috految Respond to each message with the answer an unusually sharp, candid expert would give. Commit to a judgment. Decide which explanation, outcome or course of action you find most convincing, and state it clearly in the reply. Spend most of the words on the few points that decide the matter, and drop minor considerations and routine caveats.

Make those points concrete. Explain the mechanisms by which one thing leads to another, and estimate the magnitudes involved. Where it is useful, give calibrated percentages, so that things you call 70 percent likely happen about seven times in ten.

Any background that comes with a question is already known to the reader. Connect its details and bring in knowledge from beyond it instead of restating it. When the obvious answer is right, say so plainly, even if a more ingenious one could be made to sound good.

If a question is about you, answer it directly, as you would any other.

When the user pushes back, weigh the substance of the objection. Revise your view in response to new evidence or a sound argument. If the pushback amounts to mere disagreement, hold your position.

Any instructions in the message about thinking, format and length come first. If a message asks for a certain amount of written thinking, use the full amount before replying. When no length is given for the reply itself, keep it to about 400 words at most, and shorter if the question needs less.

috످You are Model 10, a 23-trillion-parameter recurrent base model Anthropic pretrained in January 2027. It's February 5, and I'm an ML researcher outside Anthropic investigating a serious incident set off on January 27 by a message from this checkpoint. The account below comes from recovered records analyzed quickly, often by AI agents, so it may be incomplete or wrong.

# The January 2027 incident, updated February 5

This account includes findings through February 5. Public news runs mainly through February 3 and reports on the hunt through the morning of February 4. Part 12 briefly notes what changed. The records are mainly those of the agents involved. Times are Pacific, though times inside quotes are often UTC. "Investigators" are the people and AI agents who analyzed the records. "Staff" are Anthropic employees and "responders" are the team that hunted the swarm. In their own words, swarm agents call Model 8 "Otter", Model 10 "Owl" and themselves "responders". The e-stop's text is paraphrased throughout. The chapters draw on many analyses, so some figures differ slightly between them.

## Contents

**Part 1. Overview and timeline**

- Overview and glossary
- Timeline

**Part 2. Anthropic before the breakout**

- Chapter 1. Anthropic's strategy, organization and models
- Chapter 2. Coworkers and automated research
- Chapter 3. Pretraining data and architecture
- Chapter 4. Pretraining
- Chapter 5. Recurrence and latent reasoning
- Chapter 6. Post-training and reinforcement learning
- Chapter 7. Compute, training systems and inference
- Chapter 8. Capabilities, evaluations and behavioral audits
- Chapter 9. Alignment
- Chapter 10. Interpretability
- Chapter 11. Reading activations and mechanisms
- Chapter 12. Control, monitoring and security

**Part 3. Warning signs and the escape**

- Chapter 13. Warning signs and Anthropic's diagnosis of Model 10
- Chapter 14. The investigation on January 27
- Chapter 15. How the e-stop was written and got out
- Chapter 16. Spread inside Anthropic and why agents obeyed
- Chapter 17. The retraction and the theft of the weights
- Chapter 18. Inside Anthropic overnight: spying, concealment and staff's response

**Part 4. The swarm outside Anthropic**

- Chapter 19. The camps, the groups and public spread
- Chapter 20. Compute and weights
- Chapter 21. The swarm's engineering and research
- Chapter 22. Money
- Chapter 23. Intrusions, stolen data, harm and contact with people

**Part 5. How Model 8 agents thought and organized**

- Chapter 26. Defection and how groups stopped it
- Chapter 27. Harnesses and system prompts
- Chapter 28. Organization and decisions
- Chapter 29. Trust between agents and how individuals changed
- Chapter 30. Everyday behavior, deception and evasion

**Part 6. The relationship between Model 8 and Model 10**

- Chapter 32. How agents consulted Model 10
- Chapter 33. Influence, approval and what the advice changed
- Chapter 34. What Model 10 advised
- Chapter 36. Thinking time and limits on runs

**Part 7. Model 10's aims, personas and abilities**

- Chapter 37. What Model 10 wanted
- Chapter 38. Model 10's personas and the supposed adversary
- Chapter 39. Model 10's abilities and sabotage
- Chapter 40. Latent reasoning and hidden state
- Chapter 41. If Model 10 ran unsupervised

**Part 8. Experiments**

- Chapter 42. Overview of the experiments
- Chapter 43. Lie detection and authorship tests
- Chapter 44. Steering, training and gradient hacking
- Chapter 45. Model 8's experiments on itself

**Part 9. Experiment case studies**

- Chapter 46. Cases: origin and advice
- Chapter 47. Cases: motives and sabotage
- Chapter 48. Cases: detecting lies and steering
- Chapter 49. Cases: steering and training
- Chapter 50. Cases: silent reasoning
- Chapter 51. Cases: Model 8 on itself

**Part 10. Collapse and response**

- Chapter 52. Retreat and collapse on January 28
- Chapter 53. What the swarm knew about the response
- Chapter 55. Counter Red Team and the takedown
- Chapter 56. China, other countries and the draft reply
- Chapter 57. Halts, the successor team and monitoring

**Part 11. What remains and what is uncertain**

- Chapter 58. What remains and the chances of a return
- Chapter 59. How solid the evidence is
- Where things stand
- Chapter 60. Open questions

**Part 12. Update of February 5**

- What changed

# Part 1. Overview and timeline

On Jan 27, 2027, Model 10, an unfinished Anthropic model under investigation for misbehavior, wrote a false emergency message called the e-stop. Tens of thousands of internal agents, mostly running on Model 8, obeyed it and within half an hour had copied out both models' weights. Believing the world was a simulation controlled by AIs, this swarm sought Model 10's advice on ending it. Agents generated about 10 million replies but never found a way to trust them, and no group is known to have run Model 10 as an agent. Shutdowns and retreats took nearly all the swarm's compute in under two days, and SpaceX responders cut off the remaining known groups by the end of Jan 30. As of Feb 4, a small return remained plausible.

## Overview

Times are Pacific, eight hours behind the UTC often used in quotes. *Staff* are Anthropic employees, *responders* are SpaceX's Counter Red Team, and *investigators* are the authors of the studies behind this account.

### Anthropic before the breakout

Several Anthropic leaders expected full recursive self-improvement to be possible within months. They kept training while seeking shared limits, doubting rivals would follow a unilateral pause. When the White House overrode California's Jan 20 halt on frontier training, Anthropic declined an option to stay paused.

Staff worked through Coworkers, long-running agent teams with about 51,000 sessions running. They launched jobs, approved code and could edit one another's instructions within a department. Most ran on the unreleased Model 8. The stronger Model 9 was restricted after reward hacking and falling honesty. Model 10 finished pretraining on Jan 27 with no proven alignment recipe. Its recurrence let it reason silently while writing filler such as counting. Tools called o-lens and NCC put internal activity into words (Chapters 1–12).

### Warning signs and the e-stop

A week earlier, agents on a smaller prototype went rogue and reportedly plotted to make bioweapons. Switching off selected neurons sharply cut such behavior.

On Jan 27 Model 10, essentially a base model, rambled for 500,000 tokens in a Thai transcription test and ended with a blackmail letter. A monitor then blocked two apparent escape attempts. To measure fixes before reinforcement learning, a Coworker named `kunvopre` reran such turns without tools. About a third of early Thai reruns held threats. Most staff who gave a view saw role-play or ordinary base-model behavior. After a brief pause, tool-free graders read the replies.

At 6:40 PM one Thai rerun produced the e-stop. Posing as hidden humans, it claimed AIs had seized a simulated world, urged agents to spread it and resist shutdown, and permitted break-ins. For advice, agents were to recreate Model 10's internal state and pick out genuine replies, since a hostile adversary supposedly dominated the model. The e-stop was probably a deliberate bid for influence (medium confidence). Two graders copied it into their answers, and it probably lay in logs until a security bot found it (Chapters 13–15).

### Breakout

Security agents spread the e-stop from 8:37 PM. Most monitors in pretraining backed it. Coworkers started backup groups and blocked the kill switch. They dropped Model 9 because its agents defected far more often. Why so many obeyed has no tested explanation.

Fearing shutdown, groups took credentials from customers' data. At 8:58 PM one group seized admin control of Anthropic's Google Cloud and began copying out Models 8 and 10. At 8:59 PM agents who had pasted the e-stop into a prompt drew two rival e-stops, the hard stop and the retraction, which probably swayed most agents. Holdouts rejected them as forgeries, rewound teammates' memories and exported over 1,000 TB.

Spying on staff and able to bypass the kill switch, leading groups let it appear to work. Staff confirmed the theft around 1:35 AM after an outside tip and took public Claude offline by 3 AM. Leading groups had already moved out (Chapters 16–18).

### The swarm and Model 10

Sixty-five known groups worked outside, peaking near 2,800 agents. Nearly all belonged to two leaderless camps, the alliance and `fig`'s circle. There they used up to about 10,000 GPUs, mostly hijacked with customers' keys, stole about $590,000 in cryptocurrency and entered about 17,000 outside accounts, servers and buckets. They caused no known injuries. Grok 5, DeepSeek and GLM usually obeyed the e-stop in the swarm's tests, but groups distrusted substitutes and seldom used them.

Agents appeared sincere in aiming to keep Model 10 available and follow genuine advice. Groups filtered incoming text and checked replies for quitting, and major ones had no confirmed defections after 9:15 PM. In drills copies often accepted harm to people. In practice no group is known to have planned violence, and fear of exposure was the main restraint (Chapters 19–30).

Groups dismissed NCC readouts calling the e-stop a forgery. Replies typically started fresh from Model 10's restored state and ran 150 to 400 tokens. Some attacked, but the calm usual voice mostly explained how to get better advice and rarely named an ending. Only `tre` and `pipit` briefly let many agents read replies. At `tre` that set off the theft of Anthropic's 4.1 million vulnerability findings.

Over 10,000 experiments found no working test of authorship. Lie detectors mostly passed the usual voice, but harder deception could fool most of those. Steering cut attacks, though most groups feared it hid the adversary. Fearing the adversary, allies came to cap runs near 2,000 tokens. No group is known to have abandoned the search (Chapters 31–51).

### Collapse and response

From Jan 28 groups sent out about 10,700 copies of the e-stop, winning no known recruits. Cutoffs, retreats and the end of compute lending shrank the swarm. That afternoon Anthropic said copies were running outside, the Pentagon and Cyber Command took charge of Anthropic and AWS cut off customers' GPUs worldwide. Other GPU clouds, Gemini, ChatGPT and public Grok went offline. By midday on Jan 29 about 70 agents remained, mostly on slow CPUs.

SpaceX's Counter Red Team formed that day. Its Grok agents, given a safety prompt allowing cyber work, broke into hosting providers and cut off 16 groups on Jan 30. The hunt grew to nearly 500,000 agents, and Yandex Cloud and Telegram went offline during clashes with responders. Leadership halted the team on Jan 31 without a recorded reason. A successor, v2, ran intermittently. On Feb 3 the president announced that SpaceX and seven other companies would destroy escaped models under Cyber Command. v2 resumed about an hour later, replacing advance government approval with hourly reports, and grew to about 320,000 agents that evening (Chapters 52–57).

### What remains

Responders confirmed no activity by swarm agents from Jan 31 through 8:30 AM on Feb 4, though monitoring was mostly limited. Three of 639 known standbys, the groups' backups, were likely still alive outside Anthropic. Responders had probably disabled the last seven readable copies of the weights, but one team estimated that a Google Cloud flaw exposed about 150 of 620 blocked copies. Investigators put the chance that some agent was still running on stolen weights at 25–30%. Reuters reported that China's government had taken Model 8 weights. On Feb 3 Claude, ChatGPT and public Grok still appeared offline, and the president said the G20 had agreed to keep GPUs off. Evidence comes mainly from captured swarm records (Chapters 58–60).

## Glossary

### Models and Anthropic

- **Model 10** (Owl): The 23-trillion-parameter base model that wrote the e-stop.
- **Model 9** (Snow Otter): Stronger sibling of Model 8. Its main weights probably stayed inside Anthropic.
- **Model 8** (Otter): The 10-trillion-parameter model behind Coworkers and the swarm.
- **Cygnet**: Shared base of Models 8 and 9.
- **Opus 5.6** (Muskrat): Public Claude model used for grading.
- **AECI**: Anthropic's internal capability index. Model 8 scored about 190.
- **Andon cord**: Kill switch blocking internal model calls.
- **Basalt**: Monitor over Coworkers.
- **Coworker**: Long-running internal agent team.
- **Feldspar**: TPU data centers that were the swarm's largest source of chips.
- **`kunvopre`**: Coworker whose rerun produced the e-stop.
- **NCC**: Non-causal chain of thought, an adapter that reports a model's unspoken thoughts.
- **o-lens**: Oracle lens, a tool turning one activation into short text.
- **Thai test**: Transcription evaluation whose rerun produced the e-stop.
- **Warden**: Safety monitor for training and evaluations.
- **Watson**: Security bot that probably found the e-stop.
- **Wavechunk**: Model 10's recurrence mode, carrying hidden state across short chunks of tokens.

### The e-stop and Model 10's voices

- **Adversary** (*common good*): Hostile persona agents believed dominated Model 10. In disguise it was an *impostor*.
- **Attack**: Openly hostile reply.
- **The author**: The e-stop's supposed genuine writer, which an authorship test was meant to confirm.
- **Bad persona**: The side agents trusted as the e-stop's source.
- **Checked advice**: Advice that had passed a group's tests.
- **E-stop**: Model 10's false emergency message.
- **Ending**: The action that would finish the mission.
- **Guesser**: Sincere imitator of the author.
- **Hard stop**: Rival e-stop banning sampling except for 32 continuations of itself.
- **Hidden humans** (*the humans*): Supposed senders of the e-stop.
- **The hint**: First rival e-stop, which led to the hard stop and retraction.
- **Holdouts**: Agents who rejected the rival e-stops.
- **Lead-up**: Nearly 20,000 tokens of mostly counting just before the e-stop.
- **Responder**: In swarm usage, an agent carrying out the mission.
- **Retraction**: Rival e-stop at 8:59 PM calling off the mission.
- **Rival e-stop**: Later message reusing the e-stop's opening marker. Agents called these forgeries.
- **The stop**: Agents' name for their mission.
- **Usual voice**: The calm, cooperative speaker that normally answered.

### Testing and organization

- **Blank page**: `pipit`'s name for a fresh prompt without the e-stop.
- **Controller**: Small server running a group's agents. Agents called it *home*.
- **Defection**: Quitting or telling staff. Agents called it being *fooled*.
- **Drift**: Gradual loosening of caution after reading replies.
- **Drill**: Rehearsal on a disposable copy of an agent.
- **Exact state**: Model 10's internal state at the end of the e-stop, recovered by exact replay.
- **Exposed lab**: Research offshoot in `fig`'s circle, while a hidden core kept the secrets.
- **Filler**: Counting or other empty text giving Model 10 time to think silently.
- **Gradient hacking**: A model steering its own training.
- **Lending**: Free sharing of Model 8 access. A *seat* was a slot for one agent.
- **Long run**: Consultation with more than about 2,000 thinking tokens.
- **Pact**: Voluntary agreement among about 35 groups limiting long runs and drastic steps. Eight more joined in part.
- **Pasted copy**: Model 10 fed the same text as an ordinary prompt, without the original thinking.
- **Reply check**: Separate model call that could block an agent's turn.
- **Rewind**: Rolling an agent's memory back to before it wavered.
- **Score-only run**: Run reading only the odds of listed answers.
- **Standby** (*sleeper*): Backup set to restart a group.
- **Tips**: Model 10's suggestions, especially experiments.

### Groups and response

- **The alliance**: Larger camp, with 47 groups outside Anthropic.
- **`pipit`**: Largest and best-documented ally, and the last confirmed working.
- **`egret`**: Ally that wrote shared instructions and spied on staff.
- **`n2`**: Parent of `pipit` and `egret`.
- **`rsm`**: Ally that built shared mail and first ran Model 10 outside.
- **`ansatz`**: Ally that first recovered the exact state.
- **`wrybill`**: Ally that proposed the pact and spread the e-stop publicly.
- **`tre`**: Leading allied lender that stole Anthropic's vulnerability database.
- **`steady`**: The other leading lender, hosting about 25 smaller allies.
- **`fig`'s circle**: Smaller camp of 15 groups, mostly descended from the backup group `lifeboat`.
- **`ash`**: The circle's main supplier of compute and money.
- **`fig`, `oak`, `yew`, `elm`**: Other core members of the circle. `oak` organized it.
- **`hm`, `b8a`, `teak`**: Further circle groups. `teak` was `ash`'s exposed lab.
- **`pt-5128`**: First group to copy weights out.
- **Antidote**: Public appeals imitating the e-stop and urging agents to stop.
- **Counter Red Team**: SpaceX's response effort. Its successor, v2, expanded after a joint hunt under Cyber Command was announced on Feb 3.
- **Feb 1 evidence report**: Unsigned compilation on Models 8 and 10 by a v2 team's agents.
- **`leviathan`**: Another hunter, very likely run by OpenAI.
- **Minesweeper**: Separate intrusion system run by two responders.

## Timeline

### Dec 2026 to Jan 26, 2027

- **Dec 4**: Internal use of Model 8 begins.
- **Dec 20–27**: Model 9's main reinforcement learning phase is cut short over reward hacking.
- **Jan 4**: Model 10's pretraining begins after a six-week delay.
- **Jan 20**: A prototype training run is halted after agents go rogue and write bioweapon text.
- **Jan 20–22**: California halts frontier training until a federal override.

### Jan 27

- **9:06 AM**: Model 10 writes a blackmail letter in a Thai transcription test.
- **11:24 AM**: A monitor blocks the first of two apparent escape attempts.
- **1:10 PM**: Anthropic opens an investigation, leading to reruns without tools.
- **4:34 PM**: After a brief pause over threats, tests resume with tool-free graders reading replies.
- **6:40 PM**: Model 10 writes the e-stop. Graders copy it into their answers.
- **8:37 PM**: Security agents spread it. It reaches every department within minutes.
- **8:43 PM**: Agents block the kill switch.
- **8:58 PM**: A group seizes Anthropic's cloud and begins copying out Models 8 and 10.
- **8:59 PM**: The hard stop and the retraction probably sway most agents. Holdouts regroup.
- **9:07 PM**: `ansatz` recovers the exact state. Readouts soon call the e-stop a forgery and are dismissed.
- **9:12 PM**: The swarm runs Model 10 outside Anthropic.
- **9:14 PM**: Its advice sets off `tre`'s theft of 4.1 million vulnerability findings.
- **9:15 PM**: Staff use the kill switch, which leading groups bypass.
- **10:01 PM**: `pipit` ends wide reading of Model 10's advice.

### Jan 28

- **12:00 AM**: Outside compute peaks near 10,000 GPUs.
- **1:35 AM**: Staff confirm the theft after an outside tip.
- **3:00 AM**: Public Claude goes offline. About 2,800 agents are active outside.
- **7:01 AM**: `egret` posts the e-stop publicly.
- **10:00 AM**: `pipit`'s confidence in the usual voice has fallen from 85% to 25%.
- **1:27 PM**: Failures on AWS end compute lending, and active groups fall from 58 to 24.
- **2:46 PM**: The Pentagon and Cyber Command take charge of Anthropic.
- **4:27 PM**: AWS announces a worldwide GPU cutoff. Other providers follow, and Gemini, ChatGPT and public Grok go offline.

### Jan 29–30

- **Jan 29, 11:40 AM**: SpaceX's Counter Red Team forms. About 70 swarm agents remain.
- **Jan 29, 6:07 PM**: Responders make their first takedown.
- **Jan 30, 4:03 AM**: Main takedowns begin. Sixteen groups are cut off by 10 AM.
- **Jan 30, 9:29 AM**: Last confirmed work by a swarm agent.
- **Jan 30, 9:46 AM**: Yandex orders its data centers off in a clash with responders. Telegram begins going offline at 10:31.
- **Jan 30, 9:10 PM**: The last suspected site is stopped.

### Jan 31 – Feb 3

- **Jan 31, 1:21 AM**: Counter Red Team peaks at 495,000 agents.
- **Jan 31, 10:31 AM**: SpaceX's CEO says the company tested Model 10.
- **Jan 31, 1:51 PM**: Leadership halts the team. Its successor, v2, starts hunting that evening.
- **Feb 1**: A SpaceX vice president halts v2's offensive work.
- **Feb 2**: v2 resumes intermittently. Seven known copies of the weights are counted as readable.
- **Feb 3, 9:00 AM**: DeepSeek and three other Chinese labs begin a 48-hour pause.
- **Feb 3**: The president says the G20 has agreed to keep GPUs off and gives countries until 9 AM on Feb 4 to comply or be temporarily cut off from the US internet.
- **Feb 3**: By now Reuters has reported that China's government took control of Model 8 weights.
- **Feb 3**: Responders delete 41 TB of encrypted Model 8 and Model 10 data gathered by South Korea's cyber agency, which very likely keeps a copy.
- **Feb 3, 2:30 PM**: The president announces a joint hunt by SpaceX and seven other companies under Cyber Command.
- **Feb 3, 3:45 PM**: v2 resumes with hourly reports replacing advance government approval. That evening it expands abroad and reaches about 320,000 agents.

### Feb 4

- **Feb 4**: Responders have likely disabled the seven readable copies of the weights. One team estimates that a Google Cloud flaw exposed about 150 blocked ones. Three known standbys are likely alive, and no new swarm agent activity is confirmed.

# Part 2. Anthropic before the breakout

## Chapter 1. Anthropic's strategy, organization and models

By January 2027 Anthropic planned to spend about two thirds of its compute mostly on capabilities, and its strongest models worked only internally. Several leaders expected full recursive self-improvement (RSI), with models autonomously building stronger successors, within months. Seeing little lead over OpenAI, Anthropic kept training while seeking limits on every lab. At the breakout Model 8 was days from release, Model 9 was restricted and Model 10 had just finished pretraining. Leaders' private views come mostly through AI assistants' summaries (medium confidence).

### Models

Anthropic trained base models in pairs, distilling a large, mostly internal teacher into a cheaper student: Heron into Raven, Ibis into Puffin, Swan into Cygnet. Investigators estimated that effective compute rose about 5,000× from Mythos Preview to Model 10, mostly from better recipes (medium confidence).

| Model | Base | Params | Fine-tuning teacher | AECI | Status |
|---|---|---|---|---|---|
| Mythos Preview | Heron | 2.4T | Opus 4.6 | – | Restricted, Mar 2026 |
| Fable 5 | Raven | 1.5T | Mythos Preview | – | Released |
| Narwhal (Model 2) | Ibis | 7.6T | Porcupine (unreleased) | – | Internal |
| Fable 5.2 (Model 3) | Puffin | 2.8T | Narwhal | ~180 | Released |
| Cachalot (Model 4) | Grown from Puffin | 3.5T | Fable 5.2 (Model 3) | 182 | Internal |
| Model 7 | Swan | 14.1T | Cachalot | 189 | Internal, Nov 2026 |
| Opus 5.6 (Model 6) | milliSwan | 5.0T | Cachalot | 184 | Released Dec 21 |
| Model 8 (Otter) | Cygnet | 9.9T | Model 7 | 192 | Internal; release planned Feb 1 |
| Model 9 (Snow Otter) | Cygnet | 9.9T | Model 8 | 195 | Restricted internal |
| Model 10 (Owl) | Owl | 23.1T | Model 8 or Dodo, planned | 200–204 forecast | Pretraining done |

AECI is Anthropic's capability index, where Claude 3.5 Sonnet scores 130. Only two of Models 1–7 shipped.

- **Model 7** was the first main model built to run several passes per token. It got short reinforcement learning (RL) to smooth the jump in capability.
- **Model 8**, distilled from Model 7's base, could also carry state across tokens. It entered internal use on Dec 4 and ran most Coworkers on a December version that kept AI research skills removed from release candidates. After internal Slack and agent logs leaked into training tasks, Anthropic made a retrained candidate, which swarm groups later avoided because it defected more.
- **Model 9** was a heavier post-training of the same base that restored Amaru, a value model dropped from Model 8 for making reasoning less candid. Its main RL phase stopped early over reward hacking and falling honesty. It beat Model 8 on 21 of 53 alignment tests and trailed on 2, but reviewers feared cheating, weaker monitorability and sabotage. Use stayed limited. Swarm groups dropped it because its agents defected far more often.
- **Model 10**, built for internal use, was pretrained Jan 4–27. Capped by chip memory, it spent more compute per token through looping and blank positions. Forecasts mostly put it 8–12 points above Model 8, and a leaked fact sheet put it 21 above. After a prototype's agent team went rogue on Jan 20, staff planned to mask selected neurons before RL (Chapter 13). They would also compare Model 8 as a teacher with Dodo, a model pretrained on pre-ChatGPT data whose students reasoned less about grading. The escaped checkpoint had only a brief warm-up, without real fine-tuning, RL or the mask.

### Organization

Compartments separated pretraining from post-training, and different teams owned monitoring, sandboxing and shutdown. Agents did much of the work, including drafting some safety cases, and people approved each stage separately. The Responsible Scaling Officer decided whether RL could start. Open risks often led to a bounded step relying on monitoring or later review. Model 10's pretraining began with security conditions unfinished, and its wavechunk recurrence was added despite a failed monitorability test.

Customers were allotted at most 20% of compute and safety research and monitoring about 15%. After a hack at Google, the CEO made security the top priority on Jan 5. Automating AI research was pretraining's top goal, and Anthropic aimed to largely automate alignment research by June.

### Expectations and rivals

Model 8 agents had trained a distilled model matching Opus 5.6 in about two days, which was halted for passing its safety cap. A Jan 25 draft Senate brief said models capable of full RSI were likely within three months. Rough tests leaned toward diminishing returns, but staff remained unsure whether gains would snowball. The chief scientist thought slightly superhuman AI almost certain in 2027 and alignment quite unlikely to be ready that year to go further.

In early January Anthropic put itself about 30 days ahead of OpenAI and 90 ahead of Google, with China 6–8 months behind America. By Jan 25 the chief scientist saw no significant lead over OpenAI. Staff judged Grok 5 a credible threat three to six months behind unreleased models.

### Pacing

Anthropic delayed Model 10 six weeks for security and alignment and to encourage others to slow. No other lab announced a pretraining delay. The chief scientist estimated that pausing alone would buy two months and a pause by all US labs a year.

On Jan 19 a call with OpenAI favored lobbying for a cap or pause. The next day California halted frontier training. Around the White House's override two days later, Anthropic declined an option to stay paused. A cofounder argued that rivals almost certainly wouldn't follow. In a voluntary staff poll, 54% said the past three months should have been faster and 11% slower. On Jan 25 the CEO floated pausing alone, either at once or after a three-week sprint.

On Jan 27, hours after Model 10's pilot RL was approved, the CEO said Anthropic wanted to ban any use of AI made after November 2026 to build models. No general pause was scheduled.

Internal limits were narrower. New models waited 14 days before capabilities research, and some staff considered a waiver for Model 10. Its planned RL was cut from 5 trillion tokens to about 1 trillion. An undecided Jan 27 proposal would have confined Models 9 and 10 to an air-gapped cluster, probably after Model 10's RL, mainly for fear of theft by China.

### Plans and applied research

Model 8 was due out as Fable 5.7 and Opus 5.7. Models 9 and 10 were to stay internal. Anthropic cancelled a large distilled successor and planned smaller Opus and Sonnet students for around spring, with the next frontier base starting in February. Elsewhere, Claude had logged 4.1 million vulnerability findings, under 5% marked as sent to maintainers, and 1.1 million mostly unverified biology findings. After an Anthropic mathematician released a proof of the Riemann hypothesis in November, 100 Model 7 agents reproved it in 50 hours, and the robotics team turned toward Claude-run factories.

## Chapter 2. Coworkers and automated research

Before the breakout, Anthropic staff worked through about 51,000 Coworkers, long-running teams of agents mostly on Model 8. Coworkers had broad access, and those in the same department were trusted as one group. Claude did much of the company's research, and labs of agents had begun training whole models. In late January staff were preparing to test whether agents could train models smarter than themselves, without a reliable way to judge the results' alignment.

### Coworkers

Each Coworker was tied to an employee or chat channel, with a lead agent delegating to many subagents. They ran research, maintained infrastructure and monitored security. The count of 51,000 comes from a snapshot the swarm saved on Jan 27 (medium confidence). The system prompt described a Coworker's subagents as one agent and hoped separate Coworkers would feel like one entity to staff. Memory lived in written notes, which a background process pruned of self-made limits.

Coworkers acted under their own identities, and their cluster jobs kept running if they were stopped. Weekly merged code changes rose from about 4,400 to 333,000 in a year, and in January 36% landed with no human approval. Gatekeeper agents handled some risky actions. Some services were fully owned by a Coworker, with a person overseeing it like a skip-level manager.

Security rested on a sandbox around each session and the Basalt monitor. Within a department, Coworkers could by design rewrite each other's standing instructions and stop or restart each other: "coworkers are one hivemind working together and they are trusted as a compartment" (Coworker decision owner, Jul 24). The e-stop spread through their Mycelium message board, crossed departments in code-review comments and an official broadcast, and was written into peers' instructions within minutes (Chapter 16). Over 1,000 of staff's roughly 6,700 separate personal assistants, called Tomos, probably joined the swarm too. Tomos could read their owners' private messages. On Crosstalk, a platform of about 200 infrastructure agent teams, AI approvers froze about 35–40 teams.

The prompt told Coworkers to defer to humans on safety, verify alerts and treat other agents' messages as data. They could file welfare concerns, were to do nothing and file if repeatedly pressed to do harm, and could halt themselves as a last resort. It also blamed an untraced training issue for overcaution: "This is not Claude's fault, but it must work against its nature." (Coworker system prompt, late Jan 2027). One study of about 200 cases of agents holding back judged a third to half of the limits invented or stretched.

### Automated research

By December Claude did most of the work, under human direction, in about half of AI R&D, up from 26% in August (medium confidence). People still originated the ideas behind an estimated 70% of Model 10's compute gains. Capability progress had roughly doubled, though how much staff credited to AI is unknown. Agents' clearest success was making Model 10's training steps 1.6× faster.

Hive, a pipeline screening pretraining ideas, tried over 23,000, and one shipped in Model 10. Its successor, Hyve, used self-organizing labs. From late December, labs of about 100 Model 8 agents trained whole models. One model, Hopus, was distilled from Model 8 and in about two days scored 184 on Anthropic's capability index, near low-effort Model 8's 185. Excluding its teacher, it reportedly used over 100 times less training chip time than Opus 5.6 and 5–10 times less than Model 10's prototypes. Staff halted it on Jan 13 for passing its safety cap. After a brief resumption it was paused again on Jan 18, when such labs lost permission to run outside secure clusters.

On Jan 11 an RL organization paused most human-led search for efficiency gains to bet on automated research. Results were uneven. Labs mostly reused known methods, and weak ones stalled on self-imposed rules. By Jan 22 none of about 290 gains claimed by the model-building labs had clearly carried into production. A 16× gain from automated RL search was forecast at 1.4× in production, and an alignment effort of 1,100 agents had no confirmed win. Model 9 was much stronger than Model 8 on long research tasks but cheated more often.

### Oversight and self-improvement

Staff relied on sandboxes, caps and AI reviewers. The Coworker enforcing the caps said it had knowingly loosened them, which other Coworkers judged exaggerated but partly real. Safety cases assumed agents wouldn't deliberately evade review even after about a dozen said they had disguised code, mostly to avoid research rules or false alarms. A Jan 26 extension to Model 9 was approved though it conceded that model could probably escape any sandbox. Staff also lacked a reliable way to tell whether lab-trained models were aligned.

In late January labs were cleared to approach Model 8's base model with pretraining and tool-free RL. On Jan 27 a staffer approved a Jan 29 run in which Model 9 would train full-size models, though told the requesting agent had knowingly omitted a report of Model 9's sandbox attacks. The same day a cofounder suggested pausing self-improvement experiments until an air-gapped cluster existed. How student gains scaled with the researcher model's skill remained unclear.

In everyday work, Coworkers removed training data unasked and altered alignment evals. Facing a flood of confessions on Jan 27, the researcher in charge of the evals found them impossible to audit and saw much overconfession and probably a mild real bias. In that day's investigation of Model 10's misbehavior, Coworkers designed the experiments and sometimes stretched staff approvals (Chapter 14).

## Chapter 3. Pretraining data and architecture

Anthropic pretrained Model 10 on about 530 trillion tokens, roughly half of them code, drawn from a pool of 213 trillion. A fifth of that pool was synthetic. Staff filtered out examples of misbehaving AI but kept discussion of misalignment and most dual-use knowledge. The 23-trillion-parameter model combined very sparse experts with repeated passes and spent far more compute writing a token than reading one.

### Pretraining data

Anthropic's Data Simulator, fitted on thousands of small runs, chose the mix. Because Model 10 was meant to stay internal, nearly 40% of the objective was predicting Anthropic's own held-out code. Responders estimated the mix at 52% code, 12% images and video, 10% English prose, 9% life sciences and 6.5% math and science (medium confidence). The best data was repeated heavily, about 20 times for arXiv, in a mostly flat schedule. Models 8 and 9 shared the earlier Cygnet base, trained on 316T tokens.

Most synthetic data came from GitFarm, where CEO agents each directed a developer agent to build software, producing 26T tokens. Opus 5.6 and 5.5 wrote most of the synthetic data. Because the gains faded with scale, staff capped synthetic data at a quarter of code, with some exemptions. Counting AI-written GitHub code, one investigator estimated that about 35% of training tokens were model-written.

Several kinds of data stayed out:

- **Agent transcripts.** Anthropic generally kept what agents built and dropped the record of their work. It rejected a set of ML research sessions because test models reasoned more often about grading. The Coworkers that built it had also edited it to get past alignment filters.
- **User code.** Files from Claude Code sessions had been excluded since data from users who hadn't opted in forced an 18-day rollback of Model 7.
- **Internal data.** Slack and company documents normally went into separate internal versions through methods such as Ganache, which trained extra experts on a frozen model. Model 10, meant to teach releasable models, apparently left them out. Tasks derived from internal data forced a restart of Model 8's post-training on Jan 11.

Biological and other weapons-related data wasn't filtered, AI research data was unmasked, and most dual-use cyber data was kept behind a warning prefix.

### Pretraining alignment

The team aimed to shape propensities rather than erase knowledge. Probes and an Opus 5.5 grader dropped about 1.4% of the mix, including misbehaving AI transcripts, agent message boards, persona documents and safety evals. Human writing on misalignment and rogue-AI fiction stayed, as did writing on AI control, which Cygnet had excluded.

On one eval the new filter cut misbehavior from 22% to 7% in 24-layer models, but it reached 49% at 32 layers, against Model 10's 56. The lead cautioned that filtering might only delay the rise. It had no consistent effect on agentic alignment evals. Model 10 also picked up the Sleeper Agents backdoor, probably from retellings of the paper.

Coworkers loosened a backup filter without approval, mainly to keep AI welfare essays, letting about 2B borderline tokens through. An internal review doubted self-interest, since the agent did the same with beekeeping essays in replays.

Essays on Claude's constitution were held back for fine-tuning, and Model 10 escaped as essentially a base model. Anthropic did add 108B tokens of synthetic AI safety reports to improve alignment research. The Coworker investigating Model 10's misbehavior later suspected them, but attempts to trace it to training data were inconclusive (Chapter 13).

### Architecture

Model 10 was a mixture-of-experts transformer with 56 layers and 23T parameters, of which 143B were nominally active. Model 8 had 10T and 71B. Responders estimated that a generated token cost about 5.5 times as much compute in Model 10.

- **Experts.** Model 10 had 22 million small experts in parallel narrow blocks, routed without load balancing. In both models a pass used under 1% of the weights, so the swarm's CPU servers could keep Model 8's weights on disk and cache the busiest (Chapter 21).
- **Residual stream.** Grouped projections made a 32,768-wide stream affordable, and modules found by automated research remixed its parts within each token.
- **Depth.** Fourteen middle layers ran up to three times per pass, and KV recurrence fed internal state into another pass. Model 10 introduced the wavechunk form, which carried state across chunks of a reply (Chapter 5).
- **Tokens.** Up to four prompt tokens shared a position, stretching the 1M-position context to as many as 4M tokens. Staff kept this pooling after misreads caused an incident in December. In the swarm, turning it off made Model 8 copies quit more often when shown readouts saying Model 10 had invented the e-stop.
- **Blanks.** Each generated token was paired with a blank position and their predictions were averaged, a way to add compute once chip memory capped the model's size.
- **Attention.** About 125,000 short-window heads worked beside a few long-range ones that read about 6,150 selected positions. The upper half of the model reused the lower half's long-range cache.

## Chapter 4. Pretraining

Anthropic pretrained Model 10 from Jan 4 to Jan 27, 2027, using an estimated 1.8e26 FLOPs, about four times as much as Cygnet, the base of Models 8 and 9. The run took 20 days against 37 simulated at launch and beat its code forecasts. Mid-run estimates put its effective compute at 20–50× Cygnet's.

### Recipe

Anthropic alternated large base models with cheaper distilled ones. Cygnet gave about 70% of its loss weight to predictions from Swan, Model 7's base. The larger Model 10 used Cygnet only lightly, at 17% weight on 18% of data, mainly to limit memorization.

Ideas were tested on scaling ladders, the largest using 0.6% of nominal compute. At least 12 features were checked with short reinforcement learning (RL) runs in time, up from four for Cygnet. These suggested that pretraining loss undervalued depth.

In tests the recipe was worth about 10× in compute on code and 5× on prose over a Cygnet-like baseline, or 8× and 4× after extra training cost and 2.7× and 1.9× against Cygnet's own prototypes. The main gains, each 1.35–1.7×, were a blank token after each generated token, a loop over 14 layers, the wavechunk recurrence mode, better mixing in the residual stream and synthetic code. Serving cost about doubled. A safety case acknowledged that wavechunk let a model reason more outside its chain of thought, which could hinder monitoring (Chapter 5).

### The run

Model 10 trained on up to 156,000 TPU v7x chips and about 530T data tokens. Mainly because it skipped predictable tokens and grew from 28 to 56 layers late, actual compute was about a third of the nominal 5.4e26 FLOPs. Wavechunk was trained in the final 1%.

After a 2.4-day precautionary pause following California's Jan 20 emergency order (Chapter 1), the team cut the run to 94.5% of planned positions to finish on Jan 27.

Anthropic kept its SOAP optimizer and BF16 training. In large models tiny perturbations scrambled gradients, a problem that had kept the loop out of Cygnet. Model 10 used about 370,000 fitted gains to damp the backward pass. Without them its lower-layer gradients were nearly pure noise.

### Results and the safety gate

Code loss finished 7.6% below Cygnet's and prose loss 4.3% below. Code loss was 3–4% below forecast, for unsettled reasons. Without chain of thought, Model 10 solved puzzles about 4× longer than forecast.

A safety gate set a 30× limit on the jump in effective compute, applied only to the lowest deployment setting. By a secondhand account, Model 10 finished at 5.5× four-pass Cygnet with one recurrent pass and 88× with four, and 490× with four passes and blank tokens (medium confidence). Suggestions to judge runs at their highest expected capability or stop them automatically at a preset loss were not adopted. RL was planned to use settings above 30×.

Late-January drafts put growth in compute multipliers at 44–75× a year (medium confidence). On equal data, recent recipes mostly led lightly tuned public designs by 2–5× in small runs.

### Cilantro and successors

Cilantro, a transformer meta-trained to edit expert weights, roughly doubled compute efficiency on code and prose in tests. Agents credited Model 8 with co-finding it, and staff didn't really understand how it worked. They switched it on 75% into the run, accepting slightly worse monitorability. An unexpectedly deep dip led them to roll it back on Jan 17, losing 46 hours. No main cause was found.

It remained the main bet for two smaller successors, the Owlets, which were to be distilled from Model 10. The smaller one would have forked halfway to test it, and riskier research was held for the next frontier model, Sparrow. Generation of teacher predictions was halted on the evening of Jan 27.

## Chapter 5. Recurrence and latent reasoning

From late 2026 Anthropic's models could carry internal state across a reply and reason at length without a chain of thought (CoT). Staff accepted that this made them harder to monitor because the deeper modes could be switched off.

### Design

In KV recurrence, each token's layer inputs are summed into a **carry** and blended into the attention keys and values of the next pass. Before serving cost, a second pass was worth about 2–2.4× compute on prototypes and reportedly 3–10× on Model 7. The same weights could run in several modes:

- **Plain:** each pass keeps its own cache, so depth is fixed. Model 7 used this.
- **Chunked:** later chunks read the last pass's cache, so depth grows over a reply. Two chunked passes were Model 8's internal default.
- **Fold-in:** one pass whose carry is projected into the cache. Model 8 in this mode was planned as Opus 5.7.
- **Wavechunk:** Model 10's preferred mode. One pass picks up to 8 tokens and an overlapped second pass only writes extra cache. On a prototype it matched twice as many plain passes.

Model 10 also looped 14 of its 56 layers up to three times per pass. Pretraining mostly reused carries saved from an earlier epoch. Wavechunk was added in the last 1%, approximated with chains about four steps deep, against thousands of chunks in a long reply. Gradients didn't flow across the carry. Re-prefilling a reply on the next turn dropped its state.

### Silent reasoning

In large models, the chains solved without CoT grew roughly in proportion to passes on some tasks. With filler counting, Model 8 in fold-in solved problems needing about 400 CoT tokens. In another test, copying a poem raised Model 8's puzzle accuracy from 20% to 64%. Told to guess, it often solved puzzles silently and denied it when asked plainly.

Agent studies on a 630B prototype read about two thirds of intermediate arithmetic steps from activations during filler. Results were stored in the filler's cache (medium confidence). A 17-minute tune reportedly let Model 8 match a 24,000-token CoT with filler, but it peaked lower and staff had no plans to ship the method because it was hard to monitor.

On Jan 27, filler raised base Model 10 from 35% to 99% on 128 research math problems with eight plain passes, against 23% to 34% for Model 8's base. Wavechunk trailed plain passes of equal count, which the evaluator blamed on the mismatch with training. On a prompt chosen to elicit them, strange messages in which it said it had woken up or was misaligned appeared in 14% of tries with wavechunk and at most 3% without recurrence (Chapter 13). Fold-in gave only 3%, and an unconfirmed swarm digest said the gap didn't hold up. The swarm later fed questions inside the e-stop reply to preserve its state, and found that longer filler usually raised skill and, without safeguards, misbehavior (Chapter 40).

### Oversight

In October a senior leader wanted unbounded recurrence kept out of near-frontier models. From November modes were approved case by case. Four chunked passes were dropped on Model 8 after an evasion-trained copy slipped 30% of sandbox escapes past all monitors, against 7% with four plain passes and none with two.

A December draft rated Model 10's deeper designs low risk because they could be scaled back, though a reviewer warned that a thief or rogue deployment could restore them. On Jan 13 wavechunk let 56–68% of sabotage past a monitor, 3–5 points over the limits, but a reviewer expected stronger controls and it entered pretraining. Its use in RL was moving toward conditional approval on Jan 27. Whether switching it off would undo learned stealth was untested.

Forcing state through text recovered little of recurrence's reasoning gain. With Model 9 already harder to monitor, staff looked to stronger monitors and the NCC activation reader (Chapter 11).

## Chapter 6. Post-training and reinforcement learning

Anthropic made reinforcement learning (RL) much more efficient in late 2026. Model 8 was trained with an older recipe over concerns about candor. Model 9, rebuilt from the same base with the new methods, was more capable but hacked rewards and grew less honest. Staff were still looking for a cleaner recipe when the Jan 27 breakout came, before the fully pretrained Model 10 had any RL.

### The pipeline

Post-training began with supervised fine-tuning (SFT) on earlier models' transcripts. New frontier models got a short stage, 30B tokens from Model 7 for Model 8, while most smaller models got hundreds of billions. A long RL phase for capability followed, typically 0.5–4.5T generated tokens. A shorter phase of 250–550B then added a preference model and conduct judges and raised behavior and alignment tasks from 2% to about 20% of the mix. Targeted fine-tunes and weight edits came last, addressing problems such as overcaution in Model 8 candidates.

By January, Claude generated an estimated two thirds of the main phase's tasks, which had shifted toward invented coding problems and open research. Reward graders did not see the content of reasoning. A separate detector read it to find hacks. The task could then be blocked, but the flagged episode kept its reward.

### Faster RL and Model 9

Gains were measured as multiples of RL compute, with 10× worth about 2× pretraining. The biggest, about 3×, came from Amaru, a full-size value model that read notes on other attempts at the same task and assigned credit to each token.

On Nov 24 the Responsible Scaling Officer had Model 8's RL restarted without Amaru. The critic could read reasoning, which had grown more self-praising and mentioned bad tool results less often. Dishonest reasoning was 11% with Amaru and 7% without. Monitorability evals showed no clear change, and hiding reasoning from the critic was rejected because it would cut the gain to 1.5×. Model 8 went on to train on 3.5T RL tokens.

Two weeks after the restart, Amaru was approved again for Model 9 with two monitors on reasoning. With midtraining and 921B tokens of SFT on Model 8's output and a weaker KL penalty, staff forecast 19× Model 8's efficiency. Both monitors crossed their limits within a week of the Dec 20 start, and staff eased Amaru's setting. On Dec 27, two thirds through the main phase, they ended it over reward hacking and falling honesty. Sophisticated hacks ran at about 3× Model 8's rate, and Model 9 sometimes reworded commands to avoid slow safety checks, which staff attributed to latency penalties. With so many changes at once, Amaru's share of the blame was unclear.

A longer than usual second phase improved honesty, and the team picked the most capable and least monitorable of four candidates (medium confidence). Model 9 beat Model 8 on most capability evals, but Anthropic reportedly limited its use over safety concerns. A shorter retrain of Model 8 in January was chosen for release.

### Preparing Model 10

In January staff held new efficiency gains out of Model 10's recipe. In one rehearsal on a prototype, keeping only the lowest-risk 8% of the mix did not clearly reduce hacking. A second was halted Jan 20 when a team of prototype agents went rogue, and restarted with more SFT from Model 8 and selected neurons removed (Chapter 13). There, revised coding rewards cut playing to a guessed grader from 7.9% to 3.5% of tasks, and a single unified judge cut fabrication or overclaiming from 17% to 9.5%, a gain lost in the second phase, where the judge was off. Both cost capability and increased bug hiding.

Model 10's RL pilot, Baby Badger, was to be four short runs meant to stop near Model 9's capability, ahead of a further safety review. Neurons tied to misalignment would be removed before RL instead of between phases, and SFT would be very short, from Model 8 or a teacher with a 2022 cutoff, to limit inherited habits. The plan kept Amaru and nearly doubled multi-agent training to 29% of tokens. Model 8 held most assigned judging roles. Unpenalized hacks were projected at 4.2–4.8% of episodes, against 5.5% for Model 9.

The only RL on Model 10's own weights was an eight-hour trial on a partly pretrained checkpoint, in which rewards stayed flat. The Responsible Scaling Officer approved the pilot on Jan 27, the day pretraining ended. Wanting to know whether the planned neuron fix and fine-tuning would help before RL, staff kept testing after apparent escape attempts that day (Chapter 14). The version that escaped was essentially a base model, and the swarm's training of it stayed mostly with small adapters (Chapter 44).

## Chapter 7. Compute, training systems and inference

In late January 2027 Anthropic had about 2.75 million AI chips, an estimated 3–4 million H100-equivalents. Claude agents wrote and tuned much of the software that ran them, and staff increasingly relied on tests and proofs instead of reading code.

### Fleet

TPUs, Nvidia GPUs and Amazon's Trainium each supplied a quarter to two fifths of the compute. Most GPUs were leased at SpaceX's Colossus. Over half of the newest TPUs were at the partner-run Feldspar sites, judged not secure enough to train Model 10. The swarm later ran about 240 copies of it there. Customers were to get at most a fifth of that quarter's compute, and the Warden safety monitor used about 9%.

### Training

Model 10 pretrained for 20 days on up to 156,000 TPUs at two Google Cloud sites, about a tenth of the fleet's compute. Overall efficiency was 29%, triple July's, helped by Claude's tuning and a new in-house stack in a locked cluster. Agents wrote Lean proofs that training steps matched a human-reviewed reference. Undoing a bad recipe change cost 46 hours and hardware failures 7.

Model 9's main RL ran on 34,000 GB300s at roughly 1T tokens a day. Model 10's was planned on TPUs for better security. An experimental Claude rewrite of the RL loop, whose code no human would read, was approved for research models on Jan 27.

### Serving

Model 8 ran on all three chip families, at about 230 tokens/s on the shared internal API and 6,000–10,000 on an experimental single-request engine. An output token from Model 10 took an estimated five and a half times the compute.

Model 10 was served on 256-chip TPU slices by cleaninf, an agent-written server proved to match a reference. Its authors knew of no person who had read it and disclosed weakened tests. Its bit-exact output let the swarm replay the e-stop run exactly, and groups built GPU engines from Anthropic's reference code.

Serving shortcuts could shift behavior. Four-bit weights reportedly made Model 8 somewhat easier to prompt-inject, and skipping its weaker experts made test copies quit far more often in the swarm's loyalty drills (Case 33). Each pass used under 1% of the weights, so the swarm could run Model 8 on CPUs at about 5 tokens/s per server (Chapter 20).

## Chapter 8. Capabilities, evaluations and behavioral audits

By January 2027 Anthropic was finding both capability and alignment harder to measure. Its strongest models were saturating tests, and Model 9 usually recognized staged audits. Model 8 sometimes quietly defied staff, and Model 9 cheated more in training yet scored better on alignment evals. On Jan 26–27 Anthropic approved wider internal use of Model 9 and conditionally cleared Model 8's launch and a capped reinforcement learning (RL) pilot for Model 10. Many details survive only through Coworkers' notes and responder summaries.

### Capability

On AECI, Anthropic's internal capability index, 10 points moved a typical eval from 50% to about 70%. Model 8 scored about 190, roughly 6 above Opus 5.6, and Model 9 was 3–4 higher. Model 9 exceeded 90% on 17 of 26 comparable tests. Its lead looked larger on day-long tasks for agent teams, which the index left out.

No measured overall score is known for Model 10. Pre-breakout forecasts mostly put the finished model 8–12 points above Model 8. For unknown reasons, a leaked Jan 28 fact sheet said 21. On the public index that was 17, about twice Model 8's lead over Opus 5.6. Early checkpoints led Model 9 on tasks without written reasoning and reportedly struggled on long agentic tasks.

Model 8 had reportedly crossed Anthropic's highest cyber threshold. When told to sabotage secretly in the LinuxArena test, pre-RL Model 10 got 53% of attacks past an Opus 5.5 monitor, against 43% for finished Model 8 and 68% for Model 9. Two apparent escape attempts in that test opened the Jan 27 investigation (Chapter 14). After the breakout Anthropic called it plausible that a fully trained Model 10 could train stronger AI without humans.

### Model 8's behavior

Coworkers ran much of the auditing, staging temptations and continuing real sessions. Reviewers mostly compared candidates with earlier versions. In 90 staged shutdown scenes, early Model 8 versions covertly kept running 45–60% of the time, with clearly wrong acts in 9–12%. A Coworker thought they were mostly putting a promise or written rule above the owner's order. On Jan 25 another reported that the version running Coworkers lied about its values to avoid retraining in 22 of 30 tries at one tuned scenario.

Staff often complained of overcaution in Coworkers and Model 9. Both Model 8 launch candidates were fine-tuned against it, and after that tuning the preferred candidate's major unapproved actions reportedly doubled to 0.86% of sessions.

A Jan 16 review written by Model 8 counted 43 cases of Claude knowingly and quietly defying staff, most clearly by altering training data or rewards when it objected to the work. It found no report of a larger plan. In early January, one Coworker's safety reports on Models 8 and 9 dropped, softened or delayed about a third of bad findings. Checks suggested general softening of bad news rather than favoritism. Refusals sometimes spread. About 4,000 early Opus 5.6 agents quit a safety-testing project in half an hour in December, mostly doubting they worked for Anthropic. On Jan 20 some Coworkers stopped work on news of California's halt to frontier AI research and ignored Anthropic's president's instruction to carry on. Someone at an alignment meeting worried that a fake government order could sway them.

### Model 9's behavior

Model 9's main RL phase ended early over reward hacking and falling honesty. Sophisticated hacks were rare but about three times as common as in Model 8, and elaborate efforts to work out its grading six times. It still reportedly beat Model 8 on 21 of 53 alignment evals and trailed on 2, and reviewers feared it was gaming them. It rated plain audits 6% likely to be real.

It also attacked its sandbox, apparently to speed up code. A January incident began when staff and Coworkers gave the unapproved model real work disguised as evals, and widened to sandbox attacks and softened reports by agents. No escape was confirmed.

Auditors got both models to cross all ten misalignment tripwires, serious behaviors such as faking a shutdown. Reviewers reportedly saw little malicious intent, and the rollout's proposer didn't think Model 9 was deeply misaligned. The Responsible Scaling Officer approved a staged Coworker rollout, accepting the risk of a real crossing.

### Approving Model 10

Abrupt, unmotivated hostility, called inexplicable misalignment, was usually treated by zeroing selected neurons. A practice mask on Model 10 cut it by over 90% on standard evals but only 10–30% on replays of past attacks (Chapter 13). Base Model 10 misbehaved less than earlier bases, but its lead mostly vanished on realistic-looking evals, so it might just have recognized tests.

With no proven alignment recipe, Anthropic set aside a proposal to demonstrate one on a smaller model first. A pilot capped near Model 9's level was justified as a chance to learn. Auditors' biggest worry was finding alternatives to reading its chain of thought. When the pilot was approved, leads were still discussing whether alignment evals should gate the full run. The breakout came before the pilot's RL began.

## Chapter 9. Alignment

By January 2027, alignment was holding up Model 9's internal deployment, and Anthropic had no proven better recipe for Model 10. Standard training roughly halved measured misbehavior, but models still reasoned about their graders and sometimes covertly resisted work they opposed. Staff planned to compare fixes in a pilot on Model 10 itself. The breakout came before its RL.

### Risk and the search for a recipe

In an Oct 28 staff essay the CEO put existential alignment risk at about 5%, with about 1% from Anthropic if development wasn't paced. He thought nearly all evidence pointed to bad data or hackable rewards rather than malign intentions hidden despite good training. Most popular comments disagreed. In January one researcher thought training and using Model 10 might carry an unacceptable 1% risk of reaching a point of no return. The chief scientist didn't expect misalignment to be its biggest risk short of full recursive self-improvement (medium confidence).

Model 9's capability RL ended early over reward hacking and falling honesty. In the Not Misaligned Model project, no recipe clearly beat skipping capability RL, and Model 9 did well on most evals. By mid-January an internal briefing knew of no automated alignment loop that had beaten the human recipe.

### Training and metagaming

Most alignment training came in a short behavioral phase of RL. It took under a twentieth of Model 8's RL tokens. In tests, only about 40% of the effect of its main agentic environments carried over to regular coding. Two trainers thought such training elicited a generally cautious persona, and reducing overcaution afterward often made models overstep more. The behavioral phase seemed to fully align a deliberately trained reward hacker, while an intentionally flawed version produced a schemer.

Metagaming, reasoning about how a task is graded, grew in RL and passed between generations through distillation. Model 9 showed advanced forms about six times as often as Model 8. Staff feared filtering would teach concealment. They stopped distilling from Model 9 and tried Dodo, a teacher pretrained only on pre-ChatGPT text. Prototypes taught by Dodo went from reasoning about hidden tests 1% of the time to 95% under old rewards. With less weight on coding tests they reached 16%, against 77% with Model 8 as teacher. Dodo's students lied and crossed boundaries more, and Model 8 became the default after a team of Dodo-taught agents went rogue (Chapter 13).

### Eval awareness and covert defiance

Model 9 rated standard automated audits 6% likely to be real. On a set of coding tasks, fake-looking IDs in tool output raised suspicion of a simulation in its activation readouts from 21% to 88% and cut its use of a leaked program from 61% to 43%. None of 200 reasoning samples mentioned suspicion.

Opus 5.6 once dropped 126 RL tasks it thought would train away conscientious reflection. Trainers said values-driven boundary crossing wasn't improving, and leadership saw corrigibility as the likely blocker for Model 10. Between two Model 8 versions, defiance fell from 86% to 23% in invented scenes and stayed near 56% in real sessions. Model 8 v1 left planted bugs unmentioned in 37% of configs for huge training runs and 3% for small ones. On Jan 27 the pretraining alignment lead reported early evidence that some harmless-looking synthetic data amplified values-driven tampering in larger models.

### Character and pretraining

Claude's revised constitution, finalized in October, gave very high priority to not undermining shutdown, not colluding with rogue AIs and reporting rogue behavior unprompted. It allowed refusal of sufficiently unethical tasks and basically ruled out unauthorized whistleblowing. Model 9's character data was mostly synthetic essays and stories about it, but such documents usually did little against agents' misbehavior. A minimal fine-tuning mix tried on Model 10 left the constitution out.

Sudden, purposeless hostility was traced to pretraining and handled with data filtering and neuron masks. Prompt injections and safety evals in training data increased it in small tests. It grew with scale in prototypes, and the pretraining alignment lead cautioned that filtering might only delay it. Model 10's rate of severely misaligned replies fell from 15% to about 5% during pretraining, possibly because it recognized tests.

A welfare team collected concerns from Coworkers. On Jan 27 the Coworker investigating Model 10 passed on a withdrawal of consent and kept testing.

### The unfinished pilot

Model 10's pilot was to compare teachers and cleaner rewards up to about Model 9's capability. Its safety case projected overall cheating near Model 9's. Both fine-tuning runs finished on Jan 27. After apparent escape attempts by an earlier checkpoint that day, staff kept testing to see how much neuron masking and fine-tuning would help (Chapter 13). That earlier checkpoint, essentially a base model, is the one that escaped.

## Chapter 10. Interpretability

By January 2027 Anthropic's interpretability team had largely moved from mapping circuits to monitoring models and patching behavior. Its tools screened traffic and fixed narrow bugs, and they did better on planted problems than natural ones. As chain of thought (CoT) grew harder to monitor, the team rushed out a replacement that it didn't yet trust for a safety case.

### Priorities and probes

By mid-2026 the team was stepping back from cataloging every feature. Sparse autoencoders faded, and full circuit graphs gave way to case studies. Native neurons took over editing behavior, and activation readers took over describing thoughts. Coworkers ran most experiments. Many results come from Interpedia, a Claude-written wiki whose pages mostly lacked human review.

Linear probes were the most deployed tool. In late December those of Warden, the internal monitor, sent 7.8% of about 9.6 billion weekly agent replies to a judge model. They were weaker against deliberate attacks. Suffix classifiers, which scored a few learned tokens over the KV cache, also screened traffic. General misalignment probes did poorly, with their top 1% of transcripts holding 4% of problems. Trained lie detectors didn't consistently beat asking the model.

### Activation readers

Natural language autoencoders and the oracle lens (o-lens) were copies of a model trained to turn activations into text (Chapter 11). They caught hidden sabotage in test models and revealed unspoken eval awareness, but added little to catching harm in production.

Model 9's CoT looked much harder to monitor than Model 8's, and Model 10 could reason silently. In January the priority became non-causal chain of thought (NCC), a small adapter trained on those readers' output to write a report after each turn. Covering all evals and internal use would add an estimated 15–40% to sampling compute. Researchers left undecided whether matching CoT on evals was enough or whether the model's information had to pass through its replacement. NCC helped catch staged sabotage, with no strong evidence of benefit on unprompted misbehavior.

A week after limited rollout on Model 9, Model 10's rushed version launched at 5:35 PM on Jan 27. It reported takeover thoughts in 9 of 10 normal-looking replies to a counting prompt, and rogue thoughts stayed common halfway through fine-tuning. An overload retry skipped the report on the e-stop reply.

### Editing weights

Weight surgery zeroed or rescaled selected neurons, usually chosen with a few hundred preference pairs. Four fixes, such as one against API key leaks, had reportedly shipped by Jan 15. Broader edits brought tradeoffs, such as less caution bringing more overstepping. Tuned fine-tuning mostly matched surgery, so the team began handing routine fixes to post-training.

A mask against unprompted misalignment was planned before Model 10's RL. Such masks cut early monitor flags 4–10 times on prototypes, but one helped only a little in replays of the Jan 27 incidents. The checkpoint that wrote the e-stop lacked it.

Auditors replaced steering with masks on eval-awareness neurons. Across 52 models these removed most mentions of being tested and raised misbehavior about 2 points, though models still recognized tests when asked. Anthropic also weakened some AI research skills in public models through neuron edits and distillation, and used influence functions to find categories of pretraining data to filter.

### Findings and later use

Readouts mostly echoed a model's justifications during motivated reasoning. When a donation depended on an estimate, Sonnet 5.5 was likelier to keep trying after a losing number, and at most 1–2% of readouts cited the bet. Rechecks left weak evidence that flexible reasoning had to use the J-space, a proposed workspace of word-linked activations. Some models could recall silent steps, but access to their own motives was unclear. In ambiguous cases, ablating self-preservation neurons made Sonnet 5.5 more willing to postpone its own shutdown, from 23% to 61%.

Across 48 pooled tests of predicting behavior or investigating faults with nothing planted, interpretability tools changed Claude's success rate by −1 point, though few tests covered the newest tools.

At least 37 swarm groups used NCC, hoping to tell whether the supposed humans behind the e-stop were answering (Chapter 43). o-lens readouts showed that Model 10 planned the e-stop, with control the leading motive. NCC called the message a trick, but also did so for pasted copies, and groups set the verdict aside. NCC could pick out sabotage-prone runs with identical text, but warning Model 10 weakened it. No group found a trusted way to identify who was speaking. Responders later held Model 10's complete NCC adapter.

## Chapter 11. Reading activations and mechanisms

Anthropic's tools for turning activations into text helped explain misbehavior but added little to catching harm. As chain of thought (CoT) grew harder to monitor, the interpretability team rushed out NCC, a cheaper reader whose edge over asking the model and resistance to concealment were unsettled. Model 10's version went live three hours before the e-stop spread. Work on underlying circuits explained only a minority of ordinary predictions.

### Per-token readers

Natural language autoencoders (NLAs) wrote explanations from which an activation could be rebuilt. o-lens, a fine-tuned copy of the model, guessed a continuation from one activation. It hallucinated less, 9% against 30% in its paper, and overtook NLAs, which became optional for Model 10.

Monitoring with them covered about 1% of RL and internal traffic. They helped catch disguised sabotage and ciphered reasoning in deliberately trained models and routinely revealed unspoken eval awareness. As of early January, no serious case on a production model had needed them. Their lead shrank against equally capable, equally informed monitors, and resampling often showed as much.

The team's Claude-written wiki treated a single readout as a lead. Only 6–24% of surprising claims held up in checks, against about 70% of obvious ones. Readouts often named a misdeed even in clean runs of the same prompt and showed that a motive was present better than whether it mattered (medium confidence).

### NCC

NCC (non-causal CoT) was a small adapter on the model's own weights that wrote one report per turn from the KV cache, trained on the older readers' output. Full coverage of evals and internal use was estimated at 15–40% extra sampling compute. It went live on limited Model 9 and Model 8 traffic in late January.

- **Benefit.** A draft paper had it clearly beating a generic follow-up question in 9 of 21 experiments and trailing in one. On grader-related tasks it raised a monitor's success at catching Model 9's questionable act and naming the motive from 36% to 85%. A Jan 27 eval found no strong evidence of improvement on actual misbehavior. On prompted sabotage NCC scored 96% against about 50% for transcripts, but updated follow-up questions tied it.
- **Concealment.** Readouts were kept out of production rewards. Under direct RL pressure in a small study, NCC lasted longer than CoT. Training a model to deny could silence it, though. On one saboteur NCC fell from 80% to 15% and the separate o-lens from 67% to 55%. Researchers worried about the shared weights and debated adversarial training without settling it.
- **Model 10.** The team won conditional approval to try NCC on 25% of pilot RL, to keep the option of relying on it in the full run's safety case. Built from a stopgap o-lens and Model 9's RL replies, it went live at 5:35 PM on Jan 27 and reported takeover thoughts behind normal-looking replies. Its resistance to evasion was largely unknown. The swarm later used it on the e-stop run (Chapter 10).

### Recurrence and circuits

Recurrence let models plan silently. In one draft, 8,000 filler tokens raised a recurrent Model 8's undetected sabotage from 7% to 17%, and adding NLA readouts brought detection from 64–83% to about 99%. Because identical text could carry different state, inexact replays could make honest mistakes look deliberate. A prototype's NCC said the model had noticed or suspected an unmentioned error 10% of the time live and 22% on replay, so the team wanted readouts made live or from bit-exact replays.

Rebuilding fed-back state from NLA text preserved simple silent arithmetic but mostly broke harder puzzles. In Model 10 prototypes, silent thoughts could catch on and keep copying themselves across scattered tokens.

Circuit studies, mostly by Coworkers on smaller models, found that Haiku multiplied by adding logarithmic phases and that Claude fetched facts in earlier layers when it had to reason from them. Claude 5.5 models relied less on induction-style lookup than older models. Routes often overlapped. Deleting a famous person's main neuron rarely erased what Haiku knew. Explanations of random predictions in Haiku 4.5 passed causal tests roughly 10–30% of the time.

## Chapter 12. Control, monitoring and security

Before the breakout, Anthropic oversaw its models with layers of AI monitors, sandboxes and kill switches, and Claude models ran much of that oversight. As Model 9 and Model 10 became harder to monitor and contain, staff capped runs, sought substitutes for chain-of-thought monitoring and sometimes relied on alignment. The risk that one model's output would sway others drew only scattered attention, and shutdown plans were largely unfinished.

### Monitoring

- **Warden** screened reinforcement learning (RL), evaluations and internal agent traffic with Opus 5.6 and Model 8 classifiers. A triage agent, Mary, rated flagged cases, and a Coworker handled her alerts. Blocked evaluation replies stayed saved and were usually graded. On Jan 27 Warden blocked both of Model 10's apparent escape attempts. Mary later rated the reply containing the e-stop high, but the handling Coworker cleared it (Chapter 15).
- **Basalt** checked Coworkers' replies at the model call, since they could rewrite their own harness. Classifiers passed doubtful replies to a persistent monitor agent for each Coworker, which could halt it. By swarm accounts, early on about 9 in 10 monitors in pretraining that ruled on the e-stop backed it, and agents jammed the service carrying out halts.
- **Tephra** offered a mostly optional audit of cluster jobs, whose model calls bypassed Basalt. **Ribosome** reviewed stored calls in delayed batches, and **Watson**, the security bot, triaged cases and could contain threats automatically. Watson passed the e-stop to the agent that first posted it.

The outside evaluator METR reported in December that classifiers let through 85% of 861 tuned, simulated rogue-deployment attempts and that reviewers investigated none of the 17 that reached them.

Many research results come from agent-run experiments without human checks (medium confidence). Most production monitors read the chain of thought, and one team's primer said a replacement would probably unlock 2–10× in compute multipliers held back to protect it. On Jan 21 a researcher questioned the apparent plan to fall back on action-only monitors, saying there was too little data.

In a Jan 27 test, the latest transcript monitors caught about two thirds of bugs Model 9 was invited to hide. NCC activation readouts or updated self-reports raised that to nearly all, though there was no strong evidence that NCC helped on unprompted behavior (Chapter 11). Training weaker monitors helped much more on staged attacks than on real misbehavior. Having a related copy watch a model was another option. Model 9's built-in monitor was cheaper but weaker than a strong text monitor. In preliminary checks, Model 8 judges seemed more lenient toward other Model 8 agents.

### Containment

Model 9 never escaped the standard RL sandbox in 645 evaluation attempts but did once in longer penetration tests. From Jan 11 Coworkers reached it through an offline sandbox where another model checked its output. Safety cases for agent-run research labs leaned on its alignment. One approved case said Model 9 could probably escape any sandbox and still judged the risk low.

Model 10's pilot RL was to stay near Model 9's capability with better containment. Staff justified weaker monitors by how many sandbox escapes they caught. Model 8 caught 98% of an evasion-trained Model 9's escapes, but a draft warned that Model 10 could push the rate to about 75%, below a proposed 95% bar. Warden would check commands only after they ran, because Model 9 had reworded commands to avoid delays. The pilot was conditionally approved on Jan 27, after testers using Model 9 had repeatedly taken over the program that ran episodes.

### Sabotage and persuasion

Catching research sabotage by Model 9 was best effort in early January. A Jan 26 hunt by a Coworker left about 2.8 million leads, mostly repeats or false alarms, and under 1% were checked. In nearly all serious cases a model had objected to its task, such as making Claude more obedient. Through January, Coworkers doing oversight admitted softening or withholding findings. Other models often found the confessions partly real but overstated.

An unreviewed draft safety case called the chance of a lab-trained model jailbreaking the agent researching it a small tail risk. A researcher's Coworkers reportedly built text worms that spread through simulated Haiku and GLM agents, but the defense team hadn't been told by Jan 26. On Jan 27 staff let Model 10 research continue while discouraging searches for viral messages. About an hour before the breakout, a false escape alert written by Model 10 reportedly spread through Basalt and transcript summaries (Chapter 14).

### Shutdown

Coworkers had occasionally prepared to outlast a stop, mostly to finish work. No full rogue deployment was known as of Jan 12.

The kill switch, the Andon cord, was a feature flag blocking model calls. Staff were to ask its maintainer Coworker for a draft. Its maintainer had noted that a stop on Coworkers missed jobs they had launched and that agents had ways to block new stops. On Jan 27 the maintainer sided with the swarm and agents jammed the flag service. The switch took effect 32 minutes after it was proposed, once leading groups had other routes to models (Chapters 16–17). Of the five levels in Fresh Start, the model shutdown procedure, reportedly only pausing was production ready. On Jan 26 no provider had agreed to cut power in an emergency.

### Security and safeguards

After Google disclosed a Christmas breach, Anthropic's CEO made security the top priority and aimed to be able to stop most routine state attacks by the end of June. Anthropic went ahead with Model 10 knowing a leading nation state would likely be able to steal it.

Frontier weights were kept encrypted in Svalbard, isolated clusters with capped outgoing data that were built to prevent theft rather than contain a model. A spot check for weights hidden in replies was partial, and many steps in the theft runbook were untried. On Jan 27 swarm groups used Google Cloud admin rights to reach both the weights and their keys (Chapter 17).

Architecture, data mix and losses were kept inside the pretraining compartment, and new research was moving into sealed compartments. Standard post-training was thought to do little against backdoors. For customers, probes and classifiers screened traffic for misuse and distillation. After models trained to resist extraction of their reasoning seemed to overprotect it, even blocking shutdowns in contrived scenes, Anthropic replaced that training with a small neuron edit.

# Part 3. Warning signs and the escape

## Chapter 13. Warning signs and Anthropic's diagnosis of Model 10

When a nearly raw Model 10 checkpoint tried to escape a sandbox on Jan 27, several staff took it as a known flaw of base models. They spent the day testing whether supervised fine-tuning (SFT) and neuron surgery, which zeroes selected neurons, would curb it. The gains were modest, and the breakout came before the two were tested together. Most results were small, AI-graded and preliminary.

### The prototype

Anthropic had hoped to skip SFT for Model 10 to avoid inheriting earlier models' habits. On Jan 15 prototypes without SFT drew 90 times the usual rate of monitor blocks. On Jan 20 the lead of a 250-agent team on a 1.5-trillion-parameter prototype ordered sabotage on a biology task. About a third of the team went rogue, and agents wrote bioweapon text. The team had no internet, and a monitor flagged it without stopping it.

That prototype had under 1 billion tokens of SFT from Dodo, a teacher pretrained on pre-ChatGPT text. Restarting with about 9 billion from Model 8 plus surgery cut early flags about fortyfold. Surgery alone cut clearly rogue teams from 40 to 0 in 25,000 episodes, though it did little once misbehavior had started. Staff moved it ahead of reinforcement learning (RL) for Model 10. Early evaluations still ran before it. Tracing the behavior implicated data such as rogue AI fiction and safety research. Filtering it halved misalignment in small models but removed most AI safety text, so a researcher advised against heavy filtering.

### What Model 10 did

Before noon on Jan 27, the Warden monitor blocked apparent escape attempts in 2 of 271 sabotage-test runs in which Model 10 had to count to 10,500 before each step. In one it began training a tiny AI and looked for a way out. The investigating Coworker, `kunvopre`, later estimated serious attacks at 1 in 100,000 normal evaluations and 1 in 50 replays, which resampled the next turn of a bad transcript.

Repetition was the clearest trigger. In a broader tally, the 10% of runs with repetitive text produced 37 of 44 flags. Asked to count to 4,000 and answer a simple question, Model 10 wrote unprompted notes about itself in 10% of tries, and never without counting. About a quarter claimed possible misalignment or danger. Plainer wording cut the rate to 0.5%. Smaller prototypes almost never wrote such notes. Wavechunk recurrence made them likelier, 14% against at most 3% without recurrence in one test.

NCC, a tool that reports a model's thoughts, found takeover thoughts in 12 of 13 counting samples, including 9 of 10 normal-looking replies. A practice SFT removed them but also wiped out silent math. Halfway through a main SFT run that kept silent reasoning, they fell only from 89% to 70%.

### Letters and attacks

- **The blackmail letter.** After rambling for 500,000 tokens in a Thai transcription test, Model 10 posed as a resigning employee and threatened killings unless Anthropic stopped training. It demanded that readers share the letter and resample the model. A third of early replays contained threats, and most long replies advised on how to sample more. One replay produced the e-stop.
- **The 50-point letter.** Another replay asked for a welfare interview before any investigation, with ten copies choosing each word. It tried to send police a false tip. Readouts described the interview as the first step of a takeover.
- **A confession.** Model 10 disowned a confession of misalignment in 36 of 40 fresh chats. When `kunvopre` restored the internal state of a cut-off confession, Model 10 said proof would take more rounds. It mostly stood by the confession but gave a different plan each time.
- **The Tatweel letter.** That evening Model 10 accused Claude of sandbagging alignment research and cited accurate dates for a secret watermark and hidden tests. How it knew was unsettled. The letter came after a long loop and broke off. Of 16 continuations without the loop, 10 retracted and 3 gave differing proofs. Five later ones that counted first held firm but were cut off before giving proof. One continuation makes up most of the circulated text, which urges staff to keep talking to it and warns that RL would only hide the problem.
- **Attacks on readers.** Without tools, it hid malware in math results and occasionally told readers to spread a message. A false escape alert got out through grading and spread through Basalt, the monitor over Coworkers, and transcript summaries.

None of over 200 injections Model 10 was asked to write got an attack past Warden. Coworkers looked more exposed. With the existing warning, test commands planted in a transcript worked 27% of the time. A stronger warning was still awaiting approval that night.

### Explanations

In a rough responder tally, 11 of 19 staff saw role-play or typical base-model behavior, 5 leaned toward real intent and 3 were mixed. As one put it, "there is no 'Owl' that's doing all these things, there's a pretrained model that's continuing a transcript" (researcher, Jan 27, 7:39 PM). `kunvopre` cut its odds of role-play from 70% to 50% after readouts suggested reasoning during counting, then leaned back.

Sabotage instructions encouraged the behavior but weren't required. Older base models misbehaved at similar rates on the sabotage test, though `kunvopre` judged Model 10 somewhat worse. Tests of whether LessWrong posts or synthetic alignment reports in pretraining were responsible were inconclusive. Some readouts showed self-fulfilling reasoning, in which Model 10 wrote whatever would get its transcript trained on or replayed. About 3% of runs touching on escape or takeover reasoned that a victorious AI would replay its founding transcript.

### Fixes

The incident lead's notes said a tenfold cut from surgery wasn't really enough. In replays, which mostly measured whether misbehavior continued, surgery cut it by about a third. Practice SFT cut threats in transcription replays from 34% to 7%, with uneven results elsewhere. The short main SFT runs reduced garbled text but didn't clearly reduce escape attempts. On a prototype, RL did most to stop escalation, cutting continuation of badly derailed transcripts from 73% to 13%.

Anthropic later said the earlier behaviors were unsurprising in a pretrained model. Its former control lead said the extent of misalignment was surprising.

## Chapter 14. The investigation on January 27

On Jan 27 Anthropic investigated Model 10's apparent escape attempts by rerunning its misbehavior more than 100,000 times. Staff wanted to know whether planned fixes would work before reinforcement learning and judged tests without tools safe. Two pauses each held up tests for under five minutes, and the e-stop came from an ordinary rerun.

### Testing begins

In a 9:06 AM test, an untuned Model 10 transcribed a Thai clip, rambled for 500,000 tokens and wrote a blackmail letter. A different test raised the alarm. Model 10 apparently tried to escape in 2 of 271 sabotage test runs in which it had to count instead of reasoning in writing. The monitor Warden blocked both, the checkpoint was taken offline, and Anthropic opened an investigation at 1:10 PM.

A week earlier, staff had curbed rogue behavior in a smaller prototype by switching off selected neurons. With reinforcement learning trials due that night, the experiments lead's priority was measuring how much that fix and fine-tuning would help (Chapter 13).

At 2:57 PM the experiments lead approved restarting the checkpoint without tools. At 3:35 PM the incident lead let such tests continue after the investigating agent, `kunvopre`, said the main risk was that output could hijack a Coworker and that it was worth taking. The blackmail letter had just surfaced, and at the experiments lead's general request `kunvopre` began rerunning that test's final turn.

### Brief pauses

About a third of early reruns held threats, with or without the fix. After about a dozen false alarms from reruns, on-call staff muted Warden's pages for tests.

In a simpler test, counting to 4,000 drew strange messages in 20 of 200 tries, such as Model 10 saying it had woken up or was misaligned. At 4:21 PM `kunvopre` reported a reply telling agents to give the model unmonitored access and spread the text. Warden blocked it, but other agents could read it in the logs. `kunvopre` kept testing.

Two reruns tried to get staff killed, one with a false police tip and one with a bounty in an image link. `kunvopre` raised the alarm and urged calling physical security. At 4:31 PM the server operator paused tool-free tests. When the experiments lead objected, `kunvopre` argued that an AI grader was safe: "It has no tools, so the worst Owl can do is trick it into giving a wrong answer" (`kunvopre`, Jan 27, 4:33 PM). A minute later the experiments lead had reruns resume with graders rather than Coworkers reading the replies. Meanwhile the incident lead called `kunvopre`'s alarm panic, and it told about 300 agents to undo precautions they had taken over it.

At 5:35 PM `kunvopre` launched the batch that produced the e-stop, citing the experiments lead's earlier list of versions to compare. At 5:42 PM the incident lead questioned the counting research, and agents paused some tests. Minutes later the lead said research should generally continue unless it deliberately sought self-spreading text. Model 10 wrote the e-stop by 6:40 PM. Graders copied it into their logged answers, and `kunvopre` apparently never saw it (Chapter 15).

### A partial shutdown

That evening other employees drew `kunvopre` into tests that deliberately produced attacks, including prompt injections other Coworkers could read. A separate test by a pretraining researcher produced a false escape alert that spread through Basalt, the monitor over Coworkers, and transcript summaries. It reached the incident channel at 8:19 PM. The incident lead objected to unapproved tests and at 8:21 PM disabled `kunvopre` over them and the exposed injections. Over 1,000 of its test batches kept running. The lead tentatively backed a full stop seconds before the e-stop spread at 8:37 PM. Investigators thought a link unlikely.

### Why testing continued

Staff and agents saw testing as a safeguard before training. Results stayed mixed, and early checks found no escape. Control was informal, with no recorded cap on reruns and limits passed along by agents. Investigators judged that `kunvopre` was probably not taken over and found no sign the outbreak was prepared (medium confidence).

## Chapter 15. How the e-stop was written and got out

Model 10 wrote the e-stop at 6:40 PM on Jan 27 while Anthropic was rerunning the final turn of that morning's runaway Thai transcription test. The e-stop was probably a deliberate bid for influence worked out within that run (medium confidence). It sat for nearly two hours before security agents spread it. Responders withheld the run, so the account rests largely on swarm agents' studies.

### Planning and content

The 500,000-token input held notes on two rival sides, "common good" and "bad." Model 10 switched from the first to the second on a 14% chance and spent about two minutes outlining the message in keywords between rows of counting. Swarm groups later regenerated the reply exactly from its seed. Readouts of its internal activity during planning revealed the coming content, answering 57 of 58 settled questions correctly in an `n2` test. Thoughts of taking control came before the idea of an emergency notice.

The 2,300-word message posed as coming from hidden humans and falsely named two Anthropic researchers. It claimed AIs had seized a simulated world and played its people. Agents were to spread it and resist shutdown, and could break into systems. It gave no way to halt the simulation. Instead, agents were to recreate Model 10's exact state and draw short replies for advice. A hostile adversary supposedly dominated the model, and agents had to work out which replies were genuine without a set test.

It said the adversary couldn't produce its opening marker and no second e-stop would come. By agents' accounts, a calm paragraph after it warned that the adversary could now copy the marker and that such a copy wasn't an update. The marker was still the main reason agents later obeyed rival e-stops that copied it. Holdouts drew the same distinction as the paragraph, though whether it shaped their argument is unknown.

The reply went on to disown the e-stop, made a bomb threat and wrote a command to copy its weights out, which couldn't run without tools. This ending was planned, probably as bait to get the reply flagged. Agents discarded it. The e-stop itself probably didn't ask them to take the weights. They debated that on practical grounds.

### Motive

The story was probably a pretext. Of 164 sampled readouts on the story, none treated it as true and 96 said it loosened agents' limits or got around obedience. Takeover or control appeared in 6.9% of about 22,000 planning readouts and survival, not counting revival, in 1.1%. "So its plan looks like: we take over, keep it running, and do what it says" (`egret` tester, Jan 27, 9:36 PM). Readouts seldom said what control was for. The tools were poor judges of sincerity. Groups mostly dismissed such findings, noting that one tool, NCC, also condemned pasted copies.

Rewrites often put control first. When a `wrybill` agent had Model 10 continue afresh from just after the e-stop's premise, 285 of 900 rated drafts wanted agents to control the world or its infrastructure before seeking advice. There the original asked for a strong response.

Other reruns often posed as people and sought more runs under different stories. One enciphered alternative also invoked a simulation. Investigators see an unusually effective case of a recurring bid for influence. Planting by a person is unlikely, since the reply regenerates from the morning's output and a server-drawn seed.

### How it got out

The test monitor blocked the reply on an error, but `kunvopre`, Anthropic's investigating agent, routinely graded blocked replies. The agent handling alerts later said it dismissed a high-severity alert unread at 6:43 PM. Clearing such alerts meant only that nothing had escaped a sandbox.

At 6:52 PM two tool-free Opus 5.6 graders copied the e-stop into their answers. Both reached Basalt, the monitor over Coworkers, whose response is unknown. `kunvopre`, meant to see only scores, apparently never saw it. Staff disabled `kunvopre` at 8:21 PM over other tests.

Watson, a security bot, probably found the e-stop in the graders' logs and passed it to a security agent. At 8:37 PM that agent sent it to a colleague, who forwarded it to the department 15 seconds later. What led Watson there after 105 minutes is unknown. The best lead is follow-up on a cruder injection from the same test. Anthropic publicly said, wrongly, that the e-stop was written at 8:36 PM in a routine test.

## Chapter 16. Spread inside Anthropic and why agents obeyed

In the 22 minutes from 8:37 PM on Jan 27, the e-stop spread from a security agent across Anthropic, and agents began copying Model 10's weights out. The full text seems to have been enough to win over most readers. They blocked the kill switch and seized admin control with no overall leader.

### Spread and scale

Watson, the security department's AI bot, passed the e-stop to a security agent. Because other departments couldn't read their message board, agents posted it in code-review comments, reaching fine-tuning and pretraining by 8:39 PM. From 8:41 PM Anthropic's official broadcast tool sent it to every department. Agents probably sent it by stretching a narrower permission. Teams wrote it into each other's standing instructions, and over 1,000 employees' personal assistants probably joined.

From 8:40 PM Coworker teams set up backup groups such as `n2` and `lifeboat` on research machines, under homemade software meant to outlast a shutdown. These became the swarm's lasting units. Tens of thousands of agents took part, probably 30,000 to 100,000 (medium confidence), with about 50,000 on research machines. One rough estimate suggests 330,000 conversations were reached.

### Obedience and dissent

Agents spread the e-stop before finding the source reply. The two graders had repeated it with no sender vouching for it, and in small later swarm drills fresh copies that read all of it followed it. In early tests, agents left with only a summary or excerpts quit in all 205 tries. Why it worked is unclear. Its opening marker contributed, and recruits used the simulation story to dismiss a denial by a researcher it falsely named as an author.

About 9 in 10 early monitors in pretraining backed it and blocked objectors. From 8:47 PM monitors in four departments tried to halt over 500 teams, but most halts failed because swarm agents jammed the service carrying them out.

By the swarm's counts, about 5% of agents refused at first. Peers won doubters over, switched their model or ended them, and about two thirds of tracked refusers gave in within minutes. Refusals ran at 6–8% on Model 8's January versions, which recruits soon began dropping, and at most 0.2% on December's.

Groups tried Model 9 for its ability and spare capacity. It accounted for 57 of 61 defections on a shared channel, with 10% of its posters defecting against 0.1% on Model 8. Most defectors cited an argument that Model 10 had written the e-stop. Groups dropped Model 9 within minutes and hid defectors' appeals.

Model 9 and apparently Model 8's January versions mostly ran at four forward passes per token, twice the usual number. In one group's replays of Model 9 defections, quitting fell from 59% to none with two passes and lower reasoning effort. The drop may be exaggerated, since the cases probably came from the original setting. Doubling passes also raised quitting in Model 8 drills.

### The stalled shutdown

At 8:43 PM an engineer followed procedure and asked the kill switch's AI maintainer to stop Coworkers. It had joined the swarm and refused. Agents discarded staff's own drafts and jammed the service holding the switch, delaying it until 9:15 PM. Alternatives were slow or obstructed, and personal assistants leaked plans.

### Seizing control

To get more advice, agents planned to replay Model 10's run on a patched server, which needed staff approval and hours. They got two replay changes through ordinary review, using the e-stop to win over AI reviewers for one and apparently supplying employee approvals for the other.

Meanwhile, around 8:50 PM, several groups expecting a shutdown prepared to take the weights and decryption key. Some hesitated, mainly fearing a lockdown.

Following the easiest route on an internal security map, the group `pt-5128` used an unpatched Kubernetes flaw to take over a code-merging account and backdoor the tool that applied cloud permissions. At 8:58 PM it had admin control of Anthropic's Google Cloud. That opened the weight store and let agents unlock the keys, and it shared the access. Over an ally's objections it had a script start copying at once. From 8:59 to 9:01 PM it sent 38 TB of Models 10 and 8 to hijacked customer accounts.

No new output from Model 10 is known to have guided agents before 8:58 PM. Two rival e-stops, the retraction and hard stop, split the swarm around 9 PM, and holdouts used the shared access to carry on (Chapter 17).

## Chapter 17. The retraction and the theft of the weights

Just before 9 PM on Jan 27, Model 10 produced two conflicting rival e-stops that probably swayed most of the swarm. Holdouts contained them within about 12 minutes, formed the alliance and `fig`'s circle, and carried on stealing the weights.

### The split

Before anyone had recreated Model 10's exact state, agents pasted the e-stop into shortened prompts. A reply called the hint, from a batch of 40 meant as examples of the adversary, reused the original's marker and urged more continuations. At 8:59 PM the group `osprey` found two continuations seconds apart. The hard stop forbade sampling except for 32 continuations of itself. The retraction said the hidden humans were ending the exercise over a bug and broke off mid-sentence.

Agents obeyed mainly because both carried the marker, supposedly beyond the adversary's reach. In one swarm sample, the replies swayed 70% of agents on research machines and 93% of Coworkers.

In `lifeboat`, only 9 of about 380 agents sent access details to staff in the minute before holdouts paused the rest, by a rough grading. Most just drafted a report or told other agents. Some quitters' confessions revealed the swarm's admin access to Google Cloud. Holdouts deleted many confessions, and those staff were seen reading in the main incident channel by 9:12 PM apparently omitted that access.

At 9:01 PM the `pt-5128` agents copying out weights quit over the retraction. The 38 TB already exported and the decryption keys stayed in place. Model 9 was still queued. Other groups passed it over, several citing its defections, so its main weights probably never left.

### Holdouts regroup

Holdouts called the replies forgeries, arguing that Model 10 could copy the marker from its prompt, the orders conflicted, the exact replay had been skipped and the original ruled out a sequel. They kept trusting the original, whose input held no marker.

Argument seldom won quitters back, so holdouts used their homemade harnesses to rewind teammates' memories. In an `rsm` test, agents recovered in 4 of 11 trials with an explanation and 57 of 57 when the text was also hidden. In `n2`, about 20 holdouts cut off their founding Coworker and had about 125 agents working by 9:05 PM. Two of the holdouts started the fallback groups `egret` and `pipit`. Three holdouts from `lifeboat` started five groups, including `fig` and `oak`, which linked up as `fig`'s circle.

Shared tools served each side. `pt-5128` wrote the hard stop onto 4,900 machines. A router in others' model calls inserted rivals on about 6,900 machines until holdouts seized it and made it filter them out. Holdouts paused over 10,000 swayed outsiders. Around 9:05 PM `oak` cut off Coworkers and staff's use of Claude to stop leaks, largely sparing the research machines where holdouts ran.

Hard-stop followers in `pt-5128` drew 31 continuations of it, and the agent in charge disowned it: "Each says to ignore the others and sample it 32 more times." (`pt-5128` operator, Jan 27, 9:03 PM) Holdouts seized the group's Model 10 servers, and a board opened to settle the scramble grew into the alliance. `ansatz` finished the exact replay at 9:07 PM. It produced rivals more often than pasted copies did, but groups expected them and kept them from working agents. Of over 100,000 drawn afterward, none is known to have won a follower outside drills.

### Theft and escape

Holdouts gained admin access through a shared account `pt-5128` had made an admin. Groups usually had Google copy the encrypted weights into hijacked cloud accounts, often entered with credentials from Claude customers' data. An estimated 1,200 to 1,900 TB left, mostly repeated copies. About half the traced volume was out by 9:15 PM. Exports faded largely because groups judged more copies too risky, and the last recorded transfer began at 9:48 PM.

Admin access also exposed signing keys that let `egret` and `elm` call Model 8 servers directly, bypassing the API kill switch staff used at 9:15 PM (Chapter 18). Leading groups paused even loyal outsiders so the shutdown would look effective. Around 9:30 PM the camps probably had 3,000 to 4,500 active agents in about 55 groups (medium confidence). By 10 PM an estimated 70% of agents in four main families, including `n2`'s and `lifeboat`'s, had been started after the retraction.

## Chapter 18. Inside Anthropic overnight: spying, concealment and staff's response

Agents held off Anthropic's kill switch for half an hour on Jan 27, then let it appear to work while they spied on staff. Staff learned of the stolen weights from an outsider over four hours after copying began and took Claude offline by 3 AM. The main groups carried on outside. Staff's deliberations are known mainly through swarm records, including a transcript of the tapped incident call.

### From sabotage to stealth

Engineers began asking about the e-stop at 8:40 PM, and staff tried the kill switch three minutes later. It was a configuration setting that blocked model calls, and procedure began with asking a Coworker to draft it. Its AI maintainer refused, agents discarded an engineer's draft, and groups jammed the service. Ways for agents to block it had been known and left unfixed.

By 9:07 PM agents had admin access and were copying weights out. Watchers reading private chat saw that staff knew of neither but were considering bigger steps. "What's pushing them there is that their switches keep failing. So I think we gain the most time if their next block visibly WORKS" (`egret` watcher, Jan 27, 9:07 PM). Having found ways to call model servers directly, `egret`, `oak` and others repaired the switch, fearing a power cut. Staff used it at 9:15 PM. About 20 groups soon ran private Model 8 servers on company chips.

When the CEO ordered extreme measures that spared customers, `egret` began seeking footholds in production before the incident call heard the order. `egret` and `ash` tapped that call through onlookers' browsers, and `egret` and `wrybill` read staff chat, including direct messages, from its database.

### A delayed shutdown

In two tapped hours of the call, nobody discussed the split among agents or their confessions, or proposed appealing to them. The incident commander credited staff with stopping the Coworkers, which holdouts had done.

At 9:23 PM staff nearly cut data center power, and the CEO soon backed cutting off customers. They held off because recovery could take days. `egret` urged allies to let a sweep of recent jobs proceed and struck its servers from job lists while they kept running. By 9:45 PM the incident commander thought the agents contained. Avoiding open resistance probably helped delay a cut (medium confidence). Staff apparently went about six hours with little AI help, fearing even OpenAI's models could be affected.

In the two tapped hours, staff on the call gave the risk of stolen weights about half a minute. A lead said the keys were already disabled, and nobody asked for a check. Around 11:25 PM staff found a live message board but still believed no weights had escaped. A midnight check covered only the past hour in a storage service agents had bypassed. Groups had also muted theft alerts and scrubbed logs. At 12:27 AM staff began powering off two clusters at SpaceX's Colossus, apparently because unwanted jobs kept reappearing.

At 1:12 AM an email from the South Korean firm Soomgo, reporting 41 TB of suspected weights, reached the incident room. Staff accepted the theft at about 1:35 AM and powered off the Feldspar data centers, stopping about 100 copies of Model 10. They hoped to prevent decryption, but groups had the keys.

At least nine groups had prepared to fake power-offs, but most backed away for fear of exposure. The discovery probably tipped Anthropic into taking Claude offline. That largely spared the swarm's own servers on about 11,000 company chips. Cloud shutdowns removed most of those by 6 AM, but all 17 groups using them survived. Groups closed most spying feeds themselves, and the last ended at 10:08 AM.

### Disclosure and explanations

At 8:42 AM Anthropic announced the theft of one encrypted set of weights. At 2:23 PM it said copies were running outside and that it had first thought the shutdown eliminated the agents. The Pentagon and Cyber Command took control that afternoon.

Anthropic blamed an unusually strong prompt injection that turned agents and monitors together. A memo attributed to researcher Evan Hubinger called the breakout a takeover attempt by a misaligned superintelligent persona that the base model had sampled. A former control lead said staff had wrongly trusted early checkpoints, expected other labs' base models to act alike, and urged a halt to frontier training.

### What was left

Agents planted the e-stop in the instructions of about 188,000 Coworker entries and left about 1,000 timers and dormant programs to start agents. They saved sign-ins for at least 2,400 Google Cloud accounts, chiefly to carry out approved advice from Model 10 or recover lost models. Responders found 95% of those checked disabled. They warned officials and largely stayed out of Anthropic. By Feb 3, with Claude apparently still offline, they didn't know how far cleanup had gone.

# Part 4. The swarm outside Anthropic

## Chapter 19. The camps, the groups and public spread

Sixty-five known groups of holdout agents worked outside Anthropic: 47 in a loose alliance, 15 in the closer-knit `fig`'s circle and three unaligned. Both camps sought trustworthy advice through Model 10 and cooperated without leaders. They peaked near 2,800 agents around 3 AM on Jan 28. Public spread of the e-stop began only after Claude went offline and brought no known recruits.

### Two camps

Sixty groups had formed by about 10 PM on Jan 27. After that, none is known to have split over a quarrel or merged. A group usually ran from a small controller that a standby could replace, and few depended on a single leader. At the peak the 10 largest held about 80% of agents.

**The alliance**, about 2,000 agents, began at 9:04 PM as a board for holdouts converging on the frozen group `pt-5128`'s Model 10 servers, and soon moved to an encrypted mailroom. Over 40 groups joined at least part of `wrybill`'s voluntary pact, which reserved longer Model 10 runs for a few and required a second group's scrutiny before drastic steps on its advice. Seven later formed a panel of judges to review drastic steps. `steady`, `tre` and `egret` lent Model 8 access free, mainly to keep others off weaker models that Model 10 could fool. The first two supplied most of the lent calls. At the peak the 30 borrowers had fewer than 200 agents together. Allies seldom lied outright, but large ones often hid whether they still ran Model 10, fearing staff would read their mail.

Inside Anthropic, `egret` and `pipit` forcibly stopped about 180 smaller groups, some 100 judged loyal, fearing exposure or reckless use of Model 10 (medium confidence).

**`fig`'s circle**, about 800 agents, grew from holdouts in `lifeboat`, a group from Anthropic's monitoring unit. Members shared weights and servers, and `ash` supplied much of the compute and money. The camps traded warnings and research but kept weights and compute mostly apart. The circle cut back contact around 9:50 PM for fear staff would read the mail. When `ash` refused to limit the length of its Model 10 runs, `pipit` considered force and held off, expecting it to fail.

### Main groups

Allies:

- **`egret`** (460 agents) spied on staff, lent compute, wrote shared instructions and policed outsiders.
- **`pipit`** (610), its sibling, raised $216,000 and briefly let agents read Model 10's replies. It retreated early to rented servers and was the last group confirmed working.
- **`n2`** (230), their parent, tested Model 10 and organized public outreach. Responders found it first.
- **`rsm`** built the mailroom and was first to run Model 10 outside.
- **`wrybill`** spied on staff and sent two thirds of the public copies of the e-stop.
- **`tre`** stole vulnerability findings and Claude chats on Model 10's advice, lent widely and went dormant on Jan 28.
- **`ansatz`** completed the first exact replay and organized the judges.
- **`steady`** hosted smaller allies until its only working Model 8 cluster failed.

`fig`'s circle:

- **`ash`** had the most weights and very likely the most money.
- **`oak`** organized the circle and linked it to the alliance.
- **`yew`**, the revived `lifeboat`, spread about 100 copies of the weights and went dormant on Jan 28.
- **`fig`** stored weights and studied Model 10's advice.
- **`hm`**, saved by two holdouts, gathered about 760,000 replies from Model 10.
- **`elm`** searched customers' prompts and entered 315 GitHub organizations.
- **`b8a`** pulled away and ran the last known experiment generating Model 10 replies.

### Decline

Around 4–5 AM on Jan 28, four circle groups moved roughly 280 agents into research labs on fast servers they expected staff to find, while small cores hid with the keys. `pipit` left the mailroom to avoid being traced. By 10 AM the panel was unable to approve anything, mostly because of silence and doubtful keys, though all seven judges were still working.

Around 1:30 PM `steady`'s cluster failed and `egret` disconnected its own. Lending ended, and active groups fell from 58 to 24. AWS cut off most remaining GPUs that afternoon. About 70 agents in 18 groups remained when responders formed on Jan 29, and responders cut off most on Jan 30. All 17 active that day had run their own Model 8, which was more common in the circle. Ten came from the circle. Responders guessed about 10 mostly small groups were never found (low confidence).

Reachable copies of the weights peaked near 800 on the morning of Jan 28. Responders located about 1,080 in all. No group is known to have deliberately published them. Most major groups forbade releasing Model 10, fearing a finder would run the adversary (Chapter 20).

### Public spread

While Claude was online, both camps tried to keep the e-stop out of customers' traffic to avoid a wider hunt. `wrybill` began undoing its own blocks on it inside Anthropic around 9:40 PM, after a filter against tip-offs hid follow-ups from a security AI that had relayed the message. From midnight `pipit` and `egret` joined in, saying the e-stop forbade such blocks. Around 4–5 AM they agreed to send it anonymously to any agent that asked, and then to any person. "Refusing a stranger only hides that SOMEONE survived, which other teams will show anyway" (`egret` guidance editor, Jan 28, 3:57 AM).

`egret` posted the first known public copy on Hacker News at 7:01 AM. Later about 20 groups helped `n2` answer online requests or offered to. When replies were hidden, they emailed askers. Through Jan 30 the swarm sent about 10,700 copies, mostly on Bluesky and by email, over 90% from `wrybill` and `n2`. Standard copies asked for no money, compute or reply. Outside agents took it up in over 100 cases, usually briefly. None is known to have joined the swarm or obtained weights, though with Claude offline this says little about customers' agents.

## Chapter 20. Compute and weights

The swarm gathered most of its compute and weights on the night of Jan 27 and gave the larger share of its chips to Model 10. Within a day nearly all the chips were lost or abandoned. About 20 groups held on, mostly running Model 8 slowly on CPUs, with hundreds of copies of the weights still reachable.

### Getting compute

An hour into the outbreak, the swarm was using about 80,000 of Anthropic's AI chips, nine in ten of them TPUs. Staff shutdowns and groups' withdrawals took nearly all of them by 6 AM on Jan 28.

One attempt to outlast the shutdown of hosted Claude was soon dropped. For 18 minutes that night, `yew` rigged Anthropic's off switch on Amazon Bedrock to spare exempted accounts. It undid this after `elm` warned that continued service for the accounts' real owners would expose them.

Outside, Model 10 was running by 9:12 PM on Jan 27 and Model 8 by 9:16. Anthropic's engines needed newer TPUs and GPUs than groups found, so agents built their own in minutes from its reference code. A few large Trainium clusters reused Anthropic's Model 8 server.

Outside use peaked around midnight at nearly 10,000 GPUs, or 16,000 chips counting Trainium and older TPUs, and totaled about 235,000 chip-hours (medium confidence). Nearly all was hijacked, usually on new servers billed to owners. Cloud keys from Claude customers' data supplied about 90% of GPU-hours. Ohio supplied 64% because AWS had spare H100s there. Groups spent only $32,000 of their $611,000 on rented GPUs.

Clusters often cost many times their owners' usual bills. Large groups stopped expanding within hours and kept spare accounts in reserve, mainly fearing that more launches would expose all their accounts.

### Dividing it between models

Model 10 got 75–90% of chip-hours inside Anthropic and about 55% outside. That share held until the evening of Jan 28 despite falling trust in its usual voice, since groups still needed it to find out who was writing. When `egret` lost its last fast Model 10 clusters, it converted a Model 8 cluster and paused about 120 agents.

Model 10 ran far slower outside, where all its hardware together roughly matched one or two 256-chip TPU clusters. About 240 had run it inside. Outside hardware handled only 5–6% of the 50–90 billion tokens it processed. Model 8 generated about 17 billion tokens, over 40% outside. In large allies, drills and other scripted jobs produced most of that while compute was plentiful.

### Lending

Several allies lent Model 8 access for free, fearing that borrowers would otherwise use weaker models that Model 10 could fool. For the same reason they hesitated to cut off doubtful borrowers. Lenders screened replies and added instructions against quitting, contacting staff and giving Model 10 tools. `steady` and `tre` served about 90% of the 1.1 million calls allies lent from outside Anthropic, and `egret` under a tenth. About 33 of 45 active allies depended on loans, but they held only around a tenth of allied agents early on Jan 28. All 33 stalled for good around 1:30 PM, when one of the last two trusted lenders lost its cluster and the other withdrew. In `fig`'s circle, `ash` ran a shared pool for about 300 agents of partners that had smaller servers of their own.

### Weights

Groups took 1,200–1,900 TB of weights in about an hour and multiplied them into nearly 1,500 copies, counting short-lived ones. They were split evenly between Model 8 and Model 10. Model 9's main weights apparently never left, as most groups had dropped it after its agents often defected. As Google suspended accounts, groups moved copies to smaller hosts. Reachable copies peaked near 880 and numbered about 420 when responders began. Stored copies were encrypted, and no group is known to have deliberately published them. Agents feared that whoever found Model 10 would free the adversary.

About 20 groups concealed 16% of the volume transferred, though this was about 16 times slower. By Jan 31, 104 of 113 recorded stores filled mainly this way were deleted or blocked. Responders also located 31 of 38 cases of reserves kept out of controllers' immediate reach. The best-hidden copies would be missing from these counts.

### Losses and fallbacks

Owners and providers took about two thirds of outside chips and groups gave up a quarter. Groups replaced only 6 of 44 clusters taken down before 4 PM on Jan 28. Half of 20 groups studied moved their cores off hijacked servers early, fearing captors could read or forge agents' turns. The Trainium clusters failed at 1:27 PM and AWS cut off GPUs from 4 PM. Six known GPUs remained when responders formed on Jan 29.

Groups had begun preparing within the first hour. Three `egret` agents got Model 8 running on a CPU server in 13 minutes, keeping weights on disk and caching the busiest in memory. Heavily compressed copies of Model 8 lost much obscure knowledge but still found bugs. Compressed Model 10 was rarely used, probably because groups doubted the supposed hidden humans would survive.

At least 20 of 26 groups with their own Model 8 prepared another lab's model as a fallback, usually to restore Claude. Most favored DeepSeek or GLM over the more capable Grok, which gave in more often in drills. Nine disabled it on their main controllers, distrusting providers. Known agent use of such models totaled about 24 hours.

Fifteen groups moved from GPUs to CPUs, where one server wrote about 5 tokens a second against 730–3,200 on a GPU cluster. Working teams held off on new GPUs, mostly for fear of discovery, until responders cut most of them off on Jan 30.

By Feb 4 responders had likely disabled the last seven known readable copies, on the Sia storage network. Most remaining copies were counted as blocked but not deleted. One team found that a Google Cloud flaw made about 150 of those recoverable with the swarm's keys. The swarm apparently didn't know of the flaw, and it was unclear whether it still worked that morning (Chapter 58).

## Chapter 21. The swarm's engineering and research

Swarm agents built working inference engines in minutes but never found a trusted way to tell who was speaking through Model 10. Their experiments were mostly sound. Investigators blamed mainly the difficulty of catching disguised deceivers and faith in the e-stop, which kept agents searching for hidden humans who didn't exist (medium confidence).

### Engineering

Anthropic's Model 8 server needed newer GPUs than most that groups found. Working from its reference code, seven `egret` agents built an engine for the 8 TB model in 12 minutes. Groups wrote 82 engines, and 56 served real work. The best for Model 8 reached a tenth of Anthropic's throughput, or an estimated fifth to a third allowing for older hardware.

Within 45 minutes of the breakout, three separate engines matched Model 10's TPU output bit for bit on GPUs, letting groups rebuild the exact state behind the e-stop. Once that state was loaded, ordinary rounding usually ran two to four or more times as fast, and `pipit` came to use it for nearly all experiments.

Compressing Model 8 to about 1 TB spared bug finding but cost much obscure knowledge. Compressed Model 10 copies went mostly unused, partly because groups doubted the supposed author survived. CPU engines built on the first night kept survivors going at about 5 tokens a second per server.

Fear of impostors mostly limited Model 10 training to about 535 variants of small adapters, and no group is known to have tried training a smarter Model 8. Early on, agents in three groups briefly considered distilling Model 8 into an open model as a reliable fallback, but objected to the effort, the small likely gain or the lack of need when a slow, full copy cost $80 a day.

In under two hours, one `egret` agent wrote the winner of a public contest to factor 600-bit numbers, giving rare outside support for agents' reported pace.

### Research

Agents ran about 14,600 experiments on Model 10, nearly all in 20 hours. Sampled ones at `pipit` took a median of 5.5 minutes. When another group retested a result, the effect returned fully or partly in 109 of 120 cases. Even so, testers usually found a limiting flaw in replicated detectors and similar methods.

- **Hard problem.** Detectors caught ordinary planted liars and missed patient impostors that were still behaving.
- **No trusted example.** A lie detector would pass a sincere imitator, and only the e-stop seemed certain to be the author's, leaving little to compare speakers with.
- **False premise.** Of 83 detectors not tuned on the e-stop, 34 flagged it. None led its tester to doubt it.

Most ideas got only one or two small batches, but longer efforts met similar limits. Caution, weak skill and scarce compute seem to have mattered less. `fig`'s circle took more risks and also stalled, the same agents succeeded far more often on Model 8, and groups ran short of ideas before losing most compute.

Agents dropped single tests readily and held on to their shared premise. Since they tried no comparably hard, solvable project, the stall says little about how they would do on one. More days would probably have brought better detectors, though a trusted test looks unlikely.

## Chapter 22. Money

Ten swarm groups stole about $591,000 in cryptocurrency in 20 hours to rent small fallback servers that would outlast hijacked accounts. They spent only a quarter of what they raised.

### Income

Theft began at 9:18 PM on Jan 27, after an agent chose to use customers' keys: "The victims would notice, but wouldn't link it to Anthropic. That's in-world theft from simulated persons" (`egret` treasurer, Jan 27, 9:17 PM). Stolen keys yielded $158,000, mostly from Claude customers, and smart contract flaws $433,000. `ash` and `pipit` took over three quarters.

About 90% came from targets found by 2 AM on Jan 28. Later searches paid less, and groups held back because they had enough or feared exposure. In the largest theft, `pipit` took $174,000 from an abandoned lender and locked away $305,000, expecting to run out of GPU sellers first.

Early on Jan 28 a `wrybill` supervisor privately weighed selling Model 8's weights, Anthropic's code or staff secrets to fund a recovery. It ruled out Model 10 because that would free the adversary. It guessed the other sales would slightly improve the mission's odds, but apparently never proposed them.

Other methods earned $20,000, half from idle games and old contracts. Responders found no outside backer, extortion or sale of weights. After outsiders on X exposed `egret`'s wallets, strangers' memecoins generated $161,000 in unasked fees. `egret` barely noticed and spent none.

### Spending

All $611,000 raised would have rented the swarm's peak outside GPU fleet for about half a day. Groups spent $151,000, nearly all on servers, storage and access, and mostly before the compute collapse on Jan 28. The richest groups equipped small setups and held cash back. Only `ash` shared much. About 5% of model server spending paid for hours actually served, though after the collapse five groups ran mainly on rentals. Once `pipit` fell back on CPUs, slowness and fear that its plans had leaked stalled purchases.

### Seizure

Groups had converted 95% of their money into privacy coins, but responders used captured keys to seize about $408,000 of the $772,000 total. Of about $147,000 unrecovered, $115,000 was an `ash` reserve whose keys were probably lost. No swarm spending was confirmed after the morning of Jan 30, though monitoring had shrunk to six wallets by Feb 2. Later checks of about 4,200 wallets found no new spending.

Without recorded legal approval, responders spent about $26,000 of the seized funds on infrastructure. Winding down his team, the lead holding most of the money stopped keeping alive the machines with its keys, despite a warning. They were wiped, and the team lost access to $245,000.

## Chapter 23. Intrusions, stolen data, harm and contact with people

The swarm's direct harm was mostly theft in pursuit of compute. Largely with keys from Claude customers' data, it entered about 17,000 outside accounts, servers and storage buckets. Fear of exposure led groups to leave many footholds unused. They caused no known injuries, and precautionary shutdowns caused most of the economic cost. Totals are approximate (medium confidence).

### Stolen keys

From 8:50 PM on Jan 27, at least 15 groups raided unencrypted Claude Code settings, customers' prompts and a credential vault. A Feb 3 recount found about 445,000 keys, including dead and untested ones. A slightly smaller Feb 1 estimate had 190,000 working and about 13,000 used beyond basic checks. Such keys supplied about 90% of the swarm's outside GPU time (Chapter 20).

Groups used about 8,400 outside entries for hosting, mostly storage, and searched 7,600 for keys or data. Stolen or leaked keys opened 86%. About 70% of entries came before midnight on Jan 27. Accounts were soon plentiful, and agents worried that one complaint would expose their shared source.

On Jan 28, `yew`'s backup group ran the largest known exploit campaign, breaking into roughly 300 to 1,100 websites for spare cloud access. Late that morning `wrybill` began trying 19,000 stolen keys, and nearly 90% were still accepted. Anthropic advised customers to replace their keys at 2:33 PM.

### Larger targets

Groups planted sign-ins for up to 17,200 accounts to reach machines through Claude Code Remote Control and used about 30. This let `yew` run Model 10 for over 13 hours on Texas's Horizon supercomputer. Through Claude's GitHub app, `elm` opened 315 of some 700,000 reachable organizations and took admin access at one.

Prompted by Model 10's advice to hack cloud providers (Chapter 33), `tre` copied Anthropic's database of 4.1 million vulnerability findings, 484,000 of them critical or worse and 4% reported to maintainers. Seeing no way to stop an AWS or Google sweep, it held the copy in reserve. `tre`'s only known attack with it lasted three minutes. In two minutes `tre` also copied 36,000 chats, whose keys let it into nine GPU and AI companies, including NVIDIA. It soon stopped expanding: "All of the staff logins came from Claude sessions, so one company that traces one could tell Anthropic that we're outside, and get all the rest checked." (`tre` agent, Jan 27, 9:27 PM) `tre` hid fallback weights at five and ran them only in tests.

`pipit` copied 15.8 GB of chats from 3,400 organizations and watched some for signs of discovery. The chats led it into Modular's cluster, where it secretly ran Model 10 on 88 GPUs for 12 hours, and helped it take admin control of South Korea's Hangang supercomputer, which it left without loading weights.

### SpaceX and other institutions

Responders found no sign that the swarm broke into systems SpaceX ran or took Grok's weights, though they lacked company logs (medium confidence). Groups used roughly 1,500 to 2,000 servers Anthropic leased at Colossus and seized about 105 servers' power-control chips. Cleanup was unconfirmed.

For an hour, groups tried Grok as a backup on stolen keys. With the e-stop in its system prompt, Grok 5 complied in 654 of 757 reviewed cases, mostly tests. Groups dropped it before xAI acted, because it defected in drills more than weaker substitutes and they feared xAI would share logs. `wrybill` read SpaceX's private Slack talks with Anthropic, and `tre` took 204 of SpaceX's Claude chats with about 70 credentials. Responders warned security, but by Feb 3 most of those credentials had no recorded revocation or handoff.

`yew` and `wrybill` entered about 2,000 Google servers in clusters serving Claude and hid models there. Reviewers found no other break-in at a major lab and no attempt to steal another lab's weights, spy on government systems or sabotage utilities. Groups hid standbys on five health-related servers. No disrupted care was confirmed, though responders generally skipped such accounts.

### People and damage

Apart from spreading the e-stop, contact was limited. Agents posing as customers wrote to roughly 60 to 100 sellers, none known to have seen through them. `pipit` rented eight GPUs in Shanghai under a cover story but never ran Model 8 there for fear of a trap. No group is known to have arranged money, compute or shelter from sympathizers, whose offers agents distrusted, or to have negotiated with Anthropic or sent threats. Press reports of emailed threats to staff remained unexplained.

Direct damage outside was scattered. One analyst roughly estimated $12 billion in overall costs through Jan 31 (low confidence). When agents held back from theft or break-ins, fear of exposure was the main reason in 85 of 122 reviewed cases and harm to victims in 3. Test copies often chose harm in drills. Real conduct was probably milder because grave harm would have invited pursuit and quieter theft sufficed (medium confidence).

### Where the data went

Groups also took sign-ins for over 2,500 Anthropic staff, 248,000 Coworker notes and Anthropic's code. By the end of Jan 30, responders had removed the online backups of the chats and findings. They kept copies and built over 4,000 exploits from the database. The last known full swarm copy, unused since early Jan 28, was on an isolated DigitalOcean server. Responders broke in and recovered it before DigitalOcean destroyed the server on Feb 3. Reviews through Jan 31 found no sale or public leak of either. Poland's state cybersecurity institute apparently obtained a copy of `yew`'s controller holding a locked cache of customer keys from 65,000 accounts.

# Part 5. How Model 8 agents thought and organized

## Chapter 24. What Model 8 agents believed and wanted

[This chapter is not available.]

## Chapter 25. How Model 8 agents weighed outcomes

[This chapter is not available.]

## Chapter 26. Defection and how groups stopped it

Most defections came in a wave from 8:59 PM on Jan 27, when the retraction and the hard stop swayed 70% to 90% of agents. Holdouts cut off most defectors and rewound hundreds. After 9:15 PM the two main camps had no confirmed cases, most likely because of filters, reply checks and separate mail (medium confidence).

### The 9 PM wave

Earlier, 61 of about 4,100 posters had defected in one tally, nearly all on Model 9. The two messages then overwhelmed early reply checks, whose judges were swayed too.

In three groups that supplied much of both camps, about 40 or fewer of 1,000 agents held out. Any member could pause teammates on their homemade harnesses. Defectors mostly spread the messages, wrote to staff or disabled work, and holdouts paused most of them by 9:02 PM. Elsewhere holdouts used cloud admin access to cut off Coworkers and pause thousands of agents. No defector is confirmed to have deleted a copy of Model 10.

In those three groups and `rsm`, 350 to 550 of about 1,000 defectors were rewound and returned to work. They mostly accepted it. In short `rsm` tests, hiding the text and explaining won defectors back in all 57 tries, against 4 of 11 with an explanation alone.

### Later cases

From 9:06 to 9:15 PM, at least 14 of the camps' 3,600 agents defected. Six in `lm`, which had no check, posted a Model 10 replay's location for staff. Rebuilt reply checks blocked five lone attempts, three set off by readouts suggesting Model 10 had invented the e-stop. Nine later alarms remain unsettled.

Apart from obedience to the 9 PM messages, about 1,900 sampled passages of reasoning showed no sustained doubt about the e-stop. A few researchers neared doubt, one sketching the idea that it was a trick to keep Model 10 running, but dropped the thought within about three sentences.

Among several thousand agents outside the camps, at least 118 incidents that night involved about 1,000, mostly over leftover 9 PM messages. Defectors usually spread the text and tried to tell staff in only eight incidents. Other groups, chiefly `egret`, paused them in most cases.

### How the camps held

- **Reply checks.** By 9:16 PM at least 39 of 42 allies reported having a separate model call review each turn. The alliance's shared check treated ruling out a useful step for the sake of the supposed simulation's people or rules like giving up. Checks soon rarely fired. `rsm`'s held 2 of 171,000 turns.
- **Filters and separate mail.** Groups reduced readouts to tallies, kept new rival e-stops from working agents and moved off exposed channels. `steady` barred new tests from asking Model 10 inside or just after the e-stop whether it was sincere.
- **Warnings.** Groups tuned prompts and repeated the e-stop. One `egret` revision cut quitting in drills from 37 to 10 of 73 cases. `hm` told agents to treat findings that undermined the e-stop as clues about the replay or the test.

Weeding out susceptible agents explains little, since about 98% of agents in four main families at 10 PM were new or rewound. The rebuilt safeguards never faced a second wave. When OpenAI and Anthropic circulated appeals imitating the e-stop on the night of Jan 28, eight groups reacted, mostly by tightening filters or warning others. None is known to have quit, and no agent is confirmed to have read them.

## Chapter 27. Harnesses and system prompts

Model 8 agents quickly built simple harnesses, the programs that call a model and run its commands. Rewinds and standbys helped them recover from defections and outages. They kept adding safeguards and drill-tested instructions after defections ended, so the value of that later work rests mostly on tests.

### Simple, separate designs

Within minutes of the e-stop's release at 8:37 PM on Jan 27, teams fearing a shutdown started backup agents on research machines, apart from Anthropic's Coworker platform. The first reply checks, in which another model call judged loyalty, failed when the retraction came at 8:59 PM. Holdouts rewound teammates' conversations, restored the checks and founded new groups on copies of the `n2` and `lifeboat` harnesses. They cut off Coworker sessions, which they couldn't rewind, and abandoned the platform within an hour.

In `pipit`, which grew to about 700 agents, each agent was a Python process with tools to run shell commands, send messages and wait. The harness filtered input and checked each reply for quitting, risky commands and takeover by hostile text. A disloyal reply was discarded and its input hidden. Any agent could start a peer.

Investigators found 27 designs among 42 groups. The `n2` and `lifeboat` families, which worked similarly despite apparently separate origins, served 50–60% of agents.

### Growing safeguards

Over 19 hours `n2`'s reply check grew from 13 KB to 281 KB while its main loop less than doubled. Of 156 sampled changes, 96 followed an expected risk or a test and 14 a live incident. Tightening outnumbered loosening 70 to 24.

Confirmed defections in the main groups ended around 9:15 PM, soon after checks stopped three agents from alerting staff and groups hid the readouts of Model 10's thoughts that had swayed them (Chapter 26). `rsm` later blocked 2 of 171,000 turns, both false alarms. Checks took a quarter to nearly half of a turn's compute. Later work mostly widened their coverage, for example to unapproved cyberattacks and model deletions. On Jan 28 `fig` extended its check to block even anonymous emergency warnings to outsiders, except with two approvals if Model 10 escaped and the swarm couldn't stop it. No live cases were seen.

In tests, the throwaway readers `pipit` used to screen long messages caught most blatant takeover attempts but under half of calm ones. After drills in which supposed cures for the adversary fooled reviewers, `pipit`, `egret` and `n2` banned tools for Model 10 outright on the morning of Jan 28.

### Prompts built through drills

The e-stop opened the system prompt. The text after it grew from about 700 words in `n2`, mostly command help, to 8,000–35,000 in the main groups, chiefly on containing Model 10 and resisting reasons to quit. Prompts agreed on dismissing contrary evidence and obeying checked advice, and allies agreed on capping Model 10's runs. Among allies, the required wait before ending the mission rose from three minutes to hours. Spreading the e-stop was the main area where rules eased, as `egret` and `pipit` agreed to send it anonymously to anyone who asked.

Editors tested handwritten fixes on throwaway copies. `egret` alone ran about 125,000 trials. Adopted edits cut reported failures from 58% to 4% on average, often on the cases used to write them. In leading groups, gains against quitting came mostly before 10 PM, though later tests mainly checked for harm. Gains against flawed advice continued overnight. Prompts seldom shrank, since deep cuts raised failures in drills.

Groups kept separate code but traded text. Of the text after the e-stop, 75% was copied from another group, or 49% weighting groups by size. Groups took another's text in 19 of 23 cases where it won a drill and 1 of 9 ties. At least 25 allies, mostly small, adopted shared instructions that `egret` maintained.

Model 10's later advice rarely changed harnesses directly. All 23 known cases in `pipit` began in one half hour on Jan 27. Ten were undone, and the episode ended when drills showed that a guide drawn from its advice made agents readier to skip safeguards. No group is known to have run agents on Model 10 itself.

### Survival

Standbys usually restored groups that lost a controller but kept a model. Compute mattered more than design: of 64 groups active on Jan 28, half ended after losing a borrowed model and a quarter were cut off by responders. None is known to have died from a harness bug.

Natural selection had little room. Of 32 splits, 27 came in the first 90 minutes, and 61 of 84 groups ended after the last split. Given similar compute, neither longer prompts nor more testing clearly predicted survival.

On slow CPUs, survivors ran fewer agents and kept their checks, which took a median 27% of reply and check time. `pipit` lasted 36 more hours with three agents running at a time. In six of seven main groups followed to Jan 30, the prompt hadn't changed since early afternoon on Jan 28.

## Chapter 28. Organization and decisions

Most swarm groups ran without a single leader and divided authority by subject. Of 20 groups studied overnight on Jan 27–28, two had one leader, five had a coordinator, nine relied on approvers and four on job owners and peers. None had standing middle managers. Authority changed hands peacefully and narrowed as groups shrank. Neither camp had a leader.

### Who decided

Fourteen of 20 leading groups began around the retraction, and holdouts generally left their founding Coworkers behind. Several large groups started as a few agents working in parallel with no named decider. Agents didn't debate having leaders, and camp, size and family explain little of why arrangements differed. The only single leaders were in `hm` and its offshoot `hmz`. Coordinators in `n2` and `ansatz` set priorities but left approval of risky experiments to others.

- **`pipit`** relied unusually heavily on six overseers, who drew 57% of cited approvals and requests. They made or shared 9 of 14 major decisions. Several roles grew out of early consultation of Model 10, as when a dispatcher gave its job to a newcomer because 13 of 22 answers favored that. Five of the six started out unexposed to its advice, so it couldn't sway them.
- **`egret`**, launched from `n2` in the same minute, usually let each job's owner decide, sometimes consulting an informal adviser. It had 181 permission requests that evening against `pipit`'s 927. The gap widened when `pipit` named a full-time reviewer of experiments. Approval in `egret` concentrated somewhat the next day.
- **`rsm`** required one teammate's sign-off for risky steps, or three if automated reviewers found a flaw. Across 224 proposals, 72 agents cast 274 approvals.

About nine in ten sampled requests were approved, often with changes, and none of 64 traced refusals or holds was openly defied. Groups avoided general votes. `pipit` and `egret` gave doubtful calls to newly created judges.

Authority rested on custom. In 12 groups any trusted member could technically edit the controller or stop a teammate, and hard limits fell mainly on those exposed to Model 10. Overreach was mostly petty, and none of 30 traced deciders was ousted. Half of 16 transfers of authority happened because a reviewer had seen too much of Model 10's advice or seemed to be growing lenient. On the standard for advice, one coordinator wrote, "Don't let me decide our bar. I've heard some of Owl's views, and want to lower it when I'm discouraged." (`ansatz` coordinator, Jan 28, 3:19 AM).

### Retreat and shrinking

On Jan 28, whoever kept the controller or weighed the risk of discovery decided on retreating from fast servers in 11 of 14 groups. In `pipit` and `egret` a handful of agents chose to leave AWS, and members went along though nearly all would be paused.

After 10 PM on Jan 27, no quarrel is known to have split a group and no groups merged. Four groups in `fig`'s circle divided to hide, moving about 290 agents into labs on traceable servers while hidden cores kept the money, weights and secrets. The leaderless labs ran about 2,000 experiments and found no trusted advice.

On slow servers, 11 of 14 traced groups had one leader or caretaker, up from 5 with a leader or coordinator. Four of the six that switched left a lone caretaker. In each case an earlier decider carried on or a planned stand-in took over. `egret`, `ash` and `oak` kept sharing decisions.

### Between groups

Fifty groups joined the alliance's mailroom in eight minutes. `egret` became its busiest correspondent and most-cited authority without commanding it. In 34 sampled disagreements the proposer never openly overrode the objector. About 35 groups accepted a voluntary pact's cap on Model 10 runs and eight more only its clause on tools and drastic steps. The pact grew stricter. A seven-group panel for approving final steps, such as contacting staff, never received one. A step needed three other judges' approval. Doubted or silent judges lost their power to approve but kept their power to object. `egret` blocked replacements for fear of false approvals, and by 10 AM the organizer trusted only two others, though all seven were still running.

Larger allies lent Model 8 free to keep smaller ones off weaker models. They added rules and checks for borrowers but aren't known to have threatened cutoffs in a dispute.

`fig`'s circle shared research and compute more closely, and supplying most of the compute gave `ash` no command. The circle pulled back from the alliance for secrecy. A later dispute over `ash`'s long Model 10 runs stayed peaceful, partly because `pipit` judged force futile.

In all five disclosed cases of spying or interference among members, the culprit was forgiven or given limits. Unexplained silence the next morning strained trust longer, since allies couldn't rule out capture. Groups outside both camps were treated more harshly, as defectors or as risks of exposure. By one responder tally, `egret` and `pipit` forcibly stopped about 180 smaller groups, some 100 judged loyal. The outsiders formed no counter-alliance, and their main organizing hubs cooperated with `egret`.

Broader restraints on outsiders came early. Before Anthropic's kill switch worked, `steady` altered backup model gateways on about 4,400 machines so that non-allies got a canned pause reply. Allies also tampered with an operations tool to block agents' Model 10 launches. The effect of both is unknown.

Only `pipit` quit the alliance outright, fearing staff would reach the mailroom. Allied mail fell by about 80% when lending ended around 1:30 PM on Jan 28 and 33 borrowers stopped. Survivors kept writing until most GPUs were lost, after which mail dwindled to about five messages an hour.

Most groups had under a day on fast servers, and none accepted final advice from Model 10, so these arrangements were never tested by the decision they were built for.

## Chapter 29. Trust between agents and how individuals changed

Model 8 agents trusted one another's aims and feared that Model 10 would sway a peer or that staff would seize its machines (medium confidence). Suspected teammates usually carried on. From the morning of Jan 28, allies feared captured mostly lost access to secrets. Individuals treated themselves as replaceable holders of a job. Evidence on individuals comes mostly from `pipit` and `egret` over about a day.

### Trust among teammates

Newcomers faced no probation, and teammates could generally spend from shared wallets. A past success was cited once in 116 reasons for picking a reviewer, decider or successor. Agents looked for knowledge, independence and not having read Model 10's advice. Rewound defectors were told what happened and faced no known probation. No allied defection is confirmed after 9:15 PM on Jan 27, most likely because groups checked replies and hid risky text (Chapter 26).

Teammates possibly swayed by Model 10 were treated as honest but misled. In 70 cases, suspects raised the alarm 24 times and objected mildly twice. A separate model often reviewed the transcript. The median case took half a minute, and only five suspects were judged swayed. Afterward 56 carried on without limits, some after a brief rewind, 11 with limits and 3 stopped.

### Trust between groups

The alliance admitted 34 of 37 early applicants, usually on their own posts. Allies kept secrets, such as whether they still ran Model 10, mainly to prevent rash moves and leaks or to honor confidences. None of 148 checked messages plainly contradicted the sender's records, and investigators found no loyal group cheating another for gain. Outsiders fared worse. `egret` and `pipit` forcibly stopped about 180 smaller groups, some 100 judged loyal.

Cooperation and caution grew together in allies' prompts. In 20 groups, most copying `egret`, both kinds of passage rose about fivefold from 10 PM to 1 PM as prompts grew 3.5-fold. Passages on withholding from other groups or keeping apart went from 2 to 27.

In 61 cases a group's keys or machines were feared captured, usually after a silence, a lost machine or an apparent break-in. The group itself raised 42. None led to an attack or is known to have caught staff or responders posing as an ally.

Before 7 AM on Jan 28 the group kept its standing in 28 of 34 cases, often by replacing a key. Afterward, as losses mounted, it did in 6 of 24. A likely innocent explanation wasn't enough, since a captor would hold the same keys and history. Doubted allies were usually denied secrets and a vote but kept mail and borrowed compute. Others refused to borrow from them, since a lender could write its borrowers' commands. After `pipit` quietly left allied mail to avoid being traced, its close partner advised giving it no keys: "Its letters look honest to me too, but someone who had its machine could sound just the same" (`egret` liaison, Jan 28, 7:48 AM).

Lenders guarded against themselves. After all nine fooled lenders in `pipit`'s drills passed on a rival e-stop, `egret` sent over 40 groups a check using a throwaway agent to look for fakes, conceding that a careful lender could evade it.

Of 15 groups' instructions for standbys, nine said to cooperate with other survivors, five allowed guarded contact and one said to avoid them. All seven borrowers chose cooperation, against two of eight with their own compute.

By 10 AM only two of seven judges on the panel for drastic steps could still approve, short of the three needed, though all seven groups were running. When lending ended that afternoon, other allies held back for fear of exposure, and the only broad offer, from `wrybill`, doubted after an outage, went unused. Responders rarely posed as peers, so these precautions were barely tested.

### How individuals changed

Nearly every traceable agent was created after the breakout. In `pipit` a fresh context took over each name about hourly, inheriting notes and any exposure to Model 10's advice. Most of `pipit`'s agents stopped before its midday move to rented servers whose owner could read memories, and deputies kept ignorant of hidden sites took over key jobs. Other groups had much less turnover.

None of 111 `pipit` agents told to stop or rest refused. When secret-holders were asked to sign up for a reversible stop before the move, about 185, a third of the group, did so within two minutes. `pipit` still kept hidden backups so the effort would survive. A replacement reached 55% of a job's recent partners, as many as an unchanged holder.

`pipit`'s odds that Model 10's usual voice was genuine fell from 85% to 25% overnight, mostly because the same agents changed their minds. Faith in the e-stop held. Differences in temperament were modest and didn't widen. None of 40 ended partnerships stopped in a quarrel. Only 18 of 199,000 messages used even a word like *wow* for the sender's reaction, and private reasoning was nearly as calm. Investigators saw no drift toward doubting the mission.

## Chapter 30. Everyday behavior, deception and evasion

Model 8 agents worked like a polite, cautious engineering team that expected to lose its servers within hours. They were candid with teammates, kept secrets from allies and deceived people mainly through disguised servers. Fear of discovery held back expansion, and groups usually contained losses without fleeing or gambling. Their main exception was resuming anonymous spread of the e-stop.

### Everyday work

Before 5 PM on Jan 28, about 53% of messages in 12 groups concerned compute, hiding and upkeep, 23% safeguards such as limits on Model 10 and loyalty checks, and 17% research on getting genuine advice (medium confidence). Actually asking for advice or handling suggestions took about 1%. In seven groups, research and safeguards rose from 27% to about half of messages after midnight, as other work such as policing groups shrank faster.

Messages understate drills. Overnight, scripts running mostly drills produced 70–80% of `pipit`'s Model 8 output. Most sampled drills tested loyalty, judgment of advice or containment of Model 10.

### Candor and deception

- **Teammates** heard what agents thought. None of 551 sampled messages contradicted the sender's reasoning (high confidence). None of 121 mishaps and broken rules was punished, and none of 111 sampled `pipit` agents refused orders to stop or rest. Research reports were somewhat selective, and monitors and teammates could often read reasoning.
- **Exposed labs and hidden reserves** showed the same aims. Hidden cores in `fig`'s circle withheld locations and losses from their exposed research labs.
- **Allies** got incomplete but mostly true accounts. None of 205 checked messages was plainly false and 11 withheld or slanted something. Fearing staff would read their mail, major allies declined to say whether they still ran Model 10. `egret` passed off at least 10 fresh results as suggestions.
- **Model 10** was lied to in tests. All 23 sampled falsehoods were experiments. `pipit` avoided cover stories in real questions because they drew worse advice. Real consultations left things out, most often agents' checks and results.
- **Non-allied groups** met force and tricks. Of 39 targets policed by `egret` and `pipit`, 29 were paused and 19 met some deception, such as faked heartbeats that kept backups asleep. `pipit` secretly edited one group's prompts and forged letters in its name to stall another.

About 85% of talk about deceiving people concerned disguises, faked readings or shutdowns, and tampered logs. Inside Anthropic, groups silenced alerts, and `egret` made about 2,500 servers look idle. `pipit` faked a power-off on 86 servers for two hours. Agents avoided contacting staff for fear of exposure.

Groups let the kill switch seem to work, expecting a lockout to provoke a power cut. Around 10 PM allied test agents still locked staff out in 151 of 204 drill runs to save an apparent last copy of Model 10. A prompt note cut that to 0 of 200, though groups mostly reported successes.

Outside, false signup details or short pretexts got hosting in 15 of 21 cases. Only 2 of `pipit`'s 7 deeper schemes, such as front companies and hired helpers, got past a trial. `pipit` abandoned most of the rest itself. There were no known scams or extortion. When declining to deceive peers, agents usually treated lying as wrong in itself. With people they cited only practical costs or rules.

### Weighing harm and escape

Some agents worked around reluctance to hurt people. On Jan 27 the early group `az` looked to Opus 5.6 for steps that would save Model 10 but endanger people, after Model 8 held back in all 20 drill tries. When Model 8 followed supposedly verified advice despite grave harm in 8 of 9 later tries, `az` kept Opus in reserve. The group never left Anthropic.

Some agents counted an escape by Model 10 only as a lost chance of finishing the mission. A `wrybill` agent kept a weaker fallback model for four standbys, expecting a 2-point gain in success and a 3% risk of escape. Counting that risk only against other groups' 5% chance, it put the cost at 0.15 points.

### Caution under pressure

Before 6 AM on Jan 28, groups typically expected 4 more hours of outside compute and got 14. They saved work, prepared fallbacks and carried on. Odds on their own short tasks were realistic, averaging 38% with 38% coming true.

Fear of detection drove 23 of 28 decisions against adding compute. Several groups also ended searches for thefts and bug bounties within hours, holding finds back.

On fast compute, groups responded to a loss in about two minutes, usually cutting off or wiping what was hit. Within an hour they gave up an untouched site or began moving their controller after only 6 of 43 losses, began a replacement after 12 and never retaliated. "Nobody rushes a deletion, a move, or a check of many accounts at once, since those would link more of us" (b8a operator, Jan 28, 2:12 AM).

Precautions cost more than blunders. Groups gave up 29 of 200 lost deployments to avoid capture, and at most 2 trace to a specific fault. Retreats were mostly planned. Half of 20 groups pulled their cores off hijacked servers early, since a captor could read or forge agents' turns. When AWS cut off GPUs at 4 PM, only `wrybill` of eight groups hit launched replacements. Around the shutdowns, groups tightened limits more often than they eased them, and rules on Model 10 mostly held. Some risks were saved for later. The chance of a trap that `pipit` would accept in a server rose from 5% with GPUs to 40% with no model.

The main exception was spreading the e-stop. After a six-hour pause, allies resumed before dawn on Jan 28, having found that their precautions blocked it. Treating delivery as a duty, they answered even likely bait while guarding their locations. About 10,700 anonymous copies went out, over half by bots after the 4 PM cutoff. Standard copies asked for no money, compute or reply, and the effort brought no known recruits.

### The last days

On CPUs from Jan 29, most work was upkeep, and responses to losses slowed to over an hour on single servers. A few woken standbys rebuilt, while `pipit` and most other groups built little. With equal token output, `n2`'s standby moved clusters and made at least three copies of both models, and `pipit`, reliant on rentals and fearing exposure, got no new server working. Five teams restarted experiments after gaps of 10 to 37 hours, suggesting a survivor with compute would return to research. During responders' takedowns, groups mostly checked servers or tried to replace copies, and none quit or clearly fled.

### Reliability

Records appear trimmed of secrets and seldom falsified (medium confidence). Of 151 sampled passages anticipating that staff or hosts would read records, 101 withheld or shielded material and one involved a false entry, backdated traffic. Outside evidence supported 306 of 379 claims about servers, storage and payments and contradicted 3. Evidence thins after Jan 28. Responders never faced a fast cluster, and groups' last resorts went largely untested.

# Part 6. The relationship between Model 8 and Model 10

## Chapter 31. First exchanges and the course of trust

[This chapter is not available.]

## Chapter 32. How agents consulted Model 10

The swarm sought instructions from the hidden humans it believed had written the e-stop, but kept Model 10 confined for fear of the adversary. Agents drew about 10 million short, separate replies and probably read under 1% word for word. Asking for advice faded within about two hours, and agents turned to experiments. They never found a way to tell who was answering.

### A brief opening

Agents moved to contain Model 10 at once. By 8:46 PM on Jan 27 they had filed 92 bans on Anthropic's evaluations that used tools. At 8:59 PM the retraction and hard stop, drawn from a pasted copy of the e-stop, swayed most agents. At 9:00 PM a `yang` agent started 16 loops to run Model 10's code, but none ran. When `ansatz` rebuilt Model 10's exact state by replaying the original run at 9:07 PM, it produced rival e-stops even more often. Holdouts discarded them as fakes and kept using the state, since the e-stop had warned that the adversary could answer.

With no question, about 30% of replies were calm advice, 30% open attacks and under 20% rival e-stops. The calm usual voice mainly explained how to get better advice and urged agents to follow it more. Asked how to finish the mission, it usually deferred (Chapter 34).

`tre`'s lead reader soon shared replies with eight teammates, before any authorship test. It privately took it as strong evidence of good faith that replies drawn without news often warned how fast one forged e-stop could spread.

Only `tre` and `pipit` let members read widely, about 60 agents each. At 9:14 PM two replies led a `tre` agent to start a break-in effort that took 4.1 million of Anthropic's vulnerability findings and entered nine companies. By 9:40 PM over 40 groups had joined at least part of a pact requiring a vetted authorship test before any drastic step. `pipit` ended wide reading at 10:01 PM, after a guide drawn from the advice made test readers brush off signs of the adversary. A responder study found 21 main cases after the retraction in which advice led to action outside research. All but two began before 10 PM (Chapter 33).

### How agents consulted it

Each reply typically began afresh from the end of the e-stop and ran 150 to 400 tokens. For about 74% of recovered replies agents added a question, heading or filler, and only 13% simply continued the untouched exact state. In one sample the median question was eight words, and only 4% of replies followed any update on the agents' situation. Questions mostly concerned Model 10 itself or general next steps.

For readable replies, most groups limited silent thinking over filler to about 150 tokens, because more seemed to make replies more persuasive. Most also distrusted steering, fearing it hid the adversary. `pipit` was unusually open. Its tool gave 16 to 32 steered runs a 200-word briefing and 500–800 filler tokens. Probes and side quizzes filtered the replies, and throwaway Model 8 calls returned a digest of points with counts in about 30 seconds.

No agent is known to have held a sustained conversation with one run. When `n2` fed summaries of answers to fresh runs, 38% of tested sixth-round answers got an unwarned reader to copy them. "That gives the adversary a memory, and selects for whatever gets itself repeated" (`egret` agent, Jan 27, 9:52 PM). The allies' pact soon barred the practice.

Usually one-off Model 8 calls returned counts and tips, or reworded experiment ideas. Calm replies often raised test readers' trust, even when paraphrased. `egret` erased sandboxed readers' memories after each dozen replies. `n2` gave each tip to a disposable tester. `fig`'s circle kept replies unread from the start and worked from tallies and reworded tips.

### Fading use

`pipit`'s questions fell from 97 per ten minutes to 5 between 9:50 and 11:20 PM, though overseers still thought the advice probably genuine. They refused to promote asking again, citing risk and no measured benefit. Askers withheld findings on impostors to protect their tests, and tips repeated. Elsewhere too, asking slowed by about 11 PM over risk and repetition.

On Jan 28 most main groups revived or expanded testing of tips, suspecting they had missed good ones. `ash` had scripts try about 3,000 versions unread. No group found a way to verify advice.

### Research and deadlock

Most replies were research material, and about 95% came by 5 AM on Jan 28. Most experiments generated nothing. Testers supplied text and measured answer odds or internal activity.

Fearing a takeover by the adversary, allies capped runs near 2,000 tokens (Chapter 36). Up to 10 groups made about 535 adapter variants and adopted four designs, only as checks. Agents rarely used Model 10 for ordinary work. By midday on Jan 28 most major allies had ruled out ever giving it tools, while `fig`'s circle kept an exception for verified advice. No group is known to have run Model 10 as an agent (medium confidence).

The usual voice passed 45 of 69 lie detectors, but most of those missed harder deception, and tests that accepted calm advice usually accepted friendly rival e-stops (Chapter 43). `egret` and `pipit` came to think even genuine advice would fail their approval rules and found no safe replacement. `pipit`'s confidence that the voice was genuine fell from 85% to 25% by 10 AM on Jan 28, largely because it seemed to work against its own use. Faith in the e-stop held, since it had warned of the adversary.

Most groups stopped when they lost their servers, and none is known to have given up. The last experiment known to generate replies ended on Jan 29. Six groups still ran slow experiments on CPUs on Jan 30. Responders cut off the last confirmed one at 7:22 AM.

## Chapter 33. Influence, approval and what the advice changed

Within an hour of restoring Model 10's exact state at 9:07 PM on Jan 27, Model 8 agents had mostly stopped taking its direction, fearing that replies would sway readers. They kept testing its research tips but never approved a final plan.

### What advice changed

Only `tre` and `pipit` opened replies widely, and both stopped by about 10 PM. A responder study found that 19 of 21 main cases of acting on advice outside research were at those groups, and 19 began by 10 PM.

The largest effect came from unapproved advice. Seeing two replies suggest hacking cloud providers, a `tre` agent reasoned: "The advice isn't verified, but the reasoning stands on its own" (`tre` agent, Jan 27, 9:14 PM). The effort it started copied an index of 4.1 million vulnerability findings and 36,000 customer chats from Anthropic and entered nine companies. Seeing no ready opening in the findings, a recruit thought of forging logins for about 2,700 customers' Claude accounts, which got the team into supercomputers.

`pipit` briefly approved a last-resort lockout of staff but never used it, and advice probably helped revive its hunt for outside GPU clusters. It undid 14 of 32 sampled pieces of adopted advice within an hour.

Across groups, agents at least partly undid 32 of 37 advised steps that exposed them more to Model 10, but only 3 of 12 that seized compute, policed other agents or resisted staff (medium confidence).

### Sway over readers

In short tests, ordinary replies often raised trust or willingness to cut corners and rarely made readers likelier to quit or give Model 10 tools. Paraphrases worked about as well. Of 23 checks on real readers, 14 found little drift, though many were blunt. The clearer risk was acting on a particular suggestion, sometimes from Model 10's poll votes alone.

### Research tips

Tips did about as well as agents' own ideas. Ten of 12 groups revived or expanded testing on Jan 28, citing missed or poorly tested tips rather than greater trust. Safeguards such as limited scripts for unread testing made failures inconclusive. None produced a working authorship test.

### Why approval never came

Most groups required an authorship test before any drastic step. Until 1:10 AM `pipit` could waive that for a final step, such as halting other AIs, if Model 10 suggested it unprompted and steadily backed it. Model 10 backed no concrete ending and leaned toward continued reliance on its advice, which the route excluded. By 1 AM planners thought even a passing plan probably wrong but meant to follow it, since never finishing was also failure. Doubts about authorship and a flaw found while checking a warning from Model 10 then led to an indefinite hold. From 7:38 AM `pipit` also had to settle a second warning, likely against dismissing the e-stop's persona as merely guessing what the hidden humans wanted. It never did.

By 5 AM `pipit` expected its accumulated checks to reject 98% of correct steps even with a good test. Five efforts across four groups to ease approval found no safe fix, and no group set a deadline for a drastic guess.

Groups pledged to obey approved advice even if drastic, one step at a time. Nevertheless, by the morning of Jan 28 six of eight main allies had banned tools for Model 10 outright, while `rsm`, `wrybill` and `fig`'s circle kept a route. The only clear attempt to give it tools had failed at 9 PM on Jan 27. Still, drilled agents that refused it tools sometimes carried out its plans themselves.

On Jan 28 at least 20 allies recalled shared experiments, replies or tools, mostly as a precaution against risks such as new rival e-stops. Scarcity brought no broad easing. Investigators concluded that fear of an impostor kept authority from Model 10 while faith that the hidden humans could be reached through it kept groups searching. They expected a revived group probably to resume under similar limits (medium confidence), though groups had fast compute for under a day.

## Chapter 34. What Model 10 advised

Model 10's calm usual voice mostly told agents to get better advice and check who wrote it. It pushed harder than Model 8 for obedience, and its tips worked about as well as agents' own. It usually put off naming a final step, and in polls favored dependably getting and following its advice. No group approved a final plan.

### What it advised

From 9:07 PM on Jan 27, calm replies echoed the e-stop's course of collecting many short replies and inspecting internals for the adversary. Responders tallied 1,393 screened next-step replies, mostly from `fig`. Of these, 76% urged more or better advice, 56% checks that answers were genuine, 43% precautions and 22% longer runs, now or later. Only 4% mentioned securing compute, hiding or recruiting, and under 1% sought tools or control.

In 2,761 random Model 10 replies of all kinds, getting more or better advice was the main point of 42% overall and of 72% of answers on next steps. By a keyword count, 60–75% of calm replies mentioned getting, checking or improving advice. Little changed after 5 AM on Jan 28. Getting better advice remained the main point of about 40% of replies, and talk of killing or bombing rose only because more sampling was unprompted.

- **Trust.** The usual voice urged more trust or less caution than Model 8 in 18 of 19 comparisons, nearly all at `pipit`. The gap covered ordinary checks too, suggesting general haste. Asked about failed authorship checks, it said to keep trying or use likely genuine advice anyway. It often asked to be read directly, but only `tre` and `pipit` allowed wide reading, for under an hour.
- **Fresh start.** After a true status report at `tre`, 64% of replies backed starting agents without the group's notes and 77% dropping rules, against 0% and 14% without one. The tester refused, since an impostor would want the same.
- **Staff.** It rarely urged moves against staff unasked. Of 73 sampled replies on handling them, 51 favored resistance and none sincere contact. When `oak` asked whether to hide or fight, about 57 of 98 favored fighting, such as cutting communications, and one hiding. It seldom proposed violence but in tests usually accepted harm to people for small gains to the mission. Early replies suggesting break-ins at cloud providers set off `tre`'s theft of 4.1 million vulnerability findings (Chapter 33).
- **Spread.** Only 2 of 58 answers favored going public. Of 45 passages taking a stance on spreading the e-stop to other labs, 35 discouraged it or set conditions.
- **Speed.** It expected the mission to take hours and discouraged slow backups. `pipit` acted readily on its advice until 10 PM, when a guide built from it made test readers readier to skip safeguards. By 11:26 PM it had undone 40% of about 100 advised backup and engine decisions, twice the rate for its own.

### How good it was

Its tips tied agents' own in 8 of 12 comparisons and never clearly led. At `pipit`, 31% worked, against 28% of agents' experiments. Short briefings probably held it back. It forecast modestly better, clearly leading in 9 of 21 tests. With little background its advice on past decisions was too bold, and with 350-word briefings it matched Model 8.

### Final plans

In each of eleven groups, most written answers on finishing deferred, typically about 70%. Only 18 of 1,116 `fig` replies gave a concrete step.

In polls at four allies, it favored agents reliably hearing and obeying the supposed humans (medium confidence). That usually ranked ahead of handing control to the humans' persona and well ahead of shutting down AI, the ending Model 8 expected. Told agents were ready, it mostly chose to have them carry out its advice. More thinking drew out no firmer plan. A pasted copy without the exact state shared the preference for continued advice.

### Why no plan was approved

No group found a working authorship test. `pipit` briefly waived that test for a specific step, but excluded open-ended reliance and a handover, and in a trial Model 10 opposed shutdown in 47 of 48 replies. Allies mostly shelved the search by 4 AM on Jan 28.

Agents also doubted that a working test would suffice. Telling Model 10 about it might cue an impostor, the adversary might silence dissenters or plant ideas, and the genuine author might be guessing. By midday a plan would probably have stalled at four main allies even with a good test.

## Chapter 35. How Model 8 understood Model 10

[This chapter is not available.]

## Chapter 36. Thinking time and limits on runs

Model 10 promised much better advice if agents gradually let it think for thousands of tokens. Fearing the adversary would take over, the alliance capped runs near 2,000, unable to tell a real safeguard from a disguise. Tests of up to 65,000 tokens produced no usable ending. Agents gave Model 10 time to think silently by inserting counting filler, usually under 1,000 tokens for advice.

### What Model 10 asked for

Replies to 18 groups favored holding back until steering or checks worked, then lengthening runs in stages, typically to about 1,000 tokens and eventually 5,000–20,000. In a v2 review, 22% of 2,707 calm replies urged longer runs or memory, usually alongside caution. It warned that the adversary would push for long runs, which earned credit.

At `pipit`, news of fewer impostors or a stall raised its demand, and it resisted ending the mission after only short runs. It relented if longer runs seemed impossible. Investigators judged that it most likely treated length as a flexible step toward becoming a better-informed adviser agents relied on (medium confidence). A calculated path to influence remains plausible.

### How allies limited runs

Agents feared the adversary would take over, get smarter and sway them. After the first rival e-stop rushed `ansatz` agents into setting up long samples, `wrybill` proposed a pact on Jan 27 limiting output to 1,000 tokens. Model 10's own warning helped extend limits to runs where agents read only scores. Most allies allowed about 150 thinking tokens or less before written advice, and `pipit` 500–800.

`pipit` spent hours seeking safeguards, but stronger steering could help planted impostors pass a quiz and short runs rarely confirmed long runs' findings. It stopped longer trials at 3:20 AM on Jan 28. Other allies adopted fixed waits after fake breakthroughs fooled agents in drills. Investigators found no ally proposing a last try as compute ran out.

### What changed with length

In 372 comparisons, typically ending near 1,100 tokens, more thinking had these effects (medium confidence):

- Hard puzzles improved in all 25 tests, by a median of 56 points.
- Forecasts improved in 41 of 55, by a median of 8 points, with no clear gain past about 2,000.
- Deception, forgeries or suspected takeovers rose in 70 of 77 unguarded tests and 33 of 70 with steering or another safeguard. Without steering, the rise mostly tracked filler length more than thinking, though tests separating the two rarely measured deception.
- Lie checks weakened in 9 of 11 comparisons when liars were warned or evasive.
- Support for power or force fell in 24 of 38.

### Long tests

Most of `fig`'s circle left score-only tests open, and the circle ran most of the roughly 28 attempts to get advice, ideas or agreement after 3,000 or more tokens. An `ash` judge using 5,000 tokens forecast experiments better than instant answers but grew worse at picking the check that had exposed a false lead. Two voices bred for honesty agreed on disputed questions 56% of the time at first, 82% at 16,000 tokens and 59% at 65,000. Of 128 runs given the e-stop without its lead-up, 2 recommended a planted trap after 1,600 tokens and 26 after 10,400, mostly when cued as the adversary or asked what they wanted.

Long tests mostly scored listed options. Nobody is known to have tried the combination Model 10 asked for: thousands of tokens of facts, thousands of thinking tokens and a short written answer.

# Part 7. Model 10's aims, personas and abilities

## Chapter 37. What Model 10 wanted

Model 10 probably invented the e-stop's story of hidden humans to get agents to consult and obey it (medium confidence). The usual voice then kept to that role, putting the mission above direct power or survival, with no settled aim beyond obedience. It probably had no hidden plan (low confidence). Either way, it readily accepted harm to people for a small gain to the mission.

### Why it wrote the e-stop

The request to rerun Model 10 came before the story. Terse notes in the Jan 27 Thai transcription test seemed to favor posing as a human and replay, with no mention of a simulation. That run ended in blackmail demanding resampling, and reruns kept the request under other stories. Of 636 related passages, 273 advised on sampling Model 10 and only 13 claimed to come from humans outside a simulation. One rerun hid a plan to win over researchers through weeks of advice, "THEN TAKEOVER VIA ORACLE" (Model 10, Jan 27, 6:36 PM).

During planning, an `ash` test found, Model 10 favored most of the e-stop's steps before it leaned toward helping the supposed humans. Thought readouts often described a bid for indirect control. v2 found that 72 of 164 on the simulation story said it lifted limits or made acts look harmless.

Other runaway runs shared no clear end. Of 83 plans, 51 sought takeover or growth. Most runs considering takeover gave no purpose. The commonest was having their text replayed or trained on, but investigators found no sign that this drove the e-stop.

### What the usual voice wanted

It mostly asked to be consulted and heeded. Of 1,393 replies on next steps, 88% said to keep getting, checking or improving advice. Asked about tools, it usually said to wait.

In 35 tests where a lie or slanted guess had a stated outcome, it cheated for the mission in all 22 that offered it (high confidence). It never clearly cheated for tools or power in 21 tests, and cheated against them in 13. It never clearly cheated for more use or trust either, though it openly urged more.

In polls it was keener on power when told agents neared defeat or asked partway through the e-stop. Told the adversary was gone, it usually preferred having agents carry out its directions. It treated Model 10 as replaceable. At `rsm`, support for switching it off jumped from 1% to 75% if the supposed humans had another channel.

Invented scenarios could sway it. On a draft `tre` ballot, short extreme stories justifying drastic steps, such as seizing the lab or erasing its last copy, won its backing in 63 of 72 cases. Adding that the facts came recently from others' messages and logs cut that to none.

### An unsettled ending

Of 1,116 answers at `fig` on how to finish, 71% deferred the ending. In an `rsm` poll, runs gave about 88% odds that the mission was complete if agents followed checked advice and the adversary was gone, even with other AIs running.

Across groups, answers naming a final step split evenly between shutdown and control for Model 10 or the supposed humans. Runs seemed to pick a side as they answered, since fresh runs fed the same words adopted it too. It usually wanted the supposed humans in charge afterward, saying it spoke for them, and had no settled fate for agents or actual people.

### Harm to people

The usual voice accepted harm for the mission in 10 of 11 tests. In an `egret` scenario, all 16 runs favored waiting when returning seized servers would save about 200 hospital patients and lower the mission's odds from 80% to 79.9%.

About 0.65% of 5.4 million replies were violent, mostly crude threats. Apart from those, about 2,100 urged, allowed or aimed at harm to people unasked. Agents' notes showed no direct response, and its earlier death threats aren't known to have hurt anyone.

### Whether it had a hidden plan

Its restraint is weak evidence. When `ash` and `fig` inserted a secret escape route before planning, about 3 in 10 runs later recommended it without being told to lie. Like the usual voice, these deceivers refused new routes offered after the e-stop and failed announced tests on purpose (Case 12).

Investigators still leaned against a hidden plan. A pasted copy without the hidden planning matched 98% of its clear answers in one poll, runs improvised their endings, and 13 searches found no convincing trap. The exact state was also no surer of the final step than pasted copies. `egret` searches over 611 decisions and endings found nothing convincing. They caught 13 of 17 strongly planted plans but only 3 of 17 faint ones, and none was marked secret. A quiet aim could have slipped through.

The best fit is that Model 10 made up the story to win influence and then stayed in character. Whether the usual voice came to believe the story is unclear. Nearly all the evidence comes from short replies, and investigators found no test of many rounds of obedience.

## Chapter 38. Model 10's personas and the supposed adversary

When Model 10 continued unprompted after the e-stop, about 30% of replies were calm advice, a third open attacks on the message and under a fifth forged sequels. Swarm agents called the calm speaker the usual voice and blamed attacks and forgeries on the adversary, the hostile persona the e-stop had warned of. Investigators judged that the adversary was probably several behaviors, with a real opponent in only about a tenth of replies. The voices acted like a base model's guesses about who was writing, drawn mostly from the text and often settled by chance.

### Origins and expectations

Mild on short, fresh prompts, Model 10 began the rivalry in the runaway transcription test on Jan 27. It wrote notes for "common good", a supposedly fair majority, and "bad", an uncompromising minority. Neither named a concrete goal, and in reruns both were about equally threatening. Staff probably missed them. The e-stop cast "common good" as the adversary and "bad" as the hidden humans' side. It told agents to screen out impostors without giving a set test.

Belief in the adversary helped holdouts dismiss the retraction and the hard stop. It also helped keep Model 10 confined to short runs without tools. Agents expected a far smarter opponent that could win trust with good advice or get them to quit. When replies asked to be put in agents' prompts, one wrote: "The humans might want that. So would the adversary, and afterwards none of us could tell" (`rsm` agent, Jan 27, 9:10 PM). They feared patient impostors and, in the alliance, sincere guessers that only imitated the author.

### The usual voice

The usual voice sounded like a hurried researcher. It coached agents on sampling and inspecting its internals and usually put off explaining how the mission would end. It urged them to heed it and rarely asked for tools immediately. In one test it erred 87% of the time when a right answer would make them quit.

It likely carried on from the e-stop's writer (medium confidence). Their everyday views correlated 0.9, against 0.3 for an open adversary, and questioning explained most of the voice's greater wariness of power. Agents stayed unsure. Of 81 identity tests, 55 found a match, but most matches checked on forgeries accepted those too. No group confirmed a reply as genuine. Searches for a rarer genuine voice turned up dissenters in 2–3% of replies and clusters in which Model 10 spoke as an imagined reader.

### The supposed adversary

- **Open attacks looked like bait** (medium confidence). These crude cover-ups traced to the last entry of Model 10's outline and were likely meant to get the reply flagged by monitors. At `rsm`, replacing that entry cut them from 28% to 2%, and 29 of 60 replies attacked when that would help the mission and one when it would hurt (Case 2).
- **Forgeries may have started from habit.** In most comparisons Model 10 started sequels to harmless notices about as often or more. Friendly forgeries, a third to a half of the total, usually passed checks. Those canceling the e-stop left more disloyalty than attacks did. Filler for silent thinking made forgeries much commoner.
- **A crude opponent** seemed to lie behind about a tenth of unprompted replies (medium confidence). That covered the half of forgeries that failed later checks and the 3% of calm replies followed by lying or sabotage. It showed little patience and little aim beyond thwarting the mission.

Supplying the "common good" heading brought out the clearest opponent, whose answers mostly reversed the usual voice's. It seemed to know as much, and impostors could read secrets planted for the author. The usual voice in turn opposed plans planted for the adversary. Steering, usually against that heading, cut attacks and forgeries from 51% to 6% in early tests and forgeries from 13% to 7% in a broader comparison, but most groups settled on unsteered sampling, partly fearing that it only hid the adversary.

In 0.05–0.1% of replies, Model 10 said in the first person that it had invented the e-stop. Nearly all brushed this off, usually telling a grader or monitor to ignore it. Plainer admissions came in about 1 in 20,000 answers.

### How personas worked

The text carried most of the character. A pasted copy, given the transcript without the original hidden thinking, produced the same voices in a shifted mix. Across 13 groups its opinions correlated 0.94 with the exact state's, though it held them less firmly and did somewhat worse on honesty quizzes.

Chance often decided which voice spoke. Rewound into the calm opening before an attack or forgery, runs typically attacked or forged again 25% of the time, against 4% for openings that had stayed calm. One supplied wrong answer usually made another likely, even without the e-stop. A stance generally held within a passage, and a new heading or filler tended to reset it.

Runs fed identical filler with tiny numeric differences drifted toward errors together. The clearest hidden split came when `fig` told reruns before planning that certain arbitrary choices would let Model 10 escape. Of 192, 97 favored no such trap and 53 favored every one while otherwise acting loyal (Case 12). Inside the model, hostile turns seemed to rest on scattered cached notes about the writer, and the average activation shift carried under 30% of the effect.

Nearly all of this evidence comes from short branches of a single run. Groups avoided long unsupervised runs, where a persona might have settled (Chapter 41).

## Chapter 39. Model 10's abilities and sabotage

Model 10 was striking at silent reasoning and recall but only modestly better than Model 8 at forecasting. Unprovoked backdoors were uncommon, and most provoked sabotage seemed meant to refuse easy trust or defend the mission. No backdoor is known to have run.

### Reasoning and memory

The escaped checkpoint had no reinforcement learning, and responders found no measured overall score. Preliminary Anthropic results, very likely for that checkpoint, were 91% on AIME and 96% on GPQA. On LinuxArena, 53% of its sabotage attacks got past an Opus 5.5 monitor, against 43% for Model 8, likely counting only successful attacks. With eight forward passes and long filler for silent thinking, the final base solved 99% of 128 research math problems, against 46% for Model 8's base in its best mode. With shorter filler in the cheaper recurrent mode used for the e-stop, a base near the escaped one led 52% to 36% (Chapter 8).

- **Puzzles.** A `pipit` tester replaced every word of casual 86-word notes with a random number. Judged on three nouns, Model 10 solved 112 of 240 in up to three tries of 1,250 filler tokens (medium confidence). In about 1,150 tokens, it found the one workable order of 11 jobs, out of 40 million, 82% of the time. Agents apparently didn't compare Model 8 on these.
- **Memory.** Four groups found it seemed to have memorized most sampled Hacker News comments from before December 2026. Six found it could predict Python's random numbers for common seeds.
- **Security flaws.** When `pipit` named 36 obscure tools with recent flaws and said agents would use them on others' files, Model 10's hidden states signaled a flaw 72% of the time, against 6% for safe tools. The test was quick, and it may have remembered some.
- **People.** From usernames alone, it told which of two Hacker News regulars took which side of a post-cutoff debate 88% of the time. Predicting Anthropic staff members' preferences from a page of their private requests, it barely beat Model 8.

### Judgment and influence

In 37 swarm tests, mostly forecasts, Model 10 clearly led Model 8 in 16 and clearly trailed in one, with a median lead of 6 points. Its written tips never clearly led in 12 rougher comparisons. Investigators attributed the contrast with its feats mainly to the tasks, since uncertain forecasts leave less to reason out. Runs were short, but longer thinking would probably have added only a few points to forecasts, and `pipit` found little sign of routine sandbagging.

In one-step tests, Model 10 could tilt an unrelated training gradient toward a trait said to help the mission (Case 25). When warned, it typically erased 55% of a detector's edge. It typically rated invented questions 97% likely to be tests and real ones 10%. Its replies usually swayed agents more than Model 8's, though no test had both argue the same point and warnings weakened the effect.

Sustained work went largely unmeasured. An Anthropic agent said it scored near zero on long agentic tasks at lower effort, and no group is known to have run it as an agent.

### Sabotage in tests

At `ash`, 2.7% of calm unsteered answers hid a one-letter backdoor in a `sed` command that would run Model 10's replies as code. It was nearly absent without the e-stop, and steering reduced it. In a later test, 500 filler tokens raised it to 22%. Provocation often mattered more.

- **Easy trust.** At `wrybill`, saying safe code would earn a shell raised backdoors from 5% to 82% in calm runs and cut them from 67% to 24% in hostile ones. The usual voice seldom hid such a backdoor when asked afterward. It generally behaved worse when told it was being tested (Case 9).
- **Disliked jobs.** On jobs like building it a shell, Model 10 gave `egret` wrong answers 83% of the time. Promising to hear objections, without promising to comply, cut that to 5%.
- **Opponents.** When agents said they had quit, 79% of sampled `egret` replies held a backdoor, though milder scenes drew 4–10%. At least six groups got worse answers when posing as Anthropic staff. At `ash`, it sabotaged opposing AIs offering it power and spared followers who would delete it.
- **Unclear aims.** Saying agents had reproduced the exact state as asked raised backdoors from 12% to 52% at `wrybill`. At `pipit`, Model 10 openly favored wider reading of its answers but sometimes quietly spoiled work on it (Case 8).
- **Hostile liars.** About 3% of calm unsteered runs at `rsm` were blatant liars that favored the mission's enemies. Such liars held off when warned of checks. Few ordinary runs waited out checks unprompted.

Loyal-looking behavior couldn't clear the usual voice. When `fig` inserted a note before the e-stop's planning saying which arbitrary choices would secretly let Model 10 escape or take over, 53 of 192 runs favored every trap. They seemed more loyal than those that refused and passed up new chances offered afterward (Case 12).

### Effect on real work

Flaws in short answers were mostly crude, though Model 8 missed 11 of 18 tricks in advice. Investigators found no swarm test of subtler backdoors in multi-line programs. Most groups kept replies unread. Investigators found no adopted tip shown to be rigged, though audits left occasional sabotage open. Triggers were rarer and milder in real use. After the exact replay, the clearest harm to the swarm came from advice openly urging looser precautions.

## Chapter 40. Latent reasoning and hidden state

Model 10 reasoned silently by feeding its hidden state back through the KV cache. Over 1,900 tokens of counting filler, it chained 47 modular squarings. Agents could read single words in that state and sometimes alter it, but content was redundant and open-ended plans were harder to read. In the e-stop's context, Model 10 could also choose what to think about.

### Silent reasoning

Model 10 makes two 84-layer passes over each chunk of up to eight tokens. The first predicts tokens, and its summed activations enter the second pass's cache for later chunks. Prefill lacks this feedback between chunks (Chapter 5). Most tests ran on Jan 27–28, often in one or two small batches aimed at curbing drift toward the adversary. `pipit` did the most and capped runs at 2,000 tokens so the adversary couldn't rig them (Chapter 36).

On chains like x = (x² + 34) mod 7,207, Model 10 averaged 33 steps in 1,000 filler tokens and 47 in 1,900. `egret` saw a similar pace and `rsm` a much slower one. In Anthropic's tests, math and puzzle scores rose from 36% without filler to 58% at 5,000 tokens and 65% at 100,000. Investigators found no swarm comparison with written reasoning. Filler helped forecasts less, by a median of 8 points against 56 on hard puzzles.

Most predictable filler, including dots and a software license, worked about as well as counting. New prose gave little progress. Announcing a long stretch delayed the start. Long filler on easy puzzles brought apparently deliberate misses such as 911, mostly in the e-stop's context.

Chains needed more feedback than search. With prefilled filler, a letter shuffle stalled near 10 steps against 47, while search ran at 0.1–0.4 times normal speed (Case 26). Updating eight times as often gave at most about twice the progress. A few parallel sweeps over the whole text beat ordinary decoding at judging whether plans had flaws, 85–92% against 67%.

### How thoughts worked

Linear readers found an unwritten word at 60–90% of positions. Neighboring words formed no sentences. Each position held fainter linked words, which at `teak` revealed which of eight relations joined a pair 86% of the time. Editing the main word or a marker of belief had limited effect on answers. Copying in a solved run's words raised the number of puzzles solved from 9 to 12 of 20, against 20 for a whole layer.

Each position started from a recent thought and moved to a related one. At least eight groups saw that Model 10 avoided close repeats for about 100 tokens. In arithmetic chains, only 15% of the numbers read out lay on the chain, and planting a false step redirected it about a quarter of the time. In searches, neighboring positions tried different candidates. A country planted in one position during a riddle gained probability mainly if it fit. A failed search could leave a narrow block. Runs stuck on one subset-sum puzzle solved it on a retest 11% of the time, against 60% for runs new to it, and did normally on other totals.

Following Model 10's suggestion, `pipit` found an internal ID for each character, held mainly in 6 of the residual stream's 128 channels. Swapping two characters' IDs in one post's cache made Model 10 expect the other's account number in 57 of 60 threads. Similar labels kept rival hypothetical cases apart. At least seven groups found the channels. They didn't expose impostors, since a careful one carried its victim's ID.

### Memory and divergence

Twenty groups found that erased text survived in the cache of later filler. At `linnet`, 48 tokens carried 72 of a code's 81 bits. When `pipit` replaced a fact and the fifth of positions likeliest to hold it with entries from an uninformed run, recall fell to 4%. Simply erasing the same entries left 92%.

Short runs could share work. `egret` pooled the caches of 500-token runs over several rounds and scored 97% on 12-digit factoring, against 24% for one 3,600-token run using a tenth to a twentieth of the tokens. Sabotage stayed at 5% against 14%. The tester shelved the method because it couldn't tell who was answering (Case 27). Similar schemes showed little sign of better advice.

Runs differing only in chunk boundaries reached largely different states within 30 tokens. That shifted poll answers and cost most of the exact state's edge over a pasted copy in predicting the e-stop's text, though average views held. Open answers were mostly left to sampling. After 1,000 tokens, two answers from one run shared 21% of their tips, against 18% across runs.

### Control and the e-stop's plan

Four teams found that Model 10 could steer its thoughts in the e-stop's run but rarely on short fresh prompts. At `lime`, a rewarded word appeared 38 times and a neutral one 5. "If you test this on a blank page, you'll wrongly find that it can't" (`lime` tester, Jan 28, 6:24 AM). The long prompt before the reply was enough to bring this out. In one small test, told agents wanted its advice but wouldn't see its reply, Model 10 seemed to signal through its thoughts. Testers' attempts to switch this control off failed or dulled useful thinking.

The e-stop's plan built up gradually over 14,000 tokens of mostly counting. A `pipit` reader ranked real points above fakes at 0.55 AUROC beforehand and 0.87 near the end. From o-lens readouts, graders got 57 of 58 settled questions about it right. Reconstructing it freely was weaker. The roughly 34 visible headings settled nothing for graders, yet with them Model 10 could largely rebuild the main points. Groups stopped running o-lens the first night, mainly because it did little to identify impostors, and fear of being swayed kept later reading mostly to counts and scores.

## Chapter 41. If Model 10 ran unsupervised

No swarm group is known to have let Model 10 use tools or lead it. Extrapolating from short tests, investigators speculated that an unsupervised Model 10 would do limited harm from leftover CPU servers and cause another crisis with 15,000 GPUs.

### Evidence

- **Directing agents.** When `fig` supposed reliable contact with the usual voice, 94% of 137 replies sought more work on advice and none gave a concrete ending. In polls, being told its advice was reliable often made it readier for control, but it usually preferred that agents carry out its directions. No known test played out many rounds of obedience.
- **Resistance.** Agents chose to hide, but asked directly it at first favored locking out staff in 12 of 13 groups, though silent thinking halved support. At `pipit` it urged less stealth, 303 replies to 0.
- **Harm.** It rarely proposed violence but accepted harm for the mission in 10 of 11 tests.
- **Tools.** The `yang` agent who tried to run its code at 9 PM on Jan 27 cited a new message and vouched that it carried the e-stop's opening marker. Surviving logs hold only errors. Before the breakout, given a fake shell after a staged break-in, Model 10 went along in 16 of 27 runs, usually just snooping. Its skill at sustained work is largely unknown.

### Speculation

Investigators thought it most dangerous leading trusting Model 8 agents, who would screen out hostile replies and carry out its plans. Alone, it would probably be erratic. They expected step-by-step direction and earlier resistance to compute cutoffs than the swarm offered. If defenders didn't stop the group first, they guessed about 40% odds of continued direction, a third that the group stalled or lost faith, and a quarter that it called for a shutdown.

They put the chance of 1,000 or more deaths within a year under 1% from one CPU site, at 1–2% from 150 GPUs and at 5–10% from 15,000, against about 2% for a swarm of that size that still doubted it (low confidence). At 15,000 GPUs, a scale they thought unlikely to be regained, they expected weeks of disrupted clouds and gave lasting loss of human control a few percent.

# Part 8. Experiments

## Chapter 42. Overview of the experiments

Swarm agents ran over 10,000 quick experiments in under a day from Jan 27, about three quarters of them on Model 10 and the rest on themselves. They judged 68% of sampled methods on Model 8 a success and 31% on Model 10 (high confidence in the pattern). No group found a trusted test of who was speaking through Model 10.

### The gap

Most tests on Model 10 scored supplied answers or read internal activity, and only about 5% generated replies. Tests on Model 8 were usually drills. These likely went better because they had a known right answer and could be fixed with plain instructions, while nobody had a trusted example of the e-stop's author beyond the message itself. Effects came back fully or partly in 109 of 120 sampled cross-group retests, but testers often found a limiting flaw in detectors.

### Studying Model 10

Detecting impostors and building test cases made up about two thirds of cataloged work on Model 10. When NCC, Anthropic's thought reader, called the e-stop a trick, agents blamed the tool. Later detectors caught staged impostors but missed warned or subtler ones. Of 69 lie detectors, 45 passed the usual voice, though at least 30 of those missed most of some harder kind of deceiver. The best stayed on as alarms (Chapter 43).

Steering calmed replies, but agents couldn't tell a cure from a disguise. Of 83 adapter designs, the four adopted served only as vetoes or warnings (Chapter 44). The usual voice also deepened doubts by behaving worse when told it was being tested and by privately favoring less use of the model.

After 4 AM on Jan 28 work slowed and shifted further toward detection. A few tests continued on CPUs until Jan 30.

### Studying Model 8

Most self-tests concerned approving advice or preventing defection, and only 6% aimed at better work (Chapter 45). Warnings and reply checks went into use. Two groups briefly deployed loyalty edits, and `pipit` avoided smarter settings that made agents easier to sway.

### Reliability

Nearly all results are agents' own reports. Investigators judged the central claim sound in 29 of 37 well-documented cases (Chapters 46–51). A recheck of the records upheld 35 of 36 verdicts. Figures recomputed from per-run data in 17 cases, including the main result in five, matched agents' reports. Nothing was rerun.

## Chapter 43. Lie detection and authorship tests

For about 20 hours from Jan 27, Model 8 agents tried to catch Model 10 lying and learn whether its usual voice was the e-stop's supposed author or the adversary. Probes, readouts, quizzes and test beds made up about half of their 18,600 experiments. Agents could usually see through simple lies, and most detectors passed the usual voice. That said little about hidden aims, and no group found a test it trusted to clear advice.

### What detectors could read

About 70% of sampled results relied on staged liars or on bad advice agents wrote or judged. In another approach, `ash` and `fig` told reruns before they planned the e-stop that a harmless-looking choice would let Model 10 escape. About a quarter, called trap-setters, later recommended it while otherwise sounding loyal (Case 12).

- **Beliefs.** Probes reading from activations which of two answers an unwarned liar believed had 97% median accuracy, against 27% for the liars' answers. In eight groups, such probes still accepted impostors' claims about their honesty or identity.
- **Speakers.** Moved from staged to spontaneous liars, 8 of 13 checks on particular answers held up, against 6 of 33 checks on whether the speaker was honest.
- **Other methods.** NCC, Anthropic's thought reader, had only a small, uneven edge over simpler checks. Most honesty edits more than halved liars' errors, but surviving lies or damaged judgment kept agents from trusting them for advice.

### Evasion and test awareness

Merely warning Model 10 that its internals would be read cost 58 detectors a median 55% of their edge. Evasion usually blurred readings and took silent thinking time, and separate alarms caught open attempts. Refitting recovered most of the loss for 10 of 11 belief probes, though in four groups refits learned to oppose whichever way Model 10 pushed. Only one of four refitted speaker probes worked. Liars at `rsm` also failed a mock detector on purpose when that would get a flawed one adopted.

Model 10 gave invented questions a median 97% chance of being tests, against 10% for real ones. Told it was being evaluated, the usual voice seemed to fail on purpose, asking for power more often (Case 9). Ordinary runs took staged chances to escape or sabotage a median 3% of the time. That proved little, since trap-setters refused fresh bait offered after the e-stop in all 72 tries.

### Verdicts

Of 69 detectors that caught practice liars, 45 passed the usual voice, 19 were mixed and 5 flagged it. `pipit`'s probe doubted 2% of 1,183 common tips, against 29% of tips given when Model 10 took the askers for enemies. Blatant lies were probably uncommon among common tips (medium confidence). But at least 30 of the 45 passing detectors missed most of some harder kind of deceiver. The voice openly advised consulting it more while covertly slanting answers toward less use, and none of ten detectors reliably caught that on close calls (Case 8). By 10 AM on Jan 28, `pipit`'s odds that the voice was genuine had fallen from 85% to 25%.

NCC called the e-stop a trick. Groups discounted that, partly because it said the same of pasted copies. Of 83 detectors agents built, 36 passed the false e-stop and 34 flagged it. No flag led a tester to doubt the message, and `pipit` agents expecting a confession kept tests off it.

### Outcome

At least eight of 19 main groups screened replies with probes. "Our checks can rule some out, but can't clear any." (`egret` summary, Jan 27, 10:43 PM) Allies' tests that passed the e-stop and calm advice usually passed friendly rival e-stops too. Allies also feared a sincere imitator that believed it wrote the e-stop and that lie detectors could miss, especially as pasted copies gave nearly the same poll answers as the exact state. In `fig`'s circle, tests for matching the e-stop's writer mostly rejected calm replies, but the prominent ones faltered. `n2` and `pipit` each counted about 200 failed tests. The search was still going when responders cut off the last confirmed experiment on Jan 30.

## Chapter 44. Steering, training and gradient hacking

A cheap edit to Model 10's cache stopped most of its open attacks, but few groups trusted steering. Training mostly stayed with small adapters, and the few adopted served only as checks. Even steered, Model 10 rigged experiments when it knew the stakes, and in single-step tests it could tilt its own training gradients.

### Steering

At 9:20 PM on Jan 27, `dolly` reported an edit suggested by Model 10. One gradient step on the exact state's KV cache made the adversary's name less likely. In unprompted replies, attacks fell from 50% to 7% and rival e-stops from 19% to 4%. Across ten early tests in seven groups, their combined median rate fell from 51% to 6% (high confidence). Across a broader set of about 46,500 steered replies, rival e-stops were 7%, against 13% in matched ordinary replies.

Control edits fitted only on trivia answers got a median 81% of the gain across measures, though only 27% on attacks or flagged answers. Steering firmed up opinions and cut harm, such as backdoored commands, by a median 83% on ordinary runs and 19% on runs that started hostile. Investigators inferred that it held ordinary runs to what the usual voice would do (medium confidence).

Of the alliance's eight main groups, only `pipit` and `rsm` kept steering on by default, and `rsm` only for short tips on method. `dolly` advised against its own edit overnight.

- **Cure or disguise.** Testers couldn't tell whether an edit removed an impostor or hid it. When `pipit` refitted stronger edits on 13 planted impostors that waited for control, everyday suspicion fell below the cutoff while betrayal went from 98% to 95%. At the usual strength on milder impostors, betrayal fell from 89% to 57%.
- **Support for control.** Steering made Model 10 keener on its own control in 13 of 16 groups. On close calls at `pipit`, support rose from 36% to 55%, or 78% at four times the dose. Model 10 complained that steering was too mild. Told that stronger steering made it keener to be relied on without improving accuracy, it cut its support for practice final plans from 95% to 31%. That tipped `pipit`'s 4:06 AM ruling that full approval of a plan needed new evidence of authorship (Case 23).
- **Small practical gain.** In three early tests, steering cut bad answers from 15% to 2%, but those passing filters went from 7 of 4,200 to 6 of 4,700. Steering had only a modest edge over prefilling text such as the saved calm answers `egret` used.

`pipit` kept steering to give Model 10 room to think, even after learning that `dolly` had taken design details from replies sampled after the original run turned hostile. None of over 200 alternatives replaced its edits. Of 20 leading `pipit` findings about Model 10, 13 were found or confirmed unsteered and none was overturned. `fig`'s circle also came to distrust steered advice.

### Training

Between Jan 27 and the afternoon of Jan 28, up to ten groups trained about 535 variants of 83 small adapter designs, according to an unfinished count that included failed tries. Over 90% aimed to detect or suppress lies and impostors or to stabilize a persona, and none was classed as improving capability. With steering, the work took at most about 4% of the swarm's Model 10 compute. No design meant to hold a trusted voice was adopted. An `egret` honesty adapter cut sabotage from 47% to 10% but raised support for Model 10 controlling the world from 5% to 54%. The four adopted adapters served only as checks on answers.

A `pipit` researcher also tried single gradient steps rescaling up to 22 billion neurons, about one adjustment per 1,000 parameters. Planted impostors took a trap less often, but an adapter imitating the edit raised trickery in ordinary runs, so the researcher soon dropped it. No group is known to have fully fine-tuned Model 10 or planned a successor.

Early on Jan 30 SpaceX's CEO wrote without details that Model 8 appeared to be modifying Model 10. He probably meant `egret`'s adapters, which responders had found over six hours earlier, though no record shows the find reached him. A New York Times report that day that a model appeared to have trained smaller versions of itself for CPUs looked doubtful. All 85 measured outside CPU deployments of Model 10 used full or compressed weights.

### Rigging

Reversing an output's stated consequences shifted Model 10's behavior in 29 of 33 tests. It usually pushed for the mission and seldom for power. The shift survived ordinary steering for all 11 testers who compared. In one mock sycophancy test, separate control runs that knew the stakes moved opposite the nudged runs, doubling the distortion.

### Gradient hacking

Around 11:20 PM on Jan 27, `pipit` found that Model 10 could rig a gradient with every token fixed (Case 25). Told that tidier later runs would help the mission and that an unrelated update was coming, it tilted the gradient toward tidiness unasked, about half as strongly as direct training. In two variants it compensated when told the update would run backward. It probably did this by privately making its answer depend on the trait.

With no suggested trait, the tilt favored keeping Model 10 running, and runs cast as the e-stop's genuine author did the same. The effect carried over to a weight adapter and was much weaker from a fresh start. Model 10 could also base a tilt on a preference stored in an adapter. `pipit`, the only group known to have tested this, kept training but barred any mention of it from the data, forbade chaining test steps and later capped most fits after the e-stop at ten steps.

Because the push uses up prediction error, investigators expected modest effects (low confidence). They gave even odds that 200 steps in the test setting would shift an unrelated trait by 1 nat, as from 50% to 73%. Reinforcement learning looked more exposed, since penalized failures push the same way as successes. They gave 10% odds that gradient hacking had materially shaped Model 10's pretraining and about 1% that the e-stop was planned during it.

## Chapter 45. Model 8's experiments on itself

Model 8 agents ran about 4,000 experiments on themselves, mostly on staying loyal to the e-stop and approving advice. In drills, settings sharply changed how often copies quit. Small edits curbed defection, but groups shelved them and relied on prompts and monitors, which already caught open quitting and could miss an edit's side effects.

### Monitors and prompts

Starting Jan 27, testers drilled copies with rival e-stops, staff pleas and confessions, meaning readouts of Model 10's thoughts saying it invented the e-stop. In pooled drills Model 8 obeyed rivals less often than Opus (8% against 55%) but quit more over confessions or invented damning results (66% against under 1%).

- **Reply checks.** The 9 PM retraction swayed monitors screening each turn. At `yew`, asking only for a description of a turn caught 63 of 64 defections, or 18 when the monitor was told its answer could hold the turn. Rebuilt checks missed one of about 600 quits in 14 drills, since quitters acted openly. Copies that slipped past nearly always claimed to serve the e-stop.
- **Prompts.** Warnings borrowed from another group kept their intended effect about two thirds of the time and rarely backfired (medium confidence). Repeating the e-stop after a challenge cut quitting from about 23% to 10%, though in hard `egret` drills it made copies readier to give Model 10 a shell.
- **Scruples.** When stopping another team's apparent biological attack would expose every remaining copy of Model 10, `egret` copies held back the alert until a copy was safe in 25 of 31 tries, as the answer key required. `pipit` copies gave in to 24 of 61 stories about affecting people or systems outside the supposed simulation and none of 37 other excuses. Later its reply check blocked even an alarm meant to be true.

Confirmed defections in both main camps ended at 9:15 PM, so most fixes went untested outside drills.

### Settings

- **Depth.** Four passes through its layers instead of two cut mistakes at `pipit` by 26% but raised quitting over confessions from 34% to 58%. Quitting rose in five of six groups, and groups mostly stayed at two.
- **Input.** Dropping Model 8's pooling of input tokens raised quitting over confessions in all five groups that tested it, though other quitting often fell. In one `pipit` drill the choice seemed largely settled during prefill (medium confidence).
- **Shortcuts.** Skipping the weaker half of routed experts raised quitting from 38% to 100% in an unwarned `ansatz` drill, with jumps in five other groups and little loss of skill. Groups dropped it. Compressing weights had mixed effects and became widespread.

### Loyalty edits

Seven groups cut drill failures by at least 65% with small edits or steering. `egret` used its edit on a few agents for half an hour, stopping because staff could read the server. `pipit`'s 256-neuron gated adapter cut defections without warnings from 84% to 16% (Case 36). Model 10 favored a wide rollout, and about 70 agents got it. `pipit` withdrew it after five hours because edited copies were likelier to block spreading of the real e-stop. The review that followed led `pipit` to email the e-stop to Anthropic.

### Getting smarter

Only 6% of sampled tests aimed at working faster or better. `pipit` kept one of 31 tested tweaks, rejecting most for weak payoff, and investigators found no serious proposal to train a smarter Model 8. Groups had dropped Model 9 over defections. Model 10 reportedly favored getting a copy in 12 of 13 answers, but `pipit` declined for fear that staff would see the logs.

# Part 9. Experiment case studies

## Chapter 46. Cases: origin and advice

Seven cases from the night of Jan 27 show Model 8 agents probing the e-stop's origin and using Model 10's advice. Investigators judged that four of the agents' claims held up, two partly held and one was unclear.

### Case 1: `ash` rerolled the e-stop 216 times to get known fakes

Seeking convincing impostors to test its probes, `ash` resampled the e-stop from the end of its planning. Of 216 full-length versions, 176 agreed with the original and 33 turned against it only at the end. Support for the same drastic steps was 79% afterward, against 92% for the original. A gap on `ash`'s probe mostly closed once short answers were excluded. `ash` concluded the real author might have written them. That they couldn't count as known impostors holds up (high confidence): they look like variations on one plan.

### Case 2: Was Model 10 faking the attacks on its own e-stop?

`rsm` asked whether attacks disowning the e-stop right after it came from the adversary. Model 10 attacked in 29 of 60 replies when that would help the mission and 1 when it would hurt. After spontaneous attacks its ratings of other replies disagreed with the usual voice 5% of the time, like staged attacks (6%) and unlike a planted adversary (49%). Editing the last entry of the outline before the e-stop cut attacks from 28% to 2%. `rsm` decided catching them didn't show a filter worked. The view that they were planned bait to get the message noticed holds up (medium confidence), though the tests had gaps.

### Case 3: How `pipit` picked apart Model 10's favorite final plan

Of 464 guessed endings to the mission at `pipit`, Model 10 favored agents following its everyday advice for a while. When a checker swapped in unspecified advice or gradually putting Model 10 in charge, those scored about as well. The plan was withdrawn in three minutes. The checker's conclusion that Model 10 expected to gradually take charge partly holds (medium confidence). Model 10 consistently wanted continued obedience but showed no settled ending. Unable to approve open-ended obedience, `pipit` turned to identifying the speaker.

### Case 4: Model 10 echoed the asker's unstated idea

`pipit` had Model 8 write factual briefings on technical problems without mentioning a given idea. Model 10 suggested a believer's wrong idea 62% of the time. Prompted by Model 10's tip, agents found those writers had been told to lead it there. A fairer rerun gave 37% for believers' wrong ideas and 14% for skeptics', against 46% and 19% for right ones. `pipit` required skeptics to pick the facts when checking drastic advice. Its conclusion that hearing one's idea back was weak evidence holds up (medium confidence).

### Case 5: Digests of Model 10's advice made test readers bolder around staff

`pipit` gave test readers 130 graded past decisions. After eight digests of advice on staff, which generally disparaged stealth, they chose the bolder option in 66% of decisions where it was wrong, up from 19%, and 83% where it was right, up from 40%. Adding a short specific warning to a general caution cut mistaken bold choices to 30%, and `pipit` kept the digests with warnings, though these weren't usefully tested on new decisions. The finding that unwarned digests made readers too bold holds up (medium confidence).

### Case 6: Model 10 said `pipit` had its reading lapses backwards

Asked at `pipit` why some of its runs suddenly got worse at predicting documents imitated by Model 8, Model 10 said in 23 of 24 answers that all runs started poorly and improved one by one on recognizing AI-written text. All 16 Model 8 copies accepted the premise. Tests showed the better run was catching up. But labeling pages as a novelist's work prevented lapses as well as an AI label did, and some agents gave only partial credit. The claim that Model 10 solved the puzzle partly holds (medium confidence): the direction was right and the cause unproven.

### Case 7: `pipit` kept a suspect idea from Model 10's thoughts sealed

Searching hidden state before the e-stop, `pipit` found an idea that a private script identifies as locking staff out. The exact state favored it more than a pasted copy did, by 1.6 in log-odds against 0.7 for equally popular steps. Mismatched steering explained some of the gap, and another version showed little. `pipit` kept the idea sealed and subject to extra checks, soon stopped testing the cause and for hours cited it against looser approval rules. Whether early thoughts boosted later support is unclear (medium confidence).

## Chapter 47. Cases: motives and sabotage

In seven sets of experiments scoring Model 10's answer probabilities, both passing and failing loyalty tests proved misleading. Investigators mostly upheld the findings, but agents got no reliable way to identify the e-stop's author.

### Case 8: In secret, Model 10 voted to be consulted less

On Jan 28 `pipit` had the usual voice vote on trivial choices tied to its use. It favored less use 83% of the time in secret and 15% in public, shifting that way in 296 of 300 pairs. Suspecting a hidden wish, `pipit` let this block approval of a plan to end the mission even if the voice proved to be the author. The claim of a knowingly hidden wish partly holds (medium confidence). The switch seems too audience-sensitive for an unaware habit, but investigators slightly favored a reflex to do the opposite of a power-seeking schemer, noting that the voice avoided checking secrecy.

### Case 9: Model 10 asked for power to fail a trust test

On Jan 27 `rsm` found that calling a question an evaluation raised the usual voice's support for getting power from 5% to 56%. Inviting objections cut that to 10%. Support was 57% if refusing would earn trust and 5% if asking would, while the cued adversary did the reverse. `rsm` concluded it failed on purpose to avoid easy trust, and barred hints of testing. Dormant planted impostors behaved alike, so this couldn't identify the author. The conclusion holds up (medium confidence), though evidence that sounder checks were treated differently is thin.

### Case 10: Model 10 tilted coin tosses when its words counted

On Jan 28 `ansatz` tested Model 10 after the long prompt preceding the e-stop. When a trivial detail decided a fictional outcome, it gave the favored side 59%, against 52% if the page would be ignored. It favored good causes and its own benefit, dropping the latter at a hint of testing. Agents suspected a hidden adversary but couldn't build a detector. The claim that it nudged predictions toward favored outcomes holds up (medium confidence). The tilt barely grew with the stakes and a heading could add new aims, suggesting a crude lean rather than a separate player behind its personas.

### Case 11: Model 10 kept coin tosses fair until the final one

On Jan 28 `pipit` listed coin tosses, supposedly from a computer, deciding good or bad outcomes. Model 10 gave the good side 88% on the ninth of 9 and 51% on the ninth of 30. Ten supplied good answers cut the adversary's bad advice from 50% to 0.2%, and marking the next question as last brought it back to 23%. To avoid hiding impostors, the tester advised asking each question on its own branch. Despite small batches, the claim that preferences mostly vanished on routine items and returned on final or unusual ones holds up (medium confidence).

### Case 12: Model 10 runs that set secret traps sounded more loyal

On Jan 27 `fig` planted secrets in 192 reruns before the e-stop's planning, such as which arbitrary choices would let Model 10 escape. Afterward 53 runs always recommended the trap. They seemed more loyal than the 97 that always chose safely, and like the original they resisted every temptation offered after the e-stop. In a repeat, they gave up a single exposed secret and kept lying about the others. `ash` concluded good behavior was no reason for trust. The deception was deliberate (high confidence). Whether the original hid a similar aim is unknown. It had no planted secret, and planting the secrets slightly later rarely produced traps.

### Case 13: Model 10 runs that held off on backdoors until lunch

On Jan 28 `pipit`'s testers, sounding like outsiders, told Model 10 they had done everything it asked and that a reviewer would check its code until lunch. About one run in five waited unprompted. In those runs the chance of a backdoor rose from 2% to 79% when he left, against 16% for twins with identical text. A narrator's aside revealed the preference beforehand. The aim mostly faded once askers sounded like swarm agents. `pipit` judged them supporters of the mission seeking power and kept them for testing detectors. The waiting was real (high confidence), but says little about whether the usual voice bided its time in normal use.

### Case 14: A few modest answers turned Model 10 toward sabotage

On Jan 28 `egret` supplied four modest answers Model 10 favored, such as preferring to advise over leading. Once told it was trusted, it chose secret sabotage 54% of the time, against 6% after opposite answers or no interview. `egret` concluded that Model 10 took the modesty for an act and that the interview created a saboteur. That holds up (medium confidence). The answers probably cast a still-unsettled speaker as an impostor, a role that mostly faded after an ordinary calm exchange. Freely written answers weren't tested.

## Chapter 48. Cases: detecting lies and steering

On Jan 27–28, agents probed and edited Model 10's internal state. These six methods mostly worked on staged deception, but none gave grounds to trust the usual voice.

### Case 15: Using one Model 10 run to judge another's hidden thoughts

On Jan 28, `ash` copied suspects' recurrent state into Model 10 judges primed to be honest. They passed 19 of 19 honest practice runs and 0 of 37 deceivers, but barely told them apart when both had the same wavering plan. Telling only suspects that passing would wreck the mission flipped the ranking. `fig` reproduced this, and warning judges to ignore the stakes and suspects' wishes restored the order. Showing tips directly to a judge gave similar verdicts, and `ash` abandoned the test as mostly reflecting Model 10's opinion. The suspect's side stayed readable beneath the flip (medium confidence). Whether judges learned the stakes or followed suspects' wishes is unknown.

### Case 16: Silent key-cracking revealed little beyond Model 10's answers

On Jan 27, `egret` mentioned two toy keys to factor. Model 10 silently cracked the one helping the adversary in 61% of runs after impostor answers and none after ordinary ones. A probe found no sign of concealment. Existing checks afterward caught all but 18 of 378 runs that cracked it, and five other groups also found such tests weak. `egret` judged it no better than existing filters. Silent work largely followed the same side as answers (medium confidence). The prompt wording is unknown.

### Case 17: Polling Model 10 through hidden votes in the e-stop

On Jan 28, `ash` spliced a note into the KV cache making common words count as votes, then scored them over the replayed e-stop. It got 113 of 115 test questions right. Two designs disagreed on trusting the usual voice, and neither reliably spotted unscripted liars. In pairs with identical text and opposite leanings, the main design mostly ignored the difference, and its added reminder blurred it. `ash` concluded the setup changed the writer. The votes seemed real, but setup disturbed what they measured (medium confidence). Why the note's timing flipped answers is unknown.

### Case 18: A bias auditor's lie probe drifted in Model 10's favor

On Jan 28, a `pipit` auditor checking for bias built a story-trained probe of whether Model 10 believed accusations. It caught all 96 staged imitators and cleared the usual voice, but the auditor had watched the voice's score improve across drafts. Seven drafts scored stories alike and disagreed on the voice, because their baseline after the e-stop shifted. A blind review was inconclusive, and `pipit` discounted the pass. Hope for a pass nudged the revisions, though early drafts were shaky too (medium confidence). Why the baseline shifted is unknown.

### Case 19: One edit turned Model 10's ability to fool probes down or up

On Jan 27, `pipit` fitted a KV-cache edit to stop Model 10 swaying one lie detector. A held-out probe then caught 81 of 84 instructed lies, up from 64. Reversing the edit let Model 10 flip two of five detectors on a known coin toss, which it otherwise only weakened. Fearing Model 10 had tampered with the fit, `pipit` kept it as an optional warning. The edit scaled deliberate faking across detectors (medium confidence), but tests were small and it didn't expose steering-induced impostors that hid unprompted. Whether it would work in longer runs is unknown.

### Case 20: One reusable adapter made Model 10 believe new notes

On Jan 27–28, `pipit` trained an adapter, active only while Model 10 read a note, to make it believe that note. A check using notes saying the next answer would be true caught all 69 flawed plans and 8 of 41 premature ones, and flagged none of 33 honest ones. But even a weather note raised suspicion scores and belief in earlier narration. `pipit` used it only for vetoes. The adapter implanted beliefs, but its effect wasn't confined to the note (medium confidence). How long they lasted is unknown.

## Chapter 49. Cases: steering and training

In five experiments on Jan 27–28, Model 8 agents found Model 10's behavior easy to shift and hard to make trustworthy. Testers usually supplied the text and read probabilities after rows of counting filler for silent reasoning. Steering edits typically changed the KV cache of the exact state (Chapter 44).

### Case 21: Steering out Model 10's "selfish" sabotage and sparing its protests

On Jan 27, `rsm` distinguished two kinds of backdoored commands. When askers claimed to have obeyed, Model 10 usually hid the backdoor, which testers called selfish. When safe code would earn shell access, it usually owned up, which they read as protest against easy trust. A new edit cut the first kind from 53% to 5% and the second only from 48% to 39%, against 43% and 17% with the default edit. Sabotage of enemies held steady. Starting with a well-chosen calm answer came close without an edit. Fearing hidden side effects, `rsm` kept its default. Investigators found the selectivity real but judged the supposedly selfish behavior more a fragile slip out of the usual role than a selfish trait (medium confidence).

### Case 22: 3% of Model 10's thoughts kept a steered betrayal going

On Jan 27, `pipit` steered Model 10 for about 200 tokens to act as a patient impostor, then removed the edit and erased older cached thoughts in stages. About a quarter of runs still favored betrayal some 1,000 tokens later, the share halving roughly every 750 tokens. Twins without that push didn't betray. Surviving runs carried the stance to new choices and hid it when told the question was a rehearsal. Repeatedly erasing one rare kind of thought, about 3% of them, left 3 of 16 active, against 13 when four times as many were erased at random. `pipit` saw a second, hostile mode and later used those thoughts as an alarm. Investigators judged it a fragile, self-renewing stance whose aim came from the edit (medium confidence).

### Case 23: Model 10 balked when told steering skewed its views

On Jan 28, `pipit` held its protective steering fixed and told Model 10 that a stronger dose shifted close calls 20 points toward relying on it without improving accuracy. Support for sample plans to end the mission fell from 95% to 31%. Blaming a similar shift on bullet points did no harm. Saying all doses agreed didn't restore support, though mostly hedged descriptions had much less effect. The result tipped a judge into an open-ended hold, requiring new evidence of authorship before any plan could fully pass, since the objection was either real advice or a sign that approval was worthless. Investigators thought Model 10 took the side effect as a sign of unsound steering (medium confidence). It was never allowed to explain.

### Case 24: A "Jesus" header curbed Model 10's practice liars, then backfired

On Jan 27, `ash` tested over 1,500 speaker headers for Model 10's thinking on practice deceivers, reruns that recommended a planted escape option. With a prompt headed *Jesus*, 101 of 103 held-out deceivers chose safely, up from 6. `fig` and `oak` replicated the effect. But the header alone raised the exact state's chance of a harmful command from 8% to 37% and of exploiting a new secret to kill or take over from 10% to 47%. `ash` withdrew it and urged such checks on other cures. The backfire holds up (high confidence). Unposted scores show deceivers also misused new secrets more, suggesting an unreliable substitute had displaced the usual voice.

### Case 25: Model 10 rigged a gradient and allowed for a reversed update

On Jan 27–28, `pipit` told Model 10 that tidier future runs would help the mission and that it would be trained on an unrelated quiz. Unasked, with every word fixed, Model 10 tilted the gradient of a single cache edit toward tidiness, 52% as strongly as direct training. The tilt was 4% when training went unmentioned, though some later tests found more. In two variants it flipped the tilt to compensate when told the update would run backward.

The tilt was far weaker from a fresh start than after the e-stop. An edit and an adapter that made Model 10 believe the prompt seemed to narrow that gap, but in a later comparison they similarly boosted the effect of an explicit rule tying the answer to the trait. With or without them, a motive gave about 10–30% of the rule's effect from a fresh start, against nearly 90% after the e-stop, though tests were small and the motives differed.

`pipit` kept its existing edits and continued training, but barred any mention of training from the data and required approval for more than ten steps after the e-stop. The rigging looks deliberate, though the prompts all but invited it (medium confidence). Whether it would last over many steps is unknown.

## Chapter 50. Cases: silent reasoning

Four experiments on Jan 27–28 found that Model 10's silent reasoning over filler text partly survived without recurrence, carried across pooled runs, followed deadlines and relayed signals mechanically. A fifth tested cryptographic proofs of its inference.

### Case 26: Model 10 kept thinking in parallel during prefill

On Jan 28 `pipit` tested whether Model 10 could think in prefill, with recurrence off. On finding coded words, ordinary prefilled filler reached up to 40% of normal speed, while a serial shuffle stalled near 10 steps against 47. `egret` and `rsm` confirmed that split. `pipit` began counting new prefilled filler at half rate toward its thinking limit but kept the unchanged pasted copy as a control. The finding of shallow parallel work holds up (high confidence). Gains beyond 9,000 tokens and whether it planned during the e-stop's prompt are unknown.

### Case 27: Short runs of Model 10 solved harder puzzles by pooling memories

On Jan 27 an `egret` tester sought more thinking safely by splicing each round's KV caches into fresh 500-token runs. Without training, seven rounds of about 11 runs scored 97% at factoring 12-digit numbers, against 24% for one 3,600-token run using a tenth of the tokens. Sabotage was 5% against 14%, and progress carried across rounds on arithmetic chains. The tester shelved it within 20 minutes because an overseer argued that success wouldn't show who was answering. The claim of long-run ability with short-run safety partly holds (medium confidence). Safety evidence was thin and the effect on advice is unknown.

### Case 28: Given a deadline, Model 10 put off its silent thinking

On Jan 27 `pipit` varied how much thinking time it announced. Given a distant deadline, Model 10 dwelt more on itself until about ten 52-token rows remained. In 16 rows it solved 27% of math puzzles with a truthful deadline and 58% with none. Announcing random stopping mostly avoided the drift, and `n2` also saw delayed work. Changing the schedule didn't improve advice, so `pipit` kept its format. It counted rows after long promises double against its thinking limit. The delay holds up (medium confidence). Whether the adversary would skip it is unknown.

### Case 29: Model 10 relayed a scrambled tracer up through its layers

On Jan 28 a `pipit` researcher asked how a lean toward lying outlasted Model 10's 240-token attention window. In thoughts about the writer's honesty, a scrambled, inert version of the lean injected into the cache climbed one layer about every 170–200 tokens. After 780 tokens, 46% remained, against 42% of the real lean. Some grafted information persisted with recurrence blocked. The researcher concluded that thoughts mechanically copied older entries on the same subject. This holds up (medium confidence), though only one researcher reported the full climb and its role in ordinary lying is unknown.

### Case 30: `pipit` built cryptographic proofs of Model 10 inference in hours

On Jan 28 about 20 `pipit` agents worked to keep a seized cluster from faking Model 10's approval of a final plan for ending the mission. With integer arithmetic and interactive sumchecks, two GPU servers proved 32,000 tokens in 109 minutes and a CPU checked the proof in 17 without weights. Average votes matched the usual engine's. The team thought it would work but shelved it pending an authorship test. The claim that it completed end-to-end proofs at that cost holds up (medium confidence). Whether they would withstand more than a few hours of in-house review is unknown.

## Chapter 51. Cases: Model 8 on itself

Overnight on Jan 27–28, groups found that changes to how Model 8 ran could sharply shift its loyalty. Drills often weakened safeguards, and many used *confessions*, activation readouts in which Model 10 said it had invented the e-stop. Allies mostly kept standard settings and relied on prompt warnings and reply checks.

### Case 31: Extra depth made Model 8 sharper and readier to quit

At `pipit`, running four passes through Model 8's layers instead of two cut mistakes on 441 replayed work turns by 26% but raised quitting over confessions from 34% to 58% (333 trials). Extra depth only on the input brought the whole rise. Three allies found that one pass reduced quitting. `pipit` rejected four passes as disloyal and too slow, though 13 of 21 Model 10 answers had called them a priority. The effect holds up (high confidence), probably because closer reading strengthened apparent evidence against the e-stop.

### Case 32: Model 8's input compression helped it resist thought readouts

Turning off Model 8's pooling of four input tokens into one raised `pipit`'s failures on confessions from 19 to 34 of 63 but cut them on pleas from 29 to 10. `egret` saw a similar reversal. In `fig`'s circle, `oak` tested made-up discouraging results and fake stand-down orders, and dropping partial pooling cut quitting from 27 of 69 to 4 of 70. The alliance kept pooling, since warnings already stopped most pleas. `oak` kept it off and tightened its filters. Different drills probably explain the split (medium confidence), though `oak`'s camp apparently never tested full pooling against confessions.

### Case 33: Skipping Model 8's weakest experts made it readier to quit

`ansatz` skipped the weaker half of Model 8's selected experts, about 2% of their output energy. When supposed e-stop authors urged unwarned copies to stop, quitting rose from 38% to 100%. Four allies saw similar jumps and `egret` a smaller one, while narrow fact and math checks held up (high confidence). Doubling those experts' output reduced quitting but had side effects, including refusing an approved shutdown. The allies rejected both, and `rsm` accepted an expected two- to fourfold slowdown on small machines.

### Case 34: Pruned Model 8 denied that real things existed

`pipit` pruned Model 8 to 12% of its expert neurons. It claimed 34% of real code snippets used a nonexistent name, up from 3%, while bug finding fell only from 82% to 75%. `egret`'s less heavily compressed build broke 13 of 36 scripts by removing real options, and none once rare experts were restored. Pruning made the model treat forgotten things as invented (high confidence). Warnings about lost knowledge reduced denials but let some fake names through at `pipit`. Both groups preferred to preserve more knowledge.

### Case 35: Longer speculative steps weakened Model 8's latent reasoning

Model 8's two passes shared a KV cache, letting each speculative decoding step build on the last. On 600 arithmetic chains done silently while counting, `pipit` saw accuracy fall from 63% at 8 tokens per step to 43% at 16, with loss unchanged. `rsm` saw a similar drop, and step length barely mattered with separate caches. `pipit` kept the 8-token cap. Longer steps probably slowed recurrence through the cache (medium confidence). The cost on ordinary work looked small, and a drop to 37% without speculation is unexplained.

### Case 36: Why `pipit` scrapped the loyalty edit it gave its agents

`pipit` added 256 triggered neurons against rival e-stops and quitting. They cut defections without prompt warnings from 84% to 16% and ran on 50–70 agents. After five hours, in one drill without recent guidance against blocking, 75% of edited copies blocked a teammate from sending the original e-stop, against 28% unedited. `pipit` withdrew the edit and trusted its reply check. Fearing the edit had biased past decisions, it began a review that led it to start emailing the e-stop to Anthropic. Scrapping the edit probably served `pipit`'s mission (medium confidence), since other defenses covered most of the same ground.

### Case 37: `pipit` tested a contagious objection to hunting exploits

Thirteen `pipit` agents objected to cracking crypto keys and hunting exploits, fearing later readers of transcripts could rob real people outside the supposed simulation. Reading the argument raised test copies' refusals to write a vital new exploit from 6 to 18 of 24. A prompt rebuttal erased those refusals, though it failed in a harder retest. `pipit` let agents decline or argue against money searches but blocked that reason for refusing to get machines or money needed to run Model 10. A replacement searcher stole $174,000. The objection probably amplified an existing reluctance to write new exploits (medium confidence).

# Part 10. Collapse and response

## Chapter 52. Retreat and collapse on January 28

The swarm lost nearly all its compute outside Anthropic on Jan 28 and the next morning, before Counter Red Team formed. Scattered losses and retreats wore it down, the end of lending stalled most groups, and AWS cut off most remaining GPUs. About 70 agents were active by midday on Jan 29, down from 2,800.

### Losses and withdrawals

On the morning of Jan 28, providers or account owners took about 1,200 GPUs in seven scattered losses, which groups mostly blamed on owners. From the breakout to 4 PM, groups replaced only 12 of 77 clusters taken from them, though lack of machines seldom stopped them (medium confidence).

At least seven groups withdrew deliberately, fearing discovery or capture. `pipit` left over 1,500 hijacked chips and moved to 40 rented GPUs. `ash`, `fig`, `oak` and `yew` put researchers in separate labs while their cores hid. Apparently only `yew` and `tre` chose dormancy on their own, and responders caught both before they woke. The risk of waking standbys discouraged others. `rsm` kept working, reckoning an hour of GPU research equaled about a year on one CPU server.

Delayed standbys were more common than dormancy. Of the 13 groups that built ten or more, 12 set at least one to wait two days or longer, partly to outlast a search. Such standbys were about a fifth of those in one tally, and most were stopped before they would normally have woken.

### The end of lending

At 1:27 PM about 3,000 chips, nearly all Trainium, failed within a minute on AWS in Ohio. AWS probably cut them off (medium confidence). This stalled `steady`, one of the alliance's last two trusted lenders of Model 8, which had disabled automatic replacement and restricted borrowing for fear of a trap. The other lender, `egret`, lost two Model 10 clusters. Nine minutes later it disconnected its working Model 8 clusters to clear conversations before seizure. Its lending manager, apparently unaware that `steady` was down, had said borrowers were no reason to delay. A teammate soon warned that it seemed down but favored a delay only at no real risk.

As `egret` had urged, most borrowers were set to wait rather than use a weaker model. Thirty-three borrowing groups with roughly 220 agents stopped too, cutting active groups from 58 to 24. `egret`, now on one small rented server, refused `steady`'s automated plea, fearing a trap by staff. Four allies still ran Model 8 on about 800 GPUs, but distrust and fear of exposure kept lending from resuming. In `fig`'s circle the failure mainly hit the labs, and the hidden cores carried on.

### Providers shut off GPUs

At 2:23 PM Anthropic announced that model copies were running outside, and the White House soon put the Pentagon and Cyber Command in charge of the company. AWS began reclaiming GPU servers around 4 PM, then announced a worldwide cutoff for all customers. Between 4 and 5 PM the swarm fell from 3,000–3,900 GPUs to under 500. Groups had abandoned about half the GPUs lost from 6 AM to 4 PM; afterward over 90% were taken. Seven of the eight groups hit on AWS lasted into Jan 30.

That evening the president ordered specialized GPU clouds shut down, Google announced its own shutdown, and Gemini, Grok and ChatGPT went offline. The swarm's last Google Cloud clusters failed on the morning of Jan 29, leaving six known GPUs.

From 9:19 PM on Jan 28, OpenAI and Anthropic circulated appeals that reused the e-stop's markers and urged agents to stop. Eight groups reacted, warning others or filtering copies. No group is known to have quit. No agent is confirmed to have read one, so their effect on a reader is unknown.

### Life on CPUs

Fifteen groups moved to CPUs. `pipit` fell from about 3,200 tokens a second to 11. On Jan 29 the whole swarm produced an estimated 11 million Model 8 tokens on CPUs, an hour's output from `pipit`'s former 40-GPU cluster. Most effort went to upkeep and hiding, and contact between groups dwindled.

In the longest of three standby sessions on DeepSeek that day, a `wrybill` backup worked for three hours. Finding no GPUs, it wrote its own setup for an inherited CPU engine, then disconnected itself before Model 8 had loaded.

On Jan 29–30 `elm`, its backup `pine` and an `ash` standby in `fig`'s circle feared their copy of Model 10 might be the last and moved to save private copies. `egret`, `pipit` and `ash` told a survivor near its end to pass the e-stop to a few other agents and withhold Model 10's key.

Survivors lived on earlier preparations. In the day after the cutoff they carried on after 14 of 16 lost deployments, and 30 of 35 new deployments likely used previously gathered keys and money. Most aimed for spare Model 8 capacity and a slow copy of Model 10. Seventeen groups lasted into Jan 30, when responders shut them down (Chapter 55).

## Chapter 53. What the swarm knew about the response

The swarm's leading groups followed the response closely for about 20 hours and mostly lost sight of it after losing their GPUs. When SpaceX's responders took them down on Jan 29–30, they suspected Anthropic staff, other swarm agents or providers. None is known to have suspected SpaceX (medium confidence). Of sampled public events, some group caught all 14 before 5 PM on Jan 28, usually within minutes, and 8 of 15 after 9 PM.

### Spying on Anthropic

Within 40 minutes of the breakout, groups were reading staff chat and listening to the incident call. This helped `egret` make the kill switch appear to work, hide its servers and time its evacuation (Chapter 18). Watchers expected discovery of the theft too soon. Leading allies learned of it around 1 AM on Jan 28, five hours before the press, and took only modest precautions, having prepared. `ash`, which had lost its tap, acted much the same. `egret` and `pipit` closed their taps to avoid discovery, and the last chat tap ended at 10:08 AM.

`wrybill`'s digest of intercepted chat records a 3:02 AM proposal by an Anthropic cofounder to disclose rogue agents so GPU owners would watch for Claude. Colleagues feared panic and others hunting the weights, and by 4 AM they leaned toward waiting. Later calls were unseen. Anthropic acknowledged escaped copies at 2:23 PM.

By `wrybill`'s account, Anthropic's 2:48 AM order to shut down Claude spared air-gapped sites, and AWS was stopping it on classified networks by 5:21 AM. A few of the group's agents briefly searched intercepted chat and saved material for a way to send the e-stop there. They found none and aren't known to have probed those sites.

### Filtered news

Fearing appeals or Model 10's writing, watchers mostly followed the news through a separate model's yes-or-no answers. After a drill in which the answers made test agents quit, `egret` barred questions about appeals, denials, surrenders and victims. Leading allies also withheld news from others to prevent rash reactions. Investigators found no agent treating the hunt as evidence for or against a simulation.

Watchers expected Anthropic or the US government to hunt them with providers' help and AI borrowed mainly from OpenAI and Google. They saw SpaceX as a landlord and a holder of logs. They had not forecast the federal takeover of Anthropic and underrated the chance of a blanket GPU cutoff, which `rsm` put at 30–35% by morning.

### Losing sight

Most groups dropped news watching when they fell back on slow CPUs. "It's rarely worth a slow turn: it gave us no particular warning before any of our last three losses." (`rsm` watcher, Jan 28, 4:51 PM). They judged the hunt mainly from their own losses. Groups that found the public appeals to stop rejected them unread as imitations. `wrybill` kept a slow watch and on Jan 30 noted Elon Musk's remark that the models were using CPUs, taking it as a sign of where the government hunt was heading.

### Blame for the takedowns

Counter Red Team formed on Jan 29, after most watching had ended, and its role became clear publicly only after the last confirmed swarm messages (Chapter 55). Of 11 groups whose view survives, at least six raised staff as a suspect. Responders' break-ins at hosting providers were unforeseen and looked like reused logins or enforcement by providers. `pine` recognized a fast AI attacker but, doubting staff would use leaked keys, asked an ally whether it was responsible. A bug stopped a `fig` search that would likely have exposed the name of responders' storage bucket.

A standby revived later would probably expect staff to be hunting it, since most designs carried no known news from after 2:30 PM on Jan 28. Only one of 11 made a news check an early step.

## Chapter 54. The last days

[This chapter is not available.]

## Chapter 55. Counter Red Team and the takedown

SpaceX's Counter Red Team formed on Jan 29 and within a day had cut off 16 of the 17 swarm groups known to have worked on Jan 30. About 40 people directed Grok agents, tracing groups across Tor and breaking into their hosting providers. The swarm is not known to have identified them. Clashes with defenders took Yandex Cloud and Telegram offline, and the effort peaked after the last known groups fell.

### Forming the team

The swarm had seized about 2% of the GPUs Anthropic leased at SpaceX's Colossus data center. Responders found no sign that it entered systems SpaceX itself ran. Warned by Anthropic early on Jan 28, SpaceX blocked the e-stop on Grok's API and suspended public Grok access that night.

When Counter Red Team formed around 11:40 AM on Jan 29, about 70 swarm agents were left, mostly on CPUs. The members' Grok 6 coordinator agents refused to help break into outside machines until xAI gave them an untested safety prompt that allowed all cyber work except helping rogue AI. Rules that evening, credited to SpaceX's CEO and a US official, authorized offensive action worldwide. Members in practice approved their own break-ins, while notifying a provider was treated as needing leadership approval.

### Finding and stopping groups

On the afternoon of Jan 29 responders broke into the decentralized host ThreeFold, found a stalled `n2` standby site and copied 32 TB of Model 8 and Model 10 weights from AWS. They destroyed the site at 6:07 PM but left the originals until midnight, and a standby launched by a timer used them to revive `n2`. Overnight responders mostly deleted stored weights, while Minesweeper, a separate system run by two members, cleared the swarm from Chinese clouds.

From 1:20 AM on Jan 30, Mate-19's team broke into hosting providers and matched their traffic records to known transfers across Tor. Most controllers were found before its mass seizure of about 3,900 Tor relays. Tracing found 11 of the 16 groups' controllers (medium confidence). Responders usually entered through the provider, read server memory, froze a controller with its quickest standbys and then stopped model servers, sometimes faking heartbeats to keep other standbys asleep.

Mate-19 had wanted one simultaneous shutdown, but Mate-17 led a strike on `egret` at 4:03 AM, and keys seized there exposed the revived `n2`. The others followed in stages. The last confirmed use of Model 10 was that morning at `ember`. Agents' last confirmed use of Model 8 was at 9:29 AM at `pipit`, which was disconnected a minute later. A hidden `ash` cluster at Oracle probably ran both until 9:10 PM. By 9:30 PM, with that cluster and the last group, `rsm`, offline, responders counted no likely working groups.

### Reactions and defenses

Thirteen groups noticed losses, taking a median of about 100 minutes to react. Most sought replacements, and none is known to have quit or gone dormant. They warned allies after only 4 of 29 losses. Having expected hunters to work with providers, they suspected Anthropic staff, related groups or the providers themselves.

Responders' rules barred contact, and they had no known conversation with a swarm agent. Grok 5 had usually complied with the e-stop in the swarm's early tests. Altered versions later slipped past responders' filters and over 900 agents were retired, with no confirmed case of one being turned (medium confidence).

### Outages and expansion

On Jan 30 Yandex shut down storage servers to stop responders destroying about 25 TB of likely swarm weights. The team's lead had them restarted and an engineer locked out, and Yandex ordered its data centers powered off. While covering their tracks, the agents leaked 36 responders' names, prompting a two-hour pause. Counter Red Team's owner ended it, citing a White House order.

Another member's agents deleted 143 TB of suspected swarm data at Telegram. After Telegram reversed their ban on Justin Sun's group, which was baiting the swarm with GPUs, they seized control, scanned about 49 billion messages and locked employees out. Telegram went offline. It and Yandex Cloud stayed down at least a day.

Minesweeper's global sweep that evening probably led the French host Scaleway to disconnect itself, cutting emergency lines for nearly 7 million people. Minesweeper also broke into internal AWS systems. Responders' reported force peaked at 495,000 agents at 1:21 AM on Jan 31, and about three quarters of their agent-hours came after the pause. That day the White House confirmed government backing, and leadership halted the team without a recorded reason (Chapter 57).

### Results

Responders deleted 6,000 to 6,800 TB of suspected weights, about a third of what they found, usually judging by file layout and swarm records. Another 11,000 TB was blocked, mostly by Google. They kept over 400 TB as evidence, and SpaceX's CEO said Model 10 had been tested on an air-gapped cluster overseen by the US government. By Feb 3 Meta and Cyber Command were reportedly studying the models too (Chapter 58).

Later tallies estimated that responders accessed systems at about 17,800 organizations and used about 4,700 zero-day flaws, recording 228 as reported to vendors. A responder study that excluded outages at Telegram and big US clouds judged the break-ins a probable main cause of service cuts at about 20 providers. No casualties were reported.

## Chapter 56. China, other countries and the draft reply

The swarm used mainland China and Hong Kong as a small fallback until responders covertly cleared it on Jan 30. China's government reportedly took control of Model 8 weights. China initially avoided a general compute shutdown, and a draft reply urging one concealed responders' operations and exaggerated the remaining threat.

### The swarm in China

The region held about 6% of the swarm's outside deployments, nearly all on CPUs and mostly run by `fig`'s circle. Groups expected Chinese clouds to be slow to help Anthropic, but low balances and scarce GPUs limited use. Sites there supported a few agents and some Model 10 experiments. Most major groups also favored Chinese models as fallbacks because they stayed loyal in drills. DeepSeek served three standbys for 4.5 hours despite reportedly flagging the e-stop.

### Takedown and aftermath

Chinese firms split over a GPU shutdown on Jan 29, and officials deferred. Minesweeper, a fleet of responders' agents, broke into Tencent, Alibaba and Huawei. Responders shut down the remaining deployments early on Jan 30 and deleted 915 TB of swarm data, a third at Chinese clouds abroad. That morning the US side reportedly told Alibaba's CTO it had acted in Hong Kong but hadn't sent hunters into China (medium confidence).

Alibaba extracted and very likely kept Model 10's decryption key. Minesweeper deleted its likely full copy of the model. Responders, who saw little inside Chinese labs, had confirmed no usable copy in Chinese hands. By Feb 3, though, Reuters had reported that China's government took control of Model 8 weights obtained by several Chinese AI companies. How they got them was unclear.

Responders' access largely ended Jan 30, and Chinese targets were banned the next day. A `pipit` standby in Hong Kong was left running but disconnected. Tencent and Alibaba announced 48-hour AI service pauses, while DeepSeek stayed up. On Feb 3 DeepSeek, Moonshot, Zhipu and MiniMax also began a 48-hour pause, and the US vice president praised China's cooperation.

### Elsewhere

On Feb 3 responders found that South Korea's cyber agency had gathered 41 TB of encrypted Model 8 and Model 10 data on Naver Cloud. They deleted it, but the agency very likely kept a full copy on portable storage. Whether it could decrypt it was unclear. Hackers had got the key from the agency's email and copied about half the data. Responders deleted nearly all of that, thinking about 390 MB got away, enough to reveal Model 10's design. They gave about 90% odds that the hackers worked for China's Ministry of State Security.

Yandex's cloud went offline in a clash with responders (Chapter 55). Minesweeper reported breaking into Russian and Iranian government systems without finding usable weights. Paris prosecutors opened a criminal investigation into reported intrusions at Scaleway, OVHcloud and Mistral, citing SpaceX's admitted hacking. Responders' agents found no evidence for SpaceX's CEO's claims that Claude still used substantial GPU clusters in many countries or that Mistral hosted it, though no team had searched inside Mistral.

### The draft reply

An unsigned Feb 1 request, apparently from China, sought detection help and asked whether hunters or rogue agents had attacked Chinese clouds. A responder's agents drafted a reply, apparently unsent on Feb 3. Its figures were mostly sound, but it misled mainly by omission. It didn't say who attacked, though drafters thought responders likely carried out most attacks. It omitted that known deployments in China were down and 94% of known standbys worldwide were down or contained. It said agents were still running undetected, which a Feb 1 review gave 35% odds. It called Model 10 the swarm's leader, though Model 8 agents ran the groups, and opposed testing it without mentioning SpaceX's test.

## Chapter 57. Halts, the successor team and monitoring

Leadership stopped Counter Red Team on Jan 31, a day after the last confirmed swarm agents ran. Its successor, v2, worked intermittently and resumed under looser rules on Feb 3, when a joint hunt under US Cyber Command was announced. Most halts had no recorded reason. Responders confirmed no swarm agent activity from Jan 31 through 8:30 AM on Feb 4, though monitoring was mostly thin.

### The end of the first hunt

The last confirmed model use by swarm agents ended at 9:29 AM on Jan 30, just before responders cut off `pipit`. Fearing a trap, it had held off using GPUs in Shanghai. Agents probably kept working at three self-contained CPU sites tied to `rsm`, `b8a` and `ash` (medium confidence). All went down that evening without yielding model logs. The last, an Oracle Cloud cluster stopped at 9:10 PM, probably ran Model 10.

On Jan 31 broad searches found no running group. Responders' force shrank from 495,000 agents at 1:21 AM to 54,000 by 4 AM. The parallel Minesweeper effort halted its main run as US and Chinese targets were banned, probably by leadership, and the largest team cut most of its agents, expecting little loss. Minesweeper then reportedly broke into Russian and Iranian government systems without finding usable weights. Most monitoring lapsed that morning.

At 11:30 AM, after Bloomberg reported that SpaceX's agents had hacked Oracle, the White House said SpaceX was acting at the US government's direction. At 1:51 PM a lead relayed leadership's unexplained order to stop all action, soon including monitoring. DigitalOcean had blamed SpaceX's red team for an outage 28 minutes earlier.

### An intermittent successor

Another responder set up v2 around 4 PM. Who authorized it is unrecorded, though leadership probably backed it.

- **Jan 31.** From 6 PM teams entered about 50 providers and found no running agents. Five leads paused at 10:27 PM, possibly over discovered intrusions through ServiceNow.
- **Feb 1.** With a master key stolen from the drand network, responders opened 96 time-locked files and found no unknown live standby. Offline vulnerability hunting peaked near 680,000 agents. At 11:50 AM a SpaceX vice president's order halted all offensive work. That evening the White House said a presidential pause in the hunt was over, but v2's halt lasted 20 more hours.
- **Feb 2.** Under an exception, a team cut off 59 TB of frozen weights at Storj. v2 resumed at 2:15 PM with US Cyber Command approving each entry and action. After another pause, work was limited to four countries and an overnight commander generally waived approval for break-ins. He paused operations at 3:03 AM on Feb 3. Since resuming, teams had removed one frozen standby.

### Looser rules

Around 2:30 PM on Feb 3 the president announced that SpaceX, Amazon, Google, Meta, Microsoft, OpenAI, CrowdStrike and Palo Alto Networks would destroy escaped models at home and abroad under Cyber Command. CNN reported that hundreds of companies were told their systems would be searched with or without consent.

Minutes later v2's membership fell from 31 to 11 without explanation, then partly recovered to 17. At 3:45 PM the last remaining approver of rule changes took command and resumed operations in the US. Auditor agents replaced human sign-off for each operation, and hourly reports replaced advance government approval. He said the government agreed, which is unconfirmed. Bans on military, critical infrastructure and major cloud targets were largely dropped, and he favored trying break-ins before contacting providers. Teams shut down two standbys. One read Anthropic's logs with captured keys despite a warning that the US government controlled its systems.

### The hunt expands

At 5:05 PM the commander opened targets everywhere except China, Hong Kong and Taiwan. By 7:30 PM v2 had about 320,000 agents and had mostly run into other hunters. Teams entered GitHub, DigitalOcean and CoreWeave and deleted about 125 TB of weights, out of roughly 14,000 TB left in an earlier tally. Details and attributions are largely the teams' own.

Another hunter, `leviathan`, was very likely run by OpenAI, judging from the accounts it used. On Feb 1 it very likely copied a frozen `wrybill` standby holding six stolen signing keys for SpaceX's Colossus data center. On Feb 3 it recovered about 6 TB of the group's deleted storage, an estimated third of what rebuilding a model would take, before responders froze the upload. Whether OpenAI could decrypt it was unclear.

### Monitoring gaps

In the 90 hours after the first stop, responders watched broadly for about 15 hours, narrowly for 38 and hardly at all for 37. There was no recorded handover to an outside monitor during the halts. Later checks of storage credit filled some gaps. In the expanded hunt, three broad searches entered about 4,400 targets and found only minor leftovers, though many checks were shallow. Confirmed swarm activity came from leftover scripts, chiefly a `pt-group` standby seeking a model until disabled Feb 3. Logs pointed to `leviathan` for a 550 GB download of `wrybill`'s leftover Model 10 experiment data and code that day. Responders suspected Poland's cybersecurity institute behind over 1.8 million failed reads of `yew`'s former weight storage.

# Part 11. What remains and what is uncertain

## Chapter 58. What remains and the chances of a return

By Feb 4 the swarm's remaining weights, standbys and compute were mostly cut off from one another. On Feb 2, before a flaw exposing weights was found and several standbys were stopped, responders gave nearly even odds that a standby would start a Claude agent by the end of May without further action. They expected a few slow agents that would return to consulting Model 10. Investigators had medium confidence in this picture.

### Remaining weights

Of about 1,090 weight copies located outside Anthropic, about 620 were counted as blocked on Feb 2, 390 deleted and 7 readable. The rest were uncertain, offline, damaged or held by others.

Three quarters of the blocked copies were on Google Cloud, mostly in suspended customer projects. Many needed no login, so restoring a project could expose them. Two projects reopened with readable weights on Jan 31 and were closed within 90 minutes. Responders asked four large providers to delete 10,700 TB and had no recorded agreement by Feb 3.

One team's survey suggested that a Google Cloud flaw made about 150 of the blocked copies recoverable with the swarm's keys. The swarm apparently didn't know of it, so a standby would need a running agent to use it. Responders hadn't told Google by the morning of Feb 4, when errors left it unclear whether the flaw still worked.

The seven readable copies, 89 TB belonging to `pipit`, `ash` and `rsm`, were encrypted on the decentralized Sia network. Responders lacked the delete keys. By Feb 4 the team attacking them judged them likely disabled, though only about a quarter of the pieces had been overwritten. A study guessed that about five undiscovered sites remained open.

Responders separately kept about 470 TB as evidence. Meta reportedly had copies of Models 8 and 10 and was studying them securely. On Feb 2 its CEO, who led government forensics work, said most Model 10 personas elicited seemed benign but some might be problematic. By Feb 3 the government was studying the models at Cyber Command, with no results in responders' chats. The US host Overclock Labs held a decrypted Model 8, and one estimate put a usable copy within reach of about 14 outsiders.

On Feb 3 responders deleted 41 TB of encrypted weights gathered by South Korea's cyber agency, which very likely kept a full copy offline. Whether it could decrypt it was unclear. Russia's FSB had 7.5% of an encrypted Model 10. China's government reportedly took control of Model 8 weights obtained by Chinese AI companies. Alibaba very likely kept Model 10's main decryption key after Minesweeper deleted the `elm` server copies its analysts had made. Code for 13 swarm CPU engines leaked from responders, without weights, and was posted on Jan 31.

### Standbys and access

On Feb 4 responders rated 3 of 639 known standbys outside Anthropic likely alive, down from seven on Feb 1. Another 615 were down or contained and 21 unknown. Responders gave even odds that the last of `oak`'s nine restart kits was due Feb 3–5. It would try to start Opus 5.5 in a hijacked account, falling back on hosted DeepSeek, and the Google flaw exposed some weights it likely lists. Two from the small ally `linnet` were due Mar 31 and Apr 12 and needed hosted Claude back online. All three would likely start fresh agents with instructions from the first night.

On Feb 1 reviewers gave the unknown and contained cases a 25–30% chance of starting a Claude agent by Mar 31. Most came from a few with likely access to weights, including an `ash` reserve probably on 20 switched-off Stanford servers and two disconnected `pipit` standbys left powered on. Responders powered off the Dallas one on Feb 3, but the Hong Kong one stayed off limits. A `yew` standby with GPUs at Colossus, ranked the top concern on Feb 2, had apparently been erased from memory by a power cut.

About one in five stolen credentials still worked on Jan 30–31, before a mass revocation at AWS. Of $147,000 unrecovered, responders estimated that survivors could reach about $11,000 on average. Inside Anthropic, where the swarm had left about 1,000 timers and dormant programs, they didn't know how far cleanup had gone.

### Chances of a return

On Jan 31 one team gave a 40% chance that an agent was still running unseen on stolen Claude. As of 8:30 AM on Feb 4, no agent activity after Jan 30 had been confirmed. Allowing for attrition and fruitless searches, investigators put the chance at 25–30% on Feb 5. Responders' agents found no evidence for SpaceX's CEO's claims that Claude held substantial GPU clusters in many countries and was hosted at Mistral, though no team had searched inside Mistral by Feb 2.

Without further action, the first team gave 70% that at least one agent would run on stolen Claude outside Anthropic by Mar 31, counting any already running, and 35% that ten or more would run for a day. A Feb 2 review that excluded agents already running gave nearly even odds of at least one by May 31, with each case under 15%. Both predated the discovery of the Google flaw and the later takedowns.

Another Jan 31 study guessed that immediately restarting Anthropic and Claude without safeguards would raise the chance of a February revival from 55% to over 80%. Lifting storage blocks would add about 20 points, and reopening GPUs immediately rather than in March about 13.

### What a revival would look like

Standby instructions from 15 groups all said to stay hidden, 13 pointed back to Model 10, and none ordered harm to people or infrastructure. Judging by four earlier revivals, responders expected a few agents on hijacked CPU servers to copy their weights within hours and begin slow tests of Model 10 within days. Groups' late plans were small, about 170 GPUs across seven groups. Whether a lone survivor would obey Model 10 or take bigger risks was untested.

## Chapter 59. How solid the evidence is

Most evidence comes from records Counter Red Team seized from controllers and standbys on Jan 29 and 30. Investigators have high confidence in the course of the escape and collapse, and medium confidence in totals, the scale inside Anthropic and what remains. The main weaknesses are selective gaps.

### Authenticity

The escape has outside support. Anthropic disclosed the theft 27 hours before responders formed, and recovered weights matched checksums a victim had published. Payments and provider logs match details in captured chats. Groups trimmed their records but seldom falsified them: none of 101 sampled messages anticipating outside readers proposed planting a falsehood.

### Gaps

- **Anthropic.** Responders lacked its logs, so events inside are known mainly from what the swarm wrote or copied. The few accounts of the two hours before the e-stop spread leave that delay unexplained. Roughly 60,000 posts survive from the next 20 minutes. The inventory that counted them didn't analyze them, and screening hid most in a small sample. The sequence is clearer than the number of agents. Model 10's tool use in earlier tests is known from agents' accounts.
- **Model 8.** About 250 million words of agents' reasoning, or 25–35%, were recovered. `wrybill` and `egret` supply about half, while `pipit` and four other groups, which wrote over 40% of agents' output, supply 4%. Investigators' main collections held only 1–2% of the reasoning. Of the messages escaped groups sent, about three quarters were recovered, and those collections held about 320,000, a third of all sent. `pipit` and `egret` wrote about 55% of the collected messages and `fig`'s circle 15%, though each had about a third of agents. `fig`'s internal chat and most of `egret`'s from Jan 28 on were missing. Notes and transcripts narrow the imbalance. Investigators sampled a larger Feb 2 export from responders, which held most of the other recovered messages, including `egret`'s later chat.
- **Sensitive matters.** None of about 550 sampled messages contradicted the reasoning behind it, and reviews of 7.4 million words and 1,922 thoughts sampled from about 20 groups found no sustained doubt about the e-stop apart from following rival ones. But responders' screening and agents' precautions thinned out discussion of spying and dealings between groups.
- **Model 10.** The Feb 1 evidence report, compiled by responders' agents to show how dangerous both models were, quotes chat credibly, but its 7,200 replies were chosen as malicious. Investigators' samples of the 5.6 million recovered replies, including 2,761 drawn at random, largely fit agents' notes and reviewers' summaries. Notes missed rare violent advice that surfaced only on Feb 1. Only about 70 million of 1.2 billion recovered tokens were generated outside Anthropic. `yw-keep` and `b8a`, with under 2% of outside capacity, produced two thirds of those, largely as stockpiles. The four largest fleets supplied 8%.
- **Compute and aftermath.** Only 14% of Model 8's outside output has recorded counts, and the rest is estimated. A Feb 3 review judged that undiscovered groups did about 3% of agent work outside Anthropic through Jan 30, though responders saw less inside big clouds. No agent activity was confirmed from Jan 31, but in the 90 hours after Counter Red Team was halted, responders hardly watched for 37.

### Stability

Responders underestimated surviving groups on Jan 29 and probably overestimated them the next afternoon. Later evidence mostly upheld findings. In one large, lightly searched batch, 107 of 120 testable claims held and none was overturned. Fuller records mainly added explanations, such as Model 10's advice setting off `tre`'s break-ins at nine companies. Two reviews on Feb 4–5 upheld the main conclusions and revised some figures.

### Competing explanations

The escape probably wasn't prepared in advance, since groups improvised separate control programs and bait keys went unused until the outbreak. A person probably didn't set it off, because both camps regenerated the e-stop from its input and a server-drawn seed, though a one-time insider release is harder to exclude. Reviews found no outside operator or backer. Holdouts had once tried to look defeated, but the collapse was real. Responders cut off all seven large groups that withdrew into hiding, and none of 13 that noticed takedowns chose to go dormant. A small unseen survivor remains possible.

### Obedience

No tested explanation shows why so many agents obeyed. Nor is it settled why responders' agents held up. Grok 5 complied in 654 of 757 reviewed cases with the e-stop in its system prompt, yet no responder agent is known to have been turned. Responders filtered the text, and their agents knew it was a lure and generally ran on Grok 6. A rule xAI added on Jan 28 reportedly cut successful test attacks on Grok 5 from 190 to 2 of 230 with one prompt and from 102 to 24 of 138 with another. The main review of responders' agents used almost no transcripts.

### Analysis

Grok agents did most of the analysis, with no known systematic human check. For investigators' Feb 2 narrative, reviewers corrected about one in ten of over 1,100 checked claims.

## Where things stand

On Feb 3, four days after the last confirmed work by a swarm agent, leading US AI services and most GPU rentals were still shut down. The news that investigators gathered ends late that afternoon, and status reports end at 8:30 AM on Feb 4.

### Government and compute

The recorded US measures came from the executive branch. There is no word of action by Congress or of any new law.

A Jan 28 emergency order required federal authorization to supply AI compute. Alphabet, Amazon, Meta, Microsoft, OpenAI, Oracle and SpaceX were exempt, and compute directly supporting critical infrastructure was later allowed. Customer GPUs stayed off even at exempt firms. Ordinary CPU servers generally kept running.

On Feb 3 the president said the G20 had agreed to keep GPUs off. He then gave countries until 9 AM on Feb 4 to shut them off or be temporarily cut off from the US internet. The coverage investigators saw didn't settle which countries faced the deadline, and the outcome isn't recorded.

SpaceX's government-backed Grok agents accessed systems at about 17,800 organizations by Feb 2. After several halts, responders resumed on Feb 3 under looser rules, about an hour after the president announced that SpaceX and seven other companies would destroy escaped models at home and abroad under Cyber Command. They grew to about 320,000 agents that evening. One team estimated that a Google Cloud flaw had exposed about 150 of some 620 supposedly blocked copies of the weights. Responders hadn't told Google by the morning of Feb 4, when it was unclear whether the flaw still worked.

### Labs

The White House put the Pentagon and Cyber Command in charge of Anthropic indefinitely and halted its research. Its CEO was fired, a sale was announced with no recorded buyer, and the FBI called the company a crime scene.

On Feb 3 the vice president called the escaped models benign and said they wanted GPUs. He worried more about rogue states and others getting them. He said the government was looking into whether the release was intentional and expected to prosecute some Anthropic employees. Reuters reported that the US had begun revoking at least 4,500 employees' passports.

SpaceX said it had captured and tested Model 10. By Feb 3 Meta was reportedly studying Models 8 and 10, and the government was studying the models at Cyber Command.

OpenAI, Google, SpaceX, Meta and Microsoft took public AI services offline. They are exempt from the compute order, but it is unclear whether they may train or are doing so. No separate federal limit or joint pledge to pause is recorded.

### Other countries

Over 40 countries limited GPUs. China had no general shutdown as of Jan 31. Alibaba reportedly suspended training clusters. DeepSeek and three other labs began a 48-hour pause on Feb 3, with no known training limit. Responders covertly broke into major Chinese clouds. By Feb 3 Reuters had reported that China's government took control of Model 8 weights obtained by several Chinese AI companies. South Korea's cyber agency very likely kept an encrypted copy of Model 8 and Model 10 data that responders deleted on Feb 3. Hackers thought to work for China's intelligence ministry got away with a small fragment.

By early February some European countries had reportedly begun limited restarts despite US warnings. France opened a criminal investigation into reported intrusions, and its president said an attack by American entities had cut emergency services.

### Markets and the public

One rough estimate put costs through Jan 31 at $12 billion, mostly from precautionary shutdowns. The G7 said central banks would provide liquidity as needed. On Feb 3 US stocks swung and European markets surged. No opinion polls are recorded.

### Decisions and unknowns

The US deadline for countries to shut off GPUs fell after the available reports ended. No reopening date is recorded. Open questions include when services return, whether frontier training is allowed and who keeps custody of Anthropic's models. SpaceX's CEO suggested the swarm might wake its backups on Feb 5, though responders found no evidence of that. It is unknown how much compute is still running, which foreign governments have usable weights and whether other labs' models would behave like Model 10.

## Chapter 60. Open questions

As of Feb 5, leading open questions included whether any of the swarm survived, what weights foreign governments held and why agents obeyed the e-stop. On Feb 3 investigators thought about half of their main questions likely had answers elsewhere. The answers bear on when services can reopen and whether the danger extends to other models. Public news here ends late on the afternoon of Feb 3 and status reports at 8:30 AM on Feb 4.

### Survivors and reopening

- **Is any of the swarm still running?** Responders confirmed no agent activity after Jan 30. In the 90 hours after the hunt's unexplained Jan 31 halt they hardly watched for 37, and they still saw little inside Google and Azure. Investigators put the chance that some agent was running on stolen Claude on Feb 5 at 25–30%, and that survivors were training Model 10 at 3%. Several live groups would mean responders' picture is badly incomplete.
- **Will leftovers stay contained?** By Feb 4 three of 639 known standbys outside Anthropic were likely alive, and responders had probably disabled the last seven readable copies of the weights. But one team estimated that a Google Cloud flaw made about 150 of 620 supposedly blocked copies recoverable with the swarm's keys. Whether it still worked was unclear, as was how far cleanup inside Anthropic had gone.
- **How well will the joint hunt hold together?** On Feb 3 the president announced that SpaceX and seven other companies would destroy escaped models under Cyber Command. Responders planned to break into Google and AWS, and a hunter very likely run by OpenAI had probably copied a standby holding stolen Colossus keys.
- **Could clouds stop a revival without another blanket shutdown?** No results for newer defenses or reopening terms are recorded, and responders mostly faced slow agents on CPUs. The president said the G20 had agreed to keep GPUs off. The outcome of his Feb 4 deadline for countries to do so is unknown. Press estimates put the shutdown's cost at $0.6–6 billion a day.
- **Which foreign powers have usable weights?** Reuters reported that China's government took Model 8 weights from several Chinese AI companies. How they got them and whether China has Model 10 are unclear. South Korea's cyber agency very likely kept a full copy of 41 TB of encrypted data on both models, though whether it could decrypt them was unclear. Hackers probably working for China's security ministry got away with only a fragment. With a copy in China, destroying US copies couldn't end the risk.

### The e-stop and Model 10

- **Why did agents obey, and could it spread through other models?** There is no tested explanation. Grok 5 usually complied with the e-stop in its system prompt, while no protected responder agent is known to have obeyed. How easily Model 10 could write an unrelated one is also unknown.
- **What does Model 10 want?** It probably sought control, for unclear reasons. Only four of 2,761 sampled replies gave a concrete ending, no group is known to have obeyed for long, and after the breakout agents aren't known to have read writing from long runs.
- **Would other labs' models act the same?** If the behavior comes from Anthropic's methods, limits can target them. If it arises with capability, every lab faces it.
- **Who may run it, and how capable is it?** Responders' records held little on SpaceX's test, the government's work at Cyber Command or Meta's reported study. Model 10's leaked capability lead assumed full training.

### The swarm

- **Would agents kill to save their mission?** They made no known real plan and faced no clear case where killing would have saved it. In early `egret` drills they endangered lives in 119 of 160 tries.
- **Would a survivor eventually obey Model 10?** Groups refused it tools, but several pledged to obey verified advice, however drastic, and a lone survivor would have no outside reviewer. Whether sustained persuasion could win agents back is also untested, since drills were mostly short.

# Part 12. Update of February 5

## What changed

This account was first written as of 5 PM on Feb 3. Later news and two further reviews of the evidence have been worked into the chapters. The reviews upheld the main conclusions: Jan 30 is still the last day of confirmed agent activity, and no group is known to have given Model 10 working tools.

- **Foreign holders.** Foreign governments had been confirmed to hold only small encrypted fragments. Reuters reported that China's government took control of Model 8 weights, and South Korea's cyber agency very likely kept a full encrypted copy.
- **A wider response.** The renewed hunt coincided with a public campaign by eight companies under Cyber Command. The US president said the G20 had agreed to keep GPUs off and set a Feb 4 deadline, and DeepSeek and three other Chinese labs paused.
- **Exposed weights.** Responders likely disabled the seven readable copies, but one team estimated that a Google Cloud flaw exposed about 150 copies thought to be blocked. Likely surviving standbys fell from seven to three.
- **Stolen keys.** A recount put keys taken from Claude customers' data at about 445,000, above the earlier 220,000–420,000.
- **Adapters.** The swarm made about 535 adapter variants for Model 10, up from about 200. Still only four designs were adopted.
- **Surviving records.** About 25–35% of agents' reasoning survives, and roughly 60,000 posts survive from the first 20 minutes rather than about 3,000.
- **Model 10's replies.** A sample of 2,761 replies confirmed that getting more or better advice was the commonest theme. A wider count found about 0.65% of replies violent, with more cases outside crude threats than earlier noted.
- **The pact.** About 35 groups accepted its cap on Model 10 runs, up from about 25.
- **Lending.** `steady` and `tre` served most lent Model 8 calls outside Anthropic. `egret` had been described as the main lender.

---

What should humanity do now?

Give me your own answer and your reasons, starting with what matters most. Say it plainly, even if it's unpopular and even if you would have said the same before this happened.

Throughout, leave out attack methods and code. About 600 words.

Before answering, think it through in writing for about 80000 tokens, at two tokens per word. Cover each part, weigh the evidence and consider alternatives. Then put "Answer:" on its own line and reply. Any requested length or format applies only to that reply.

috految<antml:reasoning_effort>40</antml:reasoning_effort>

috److془⟂ (1) 0 1 2 3 4 5 6 7 8 9 10 11 12 13 14 15 16 17 18 19 20 21 22 23 (2) 0 1 2 3 4 5 6 7 8 9 10 11 12 13 14 15 16 17 18 19 20 21 22 23 (3) 0 1 2 3 4 5 6 7 8 9 10 11 12 13 14 15 16 17 18 19 20 21 22 23 (4) 0 1 2 3 4 5 6 7 8 9 10 11 12 13 14 15 16 17 18 19 20 21 22 23 (5) 0 1 2 3 4 5 6 7 8 9 10 11 12 13 14 15 16 17 18 19 20 21 22 23 (6) 0 1 2 3 4 5 6 7 8 9 10 11 12 13 14 15 16 17 18 19 20 21 22 23 (7) 0 1 2 3 4 5 6 7 8 9 10 11 12 13 14 15 16 17 18 19 20 21 22 23 (8) 0 1 2 3 4 5 6 7 8 9 10 11 12 13 14 15 16 17 18 19 20 21 22 23 (9) 0 1 2 3 4 5 6 7 8 9 10 11 12 13 14 15 16 17 18 19 20 21 22 23 (10) 0 1 2 3 4 5 6 7 8 9 10 11 12 13 14 15 16 17 18 19 20 21 22 23 (11) 0 1 2 3 4 5 6 7 8 9 10 11 12 13 14 15 16 17 18 19 20 21 22 23 (12) 0 1 2 3 4 5 6 7 8 9 10 11 12 13 14 15 16 17 18 19 20 21 22 23 (13) 0 1 2 3 4 5 6 7 8 9 10 11 12 13 14 15 16 17 18 19 20 21 22 23 (14) 0 1 2 3 4 5 6 7 8 9 10 11 12 13 14 15 16 17 18 19 20 21 22 23 (15) 0 1 2 3 4 5 6 7 8 9 10 11 12 13 14 15 16 17 18 19 20 21 22 23 (16) 0 1 2 3 4 5 6 7 8 9 10 11 12 13 14 15 16 17 18 19 20 21 22 23 (17) 0 1 2 3 4 5 6 7 8 9 10 11 12 13 14 15 16 17 18 19 20 21 22 23 (18) 0 1 2 3 4 5 6 7 8 9 10 11 12 13 14 15 16 17 18 19 20 21 22 23 (19) 0 1 2 3 4 5 6 7 8 9 10 11 12 13 14 15 16 17 18 19 20 21 22 23 (20) 0 1 2 3 4 5 6 7 8 9 10 11 12 13 14 15 16 17 18 19 20 21 22 23 (21) 0 1 2 3 4 5 6 7 8 9 10 11 12 13 14 15 16 17 18 19 20 21 22 23 (22) 0 1 2 3 4 5 6 7 8 9 10 11 12 13 14 15 16 17 18 19 20 21 22 23 (23) 0 1 2 3 4 5 6 7 8 9 10 11 12 13 14 15 16 17 18 19 20 21 22 23 (24) 0 1 2 3 4 5 6 7 8 9 10 11 12 13 14 15 16 17 18 19 20 21 22 23 (25) 0 1 2 3 4 5 6 7 8 9 10 11 12 13 14 15 16 17 18 19 20 21 22 23 (26) 0 1 2 3 4 5 6 7 8 9 10 11 12 13 14 15 16 17 18 19 20 21 22 23 (27) 0 1 2 3 4 5 6 7 8 9 10 11 12 13 14 15 16 17 18 19 20 21 22 23 (28) 0 1 2 3 4 5 6 7 8 9 10 11 12 13 14 15 16 17 18 19 20 21 22 23 (29) 0 1 2 3 4 5 6 7 8 9 10 11 12 13 14 15 16 17 18 19 20 21 22 23 (30) 0 1 2 3 4 5 6 7 8 9 10 11 12 13 14 15 16 17 18 19 20 21 22 23 (31) 0 1 2 3 4 5 6 7 8 9 10 11 12 13 14 15 16 17 18 19 20 21 22 23 (32) 0 1 2 3 4 5 6 7 8 9 10 11 12 13 14 15 16 17 18 19 20 21 22 23 (33) 0 1 2 3 4 5 6 7 8 9 10 11 12 13 14 15 16 17 18 19 20 21 22 23 (34) 0 1 2 3 4 5 6 7 8 9 10 11 12 13 14 15 16 17 18 19 20 21 22 23 (35) 0 1 2 3 4 5 6 7 8 9 10 11 12 13 14 15 16 17 18 19 20 21 22 23 (36) 0 1 2 3 4 5 6 7 8 9 10 11 12 13 14 15 16 17 18 19 20 21 22 23 (37) 0 1 2 3 4 5 6 7 8 9 10 11 12 13 14 15 16 17 18 19 20 21 22 23 (38) 0 1 2 3 4 5 6 7 8 9 10 11 12 13 14 15 16 17 18 19 20 21 22 23 (39) 0 1 2 3 4 5 6 7 8 9 10 11 12 13 14 15 16 17 18 19 20 21 22 23 (40) 0 1 2 3 4 5 6 7 8 9 10 11 12 13 14 15 16 17 18 19 20 21 22 23 (41) 0 1 2 3 4 5 6 7 8 9 10 11 12 13 14 15 16 17 18 19 20 21 22 23 (42) 0 1 2 3 4 5 6 7 8 9 10 11 12 13 14 15 16 17 18 19 20 21 22 23 (43) 0 1 2 3 4 5 6 7 8 9 10 11 12 13 14 15 16 17 18 19 20 21 22 23 (44) 0 1 2 3 4 5 6 7 8 9 10 11 12 13 14 15 16 17 18 19 20 21 22 23 (45) 0 1 2 3 4 5 6 7 8 9 10 11 12 13 14 15 16 17 18 19 20 21 22 23 (46) 0 1 2 3 4 5 6 7 8 9 10 11 12 13 14 15 16 17 18 19 20 21 22 23 (47) 0 1 2 3 4 5 6 7 8 9 10 11 12 13 14 15 16 17 18 19 20 21 22 23 (48) 0 1 2 3 4 5 6 7 8 9 10 11 12 13 14 15 16 17 18 19 20 21 22 23 (49) 0 1 2 3 4 5 6 7 8 9 10 11 12 13 14 15 16 17 18 19 20 21 22 23 (50) 0 1 2 3 4 5 6 7 8 9 10 11 12 13 14 15 16 17 18 19 20 21 22 23 (51) 0 1 2 3 4 5 6 7 8 9 10 11 12 13 14 15 16 17 18 19 20 21 22 23 (52) 0 1 2 3 4 5 6 7 8 9 10 11 12 13 14 15 16 17 18 19 20 21 22 23 (53) 0 1 2 3 4 5 6 7 8 9 10 11 12 13 14 15 16 17 18 19 20 21 22 23 (54) 0 1 2 3 4 5 6 7 8 9 10 11 12 13 14 15 16 17 18 19 20 21 22 23 (55) 0 1 2 3 4 5 6 7 8 9 10 11 12 13 14 15 16 17 18 19 20 21 22 23 (56) 0 1 2 3 4 5 6 7 8 9 10 11 12 13 14 15 16 17 18 19 20 21 22 23 (57) 0 1 2 3 4 5 6 7 8 9 10 11 12 13 14 15 16 17 18 19 20 21 22 23 (58) 0 1 2 3 4 5 6 7 8 9 10 11 12 13 14 15 16 17 18 19 20 21 22 23 (59) 0 1 2 3 4 5 6 7 8 9 10 11 12 13 14 15 16 17 18 19 20 21 22 23 (60) 0 1 2 3 4 5 6 7 8 9 10 11 12 13 14 15 16 17 18 19 20 21 22 23 (61) 0 1 2 3 4 5 6 7 8 9 10 11 12 13 14 15 16 17 18 19 20 21 22 23 (62) 0 1 2 3 4 5 6 7 8 9 10 11 12 13 14 15 16 17 18 19 20 21 22 23 (63) 0 1 2 3 4 5 6 7 8 9 10 11 12 13 14 15 16 17 18 19 20 21 22 23 (64) 0 1 2 3 4 5 6 7 8 9 10 11 12 13 14 15 16 17 18 19 20 21 22 23 (65) 0 1 2 3 4 5 6 7 8 9 10 11 12 13 14 15 16 17 18 19 20 21 22 23 (66) 0 1 2 3 4 5 6 7 8 9 10 11 12 13 14 15 16 17 18 19 20 21 22 23 (67) 0 1 2 3 4 5 6 7 8 9 10 11 12 13 14 15 16 17 18 19 20 21 22 23 (68) 0 1 2 3 4 5 6 7 8 9 10 11 12 13 14 15 16 17 18 19 20 21 22 23 (69) 0 1 2 3 4 5 6 7 8 9 10 11 12 13 14 15 16 17 18 19 20 21 22 23 (70) 0 1 2 3 4 5 6 7 8 9 10 11 12 13 14 15 16 17 18 19 20 21 22 23 (71) 0 1 2 3 4 5 6 7 8 9 10 11 12 13 14 15 16 17 18 19 20 21 22 23 (72) 0 1 2 3 4 5 6 7 8 9 10 11 12 13 14 15 16 17 18 19 20 21 22 23 (73) 0 1 2 3 4 5 6 7 8 9 10 11 12 13 14 15 16 17 18 19 20 21 22 23 (74) 0 1 2 3 4 5 6 7 8 9 10 11 12 13 14 15 16 17 18 19 20 21 22 23 (75) 0 1 2 3 4 5 6 7 8 9 10 11 12 13 14 15 16 17 18 19 20 21 22 23 (76) 0 1 2 3 4 5 6 7 8 9 10 11 12 13 14 15 16 17 18 19 20 21 22 23 (77) 0 1 2 3 4 5 6 7 8 9 10 11 12 13 14 15 16 17 18 19 20 21 22 23 (78) 0 1 2 3 4 5 6 7 8 9 10 11 12 13 14 15 16 17 18 19 20 21 22 23 (79) 0 1 2 3 4 5 6 7 8 9 10 11 12 13 14 15 16 17 18 19 20 21 22 23 (80) 0 1 2 3 4 5 6 7 8 9 10 11 12 13 14 15 16 17 18 19 20 21 22 23 (81) 0 1 2 3 4 5 6 7 8 9 10 11 12 13 14 15 16 17 18 19 20 21 22 23 (82) 0 1 2 3 4 5 6 7 8 9 10 11 12 13 14 15 16 17 18 19 20 21 22 23 (83) 0 1 2 3 4 5 6 7 8 9 10 11 12 13 14 15 16 17 18 19 20 21 22 23 (84) 0 1 2 3 4 5 6 7 8 9 10 11 12 13 14 15 16 17 18 19 20 21 22 23 (85) 0 1 2 3 4 5 6 7 8 9 10 11 12 13 14 15 16 17 18 19 20 21 22 23 (86) 0 1 2 3 4 5 6 7 8 9 10 11 12 13 14 15 16 17 18 19 20 21 22 23 (87) 0 1 2 3 4 5 6 7 8 9 10 11 12 13 14 15 16 17 18 19 20 21 22 23 (88) 0 1 2 3 4 5 6 7 8 9 10 11 12 13 14 15 16 17 18 19 20 21 22 23 (89) 0 1 2 3 4 5 6 7 8 9 10 11 12 13 14 15 16 17 18 19 20 21 22 23 (90) 0 1 2 3 4 5 6 7 8 9 10 11 12 13 14 15 16 17 18 19 20 21 22 23 (91) 0 1 2 3 4 5 6 7 8 9 10 11 12 13 14 15 16 17 18 19 20 21 22 23 (92) 0 1 2 3 4 5 6 7 8 9 10 11 12 13 14 15 16 17 18 19 20 21 22 23 (93) 0 1 2 3 4 5 6 7 8 9 10 11 12 13 14 15 16 17 18 19 20 21 22 23 (94) 0 1 2 3 4 5 6 7 8 9 10 11 12 13 14 15 16 17 18 19 20 21 22 23 (95) 0 1 2 3 4 5 6 7 8 9 10 11 12 13 14 15 16 17 18 19 20 21 22 23 (96) 0 1 2 3 4 5 6 7 8 9 10 11 12 13 14 15 16 17 18 19 20 21 22 23 (97) 0 1 2 3 4 5 6 7 8 9 10 11 12 13 14 15 16 17 18 19 20 21 22 23 (98) 0 1 2 3 4 5 6 7 8 9 10 11 12 13 14 15 16 17 18 19 20 21 22 23 (99) 0 1 2 3 4 5 6 7 8 9 10 11 12 13 14 15 16 17 18 19 20 21 22 23 (100) 0 1 2 3 4 5 6 7 8 9 10 11 12 13 14 15 16 17 18 19 20 21 22 23 (101) 0 1 2 3 4 5 6 7 8 9 10 11 12 13 14 15 16 17 18 19 20 21 22 23 (102) 0 1 2 3 4 5 6 7 8 9 10 11 12 13 14 15 16 17 18 19 20 21 22 23 (103) 0 1 2 3 4 5 6 7 8 9 10 11 12 13 14 15 16 17 18 19 20 21 22 23 (104) 0 1 2 3 4 5 6 7 8 9 10 11 12 13 14 15 16 17 18 19 20 21 22 23 (105) 0 1 2 3 4 5 6 7 8 9 10 11 12 13 14 15 16 17 18 19 20 21 22 23 (106) 0 1 2 3 4 5 6 7 8 9 10 11 12 13 14 15 16 17 18 19 20 21 22 23 (107) 0 1 2 3 4 5 6 7 8 9 10 11 12 13 14 15 16 17 18 19 20 21 22 23 (108) 0 1 2 3 4 5 6 7 8 9 10 11 12 13 14 15 16 17 18 19 20 21 22 23 (109) 0 1 2 3 4 5 6 7 8 9 10 11 12 13 14 15 16 17 18 19 20 21 22 23 (110) 0 1 2 3 4 5 6 7 8 9 10 11 12 13 14 15 16 17 18 19 20 21 22 23 (111) 0 1 2 3 4 5 6 7 8 9 10 11 12 13 14 15 16 17 18 19 20 21 22 23 (112) 0 1 2 3 4 5 6 7 8 9 10 11 12 13 14 15 16 17 18 19 20 21 22 23 (113) 0 1 2 3 4 5 6 7 8 9 10 11 12 13 14 15 16 17 18 19 20 21 22 23 (114) 0 1 2 3 4 5 6 7 8 9 10 11 12 13 14 15 16 17 18 19 20 21 22 23 (115) 0 1 2 3 4 5 6 7 8 9 10 11 12 13 14 15 16 17 18 19 20 21 22 23 (116) 0 1 2 3 4 5 6 7 8 9 10 11 12 13 14 15 16 17 18 19 20 21 22 23 (117) 0 1 2 3 4 5 6 7 8 9 10 11 12 13 14 15 16 17 18 19 20 21 22 23 (118) 0 1 2 3 4 5 6 7 8 9 10 11 12 13 14 15 16 17 18 19 20 21 22 23 (119) 0 1 2 3 4 5 6 7 8 9 10 11 12 13 14 15 16 17 18 19 20 21 22 23 (120) 0 1 2 3 4 5 6 7 8 9 10 11 12 13 14 15 16 17 18 19 20 21 22 23 (121) 0 1 2 3 4 5 6 7 8 9 10 11 12 13 14 15 16 17 18 19 20 21 22 23 (122) 0 1 2 3 4 5 6 7 8 9 10 11 12 13 14 15 16 17 18 19 20 21 22 23 (123) 0 1 2 3 4 5 6 7 8 9 10 11 12 13 14 15 16 17 18 19 20 21 22 23 (124) 0 1 2 3 4 5 6 7 8 9 10 11 12 13 14 15 16 17 18 19 20 21 22 23 (125) 0 1 2 3 4 5 6 7 8 9 10 11 12 13 14 15 16 17 18 19 20 21 22 23 (126) 0 1 2 3 4 5 6 7 8 9 10 11 12 13 14 15 16 17 18 19 20 21 22 23 (127) 0 1 2 3 4 5 6 7 8 9 10 11 12 13 14 15 16 17 18 19 20 21 22 23 (128) 0 1 2 3 4 5 6 7 8 9 10 11 12 13 14 15 16 17 18 19 20 21 22 23 (129) 0 1 2 3 4 5 6 7 8 9 10 11 12 13 14 15 16 17 18 19 20 21 22 23 (130) 0 1 2 3 4 5 6 7 8 9 10 11 12 13 14 15 16 17 18 19 20 21 22 23 (131) 0 1 2 3 4 5 6 7 8 9 10 11 12 13 14 15 16 17 18 19 20 21 22 23 (132) 0 1 2 3 4 5 6 7 8 9 10 11 12 13 14 15 16 17 18 19 20 21 22 23 (133) 0 1 2 3 4 5 6 7 8 9 10 11 12 13 14 15 16 17 18 19 20 21 22 23 (134) 0 1 2 3 4 5 6 7 8 9 10 11 12 13 14 15 16 17 18 19 20 21 22 23 (135) 0 1 2 3 4 5 6 7 8 9 10 11 12 13 14 15 16 17 18 19 20 21 22 23 (136) 0 1 2 3 4 5 6 7 8 9 10 11 12 13 14 15 16 17 18 19 20 21 22 23 (137) 0 1 2 3 4 5 6 7 8 9 10 11 12 13 14 15 16 17 18 19 20 21 22 23 (138) 0 1 2 3 4 5 6 7 8 9 10 11 12 13 14 15 16 17 18 19 20 21 22 23 (139) 0 1 2 3 4 5 6 7 8 9 10 11 12 13 14 15 16 17 18 19 20 21 22 23 (140) 0 1 2 3 4 5 6 7 8 9 10 11 12 13 14 15 16 17 18 19 20 21 22 23 (141) 0 1 2 3 4 5 6 7 8 9 10 11 12 13 14 15 16 17 18 19 20 21 22 23 (142) 0 1 2 3 4 5 6 7 8 9 10 11 12 13 14 15 16 17 18 19 20 21 22 23 (143) 0 1 2 3 4 5 6 7 8 9 10 11 12 13 14 15 16 17 18 19 20 21 22 23 (144) 0 1 2 3 4 5 6 7 8 9 10 11 12 13 14 15 16 17 18 19 20 21 22 23 (145) 0 1 2 3 4 5 6 7 8 9 10 11 12 13 14 15 16 17 18 19 20 21 22 23 (146) 0 1 2 3 4 5 6 7 8 9 10 11 12 13 14 15 16 17 18 19 20 21 22 23 (147) 0 1 2 3 4 5 6 7 8 9 10 11 12 13 14 15 16 17 18 19 20 21 22 23 (148) 0 1 2 3 4 5 6 7 8 9 10 11 12 13 14 15 16 17 18 19 20 21 22 23 (149) 0 1 2 3 4 5 6 7 8 9 10 11 12 13 14 15 16 17 18 19 20 21 22 23 (150) 0 1 2 3 4 5 6 7 8 9 10 11 12 13 14 15 16 17 18 19 20 21 22 23 (151) 0 1 2 3 4 5 6 7 8 9 10 11 12 13 14 15 16 17 18 19 20 21 22 23 (152) 0 1 2 3 4 5 6 7 8 9 10 11 12 13 14 15 16 17 18 19 20 21 22 23 (153) 0 1 2 3 4 5 6 7 8 9 10 11 12 13 14 15 16 17 18 19 20 21 22 23 (154) 0 1 2 3 4 5 6 7 8 9 10 11 12 13 14 15 16 17 18 19 20 21 22 23 (155) 0 1 2 3 4 5 6 7 8 9 10 11 12 13 14 15 16 17 18 19 20 21 22 23 (156) 0 1 2 3 4 5 6 7 8 9 10 11 12 13 14 15 16 17 18 19 20 21 22 23 (157) 0 1 2 3 4 5 6 7 8 9 10 11 12 13 14 15 16 17 18 19 20 21 22 23 (158) 0 1 2 3 4 5 6 7 8 9 10 11 12 13 14 15 16 17 18 19 20 21 22 23 (159) 0 1 2 3 4 5 6 7 8 9 10 11 12 13 14 15 16 17 18 19 20 21 22 23 (160) 0 1 2 3 4 5 6 7 8 9 10 11 12 13 14 15 16 17 18 19 20 21 22 23 (161) 0 1 2 3 4 5 6 7 8 9 10 11 12 13 14 15 16 17 18 19 20 21 22 23 (162) 0 1 2 3 4 5 6 7 8 9 10 11 12 13 14 15 16 17 18 19 20 21 22 23 (163) 0 1 2 3 4 5 6 7 8 9 10 11 12 13 14 15 16 17 18 19 20 21 22 23 (164) 0 1 2 3 4 5 6 7 8 9 10 11 12 13 14 15 16 17 18 19 20 21 22 23 (165) 0 1 2 3 4 5 6 7 8 9 10 11 12 13 14 15 16 17 18 19 20 21 22 23 (166) 0 1 2 3 4 5 6 7 8 9 10 11 12 13 14 15 16 17 18 19 20 21 22 23 (167) 0 1 2 3 4 5 6 7 8 9 10 11 12 13 14 15 16 17 18 19 20 21 22 23 (168) 0 1 2 3 4 5 6 7 8 9 10 11 12 13 14 15 16 17 18 19 20 21 22 23 (169) 0 1 2 3 4 5 6 7 8 9 10 11 12 13 14 15 16 17 18 19 20 21 22 23 (170) 0 1 2 3 4 5 6 7 8 9 10 11 12 13 14 15 16 17 18 19 20 21 22 23 (171) 0 1 2 3 4 5 6 7 8 9 10 11 12 13 14 15 16 17 18 19 20 21 22 23 (172) 0 1 2 3 4 5 6 7 8 9 10 11 12 13 14 15 16 17 18 19 20 21 22 23 (173) 0 1 2 3 4 5 6 7 8 9 10 11 12 13 14 15 16 17 18 19 20 21 22 23 (174) 0 1 2 3 4 5 6 7 8 9 10 11 12 13 14 15 16 17 18 19 20 21 22 23 (175) 0 1 2 3 4 5 6 7 8 9 10 11 12 13 14 15 16 17 18 19 20 21 22 23 (176) 0 1 2 3 4 5 6 7 8 9 10 11 12 13 14 15 16 17 18 19 20 21 22 23 (177) 0 1 2 3 4 5 6 7 8 9 10 11 12 13 14 15 16 17 18 19 20 21 22 23 (178) 0 1 2 3 4 5 6 7 8 9 10 11 12 13 14 15 16 17 18 19 20 21 22 23 (179) 0 1 2 3 4 5 6 7 8 9 10 11 12 13 14 15 16 17 18 19 20 21 22 23 (180) 0 1 2 3 4 5 6 7 8 9 10 11 12 13 14 15 16 17 18 19 20 21 22 23 (181) 0 1 2 3 4 5 6 7 8 9 10 11 12 13 14 15 16 17 18 19 20 21 22 23 (182) 0 1 2 3 4 5 6 7 8 9 10 11 12 13 14 15 16 17 18 19 20 21 22 23 (183) 0 1 2 3 4 5 6 7 8 9 10 11 12 13 14 15 16 17 18 19 20 21 22 23 (184) 0 1 2 3 4 5 6 7 8 9 10 11 12 13 14 15 16 17 18 19 20 21 22 23 (185) 0 1 2 3 4 5 6 7 8 9 10 11 12 13 14 15 16 17 18 19 20 21 22 23 (186) 0 1 2 3 4 5 6 7 8 9 10 11 12 13 14 15 16 17 18 19 20 21 22 23 (187) 0 1 2 3 4 5 6 7 8 9 10 11 12 13 14 15 16 17 18 19 20 21 22 23 (188) 0 1 2 3 4 5 6 7 8 9 10 11 12 13 14 15 16 17 18 19 20 21 22 23 (189) 0 1 2 3 4 5 6 7 8 9 10 11 12 13 14 15 16 17 18 19 20 21 22 23 (190) 0 1 2 3 4 5 6 7 8 9 10 11 12 13 14 15 16 17 18 19 20 21 22 23 (191) 0 1 2 3 4 5 6 7 8 9 10 11 12 13 14 15 16 17 18 19 20 21 22 23 (192) 0 1 2 3 4 5 6 7 8 9 10 11 12 13 14 15 16 17 18 19 20 21 22 23 (193) 0 1 2 3 4 5 6 7 8 9 10 11 12 13 14 15 16 17 18 19 20 21 22 23 (194) 0 1 2 3 4 5 6 7 8 9 10 11 12 13 14 15 16 17 18 19 20 21 22 23 (195) 0 1 2 3 4 5 6 7 8 9 10 11 12 13 14 15 16 17 18 19 20 21 22 23 (196) 0 1 2 3 4 5 6 7 8 9 10 11 12 13 14 15 16 17 18 19 20 21 22 23 (197) 0 1 2 3 4 5 6 7 8 9 10 11 12 13 14 15 16 17 18 19 20 21 22 23 (198) 0 1 2 3 4 5 6 7 8 9 10 11 12 13 14 15 16 17 18 19 20 21 22 23 (199) 0 1 2 3 4 5 6 7 8 9 10 11 12 13 14 15 16 17 18 19 20 21 22 23 (200) 0 1 2 3 4 5 6 7 8 9 10 11 12 13 14 15 16 17 18 19 20 21 22 23 (201) 0 1 2 3 4 5 6 7 8 9 10 11 12 13 14 15 16 17 18 19 20 21 22 23 (202) 0 1 2 3 4 5 6 7 8 9 10 11 12 13 14 15 16 17 18 19 20 21 22 23 (203) 0 1 2 3 4 5 6 7 8 9 10 11 12 13 14 15 16 17 18 19 20 21 22 23 (204) 0 1 2 3 4 5 6 7 8 9 10 11 12 13 14 15 16 17 18 19 20 21 22 23 (205) 0 1 2 3 4 5 6 7 8 9 10 11 12 13 14 15 16 17 18 19 20 21 22 23 (206) 0 1 2 3 4 5 6 7 8 9 10 11 12 13 14 15 16 17 18 19 20 21 22 23 (207) 0 1 2 3 4 5 6 7 8 9 10 11 12 13 14 15 16 17 18 19 20 21 22 23 (208) 0 1 2 3 4 5 6 7 8 9 10 11 12 13 14 15 16 17 18 19 20 21 22 23 (209) 0 1 2 3 4 5 6 7 8 9 10 11 12 13 14 15 16 17 18 19 20 21 22 23 (210) 0 1 2 3 4 5 6 7 8 9 10 11 12 13 14 15 16 17 18 19 20 21 22 23 (211) 0 1 2 3 4 5 6 7 8 9 10 11 12 13 14 15 16 17 18 19 20 21 22 23 (212) 0 1 2 3 4 5 6 7 8 9 10 11 12 13 14 15 16 17 18 19 20 21 22 23 (213) 0 1 2 3 4 5 6 7 8 9 10 11 12 13 14 15 16 17 18 19 20 21 22 23 (214) 0 1 2 3 4 5 6 7 8 9 10 11 12 13 14 15 16 17 18 19 20 21 22 23 (215) 0 1 2 3 4 5 6 7 8 9 10 11 12 13 14 15 16 17 18 19 20 21 22 23 (216) 0 1 2 3 4 5 6 7 8 9 10 11 12 13 14 15 16 17 18 19 20 21 22 23 (217) 0 1 2 3 4 5 6 7 8 9 10 11 12 13 14 15 16 17 18 19 20 21 22 23 (218) 0 1 2 3 4 5 6 7 8 9 10 11 12 13 14 15 16 17 18 19 20 21 22 23 (219) 0 1 2 3 4 5 6 7 8 9 10 11 12 13 14 15 16 17 18 19 20 21 22 23 (220) 0 1 2 3 4 5 6 7 8 9 10 11 12 13 14 15 16 17 18 19 20 21 22 23 (221) 0 1 2 3 4 5 6 7 8 9 10 11 12 13 14 15 16 17 18 19 20 21 22 23 (222) 0 1 2 3 4 5 6 7 8 9 10 11 12 13 14 15 16 17 18 19 20 21 22 23 (223) 0 1 2 3 4 5 6 7 8 9 10 11 12 13 14 15 16 17 18 19 20 21 22 23 (224) 0 1 2 3 4 5 6 7 8 9 10 11 12 13 14 15 16 17 18 19 20 21 22 23 (225) 0 1 2 3 4 5 6 7 8 9 10 11 12 13 14 15 16 17 18 19 20 21 22 23 (226) 0 1 2 3 4 5 6 7 8 9 10 11 12 13 14 15 16 17 18 19 20 21 22 23 (227) 0 1 2 3 4 5 6 7 8 9 10 11 12 13 14 15 16 17 18 19 20 21 22 23 (228) 0 1 2 3 4 5 6 7 8 9 10 11 12 13 14 15 16 17 18 19 20 21 22 23 (229) 0 1 2 3 4 5 6 7 8 9 10 11 12 13 14 15 16 17 18 19 20 21 22 23 (230) 0 1 2 3 4 5 6 7 8 9 10 11 12 13 14 15 16 17 18 19 20 21 22 23 (231) 0 1 2 3 4 5 6 7 8 9 10 11 12 13 14 15 16 17 18 19 20 21 22 23 (232) 0 1 2 3 4 5 6 7 8 9 10 11 12 13 14 15 16 17 18 19 20 21 22 23 (233) 0 1 2 3 4 5 6 7 8 9 10 11 12 13 14 15 16 17 18 19 20 21 22 23 (234) 0 1 2 3 4 5 6 7 8 9 10 11 12 13 14 15 16 17 18 19 20 21 22 23 (235) 0 1 2 3 4 5 6 7 8 9 10 11 12 13 14 15 16 17 18 19 20 21 22 23 (236) 0 1 2 3 4 5 6 7 8 9 10 11 12 13 14 15 16 17 18 19 20 21 22 23 (237) 0 1 2 3 4 5 6 7 8 9 10 11 12 13 14 15 16 17 18 19 20 21 22 23 (238) 0 1 2 3 4 5 6 7 8 9 10 11 12 13 14 15 16 17 18 19 20 21 22 23 (239) 0 1 2 3 4 5 6 7 8 9 10 11 12 13 14 15 16 17 18 19 20 21 22 23 (240) 0 1 2 3 4 5 6 7 8 9 10 11 12 13 14 15 16 17 18 19 20 21 22 23 (241) 0 1 2 3 4 5 6 7 8 9 10 11 12 13 14 15 16 17 18 19 20 21 22 23 (242) 0 1 2 3 4 5 6 7 8 9 10 11 12 13 14 15 16 17 18 19 20 21 22 23 (243) 0 1 2 3 4 5 6 7 8 9 10 11 12 13 14 15 16 17 18 19 20 21 22 23 (244) 0 1 2 3 4 5 6 7 8 9 10 11 12 13 14 15 16 17 18 19 20 21 22 23 (245) 0 1 2 3 4 5 6 7 8 9 10 11 12 13 14 15 16 17 18 19 20 21 22 23 (246) 0 1 2 3 4 5 6 7 8 9 10 11 12 13 14 15 16 17 18 19 20 21 22 23 (247) 0 1 2 3 4 5 6 7 8 9 10 11 12 13 14 15 16 17 18 19 20 21 22 23 (248) 0 1 2 3 4 5 6 7 8 9 10 11 12 13 14 15 16 17 18 19 20 21 22 23 (249) 0 1 2 3 4 5 6 7 8 9 10 11 12 13 14 15 16 17 18 19 20 21 22 23 (250) 0 1 2 3 4 5 6 7 8 9 10 11 12 13 14 15 16 17 18 19 20 21 22 23 (251) 0 1 2 3 4 5 6 7 8 9 10 11 12 13 14 15 16 17 18 19 20 21 22 23 (252) 0 1 2 3 4 5 6 7 8 9 10 11 12 13 14 15 16 17 18 19 20 21 22 23 (253) 0 1 2 3 4 5 6 7 8 9 10 11 12 13 14 15 16 17 18 19 20 21 22 23 (254) 0 1 2 3 4 5 6 7 8 9 10 11 12 13 14 15 16 17 18 19 20 21 22 23 (255) 0 1 2 3 4 5 6 7 8 9 10 11 12 13 14 15 16 17 18 19 20 21 22 23 (256) 0 1 2 3 4 5 6 7 8 9 10 11 12 13 14 15 16 17 18 19 20 21 22 23 (257) 0 1 2 3 4 5 6 7 8 9 10 11 12 13 14 15 16 17 18 19 20 21 22 23 (258) 0 1 2 3 4 5 6 7 8 9 10 11 12 13 14 15 16 17 18 19 20 21 22 23 (259) 0 1 2 3 4 5 6 7 8 9 10 11 12 13 14 15 16 17 18 19 20 21 22 23 (260) 0 1 2 3 4 5 6 7 8 9 10 11 12 13 14 15 16 17 18 19 20 21 22 23 (261) 0 1 2 3 4 5 6 7 8 9 10 11 12 13 14 15 16 17 18 19 20 21 22 23 (262) 0 1 2 3 4 5 6 7 8 9 10 11 12 13 14 15 16 17 18 19 20 21 22 23 (263) 0 1 2 3 4 5 6 7 8 9 10 11 12 13 14 15 16 17 18 19 20 21 22 23 (264) 0 1 2 3 4 5 6 7 8 9 10 11 12 13 14 15 16 17 18 19 20 21 22 23 (265) 0 1 2 3 4 5 6 7 8 9 10 11 12 13 14 15 16 17 18 19 20 21 22 23 (266) 0 1 2 3 4 5 6 7 8 9 10 11 12 13 14 15 16 17 18 19 20 21 22 23 (267) 0 1 2 3 4 5 6 7 8 9 10 11 12 13 14 15 16 17 18 19 20 21 22 23 (268) 0 1 2 3 4 5 6 7 8 9 10 11 12 13 14 15 16 17 18 19 20 21 22 23 (269) 0 1 2 3 4 5 6 7 8 9 10 11 12 13 14 15 16 17 18 19 20 21 22 23 (270) 0 1 2 3 4 5 6 7 8 9 10 11 12 13 14 15 16 17 18 19 20 21 22 23 (271) 0 1 2 3 4 5 6 7 8 9 10 11 12 13 14 15 16 17 18 19 20 21 22 23 (272) 0 1 2 3 4 5 6 7 8 9 10 11 12 13 14 15 16 17 18 19 20 21 22 23 (273) 0 1 2 3 4 5 6 7 8 9 10 11 12 13 14 15 16 17 18 19 20 21 22 23 (274) 0 1 2 3 4 5 6 7 8 9 10 11 12 13 14 15 16 17 18 19 20 21 22 23 (275) 0 1 2 3 4 5 6 7 8 9 10 11 12 13 14 15 16 17 18 19 20 21 22 23 (276) 0 1 2 3 4 5 6 7 8 9 10 11 12 13 14 15 16 17 18 19 20 21 22 23 (277) 0 1 2 3 4 5 6 7 8 9 10 11 12 13 14 15 16 17 18 19 20 21 22 23 (278) 0 1 2 3 4 5 6 7 8 9 10 11 12 13 14 15 16 17 18 19 20 21 22 23 (279) 0 1 2 3 4 5 6 7 8 9 10 11 12 13 14 15 16 17 18 19 20 21 22 23 (280) 0 1 2 3 4 5 6 7 8 9 10 11 12 13 14 15 16 17 18 19 20 21 22 23 (281) 0 1 2 3 4 5 6 7 8 9 10 11 12 13 14 15 16 17 18 19 20 21 22 23 (282) 0 1 2 3 4 5 6 7 8 9 10 11 12 13 14 15 16 17 18 19 20 21 22 23 (283) 0 1 2 3 4 5 6 7 8 9 10 11 12 13 14 15 16 17 18 19 20 21 22 23 (284) 0 1 2 3 4 5 6 7 8 9 10 11 12 13 14 15 16 17 18 19 20 21 22 23 (285) 0 1 2 3 4 5 6 7 8 9 10 11 12 13 14 15 16 17 18 19 20 21 22 23 (286) 0 1 2 3 4 5 6 7 8 9 10 11 12 13 14 15 16 17 18 19 20 21 22 23 (287) 0 1 2 3 4 5 6 7 8 9 10 11 12 13 14 15 16 17 18 19 20 21 22 23 (288) 0 1 2 3 4 5 6 7 8 9 10 11 12 13 14 15 16 17 18 19 20 21 22 23 (289) 0 1 2 3 4 5 6 7 8 9 10 11 12 13 14 15 16 17 18 19 20 21 22 23 (290) 0 1 2 3 4 5 6 7 8 9 10 11 12 13 14 15 16 17 18 19 20 21 22 23 (291) 0 1 2 3 4 5 6 7 8 9 10 11 12 13 14 15 16 17 18 19 20 21 22 23 (292) 0 1 2 3 4 5 6 7 8 9 10 11 12 13 14 15 16 17 18 19 20 21 22 23 (293) 0 1 2 3 4 5 6 7 8 9 10 11 12 13 14 15 16 17 18 19 20 21 22 23 (294) 0 1 2 3 4 5 6 7 8 9 10 11 12 13 14 15 16 17 18 19 20 21 22 23 (295) 0 1 2 3 4 5 6 7 8 9 10 11 12 13 14 15 16 17 18 19 20 21 22 23 (296) 0 1 2 3 4 5 6 7 8 9 10 11 12 13 14 15 16 17 18 19 20 21 22 23 (297) 0 1 2 3 4 5 6 7 8 9 10 11 12 13 14 15 16 17 18 19 20 21 22 23 (298) 0 1 2 3 4 5 6 7 8 9 10 11 12 13 14 15 16 17 18 19 20 21 22 23 (299) 0 1 2 3 4 5 6 7 8 9 10 11 12 13 14 15 16 17 18 19 20 21 22 23 (300) 0 1 2 3 4 5 6 7 8 9 10 11 12 13 14 15 16 17 18 19 20 21 22 23 (301) 0 1 2 3 4 5 6 7 8 9 10 11 12 13 14 15 16 17 18 19 20 21 22 23 (302) 0 1 2 3 4 5 6 7 8 9 10 11 12 13 14 15 16 17 18 19 20 21 22 23 (303) 0 1 2 3 4 5 6 7 8 9 10 11 12 13 14 15 16 17 18 19 20 21 22 23 (304) 0 1 2 3 4 5 6 7 8 9 10 11 12 13 14 15 16 17 18 19 20 21 22 23 (305) 0 1 2 3 4 5 6 7 8 9 10 11 12 13 14 15 16 17 18 19 20 21 22 23 (306) 0 1 2 3 4 5 6 7 8 9 10 11 12 13 14 15 16 17 18 19 20 21 22 23 (307) 0 1 2 3 4 5 6 7 8 9 10 11 12 13 14 15 16 17 18 19 20 21 22 23 (308) 0 1 2 3 4 5 6 7 8 9 10 11 12 13 14 15 16 17 18 19 20 21 22 23 (309) 0 1 2 3 4 5 6 7 8 9 10 11 12 13 14 15 16 17 18 19 20 21 22 23 (310) 0 1 2 3 4 5 6 7 8 9 10 11 12 13 14 15 16 17 18 19 20 21 22 23 (311) 0 1 2 3 4 5 6 7 8 9 10 11 12 13 14 15 16 17 18 19 20 21 22 23 (312) 0 1 2 3 4 5 6 7 8 9 10 11 12 13 14 15 16 17 18 19 20 21 22 23 (313) 0 1 2 3 4 5 6 7 8 9 10 11 12 13 14 15 16 17 18 19 20 21 22 23 (314) 0 1 2 3 4 5 6 7 8 9 10 11 12 13 14 15 16 17 18 19 20 21 22 23 (315) 0 1 2 3 4 5 6 7 8 9 10 11 12 13 14 15 16 17 18 19 20 21 22 23 (316) 0 1 2 3 4 5 6 7 8 9 10 11 12 13 14 15 16 17 18 19 20 21 22 23 (317) 0 1 2 3 4 5 6 7 8 9 10 11 12 13 14 15 16 17 18 19 20 21 22 23 (318) 0 1 2 3 4 5 6 7 8 9 10 11 12 13 14 15 16 17 18 19 20 21 22 23 (319) 0 1 2 3 4 5 6 7 8 9 10 11 12 13 14 15 16 17 18 19 20 21 22 23 (320) 0 1 2 3 4 5 6 7 8 9 10 11 12 13 14 15 16 17 18 19 20 21 22 23 (321) 0 1 2 3 4 5 6 7 8 9 10 11 12 13 14 15 16 17 18 19 20 21 22 23 (322) 0 1 2 3 4 5 6 7 8 9 10 11 12 13 14 15 16 17 18 19 20 21 22 23 (323) 0 1 2 3 4 5 6 7 8 9 10 11 12 13 14 15 16 17 18 19 20 21 22 23 (324) 0 1 2 3 4 5 6 7 8 9 10 11 12 13 14 15 16 17 18 19 20 21 22 23 (325) 0 1 2 3 4 5 6 7 8 9 10 11 12 13 14 15 16 17 18 19 20 21 22 23 (326) 0 1 2 3 4 5 6 7 8 9 10 11 12 13 14 15 16 17 18 19 20 21 22 23 (327) 0 1 2 3 4 5 6 7 8 9 10 11 12 13 14 15 16 17 18 19 20 21 22 23 (328) 0 1 2 3 4 5 6 7 8 9 10 11 12 13 14 15 16 17 18 19 20 21 22 23 (329) 0 1 2 3 4 5 6 7 8 9 10 11 12 13 14 15 16 17 18 19 20 21 22 23 (330) 0 1 2 3 4 5 6 7 8 9 10 11 12 13 14 15 16 17 18 19 20 21 22 23 (331) 0 1 2 3 4 5 6 7 8 9 10 11 12 13 14 15 16 17 18 19 20 21 22 23 (332) 0 1 2 3 4 5 6 7 8 9 10 11 12 13 14 15 16 17 18 19 20 21 22 23 (333) 0 1 2 3 4 5 6 7 8 9 10 11 12 13 14 15 16 17 18 19 20 21 22 23 (334) 0 1 2 3 4 5 6 7 8 9 10 11 12 13 14 15 16 17 18 19 20 21 22 23 (335) 0 1 2 3 4 5 6 7 8 9 10 11 12 13 14 15 16 17 18 19 20 21 22 23 (336) 0 1 2 3 4 5 6 7 8 9 10 11 12 13 14 15 16 17 18 19 20 21 22 23 (337) 0 1 2 3 4 5 6 7 8 9 10 11 12 13 14 15 16 17 18 19 20 21 22 23 (338) 0 1 2 3 4 5 6 7 8 9 10 11 12 13 14 15 16 17 18 19 20 21 22 23 (339) 0 1 2 3 4 5 6 7 8 9 10 11 12 13 14 15 16 17 18 19 20 21 22 23 (340) 0 1 2 3 4 5 6 7 8 9 10 11 12 13 14 15 16 17 18 19 20 21 22 23 (341) 0 1 2 3 4 5 6 7 8 9 10 11 12 13 14 15 16 17 18 19 20 21 22 23 (342) 0 1 2 3 4 5 6 7 8 9 10 11 12 13 14 15 16 17 18 19 20 21 22 23 (343) 0 1 2 3 4 5 6 7 8 9 10 11 12 13 14 15 16 17 18 19 20 21 22 23 (344) 0 1 2 3 4 5 6 7 8 9 10 11 12 13 14 15 16 17 18 19 20 21 22 23 (345) 0 1 2 3 4 5 6 7 8 9 10 11 12 13 14 15 16 17 18 19 20 21 22 23 (346) 0 1 2 3 4 5 6 7 8 9 10 11 12 13 14 15 16 17 18 19 20 21 22 23 (347) 0 1 2 3 4 5 6 7 8 9 10 11 12 13 14 15 16 17 18 19 20 21 22 23 (348) 0 1 2 3 4 5 6 7 8 9 10 11 12 13 14 15 16 17 18 19 20 21 22 23 (349) 0 1 2 3 4 5 6 7 8 9 10 11 12 13 14 15 16 17 18 19 20 21 22 23 (350) 0 1 2 3 4 5 6 7 8 9 10 11 12 13 14 15 16 17 18 19 20 21 22 23 (351) 0 1 2 3 4 5 6 7 8 9 10 11 12 13 14 15 16 17 18 19 20 21 22 23 (352) 0 1 2 3 4 5 6 7 8 9 10 11 12 13 14 15 16 17 18 19 20 21 22 23 (353) 0 1 2 3 4 5 6 7 8 9 10 11 12 13 14 15 16 17 18 19 20 21 22 23 (354) 0 1 2 3 4 5 6 7 8 9 10 11 12 13 14 15 16 17 18 19 20 21 22 23 (355) 0 1 2 3 4 5 6 7 8 9 10 11 12 13 14 15 16 17 18 19 20 21 22 23 (356) 0 1 2 3 4 5 6 7 8 9 10 11 12 13 14 15 16 17 18 19 20 21 22 23 (357) 0 1 2 3 4 5 6 7 8 9 10 11 12 13 14 15 16 17 18 19 20 21 22 23 (358) 0 1 2 3 4 5 6 7 8 9 10 11 12 13 14 15 16 17 18 19 20 21 22 23 (359) 0 1 2 3 4 5 6 7 8 9 10 11 12 13 14 15 16 17 18 19 20 21 22 23 (360) 0 1 2 3 4 5 6 7 8 9 10 11 12 13 14 15 16 17 18 19 20 21 22 23 (361) 0 1 2 3 4 5 6 7 8 9 10 11 12 13 14 15 16 17 18 19 20 21 22 23 (362) 0 1 2 3 4 5 6 7 8 9 10 11 12 13 14 15 16 17 18 19 20 21 22 23 (363) 0 1 2 3 4 5 6 7 8 9 10 11 12 13 14 15 16 17 18 19 20 21 22 23 (364) 0 1 2 3 4 5 6 7 8 9 10 11 12 13 14 15 16 17 18 19 20 21 22 23 (365) 0 1 2 3 4 5 6 7 8 9 10 11 12 13 14 15 16 17 18 19 20 21 22 23 (366) 0 1 2 3 4 5 6 7 8 9 10 11 12 13 14 15 16 17 18 19 20 21 22 23 (367) 0 1 2 3 4 5 6 7 8 9 10 11 12 13 14 15 16 17 18 19 20 21 22 23 (368) 0 1 2 3 4 5 6 7 8 9 10 11 12 13 14 15 16 17 18 19 20 21 22 23 (369) 0 1 2 3 4 5 6 7 8 9 10 11 12 13 14 15 16 17 18 19 20 21 22 23 (370) 0 1 2 3 4 5 6 7 8 9 10 11 12 13 14 15 16 17 18 19 20 21 22 23 (371) 0 1 2 3 4 5 6 7 8 9 10 11 12 13 14 15 16 17 18 19 20 21 22 23 (372) 0 1 2 3 4 5 6 7 8 9 10 11 12 13 14 15 16 17 18 19 20 21 22 23 (373) 0 1 2 3 4 5 6 7 8 9 10 11 12 13 14 15 16 17 18 19 20 21 22 23 (374) 0 1 2 3 4 5 6 7 8 9 10 11 12 13 14 15 16 17 18 19 20 21 22 23 (375) 0 1 2 3 4 5 6 7 8 9 10 11 12 13 14 15 16 17 18 19 20 21 22 23 (376) 0 1 2 3 4 5 6 7 8 9 10 11 12 13 14 15 16 17 18 19 20 21 22 23 (377) 0 1 2 3 4 5 6 7 8 9 10 11 12 13 14 15 16 17 18 19 20 21 22 23 (378) 0 1 2 3 4 5 6 7 8 9 10 11 12 13 14 15 16 17 18 19 20 21 22 23 (379) 0 1 2 3 4 5 6 7 8 9 10 11 12 13 14 15 16 17 18 19 20 21 22 23 (380) 0 1 2 3 4 5 6 7 8 9 10 11 12 13 14 15 16 17 18 19 20 21 22 23 (381) 0 1 2 3 4 5 6 7 8 9 10 11 12 13 14 15 16 17 18 19 20 21 22 23 (382) 0 1 2 3 4 5 6 7 8 9 10 11 12 13 14 15 16 17 18 19 20 21 22 23 (383) 0 1 2 3 4 5 6 7 8 9 10 11 12 13 14 15 16 17 18 19 20 21 22 23 (384) 0 1 2 3 4 5 6 7 8 9 10 11 12 13 14 15 16 17 18 19 20 21 22 23 (385) 0 1 2 3 4 5 6 7 8 9 10 11 12 13 14 15 16 17 18 19 20 21 22 23 (386) 0 1 2 3 4 5 6 7 8 9 10 11 12 13 14 15 16 17 18 19 20 21 22 23 (387) 0 1 2 3 4 5 6 7 8 9 10 11 12 13 14 15 16 17 18 19 20 21 22 23 (388) 0 1 2 3 4 5 6 7 8 9 10 11 12 13 14 15 16 17 18 19 20 21 22 23 (389) 0 1 2 3 4 5 6 7 8 9 10 11 12 13 14 15 16 17 18 19 20 21 22 23 (390) 0 1 2 3 4 5 6 7 8 9 10 11 12 13 14 15 16 17 18 19 20 21 22 23 (391) 0 1 2 3 4 5 6 7 8 9 10 11 12 13 14 15 16 17 18 19 20 21 22 23 (392) 0 1 2 3 4 5 6 7 8 9 10 11 12 13 14 15 16 17 18 19 20 21 22 23 (393) 0 1 2 3 4 5 6 7 8 9 10 11 12 13 14 15 16 17 18 19 20 21 22 23 (394) 0 1 2 3 4 5 6 7 8 9 10 11 12 13 14 15 16 17 18 19 20 21 22 23 (395) 0 1 2 3 4 5 6 7 8 9 10 11 12 13 14 15 16 17 18 19 20 21 22 23 (396) 0 1 2 3 4 5 6 7 8 9 10 11 12 13 14 15 16 17 18 19 20 21 22 23 (397) 0 1 2 3 4 5 6 7 8 9 10 11 12 13 14 15 16 17 18 19 20 21 22 23 (398) 0 1 2 3 4 5 6 7 8 9 10 11 12 13 14 15 16 17 18 19 20 21 22 23 (399) 0 1 2 3 4 5 6 7 8 9 10 11 12 13 14 15 16 17 18 19 20 21 22 23 (400) 0 1 2 3 4 5 6 7 8 9 10 11 12 13 14 15 16 17 18 19 20 21 22 23 (401) 0 1 2 3 4 5 6 7 8 9 10 11 12 13 14 15 16 17 18 19 20 21 22 23 (402) 0 1 2 3 4 5 6 7 8 9 10 11 12 13 14 15 16 17 18 19 20 21 22 23 (403) 0 1 2 3 4 5 6 7 8 9 10 11 12 13 14 15 16 17 18 19 20 21 22 23 (404) 0 1 2 3 4 5 6 7 8 9 10 11 12 13 14 15 16 17 18 19 20 21 22 23 (405) 0 1 2 3 4 5 6 7 8 9 10 11 12 13 14 15 16 17 18 19 20 21 22 23 (406) 0 1 2 3 4 5 6 7 8 9 10 11 12 13 14 15 16 17 18 19 20 21 22 23 (407) 0 1 2 3 4 5 6 7 8 9 10 11 12 13 14 15 16 17 18 19 20 21 22 23 (408) 0 1 2 3 4 5 6 7 8 9 10 11 12 13 14 15 16 17 18 19 20 21 22 23 (409) 0 1 2 3 4 5 6 7 8 9 10 11 12 13 14 15 16 17 18 19 20 21 22 23 (410) 0 1 2 3 4 5 6 7 8 9 10 11 12 13 14 15 16 17 18 19 20 21 22 23 (411) 0 1 2 3 4 5 6 7 8 9 10 11 12 13 14 15 16 17 18 19 20 21 22 23 (412) 0 1 2 3 4 5 6 7 8 9 10 11 12 13 14 15 16 17 18 19 20 21 22 23 (413) 0 1 2 3 4 5 6 7 8 9 10 11 12 13 14 15 16 17 18 19 20 21 22 23 (414) 0 1 2 3 4 5 6 7 8 9 10 11 12 13 14 15 16 17 18 19 20 21 22 23 (415) 0 1 2 3 4 5 6 7 8 9 10 11 12 13 14 15 16 17 18 19 20 21 22 23 (416) 0 1 2 3 4 5 6 7 8 9 10 11 12 13 14 15 16 17 18 19 20 21 22 23 (417) 0 1 2 3 4 5 6 7 8 9 10 11 12 13 14 15 16 17 18 19 20 21 22 23 (418) 0 1 2 3 4 5 6 7 8 9 10 11 12 13 14 15 16 17 18 19 20 21 22 23 (419) 0 1 2 3 4 5 6 7 8 9 10 11 12 13 14 15 16 17 18 19 20 21 22 23 (420) 0 1 2 3 4 5 6 7 8 9 10 11 12 13 14 15 16 17 18 19 20 21 22 23 (421) 0 1 2 3 4 5 6 7 8 9 10 11 12 13 14 15 16 17 18 19 20 21 22 23 (422) 0 1 2 3 4 5 6 7 8 9 10 11 12 13 14 15 16 17 18 19 20 21 22 23 (423) 0 1 2 3 4 5 6 7 8 9 10 11 12 13 14 15 16 17 18 19 20 21 22 23 (424) 0 1 2 3 4 5 6 7 8 9 10 11 12 13 14 15 16 17 18 19 20 21 22 23 (425) 0 1 2 3 4 5 6 7 8 9 10 11 12 13 14 15 16 17 18 19 20 21 22 23 (426) 0 1 2 3 4 5 6 7 8 9 10 11 12 13 14 15 16 17 18 19 20 21 22 23 (427) 0 1 2 3 4 5 6 7 8 9 10 11 12 13 14 15 16 17 18 19 20 21 22 23 (428) 0 1 2 3 4 5 6 7 8 9 10 11 12 13 14 15 16 17 18 19 20 21 22 23 (429) 0 1 2 3 4 5 6 7 8 9 10 11 12 13 14 15 16 17 18 19 20 21 22 23 (430) 0 1 2 3 4 5 6 7 8 9 10 11 12 13 14 15 16 17 18 19 20 21 22 23 (431) 0 1 2 3 4 5 6 7 8 9 10 11 12 13 14 15 16 17 18 19 20 21 22 23 (432) 0 1 2 3 4 5 6 7 8 9 10 11 12 13 14 15 16 17 18 19 20 21 22 23 (433) 0 1 2 3 4 5 6 7 8 9 10 11 12 13 14 15 16 17 18 19 20 21 22 23 (434) 0 1 2 3 4 5 6 7 8 9 10 11 12 13 14 15 16 17 18 19 20 21 22 23 (435) 0 1 2 3 4 5 6 7 8 9 10 11 12 13 14 15 16 17 18 19 20 21 22 23 (436) 0 1 2 3 4 5 6 7 8 9 10 11 12 13 14 15 16 17 18 19 20 21 22 23 (437) 0 1 2 3 4 5 6 7 8 9 10 11 12 13 14 15 16 17 18 19 20 21 22 23 (438) 0 1 2 3 4 5 6 7 8 9 10 11 12 13 14 15 16 17 18 19 20 21 22 23 (439) 0 1 2 3 4 5 6 7 8 9 10 11 12 13 14 15 16 17 18 19 20 21 22 23 (440) 0 1 2 3 4 5 6 7 8 9 10 11 12 13 14 15 16 17 18 19 20 21 22 23 (441) 0 1 2 3 4 5 6 7 8 9 10 11 12 13 14 15 16 17 18 19 20 21 22 23 (442) 0 1 2 3 4 5 6 7 8 9 10 11 12 13 14 15 16 17 18 19 20 21 22 23 (443) 0 1 2 3 4 5 6 7 8 9 10 11 12 13 14 15 16 17 18 19 20 21 22 23 (444) 0 1 2 3 4 5 6 7 8 9 10 11 12 13 14 15 16 17 18 19 20 21 22 23 (445) 0 1 2 3 4 5 6 7 8 9 10 11 12 13 14 15 16 17 18 19 20 21 22 23 (446) 0 1 2 3 4 5 6 7 8 9 10 11 12 13 14 15 16 17 18 19 20 21 22 23 (447) 0 1 2 3 4 5 6 7 8 9 10 11 12 13 14 15 16 17 18 19 20 21 22 23 (448) 0 1 2 3 4 5 6 7 8 9 10 11 12 13 14 15 16 17 18 19 20 21 22 23 (449) 0 1 2 3 4 5 6 7 8 9 10 11 12 13 14 15 16 17 18 19 20 21 22 23 (450) 0 1 2 3 4 5 6 7 8 9 10 11 12 13 14 15 16 17 18 19 20 21 22 23 (451) 0 1 2 3 4 5 6 7 8 9 10 11 12 13 14 15 16 17 18 19 20 21 22 23 (452) 0 1 2 3 4 5 6 7 8 9 10 11 12 13 14 15 16 17 18 19 20 21 22 23 (453) 0 1 2 3 4 5 6 7 8 9 10 11 12 13 14 15 16 17 18 19 20 21 22 23 (454) 0 1 2 3 4 5 6 7 8 9 10 11 12 13 14 15 16 17 18 19 20 21 22 23 (455) 0 1 2 3 4 5 6 7 8 9 10 11 12 13 14 15 16 17 18 19 20 21 22 23 (456) 0 1 2 3 4 5 6 7 8 9 10 11 12 13 14 15 16 17 18 19 20 21 22 23 (457) 0 1 2 3 4 5 6 7 8 9 10 11 12 13 14 15 16 17 18 19 20 21 22 23 (458) 0 1 2 3 4 5 6 7 8 9 10 11 12 13 14 15 16 17 18 19 20 21 22 23 (459) 0 1 2 3 4 5 6 7 8 9 10 11 12 13 14 15 16 17 18 19 20 21 22 23 (460) 0 1 2 3 4 5 6 7 8 9 10 11 12 13 14 15 16 17 18 19 20 21 22 23 (461) 0 1 2 3 4 5 6 7 8 9 10 11 12 13 14 15 16 17 18 19 20 21 22 23 (462) 0 1 2 3 4 5 6 7 8 9 10 11 12 13 14 15 16 17 18 19 20 21 22 23 (463) 0 1 2 3 4 5 6 7 8 9 10 11 12 13 14 15 16 17 18 19 20 21 22 23 (464) 0 1 2 3 4 5 6 7 8 9 10 11 12 13 14 15 16 17 18 19 20 21 22 23 (465) 0 1 2 3 4 5 6 7 8 9 10 11 12 13 14 15 16 17 18 19 20 21 22 23 (466) 0 1 2 3 4 5 6 7 8 9 10 11 12 13 14 15 16 17 18 19 20 21 22 23 (467) 0 1 2 3 4 5 6 7 8 9 10 11 12 13 14 15 16 17 18 19 20 21 22 23 (468) 0 1 2 3 4 5 6 7 8 9 10 11 12 13 14 15 16 17 18 19 20 21 22 23 (469) 0 1 2 3 4 5 6 7 8 9 10 11 12 13 14 15 16 17 18 19 20 21 22 23 (470) 0 1 2 3 4 5 6 7 8 9 10 11 12 13 14 15 16 17 18 19 20 21 22 23 (471) 0 1 2 3 4 5 6 7 8 9 10 11 12 13 14 15 16 17 18 19 20 21 22 23 (472) 0 1 2 3 4 5 6 7 8 9 10 11 12 13 14 15 16 17 18 19 20 21 22 23 (473) 0 1 2 3 4 5 6 7 8 9 10 11 12 13 14 15 16 17 18 19 20 21 22 23 (474) 0 1 2 3 4 5 6 7 8 9 10 11 12 13 14 15 16 17 18 19 20 21 22 23 (475) 0 1 2 3 4 5 6 7 8 9 10 11 12 13 14 15 16 17 18 19 20 21 22 23 (476) 0 1 2 3 4 5 6 7 8 9 10 11 12 13 14 15 16 17 18 19 20 21 22 23 (477) 0 1 2 3 4 5 6 7 8 9 10 11 12 13 14 15 16 17 18 19 20 21 22 23 (478) 0 1 2 3 4 5 6 7 8 9 10 11 12 13 14 15 16 17 18 19 20 21 22 23 (479) 0 1 2 3 4 5 6 7 8 9 10 11 12 13 14 15 16 17 18 19 20 21 22 23 (480) 0 1 2 3 4 5 6 7 8 9 10 11 12 13 14 15 16 17 18 19 20 21 22 23 (481) 0 1 2 3 4 5 6 7 8 9 10 11 12 13 14 15 16 17 18 19 20 21 22 23 (482) 0 1 2 3 4 5 6 7 8 9 10 11 12 13 14 15 16 17 18 19 20 21 22 23 (483) 0 1 2 3 4 5 6 7 8 9 10 11 12 13 14 15 16 17 18 19 20 21 22 23 (484) 0 1 2 3 4 5 6 7 8 9 10 11 12 13 14 15 16 17 18 19 20 21 22 23 (485) 0 1 2 3 4 5 6 7 8 9 10 11 12 13 14 15 16 17 18 19 20 21 22 23 (486) 0 1 2 3 4 5 6 7 8 9 10 11 12 13 14 15 16 17 18 19 20 21 22 23 (487) 0 1 2 3 4 5 6 7 8 9 10 11 12 13 14 15 16 17 18 19 20 21 22 23 (488) 0 1 2 3 4 5 6 7 8 9 10 11 12 13 14 15 16 17 18 19 20 21 22 23 (489) 0 1 2 3 4 5 6 7 8 9 10 11 12 13 14 15 16 17 18 19 20 21 22 23 (490) 0 1 2 3 4 5 6 7 8 9 10 11 12 13 14 15 16 17 18 19 20 21 22 23 (491) 0 1 2 3 4 5 6 7 8 9 10 11 12 13 14 15 16 17 18 19 20 21 22 23 (492) 0 1 2 3 4 5 6 7 8 9 10 11 12 13 14 15 16 17 18 19 20 21 22 23 (493) 0 1 2 3 4 5 6 7 8 9 10 11 12 13 14 15 16 17 18 19 20 21 22 23 (494) 0 1 2 3 4 5 6 7 8 9 10 11 12 13 14 15 16 17 18 19 20 21 22 23 (495) 0 1 2 3 4 5 6 7 8 9 10 11 12 13 14 15 16 17 18 19 20 21 22 23 (496) 0 1 2 3 4 5 6 7 8 9 10 11 12 13 14 15 16 17 18 19 20 21 22 23 (497) 0 1 2 3 4 5 6 7 8 9 10 11 12 13 14 15 16 17 18 19 20 21 22 23 (498) 0 1 2 3 4 5 6 7 8 9 10 11 12 13 14 15 16 17 18 19 20 21 22 23 (499) 0 1 2 3 4 5 6 7 8 9 10 11 12 13 14 15 16 17 18 19 20 21 22 23 (500) 0 1 2 3 4 5 6 7 8 9 10 11 12 13 14 15 16 17 18 19 20 21 22 23 (501) 0 1 2 3 4 5 6 7 8 9 10 11 12 13 14 15 16 17 18 19 20 21 22 23 (502) 0 1 2 3 4 5 6 7 8 9 10 11 12 13 14 15 16 17 18 19 20 21 22 23 (503) 0 1 2 3 4 5 6 7 8 9 10 11 12 13 14 15 16 17 18 19 20 21 22 23 (504) 0 1 2 3 4 5 6 7 8 9 10 11 12 13 14 15 16 17 18 19 20 21 22 23 (505) 0 1 2 3 4 5 6 7 8 9 10 11 12 13 14 15 16 17 18 19 20 21 22 23 (506) 0 1 2 3 4 5 6 7 8 9 10 11 12 13 14 15 16 17 18 19 20 21 22 23 (507) 0 1 2 3 4 5 6 7 8 9 10 11 12 13 14 15 16 17 18 19 20 21 22 23 (508) 0 1 2 3 4 5 6 7 8 9 10 11 12 13 14 15 16 17 18 19 20 21 22 23 (509) 0 1 2 3 4 5 6 7 8 9 10 11 12 13 14 15 16 17 18 19 20 21 22 23 (510) 0 1 2 3 4 5 6 7 8 9 10 11 12 13 14 15 16 17 18 19 20 21 22 23 (511) 0 1 2 3 4 5 6 7 8 9 10 11 12 13 14 15 16 17 18 19 20 21 22 23 (512) 0 1 2 3 4 5 6 7 8 9 10 11 12 13 14 15 16 17 18 19 20 21 22 23 (513) 0 1 2 3 4 5 6 7 8 9 10 11 12 13 14 15 16 17 18 19 20 21 22 23 (514) 0 1 2 3 4 5 6 7 8 9 10 11 12 13 14 15 16 17 18 19 20 21 22 23 (515) 0 1 2 3 4 5 6 7 8 9 10 11 12 13 14 15 16 17 18 19 20 21 22 23 (516) 0 1 2 3 4 5 6 7 8 9 10 11 12 13 14 15 16 17 18 19 20 21 22 23 (517) 0 1 2 3 4 5 6 7 8 9 10 11 12 13 14 15 16 17 18 19 20 21 22 23 (518) 0 1 2 3 4 5 6 7 8 9 10 11 12 13 14 15 16 17 18 19 20 21 22 23 (519) 0 1 2 3 4 5 6 7 8 9 10 11 12 13 14 15 16 17 18 19 20 21 22 23 (520) 0 1 2 3 4 5 6 7 8 9 10 11 12 13 14 15 16 17 18 19 20 21 22 23 (521) 0 1 2 3 4 5 6 7 8 9 10 11 12 13 14 15 16 17 18 19 20 21 22 23 (522) 0 1 2 3 4 5 6 7 8 9 10 11 12 13 14 15 16 17 18 19 20 21 22 23 (523) 0 1 2 3 4 5 6 7 8 9 10 11 12 13 14 15 16 17 18 19 20 21 22 23 (524) 0 1 2 3 4 5 6 7 8 9 10 11 12 13 14 15 16 17 18 19 20 21 22 23 (525) 0 1 2 3 4 5 6 7 8 9 10 11 12 13 14 15 16 17 18 19 20 21 22 23 (526) 0 1 2 3 4 5 6 7 8 9 10 11 12 13 14 15 16 17 18 19 20 21 22 23 (527) 0 1 2 3 4 5 6 7 8 9 10 11 12 13 14 15 16 17 18 19 20 21 22 23 (528) 0 1 2 3 4 5 6 7 8 9 10 11 12 13 14 15 16 17 18 19 20 21 22 23 (529) 0 1 2 3 4 5 6 7 8 9 10 11 12 13 14 15 16 17 18 19 20 21 22 23 (530) 0 1 2 3 4 5 6 7 8 9 10 11 12 13 14 15 16 17 18 19 20 21 22 23 (531) 0 1 2 3 4 5 6 7 8 9 10 11 12 13 14 15 16 17 18 19 20 21 22 23 (532) 0 1 2 3 4 5 6 7 8 9 10 11 12 13 14 15 16 17 18 19 20 21 22 23 (533) 0 1 2 3 4 5 6 7 8 9 10 11 12 13 14 15 16 17 18 19 20 21 22 23 (534) 0 1 2 3 4 5 6 7 8 9 10 11 12 13 14 15 16 17 18 19 20 21 22 23 (535) 0 1 2 3 4 5 6 7 8 9 10 11 12 13 14 15 16 17 18 19 20 21 22 23 (536) 0 1 2 3 4 5 6 7 8 9 10 11 12 13 14 15 16 17 18 19 20 21 22 23 (537) 0 1 2 3 4 5 6 7 8 9 10 11 12 13 14 15 16 17 18 19 20 21 22 23 (538) 0 1 2 3 4 5 6 7 8 9 10 11 12 13 14 15 16 17 18 19 20 21 22 23 (539) 0 1 2 3 4 5 6 7 8 9 10 11 12 13 14 15 16 17 18 19 20 21 22 23 (540) 0 1 2 3 4 5 6 7 8 9 10 11 12 13 14 15 16 17 18 19 20 21 22 23 (541) 0 1 2 3 4 5 6 7 8 9 10 11 12 13 14 15 16 17 18 19 20 21 22 23 (542) 0 1 2 3 4 5 6 7 8 9 10 11 12 13 14 15 16 17 18 19 20 21 22 23 (543) 0 1 2 3 4 5 6 7 8 9 10 11 12 13 14 15 16 17 18 19 20 21 22 23 (544) 0 1 2 3 4 5 6 7 8 9 10 11 12 13 14 15 16 17 18 19 20 21 22 23 (545) 0 1 2 3 4 5 6 7 8 9 10 11 12 13 14 15 16 17 18 19 20 21 22 23 (546) 0 1 2 3 4 5 6 7 8 9 10 11 12 13 14 15 16 17 18 19 20 21 22 23 (547) 0 1 2 3 4 5 6 7 8 9 10 11 12 13 14 15 16 17 18 19 20 21 22 23 (548) 0 1 2 3 4 5 6 7 8 9 10 11 12 13 14 15 16 17 18 19 20 21 22 23 (549) 0 1 2 3 4 5 6 7 8 9 10 11 12 13 14 15 16 17 18 19 20 21 22 23 (550) 0 1 2 3 4 5 6 7 8 9 10 11 12 13 14 15 16 17 18 19 20 21 22 23 (551) 0 1 2 3 4 5 6 7 8 9 10 11 12 13 14 15 16 17 18 19 20 21 22 23 (552) 0 1 2 3 4 5 6 7 8 9 10 11 12 13 14 15 16 17 18 19 20 21 22 23 (553) 0 1 2 3 4 5 6 7 8 9 10 11 12 13 14 15 16 17 18 19 20 21 22 23 (554) 0 1 2 3 4 5 6 7 8 9 10 11 12 13 14 15 16 17 18 19 20 21 22 23 (555) 0 1 2 3 4 5 6 7 8 9 10 11 12 13 14 15 16 17 18 19 20 21 22 23 (556) 0 1 2 3 4 5 6 7 8 9 10 11 12 13 14 15 16 17 18 19 20 21 22 23 (557) 0 1 2 3 4 5 6 7 8 9 10 11 12 13 14 15 16 17 18 19 20 21 22 23 (558) 0 1 2 3 4 5 6 7 8 9 10 11 12 13 14 15 16 17 18 19 20 21 22 23 (559) 0 1 2 3 4 5 6 7 8 9 10 11 12 13 14 15 16 17 18 19 20 21 22 23 (560) 0 1 2 3 4 5 6 7 8 9 10 11 12 13 14 15 16 17 18 19 20 21 22 23 (561) 0 1 2 3 4 5 6 7 8 9 10 11 12 13 14 15 16 17 18 19 20 21 22 23 (562) 0 1 2 3 4 5 6 7 8 9 10 11 12 13 14 15 16 17 18 19 20 21 22 23 (563) 0 1 2 3 4 5 6 7 8 9 10 11 12 13 14 15 16 17 18 19 20 21 22 23 (564) 0 1 2 3 4 5 6 7 8 9 10 11 12 13 14 15 16 17 18 19 20 21 22 23 (565) 0 1 2 3 4 5 6 7 8 9 10 11 12 13 14 15 16 17 18 19 20 21 22 23 (566) 0 1 2 3 4 5 6 7 8 9 10 11 12 13 14 15 16 17 18 19 20 21 22 23 (567) 0 1 2 3 4 5 6 7 8 9 10 11 12 13 14 15 16 17 18 19 20 21 22 23 (568) 0 1 2 3 4 5 6 7 8 9 10 11 12 13 14 15 16 17 18 19 20 21 22 23 (569) 0 1 2 3 4 5 6 7 8 9 10 11 12 13 14 15 16 17 18 19 20 21 22 23 (570) 0 1 2 3 4 5 6 7 8 9 10 11 12 13 14 15 16 17 18 19 20 21 22 23 (571) 0 1 2 3 4 5 6 7 8 9 10 11 12 13 14 15 16 17 18 19 20 21 22 23 (572) 0 1 2 3 4 5 6 7 8 9 10 11 12 13 14 15 16 17 18 19 20 21 22 23 (573) 0 1 2 3 4 5 6 7 8 9 10 11 12 13 14 15 16 17 18 19 20 21 22 23 (574) 0 1 2 3 4 5 6 7 8 9 10 11 12 13 14 15 16 17 18 19 20 21 22 23 (575) 0 1 2 3 4 5 6 7 8 9 10 11 12 13 14 15 16 17 18 19 20 21 22 23 (576) 0 1 2 3 4 5 6 7 8 9 10 11 12 13 14 15 16 17 18 19 20 21 22 23 (577) 0 1 2 3 4 5 6 7 8 9 10 11 12 13 14 15 16 17 18 19 20 21 22 23 (578) 0 1 2 3 4 5 6 7 8 9 10 11 12 13 14 15 16 17 18 19 20 21 22 23 (579) 0 1 2 3 4 5 6 7 8 9 10 11 12 13 14 15 16 17 18 19 20 21 22 23 (580) 0 1 2 3 4 5 6 7 8 9 10 11 12 13 14 15 16 17 18 19 20 21 22 23 (581) 0 1 2 3 4 5 6 7 8 9 10 11 12 13 14 15 16 17 18 19 20 21 22 23 (582) 0 1 2 3 4 5 6 7 8 9 10 11 12 13 14 15 16 17 18 19 20 21 22 23 (583) 0 1 2 3 4 5 6 7 8 9 10 11 12 13 14 15 16 17 18 19 20 21 22 23 (584) 0 1 2 3 4 5 6 7 8 9 10 11 12 13 14 15 16 17 18 19 20 21 22 23 (585) 0 1 2 3 4 5 6 7 8 9 10 11 12 13 14 15 16 17 18 19 20 21 22 23 (586) 0 1 2 3 4 5 6 7 8 9 10 11 12 13 14 15 16 17 18 19 20 21 22 23 (587) 0 1 2 3 4 5 6 7 8 9 10 11 12 13 14 15 16 17 18 19 20 21 22 23 (588) 0 1 2 3 4 5 6 7 8 9 10 11 12 13 14 15 16 17 18 19 20 21 22 23 (589) 0 1 2 3 4 5 6 7 8 9 10 11 12 13 14 15 16 17 18 19 20 21 22 23 (590) 0 1 2 3 4 5 6 7 8 9 10 11 12 13 14 15 16 17 18 19 20 21 22 23 (591) 0 1 2 3 4 5 6 7 8 9 10 11 12 13 14 15 16 17 18 19 20 21 22 23 (592) 0 1 2 3 4 5 6 7 8 9 10 11 12 13 14 15 16 17 18 19 20 21 22 23 (593) 0 1 2 3 4 5 6 7 8 9 10 11 12 13 14 15 16 17 18 19 20 21 22 23 (594) 0 1 2 3 4 5 6 7 8 9 10 11 12 13 14 15 16 17 18 19 20 21 22 23 (595) 0 1 2 3 4 5 6 7 8 9 10 11 12 13 14 15 16 17 18 19 20 21 22 23 (596) 0 1 2 3 4 5 6 7 8 9 10 11 12 13 14 15 16 17 18 19 20 21 22 23 (597) 0 1 2 3 4 5 6 7 8 9 10 11 12 13 14 15 16 17 18 19 20 21 22 23 (598) 0 1 2 3 4 5 6 7 8 9 10 11 12 13 14 15 16 17 18 19 20 21 22 23 (599) 0 1 2 3 4 5 6 7 8 9 10 11 12 13 14 15 16 17 18 19 20 21 22 23 (600) 0 1 2 3 4 5 6 7 8 9 10 11 12 13 14 15 16 17 18 19 20 21 22 23 (601) 0 1 2 3 4 5 6 7 8 9 10 11 12 13 14 15 16 17 18 19 20 21 22 23 (602) 0 1 2 3 4 5 6 7 8 9 10 11 12 13 14 15 16 17 18 19 20 21 22 23 (603) 0 1 2 3 4 5 6 7 8 9 10 11 12 13 14 15 16 17 18 19 20 21 22 23 (604) 0 1 2 3 4 5 6 7 8 9 10 11 12 13 14 15 16 17 18 19 20 21 22 23 (605) 0 1 2 3 4 5 6 7 8 9 10 11 12 13 14 15 16 17 18 19 20 21 22 23 (606) 0 1 2 3 4 5 6 7 8 9 10 11 12 13 14 15 16 17 18 19 20 21 22 23 (607) 0 1 2 3 4 5 6 7 8 9 10 11 12 13 14 15 16 17 18 19 20 21 22 23 (608) 0 1 2 3 4 5 6 7 8 9 10 11 12 13 14 15 16 17 18 19 20 21 22 23 (609) 0 1 2 3 4 5 6 7 8 9 10 11 12 13 14 15 16 17 18 19 20 21 22 23 (610) 0 1 2 3 4 5 6 7 8 9 10 11 12 13 14 15 16 17 18 19 20 21 22 23 (611) 0 1 2 3 4 5 6 7 8 9 10 11 12 13 14 15 16 17 18 19 20 21 22 23 (612) 0 1 2 3 4 5 6 7 8 9 10 11 12 13 14 15 16 17 18 19 20 21 22 23 (613) 0 1 2 3 4 5 6 7 8 9 10 11 12 13 14 15 16 17 18 19 20 21 22 23 (614) 0 1 2 3 4 5 6 7 8 9 10 11 12 13 14 15 16 17 18 19 20 21 22 23 (615) 0 1 2 3 4 5 6 7 8 9 10 11 12 13 14 15 16 17 18 19 20 21 22 23 (616) 0 1 2 3 4 5 6 7 8 9 10 11 12 13 14 15 16 17 18 19 20 21 22 23 (617) 0 1 2 3 4 5 6 7 8 9 10 11 12 13 14 15 16 17 18 19 20 21 22 23 (618) 0 1 2 3 4 5 6 7 8 9 10 11 12 13 14 15 16 17 18 19 20 21 22 23 (619) 0 1 2 3 4 5 6 7 8 9 10 11 12 13 14 15 16 17 18 19 20 21 22 23 (620) 0 1 2 3 4 5 6 7 8 9 10 11 12 13 14 15 16 17 18 19 20 21 22 23 (621) 0 1 2 3 4 5 6 7 8 9 10 11 12 13 14 15 16 17 18 19 20 21 22 23 (622) 0 1 2 3 4 5 6 7 8 9 10 11 12 13 14 15 16 17 18 19 20 21 22 23 (623) 0 1 2 3 4 5 6 7 8 9 10 11 12 13 14 15 16 17 18 19 20 21 22 23 (624) 0 1 2 3 4 5 6 7 8 9 10 11 12 13 14 15 16 17 18 19 20 21 22 23 (625) 0 1 2 3 4 5 6 7 8 9 10 11 12 13 14 15 16 17 18 19 20 21 22 23 (626) 0 1 2 3 4 5 6 7 8 9 10 11 12 13 14 15 16 17 18 19 20 21 22 23 (627) 0 1 2 3 4 5 6 7 8 9 10 11 12 13 14 15 16 17 18 19 20 21 22 23 (628) 0 1 2 3 4 5 6 7 8 9 10 11 12 13 14 15 16 17 18 19 20 21 22 23 (629) 0 1 2 3 4 5 6 7 8 9 10 11 12 13 14 15 16 17 18 19 20 21 22 23 (630) 0 1 2 3 4 5 6 7 8 9 10 11 12 13 14 15 16 17 18 19 20 21 22 23 (631) 0 1 2 3 4 5 6 7 8 9 10 11 12 13 14 15 16 17 18 19 20 21 22 23 (632) 0 1 2 3 4 5 6 7 8 9 10 11 12 13 14 15 16 17 18 19 20 21 22 23 (633) 0 1 2 3 4 5 6 7 8 9 10 11 12 13 14 15 16 17 18 19 20 21 22 23 (634) 0 1 2 3 4 5 6 7 8 9 10 11 12 13 14 15 16 17 18 19 20 21 22 23 (635) 0 1 2 3 4 5 6 7 8 9 10 11 12 13 14 15 16 17 18 19 20 21 22 23 (636) 0 1 2 3 4 5 6 7 8 9 10 11 12 13 14 15 16 17 18 19 20 21 22 23 (637) 0 1 2 3 4 5 6 7 8 9 10 11 12 13 14 15 16 17 18 19 20 21 22 23 (638) 0 1 2 3 4 5 6 7 8 9 10 11 12 13 14 15 16 17 18 19 20 21 22 23 (639) 0 1 2 3 4 5 6 7 8 9 10 11 12 13 14 15 16 17 18 19 20 21 22 23 (640) 0 1 2 3 4 5 6 7 8 9 10 11 12 13 14 15 16 17 18 19 20 21 22 23 (641) 0 1 2 3 4 5 6 7 8 9 10 11 12 13 14 15 16 17 18 19 20 21 22 23 (642) 0 1 2 3 4 5 6 7 8 9 10 11 12 13 14 15 16 17 18 19 20 21 22 23 (643) 0 1 2 3 4 5 6 7 8 9 10 11 12 13 14 15 16 17 18 19 20 21 22 23 (644) 0 1 2 3 4 5 6 7 8 9 10 11 12 13 14 15 16 17 18 19 20 21 22 23 (645) 0 1 2 3 4 5 6 7 8 9 10 11 12 13 14 15 16 17 18 19 20 21 22 23 (646) 0 1 2 3 4 5 6 7 8 9 10 11 12 13 14 15 16 17 18 19 20 21 22 23 (647) 0 1 2 3 4 5 6 7 8 9 10 11 12 13 14 15 16 17 18 19 20 21 22 23 (648) 0 1 2 3 4 5 6 7 8 9 10 11 12 13 14 15 16 17 18 19 20 21 22 23 (649) 0 1 2 3 4 5 6 7 8 9 10 11 12 13 14 15 16 17 18 19 20 21 22 23 (650) 0 1 2 3 4 5 6 7 8 9 10 11 12 13 14 15 16 17 18 19 20 21 22 23 (651) 0 1 2 3 4 5 6 7 8 9 10 11 12 13 14 15 16 17 18 19 20 21 22 23 (652) 0 1 2 3 4 5 6 7 8 9 10 11 12 13 14 15 16 17 18 19 20 21 22 23 (653) 0 1 2 3 4 5 6 7 8 9 10 11 12 13 14 15 16 17 18 19 20 21 22 23 (654) 0 1 2 3 4 5 6 7 8 9 10 11 12 13 14 15 16 17 18 19 20 21 22 23 (655) 0 1 2 3 4 5 6 7 8 9 10 11 12 13 14 15 16 17 18 19 20 21 22 23 (656) 0 1 2 3 4 5 6 7 8 9 10 11 12 13 14 15 16 17 18 19 20 21 22 23 (657) 0 1 2 3 4 5 6 7 8 9 10 11 12 13 14 15 16 17 18 19 20 21 22 23 (658) 0 1 2 3 4 5 6 7 8 9 10 11 12 13 14 15 16 17 18 19 20 21 22 23 (659) 0 1 2 3 4 5 6 7 8 9 10 11 12 13 14 15 16 17 18 19 20 21 22 23 (660) 0 1 2 3 4 5 6 7 8 9 10 11 12 13 14 15 16 17 18 19 20 21 22 23 (661) 0 1 2 3 4 5 6 7 8 9 10 11 12 13 14 15 16 17 18 19 20 21 22 23 (662) 0 1 2 3 4 5 6 7 8 9 10 11 12 13 14 15 16 17 18 19 20 21 22 23 (663) 0 1 2 3 4 5 6 7 8 9 10 11 12 13 14 15 16 17 18 19 20 21 22 23 (664) 0 1 2 3 4 5 6 7 8 9 10 11 12 13 14 15 16 17 18 19 20 21 22 23 (665) 0 1 2 3 4 5 6 7 8 9 10 11 12 13 14 15 16 17 18 19 20 21 22 23 (666) 0 1 2 3 4 5 6 7 8 9 10 11 12 13 14 15 16 17 18 19 20 21 22 23 (667) 0 1 2 3 4 5 6 7 8 9 10 11 12 13 14 15 16 17 18 19 20 21 22 23 (668) 0 1 2 3 4 5 6 7 8 9 10 11 12 13 14 15 16 17 18 19 20 21 22 23 (669) 0 1 2 3 4 5 6 7 8 9 10 11 12 13 14 15 16 17 18 19 20 21 22 23 (670) 0 1 2 3 4 5 6 7 8 9 10 11 12 13 14 15 16 17 18 19 20 21 22 23 (671) 0 1 2 3 4 5 6 7 8 9 10 11 12 13 14 15 16 17 18 19 20 21 22 23 (672) 0 1 2 3 4 5 6 7 8 9 10 11 12 13 14 15 16 17 18 19 20 21 22 23 (673) 0 1 2 3 4 5 6 7 8 9 10 11 12 13 14 15 16 17 18 19 20 21 22 23 (674) 0 1 2 3 4 5 6 7 8 9 10 11 12 13 14 15 16 17 18 19 20 21 22 23 (675) 0 1 2 3 4 5 6 7 8 9 10 11 12 13 14 15 16 17 18 19 20 21 22 23 (676) 0 1 2 3 4 5 6 7 8 9 10 11 12 13 14 15 16 17 18 19 20 21 22 23 (677) 0 1 2 3 4 5 6 7 8 9 10 11 12 13 14 15 16 17 18 19 20 21 22 23 (678) 0 1 2 3 4 5 6 7 8 9 10 11 12 13 14 15 16 17 18 19 20 21 22 23 (679) 0 1 2 3 4 5 6 7 8 9 10 11 12 13 14 15 16 17 18 19 20 21 22 23 (680) 0 1 2 3 4 5 6 7 8 9 10 11 12 13 14 15 16 17 18 19 20 21 22 23 (681) 0 1 2 3 4 5 6 7 8 9 10 11 12 13 14 15 16 17 18 19 20 21 22 23 (682) 0 1 2 3 4 5 6 7 8 9 10 11 12 13 14 15 16 17 18 19 20 21 22 23 (683) 0 1 2 3 4 5 6 7 8 9 10 11 12 13 14 15 16 17 18 19 20 21 22 23 (684) 0 1 2 3 4 5 6 7 8 9 10 11 12 13 14 15 16 17 18 19 20 21 22 23 (685) 0 1 2 3 4 5 6 7 8 9 10 11 12 13 14 15 16 17 18 19 20 21 22 23 (686) 0 1 2 3 4 5 6 7 8 9 10 11 12 13 14 15 16 17 18 19 20 21 22 23 (687) 0 1 2 3 4 5 6 7 8 9 10 11 12 13 14 15 16 17 18 19 20 21 22 23 (688) 0 1 2 3 4 5 6 7 8 9 10 11 12 13 14 15 16 17 18 19 20 21 22 23 (689) 0 1 2 3 4 5 6 7 8 9 10 11 12 13 14 15 16 17 18 19 20 21 22 23 (690) 0 1 2 3 4 5 6 7 8 9 10 11 12 13 14 15 16 17 18 19 20 21 22 23 (691) 0 1 2 3 4 5 6 7 8 9 10 11 12 13 14 15 16 17 18 19 20 21 22 23 (692) 0 1 2 3 4 5 6 7 8 9 10 11 12 13 14 15 16 17 18 19 20 21 22 23 (693) 0 1 2 3 4 5 6 7 8 9 10 11 12 13 14 15 16 17 18 19 20 21 22 23 (694) 0 1 2 3 4 5 6 7 8 9 10 11 12 13 14 15 16 17 18 19 20 21 22 23 (695) 0 1 2 3 4 5 6 7 8 9 10 11 12 13 14 15 16 17 18 19 20 21 22 23 (696) 0 1 2 3 4 5 6 7 8 9 10 11 12 13 14 15 16 17 18 19 20 21 22 23 (697) 0 1 2 3 4 5 6 7 8 9 10 11 12 13 14 15 16 17 18 19 20 21 22 23 (698) 0 1 2 3 4 5 6 7 8 9 10 11 12 13 14 15 16 17 18 19 20 21 22 23 (699) 0 1 2 3 4 5 6 7 8 9 10 11 12 13 14 15 16 17 18 19 20 21 22 23 (700) 0 1 2 3 4 5 6 7 8 9 10 11 12 13 14 15 16 17 18 19 20 21 22 23 (701) 0 1 2 3 4 5 6 7 8 9 10 11 12 13 14 15 16 17 18 19 20 21 22 23 (702) 0 1 2 3 4 5 6 7 8 9 10 11 12 13 14 15 16 17 18 19 20 21 22 23 (703) 0 1 2 3 4 5 6 7 8 9 10 11 12 13 14 15 16 17 18 19 20 21 22 23 (704) 0 1 2 3 4 5 6 7 8 9 10 11 12 13 14 15 16 17 18 19 20 21 22 23 (705) 0 1 2 3 4 5 6 7 8 9 10 11 12 13 14 15 16 17 18 19 20 21 22 23 (706) 0 1 2 3 4 5 6 7 8 9 10 11 12 13 14 15 16 17 18 19 20 21 22 23 (707) 0 1 2 3 4 5 6 7 8 9 10 11 12 13 14 15 16 17 18 19 20 21 22 23 (708) 0 1 2 3 4 5 6 7 8 9 10 11 12 13 14 15 16 17 18 19 20 21 22 23 (709) 0 1 2 3 4 5 6 7 8 9 10 11 12 13 14 15 16 17 18 19 20 21 22 23 (710) 0 1 2 3 4 5 6 7 8 9 10 11 12 13 14 15 16 17 18 19 20 21 22 23 (711) 0 1 2 3 4 5 6 7 8 9 10 11 12 13 14 15 16 17 18 19 20 21 22 23 (712) 0 1 2 3 4 5 6 7 8 9 10 11 12 13 14 15 16 17 18 19 20 21 22 23 (713) 0 1 2 3 4 5 6 7 8 9 10 11 12 13 14 15 16 17 18 19 20 21 22 23 (714) 0 1 2 3 4 5 6 7 8 9 10 11 12 13 14 15 16 17 18 19 20 21 22 23 (715) 0 1 2 3 4 5 6 7 8 9 10 11 12 13 14 15 16 17 18 19 20 21 22 23 (716) 0 1 2 3 4 5 6 7 8 9 10 11 12 13 14 15 16 17 18 19 20 21 22 23 (717) 0 1 2 3 4 5 6 7 8 9 10 11 12 13 14 15 16 17 18 19 20 21 22 23 (718) 0 1 2 3 4 5 6 7 8 9 10 11 12 13 14 15 16 17 18 19 20 21 22 23 (719) 0 1 2 3 4 5 6 7 8 9 10 11 12 13 14 15 16 17 18 19 20 21 22 23 (720) 0 1 2 3 4 5 6 7 8 9 10 11 12 13 14 15 16 17 18 19 20 21 22 23 (721) 0 1 2 3 4 5 6 7 8 9 10 11 12 13 14 15 16 17 18 19 20 21 22 23 (722) 0 1 2 3 4 5 6 7 8 9 10 11 12 13 14 15 16 17 18 19 20 21 22 23 (723) 0 1 2 3 4 5 6 7 8 9 10 11 12 13 14 15 16 17 18 19 20 21 22 23 (724) 0 1 2 3 4 5 6 7 8 9 10 11 12 13 14 15 16 17 18 19 20 21 22 23 (725) 0 1 2 3 4 5 6 7 8 9 10 11 12 13 14 15 16 17 18 19 20 21 22 23 (726) 0 1 2 3 4 5 6 7 8 9 10 11 12 13 14 15 16 17 18 19 20 21 22 23 (727) 0 1 2 3 4 5 6 7 8 9 10 11 12 13 14 15 16 17 18 19 20 21 22 23 (728) 0 1 2 3 4 5 6 7 8 9 10 11 12 13 14 15 16 17 18 19 20 21 22 23 (729) 0 1 2 3 4 5 6 7 8 9 10 11 12 13 14 15 16 17 18 19 20 21 22 23 (730) 0 1 2 3 4 5 6 7 8 9 10 11 12 13 14 15 16 17 18 19 20 21 22 23 (731) 0 1 2 3 4 5 6 7 8 9 10 11 12 13 14 15 16 17 18 19 20 21 22 23 (732) 0 1 2 3 4 5 6 7 8 9 10 11 12 13 14 15 16 17 18 19 20 21 22 23 (733) 0 1 2 3 4 5 6 7 8 9 10 11 12 13 14 15 16 17 18 19 20 21 22 23 (734) 0 1 2 3 4 5 6 7 8 9 10 11 12 13 14 15 16 17 18 19 20 21 22 23 (735) 0 1 2 3 4 5 6 7 8 9 10 11 12 13 14 15 16 17 18 19 20 21 22 23 (736) 0 1 2 3 4 5 6 7 8 9 10 11 12 13 14 15 16 17 18 19 20 21 22 23 (737) 0 1 2 3 4 5 6 7 8 9 10 11 12 13 14 15 16 17 18 19 20 21 22 23 (738) 0 1 2 3 4 5 6 7 8 9 10 11 12 13 14 15 16 17 18 19 20 21 22 23 (739) 0 1 2 3 4 5 6 7 8 9 10 11 12 13 14 15 16 17 18 19 20 21 22 23 (740) 0 1 2 3 4 5 6 7 8 9 10 11 12 13 14 15 16 17 18 19 20 21 22 23 (741) 0 1 2 3 4 5 6 7 8 9 10 11 12 13 14 15 16 17 18 19 20 21 22 23 (742) 0 1 2 3 4 5 6 7 8 9 10 11 12 13 14 15 16 17 18 19 20 21 22 23 (743) 0 1 2 3 4 5 6 7 8 9 10 11 12 13 14 15 16 17 18 19 20 21 22 23 (744) 0 1 2 3 4 5 6 7 8 9 10 11 12 13 14 15 16 17 18 19 20 21 22 23 (745) 0 1 2 3 4 5 6 7 8 9 10 11 12 13 14 15 16 17 18 19 20 21 22 23 (746) 0 1 2 3 4 5 6 7 8 9 10 11 12 13 14 15 16 17 18 19 20 21 22 23 (747) 0 1 2 3 4 5 6 7 8 9 10 11 12 13 14 15 16 17 18 19 20 21 22 23 (748) 0 1 2 3 4 5 6 7 8 9 10 11 12 13 14 15 16 17 18 19 20 21 22 23 (749) 0 1 2 3 4 5 6 7 8 9 10 11 12 13 14 15 16 17 18 19 20 21 22 23 (750) 0 1 2 3 4 5 6 7 8 9 10 11 12 13 14 15 16 17 18 19 20 21 22 23 (751) 0 1 2 3 4 5 6 7 8 9 10 11 12 13 14 15 16 17 18 19 20 21 22 23 (752) 0 1 2 3 4 5 6 7 8 9 10 11 12 13 14 15 16 17 18 19 20 21 22 23 (753) 0 1 2 3 4 5 6 7 8 9 10 11 12 13 14 15 16 17 18 19 20 21 22 23 (754) 0 1 2 3 4 5 6 7 8 9 10 11 12 13 14 15 16 17 18 19 20 21 22 23 (755) 0 1 2 3 4 5 6 7 8 9 10 11 12 13 14 15 16 17 18 19 20 21 22 23 (756) 0 1 2 3 4 5 6 7 8 9 10 11 12 13 14 15 16 17 18 19 20 21 22 23 (757) 0 1 2 3 4 5 6 7 8 9 10 11 12 13 14 15 16 17 18 19 20 21 22 23 (758) 0 1 2 3 4 5 6 7 8 9 10 11 12 13 14 15 16 17 18 19 20 21 22 23 (759) 0 1 2 3 4 5 6 7 8 9 10 11 12 13 14 15 16 17 18 19 20 21 22 23 (760) 0 1 2 3 4 5 6 7 8 9 10 11 12 13 14 15 16 17 18 19 20 21 22 23 (761) 0 1 2 3 4 5 6 7 8 9 10 11 12 13 14 15 16 17 18 19 20 21 22 23 (762) 0 1 2 3 4 5 6 7 8 9 10 11 12 13 14 15 16 17 18 19 20 21 22 23 (763) 0 1 2 3 4 5 6 7 8 9 10 11 12 13 14 15 16 17 18 19 20 21 22 23 (764) 0 1 2 3 4 5 6 7 8 9 10 11 12 13 14 15 16 17 18 19 20 21 22 23 (765) 0 1 2 3 4 5 6 7 8 9 10 11 12 13 14 15 16 17 18 19 20 21 22 23 (766) 0 1 2 3 4 5 6 7 8 9 10 11 12 13 14 15 16 17 18 19 20 21 22 23 (767) 0 1 2 3 4 5 6 7 8 9 10 11 12 13 14 15 16 17 18 19 20 21 22 23 (768) 0 1 2 3 4 5 6 7 8 9 10 11 12 13 14 15 16 17 18 19 20 21 22 23 (769) 0 1 2 3 4 5 6 7 8 9 10 11 12 13 14 15 16 17 18 19 20 21 22 23 (770) 0 1 2 3 4 5 6 7 8 9 10 11 12 13 14 15 16 17 18 19 20 21 22 23 (771) 0 1 2 3 4 5 6 7 8 9 10 11 12 13 14 15 16 17 18 19 20 21 22 23 (772) 0 1 2 3 4 5 6 7 8 9 10 11 12 13 14 15 16 17 18 19 20 21 22 23 (773) 0 1 2 3 4 5 6 7 8 9 10 11 12 13 14 15 16 17 18 19 20 21 22 23 (774) 0 1 2 3 4 5 6 7 8 9 10 11 12 13 14 15 16 17 18 19 20 21 22 23 (775) 0 1 2 3 4 5 6 7 8 9 10 11 12 13 14 15 16 17 18 19 20 21 22 23 (776) 0 1 2 3 4 5 6 7 8 9 10 11 12 13 14 15 16 17 18 19 20 21 22 23 (777) 0 1 2 3 4 5 6 7 8 9 10 11 12 13 14 15 16 17 18 19 20 21 22 23 (778) 0 1 2 3 4 5 6 7 8 9 10 11 12 13 14 15 16 17 18 19 20 21 22 23 (779) 0 1 2 3 4 5 6 7 8 9 10 11 12 13 14 15 16 17 18 19 20 21 22 23 (780) 0 1 2 3 4 5 6 7 8 9 10 11 12 13 14 15 16 17 18 19 20 21 22 23 (781) 0 1 2 3 4 5 6 7 8 9 10 11 12 13 14 15 16 17 18 19 20 21 22 23 (782) 0 1 2 3 4 5 6 7 8 9 10 11 12 13 14 15 16 17 18 19 20 21 22 23 (783) 0 1 2 3 4 5 6 7 8 9 10 11 12 13 14 15 16 17 18 19 20 21 22 23 (784) 0 1 2 3 4 5 6 7 8 9 10 11 12 13 14 15 16 17 18 19 20 21 22 23 (785) 0 1 2 3 4 5 6 7 8 9 10 11 12 13 14 15 16 17 18 19 20 21 22 23 (786) 0 1 2 3 4 5 6 7 8 9 10 11 12 13 14 15 16 17 18 19 20 21 22 23 (787) 0 1 2 3 4 5 6 7 8 9 10 11 12 13 14 15 16 17 18 19 20 21 22 23 (788) 0 1 2 3 4 5 6 7 8 9 10 11 12 13 14 15 16 17 18 19 20 21 22 23 (789) 0 1 2 3 4 5 6 7 8 9 10 11 12 13 14 15 16 17 18 19 20 21 22 23 (790) 0 1 2 3 4 5 6 7 8 9 10 11 12 13 14 15 16 17 18 19 20 21 22 23 (791) 0 1 2 3 4 5 6 7 8 9 10 11 12 13 14 15 16 17 18 19 20 21 22 23 (792) 0 1 2 3 4 5 6 7 8 9 10 11 12 13 14 15 16 17 18 19 20 21 22 23 (793) 0 1 2 3 4 5 6 7 8 9 10 11 12 13 14 15 16 17 18 19 20 21 22 23 (794) 0 1 2 3 4 5 6 7 8 9 10 11 12 13 14 15 16 17 18 19 20 21 22 23 (795) 0 1 2 3 4 5 6 7 8 9 10 11 12 13 14 15 16 17 18 19 20 21 22 23 (796) 0 1 2 3 4 5 6 7 8 9 10 11 12 13 14 15 16 17 18 19 20 21 22 23 (797) 0 1 2 3 4 5 6 7 8 9 10 11 12 13 14 15 16 17 18 19 20 21 22 23 (798) 0 1 2 3 4 5 6 7 8 9 10 11 12 13 14 15 16 17 18 19 20 21 22 23 (799) 0 1 2 3 4 5 6 7 8 9 10 11 12 13 14 15 16 17 18 19 20 21 22 23 (800) 0 1 2 3 4 5 6 7 8 9 10 11 12 13 14 15 16 17 18 19 20 21 22 23 (801) 0 1 2 3 4 5 6 7 8 9 10 11 12 13 14 15 16 17 18 19 20 21 22 23 (802) 0 1 2 3 4 5 6 7 8 9 10 11 12 13 14 15 16 17 18 19 20 21 22 23 (803) 0 1 2 3 4 5 6 7 8 9 10 11 12 13 14 15 16 17 18 19 20 21 22 23 (804) 0 1 2 3 4 5 6 7 8 9 10 11 12 13 14 15 16 17 18 19 20 21 22 23 (805) 0 1 2 3 4 5 6 7 8 9 10 11 12 13 14 15 16 17 18 19 20 21 22 23 (806) 0 1 2 3 4 5 6 7 8 9 10 11 12 13 14 15 16 17 18 19 20 21 22 23 (807) 0 1 2 3 4 5 6 7 8 9 10 11 12 13 14 15 16 17 18 19 20 21 22 23 (808) 0 1 2 3 4 5 6 7 8 9 10 11 12 13 14 15 16 17 18 19 20 21 22 23 (809) 0 1 2 3 4 5 6 7 8 9 10 11 12 13 14 15 16 17 18 19 20 21 22 23 (810) 0 1 2 3 4 5 6 7 8 9 10 11 12 13 14 15 16 17 18 19 20 21 22 23 (811) 0 1 2 3 4 5 6 7 8 9 10 11 12 13 14 15 16 17 18 19 20 21 22 23 (812) 0 1 2 3 4 5 6 7 8 9 10 11 12 13 14 15 16 17 18 19 20 21 22 23 (813) 0 1 2 3 4 5 6 7 8 9 10 11 12 13 14 15 16 17 18 19 20 21 22 23 (814) 0 1 2 3 4 5 6 7 8 9 10 11 12 13 14 15 16 17 18 19 20 21 22 23 (815) 0 1 2 3 4 5 6 7 8 9 10 11 12 13 14 15 16 17 18 19 20 21 22 23 (816) 0 1 2 3 4 5 6 7 8 9 10 11 12 13 14 15 16 17 18 19 20 21 22 23 (817) 0 1 2 3 4 5 6 7 8 9 10 11 12 13 14 15 16 17 18 19 20 21 22 23 (818) 0 1 2 3 4 5 6 7 8 9 10 11 12 13 14 15 16 17 18 19 20 21 22 23 (819) 0 1 2 3 4 5 6 7 8 9 10 11 12 13 14 15 16 17 18 19 20 21 22 23 (820) 0 1 2 3 4 5 6 7 8 9 10 11 12 13 14 15 16 17 18 19 20 21 22 23 (821) 0 1 2 3 4 5 6 7 8 9 10 11 12 13 14 15 16 17 18 19 20 21 22 23 (822) 0 1 2 3 4 5 6 7 8 9 10 11 12 13 14 15 16 17 18 19 20 21 22 23 (823) 0 1 2 3 4 5 6 7 8 9 10 11 12 13 14 15 16 17 18 19 20 21 22 23 (824) 0 1 2 3 4 5 6 7 8 9 10 11 12 13 14 15 16 17 18 19 20 21 22 23 (825) 0 1 2 3 4 5 6 7 8 9 10 11 12 13 14 15 16 17 18 19 20 21 22 23 (826) 0 1 2 3 4 5 6 7 8 9 10 11 12 13 14 15 16 17 18 19 20 21 22 23 (827) 0 1 2 3 4 5 6 7 8 9 10 11 12 13 14 15 16 17 18 19 20 21 22 23 (828) 0 1 2 3 4 5 6 7 8 9 10 11 12 13 14 15 16 17 18 19 20 21 22 23 (829) 0 1 2 3 4 5 6 7 8 9 10 11 12 13 14 15 16 17 18 19 20 21 22 23 (830) 0 1 2 3 4 5 6 7 8 9 10 11 12 13 14 15 16 17 18 19 20 21 22 23 (831) 0 1 2 3 4 5 6 7 8 9 10 11 12 13 14 15 16 17 18 19 20 21 22 23 (832) 0 1 2 3 4 5 6 7 8 9 10 11 12 13 14 15 16 17 18 19 20 21 22 23 (833) 0 1 2 3 4 5 6 7 8 9 10 11 12 13 14 15 16 17 18 19 20 21 22 23 (834) 0 1 2 3 4 5 6 7 8 9 10 11 12 13 14 15 16 17 18 19 20 21 22 23 (835) 0 1 2 3 4 5 6 7 8 9 10 11 12 13 14 15 16 17 18 19 20 21 22 23 (836) 0 1 2 3 4 5 6 7 8 9 10 11 12 13 14 15 16 17 18 19 20 21 22 23 (837) 0 1 2 3 4 5 6 7 8 9 10 11 12 13 14 15 16 17 18 19 20 21 22 23 (838) 0 1 2 3 4 5 6 7 8 9 10 11 12 13 14 15 16 17 18 19 20 21 22 23 (839) 0 1 2 3 4 5 6 7 8 9 10 11 12 13 14 15 16 17 18 19 20 21 22 23 (840) 0 1 2 3 4 5 6 7 8 9 10 11 12 13 14 15 16 17 18 19 20 21 22 23 (841) 0 1 2 3 4 5 6 7 8 9 10 11 12 13 14 15 16 17 18 19 20 21 22 23 (842) 0 1 2 3 4 5 6 7 8 9 10 11 12 13 14 15 16 17 18 19 20 21 22 23 (843) 0 1 2 3 4 5 6 7 8 9 10 11 12 13 14 15 16 17 18 19 20 21 22 23 (844) 0 1 2 3 4 5 6 7 8 9 10 11 12 13 14 15 16 17 18 19 20 21 22 23 (845) 0 1 2 3 4 5 6 7 8 9 10 11 12 13 14 15 16 17 18 19 20 21 22 23 (846) 0 1 2 3 4 5 6 7 8 9 10 11 12 13 14 15 16 17 18 19 20 21 22 23 (847) 0 1 2 3 4 5 6 7 8 9 10 11 12 13 14 15 16 17 18 19 20 21 22 23 (848) 0 1 2 3 4 5 6 7 8 9 10 11 12 13 14 15 16 17 18 19 20 21 22 23 (849) 0 1 2 3 4 5 6 7 8 9 10 11 12 13 14 15 16 17 18 19 20 21 22 23 (850) 0 1 2 3 4 5 6 7 8 9 10 11 12 13 14 15 16 17 18 19 20 21 22 23 (851) 0 1 2 3 4 5 6 7 8 9 10 11 12 13 14 15 16 17 18 19 20 21 22 23 (852) 0 1 2 3 4 5 6 7 8 9 10 11 12 13 14 15 16 17 18 19 20 21 22 23 (853) 0 1 2 3 4 5 6 7 8 9 10 11 12 13 14 15 16 17 18 19 20 21 22 23 (854) 0 1 2 3 4 5 6 7 8 9 10 11 12 13 14 15 16 17 18 19 20 21 22 23 (855) 0 1 2 3 4 5 6 7 8 9 10 11 12 13 14 15 16 17 18 19 20 21 22 23 (856) 0 1 2 3 4 5 6 7 8 9 10 11 12 13 14 15 16 17 18 19 20 21 22 23 (857) 0 1 2 3 4 5 6 7 8 9 10 11 12 13 14 15 16 17 18 19 20 21 22 23 (858) 0 1 2 3 4 5 6 7 8 9 10 11 12 13 14 15 16 17 18 19 20 21 22 23 (859) 0 1 2 3 4 5 6 7 8 9 10 11 12 13 14 15 16 17 18 19 20 21 22 23 (860) 0 1 2 3 4 5 6 7 8 9 10 11 12 13 14 15 16 17 18 19 20 21 22 23 (861) 0 1 2 3 4 5 6 7 8 9 10 11 12 13 14 15 16 17 18 19 20 21 22 23 (862) 0 1 2 3 4 5 6 7 8 9 10 11 12 13 14 15 16 17 18 19 20 21 22 23 (863) 0 1 2 3 4 5 6 7 8 9 10 11 12 13 14 15 16 17 18 19 20 21 22 23 (864) 0 1 2 3 4 5 6 7 8 9 10 11 12 13 14 15 16 17 18 19 20 21 22 23 (865) 0 1 2 3 4 5 6 7 8 9 10 11 12 13 14 15 16 17 18 19 20 21 22 23 (866) 0 1 2 3 4 5 6 7 8 9 10 11 12 13 14 15 16 17 18 19 20 21 22 23 (867) 0 1 2 3 4 5 6 7 8 9 10 11 12 13 14 15 16 17 18 19 20 21 22 23 (868) 0 1 2 3 4 5 6 7 8 9 10 11 12 13 14 15 16 17 18 19 20 21 22 23 (869) 0 1 2 3 4 5 6 7 8 9 10 11 12 13 14 15 16 17 18 19 20 21 22 23 (870) 0 1 2 3 4 5 6 7 8 9 10 11 12 13 14 15 16 17 18 19 20 21 22 23 (871) 0 1 2 3 4 5 6 7 8 9 10 11 12 13 14 15 16 17 18 19 20 21 22 23 (872) 0 1 2 3 4 5 6 7 8 9 10 11 12 13 14 15 16 17 18 19 20 21 22 23 (873) 0 1 2 3 4 5 6 7 8 9 10 11 12 13 14 15 16 17 18 19 20 21 22 23 (874) 0 1 2 3 4 5 6 7 8 9 10 11 12 13 14 15 16 17 18 19 20 21 22 23 (875) 0 1 2 3 4 5 6 7 8 9 10 11 12 13 14 15 16 17 18 19 20 21 22 23 (876) 0 1 2 3 4 5 6 7 8 9 10 11 12 13 14 15 16 17 18 19 20 21 22 23 (877) 0 1 2 3 4 5 6 7 8 9 10 11 12 13 14 15 16 17 18 19 20 21 22 23 (878) 0 1 2 3 4 5 6 7 8 9 10 11 12 13 14 15 16 17 18 19 20 21 22 23 (879) 0 1 2 3 4 5 6 7 8 9 10 11 12 13 14 15 16 17 18 19 20 21 22 23 (880) 0 1 2 3 4 5 6 7 8 9 10 11 12 13 14 15 16 17 18 19 20 21 22 23 (881) 0 1 2 3 4 5 6 7 8 9 10 11 12 13 14 15 16 17 18 19 20 21 22 23 (882) 0 1 2 3 4 5 6 7 8 9 10 11 12 13 14 15 16 17 18 19 20 21 22 23 (883) 0 1 2 3 4 5 6 7 8 9 10 11 12 13 14 15 16 17 18 19 20 21 22 23 (884) 0 1 2 3 4 5 6 7 8 9 10 11 12 13 14 15 16 17 18 19 20 21 22 23 (885) 0 1 2 3 4 5 6 7 8 9 10 11 12 13 14 15 16 17 18 19 20 21 22 23 (886) 0 1 2 3 4 5 6 7 8 9 10 11 12 13 14 15 16 17 18 19 20 21 22 23 (887) 0 1 2 3 4 5 6 7 8 9 10 11 12 13 14 15 16 17 18 19 20 21 22 23 (888) 0 1 2 3 4 5 6 7 8 9 10 11 12 13 14 15 16 17 18 19 20 21 22 23 (889) 0 1 2 3 4 5 6 7 8 9 10 11 12 13 14 15 16 17 18 19 20 21 22 23 (890) 0 1 2 3 4 5 6 7 8 9 10 11 12 13 14 15 16 17 18 19 20 21 22 23 (891) 0 1 2 3 4 5 6 7 8 9 10 11 12 13 14 15 16 17 18 19 20 21 22 23 (892) 0 1 2 3 4 5 6 7 8 9 10 11 12 13 14 15 16 17 18 19 20 21 22 23 (893) 0 1 2 3 4 5 6 7 8 9 10 11 12 13 14 15 16 17 18 19 20 21 22 23 (894) 0 1 2 3 4 5 6 7 8 9 10 11 12 13 14 15 16 17 18 19 20 21 22 23 (895) 0 1 2 3 4 5 6 7 8 9 10 11 12 13 14 15 16 17 18 19 20 21 22 23 (896) 0 1 2 3 4 5 6 7 8 9 10 11 12 13 14 15 16 17 18 19 20 21 22 23 (897) 0 1 2 3 4 5 6 7 8 9 10 11 12 13 14 15 16 17 18 19 20 21 22 23 (898) 0 1 2 3 4 5 6 7 8 9 10 11 12 13 14 15 16 17 18 19 20 21 22 23 (899) 0 1 2 3 4 5 6 7 8 9 10 11 12 13 14 15 16 17 18 19 20 21 22 23 (900) 0 1 2 3 4 5 6 7 8 9 10 11 12 13 14 15 16 17 18 19 20 21 22 23 (901) 0 1 2 3 4 5 6 7 8 9 10 11 12 13 14 15 16 17 18 19 20 21 22 23 (902) 0 1 2 3 4 5 6 7 8 9 10 11 12 13 14 15 16 17 18 19 20 21 22 23 (903) 0 1 2 3 4 5 6 7 8 9 10 11 12 13 14 15 16 17 18 19 20 21 22 23 (904) 0 1 2 3 4 5 6 7 8 9 10 11 12 13 14 15 16 17 18 19 20 21 22 23 (905) 0 1 2 3 4 5 6 7 8 9 10 11 12 13 14 15 16 17 18 19 20 21 22 23 (906) 0 1 2 3 4 5 6 7 8 9 10 11 12 13 14 15 16 17 18 19 20 21 22 23 (907) 0 1 2 3 4 5 6 7 8 9 10 11 12 13 14 15 16 17 18 19 20 21 22 23 (908) 0 1 2 3 4 5 6 7 8 9 10 11 12 13 14 15 16 17 18 19 20 21 22 23 (909) 0 1 2 3 4 5 6 7 8 9 10 11 12 13 14 15 16 17 18 19 20 21 22 23 (910) 0 1 2 3 4 5 6 7 8 9 10 11 12 13 14 15 16 17 18 19 20 21 22 23 (911) 0 1 2 3 4 5 6 7 8 9 10 11 12 13 14 15 16 17 18 19 20 21 22 23 (912) 0 1 2 3 4 5 6 7 8 9 10 11 12 13 14 15 16 17 18 19 20 21 22 23 (913) 0 1 2 3 4 5 6 7 8 9 10 11 12 13 14 15 16 17 18 19 20 21 22 23 (914) 0 1 2 3 4 5 6 7 8 9 10 11 12 13 14 15 16 17 18 19 20 21 22 23 (915) 0 1 2 3 4 5 6 7 8 9 10 11 12 13 14 15 16 17 18 19 20 21 22 23 (916) 0 1 2 3 4 5 6 7 8 9 10 11 12 13 14 15 16 17 18 19 20 21 22 23 (917) 0 1 2 3 4 5 6 7 8 9 10 11 12 13 14 15 16 17 18 19 20 21 22 23 (918) 0 1 2 3 4 5 6 7 8 9 10 11 12 13 14 15 16 17 18 19 20 21 22 23 (919) 0 1 2 3 4 5 6 7 8 9 10 11 12 13 14 15 16 17 18 19 20 21 22 23 (920) 0 1 2 3 4 5 6 7 8 9 10 11 12 13 14 15 16 17 18 19 20 21 22 23 (921) 0 1 2 3 4 5 6 7 8 9 10 11 12 13 14 15 16 17 18 19 20 21 22 23 (922) 0 1 2 3 4 5 6 7 8 9 10 11 12 13 14 15 16 17 18 19 20 21 22 23 (923) 0 1 2 3 4 5 6 7 8 9 10 11 12 13 14 15 16 17 18 19 20 21 22 23 (924) 0 1 2 3 4 5 6 7 8 9 10 11 12 13 14 15 16 17 18 19 20 21 22 23 (925) 0 1 2 3 4 5 6 7 8 9 10 11 12 13 14 15 16 17 18 19 20 21 22 23 (926) 0 1 2 3 4 5 6 7 8 9 10 11 12 13 14 15 16 17 18 19 20 21 22 23 (927) 0 1 2 3 4 5 6 7 8 9 10 11 12 13 14 15 16 17 18 19 20 21 22 23 (928) 0 1 2 3 4 5 6 7 8 9 10 11 12 13 14 15 16 17 18 19 20 21 22 23 (929) 0 1 2 3 4 5 6 7 8 9 10 11 12 13 14 15 16 17 18 19 20 21 22 23 (930) 0 1 2 3 4 5 6 7 8 9 10 11 12 13 14 15 16 17 18 19 20 21 22 23 (931) 0 1 2 3 4 5 6 7 8 9 10 11 12 13 14 15 16 17 18 19 20 21 22 23 (932) 0 1 2 3 4 5 6 7 8 9 10 11 12 13 14 15 16 17 18 19 20 21 22 23 (933) 0 1 2 3 4 5 6 7 8 9 10 11 12 13 14 15 16 17 18 19 20 21 22 23 (934) 0 1 2 3 4 5 6 7 8 9 10 11 12 13 14 15 16 17 18 19 20 21 22 23 (935) 0 1 2 3 4 5 6 7 8 9 10 11 12 13 14 15 16 17 18 19 20 21 22 23 (936) 0 1 2 3 4 5 6 7 8 9 10 11 12 13 14 15 16 17 18 19 20 21 22 23 (937) 0 1 2 3 4 5 6 7 8 9 10 11 12 13 14 15 16 17 18 19 20 21 22 23 (938) 0 1 2 3 4 5 6 7 8 9 10 11 12 13 14 15 16 17 18 19 20 21 22 23 (939) 0 1 2 3 4 5 6 7 8 9 10 11 12 13 14 15 16 17 18 19 20 21 22 23 (940) 0 1 2 3 4 5 6 7 8 9 10 11 12 13 14 15 16 17 18 19 20 21 22 23 (941) 0 1 2 3 4 5 6 7 8 9 10 11 12 13 14 15 16 17 18 19 20 21 22 23 (942) 0 1 2 3 4 5 6 7 8 9 10 11 12 13 14 15 16 17 18 19 20 21 22 23 (943) 0 1 2 3 4 5 6 7 8 9 10 11 12 13 14 15 16 17 18 19 20 21 22 23 (944) 0 1 2 3 4 5 6 7 8 9 10 11 12 13 14 15 16 17 18 19 20 21 22 23 (945) 0 1 2 3 4 5 6 7 8 9 10 11 12 13 14 15 16 17 18 19 20 21 22 23 (946) 0 1 2 3 4 5 6 7 8 9 10 11 12 13 14 15 16 17 18 19 20 21 22 23 (947) 0 1 2 3 4 5 6 7 8 9 10 11 12 13 14 15 16 17 18 19 20 21 22 23 (948) 0 1 2 3 4 5 6 7 8 9 10 11 12 13 14 15 16 17 18 19 20 21 22 23 (949) 0 1 2 3 4 5 6 7 8 9 10 11 12 13 14 15 16 17 18 19 20 21 22 23 (950) 0 1 2 3 4 5 6 7 8 9 10 11 12 13 14 15 16 17 18 19 20 21 22 23 (951) 0 1 2 3 4 5 6 7 8 9 10 11 12 13 14 15 16 17 18 19 20 21 22 23 (952) 0 1 2 3 4 5 6 7 8 9 10 11 12 13 14 15 16 17 18 19 20 21 22 23 (953) 0 1 2 3 4 5 6 7 8 9 10 11 12 13 14 15 16 17 18 19 20 21 22 23 (954) 0 1 2 3 4 5 6 7 8 9 10 11 12 13 14 15 16 17 18 19 20 21 22 23 (955) 0 1 2 3 4 5 6 7 8 9 10 11 12 13 14 15 16 17 18 19 20 21 22 23 (956) 0 1 2 3 4 5 6 7 8 9 10 11 12 13 14 15 16 17 18 19 20 21 22 23 (957) 0 1 2 3 4 5 6 7 8 9 10 11 12 13 14 15 16 17 18 19 20 21 22 23 (958) 0 1 2 3 4 5 6 7 8 9 10 11 12 13 14 15 16 17 18 19 20 21 22 23 (959) 0 1 2 3 4 5 6 7 8 9 10 11 12 13 14 15 16 17 18 19 20 21 22 23 (960) 0 1 2 3 4 5 6 7 8 9 10 11 12 13 14 15 16 17 18 19 20 21 22 23 (961) 0 1 2 3 4 5 6 7 8 9 10 11 12 13 14 15 16 17 18 19 20 21 22 23 (962) 0 1 2 3 4 5 6 7 8 9 10 11 12 13 14 15 16 17 18 19 20 21 22 23 (963) 0 1 2 3 4 5 6 7 8 9 10 11 12 13 14 15 16 17 18 19 20 21 22 23 (964) 0 1 2 3 4 5 6 7 8 9 10 11 12 13 14 15 16 17 18 19 20 21 22 23 (965) 0 1 2 3 4 5 6 7 8 9 10 11 12 13 14 15 16 17 18 19 20 21 22 23 (966) 0 1 2 3 4 5 6 7 8 9 10 11 12 13 14 15 16 17 18 19 20 21 22 23 (967) 0 1 2 3 4 5 6 7 8 9 10 11 12 13 14 15 16 17 18 19 20 21 22 23 (968) 0 1 2 3 4 5 6 7 8 9 10 11 12 13 14 15 16 17 18 19 20 21 22 23 (969) 0 1 2 3 4 5 6 7 8 9 10 11 12 13 14 15 16 17 18 19 20 21 22 23 (970) 0 1 2 3 4 5 6 7 8 9 10 11 12 13 14 15 16 17 18 19 20 21 22 23 (971) 0 1 2 3 4 5 6 7 8 9 10 11 12 13 14 15 16 17 18 19 20 21 22 23 (972) 0 1 2 3 4 5 6 7 8 9 10 11 12 13 14 15 16 17 18 19 20 21 22 23 (973) 0 1 2 3 4 5 6 7 8 9 10 11 12 13 14 15 16 17 18 19 20 21 22 23 (974) 0 1 2 3 4 5 6 7 8 9 10 11 12 13 14 15 16 17 18 19 20 21 22 23 (975) 0 1 2 3 4 5 6 7 8 9 10 11 12 13 14 15 16 17 18 19 20 21 22 23 (976) 0 1 2 3 4 5 6 7 8 9 10 11 12 13 14 15 16 17 18 19 20 21 22 23 (977) 0 1 2 3 4 5 6 7 8 9 10 11 12 13 14 15 16 17 18 19 20 21 22 23 (978) 0 1 2 3 4 5 6 7 8 9 10 11 12 13 14 15 16 17 18 19 20 21 22 23 (979) 0 1 2 3 4 5 6 7 8 9 10 11 12 13 14 15 16 17 18 19 20 21 22 23 (980) 0 1 2 3 4 5 6 7 8 9 10 11 12 13 14 15 16 17 18 19 20 21 22 23 (981) 0 1 2 3 4 5 6 7 8 9 10 11 12 13 14 15 16 17 18 19 20 21 22 23 (982) 0 1 2 3 4 5 6 7 8 9 10 11 12 13 14 15 16 17 18 19 20 21 22 23 (983) 0 1 2 3 4 5 6 7 8 9 10 11 12 13 14 15 16 17 18 19 20 21 22 23 (984) 0 1 2 3 4 5 6 7 8 9 10 11 12 13 14 15 16 17 18 19 20 21 22 23 (985) 0 1 2 3 4 5 6 7 8 9 10 11 12 13 14 15 16 17 18 19 20 21 22 23 (986) 0 1 2 3 4 5 6 7 8 9 10 11 12 13 14 15 16 17 18 19 20 21 22 23 (987) 0 1 2 3 4 5 6 7 8 9 10 11 12 13 14 15 16 17 18 19 20 21 22 23 (988) 0 1 2 3 4 5 6 7 8 9 10 11 12 13 14 15 16 17 18 19 20 21 22 23 (989) 0 1 2 3 4 5 6 7 8 9 10 11 12 13 14 15 16 17 18 19 20 21 22 23 (990) 0 1 2 3 4 5 6 7 8 9 10 11 12 13 14 15 16 17 18 19 20 21 22 23 (991) 0 1 2 3 4 5 6 7 8 9 10 11 12 13 14 15 16 17 18 19 20 21 22 23 (992) 0 1 2 3 4 5 6 7 8 9 10 11 12 13 14 15 16 17 18 19 20 21 22 23 (993) 0 1 2 3 4 5 6 7 8 9 10 11 12 13 14 15 16 17 18 19 20 21 22 23 (994) 0 1 2 3 4 5 6 7 8 9 10 11 12 13 14 15 16 17 18 19 20 21 22 23 (995) 0 1 2 3 4 5 6 7 8 9 10 11 12 13 14 15 16 17 18 19 20 21 22 23 (996) 0 1 2 3 4 5 6 7 8 9 10 11 12 13 14 15 16 17 18 19 20 21 22 23 (997) 0 1 2 3 4 5 6 7 8 9 10 11 12 13 14 15 16 17 18 19 20 21 22 23 (998) 0 1 2 3 4 5 6 7 8 9 10 11 12 13 14 15 16 17 18 19 20 21 22 23 (999) 0 1 2 3 4 5 6 7 8 9 10 11 12 13 14 15 16 17 18 19 20 21 22 23 (1000) 0 1 2 3 4 5 6 7 8 9 10 11 12 13 14 15 16 17 18 19 20 21 22 23

Common good

(1001) 0 1 2 3 4 5 6 7 8 9 10 11 12 13 14 15 16 17 18 19 20 21 22 23 (1002) 0 1 2 3 4 5 6 7 8 9 10 11 12 13 14 15 16 17 18 19 20 21 22 23 (1003) 0 1 2 3 4 5 6 7 8 9 10 11 12 13 14 15 16 17 18 19 20 21 22 23 (1004) 0 1 2 3 4 5 6 7 8 9 10 11 12 13 14 15 16 17 18 19 20 21 22 23 (1005) 0 1 2 3 4 5 6 7 8 9 10 11 12 13 14 15 16 17 18 19 20 21 22 23 (1006) 0 1 2 3 4 5 6 7 8 9 10 11 12 13 14 15 16 17 18 19 20 21 22 23 (1007) 0 1 2 3 4 5 6 7 8 9 10 11 12 13 14 15 16 17 18 19 20 21 22 23 (1008) 0 1 2 3 4 5 6 7 8 9 10 11 12 13 14 15 16 17 18 19 20 21 22 23 (1009) 0 1 2 3 4 5 6 7 8 9 10 11 12 13 14 15 16 17 18 19 20 21 22 23 (1010) 0 1 2 3 4 5 6 7 8 9 10 11 12 13 14 15 16 17 18 19 20 21 22 23 (1011) 0 1 2 3 4 5 6 7 8 9 10 11 12 13 14 15 16 17 18 19 20 21 22 23 (1012) 0 1 2 3 4 5 6 7 8 9 10 11 12 13 14 15 16 17 18 19 20 21 22 23 (1013) 0 1 2 3 4 5 6 7 8 9 10 11 12 13 14 15 16 17 18 19 20 21 22 23 (1014) 0 1 2 3 4 5 6 7 8 9 10 11 12 13 14 15 16 17 18 19 20 21 22 23 (1015) 0 1 2 3 4 5 6 7 8 9 10 11 12 13 14 15 16 17 18 19 20 21 22 23 (1016) 0 1 2 3 4 5 6 7 8 9 10 11 12 13 14 15 16 17 18 19 20 21 22 23 (1017) 0 1 2 3 4 5 6 7 8 9 10 11 12 13 14 15 16 17 18 19 20 21 22 23 (1018) 0 1 2 3 4 5 6 7 8 9 10 11 12 13 14 15 16 17 18 19 20 21 22 23 (1019) 0 1 2 3 4 5 6 7 8 9 10 11 12 13 14 15 16 17 18 19 20 21 22 23 (1020) 0 1 2 3 4 5 6 7 8 9 10 11 12 13 14 15 16 17 18 19 20 21 22 23

Method

(1021) 0 1 2 3 4 5 6 7 8 9 10 11 12 13 14 15 16 17 18 19 20 21 22 23 (1022) 0 1 2 3 4 5 6 7 8 9 10 11 12 13 14 15 16 17 18 19 20 21 22 23 (1023) 0 1 2 3 4 5 6 7 8 9 10 11 12 13 14 15 16 17 18 19 20 21 22 23 (1024) 0 1 2 3 4 5 6 7 8 9 10 11 12 13 14 15 16 17 18 19 20 21 22 23 (1025) 0 1 2 3 4 5 6 7 8 9 10 11 12 13 14 15 16 17 18 19 20 21 22 23 (1026) 0 1 2 3 4 5 6 7 8 9 10 11 12 13 14 15 16 17 18 19 20 21 22 23 (1027) 0 1 2 3 4 5 6 7 8 9 10 11 12 13 14 15 16 17 18 19 20 21 22 23 (1028) 0 1 2 3 4 5 6 7 8 9 10 11 12 13 14 15 16 17 18 19 20 21 22 23 (1029) 0 1 2 3 4 5 6 7 8 9 10 11 12 13 14 15 16 17 18 19 20 21 22 23 (1030) 0 1 2 3 4 5 6 7 8 9 10 11 12 13 14 15 16 17 18 19 20 21 22 23 (1031) 0 1 2 3 4 5 6 7 8 9 10 11 12 13 14 15 16 17 18 19 20 21 22 23 (1032) 0 1 2 3 4 5 6 7 8 9 10 11 12 13 14 15 16 17 18 19 20 21 22 23 (1033) 0 1 2 3 4 5 6 7 8 9 10 11 12 13 14 15 16 17 18 19 20 21 22 23 (1034) 0 1 2 3 4 5 6 7 8 9 10 11 12 13 14 15 16 17 18 19 20 21 22 23 (1035) 0 1 2 3 4 5 6 7 8 9 10 11 12 13 14 15 16 17 18 19 20 21 22 23 (1036) 0 1 2 3 4 5 6 7 8 9 10 11 12 13 14 15 16 17 18 19 20 21 22 23 (1037) 0 1 2 3 4 5 6 7 8 9 10 11 12 13 14 15 16 17 18 19 20 21 22 23 (1038) 0 1 2 3 4 5 6 7 8 9 10 11 12 13 14 15 16 17 18 19 20 21 22 23 (1039) 0 1 2 3 4 5 6 7 8 9 10 11 12 13 14 15 16 17 18 19 20 21 22 23 (1040) 0 1 2 3 4 5 6 7 8 9 10 11 12 13 14 15 16 17 18 19 20 21 22 23

Ideal

(1041) 0 1 2 3 4 5 6 7 8 9 10 11 12 13 14 15 16 17 18 19 20 21 22 23 (1042) 0 1 2 3 4 5 6 7 8 9 10 11 12 13 14 15 16 17 18 19 20 21 22 23 (1043) 0 1 2 3 4 5 6 7 8 9 10 11 12 13 14 15 16 17 18 19 20 21 22 23 (1044) 0 1 2 3 4 5 6 7 8 9 10 11 12 13 14 15 16 17 18 19 20 21 22 23 (1045) 0 1 2 3 4 5 6 7 8 9 10 11 12 13 14 15 16 17 18 19 20 21 22 23 (1046) 0 1 2 3 4 5 6 7 8 9 10 11 12 13 14 15 16 17 18 19 20 21 22 23 (1047) 0 1 2 3 4 5 6 7 8 9 10 11 12 13 14 15 16 17 18 19 20 21 22 23 (1048) 0 1 2 3 4 5 6 7 8 9 10 11 12 13 14 15 16 17 18 19 20 21 22 23 (1049) 0 1 2 3 4 5 6 7 8 9 10 11 12 13 14 15 16 17 18 19 20 21 22 23 (1050) 0 1 2 3 4 5 6 7 8 9 10 11 12 13 14 15 16 17 18 19 20 21 22 23 (1051) 0 1 2 3 4 5 6 7 8 9 10 11 12 13 14 15 16 17 18 19 20 21 22 23 (1052) 0 1 2 3 4 5 6 7 8 9 10 11 12 13 14 15 16 17 18 19 20 21 22 23 (1053) 0 1 2 3 4 5 6 7 8 9 10 11 12 13 14 15 16 17 18 19 20 21 22 23 (1054) 0 1 2 3 4 5 6 7 8 9 10 11 12 13 14 15 16 17 18 19 20 21 22 23 (1055) 0 1 2 3 4 5 6 7 8 9 10 11 12 13 14 15 16 17 18 19 20 21 22 23 (1056) 0 1 2 3 4 5 6 7 8 9 10 11 12 13 14 15 16 17 18 19 20 21 22 23 (1057) 0 1 2 3 4 5 6 7 8 9 10 11 12 13 14 15 16 17 18 19 20 21 22 23 (1058) 0 1 2 3 4 5 6 7 8 9 10 11 12 13 14 15 16 17 18 19 20 21 22 23 (1059) 0 1 2 3 4 5 6 7 8 9 10 11 12 13 14 15 16 17 18 19 20 21 22 23 (1060) 0 1 2 3 4 5 6 7 8 9 10 11 12 13 14 15 16 17 18 19 20 21 22 23

Average

(1061) 0 1 2 3 4 5 6 7 8 9 10 11 12 13 14 15 16 17 18 19 20 21 22 23 (1062) 0 1 2 3 4 5 6 7 8 9 10 11 12 13 14 15 16 17 18 19 20 21 22 23 (1063) 0 1 2 3 4 5 6 7 8 9 10 11 12 13 14 15 16 17 18 19 20 21 22 23 (1064) 0 1 2 3 4 5 6 7 8 9 10 11 12 13 14 15 16 17 18 19 20 21 22 23 (1065) 0 1 2 3 4 5 6 7 8 9 10 11 12 13 14 15 16 17 18 19 20 21 22 23 (1066) 0 1 2 3 4 5 6 7 8 9 10 11 12 13 14 15 16 17 18 19 20 21 22 23 (1067) 0 1 2 3 4 5 6 7 8 9 10 11 12 13 14 15 16 17 18 19 20 21 22 23 (1068) 0 1 2 3 4 5 6 7 8 9 10 11 12 13 14 15 16 17 18 19 20 21 22 23 (1069) 0 1 2 3 4 5 6 7 8 9 10 11 12 13 14 15 16 17 18 19 20 21 22 23 (1070) 0 1 2 3 4 5 6 7 8 9 10 11 12 13 14 15 16 17 18 19 20 21 22 23 (1071) 0 1 2 3 4 5 6 7 8 9 10 11 12 13 14 15 16 17 18 19 20 21 22 23 (1072) 0 1 2 3 4 5 6 7 8 9 10 11 12 13 14 15 16 17 18 19 20 21 22 23 (1073) 0 1 2 3 4 5 6 7 8 9 10 11 12 13 14 15 16 17 18 19 20 21 22 23 (1074) 0 1 2 3 4 5 6 7 8 9 10 11 12 13 14 15 16 17 18 19 20 21 22 23 (1075) 0 1 2 3 4 5 6 7 8 9 10 11 12 13 14 15 16 17 18 19 20 21 22 23 (1076) 0 1 2 3 4 5 6 7 8 9 10 11 12 13 14 15 16 17 18 19 20 21 22 23 (1077) 0 1 2 3 4 5 6 7 8 9 10 11 12 13 14 15 16 17 18 19 20 21 22 23 (1078) 0 1 2 3 4 5 6 7 8 9 10 11 12 13 14 15 16 17 18 19 20 21 22 23 (1079) 0 1 2 3 4 5 6 7 8 9 10 11 12 13 14 15 16 17 18 19 20 21 22 23 (1080) 0 1 2 3 4 5 6 7 8 9 10 11 12 13 14 15 16 17 18 19 20 21 22 23

Situation

(1081) 0 1 2 3 4 5 6 7 8 9 10 11 12 13 14 15 16 17 18 19 20 21 22 23 (1082) 0 1 2 3 4 5 6 7 8 9 10 11 12 13 14 15 16 17 18 19 20 21 22 23 (1083) 0 1 2 3 4 5 6 7 8 9 10 11 12 13 14 15 16 17 18 19 20 21 22 23 (1084) 0 1 2 3 4 5 6 7 8 9 10 11 12 13 14 15 16 17 18 19 20 21 22 23 (1085) 0 1 2 3 4 5 6 7 8 9 10 11 12 13 14 15 16 17 18 19 20 21 22 23 (1086) 0 1 2 3 4 5 6 7 8 9 10 11 12 13 14 15 16 17 18 19 20 21 22 23 (1087) 0 1 2 3 4 5 6 7 8 9 10 11 12 13 14 15 16 17 18 19 20 21 22 23 (1088) 0 1 2 3 4 5 6 7 8 9 10 11 12 13 14 15 16 17 18 19 20 21 22 23 (1089) 0 1 2 3 4 5 6 7 8 9 10 11 12 13 14 15 16 17 18 19 20 21 22 23 (1090) 0 1 2 3 4 5 6 7 8 9 10 11 12 13 14 15 16 17 18 19 20 21 22 23 (1091) 0 1 2 3 4 5 6 7 8 9 10 11 12 13 14 15 16 17 18 19 20 21 22 23 (1092) 0 1 2 3 4 5 6 7 8 9 10 11 12 13 14 15 16 17 18 19 20 21 22 23 (1093) 0 1 2 3 4 5 6 7 8 9 10 11 12 13 14 15 16 17 18 19 20 21 22 23 (1094) 0 1 2 3 4 5 6 7 8 9 10 11 12 13 14 15 16 17 18 19 20 21 22 23 (1095) 0 1 2 3 4 5 6 7 8 9 10 11 12 13 14 15 16 17 18 19 20 21 22 23 (1096) 0 1 2 3 4 5 6 7 8 9 10 11 12 13 14 15 16 17 18 19 20 21 22 23 (1097) 0 1 2 3 4 5 6 7 8 9 10 11 12 13 14 15 16 17 18 19 20 21 22 23 (1098) 0 1 2 3 4 5 6 7 8 9 10 11 12 13 14 15 16 17 18 19 20 21 22 23 (1099) 0 1 2 3 4 5 6 7 8 9 10 11 12 13 14 15 16 17 18 19 20 21 22 23 (1100) 0 1 2 3 4 5 6 7 8 9 10 11 12 13 14 15 16 17 18 19 20 21 22 23

Airgap

(1101) 0 1 2 3 4 5 6 7 8 9 10 11 12 13 14 15 16 17 18 19 20 21 22 23 (1102) 0 1 2 3 4 5 6 7 8 9 10 11 12 13 14 15 16 17 18 19 20 21 22 23 (1103) 0 1 2 3 4 5 6 7 8 9 10 11 12 13 14 15 16 17 18 19 20 21 22 23 (1104) 0 1 2 3 4 5 6 7 8 9 10 11 12 13 14 15 16 17 18 19 20 21 22 23 (1105) 0 1 2 3 4 5 6 7 8 9 10 11 12 13 14 15 16 17 18 19 20 21 22 23 (1106) 0 1 2 3 4 5 6 7 8 9 10 11 12 13 14 15 16 17 18 19 20 21 22 23 (1107) 0 1 2 3 4 5 6 7 8 9 10 11 12 13 14 15 16 17 18 19 20 21 22 23 (1108) 0 1 2 3 4 5 6 7 8 9 10 11 12 13 14 15 16 17 18 19 20 21 22 23 (1109) 0 1 2 3 4 5 6 7 8 9 10 11 12 13 14 15 16 17 18 19 20 21 22 23 (1110) 0 1 2 3 4 5 6 7 8 9 10 11 12 13 14 15 16 17 18 19 20 21 22 23 (1111) 0 1 2 3 4 5 6 7 8 9 10 11 12 13 14 15 16 17 18 19 20 21 22 23 (1112) 0 1 2 3 4 5 6 7 8 9 10 11 12 13 14 15 16 17 18 19 20 21 22 23 (1113) 0 1 2 3 4 5 6 7 8 9 10 11 12 13 14 15 16 17 18 19 20 21 22 23 (1114) 0 1 2 3 4 5 6 7 8 9 10 11 12 13 14 15 16 17 18 19 20 21 22 23 (1115) 0 1 2 3 4 5 6 7 8 9 10 11 12 13 14 15 16 17 18 19 20 21 22 23 (1116) 0 1 2 3 4 5 6 7 8 9 10 11 12 13 14 15 16 17 18 19 20 21 22 23 (1117) 0 1 2 3 4 5 6 7 8 9 10 11 12 13 14 15 16 17 18 19 20 21 22 23 (1118) 0 1 2 3 4 5 6 7 8 9 10 11 12 13 14 15 16 17 18 19 20 21 22 23 (1119) 0 1 2 3 4 5 6 7 8 9 10 11 12 13 14 15 16 17 18 19 20 21 22 23 (1120) 0 1 2 3 4 5 6 7 8 9 10 11 12 13 14 15 16 17 18 19 20 21 22 23

Strategy

(1121) 0 1 2 3 4 5 6 7 8 9 10 11 12 13 14 15 16 17 18 19 20 21 22 23 (1122) 0 1 2 3 4 5 6 7 8 9 10 11 12 13 14 15 16 17 18 19 20 21 22 23 (1123) 0 1 2 3 4 5 6 7 8 9 10 11 12 13 14 15 16 17 18 19 20 21 22 23 (1124) 0 1 2 3 4 5 6 7 8 9 10 11 12 13 14 15 16 17 18 19 20 21 22 23 (1125) 0 1 2 3 4 5 6 7 8 9 10 11 12 13 14 15 16 17 18 19 20 21 22 23 (1126) 0 1 2 3 4 5 6 7 8 9 10 11 12 13 14 15 16 17 18 19 20 21 22 23 (1127) 0 1 2 3 4 5 6 7 8 9 10 11 12 13 14 15 16 17 18 19 20 21 22 23 (1128) 0 1 2 3 4 5 6 7 8 9 10 11 12 13 14 15 16 17 18 19 20 21 22 23 (1129) 0 1 2 3 4 5 6 7 8 9 10 11 12 13 14 15 16 17 18 19 20 21 22 23 (1130) 0 1 2 3 4 5 6 7 8 9 10 11 12 13 14 15 16 17 18 19 20 21 22 23 (1131) 0 1 2 3 4 5 6 7 8 9 10 11 12 13 14 15 16 17 18 19 20 21 22 23 (1132) 0 1 2 3 4 5 6 7 8 9 10 11 12 13 14 15 16 17 18 19 20 21 22 23 (1133) 0 1 2 3 4 5 6 7 8 9 10 11 12 13 14 15 16 17 18 19 20 21 22 23 (1134) 0 1 2 3 4 5 6 7 8 9 10 11 12 13 14 15 16 17 18 19 20 21 22 23 (1135) 0 1 2 3 4 5 6 7 8 9 10 11 12 13 14 15 16 17 18 19 20 21 22 23 (1136) 0 1 2 3 4 5 6 7 8 9 10 11 12 13 14 15 16 17 18 19 20 21 22 23 (1137) 0 1 2 3 4 5 6 7 8 9 10 11 12 13 14 15 16 17 18 19 20 21 22 23 (1138) 0 1 2 3 4 5 6 7 8 9 10 11 12 13 14 15 16 17 18 19 20 21 22 23 (1139) 0 1 2 3 4 5 6 7 8 9 10 11 12 13 14 15 16 17 18 19 20 21 22 23 (1140) 0 1 2 3 4 5 6 7 8 9 10 11 12 13 14 15 16 17 18 19 20 21 22 23

Prompt

(1141) 0 1 2 3 4 5 6 7 8 9 10 11 12 13 14 15 16 17 18 19 20 21 22 23 (1142) 0 1 2 3 4 5 6 7 8 9 10 11 12 13 14 15 16 17 18 19 20 21 22 23 (1143) 0 1 2 3 4 5 6 7 8 9 10 11 12 13 14 15 16 17 18 19 20 21 22 23 (1144) 0 1 2 3 4 5 6 7 8 9 10 11 12 13 14 15 16 17 18 19 20 21 22 23 (1145) 0 1 2 3 4 5 6 7 8 9 10 11 12 13 14 15 16 17 18 19 20 21 22 23 (1146) 0 1 2 3 4 5 6 7 8 9 10 11 12 13 14 15 16 17 18 19 20 21 22 23 (1147) 0 1 2 3 4 5 6 7 8 9 10 11 12 13 14 15 16 17 18 19 20 21 22 23 (1148) 0 1 2 3 4 5 6 7 8 9 10 11 12 13 14 15 16 17 18 19 20 21 22 23 (1149) 0 1 2 3 4 5 6 7 8 9 10 11 12 13 14 15 16 17 18 19 20 21 22 23 (1150) 0 1 2 3 4 5 6 7 8 9 10 11 12 13 14 15 16 17 18 19 20 21 22 23 (1151) 0 1 2 3 4 5 6 7 8 9 10 11 12 13 14 15 16 17 18 19 20 21 22 23 (1152) 0 1 2 3 4 5 6 7 8 9 10 11 12 13 14 15 16 17 18 19 20 21 22 23 (1153) 0 1 2 3 4 5 6 7 8 9 10 11 12 13 14 15 16 17 18 19 20 21 22 23 (1154) 0 1 2 3 4 5 6 7 8 9 10 11 12 13 14 15 16 17 18 19 20 21 22 23 (1155) 0 1 2 3 4 5 6 7 8 9 10 11 12 13 14 15 16 17 18 19 20 21 22 23 (1156) 0 1 2 3 4 5 6 7 8 9 10 11 12 13 14 15 16 17 18 19 20 21 22 23 (1157) 0 1 2 3 4 5 6 7 8 9 10 11 12 13 14 15 16 17 18 19 20 21 22 23 (1158) 0 1 2 3 4 5 6 7 8 9 10 11 12 13 14 15 16 17 18 19 20 21 22 23 (1159) 0 1 2 3 4 5 6 7 8 9 10 11 12 13 14 15 16 17 18 19 20 21 22 23 (1160) 0 1 2 3 4 5 6 7 8 9 10 11 12 13 14 15 16 17 18 19 20 21 22 23

Greedy

(1161) 0 1 2 3 4 5 6 7 8 9 10 11 12 13 14 15 16 17 18 19 20 21 22 23 (1162) 0 1 2 3 4 5 6 7 8 9 10 11 12 13 14 15 16 17 18 19 20 21 22 23 (1163) 0 1 2 3 4 5 6 7 8 9 10 11 12 13 14 15 16 17 18 19 20 21 22 23 (1164) 0 1 2 3 4 5 6 7 8 9 10 11 12 13 14 15 16 17 18 19 20 21 22 23 (1165) 0 1 2 3 4 5 6 7 8 9 10 11 12 13 14 15 16 17 18 19 20 21 22 23 (1166) 0 1 2 3 4 5 6 7 8 9 10 11 12 13 14 15 16 17 18 19 20 21 22 23 (1167) 0 1 2 3 4 5 6 7 8 9 10 11 12 13 14 15 16 17 18 19 20 21 22 23 (1168) 0 1 2 3 4 5 6 7 8 9 10 11 12 13 14 15 16 17 18 19 20 21 22 23 (1169) 0 1 2 3 4 5 6 7 8 9 10 11 12 13 14 15 16 17 18 19 20 21 22 23 (1170) 0 1 2 3 4 5 6 7 8 9 10 11 12 13 14 15 16 17 18 19 20 21 22 23 (1171) 0 1 2 3 4 5 6 7 8 9 10 11 12 13 14 15 16 17 18 19 20 21 22 23 (1172) 0 1 2 3 4 5 6 7 8 9 10 11 12 13 14 15 16 17 18 19 20 21 22 23 (1173) 0 1 2 3 4 5 6 7 8 9 10 11 12 13 14 15 16 17 18 19 20 21 22 23 (1174) 0 1 2 3 4 5 6 7 8 9 10 11 12 13 14 15 16 17 18 19 20 21 22 23 (1175) 0 1 2 3 4 5 6 7 8 9 10 11 12 13 14 15 16 17 18 19 20 21 22 23 (1176) 0 1 2 3 4 5 6 7 8 9 10 11 12 13 14 15 16 17 18 19 20 21 22 23 (1177) 0 1 2 3 4 5 6 7 8 9 10 11 12 13 14 15 16 17 18 19 20 21 22 23 (1178) 0 1 2 3 4 5 6 7 8 9 10 11 12 13 14 15 16 17 18 19 20 21 22 23 (1179) 0 1 2 3 4 5 6 7 8 9 10 11 12 13 14 15 16 17 18 19 20 21 22 23 (1180) 0 1 2 3 4 5 6 7 8 9 10 11 12 13 14 15 16 17 18 19 20 21 22 23

Vote

(1181) 0 1 2 3 4 5 6 7 8 9 10 11 12 13 14 15 16 17 18 19 20 21 22 23 (1182) 0 1 2 3 4 5 6 7 8 9 10 11 12 13 14 15 16 17 18 19 20 21 22 23 (1183) 0 1 2 3 4 5 6 7 8 9 10 11 12 13 14 15 16 17 18 19 20 21 22 23 (1184) 0 1 2 3 4 5 6 7 8 9 10 11 12 13 14 15 16 17 18 19 20 21 22 23 (1185) 0 1 2 3 4 5 6 7 8 9 10 11 12 13 14 15 16 17 18 19 20 21 22 23 (1186) 0 1 2 3 4 5 6 7 8 9 10 11 12 13 14 15 16 17 18 19 20 21 22 23 (1187) 0 1 2 3 4 5 6 7 8 9 10 11 12 13 14 15 16 17 18 19 20 21 22 23 (1188) 0 1 2 3 4 5 6 7 8 9 10 11 12 13 14 15 16 17 18 19 20 21 22 23 (1189) 0 1 2 3 4 5 6 7 8 9 10 11 12 13 14 15 16 17 18 19 20 21 22 23 (1190) 0 1 2 3 4 5 6 7 8 9 10 11 12 13 14 15 16 17 18 19 20 21 22 23 (1191) 0 1 2 3 4 5 6 7 8 9 10 11 12 13 14 15 16 17 18 19 20 21 22 23 (1192) 0 1 2 3 4 5 6 7 8 9 10 11 12 13 14 15 16 17 18 19 20 21 22 23 (1193) 0 1 2 3 4 5 6 7 8 9 10 11 12 13 14 15 16 17 18 19 20 21 22 23 (1194) 0 1 2 3 4 5 6 7 8 9 10 11 12 13 14 15 16 17 18 19 20 21 22 23 (1195) 0 1 2 3 4 5 6 7 8 9 10 11 12 13 14 15 16 17 18 19 20 21 22 23 (1196) 0 1 2 3 4 5 6 7 8 9 10 11 12 13 14 15 16 17 18 19 20 21 22 23 (1197) 0 1 2 3 4 5 6 7 8 9 10 11 12 13 14 15 16 17 18 19 20 21 22 23 (1198) 0 1 2 3 4 5 6 7 8 9 10 11 12 13 14 15 16 17 18 19 20 21 22 23 (1199) 0 1 2 3 4 5 6 7 8 9 10 11 12 13 14 15 16 17 18 19 20 21 22 23 (1200) 0 1 2 3 4 5 6 7 8 9 10 11 12 13 14 15 16 17 18 19 20 21 22 23

Sampler

(1201) 0 1 2 3 4 5 6 7 8 9 10 11 12 13 14 15 16 17 18 19 20 21 22 23 (1202) 0 1 2 3 4 5 6 7 8 9 10 11 12 13 14 15 16 17 18 19 20 21 22 23 (1203) 0 1 2 3 4 5 6 7 8 9 10 11 12 13 14 15 16 17 18 19 20 21 22 23 (1204) 0 1 2 3 4 5 6 7 8 9 10 11 12 13 14 15 16 17 18 19 20 21 22 23 (1205) 0 1 2 3 4 5 6 7 8 9 10 11 12 13 14 15 16 17 18 19 20 21 22 23 (1206) 0 1 2 3 4 5 6 7 8 9 10 11 12 13 14 15 16 17 18 19 20 21 22 23 (1207) 0 1 2 3 4 5 6 7 8 9 10 11 12 13 14 15 16 17 18 19 20 21 22 23 (1208) 0 1 2 3 4 5 6 7 8 9 10 11 12 13 14 15 16 17 18 19 20 21 22 23 (1209) 0 1 2 3 4 5 6 7 8 9 10 11 12 13 14 15 16 17 18 19 20 21 22 23 (1210) 0 1 2 3 4 5 6 7 8 9 10 11 12 13 14 15 16 17 18 19 20 21 22 23

Chunks

(1211) 0 1 2 3 4 5 6 7 8 9 10 11 12 13 14 15 16 17 18 19 20 21 22 23 (1212) 0 1 2 3 4 5 6 7 8 9 10 11 12 13 14 15 16 17 18 19 20 21 22 23 (1213) 0 1 2 3 4 5 6 7 8 9 10 11 12 13 14 15 16 17 18 19 20 21 22 23 (1214) 0 1 2 3 4 5 6 7 8 9 10 11 12 13 14 15 16 17 18 19 20 21 22 23 (1215) 0 1 2 3 4 5 6 7 8 9 10 11 12 13 14 15 16 17 18 19 20 21 22 23 (1216) 0 1 2 3 4 5 6 7 8 9 10 11 12 13 14 15 16 17 18 19 20 21 22 23 (1217) 0 1 2 3 4 5 6 7 8 9 10 11 12 13 14 15 16 17 18 19 20 21 22 23 (1218) 0 1 2 3 4 5 6 7 8 9 10 11 12 13 14 15 16 17 18 19 20 21 22 23 (1219) 0 1 2 3 4 5 6 7 8 9 10 11 12 13 14 15 16 17 18 19 20 21 22 23 (1220) 0 1 2 3 4 5 6 7 8 9 10 11 12 13 14 15 16 17 18 19 20 21 22 23

Ensemble

(1221) 0 1 2 3 4 5 6 7 8 9 10 11 12 13 14 15 16 17 18 19 20 21 22 23 (1222) 0 1 2 3 4 5 6 7 8 9 10 11 12 13 14 15 16 17 18 19 20 21 22 23 (1223) 0 1 2 3 4 5 6 7 8 9 10 11 12 13 14 15 16 17 18 19 20 21 22 23 (1224) 0 1 2 3 4 5 6 7 8 9 10 11 12 13 14 15 16 17 18 19 20 21 22 23 (1225) 0 1 2 3 4 5 6 7 8 9 10 11 12 13 14 15 16 17 18 19 20 21 22 23 (1226) 0 1 2 3 4 5 6 7 8 9 10 11 12 13 14 15 16 17 18 19 20 21 22 23 (1227) 0 1 2 3 4 5 6 7 8 9 10 11 12 13 14 15 16 17 18 19 20 21 22 23 (1228) 0 1 2 3 4 5 6 7 8 9 10 11 12 13 14 15 16 17 18 19 20 21 22 23 (1229) 0 1 2 3 4 5 6 7 8 9 10 11 12 13 14 15 16 17 18 19 20 21 22 23 (1230) 0 1 2 3 4 5 6 7 8 9 10 11 12 13 14 15 16 17 18 19 20 21 22 23

Filler

(1231) 0 1 2 3 4 5 6 7 8 9 10 11 12 13 14 15 16 17 18 19 20 21 22 23 (1232) 0 1 2 3 4 5 6 7 8 9 10 11 12 13 14 15 16 17 18 19 20 21 22 23 (1233) 0 1 2 3 4 5 6 7 8 9 10 11 12 13 14 15 16 17 18 19 20 21 22 23 (1234) 0 1 2 3 4 5 6 7 8 9 10 11 12 13 14 15 16 17 18 19 20 21 22 23 (1235) 0 1 2 3 4 5 6 7 8 9 10 11 12 13 14 15 16 17 18 19 20 21 22 23 (1236) 0 1 2 3 4 5 6 7 8 9 10 11 12 13 14 15 16 17 18 19 20 21 22 23 (1237) 0 1 2 3 4 5 6 7 8 9 10 11 12 13 14 15 16 17 18 19 20 21 22 23 (1238) 0 1 2 3 4 5 6 7 8 9 10 11 12 13 14 15 16 17 18 19 20 21 22 23 (1239) 0 1 2 3 4 5 6 7 8 9 10 11 12 13 14 15 16 17 18 19 20 21 22 23 (1240) 0 1 2 3 4 5 6 7 8 9 10 11 12 13 14 15 16 17 18 19 20 21 22 23

Letter

(1241) 0 1 2 3 4 5 6 7 8 9 10 11 12 13 14 15 16 17 18 19 20 21 22 23 (1242) 0 1 2 3 4 5 6 7 8 9 10 11 12 13 14 15 16 17 18 19 20 21 22 23 (1243) 0 1 2 3 4 5 6 7 8 9 10 11 12 13 14 15 16 17 18 19 20 21 22 23 (1244) 0 1 2 3 4 5 6 7 8 9 10 11 12 13 14 15 16 17 18 19 20 21 22 23 (1245) 0 1 2 3 4 5 6 7 8 9 10 11 12 13 14 15 16 17 18 19 20 21 22 23 (1246) 0 1 2 3 4 5 6 7 8 9 10 11 12 13 14 15 16 17 18 19 20 21 22 23 (1247) 0 1 2 3 4 5 6 7 8 9 10 11 12 13 14 15 16 17 18 19 20 21 22 23 (1248) 0 1 2 3 4 5 6 7 8 9 10 11 12 13 14 15 16 17 18 19 20 21 22 23 (1249) 0 1 2 3 4 5 6 7 8 9 10 11 12 13 14 15 16 17 18 19 20 21 22 23 (1250) 0 1 2 3 4 5 6 7 8 9 10 11 12 13 14 15 16 17 18 19 20 21 22 23

Long

(1251) 0 1 2 3 4 5 6 7 8 9 10 11 12 13 14 15 16 17 18 19 20 21 22 23 (1252) 0 1 2 3 4 5 6 7 8 9 10 11 12 13 14 15 16 17 18 19 20 21 22 23 (1253) 0 1 2 3 4 5 6 7 8 9 10 11 12 13 14 15 16 17 18 19 20 21 22 23 (1254) 0 1 2 3 4 5 6 7 8 9 10 11 12 13 14 15 16 17 18 19 20 21 22 23 (1255) 0 1 2 3 4 5 6 7 8 9 10 11 12 13 14 15 16 17 18 19 20 21 22 23 (1256) 0 1 2 3 4 5 6 7 8 9 10 11 12 13 14 15 16 17 18 19 20 21 22 23 (1257) 0 1 2 3 4 5 6 7 8 9 10 11 12 13 14 15 16 17 18 19 20 21 22 23 (1258) 0 1 2 3 4 5 6 7 8 9 10 11 12 13 14 15 16 17 18 19 20 21 22 23 (1259) 0 1 2 3 4 5 6 7 8 9 10 11 12 13 14 15 16 17 18 19 20 21 22 23 (1260) 0 1 2 3 4 5 6 7 8 9 10 11 12 13 14 15 16 17 18 19 20 21 22 23

Style

(1261) 0 1 2 3 4 5 6 7 8 9 10 11 12 13 14 15 16 17 18 19 20 21 22 23 (1262) 0 1 2 3 4 5 6 7 8 9 10 11 12 13 14 15 16 17 18 19 20 21 22 23 (1263) 0 1 2 3 4 5 6 7 8 9 10 11 12 13 14 15 16 17 18 19 20 21 22 23 (1264) 0 1 2 3 4 5 6 7 8 9 10 11 12 13 14 15 16 17 18 19 20 21 22 23 (1265) 0 1 2 3 4 5 6 7 8 9 10 11 12 13 14 15 16 17 18 19 20 21 22 23 (1266) 0 1 2 3 4 5 6 7 8 9 10 11 12 13 14 15 16 17 18 19 20 21 22 23 (1267) 0 1 2 3 4 5 6 7 8 9 10 11 12 13 14 15 16 17 18 19 20 21 22 23 (1268) 0 1 2 3 4 5 6 7 8 9 10 11 12 13 14 15 16 17 18 19 20 21 22 23 (1269) 0 1 2 3 4 5 6 7 8 9 10 11 12 13 14 15 16 17 18 19 20 21 22 23 (1270) 0 1 2 3 4 5 6 7 8 9 10 11 12 13 14 15 16 17 18 19 20 21 22 23

Blunt

(1271) 0 1 2 3 4 5 6 7 8 9 10 11 12 13 14 15 16 17 18 19 20 21 22 23 (1272) 0 1 2 3 4 5 6 7 8 9 10 11 12 13 14 15 16 17 18 19 20 21 22 23 (1273) 0 1 2 3 4 5 6 7 8 9 10 11 12 13 14 15 16 17 18 19 20 21 22 23 (1274) 0 1 2 3 4 5 6 7 8 9 10 11 12 13 14 15 16 17 18 19 20 21 22 23 (1275) 0 1 2 3 4 5 6 7 8 9 10 11 12 13 14 15 16 17 18 19 20 21 22 23 (1276) 0 1 2 3 4 5 6 7 8 9 10 11 12 13 14 15 16 17 18 19 20 21 22 23 (1277) 0 1 2 3 4 5 6 7 8 9 10 11 12 13 14 15 16 17 18 19 20 21 22 23 (1278) 0 1 2 3 4 5 6 7 8 9 10 11 12 13 14 15 16 17 18 19 20 21 22 23 (1279) 0 1 2 3 4 5 6 7 8 9 10 11 12 13 14 15 16 17 18 19 20 21 22 23 (1280) 0 1 2 3 4 5 6 7 8 9 10 11 12 13 14 15 16 17 18 19 20 21 22 23

Funny

(1281) 0 1 2 3 4 5 6 7 8 9 10 11 12 13 14 15 16 17 18 19 20 21 22 23 (1282) 0 1 2 3 4 5 6 7 8 9 10 11 12 13 14 15 16 17 18 19 20 21 22 23 (1283) 0 1 2 3 4 5 6 7 8 9 10 11 12 13 14 15 16 17 18 19 20 21 22 23 (1284) 0 1 2 3 4 5 6 7 8 9 10 11 12 13 14 15 16 17 18 19 20 21 22 23 (1285) 0 1 2 3 4 5 6 7 8 9 10 11 12 13 14 15 16 17 18 19 20 21 22 23 (1286) 0 1 2 3 4 5 6 7 8 9 10 11 12 13 14 15 16 17 18 19 20 21 22 23 (1287) 0 1 2 3 4 5 6 7 8 9 10 11 12 13 14 15 16 17 18 19 20 21 22 23 (1288) 0 1 2 3 4 5 6 7 8 9 10 11 12 13 14 15 16 17 18 19 20 21 22 23 (1289) 0 1 2 3 4 5 6 7 8 9 10 11 12 13 14 15 16 17 18 19 20 21 22 23 (1290) 0 1 2 3 4 5 6 7 8 9 10 11 12 13 14 15 16 17 18 19 20 21 22 23

Art

(1291) 0 1 2 3 4 5 6 7 8 9 10 11 12 13 14 15 16 17 18 19 20 21 22 23 (1292) 0 1 2 3 4 5 6 7 8 9 10 11 12 13 14 15 16 17 18 19 20 21 22 23 (1293) 0 1 2 3 4 5 6 7 8 9 10 11 12 13 14 15 16 17 18 19 20 21 22 23 (1294) 0 1 2 3 4 5 6 7 8 9 10 11 12 13 14 15 16 17 18 19 20 21 22 23 (1295) 0 1 2 3 4 5 6 7 8 9 10 11 12 13 14 15 16 17 18 19 20 21 22 23 (1296) 0 1 2 3 4 5 6 7 8 9 10 11 12 13 14 15 16 17 18 19 20 21 22 23 (1297) 0 1 2 3 4 5 6 7 8 9 10 11 12 13 14 15 16 17 18 19 20 21 22 23 (1298) 0 1 2 3 4 5 6 7 8 9 10 11 12 13 14 15 16 17 18 19 20 21 22 23 (1299) 0 1 2 3 4 5 6 7 8 9 10 11 12 13 14 15 16 17 18 19 20 21 22 23 (1300) 0 1 2 3 4 5 6 7 8 9 10 11 12 13 14 15 16 17 18 19 20 21 22 23

Slides

(1301) 0 1 2 3 4 5 6 7 8 9 10 11 12 13 14 15 16 17 18 19 20 21 22 23 (1302) 0 1 2 3 4 5 6 7 8 9 10 11 12 13 14 15 16 17 18 19 20 21 22 23 (1303) 0 1 2 3 4 5 6 7 8 9 10 11 12 13 14 15 16 17 18 19 20 21 22 23 (1304) 0 1 2 3 4 5 6 7 8 9 10 11 12 13 14 15 16 17 18 19 20 21 22 23 (1305) 0 1 2 3 4 5 6 7 8 9 10 11 12 13 14 15 16 17 18 19 20 21 22 23

Owl

(1306) 0 1 2 3 4 5 6 7 8 9 10 11 12 13 14 15 16 17 18 19 20 21 22 23 (1307) 0 1 2 3 4 5 6 7 8 9 10 11 12 13 14 15 16 17 18 19 20 21 22 23 (1308) 0 1 2 3 4 5 6 7 8 9 10 11 12 13 14 15 16 17 18 19 20 21 22 23 (1309) 0 1 2 3 4 5 6 7 8 9 10 11 12 13 14 15 16 17 18 19 20 21 22 23 (1310) 0 1 2 3 4 5 6 7 8 9 10 11 12 13 14 15 16 17 18 19 20 21 22 23

Retards

(1311) 0 1 2 3 4 5 6 7 8 9 10 11 12 13 14 15 16 17 18 19 20 21 22 23 (1312) 0 1 2 3 4 5 6 7 8 9 10 11 12 13 14 15 16 17 18 19 20 21 22 23 (1313) 0 1 2 3 4 5 6 7 8 9 10 11 12 13 14 15 16 17 18 19 20 21 22 23 (1314) 0 1 2 3 4 5 6 7 8 9 10 11 12 13 14 15 16 17 18 19 20 21 22 23 (1315) 0 1 2 3 4 5 6 7 8 9 10 11 12 13 14 15 16 17 18 19 20 21 22 23

Content

(1316) 0 1 2 3 4 5 6 7 8 9 10 11 12 13 14 15 16 17 18 19 20 21 22 23 (1317) 0 1 2 3 4 5 6 7 8 9 10 11 12 13 14 15 16 17 18 19 20 21 22 23 (1318) 0 1 2 3 4 5 6 7 8 9 10 11 12 13 14 15 16 17 18 19 20 21 22 23 (1319) 0 1 2 3 4 5 6 7 8 9 10 11 12 13 14 15 16 17 18 19 20 21 22 23 (1320) 0 1 2 3 4 5 6 7 8 9 10 11 12 13 14 15 16 17 18 19 20 21 22 23

Explain

(1321) 0 1 2 3 4 5 6 7 8 9 10 11 12 13 14 15 16 17 18 19 20 21 22 23 (1322) 0 1 2 3 4 5 6 7 8 9 10 11 12 13 14 15 16 17 18 19 20 21 22 23 (1323) 0 1 2 3 4 5 6 7 8 9 10 11 12 13 14 15 16 17 18 19 20 21 22 23 (1324) 0 1 2 3 4 5 6 7 8 9 10 11 12 13 14 15 16 17 18 19 20 21 22 23 (1325) 0 1 2 3 4 5 6 7 8 9 10 11 12 13 14 15 16 17 18 19 20 21 22 23

Elicitation

(1326) 0 1 2 3 4 5 6 7 8 9 10 11 12 13 14 15 16 17 18 19 20 21 22 23 (1327) 0 1 2 3 4 5 6 7 8 9 10 11 12 13 14 15 16 17 18 19 20 21 22 23 (1328) 0 1 2 3 4 5 6 7 8 9 10 11 12 13 14 15 16 17 18 19 20 21 22 23 (1329) 0 1 2 3 4 5 6 7 8 9 10 11 12 13 14 15 16 17 18 19 20 21 22 23 (1330) 0 1 2 3 4 5 6 7 8 9 10 11 12 13 14 15 16 17 18 19 20 21 22 23

Lucid

(1331) 0 1 2 3 4 5 6 7 8 9 10 11 12 13 14 15 16 17 18 19 20 21 22 23 (1332) 0 1 2 3 4 5 6 7 8 9 10 11 12 13 14 15 16 17 18 19 20 21 22 23 (1333) 0 1 2 3 4 5 6 7 8 9 10 11 12 13 14 15 16 17 18 19 20 21 22 23 (1334) 0 1 2 3 4 5 6 7 8 9 10 11 12 13 14 15 16 17 18 19 20 21 22 23 (1335) 0 1 2 3 4 5 6 7 8 9 10 11 12 13 14 15 16 17 18 19 20 21 22 23

Sampling

(1336) 0 1 2 3 4 5 6 7 8 9 10 11 12 13 14 15 16 17 18 19 20 21 22 23 (1337) 0 1 2 3 4 5 6 7 8 9 10 11 12 13 14 15 16 17 18 19 20 21 22 23 (1338) 0 1 2 3 4 5 6 7 8 9 10 11 12 13 14 15 16 17 18 19 20 21 22 23 (1339) 0 1 2 3 4 5 6 7 8 9 10 11 12 13 14 15 16 17 18 19 20 21 22 23 (1340) 0 1 2 3 4 5 6 7 8 9 10 11 12 13 14 15 16 17 18 19 20 21 22 23

Chat

(1341) 0 1 2 3 4 5 6 7 8 9 10 11 12 13 14 15 16 17 18 19 20 21 22 23 (1342) 0 1 2 3 4 5 6 7 8 9 10 11 12 13 14 15 16 17 18 19 20 21 22 23 (1343) 0 1 2 3 4 5 6 7 8 9 10 11 12 13 14 15 16 17 18 19 20 21 22 23 (1344) 0 1 2 3 4 5 6 7 8 9 10 11 12 13 14 15 16 17 18 19 20 21 22 23 (1345) 0 1 2 3 4 5 6 7 8 9 10 11 12 13 14 15 16 17 18 19 20 21 22 23

Prediction

(1346) 0 1 2 3 4 5 6 7 8 9 10 11 12 13 14 15 16 17 18 19 20 21 22 23 (1347) 0 1 2 3 4 5 6 7 8 9 10 11 12 13 14 15 16 17 18 19 20 21 22 23 (1348) 0 1 2 3 4 5 6 7 8 9 10 11 12 13 14 15 16 17 18 19 20 21 22 23 (1349) 0 1 2 3 4 5 6 7 8 9 10 11 12 13 14 15 16 17 18 19 20 21 22 23 (1350) 0 1 2 3 4 5 6 7 8 9 10 11 12 13 14 15 16 17 18 19 20 21 22 23

Urgency

(1351) 0 1 2 3 4 5 6 7 8 9 10 11 12 13 14 15 16 17 18 19 20 21 22 23 (1352) 0 1 2 3 4 5 6 7 8 9 10 11 12 13 14 15 16 17 18 19 20 21 22 23 (1353) 0 1 2 3 4 5 6 7 8 9 10 11 12 13 14 15 16 17 18 19 20 21 22 23 (1354) 0 1 2 3 4 5 6 7 8 9 10 11 12 13 14 15 16 17 18 19 20 21 22 23 (1355) 0 1 2 3 4 5 6 7 8 9 10 11 12 13 14 15 16 17 18 19 20 21 22 23

Proliferation

(1356) 0 1 2 3 4 5 6 7 8 9 10 11 12 13 14 15 16 17 18 19 20 21 22 23 (1357) 0 1 2 3 4 5 6 7 8 9 10 11 12 13 14 15 16 17 18 19 20 21 22 23 (1358) 0 1 2 3 4 5 6 7 8 9 10 11 12 13 14 15 16 17 18 19 20 21 22 23 (1359) 0 1 2 3 4 5 6 7 8 9 10 11 12 13 14 15 16 17 18 19 20 21 22 23 (1360) 0 1 2 3 4 5 6 7 8 9 10 11 12 13 14 15 16 17 18 19 20 21 22 23

Estop

(1361) 0 1 2 3 4 5 6 7 8 9 10 11 12 13 14 15 16 17 18 19 20 21 22 23 (1362) 0 1 2 3 4 5 6 7 8 9 10 11 12 13 14 15 16 17 18 19 20 21 22 23 (1363) 0 1 2 3 4 5 6 7 8 9 10 11 12 13 14 15 16 17 18 19 20 21 22 23 (1364) 0 1 2 3 4 5 6 7 8 9 10 11 12 13 14 15 16 17 18 19 20 21 22 23 (1365) 0 1 2 3 4 5 6 7 8 9 10 11 12 13 14 15 16 17 18 19 20 21 22 23

Spec

(1366) 0 1 2 3 4 5 6 7 8 9 10 11 12 13 14 15 16 17 18 19 20 21 22 23 (1367) 0 1 2 3 4 5 6 7 8 9 10 11 12 13 14 15 16 17 18 19 20 21 22 23 (1368) 0 1 2 3 4 5 6 7 8 9 10 11 12 13 14 15 16 17 18 19 20 21 22 23 (1369) 0 1 2 3 4 5 6 7 8 9 10 11 12 13 14 15 16 17 18 19 20 21 22 23 (1370) 0 1 2 3 4 5 6 7 8 9 10 11 12 13 14 15 16 17 18 19 20 21 22 23

Fresh

(1371) 0 1 2 3 4 5 6 7 8 9 10 11 12 13 14 15 16 17 18 19 20 21 22 23 (1372) 0 1 2 3 4 5 6 7 8 9 10 11 12 13 14 15 16 17 18 19 20 21 22 23 (1373) 0 1 2 3 4 5 6 7 8 9 10 11 12 13 14 15 16 17 18 19 20 21 22 23 (1374) 0 1 2 3 4 5 6 7 8 9 10 11 12 13 14 15 16 17 18 19 20 21 22 23 (1375) 0 1 2 3 4 5 6 7 8 9 10 11 12 13 14 15 16 17 18 19 20 21 22 23

Prompt

(1376) 0 1 2 3 4 5 6 7 8 9 10 11 12 13 14 15 16 17 18 19 20 21 22 23 (1377) 0 1 2 3 4 5 6 7 8 9 10 11 12 13 14 15 16 17 18 19 20 21 22 23 (1378) 0 1 2 3 4 5 6 7 8 9 10 11 12 13 14 15 16 17 18 19 20 21 22 23 (1379) 0 1 2 3 4 5 6 7 8 9 10 11 12 13 14 15 16 17 18 19 20 21 22 23 (1380) 0 1 2 3 4 5 6 7 8 9 10 11 12 13 14 15 16 17 18 19 20 21 22 23

Cooperative

(1381) 0 1 2 3 4 5 6 7 8 9 10 11 12 13 14 15 16 17 18 19 20 21 22 23 (1382) 0 1 2 3 4 5 6 7 8 9 10 11 12 13 14 15 16 17 18 19 20 21 22 23 (1383) 0 1 2 3 4 5 6 7 8 9 10 11 12 13 14 15 16 17 18 19 20 21 22 23 (1384) 0 1 2 3 4 5 6 7 8 9 10 11 12 13 14 15 16 17 18 19 20 21 22 23 (1385) 0 1 2 3 4 5 6 7 8 9 10 11 12 13 14 15 16 17 18 19 20 21 22 23

Corpus

(1386) 0 1 2 3 4 5 6 7 8 9 10 11 12 13 14 15 16 17 18 19 20 21 22 23 (1387) 0 1 2 3 4 5 6 7 8 9 10 11 12 13 14 15 16 17 18 19 20 21 22 23 (1388) 0 1 2 3 4 5 6 7 8 9 10 11 12 13 14 15 16 17 18 19 20 21 22 23 (1389) 0 1 2 3 4 5 6 7 8 9 10 11 12 13 14 15 16 17 18 19 20 21 22 23 (1390) 0 1 2 3 4 5 6 7 8 9 10 11 12 13 14 15 16 17 18 19 20 21 22 23

Context

(1391) 0 1 2 3 4 5 6 7 8 9 10 11 12 13 14 15 16 17 18 19 20 21 22 23 (1392) 0 1 2 3 4 5 6 7 8 9 10 11 12 13 14 15 16 17 18 19 20 21 22 23 (1393) 0 1 2 3 4 5 6 7 8 9 10 11 12 13 14 15 16 17 18 19 20 21 22 23 (1394) 0 1 2 3 4 5 6 7 8 9 10 11 12 13 14 15 16 17 18 19 20 21 22 23 (1395) 0 1 2 3 4 5 6 7 8 9 10 11 12 13 14 15 16 17 18 19 20 21 22 23

Description

(1396) 0 1 2 3 4 5 6 7 8 9 10 11 12 13 14 15 16 17 18 19 20 21 22 23 (1397) 0 1 2 3 4 5 6 7 8 9 10 11 12 13 14 15 16 17 18 19 20 21 22 23 (1398) 0 1 2 3 4 5 6 7 8 9 10 11 12 13 14 15 16 17 18 19 20 21 22 23 (1399) 0 1 2 3 4 5 6 7 8 9 10 11 12 13 14 15 16 17 18 19 20 21 22 23 (1400) 0 1 2 3 4 5 6 7 8 9 10 11 12 13 14 15 16 17 18 19 20 21 22 23

Streams

(1401) 0 1 2 3 4 5 6 7 8 9 10 11 12 13 14 15 16 17 18 19 20 21 22 23 (1402) 0 1 2 3 4 5 6 7 8 9 10 11 12 13 14 15 16 17 18 19 20 21 22 23

8

(1403) 0 1 2 3 4 5 6 7 8 9 10 11 12 13 14 15 16 17 18 19 20 21 22 23 (1404) 0 1 2 3 4 5 6 7 8 9 10 11 12 13 14 15 16 17 18 19 20 21 22 23

Warmup

(1405) 0 1 2 3 4 5 6 7 8 9 10 11 12 13 14 15 16 17 18 19 20 21 22 23 (1406) 0 1 2 3 4 5 6 7 8 9 10 11 12 13 14 15 16 17 18 19 20 21 22 23

40k

(1407) 0 1 2 3 4 5 6 7 8 9 10 11 12 13 14 15 16 17 18 19 20 21 22 23 (1408) 0 1 2 3 4 5 6 7 8 9 10 11 12 13 14 15 16 17 18 19 20 21 22 23

Line

(1409) 0 1 2 3 4 5 6 7 8 9 10 11 12 13 14 15 16 17 18 19 20 21 22 23 (1410) 0 1 2 3 4 5 6 7 8 9 10 11 12 13 14 15 16 17 18 19 20 21 22 23

32

(1411) 0 1 2 3 4 5 6 7 8 9 10 11 12 13 14 15 16 17 18 19 20 21 22 23 (1412) 0 1 2 3 4 5 6 7 8 9 10 11 12 13 14 15 16 17 18 19 20 21 22 23

Temperature

(1413) 0 1 2 3 4 5 6 7 8 9 10 11 12 13 14 15 16 17 18 19 20 21 22 23 (1414) 0 1 2 3 4 5 6 7 8 9 10 11 12 13 14 15 16 17 18 19 20 21 22 23

0.8

(1415) 0 1 2 3 4 5 6 7 8 9 10 11 12 13 14 15 16 17 18 19 20 21 22 23 (1416) 0 1 2 3 4 5 6 7 8 9 10 11 12 13 14 15 16 17 18 19 20 21 22 23

Vote

(1417) 0 1 2 3 4 5 6 7 8 9 10 11 12 13 14 15 16 17 18 19 20 21 22 23 (1418) 0 1 2 3 4 5 6 7 8 9 10 11 12 13 14 15 16 17 18 19 20 21 22 23

Best

(1419) 0 1 2 3 4 5 6 7 8 9 10 11 12 13 14 15 16 17 18 19 20 21 22 23 (1420) 0 1 2 3 4 5 6 7 8 9 10 11 12 13 14 15 16 17 18 19 20 21 22 23

Worst

(1421) 0 1 2 3 4 5 6 7 8 9 10 11 12 13 14 15 16 17 18 19 20 21 22 23 (1422) 0 1 2 3 4 5 6 7 8 9 10 11 12 13 14 15 16 17 18 19 20 21 22 23

2x

(1423) 0 1 2 3 4 5 6 7 8 9 10 11 12 13 14 15 16 17 18 19 20 21 22 23 (1424) 0 1 2 3 4 5 6 7 8 9 10 11 12 13 14 15 16 17 18 19 20 21 22 23

Filler

(1425) 0 1 2 3 4 5 6 7 8 9 10 11 12 13 14 15 16 17 18 19 20 21 22 23 (1426) 0 1 2 3 4 5 6 7 8 9 10 11 12 13 14 15 16 17 18 19 20 21 22 23

256

(1427) 0 1 2 3 4 5 6 7 8 9 10 11 12 13 14 15 16 17 18 19 20 21 22 23 (1428) 0 1 2 3 4 5 6 7 8 9 10 11 12 13 14 15 16 17 18 19 20 21 22 23

Think

(1429) 0 1 2 3 4 5 6 7 8 9 10 11 12 13 14 15 16 17 18 19 20 21 22 23 (1430) 0 1 2 3 4 5 6 7 8 9 10 11 12 13 14 15 16 17 18 19 20 21 22 23

Interrupt

(1431) 0 1 2 3 4 5 6 7 8 9 10 11 12 13 14 15 16 17 18 19 20 21 22 23 (1432) 0 1 2 3 4 5 6 7 8 9 10 11 12 13 14 15 16 17 18 19 20 21 22 23

Format

(1433) 0 1 2 3 4 5 6 7 8 9 10 11 12 13 14 15 16 17 18 19 20 21 22 23 (1434) 0 1 2 3 4 5 6 7 8 9 10 11 12 13 14 15 16 17 18 19 20 21 22 23

Length

(1435) 0 1 2 3 4 5 6 7 8 9 10 11 12 13 14 15 16 17 18 19 20 21 22 23 (1436) 0 1 2 3 4 5 6 7 8 9 10 11 12 13 14 15 16 17 18 19 20 21 22 23

20k

(1437) 0 1 2 3 4 5 6 7 8 9 10 11 12 13 14 15 16 17 18 19 20 21 22 23 (1438) 0 1 2 3 4 5 6 7 8 9 10 11 12 13 14 15 16 17 18 19 20 21 22 23

Slides

(1439) 0 1 2 3 4 5 6 7 8 9 10 11 12 13 14 15 16 17 18 19 20 21 22 23 (1440) 0 1 2 3 4 5 6 7 8 9 10 11 12 13 14 15 16 17 18 19 20 21 22 23

64

(1441) 0 1 2 3 4 5 6 7 8 9 10 11 12 13 14 15 16 17 18 19 20 21 22 23 (1442) 0 1 2 3 4 5 6 7 8 9 10 11 12 13 14 15 16 17 18 19 20 21 22 23

Border

(1443) 0 1 2 3 4 5 6 7 8 9 10 11 12 13 14 15 16 17 18 19 20 21 22 23 (1444) 0 1 2 3 4 5 6 7 8 9 10 11 12 13 14 15 16 17 18 19 20 21 22 23

Left

(1445) 0 1 2 3 4 5 6 7 8 9 10 11 12 13 14 15 16 17 18 19 20 21 22 23 (1446) 0 1 2 3 4 5 6 7 8 9 10 11 12 13 14 15 16 17 18 19 20 21 22 23

Owl

(1447) 0 1 2 3 4 5 6 7 8 9 10 11 12 13 14 15 16 17 18 19 20 21 22 23 (1448) 0 1 2 3 4 5 6 7 8 9 10 11 12 13 14 15 16 17 18 19 20 21 22 23

Pointer

(1449) 0 1 2 3 4 5 6 7 8 9 10 11 12 13 14 15 16 17 18 19 20 21 22 23 (1450) 0 1 2 3 4 5 6 7 8 9 10 11 12 13 14 15 16 17 18 19 20 21 22 23

Outline

(1451) 0 1 2 3 4 5 6 7 8 9 10 11 12 13 14 15 16 17 18 19 20 21 22 23

Header

(1452) 0 1 2 3 4 5 6 7 8 9 10 11 12 13 14 15 16 17 18 19 20 21 22 23

Emoji

(1453) 0 1 2 3 4 5 6 7 8 9 10 11 12 13 14 15 16 17 18 19 20 21 22 23

Title

(1454) 0 1 2 3 4 5 6 7 8 9 10 11 12 13 14 15 16 17 18 19 20 21 22 23

Hello

(1455) 0 1 2 3 4 5 6 7 8 9 10 11 12 13 14 15 16 17 18 19 20 21 22 23

Grok

(1456) 0 1 2 3 4 5 6 7 8 9 10 11 12 13 14 15 16 17 18 19 20 21 22 23

Real

(1457) 0 1 2 3 4 5 6 7 8 9 10 11 12 13 14 15 16 17 18 19 20 21 22 23

Airgap

(1458) 0 1 2 3 4 5 6 7 8 9 10 11 12 13 14 15 16 17 18 19 20 21 22 23

Drawing

(1459) 0 1 2 3 4 5 6 7 8 9 10 11 12 13 14 15 16 17 18 19 20 21 22 23

Good

(1460) 0 1 2 3 4 5 6 7 8 9 10 11 12 13 14 15 16 17 18 19 20 21 22 23

Slow

(1461) 0 1 2 3 4 5 6 7 8 9 10 11 12 13 14 15 16 17 18 19 20 21 22 23

Swarm

(1462) 0 1 2 3 4 5 6 7 8 9 10 11 12 13 14 15 16 17 18 19 20 21 22 23

Timeline

(1463) 0 1 2 3 4 5 6 7 8 9 10 11 12 13 14 15 16 17 18 19 20 21 22 23

Waste

(1464) 0 1 2 3 4 5 6 7 8 9 10 11 12 13 14 15 16 17 18 19 20 21 22 23

Teach

(1465) 0 1 2 3 4 5 6 7 8 9 10 11 12 13 14 15 16 17 18 19 20 21 22 23

Pretraining

(1466) 0 1 2 3 4 5 6 7 8 9 10 11 12 13 14 15 16 17 18 19 20 21 22 23

Loss

(1467) 0 1 2 3 4 5 6 7 8 9 10 11 12 13 14 15 16 17 18 19 20 21 22 23

Author

(1468) 0 1 2 3 4 5 6 7 8 9 10 11 12 13 14 15 16 17 18 19 20 21 22 23

Gap

(1469) 0 1 2 3 4 5 6 7 8 9 10 11 12 13 14 15 16 17 18 19 20 21 22 23

Opus

(1470) 0 1 2 3 4 5 6 7 8 9 10 11 12 13 14 15 16 17 18 19 20 21 22 23

Lucid

(1471) 0 1 2 3 4 5 6 7 8 9 10 11 12 13 14 15 16 17 18 19 20 21 22 23

Sampling

(1472) 0 1 2 3 4 5 6 7 8 9 10 11 12 13 14 15 16 17 18 19 20 21 22 23

Counting

(1473) 0 1 2 3 4 5 6 7 8 9 10 11 12 13 14 15 16 17 18 19 20 21 22 23

Slides

(1474) 0 1 2 3 4 5 6 7 8 9 10 11 12 13 14 15 16 17 18 19 20 21 22 23

Begging

(1475) 0 1 2 3 4 5 6 7 8 9 10 11 12 13 14 15 16 17 18 19 20 21 22 23

Levels

(1476) 0 1 2 3 4 5 6 7 8 9 10 11 12 13 14 15 16 17 18 19 20 21 22 23

Spec

(1477) 0 1 2 3 4 5 6 7 8 9 10 11 12 13 14 15 16 17 18 19 20 21 22 23

Prediction

(1478) 0 1 2 3 4 5 6 7 8 9 10 11 12 13 14 15 16 17 18 19 20 21 22 23

Why

(1479) 0 1 2 3 4 5 6 7 8 9 10 11 12 13 14 15 16 17 18 19 20 21 22 23

RL

(1480) 0 1 2 3 4 5 6 7 8 9 10 11 12 13 14 15 16 17 18 19 20 21 22 23

Personas

(1481) 0 1 2 3 4 5 6 7 8 9 10 11 12 13 14 15 16 17 18 19 20 21 22 23

Majority

(1482) 0 1 2 3 4 5 6 7 8 9 10 11 12 13 14 15 16 17 18 19 20 21 22 23

KV

(1483) 0 1 2 3 4 5 6 7 8 9 10 11 12 13 14 15 16 17 18 19 20 21 22 23

Anthropic

(1484) 0 1 2 3 4 5 6 7 8 9 10 11 12 13 14 15 16 17 18 19 20 21 22 23

Estop

(1485) 0 1 2 3 4 5 6 7 8 9 10 11 12 13 14 15 16 17 18 19 20 21 22 23

NCC

(1486) 0 1 2 3 4 5 6 7 8 9 10 11 12 13 14 15 16 17 18 19 20 21 22 23

Future

(1487) 0 1 2 3 4 5 6 7 8 9 10 11 12 13 14 15 16 17 18 19 20 21 22 23

Advice

(1488) 0 1 2 3 4 5 6 7 8 9 10 11 12 13 14 15 16 17 18 19 20 21 22 23

Demo

(1489) 0 1 2 3 4 5 6 7 8 9 10 11 12 13 14 15 16 17 18 19 20 21 22 23

Questions

(1490) 0 1 2 3 4 5 6 7 8 9 10 11 12 13 14 15 16 17 18 19 20 21 22 23

Paranoia

(1491) 0 1 2 3 4 5 6 7 8 9 10 11 12 13 14 15 16 17 18 19 20 21 22 23

Mistakes

(1492) 0 1 2 3 4 5 6 7 8 9 10 11 12 13 14 15 16 17 18 19 20 21 22 23

FAQ

(1493) 0 1 2 3 4 5 6 7 8 9 10 11 12 13 14 15 16 17 18 19 20 21 22 23

Elon

(1494) 0 1 2 3 4 5 6 7 8 9 10 11 12 13 14 15 16 17 18 19 20 21 22 23

Names

(1495) 0 1 2 3 4 5 6 7 8 9 10 11 12 13 14 15 16 17 18 19 20 21 22 23

Goodbye

(1496) 0 1 2 3 4 5 6 7 8 9 10 11 12 13 14 15 16 17 18 19 20 21 22 23

Start

(1497) 0 1 2 3 4 5 6 7 8 9 10 11 12 13 14 15 16 17 18 19 20 21 22 23 (1498) 0 1 2 3 4 5 6 7 8 9 10 11 12 13 14 15 16 17 18 19 20 21 22 23 (1499) 0 1 2 3 4 5 6 7 8 9 10 11 12 13 14 15 16 17 18 19 20 21 22 23 (1500) 0 1 2 3 4 5 6 7 8 9 10 11 12 13 14 15 16 17 18 19 20 21 22 23

Write it.془
Answer:

🟥🟧🟨🟩🟦🟪 DEAR SPACEX RETARDS 🟪🟦🟩🟨🟧🟥

I HAVE MADE YOU A FUCKING SLIDESHOW BECAUSE YOU GUYS DO NOT UNDERSTAND WHAT IS GOING ON

```
 ________________________________________________________________________
| Slide 1/64
|
|
|
|
|                    S U P E R I N T E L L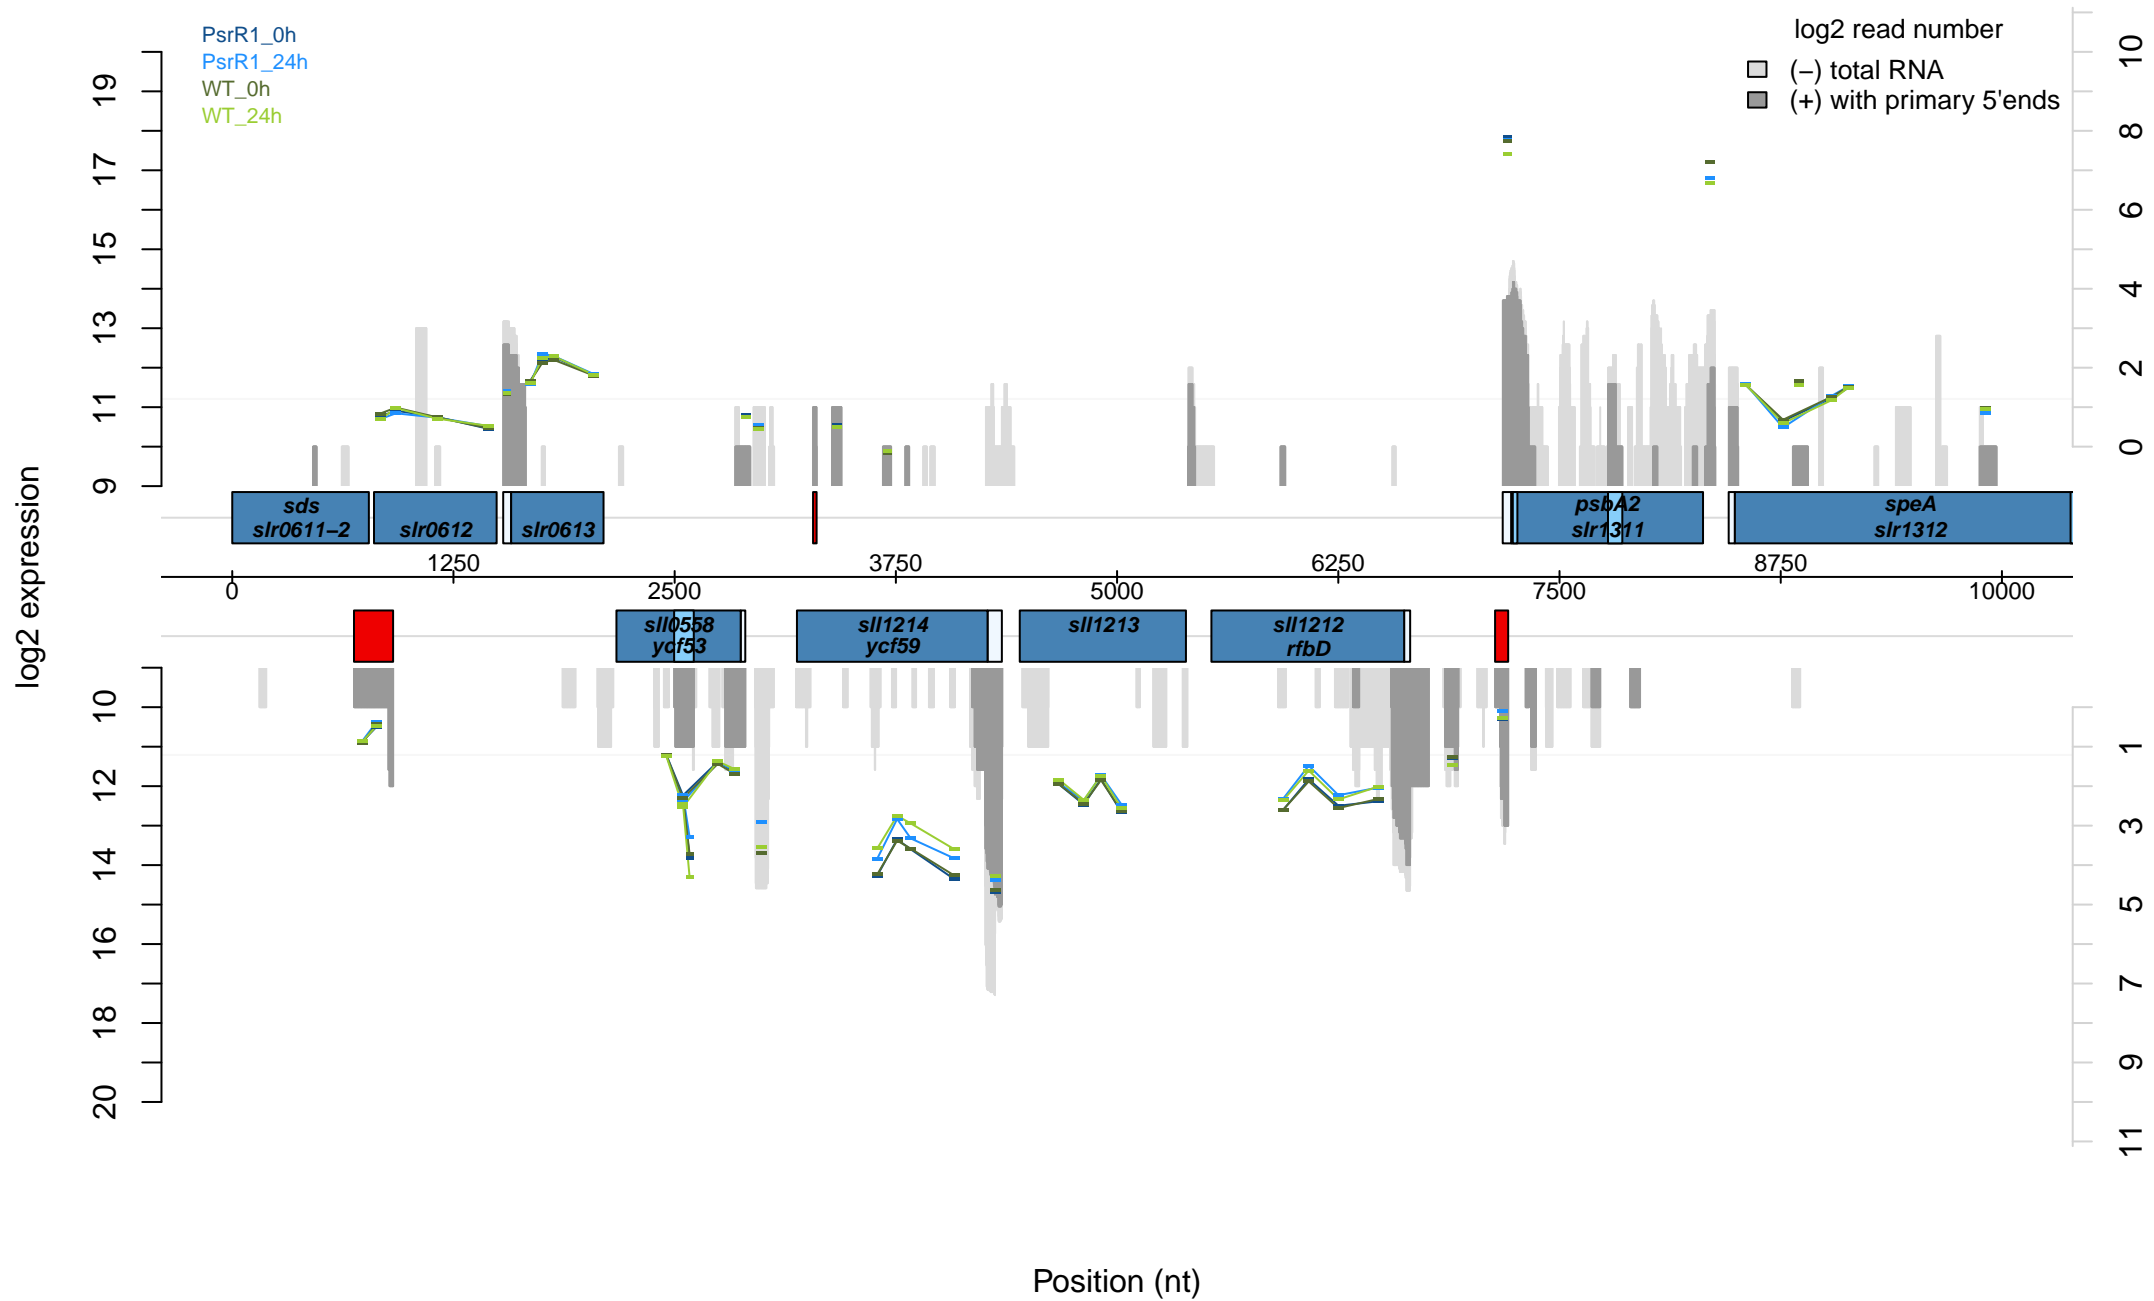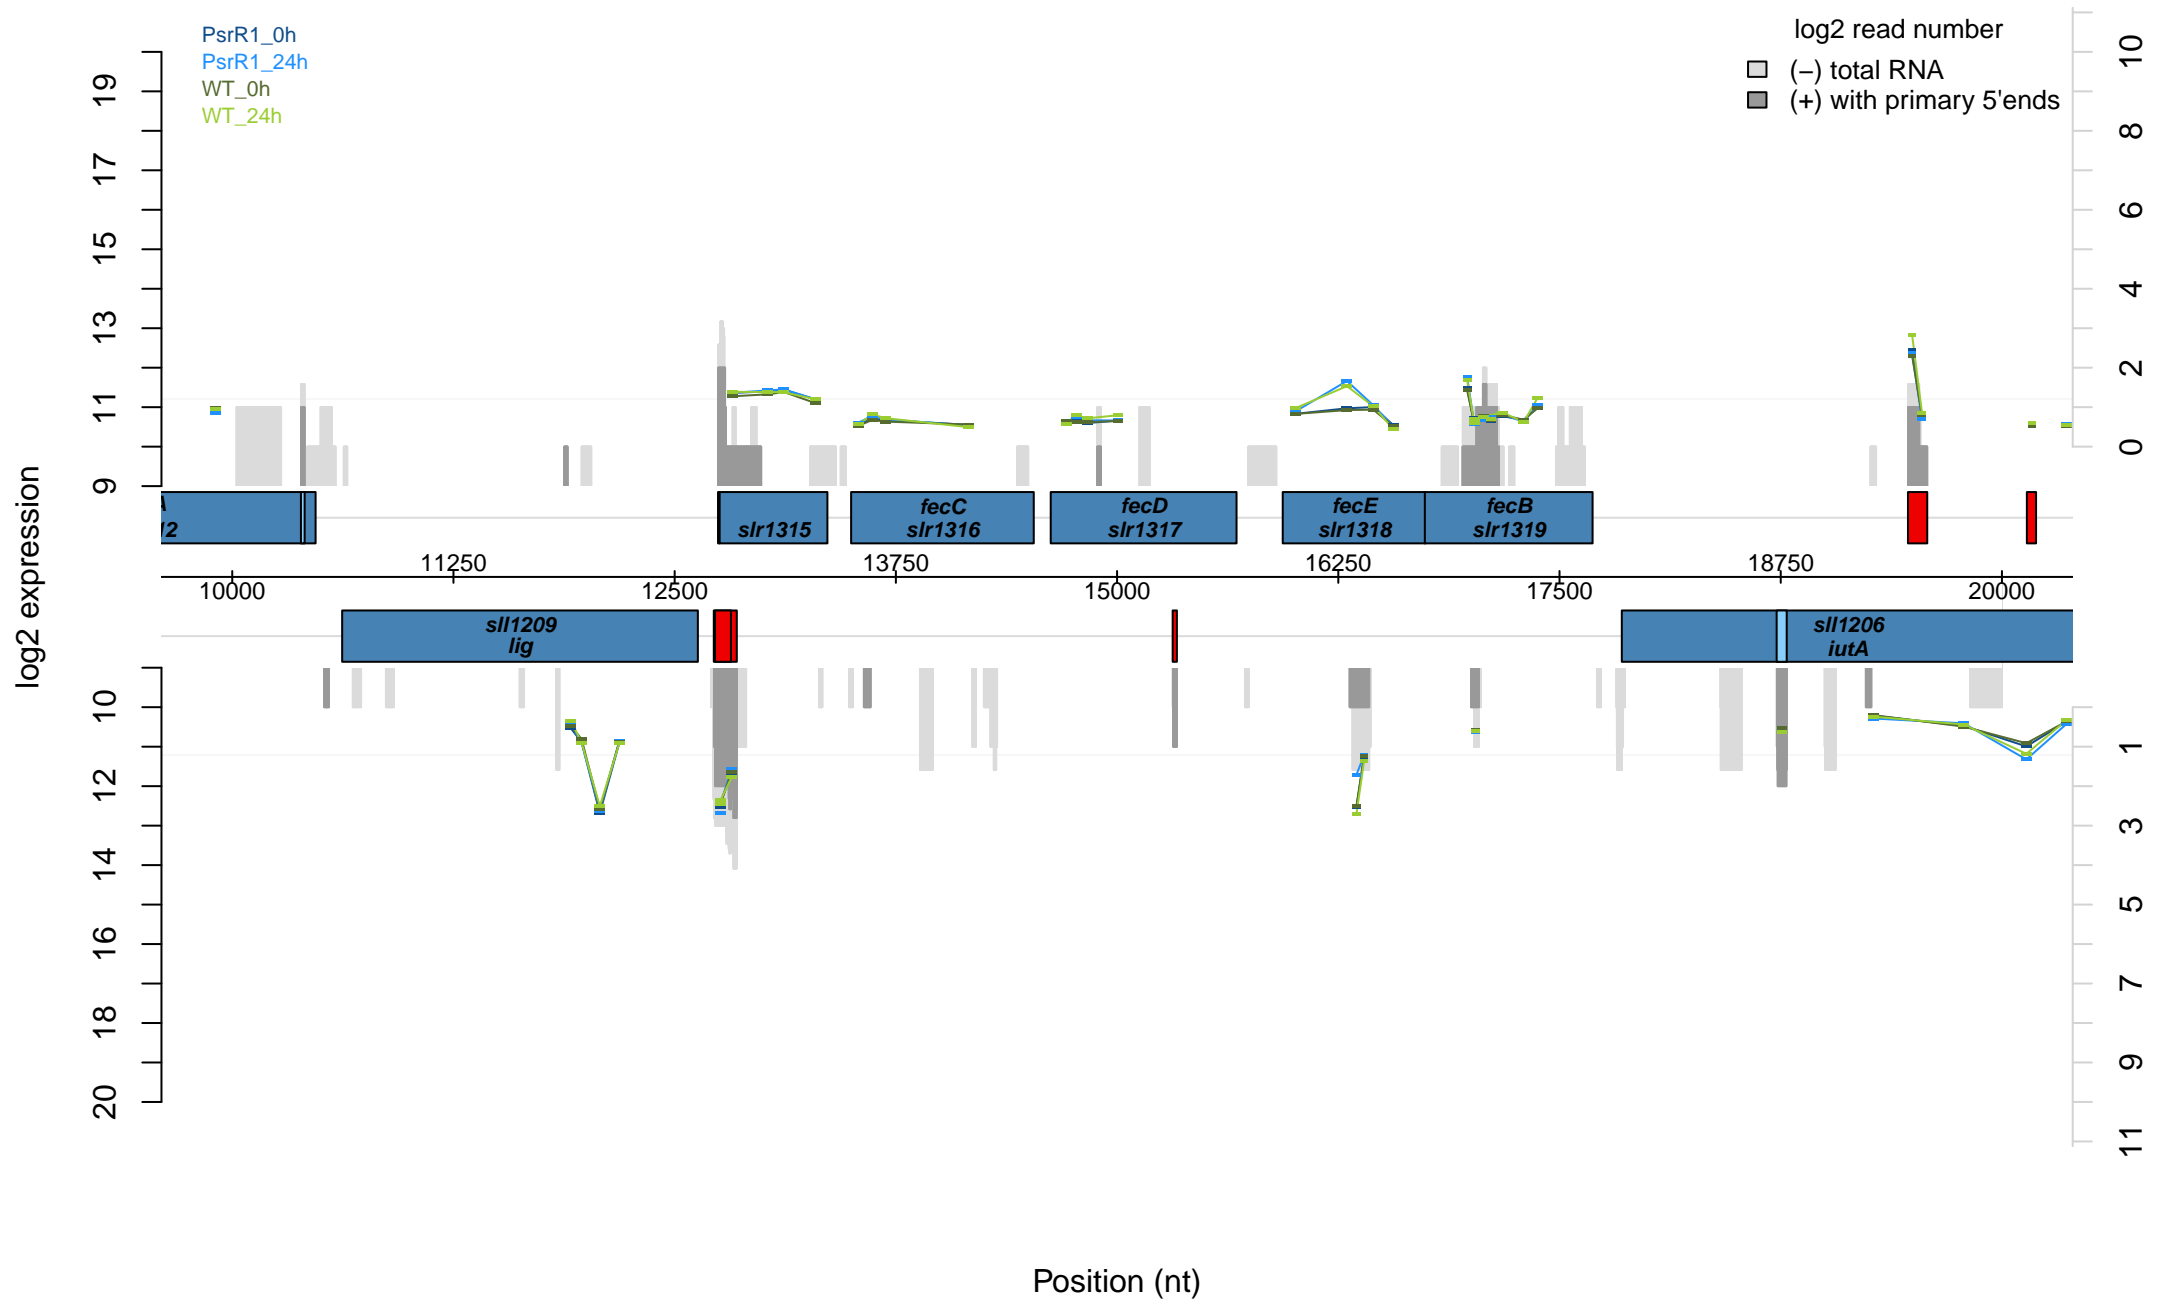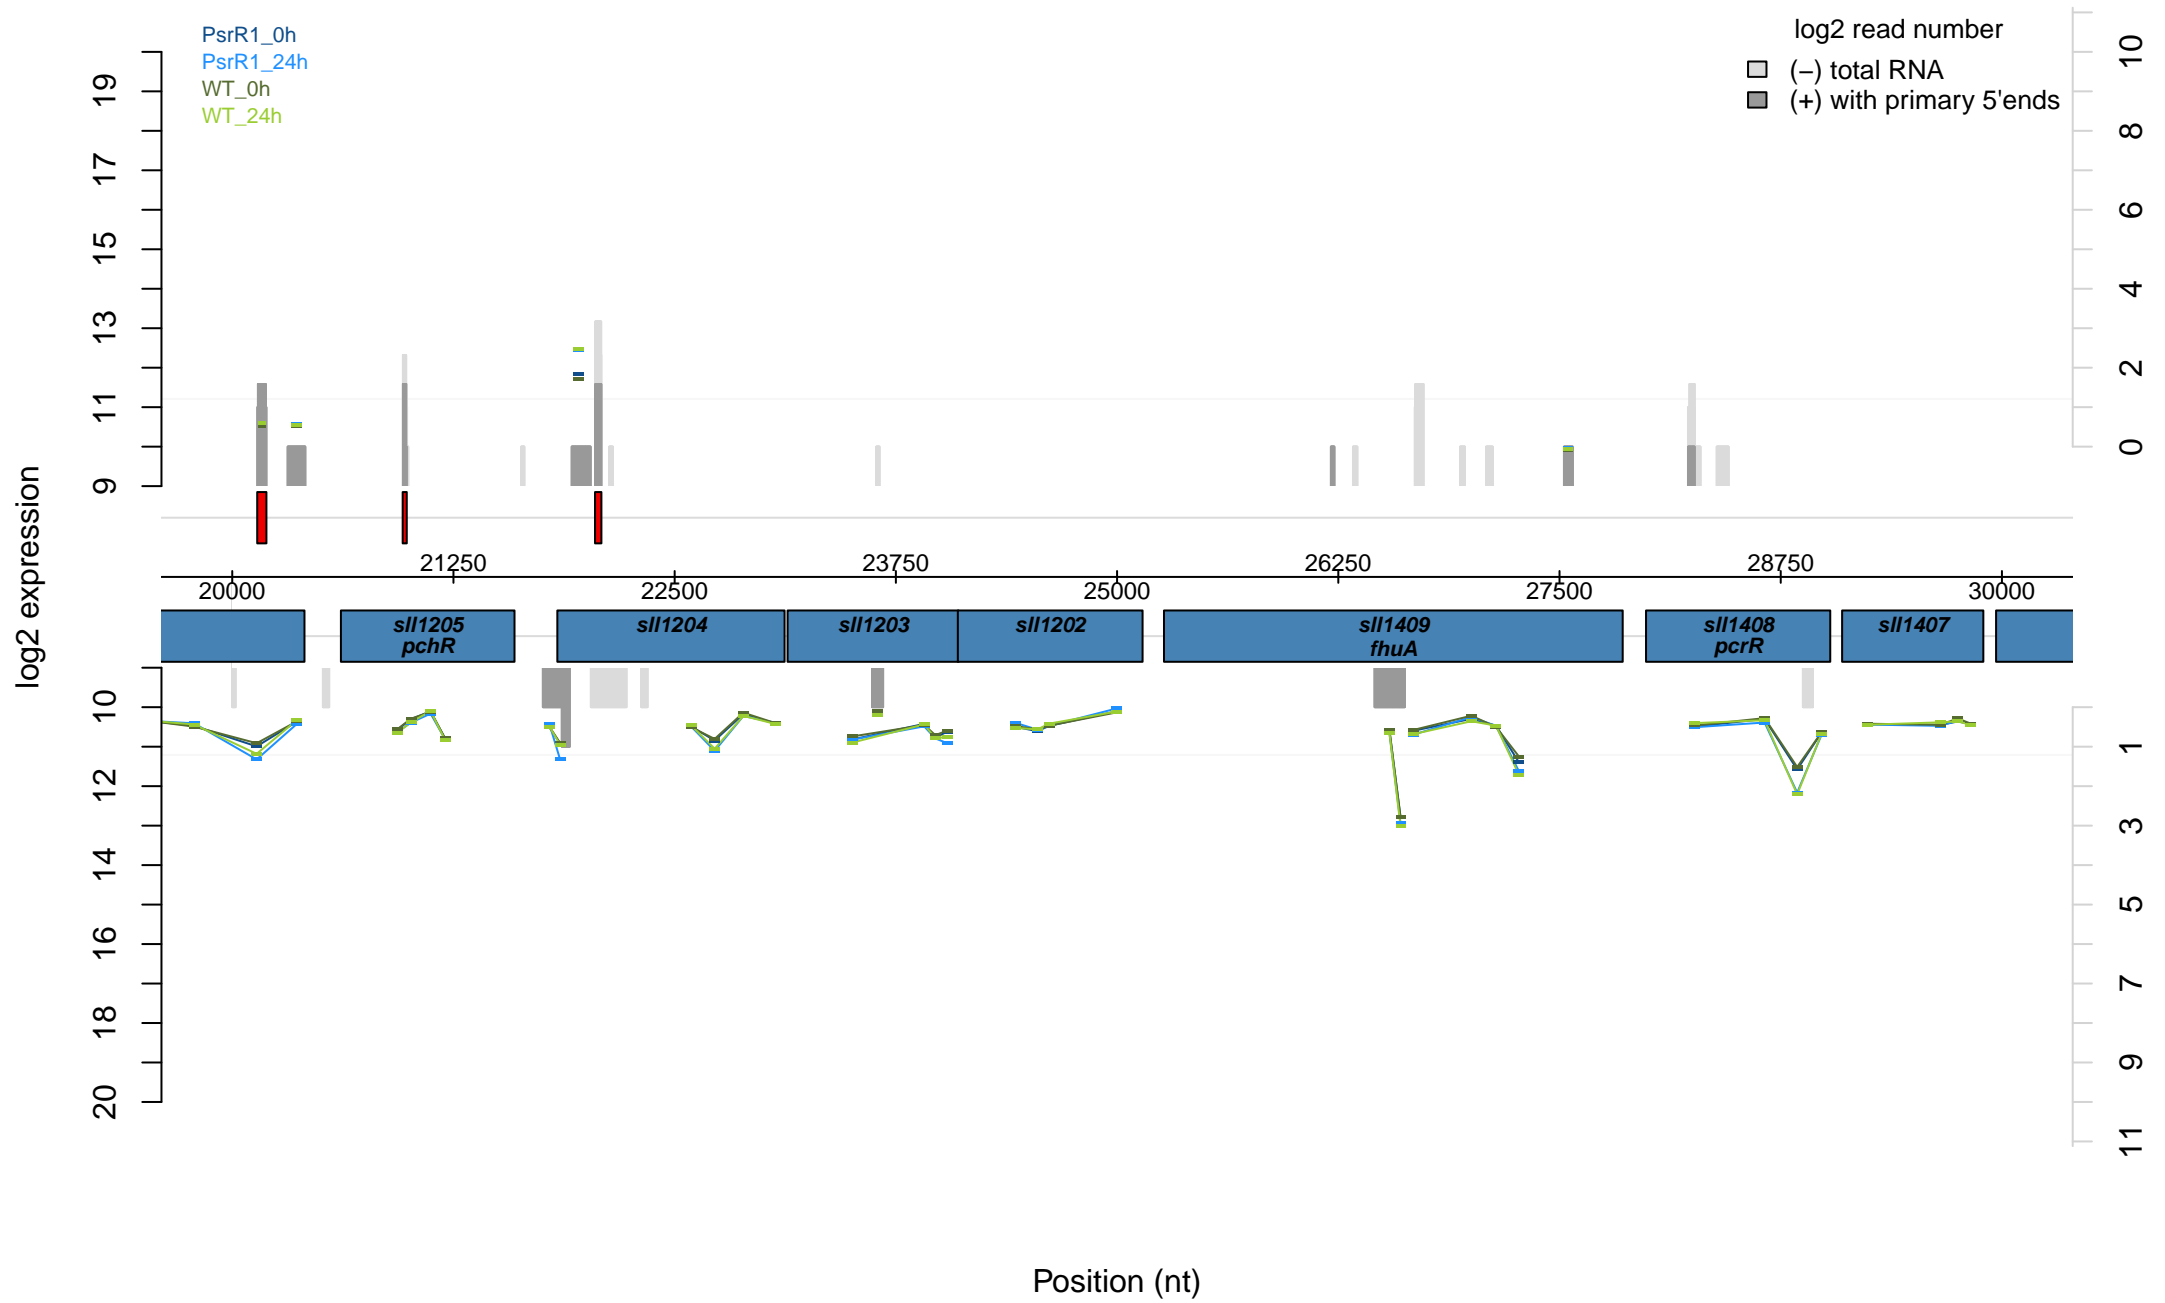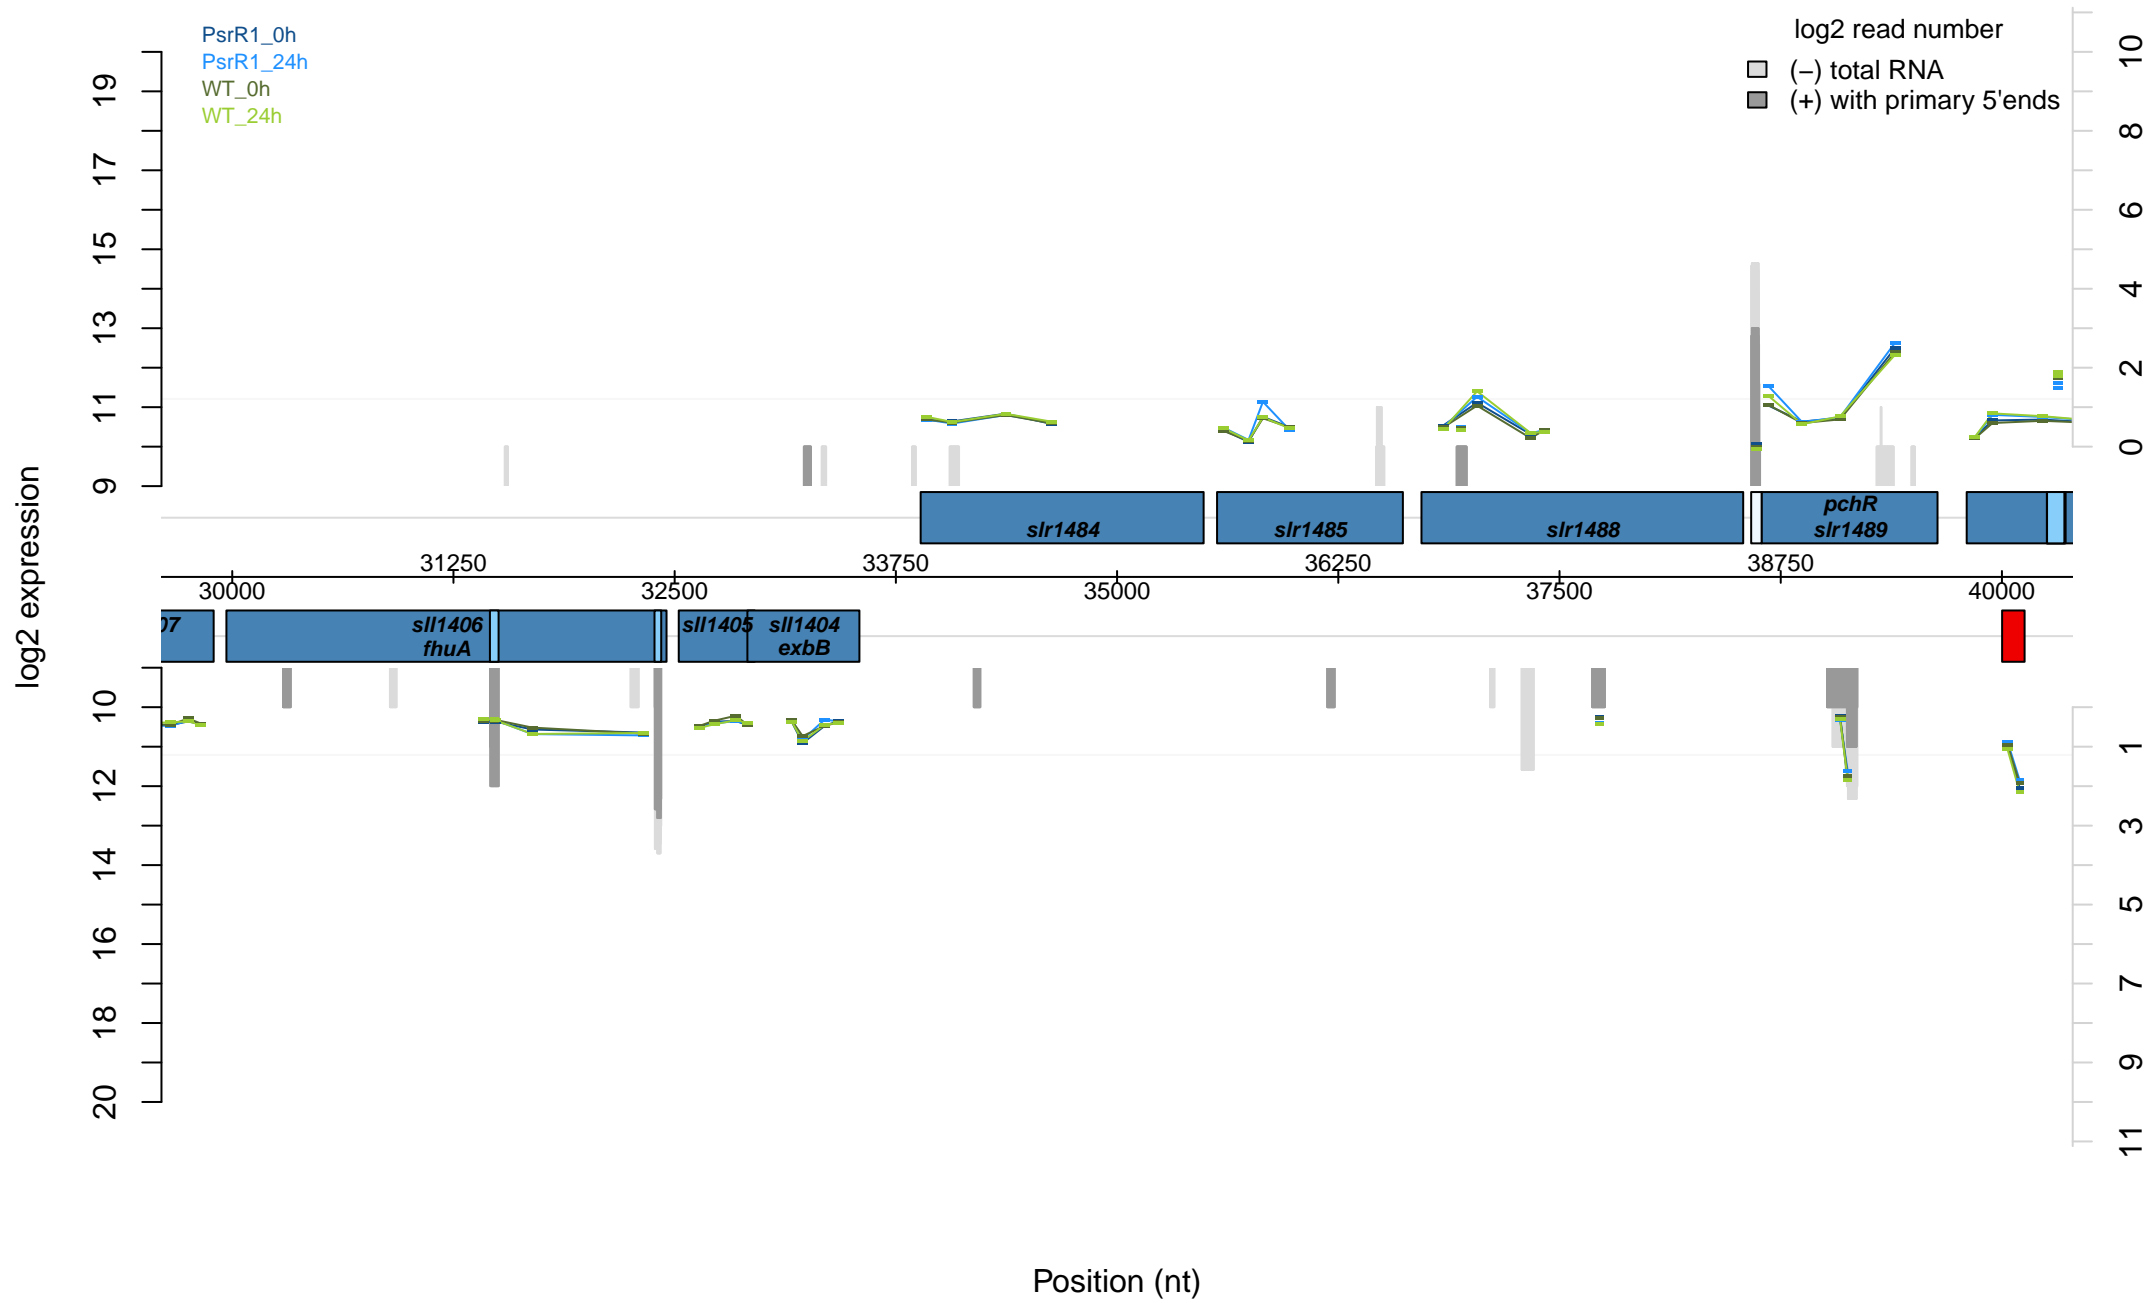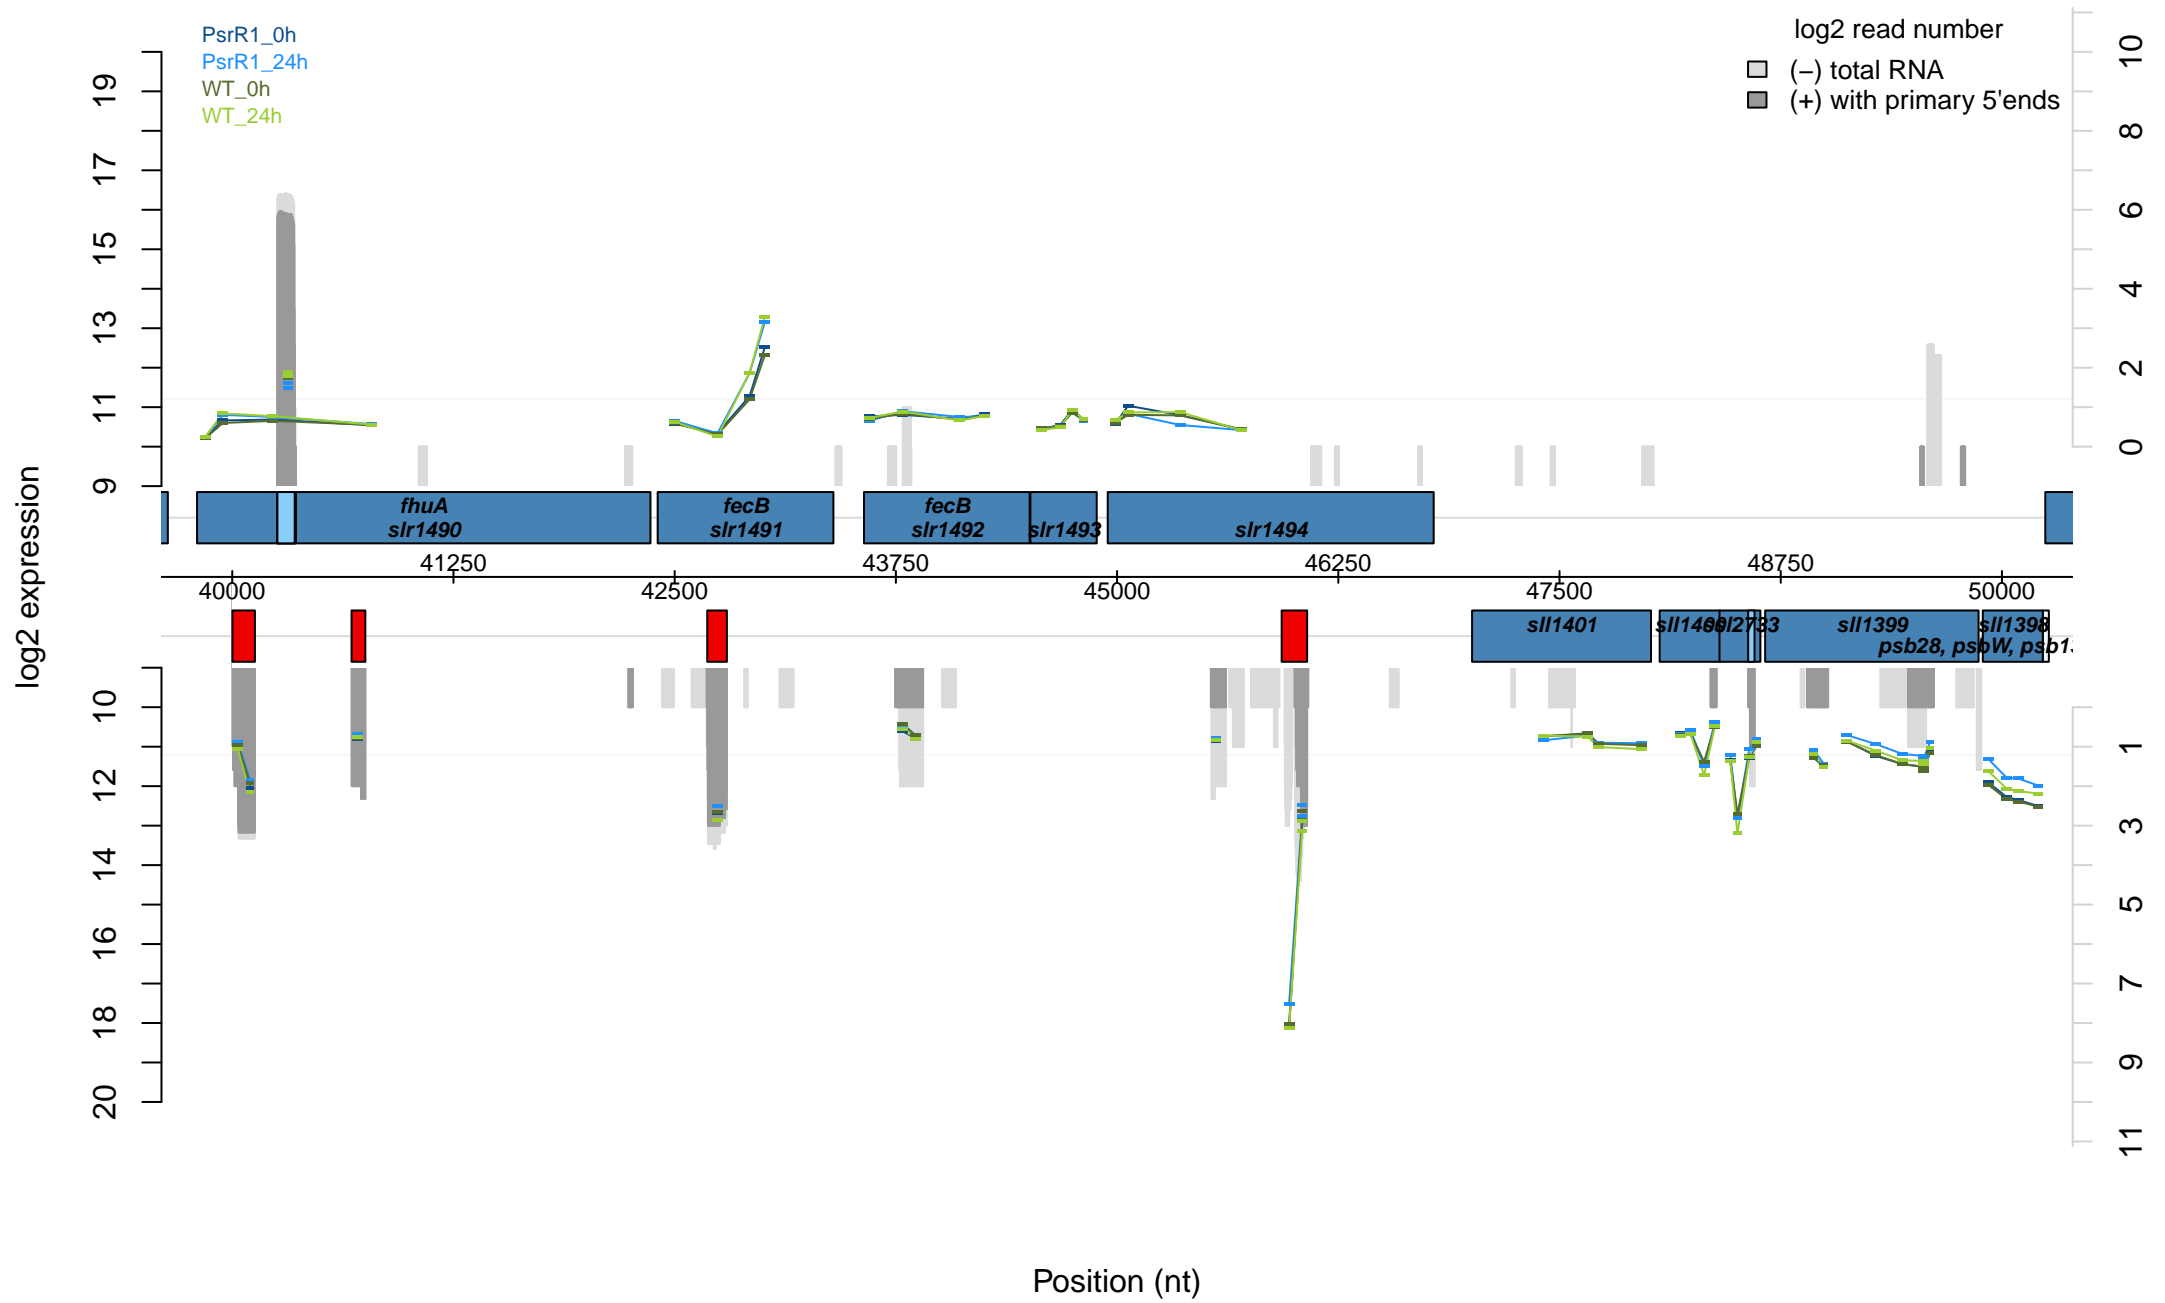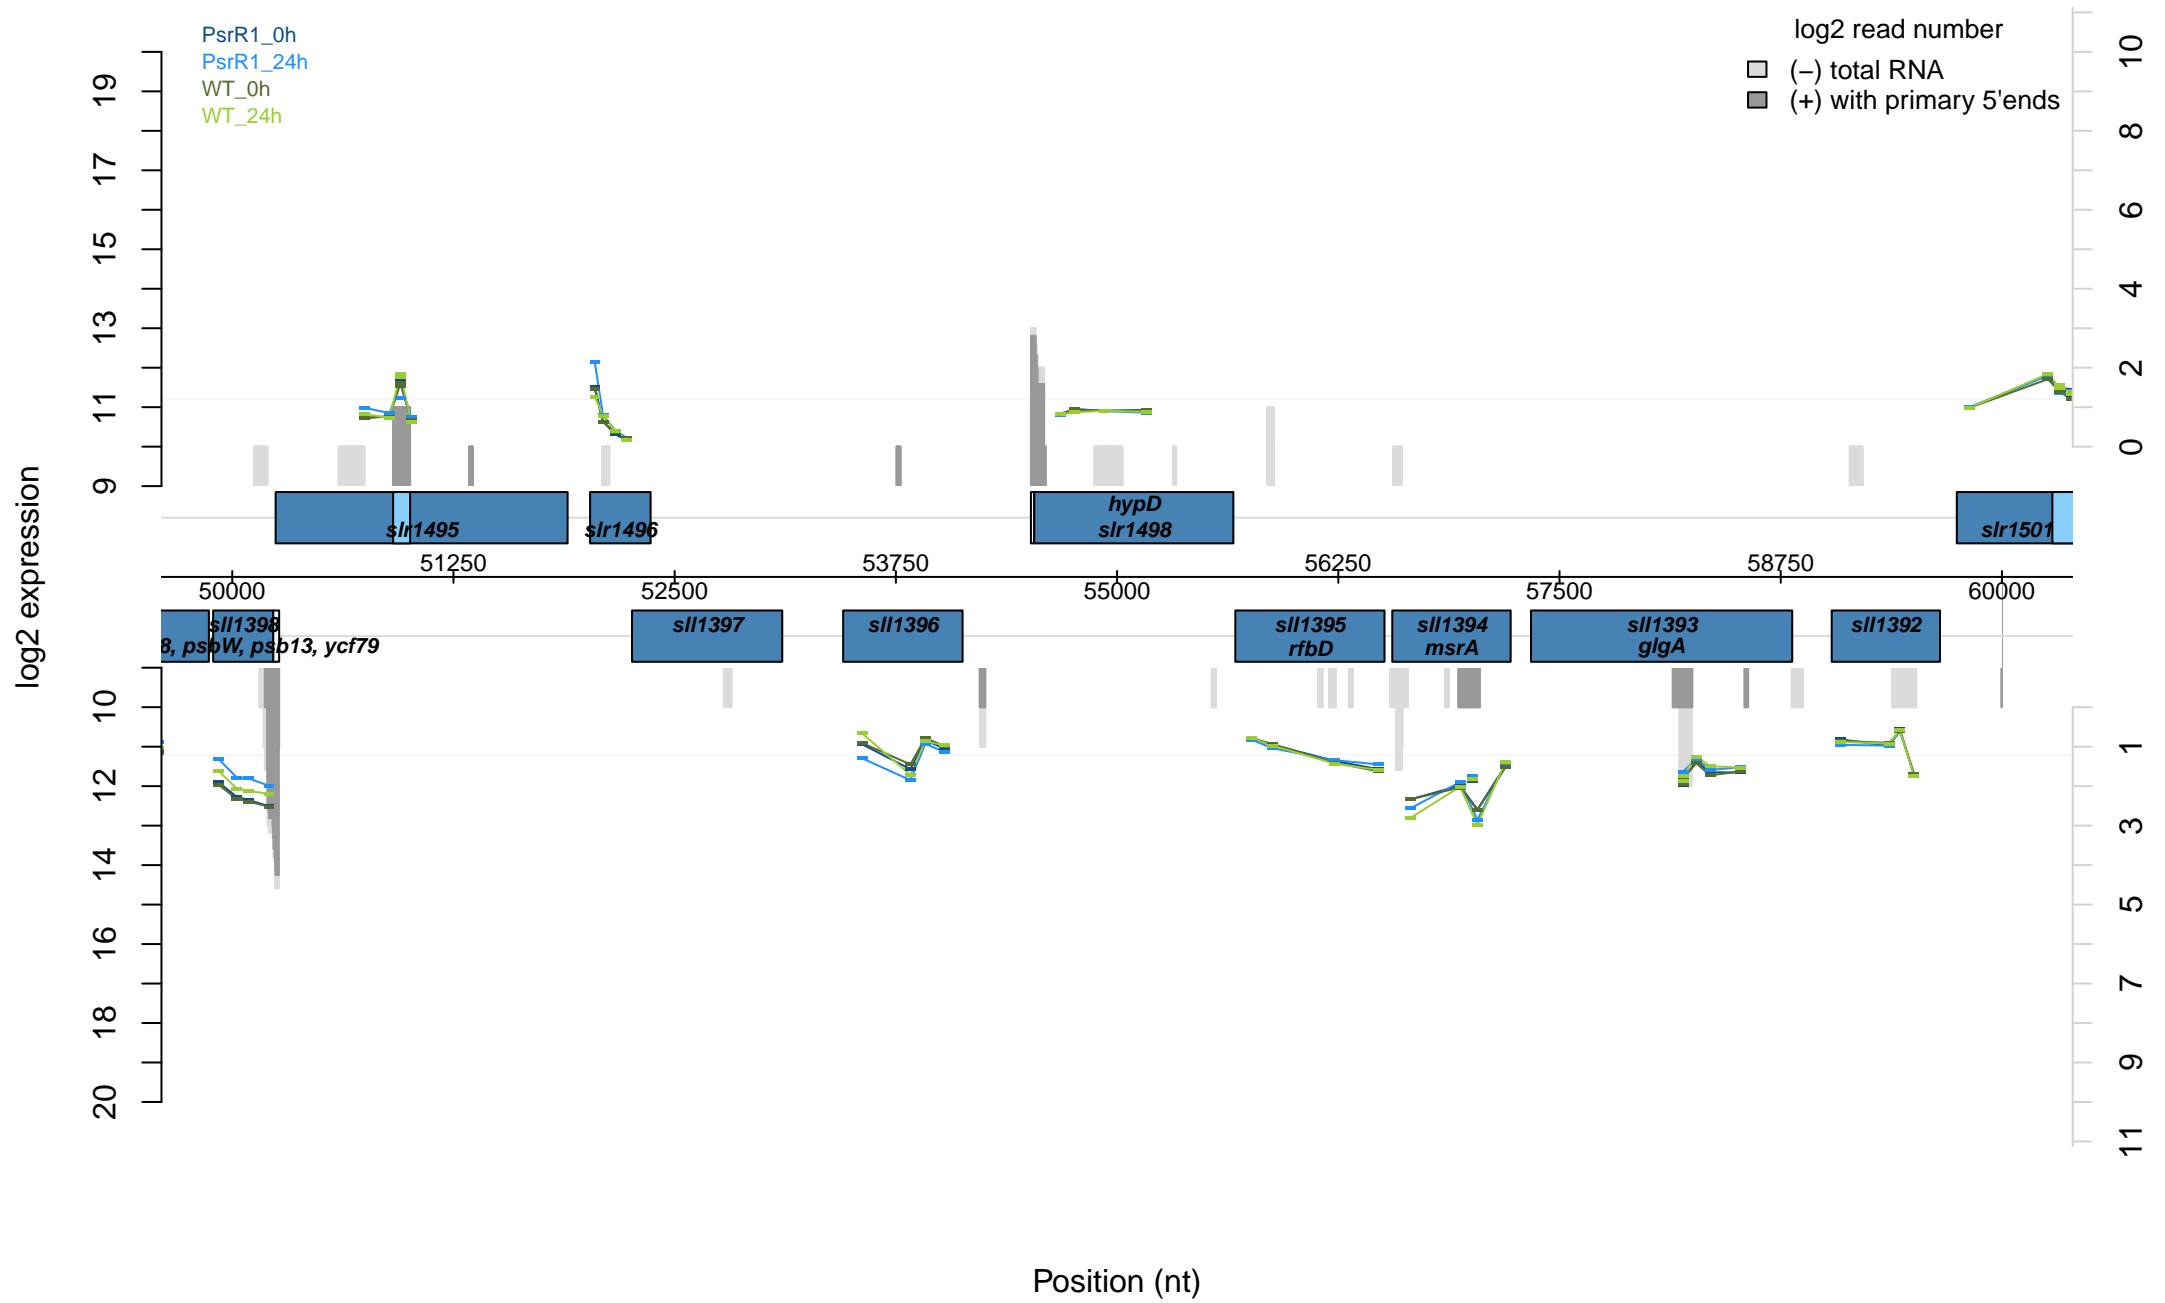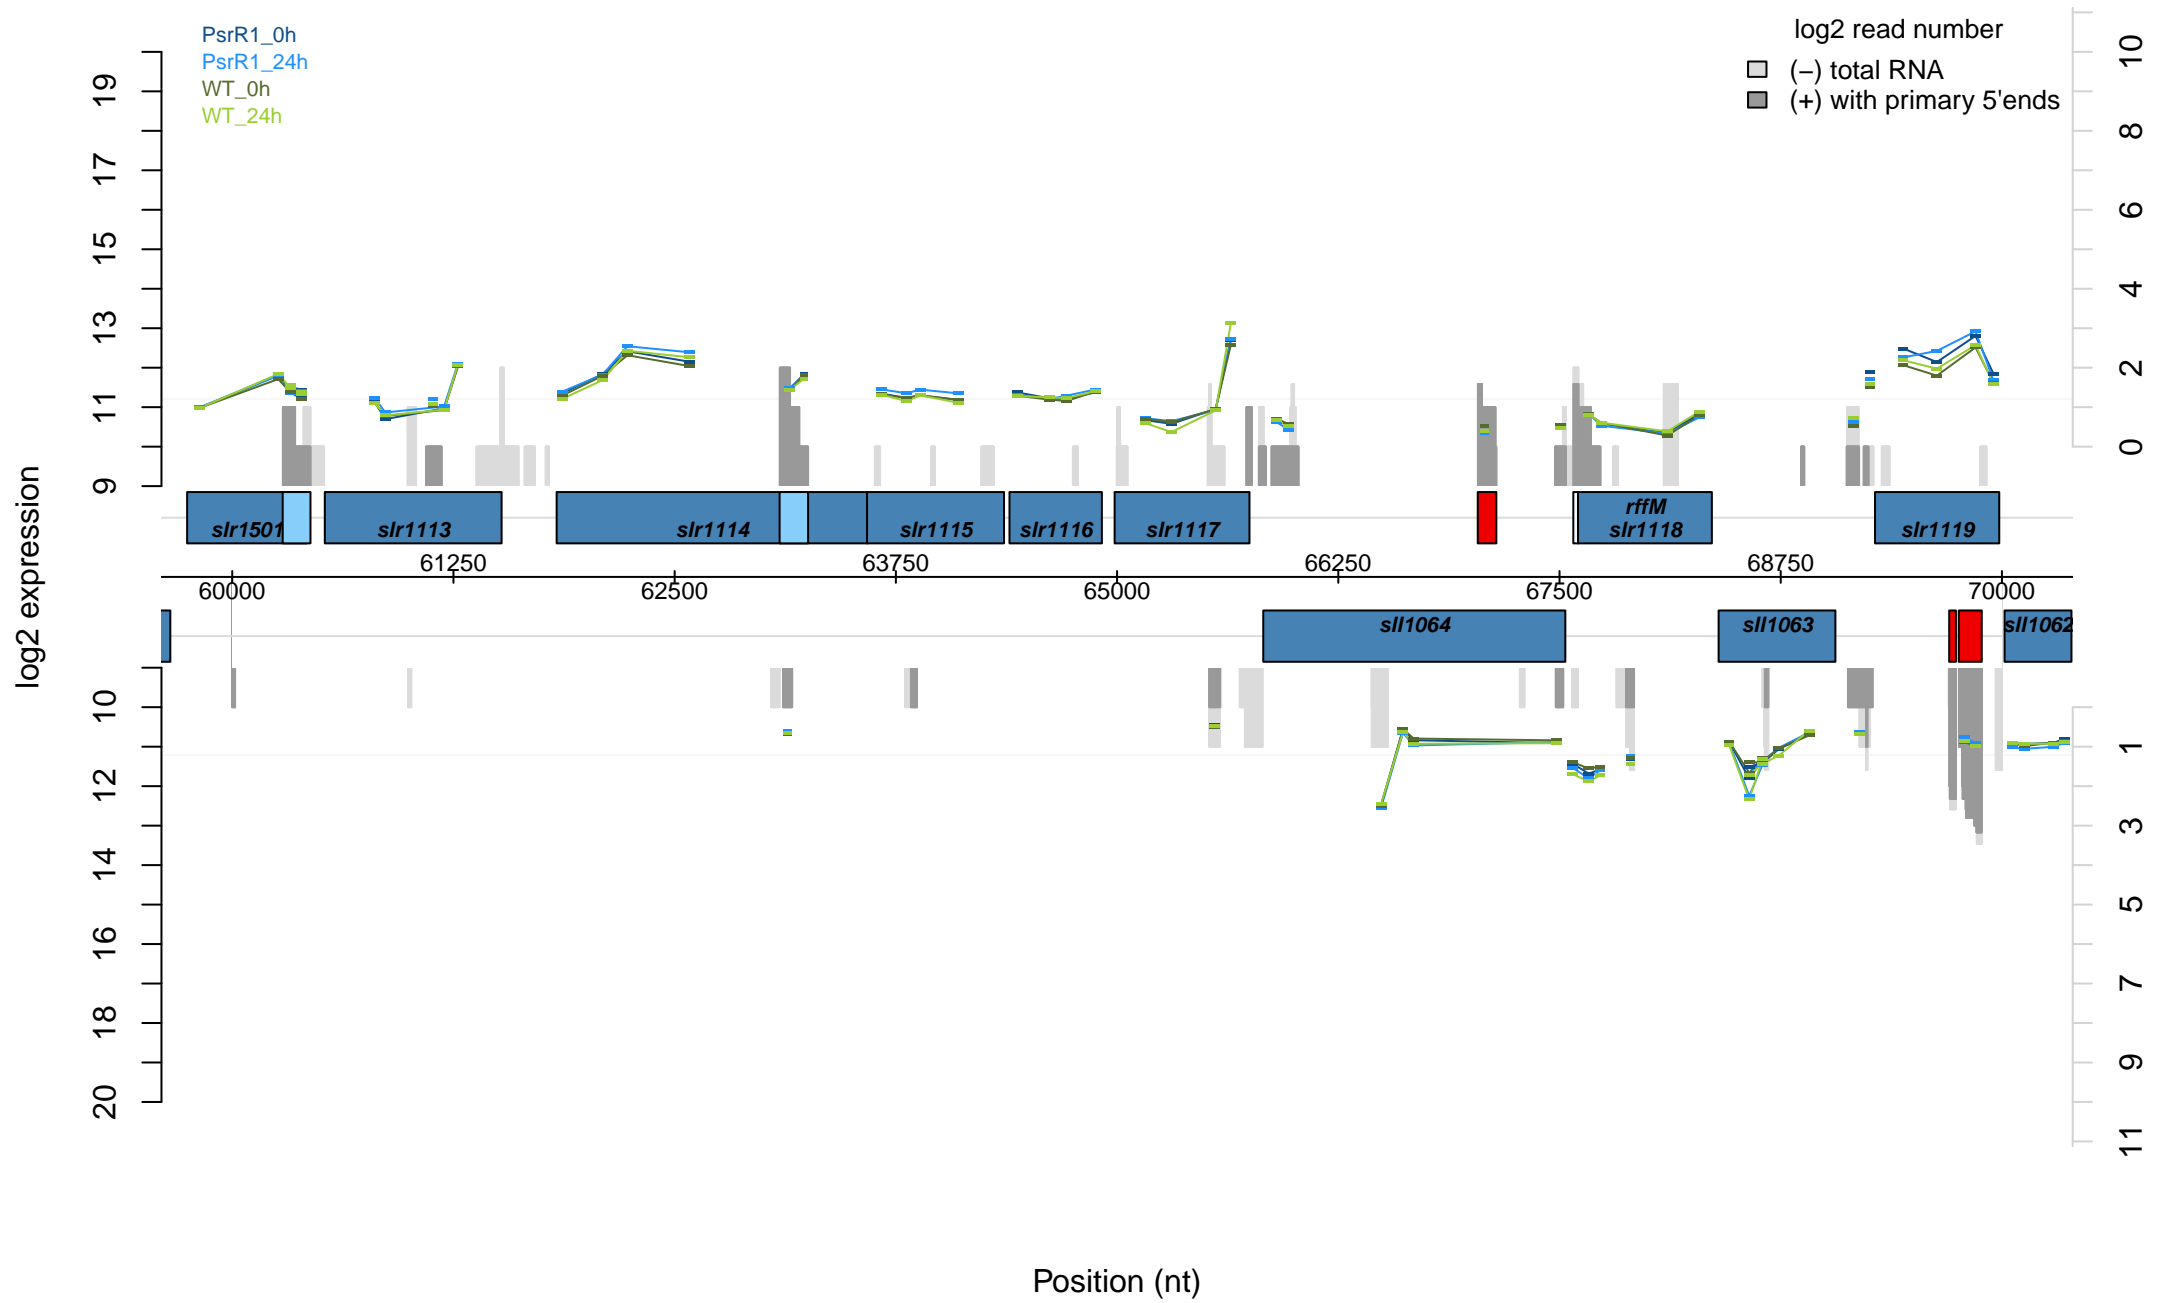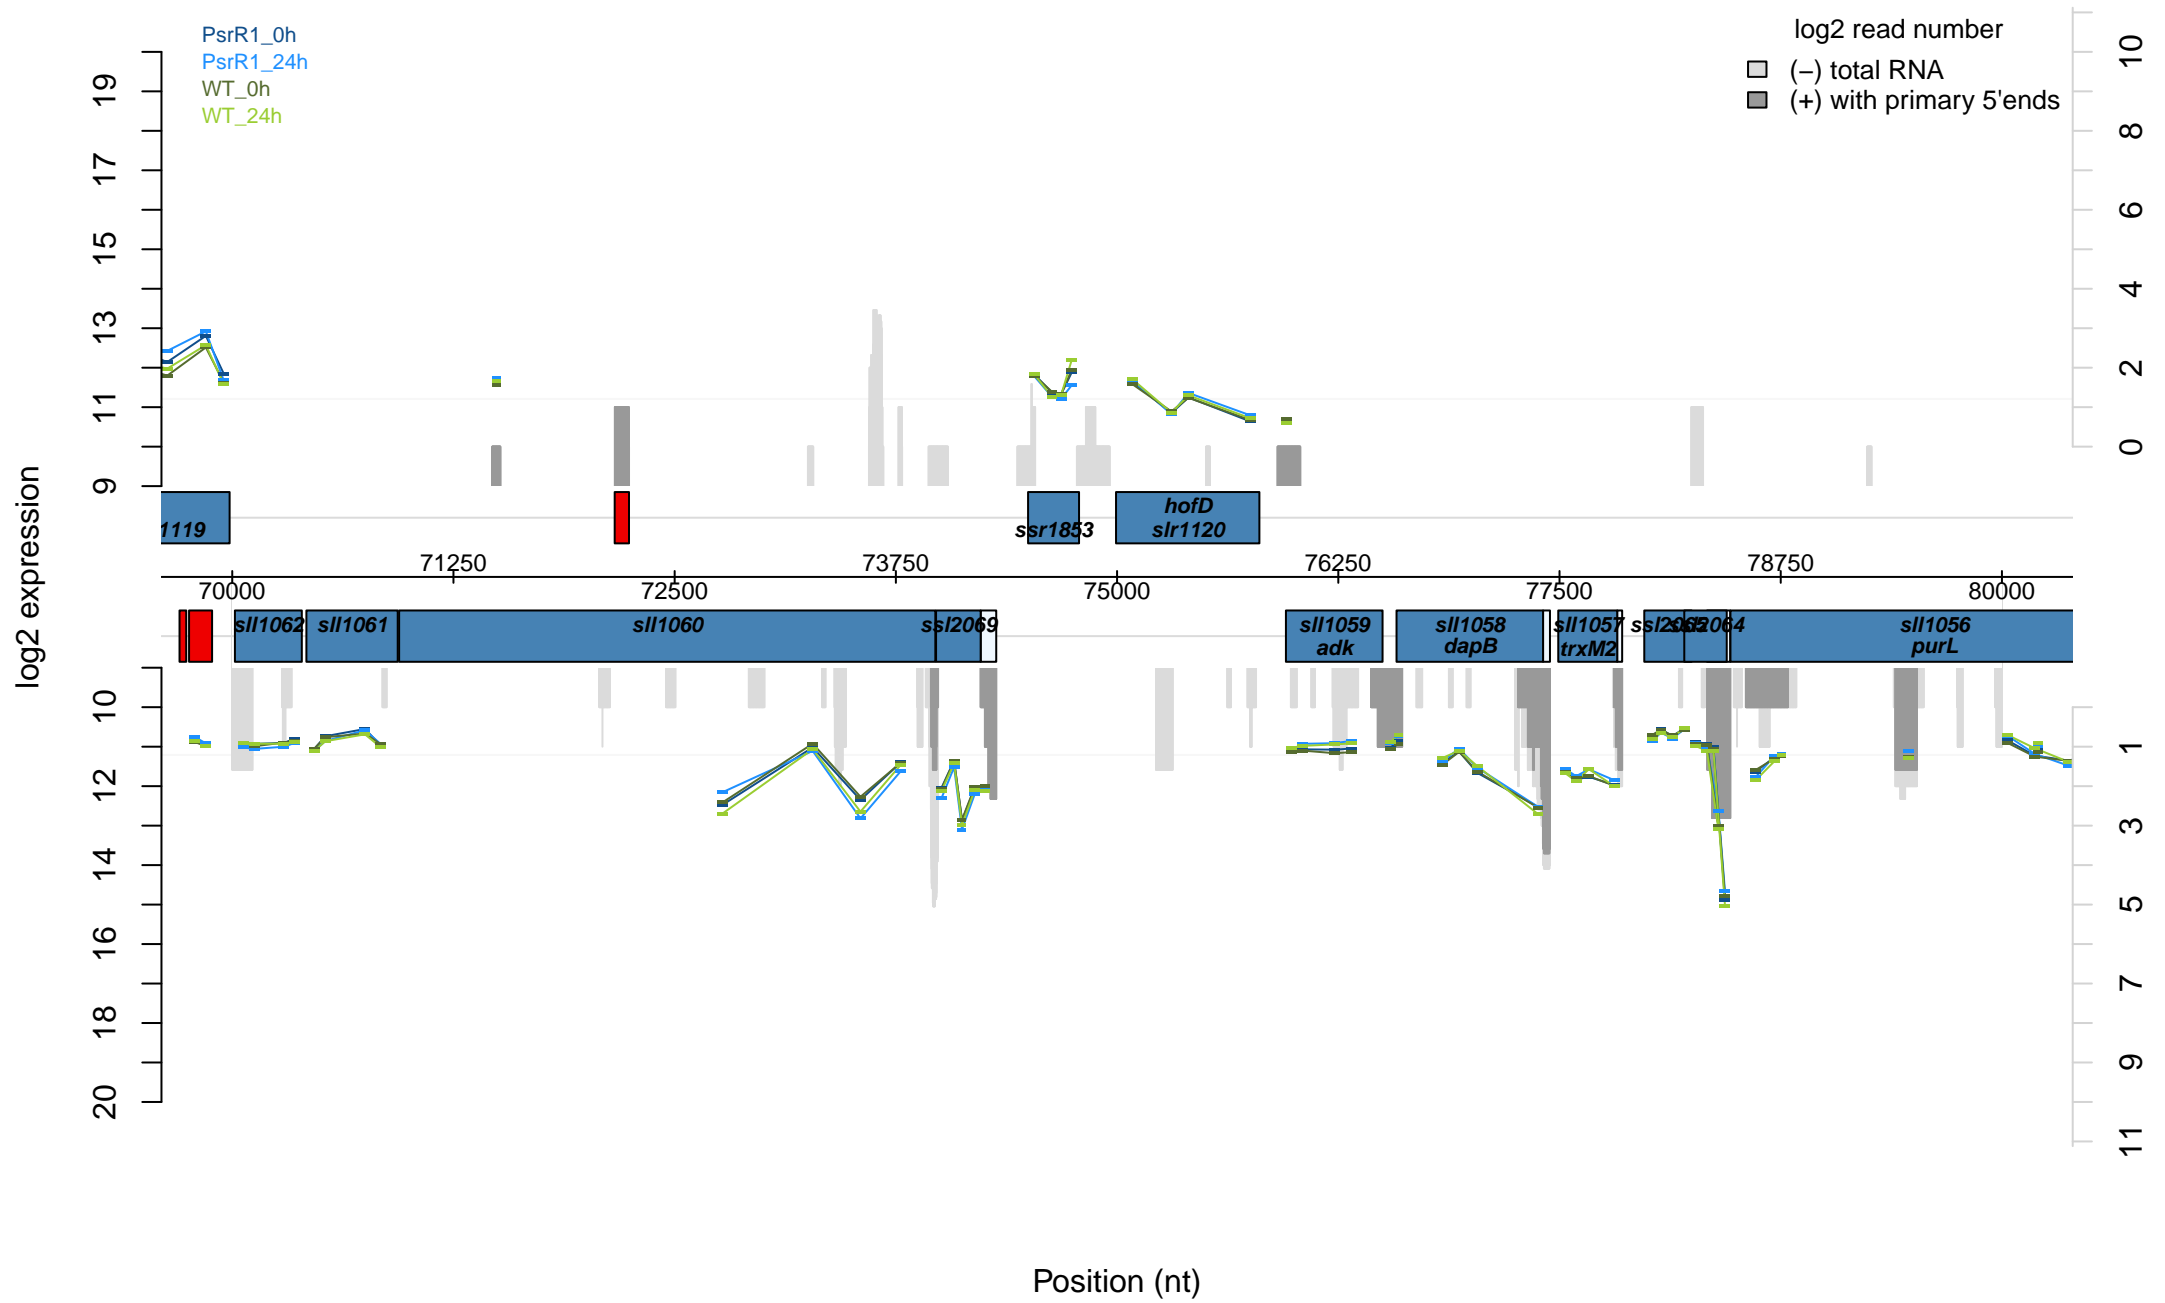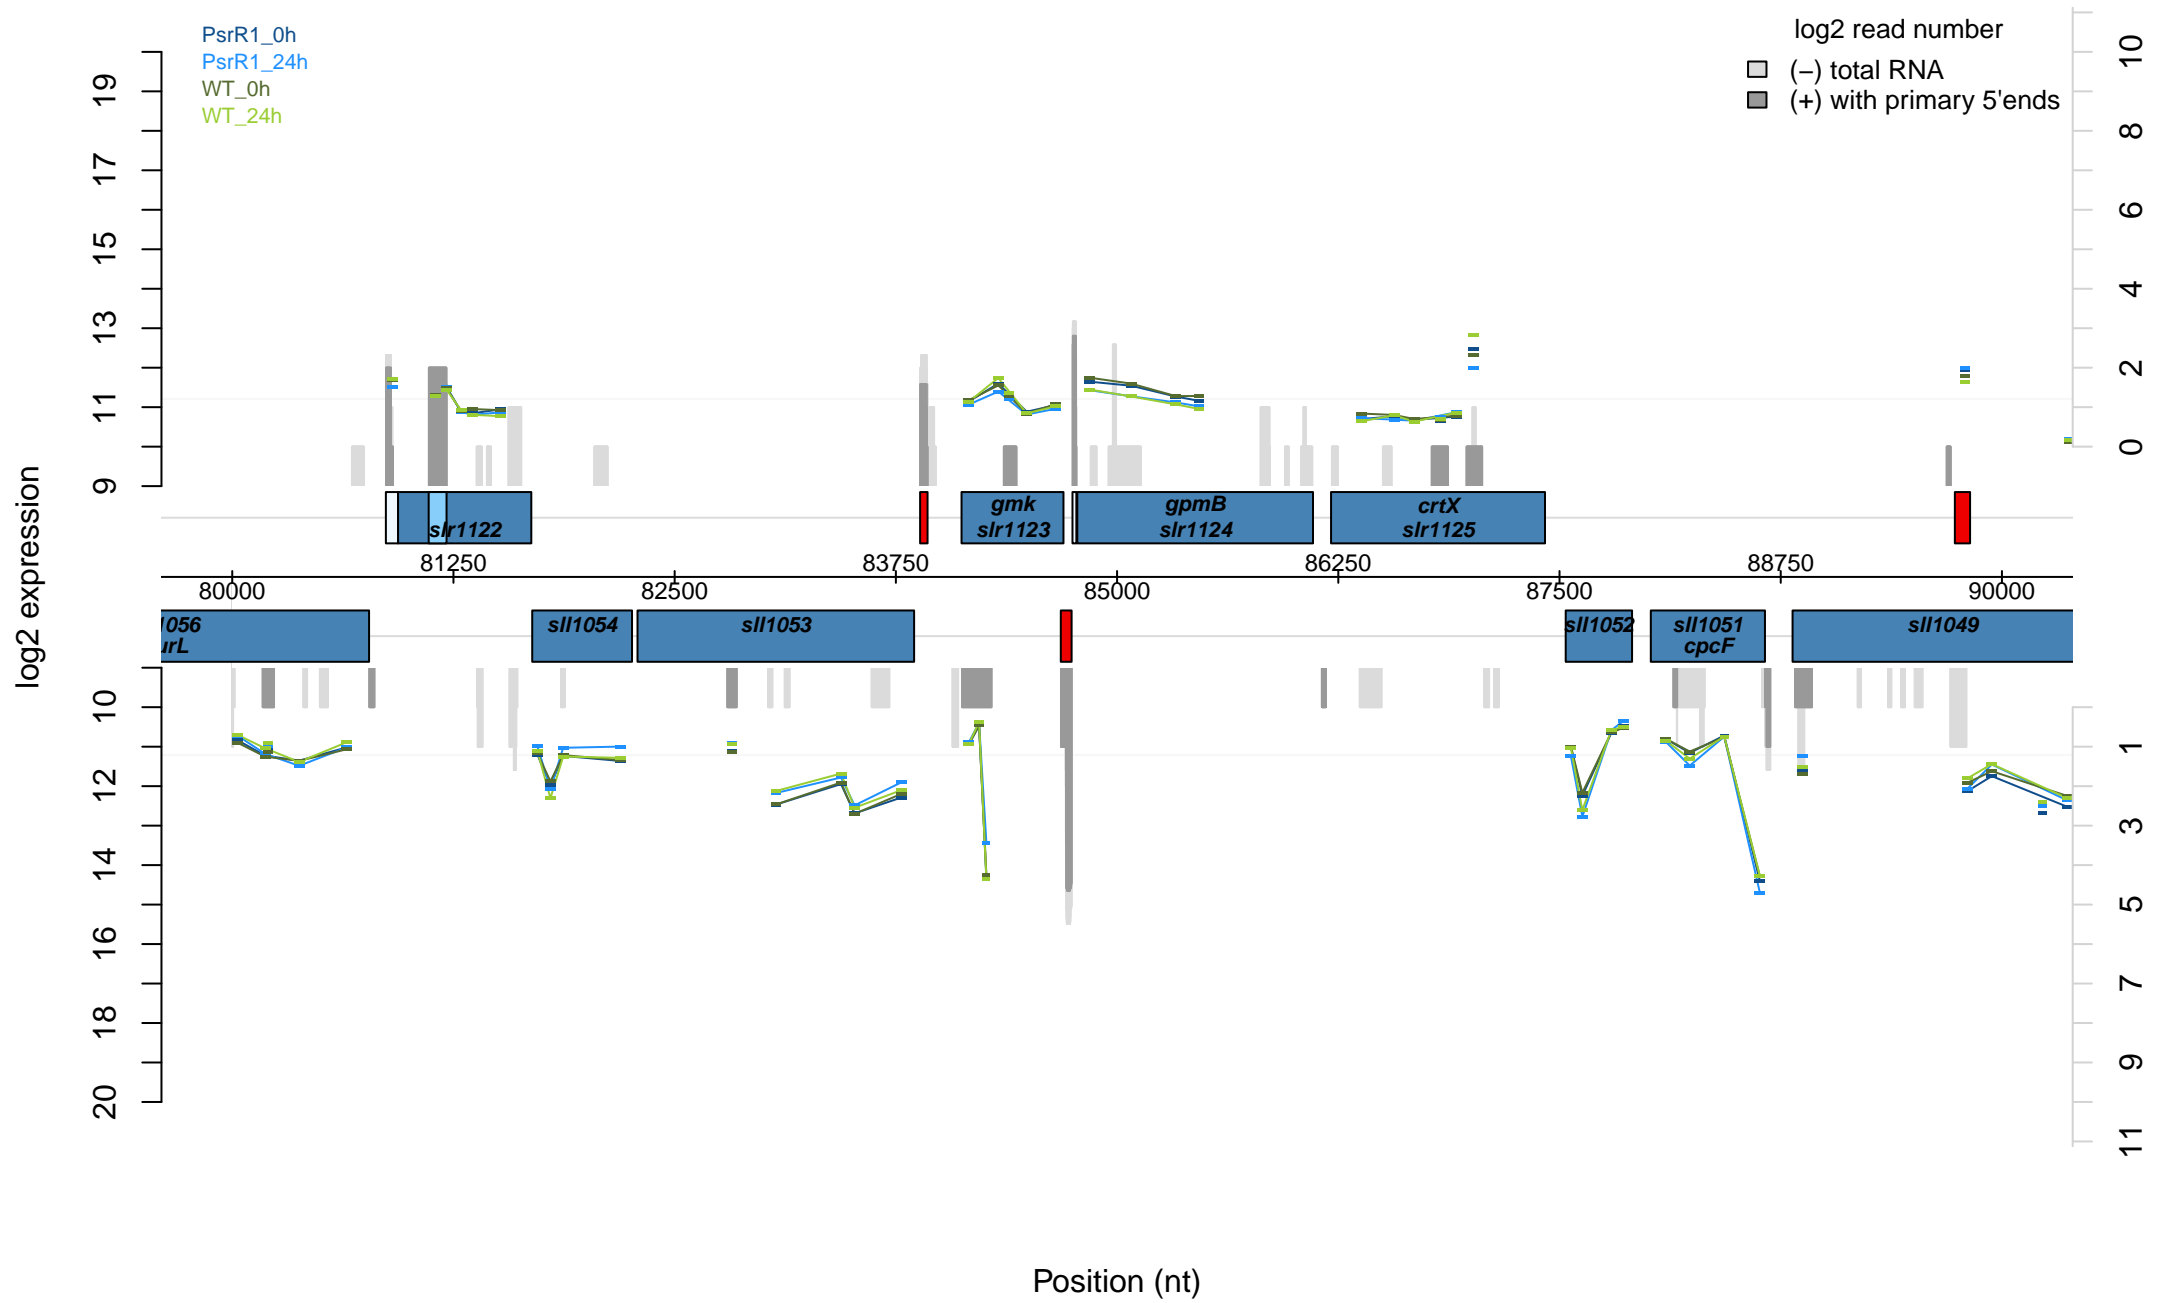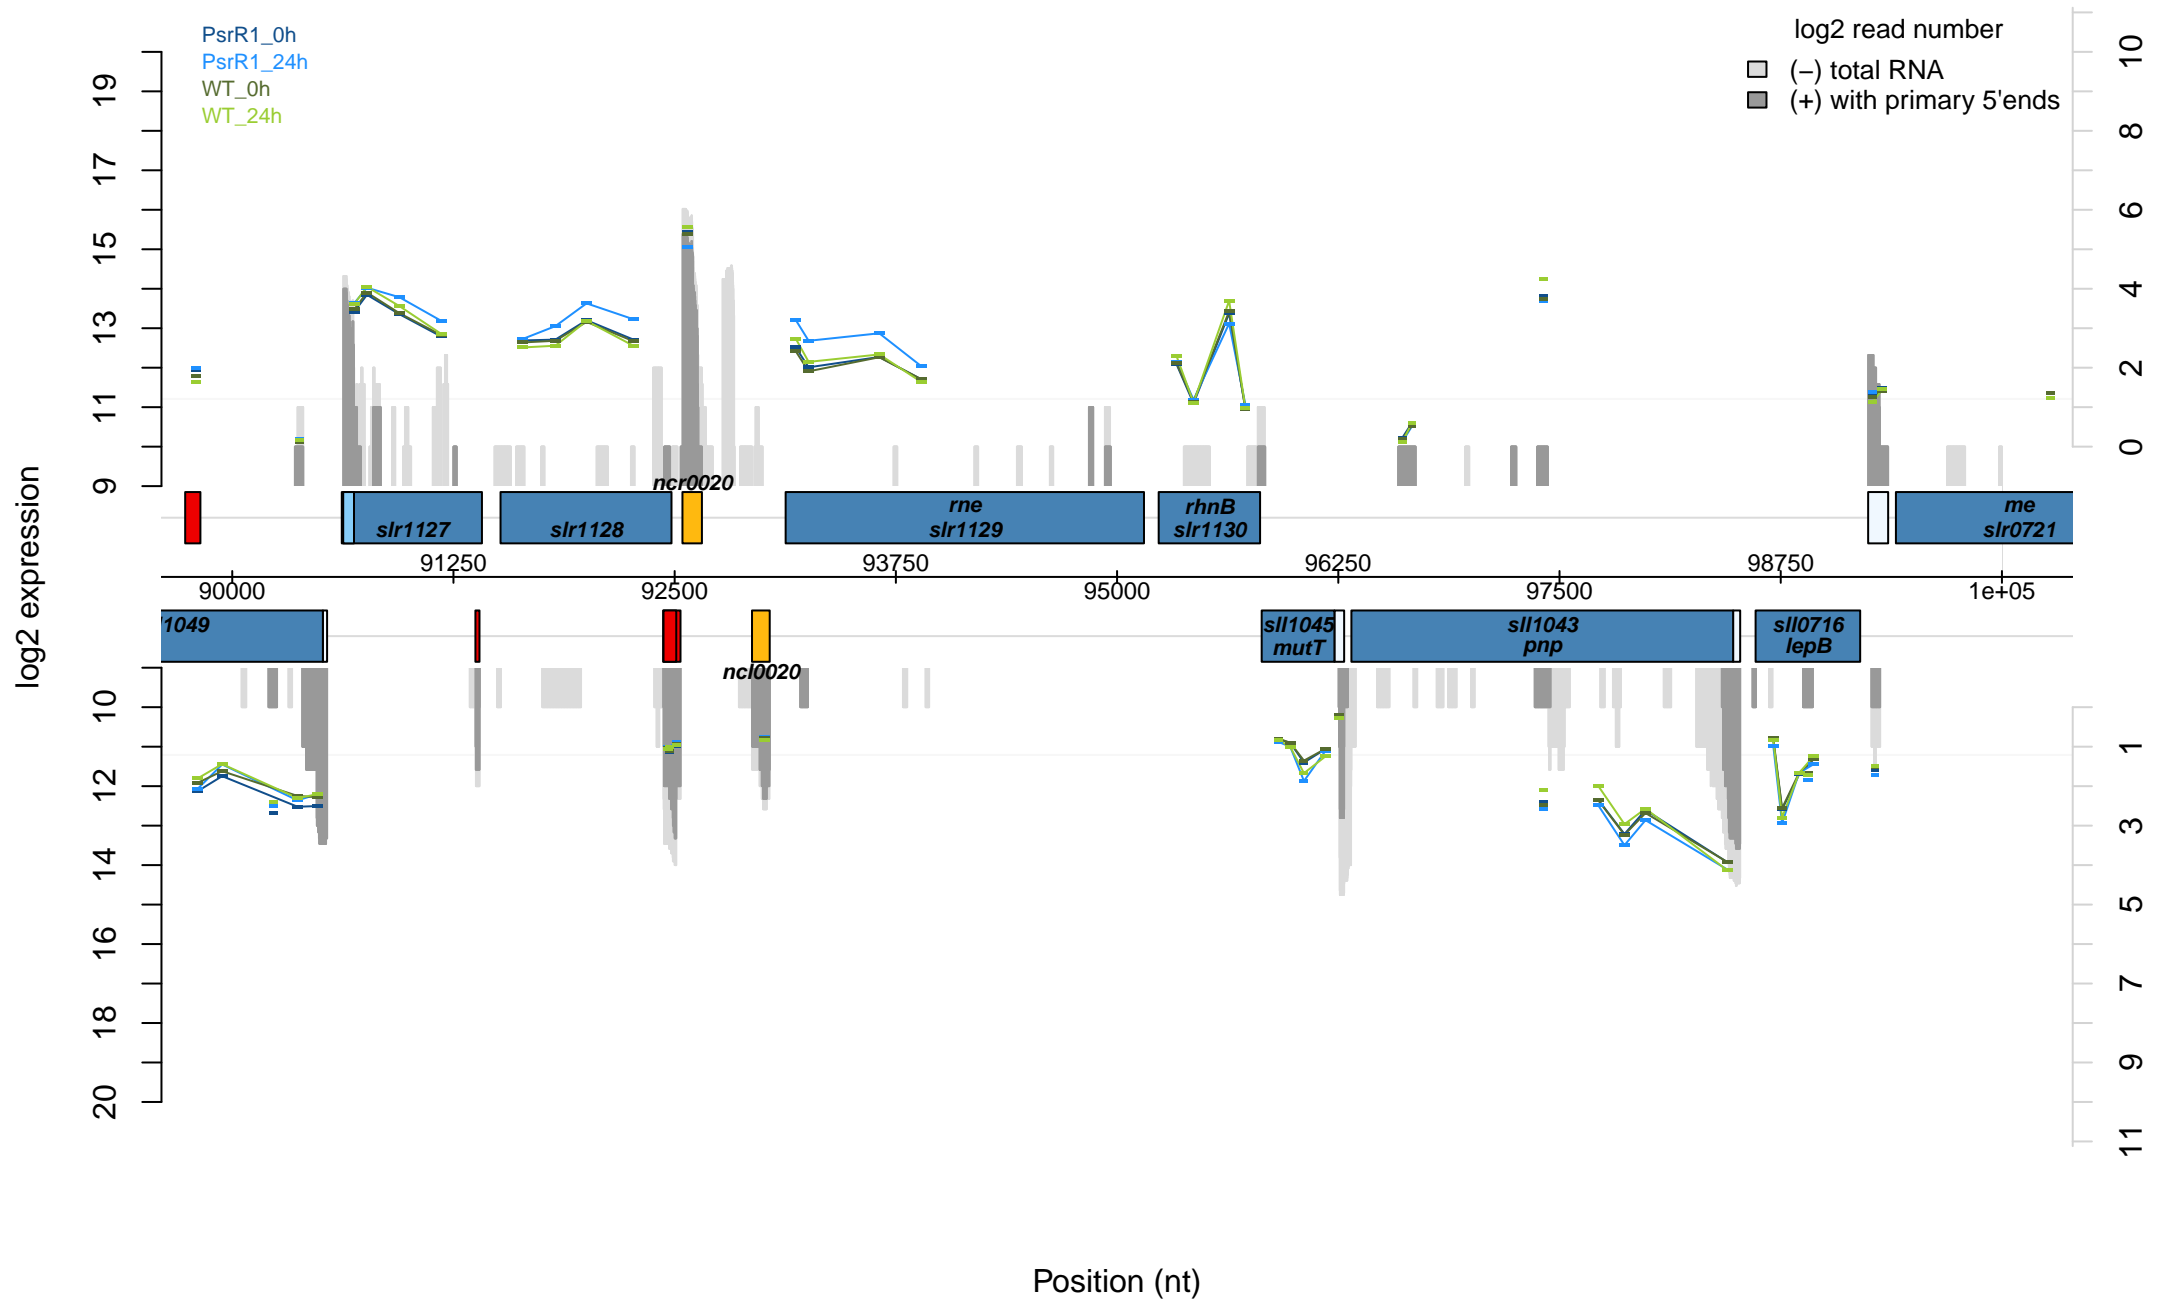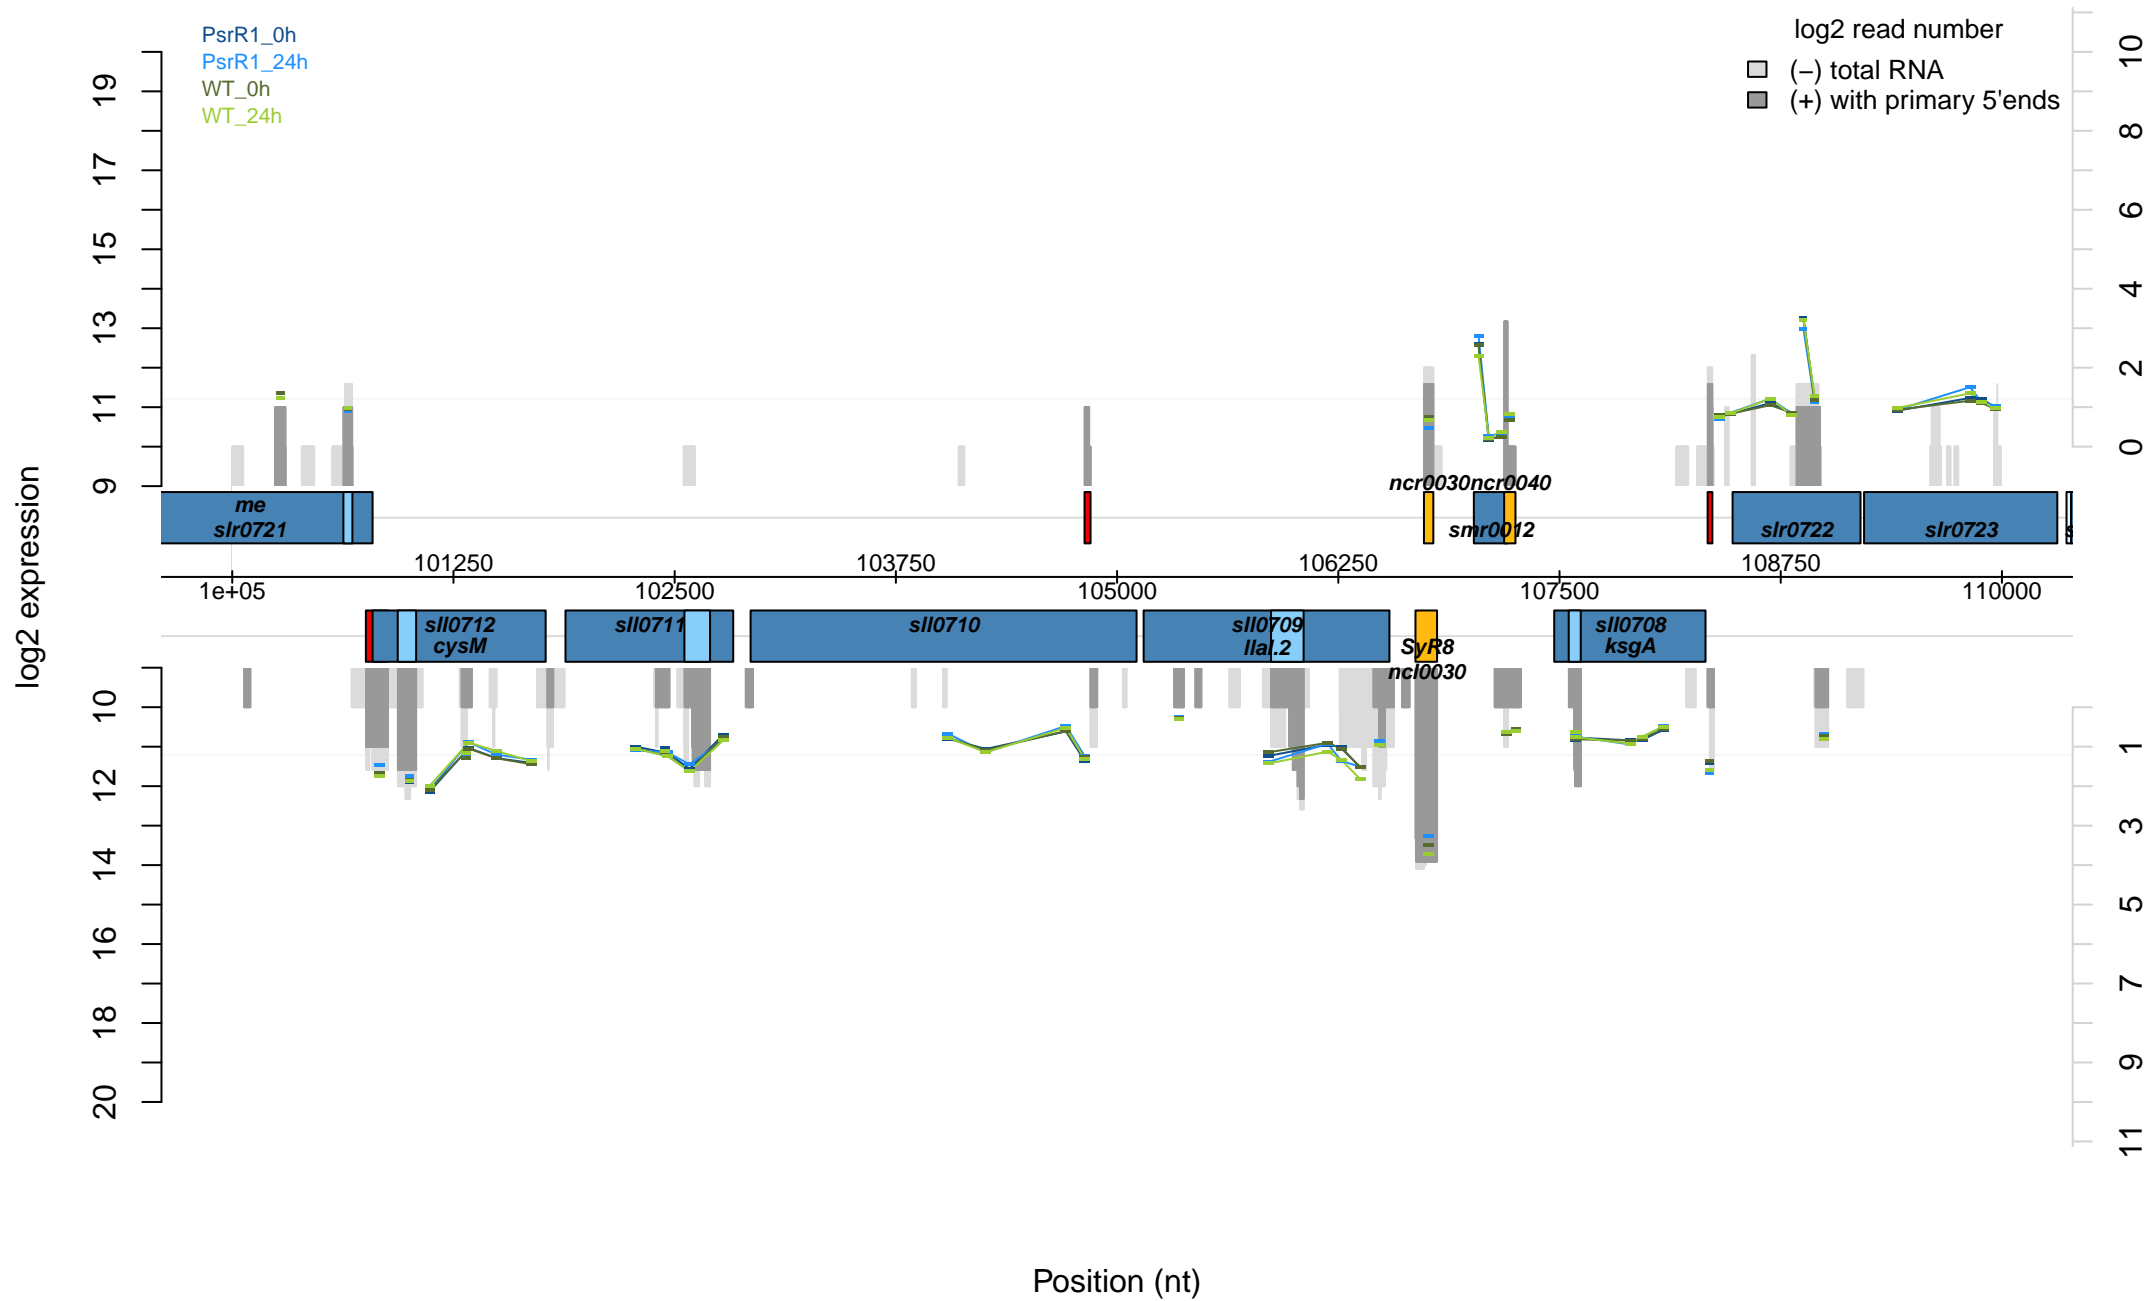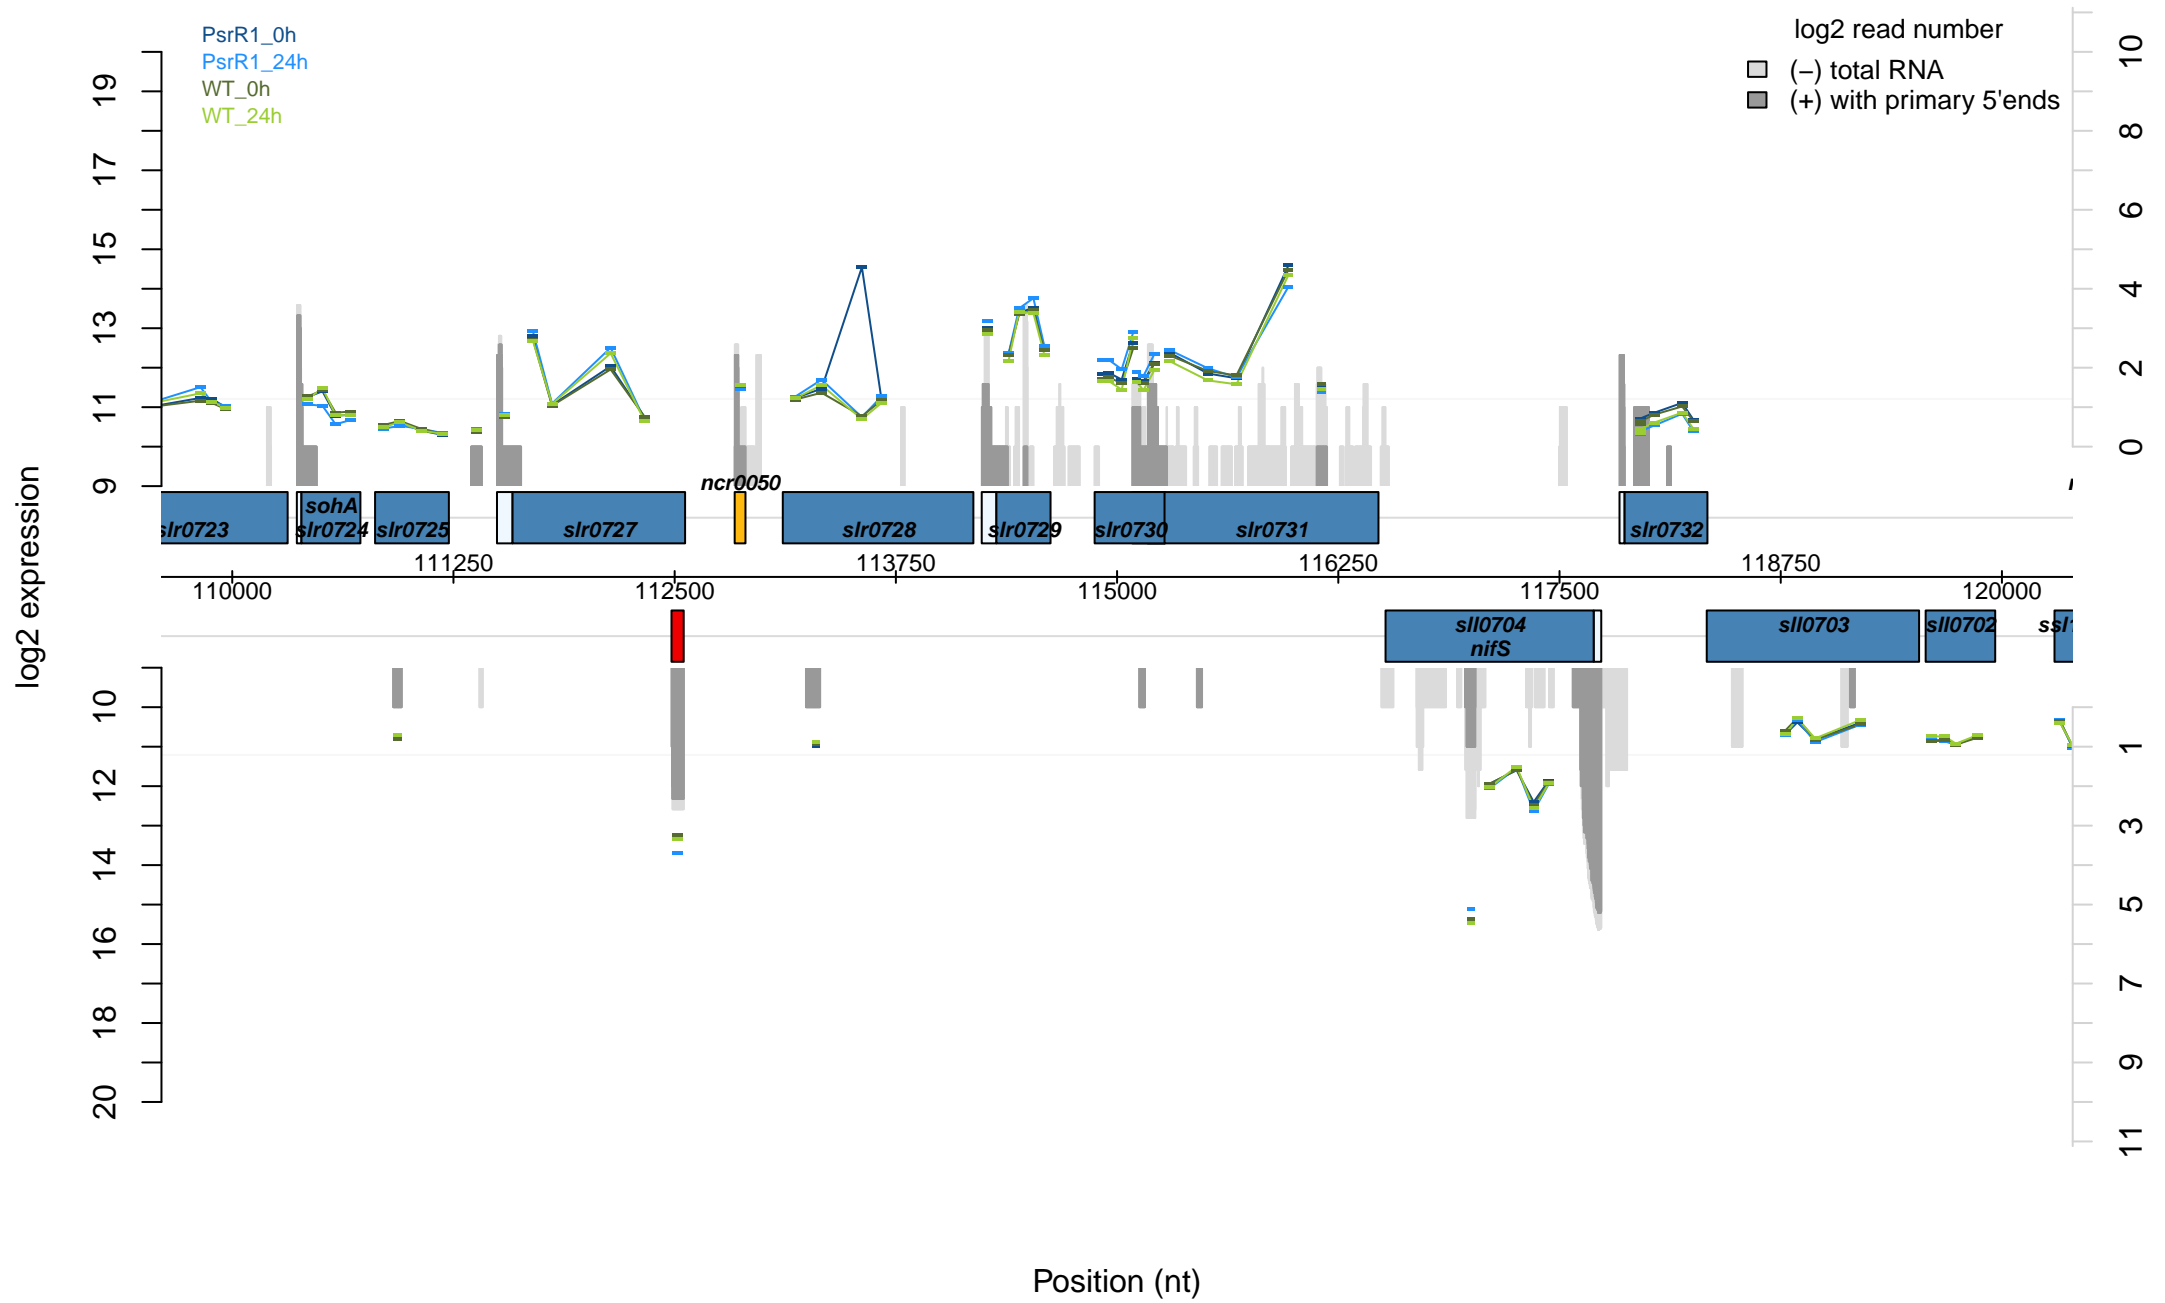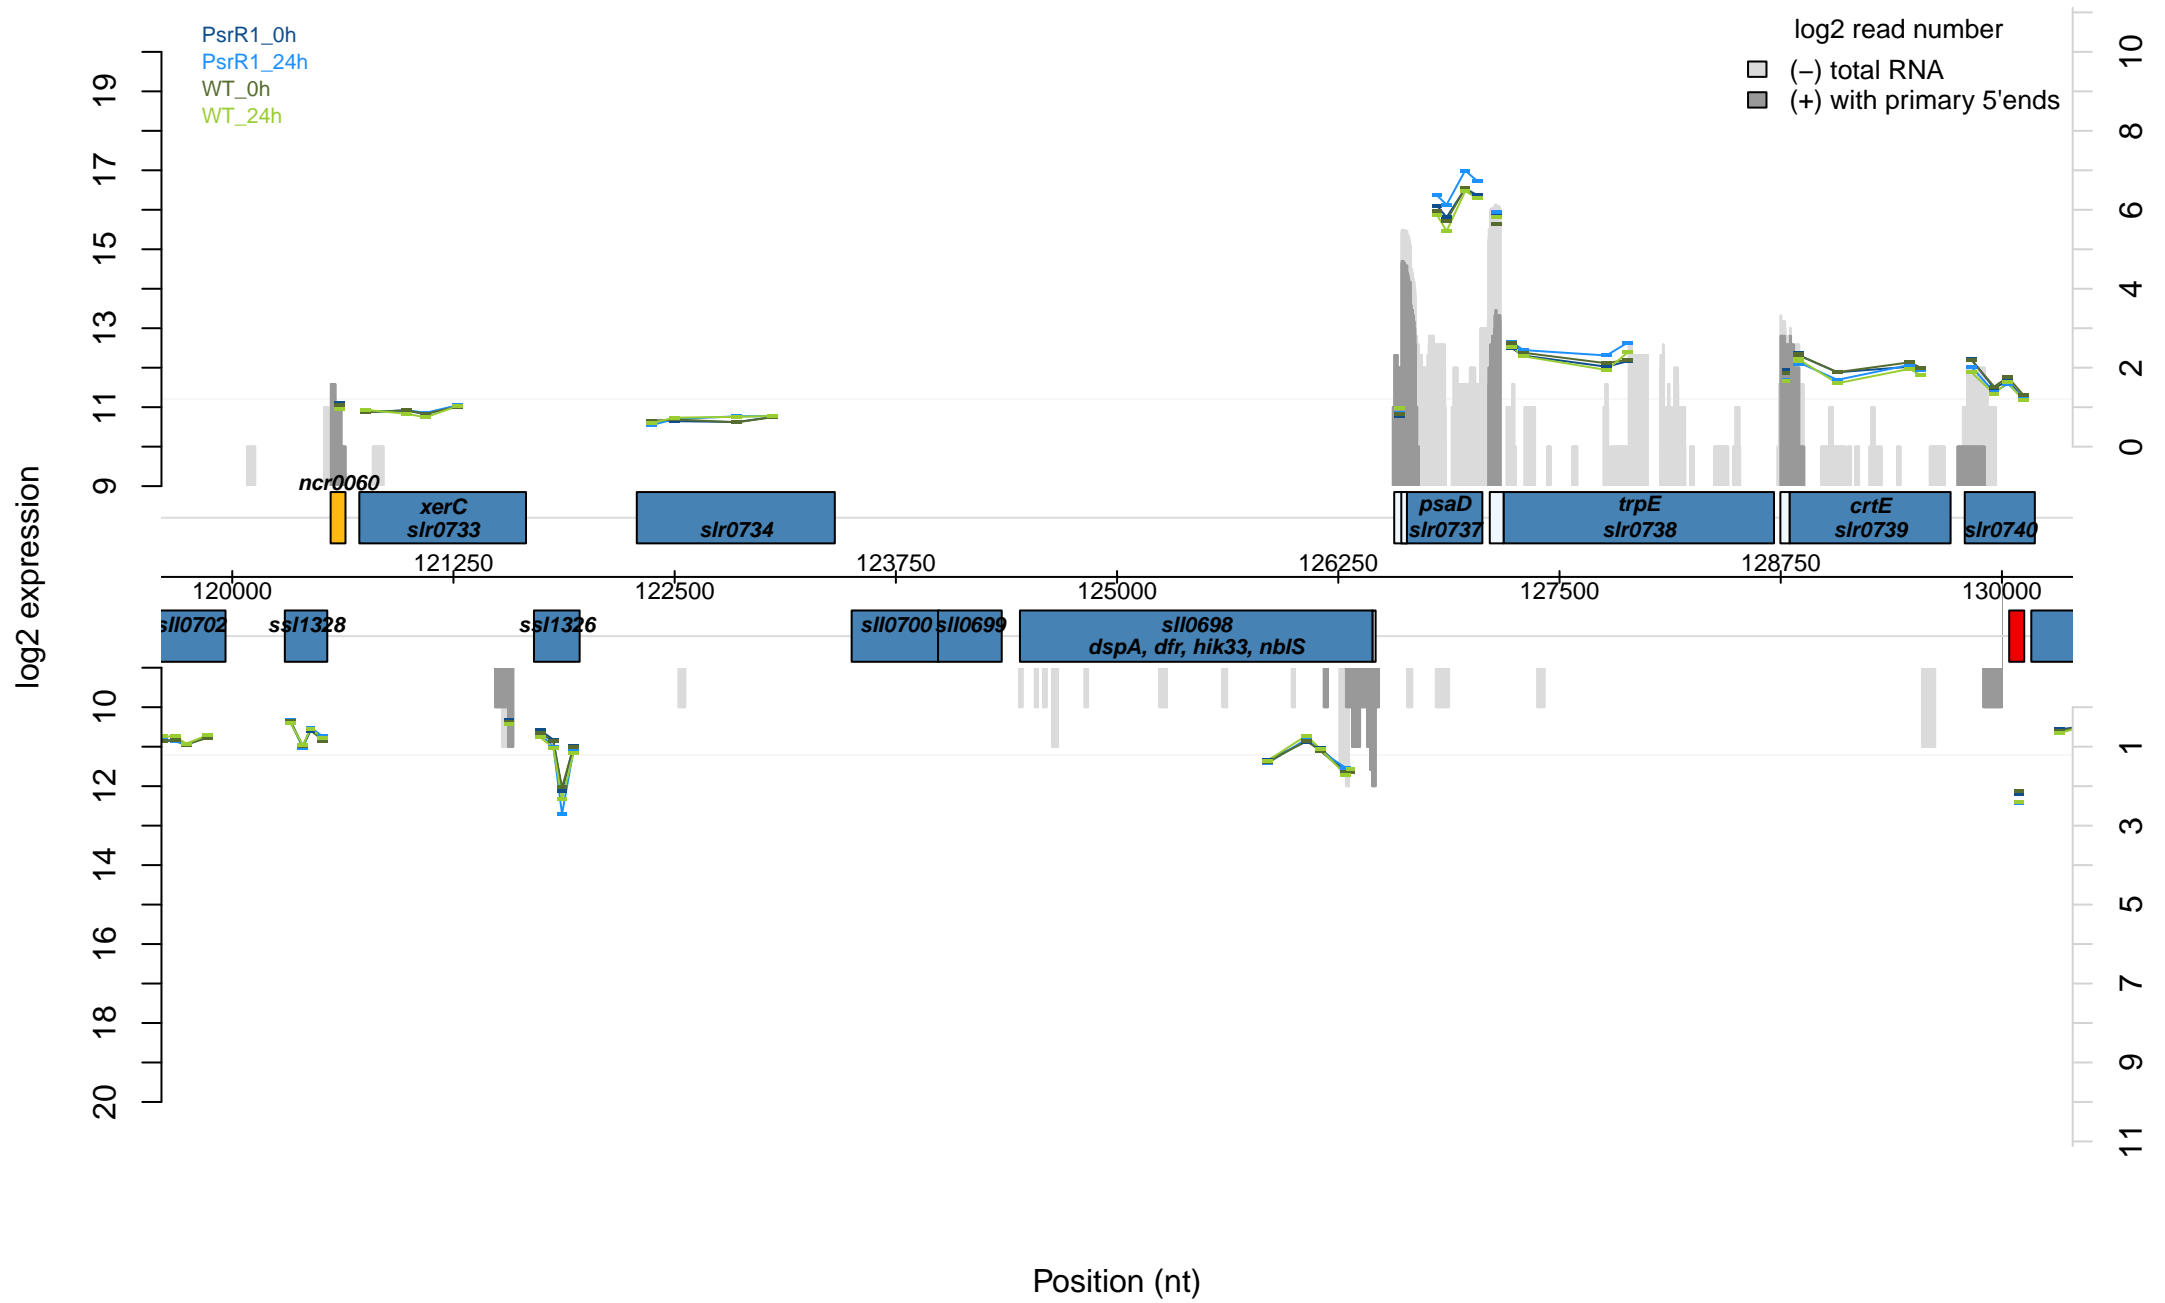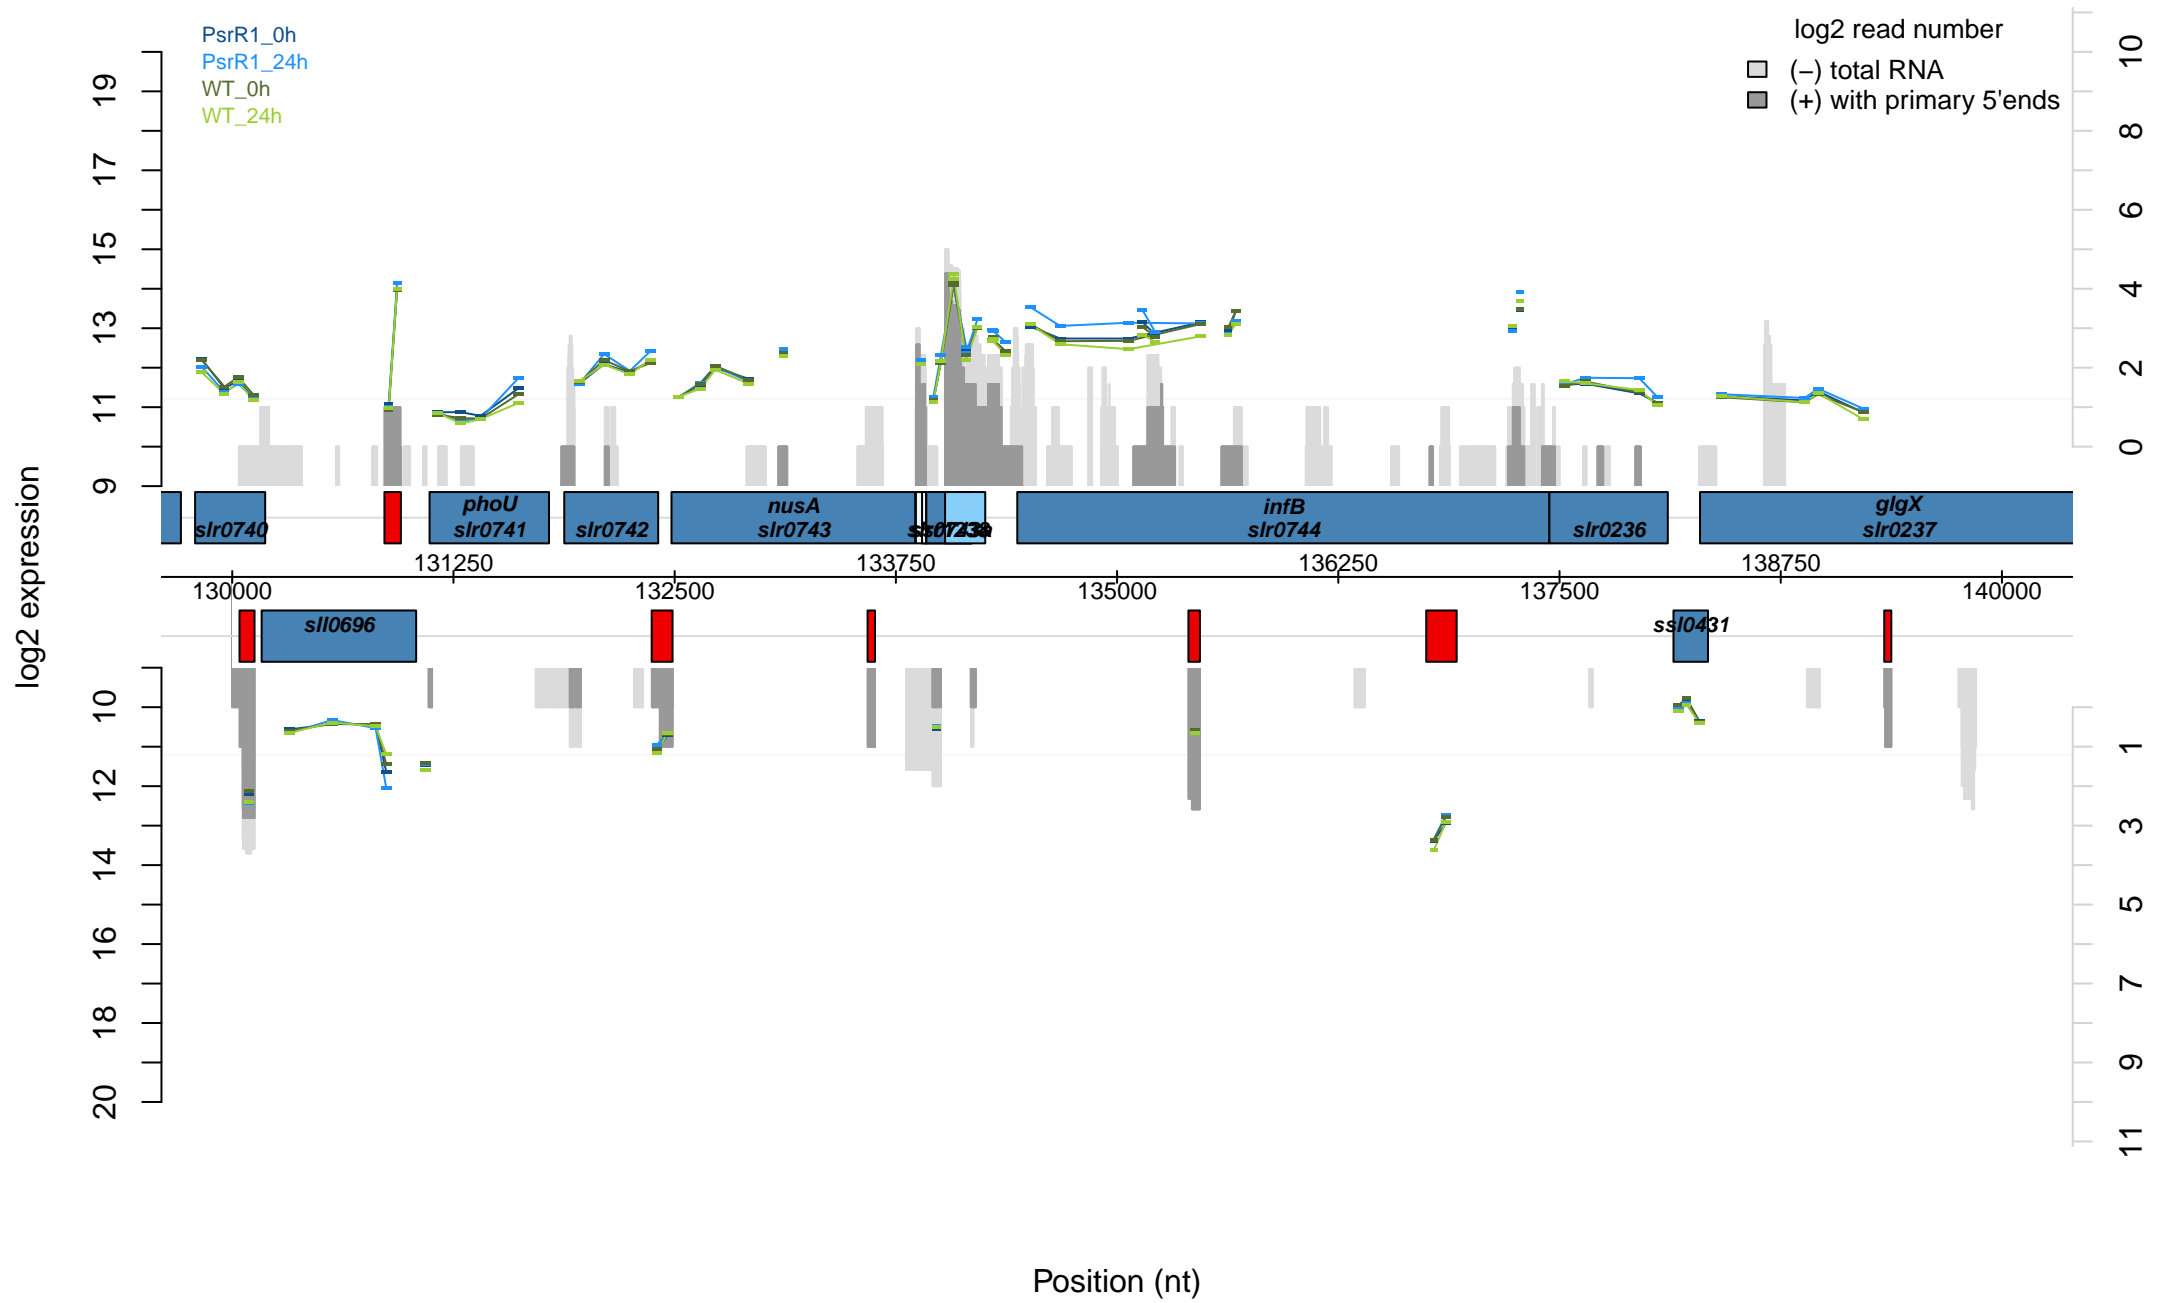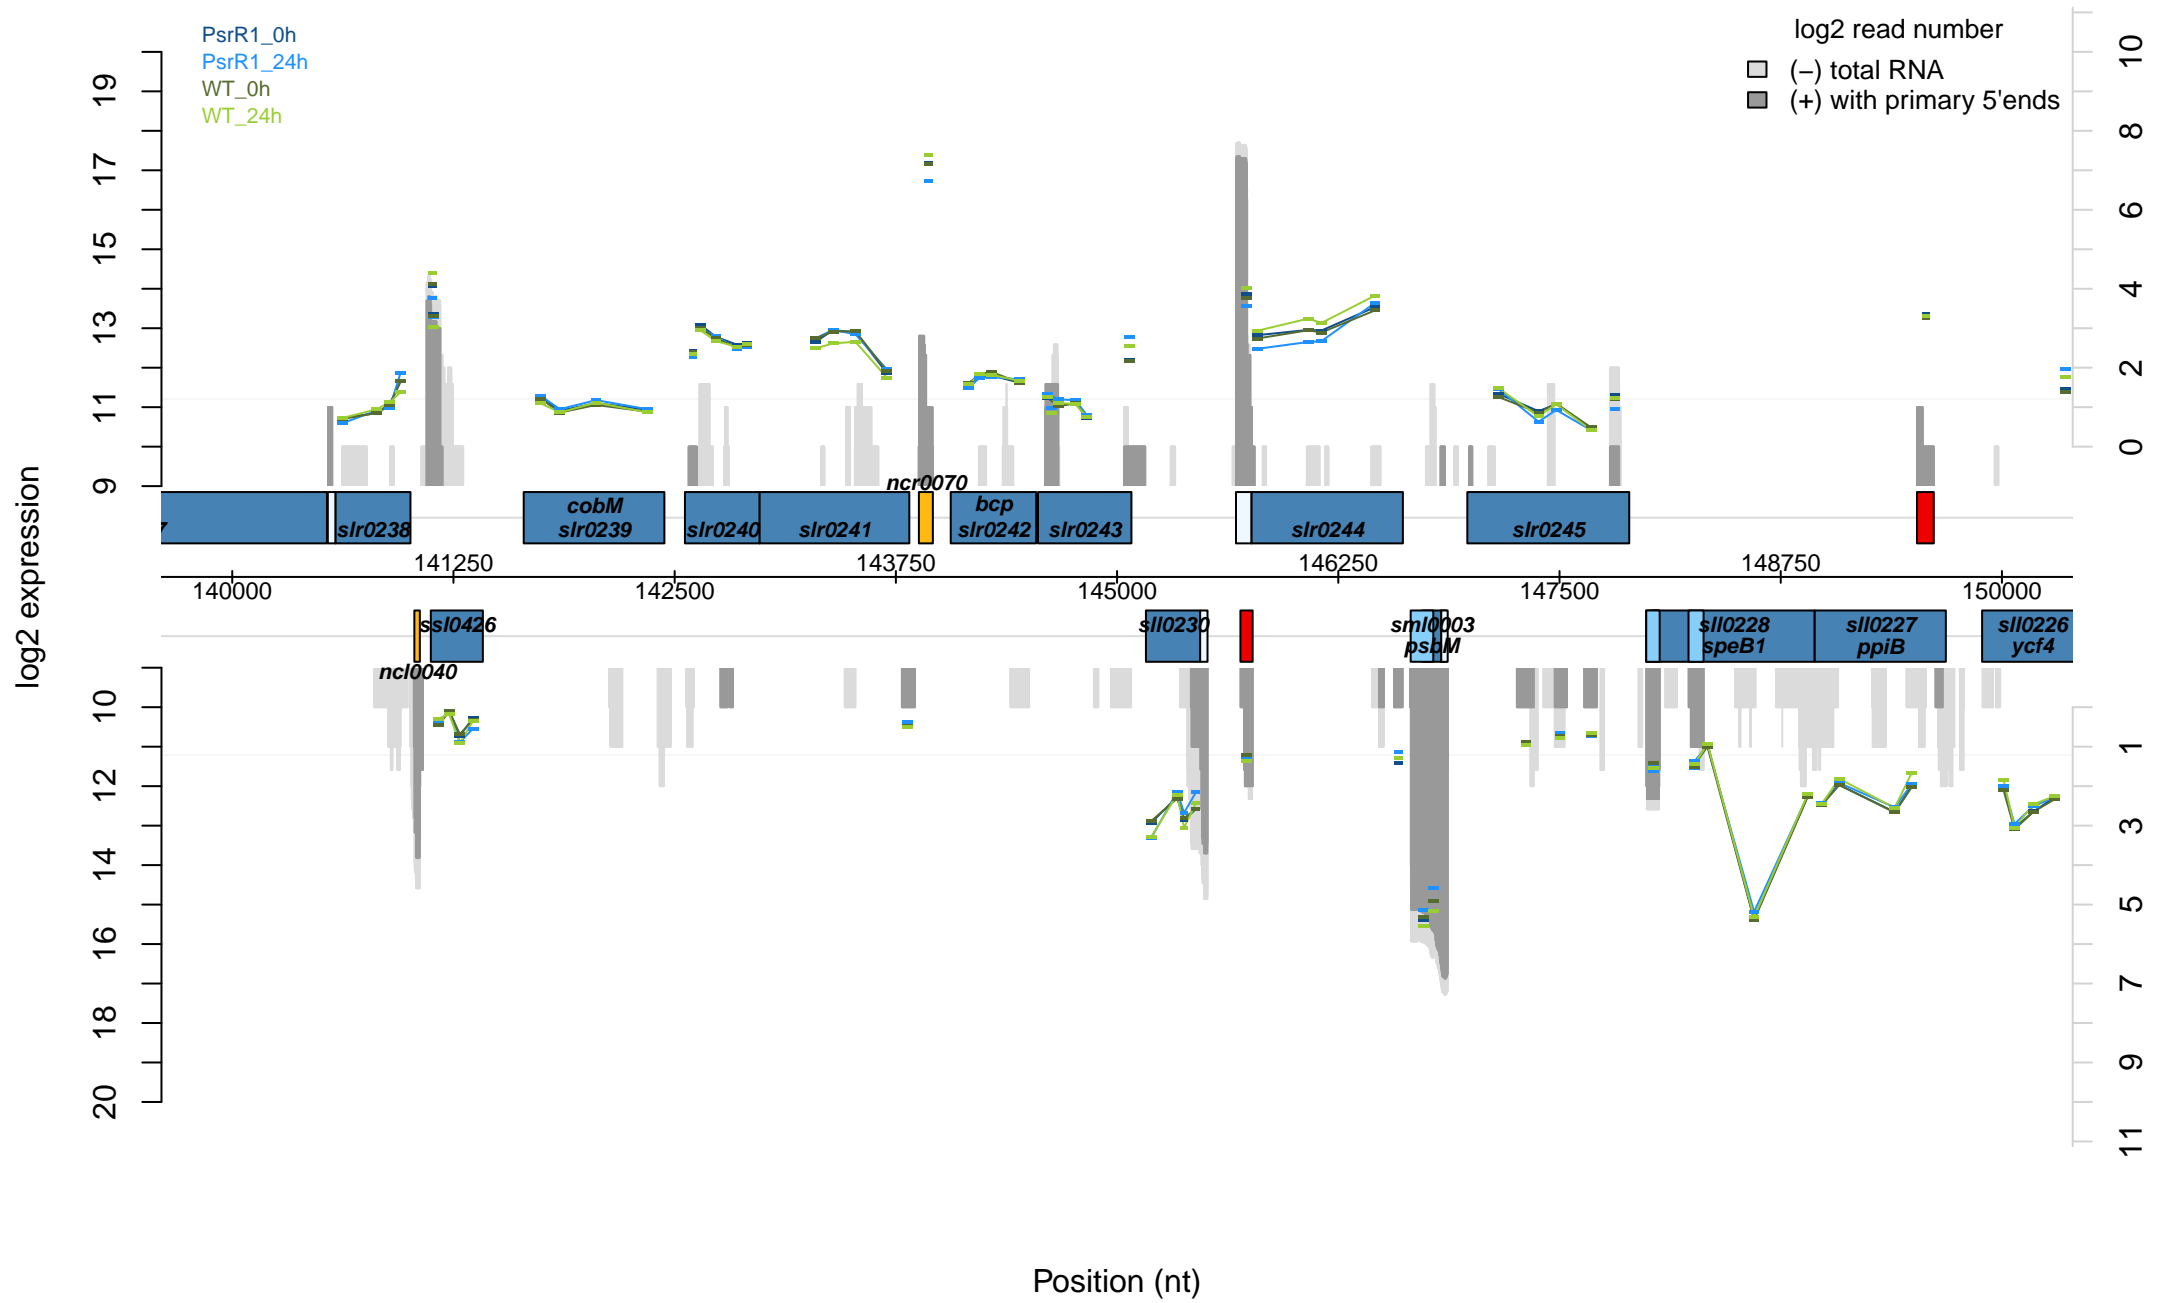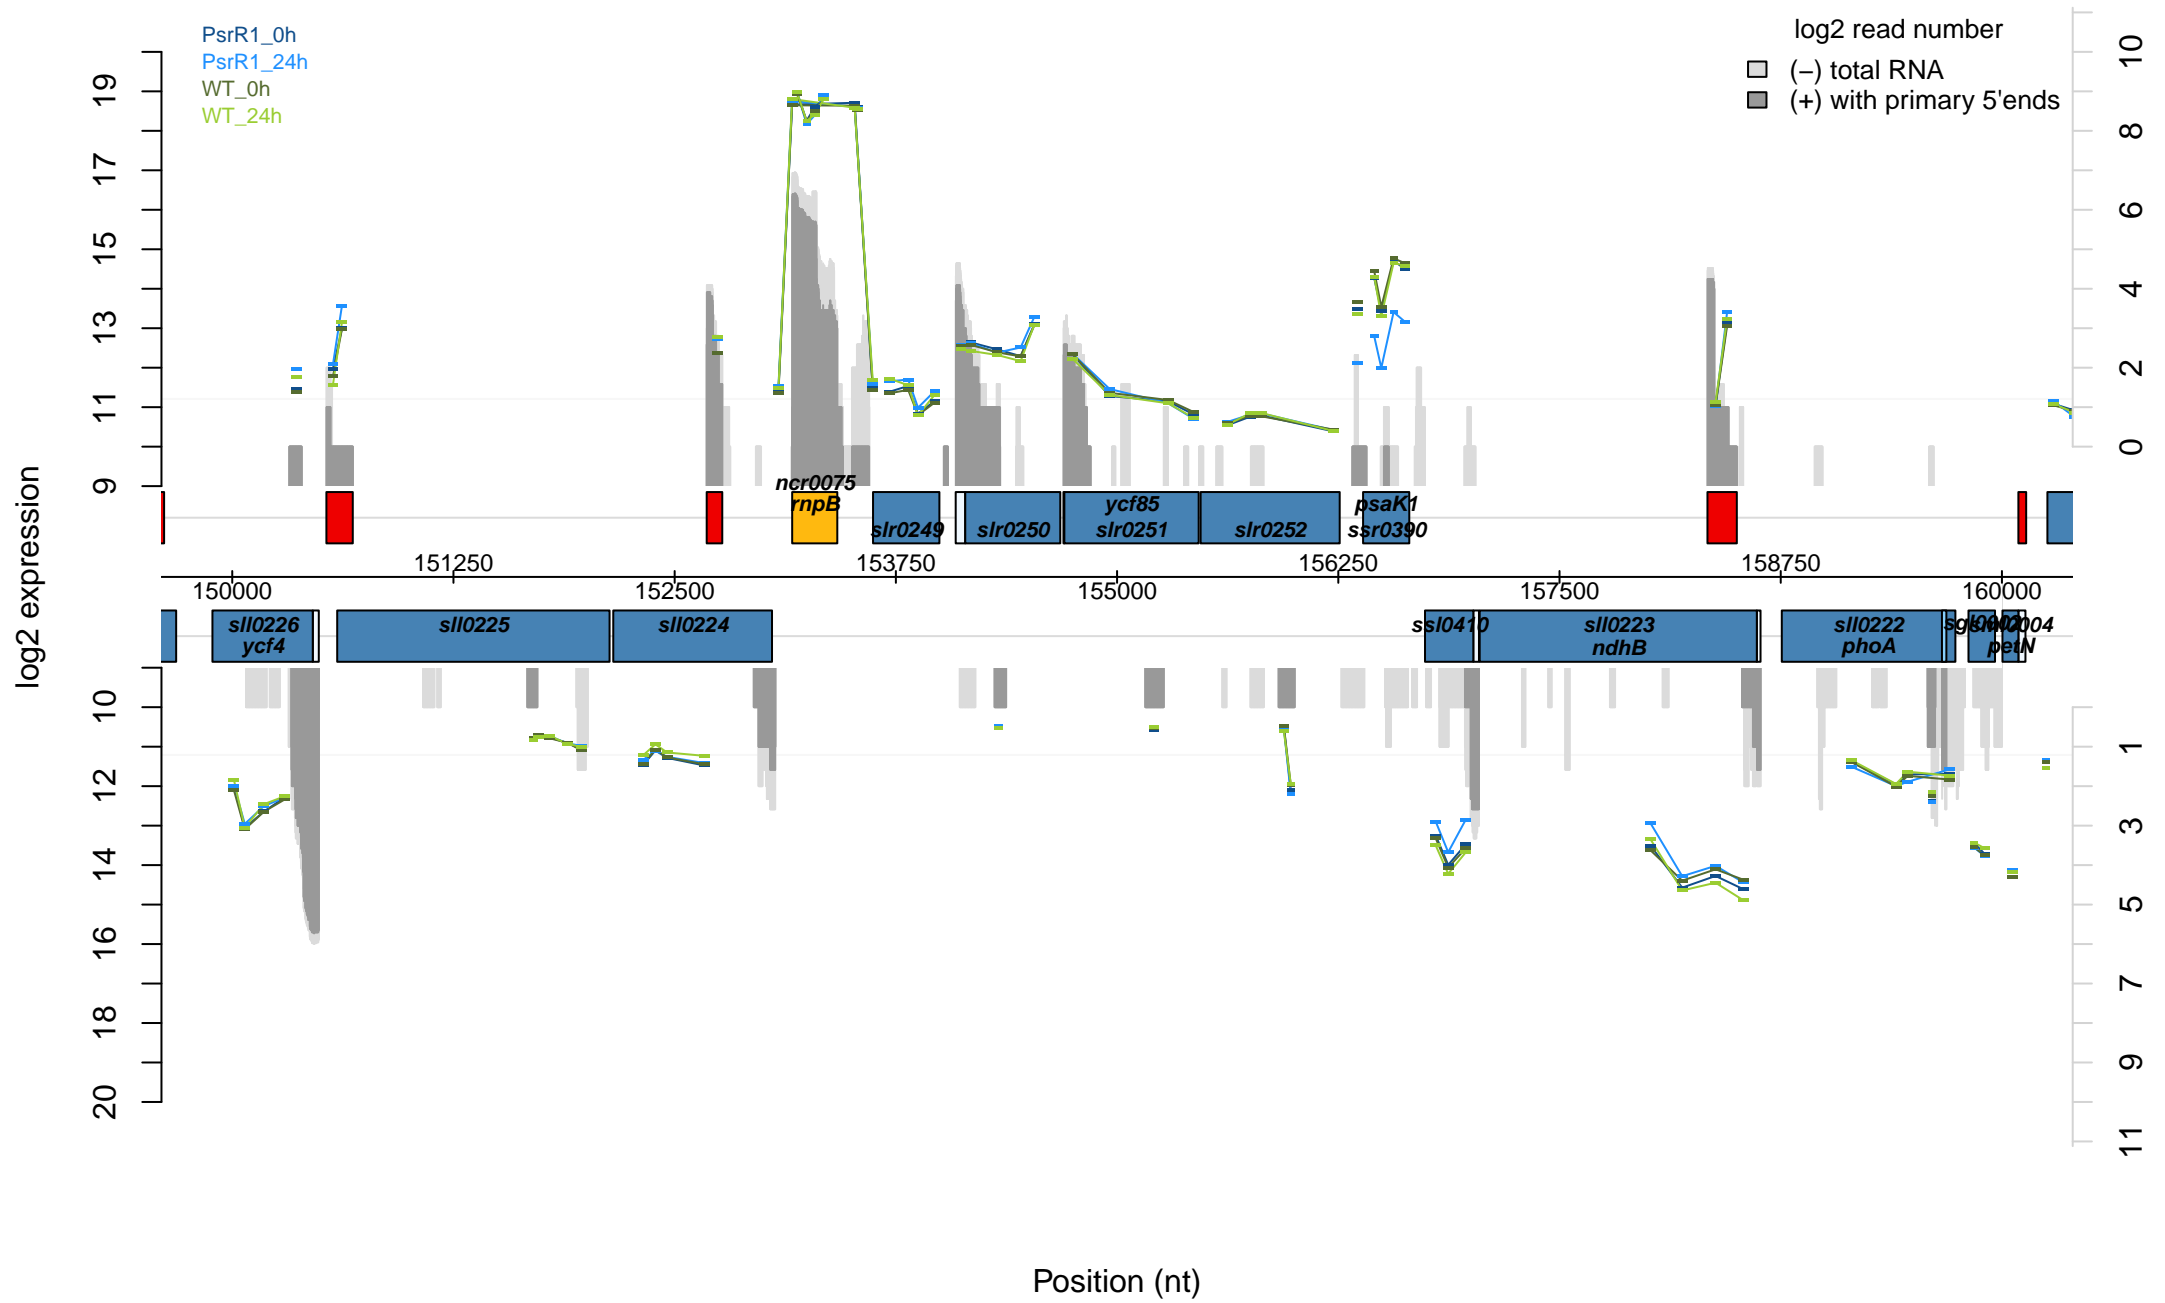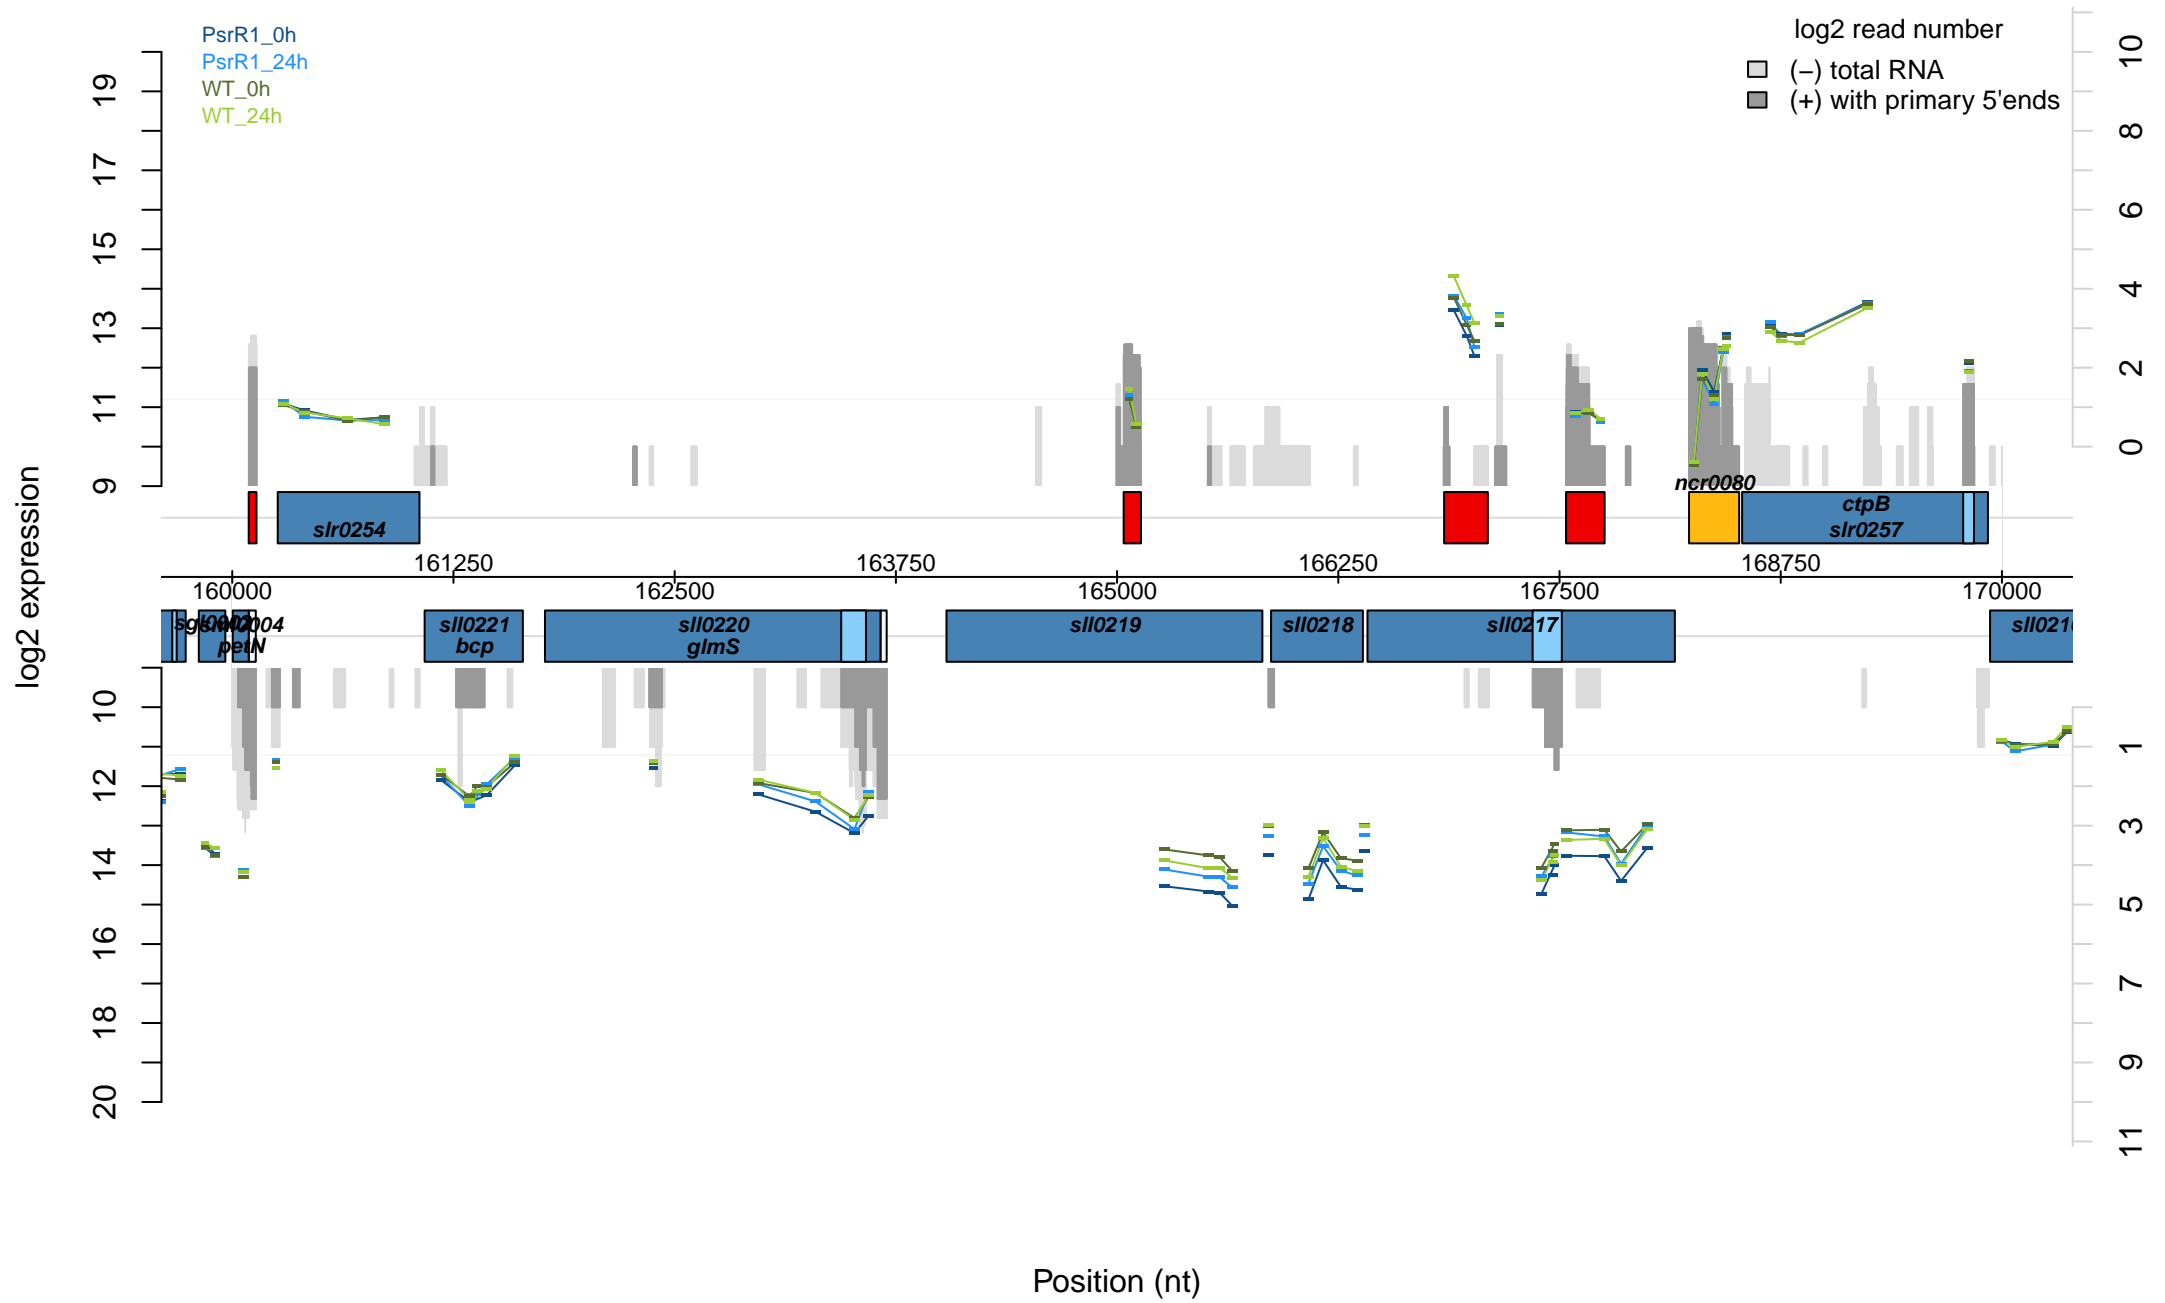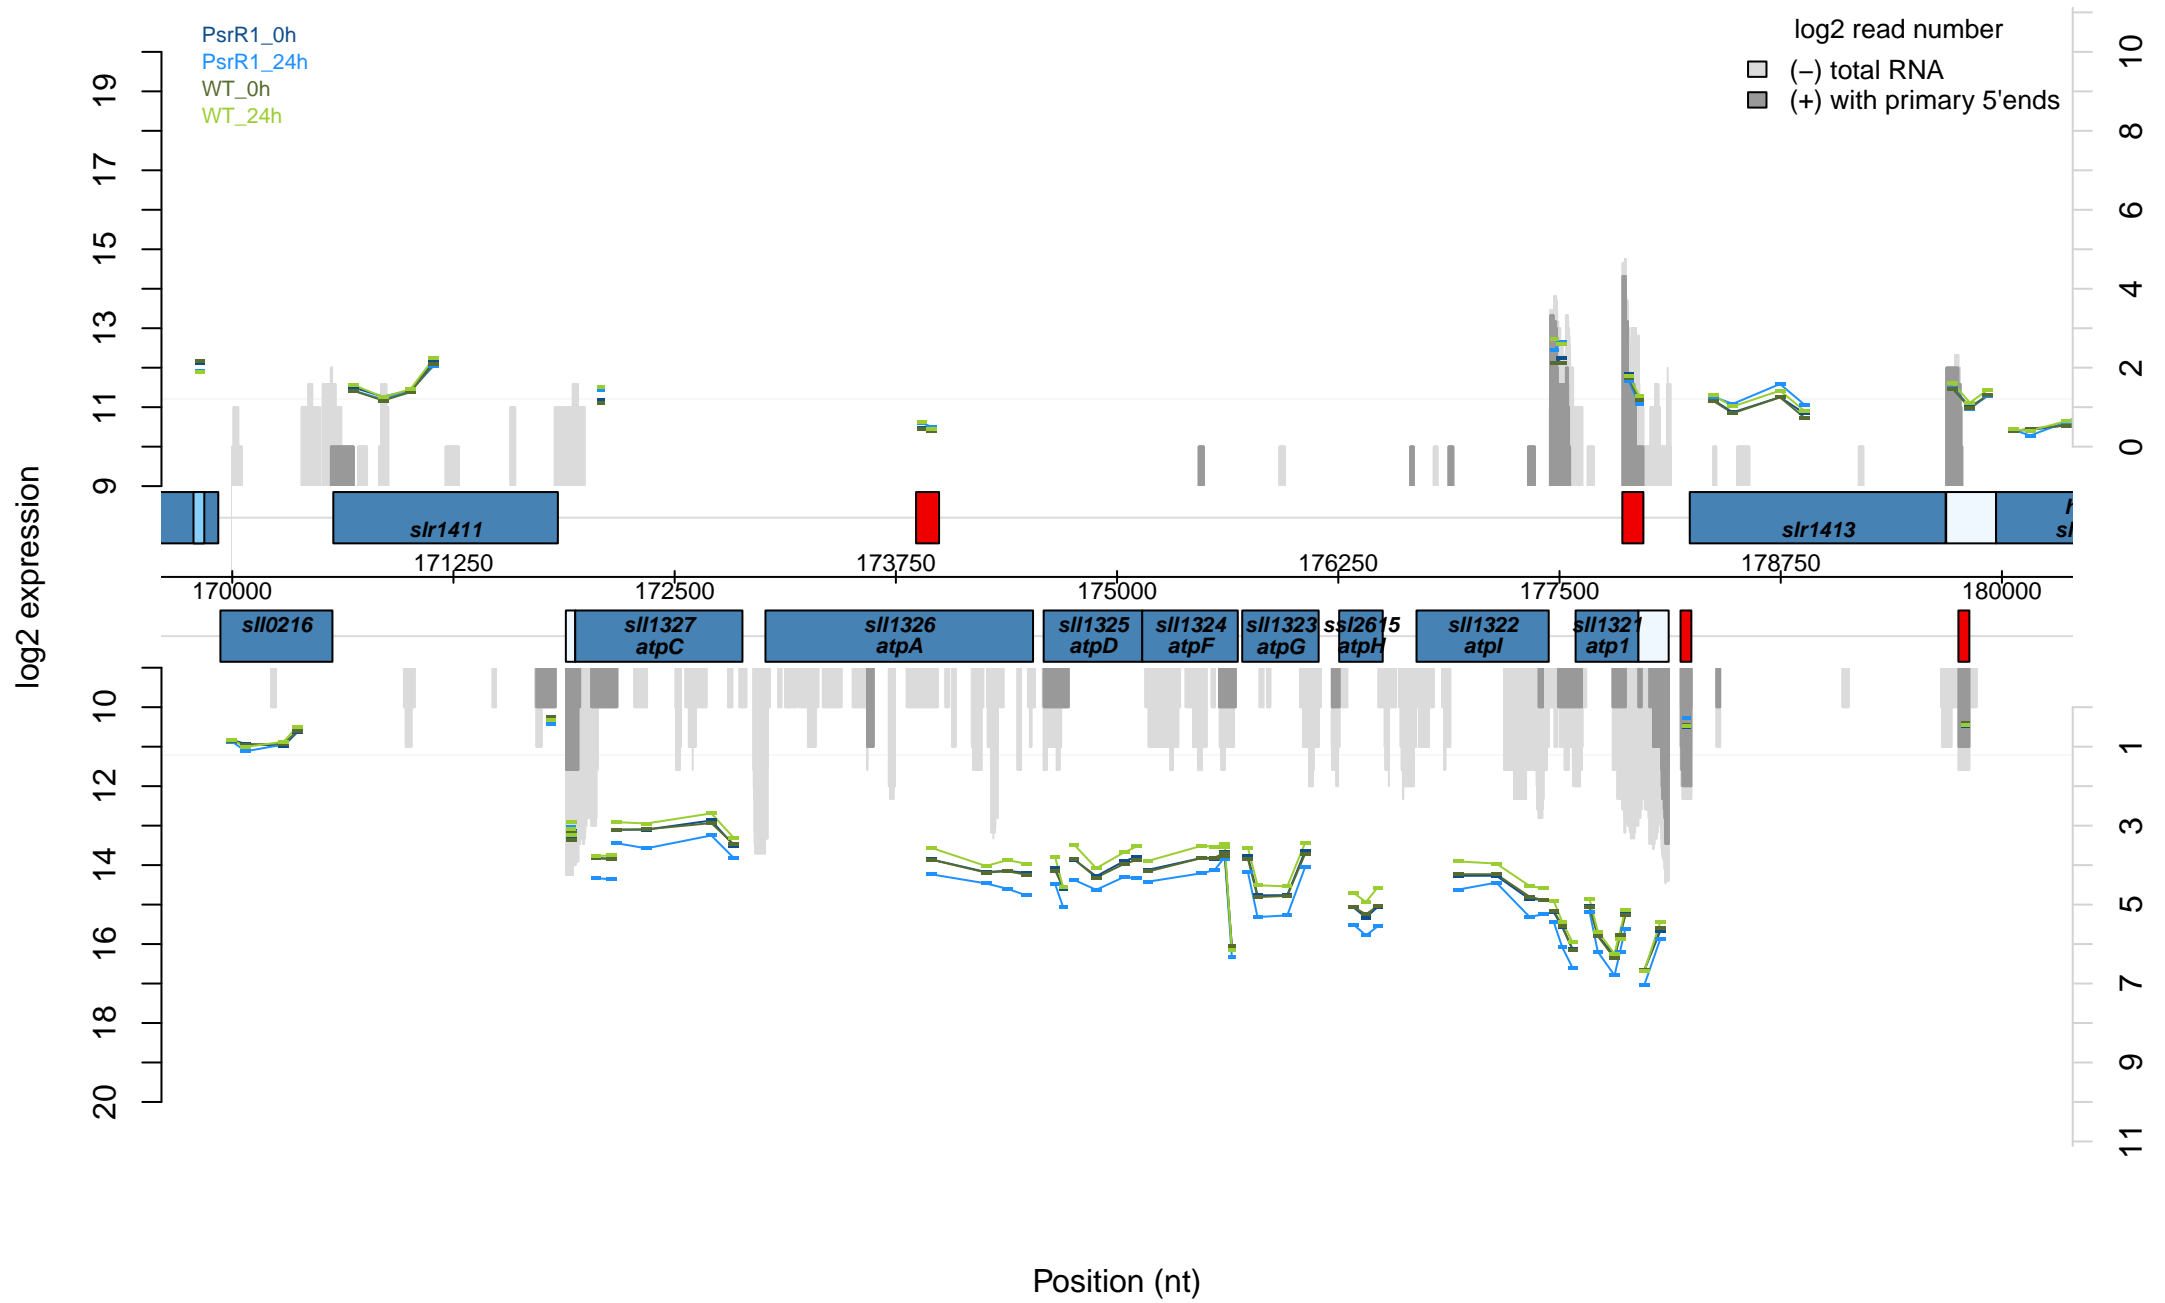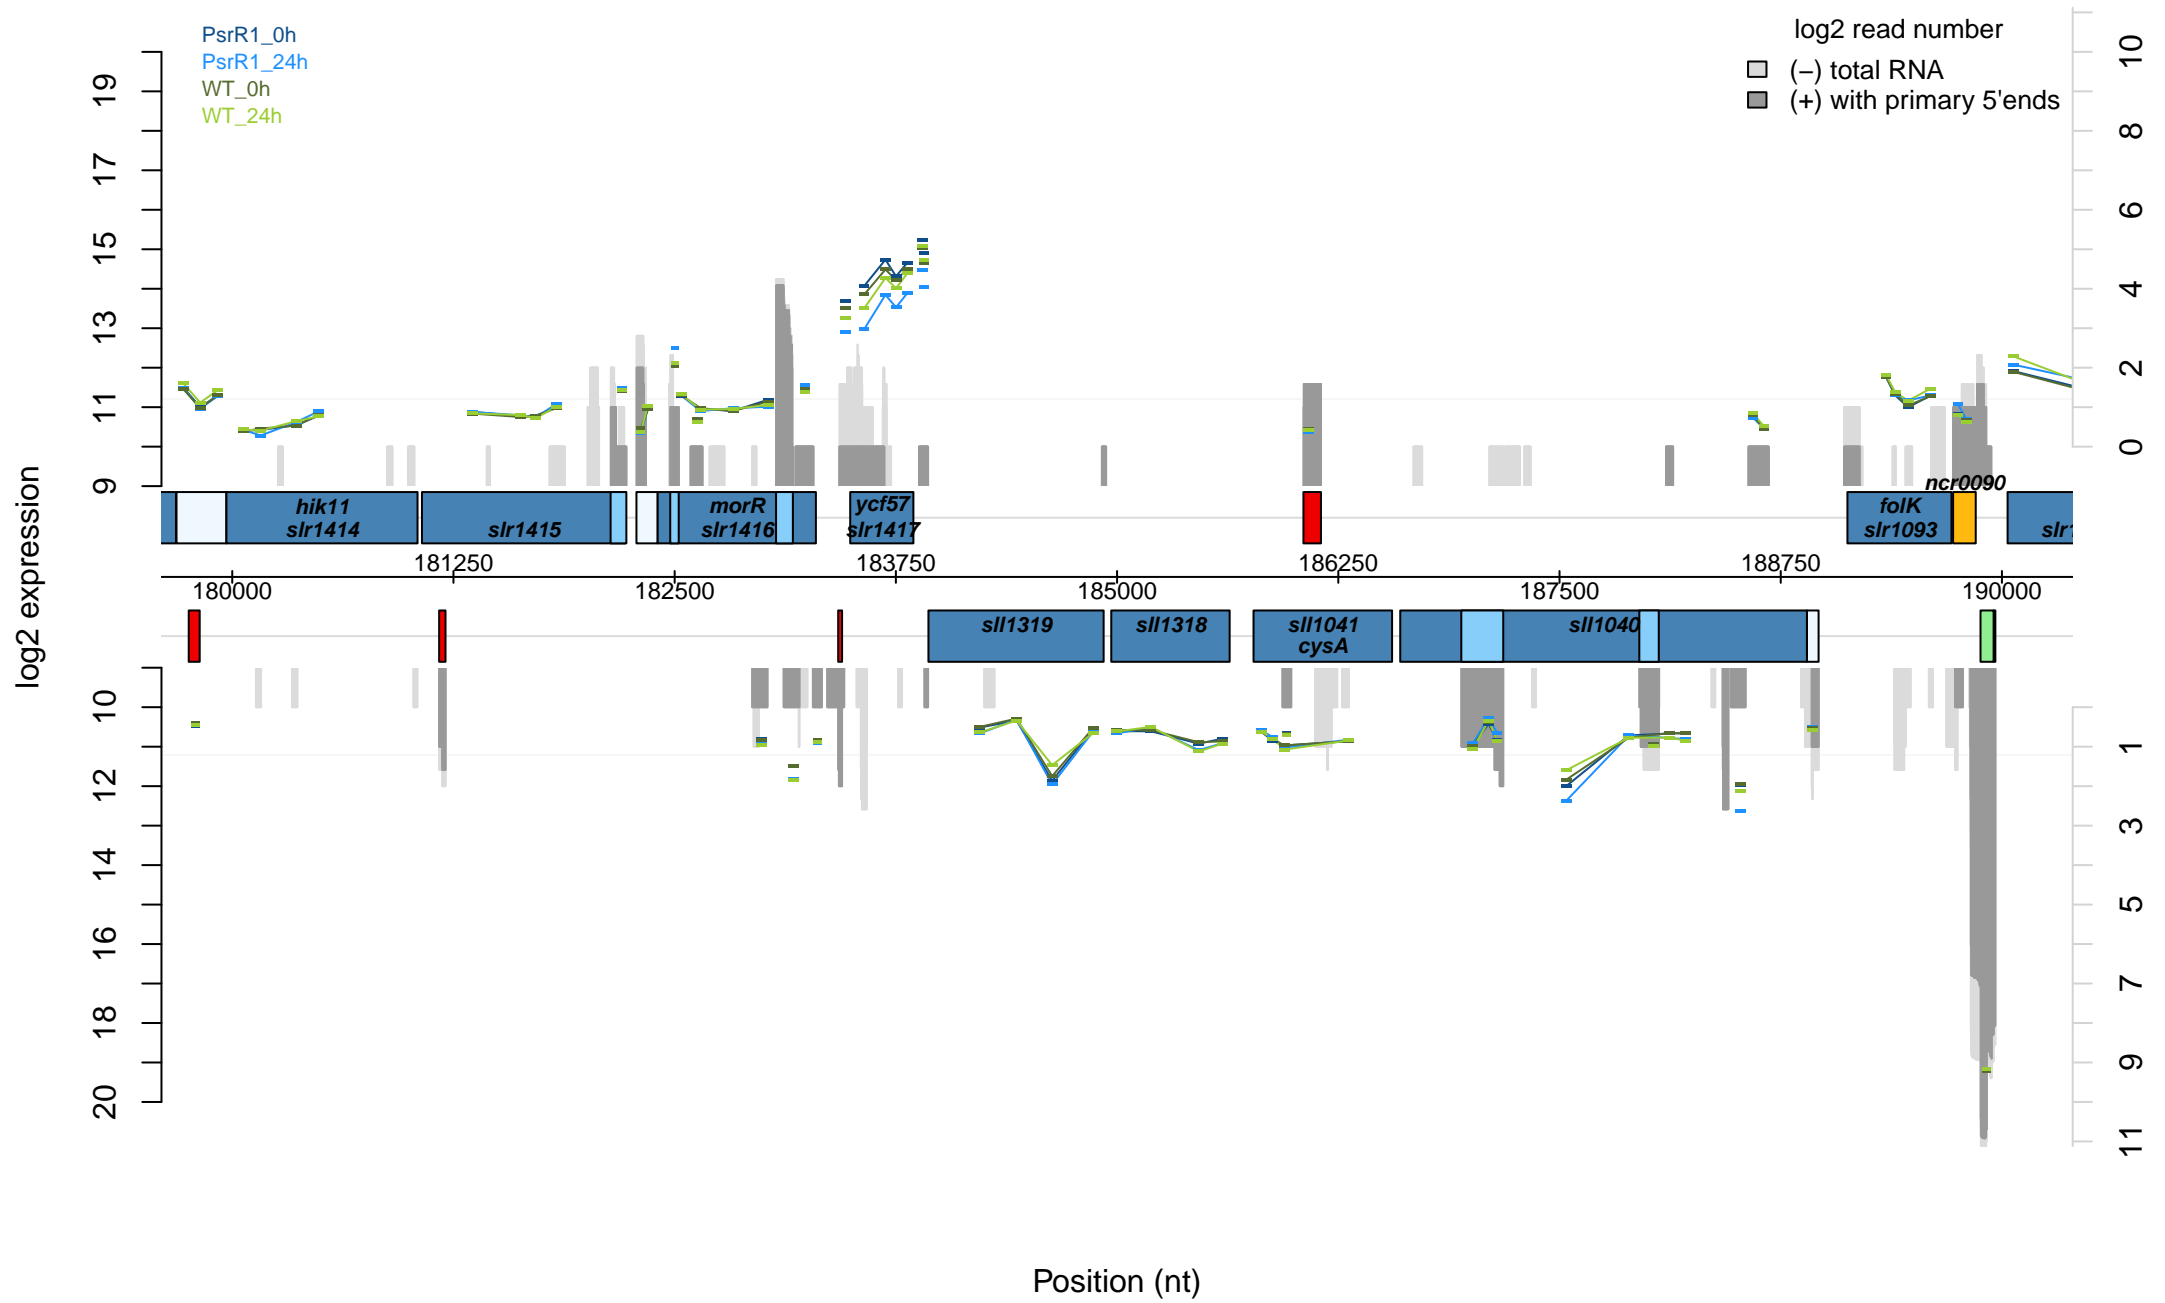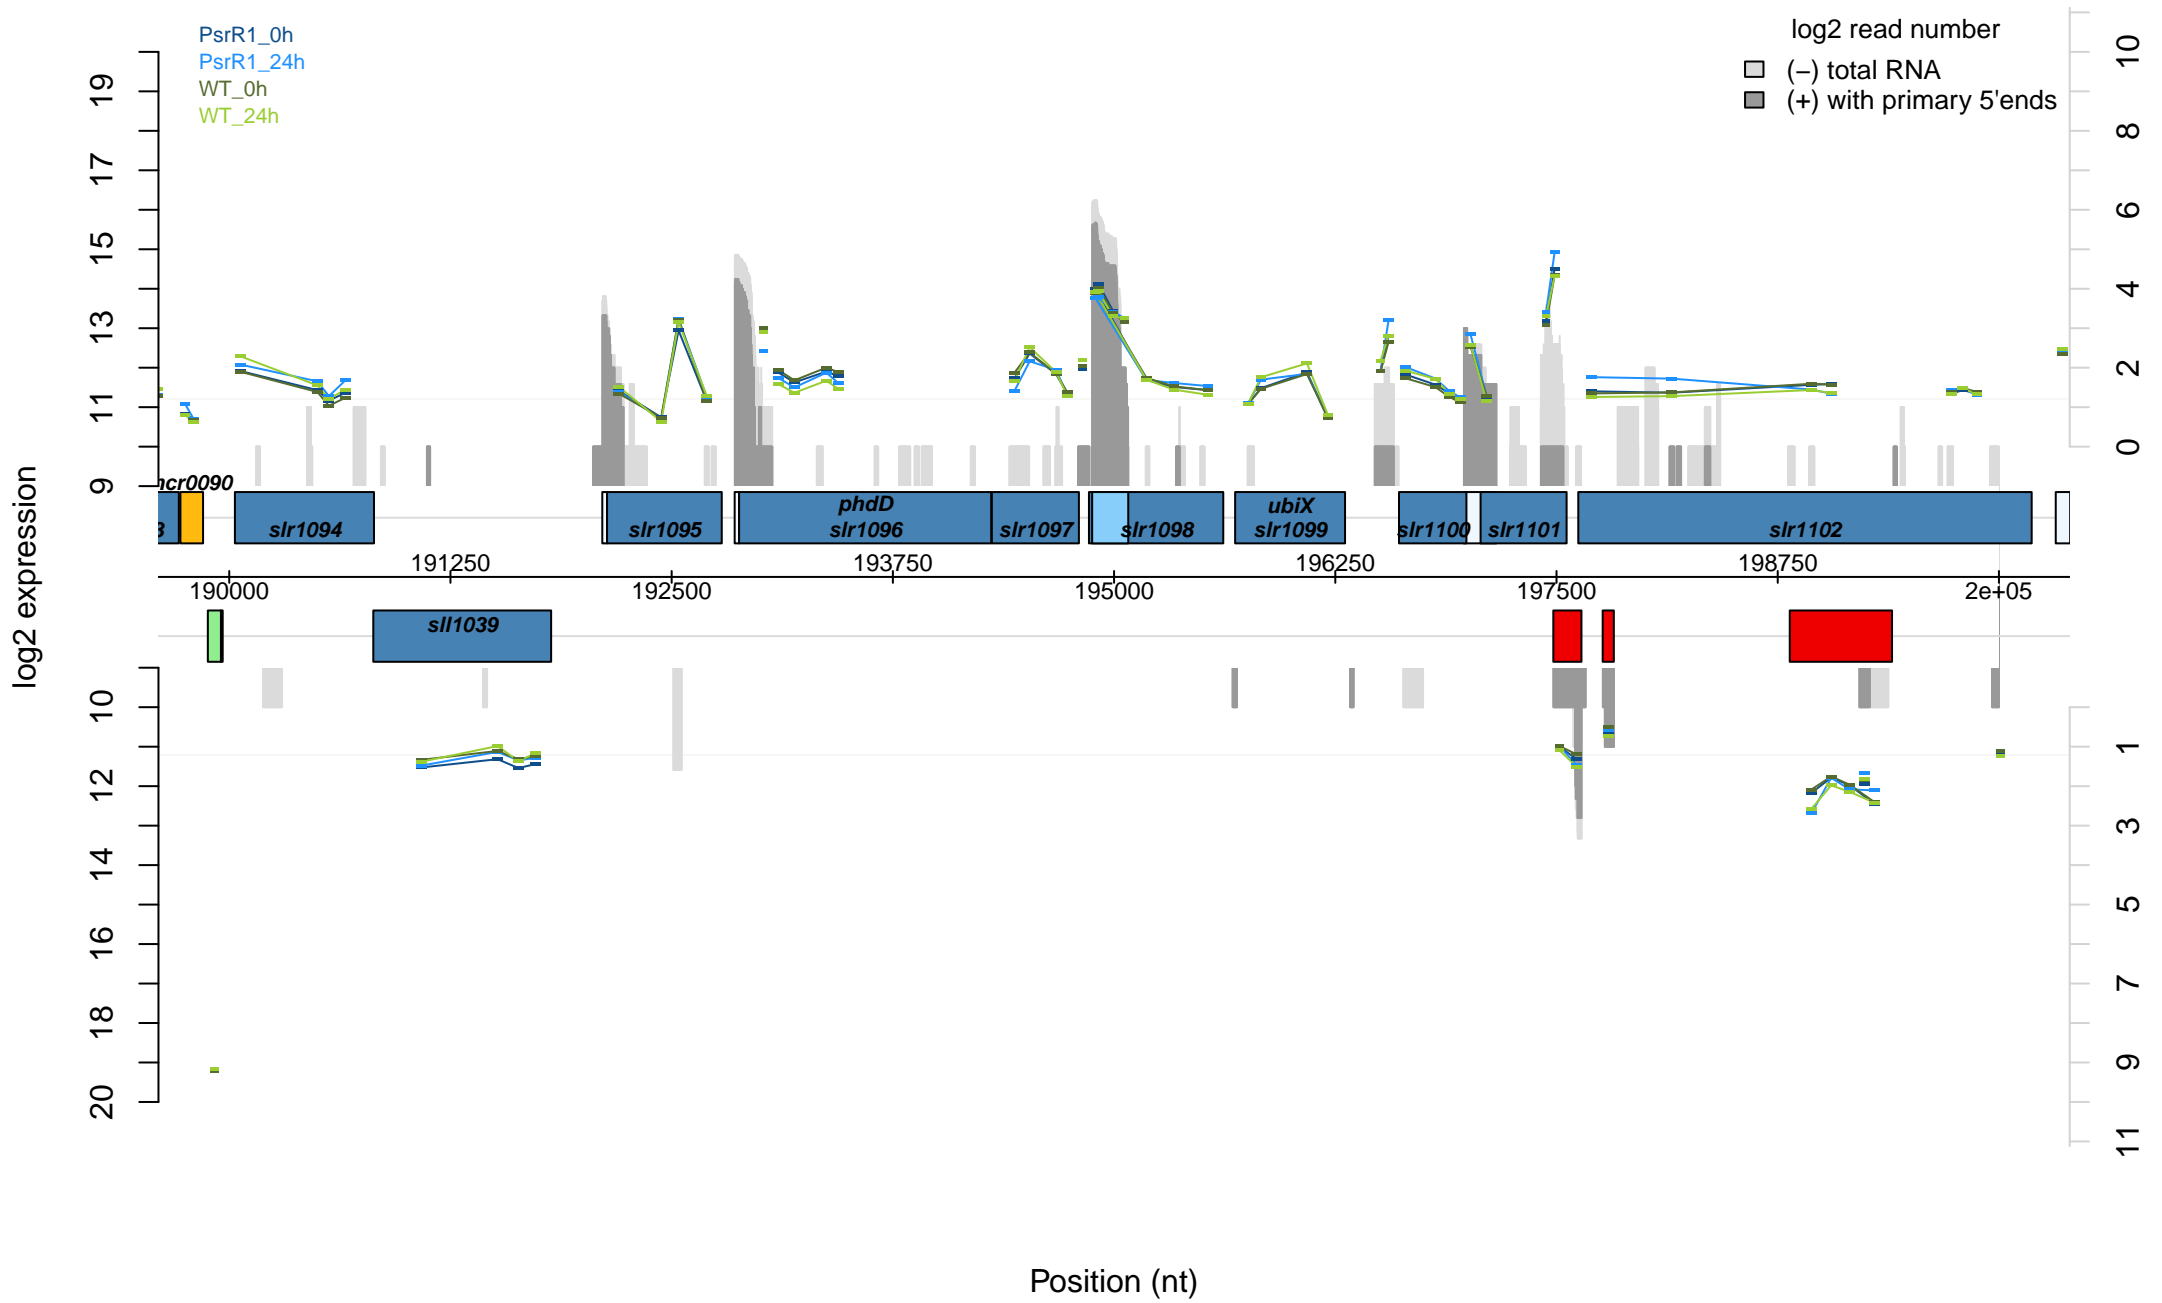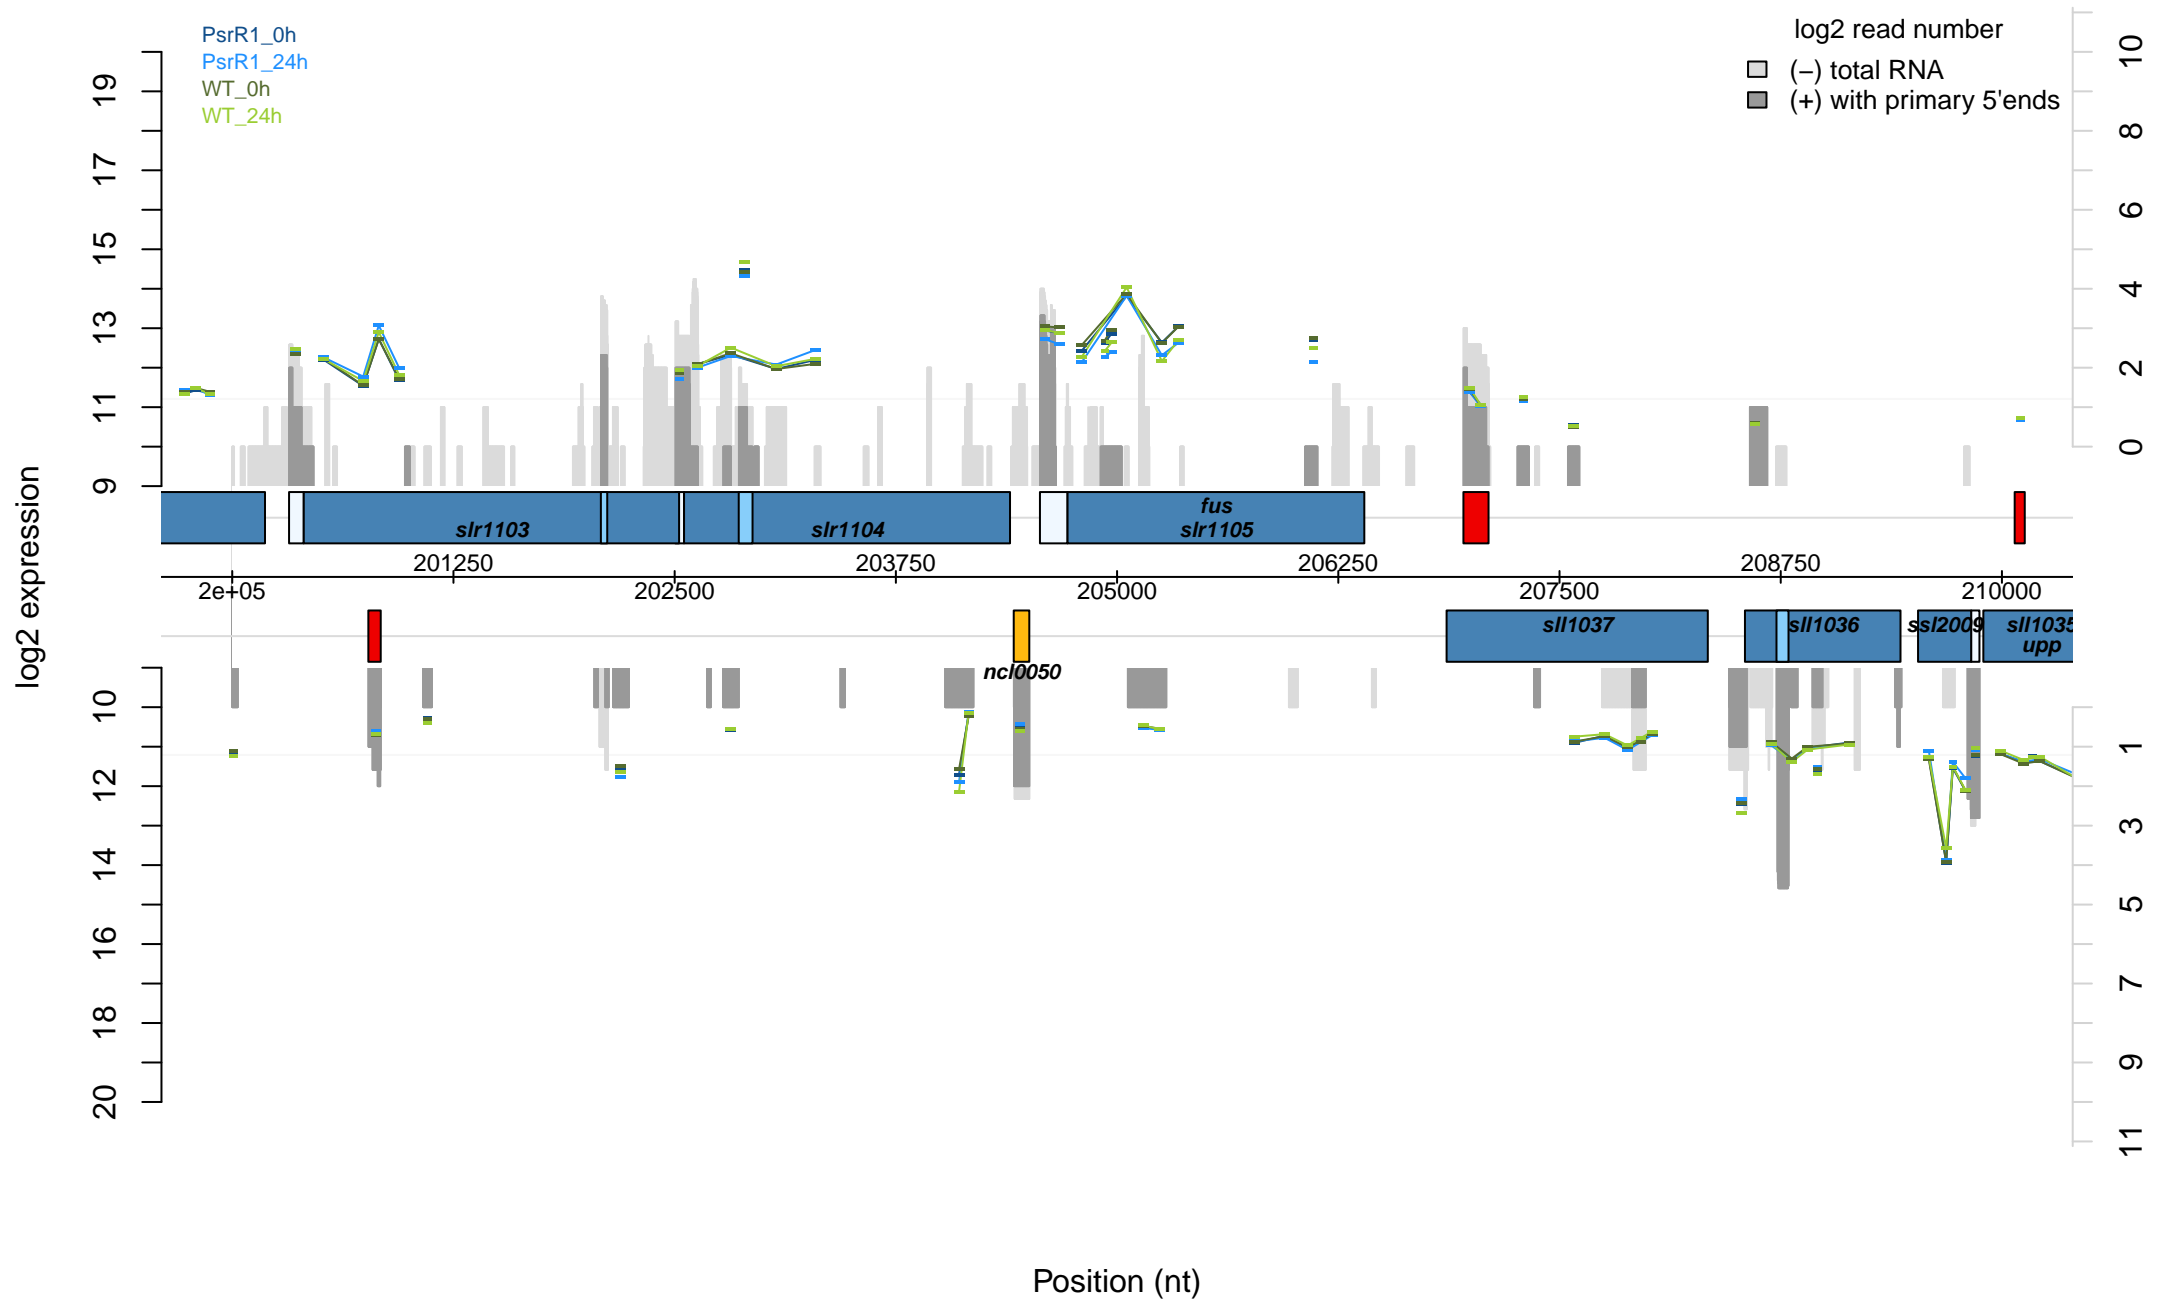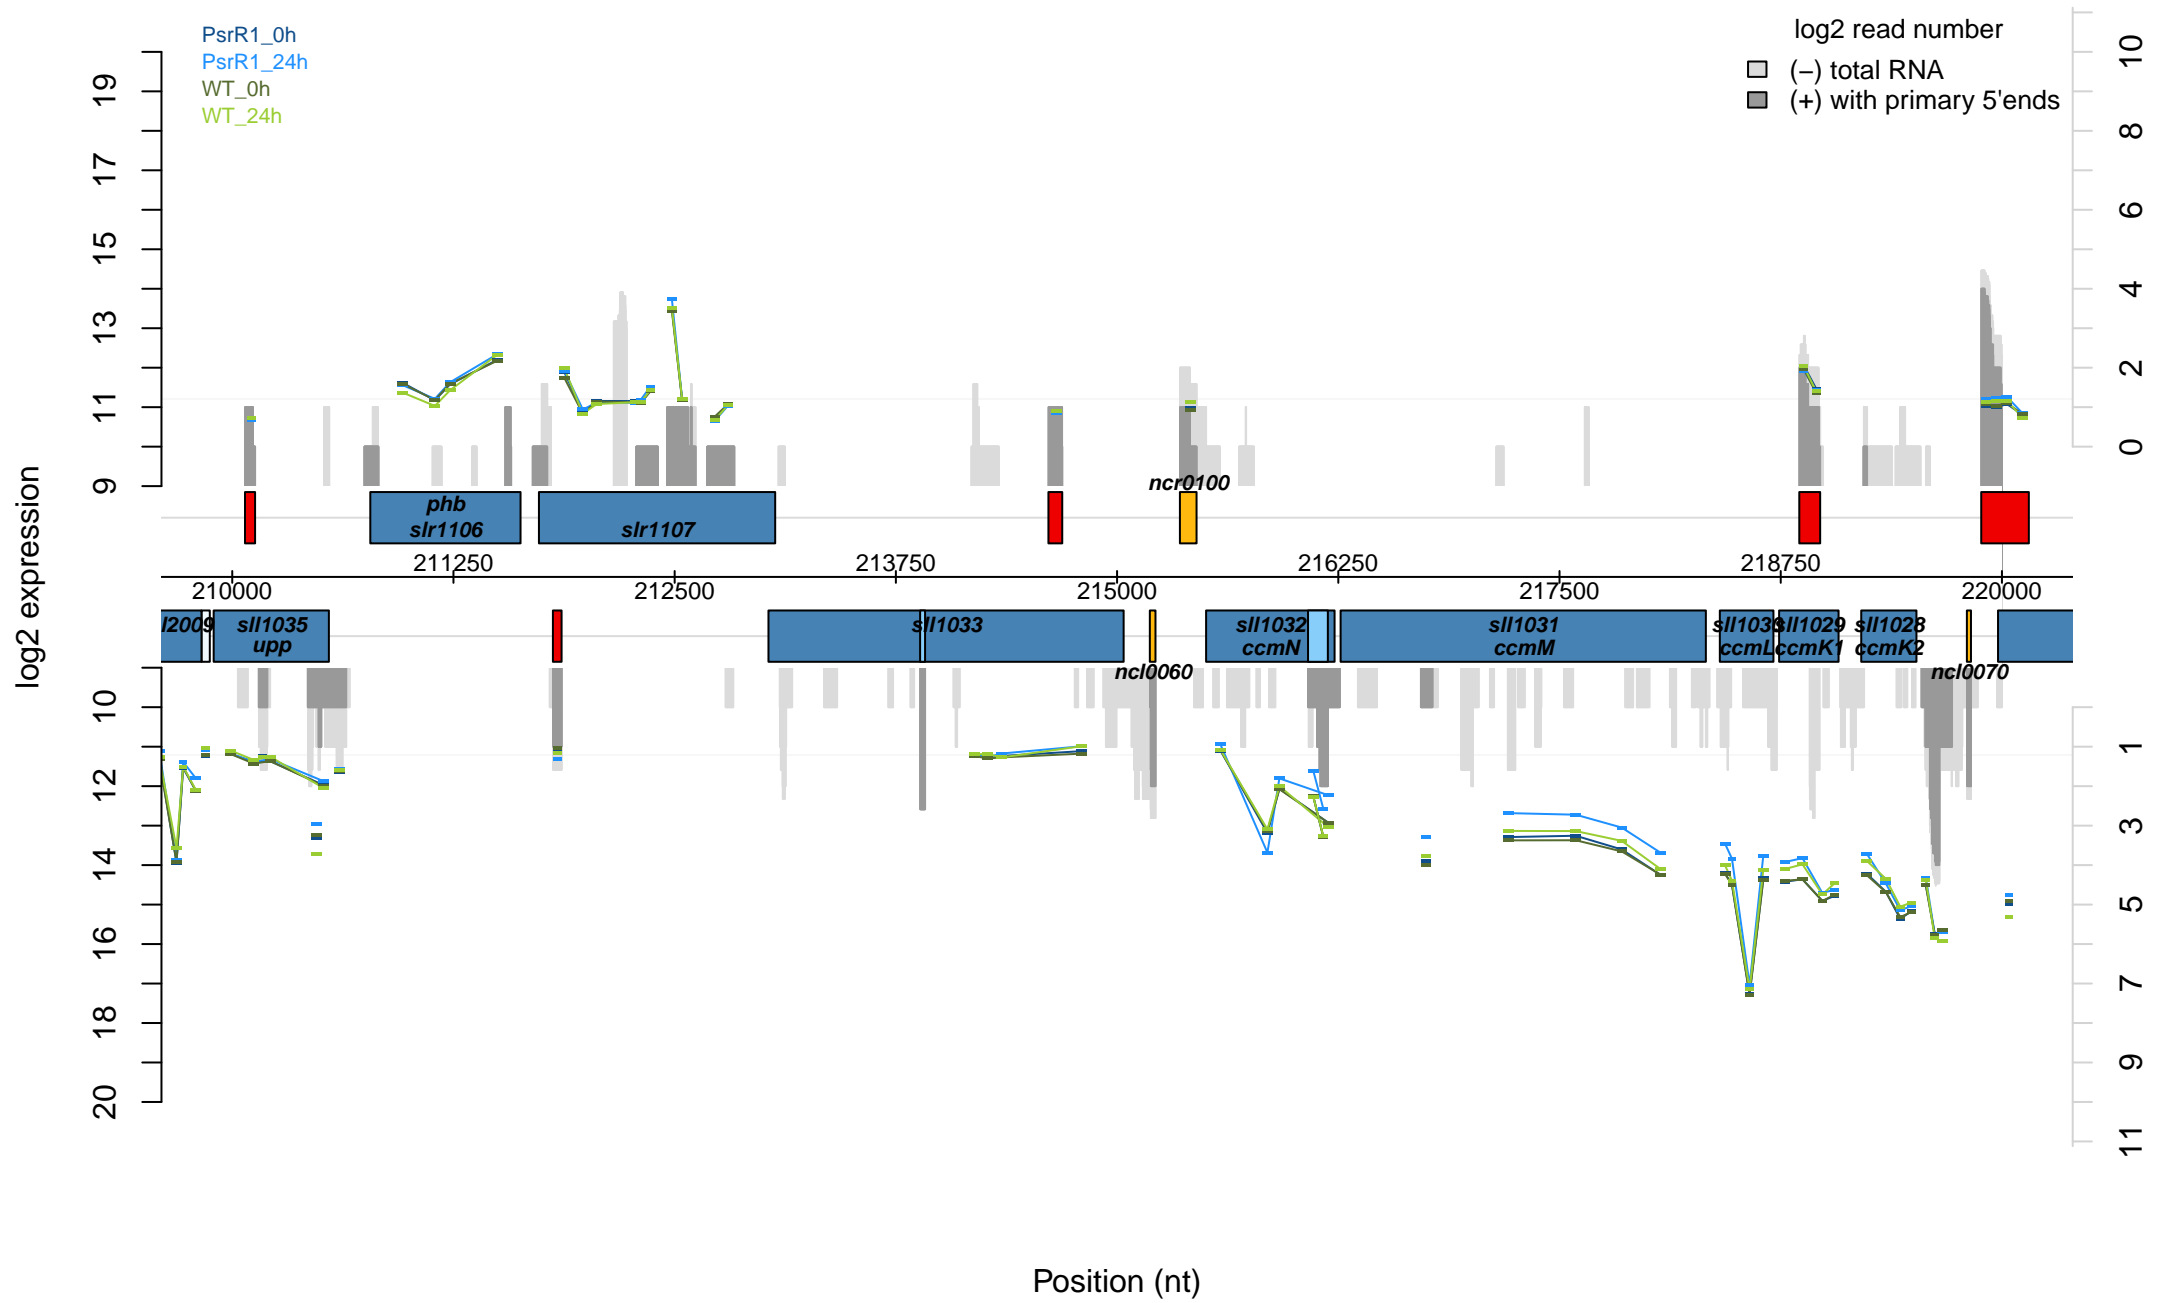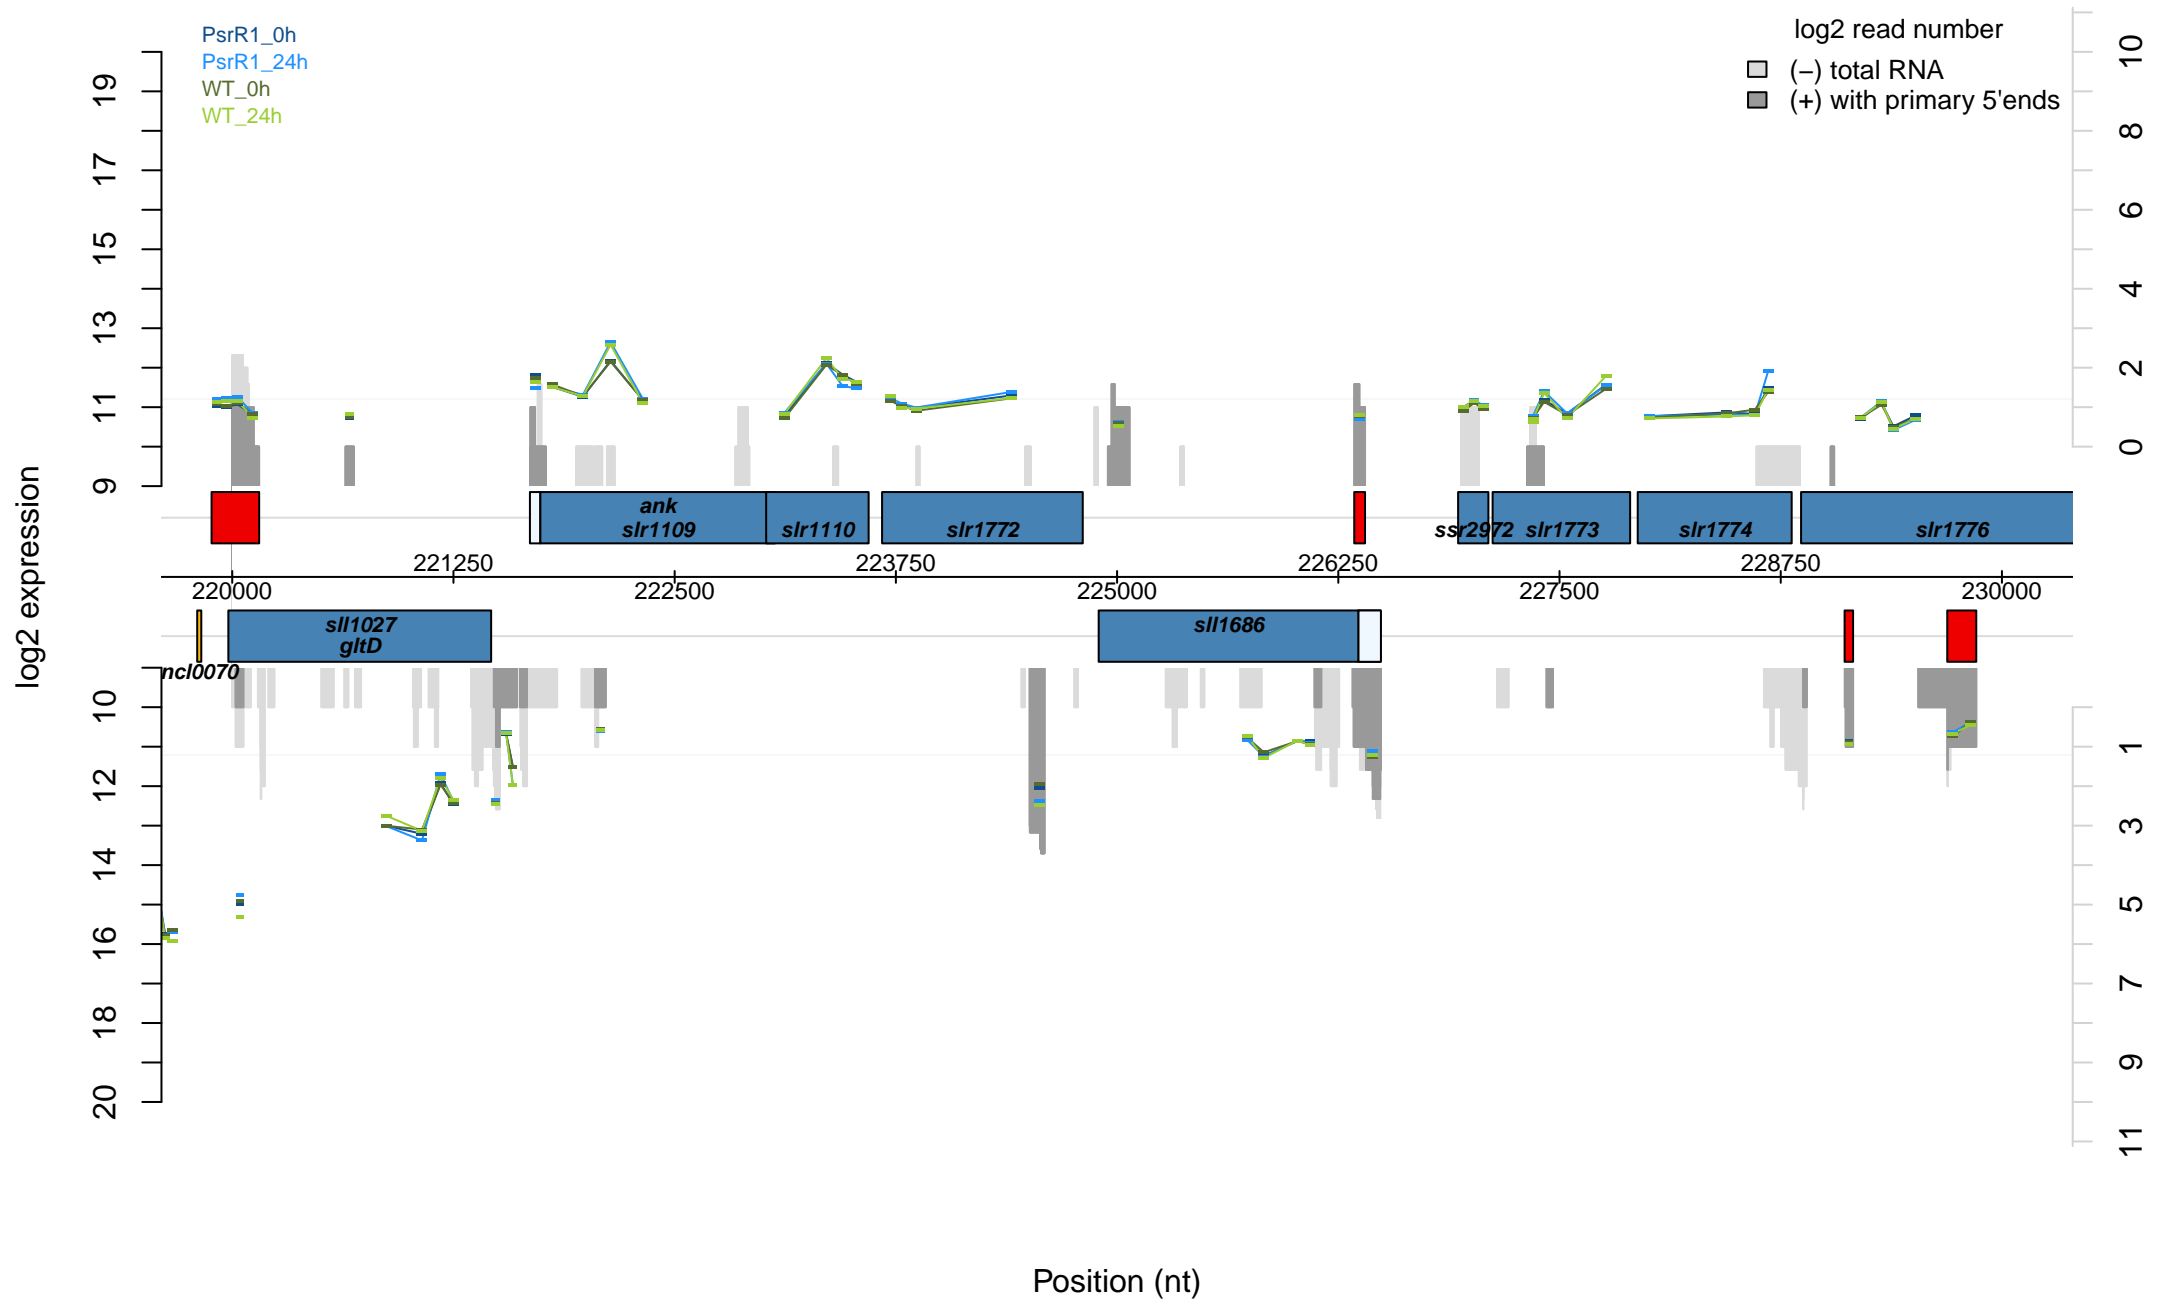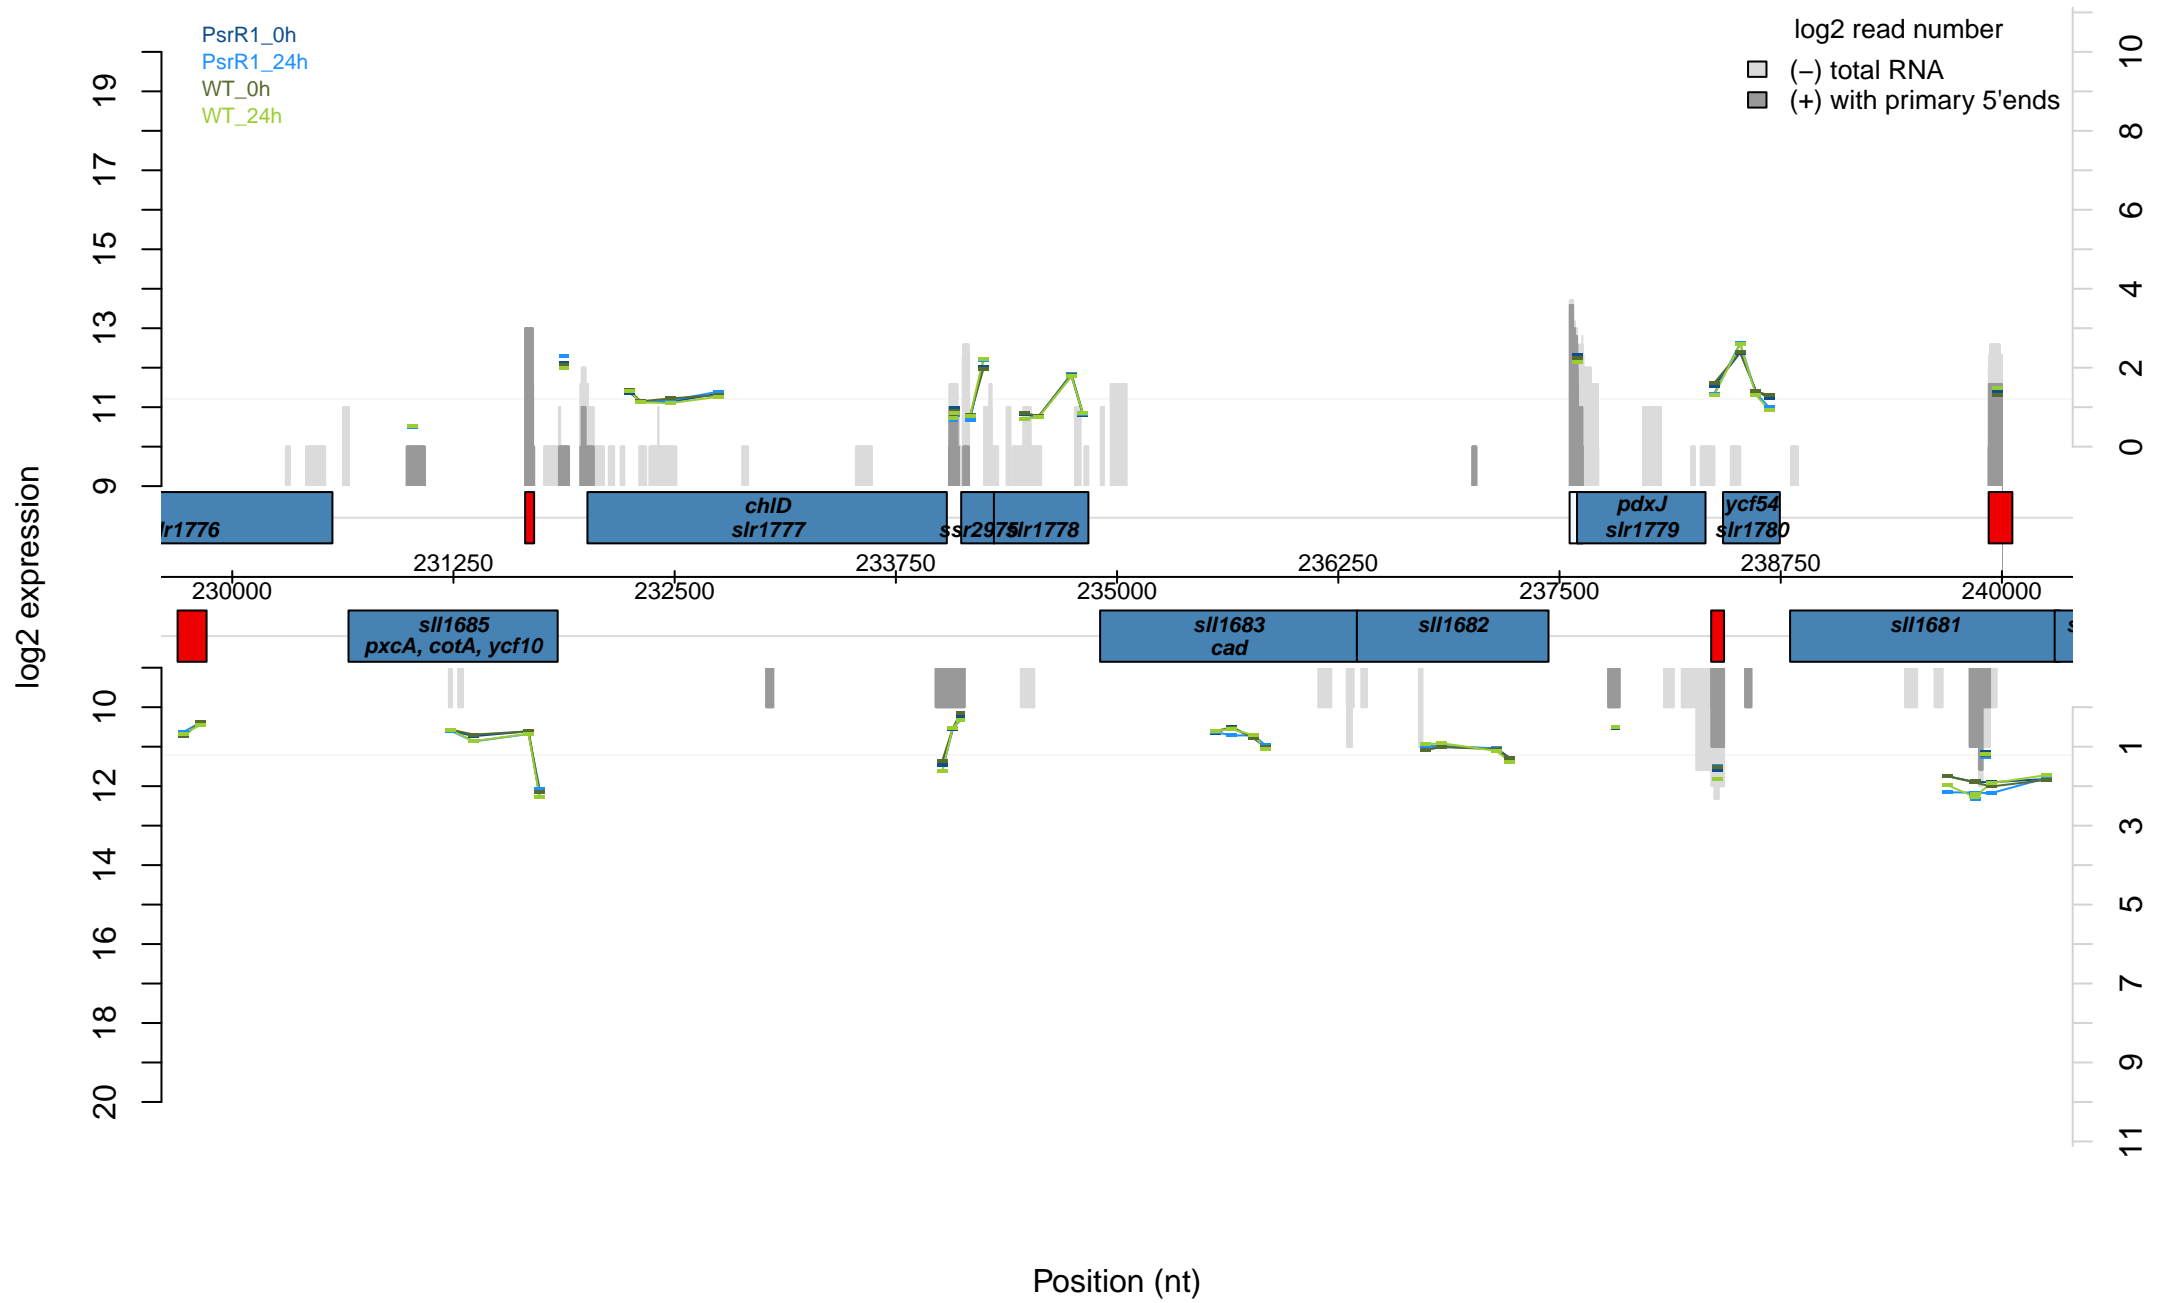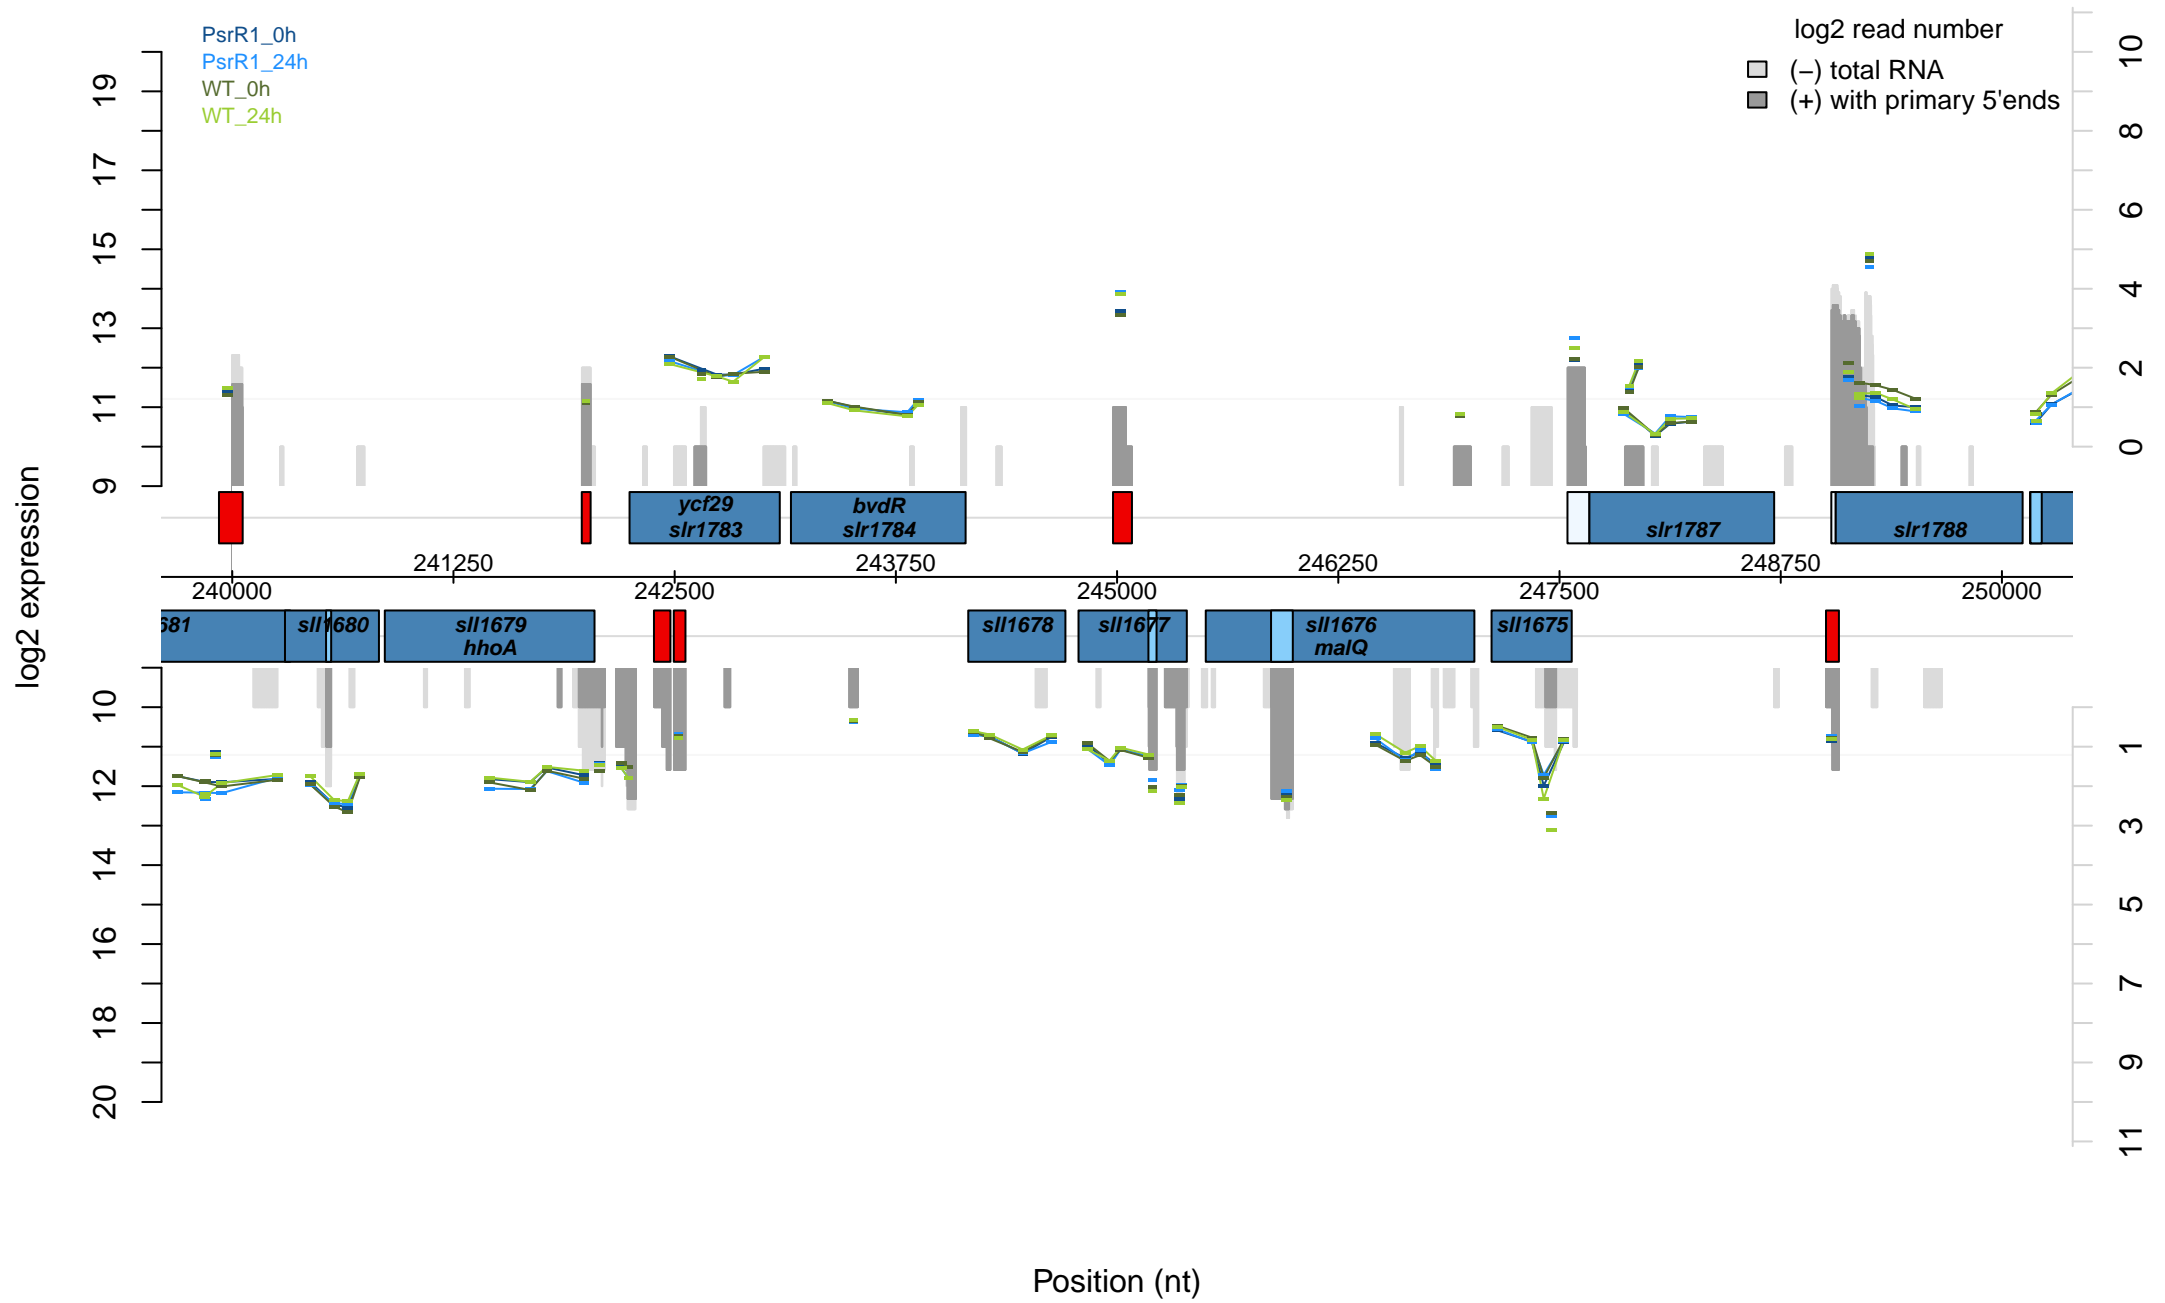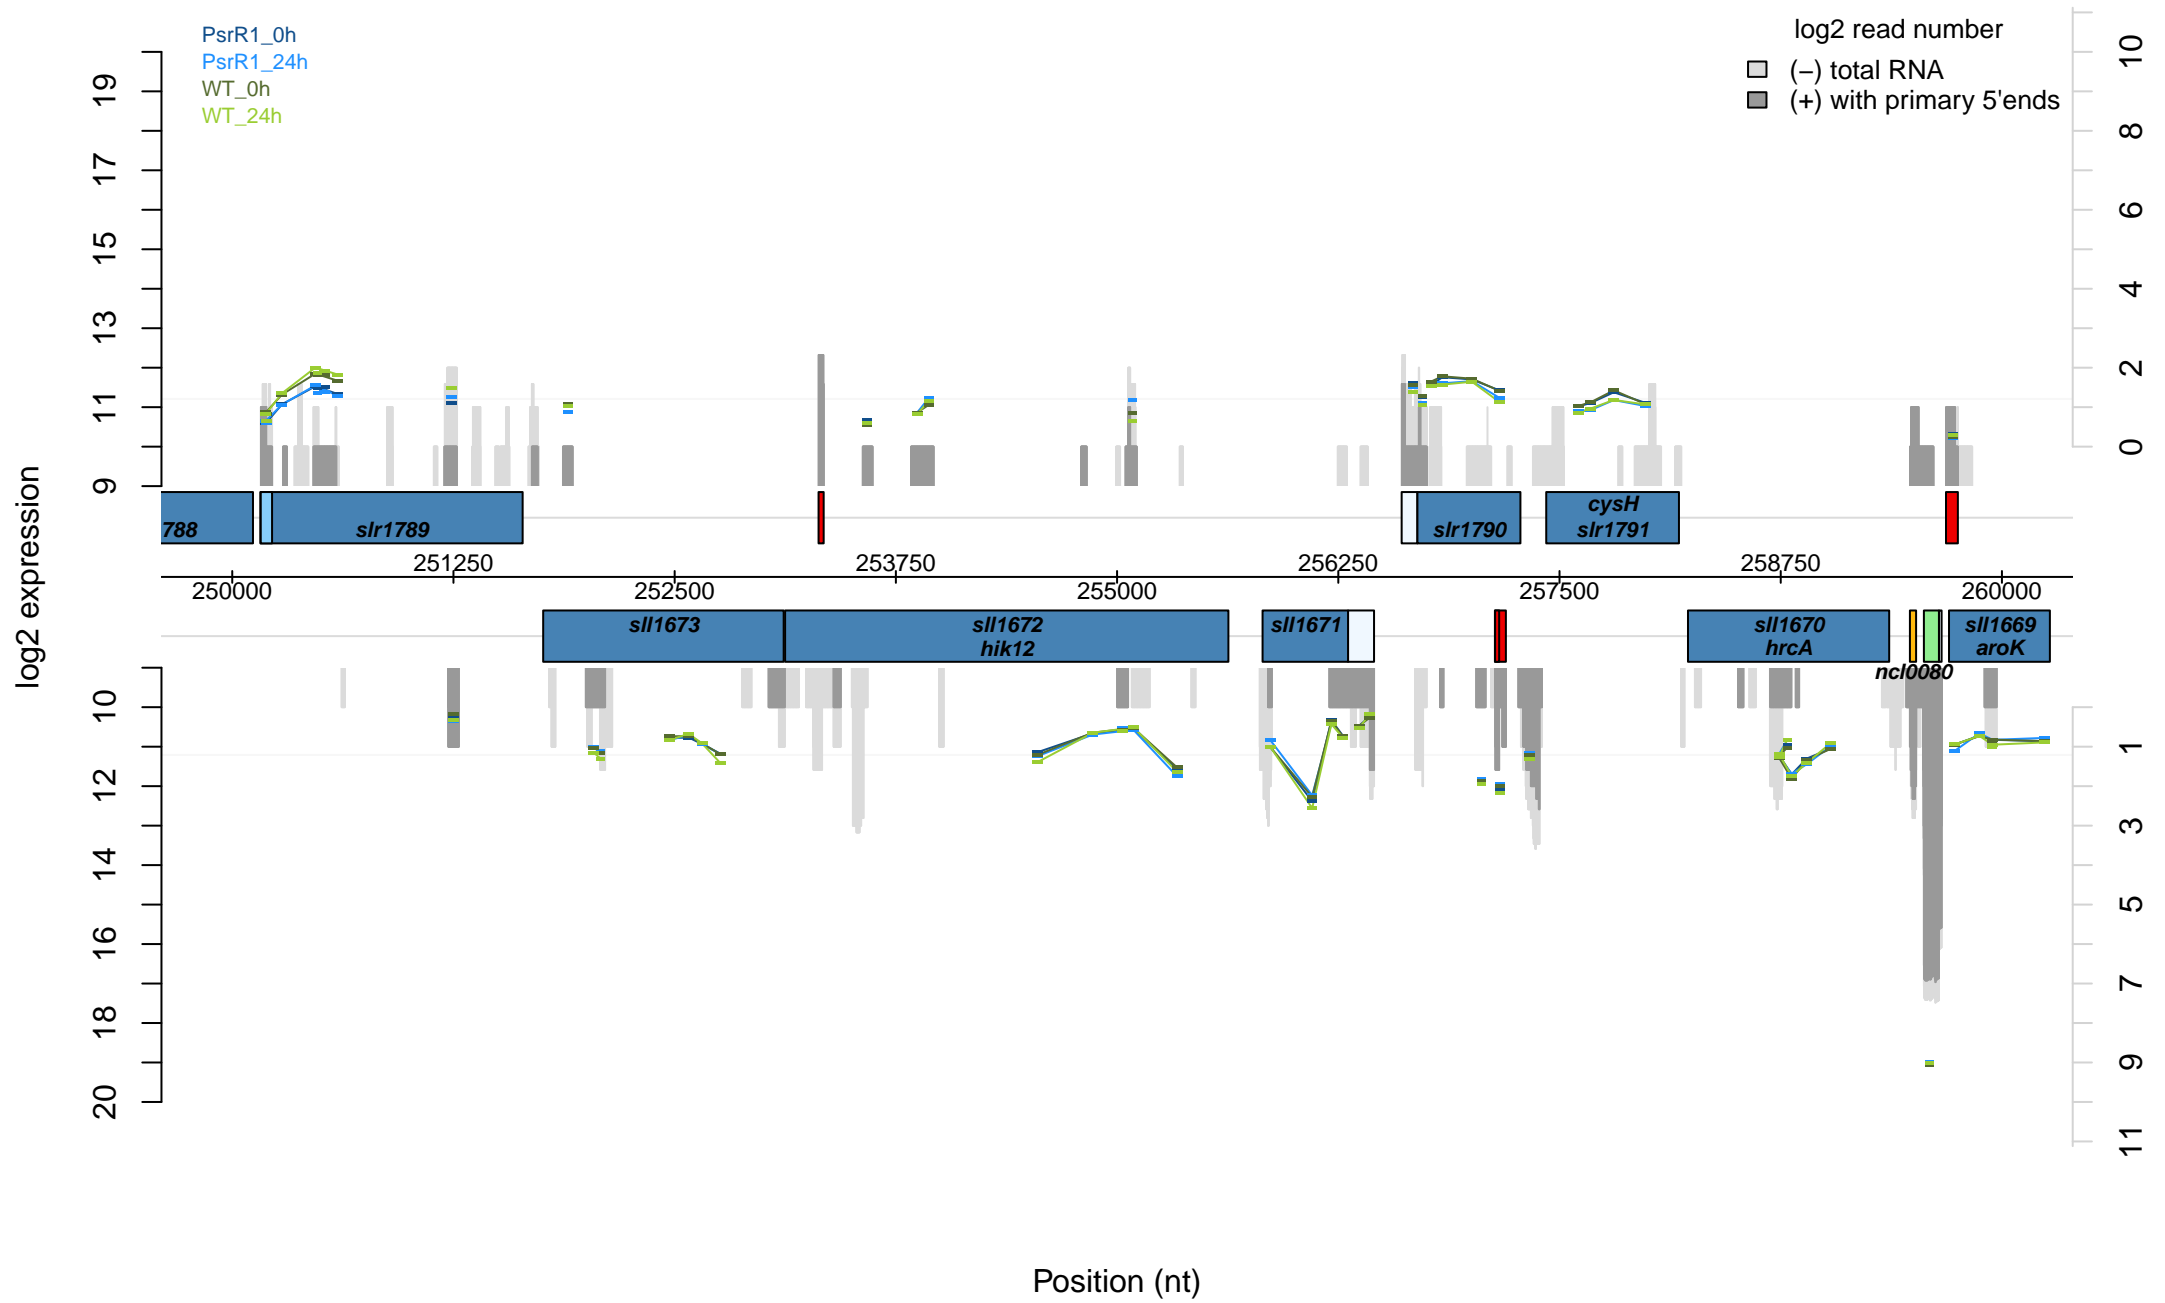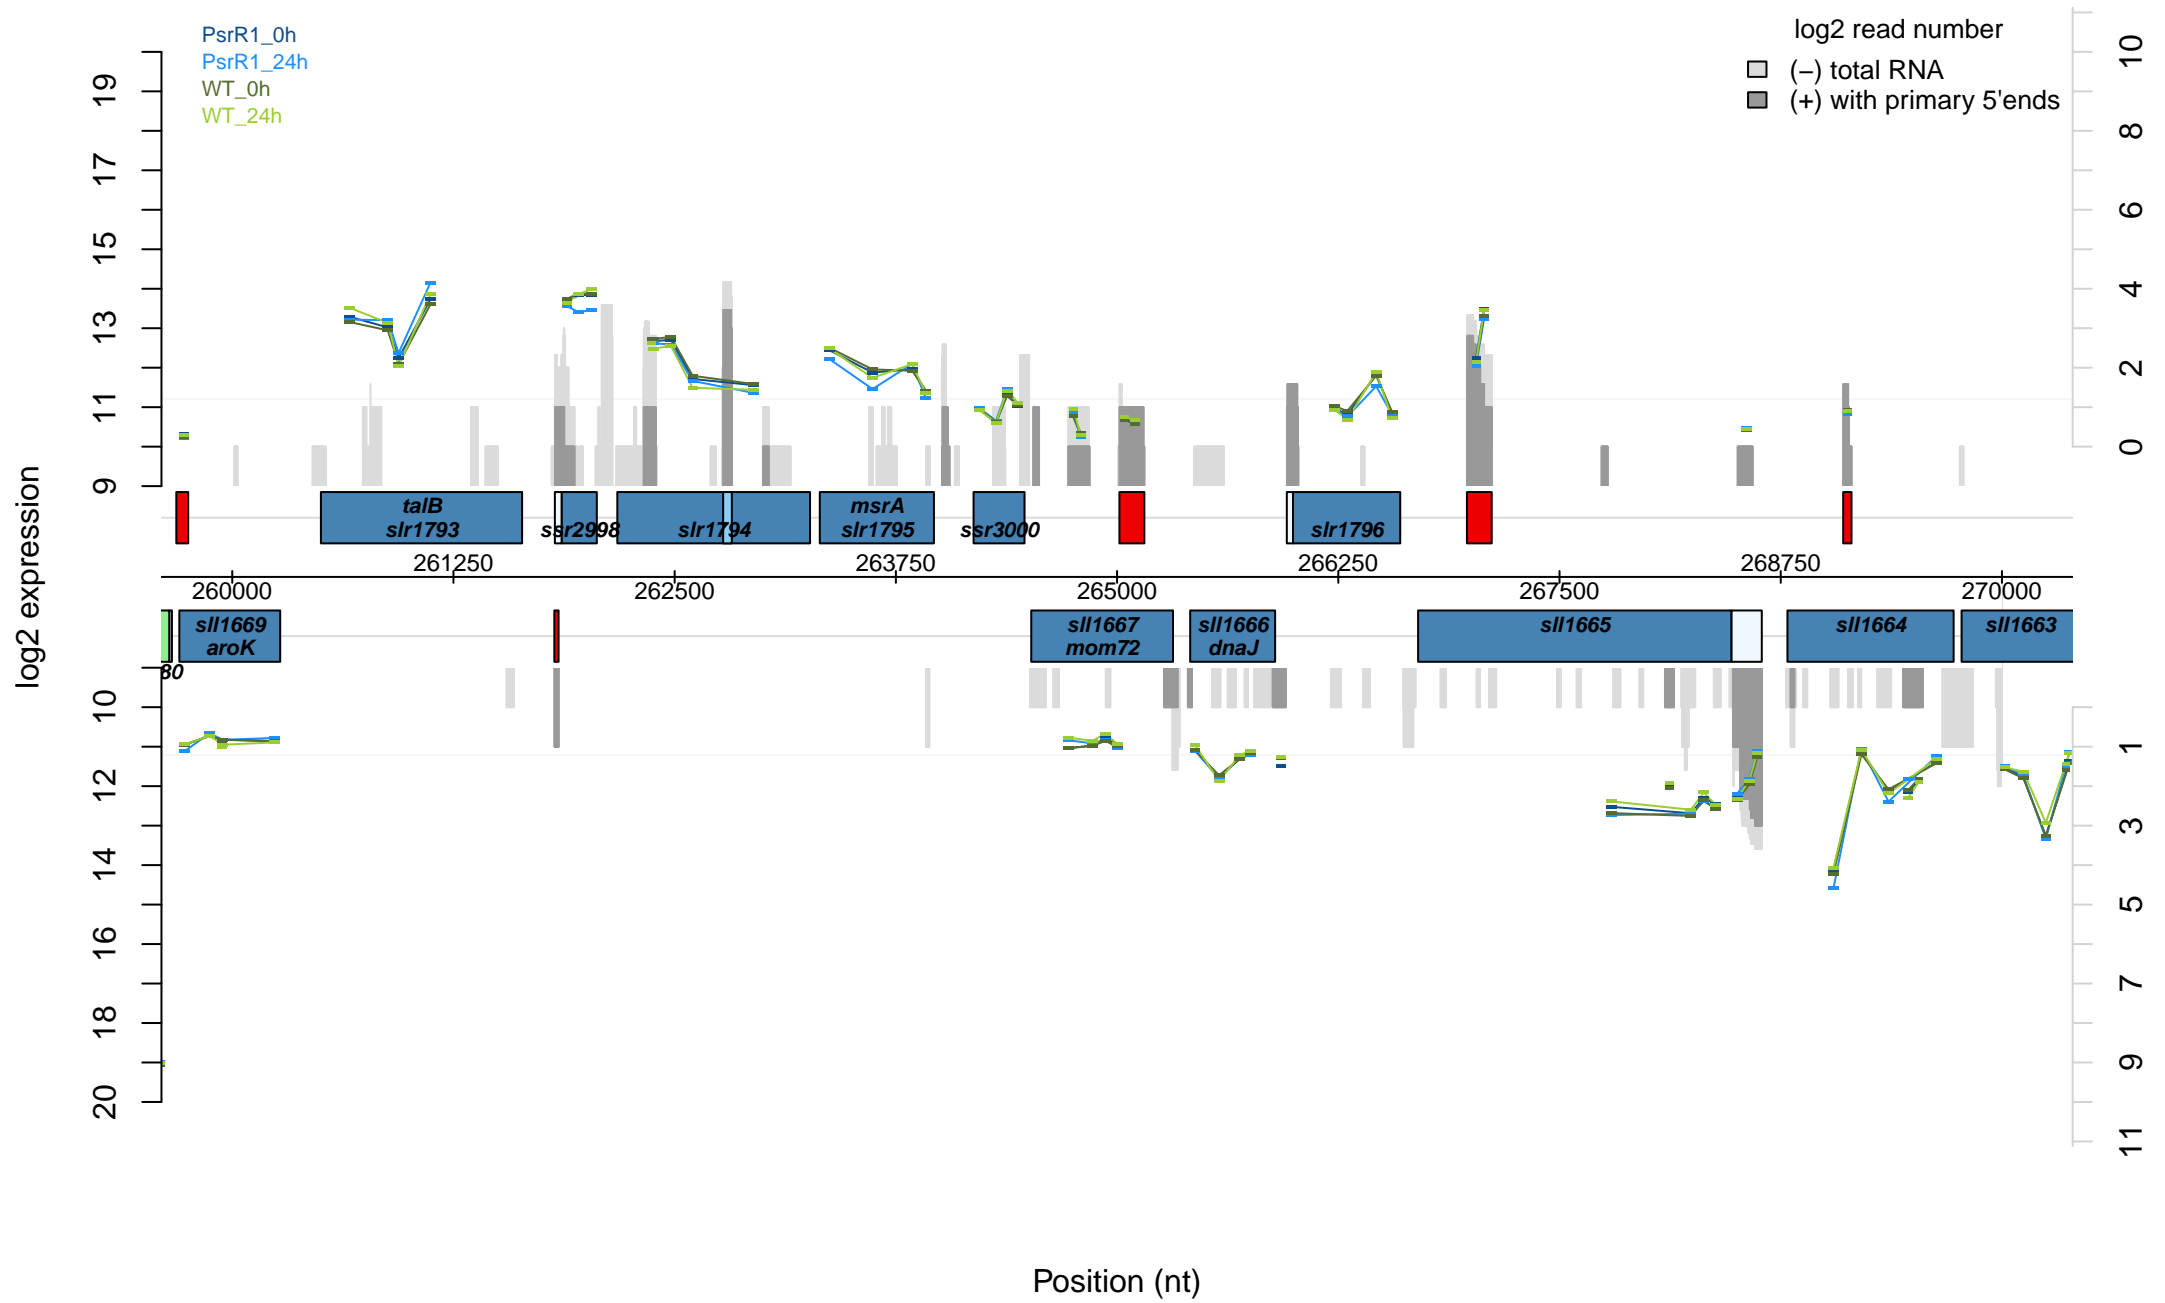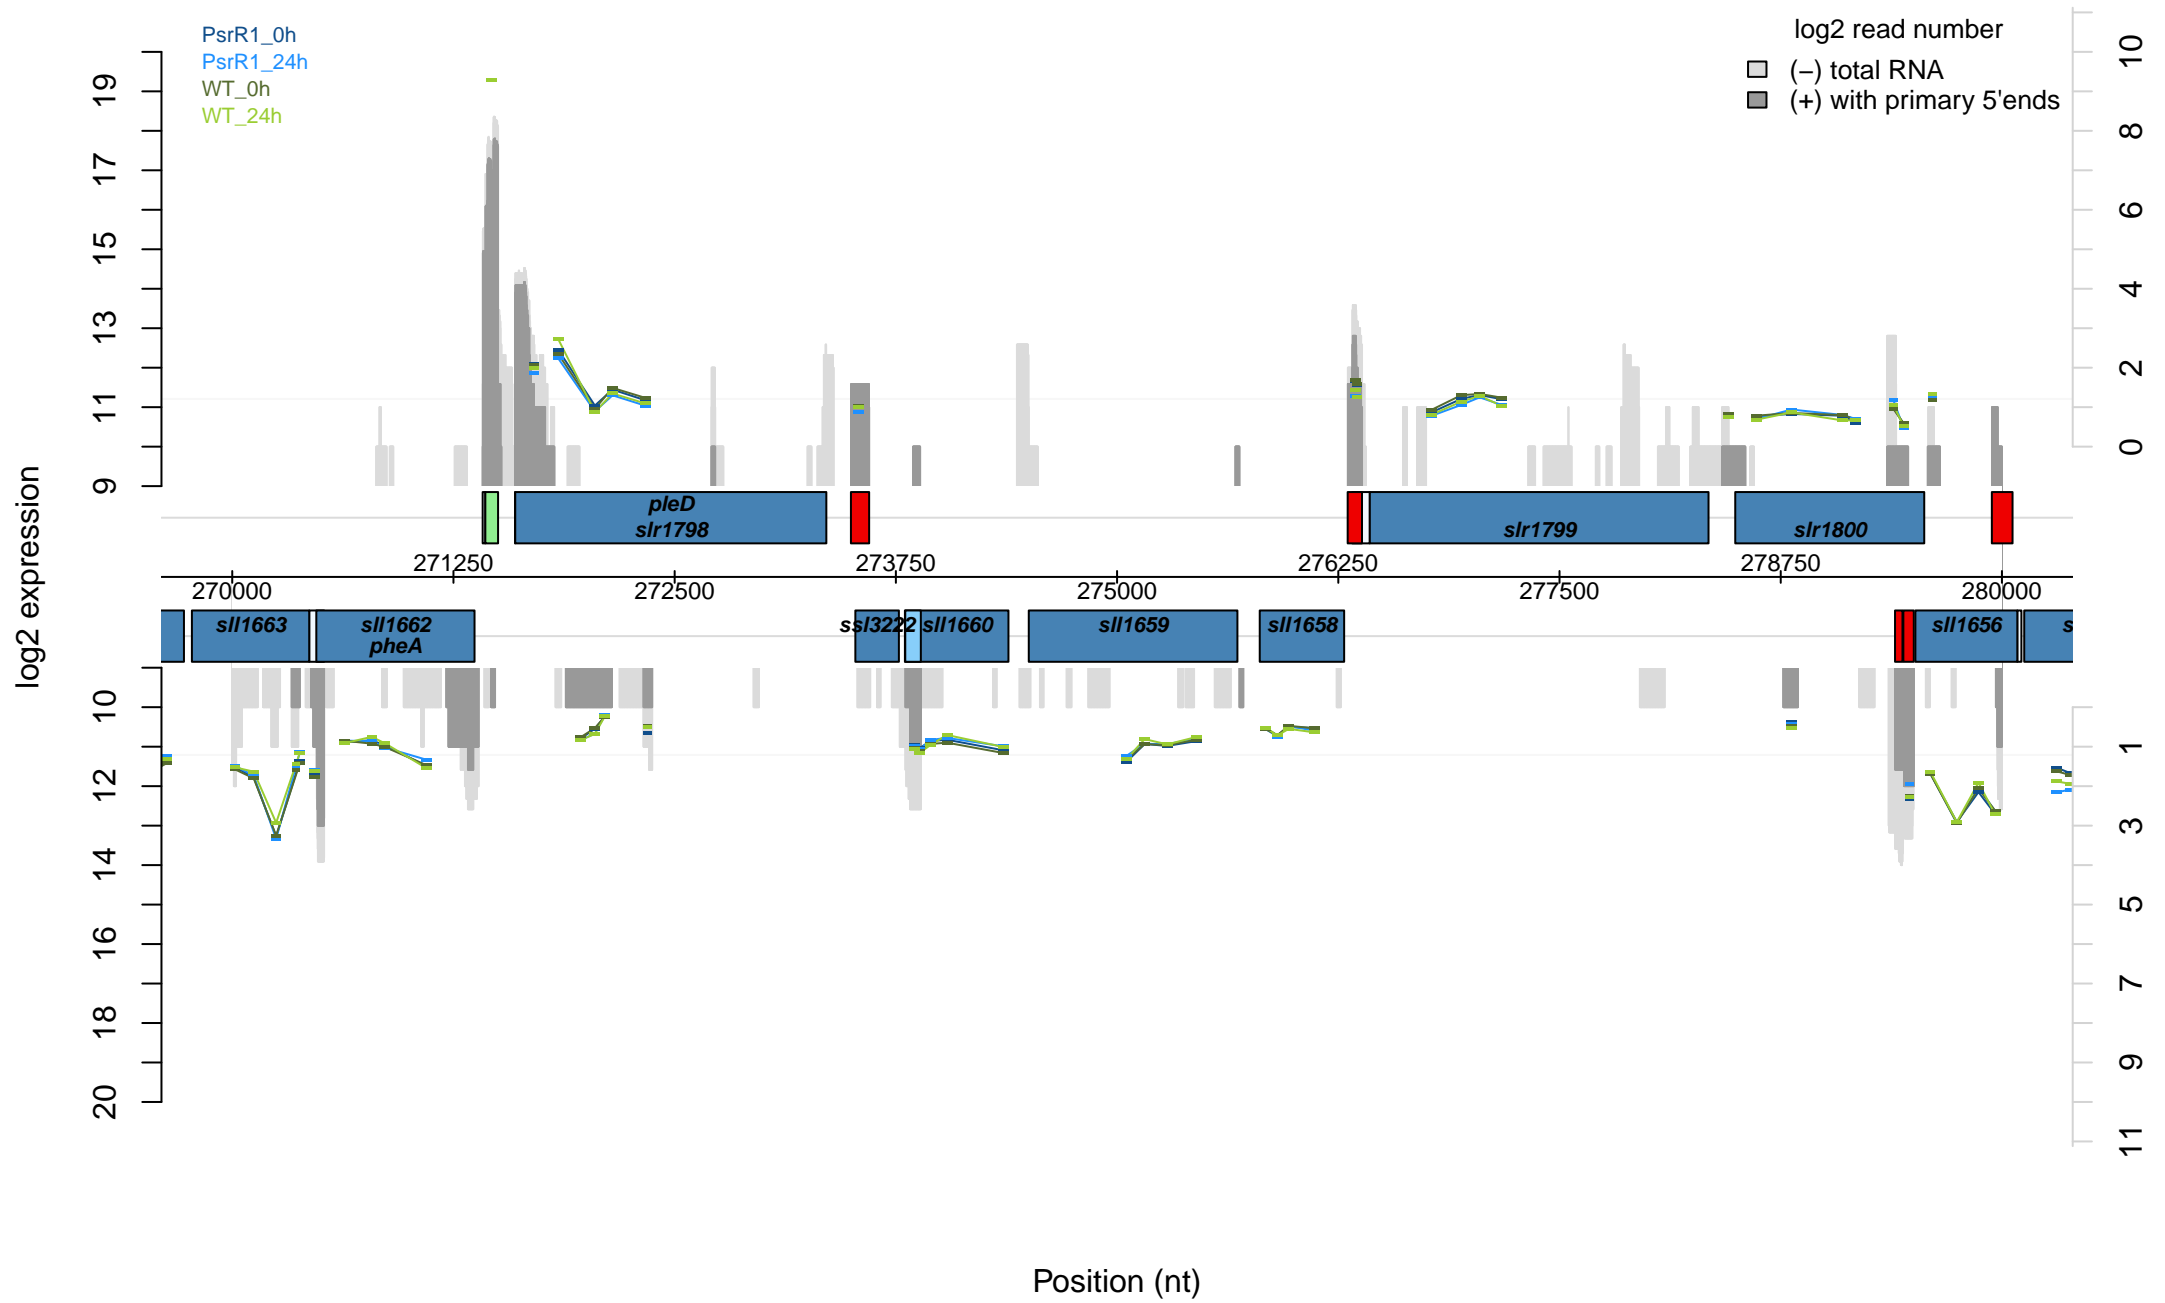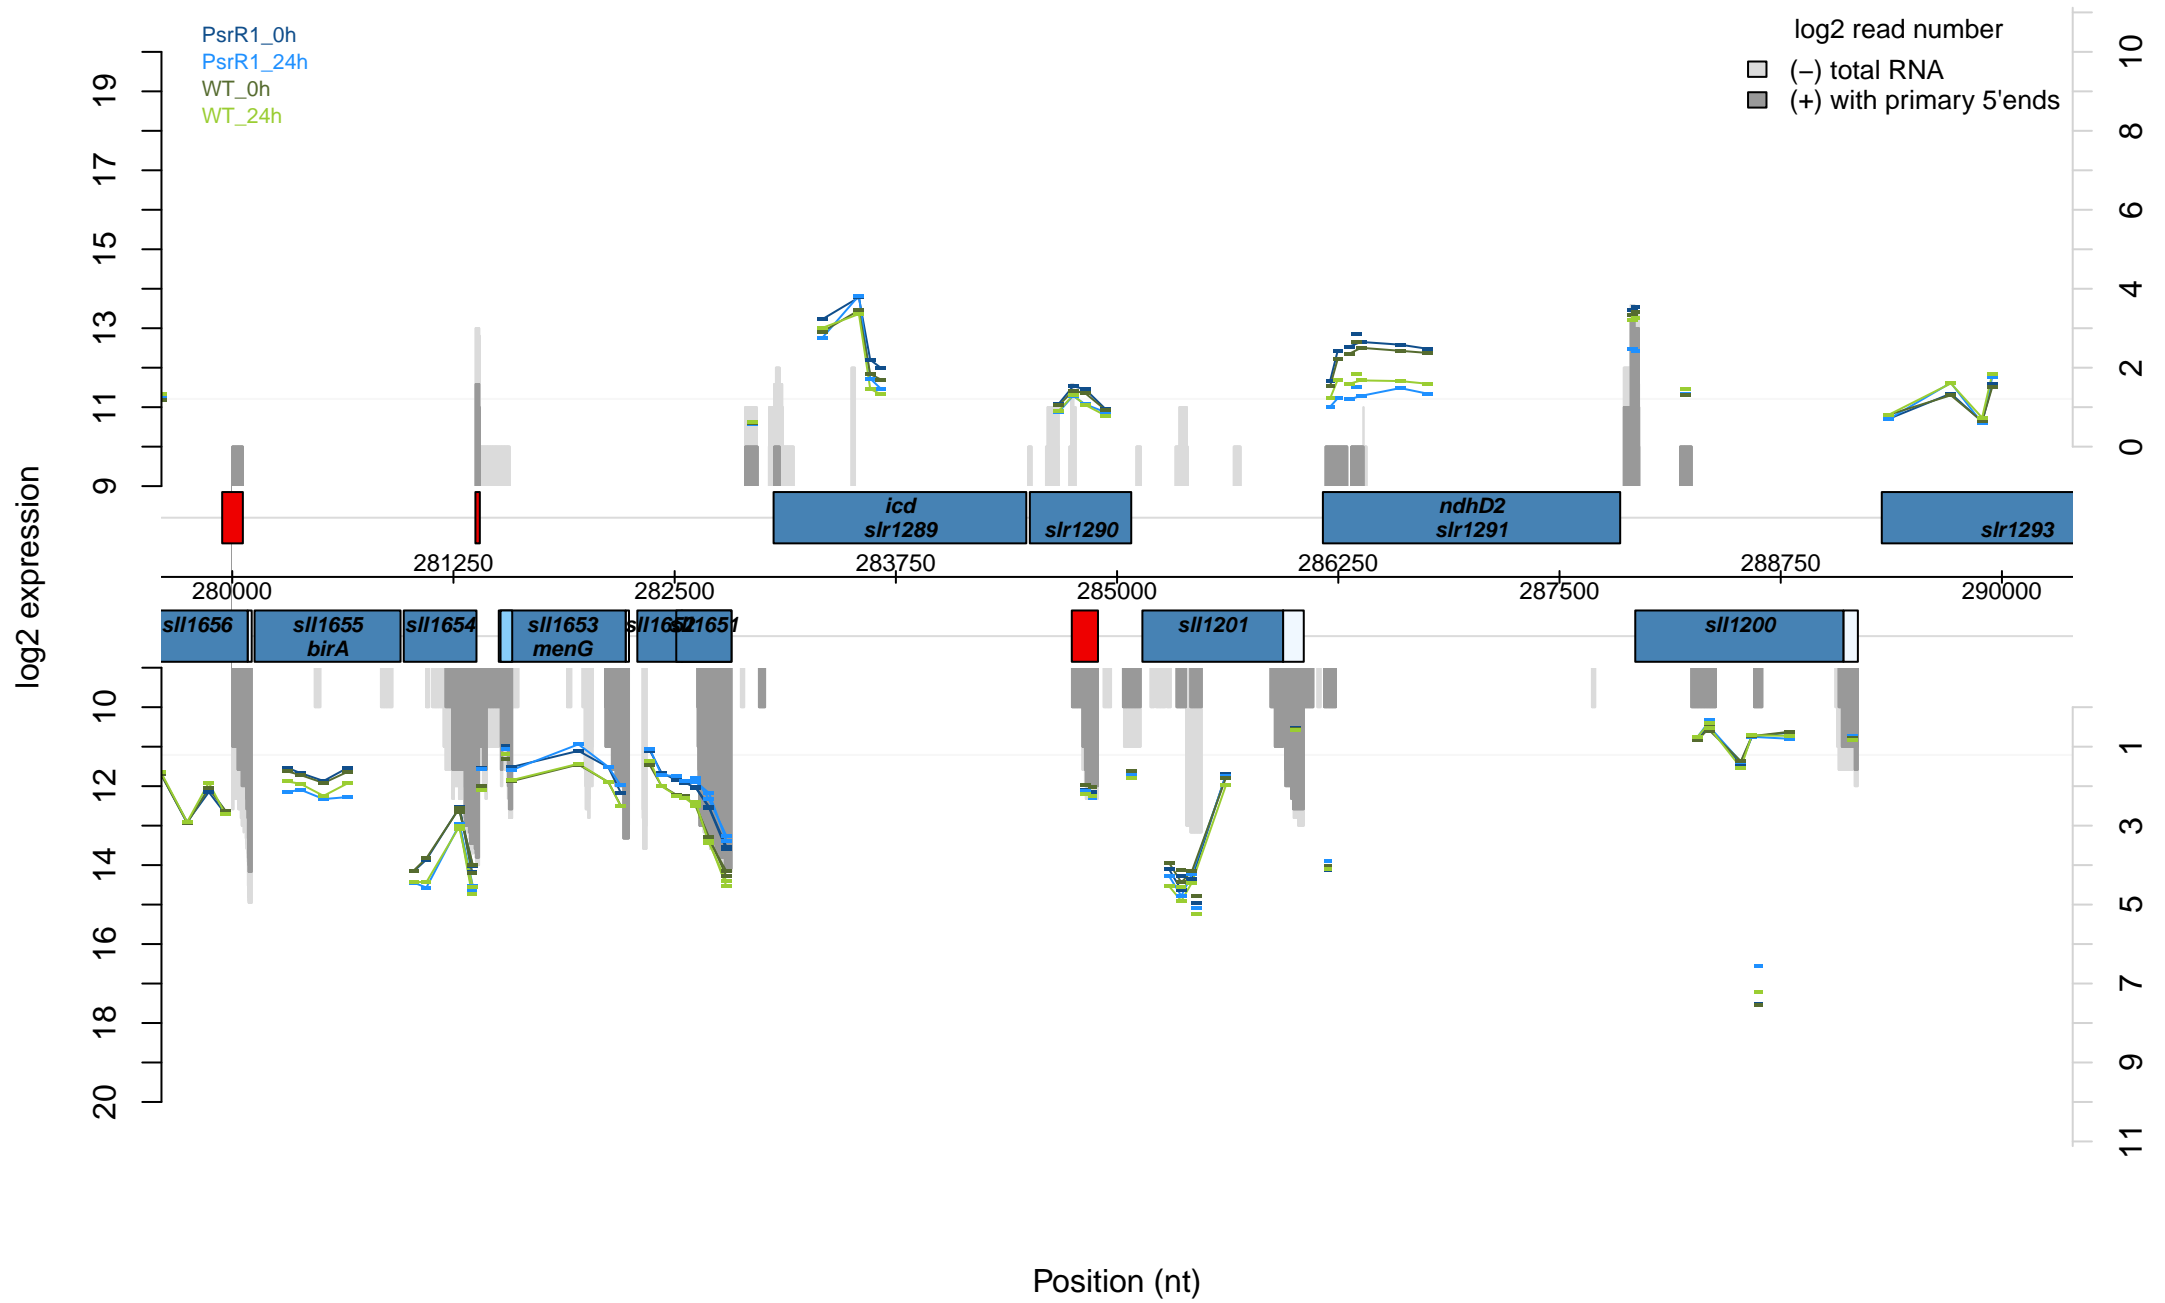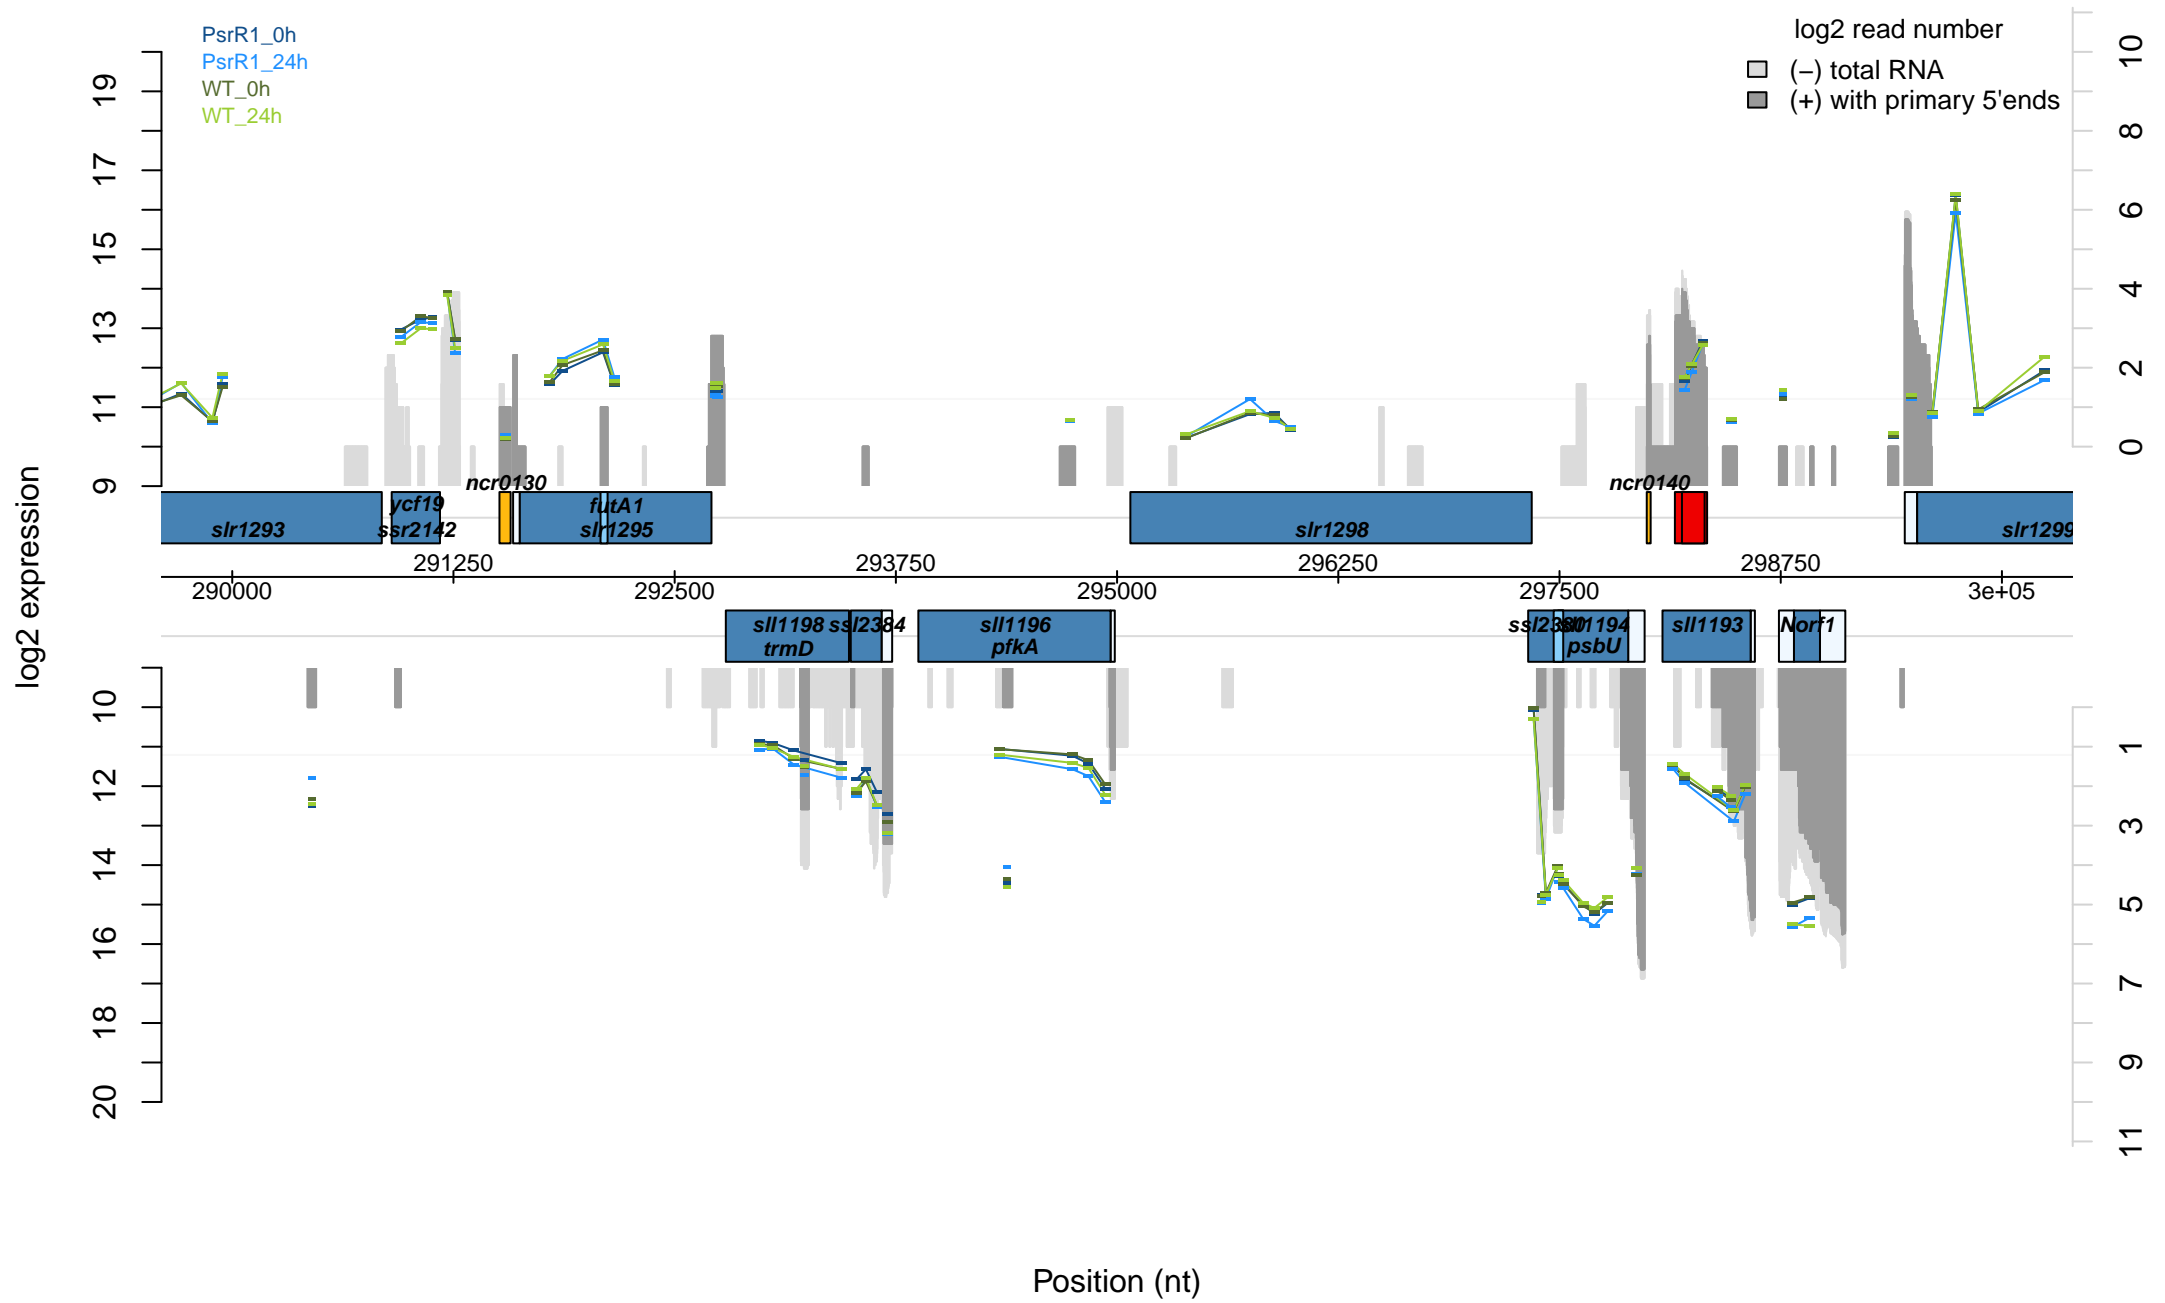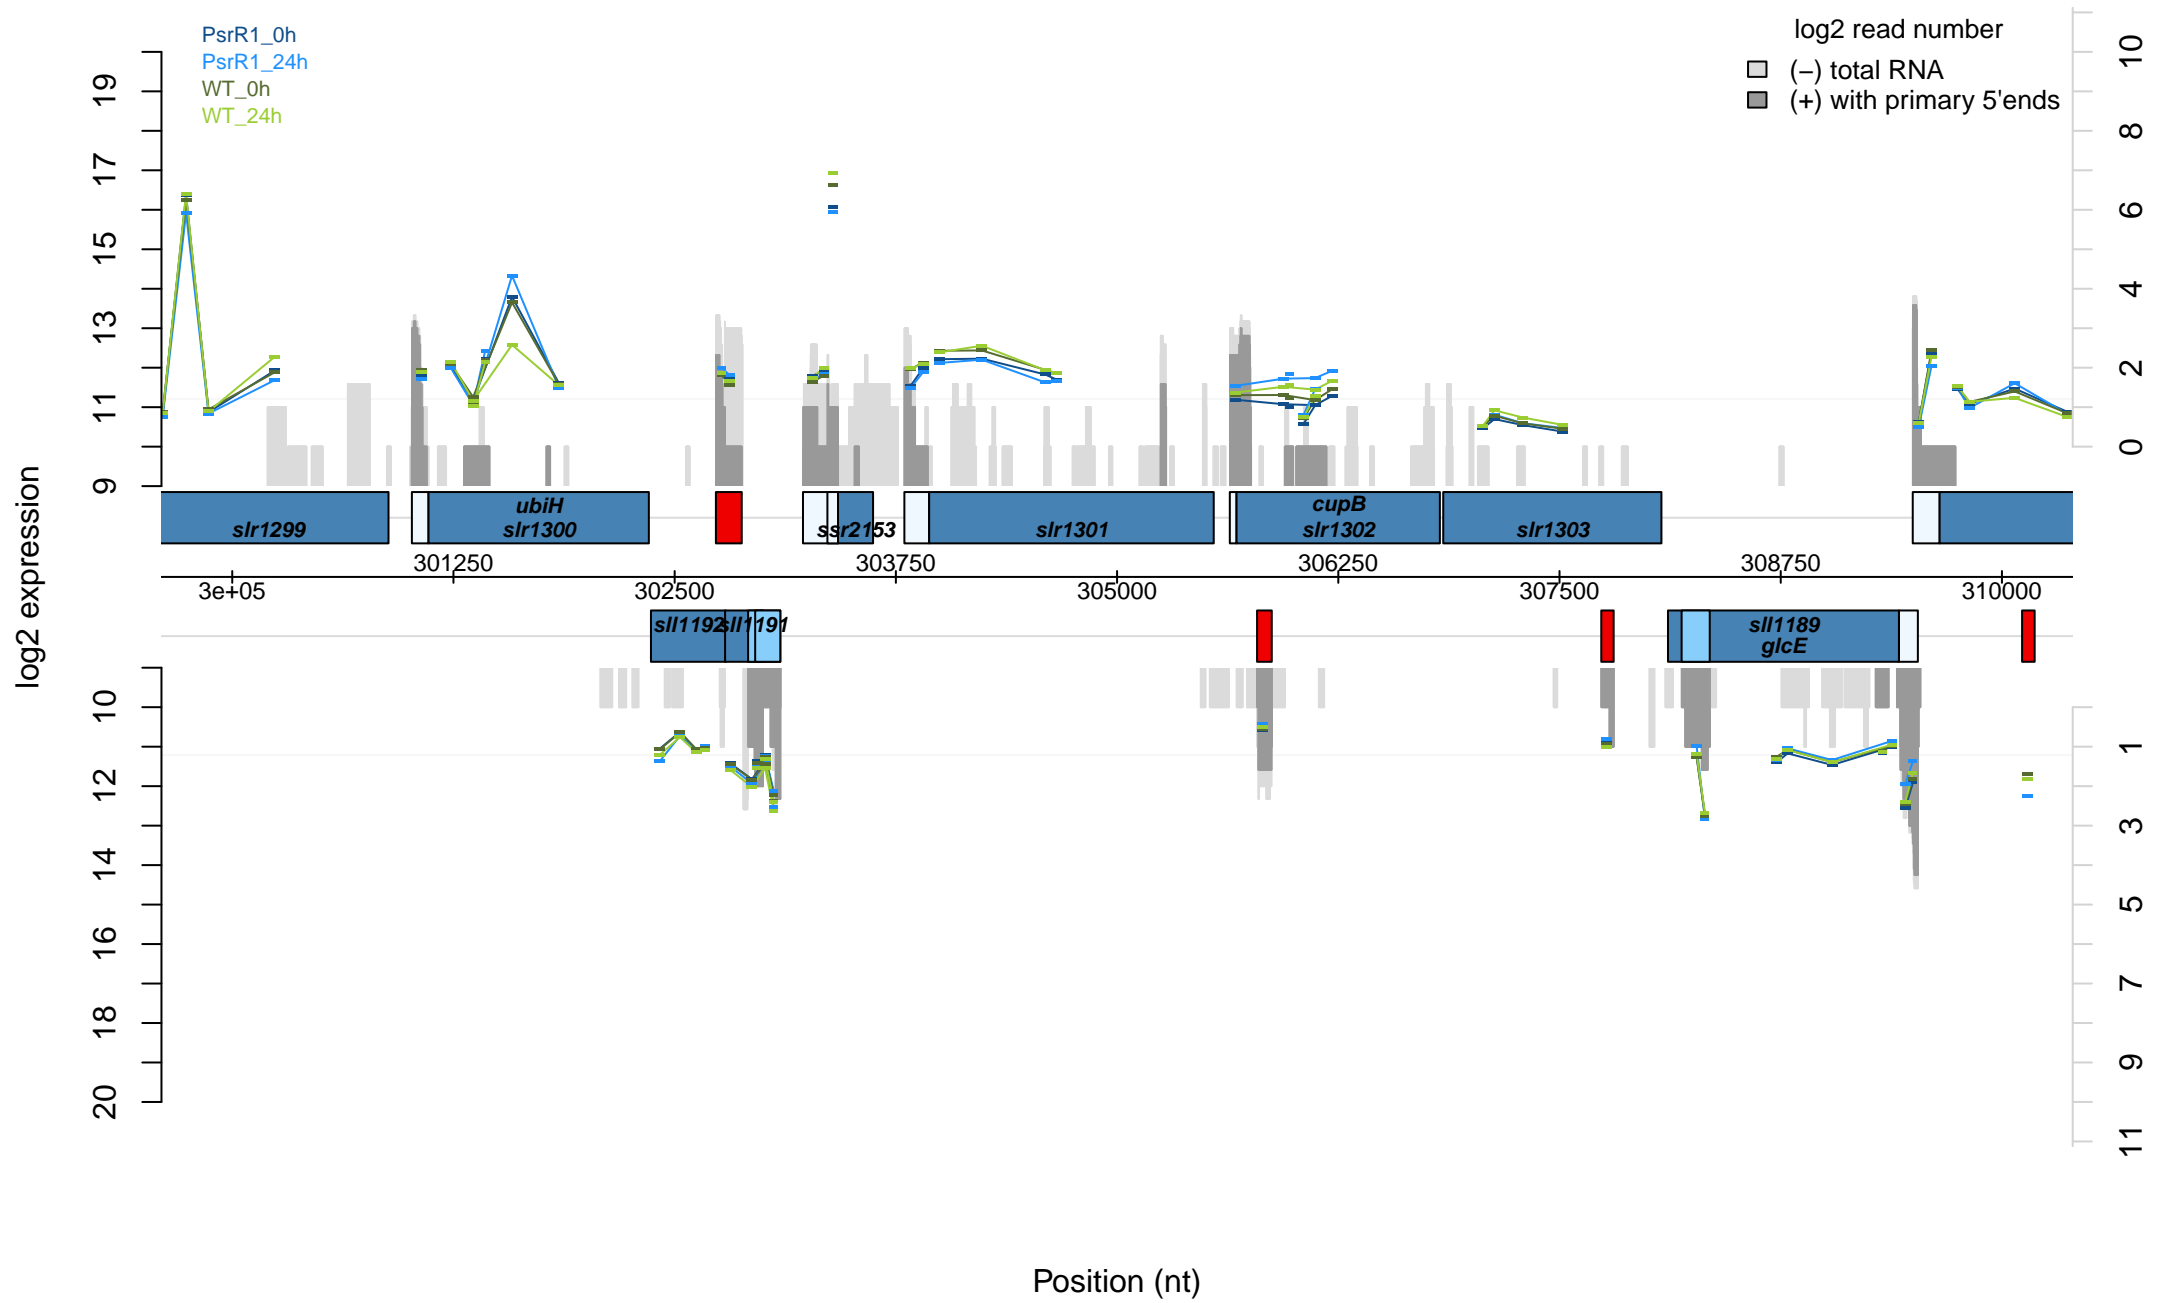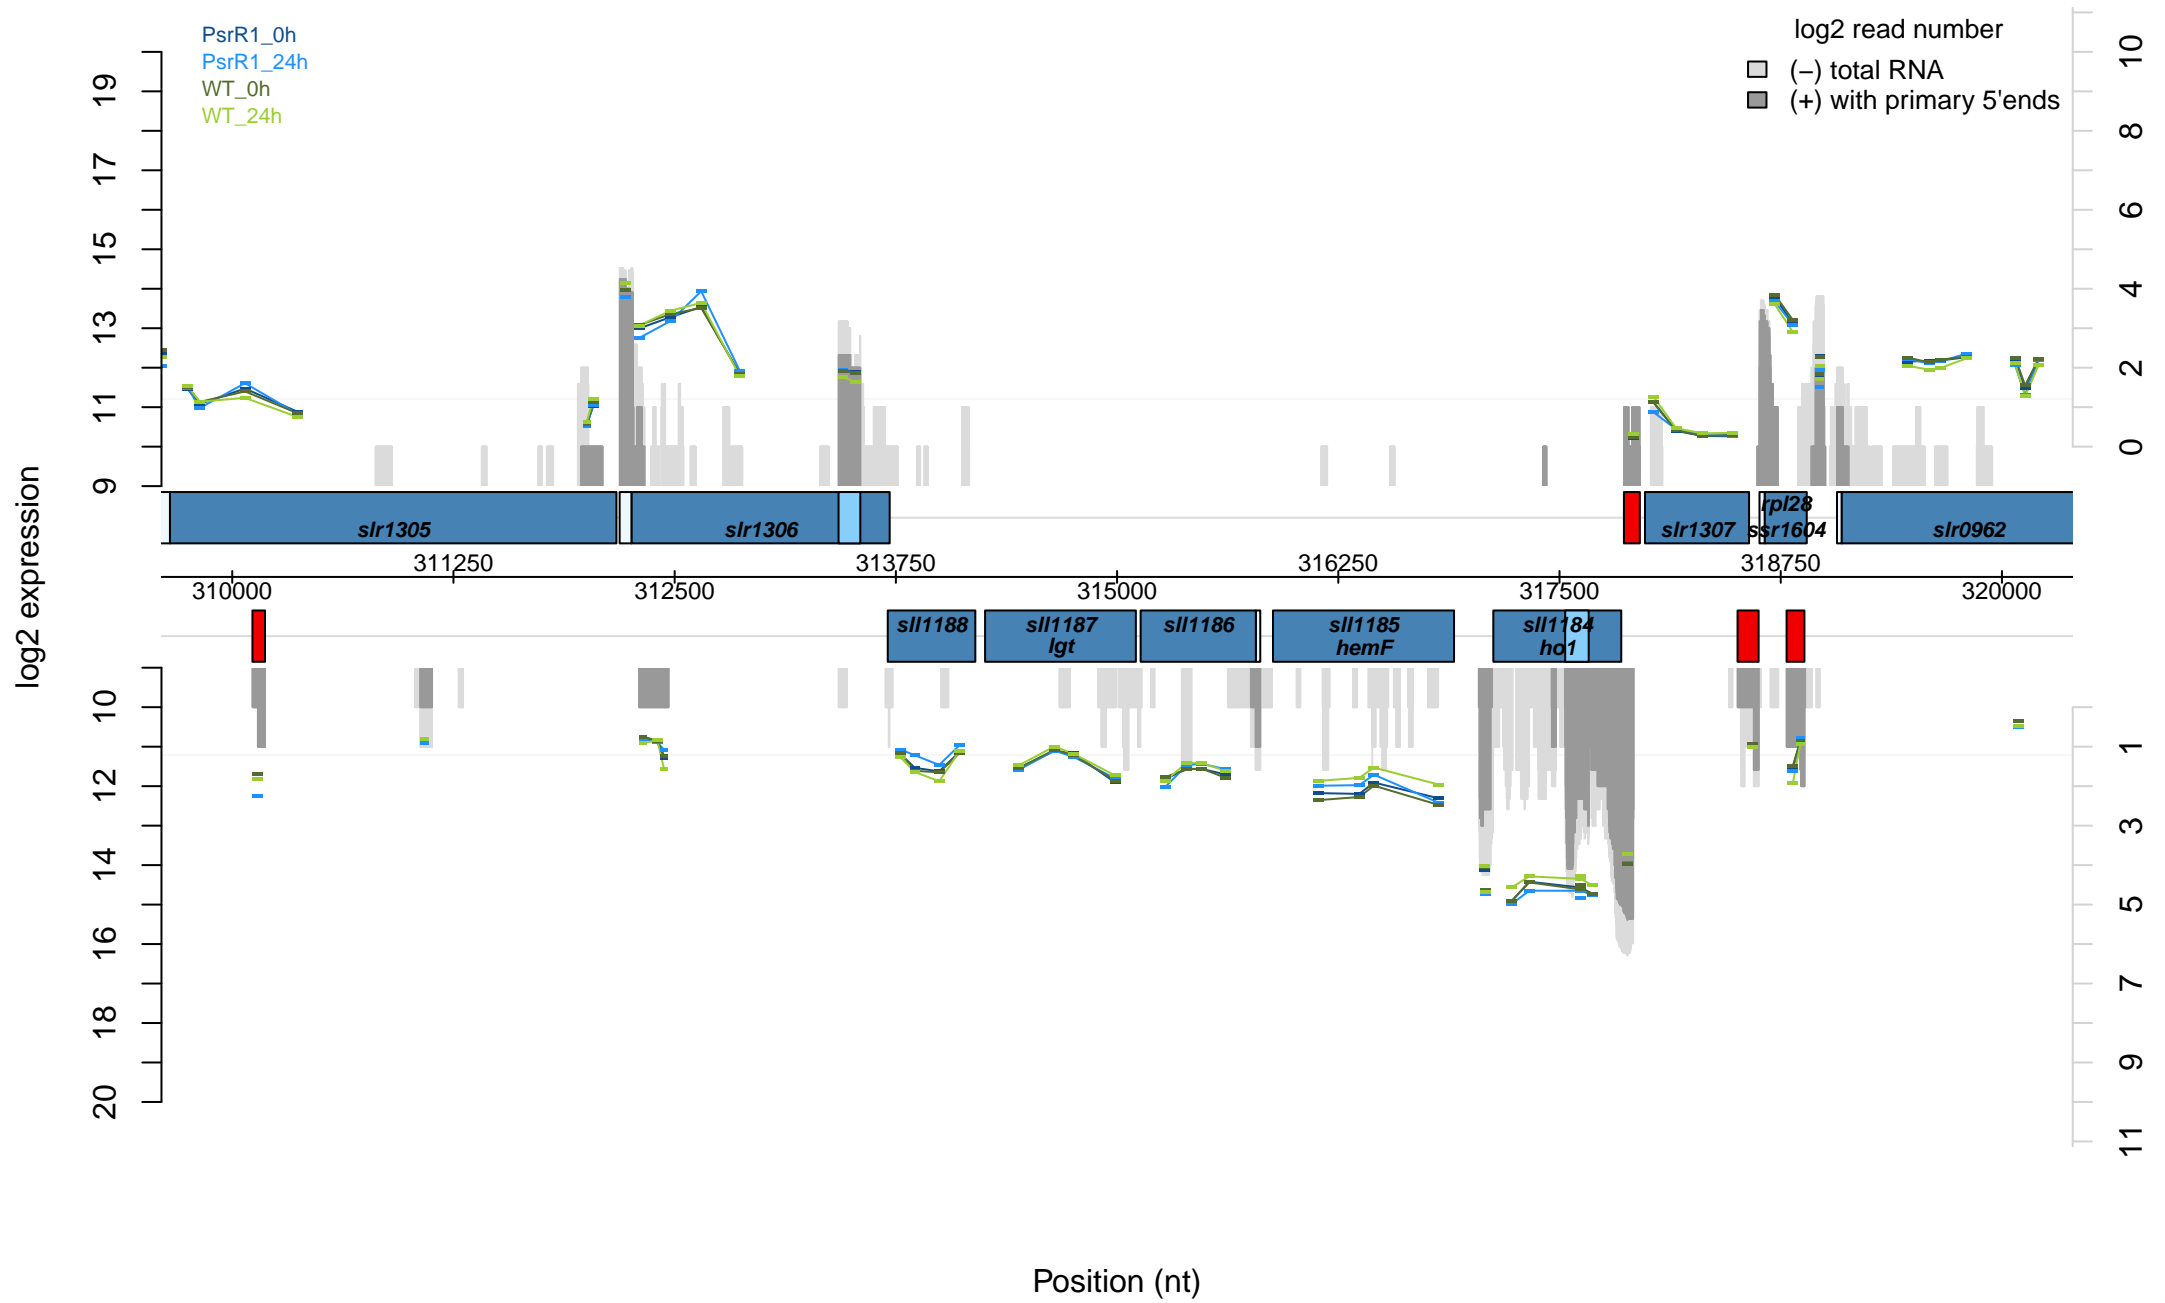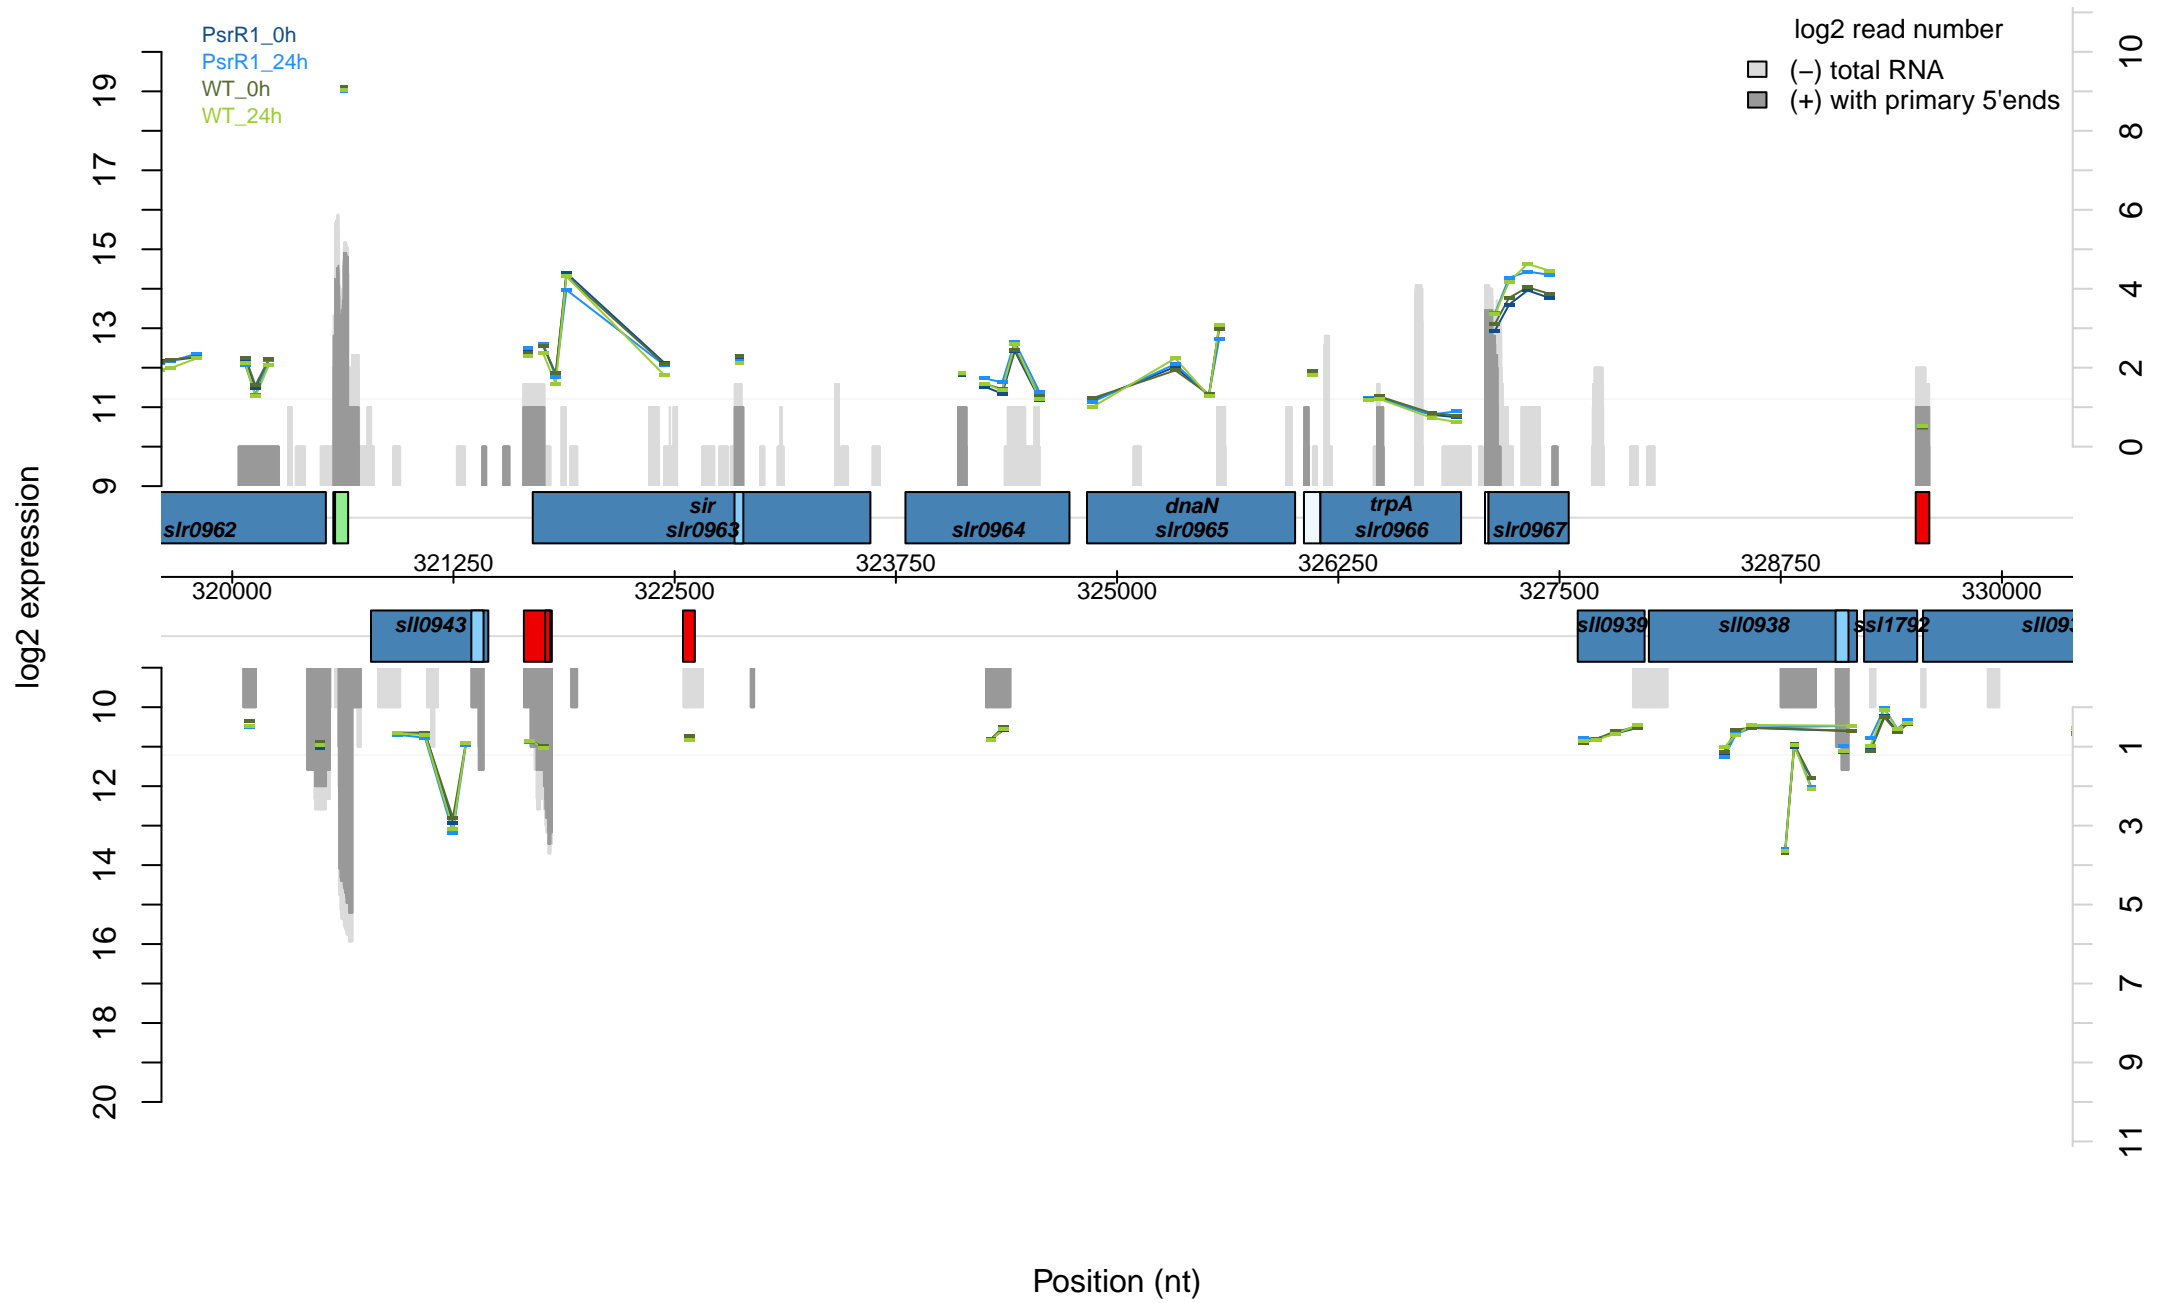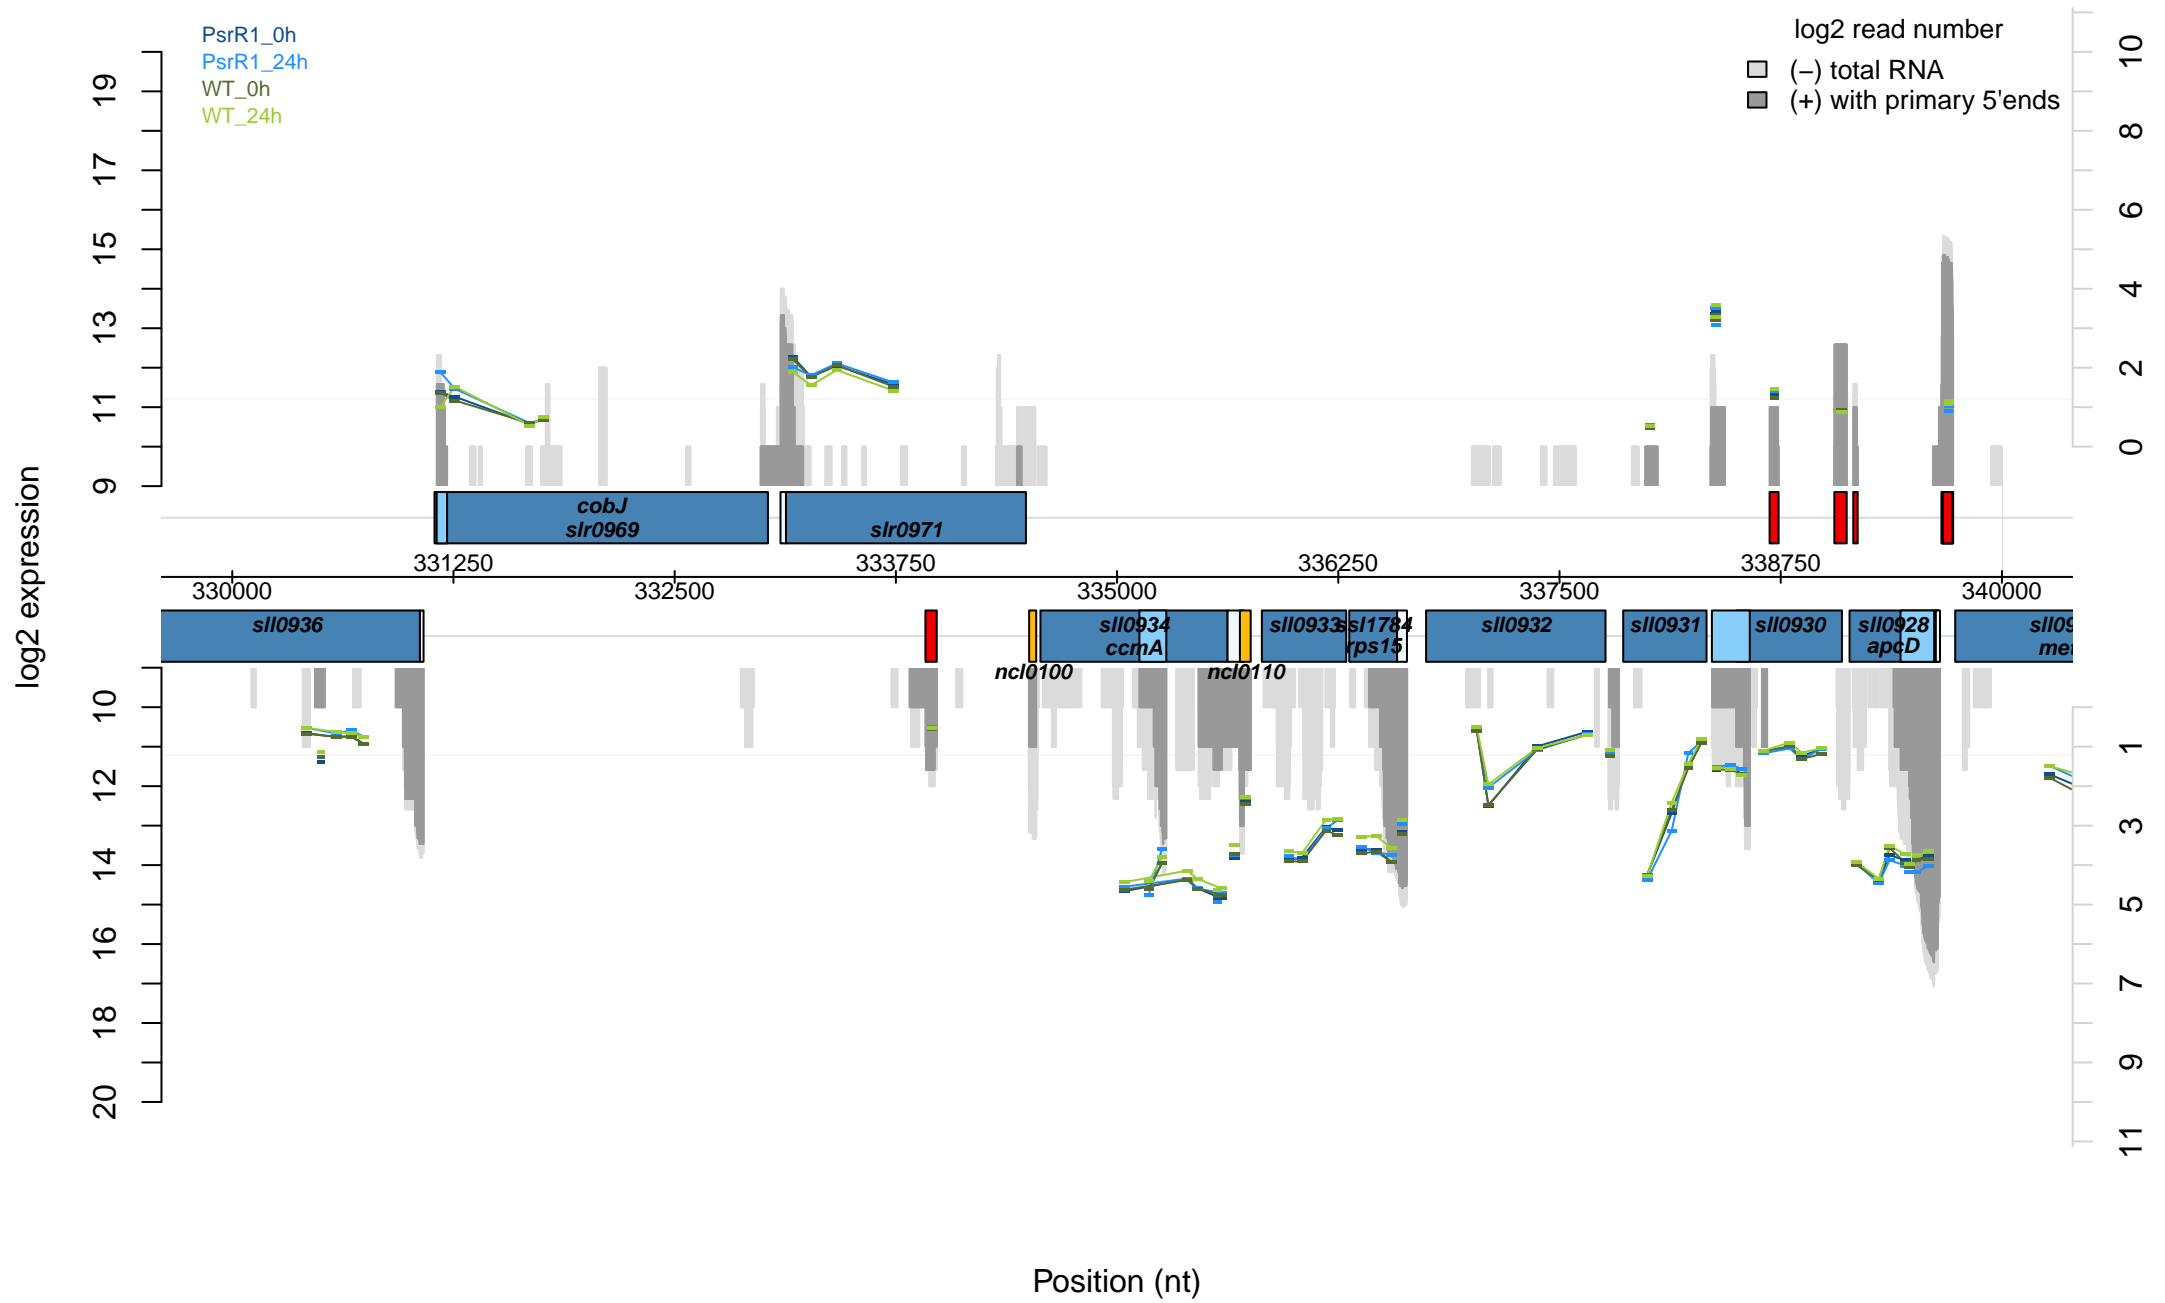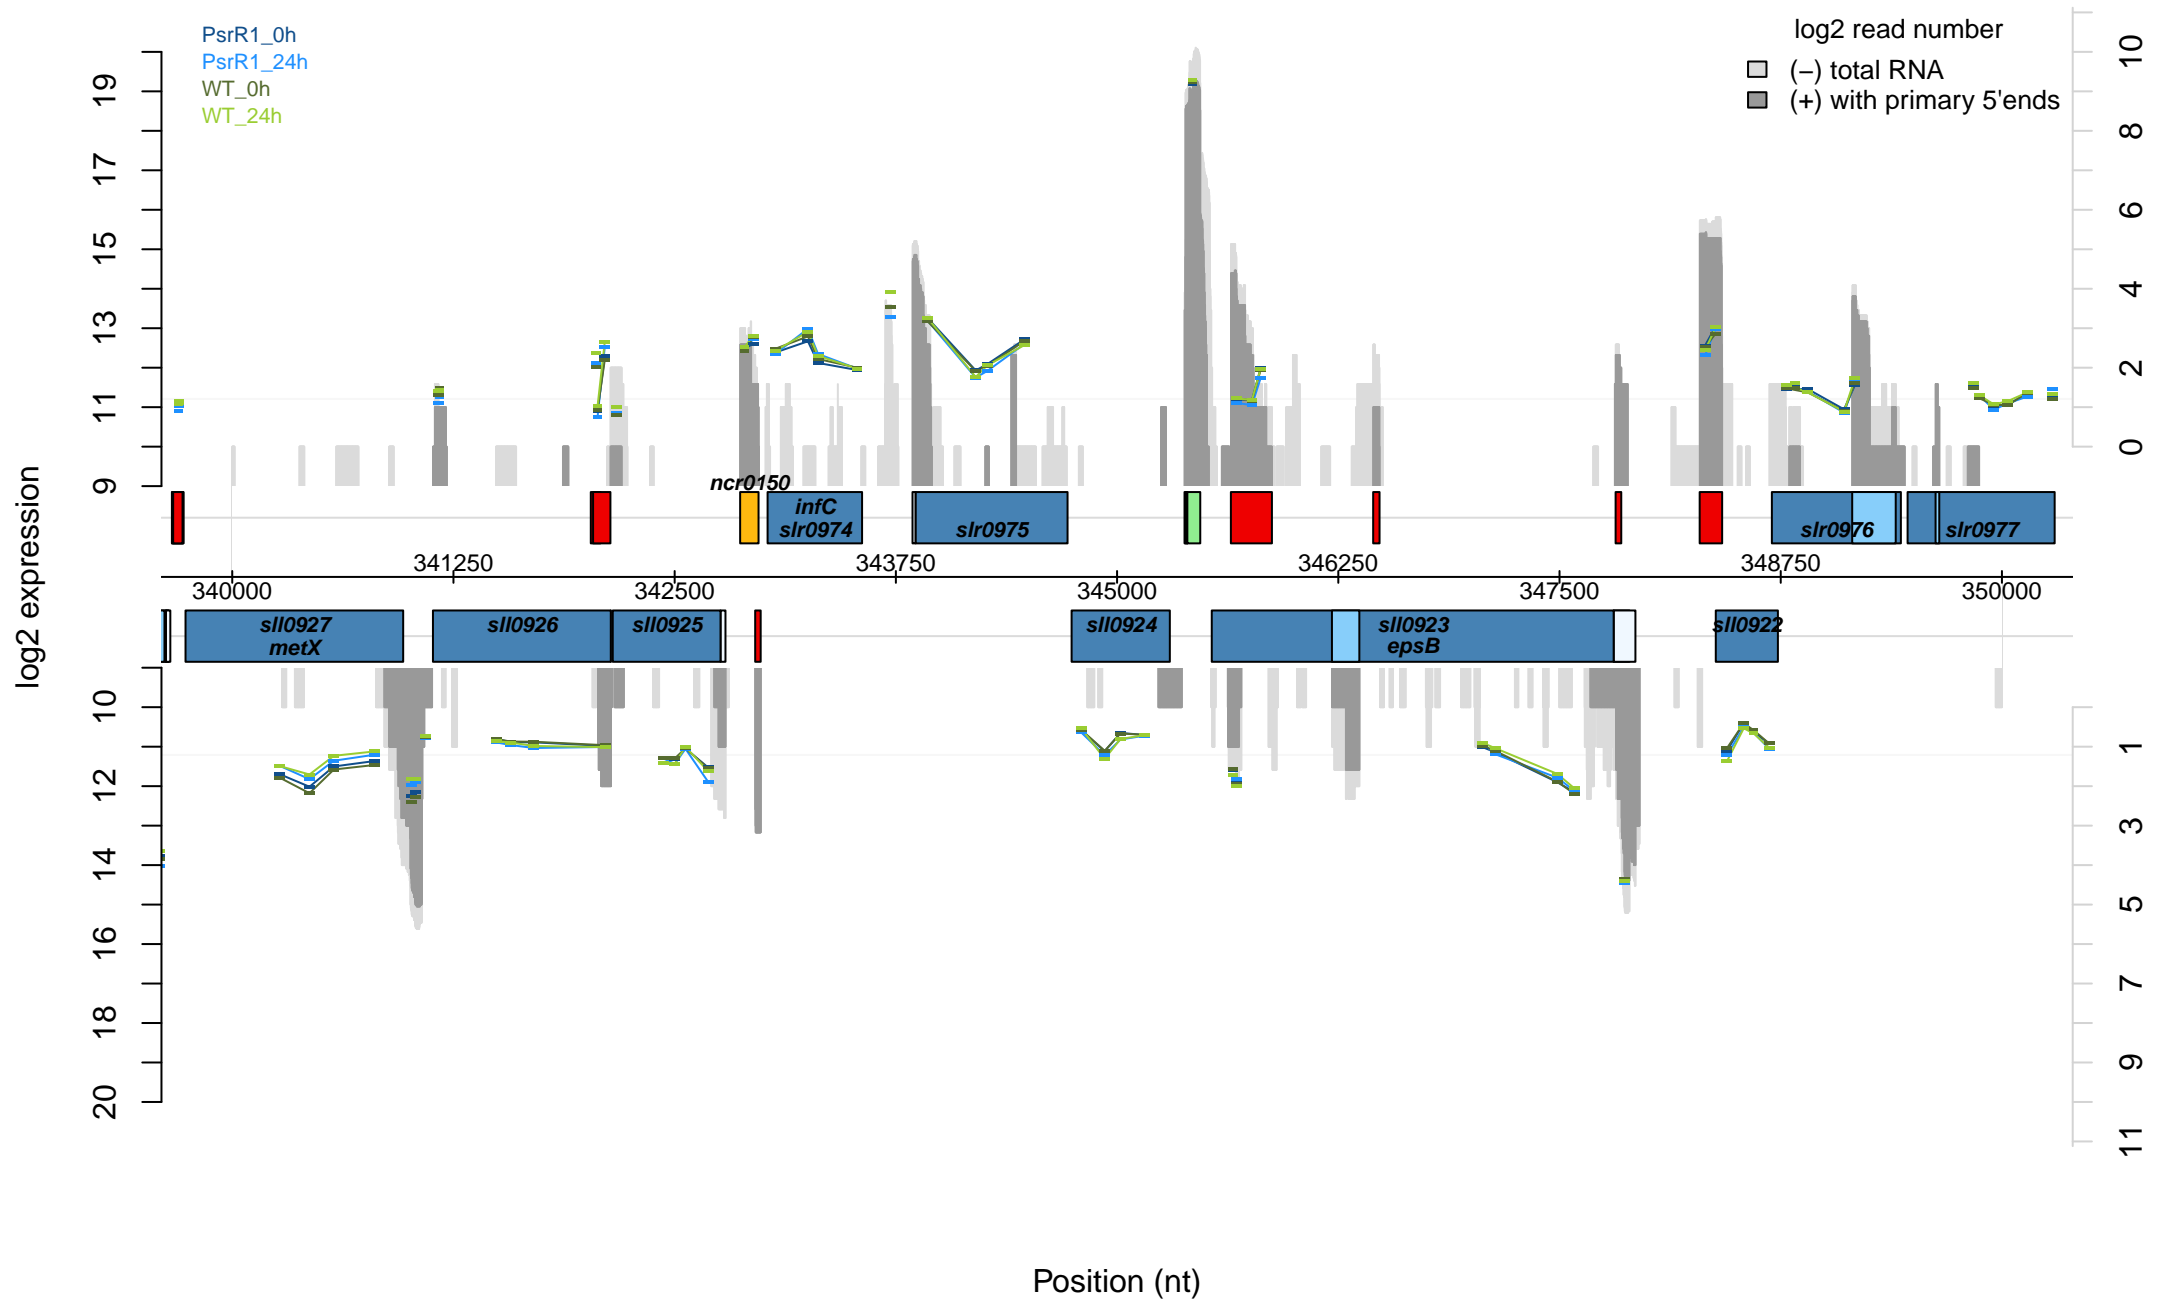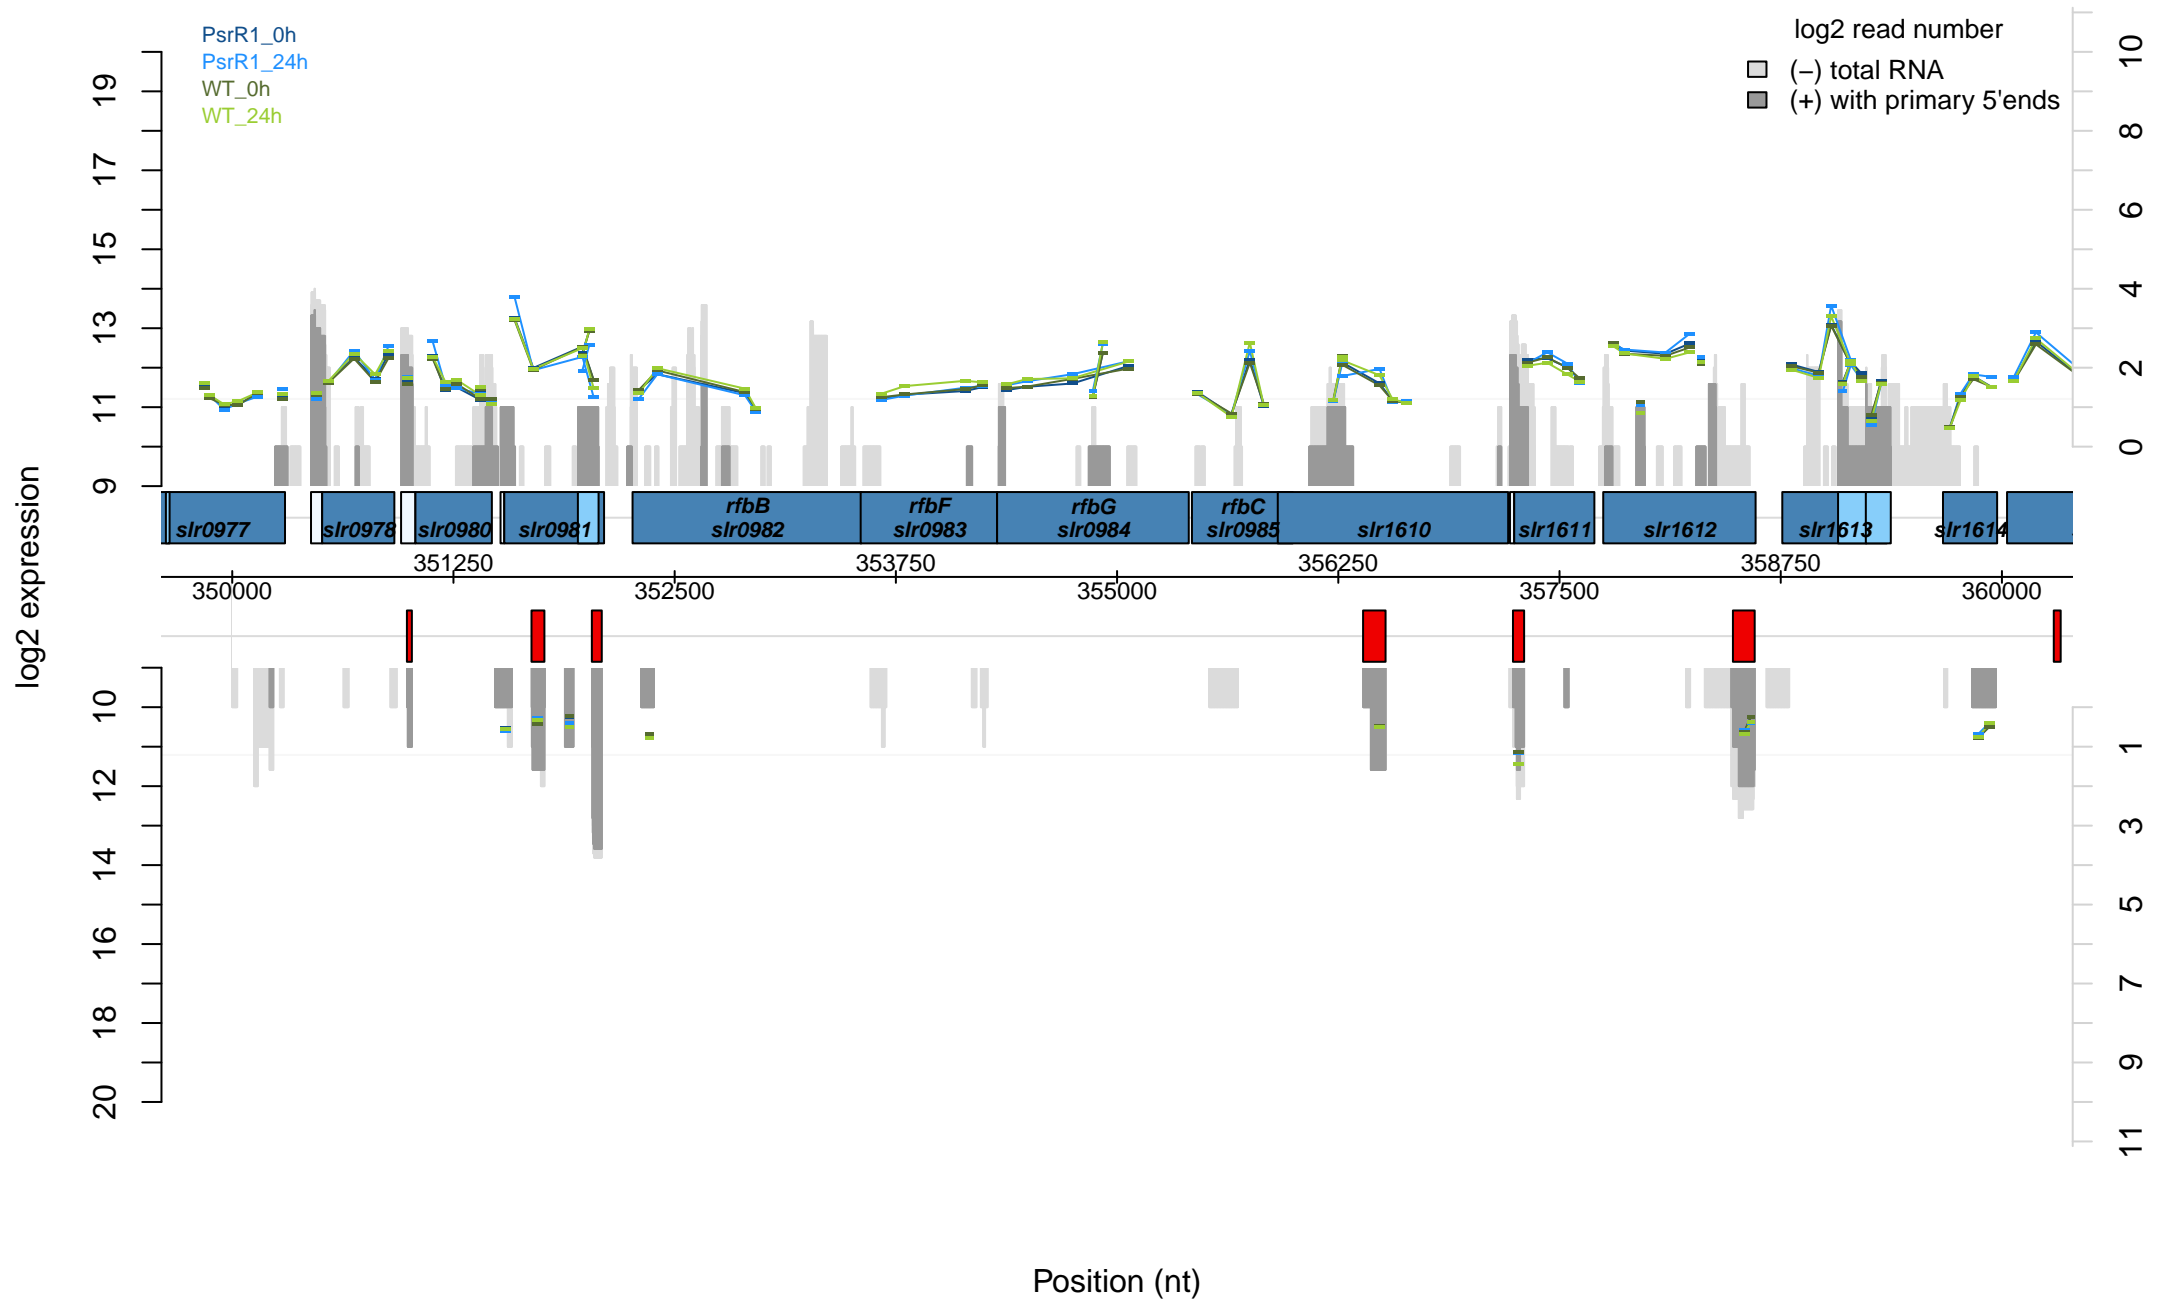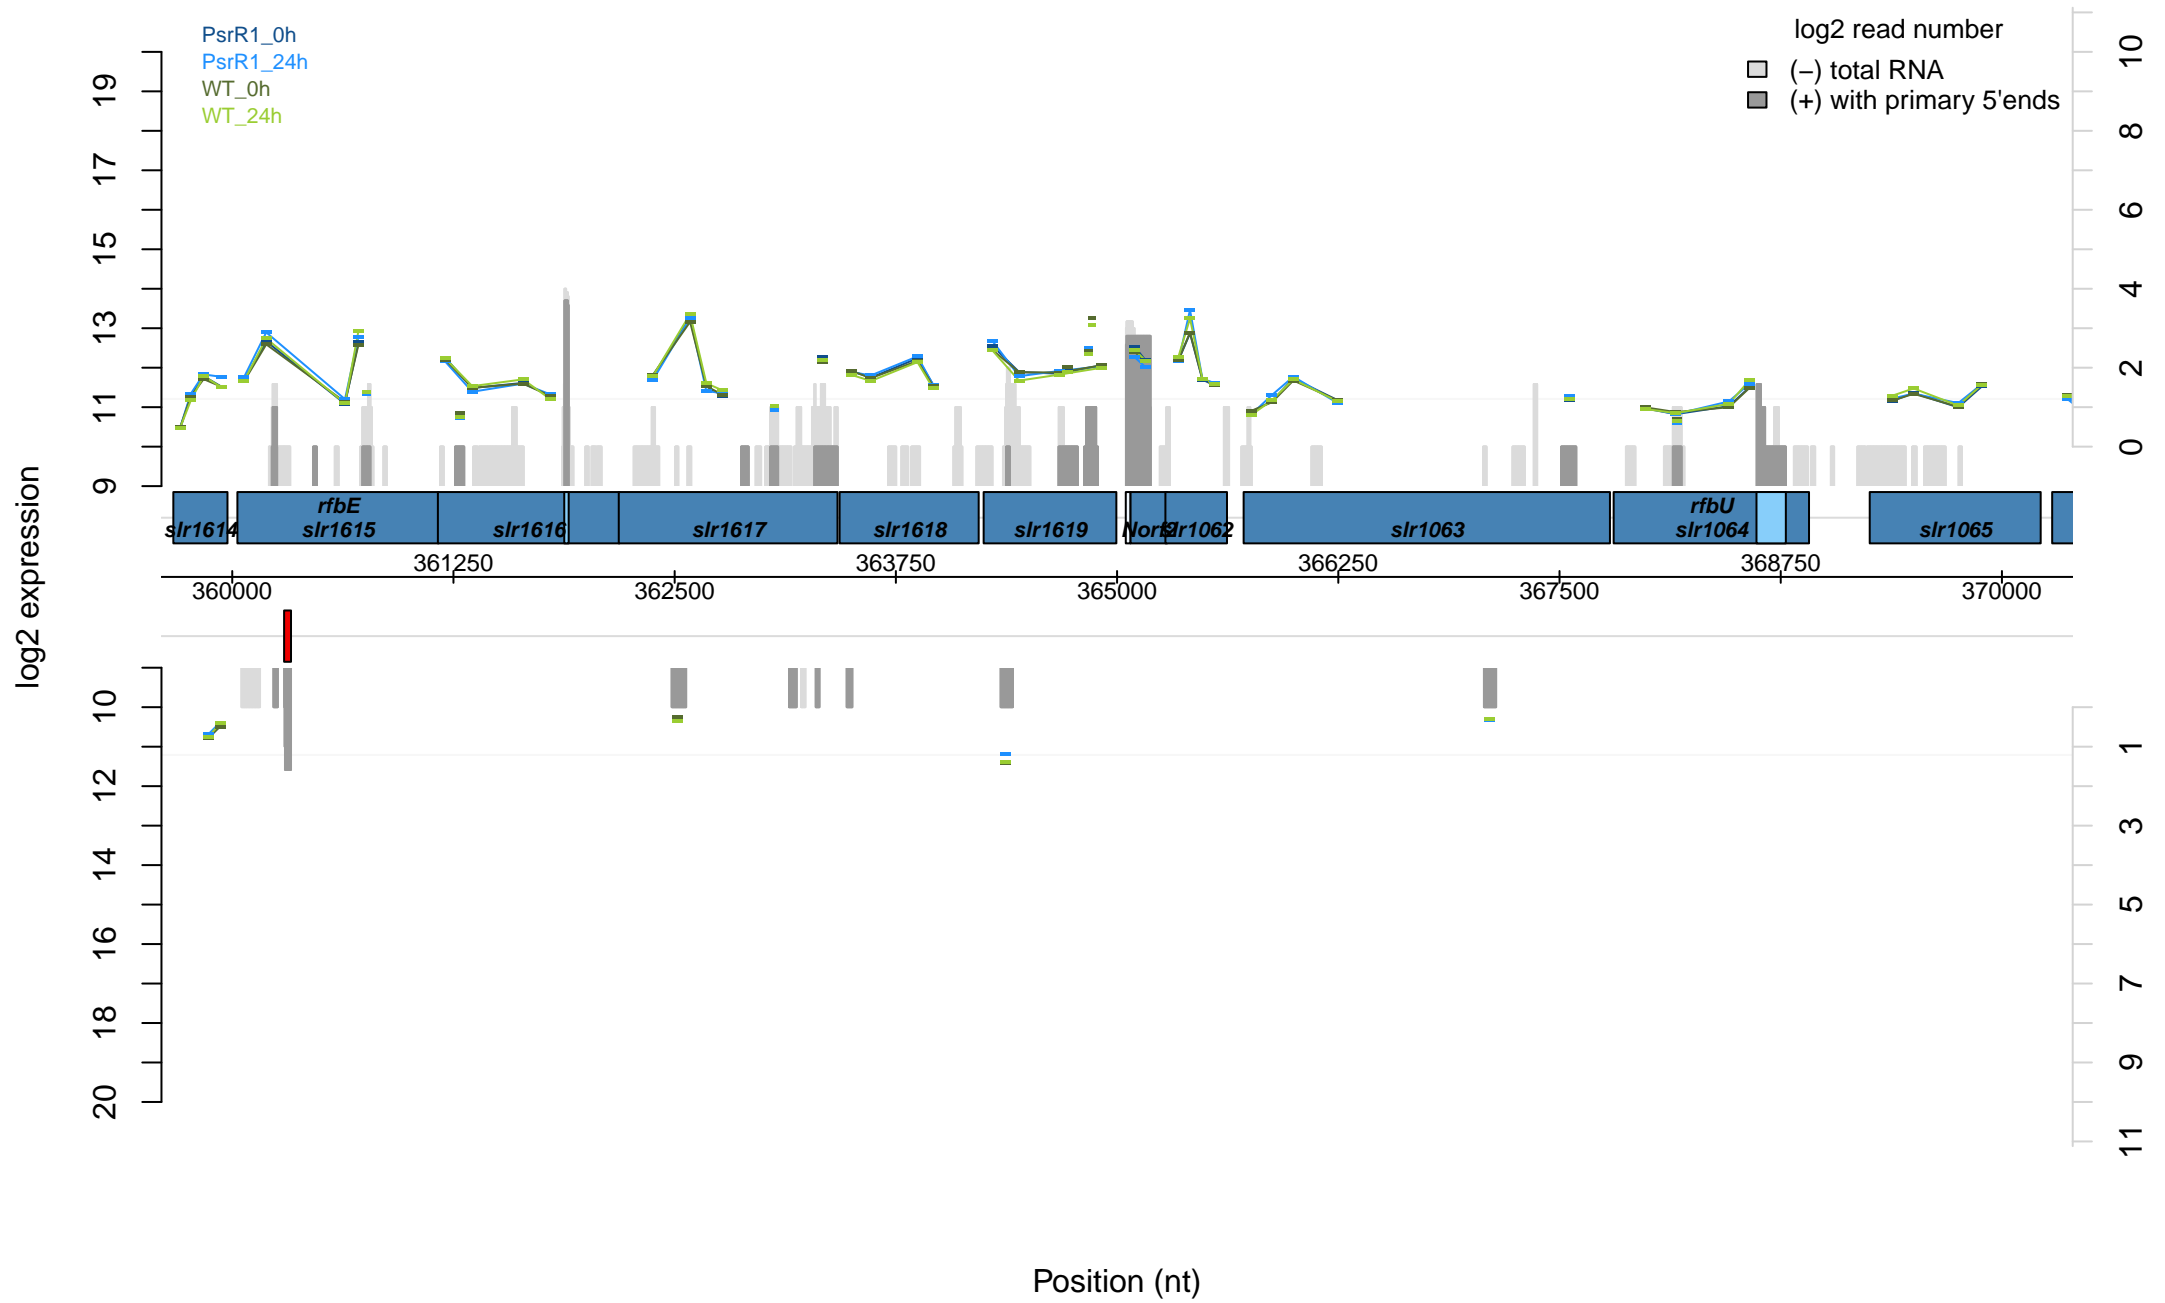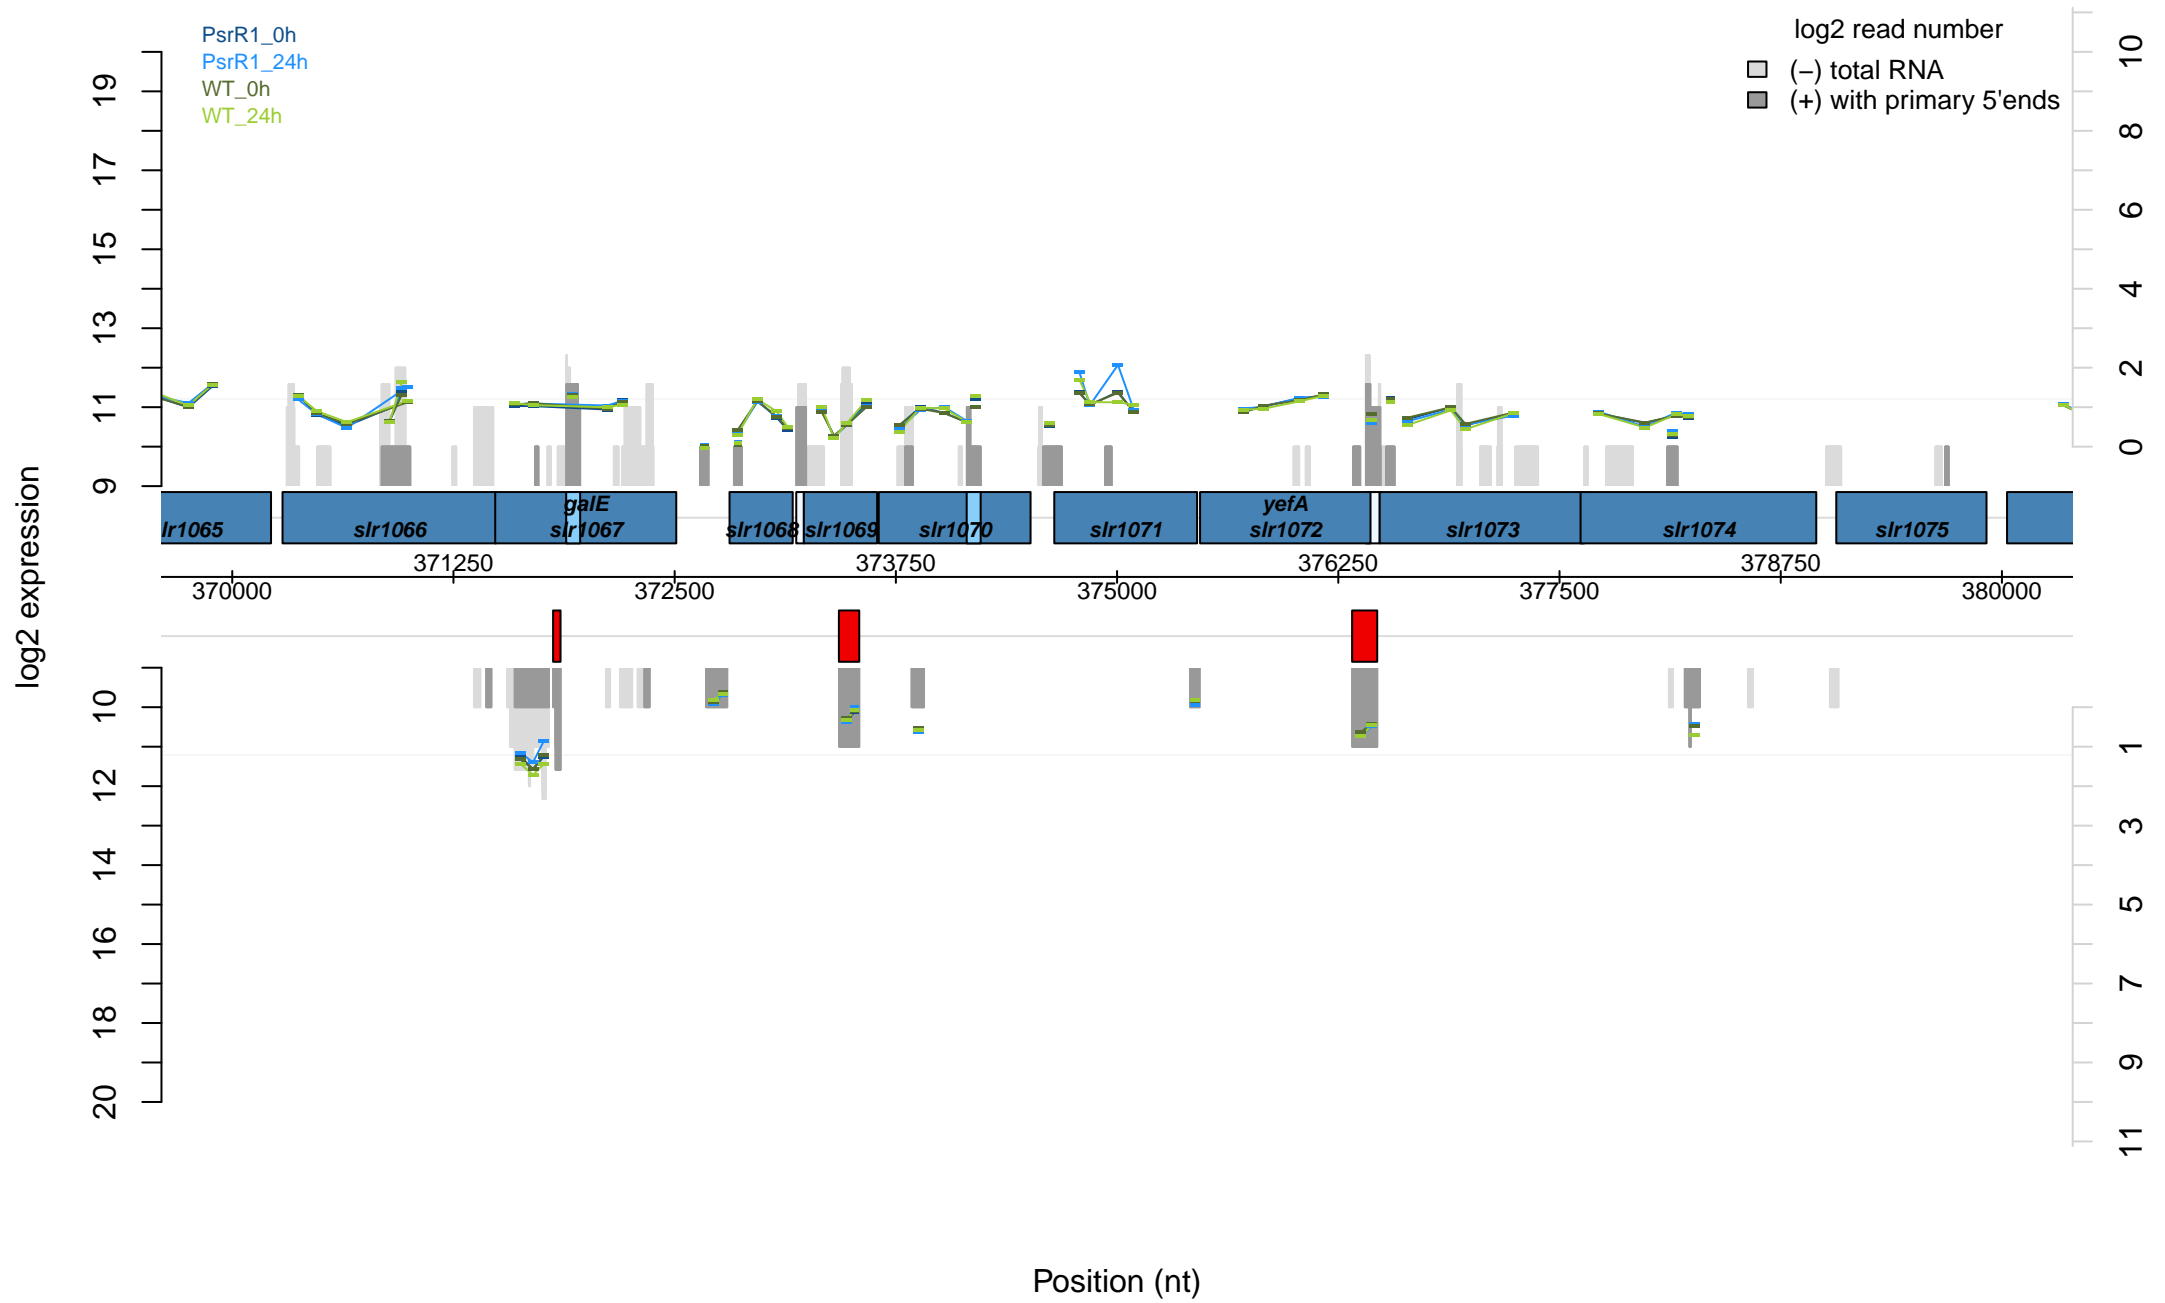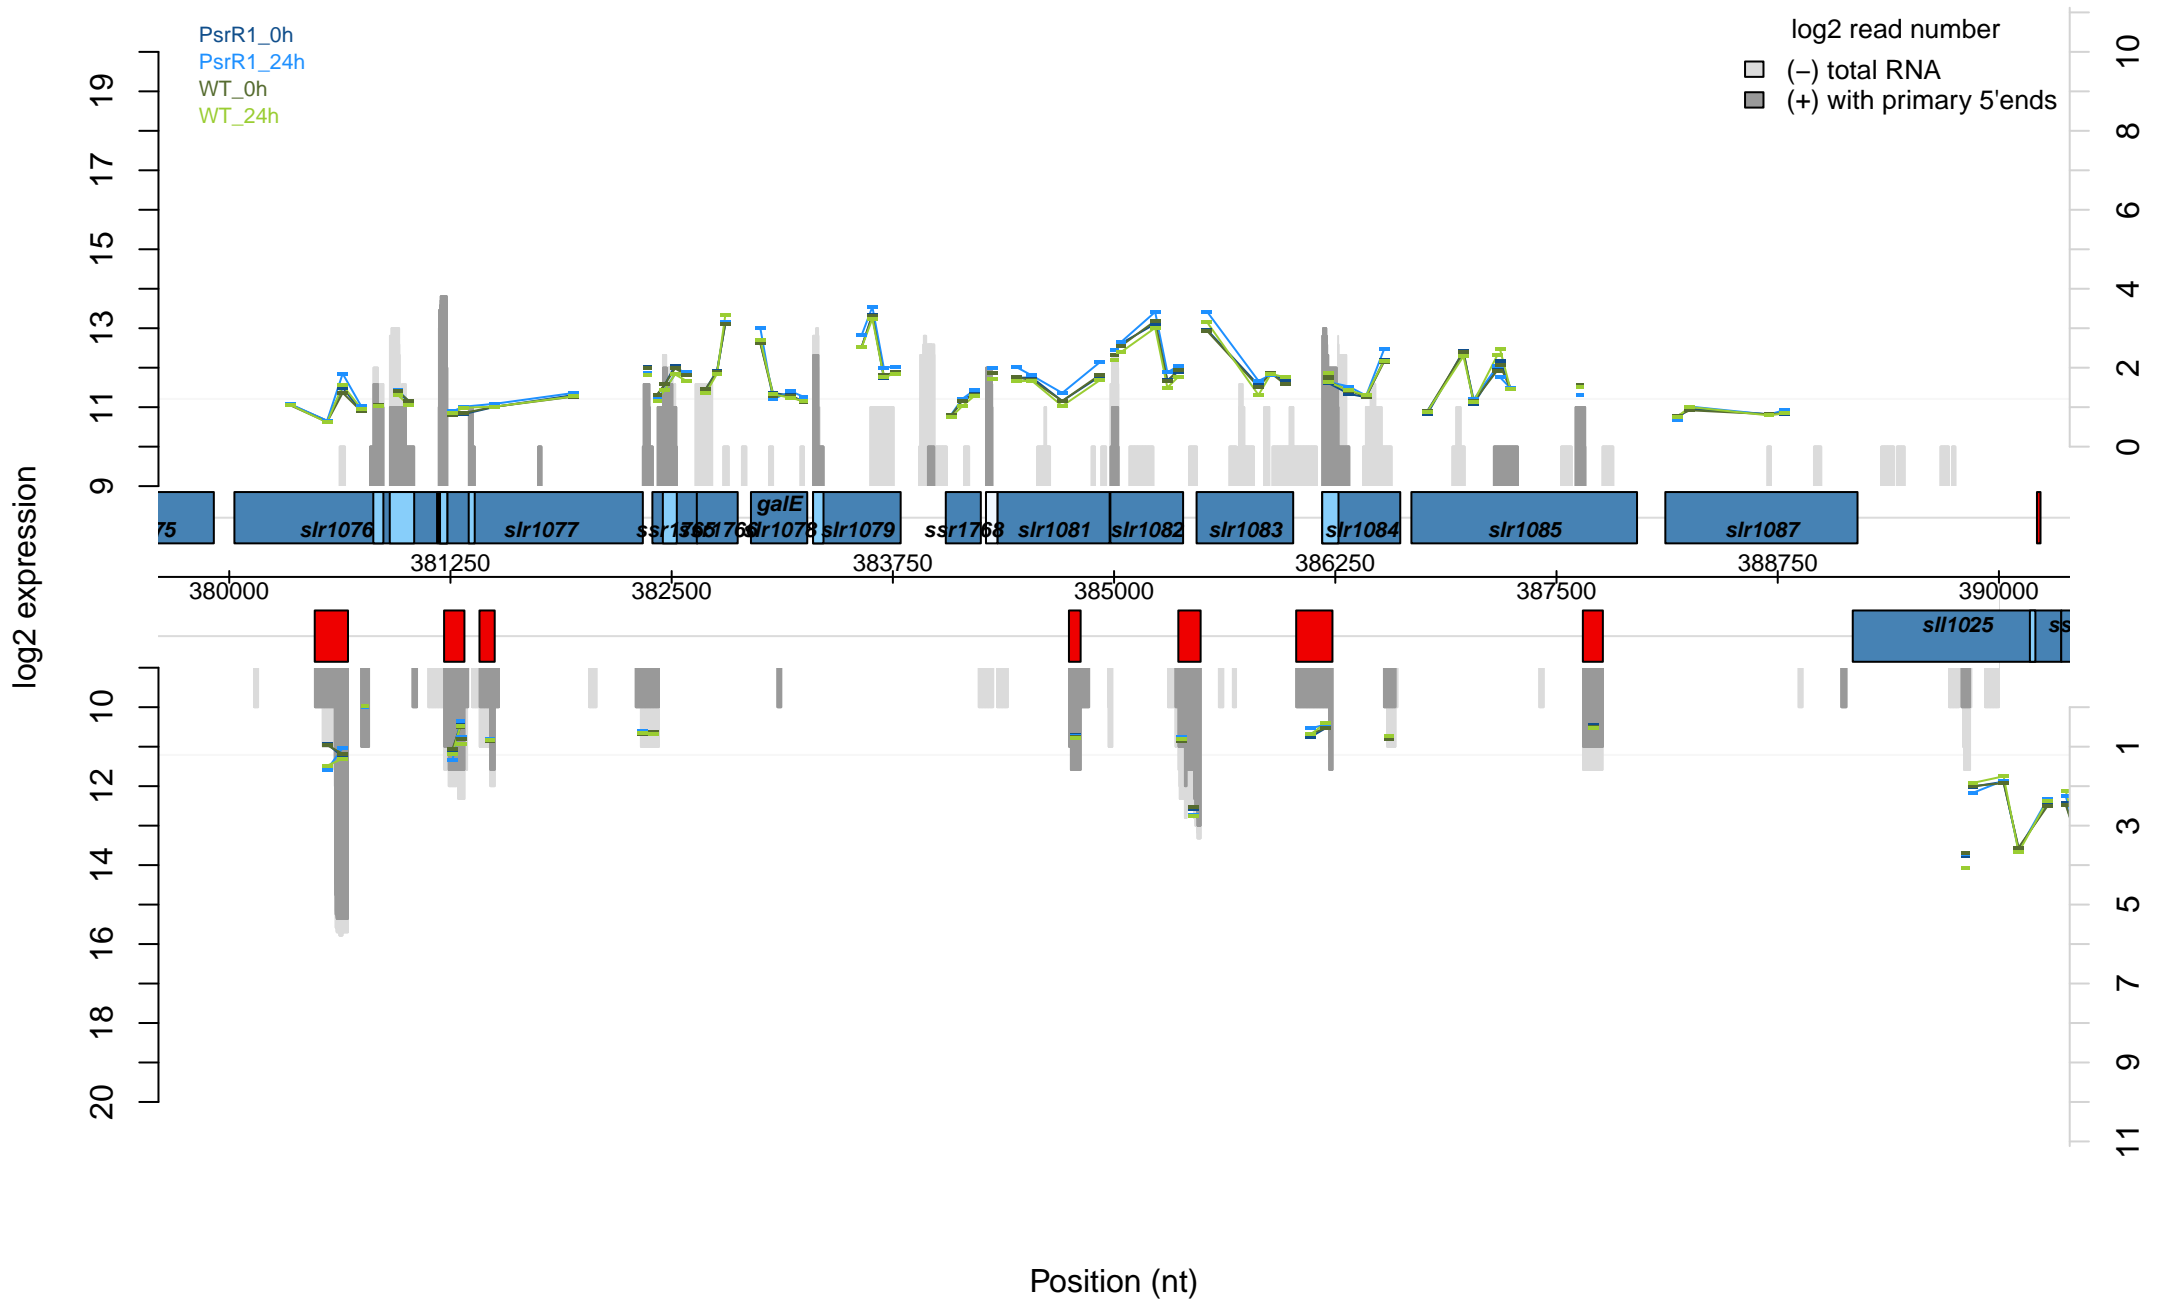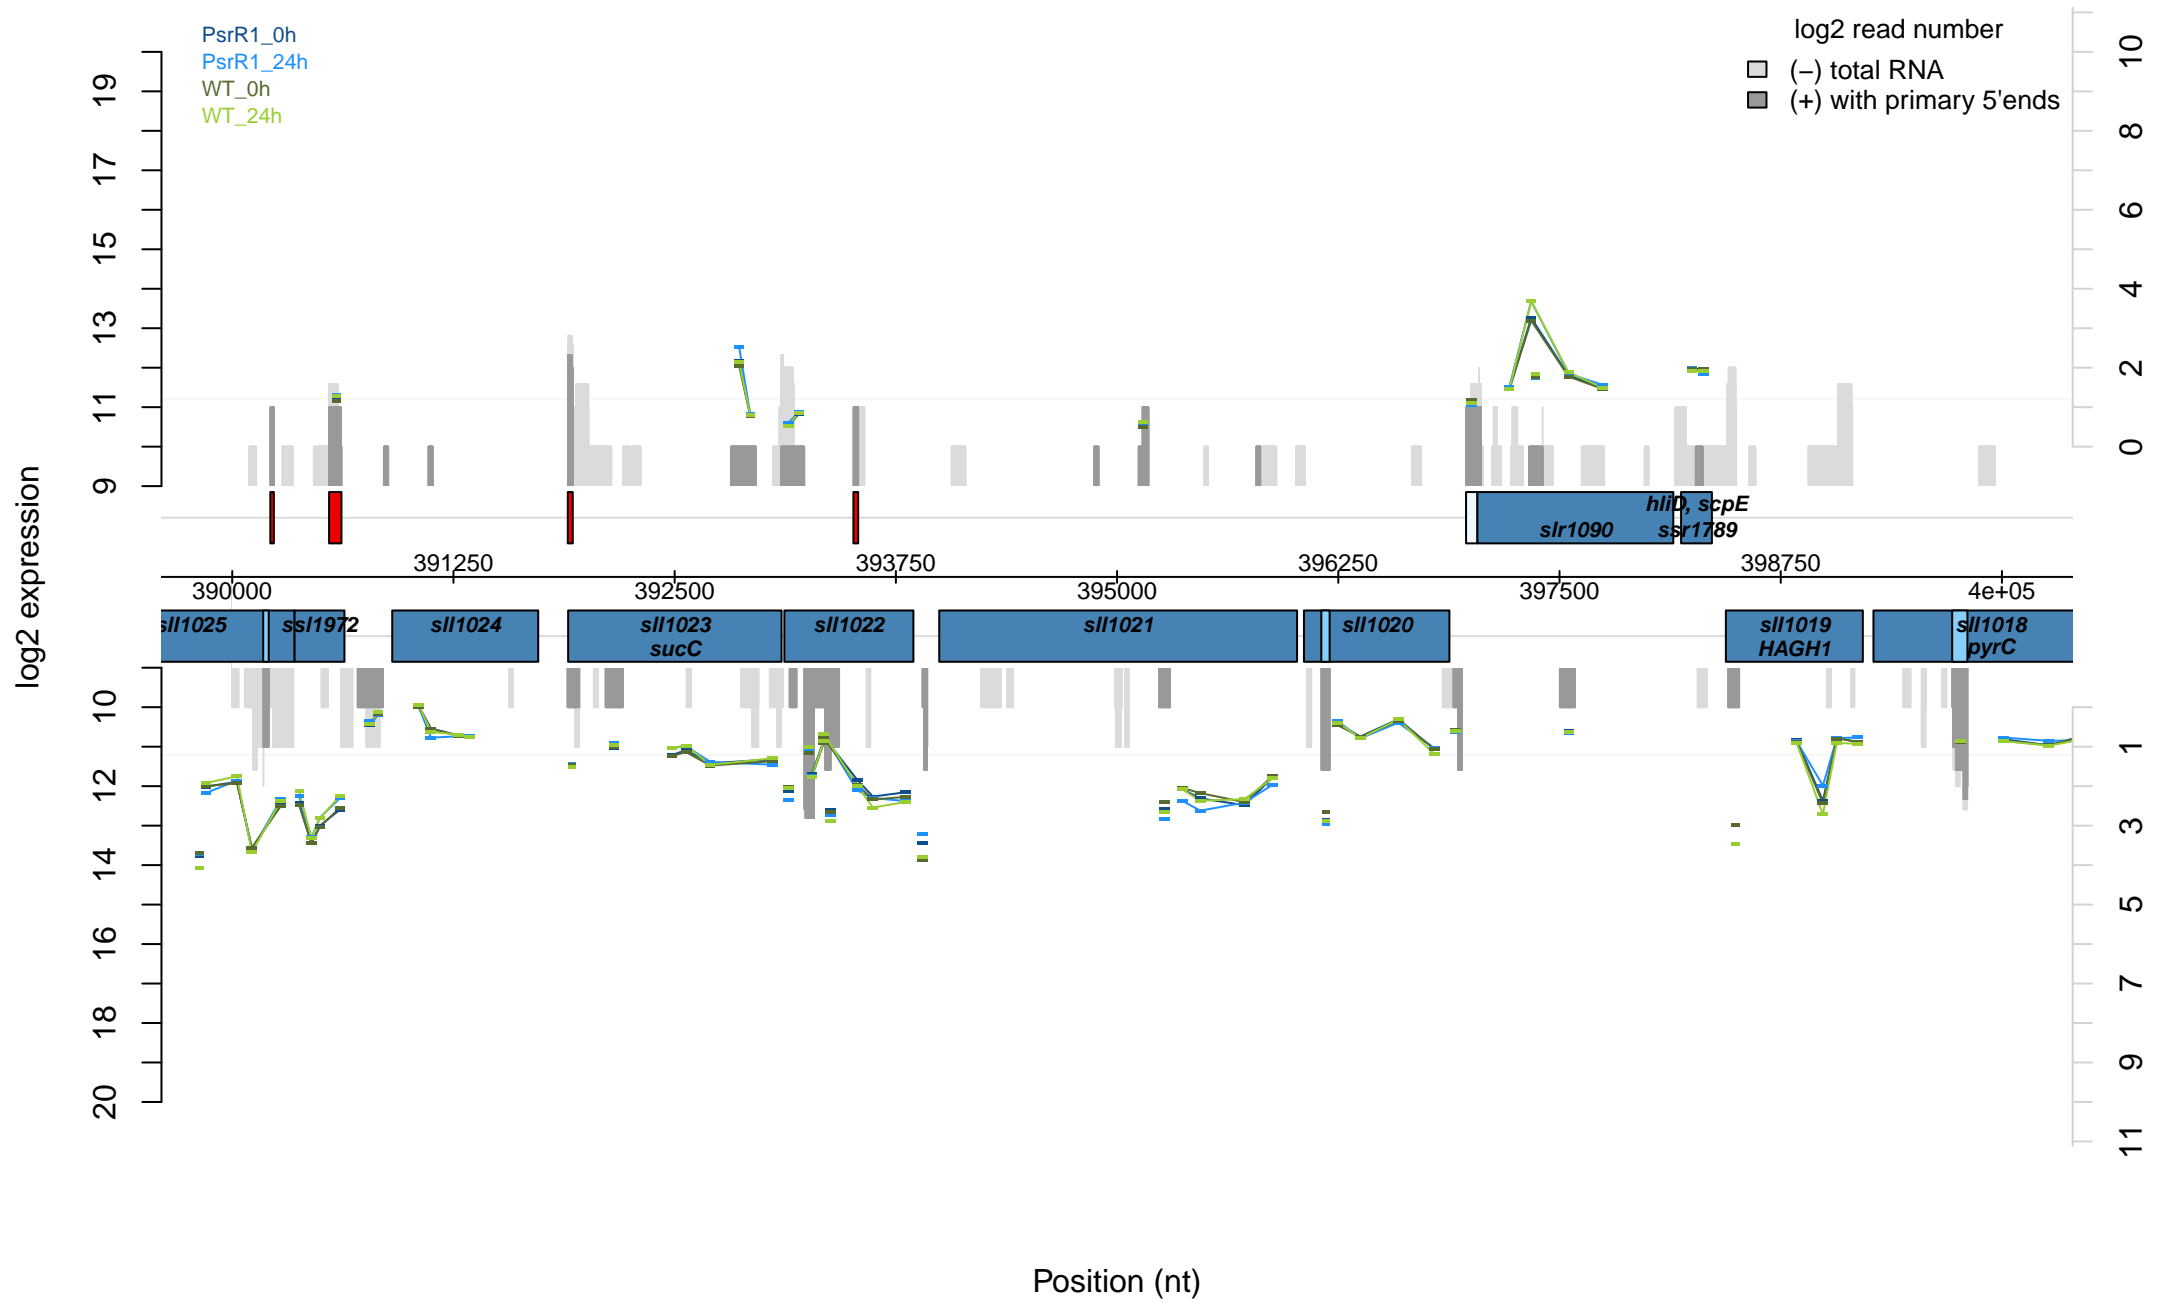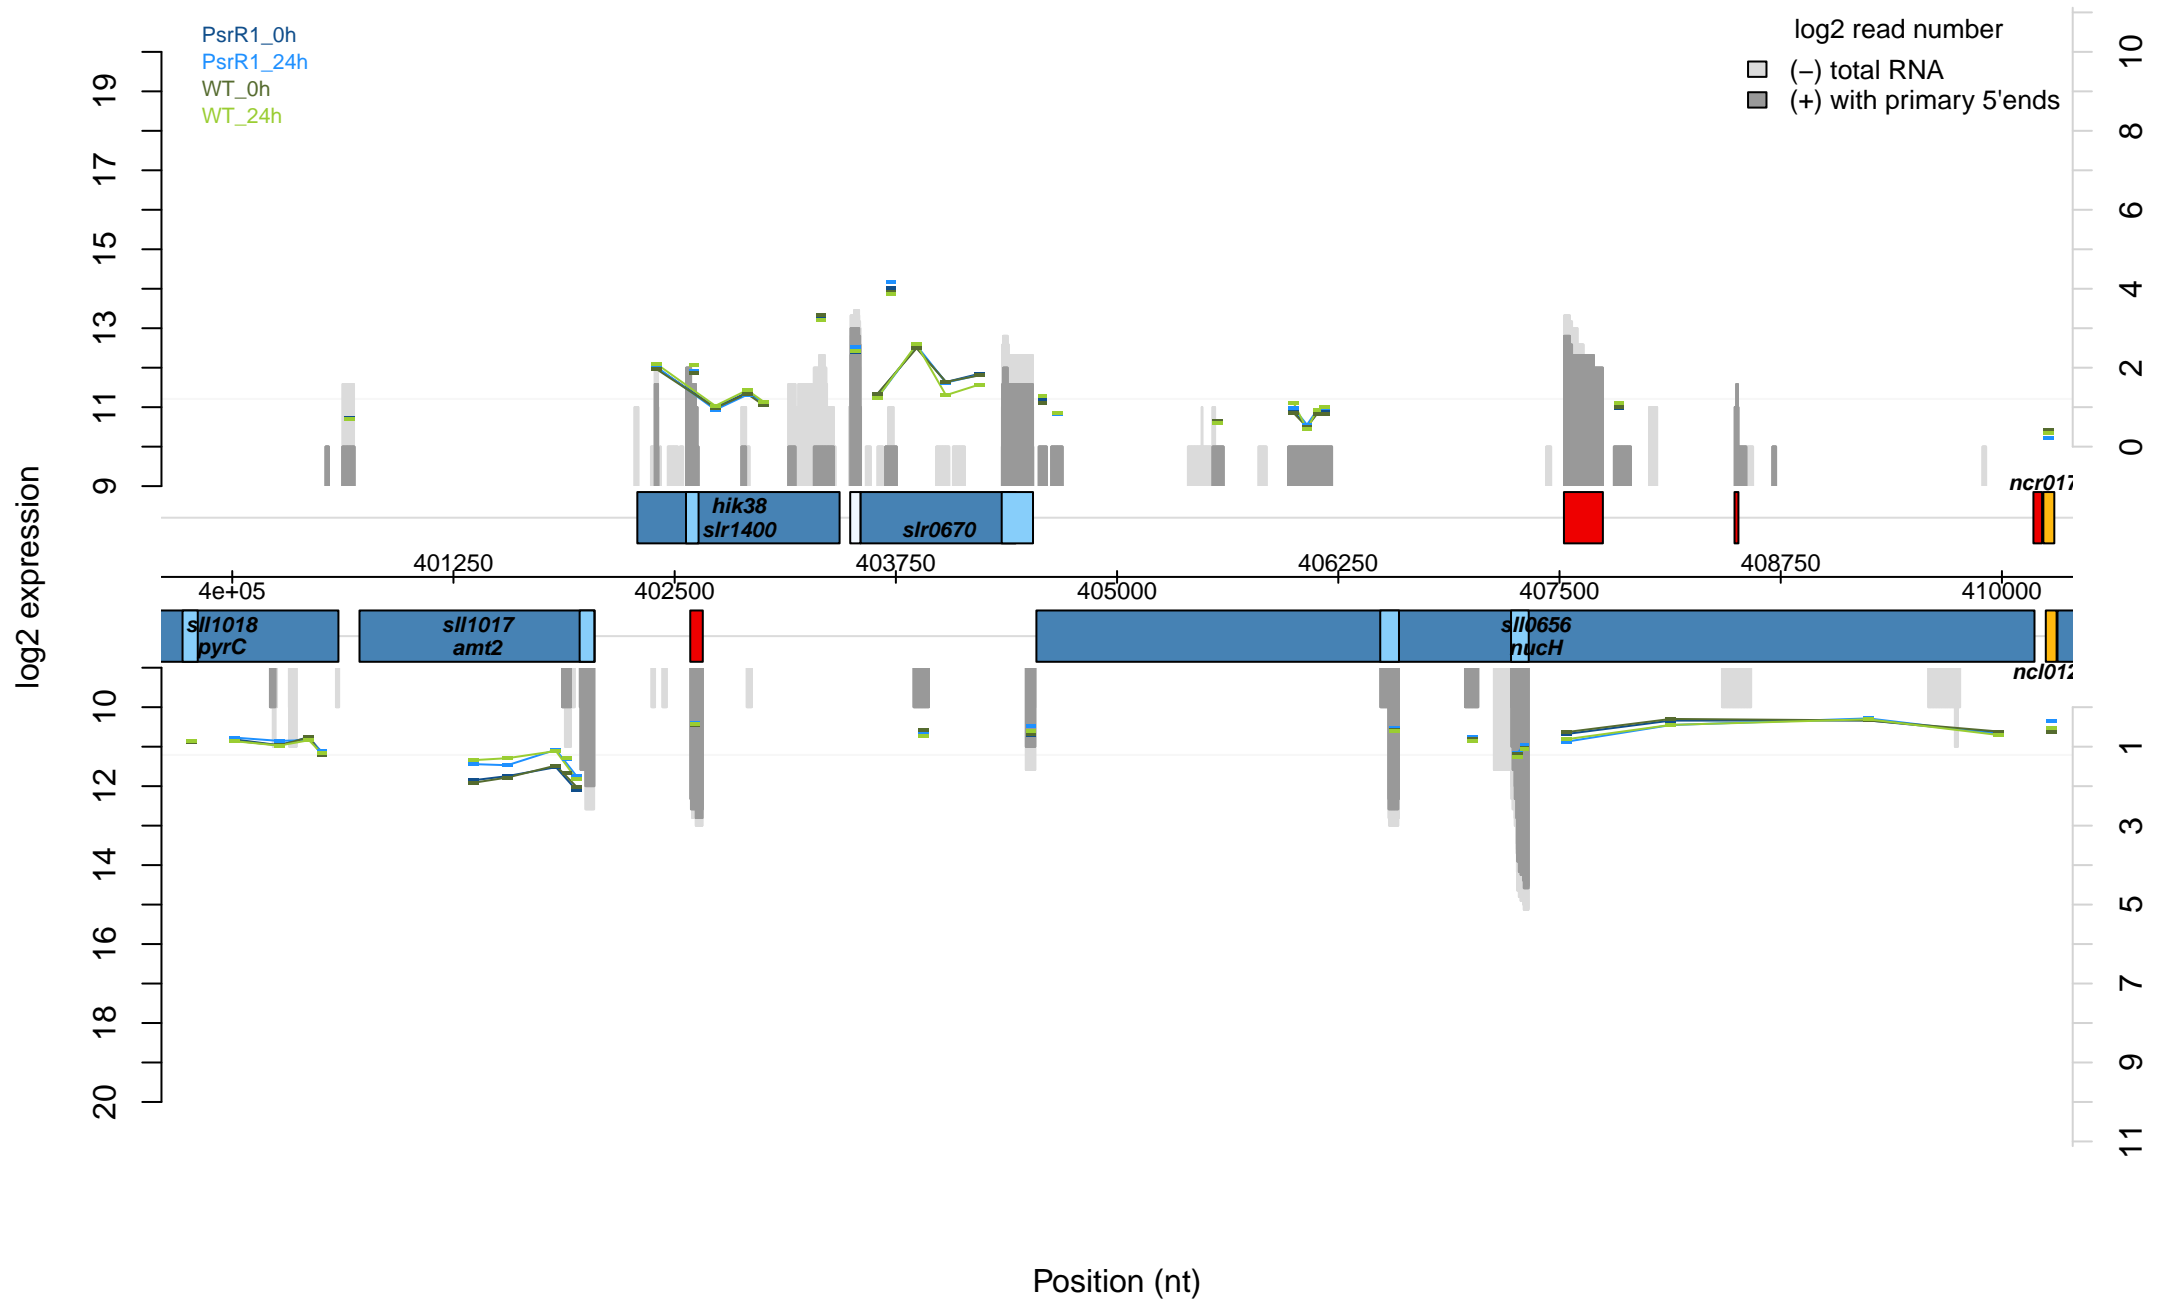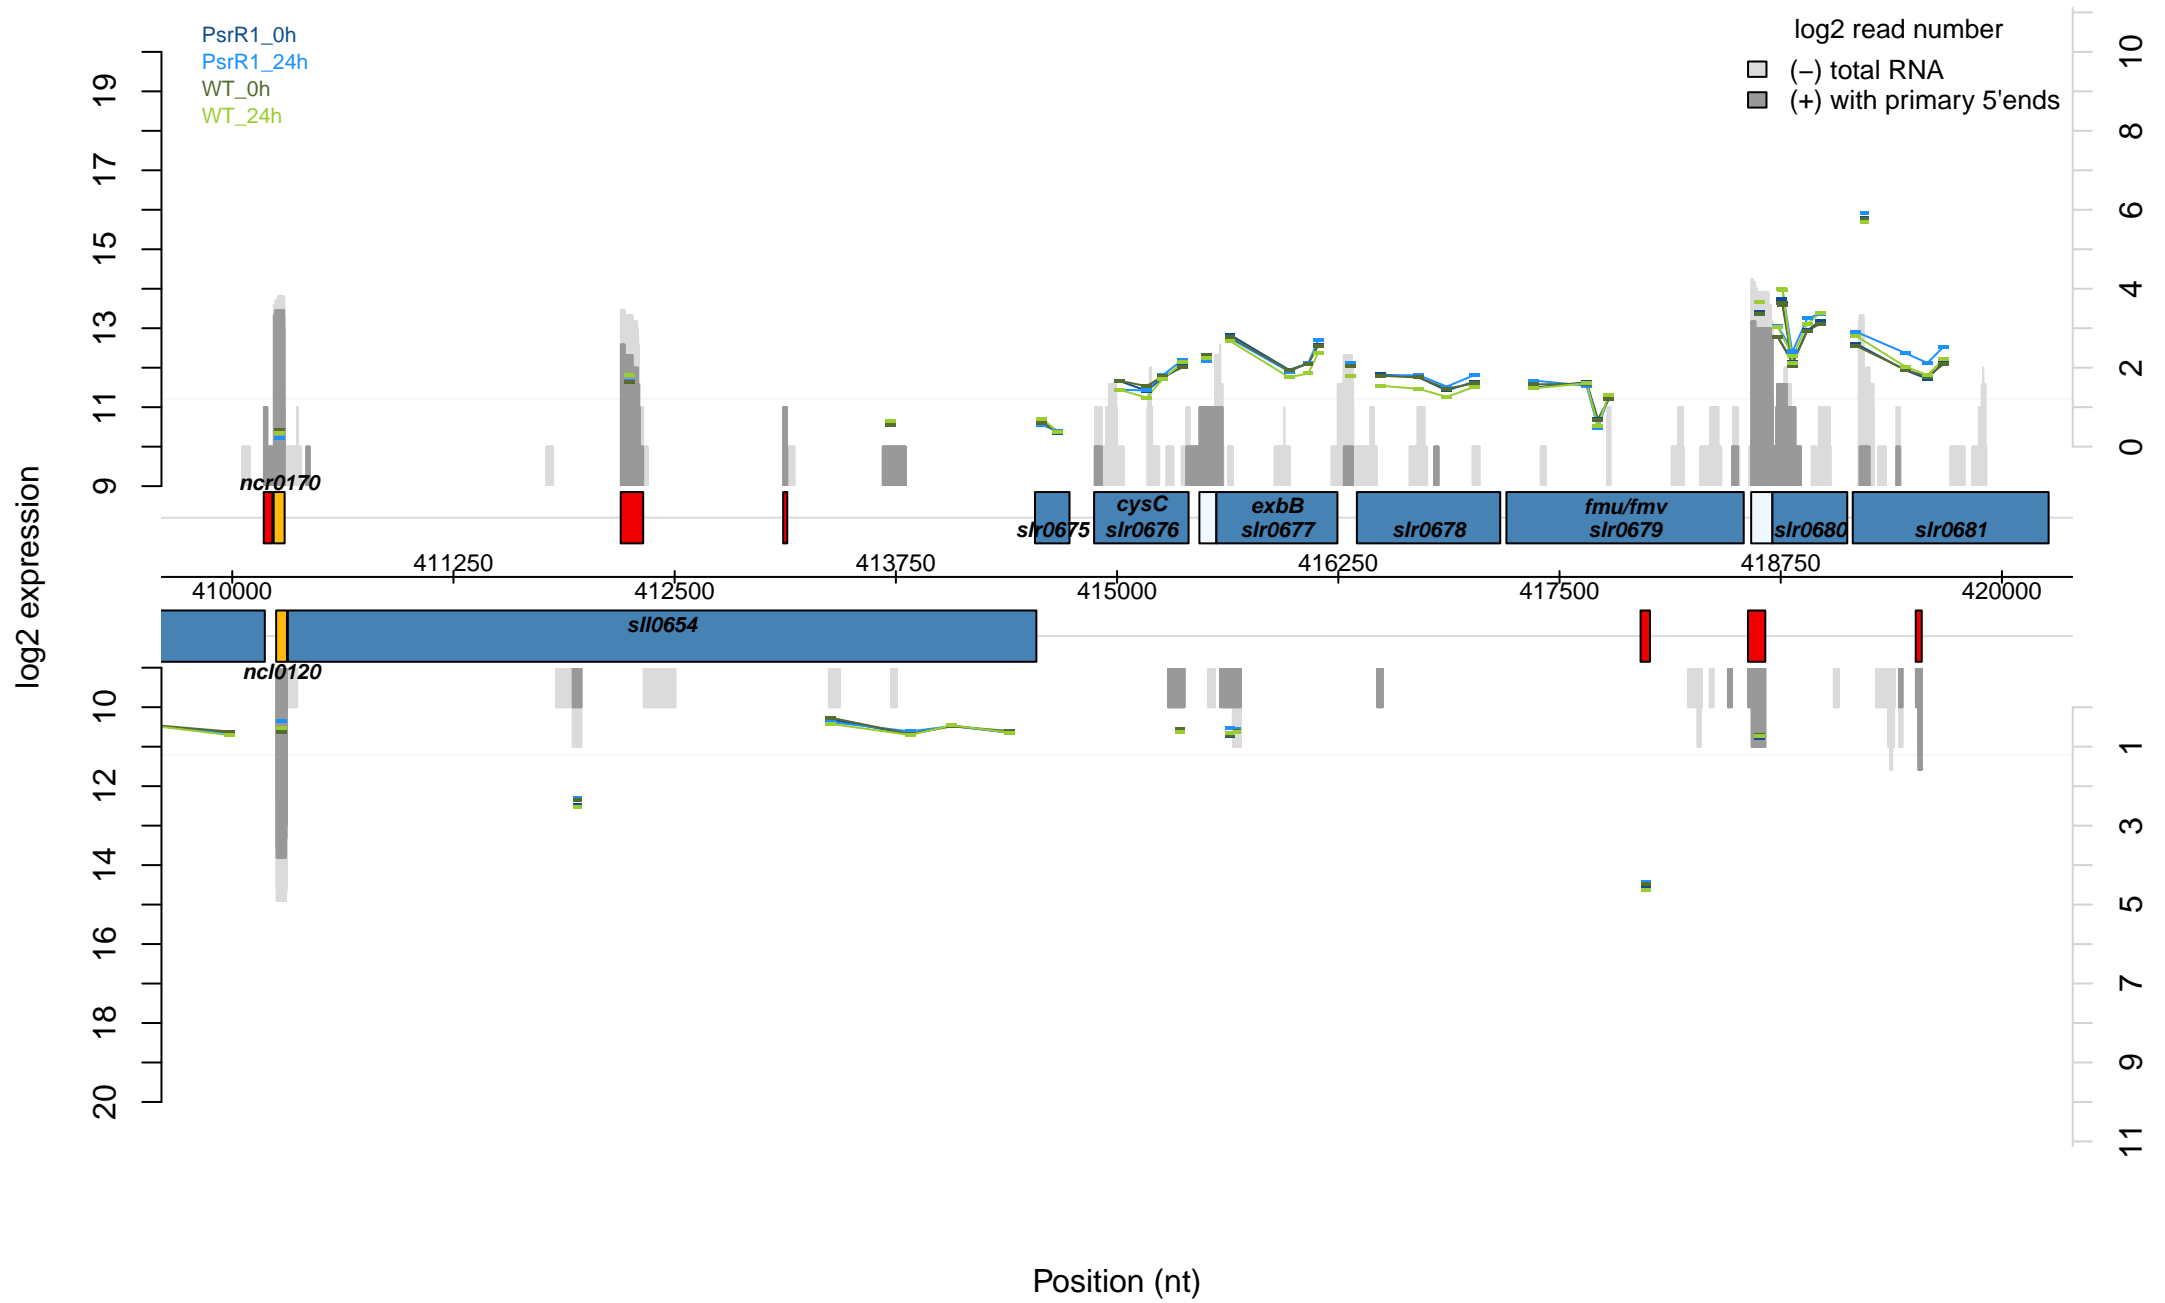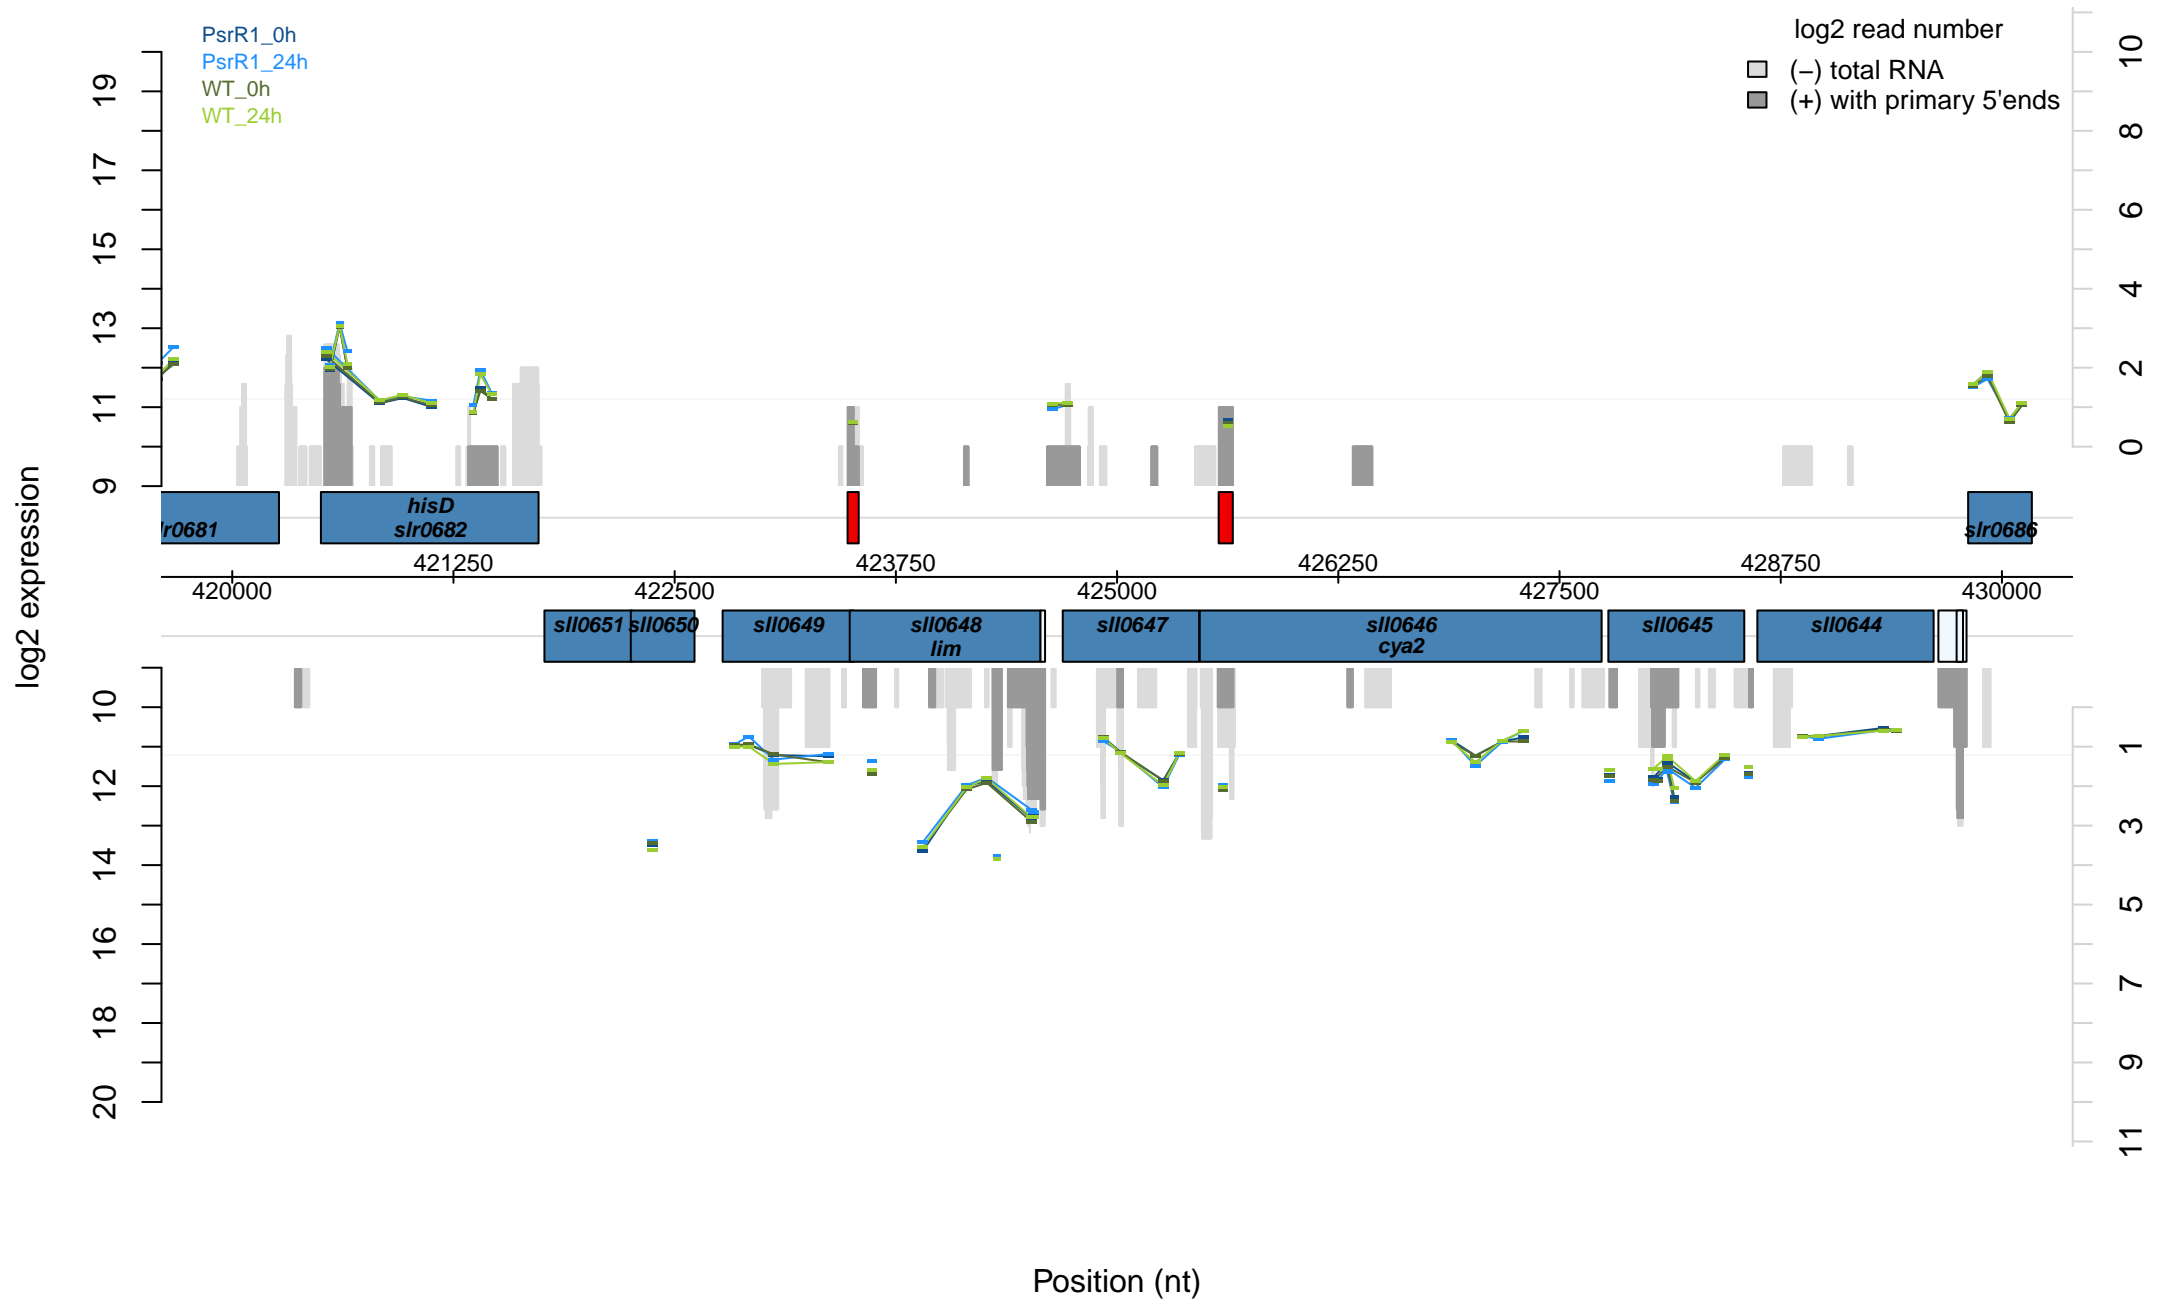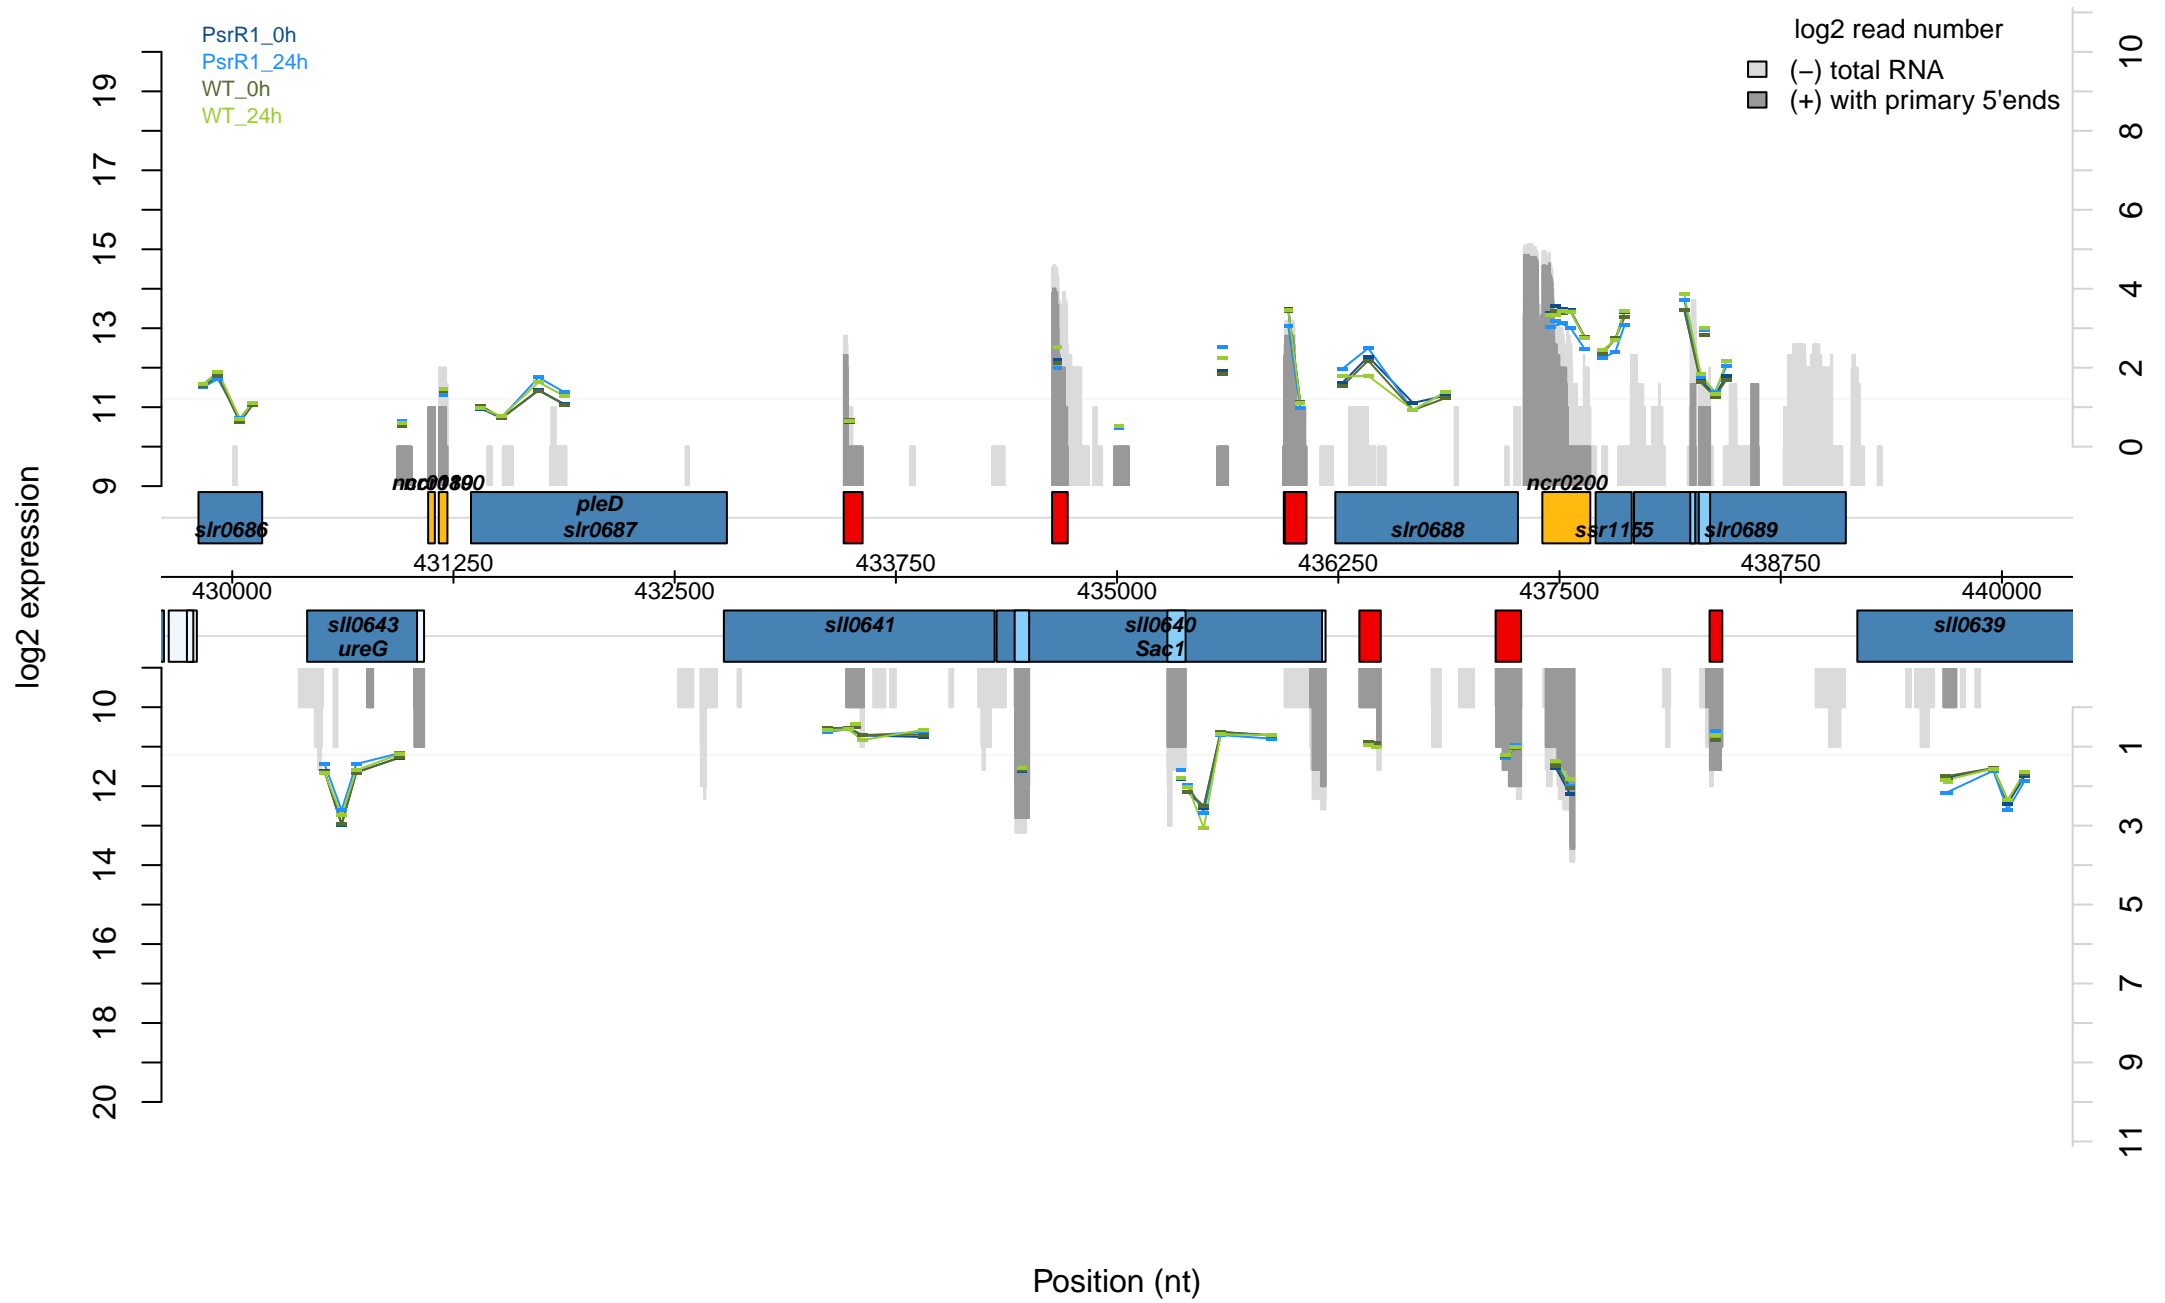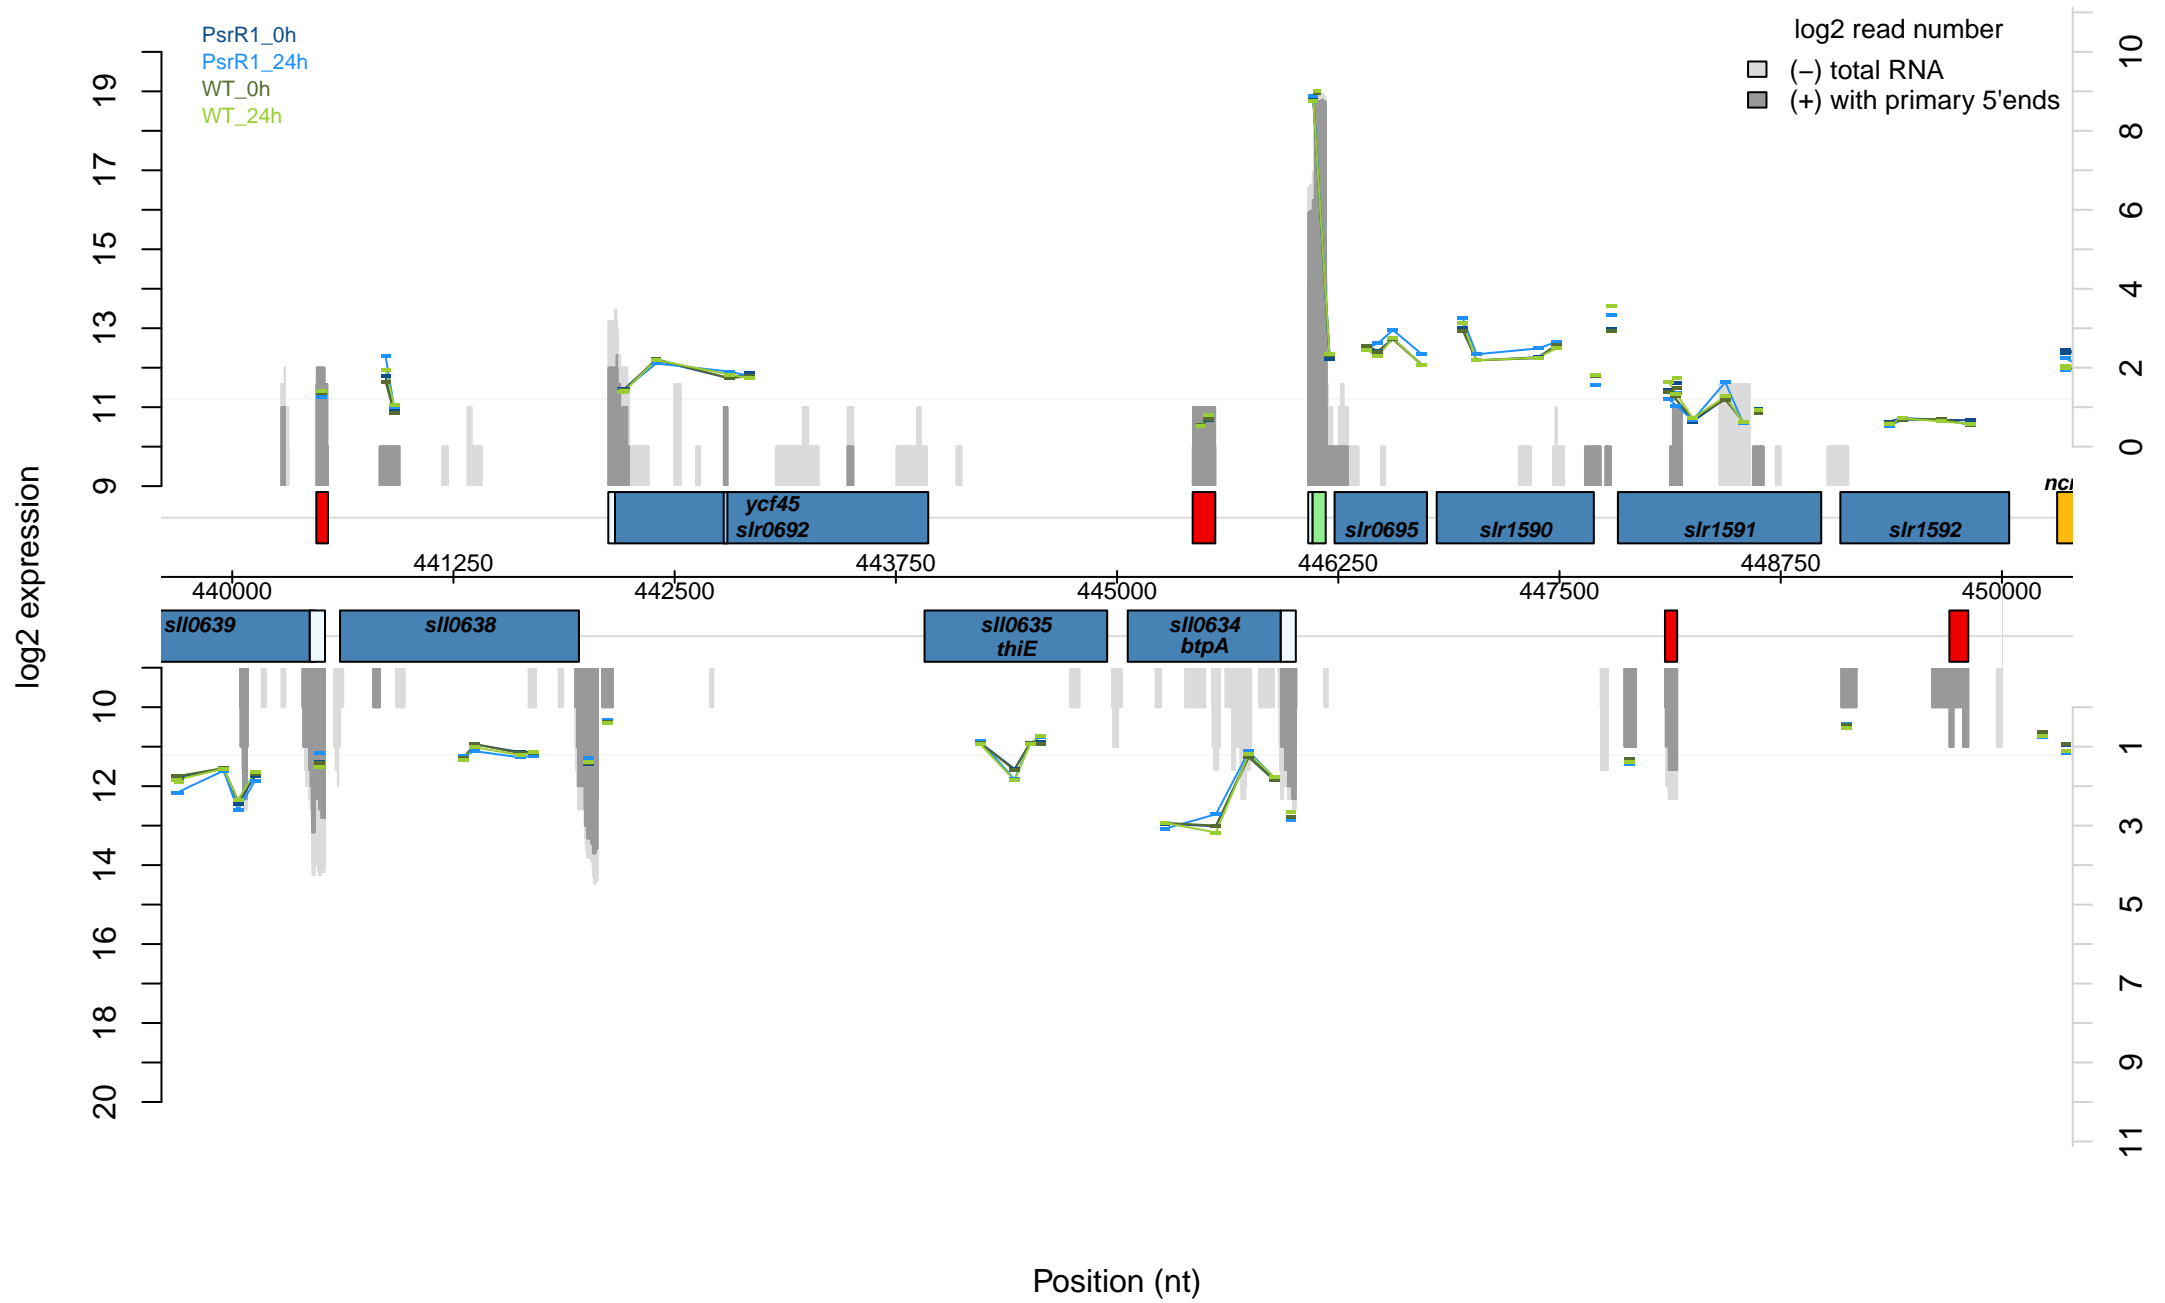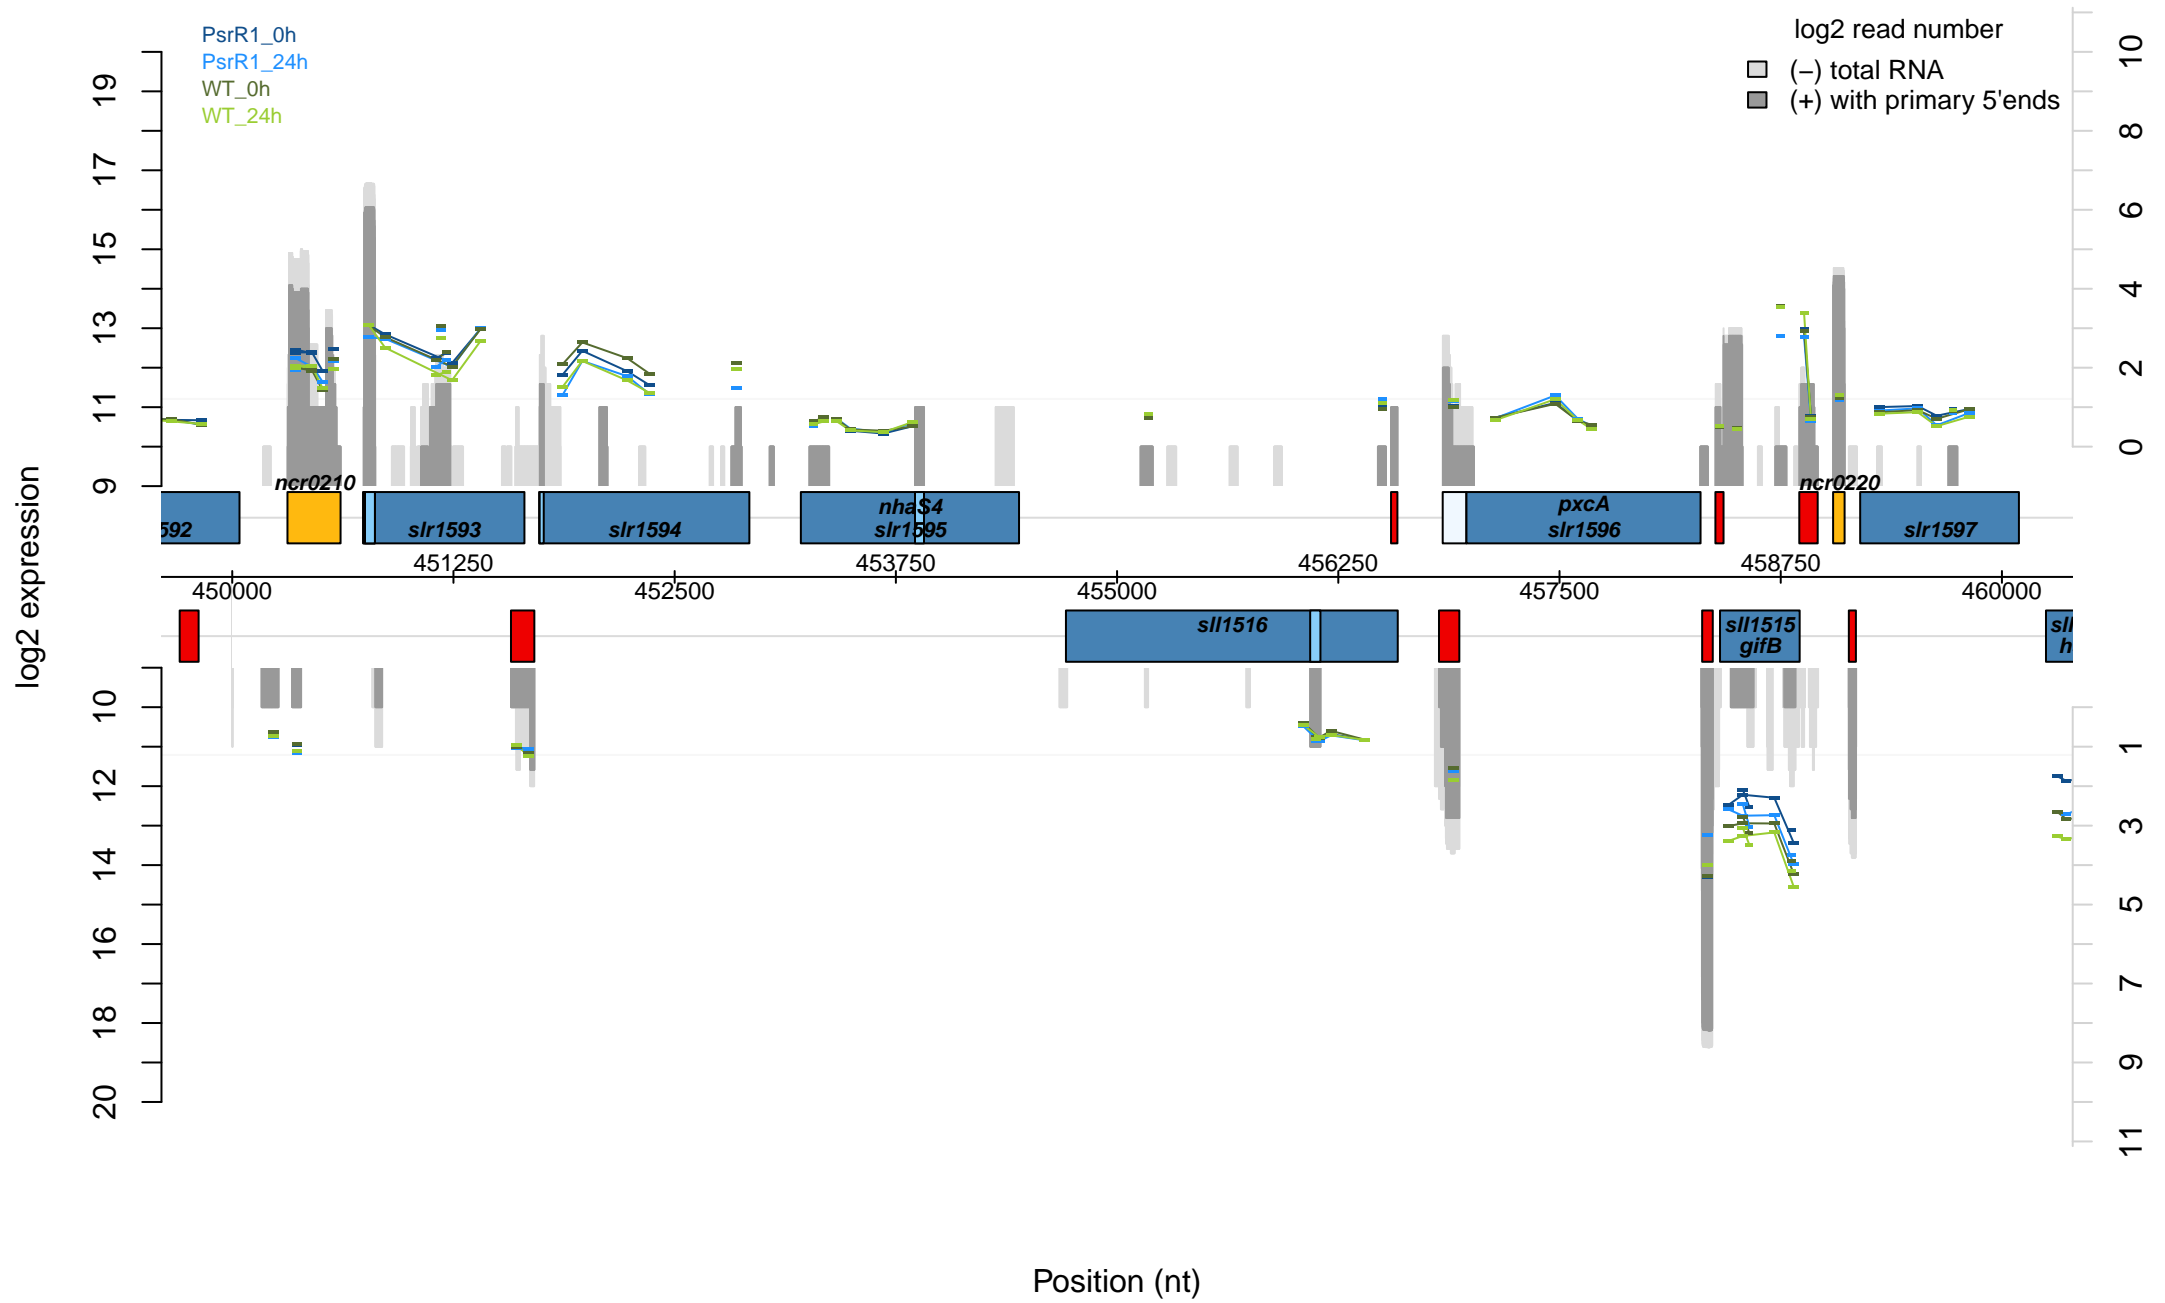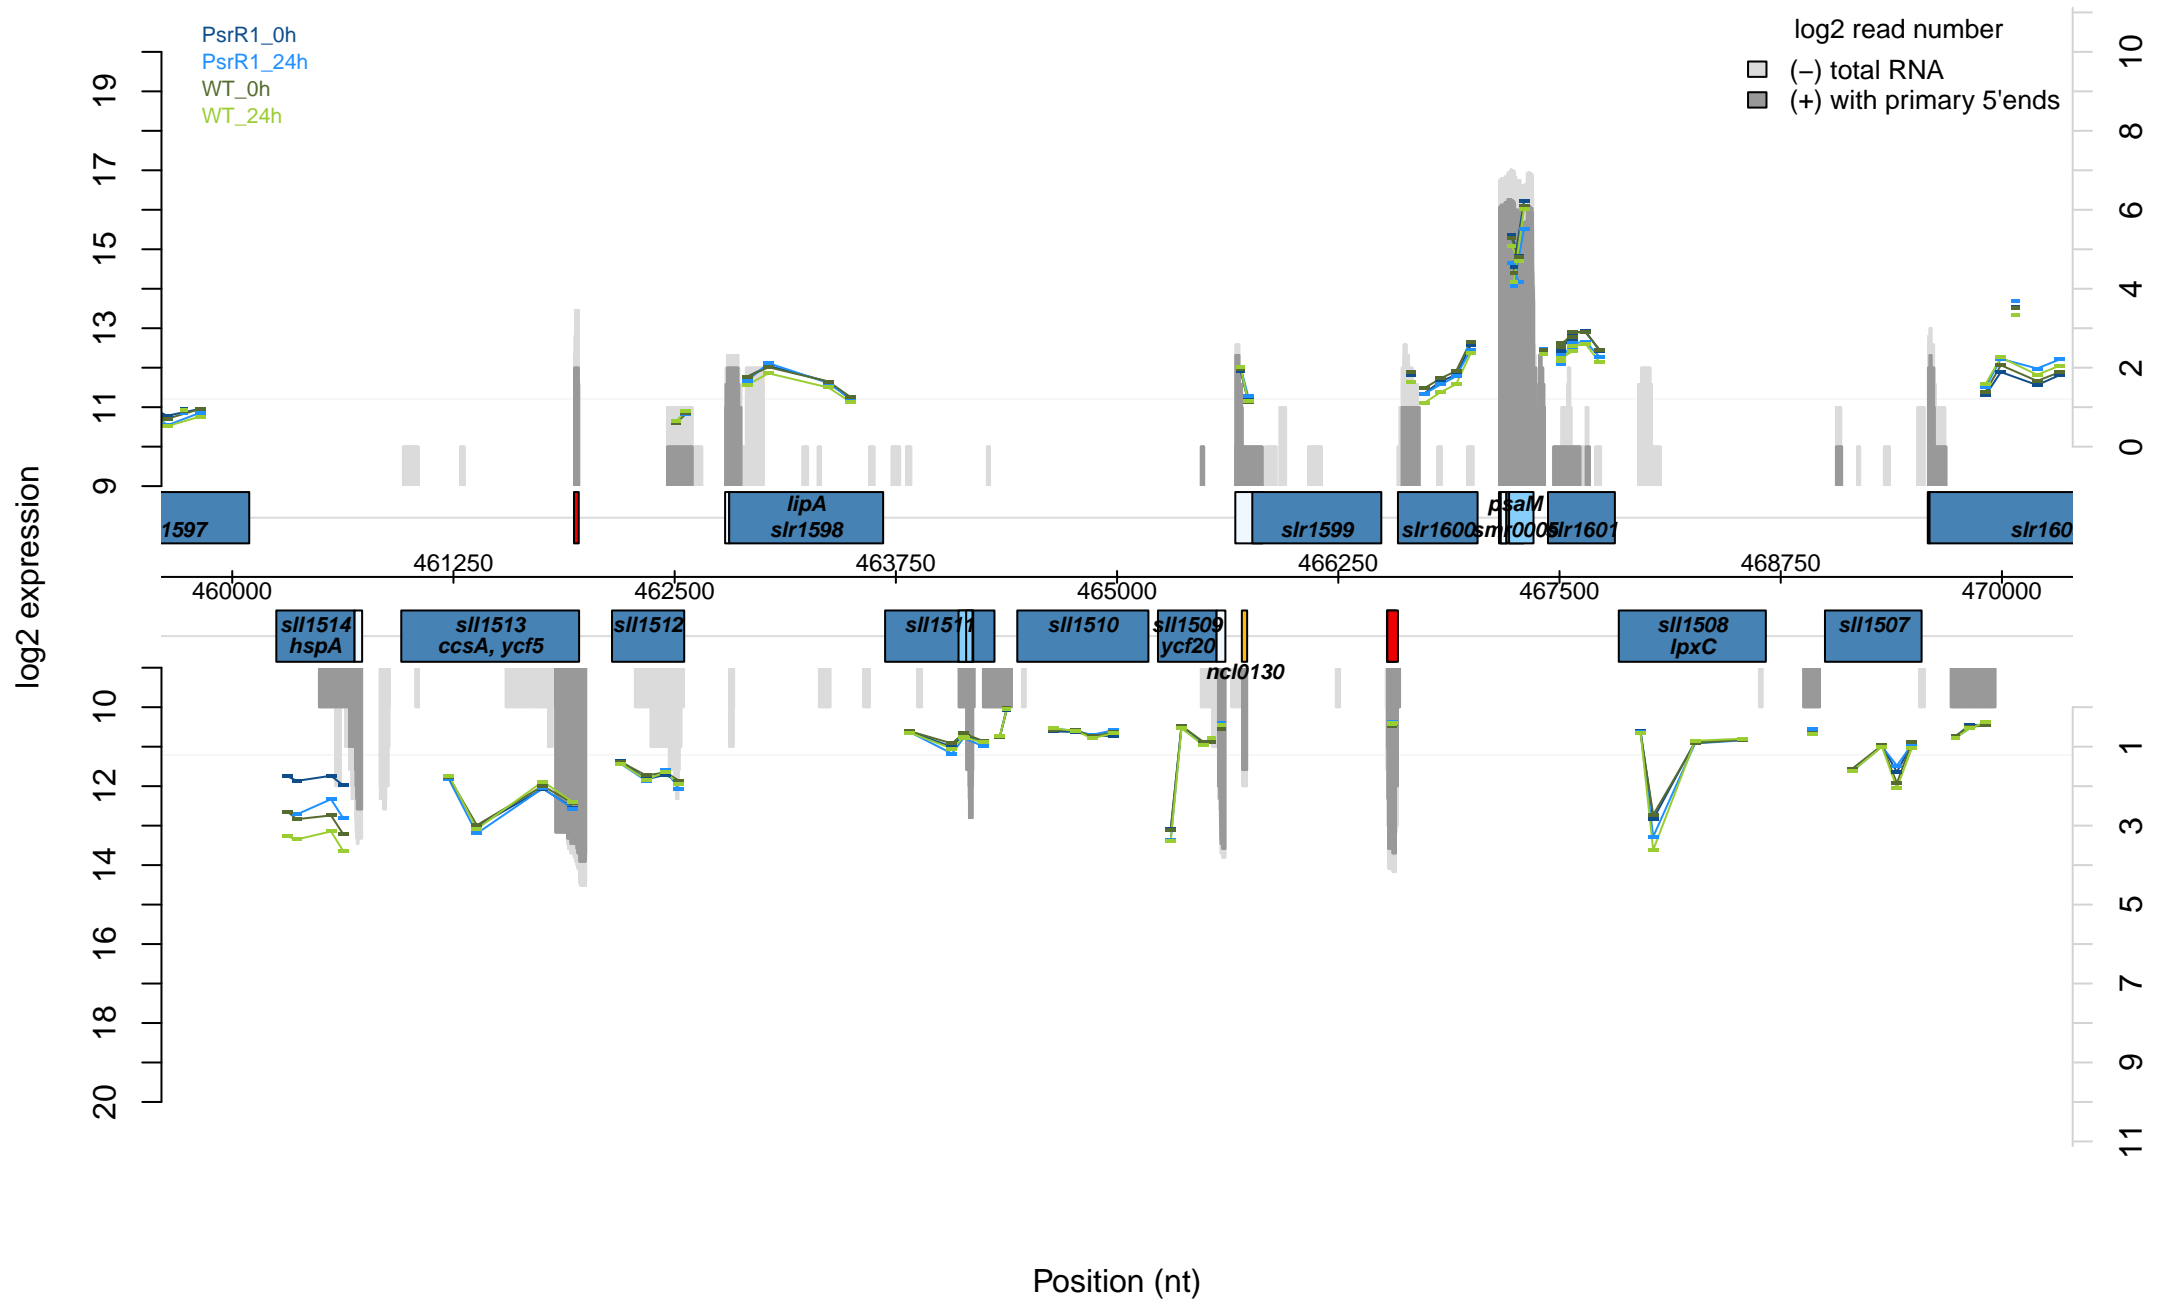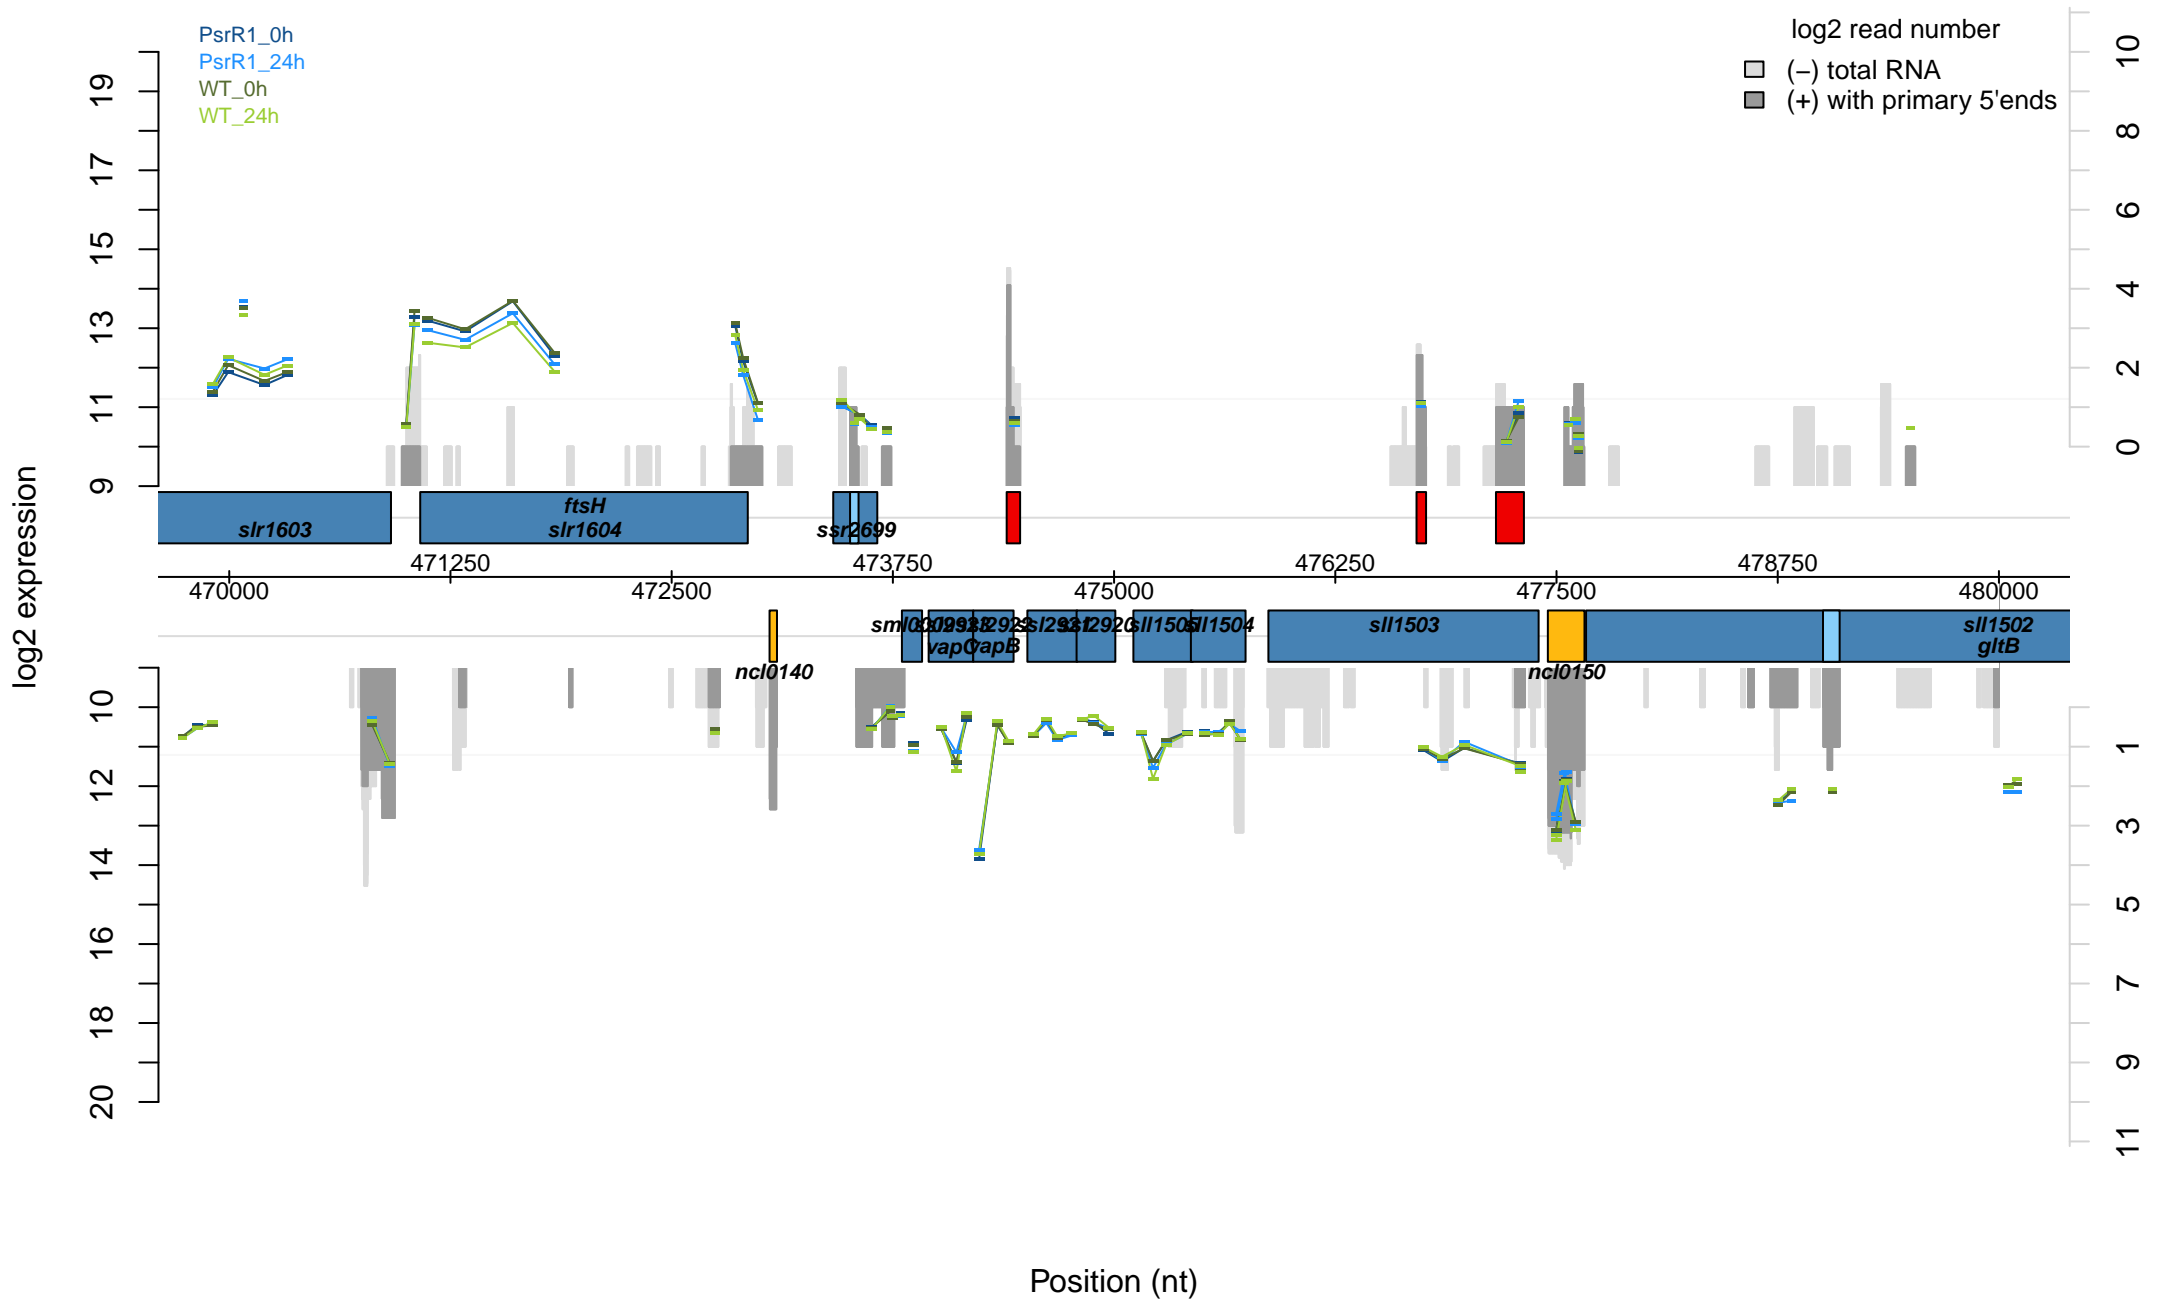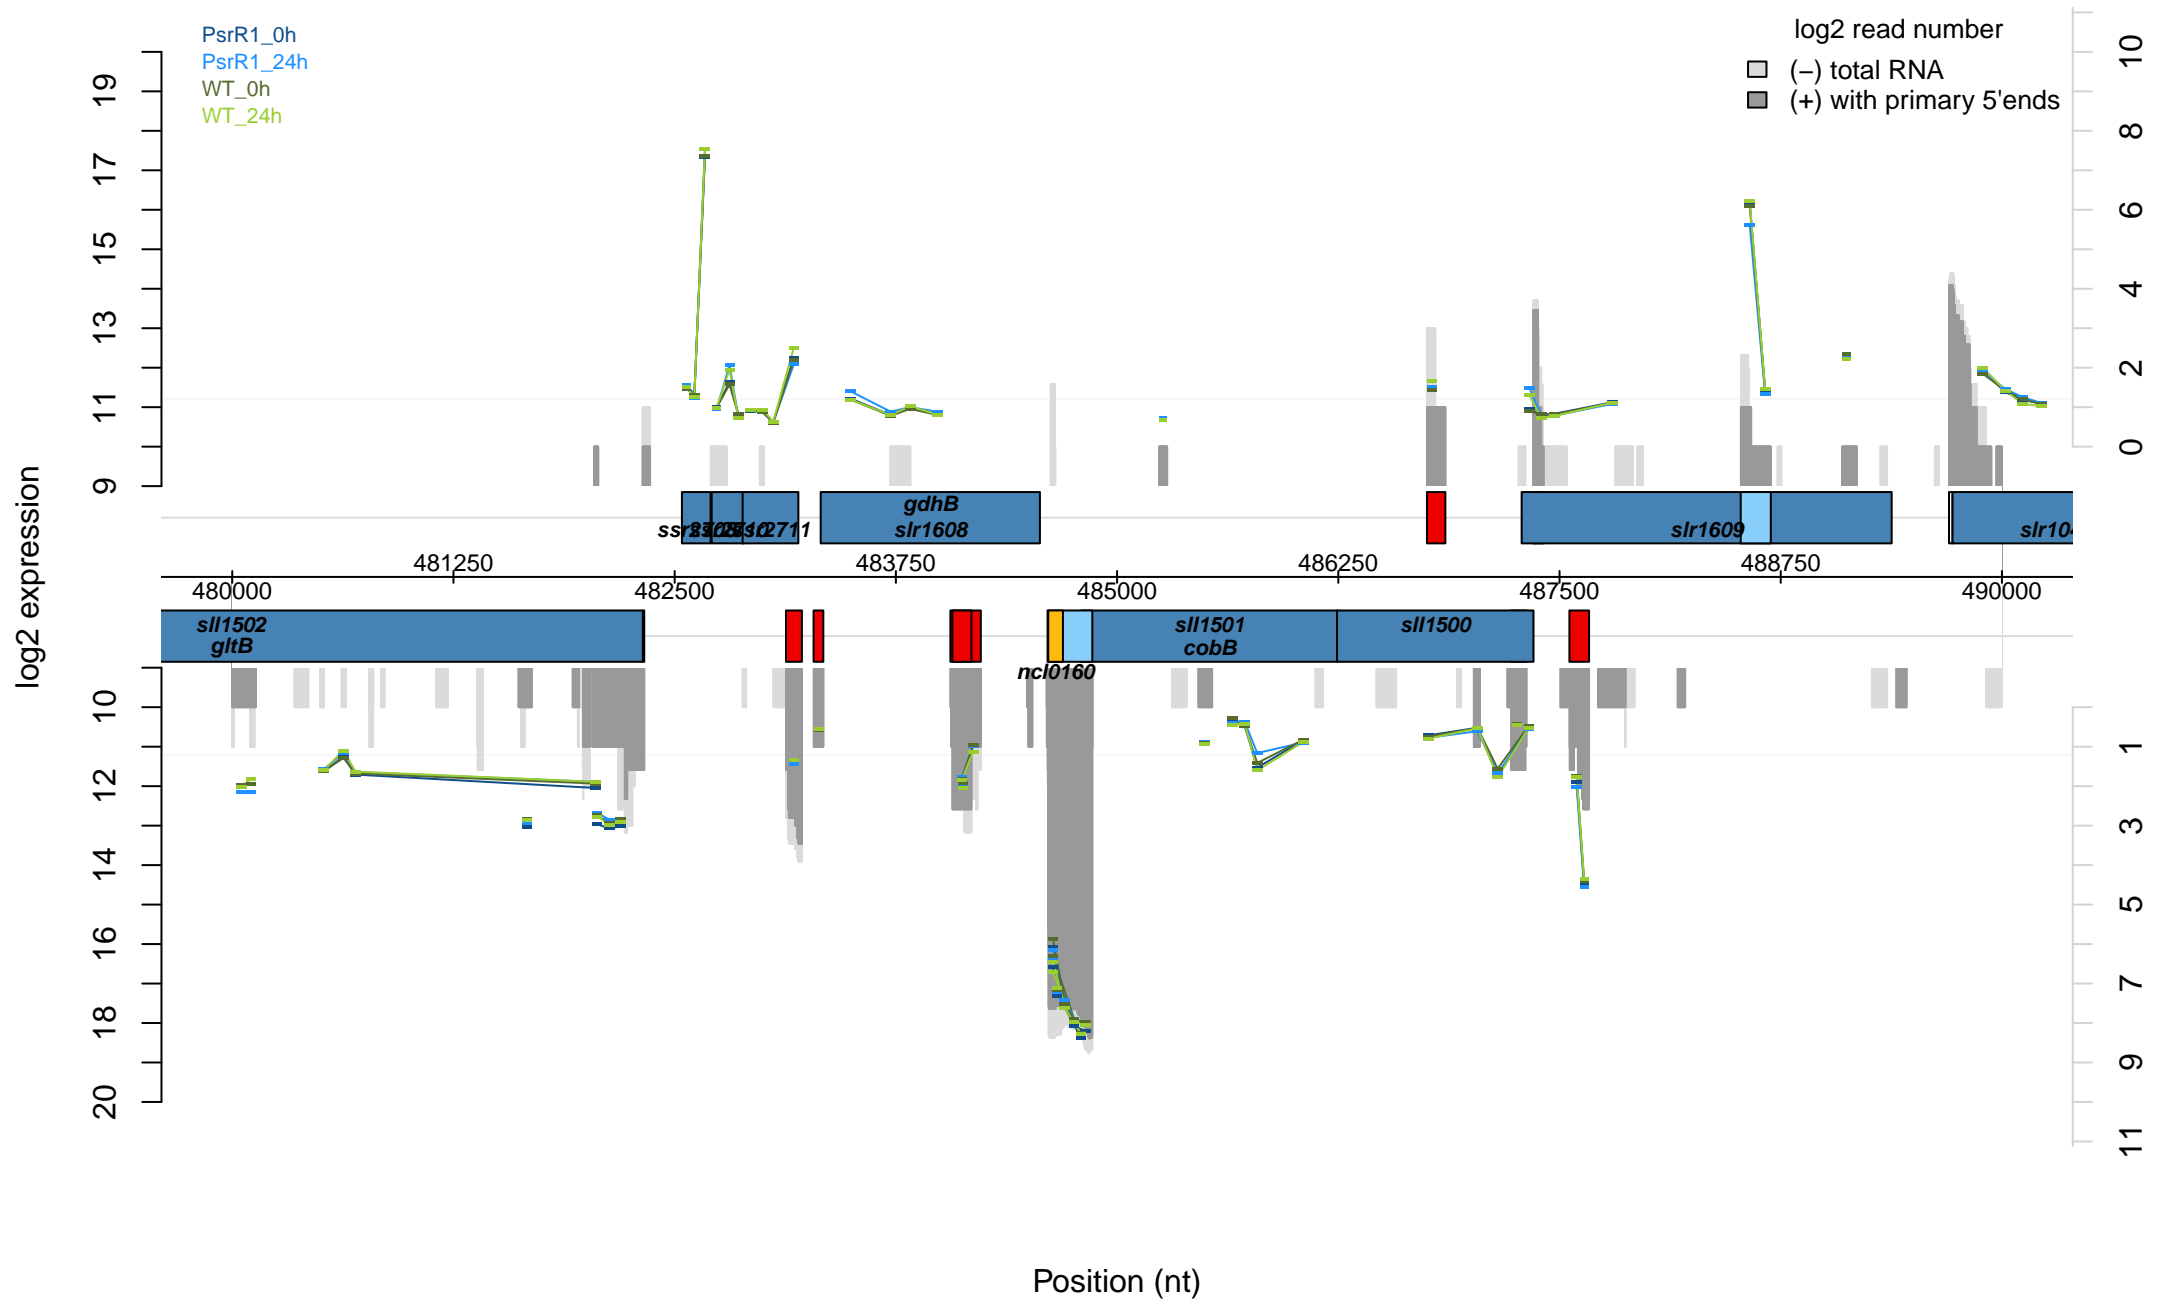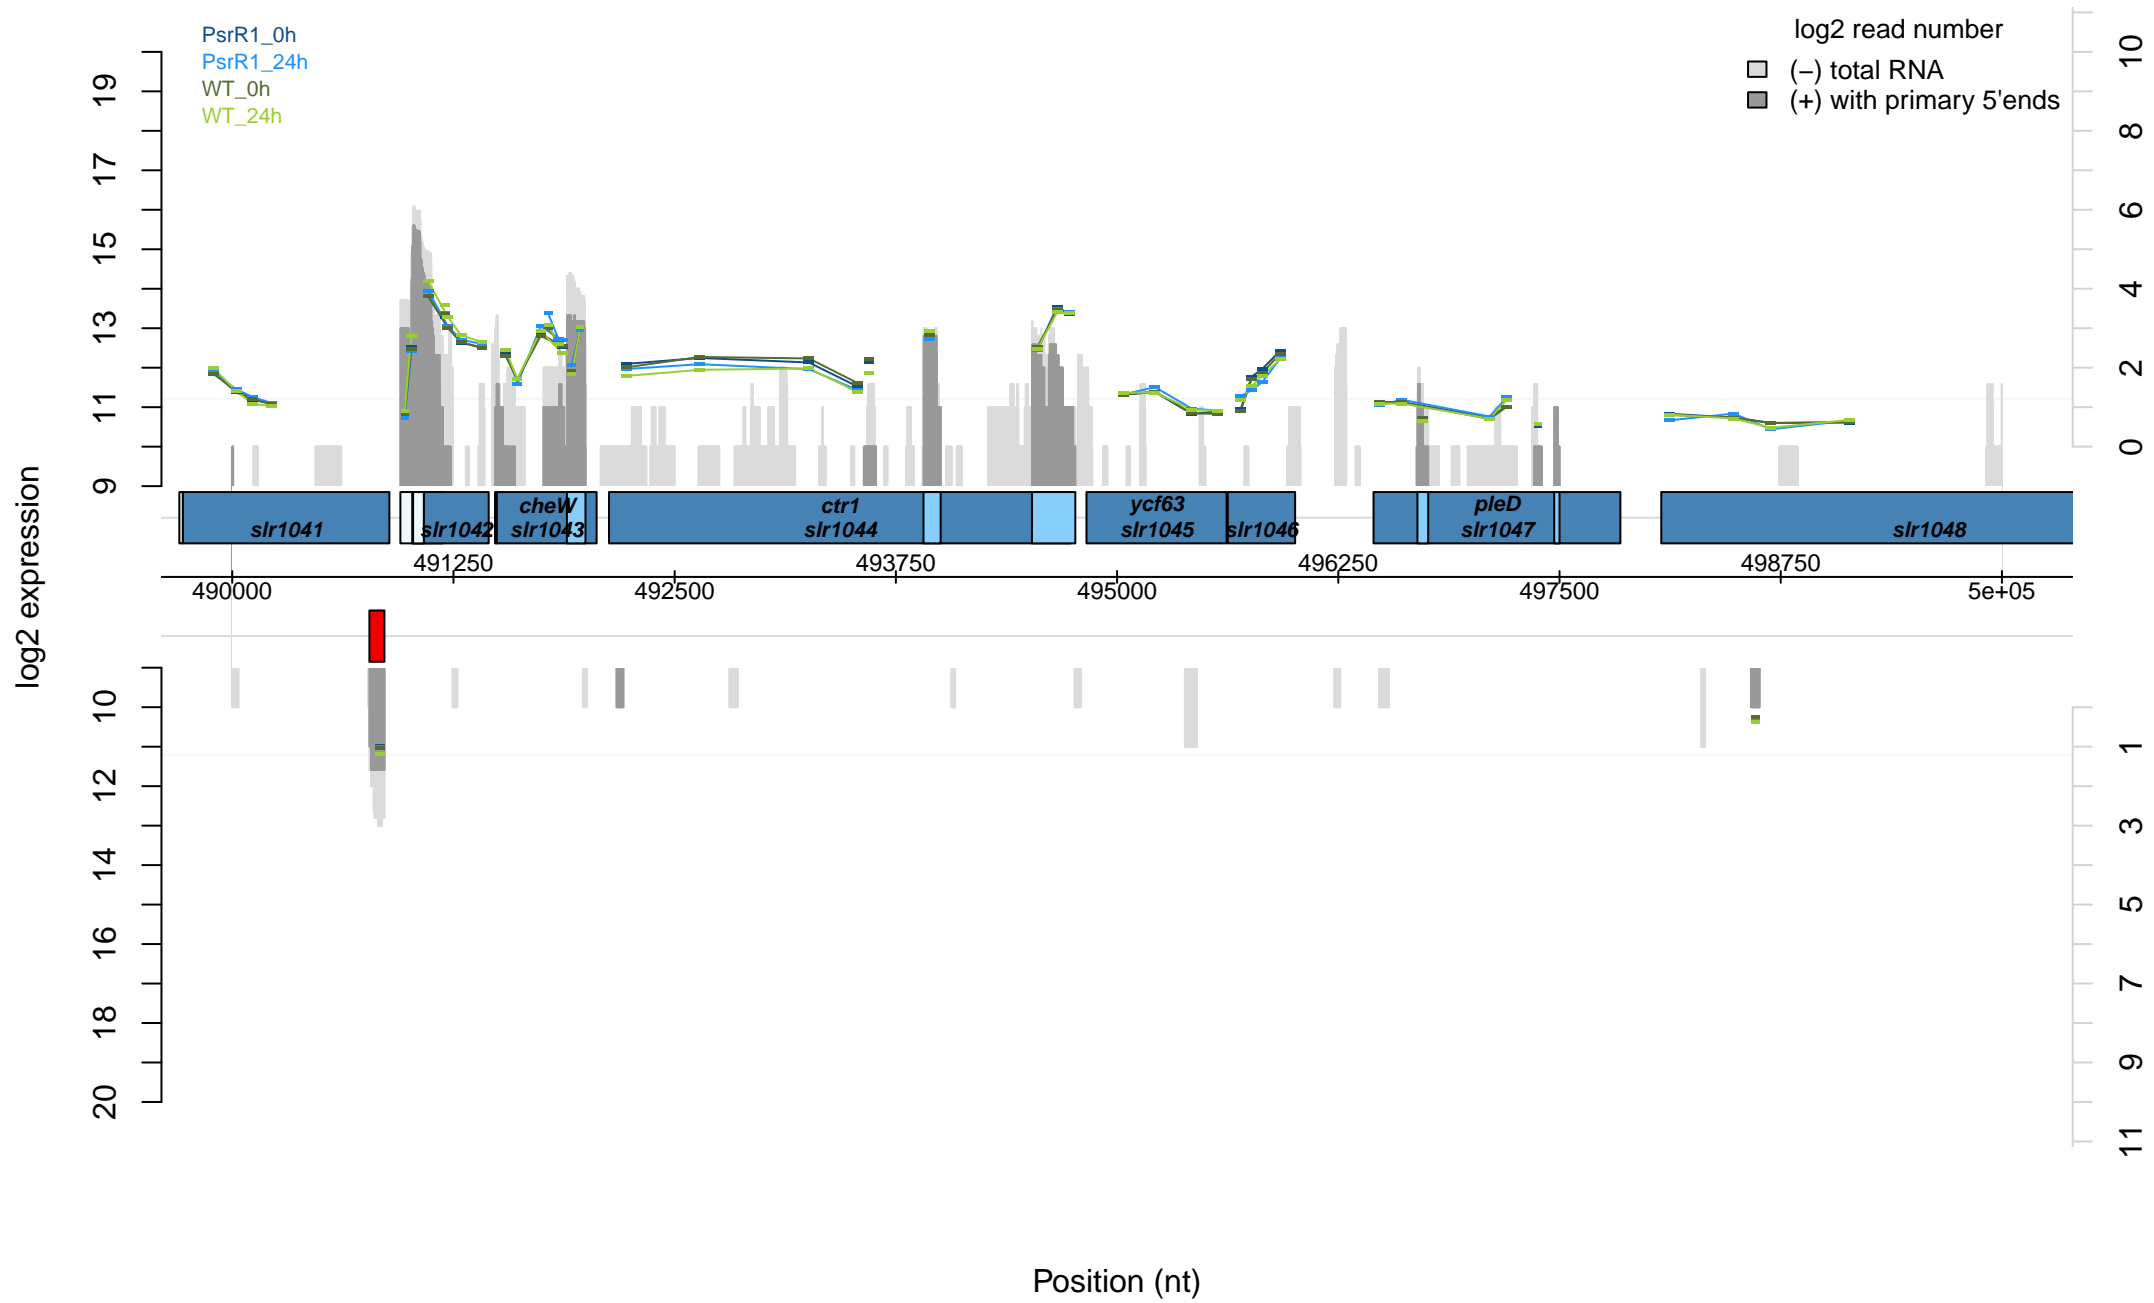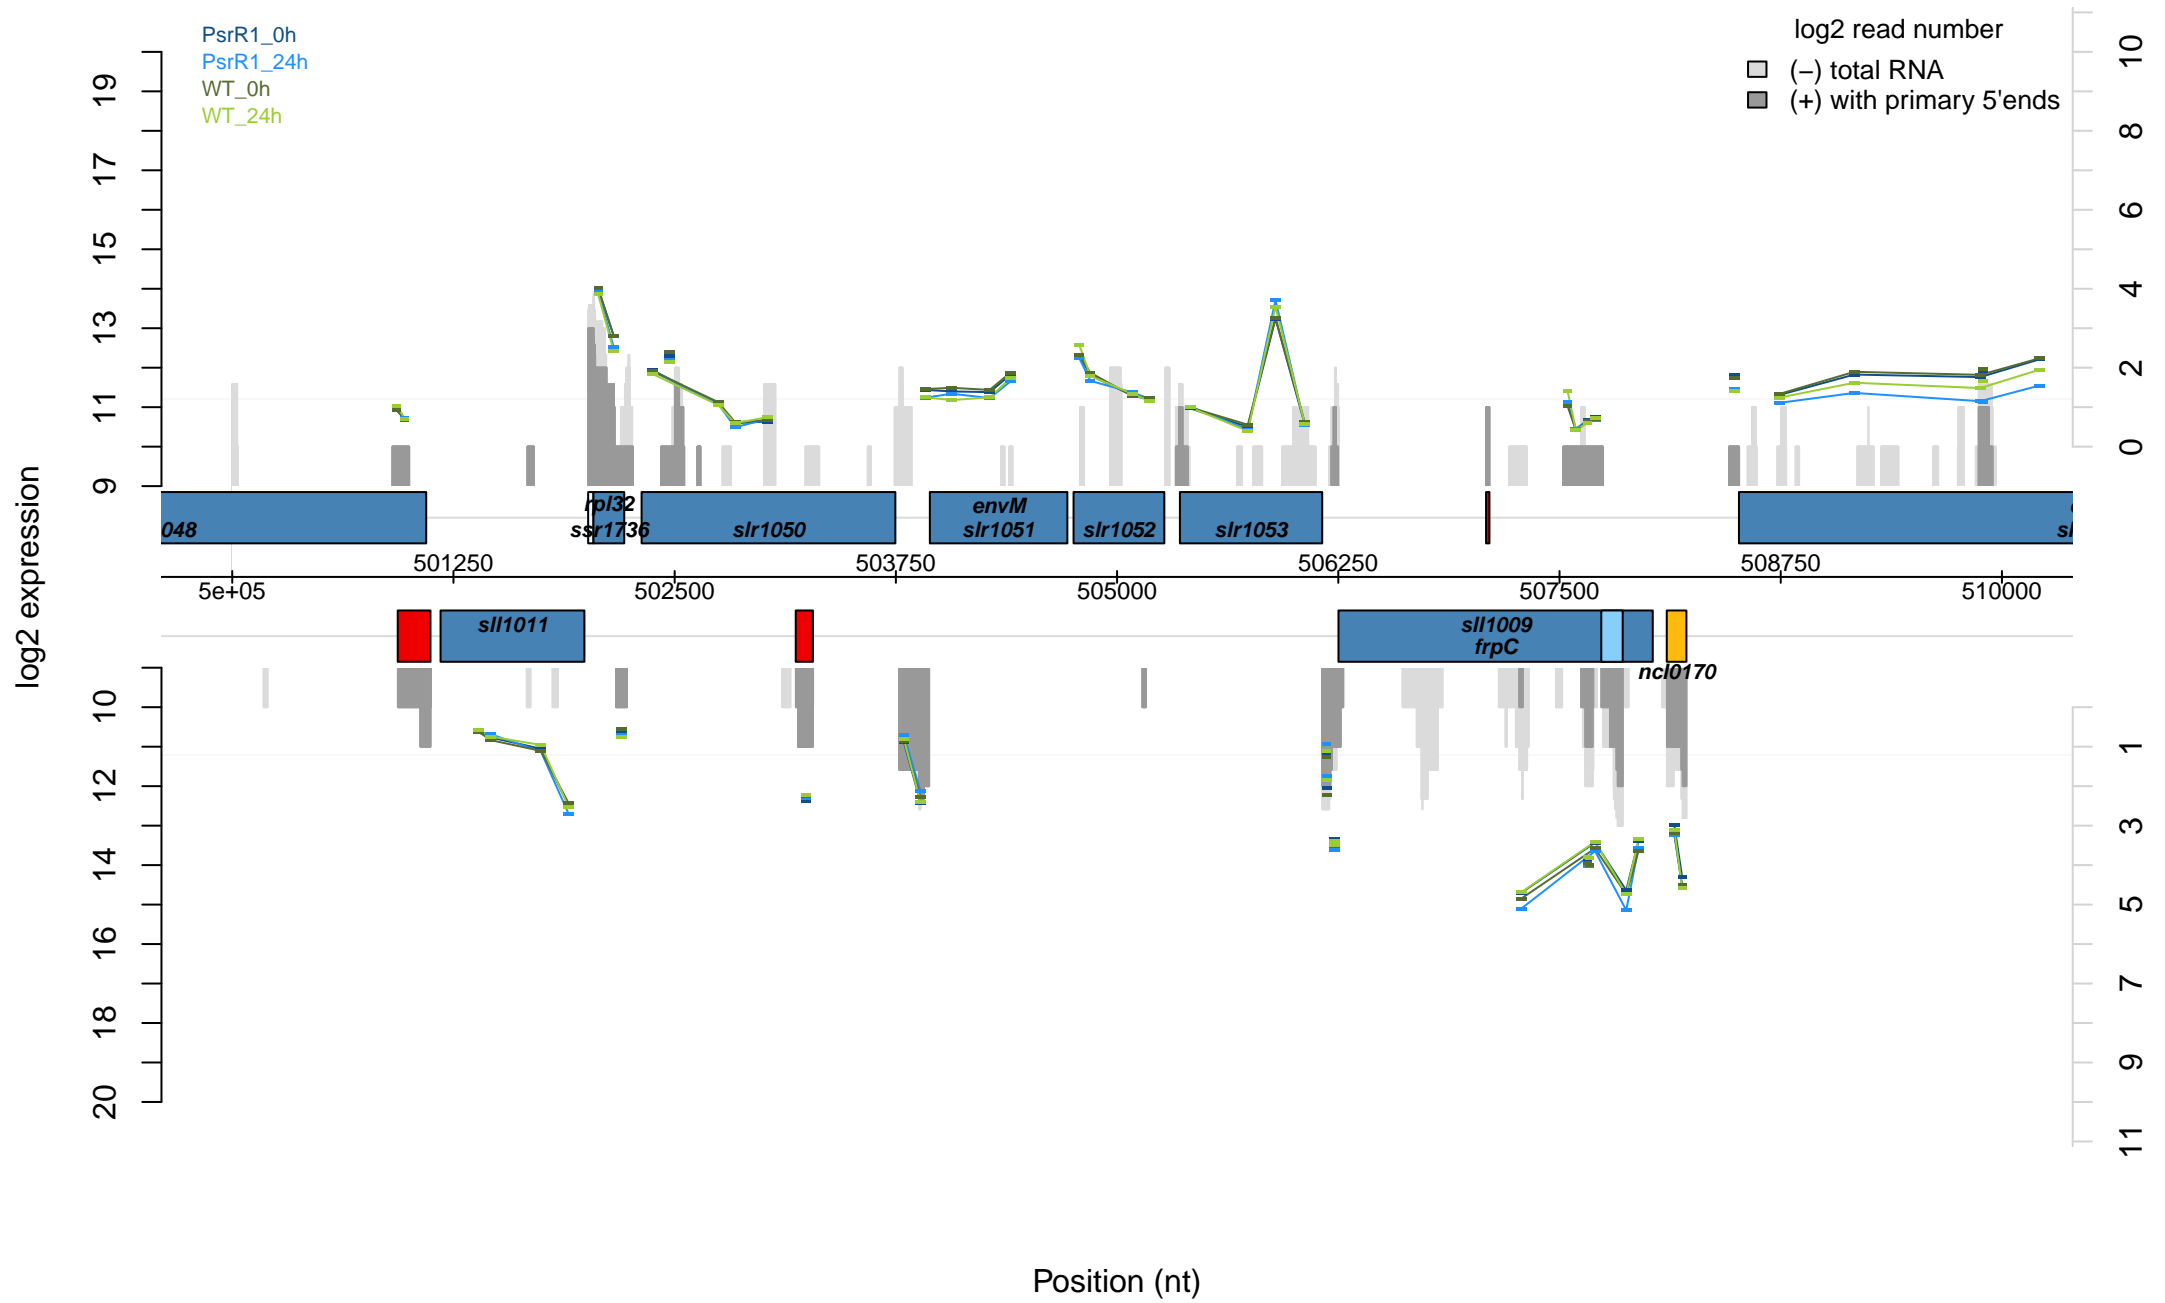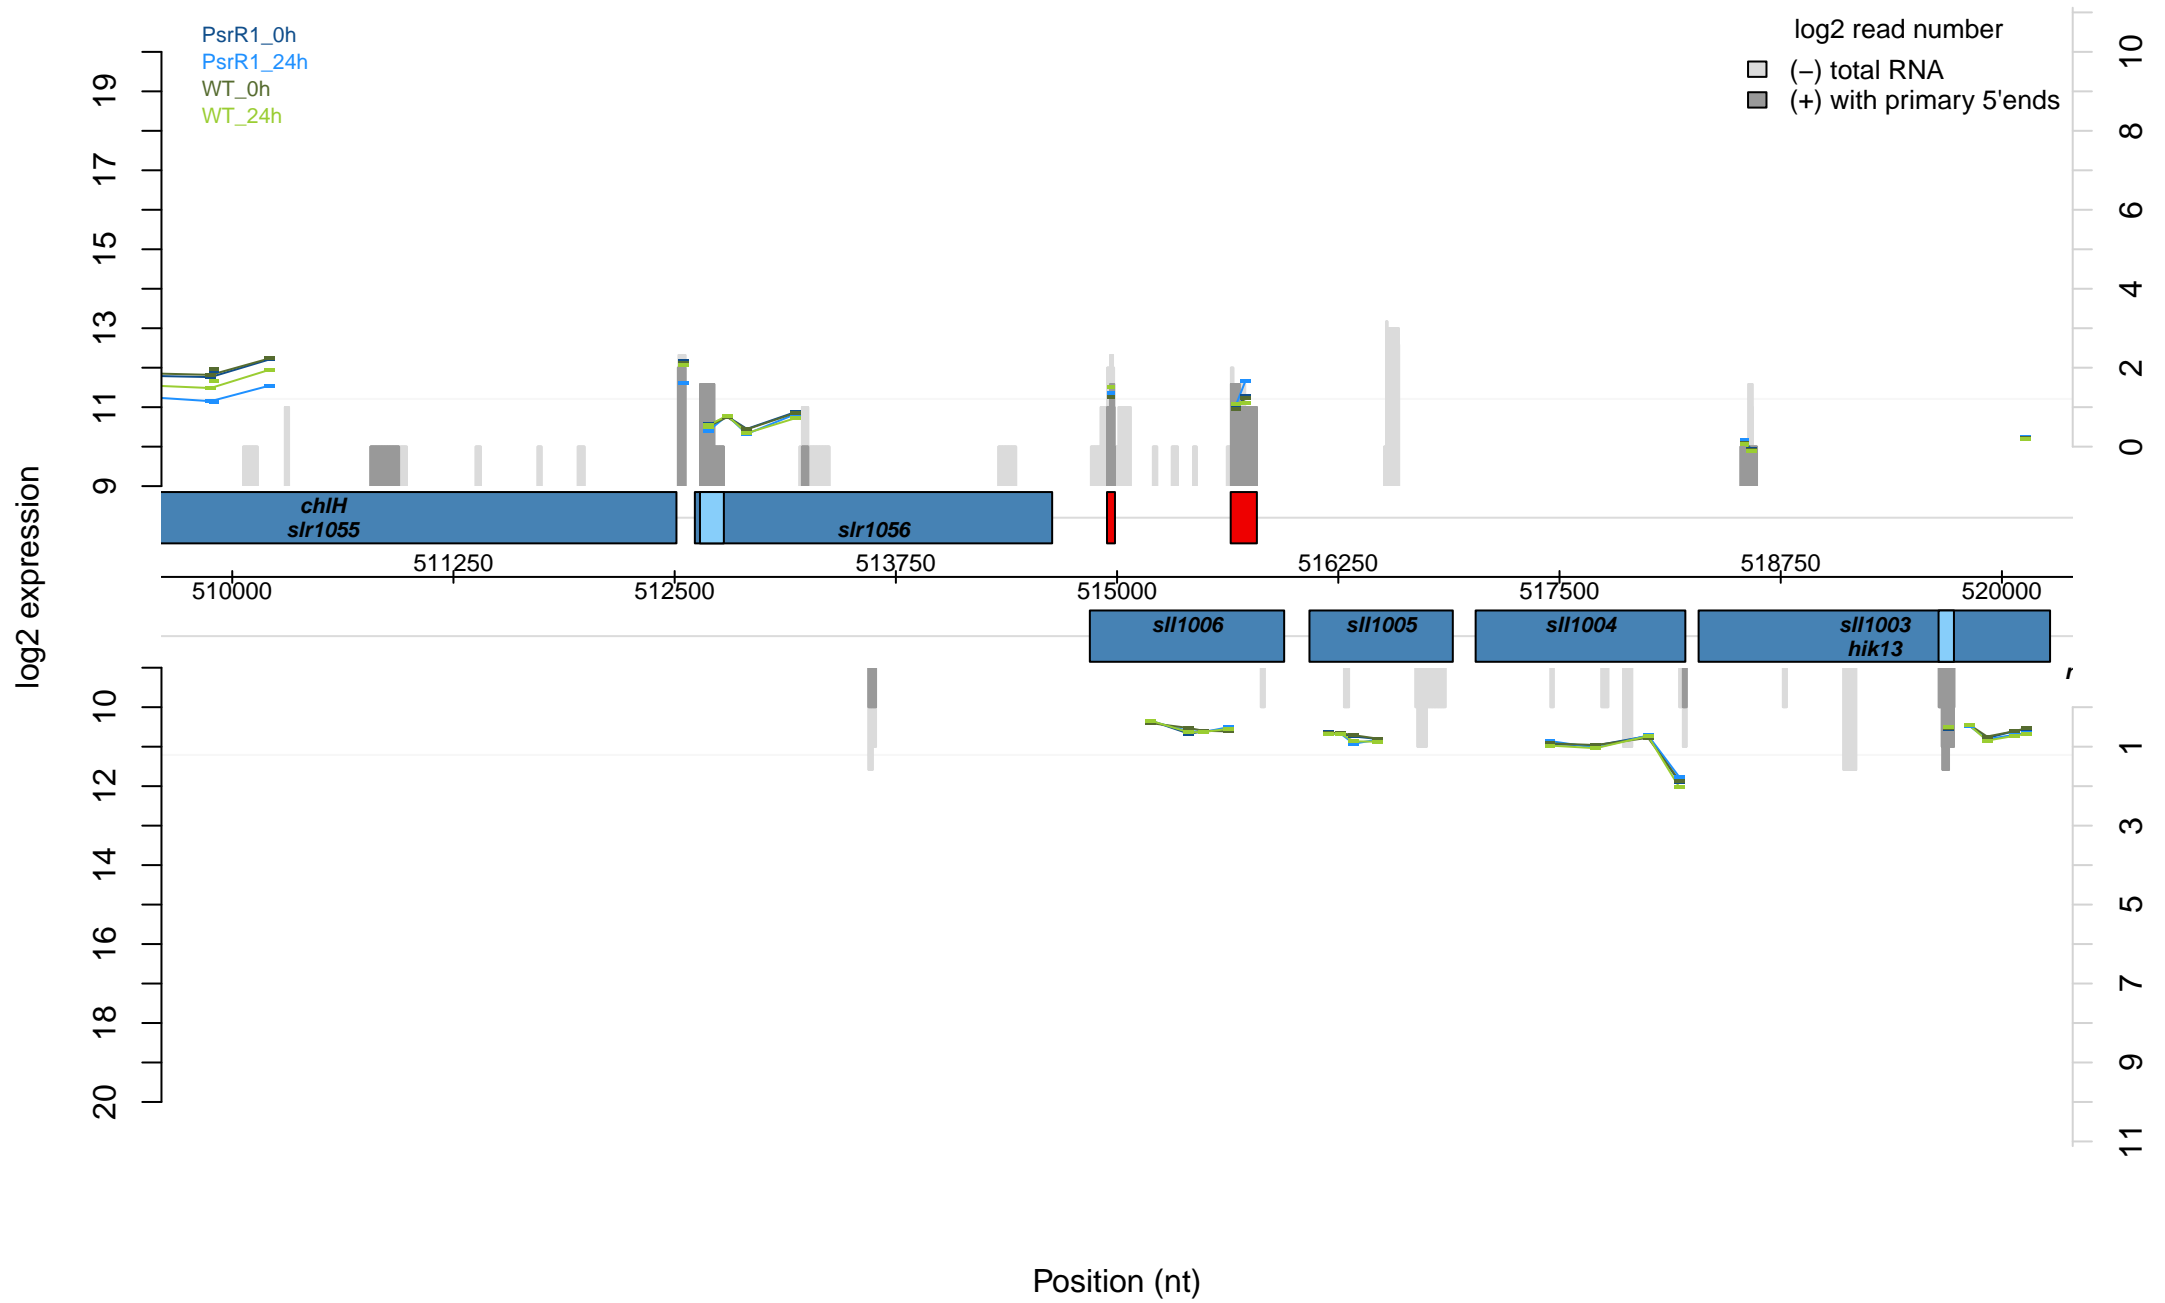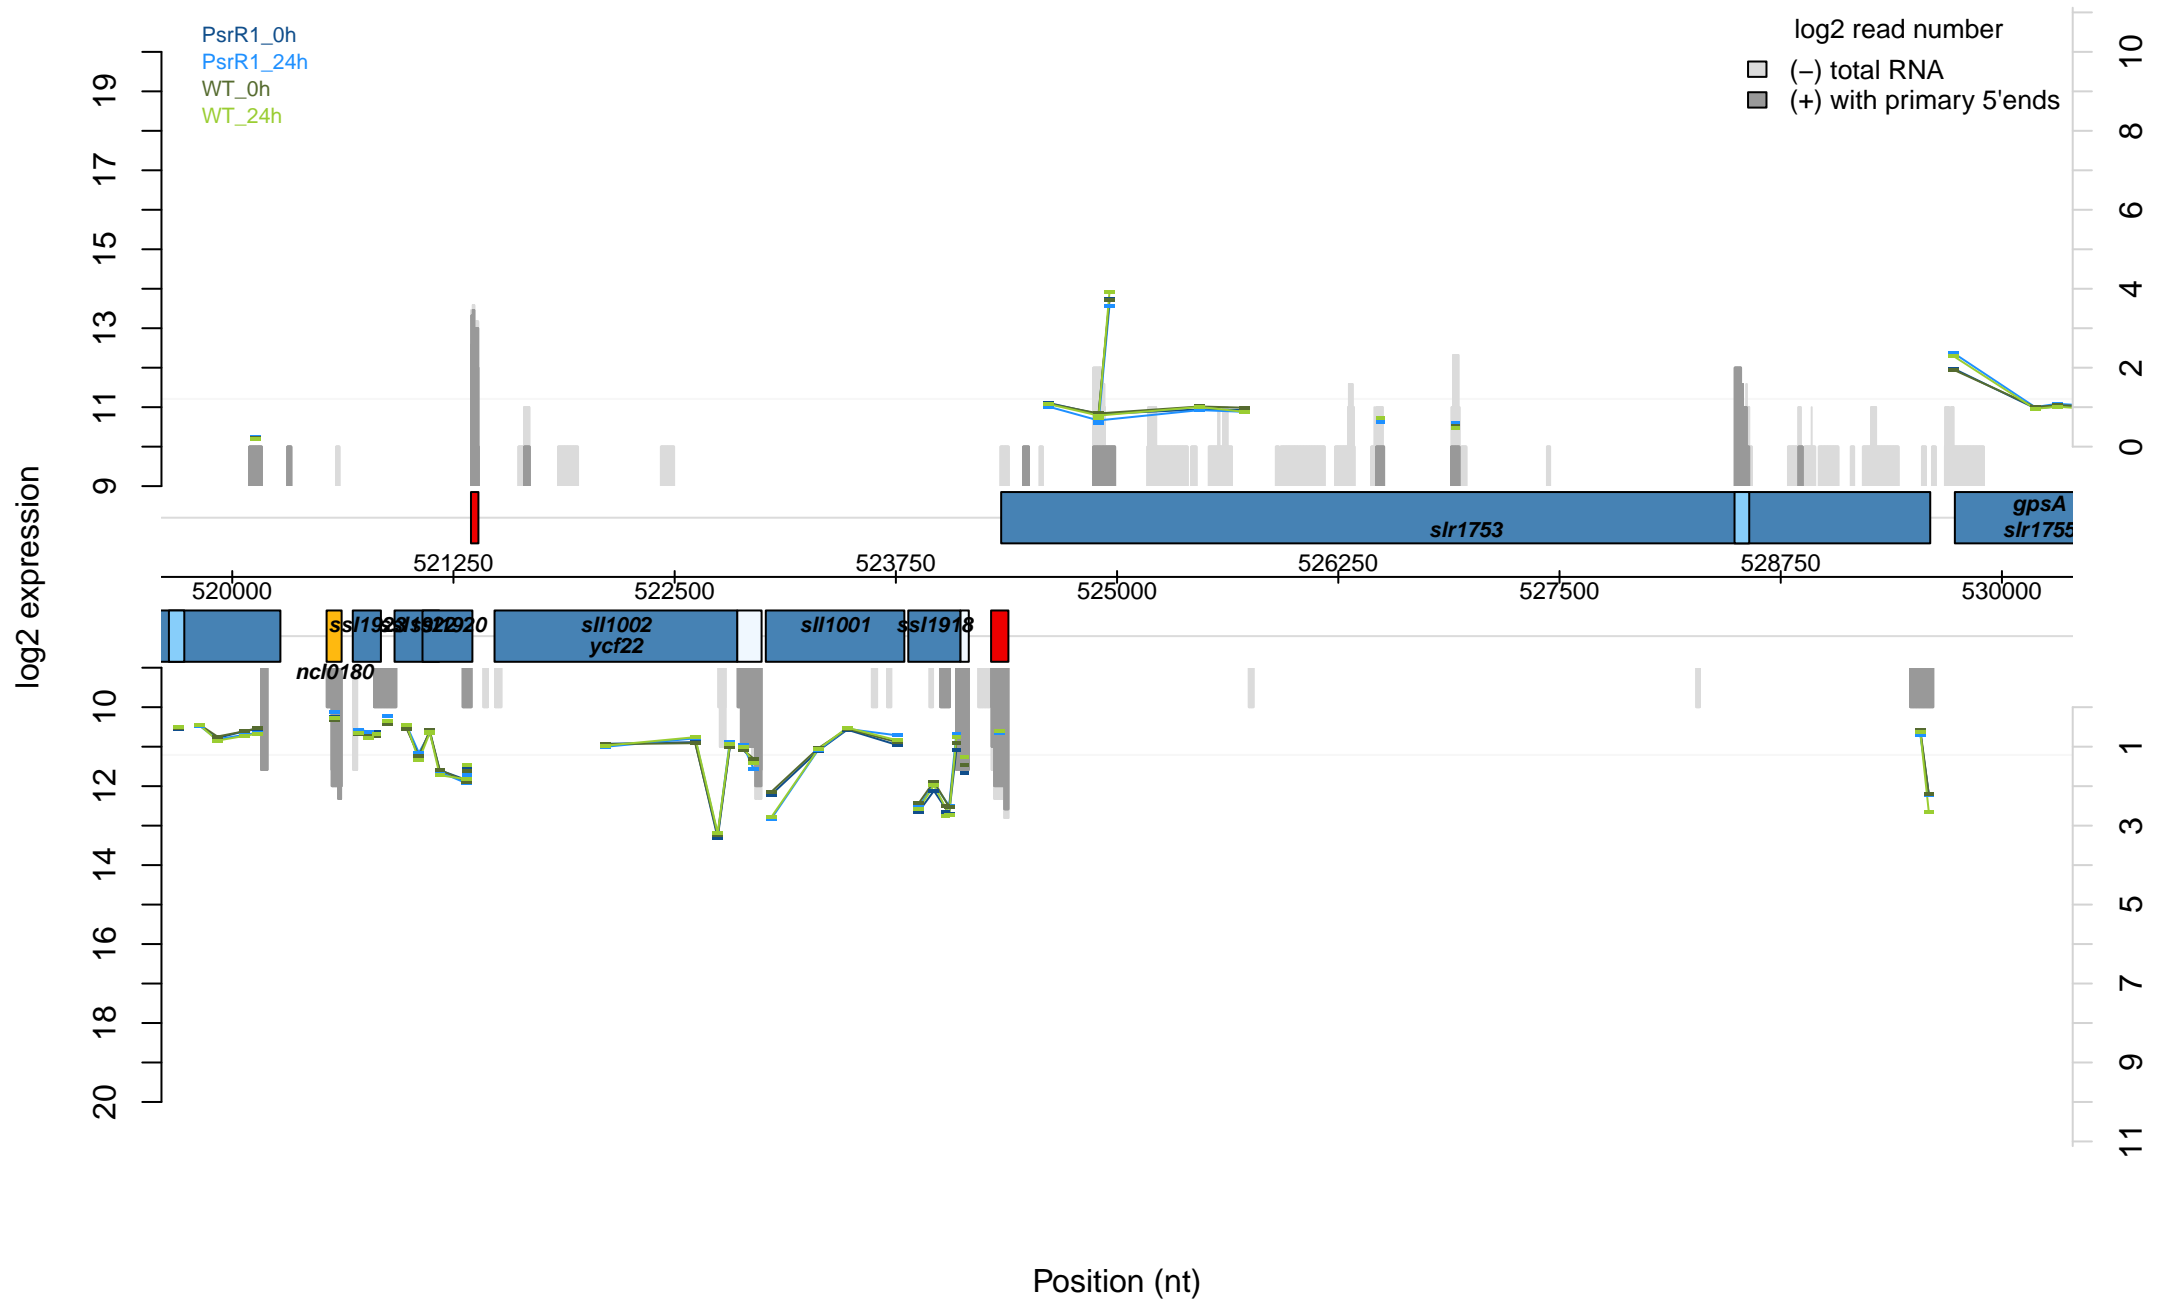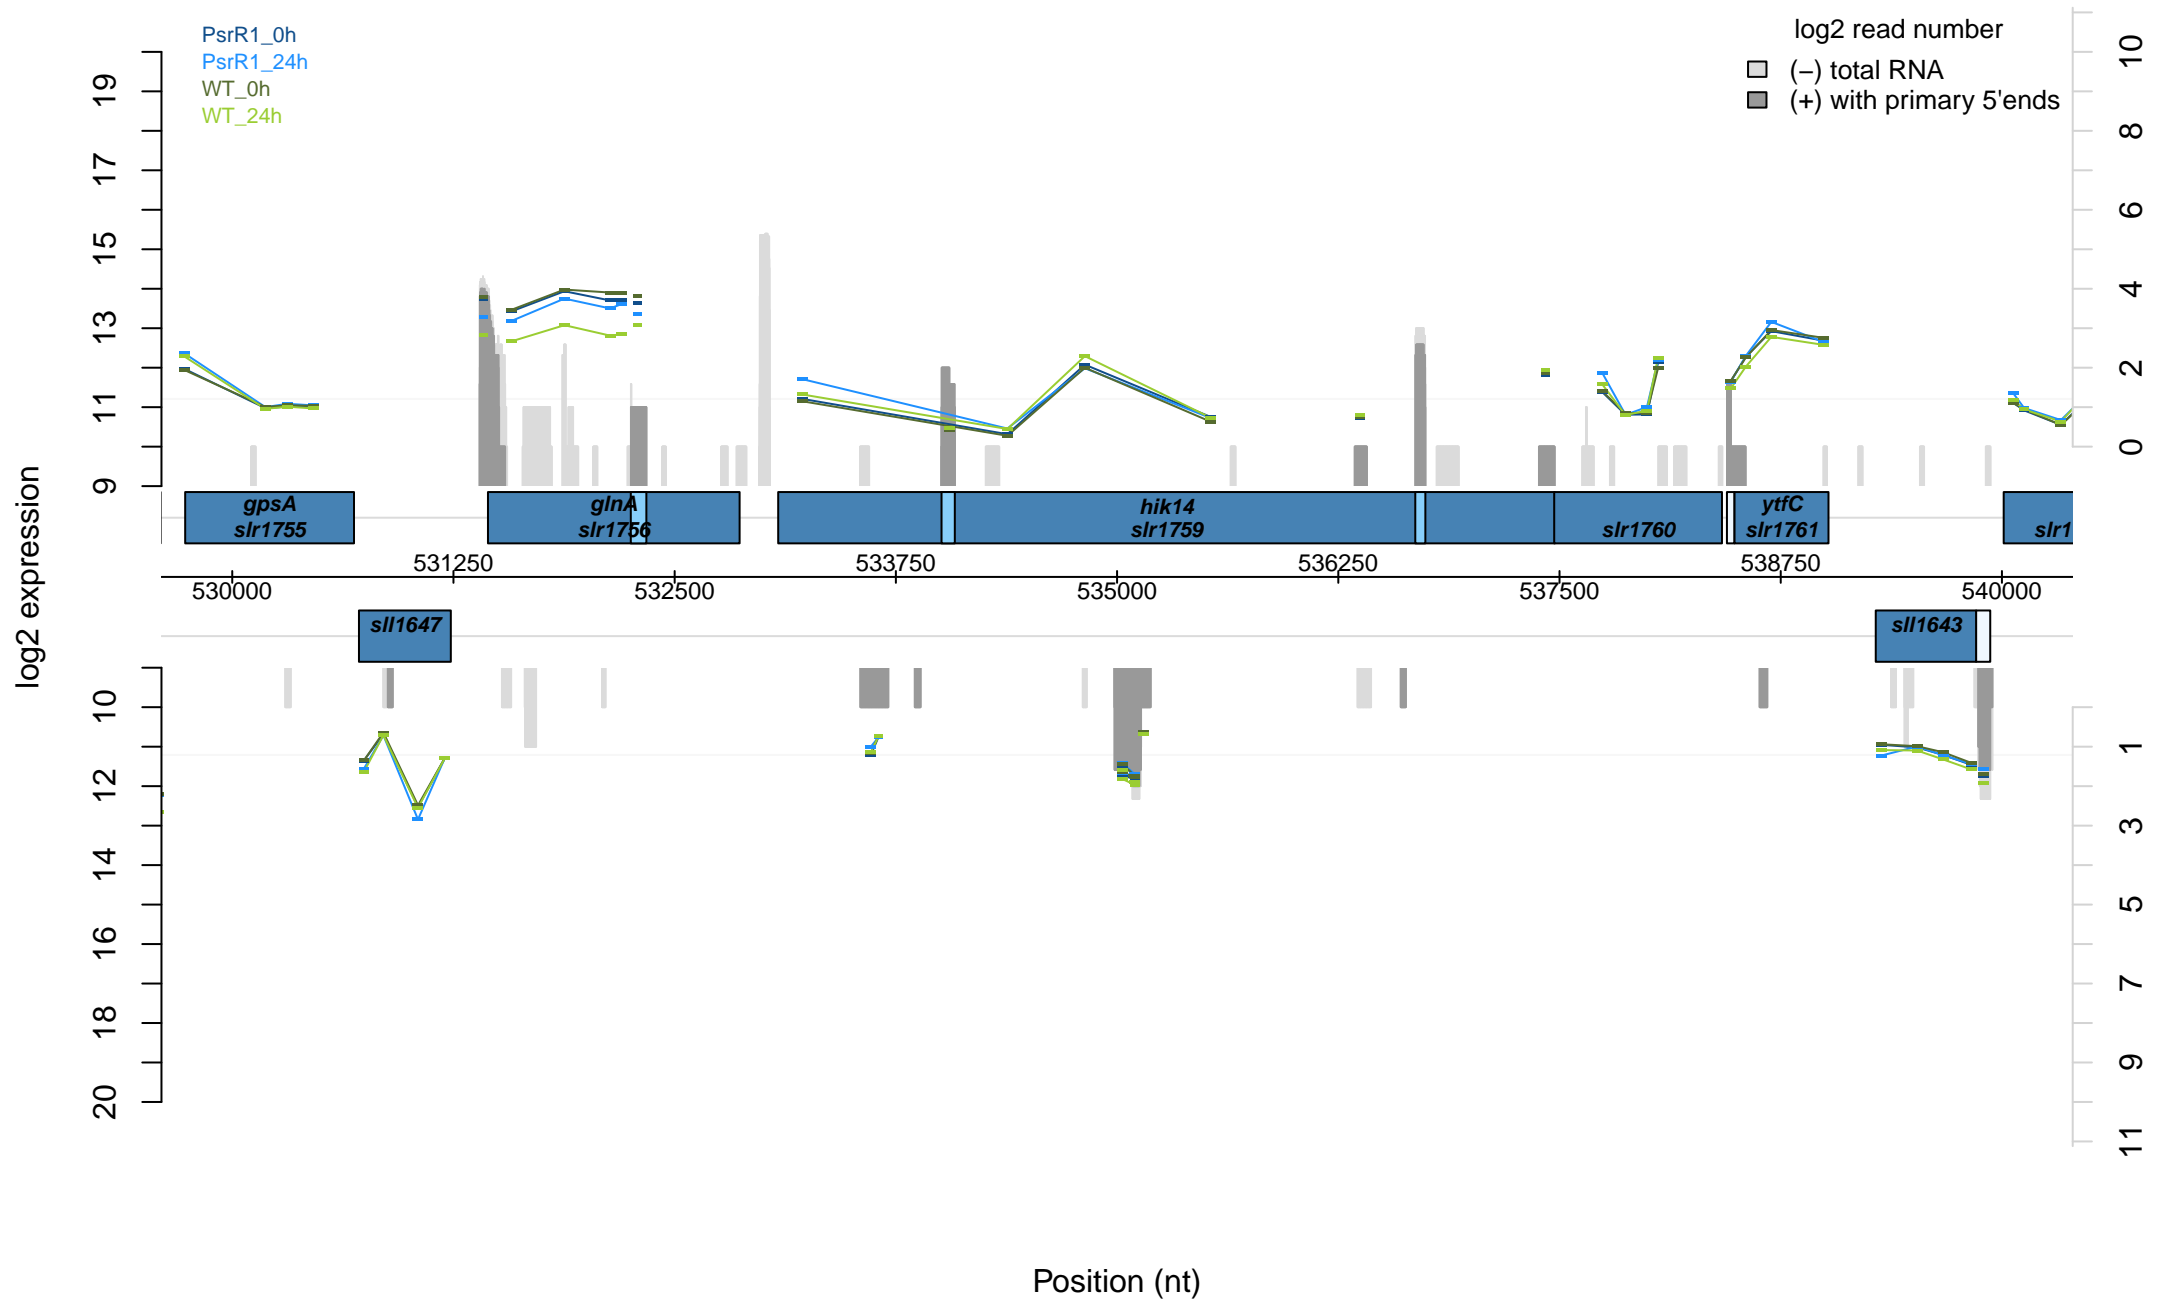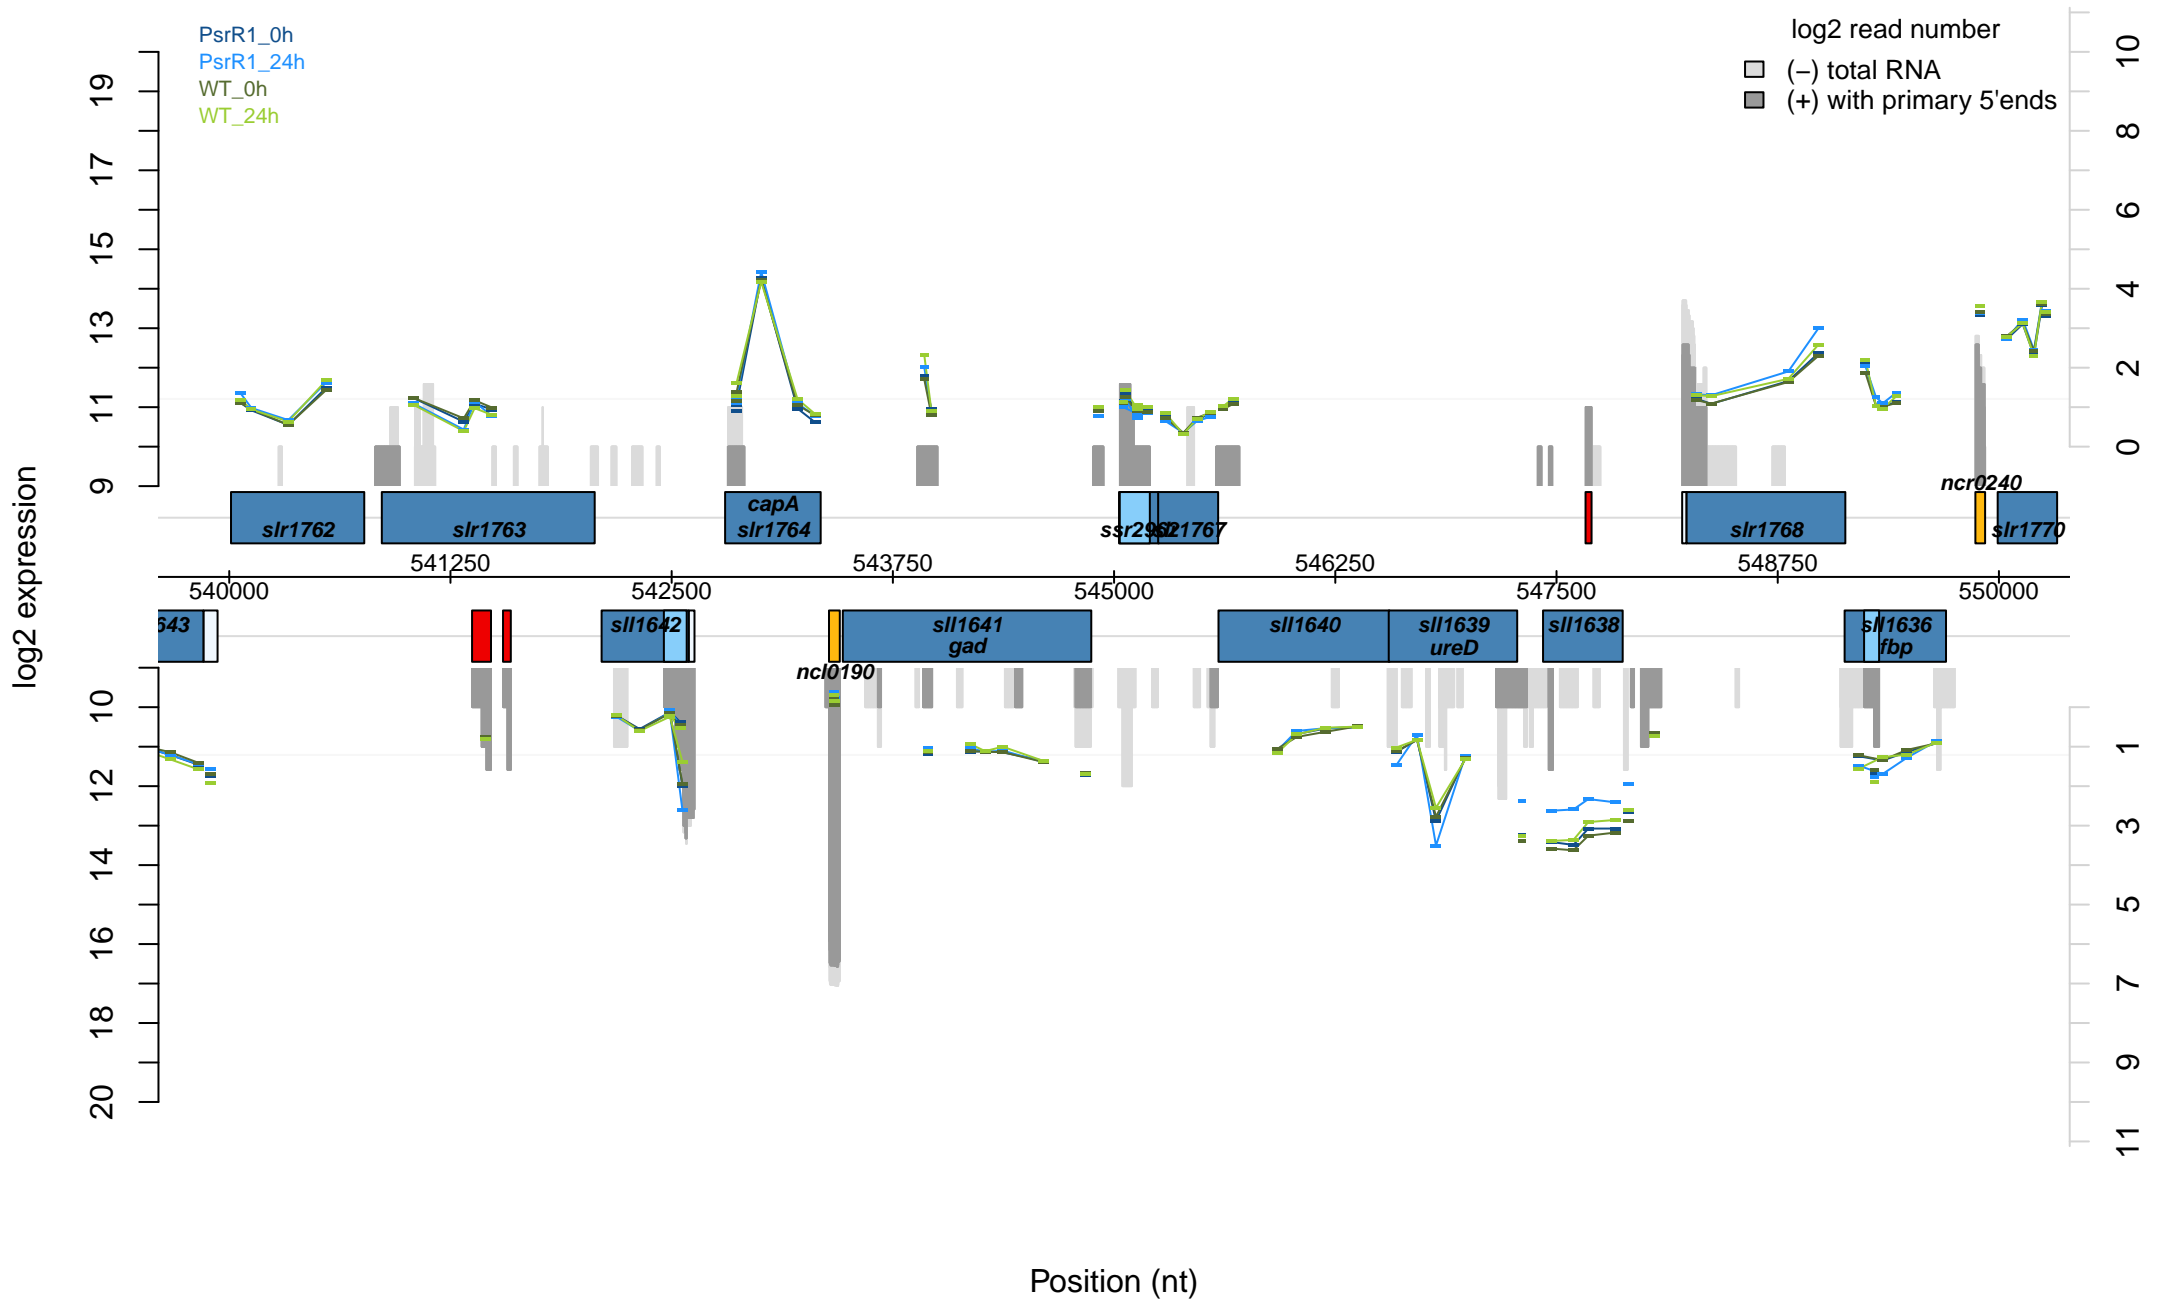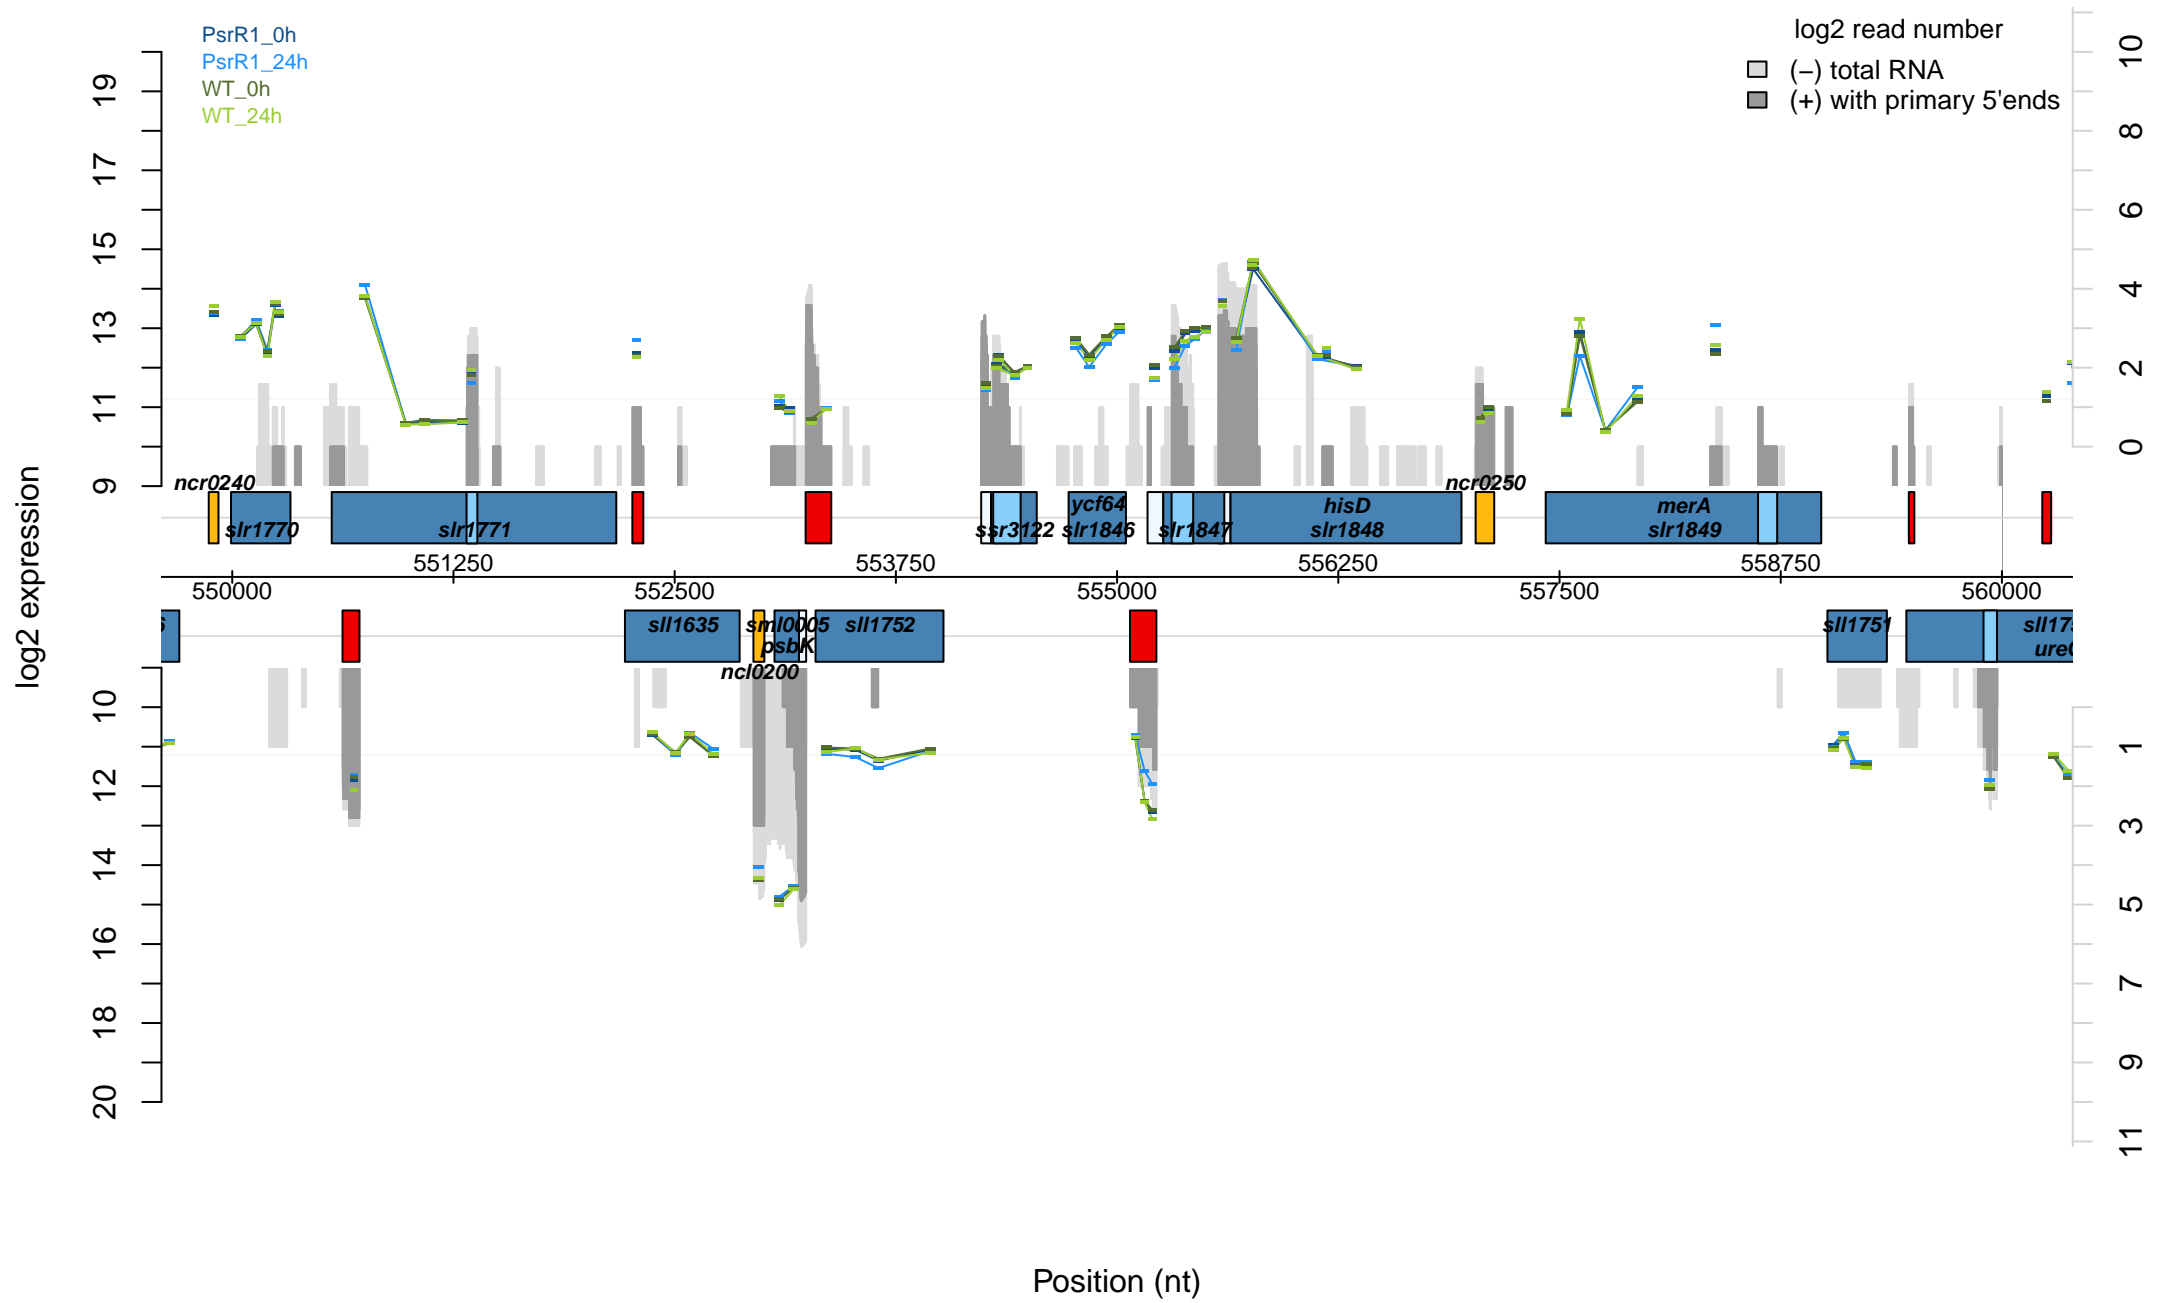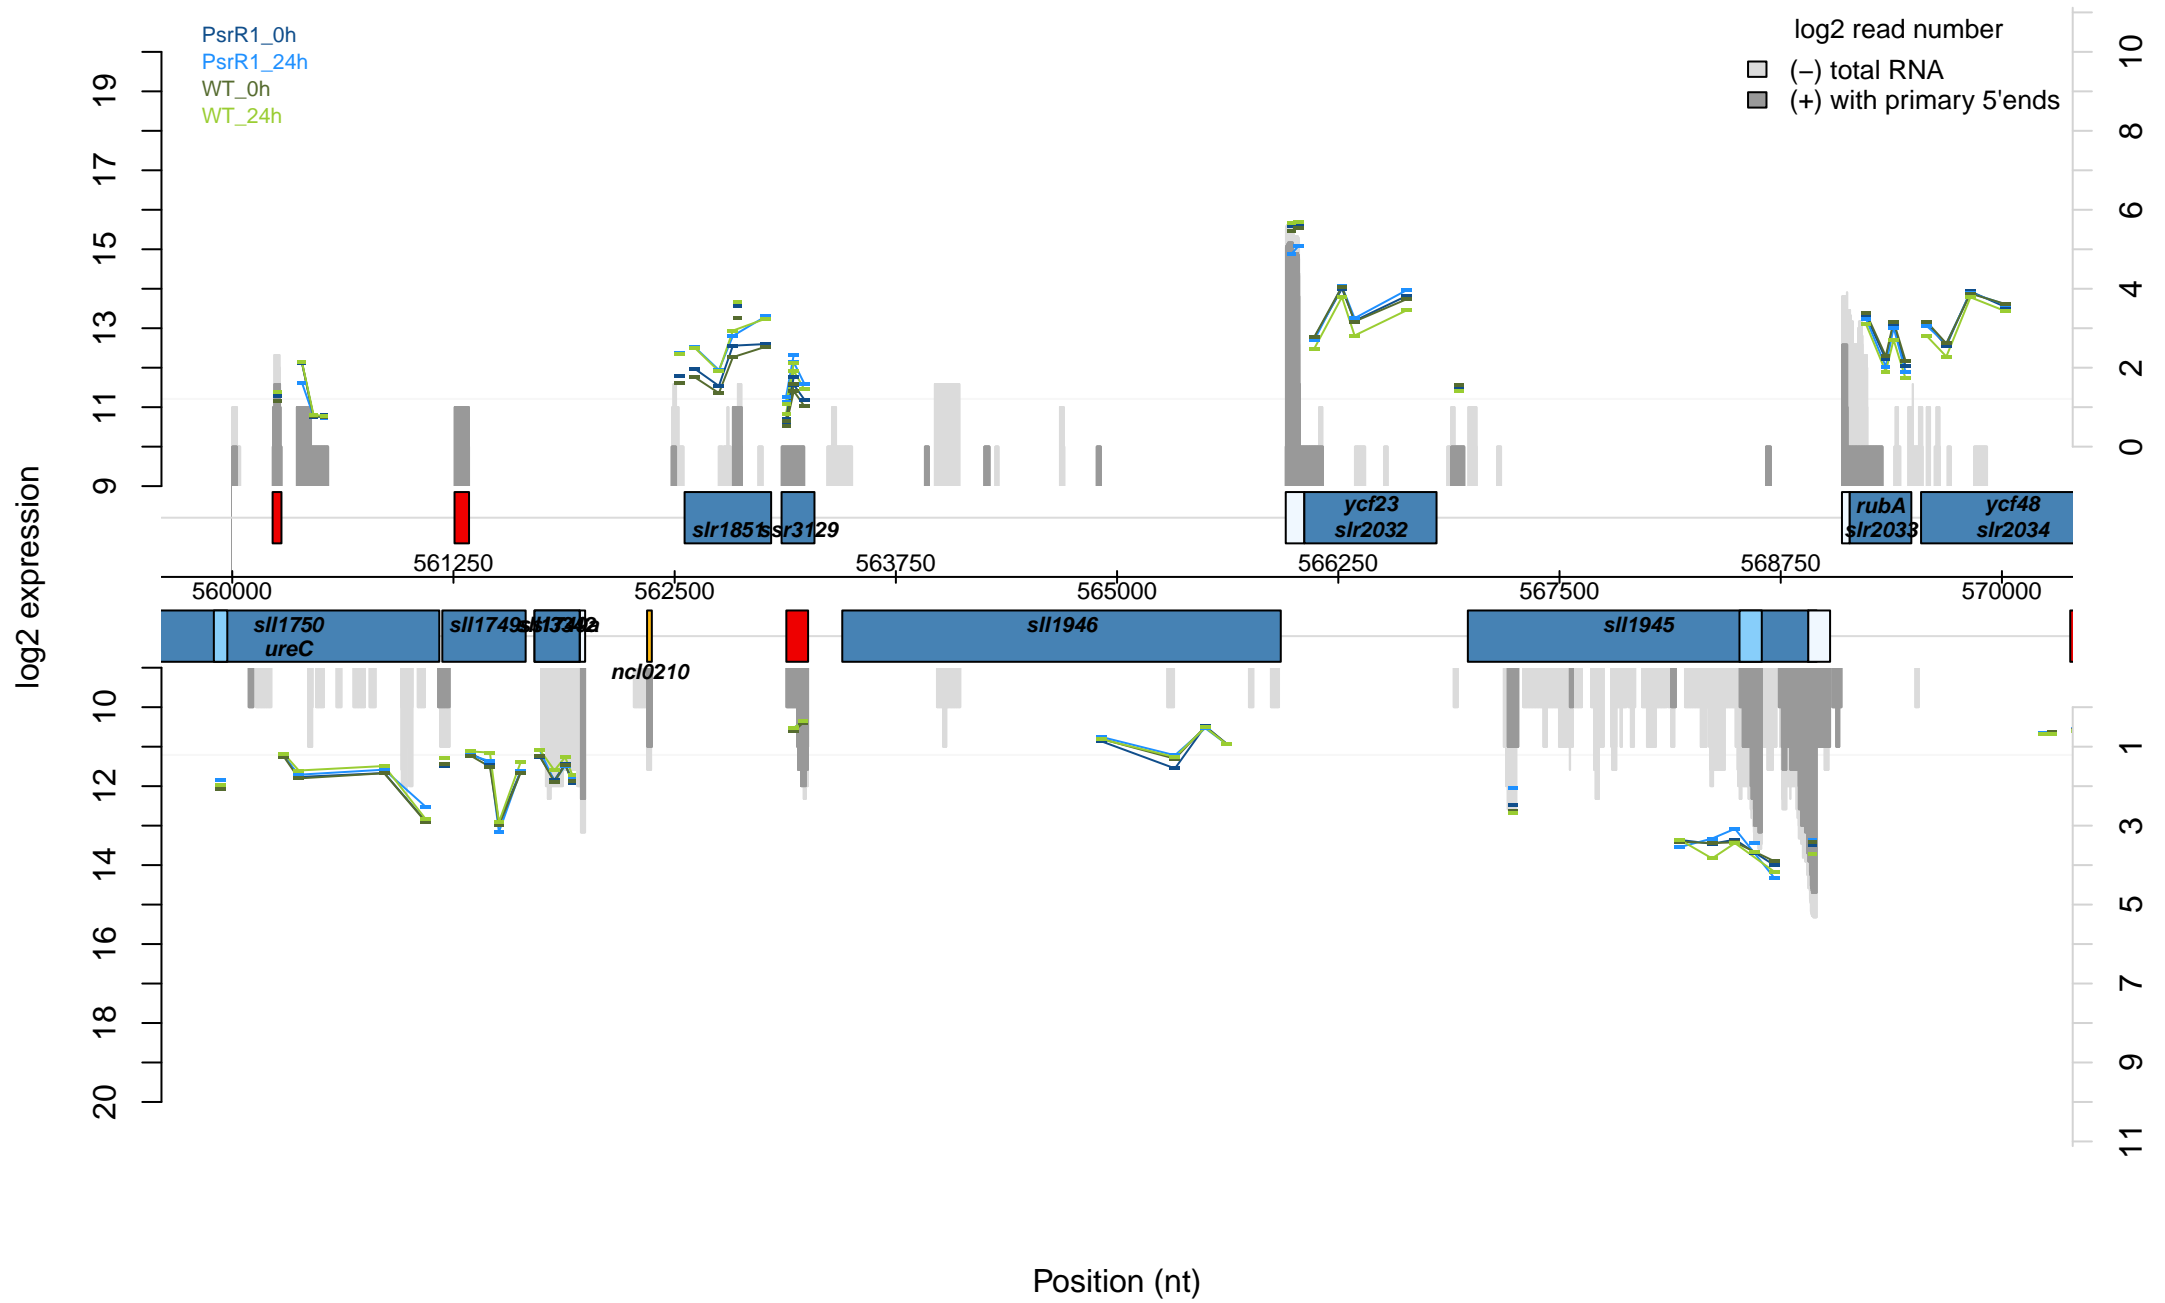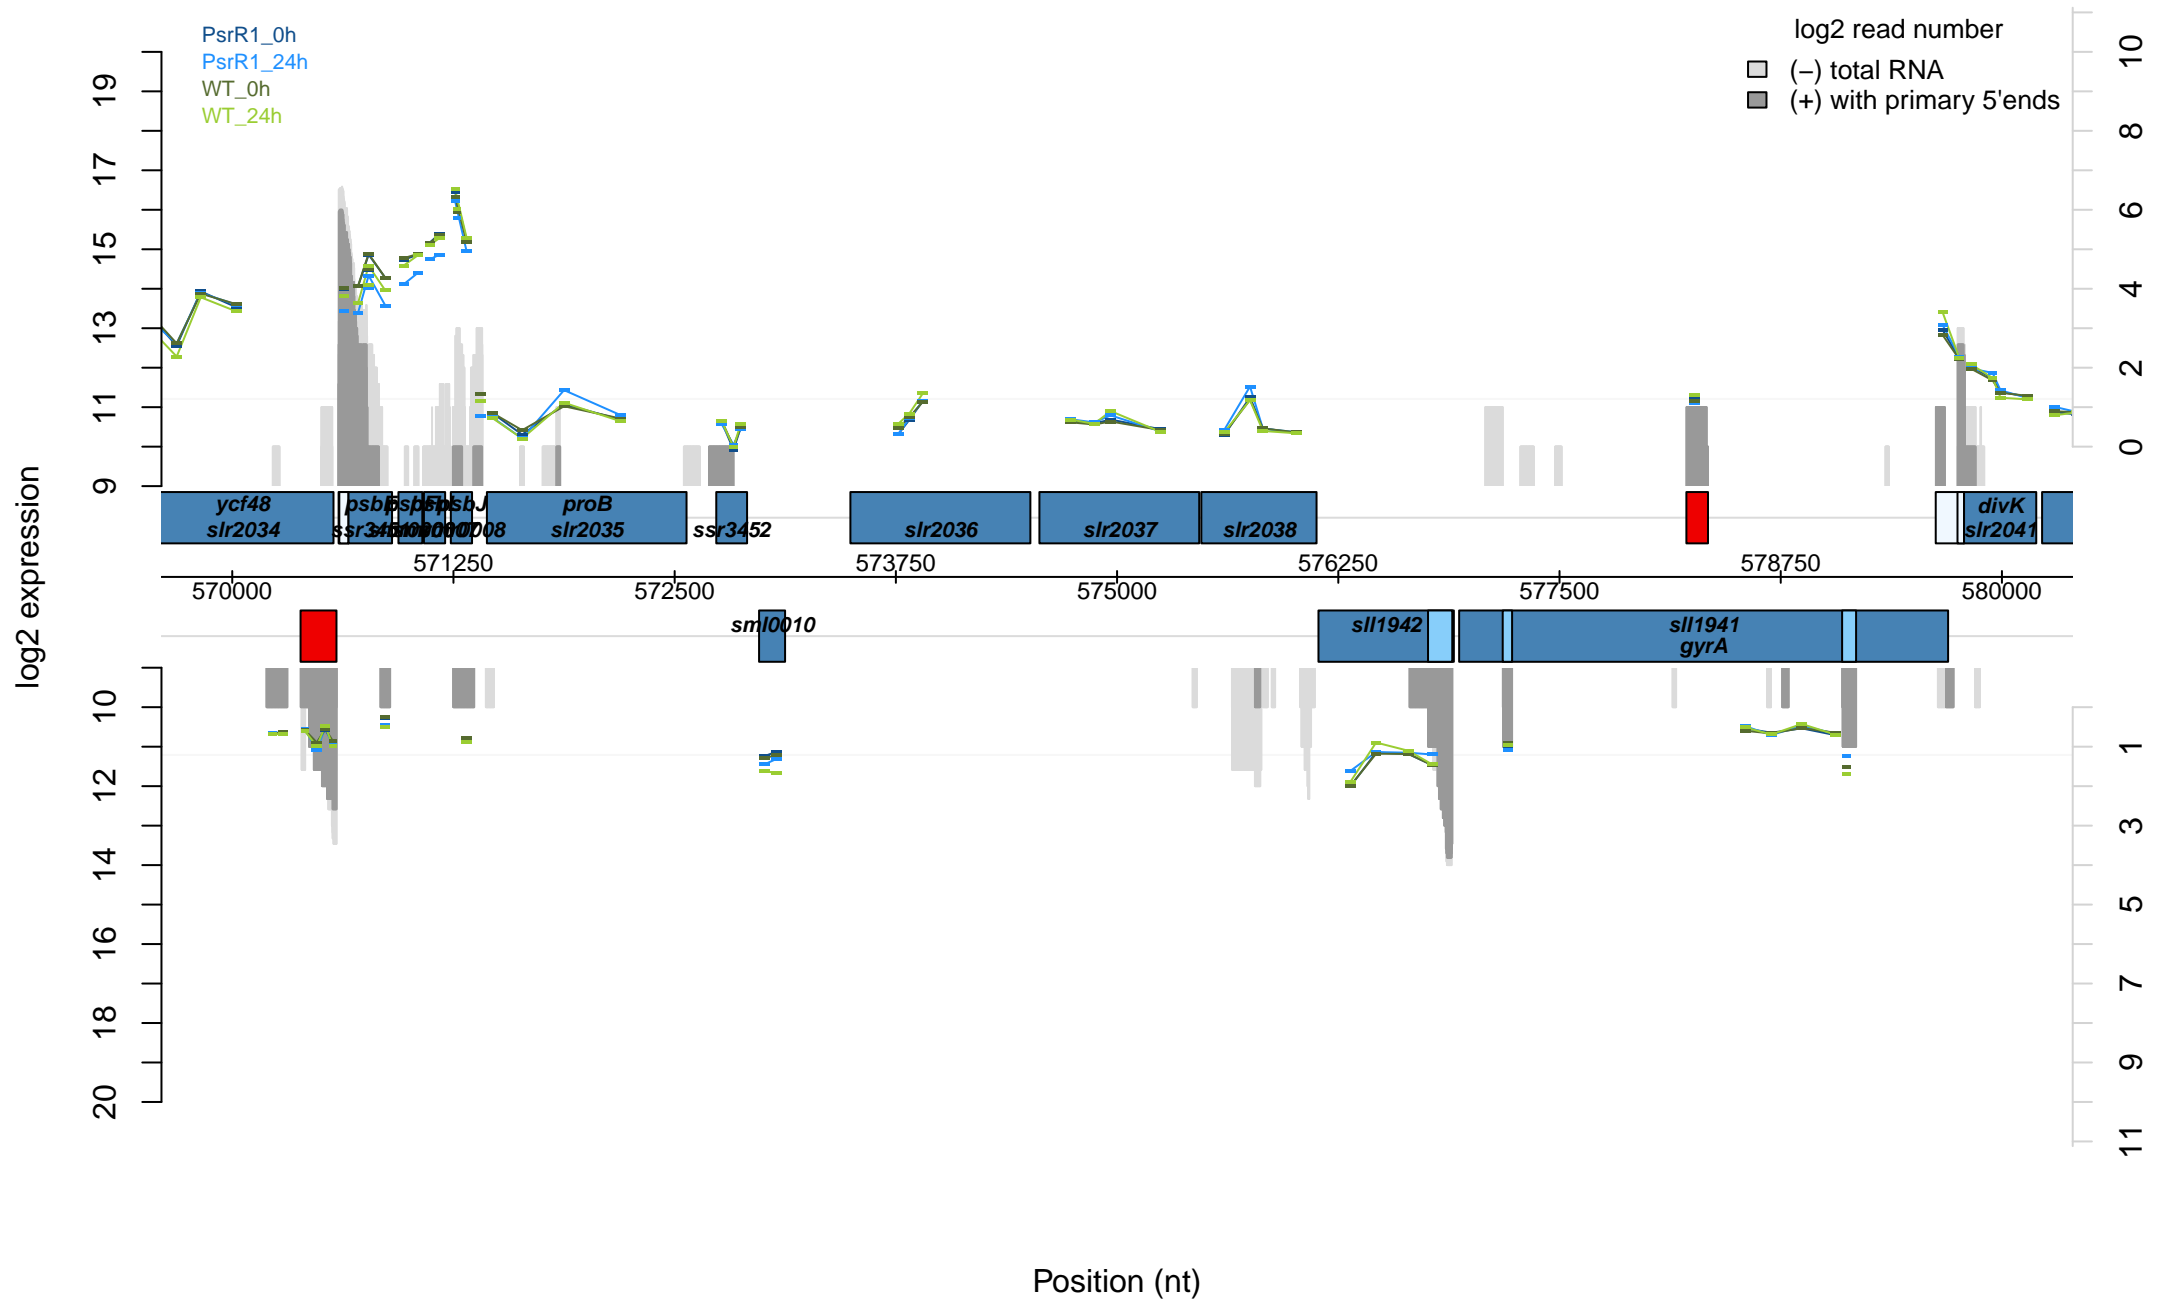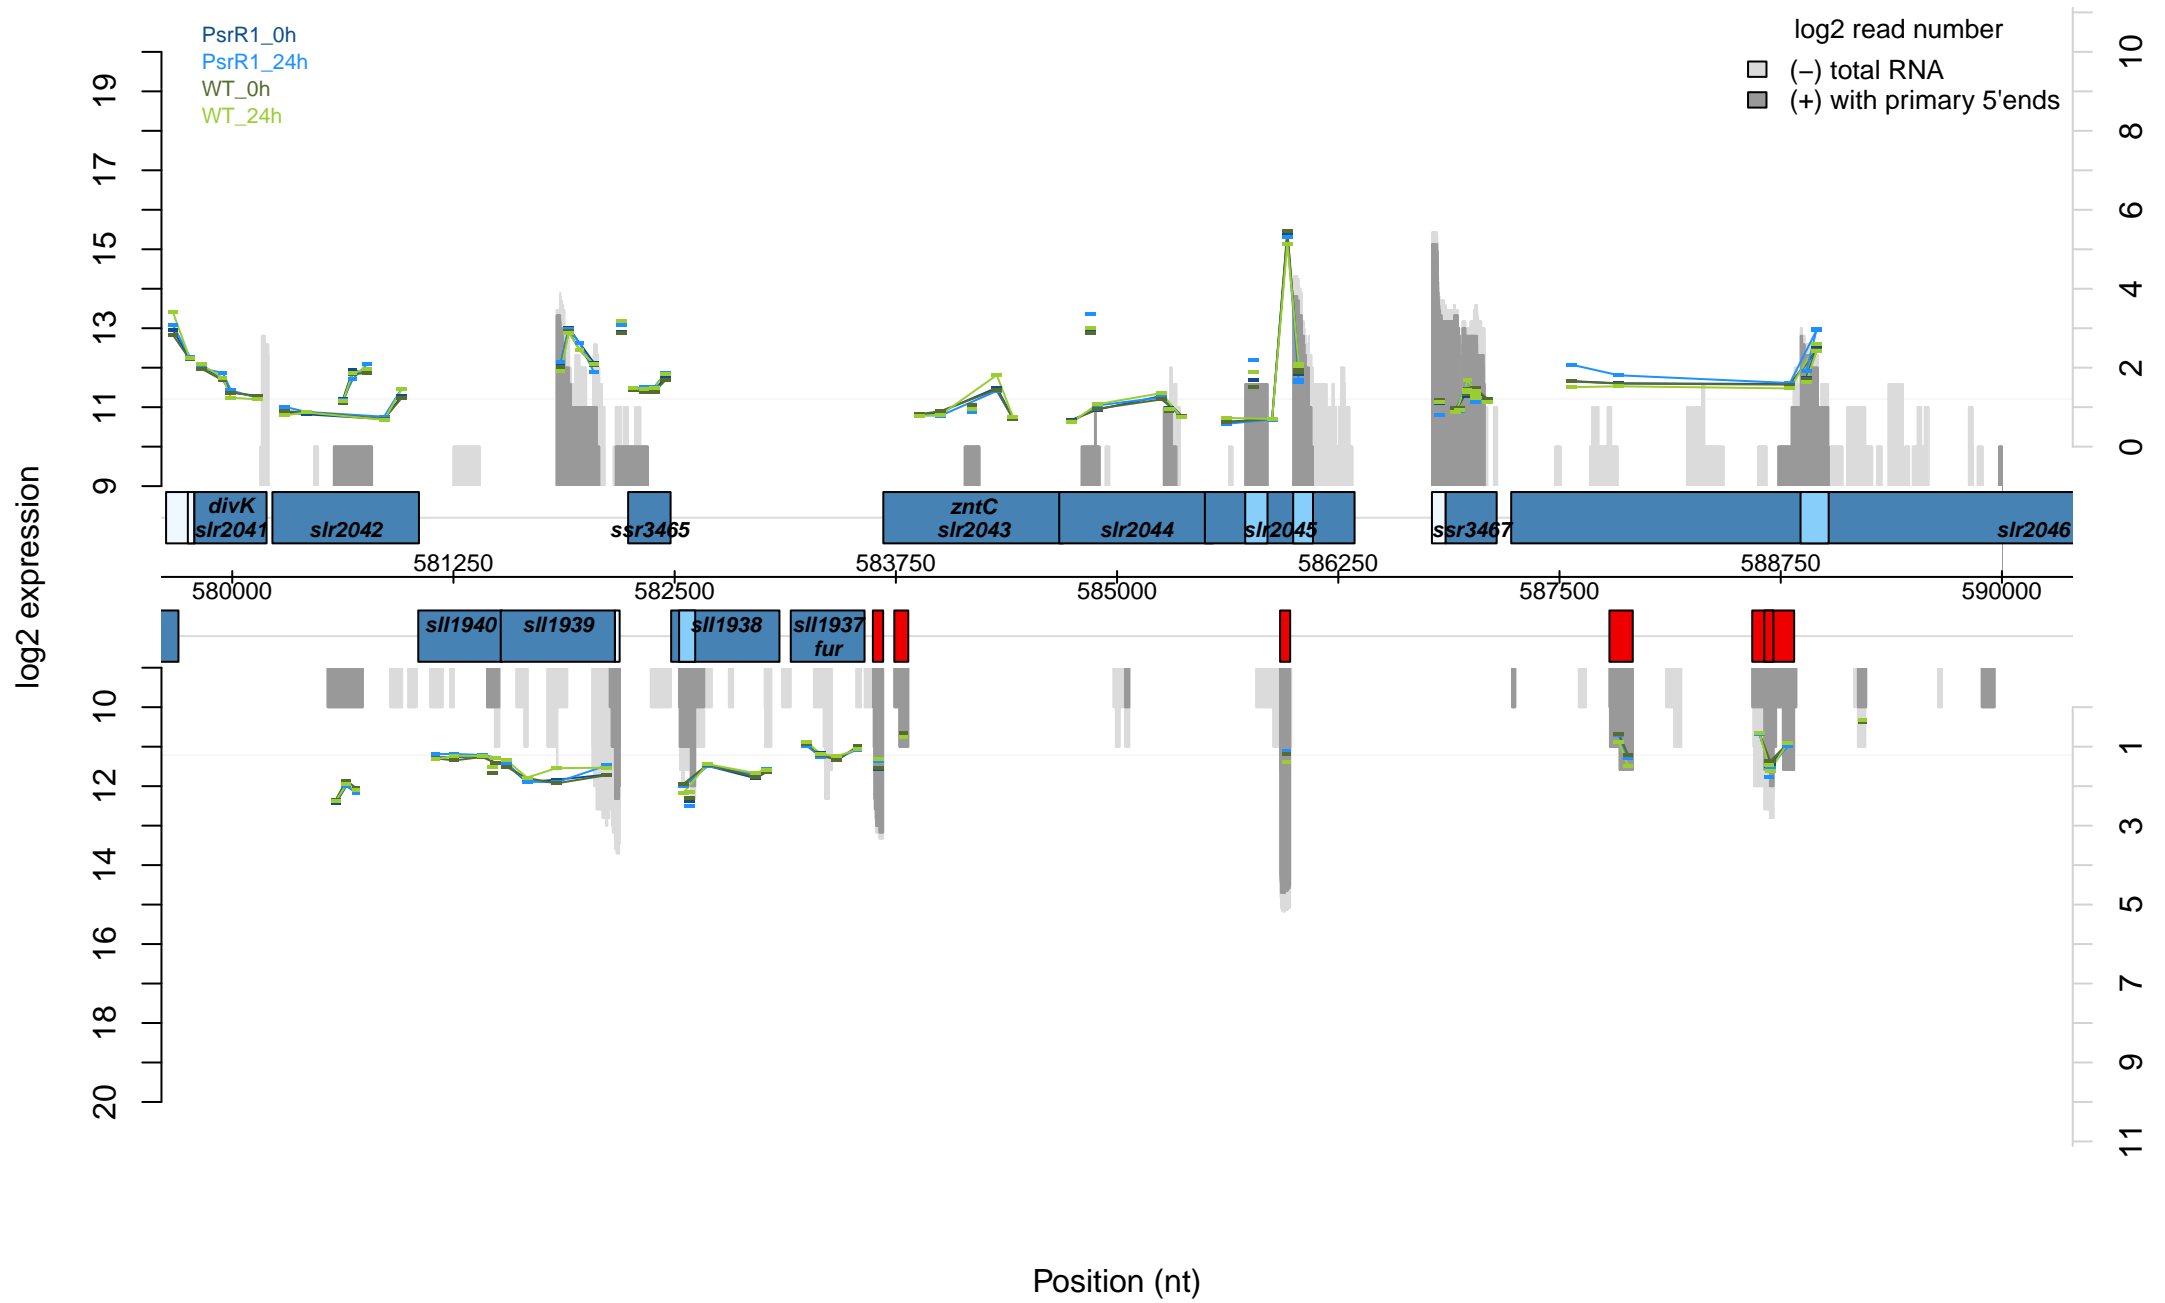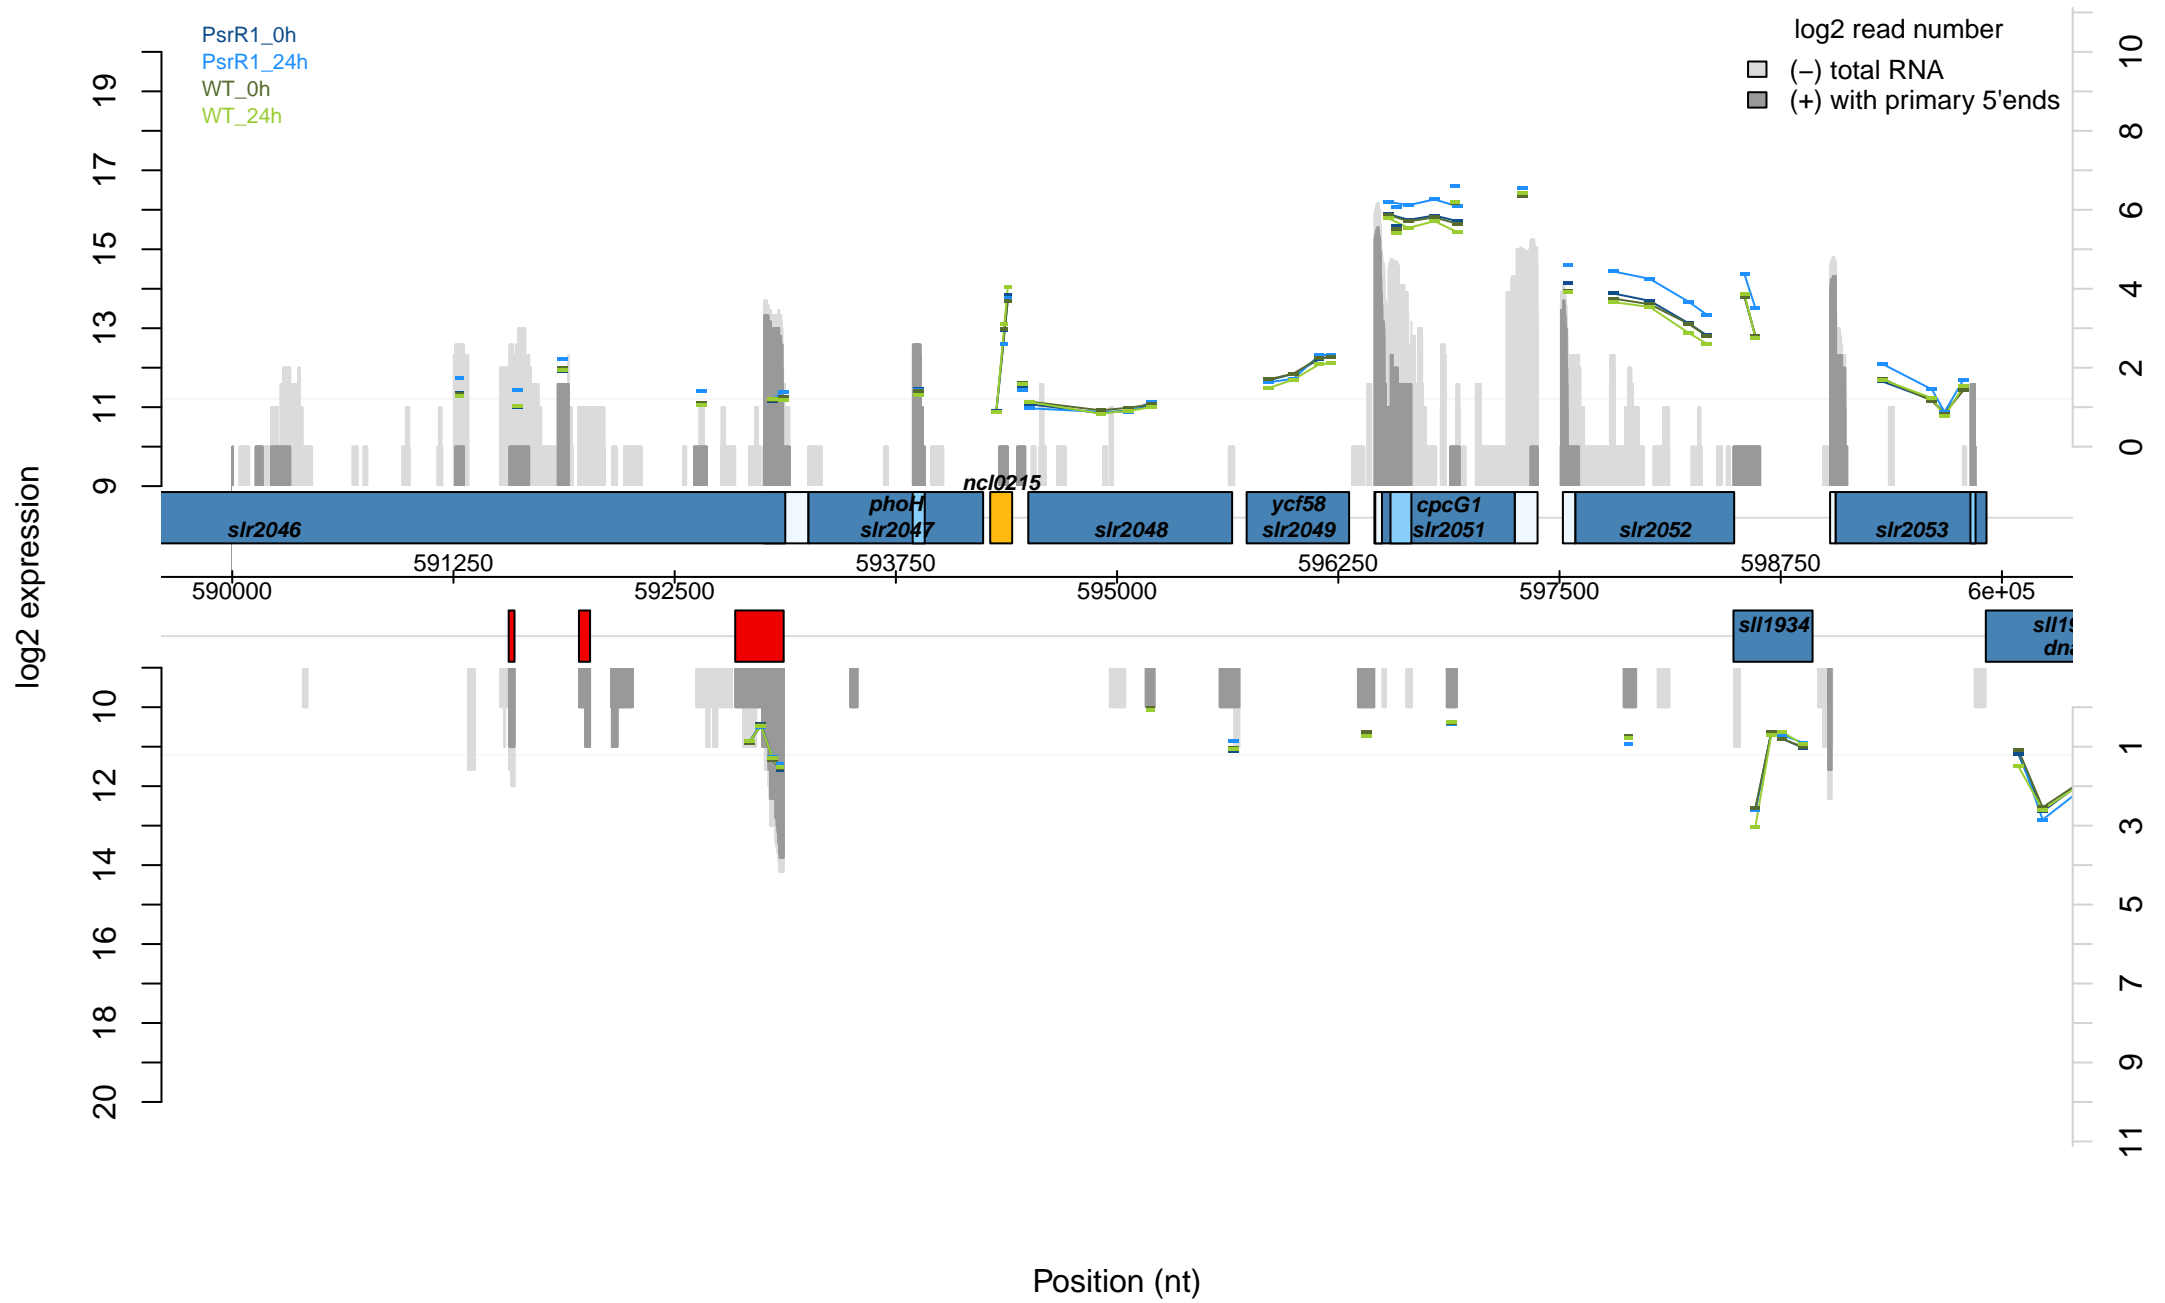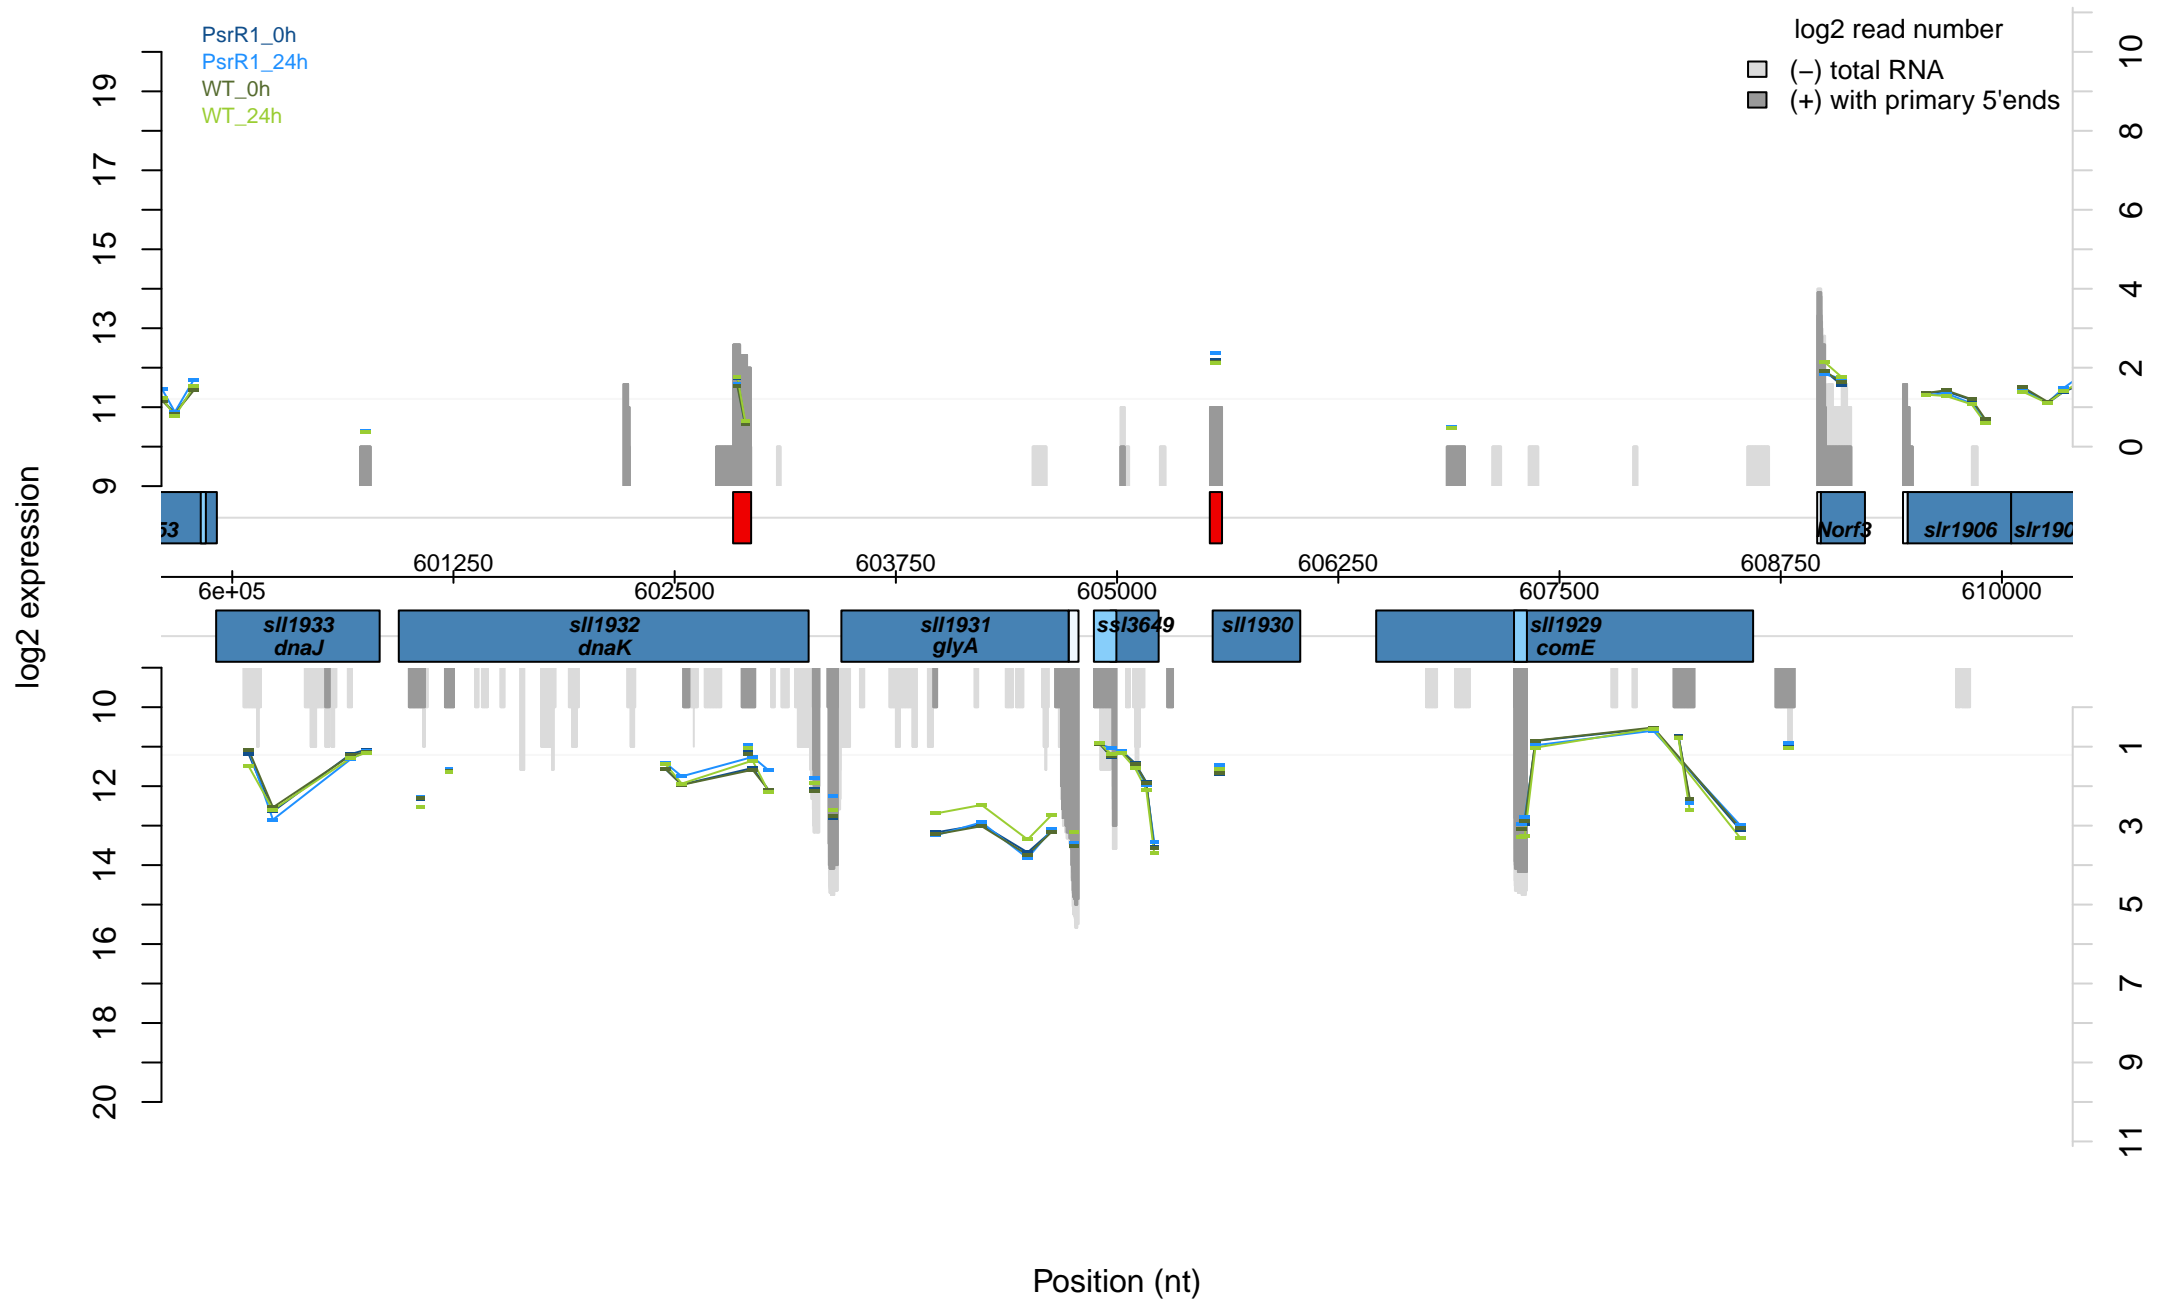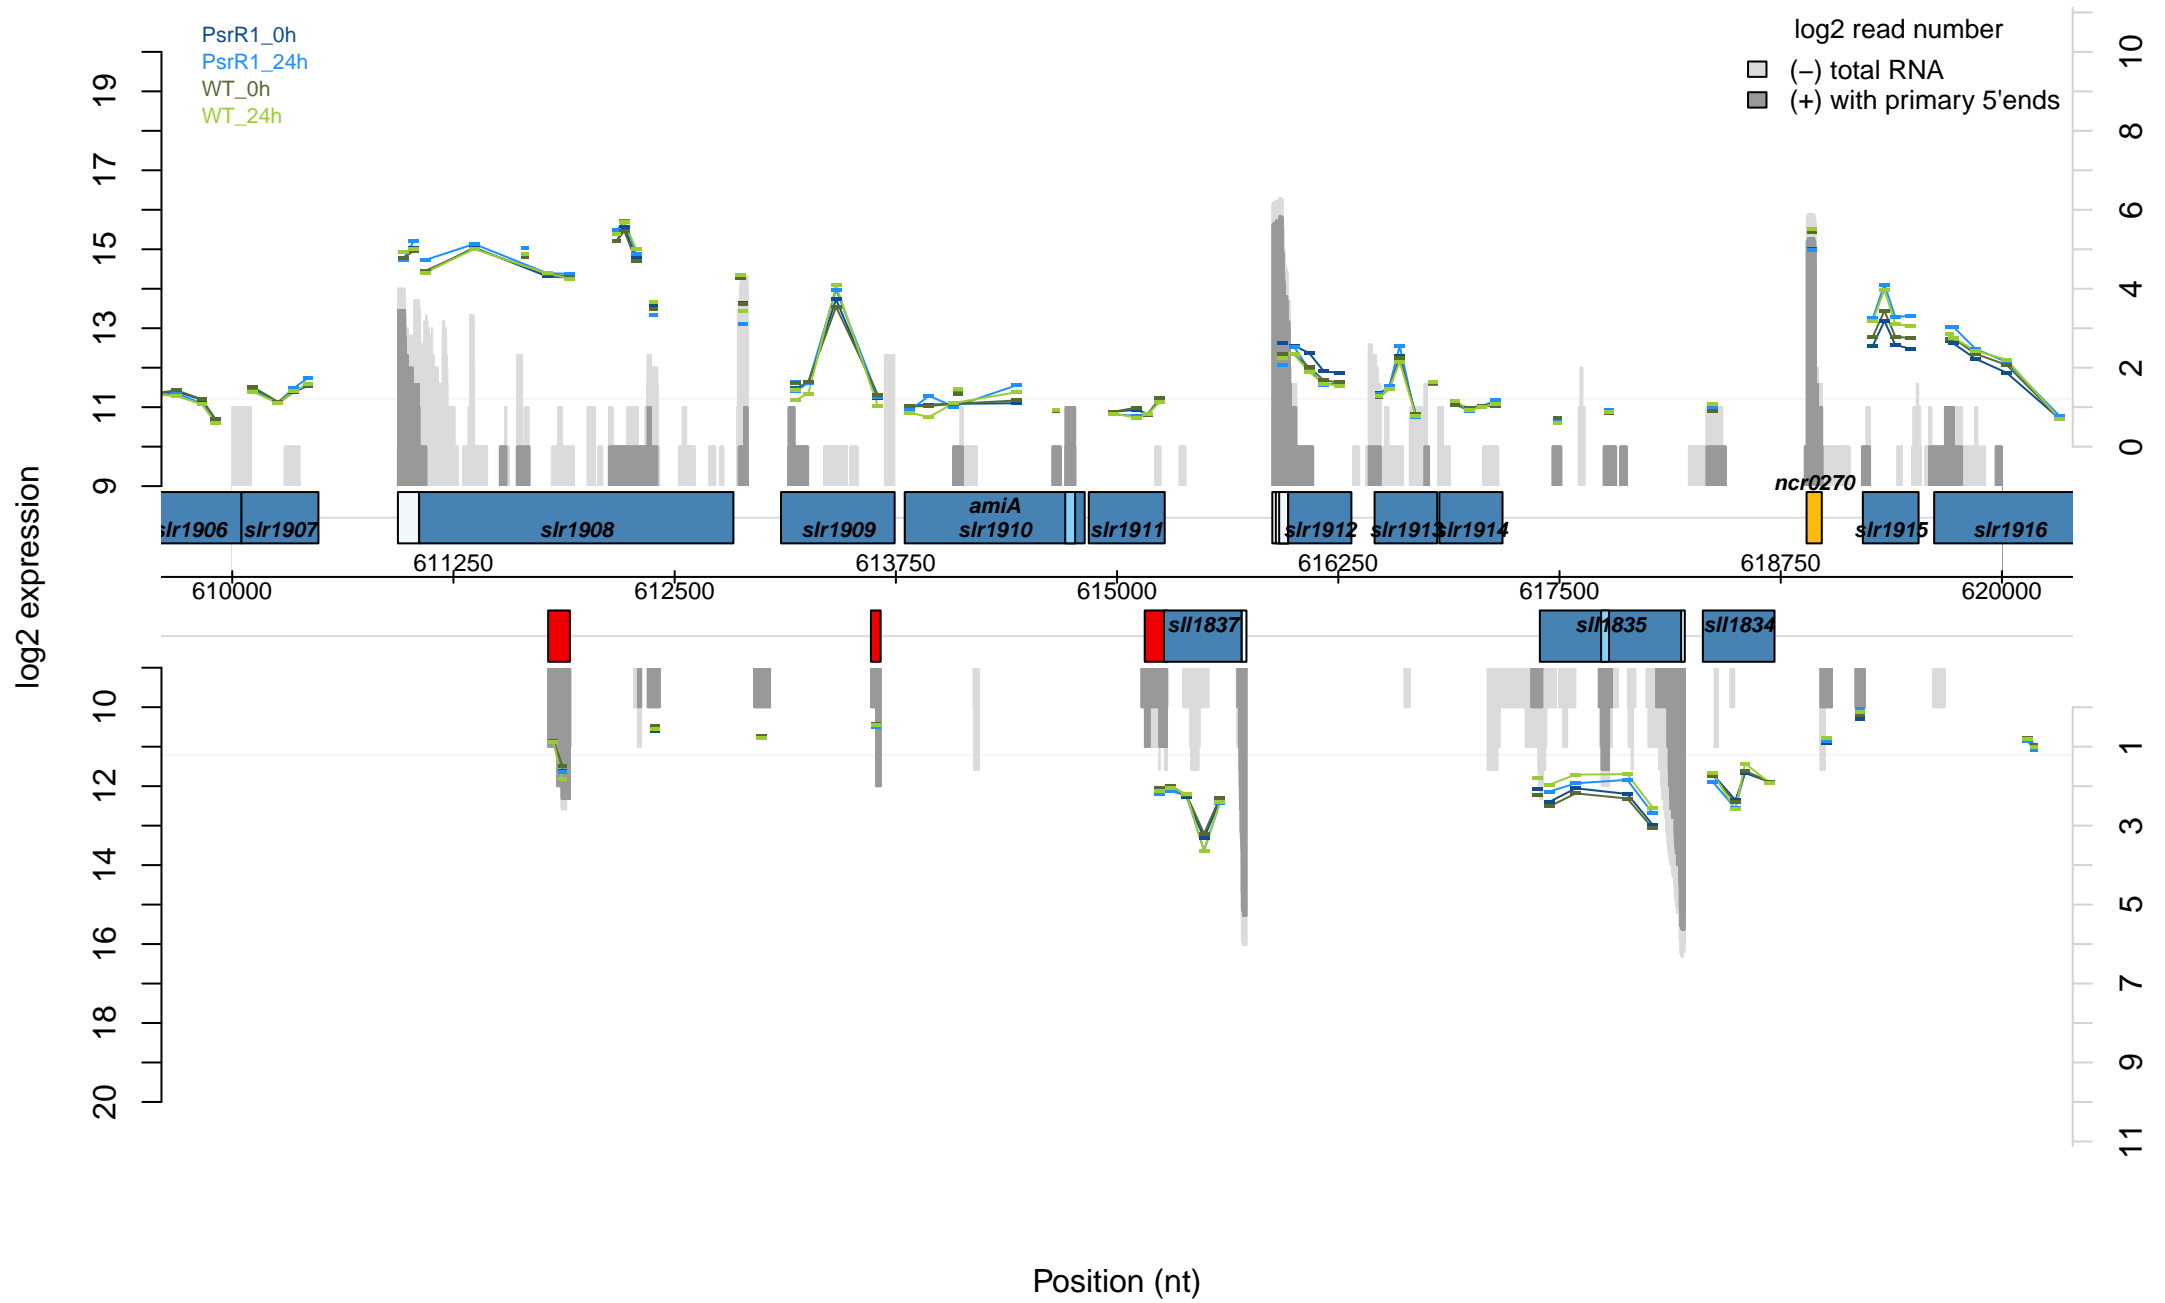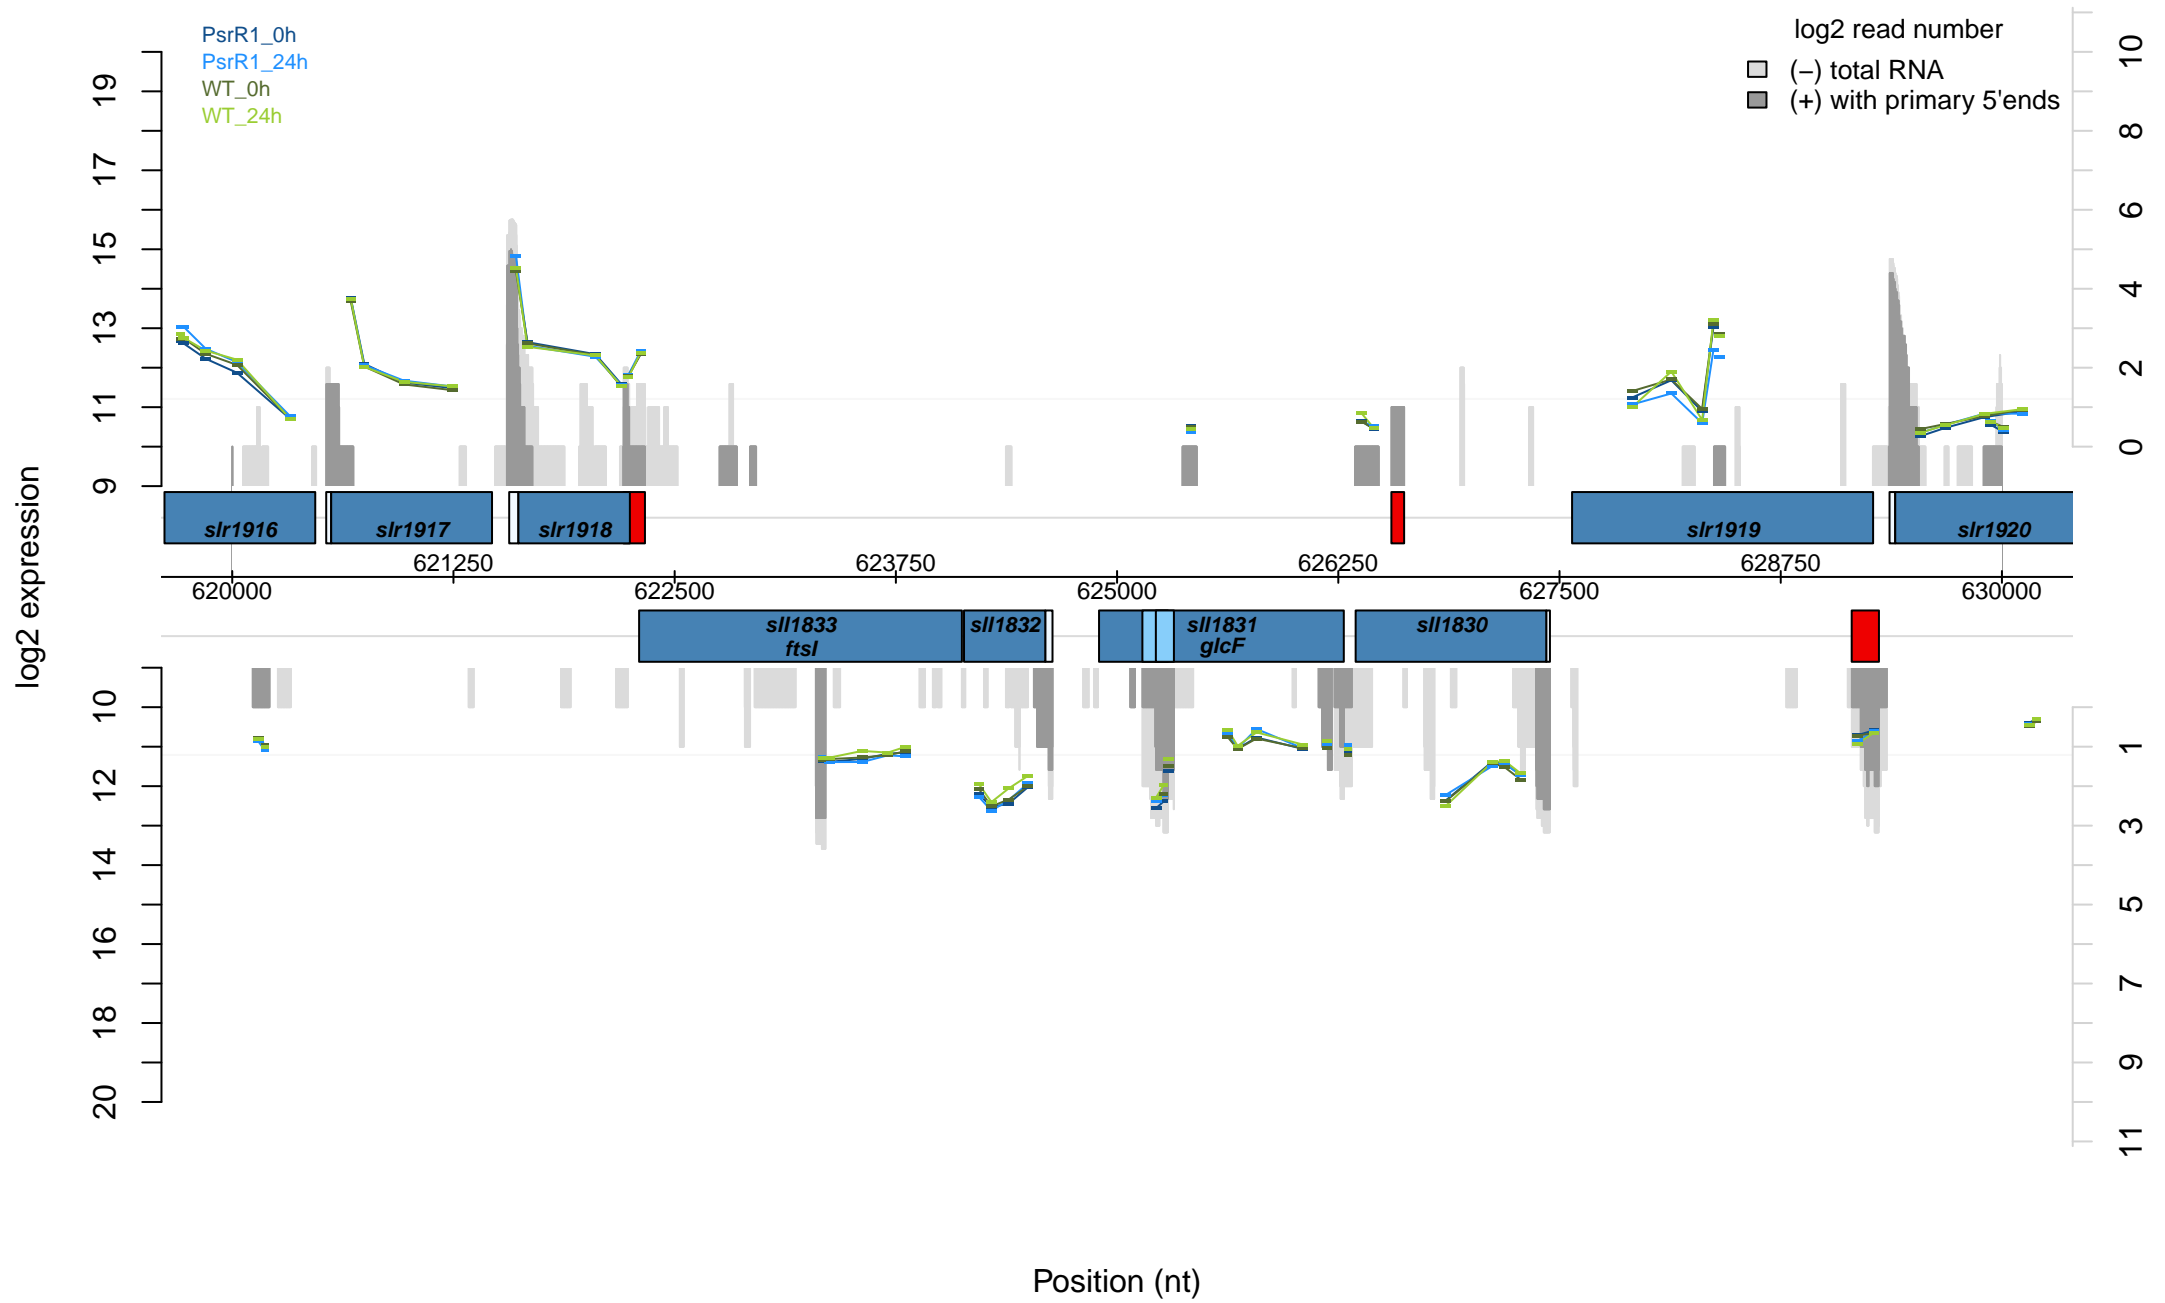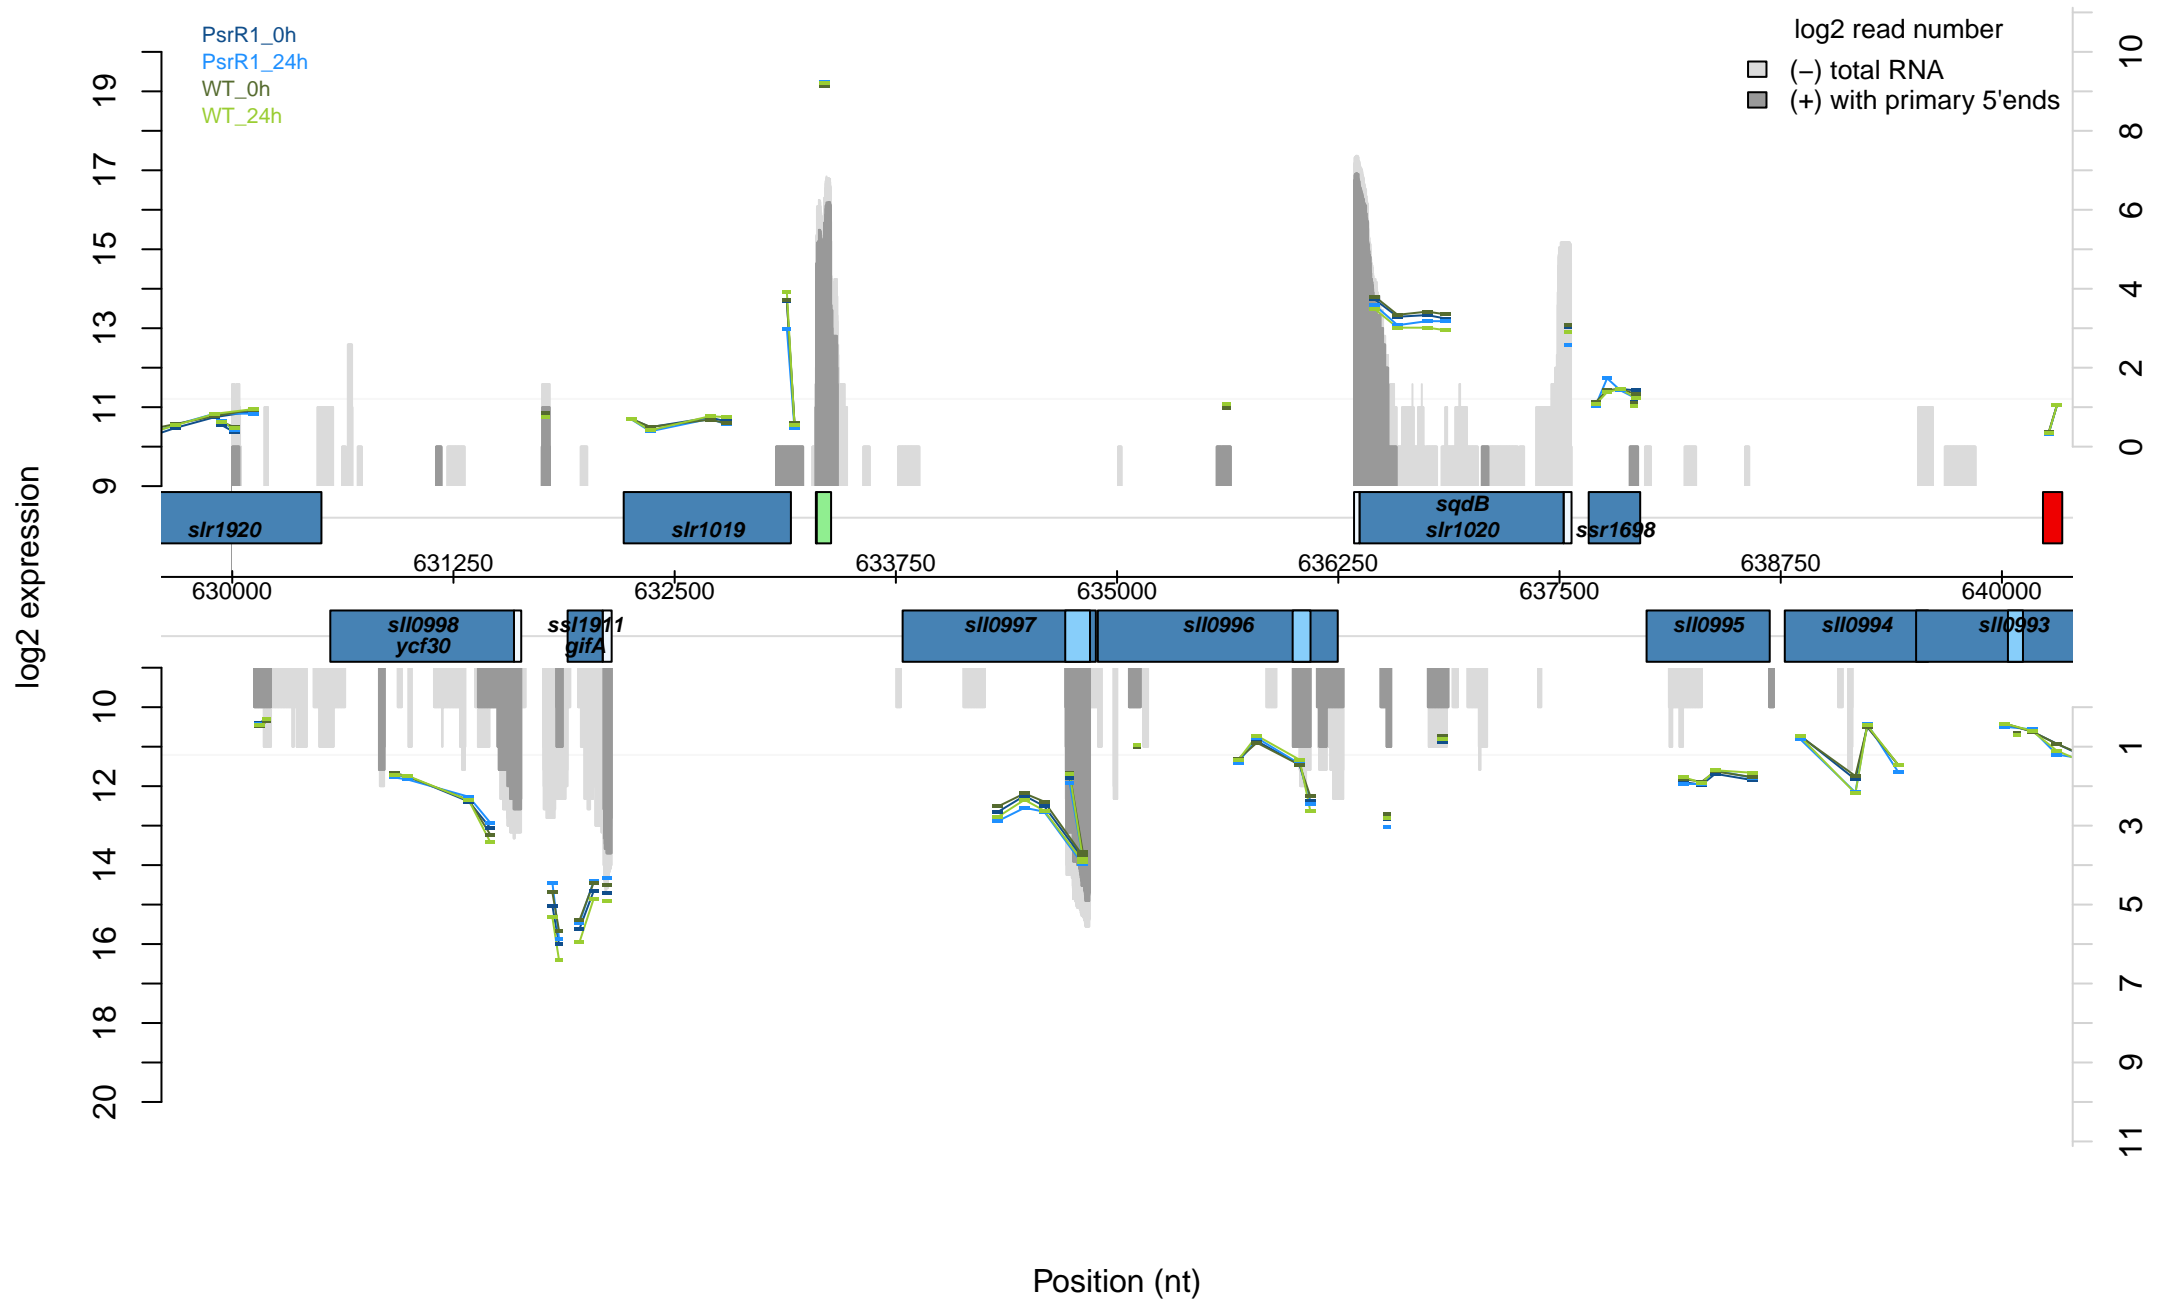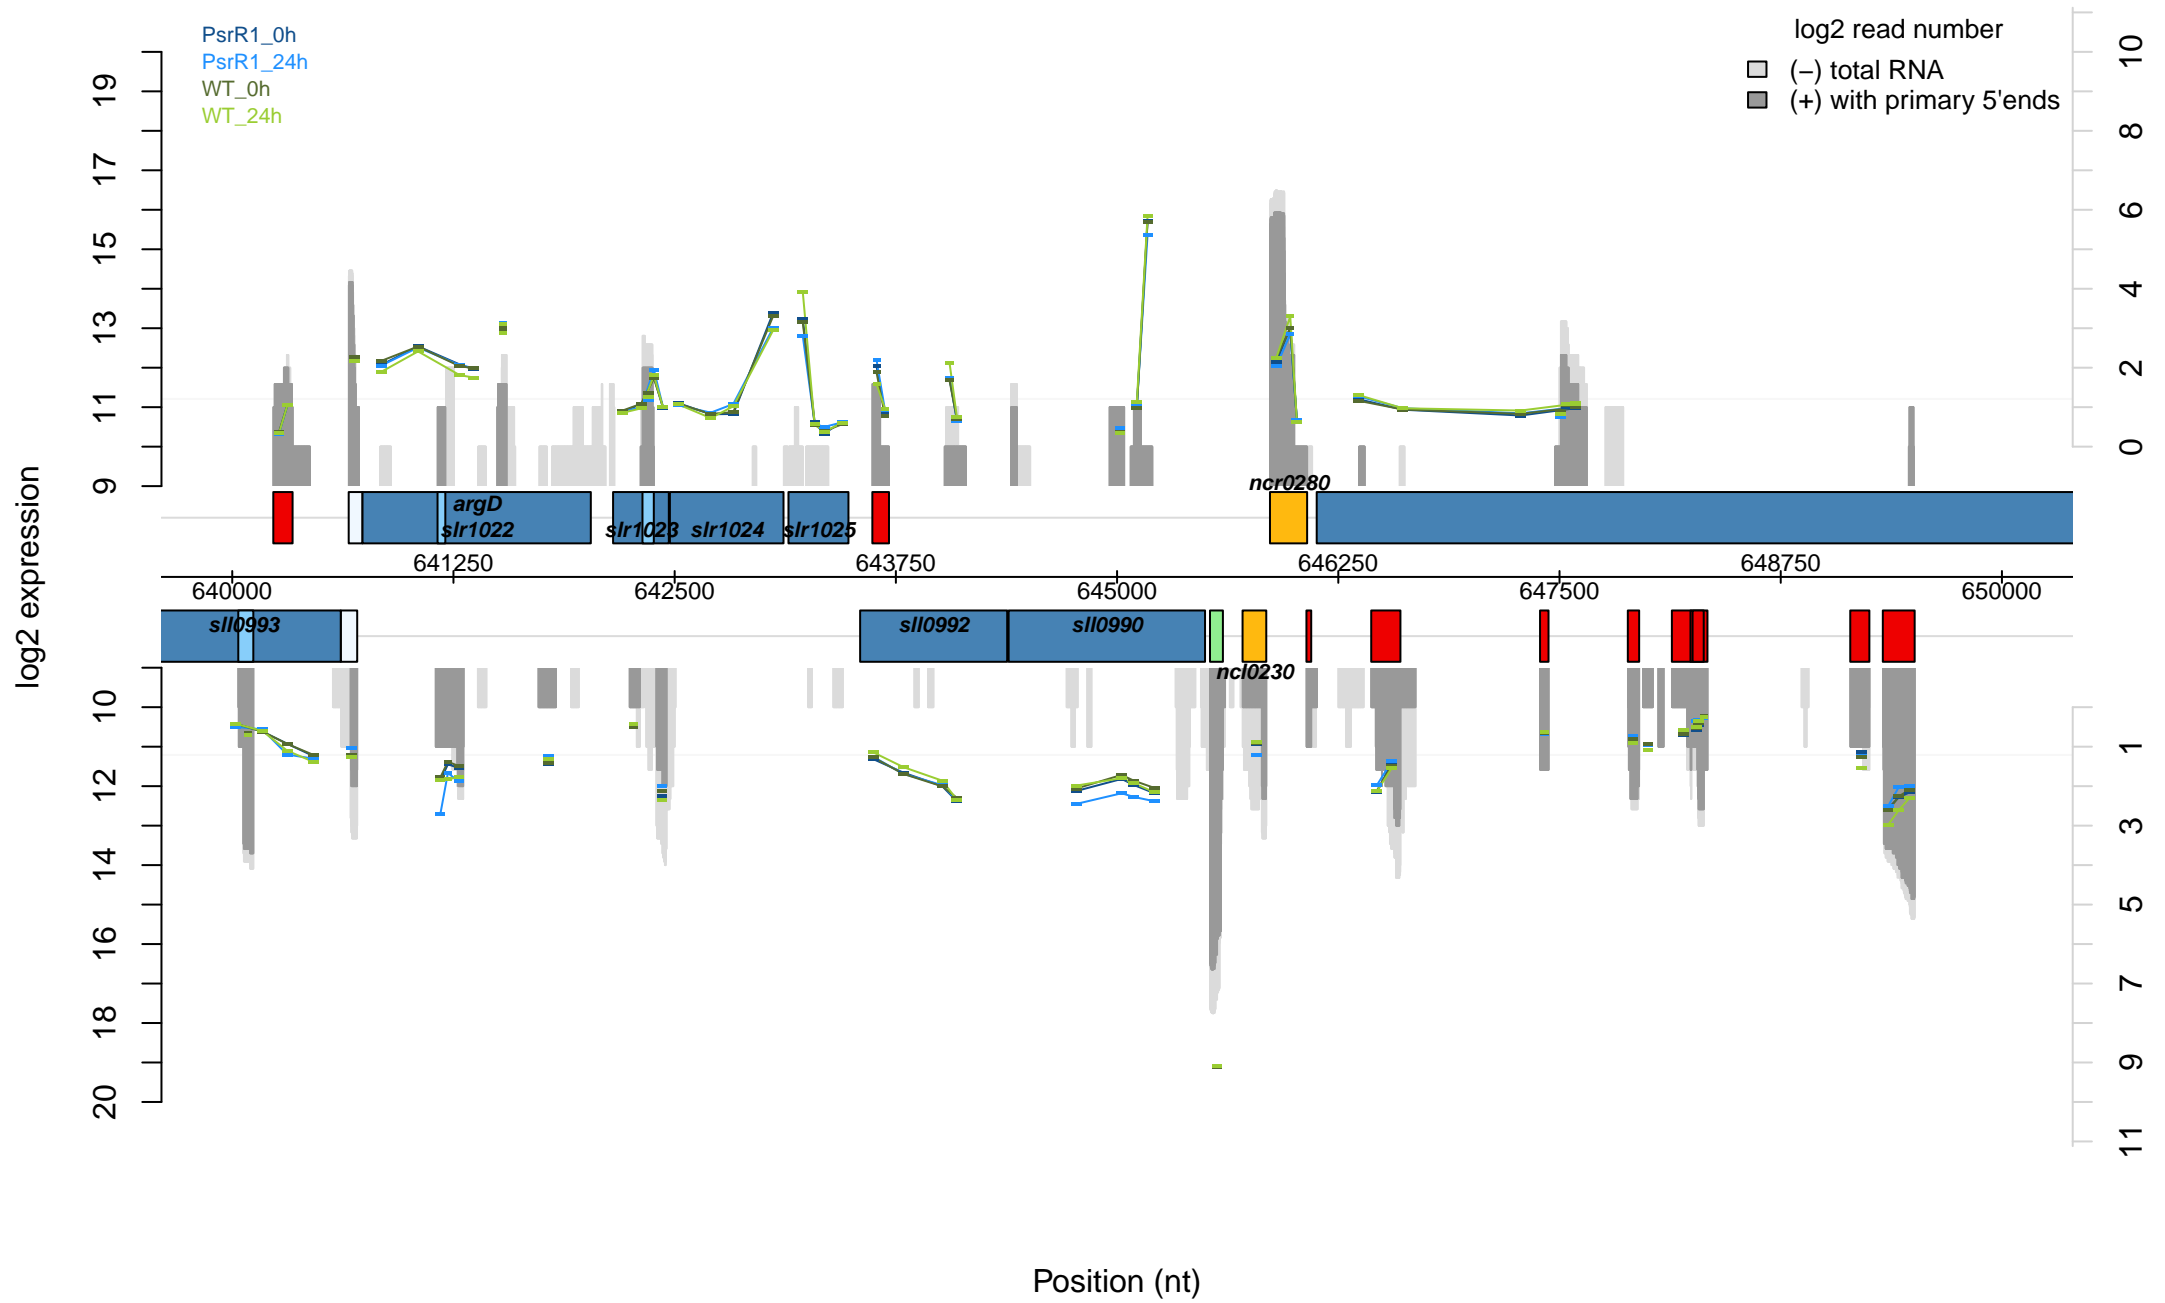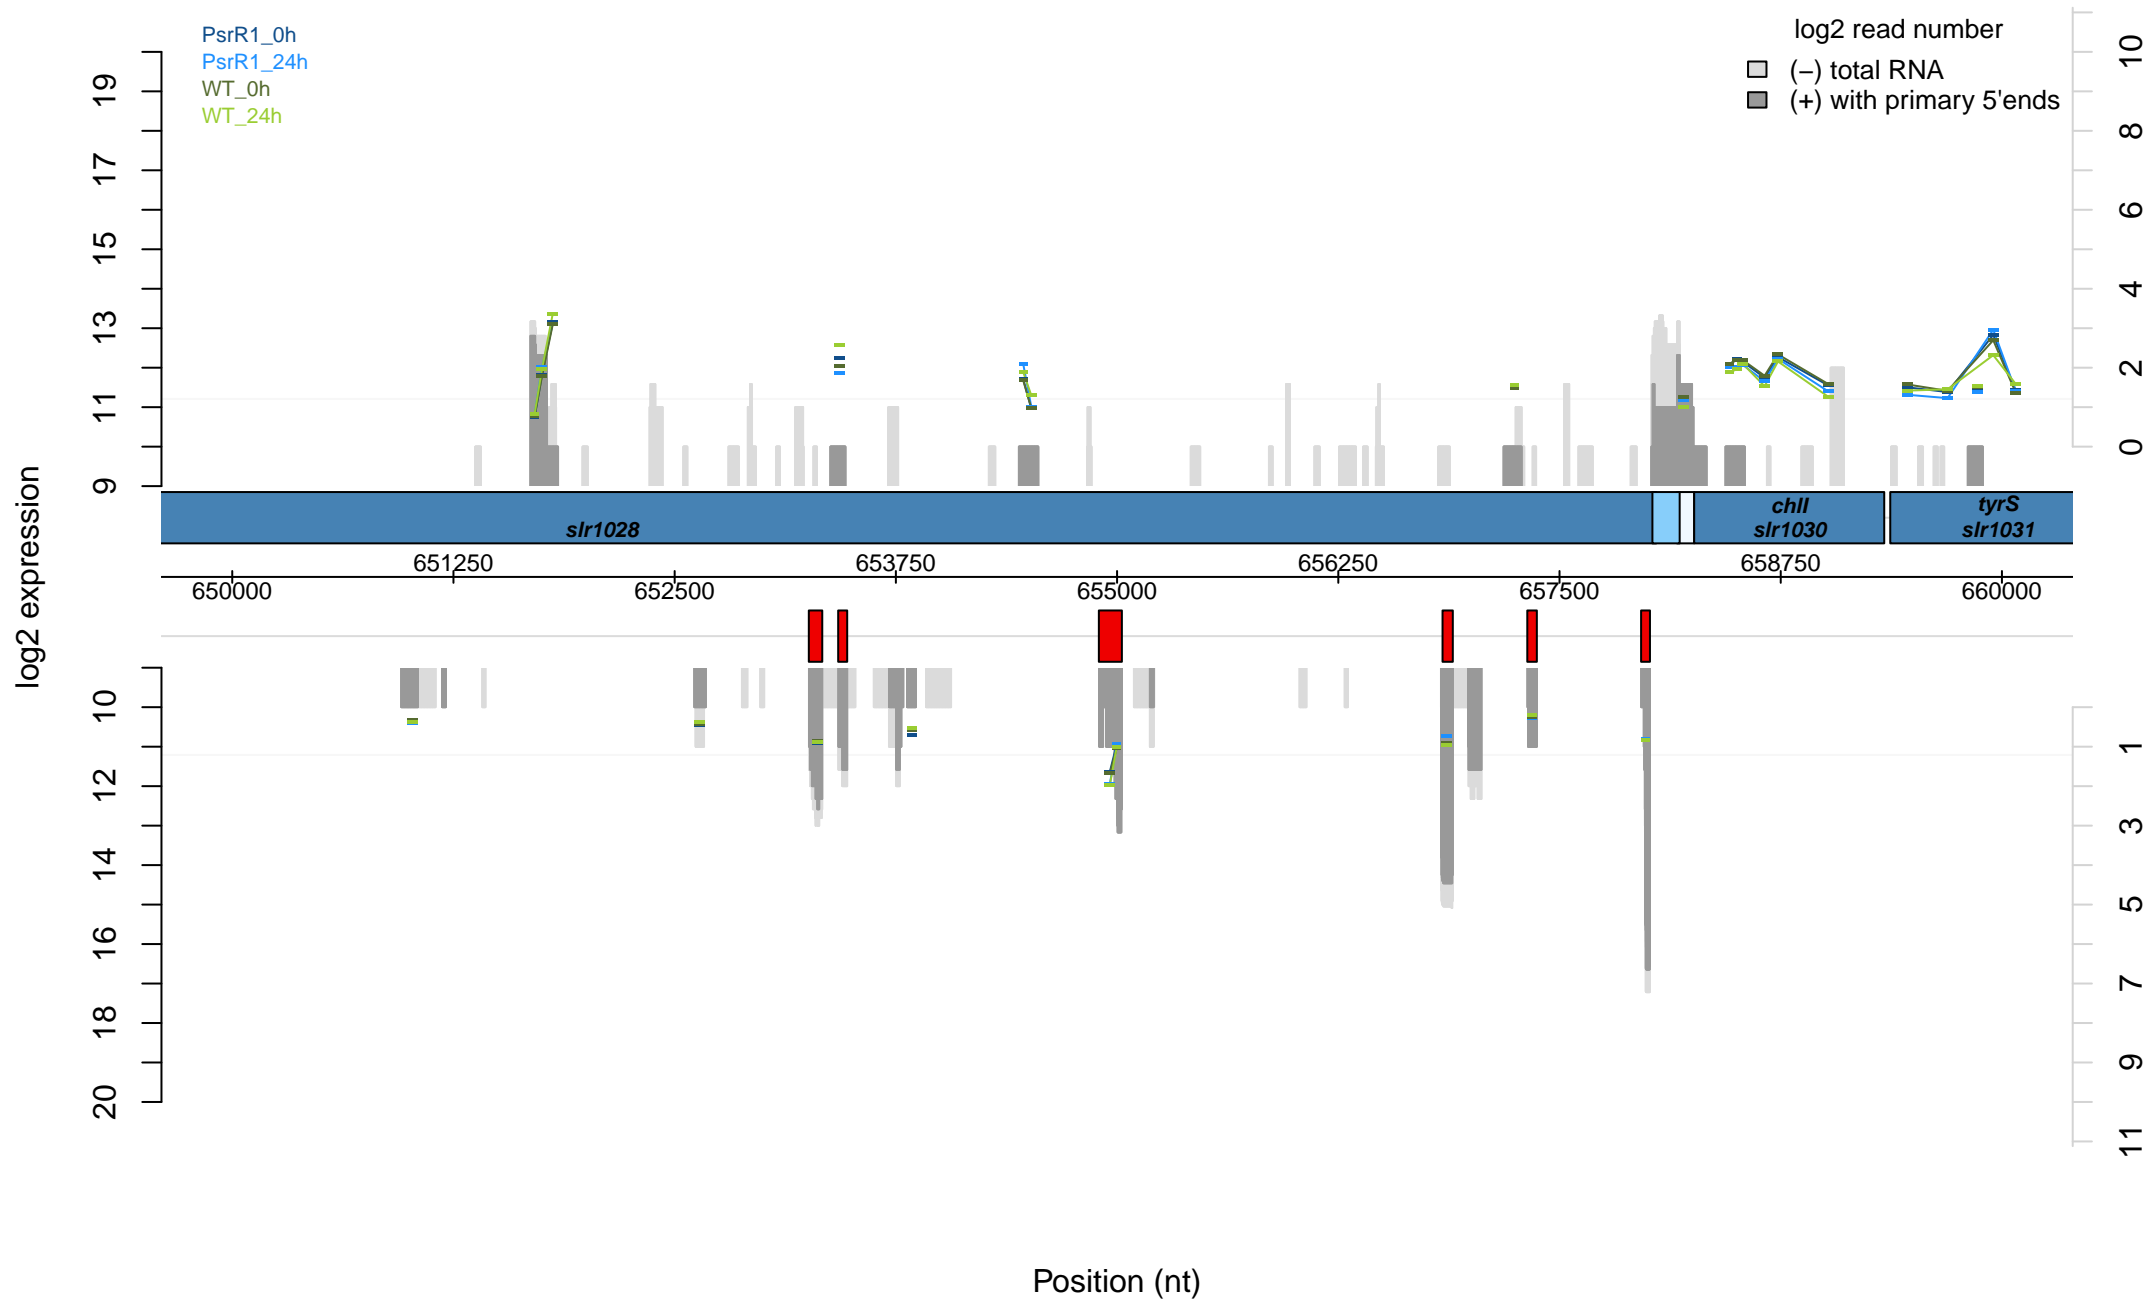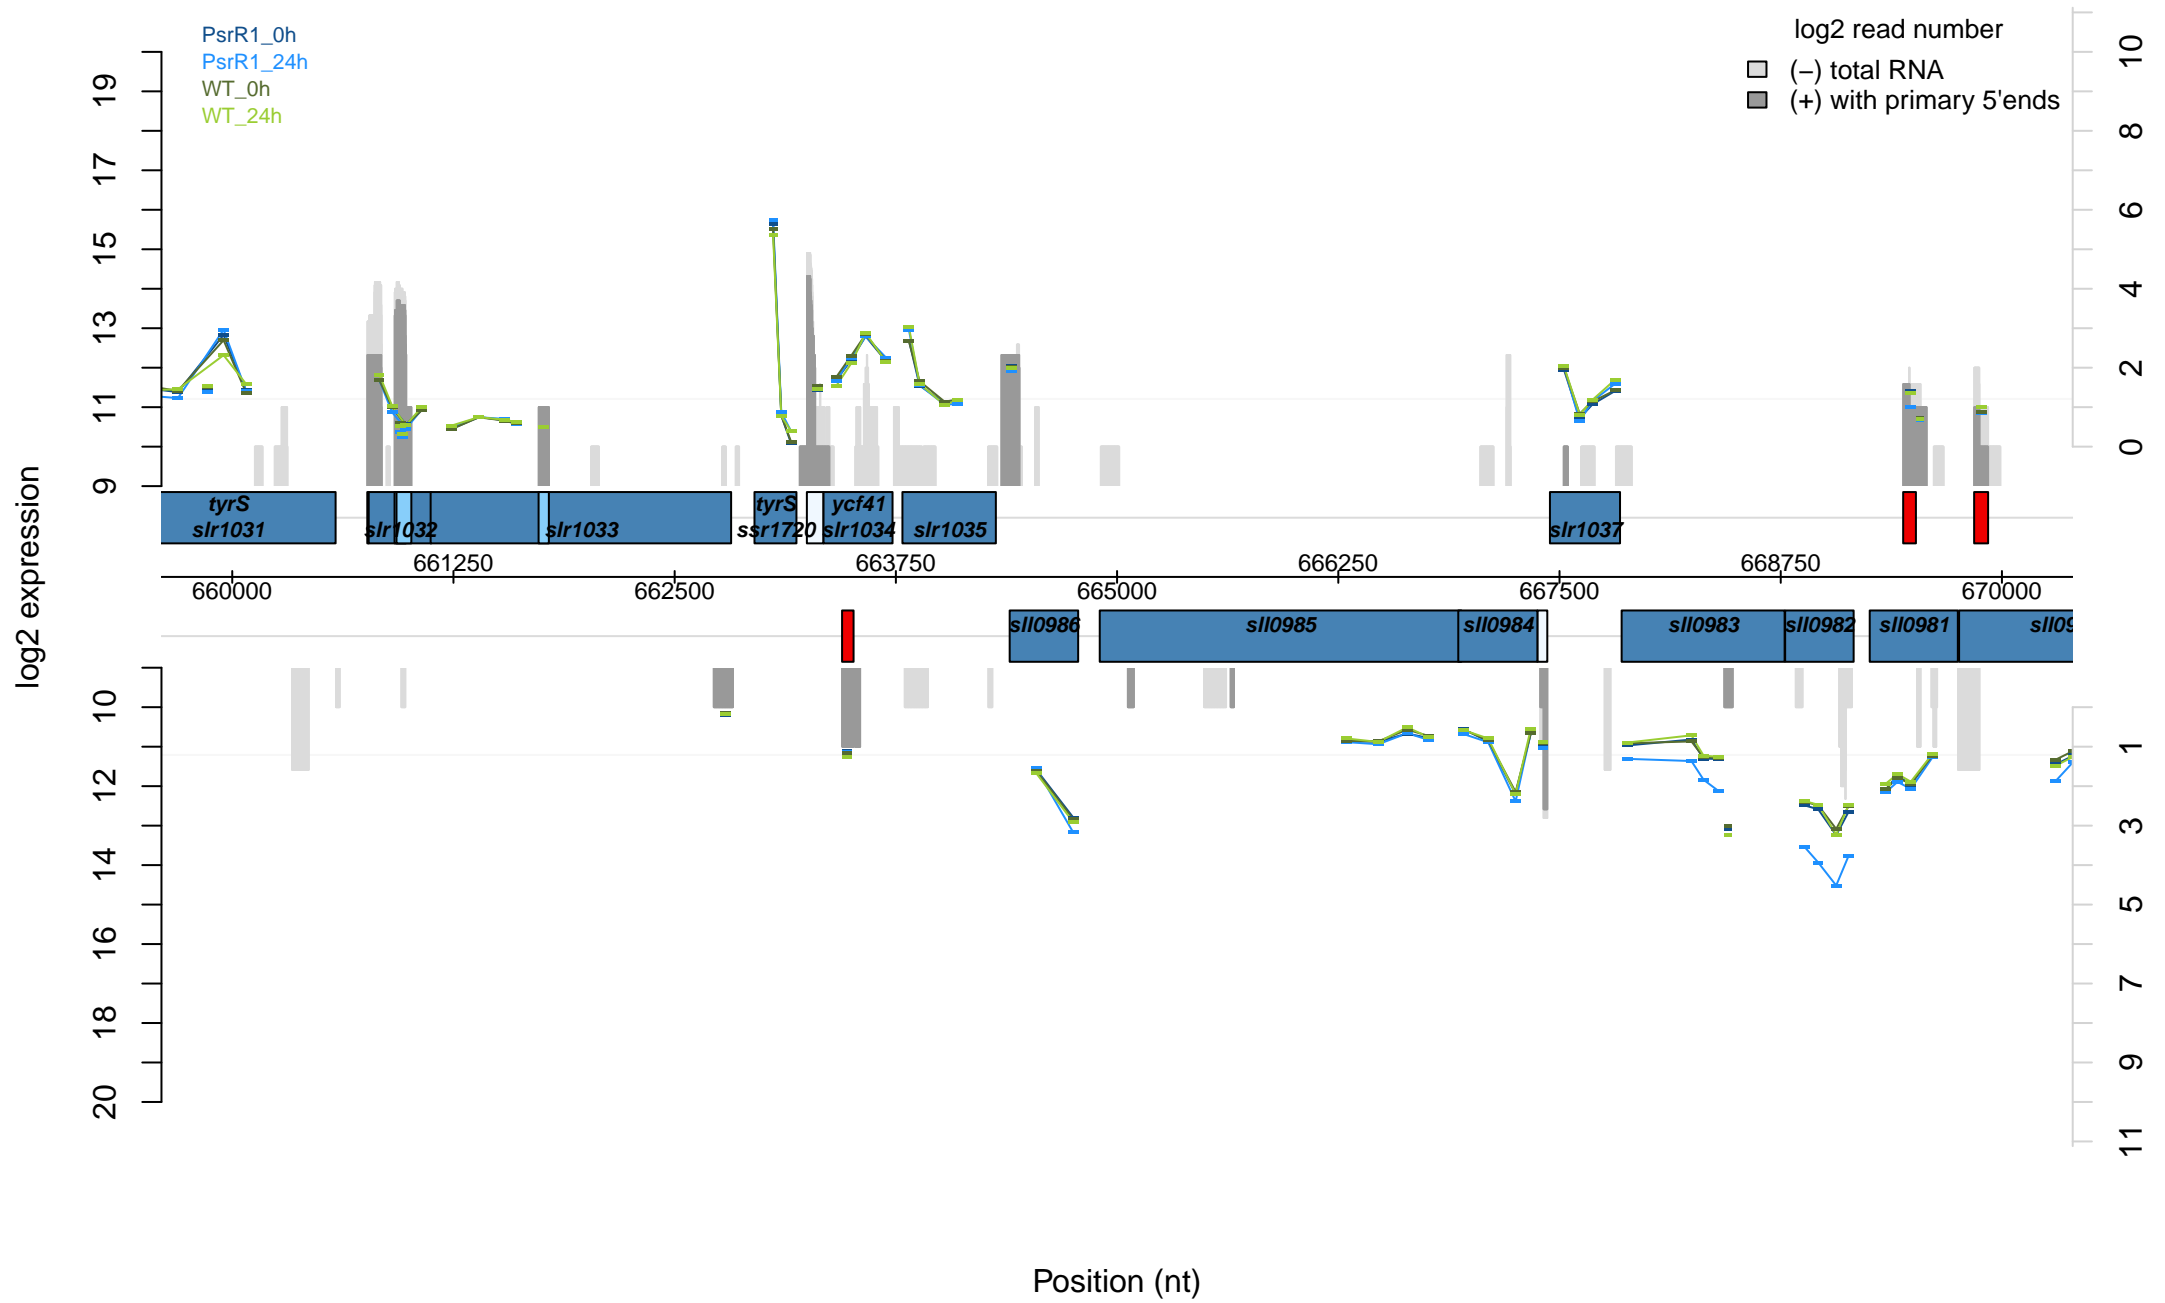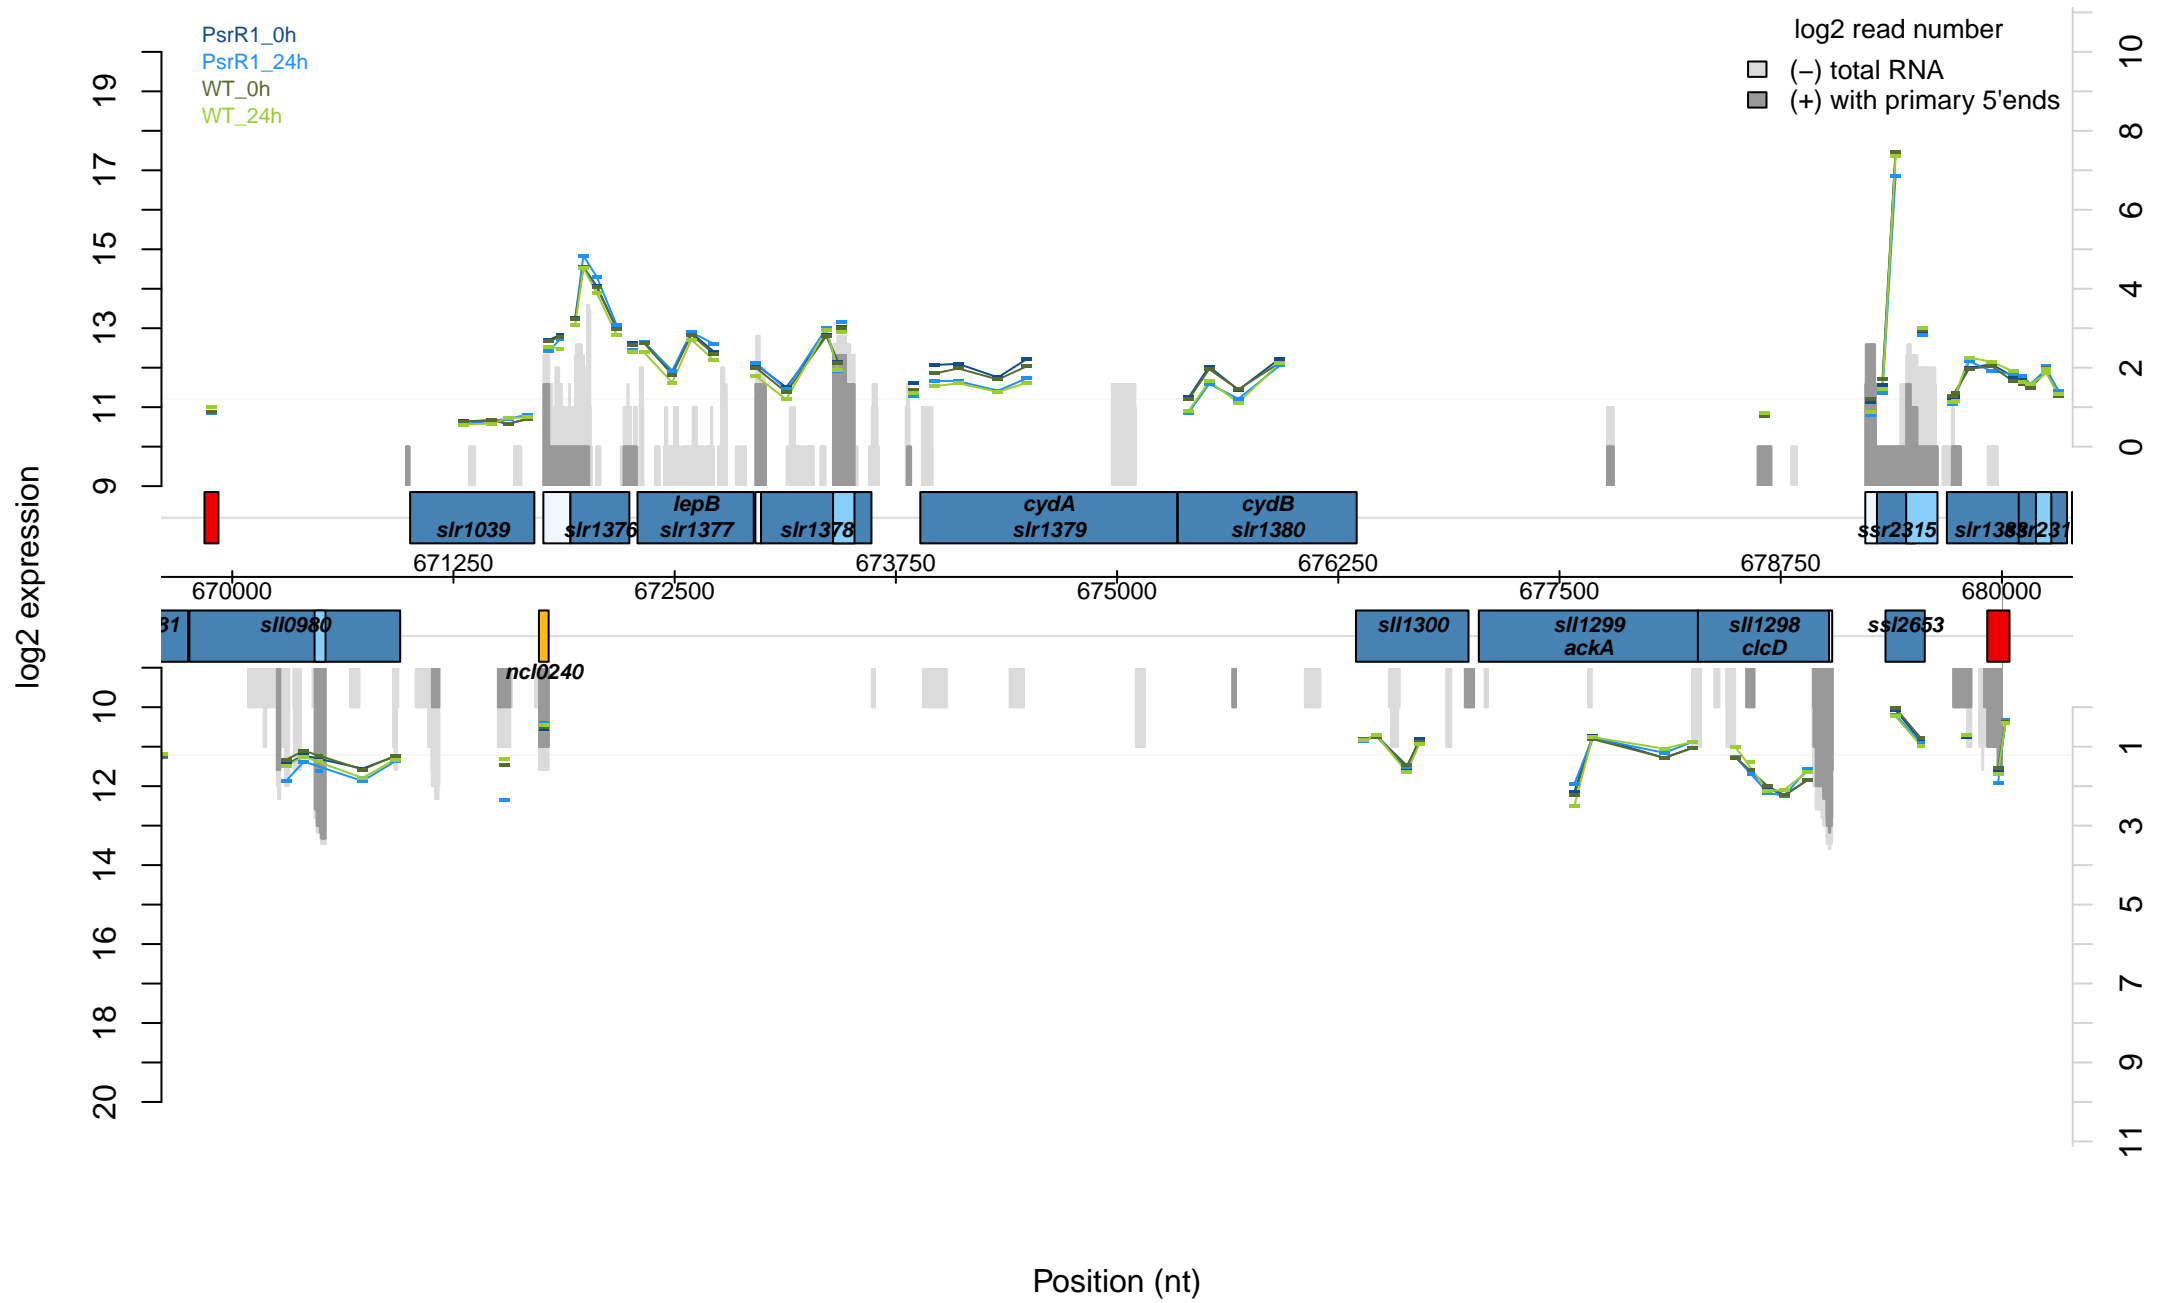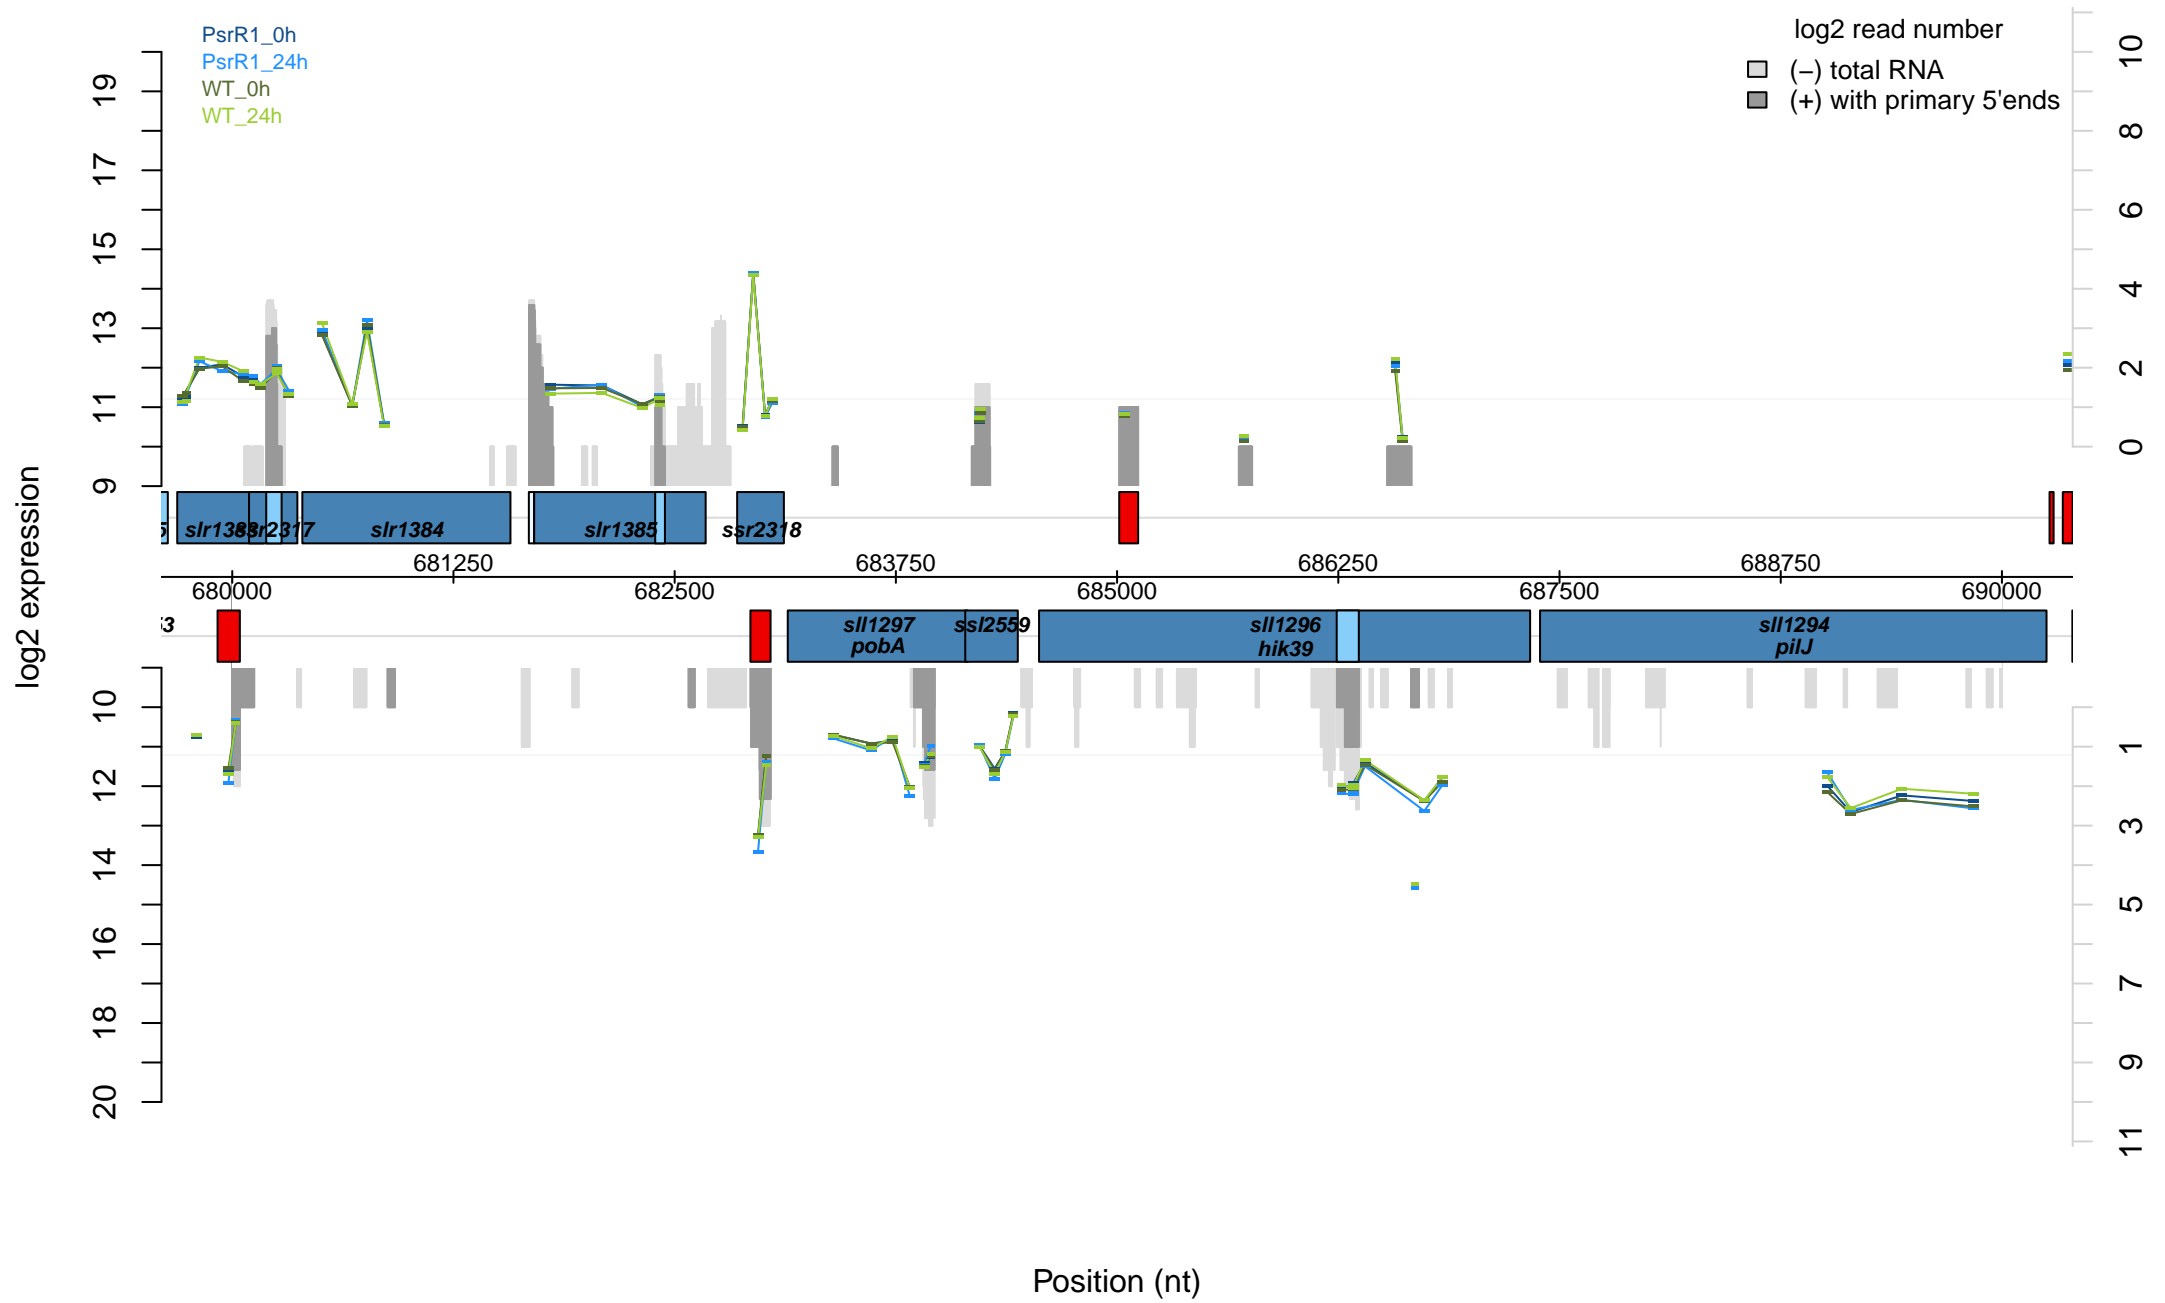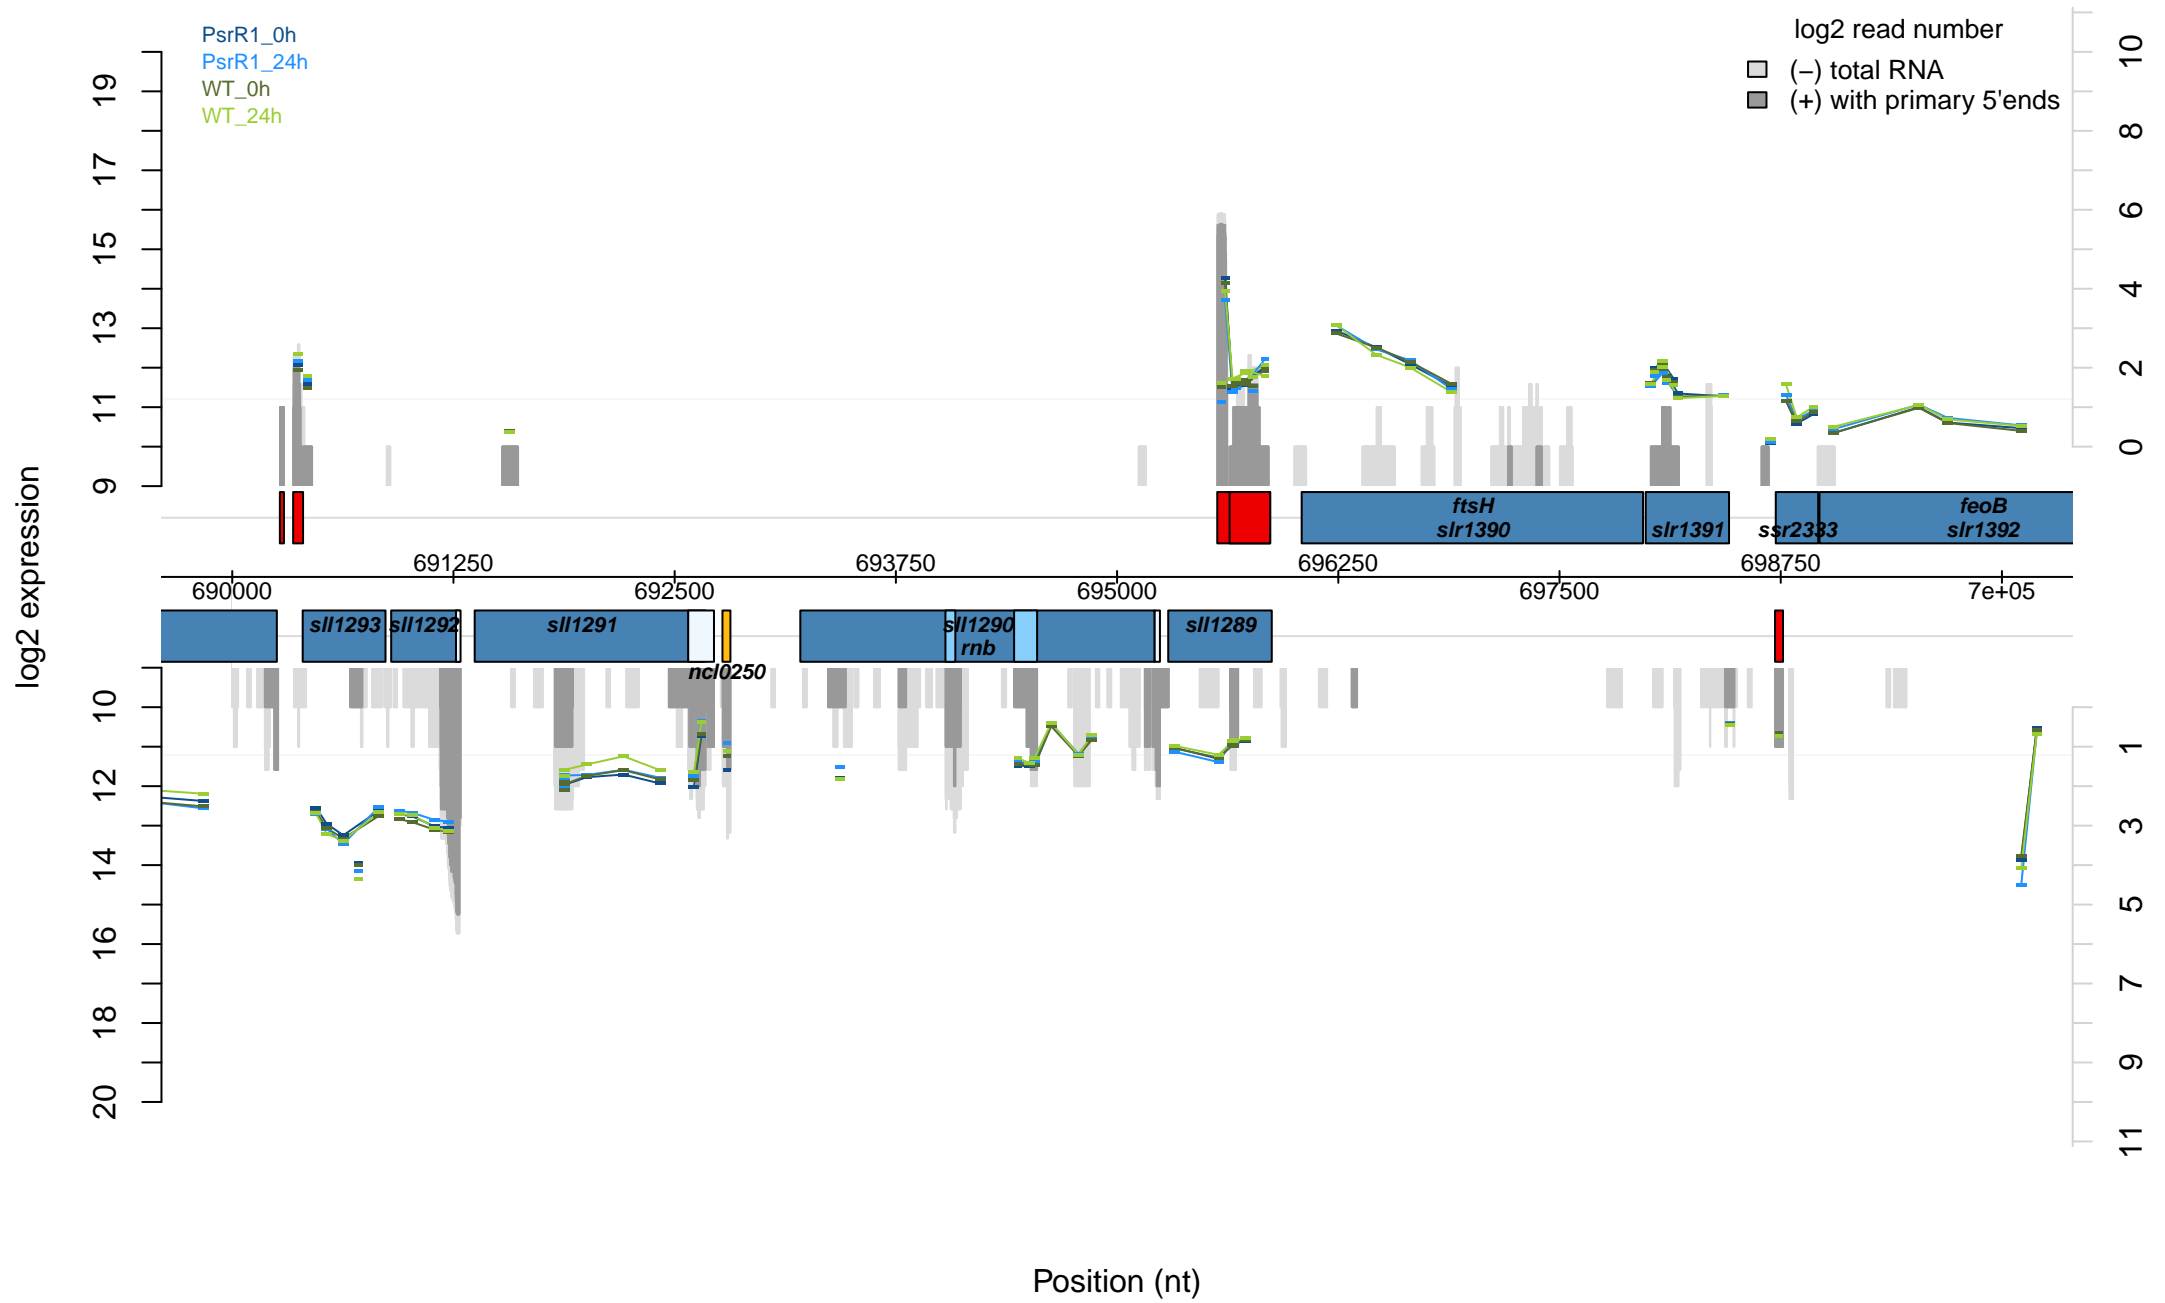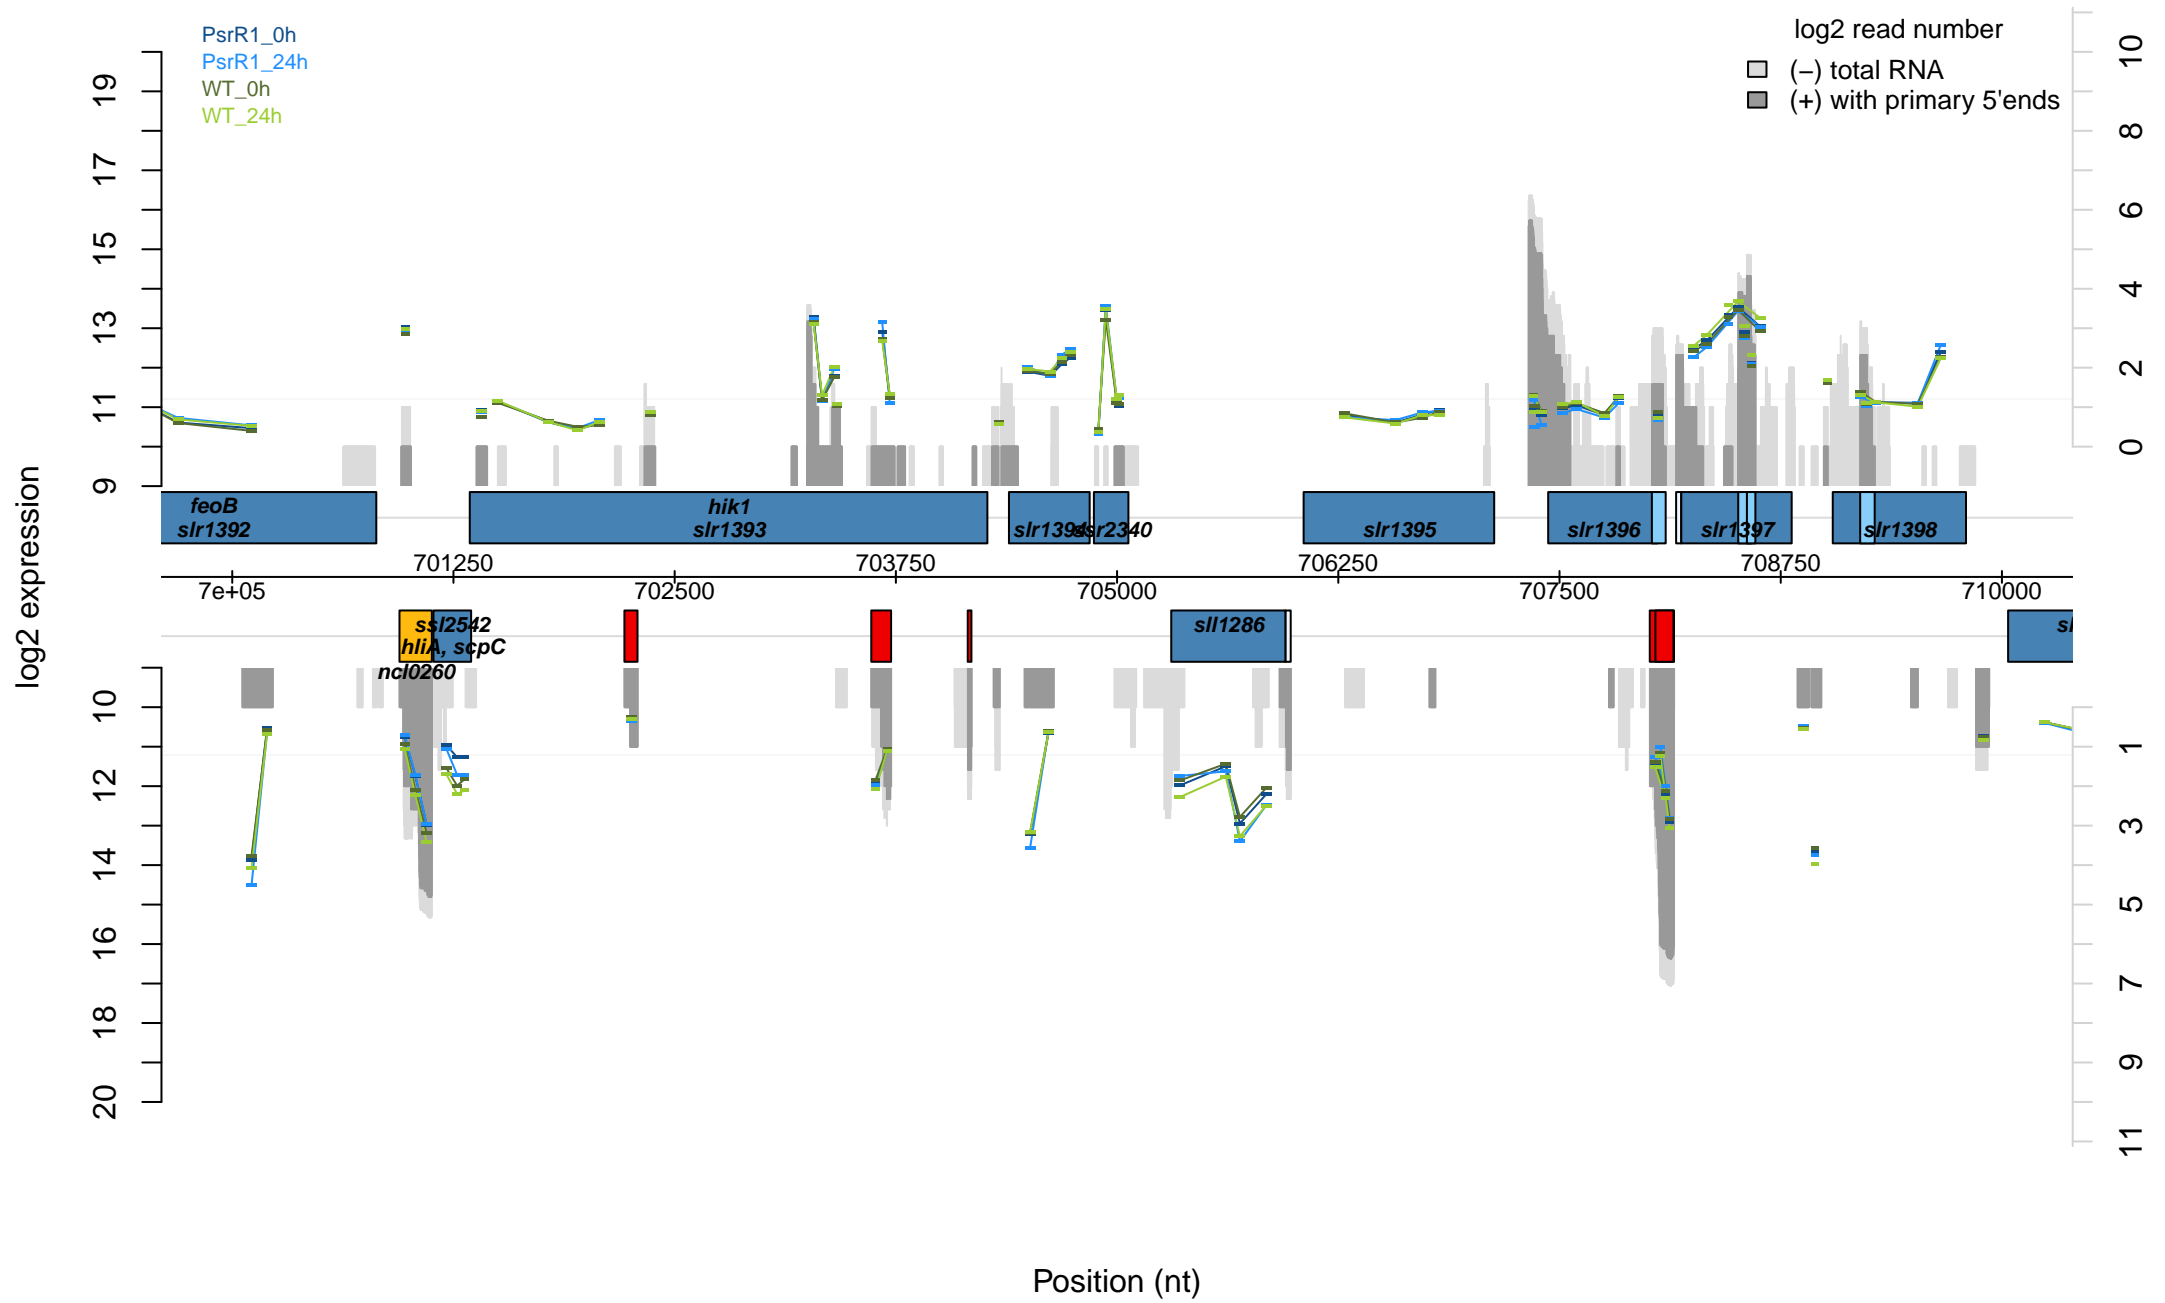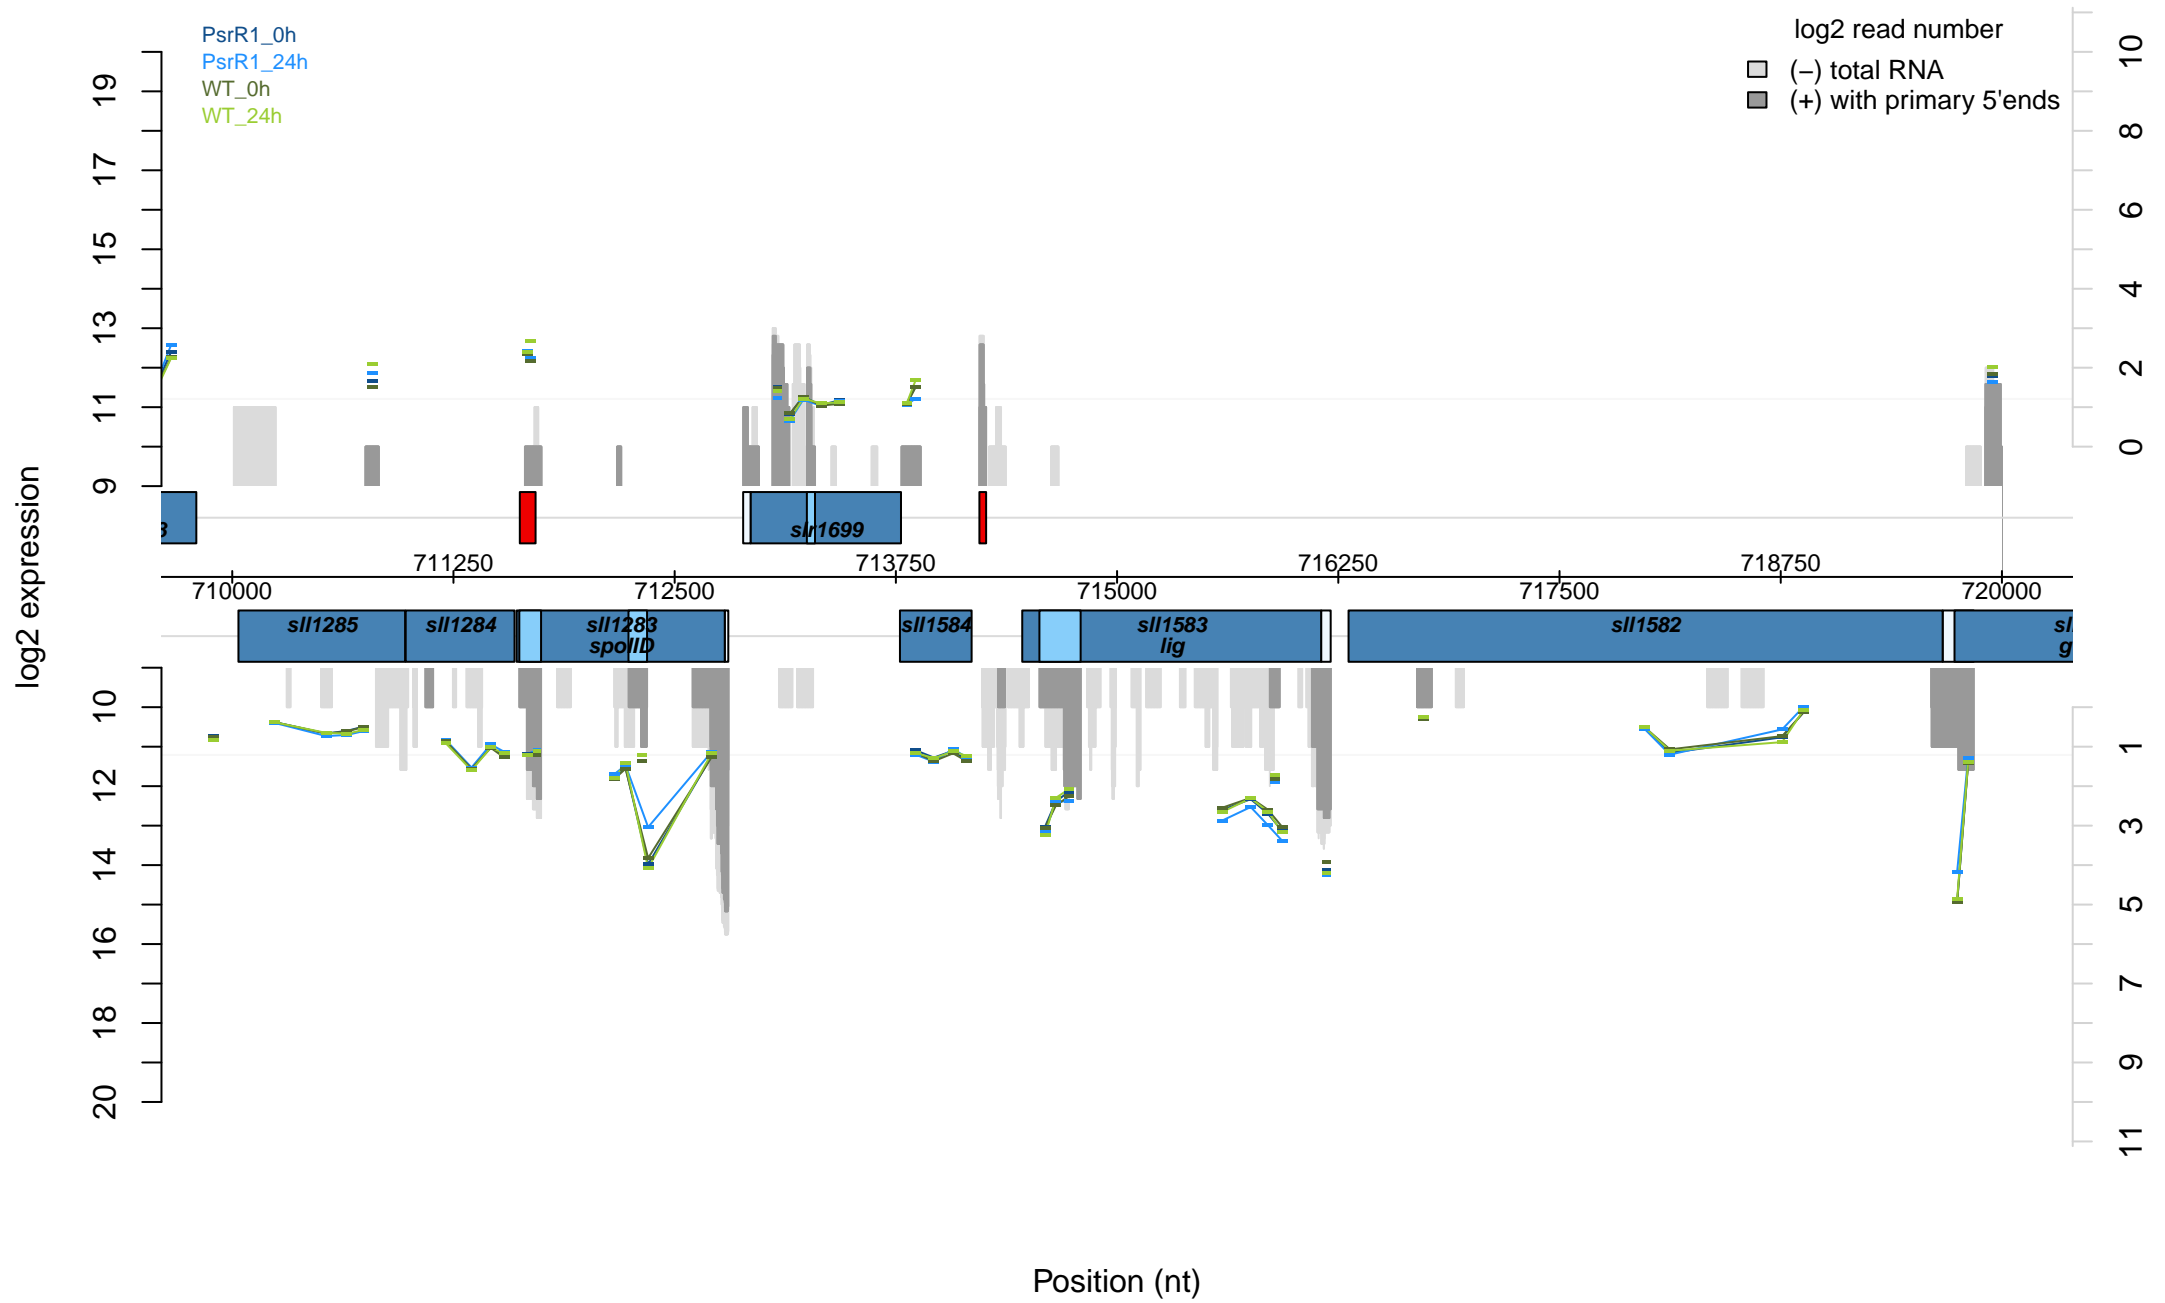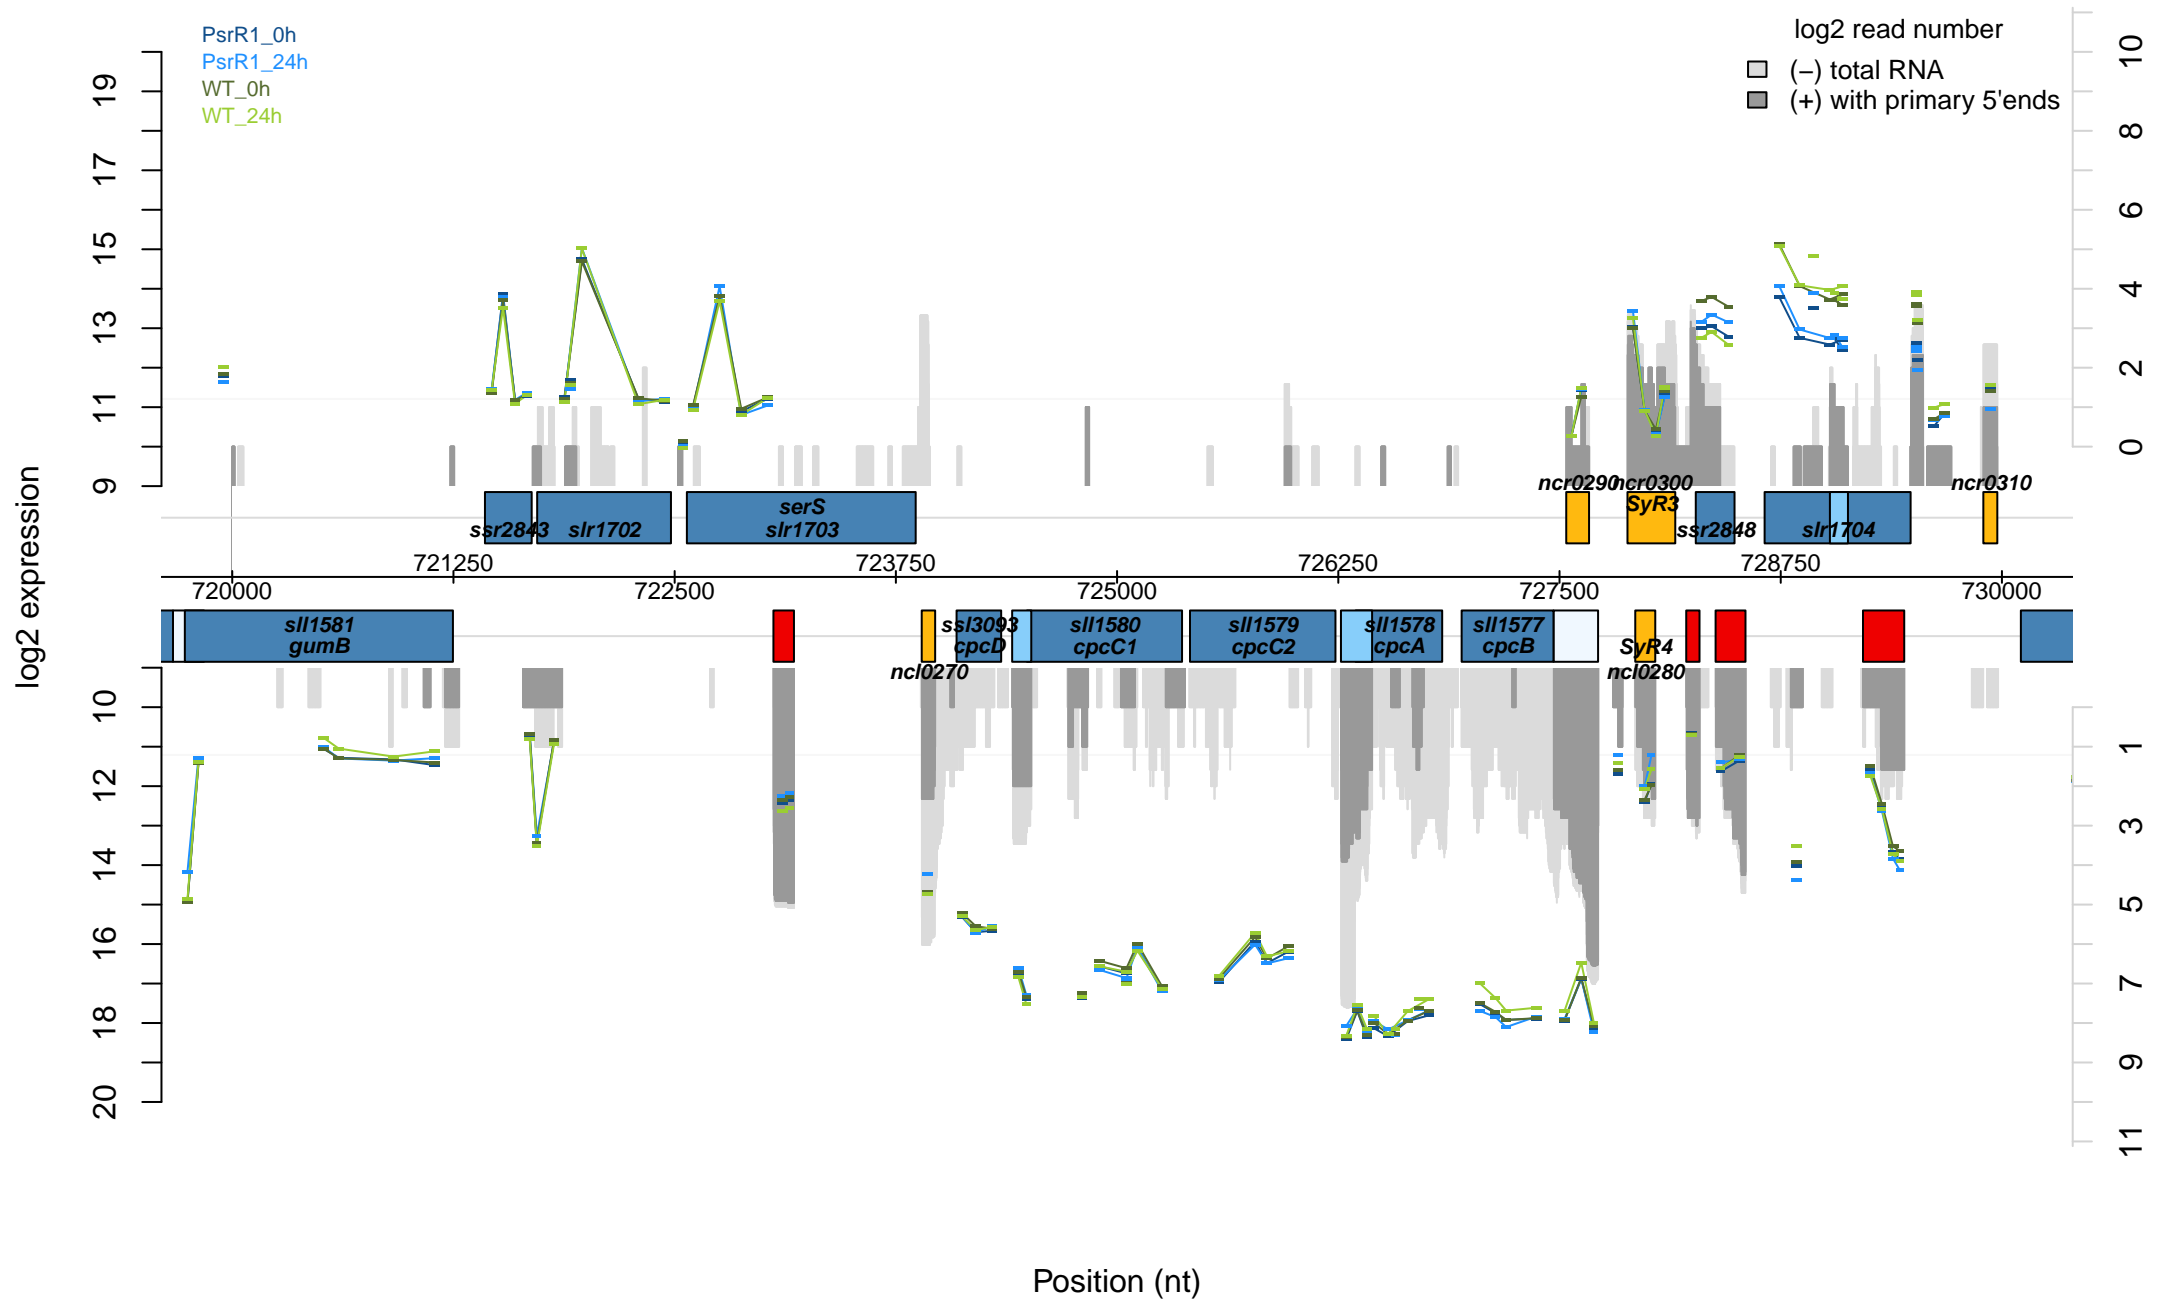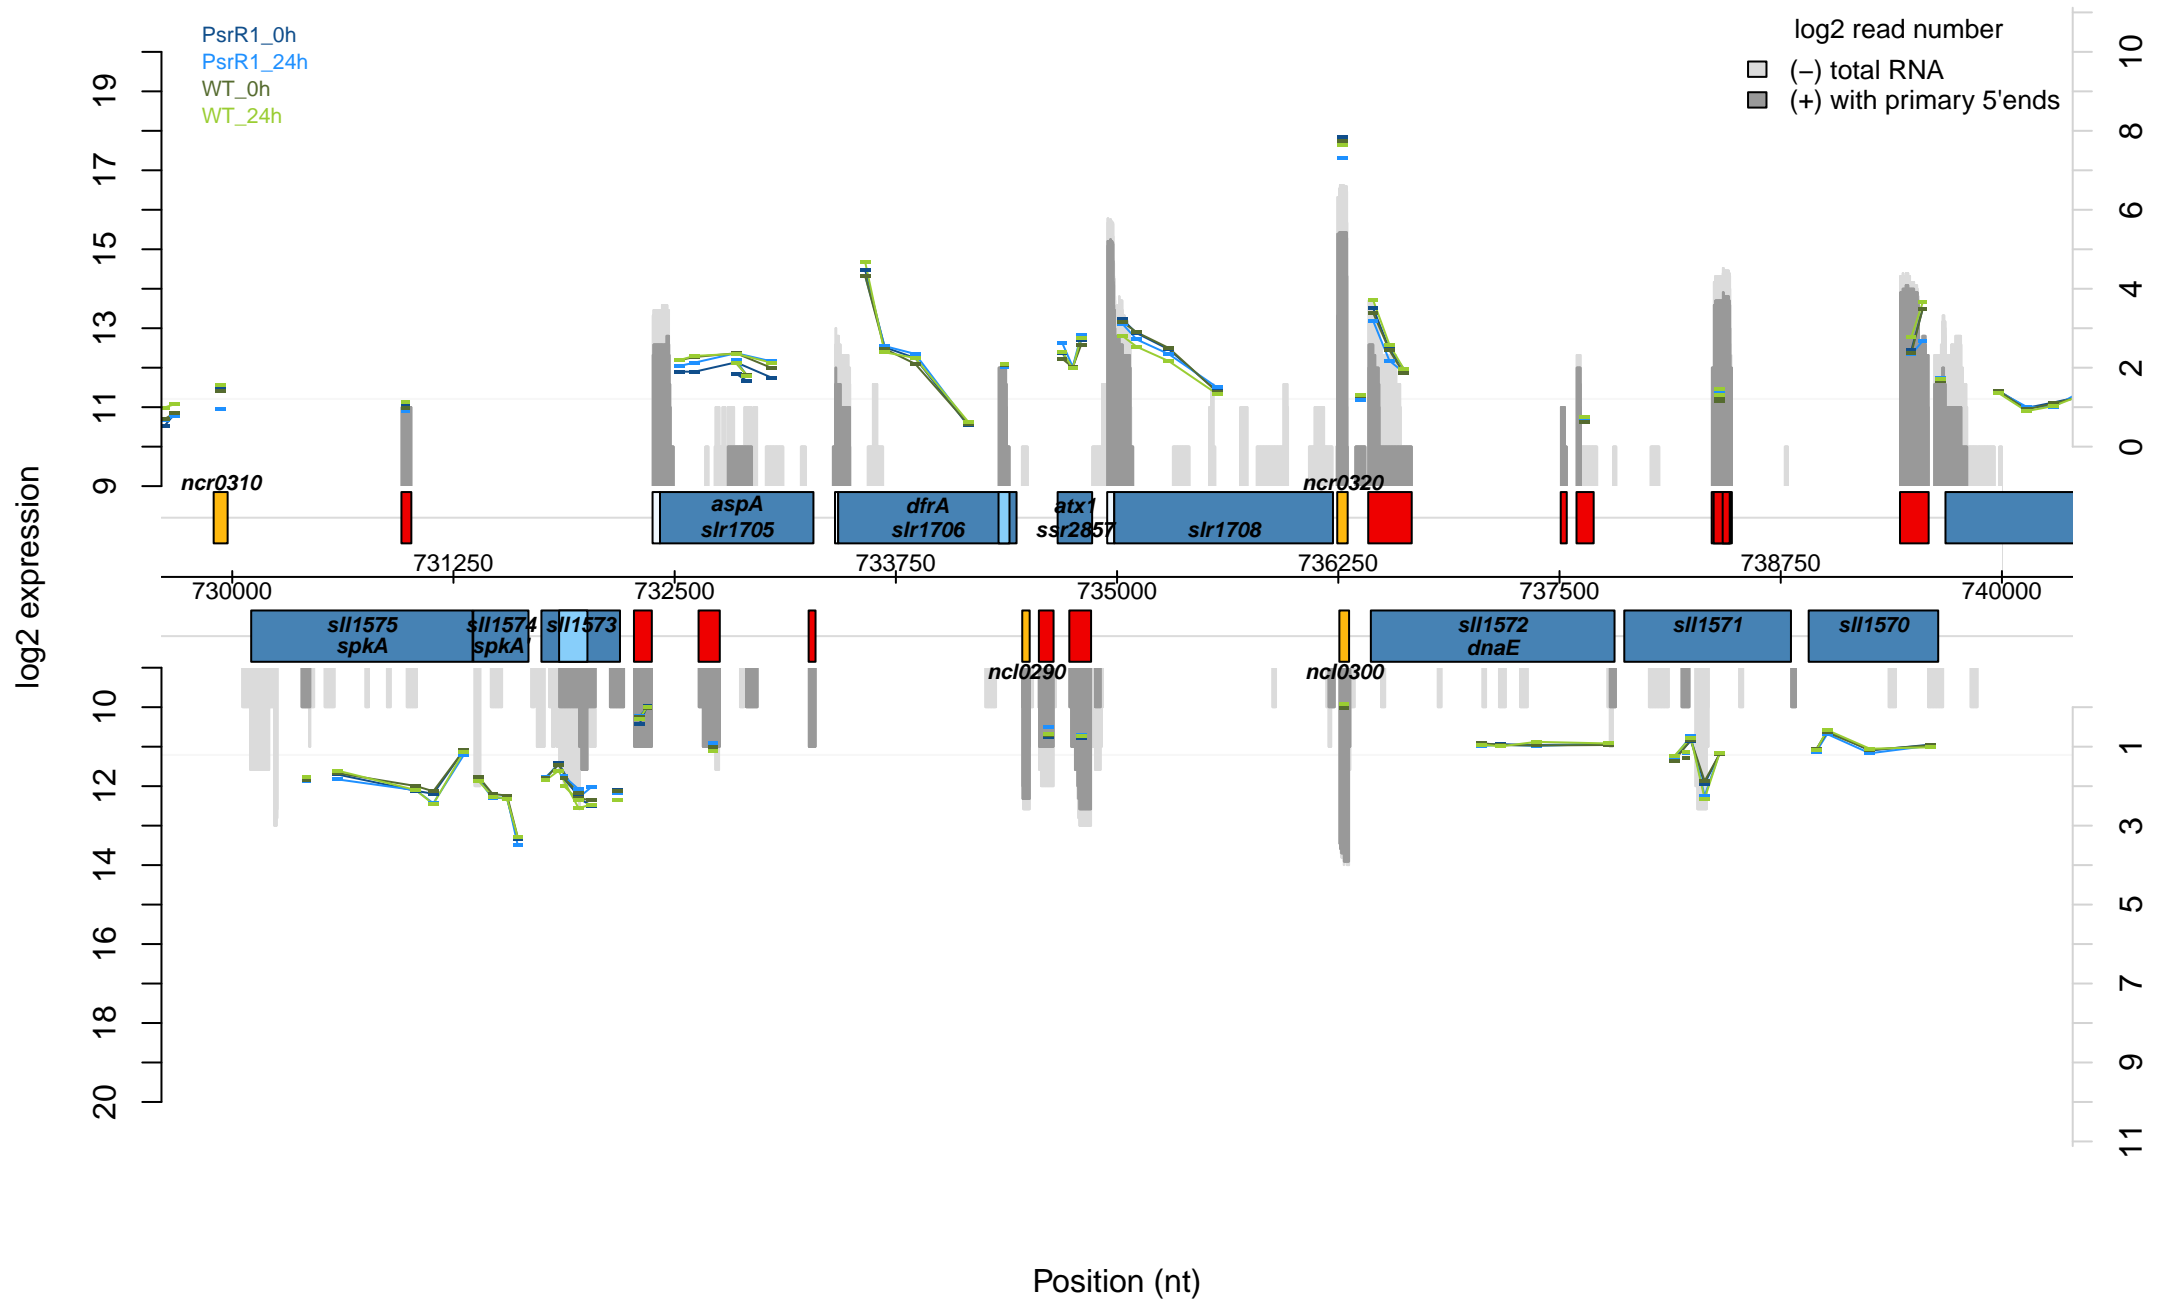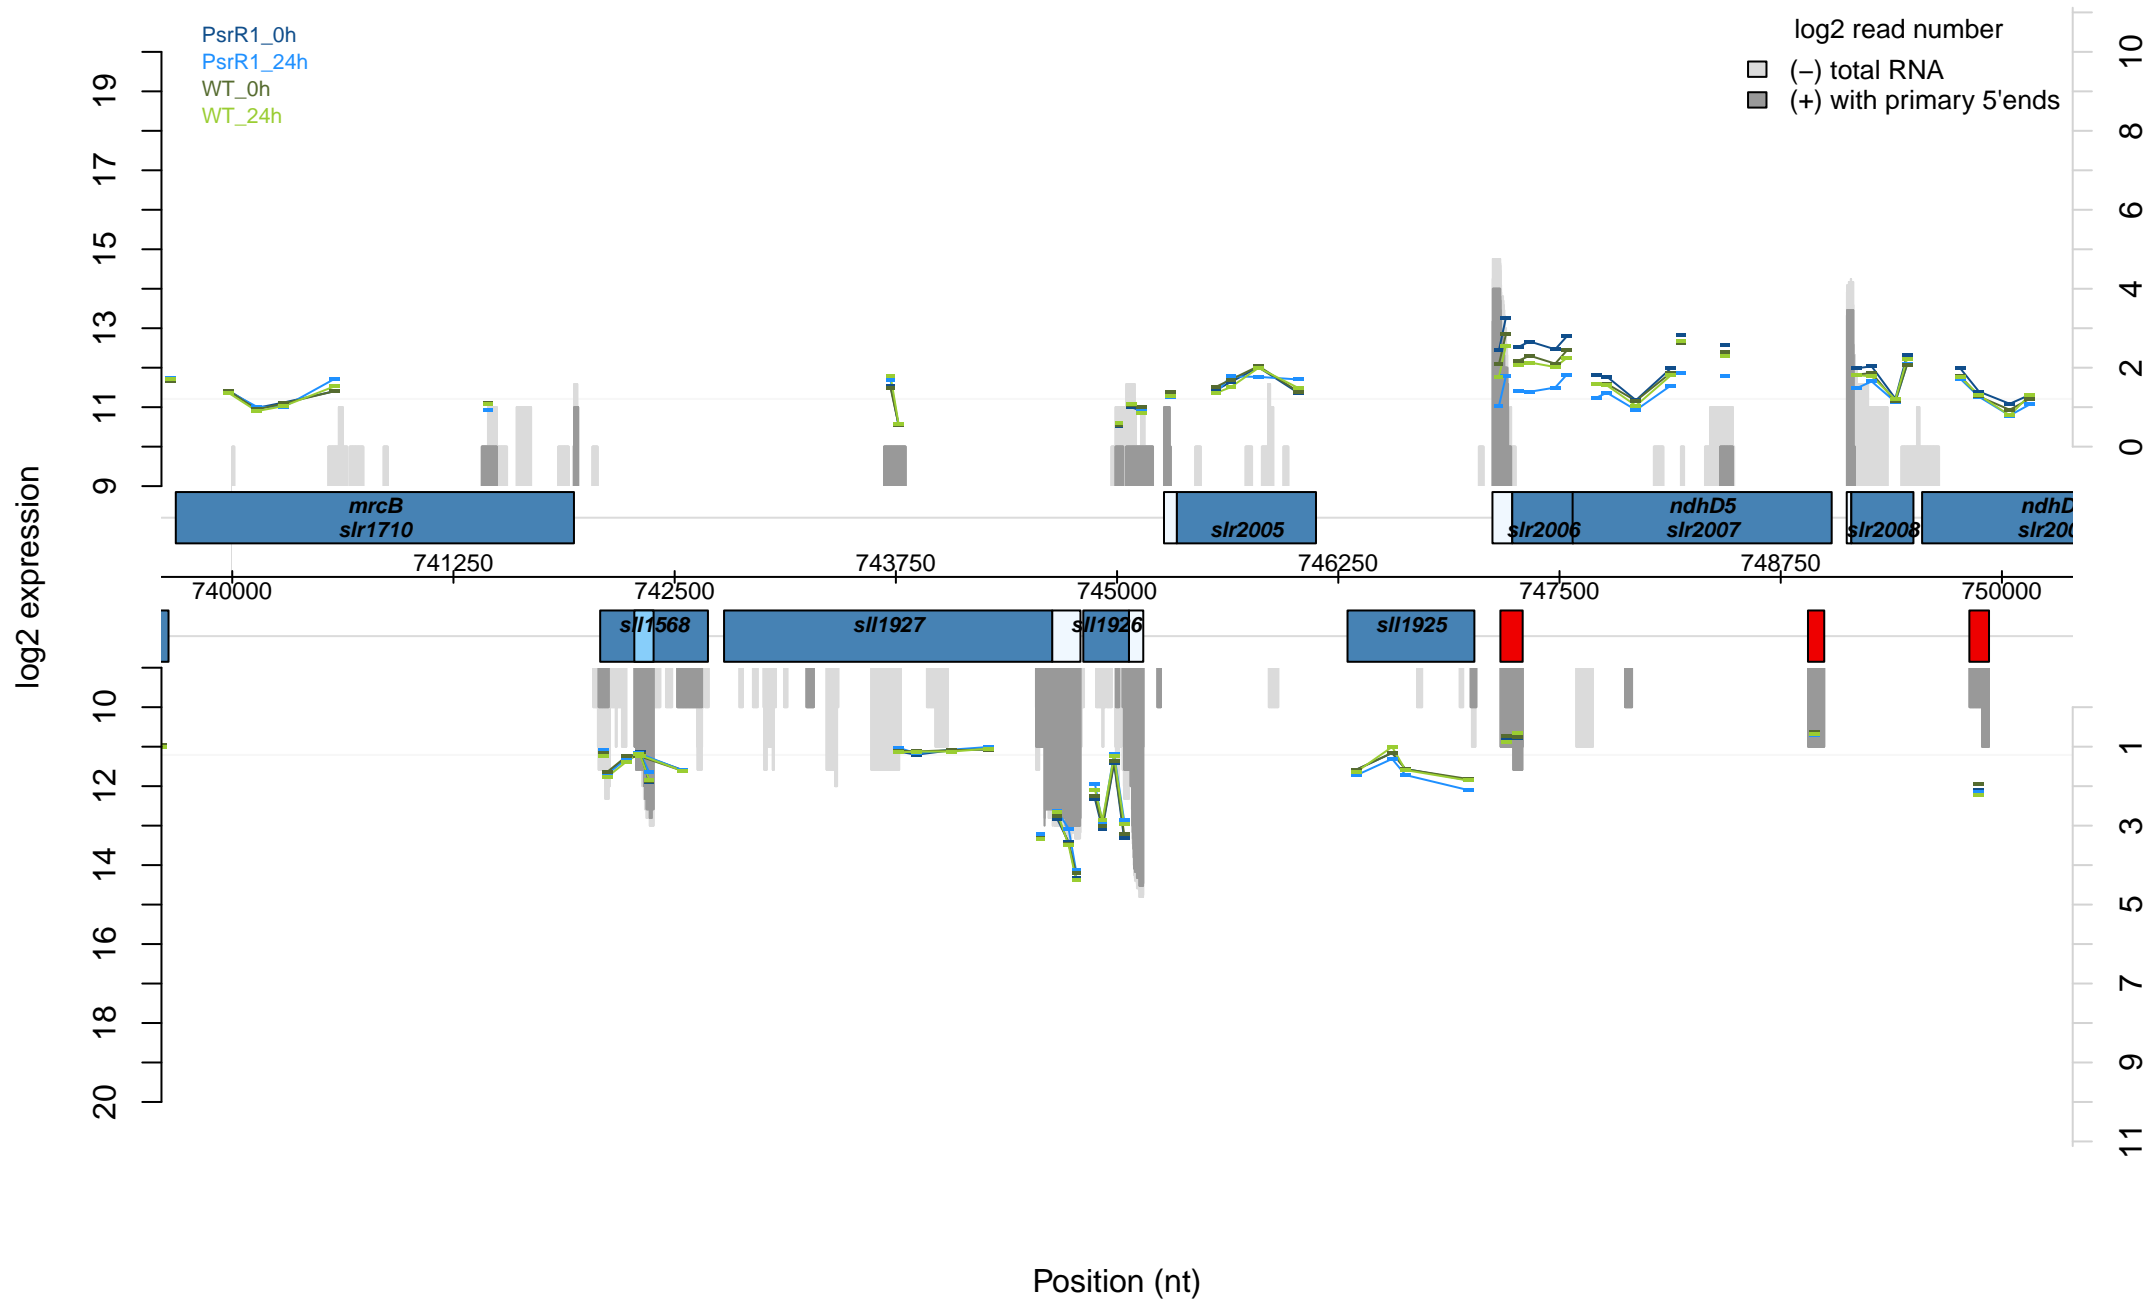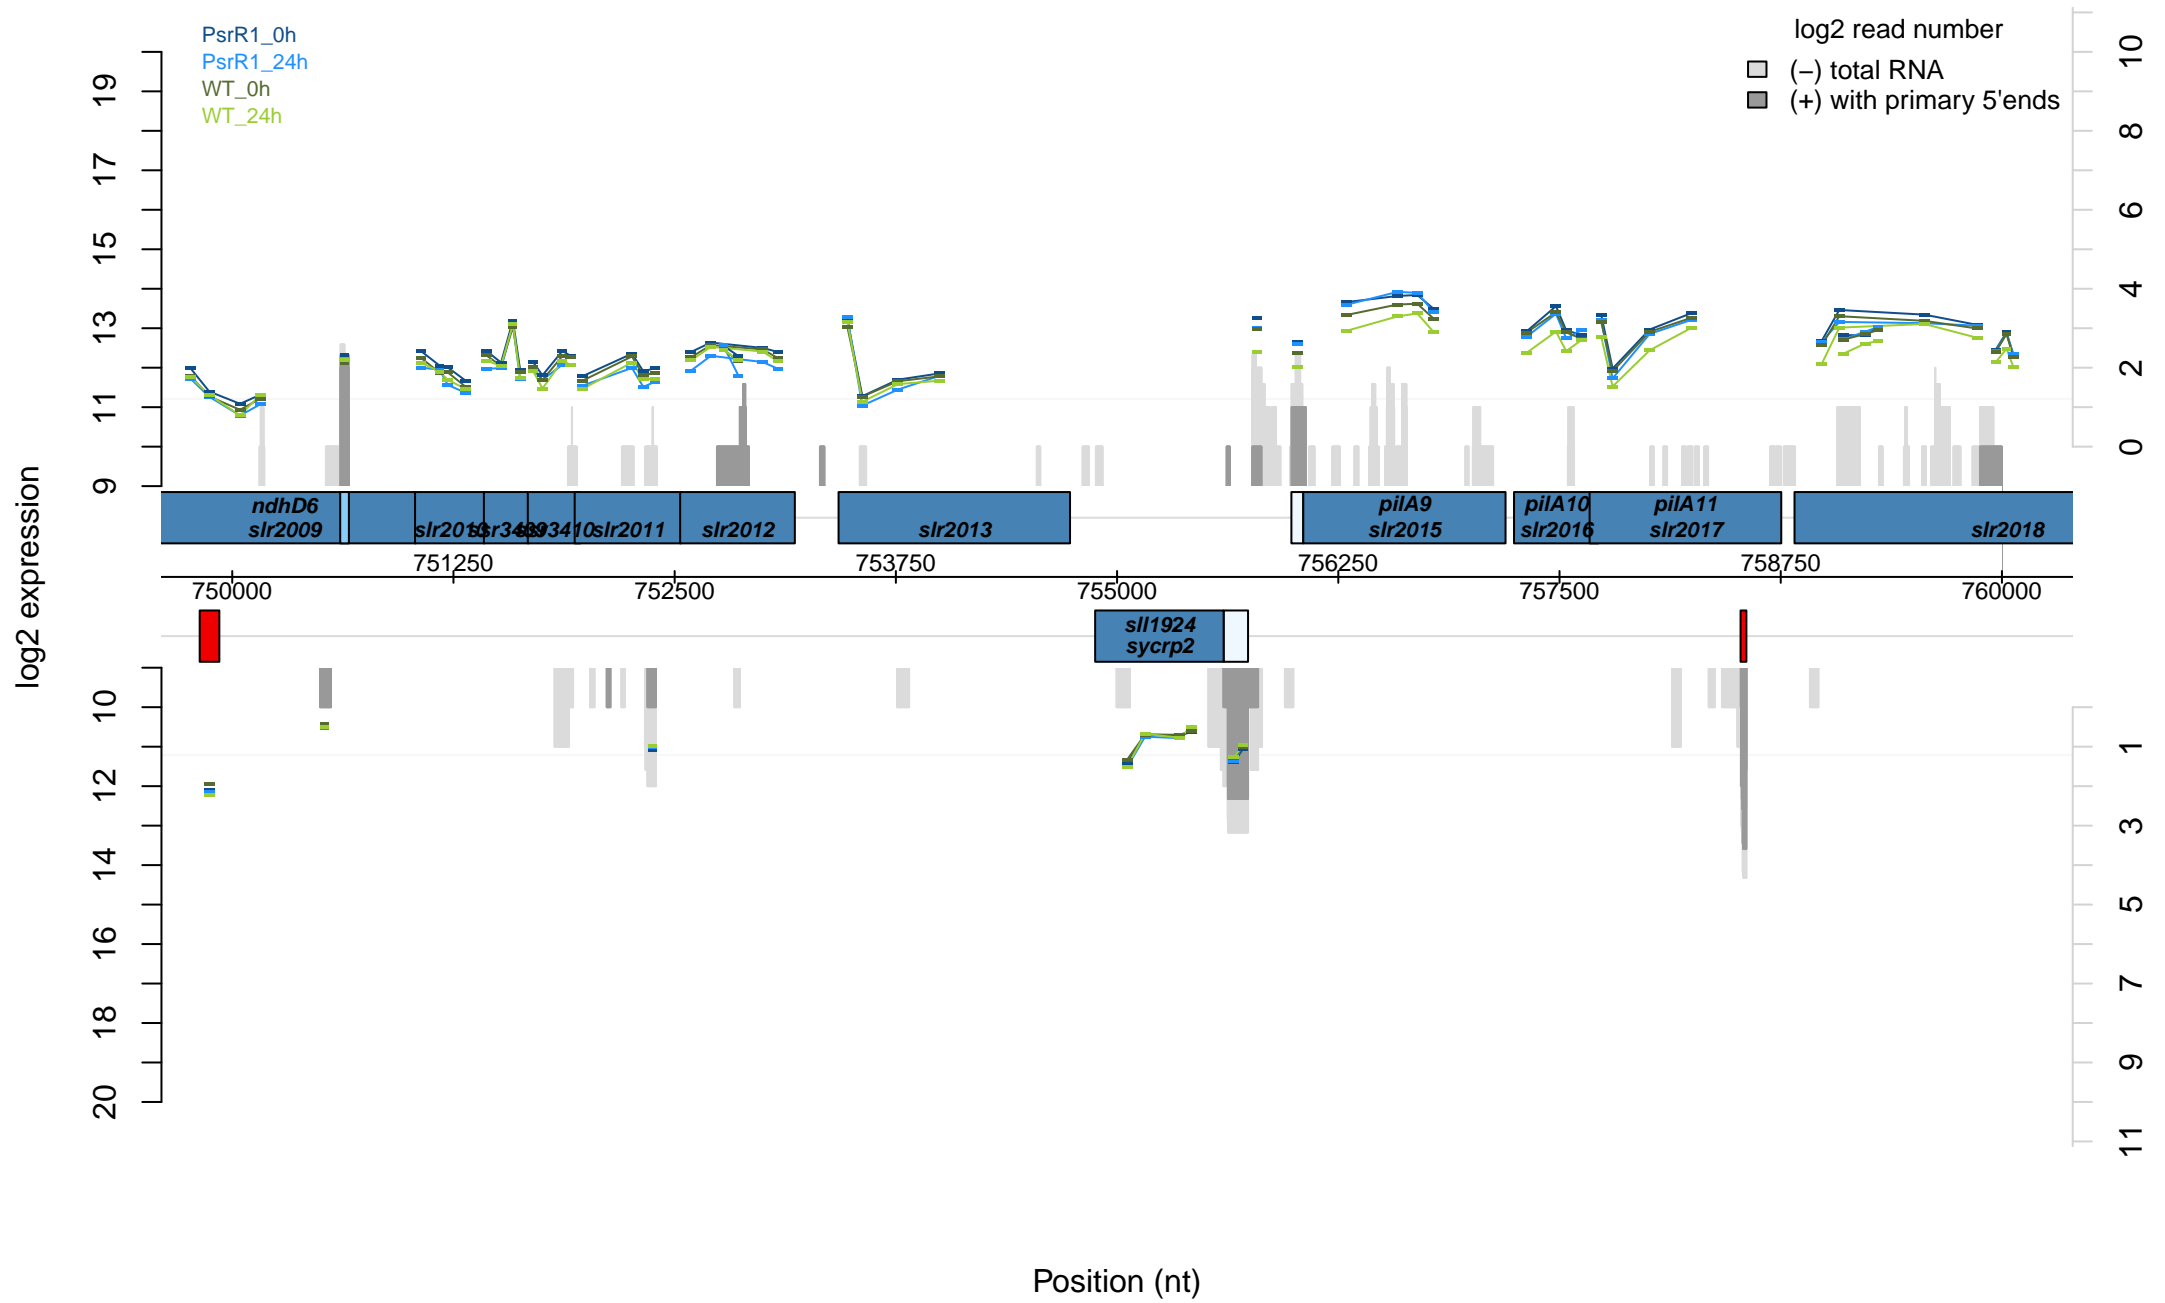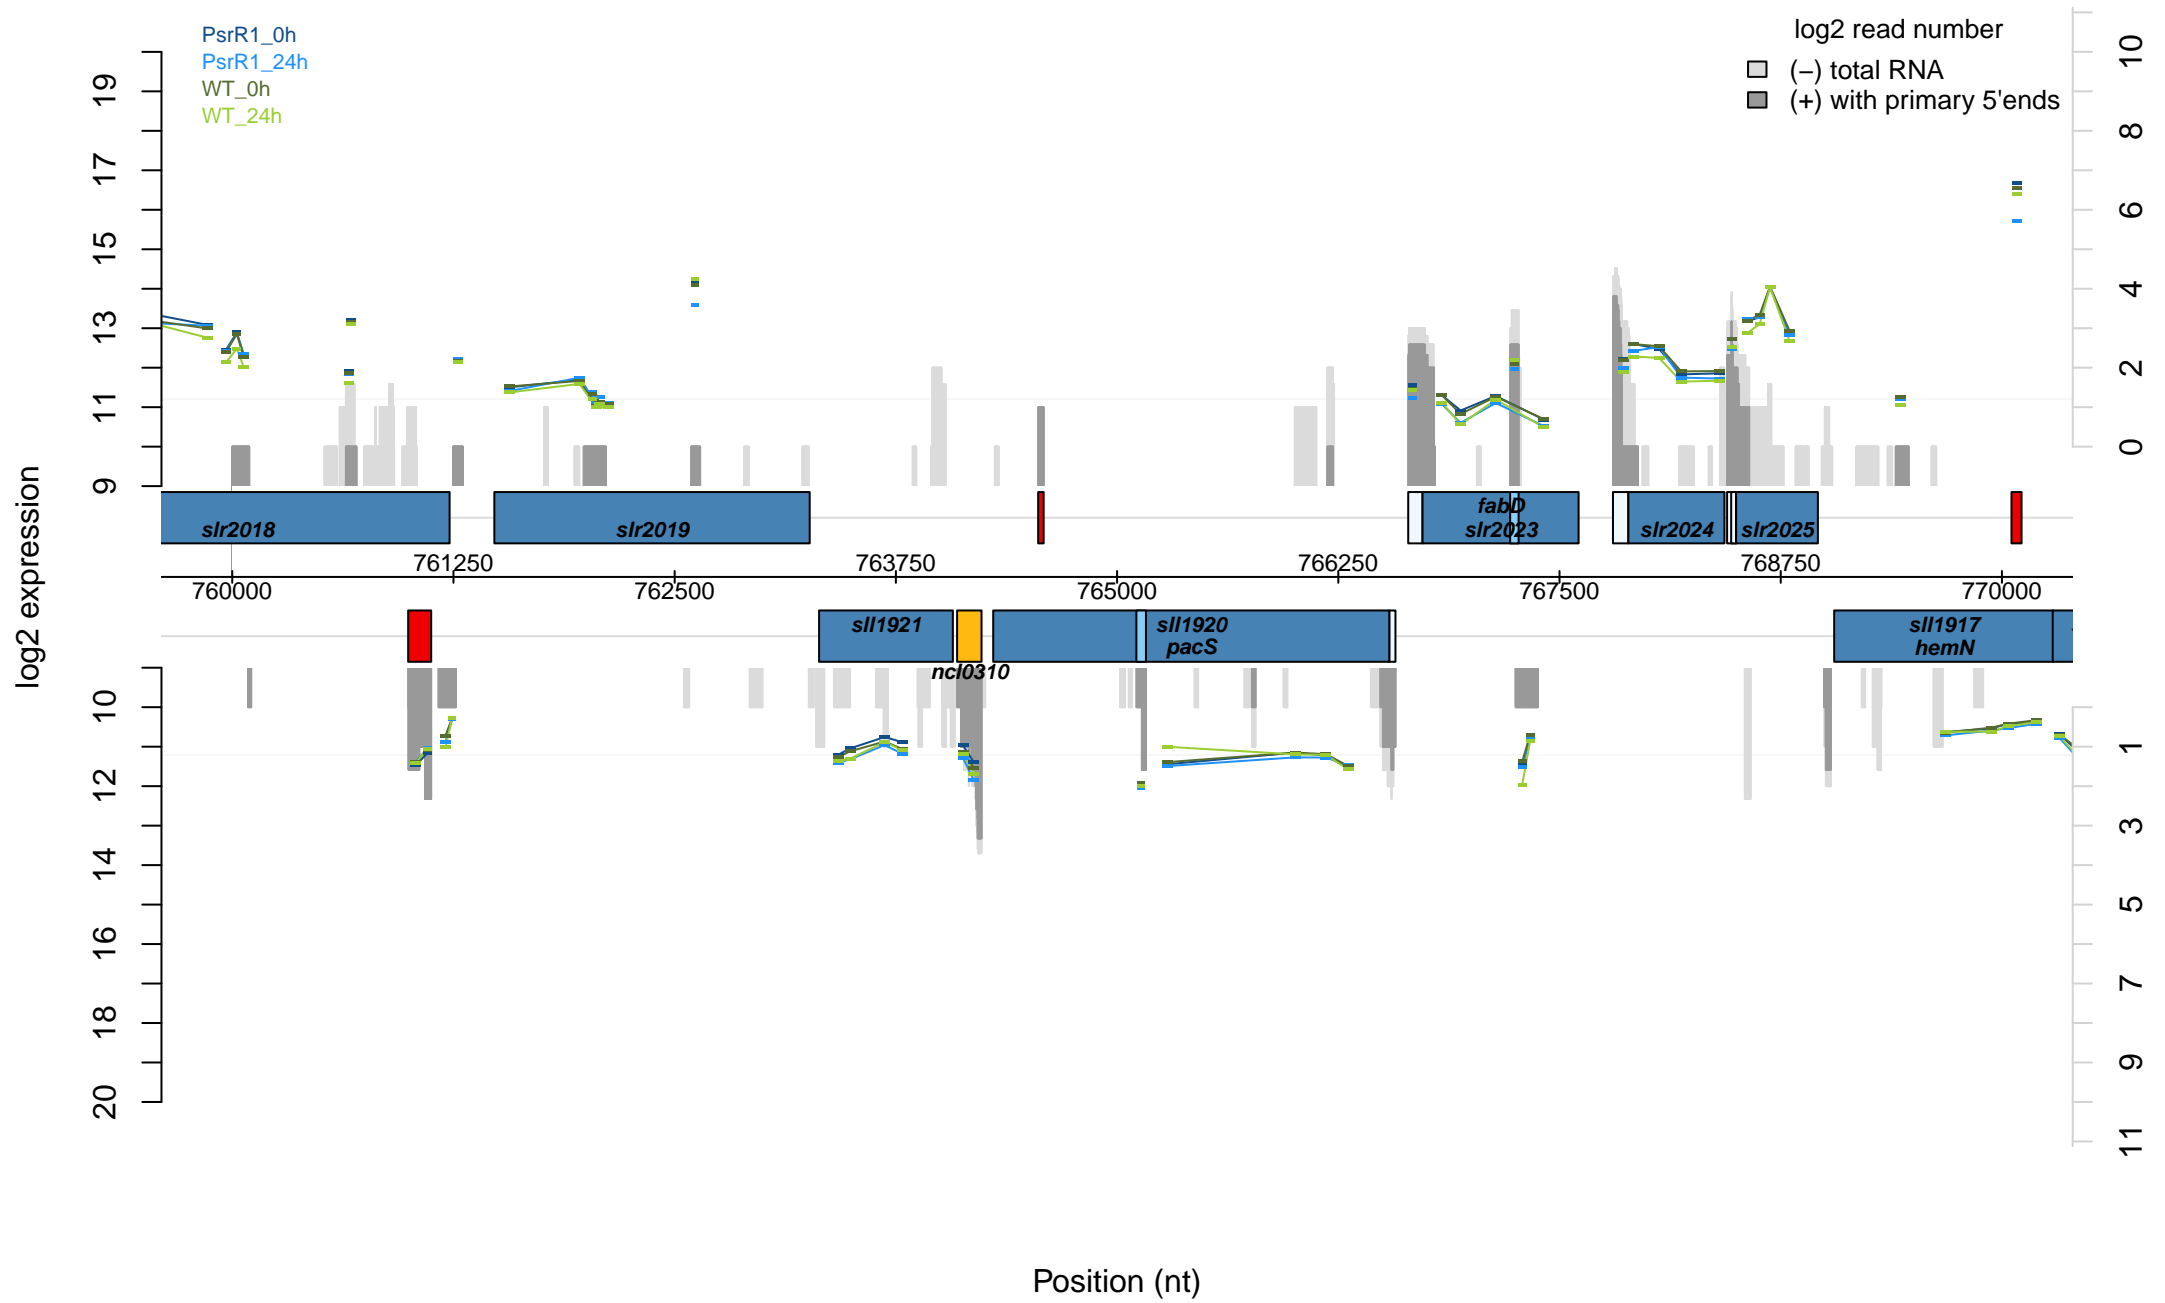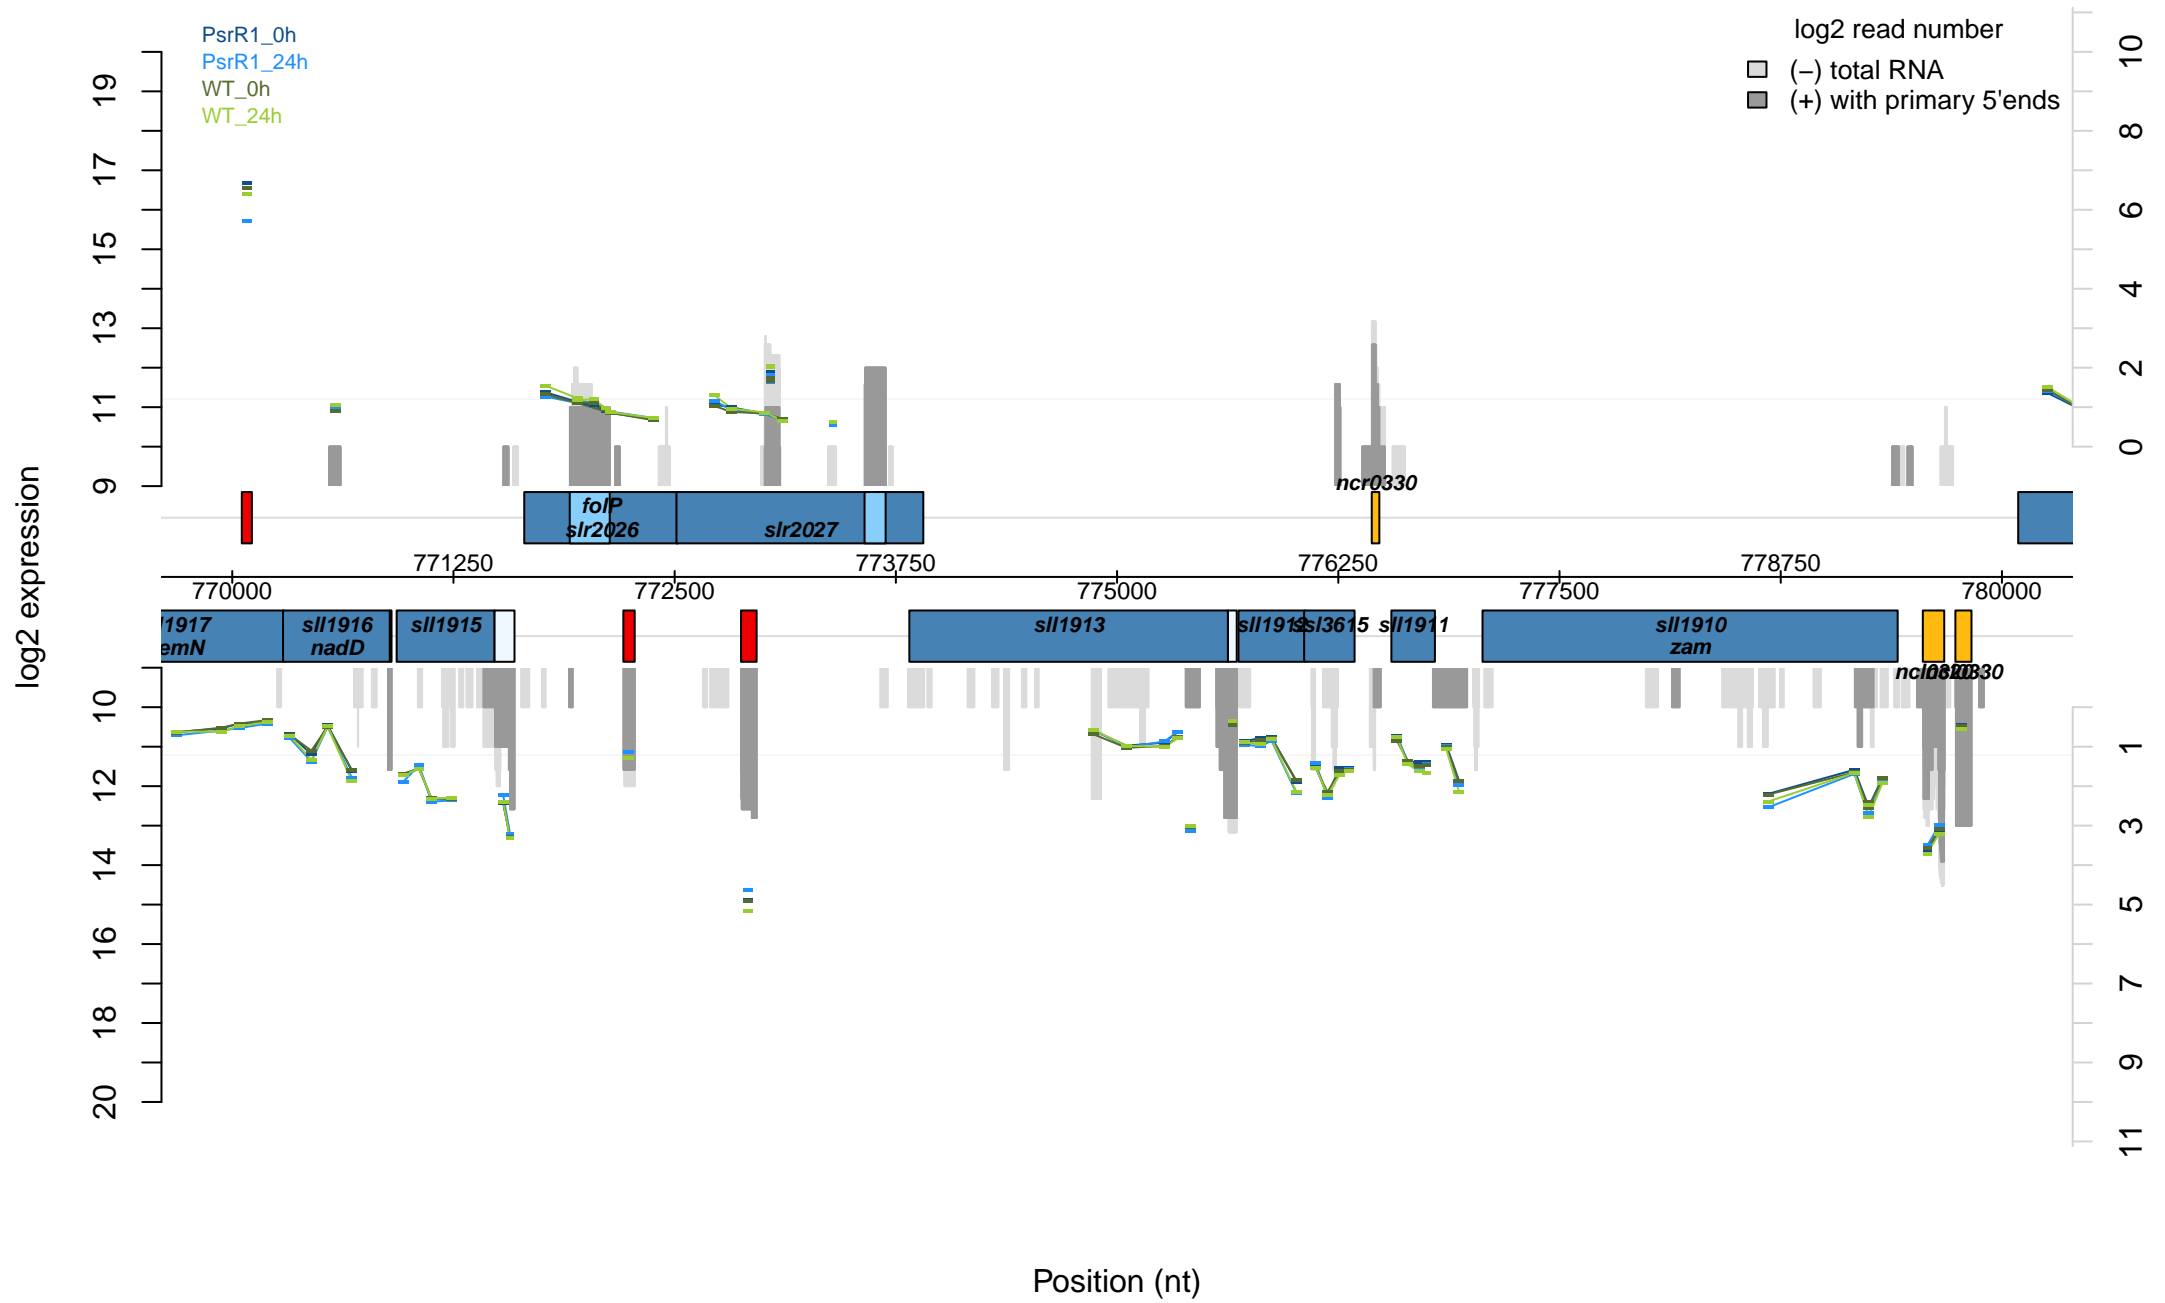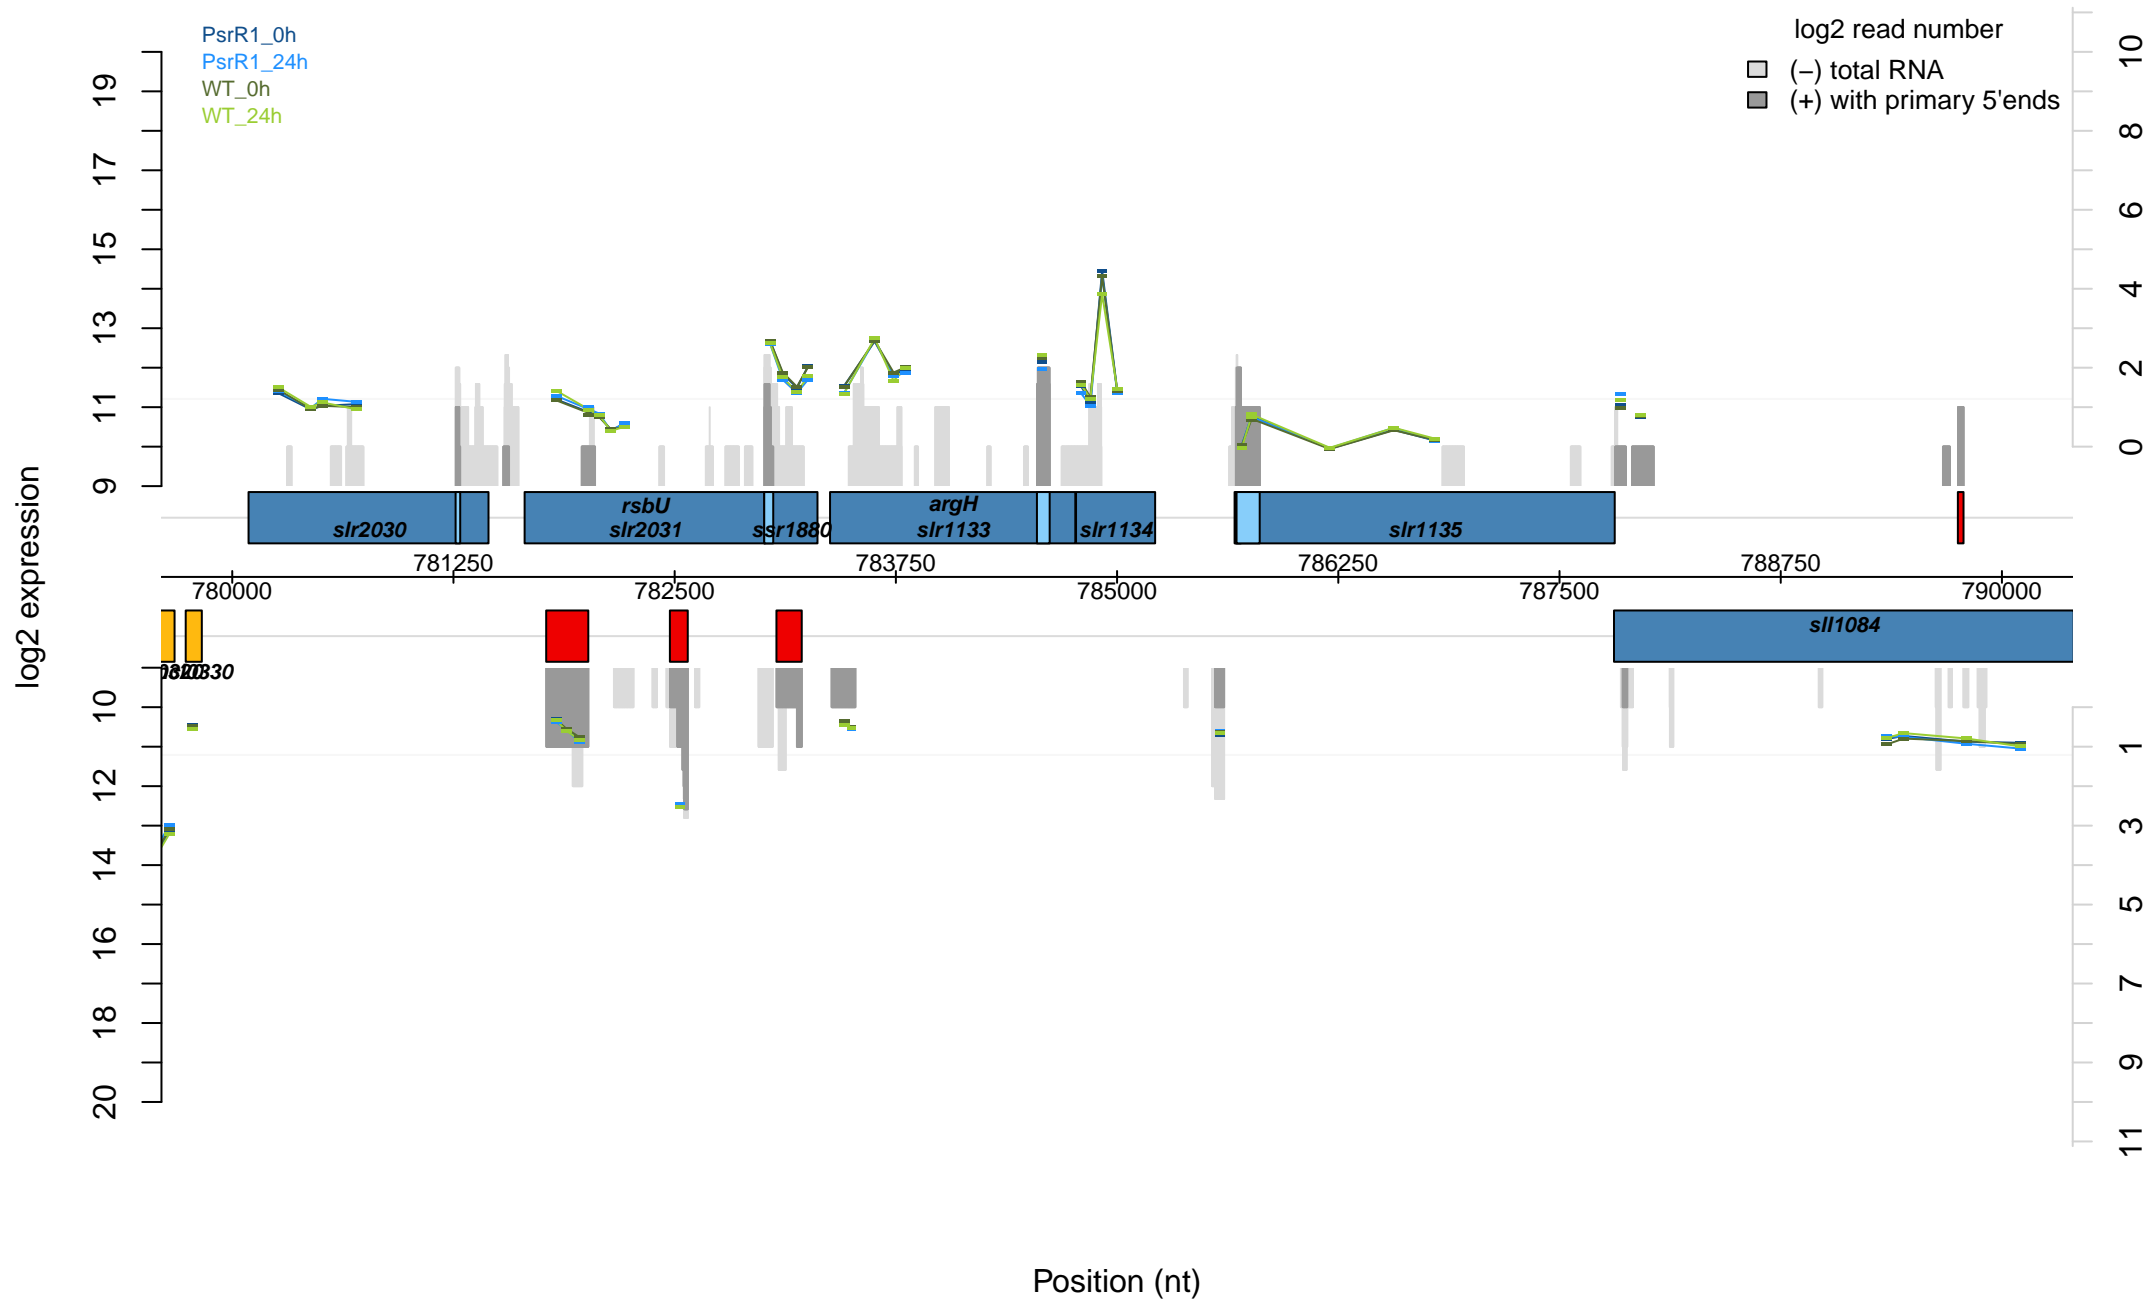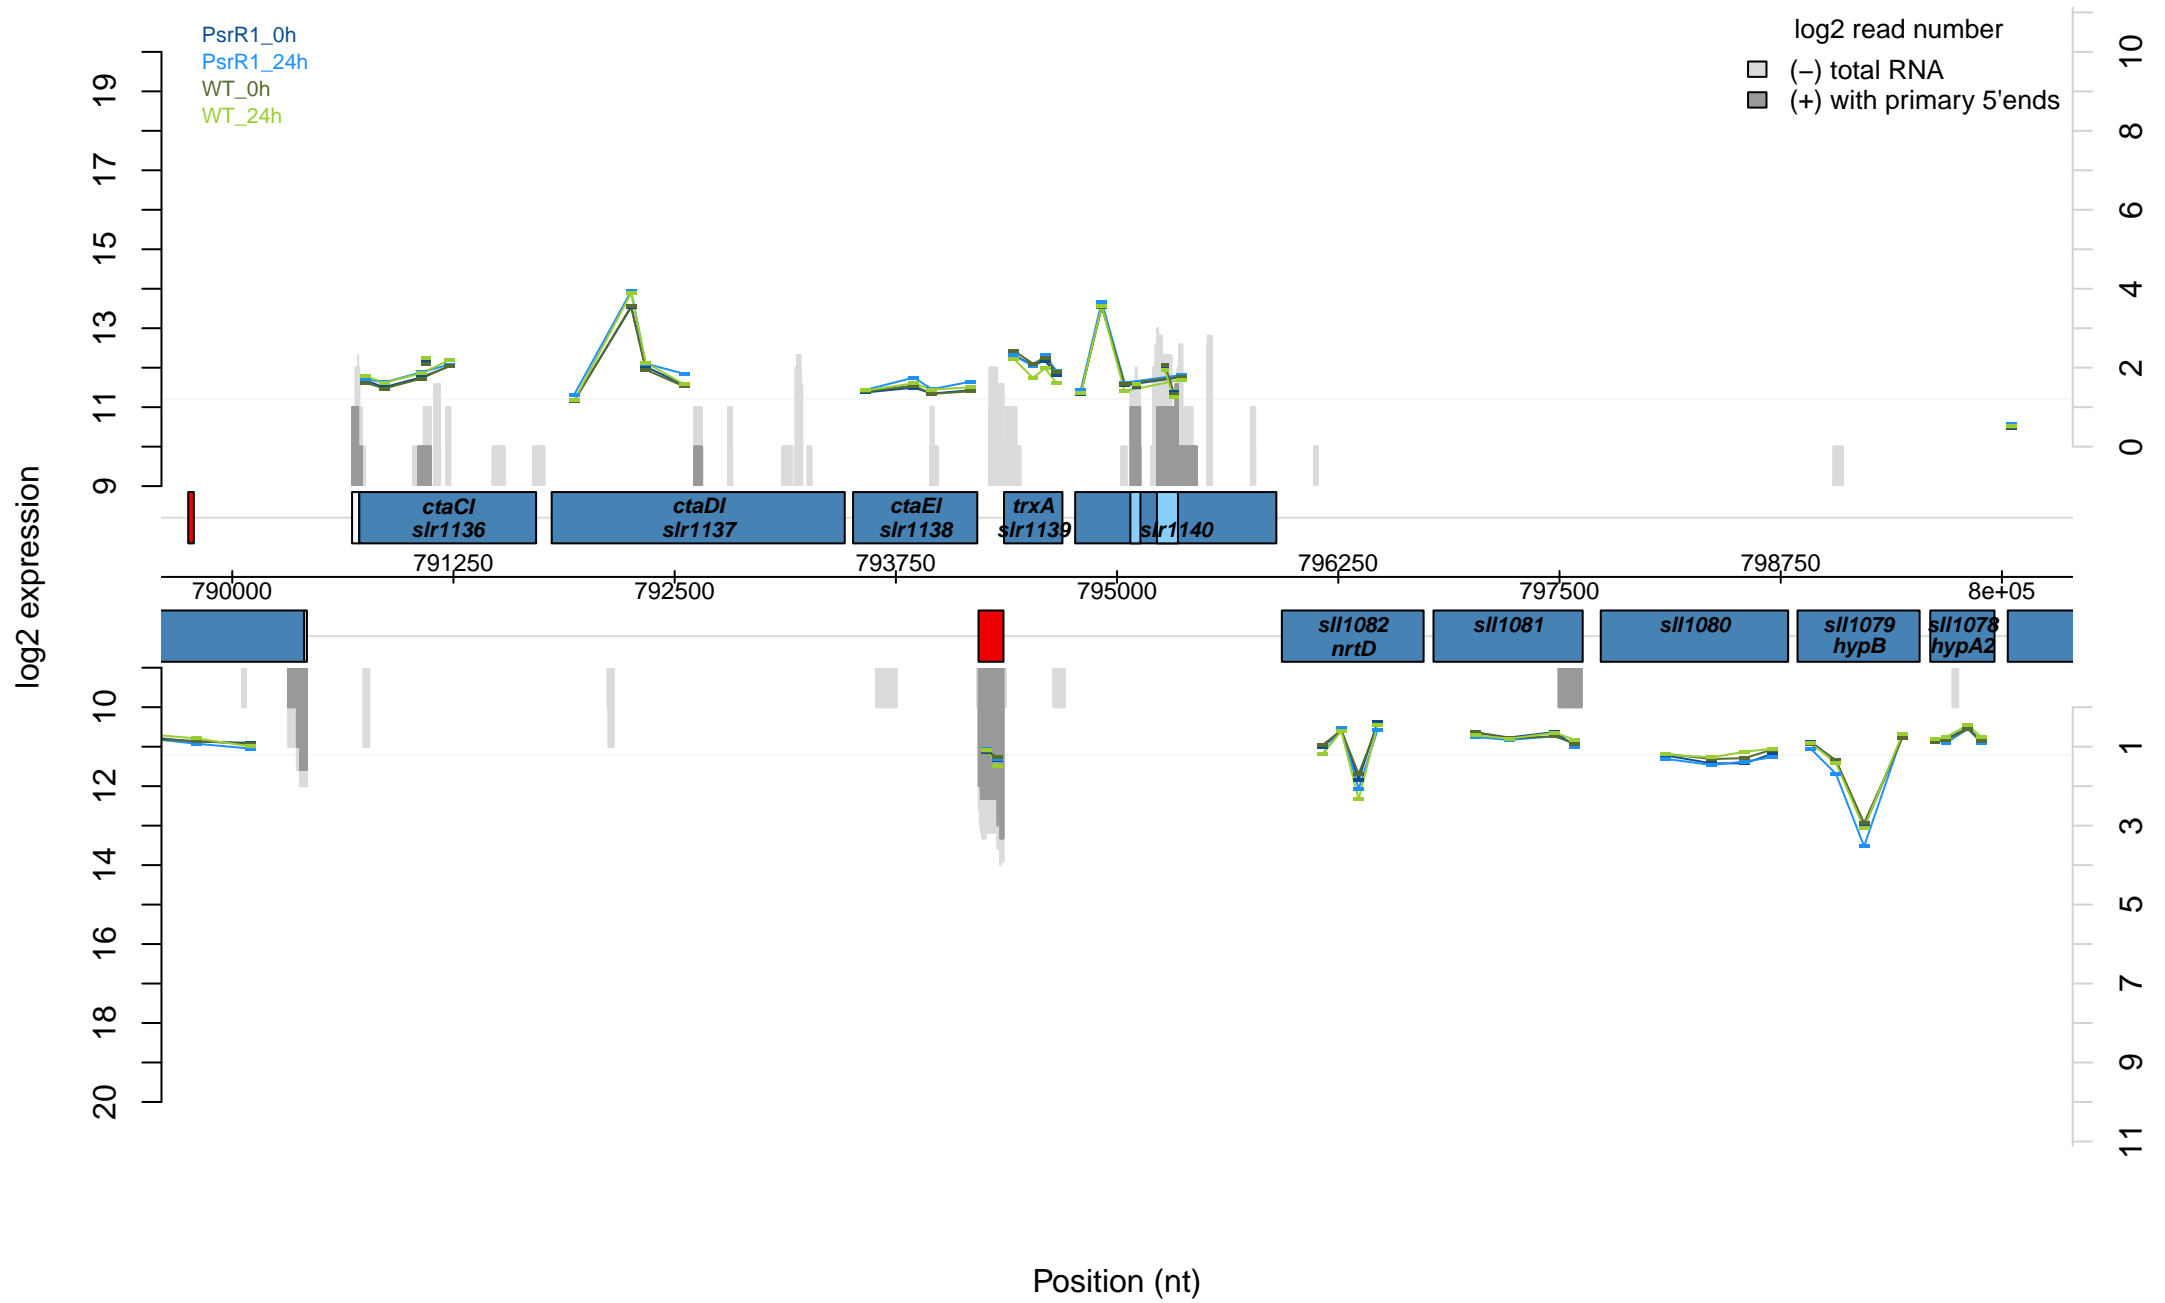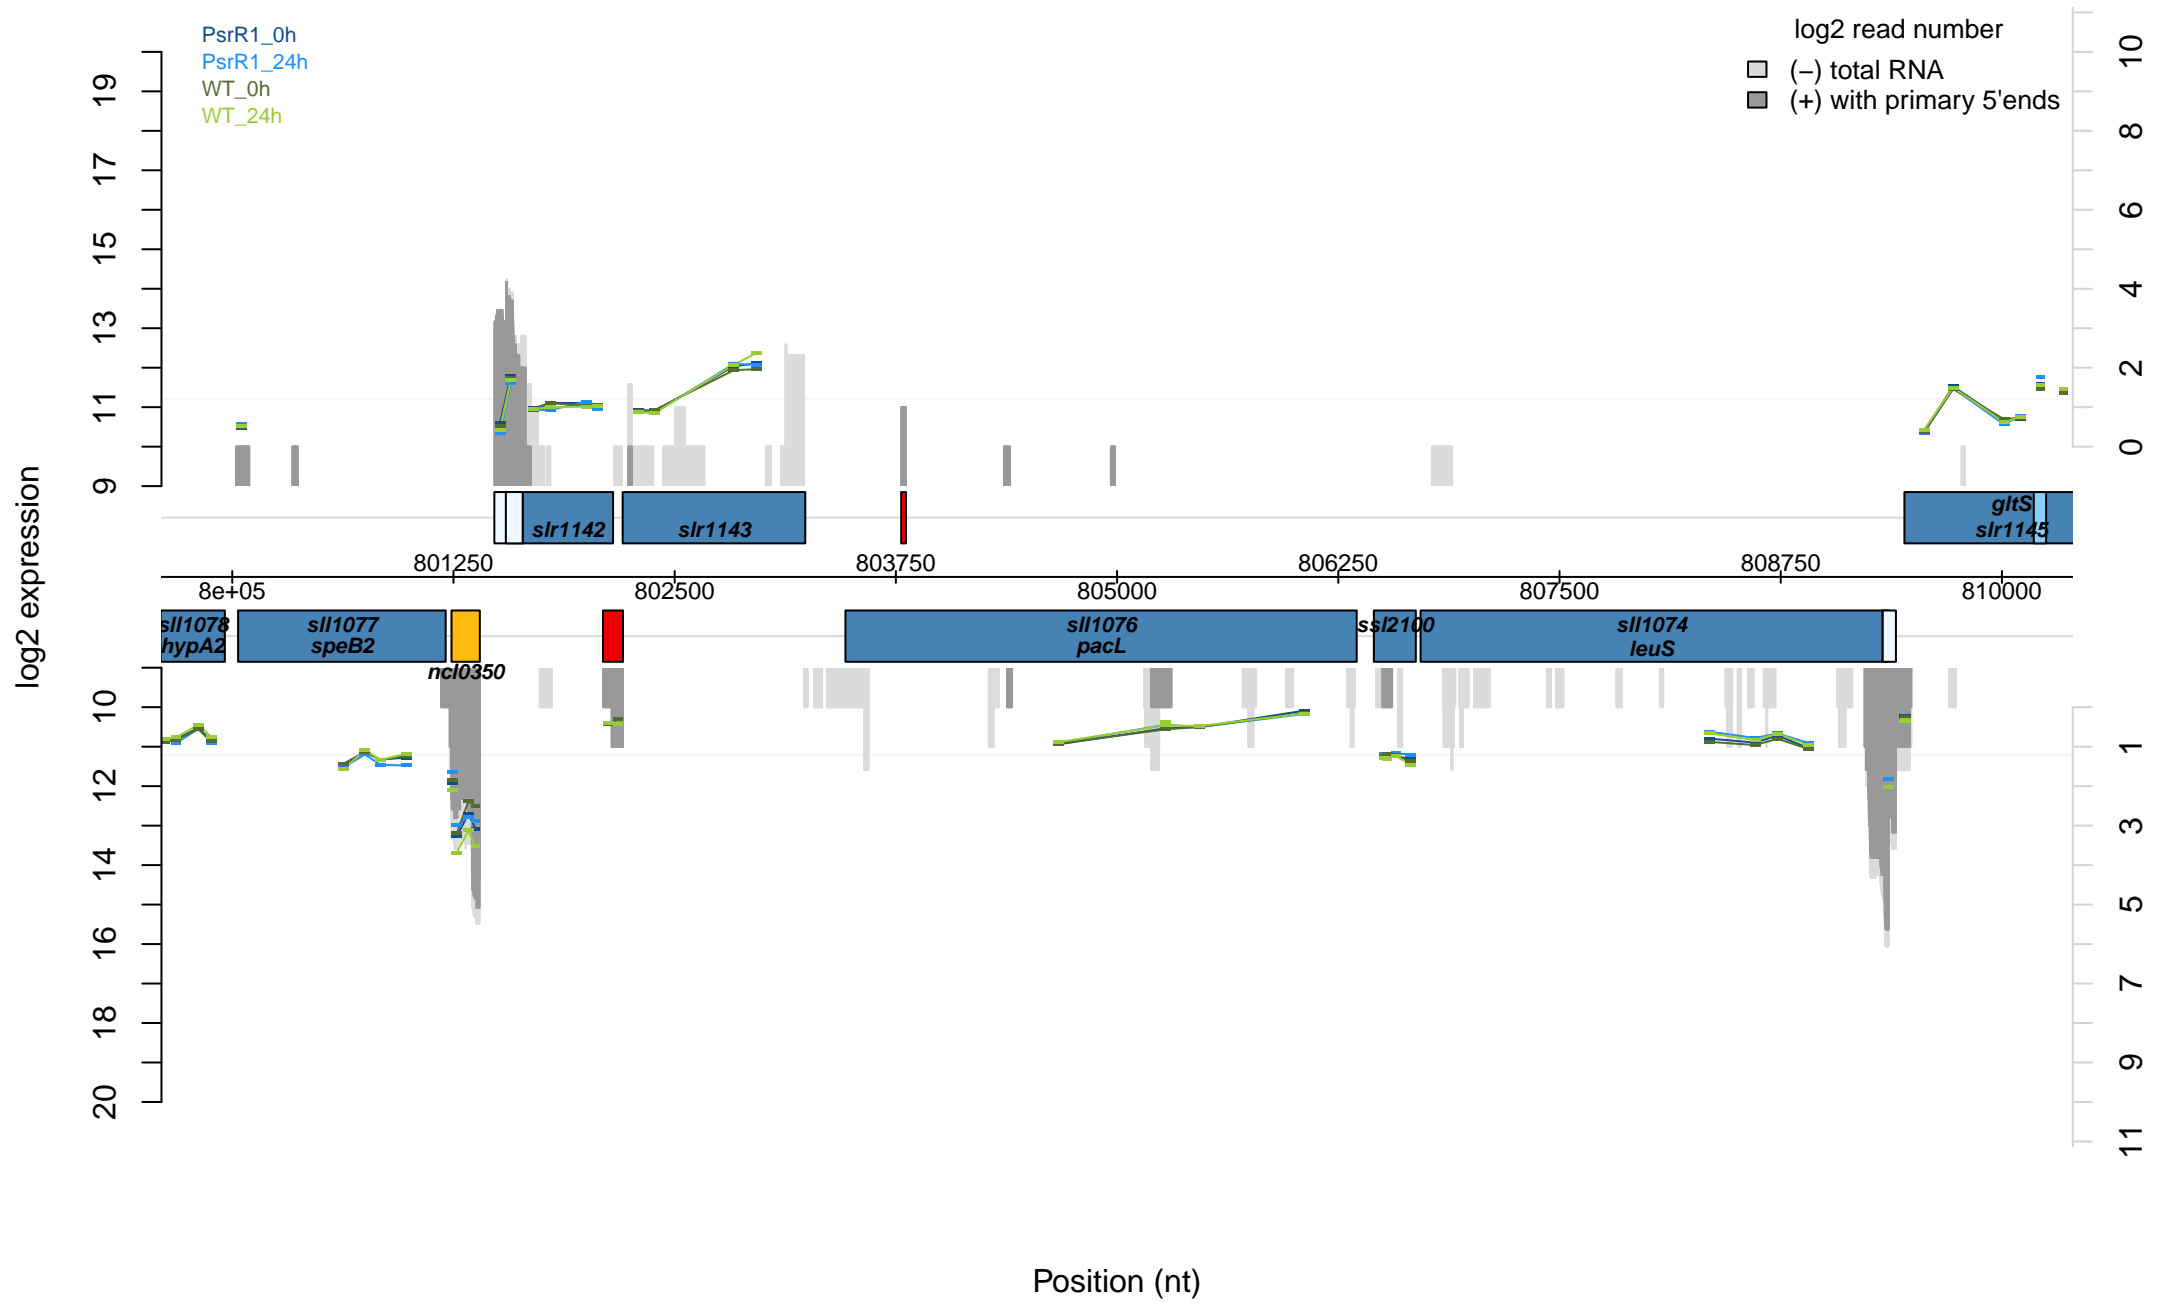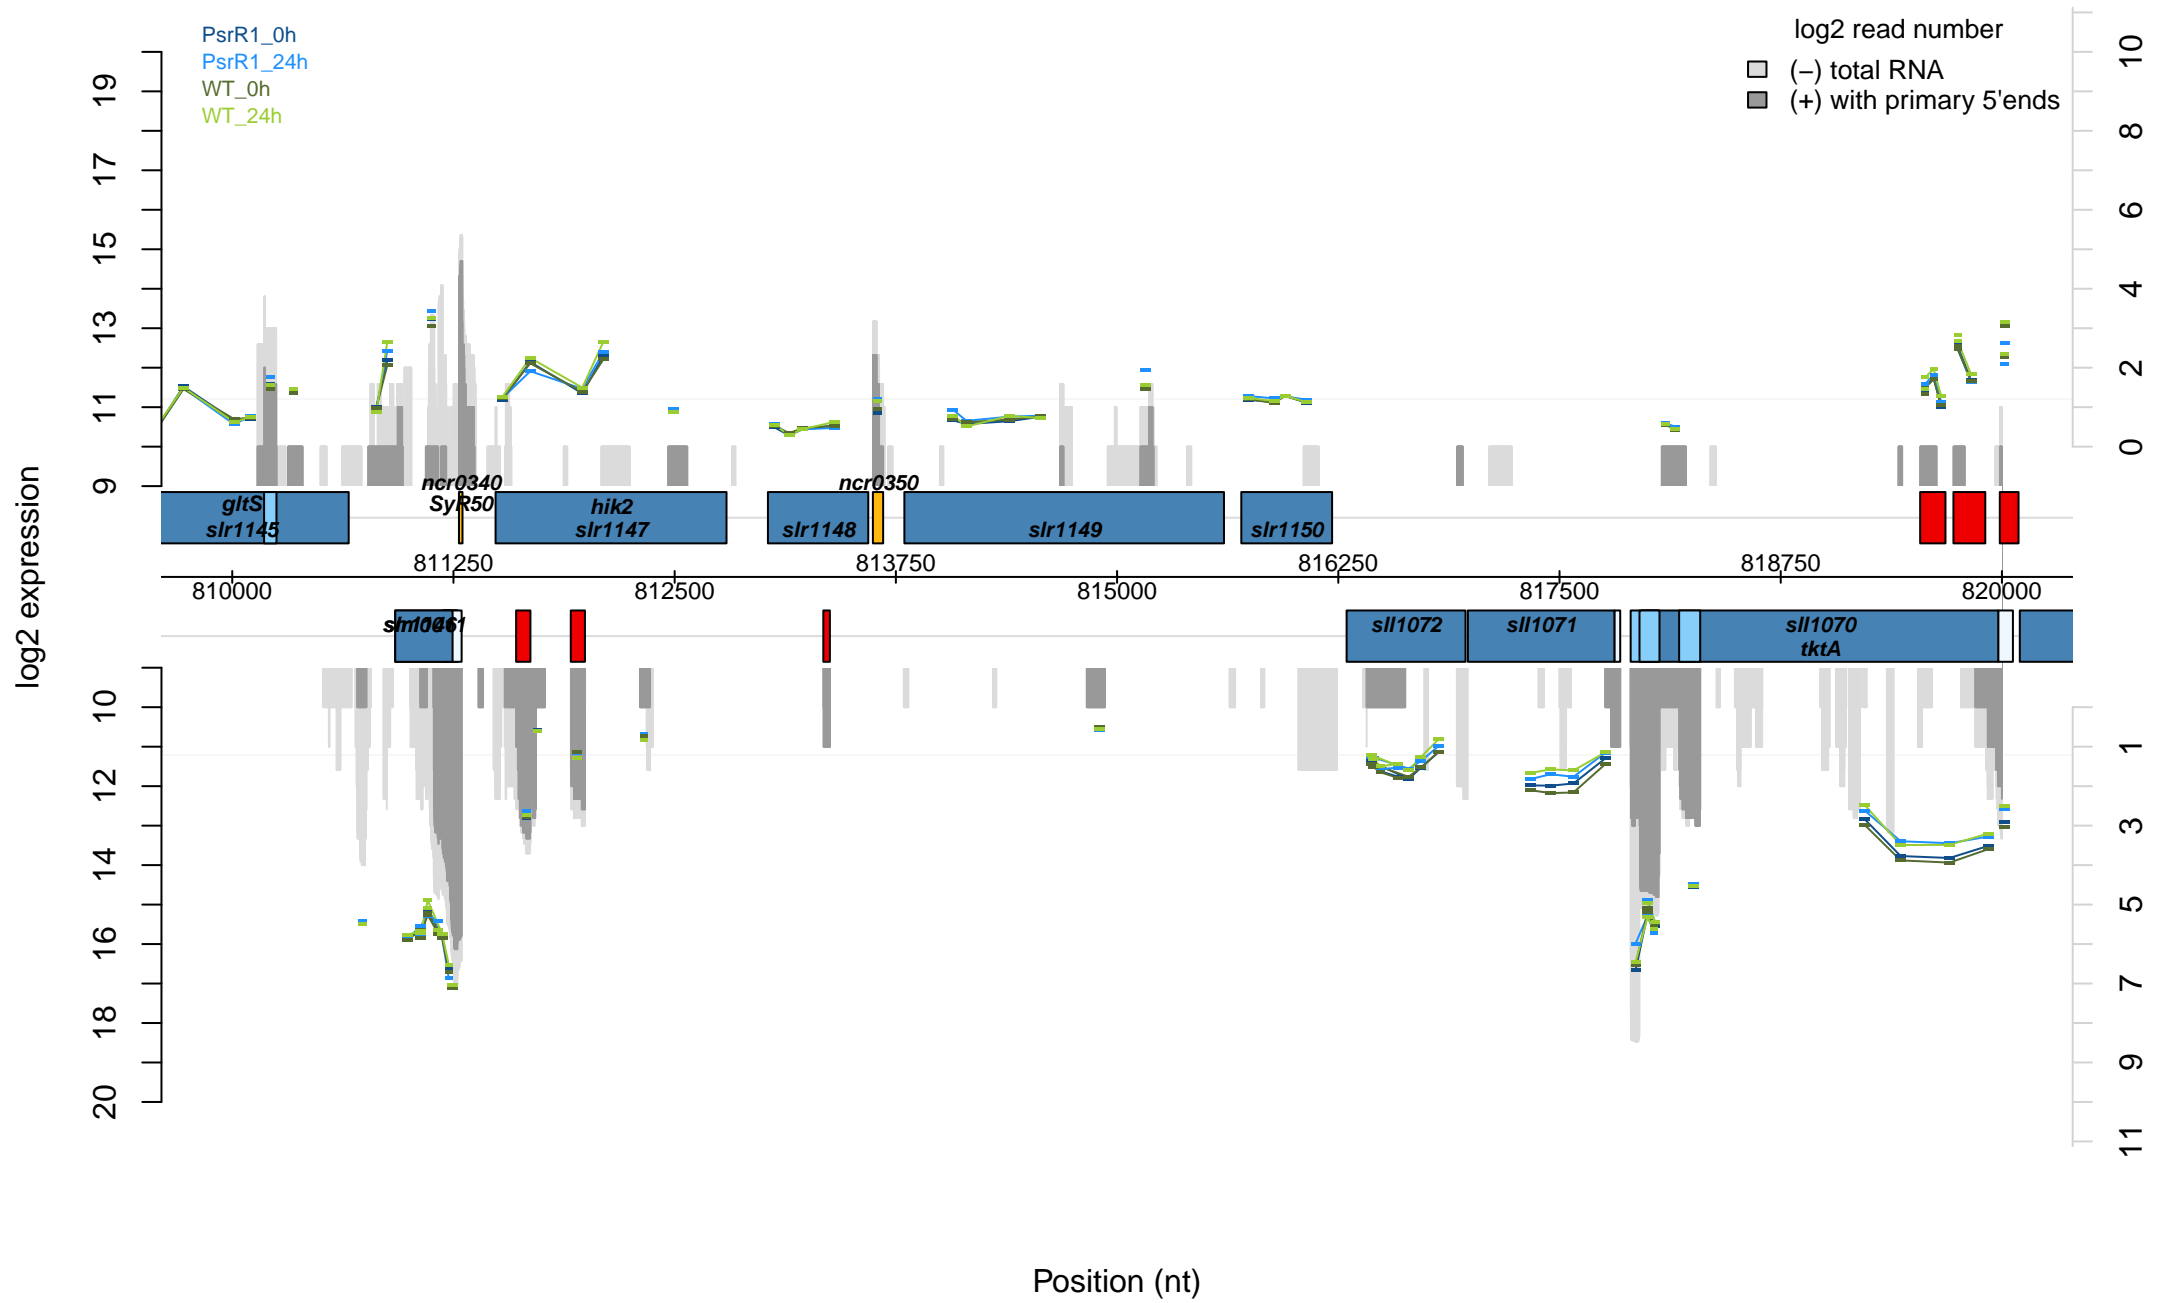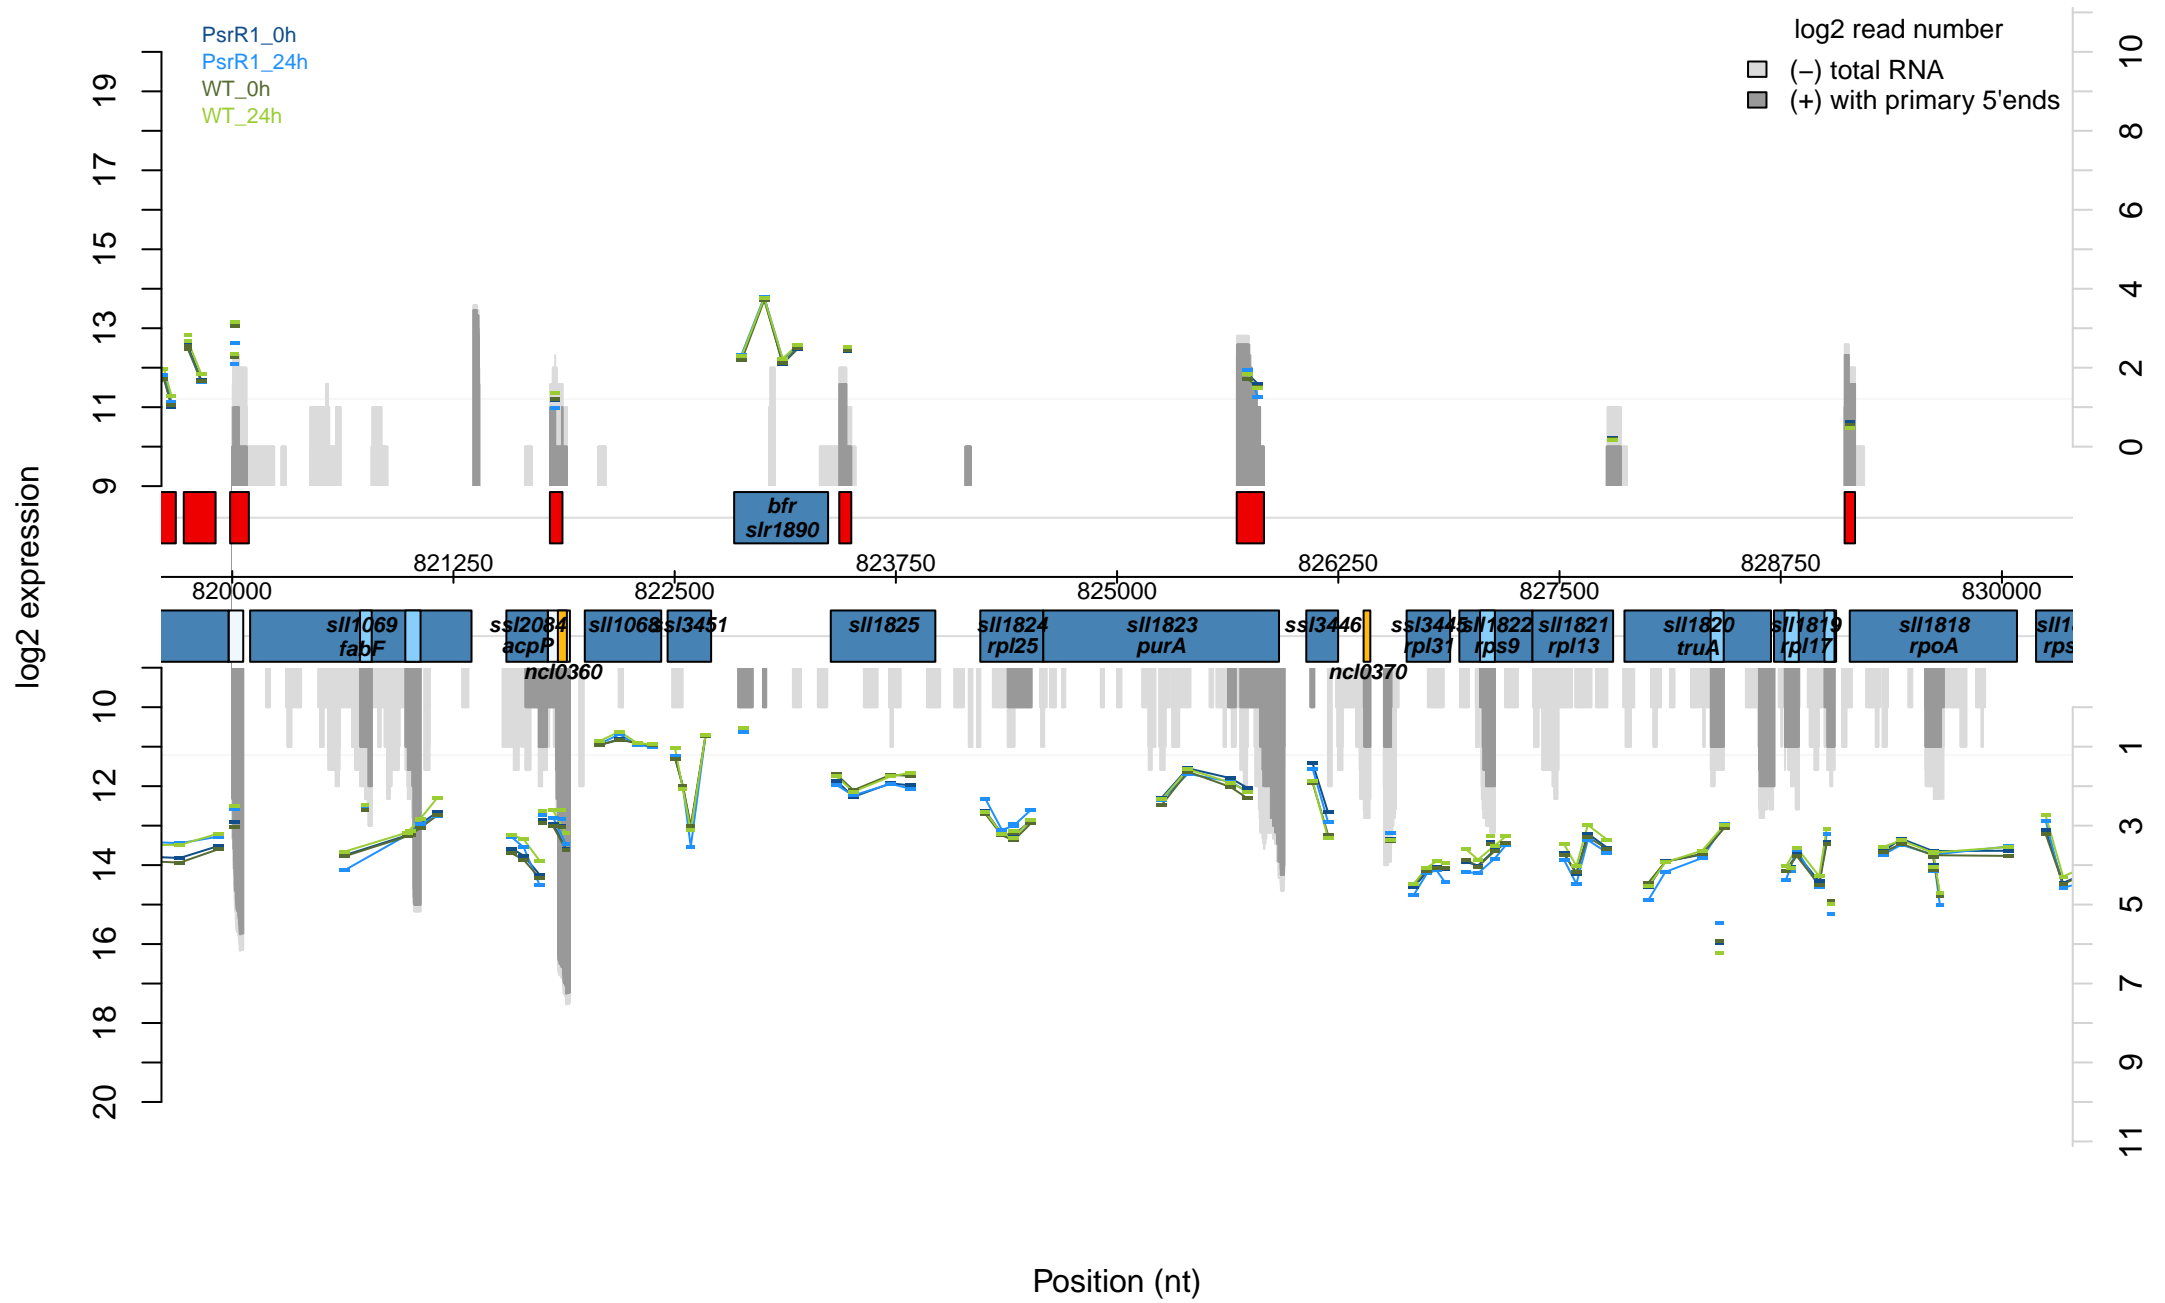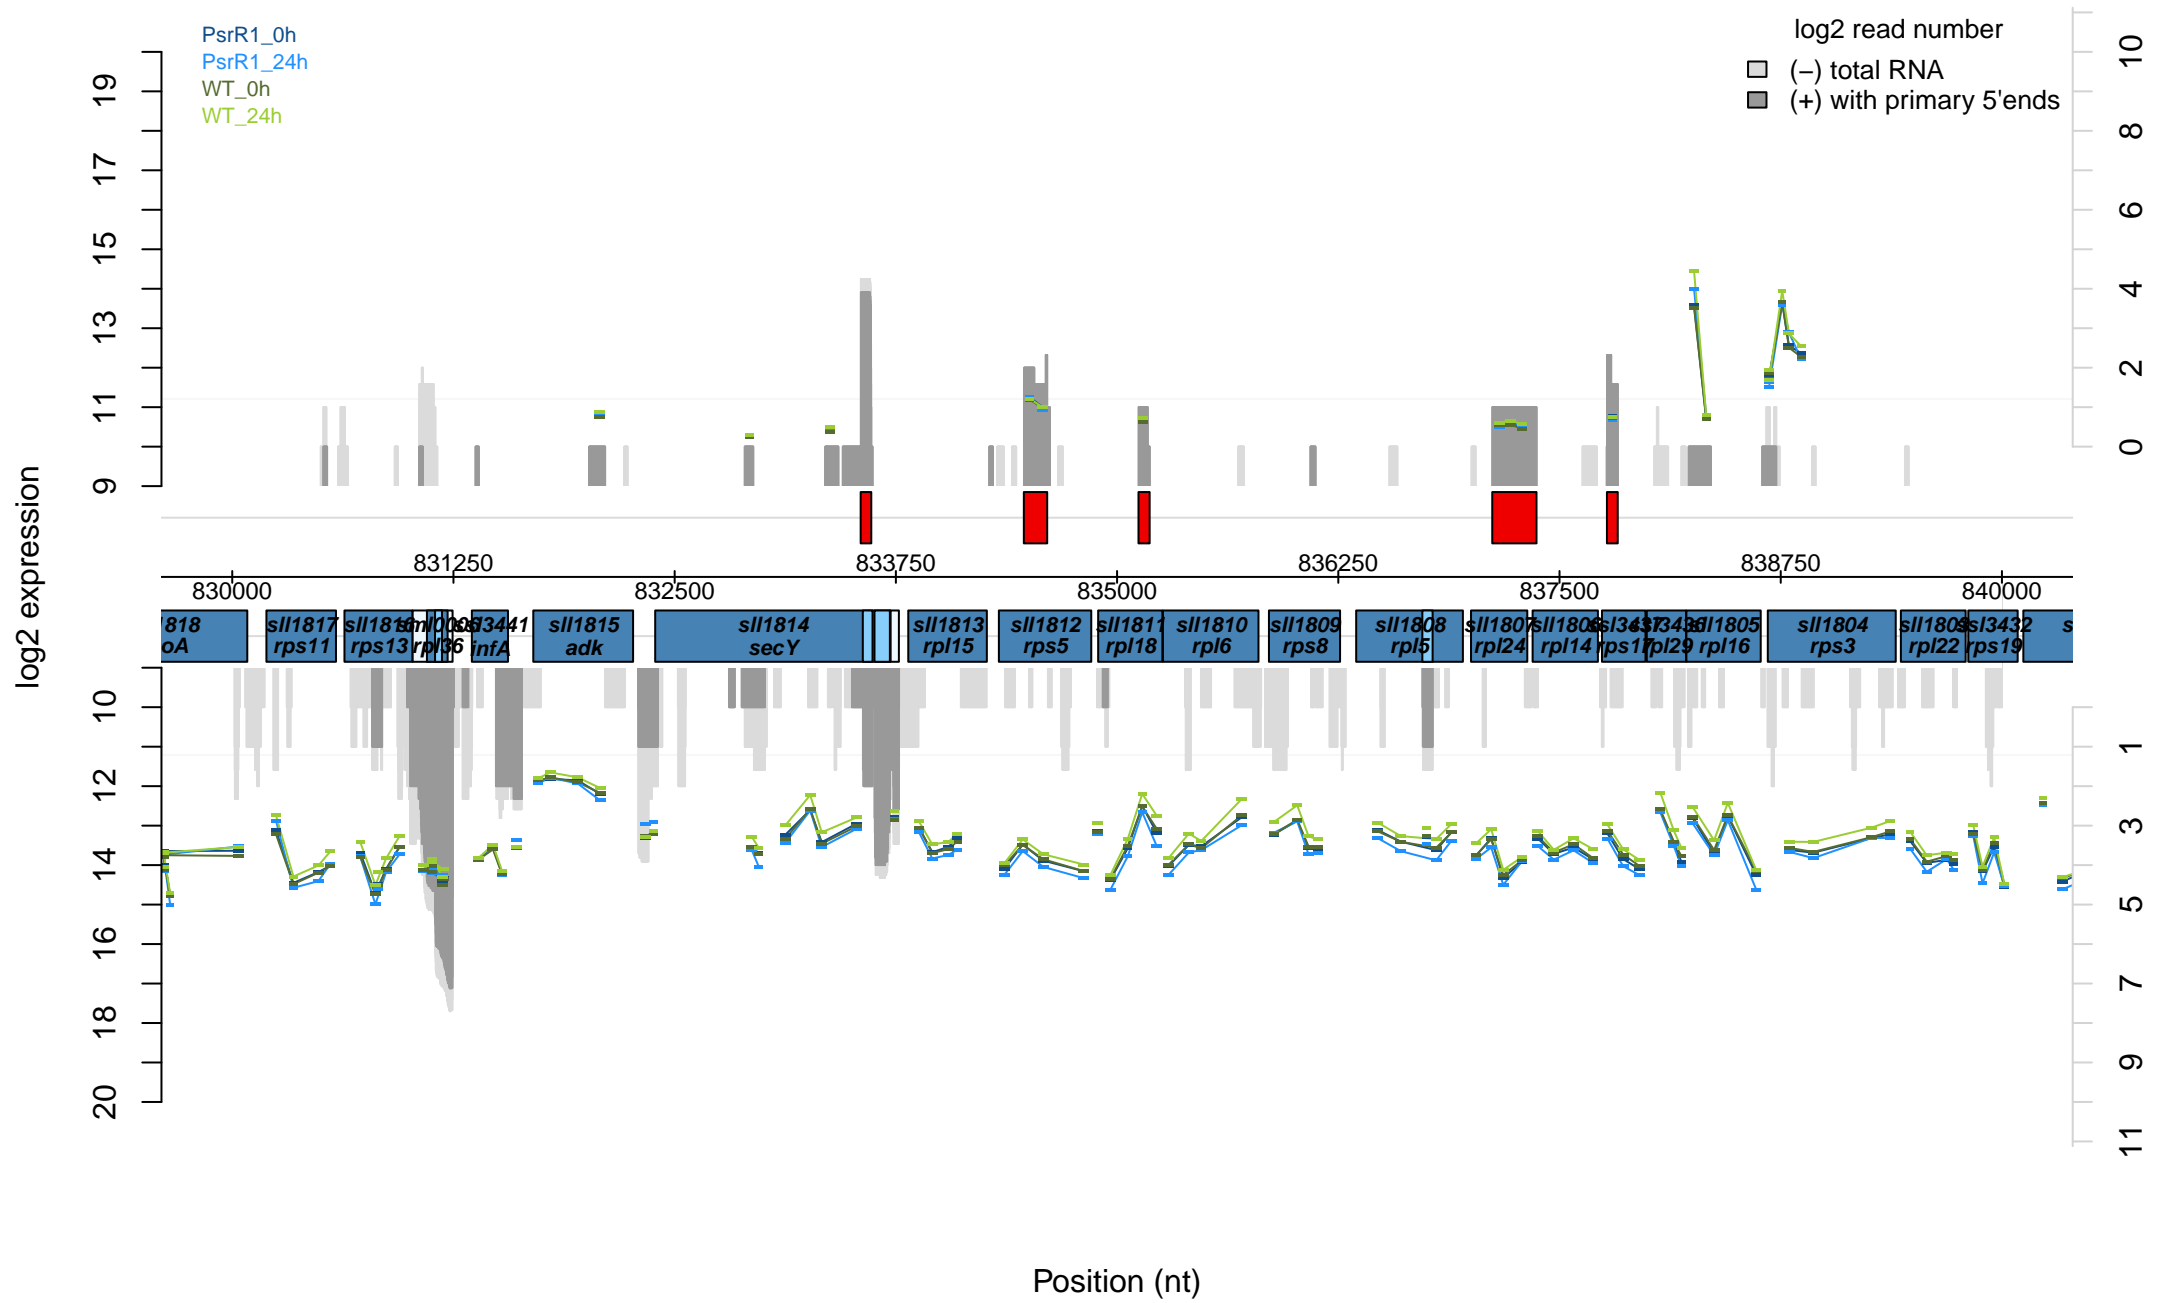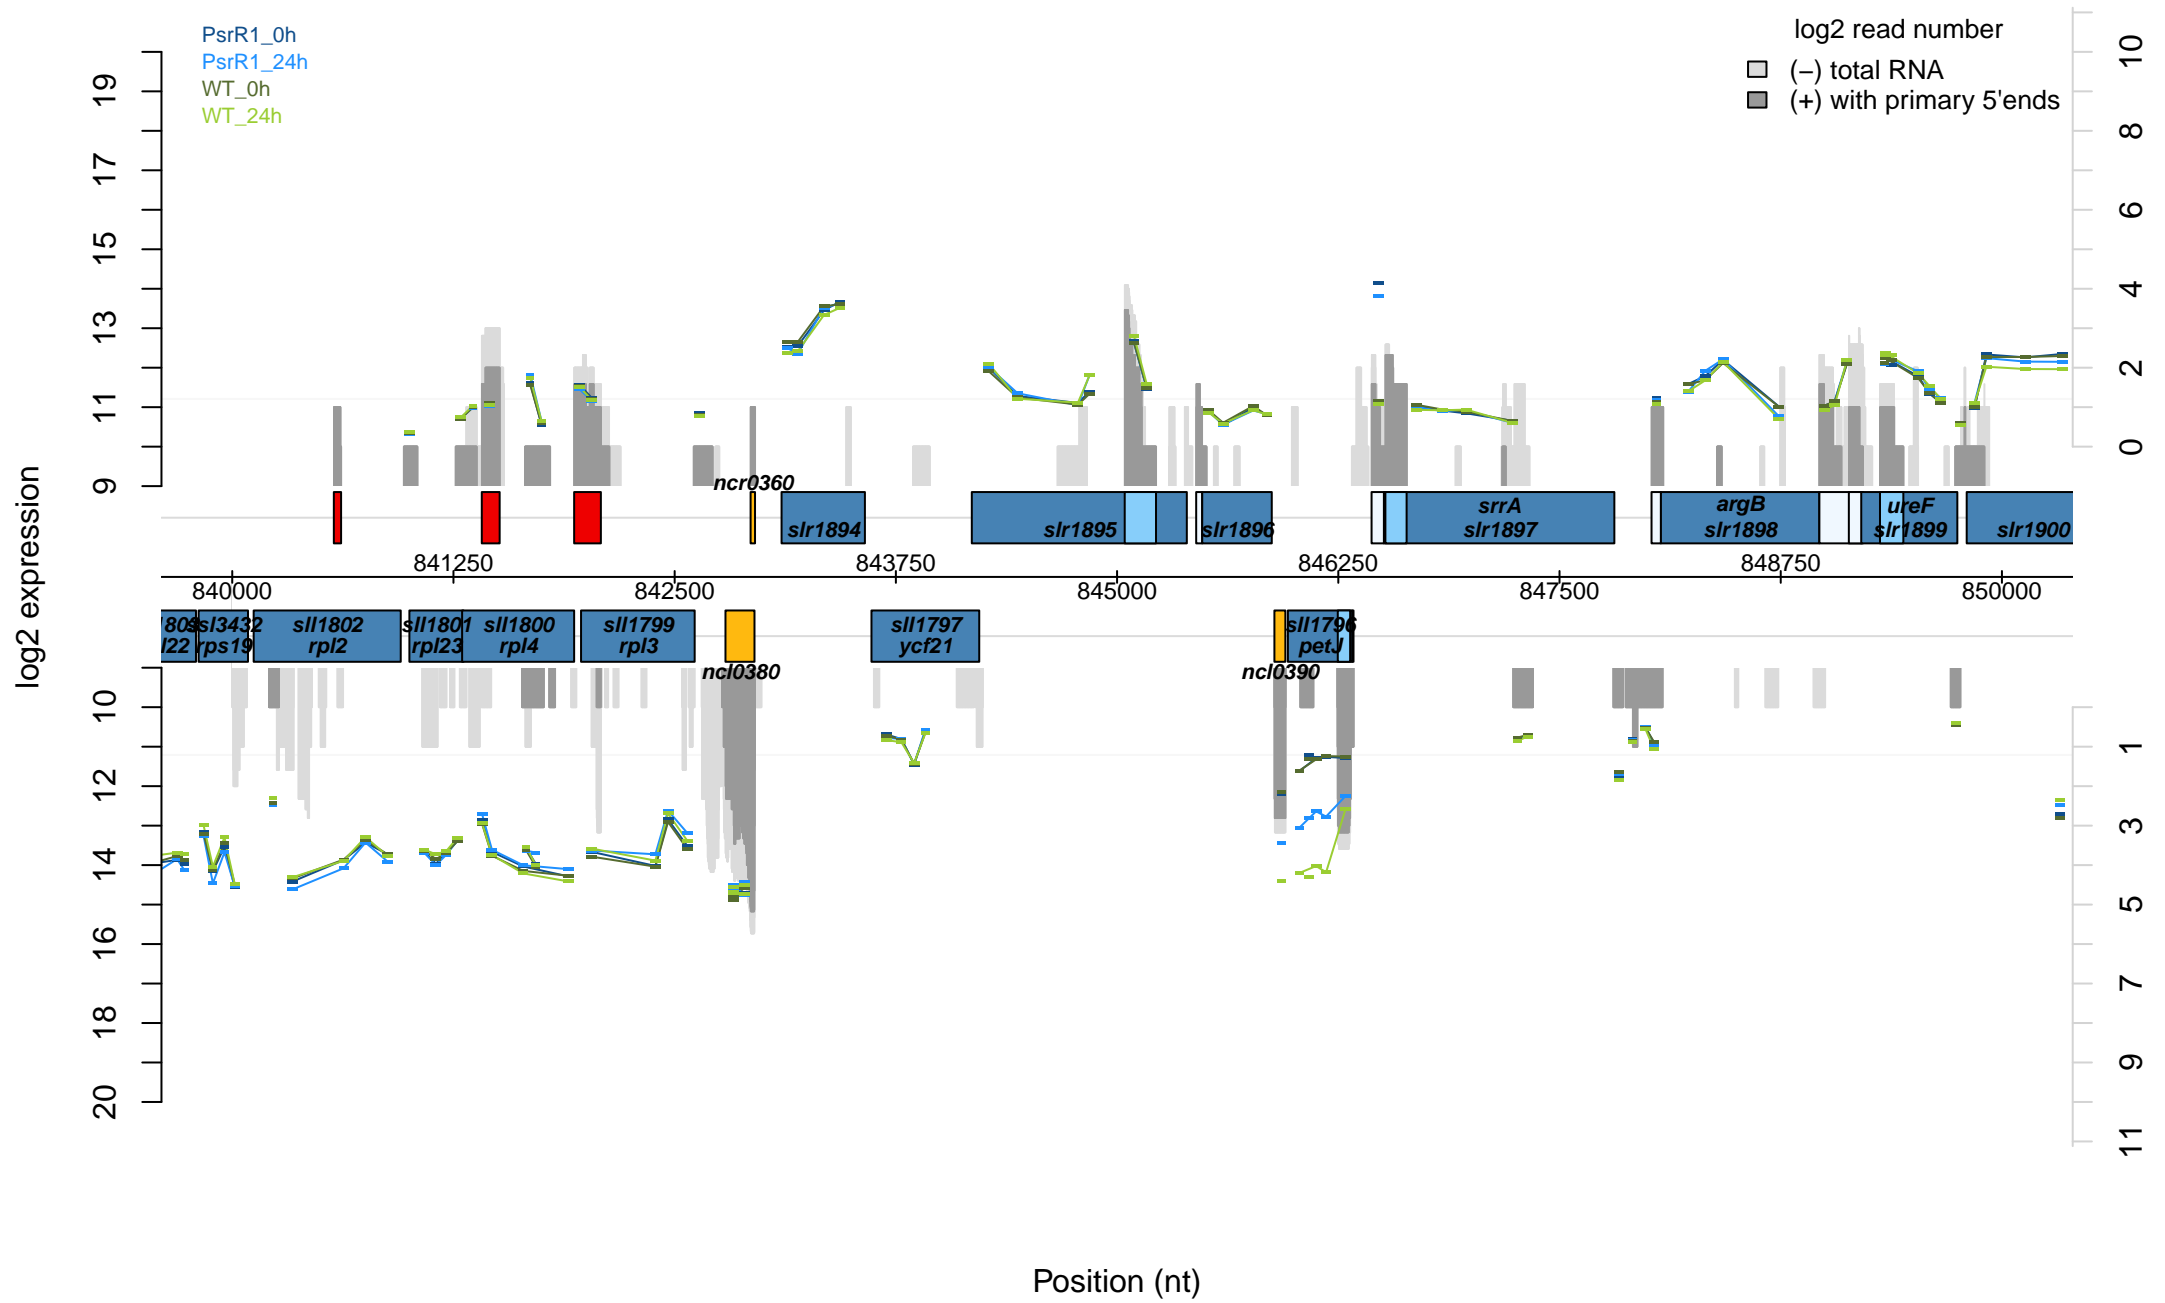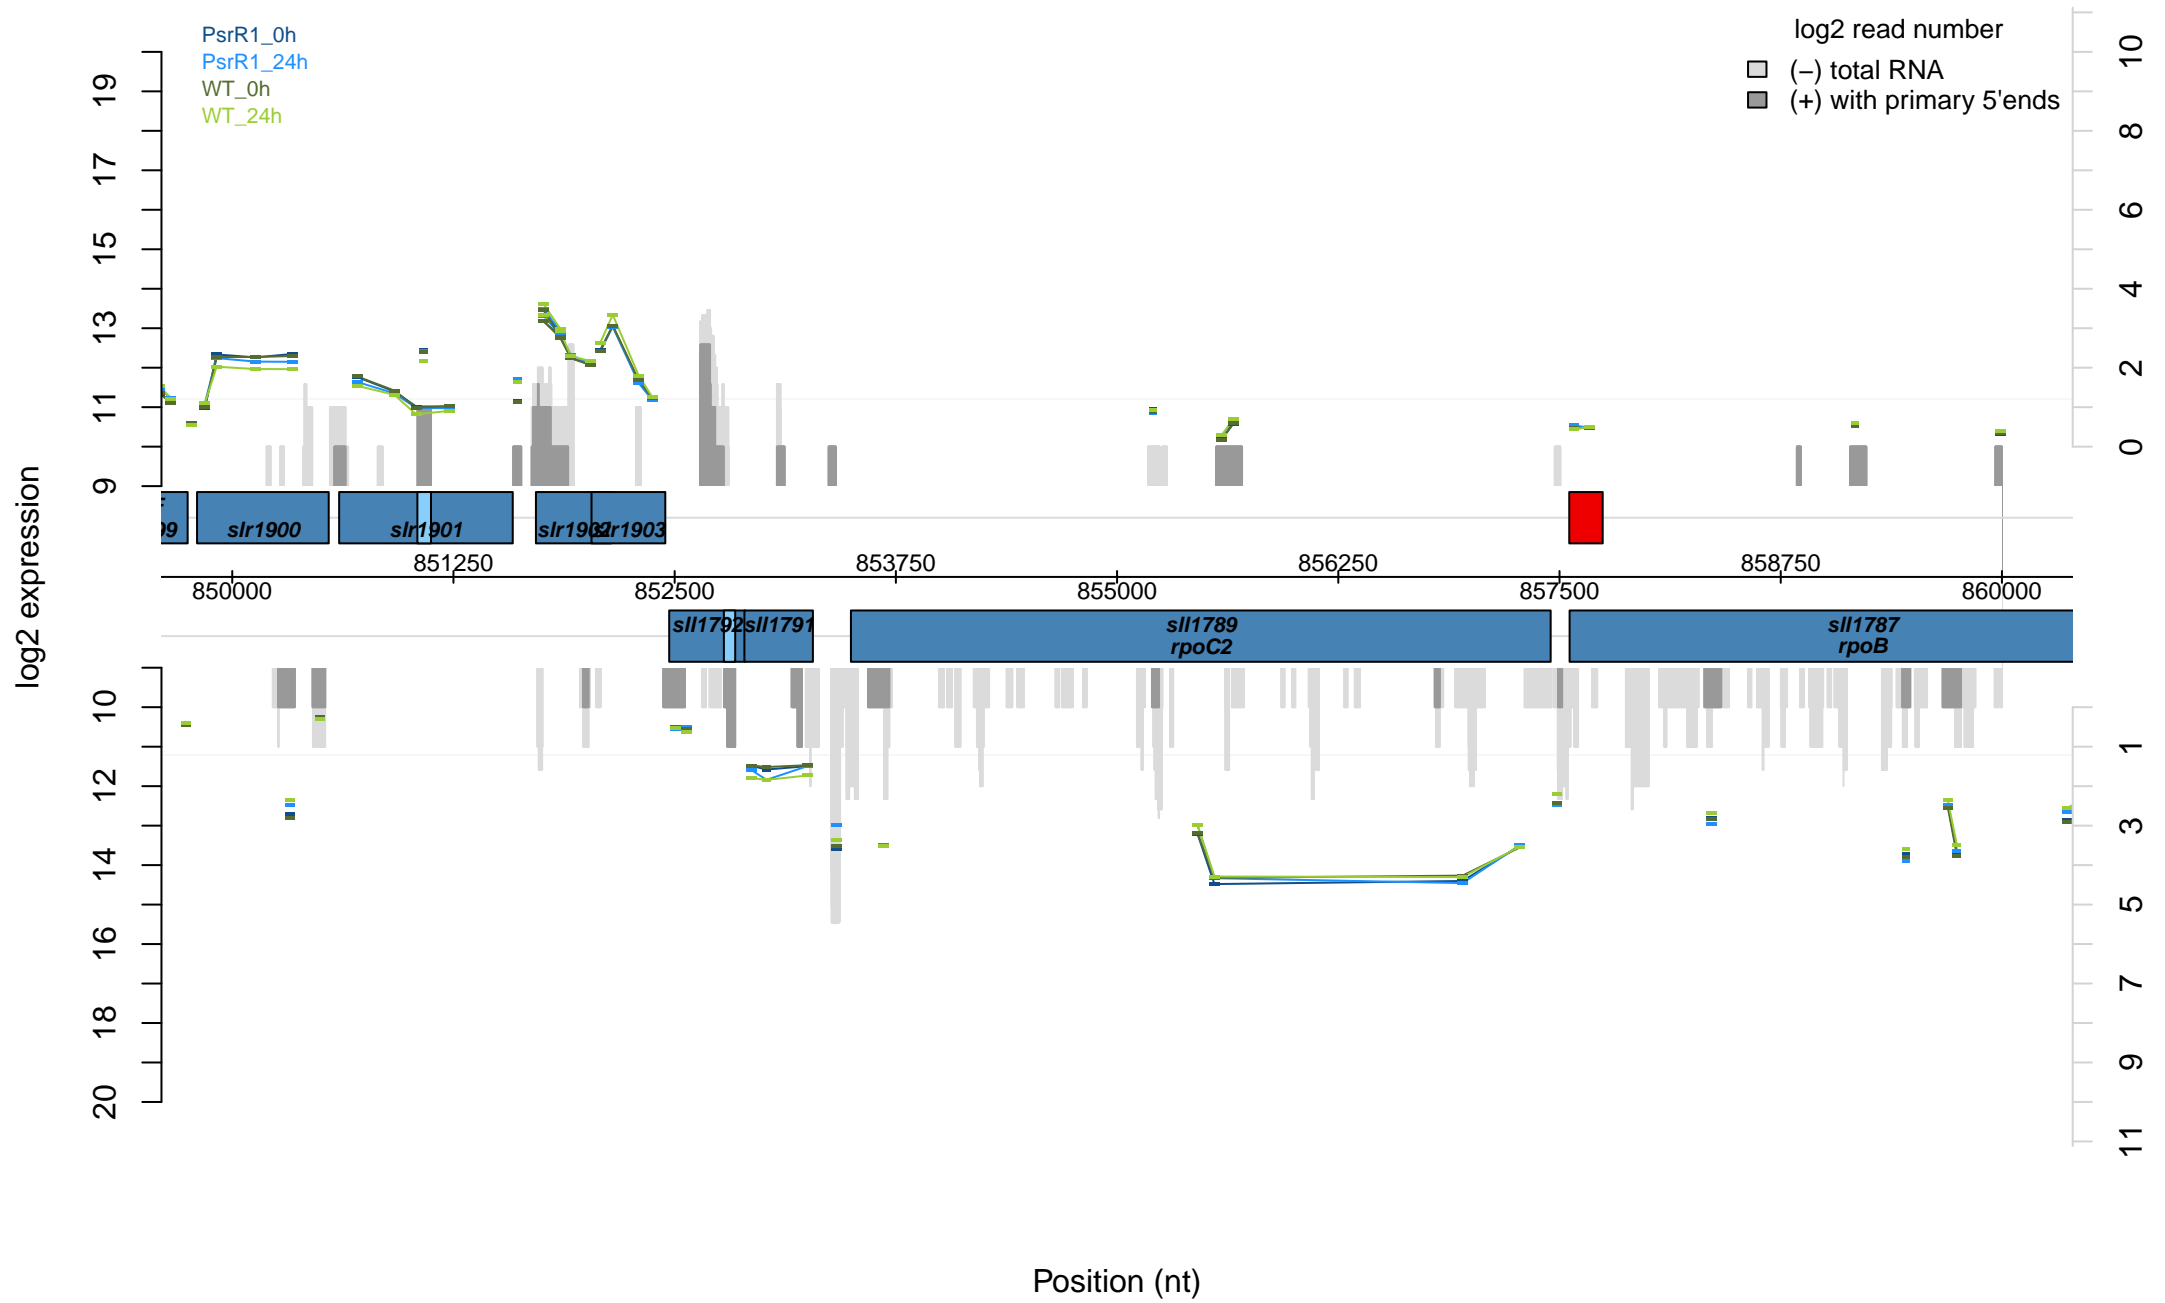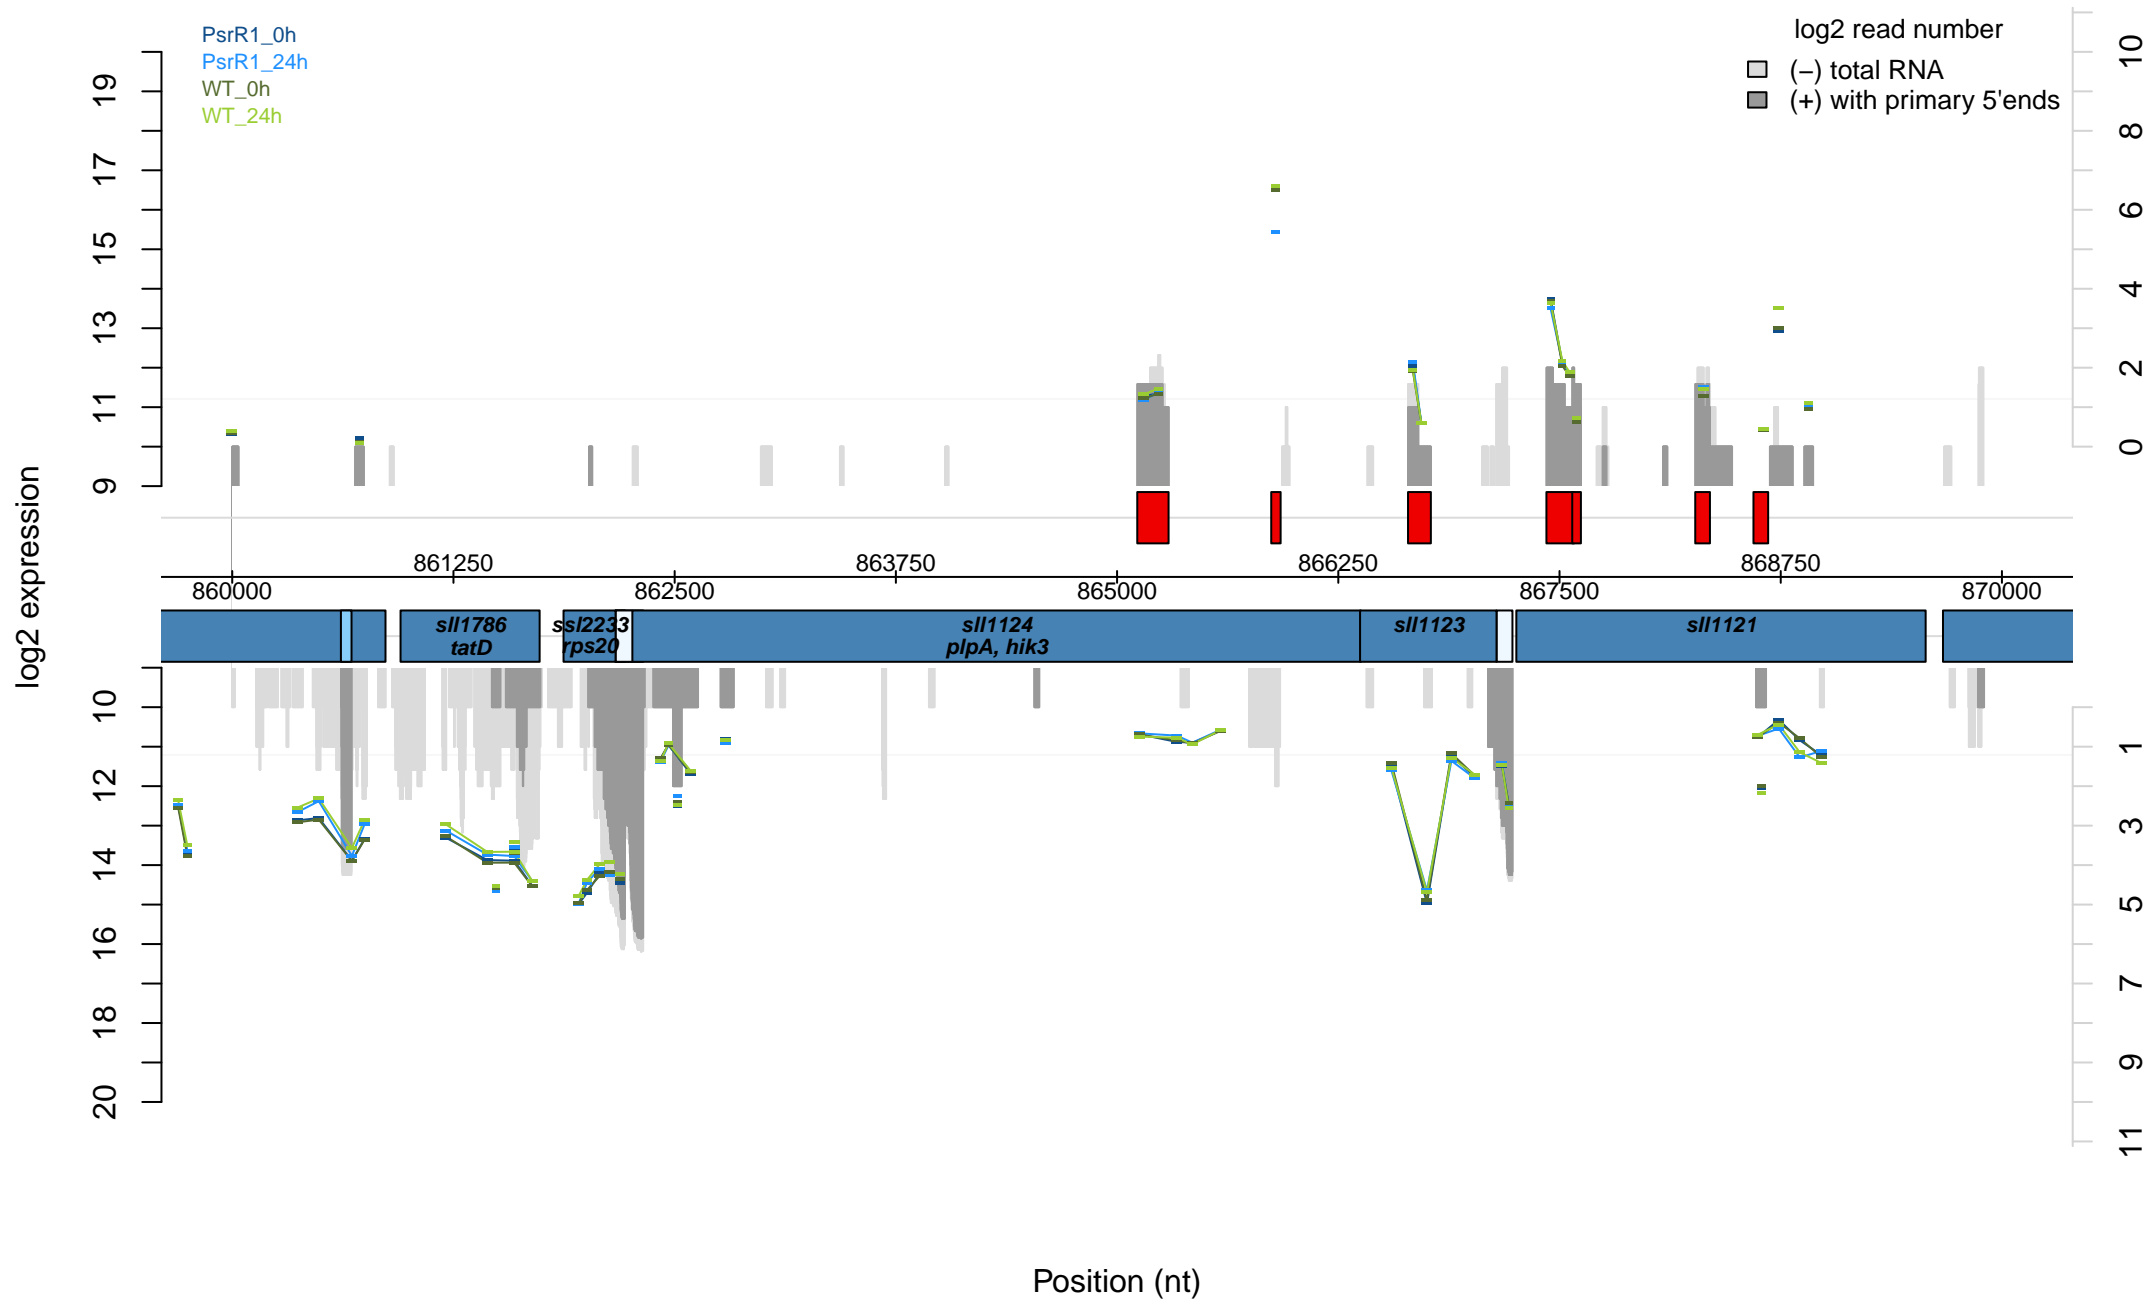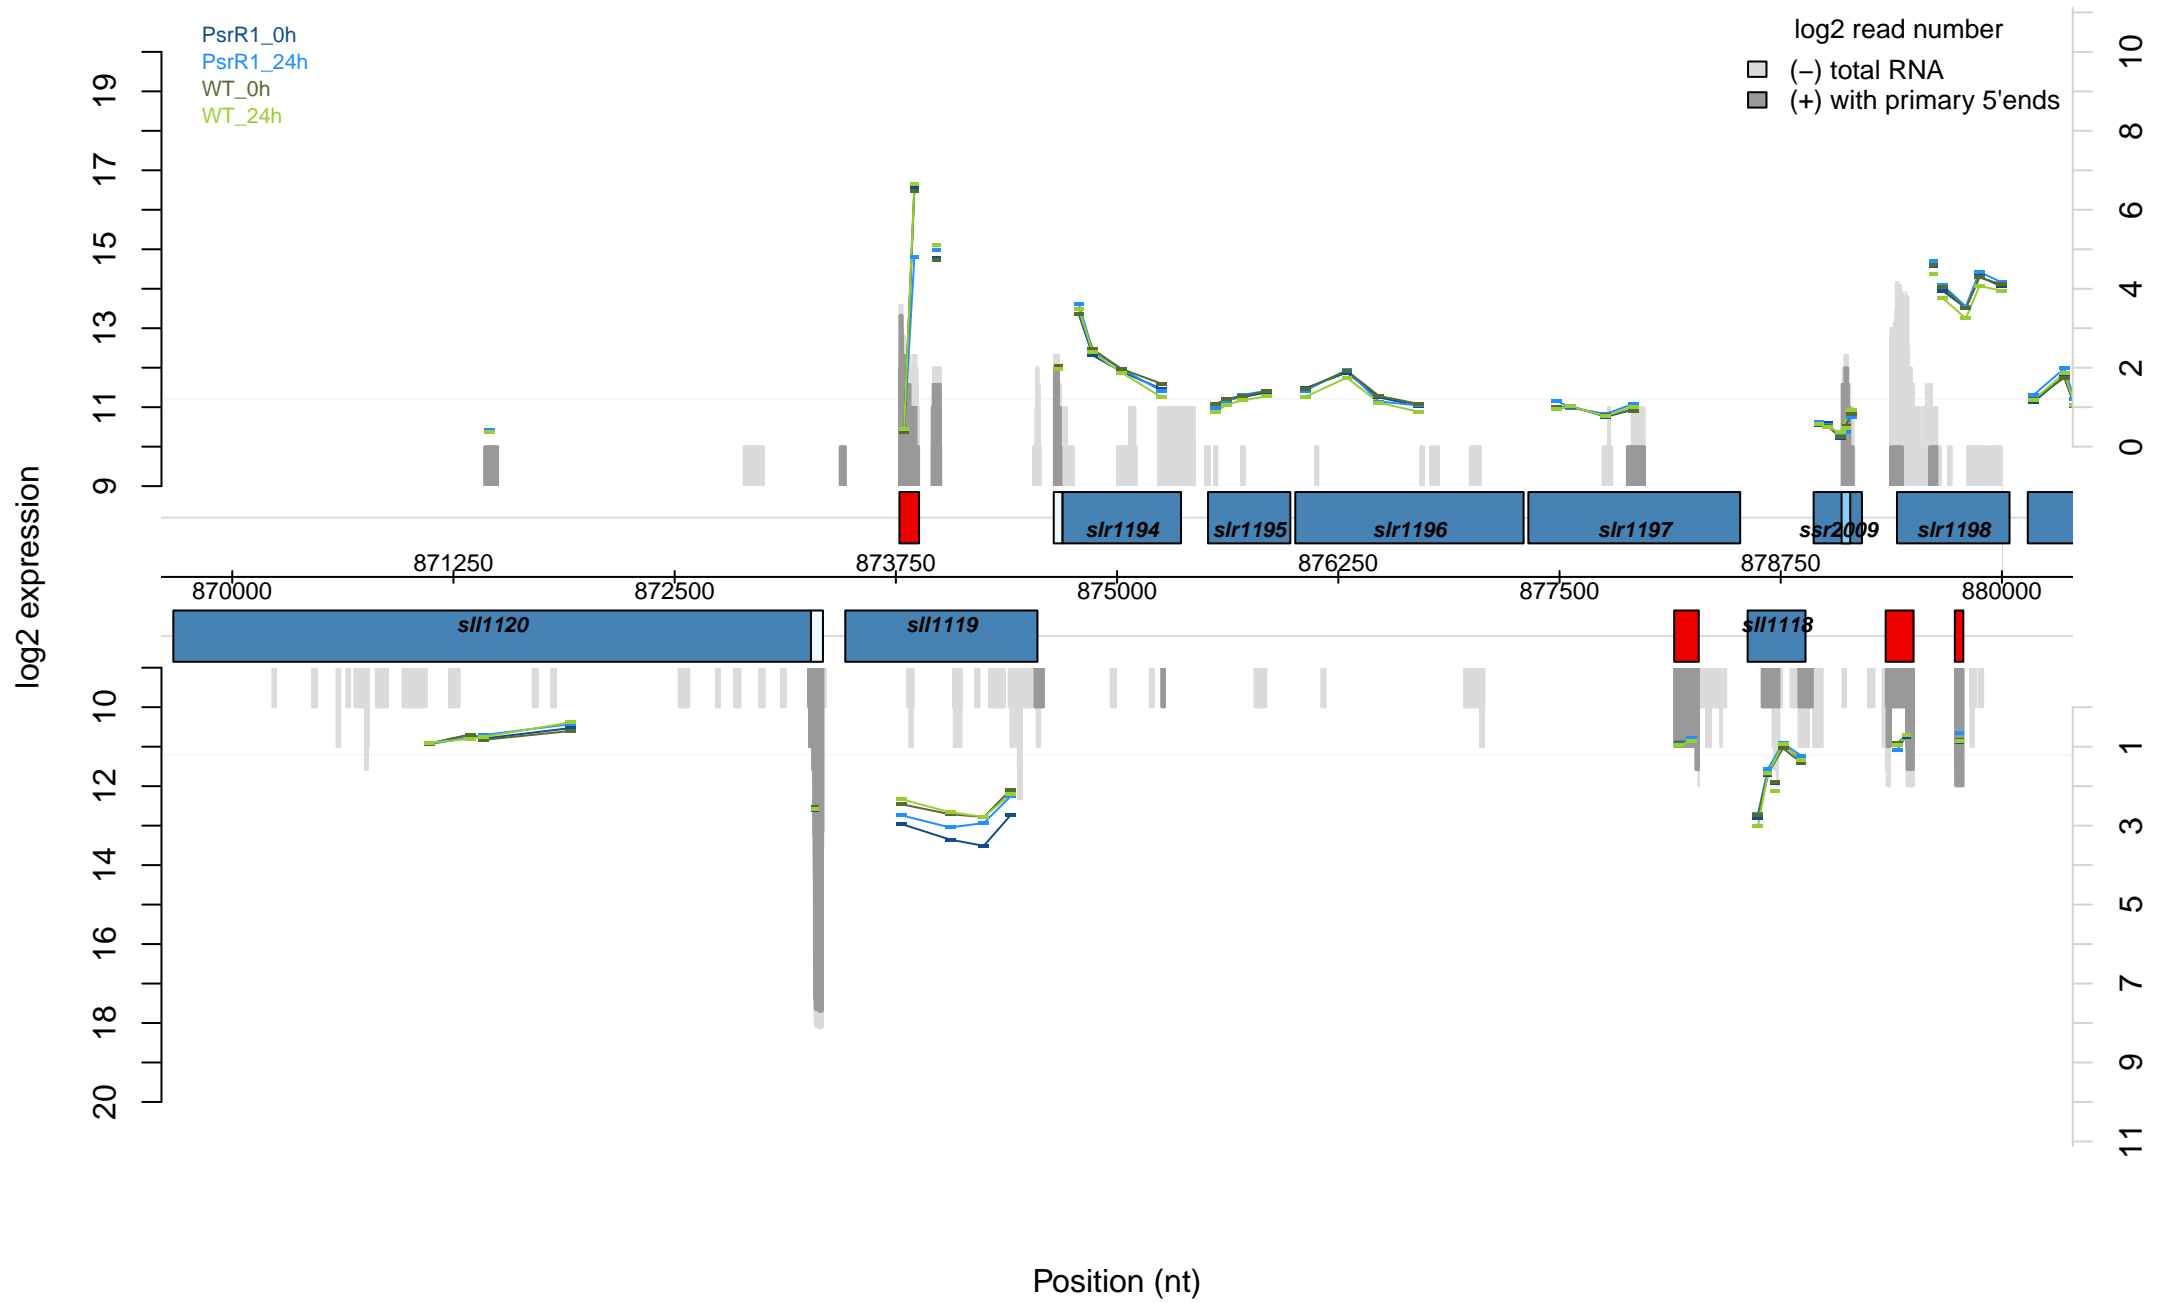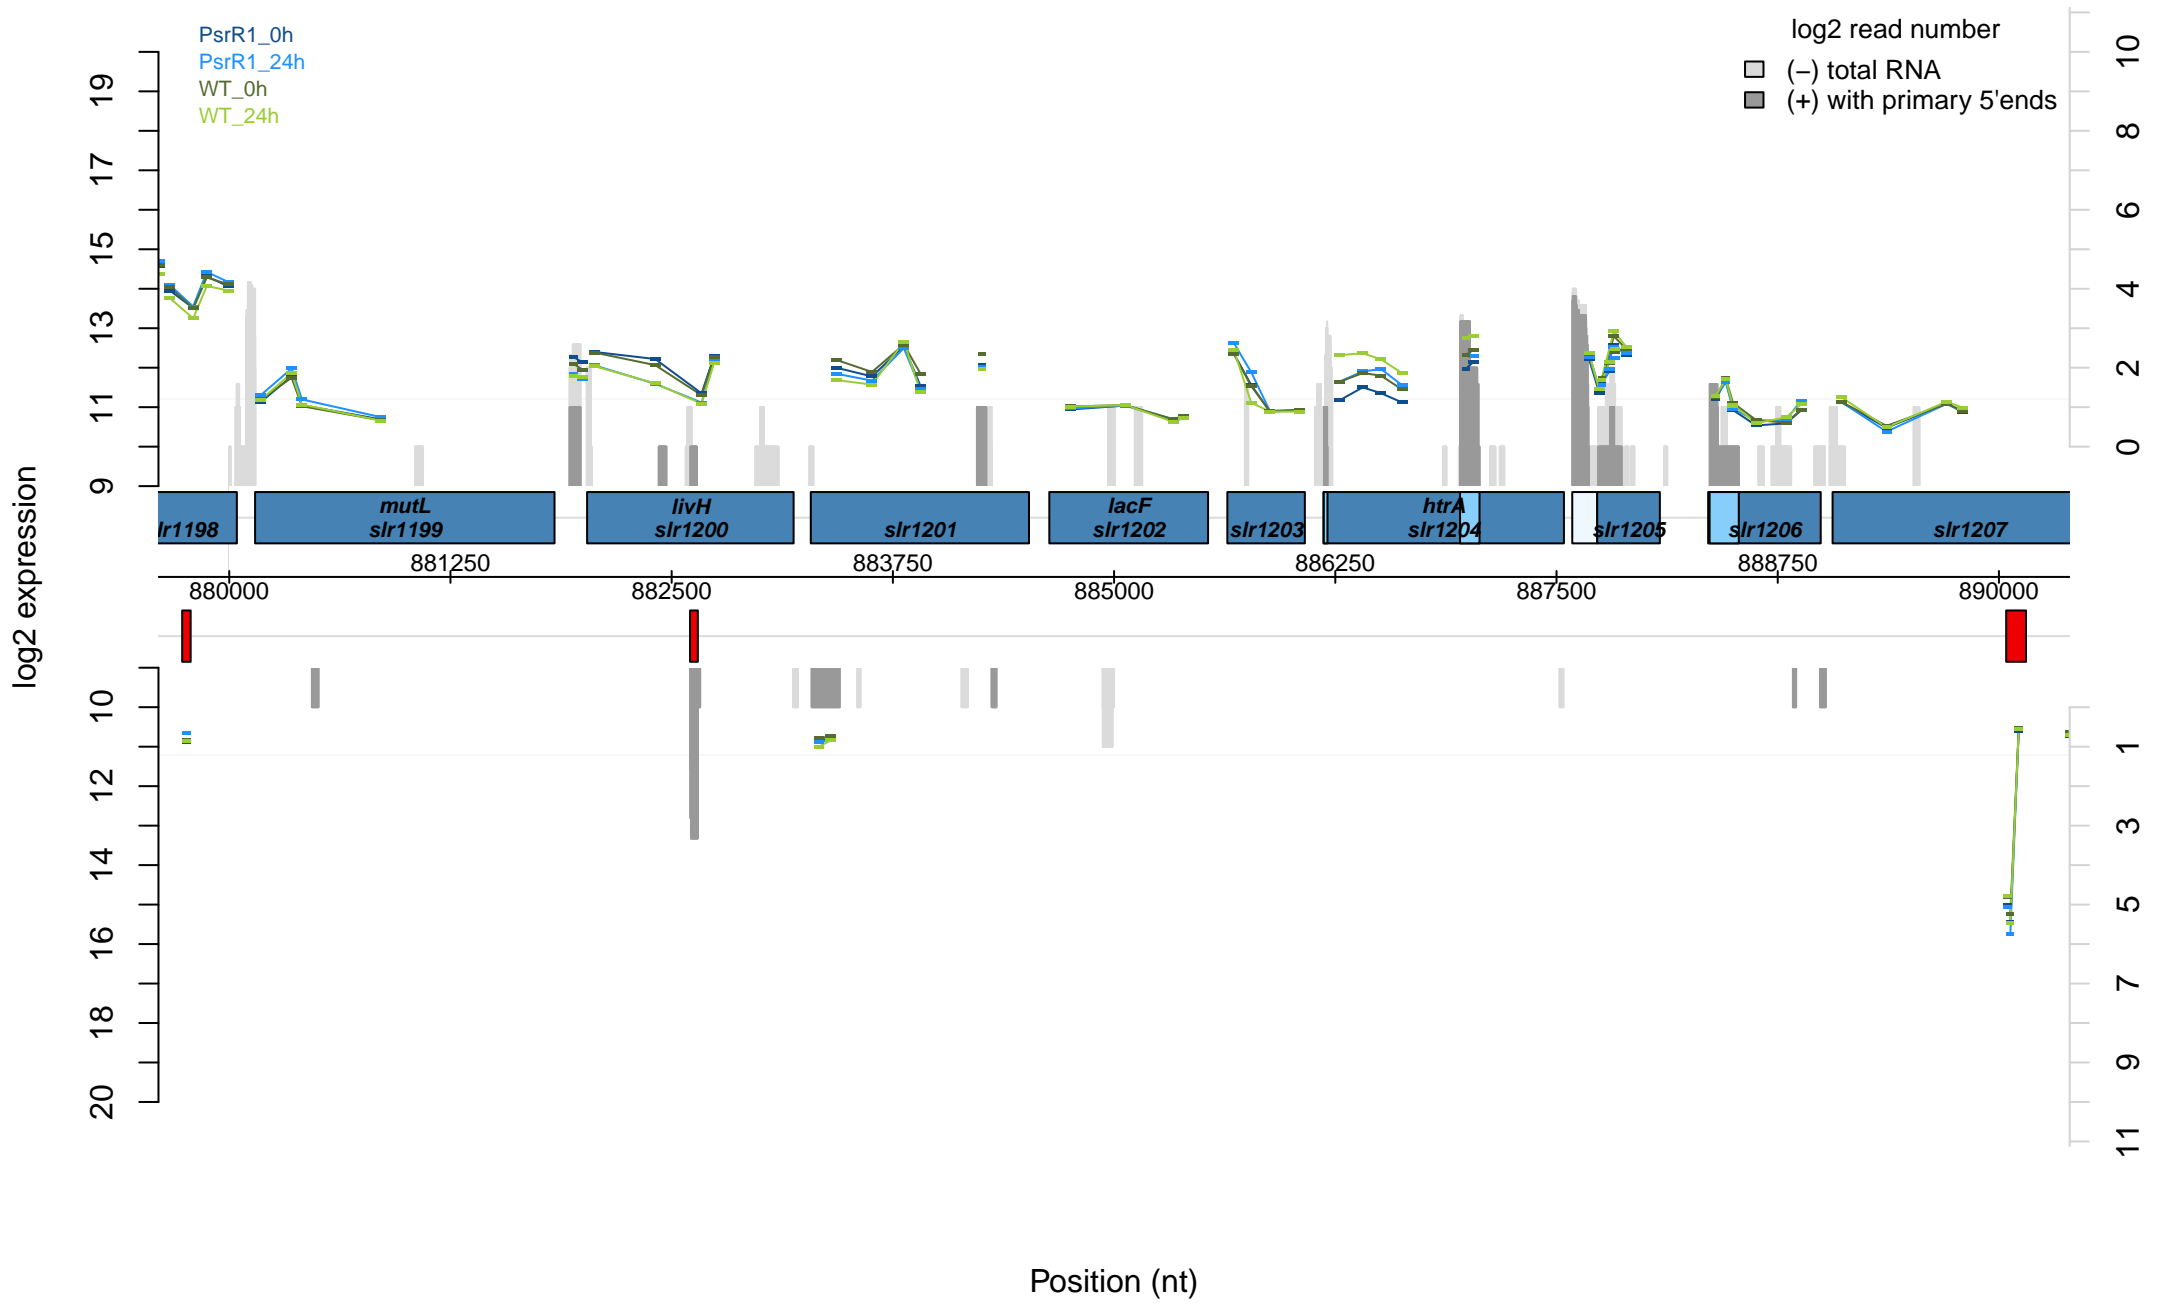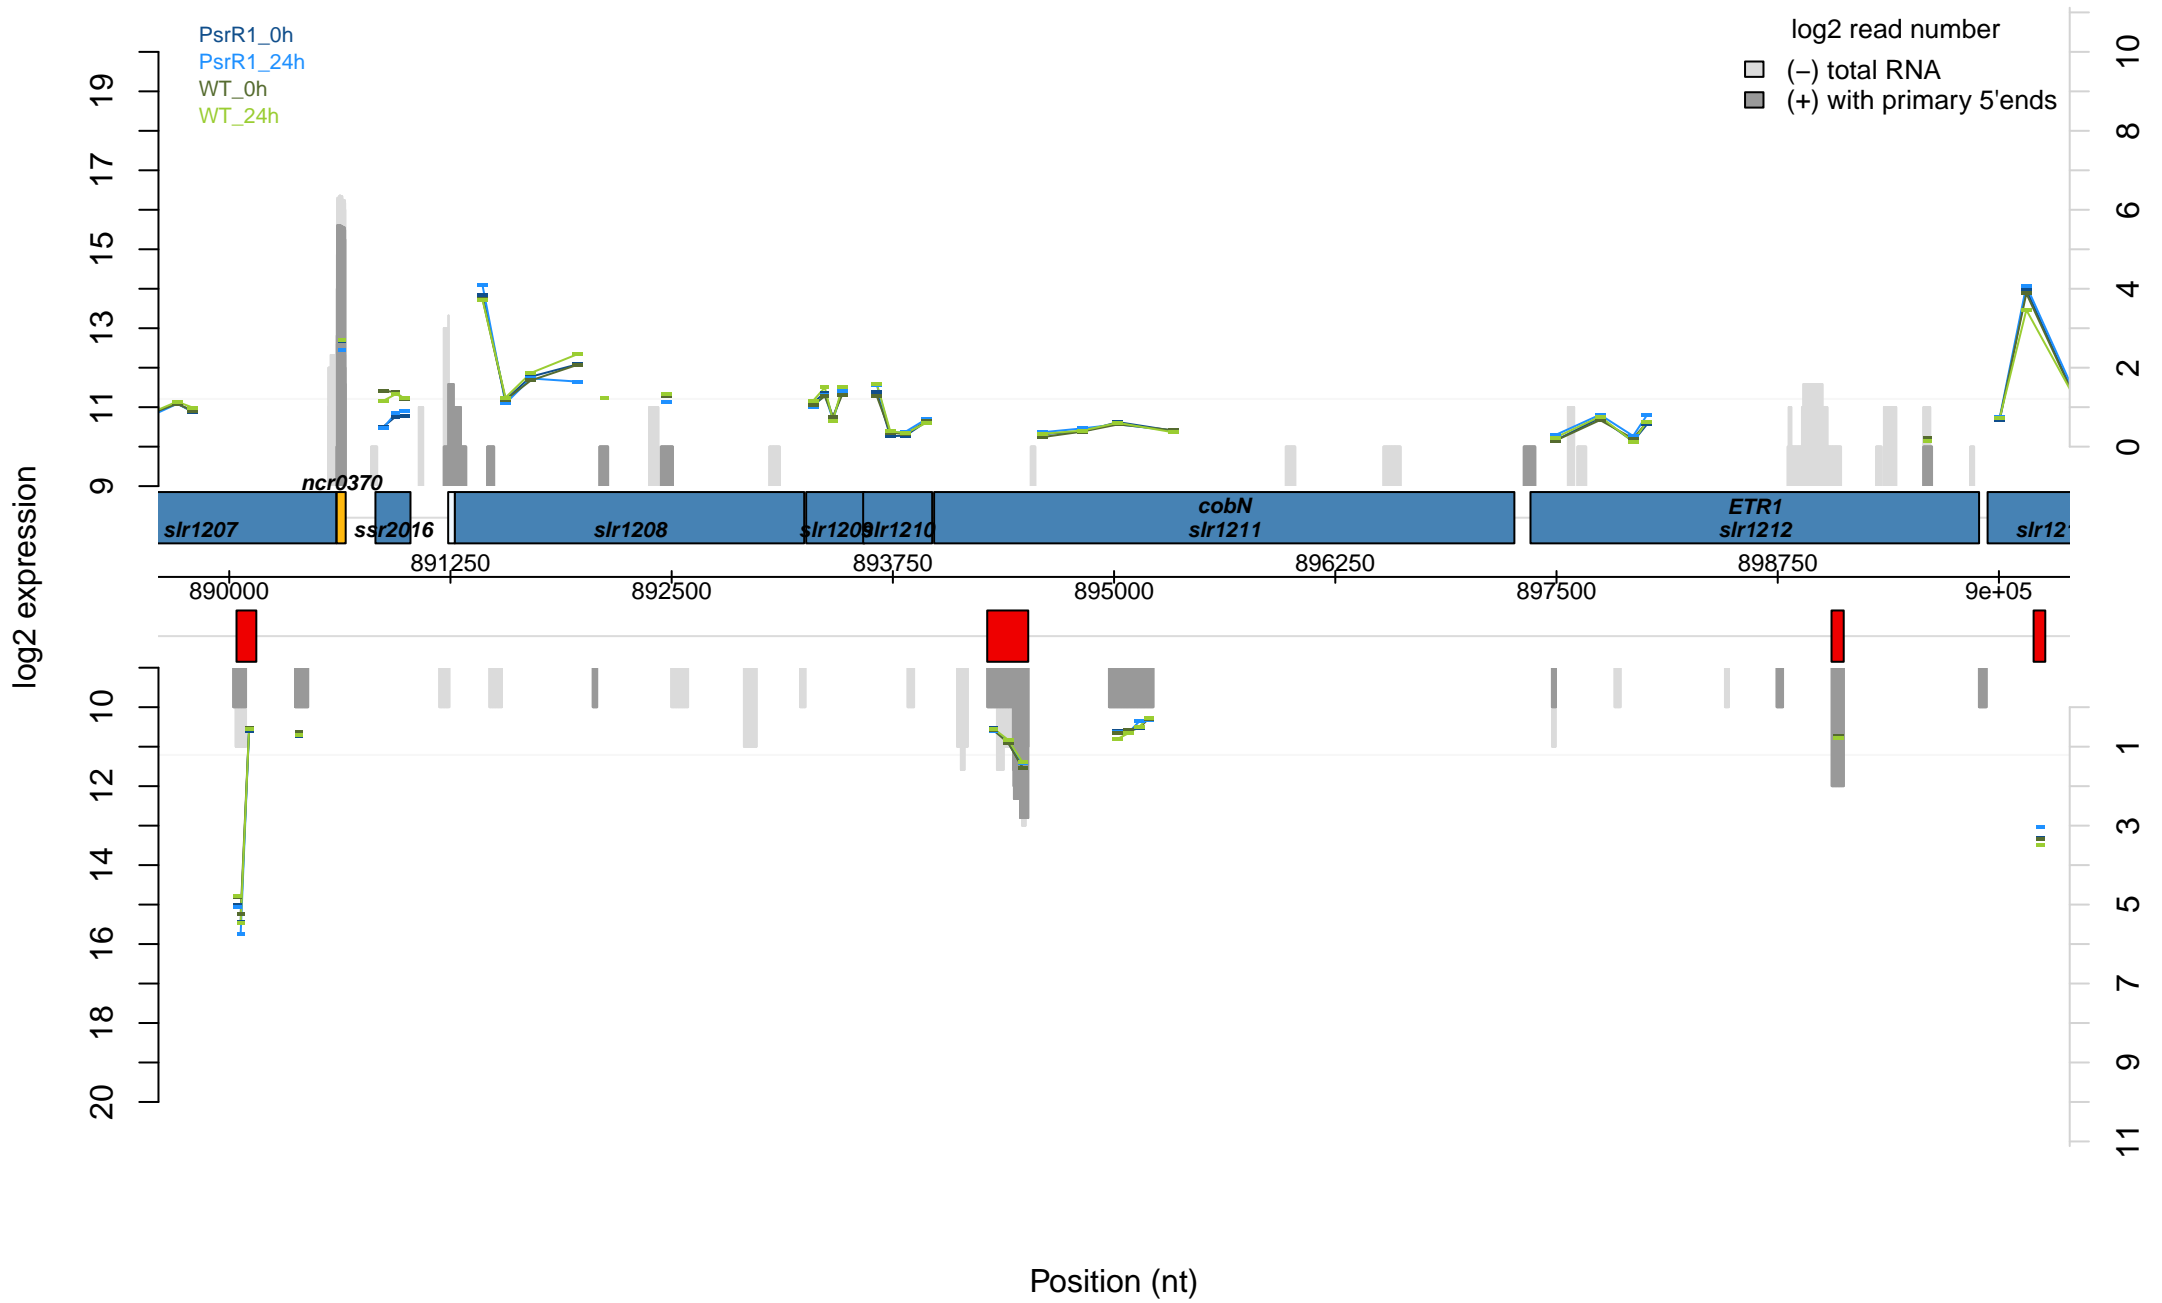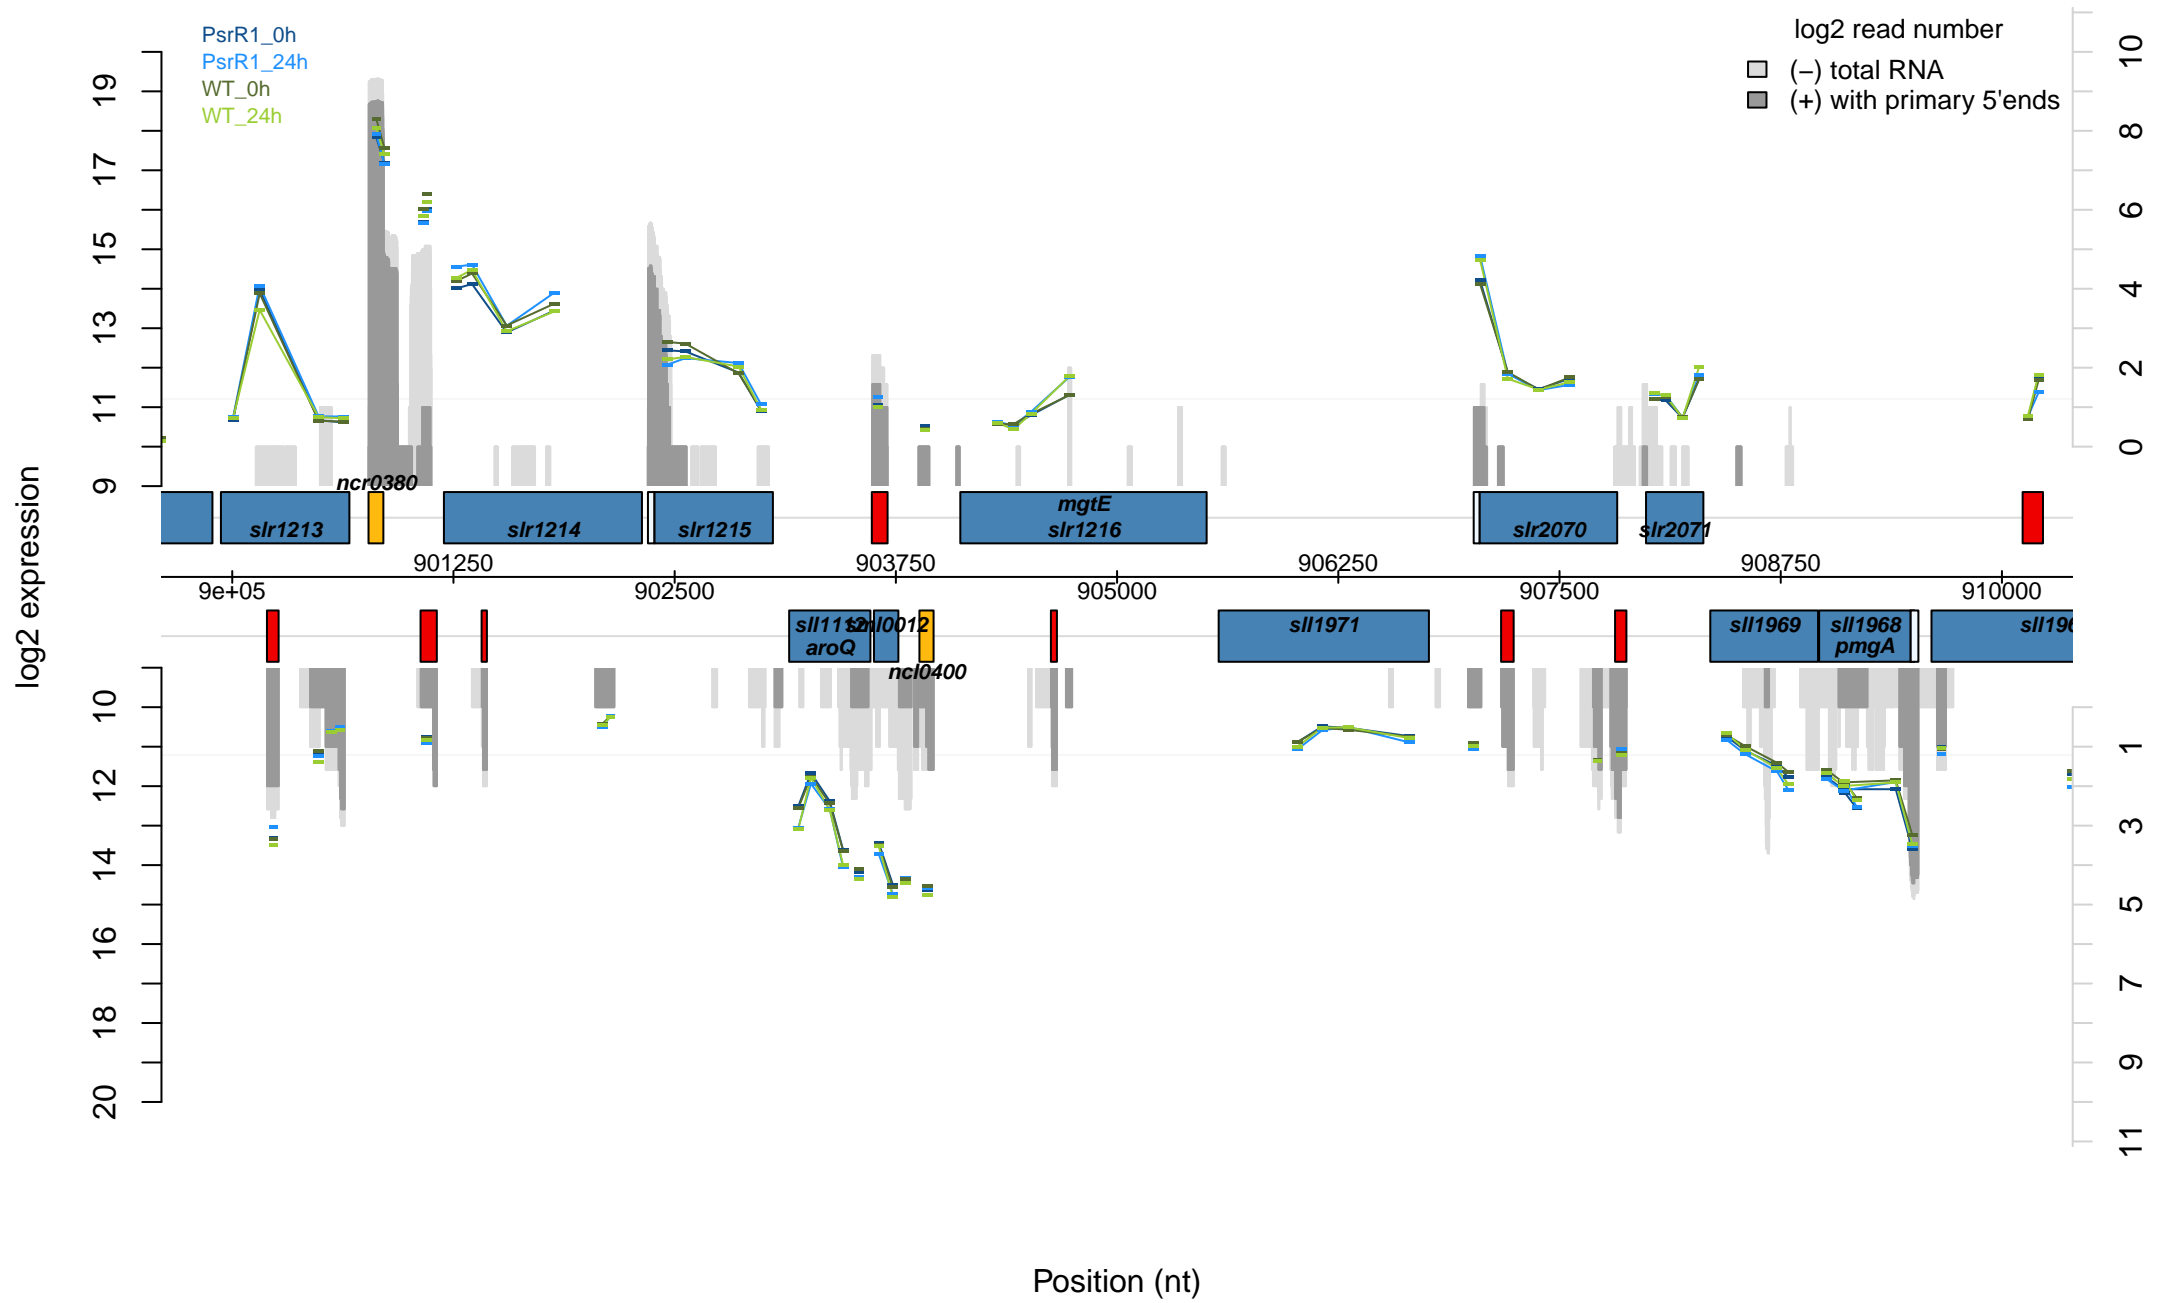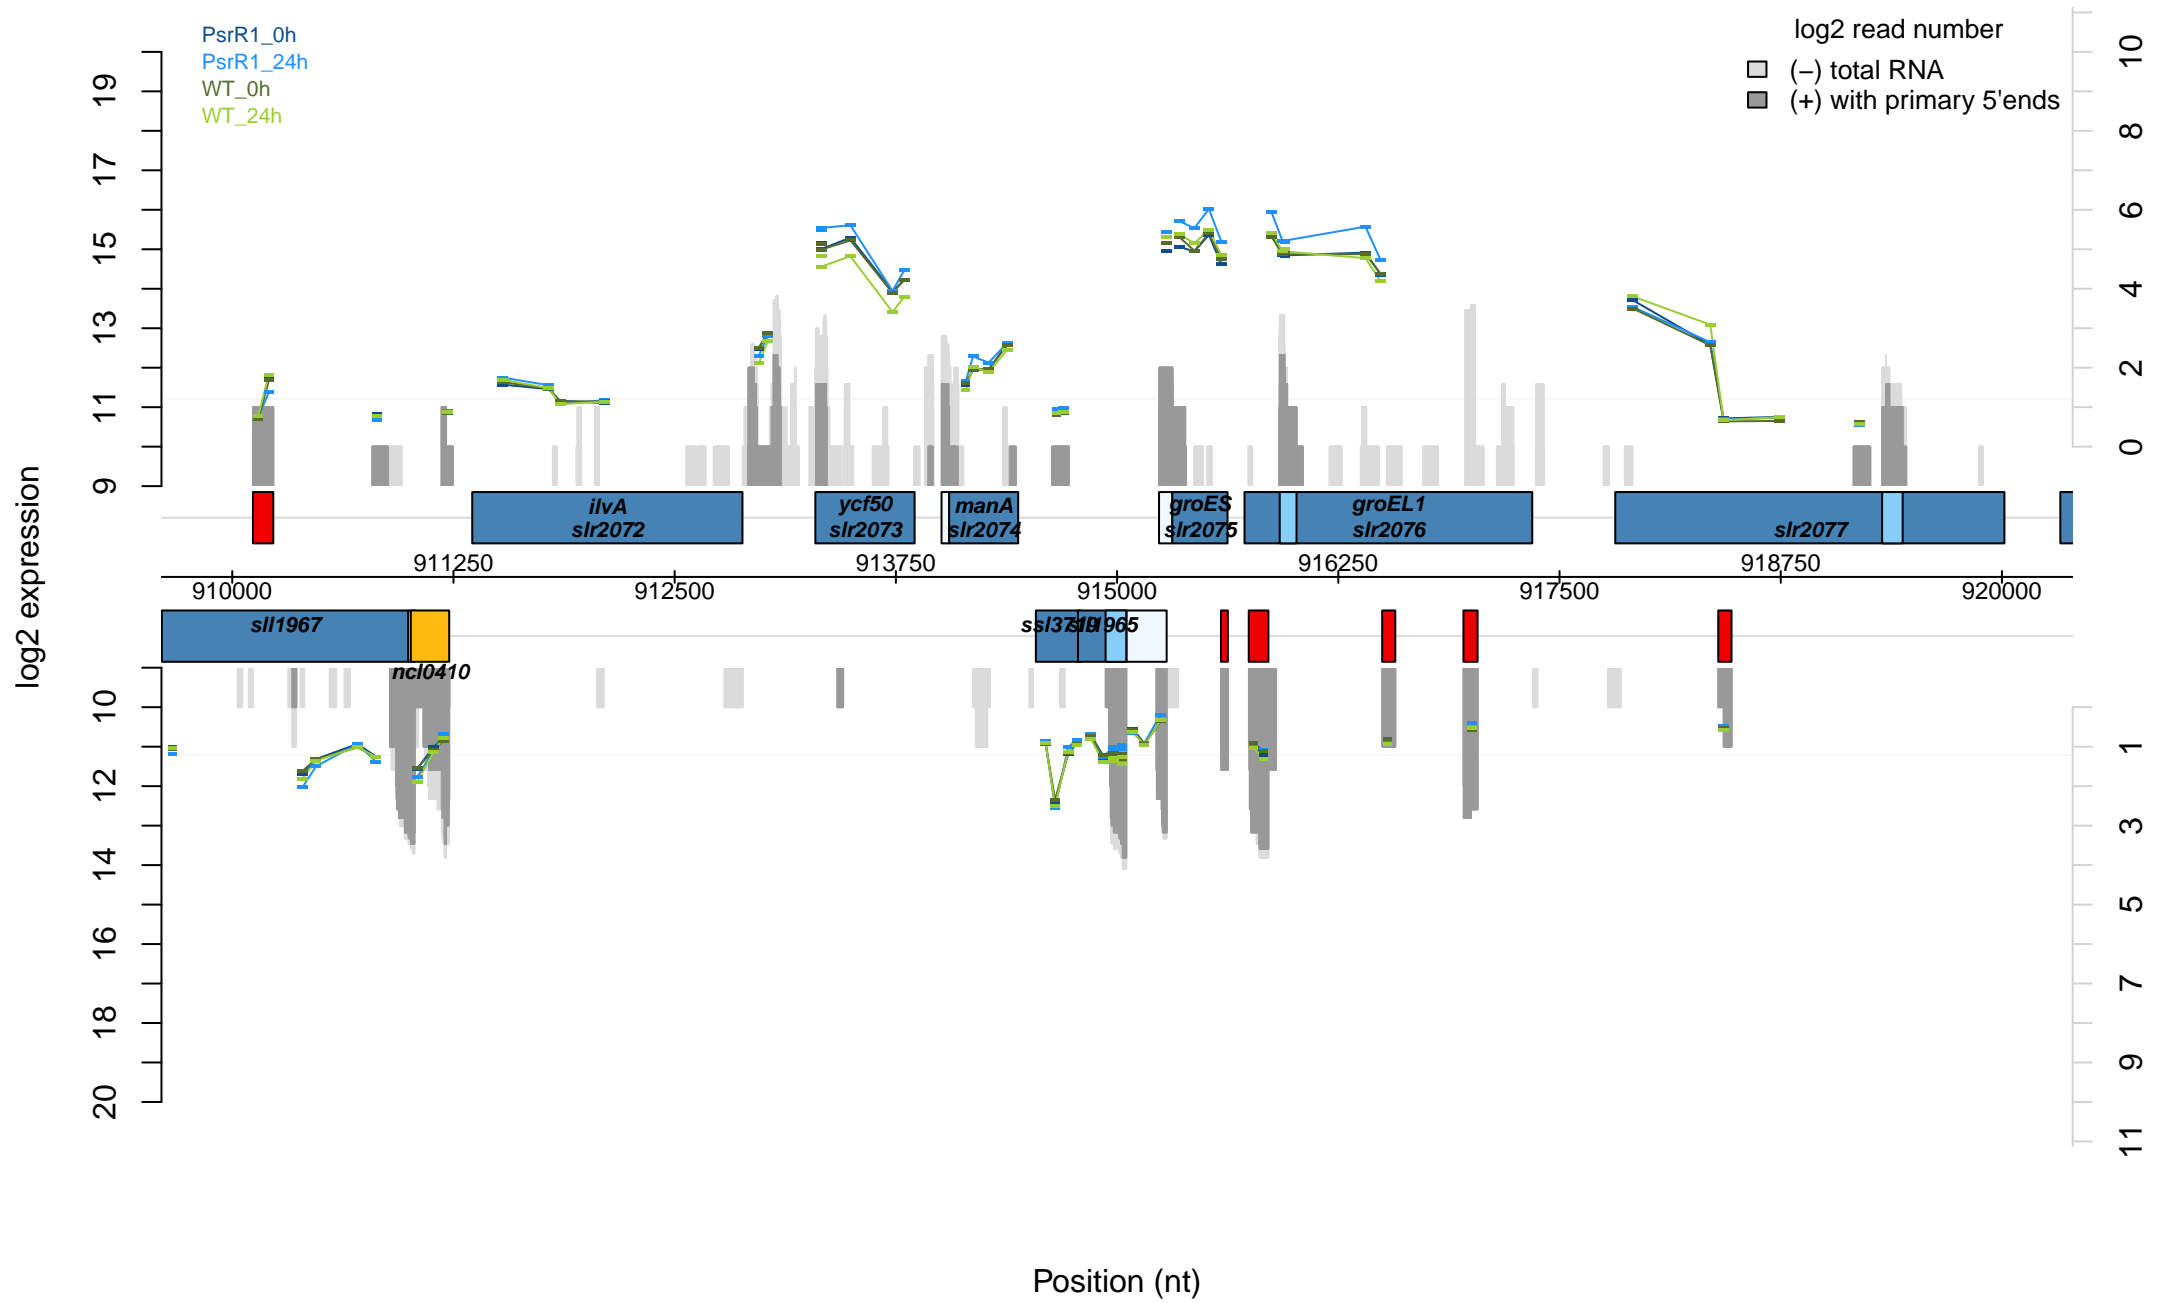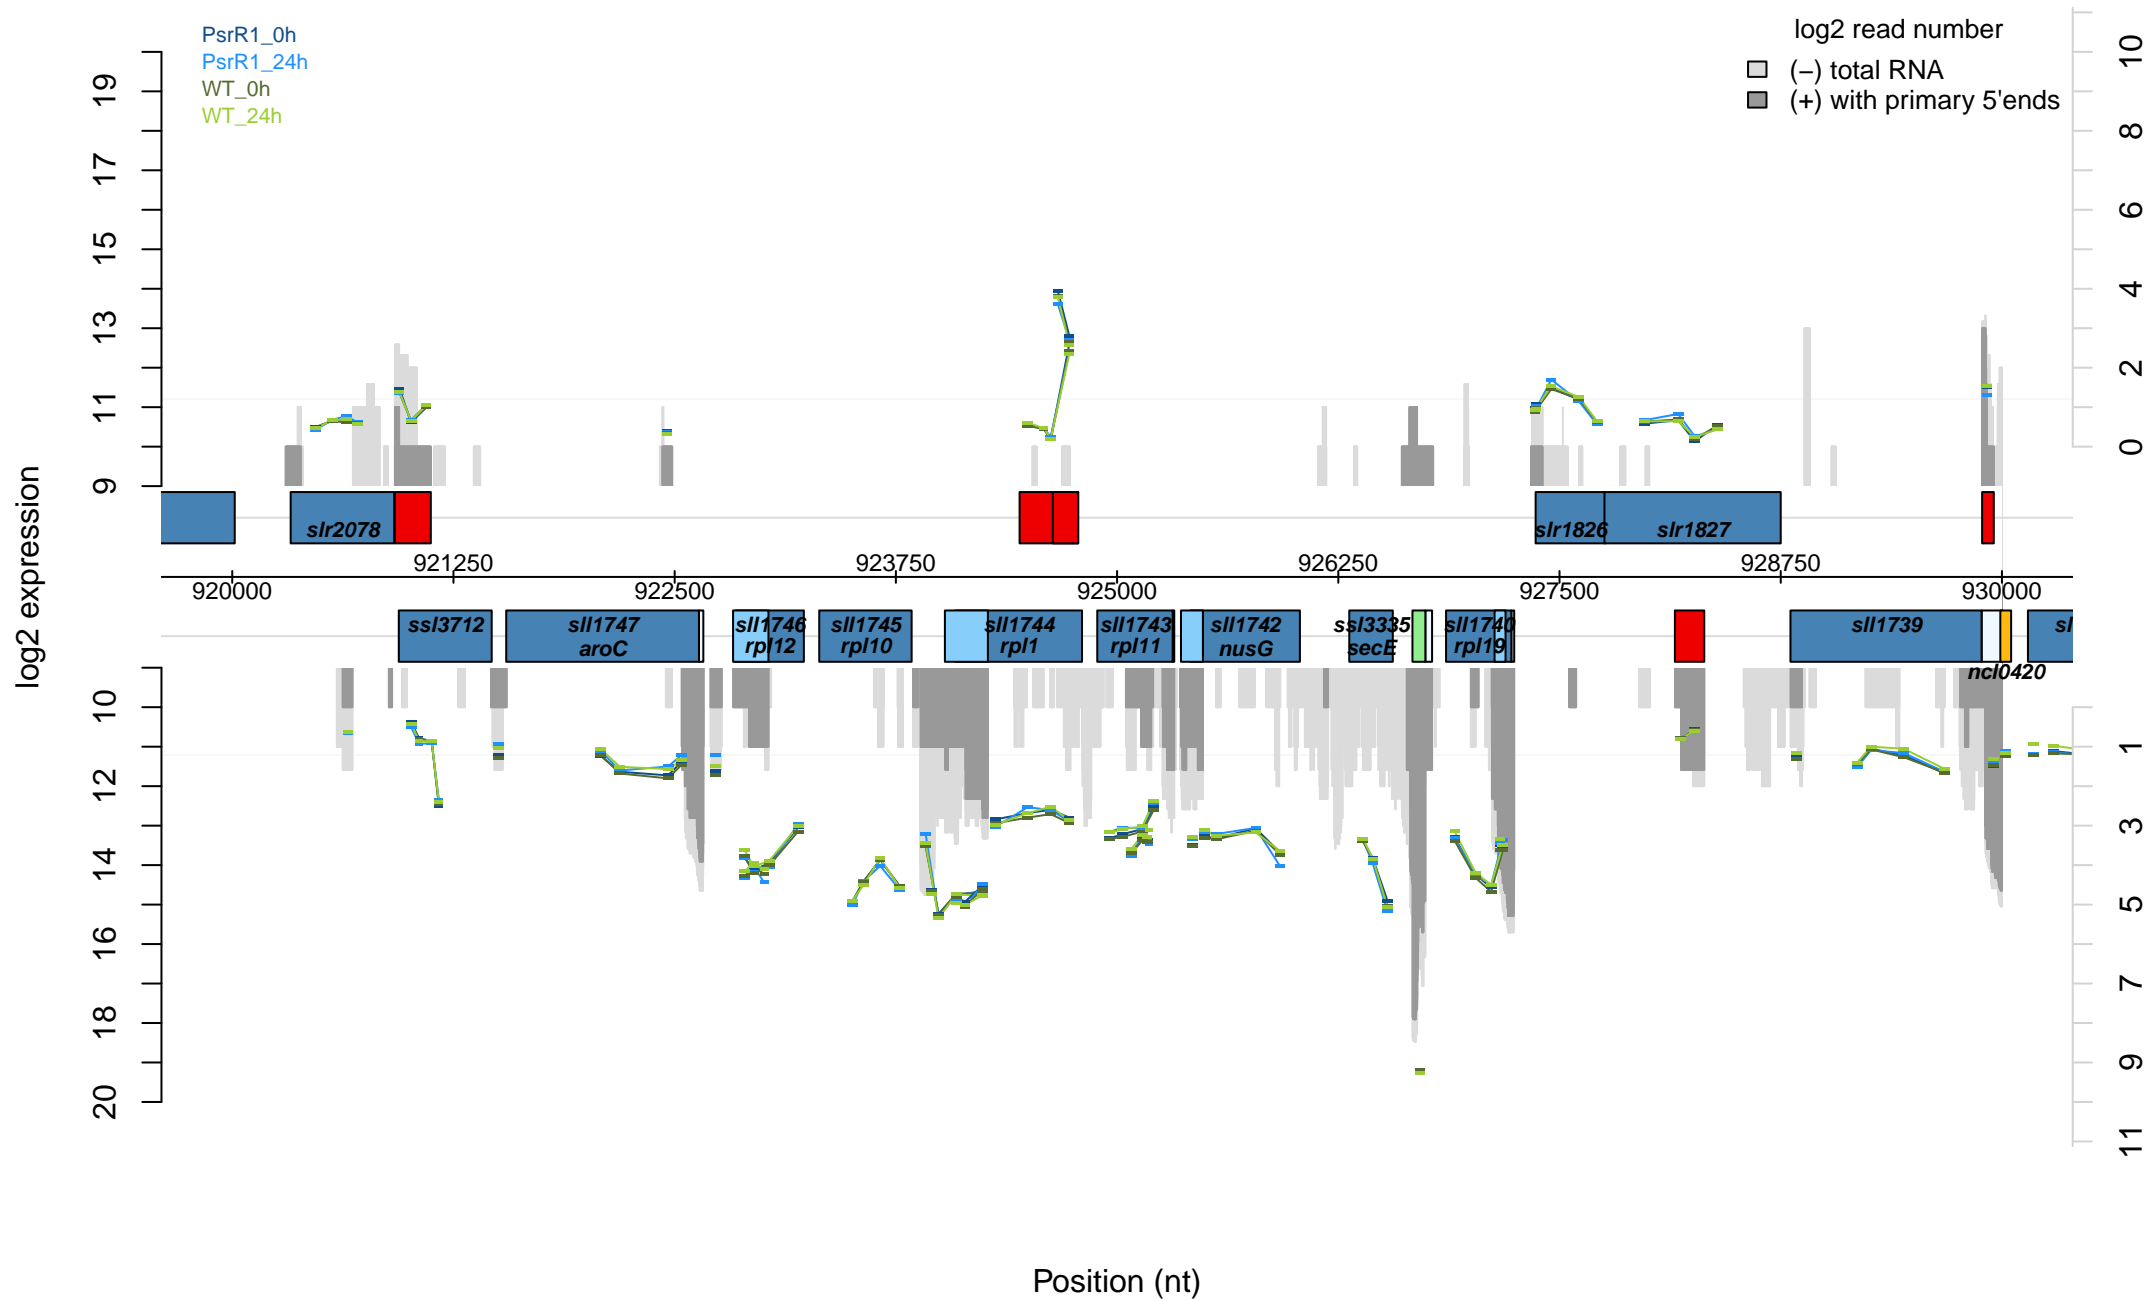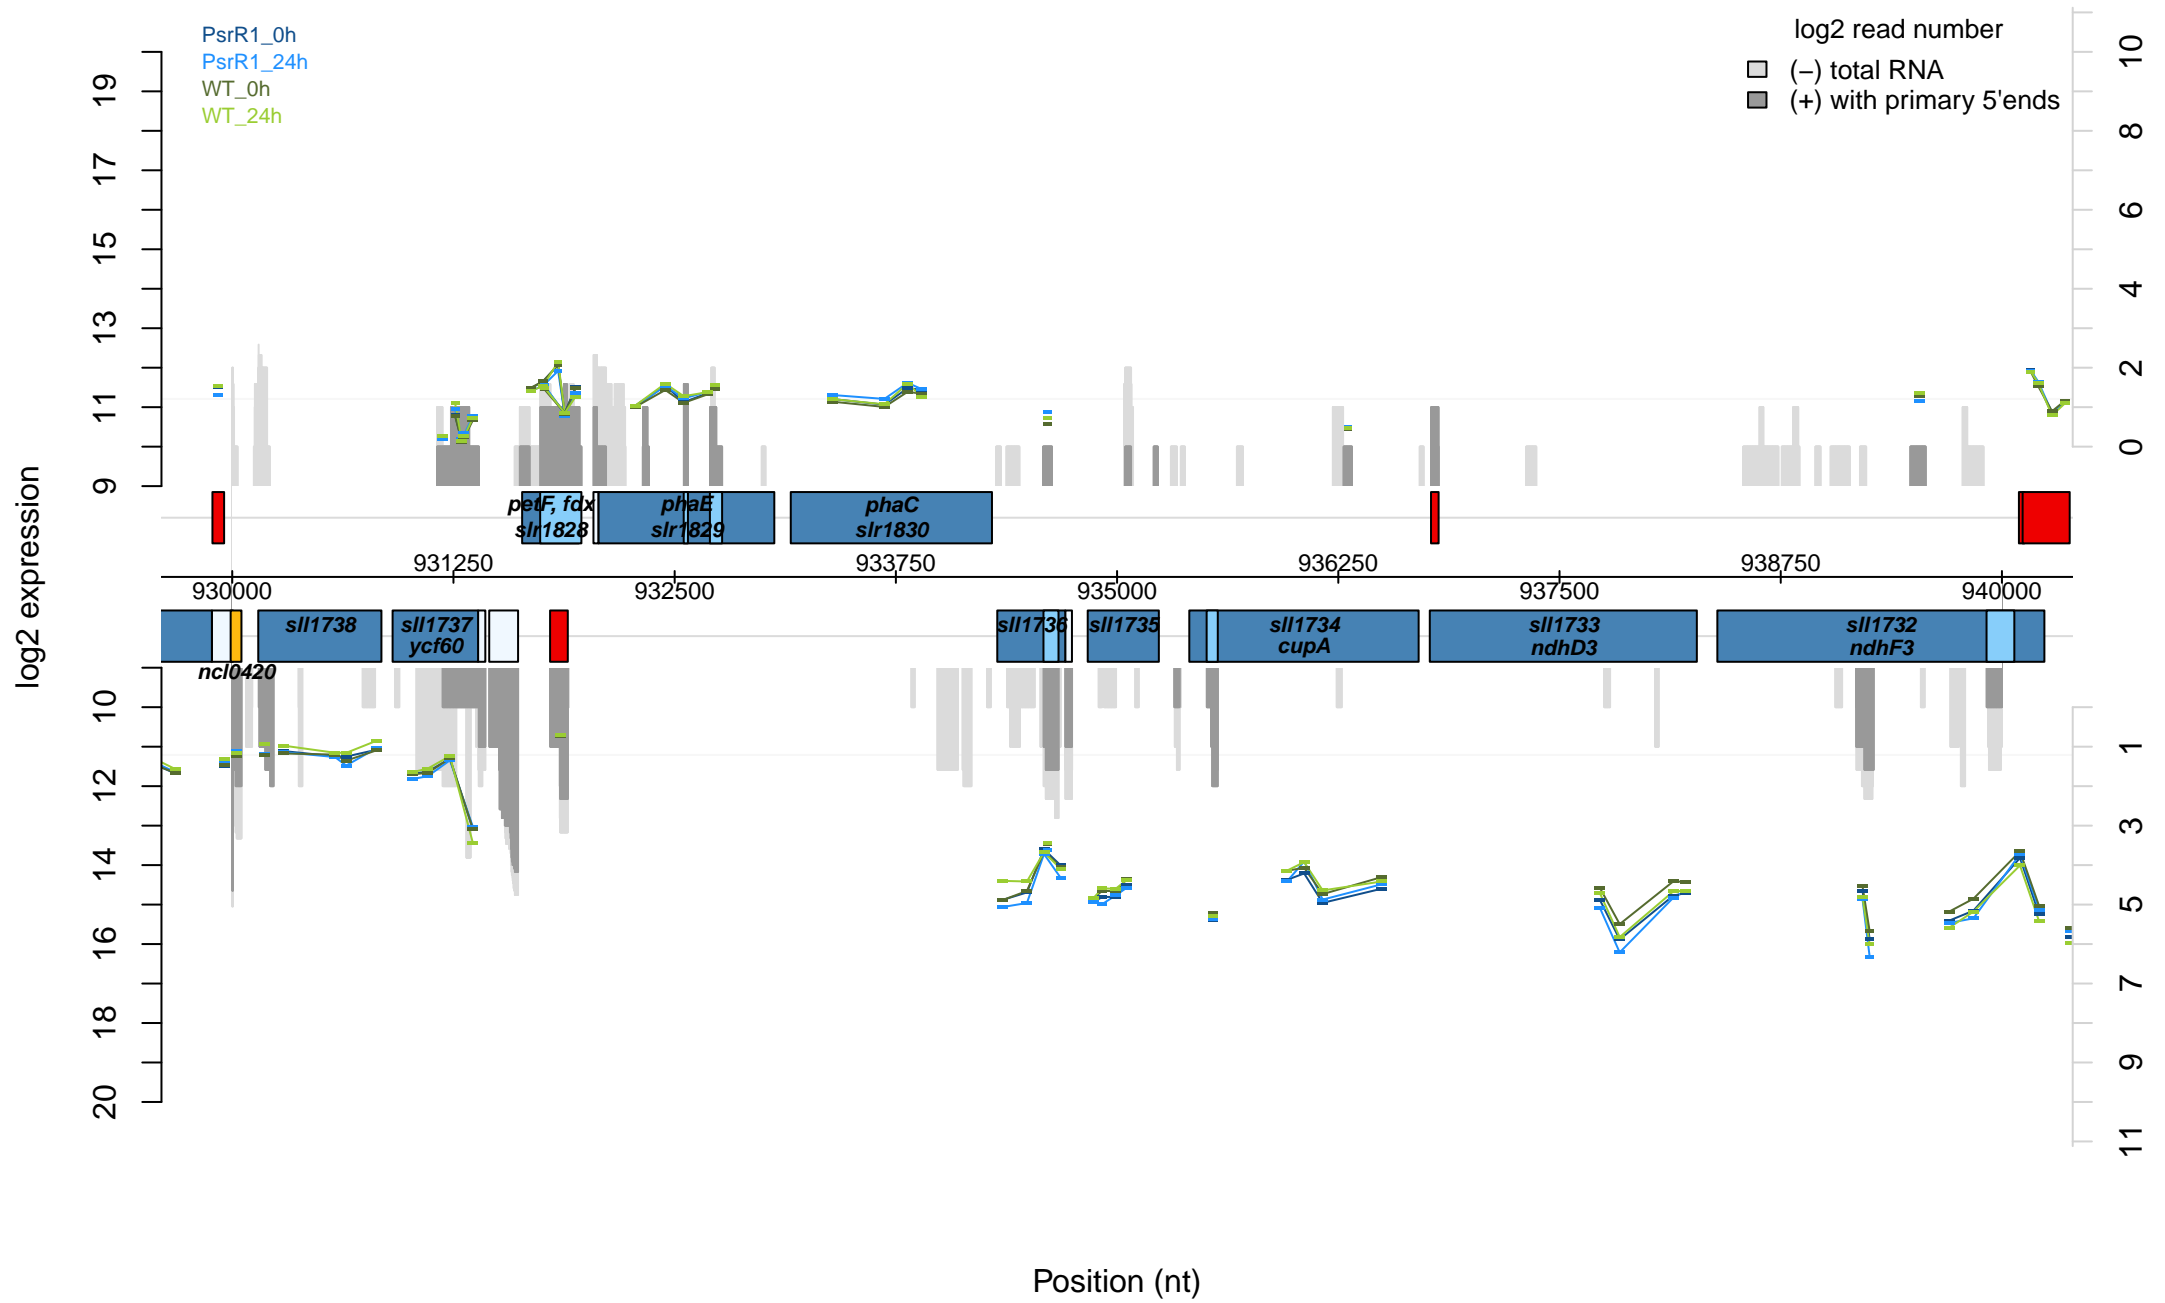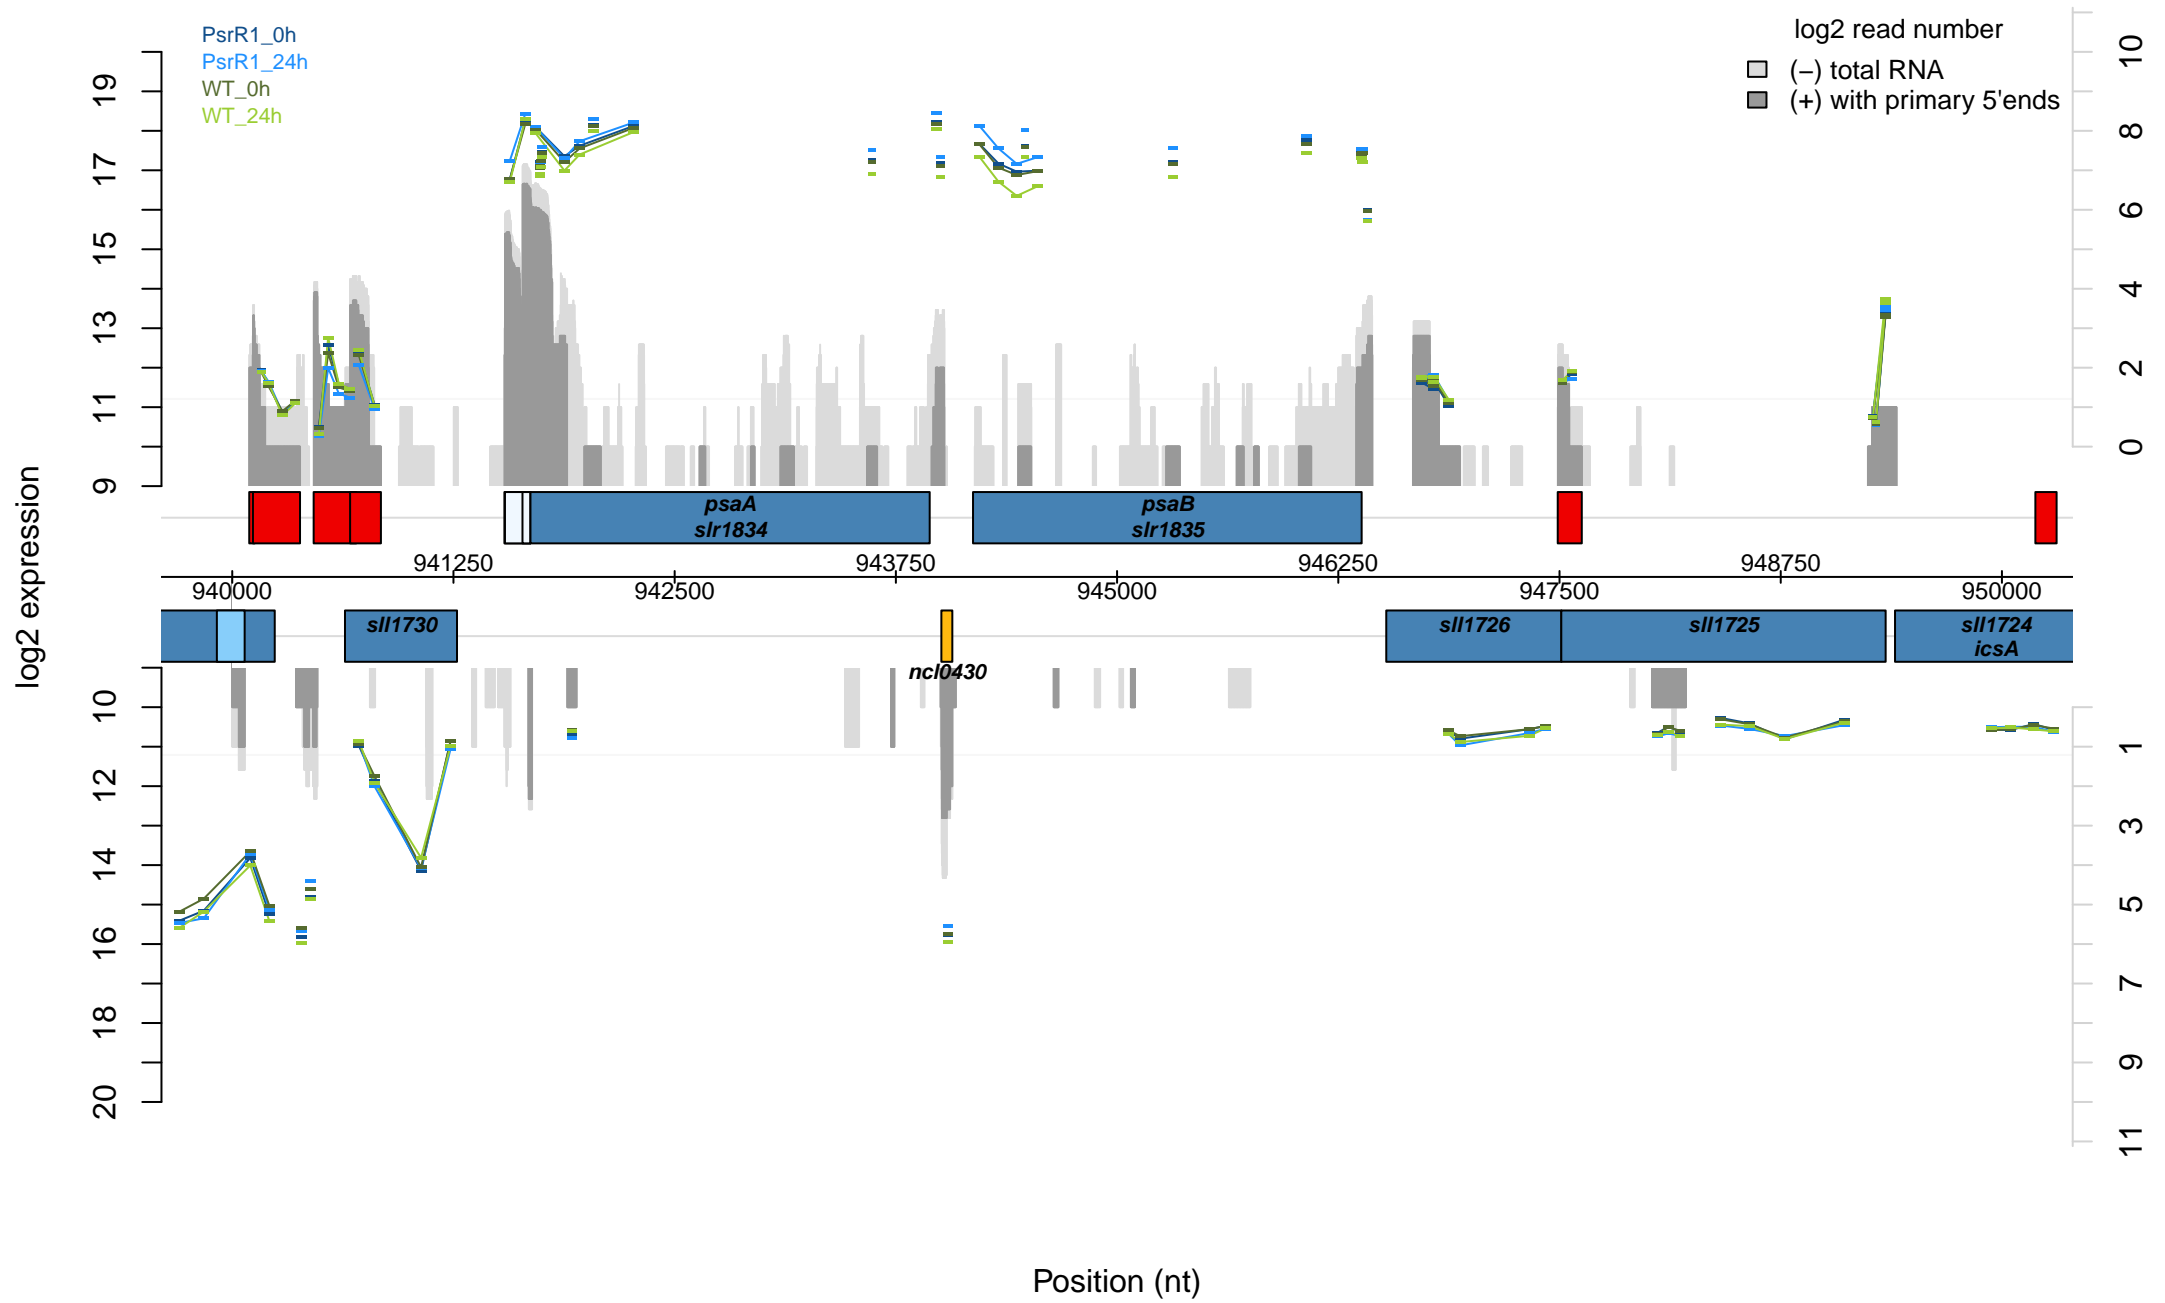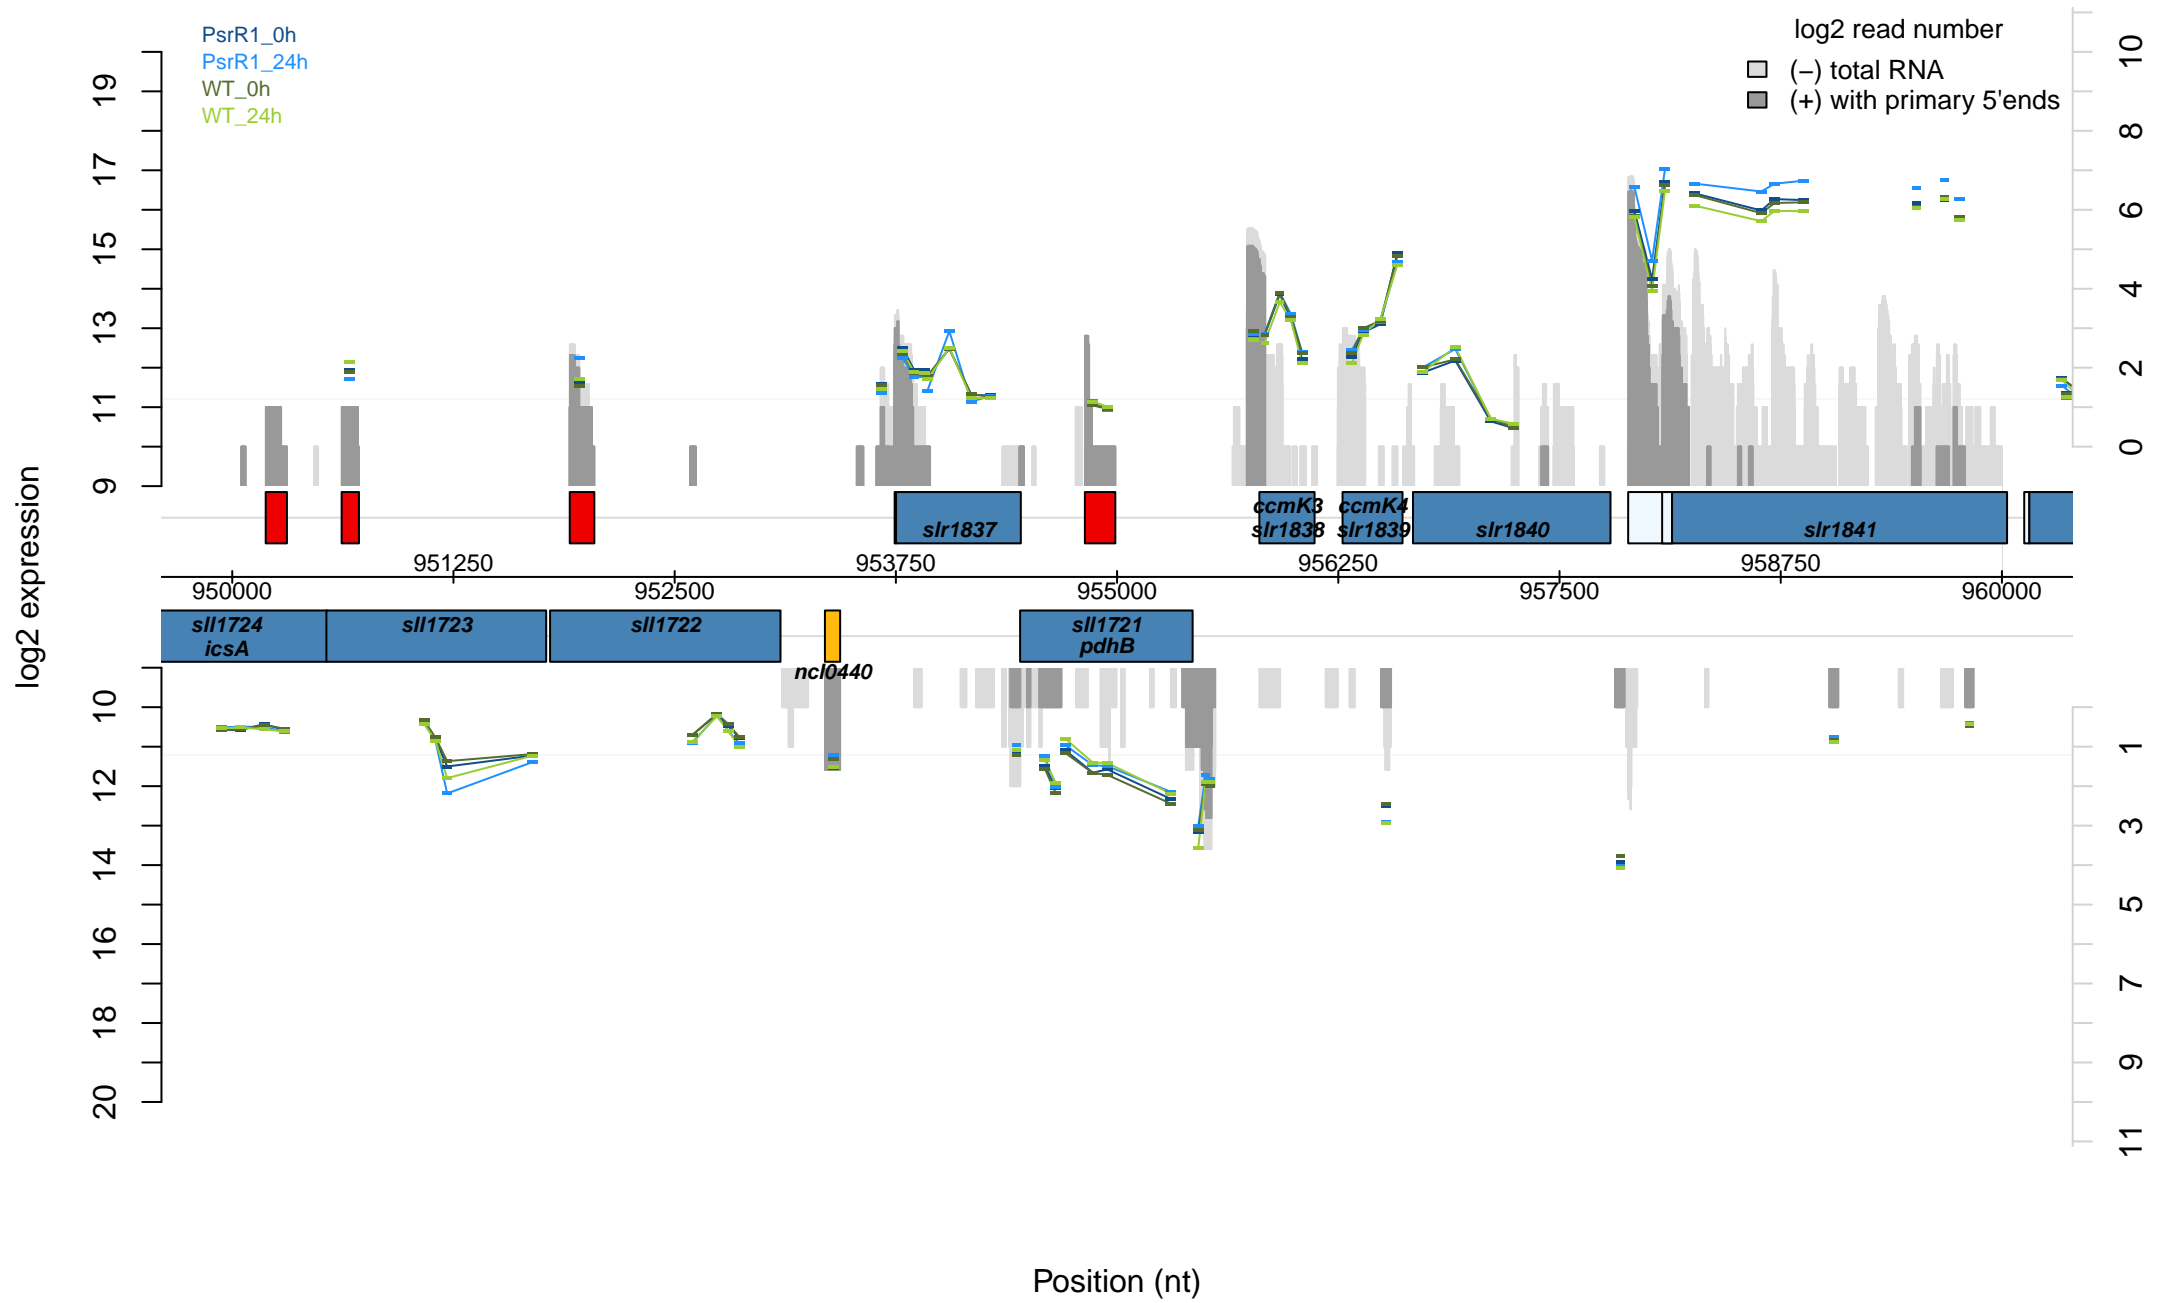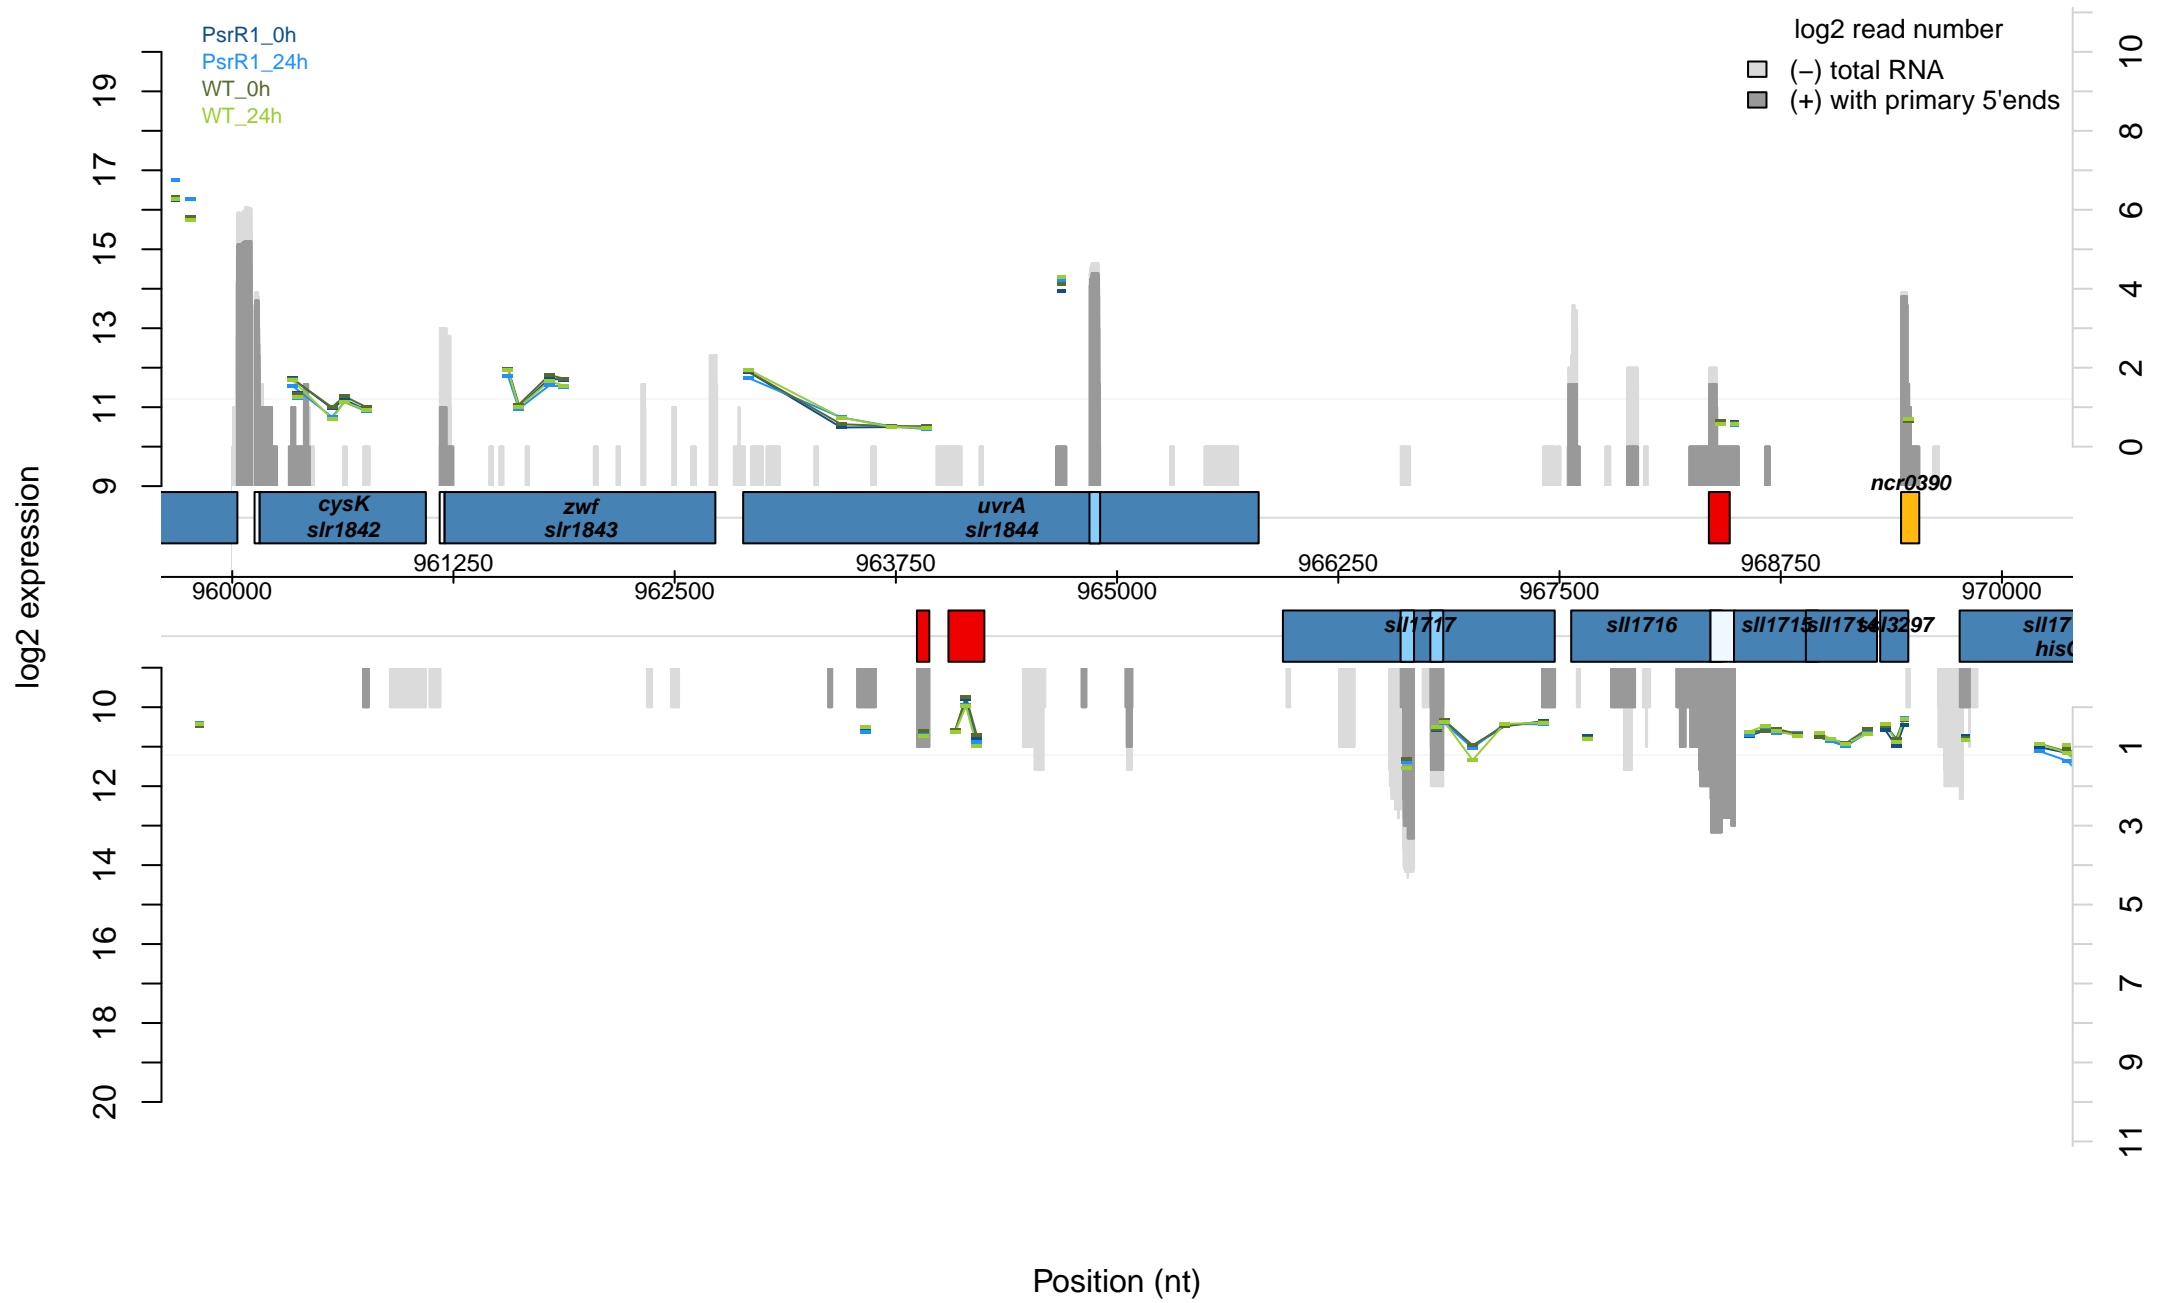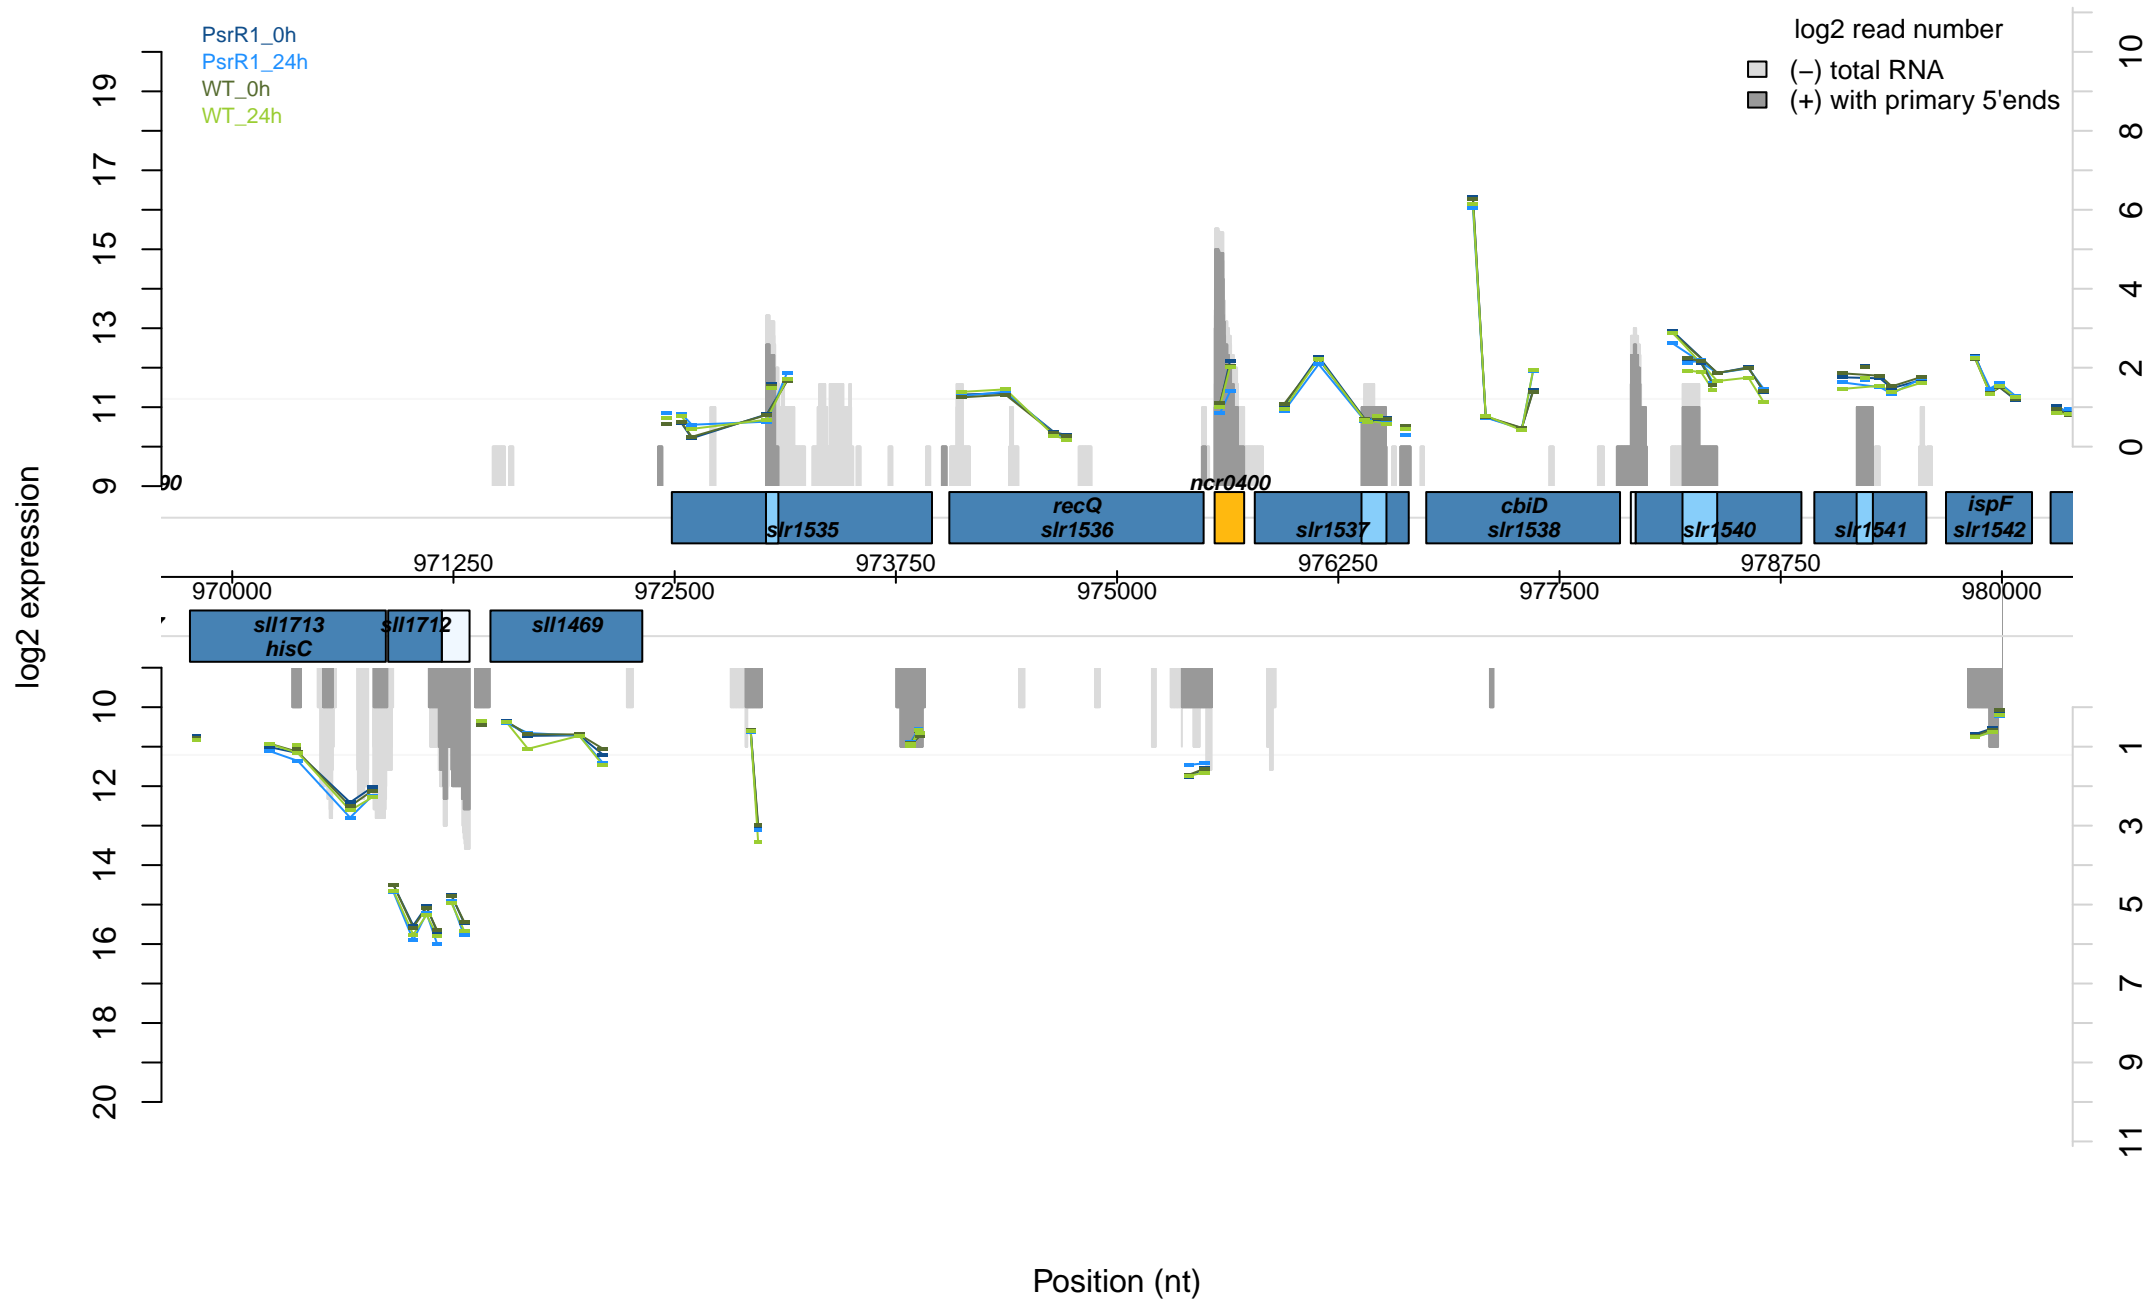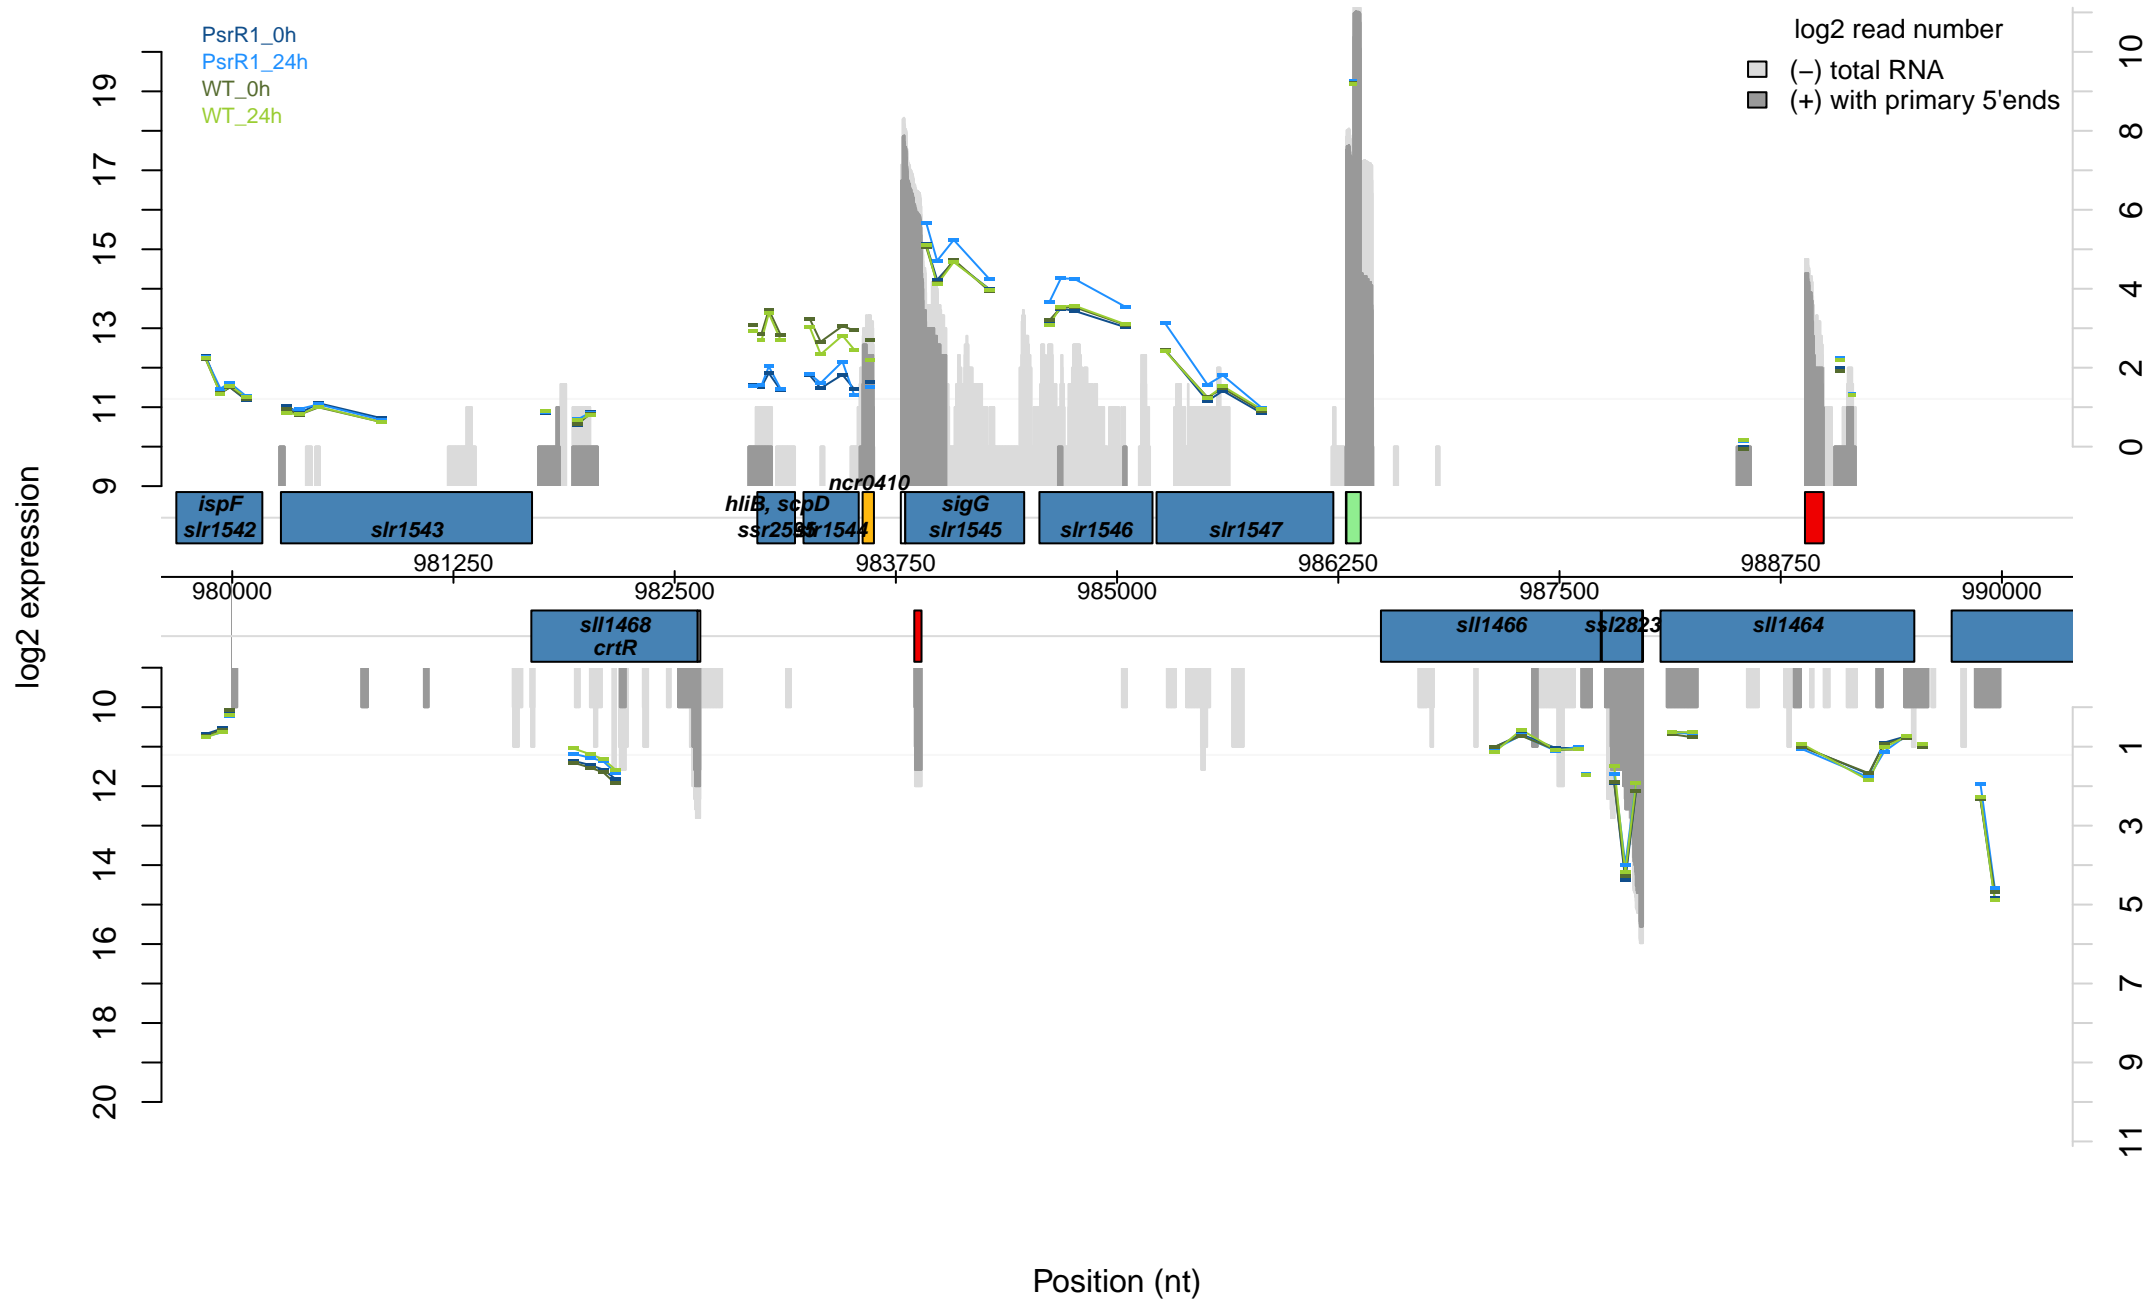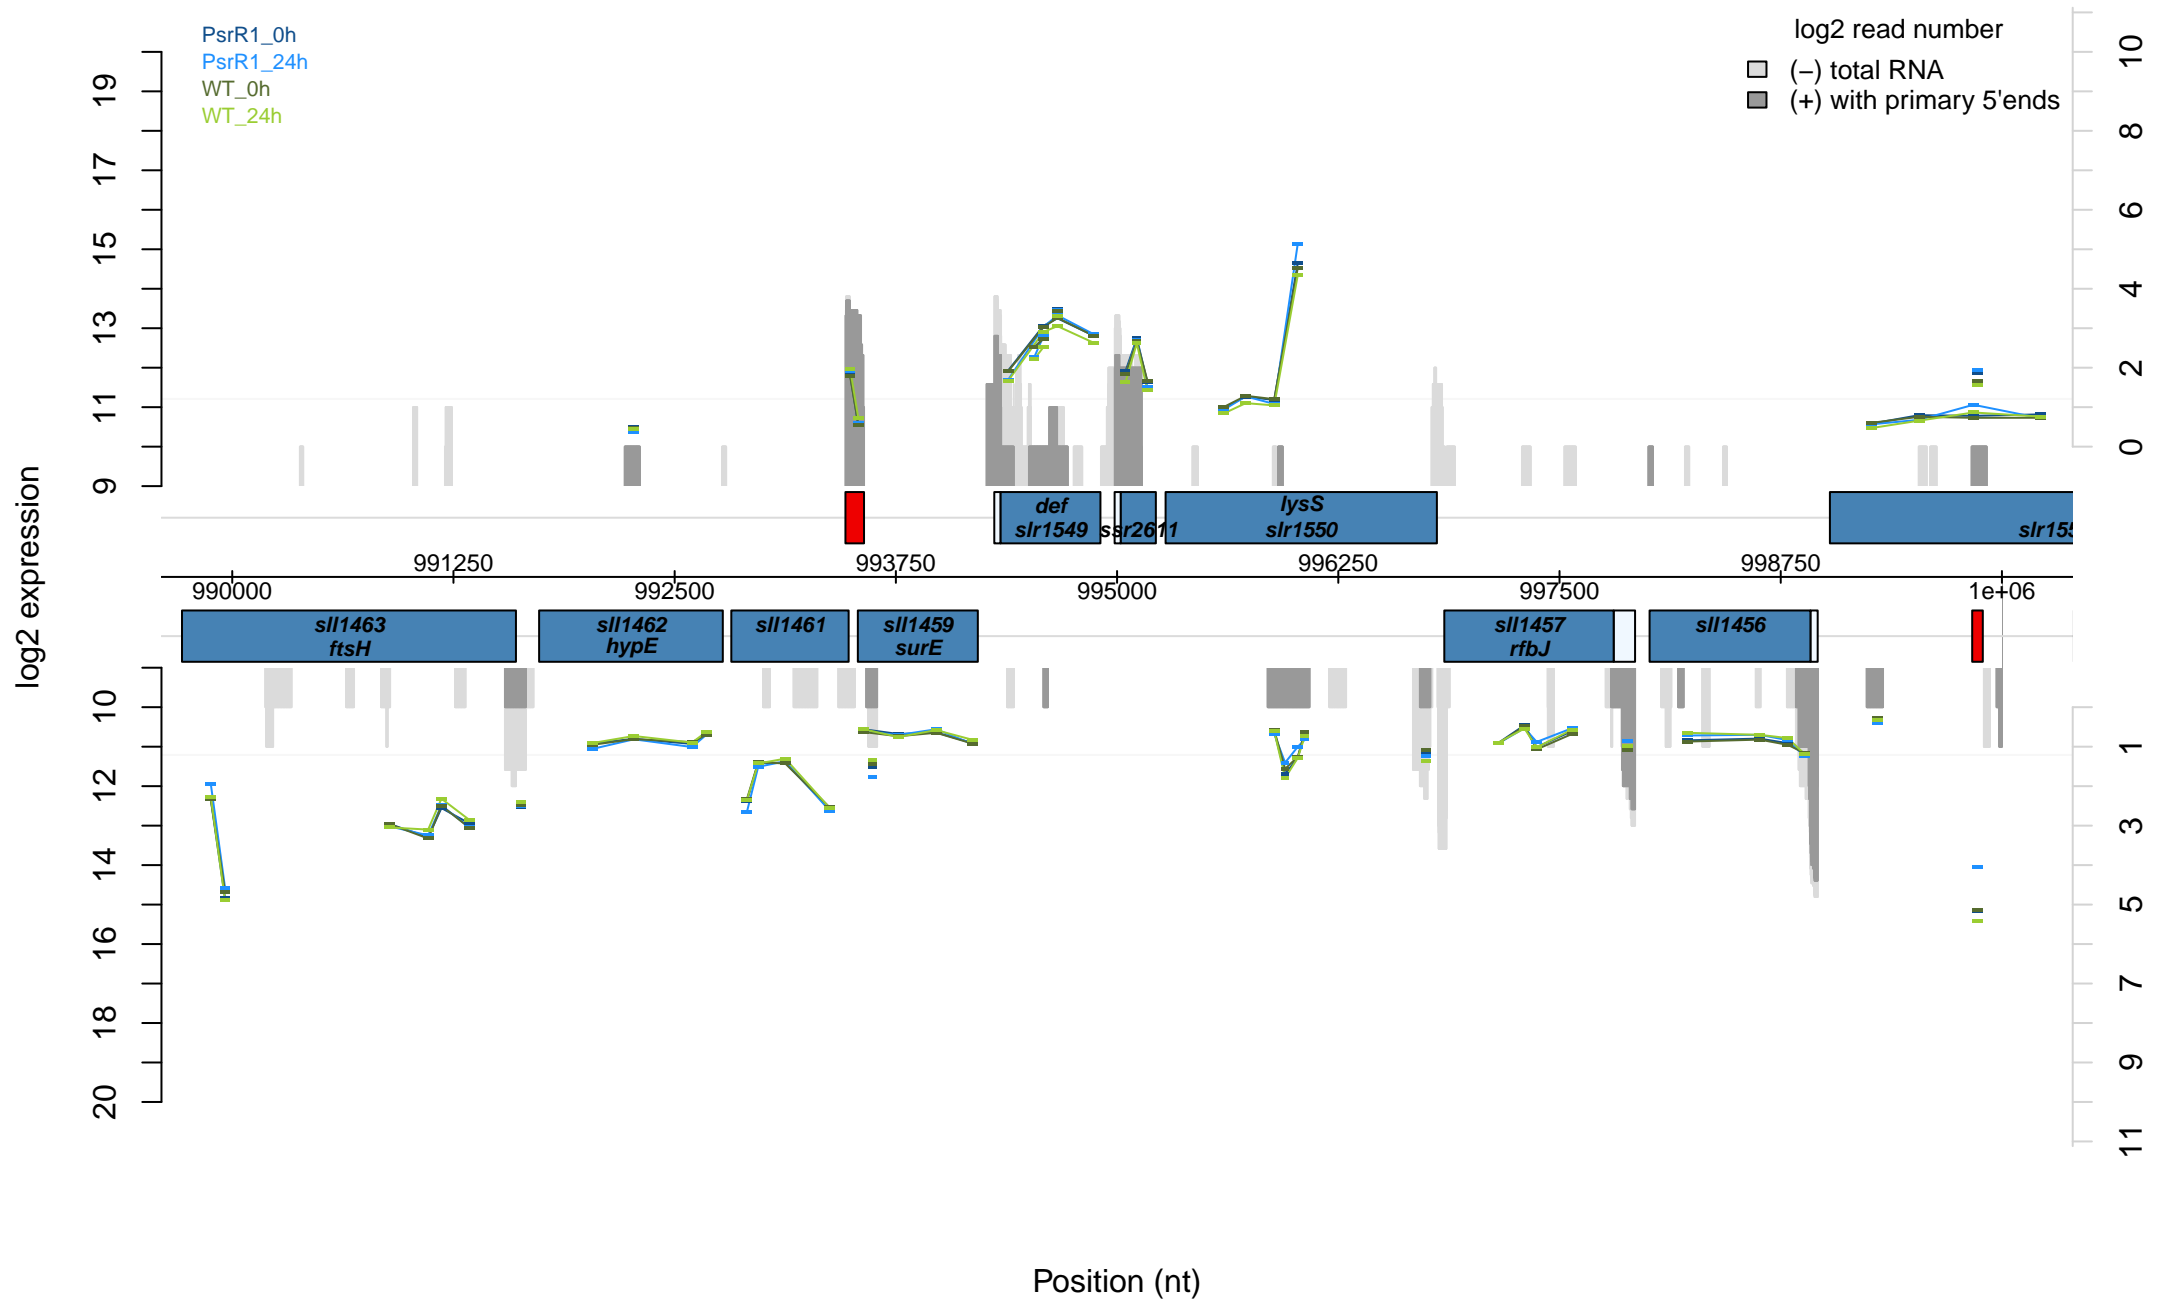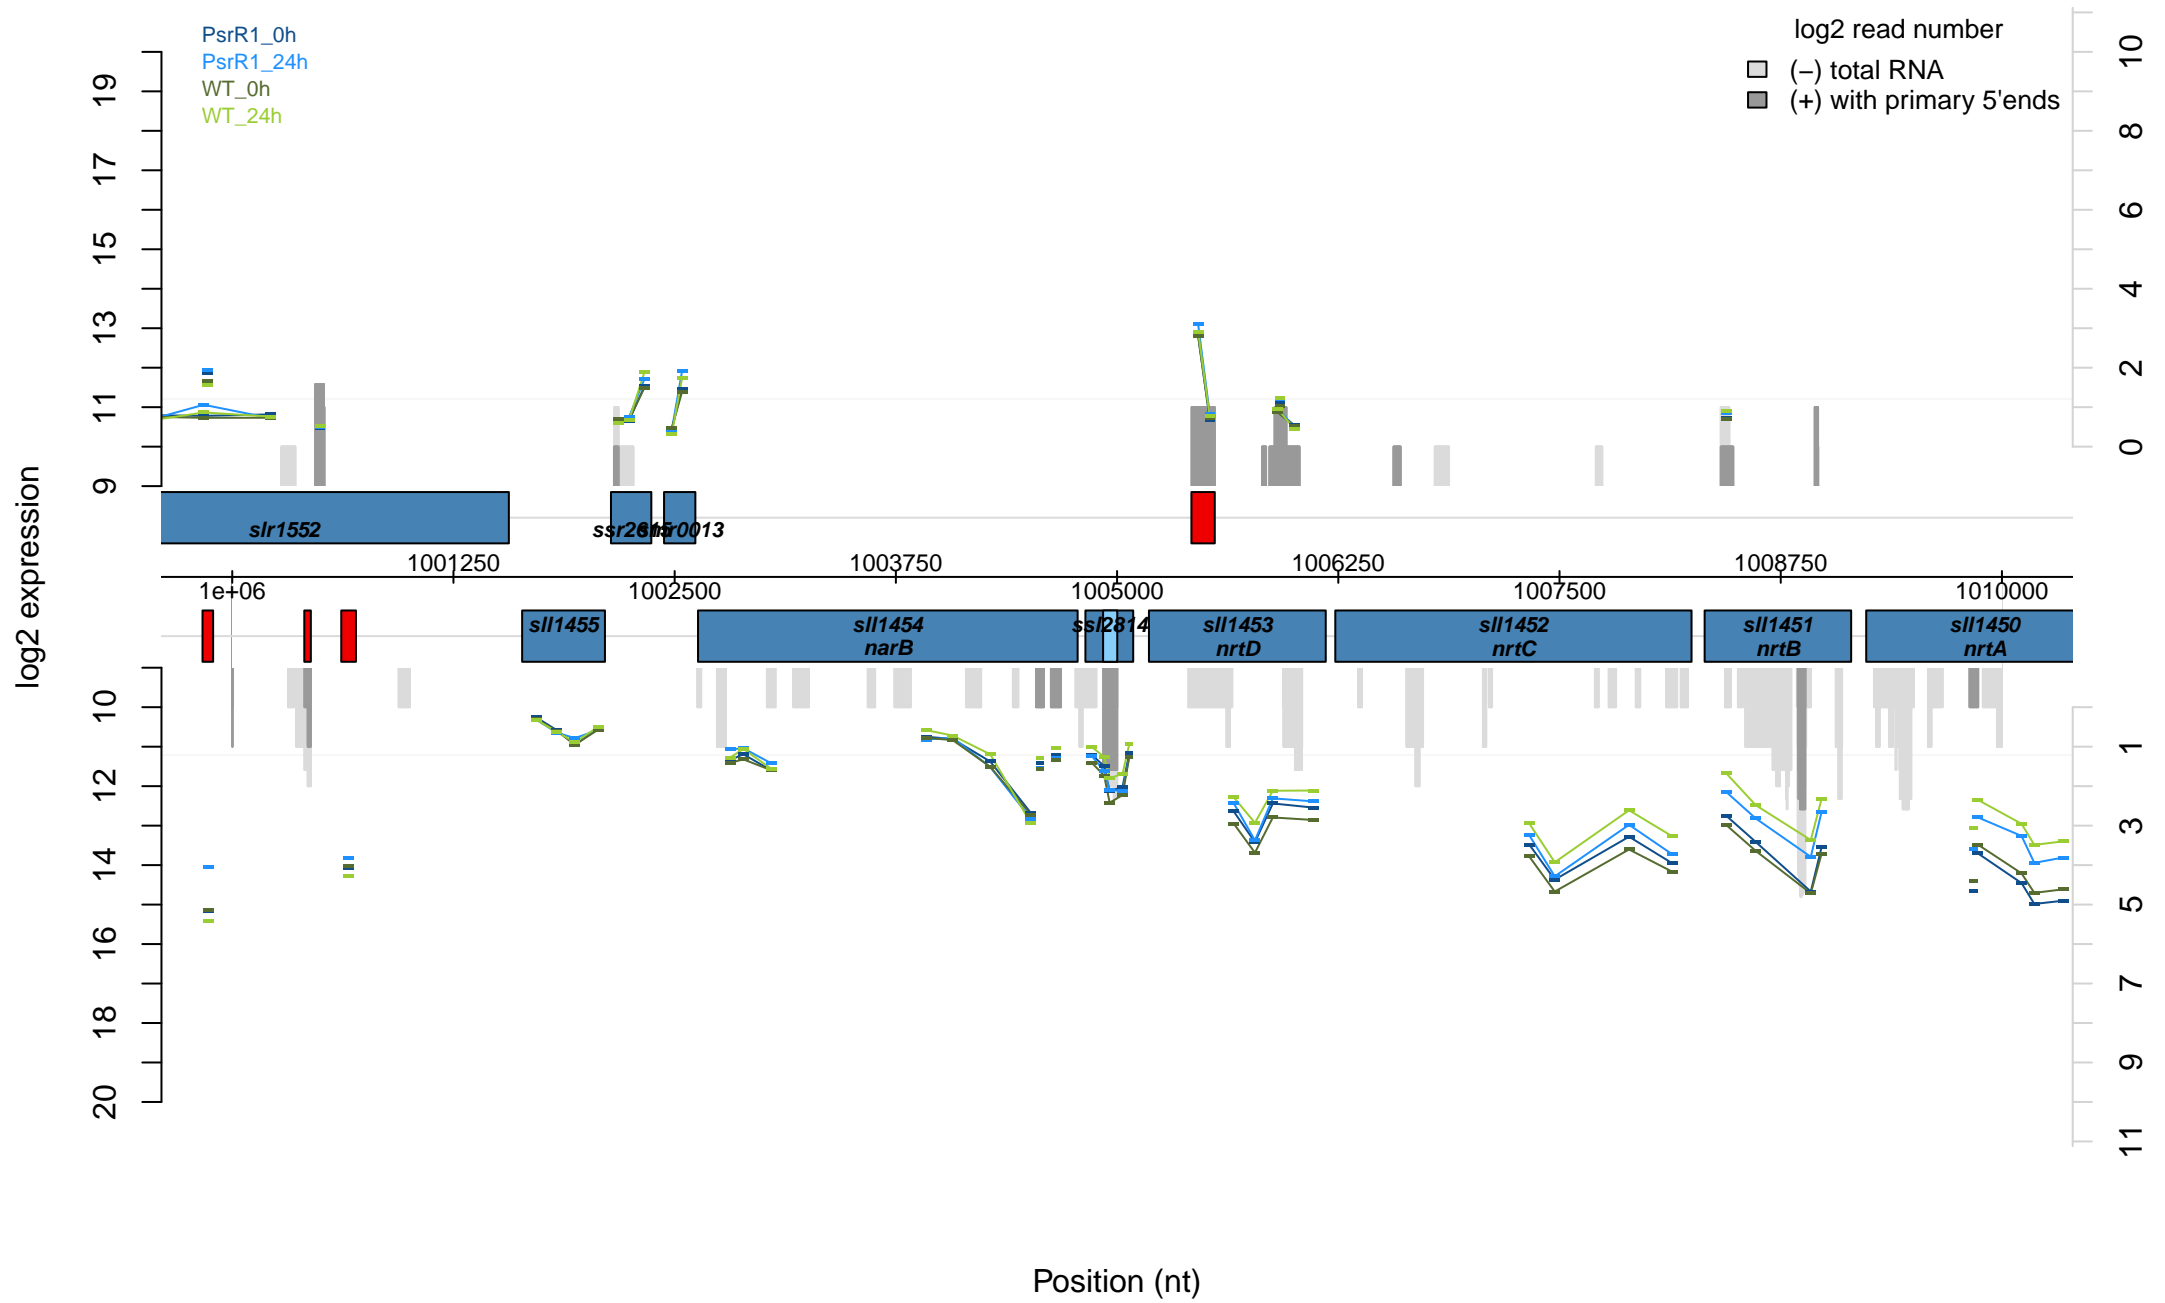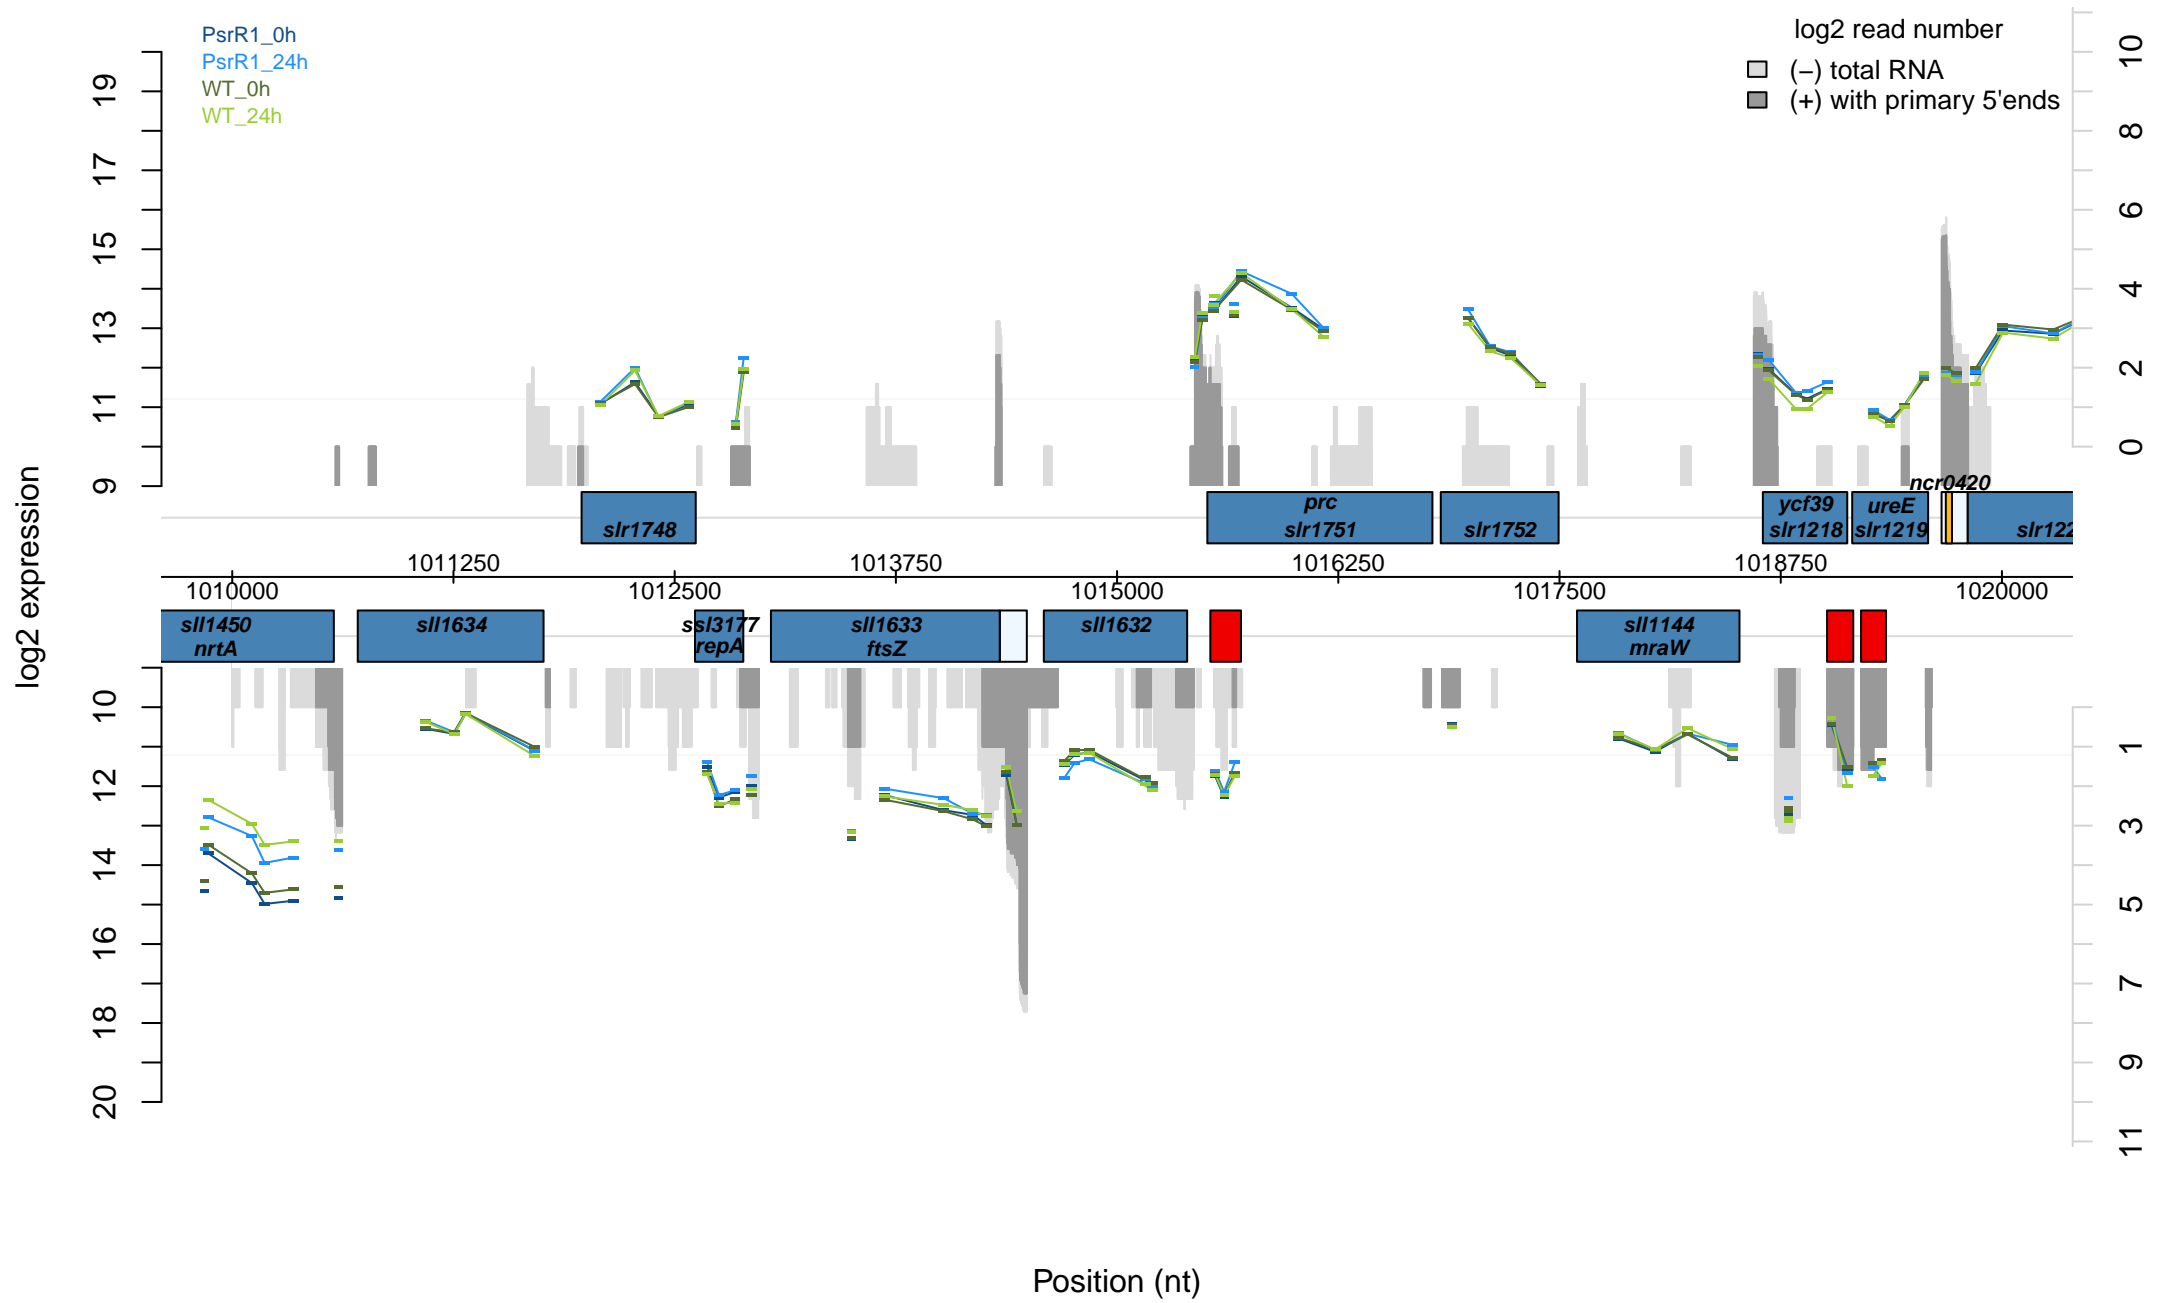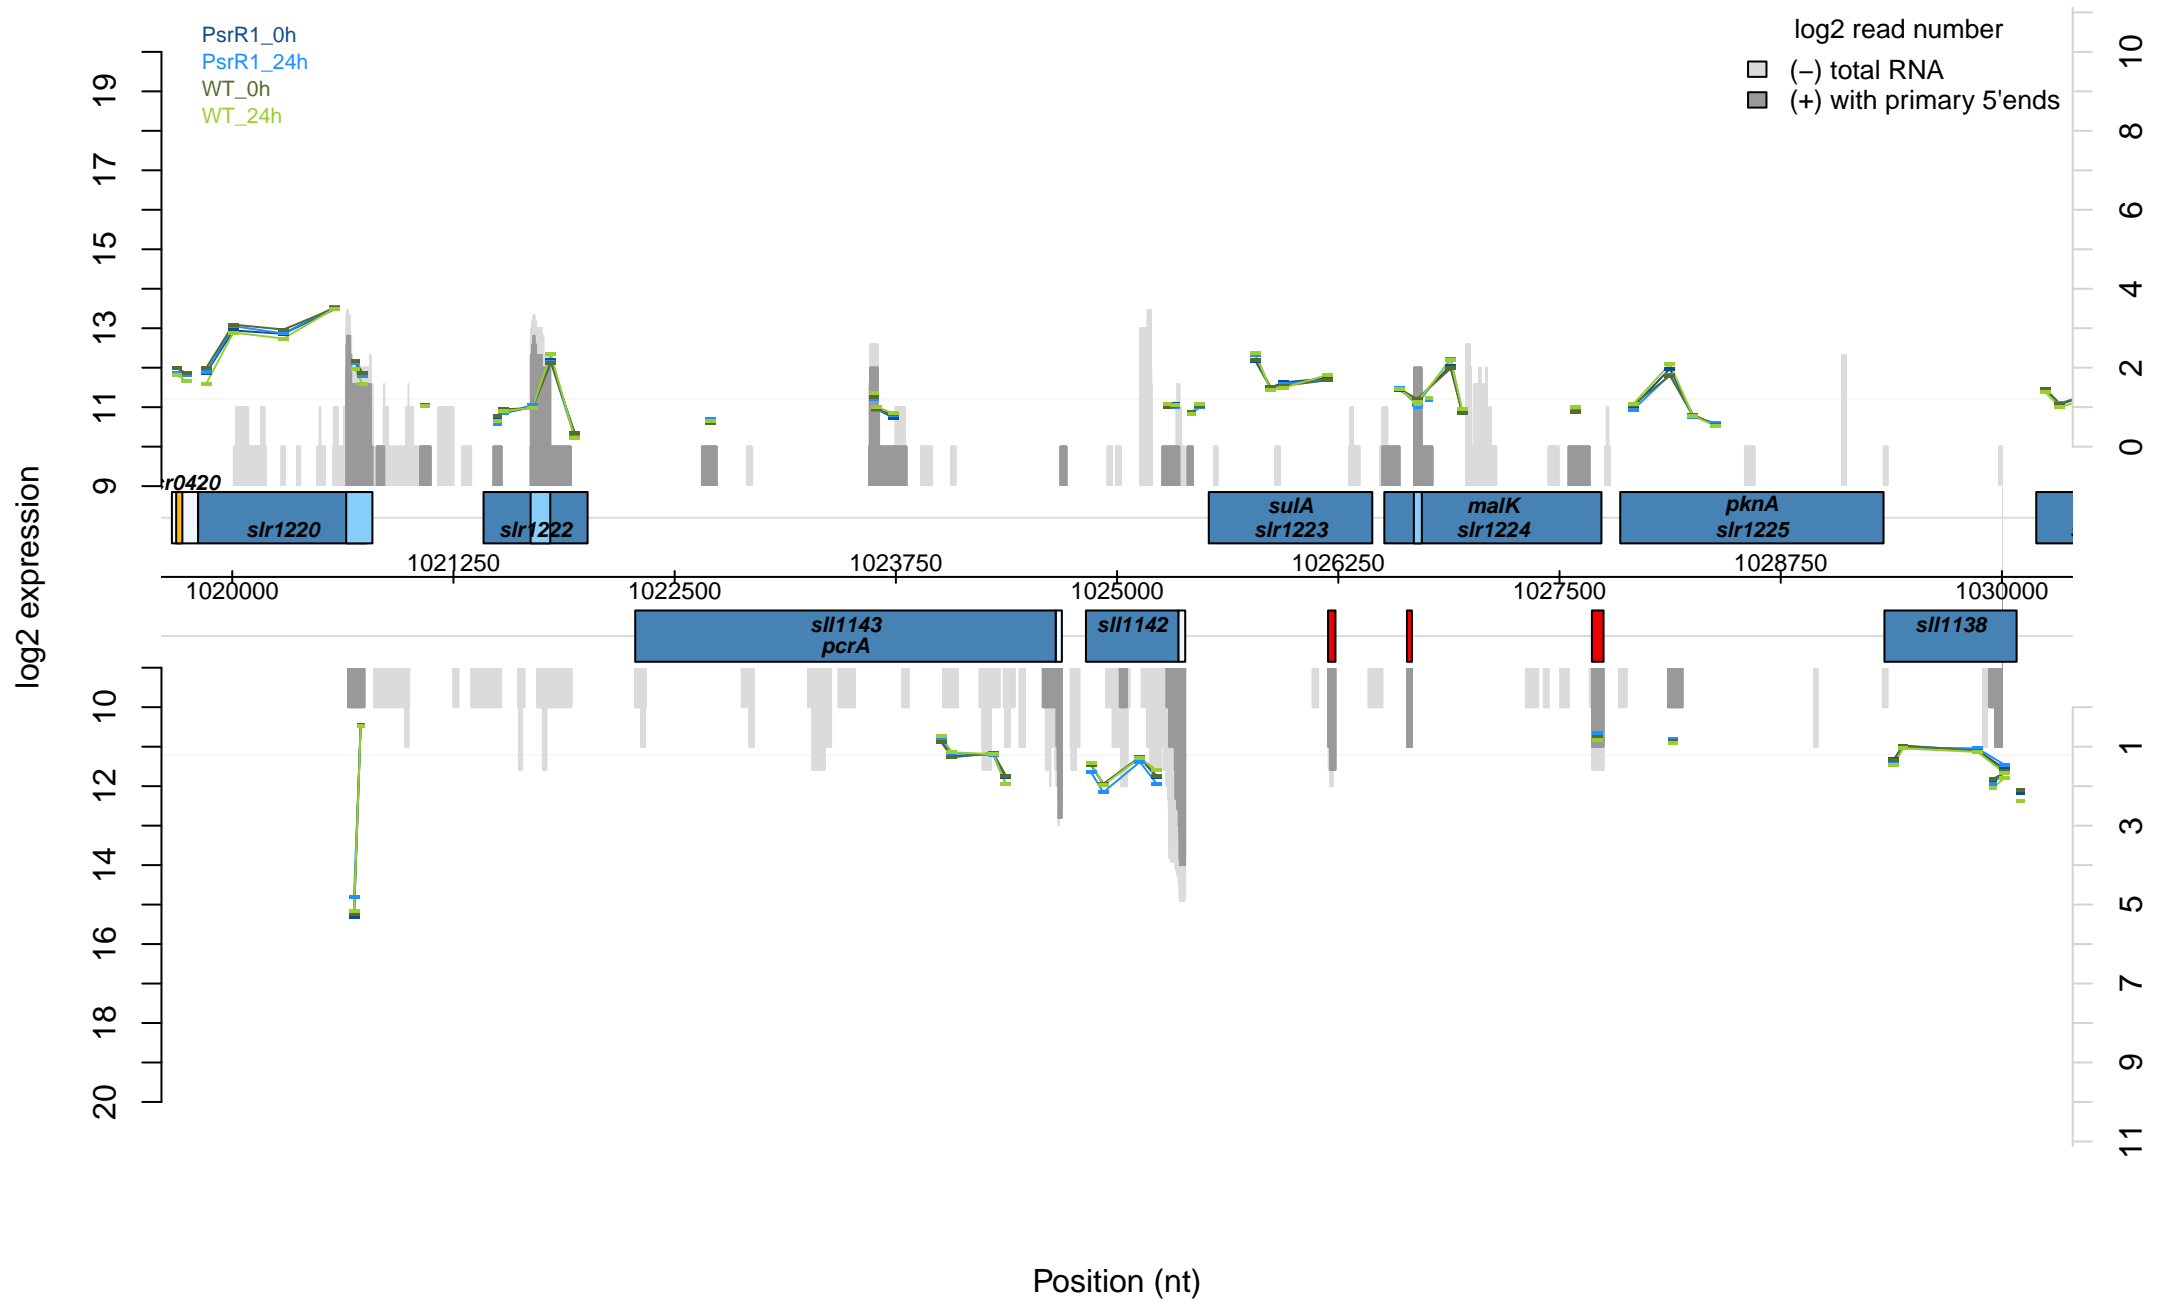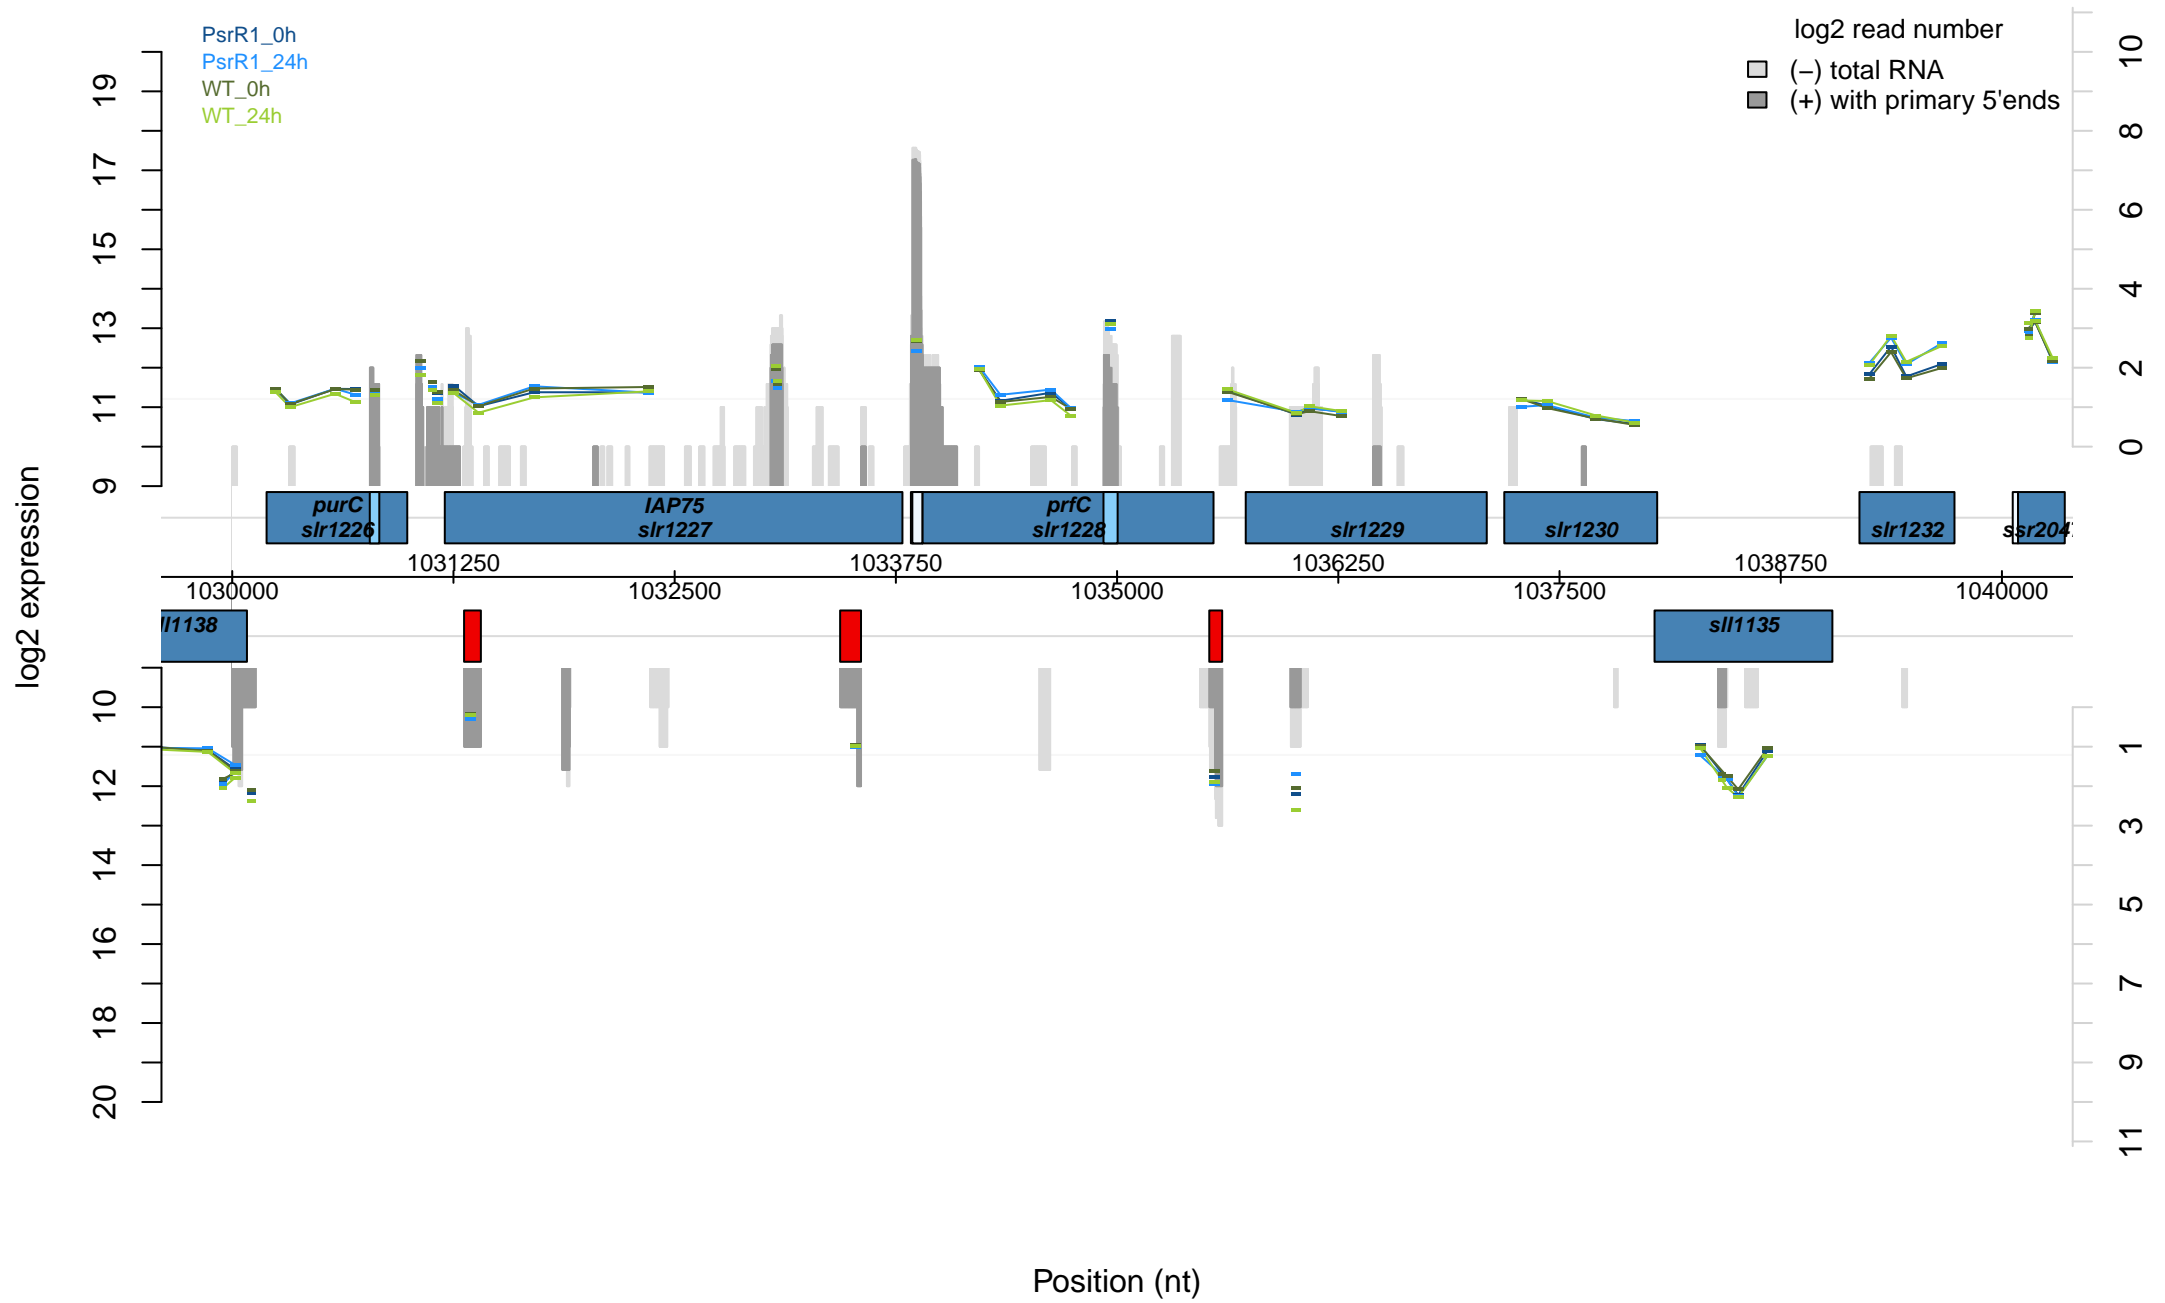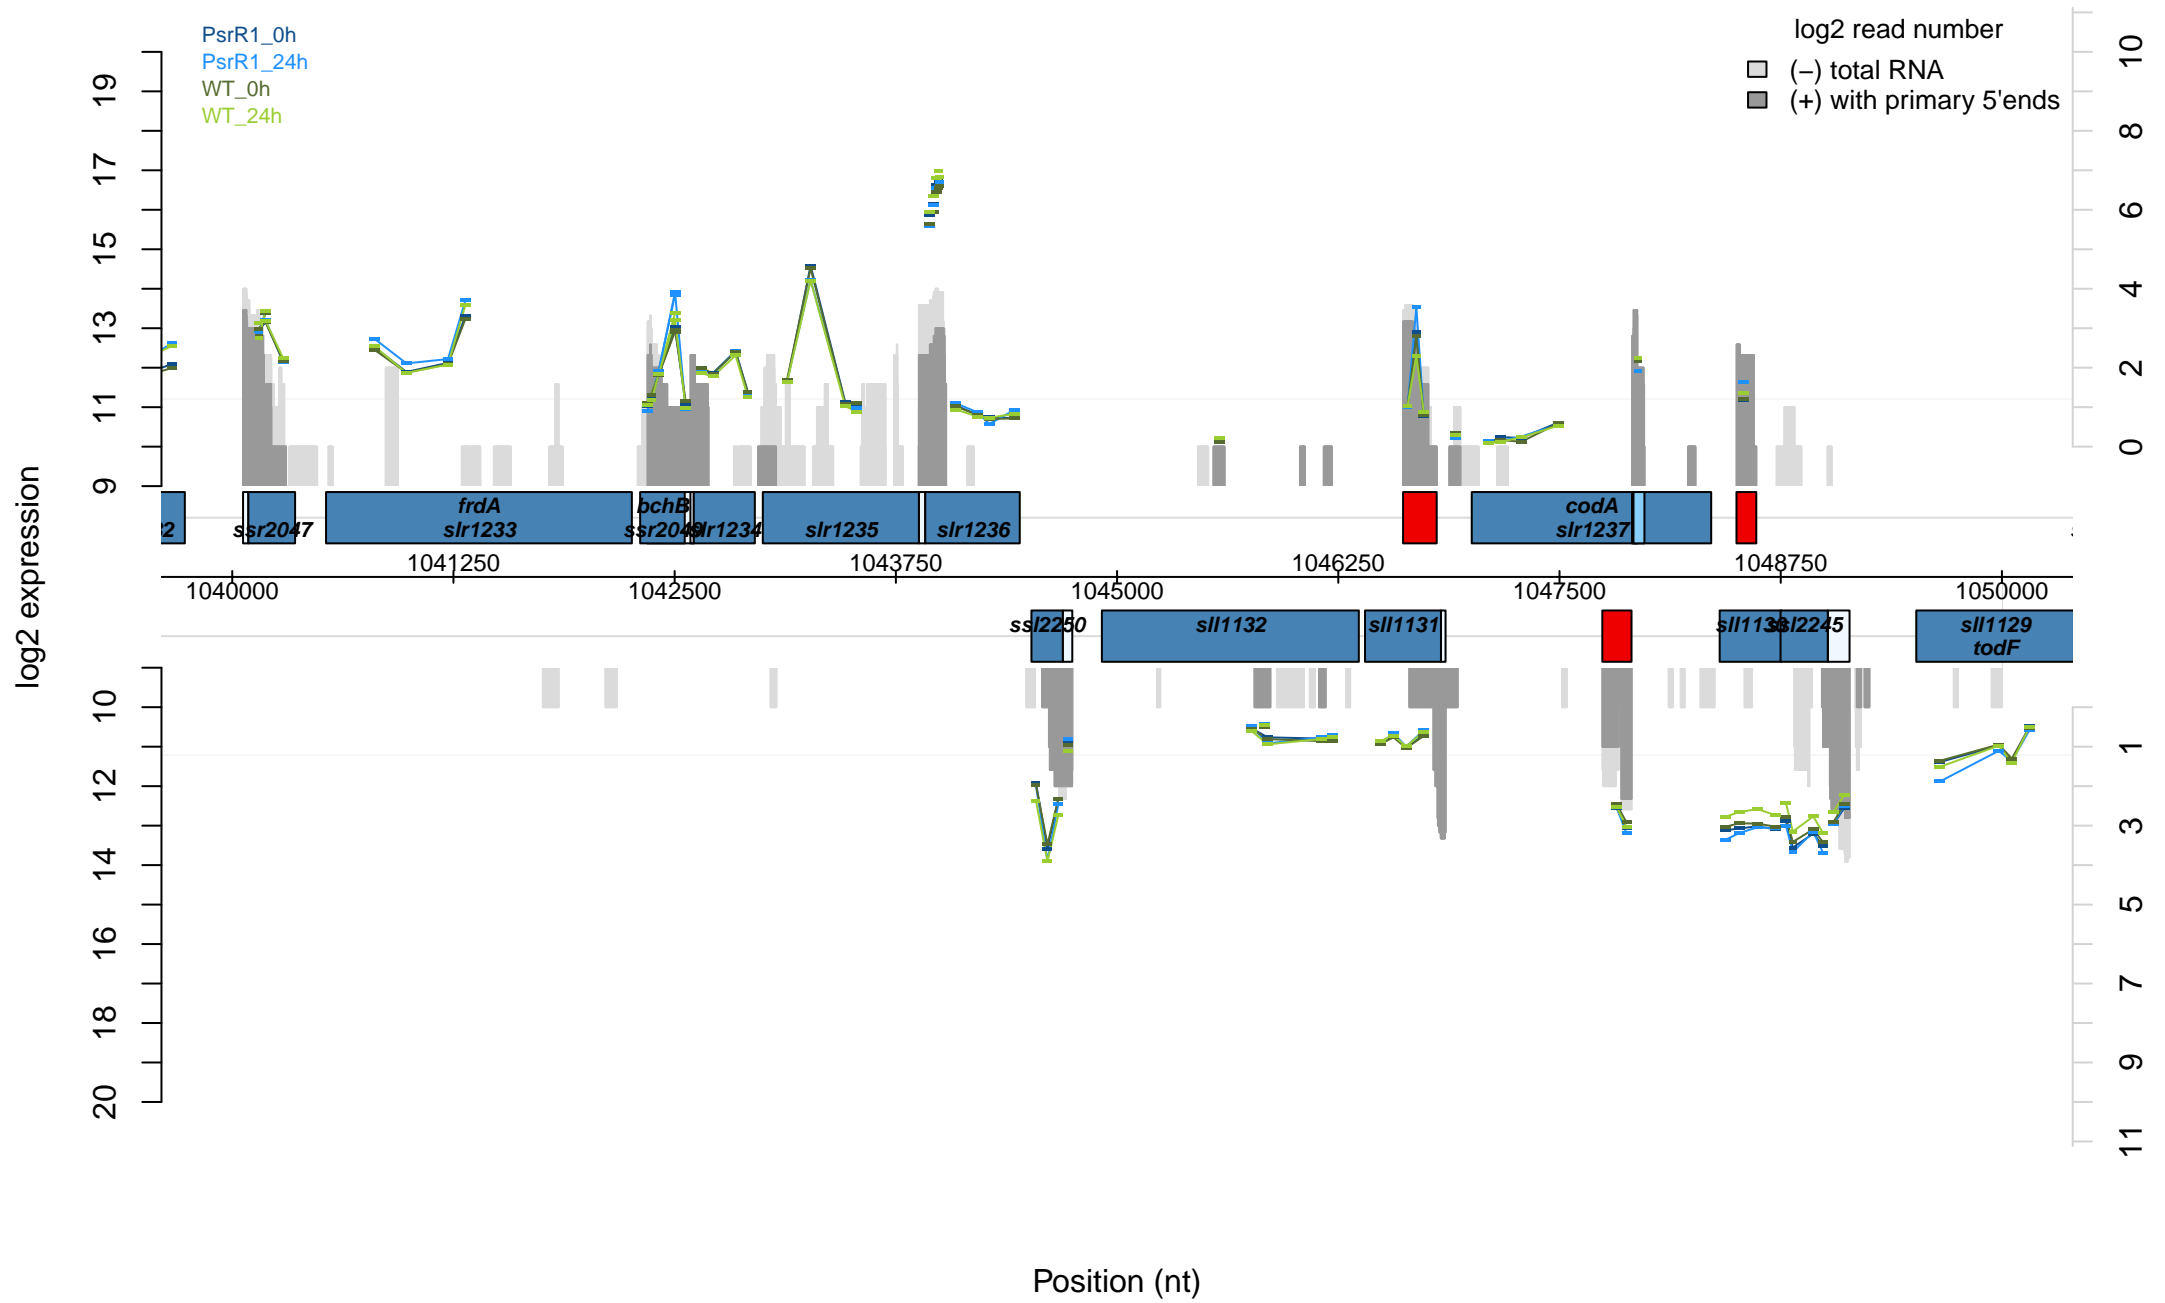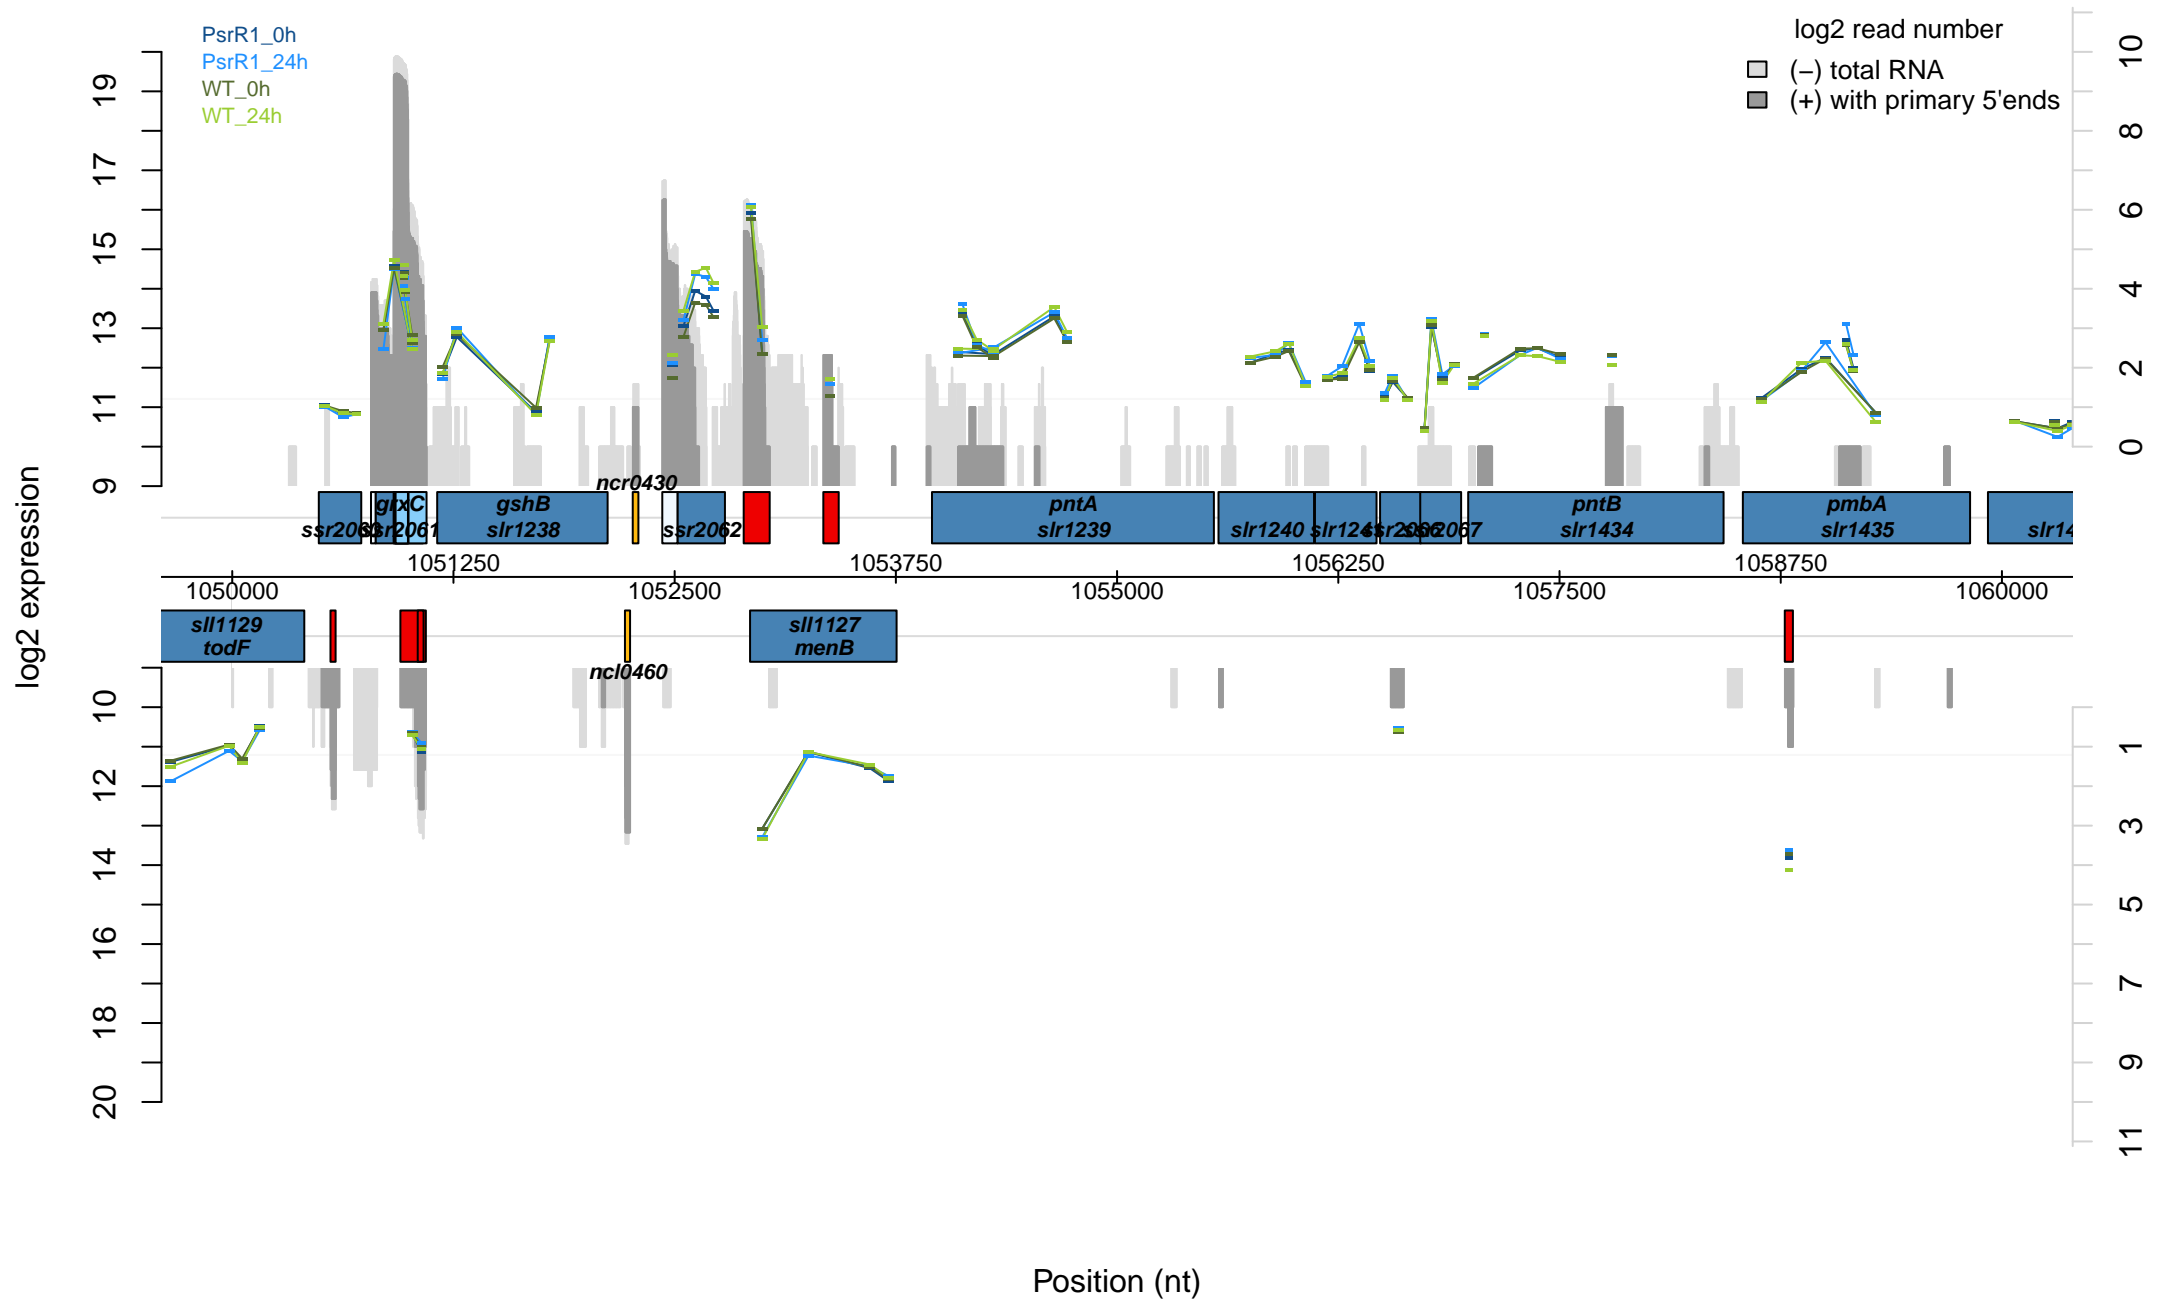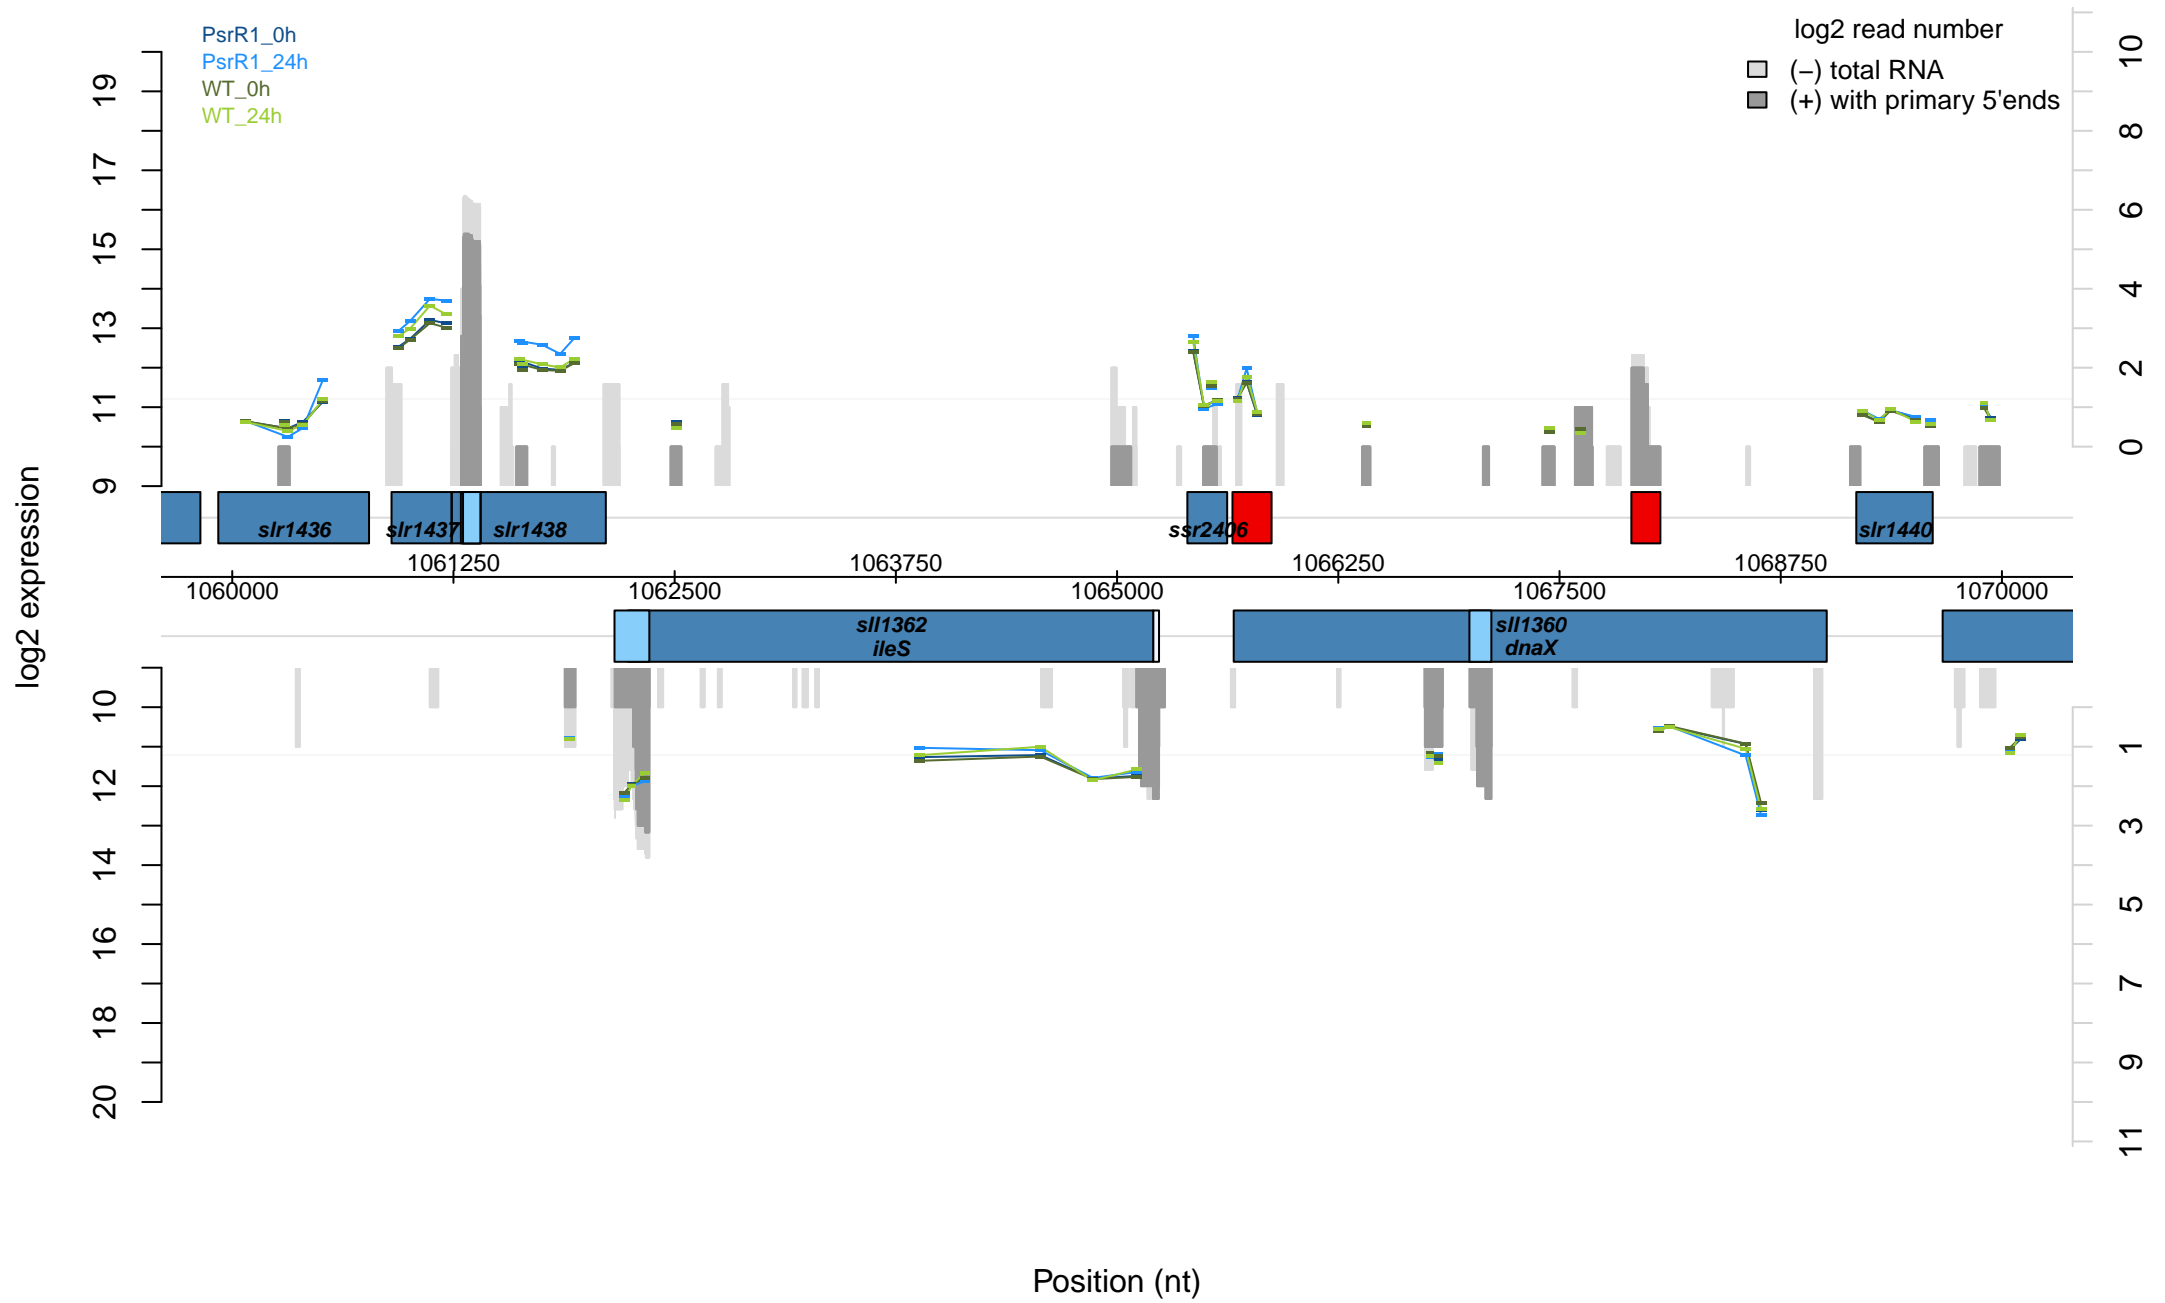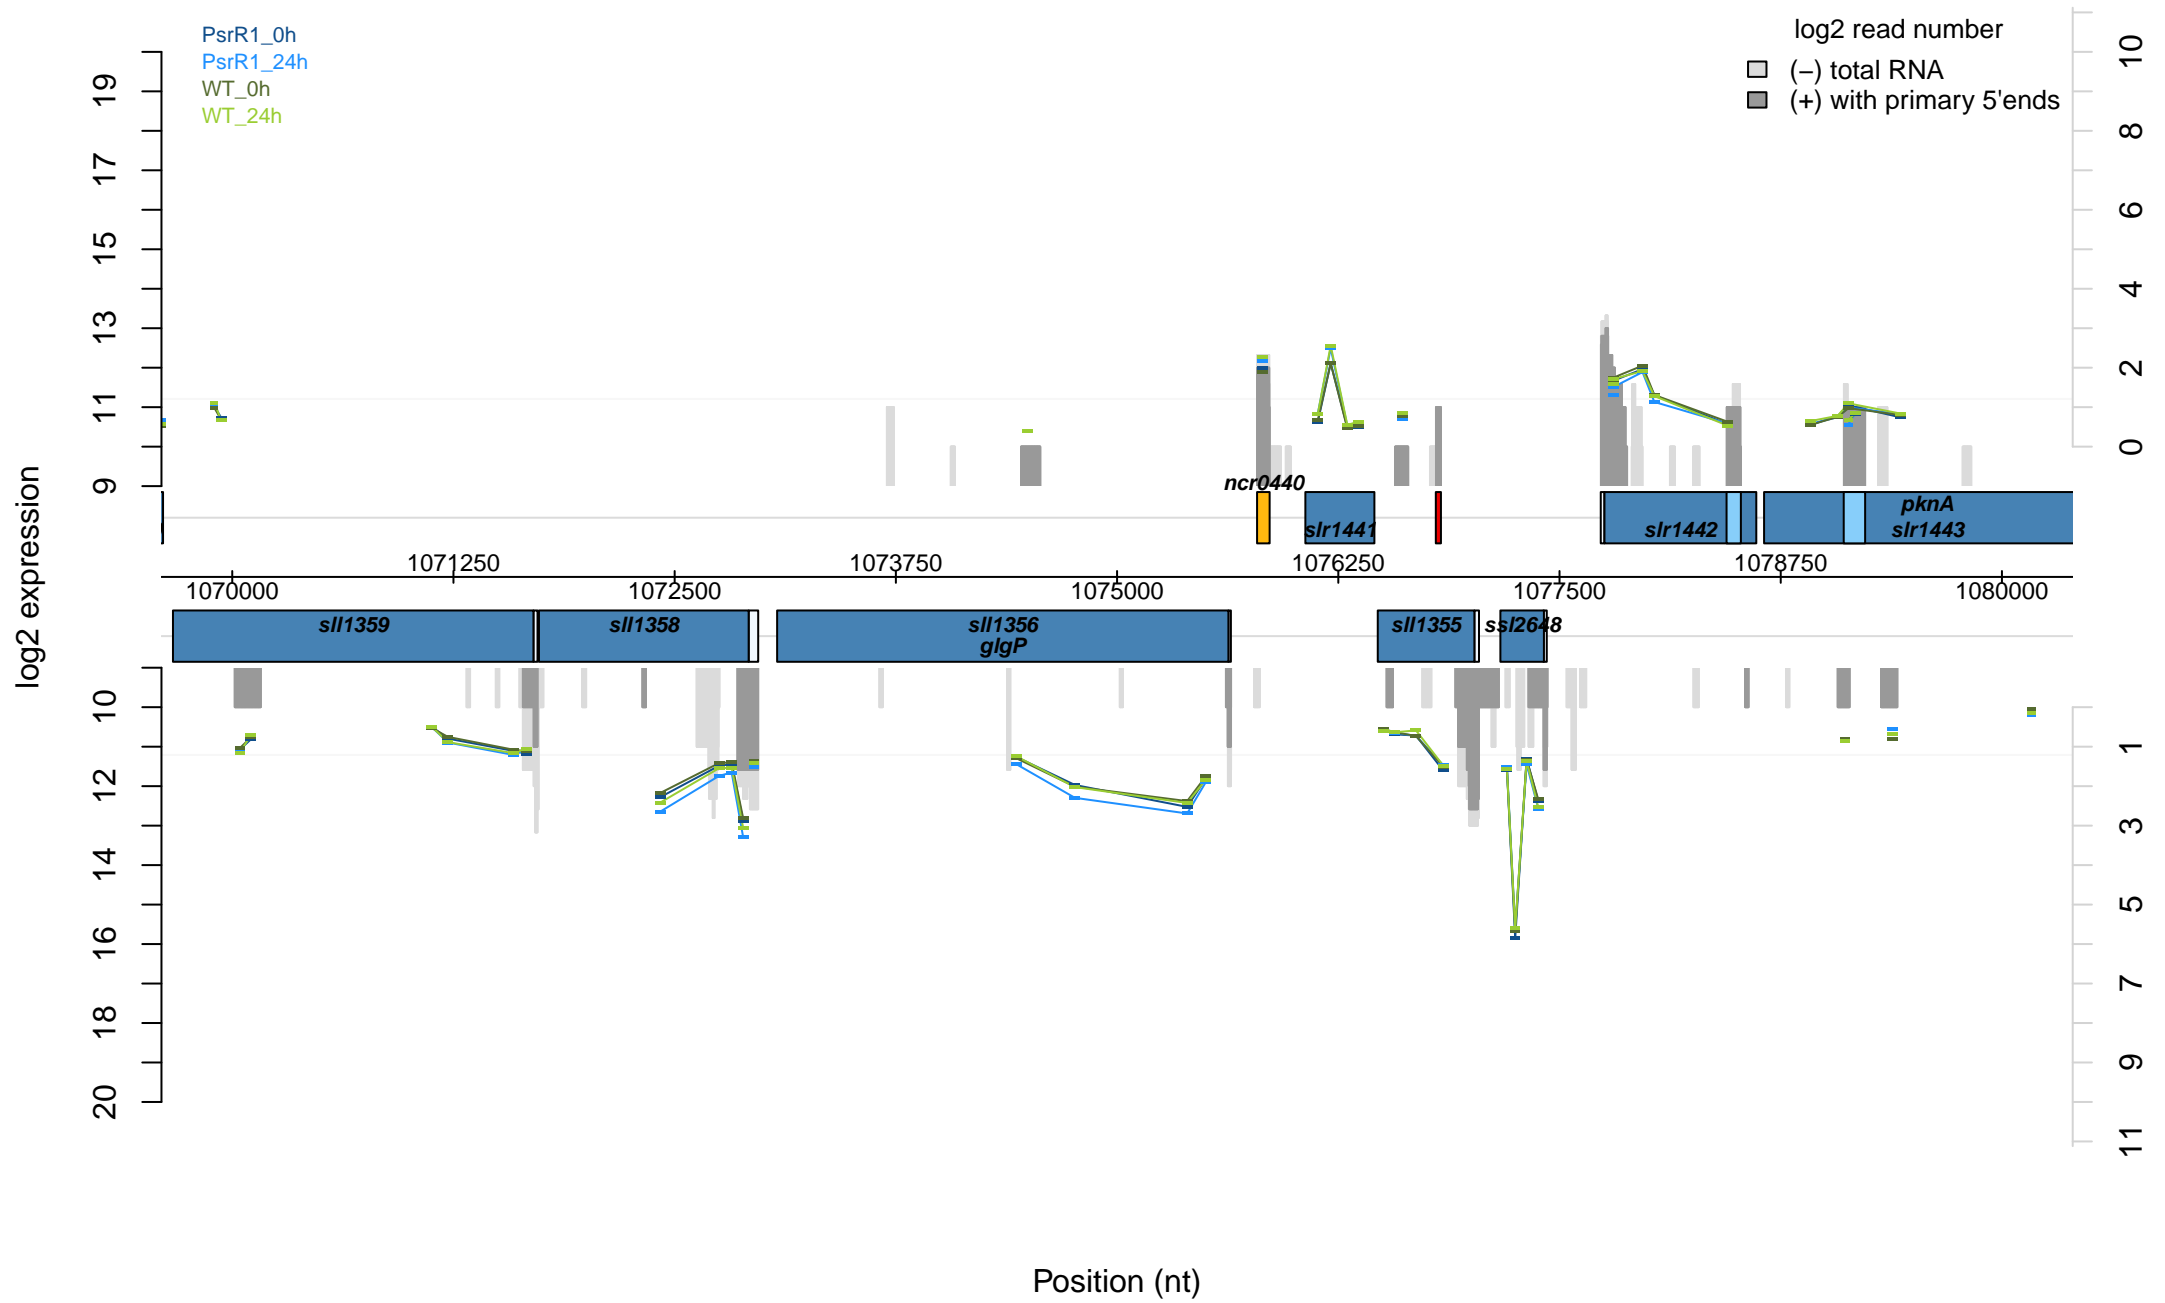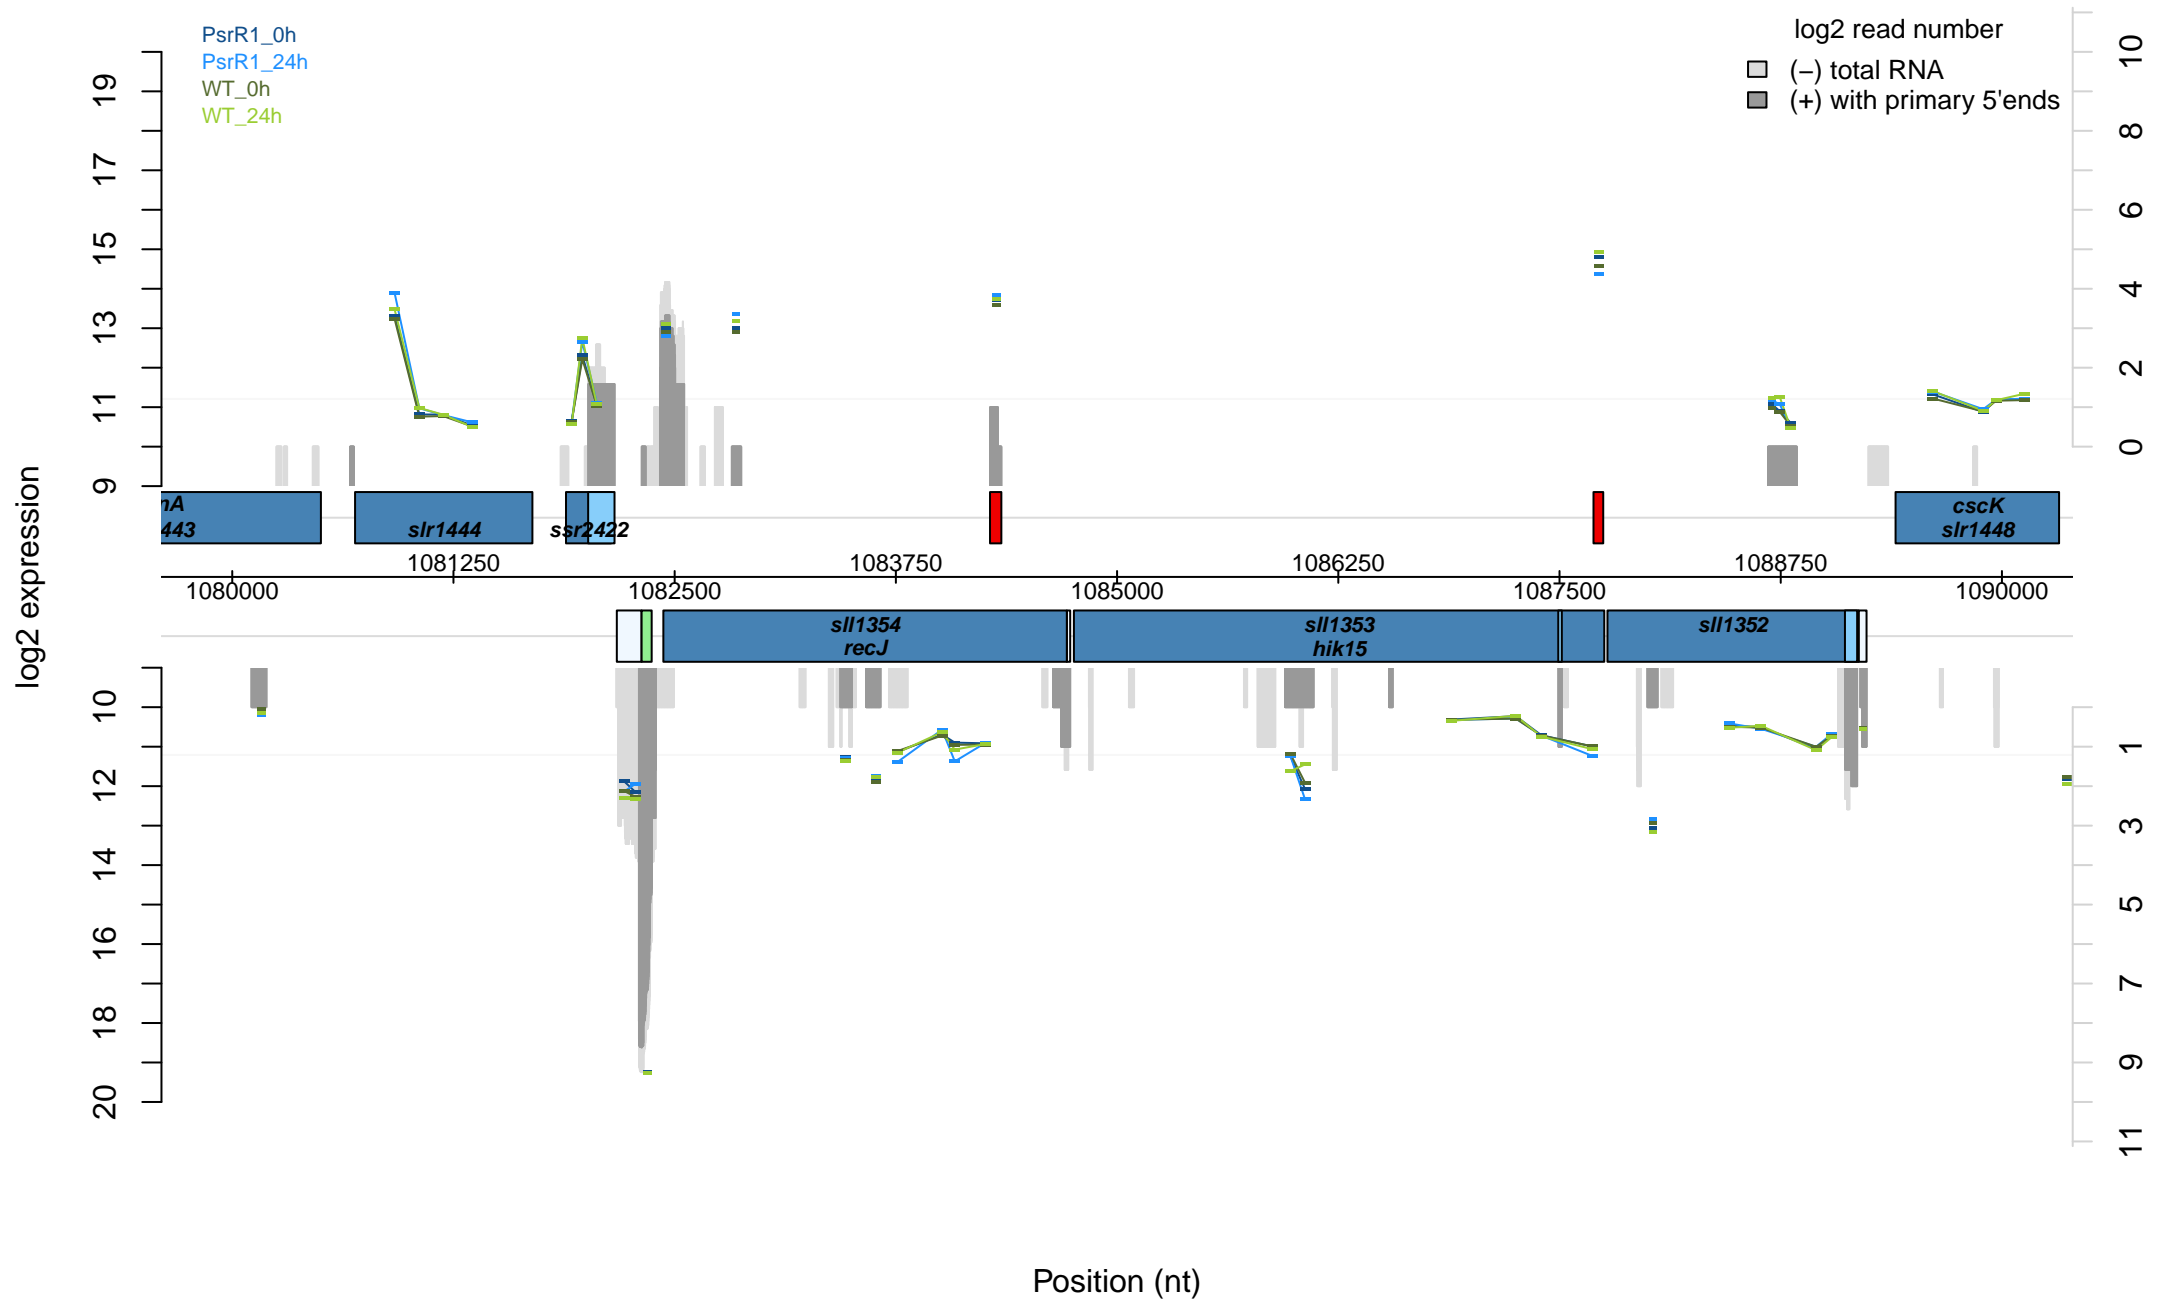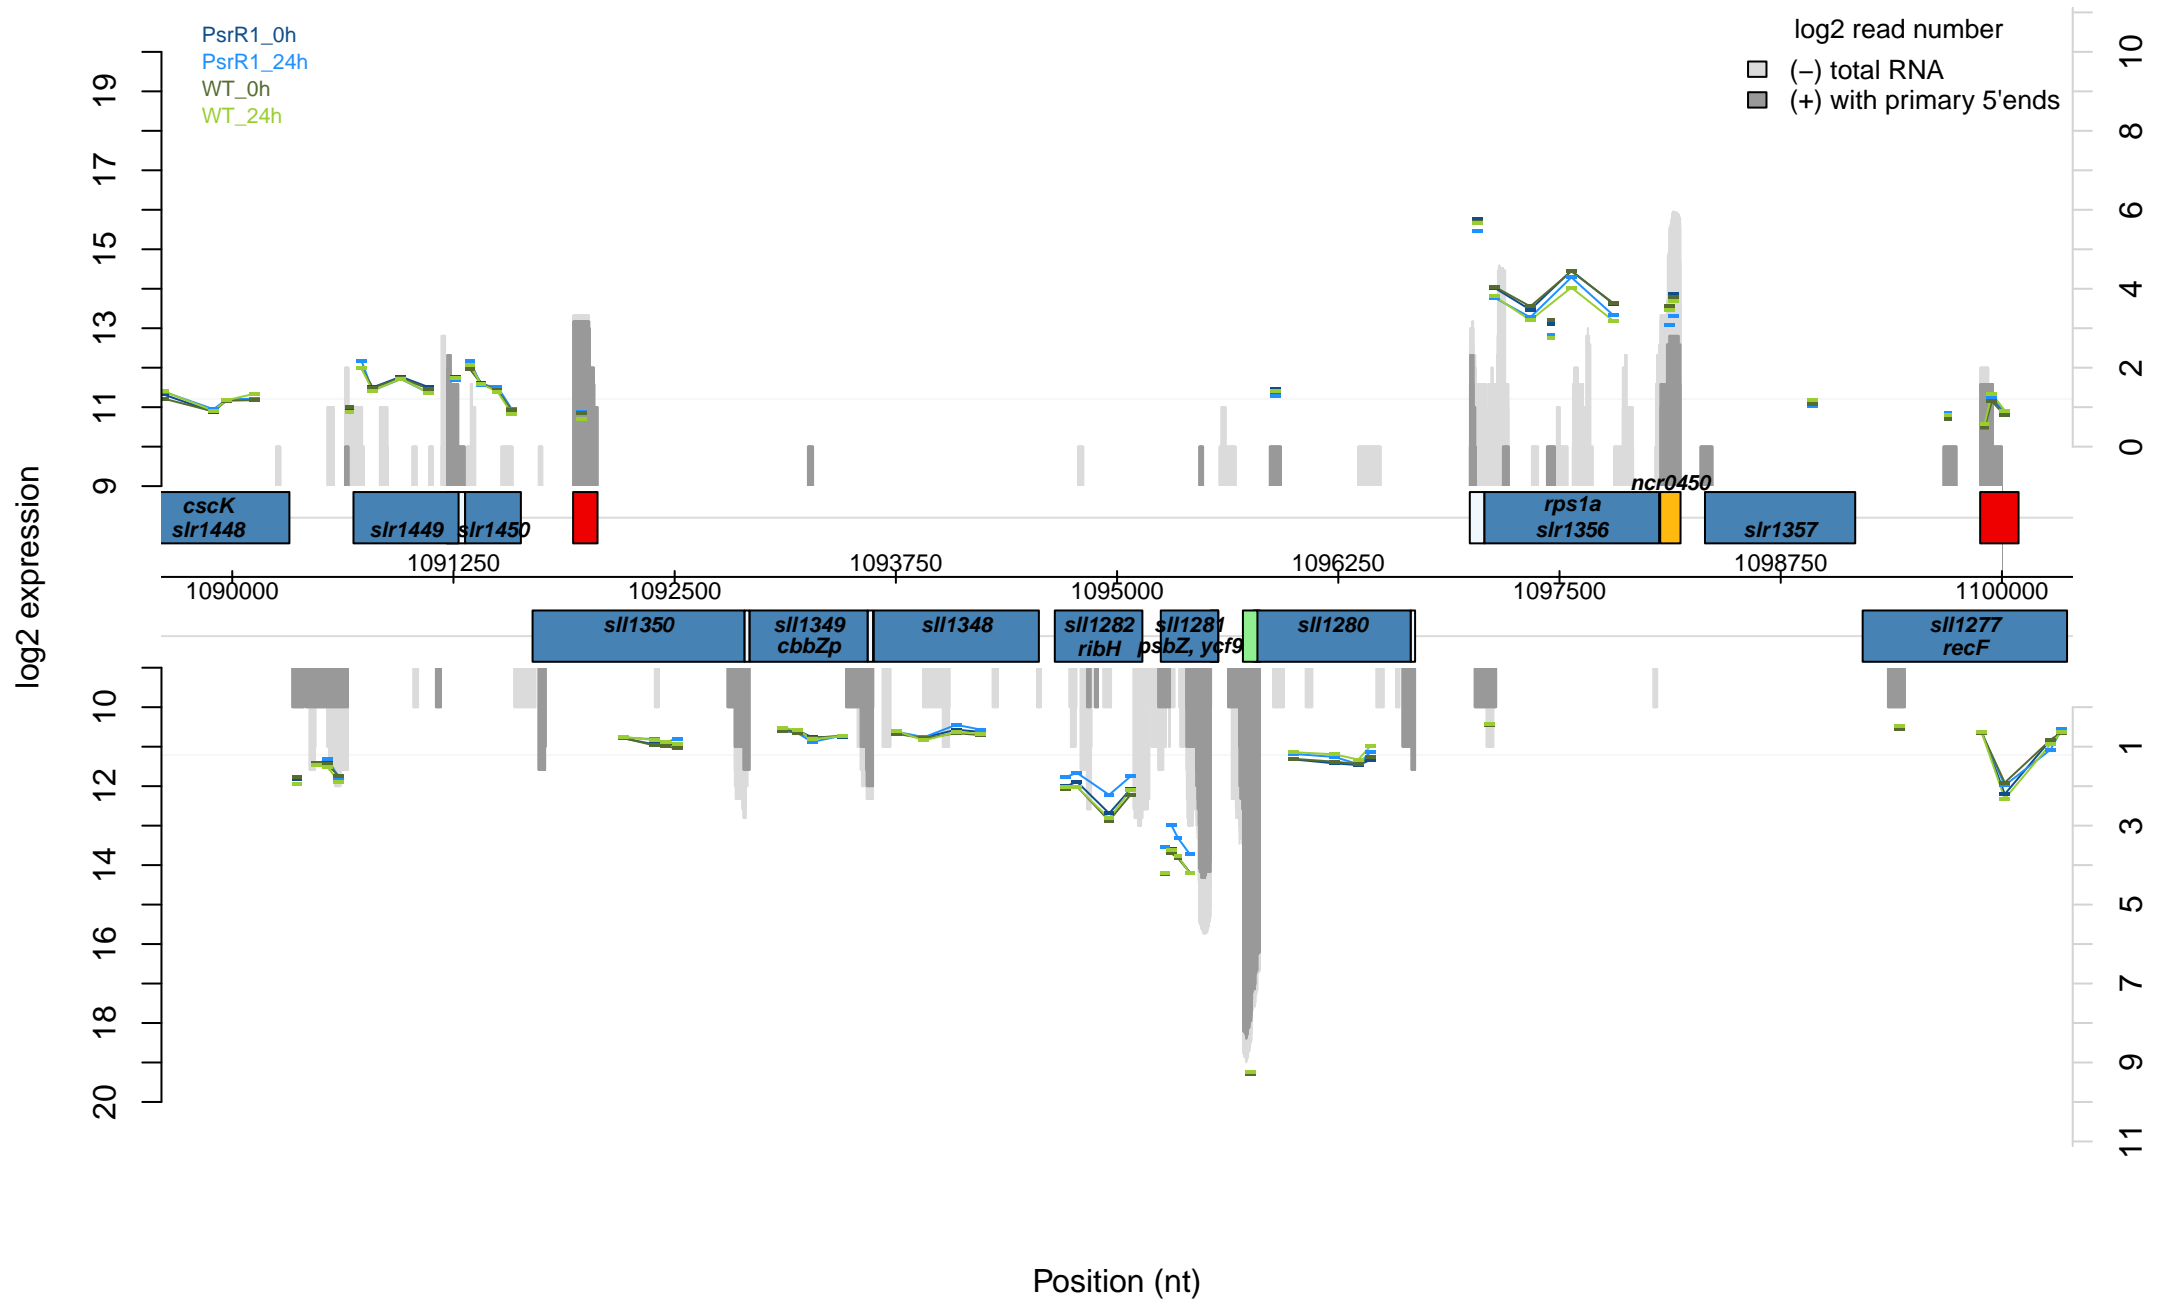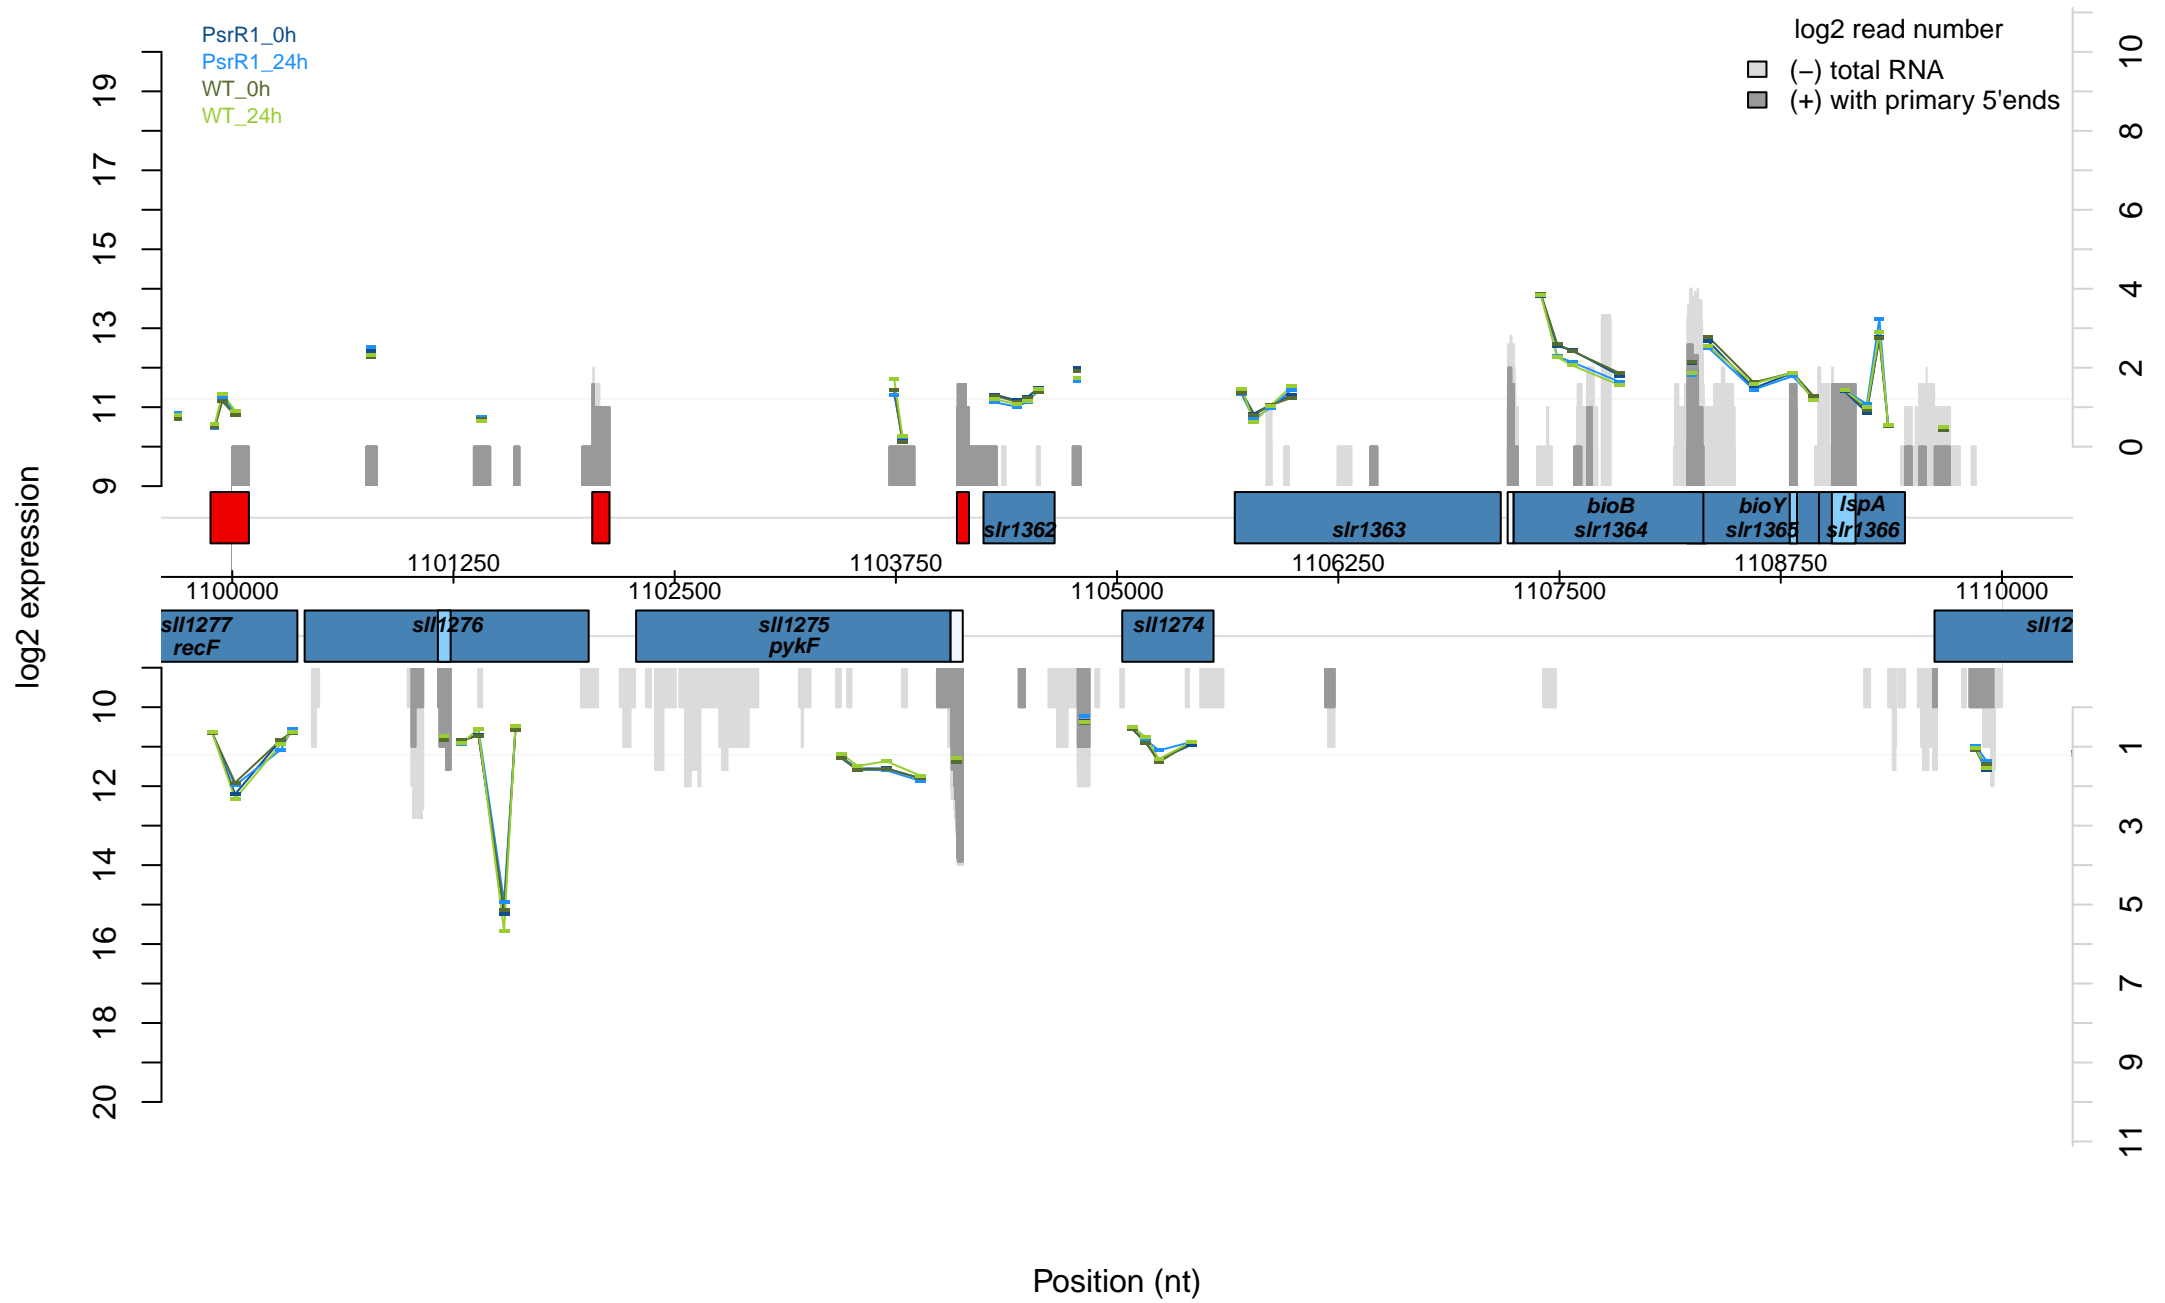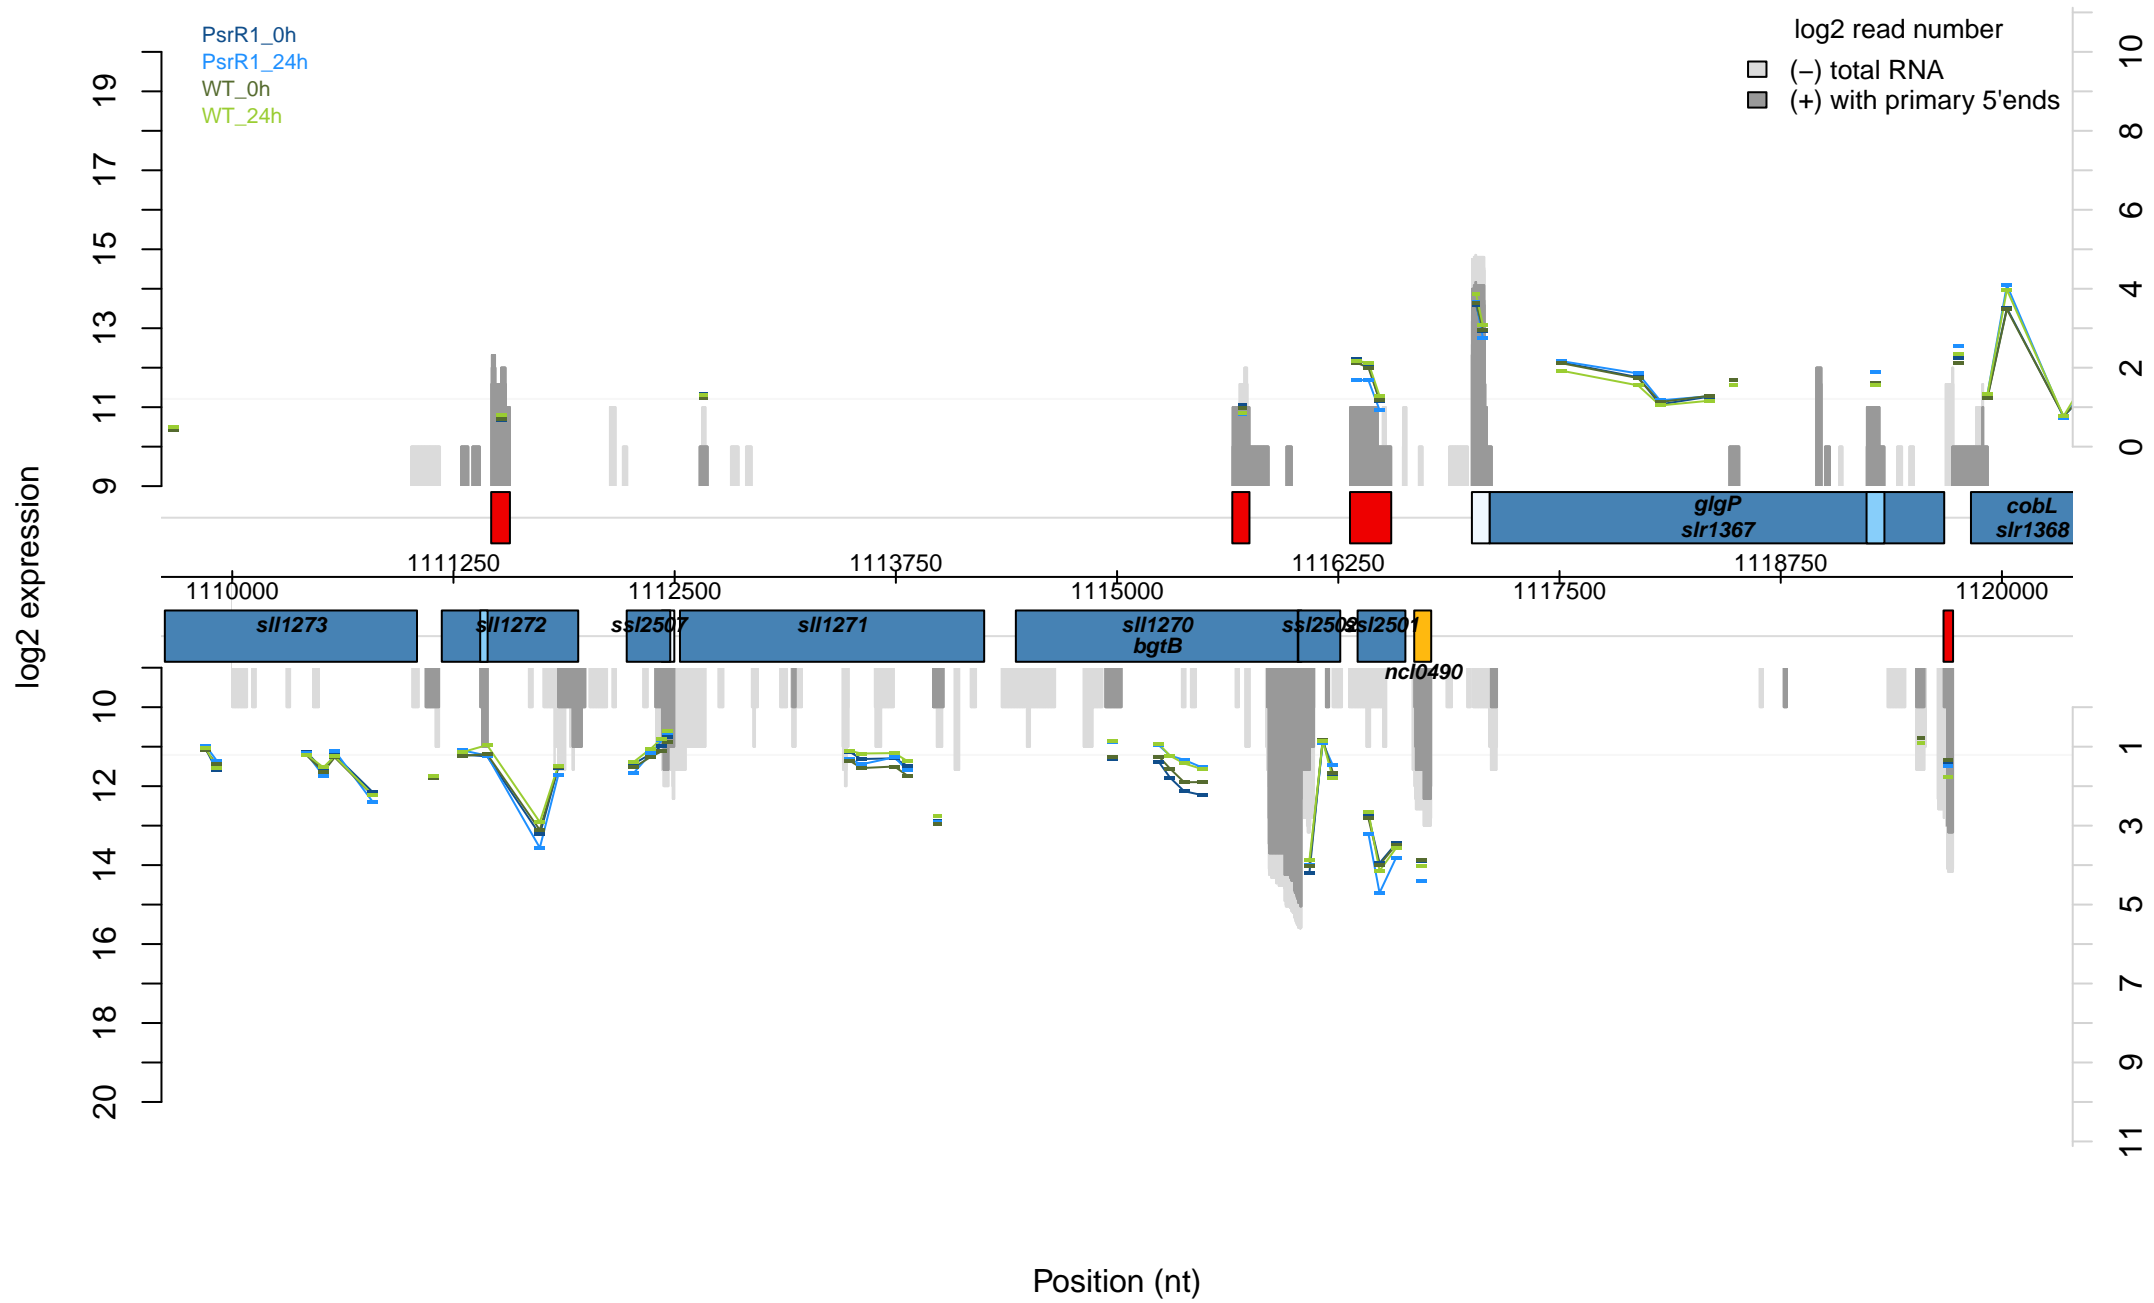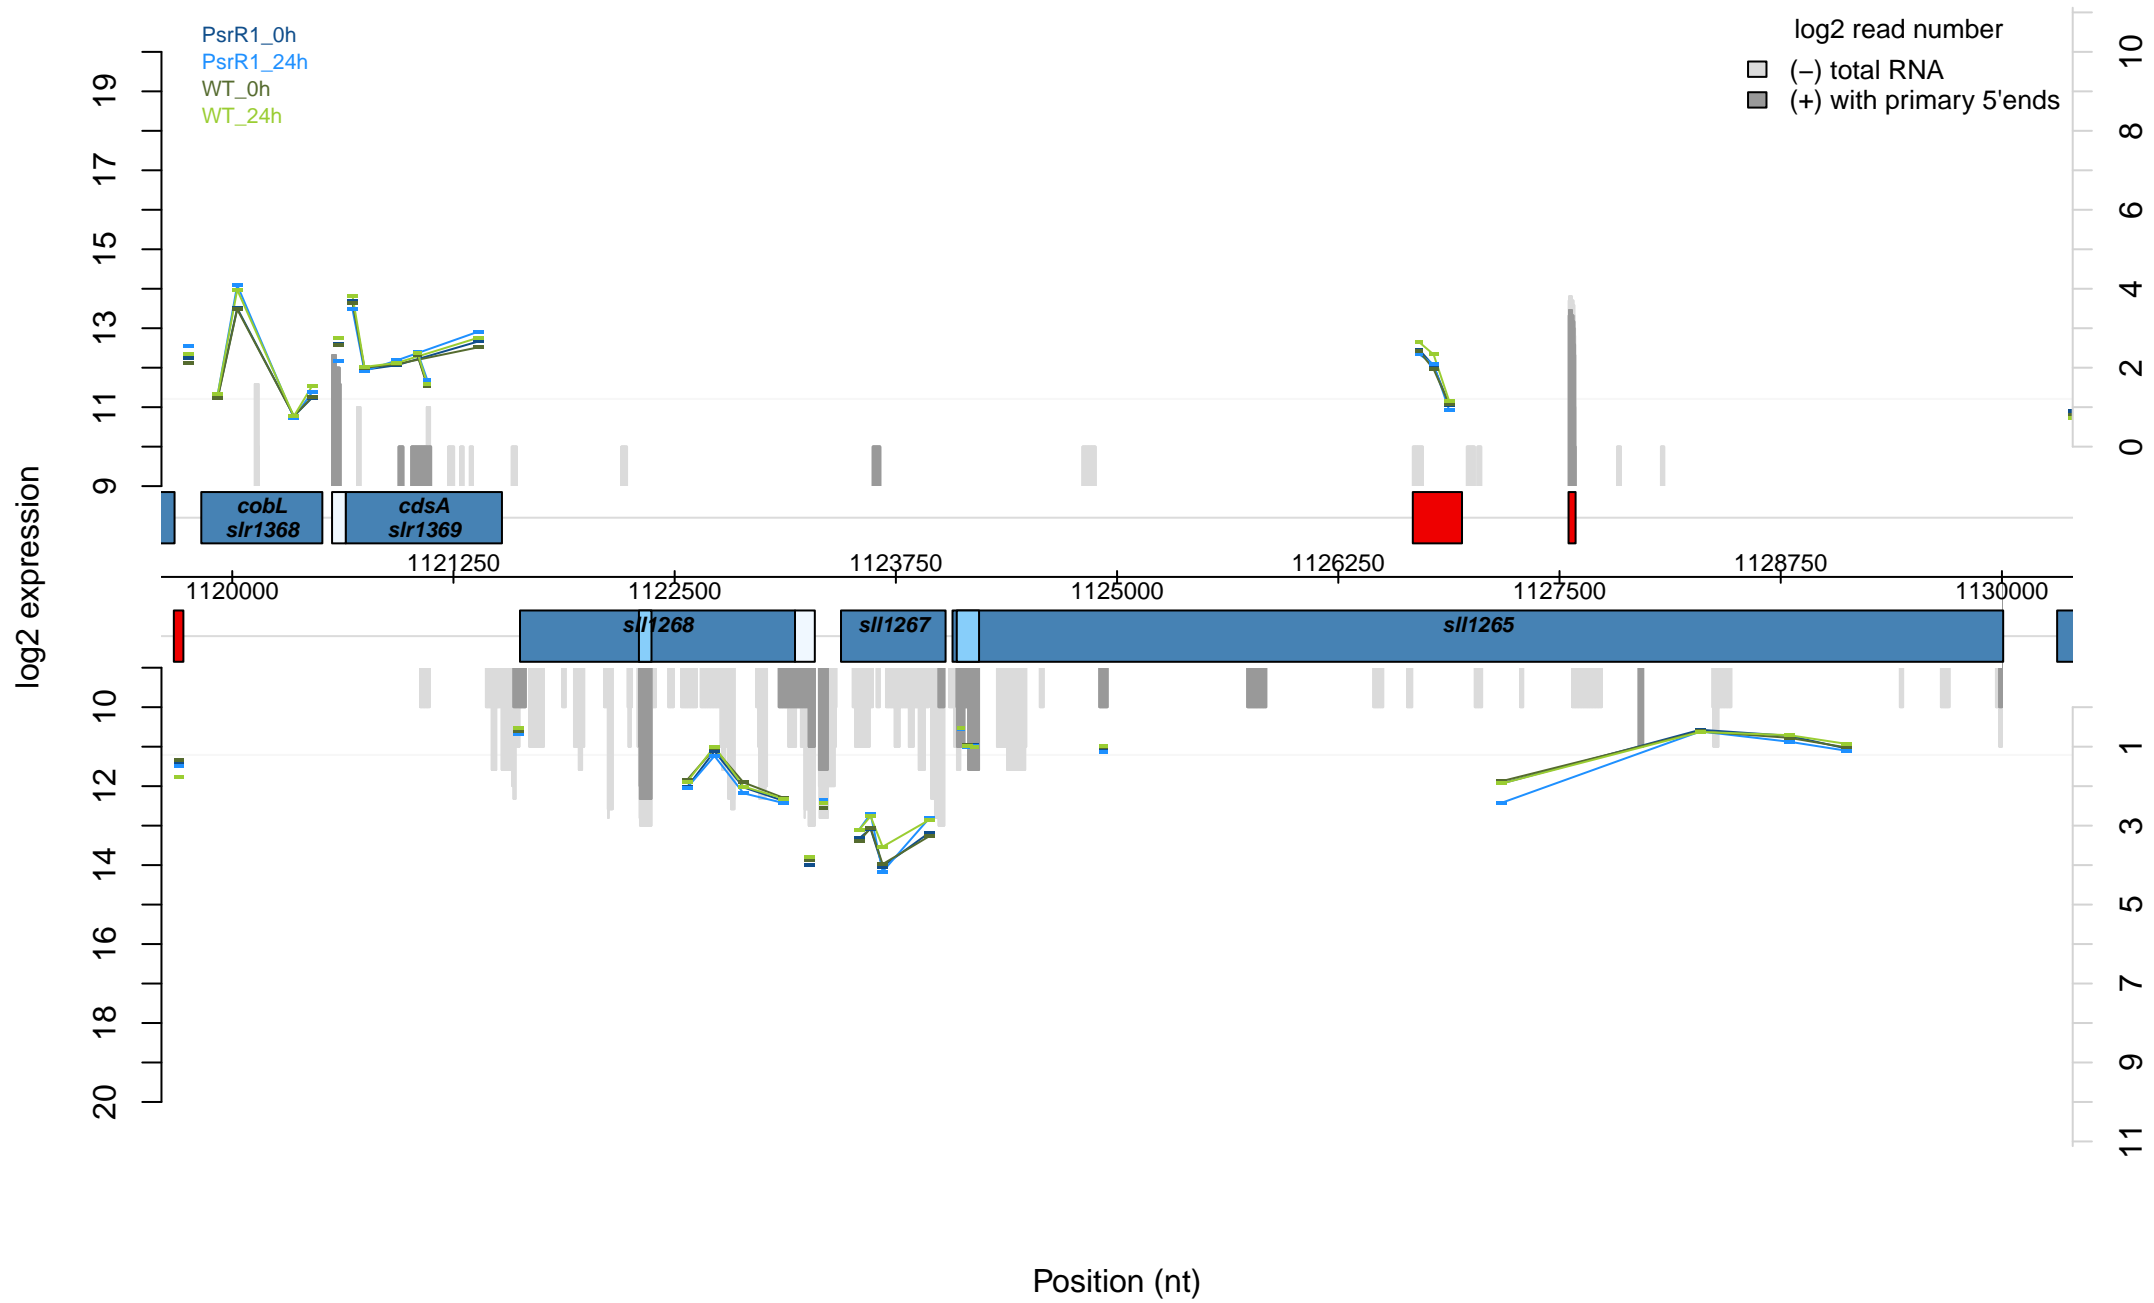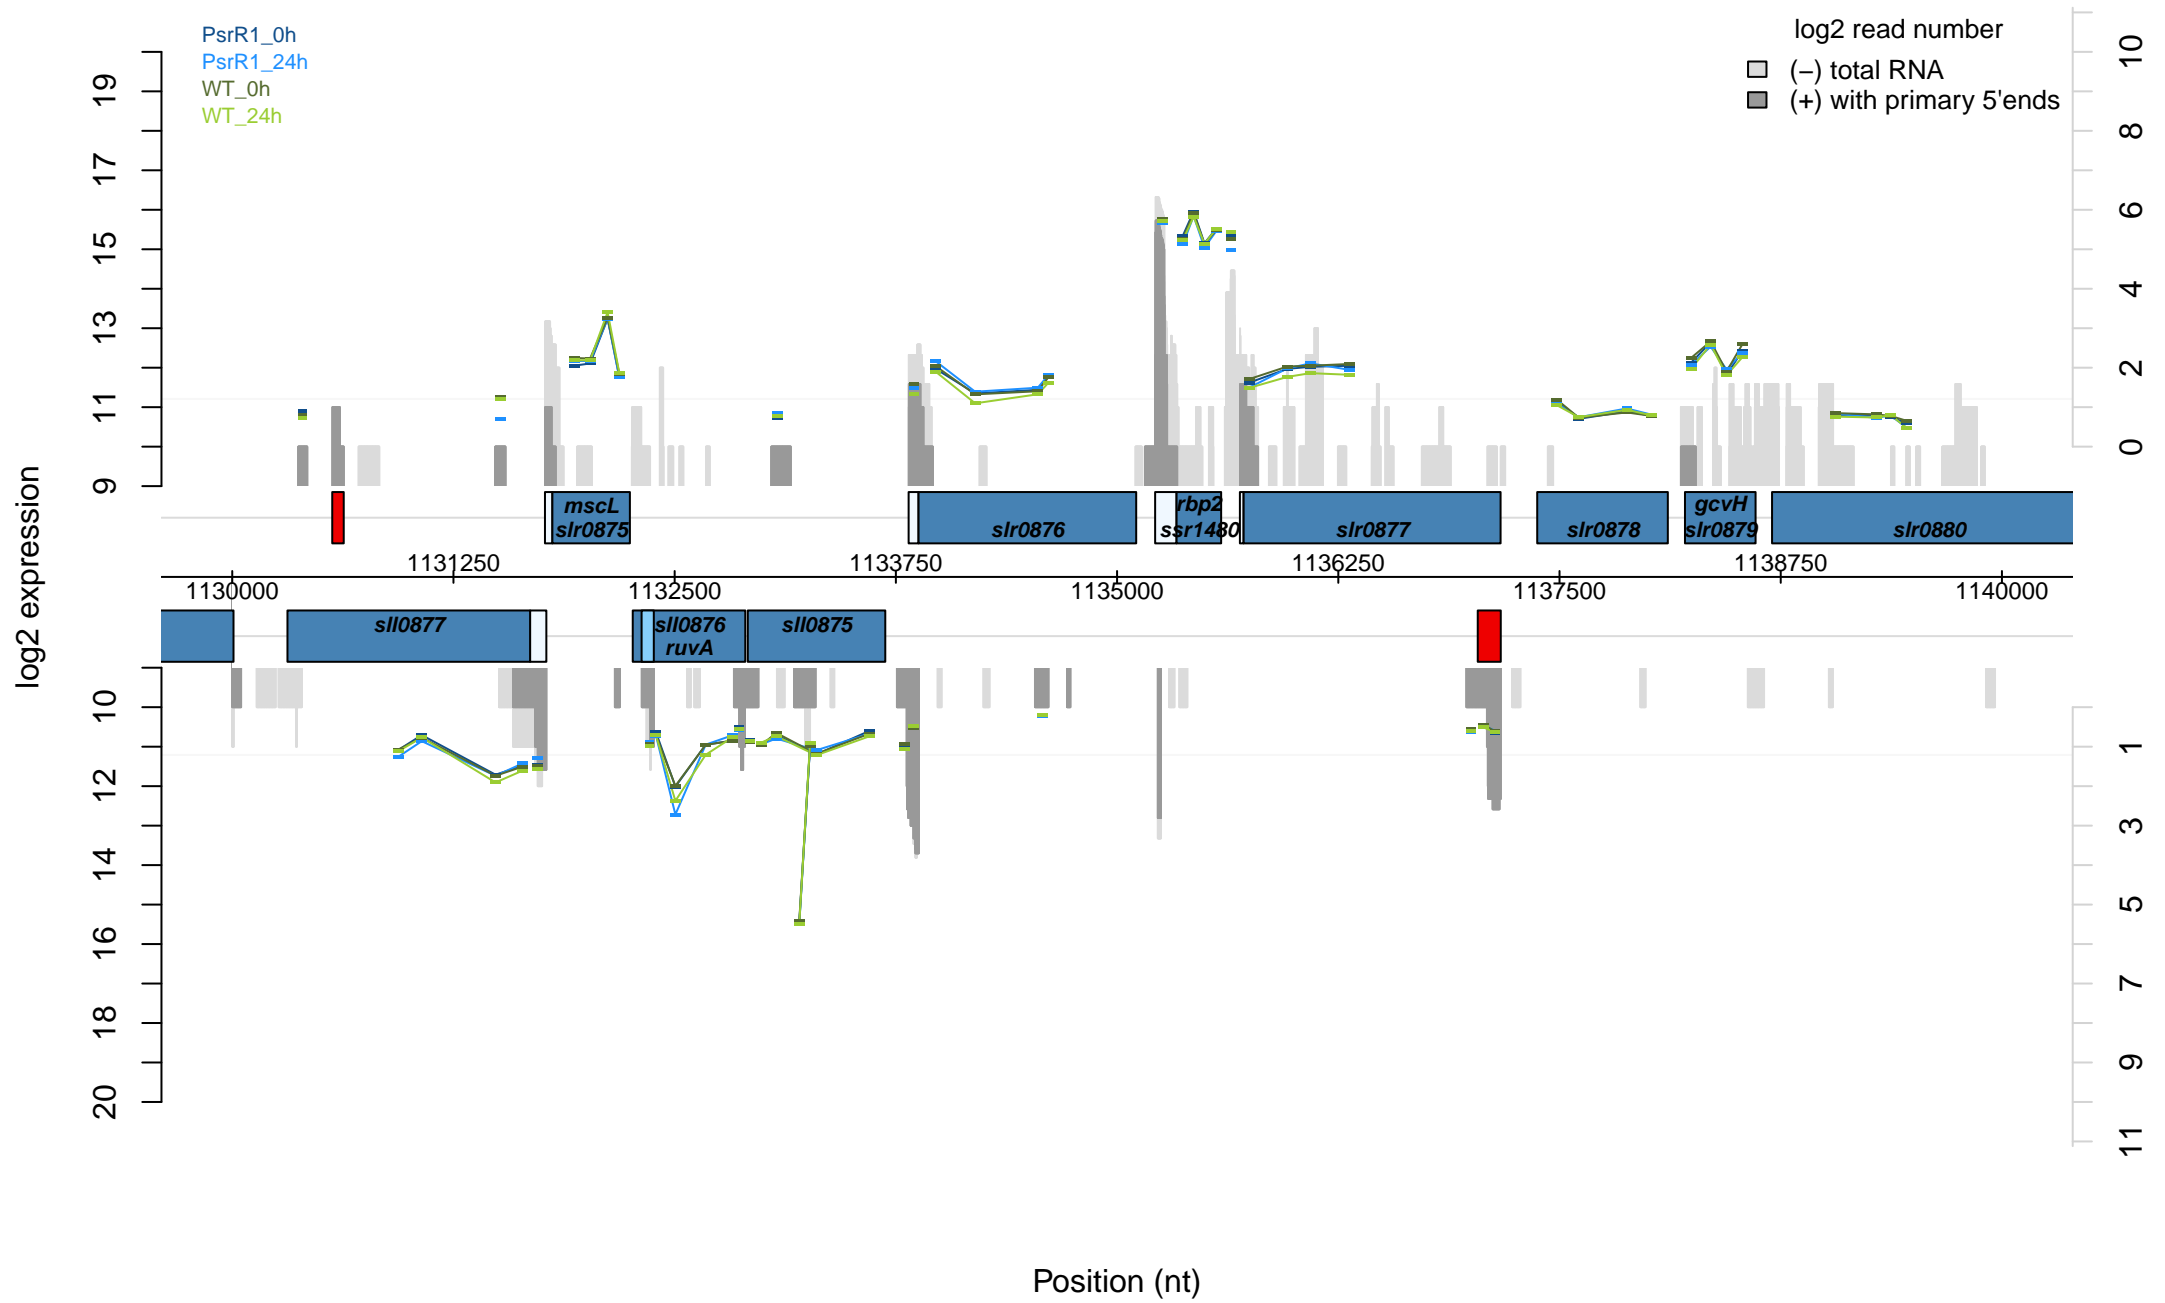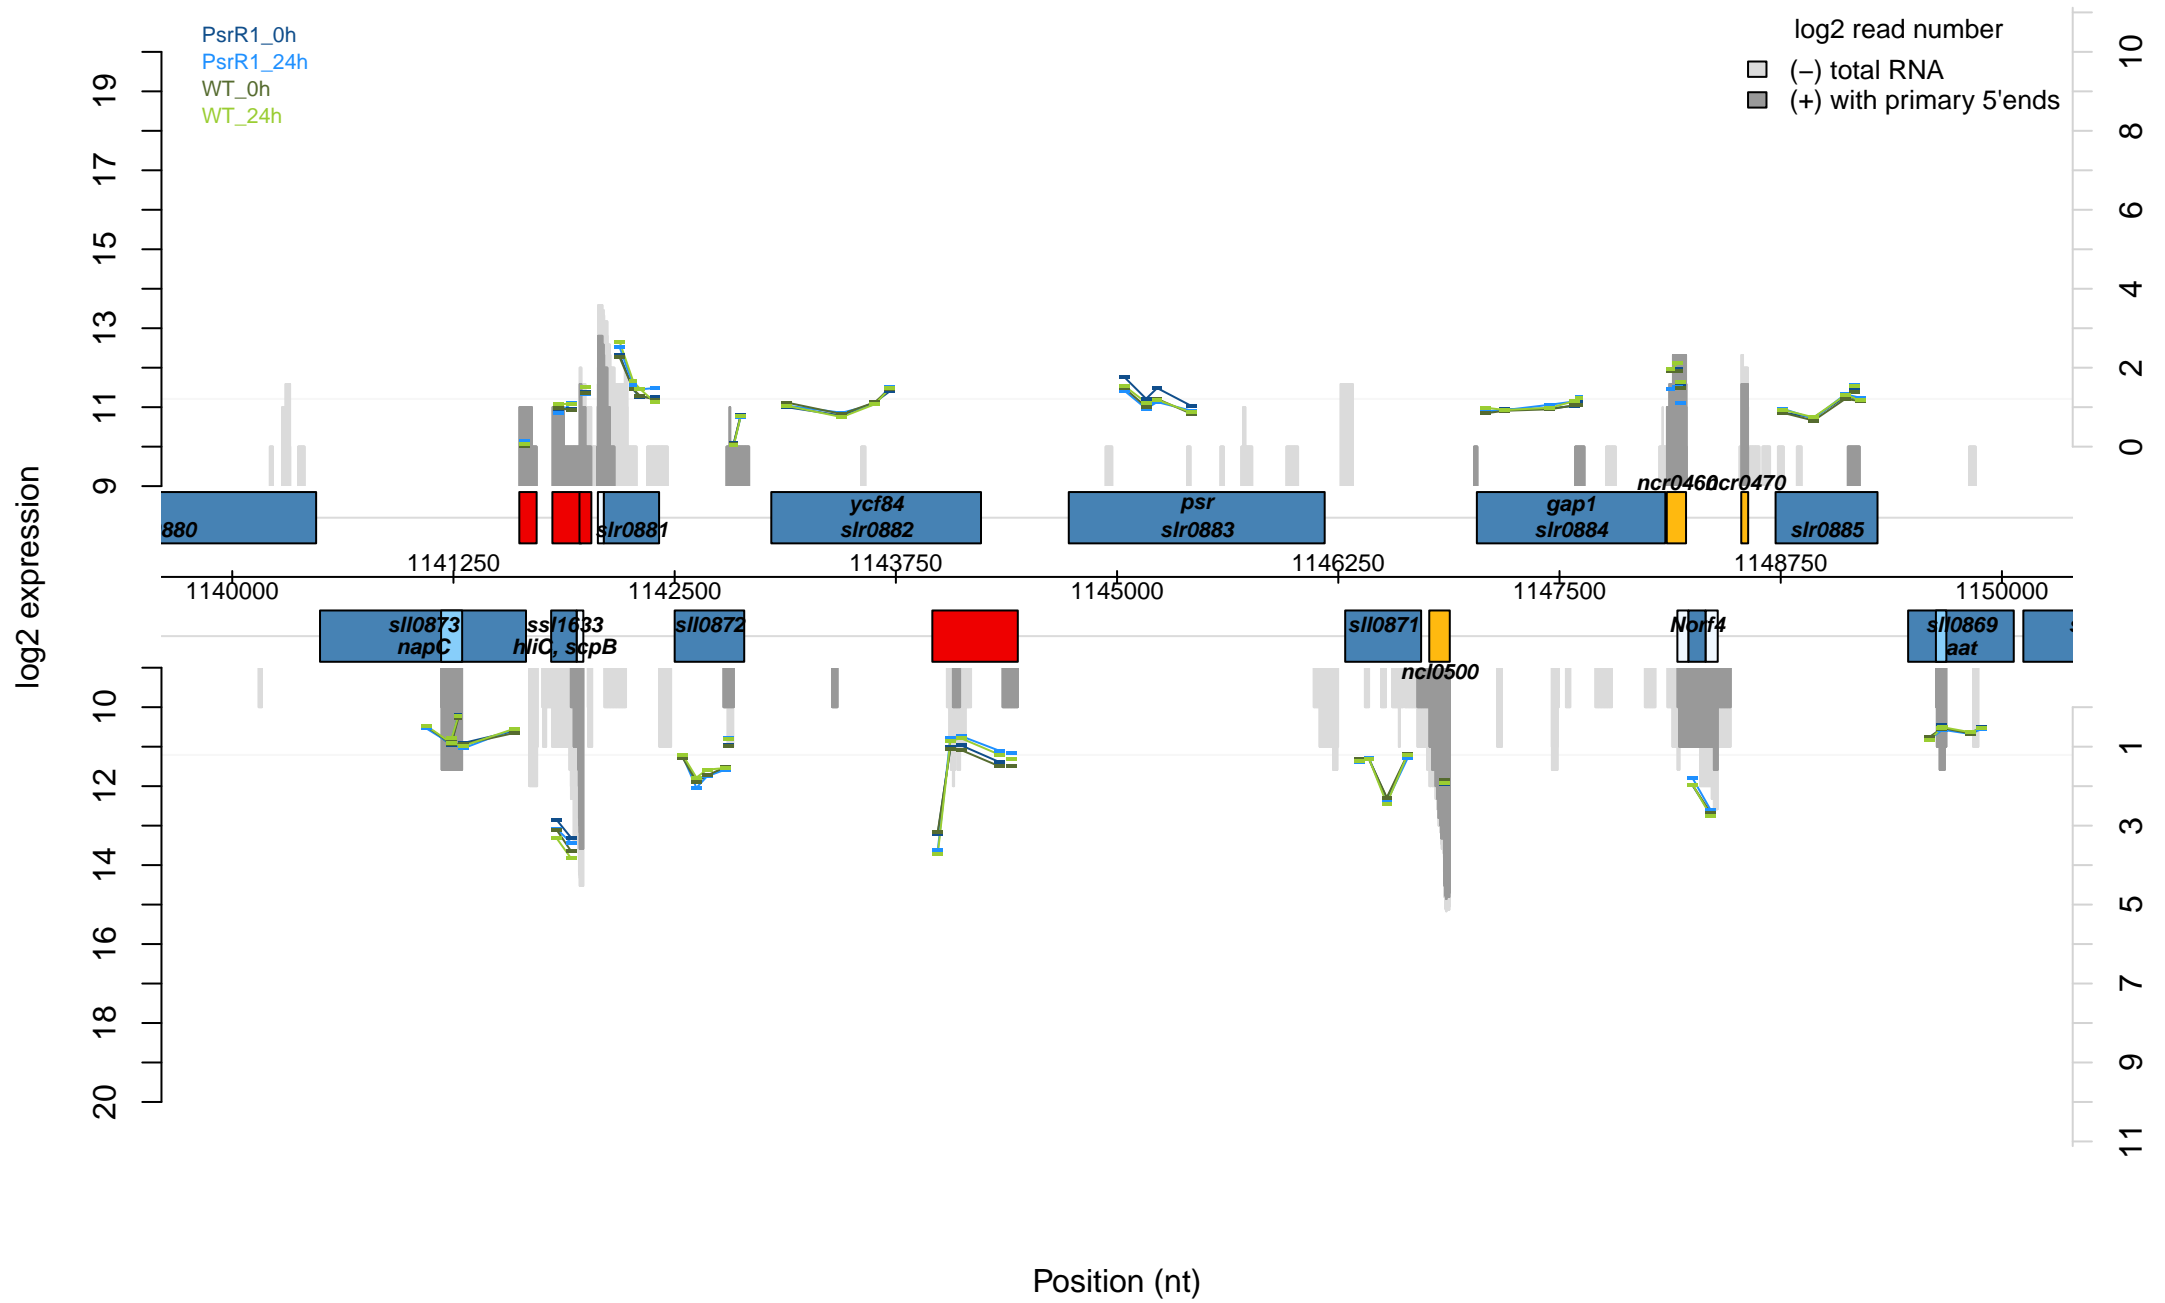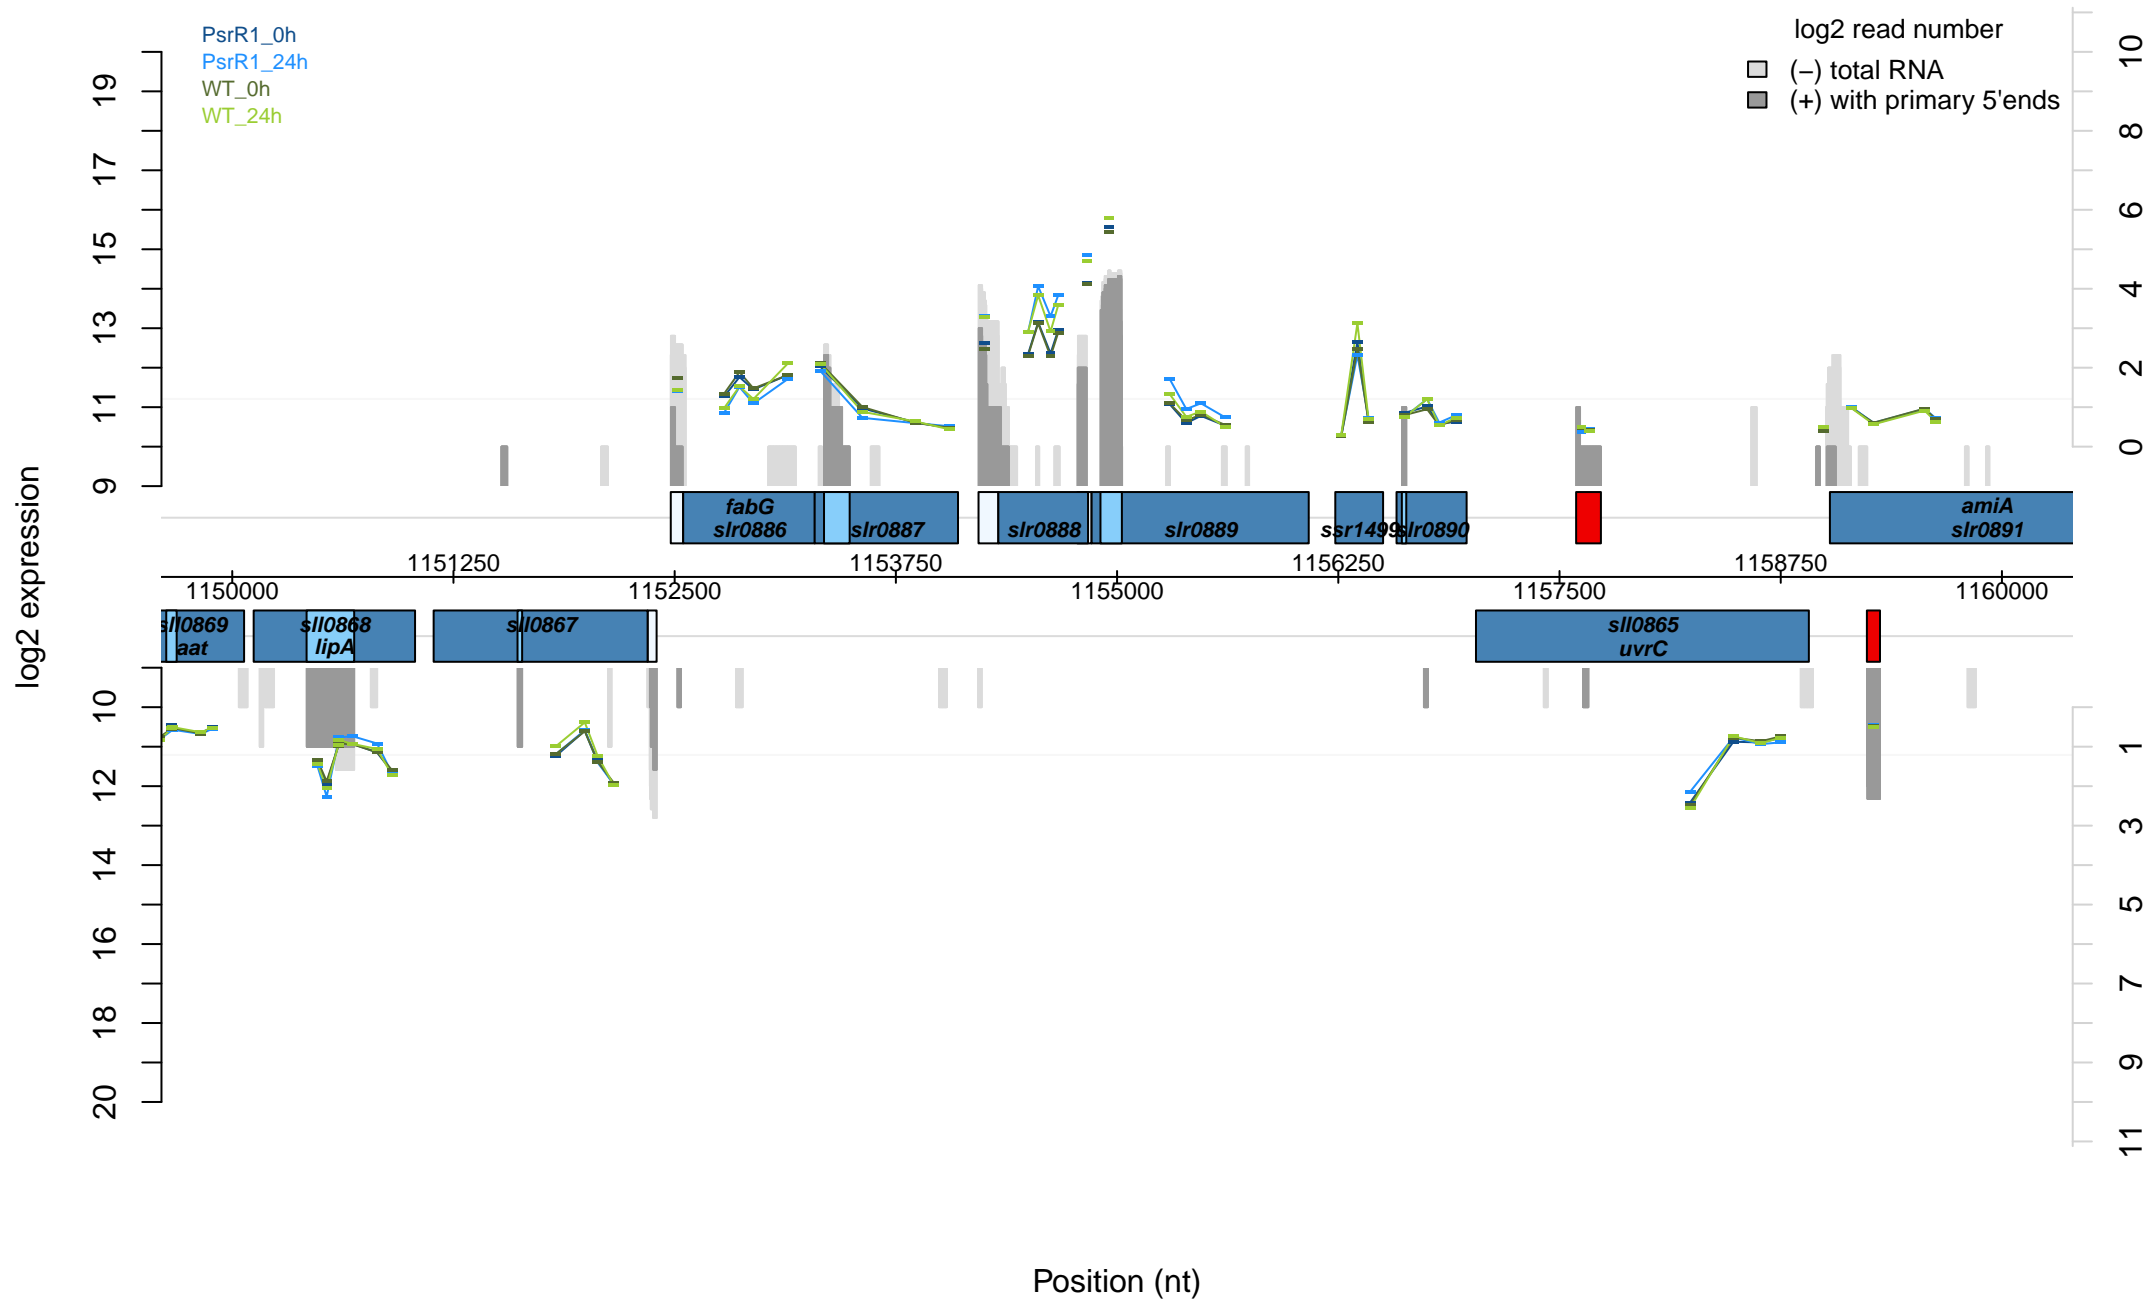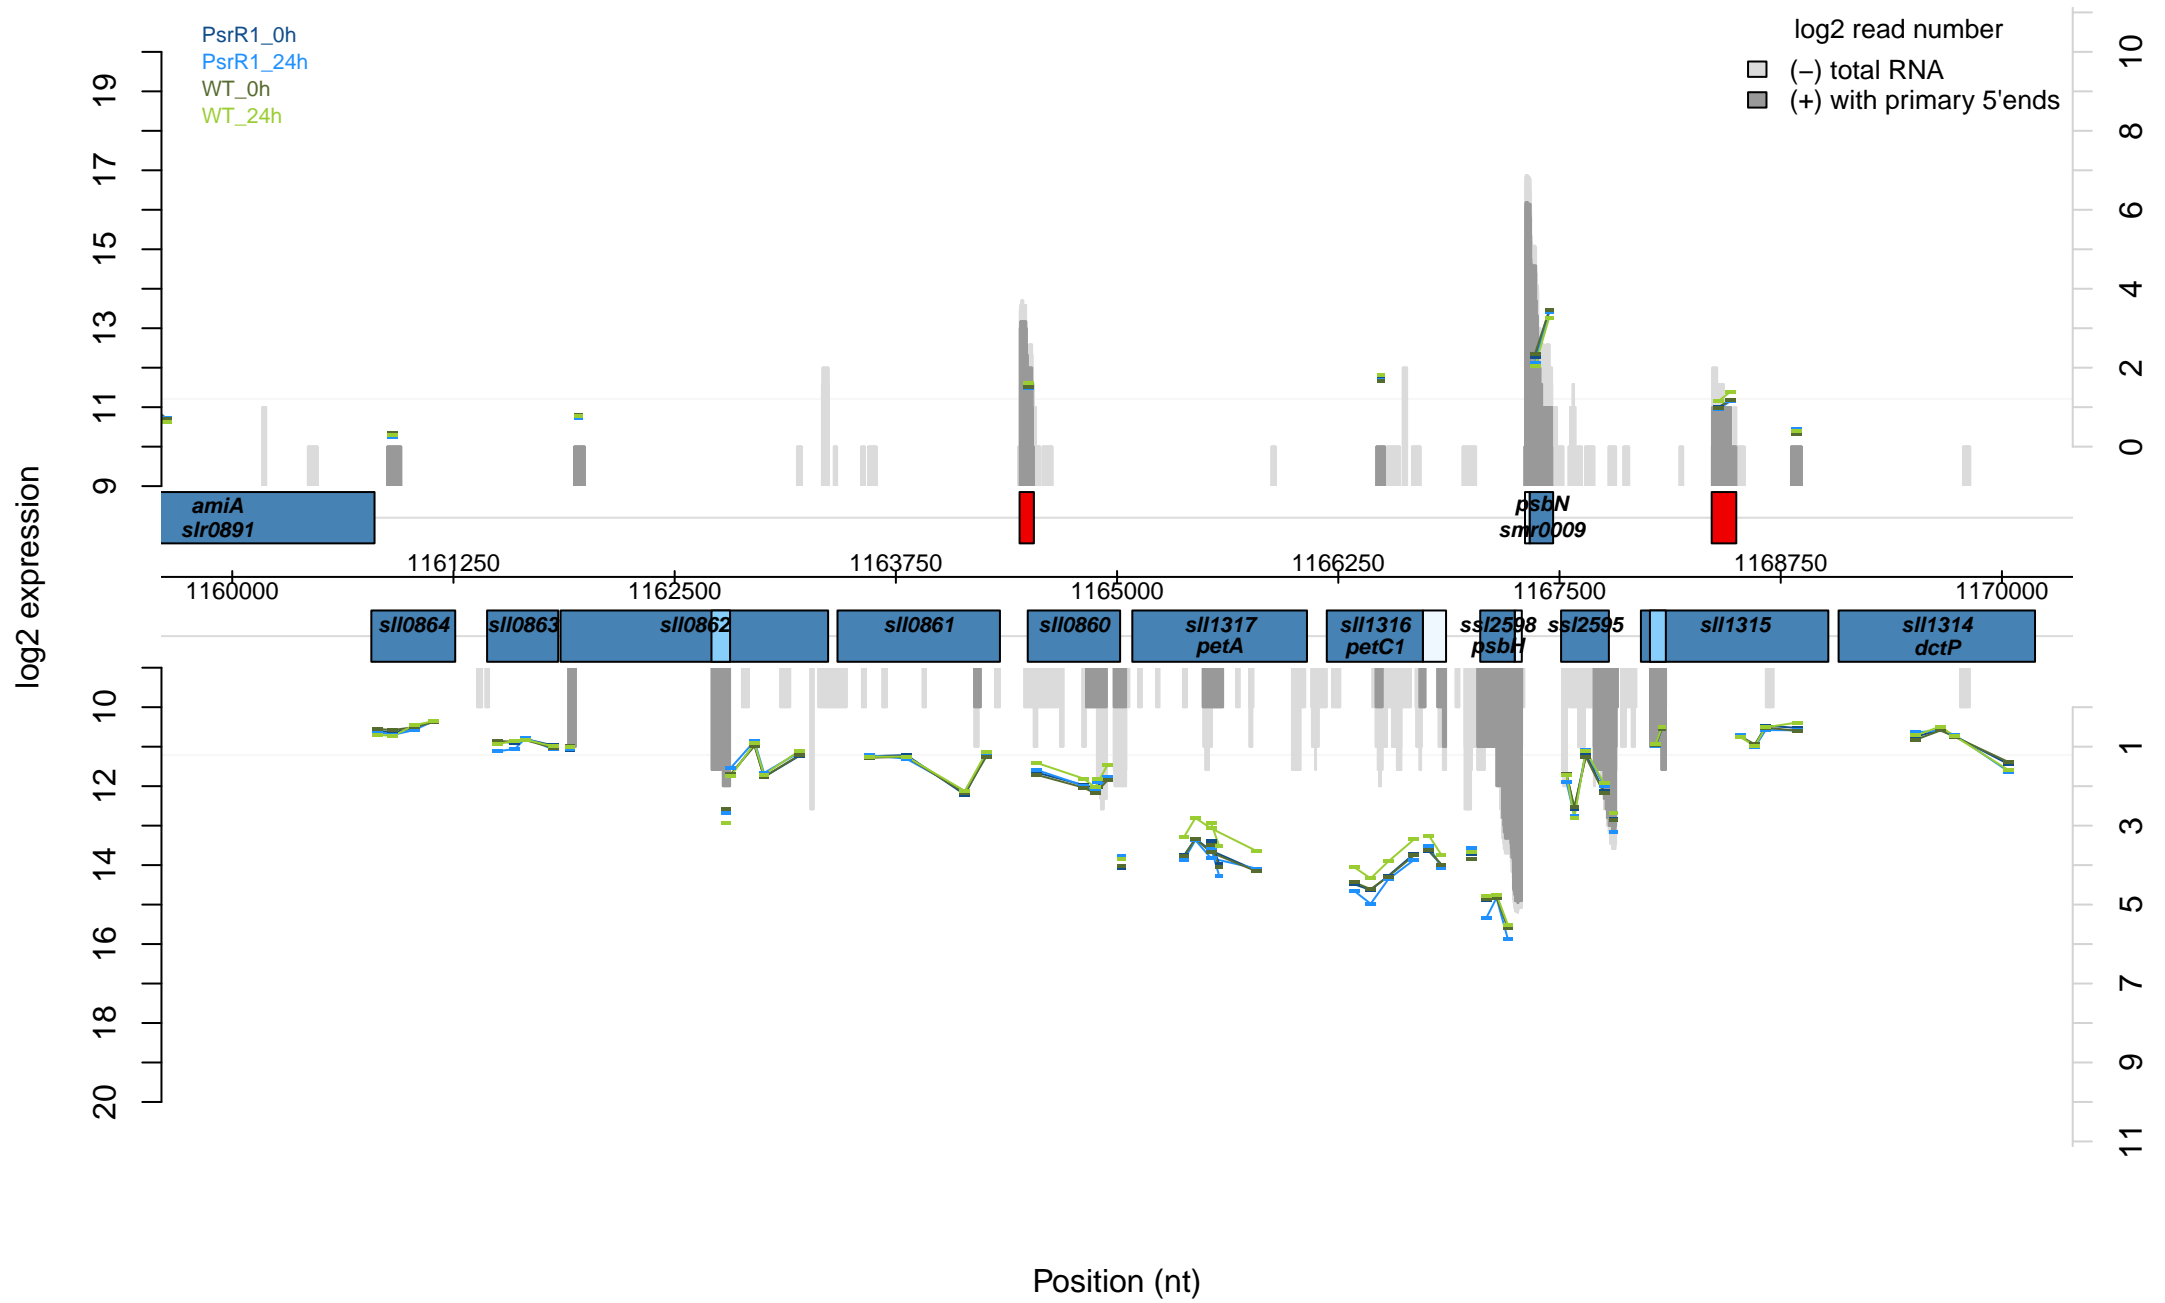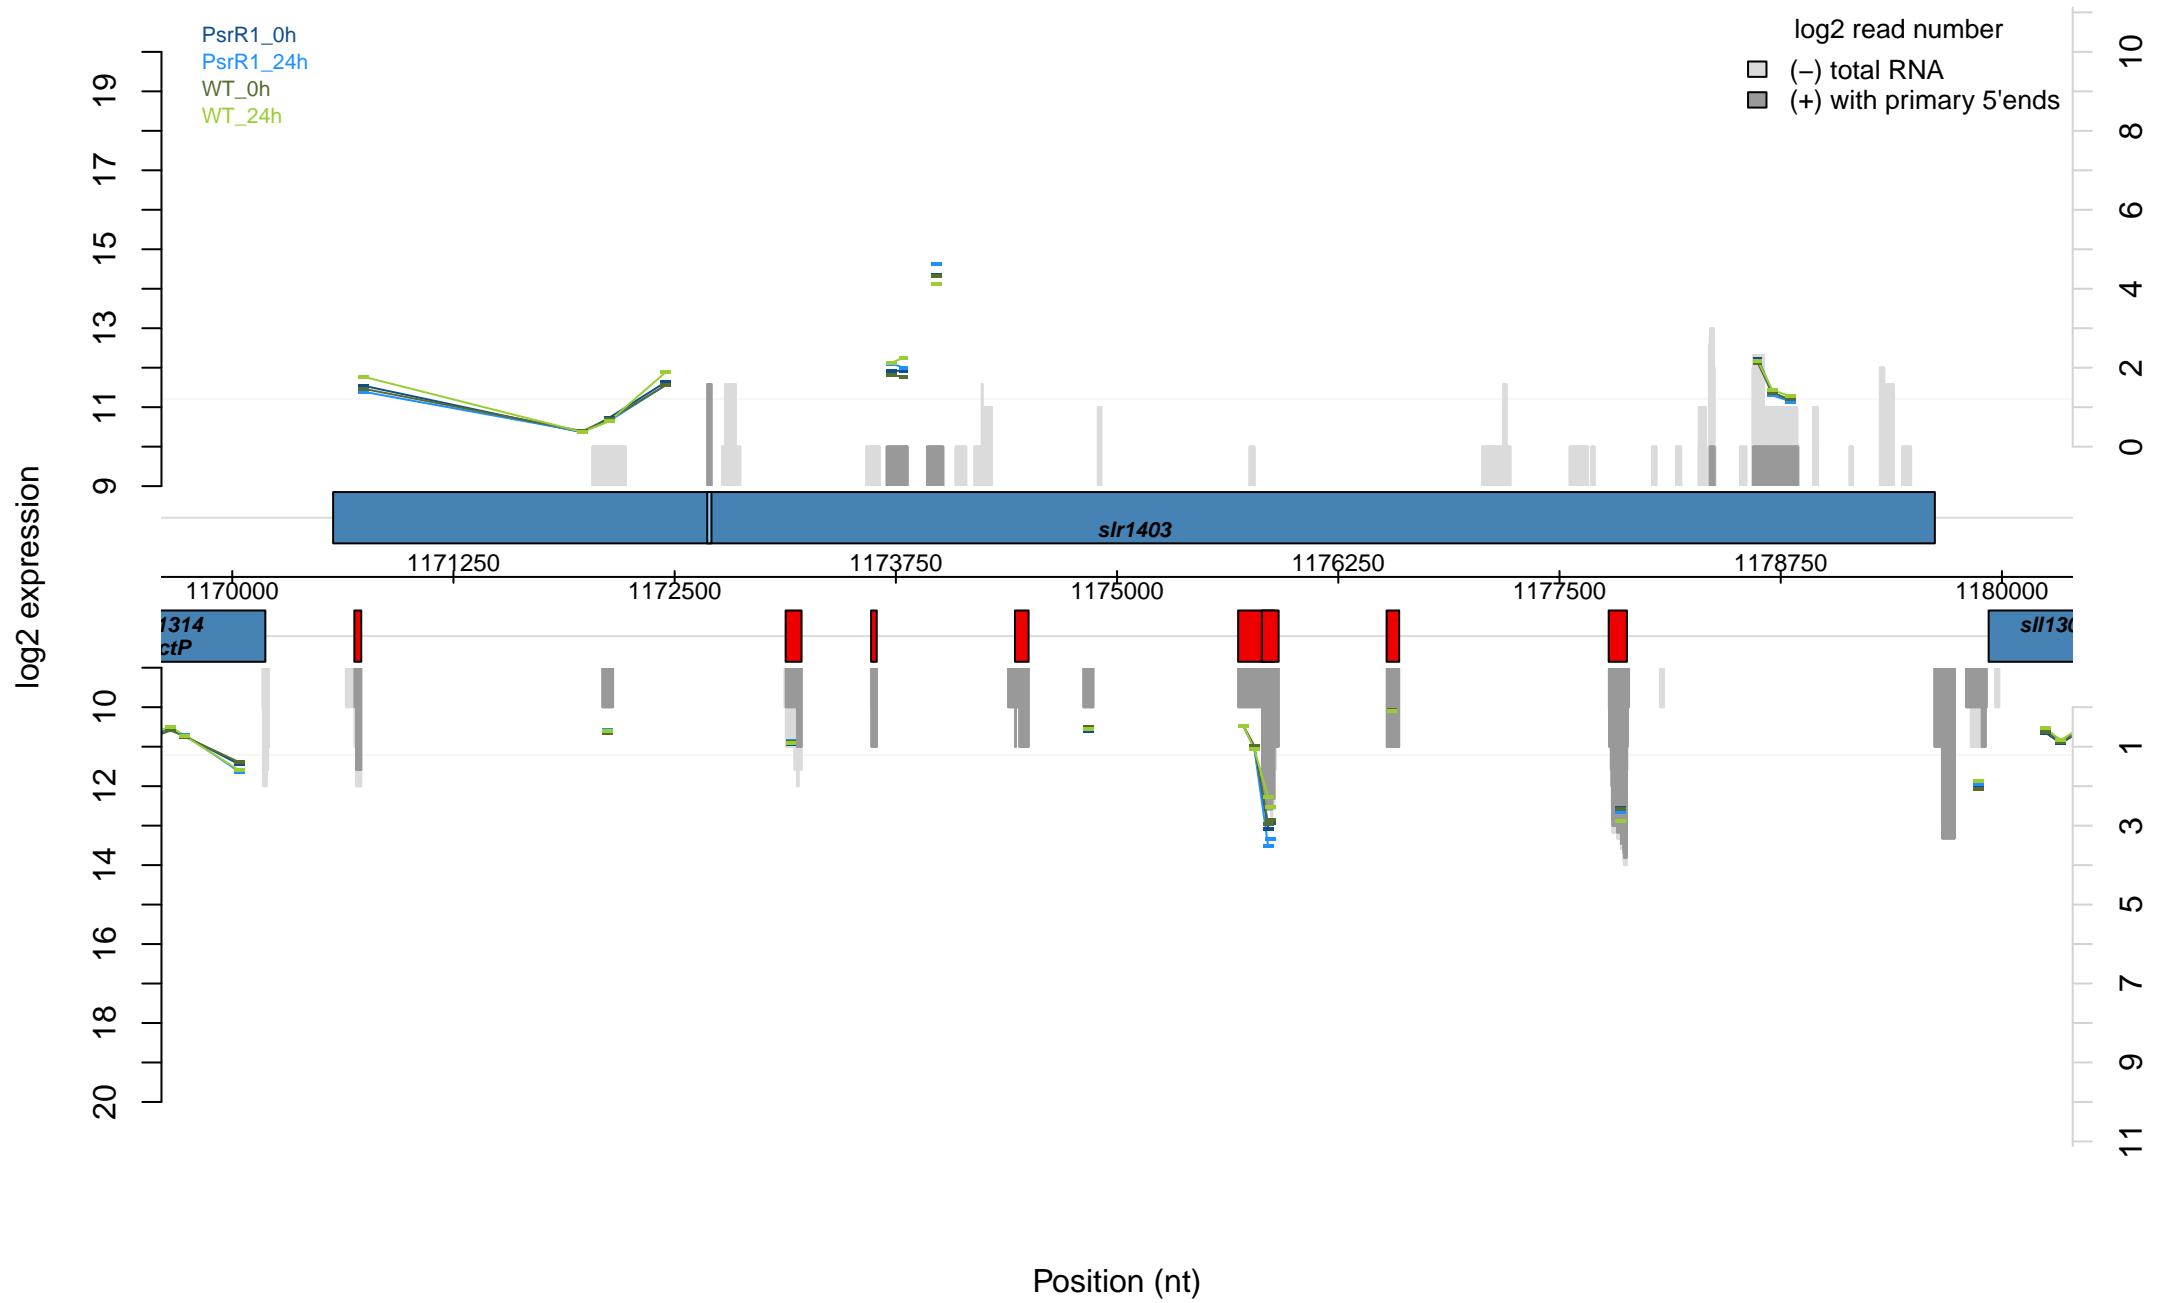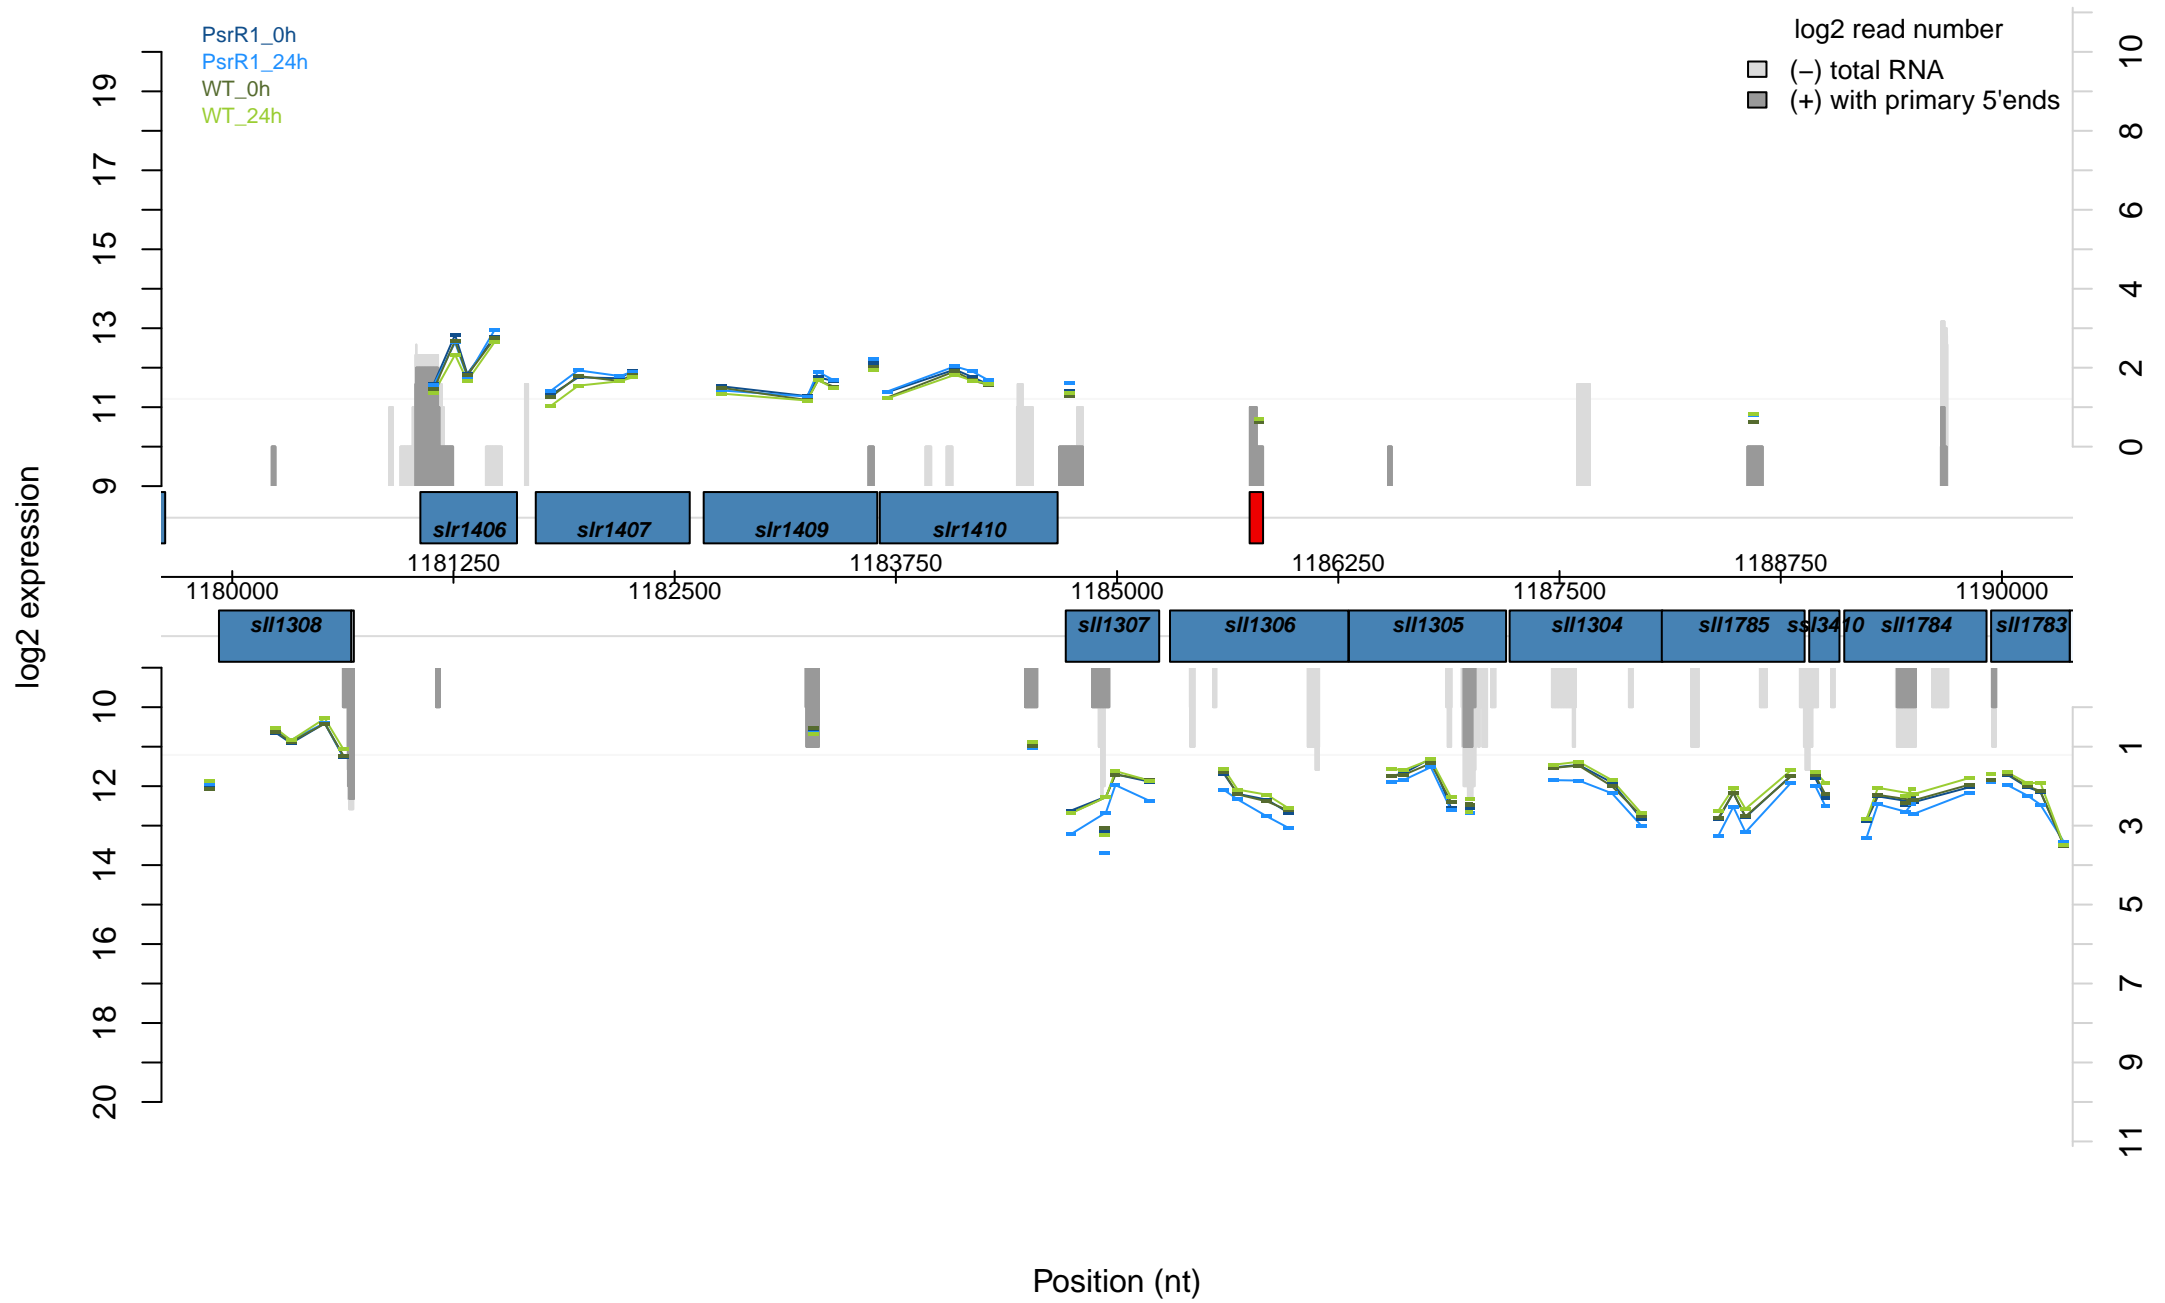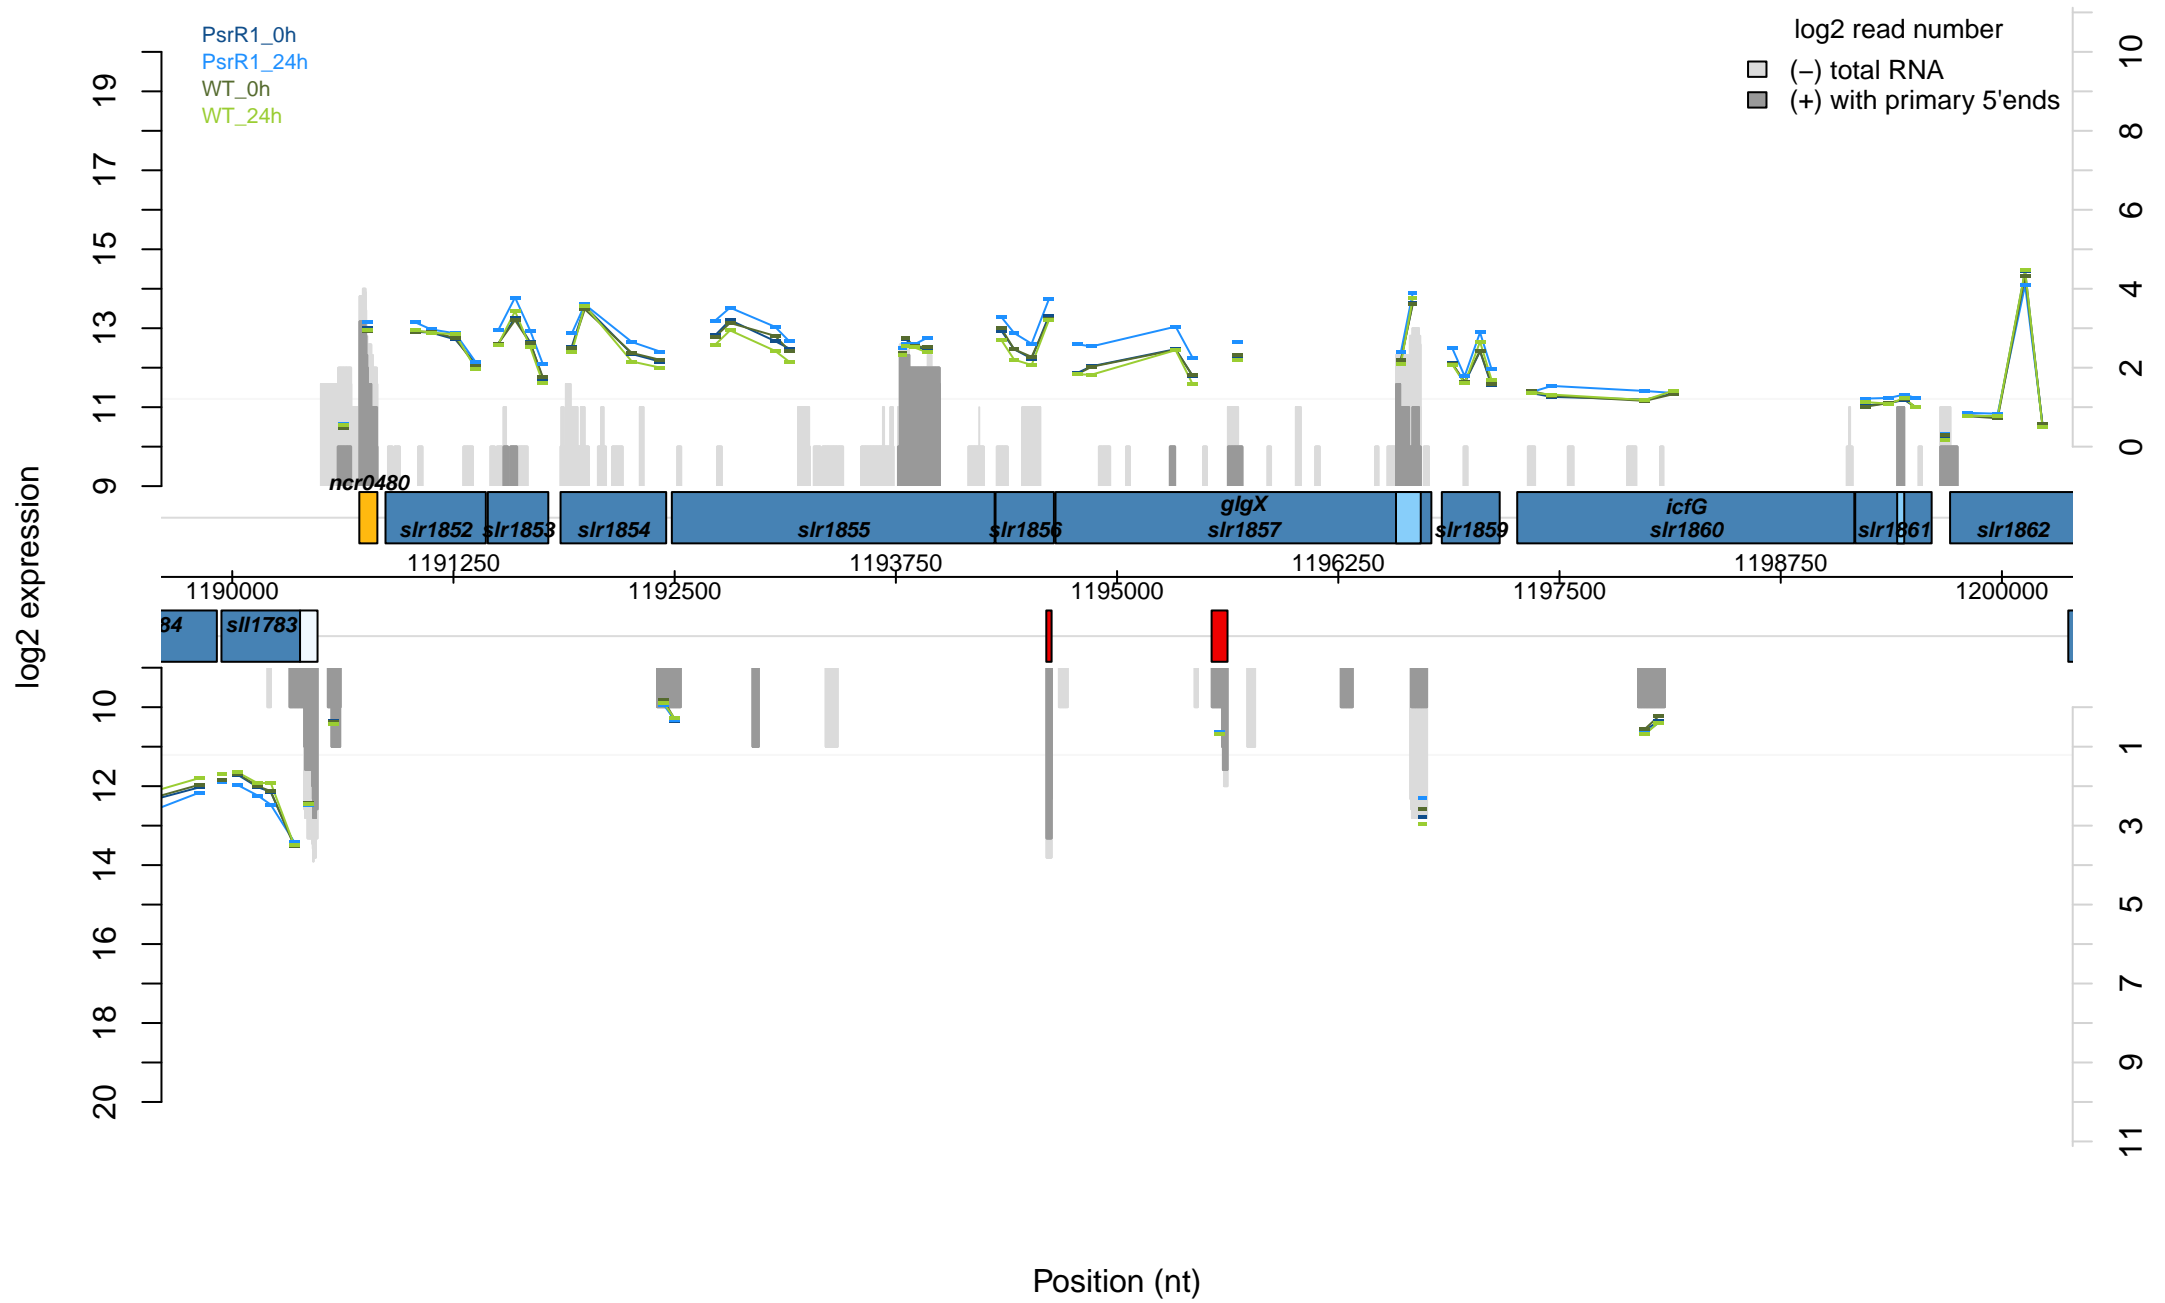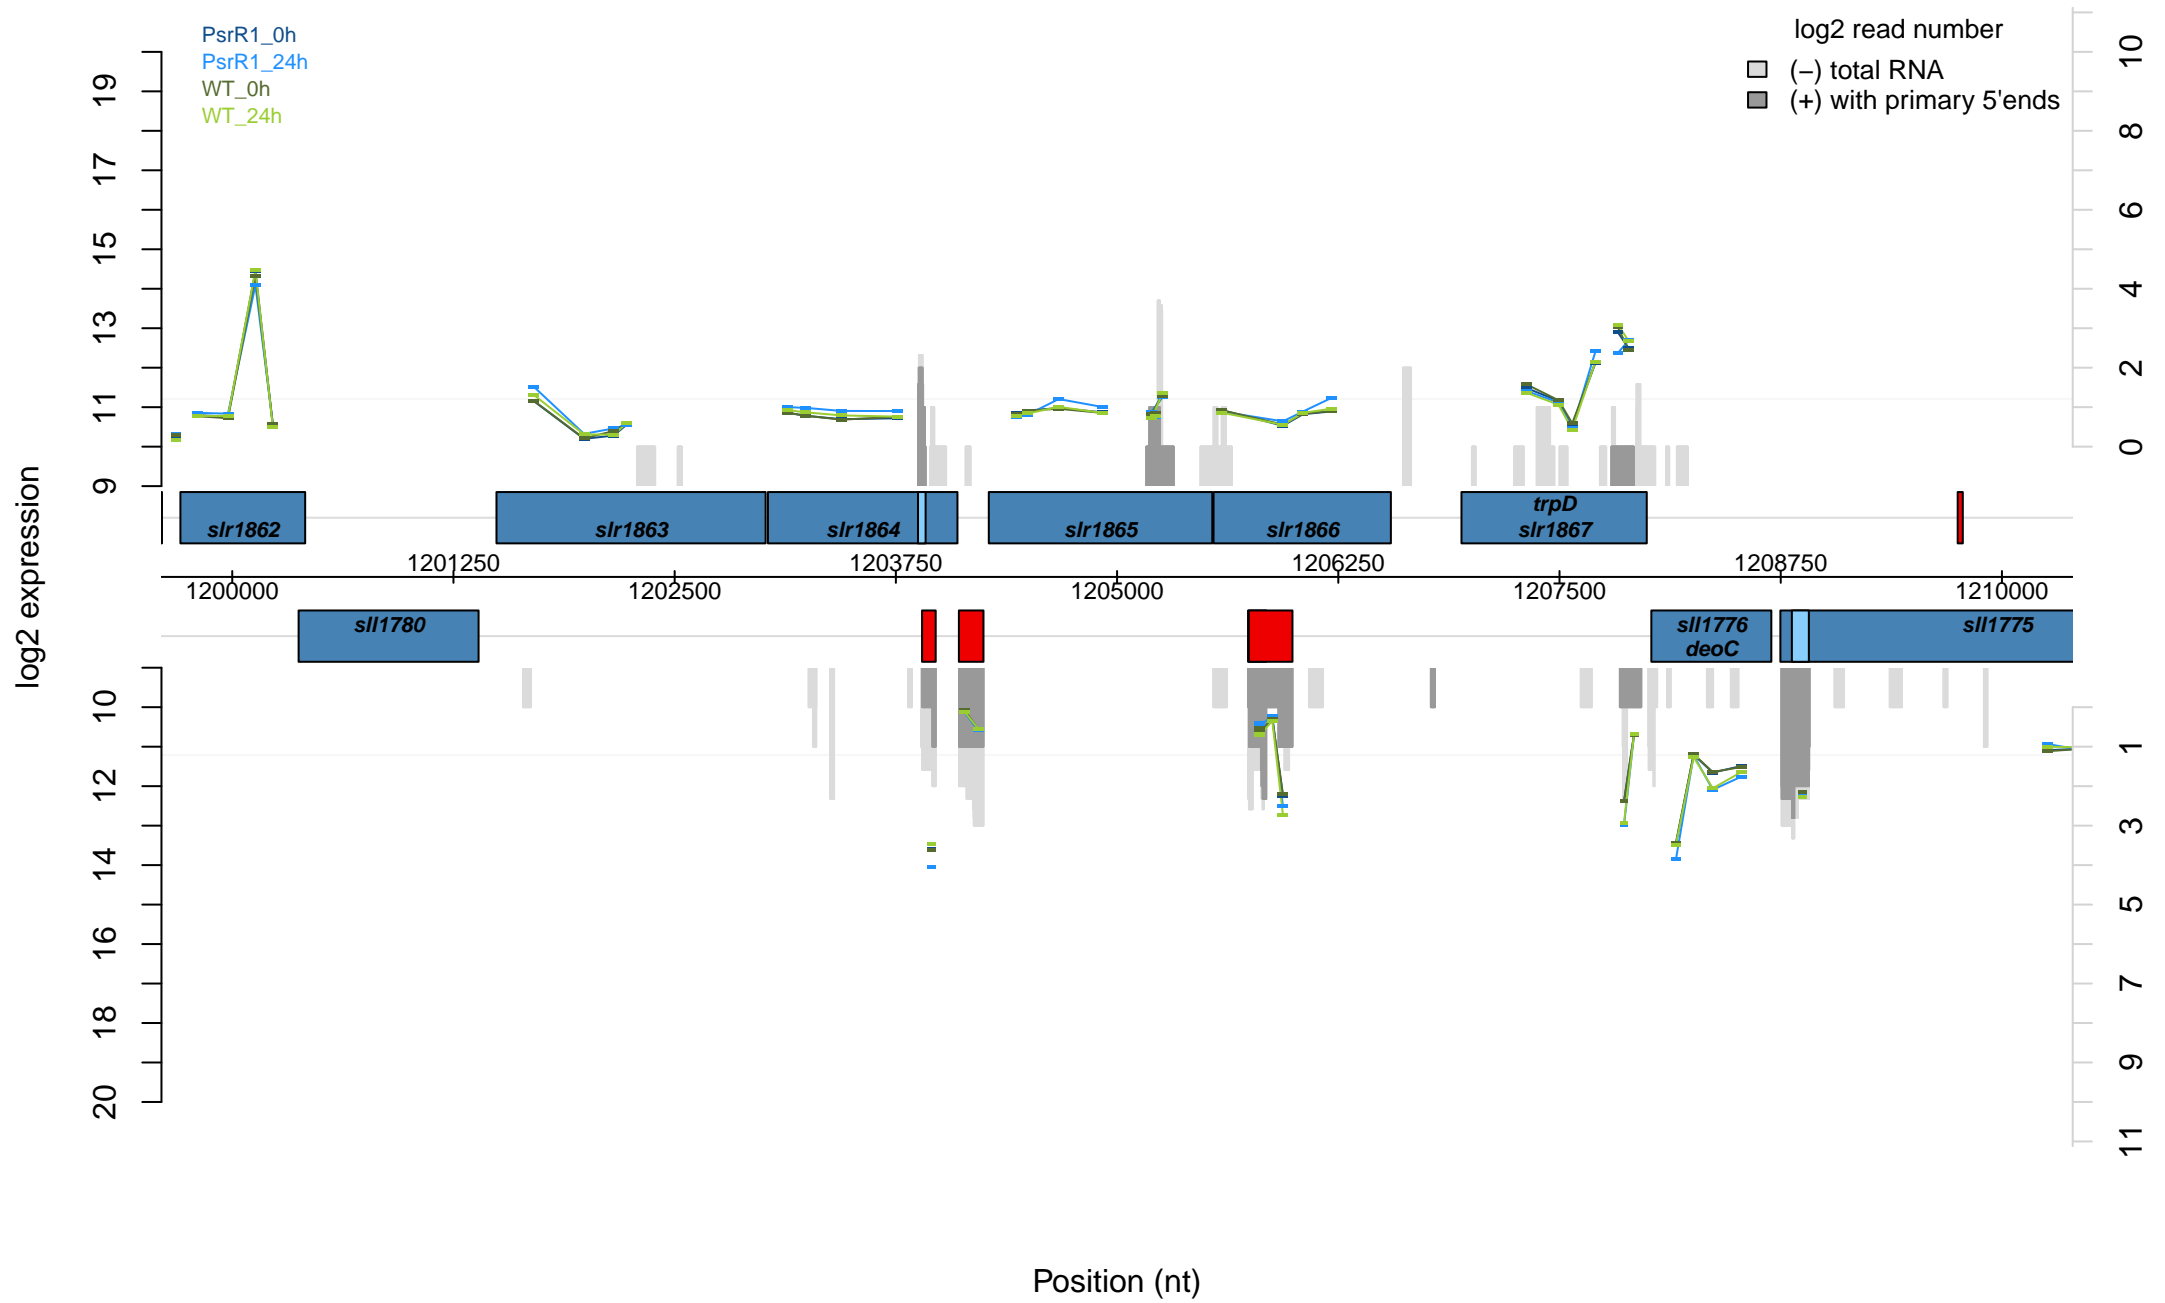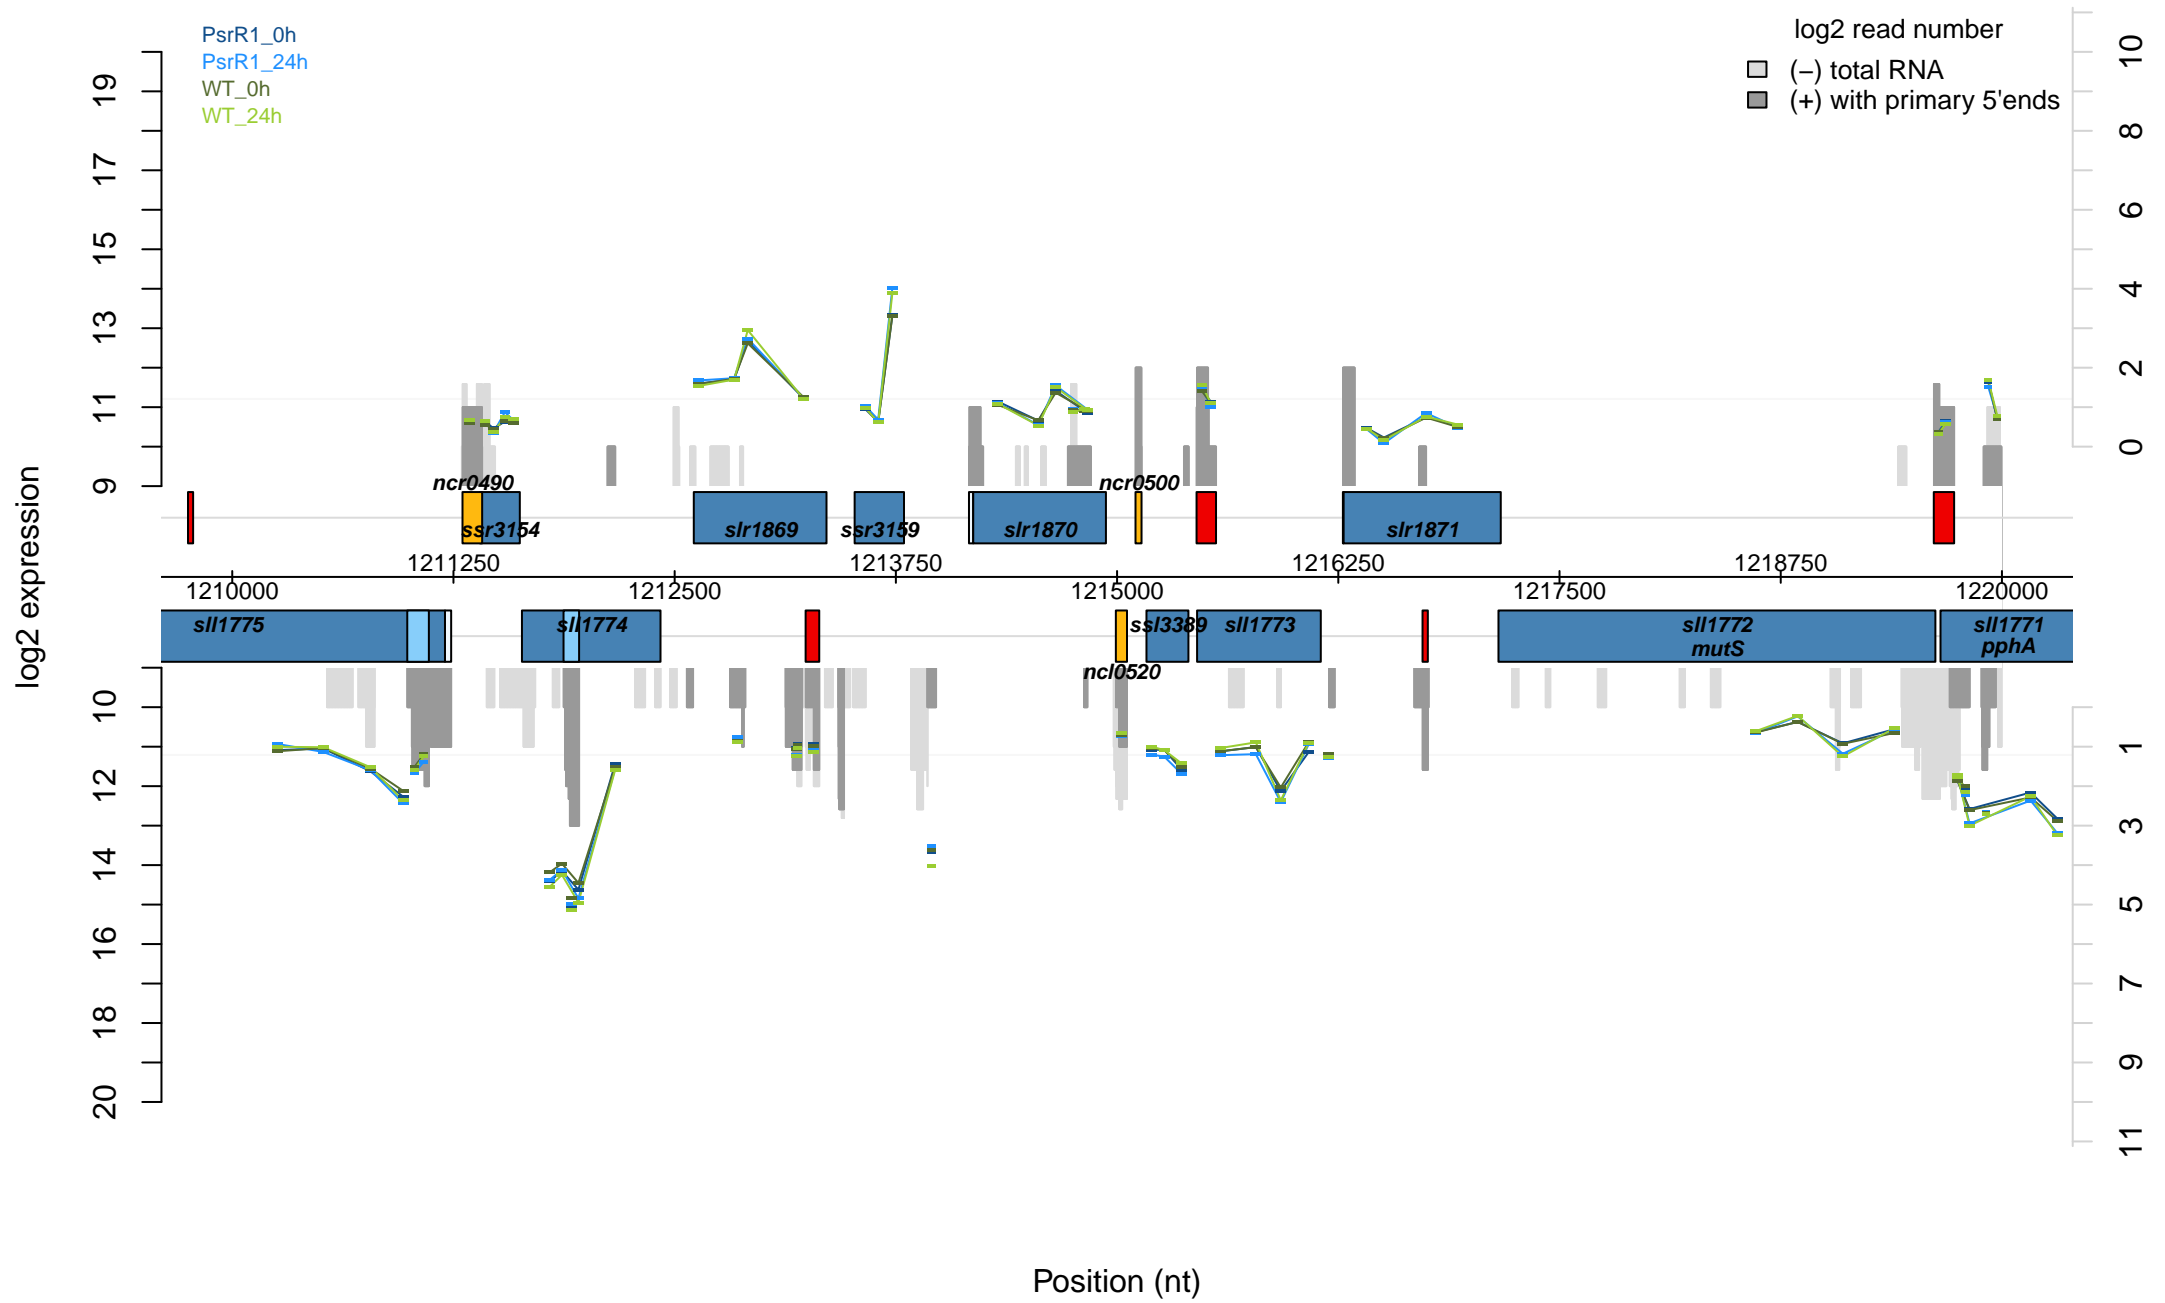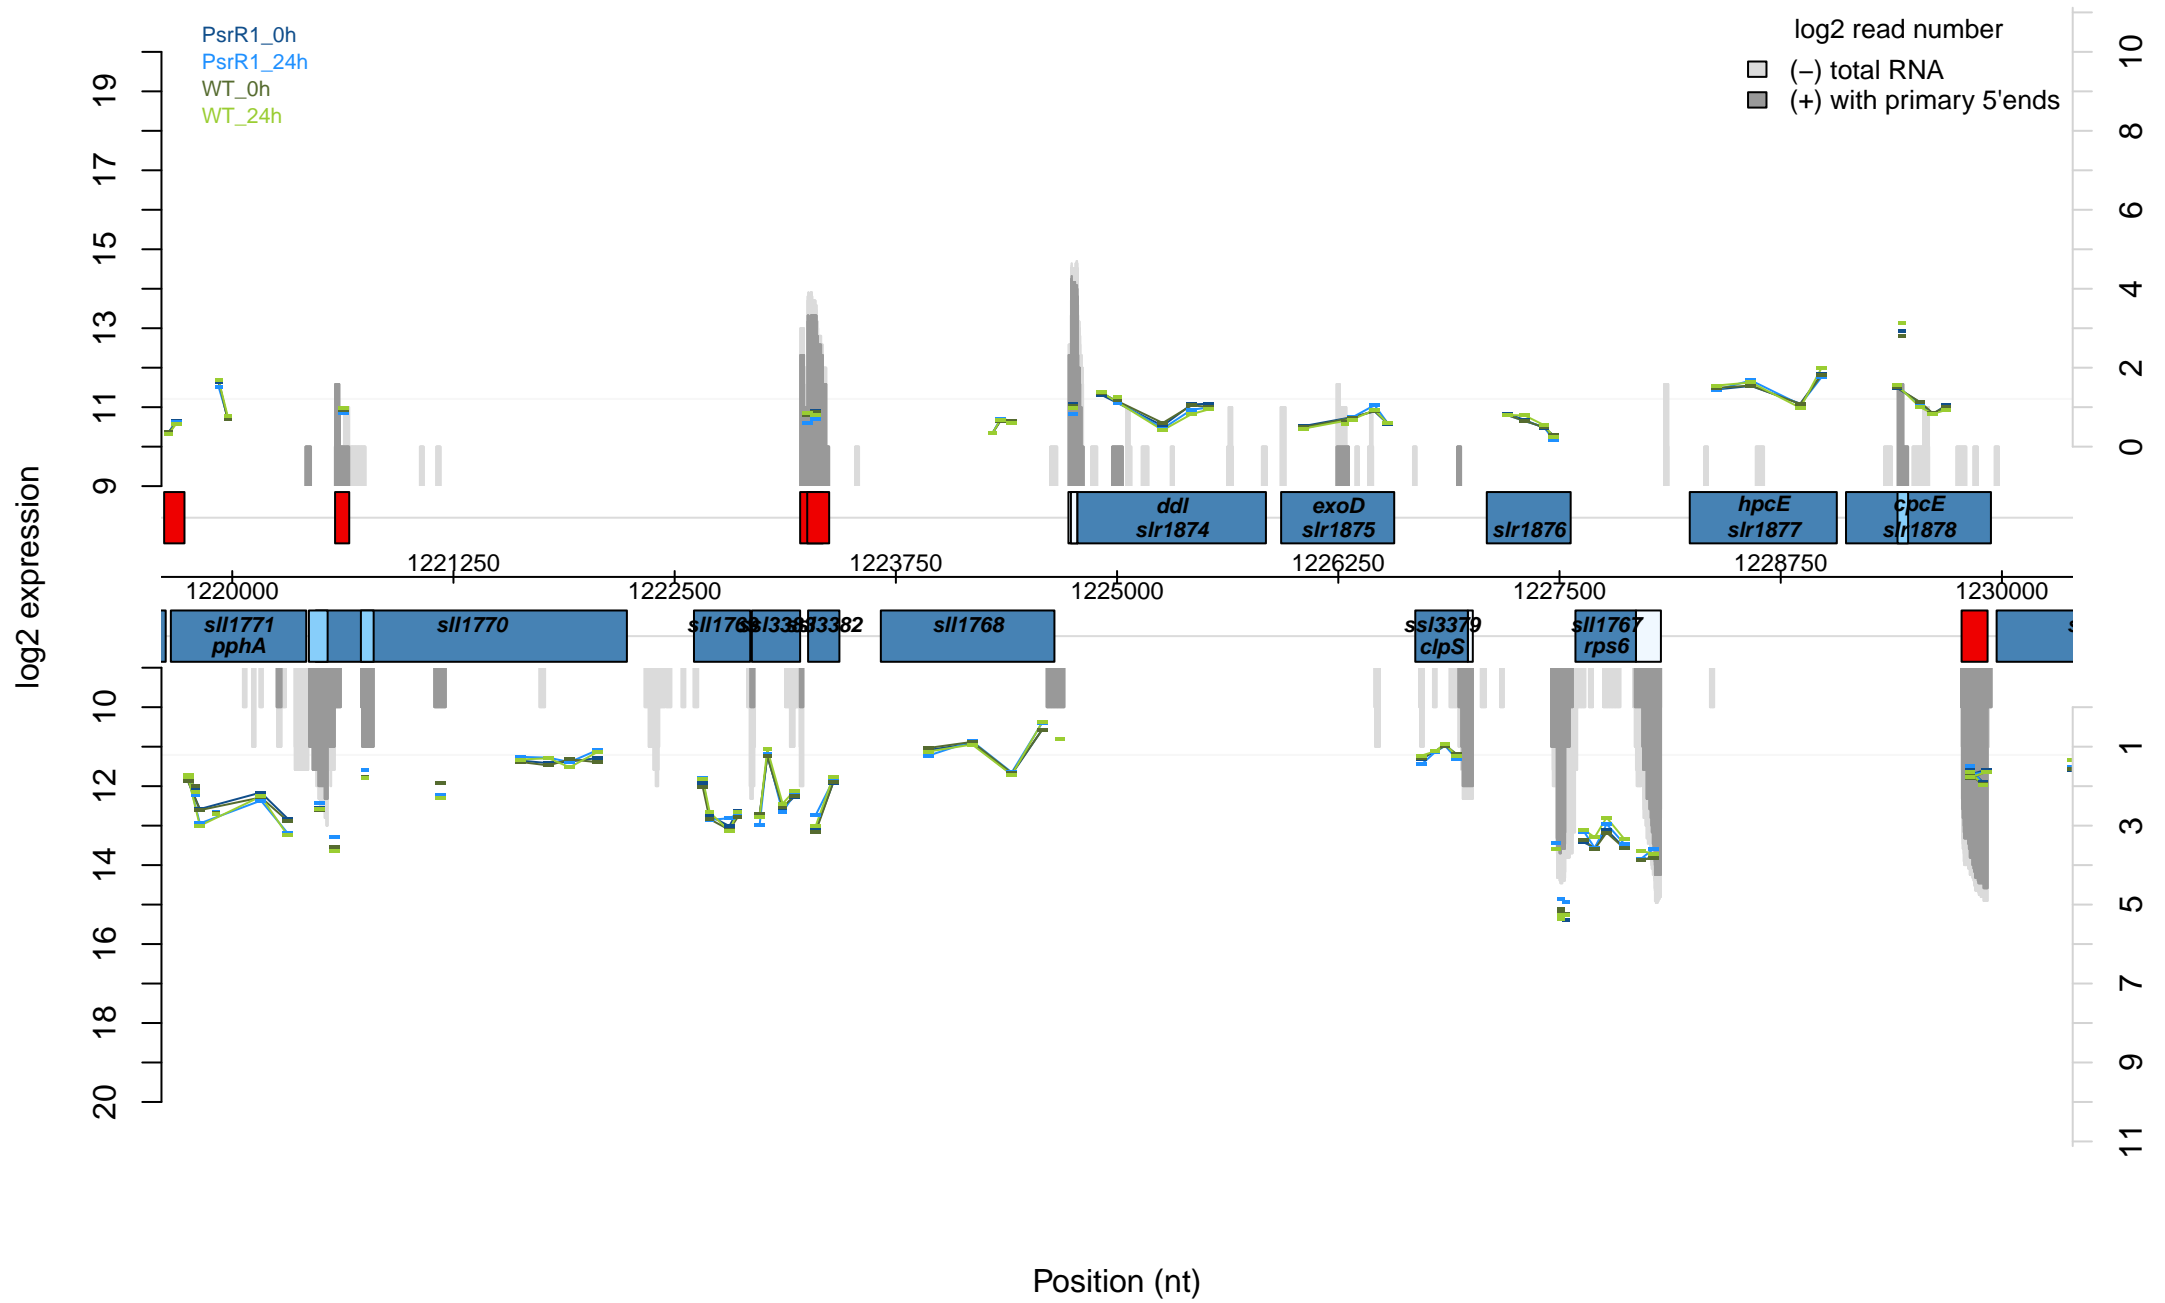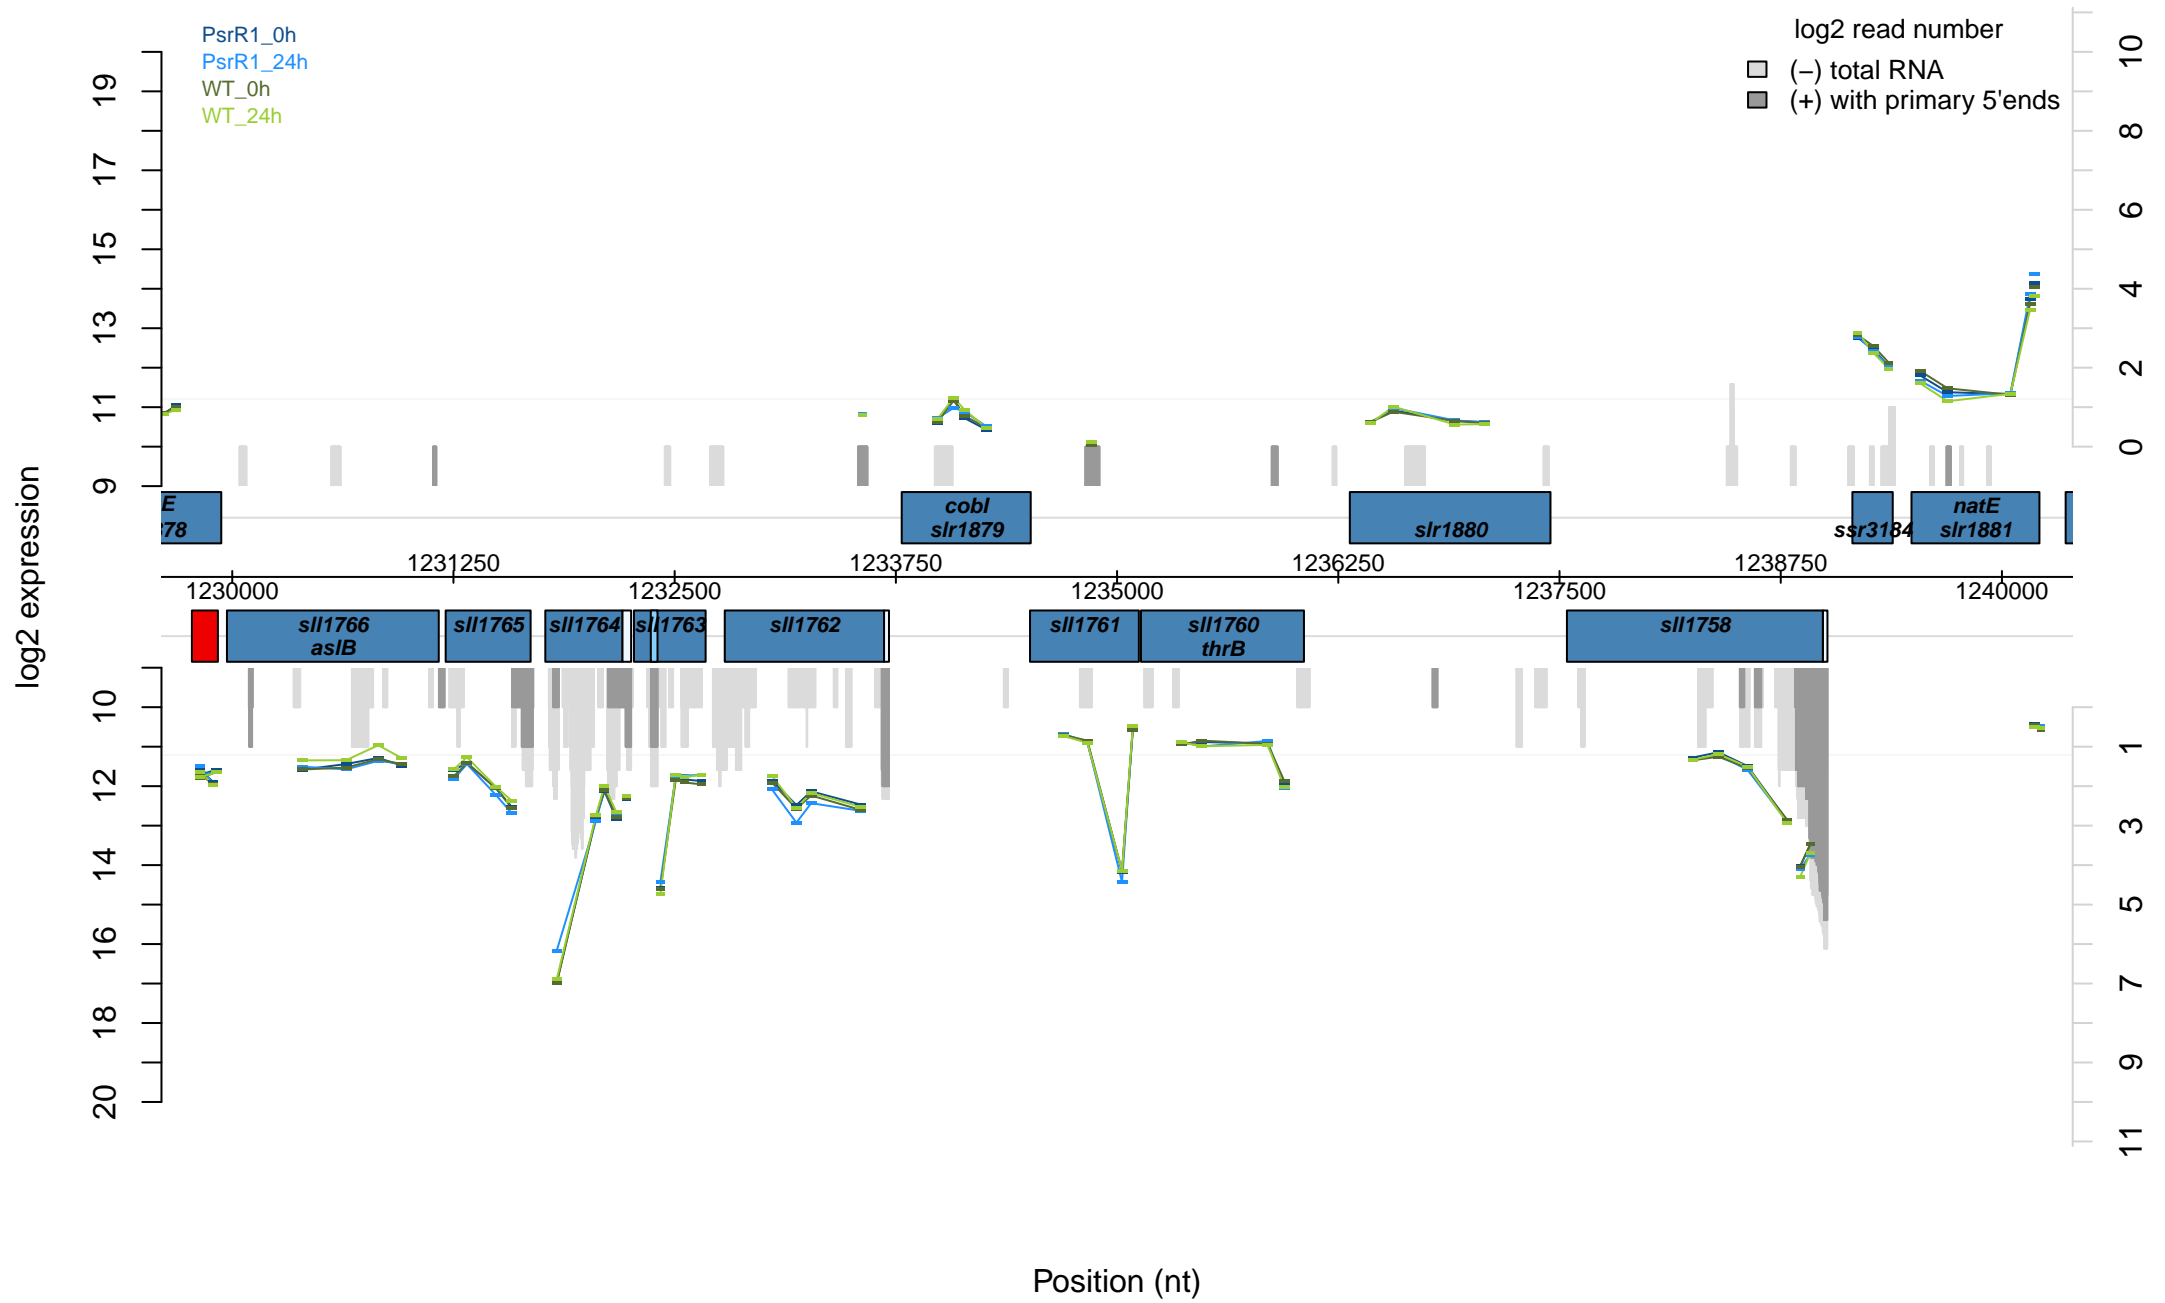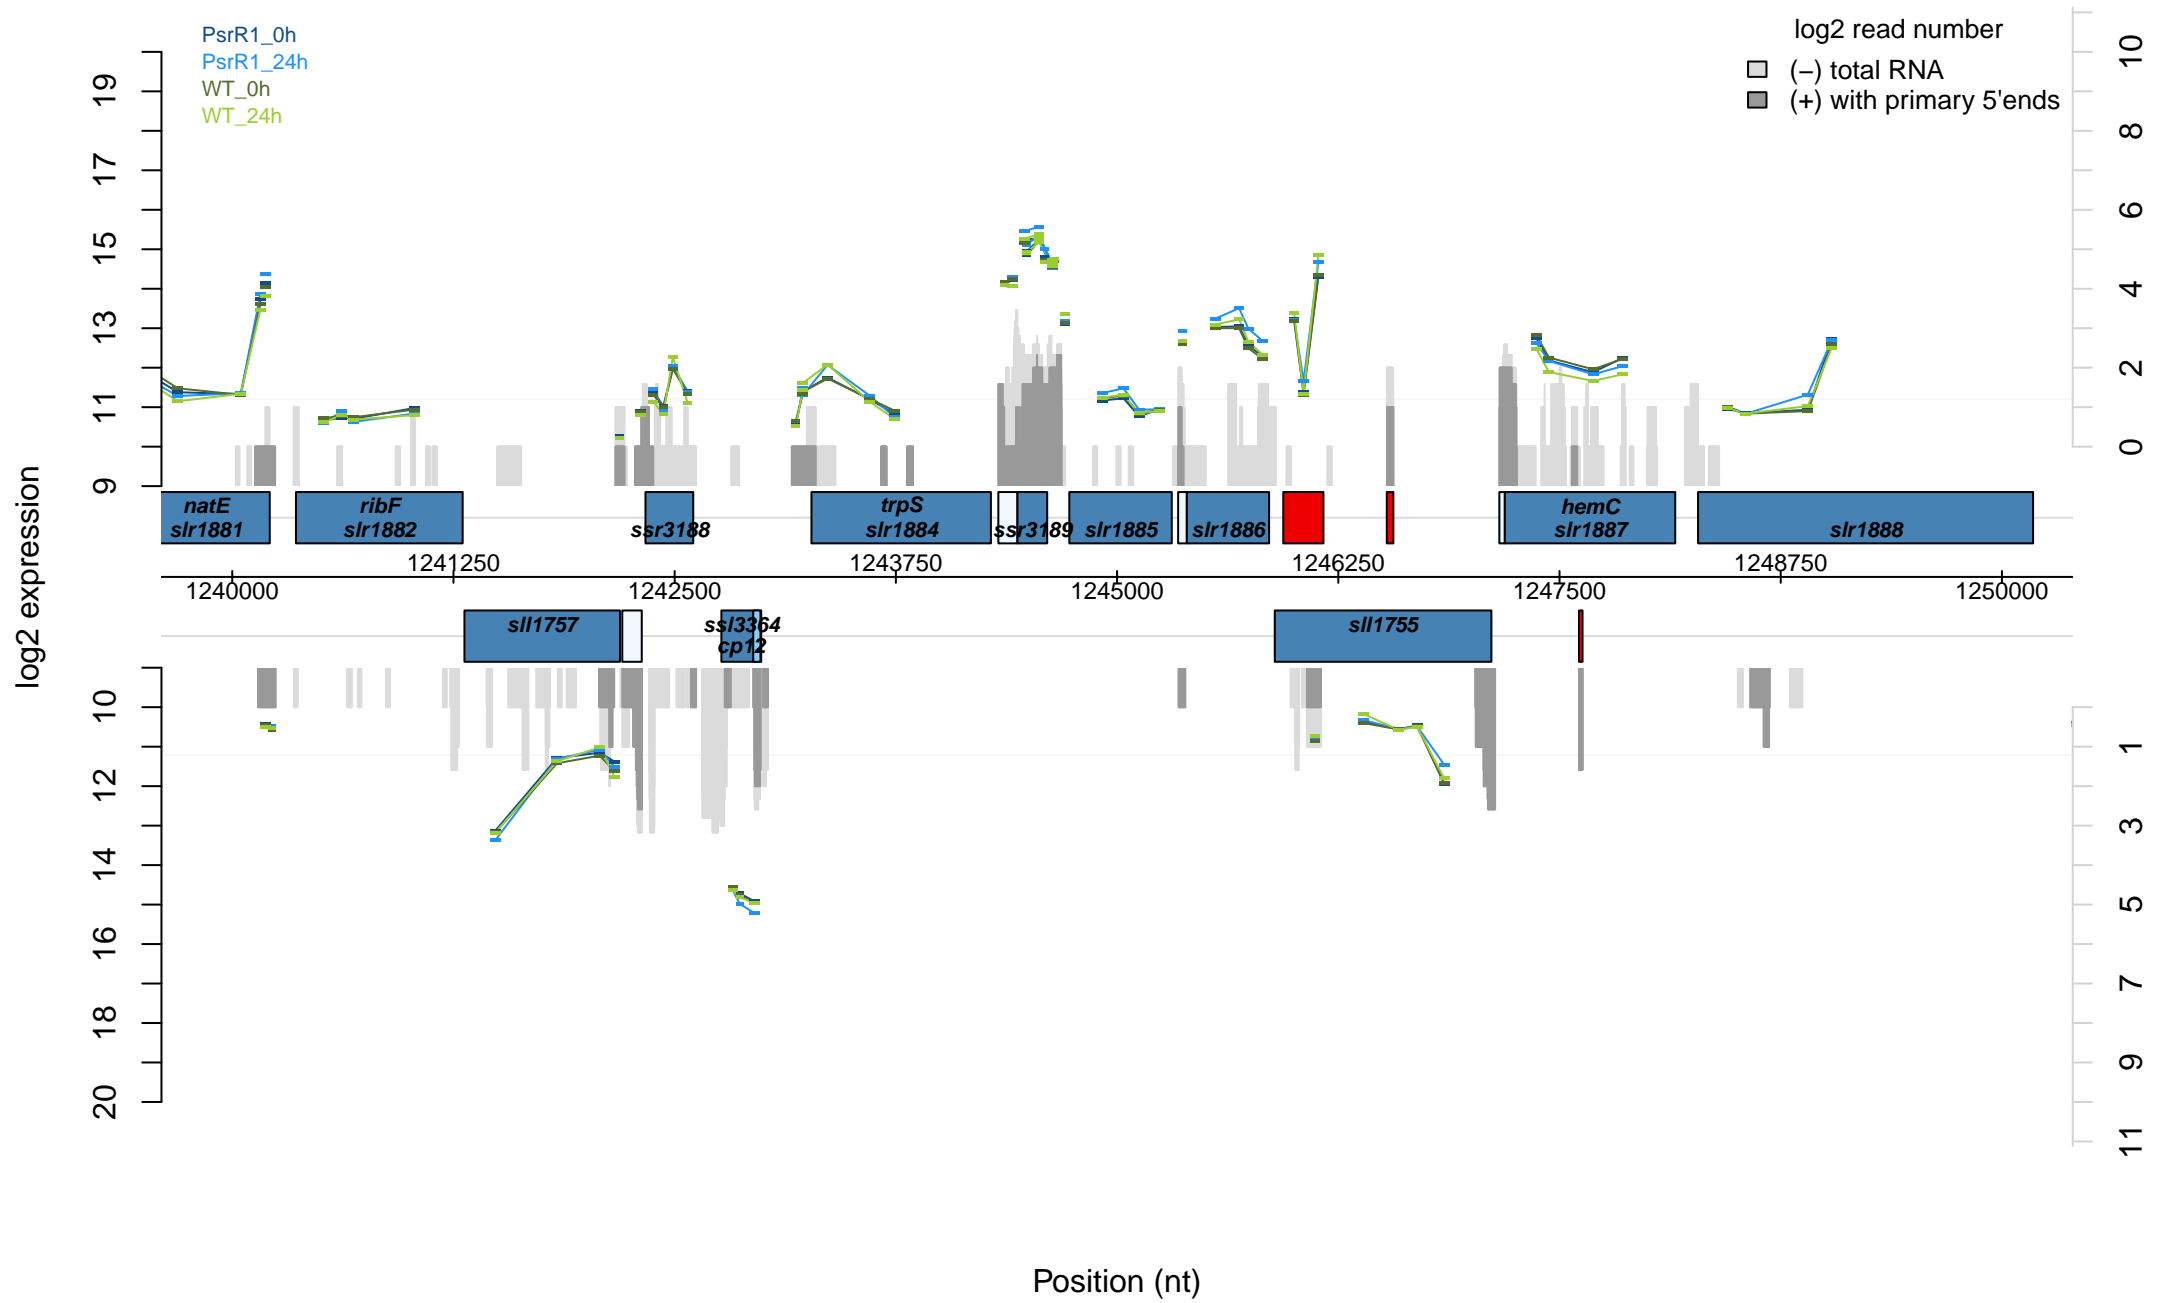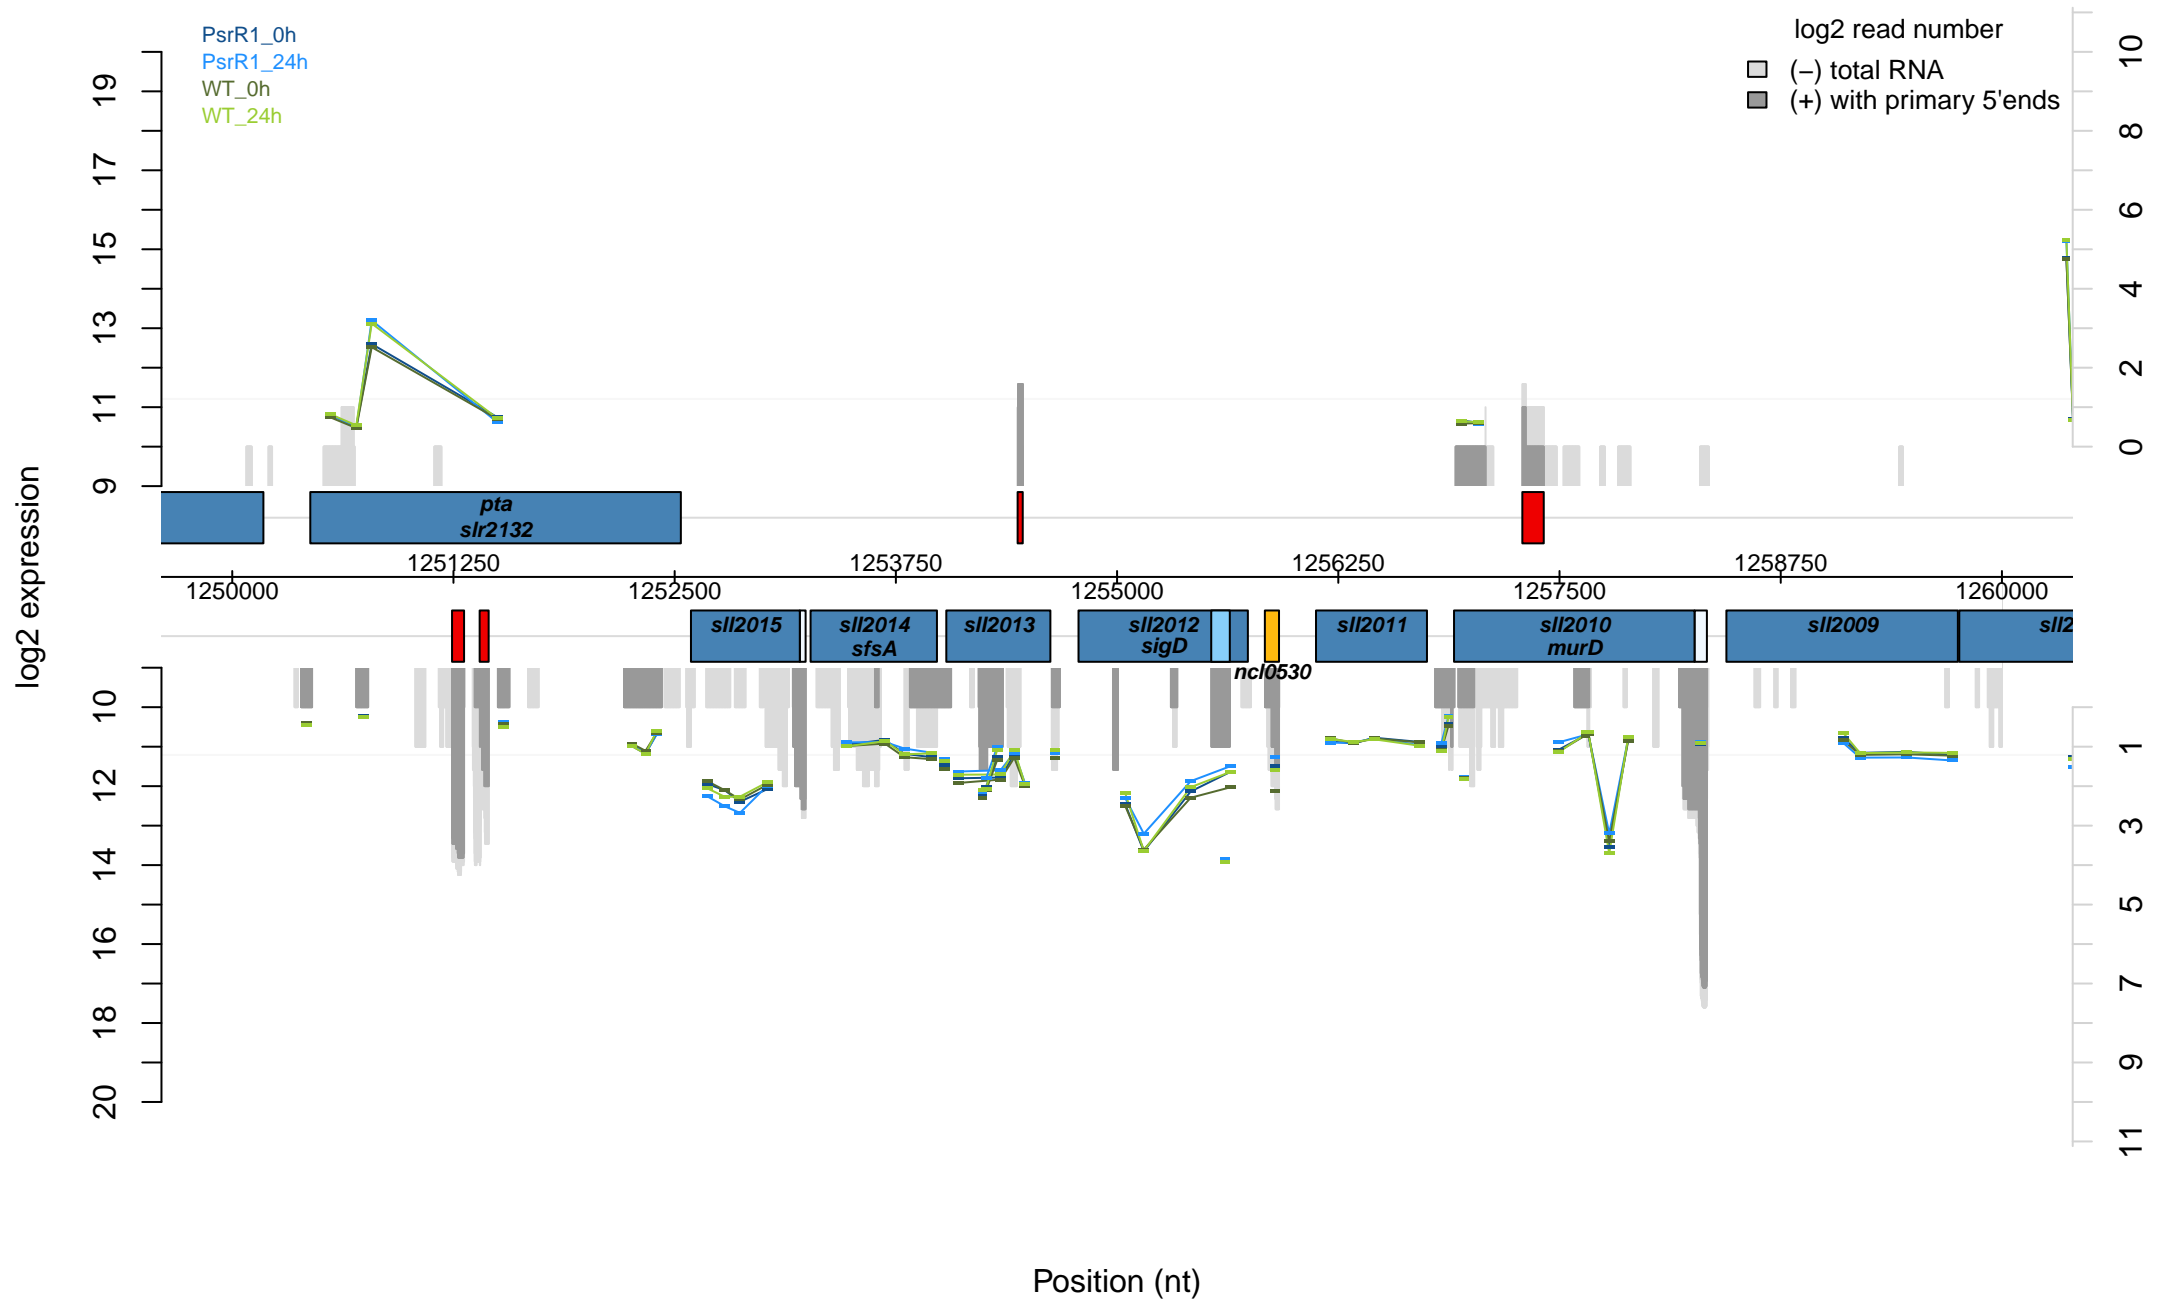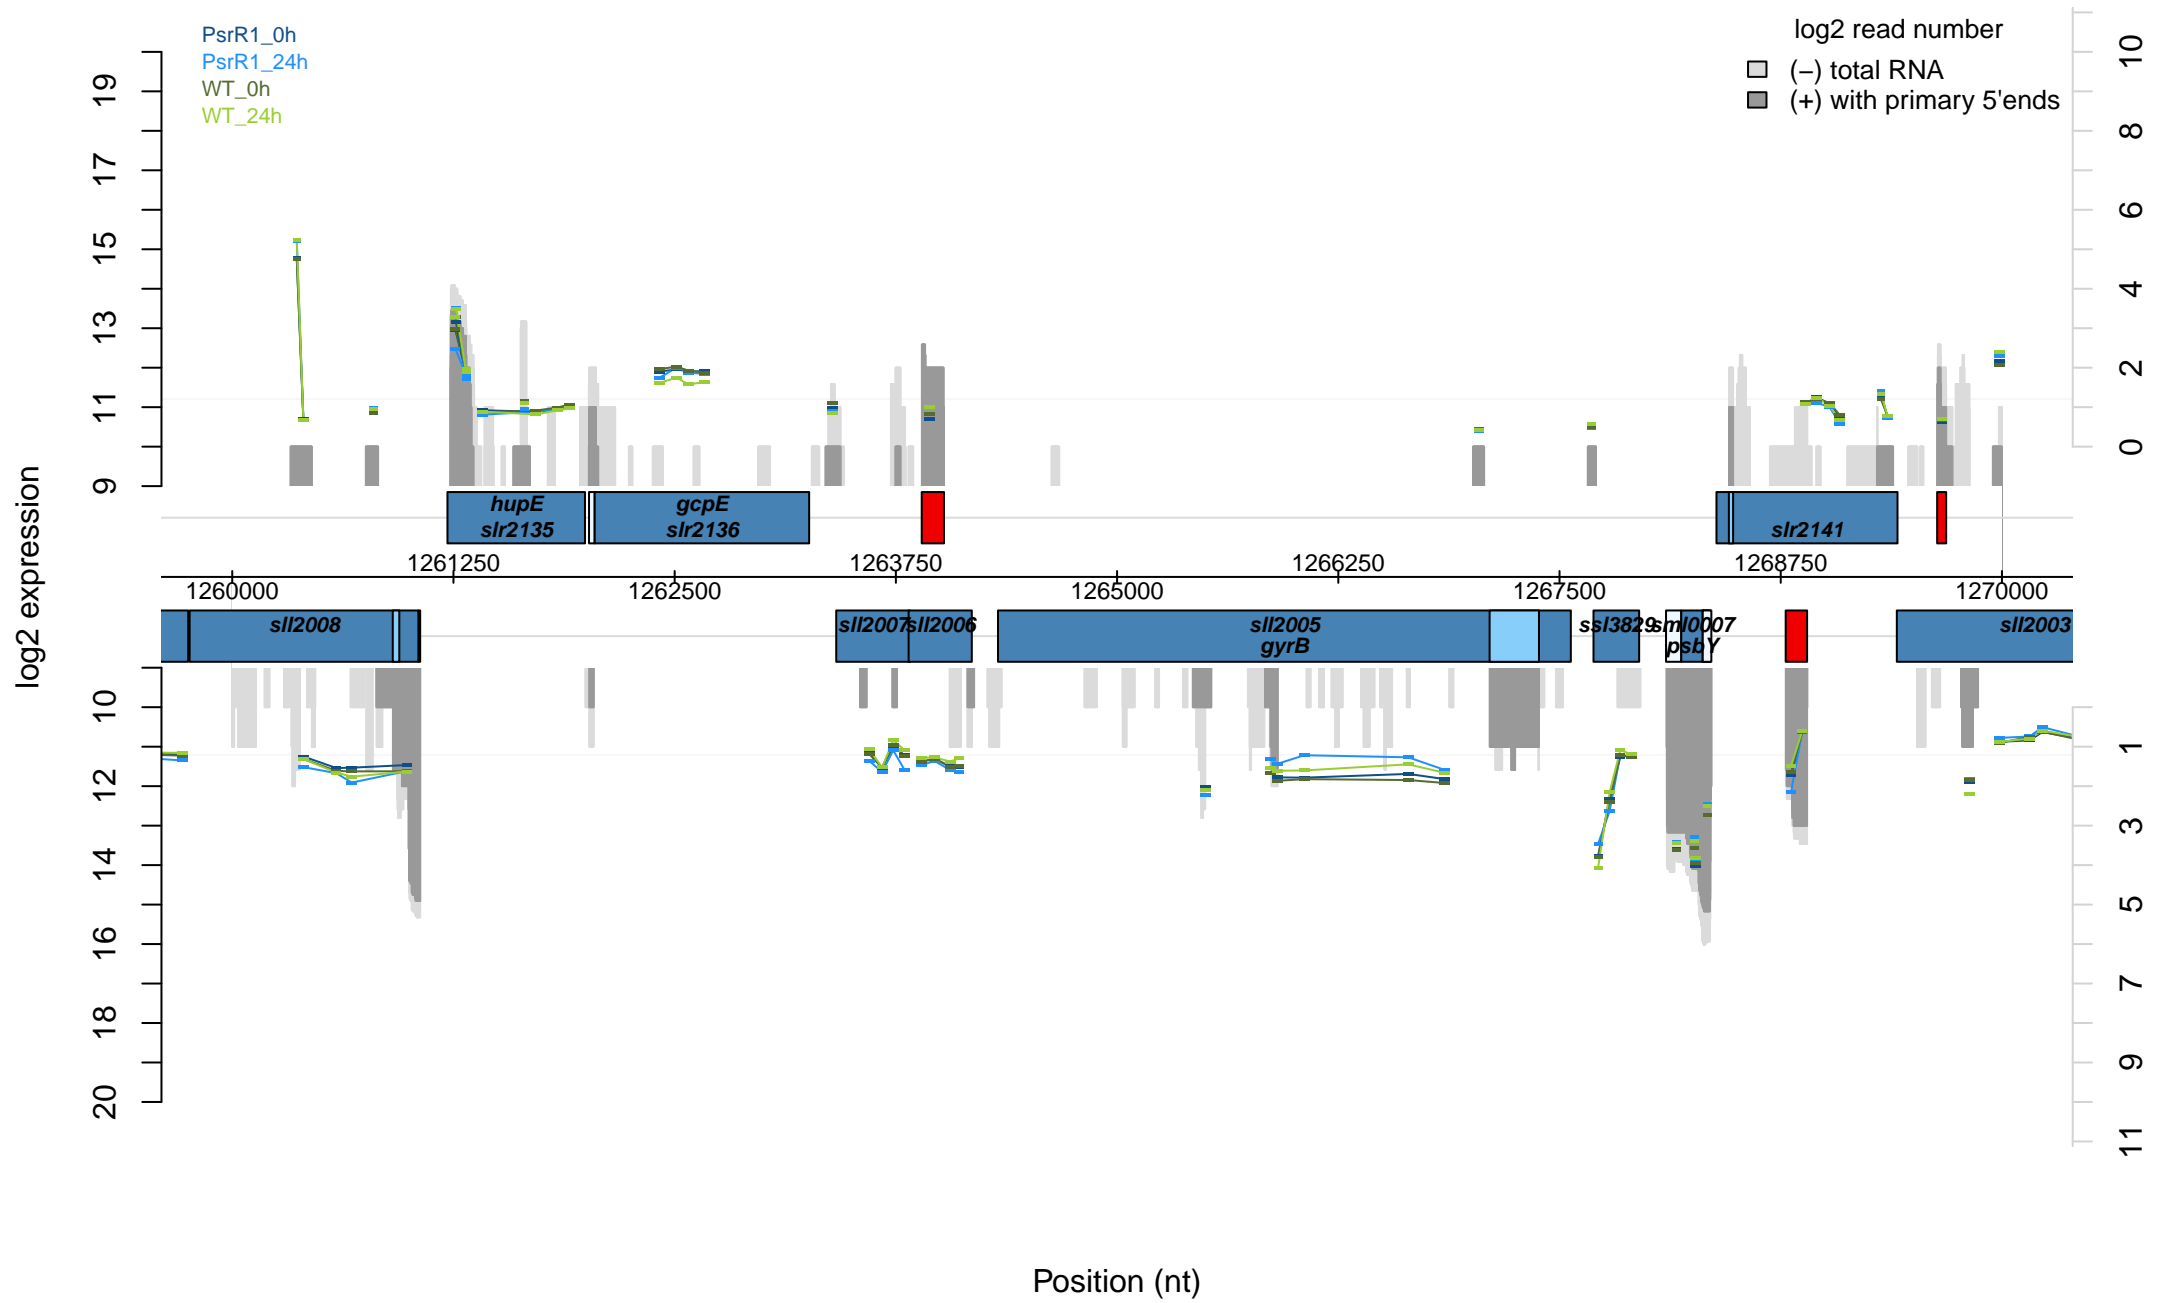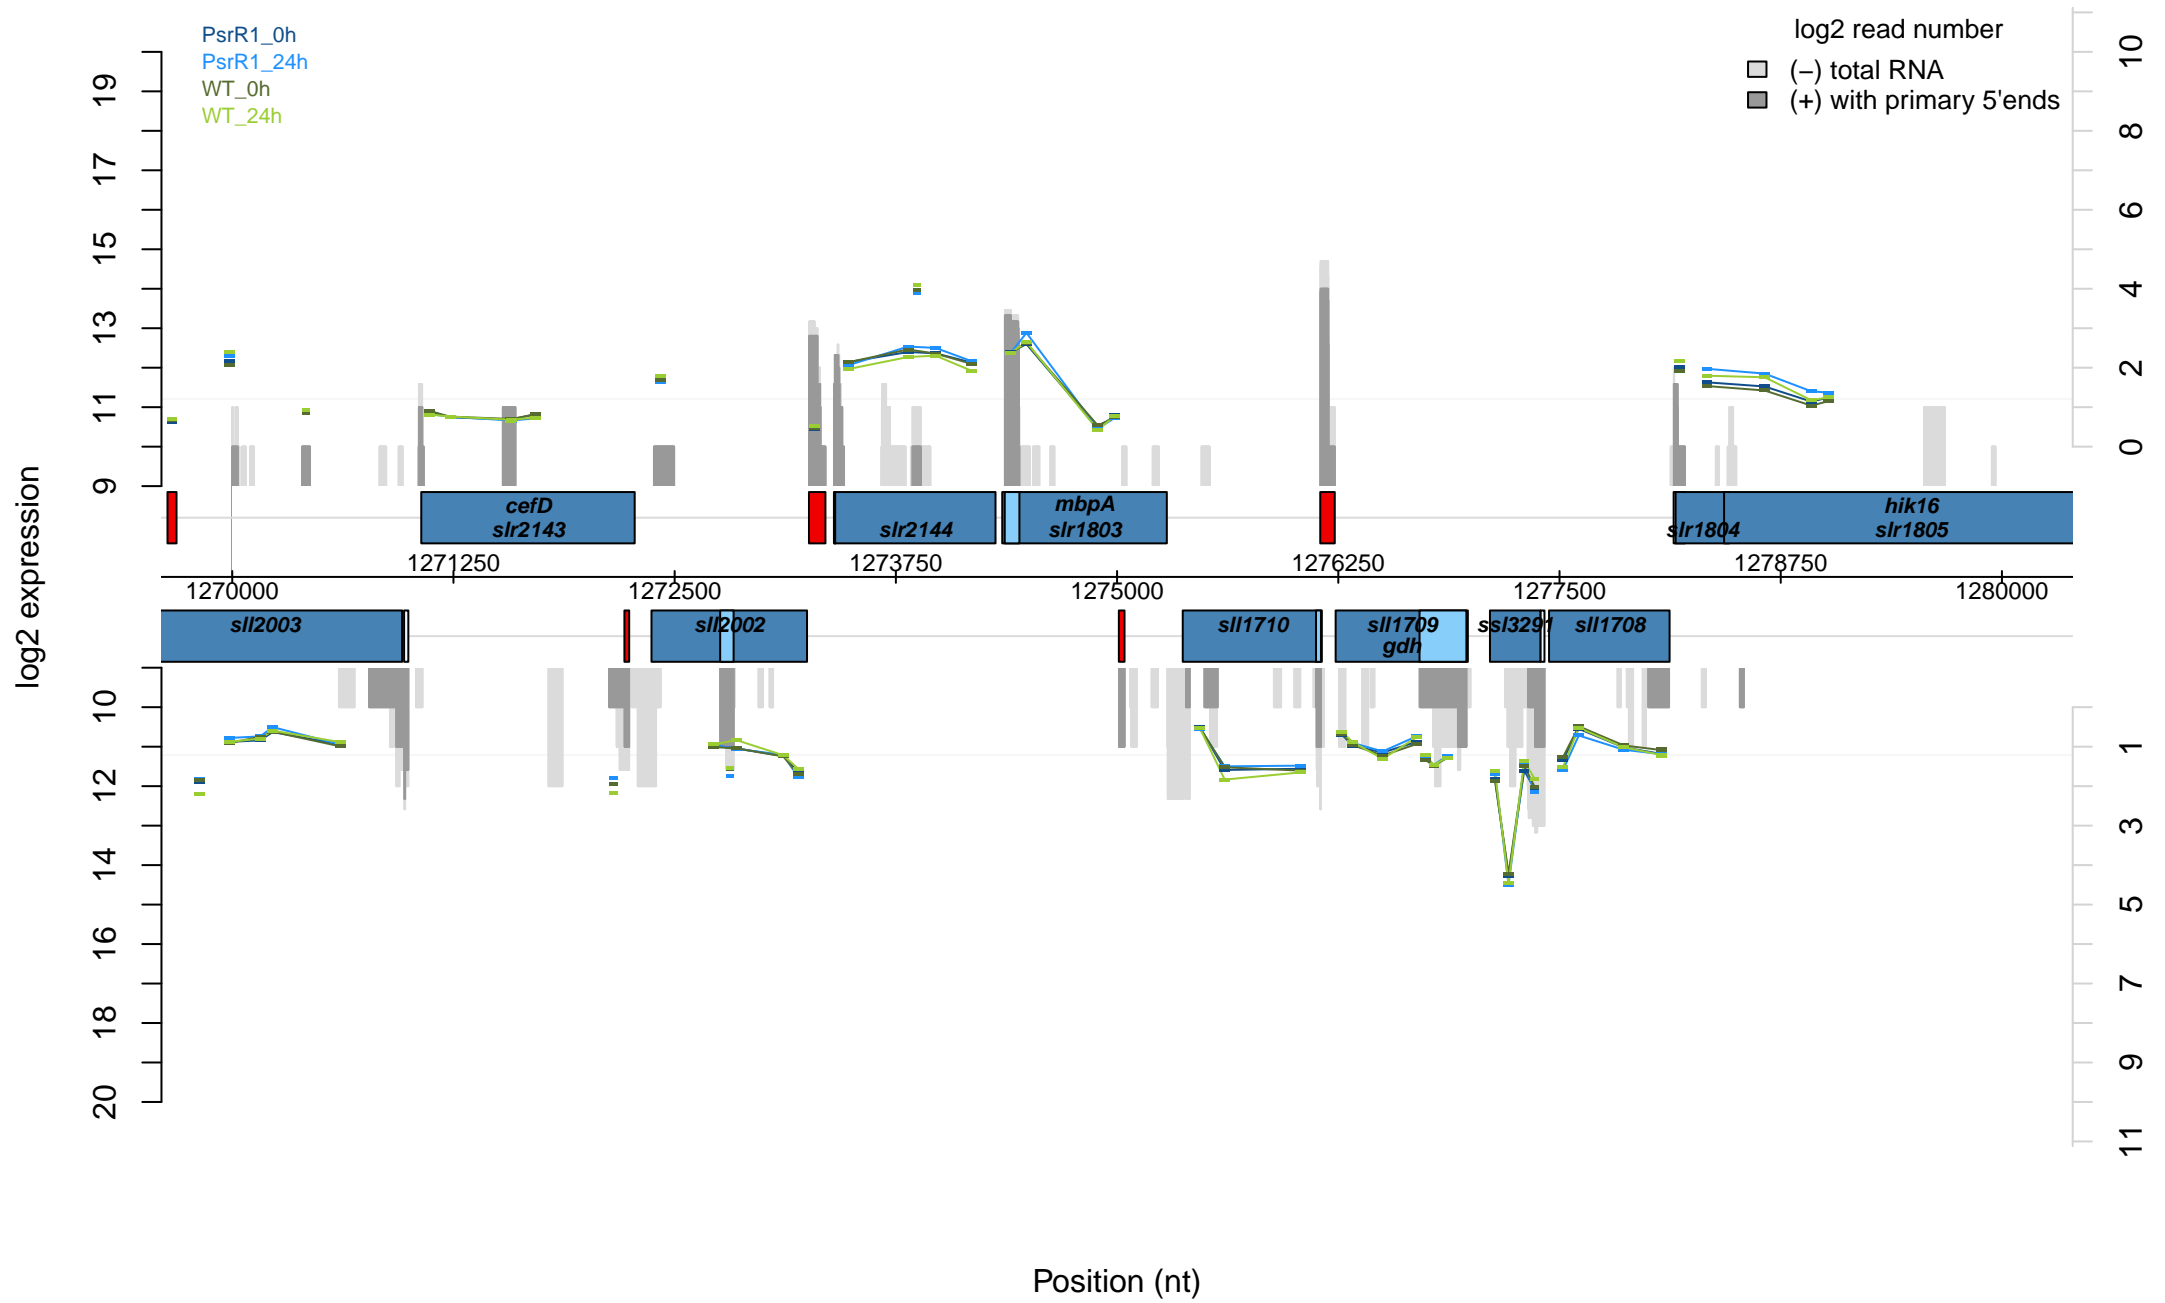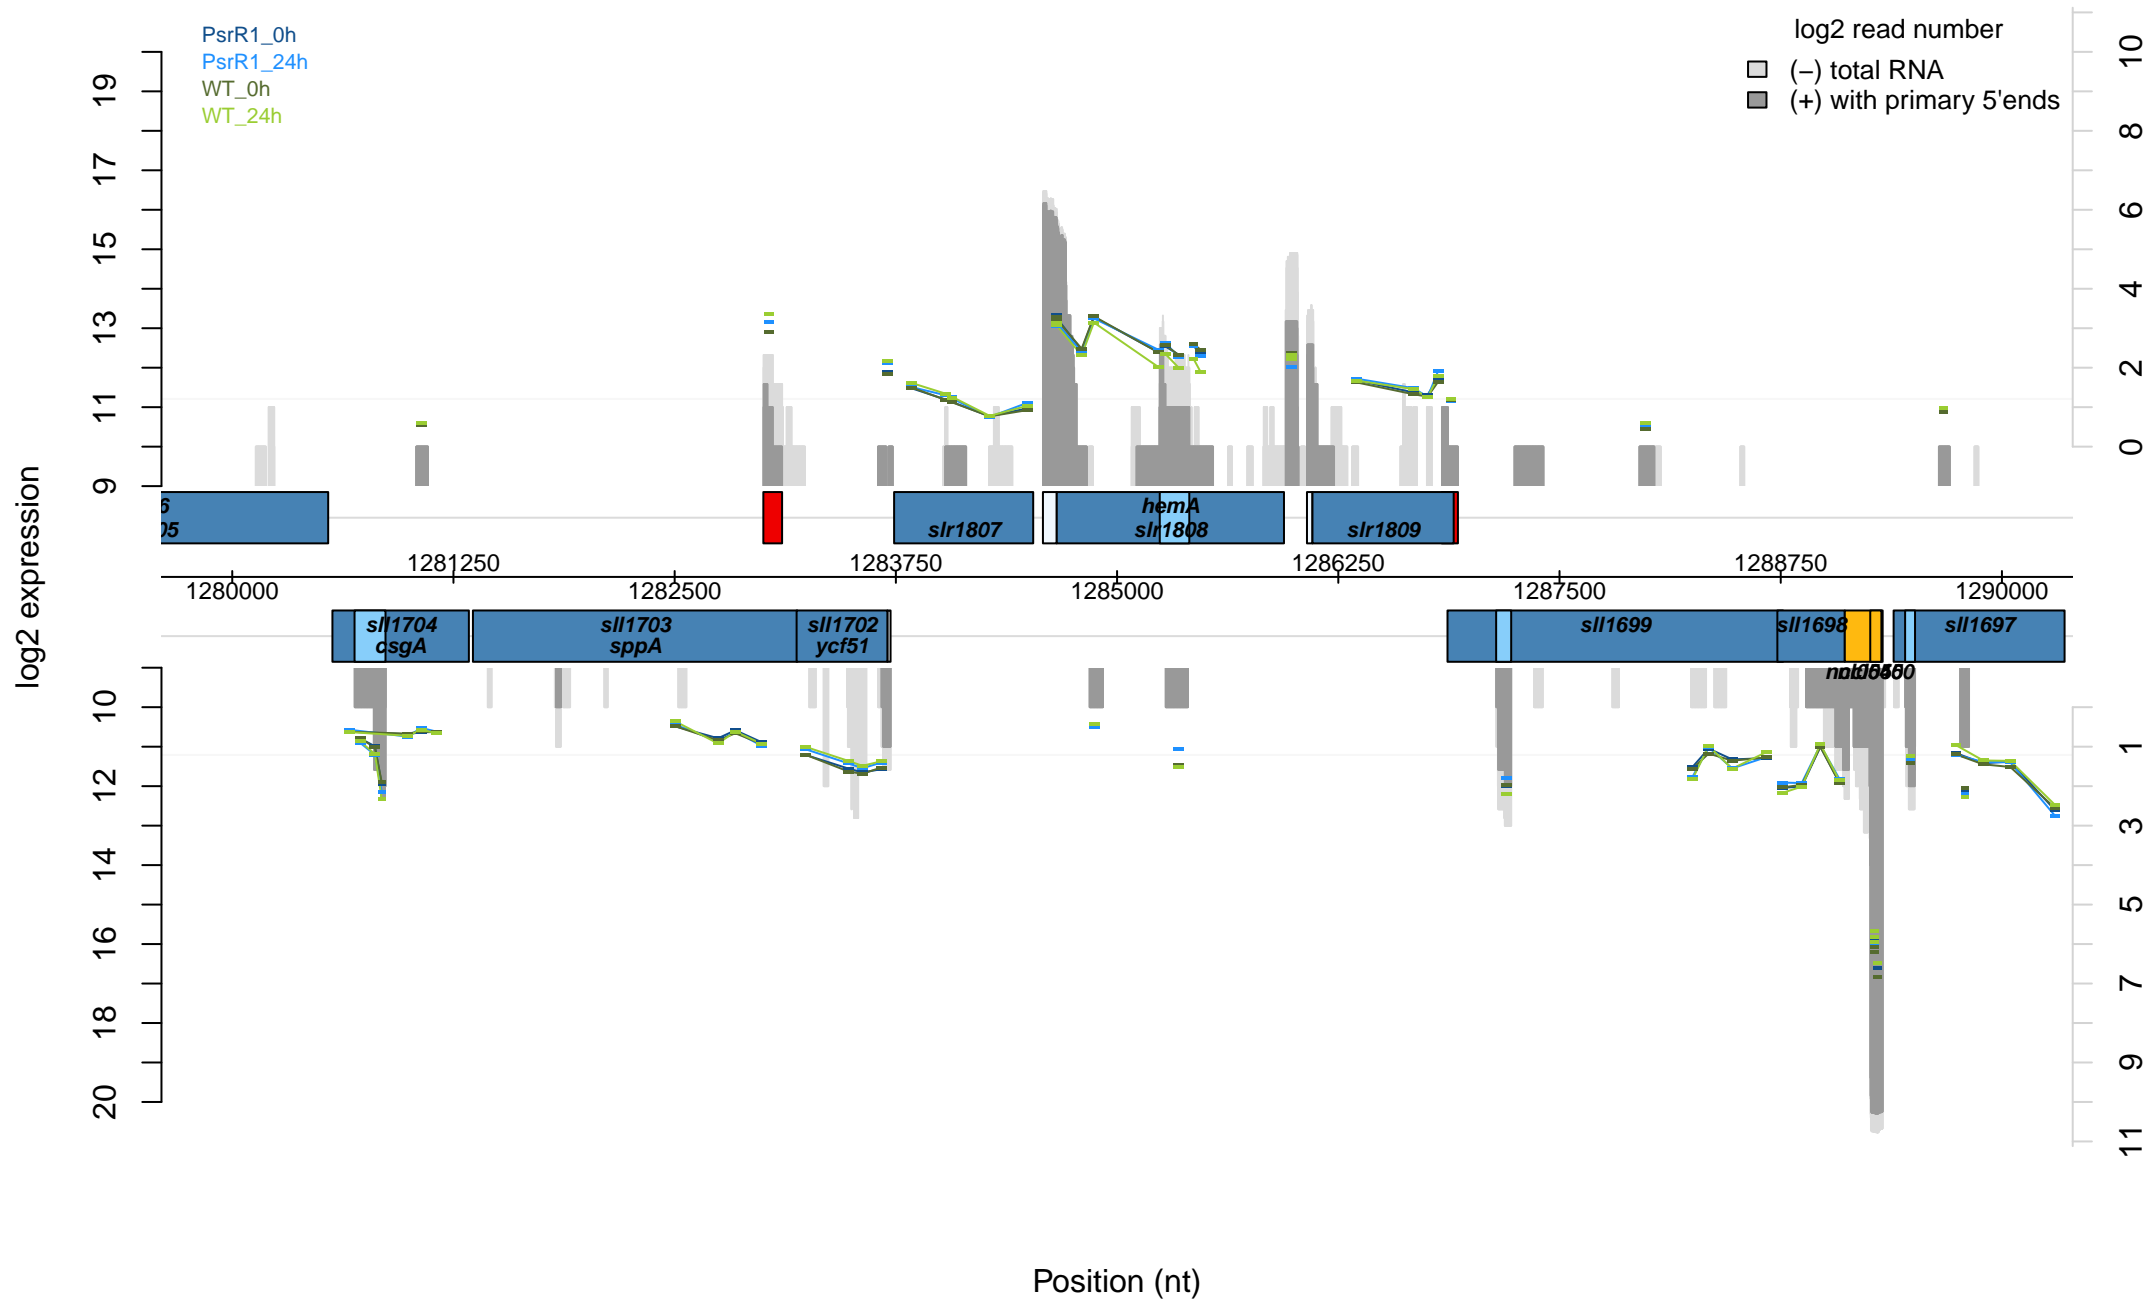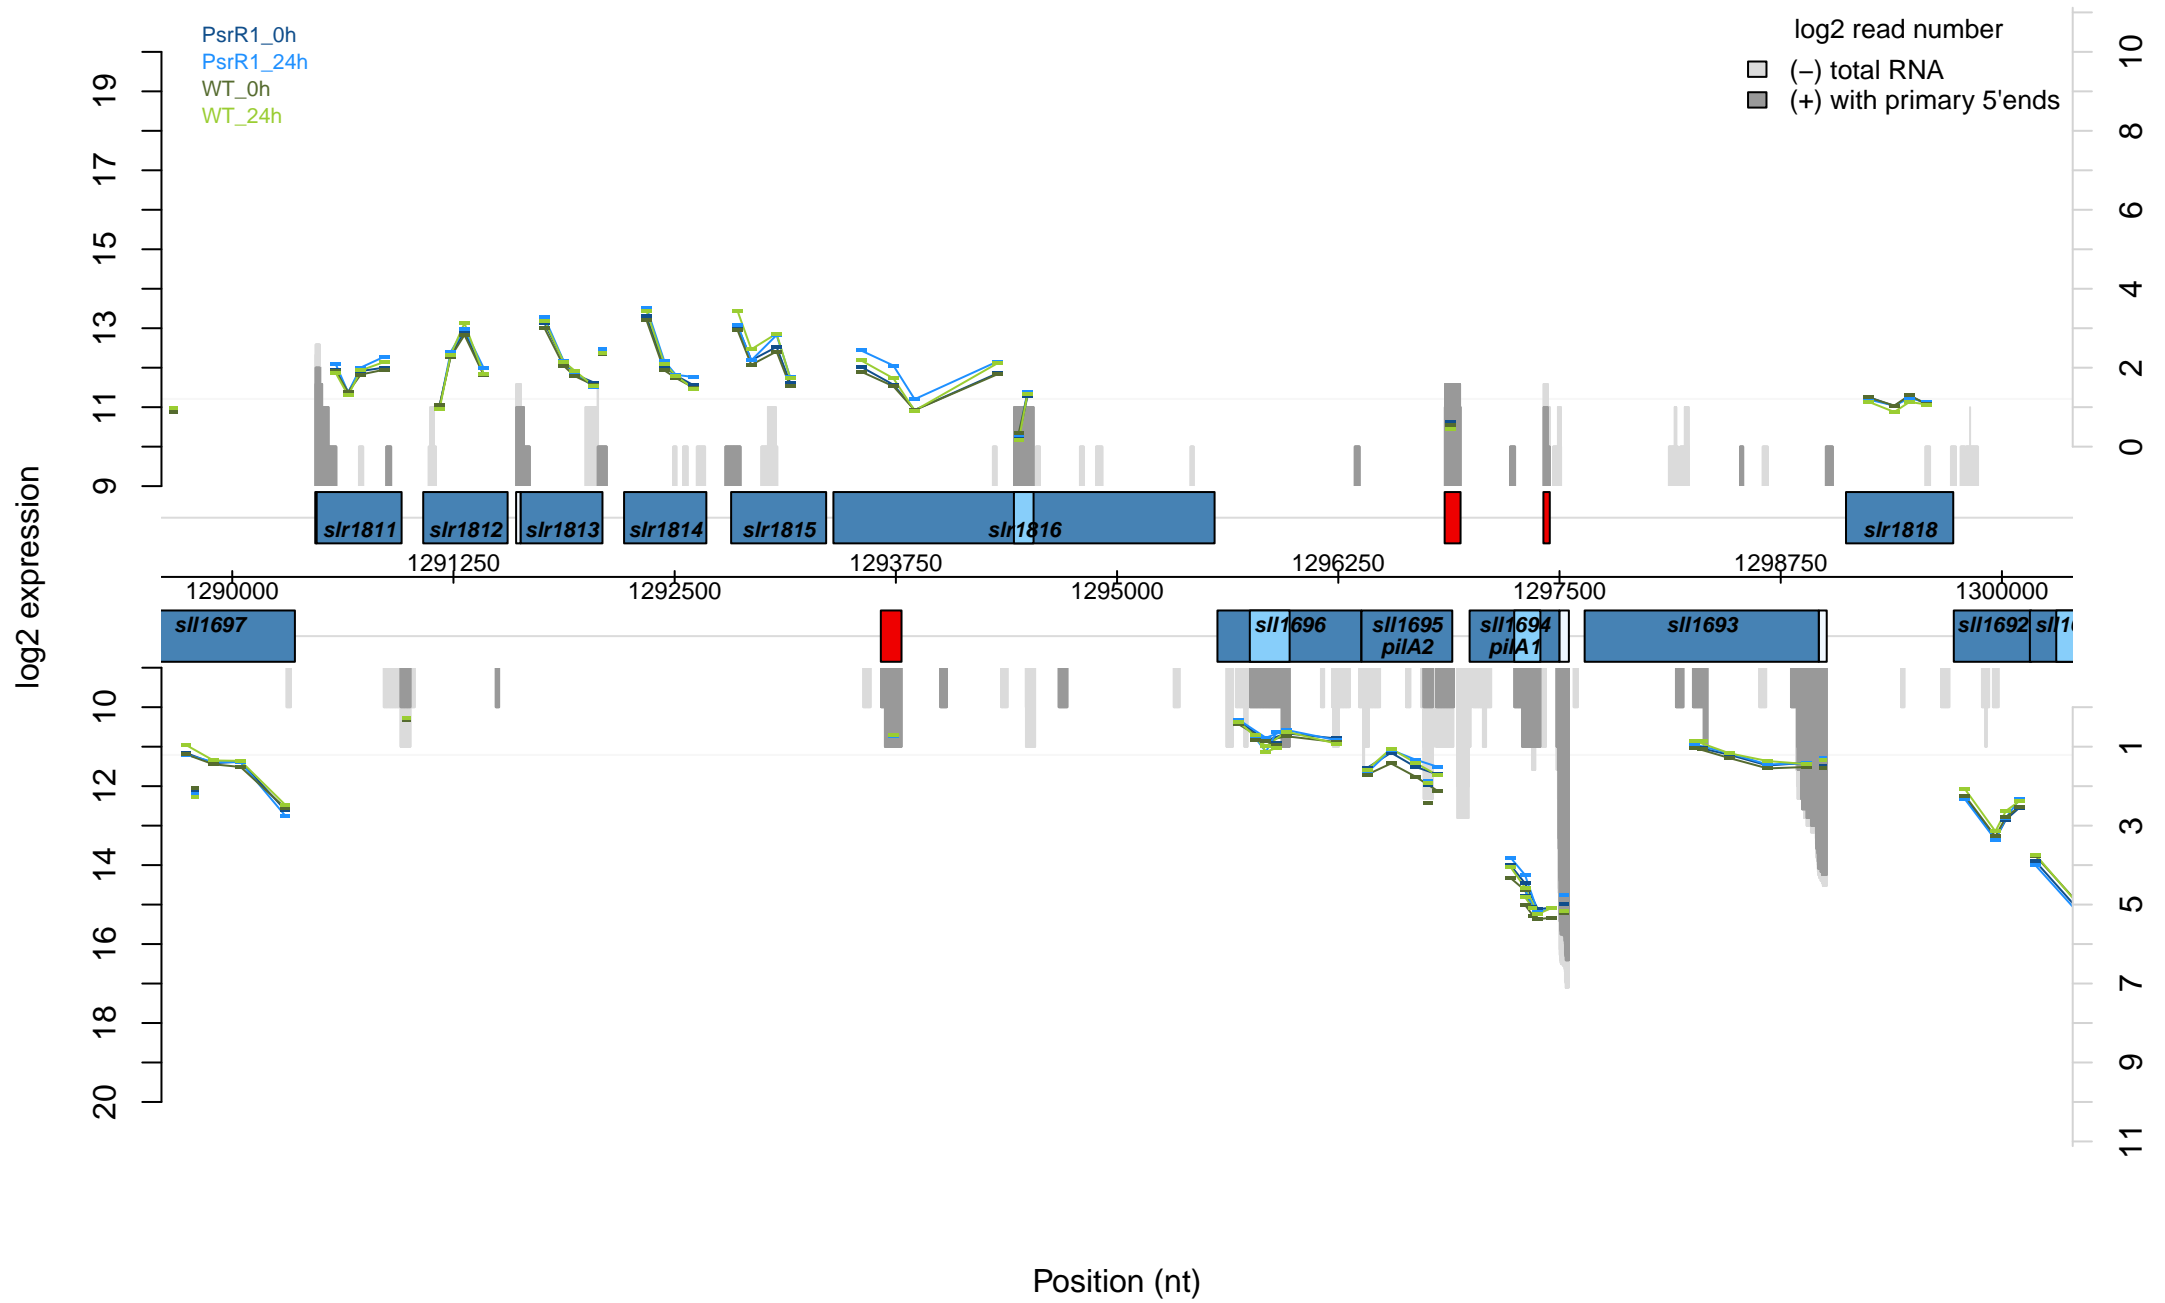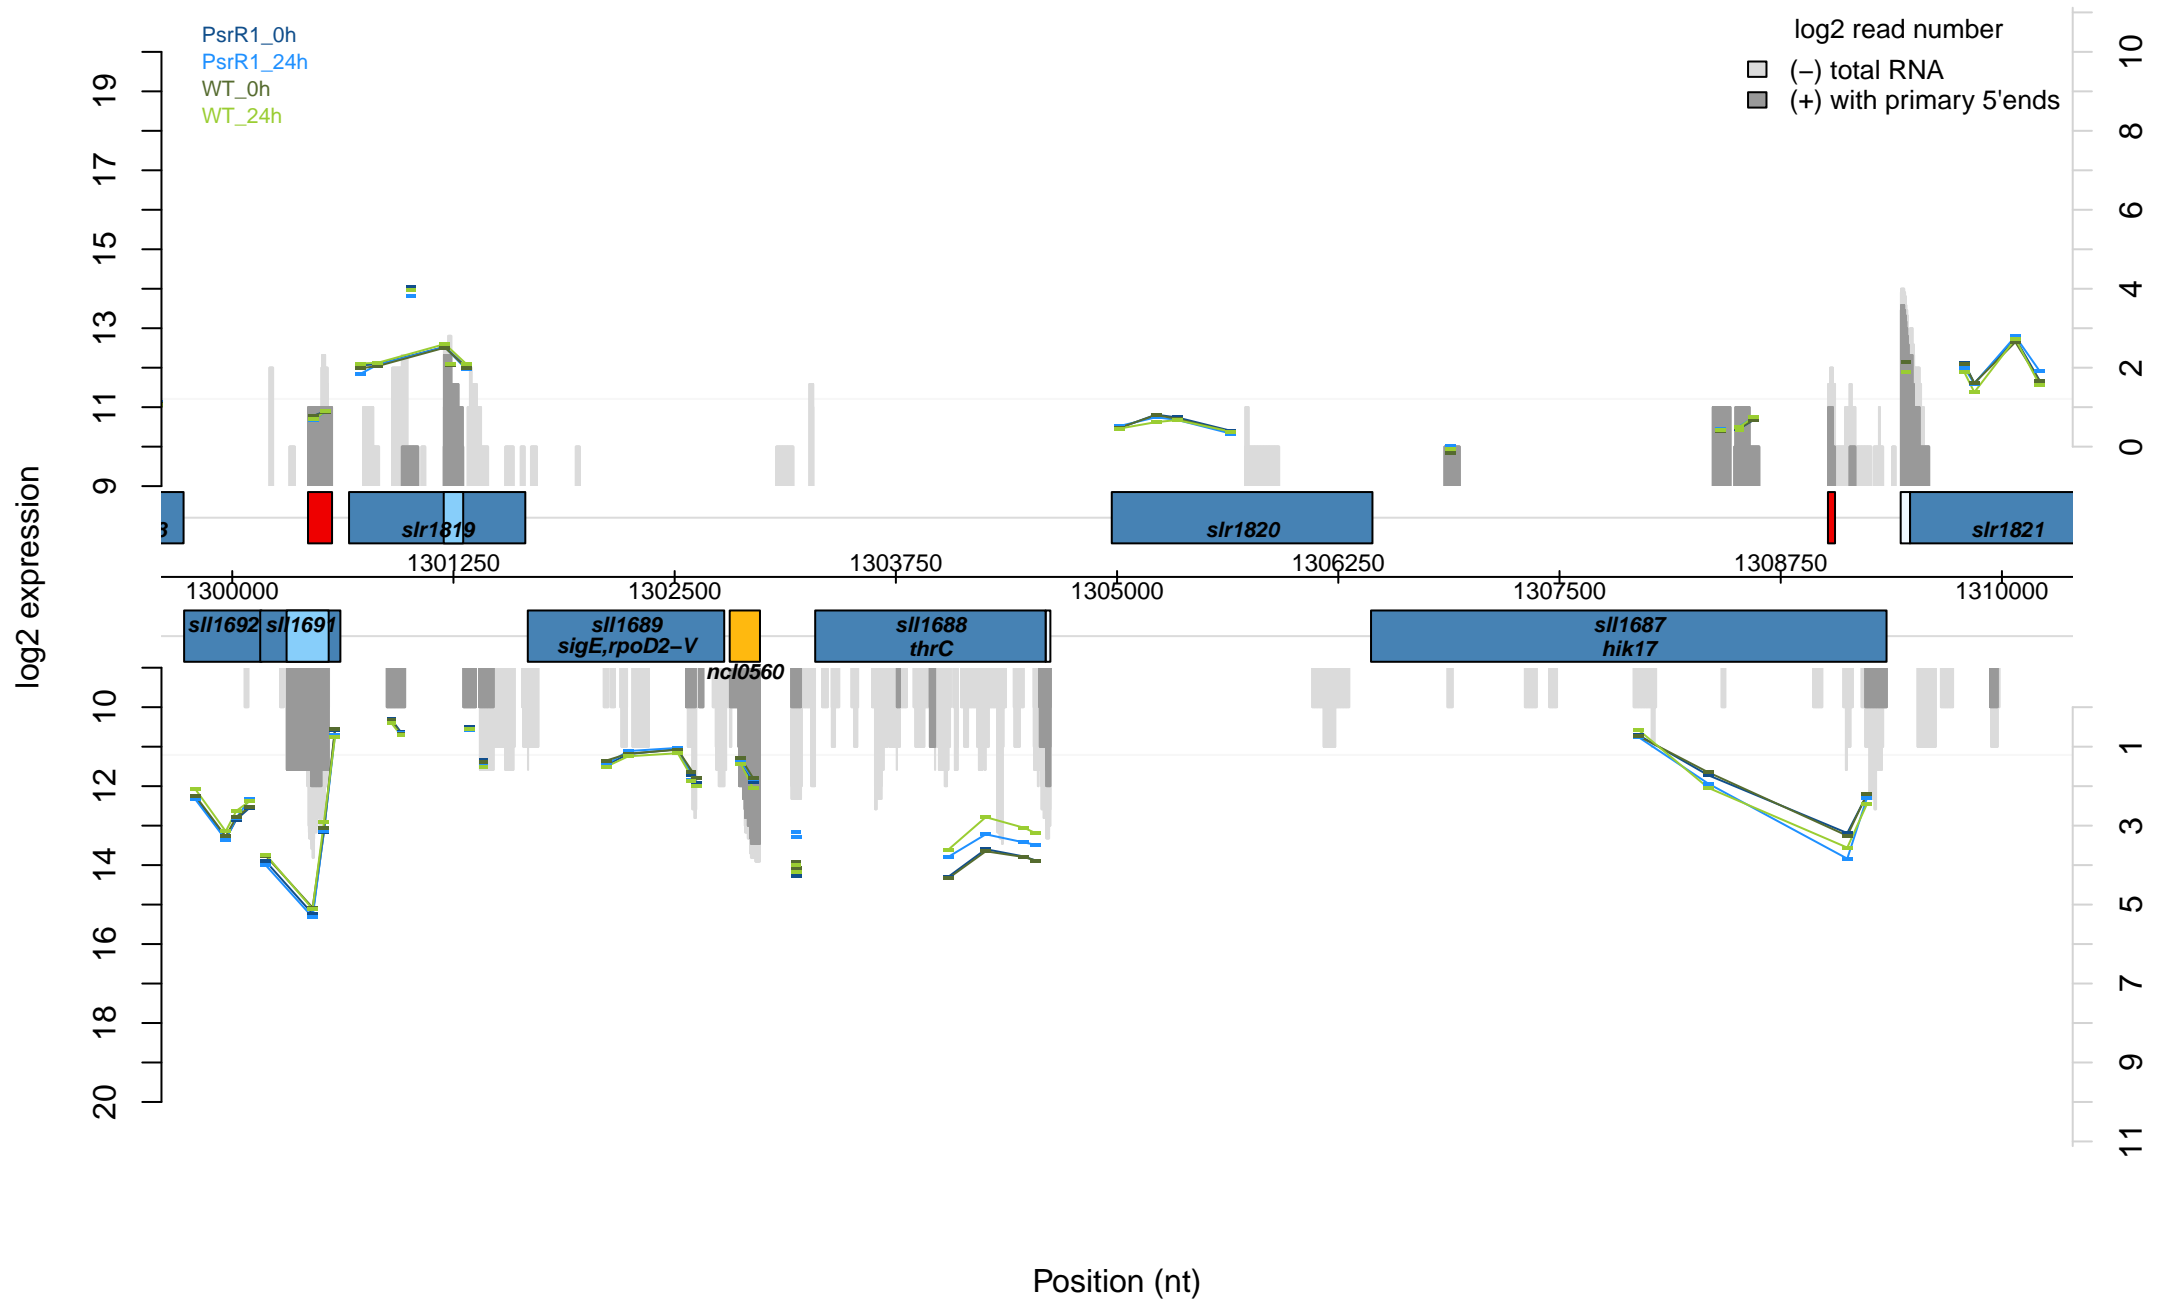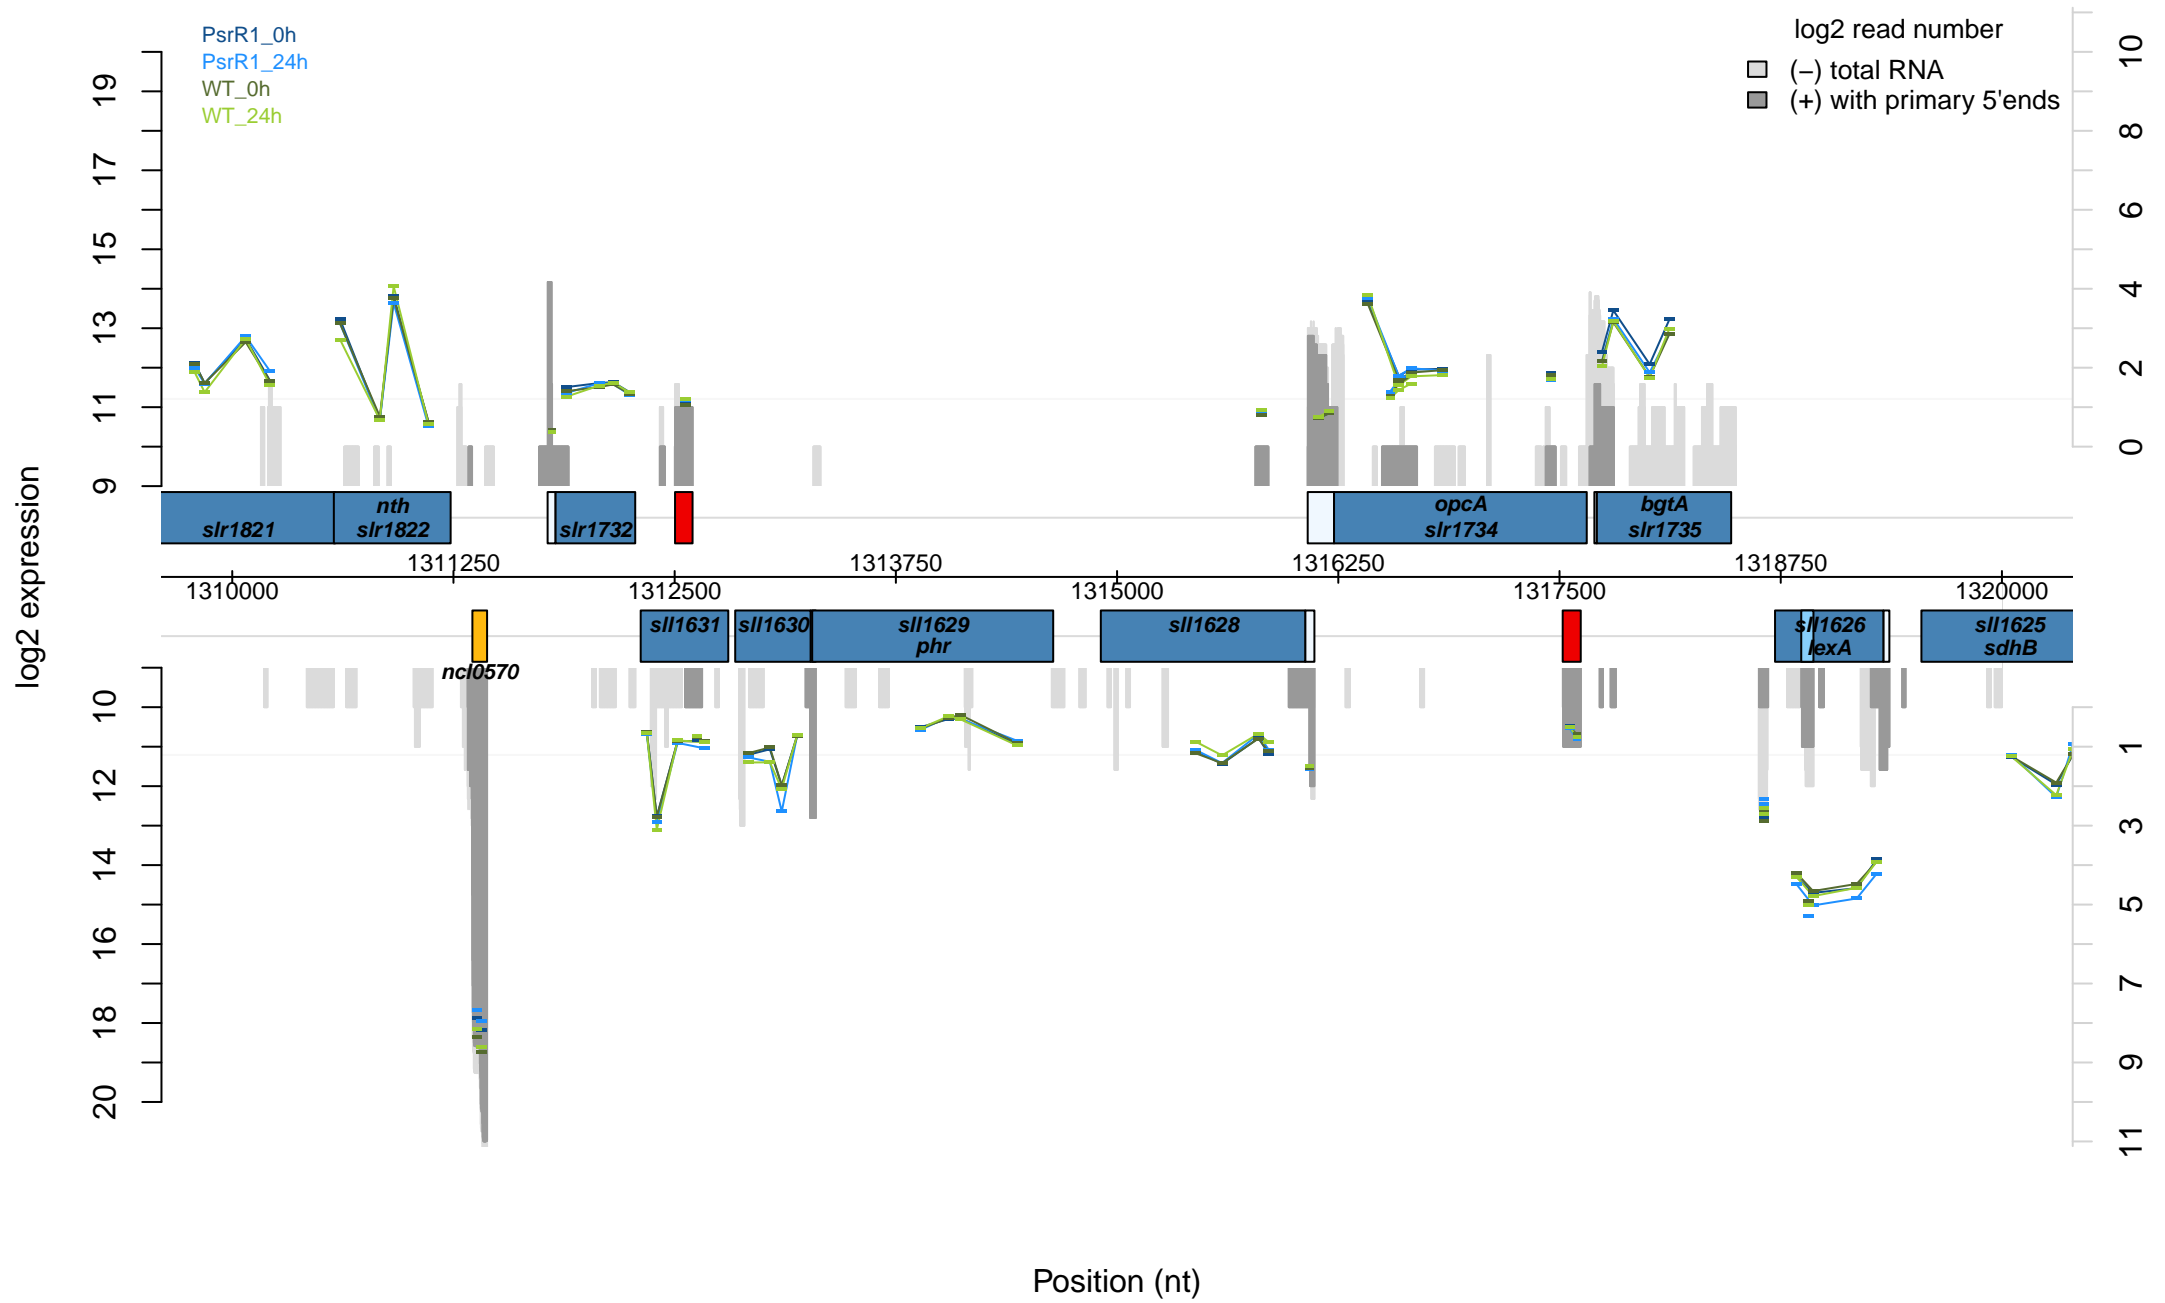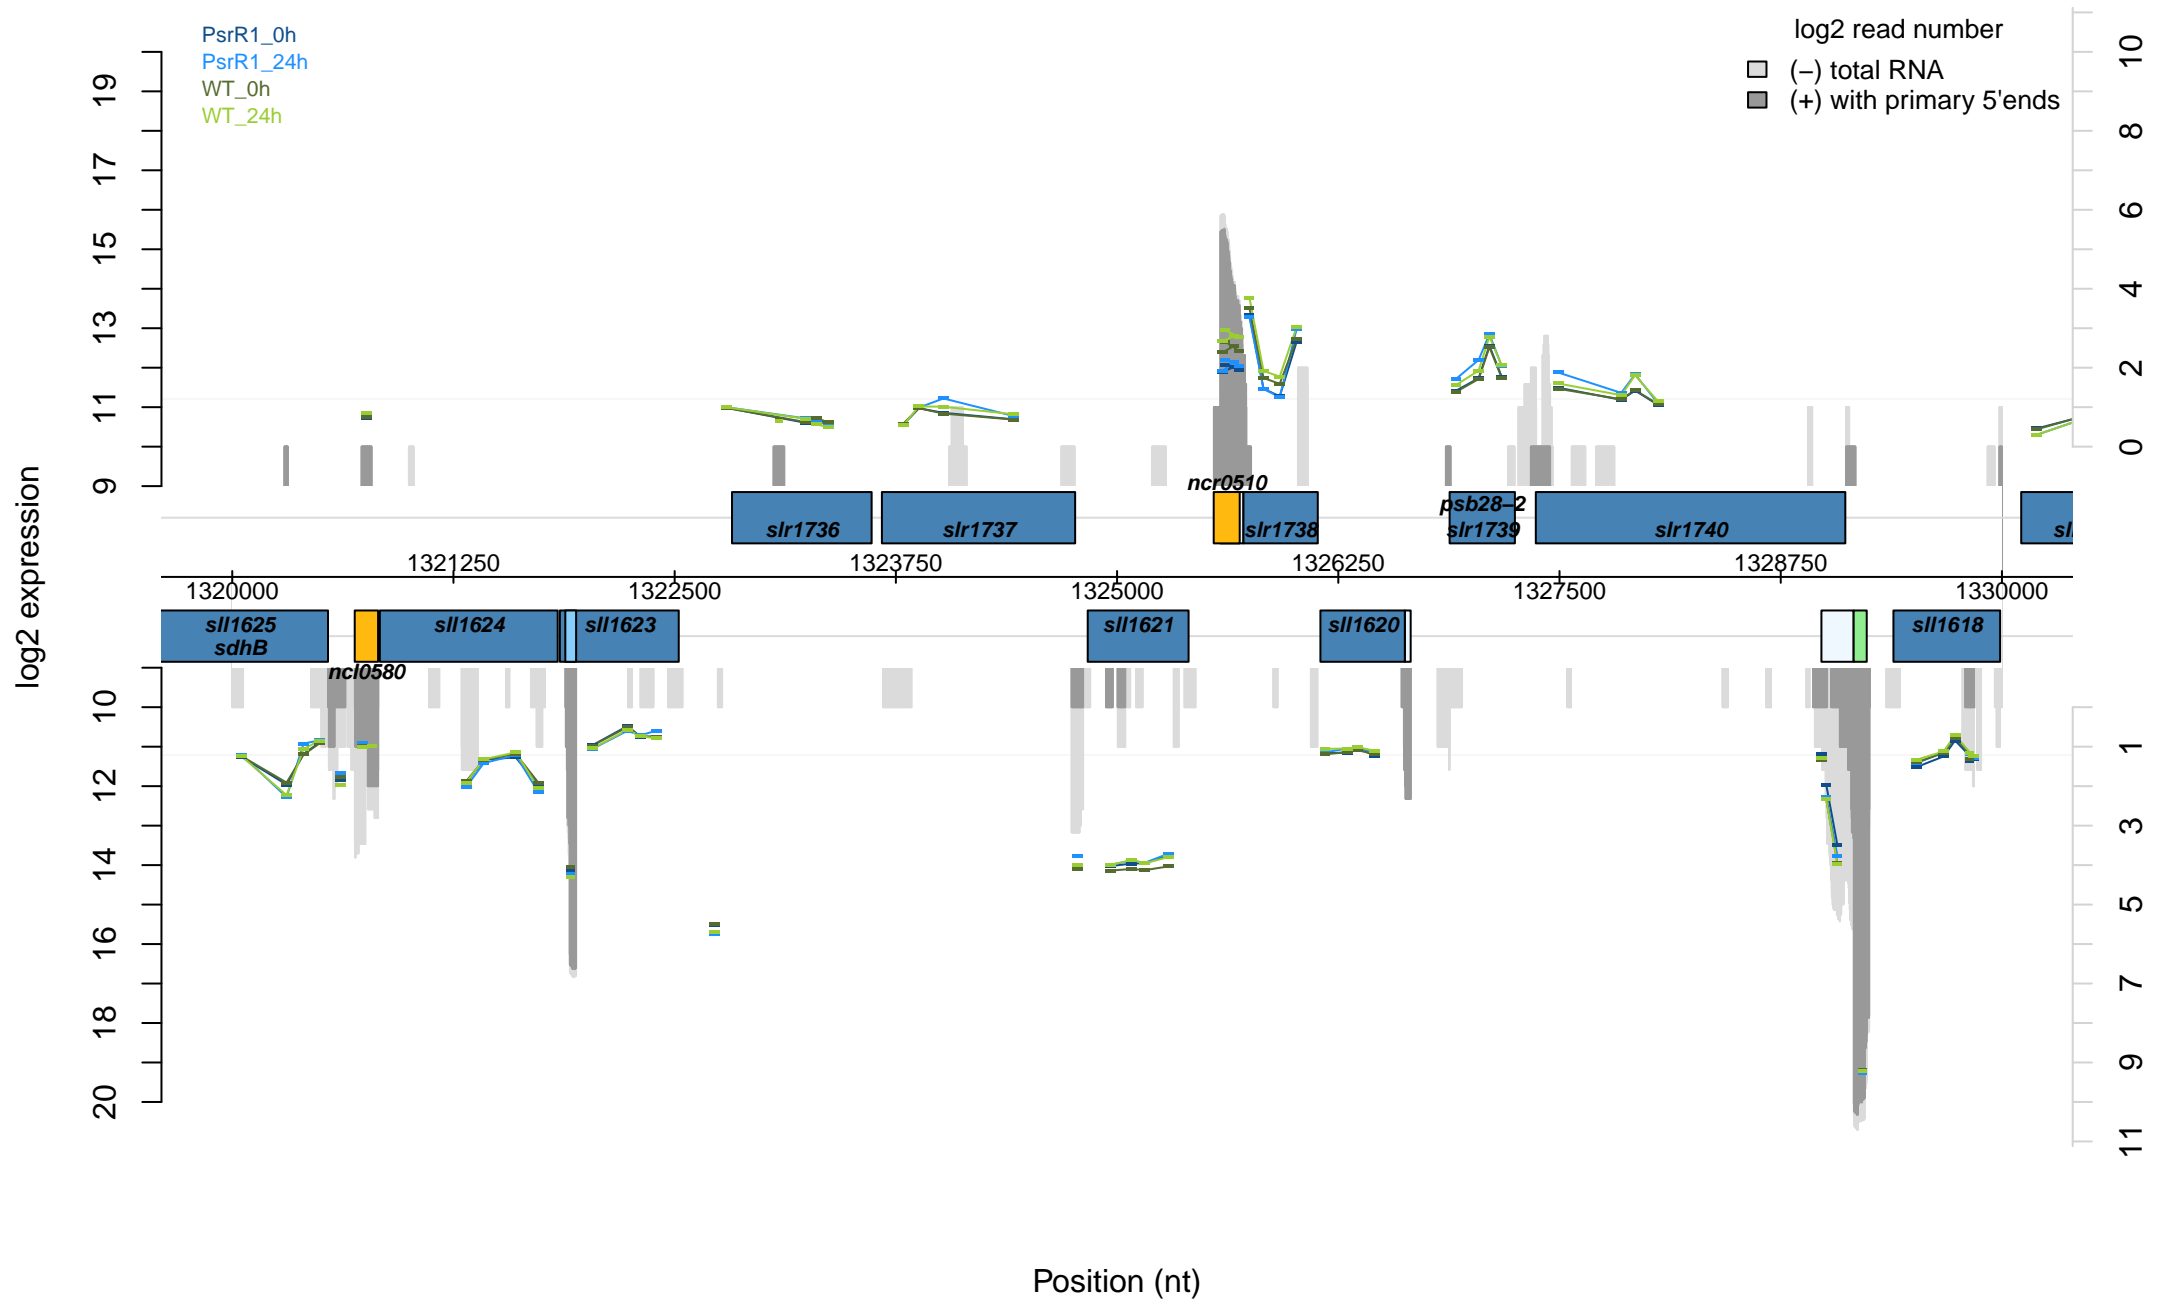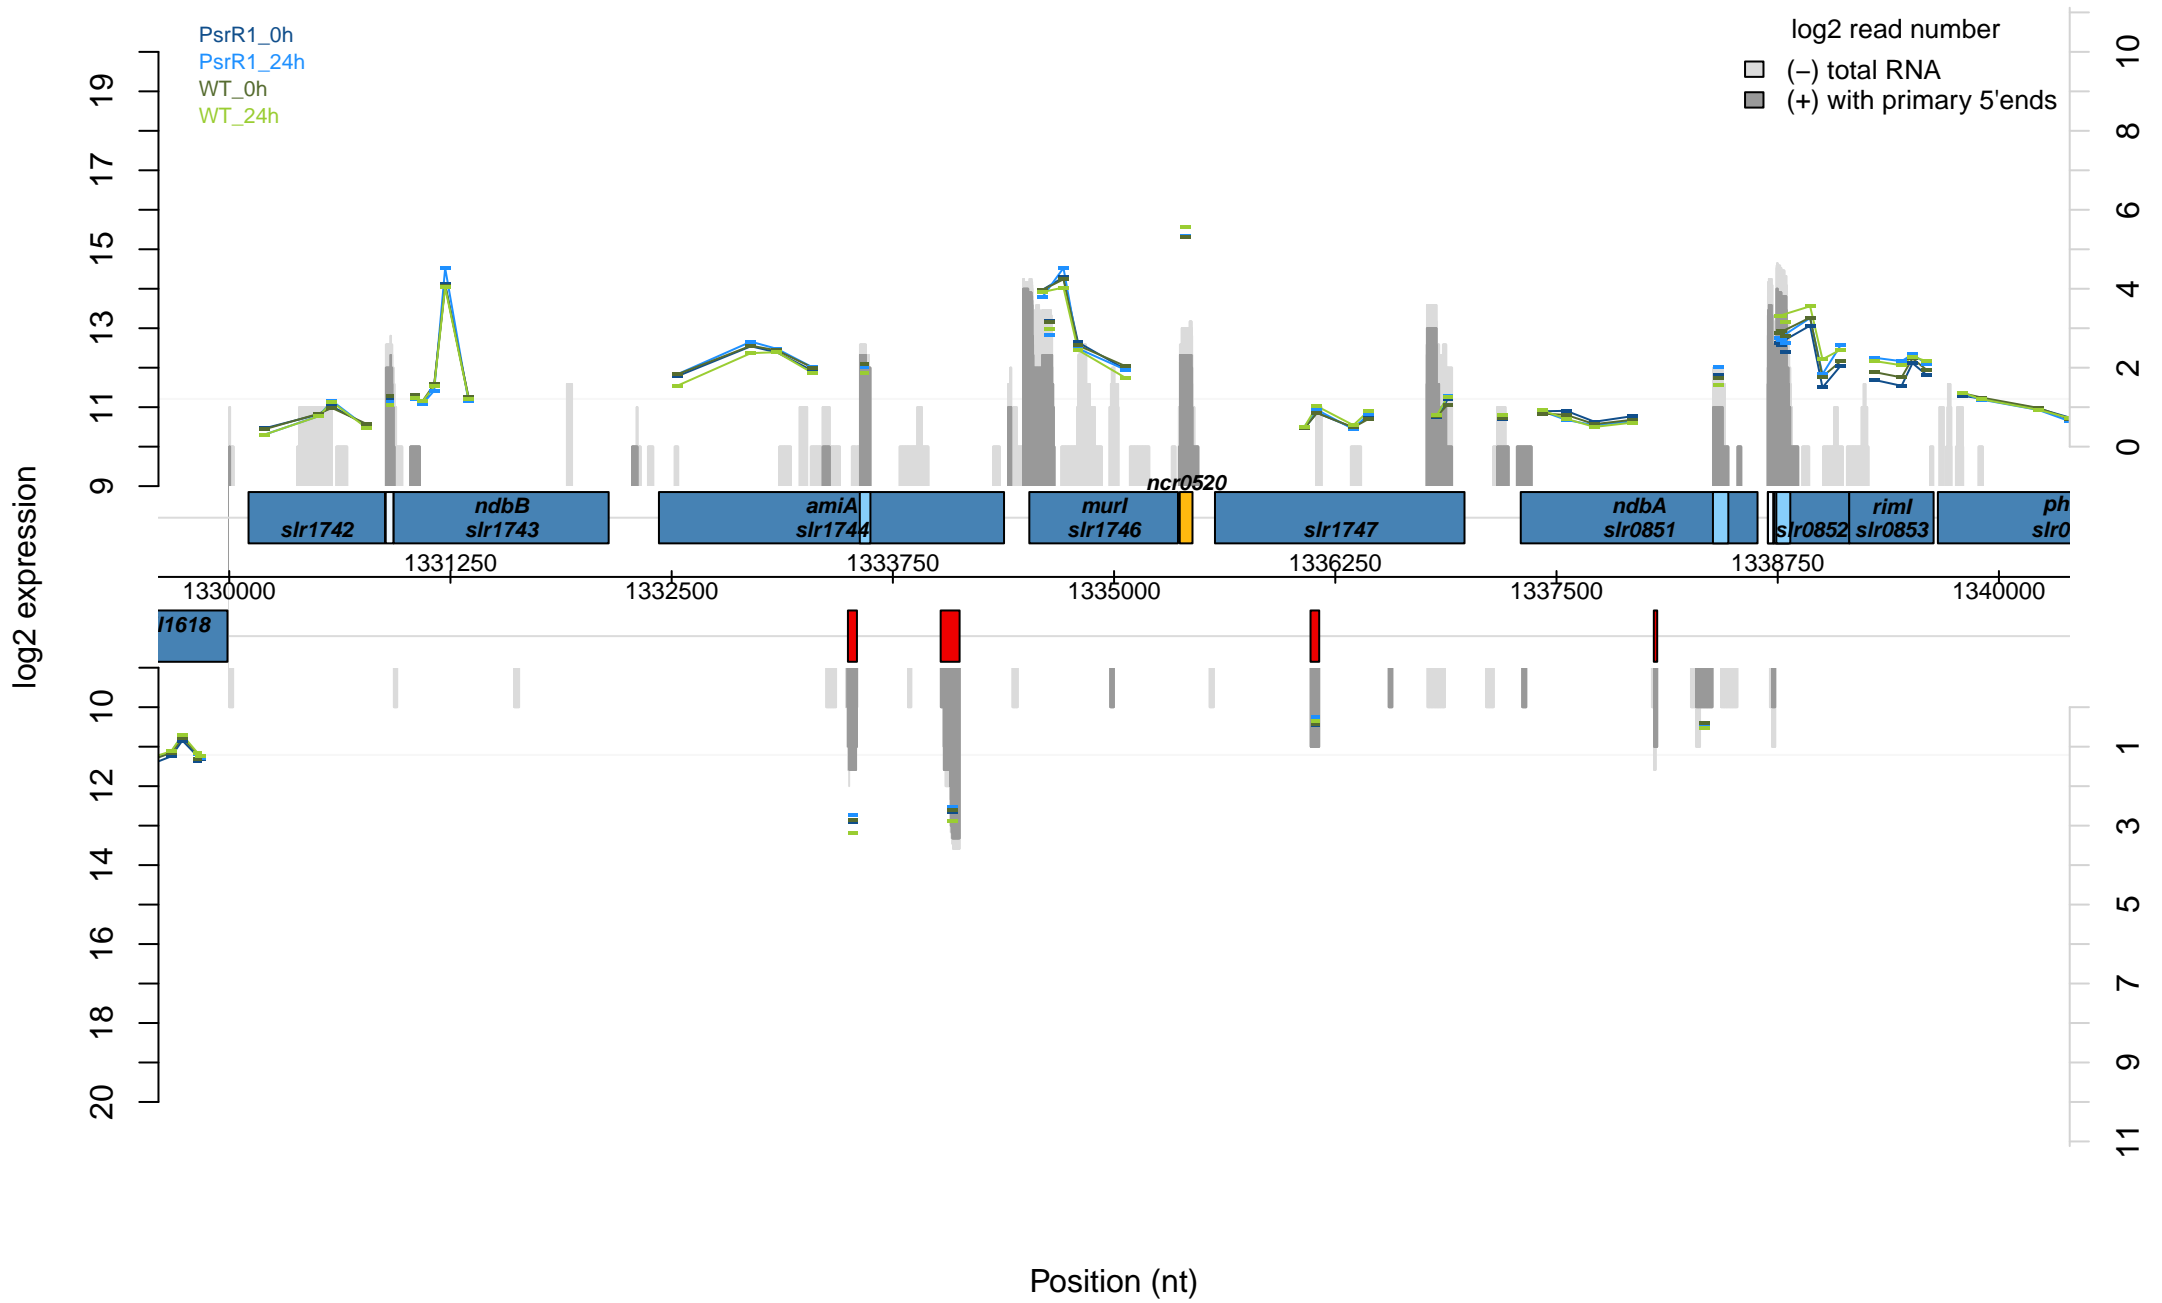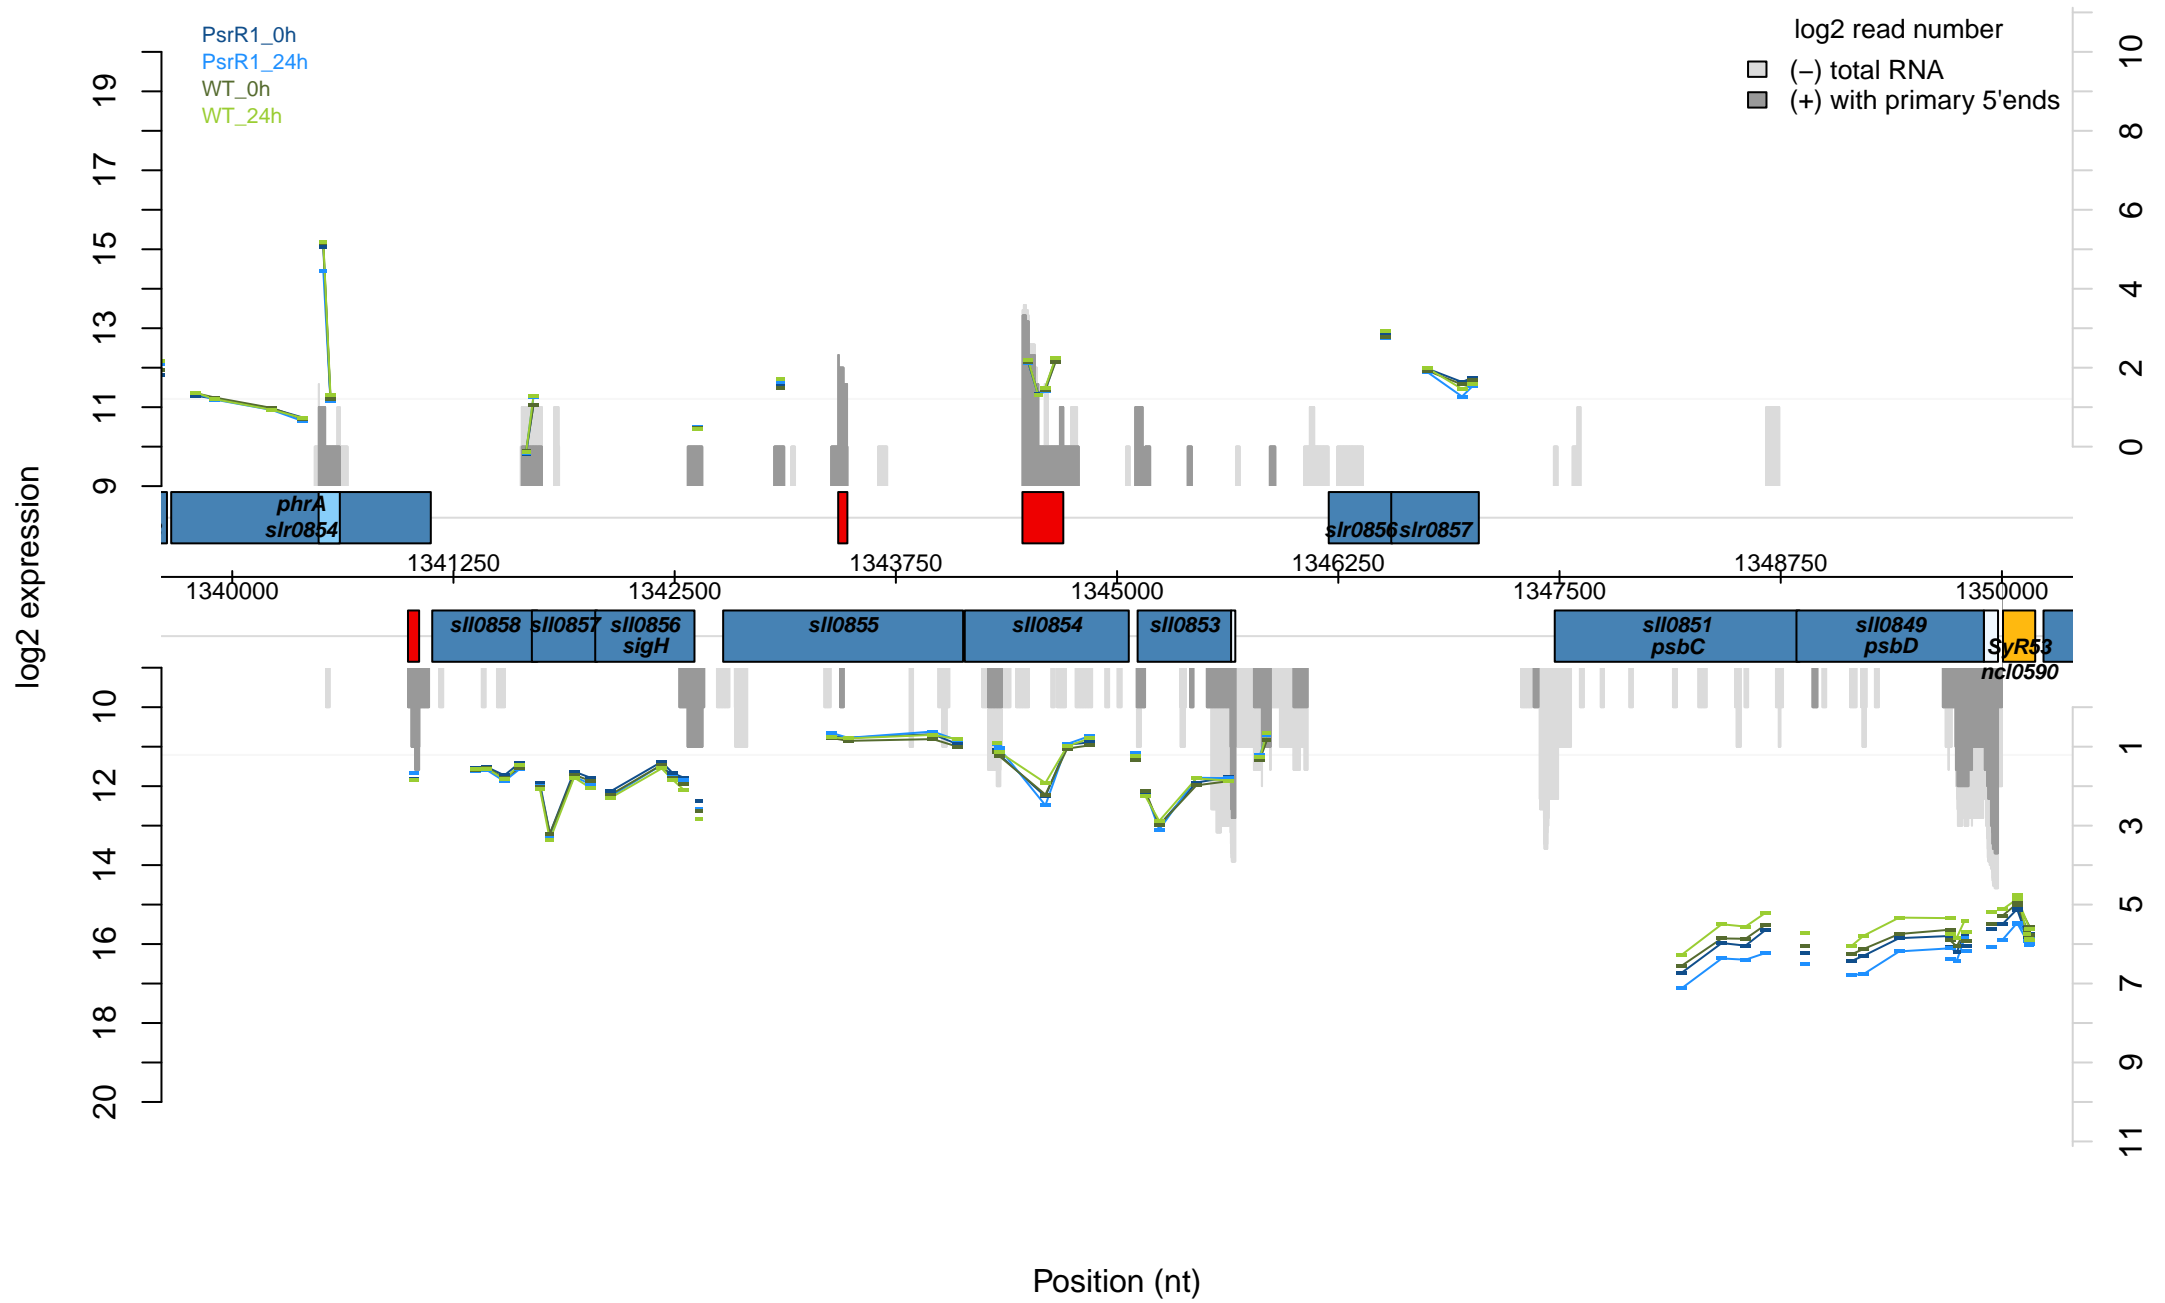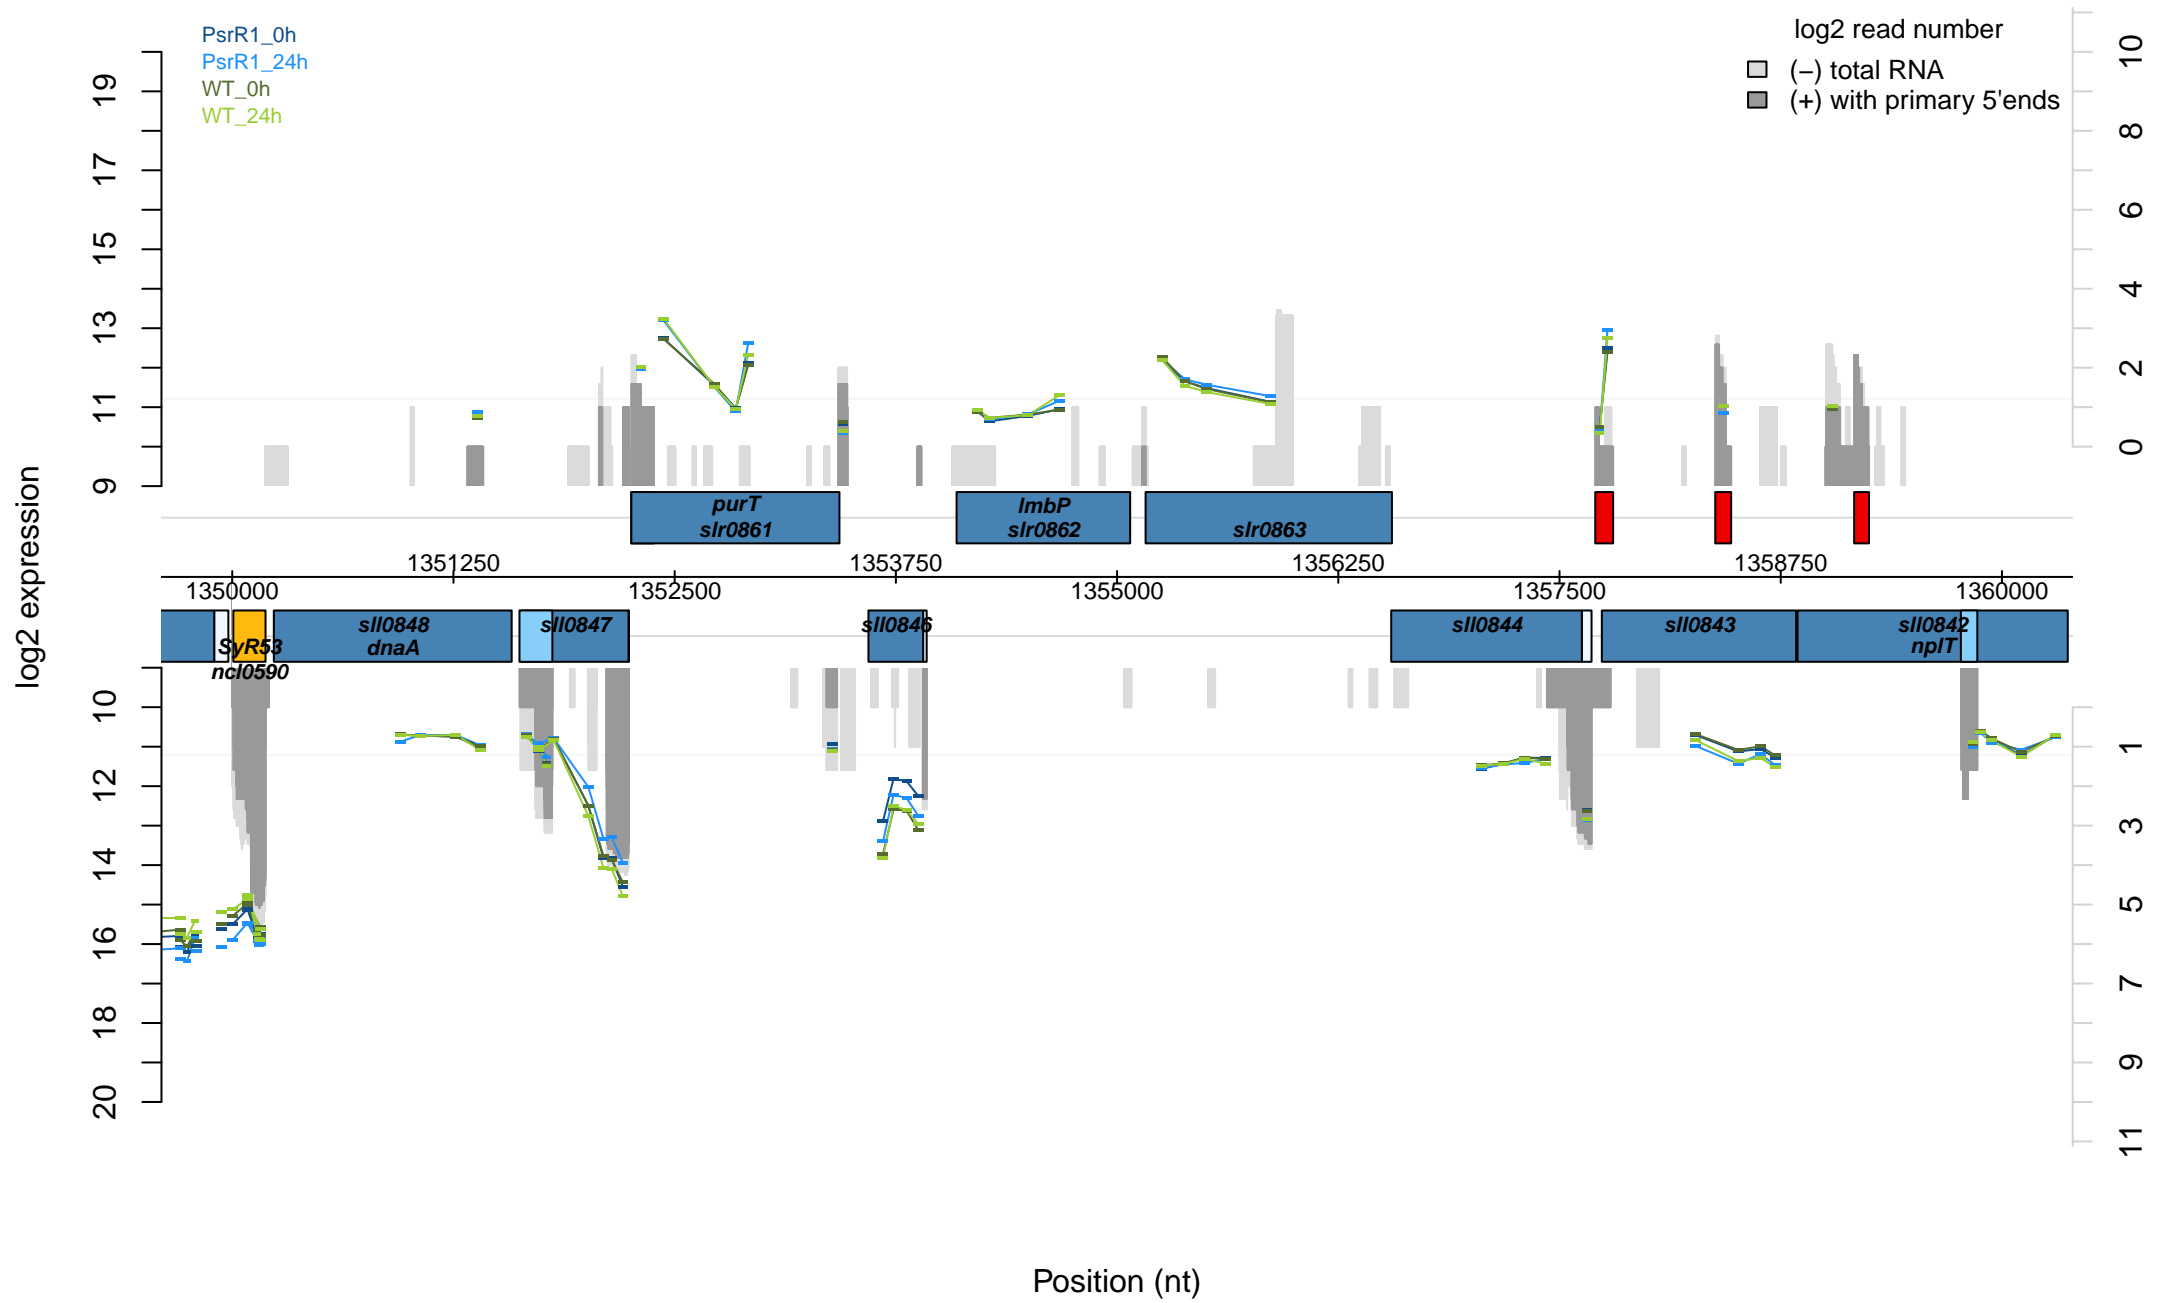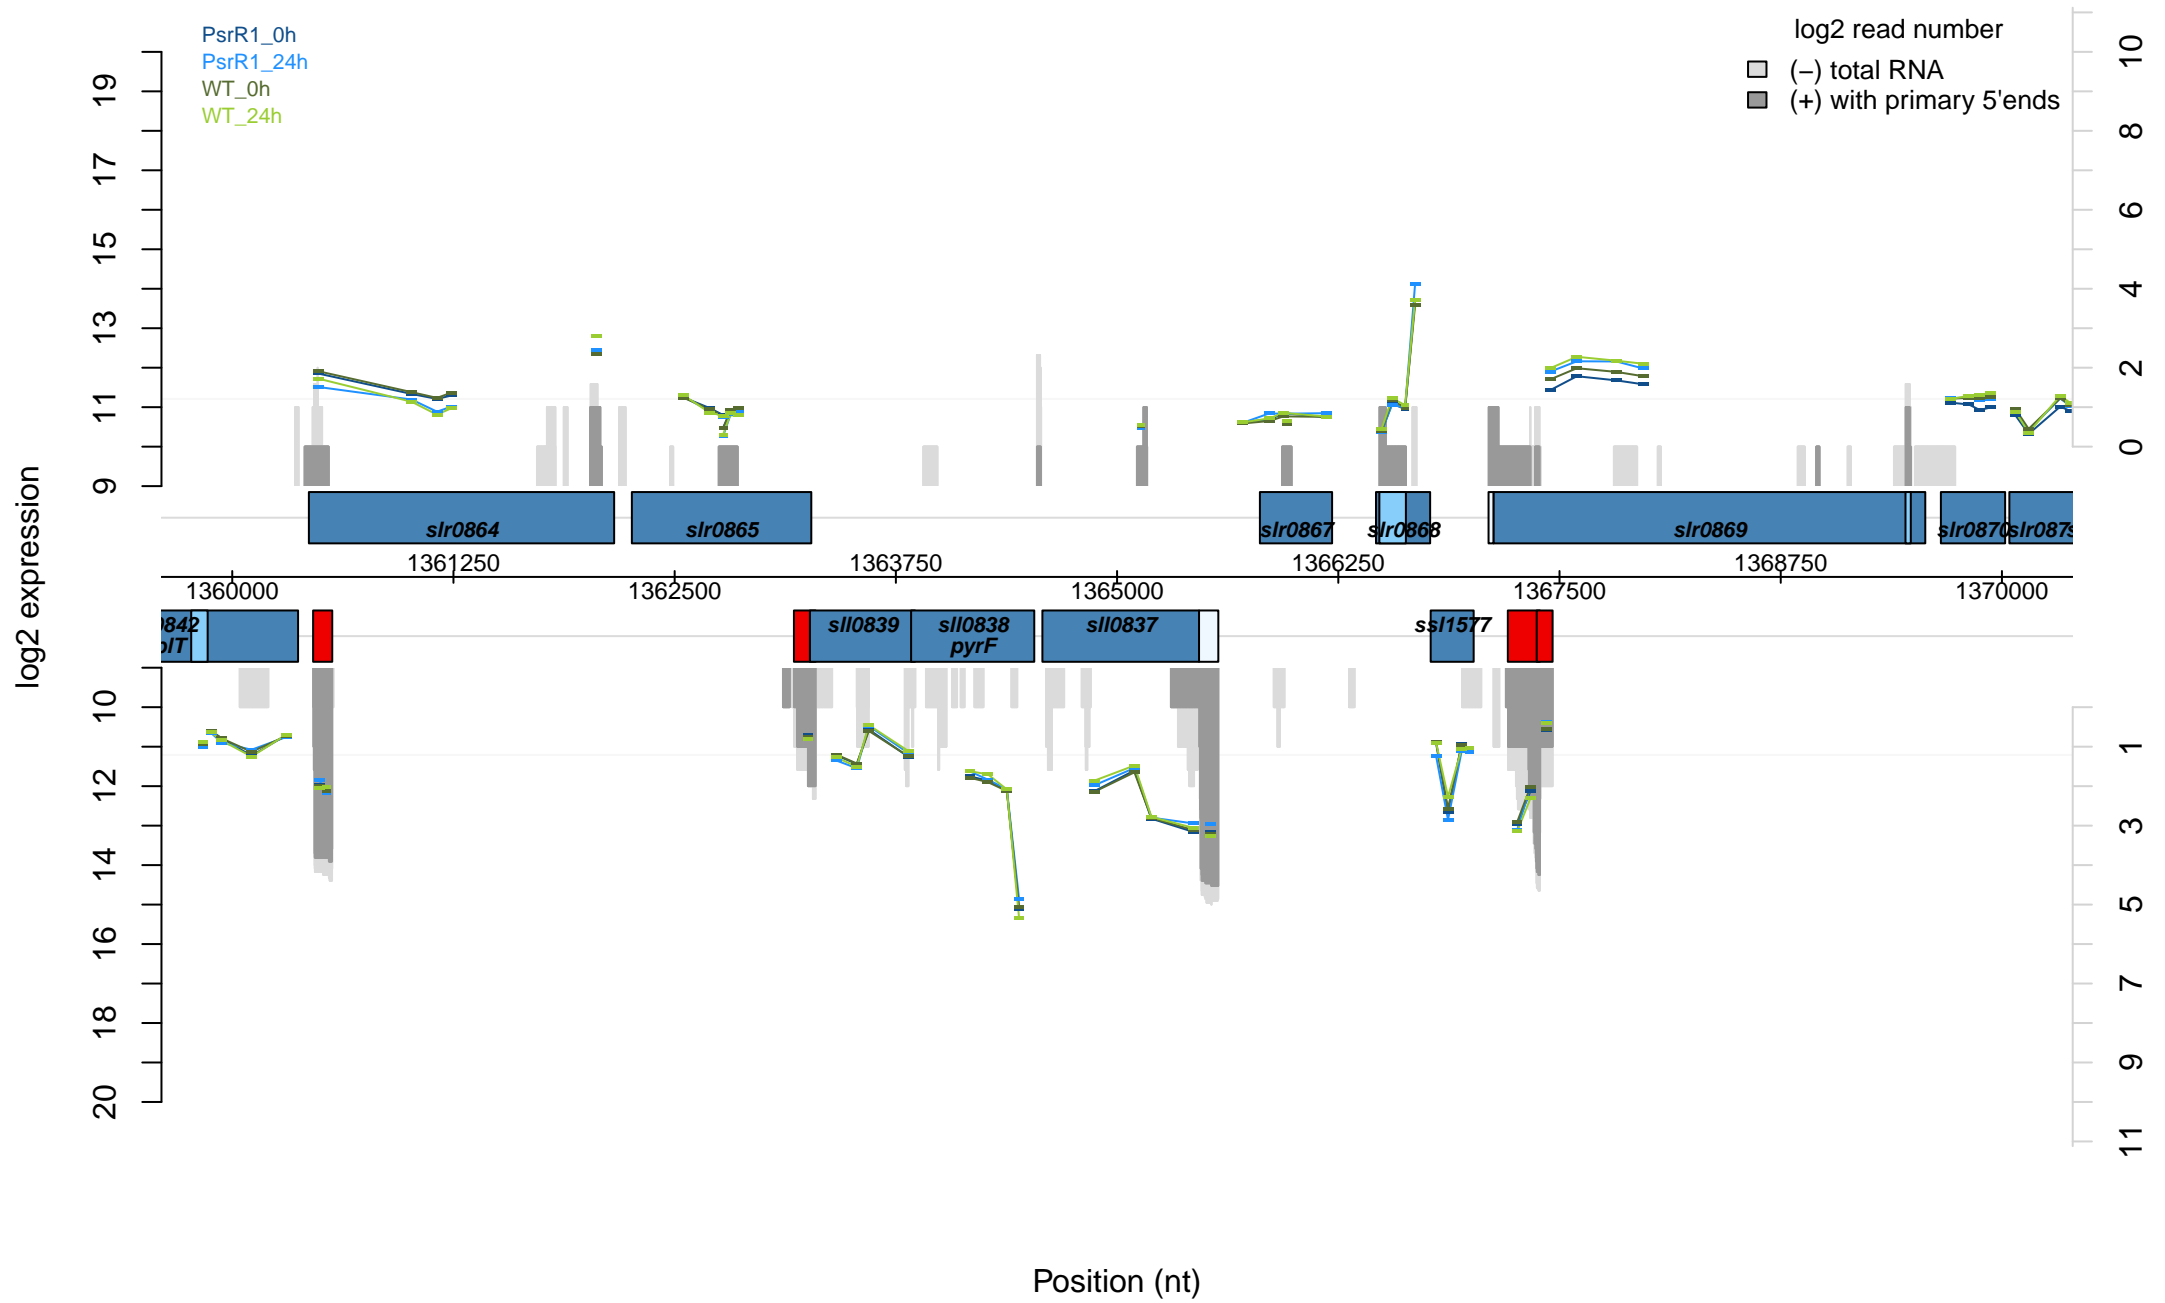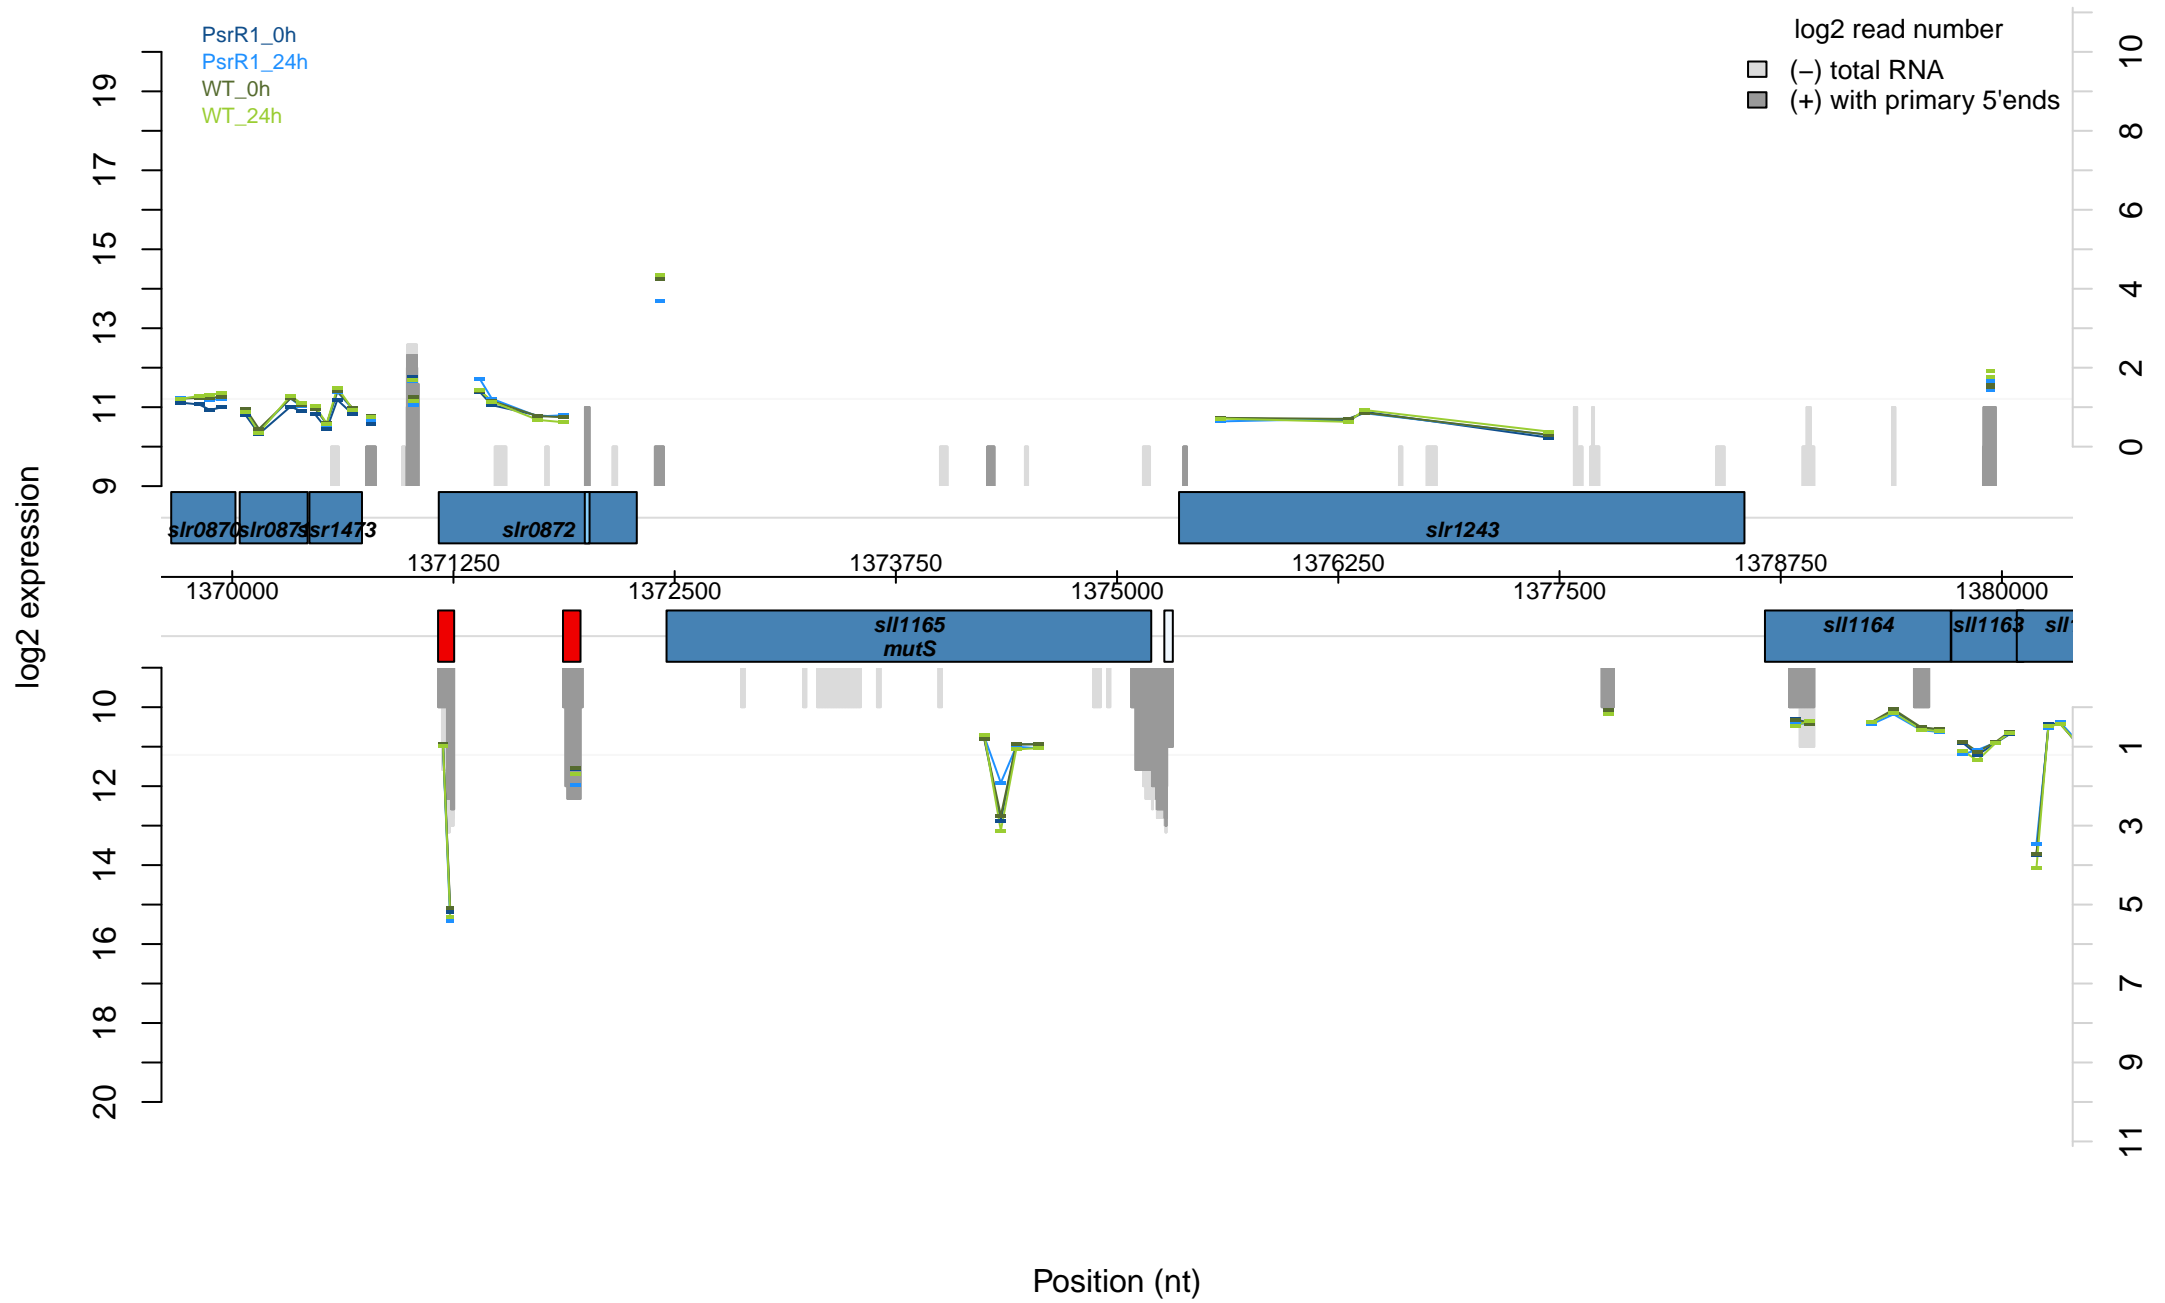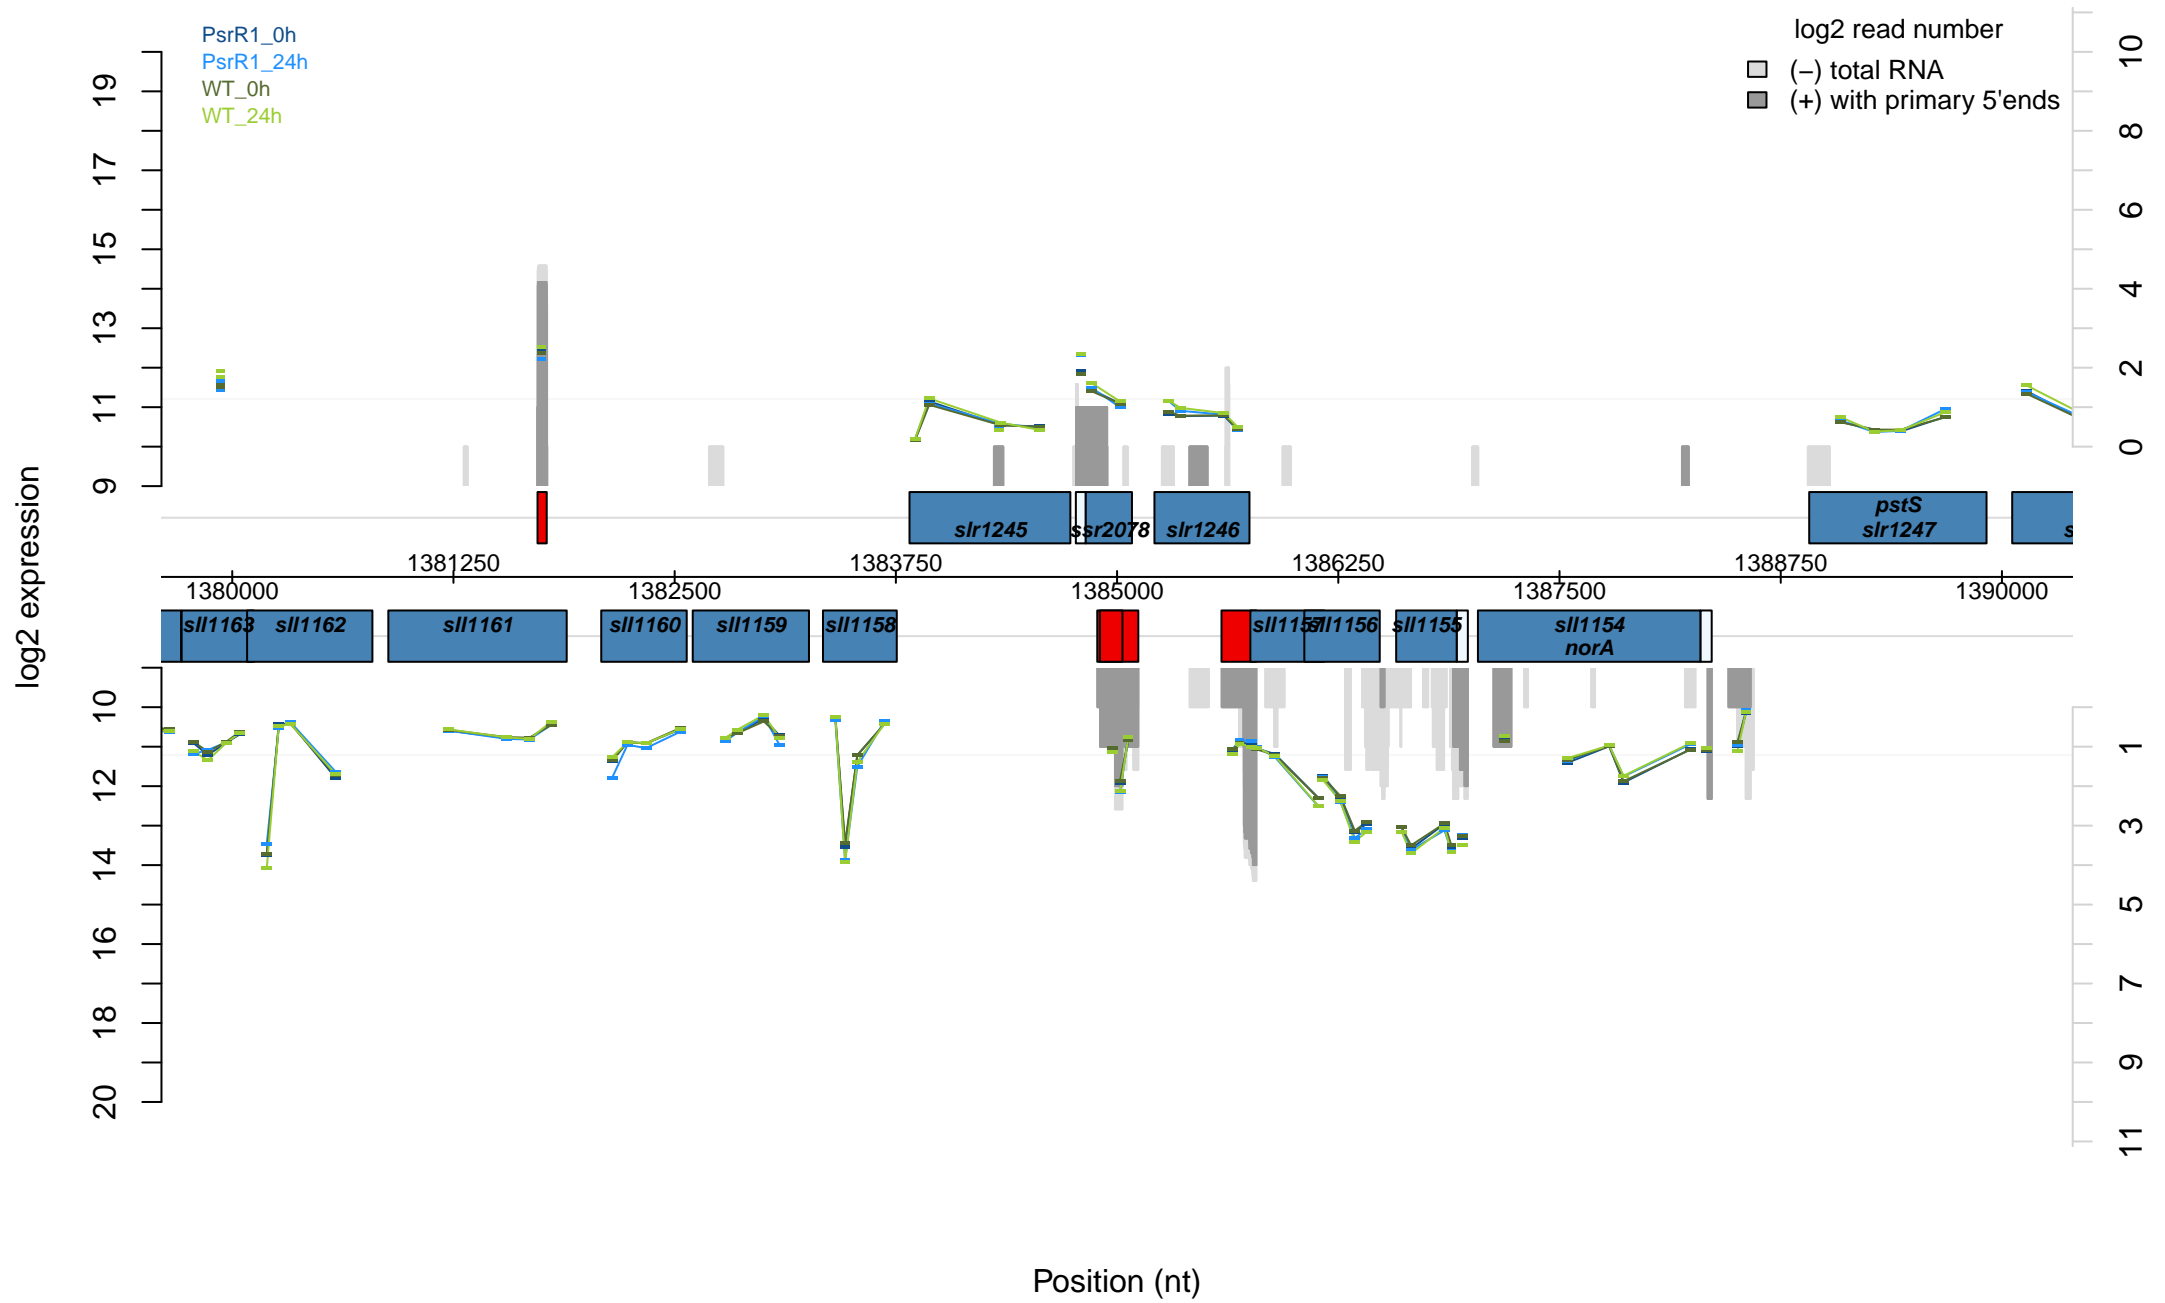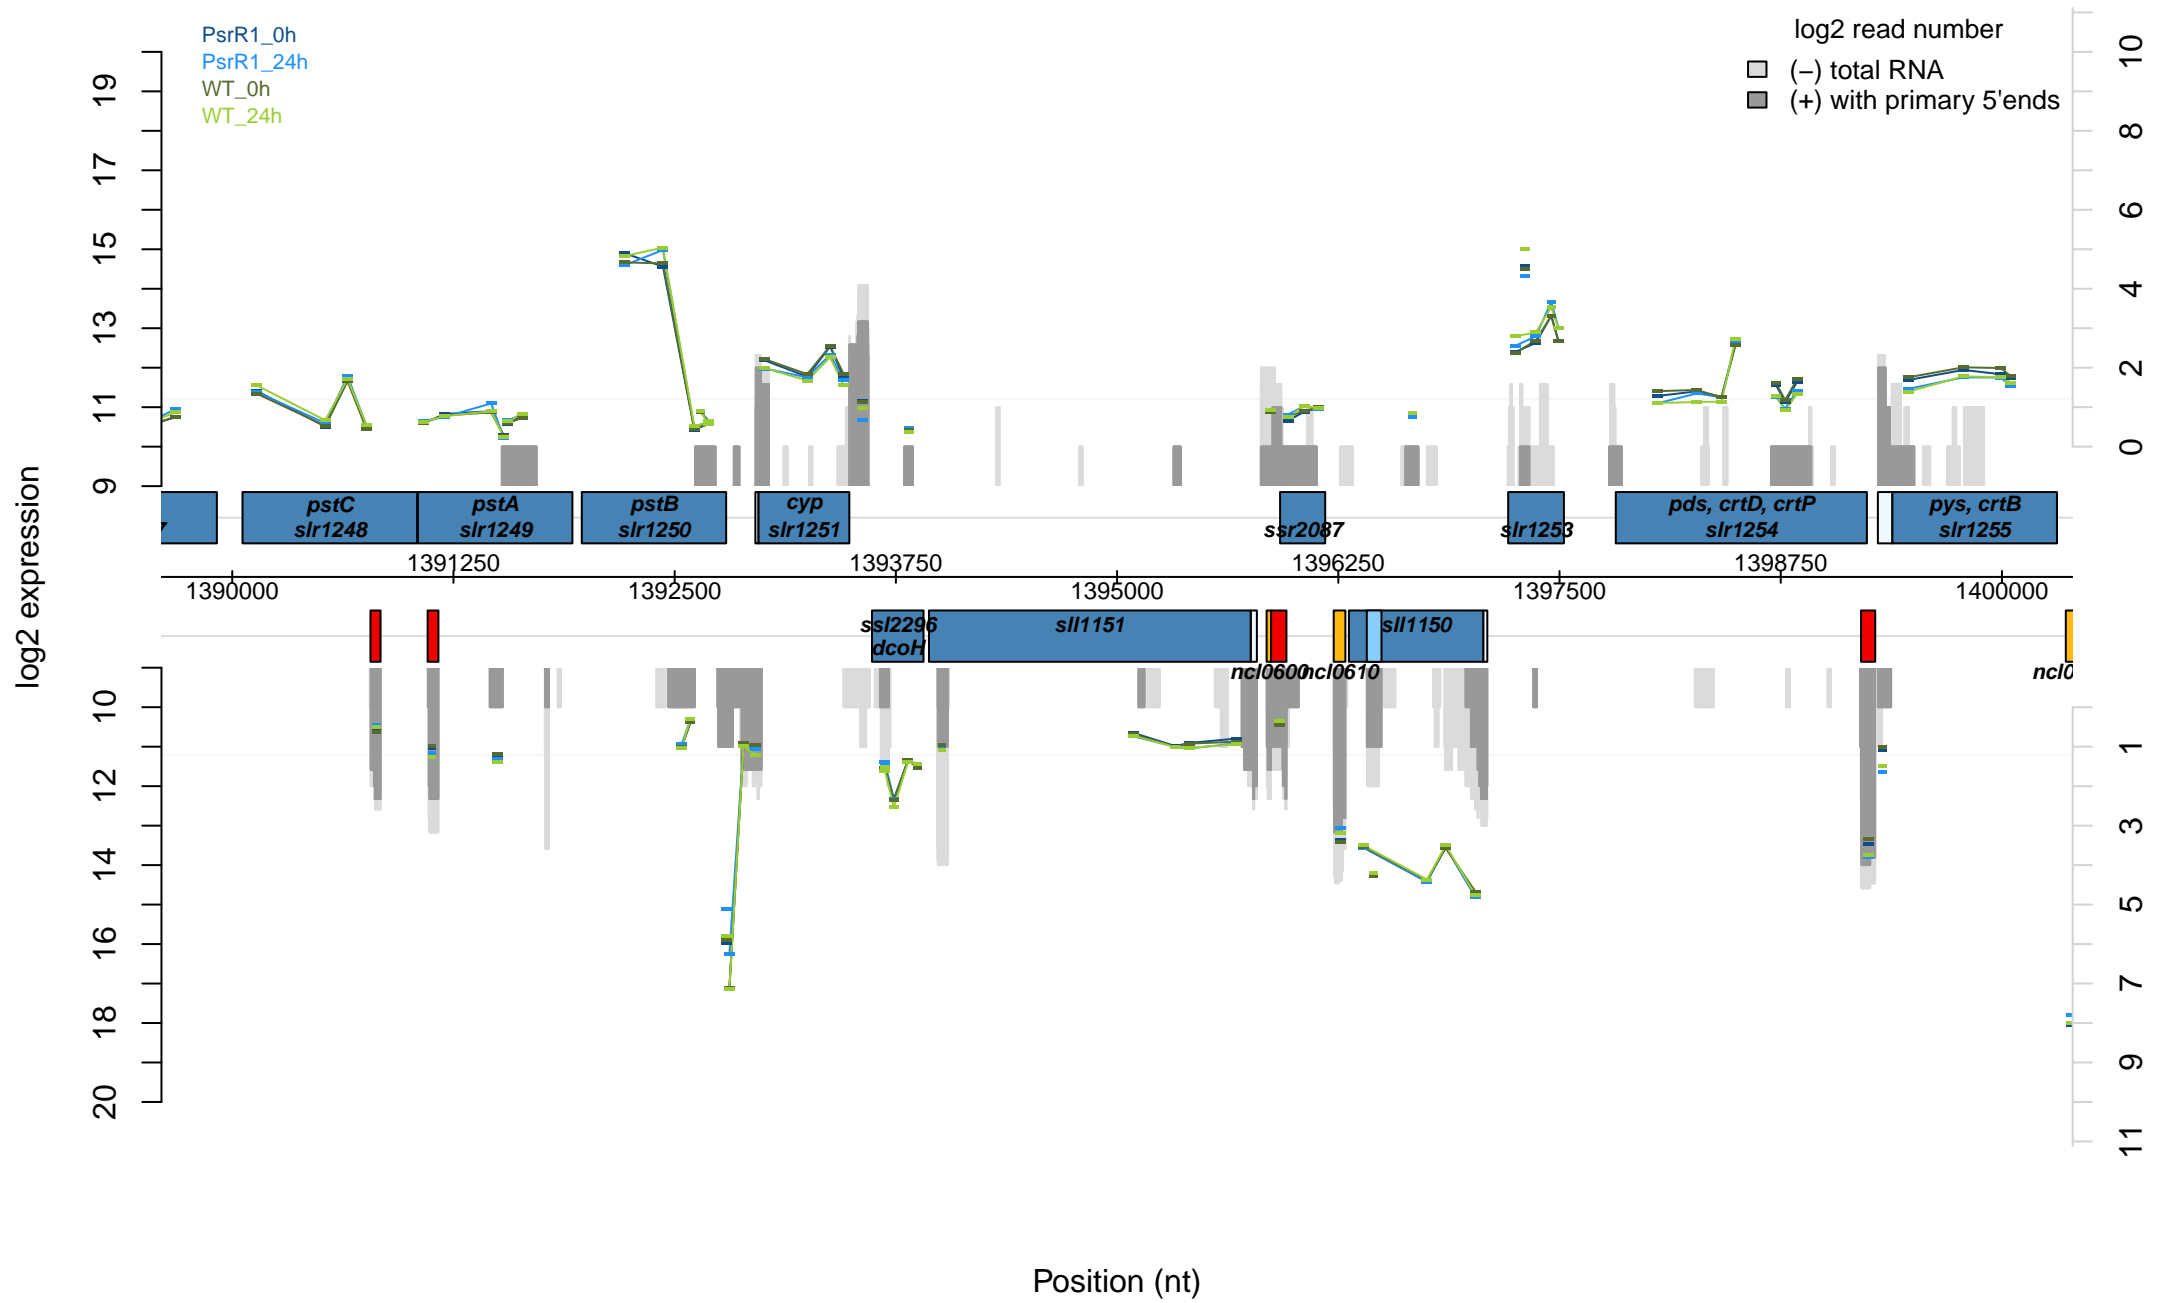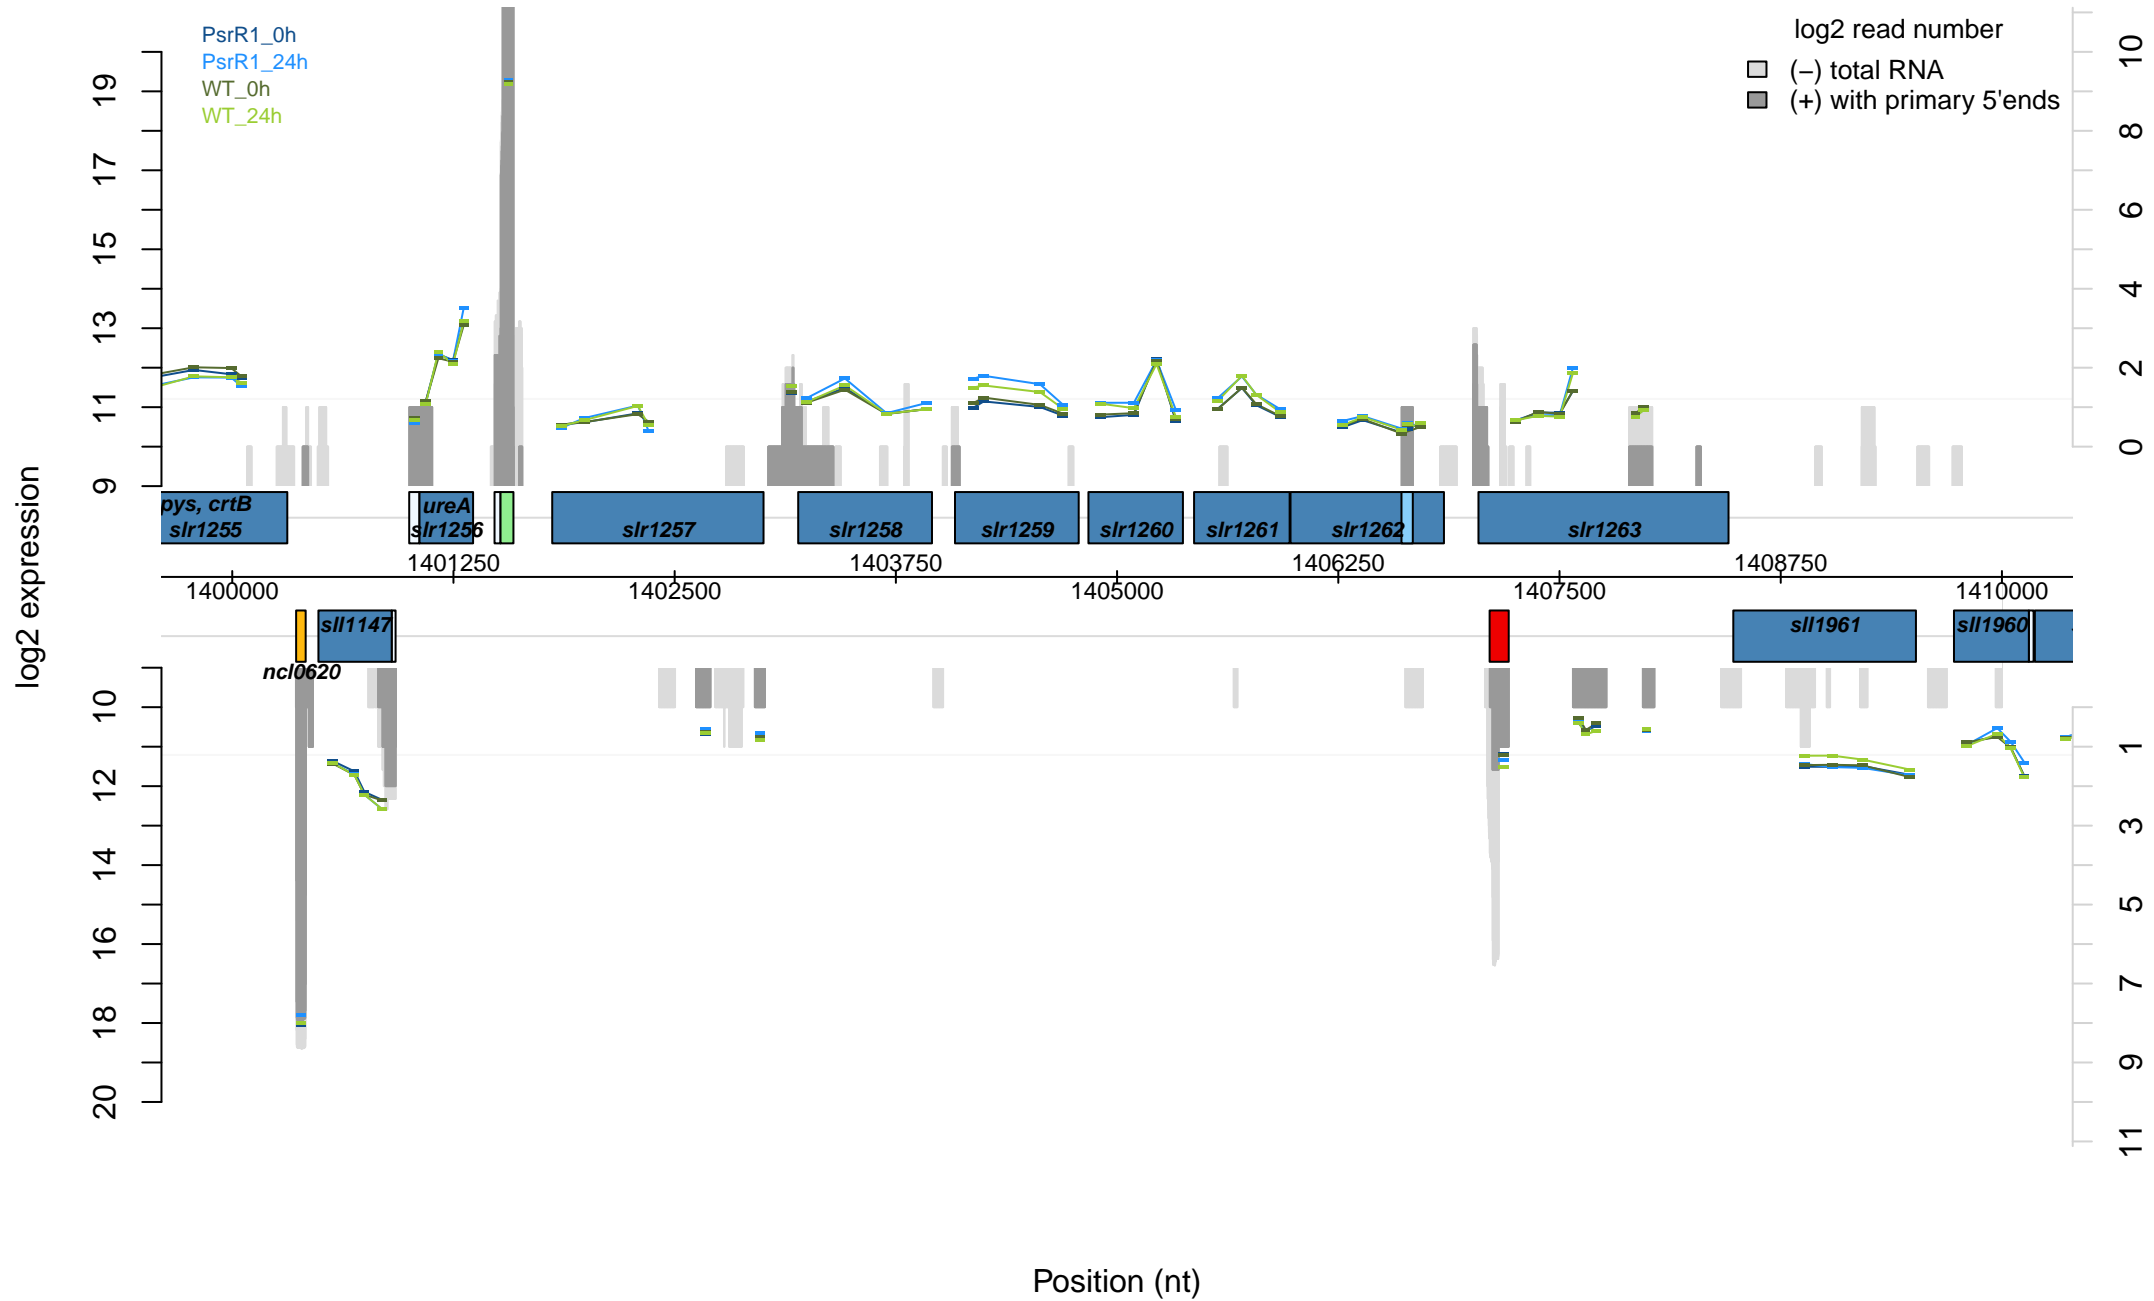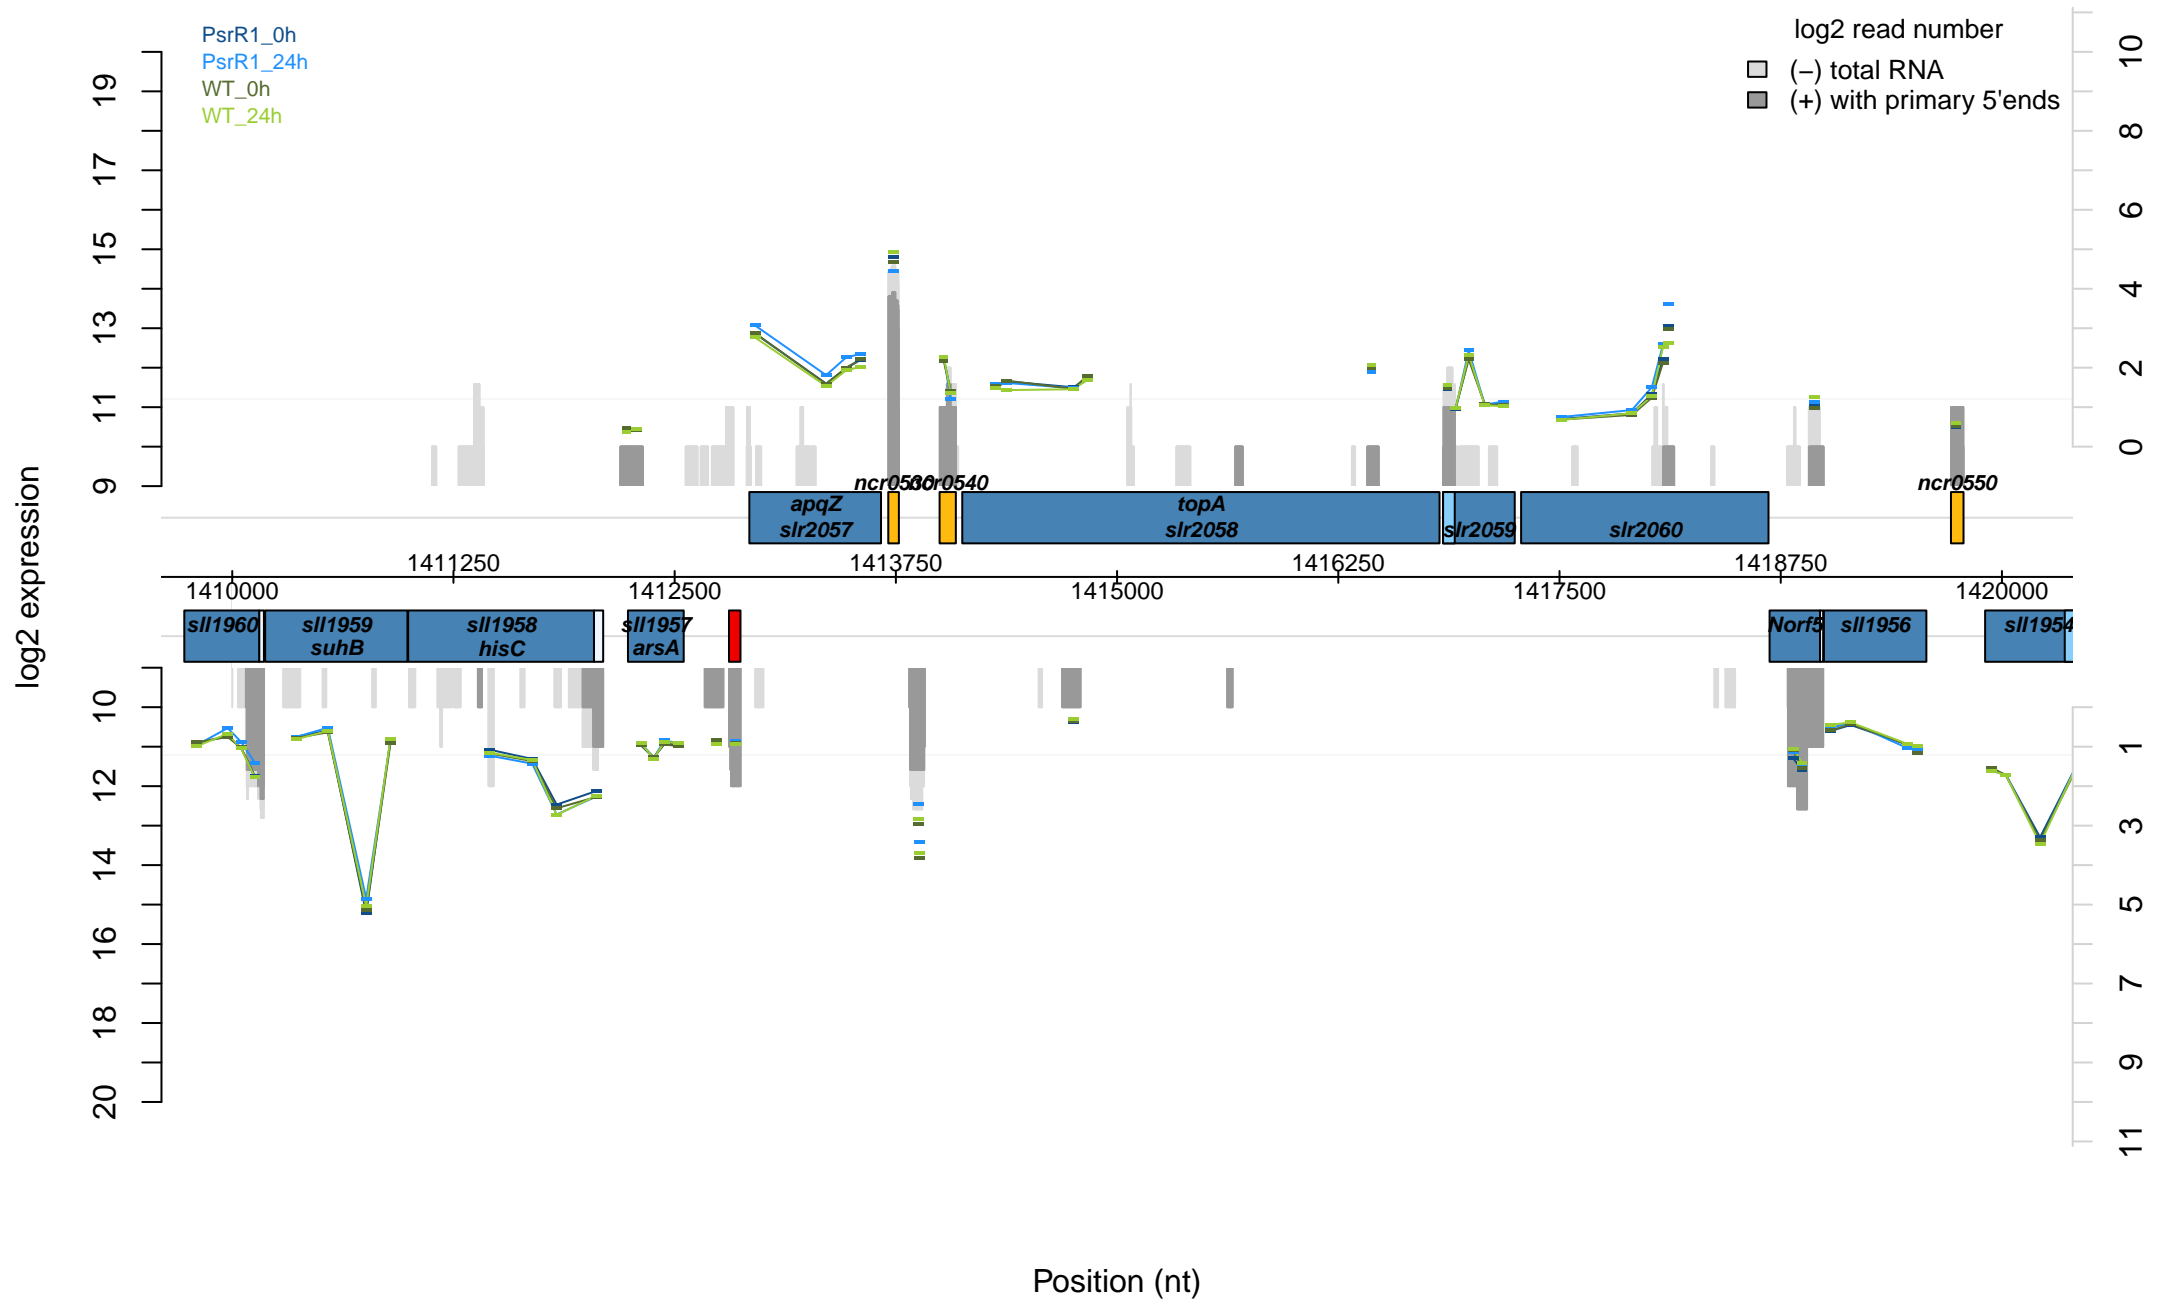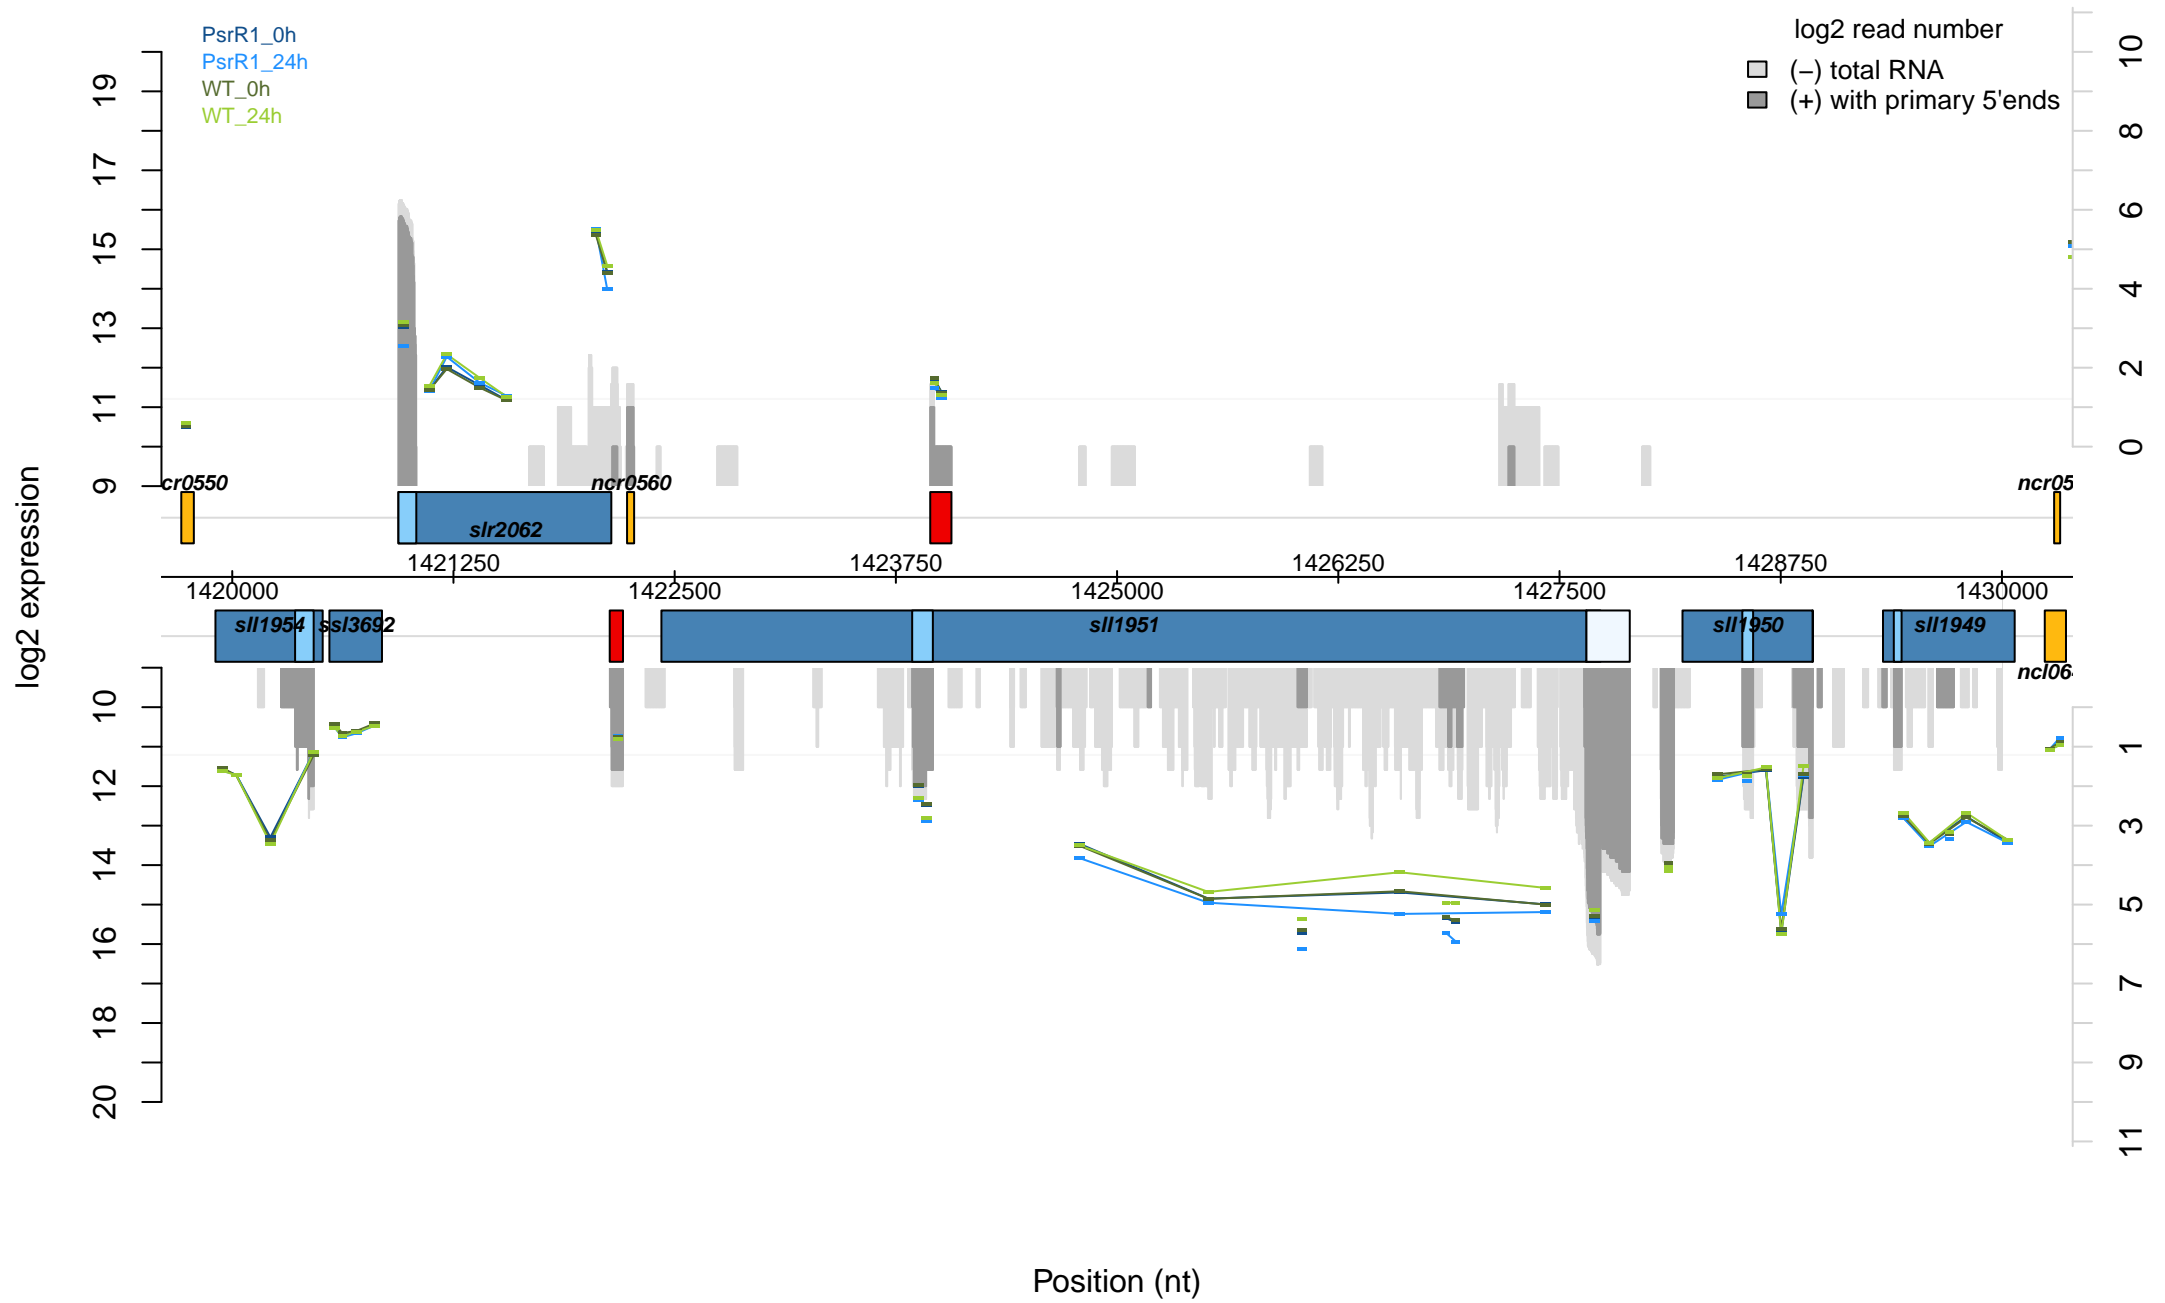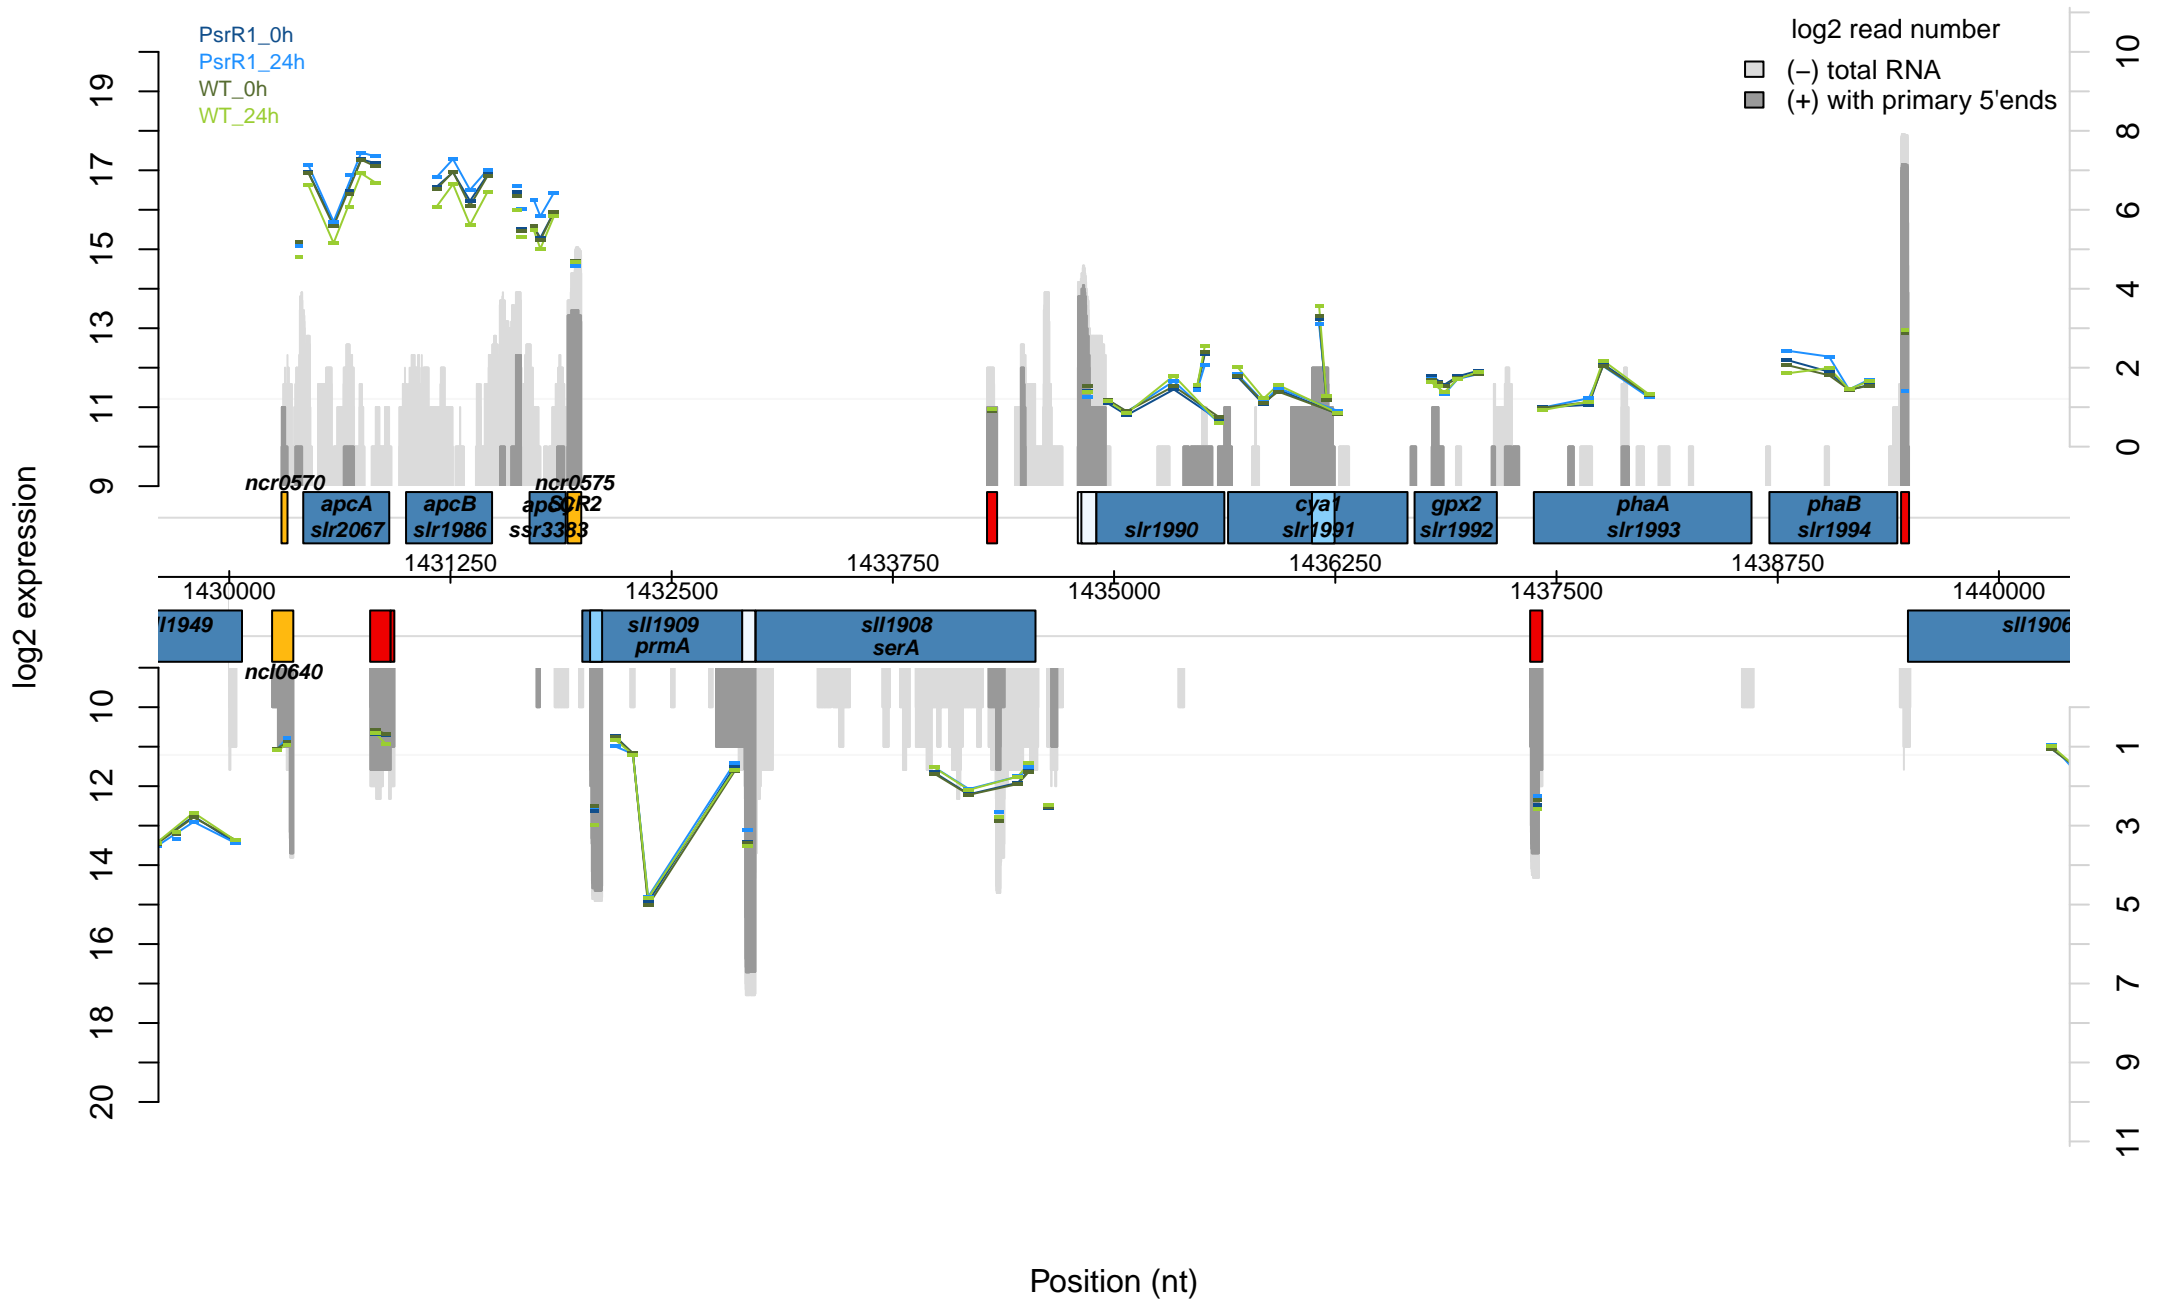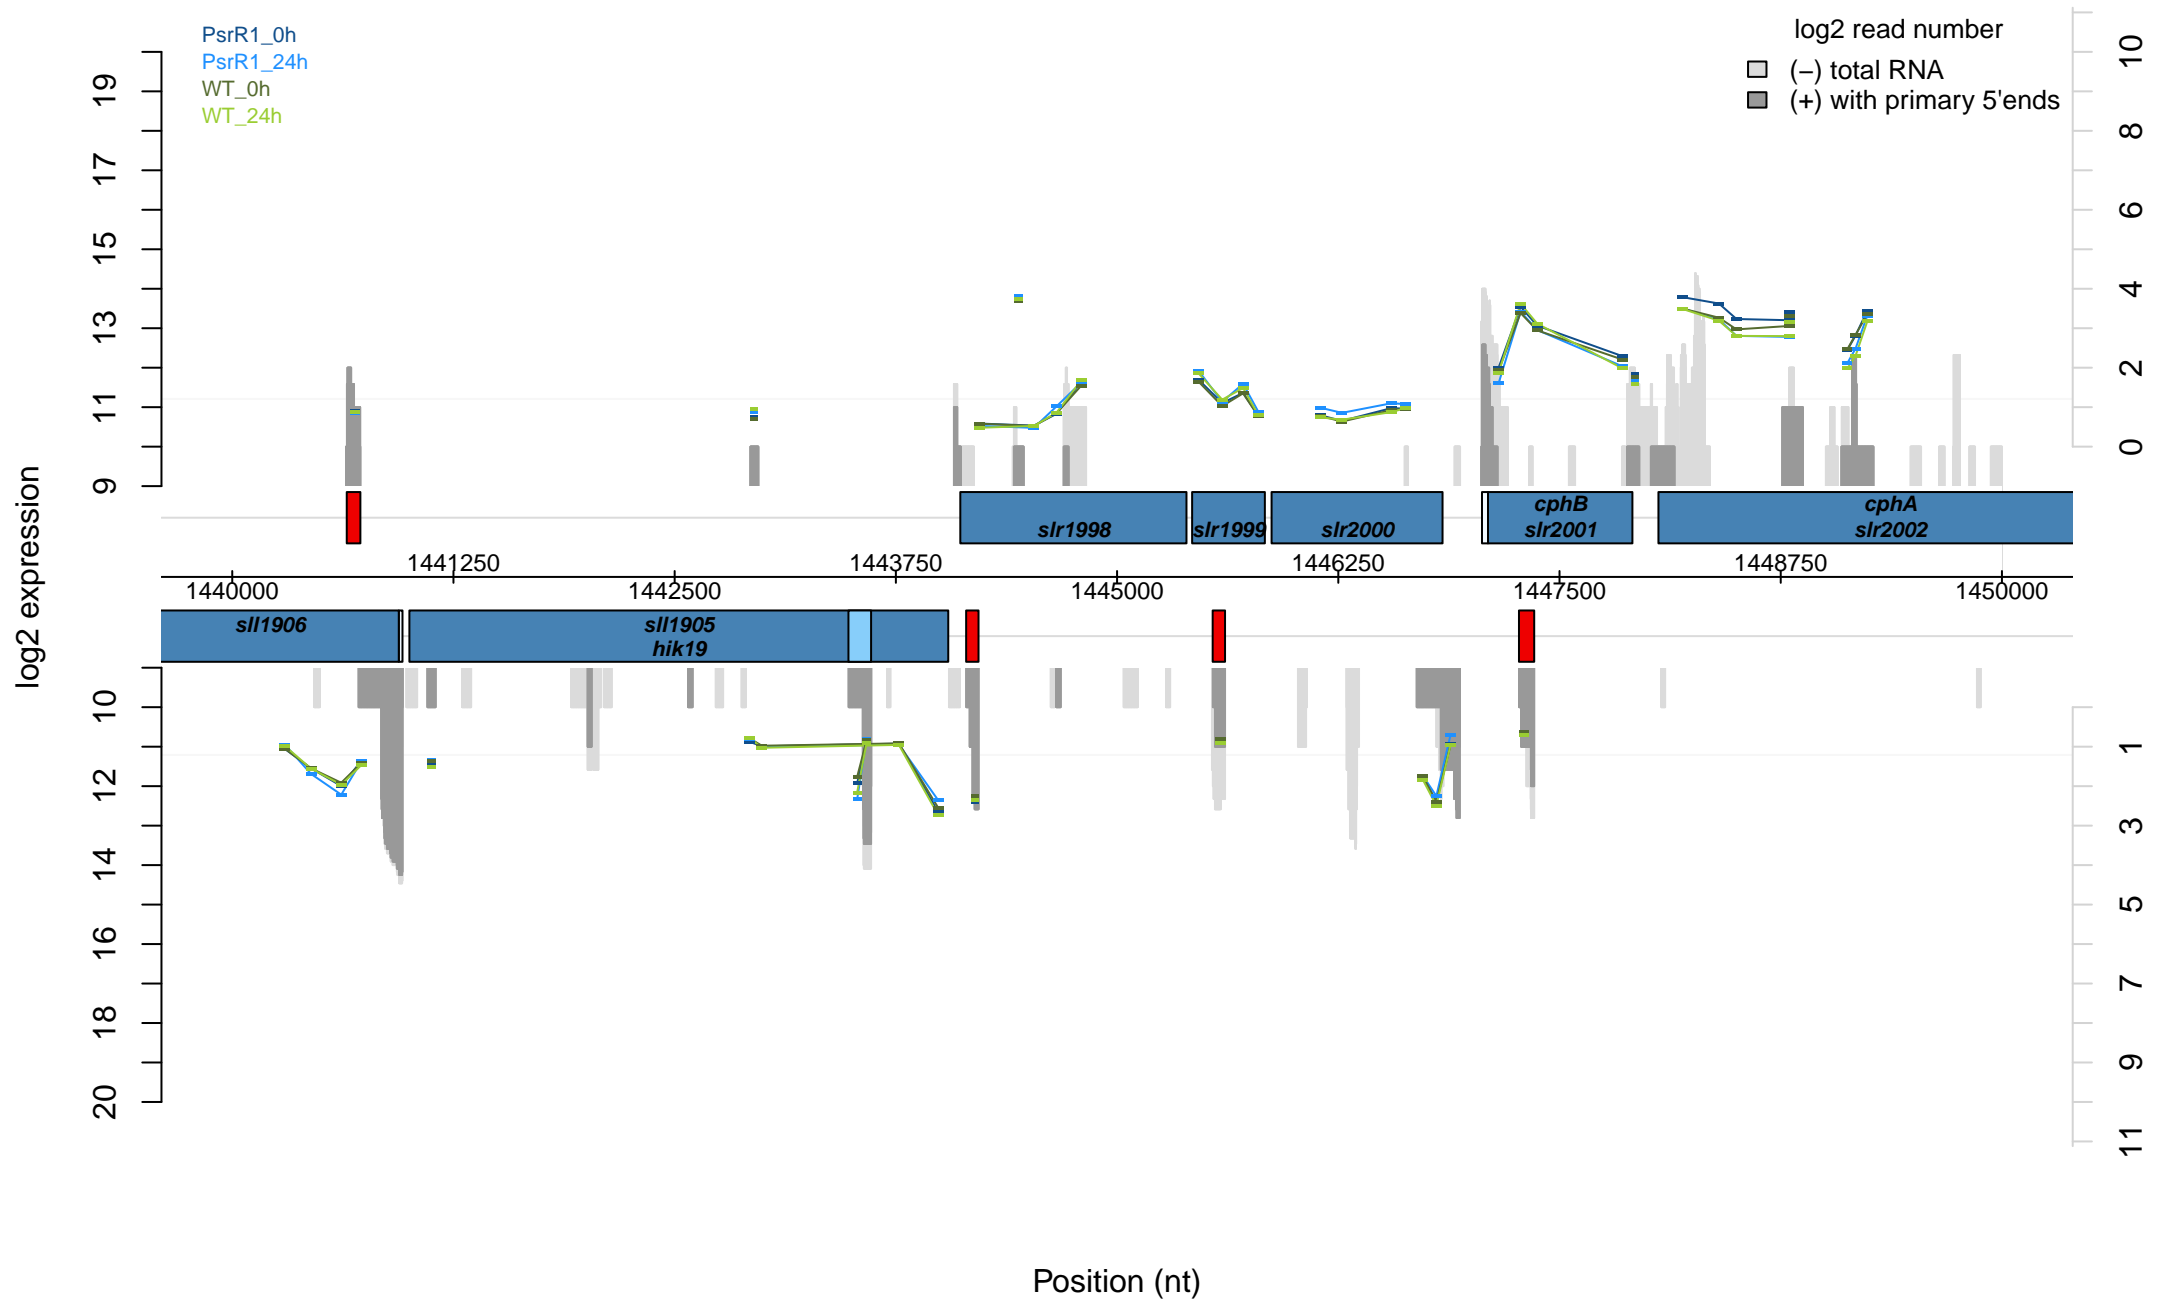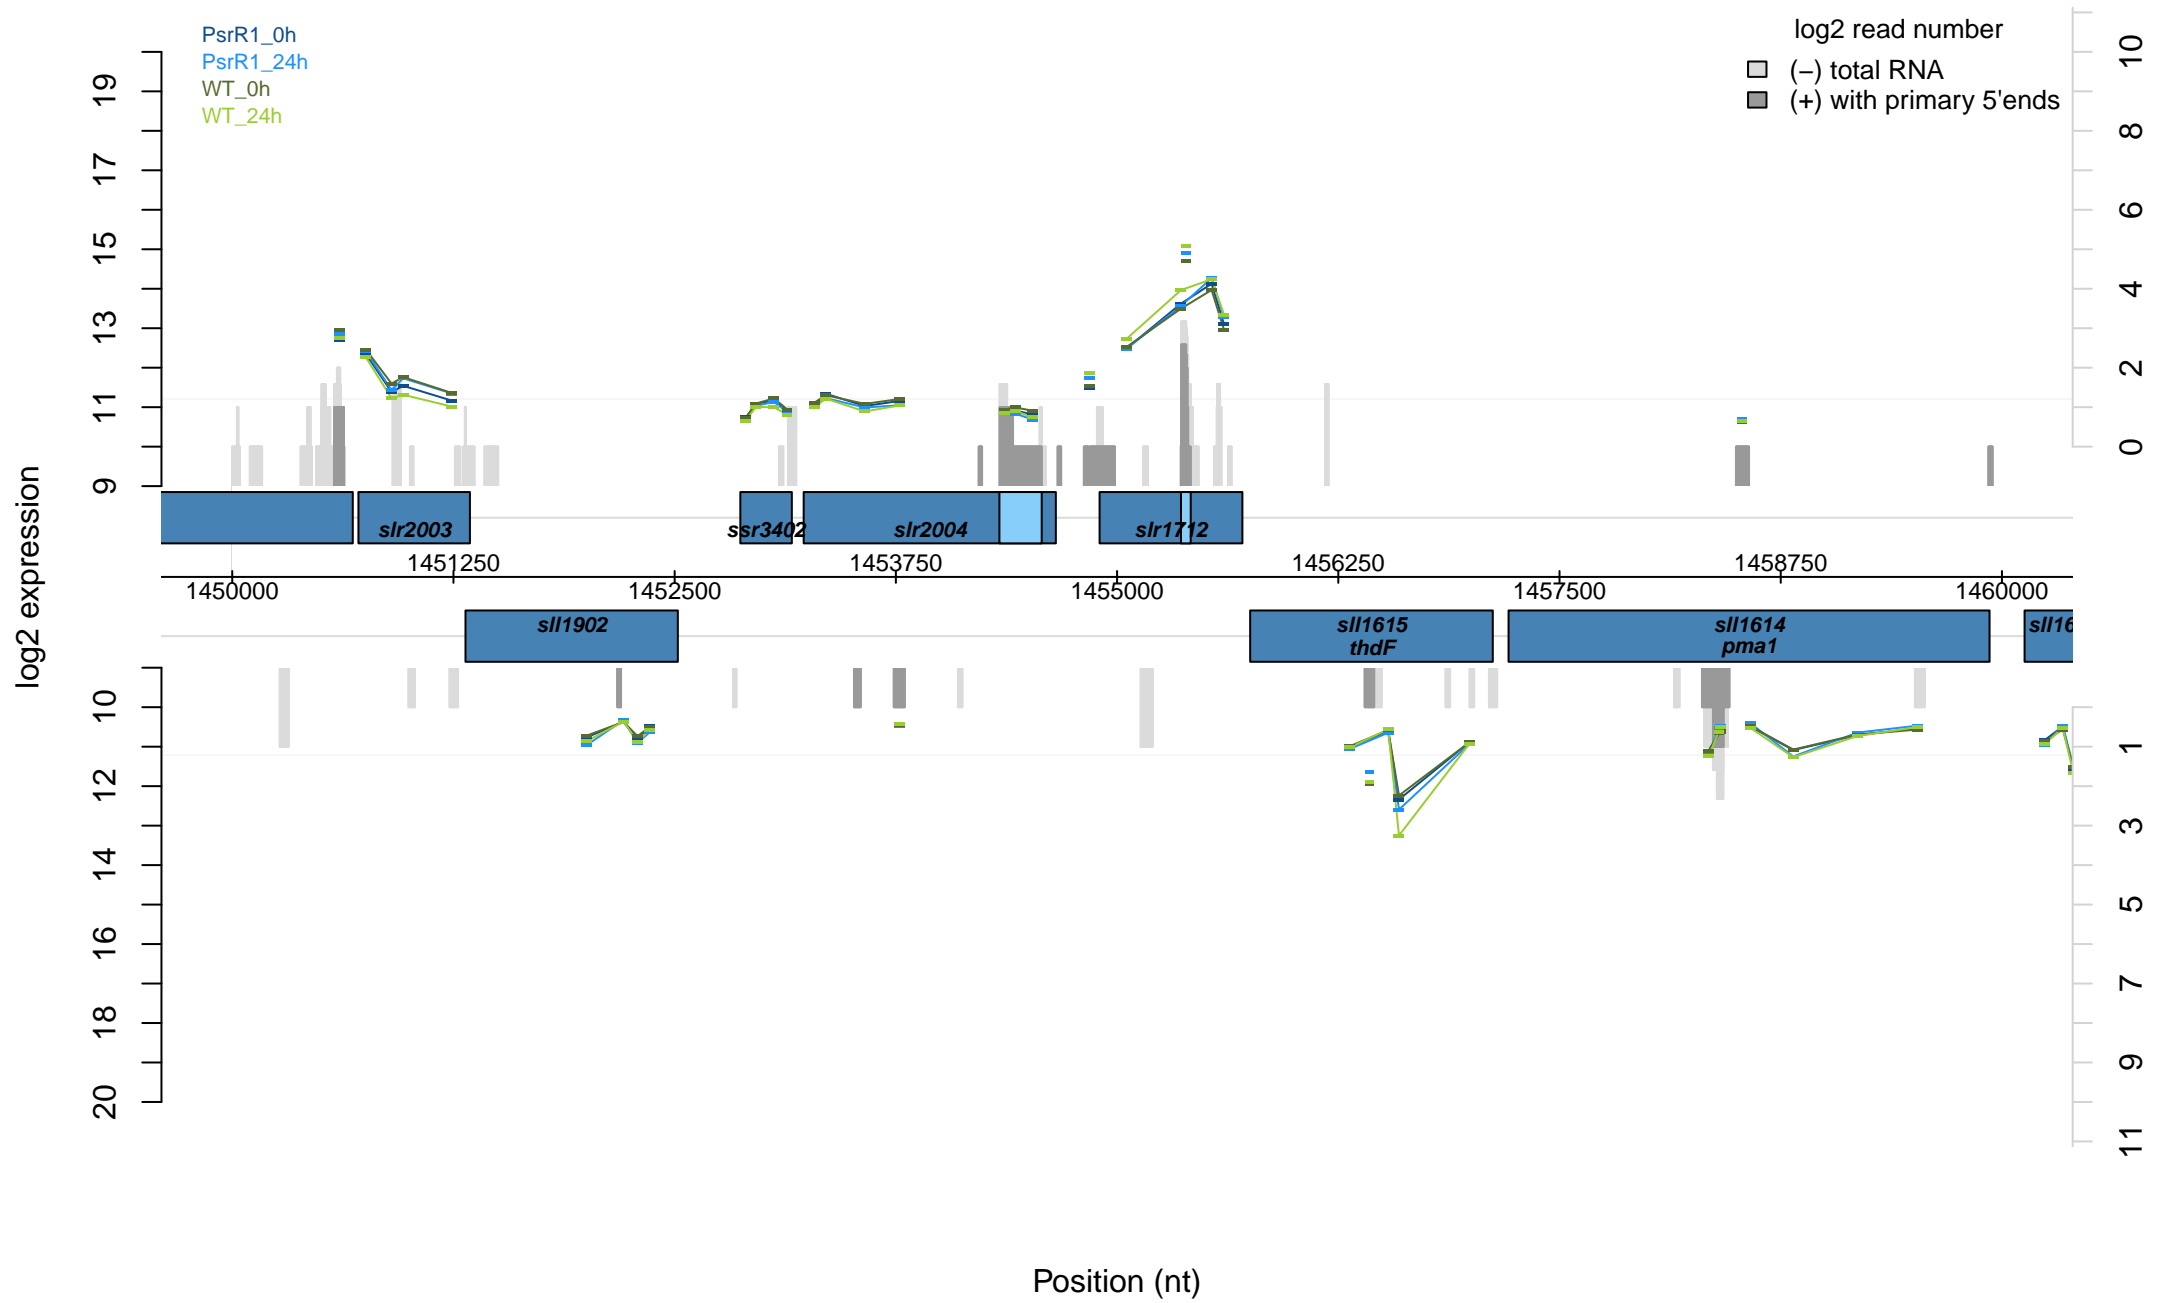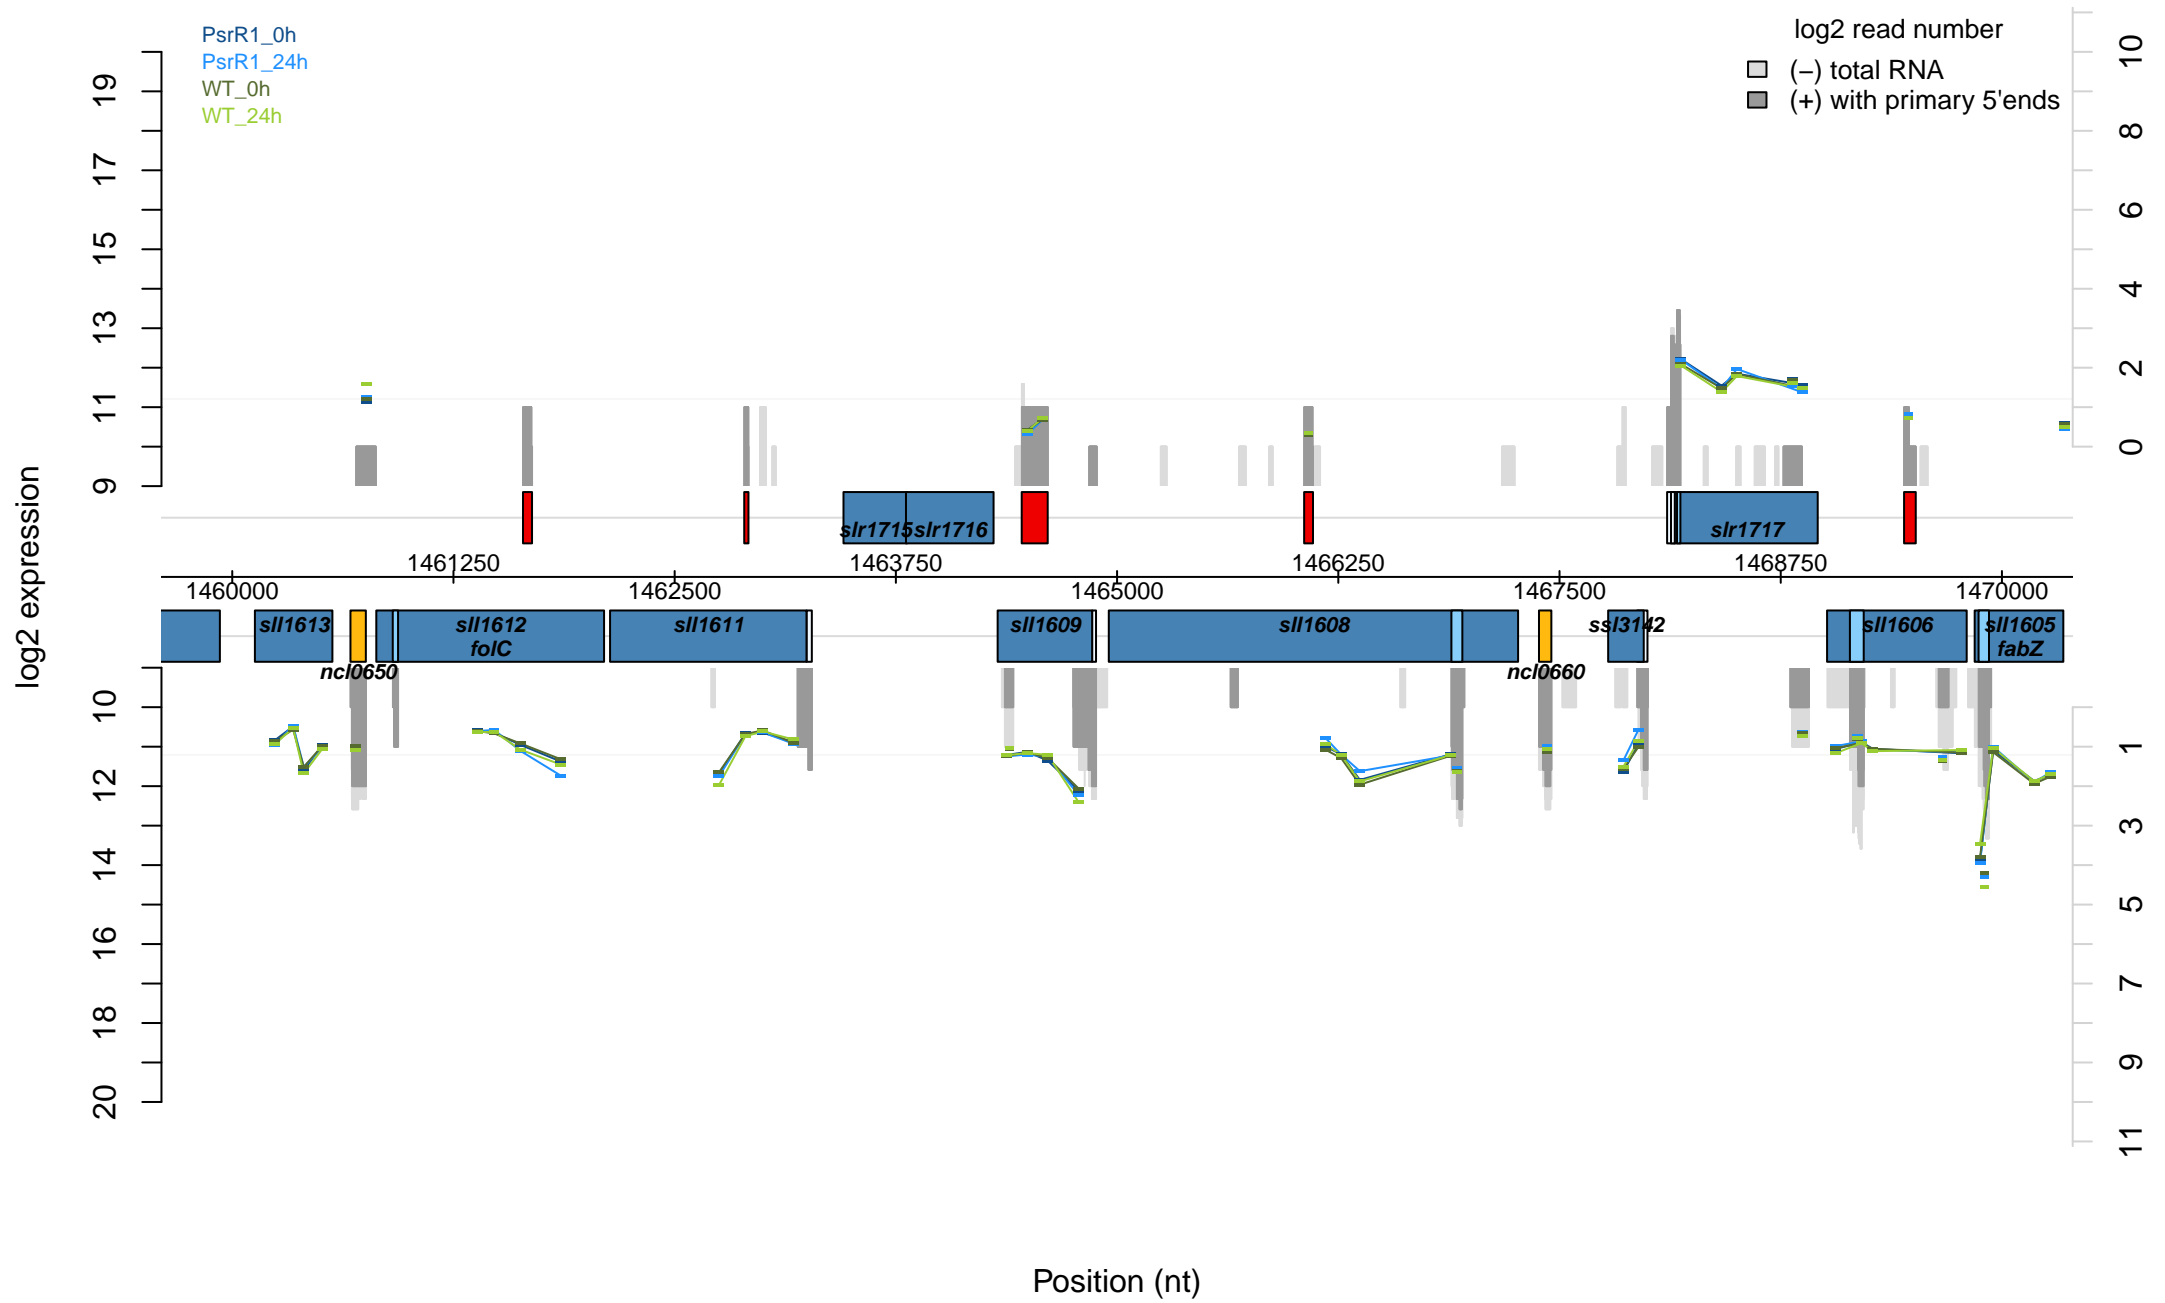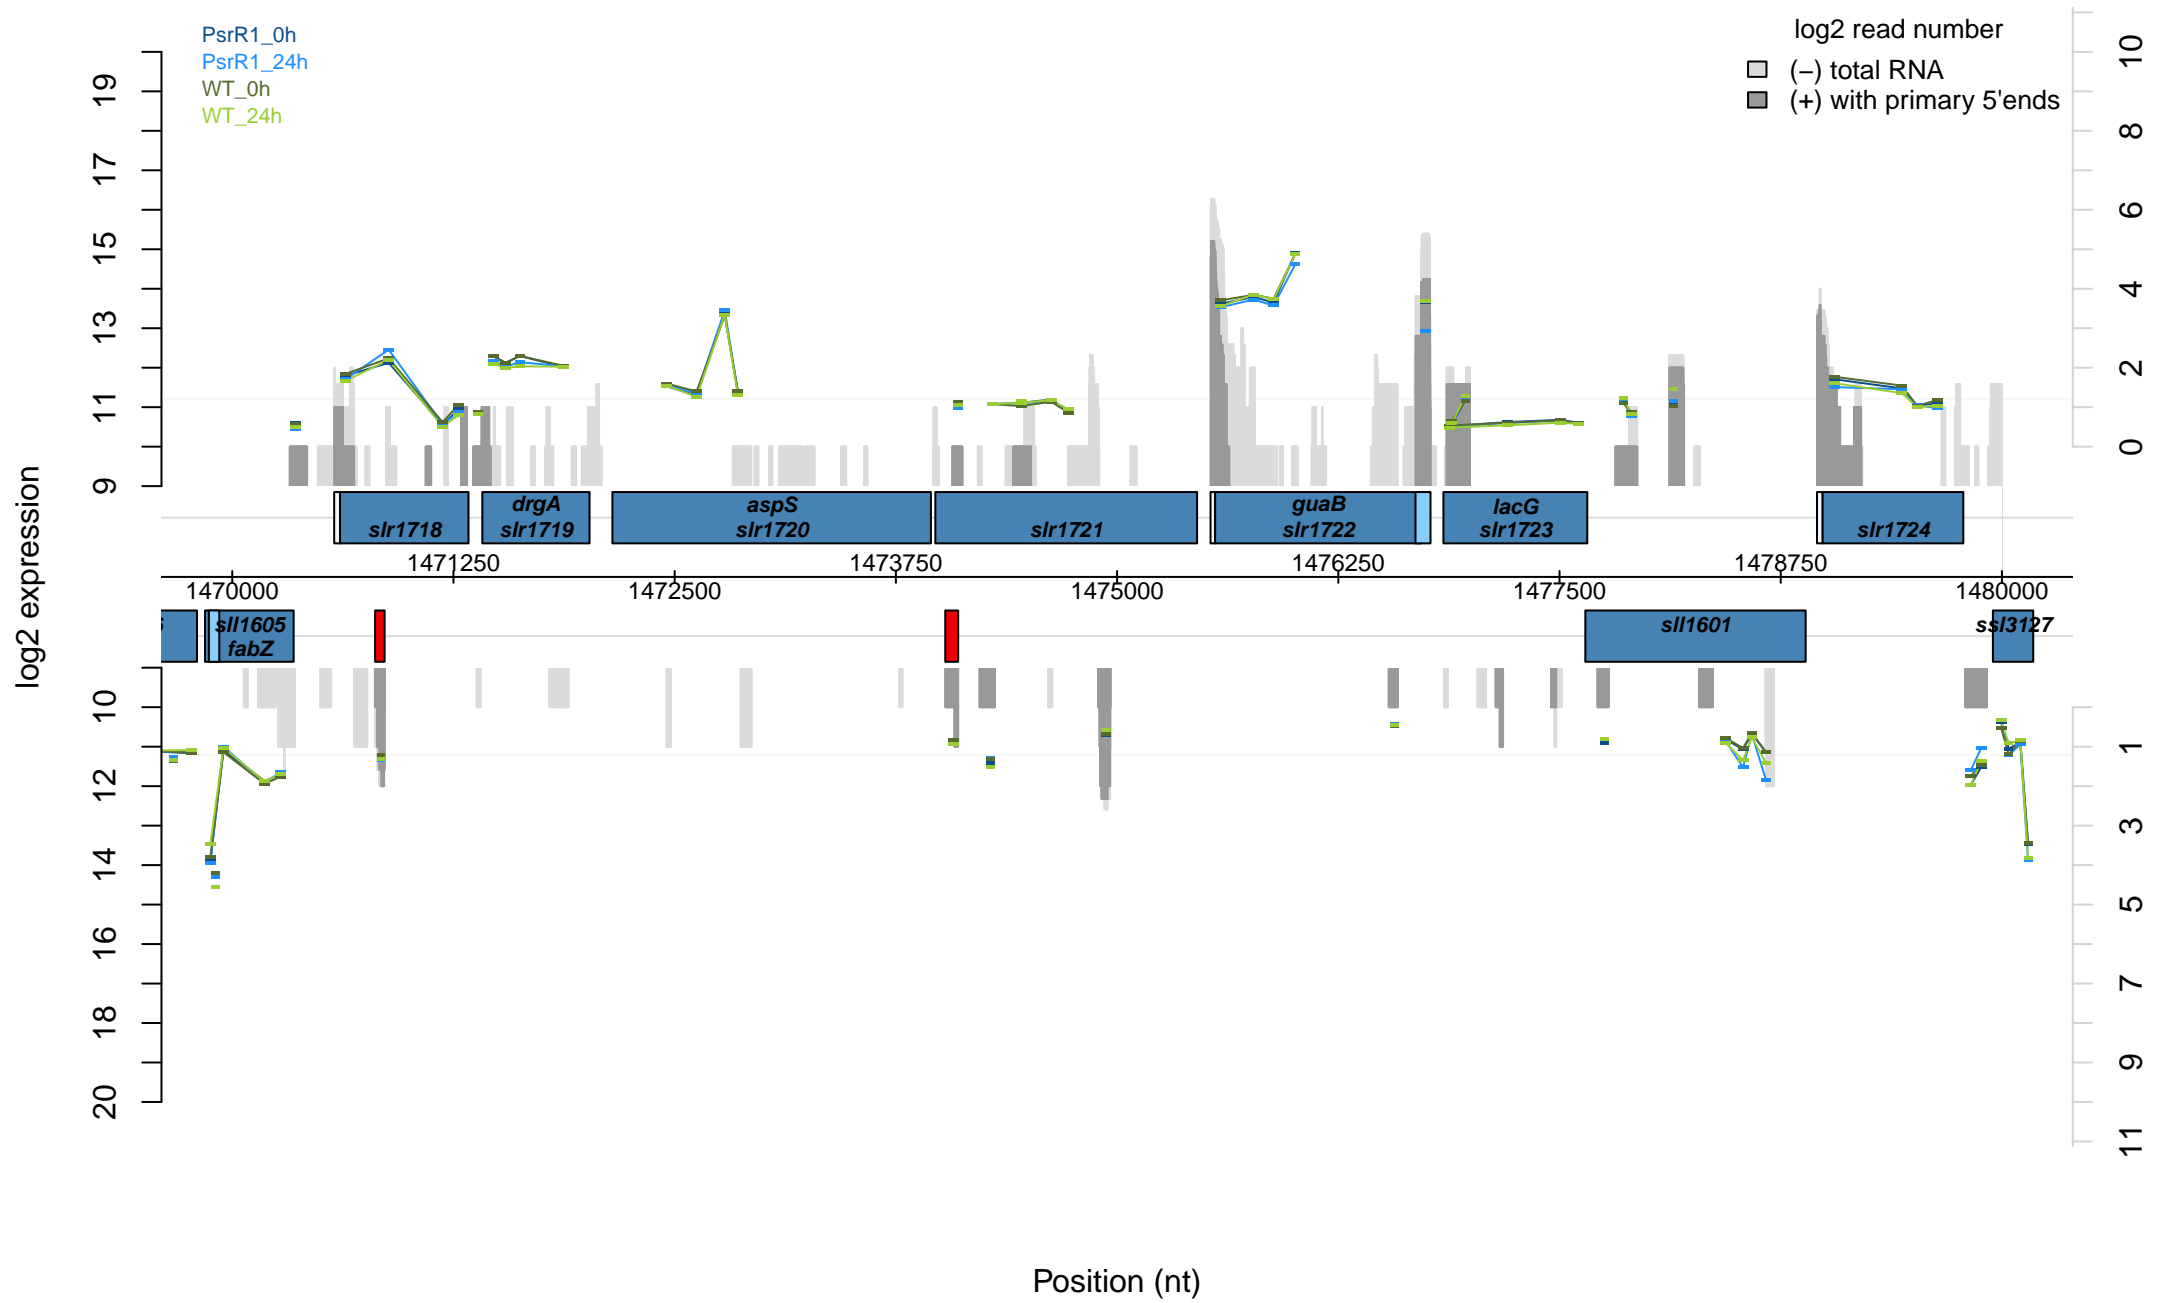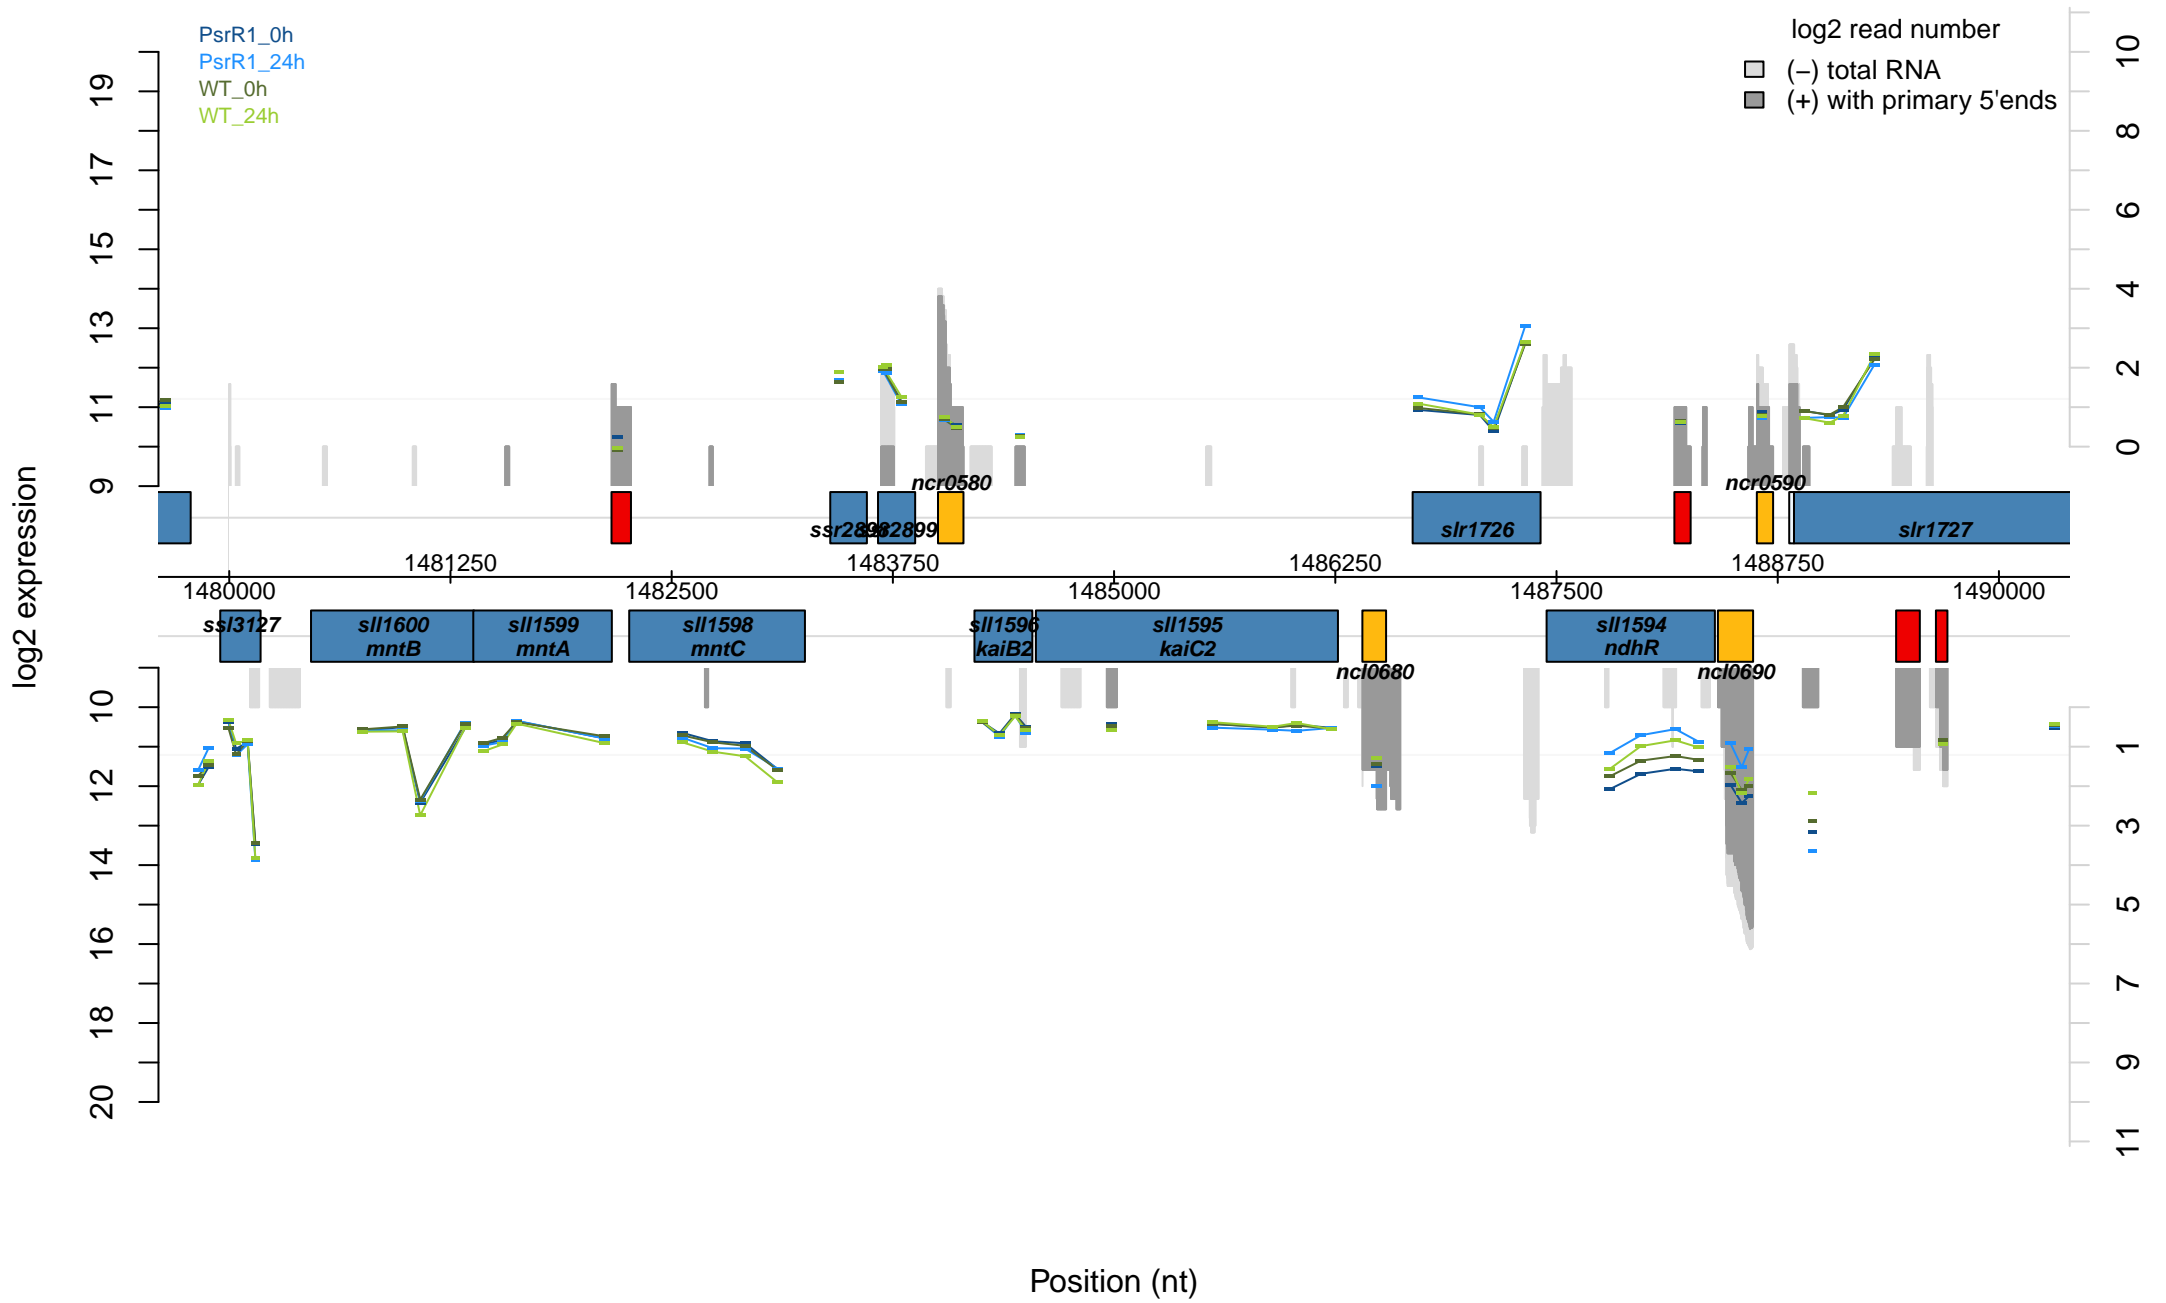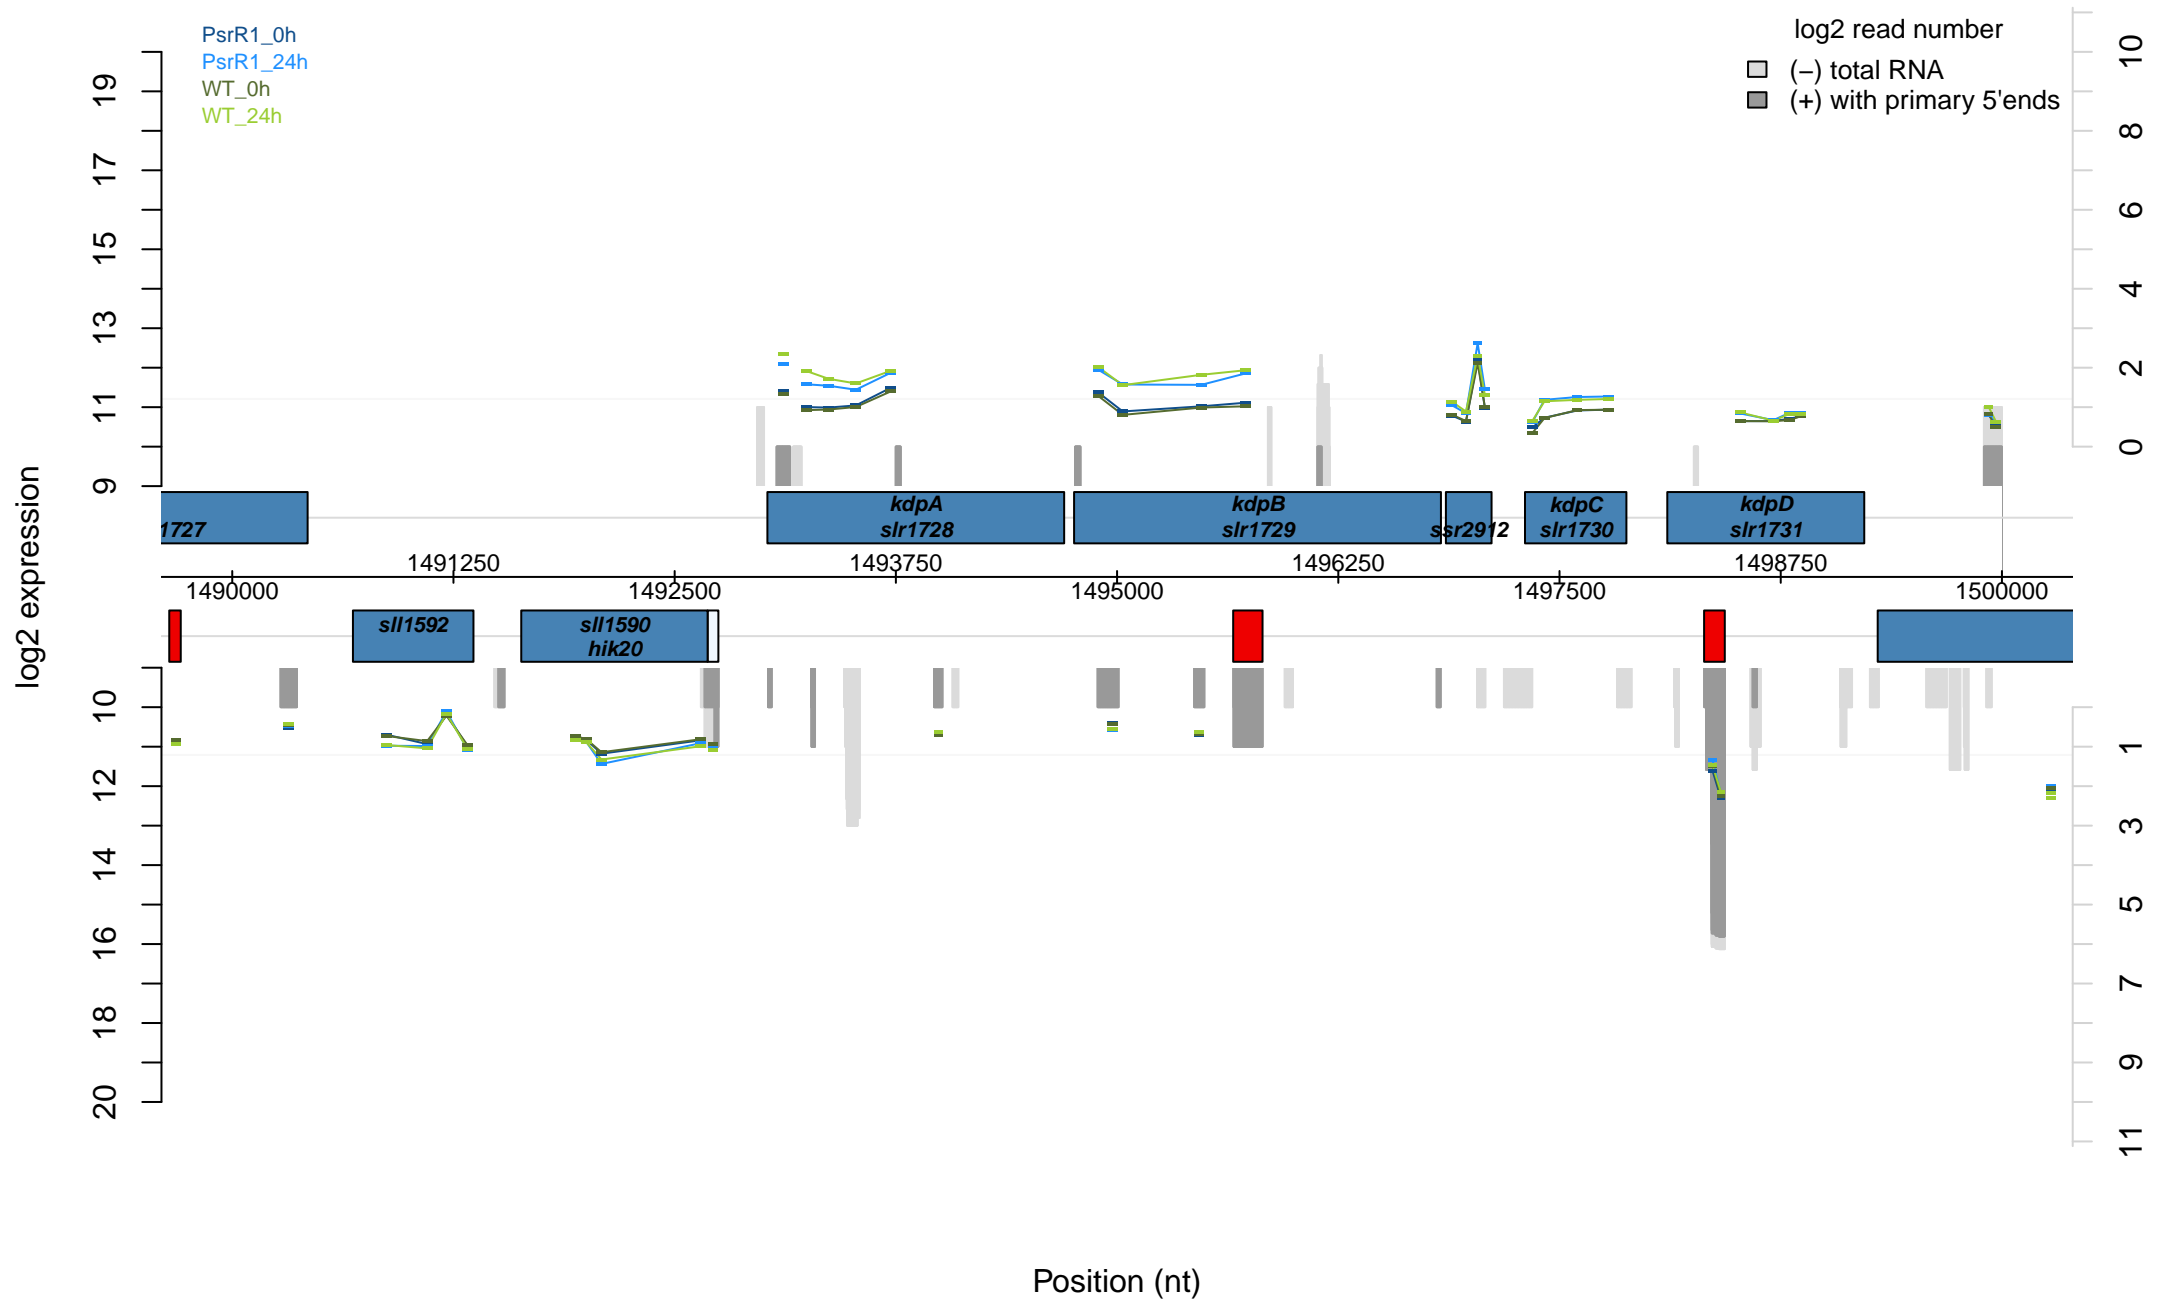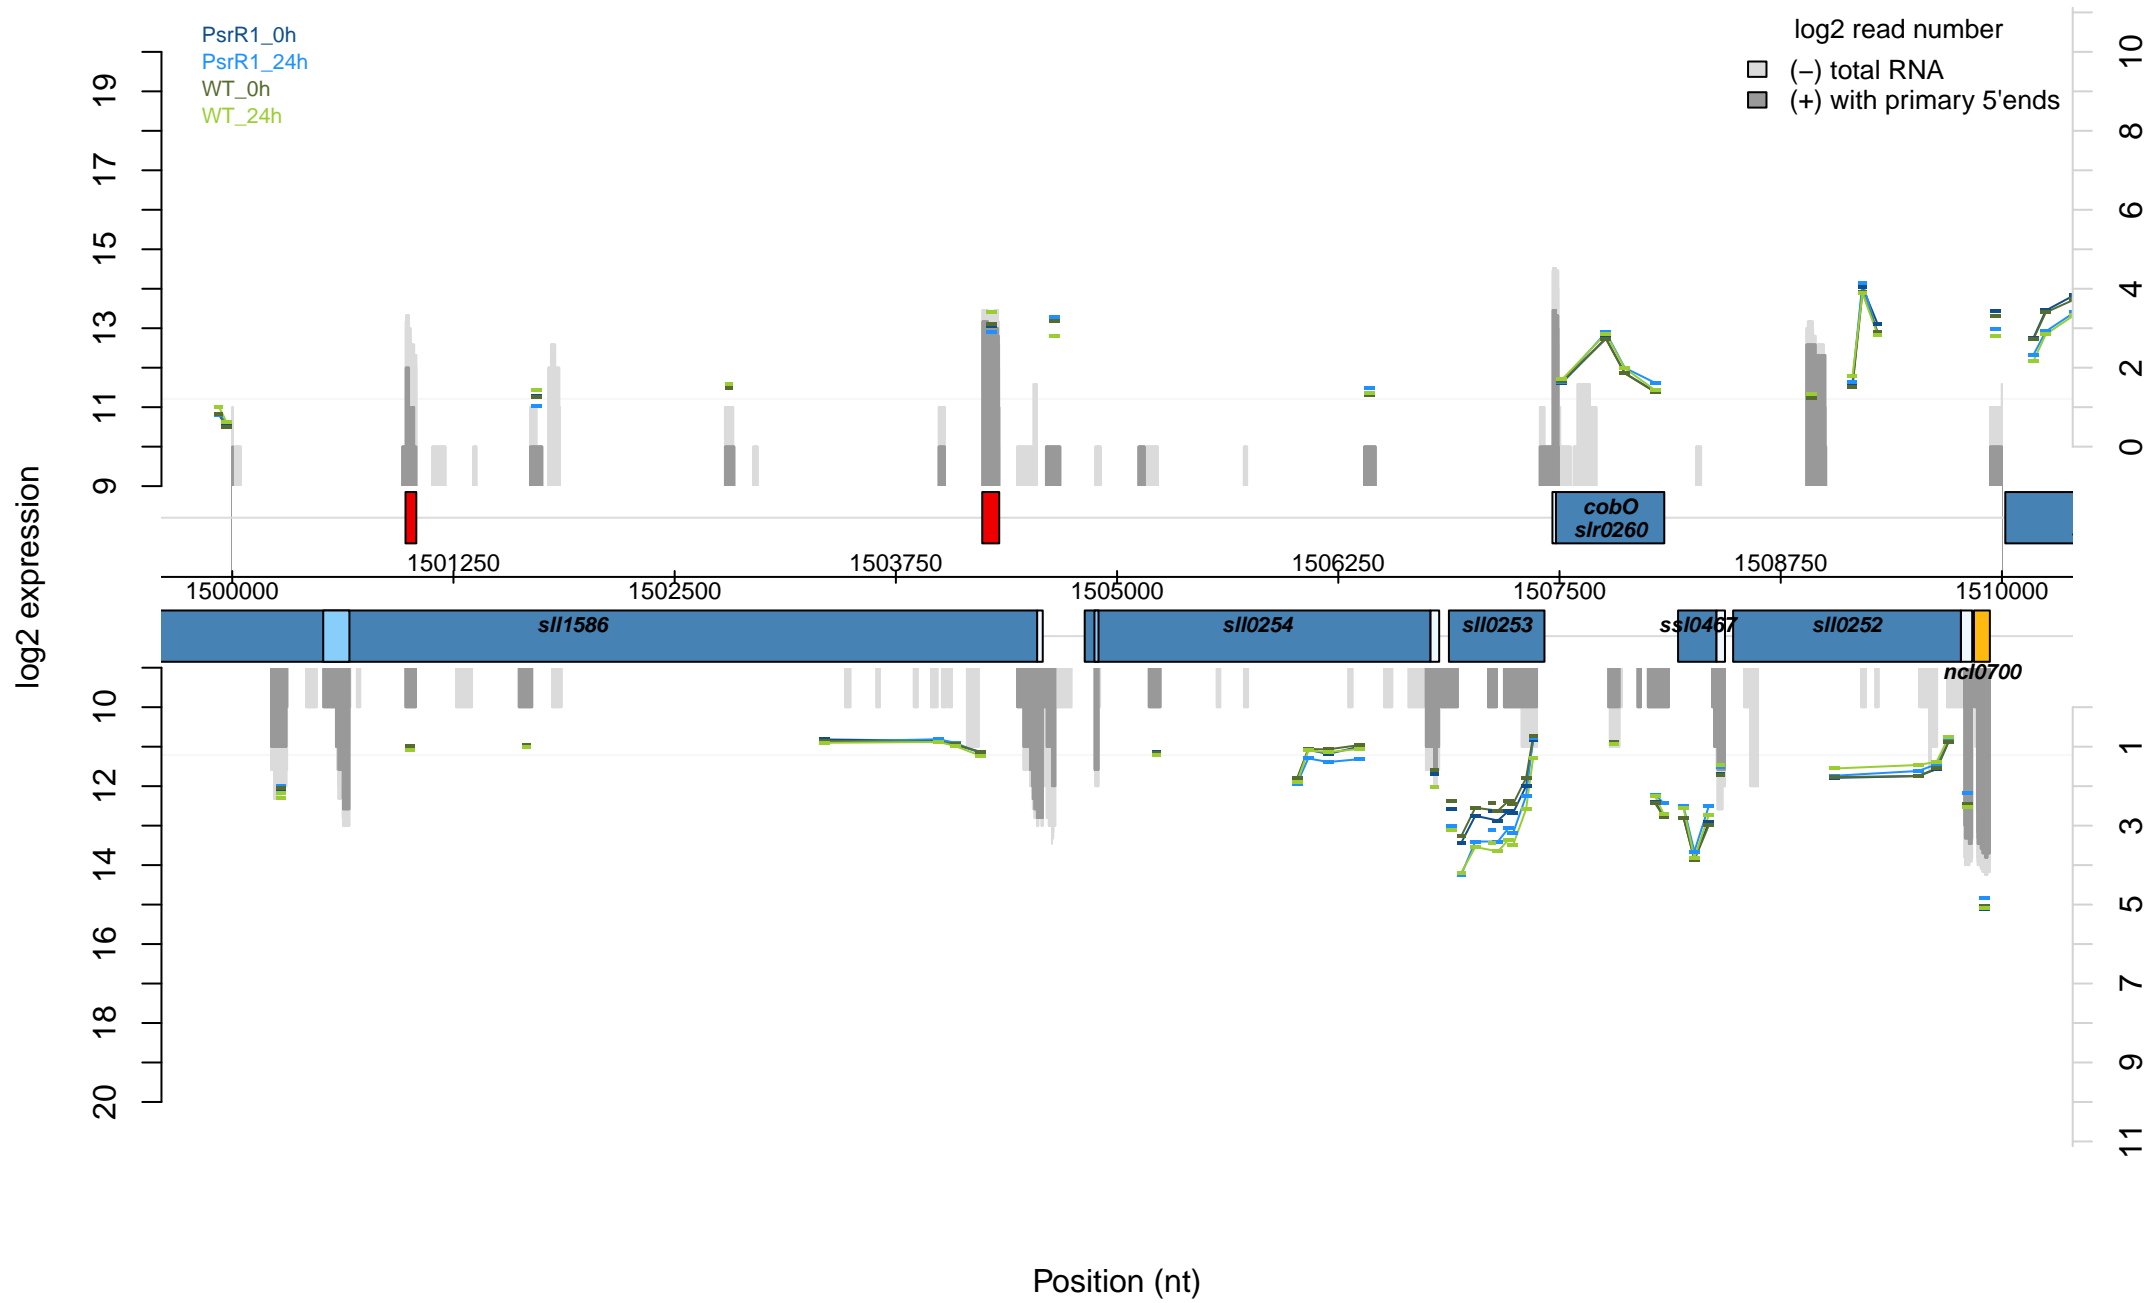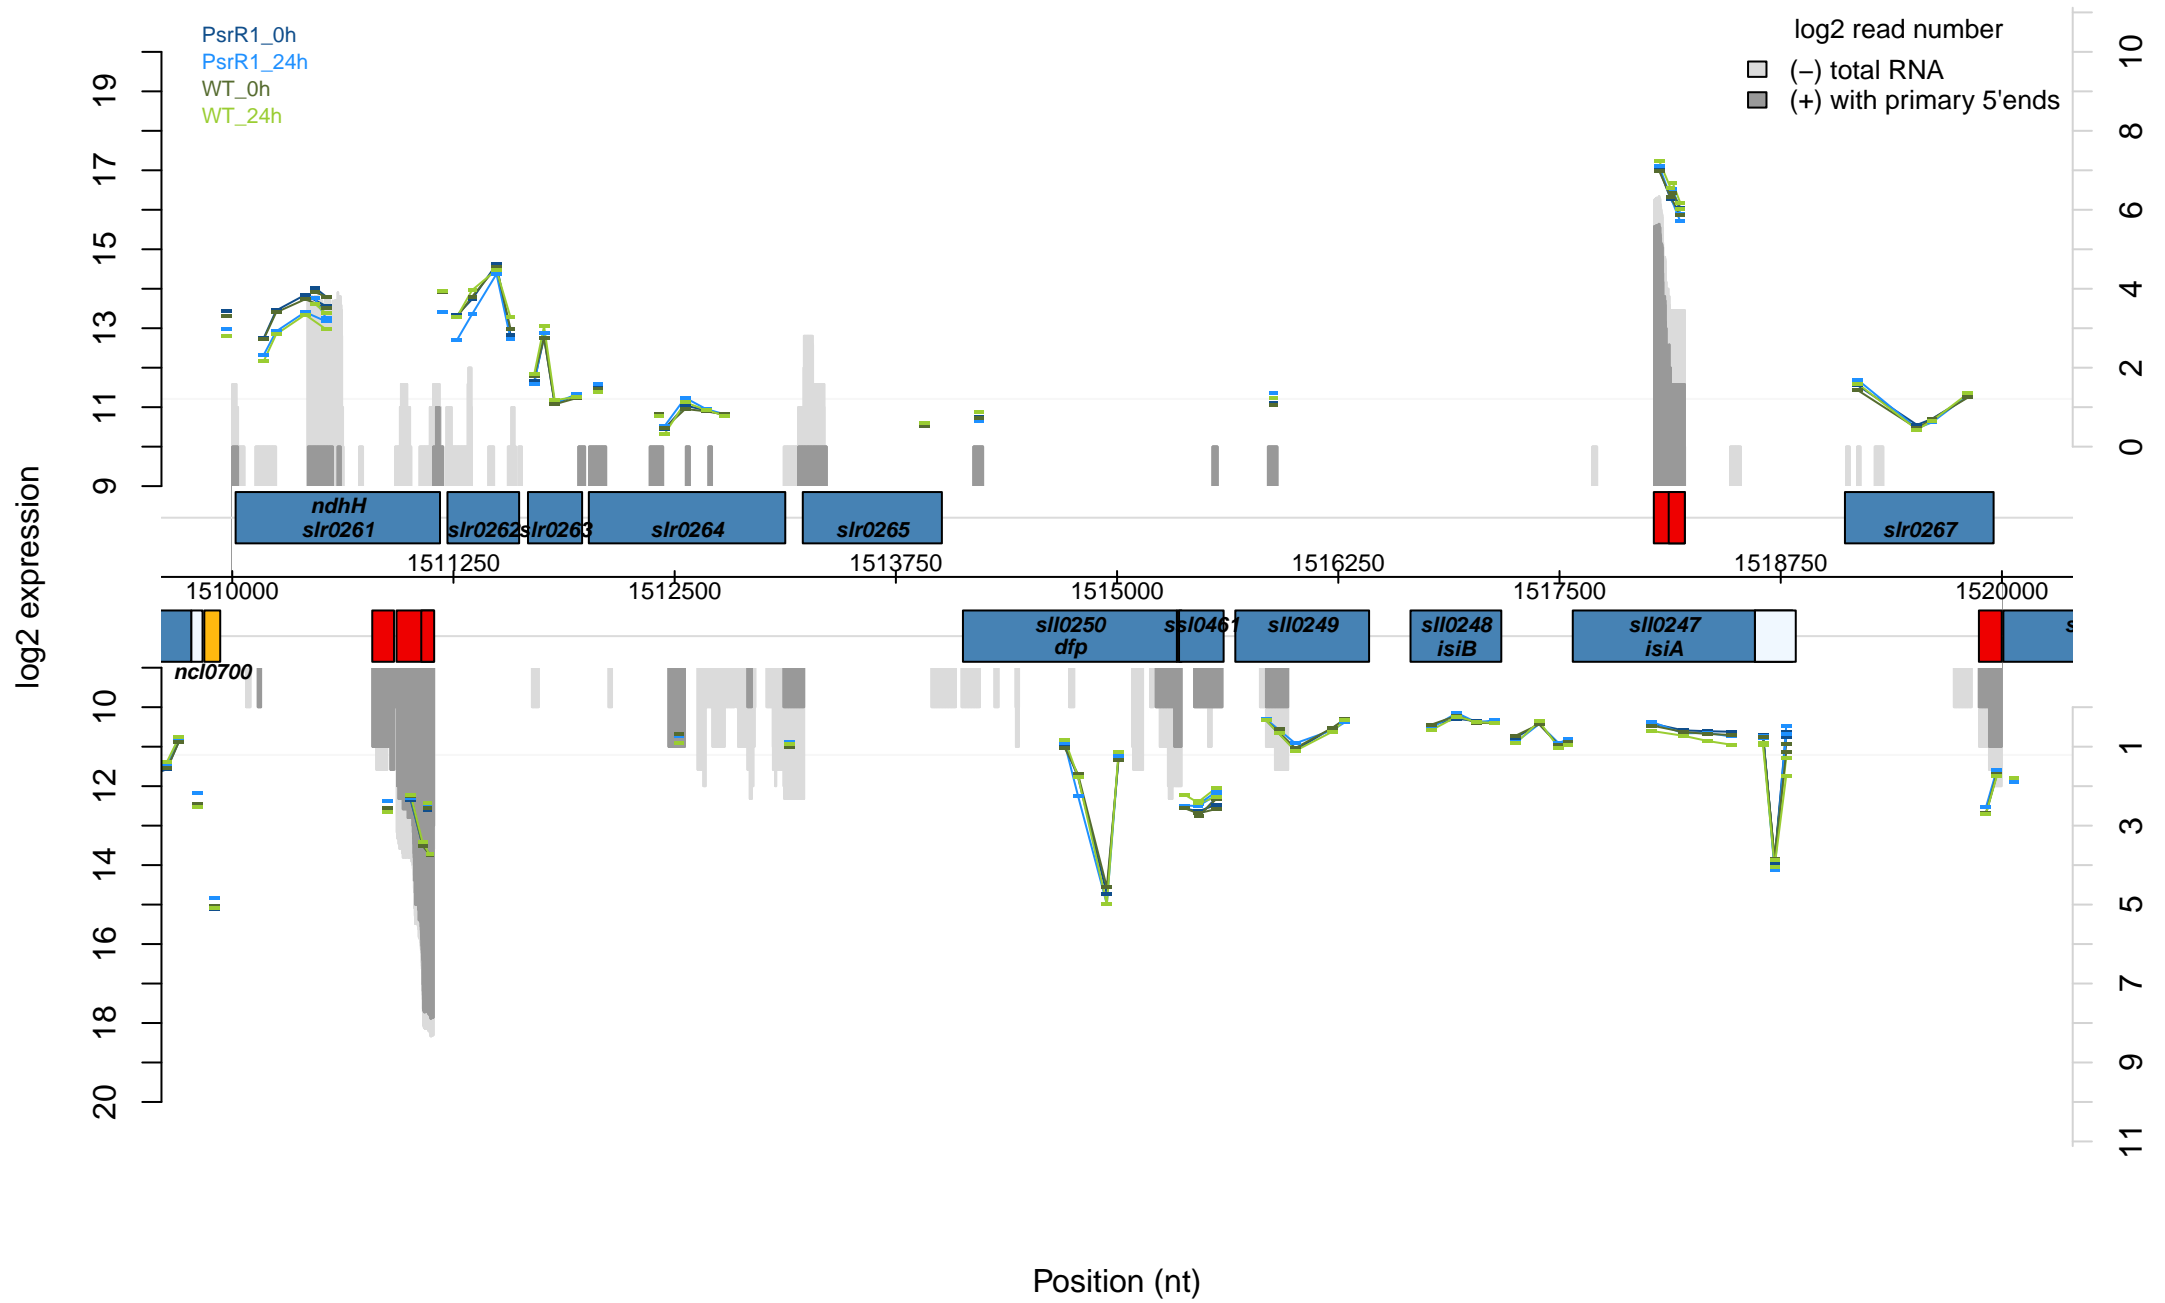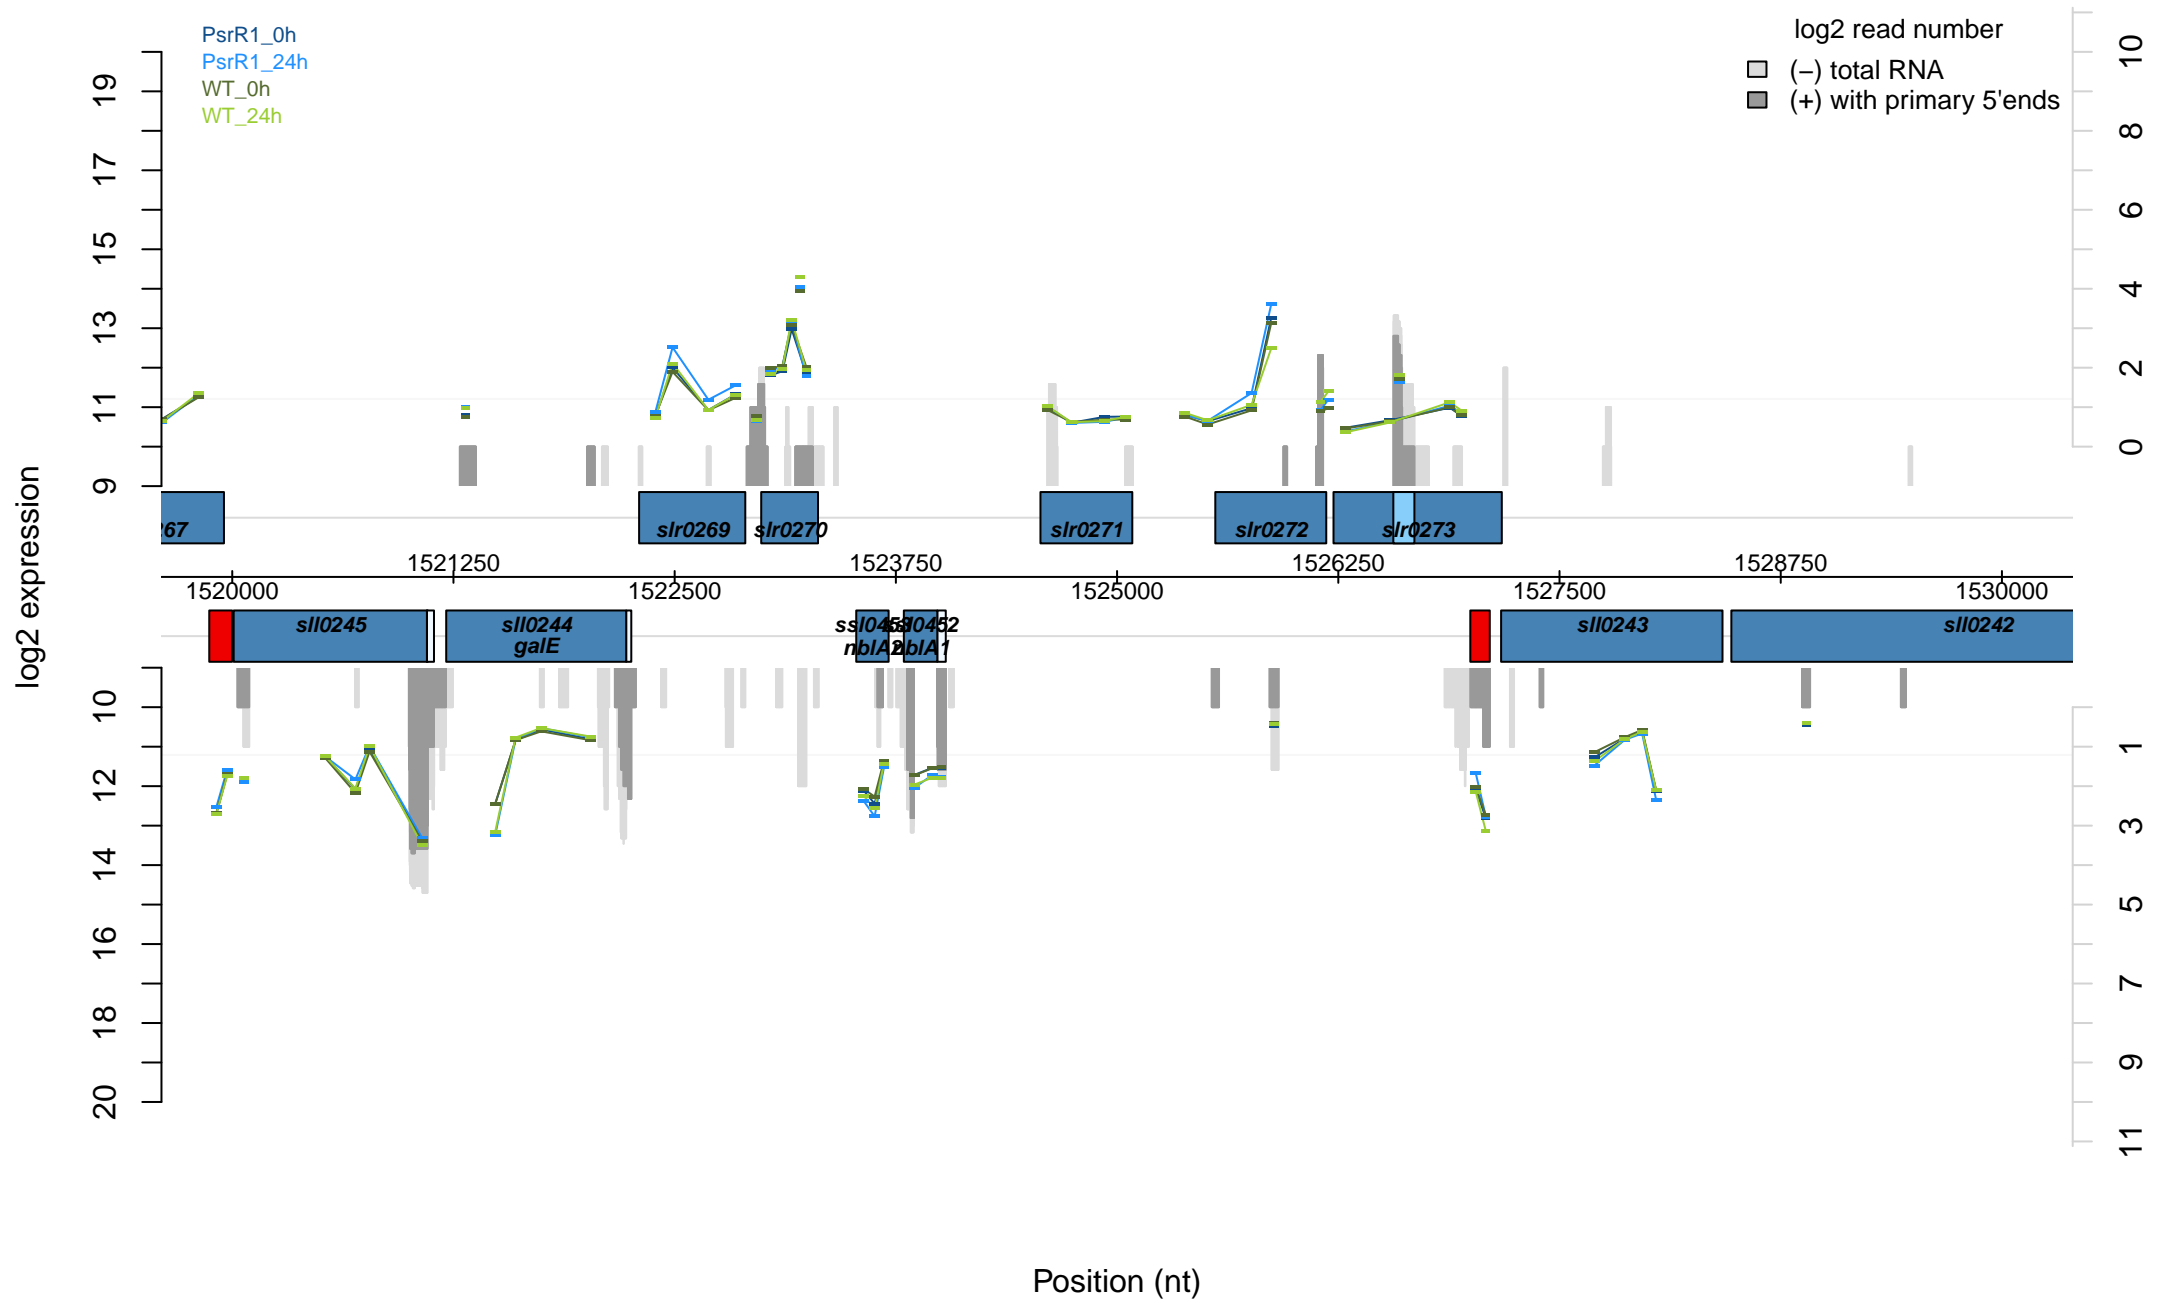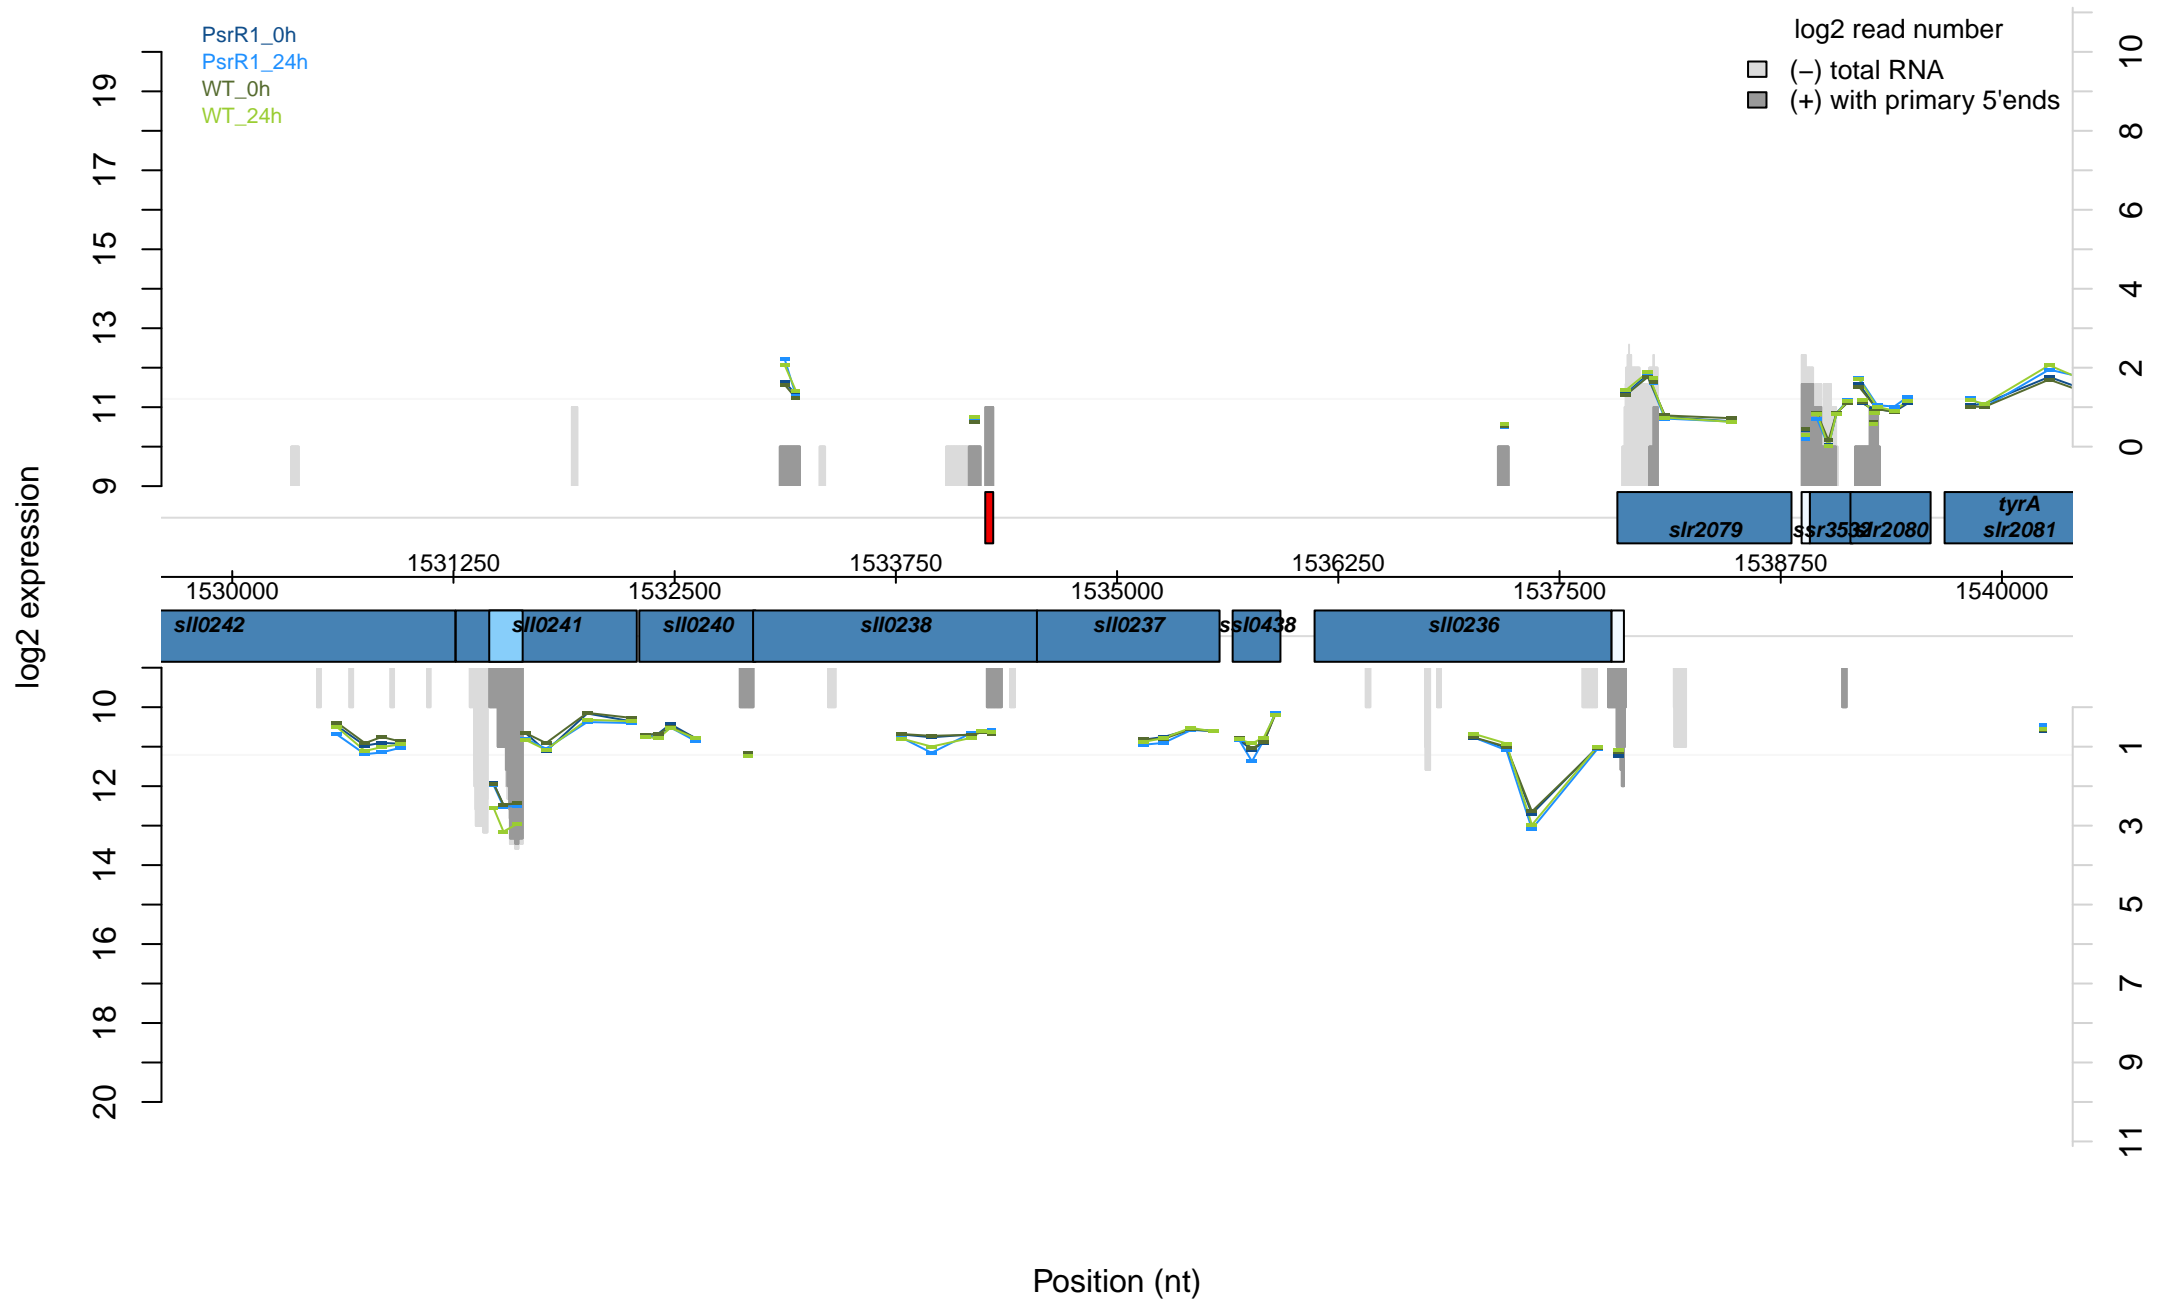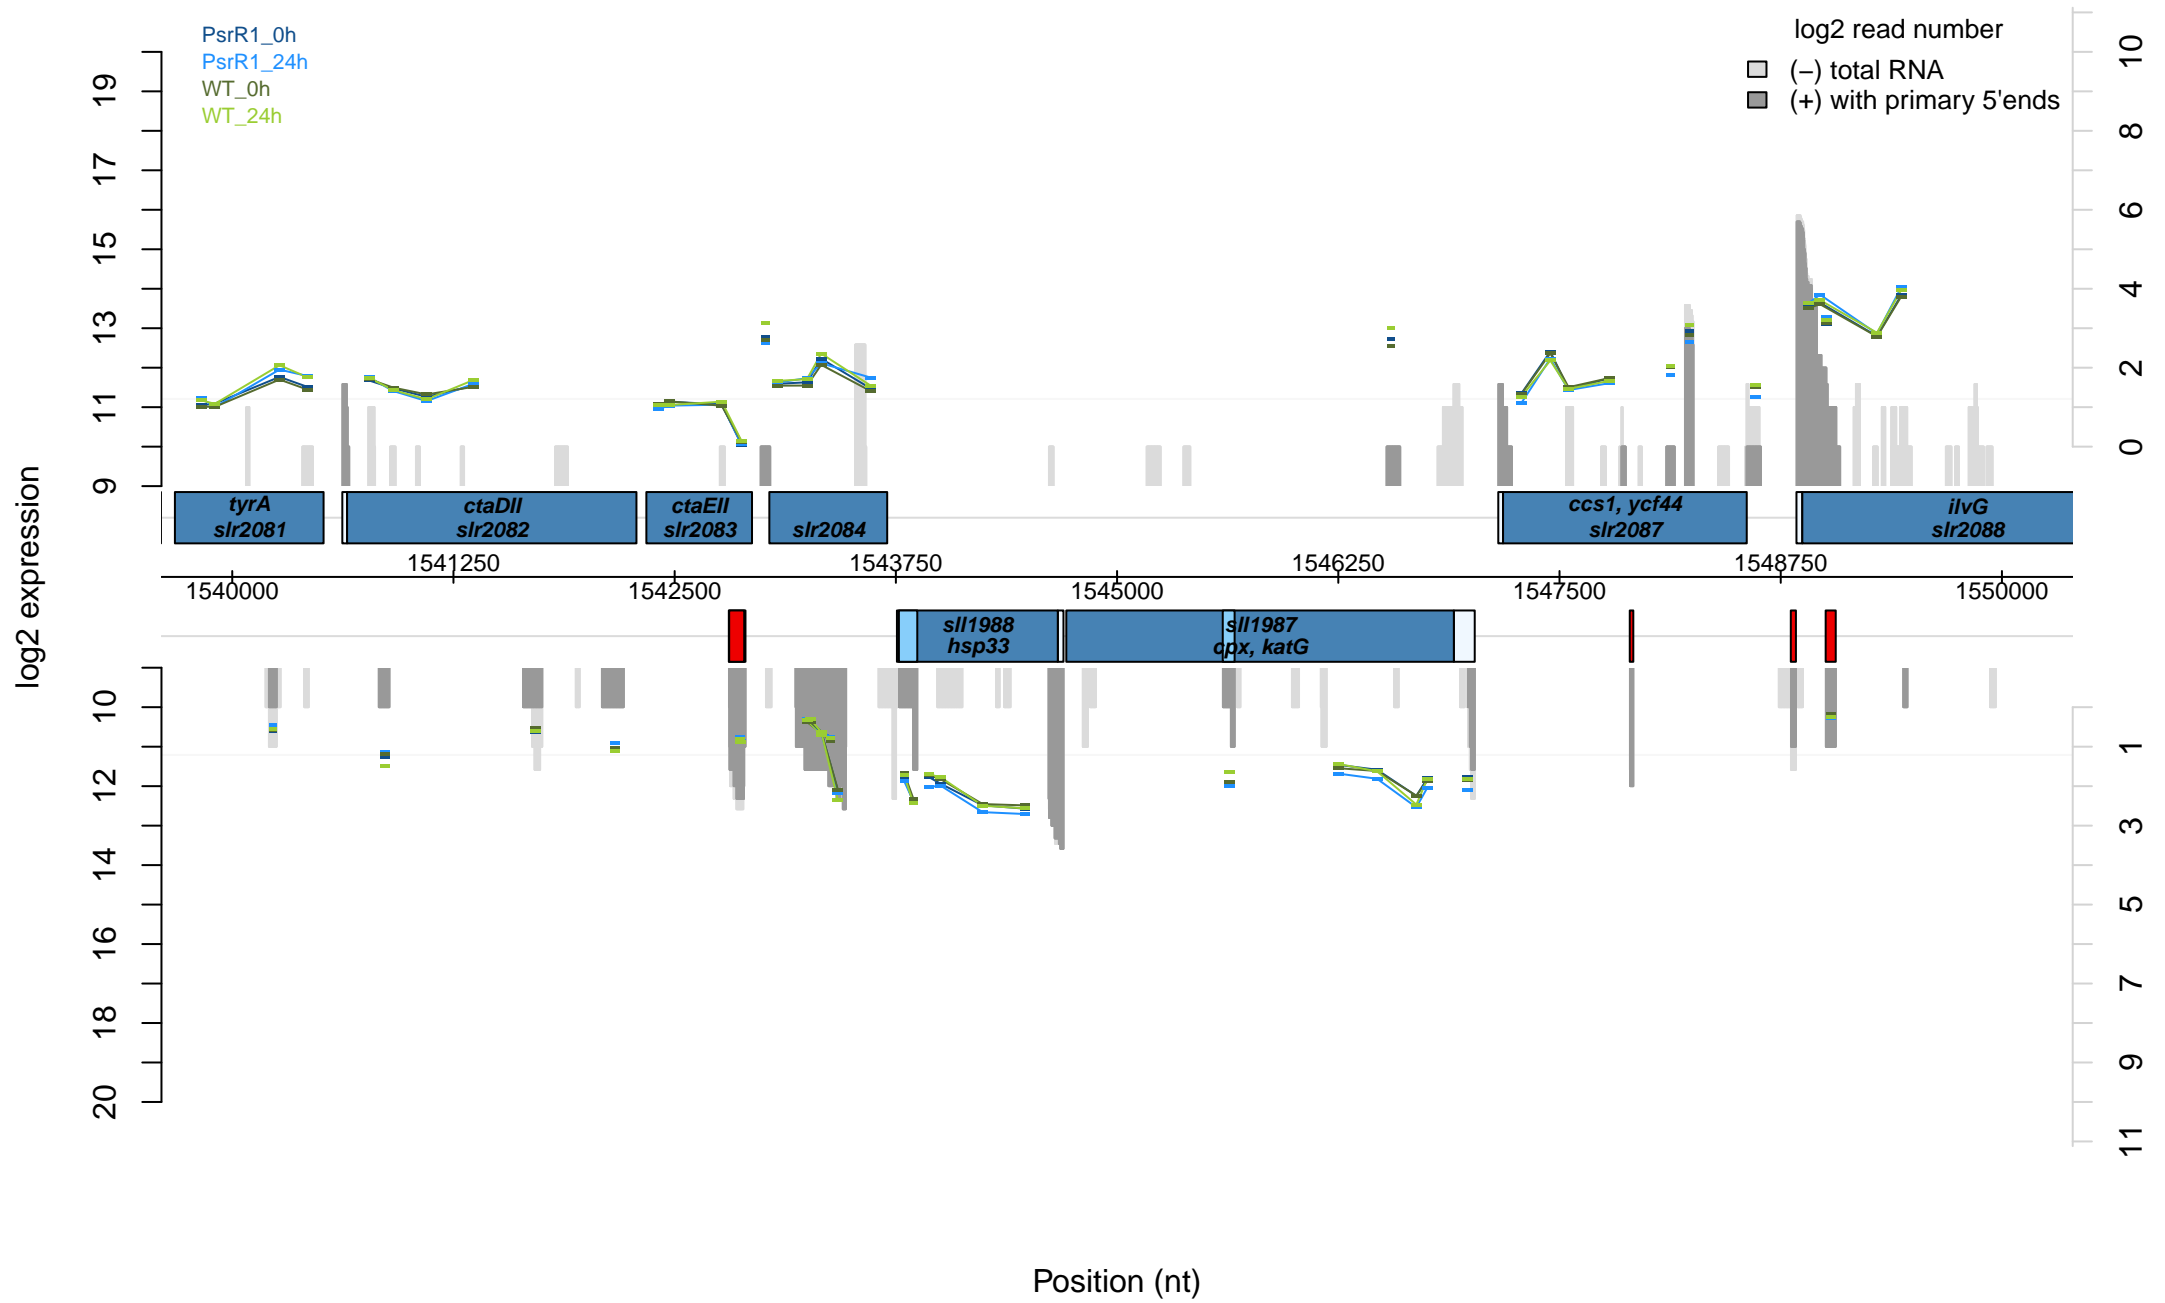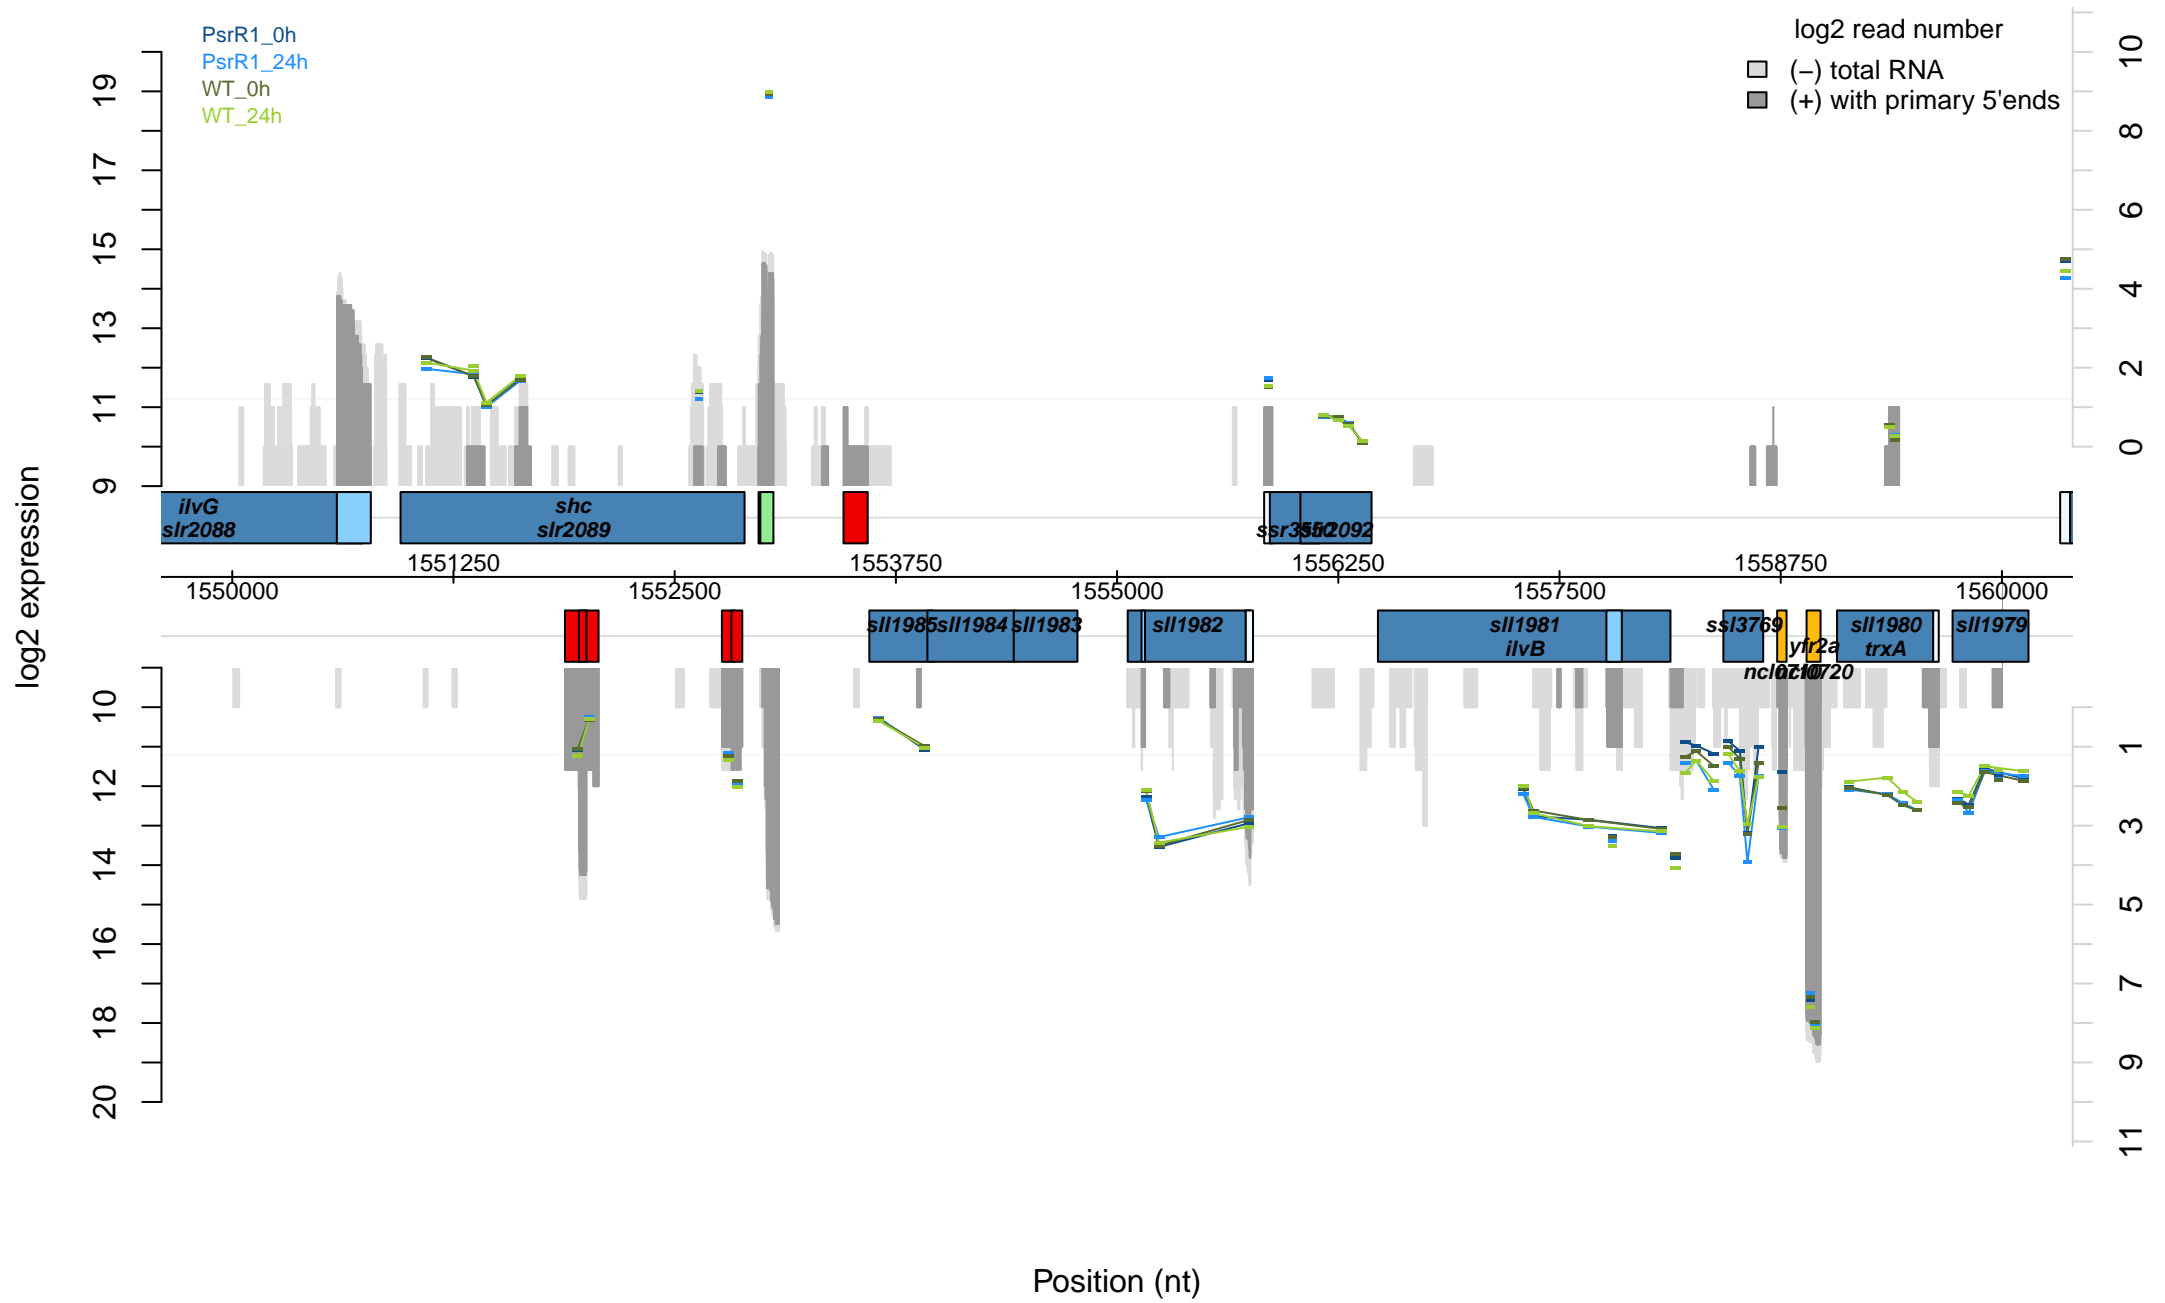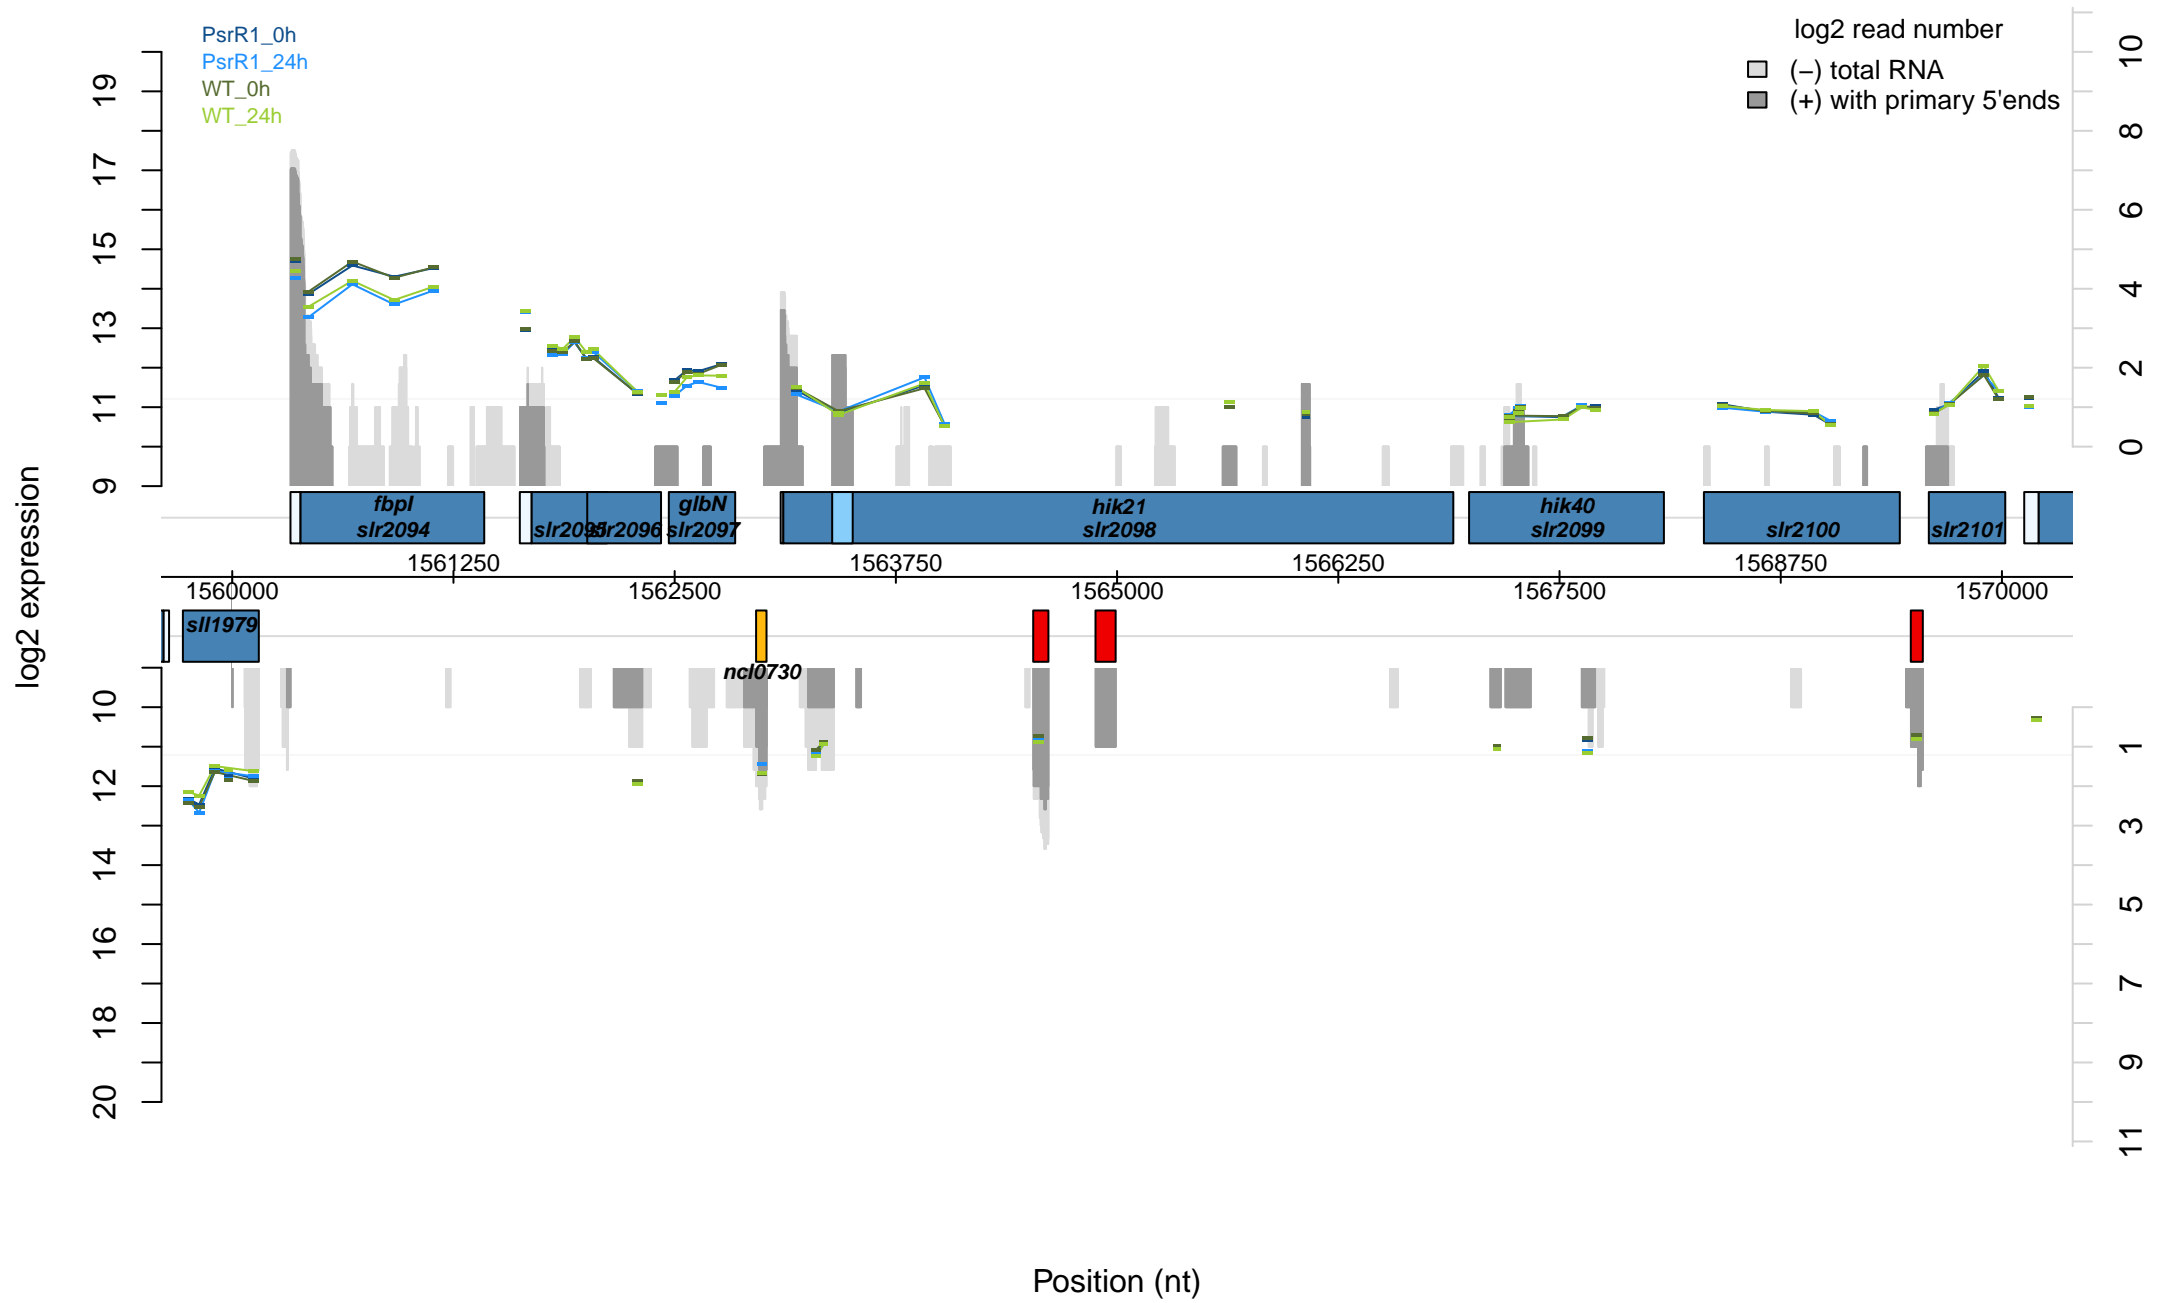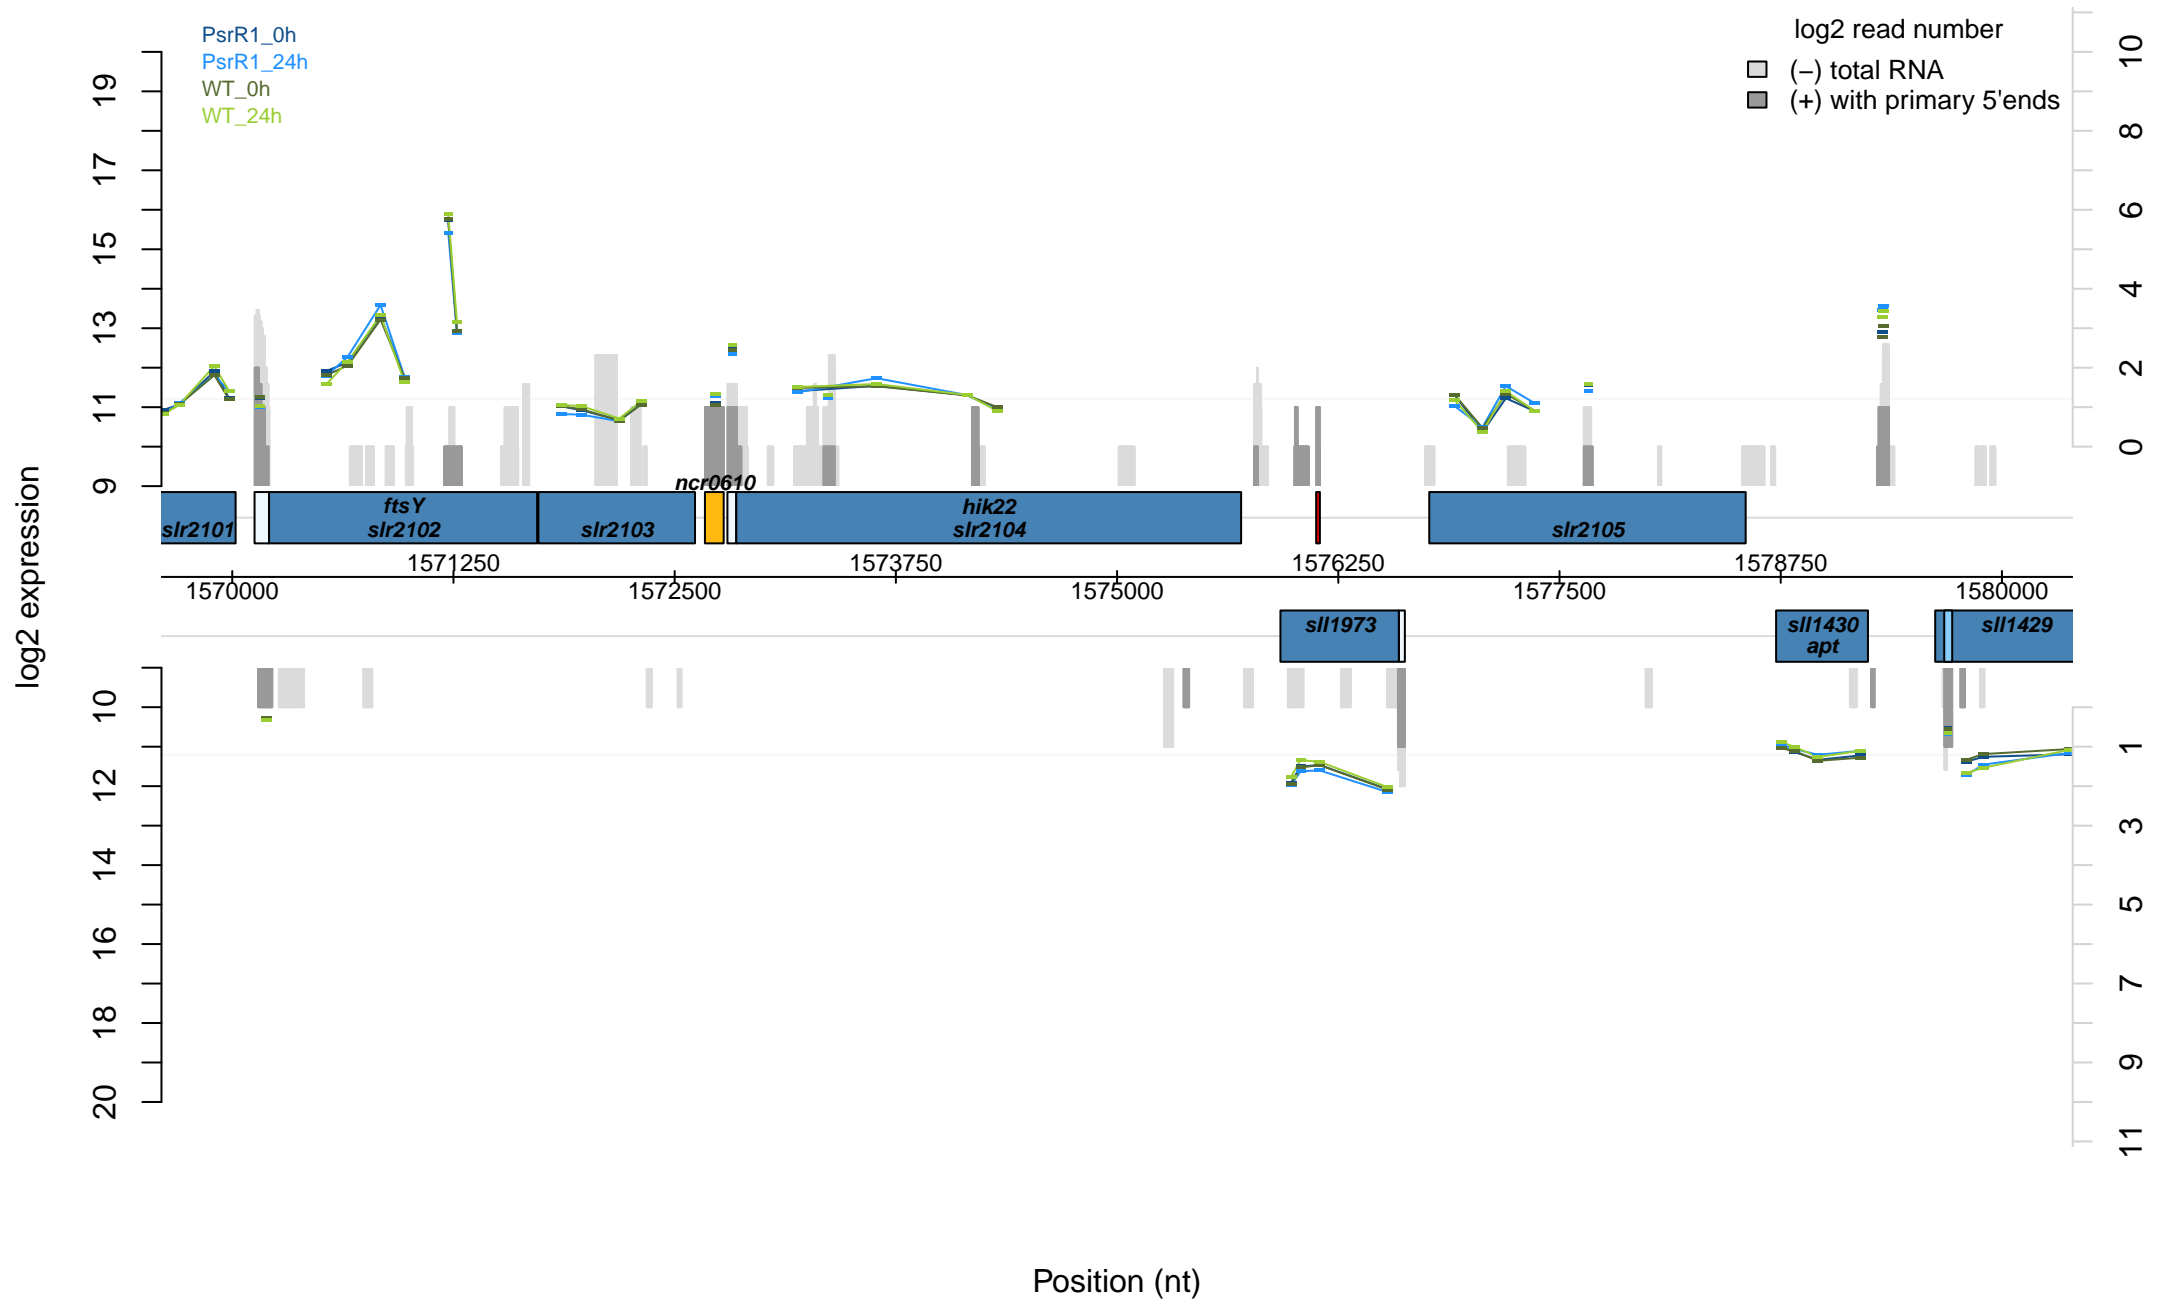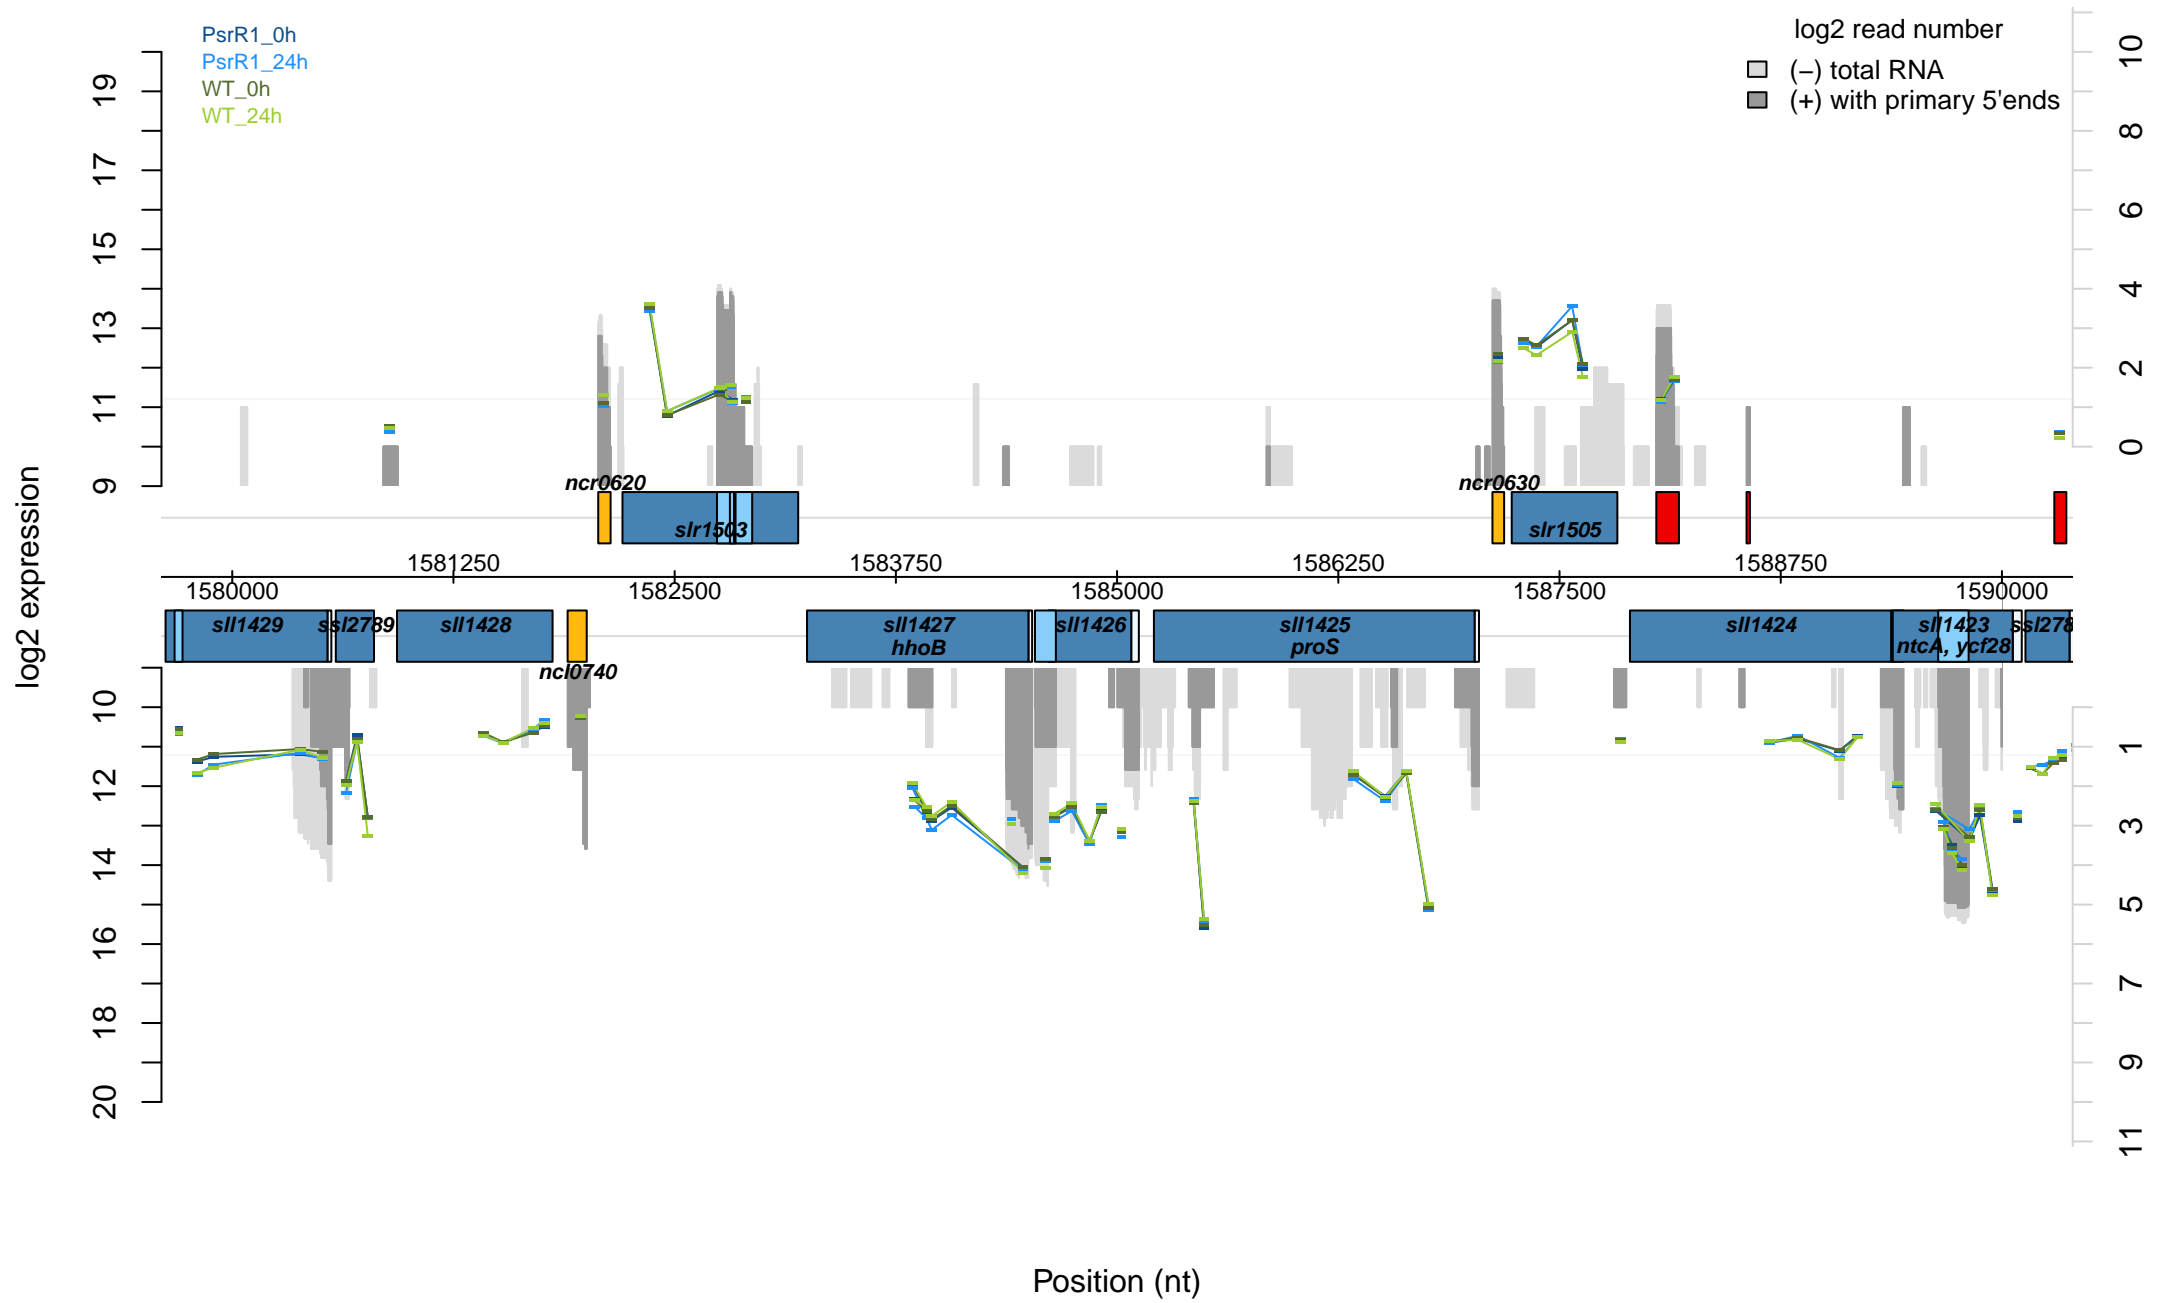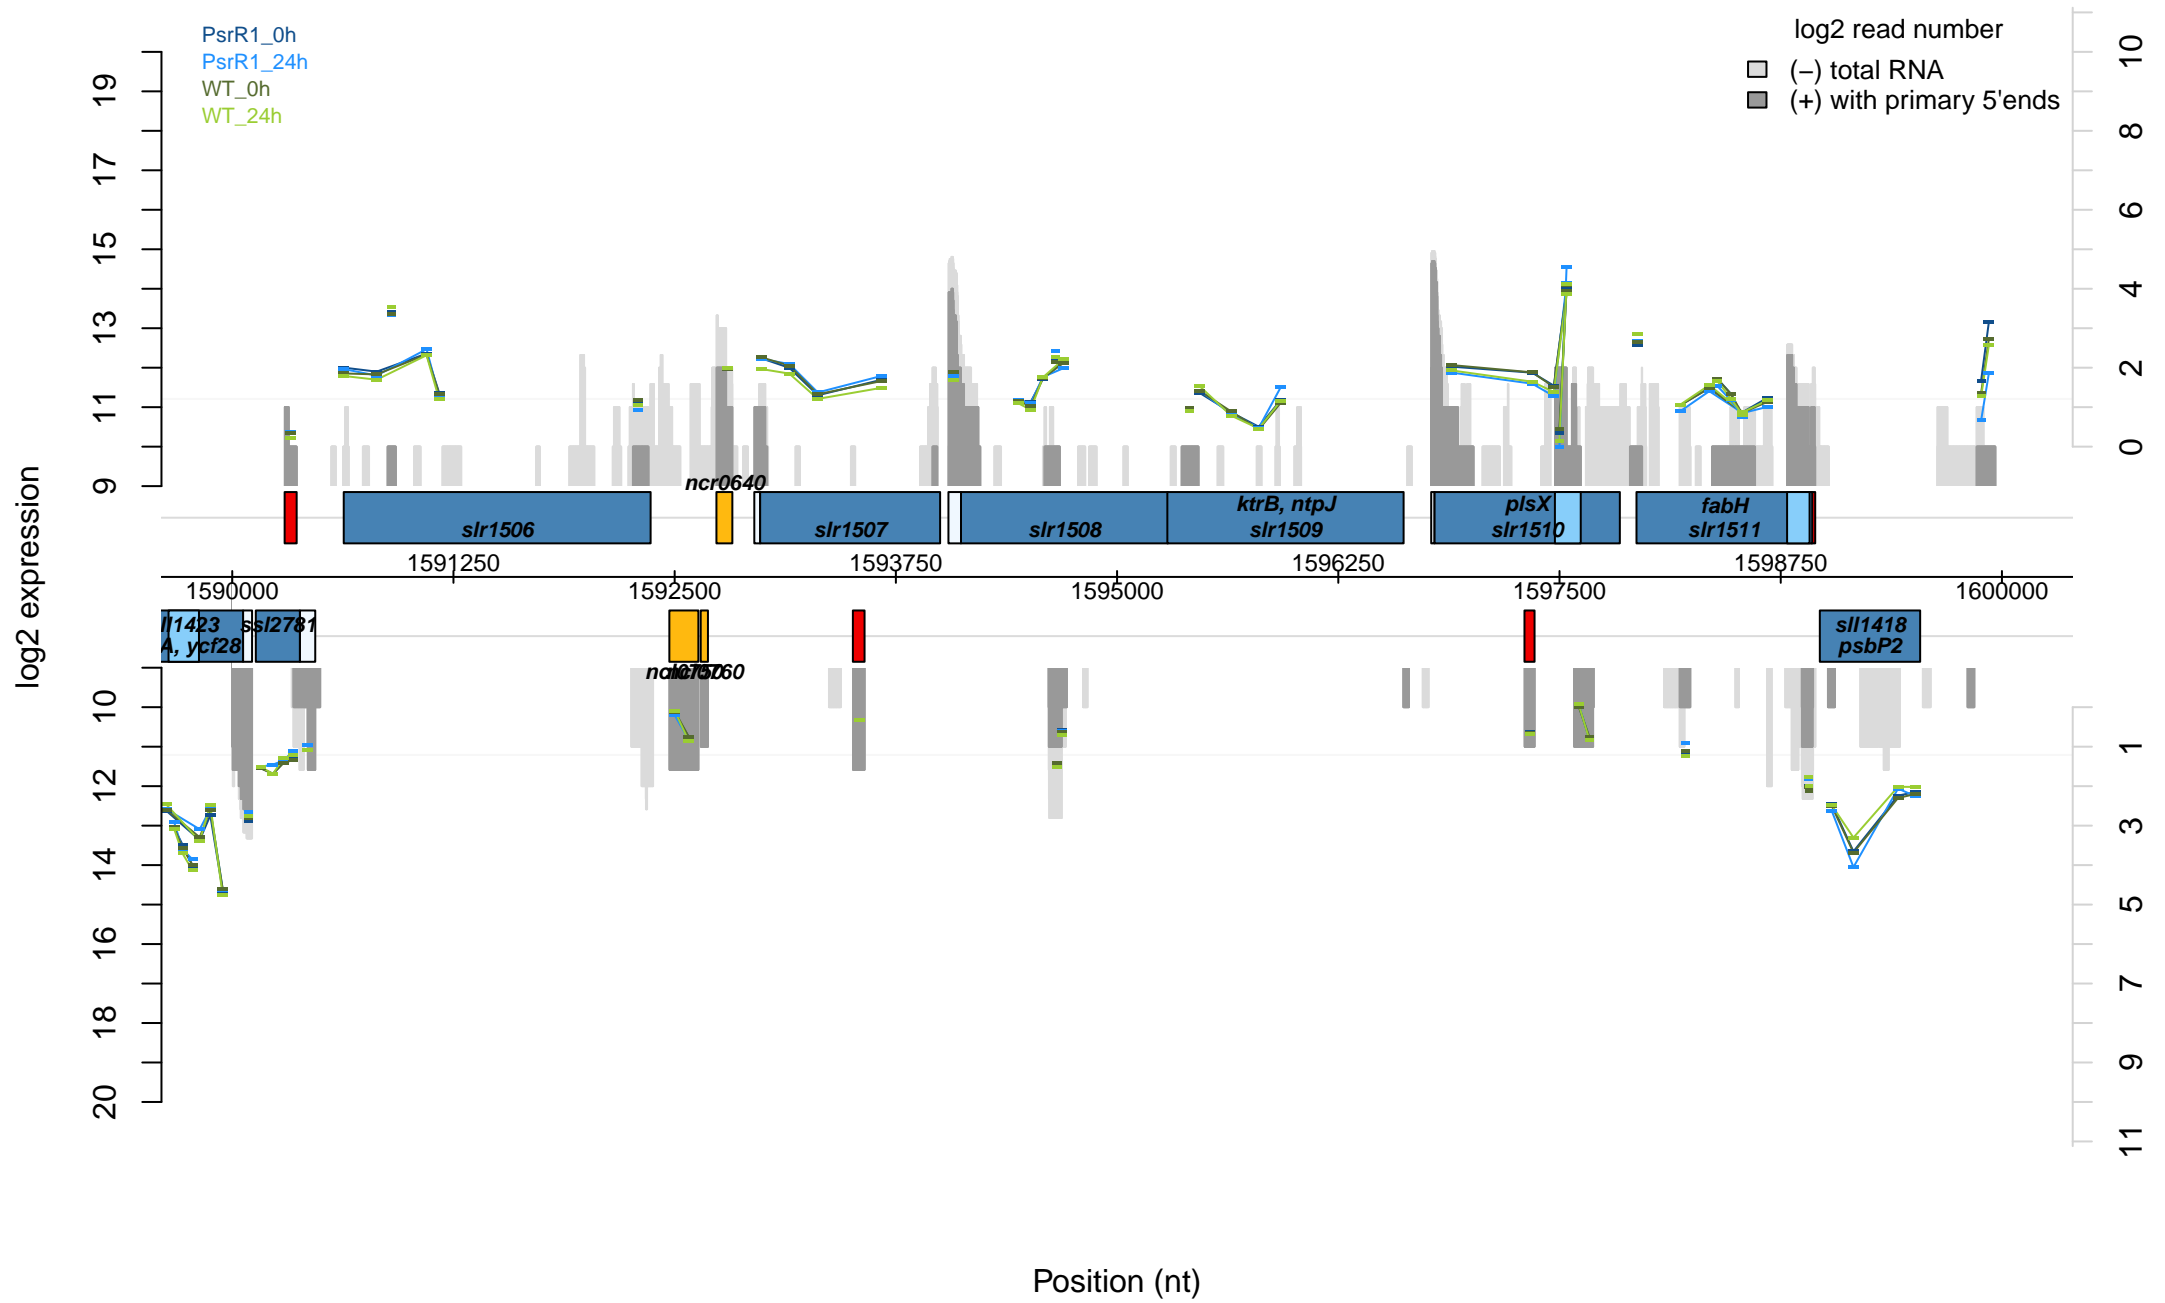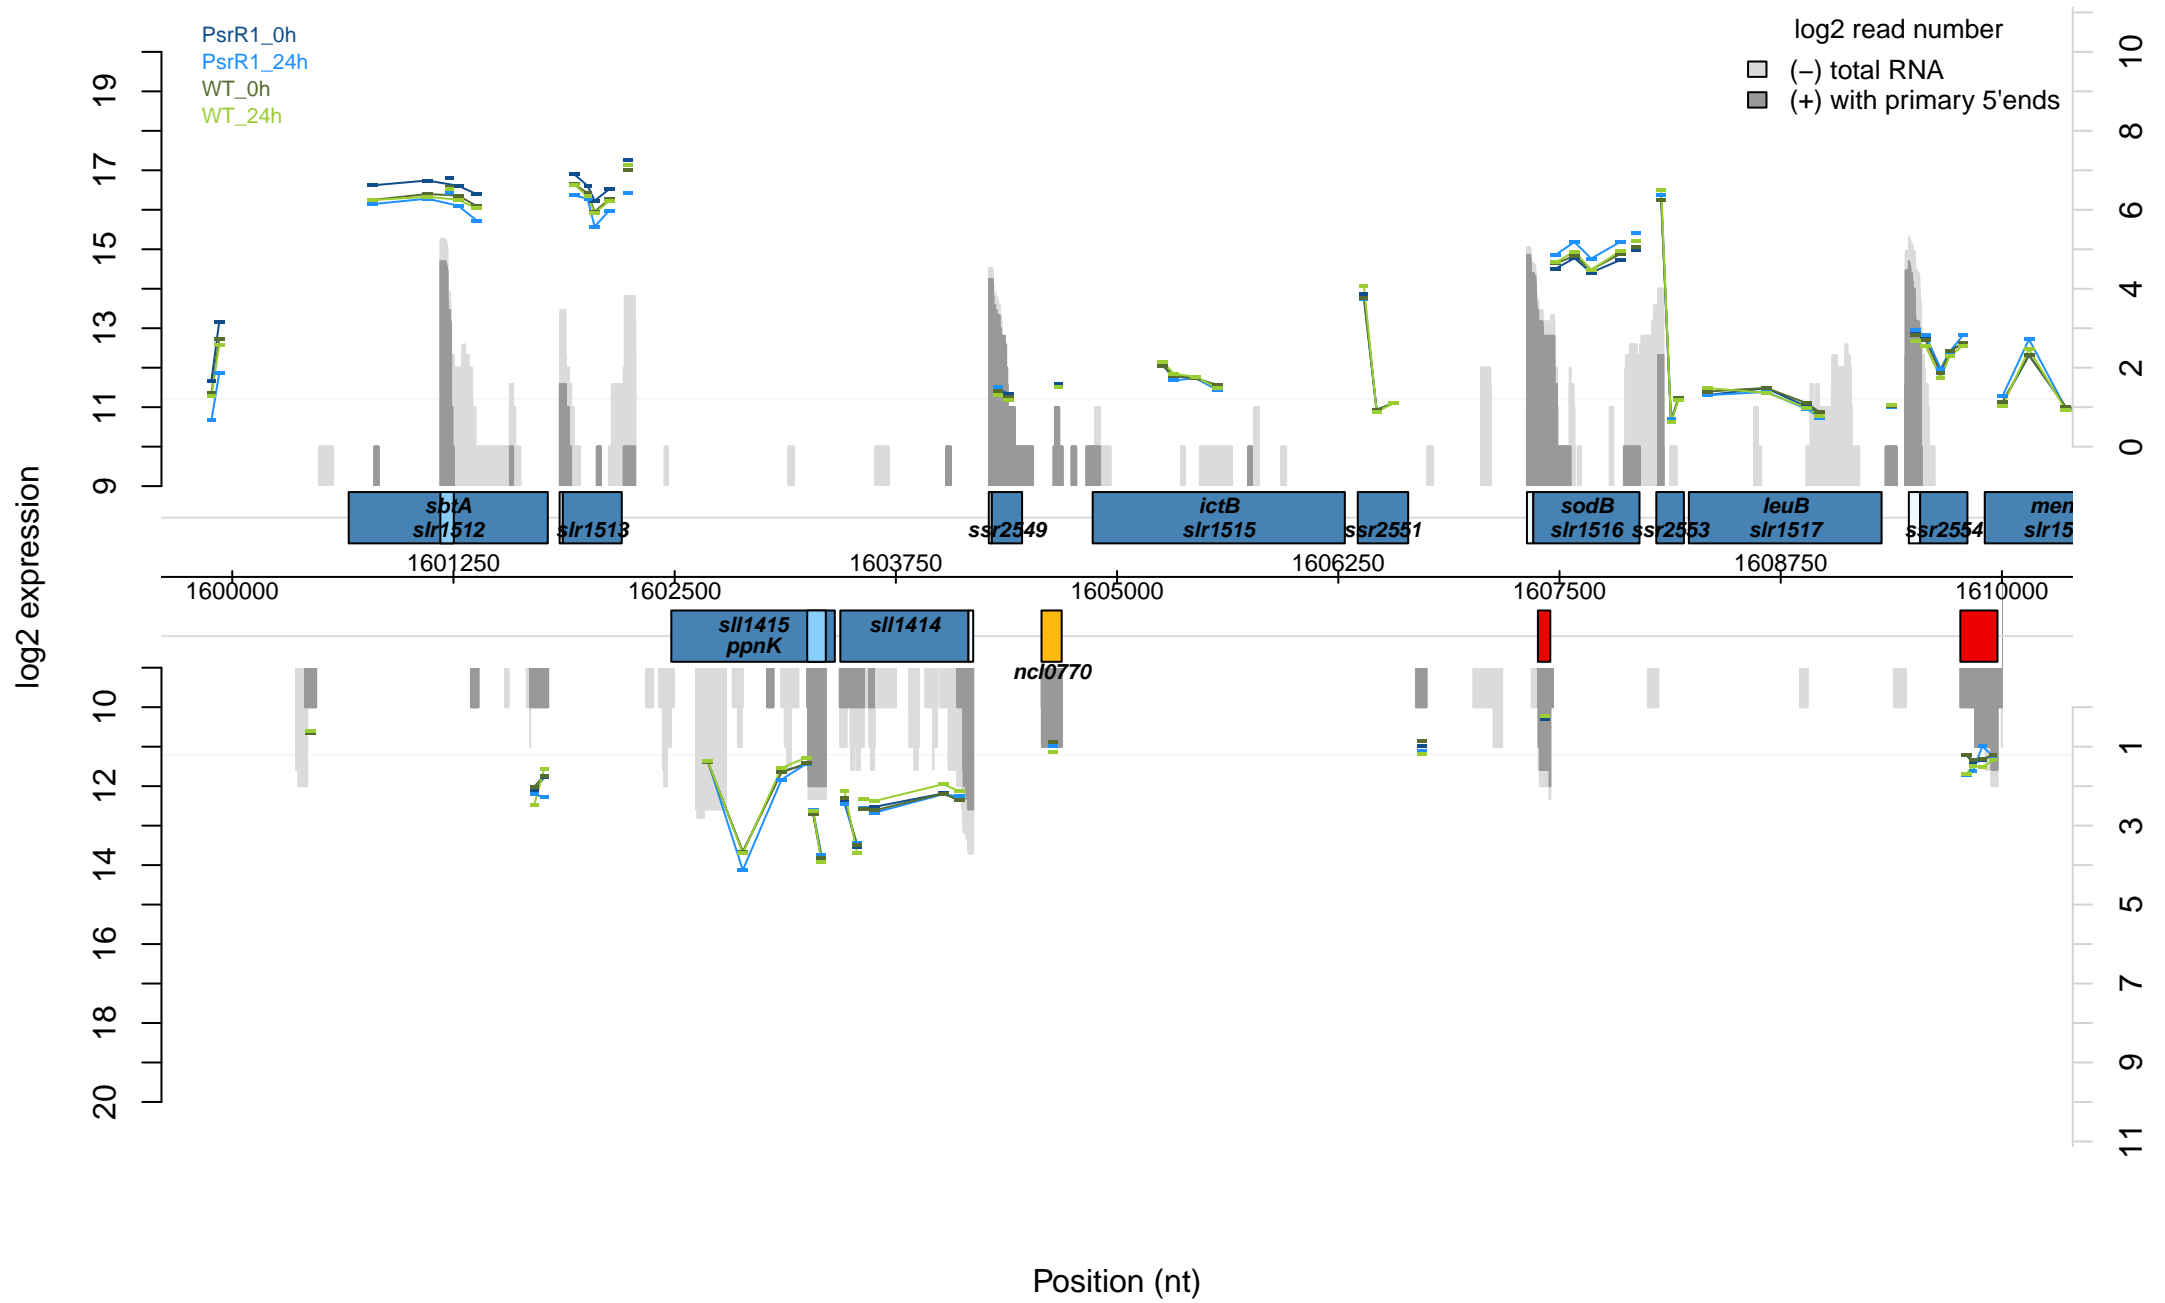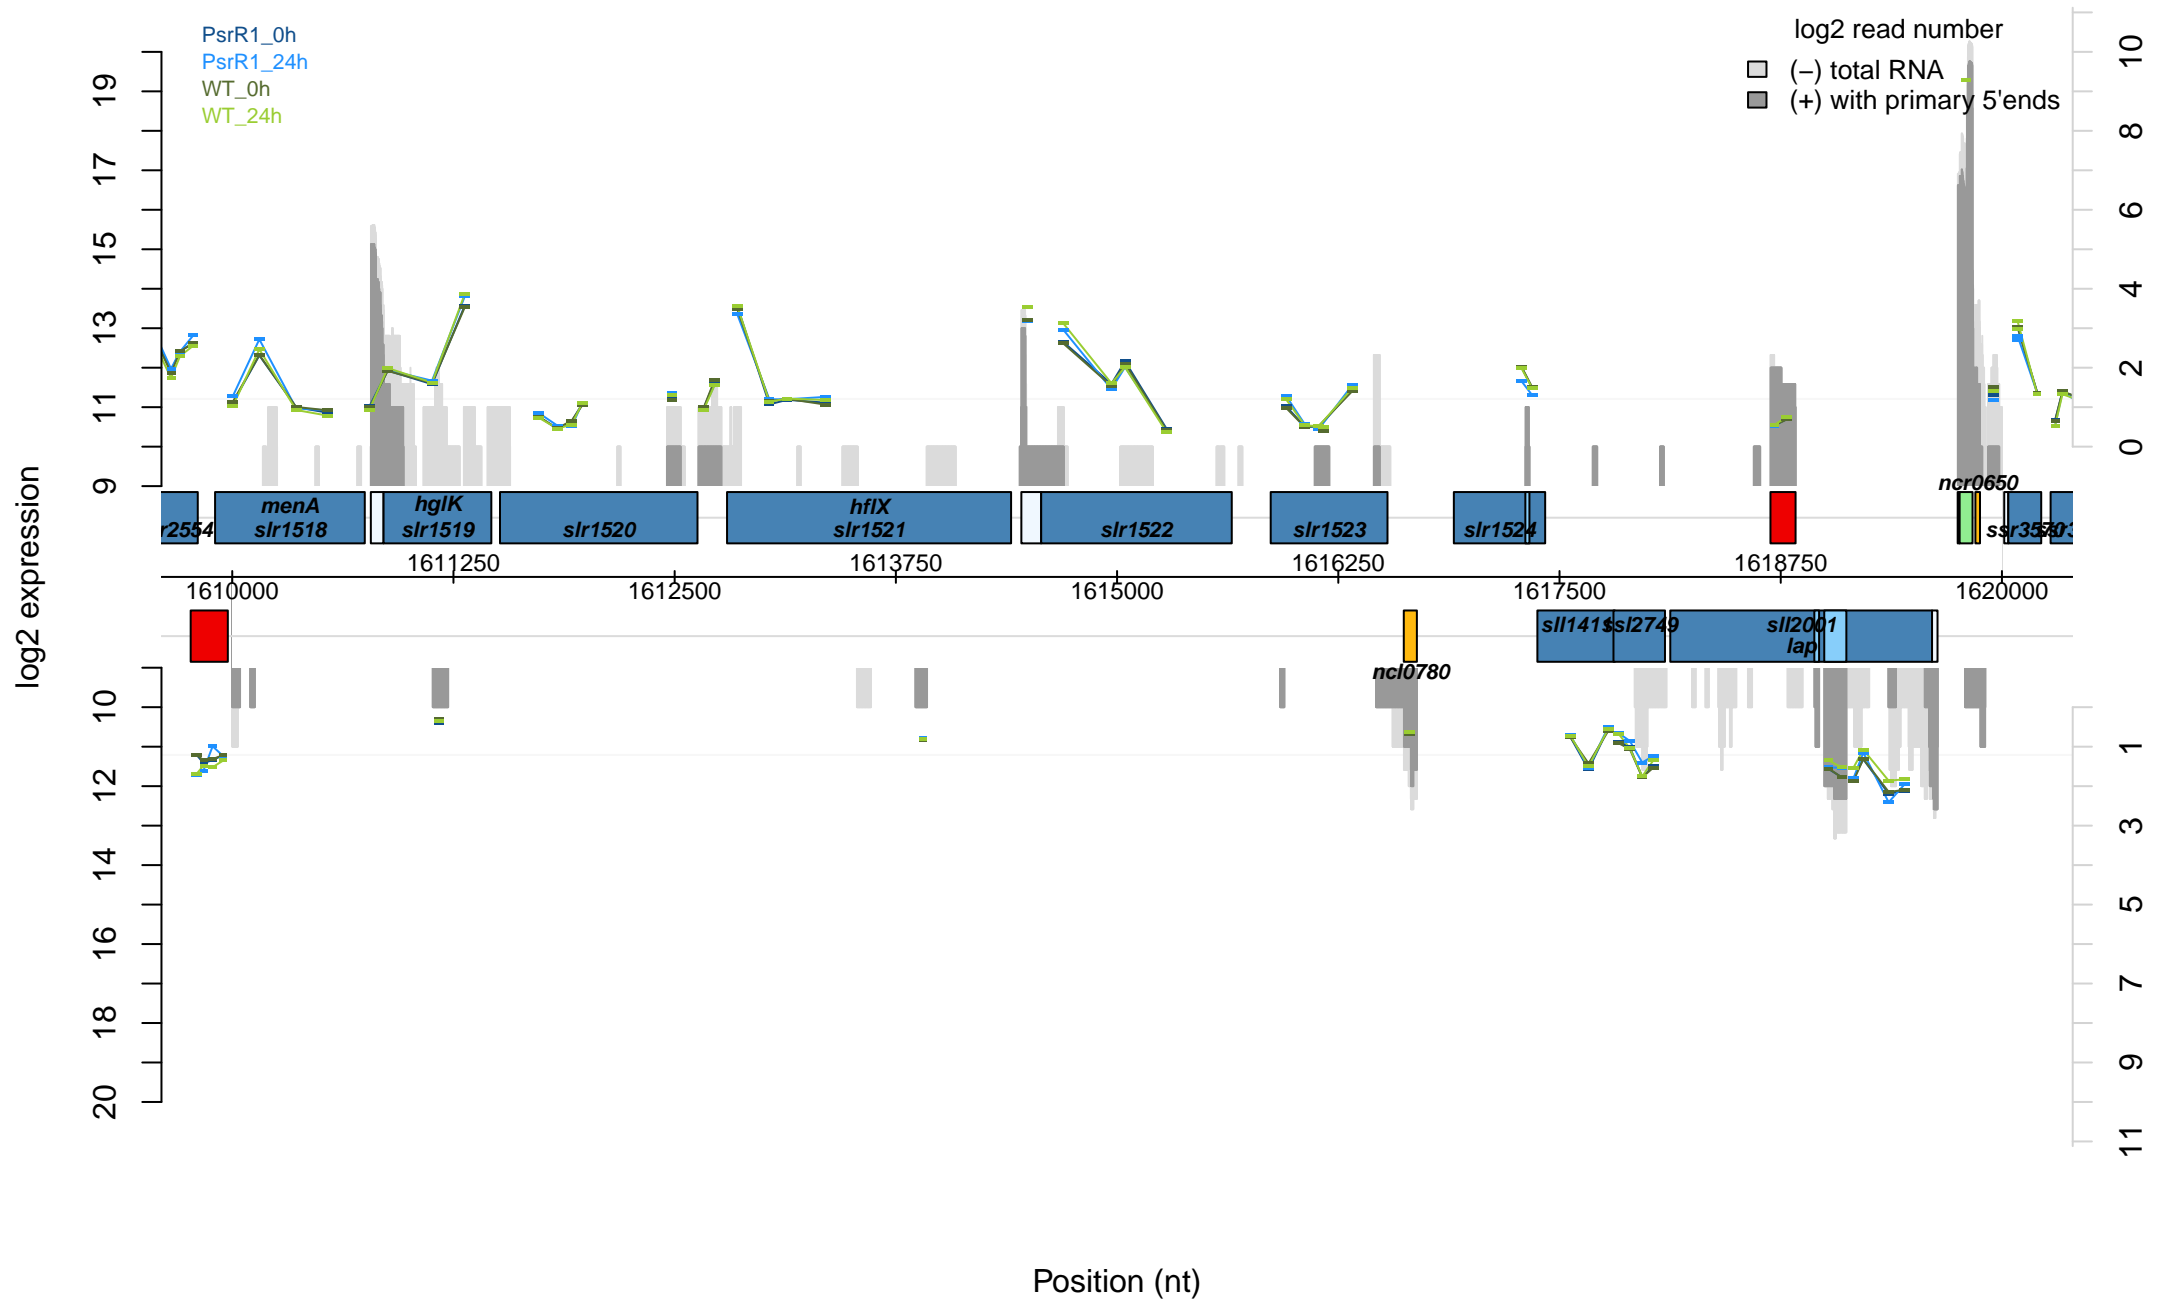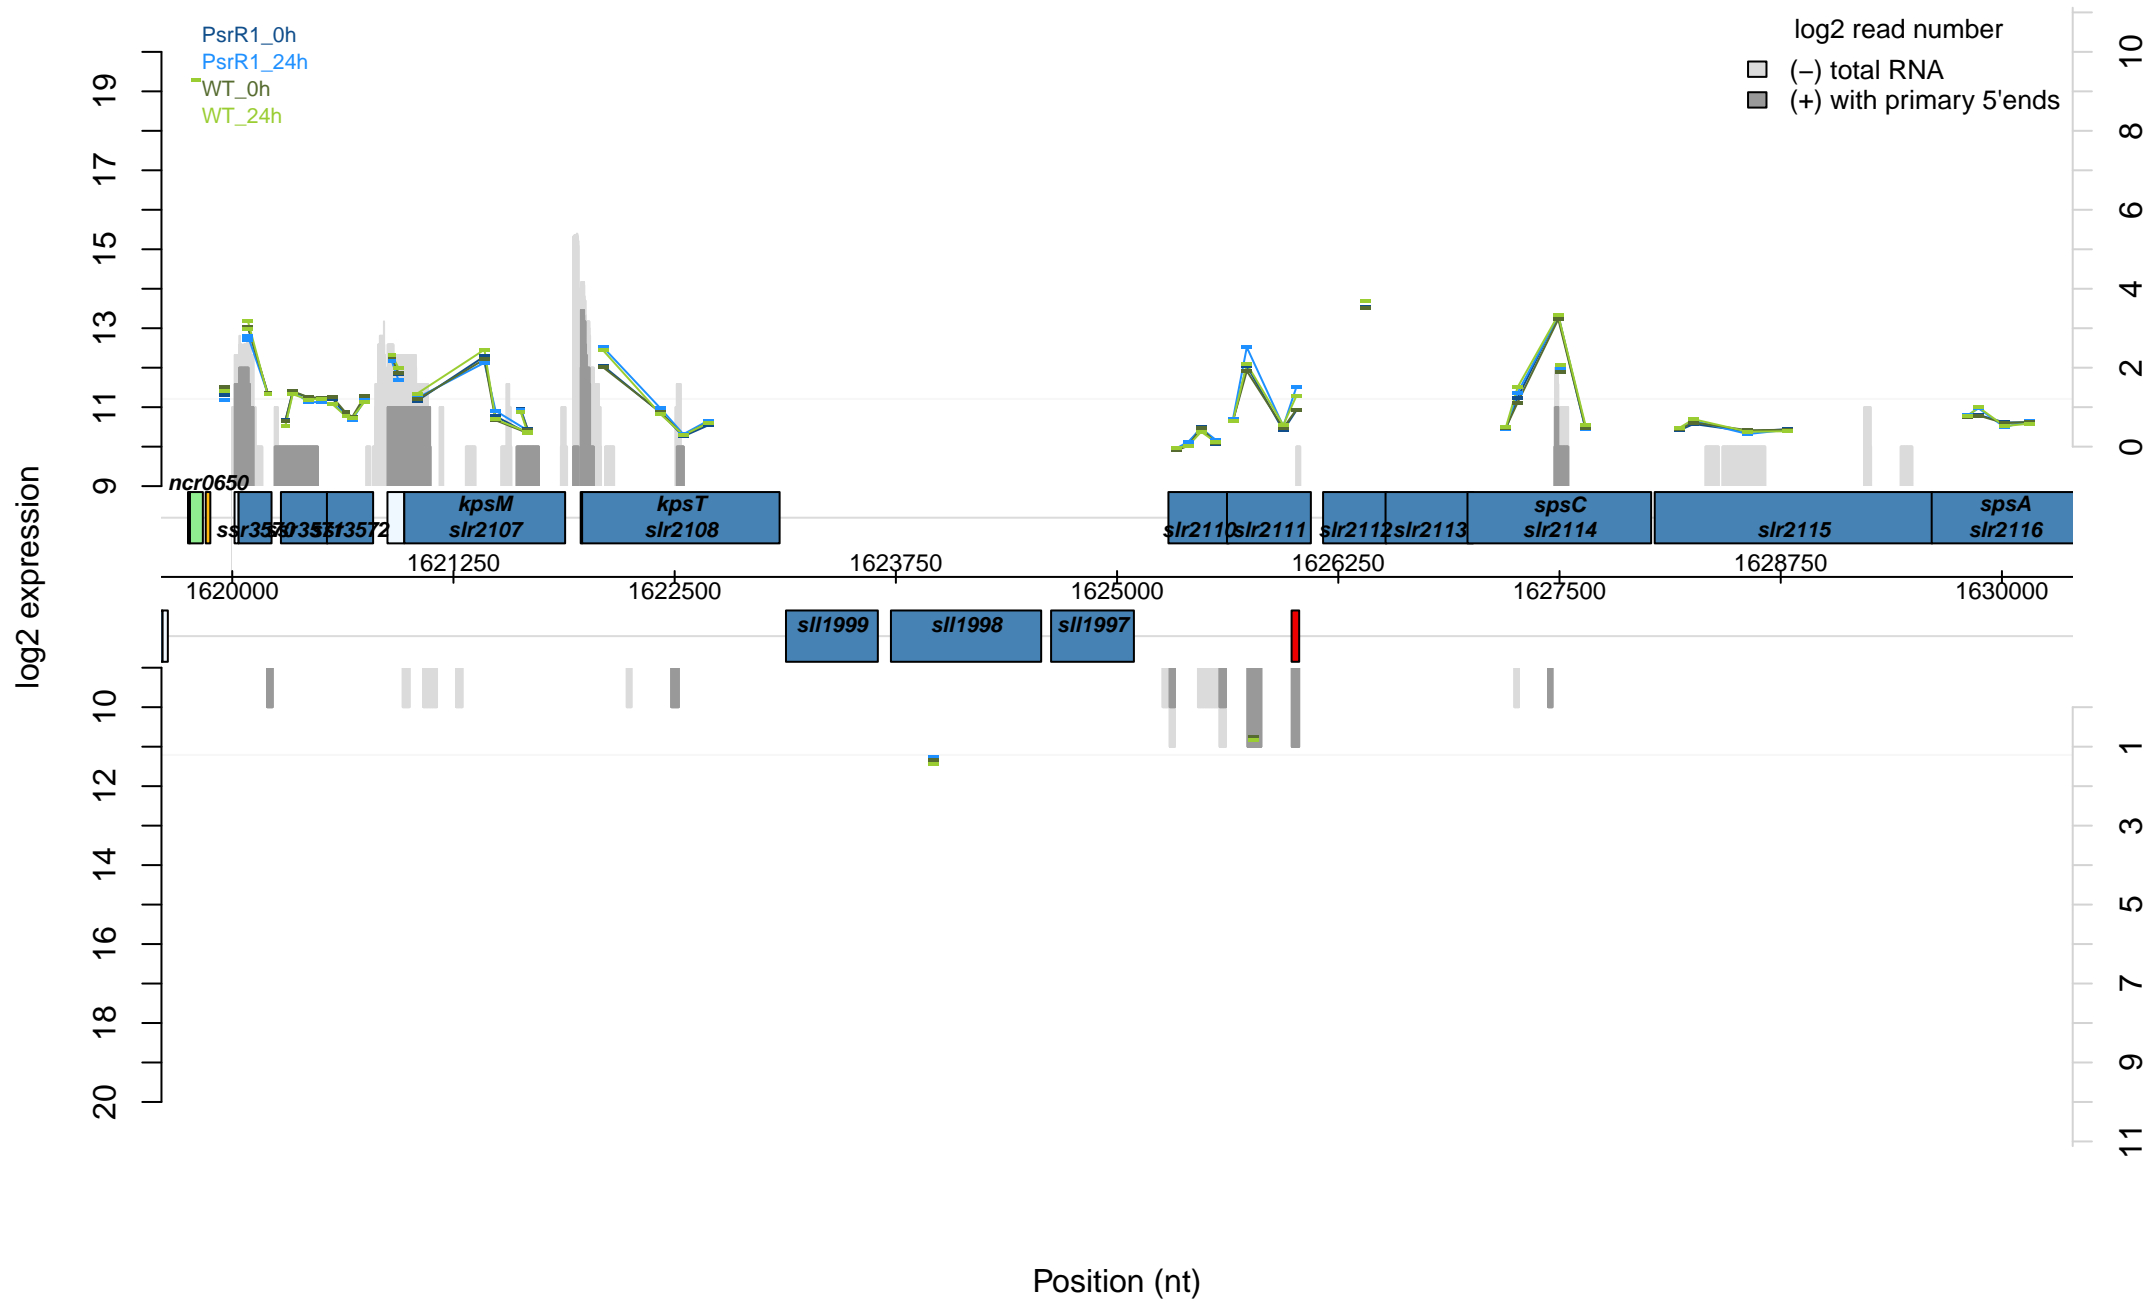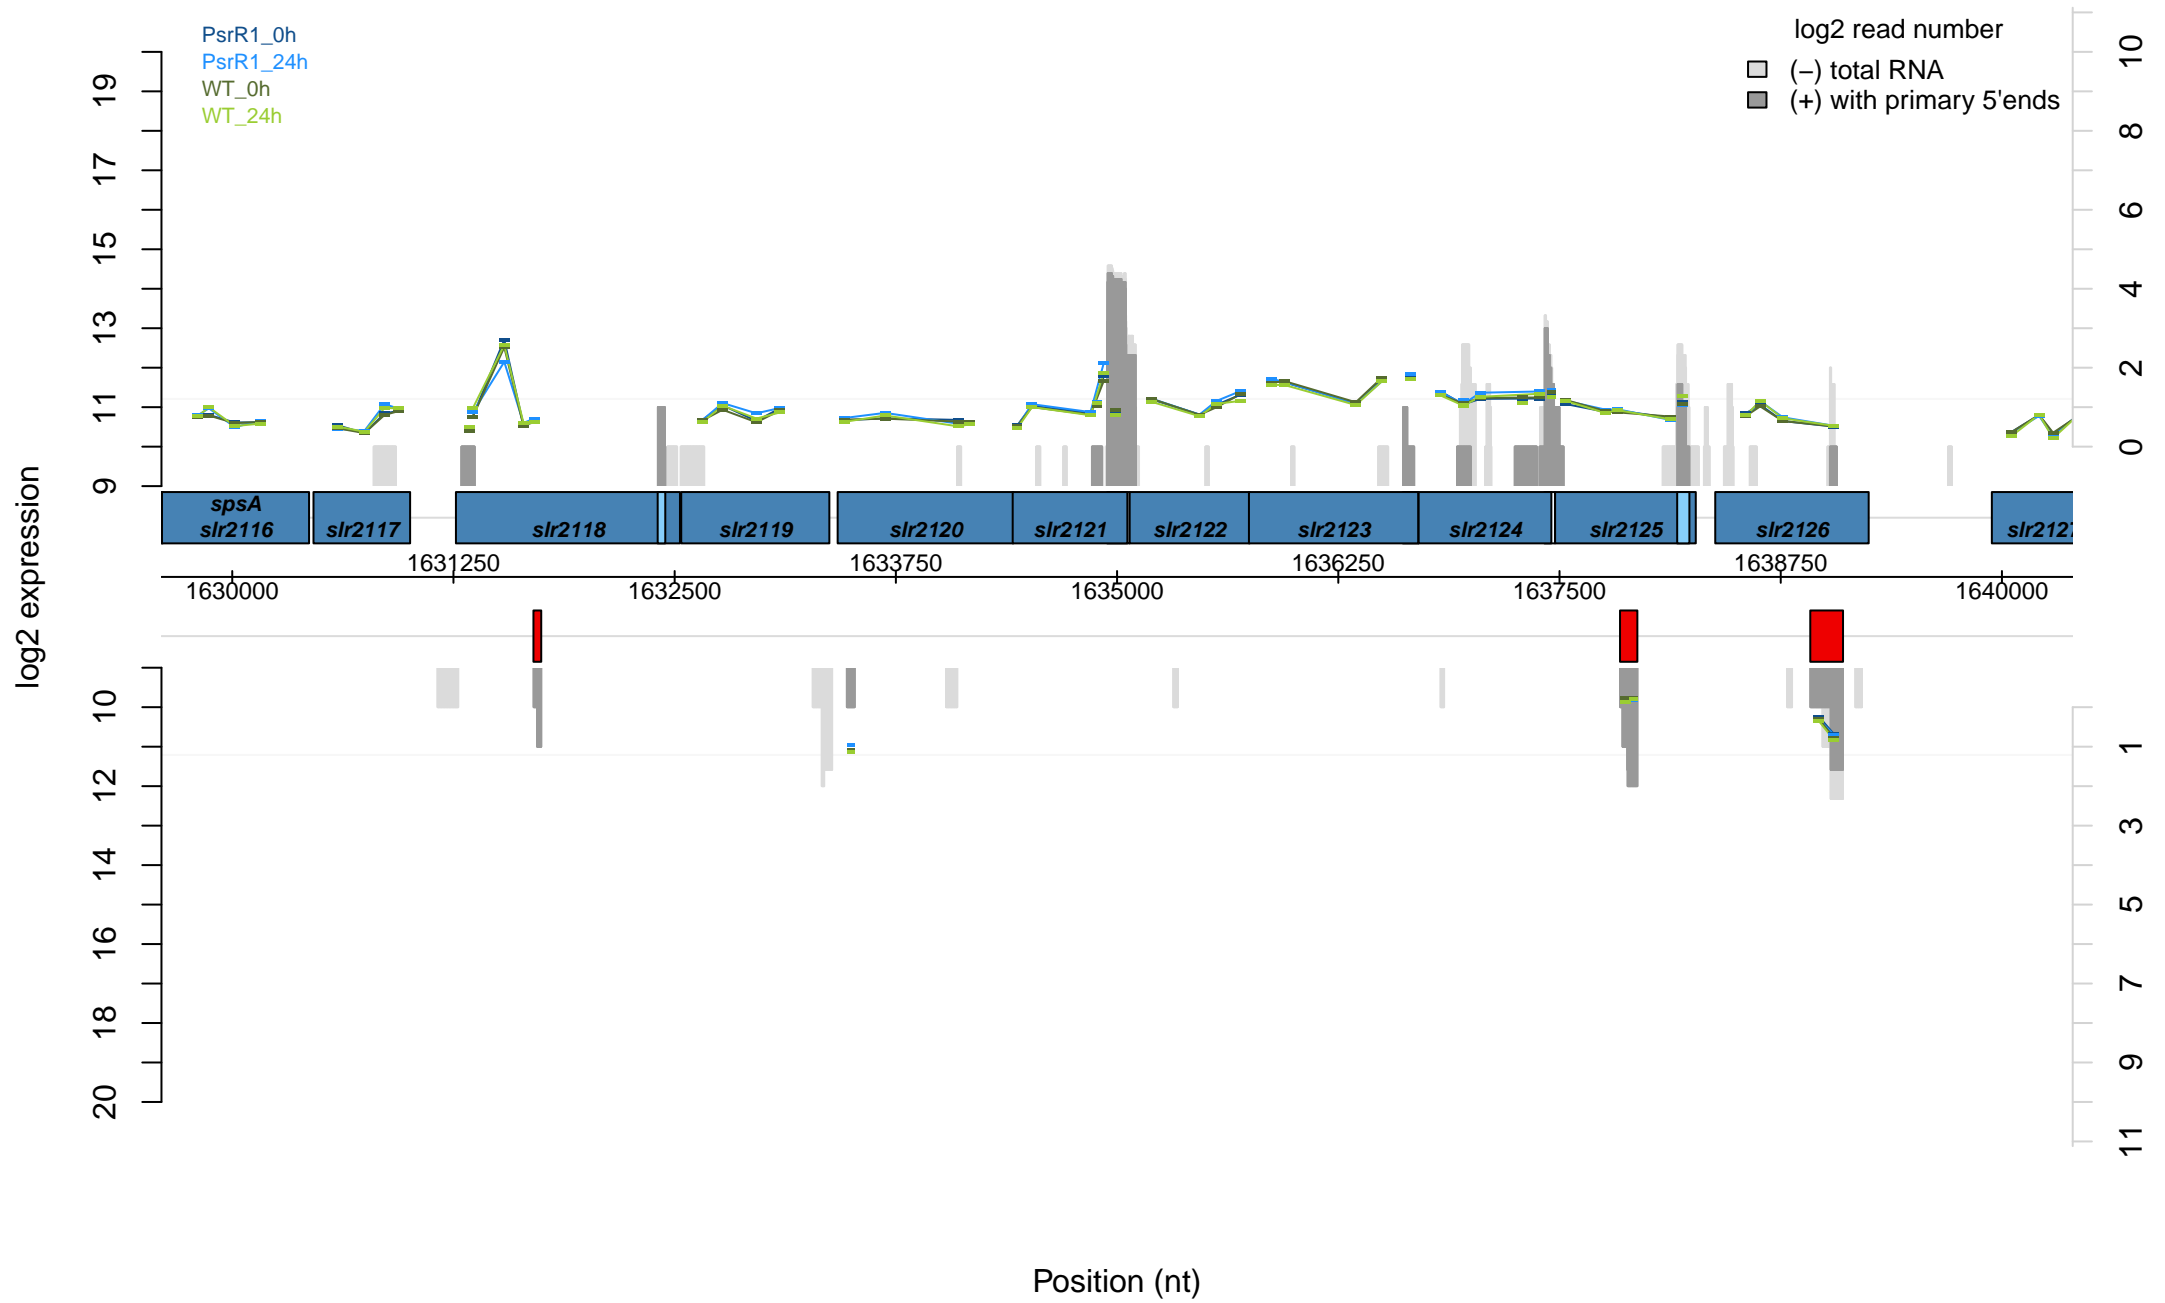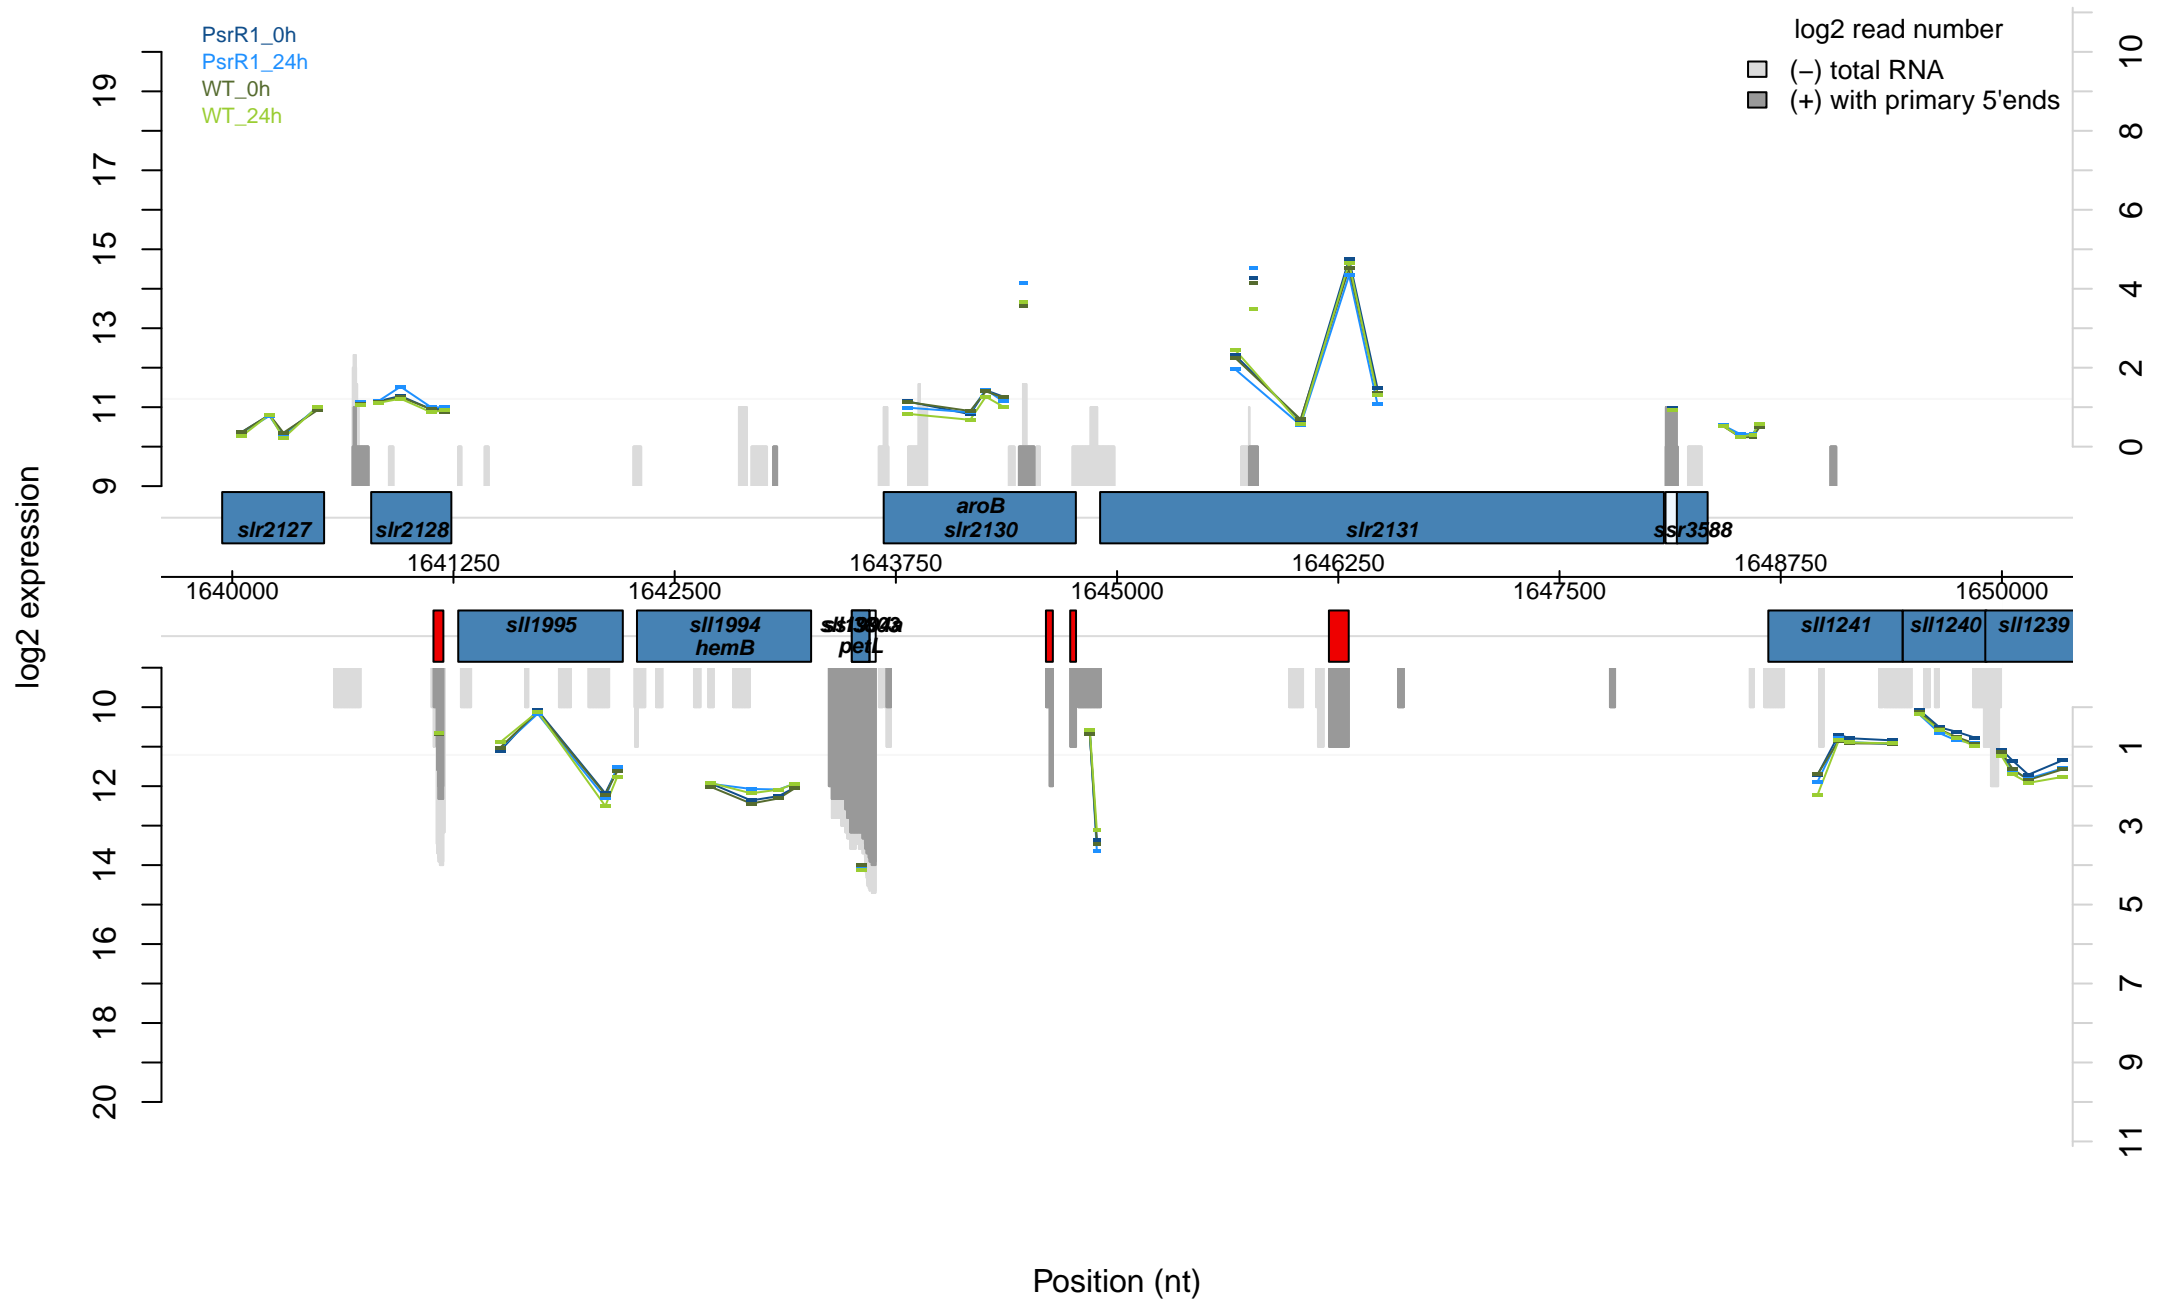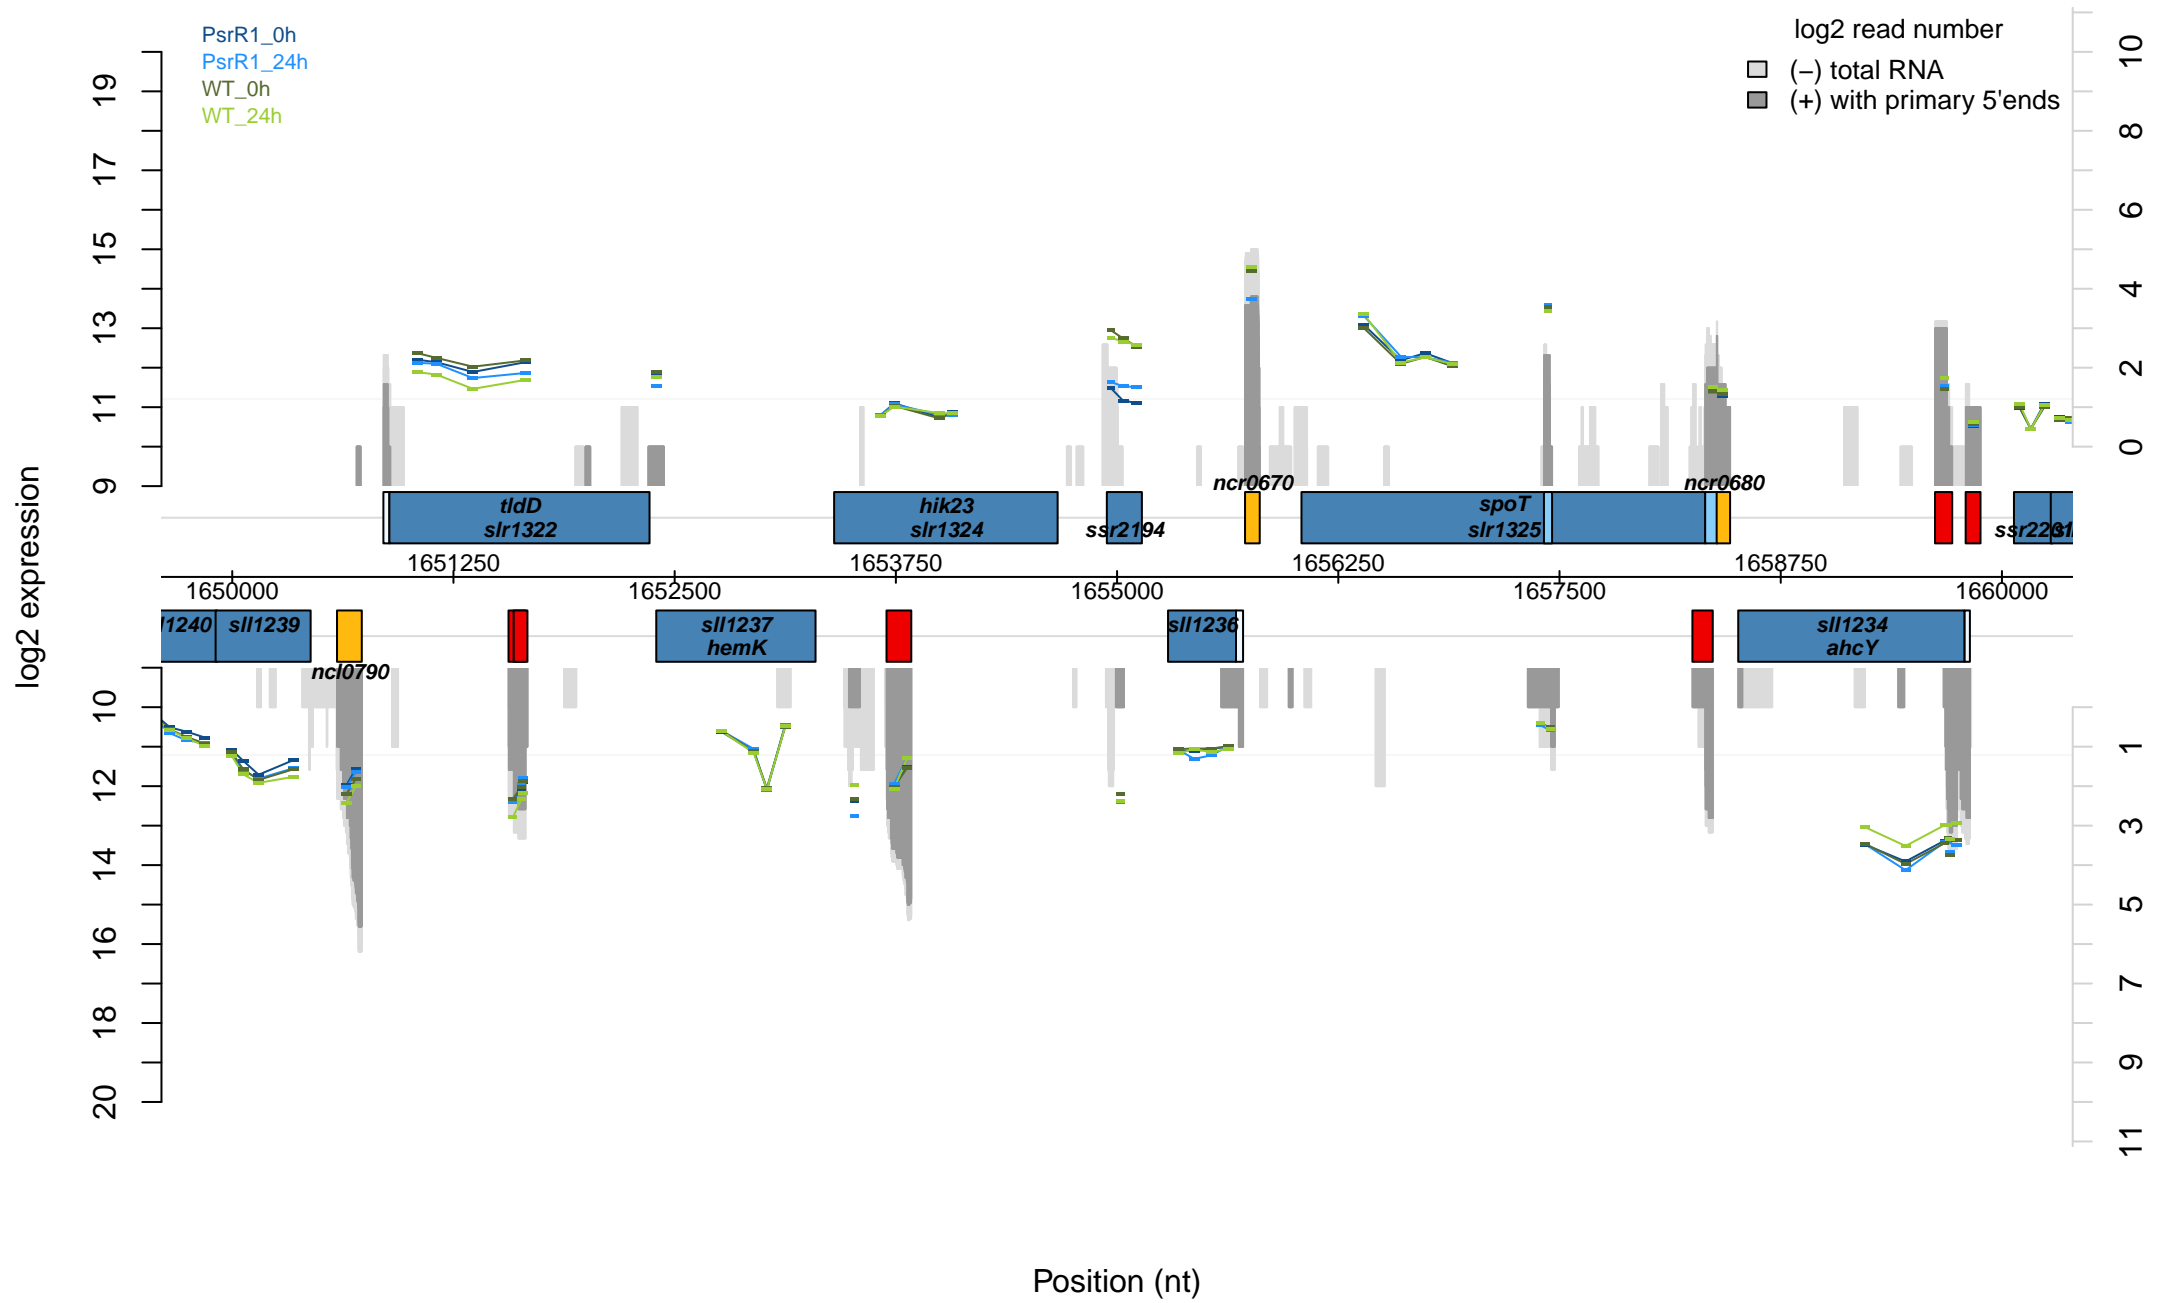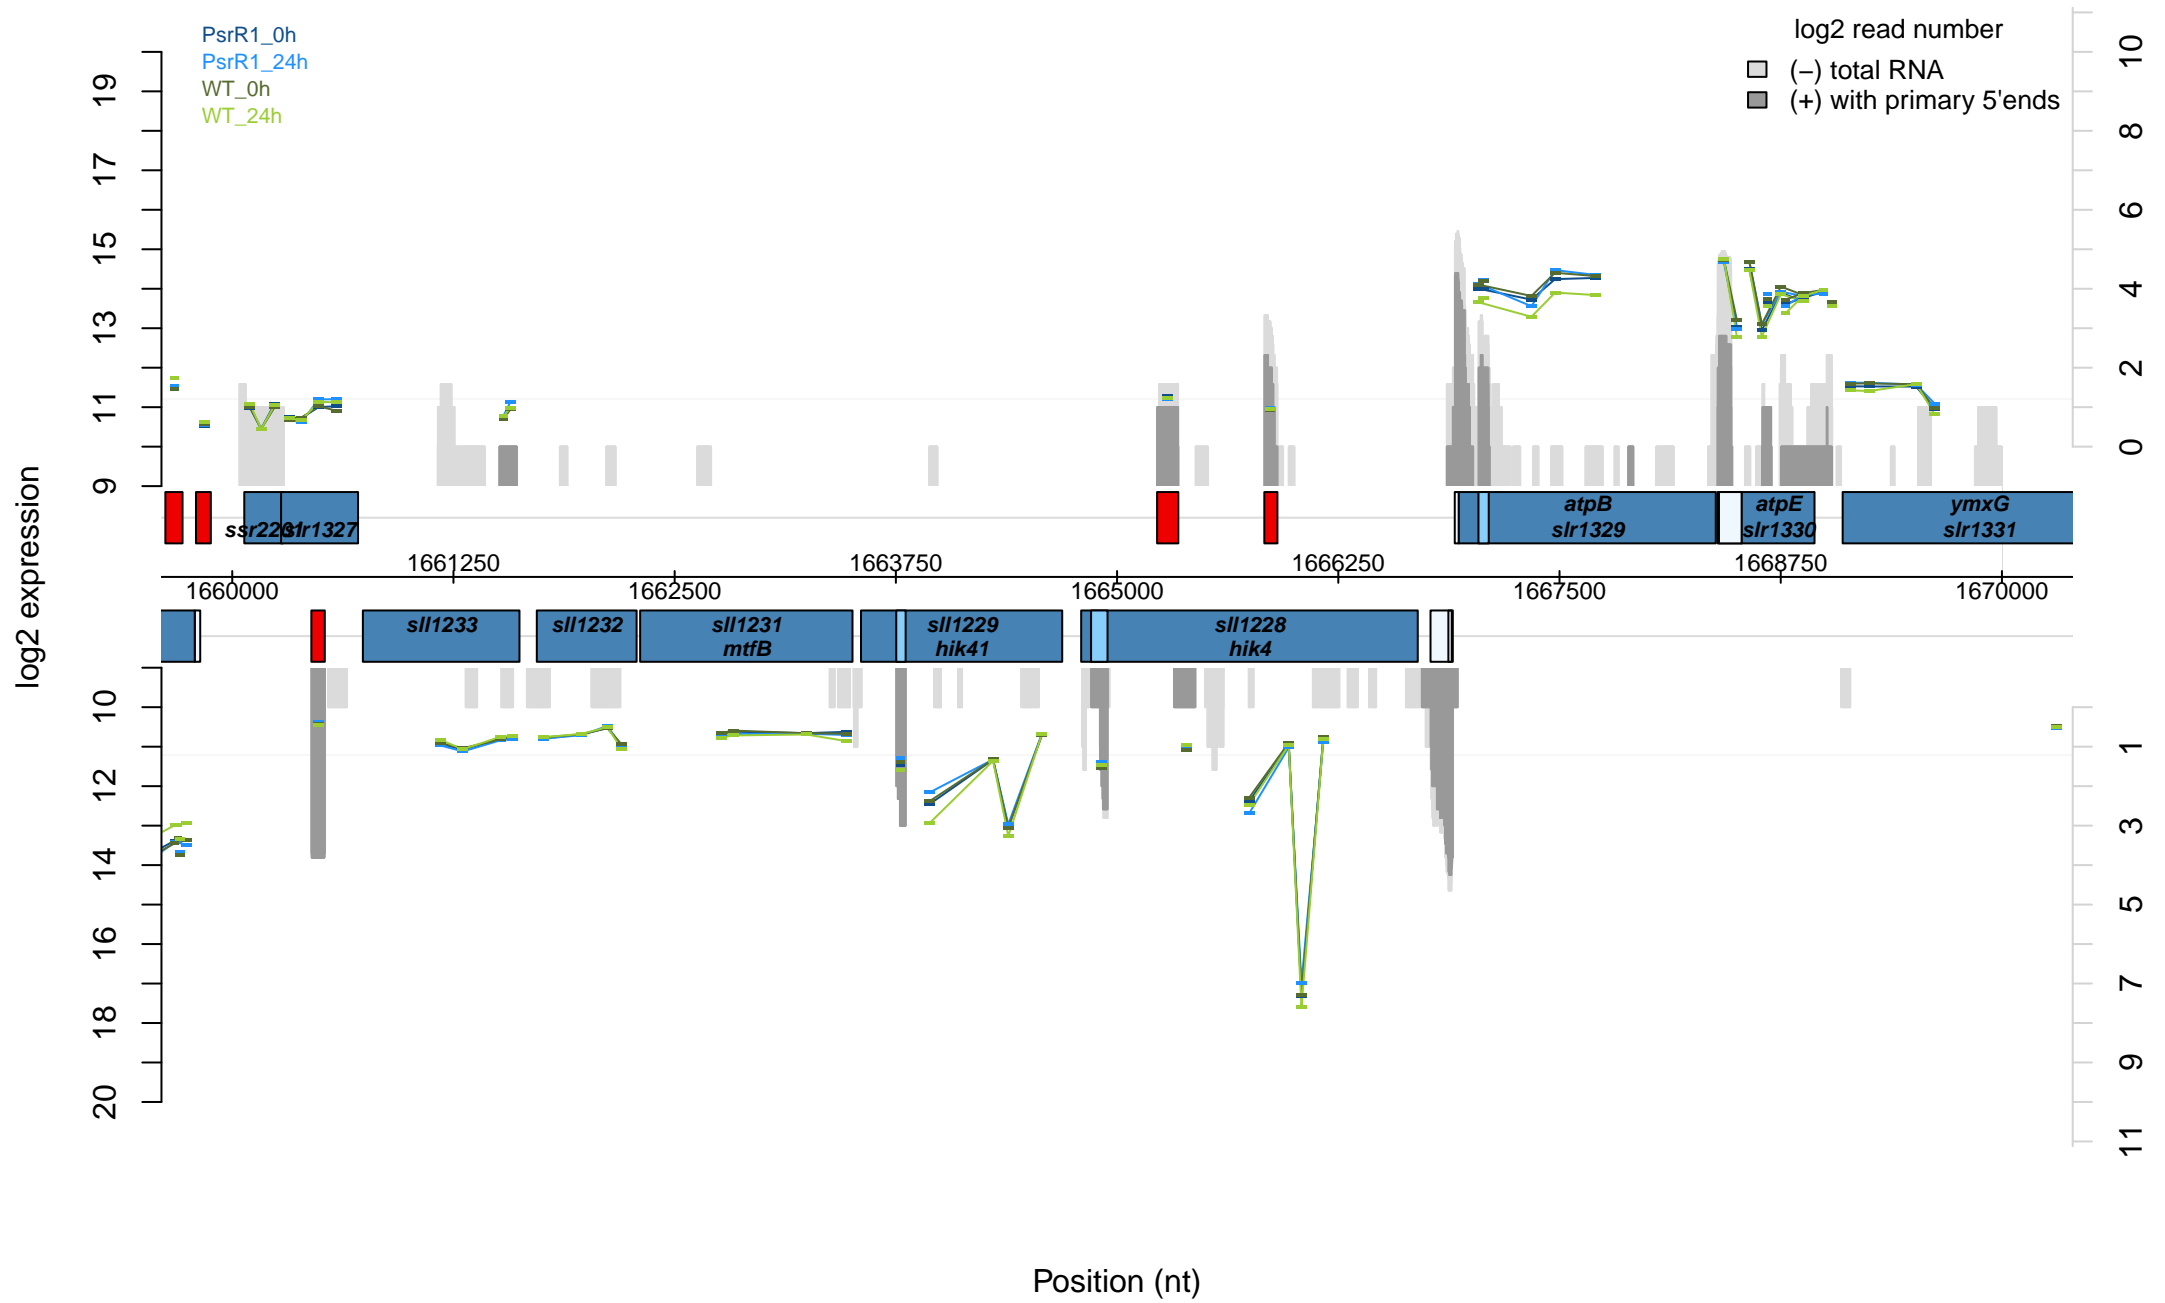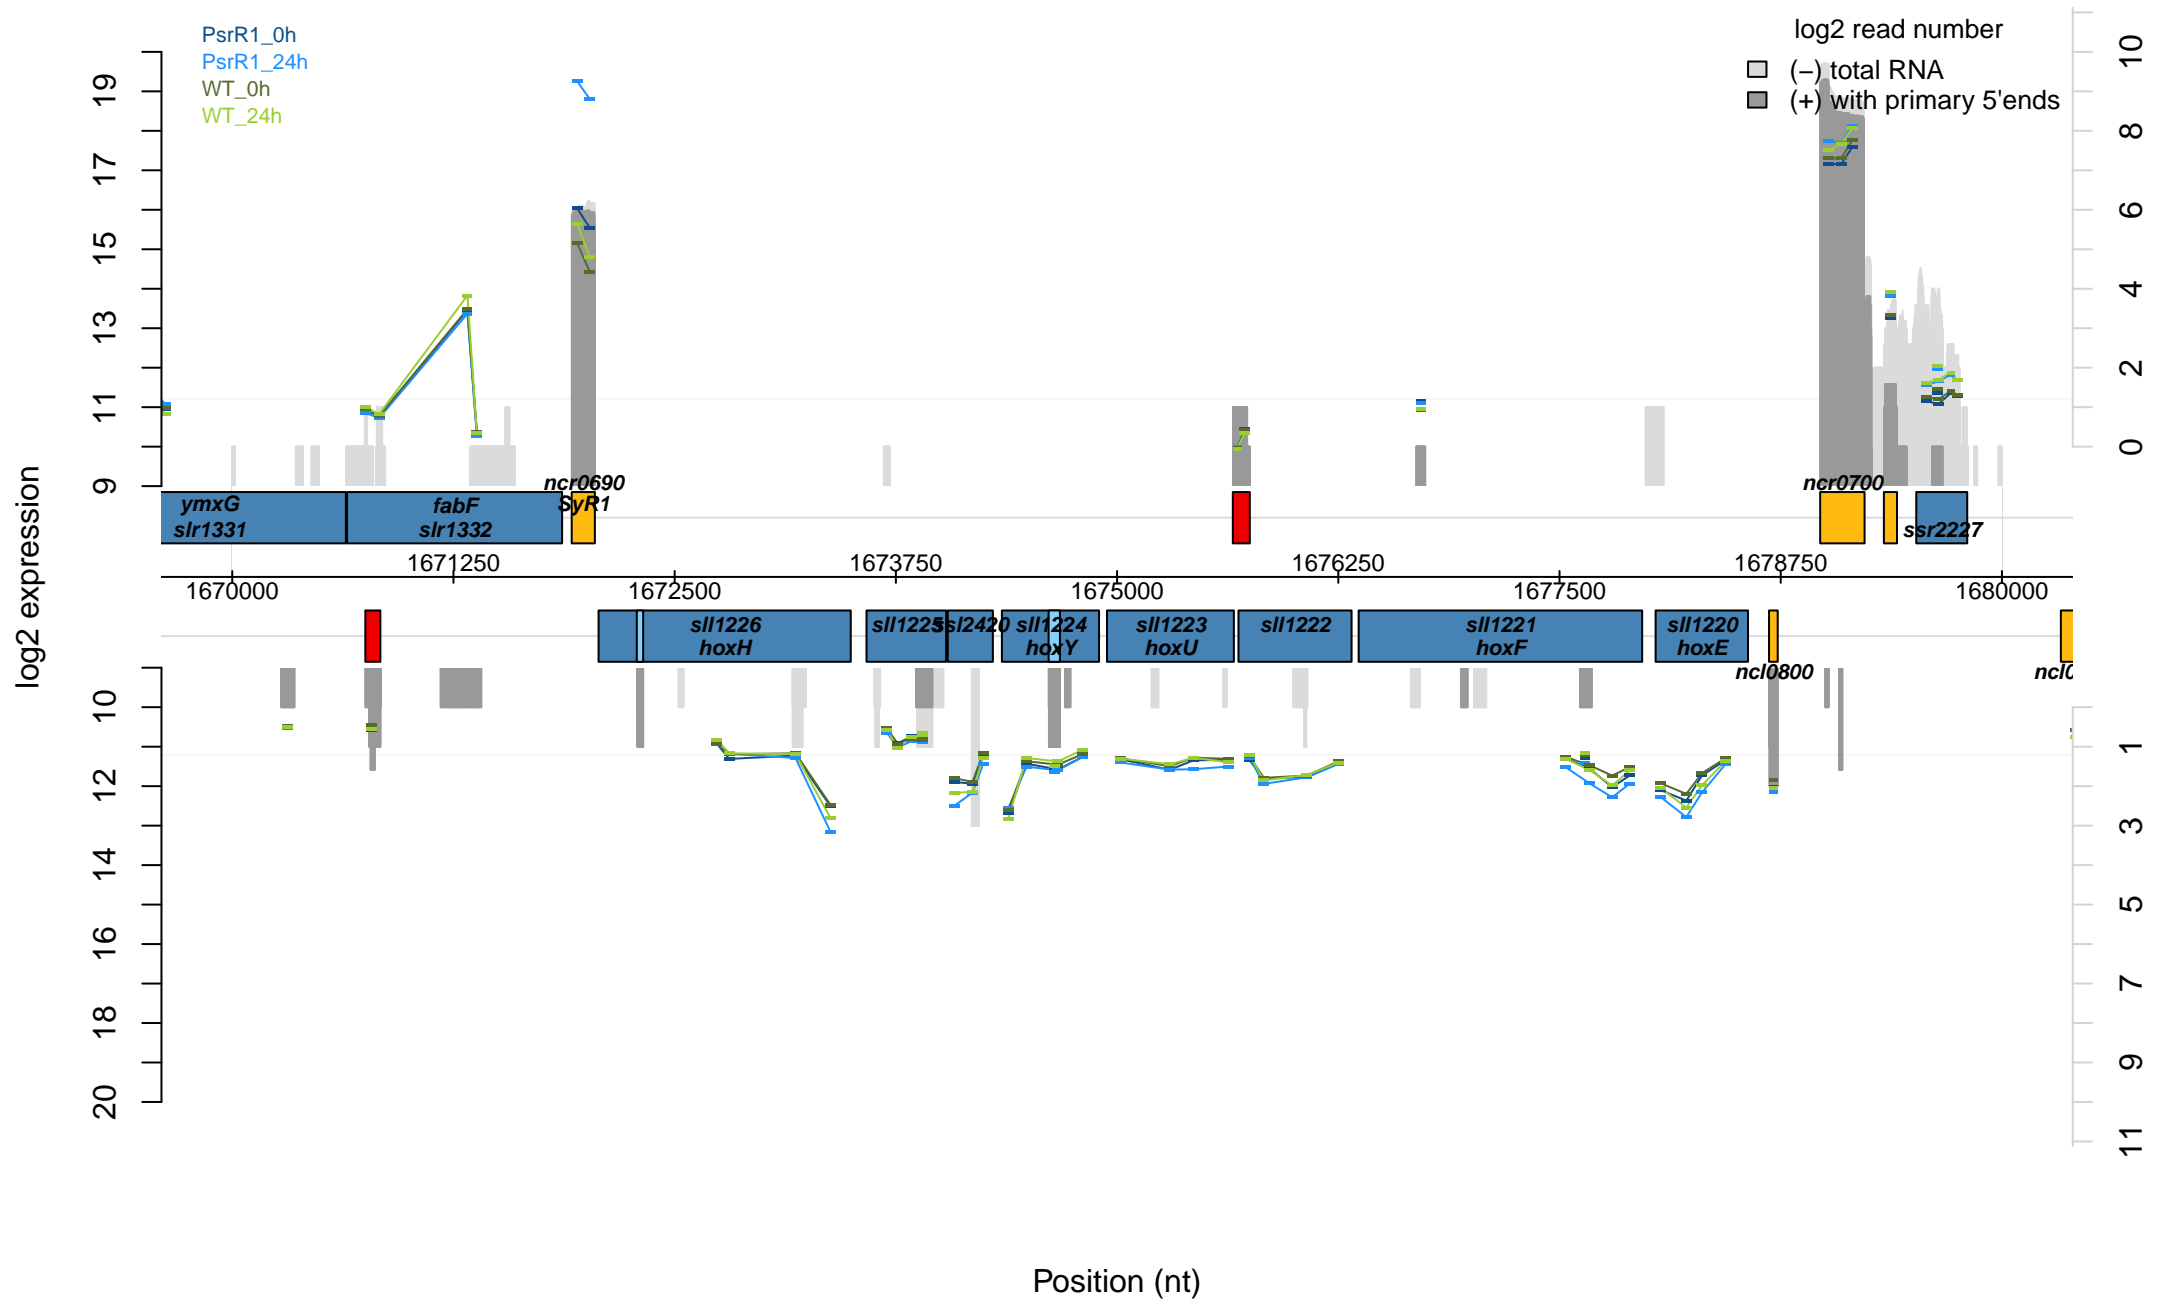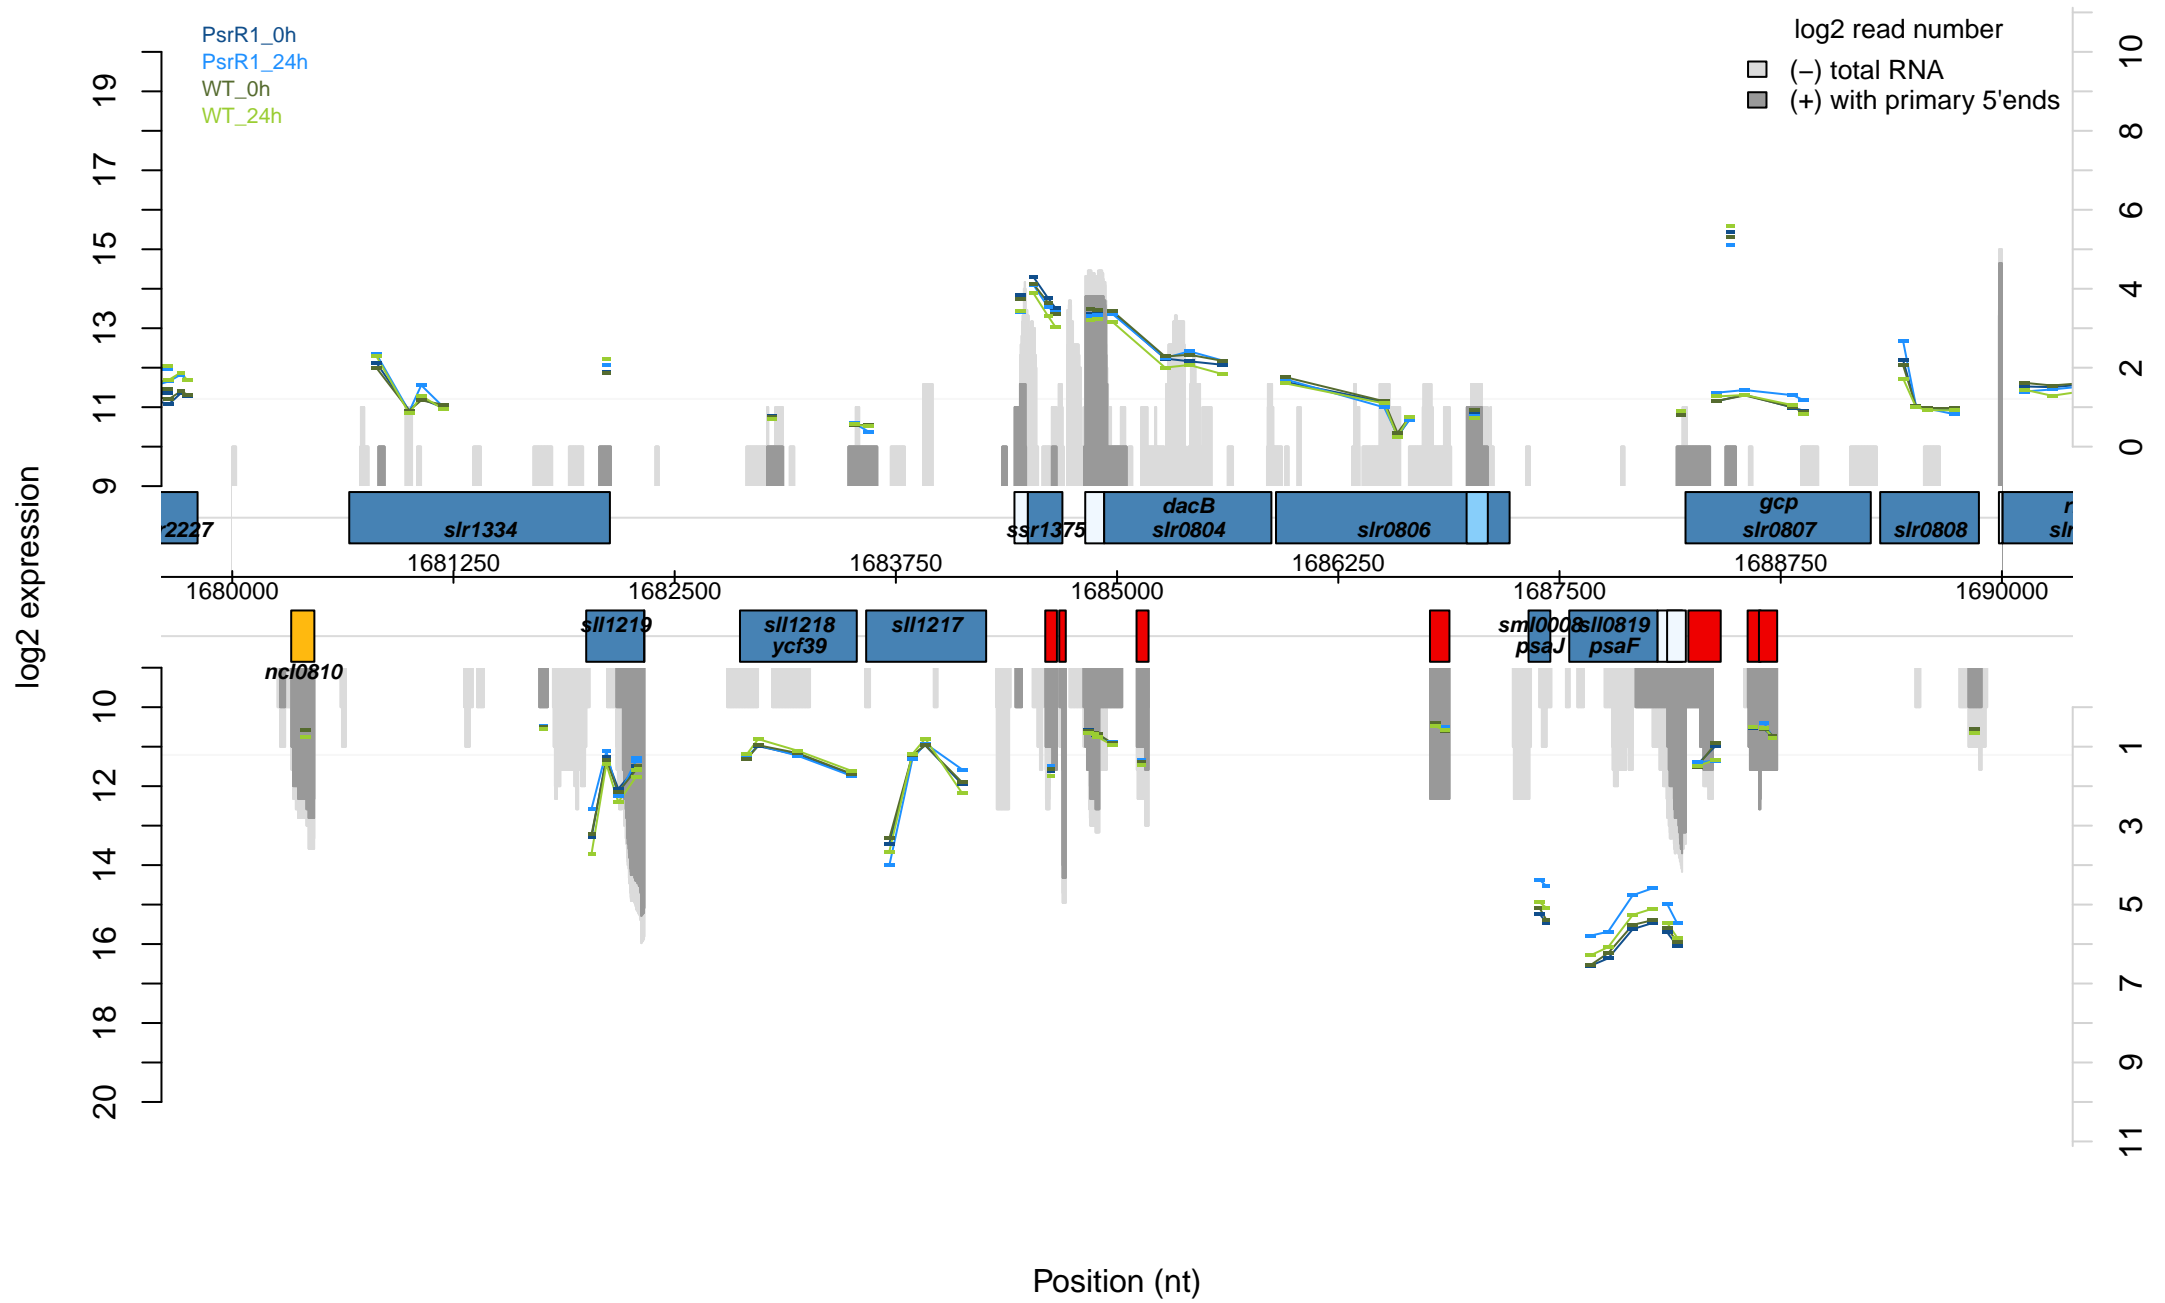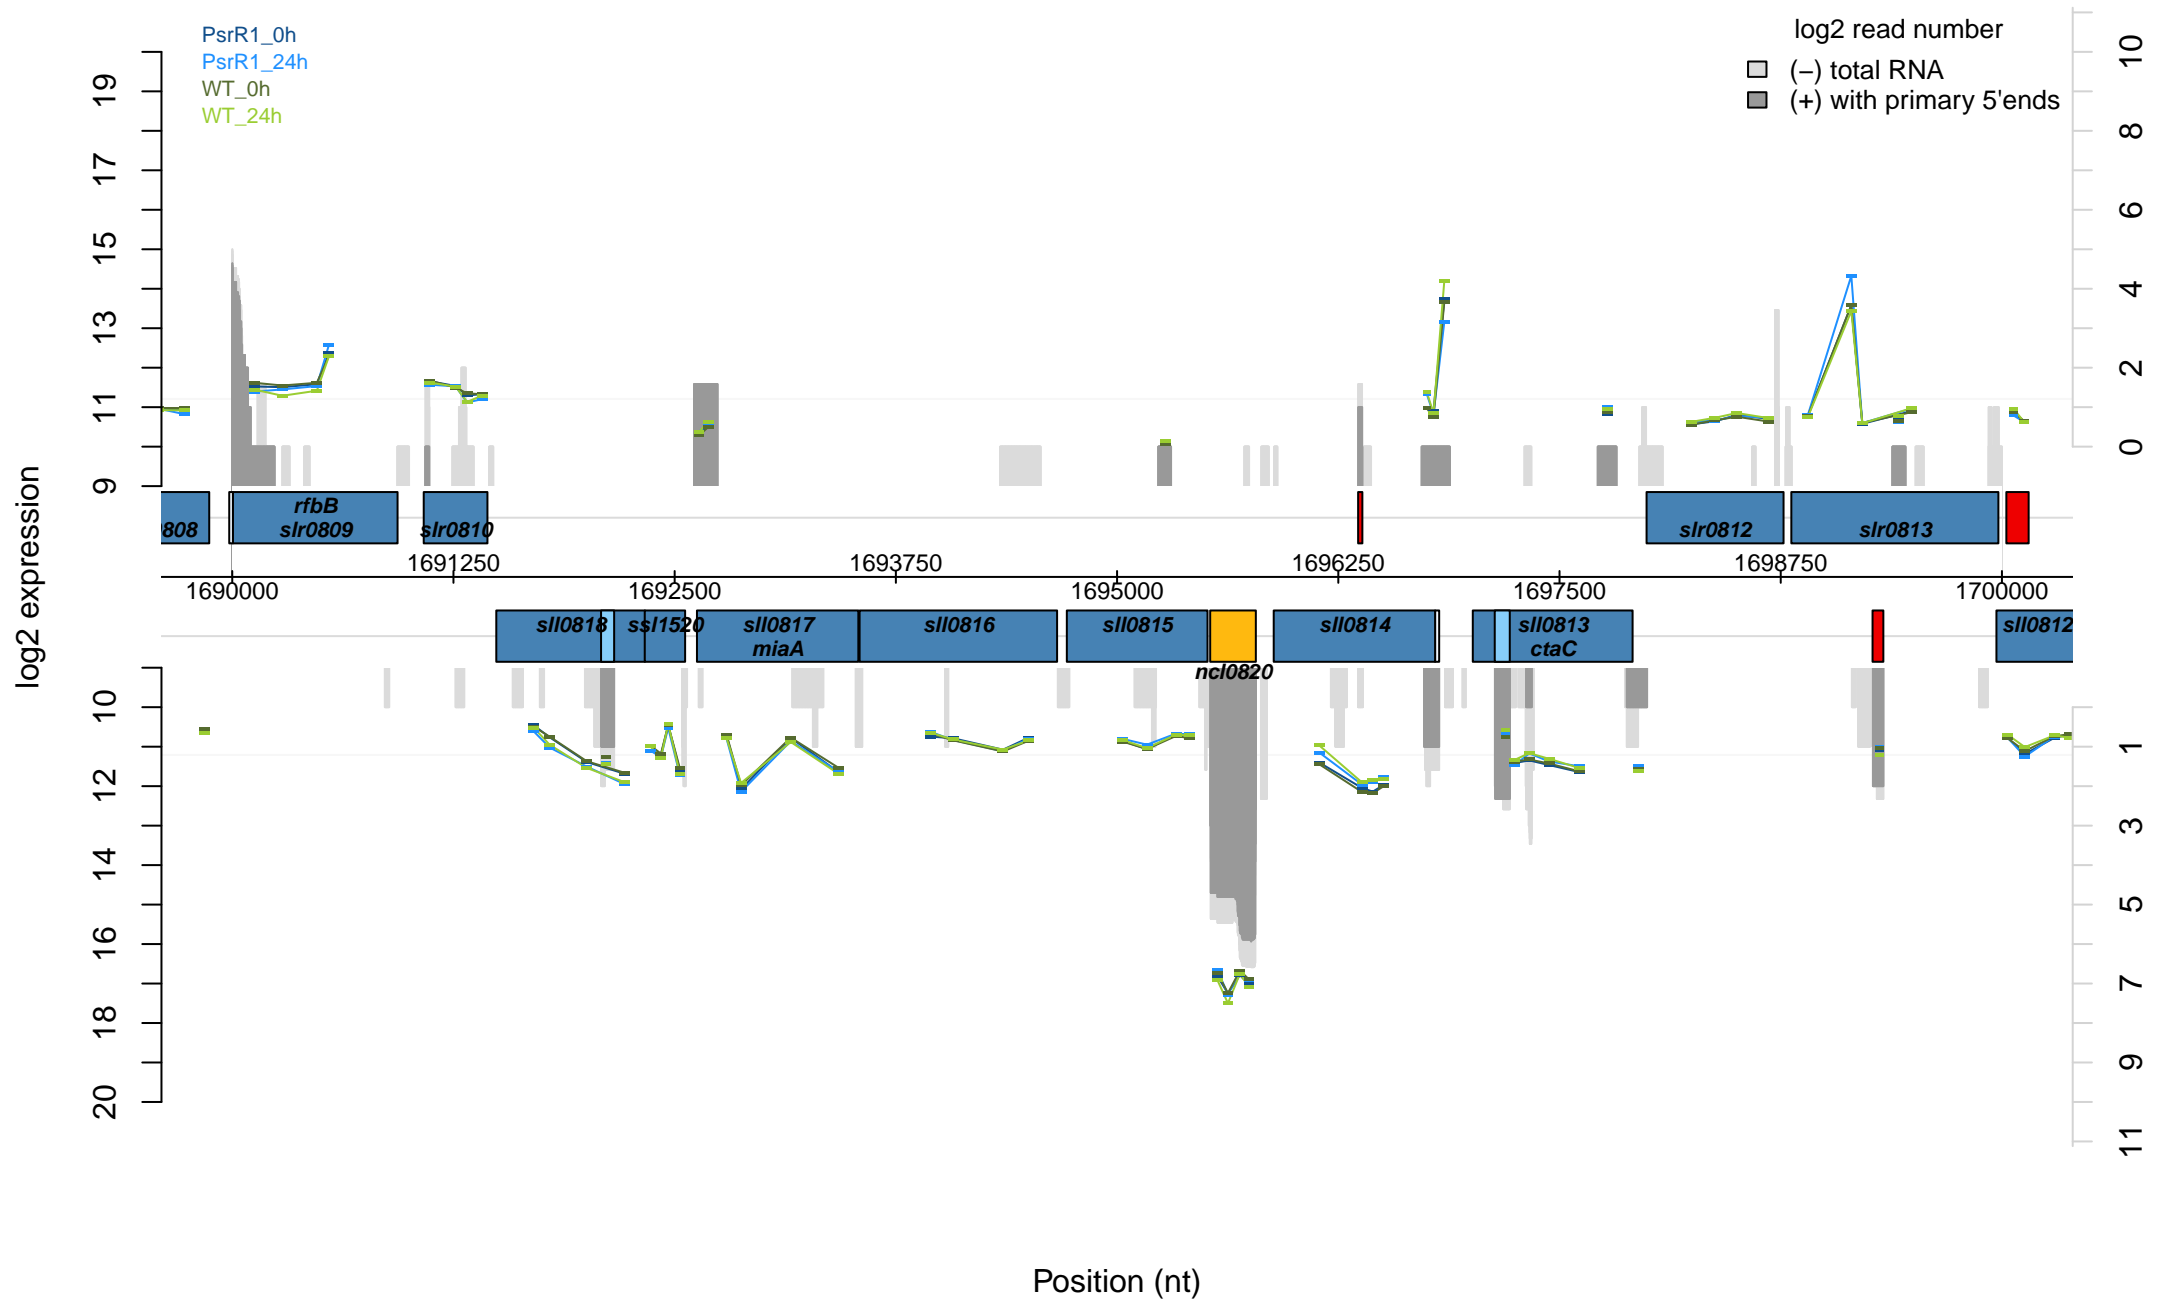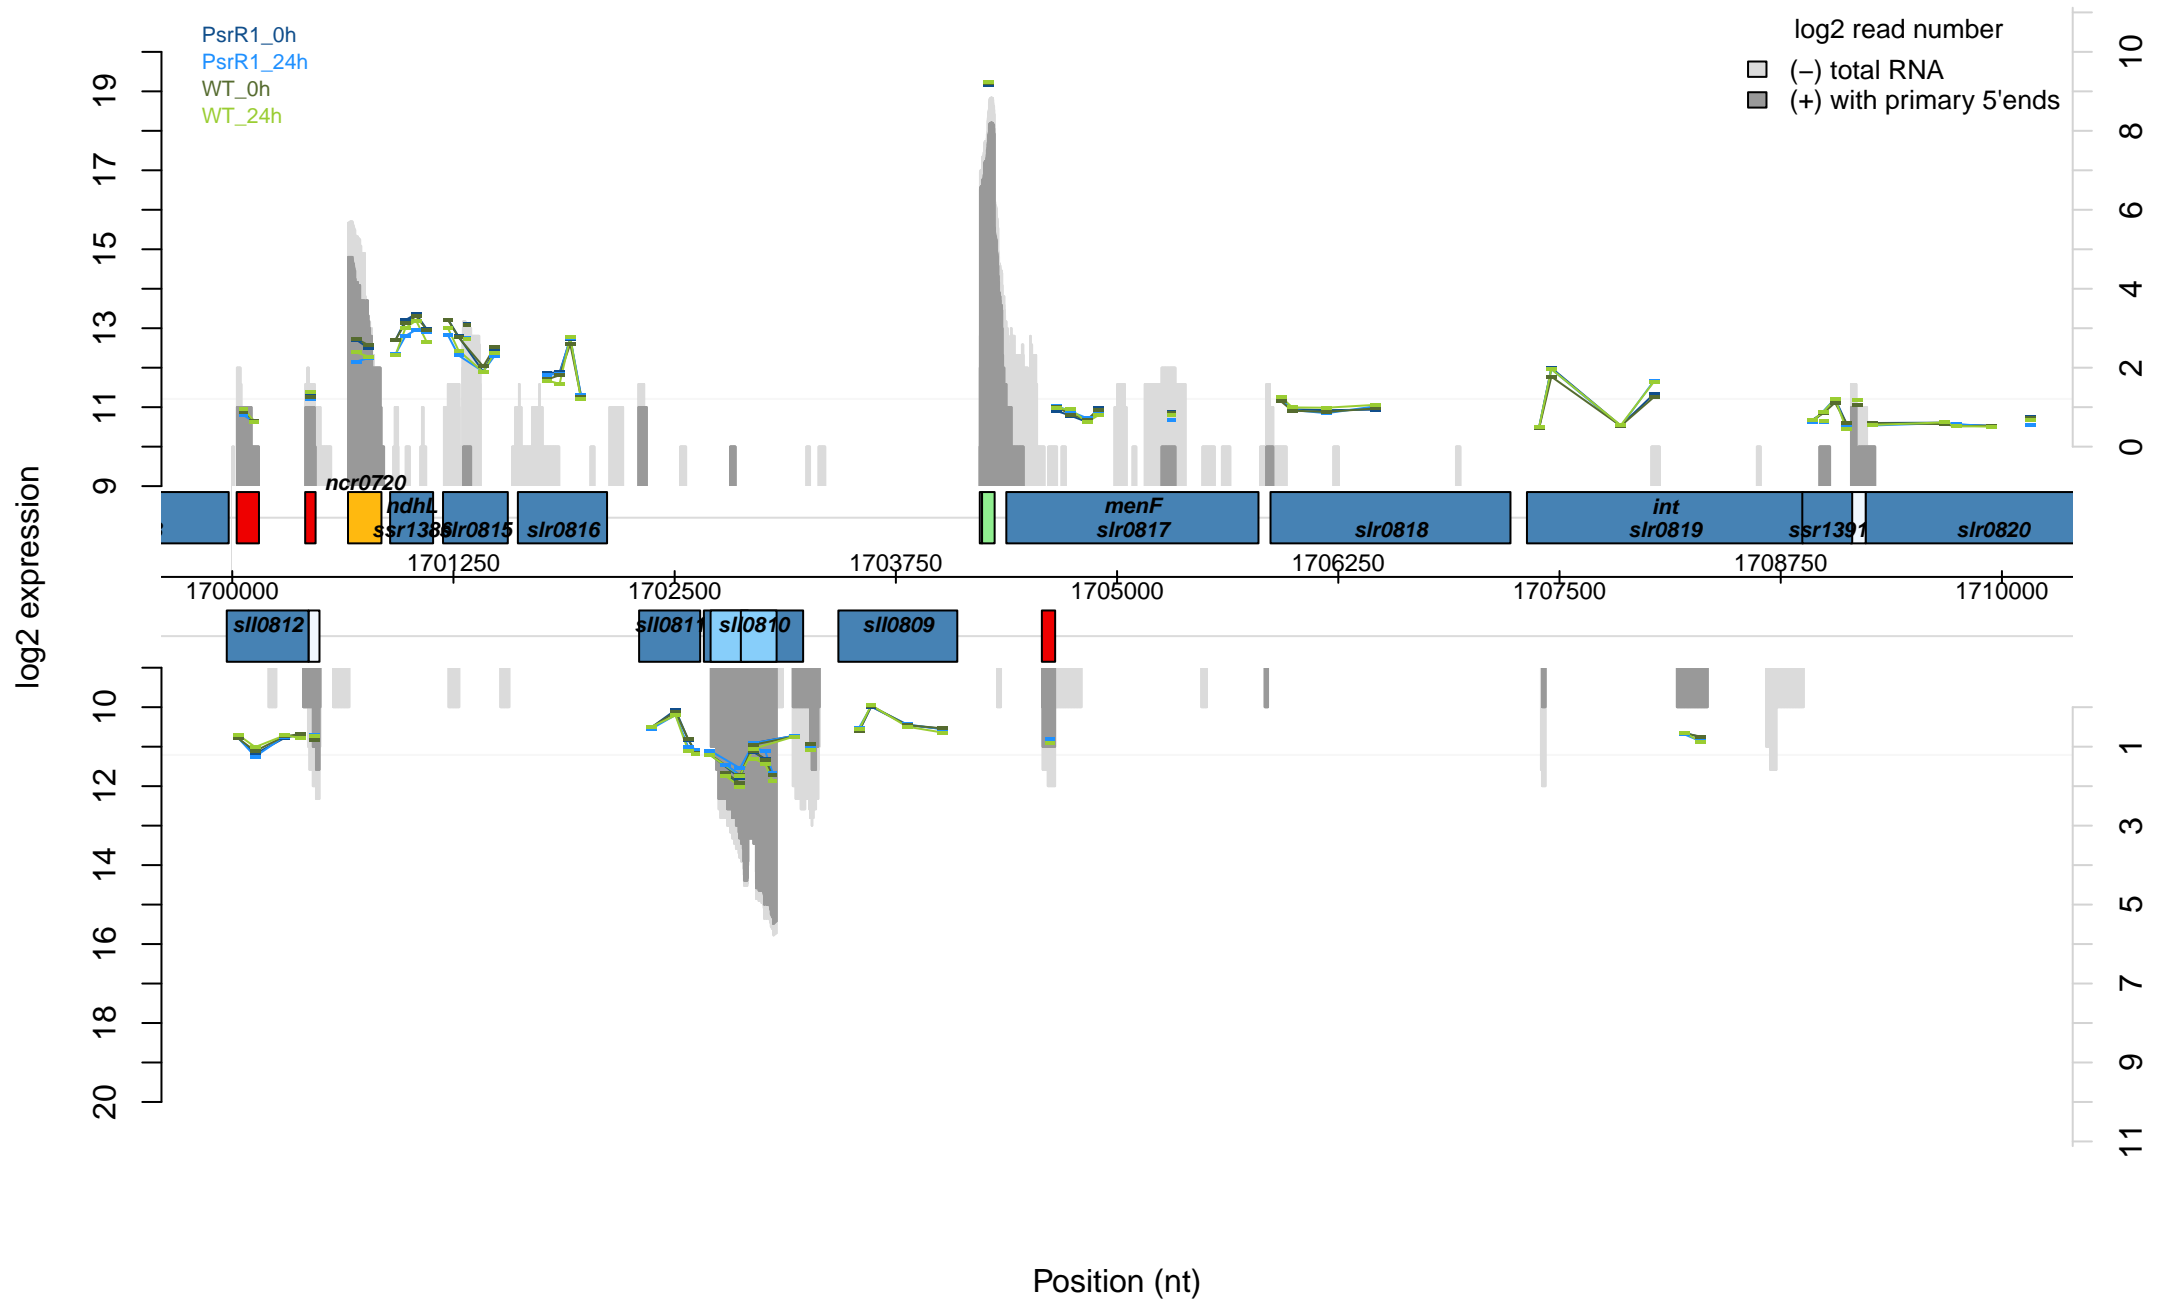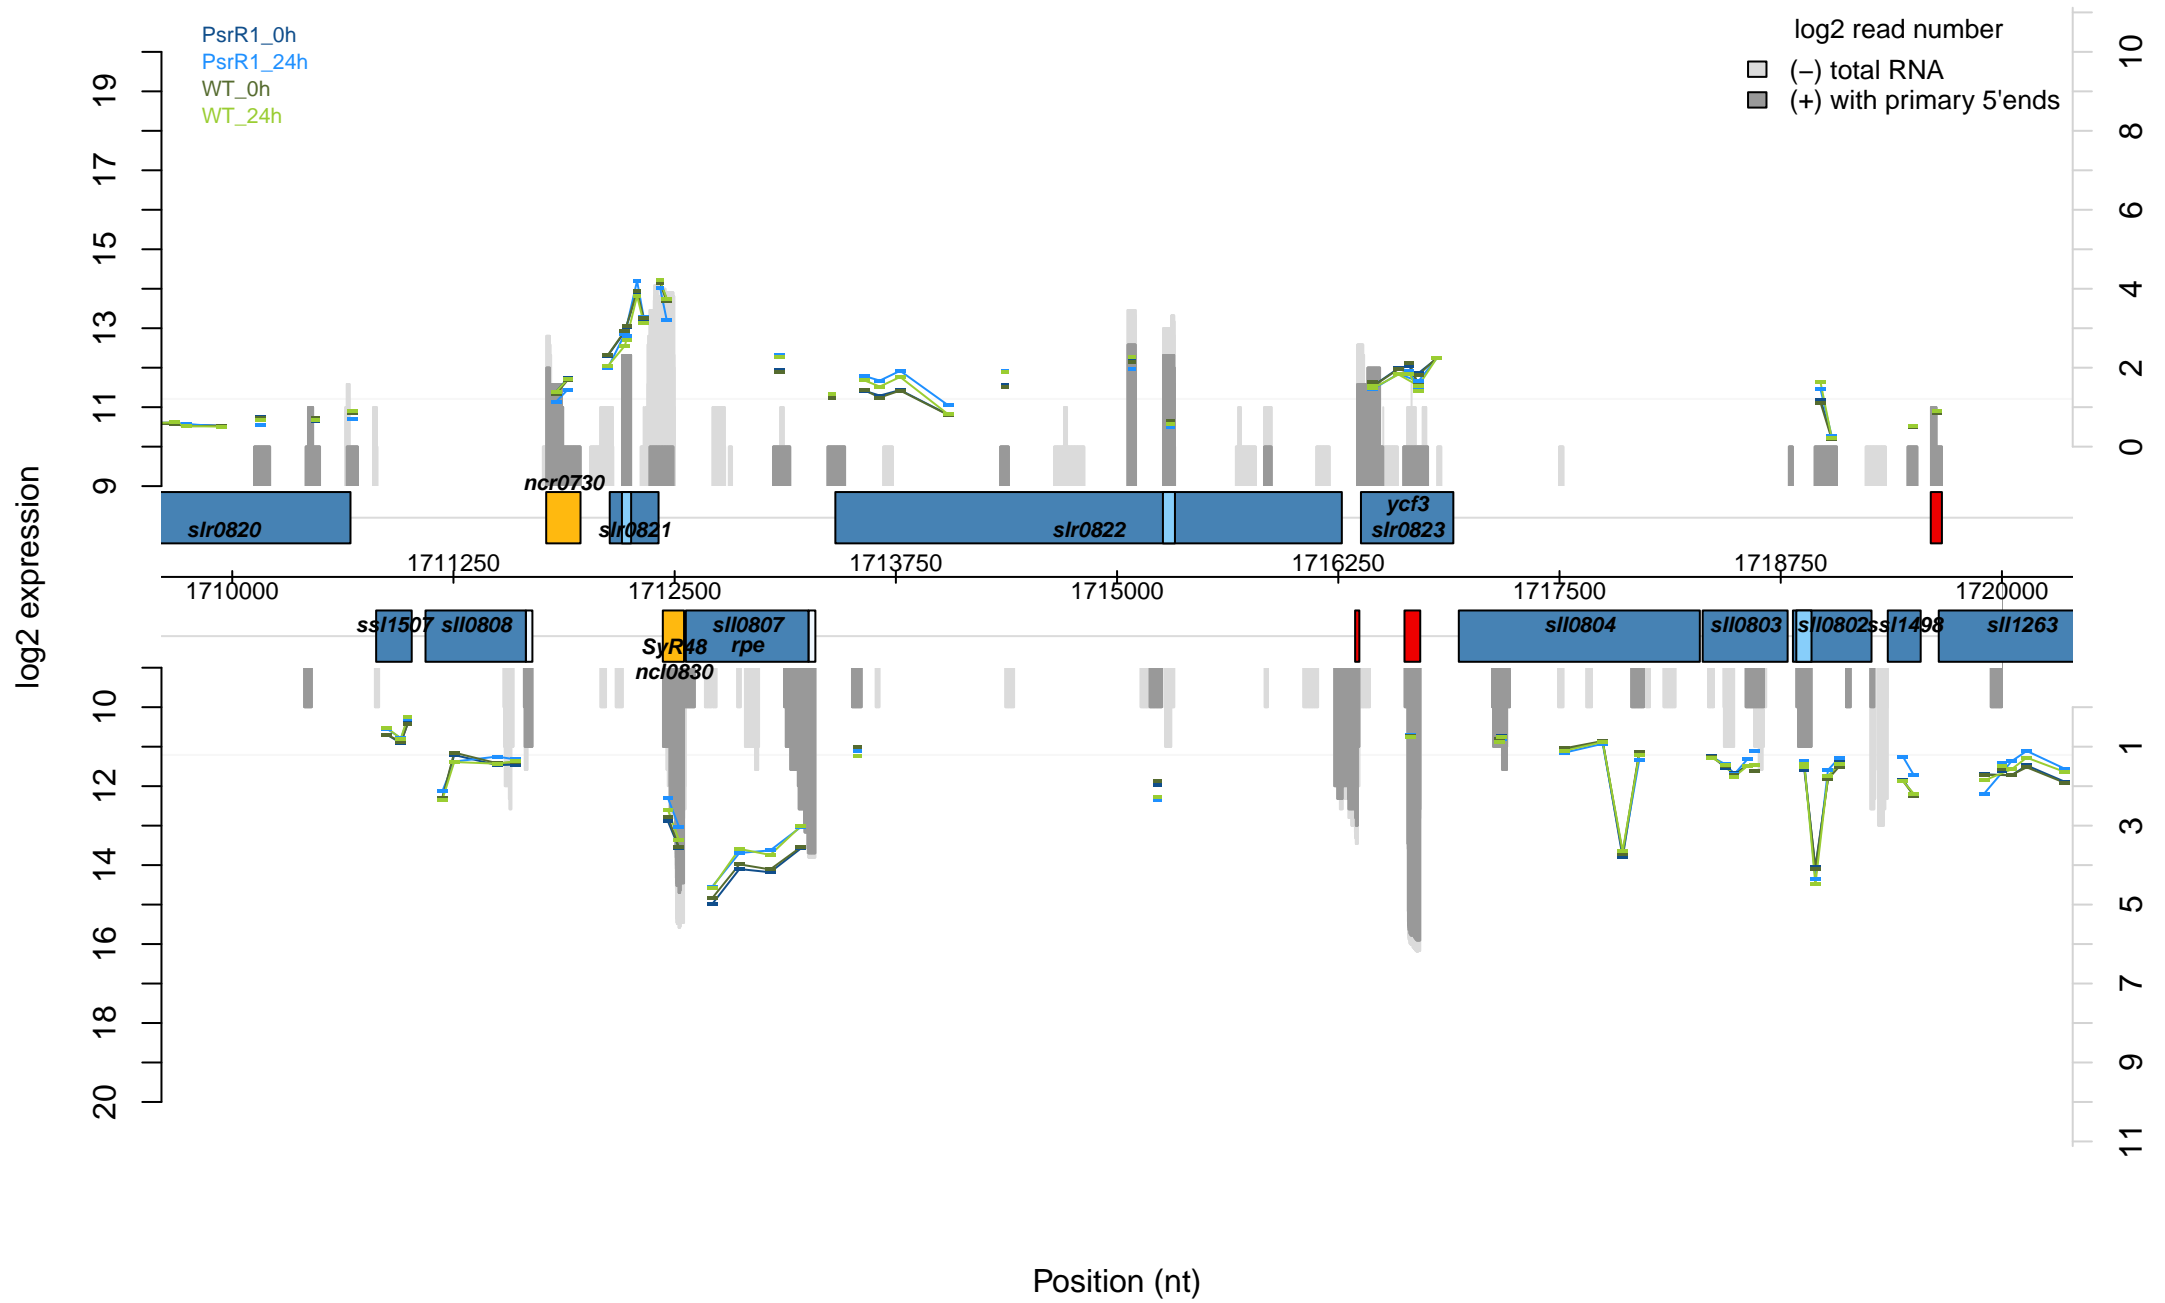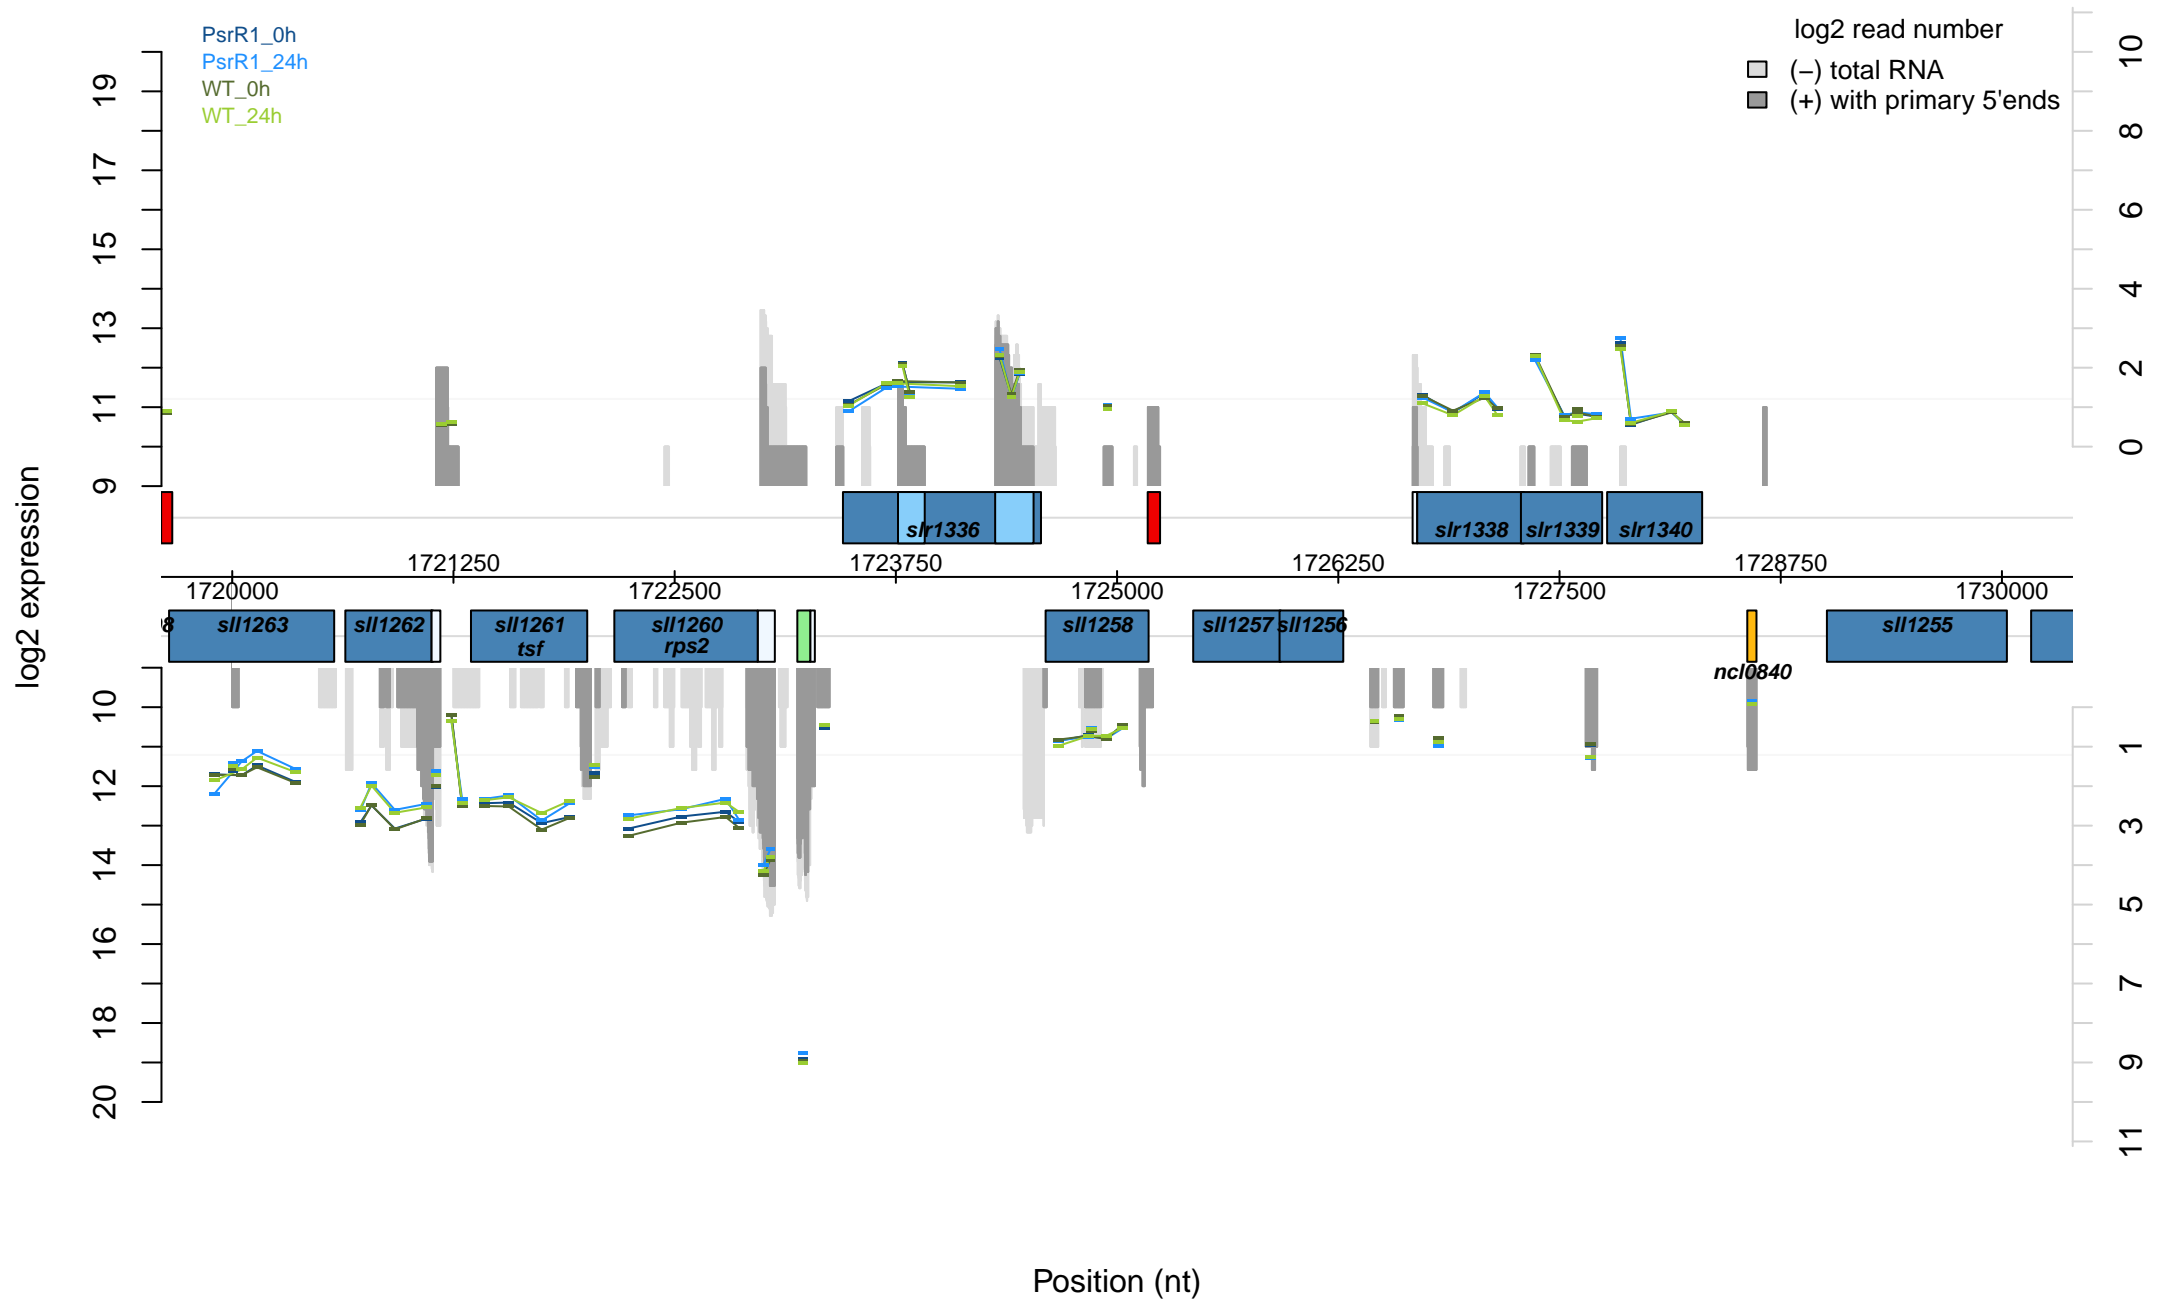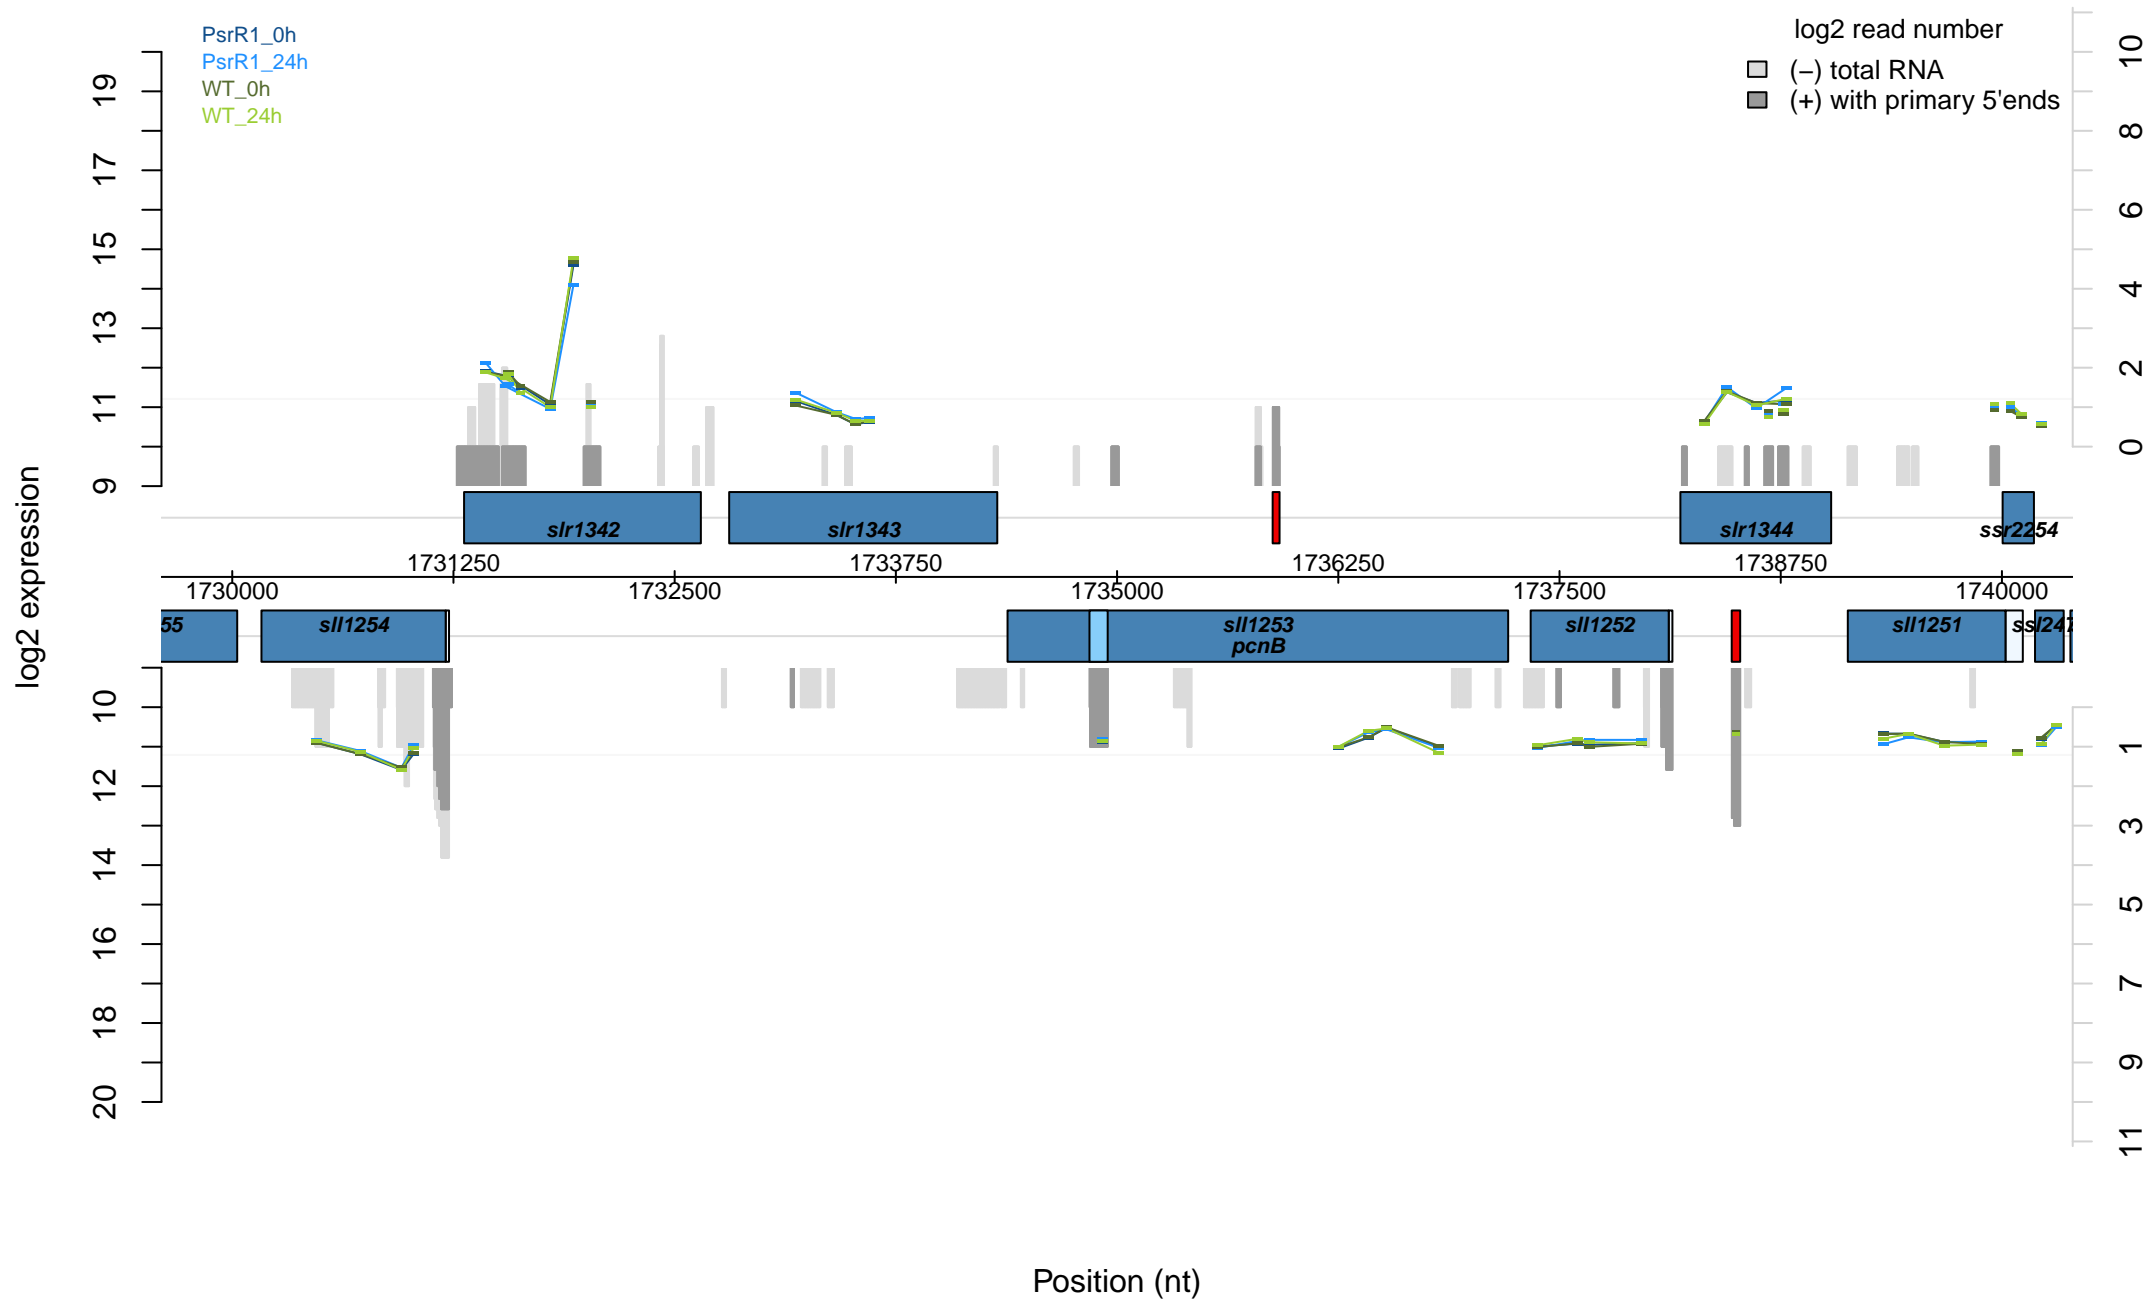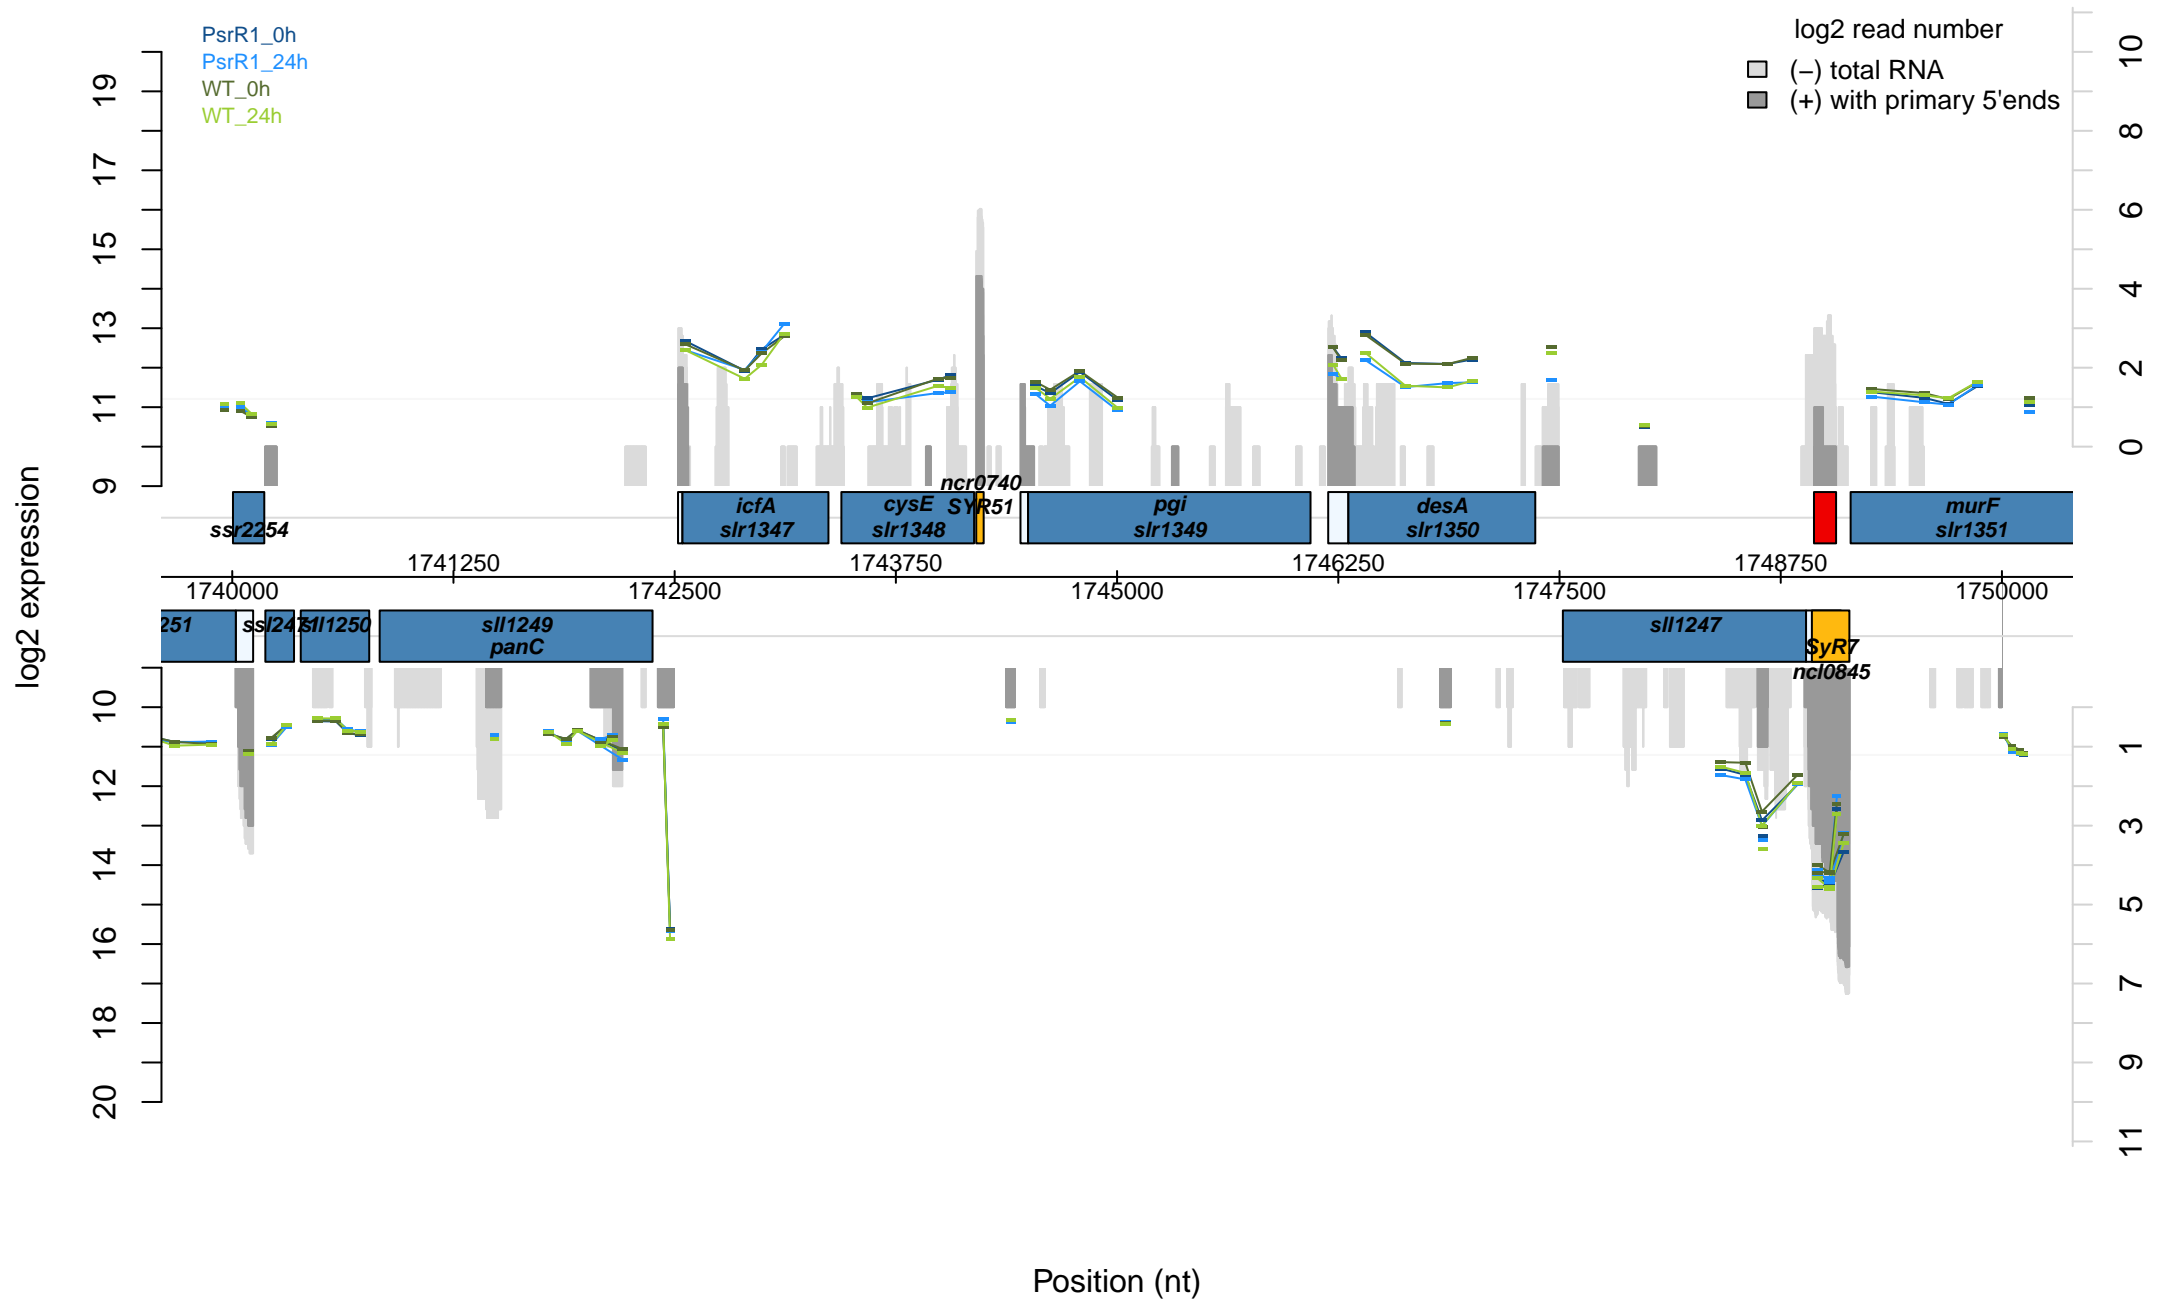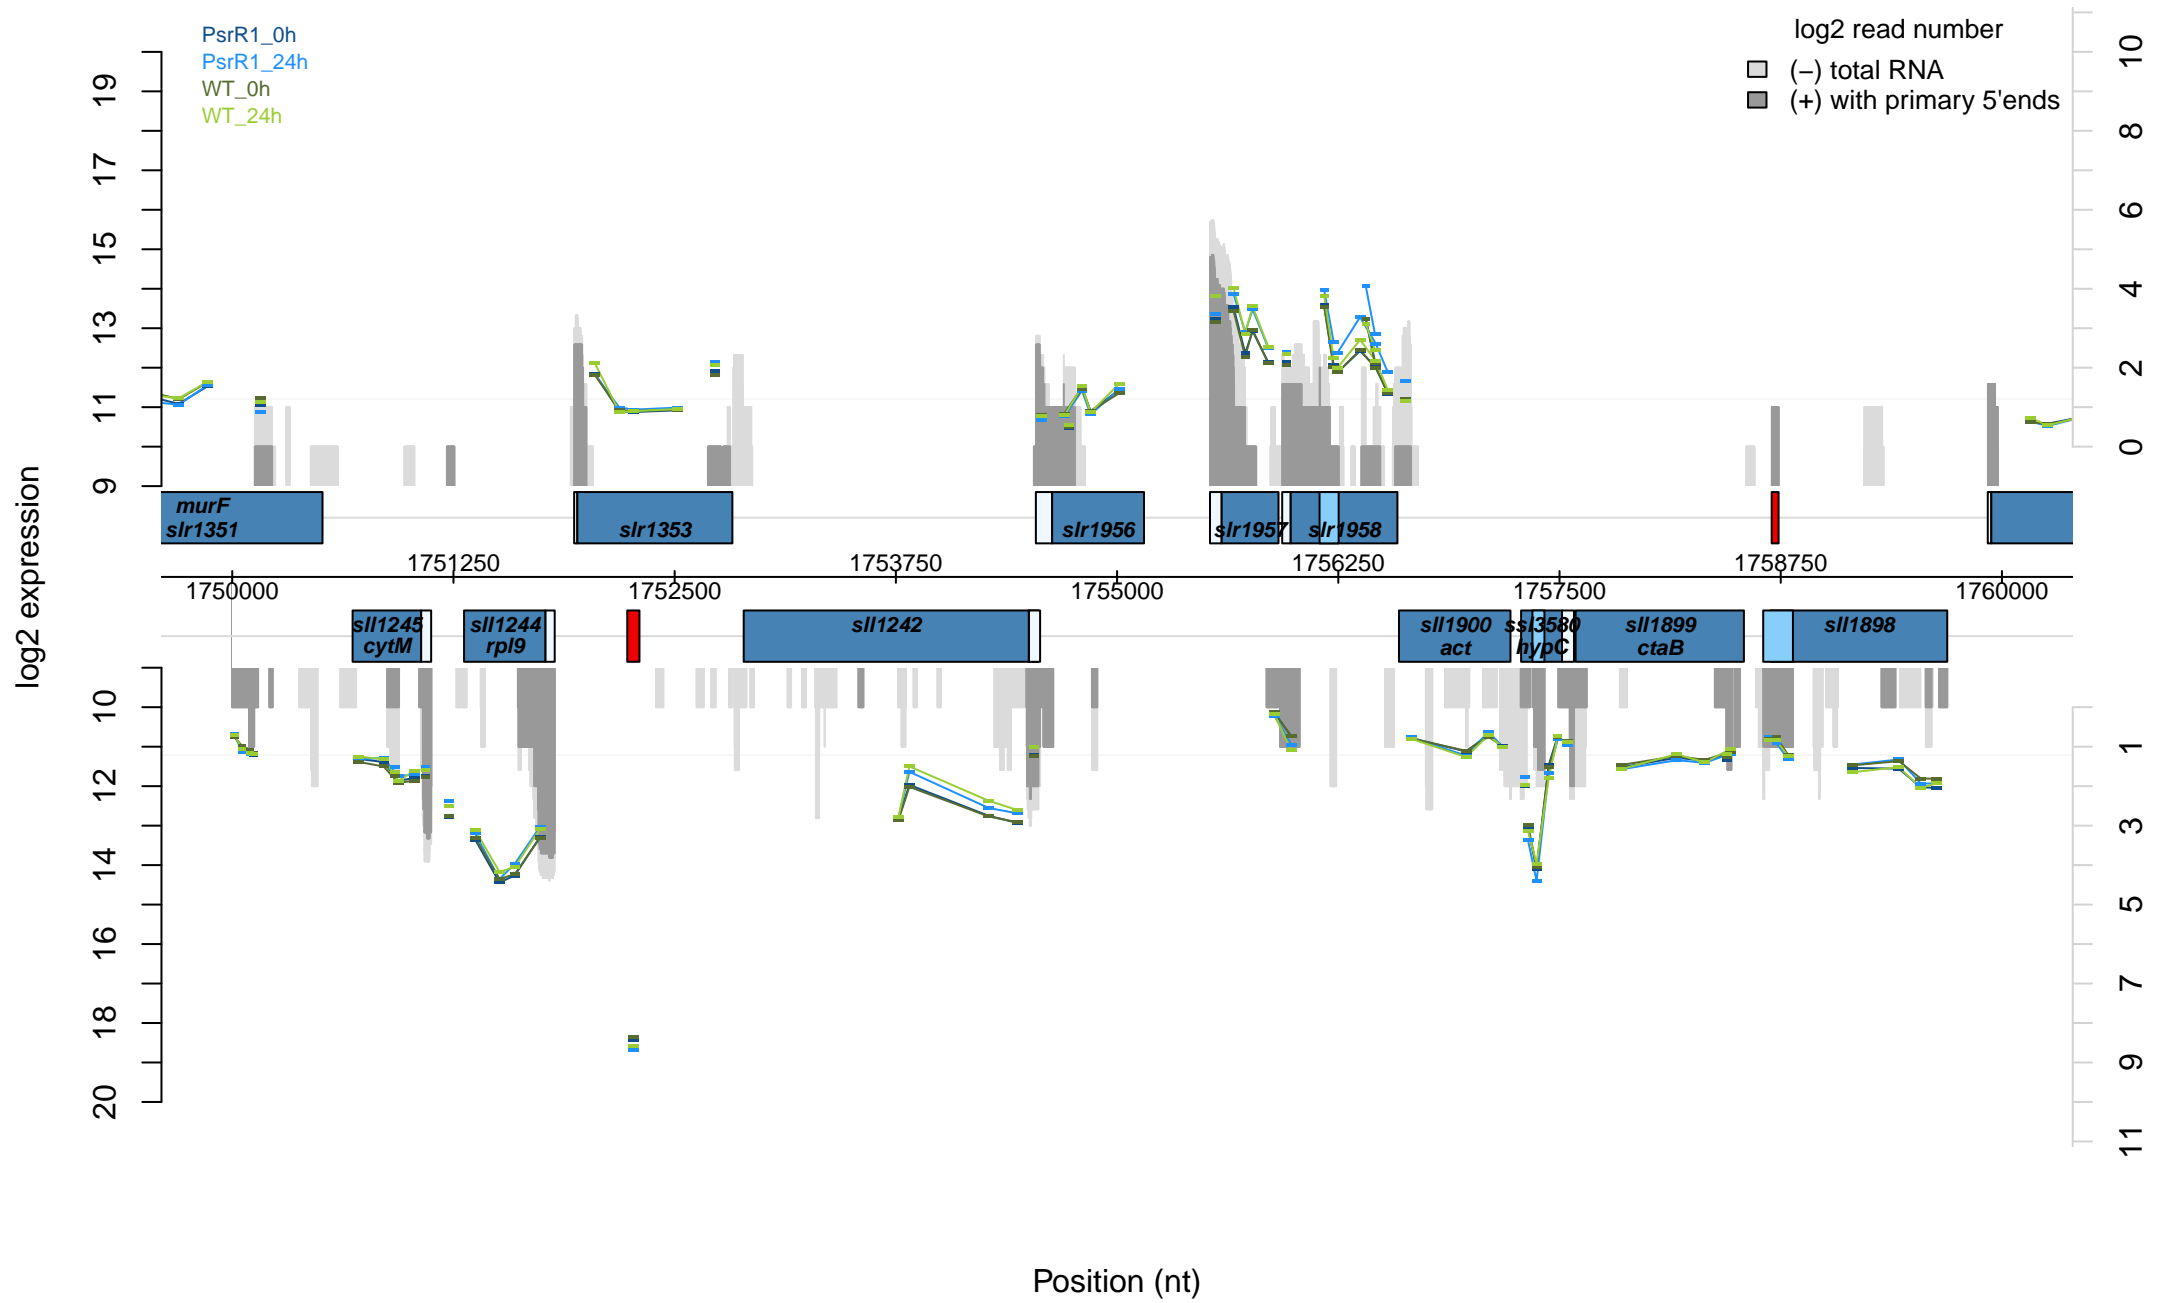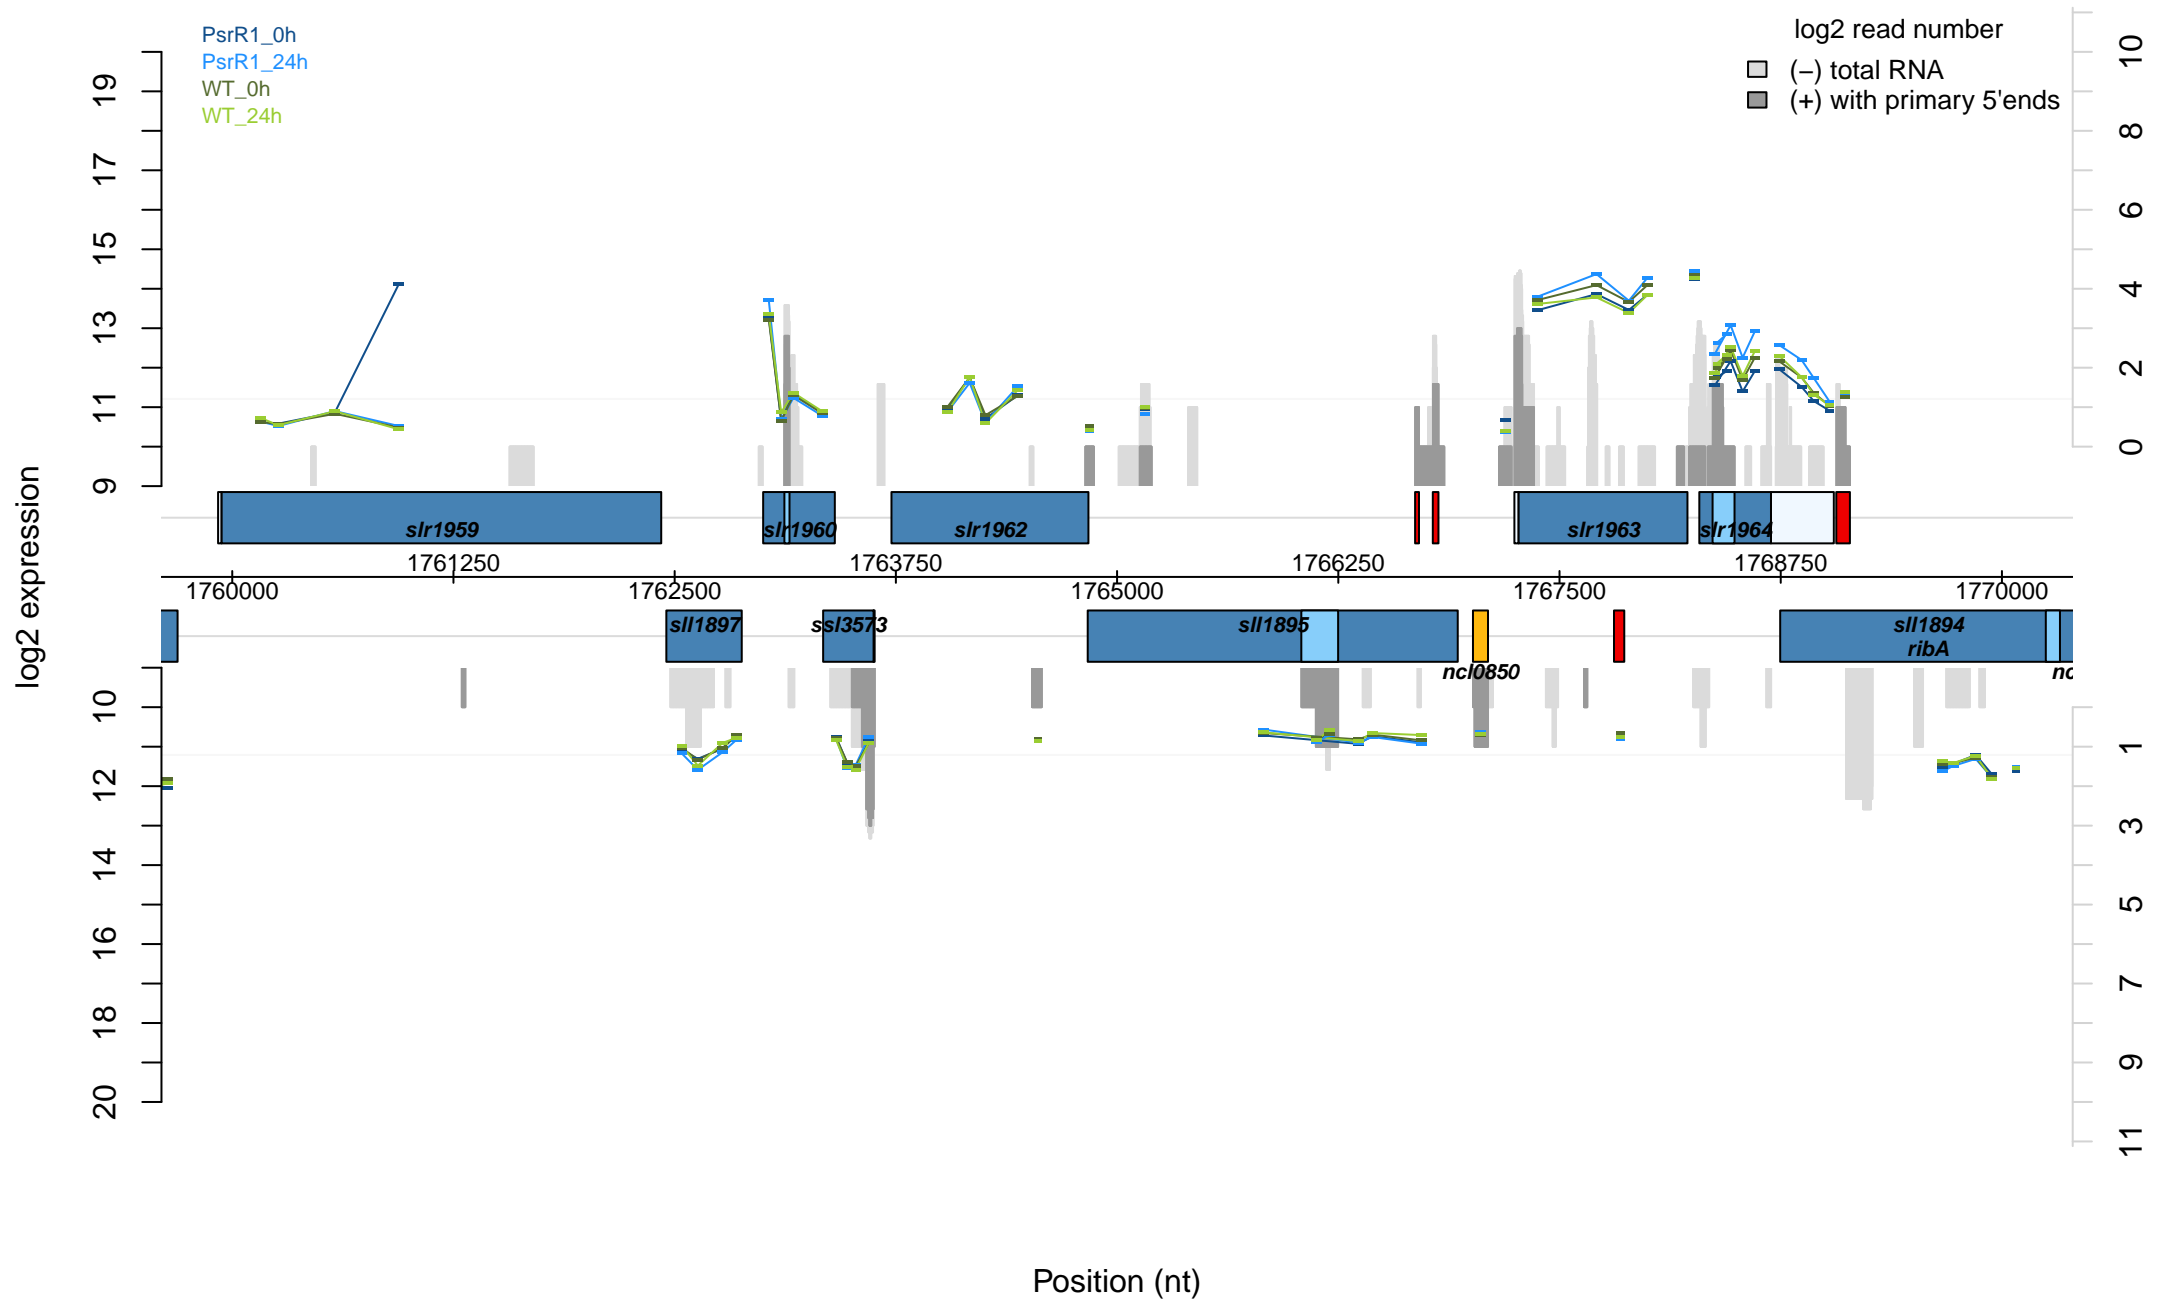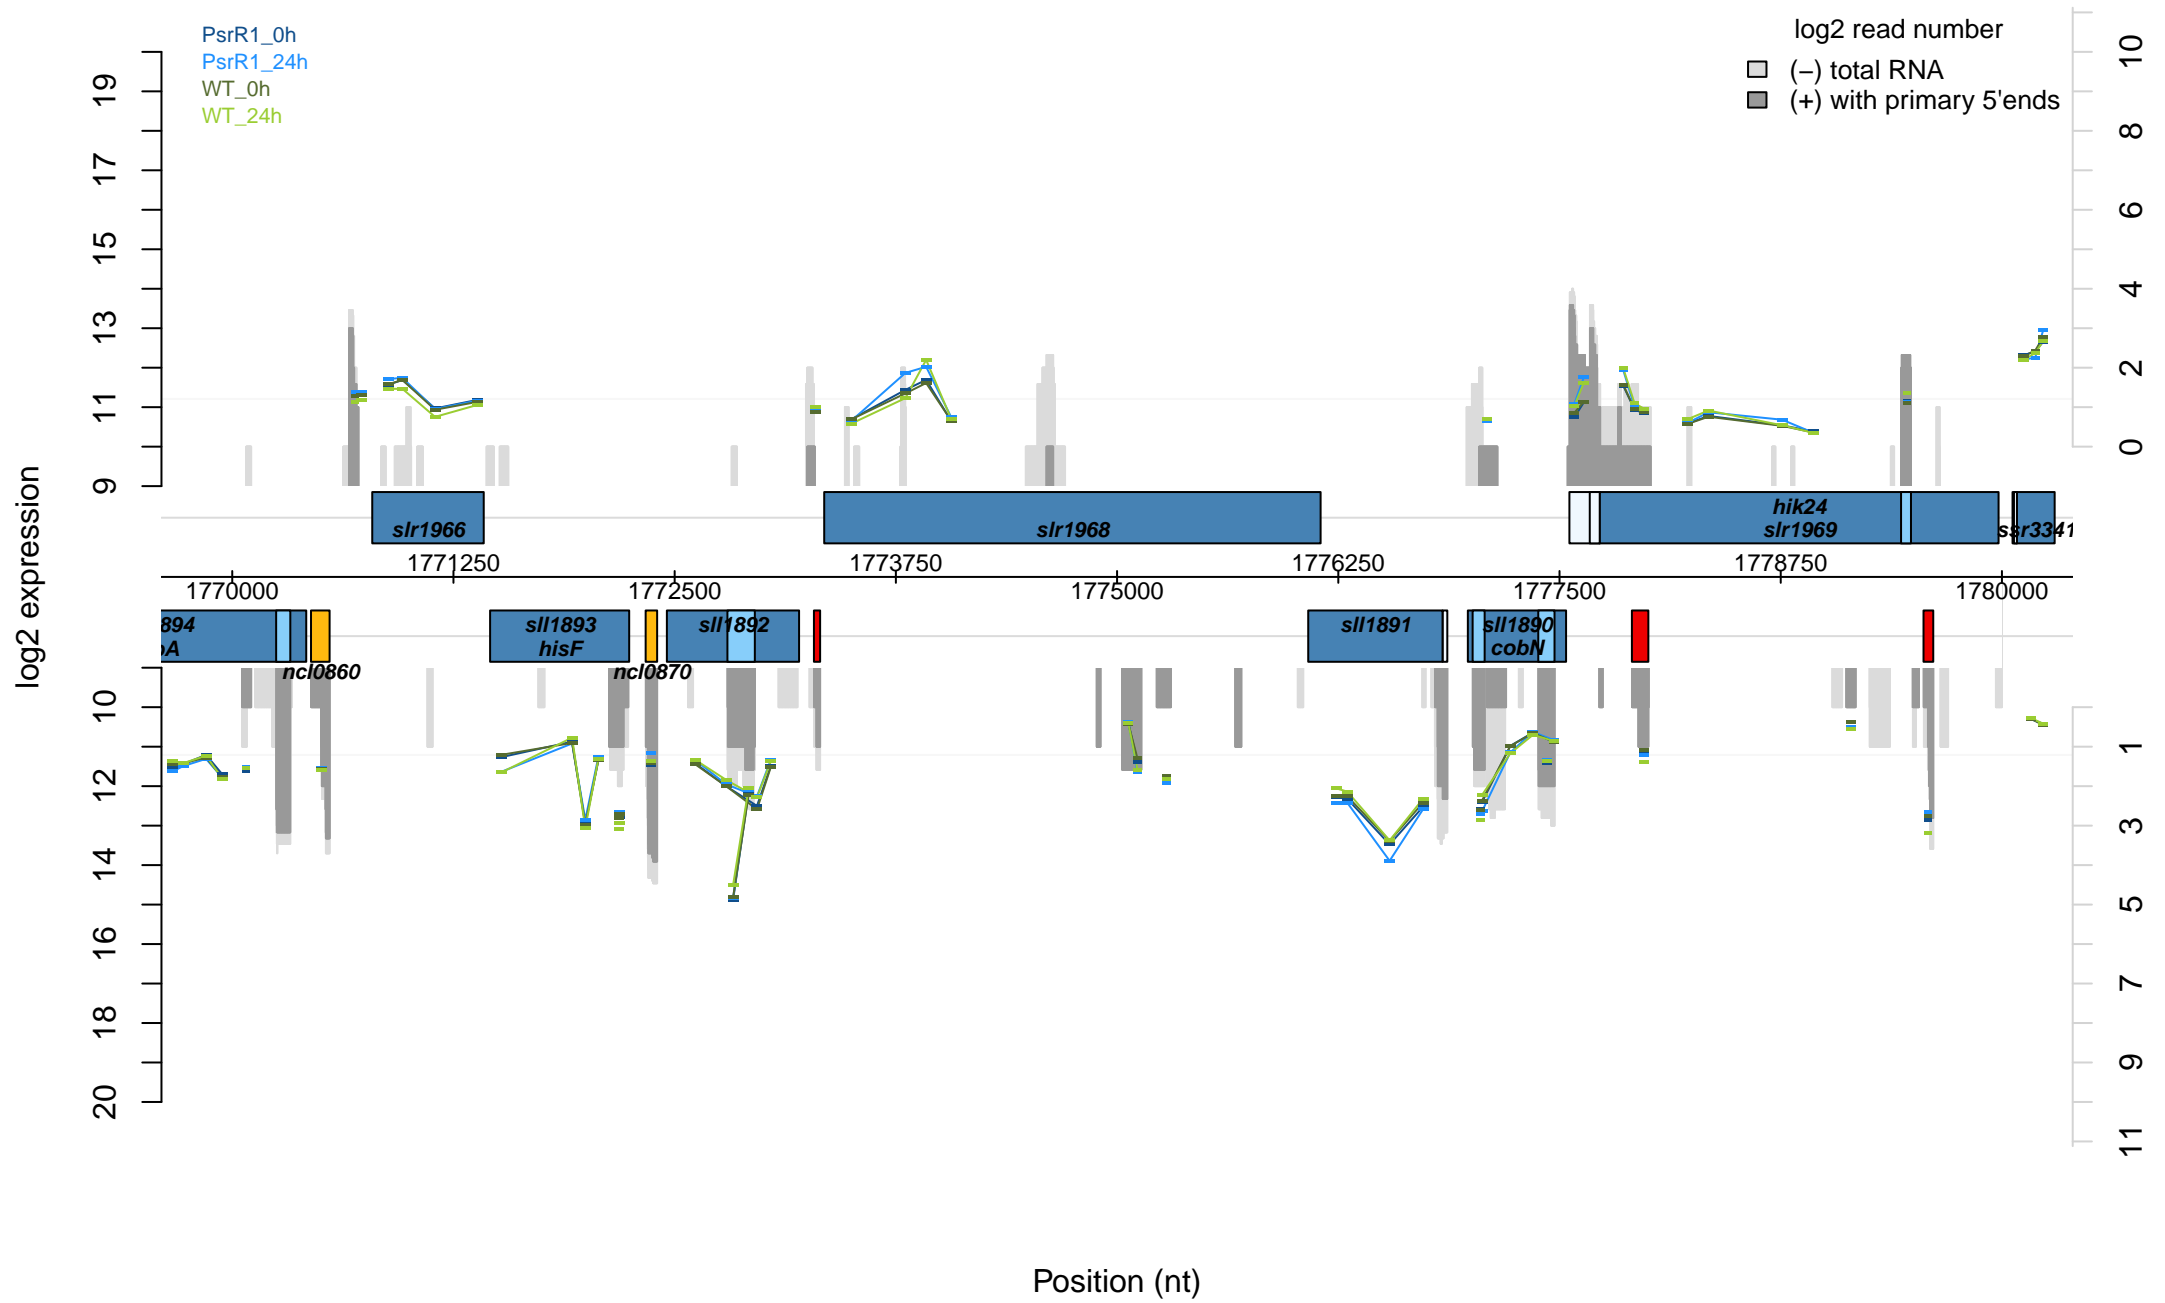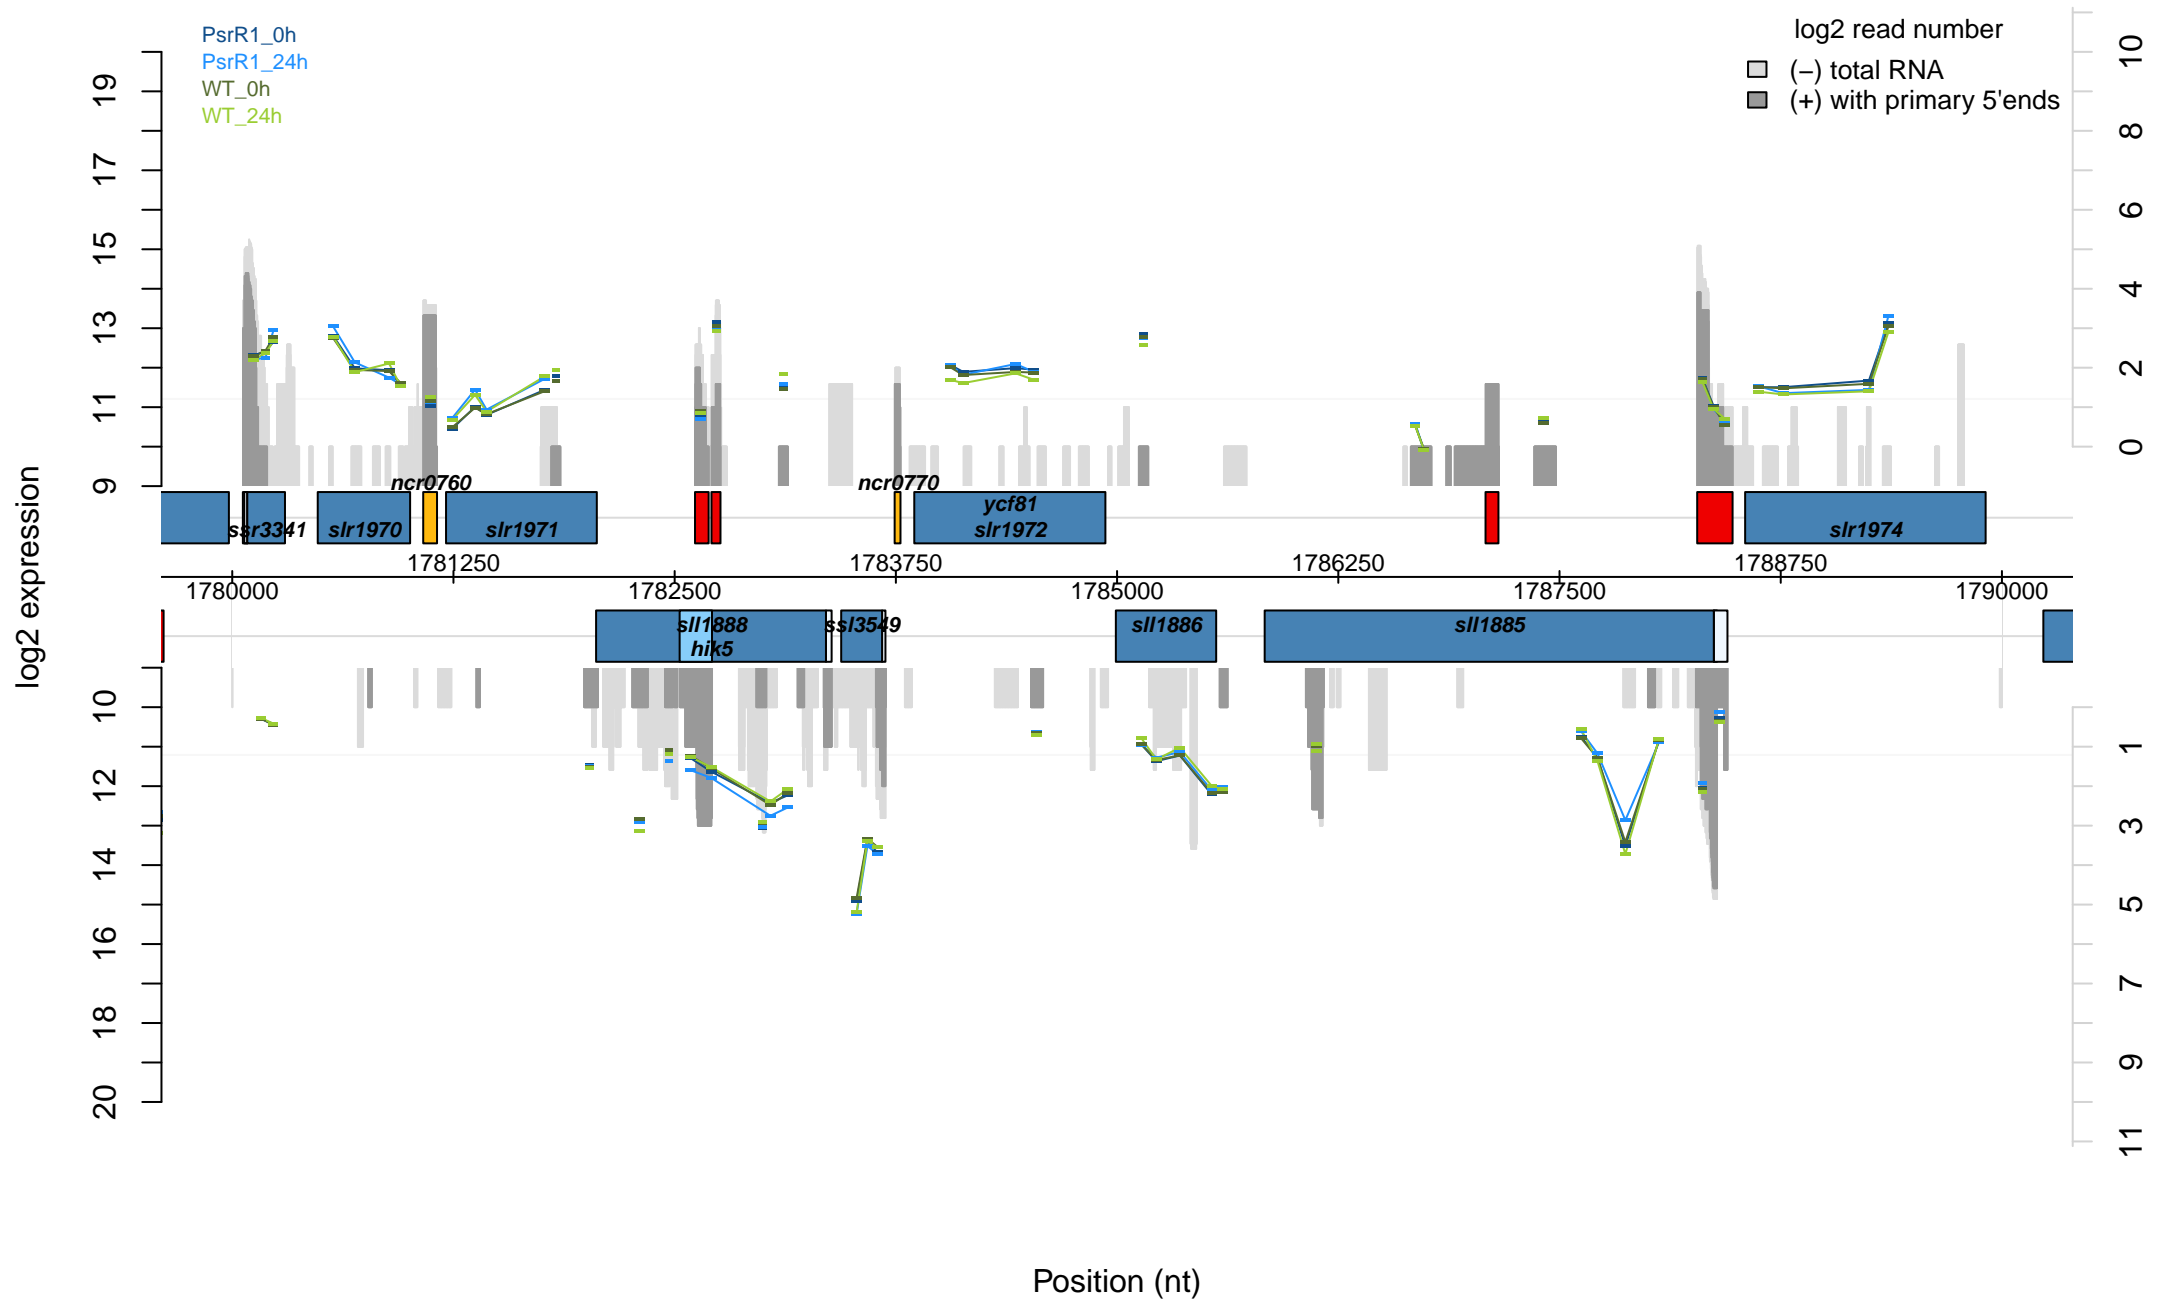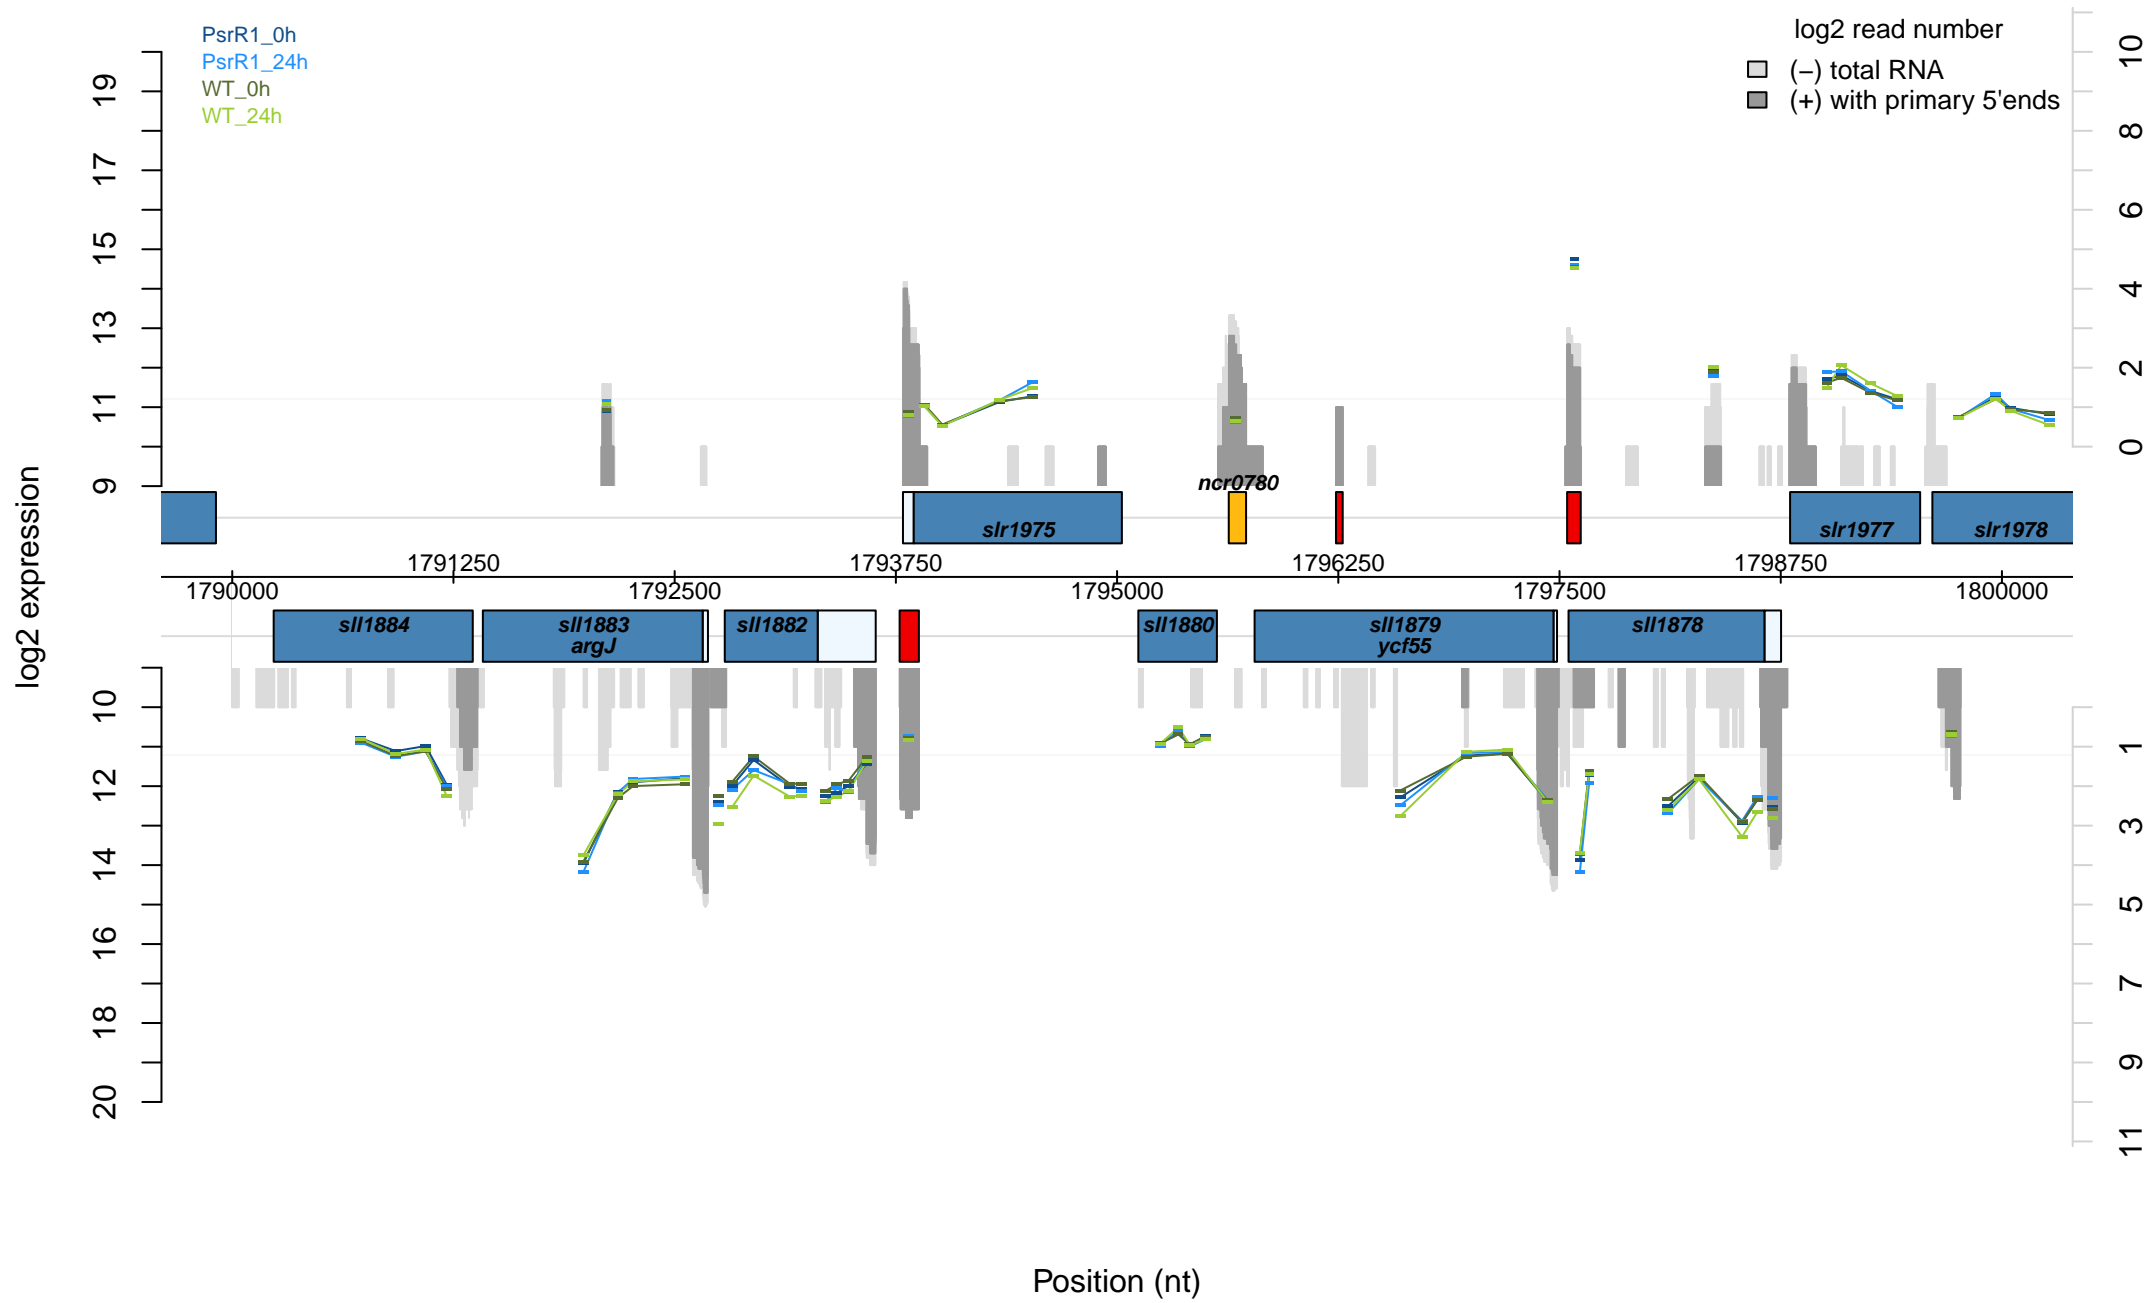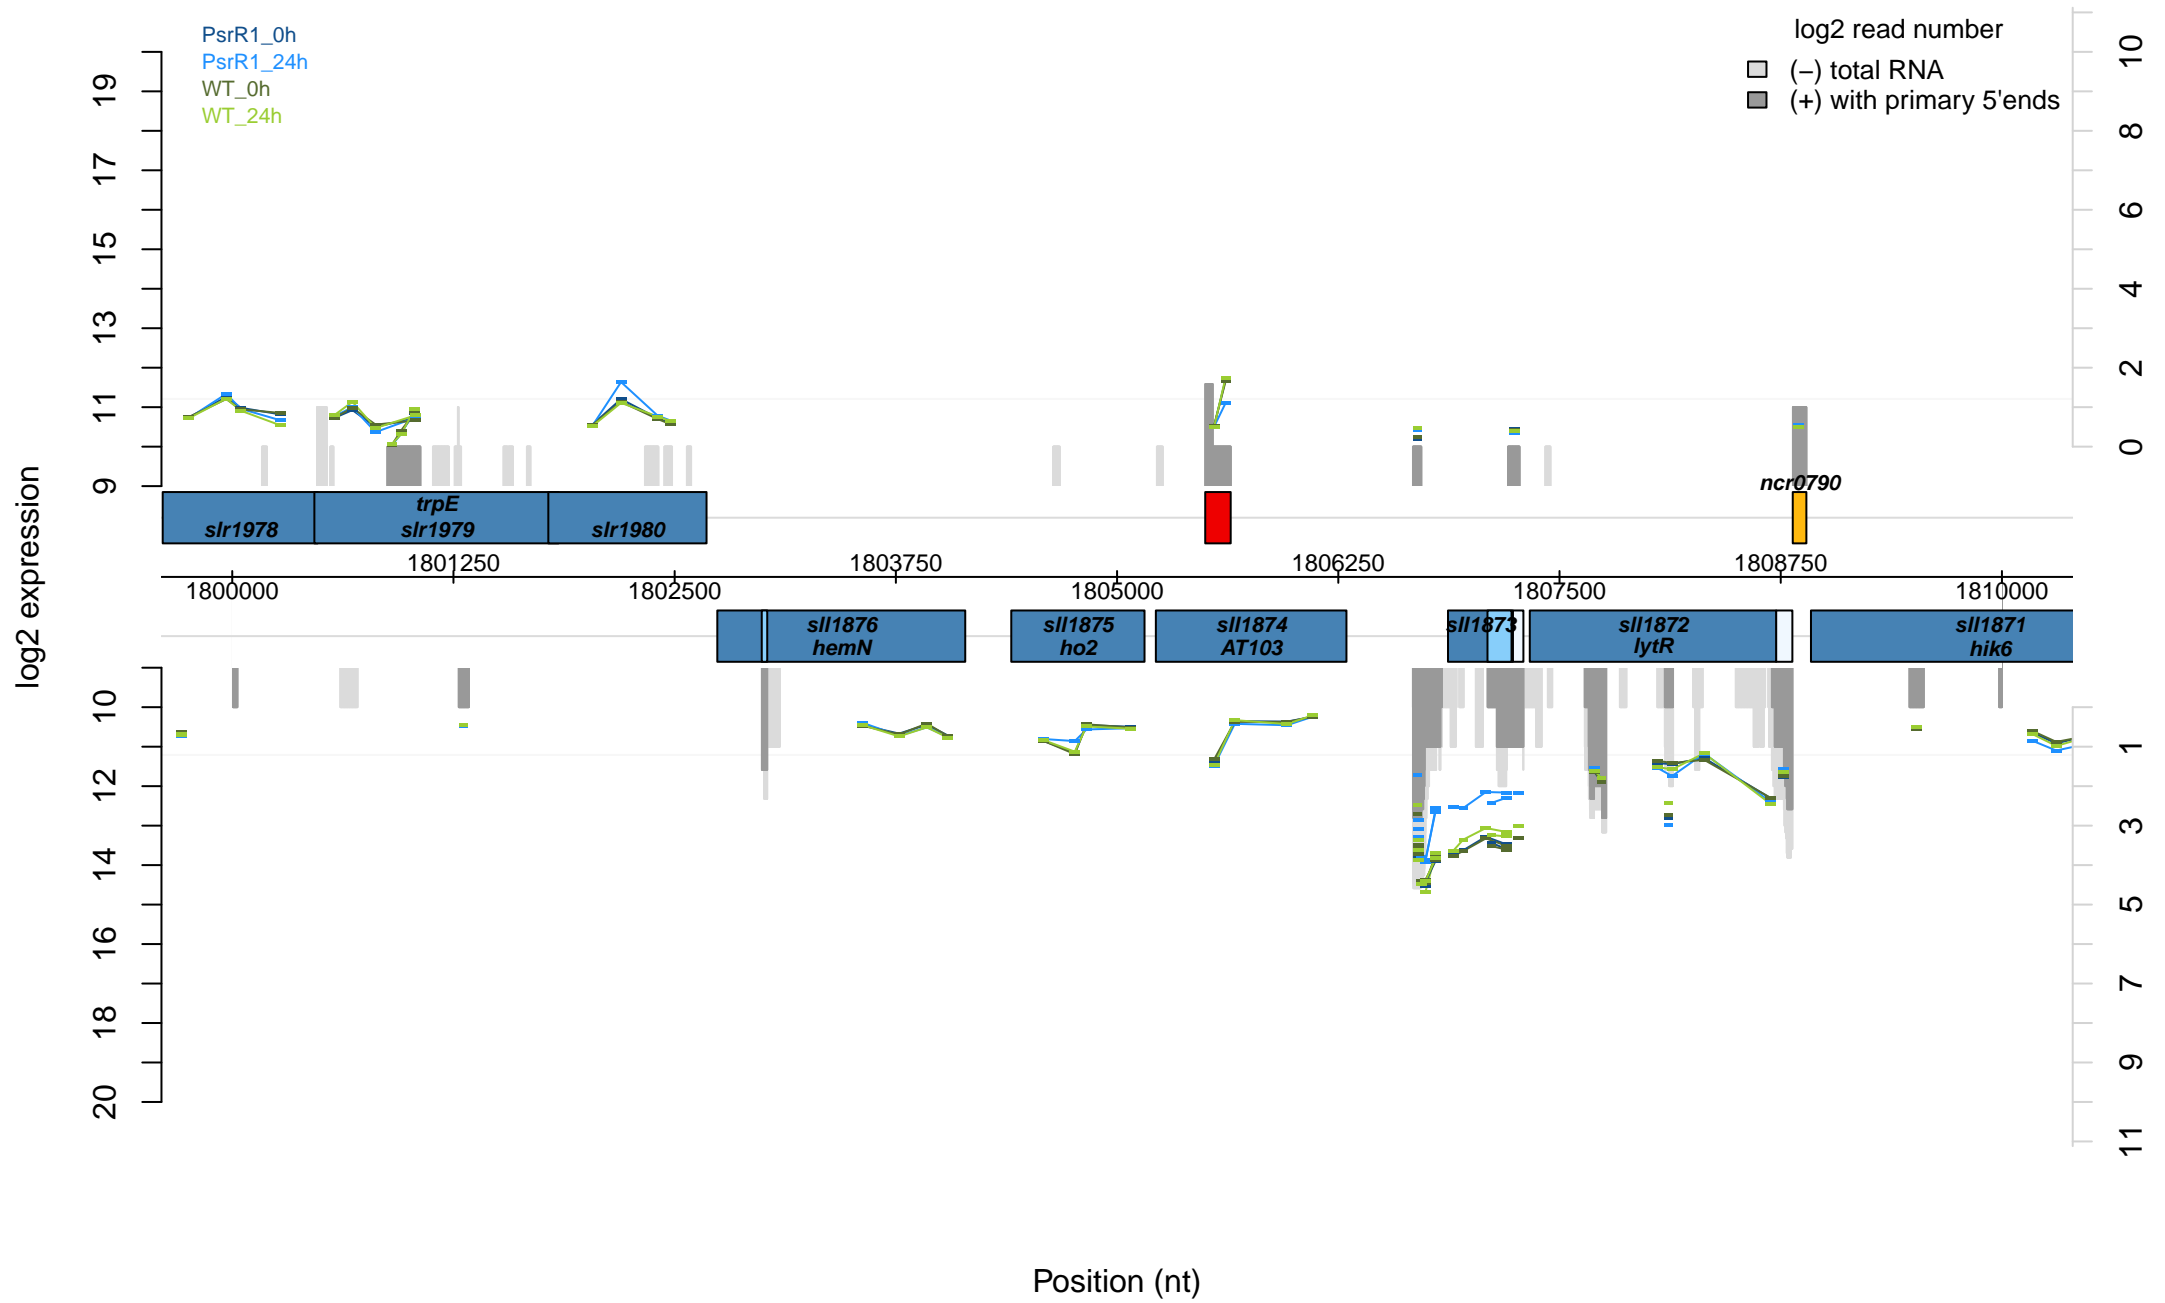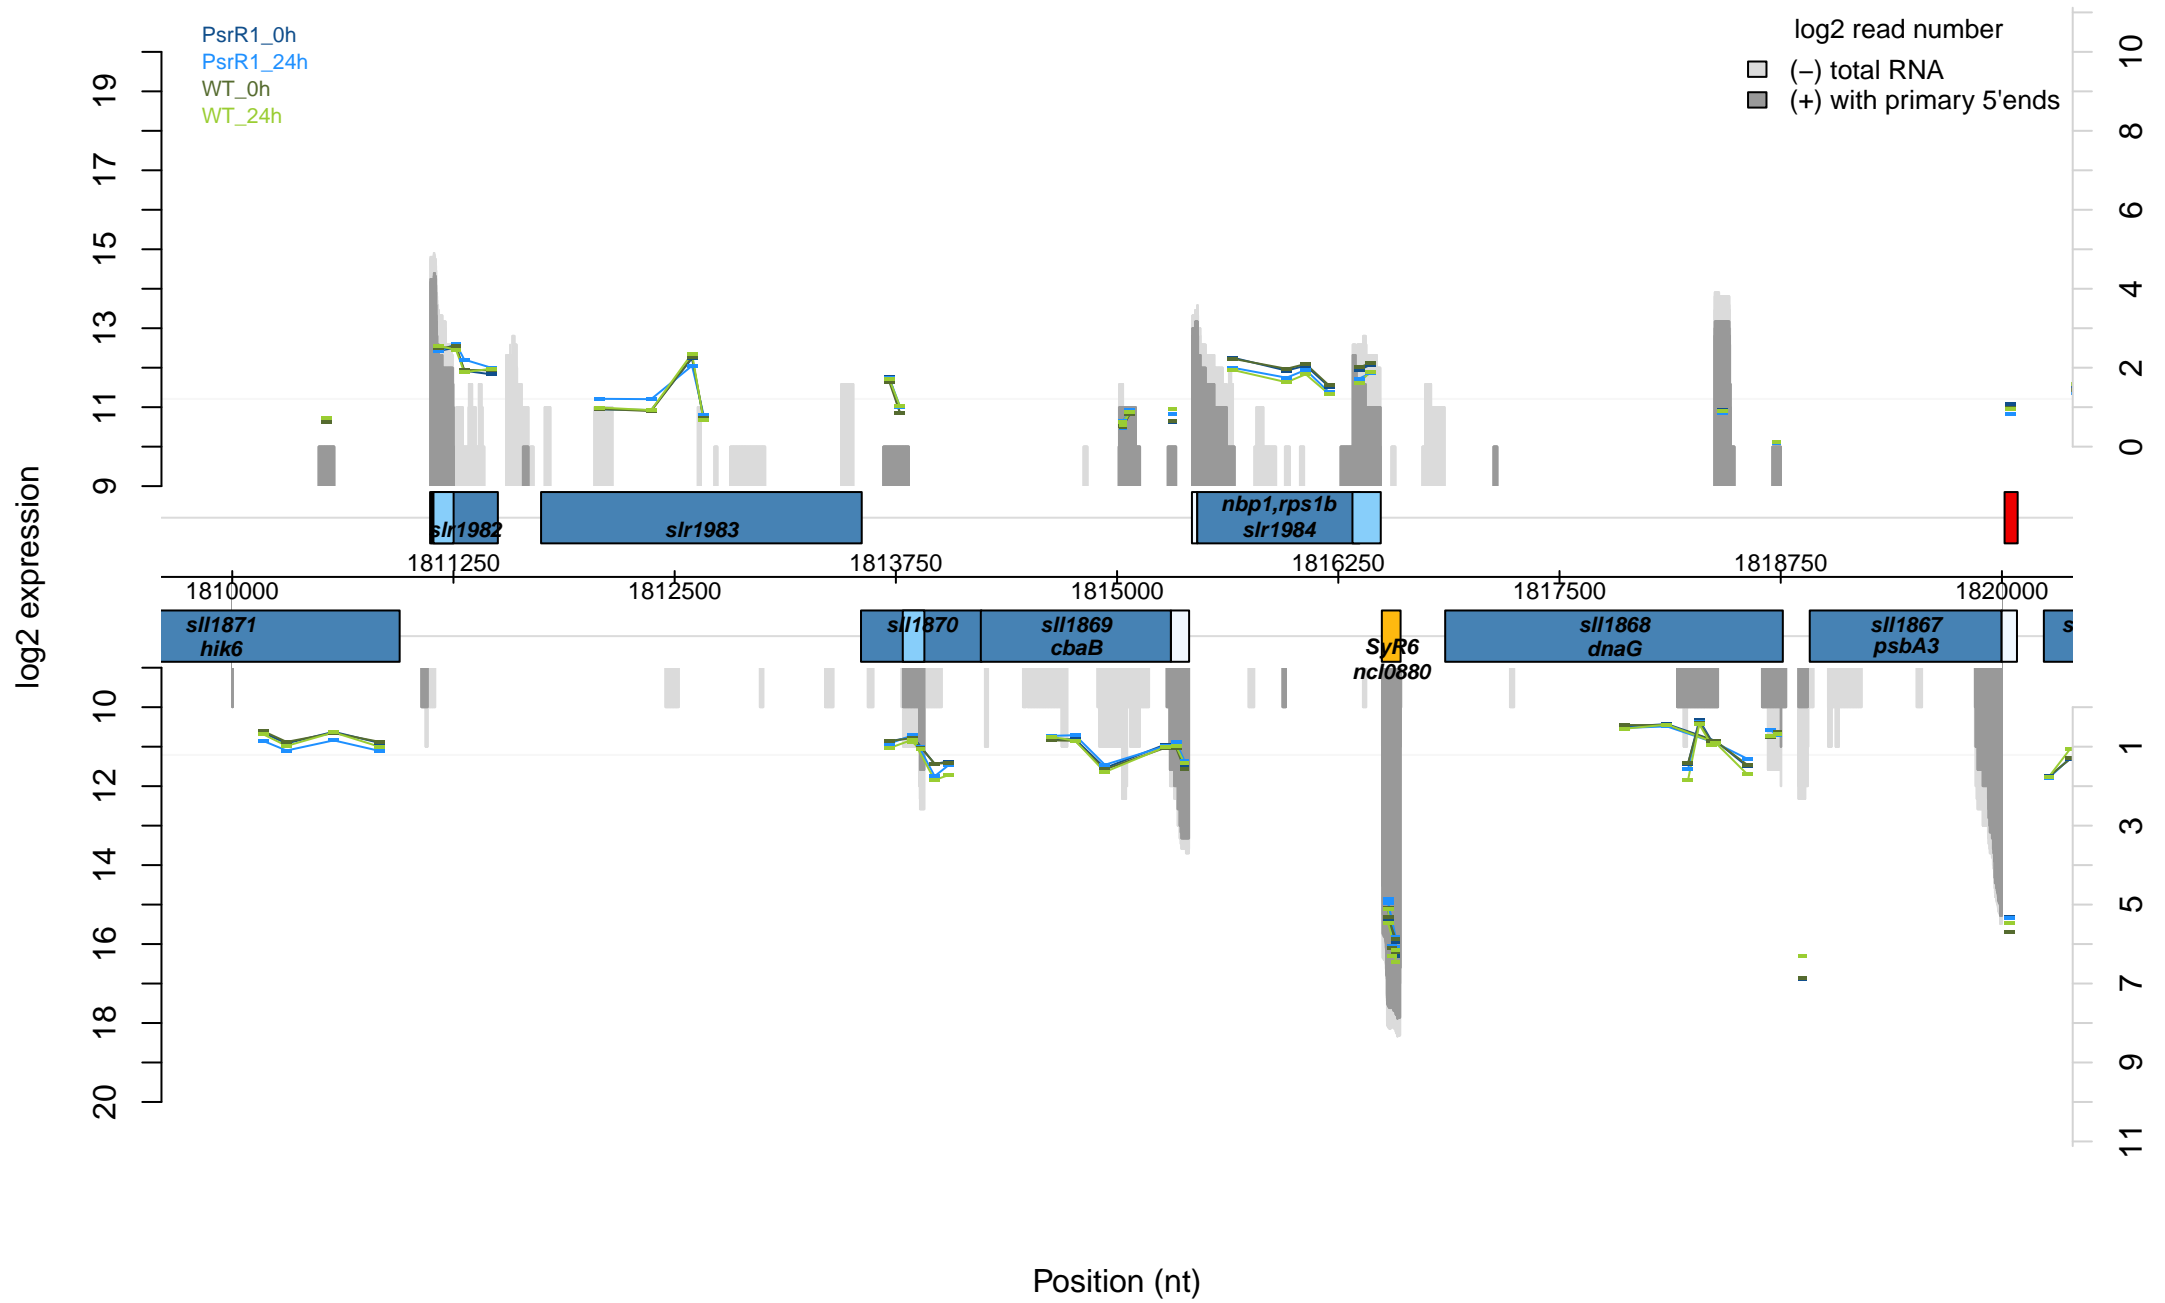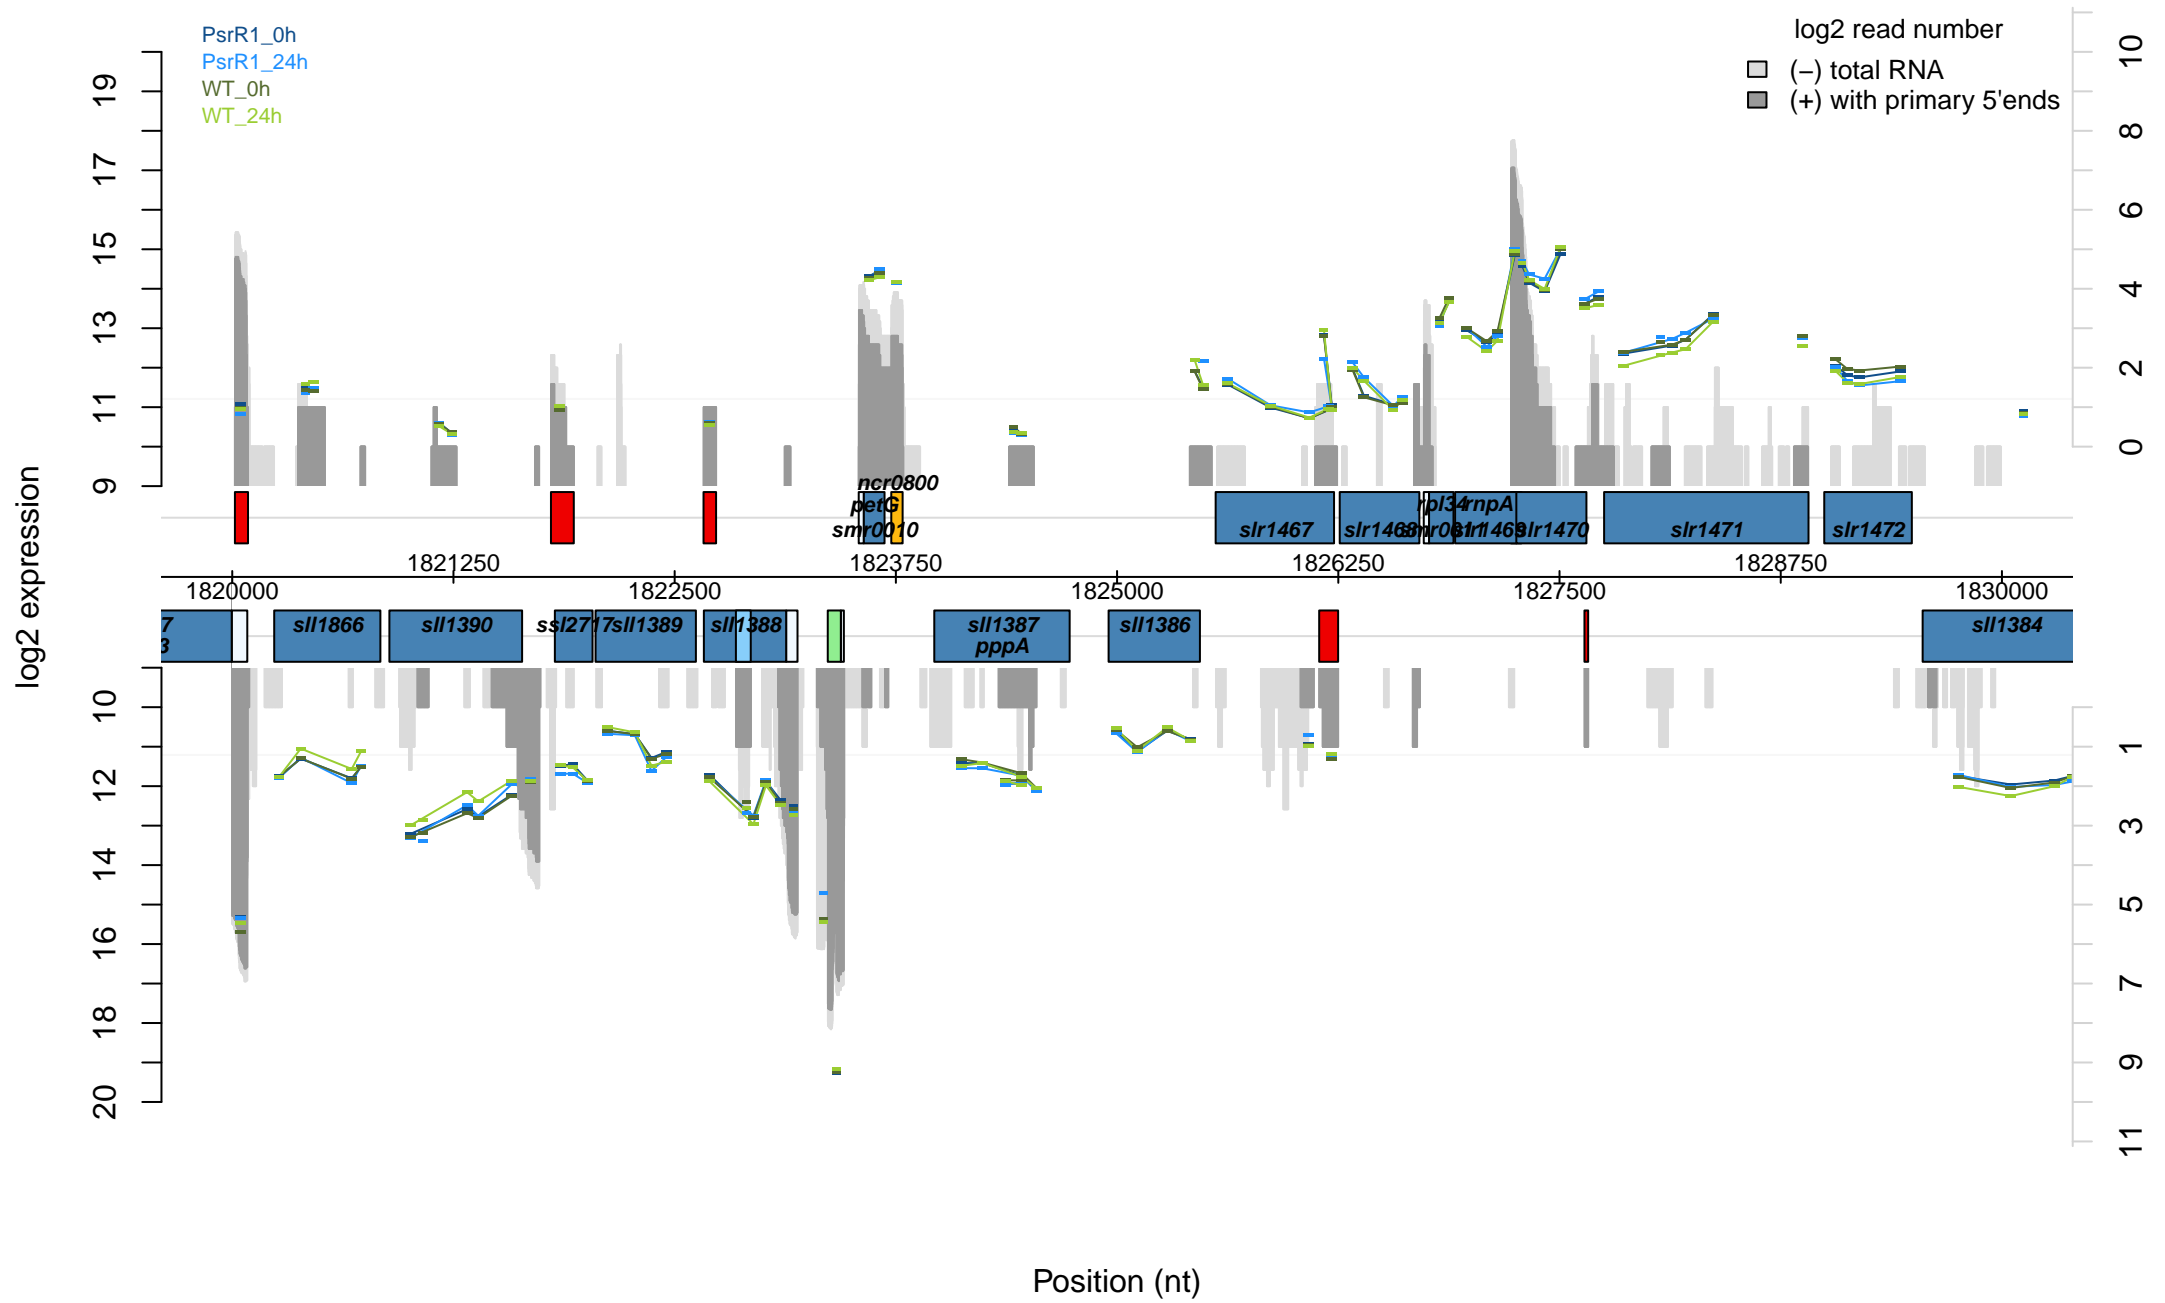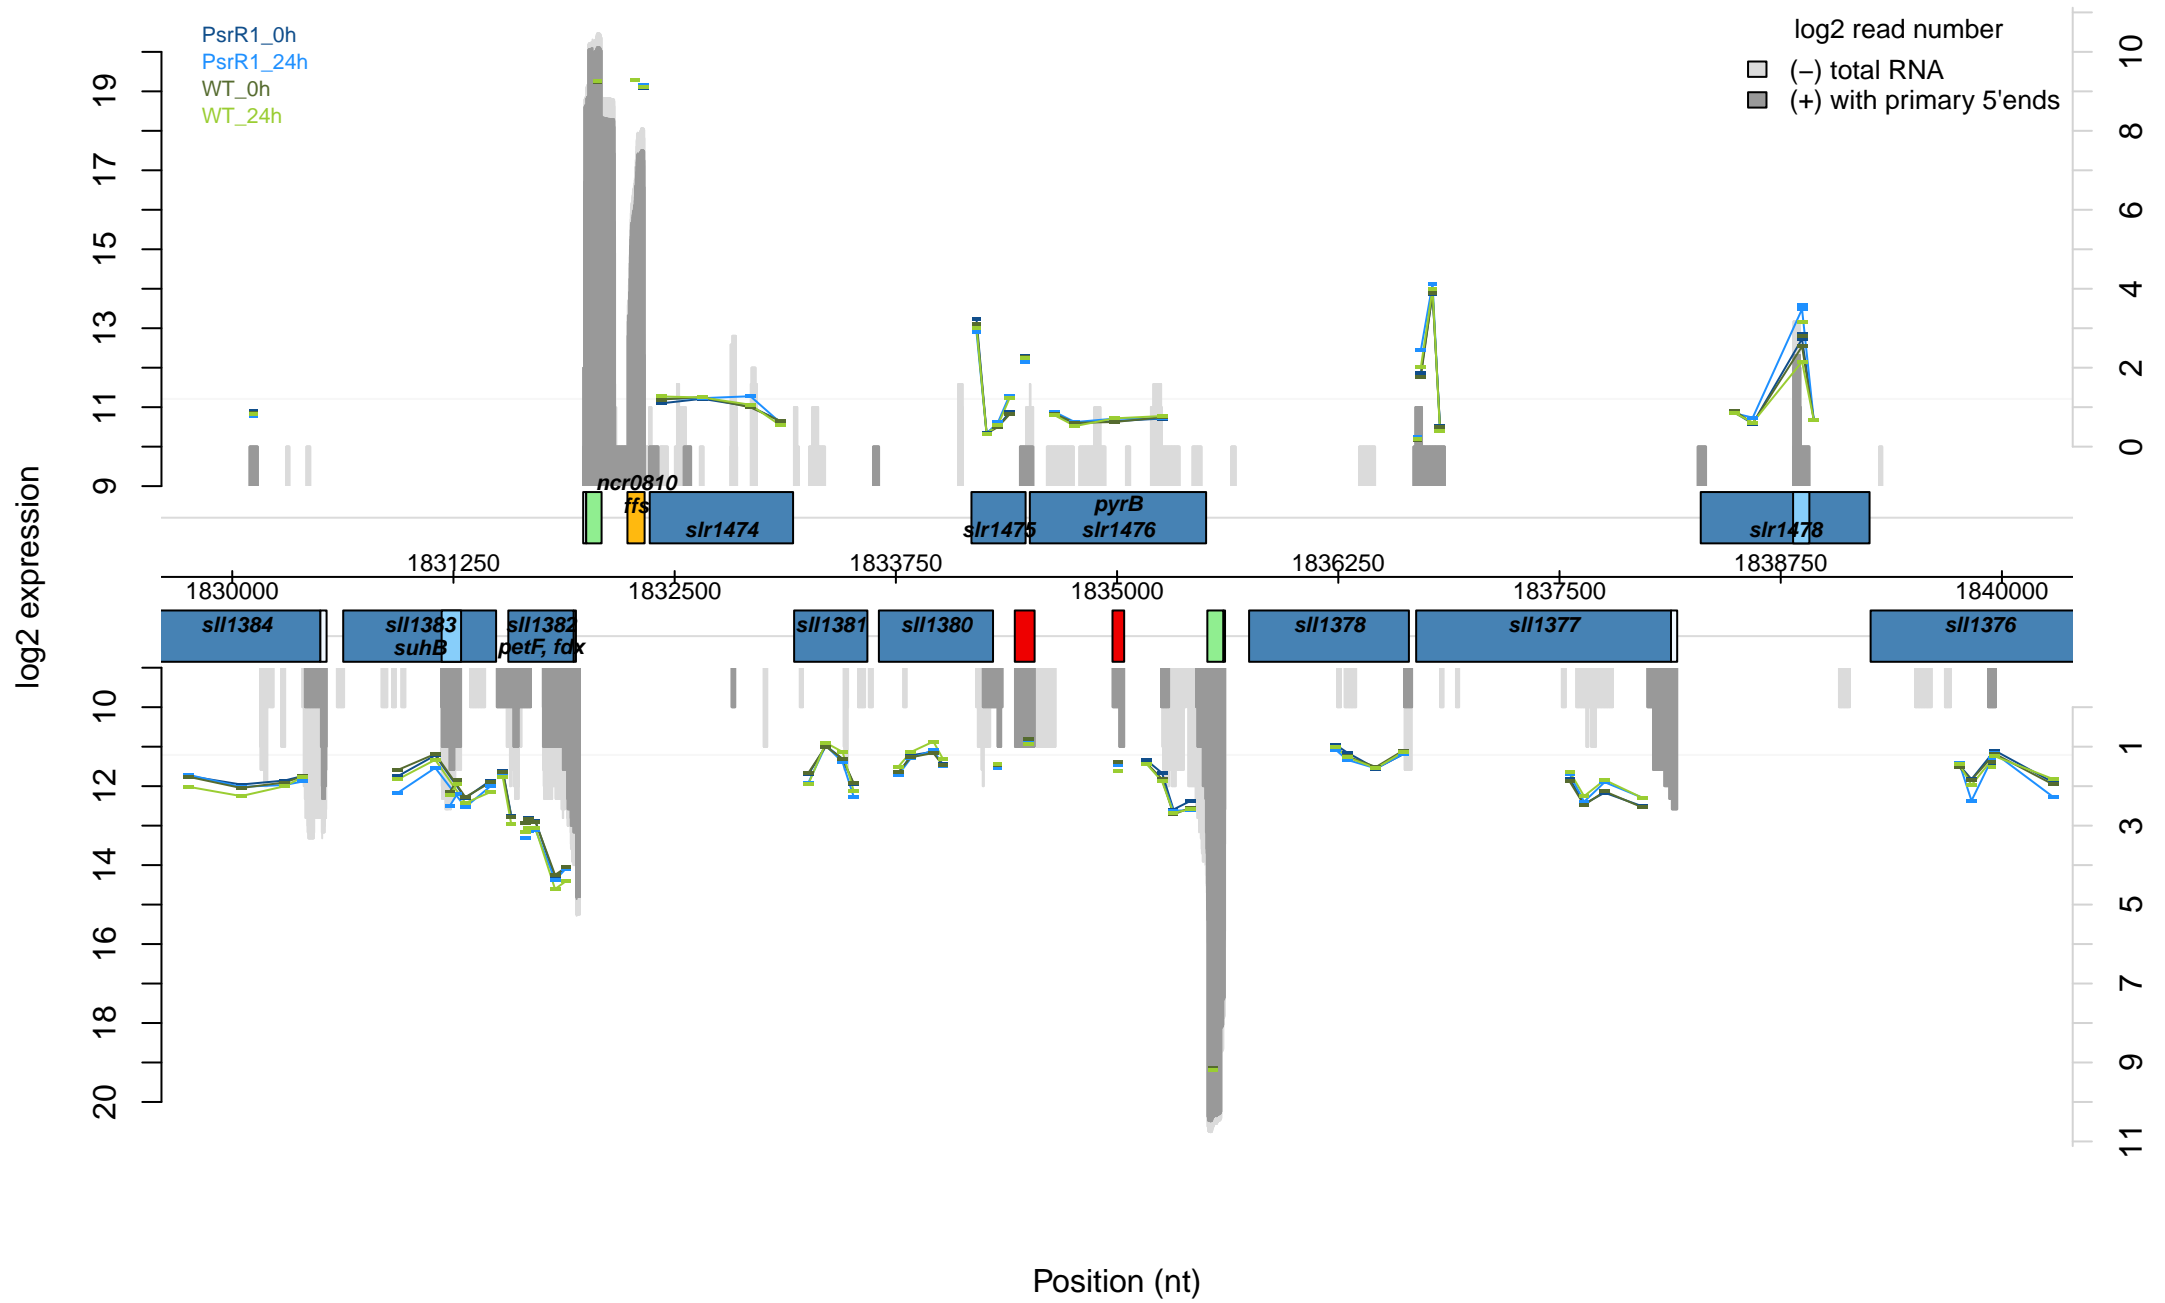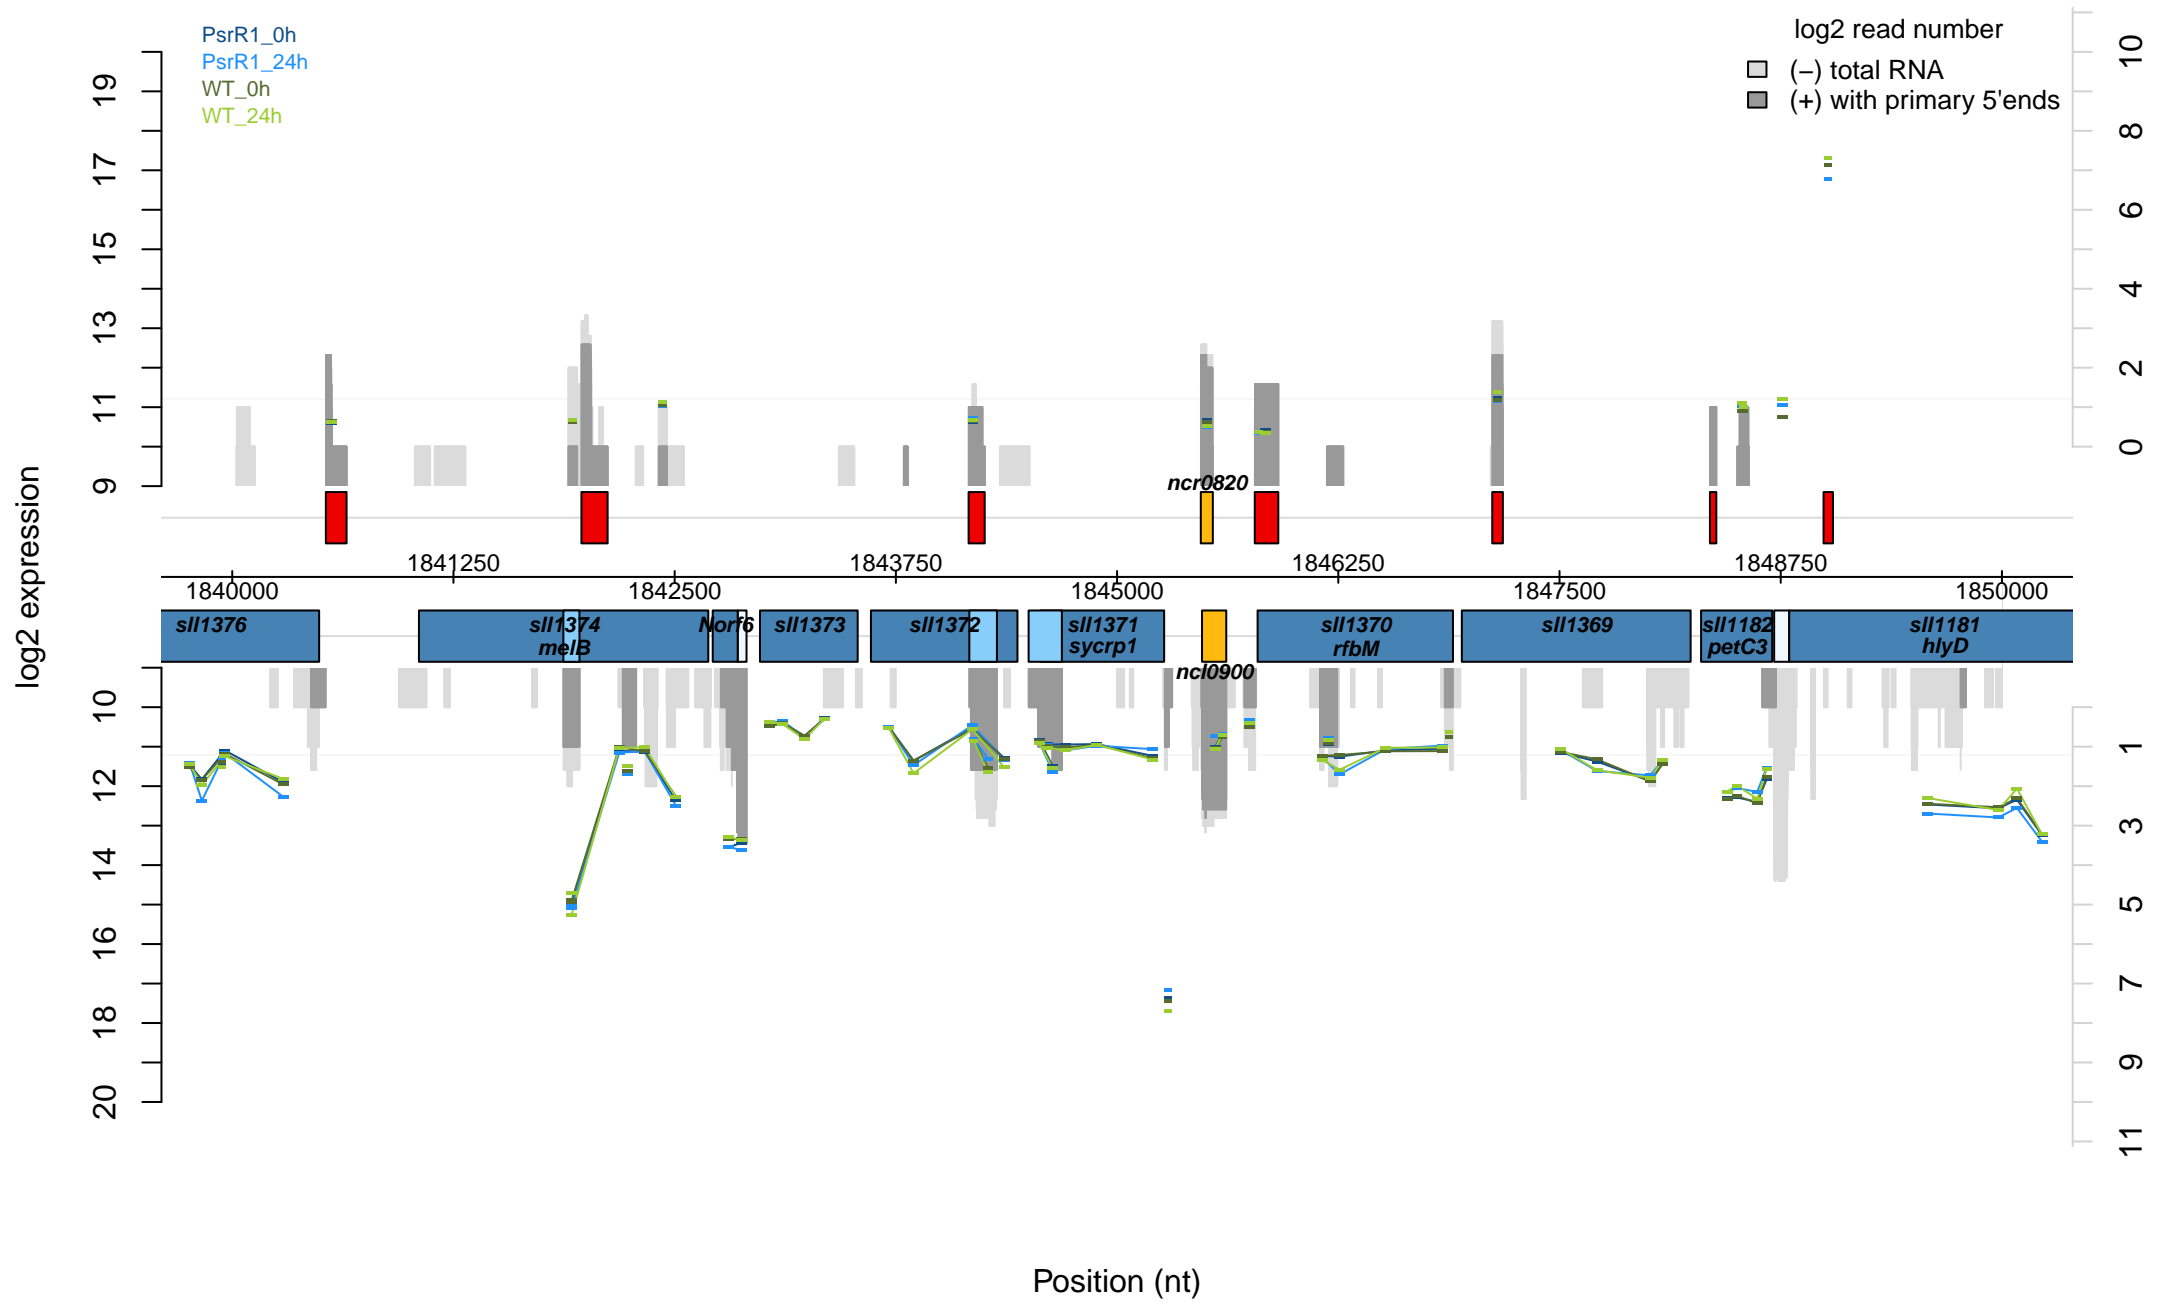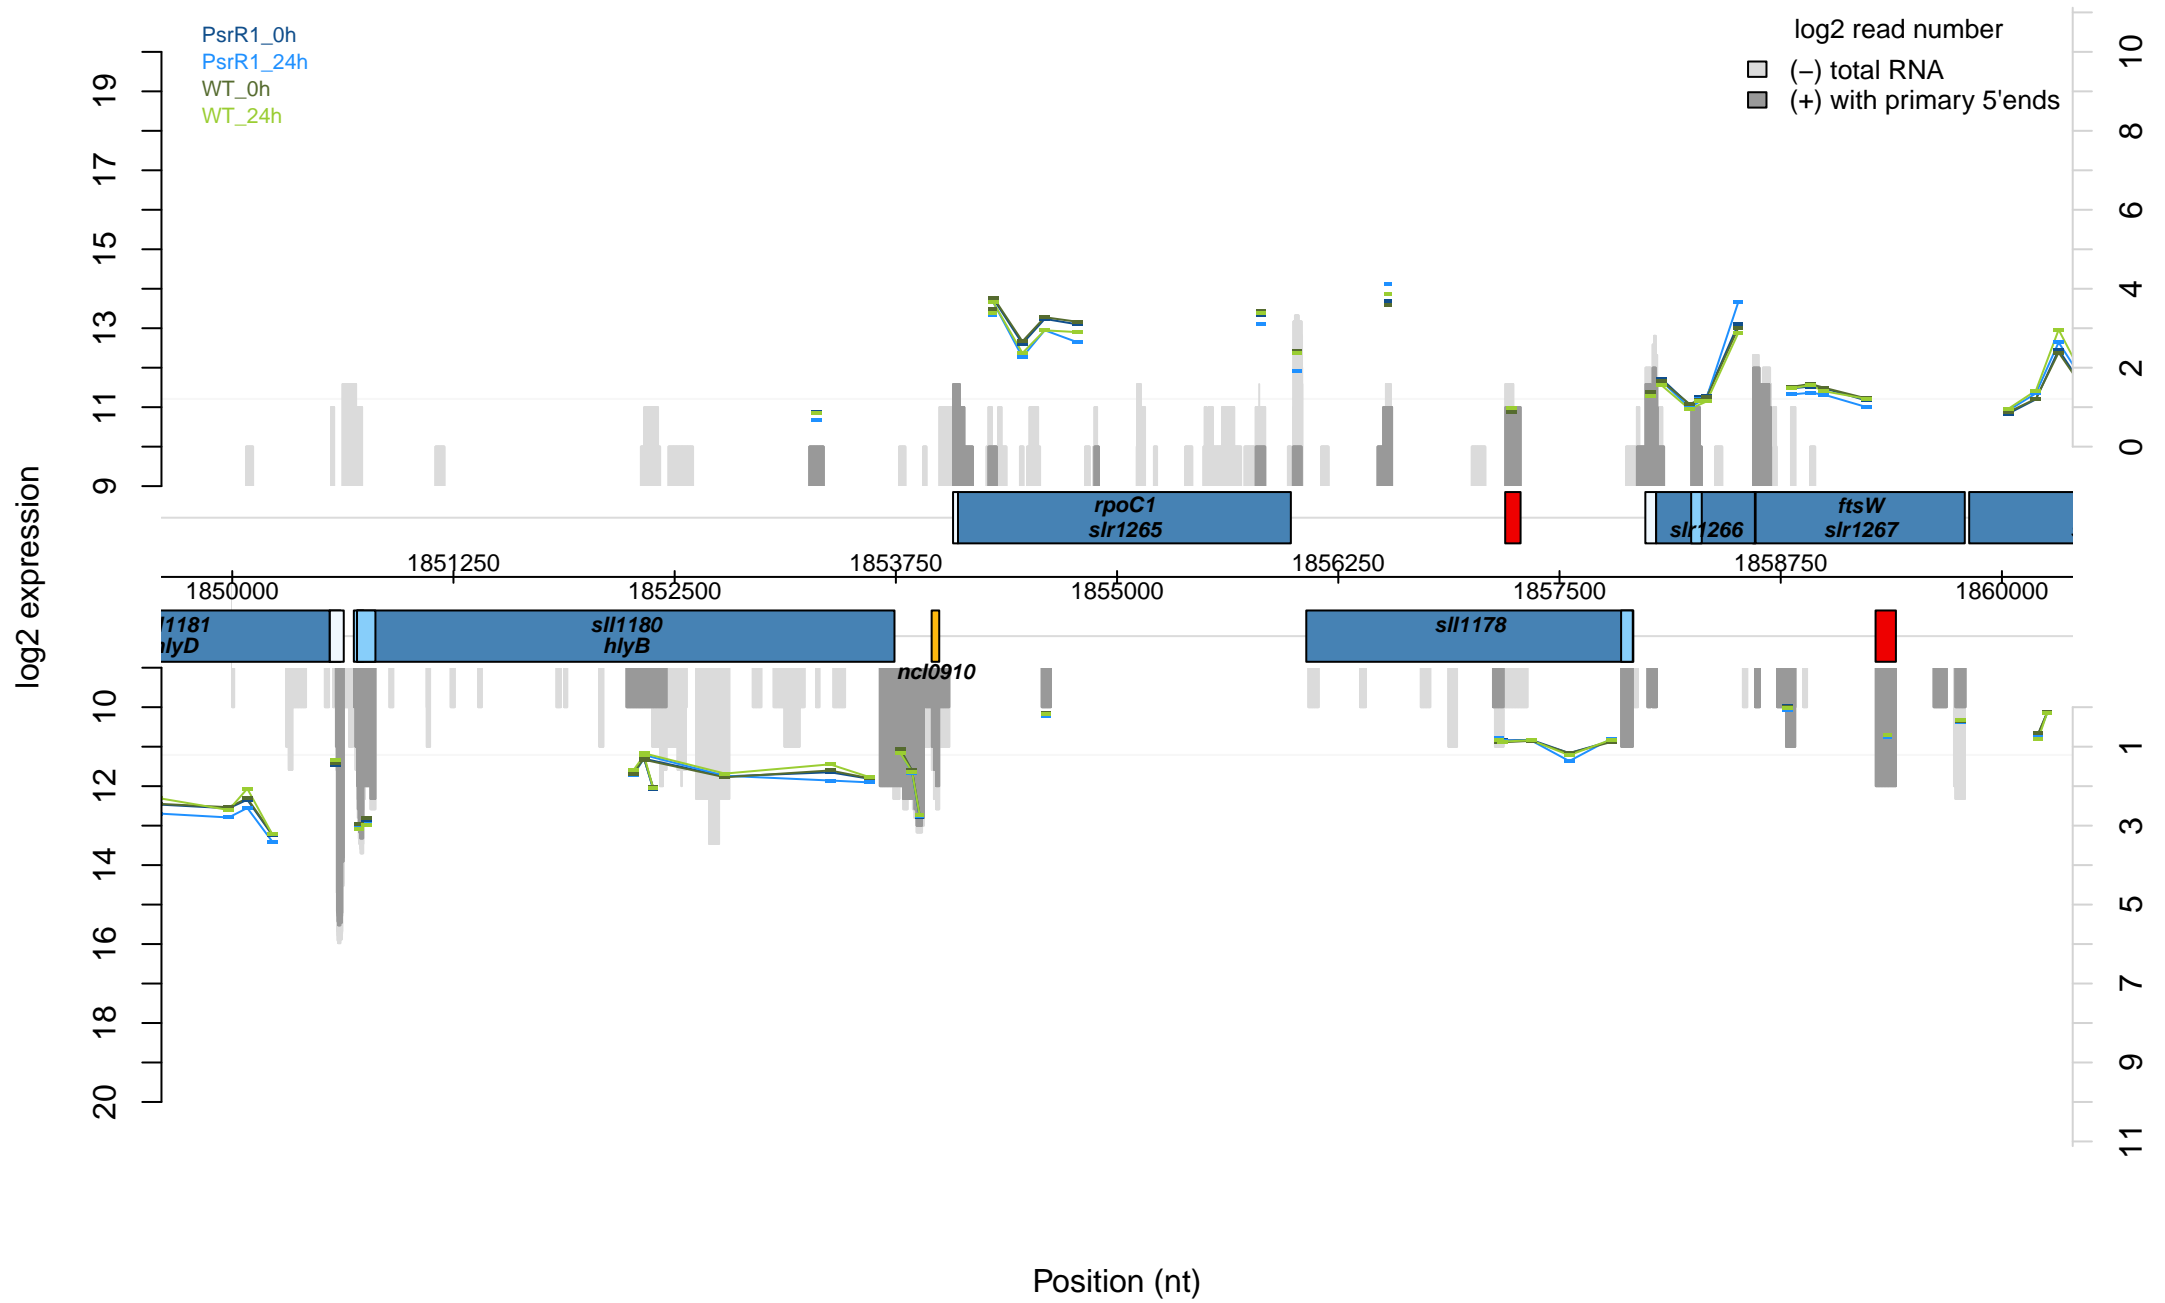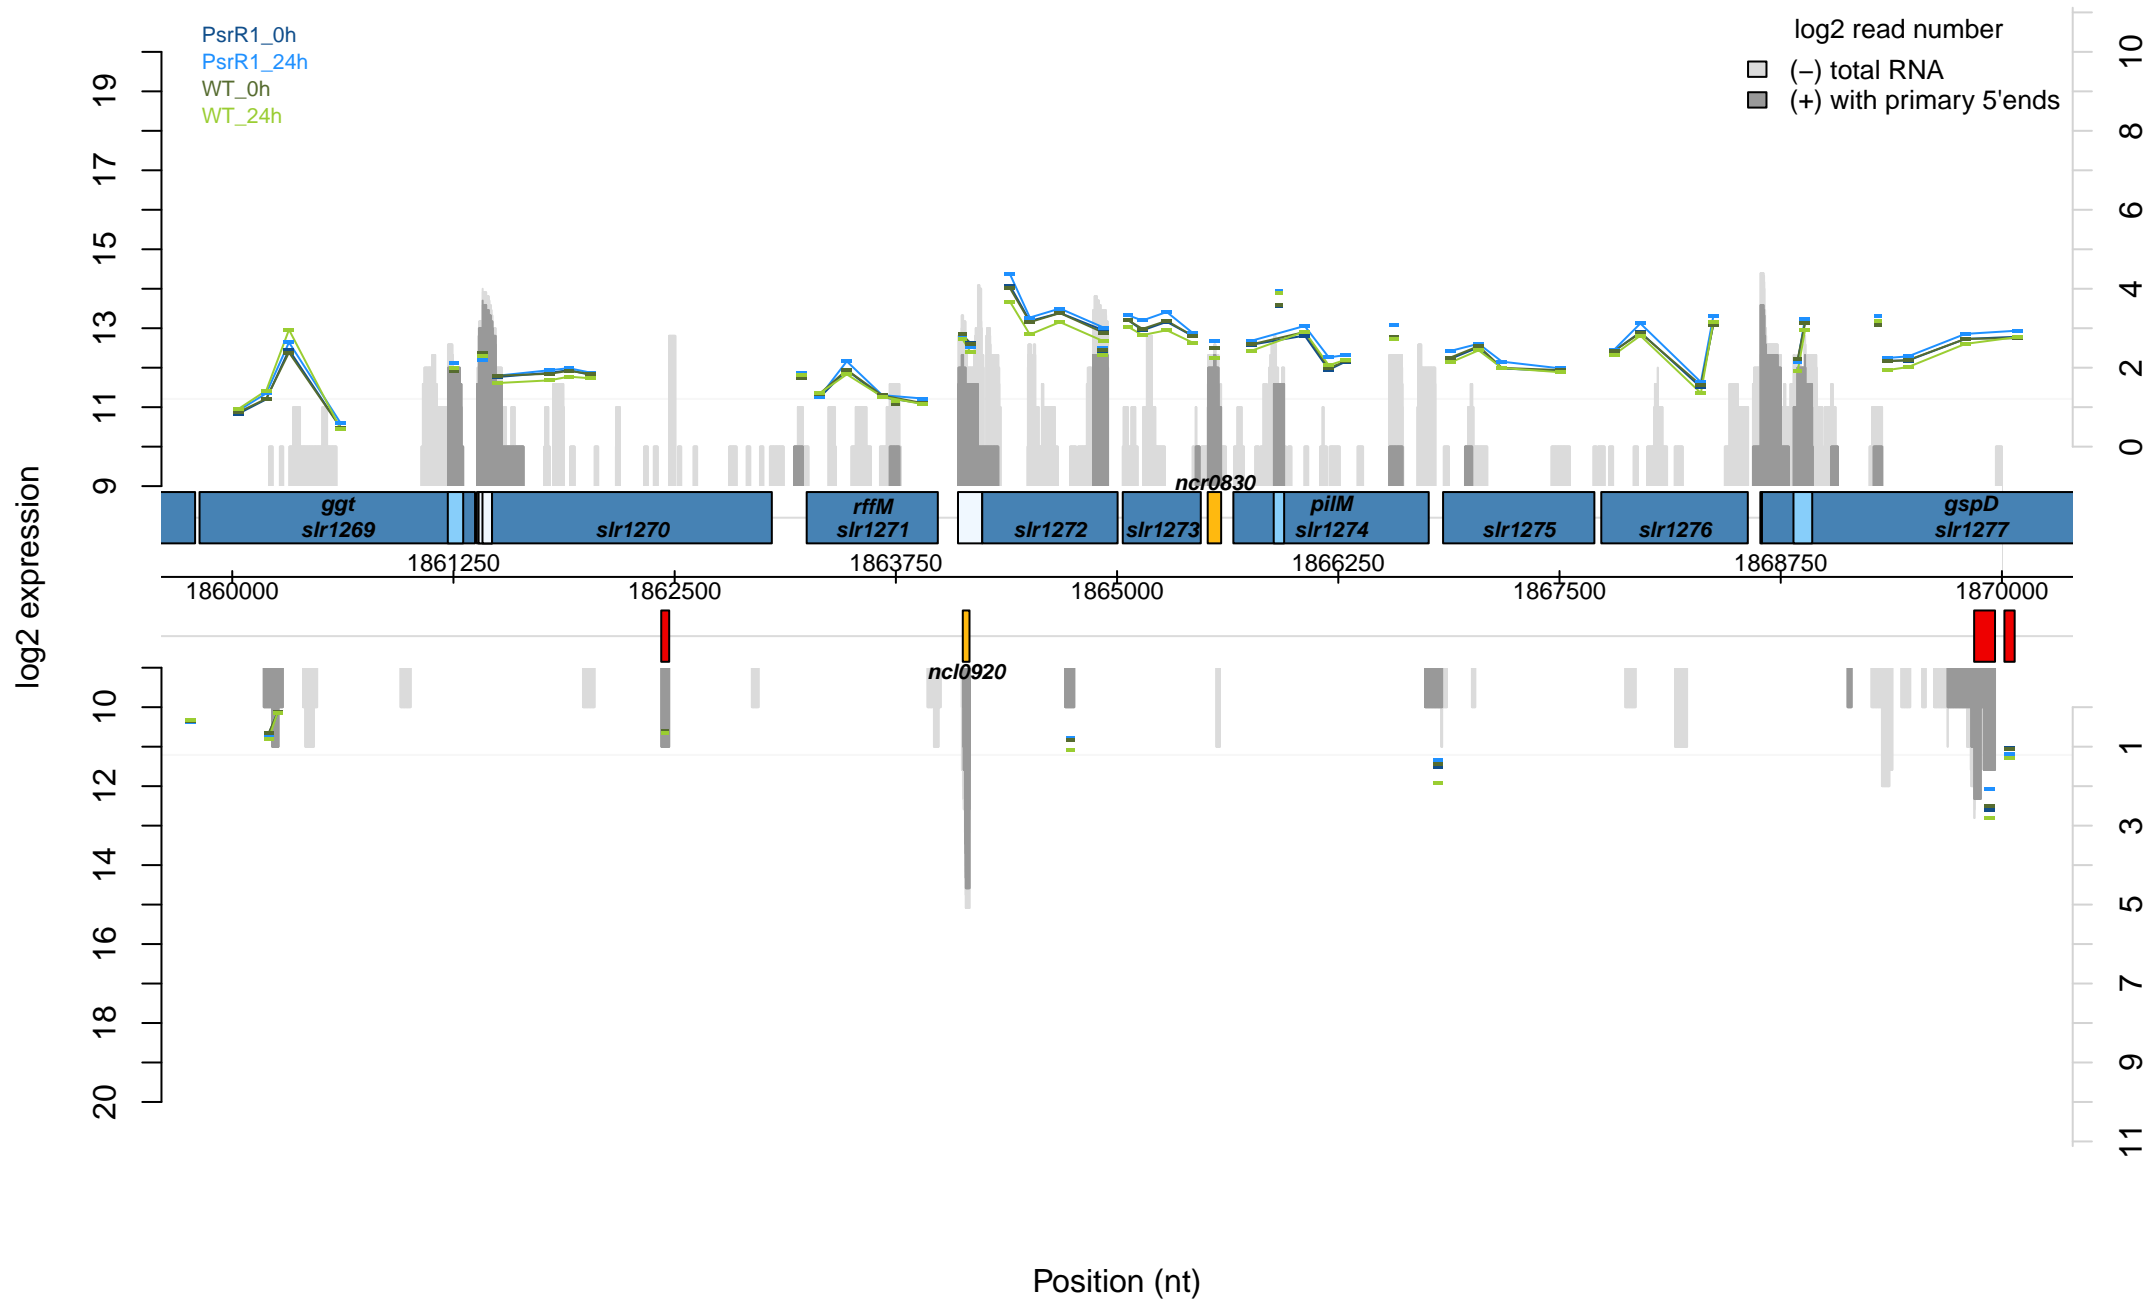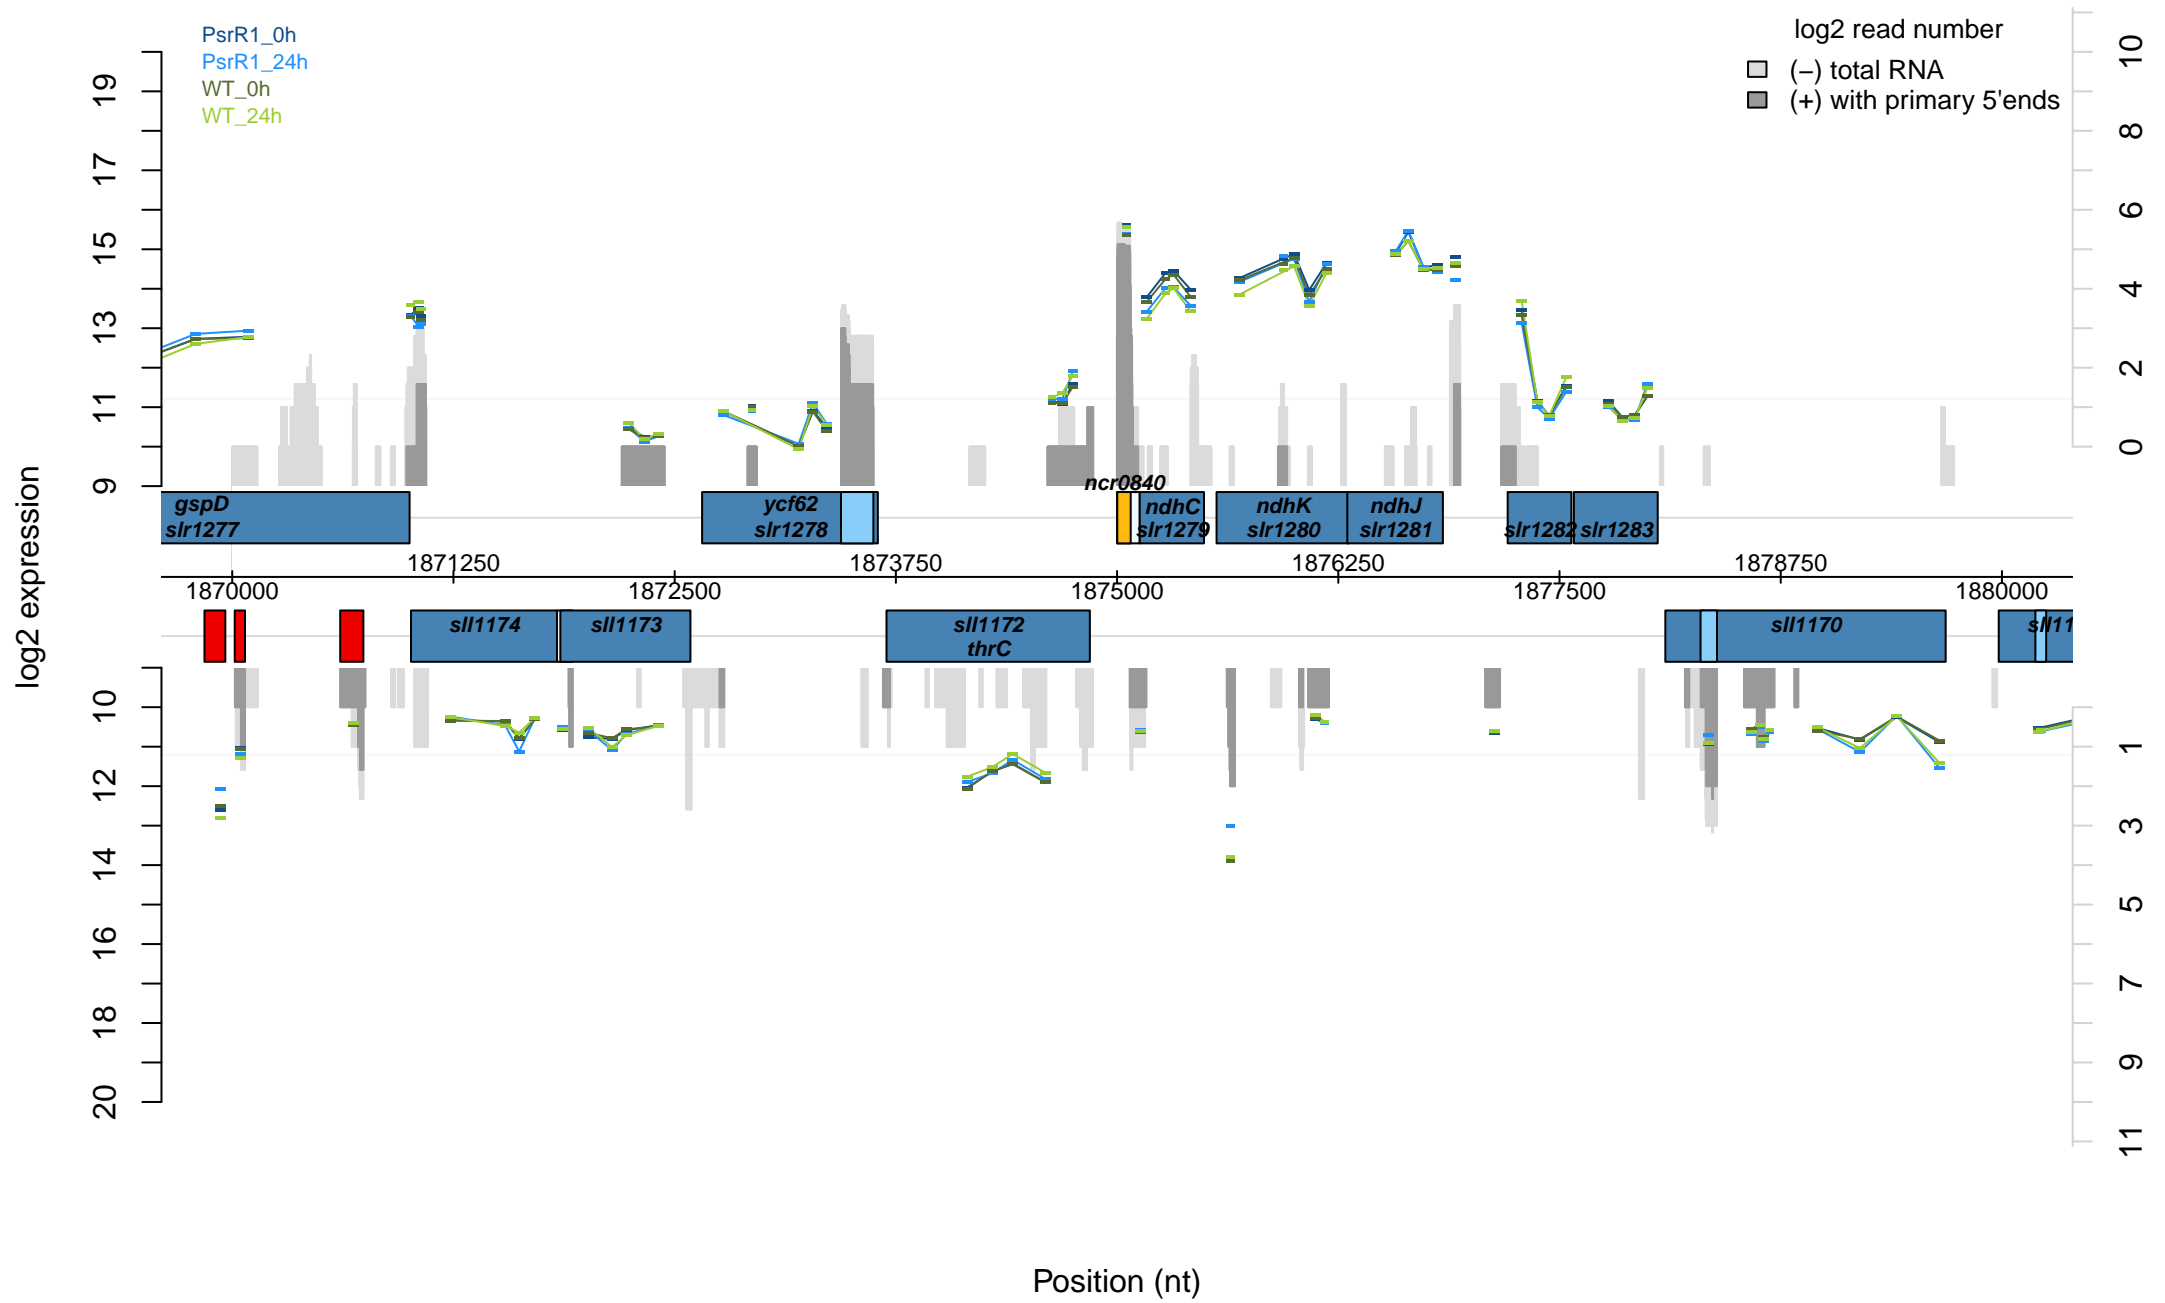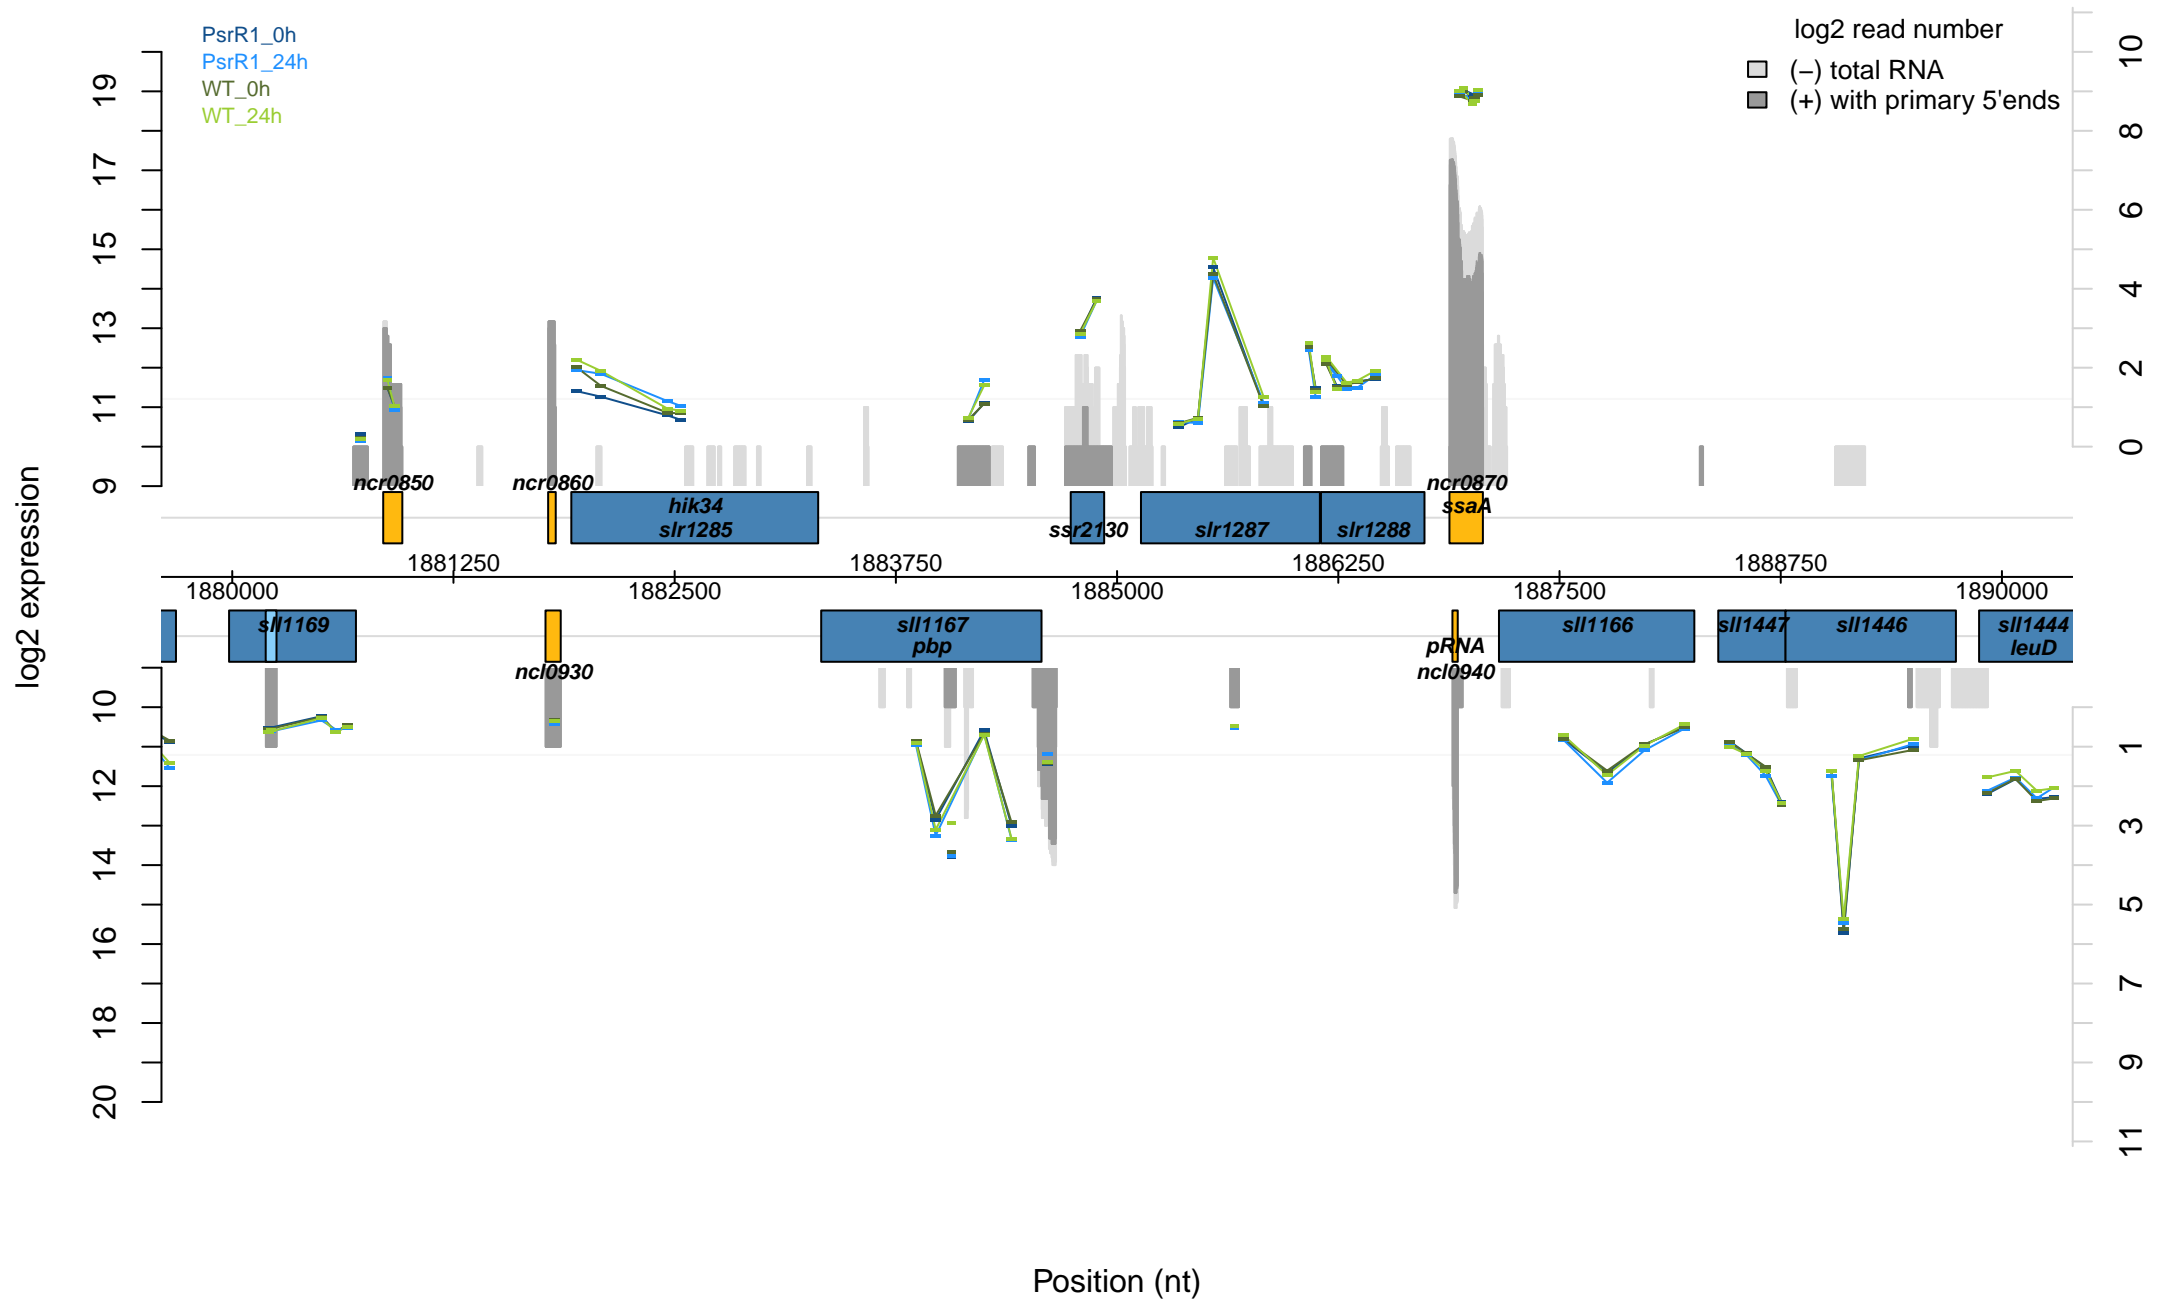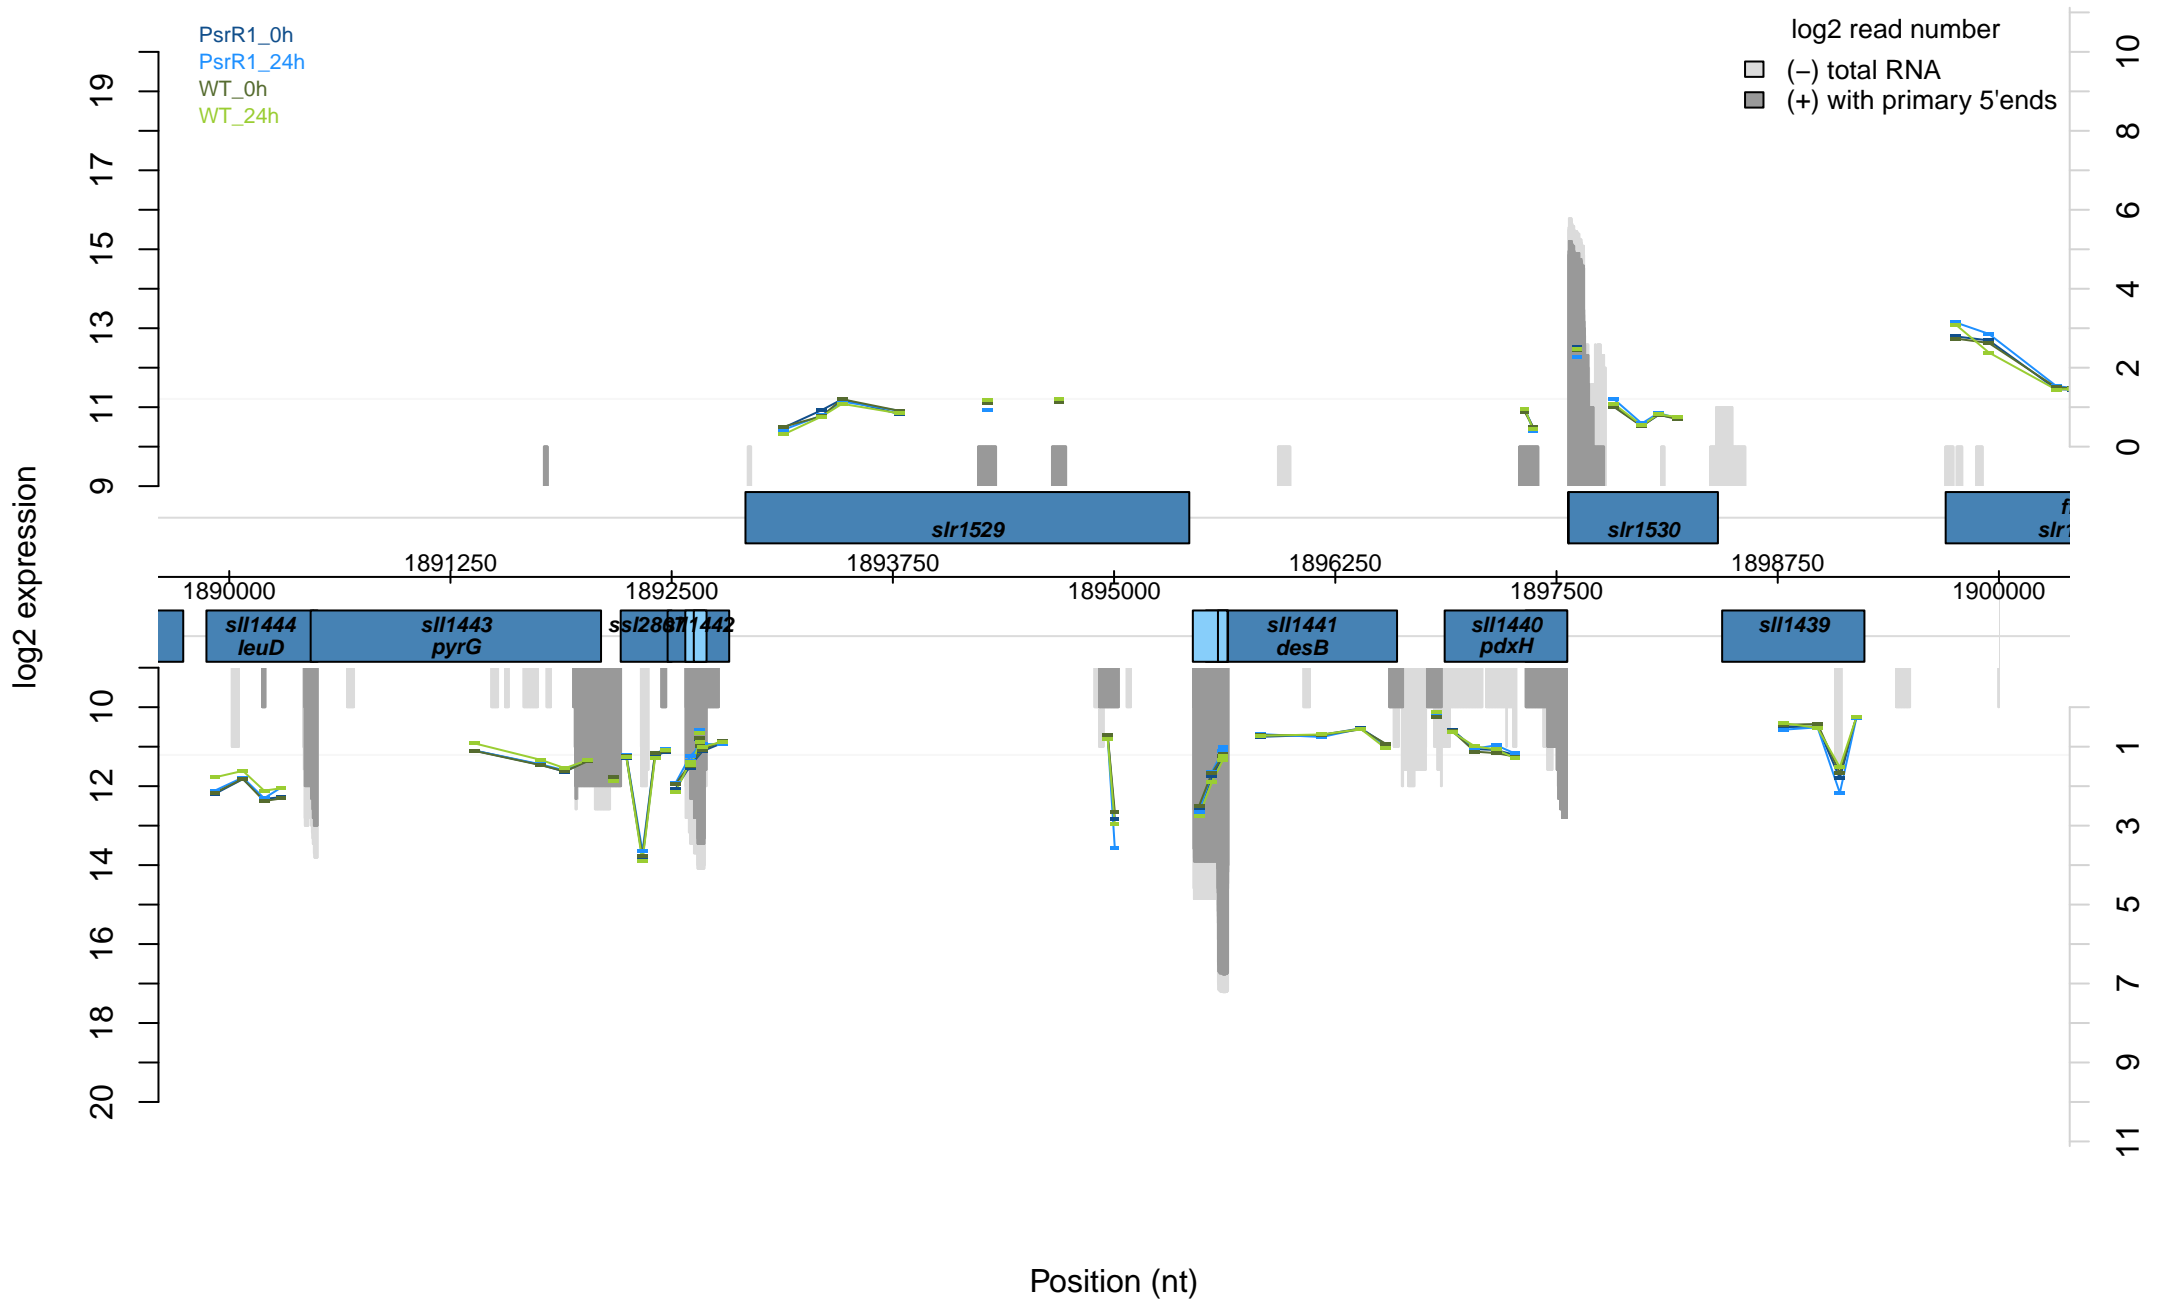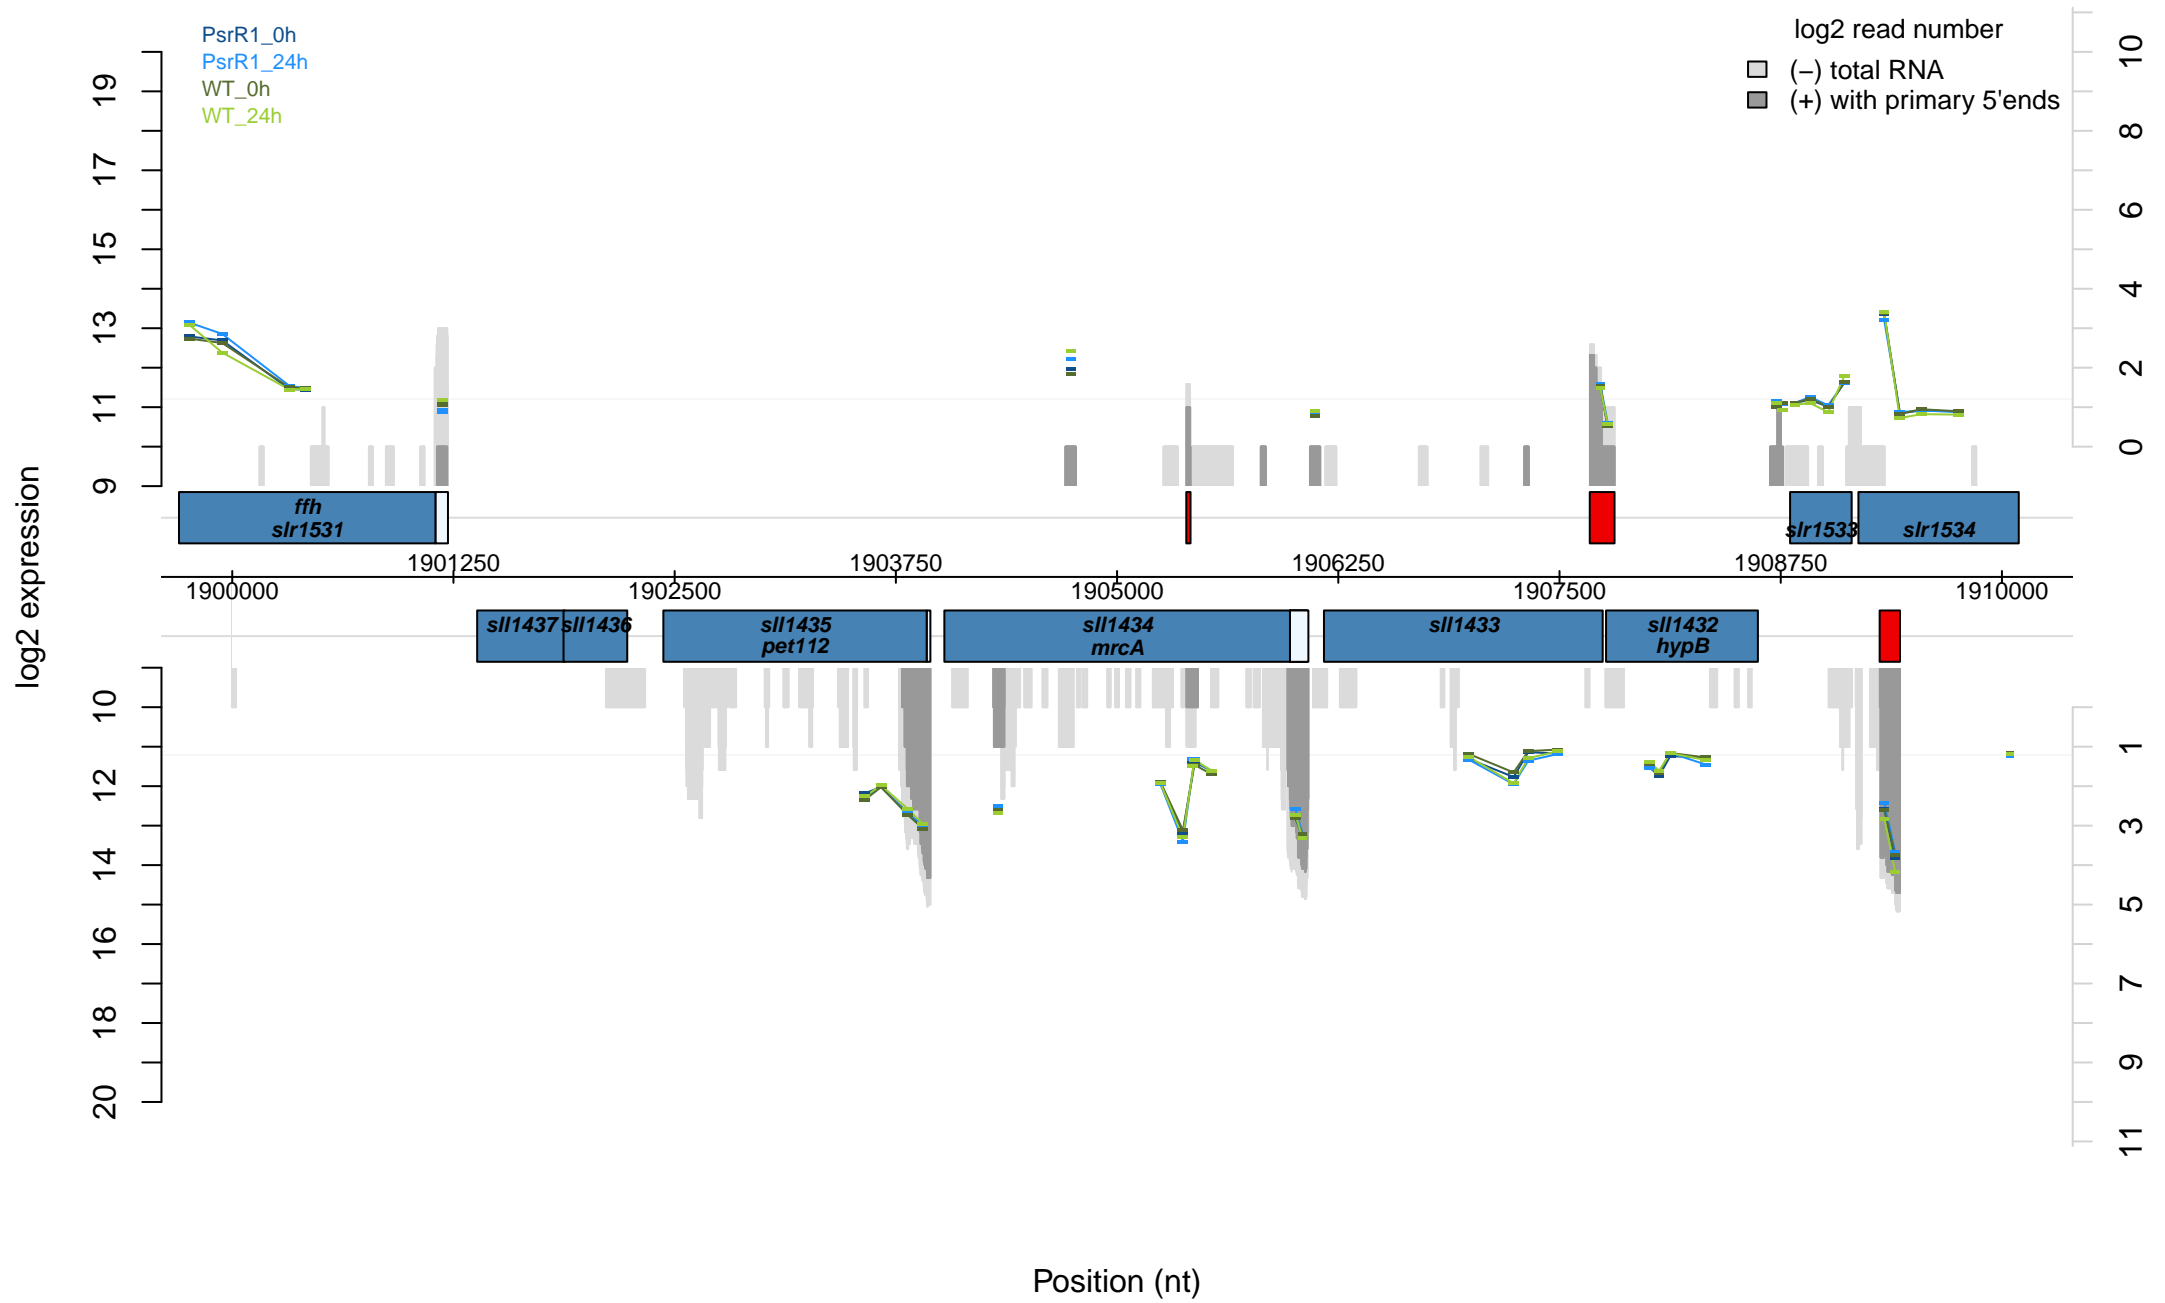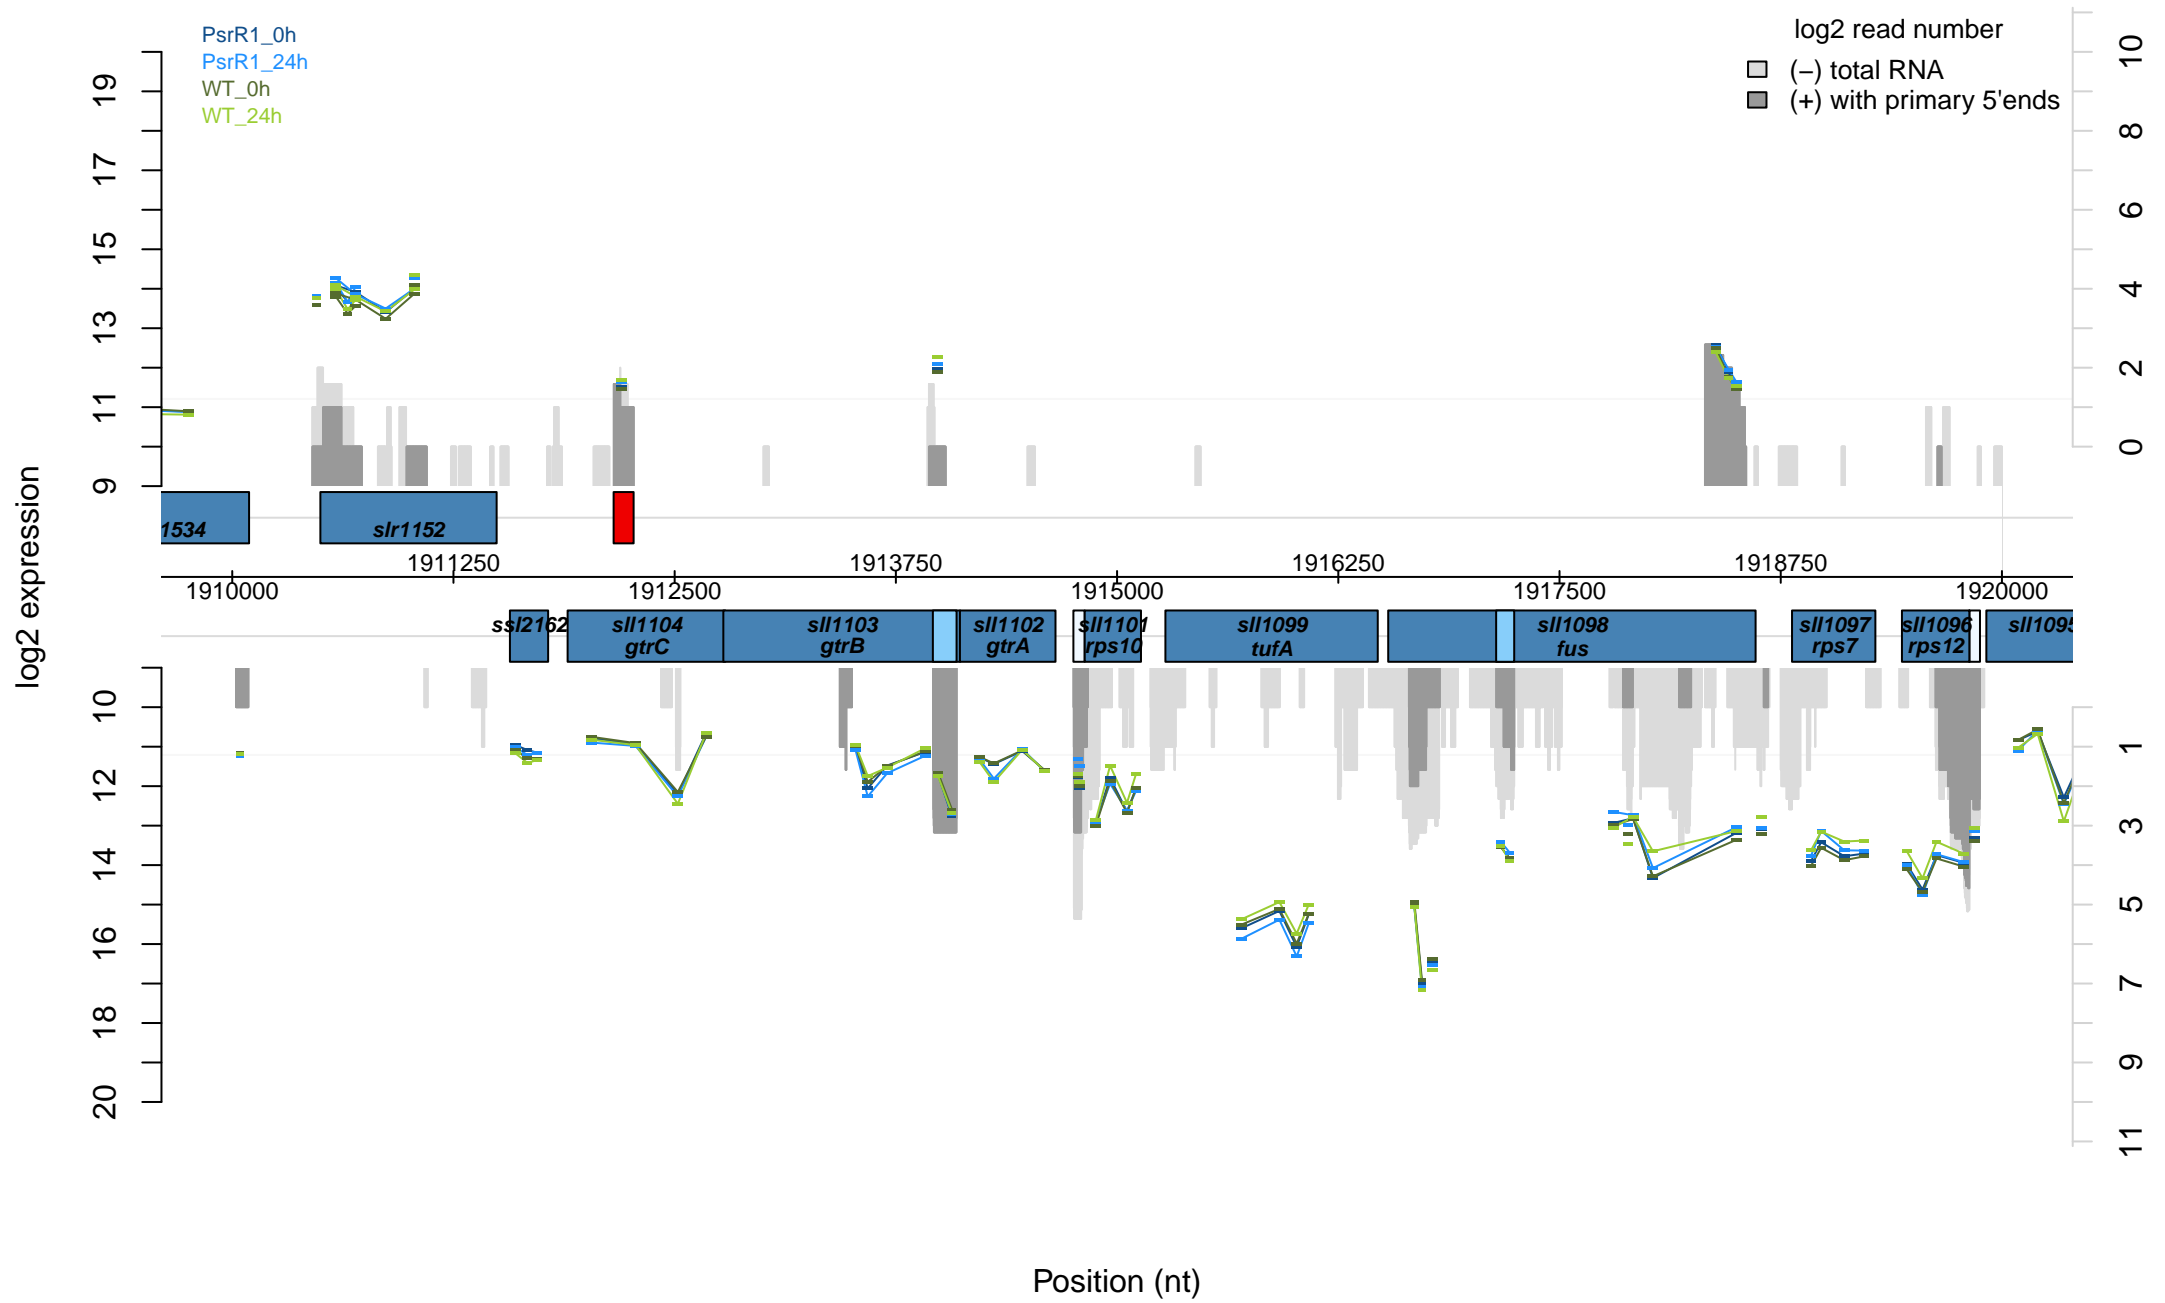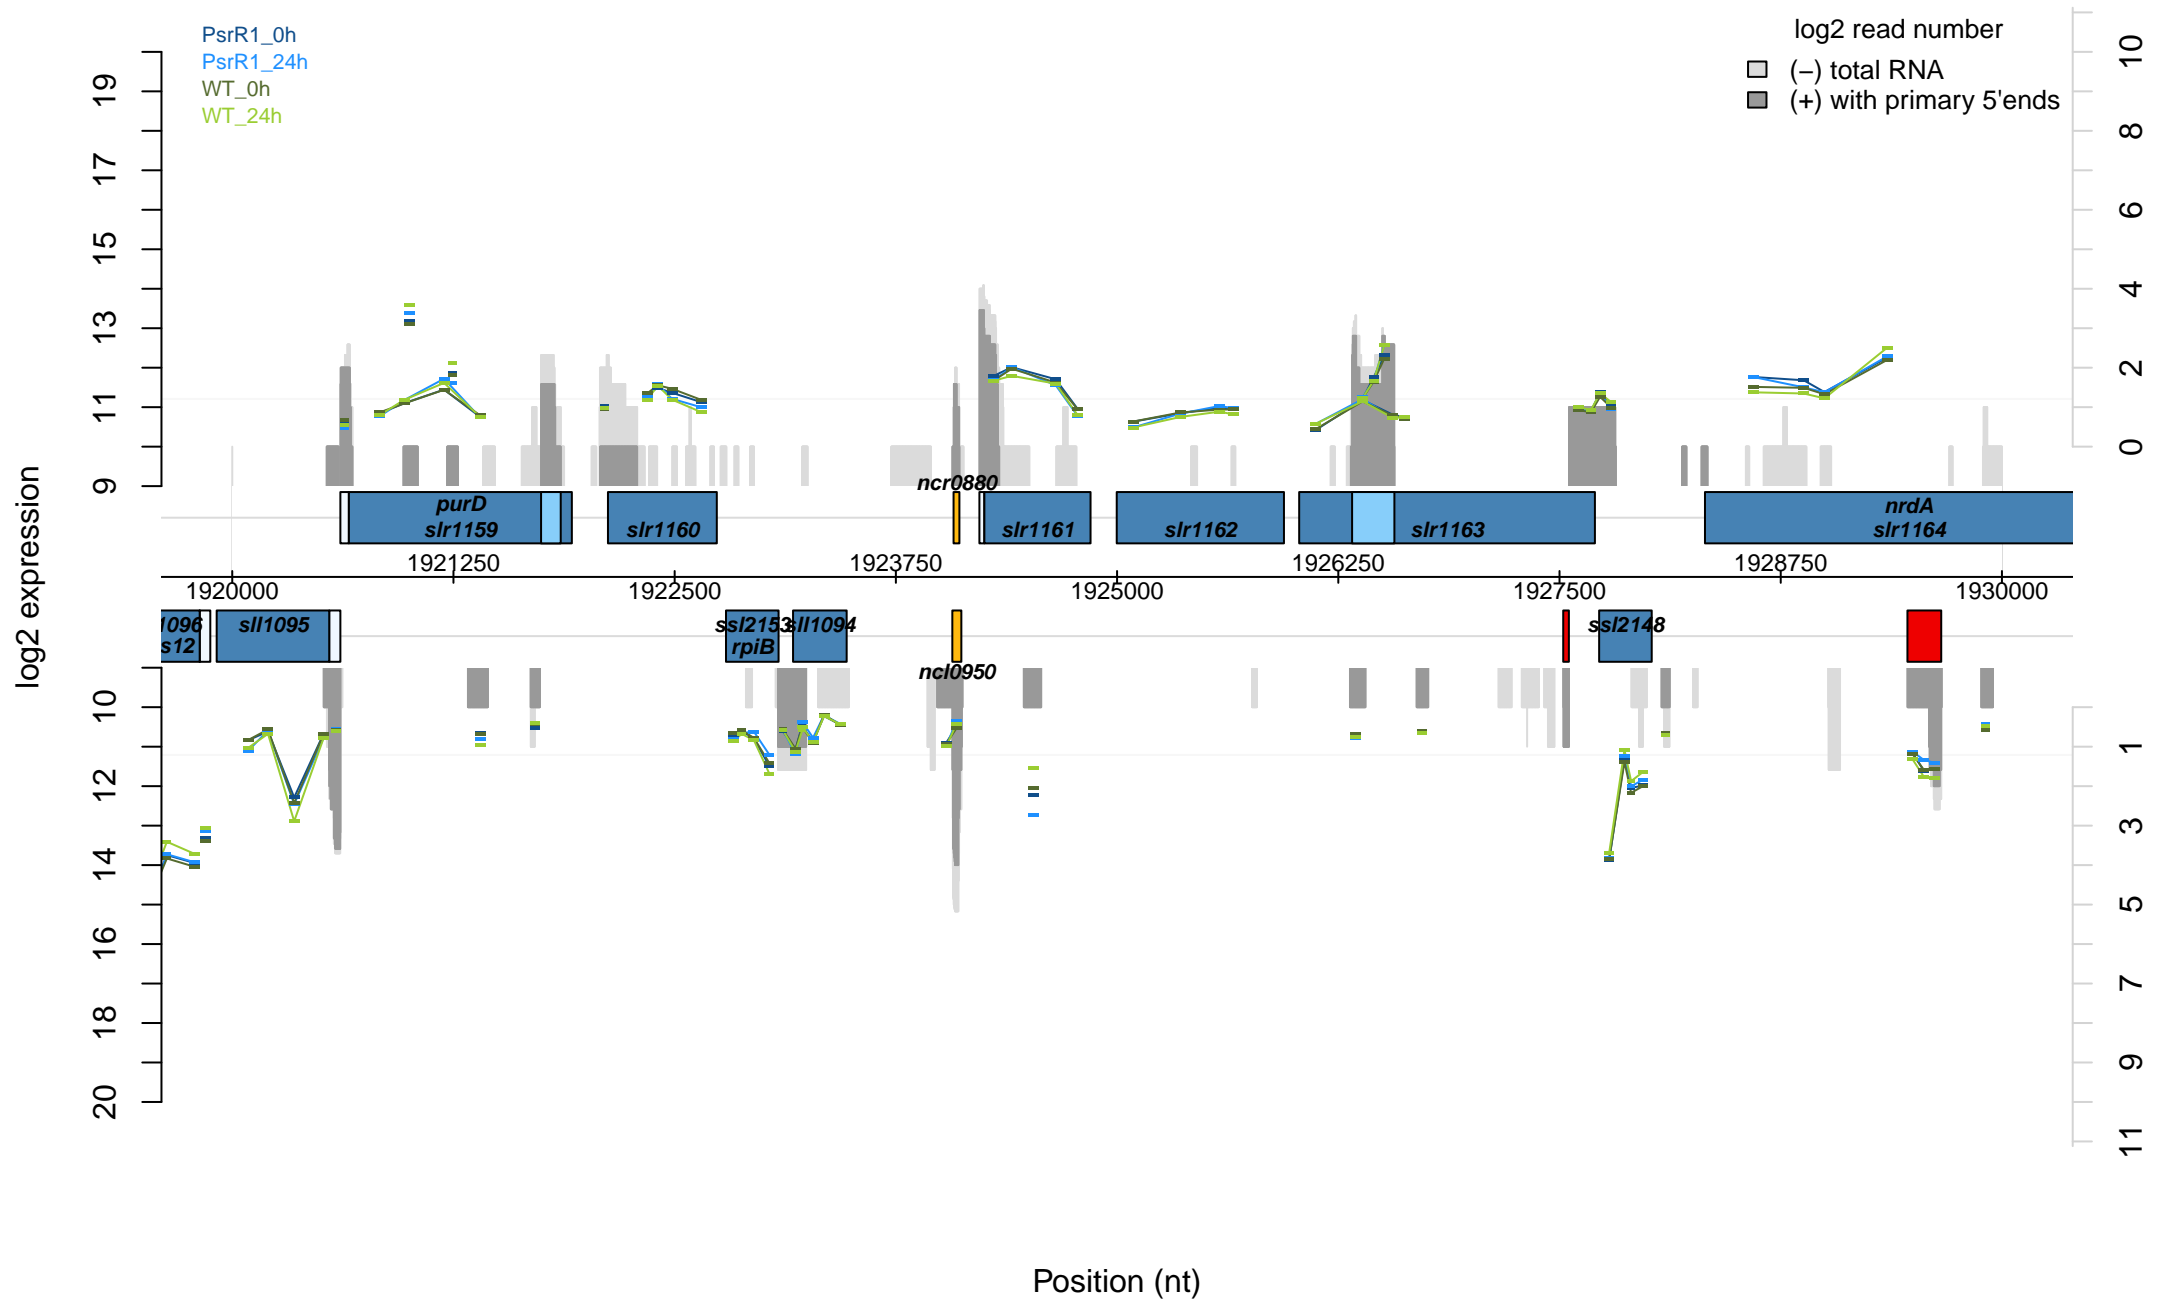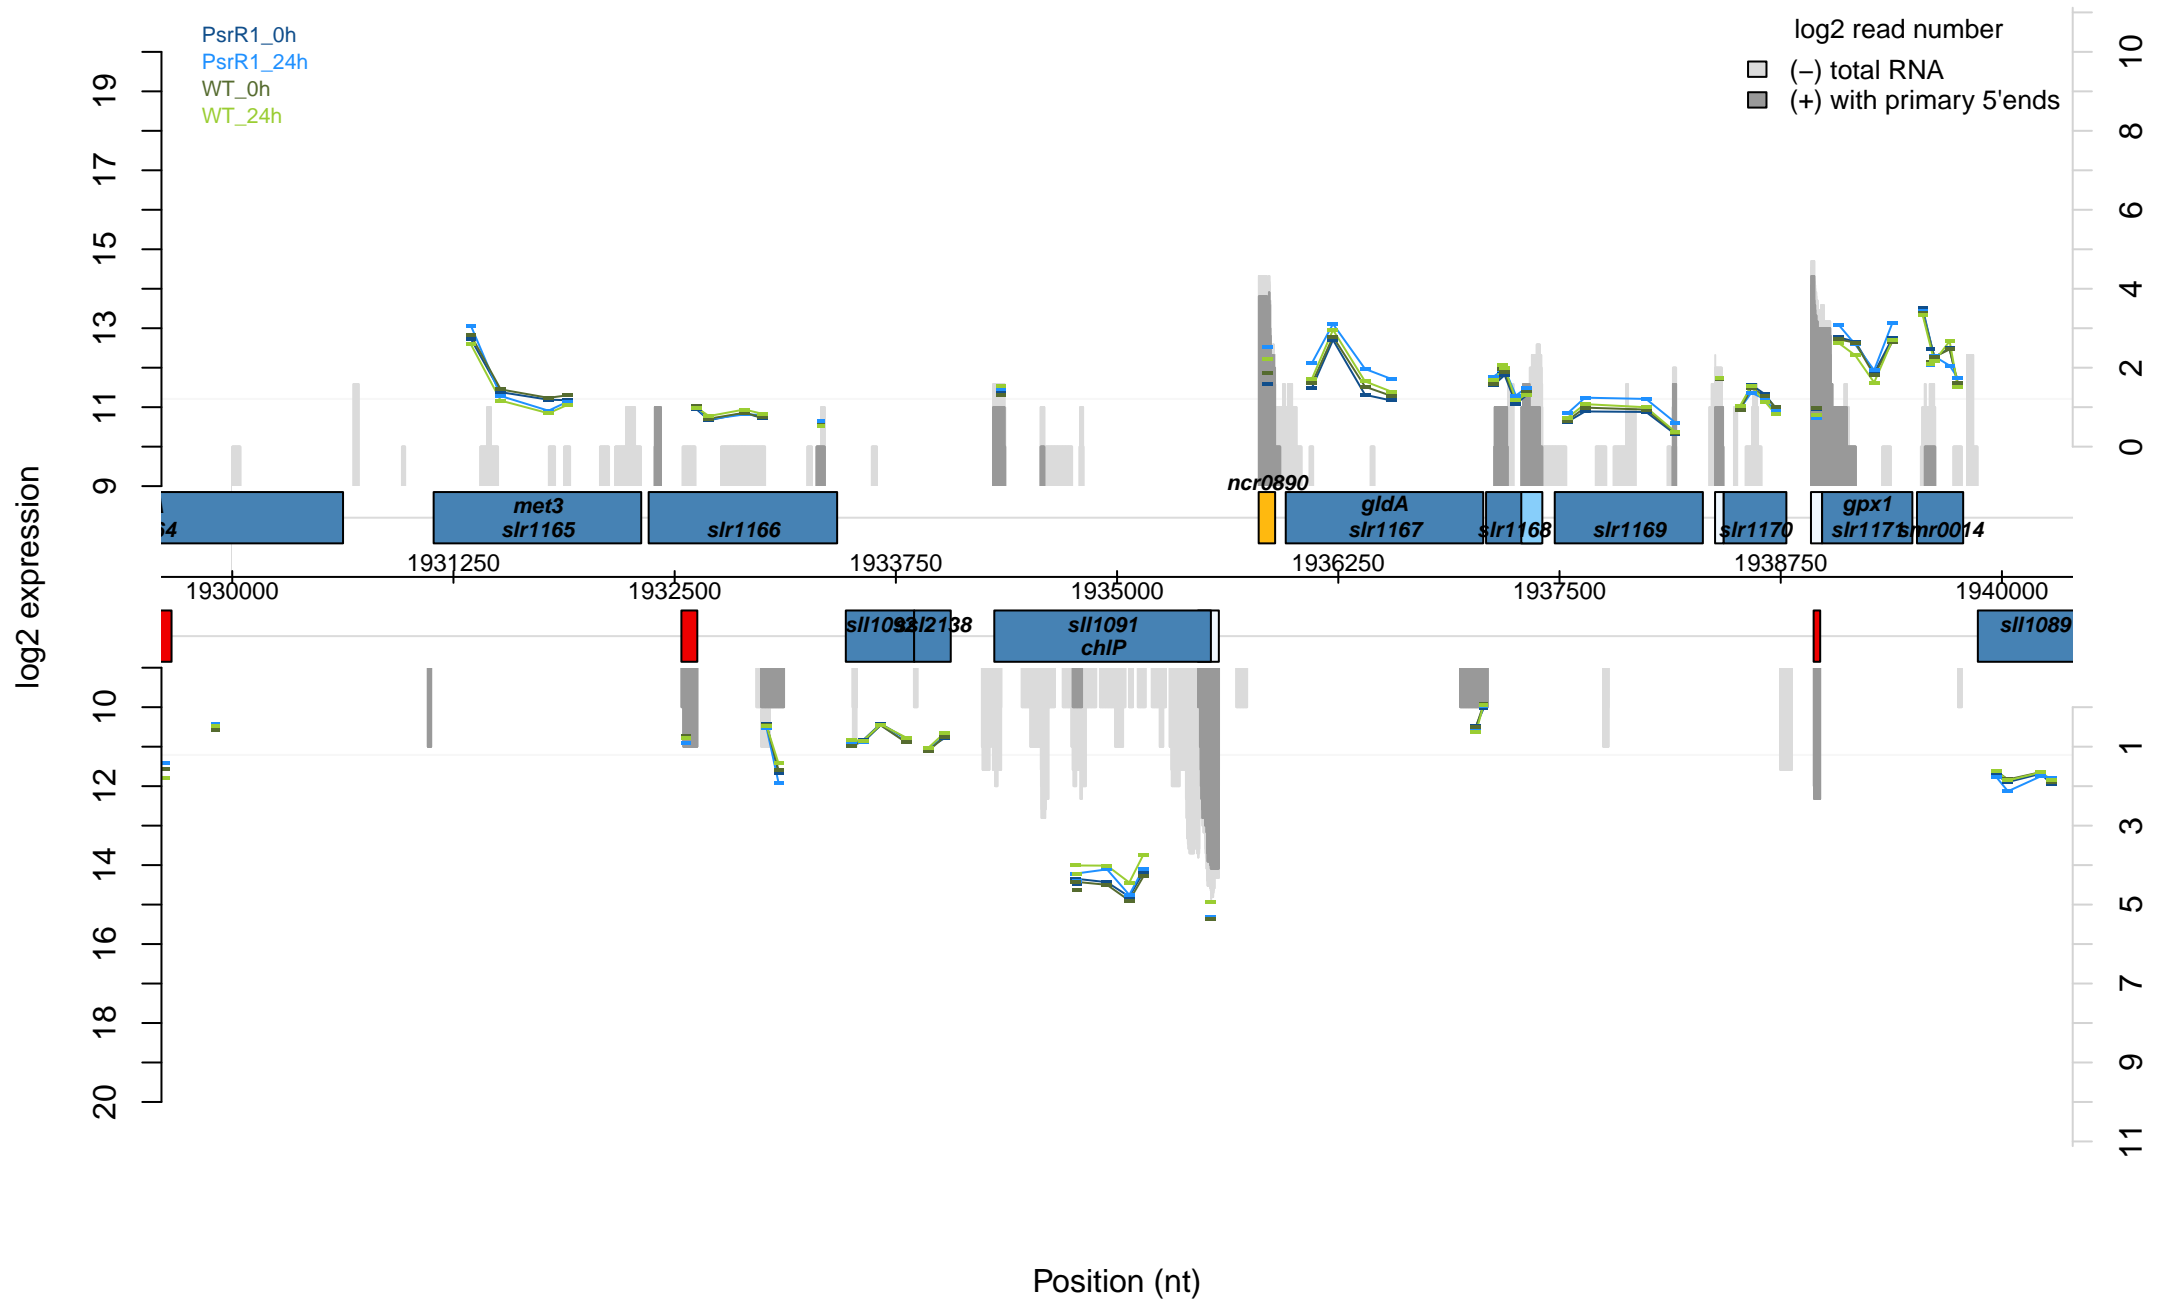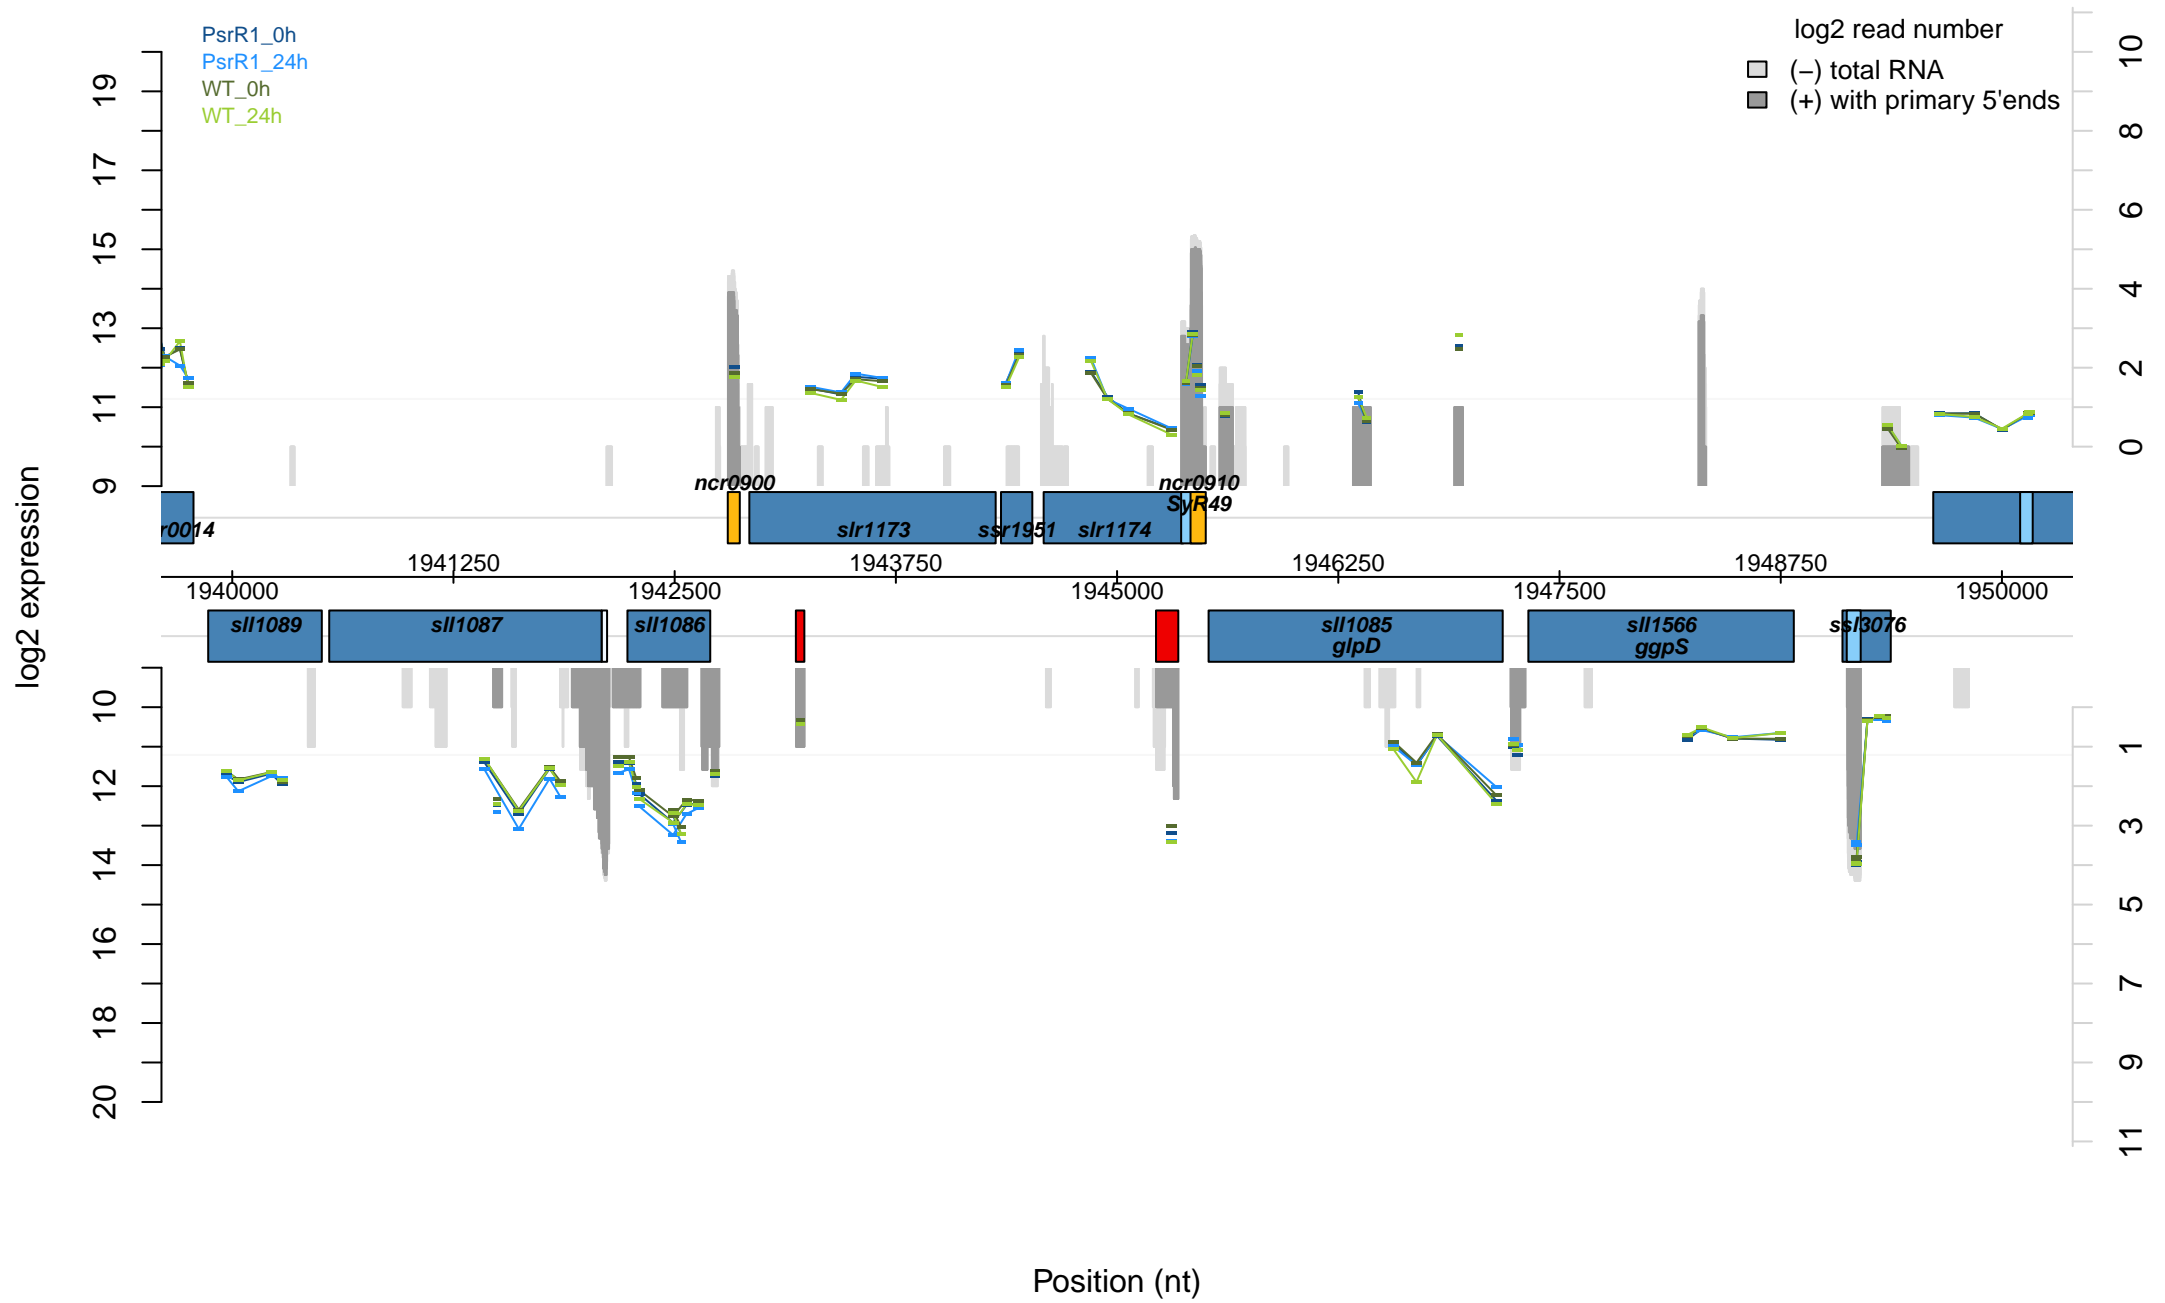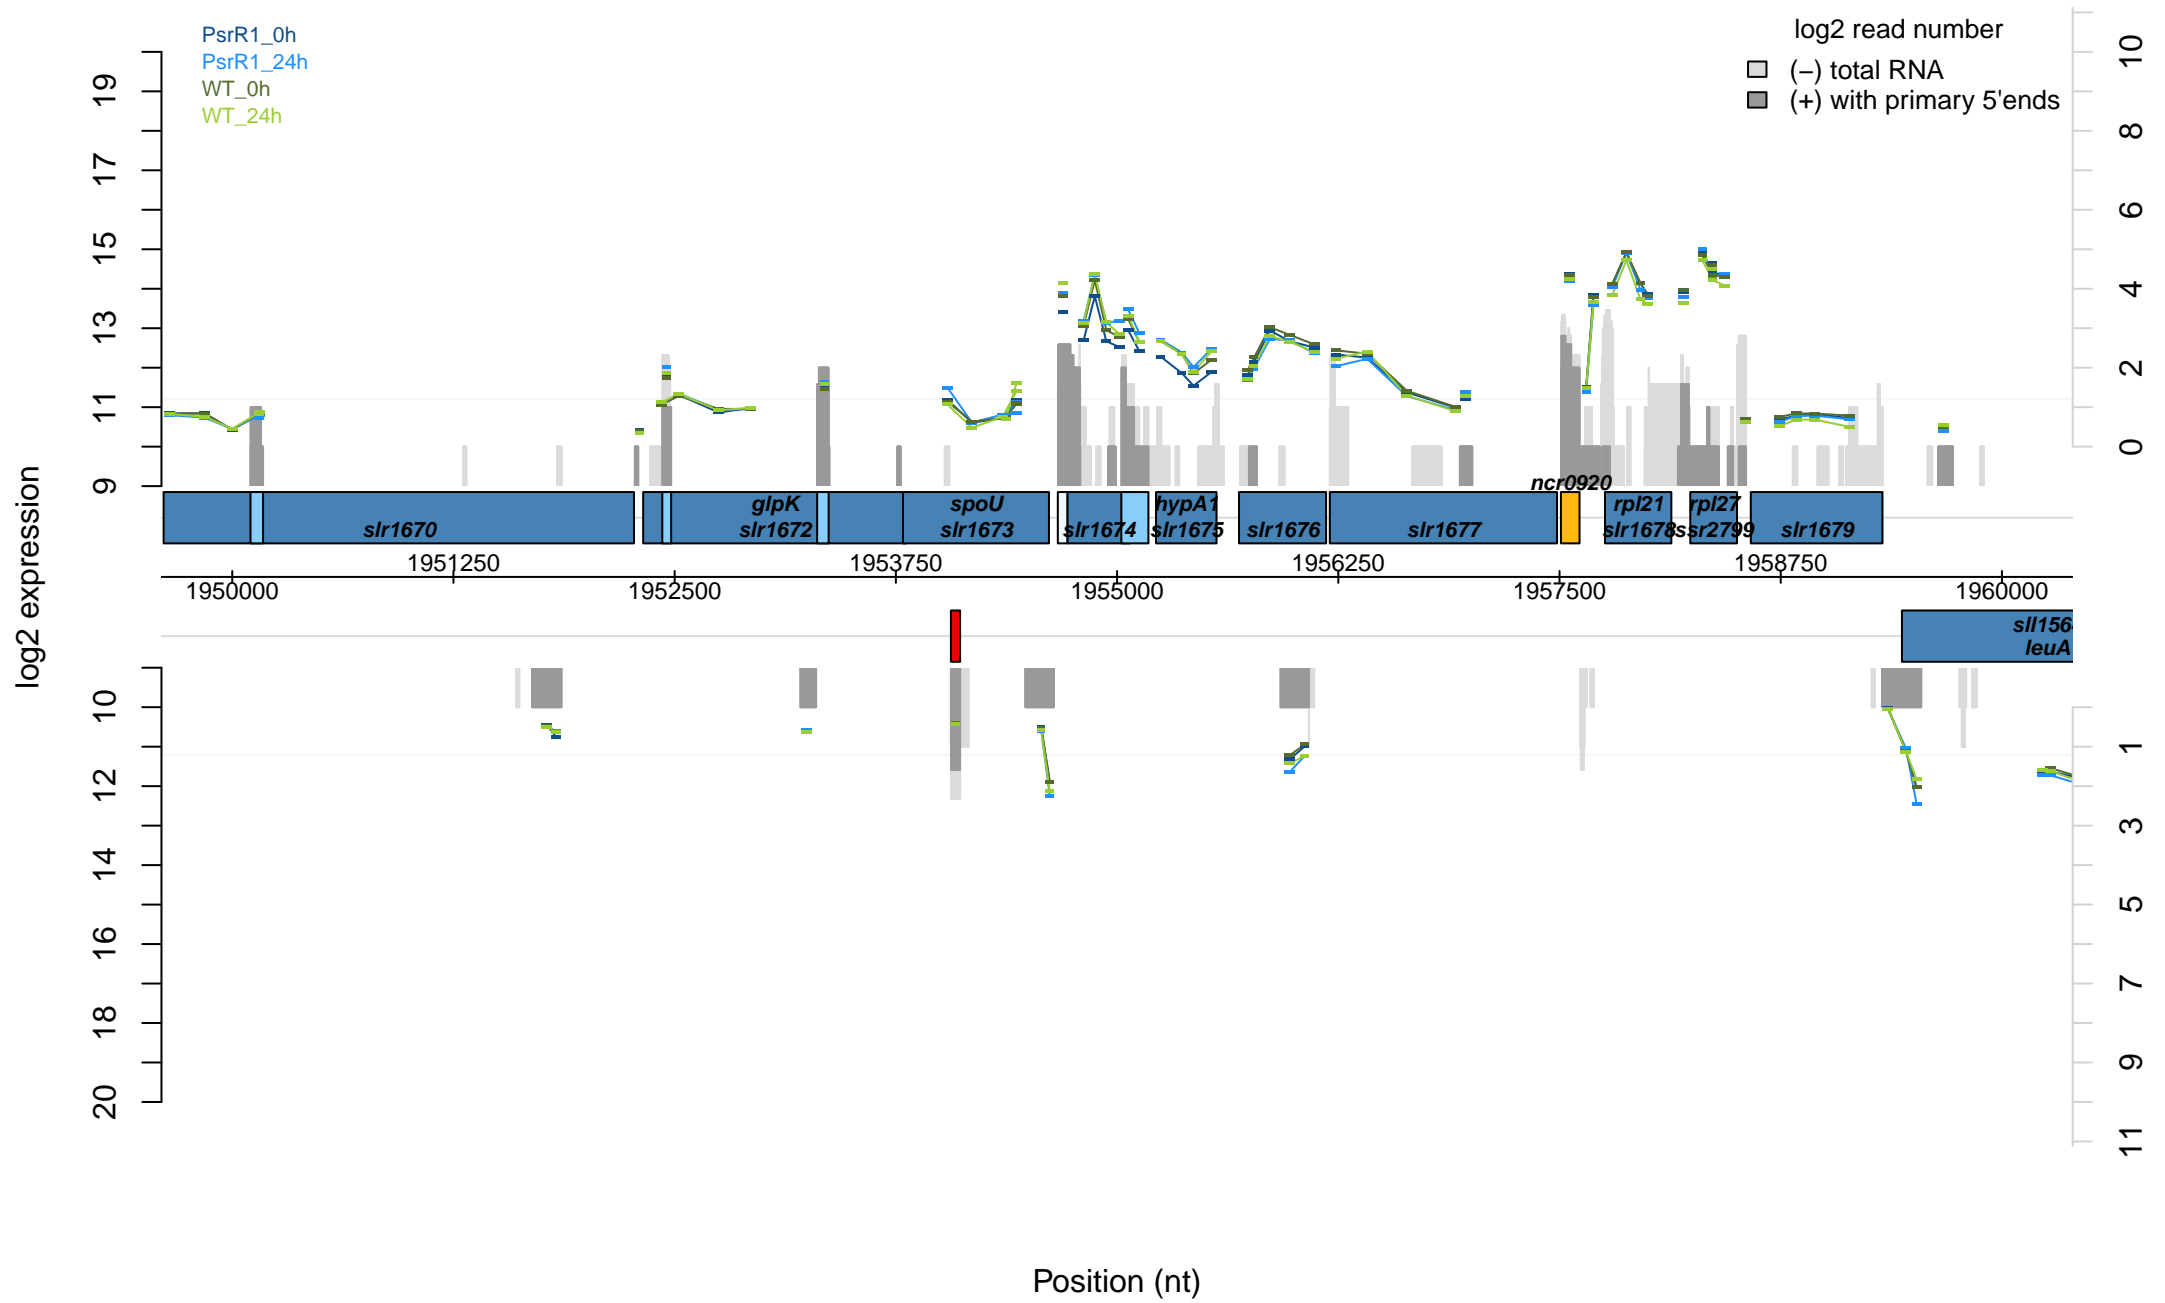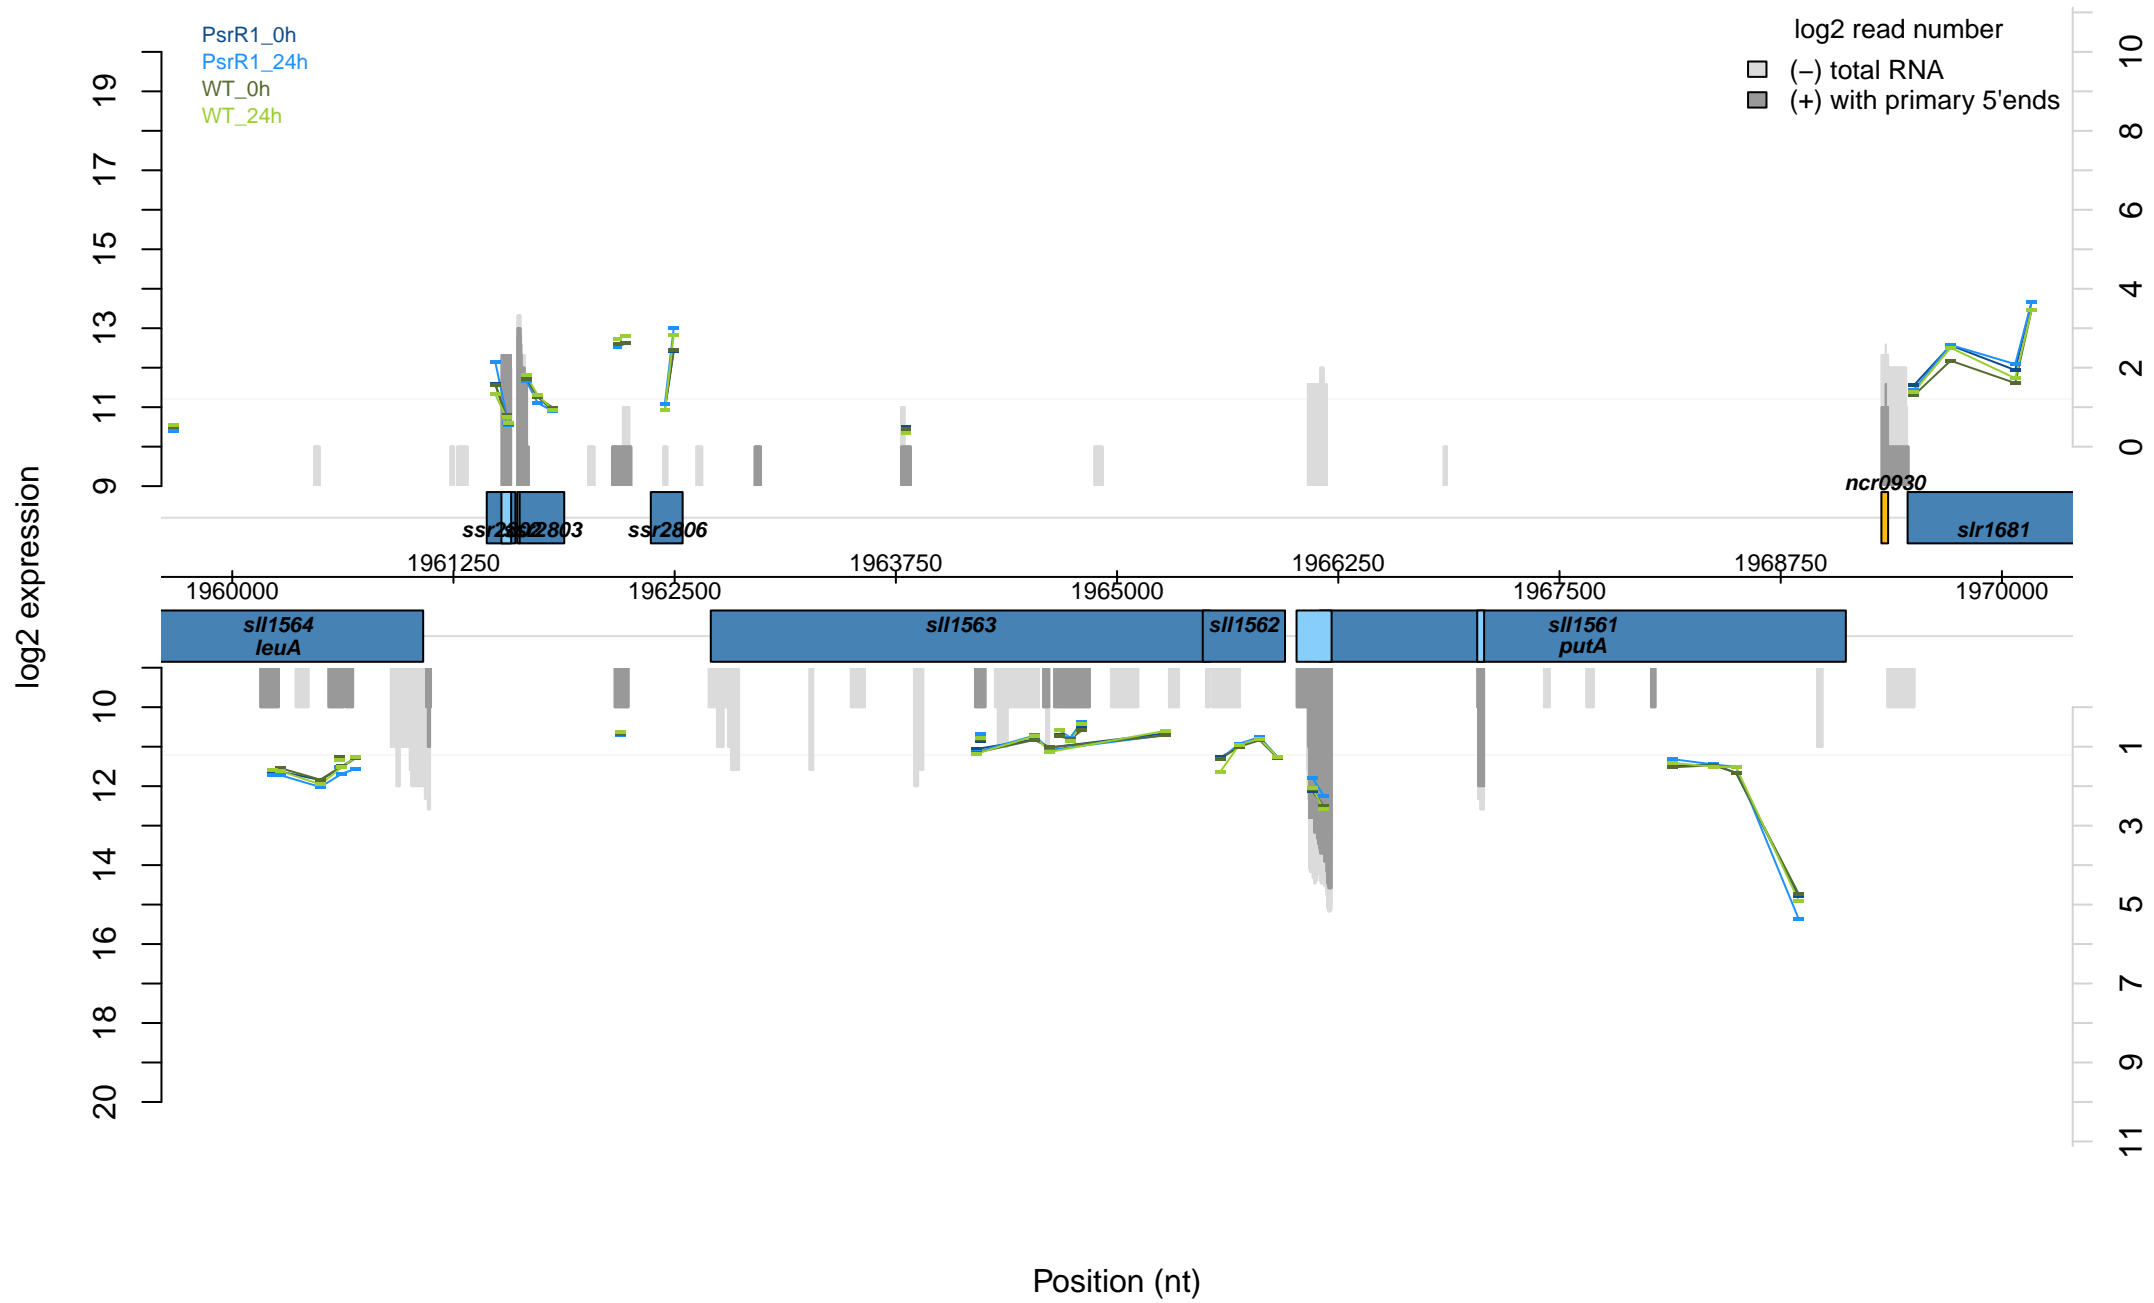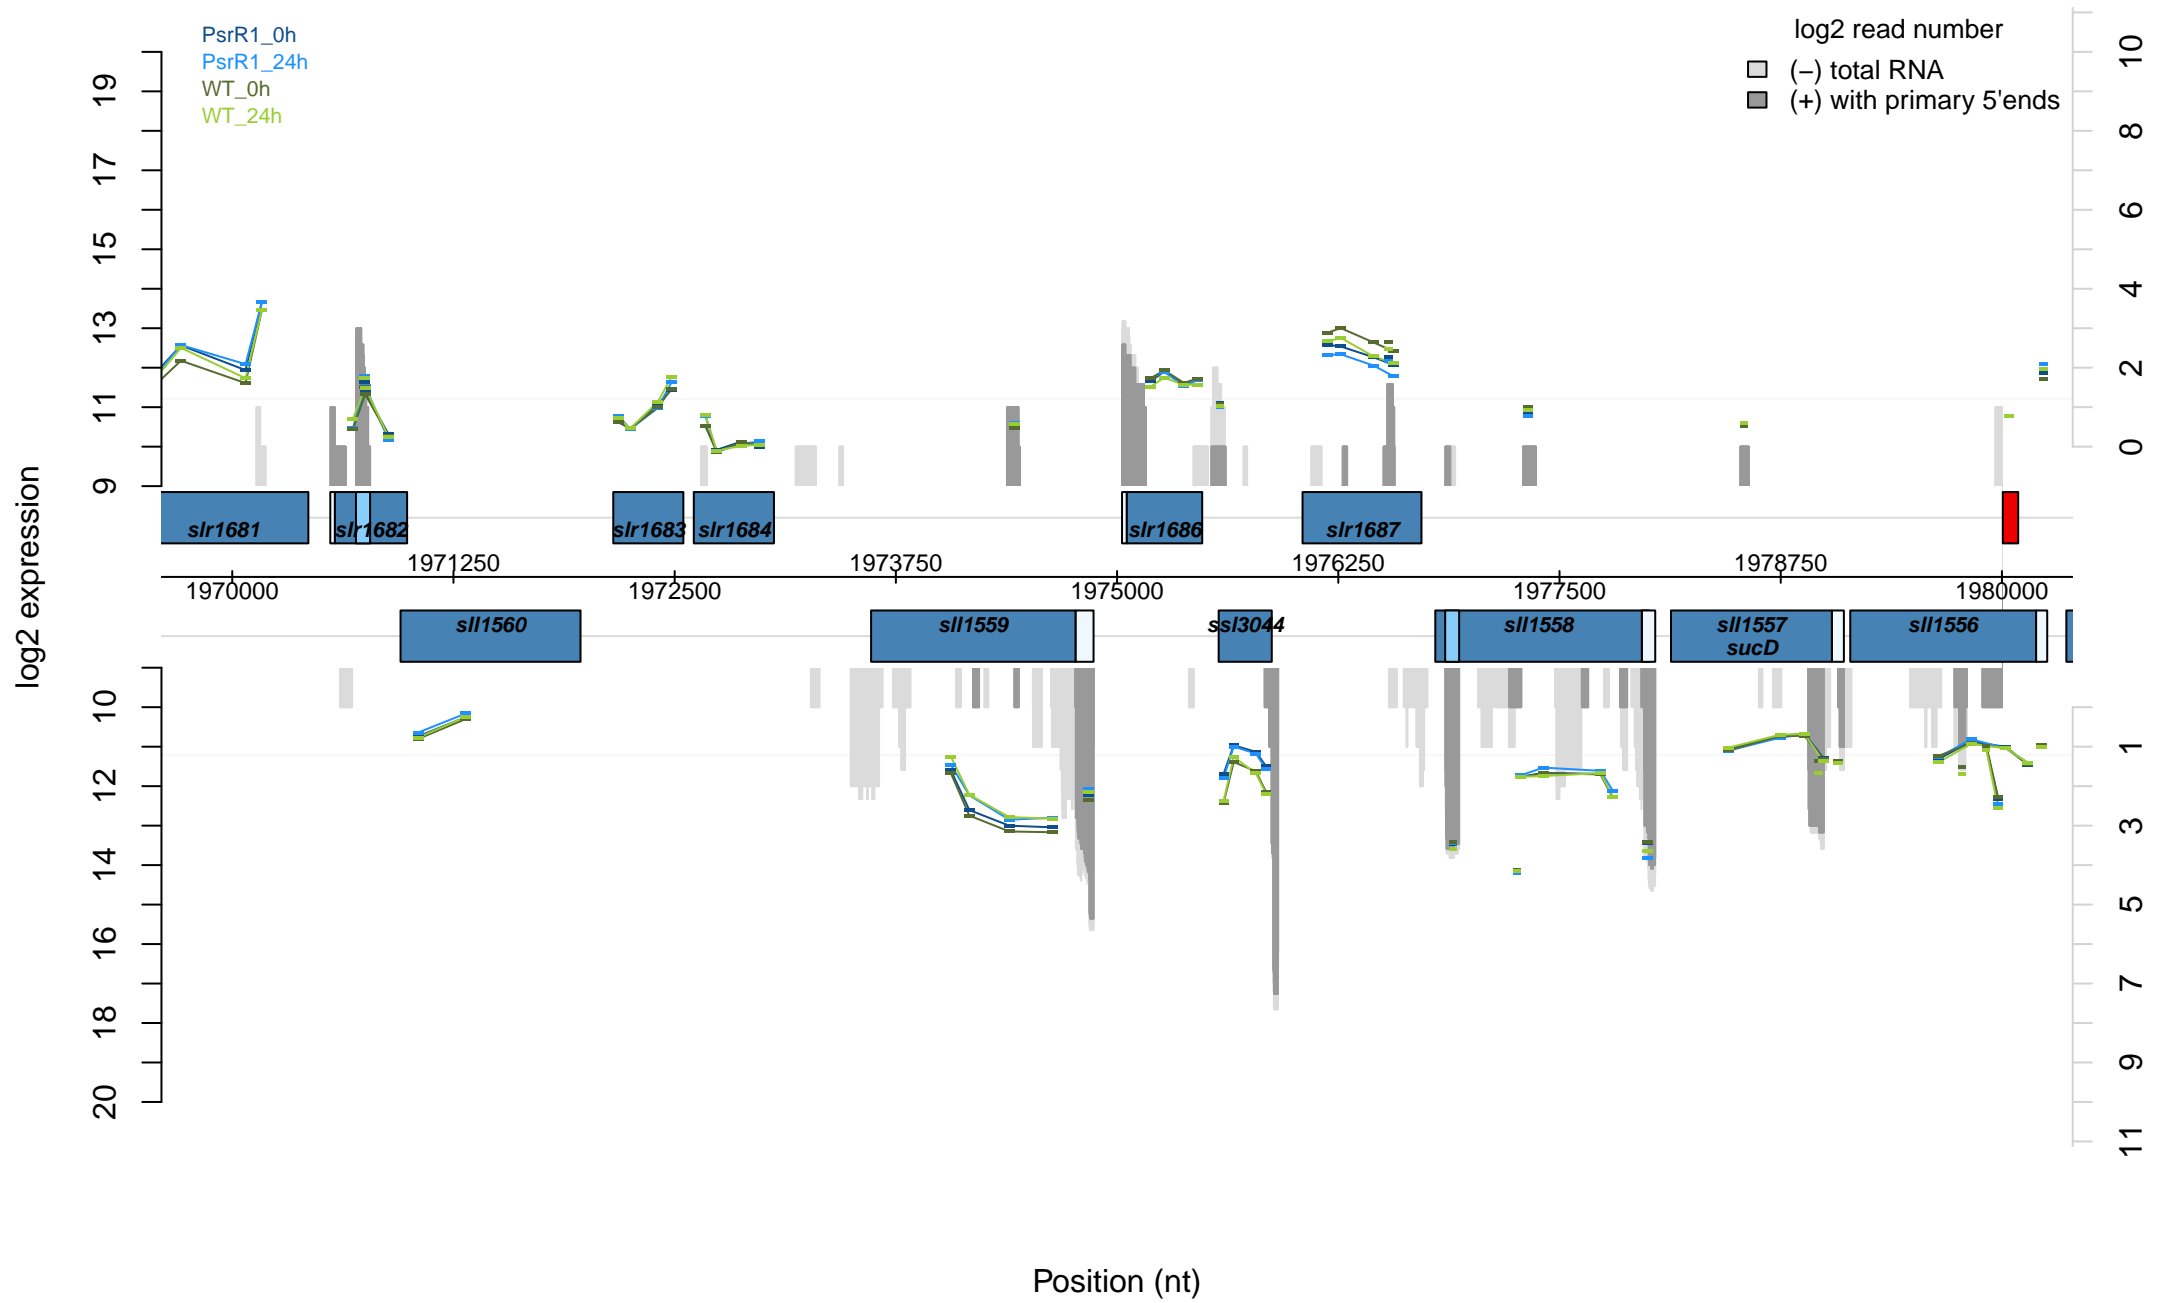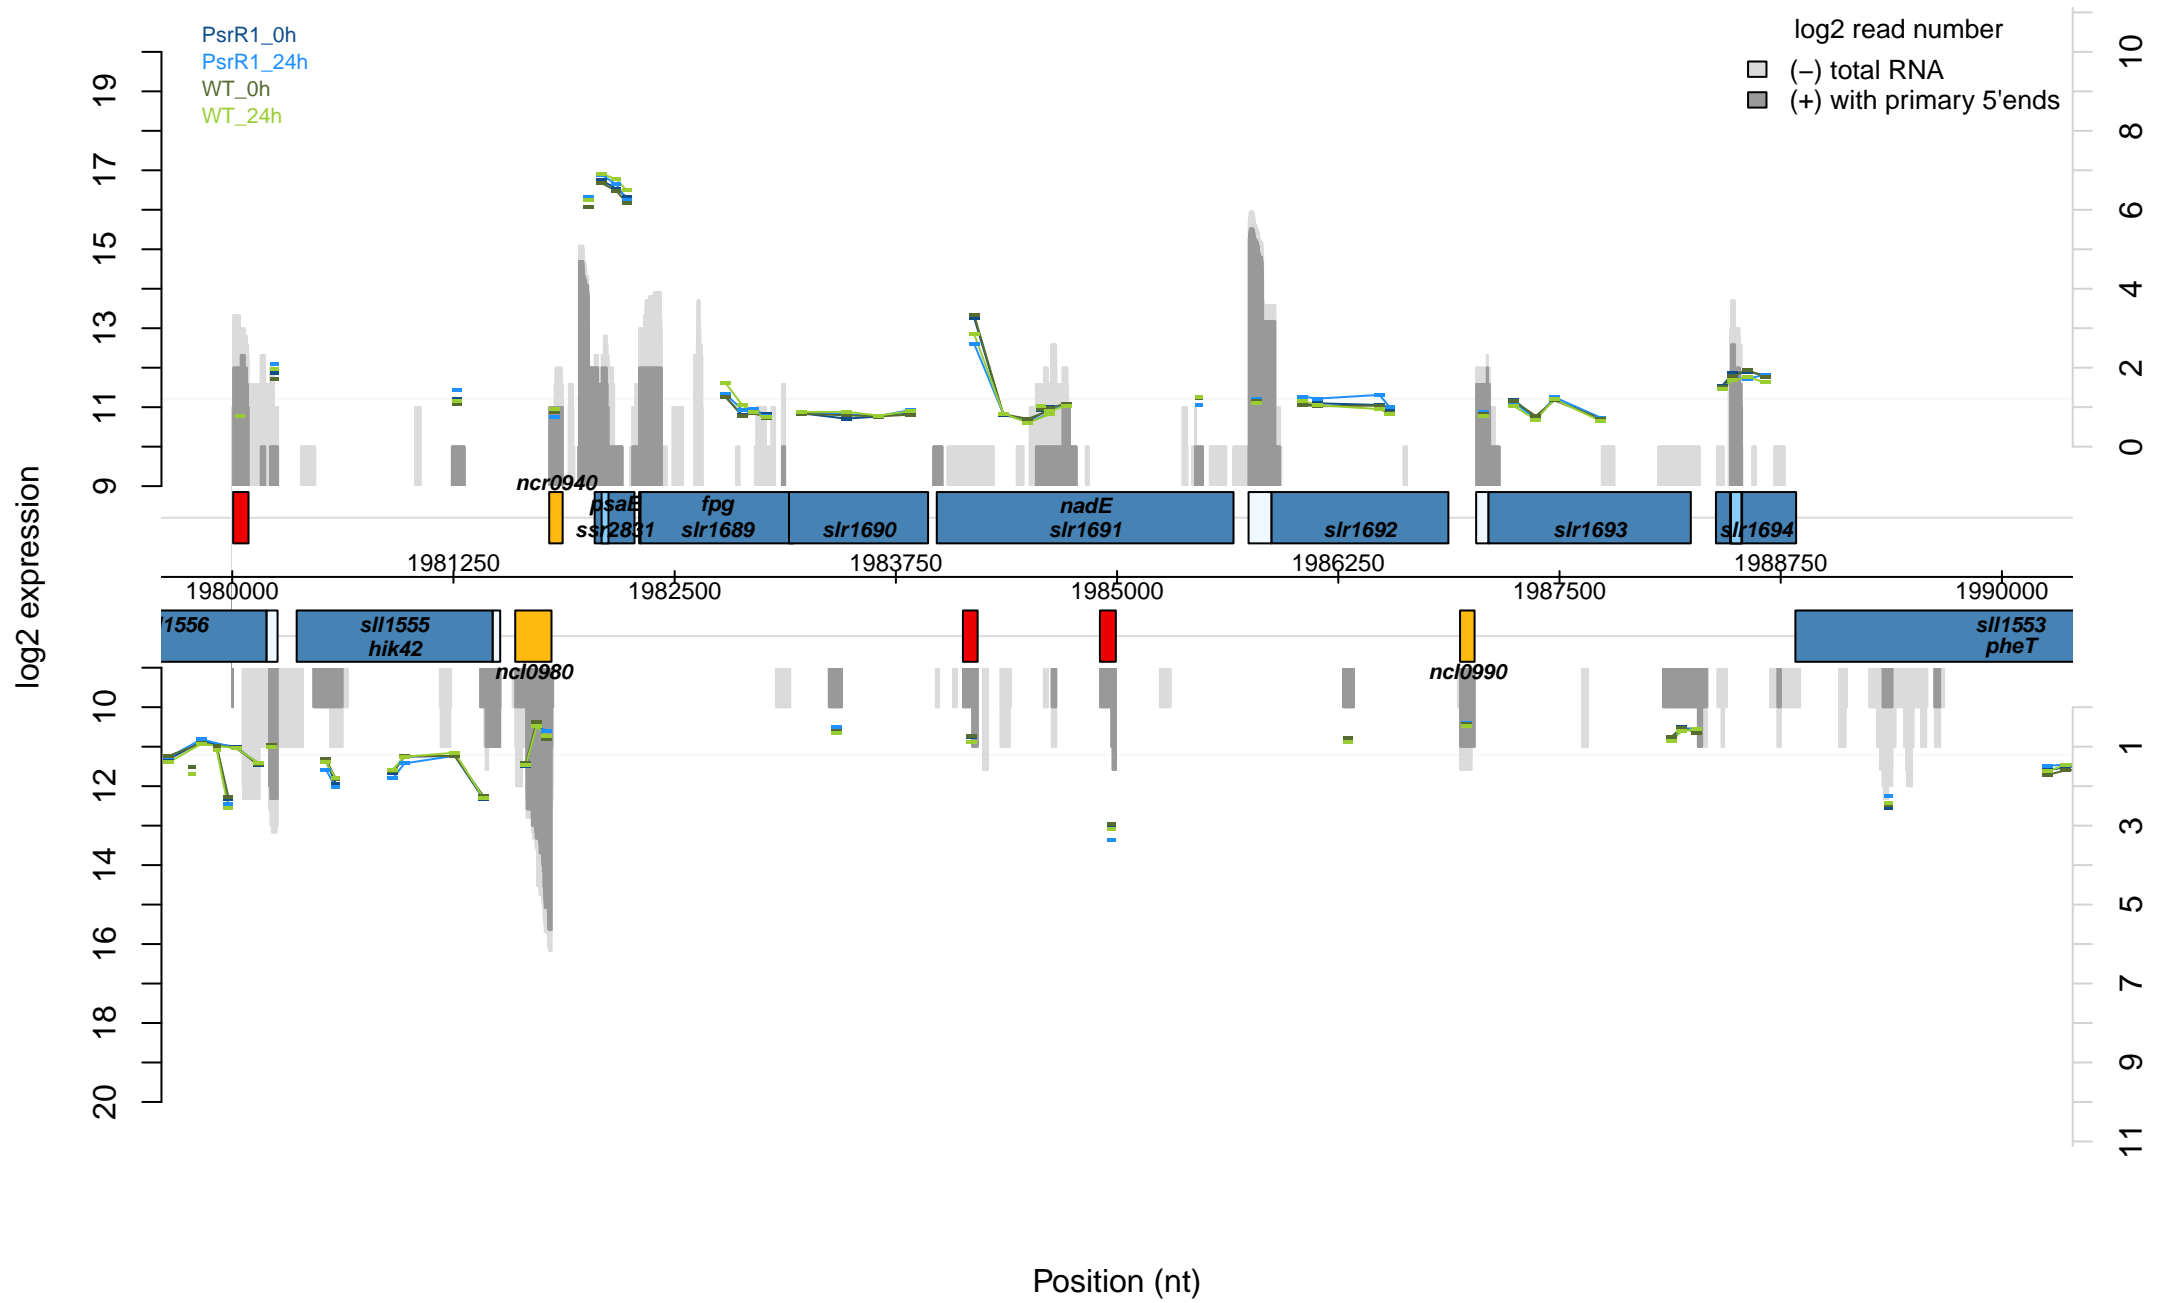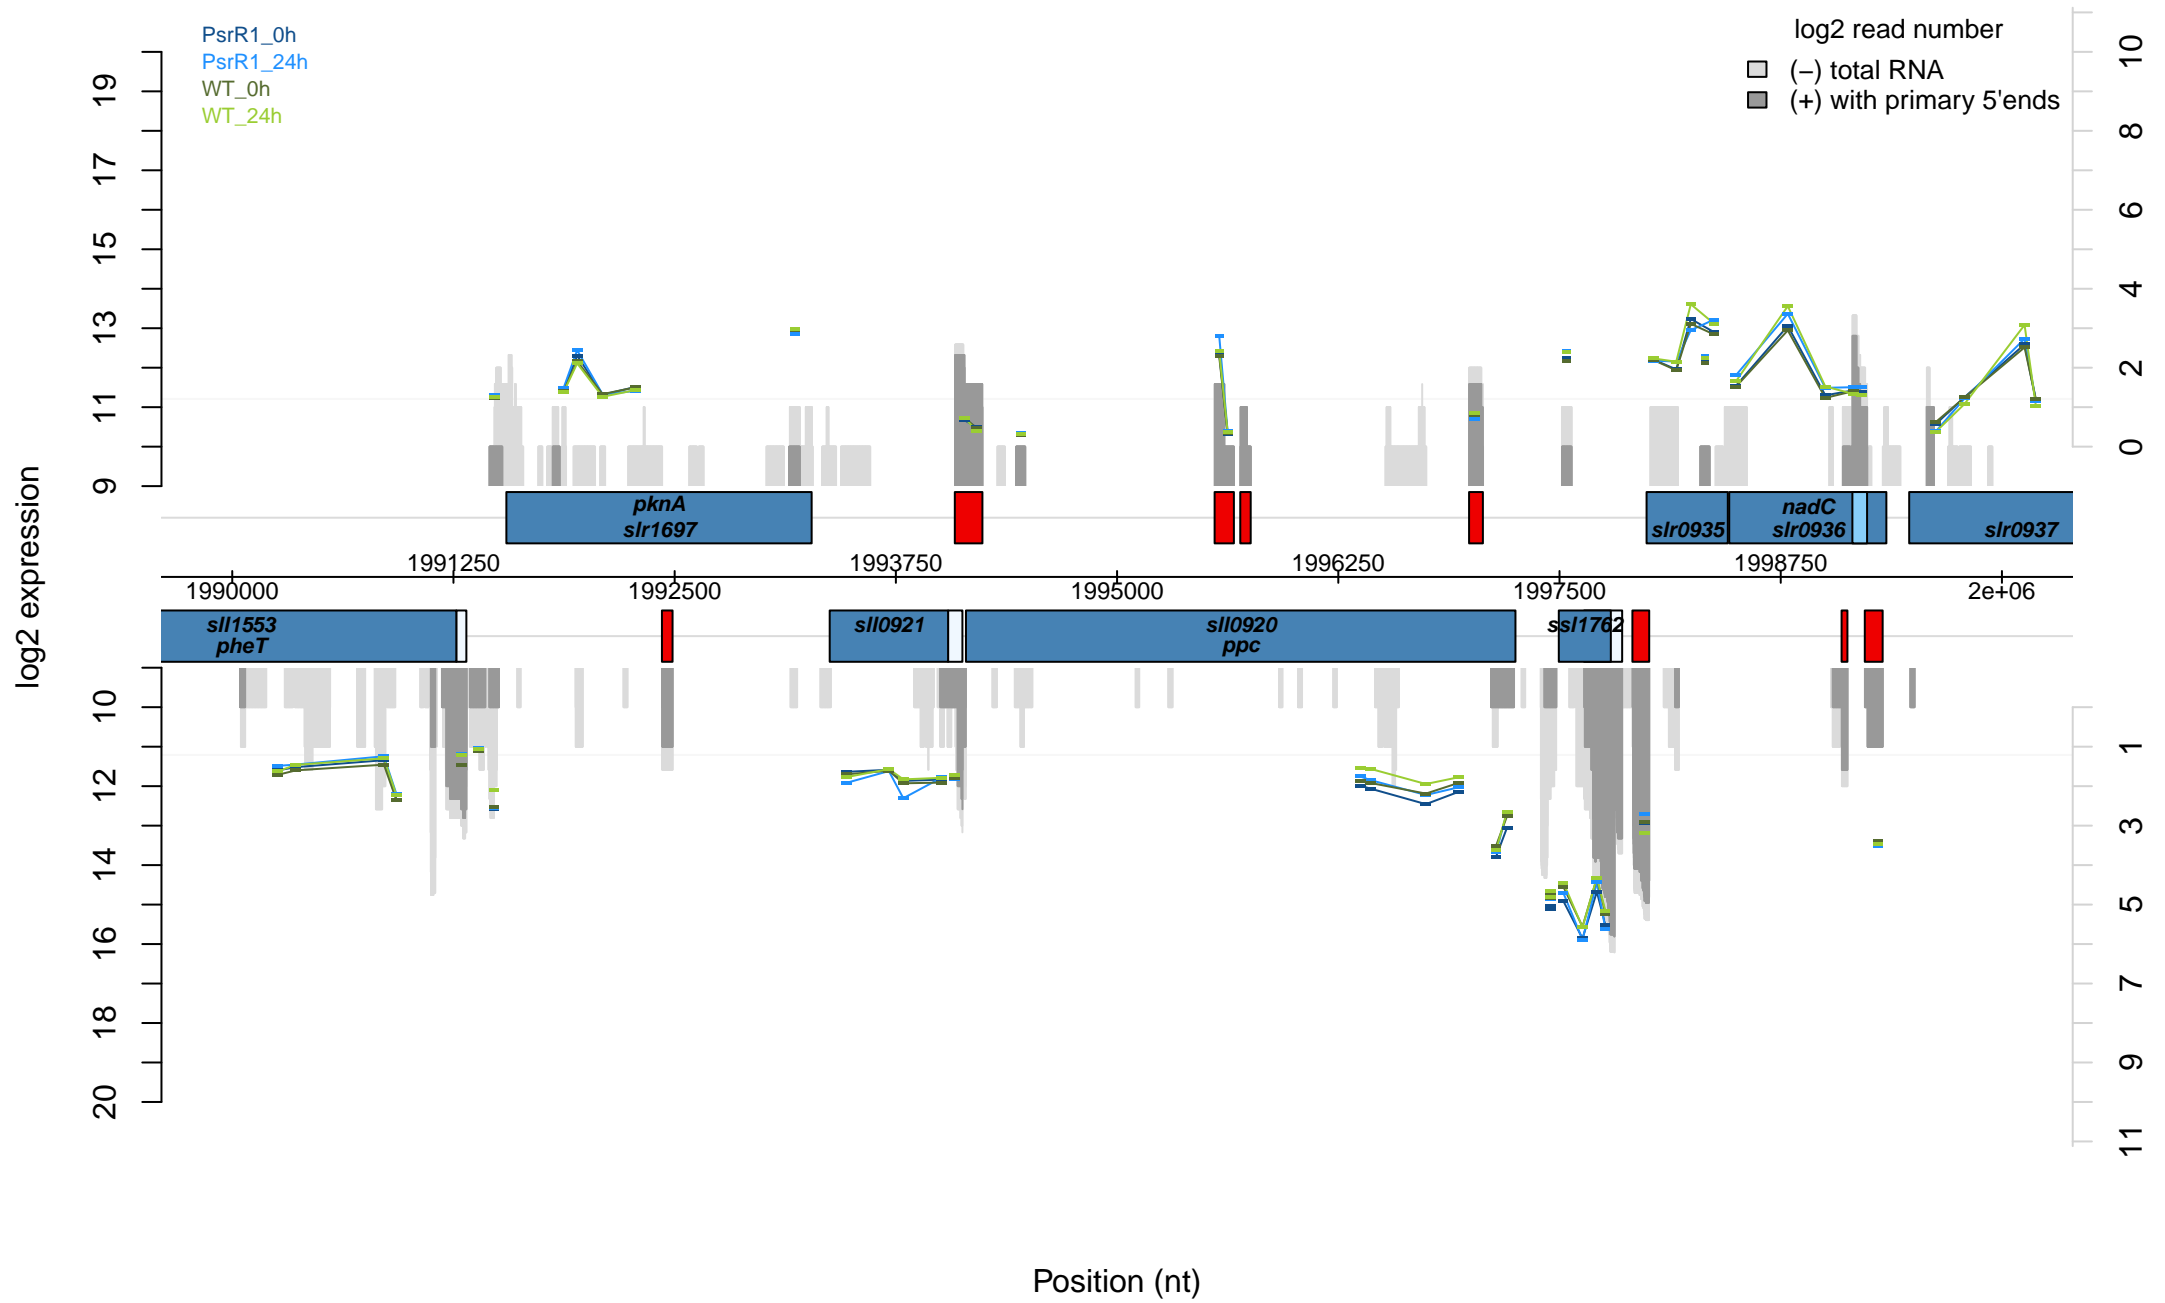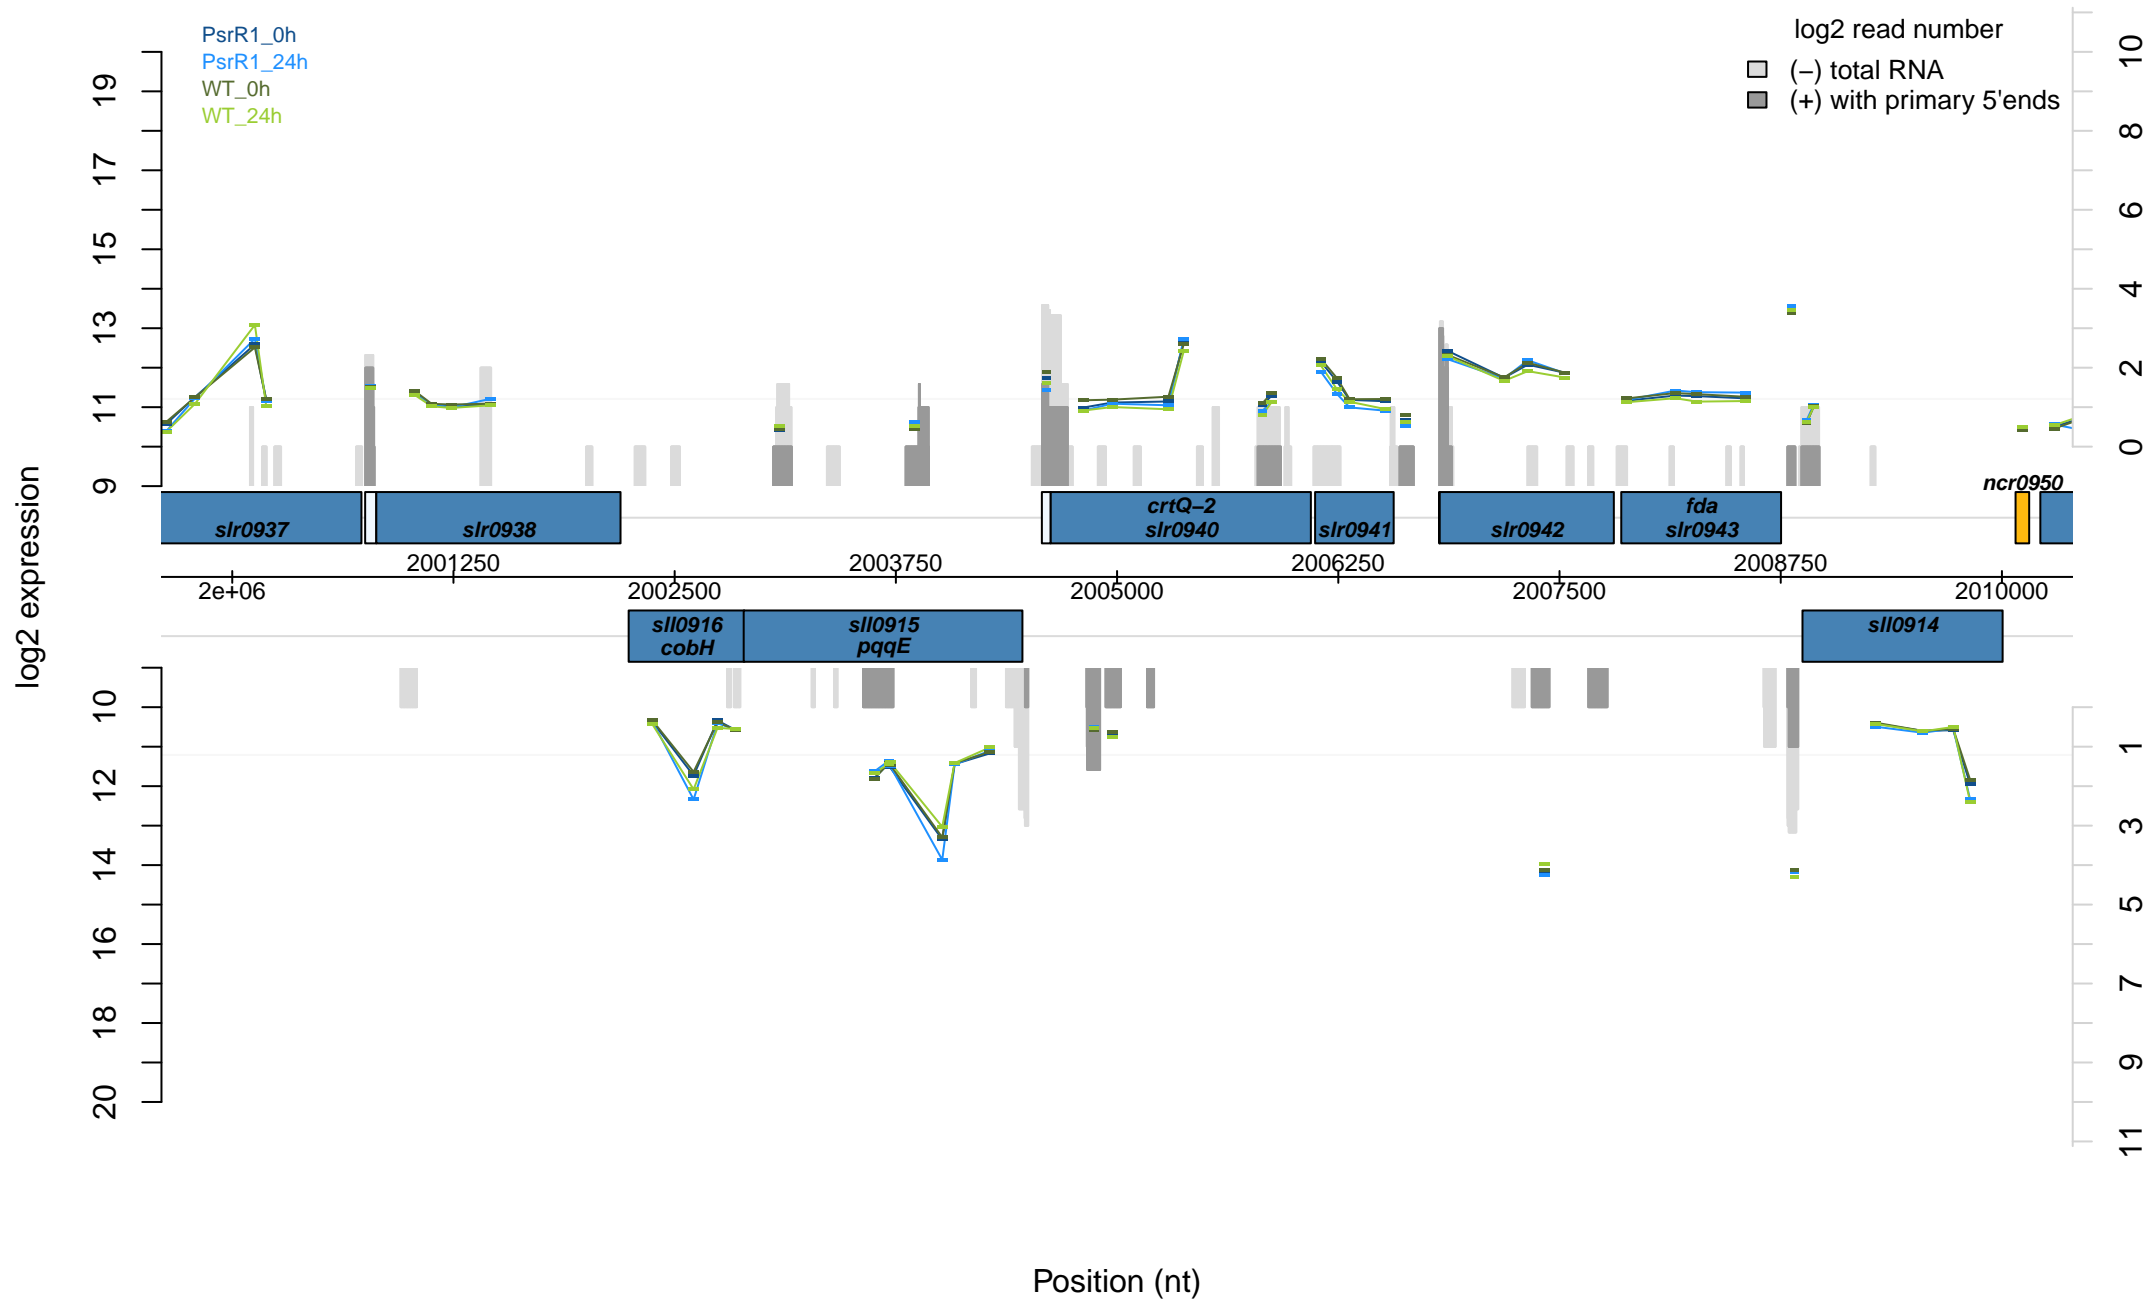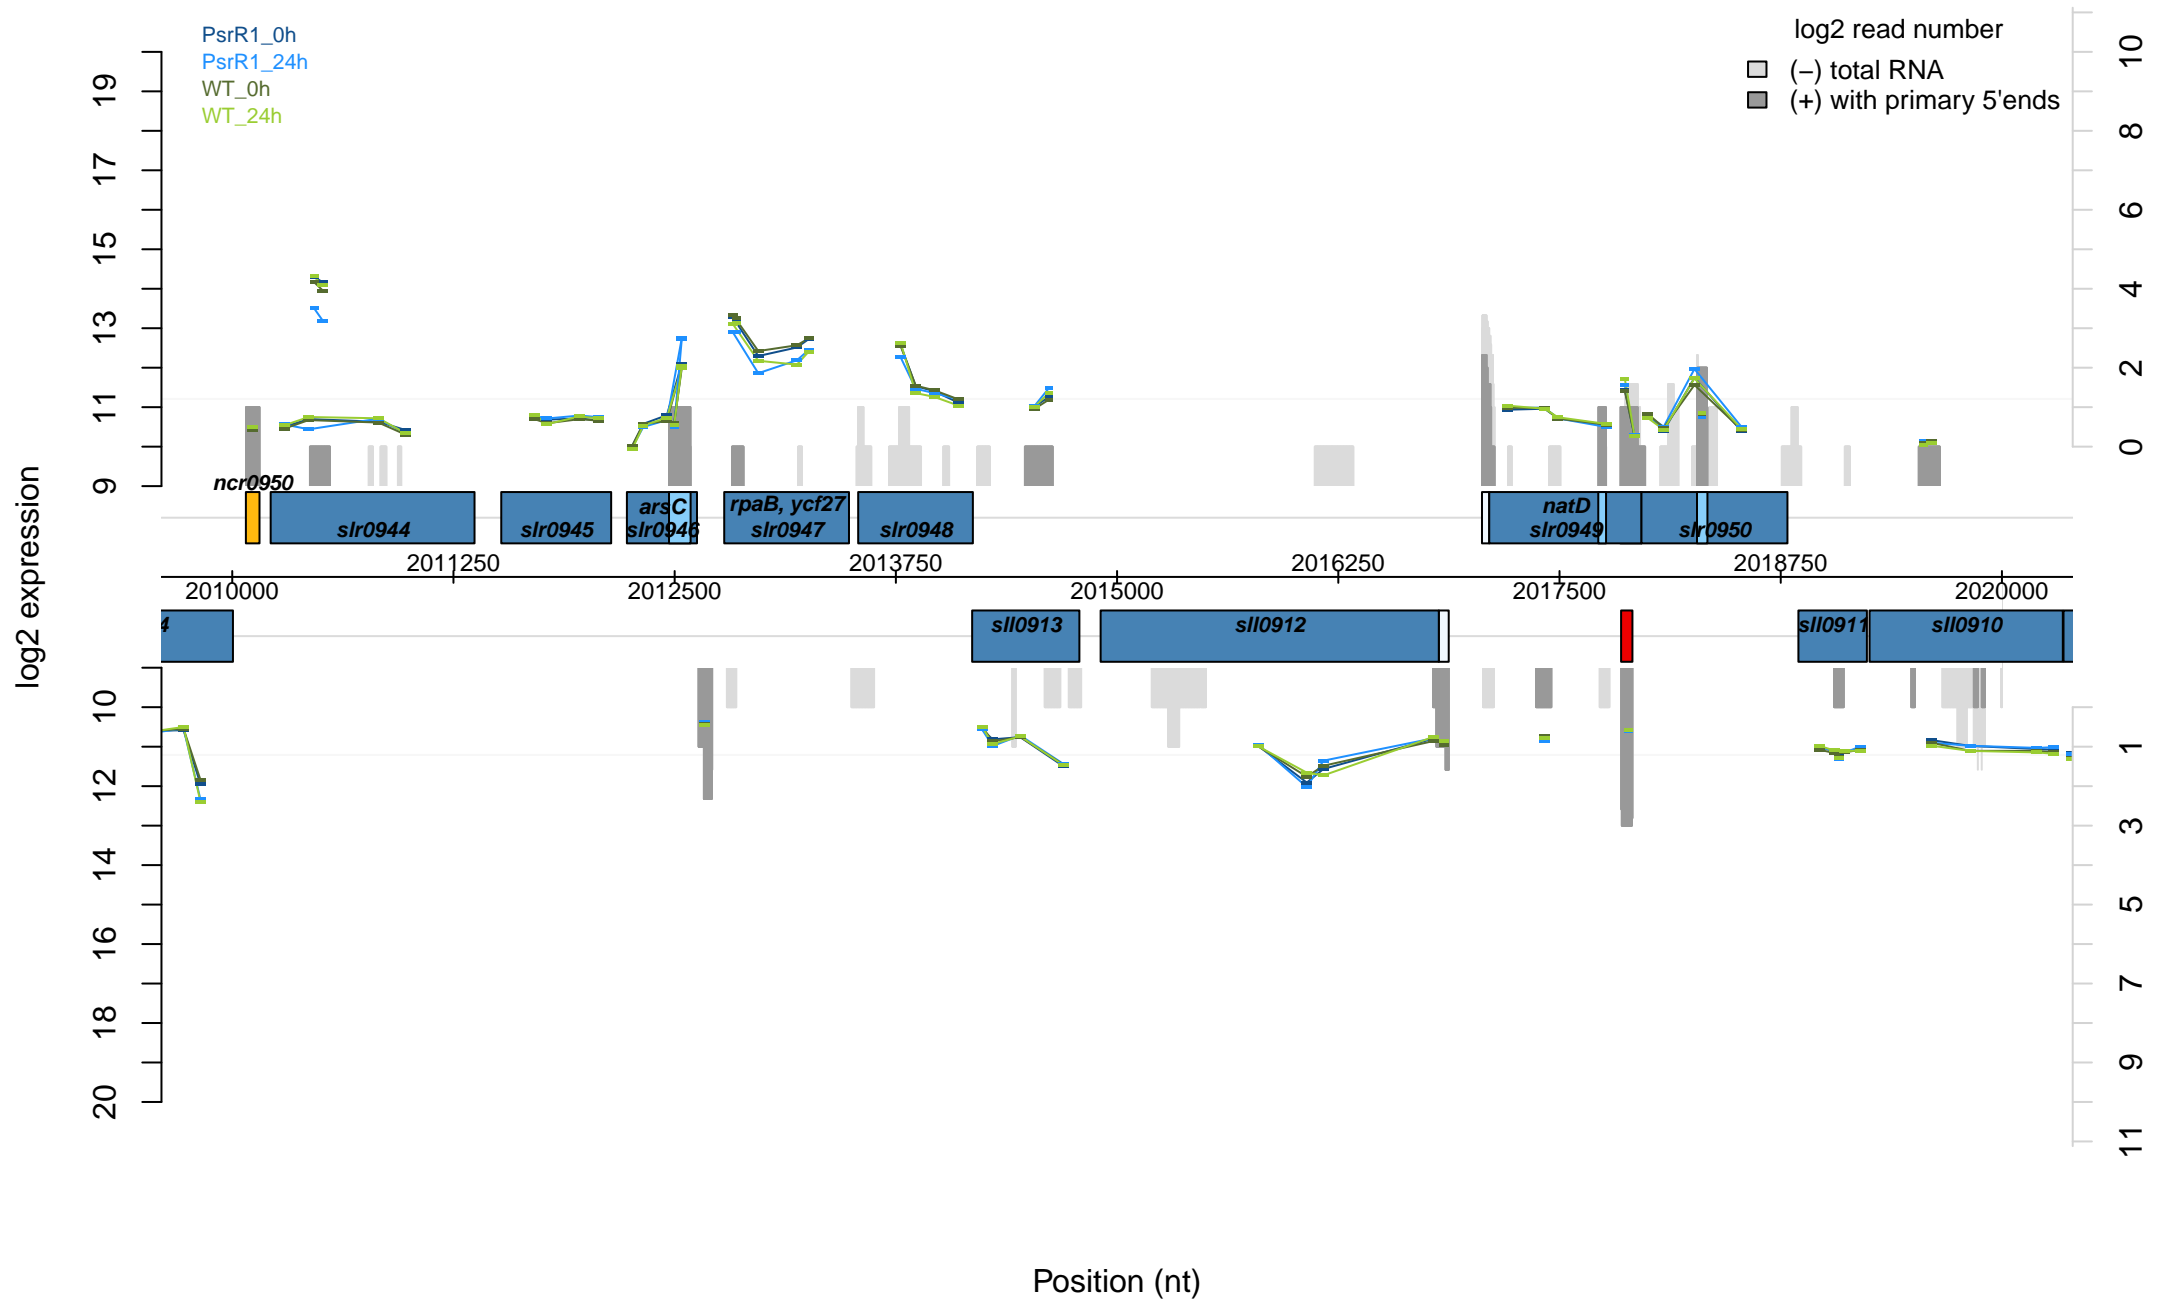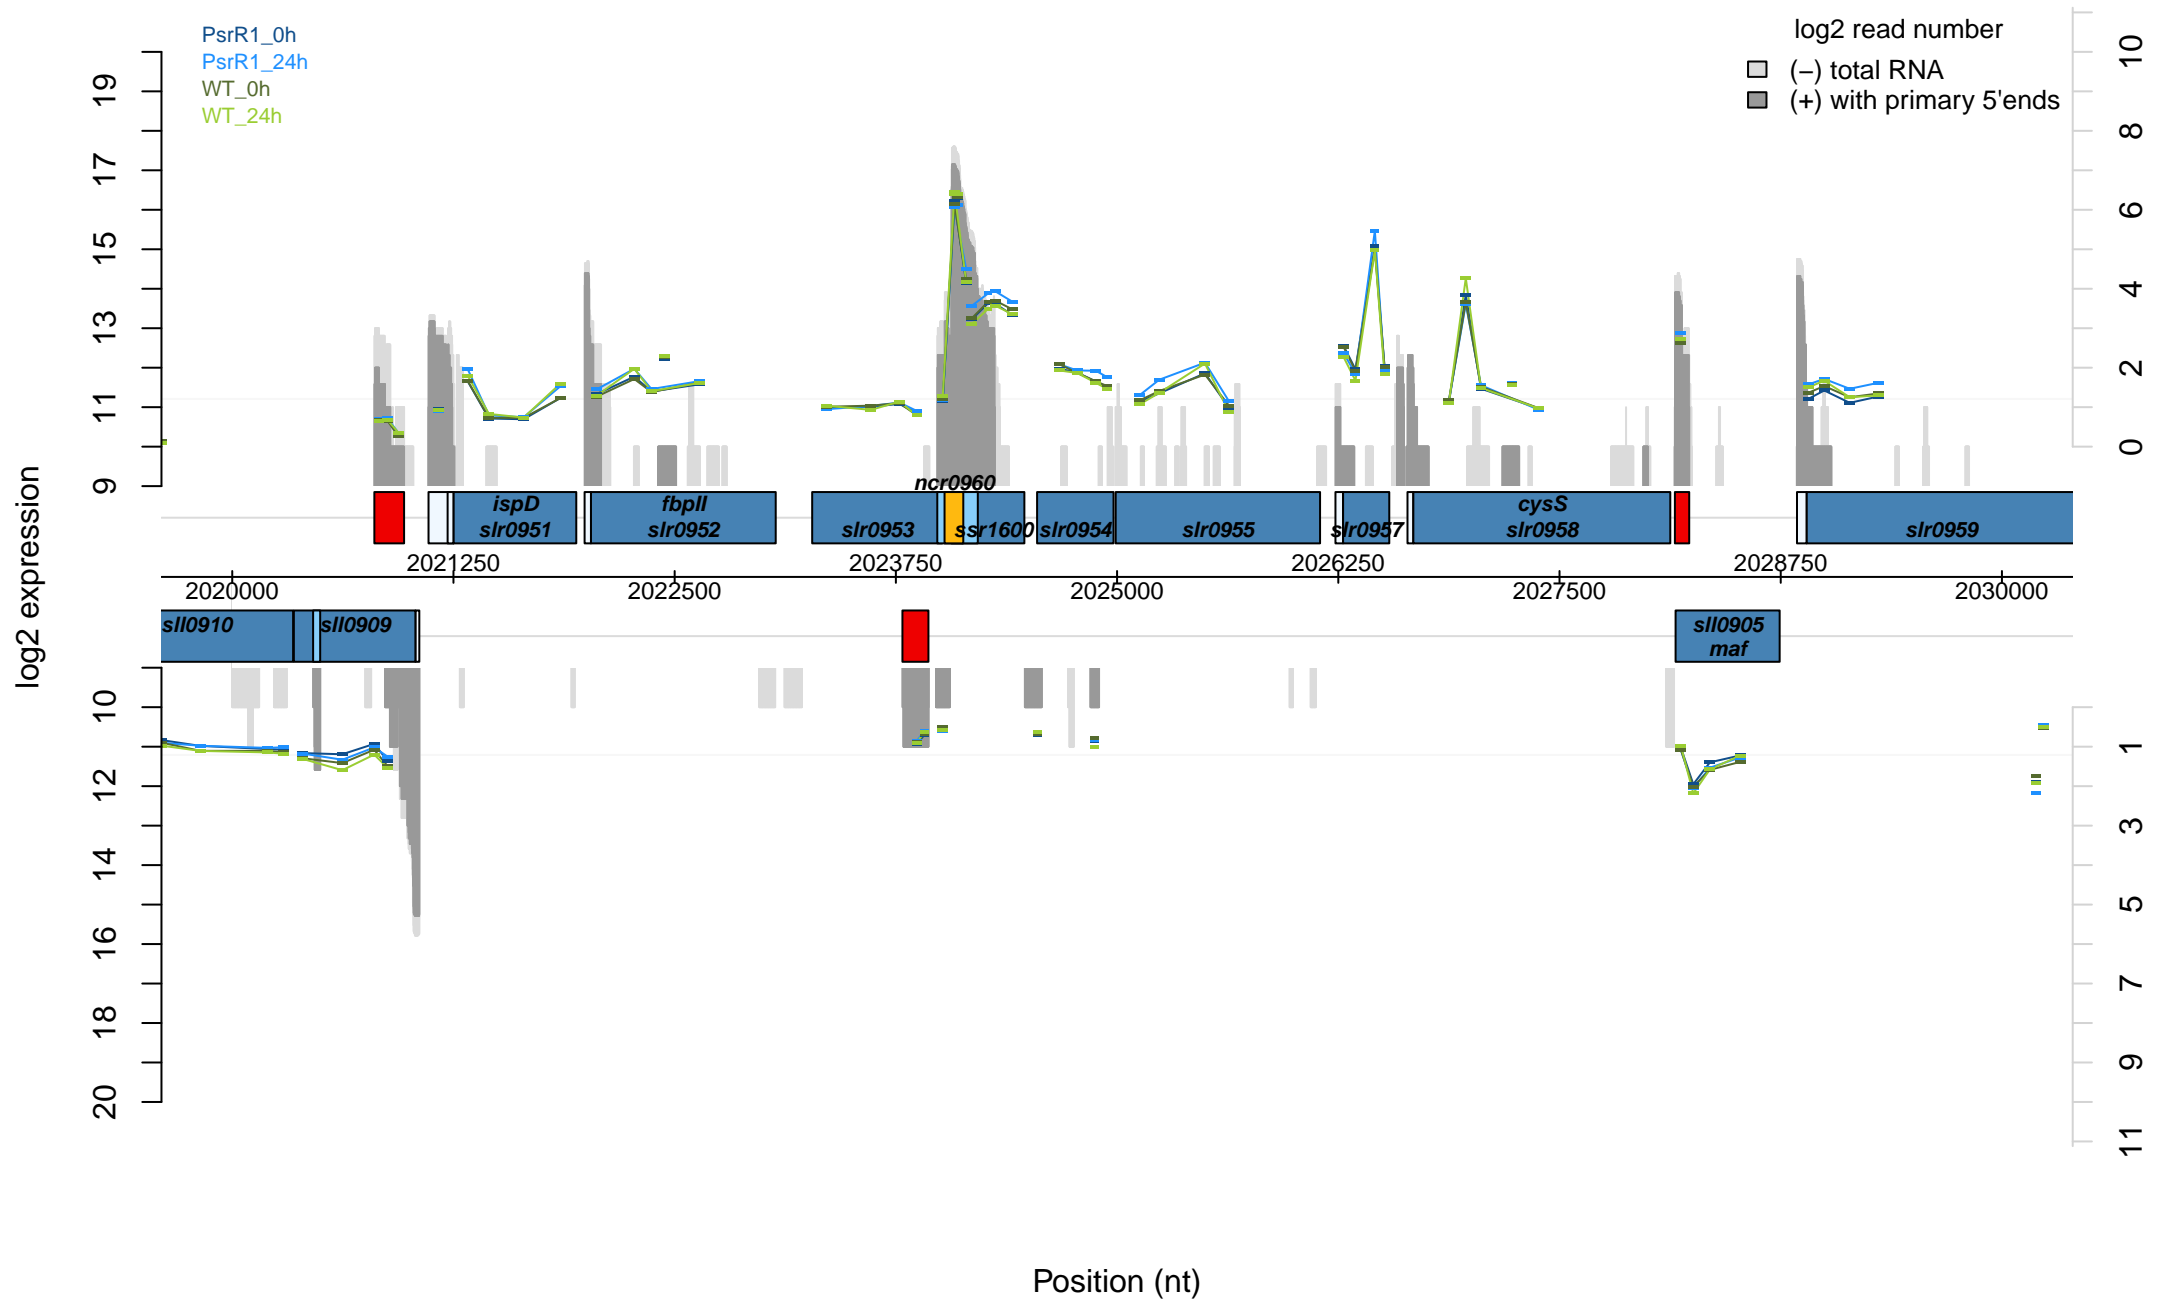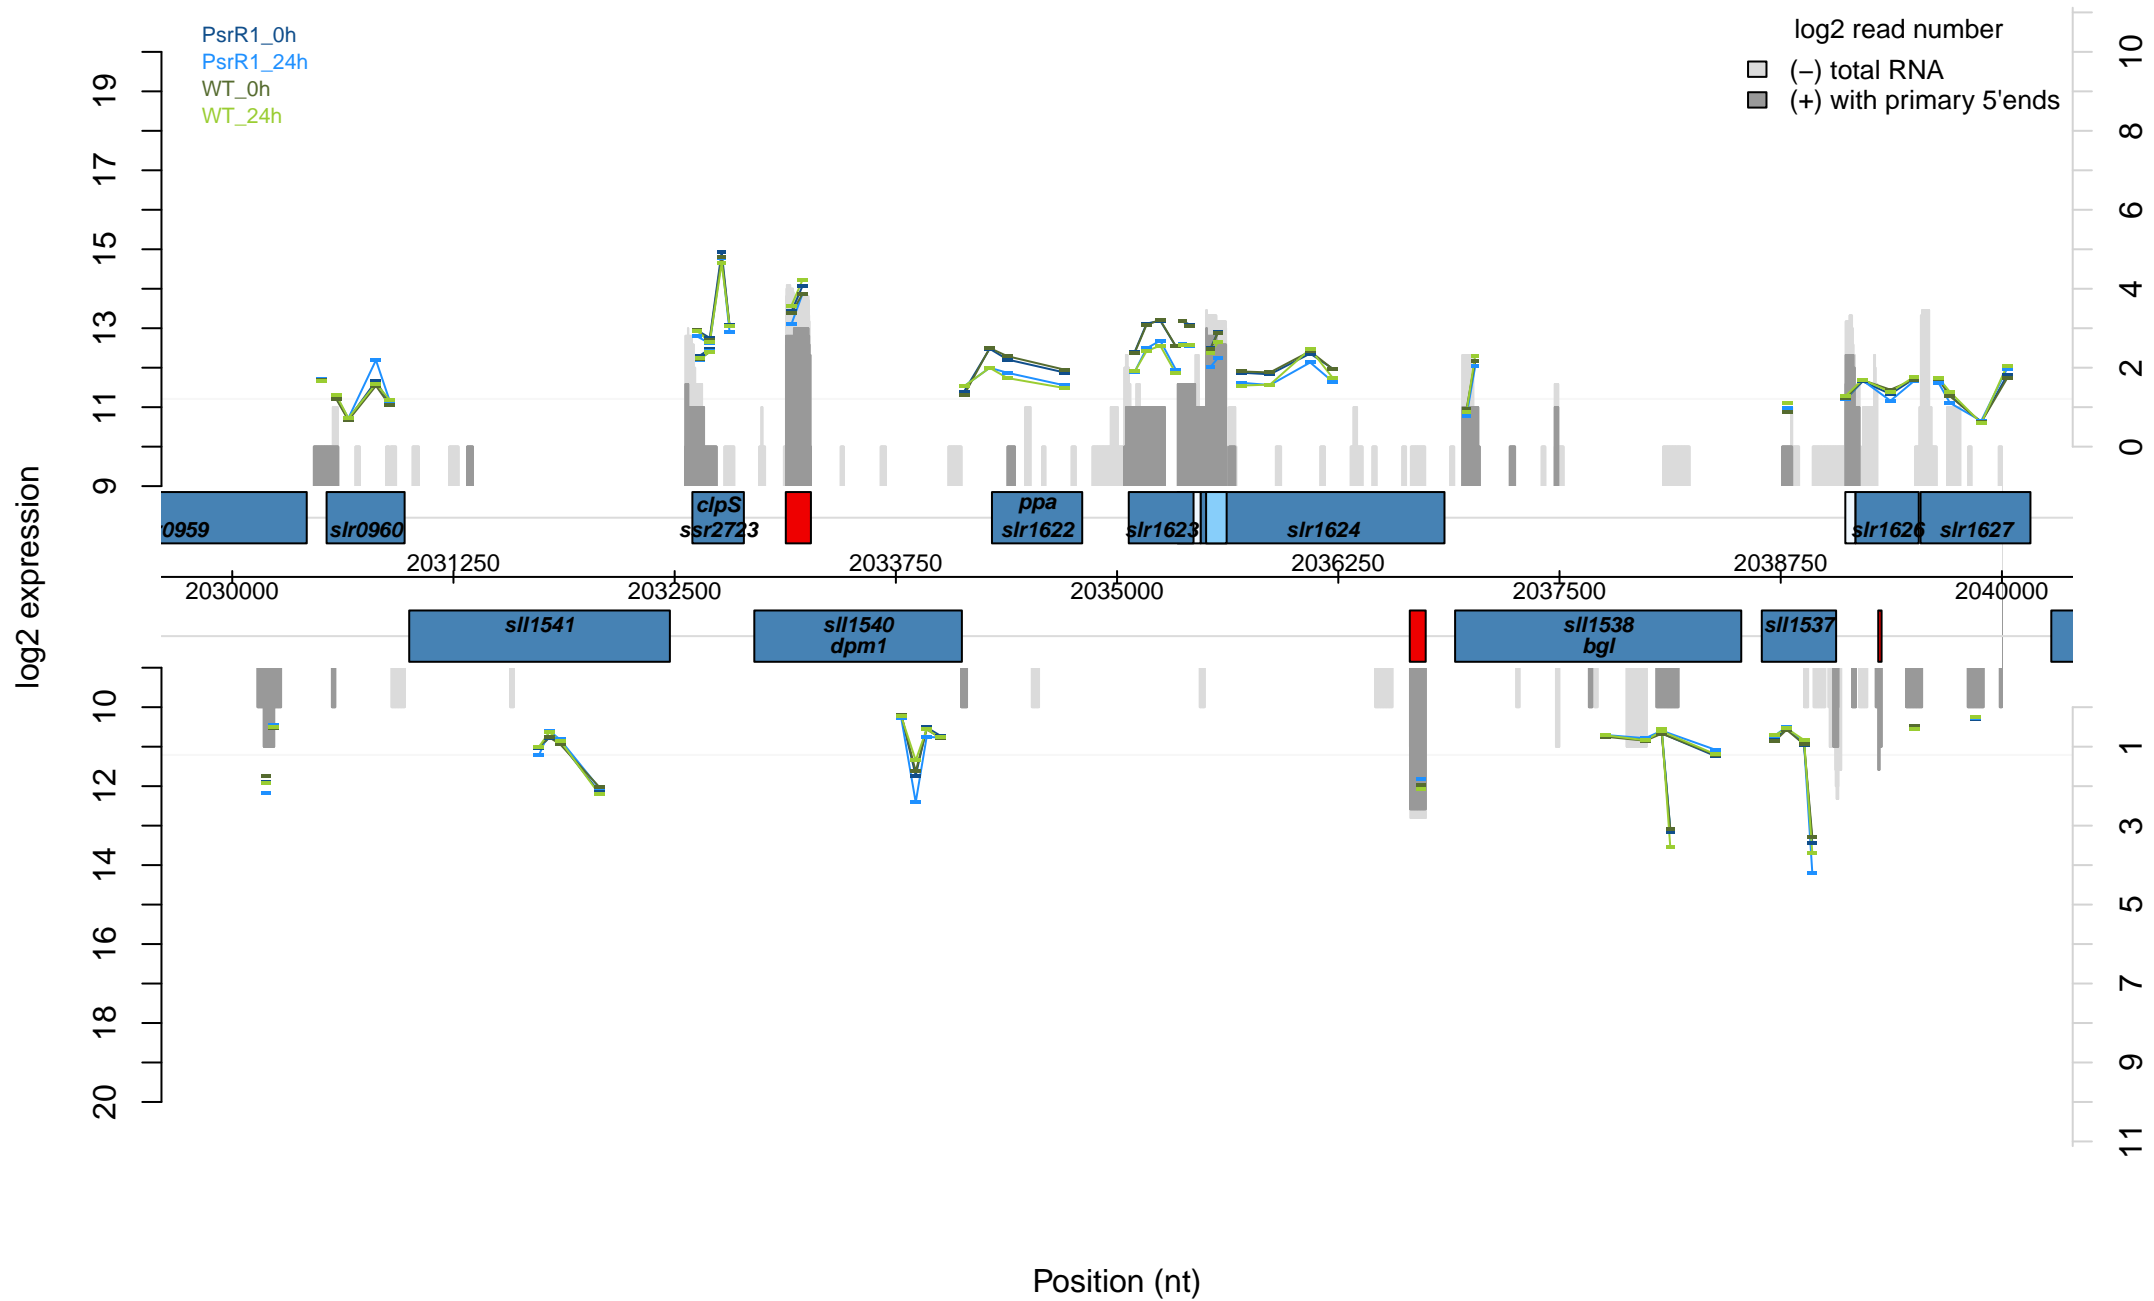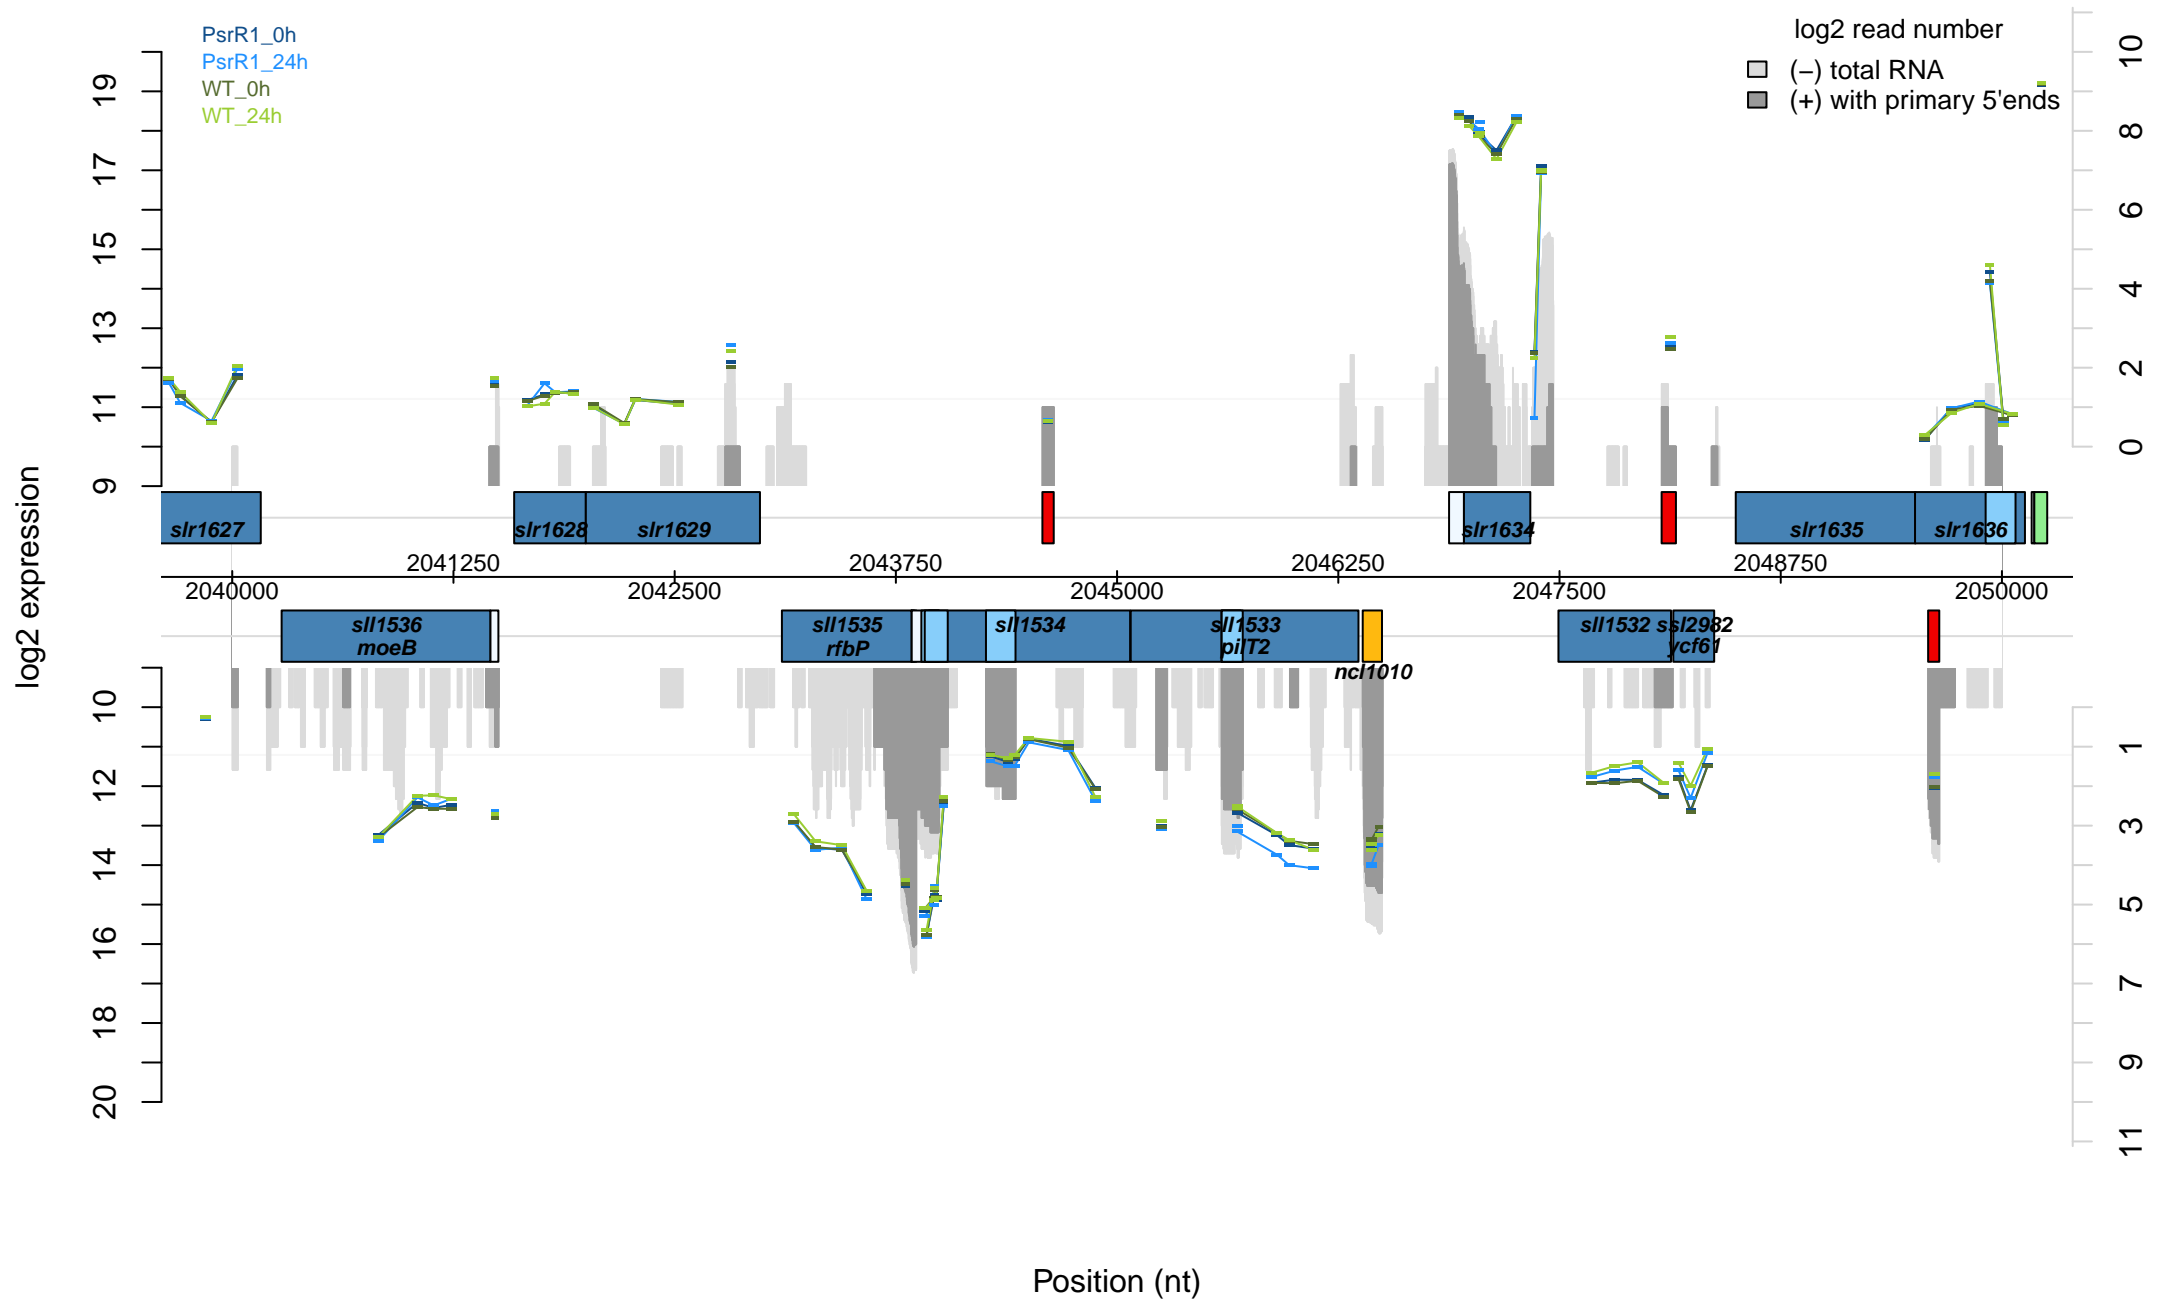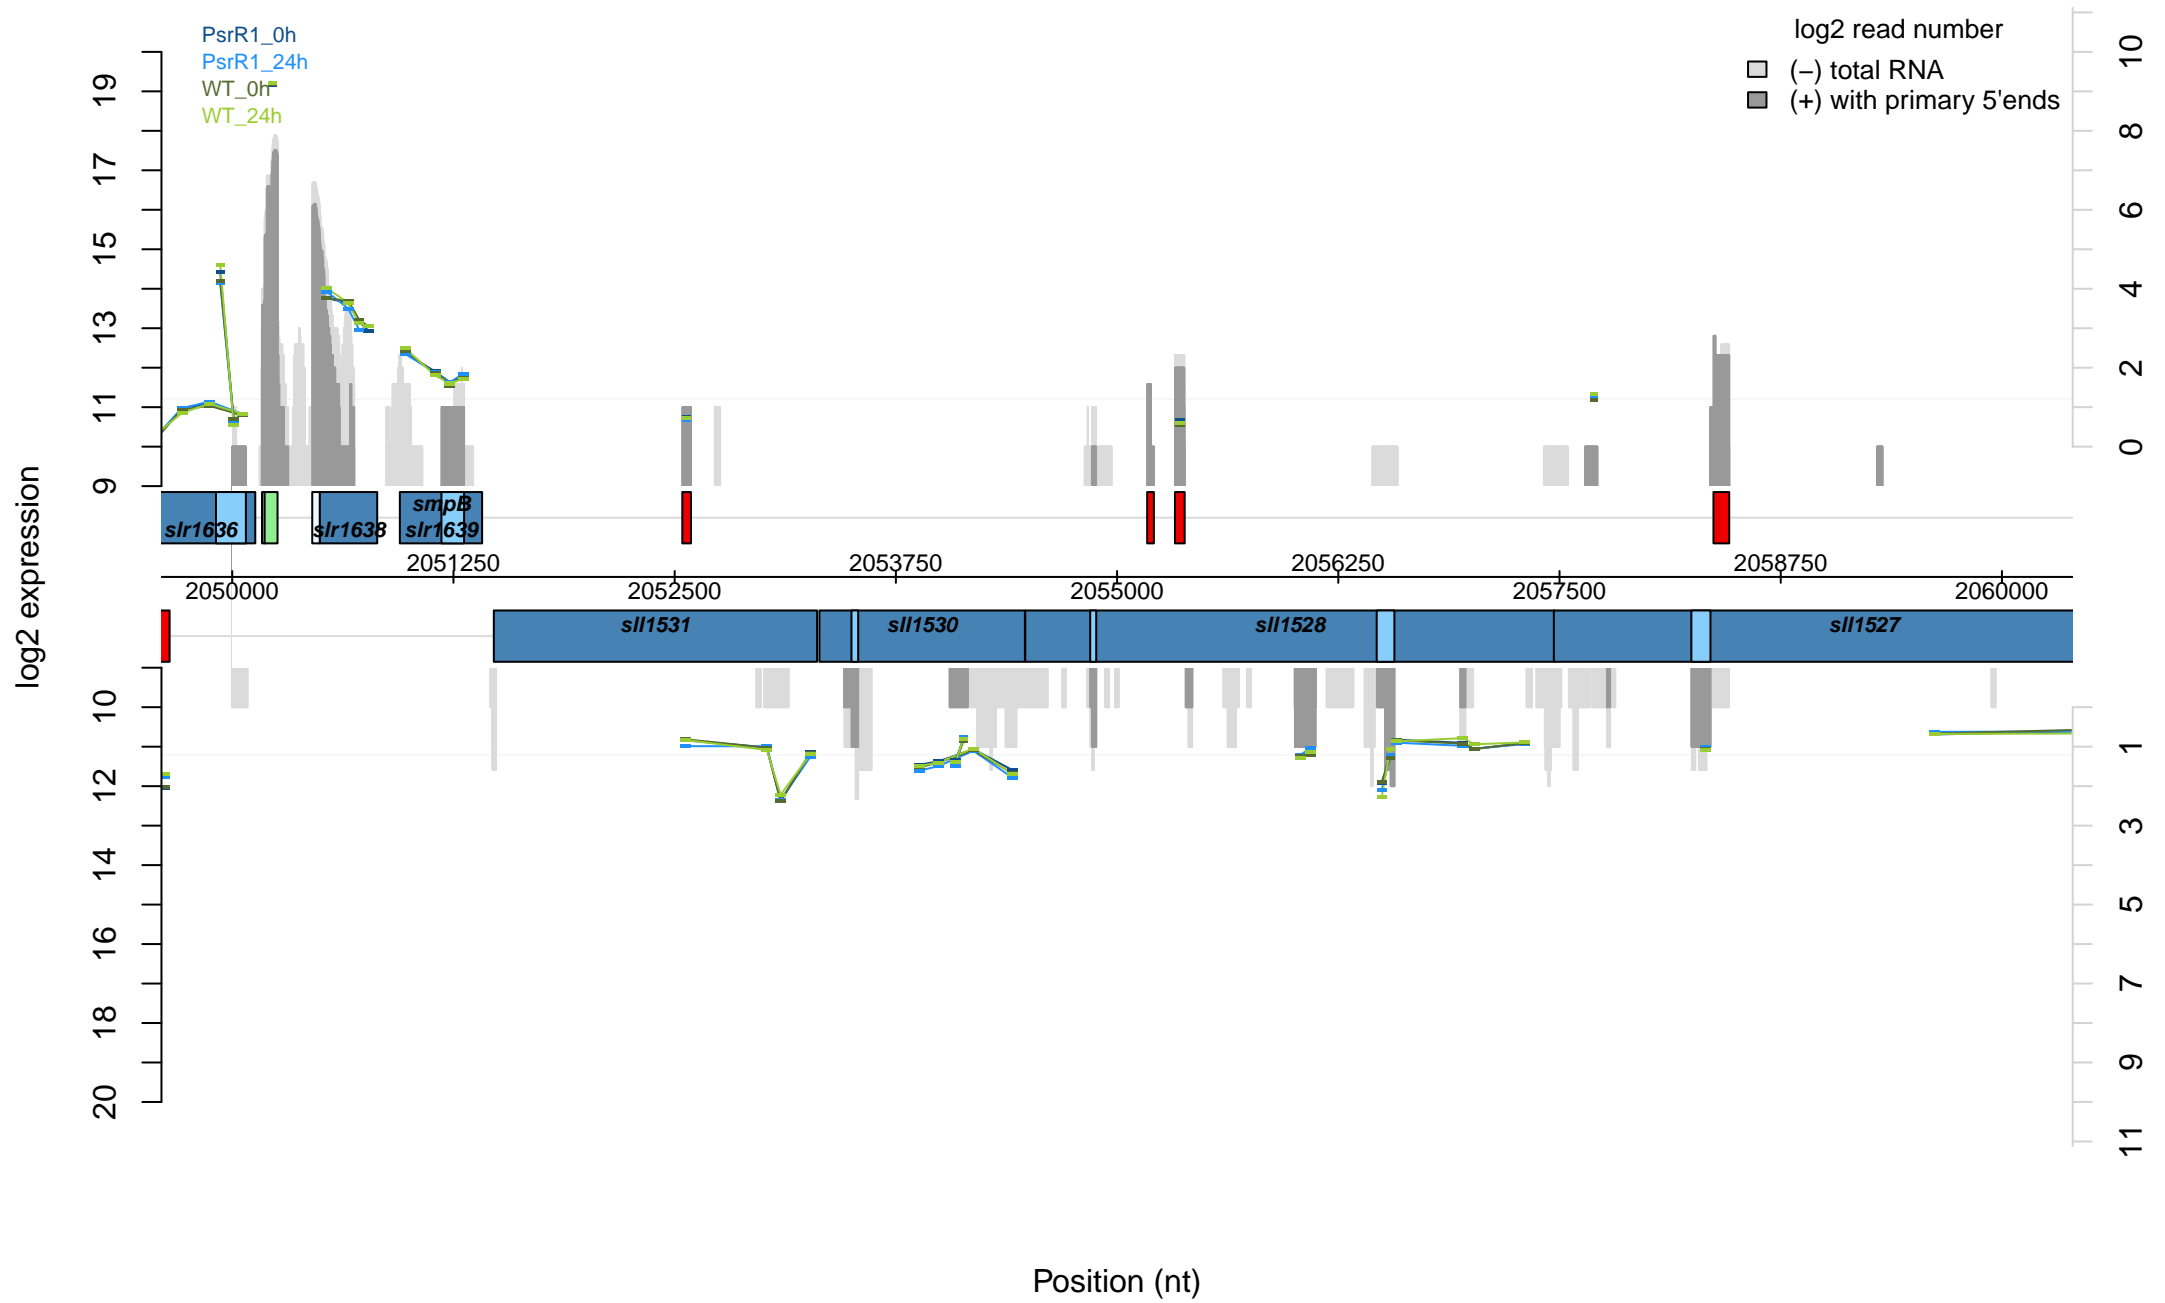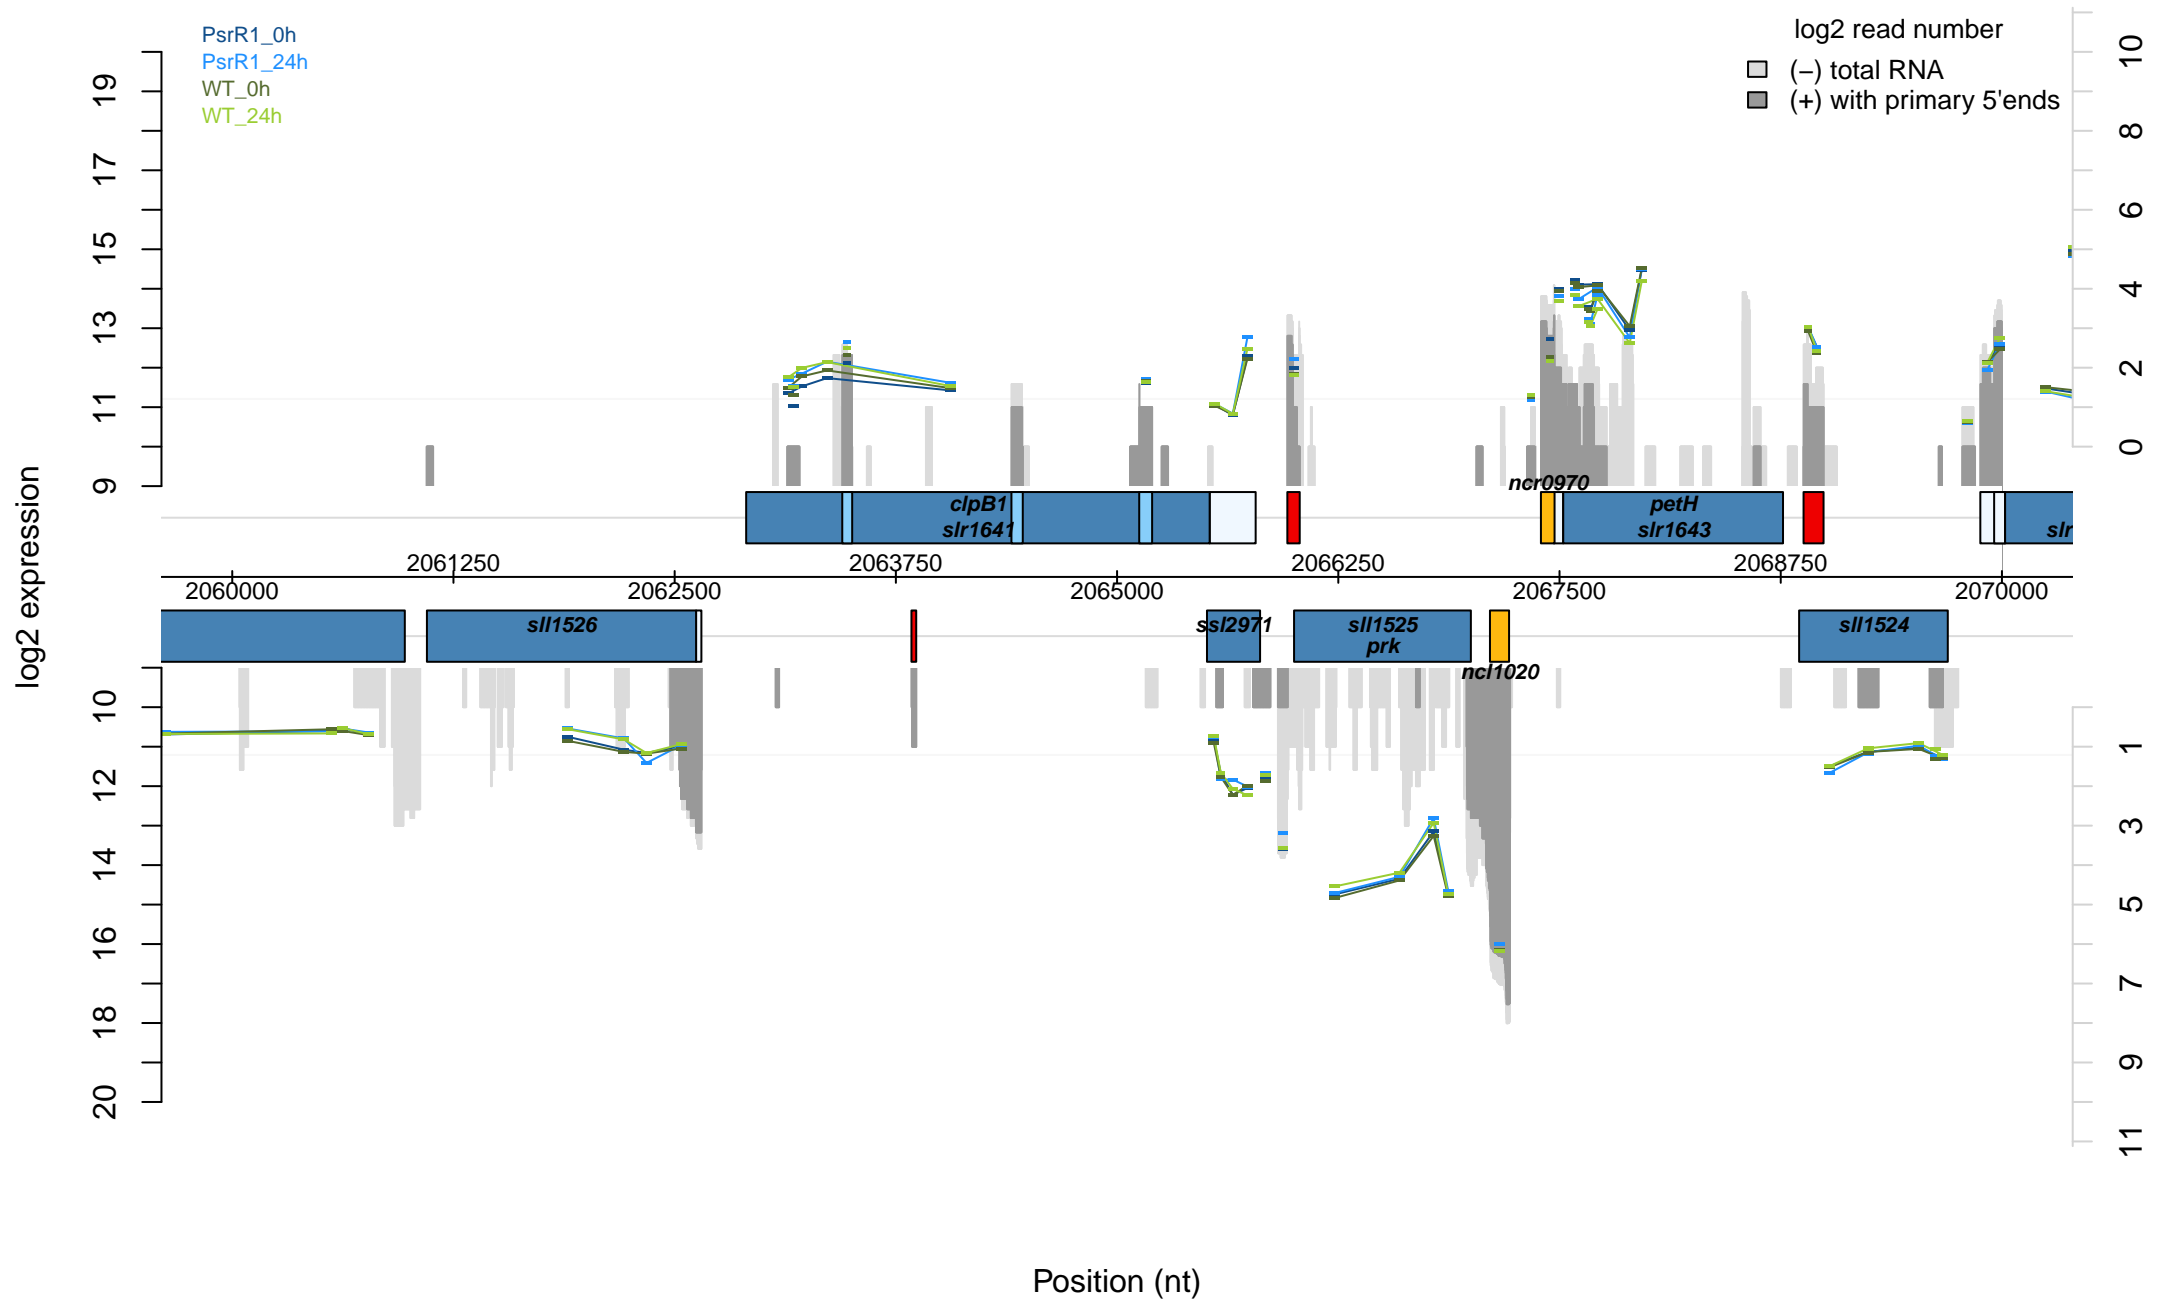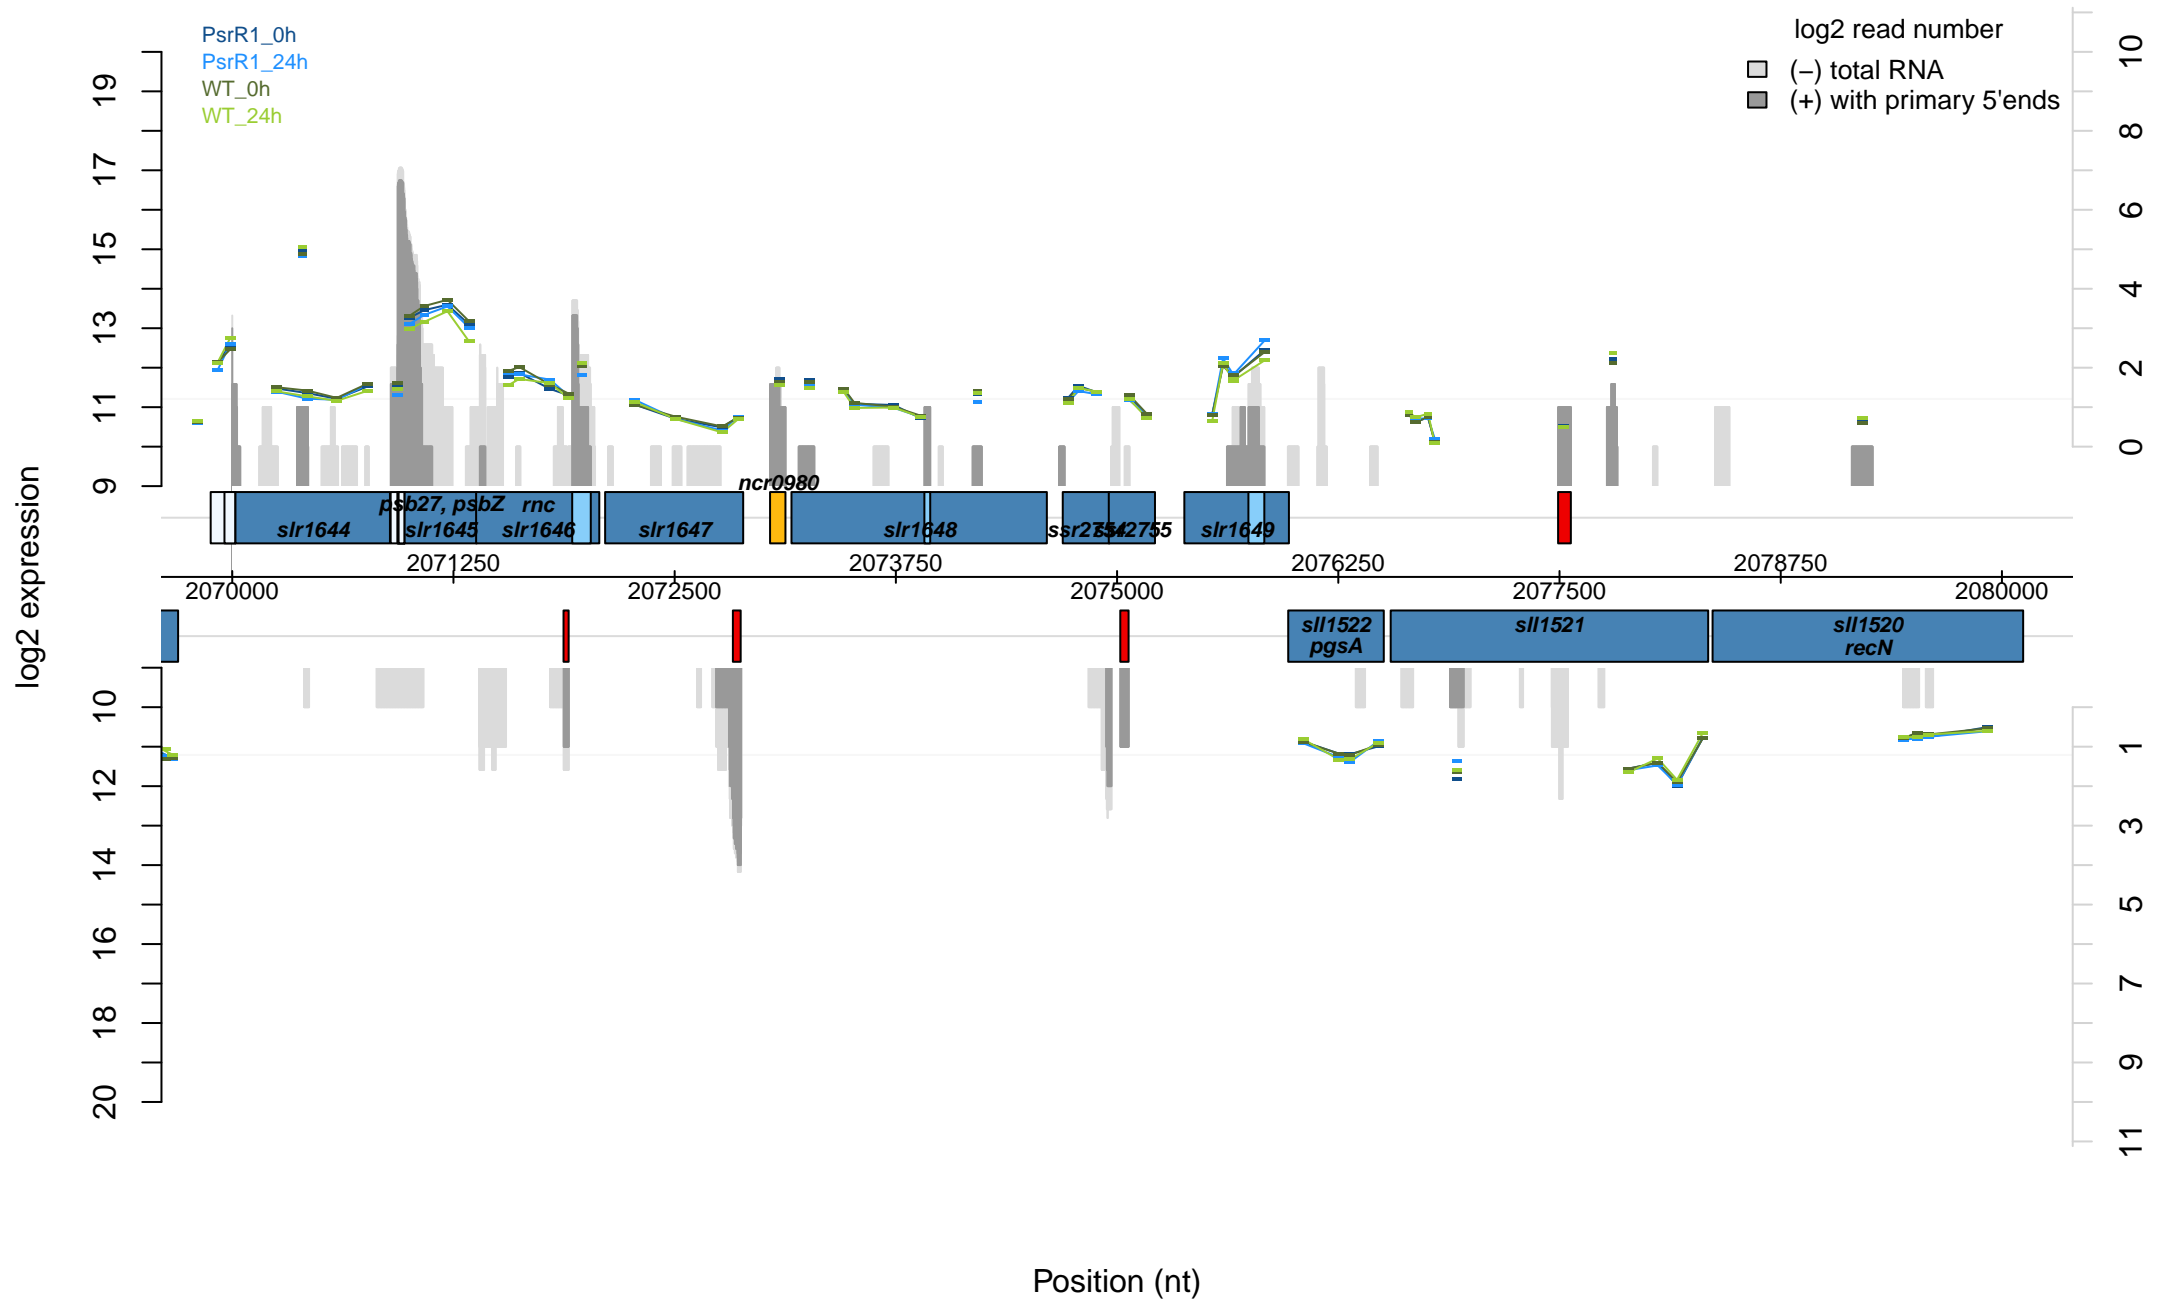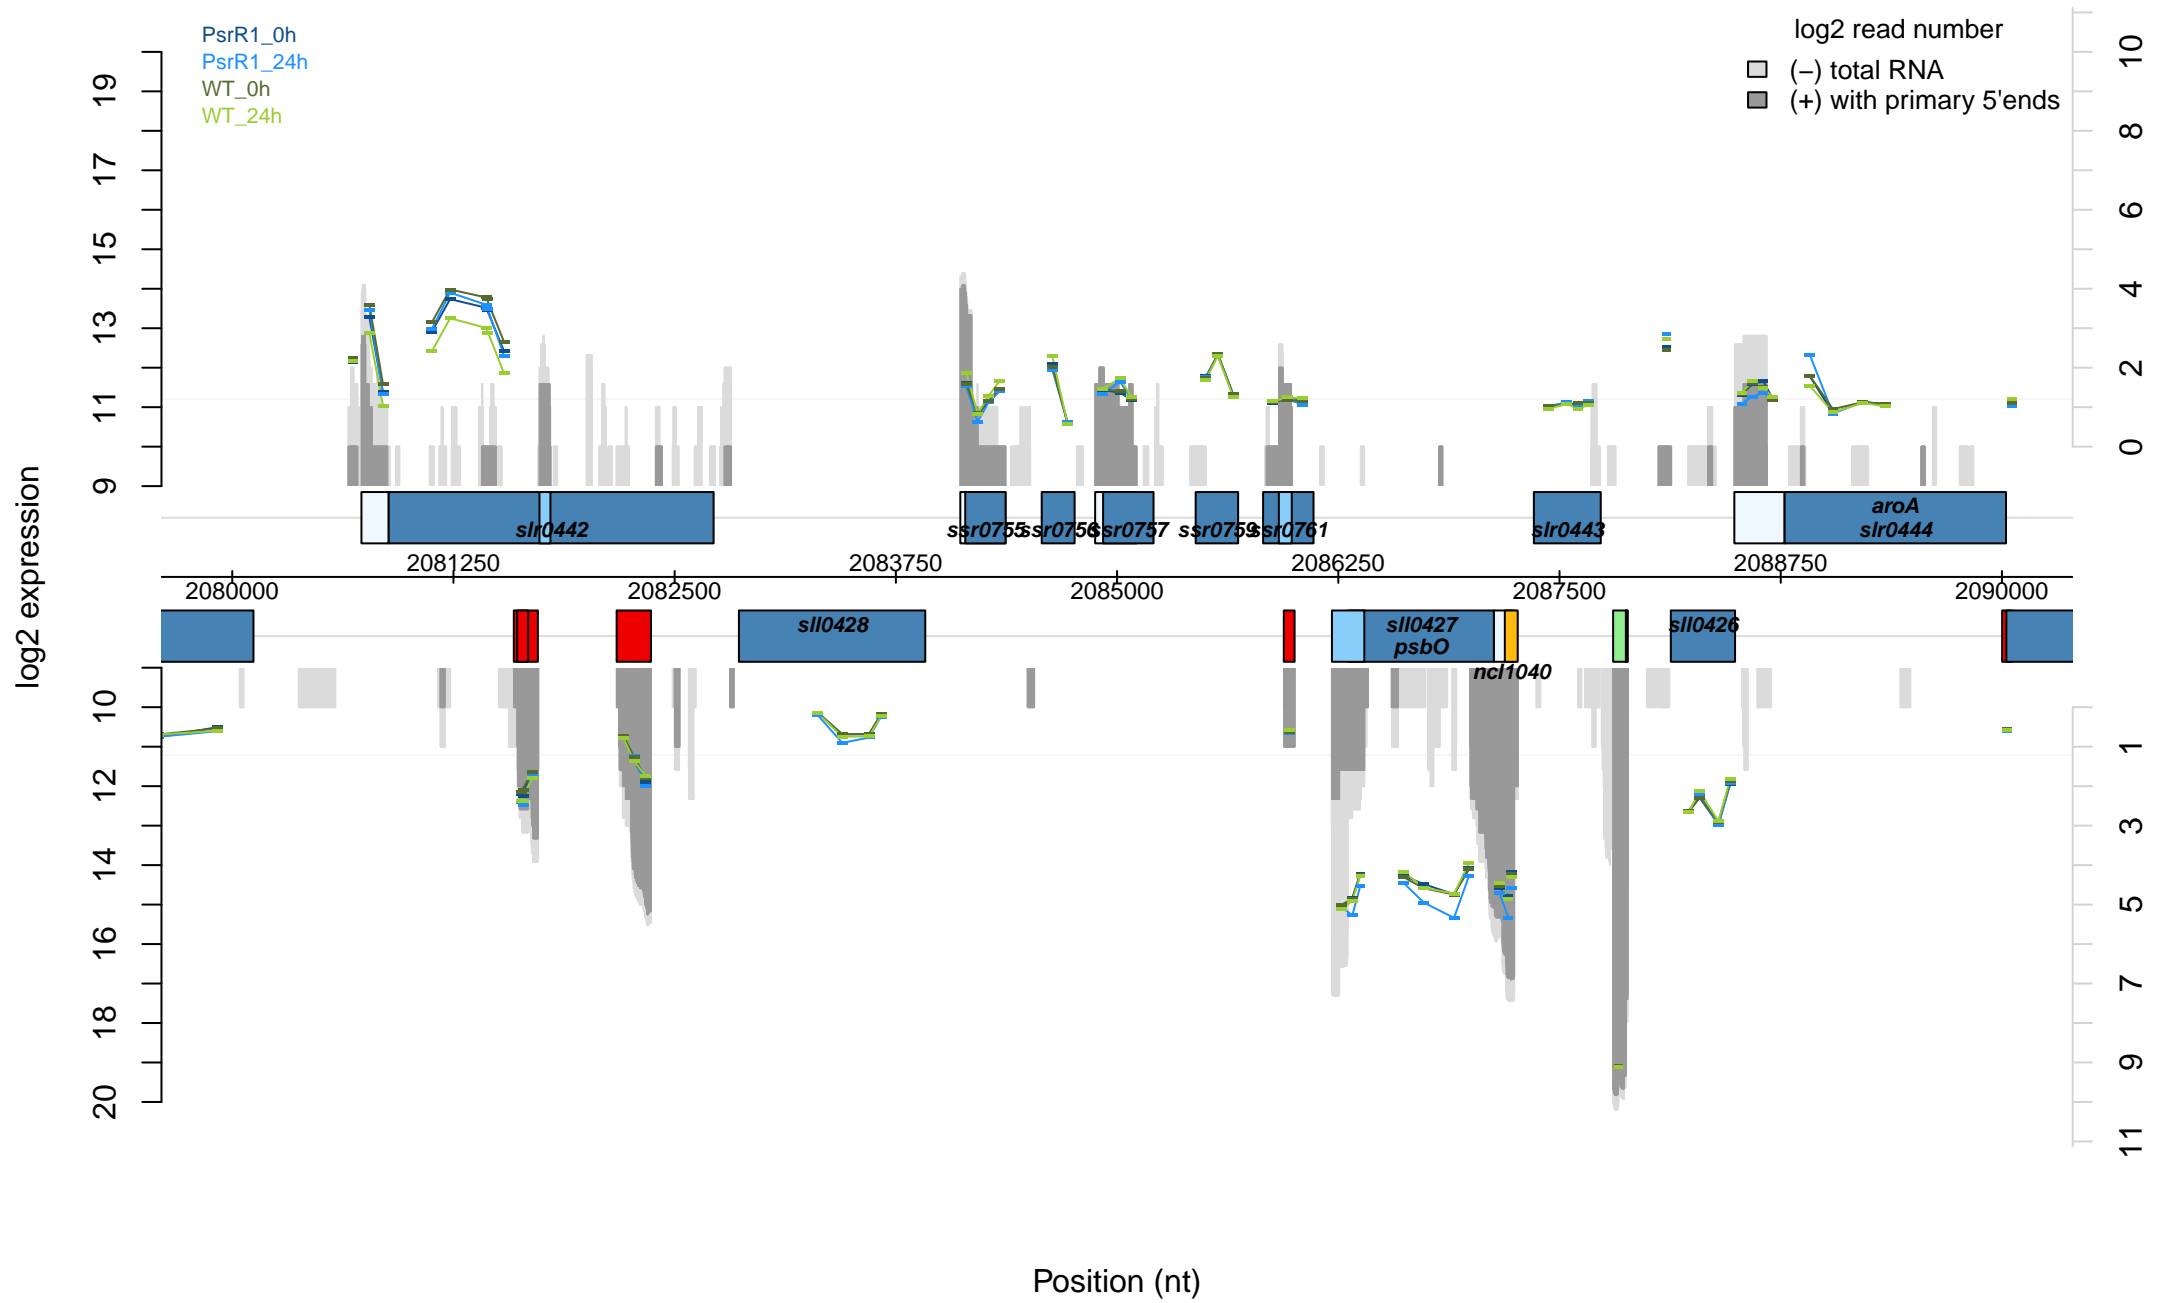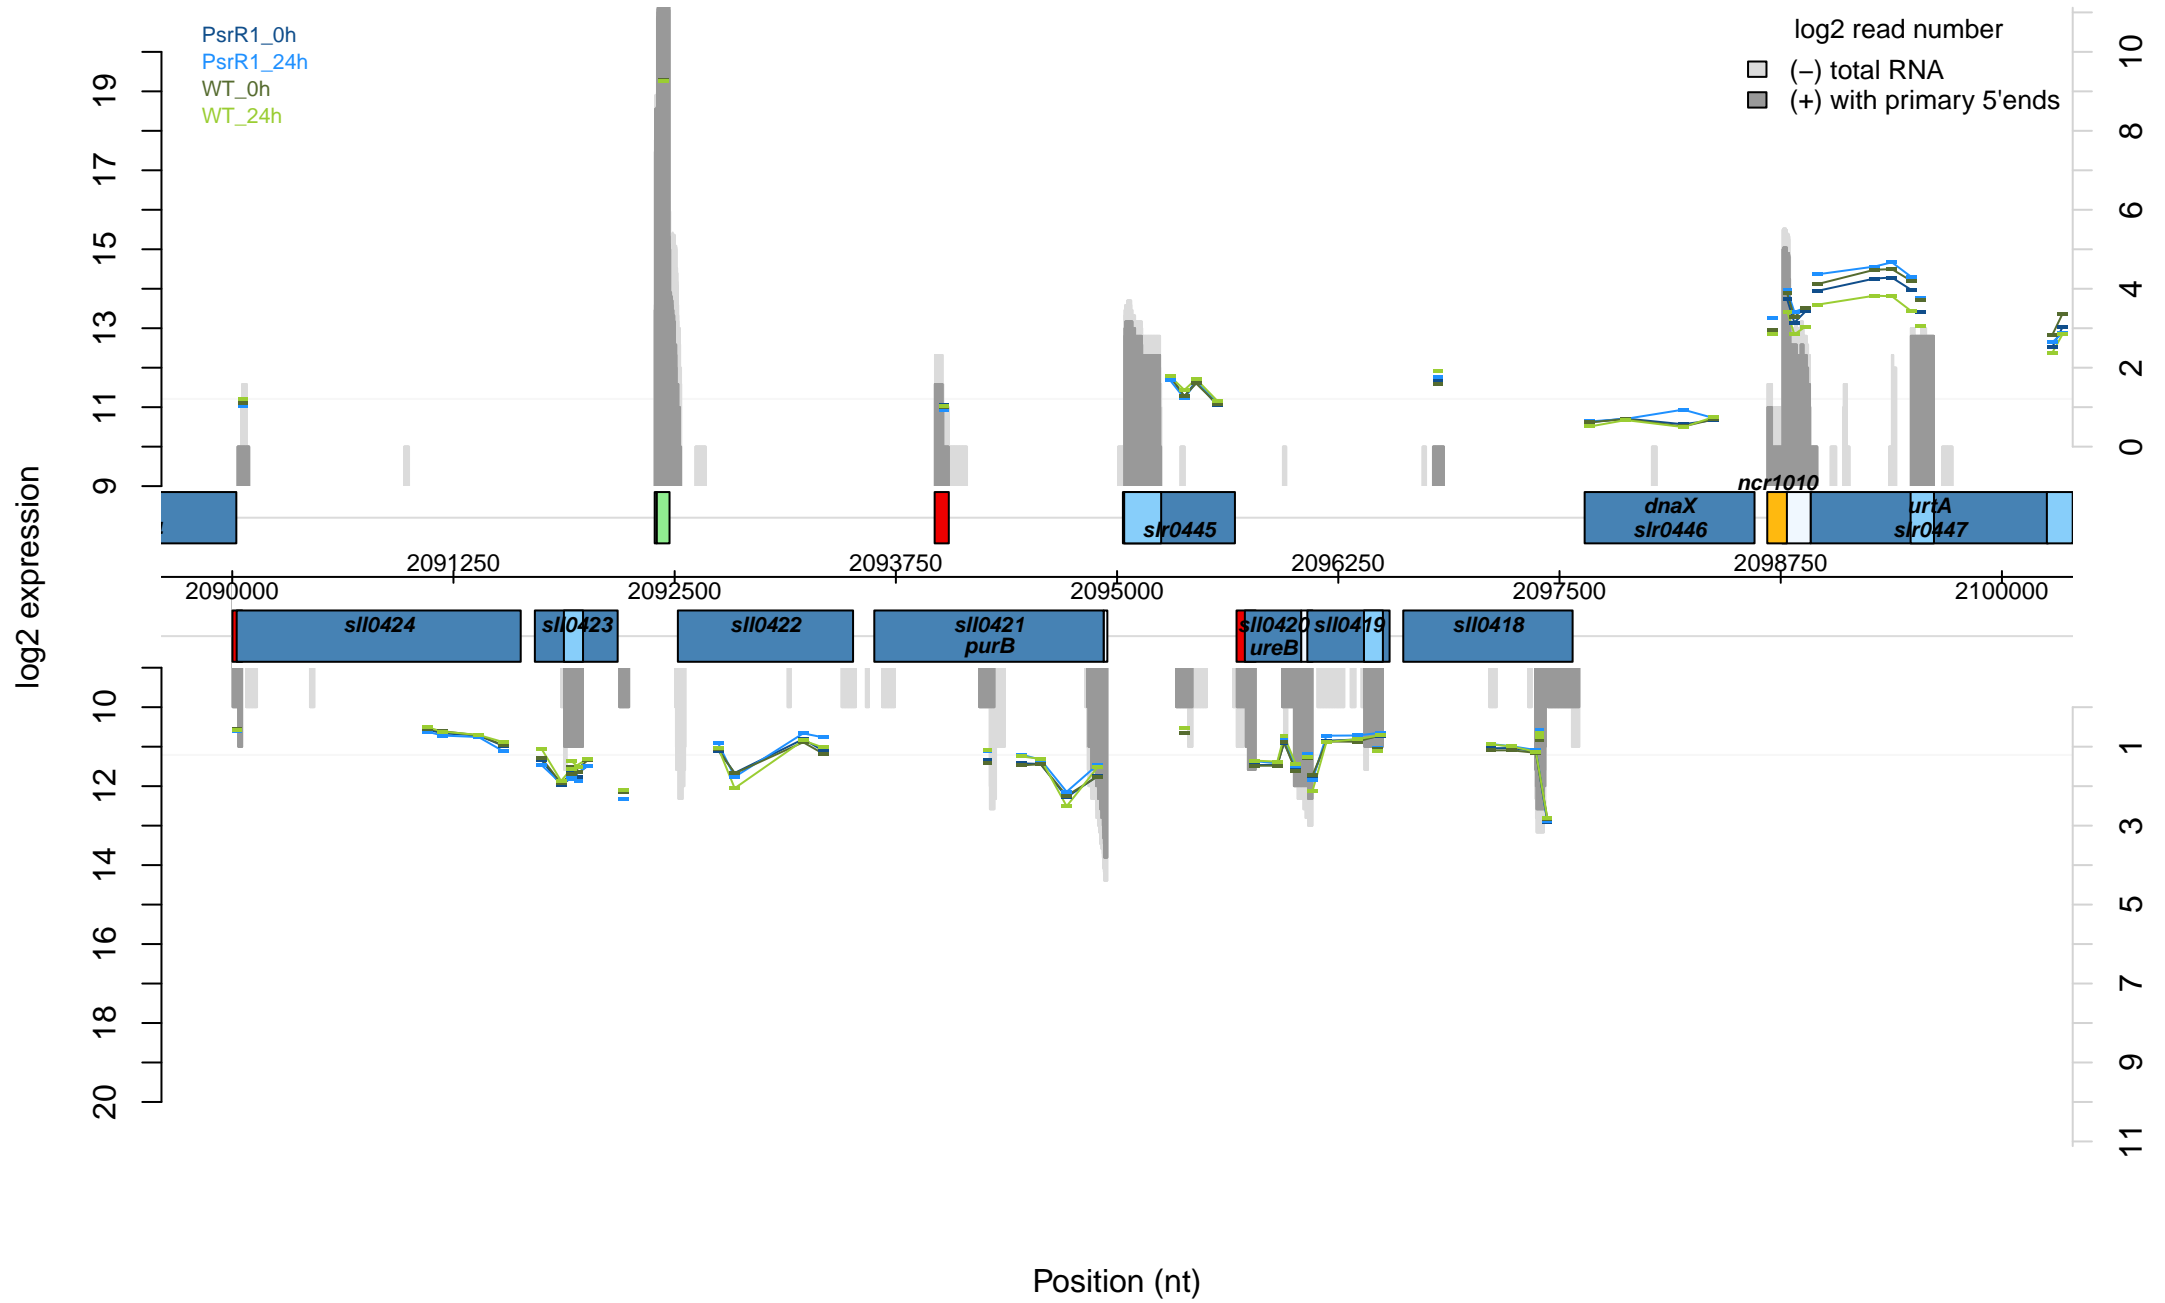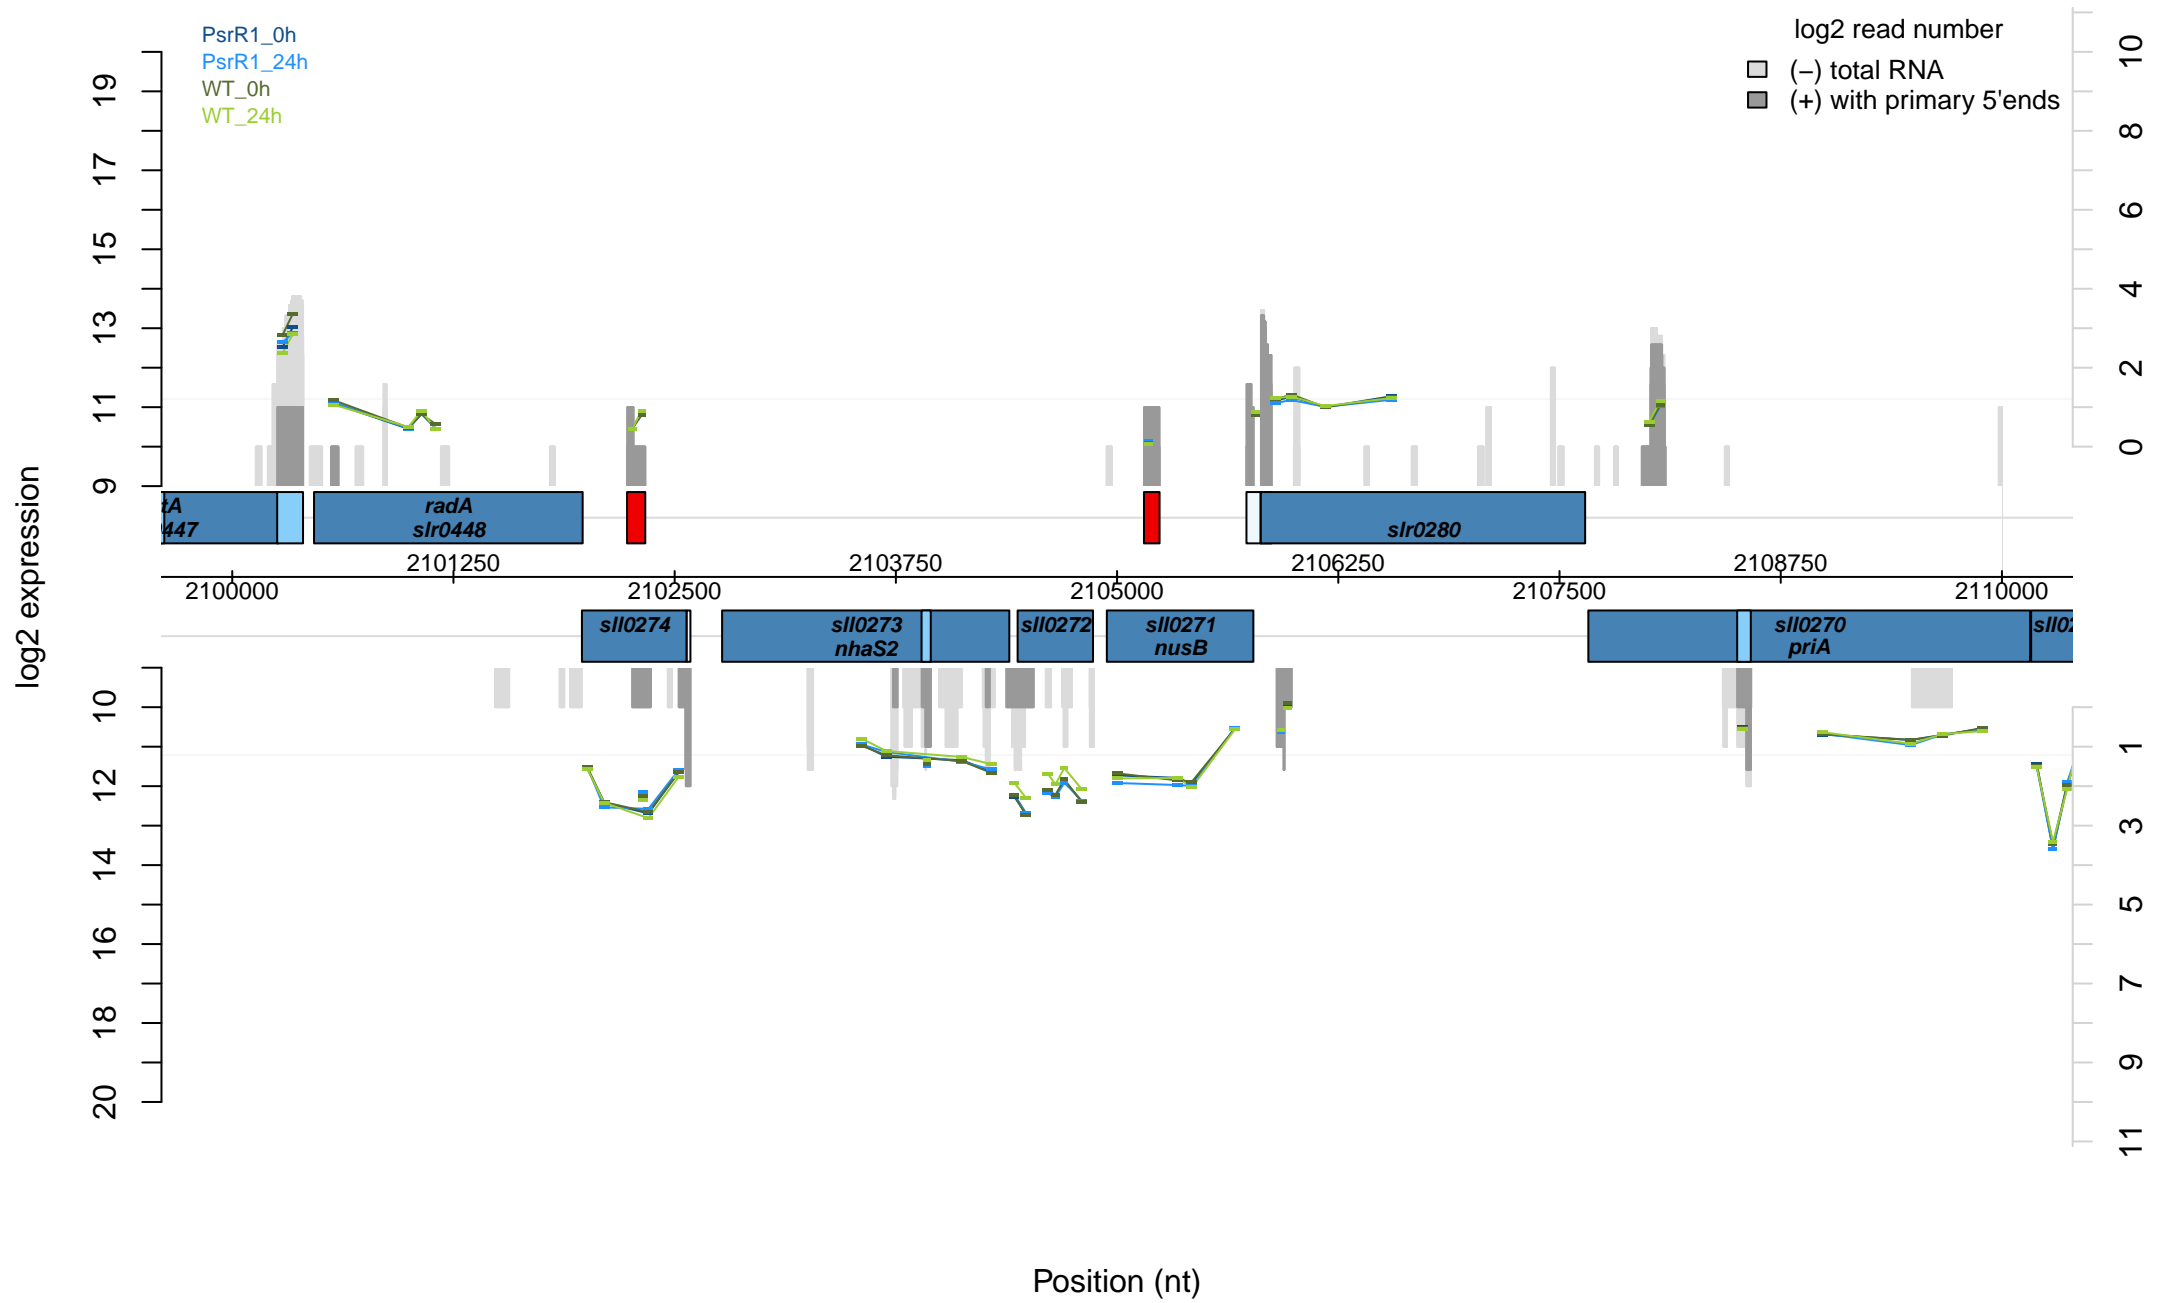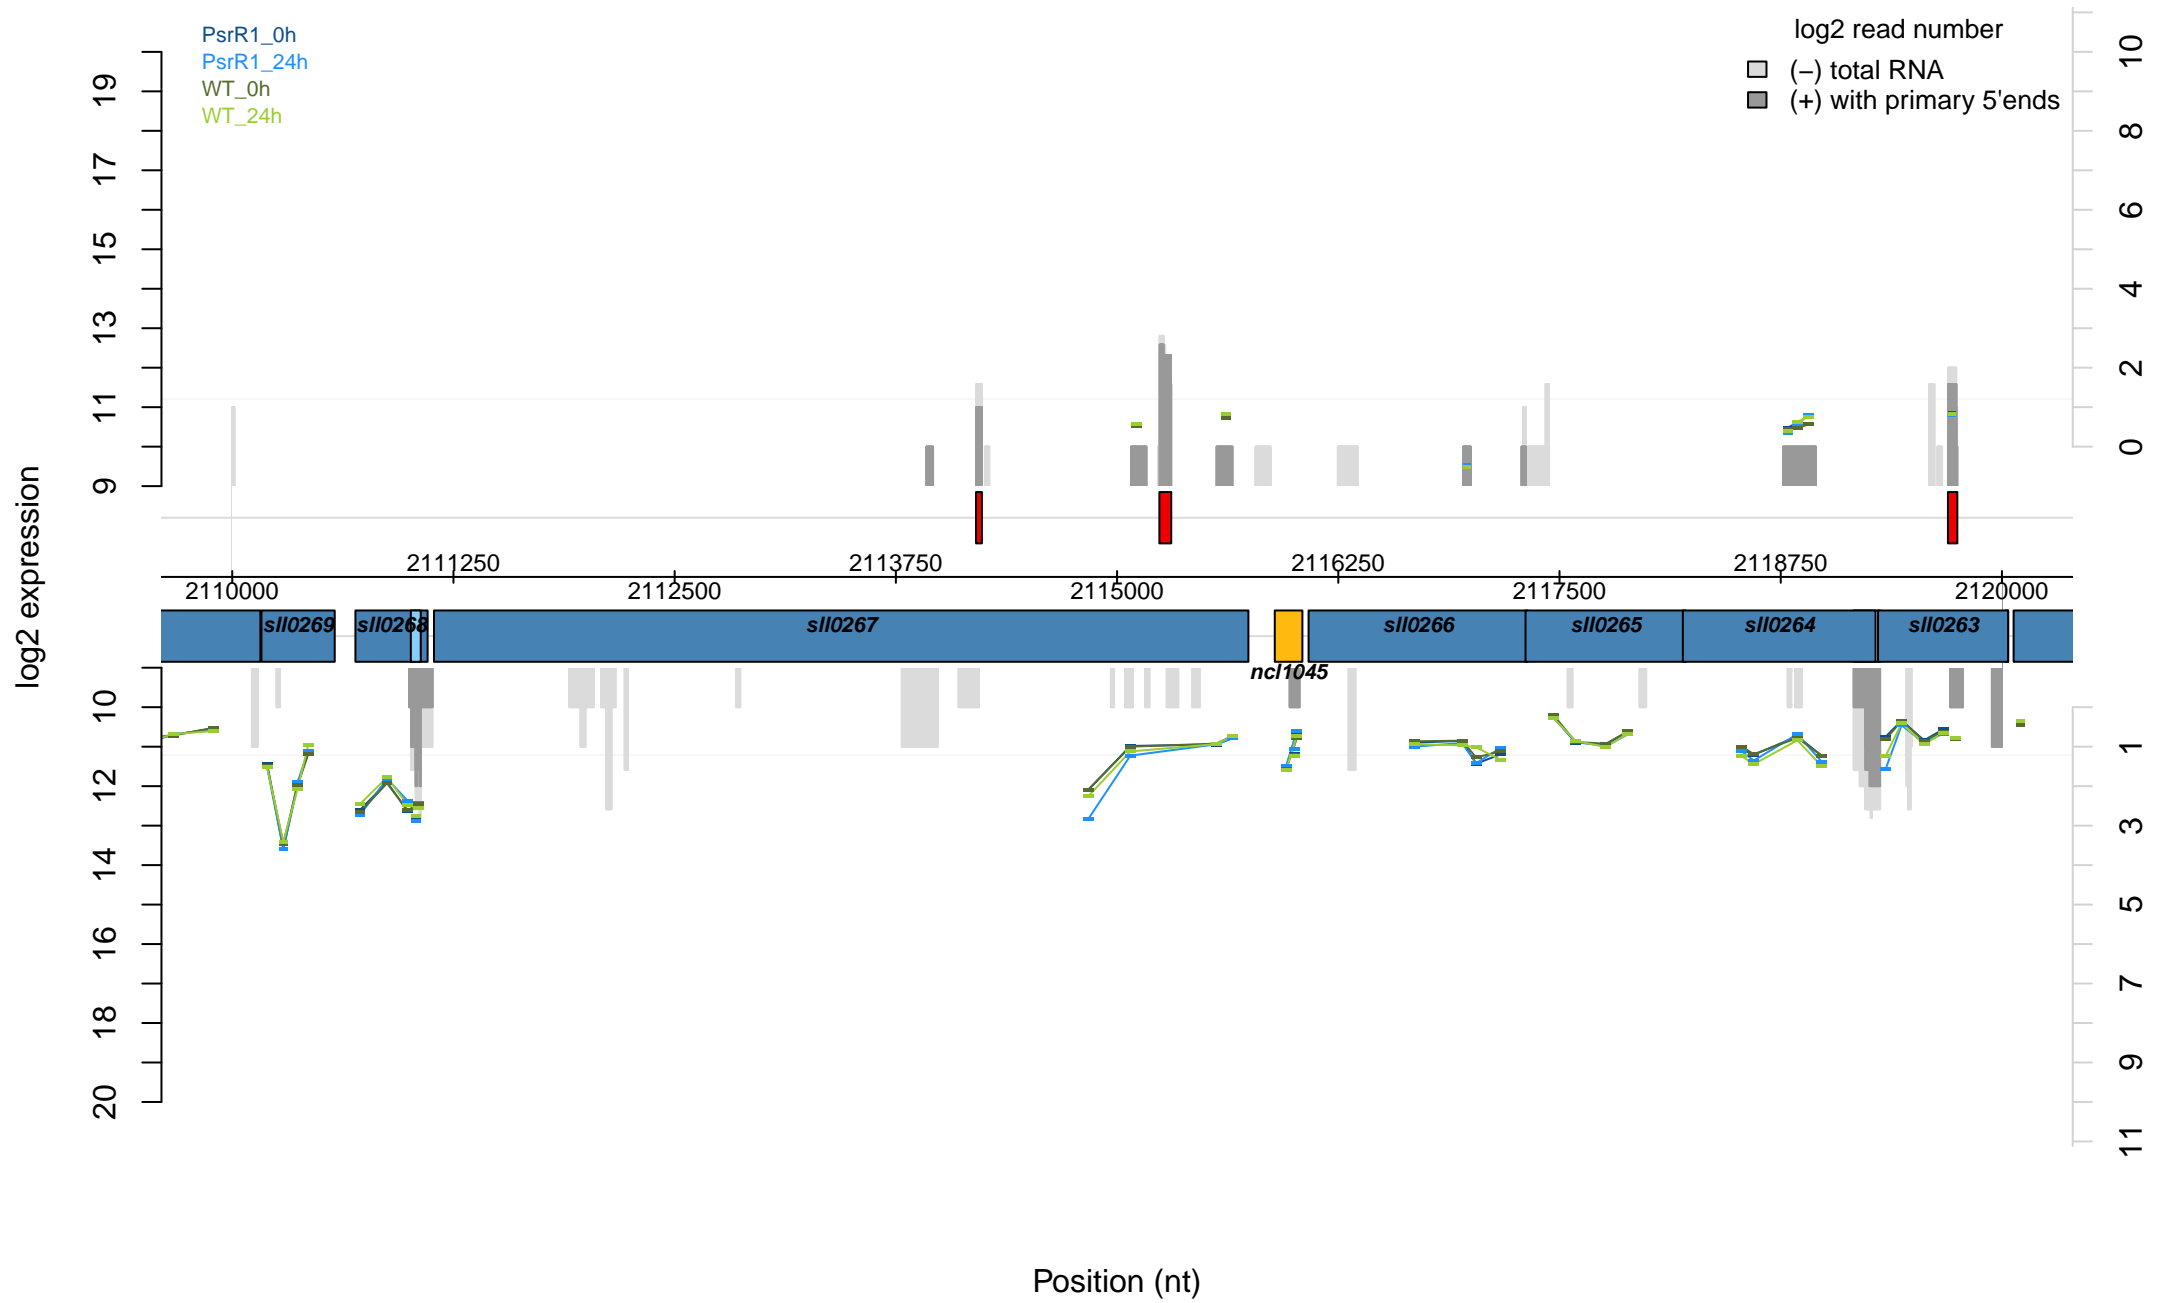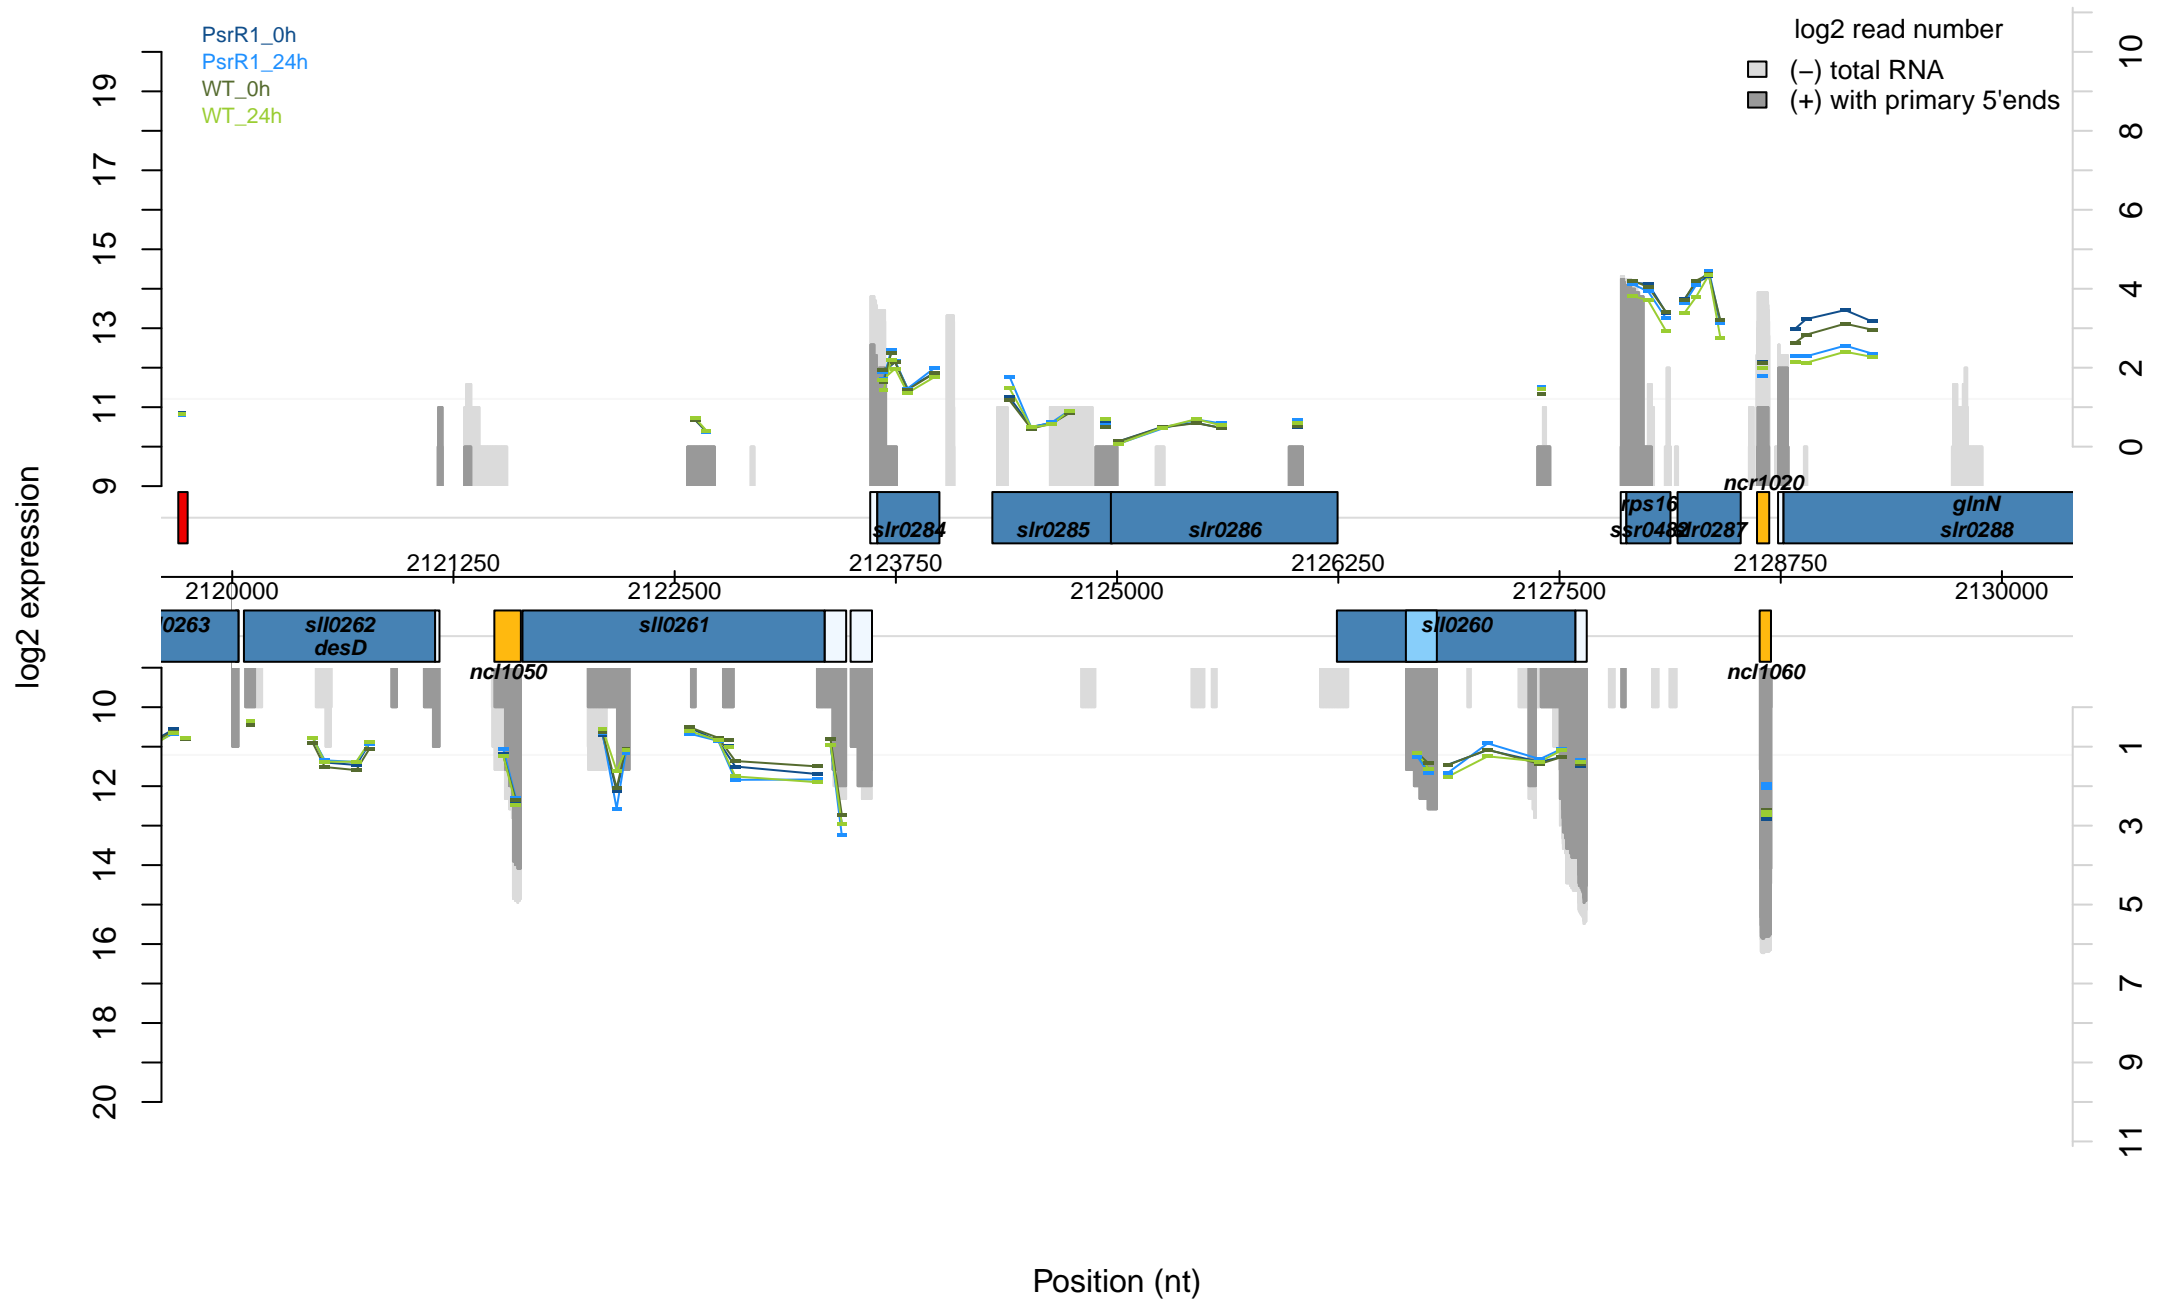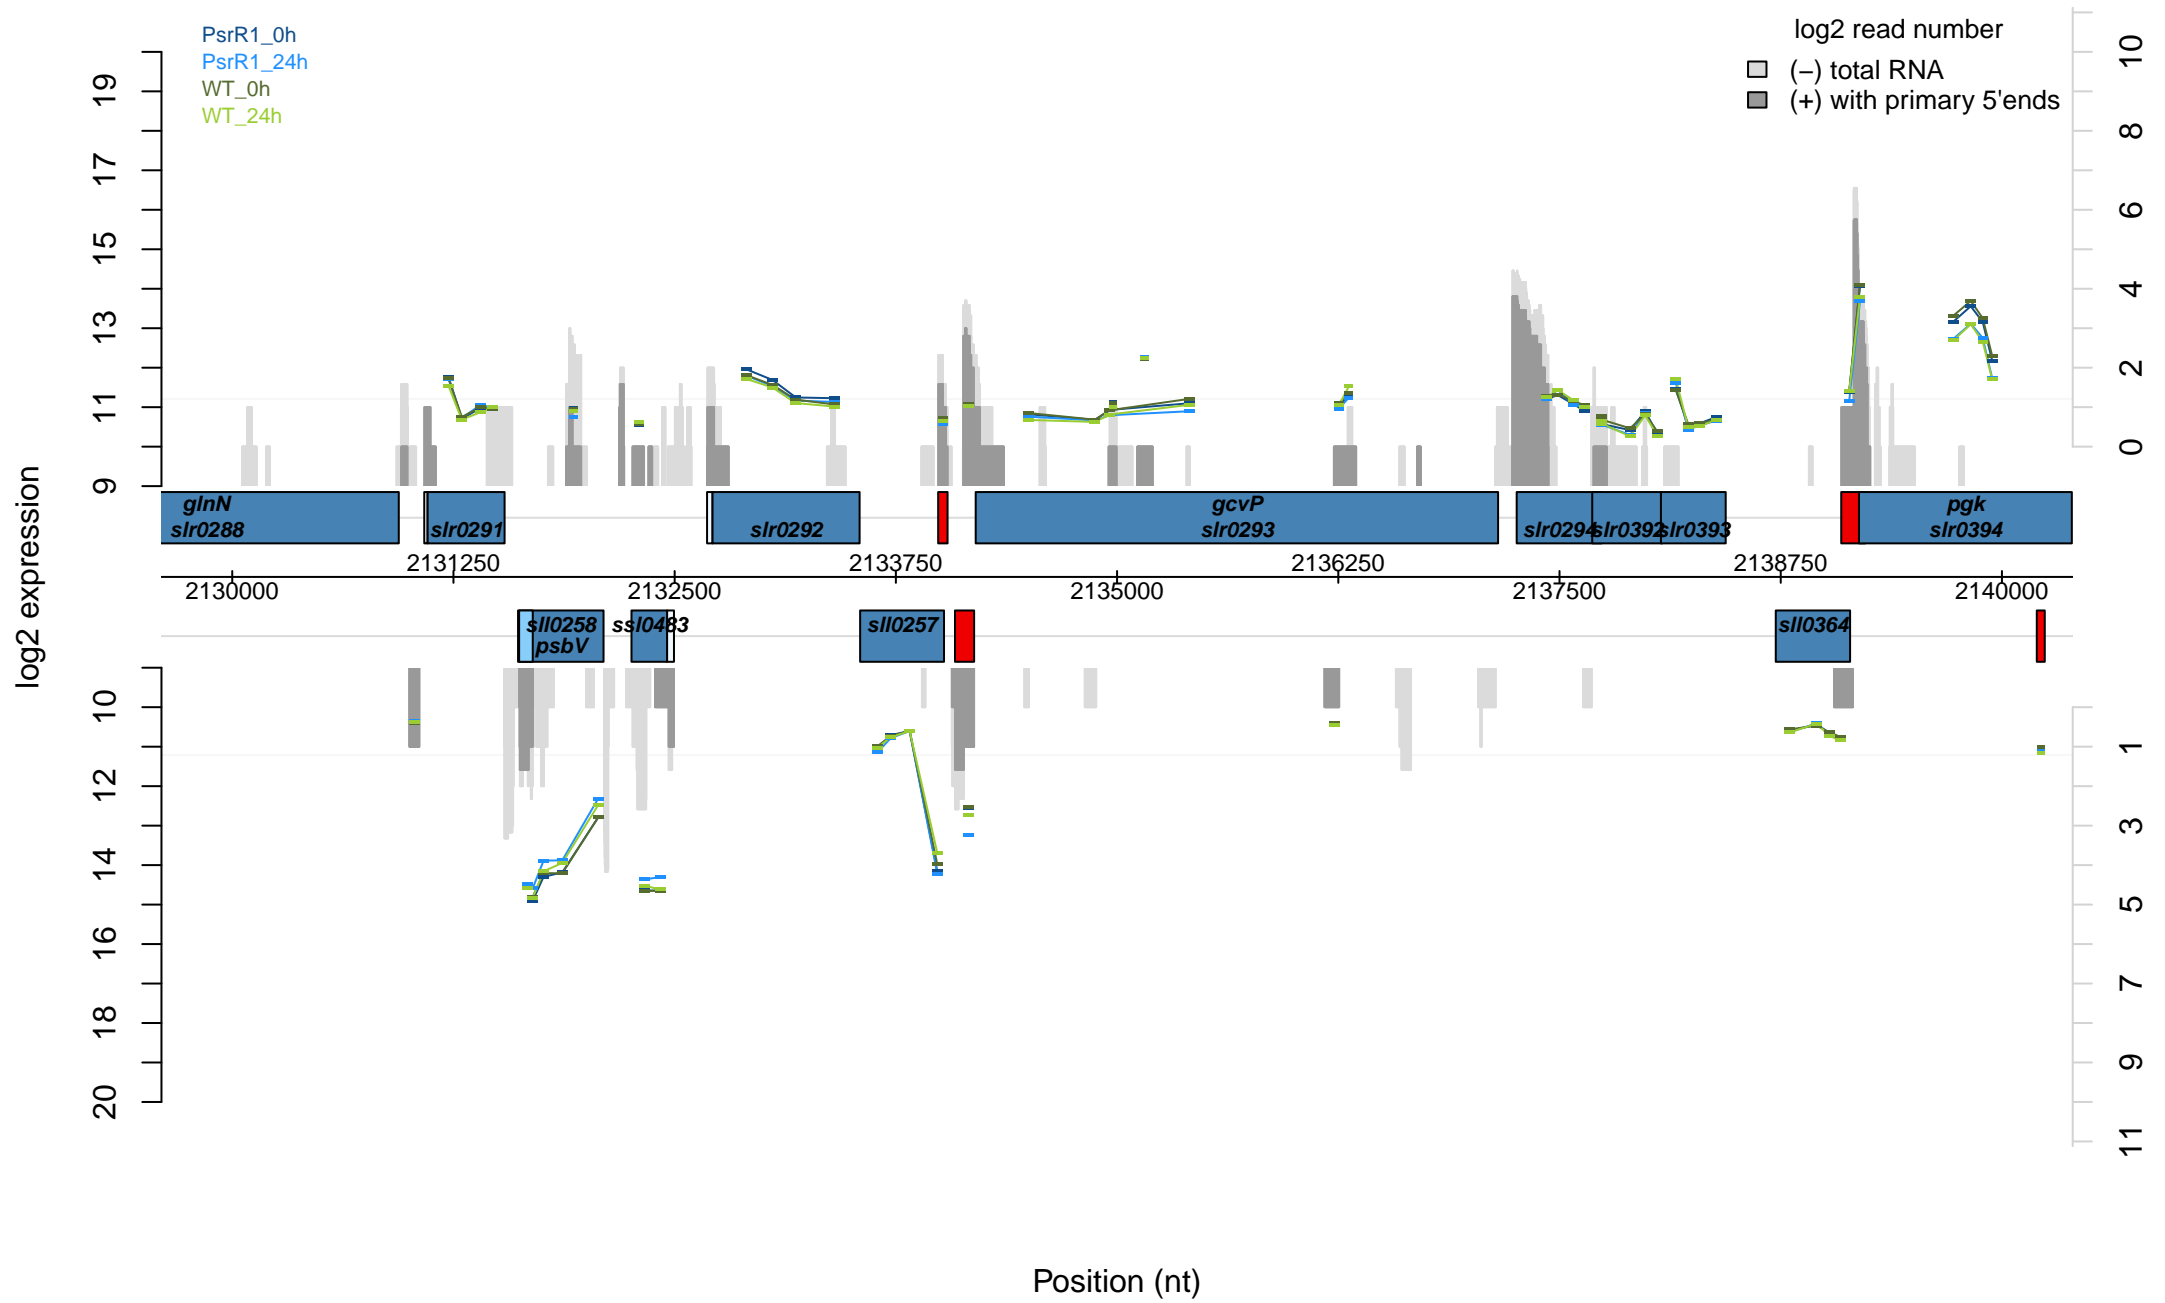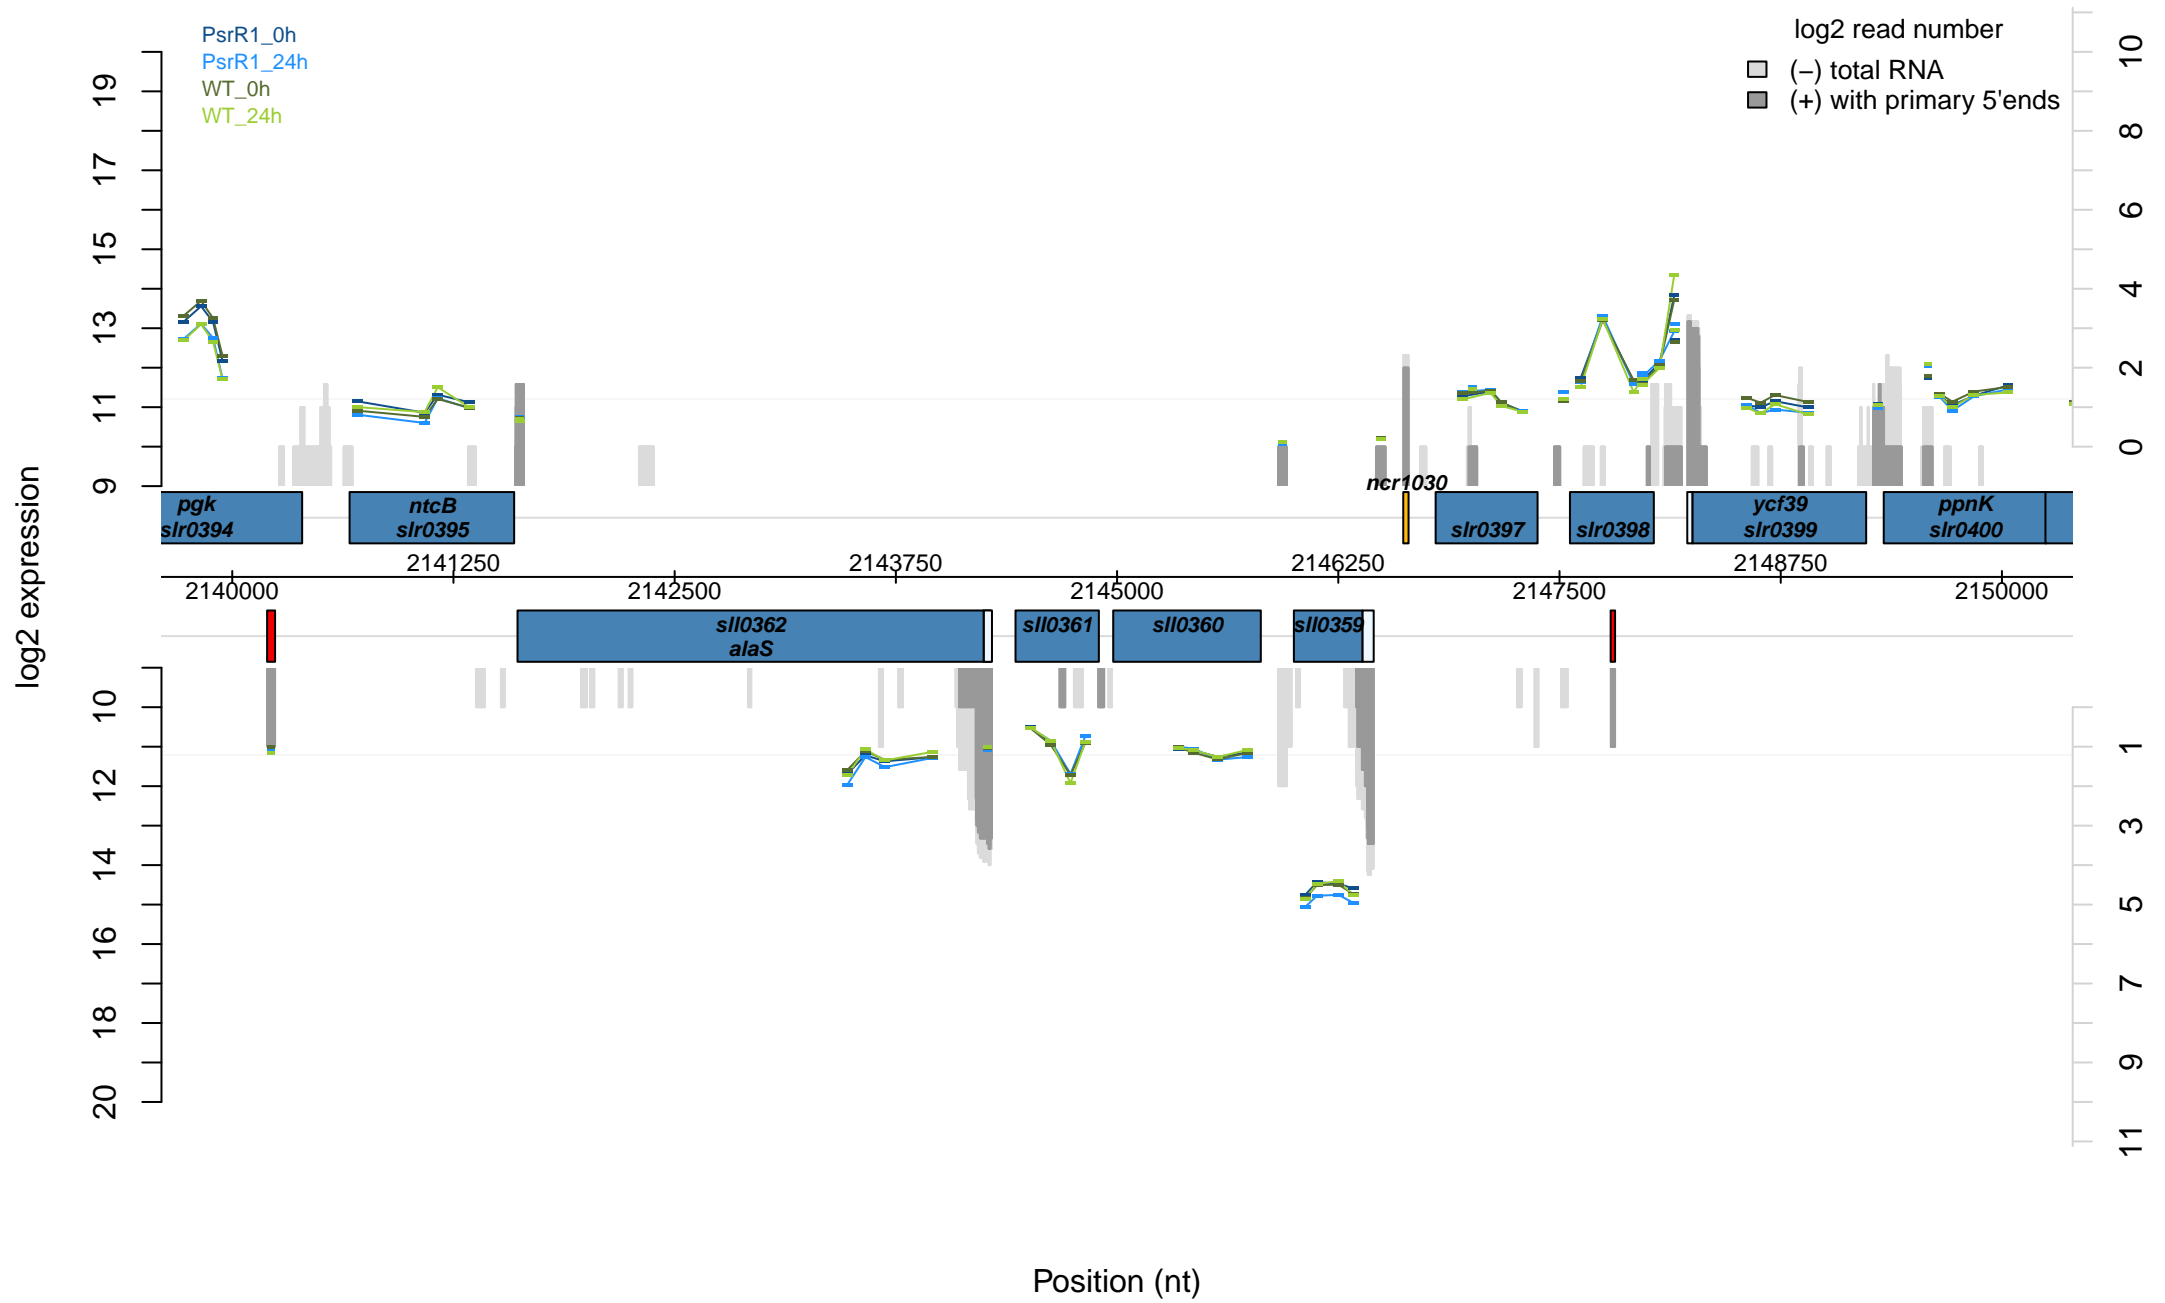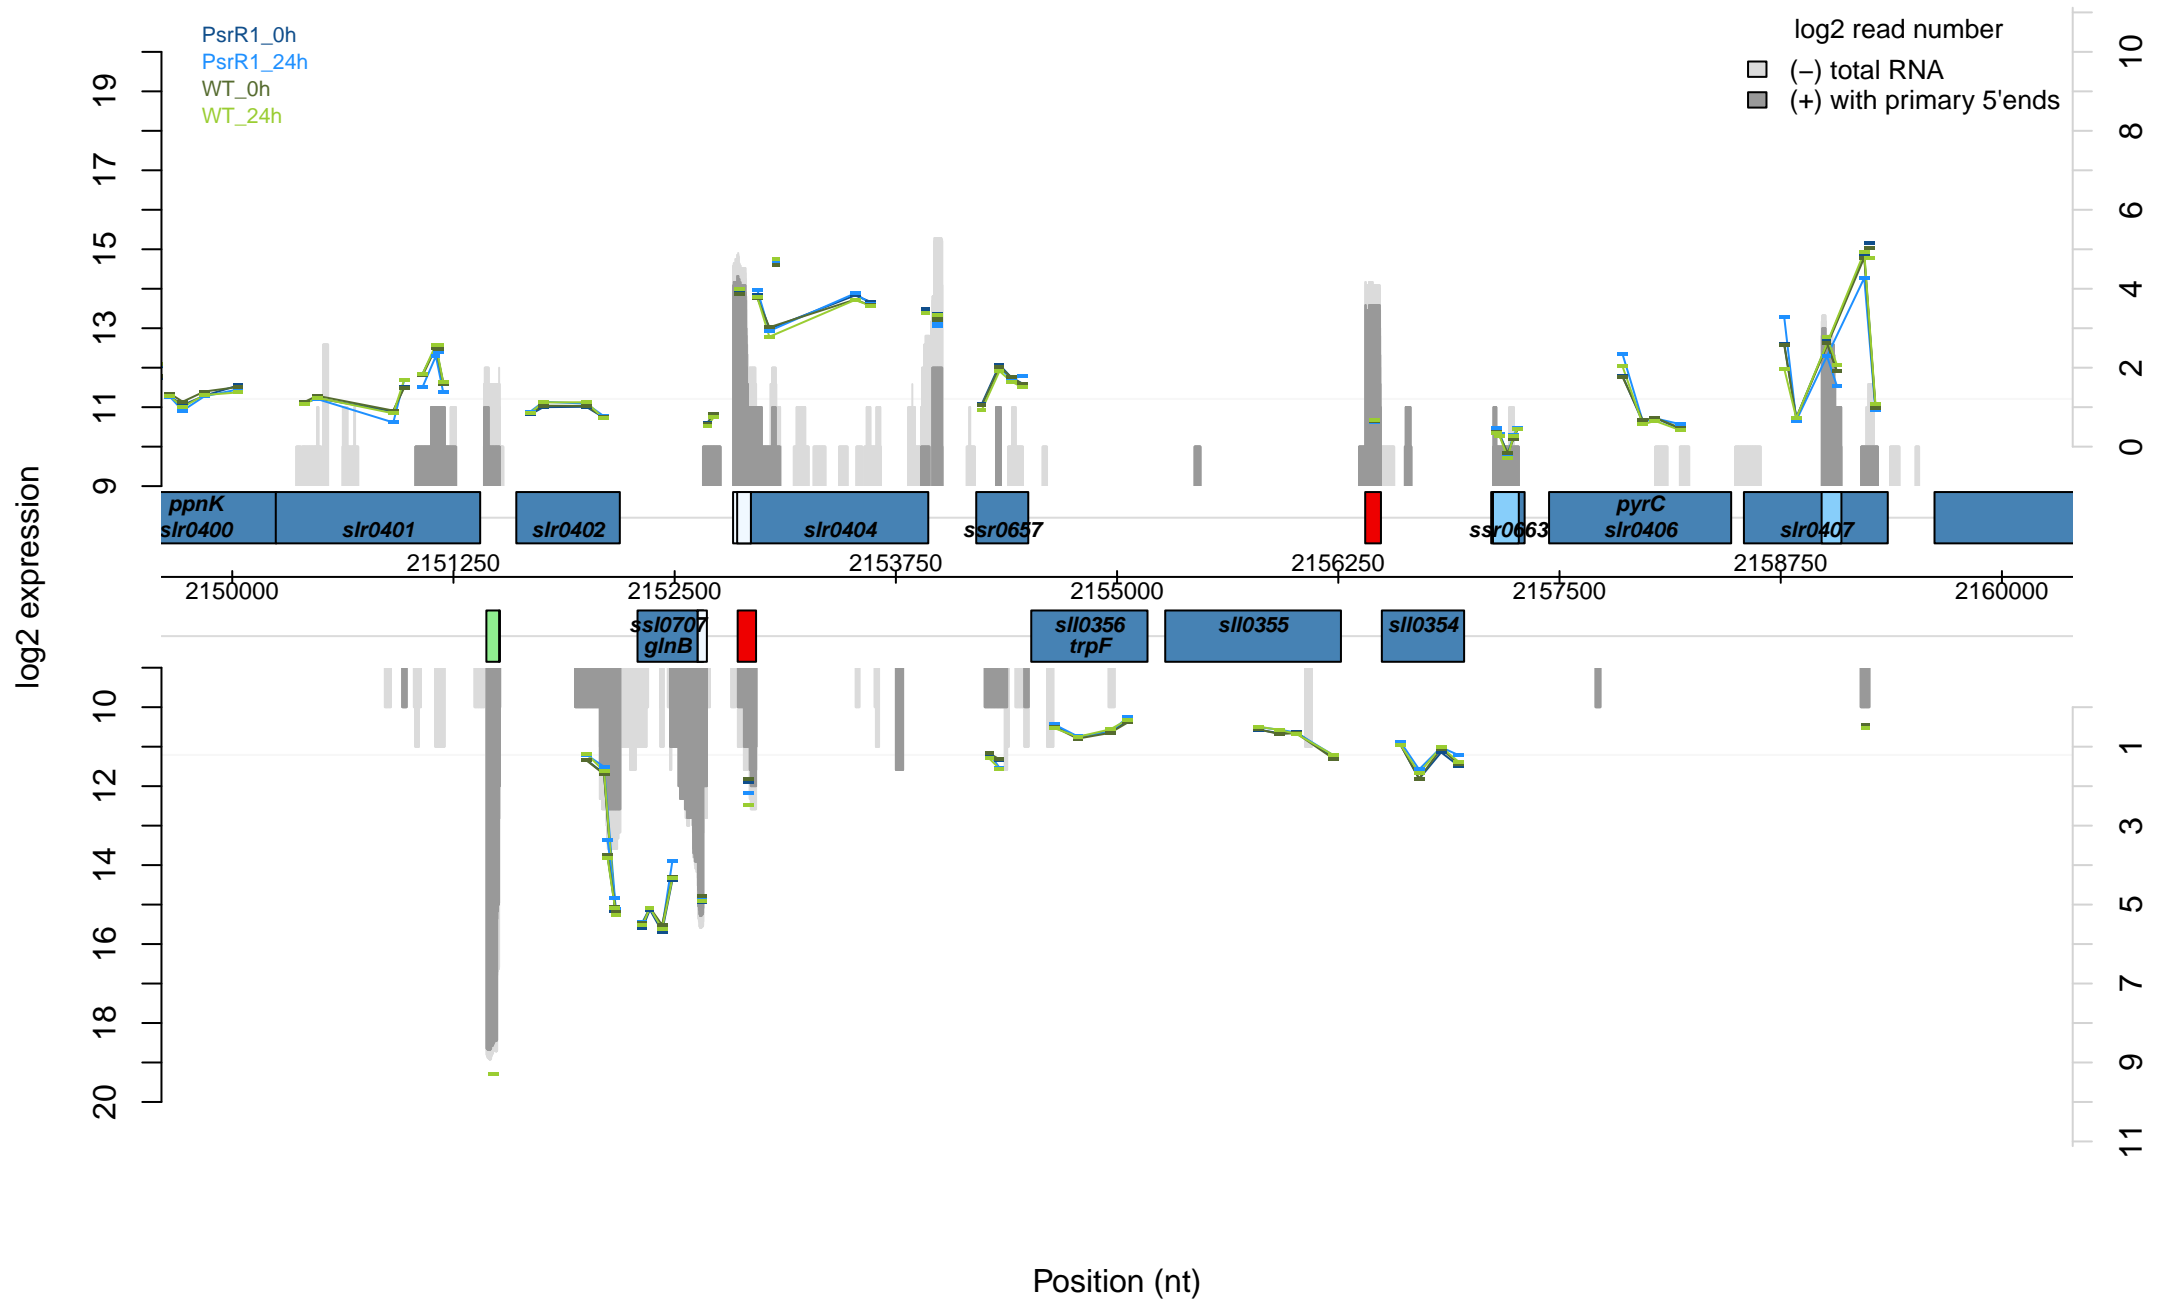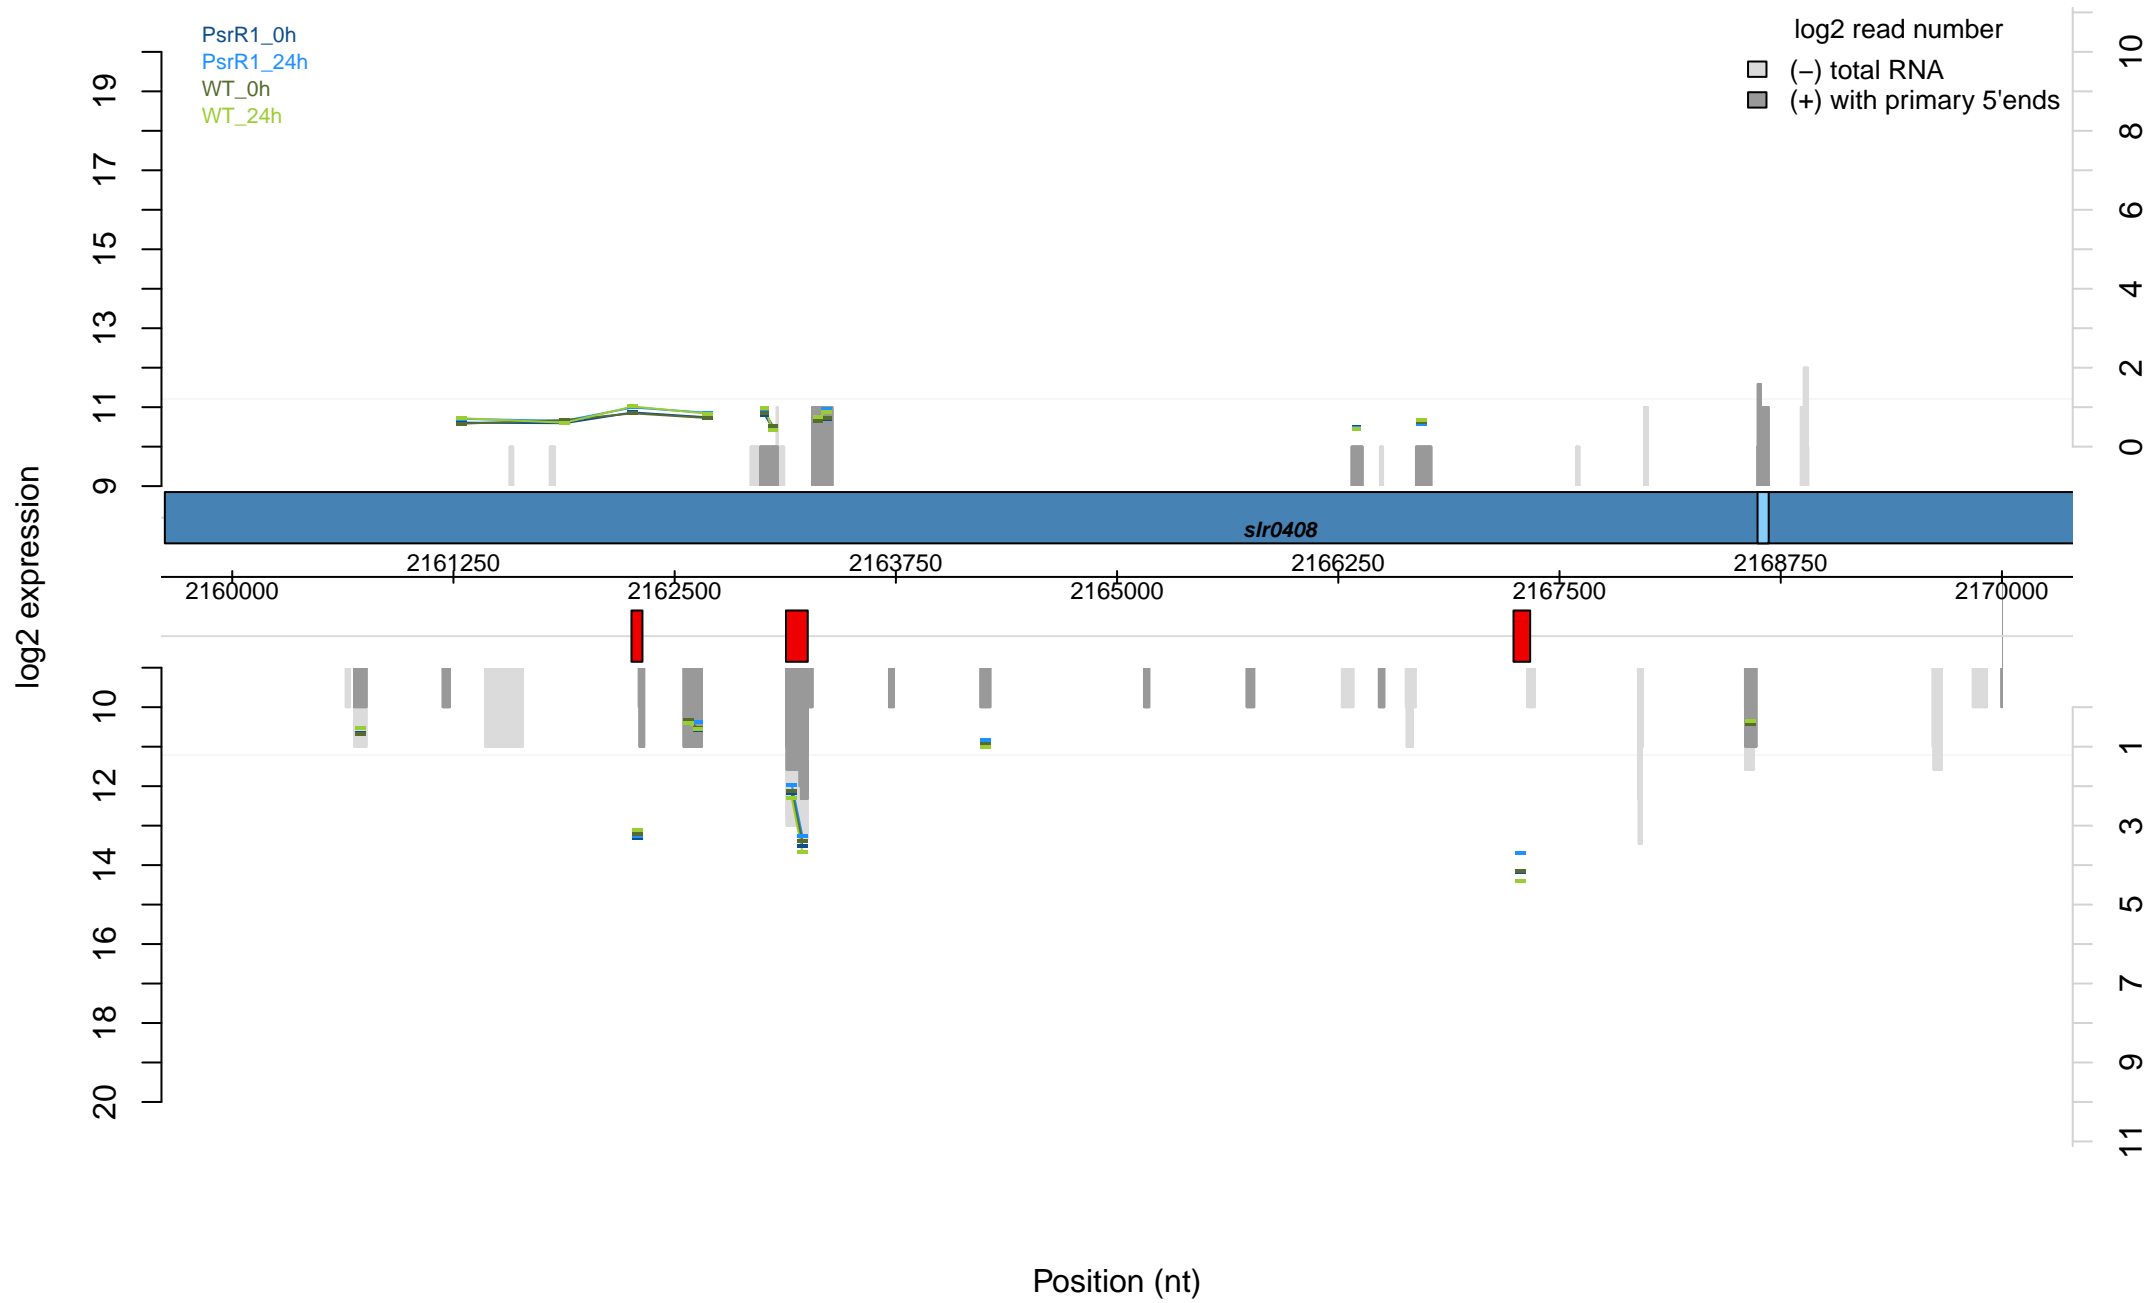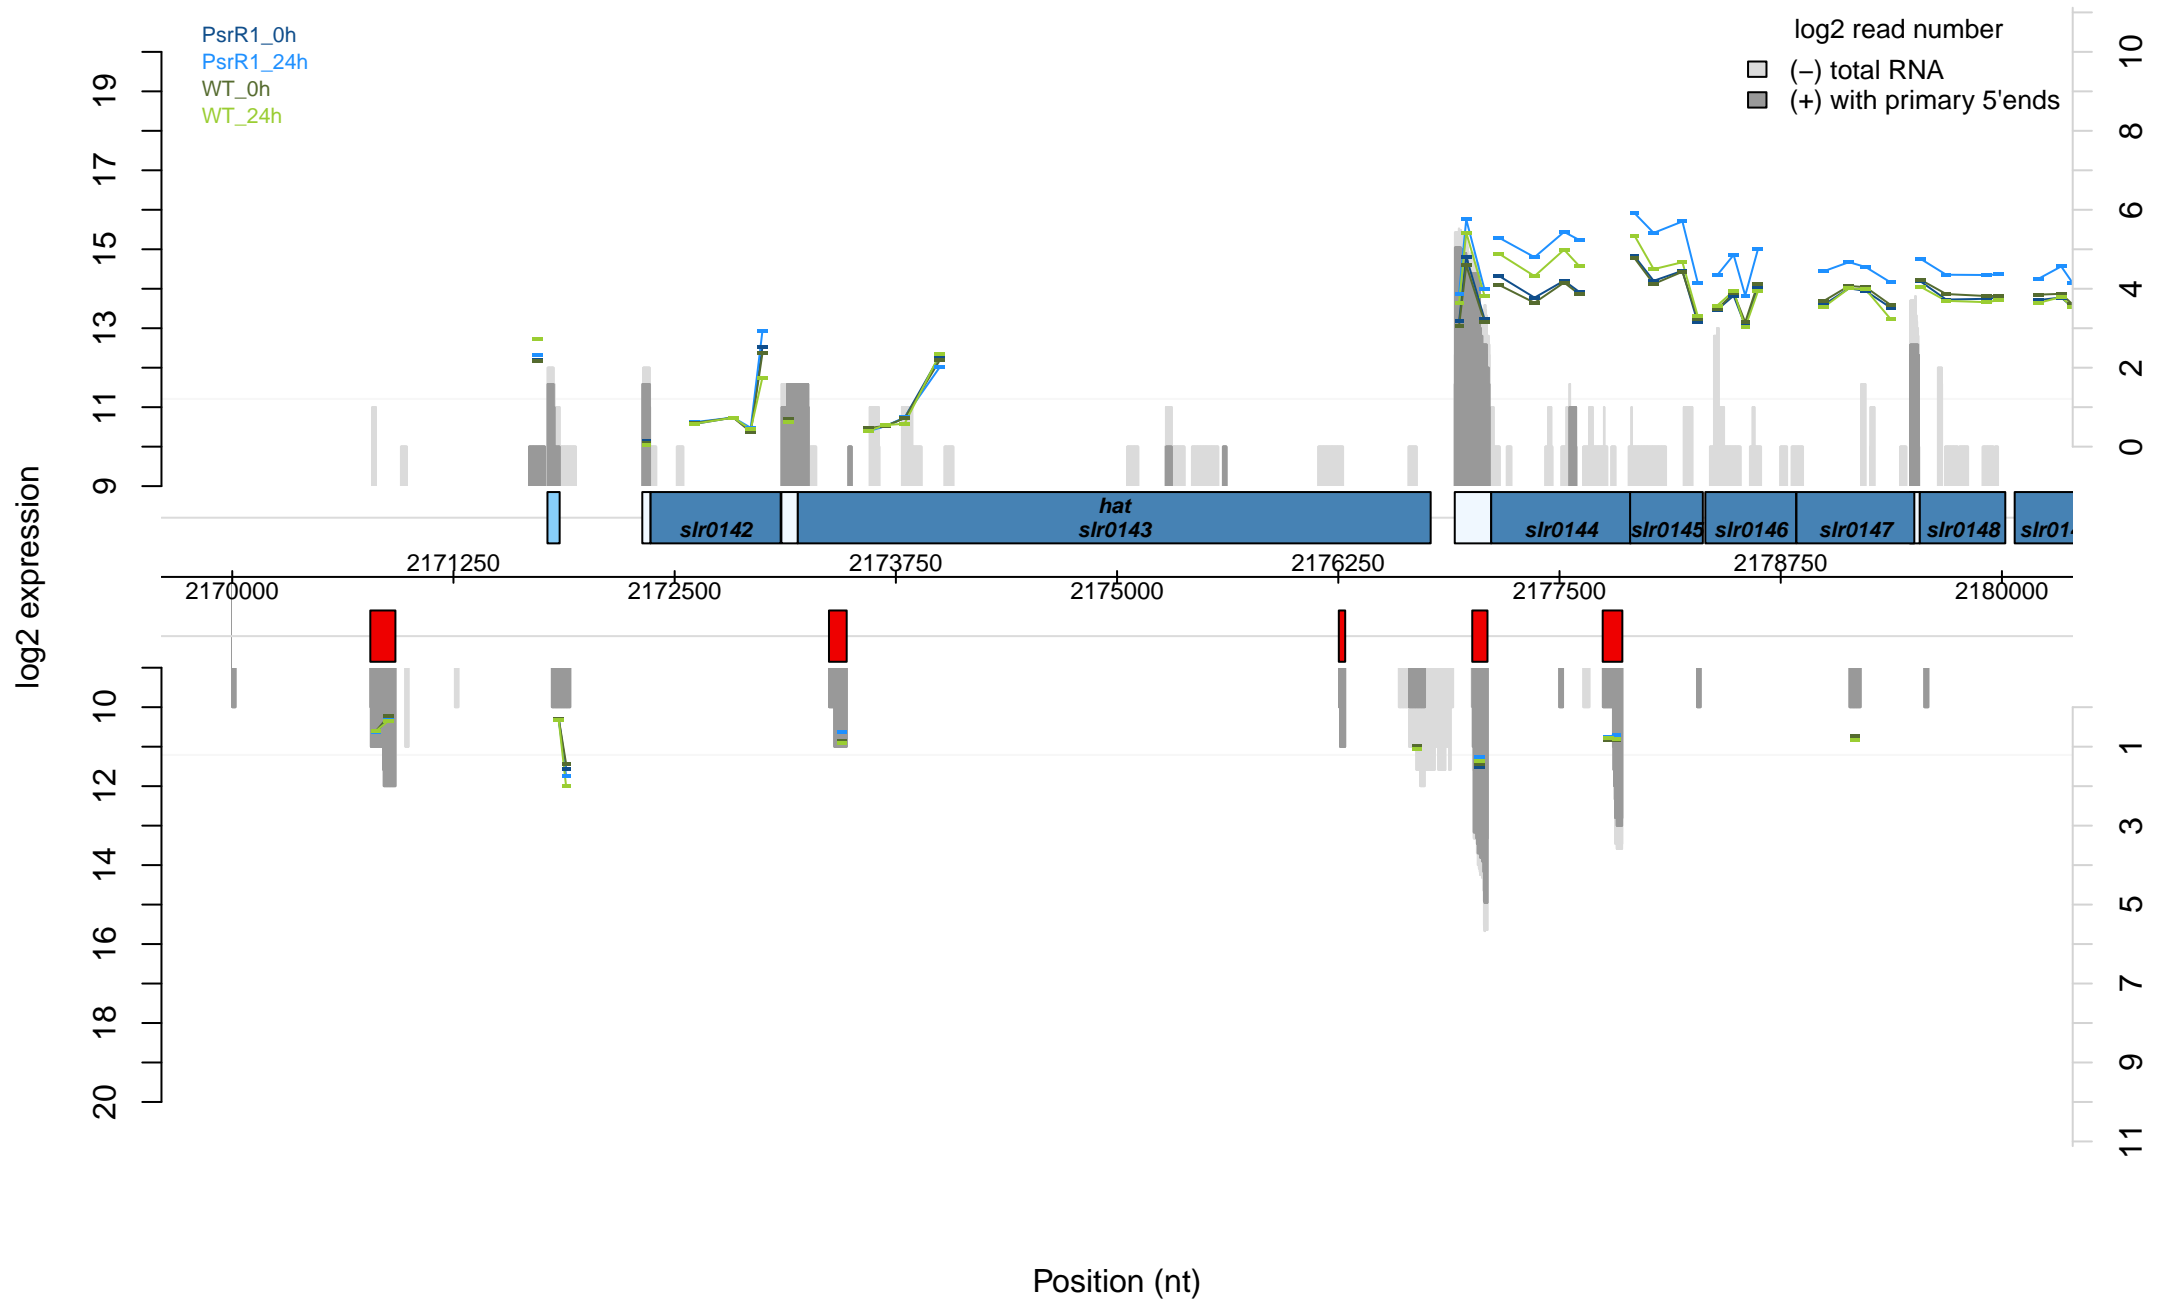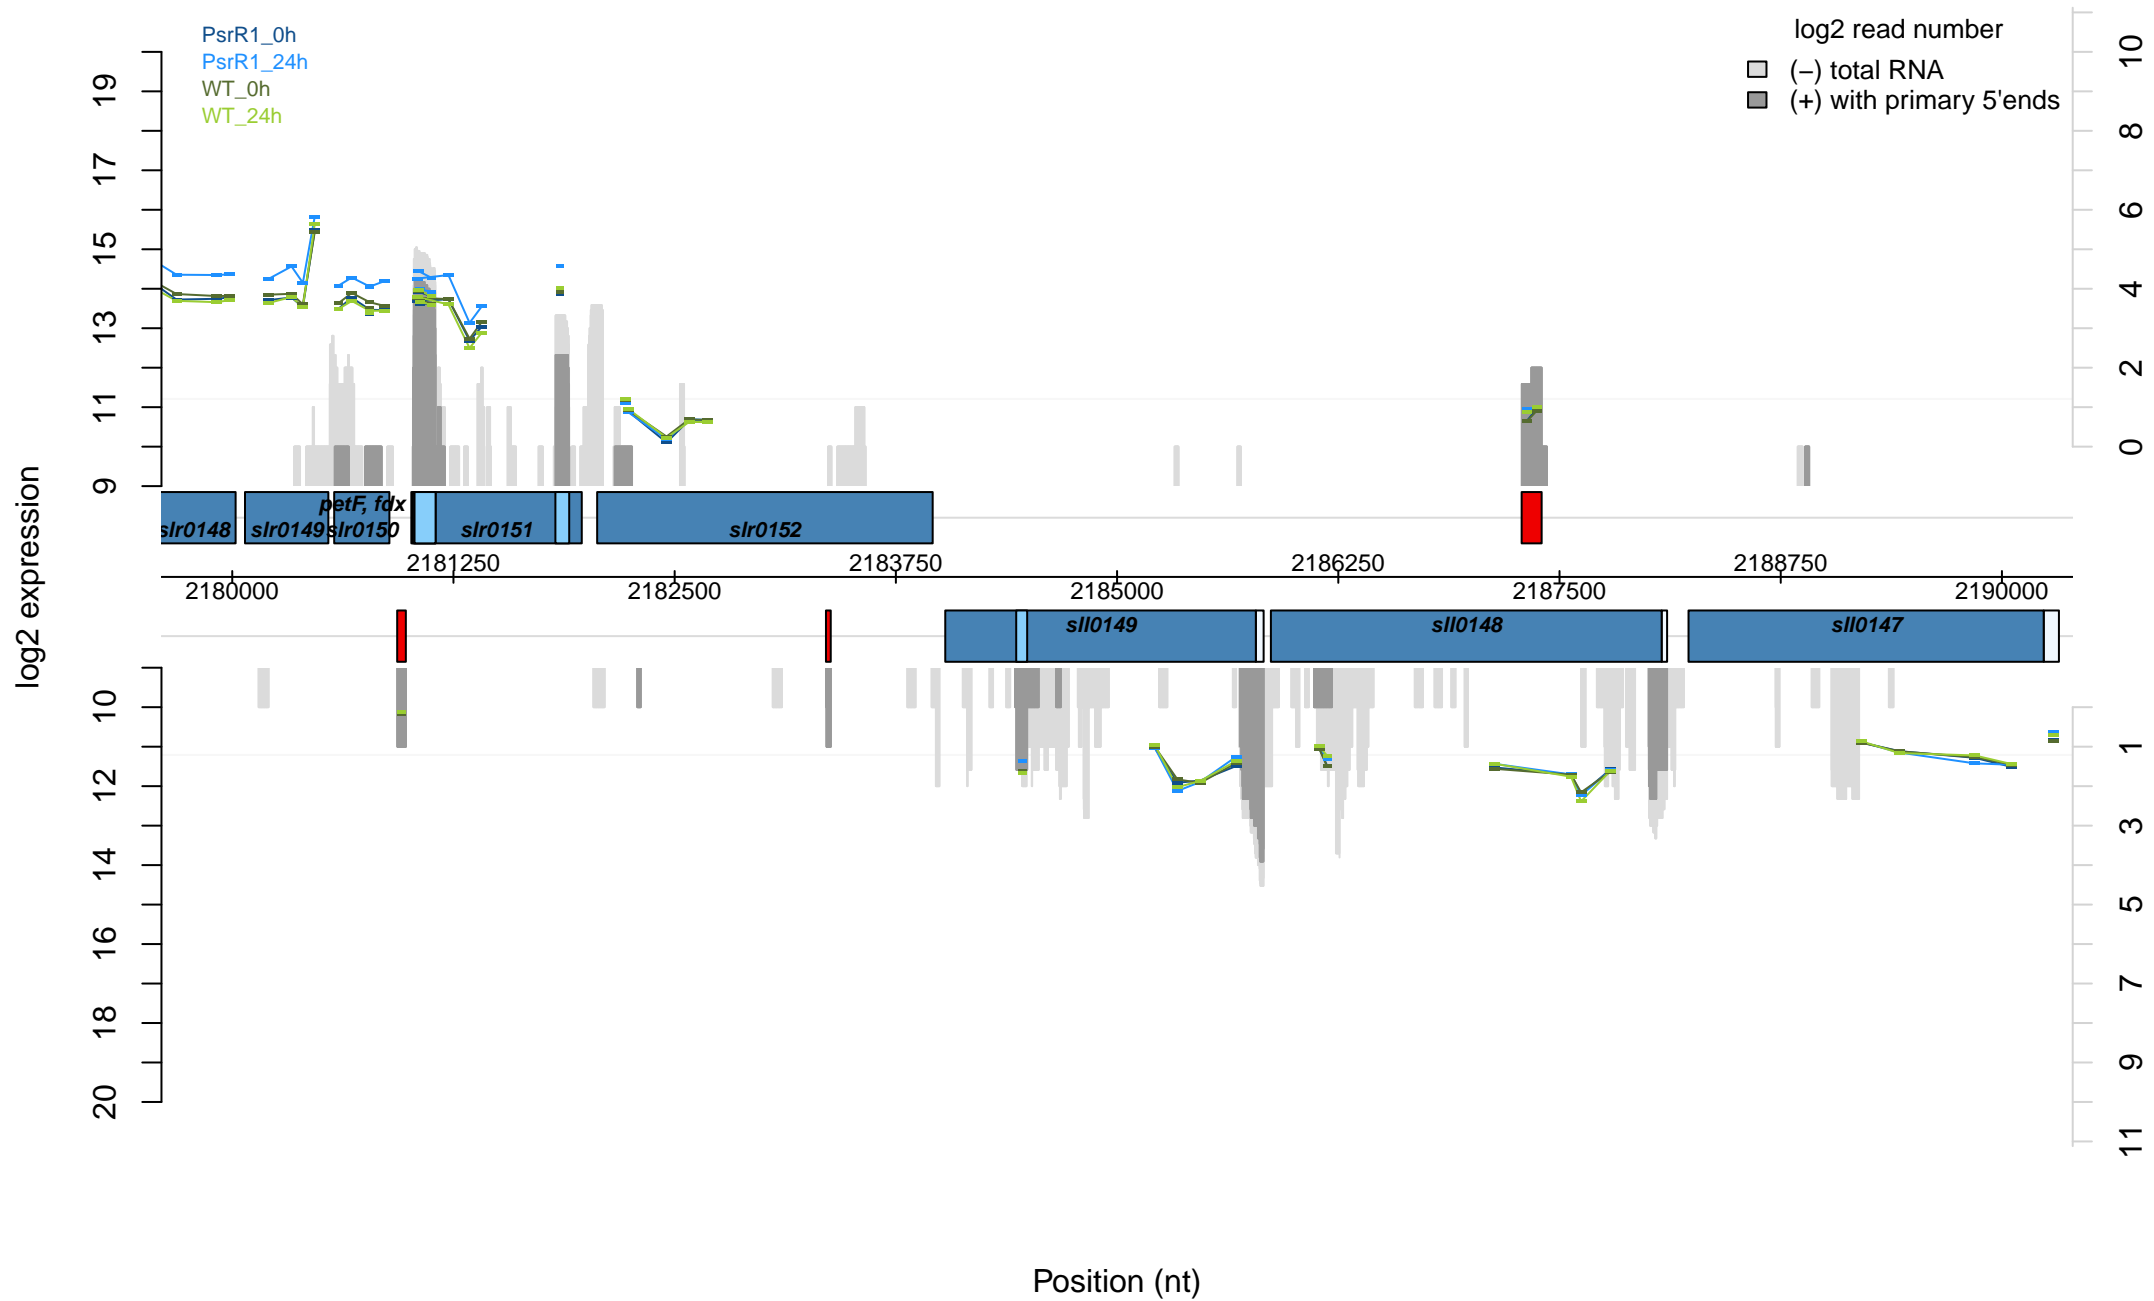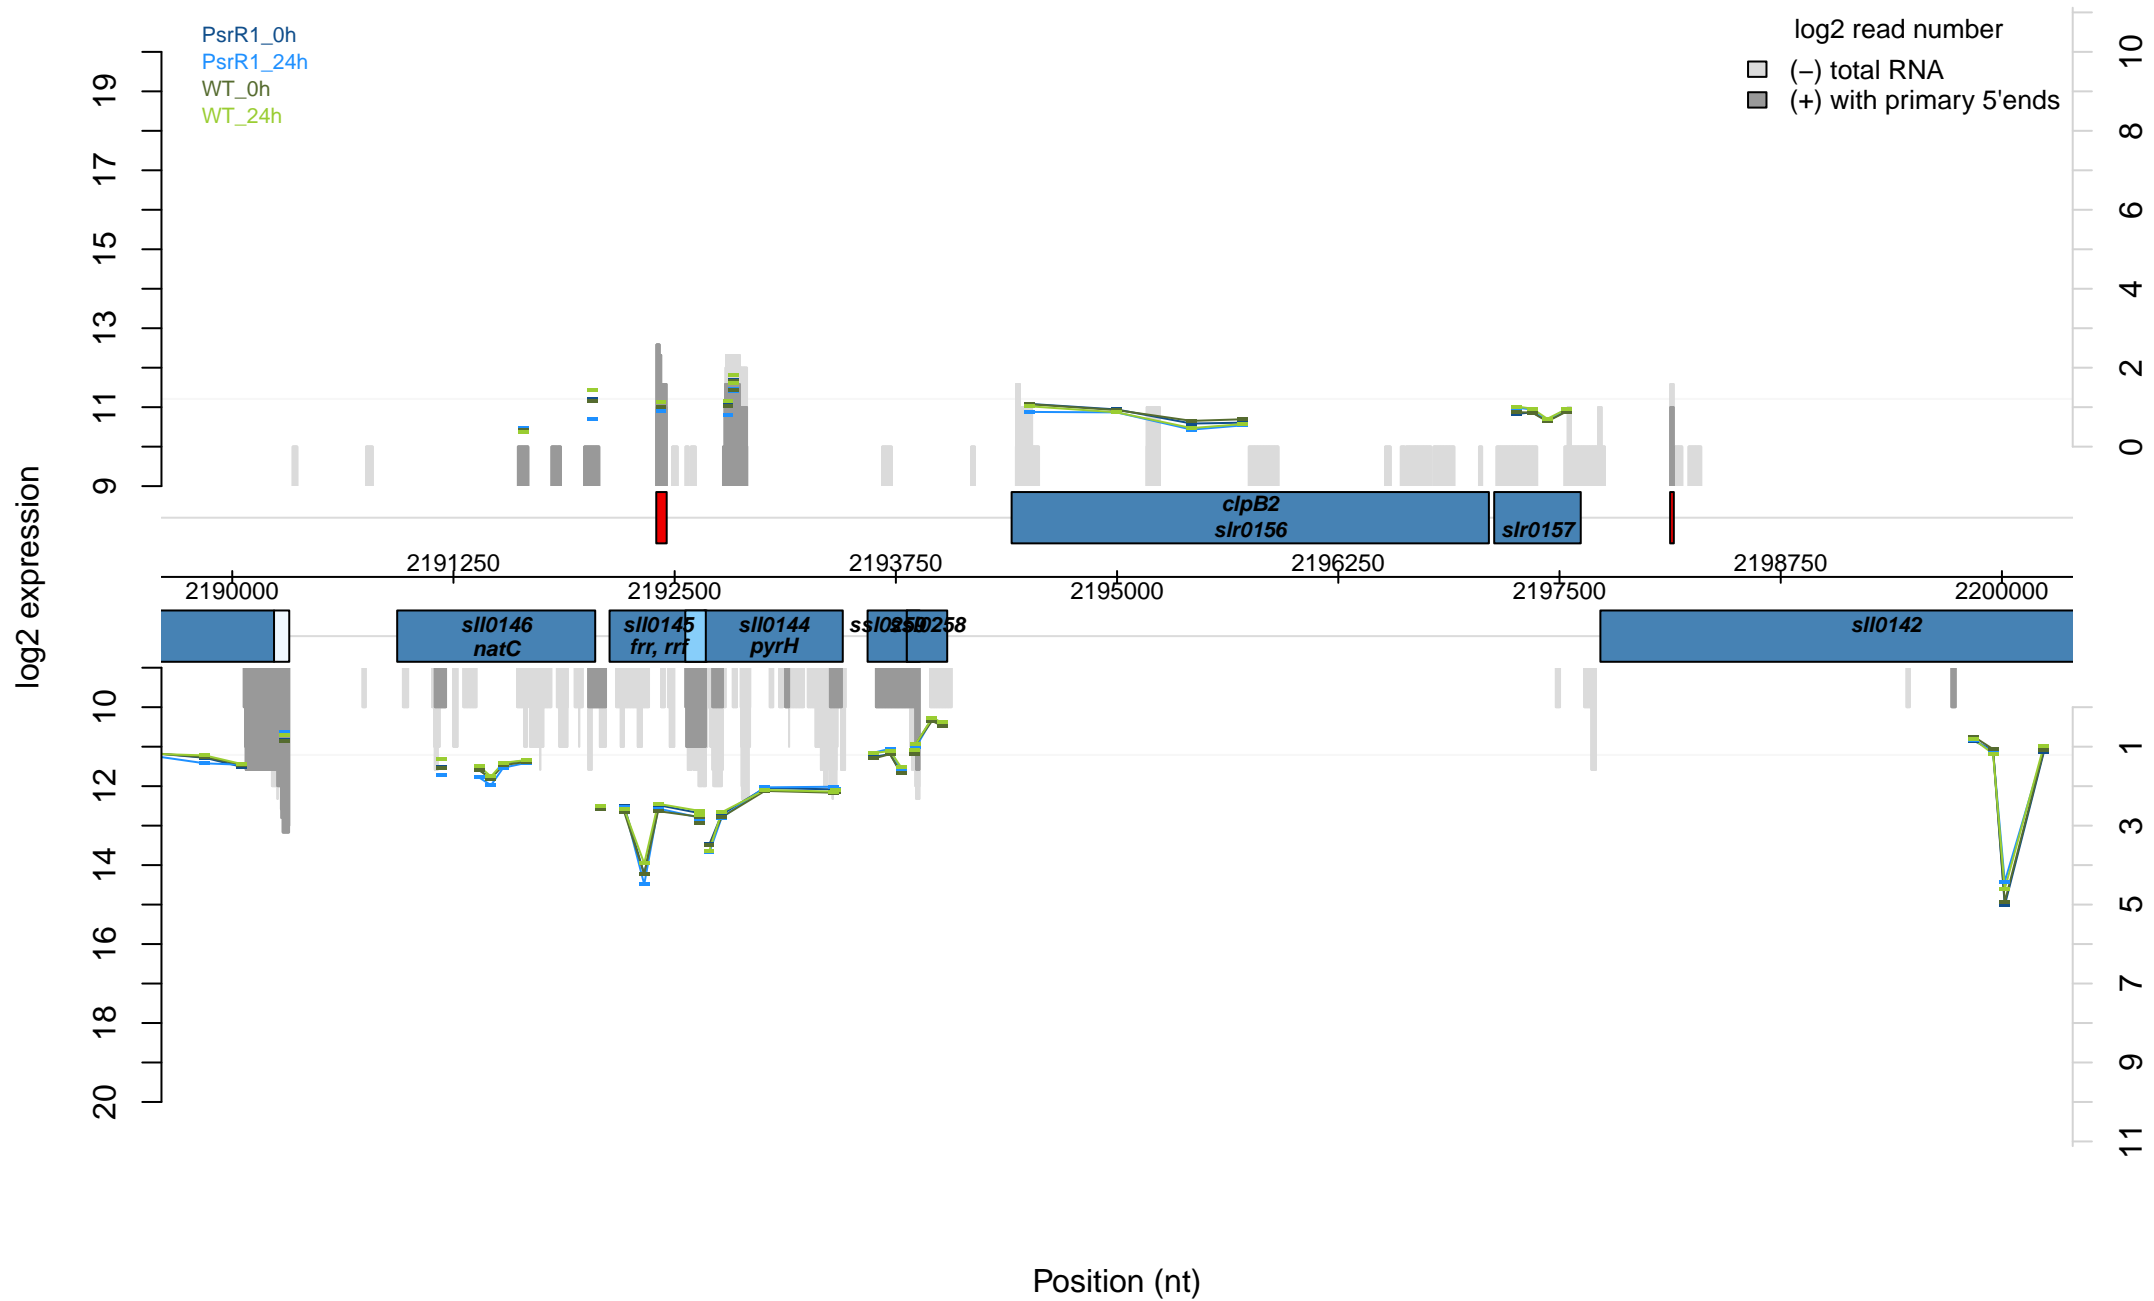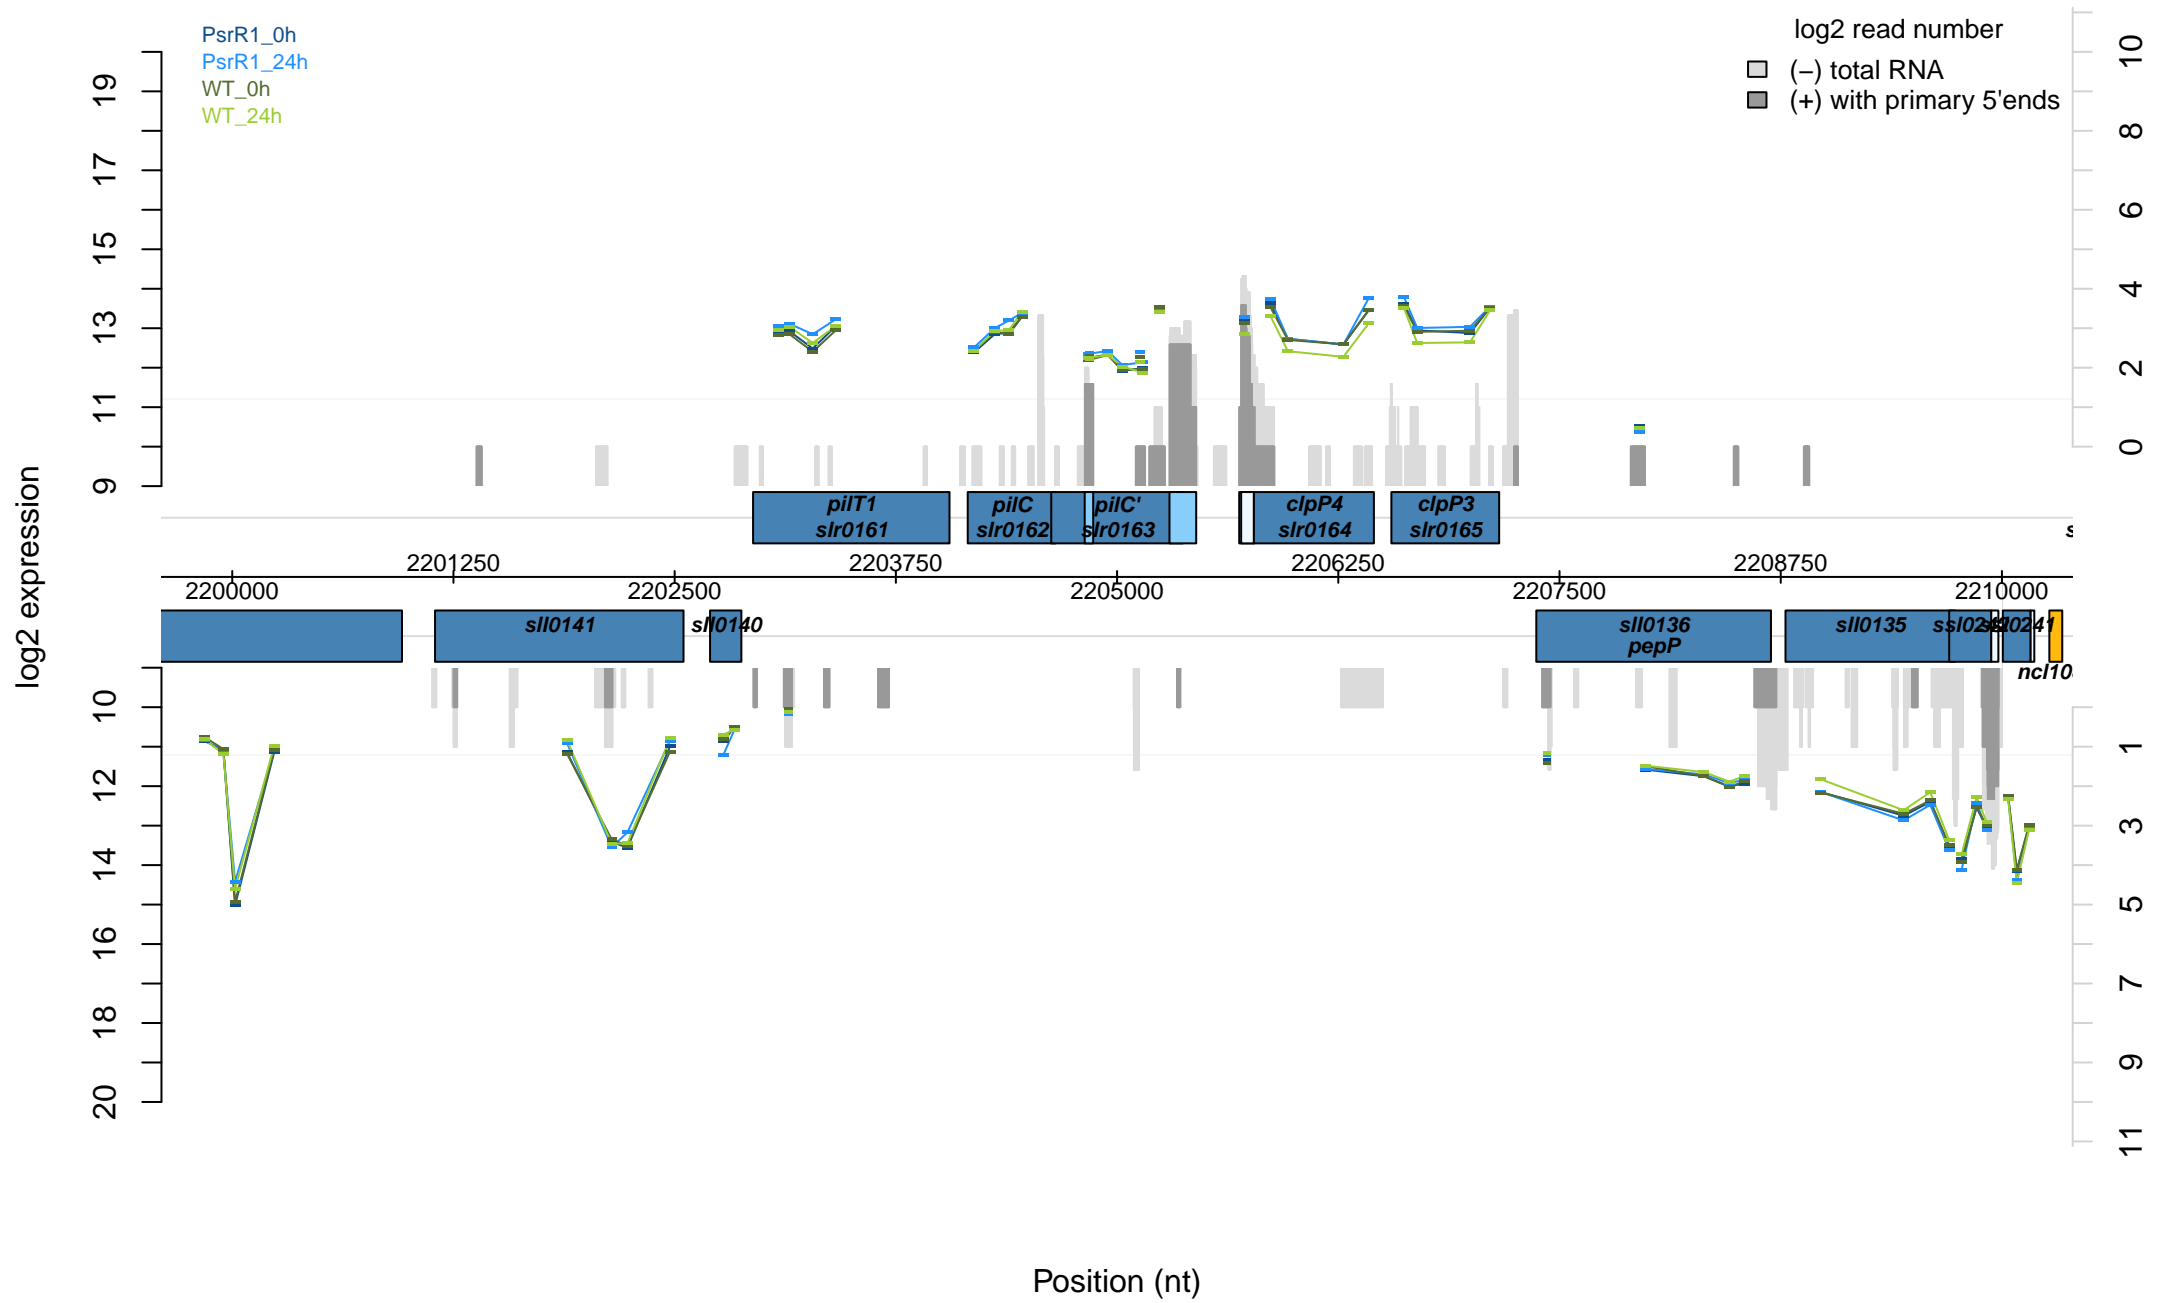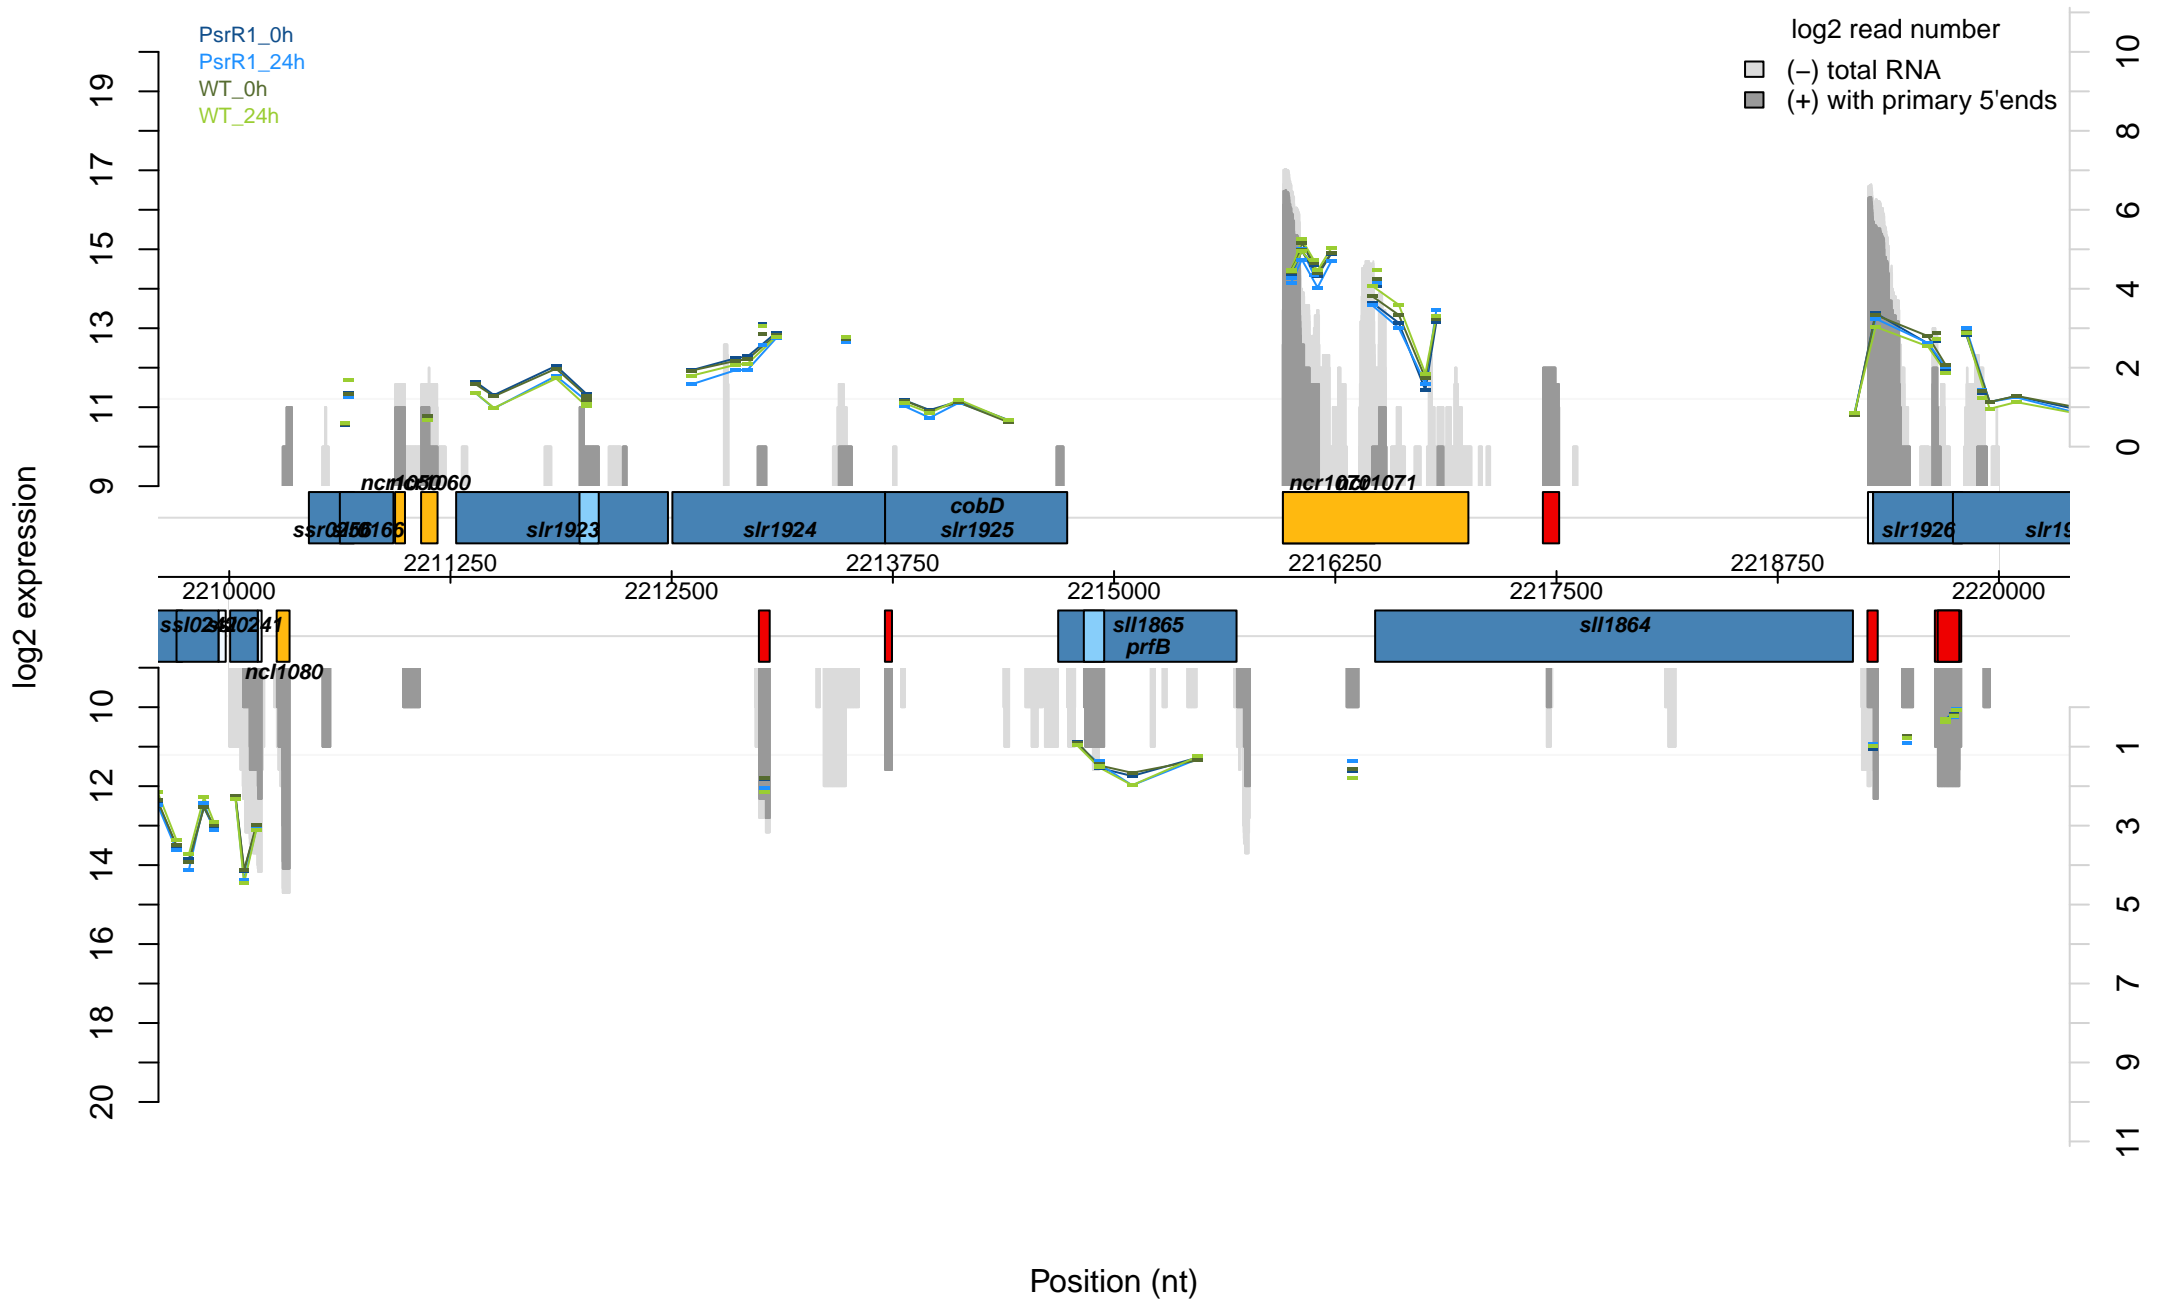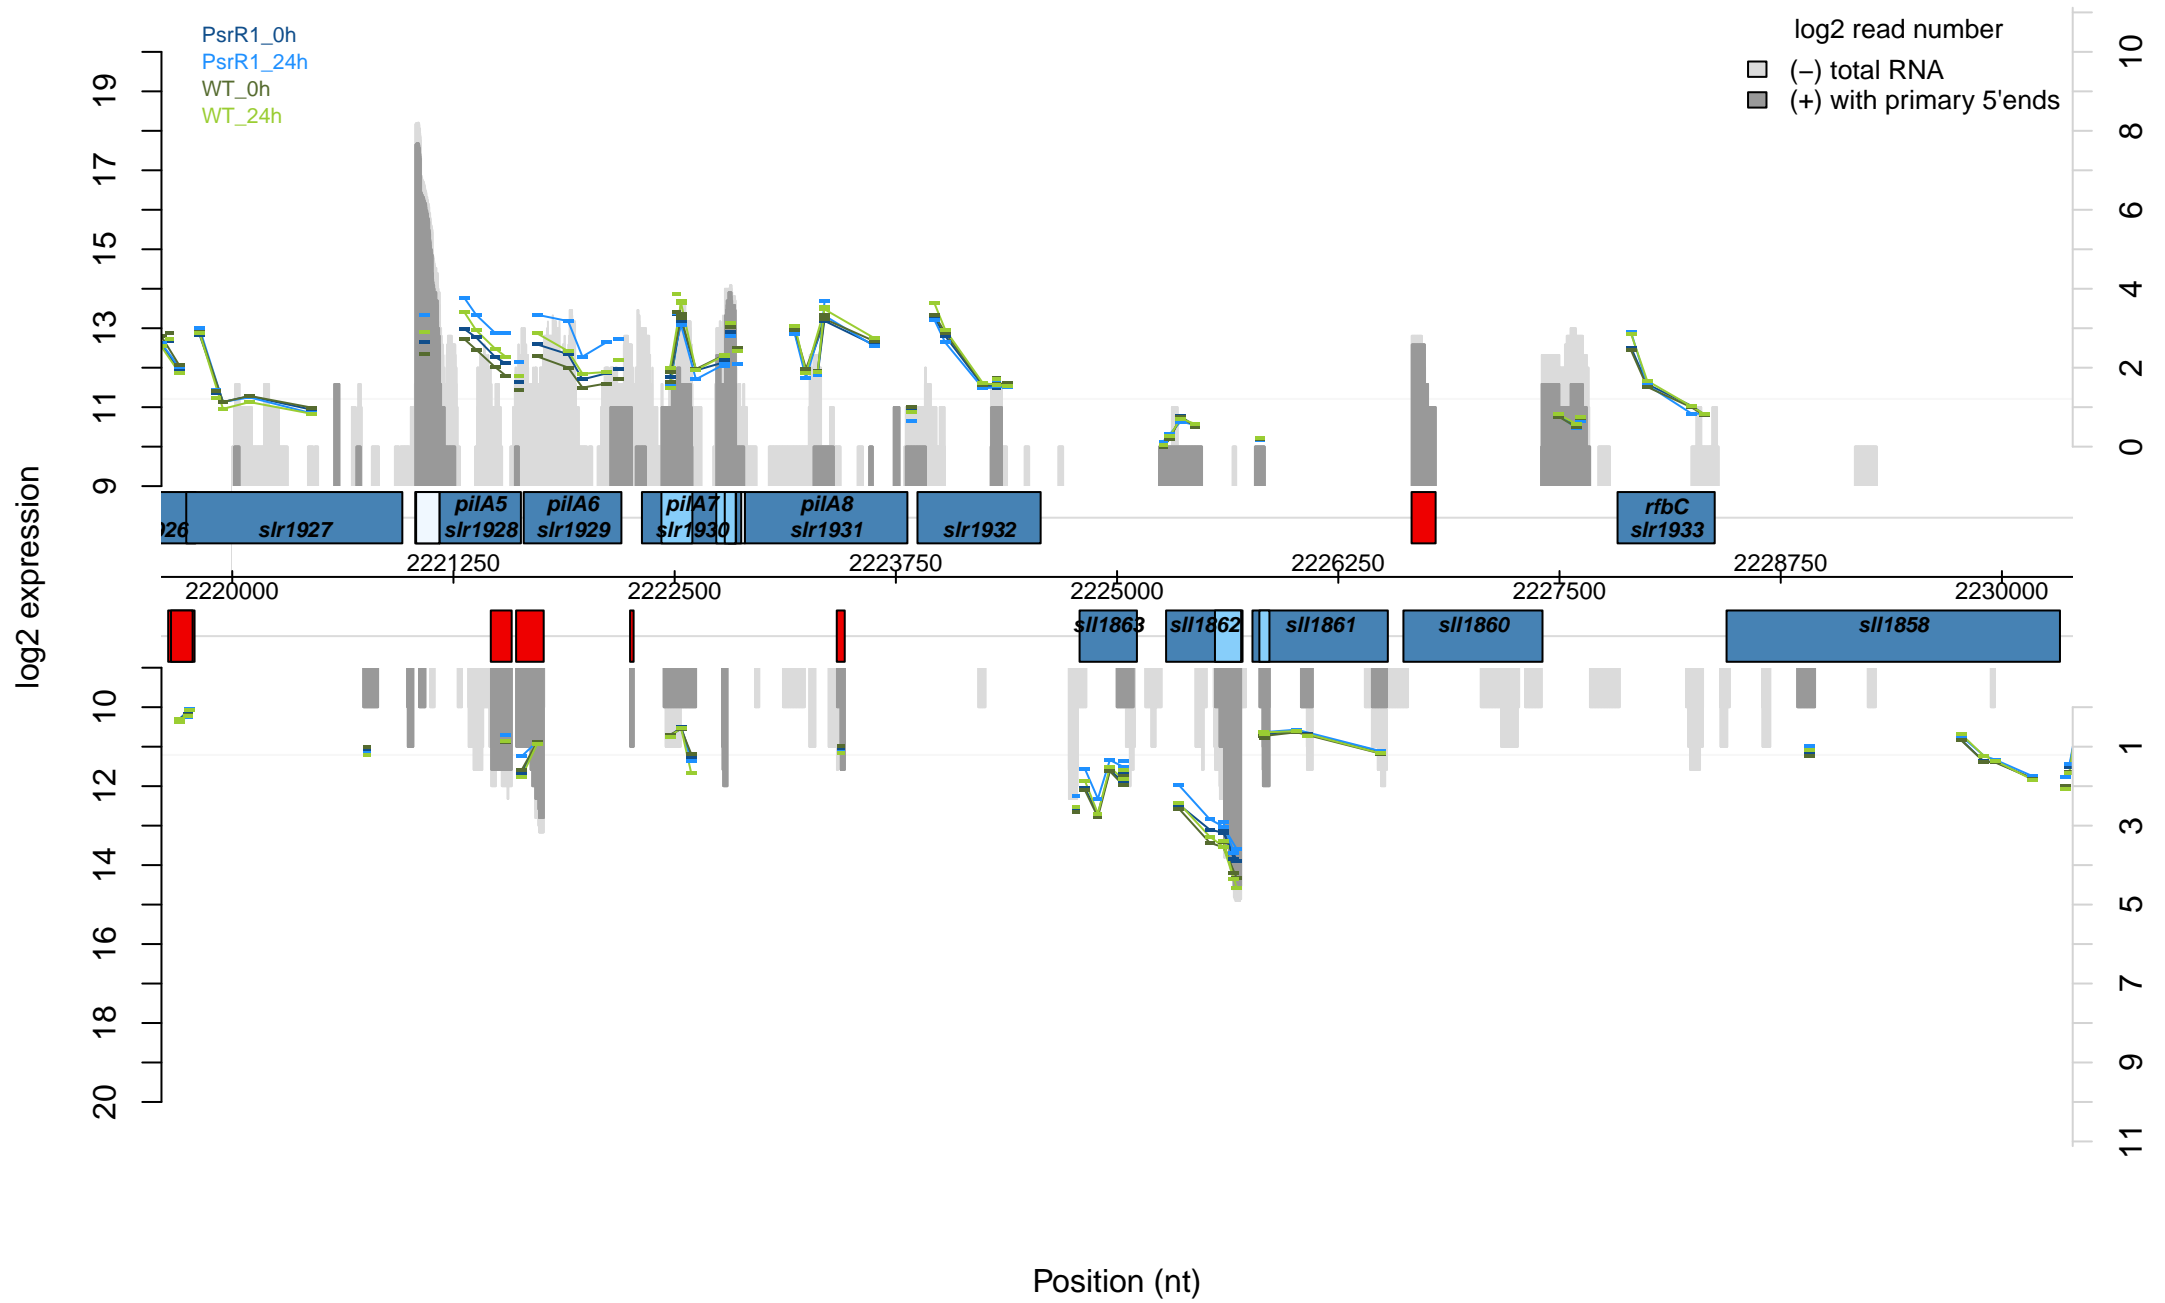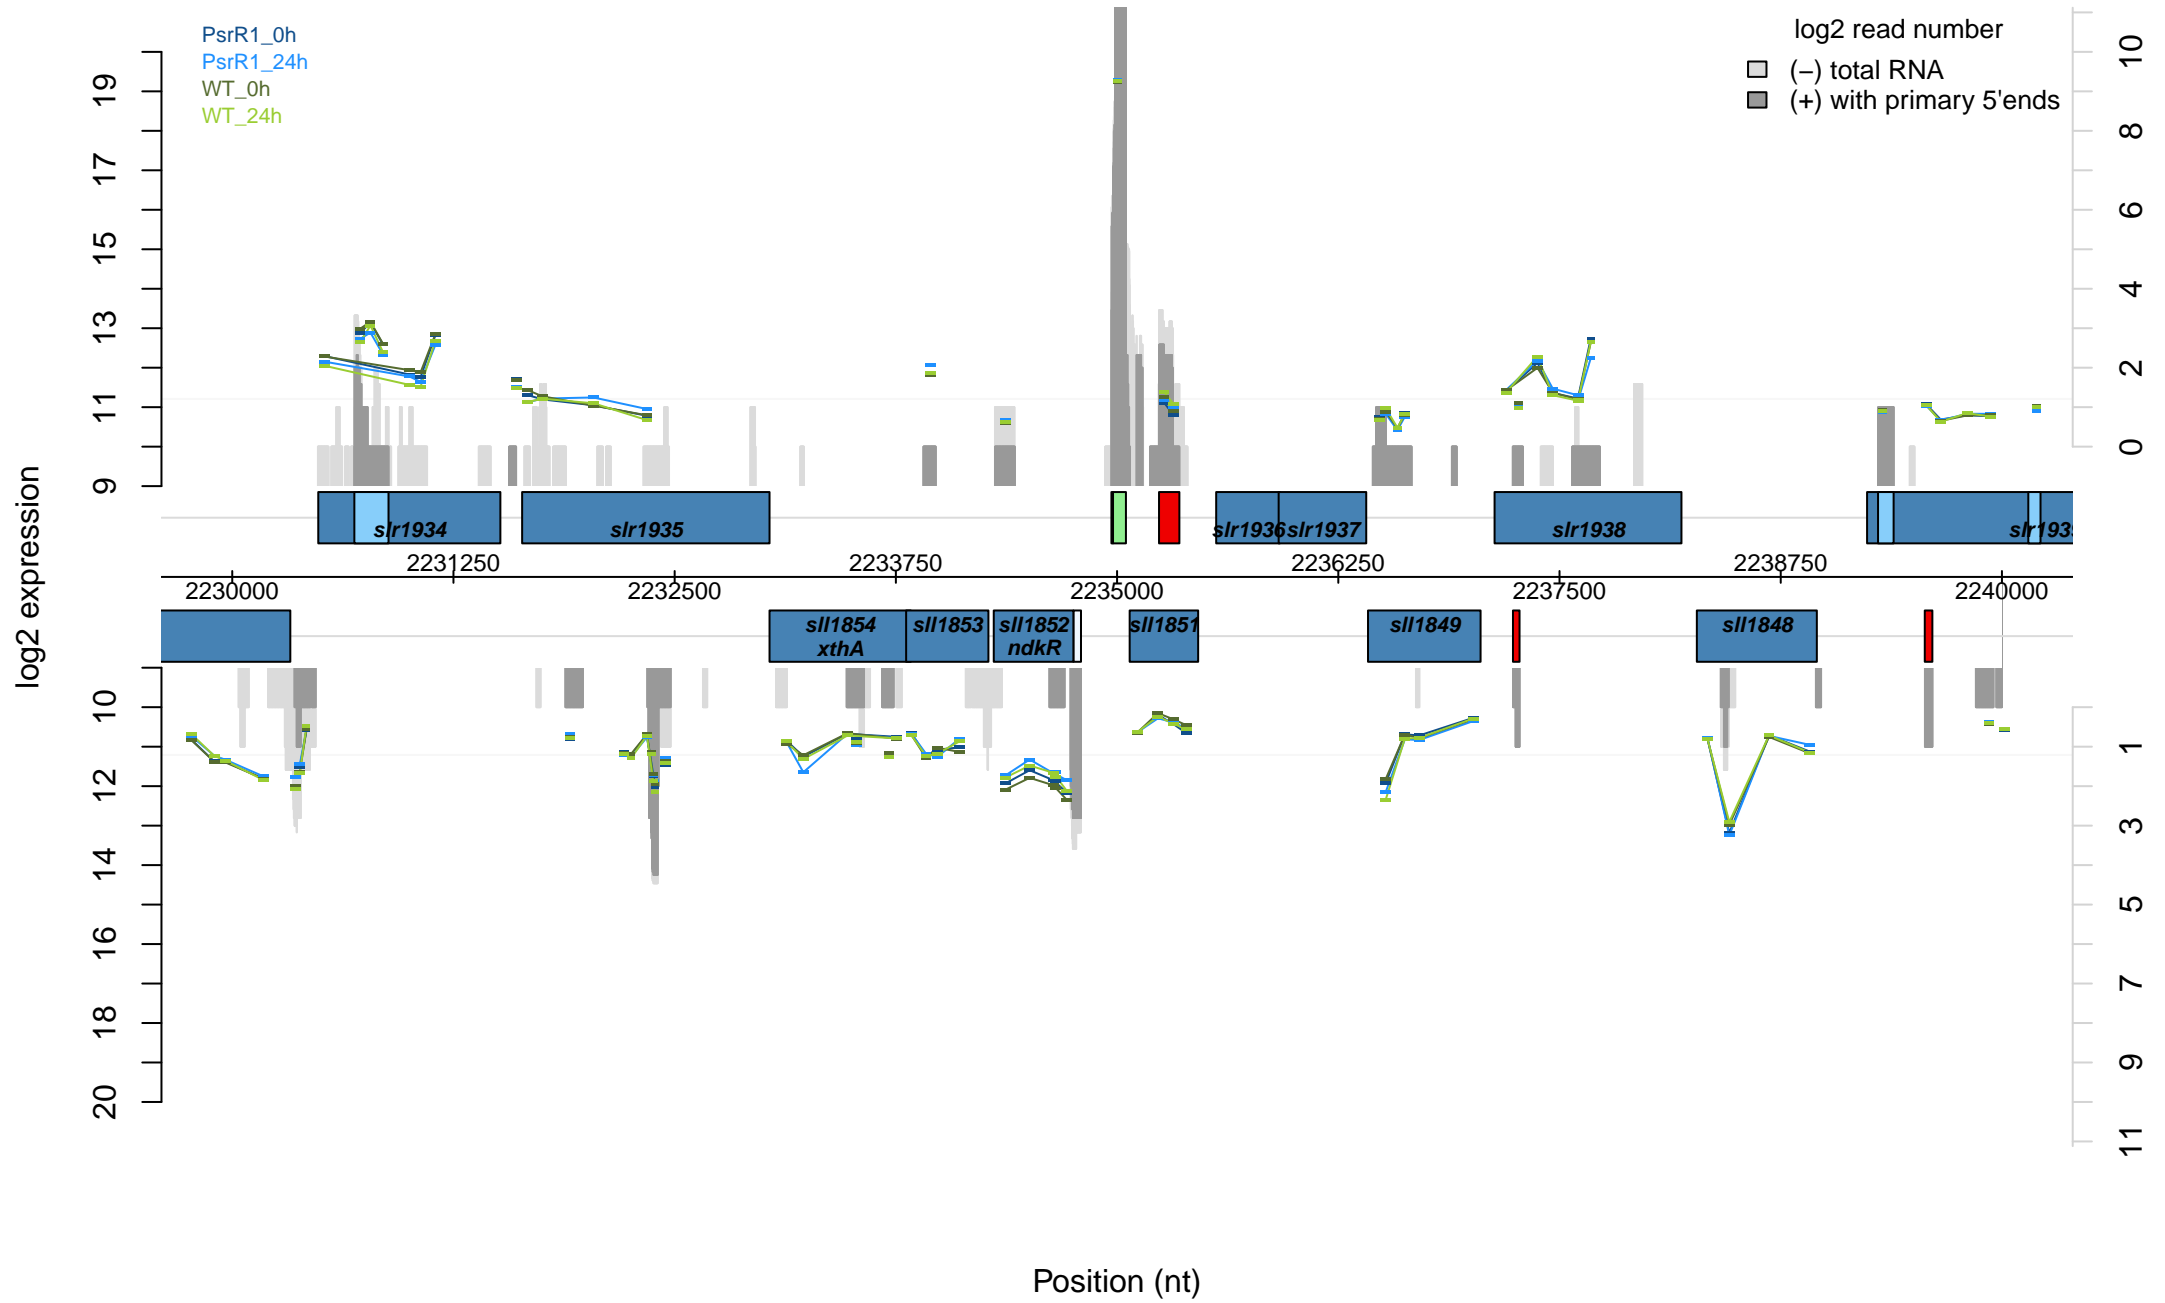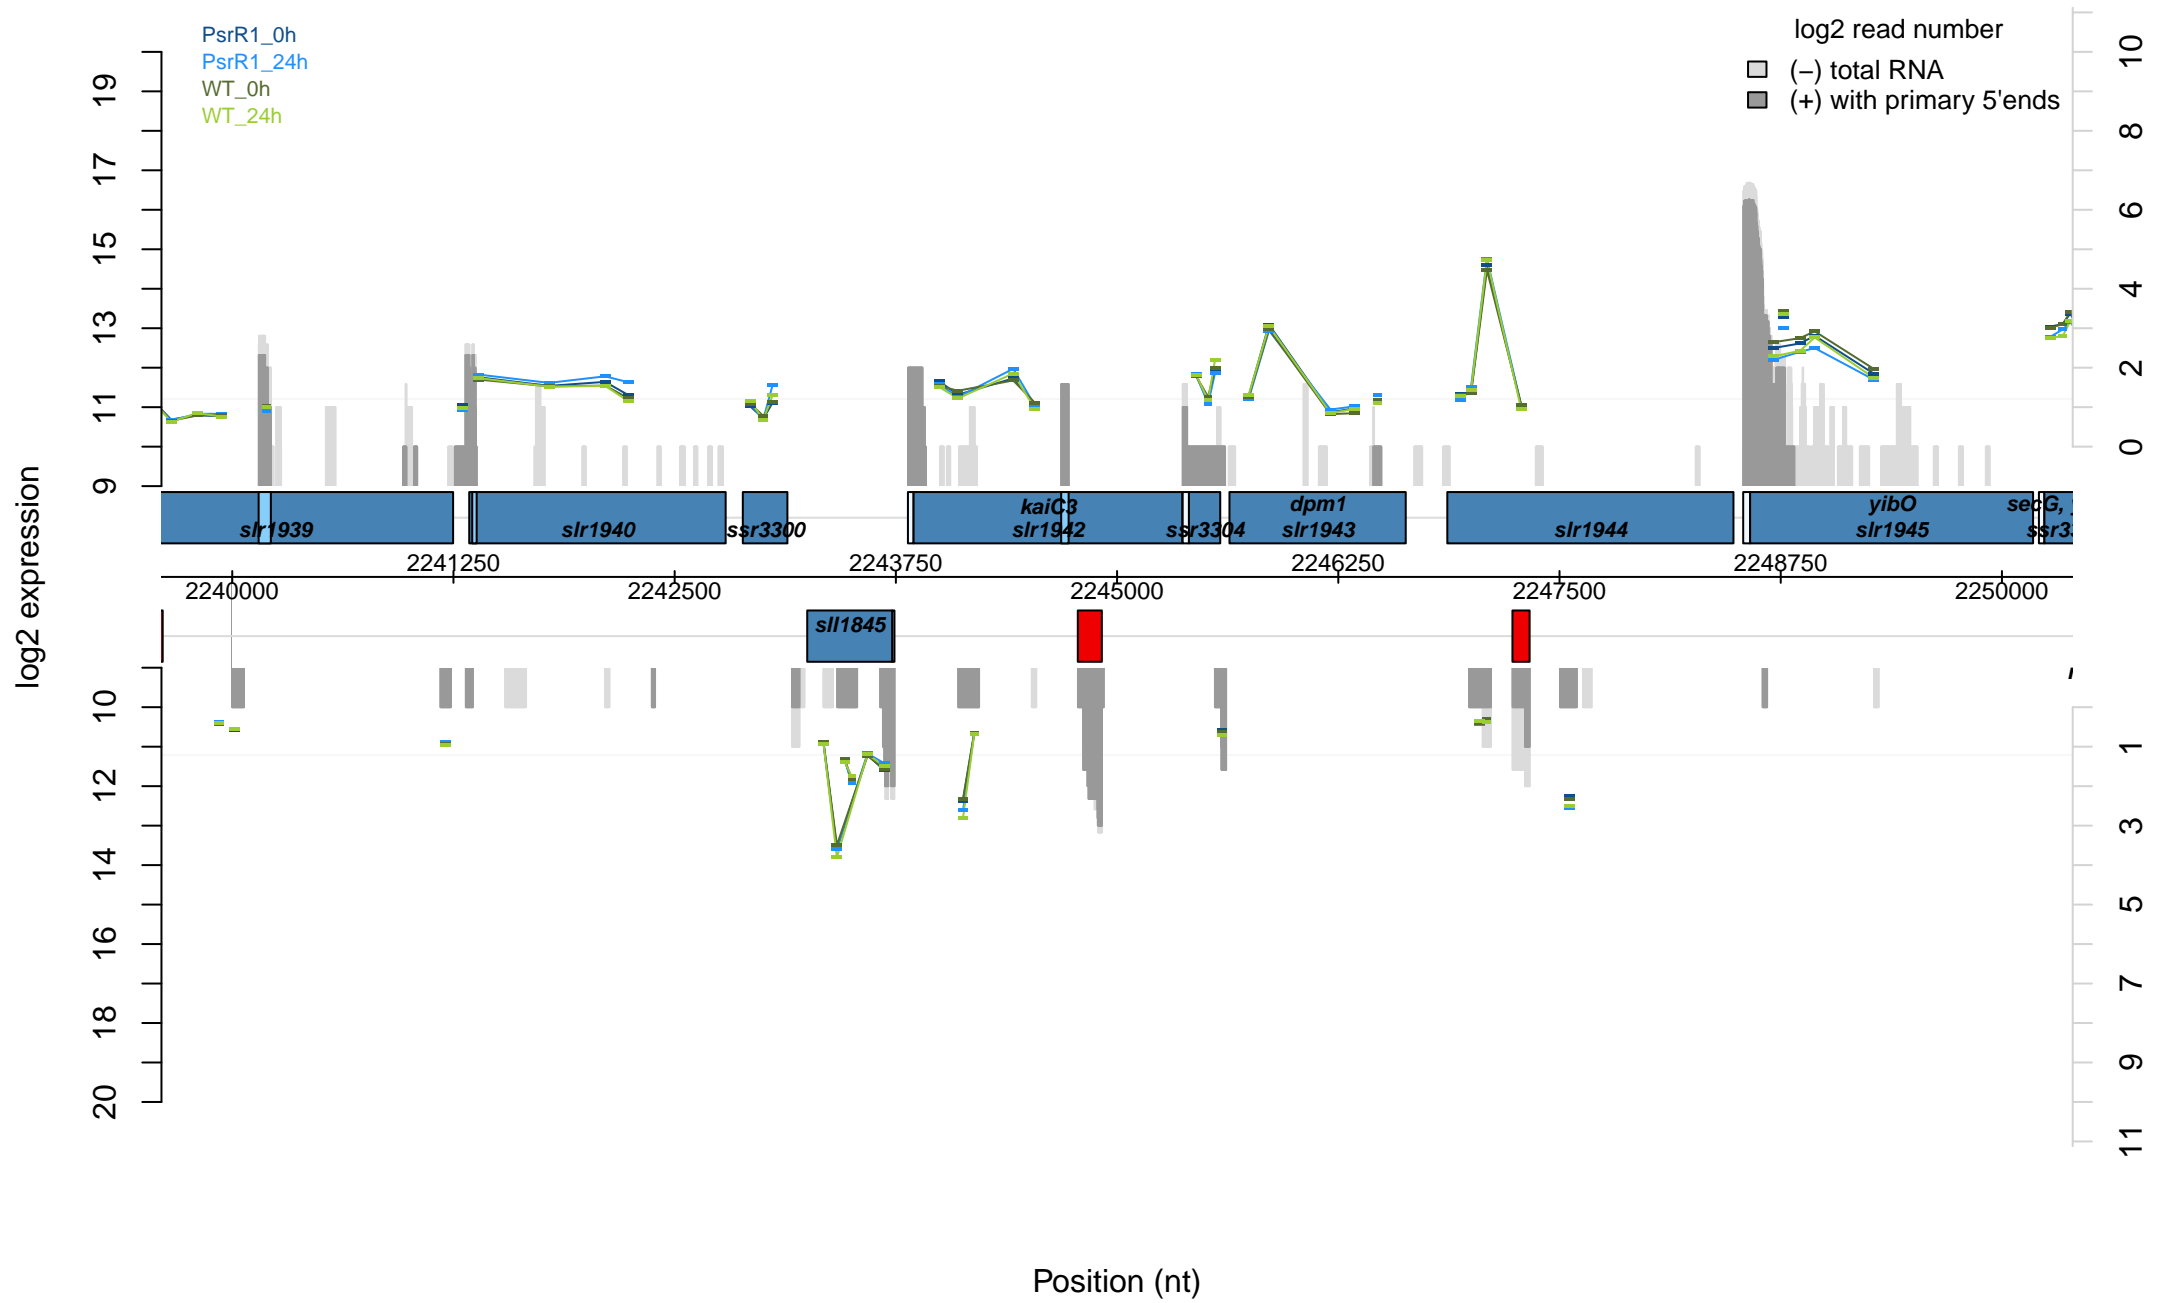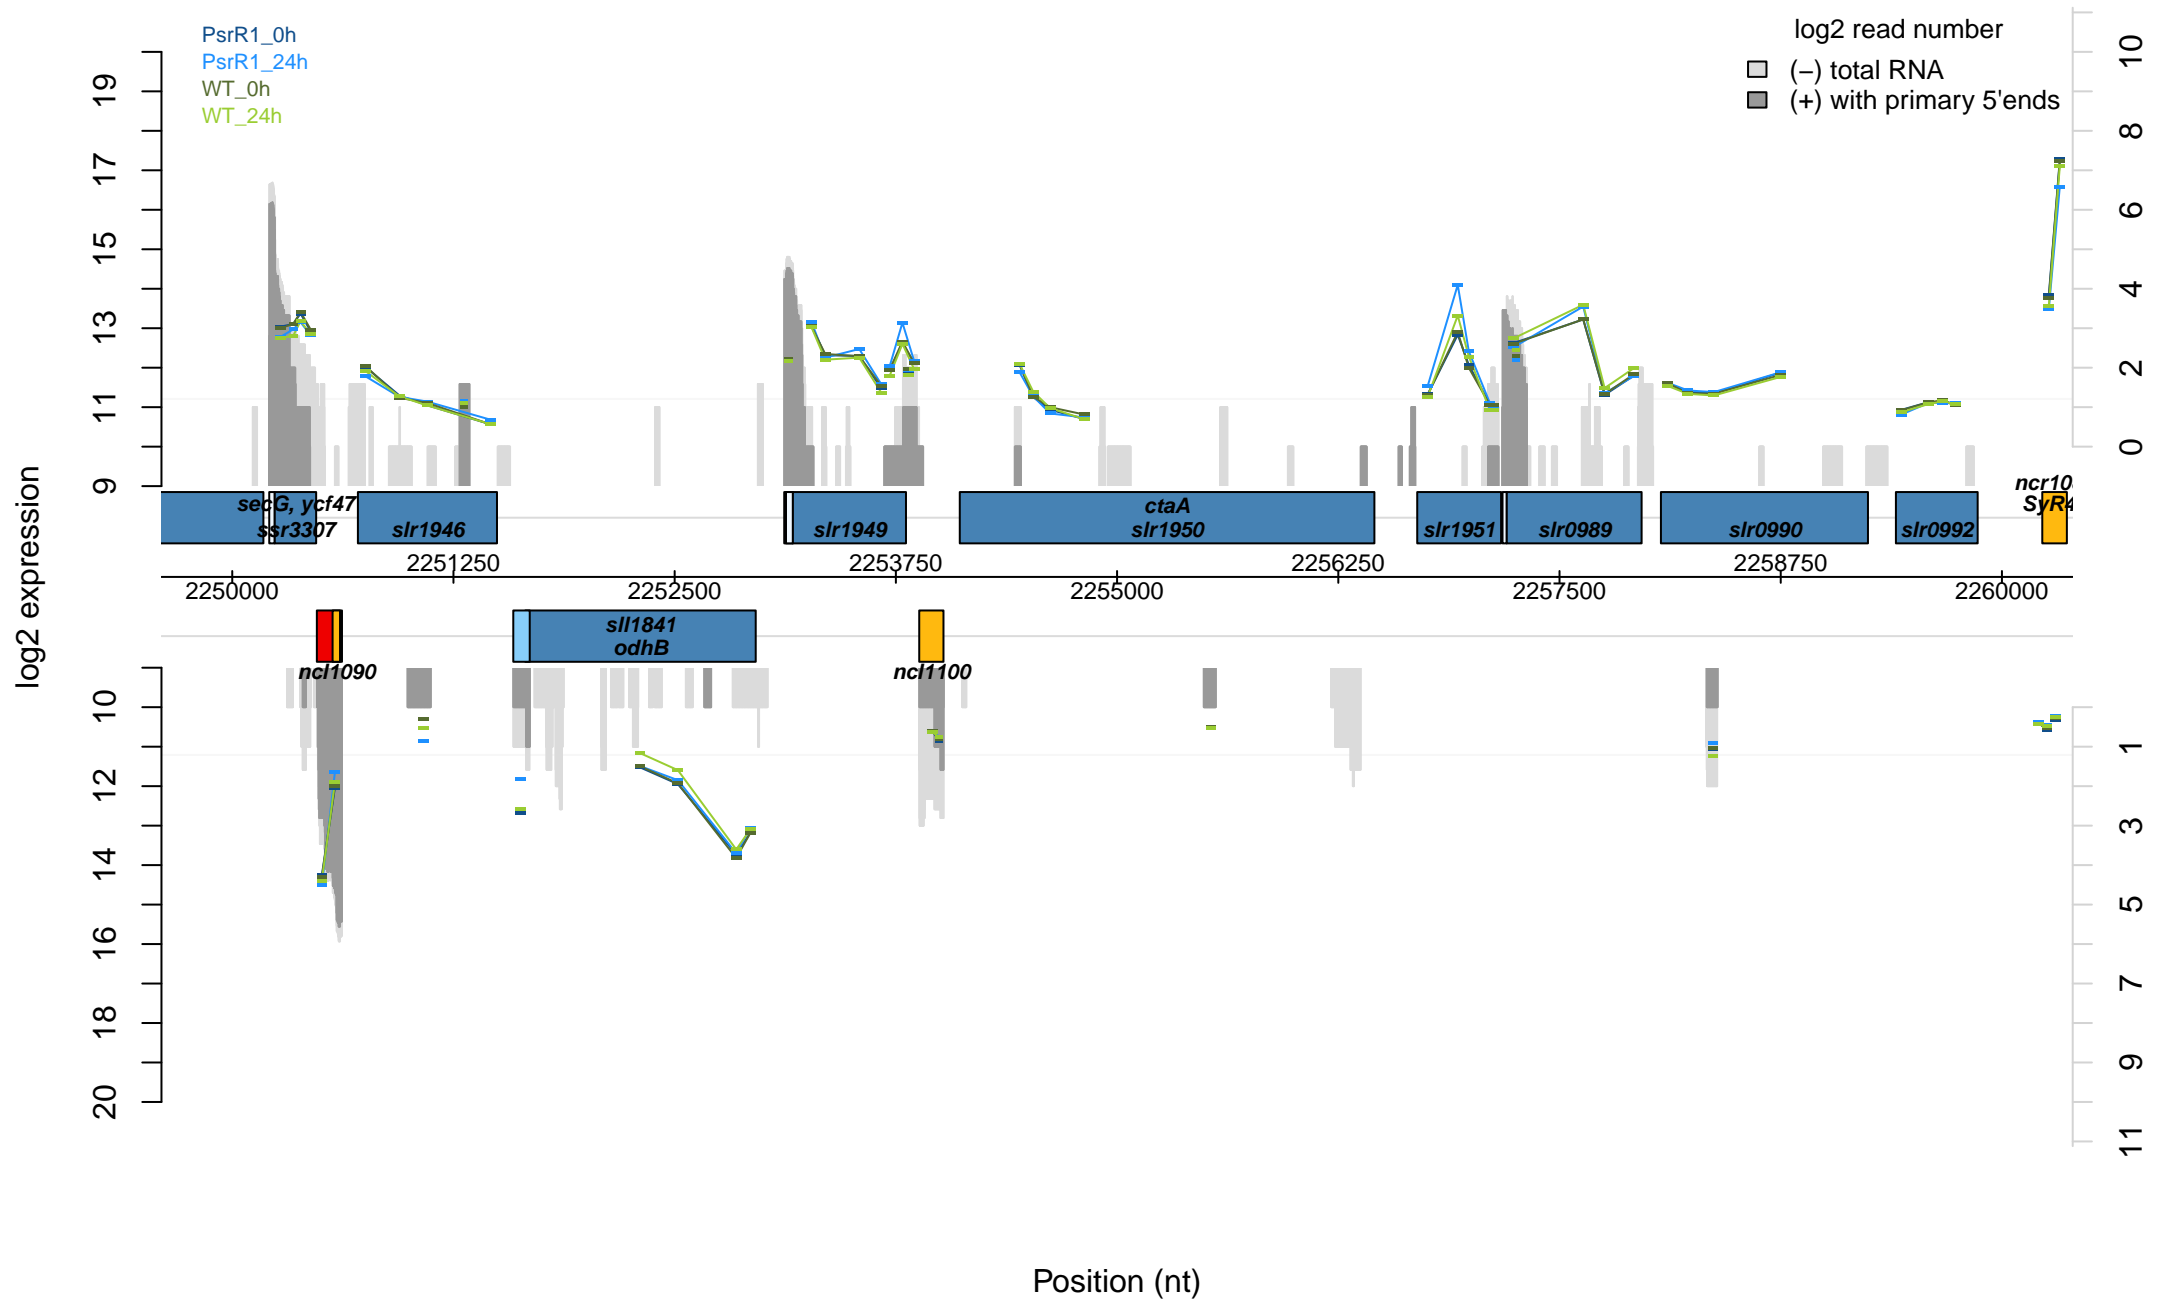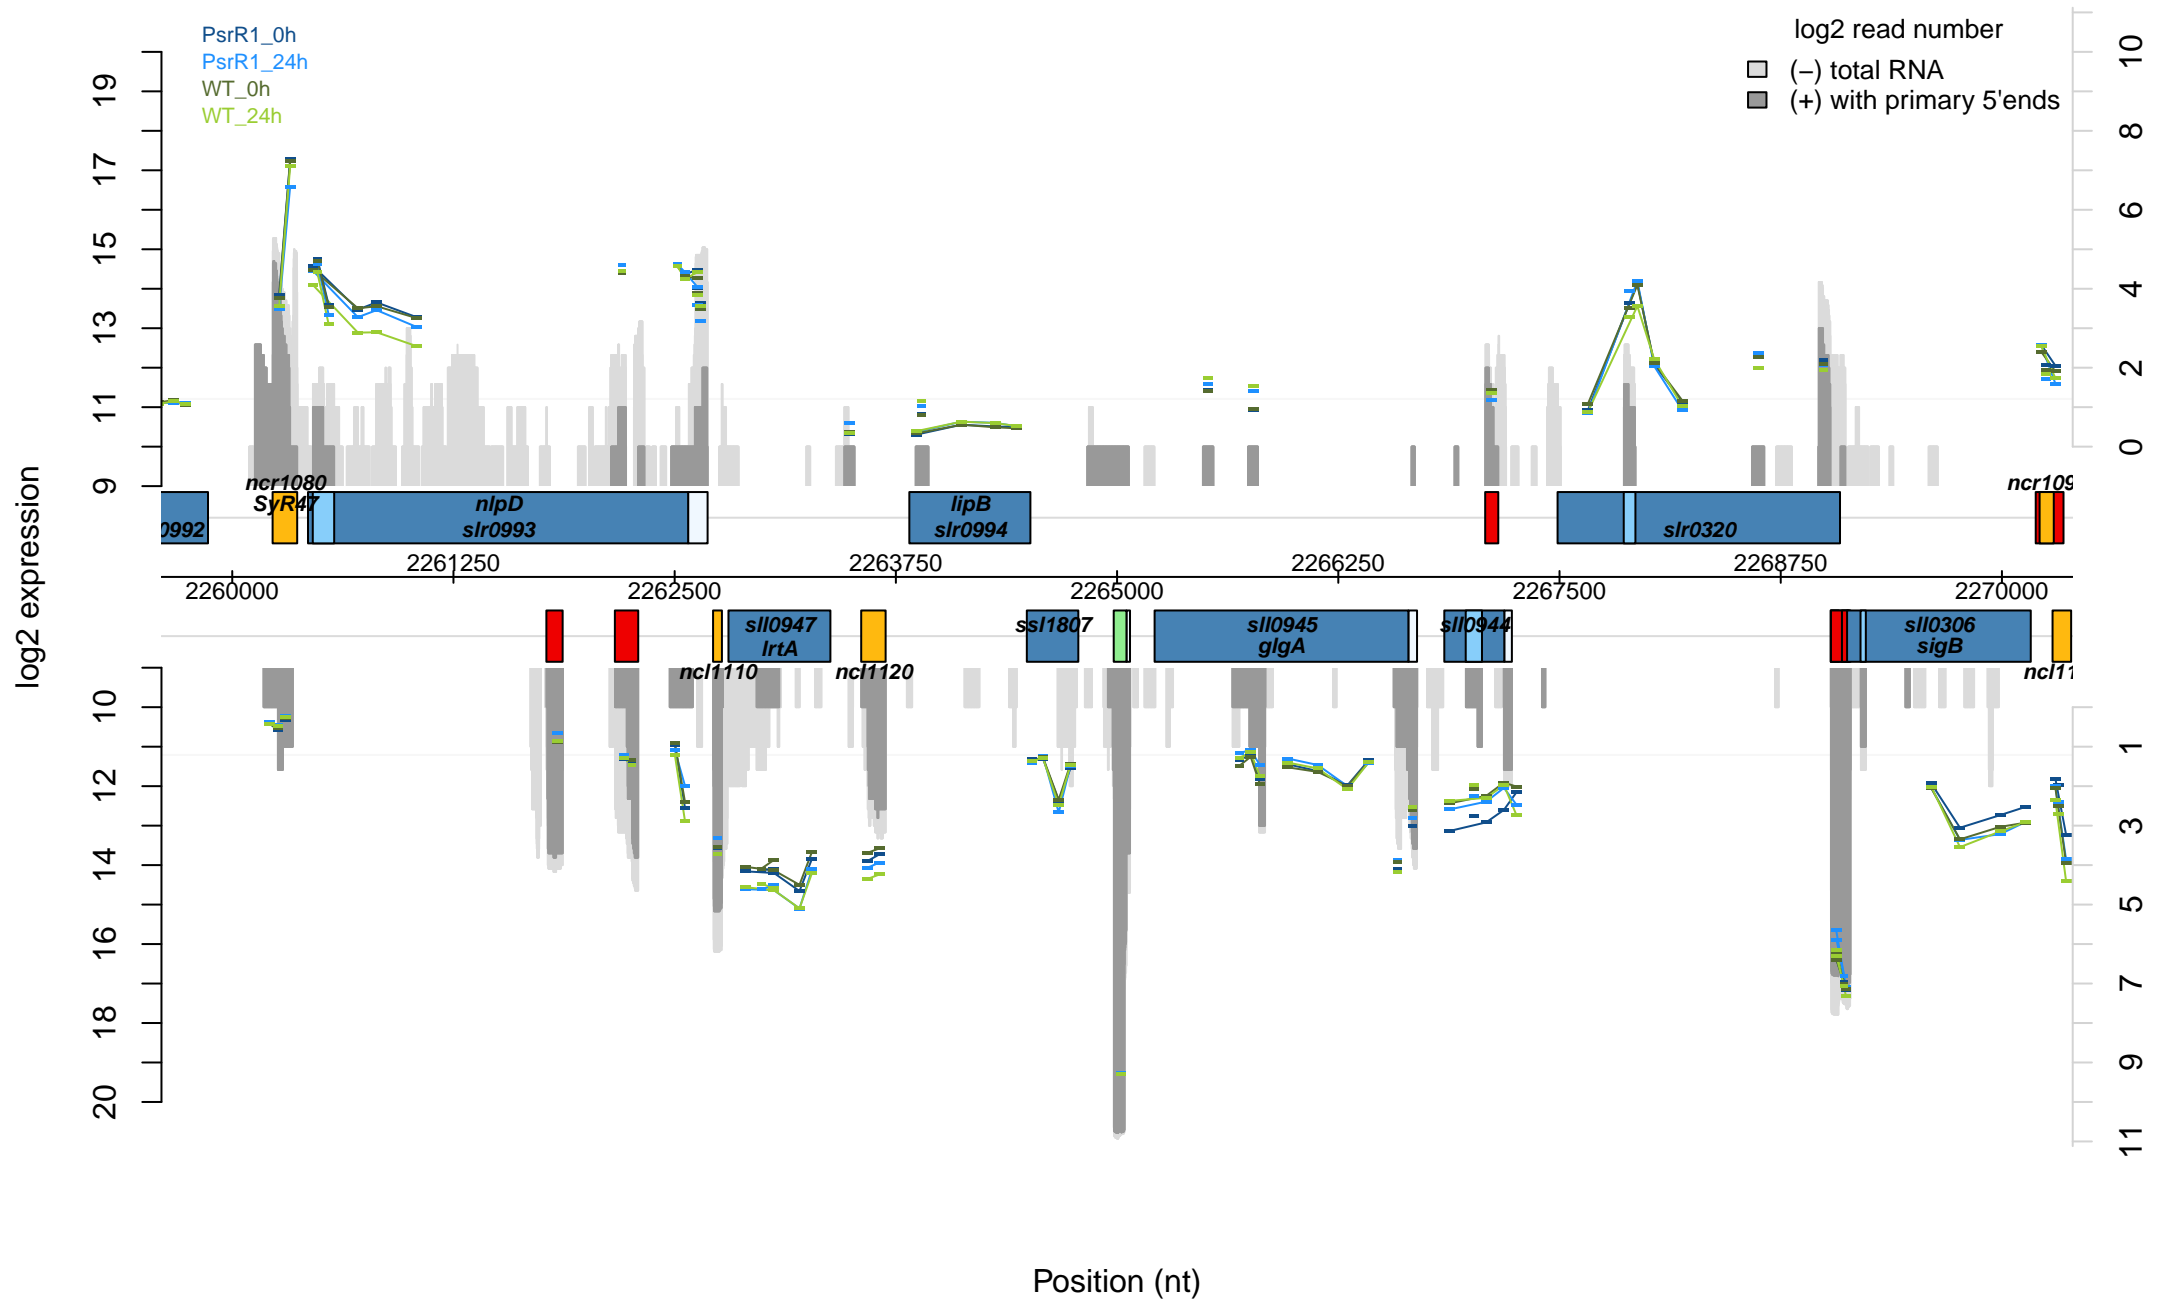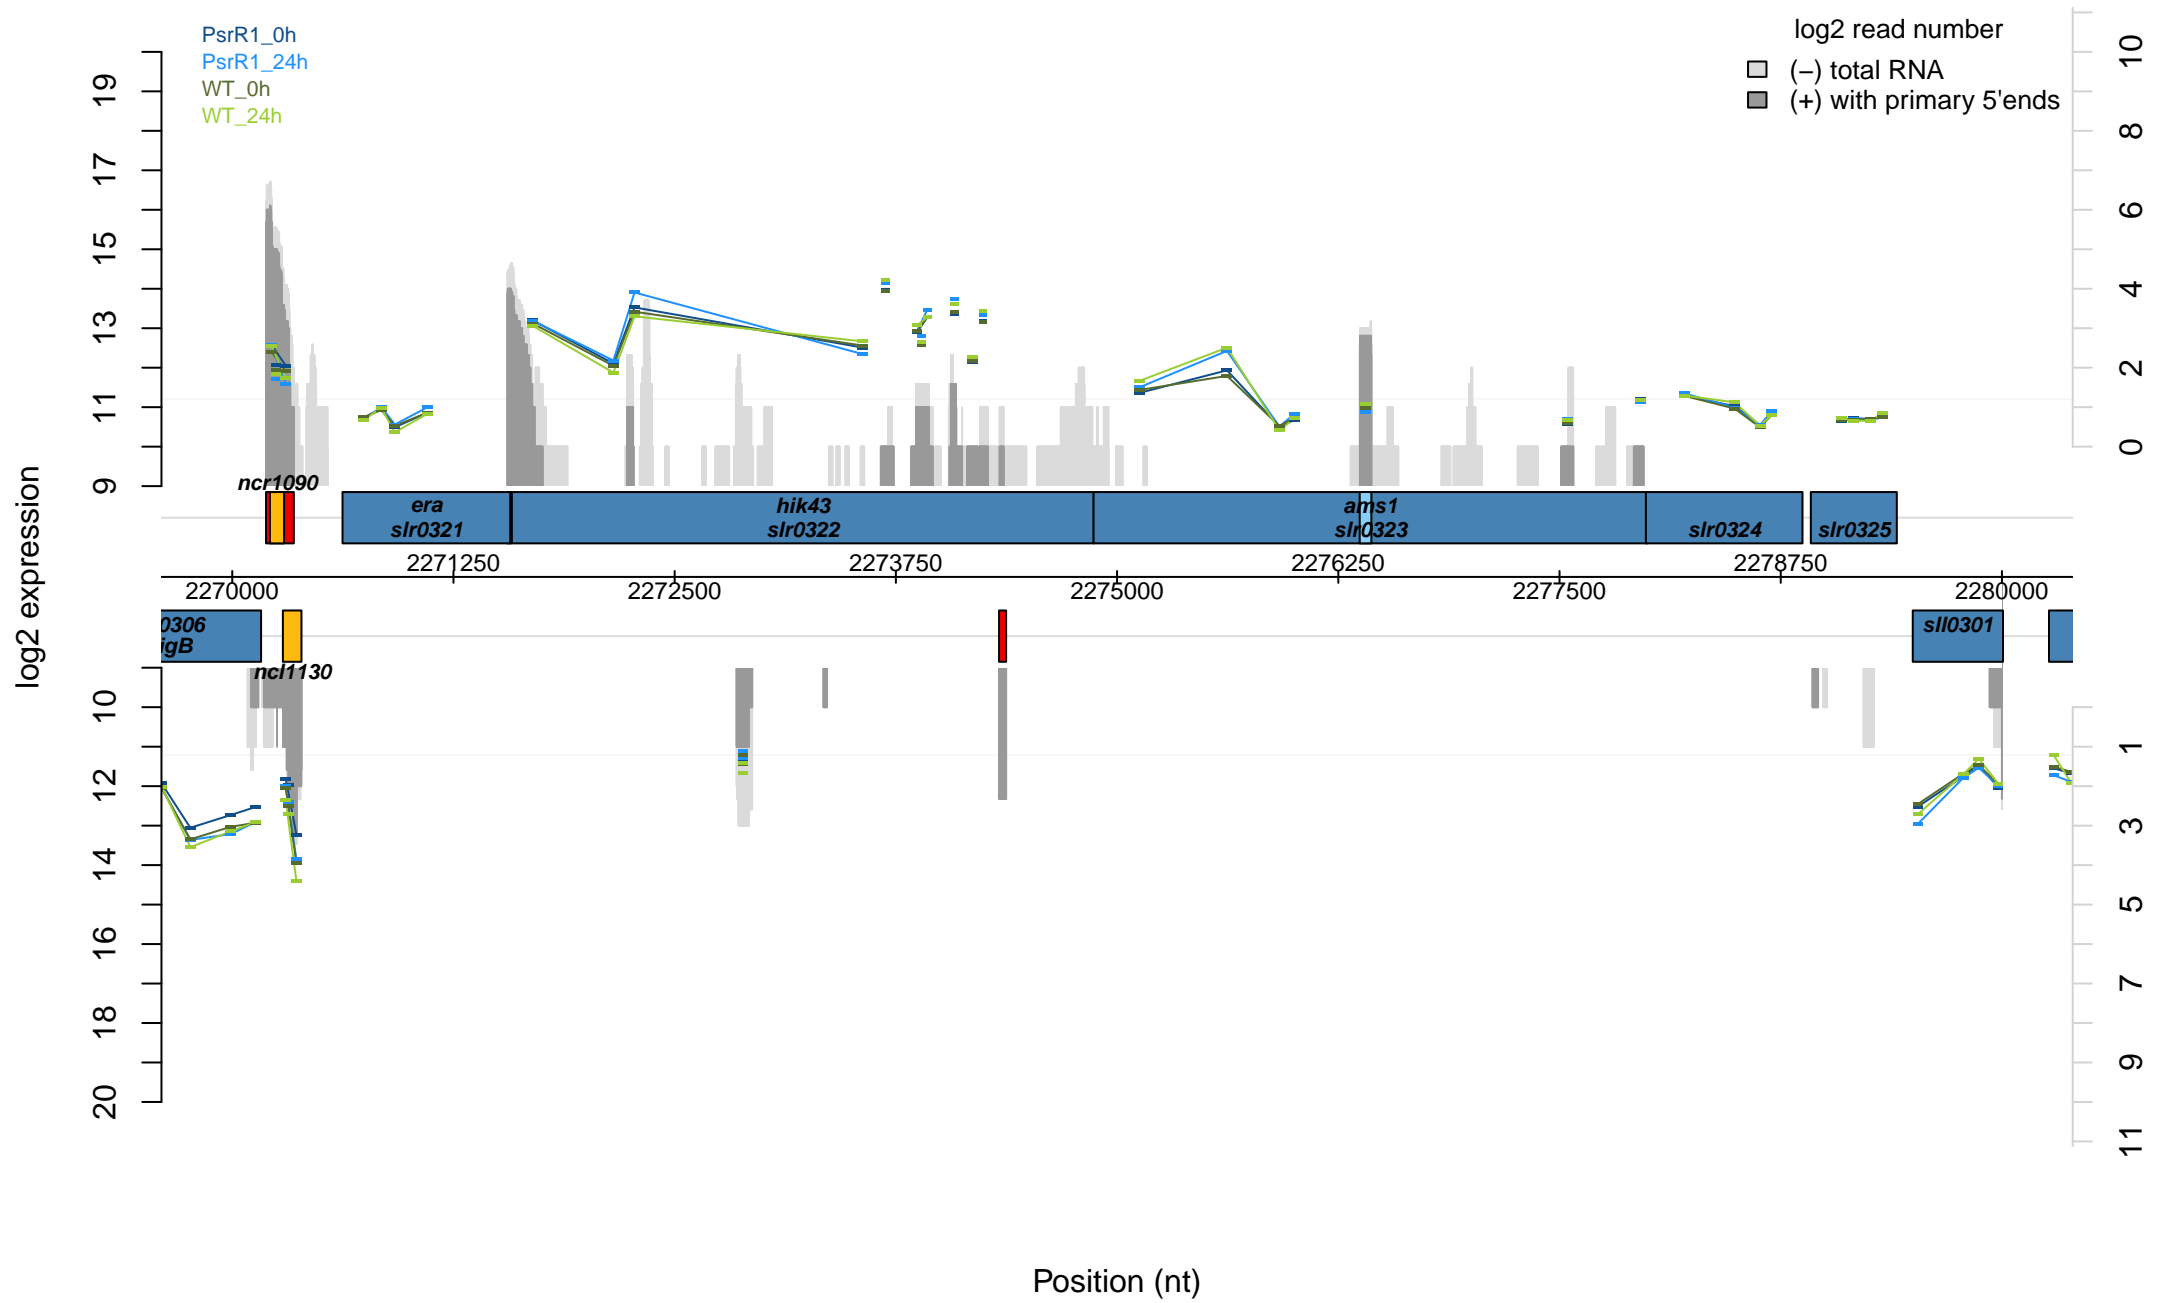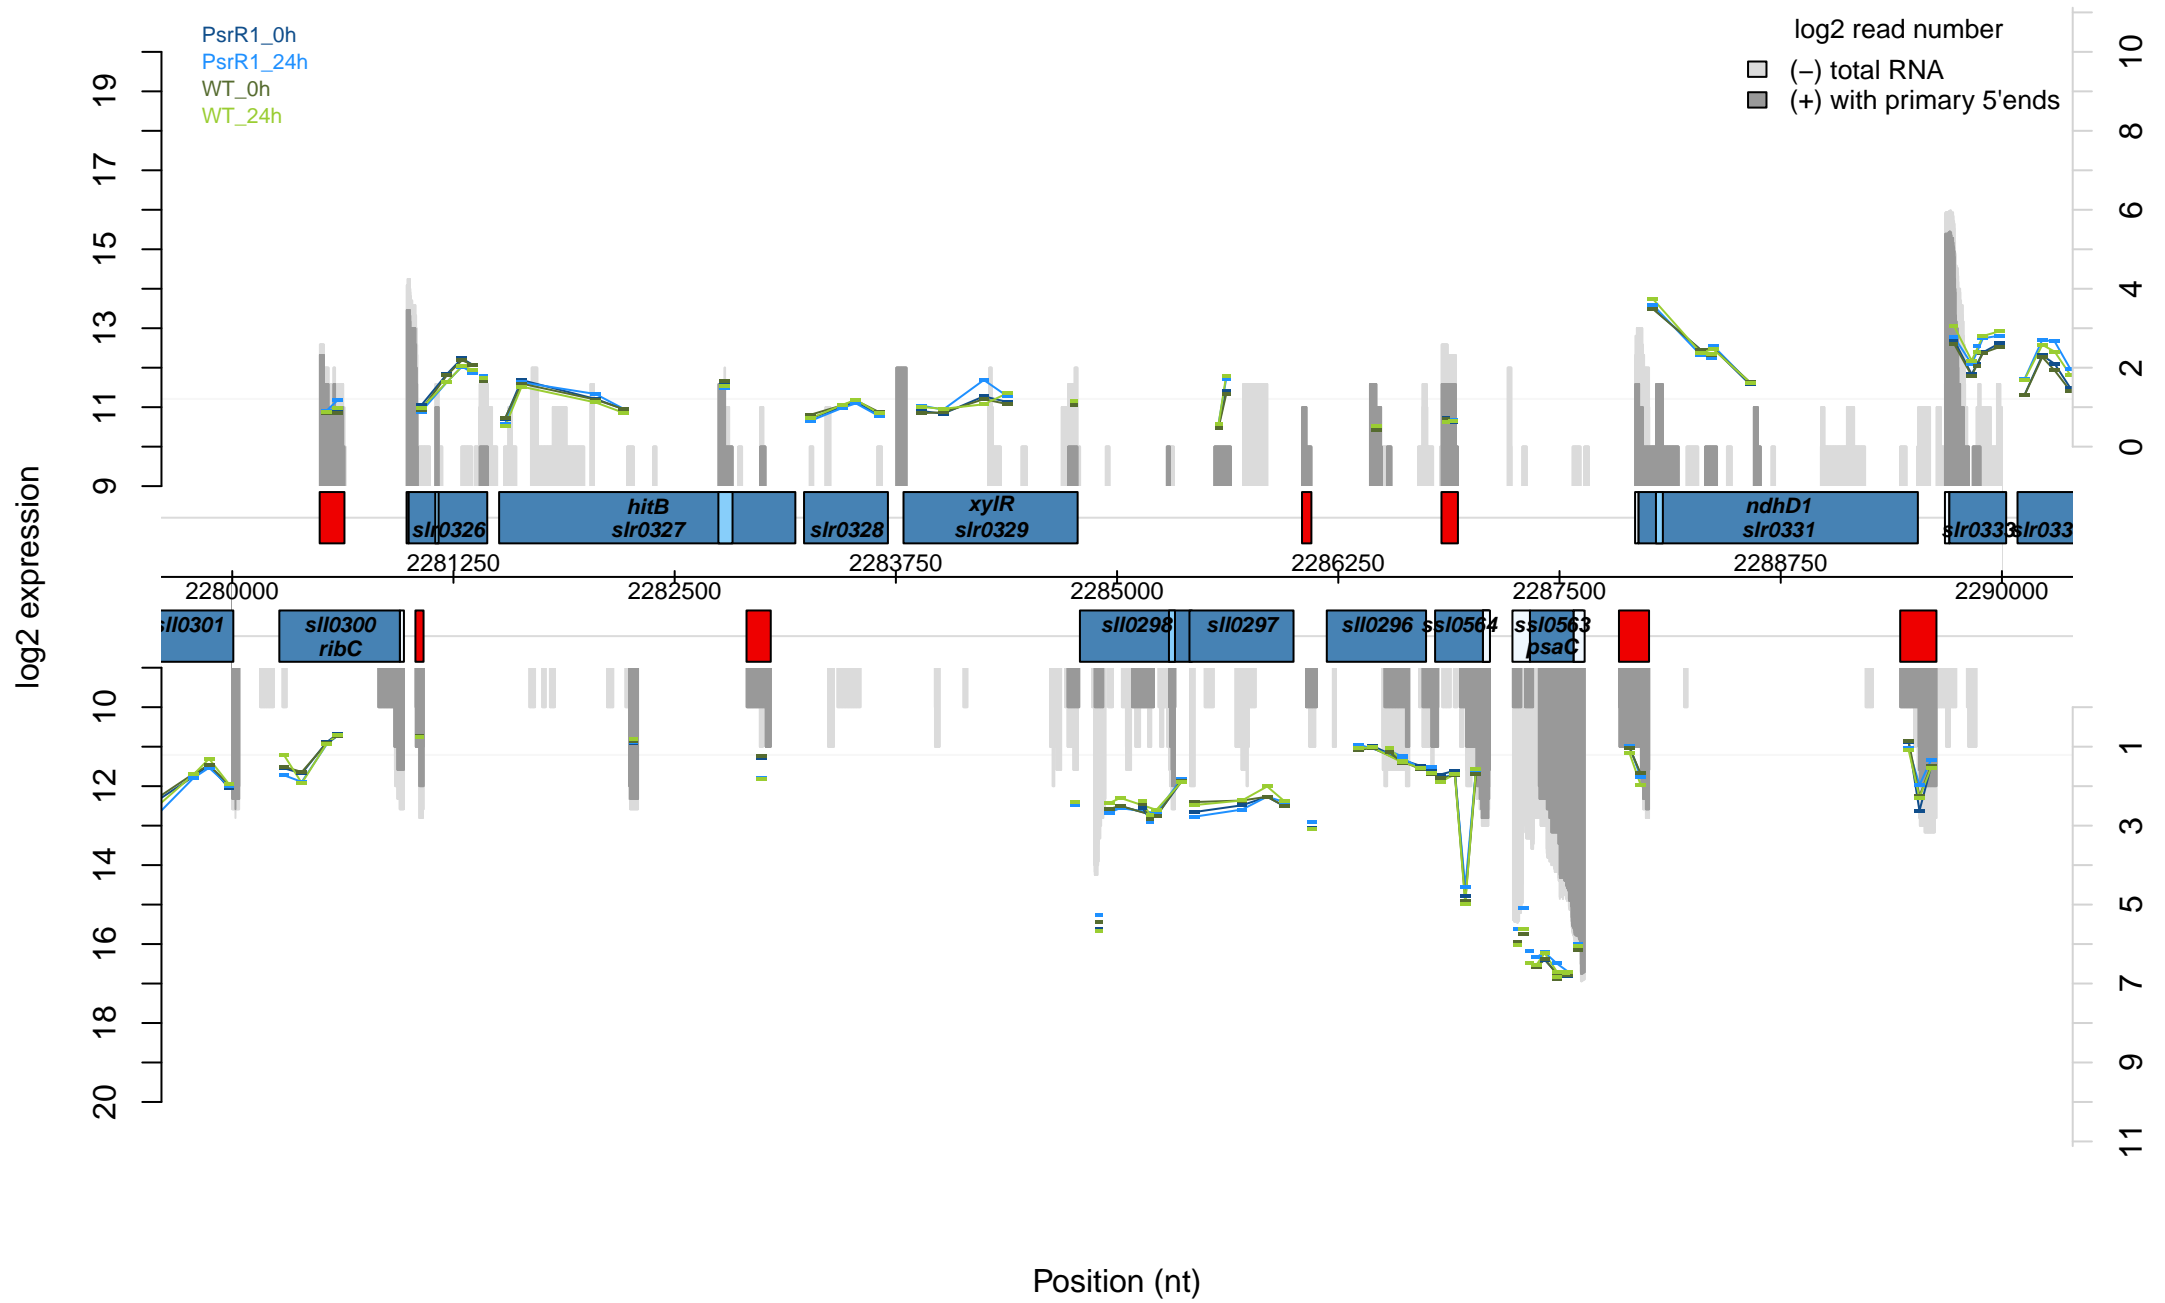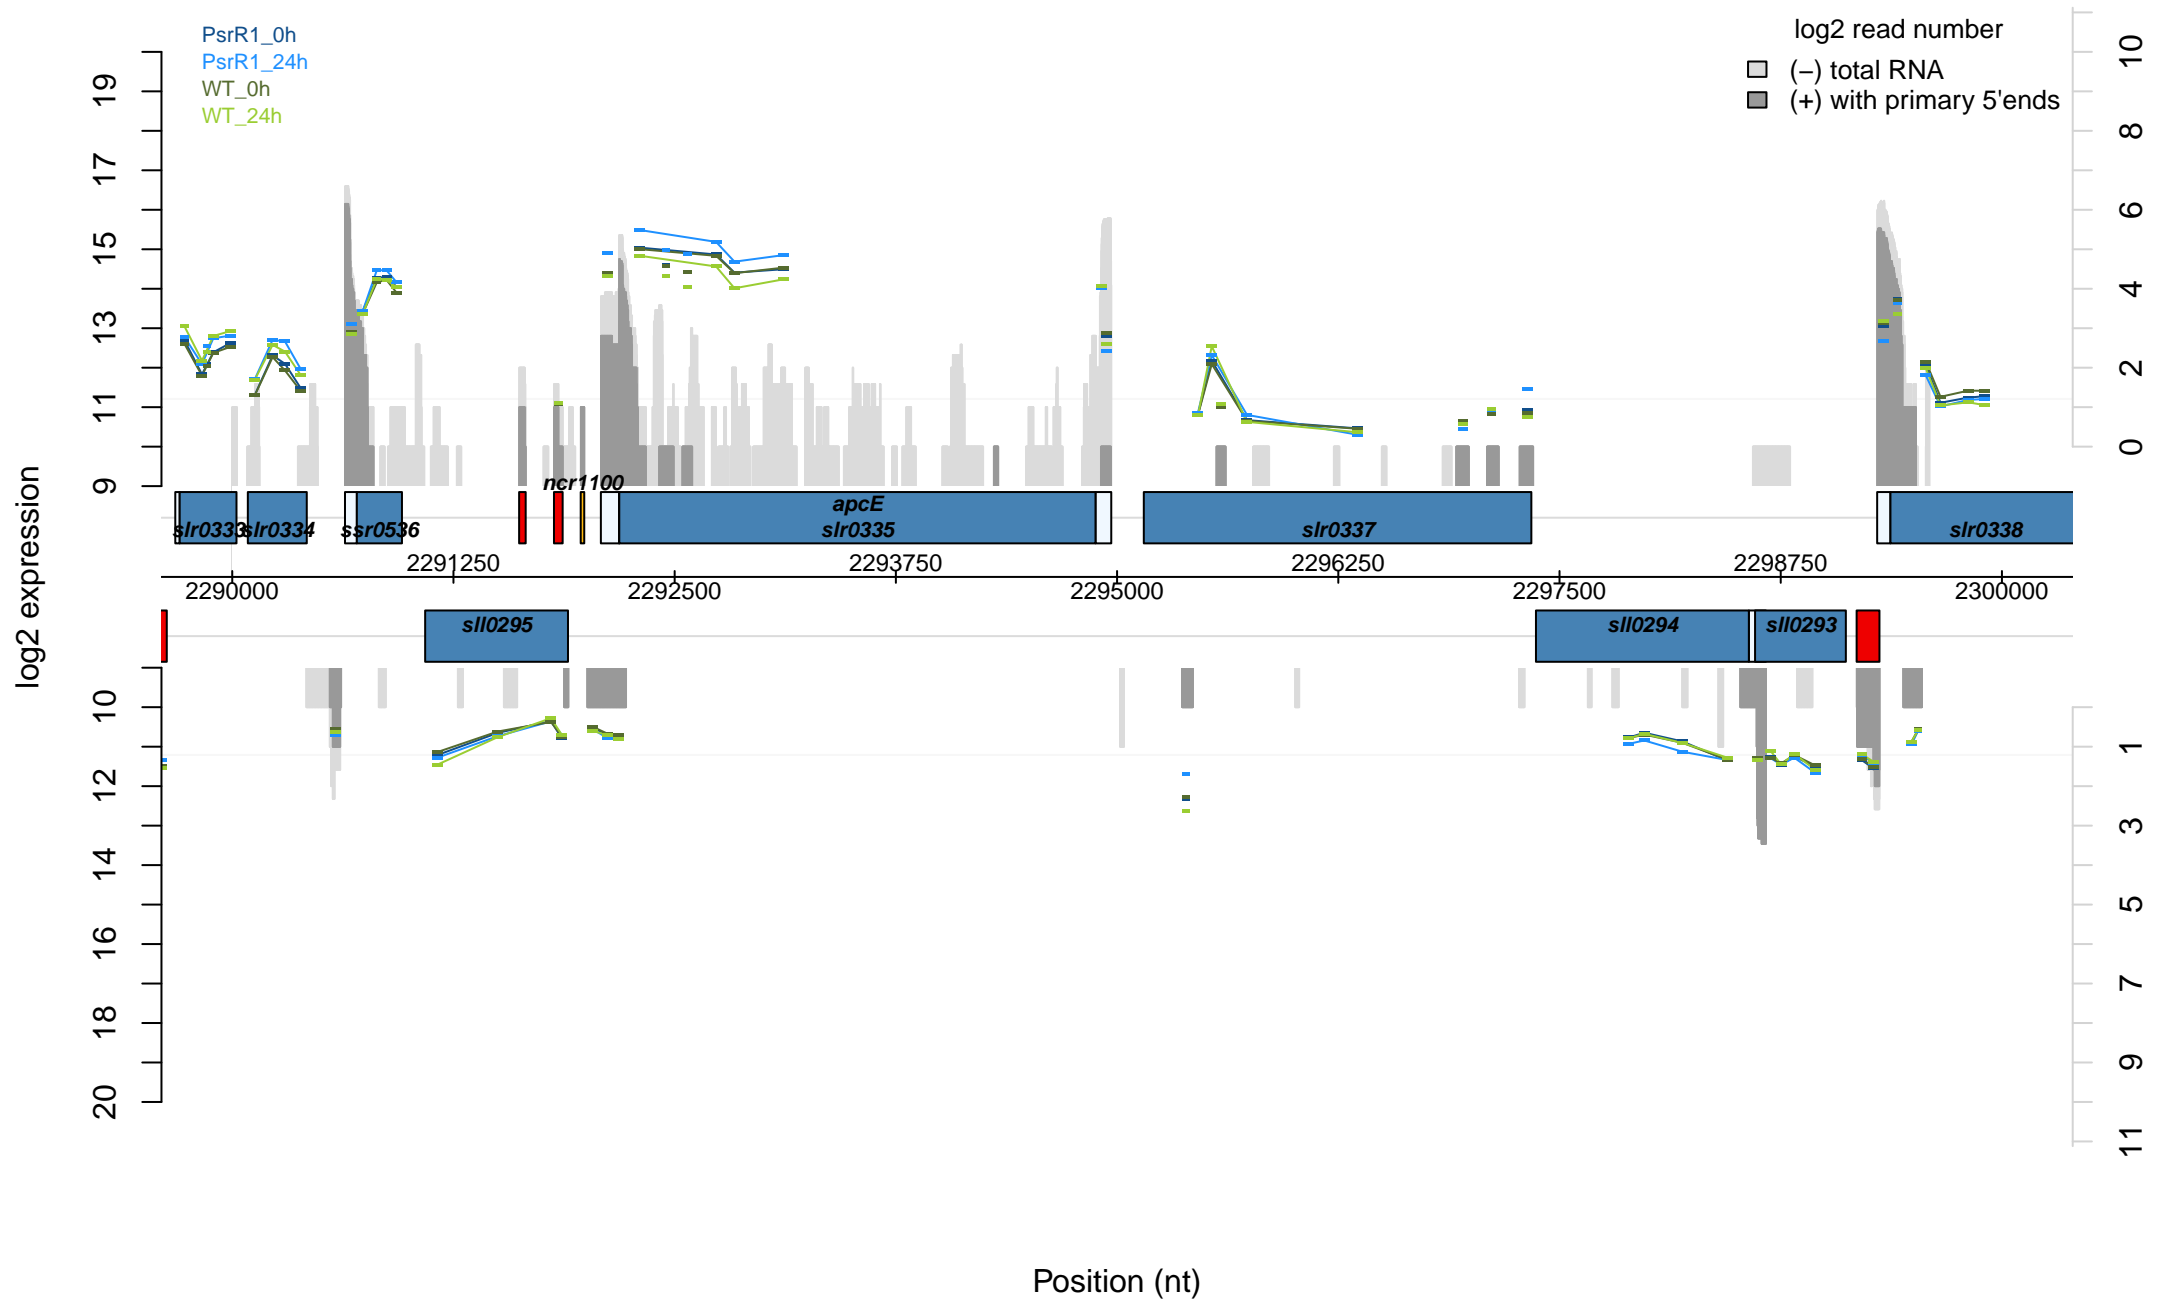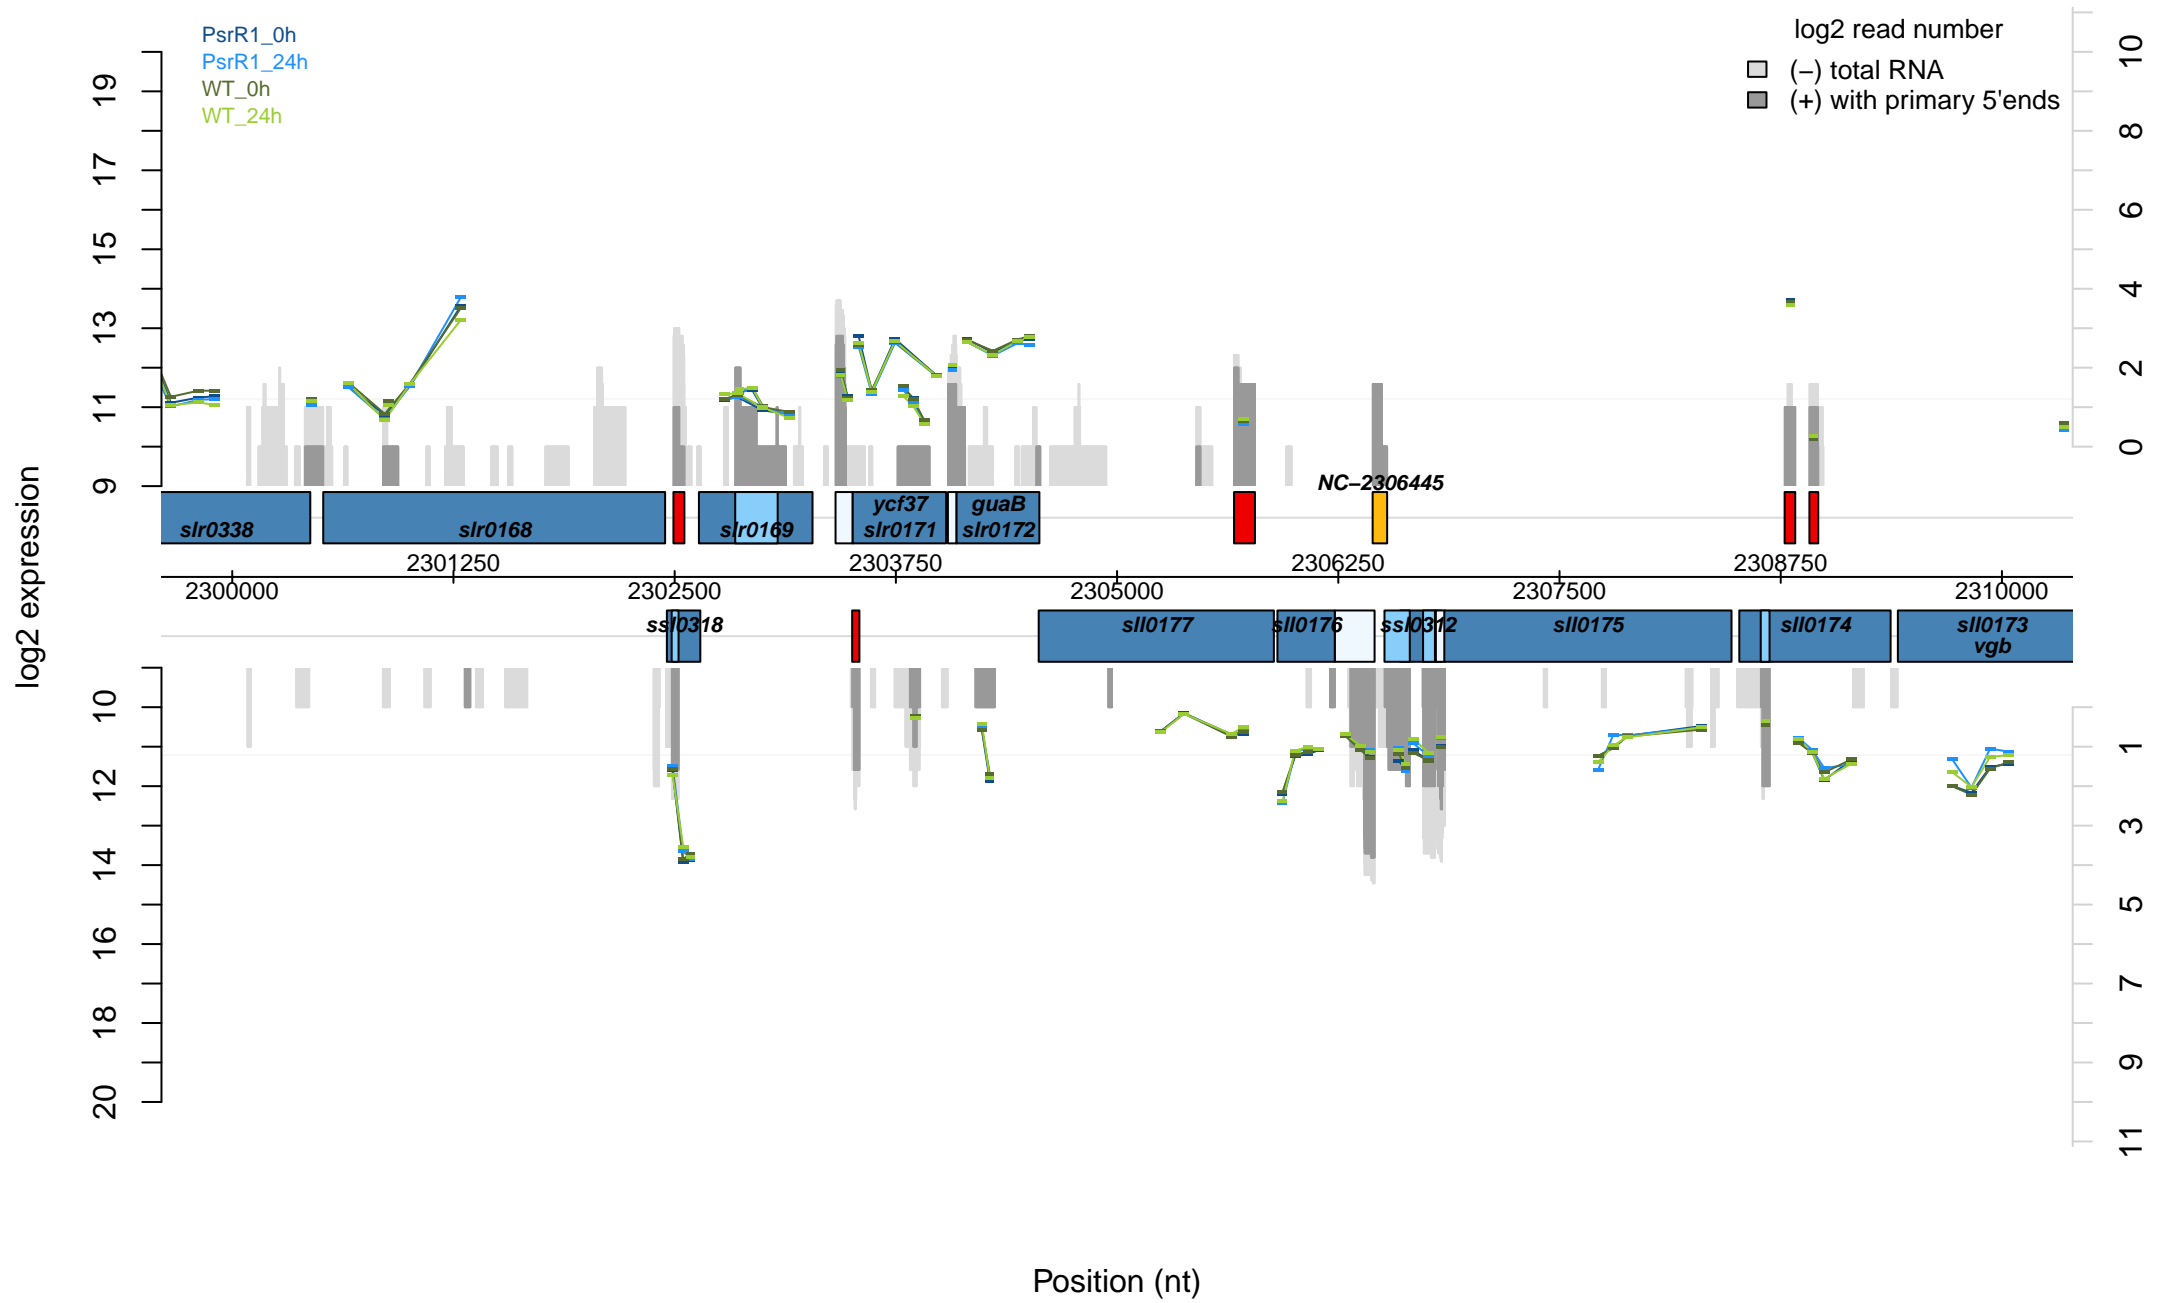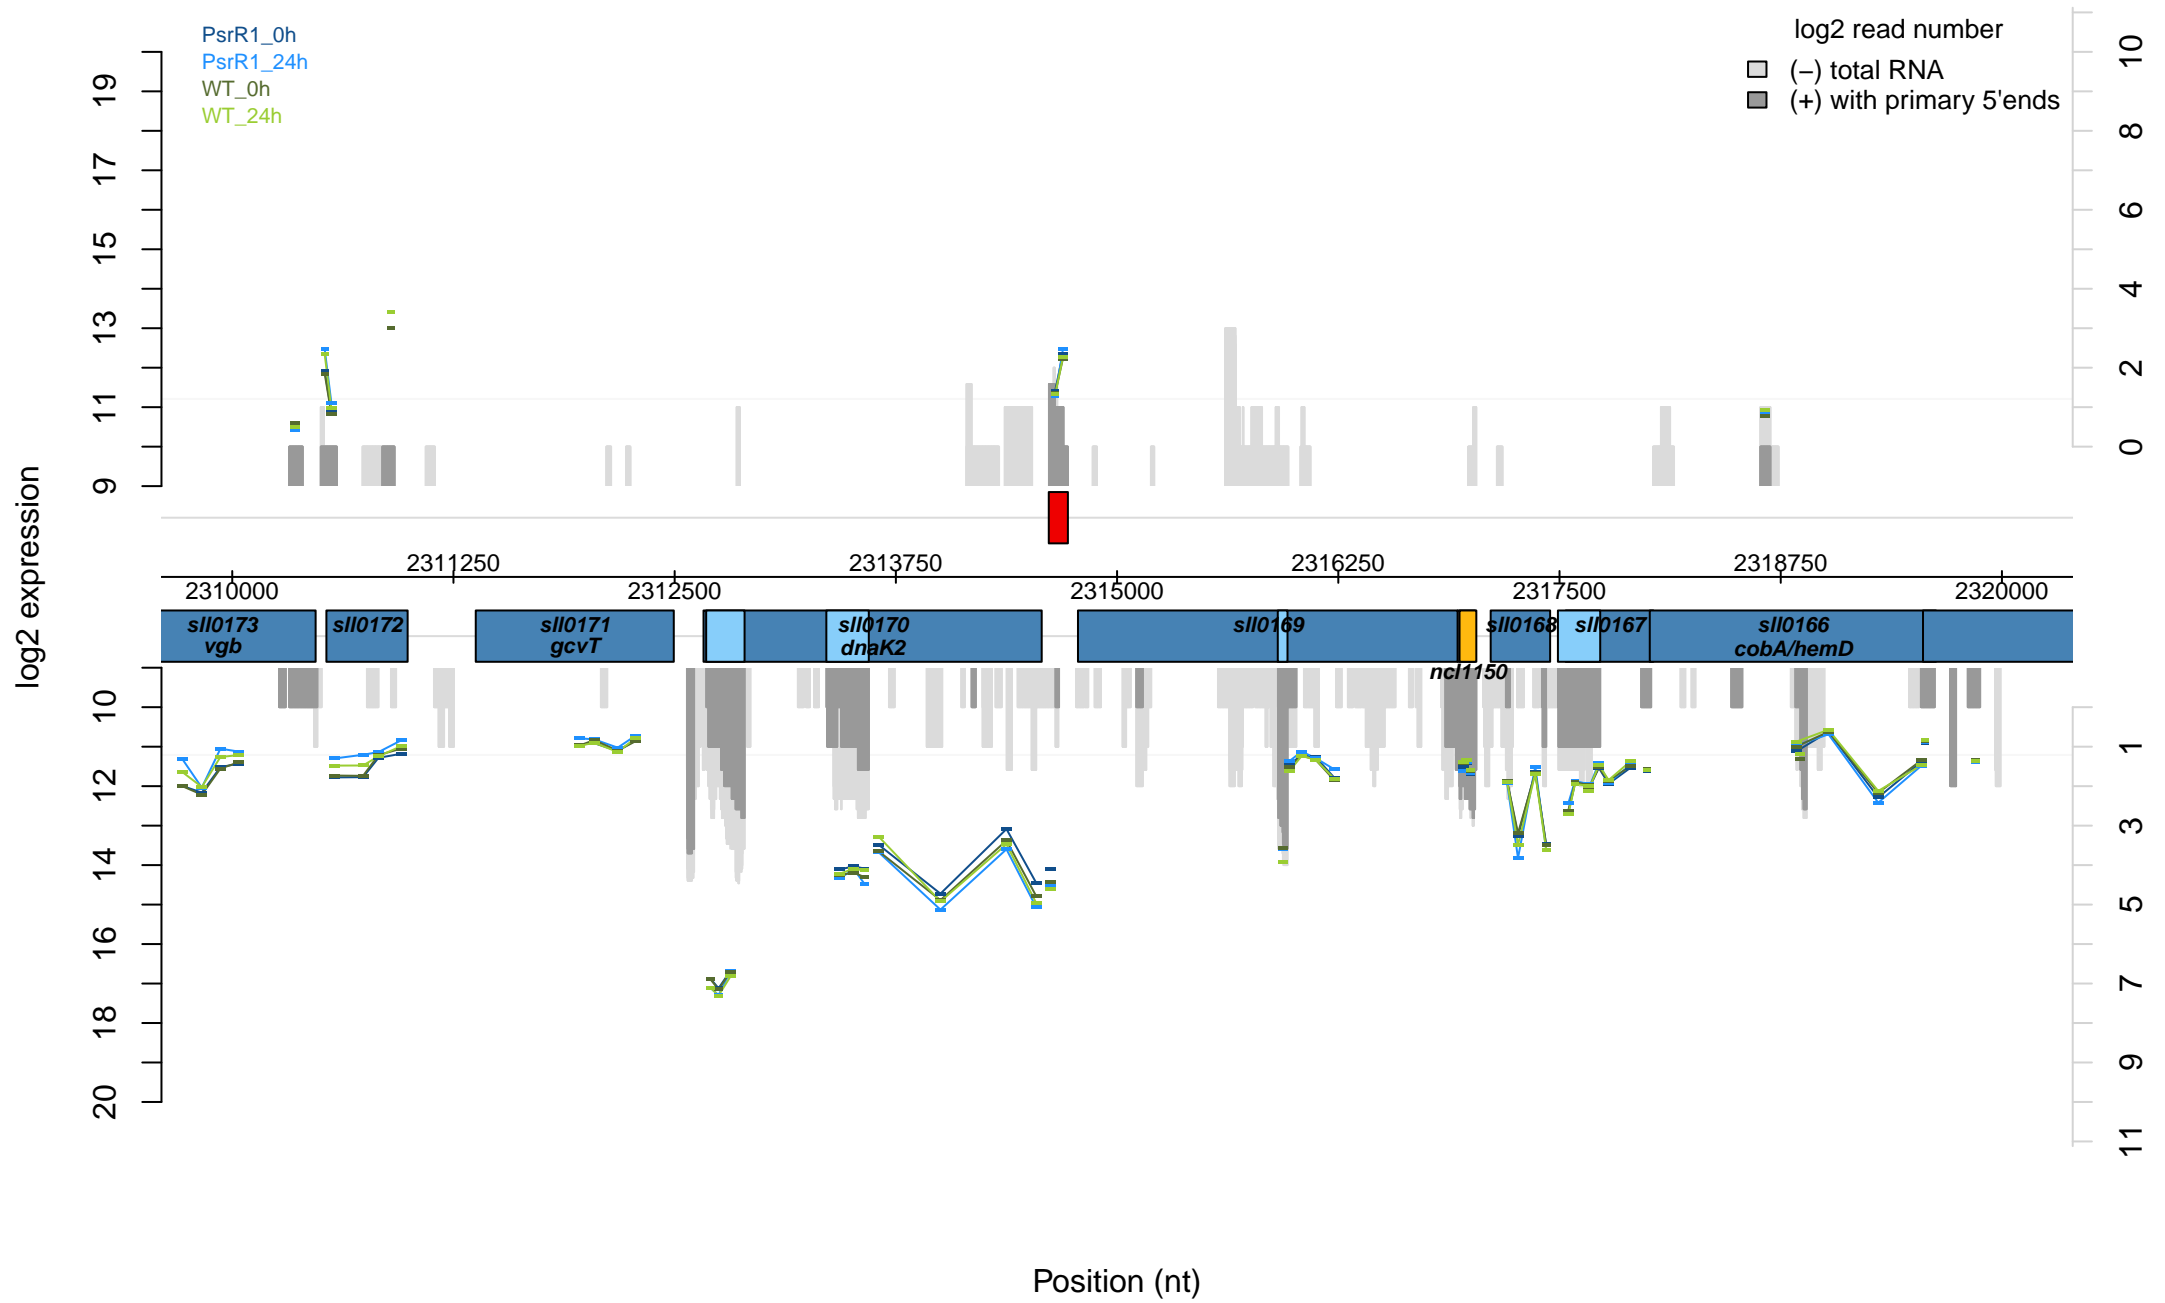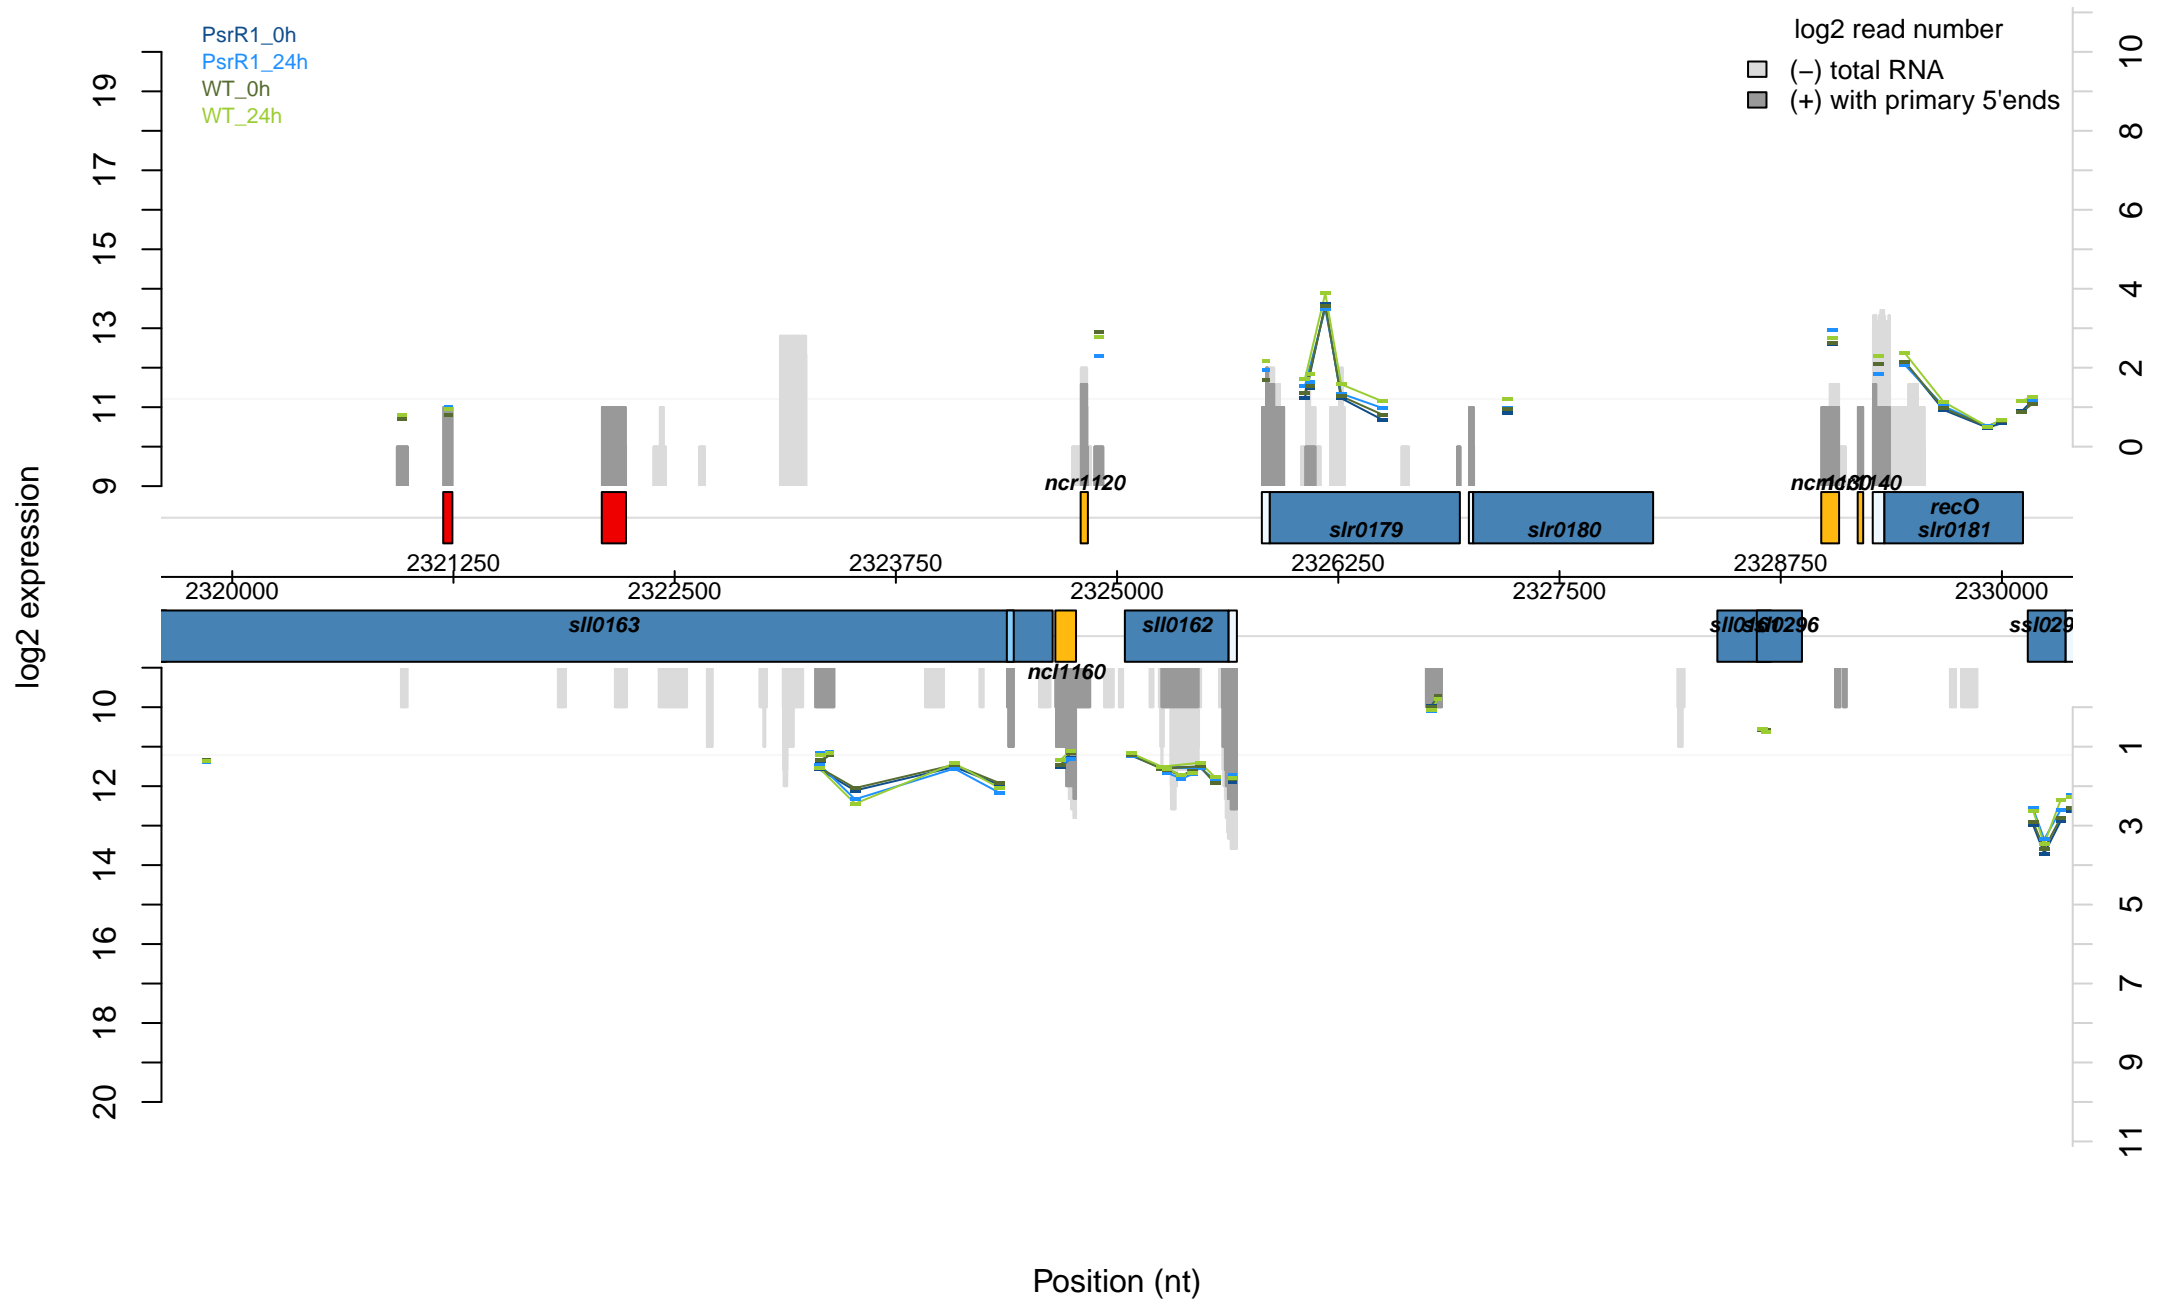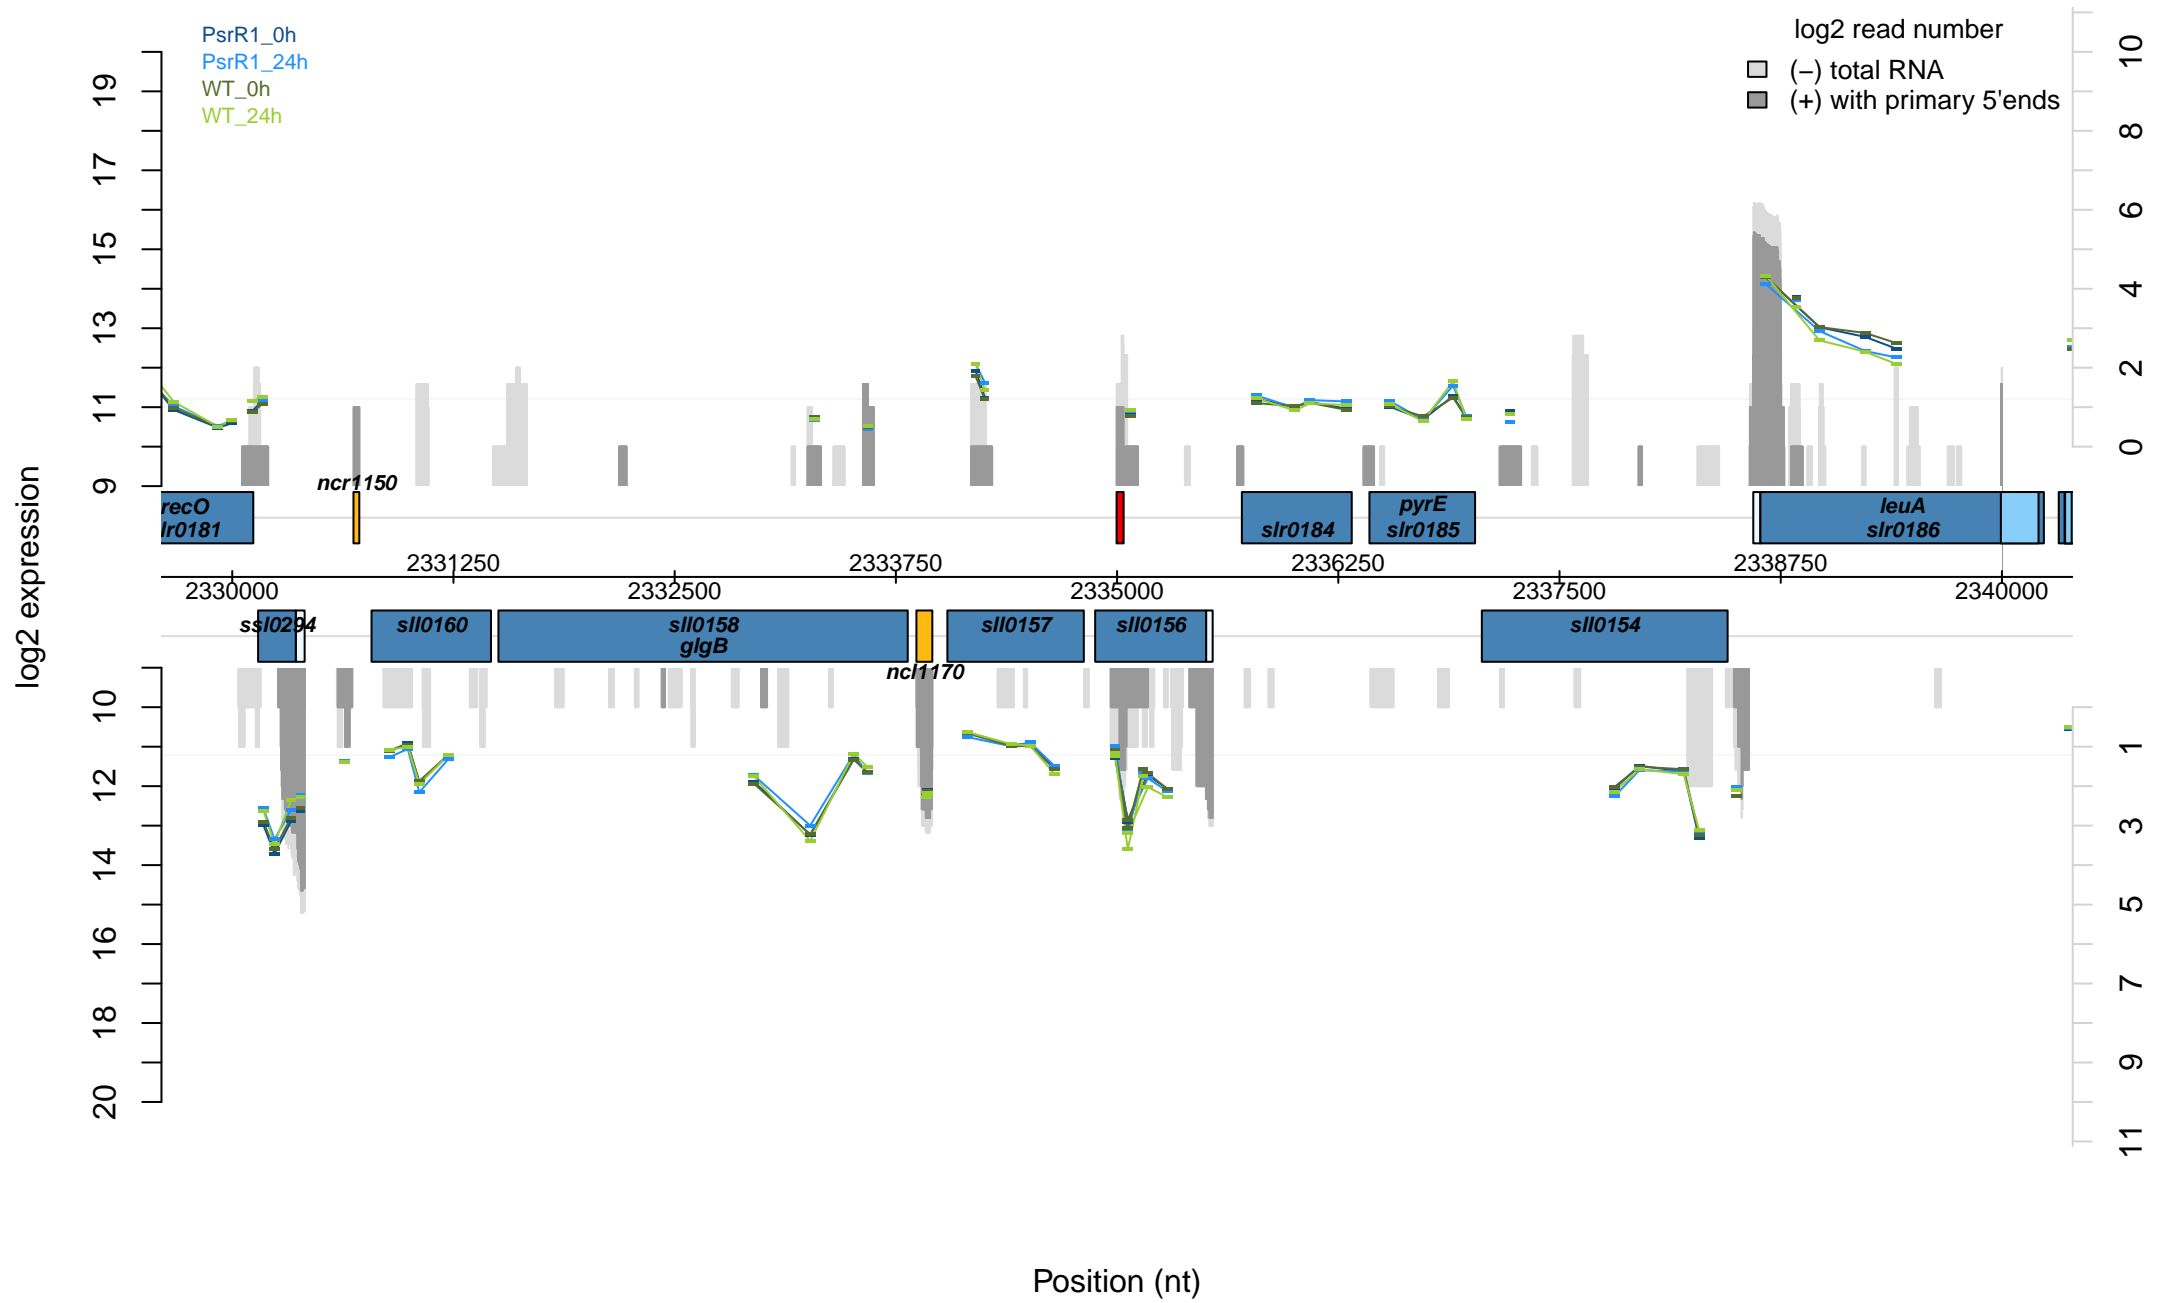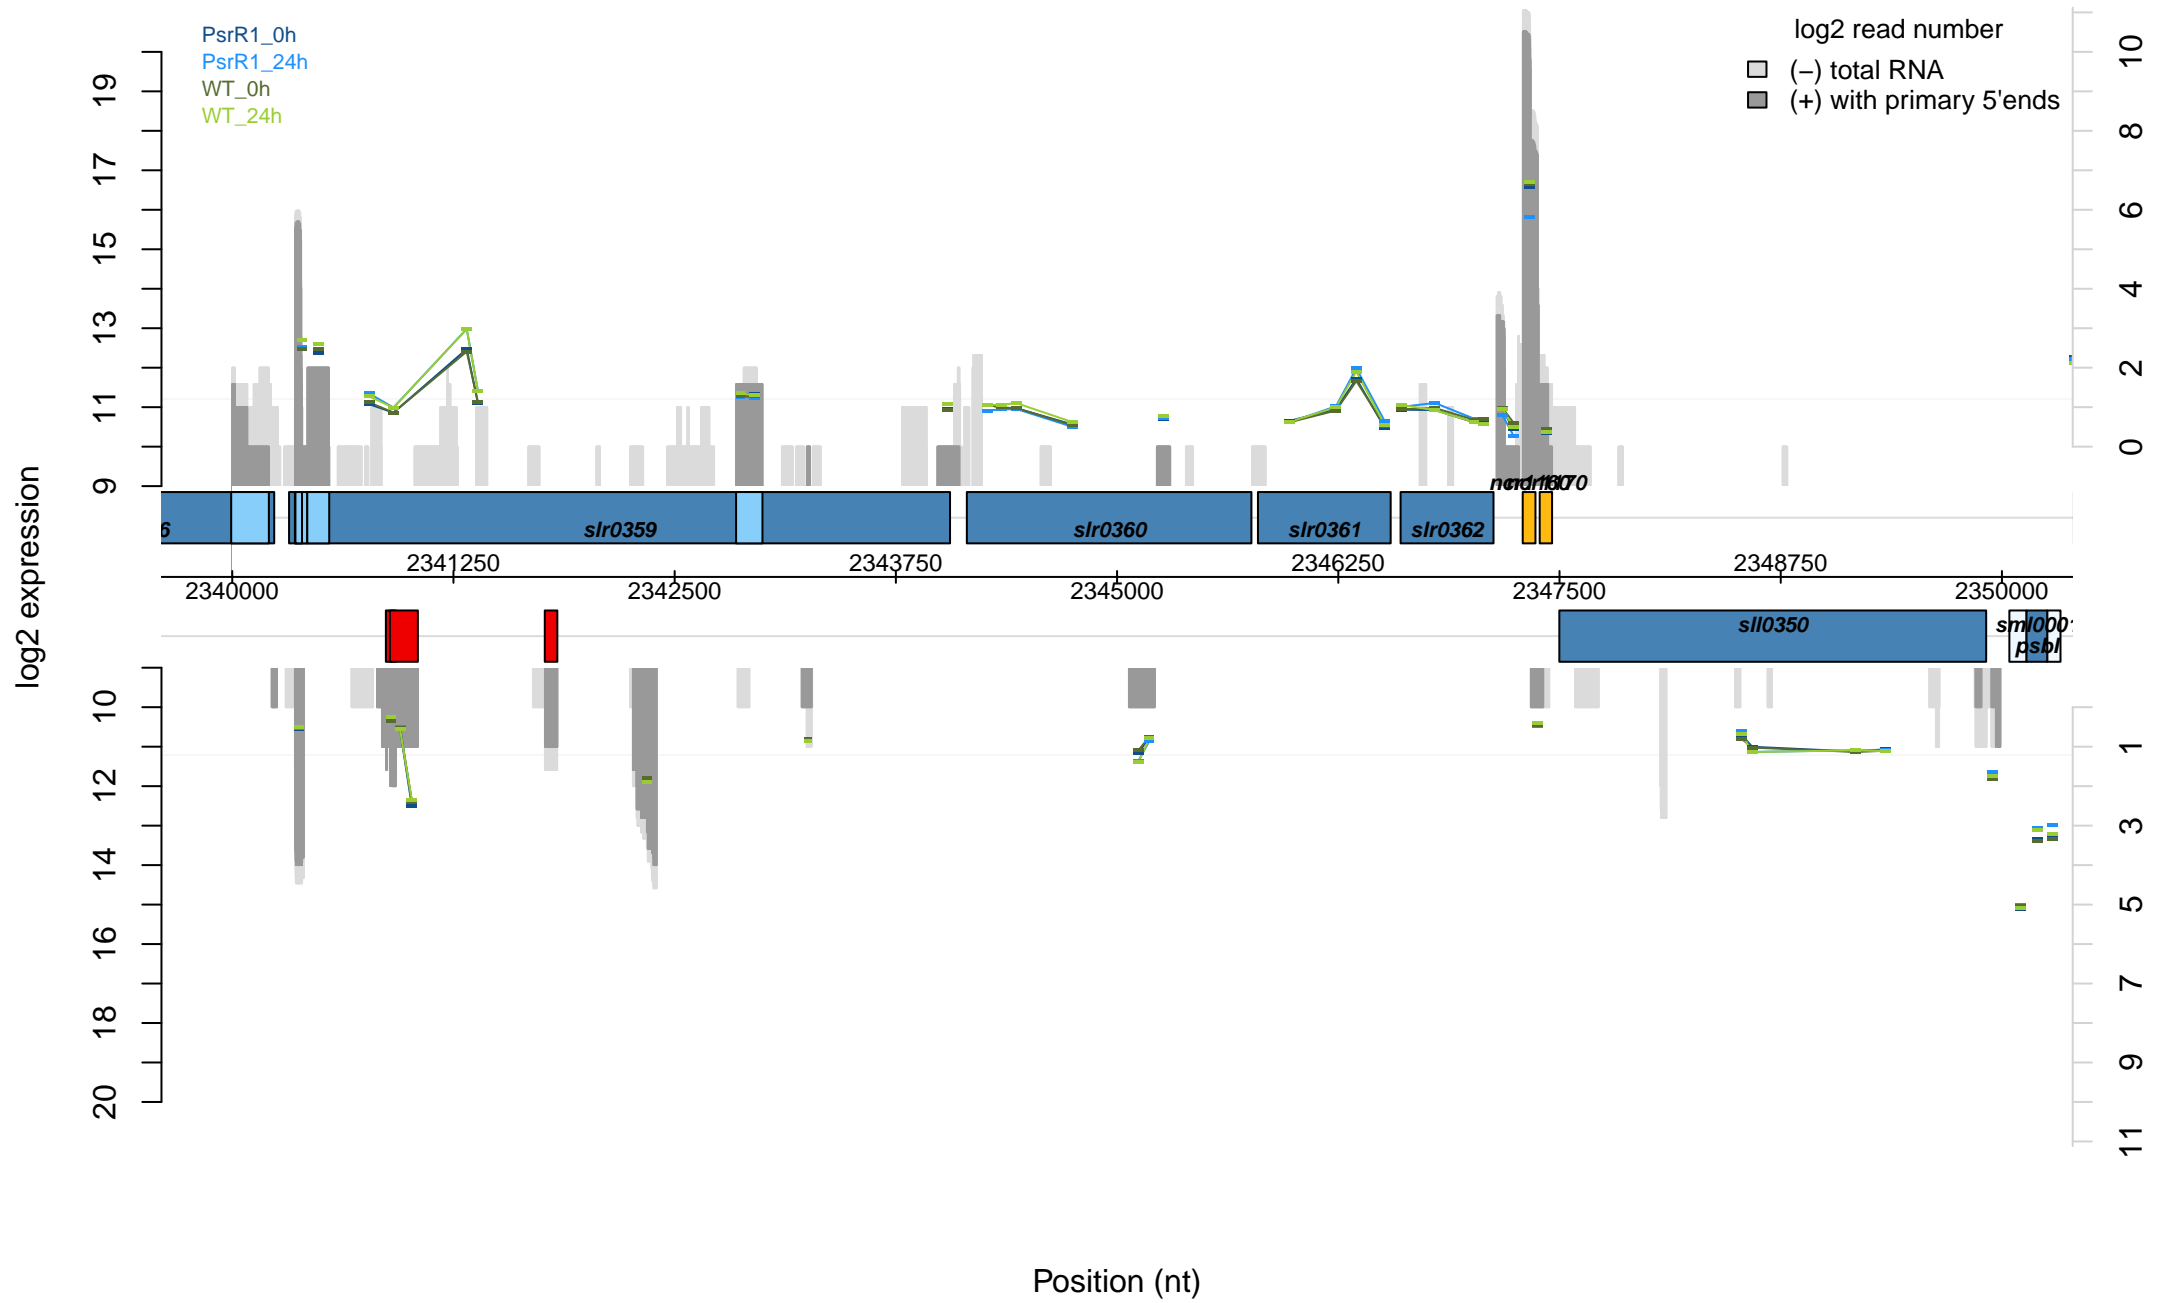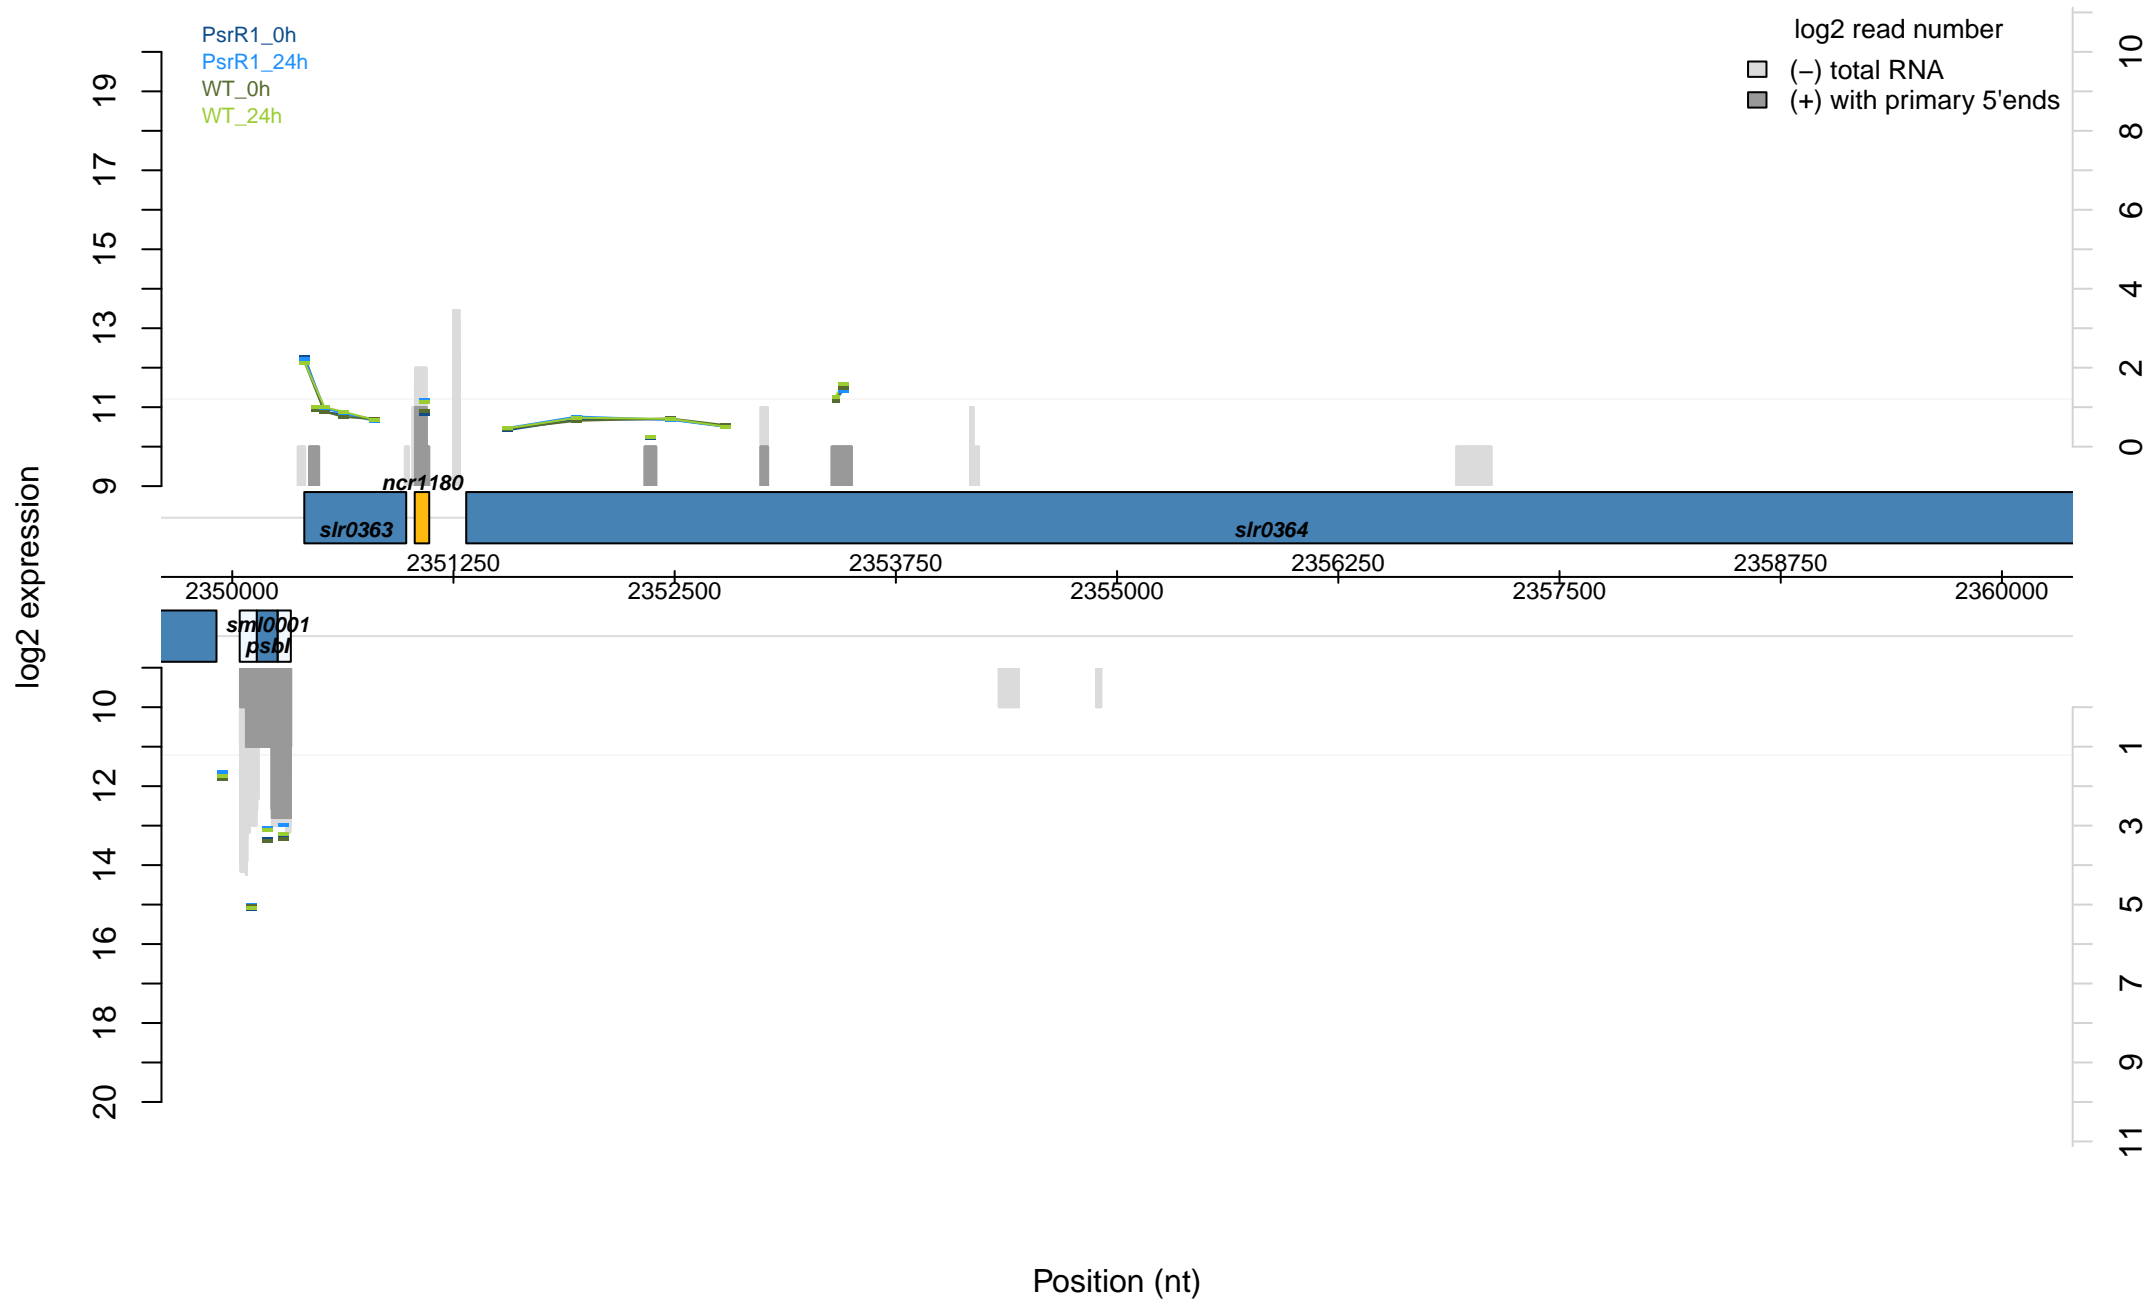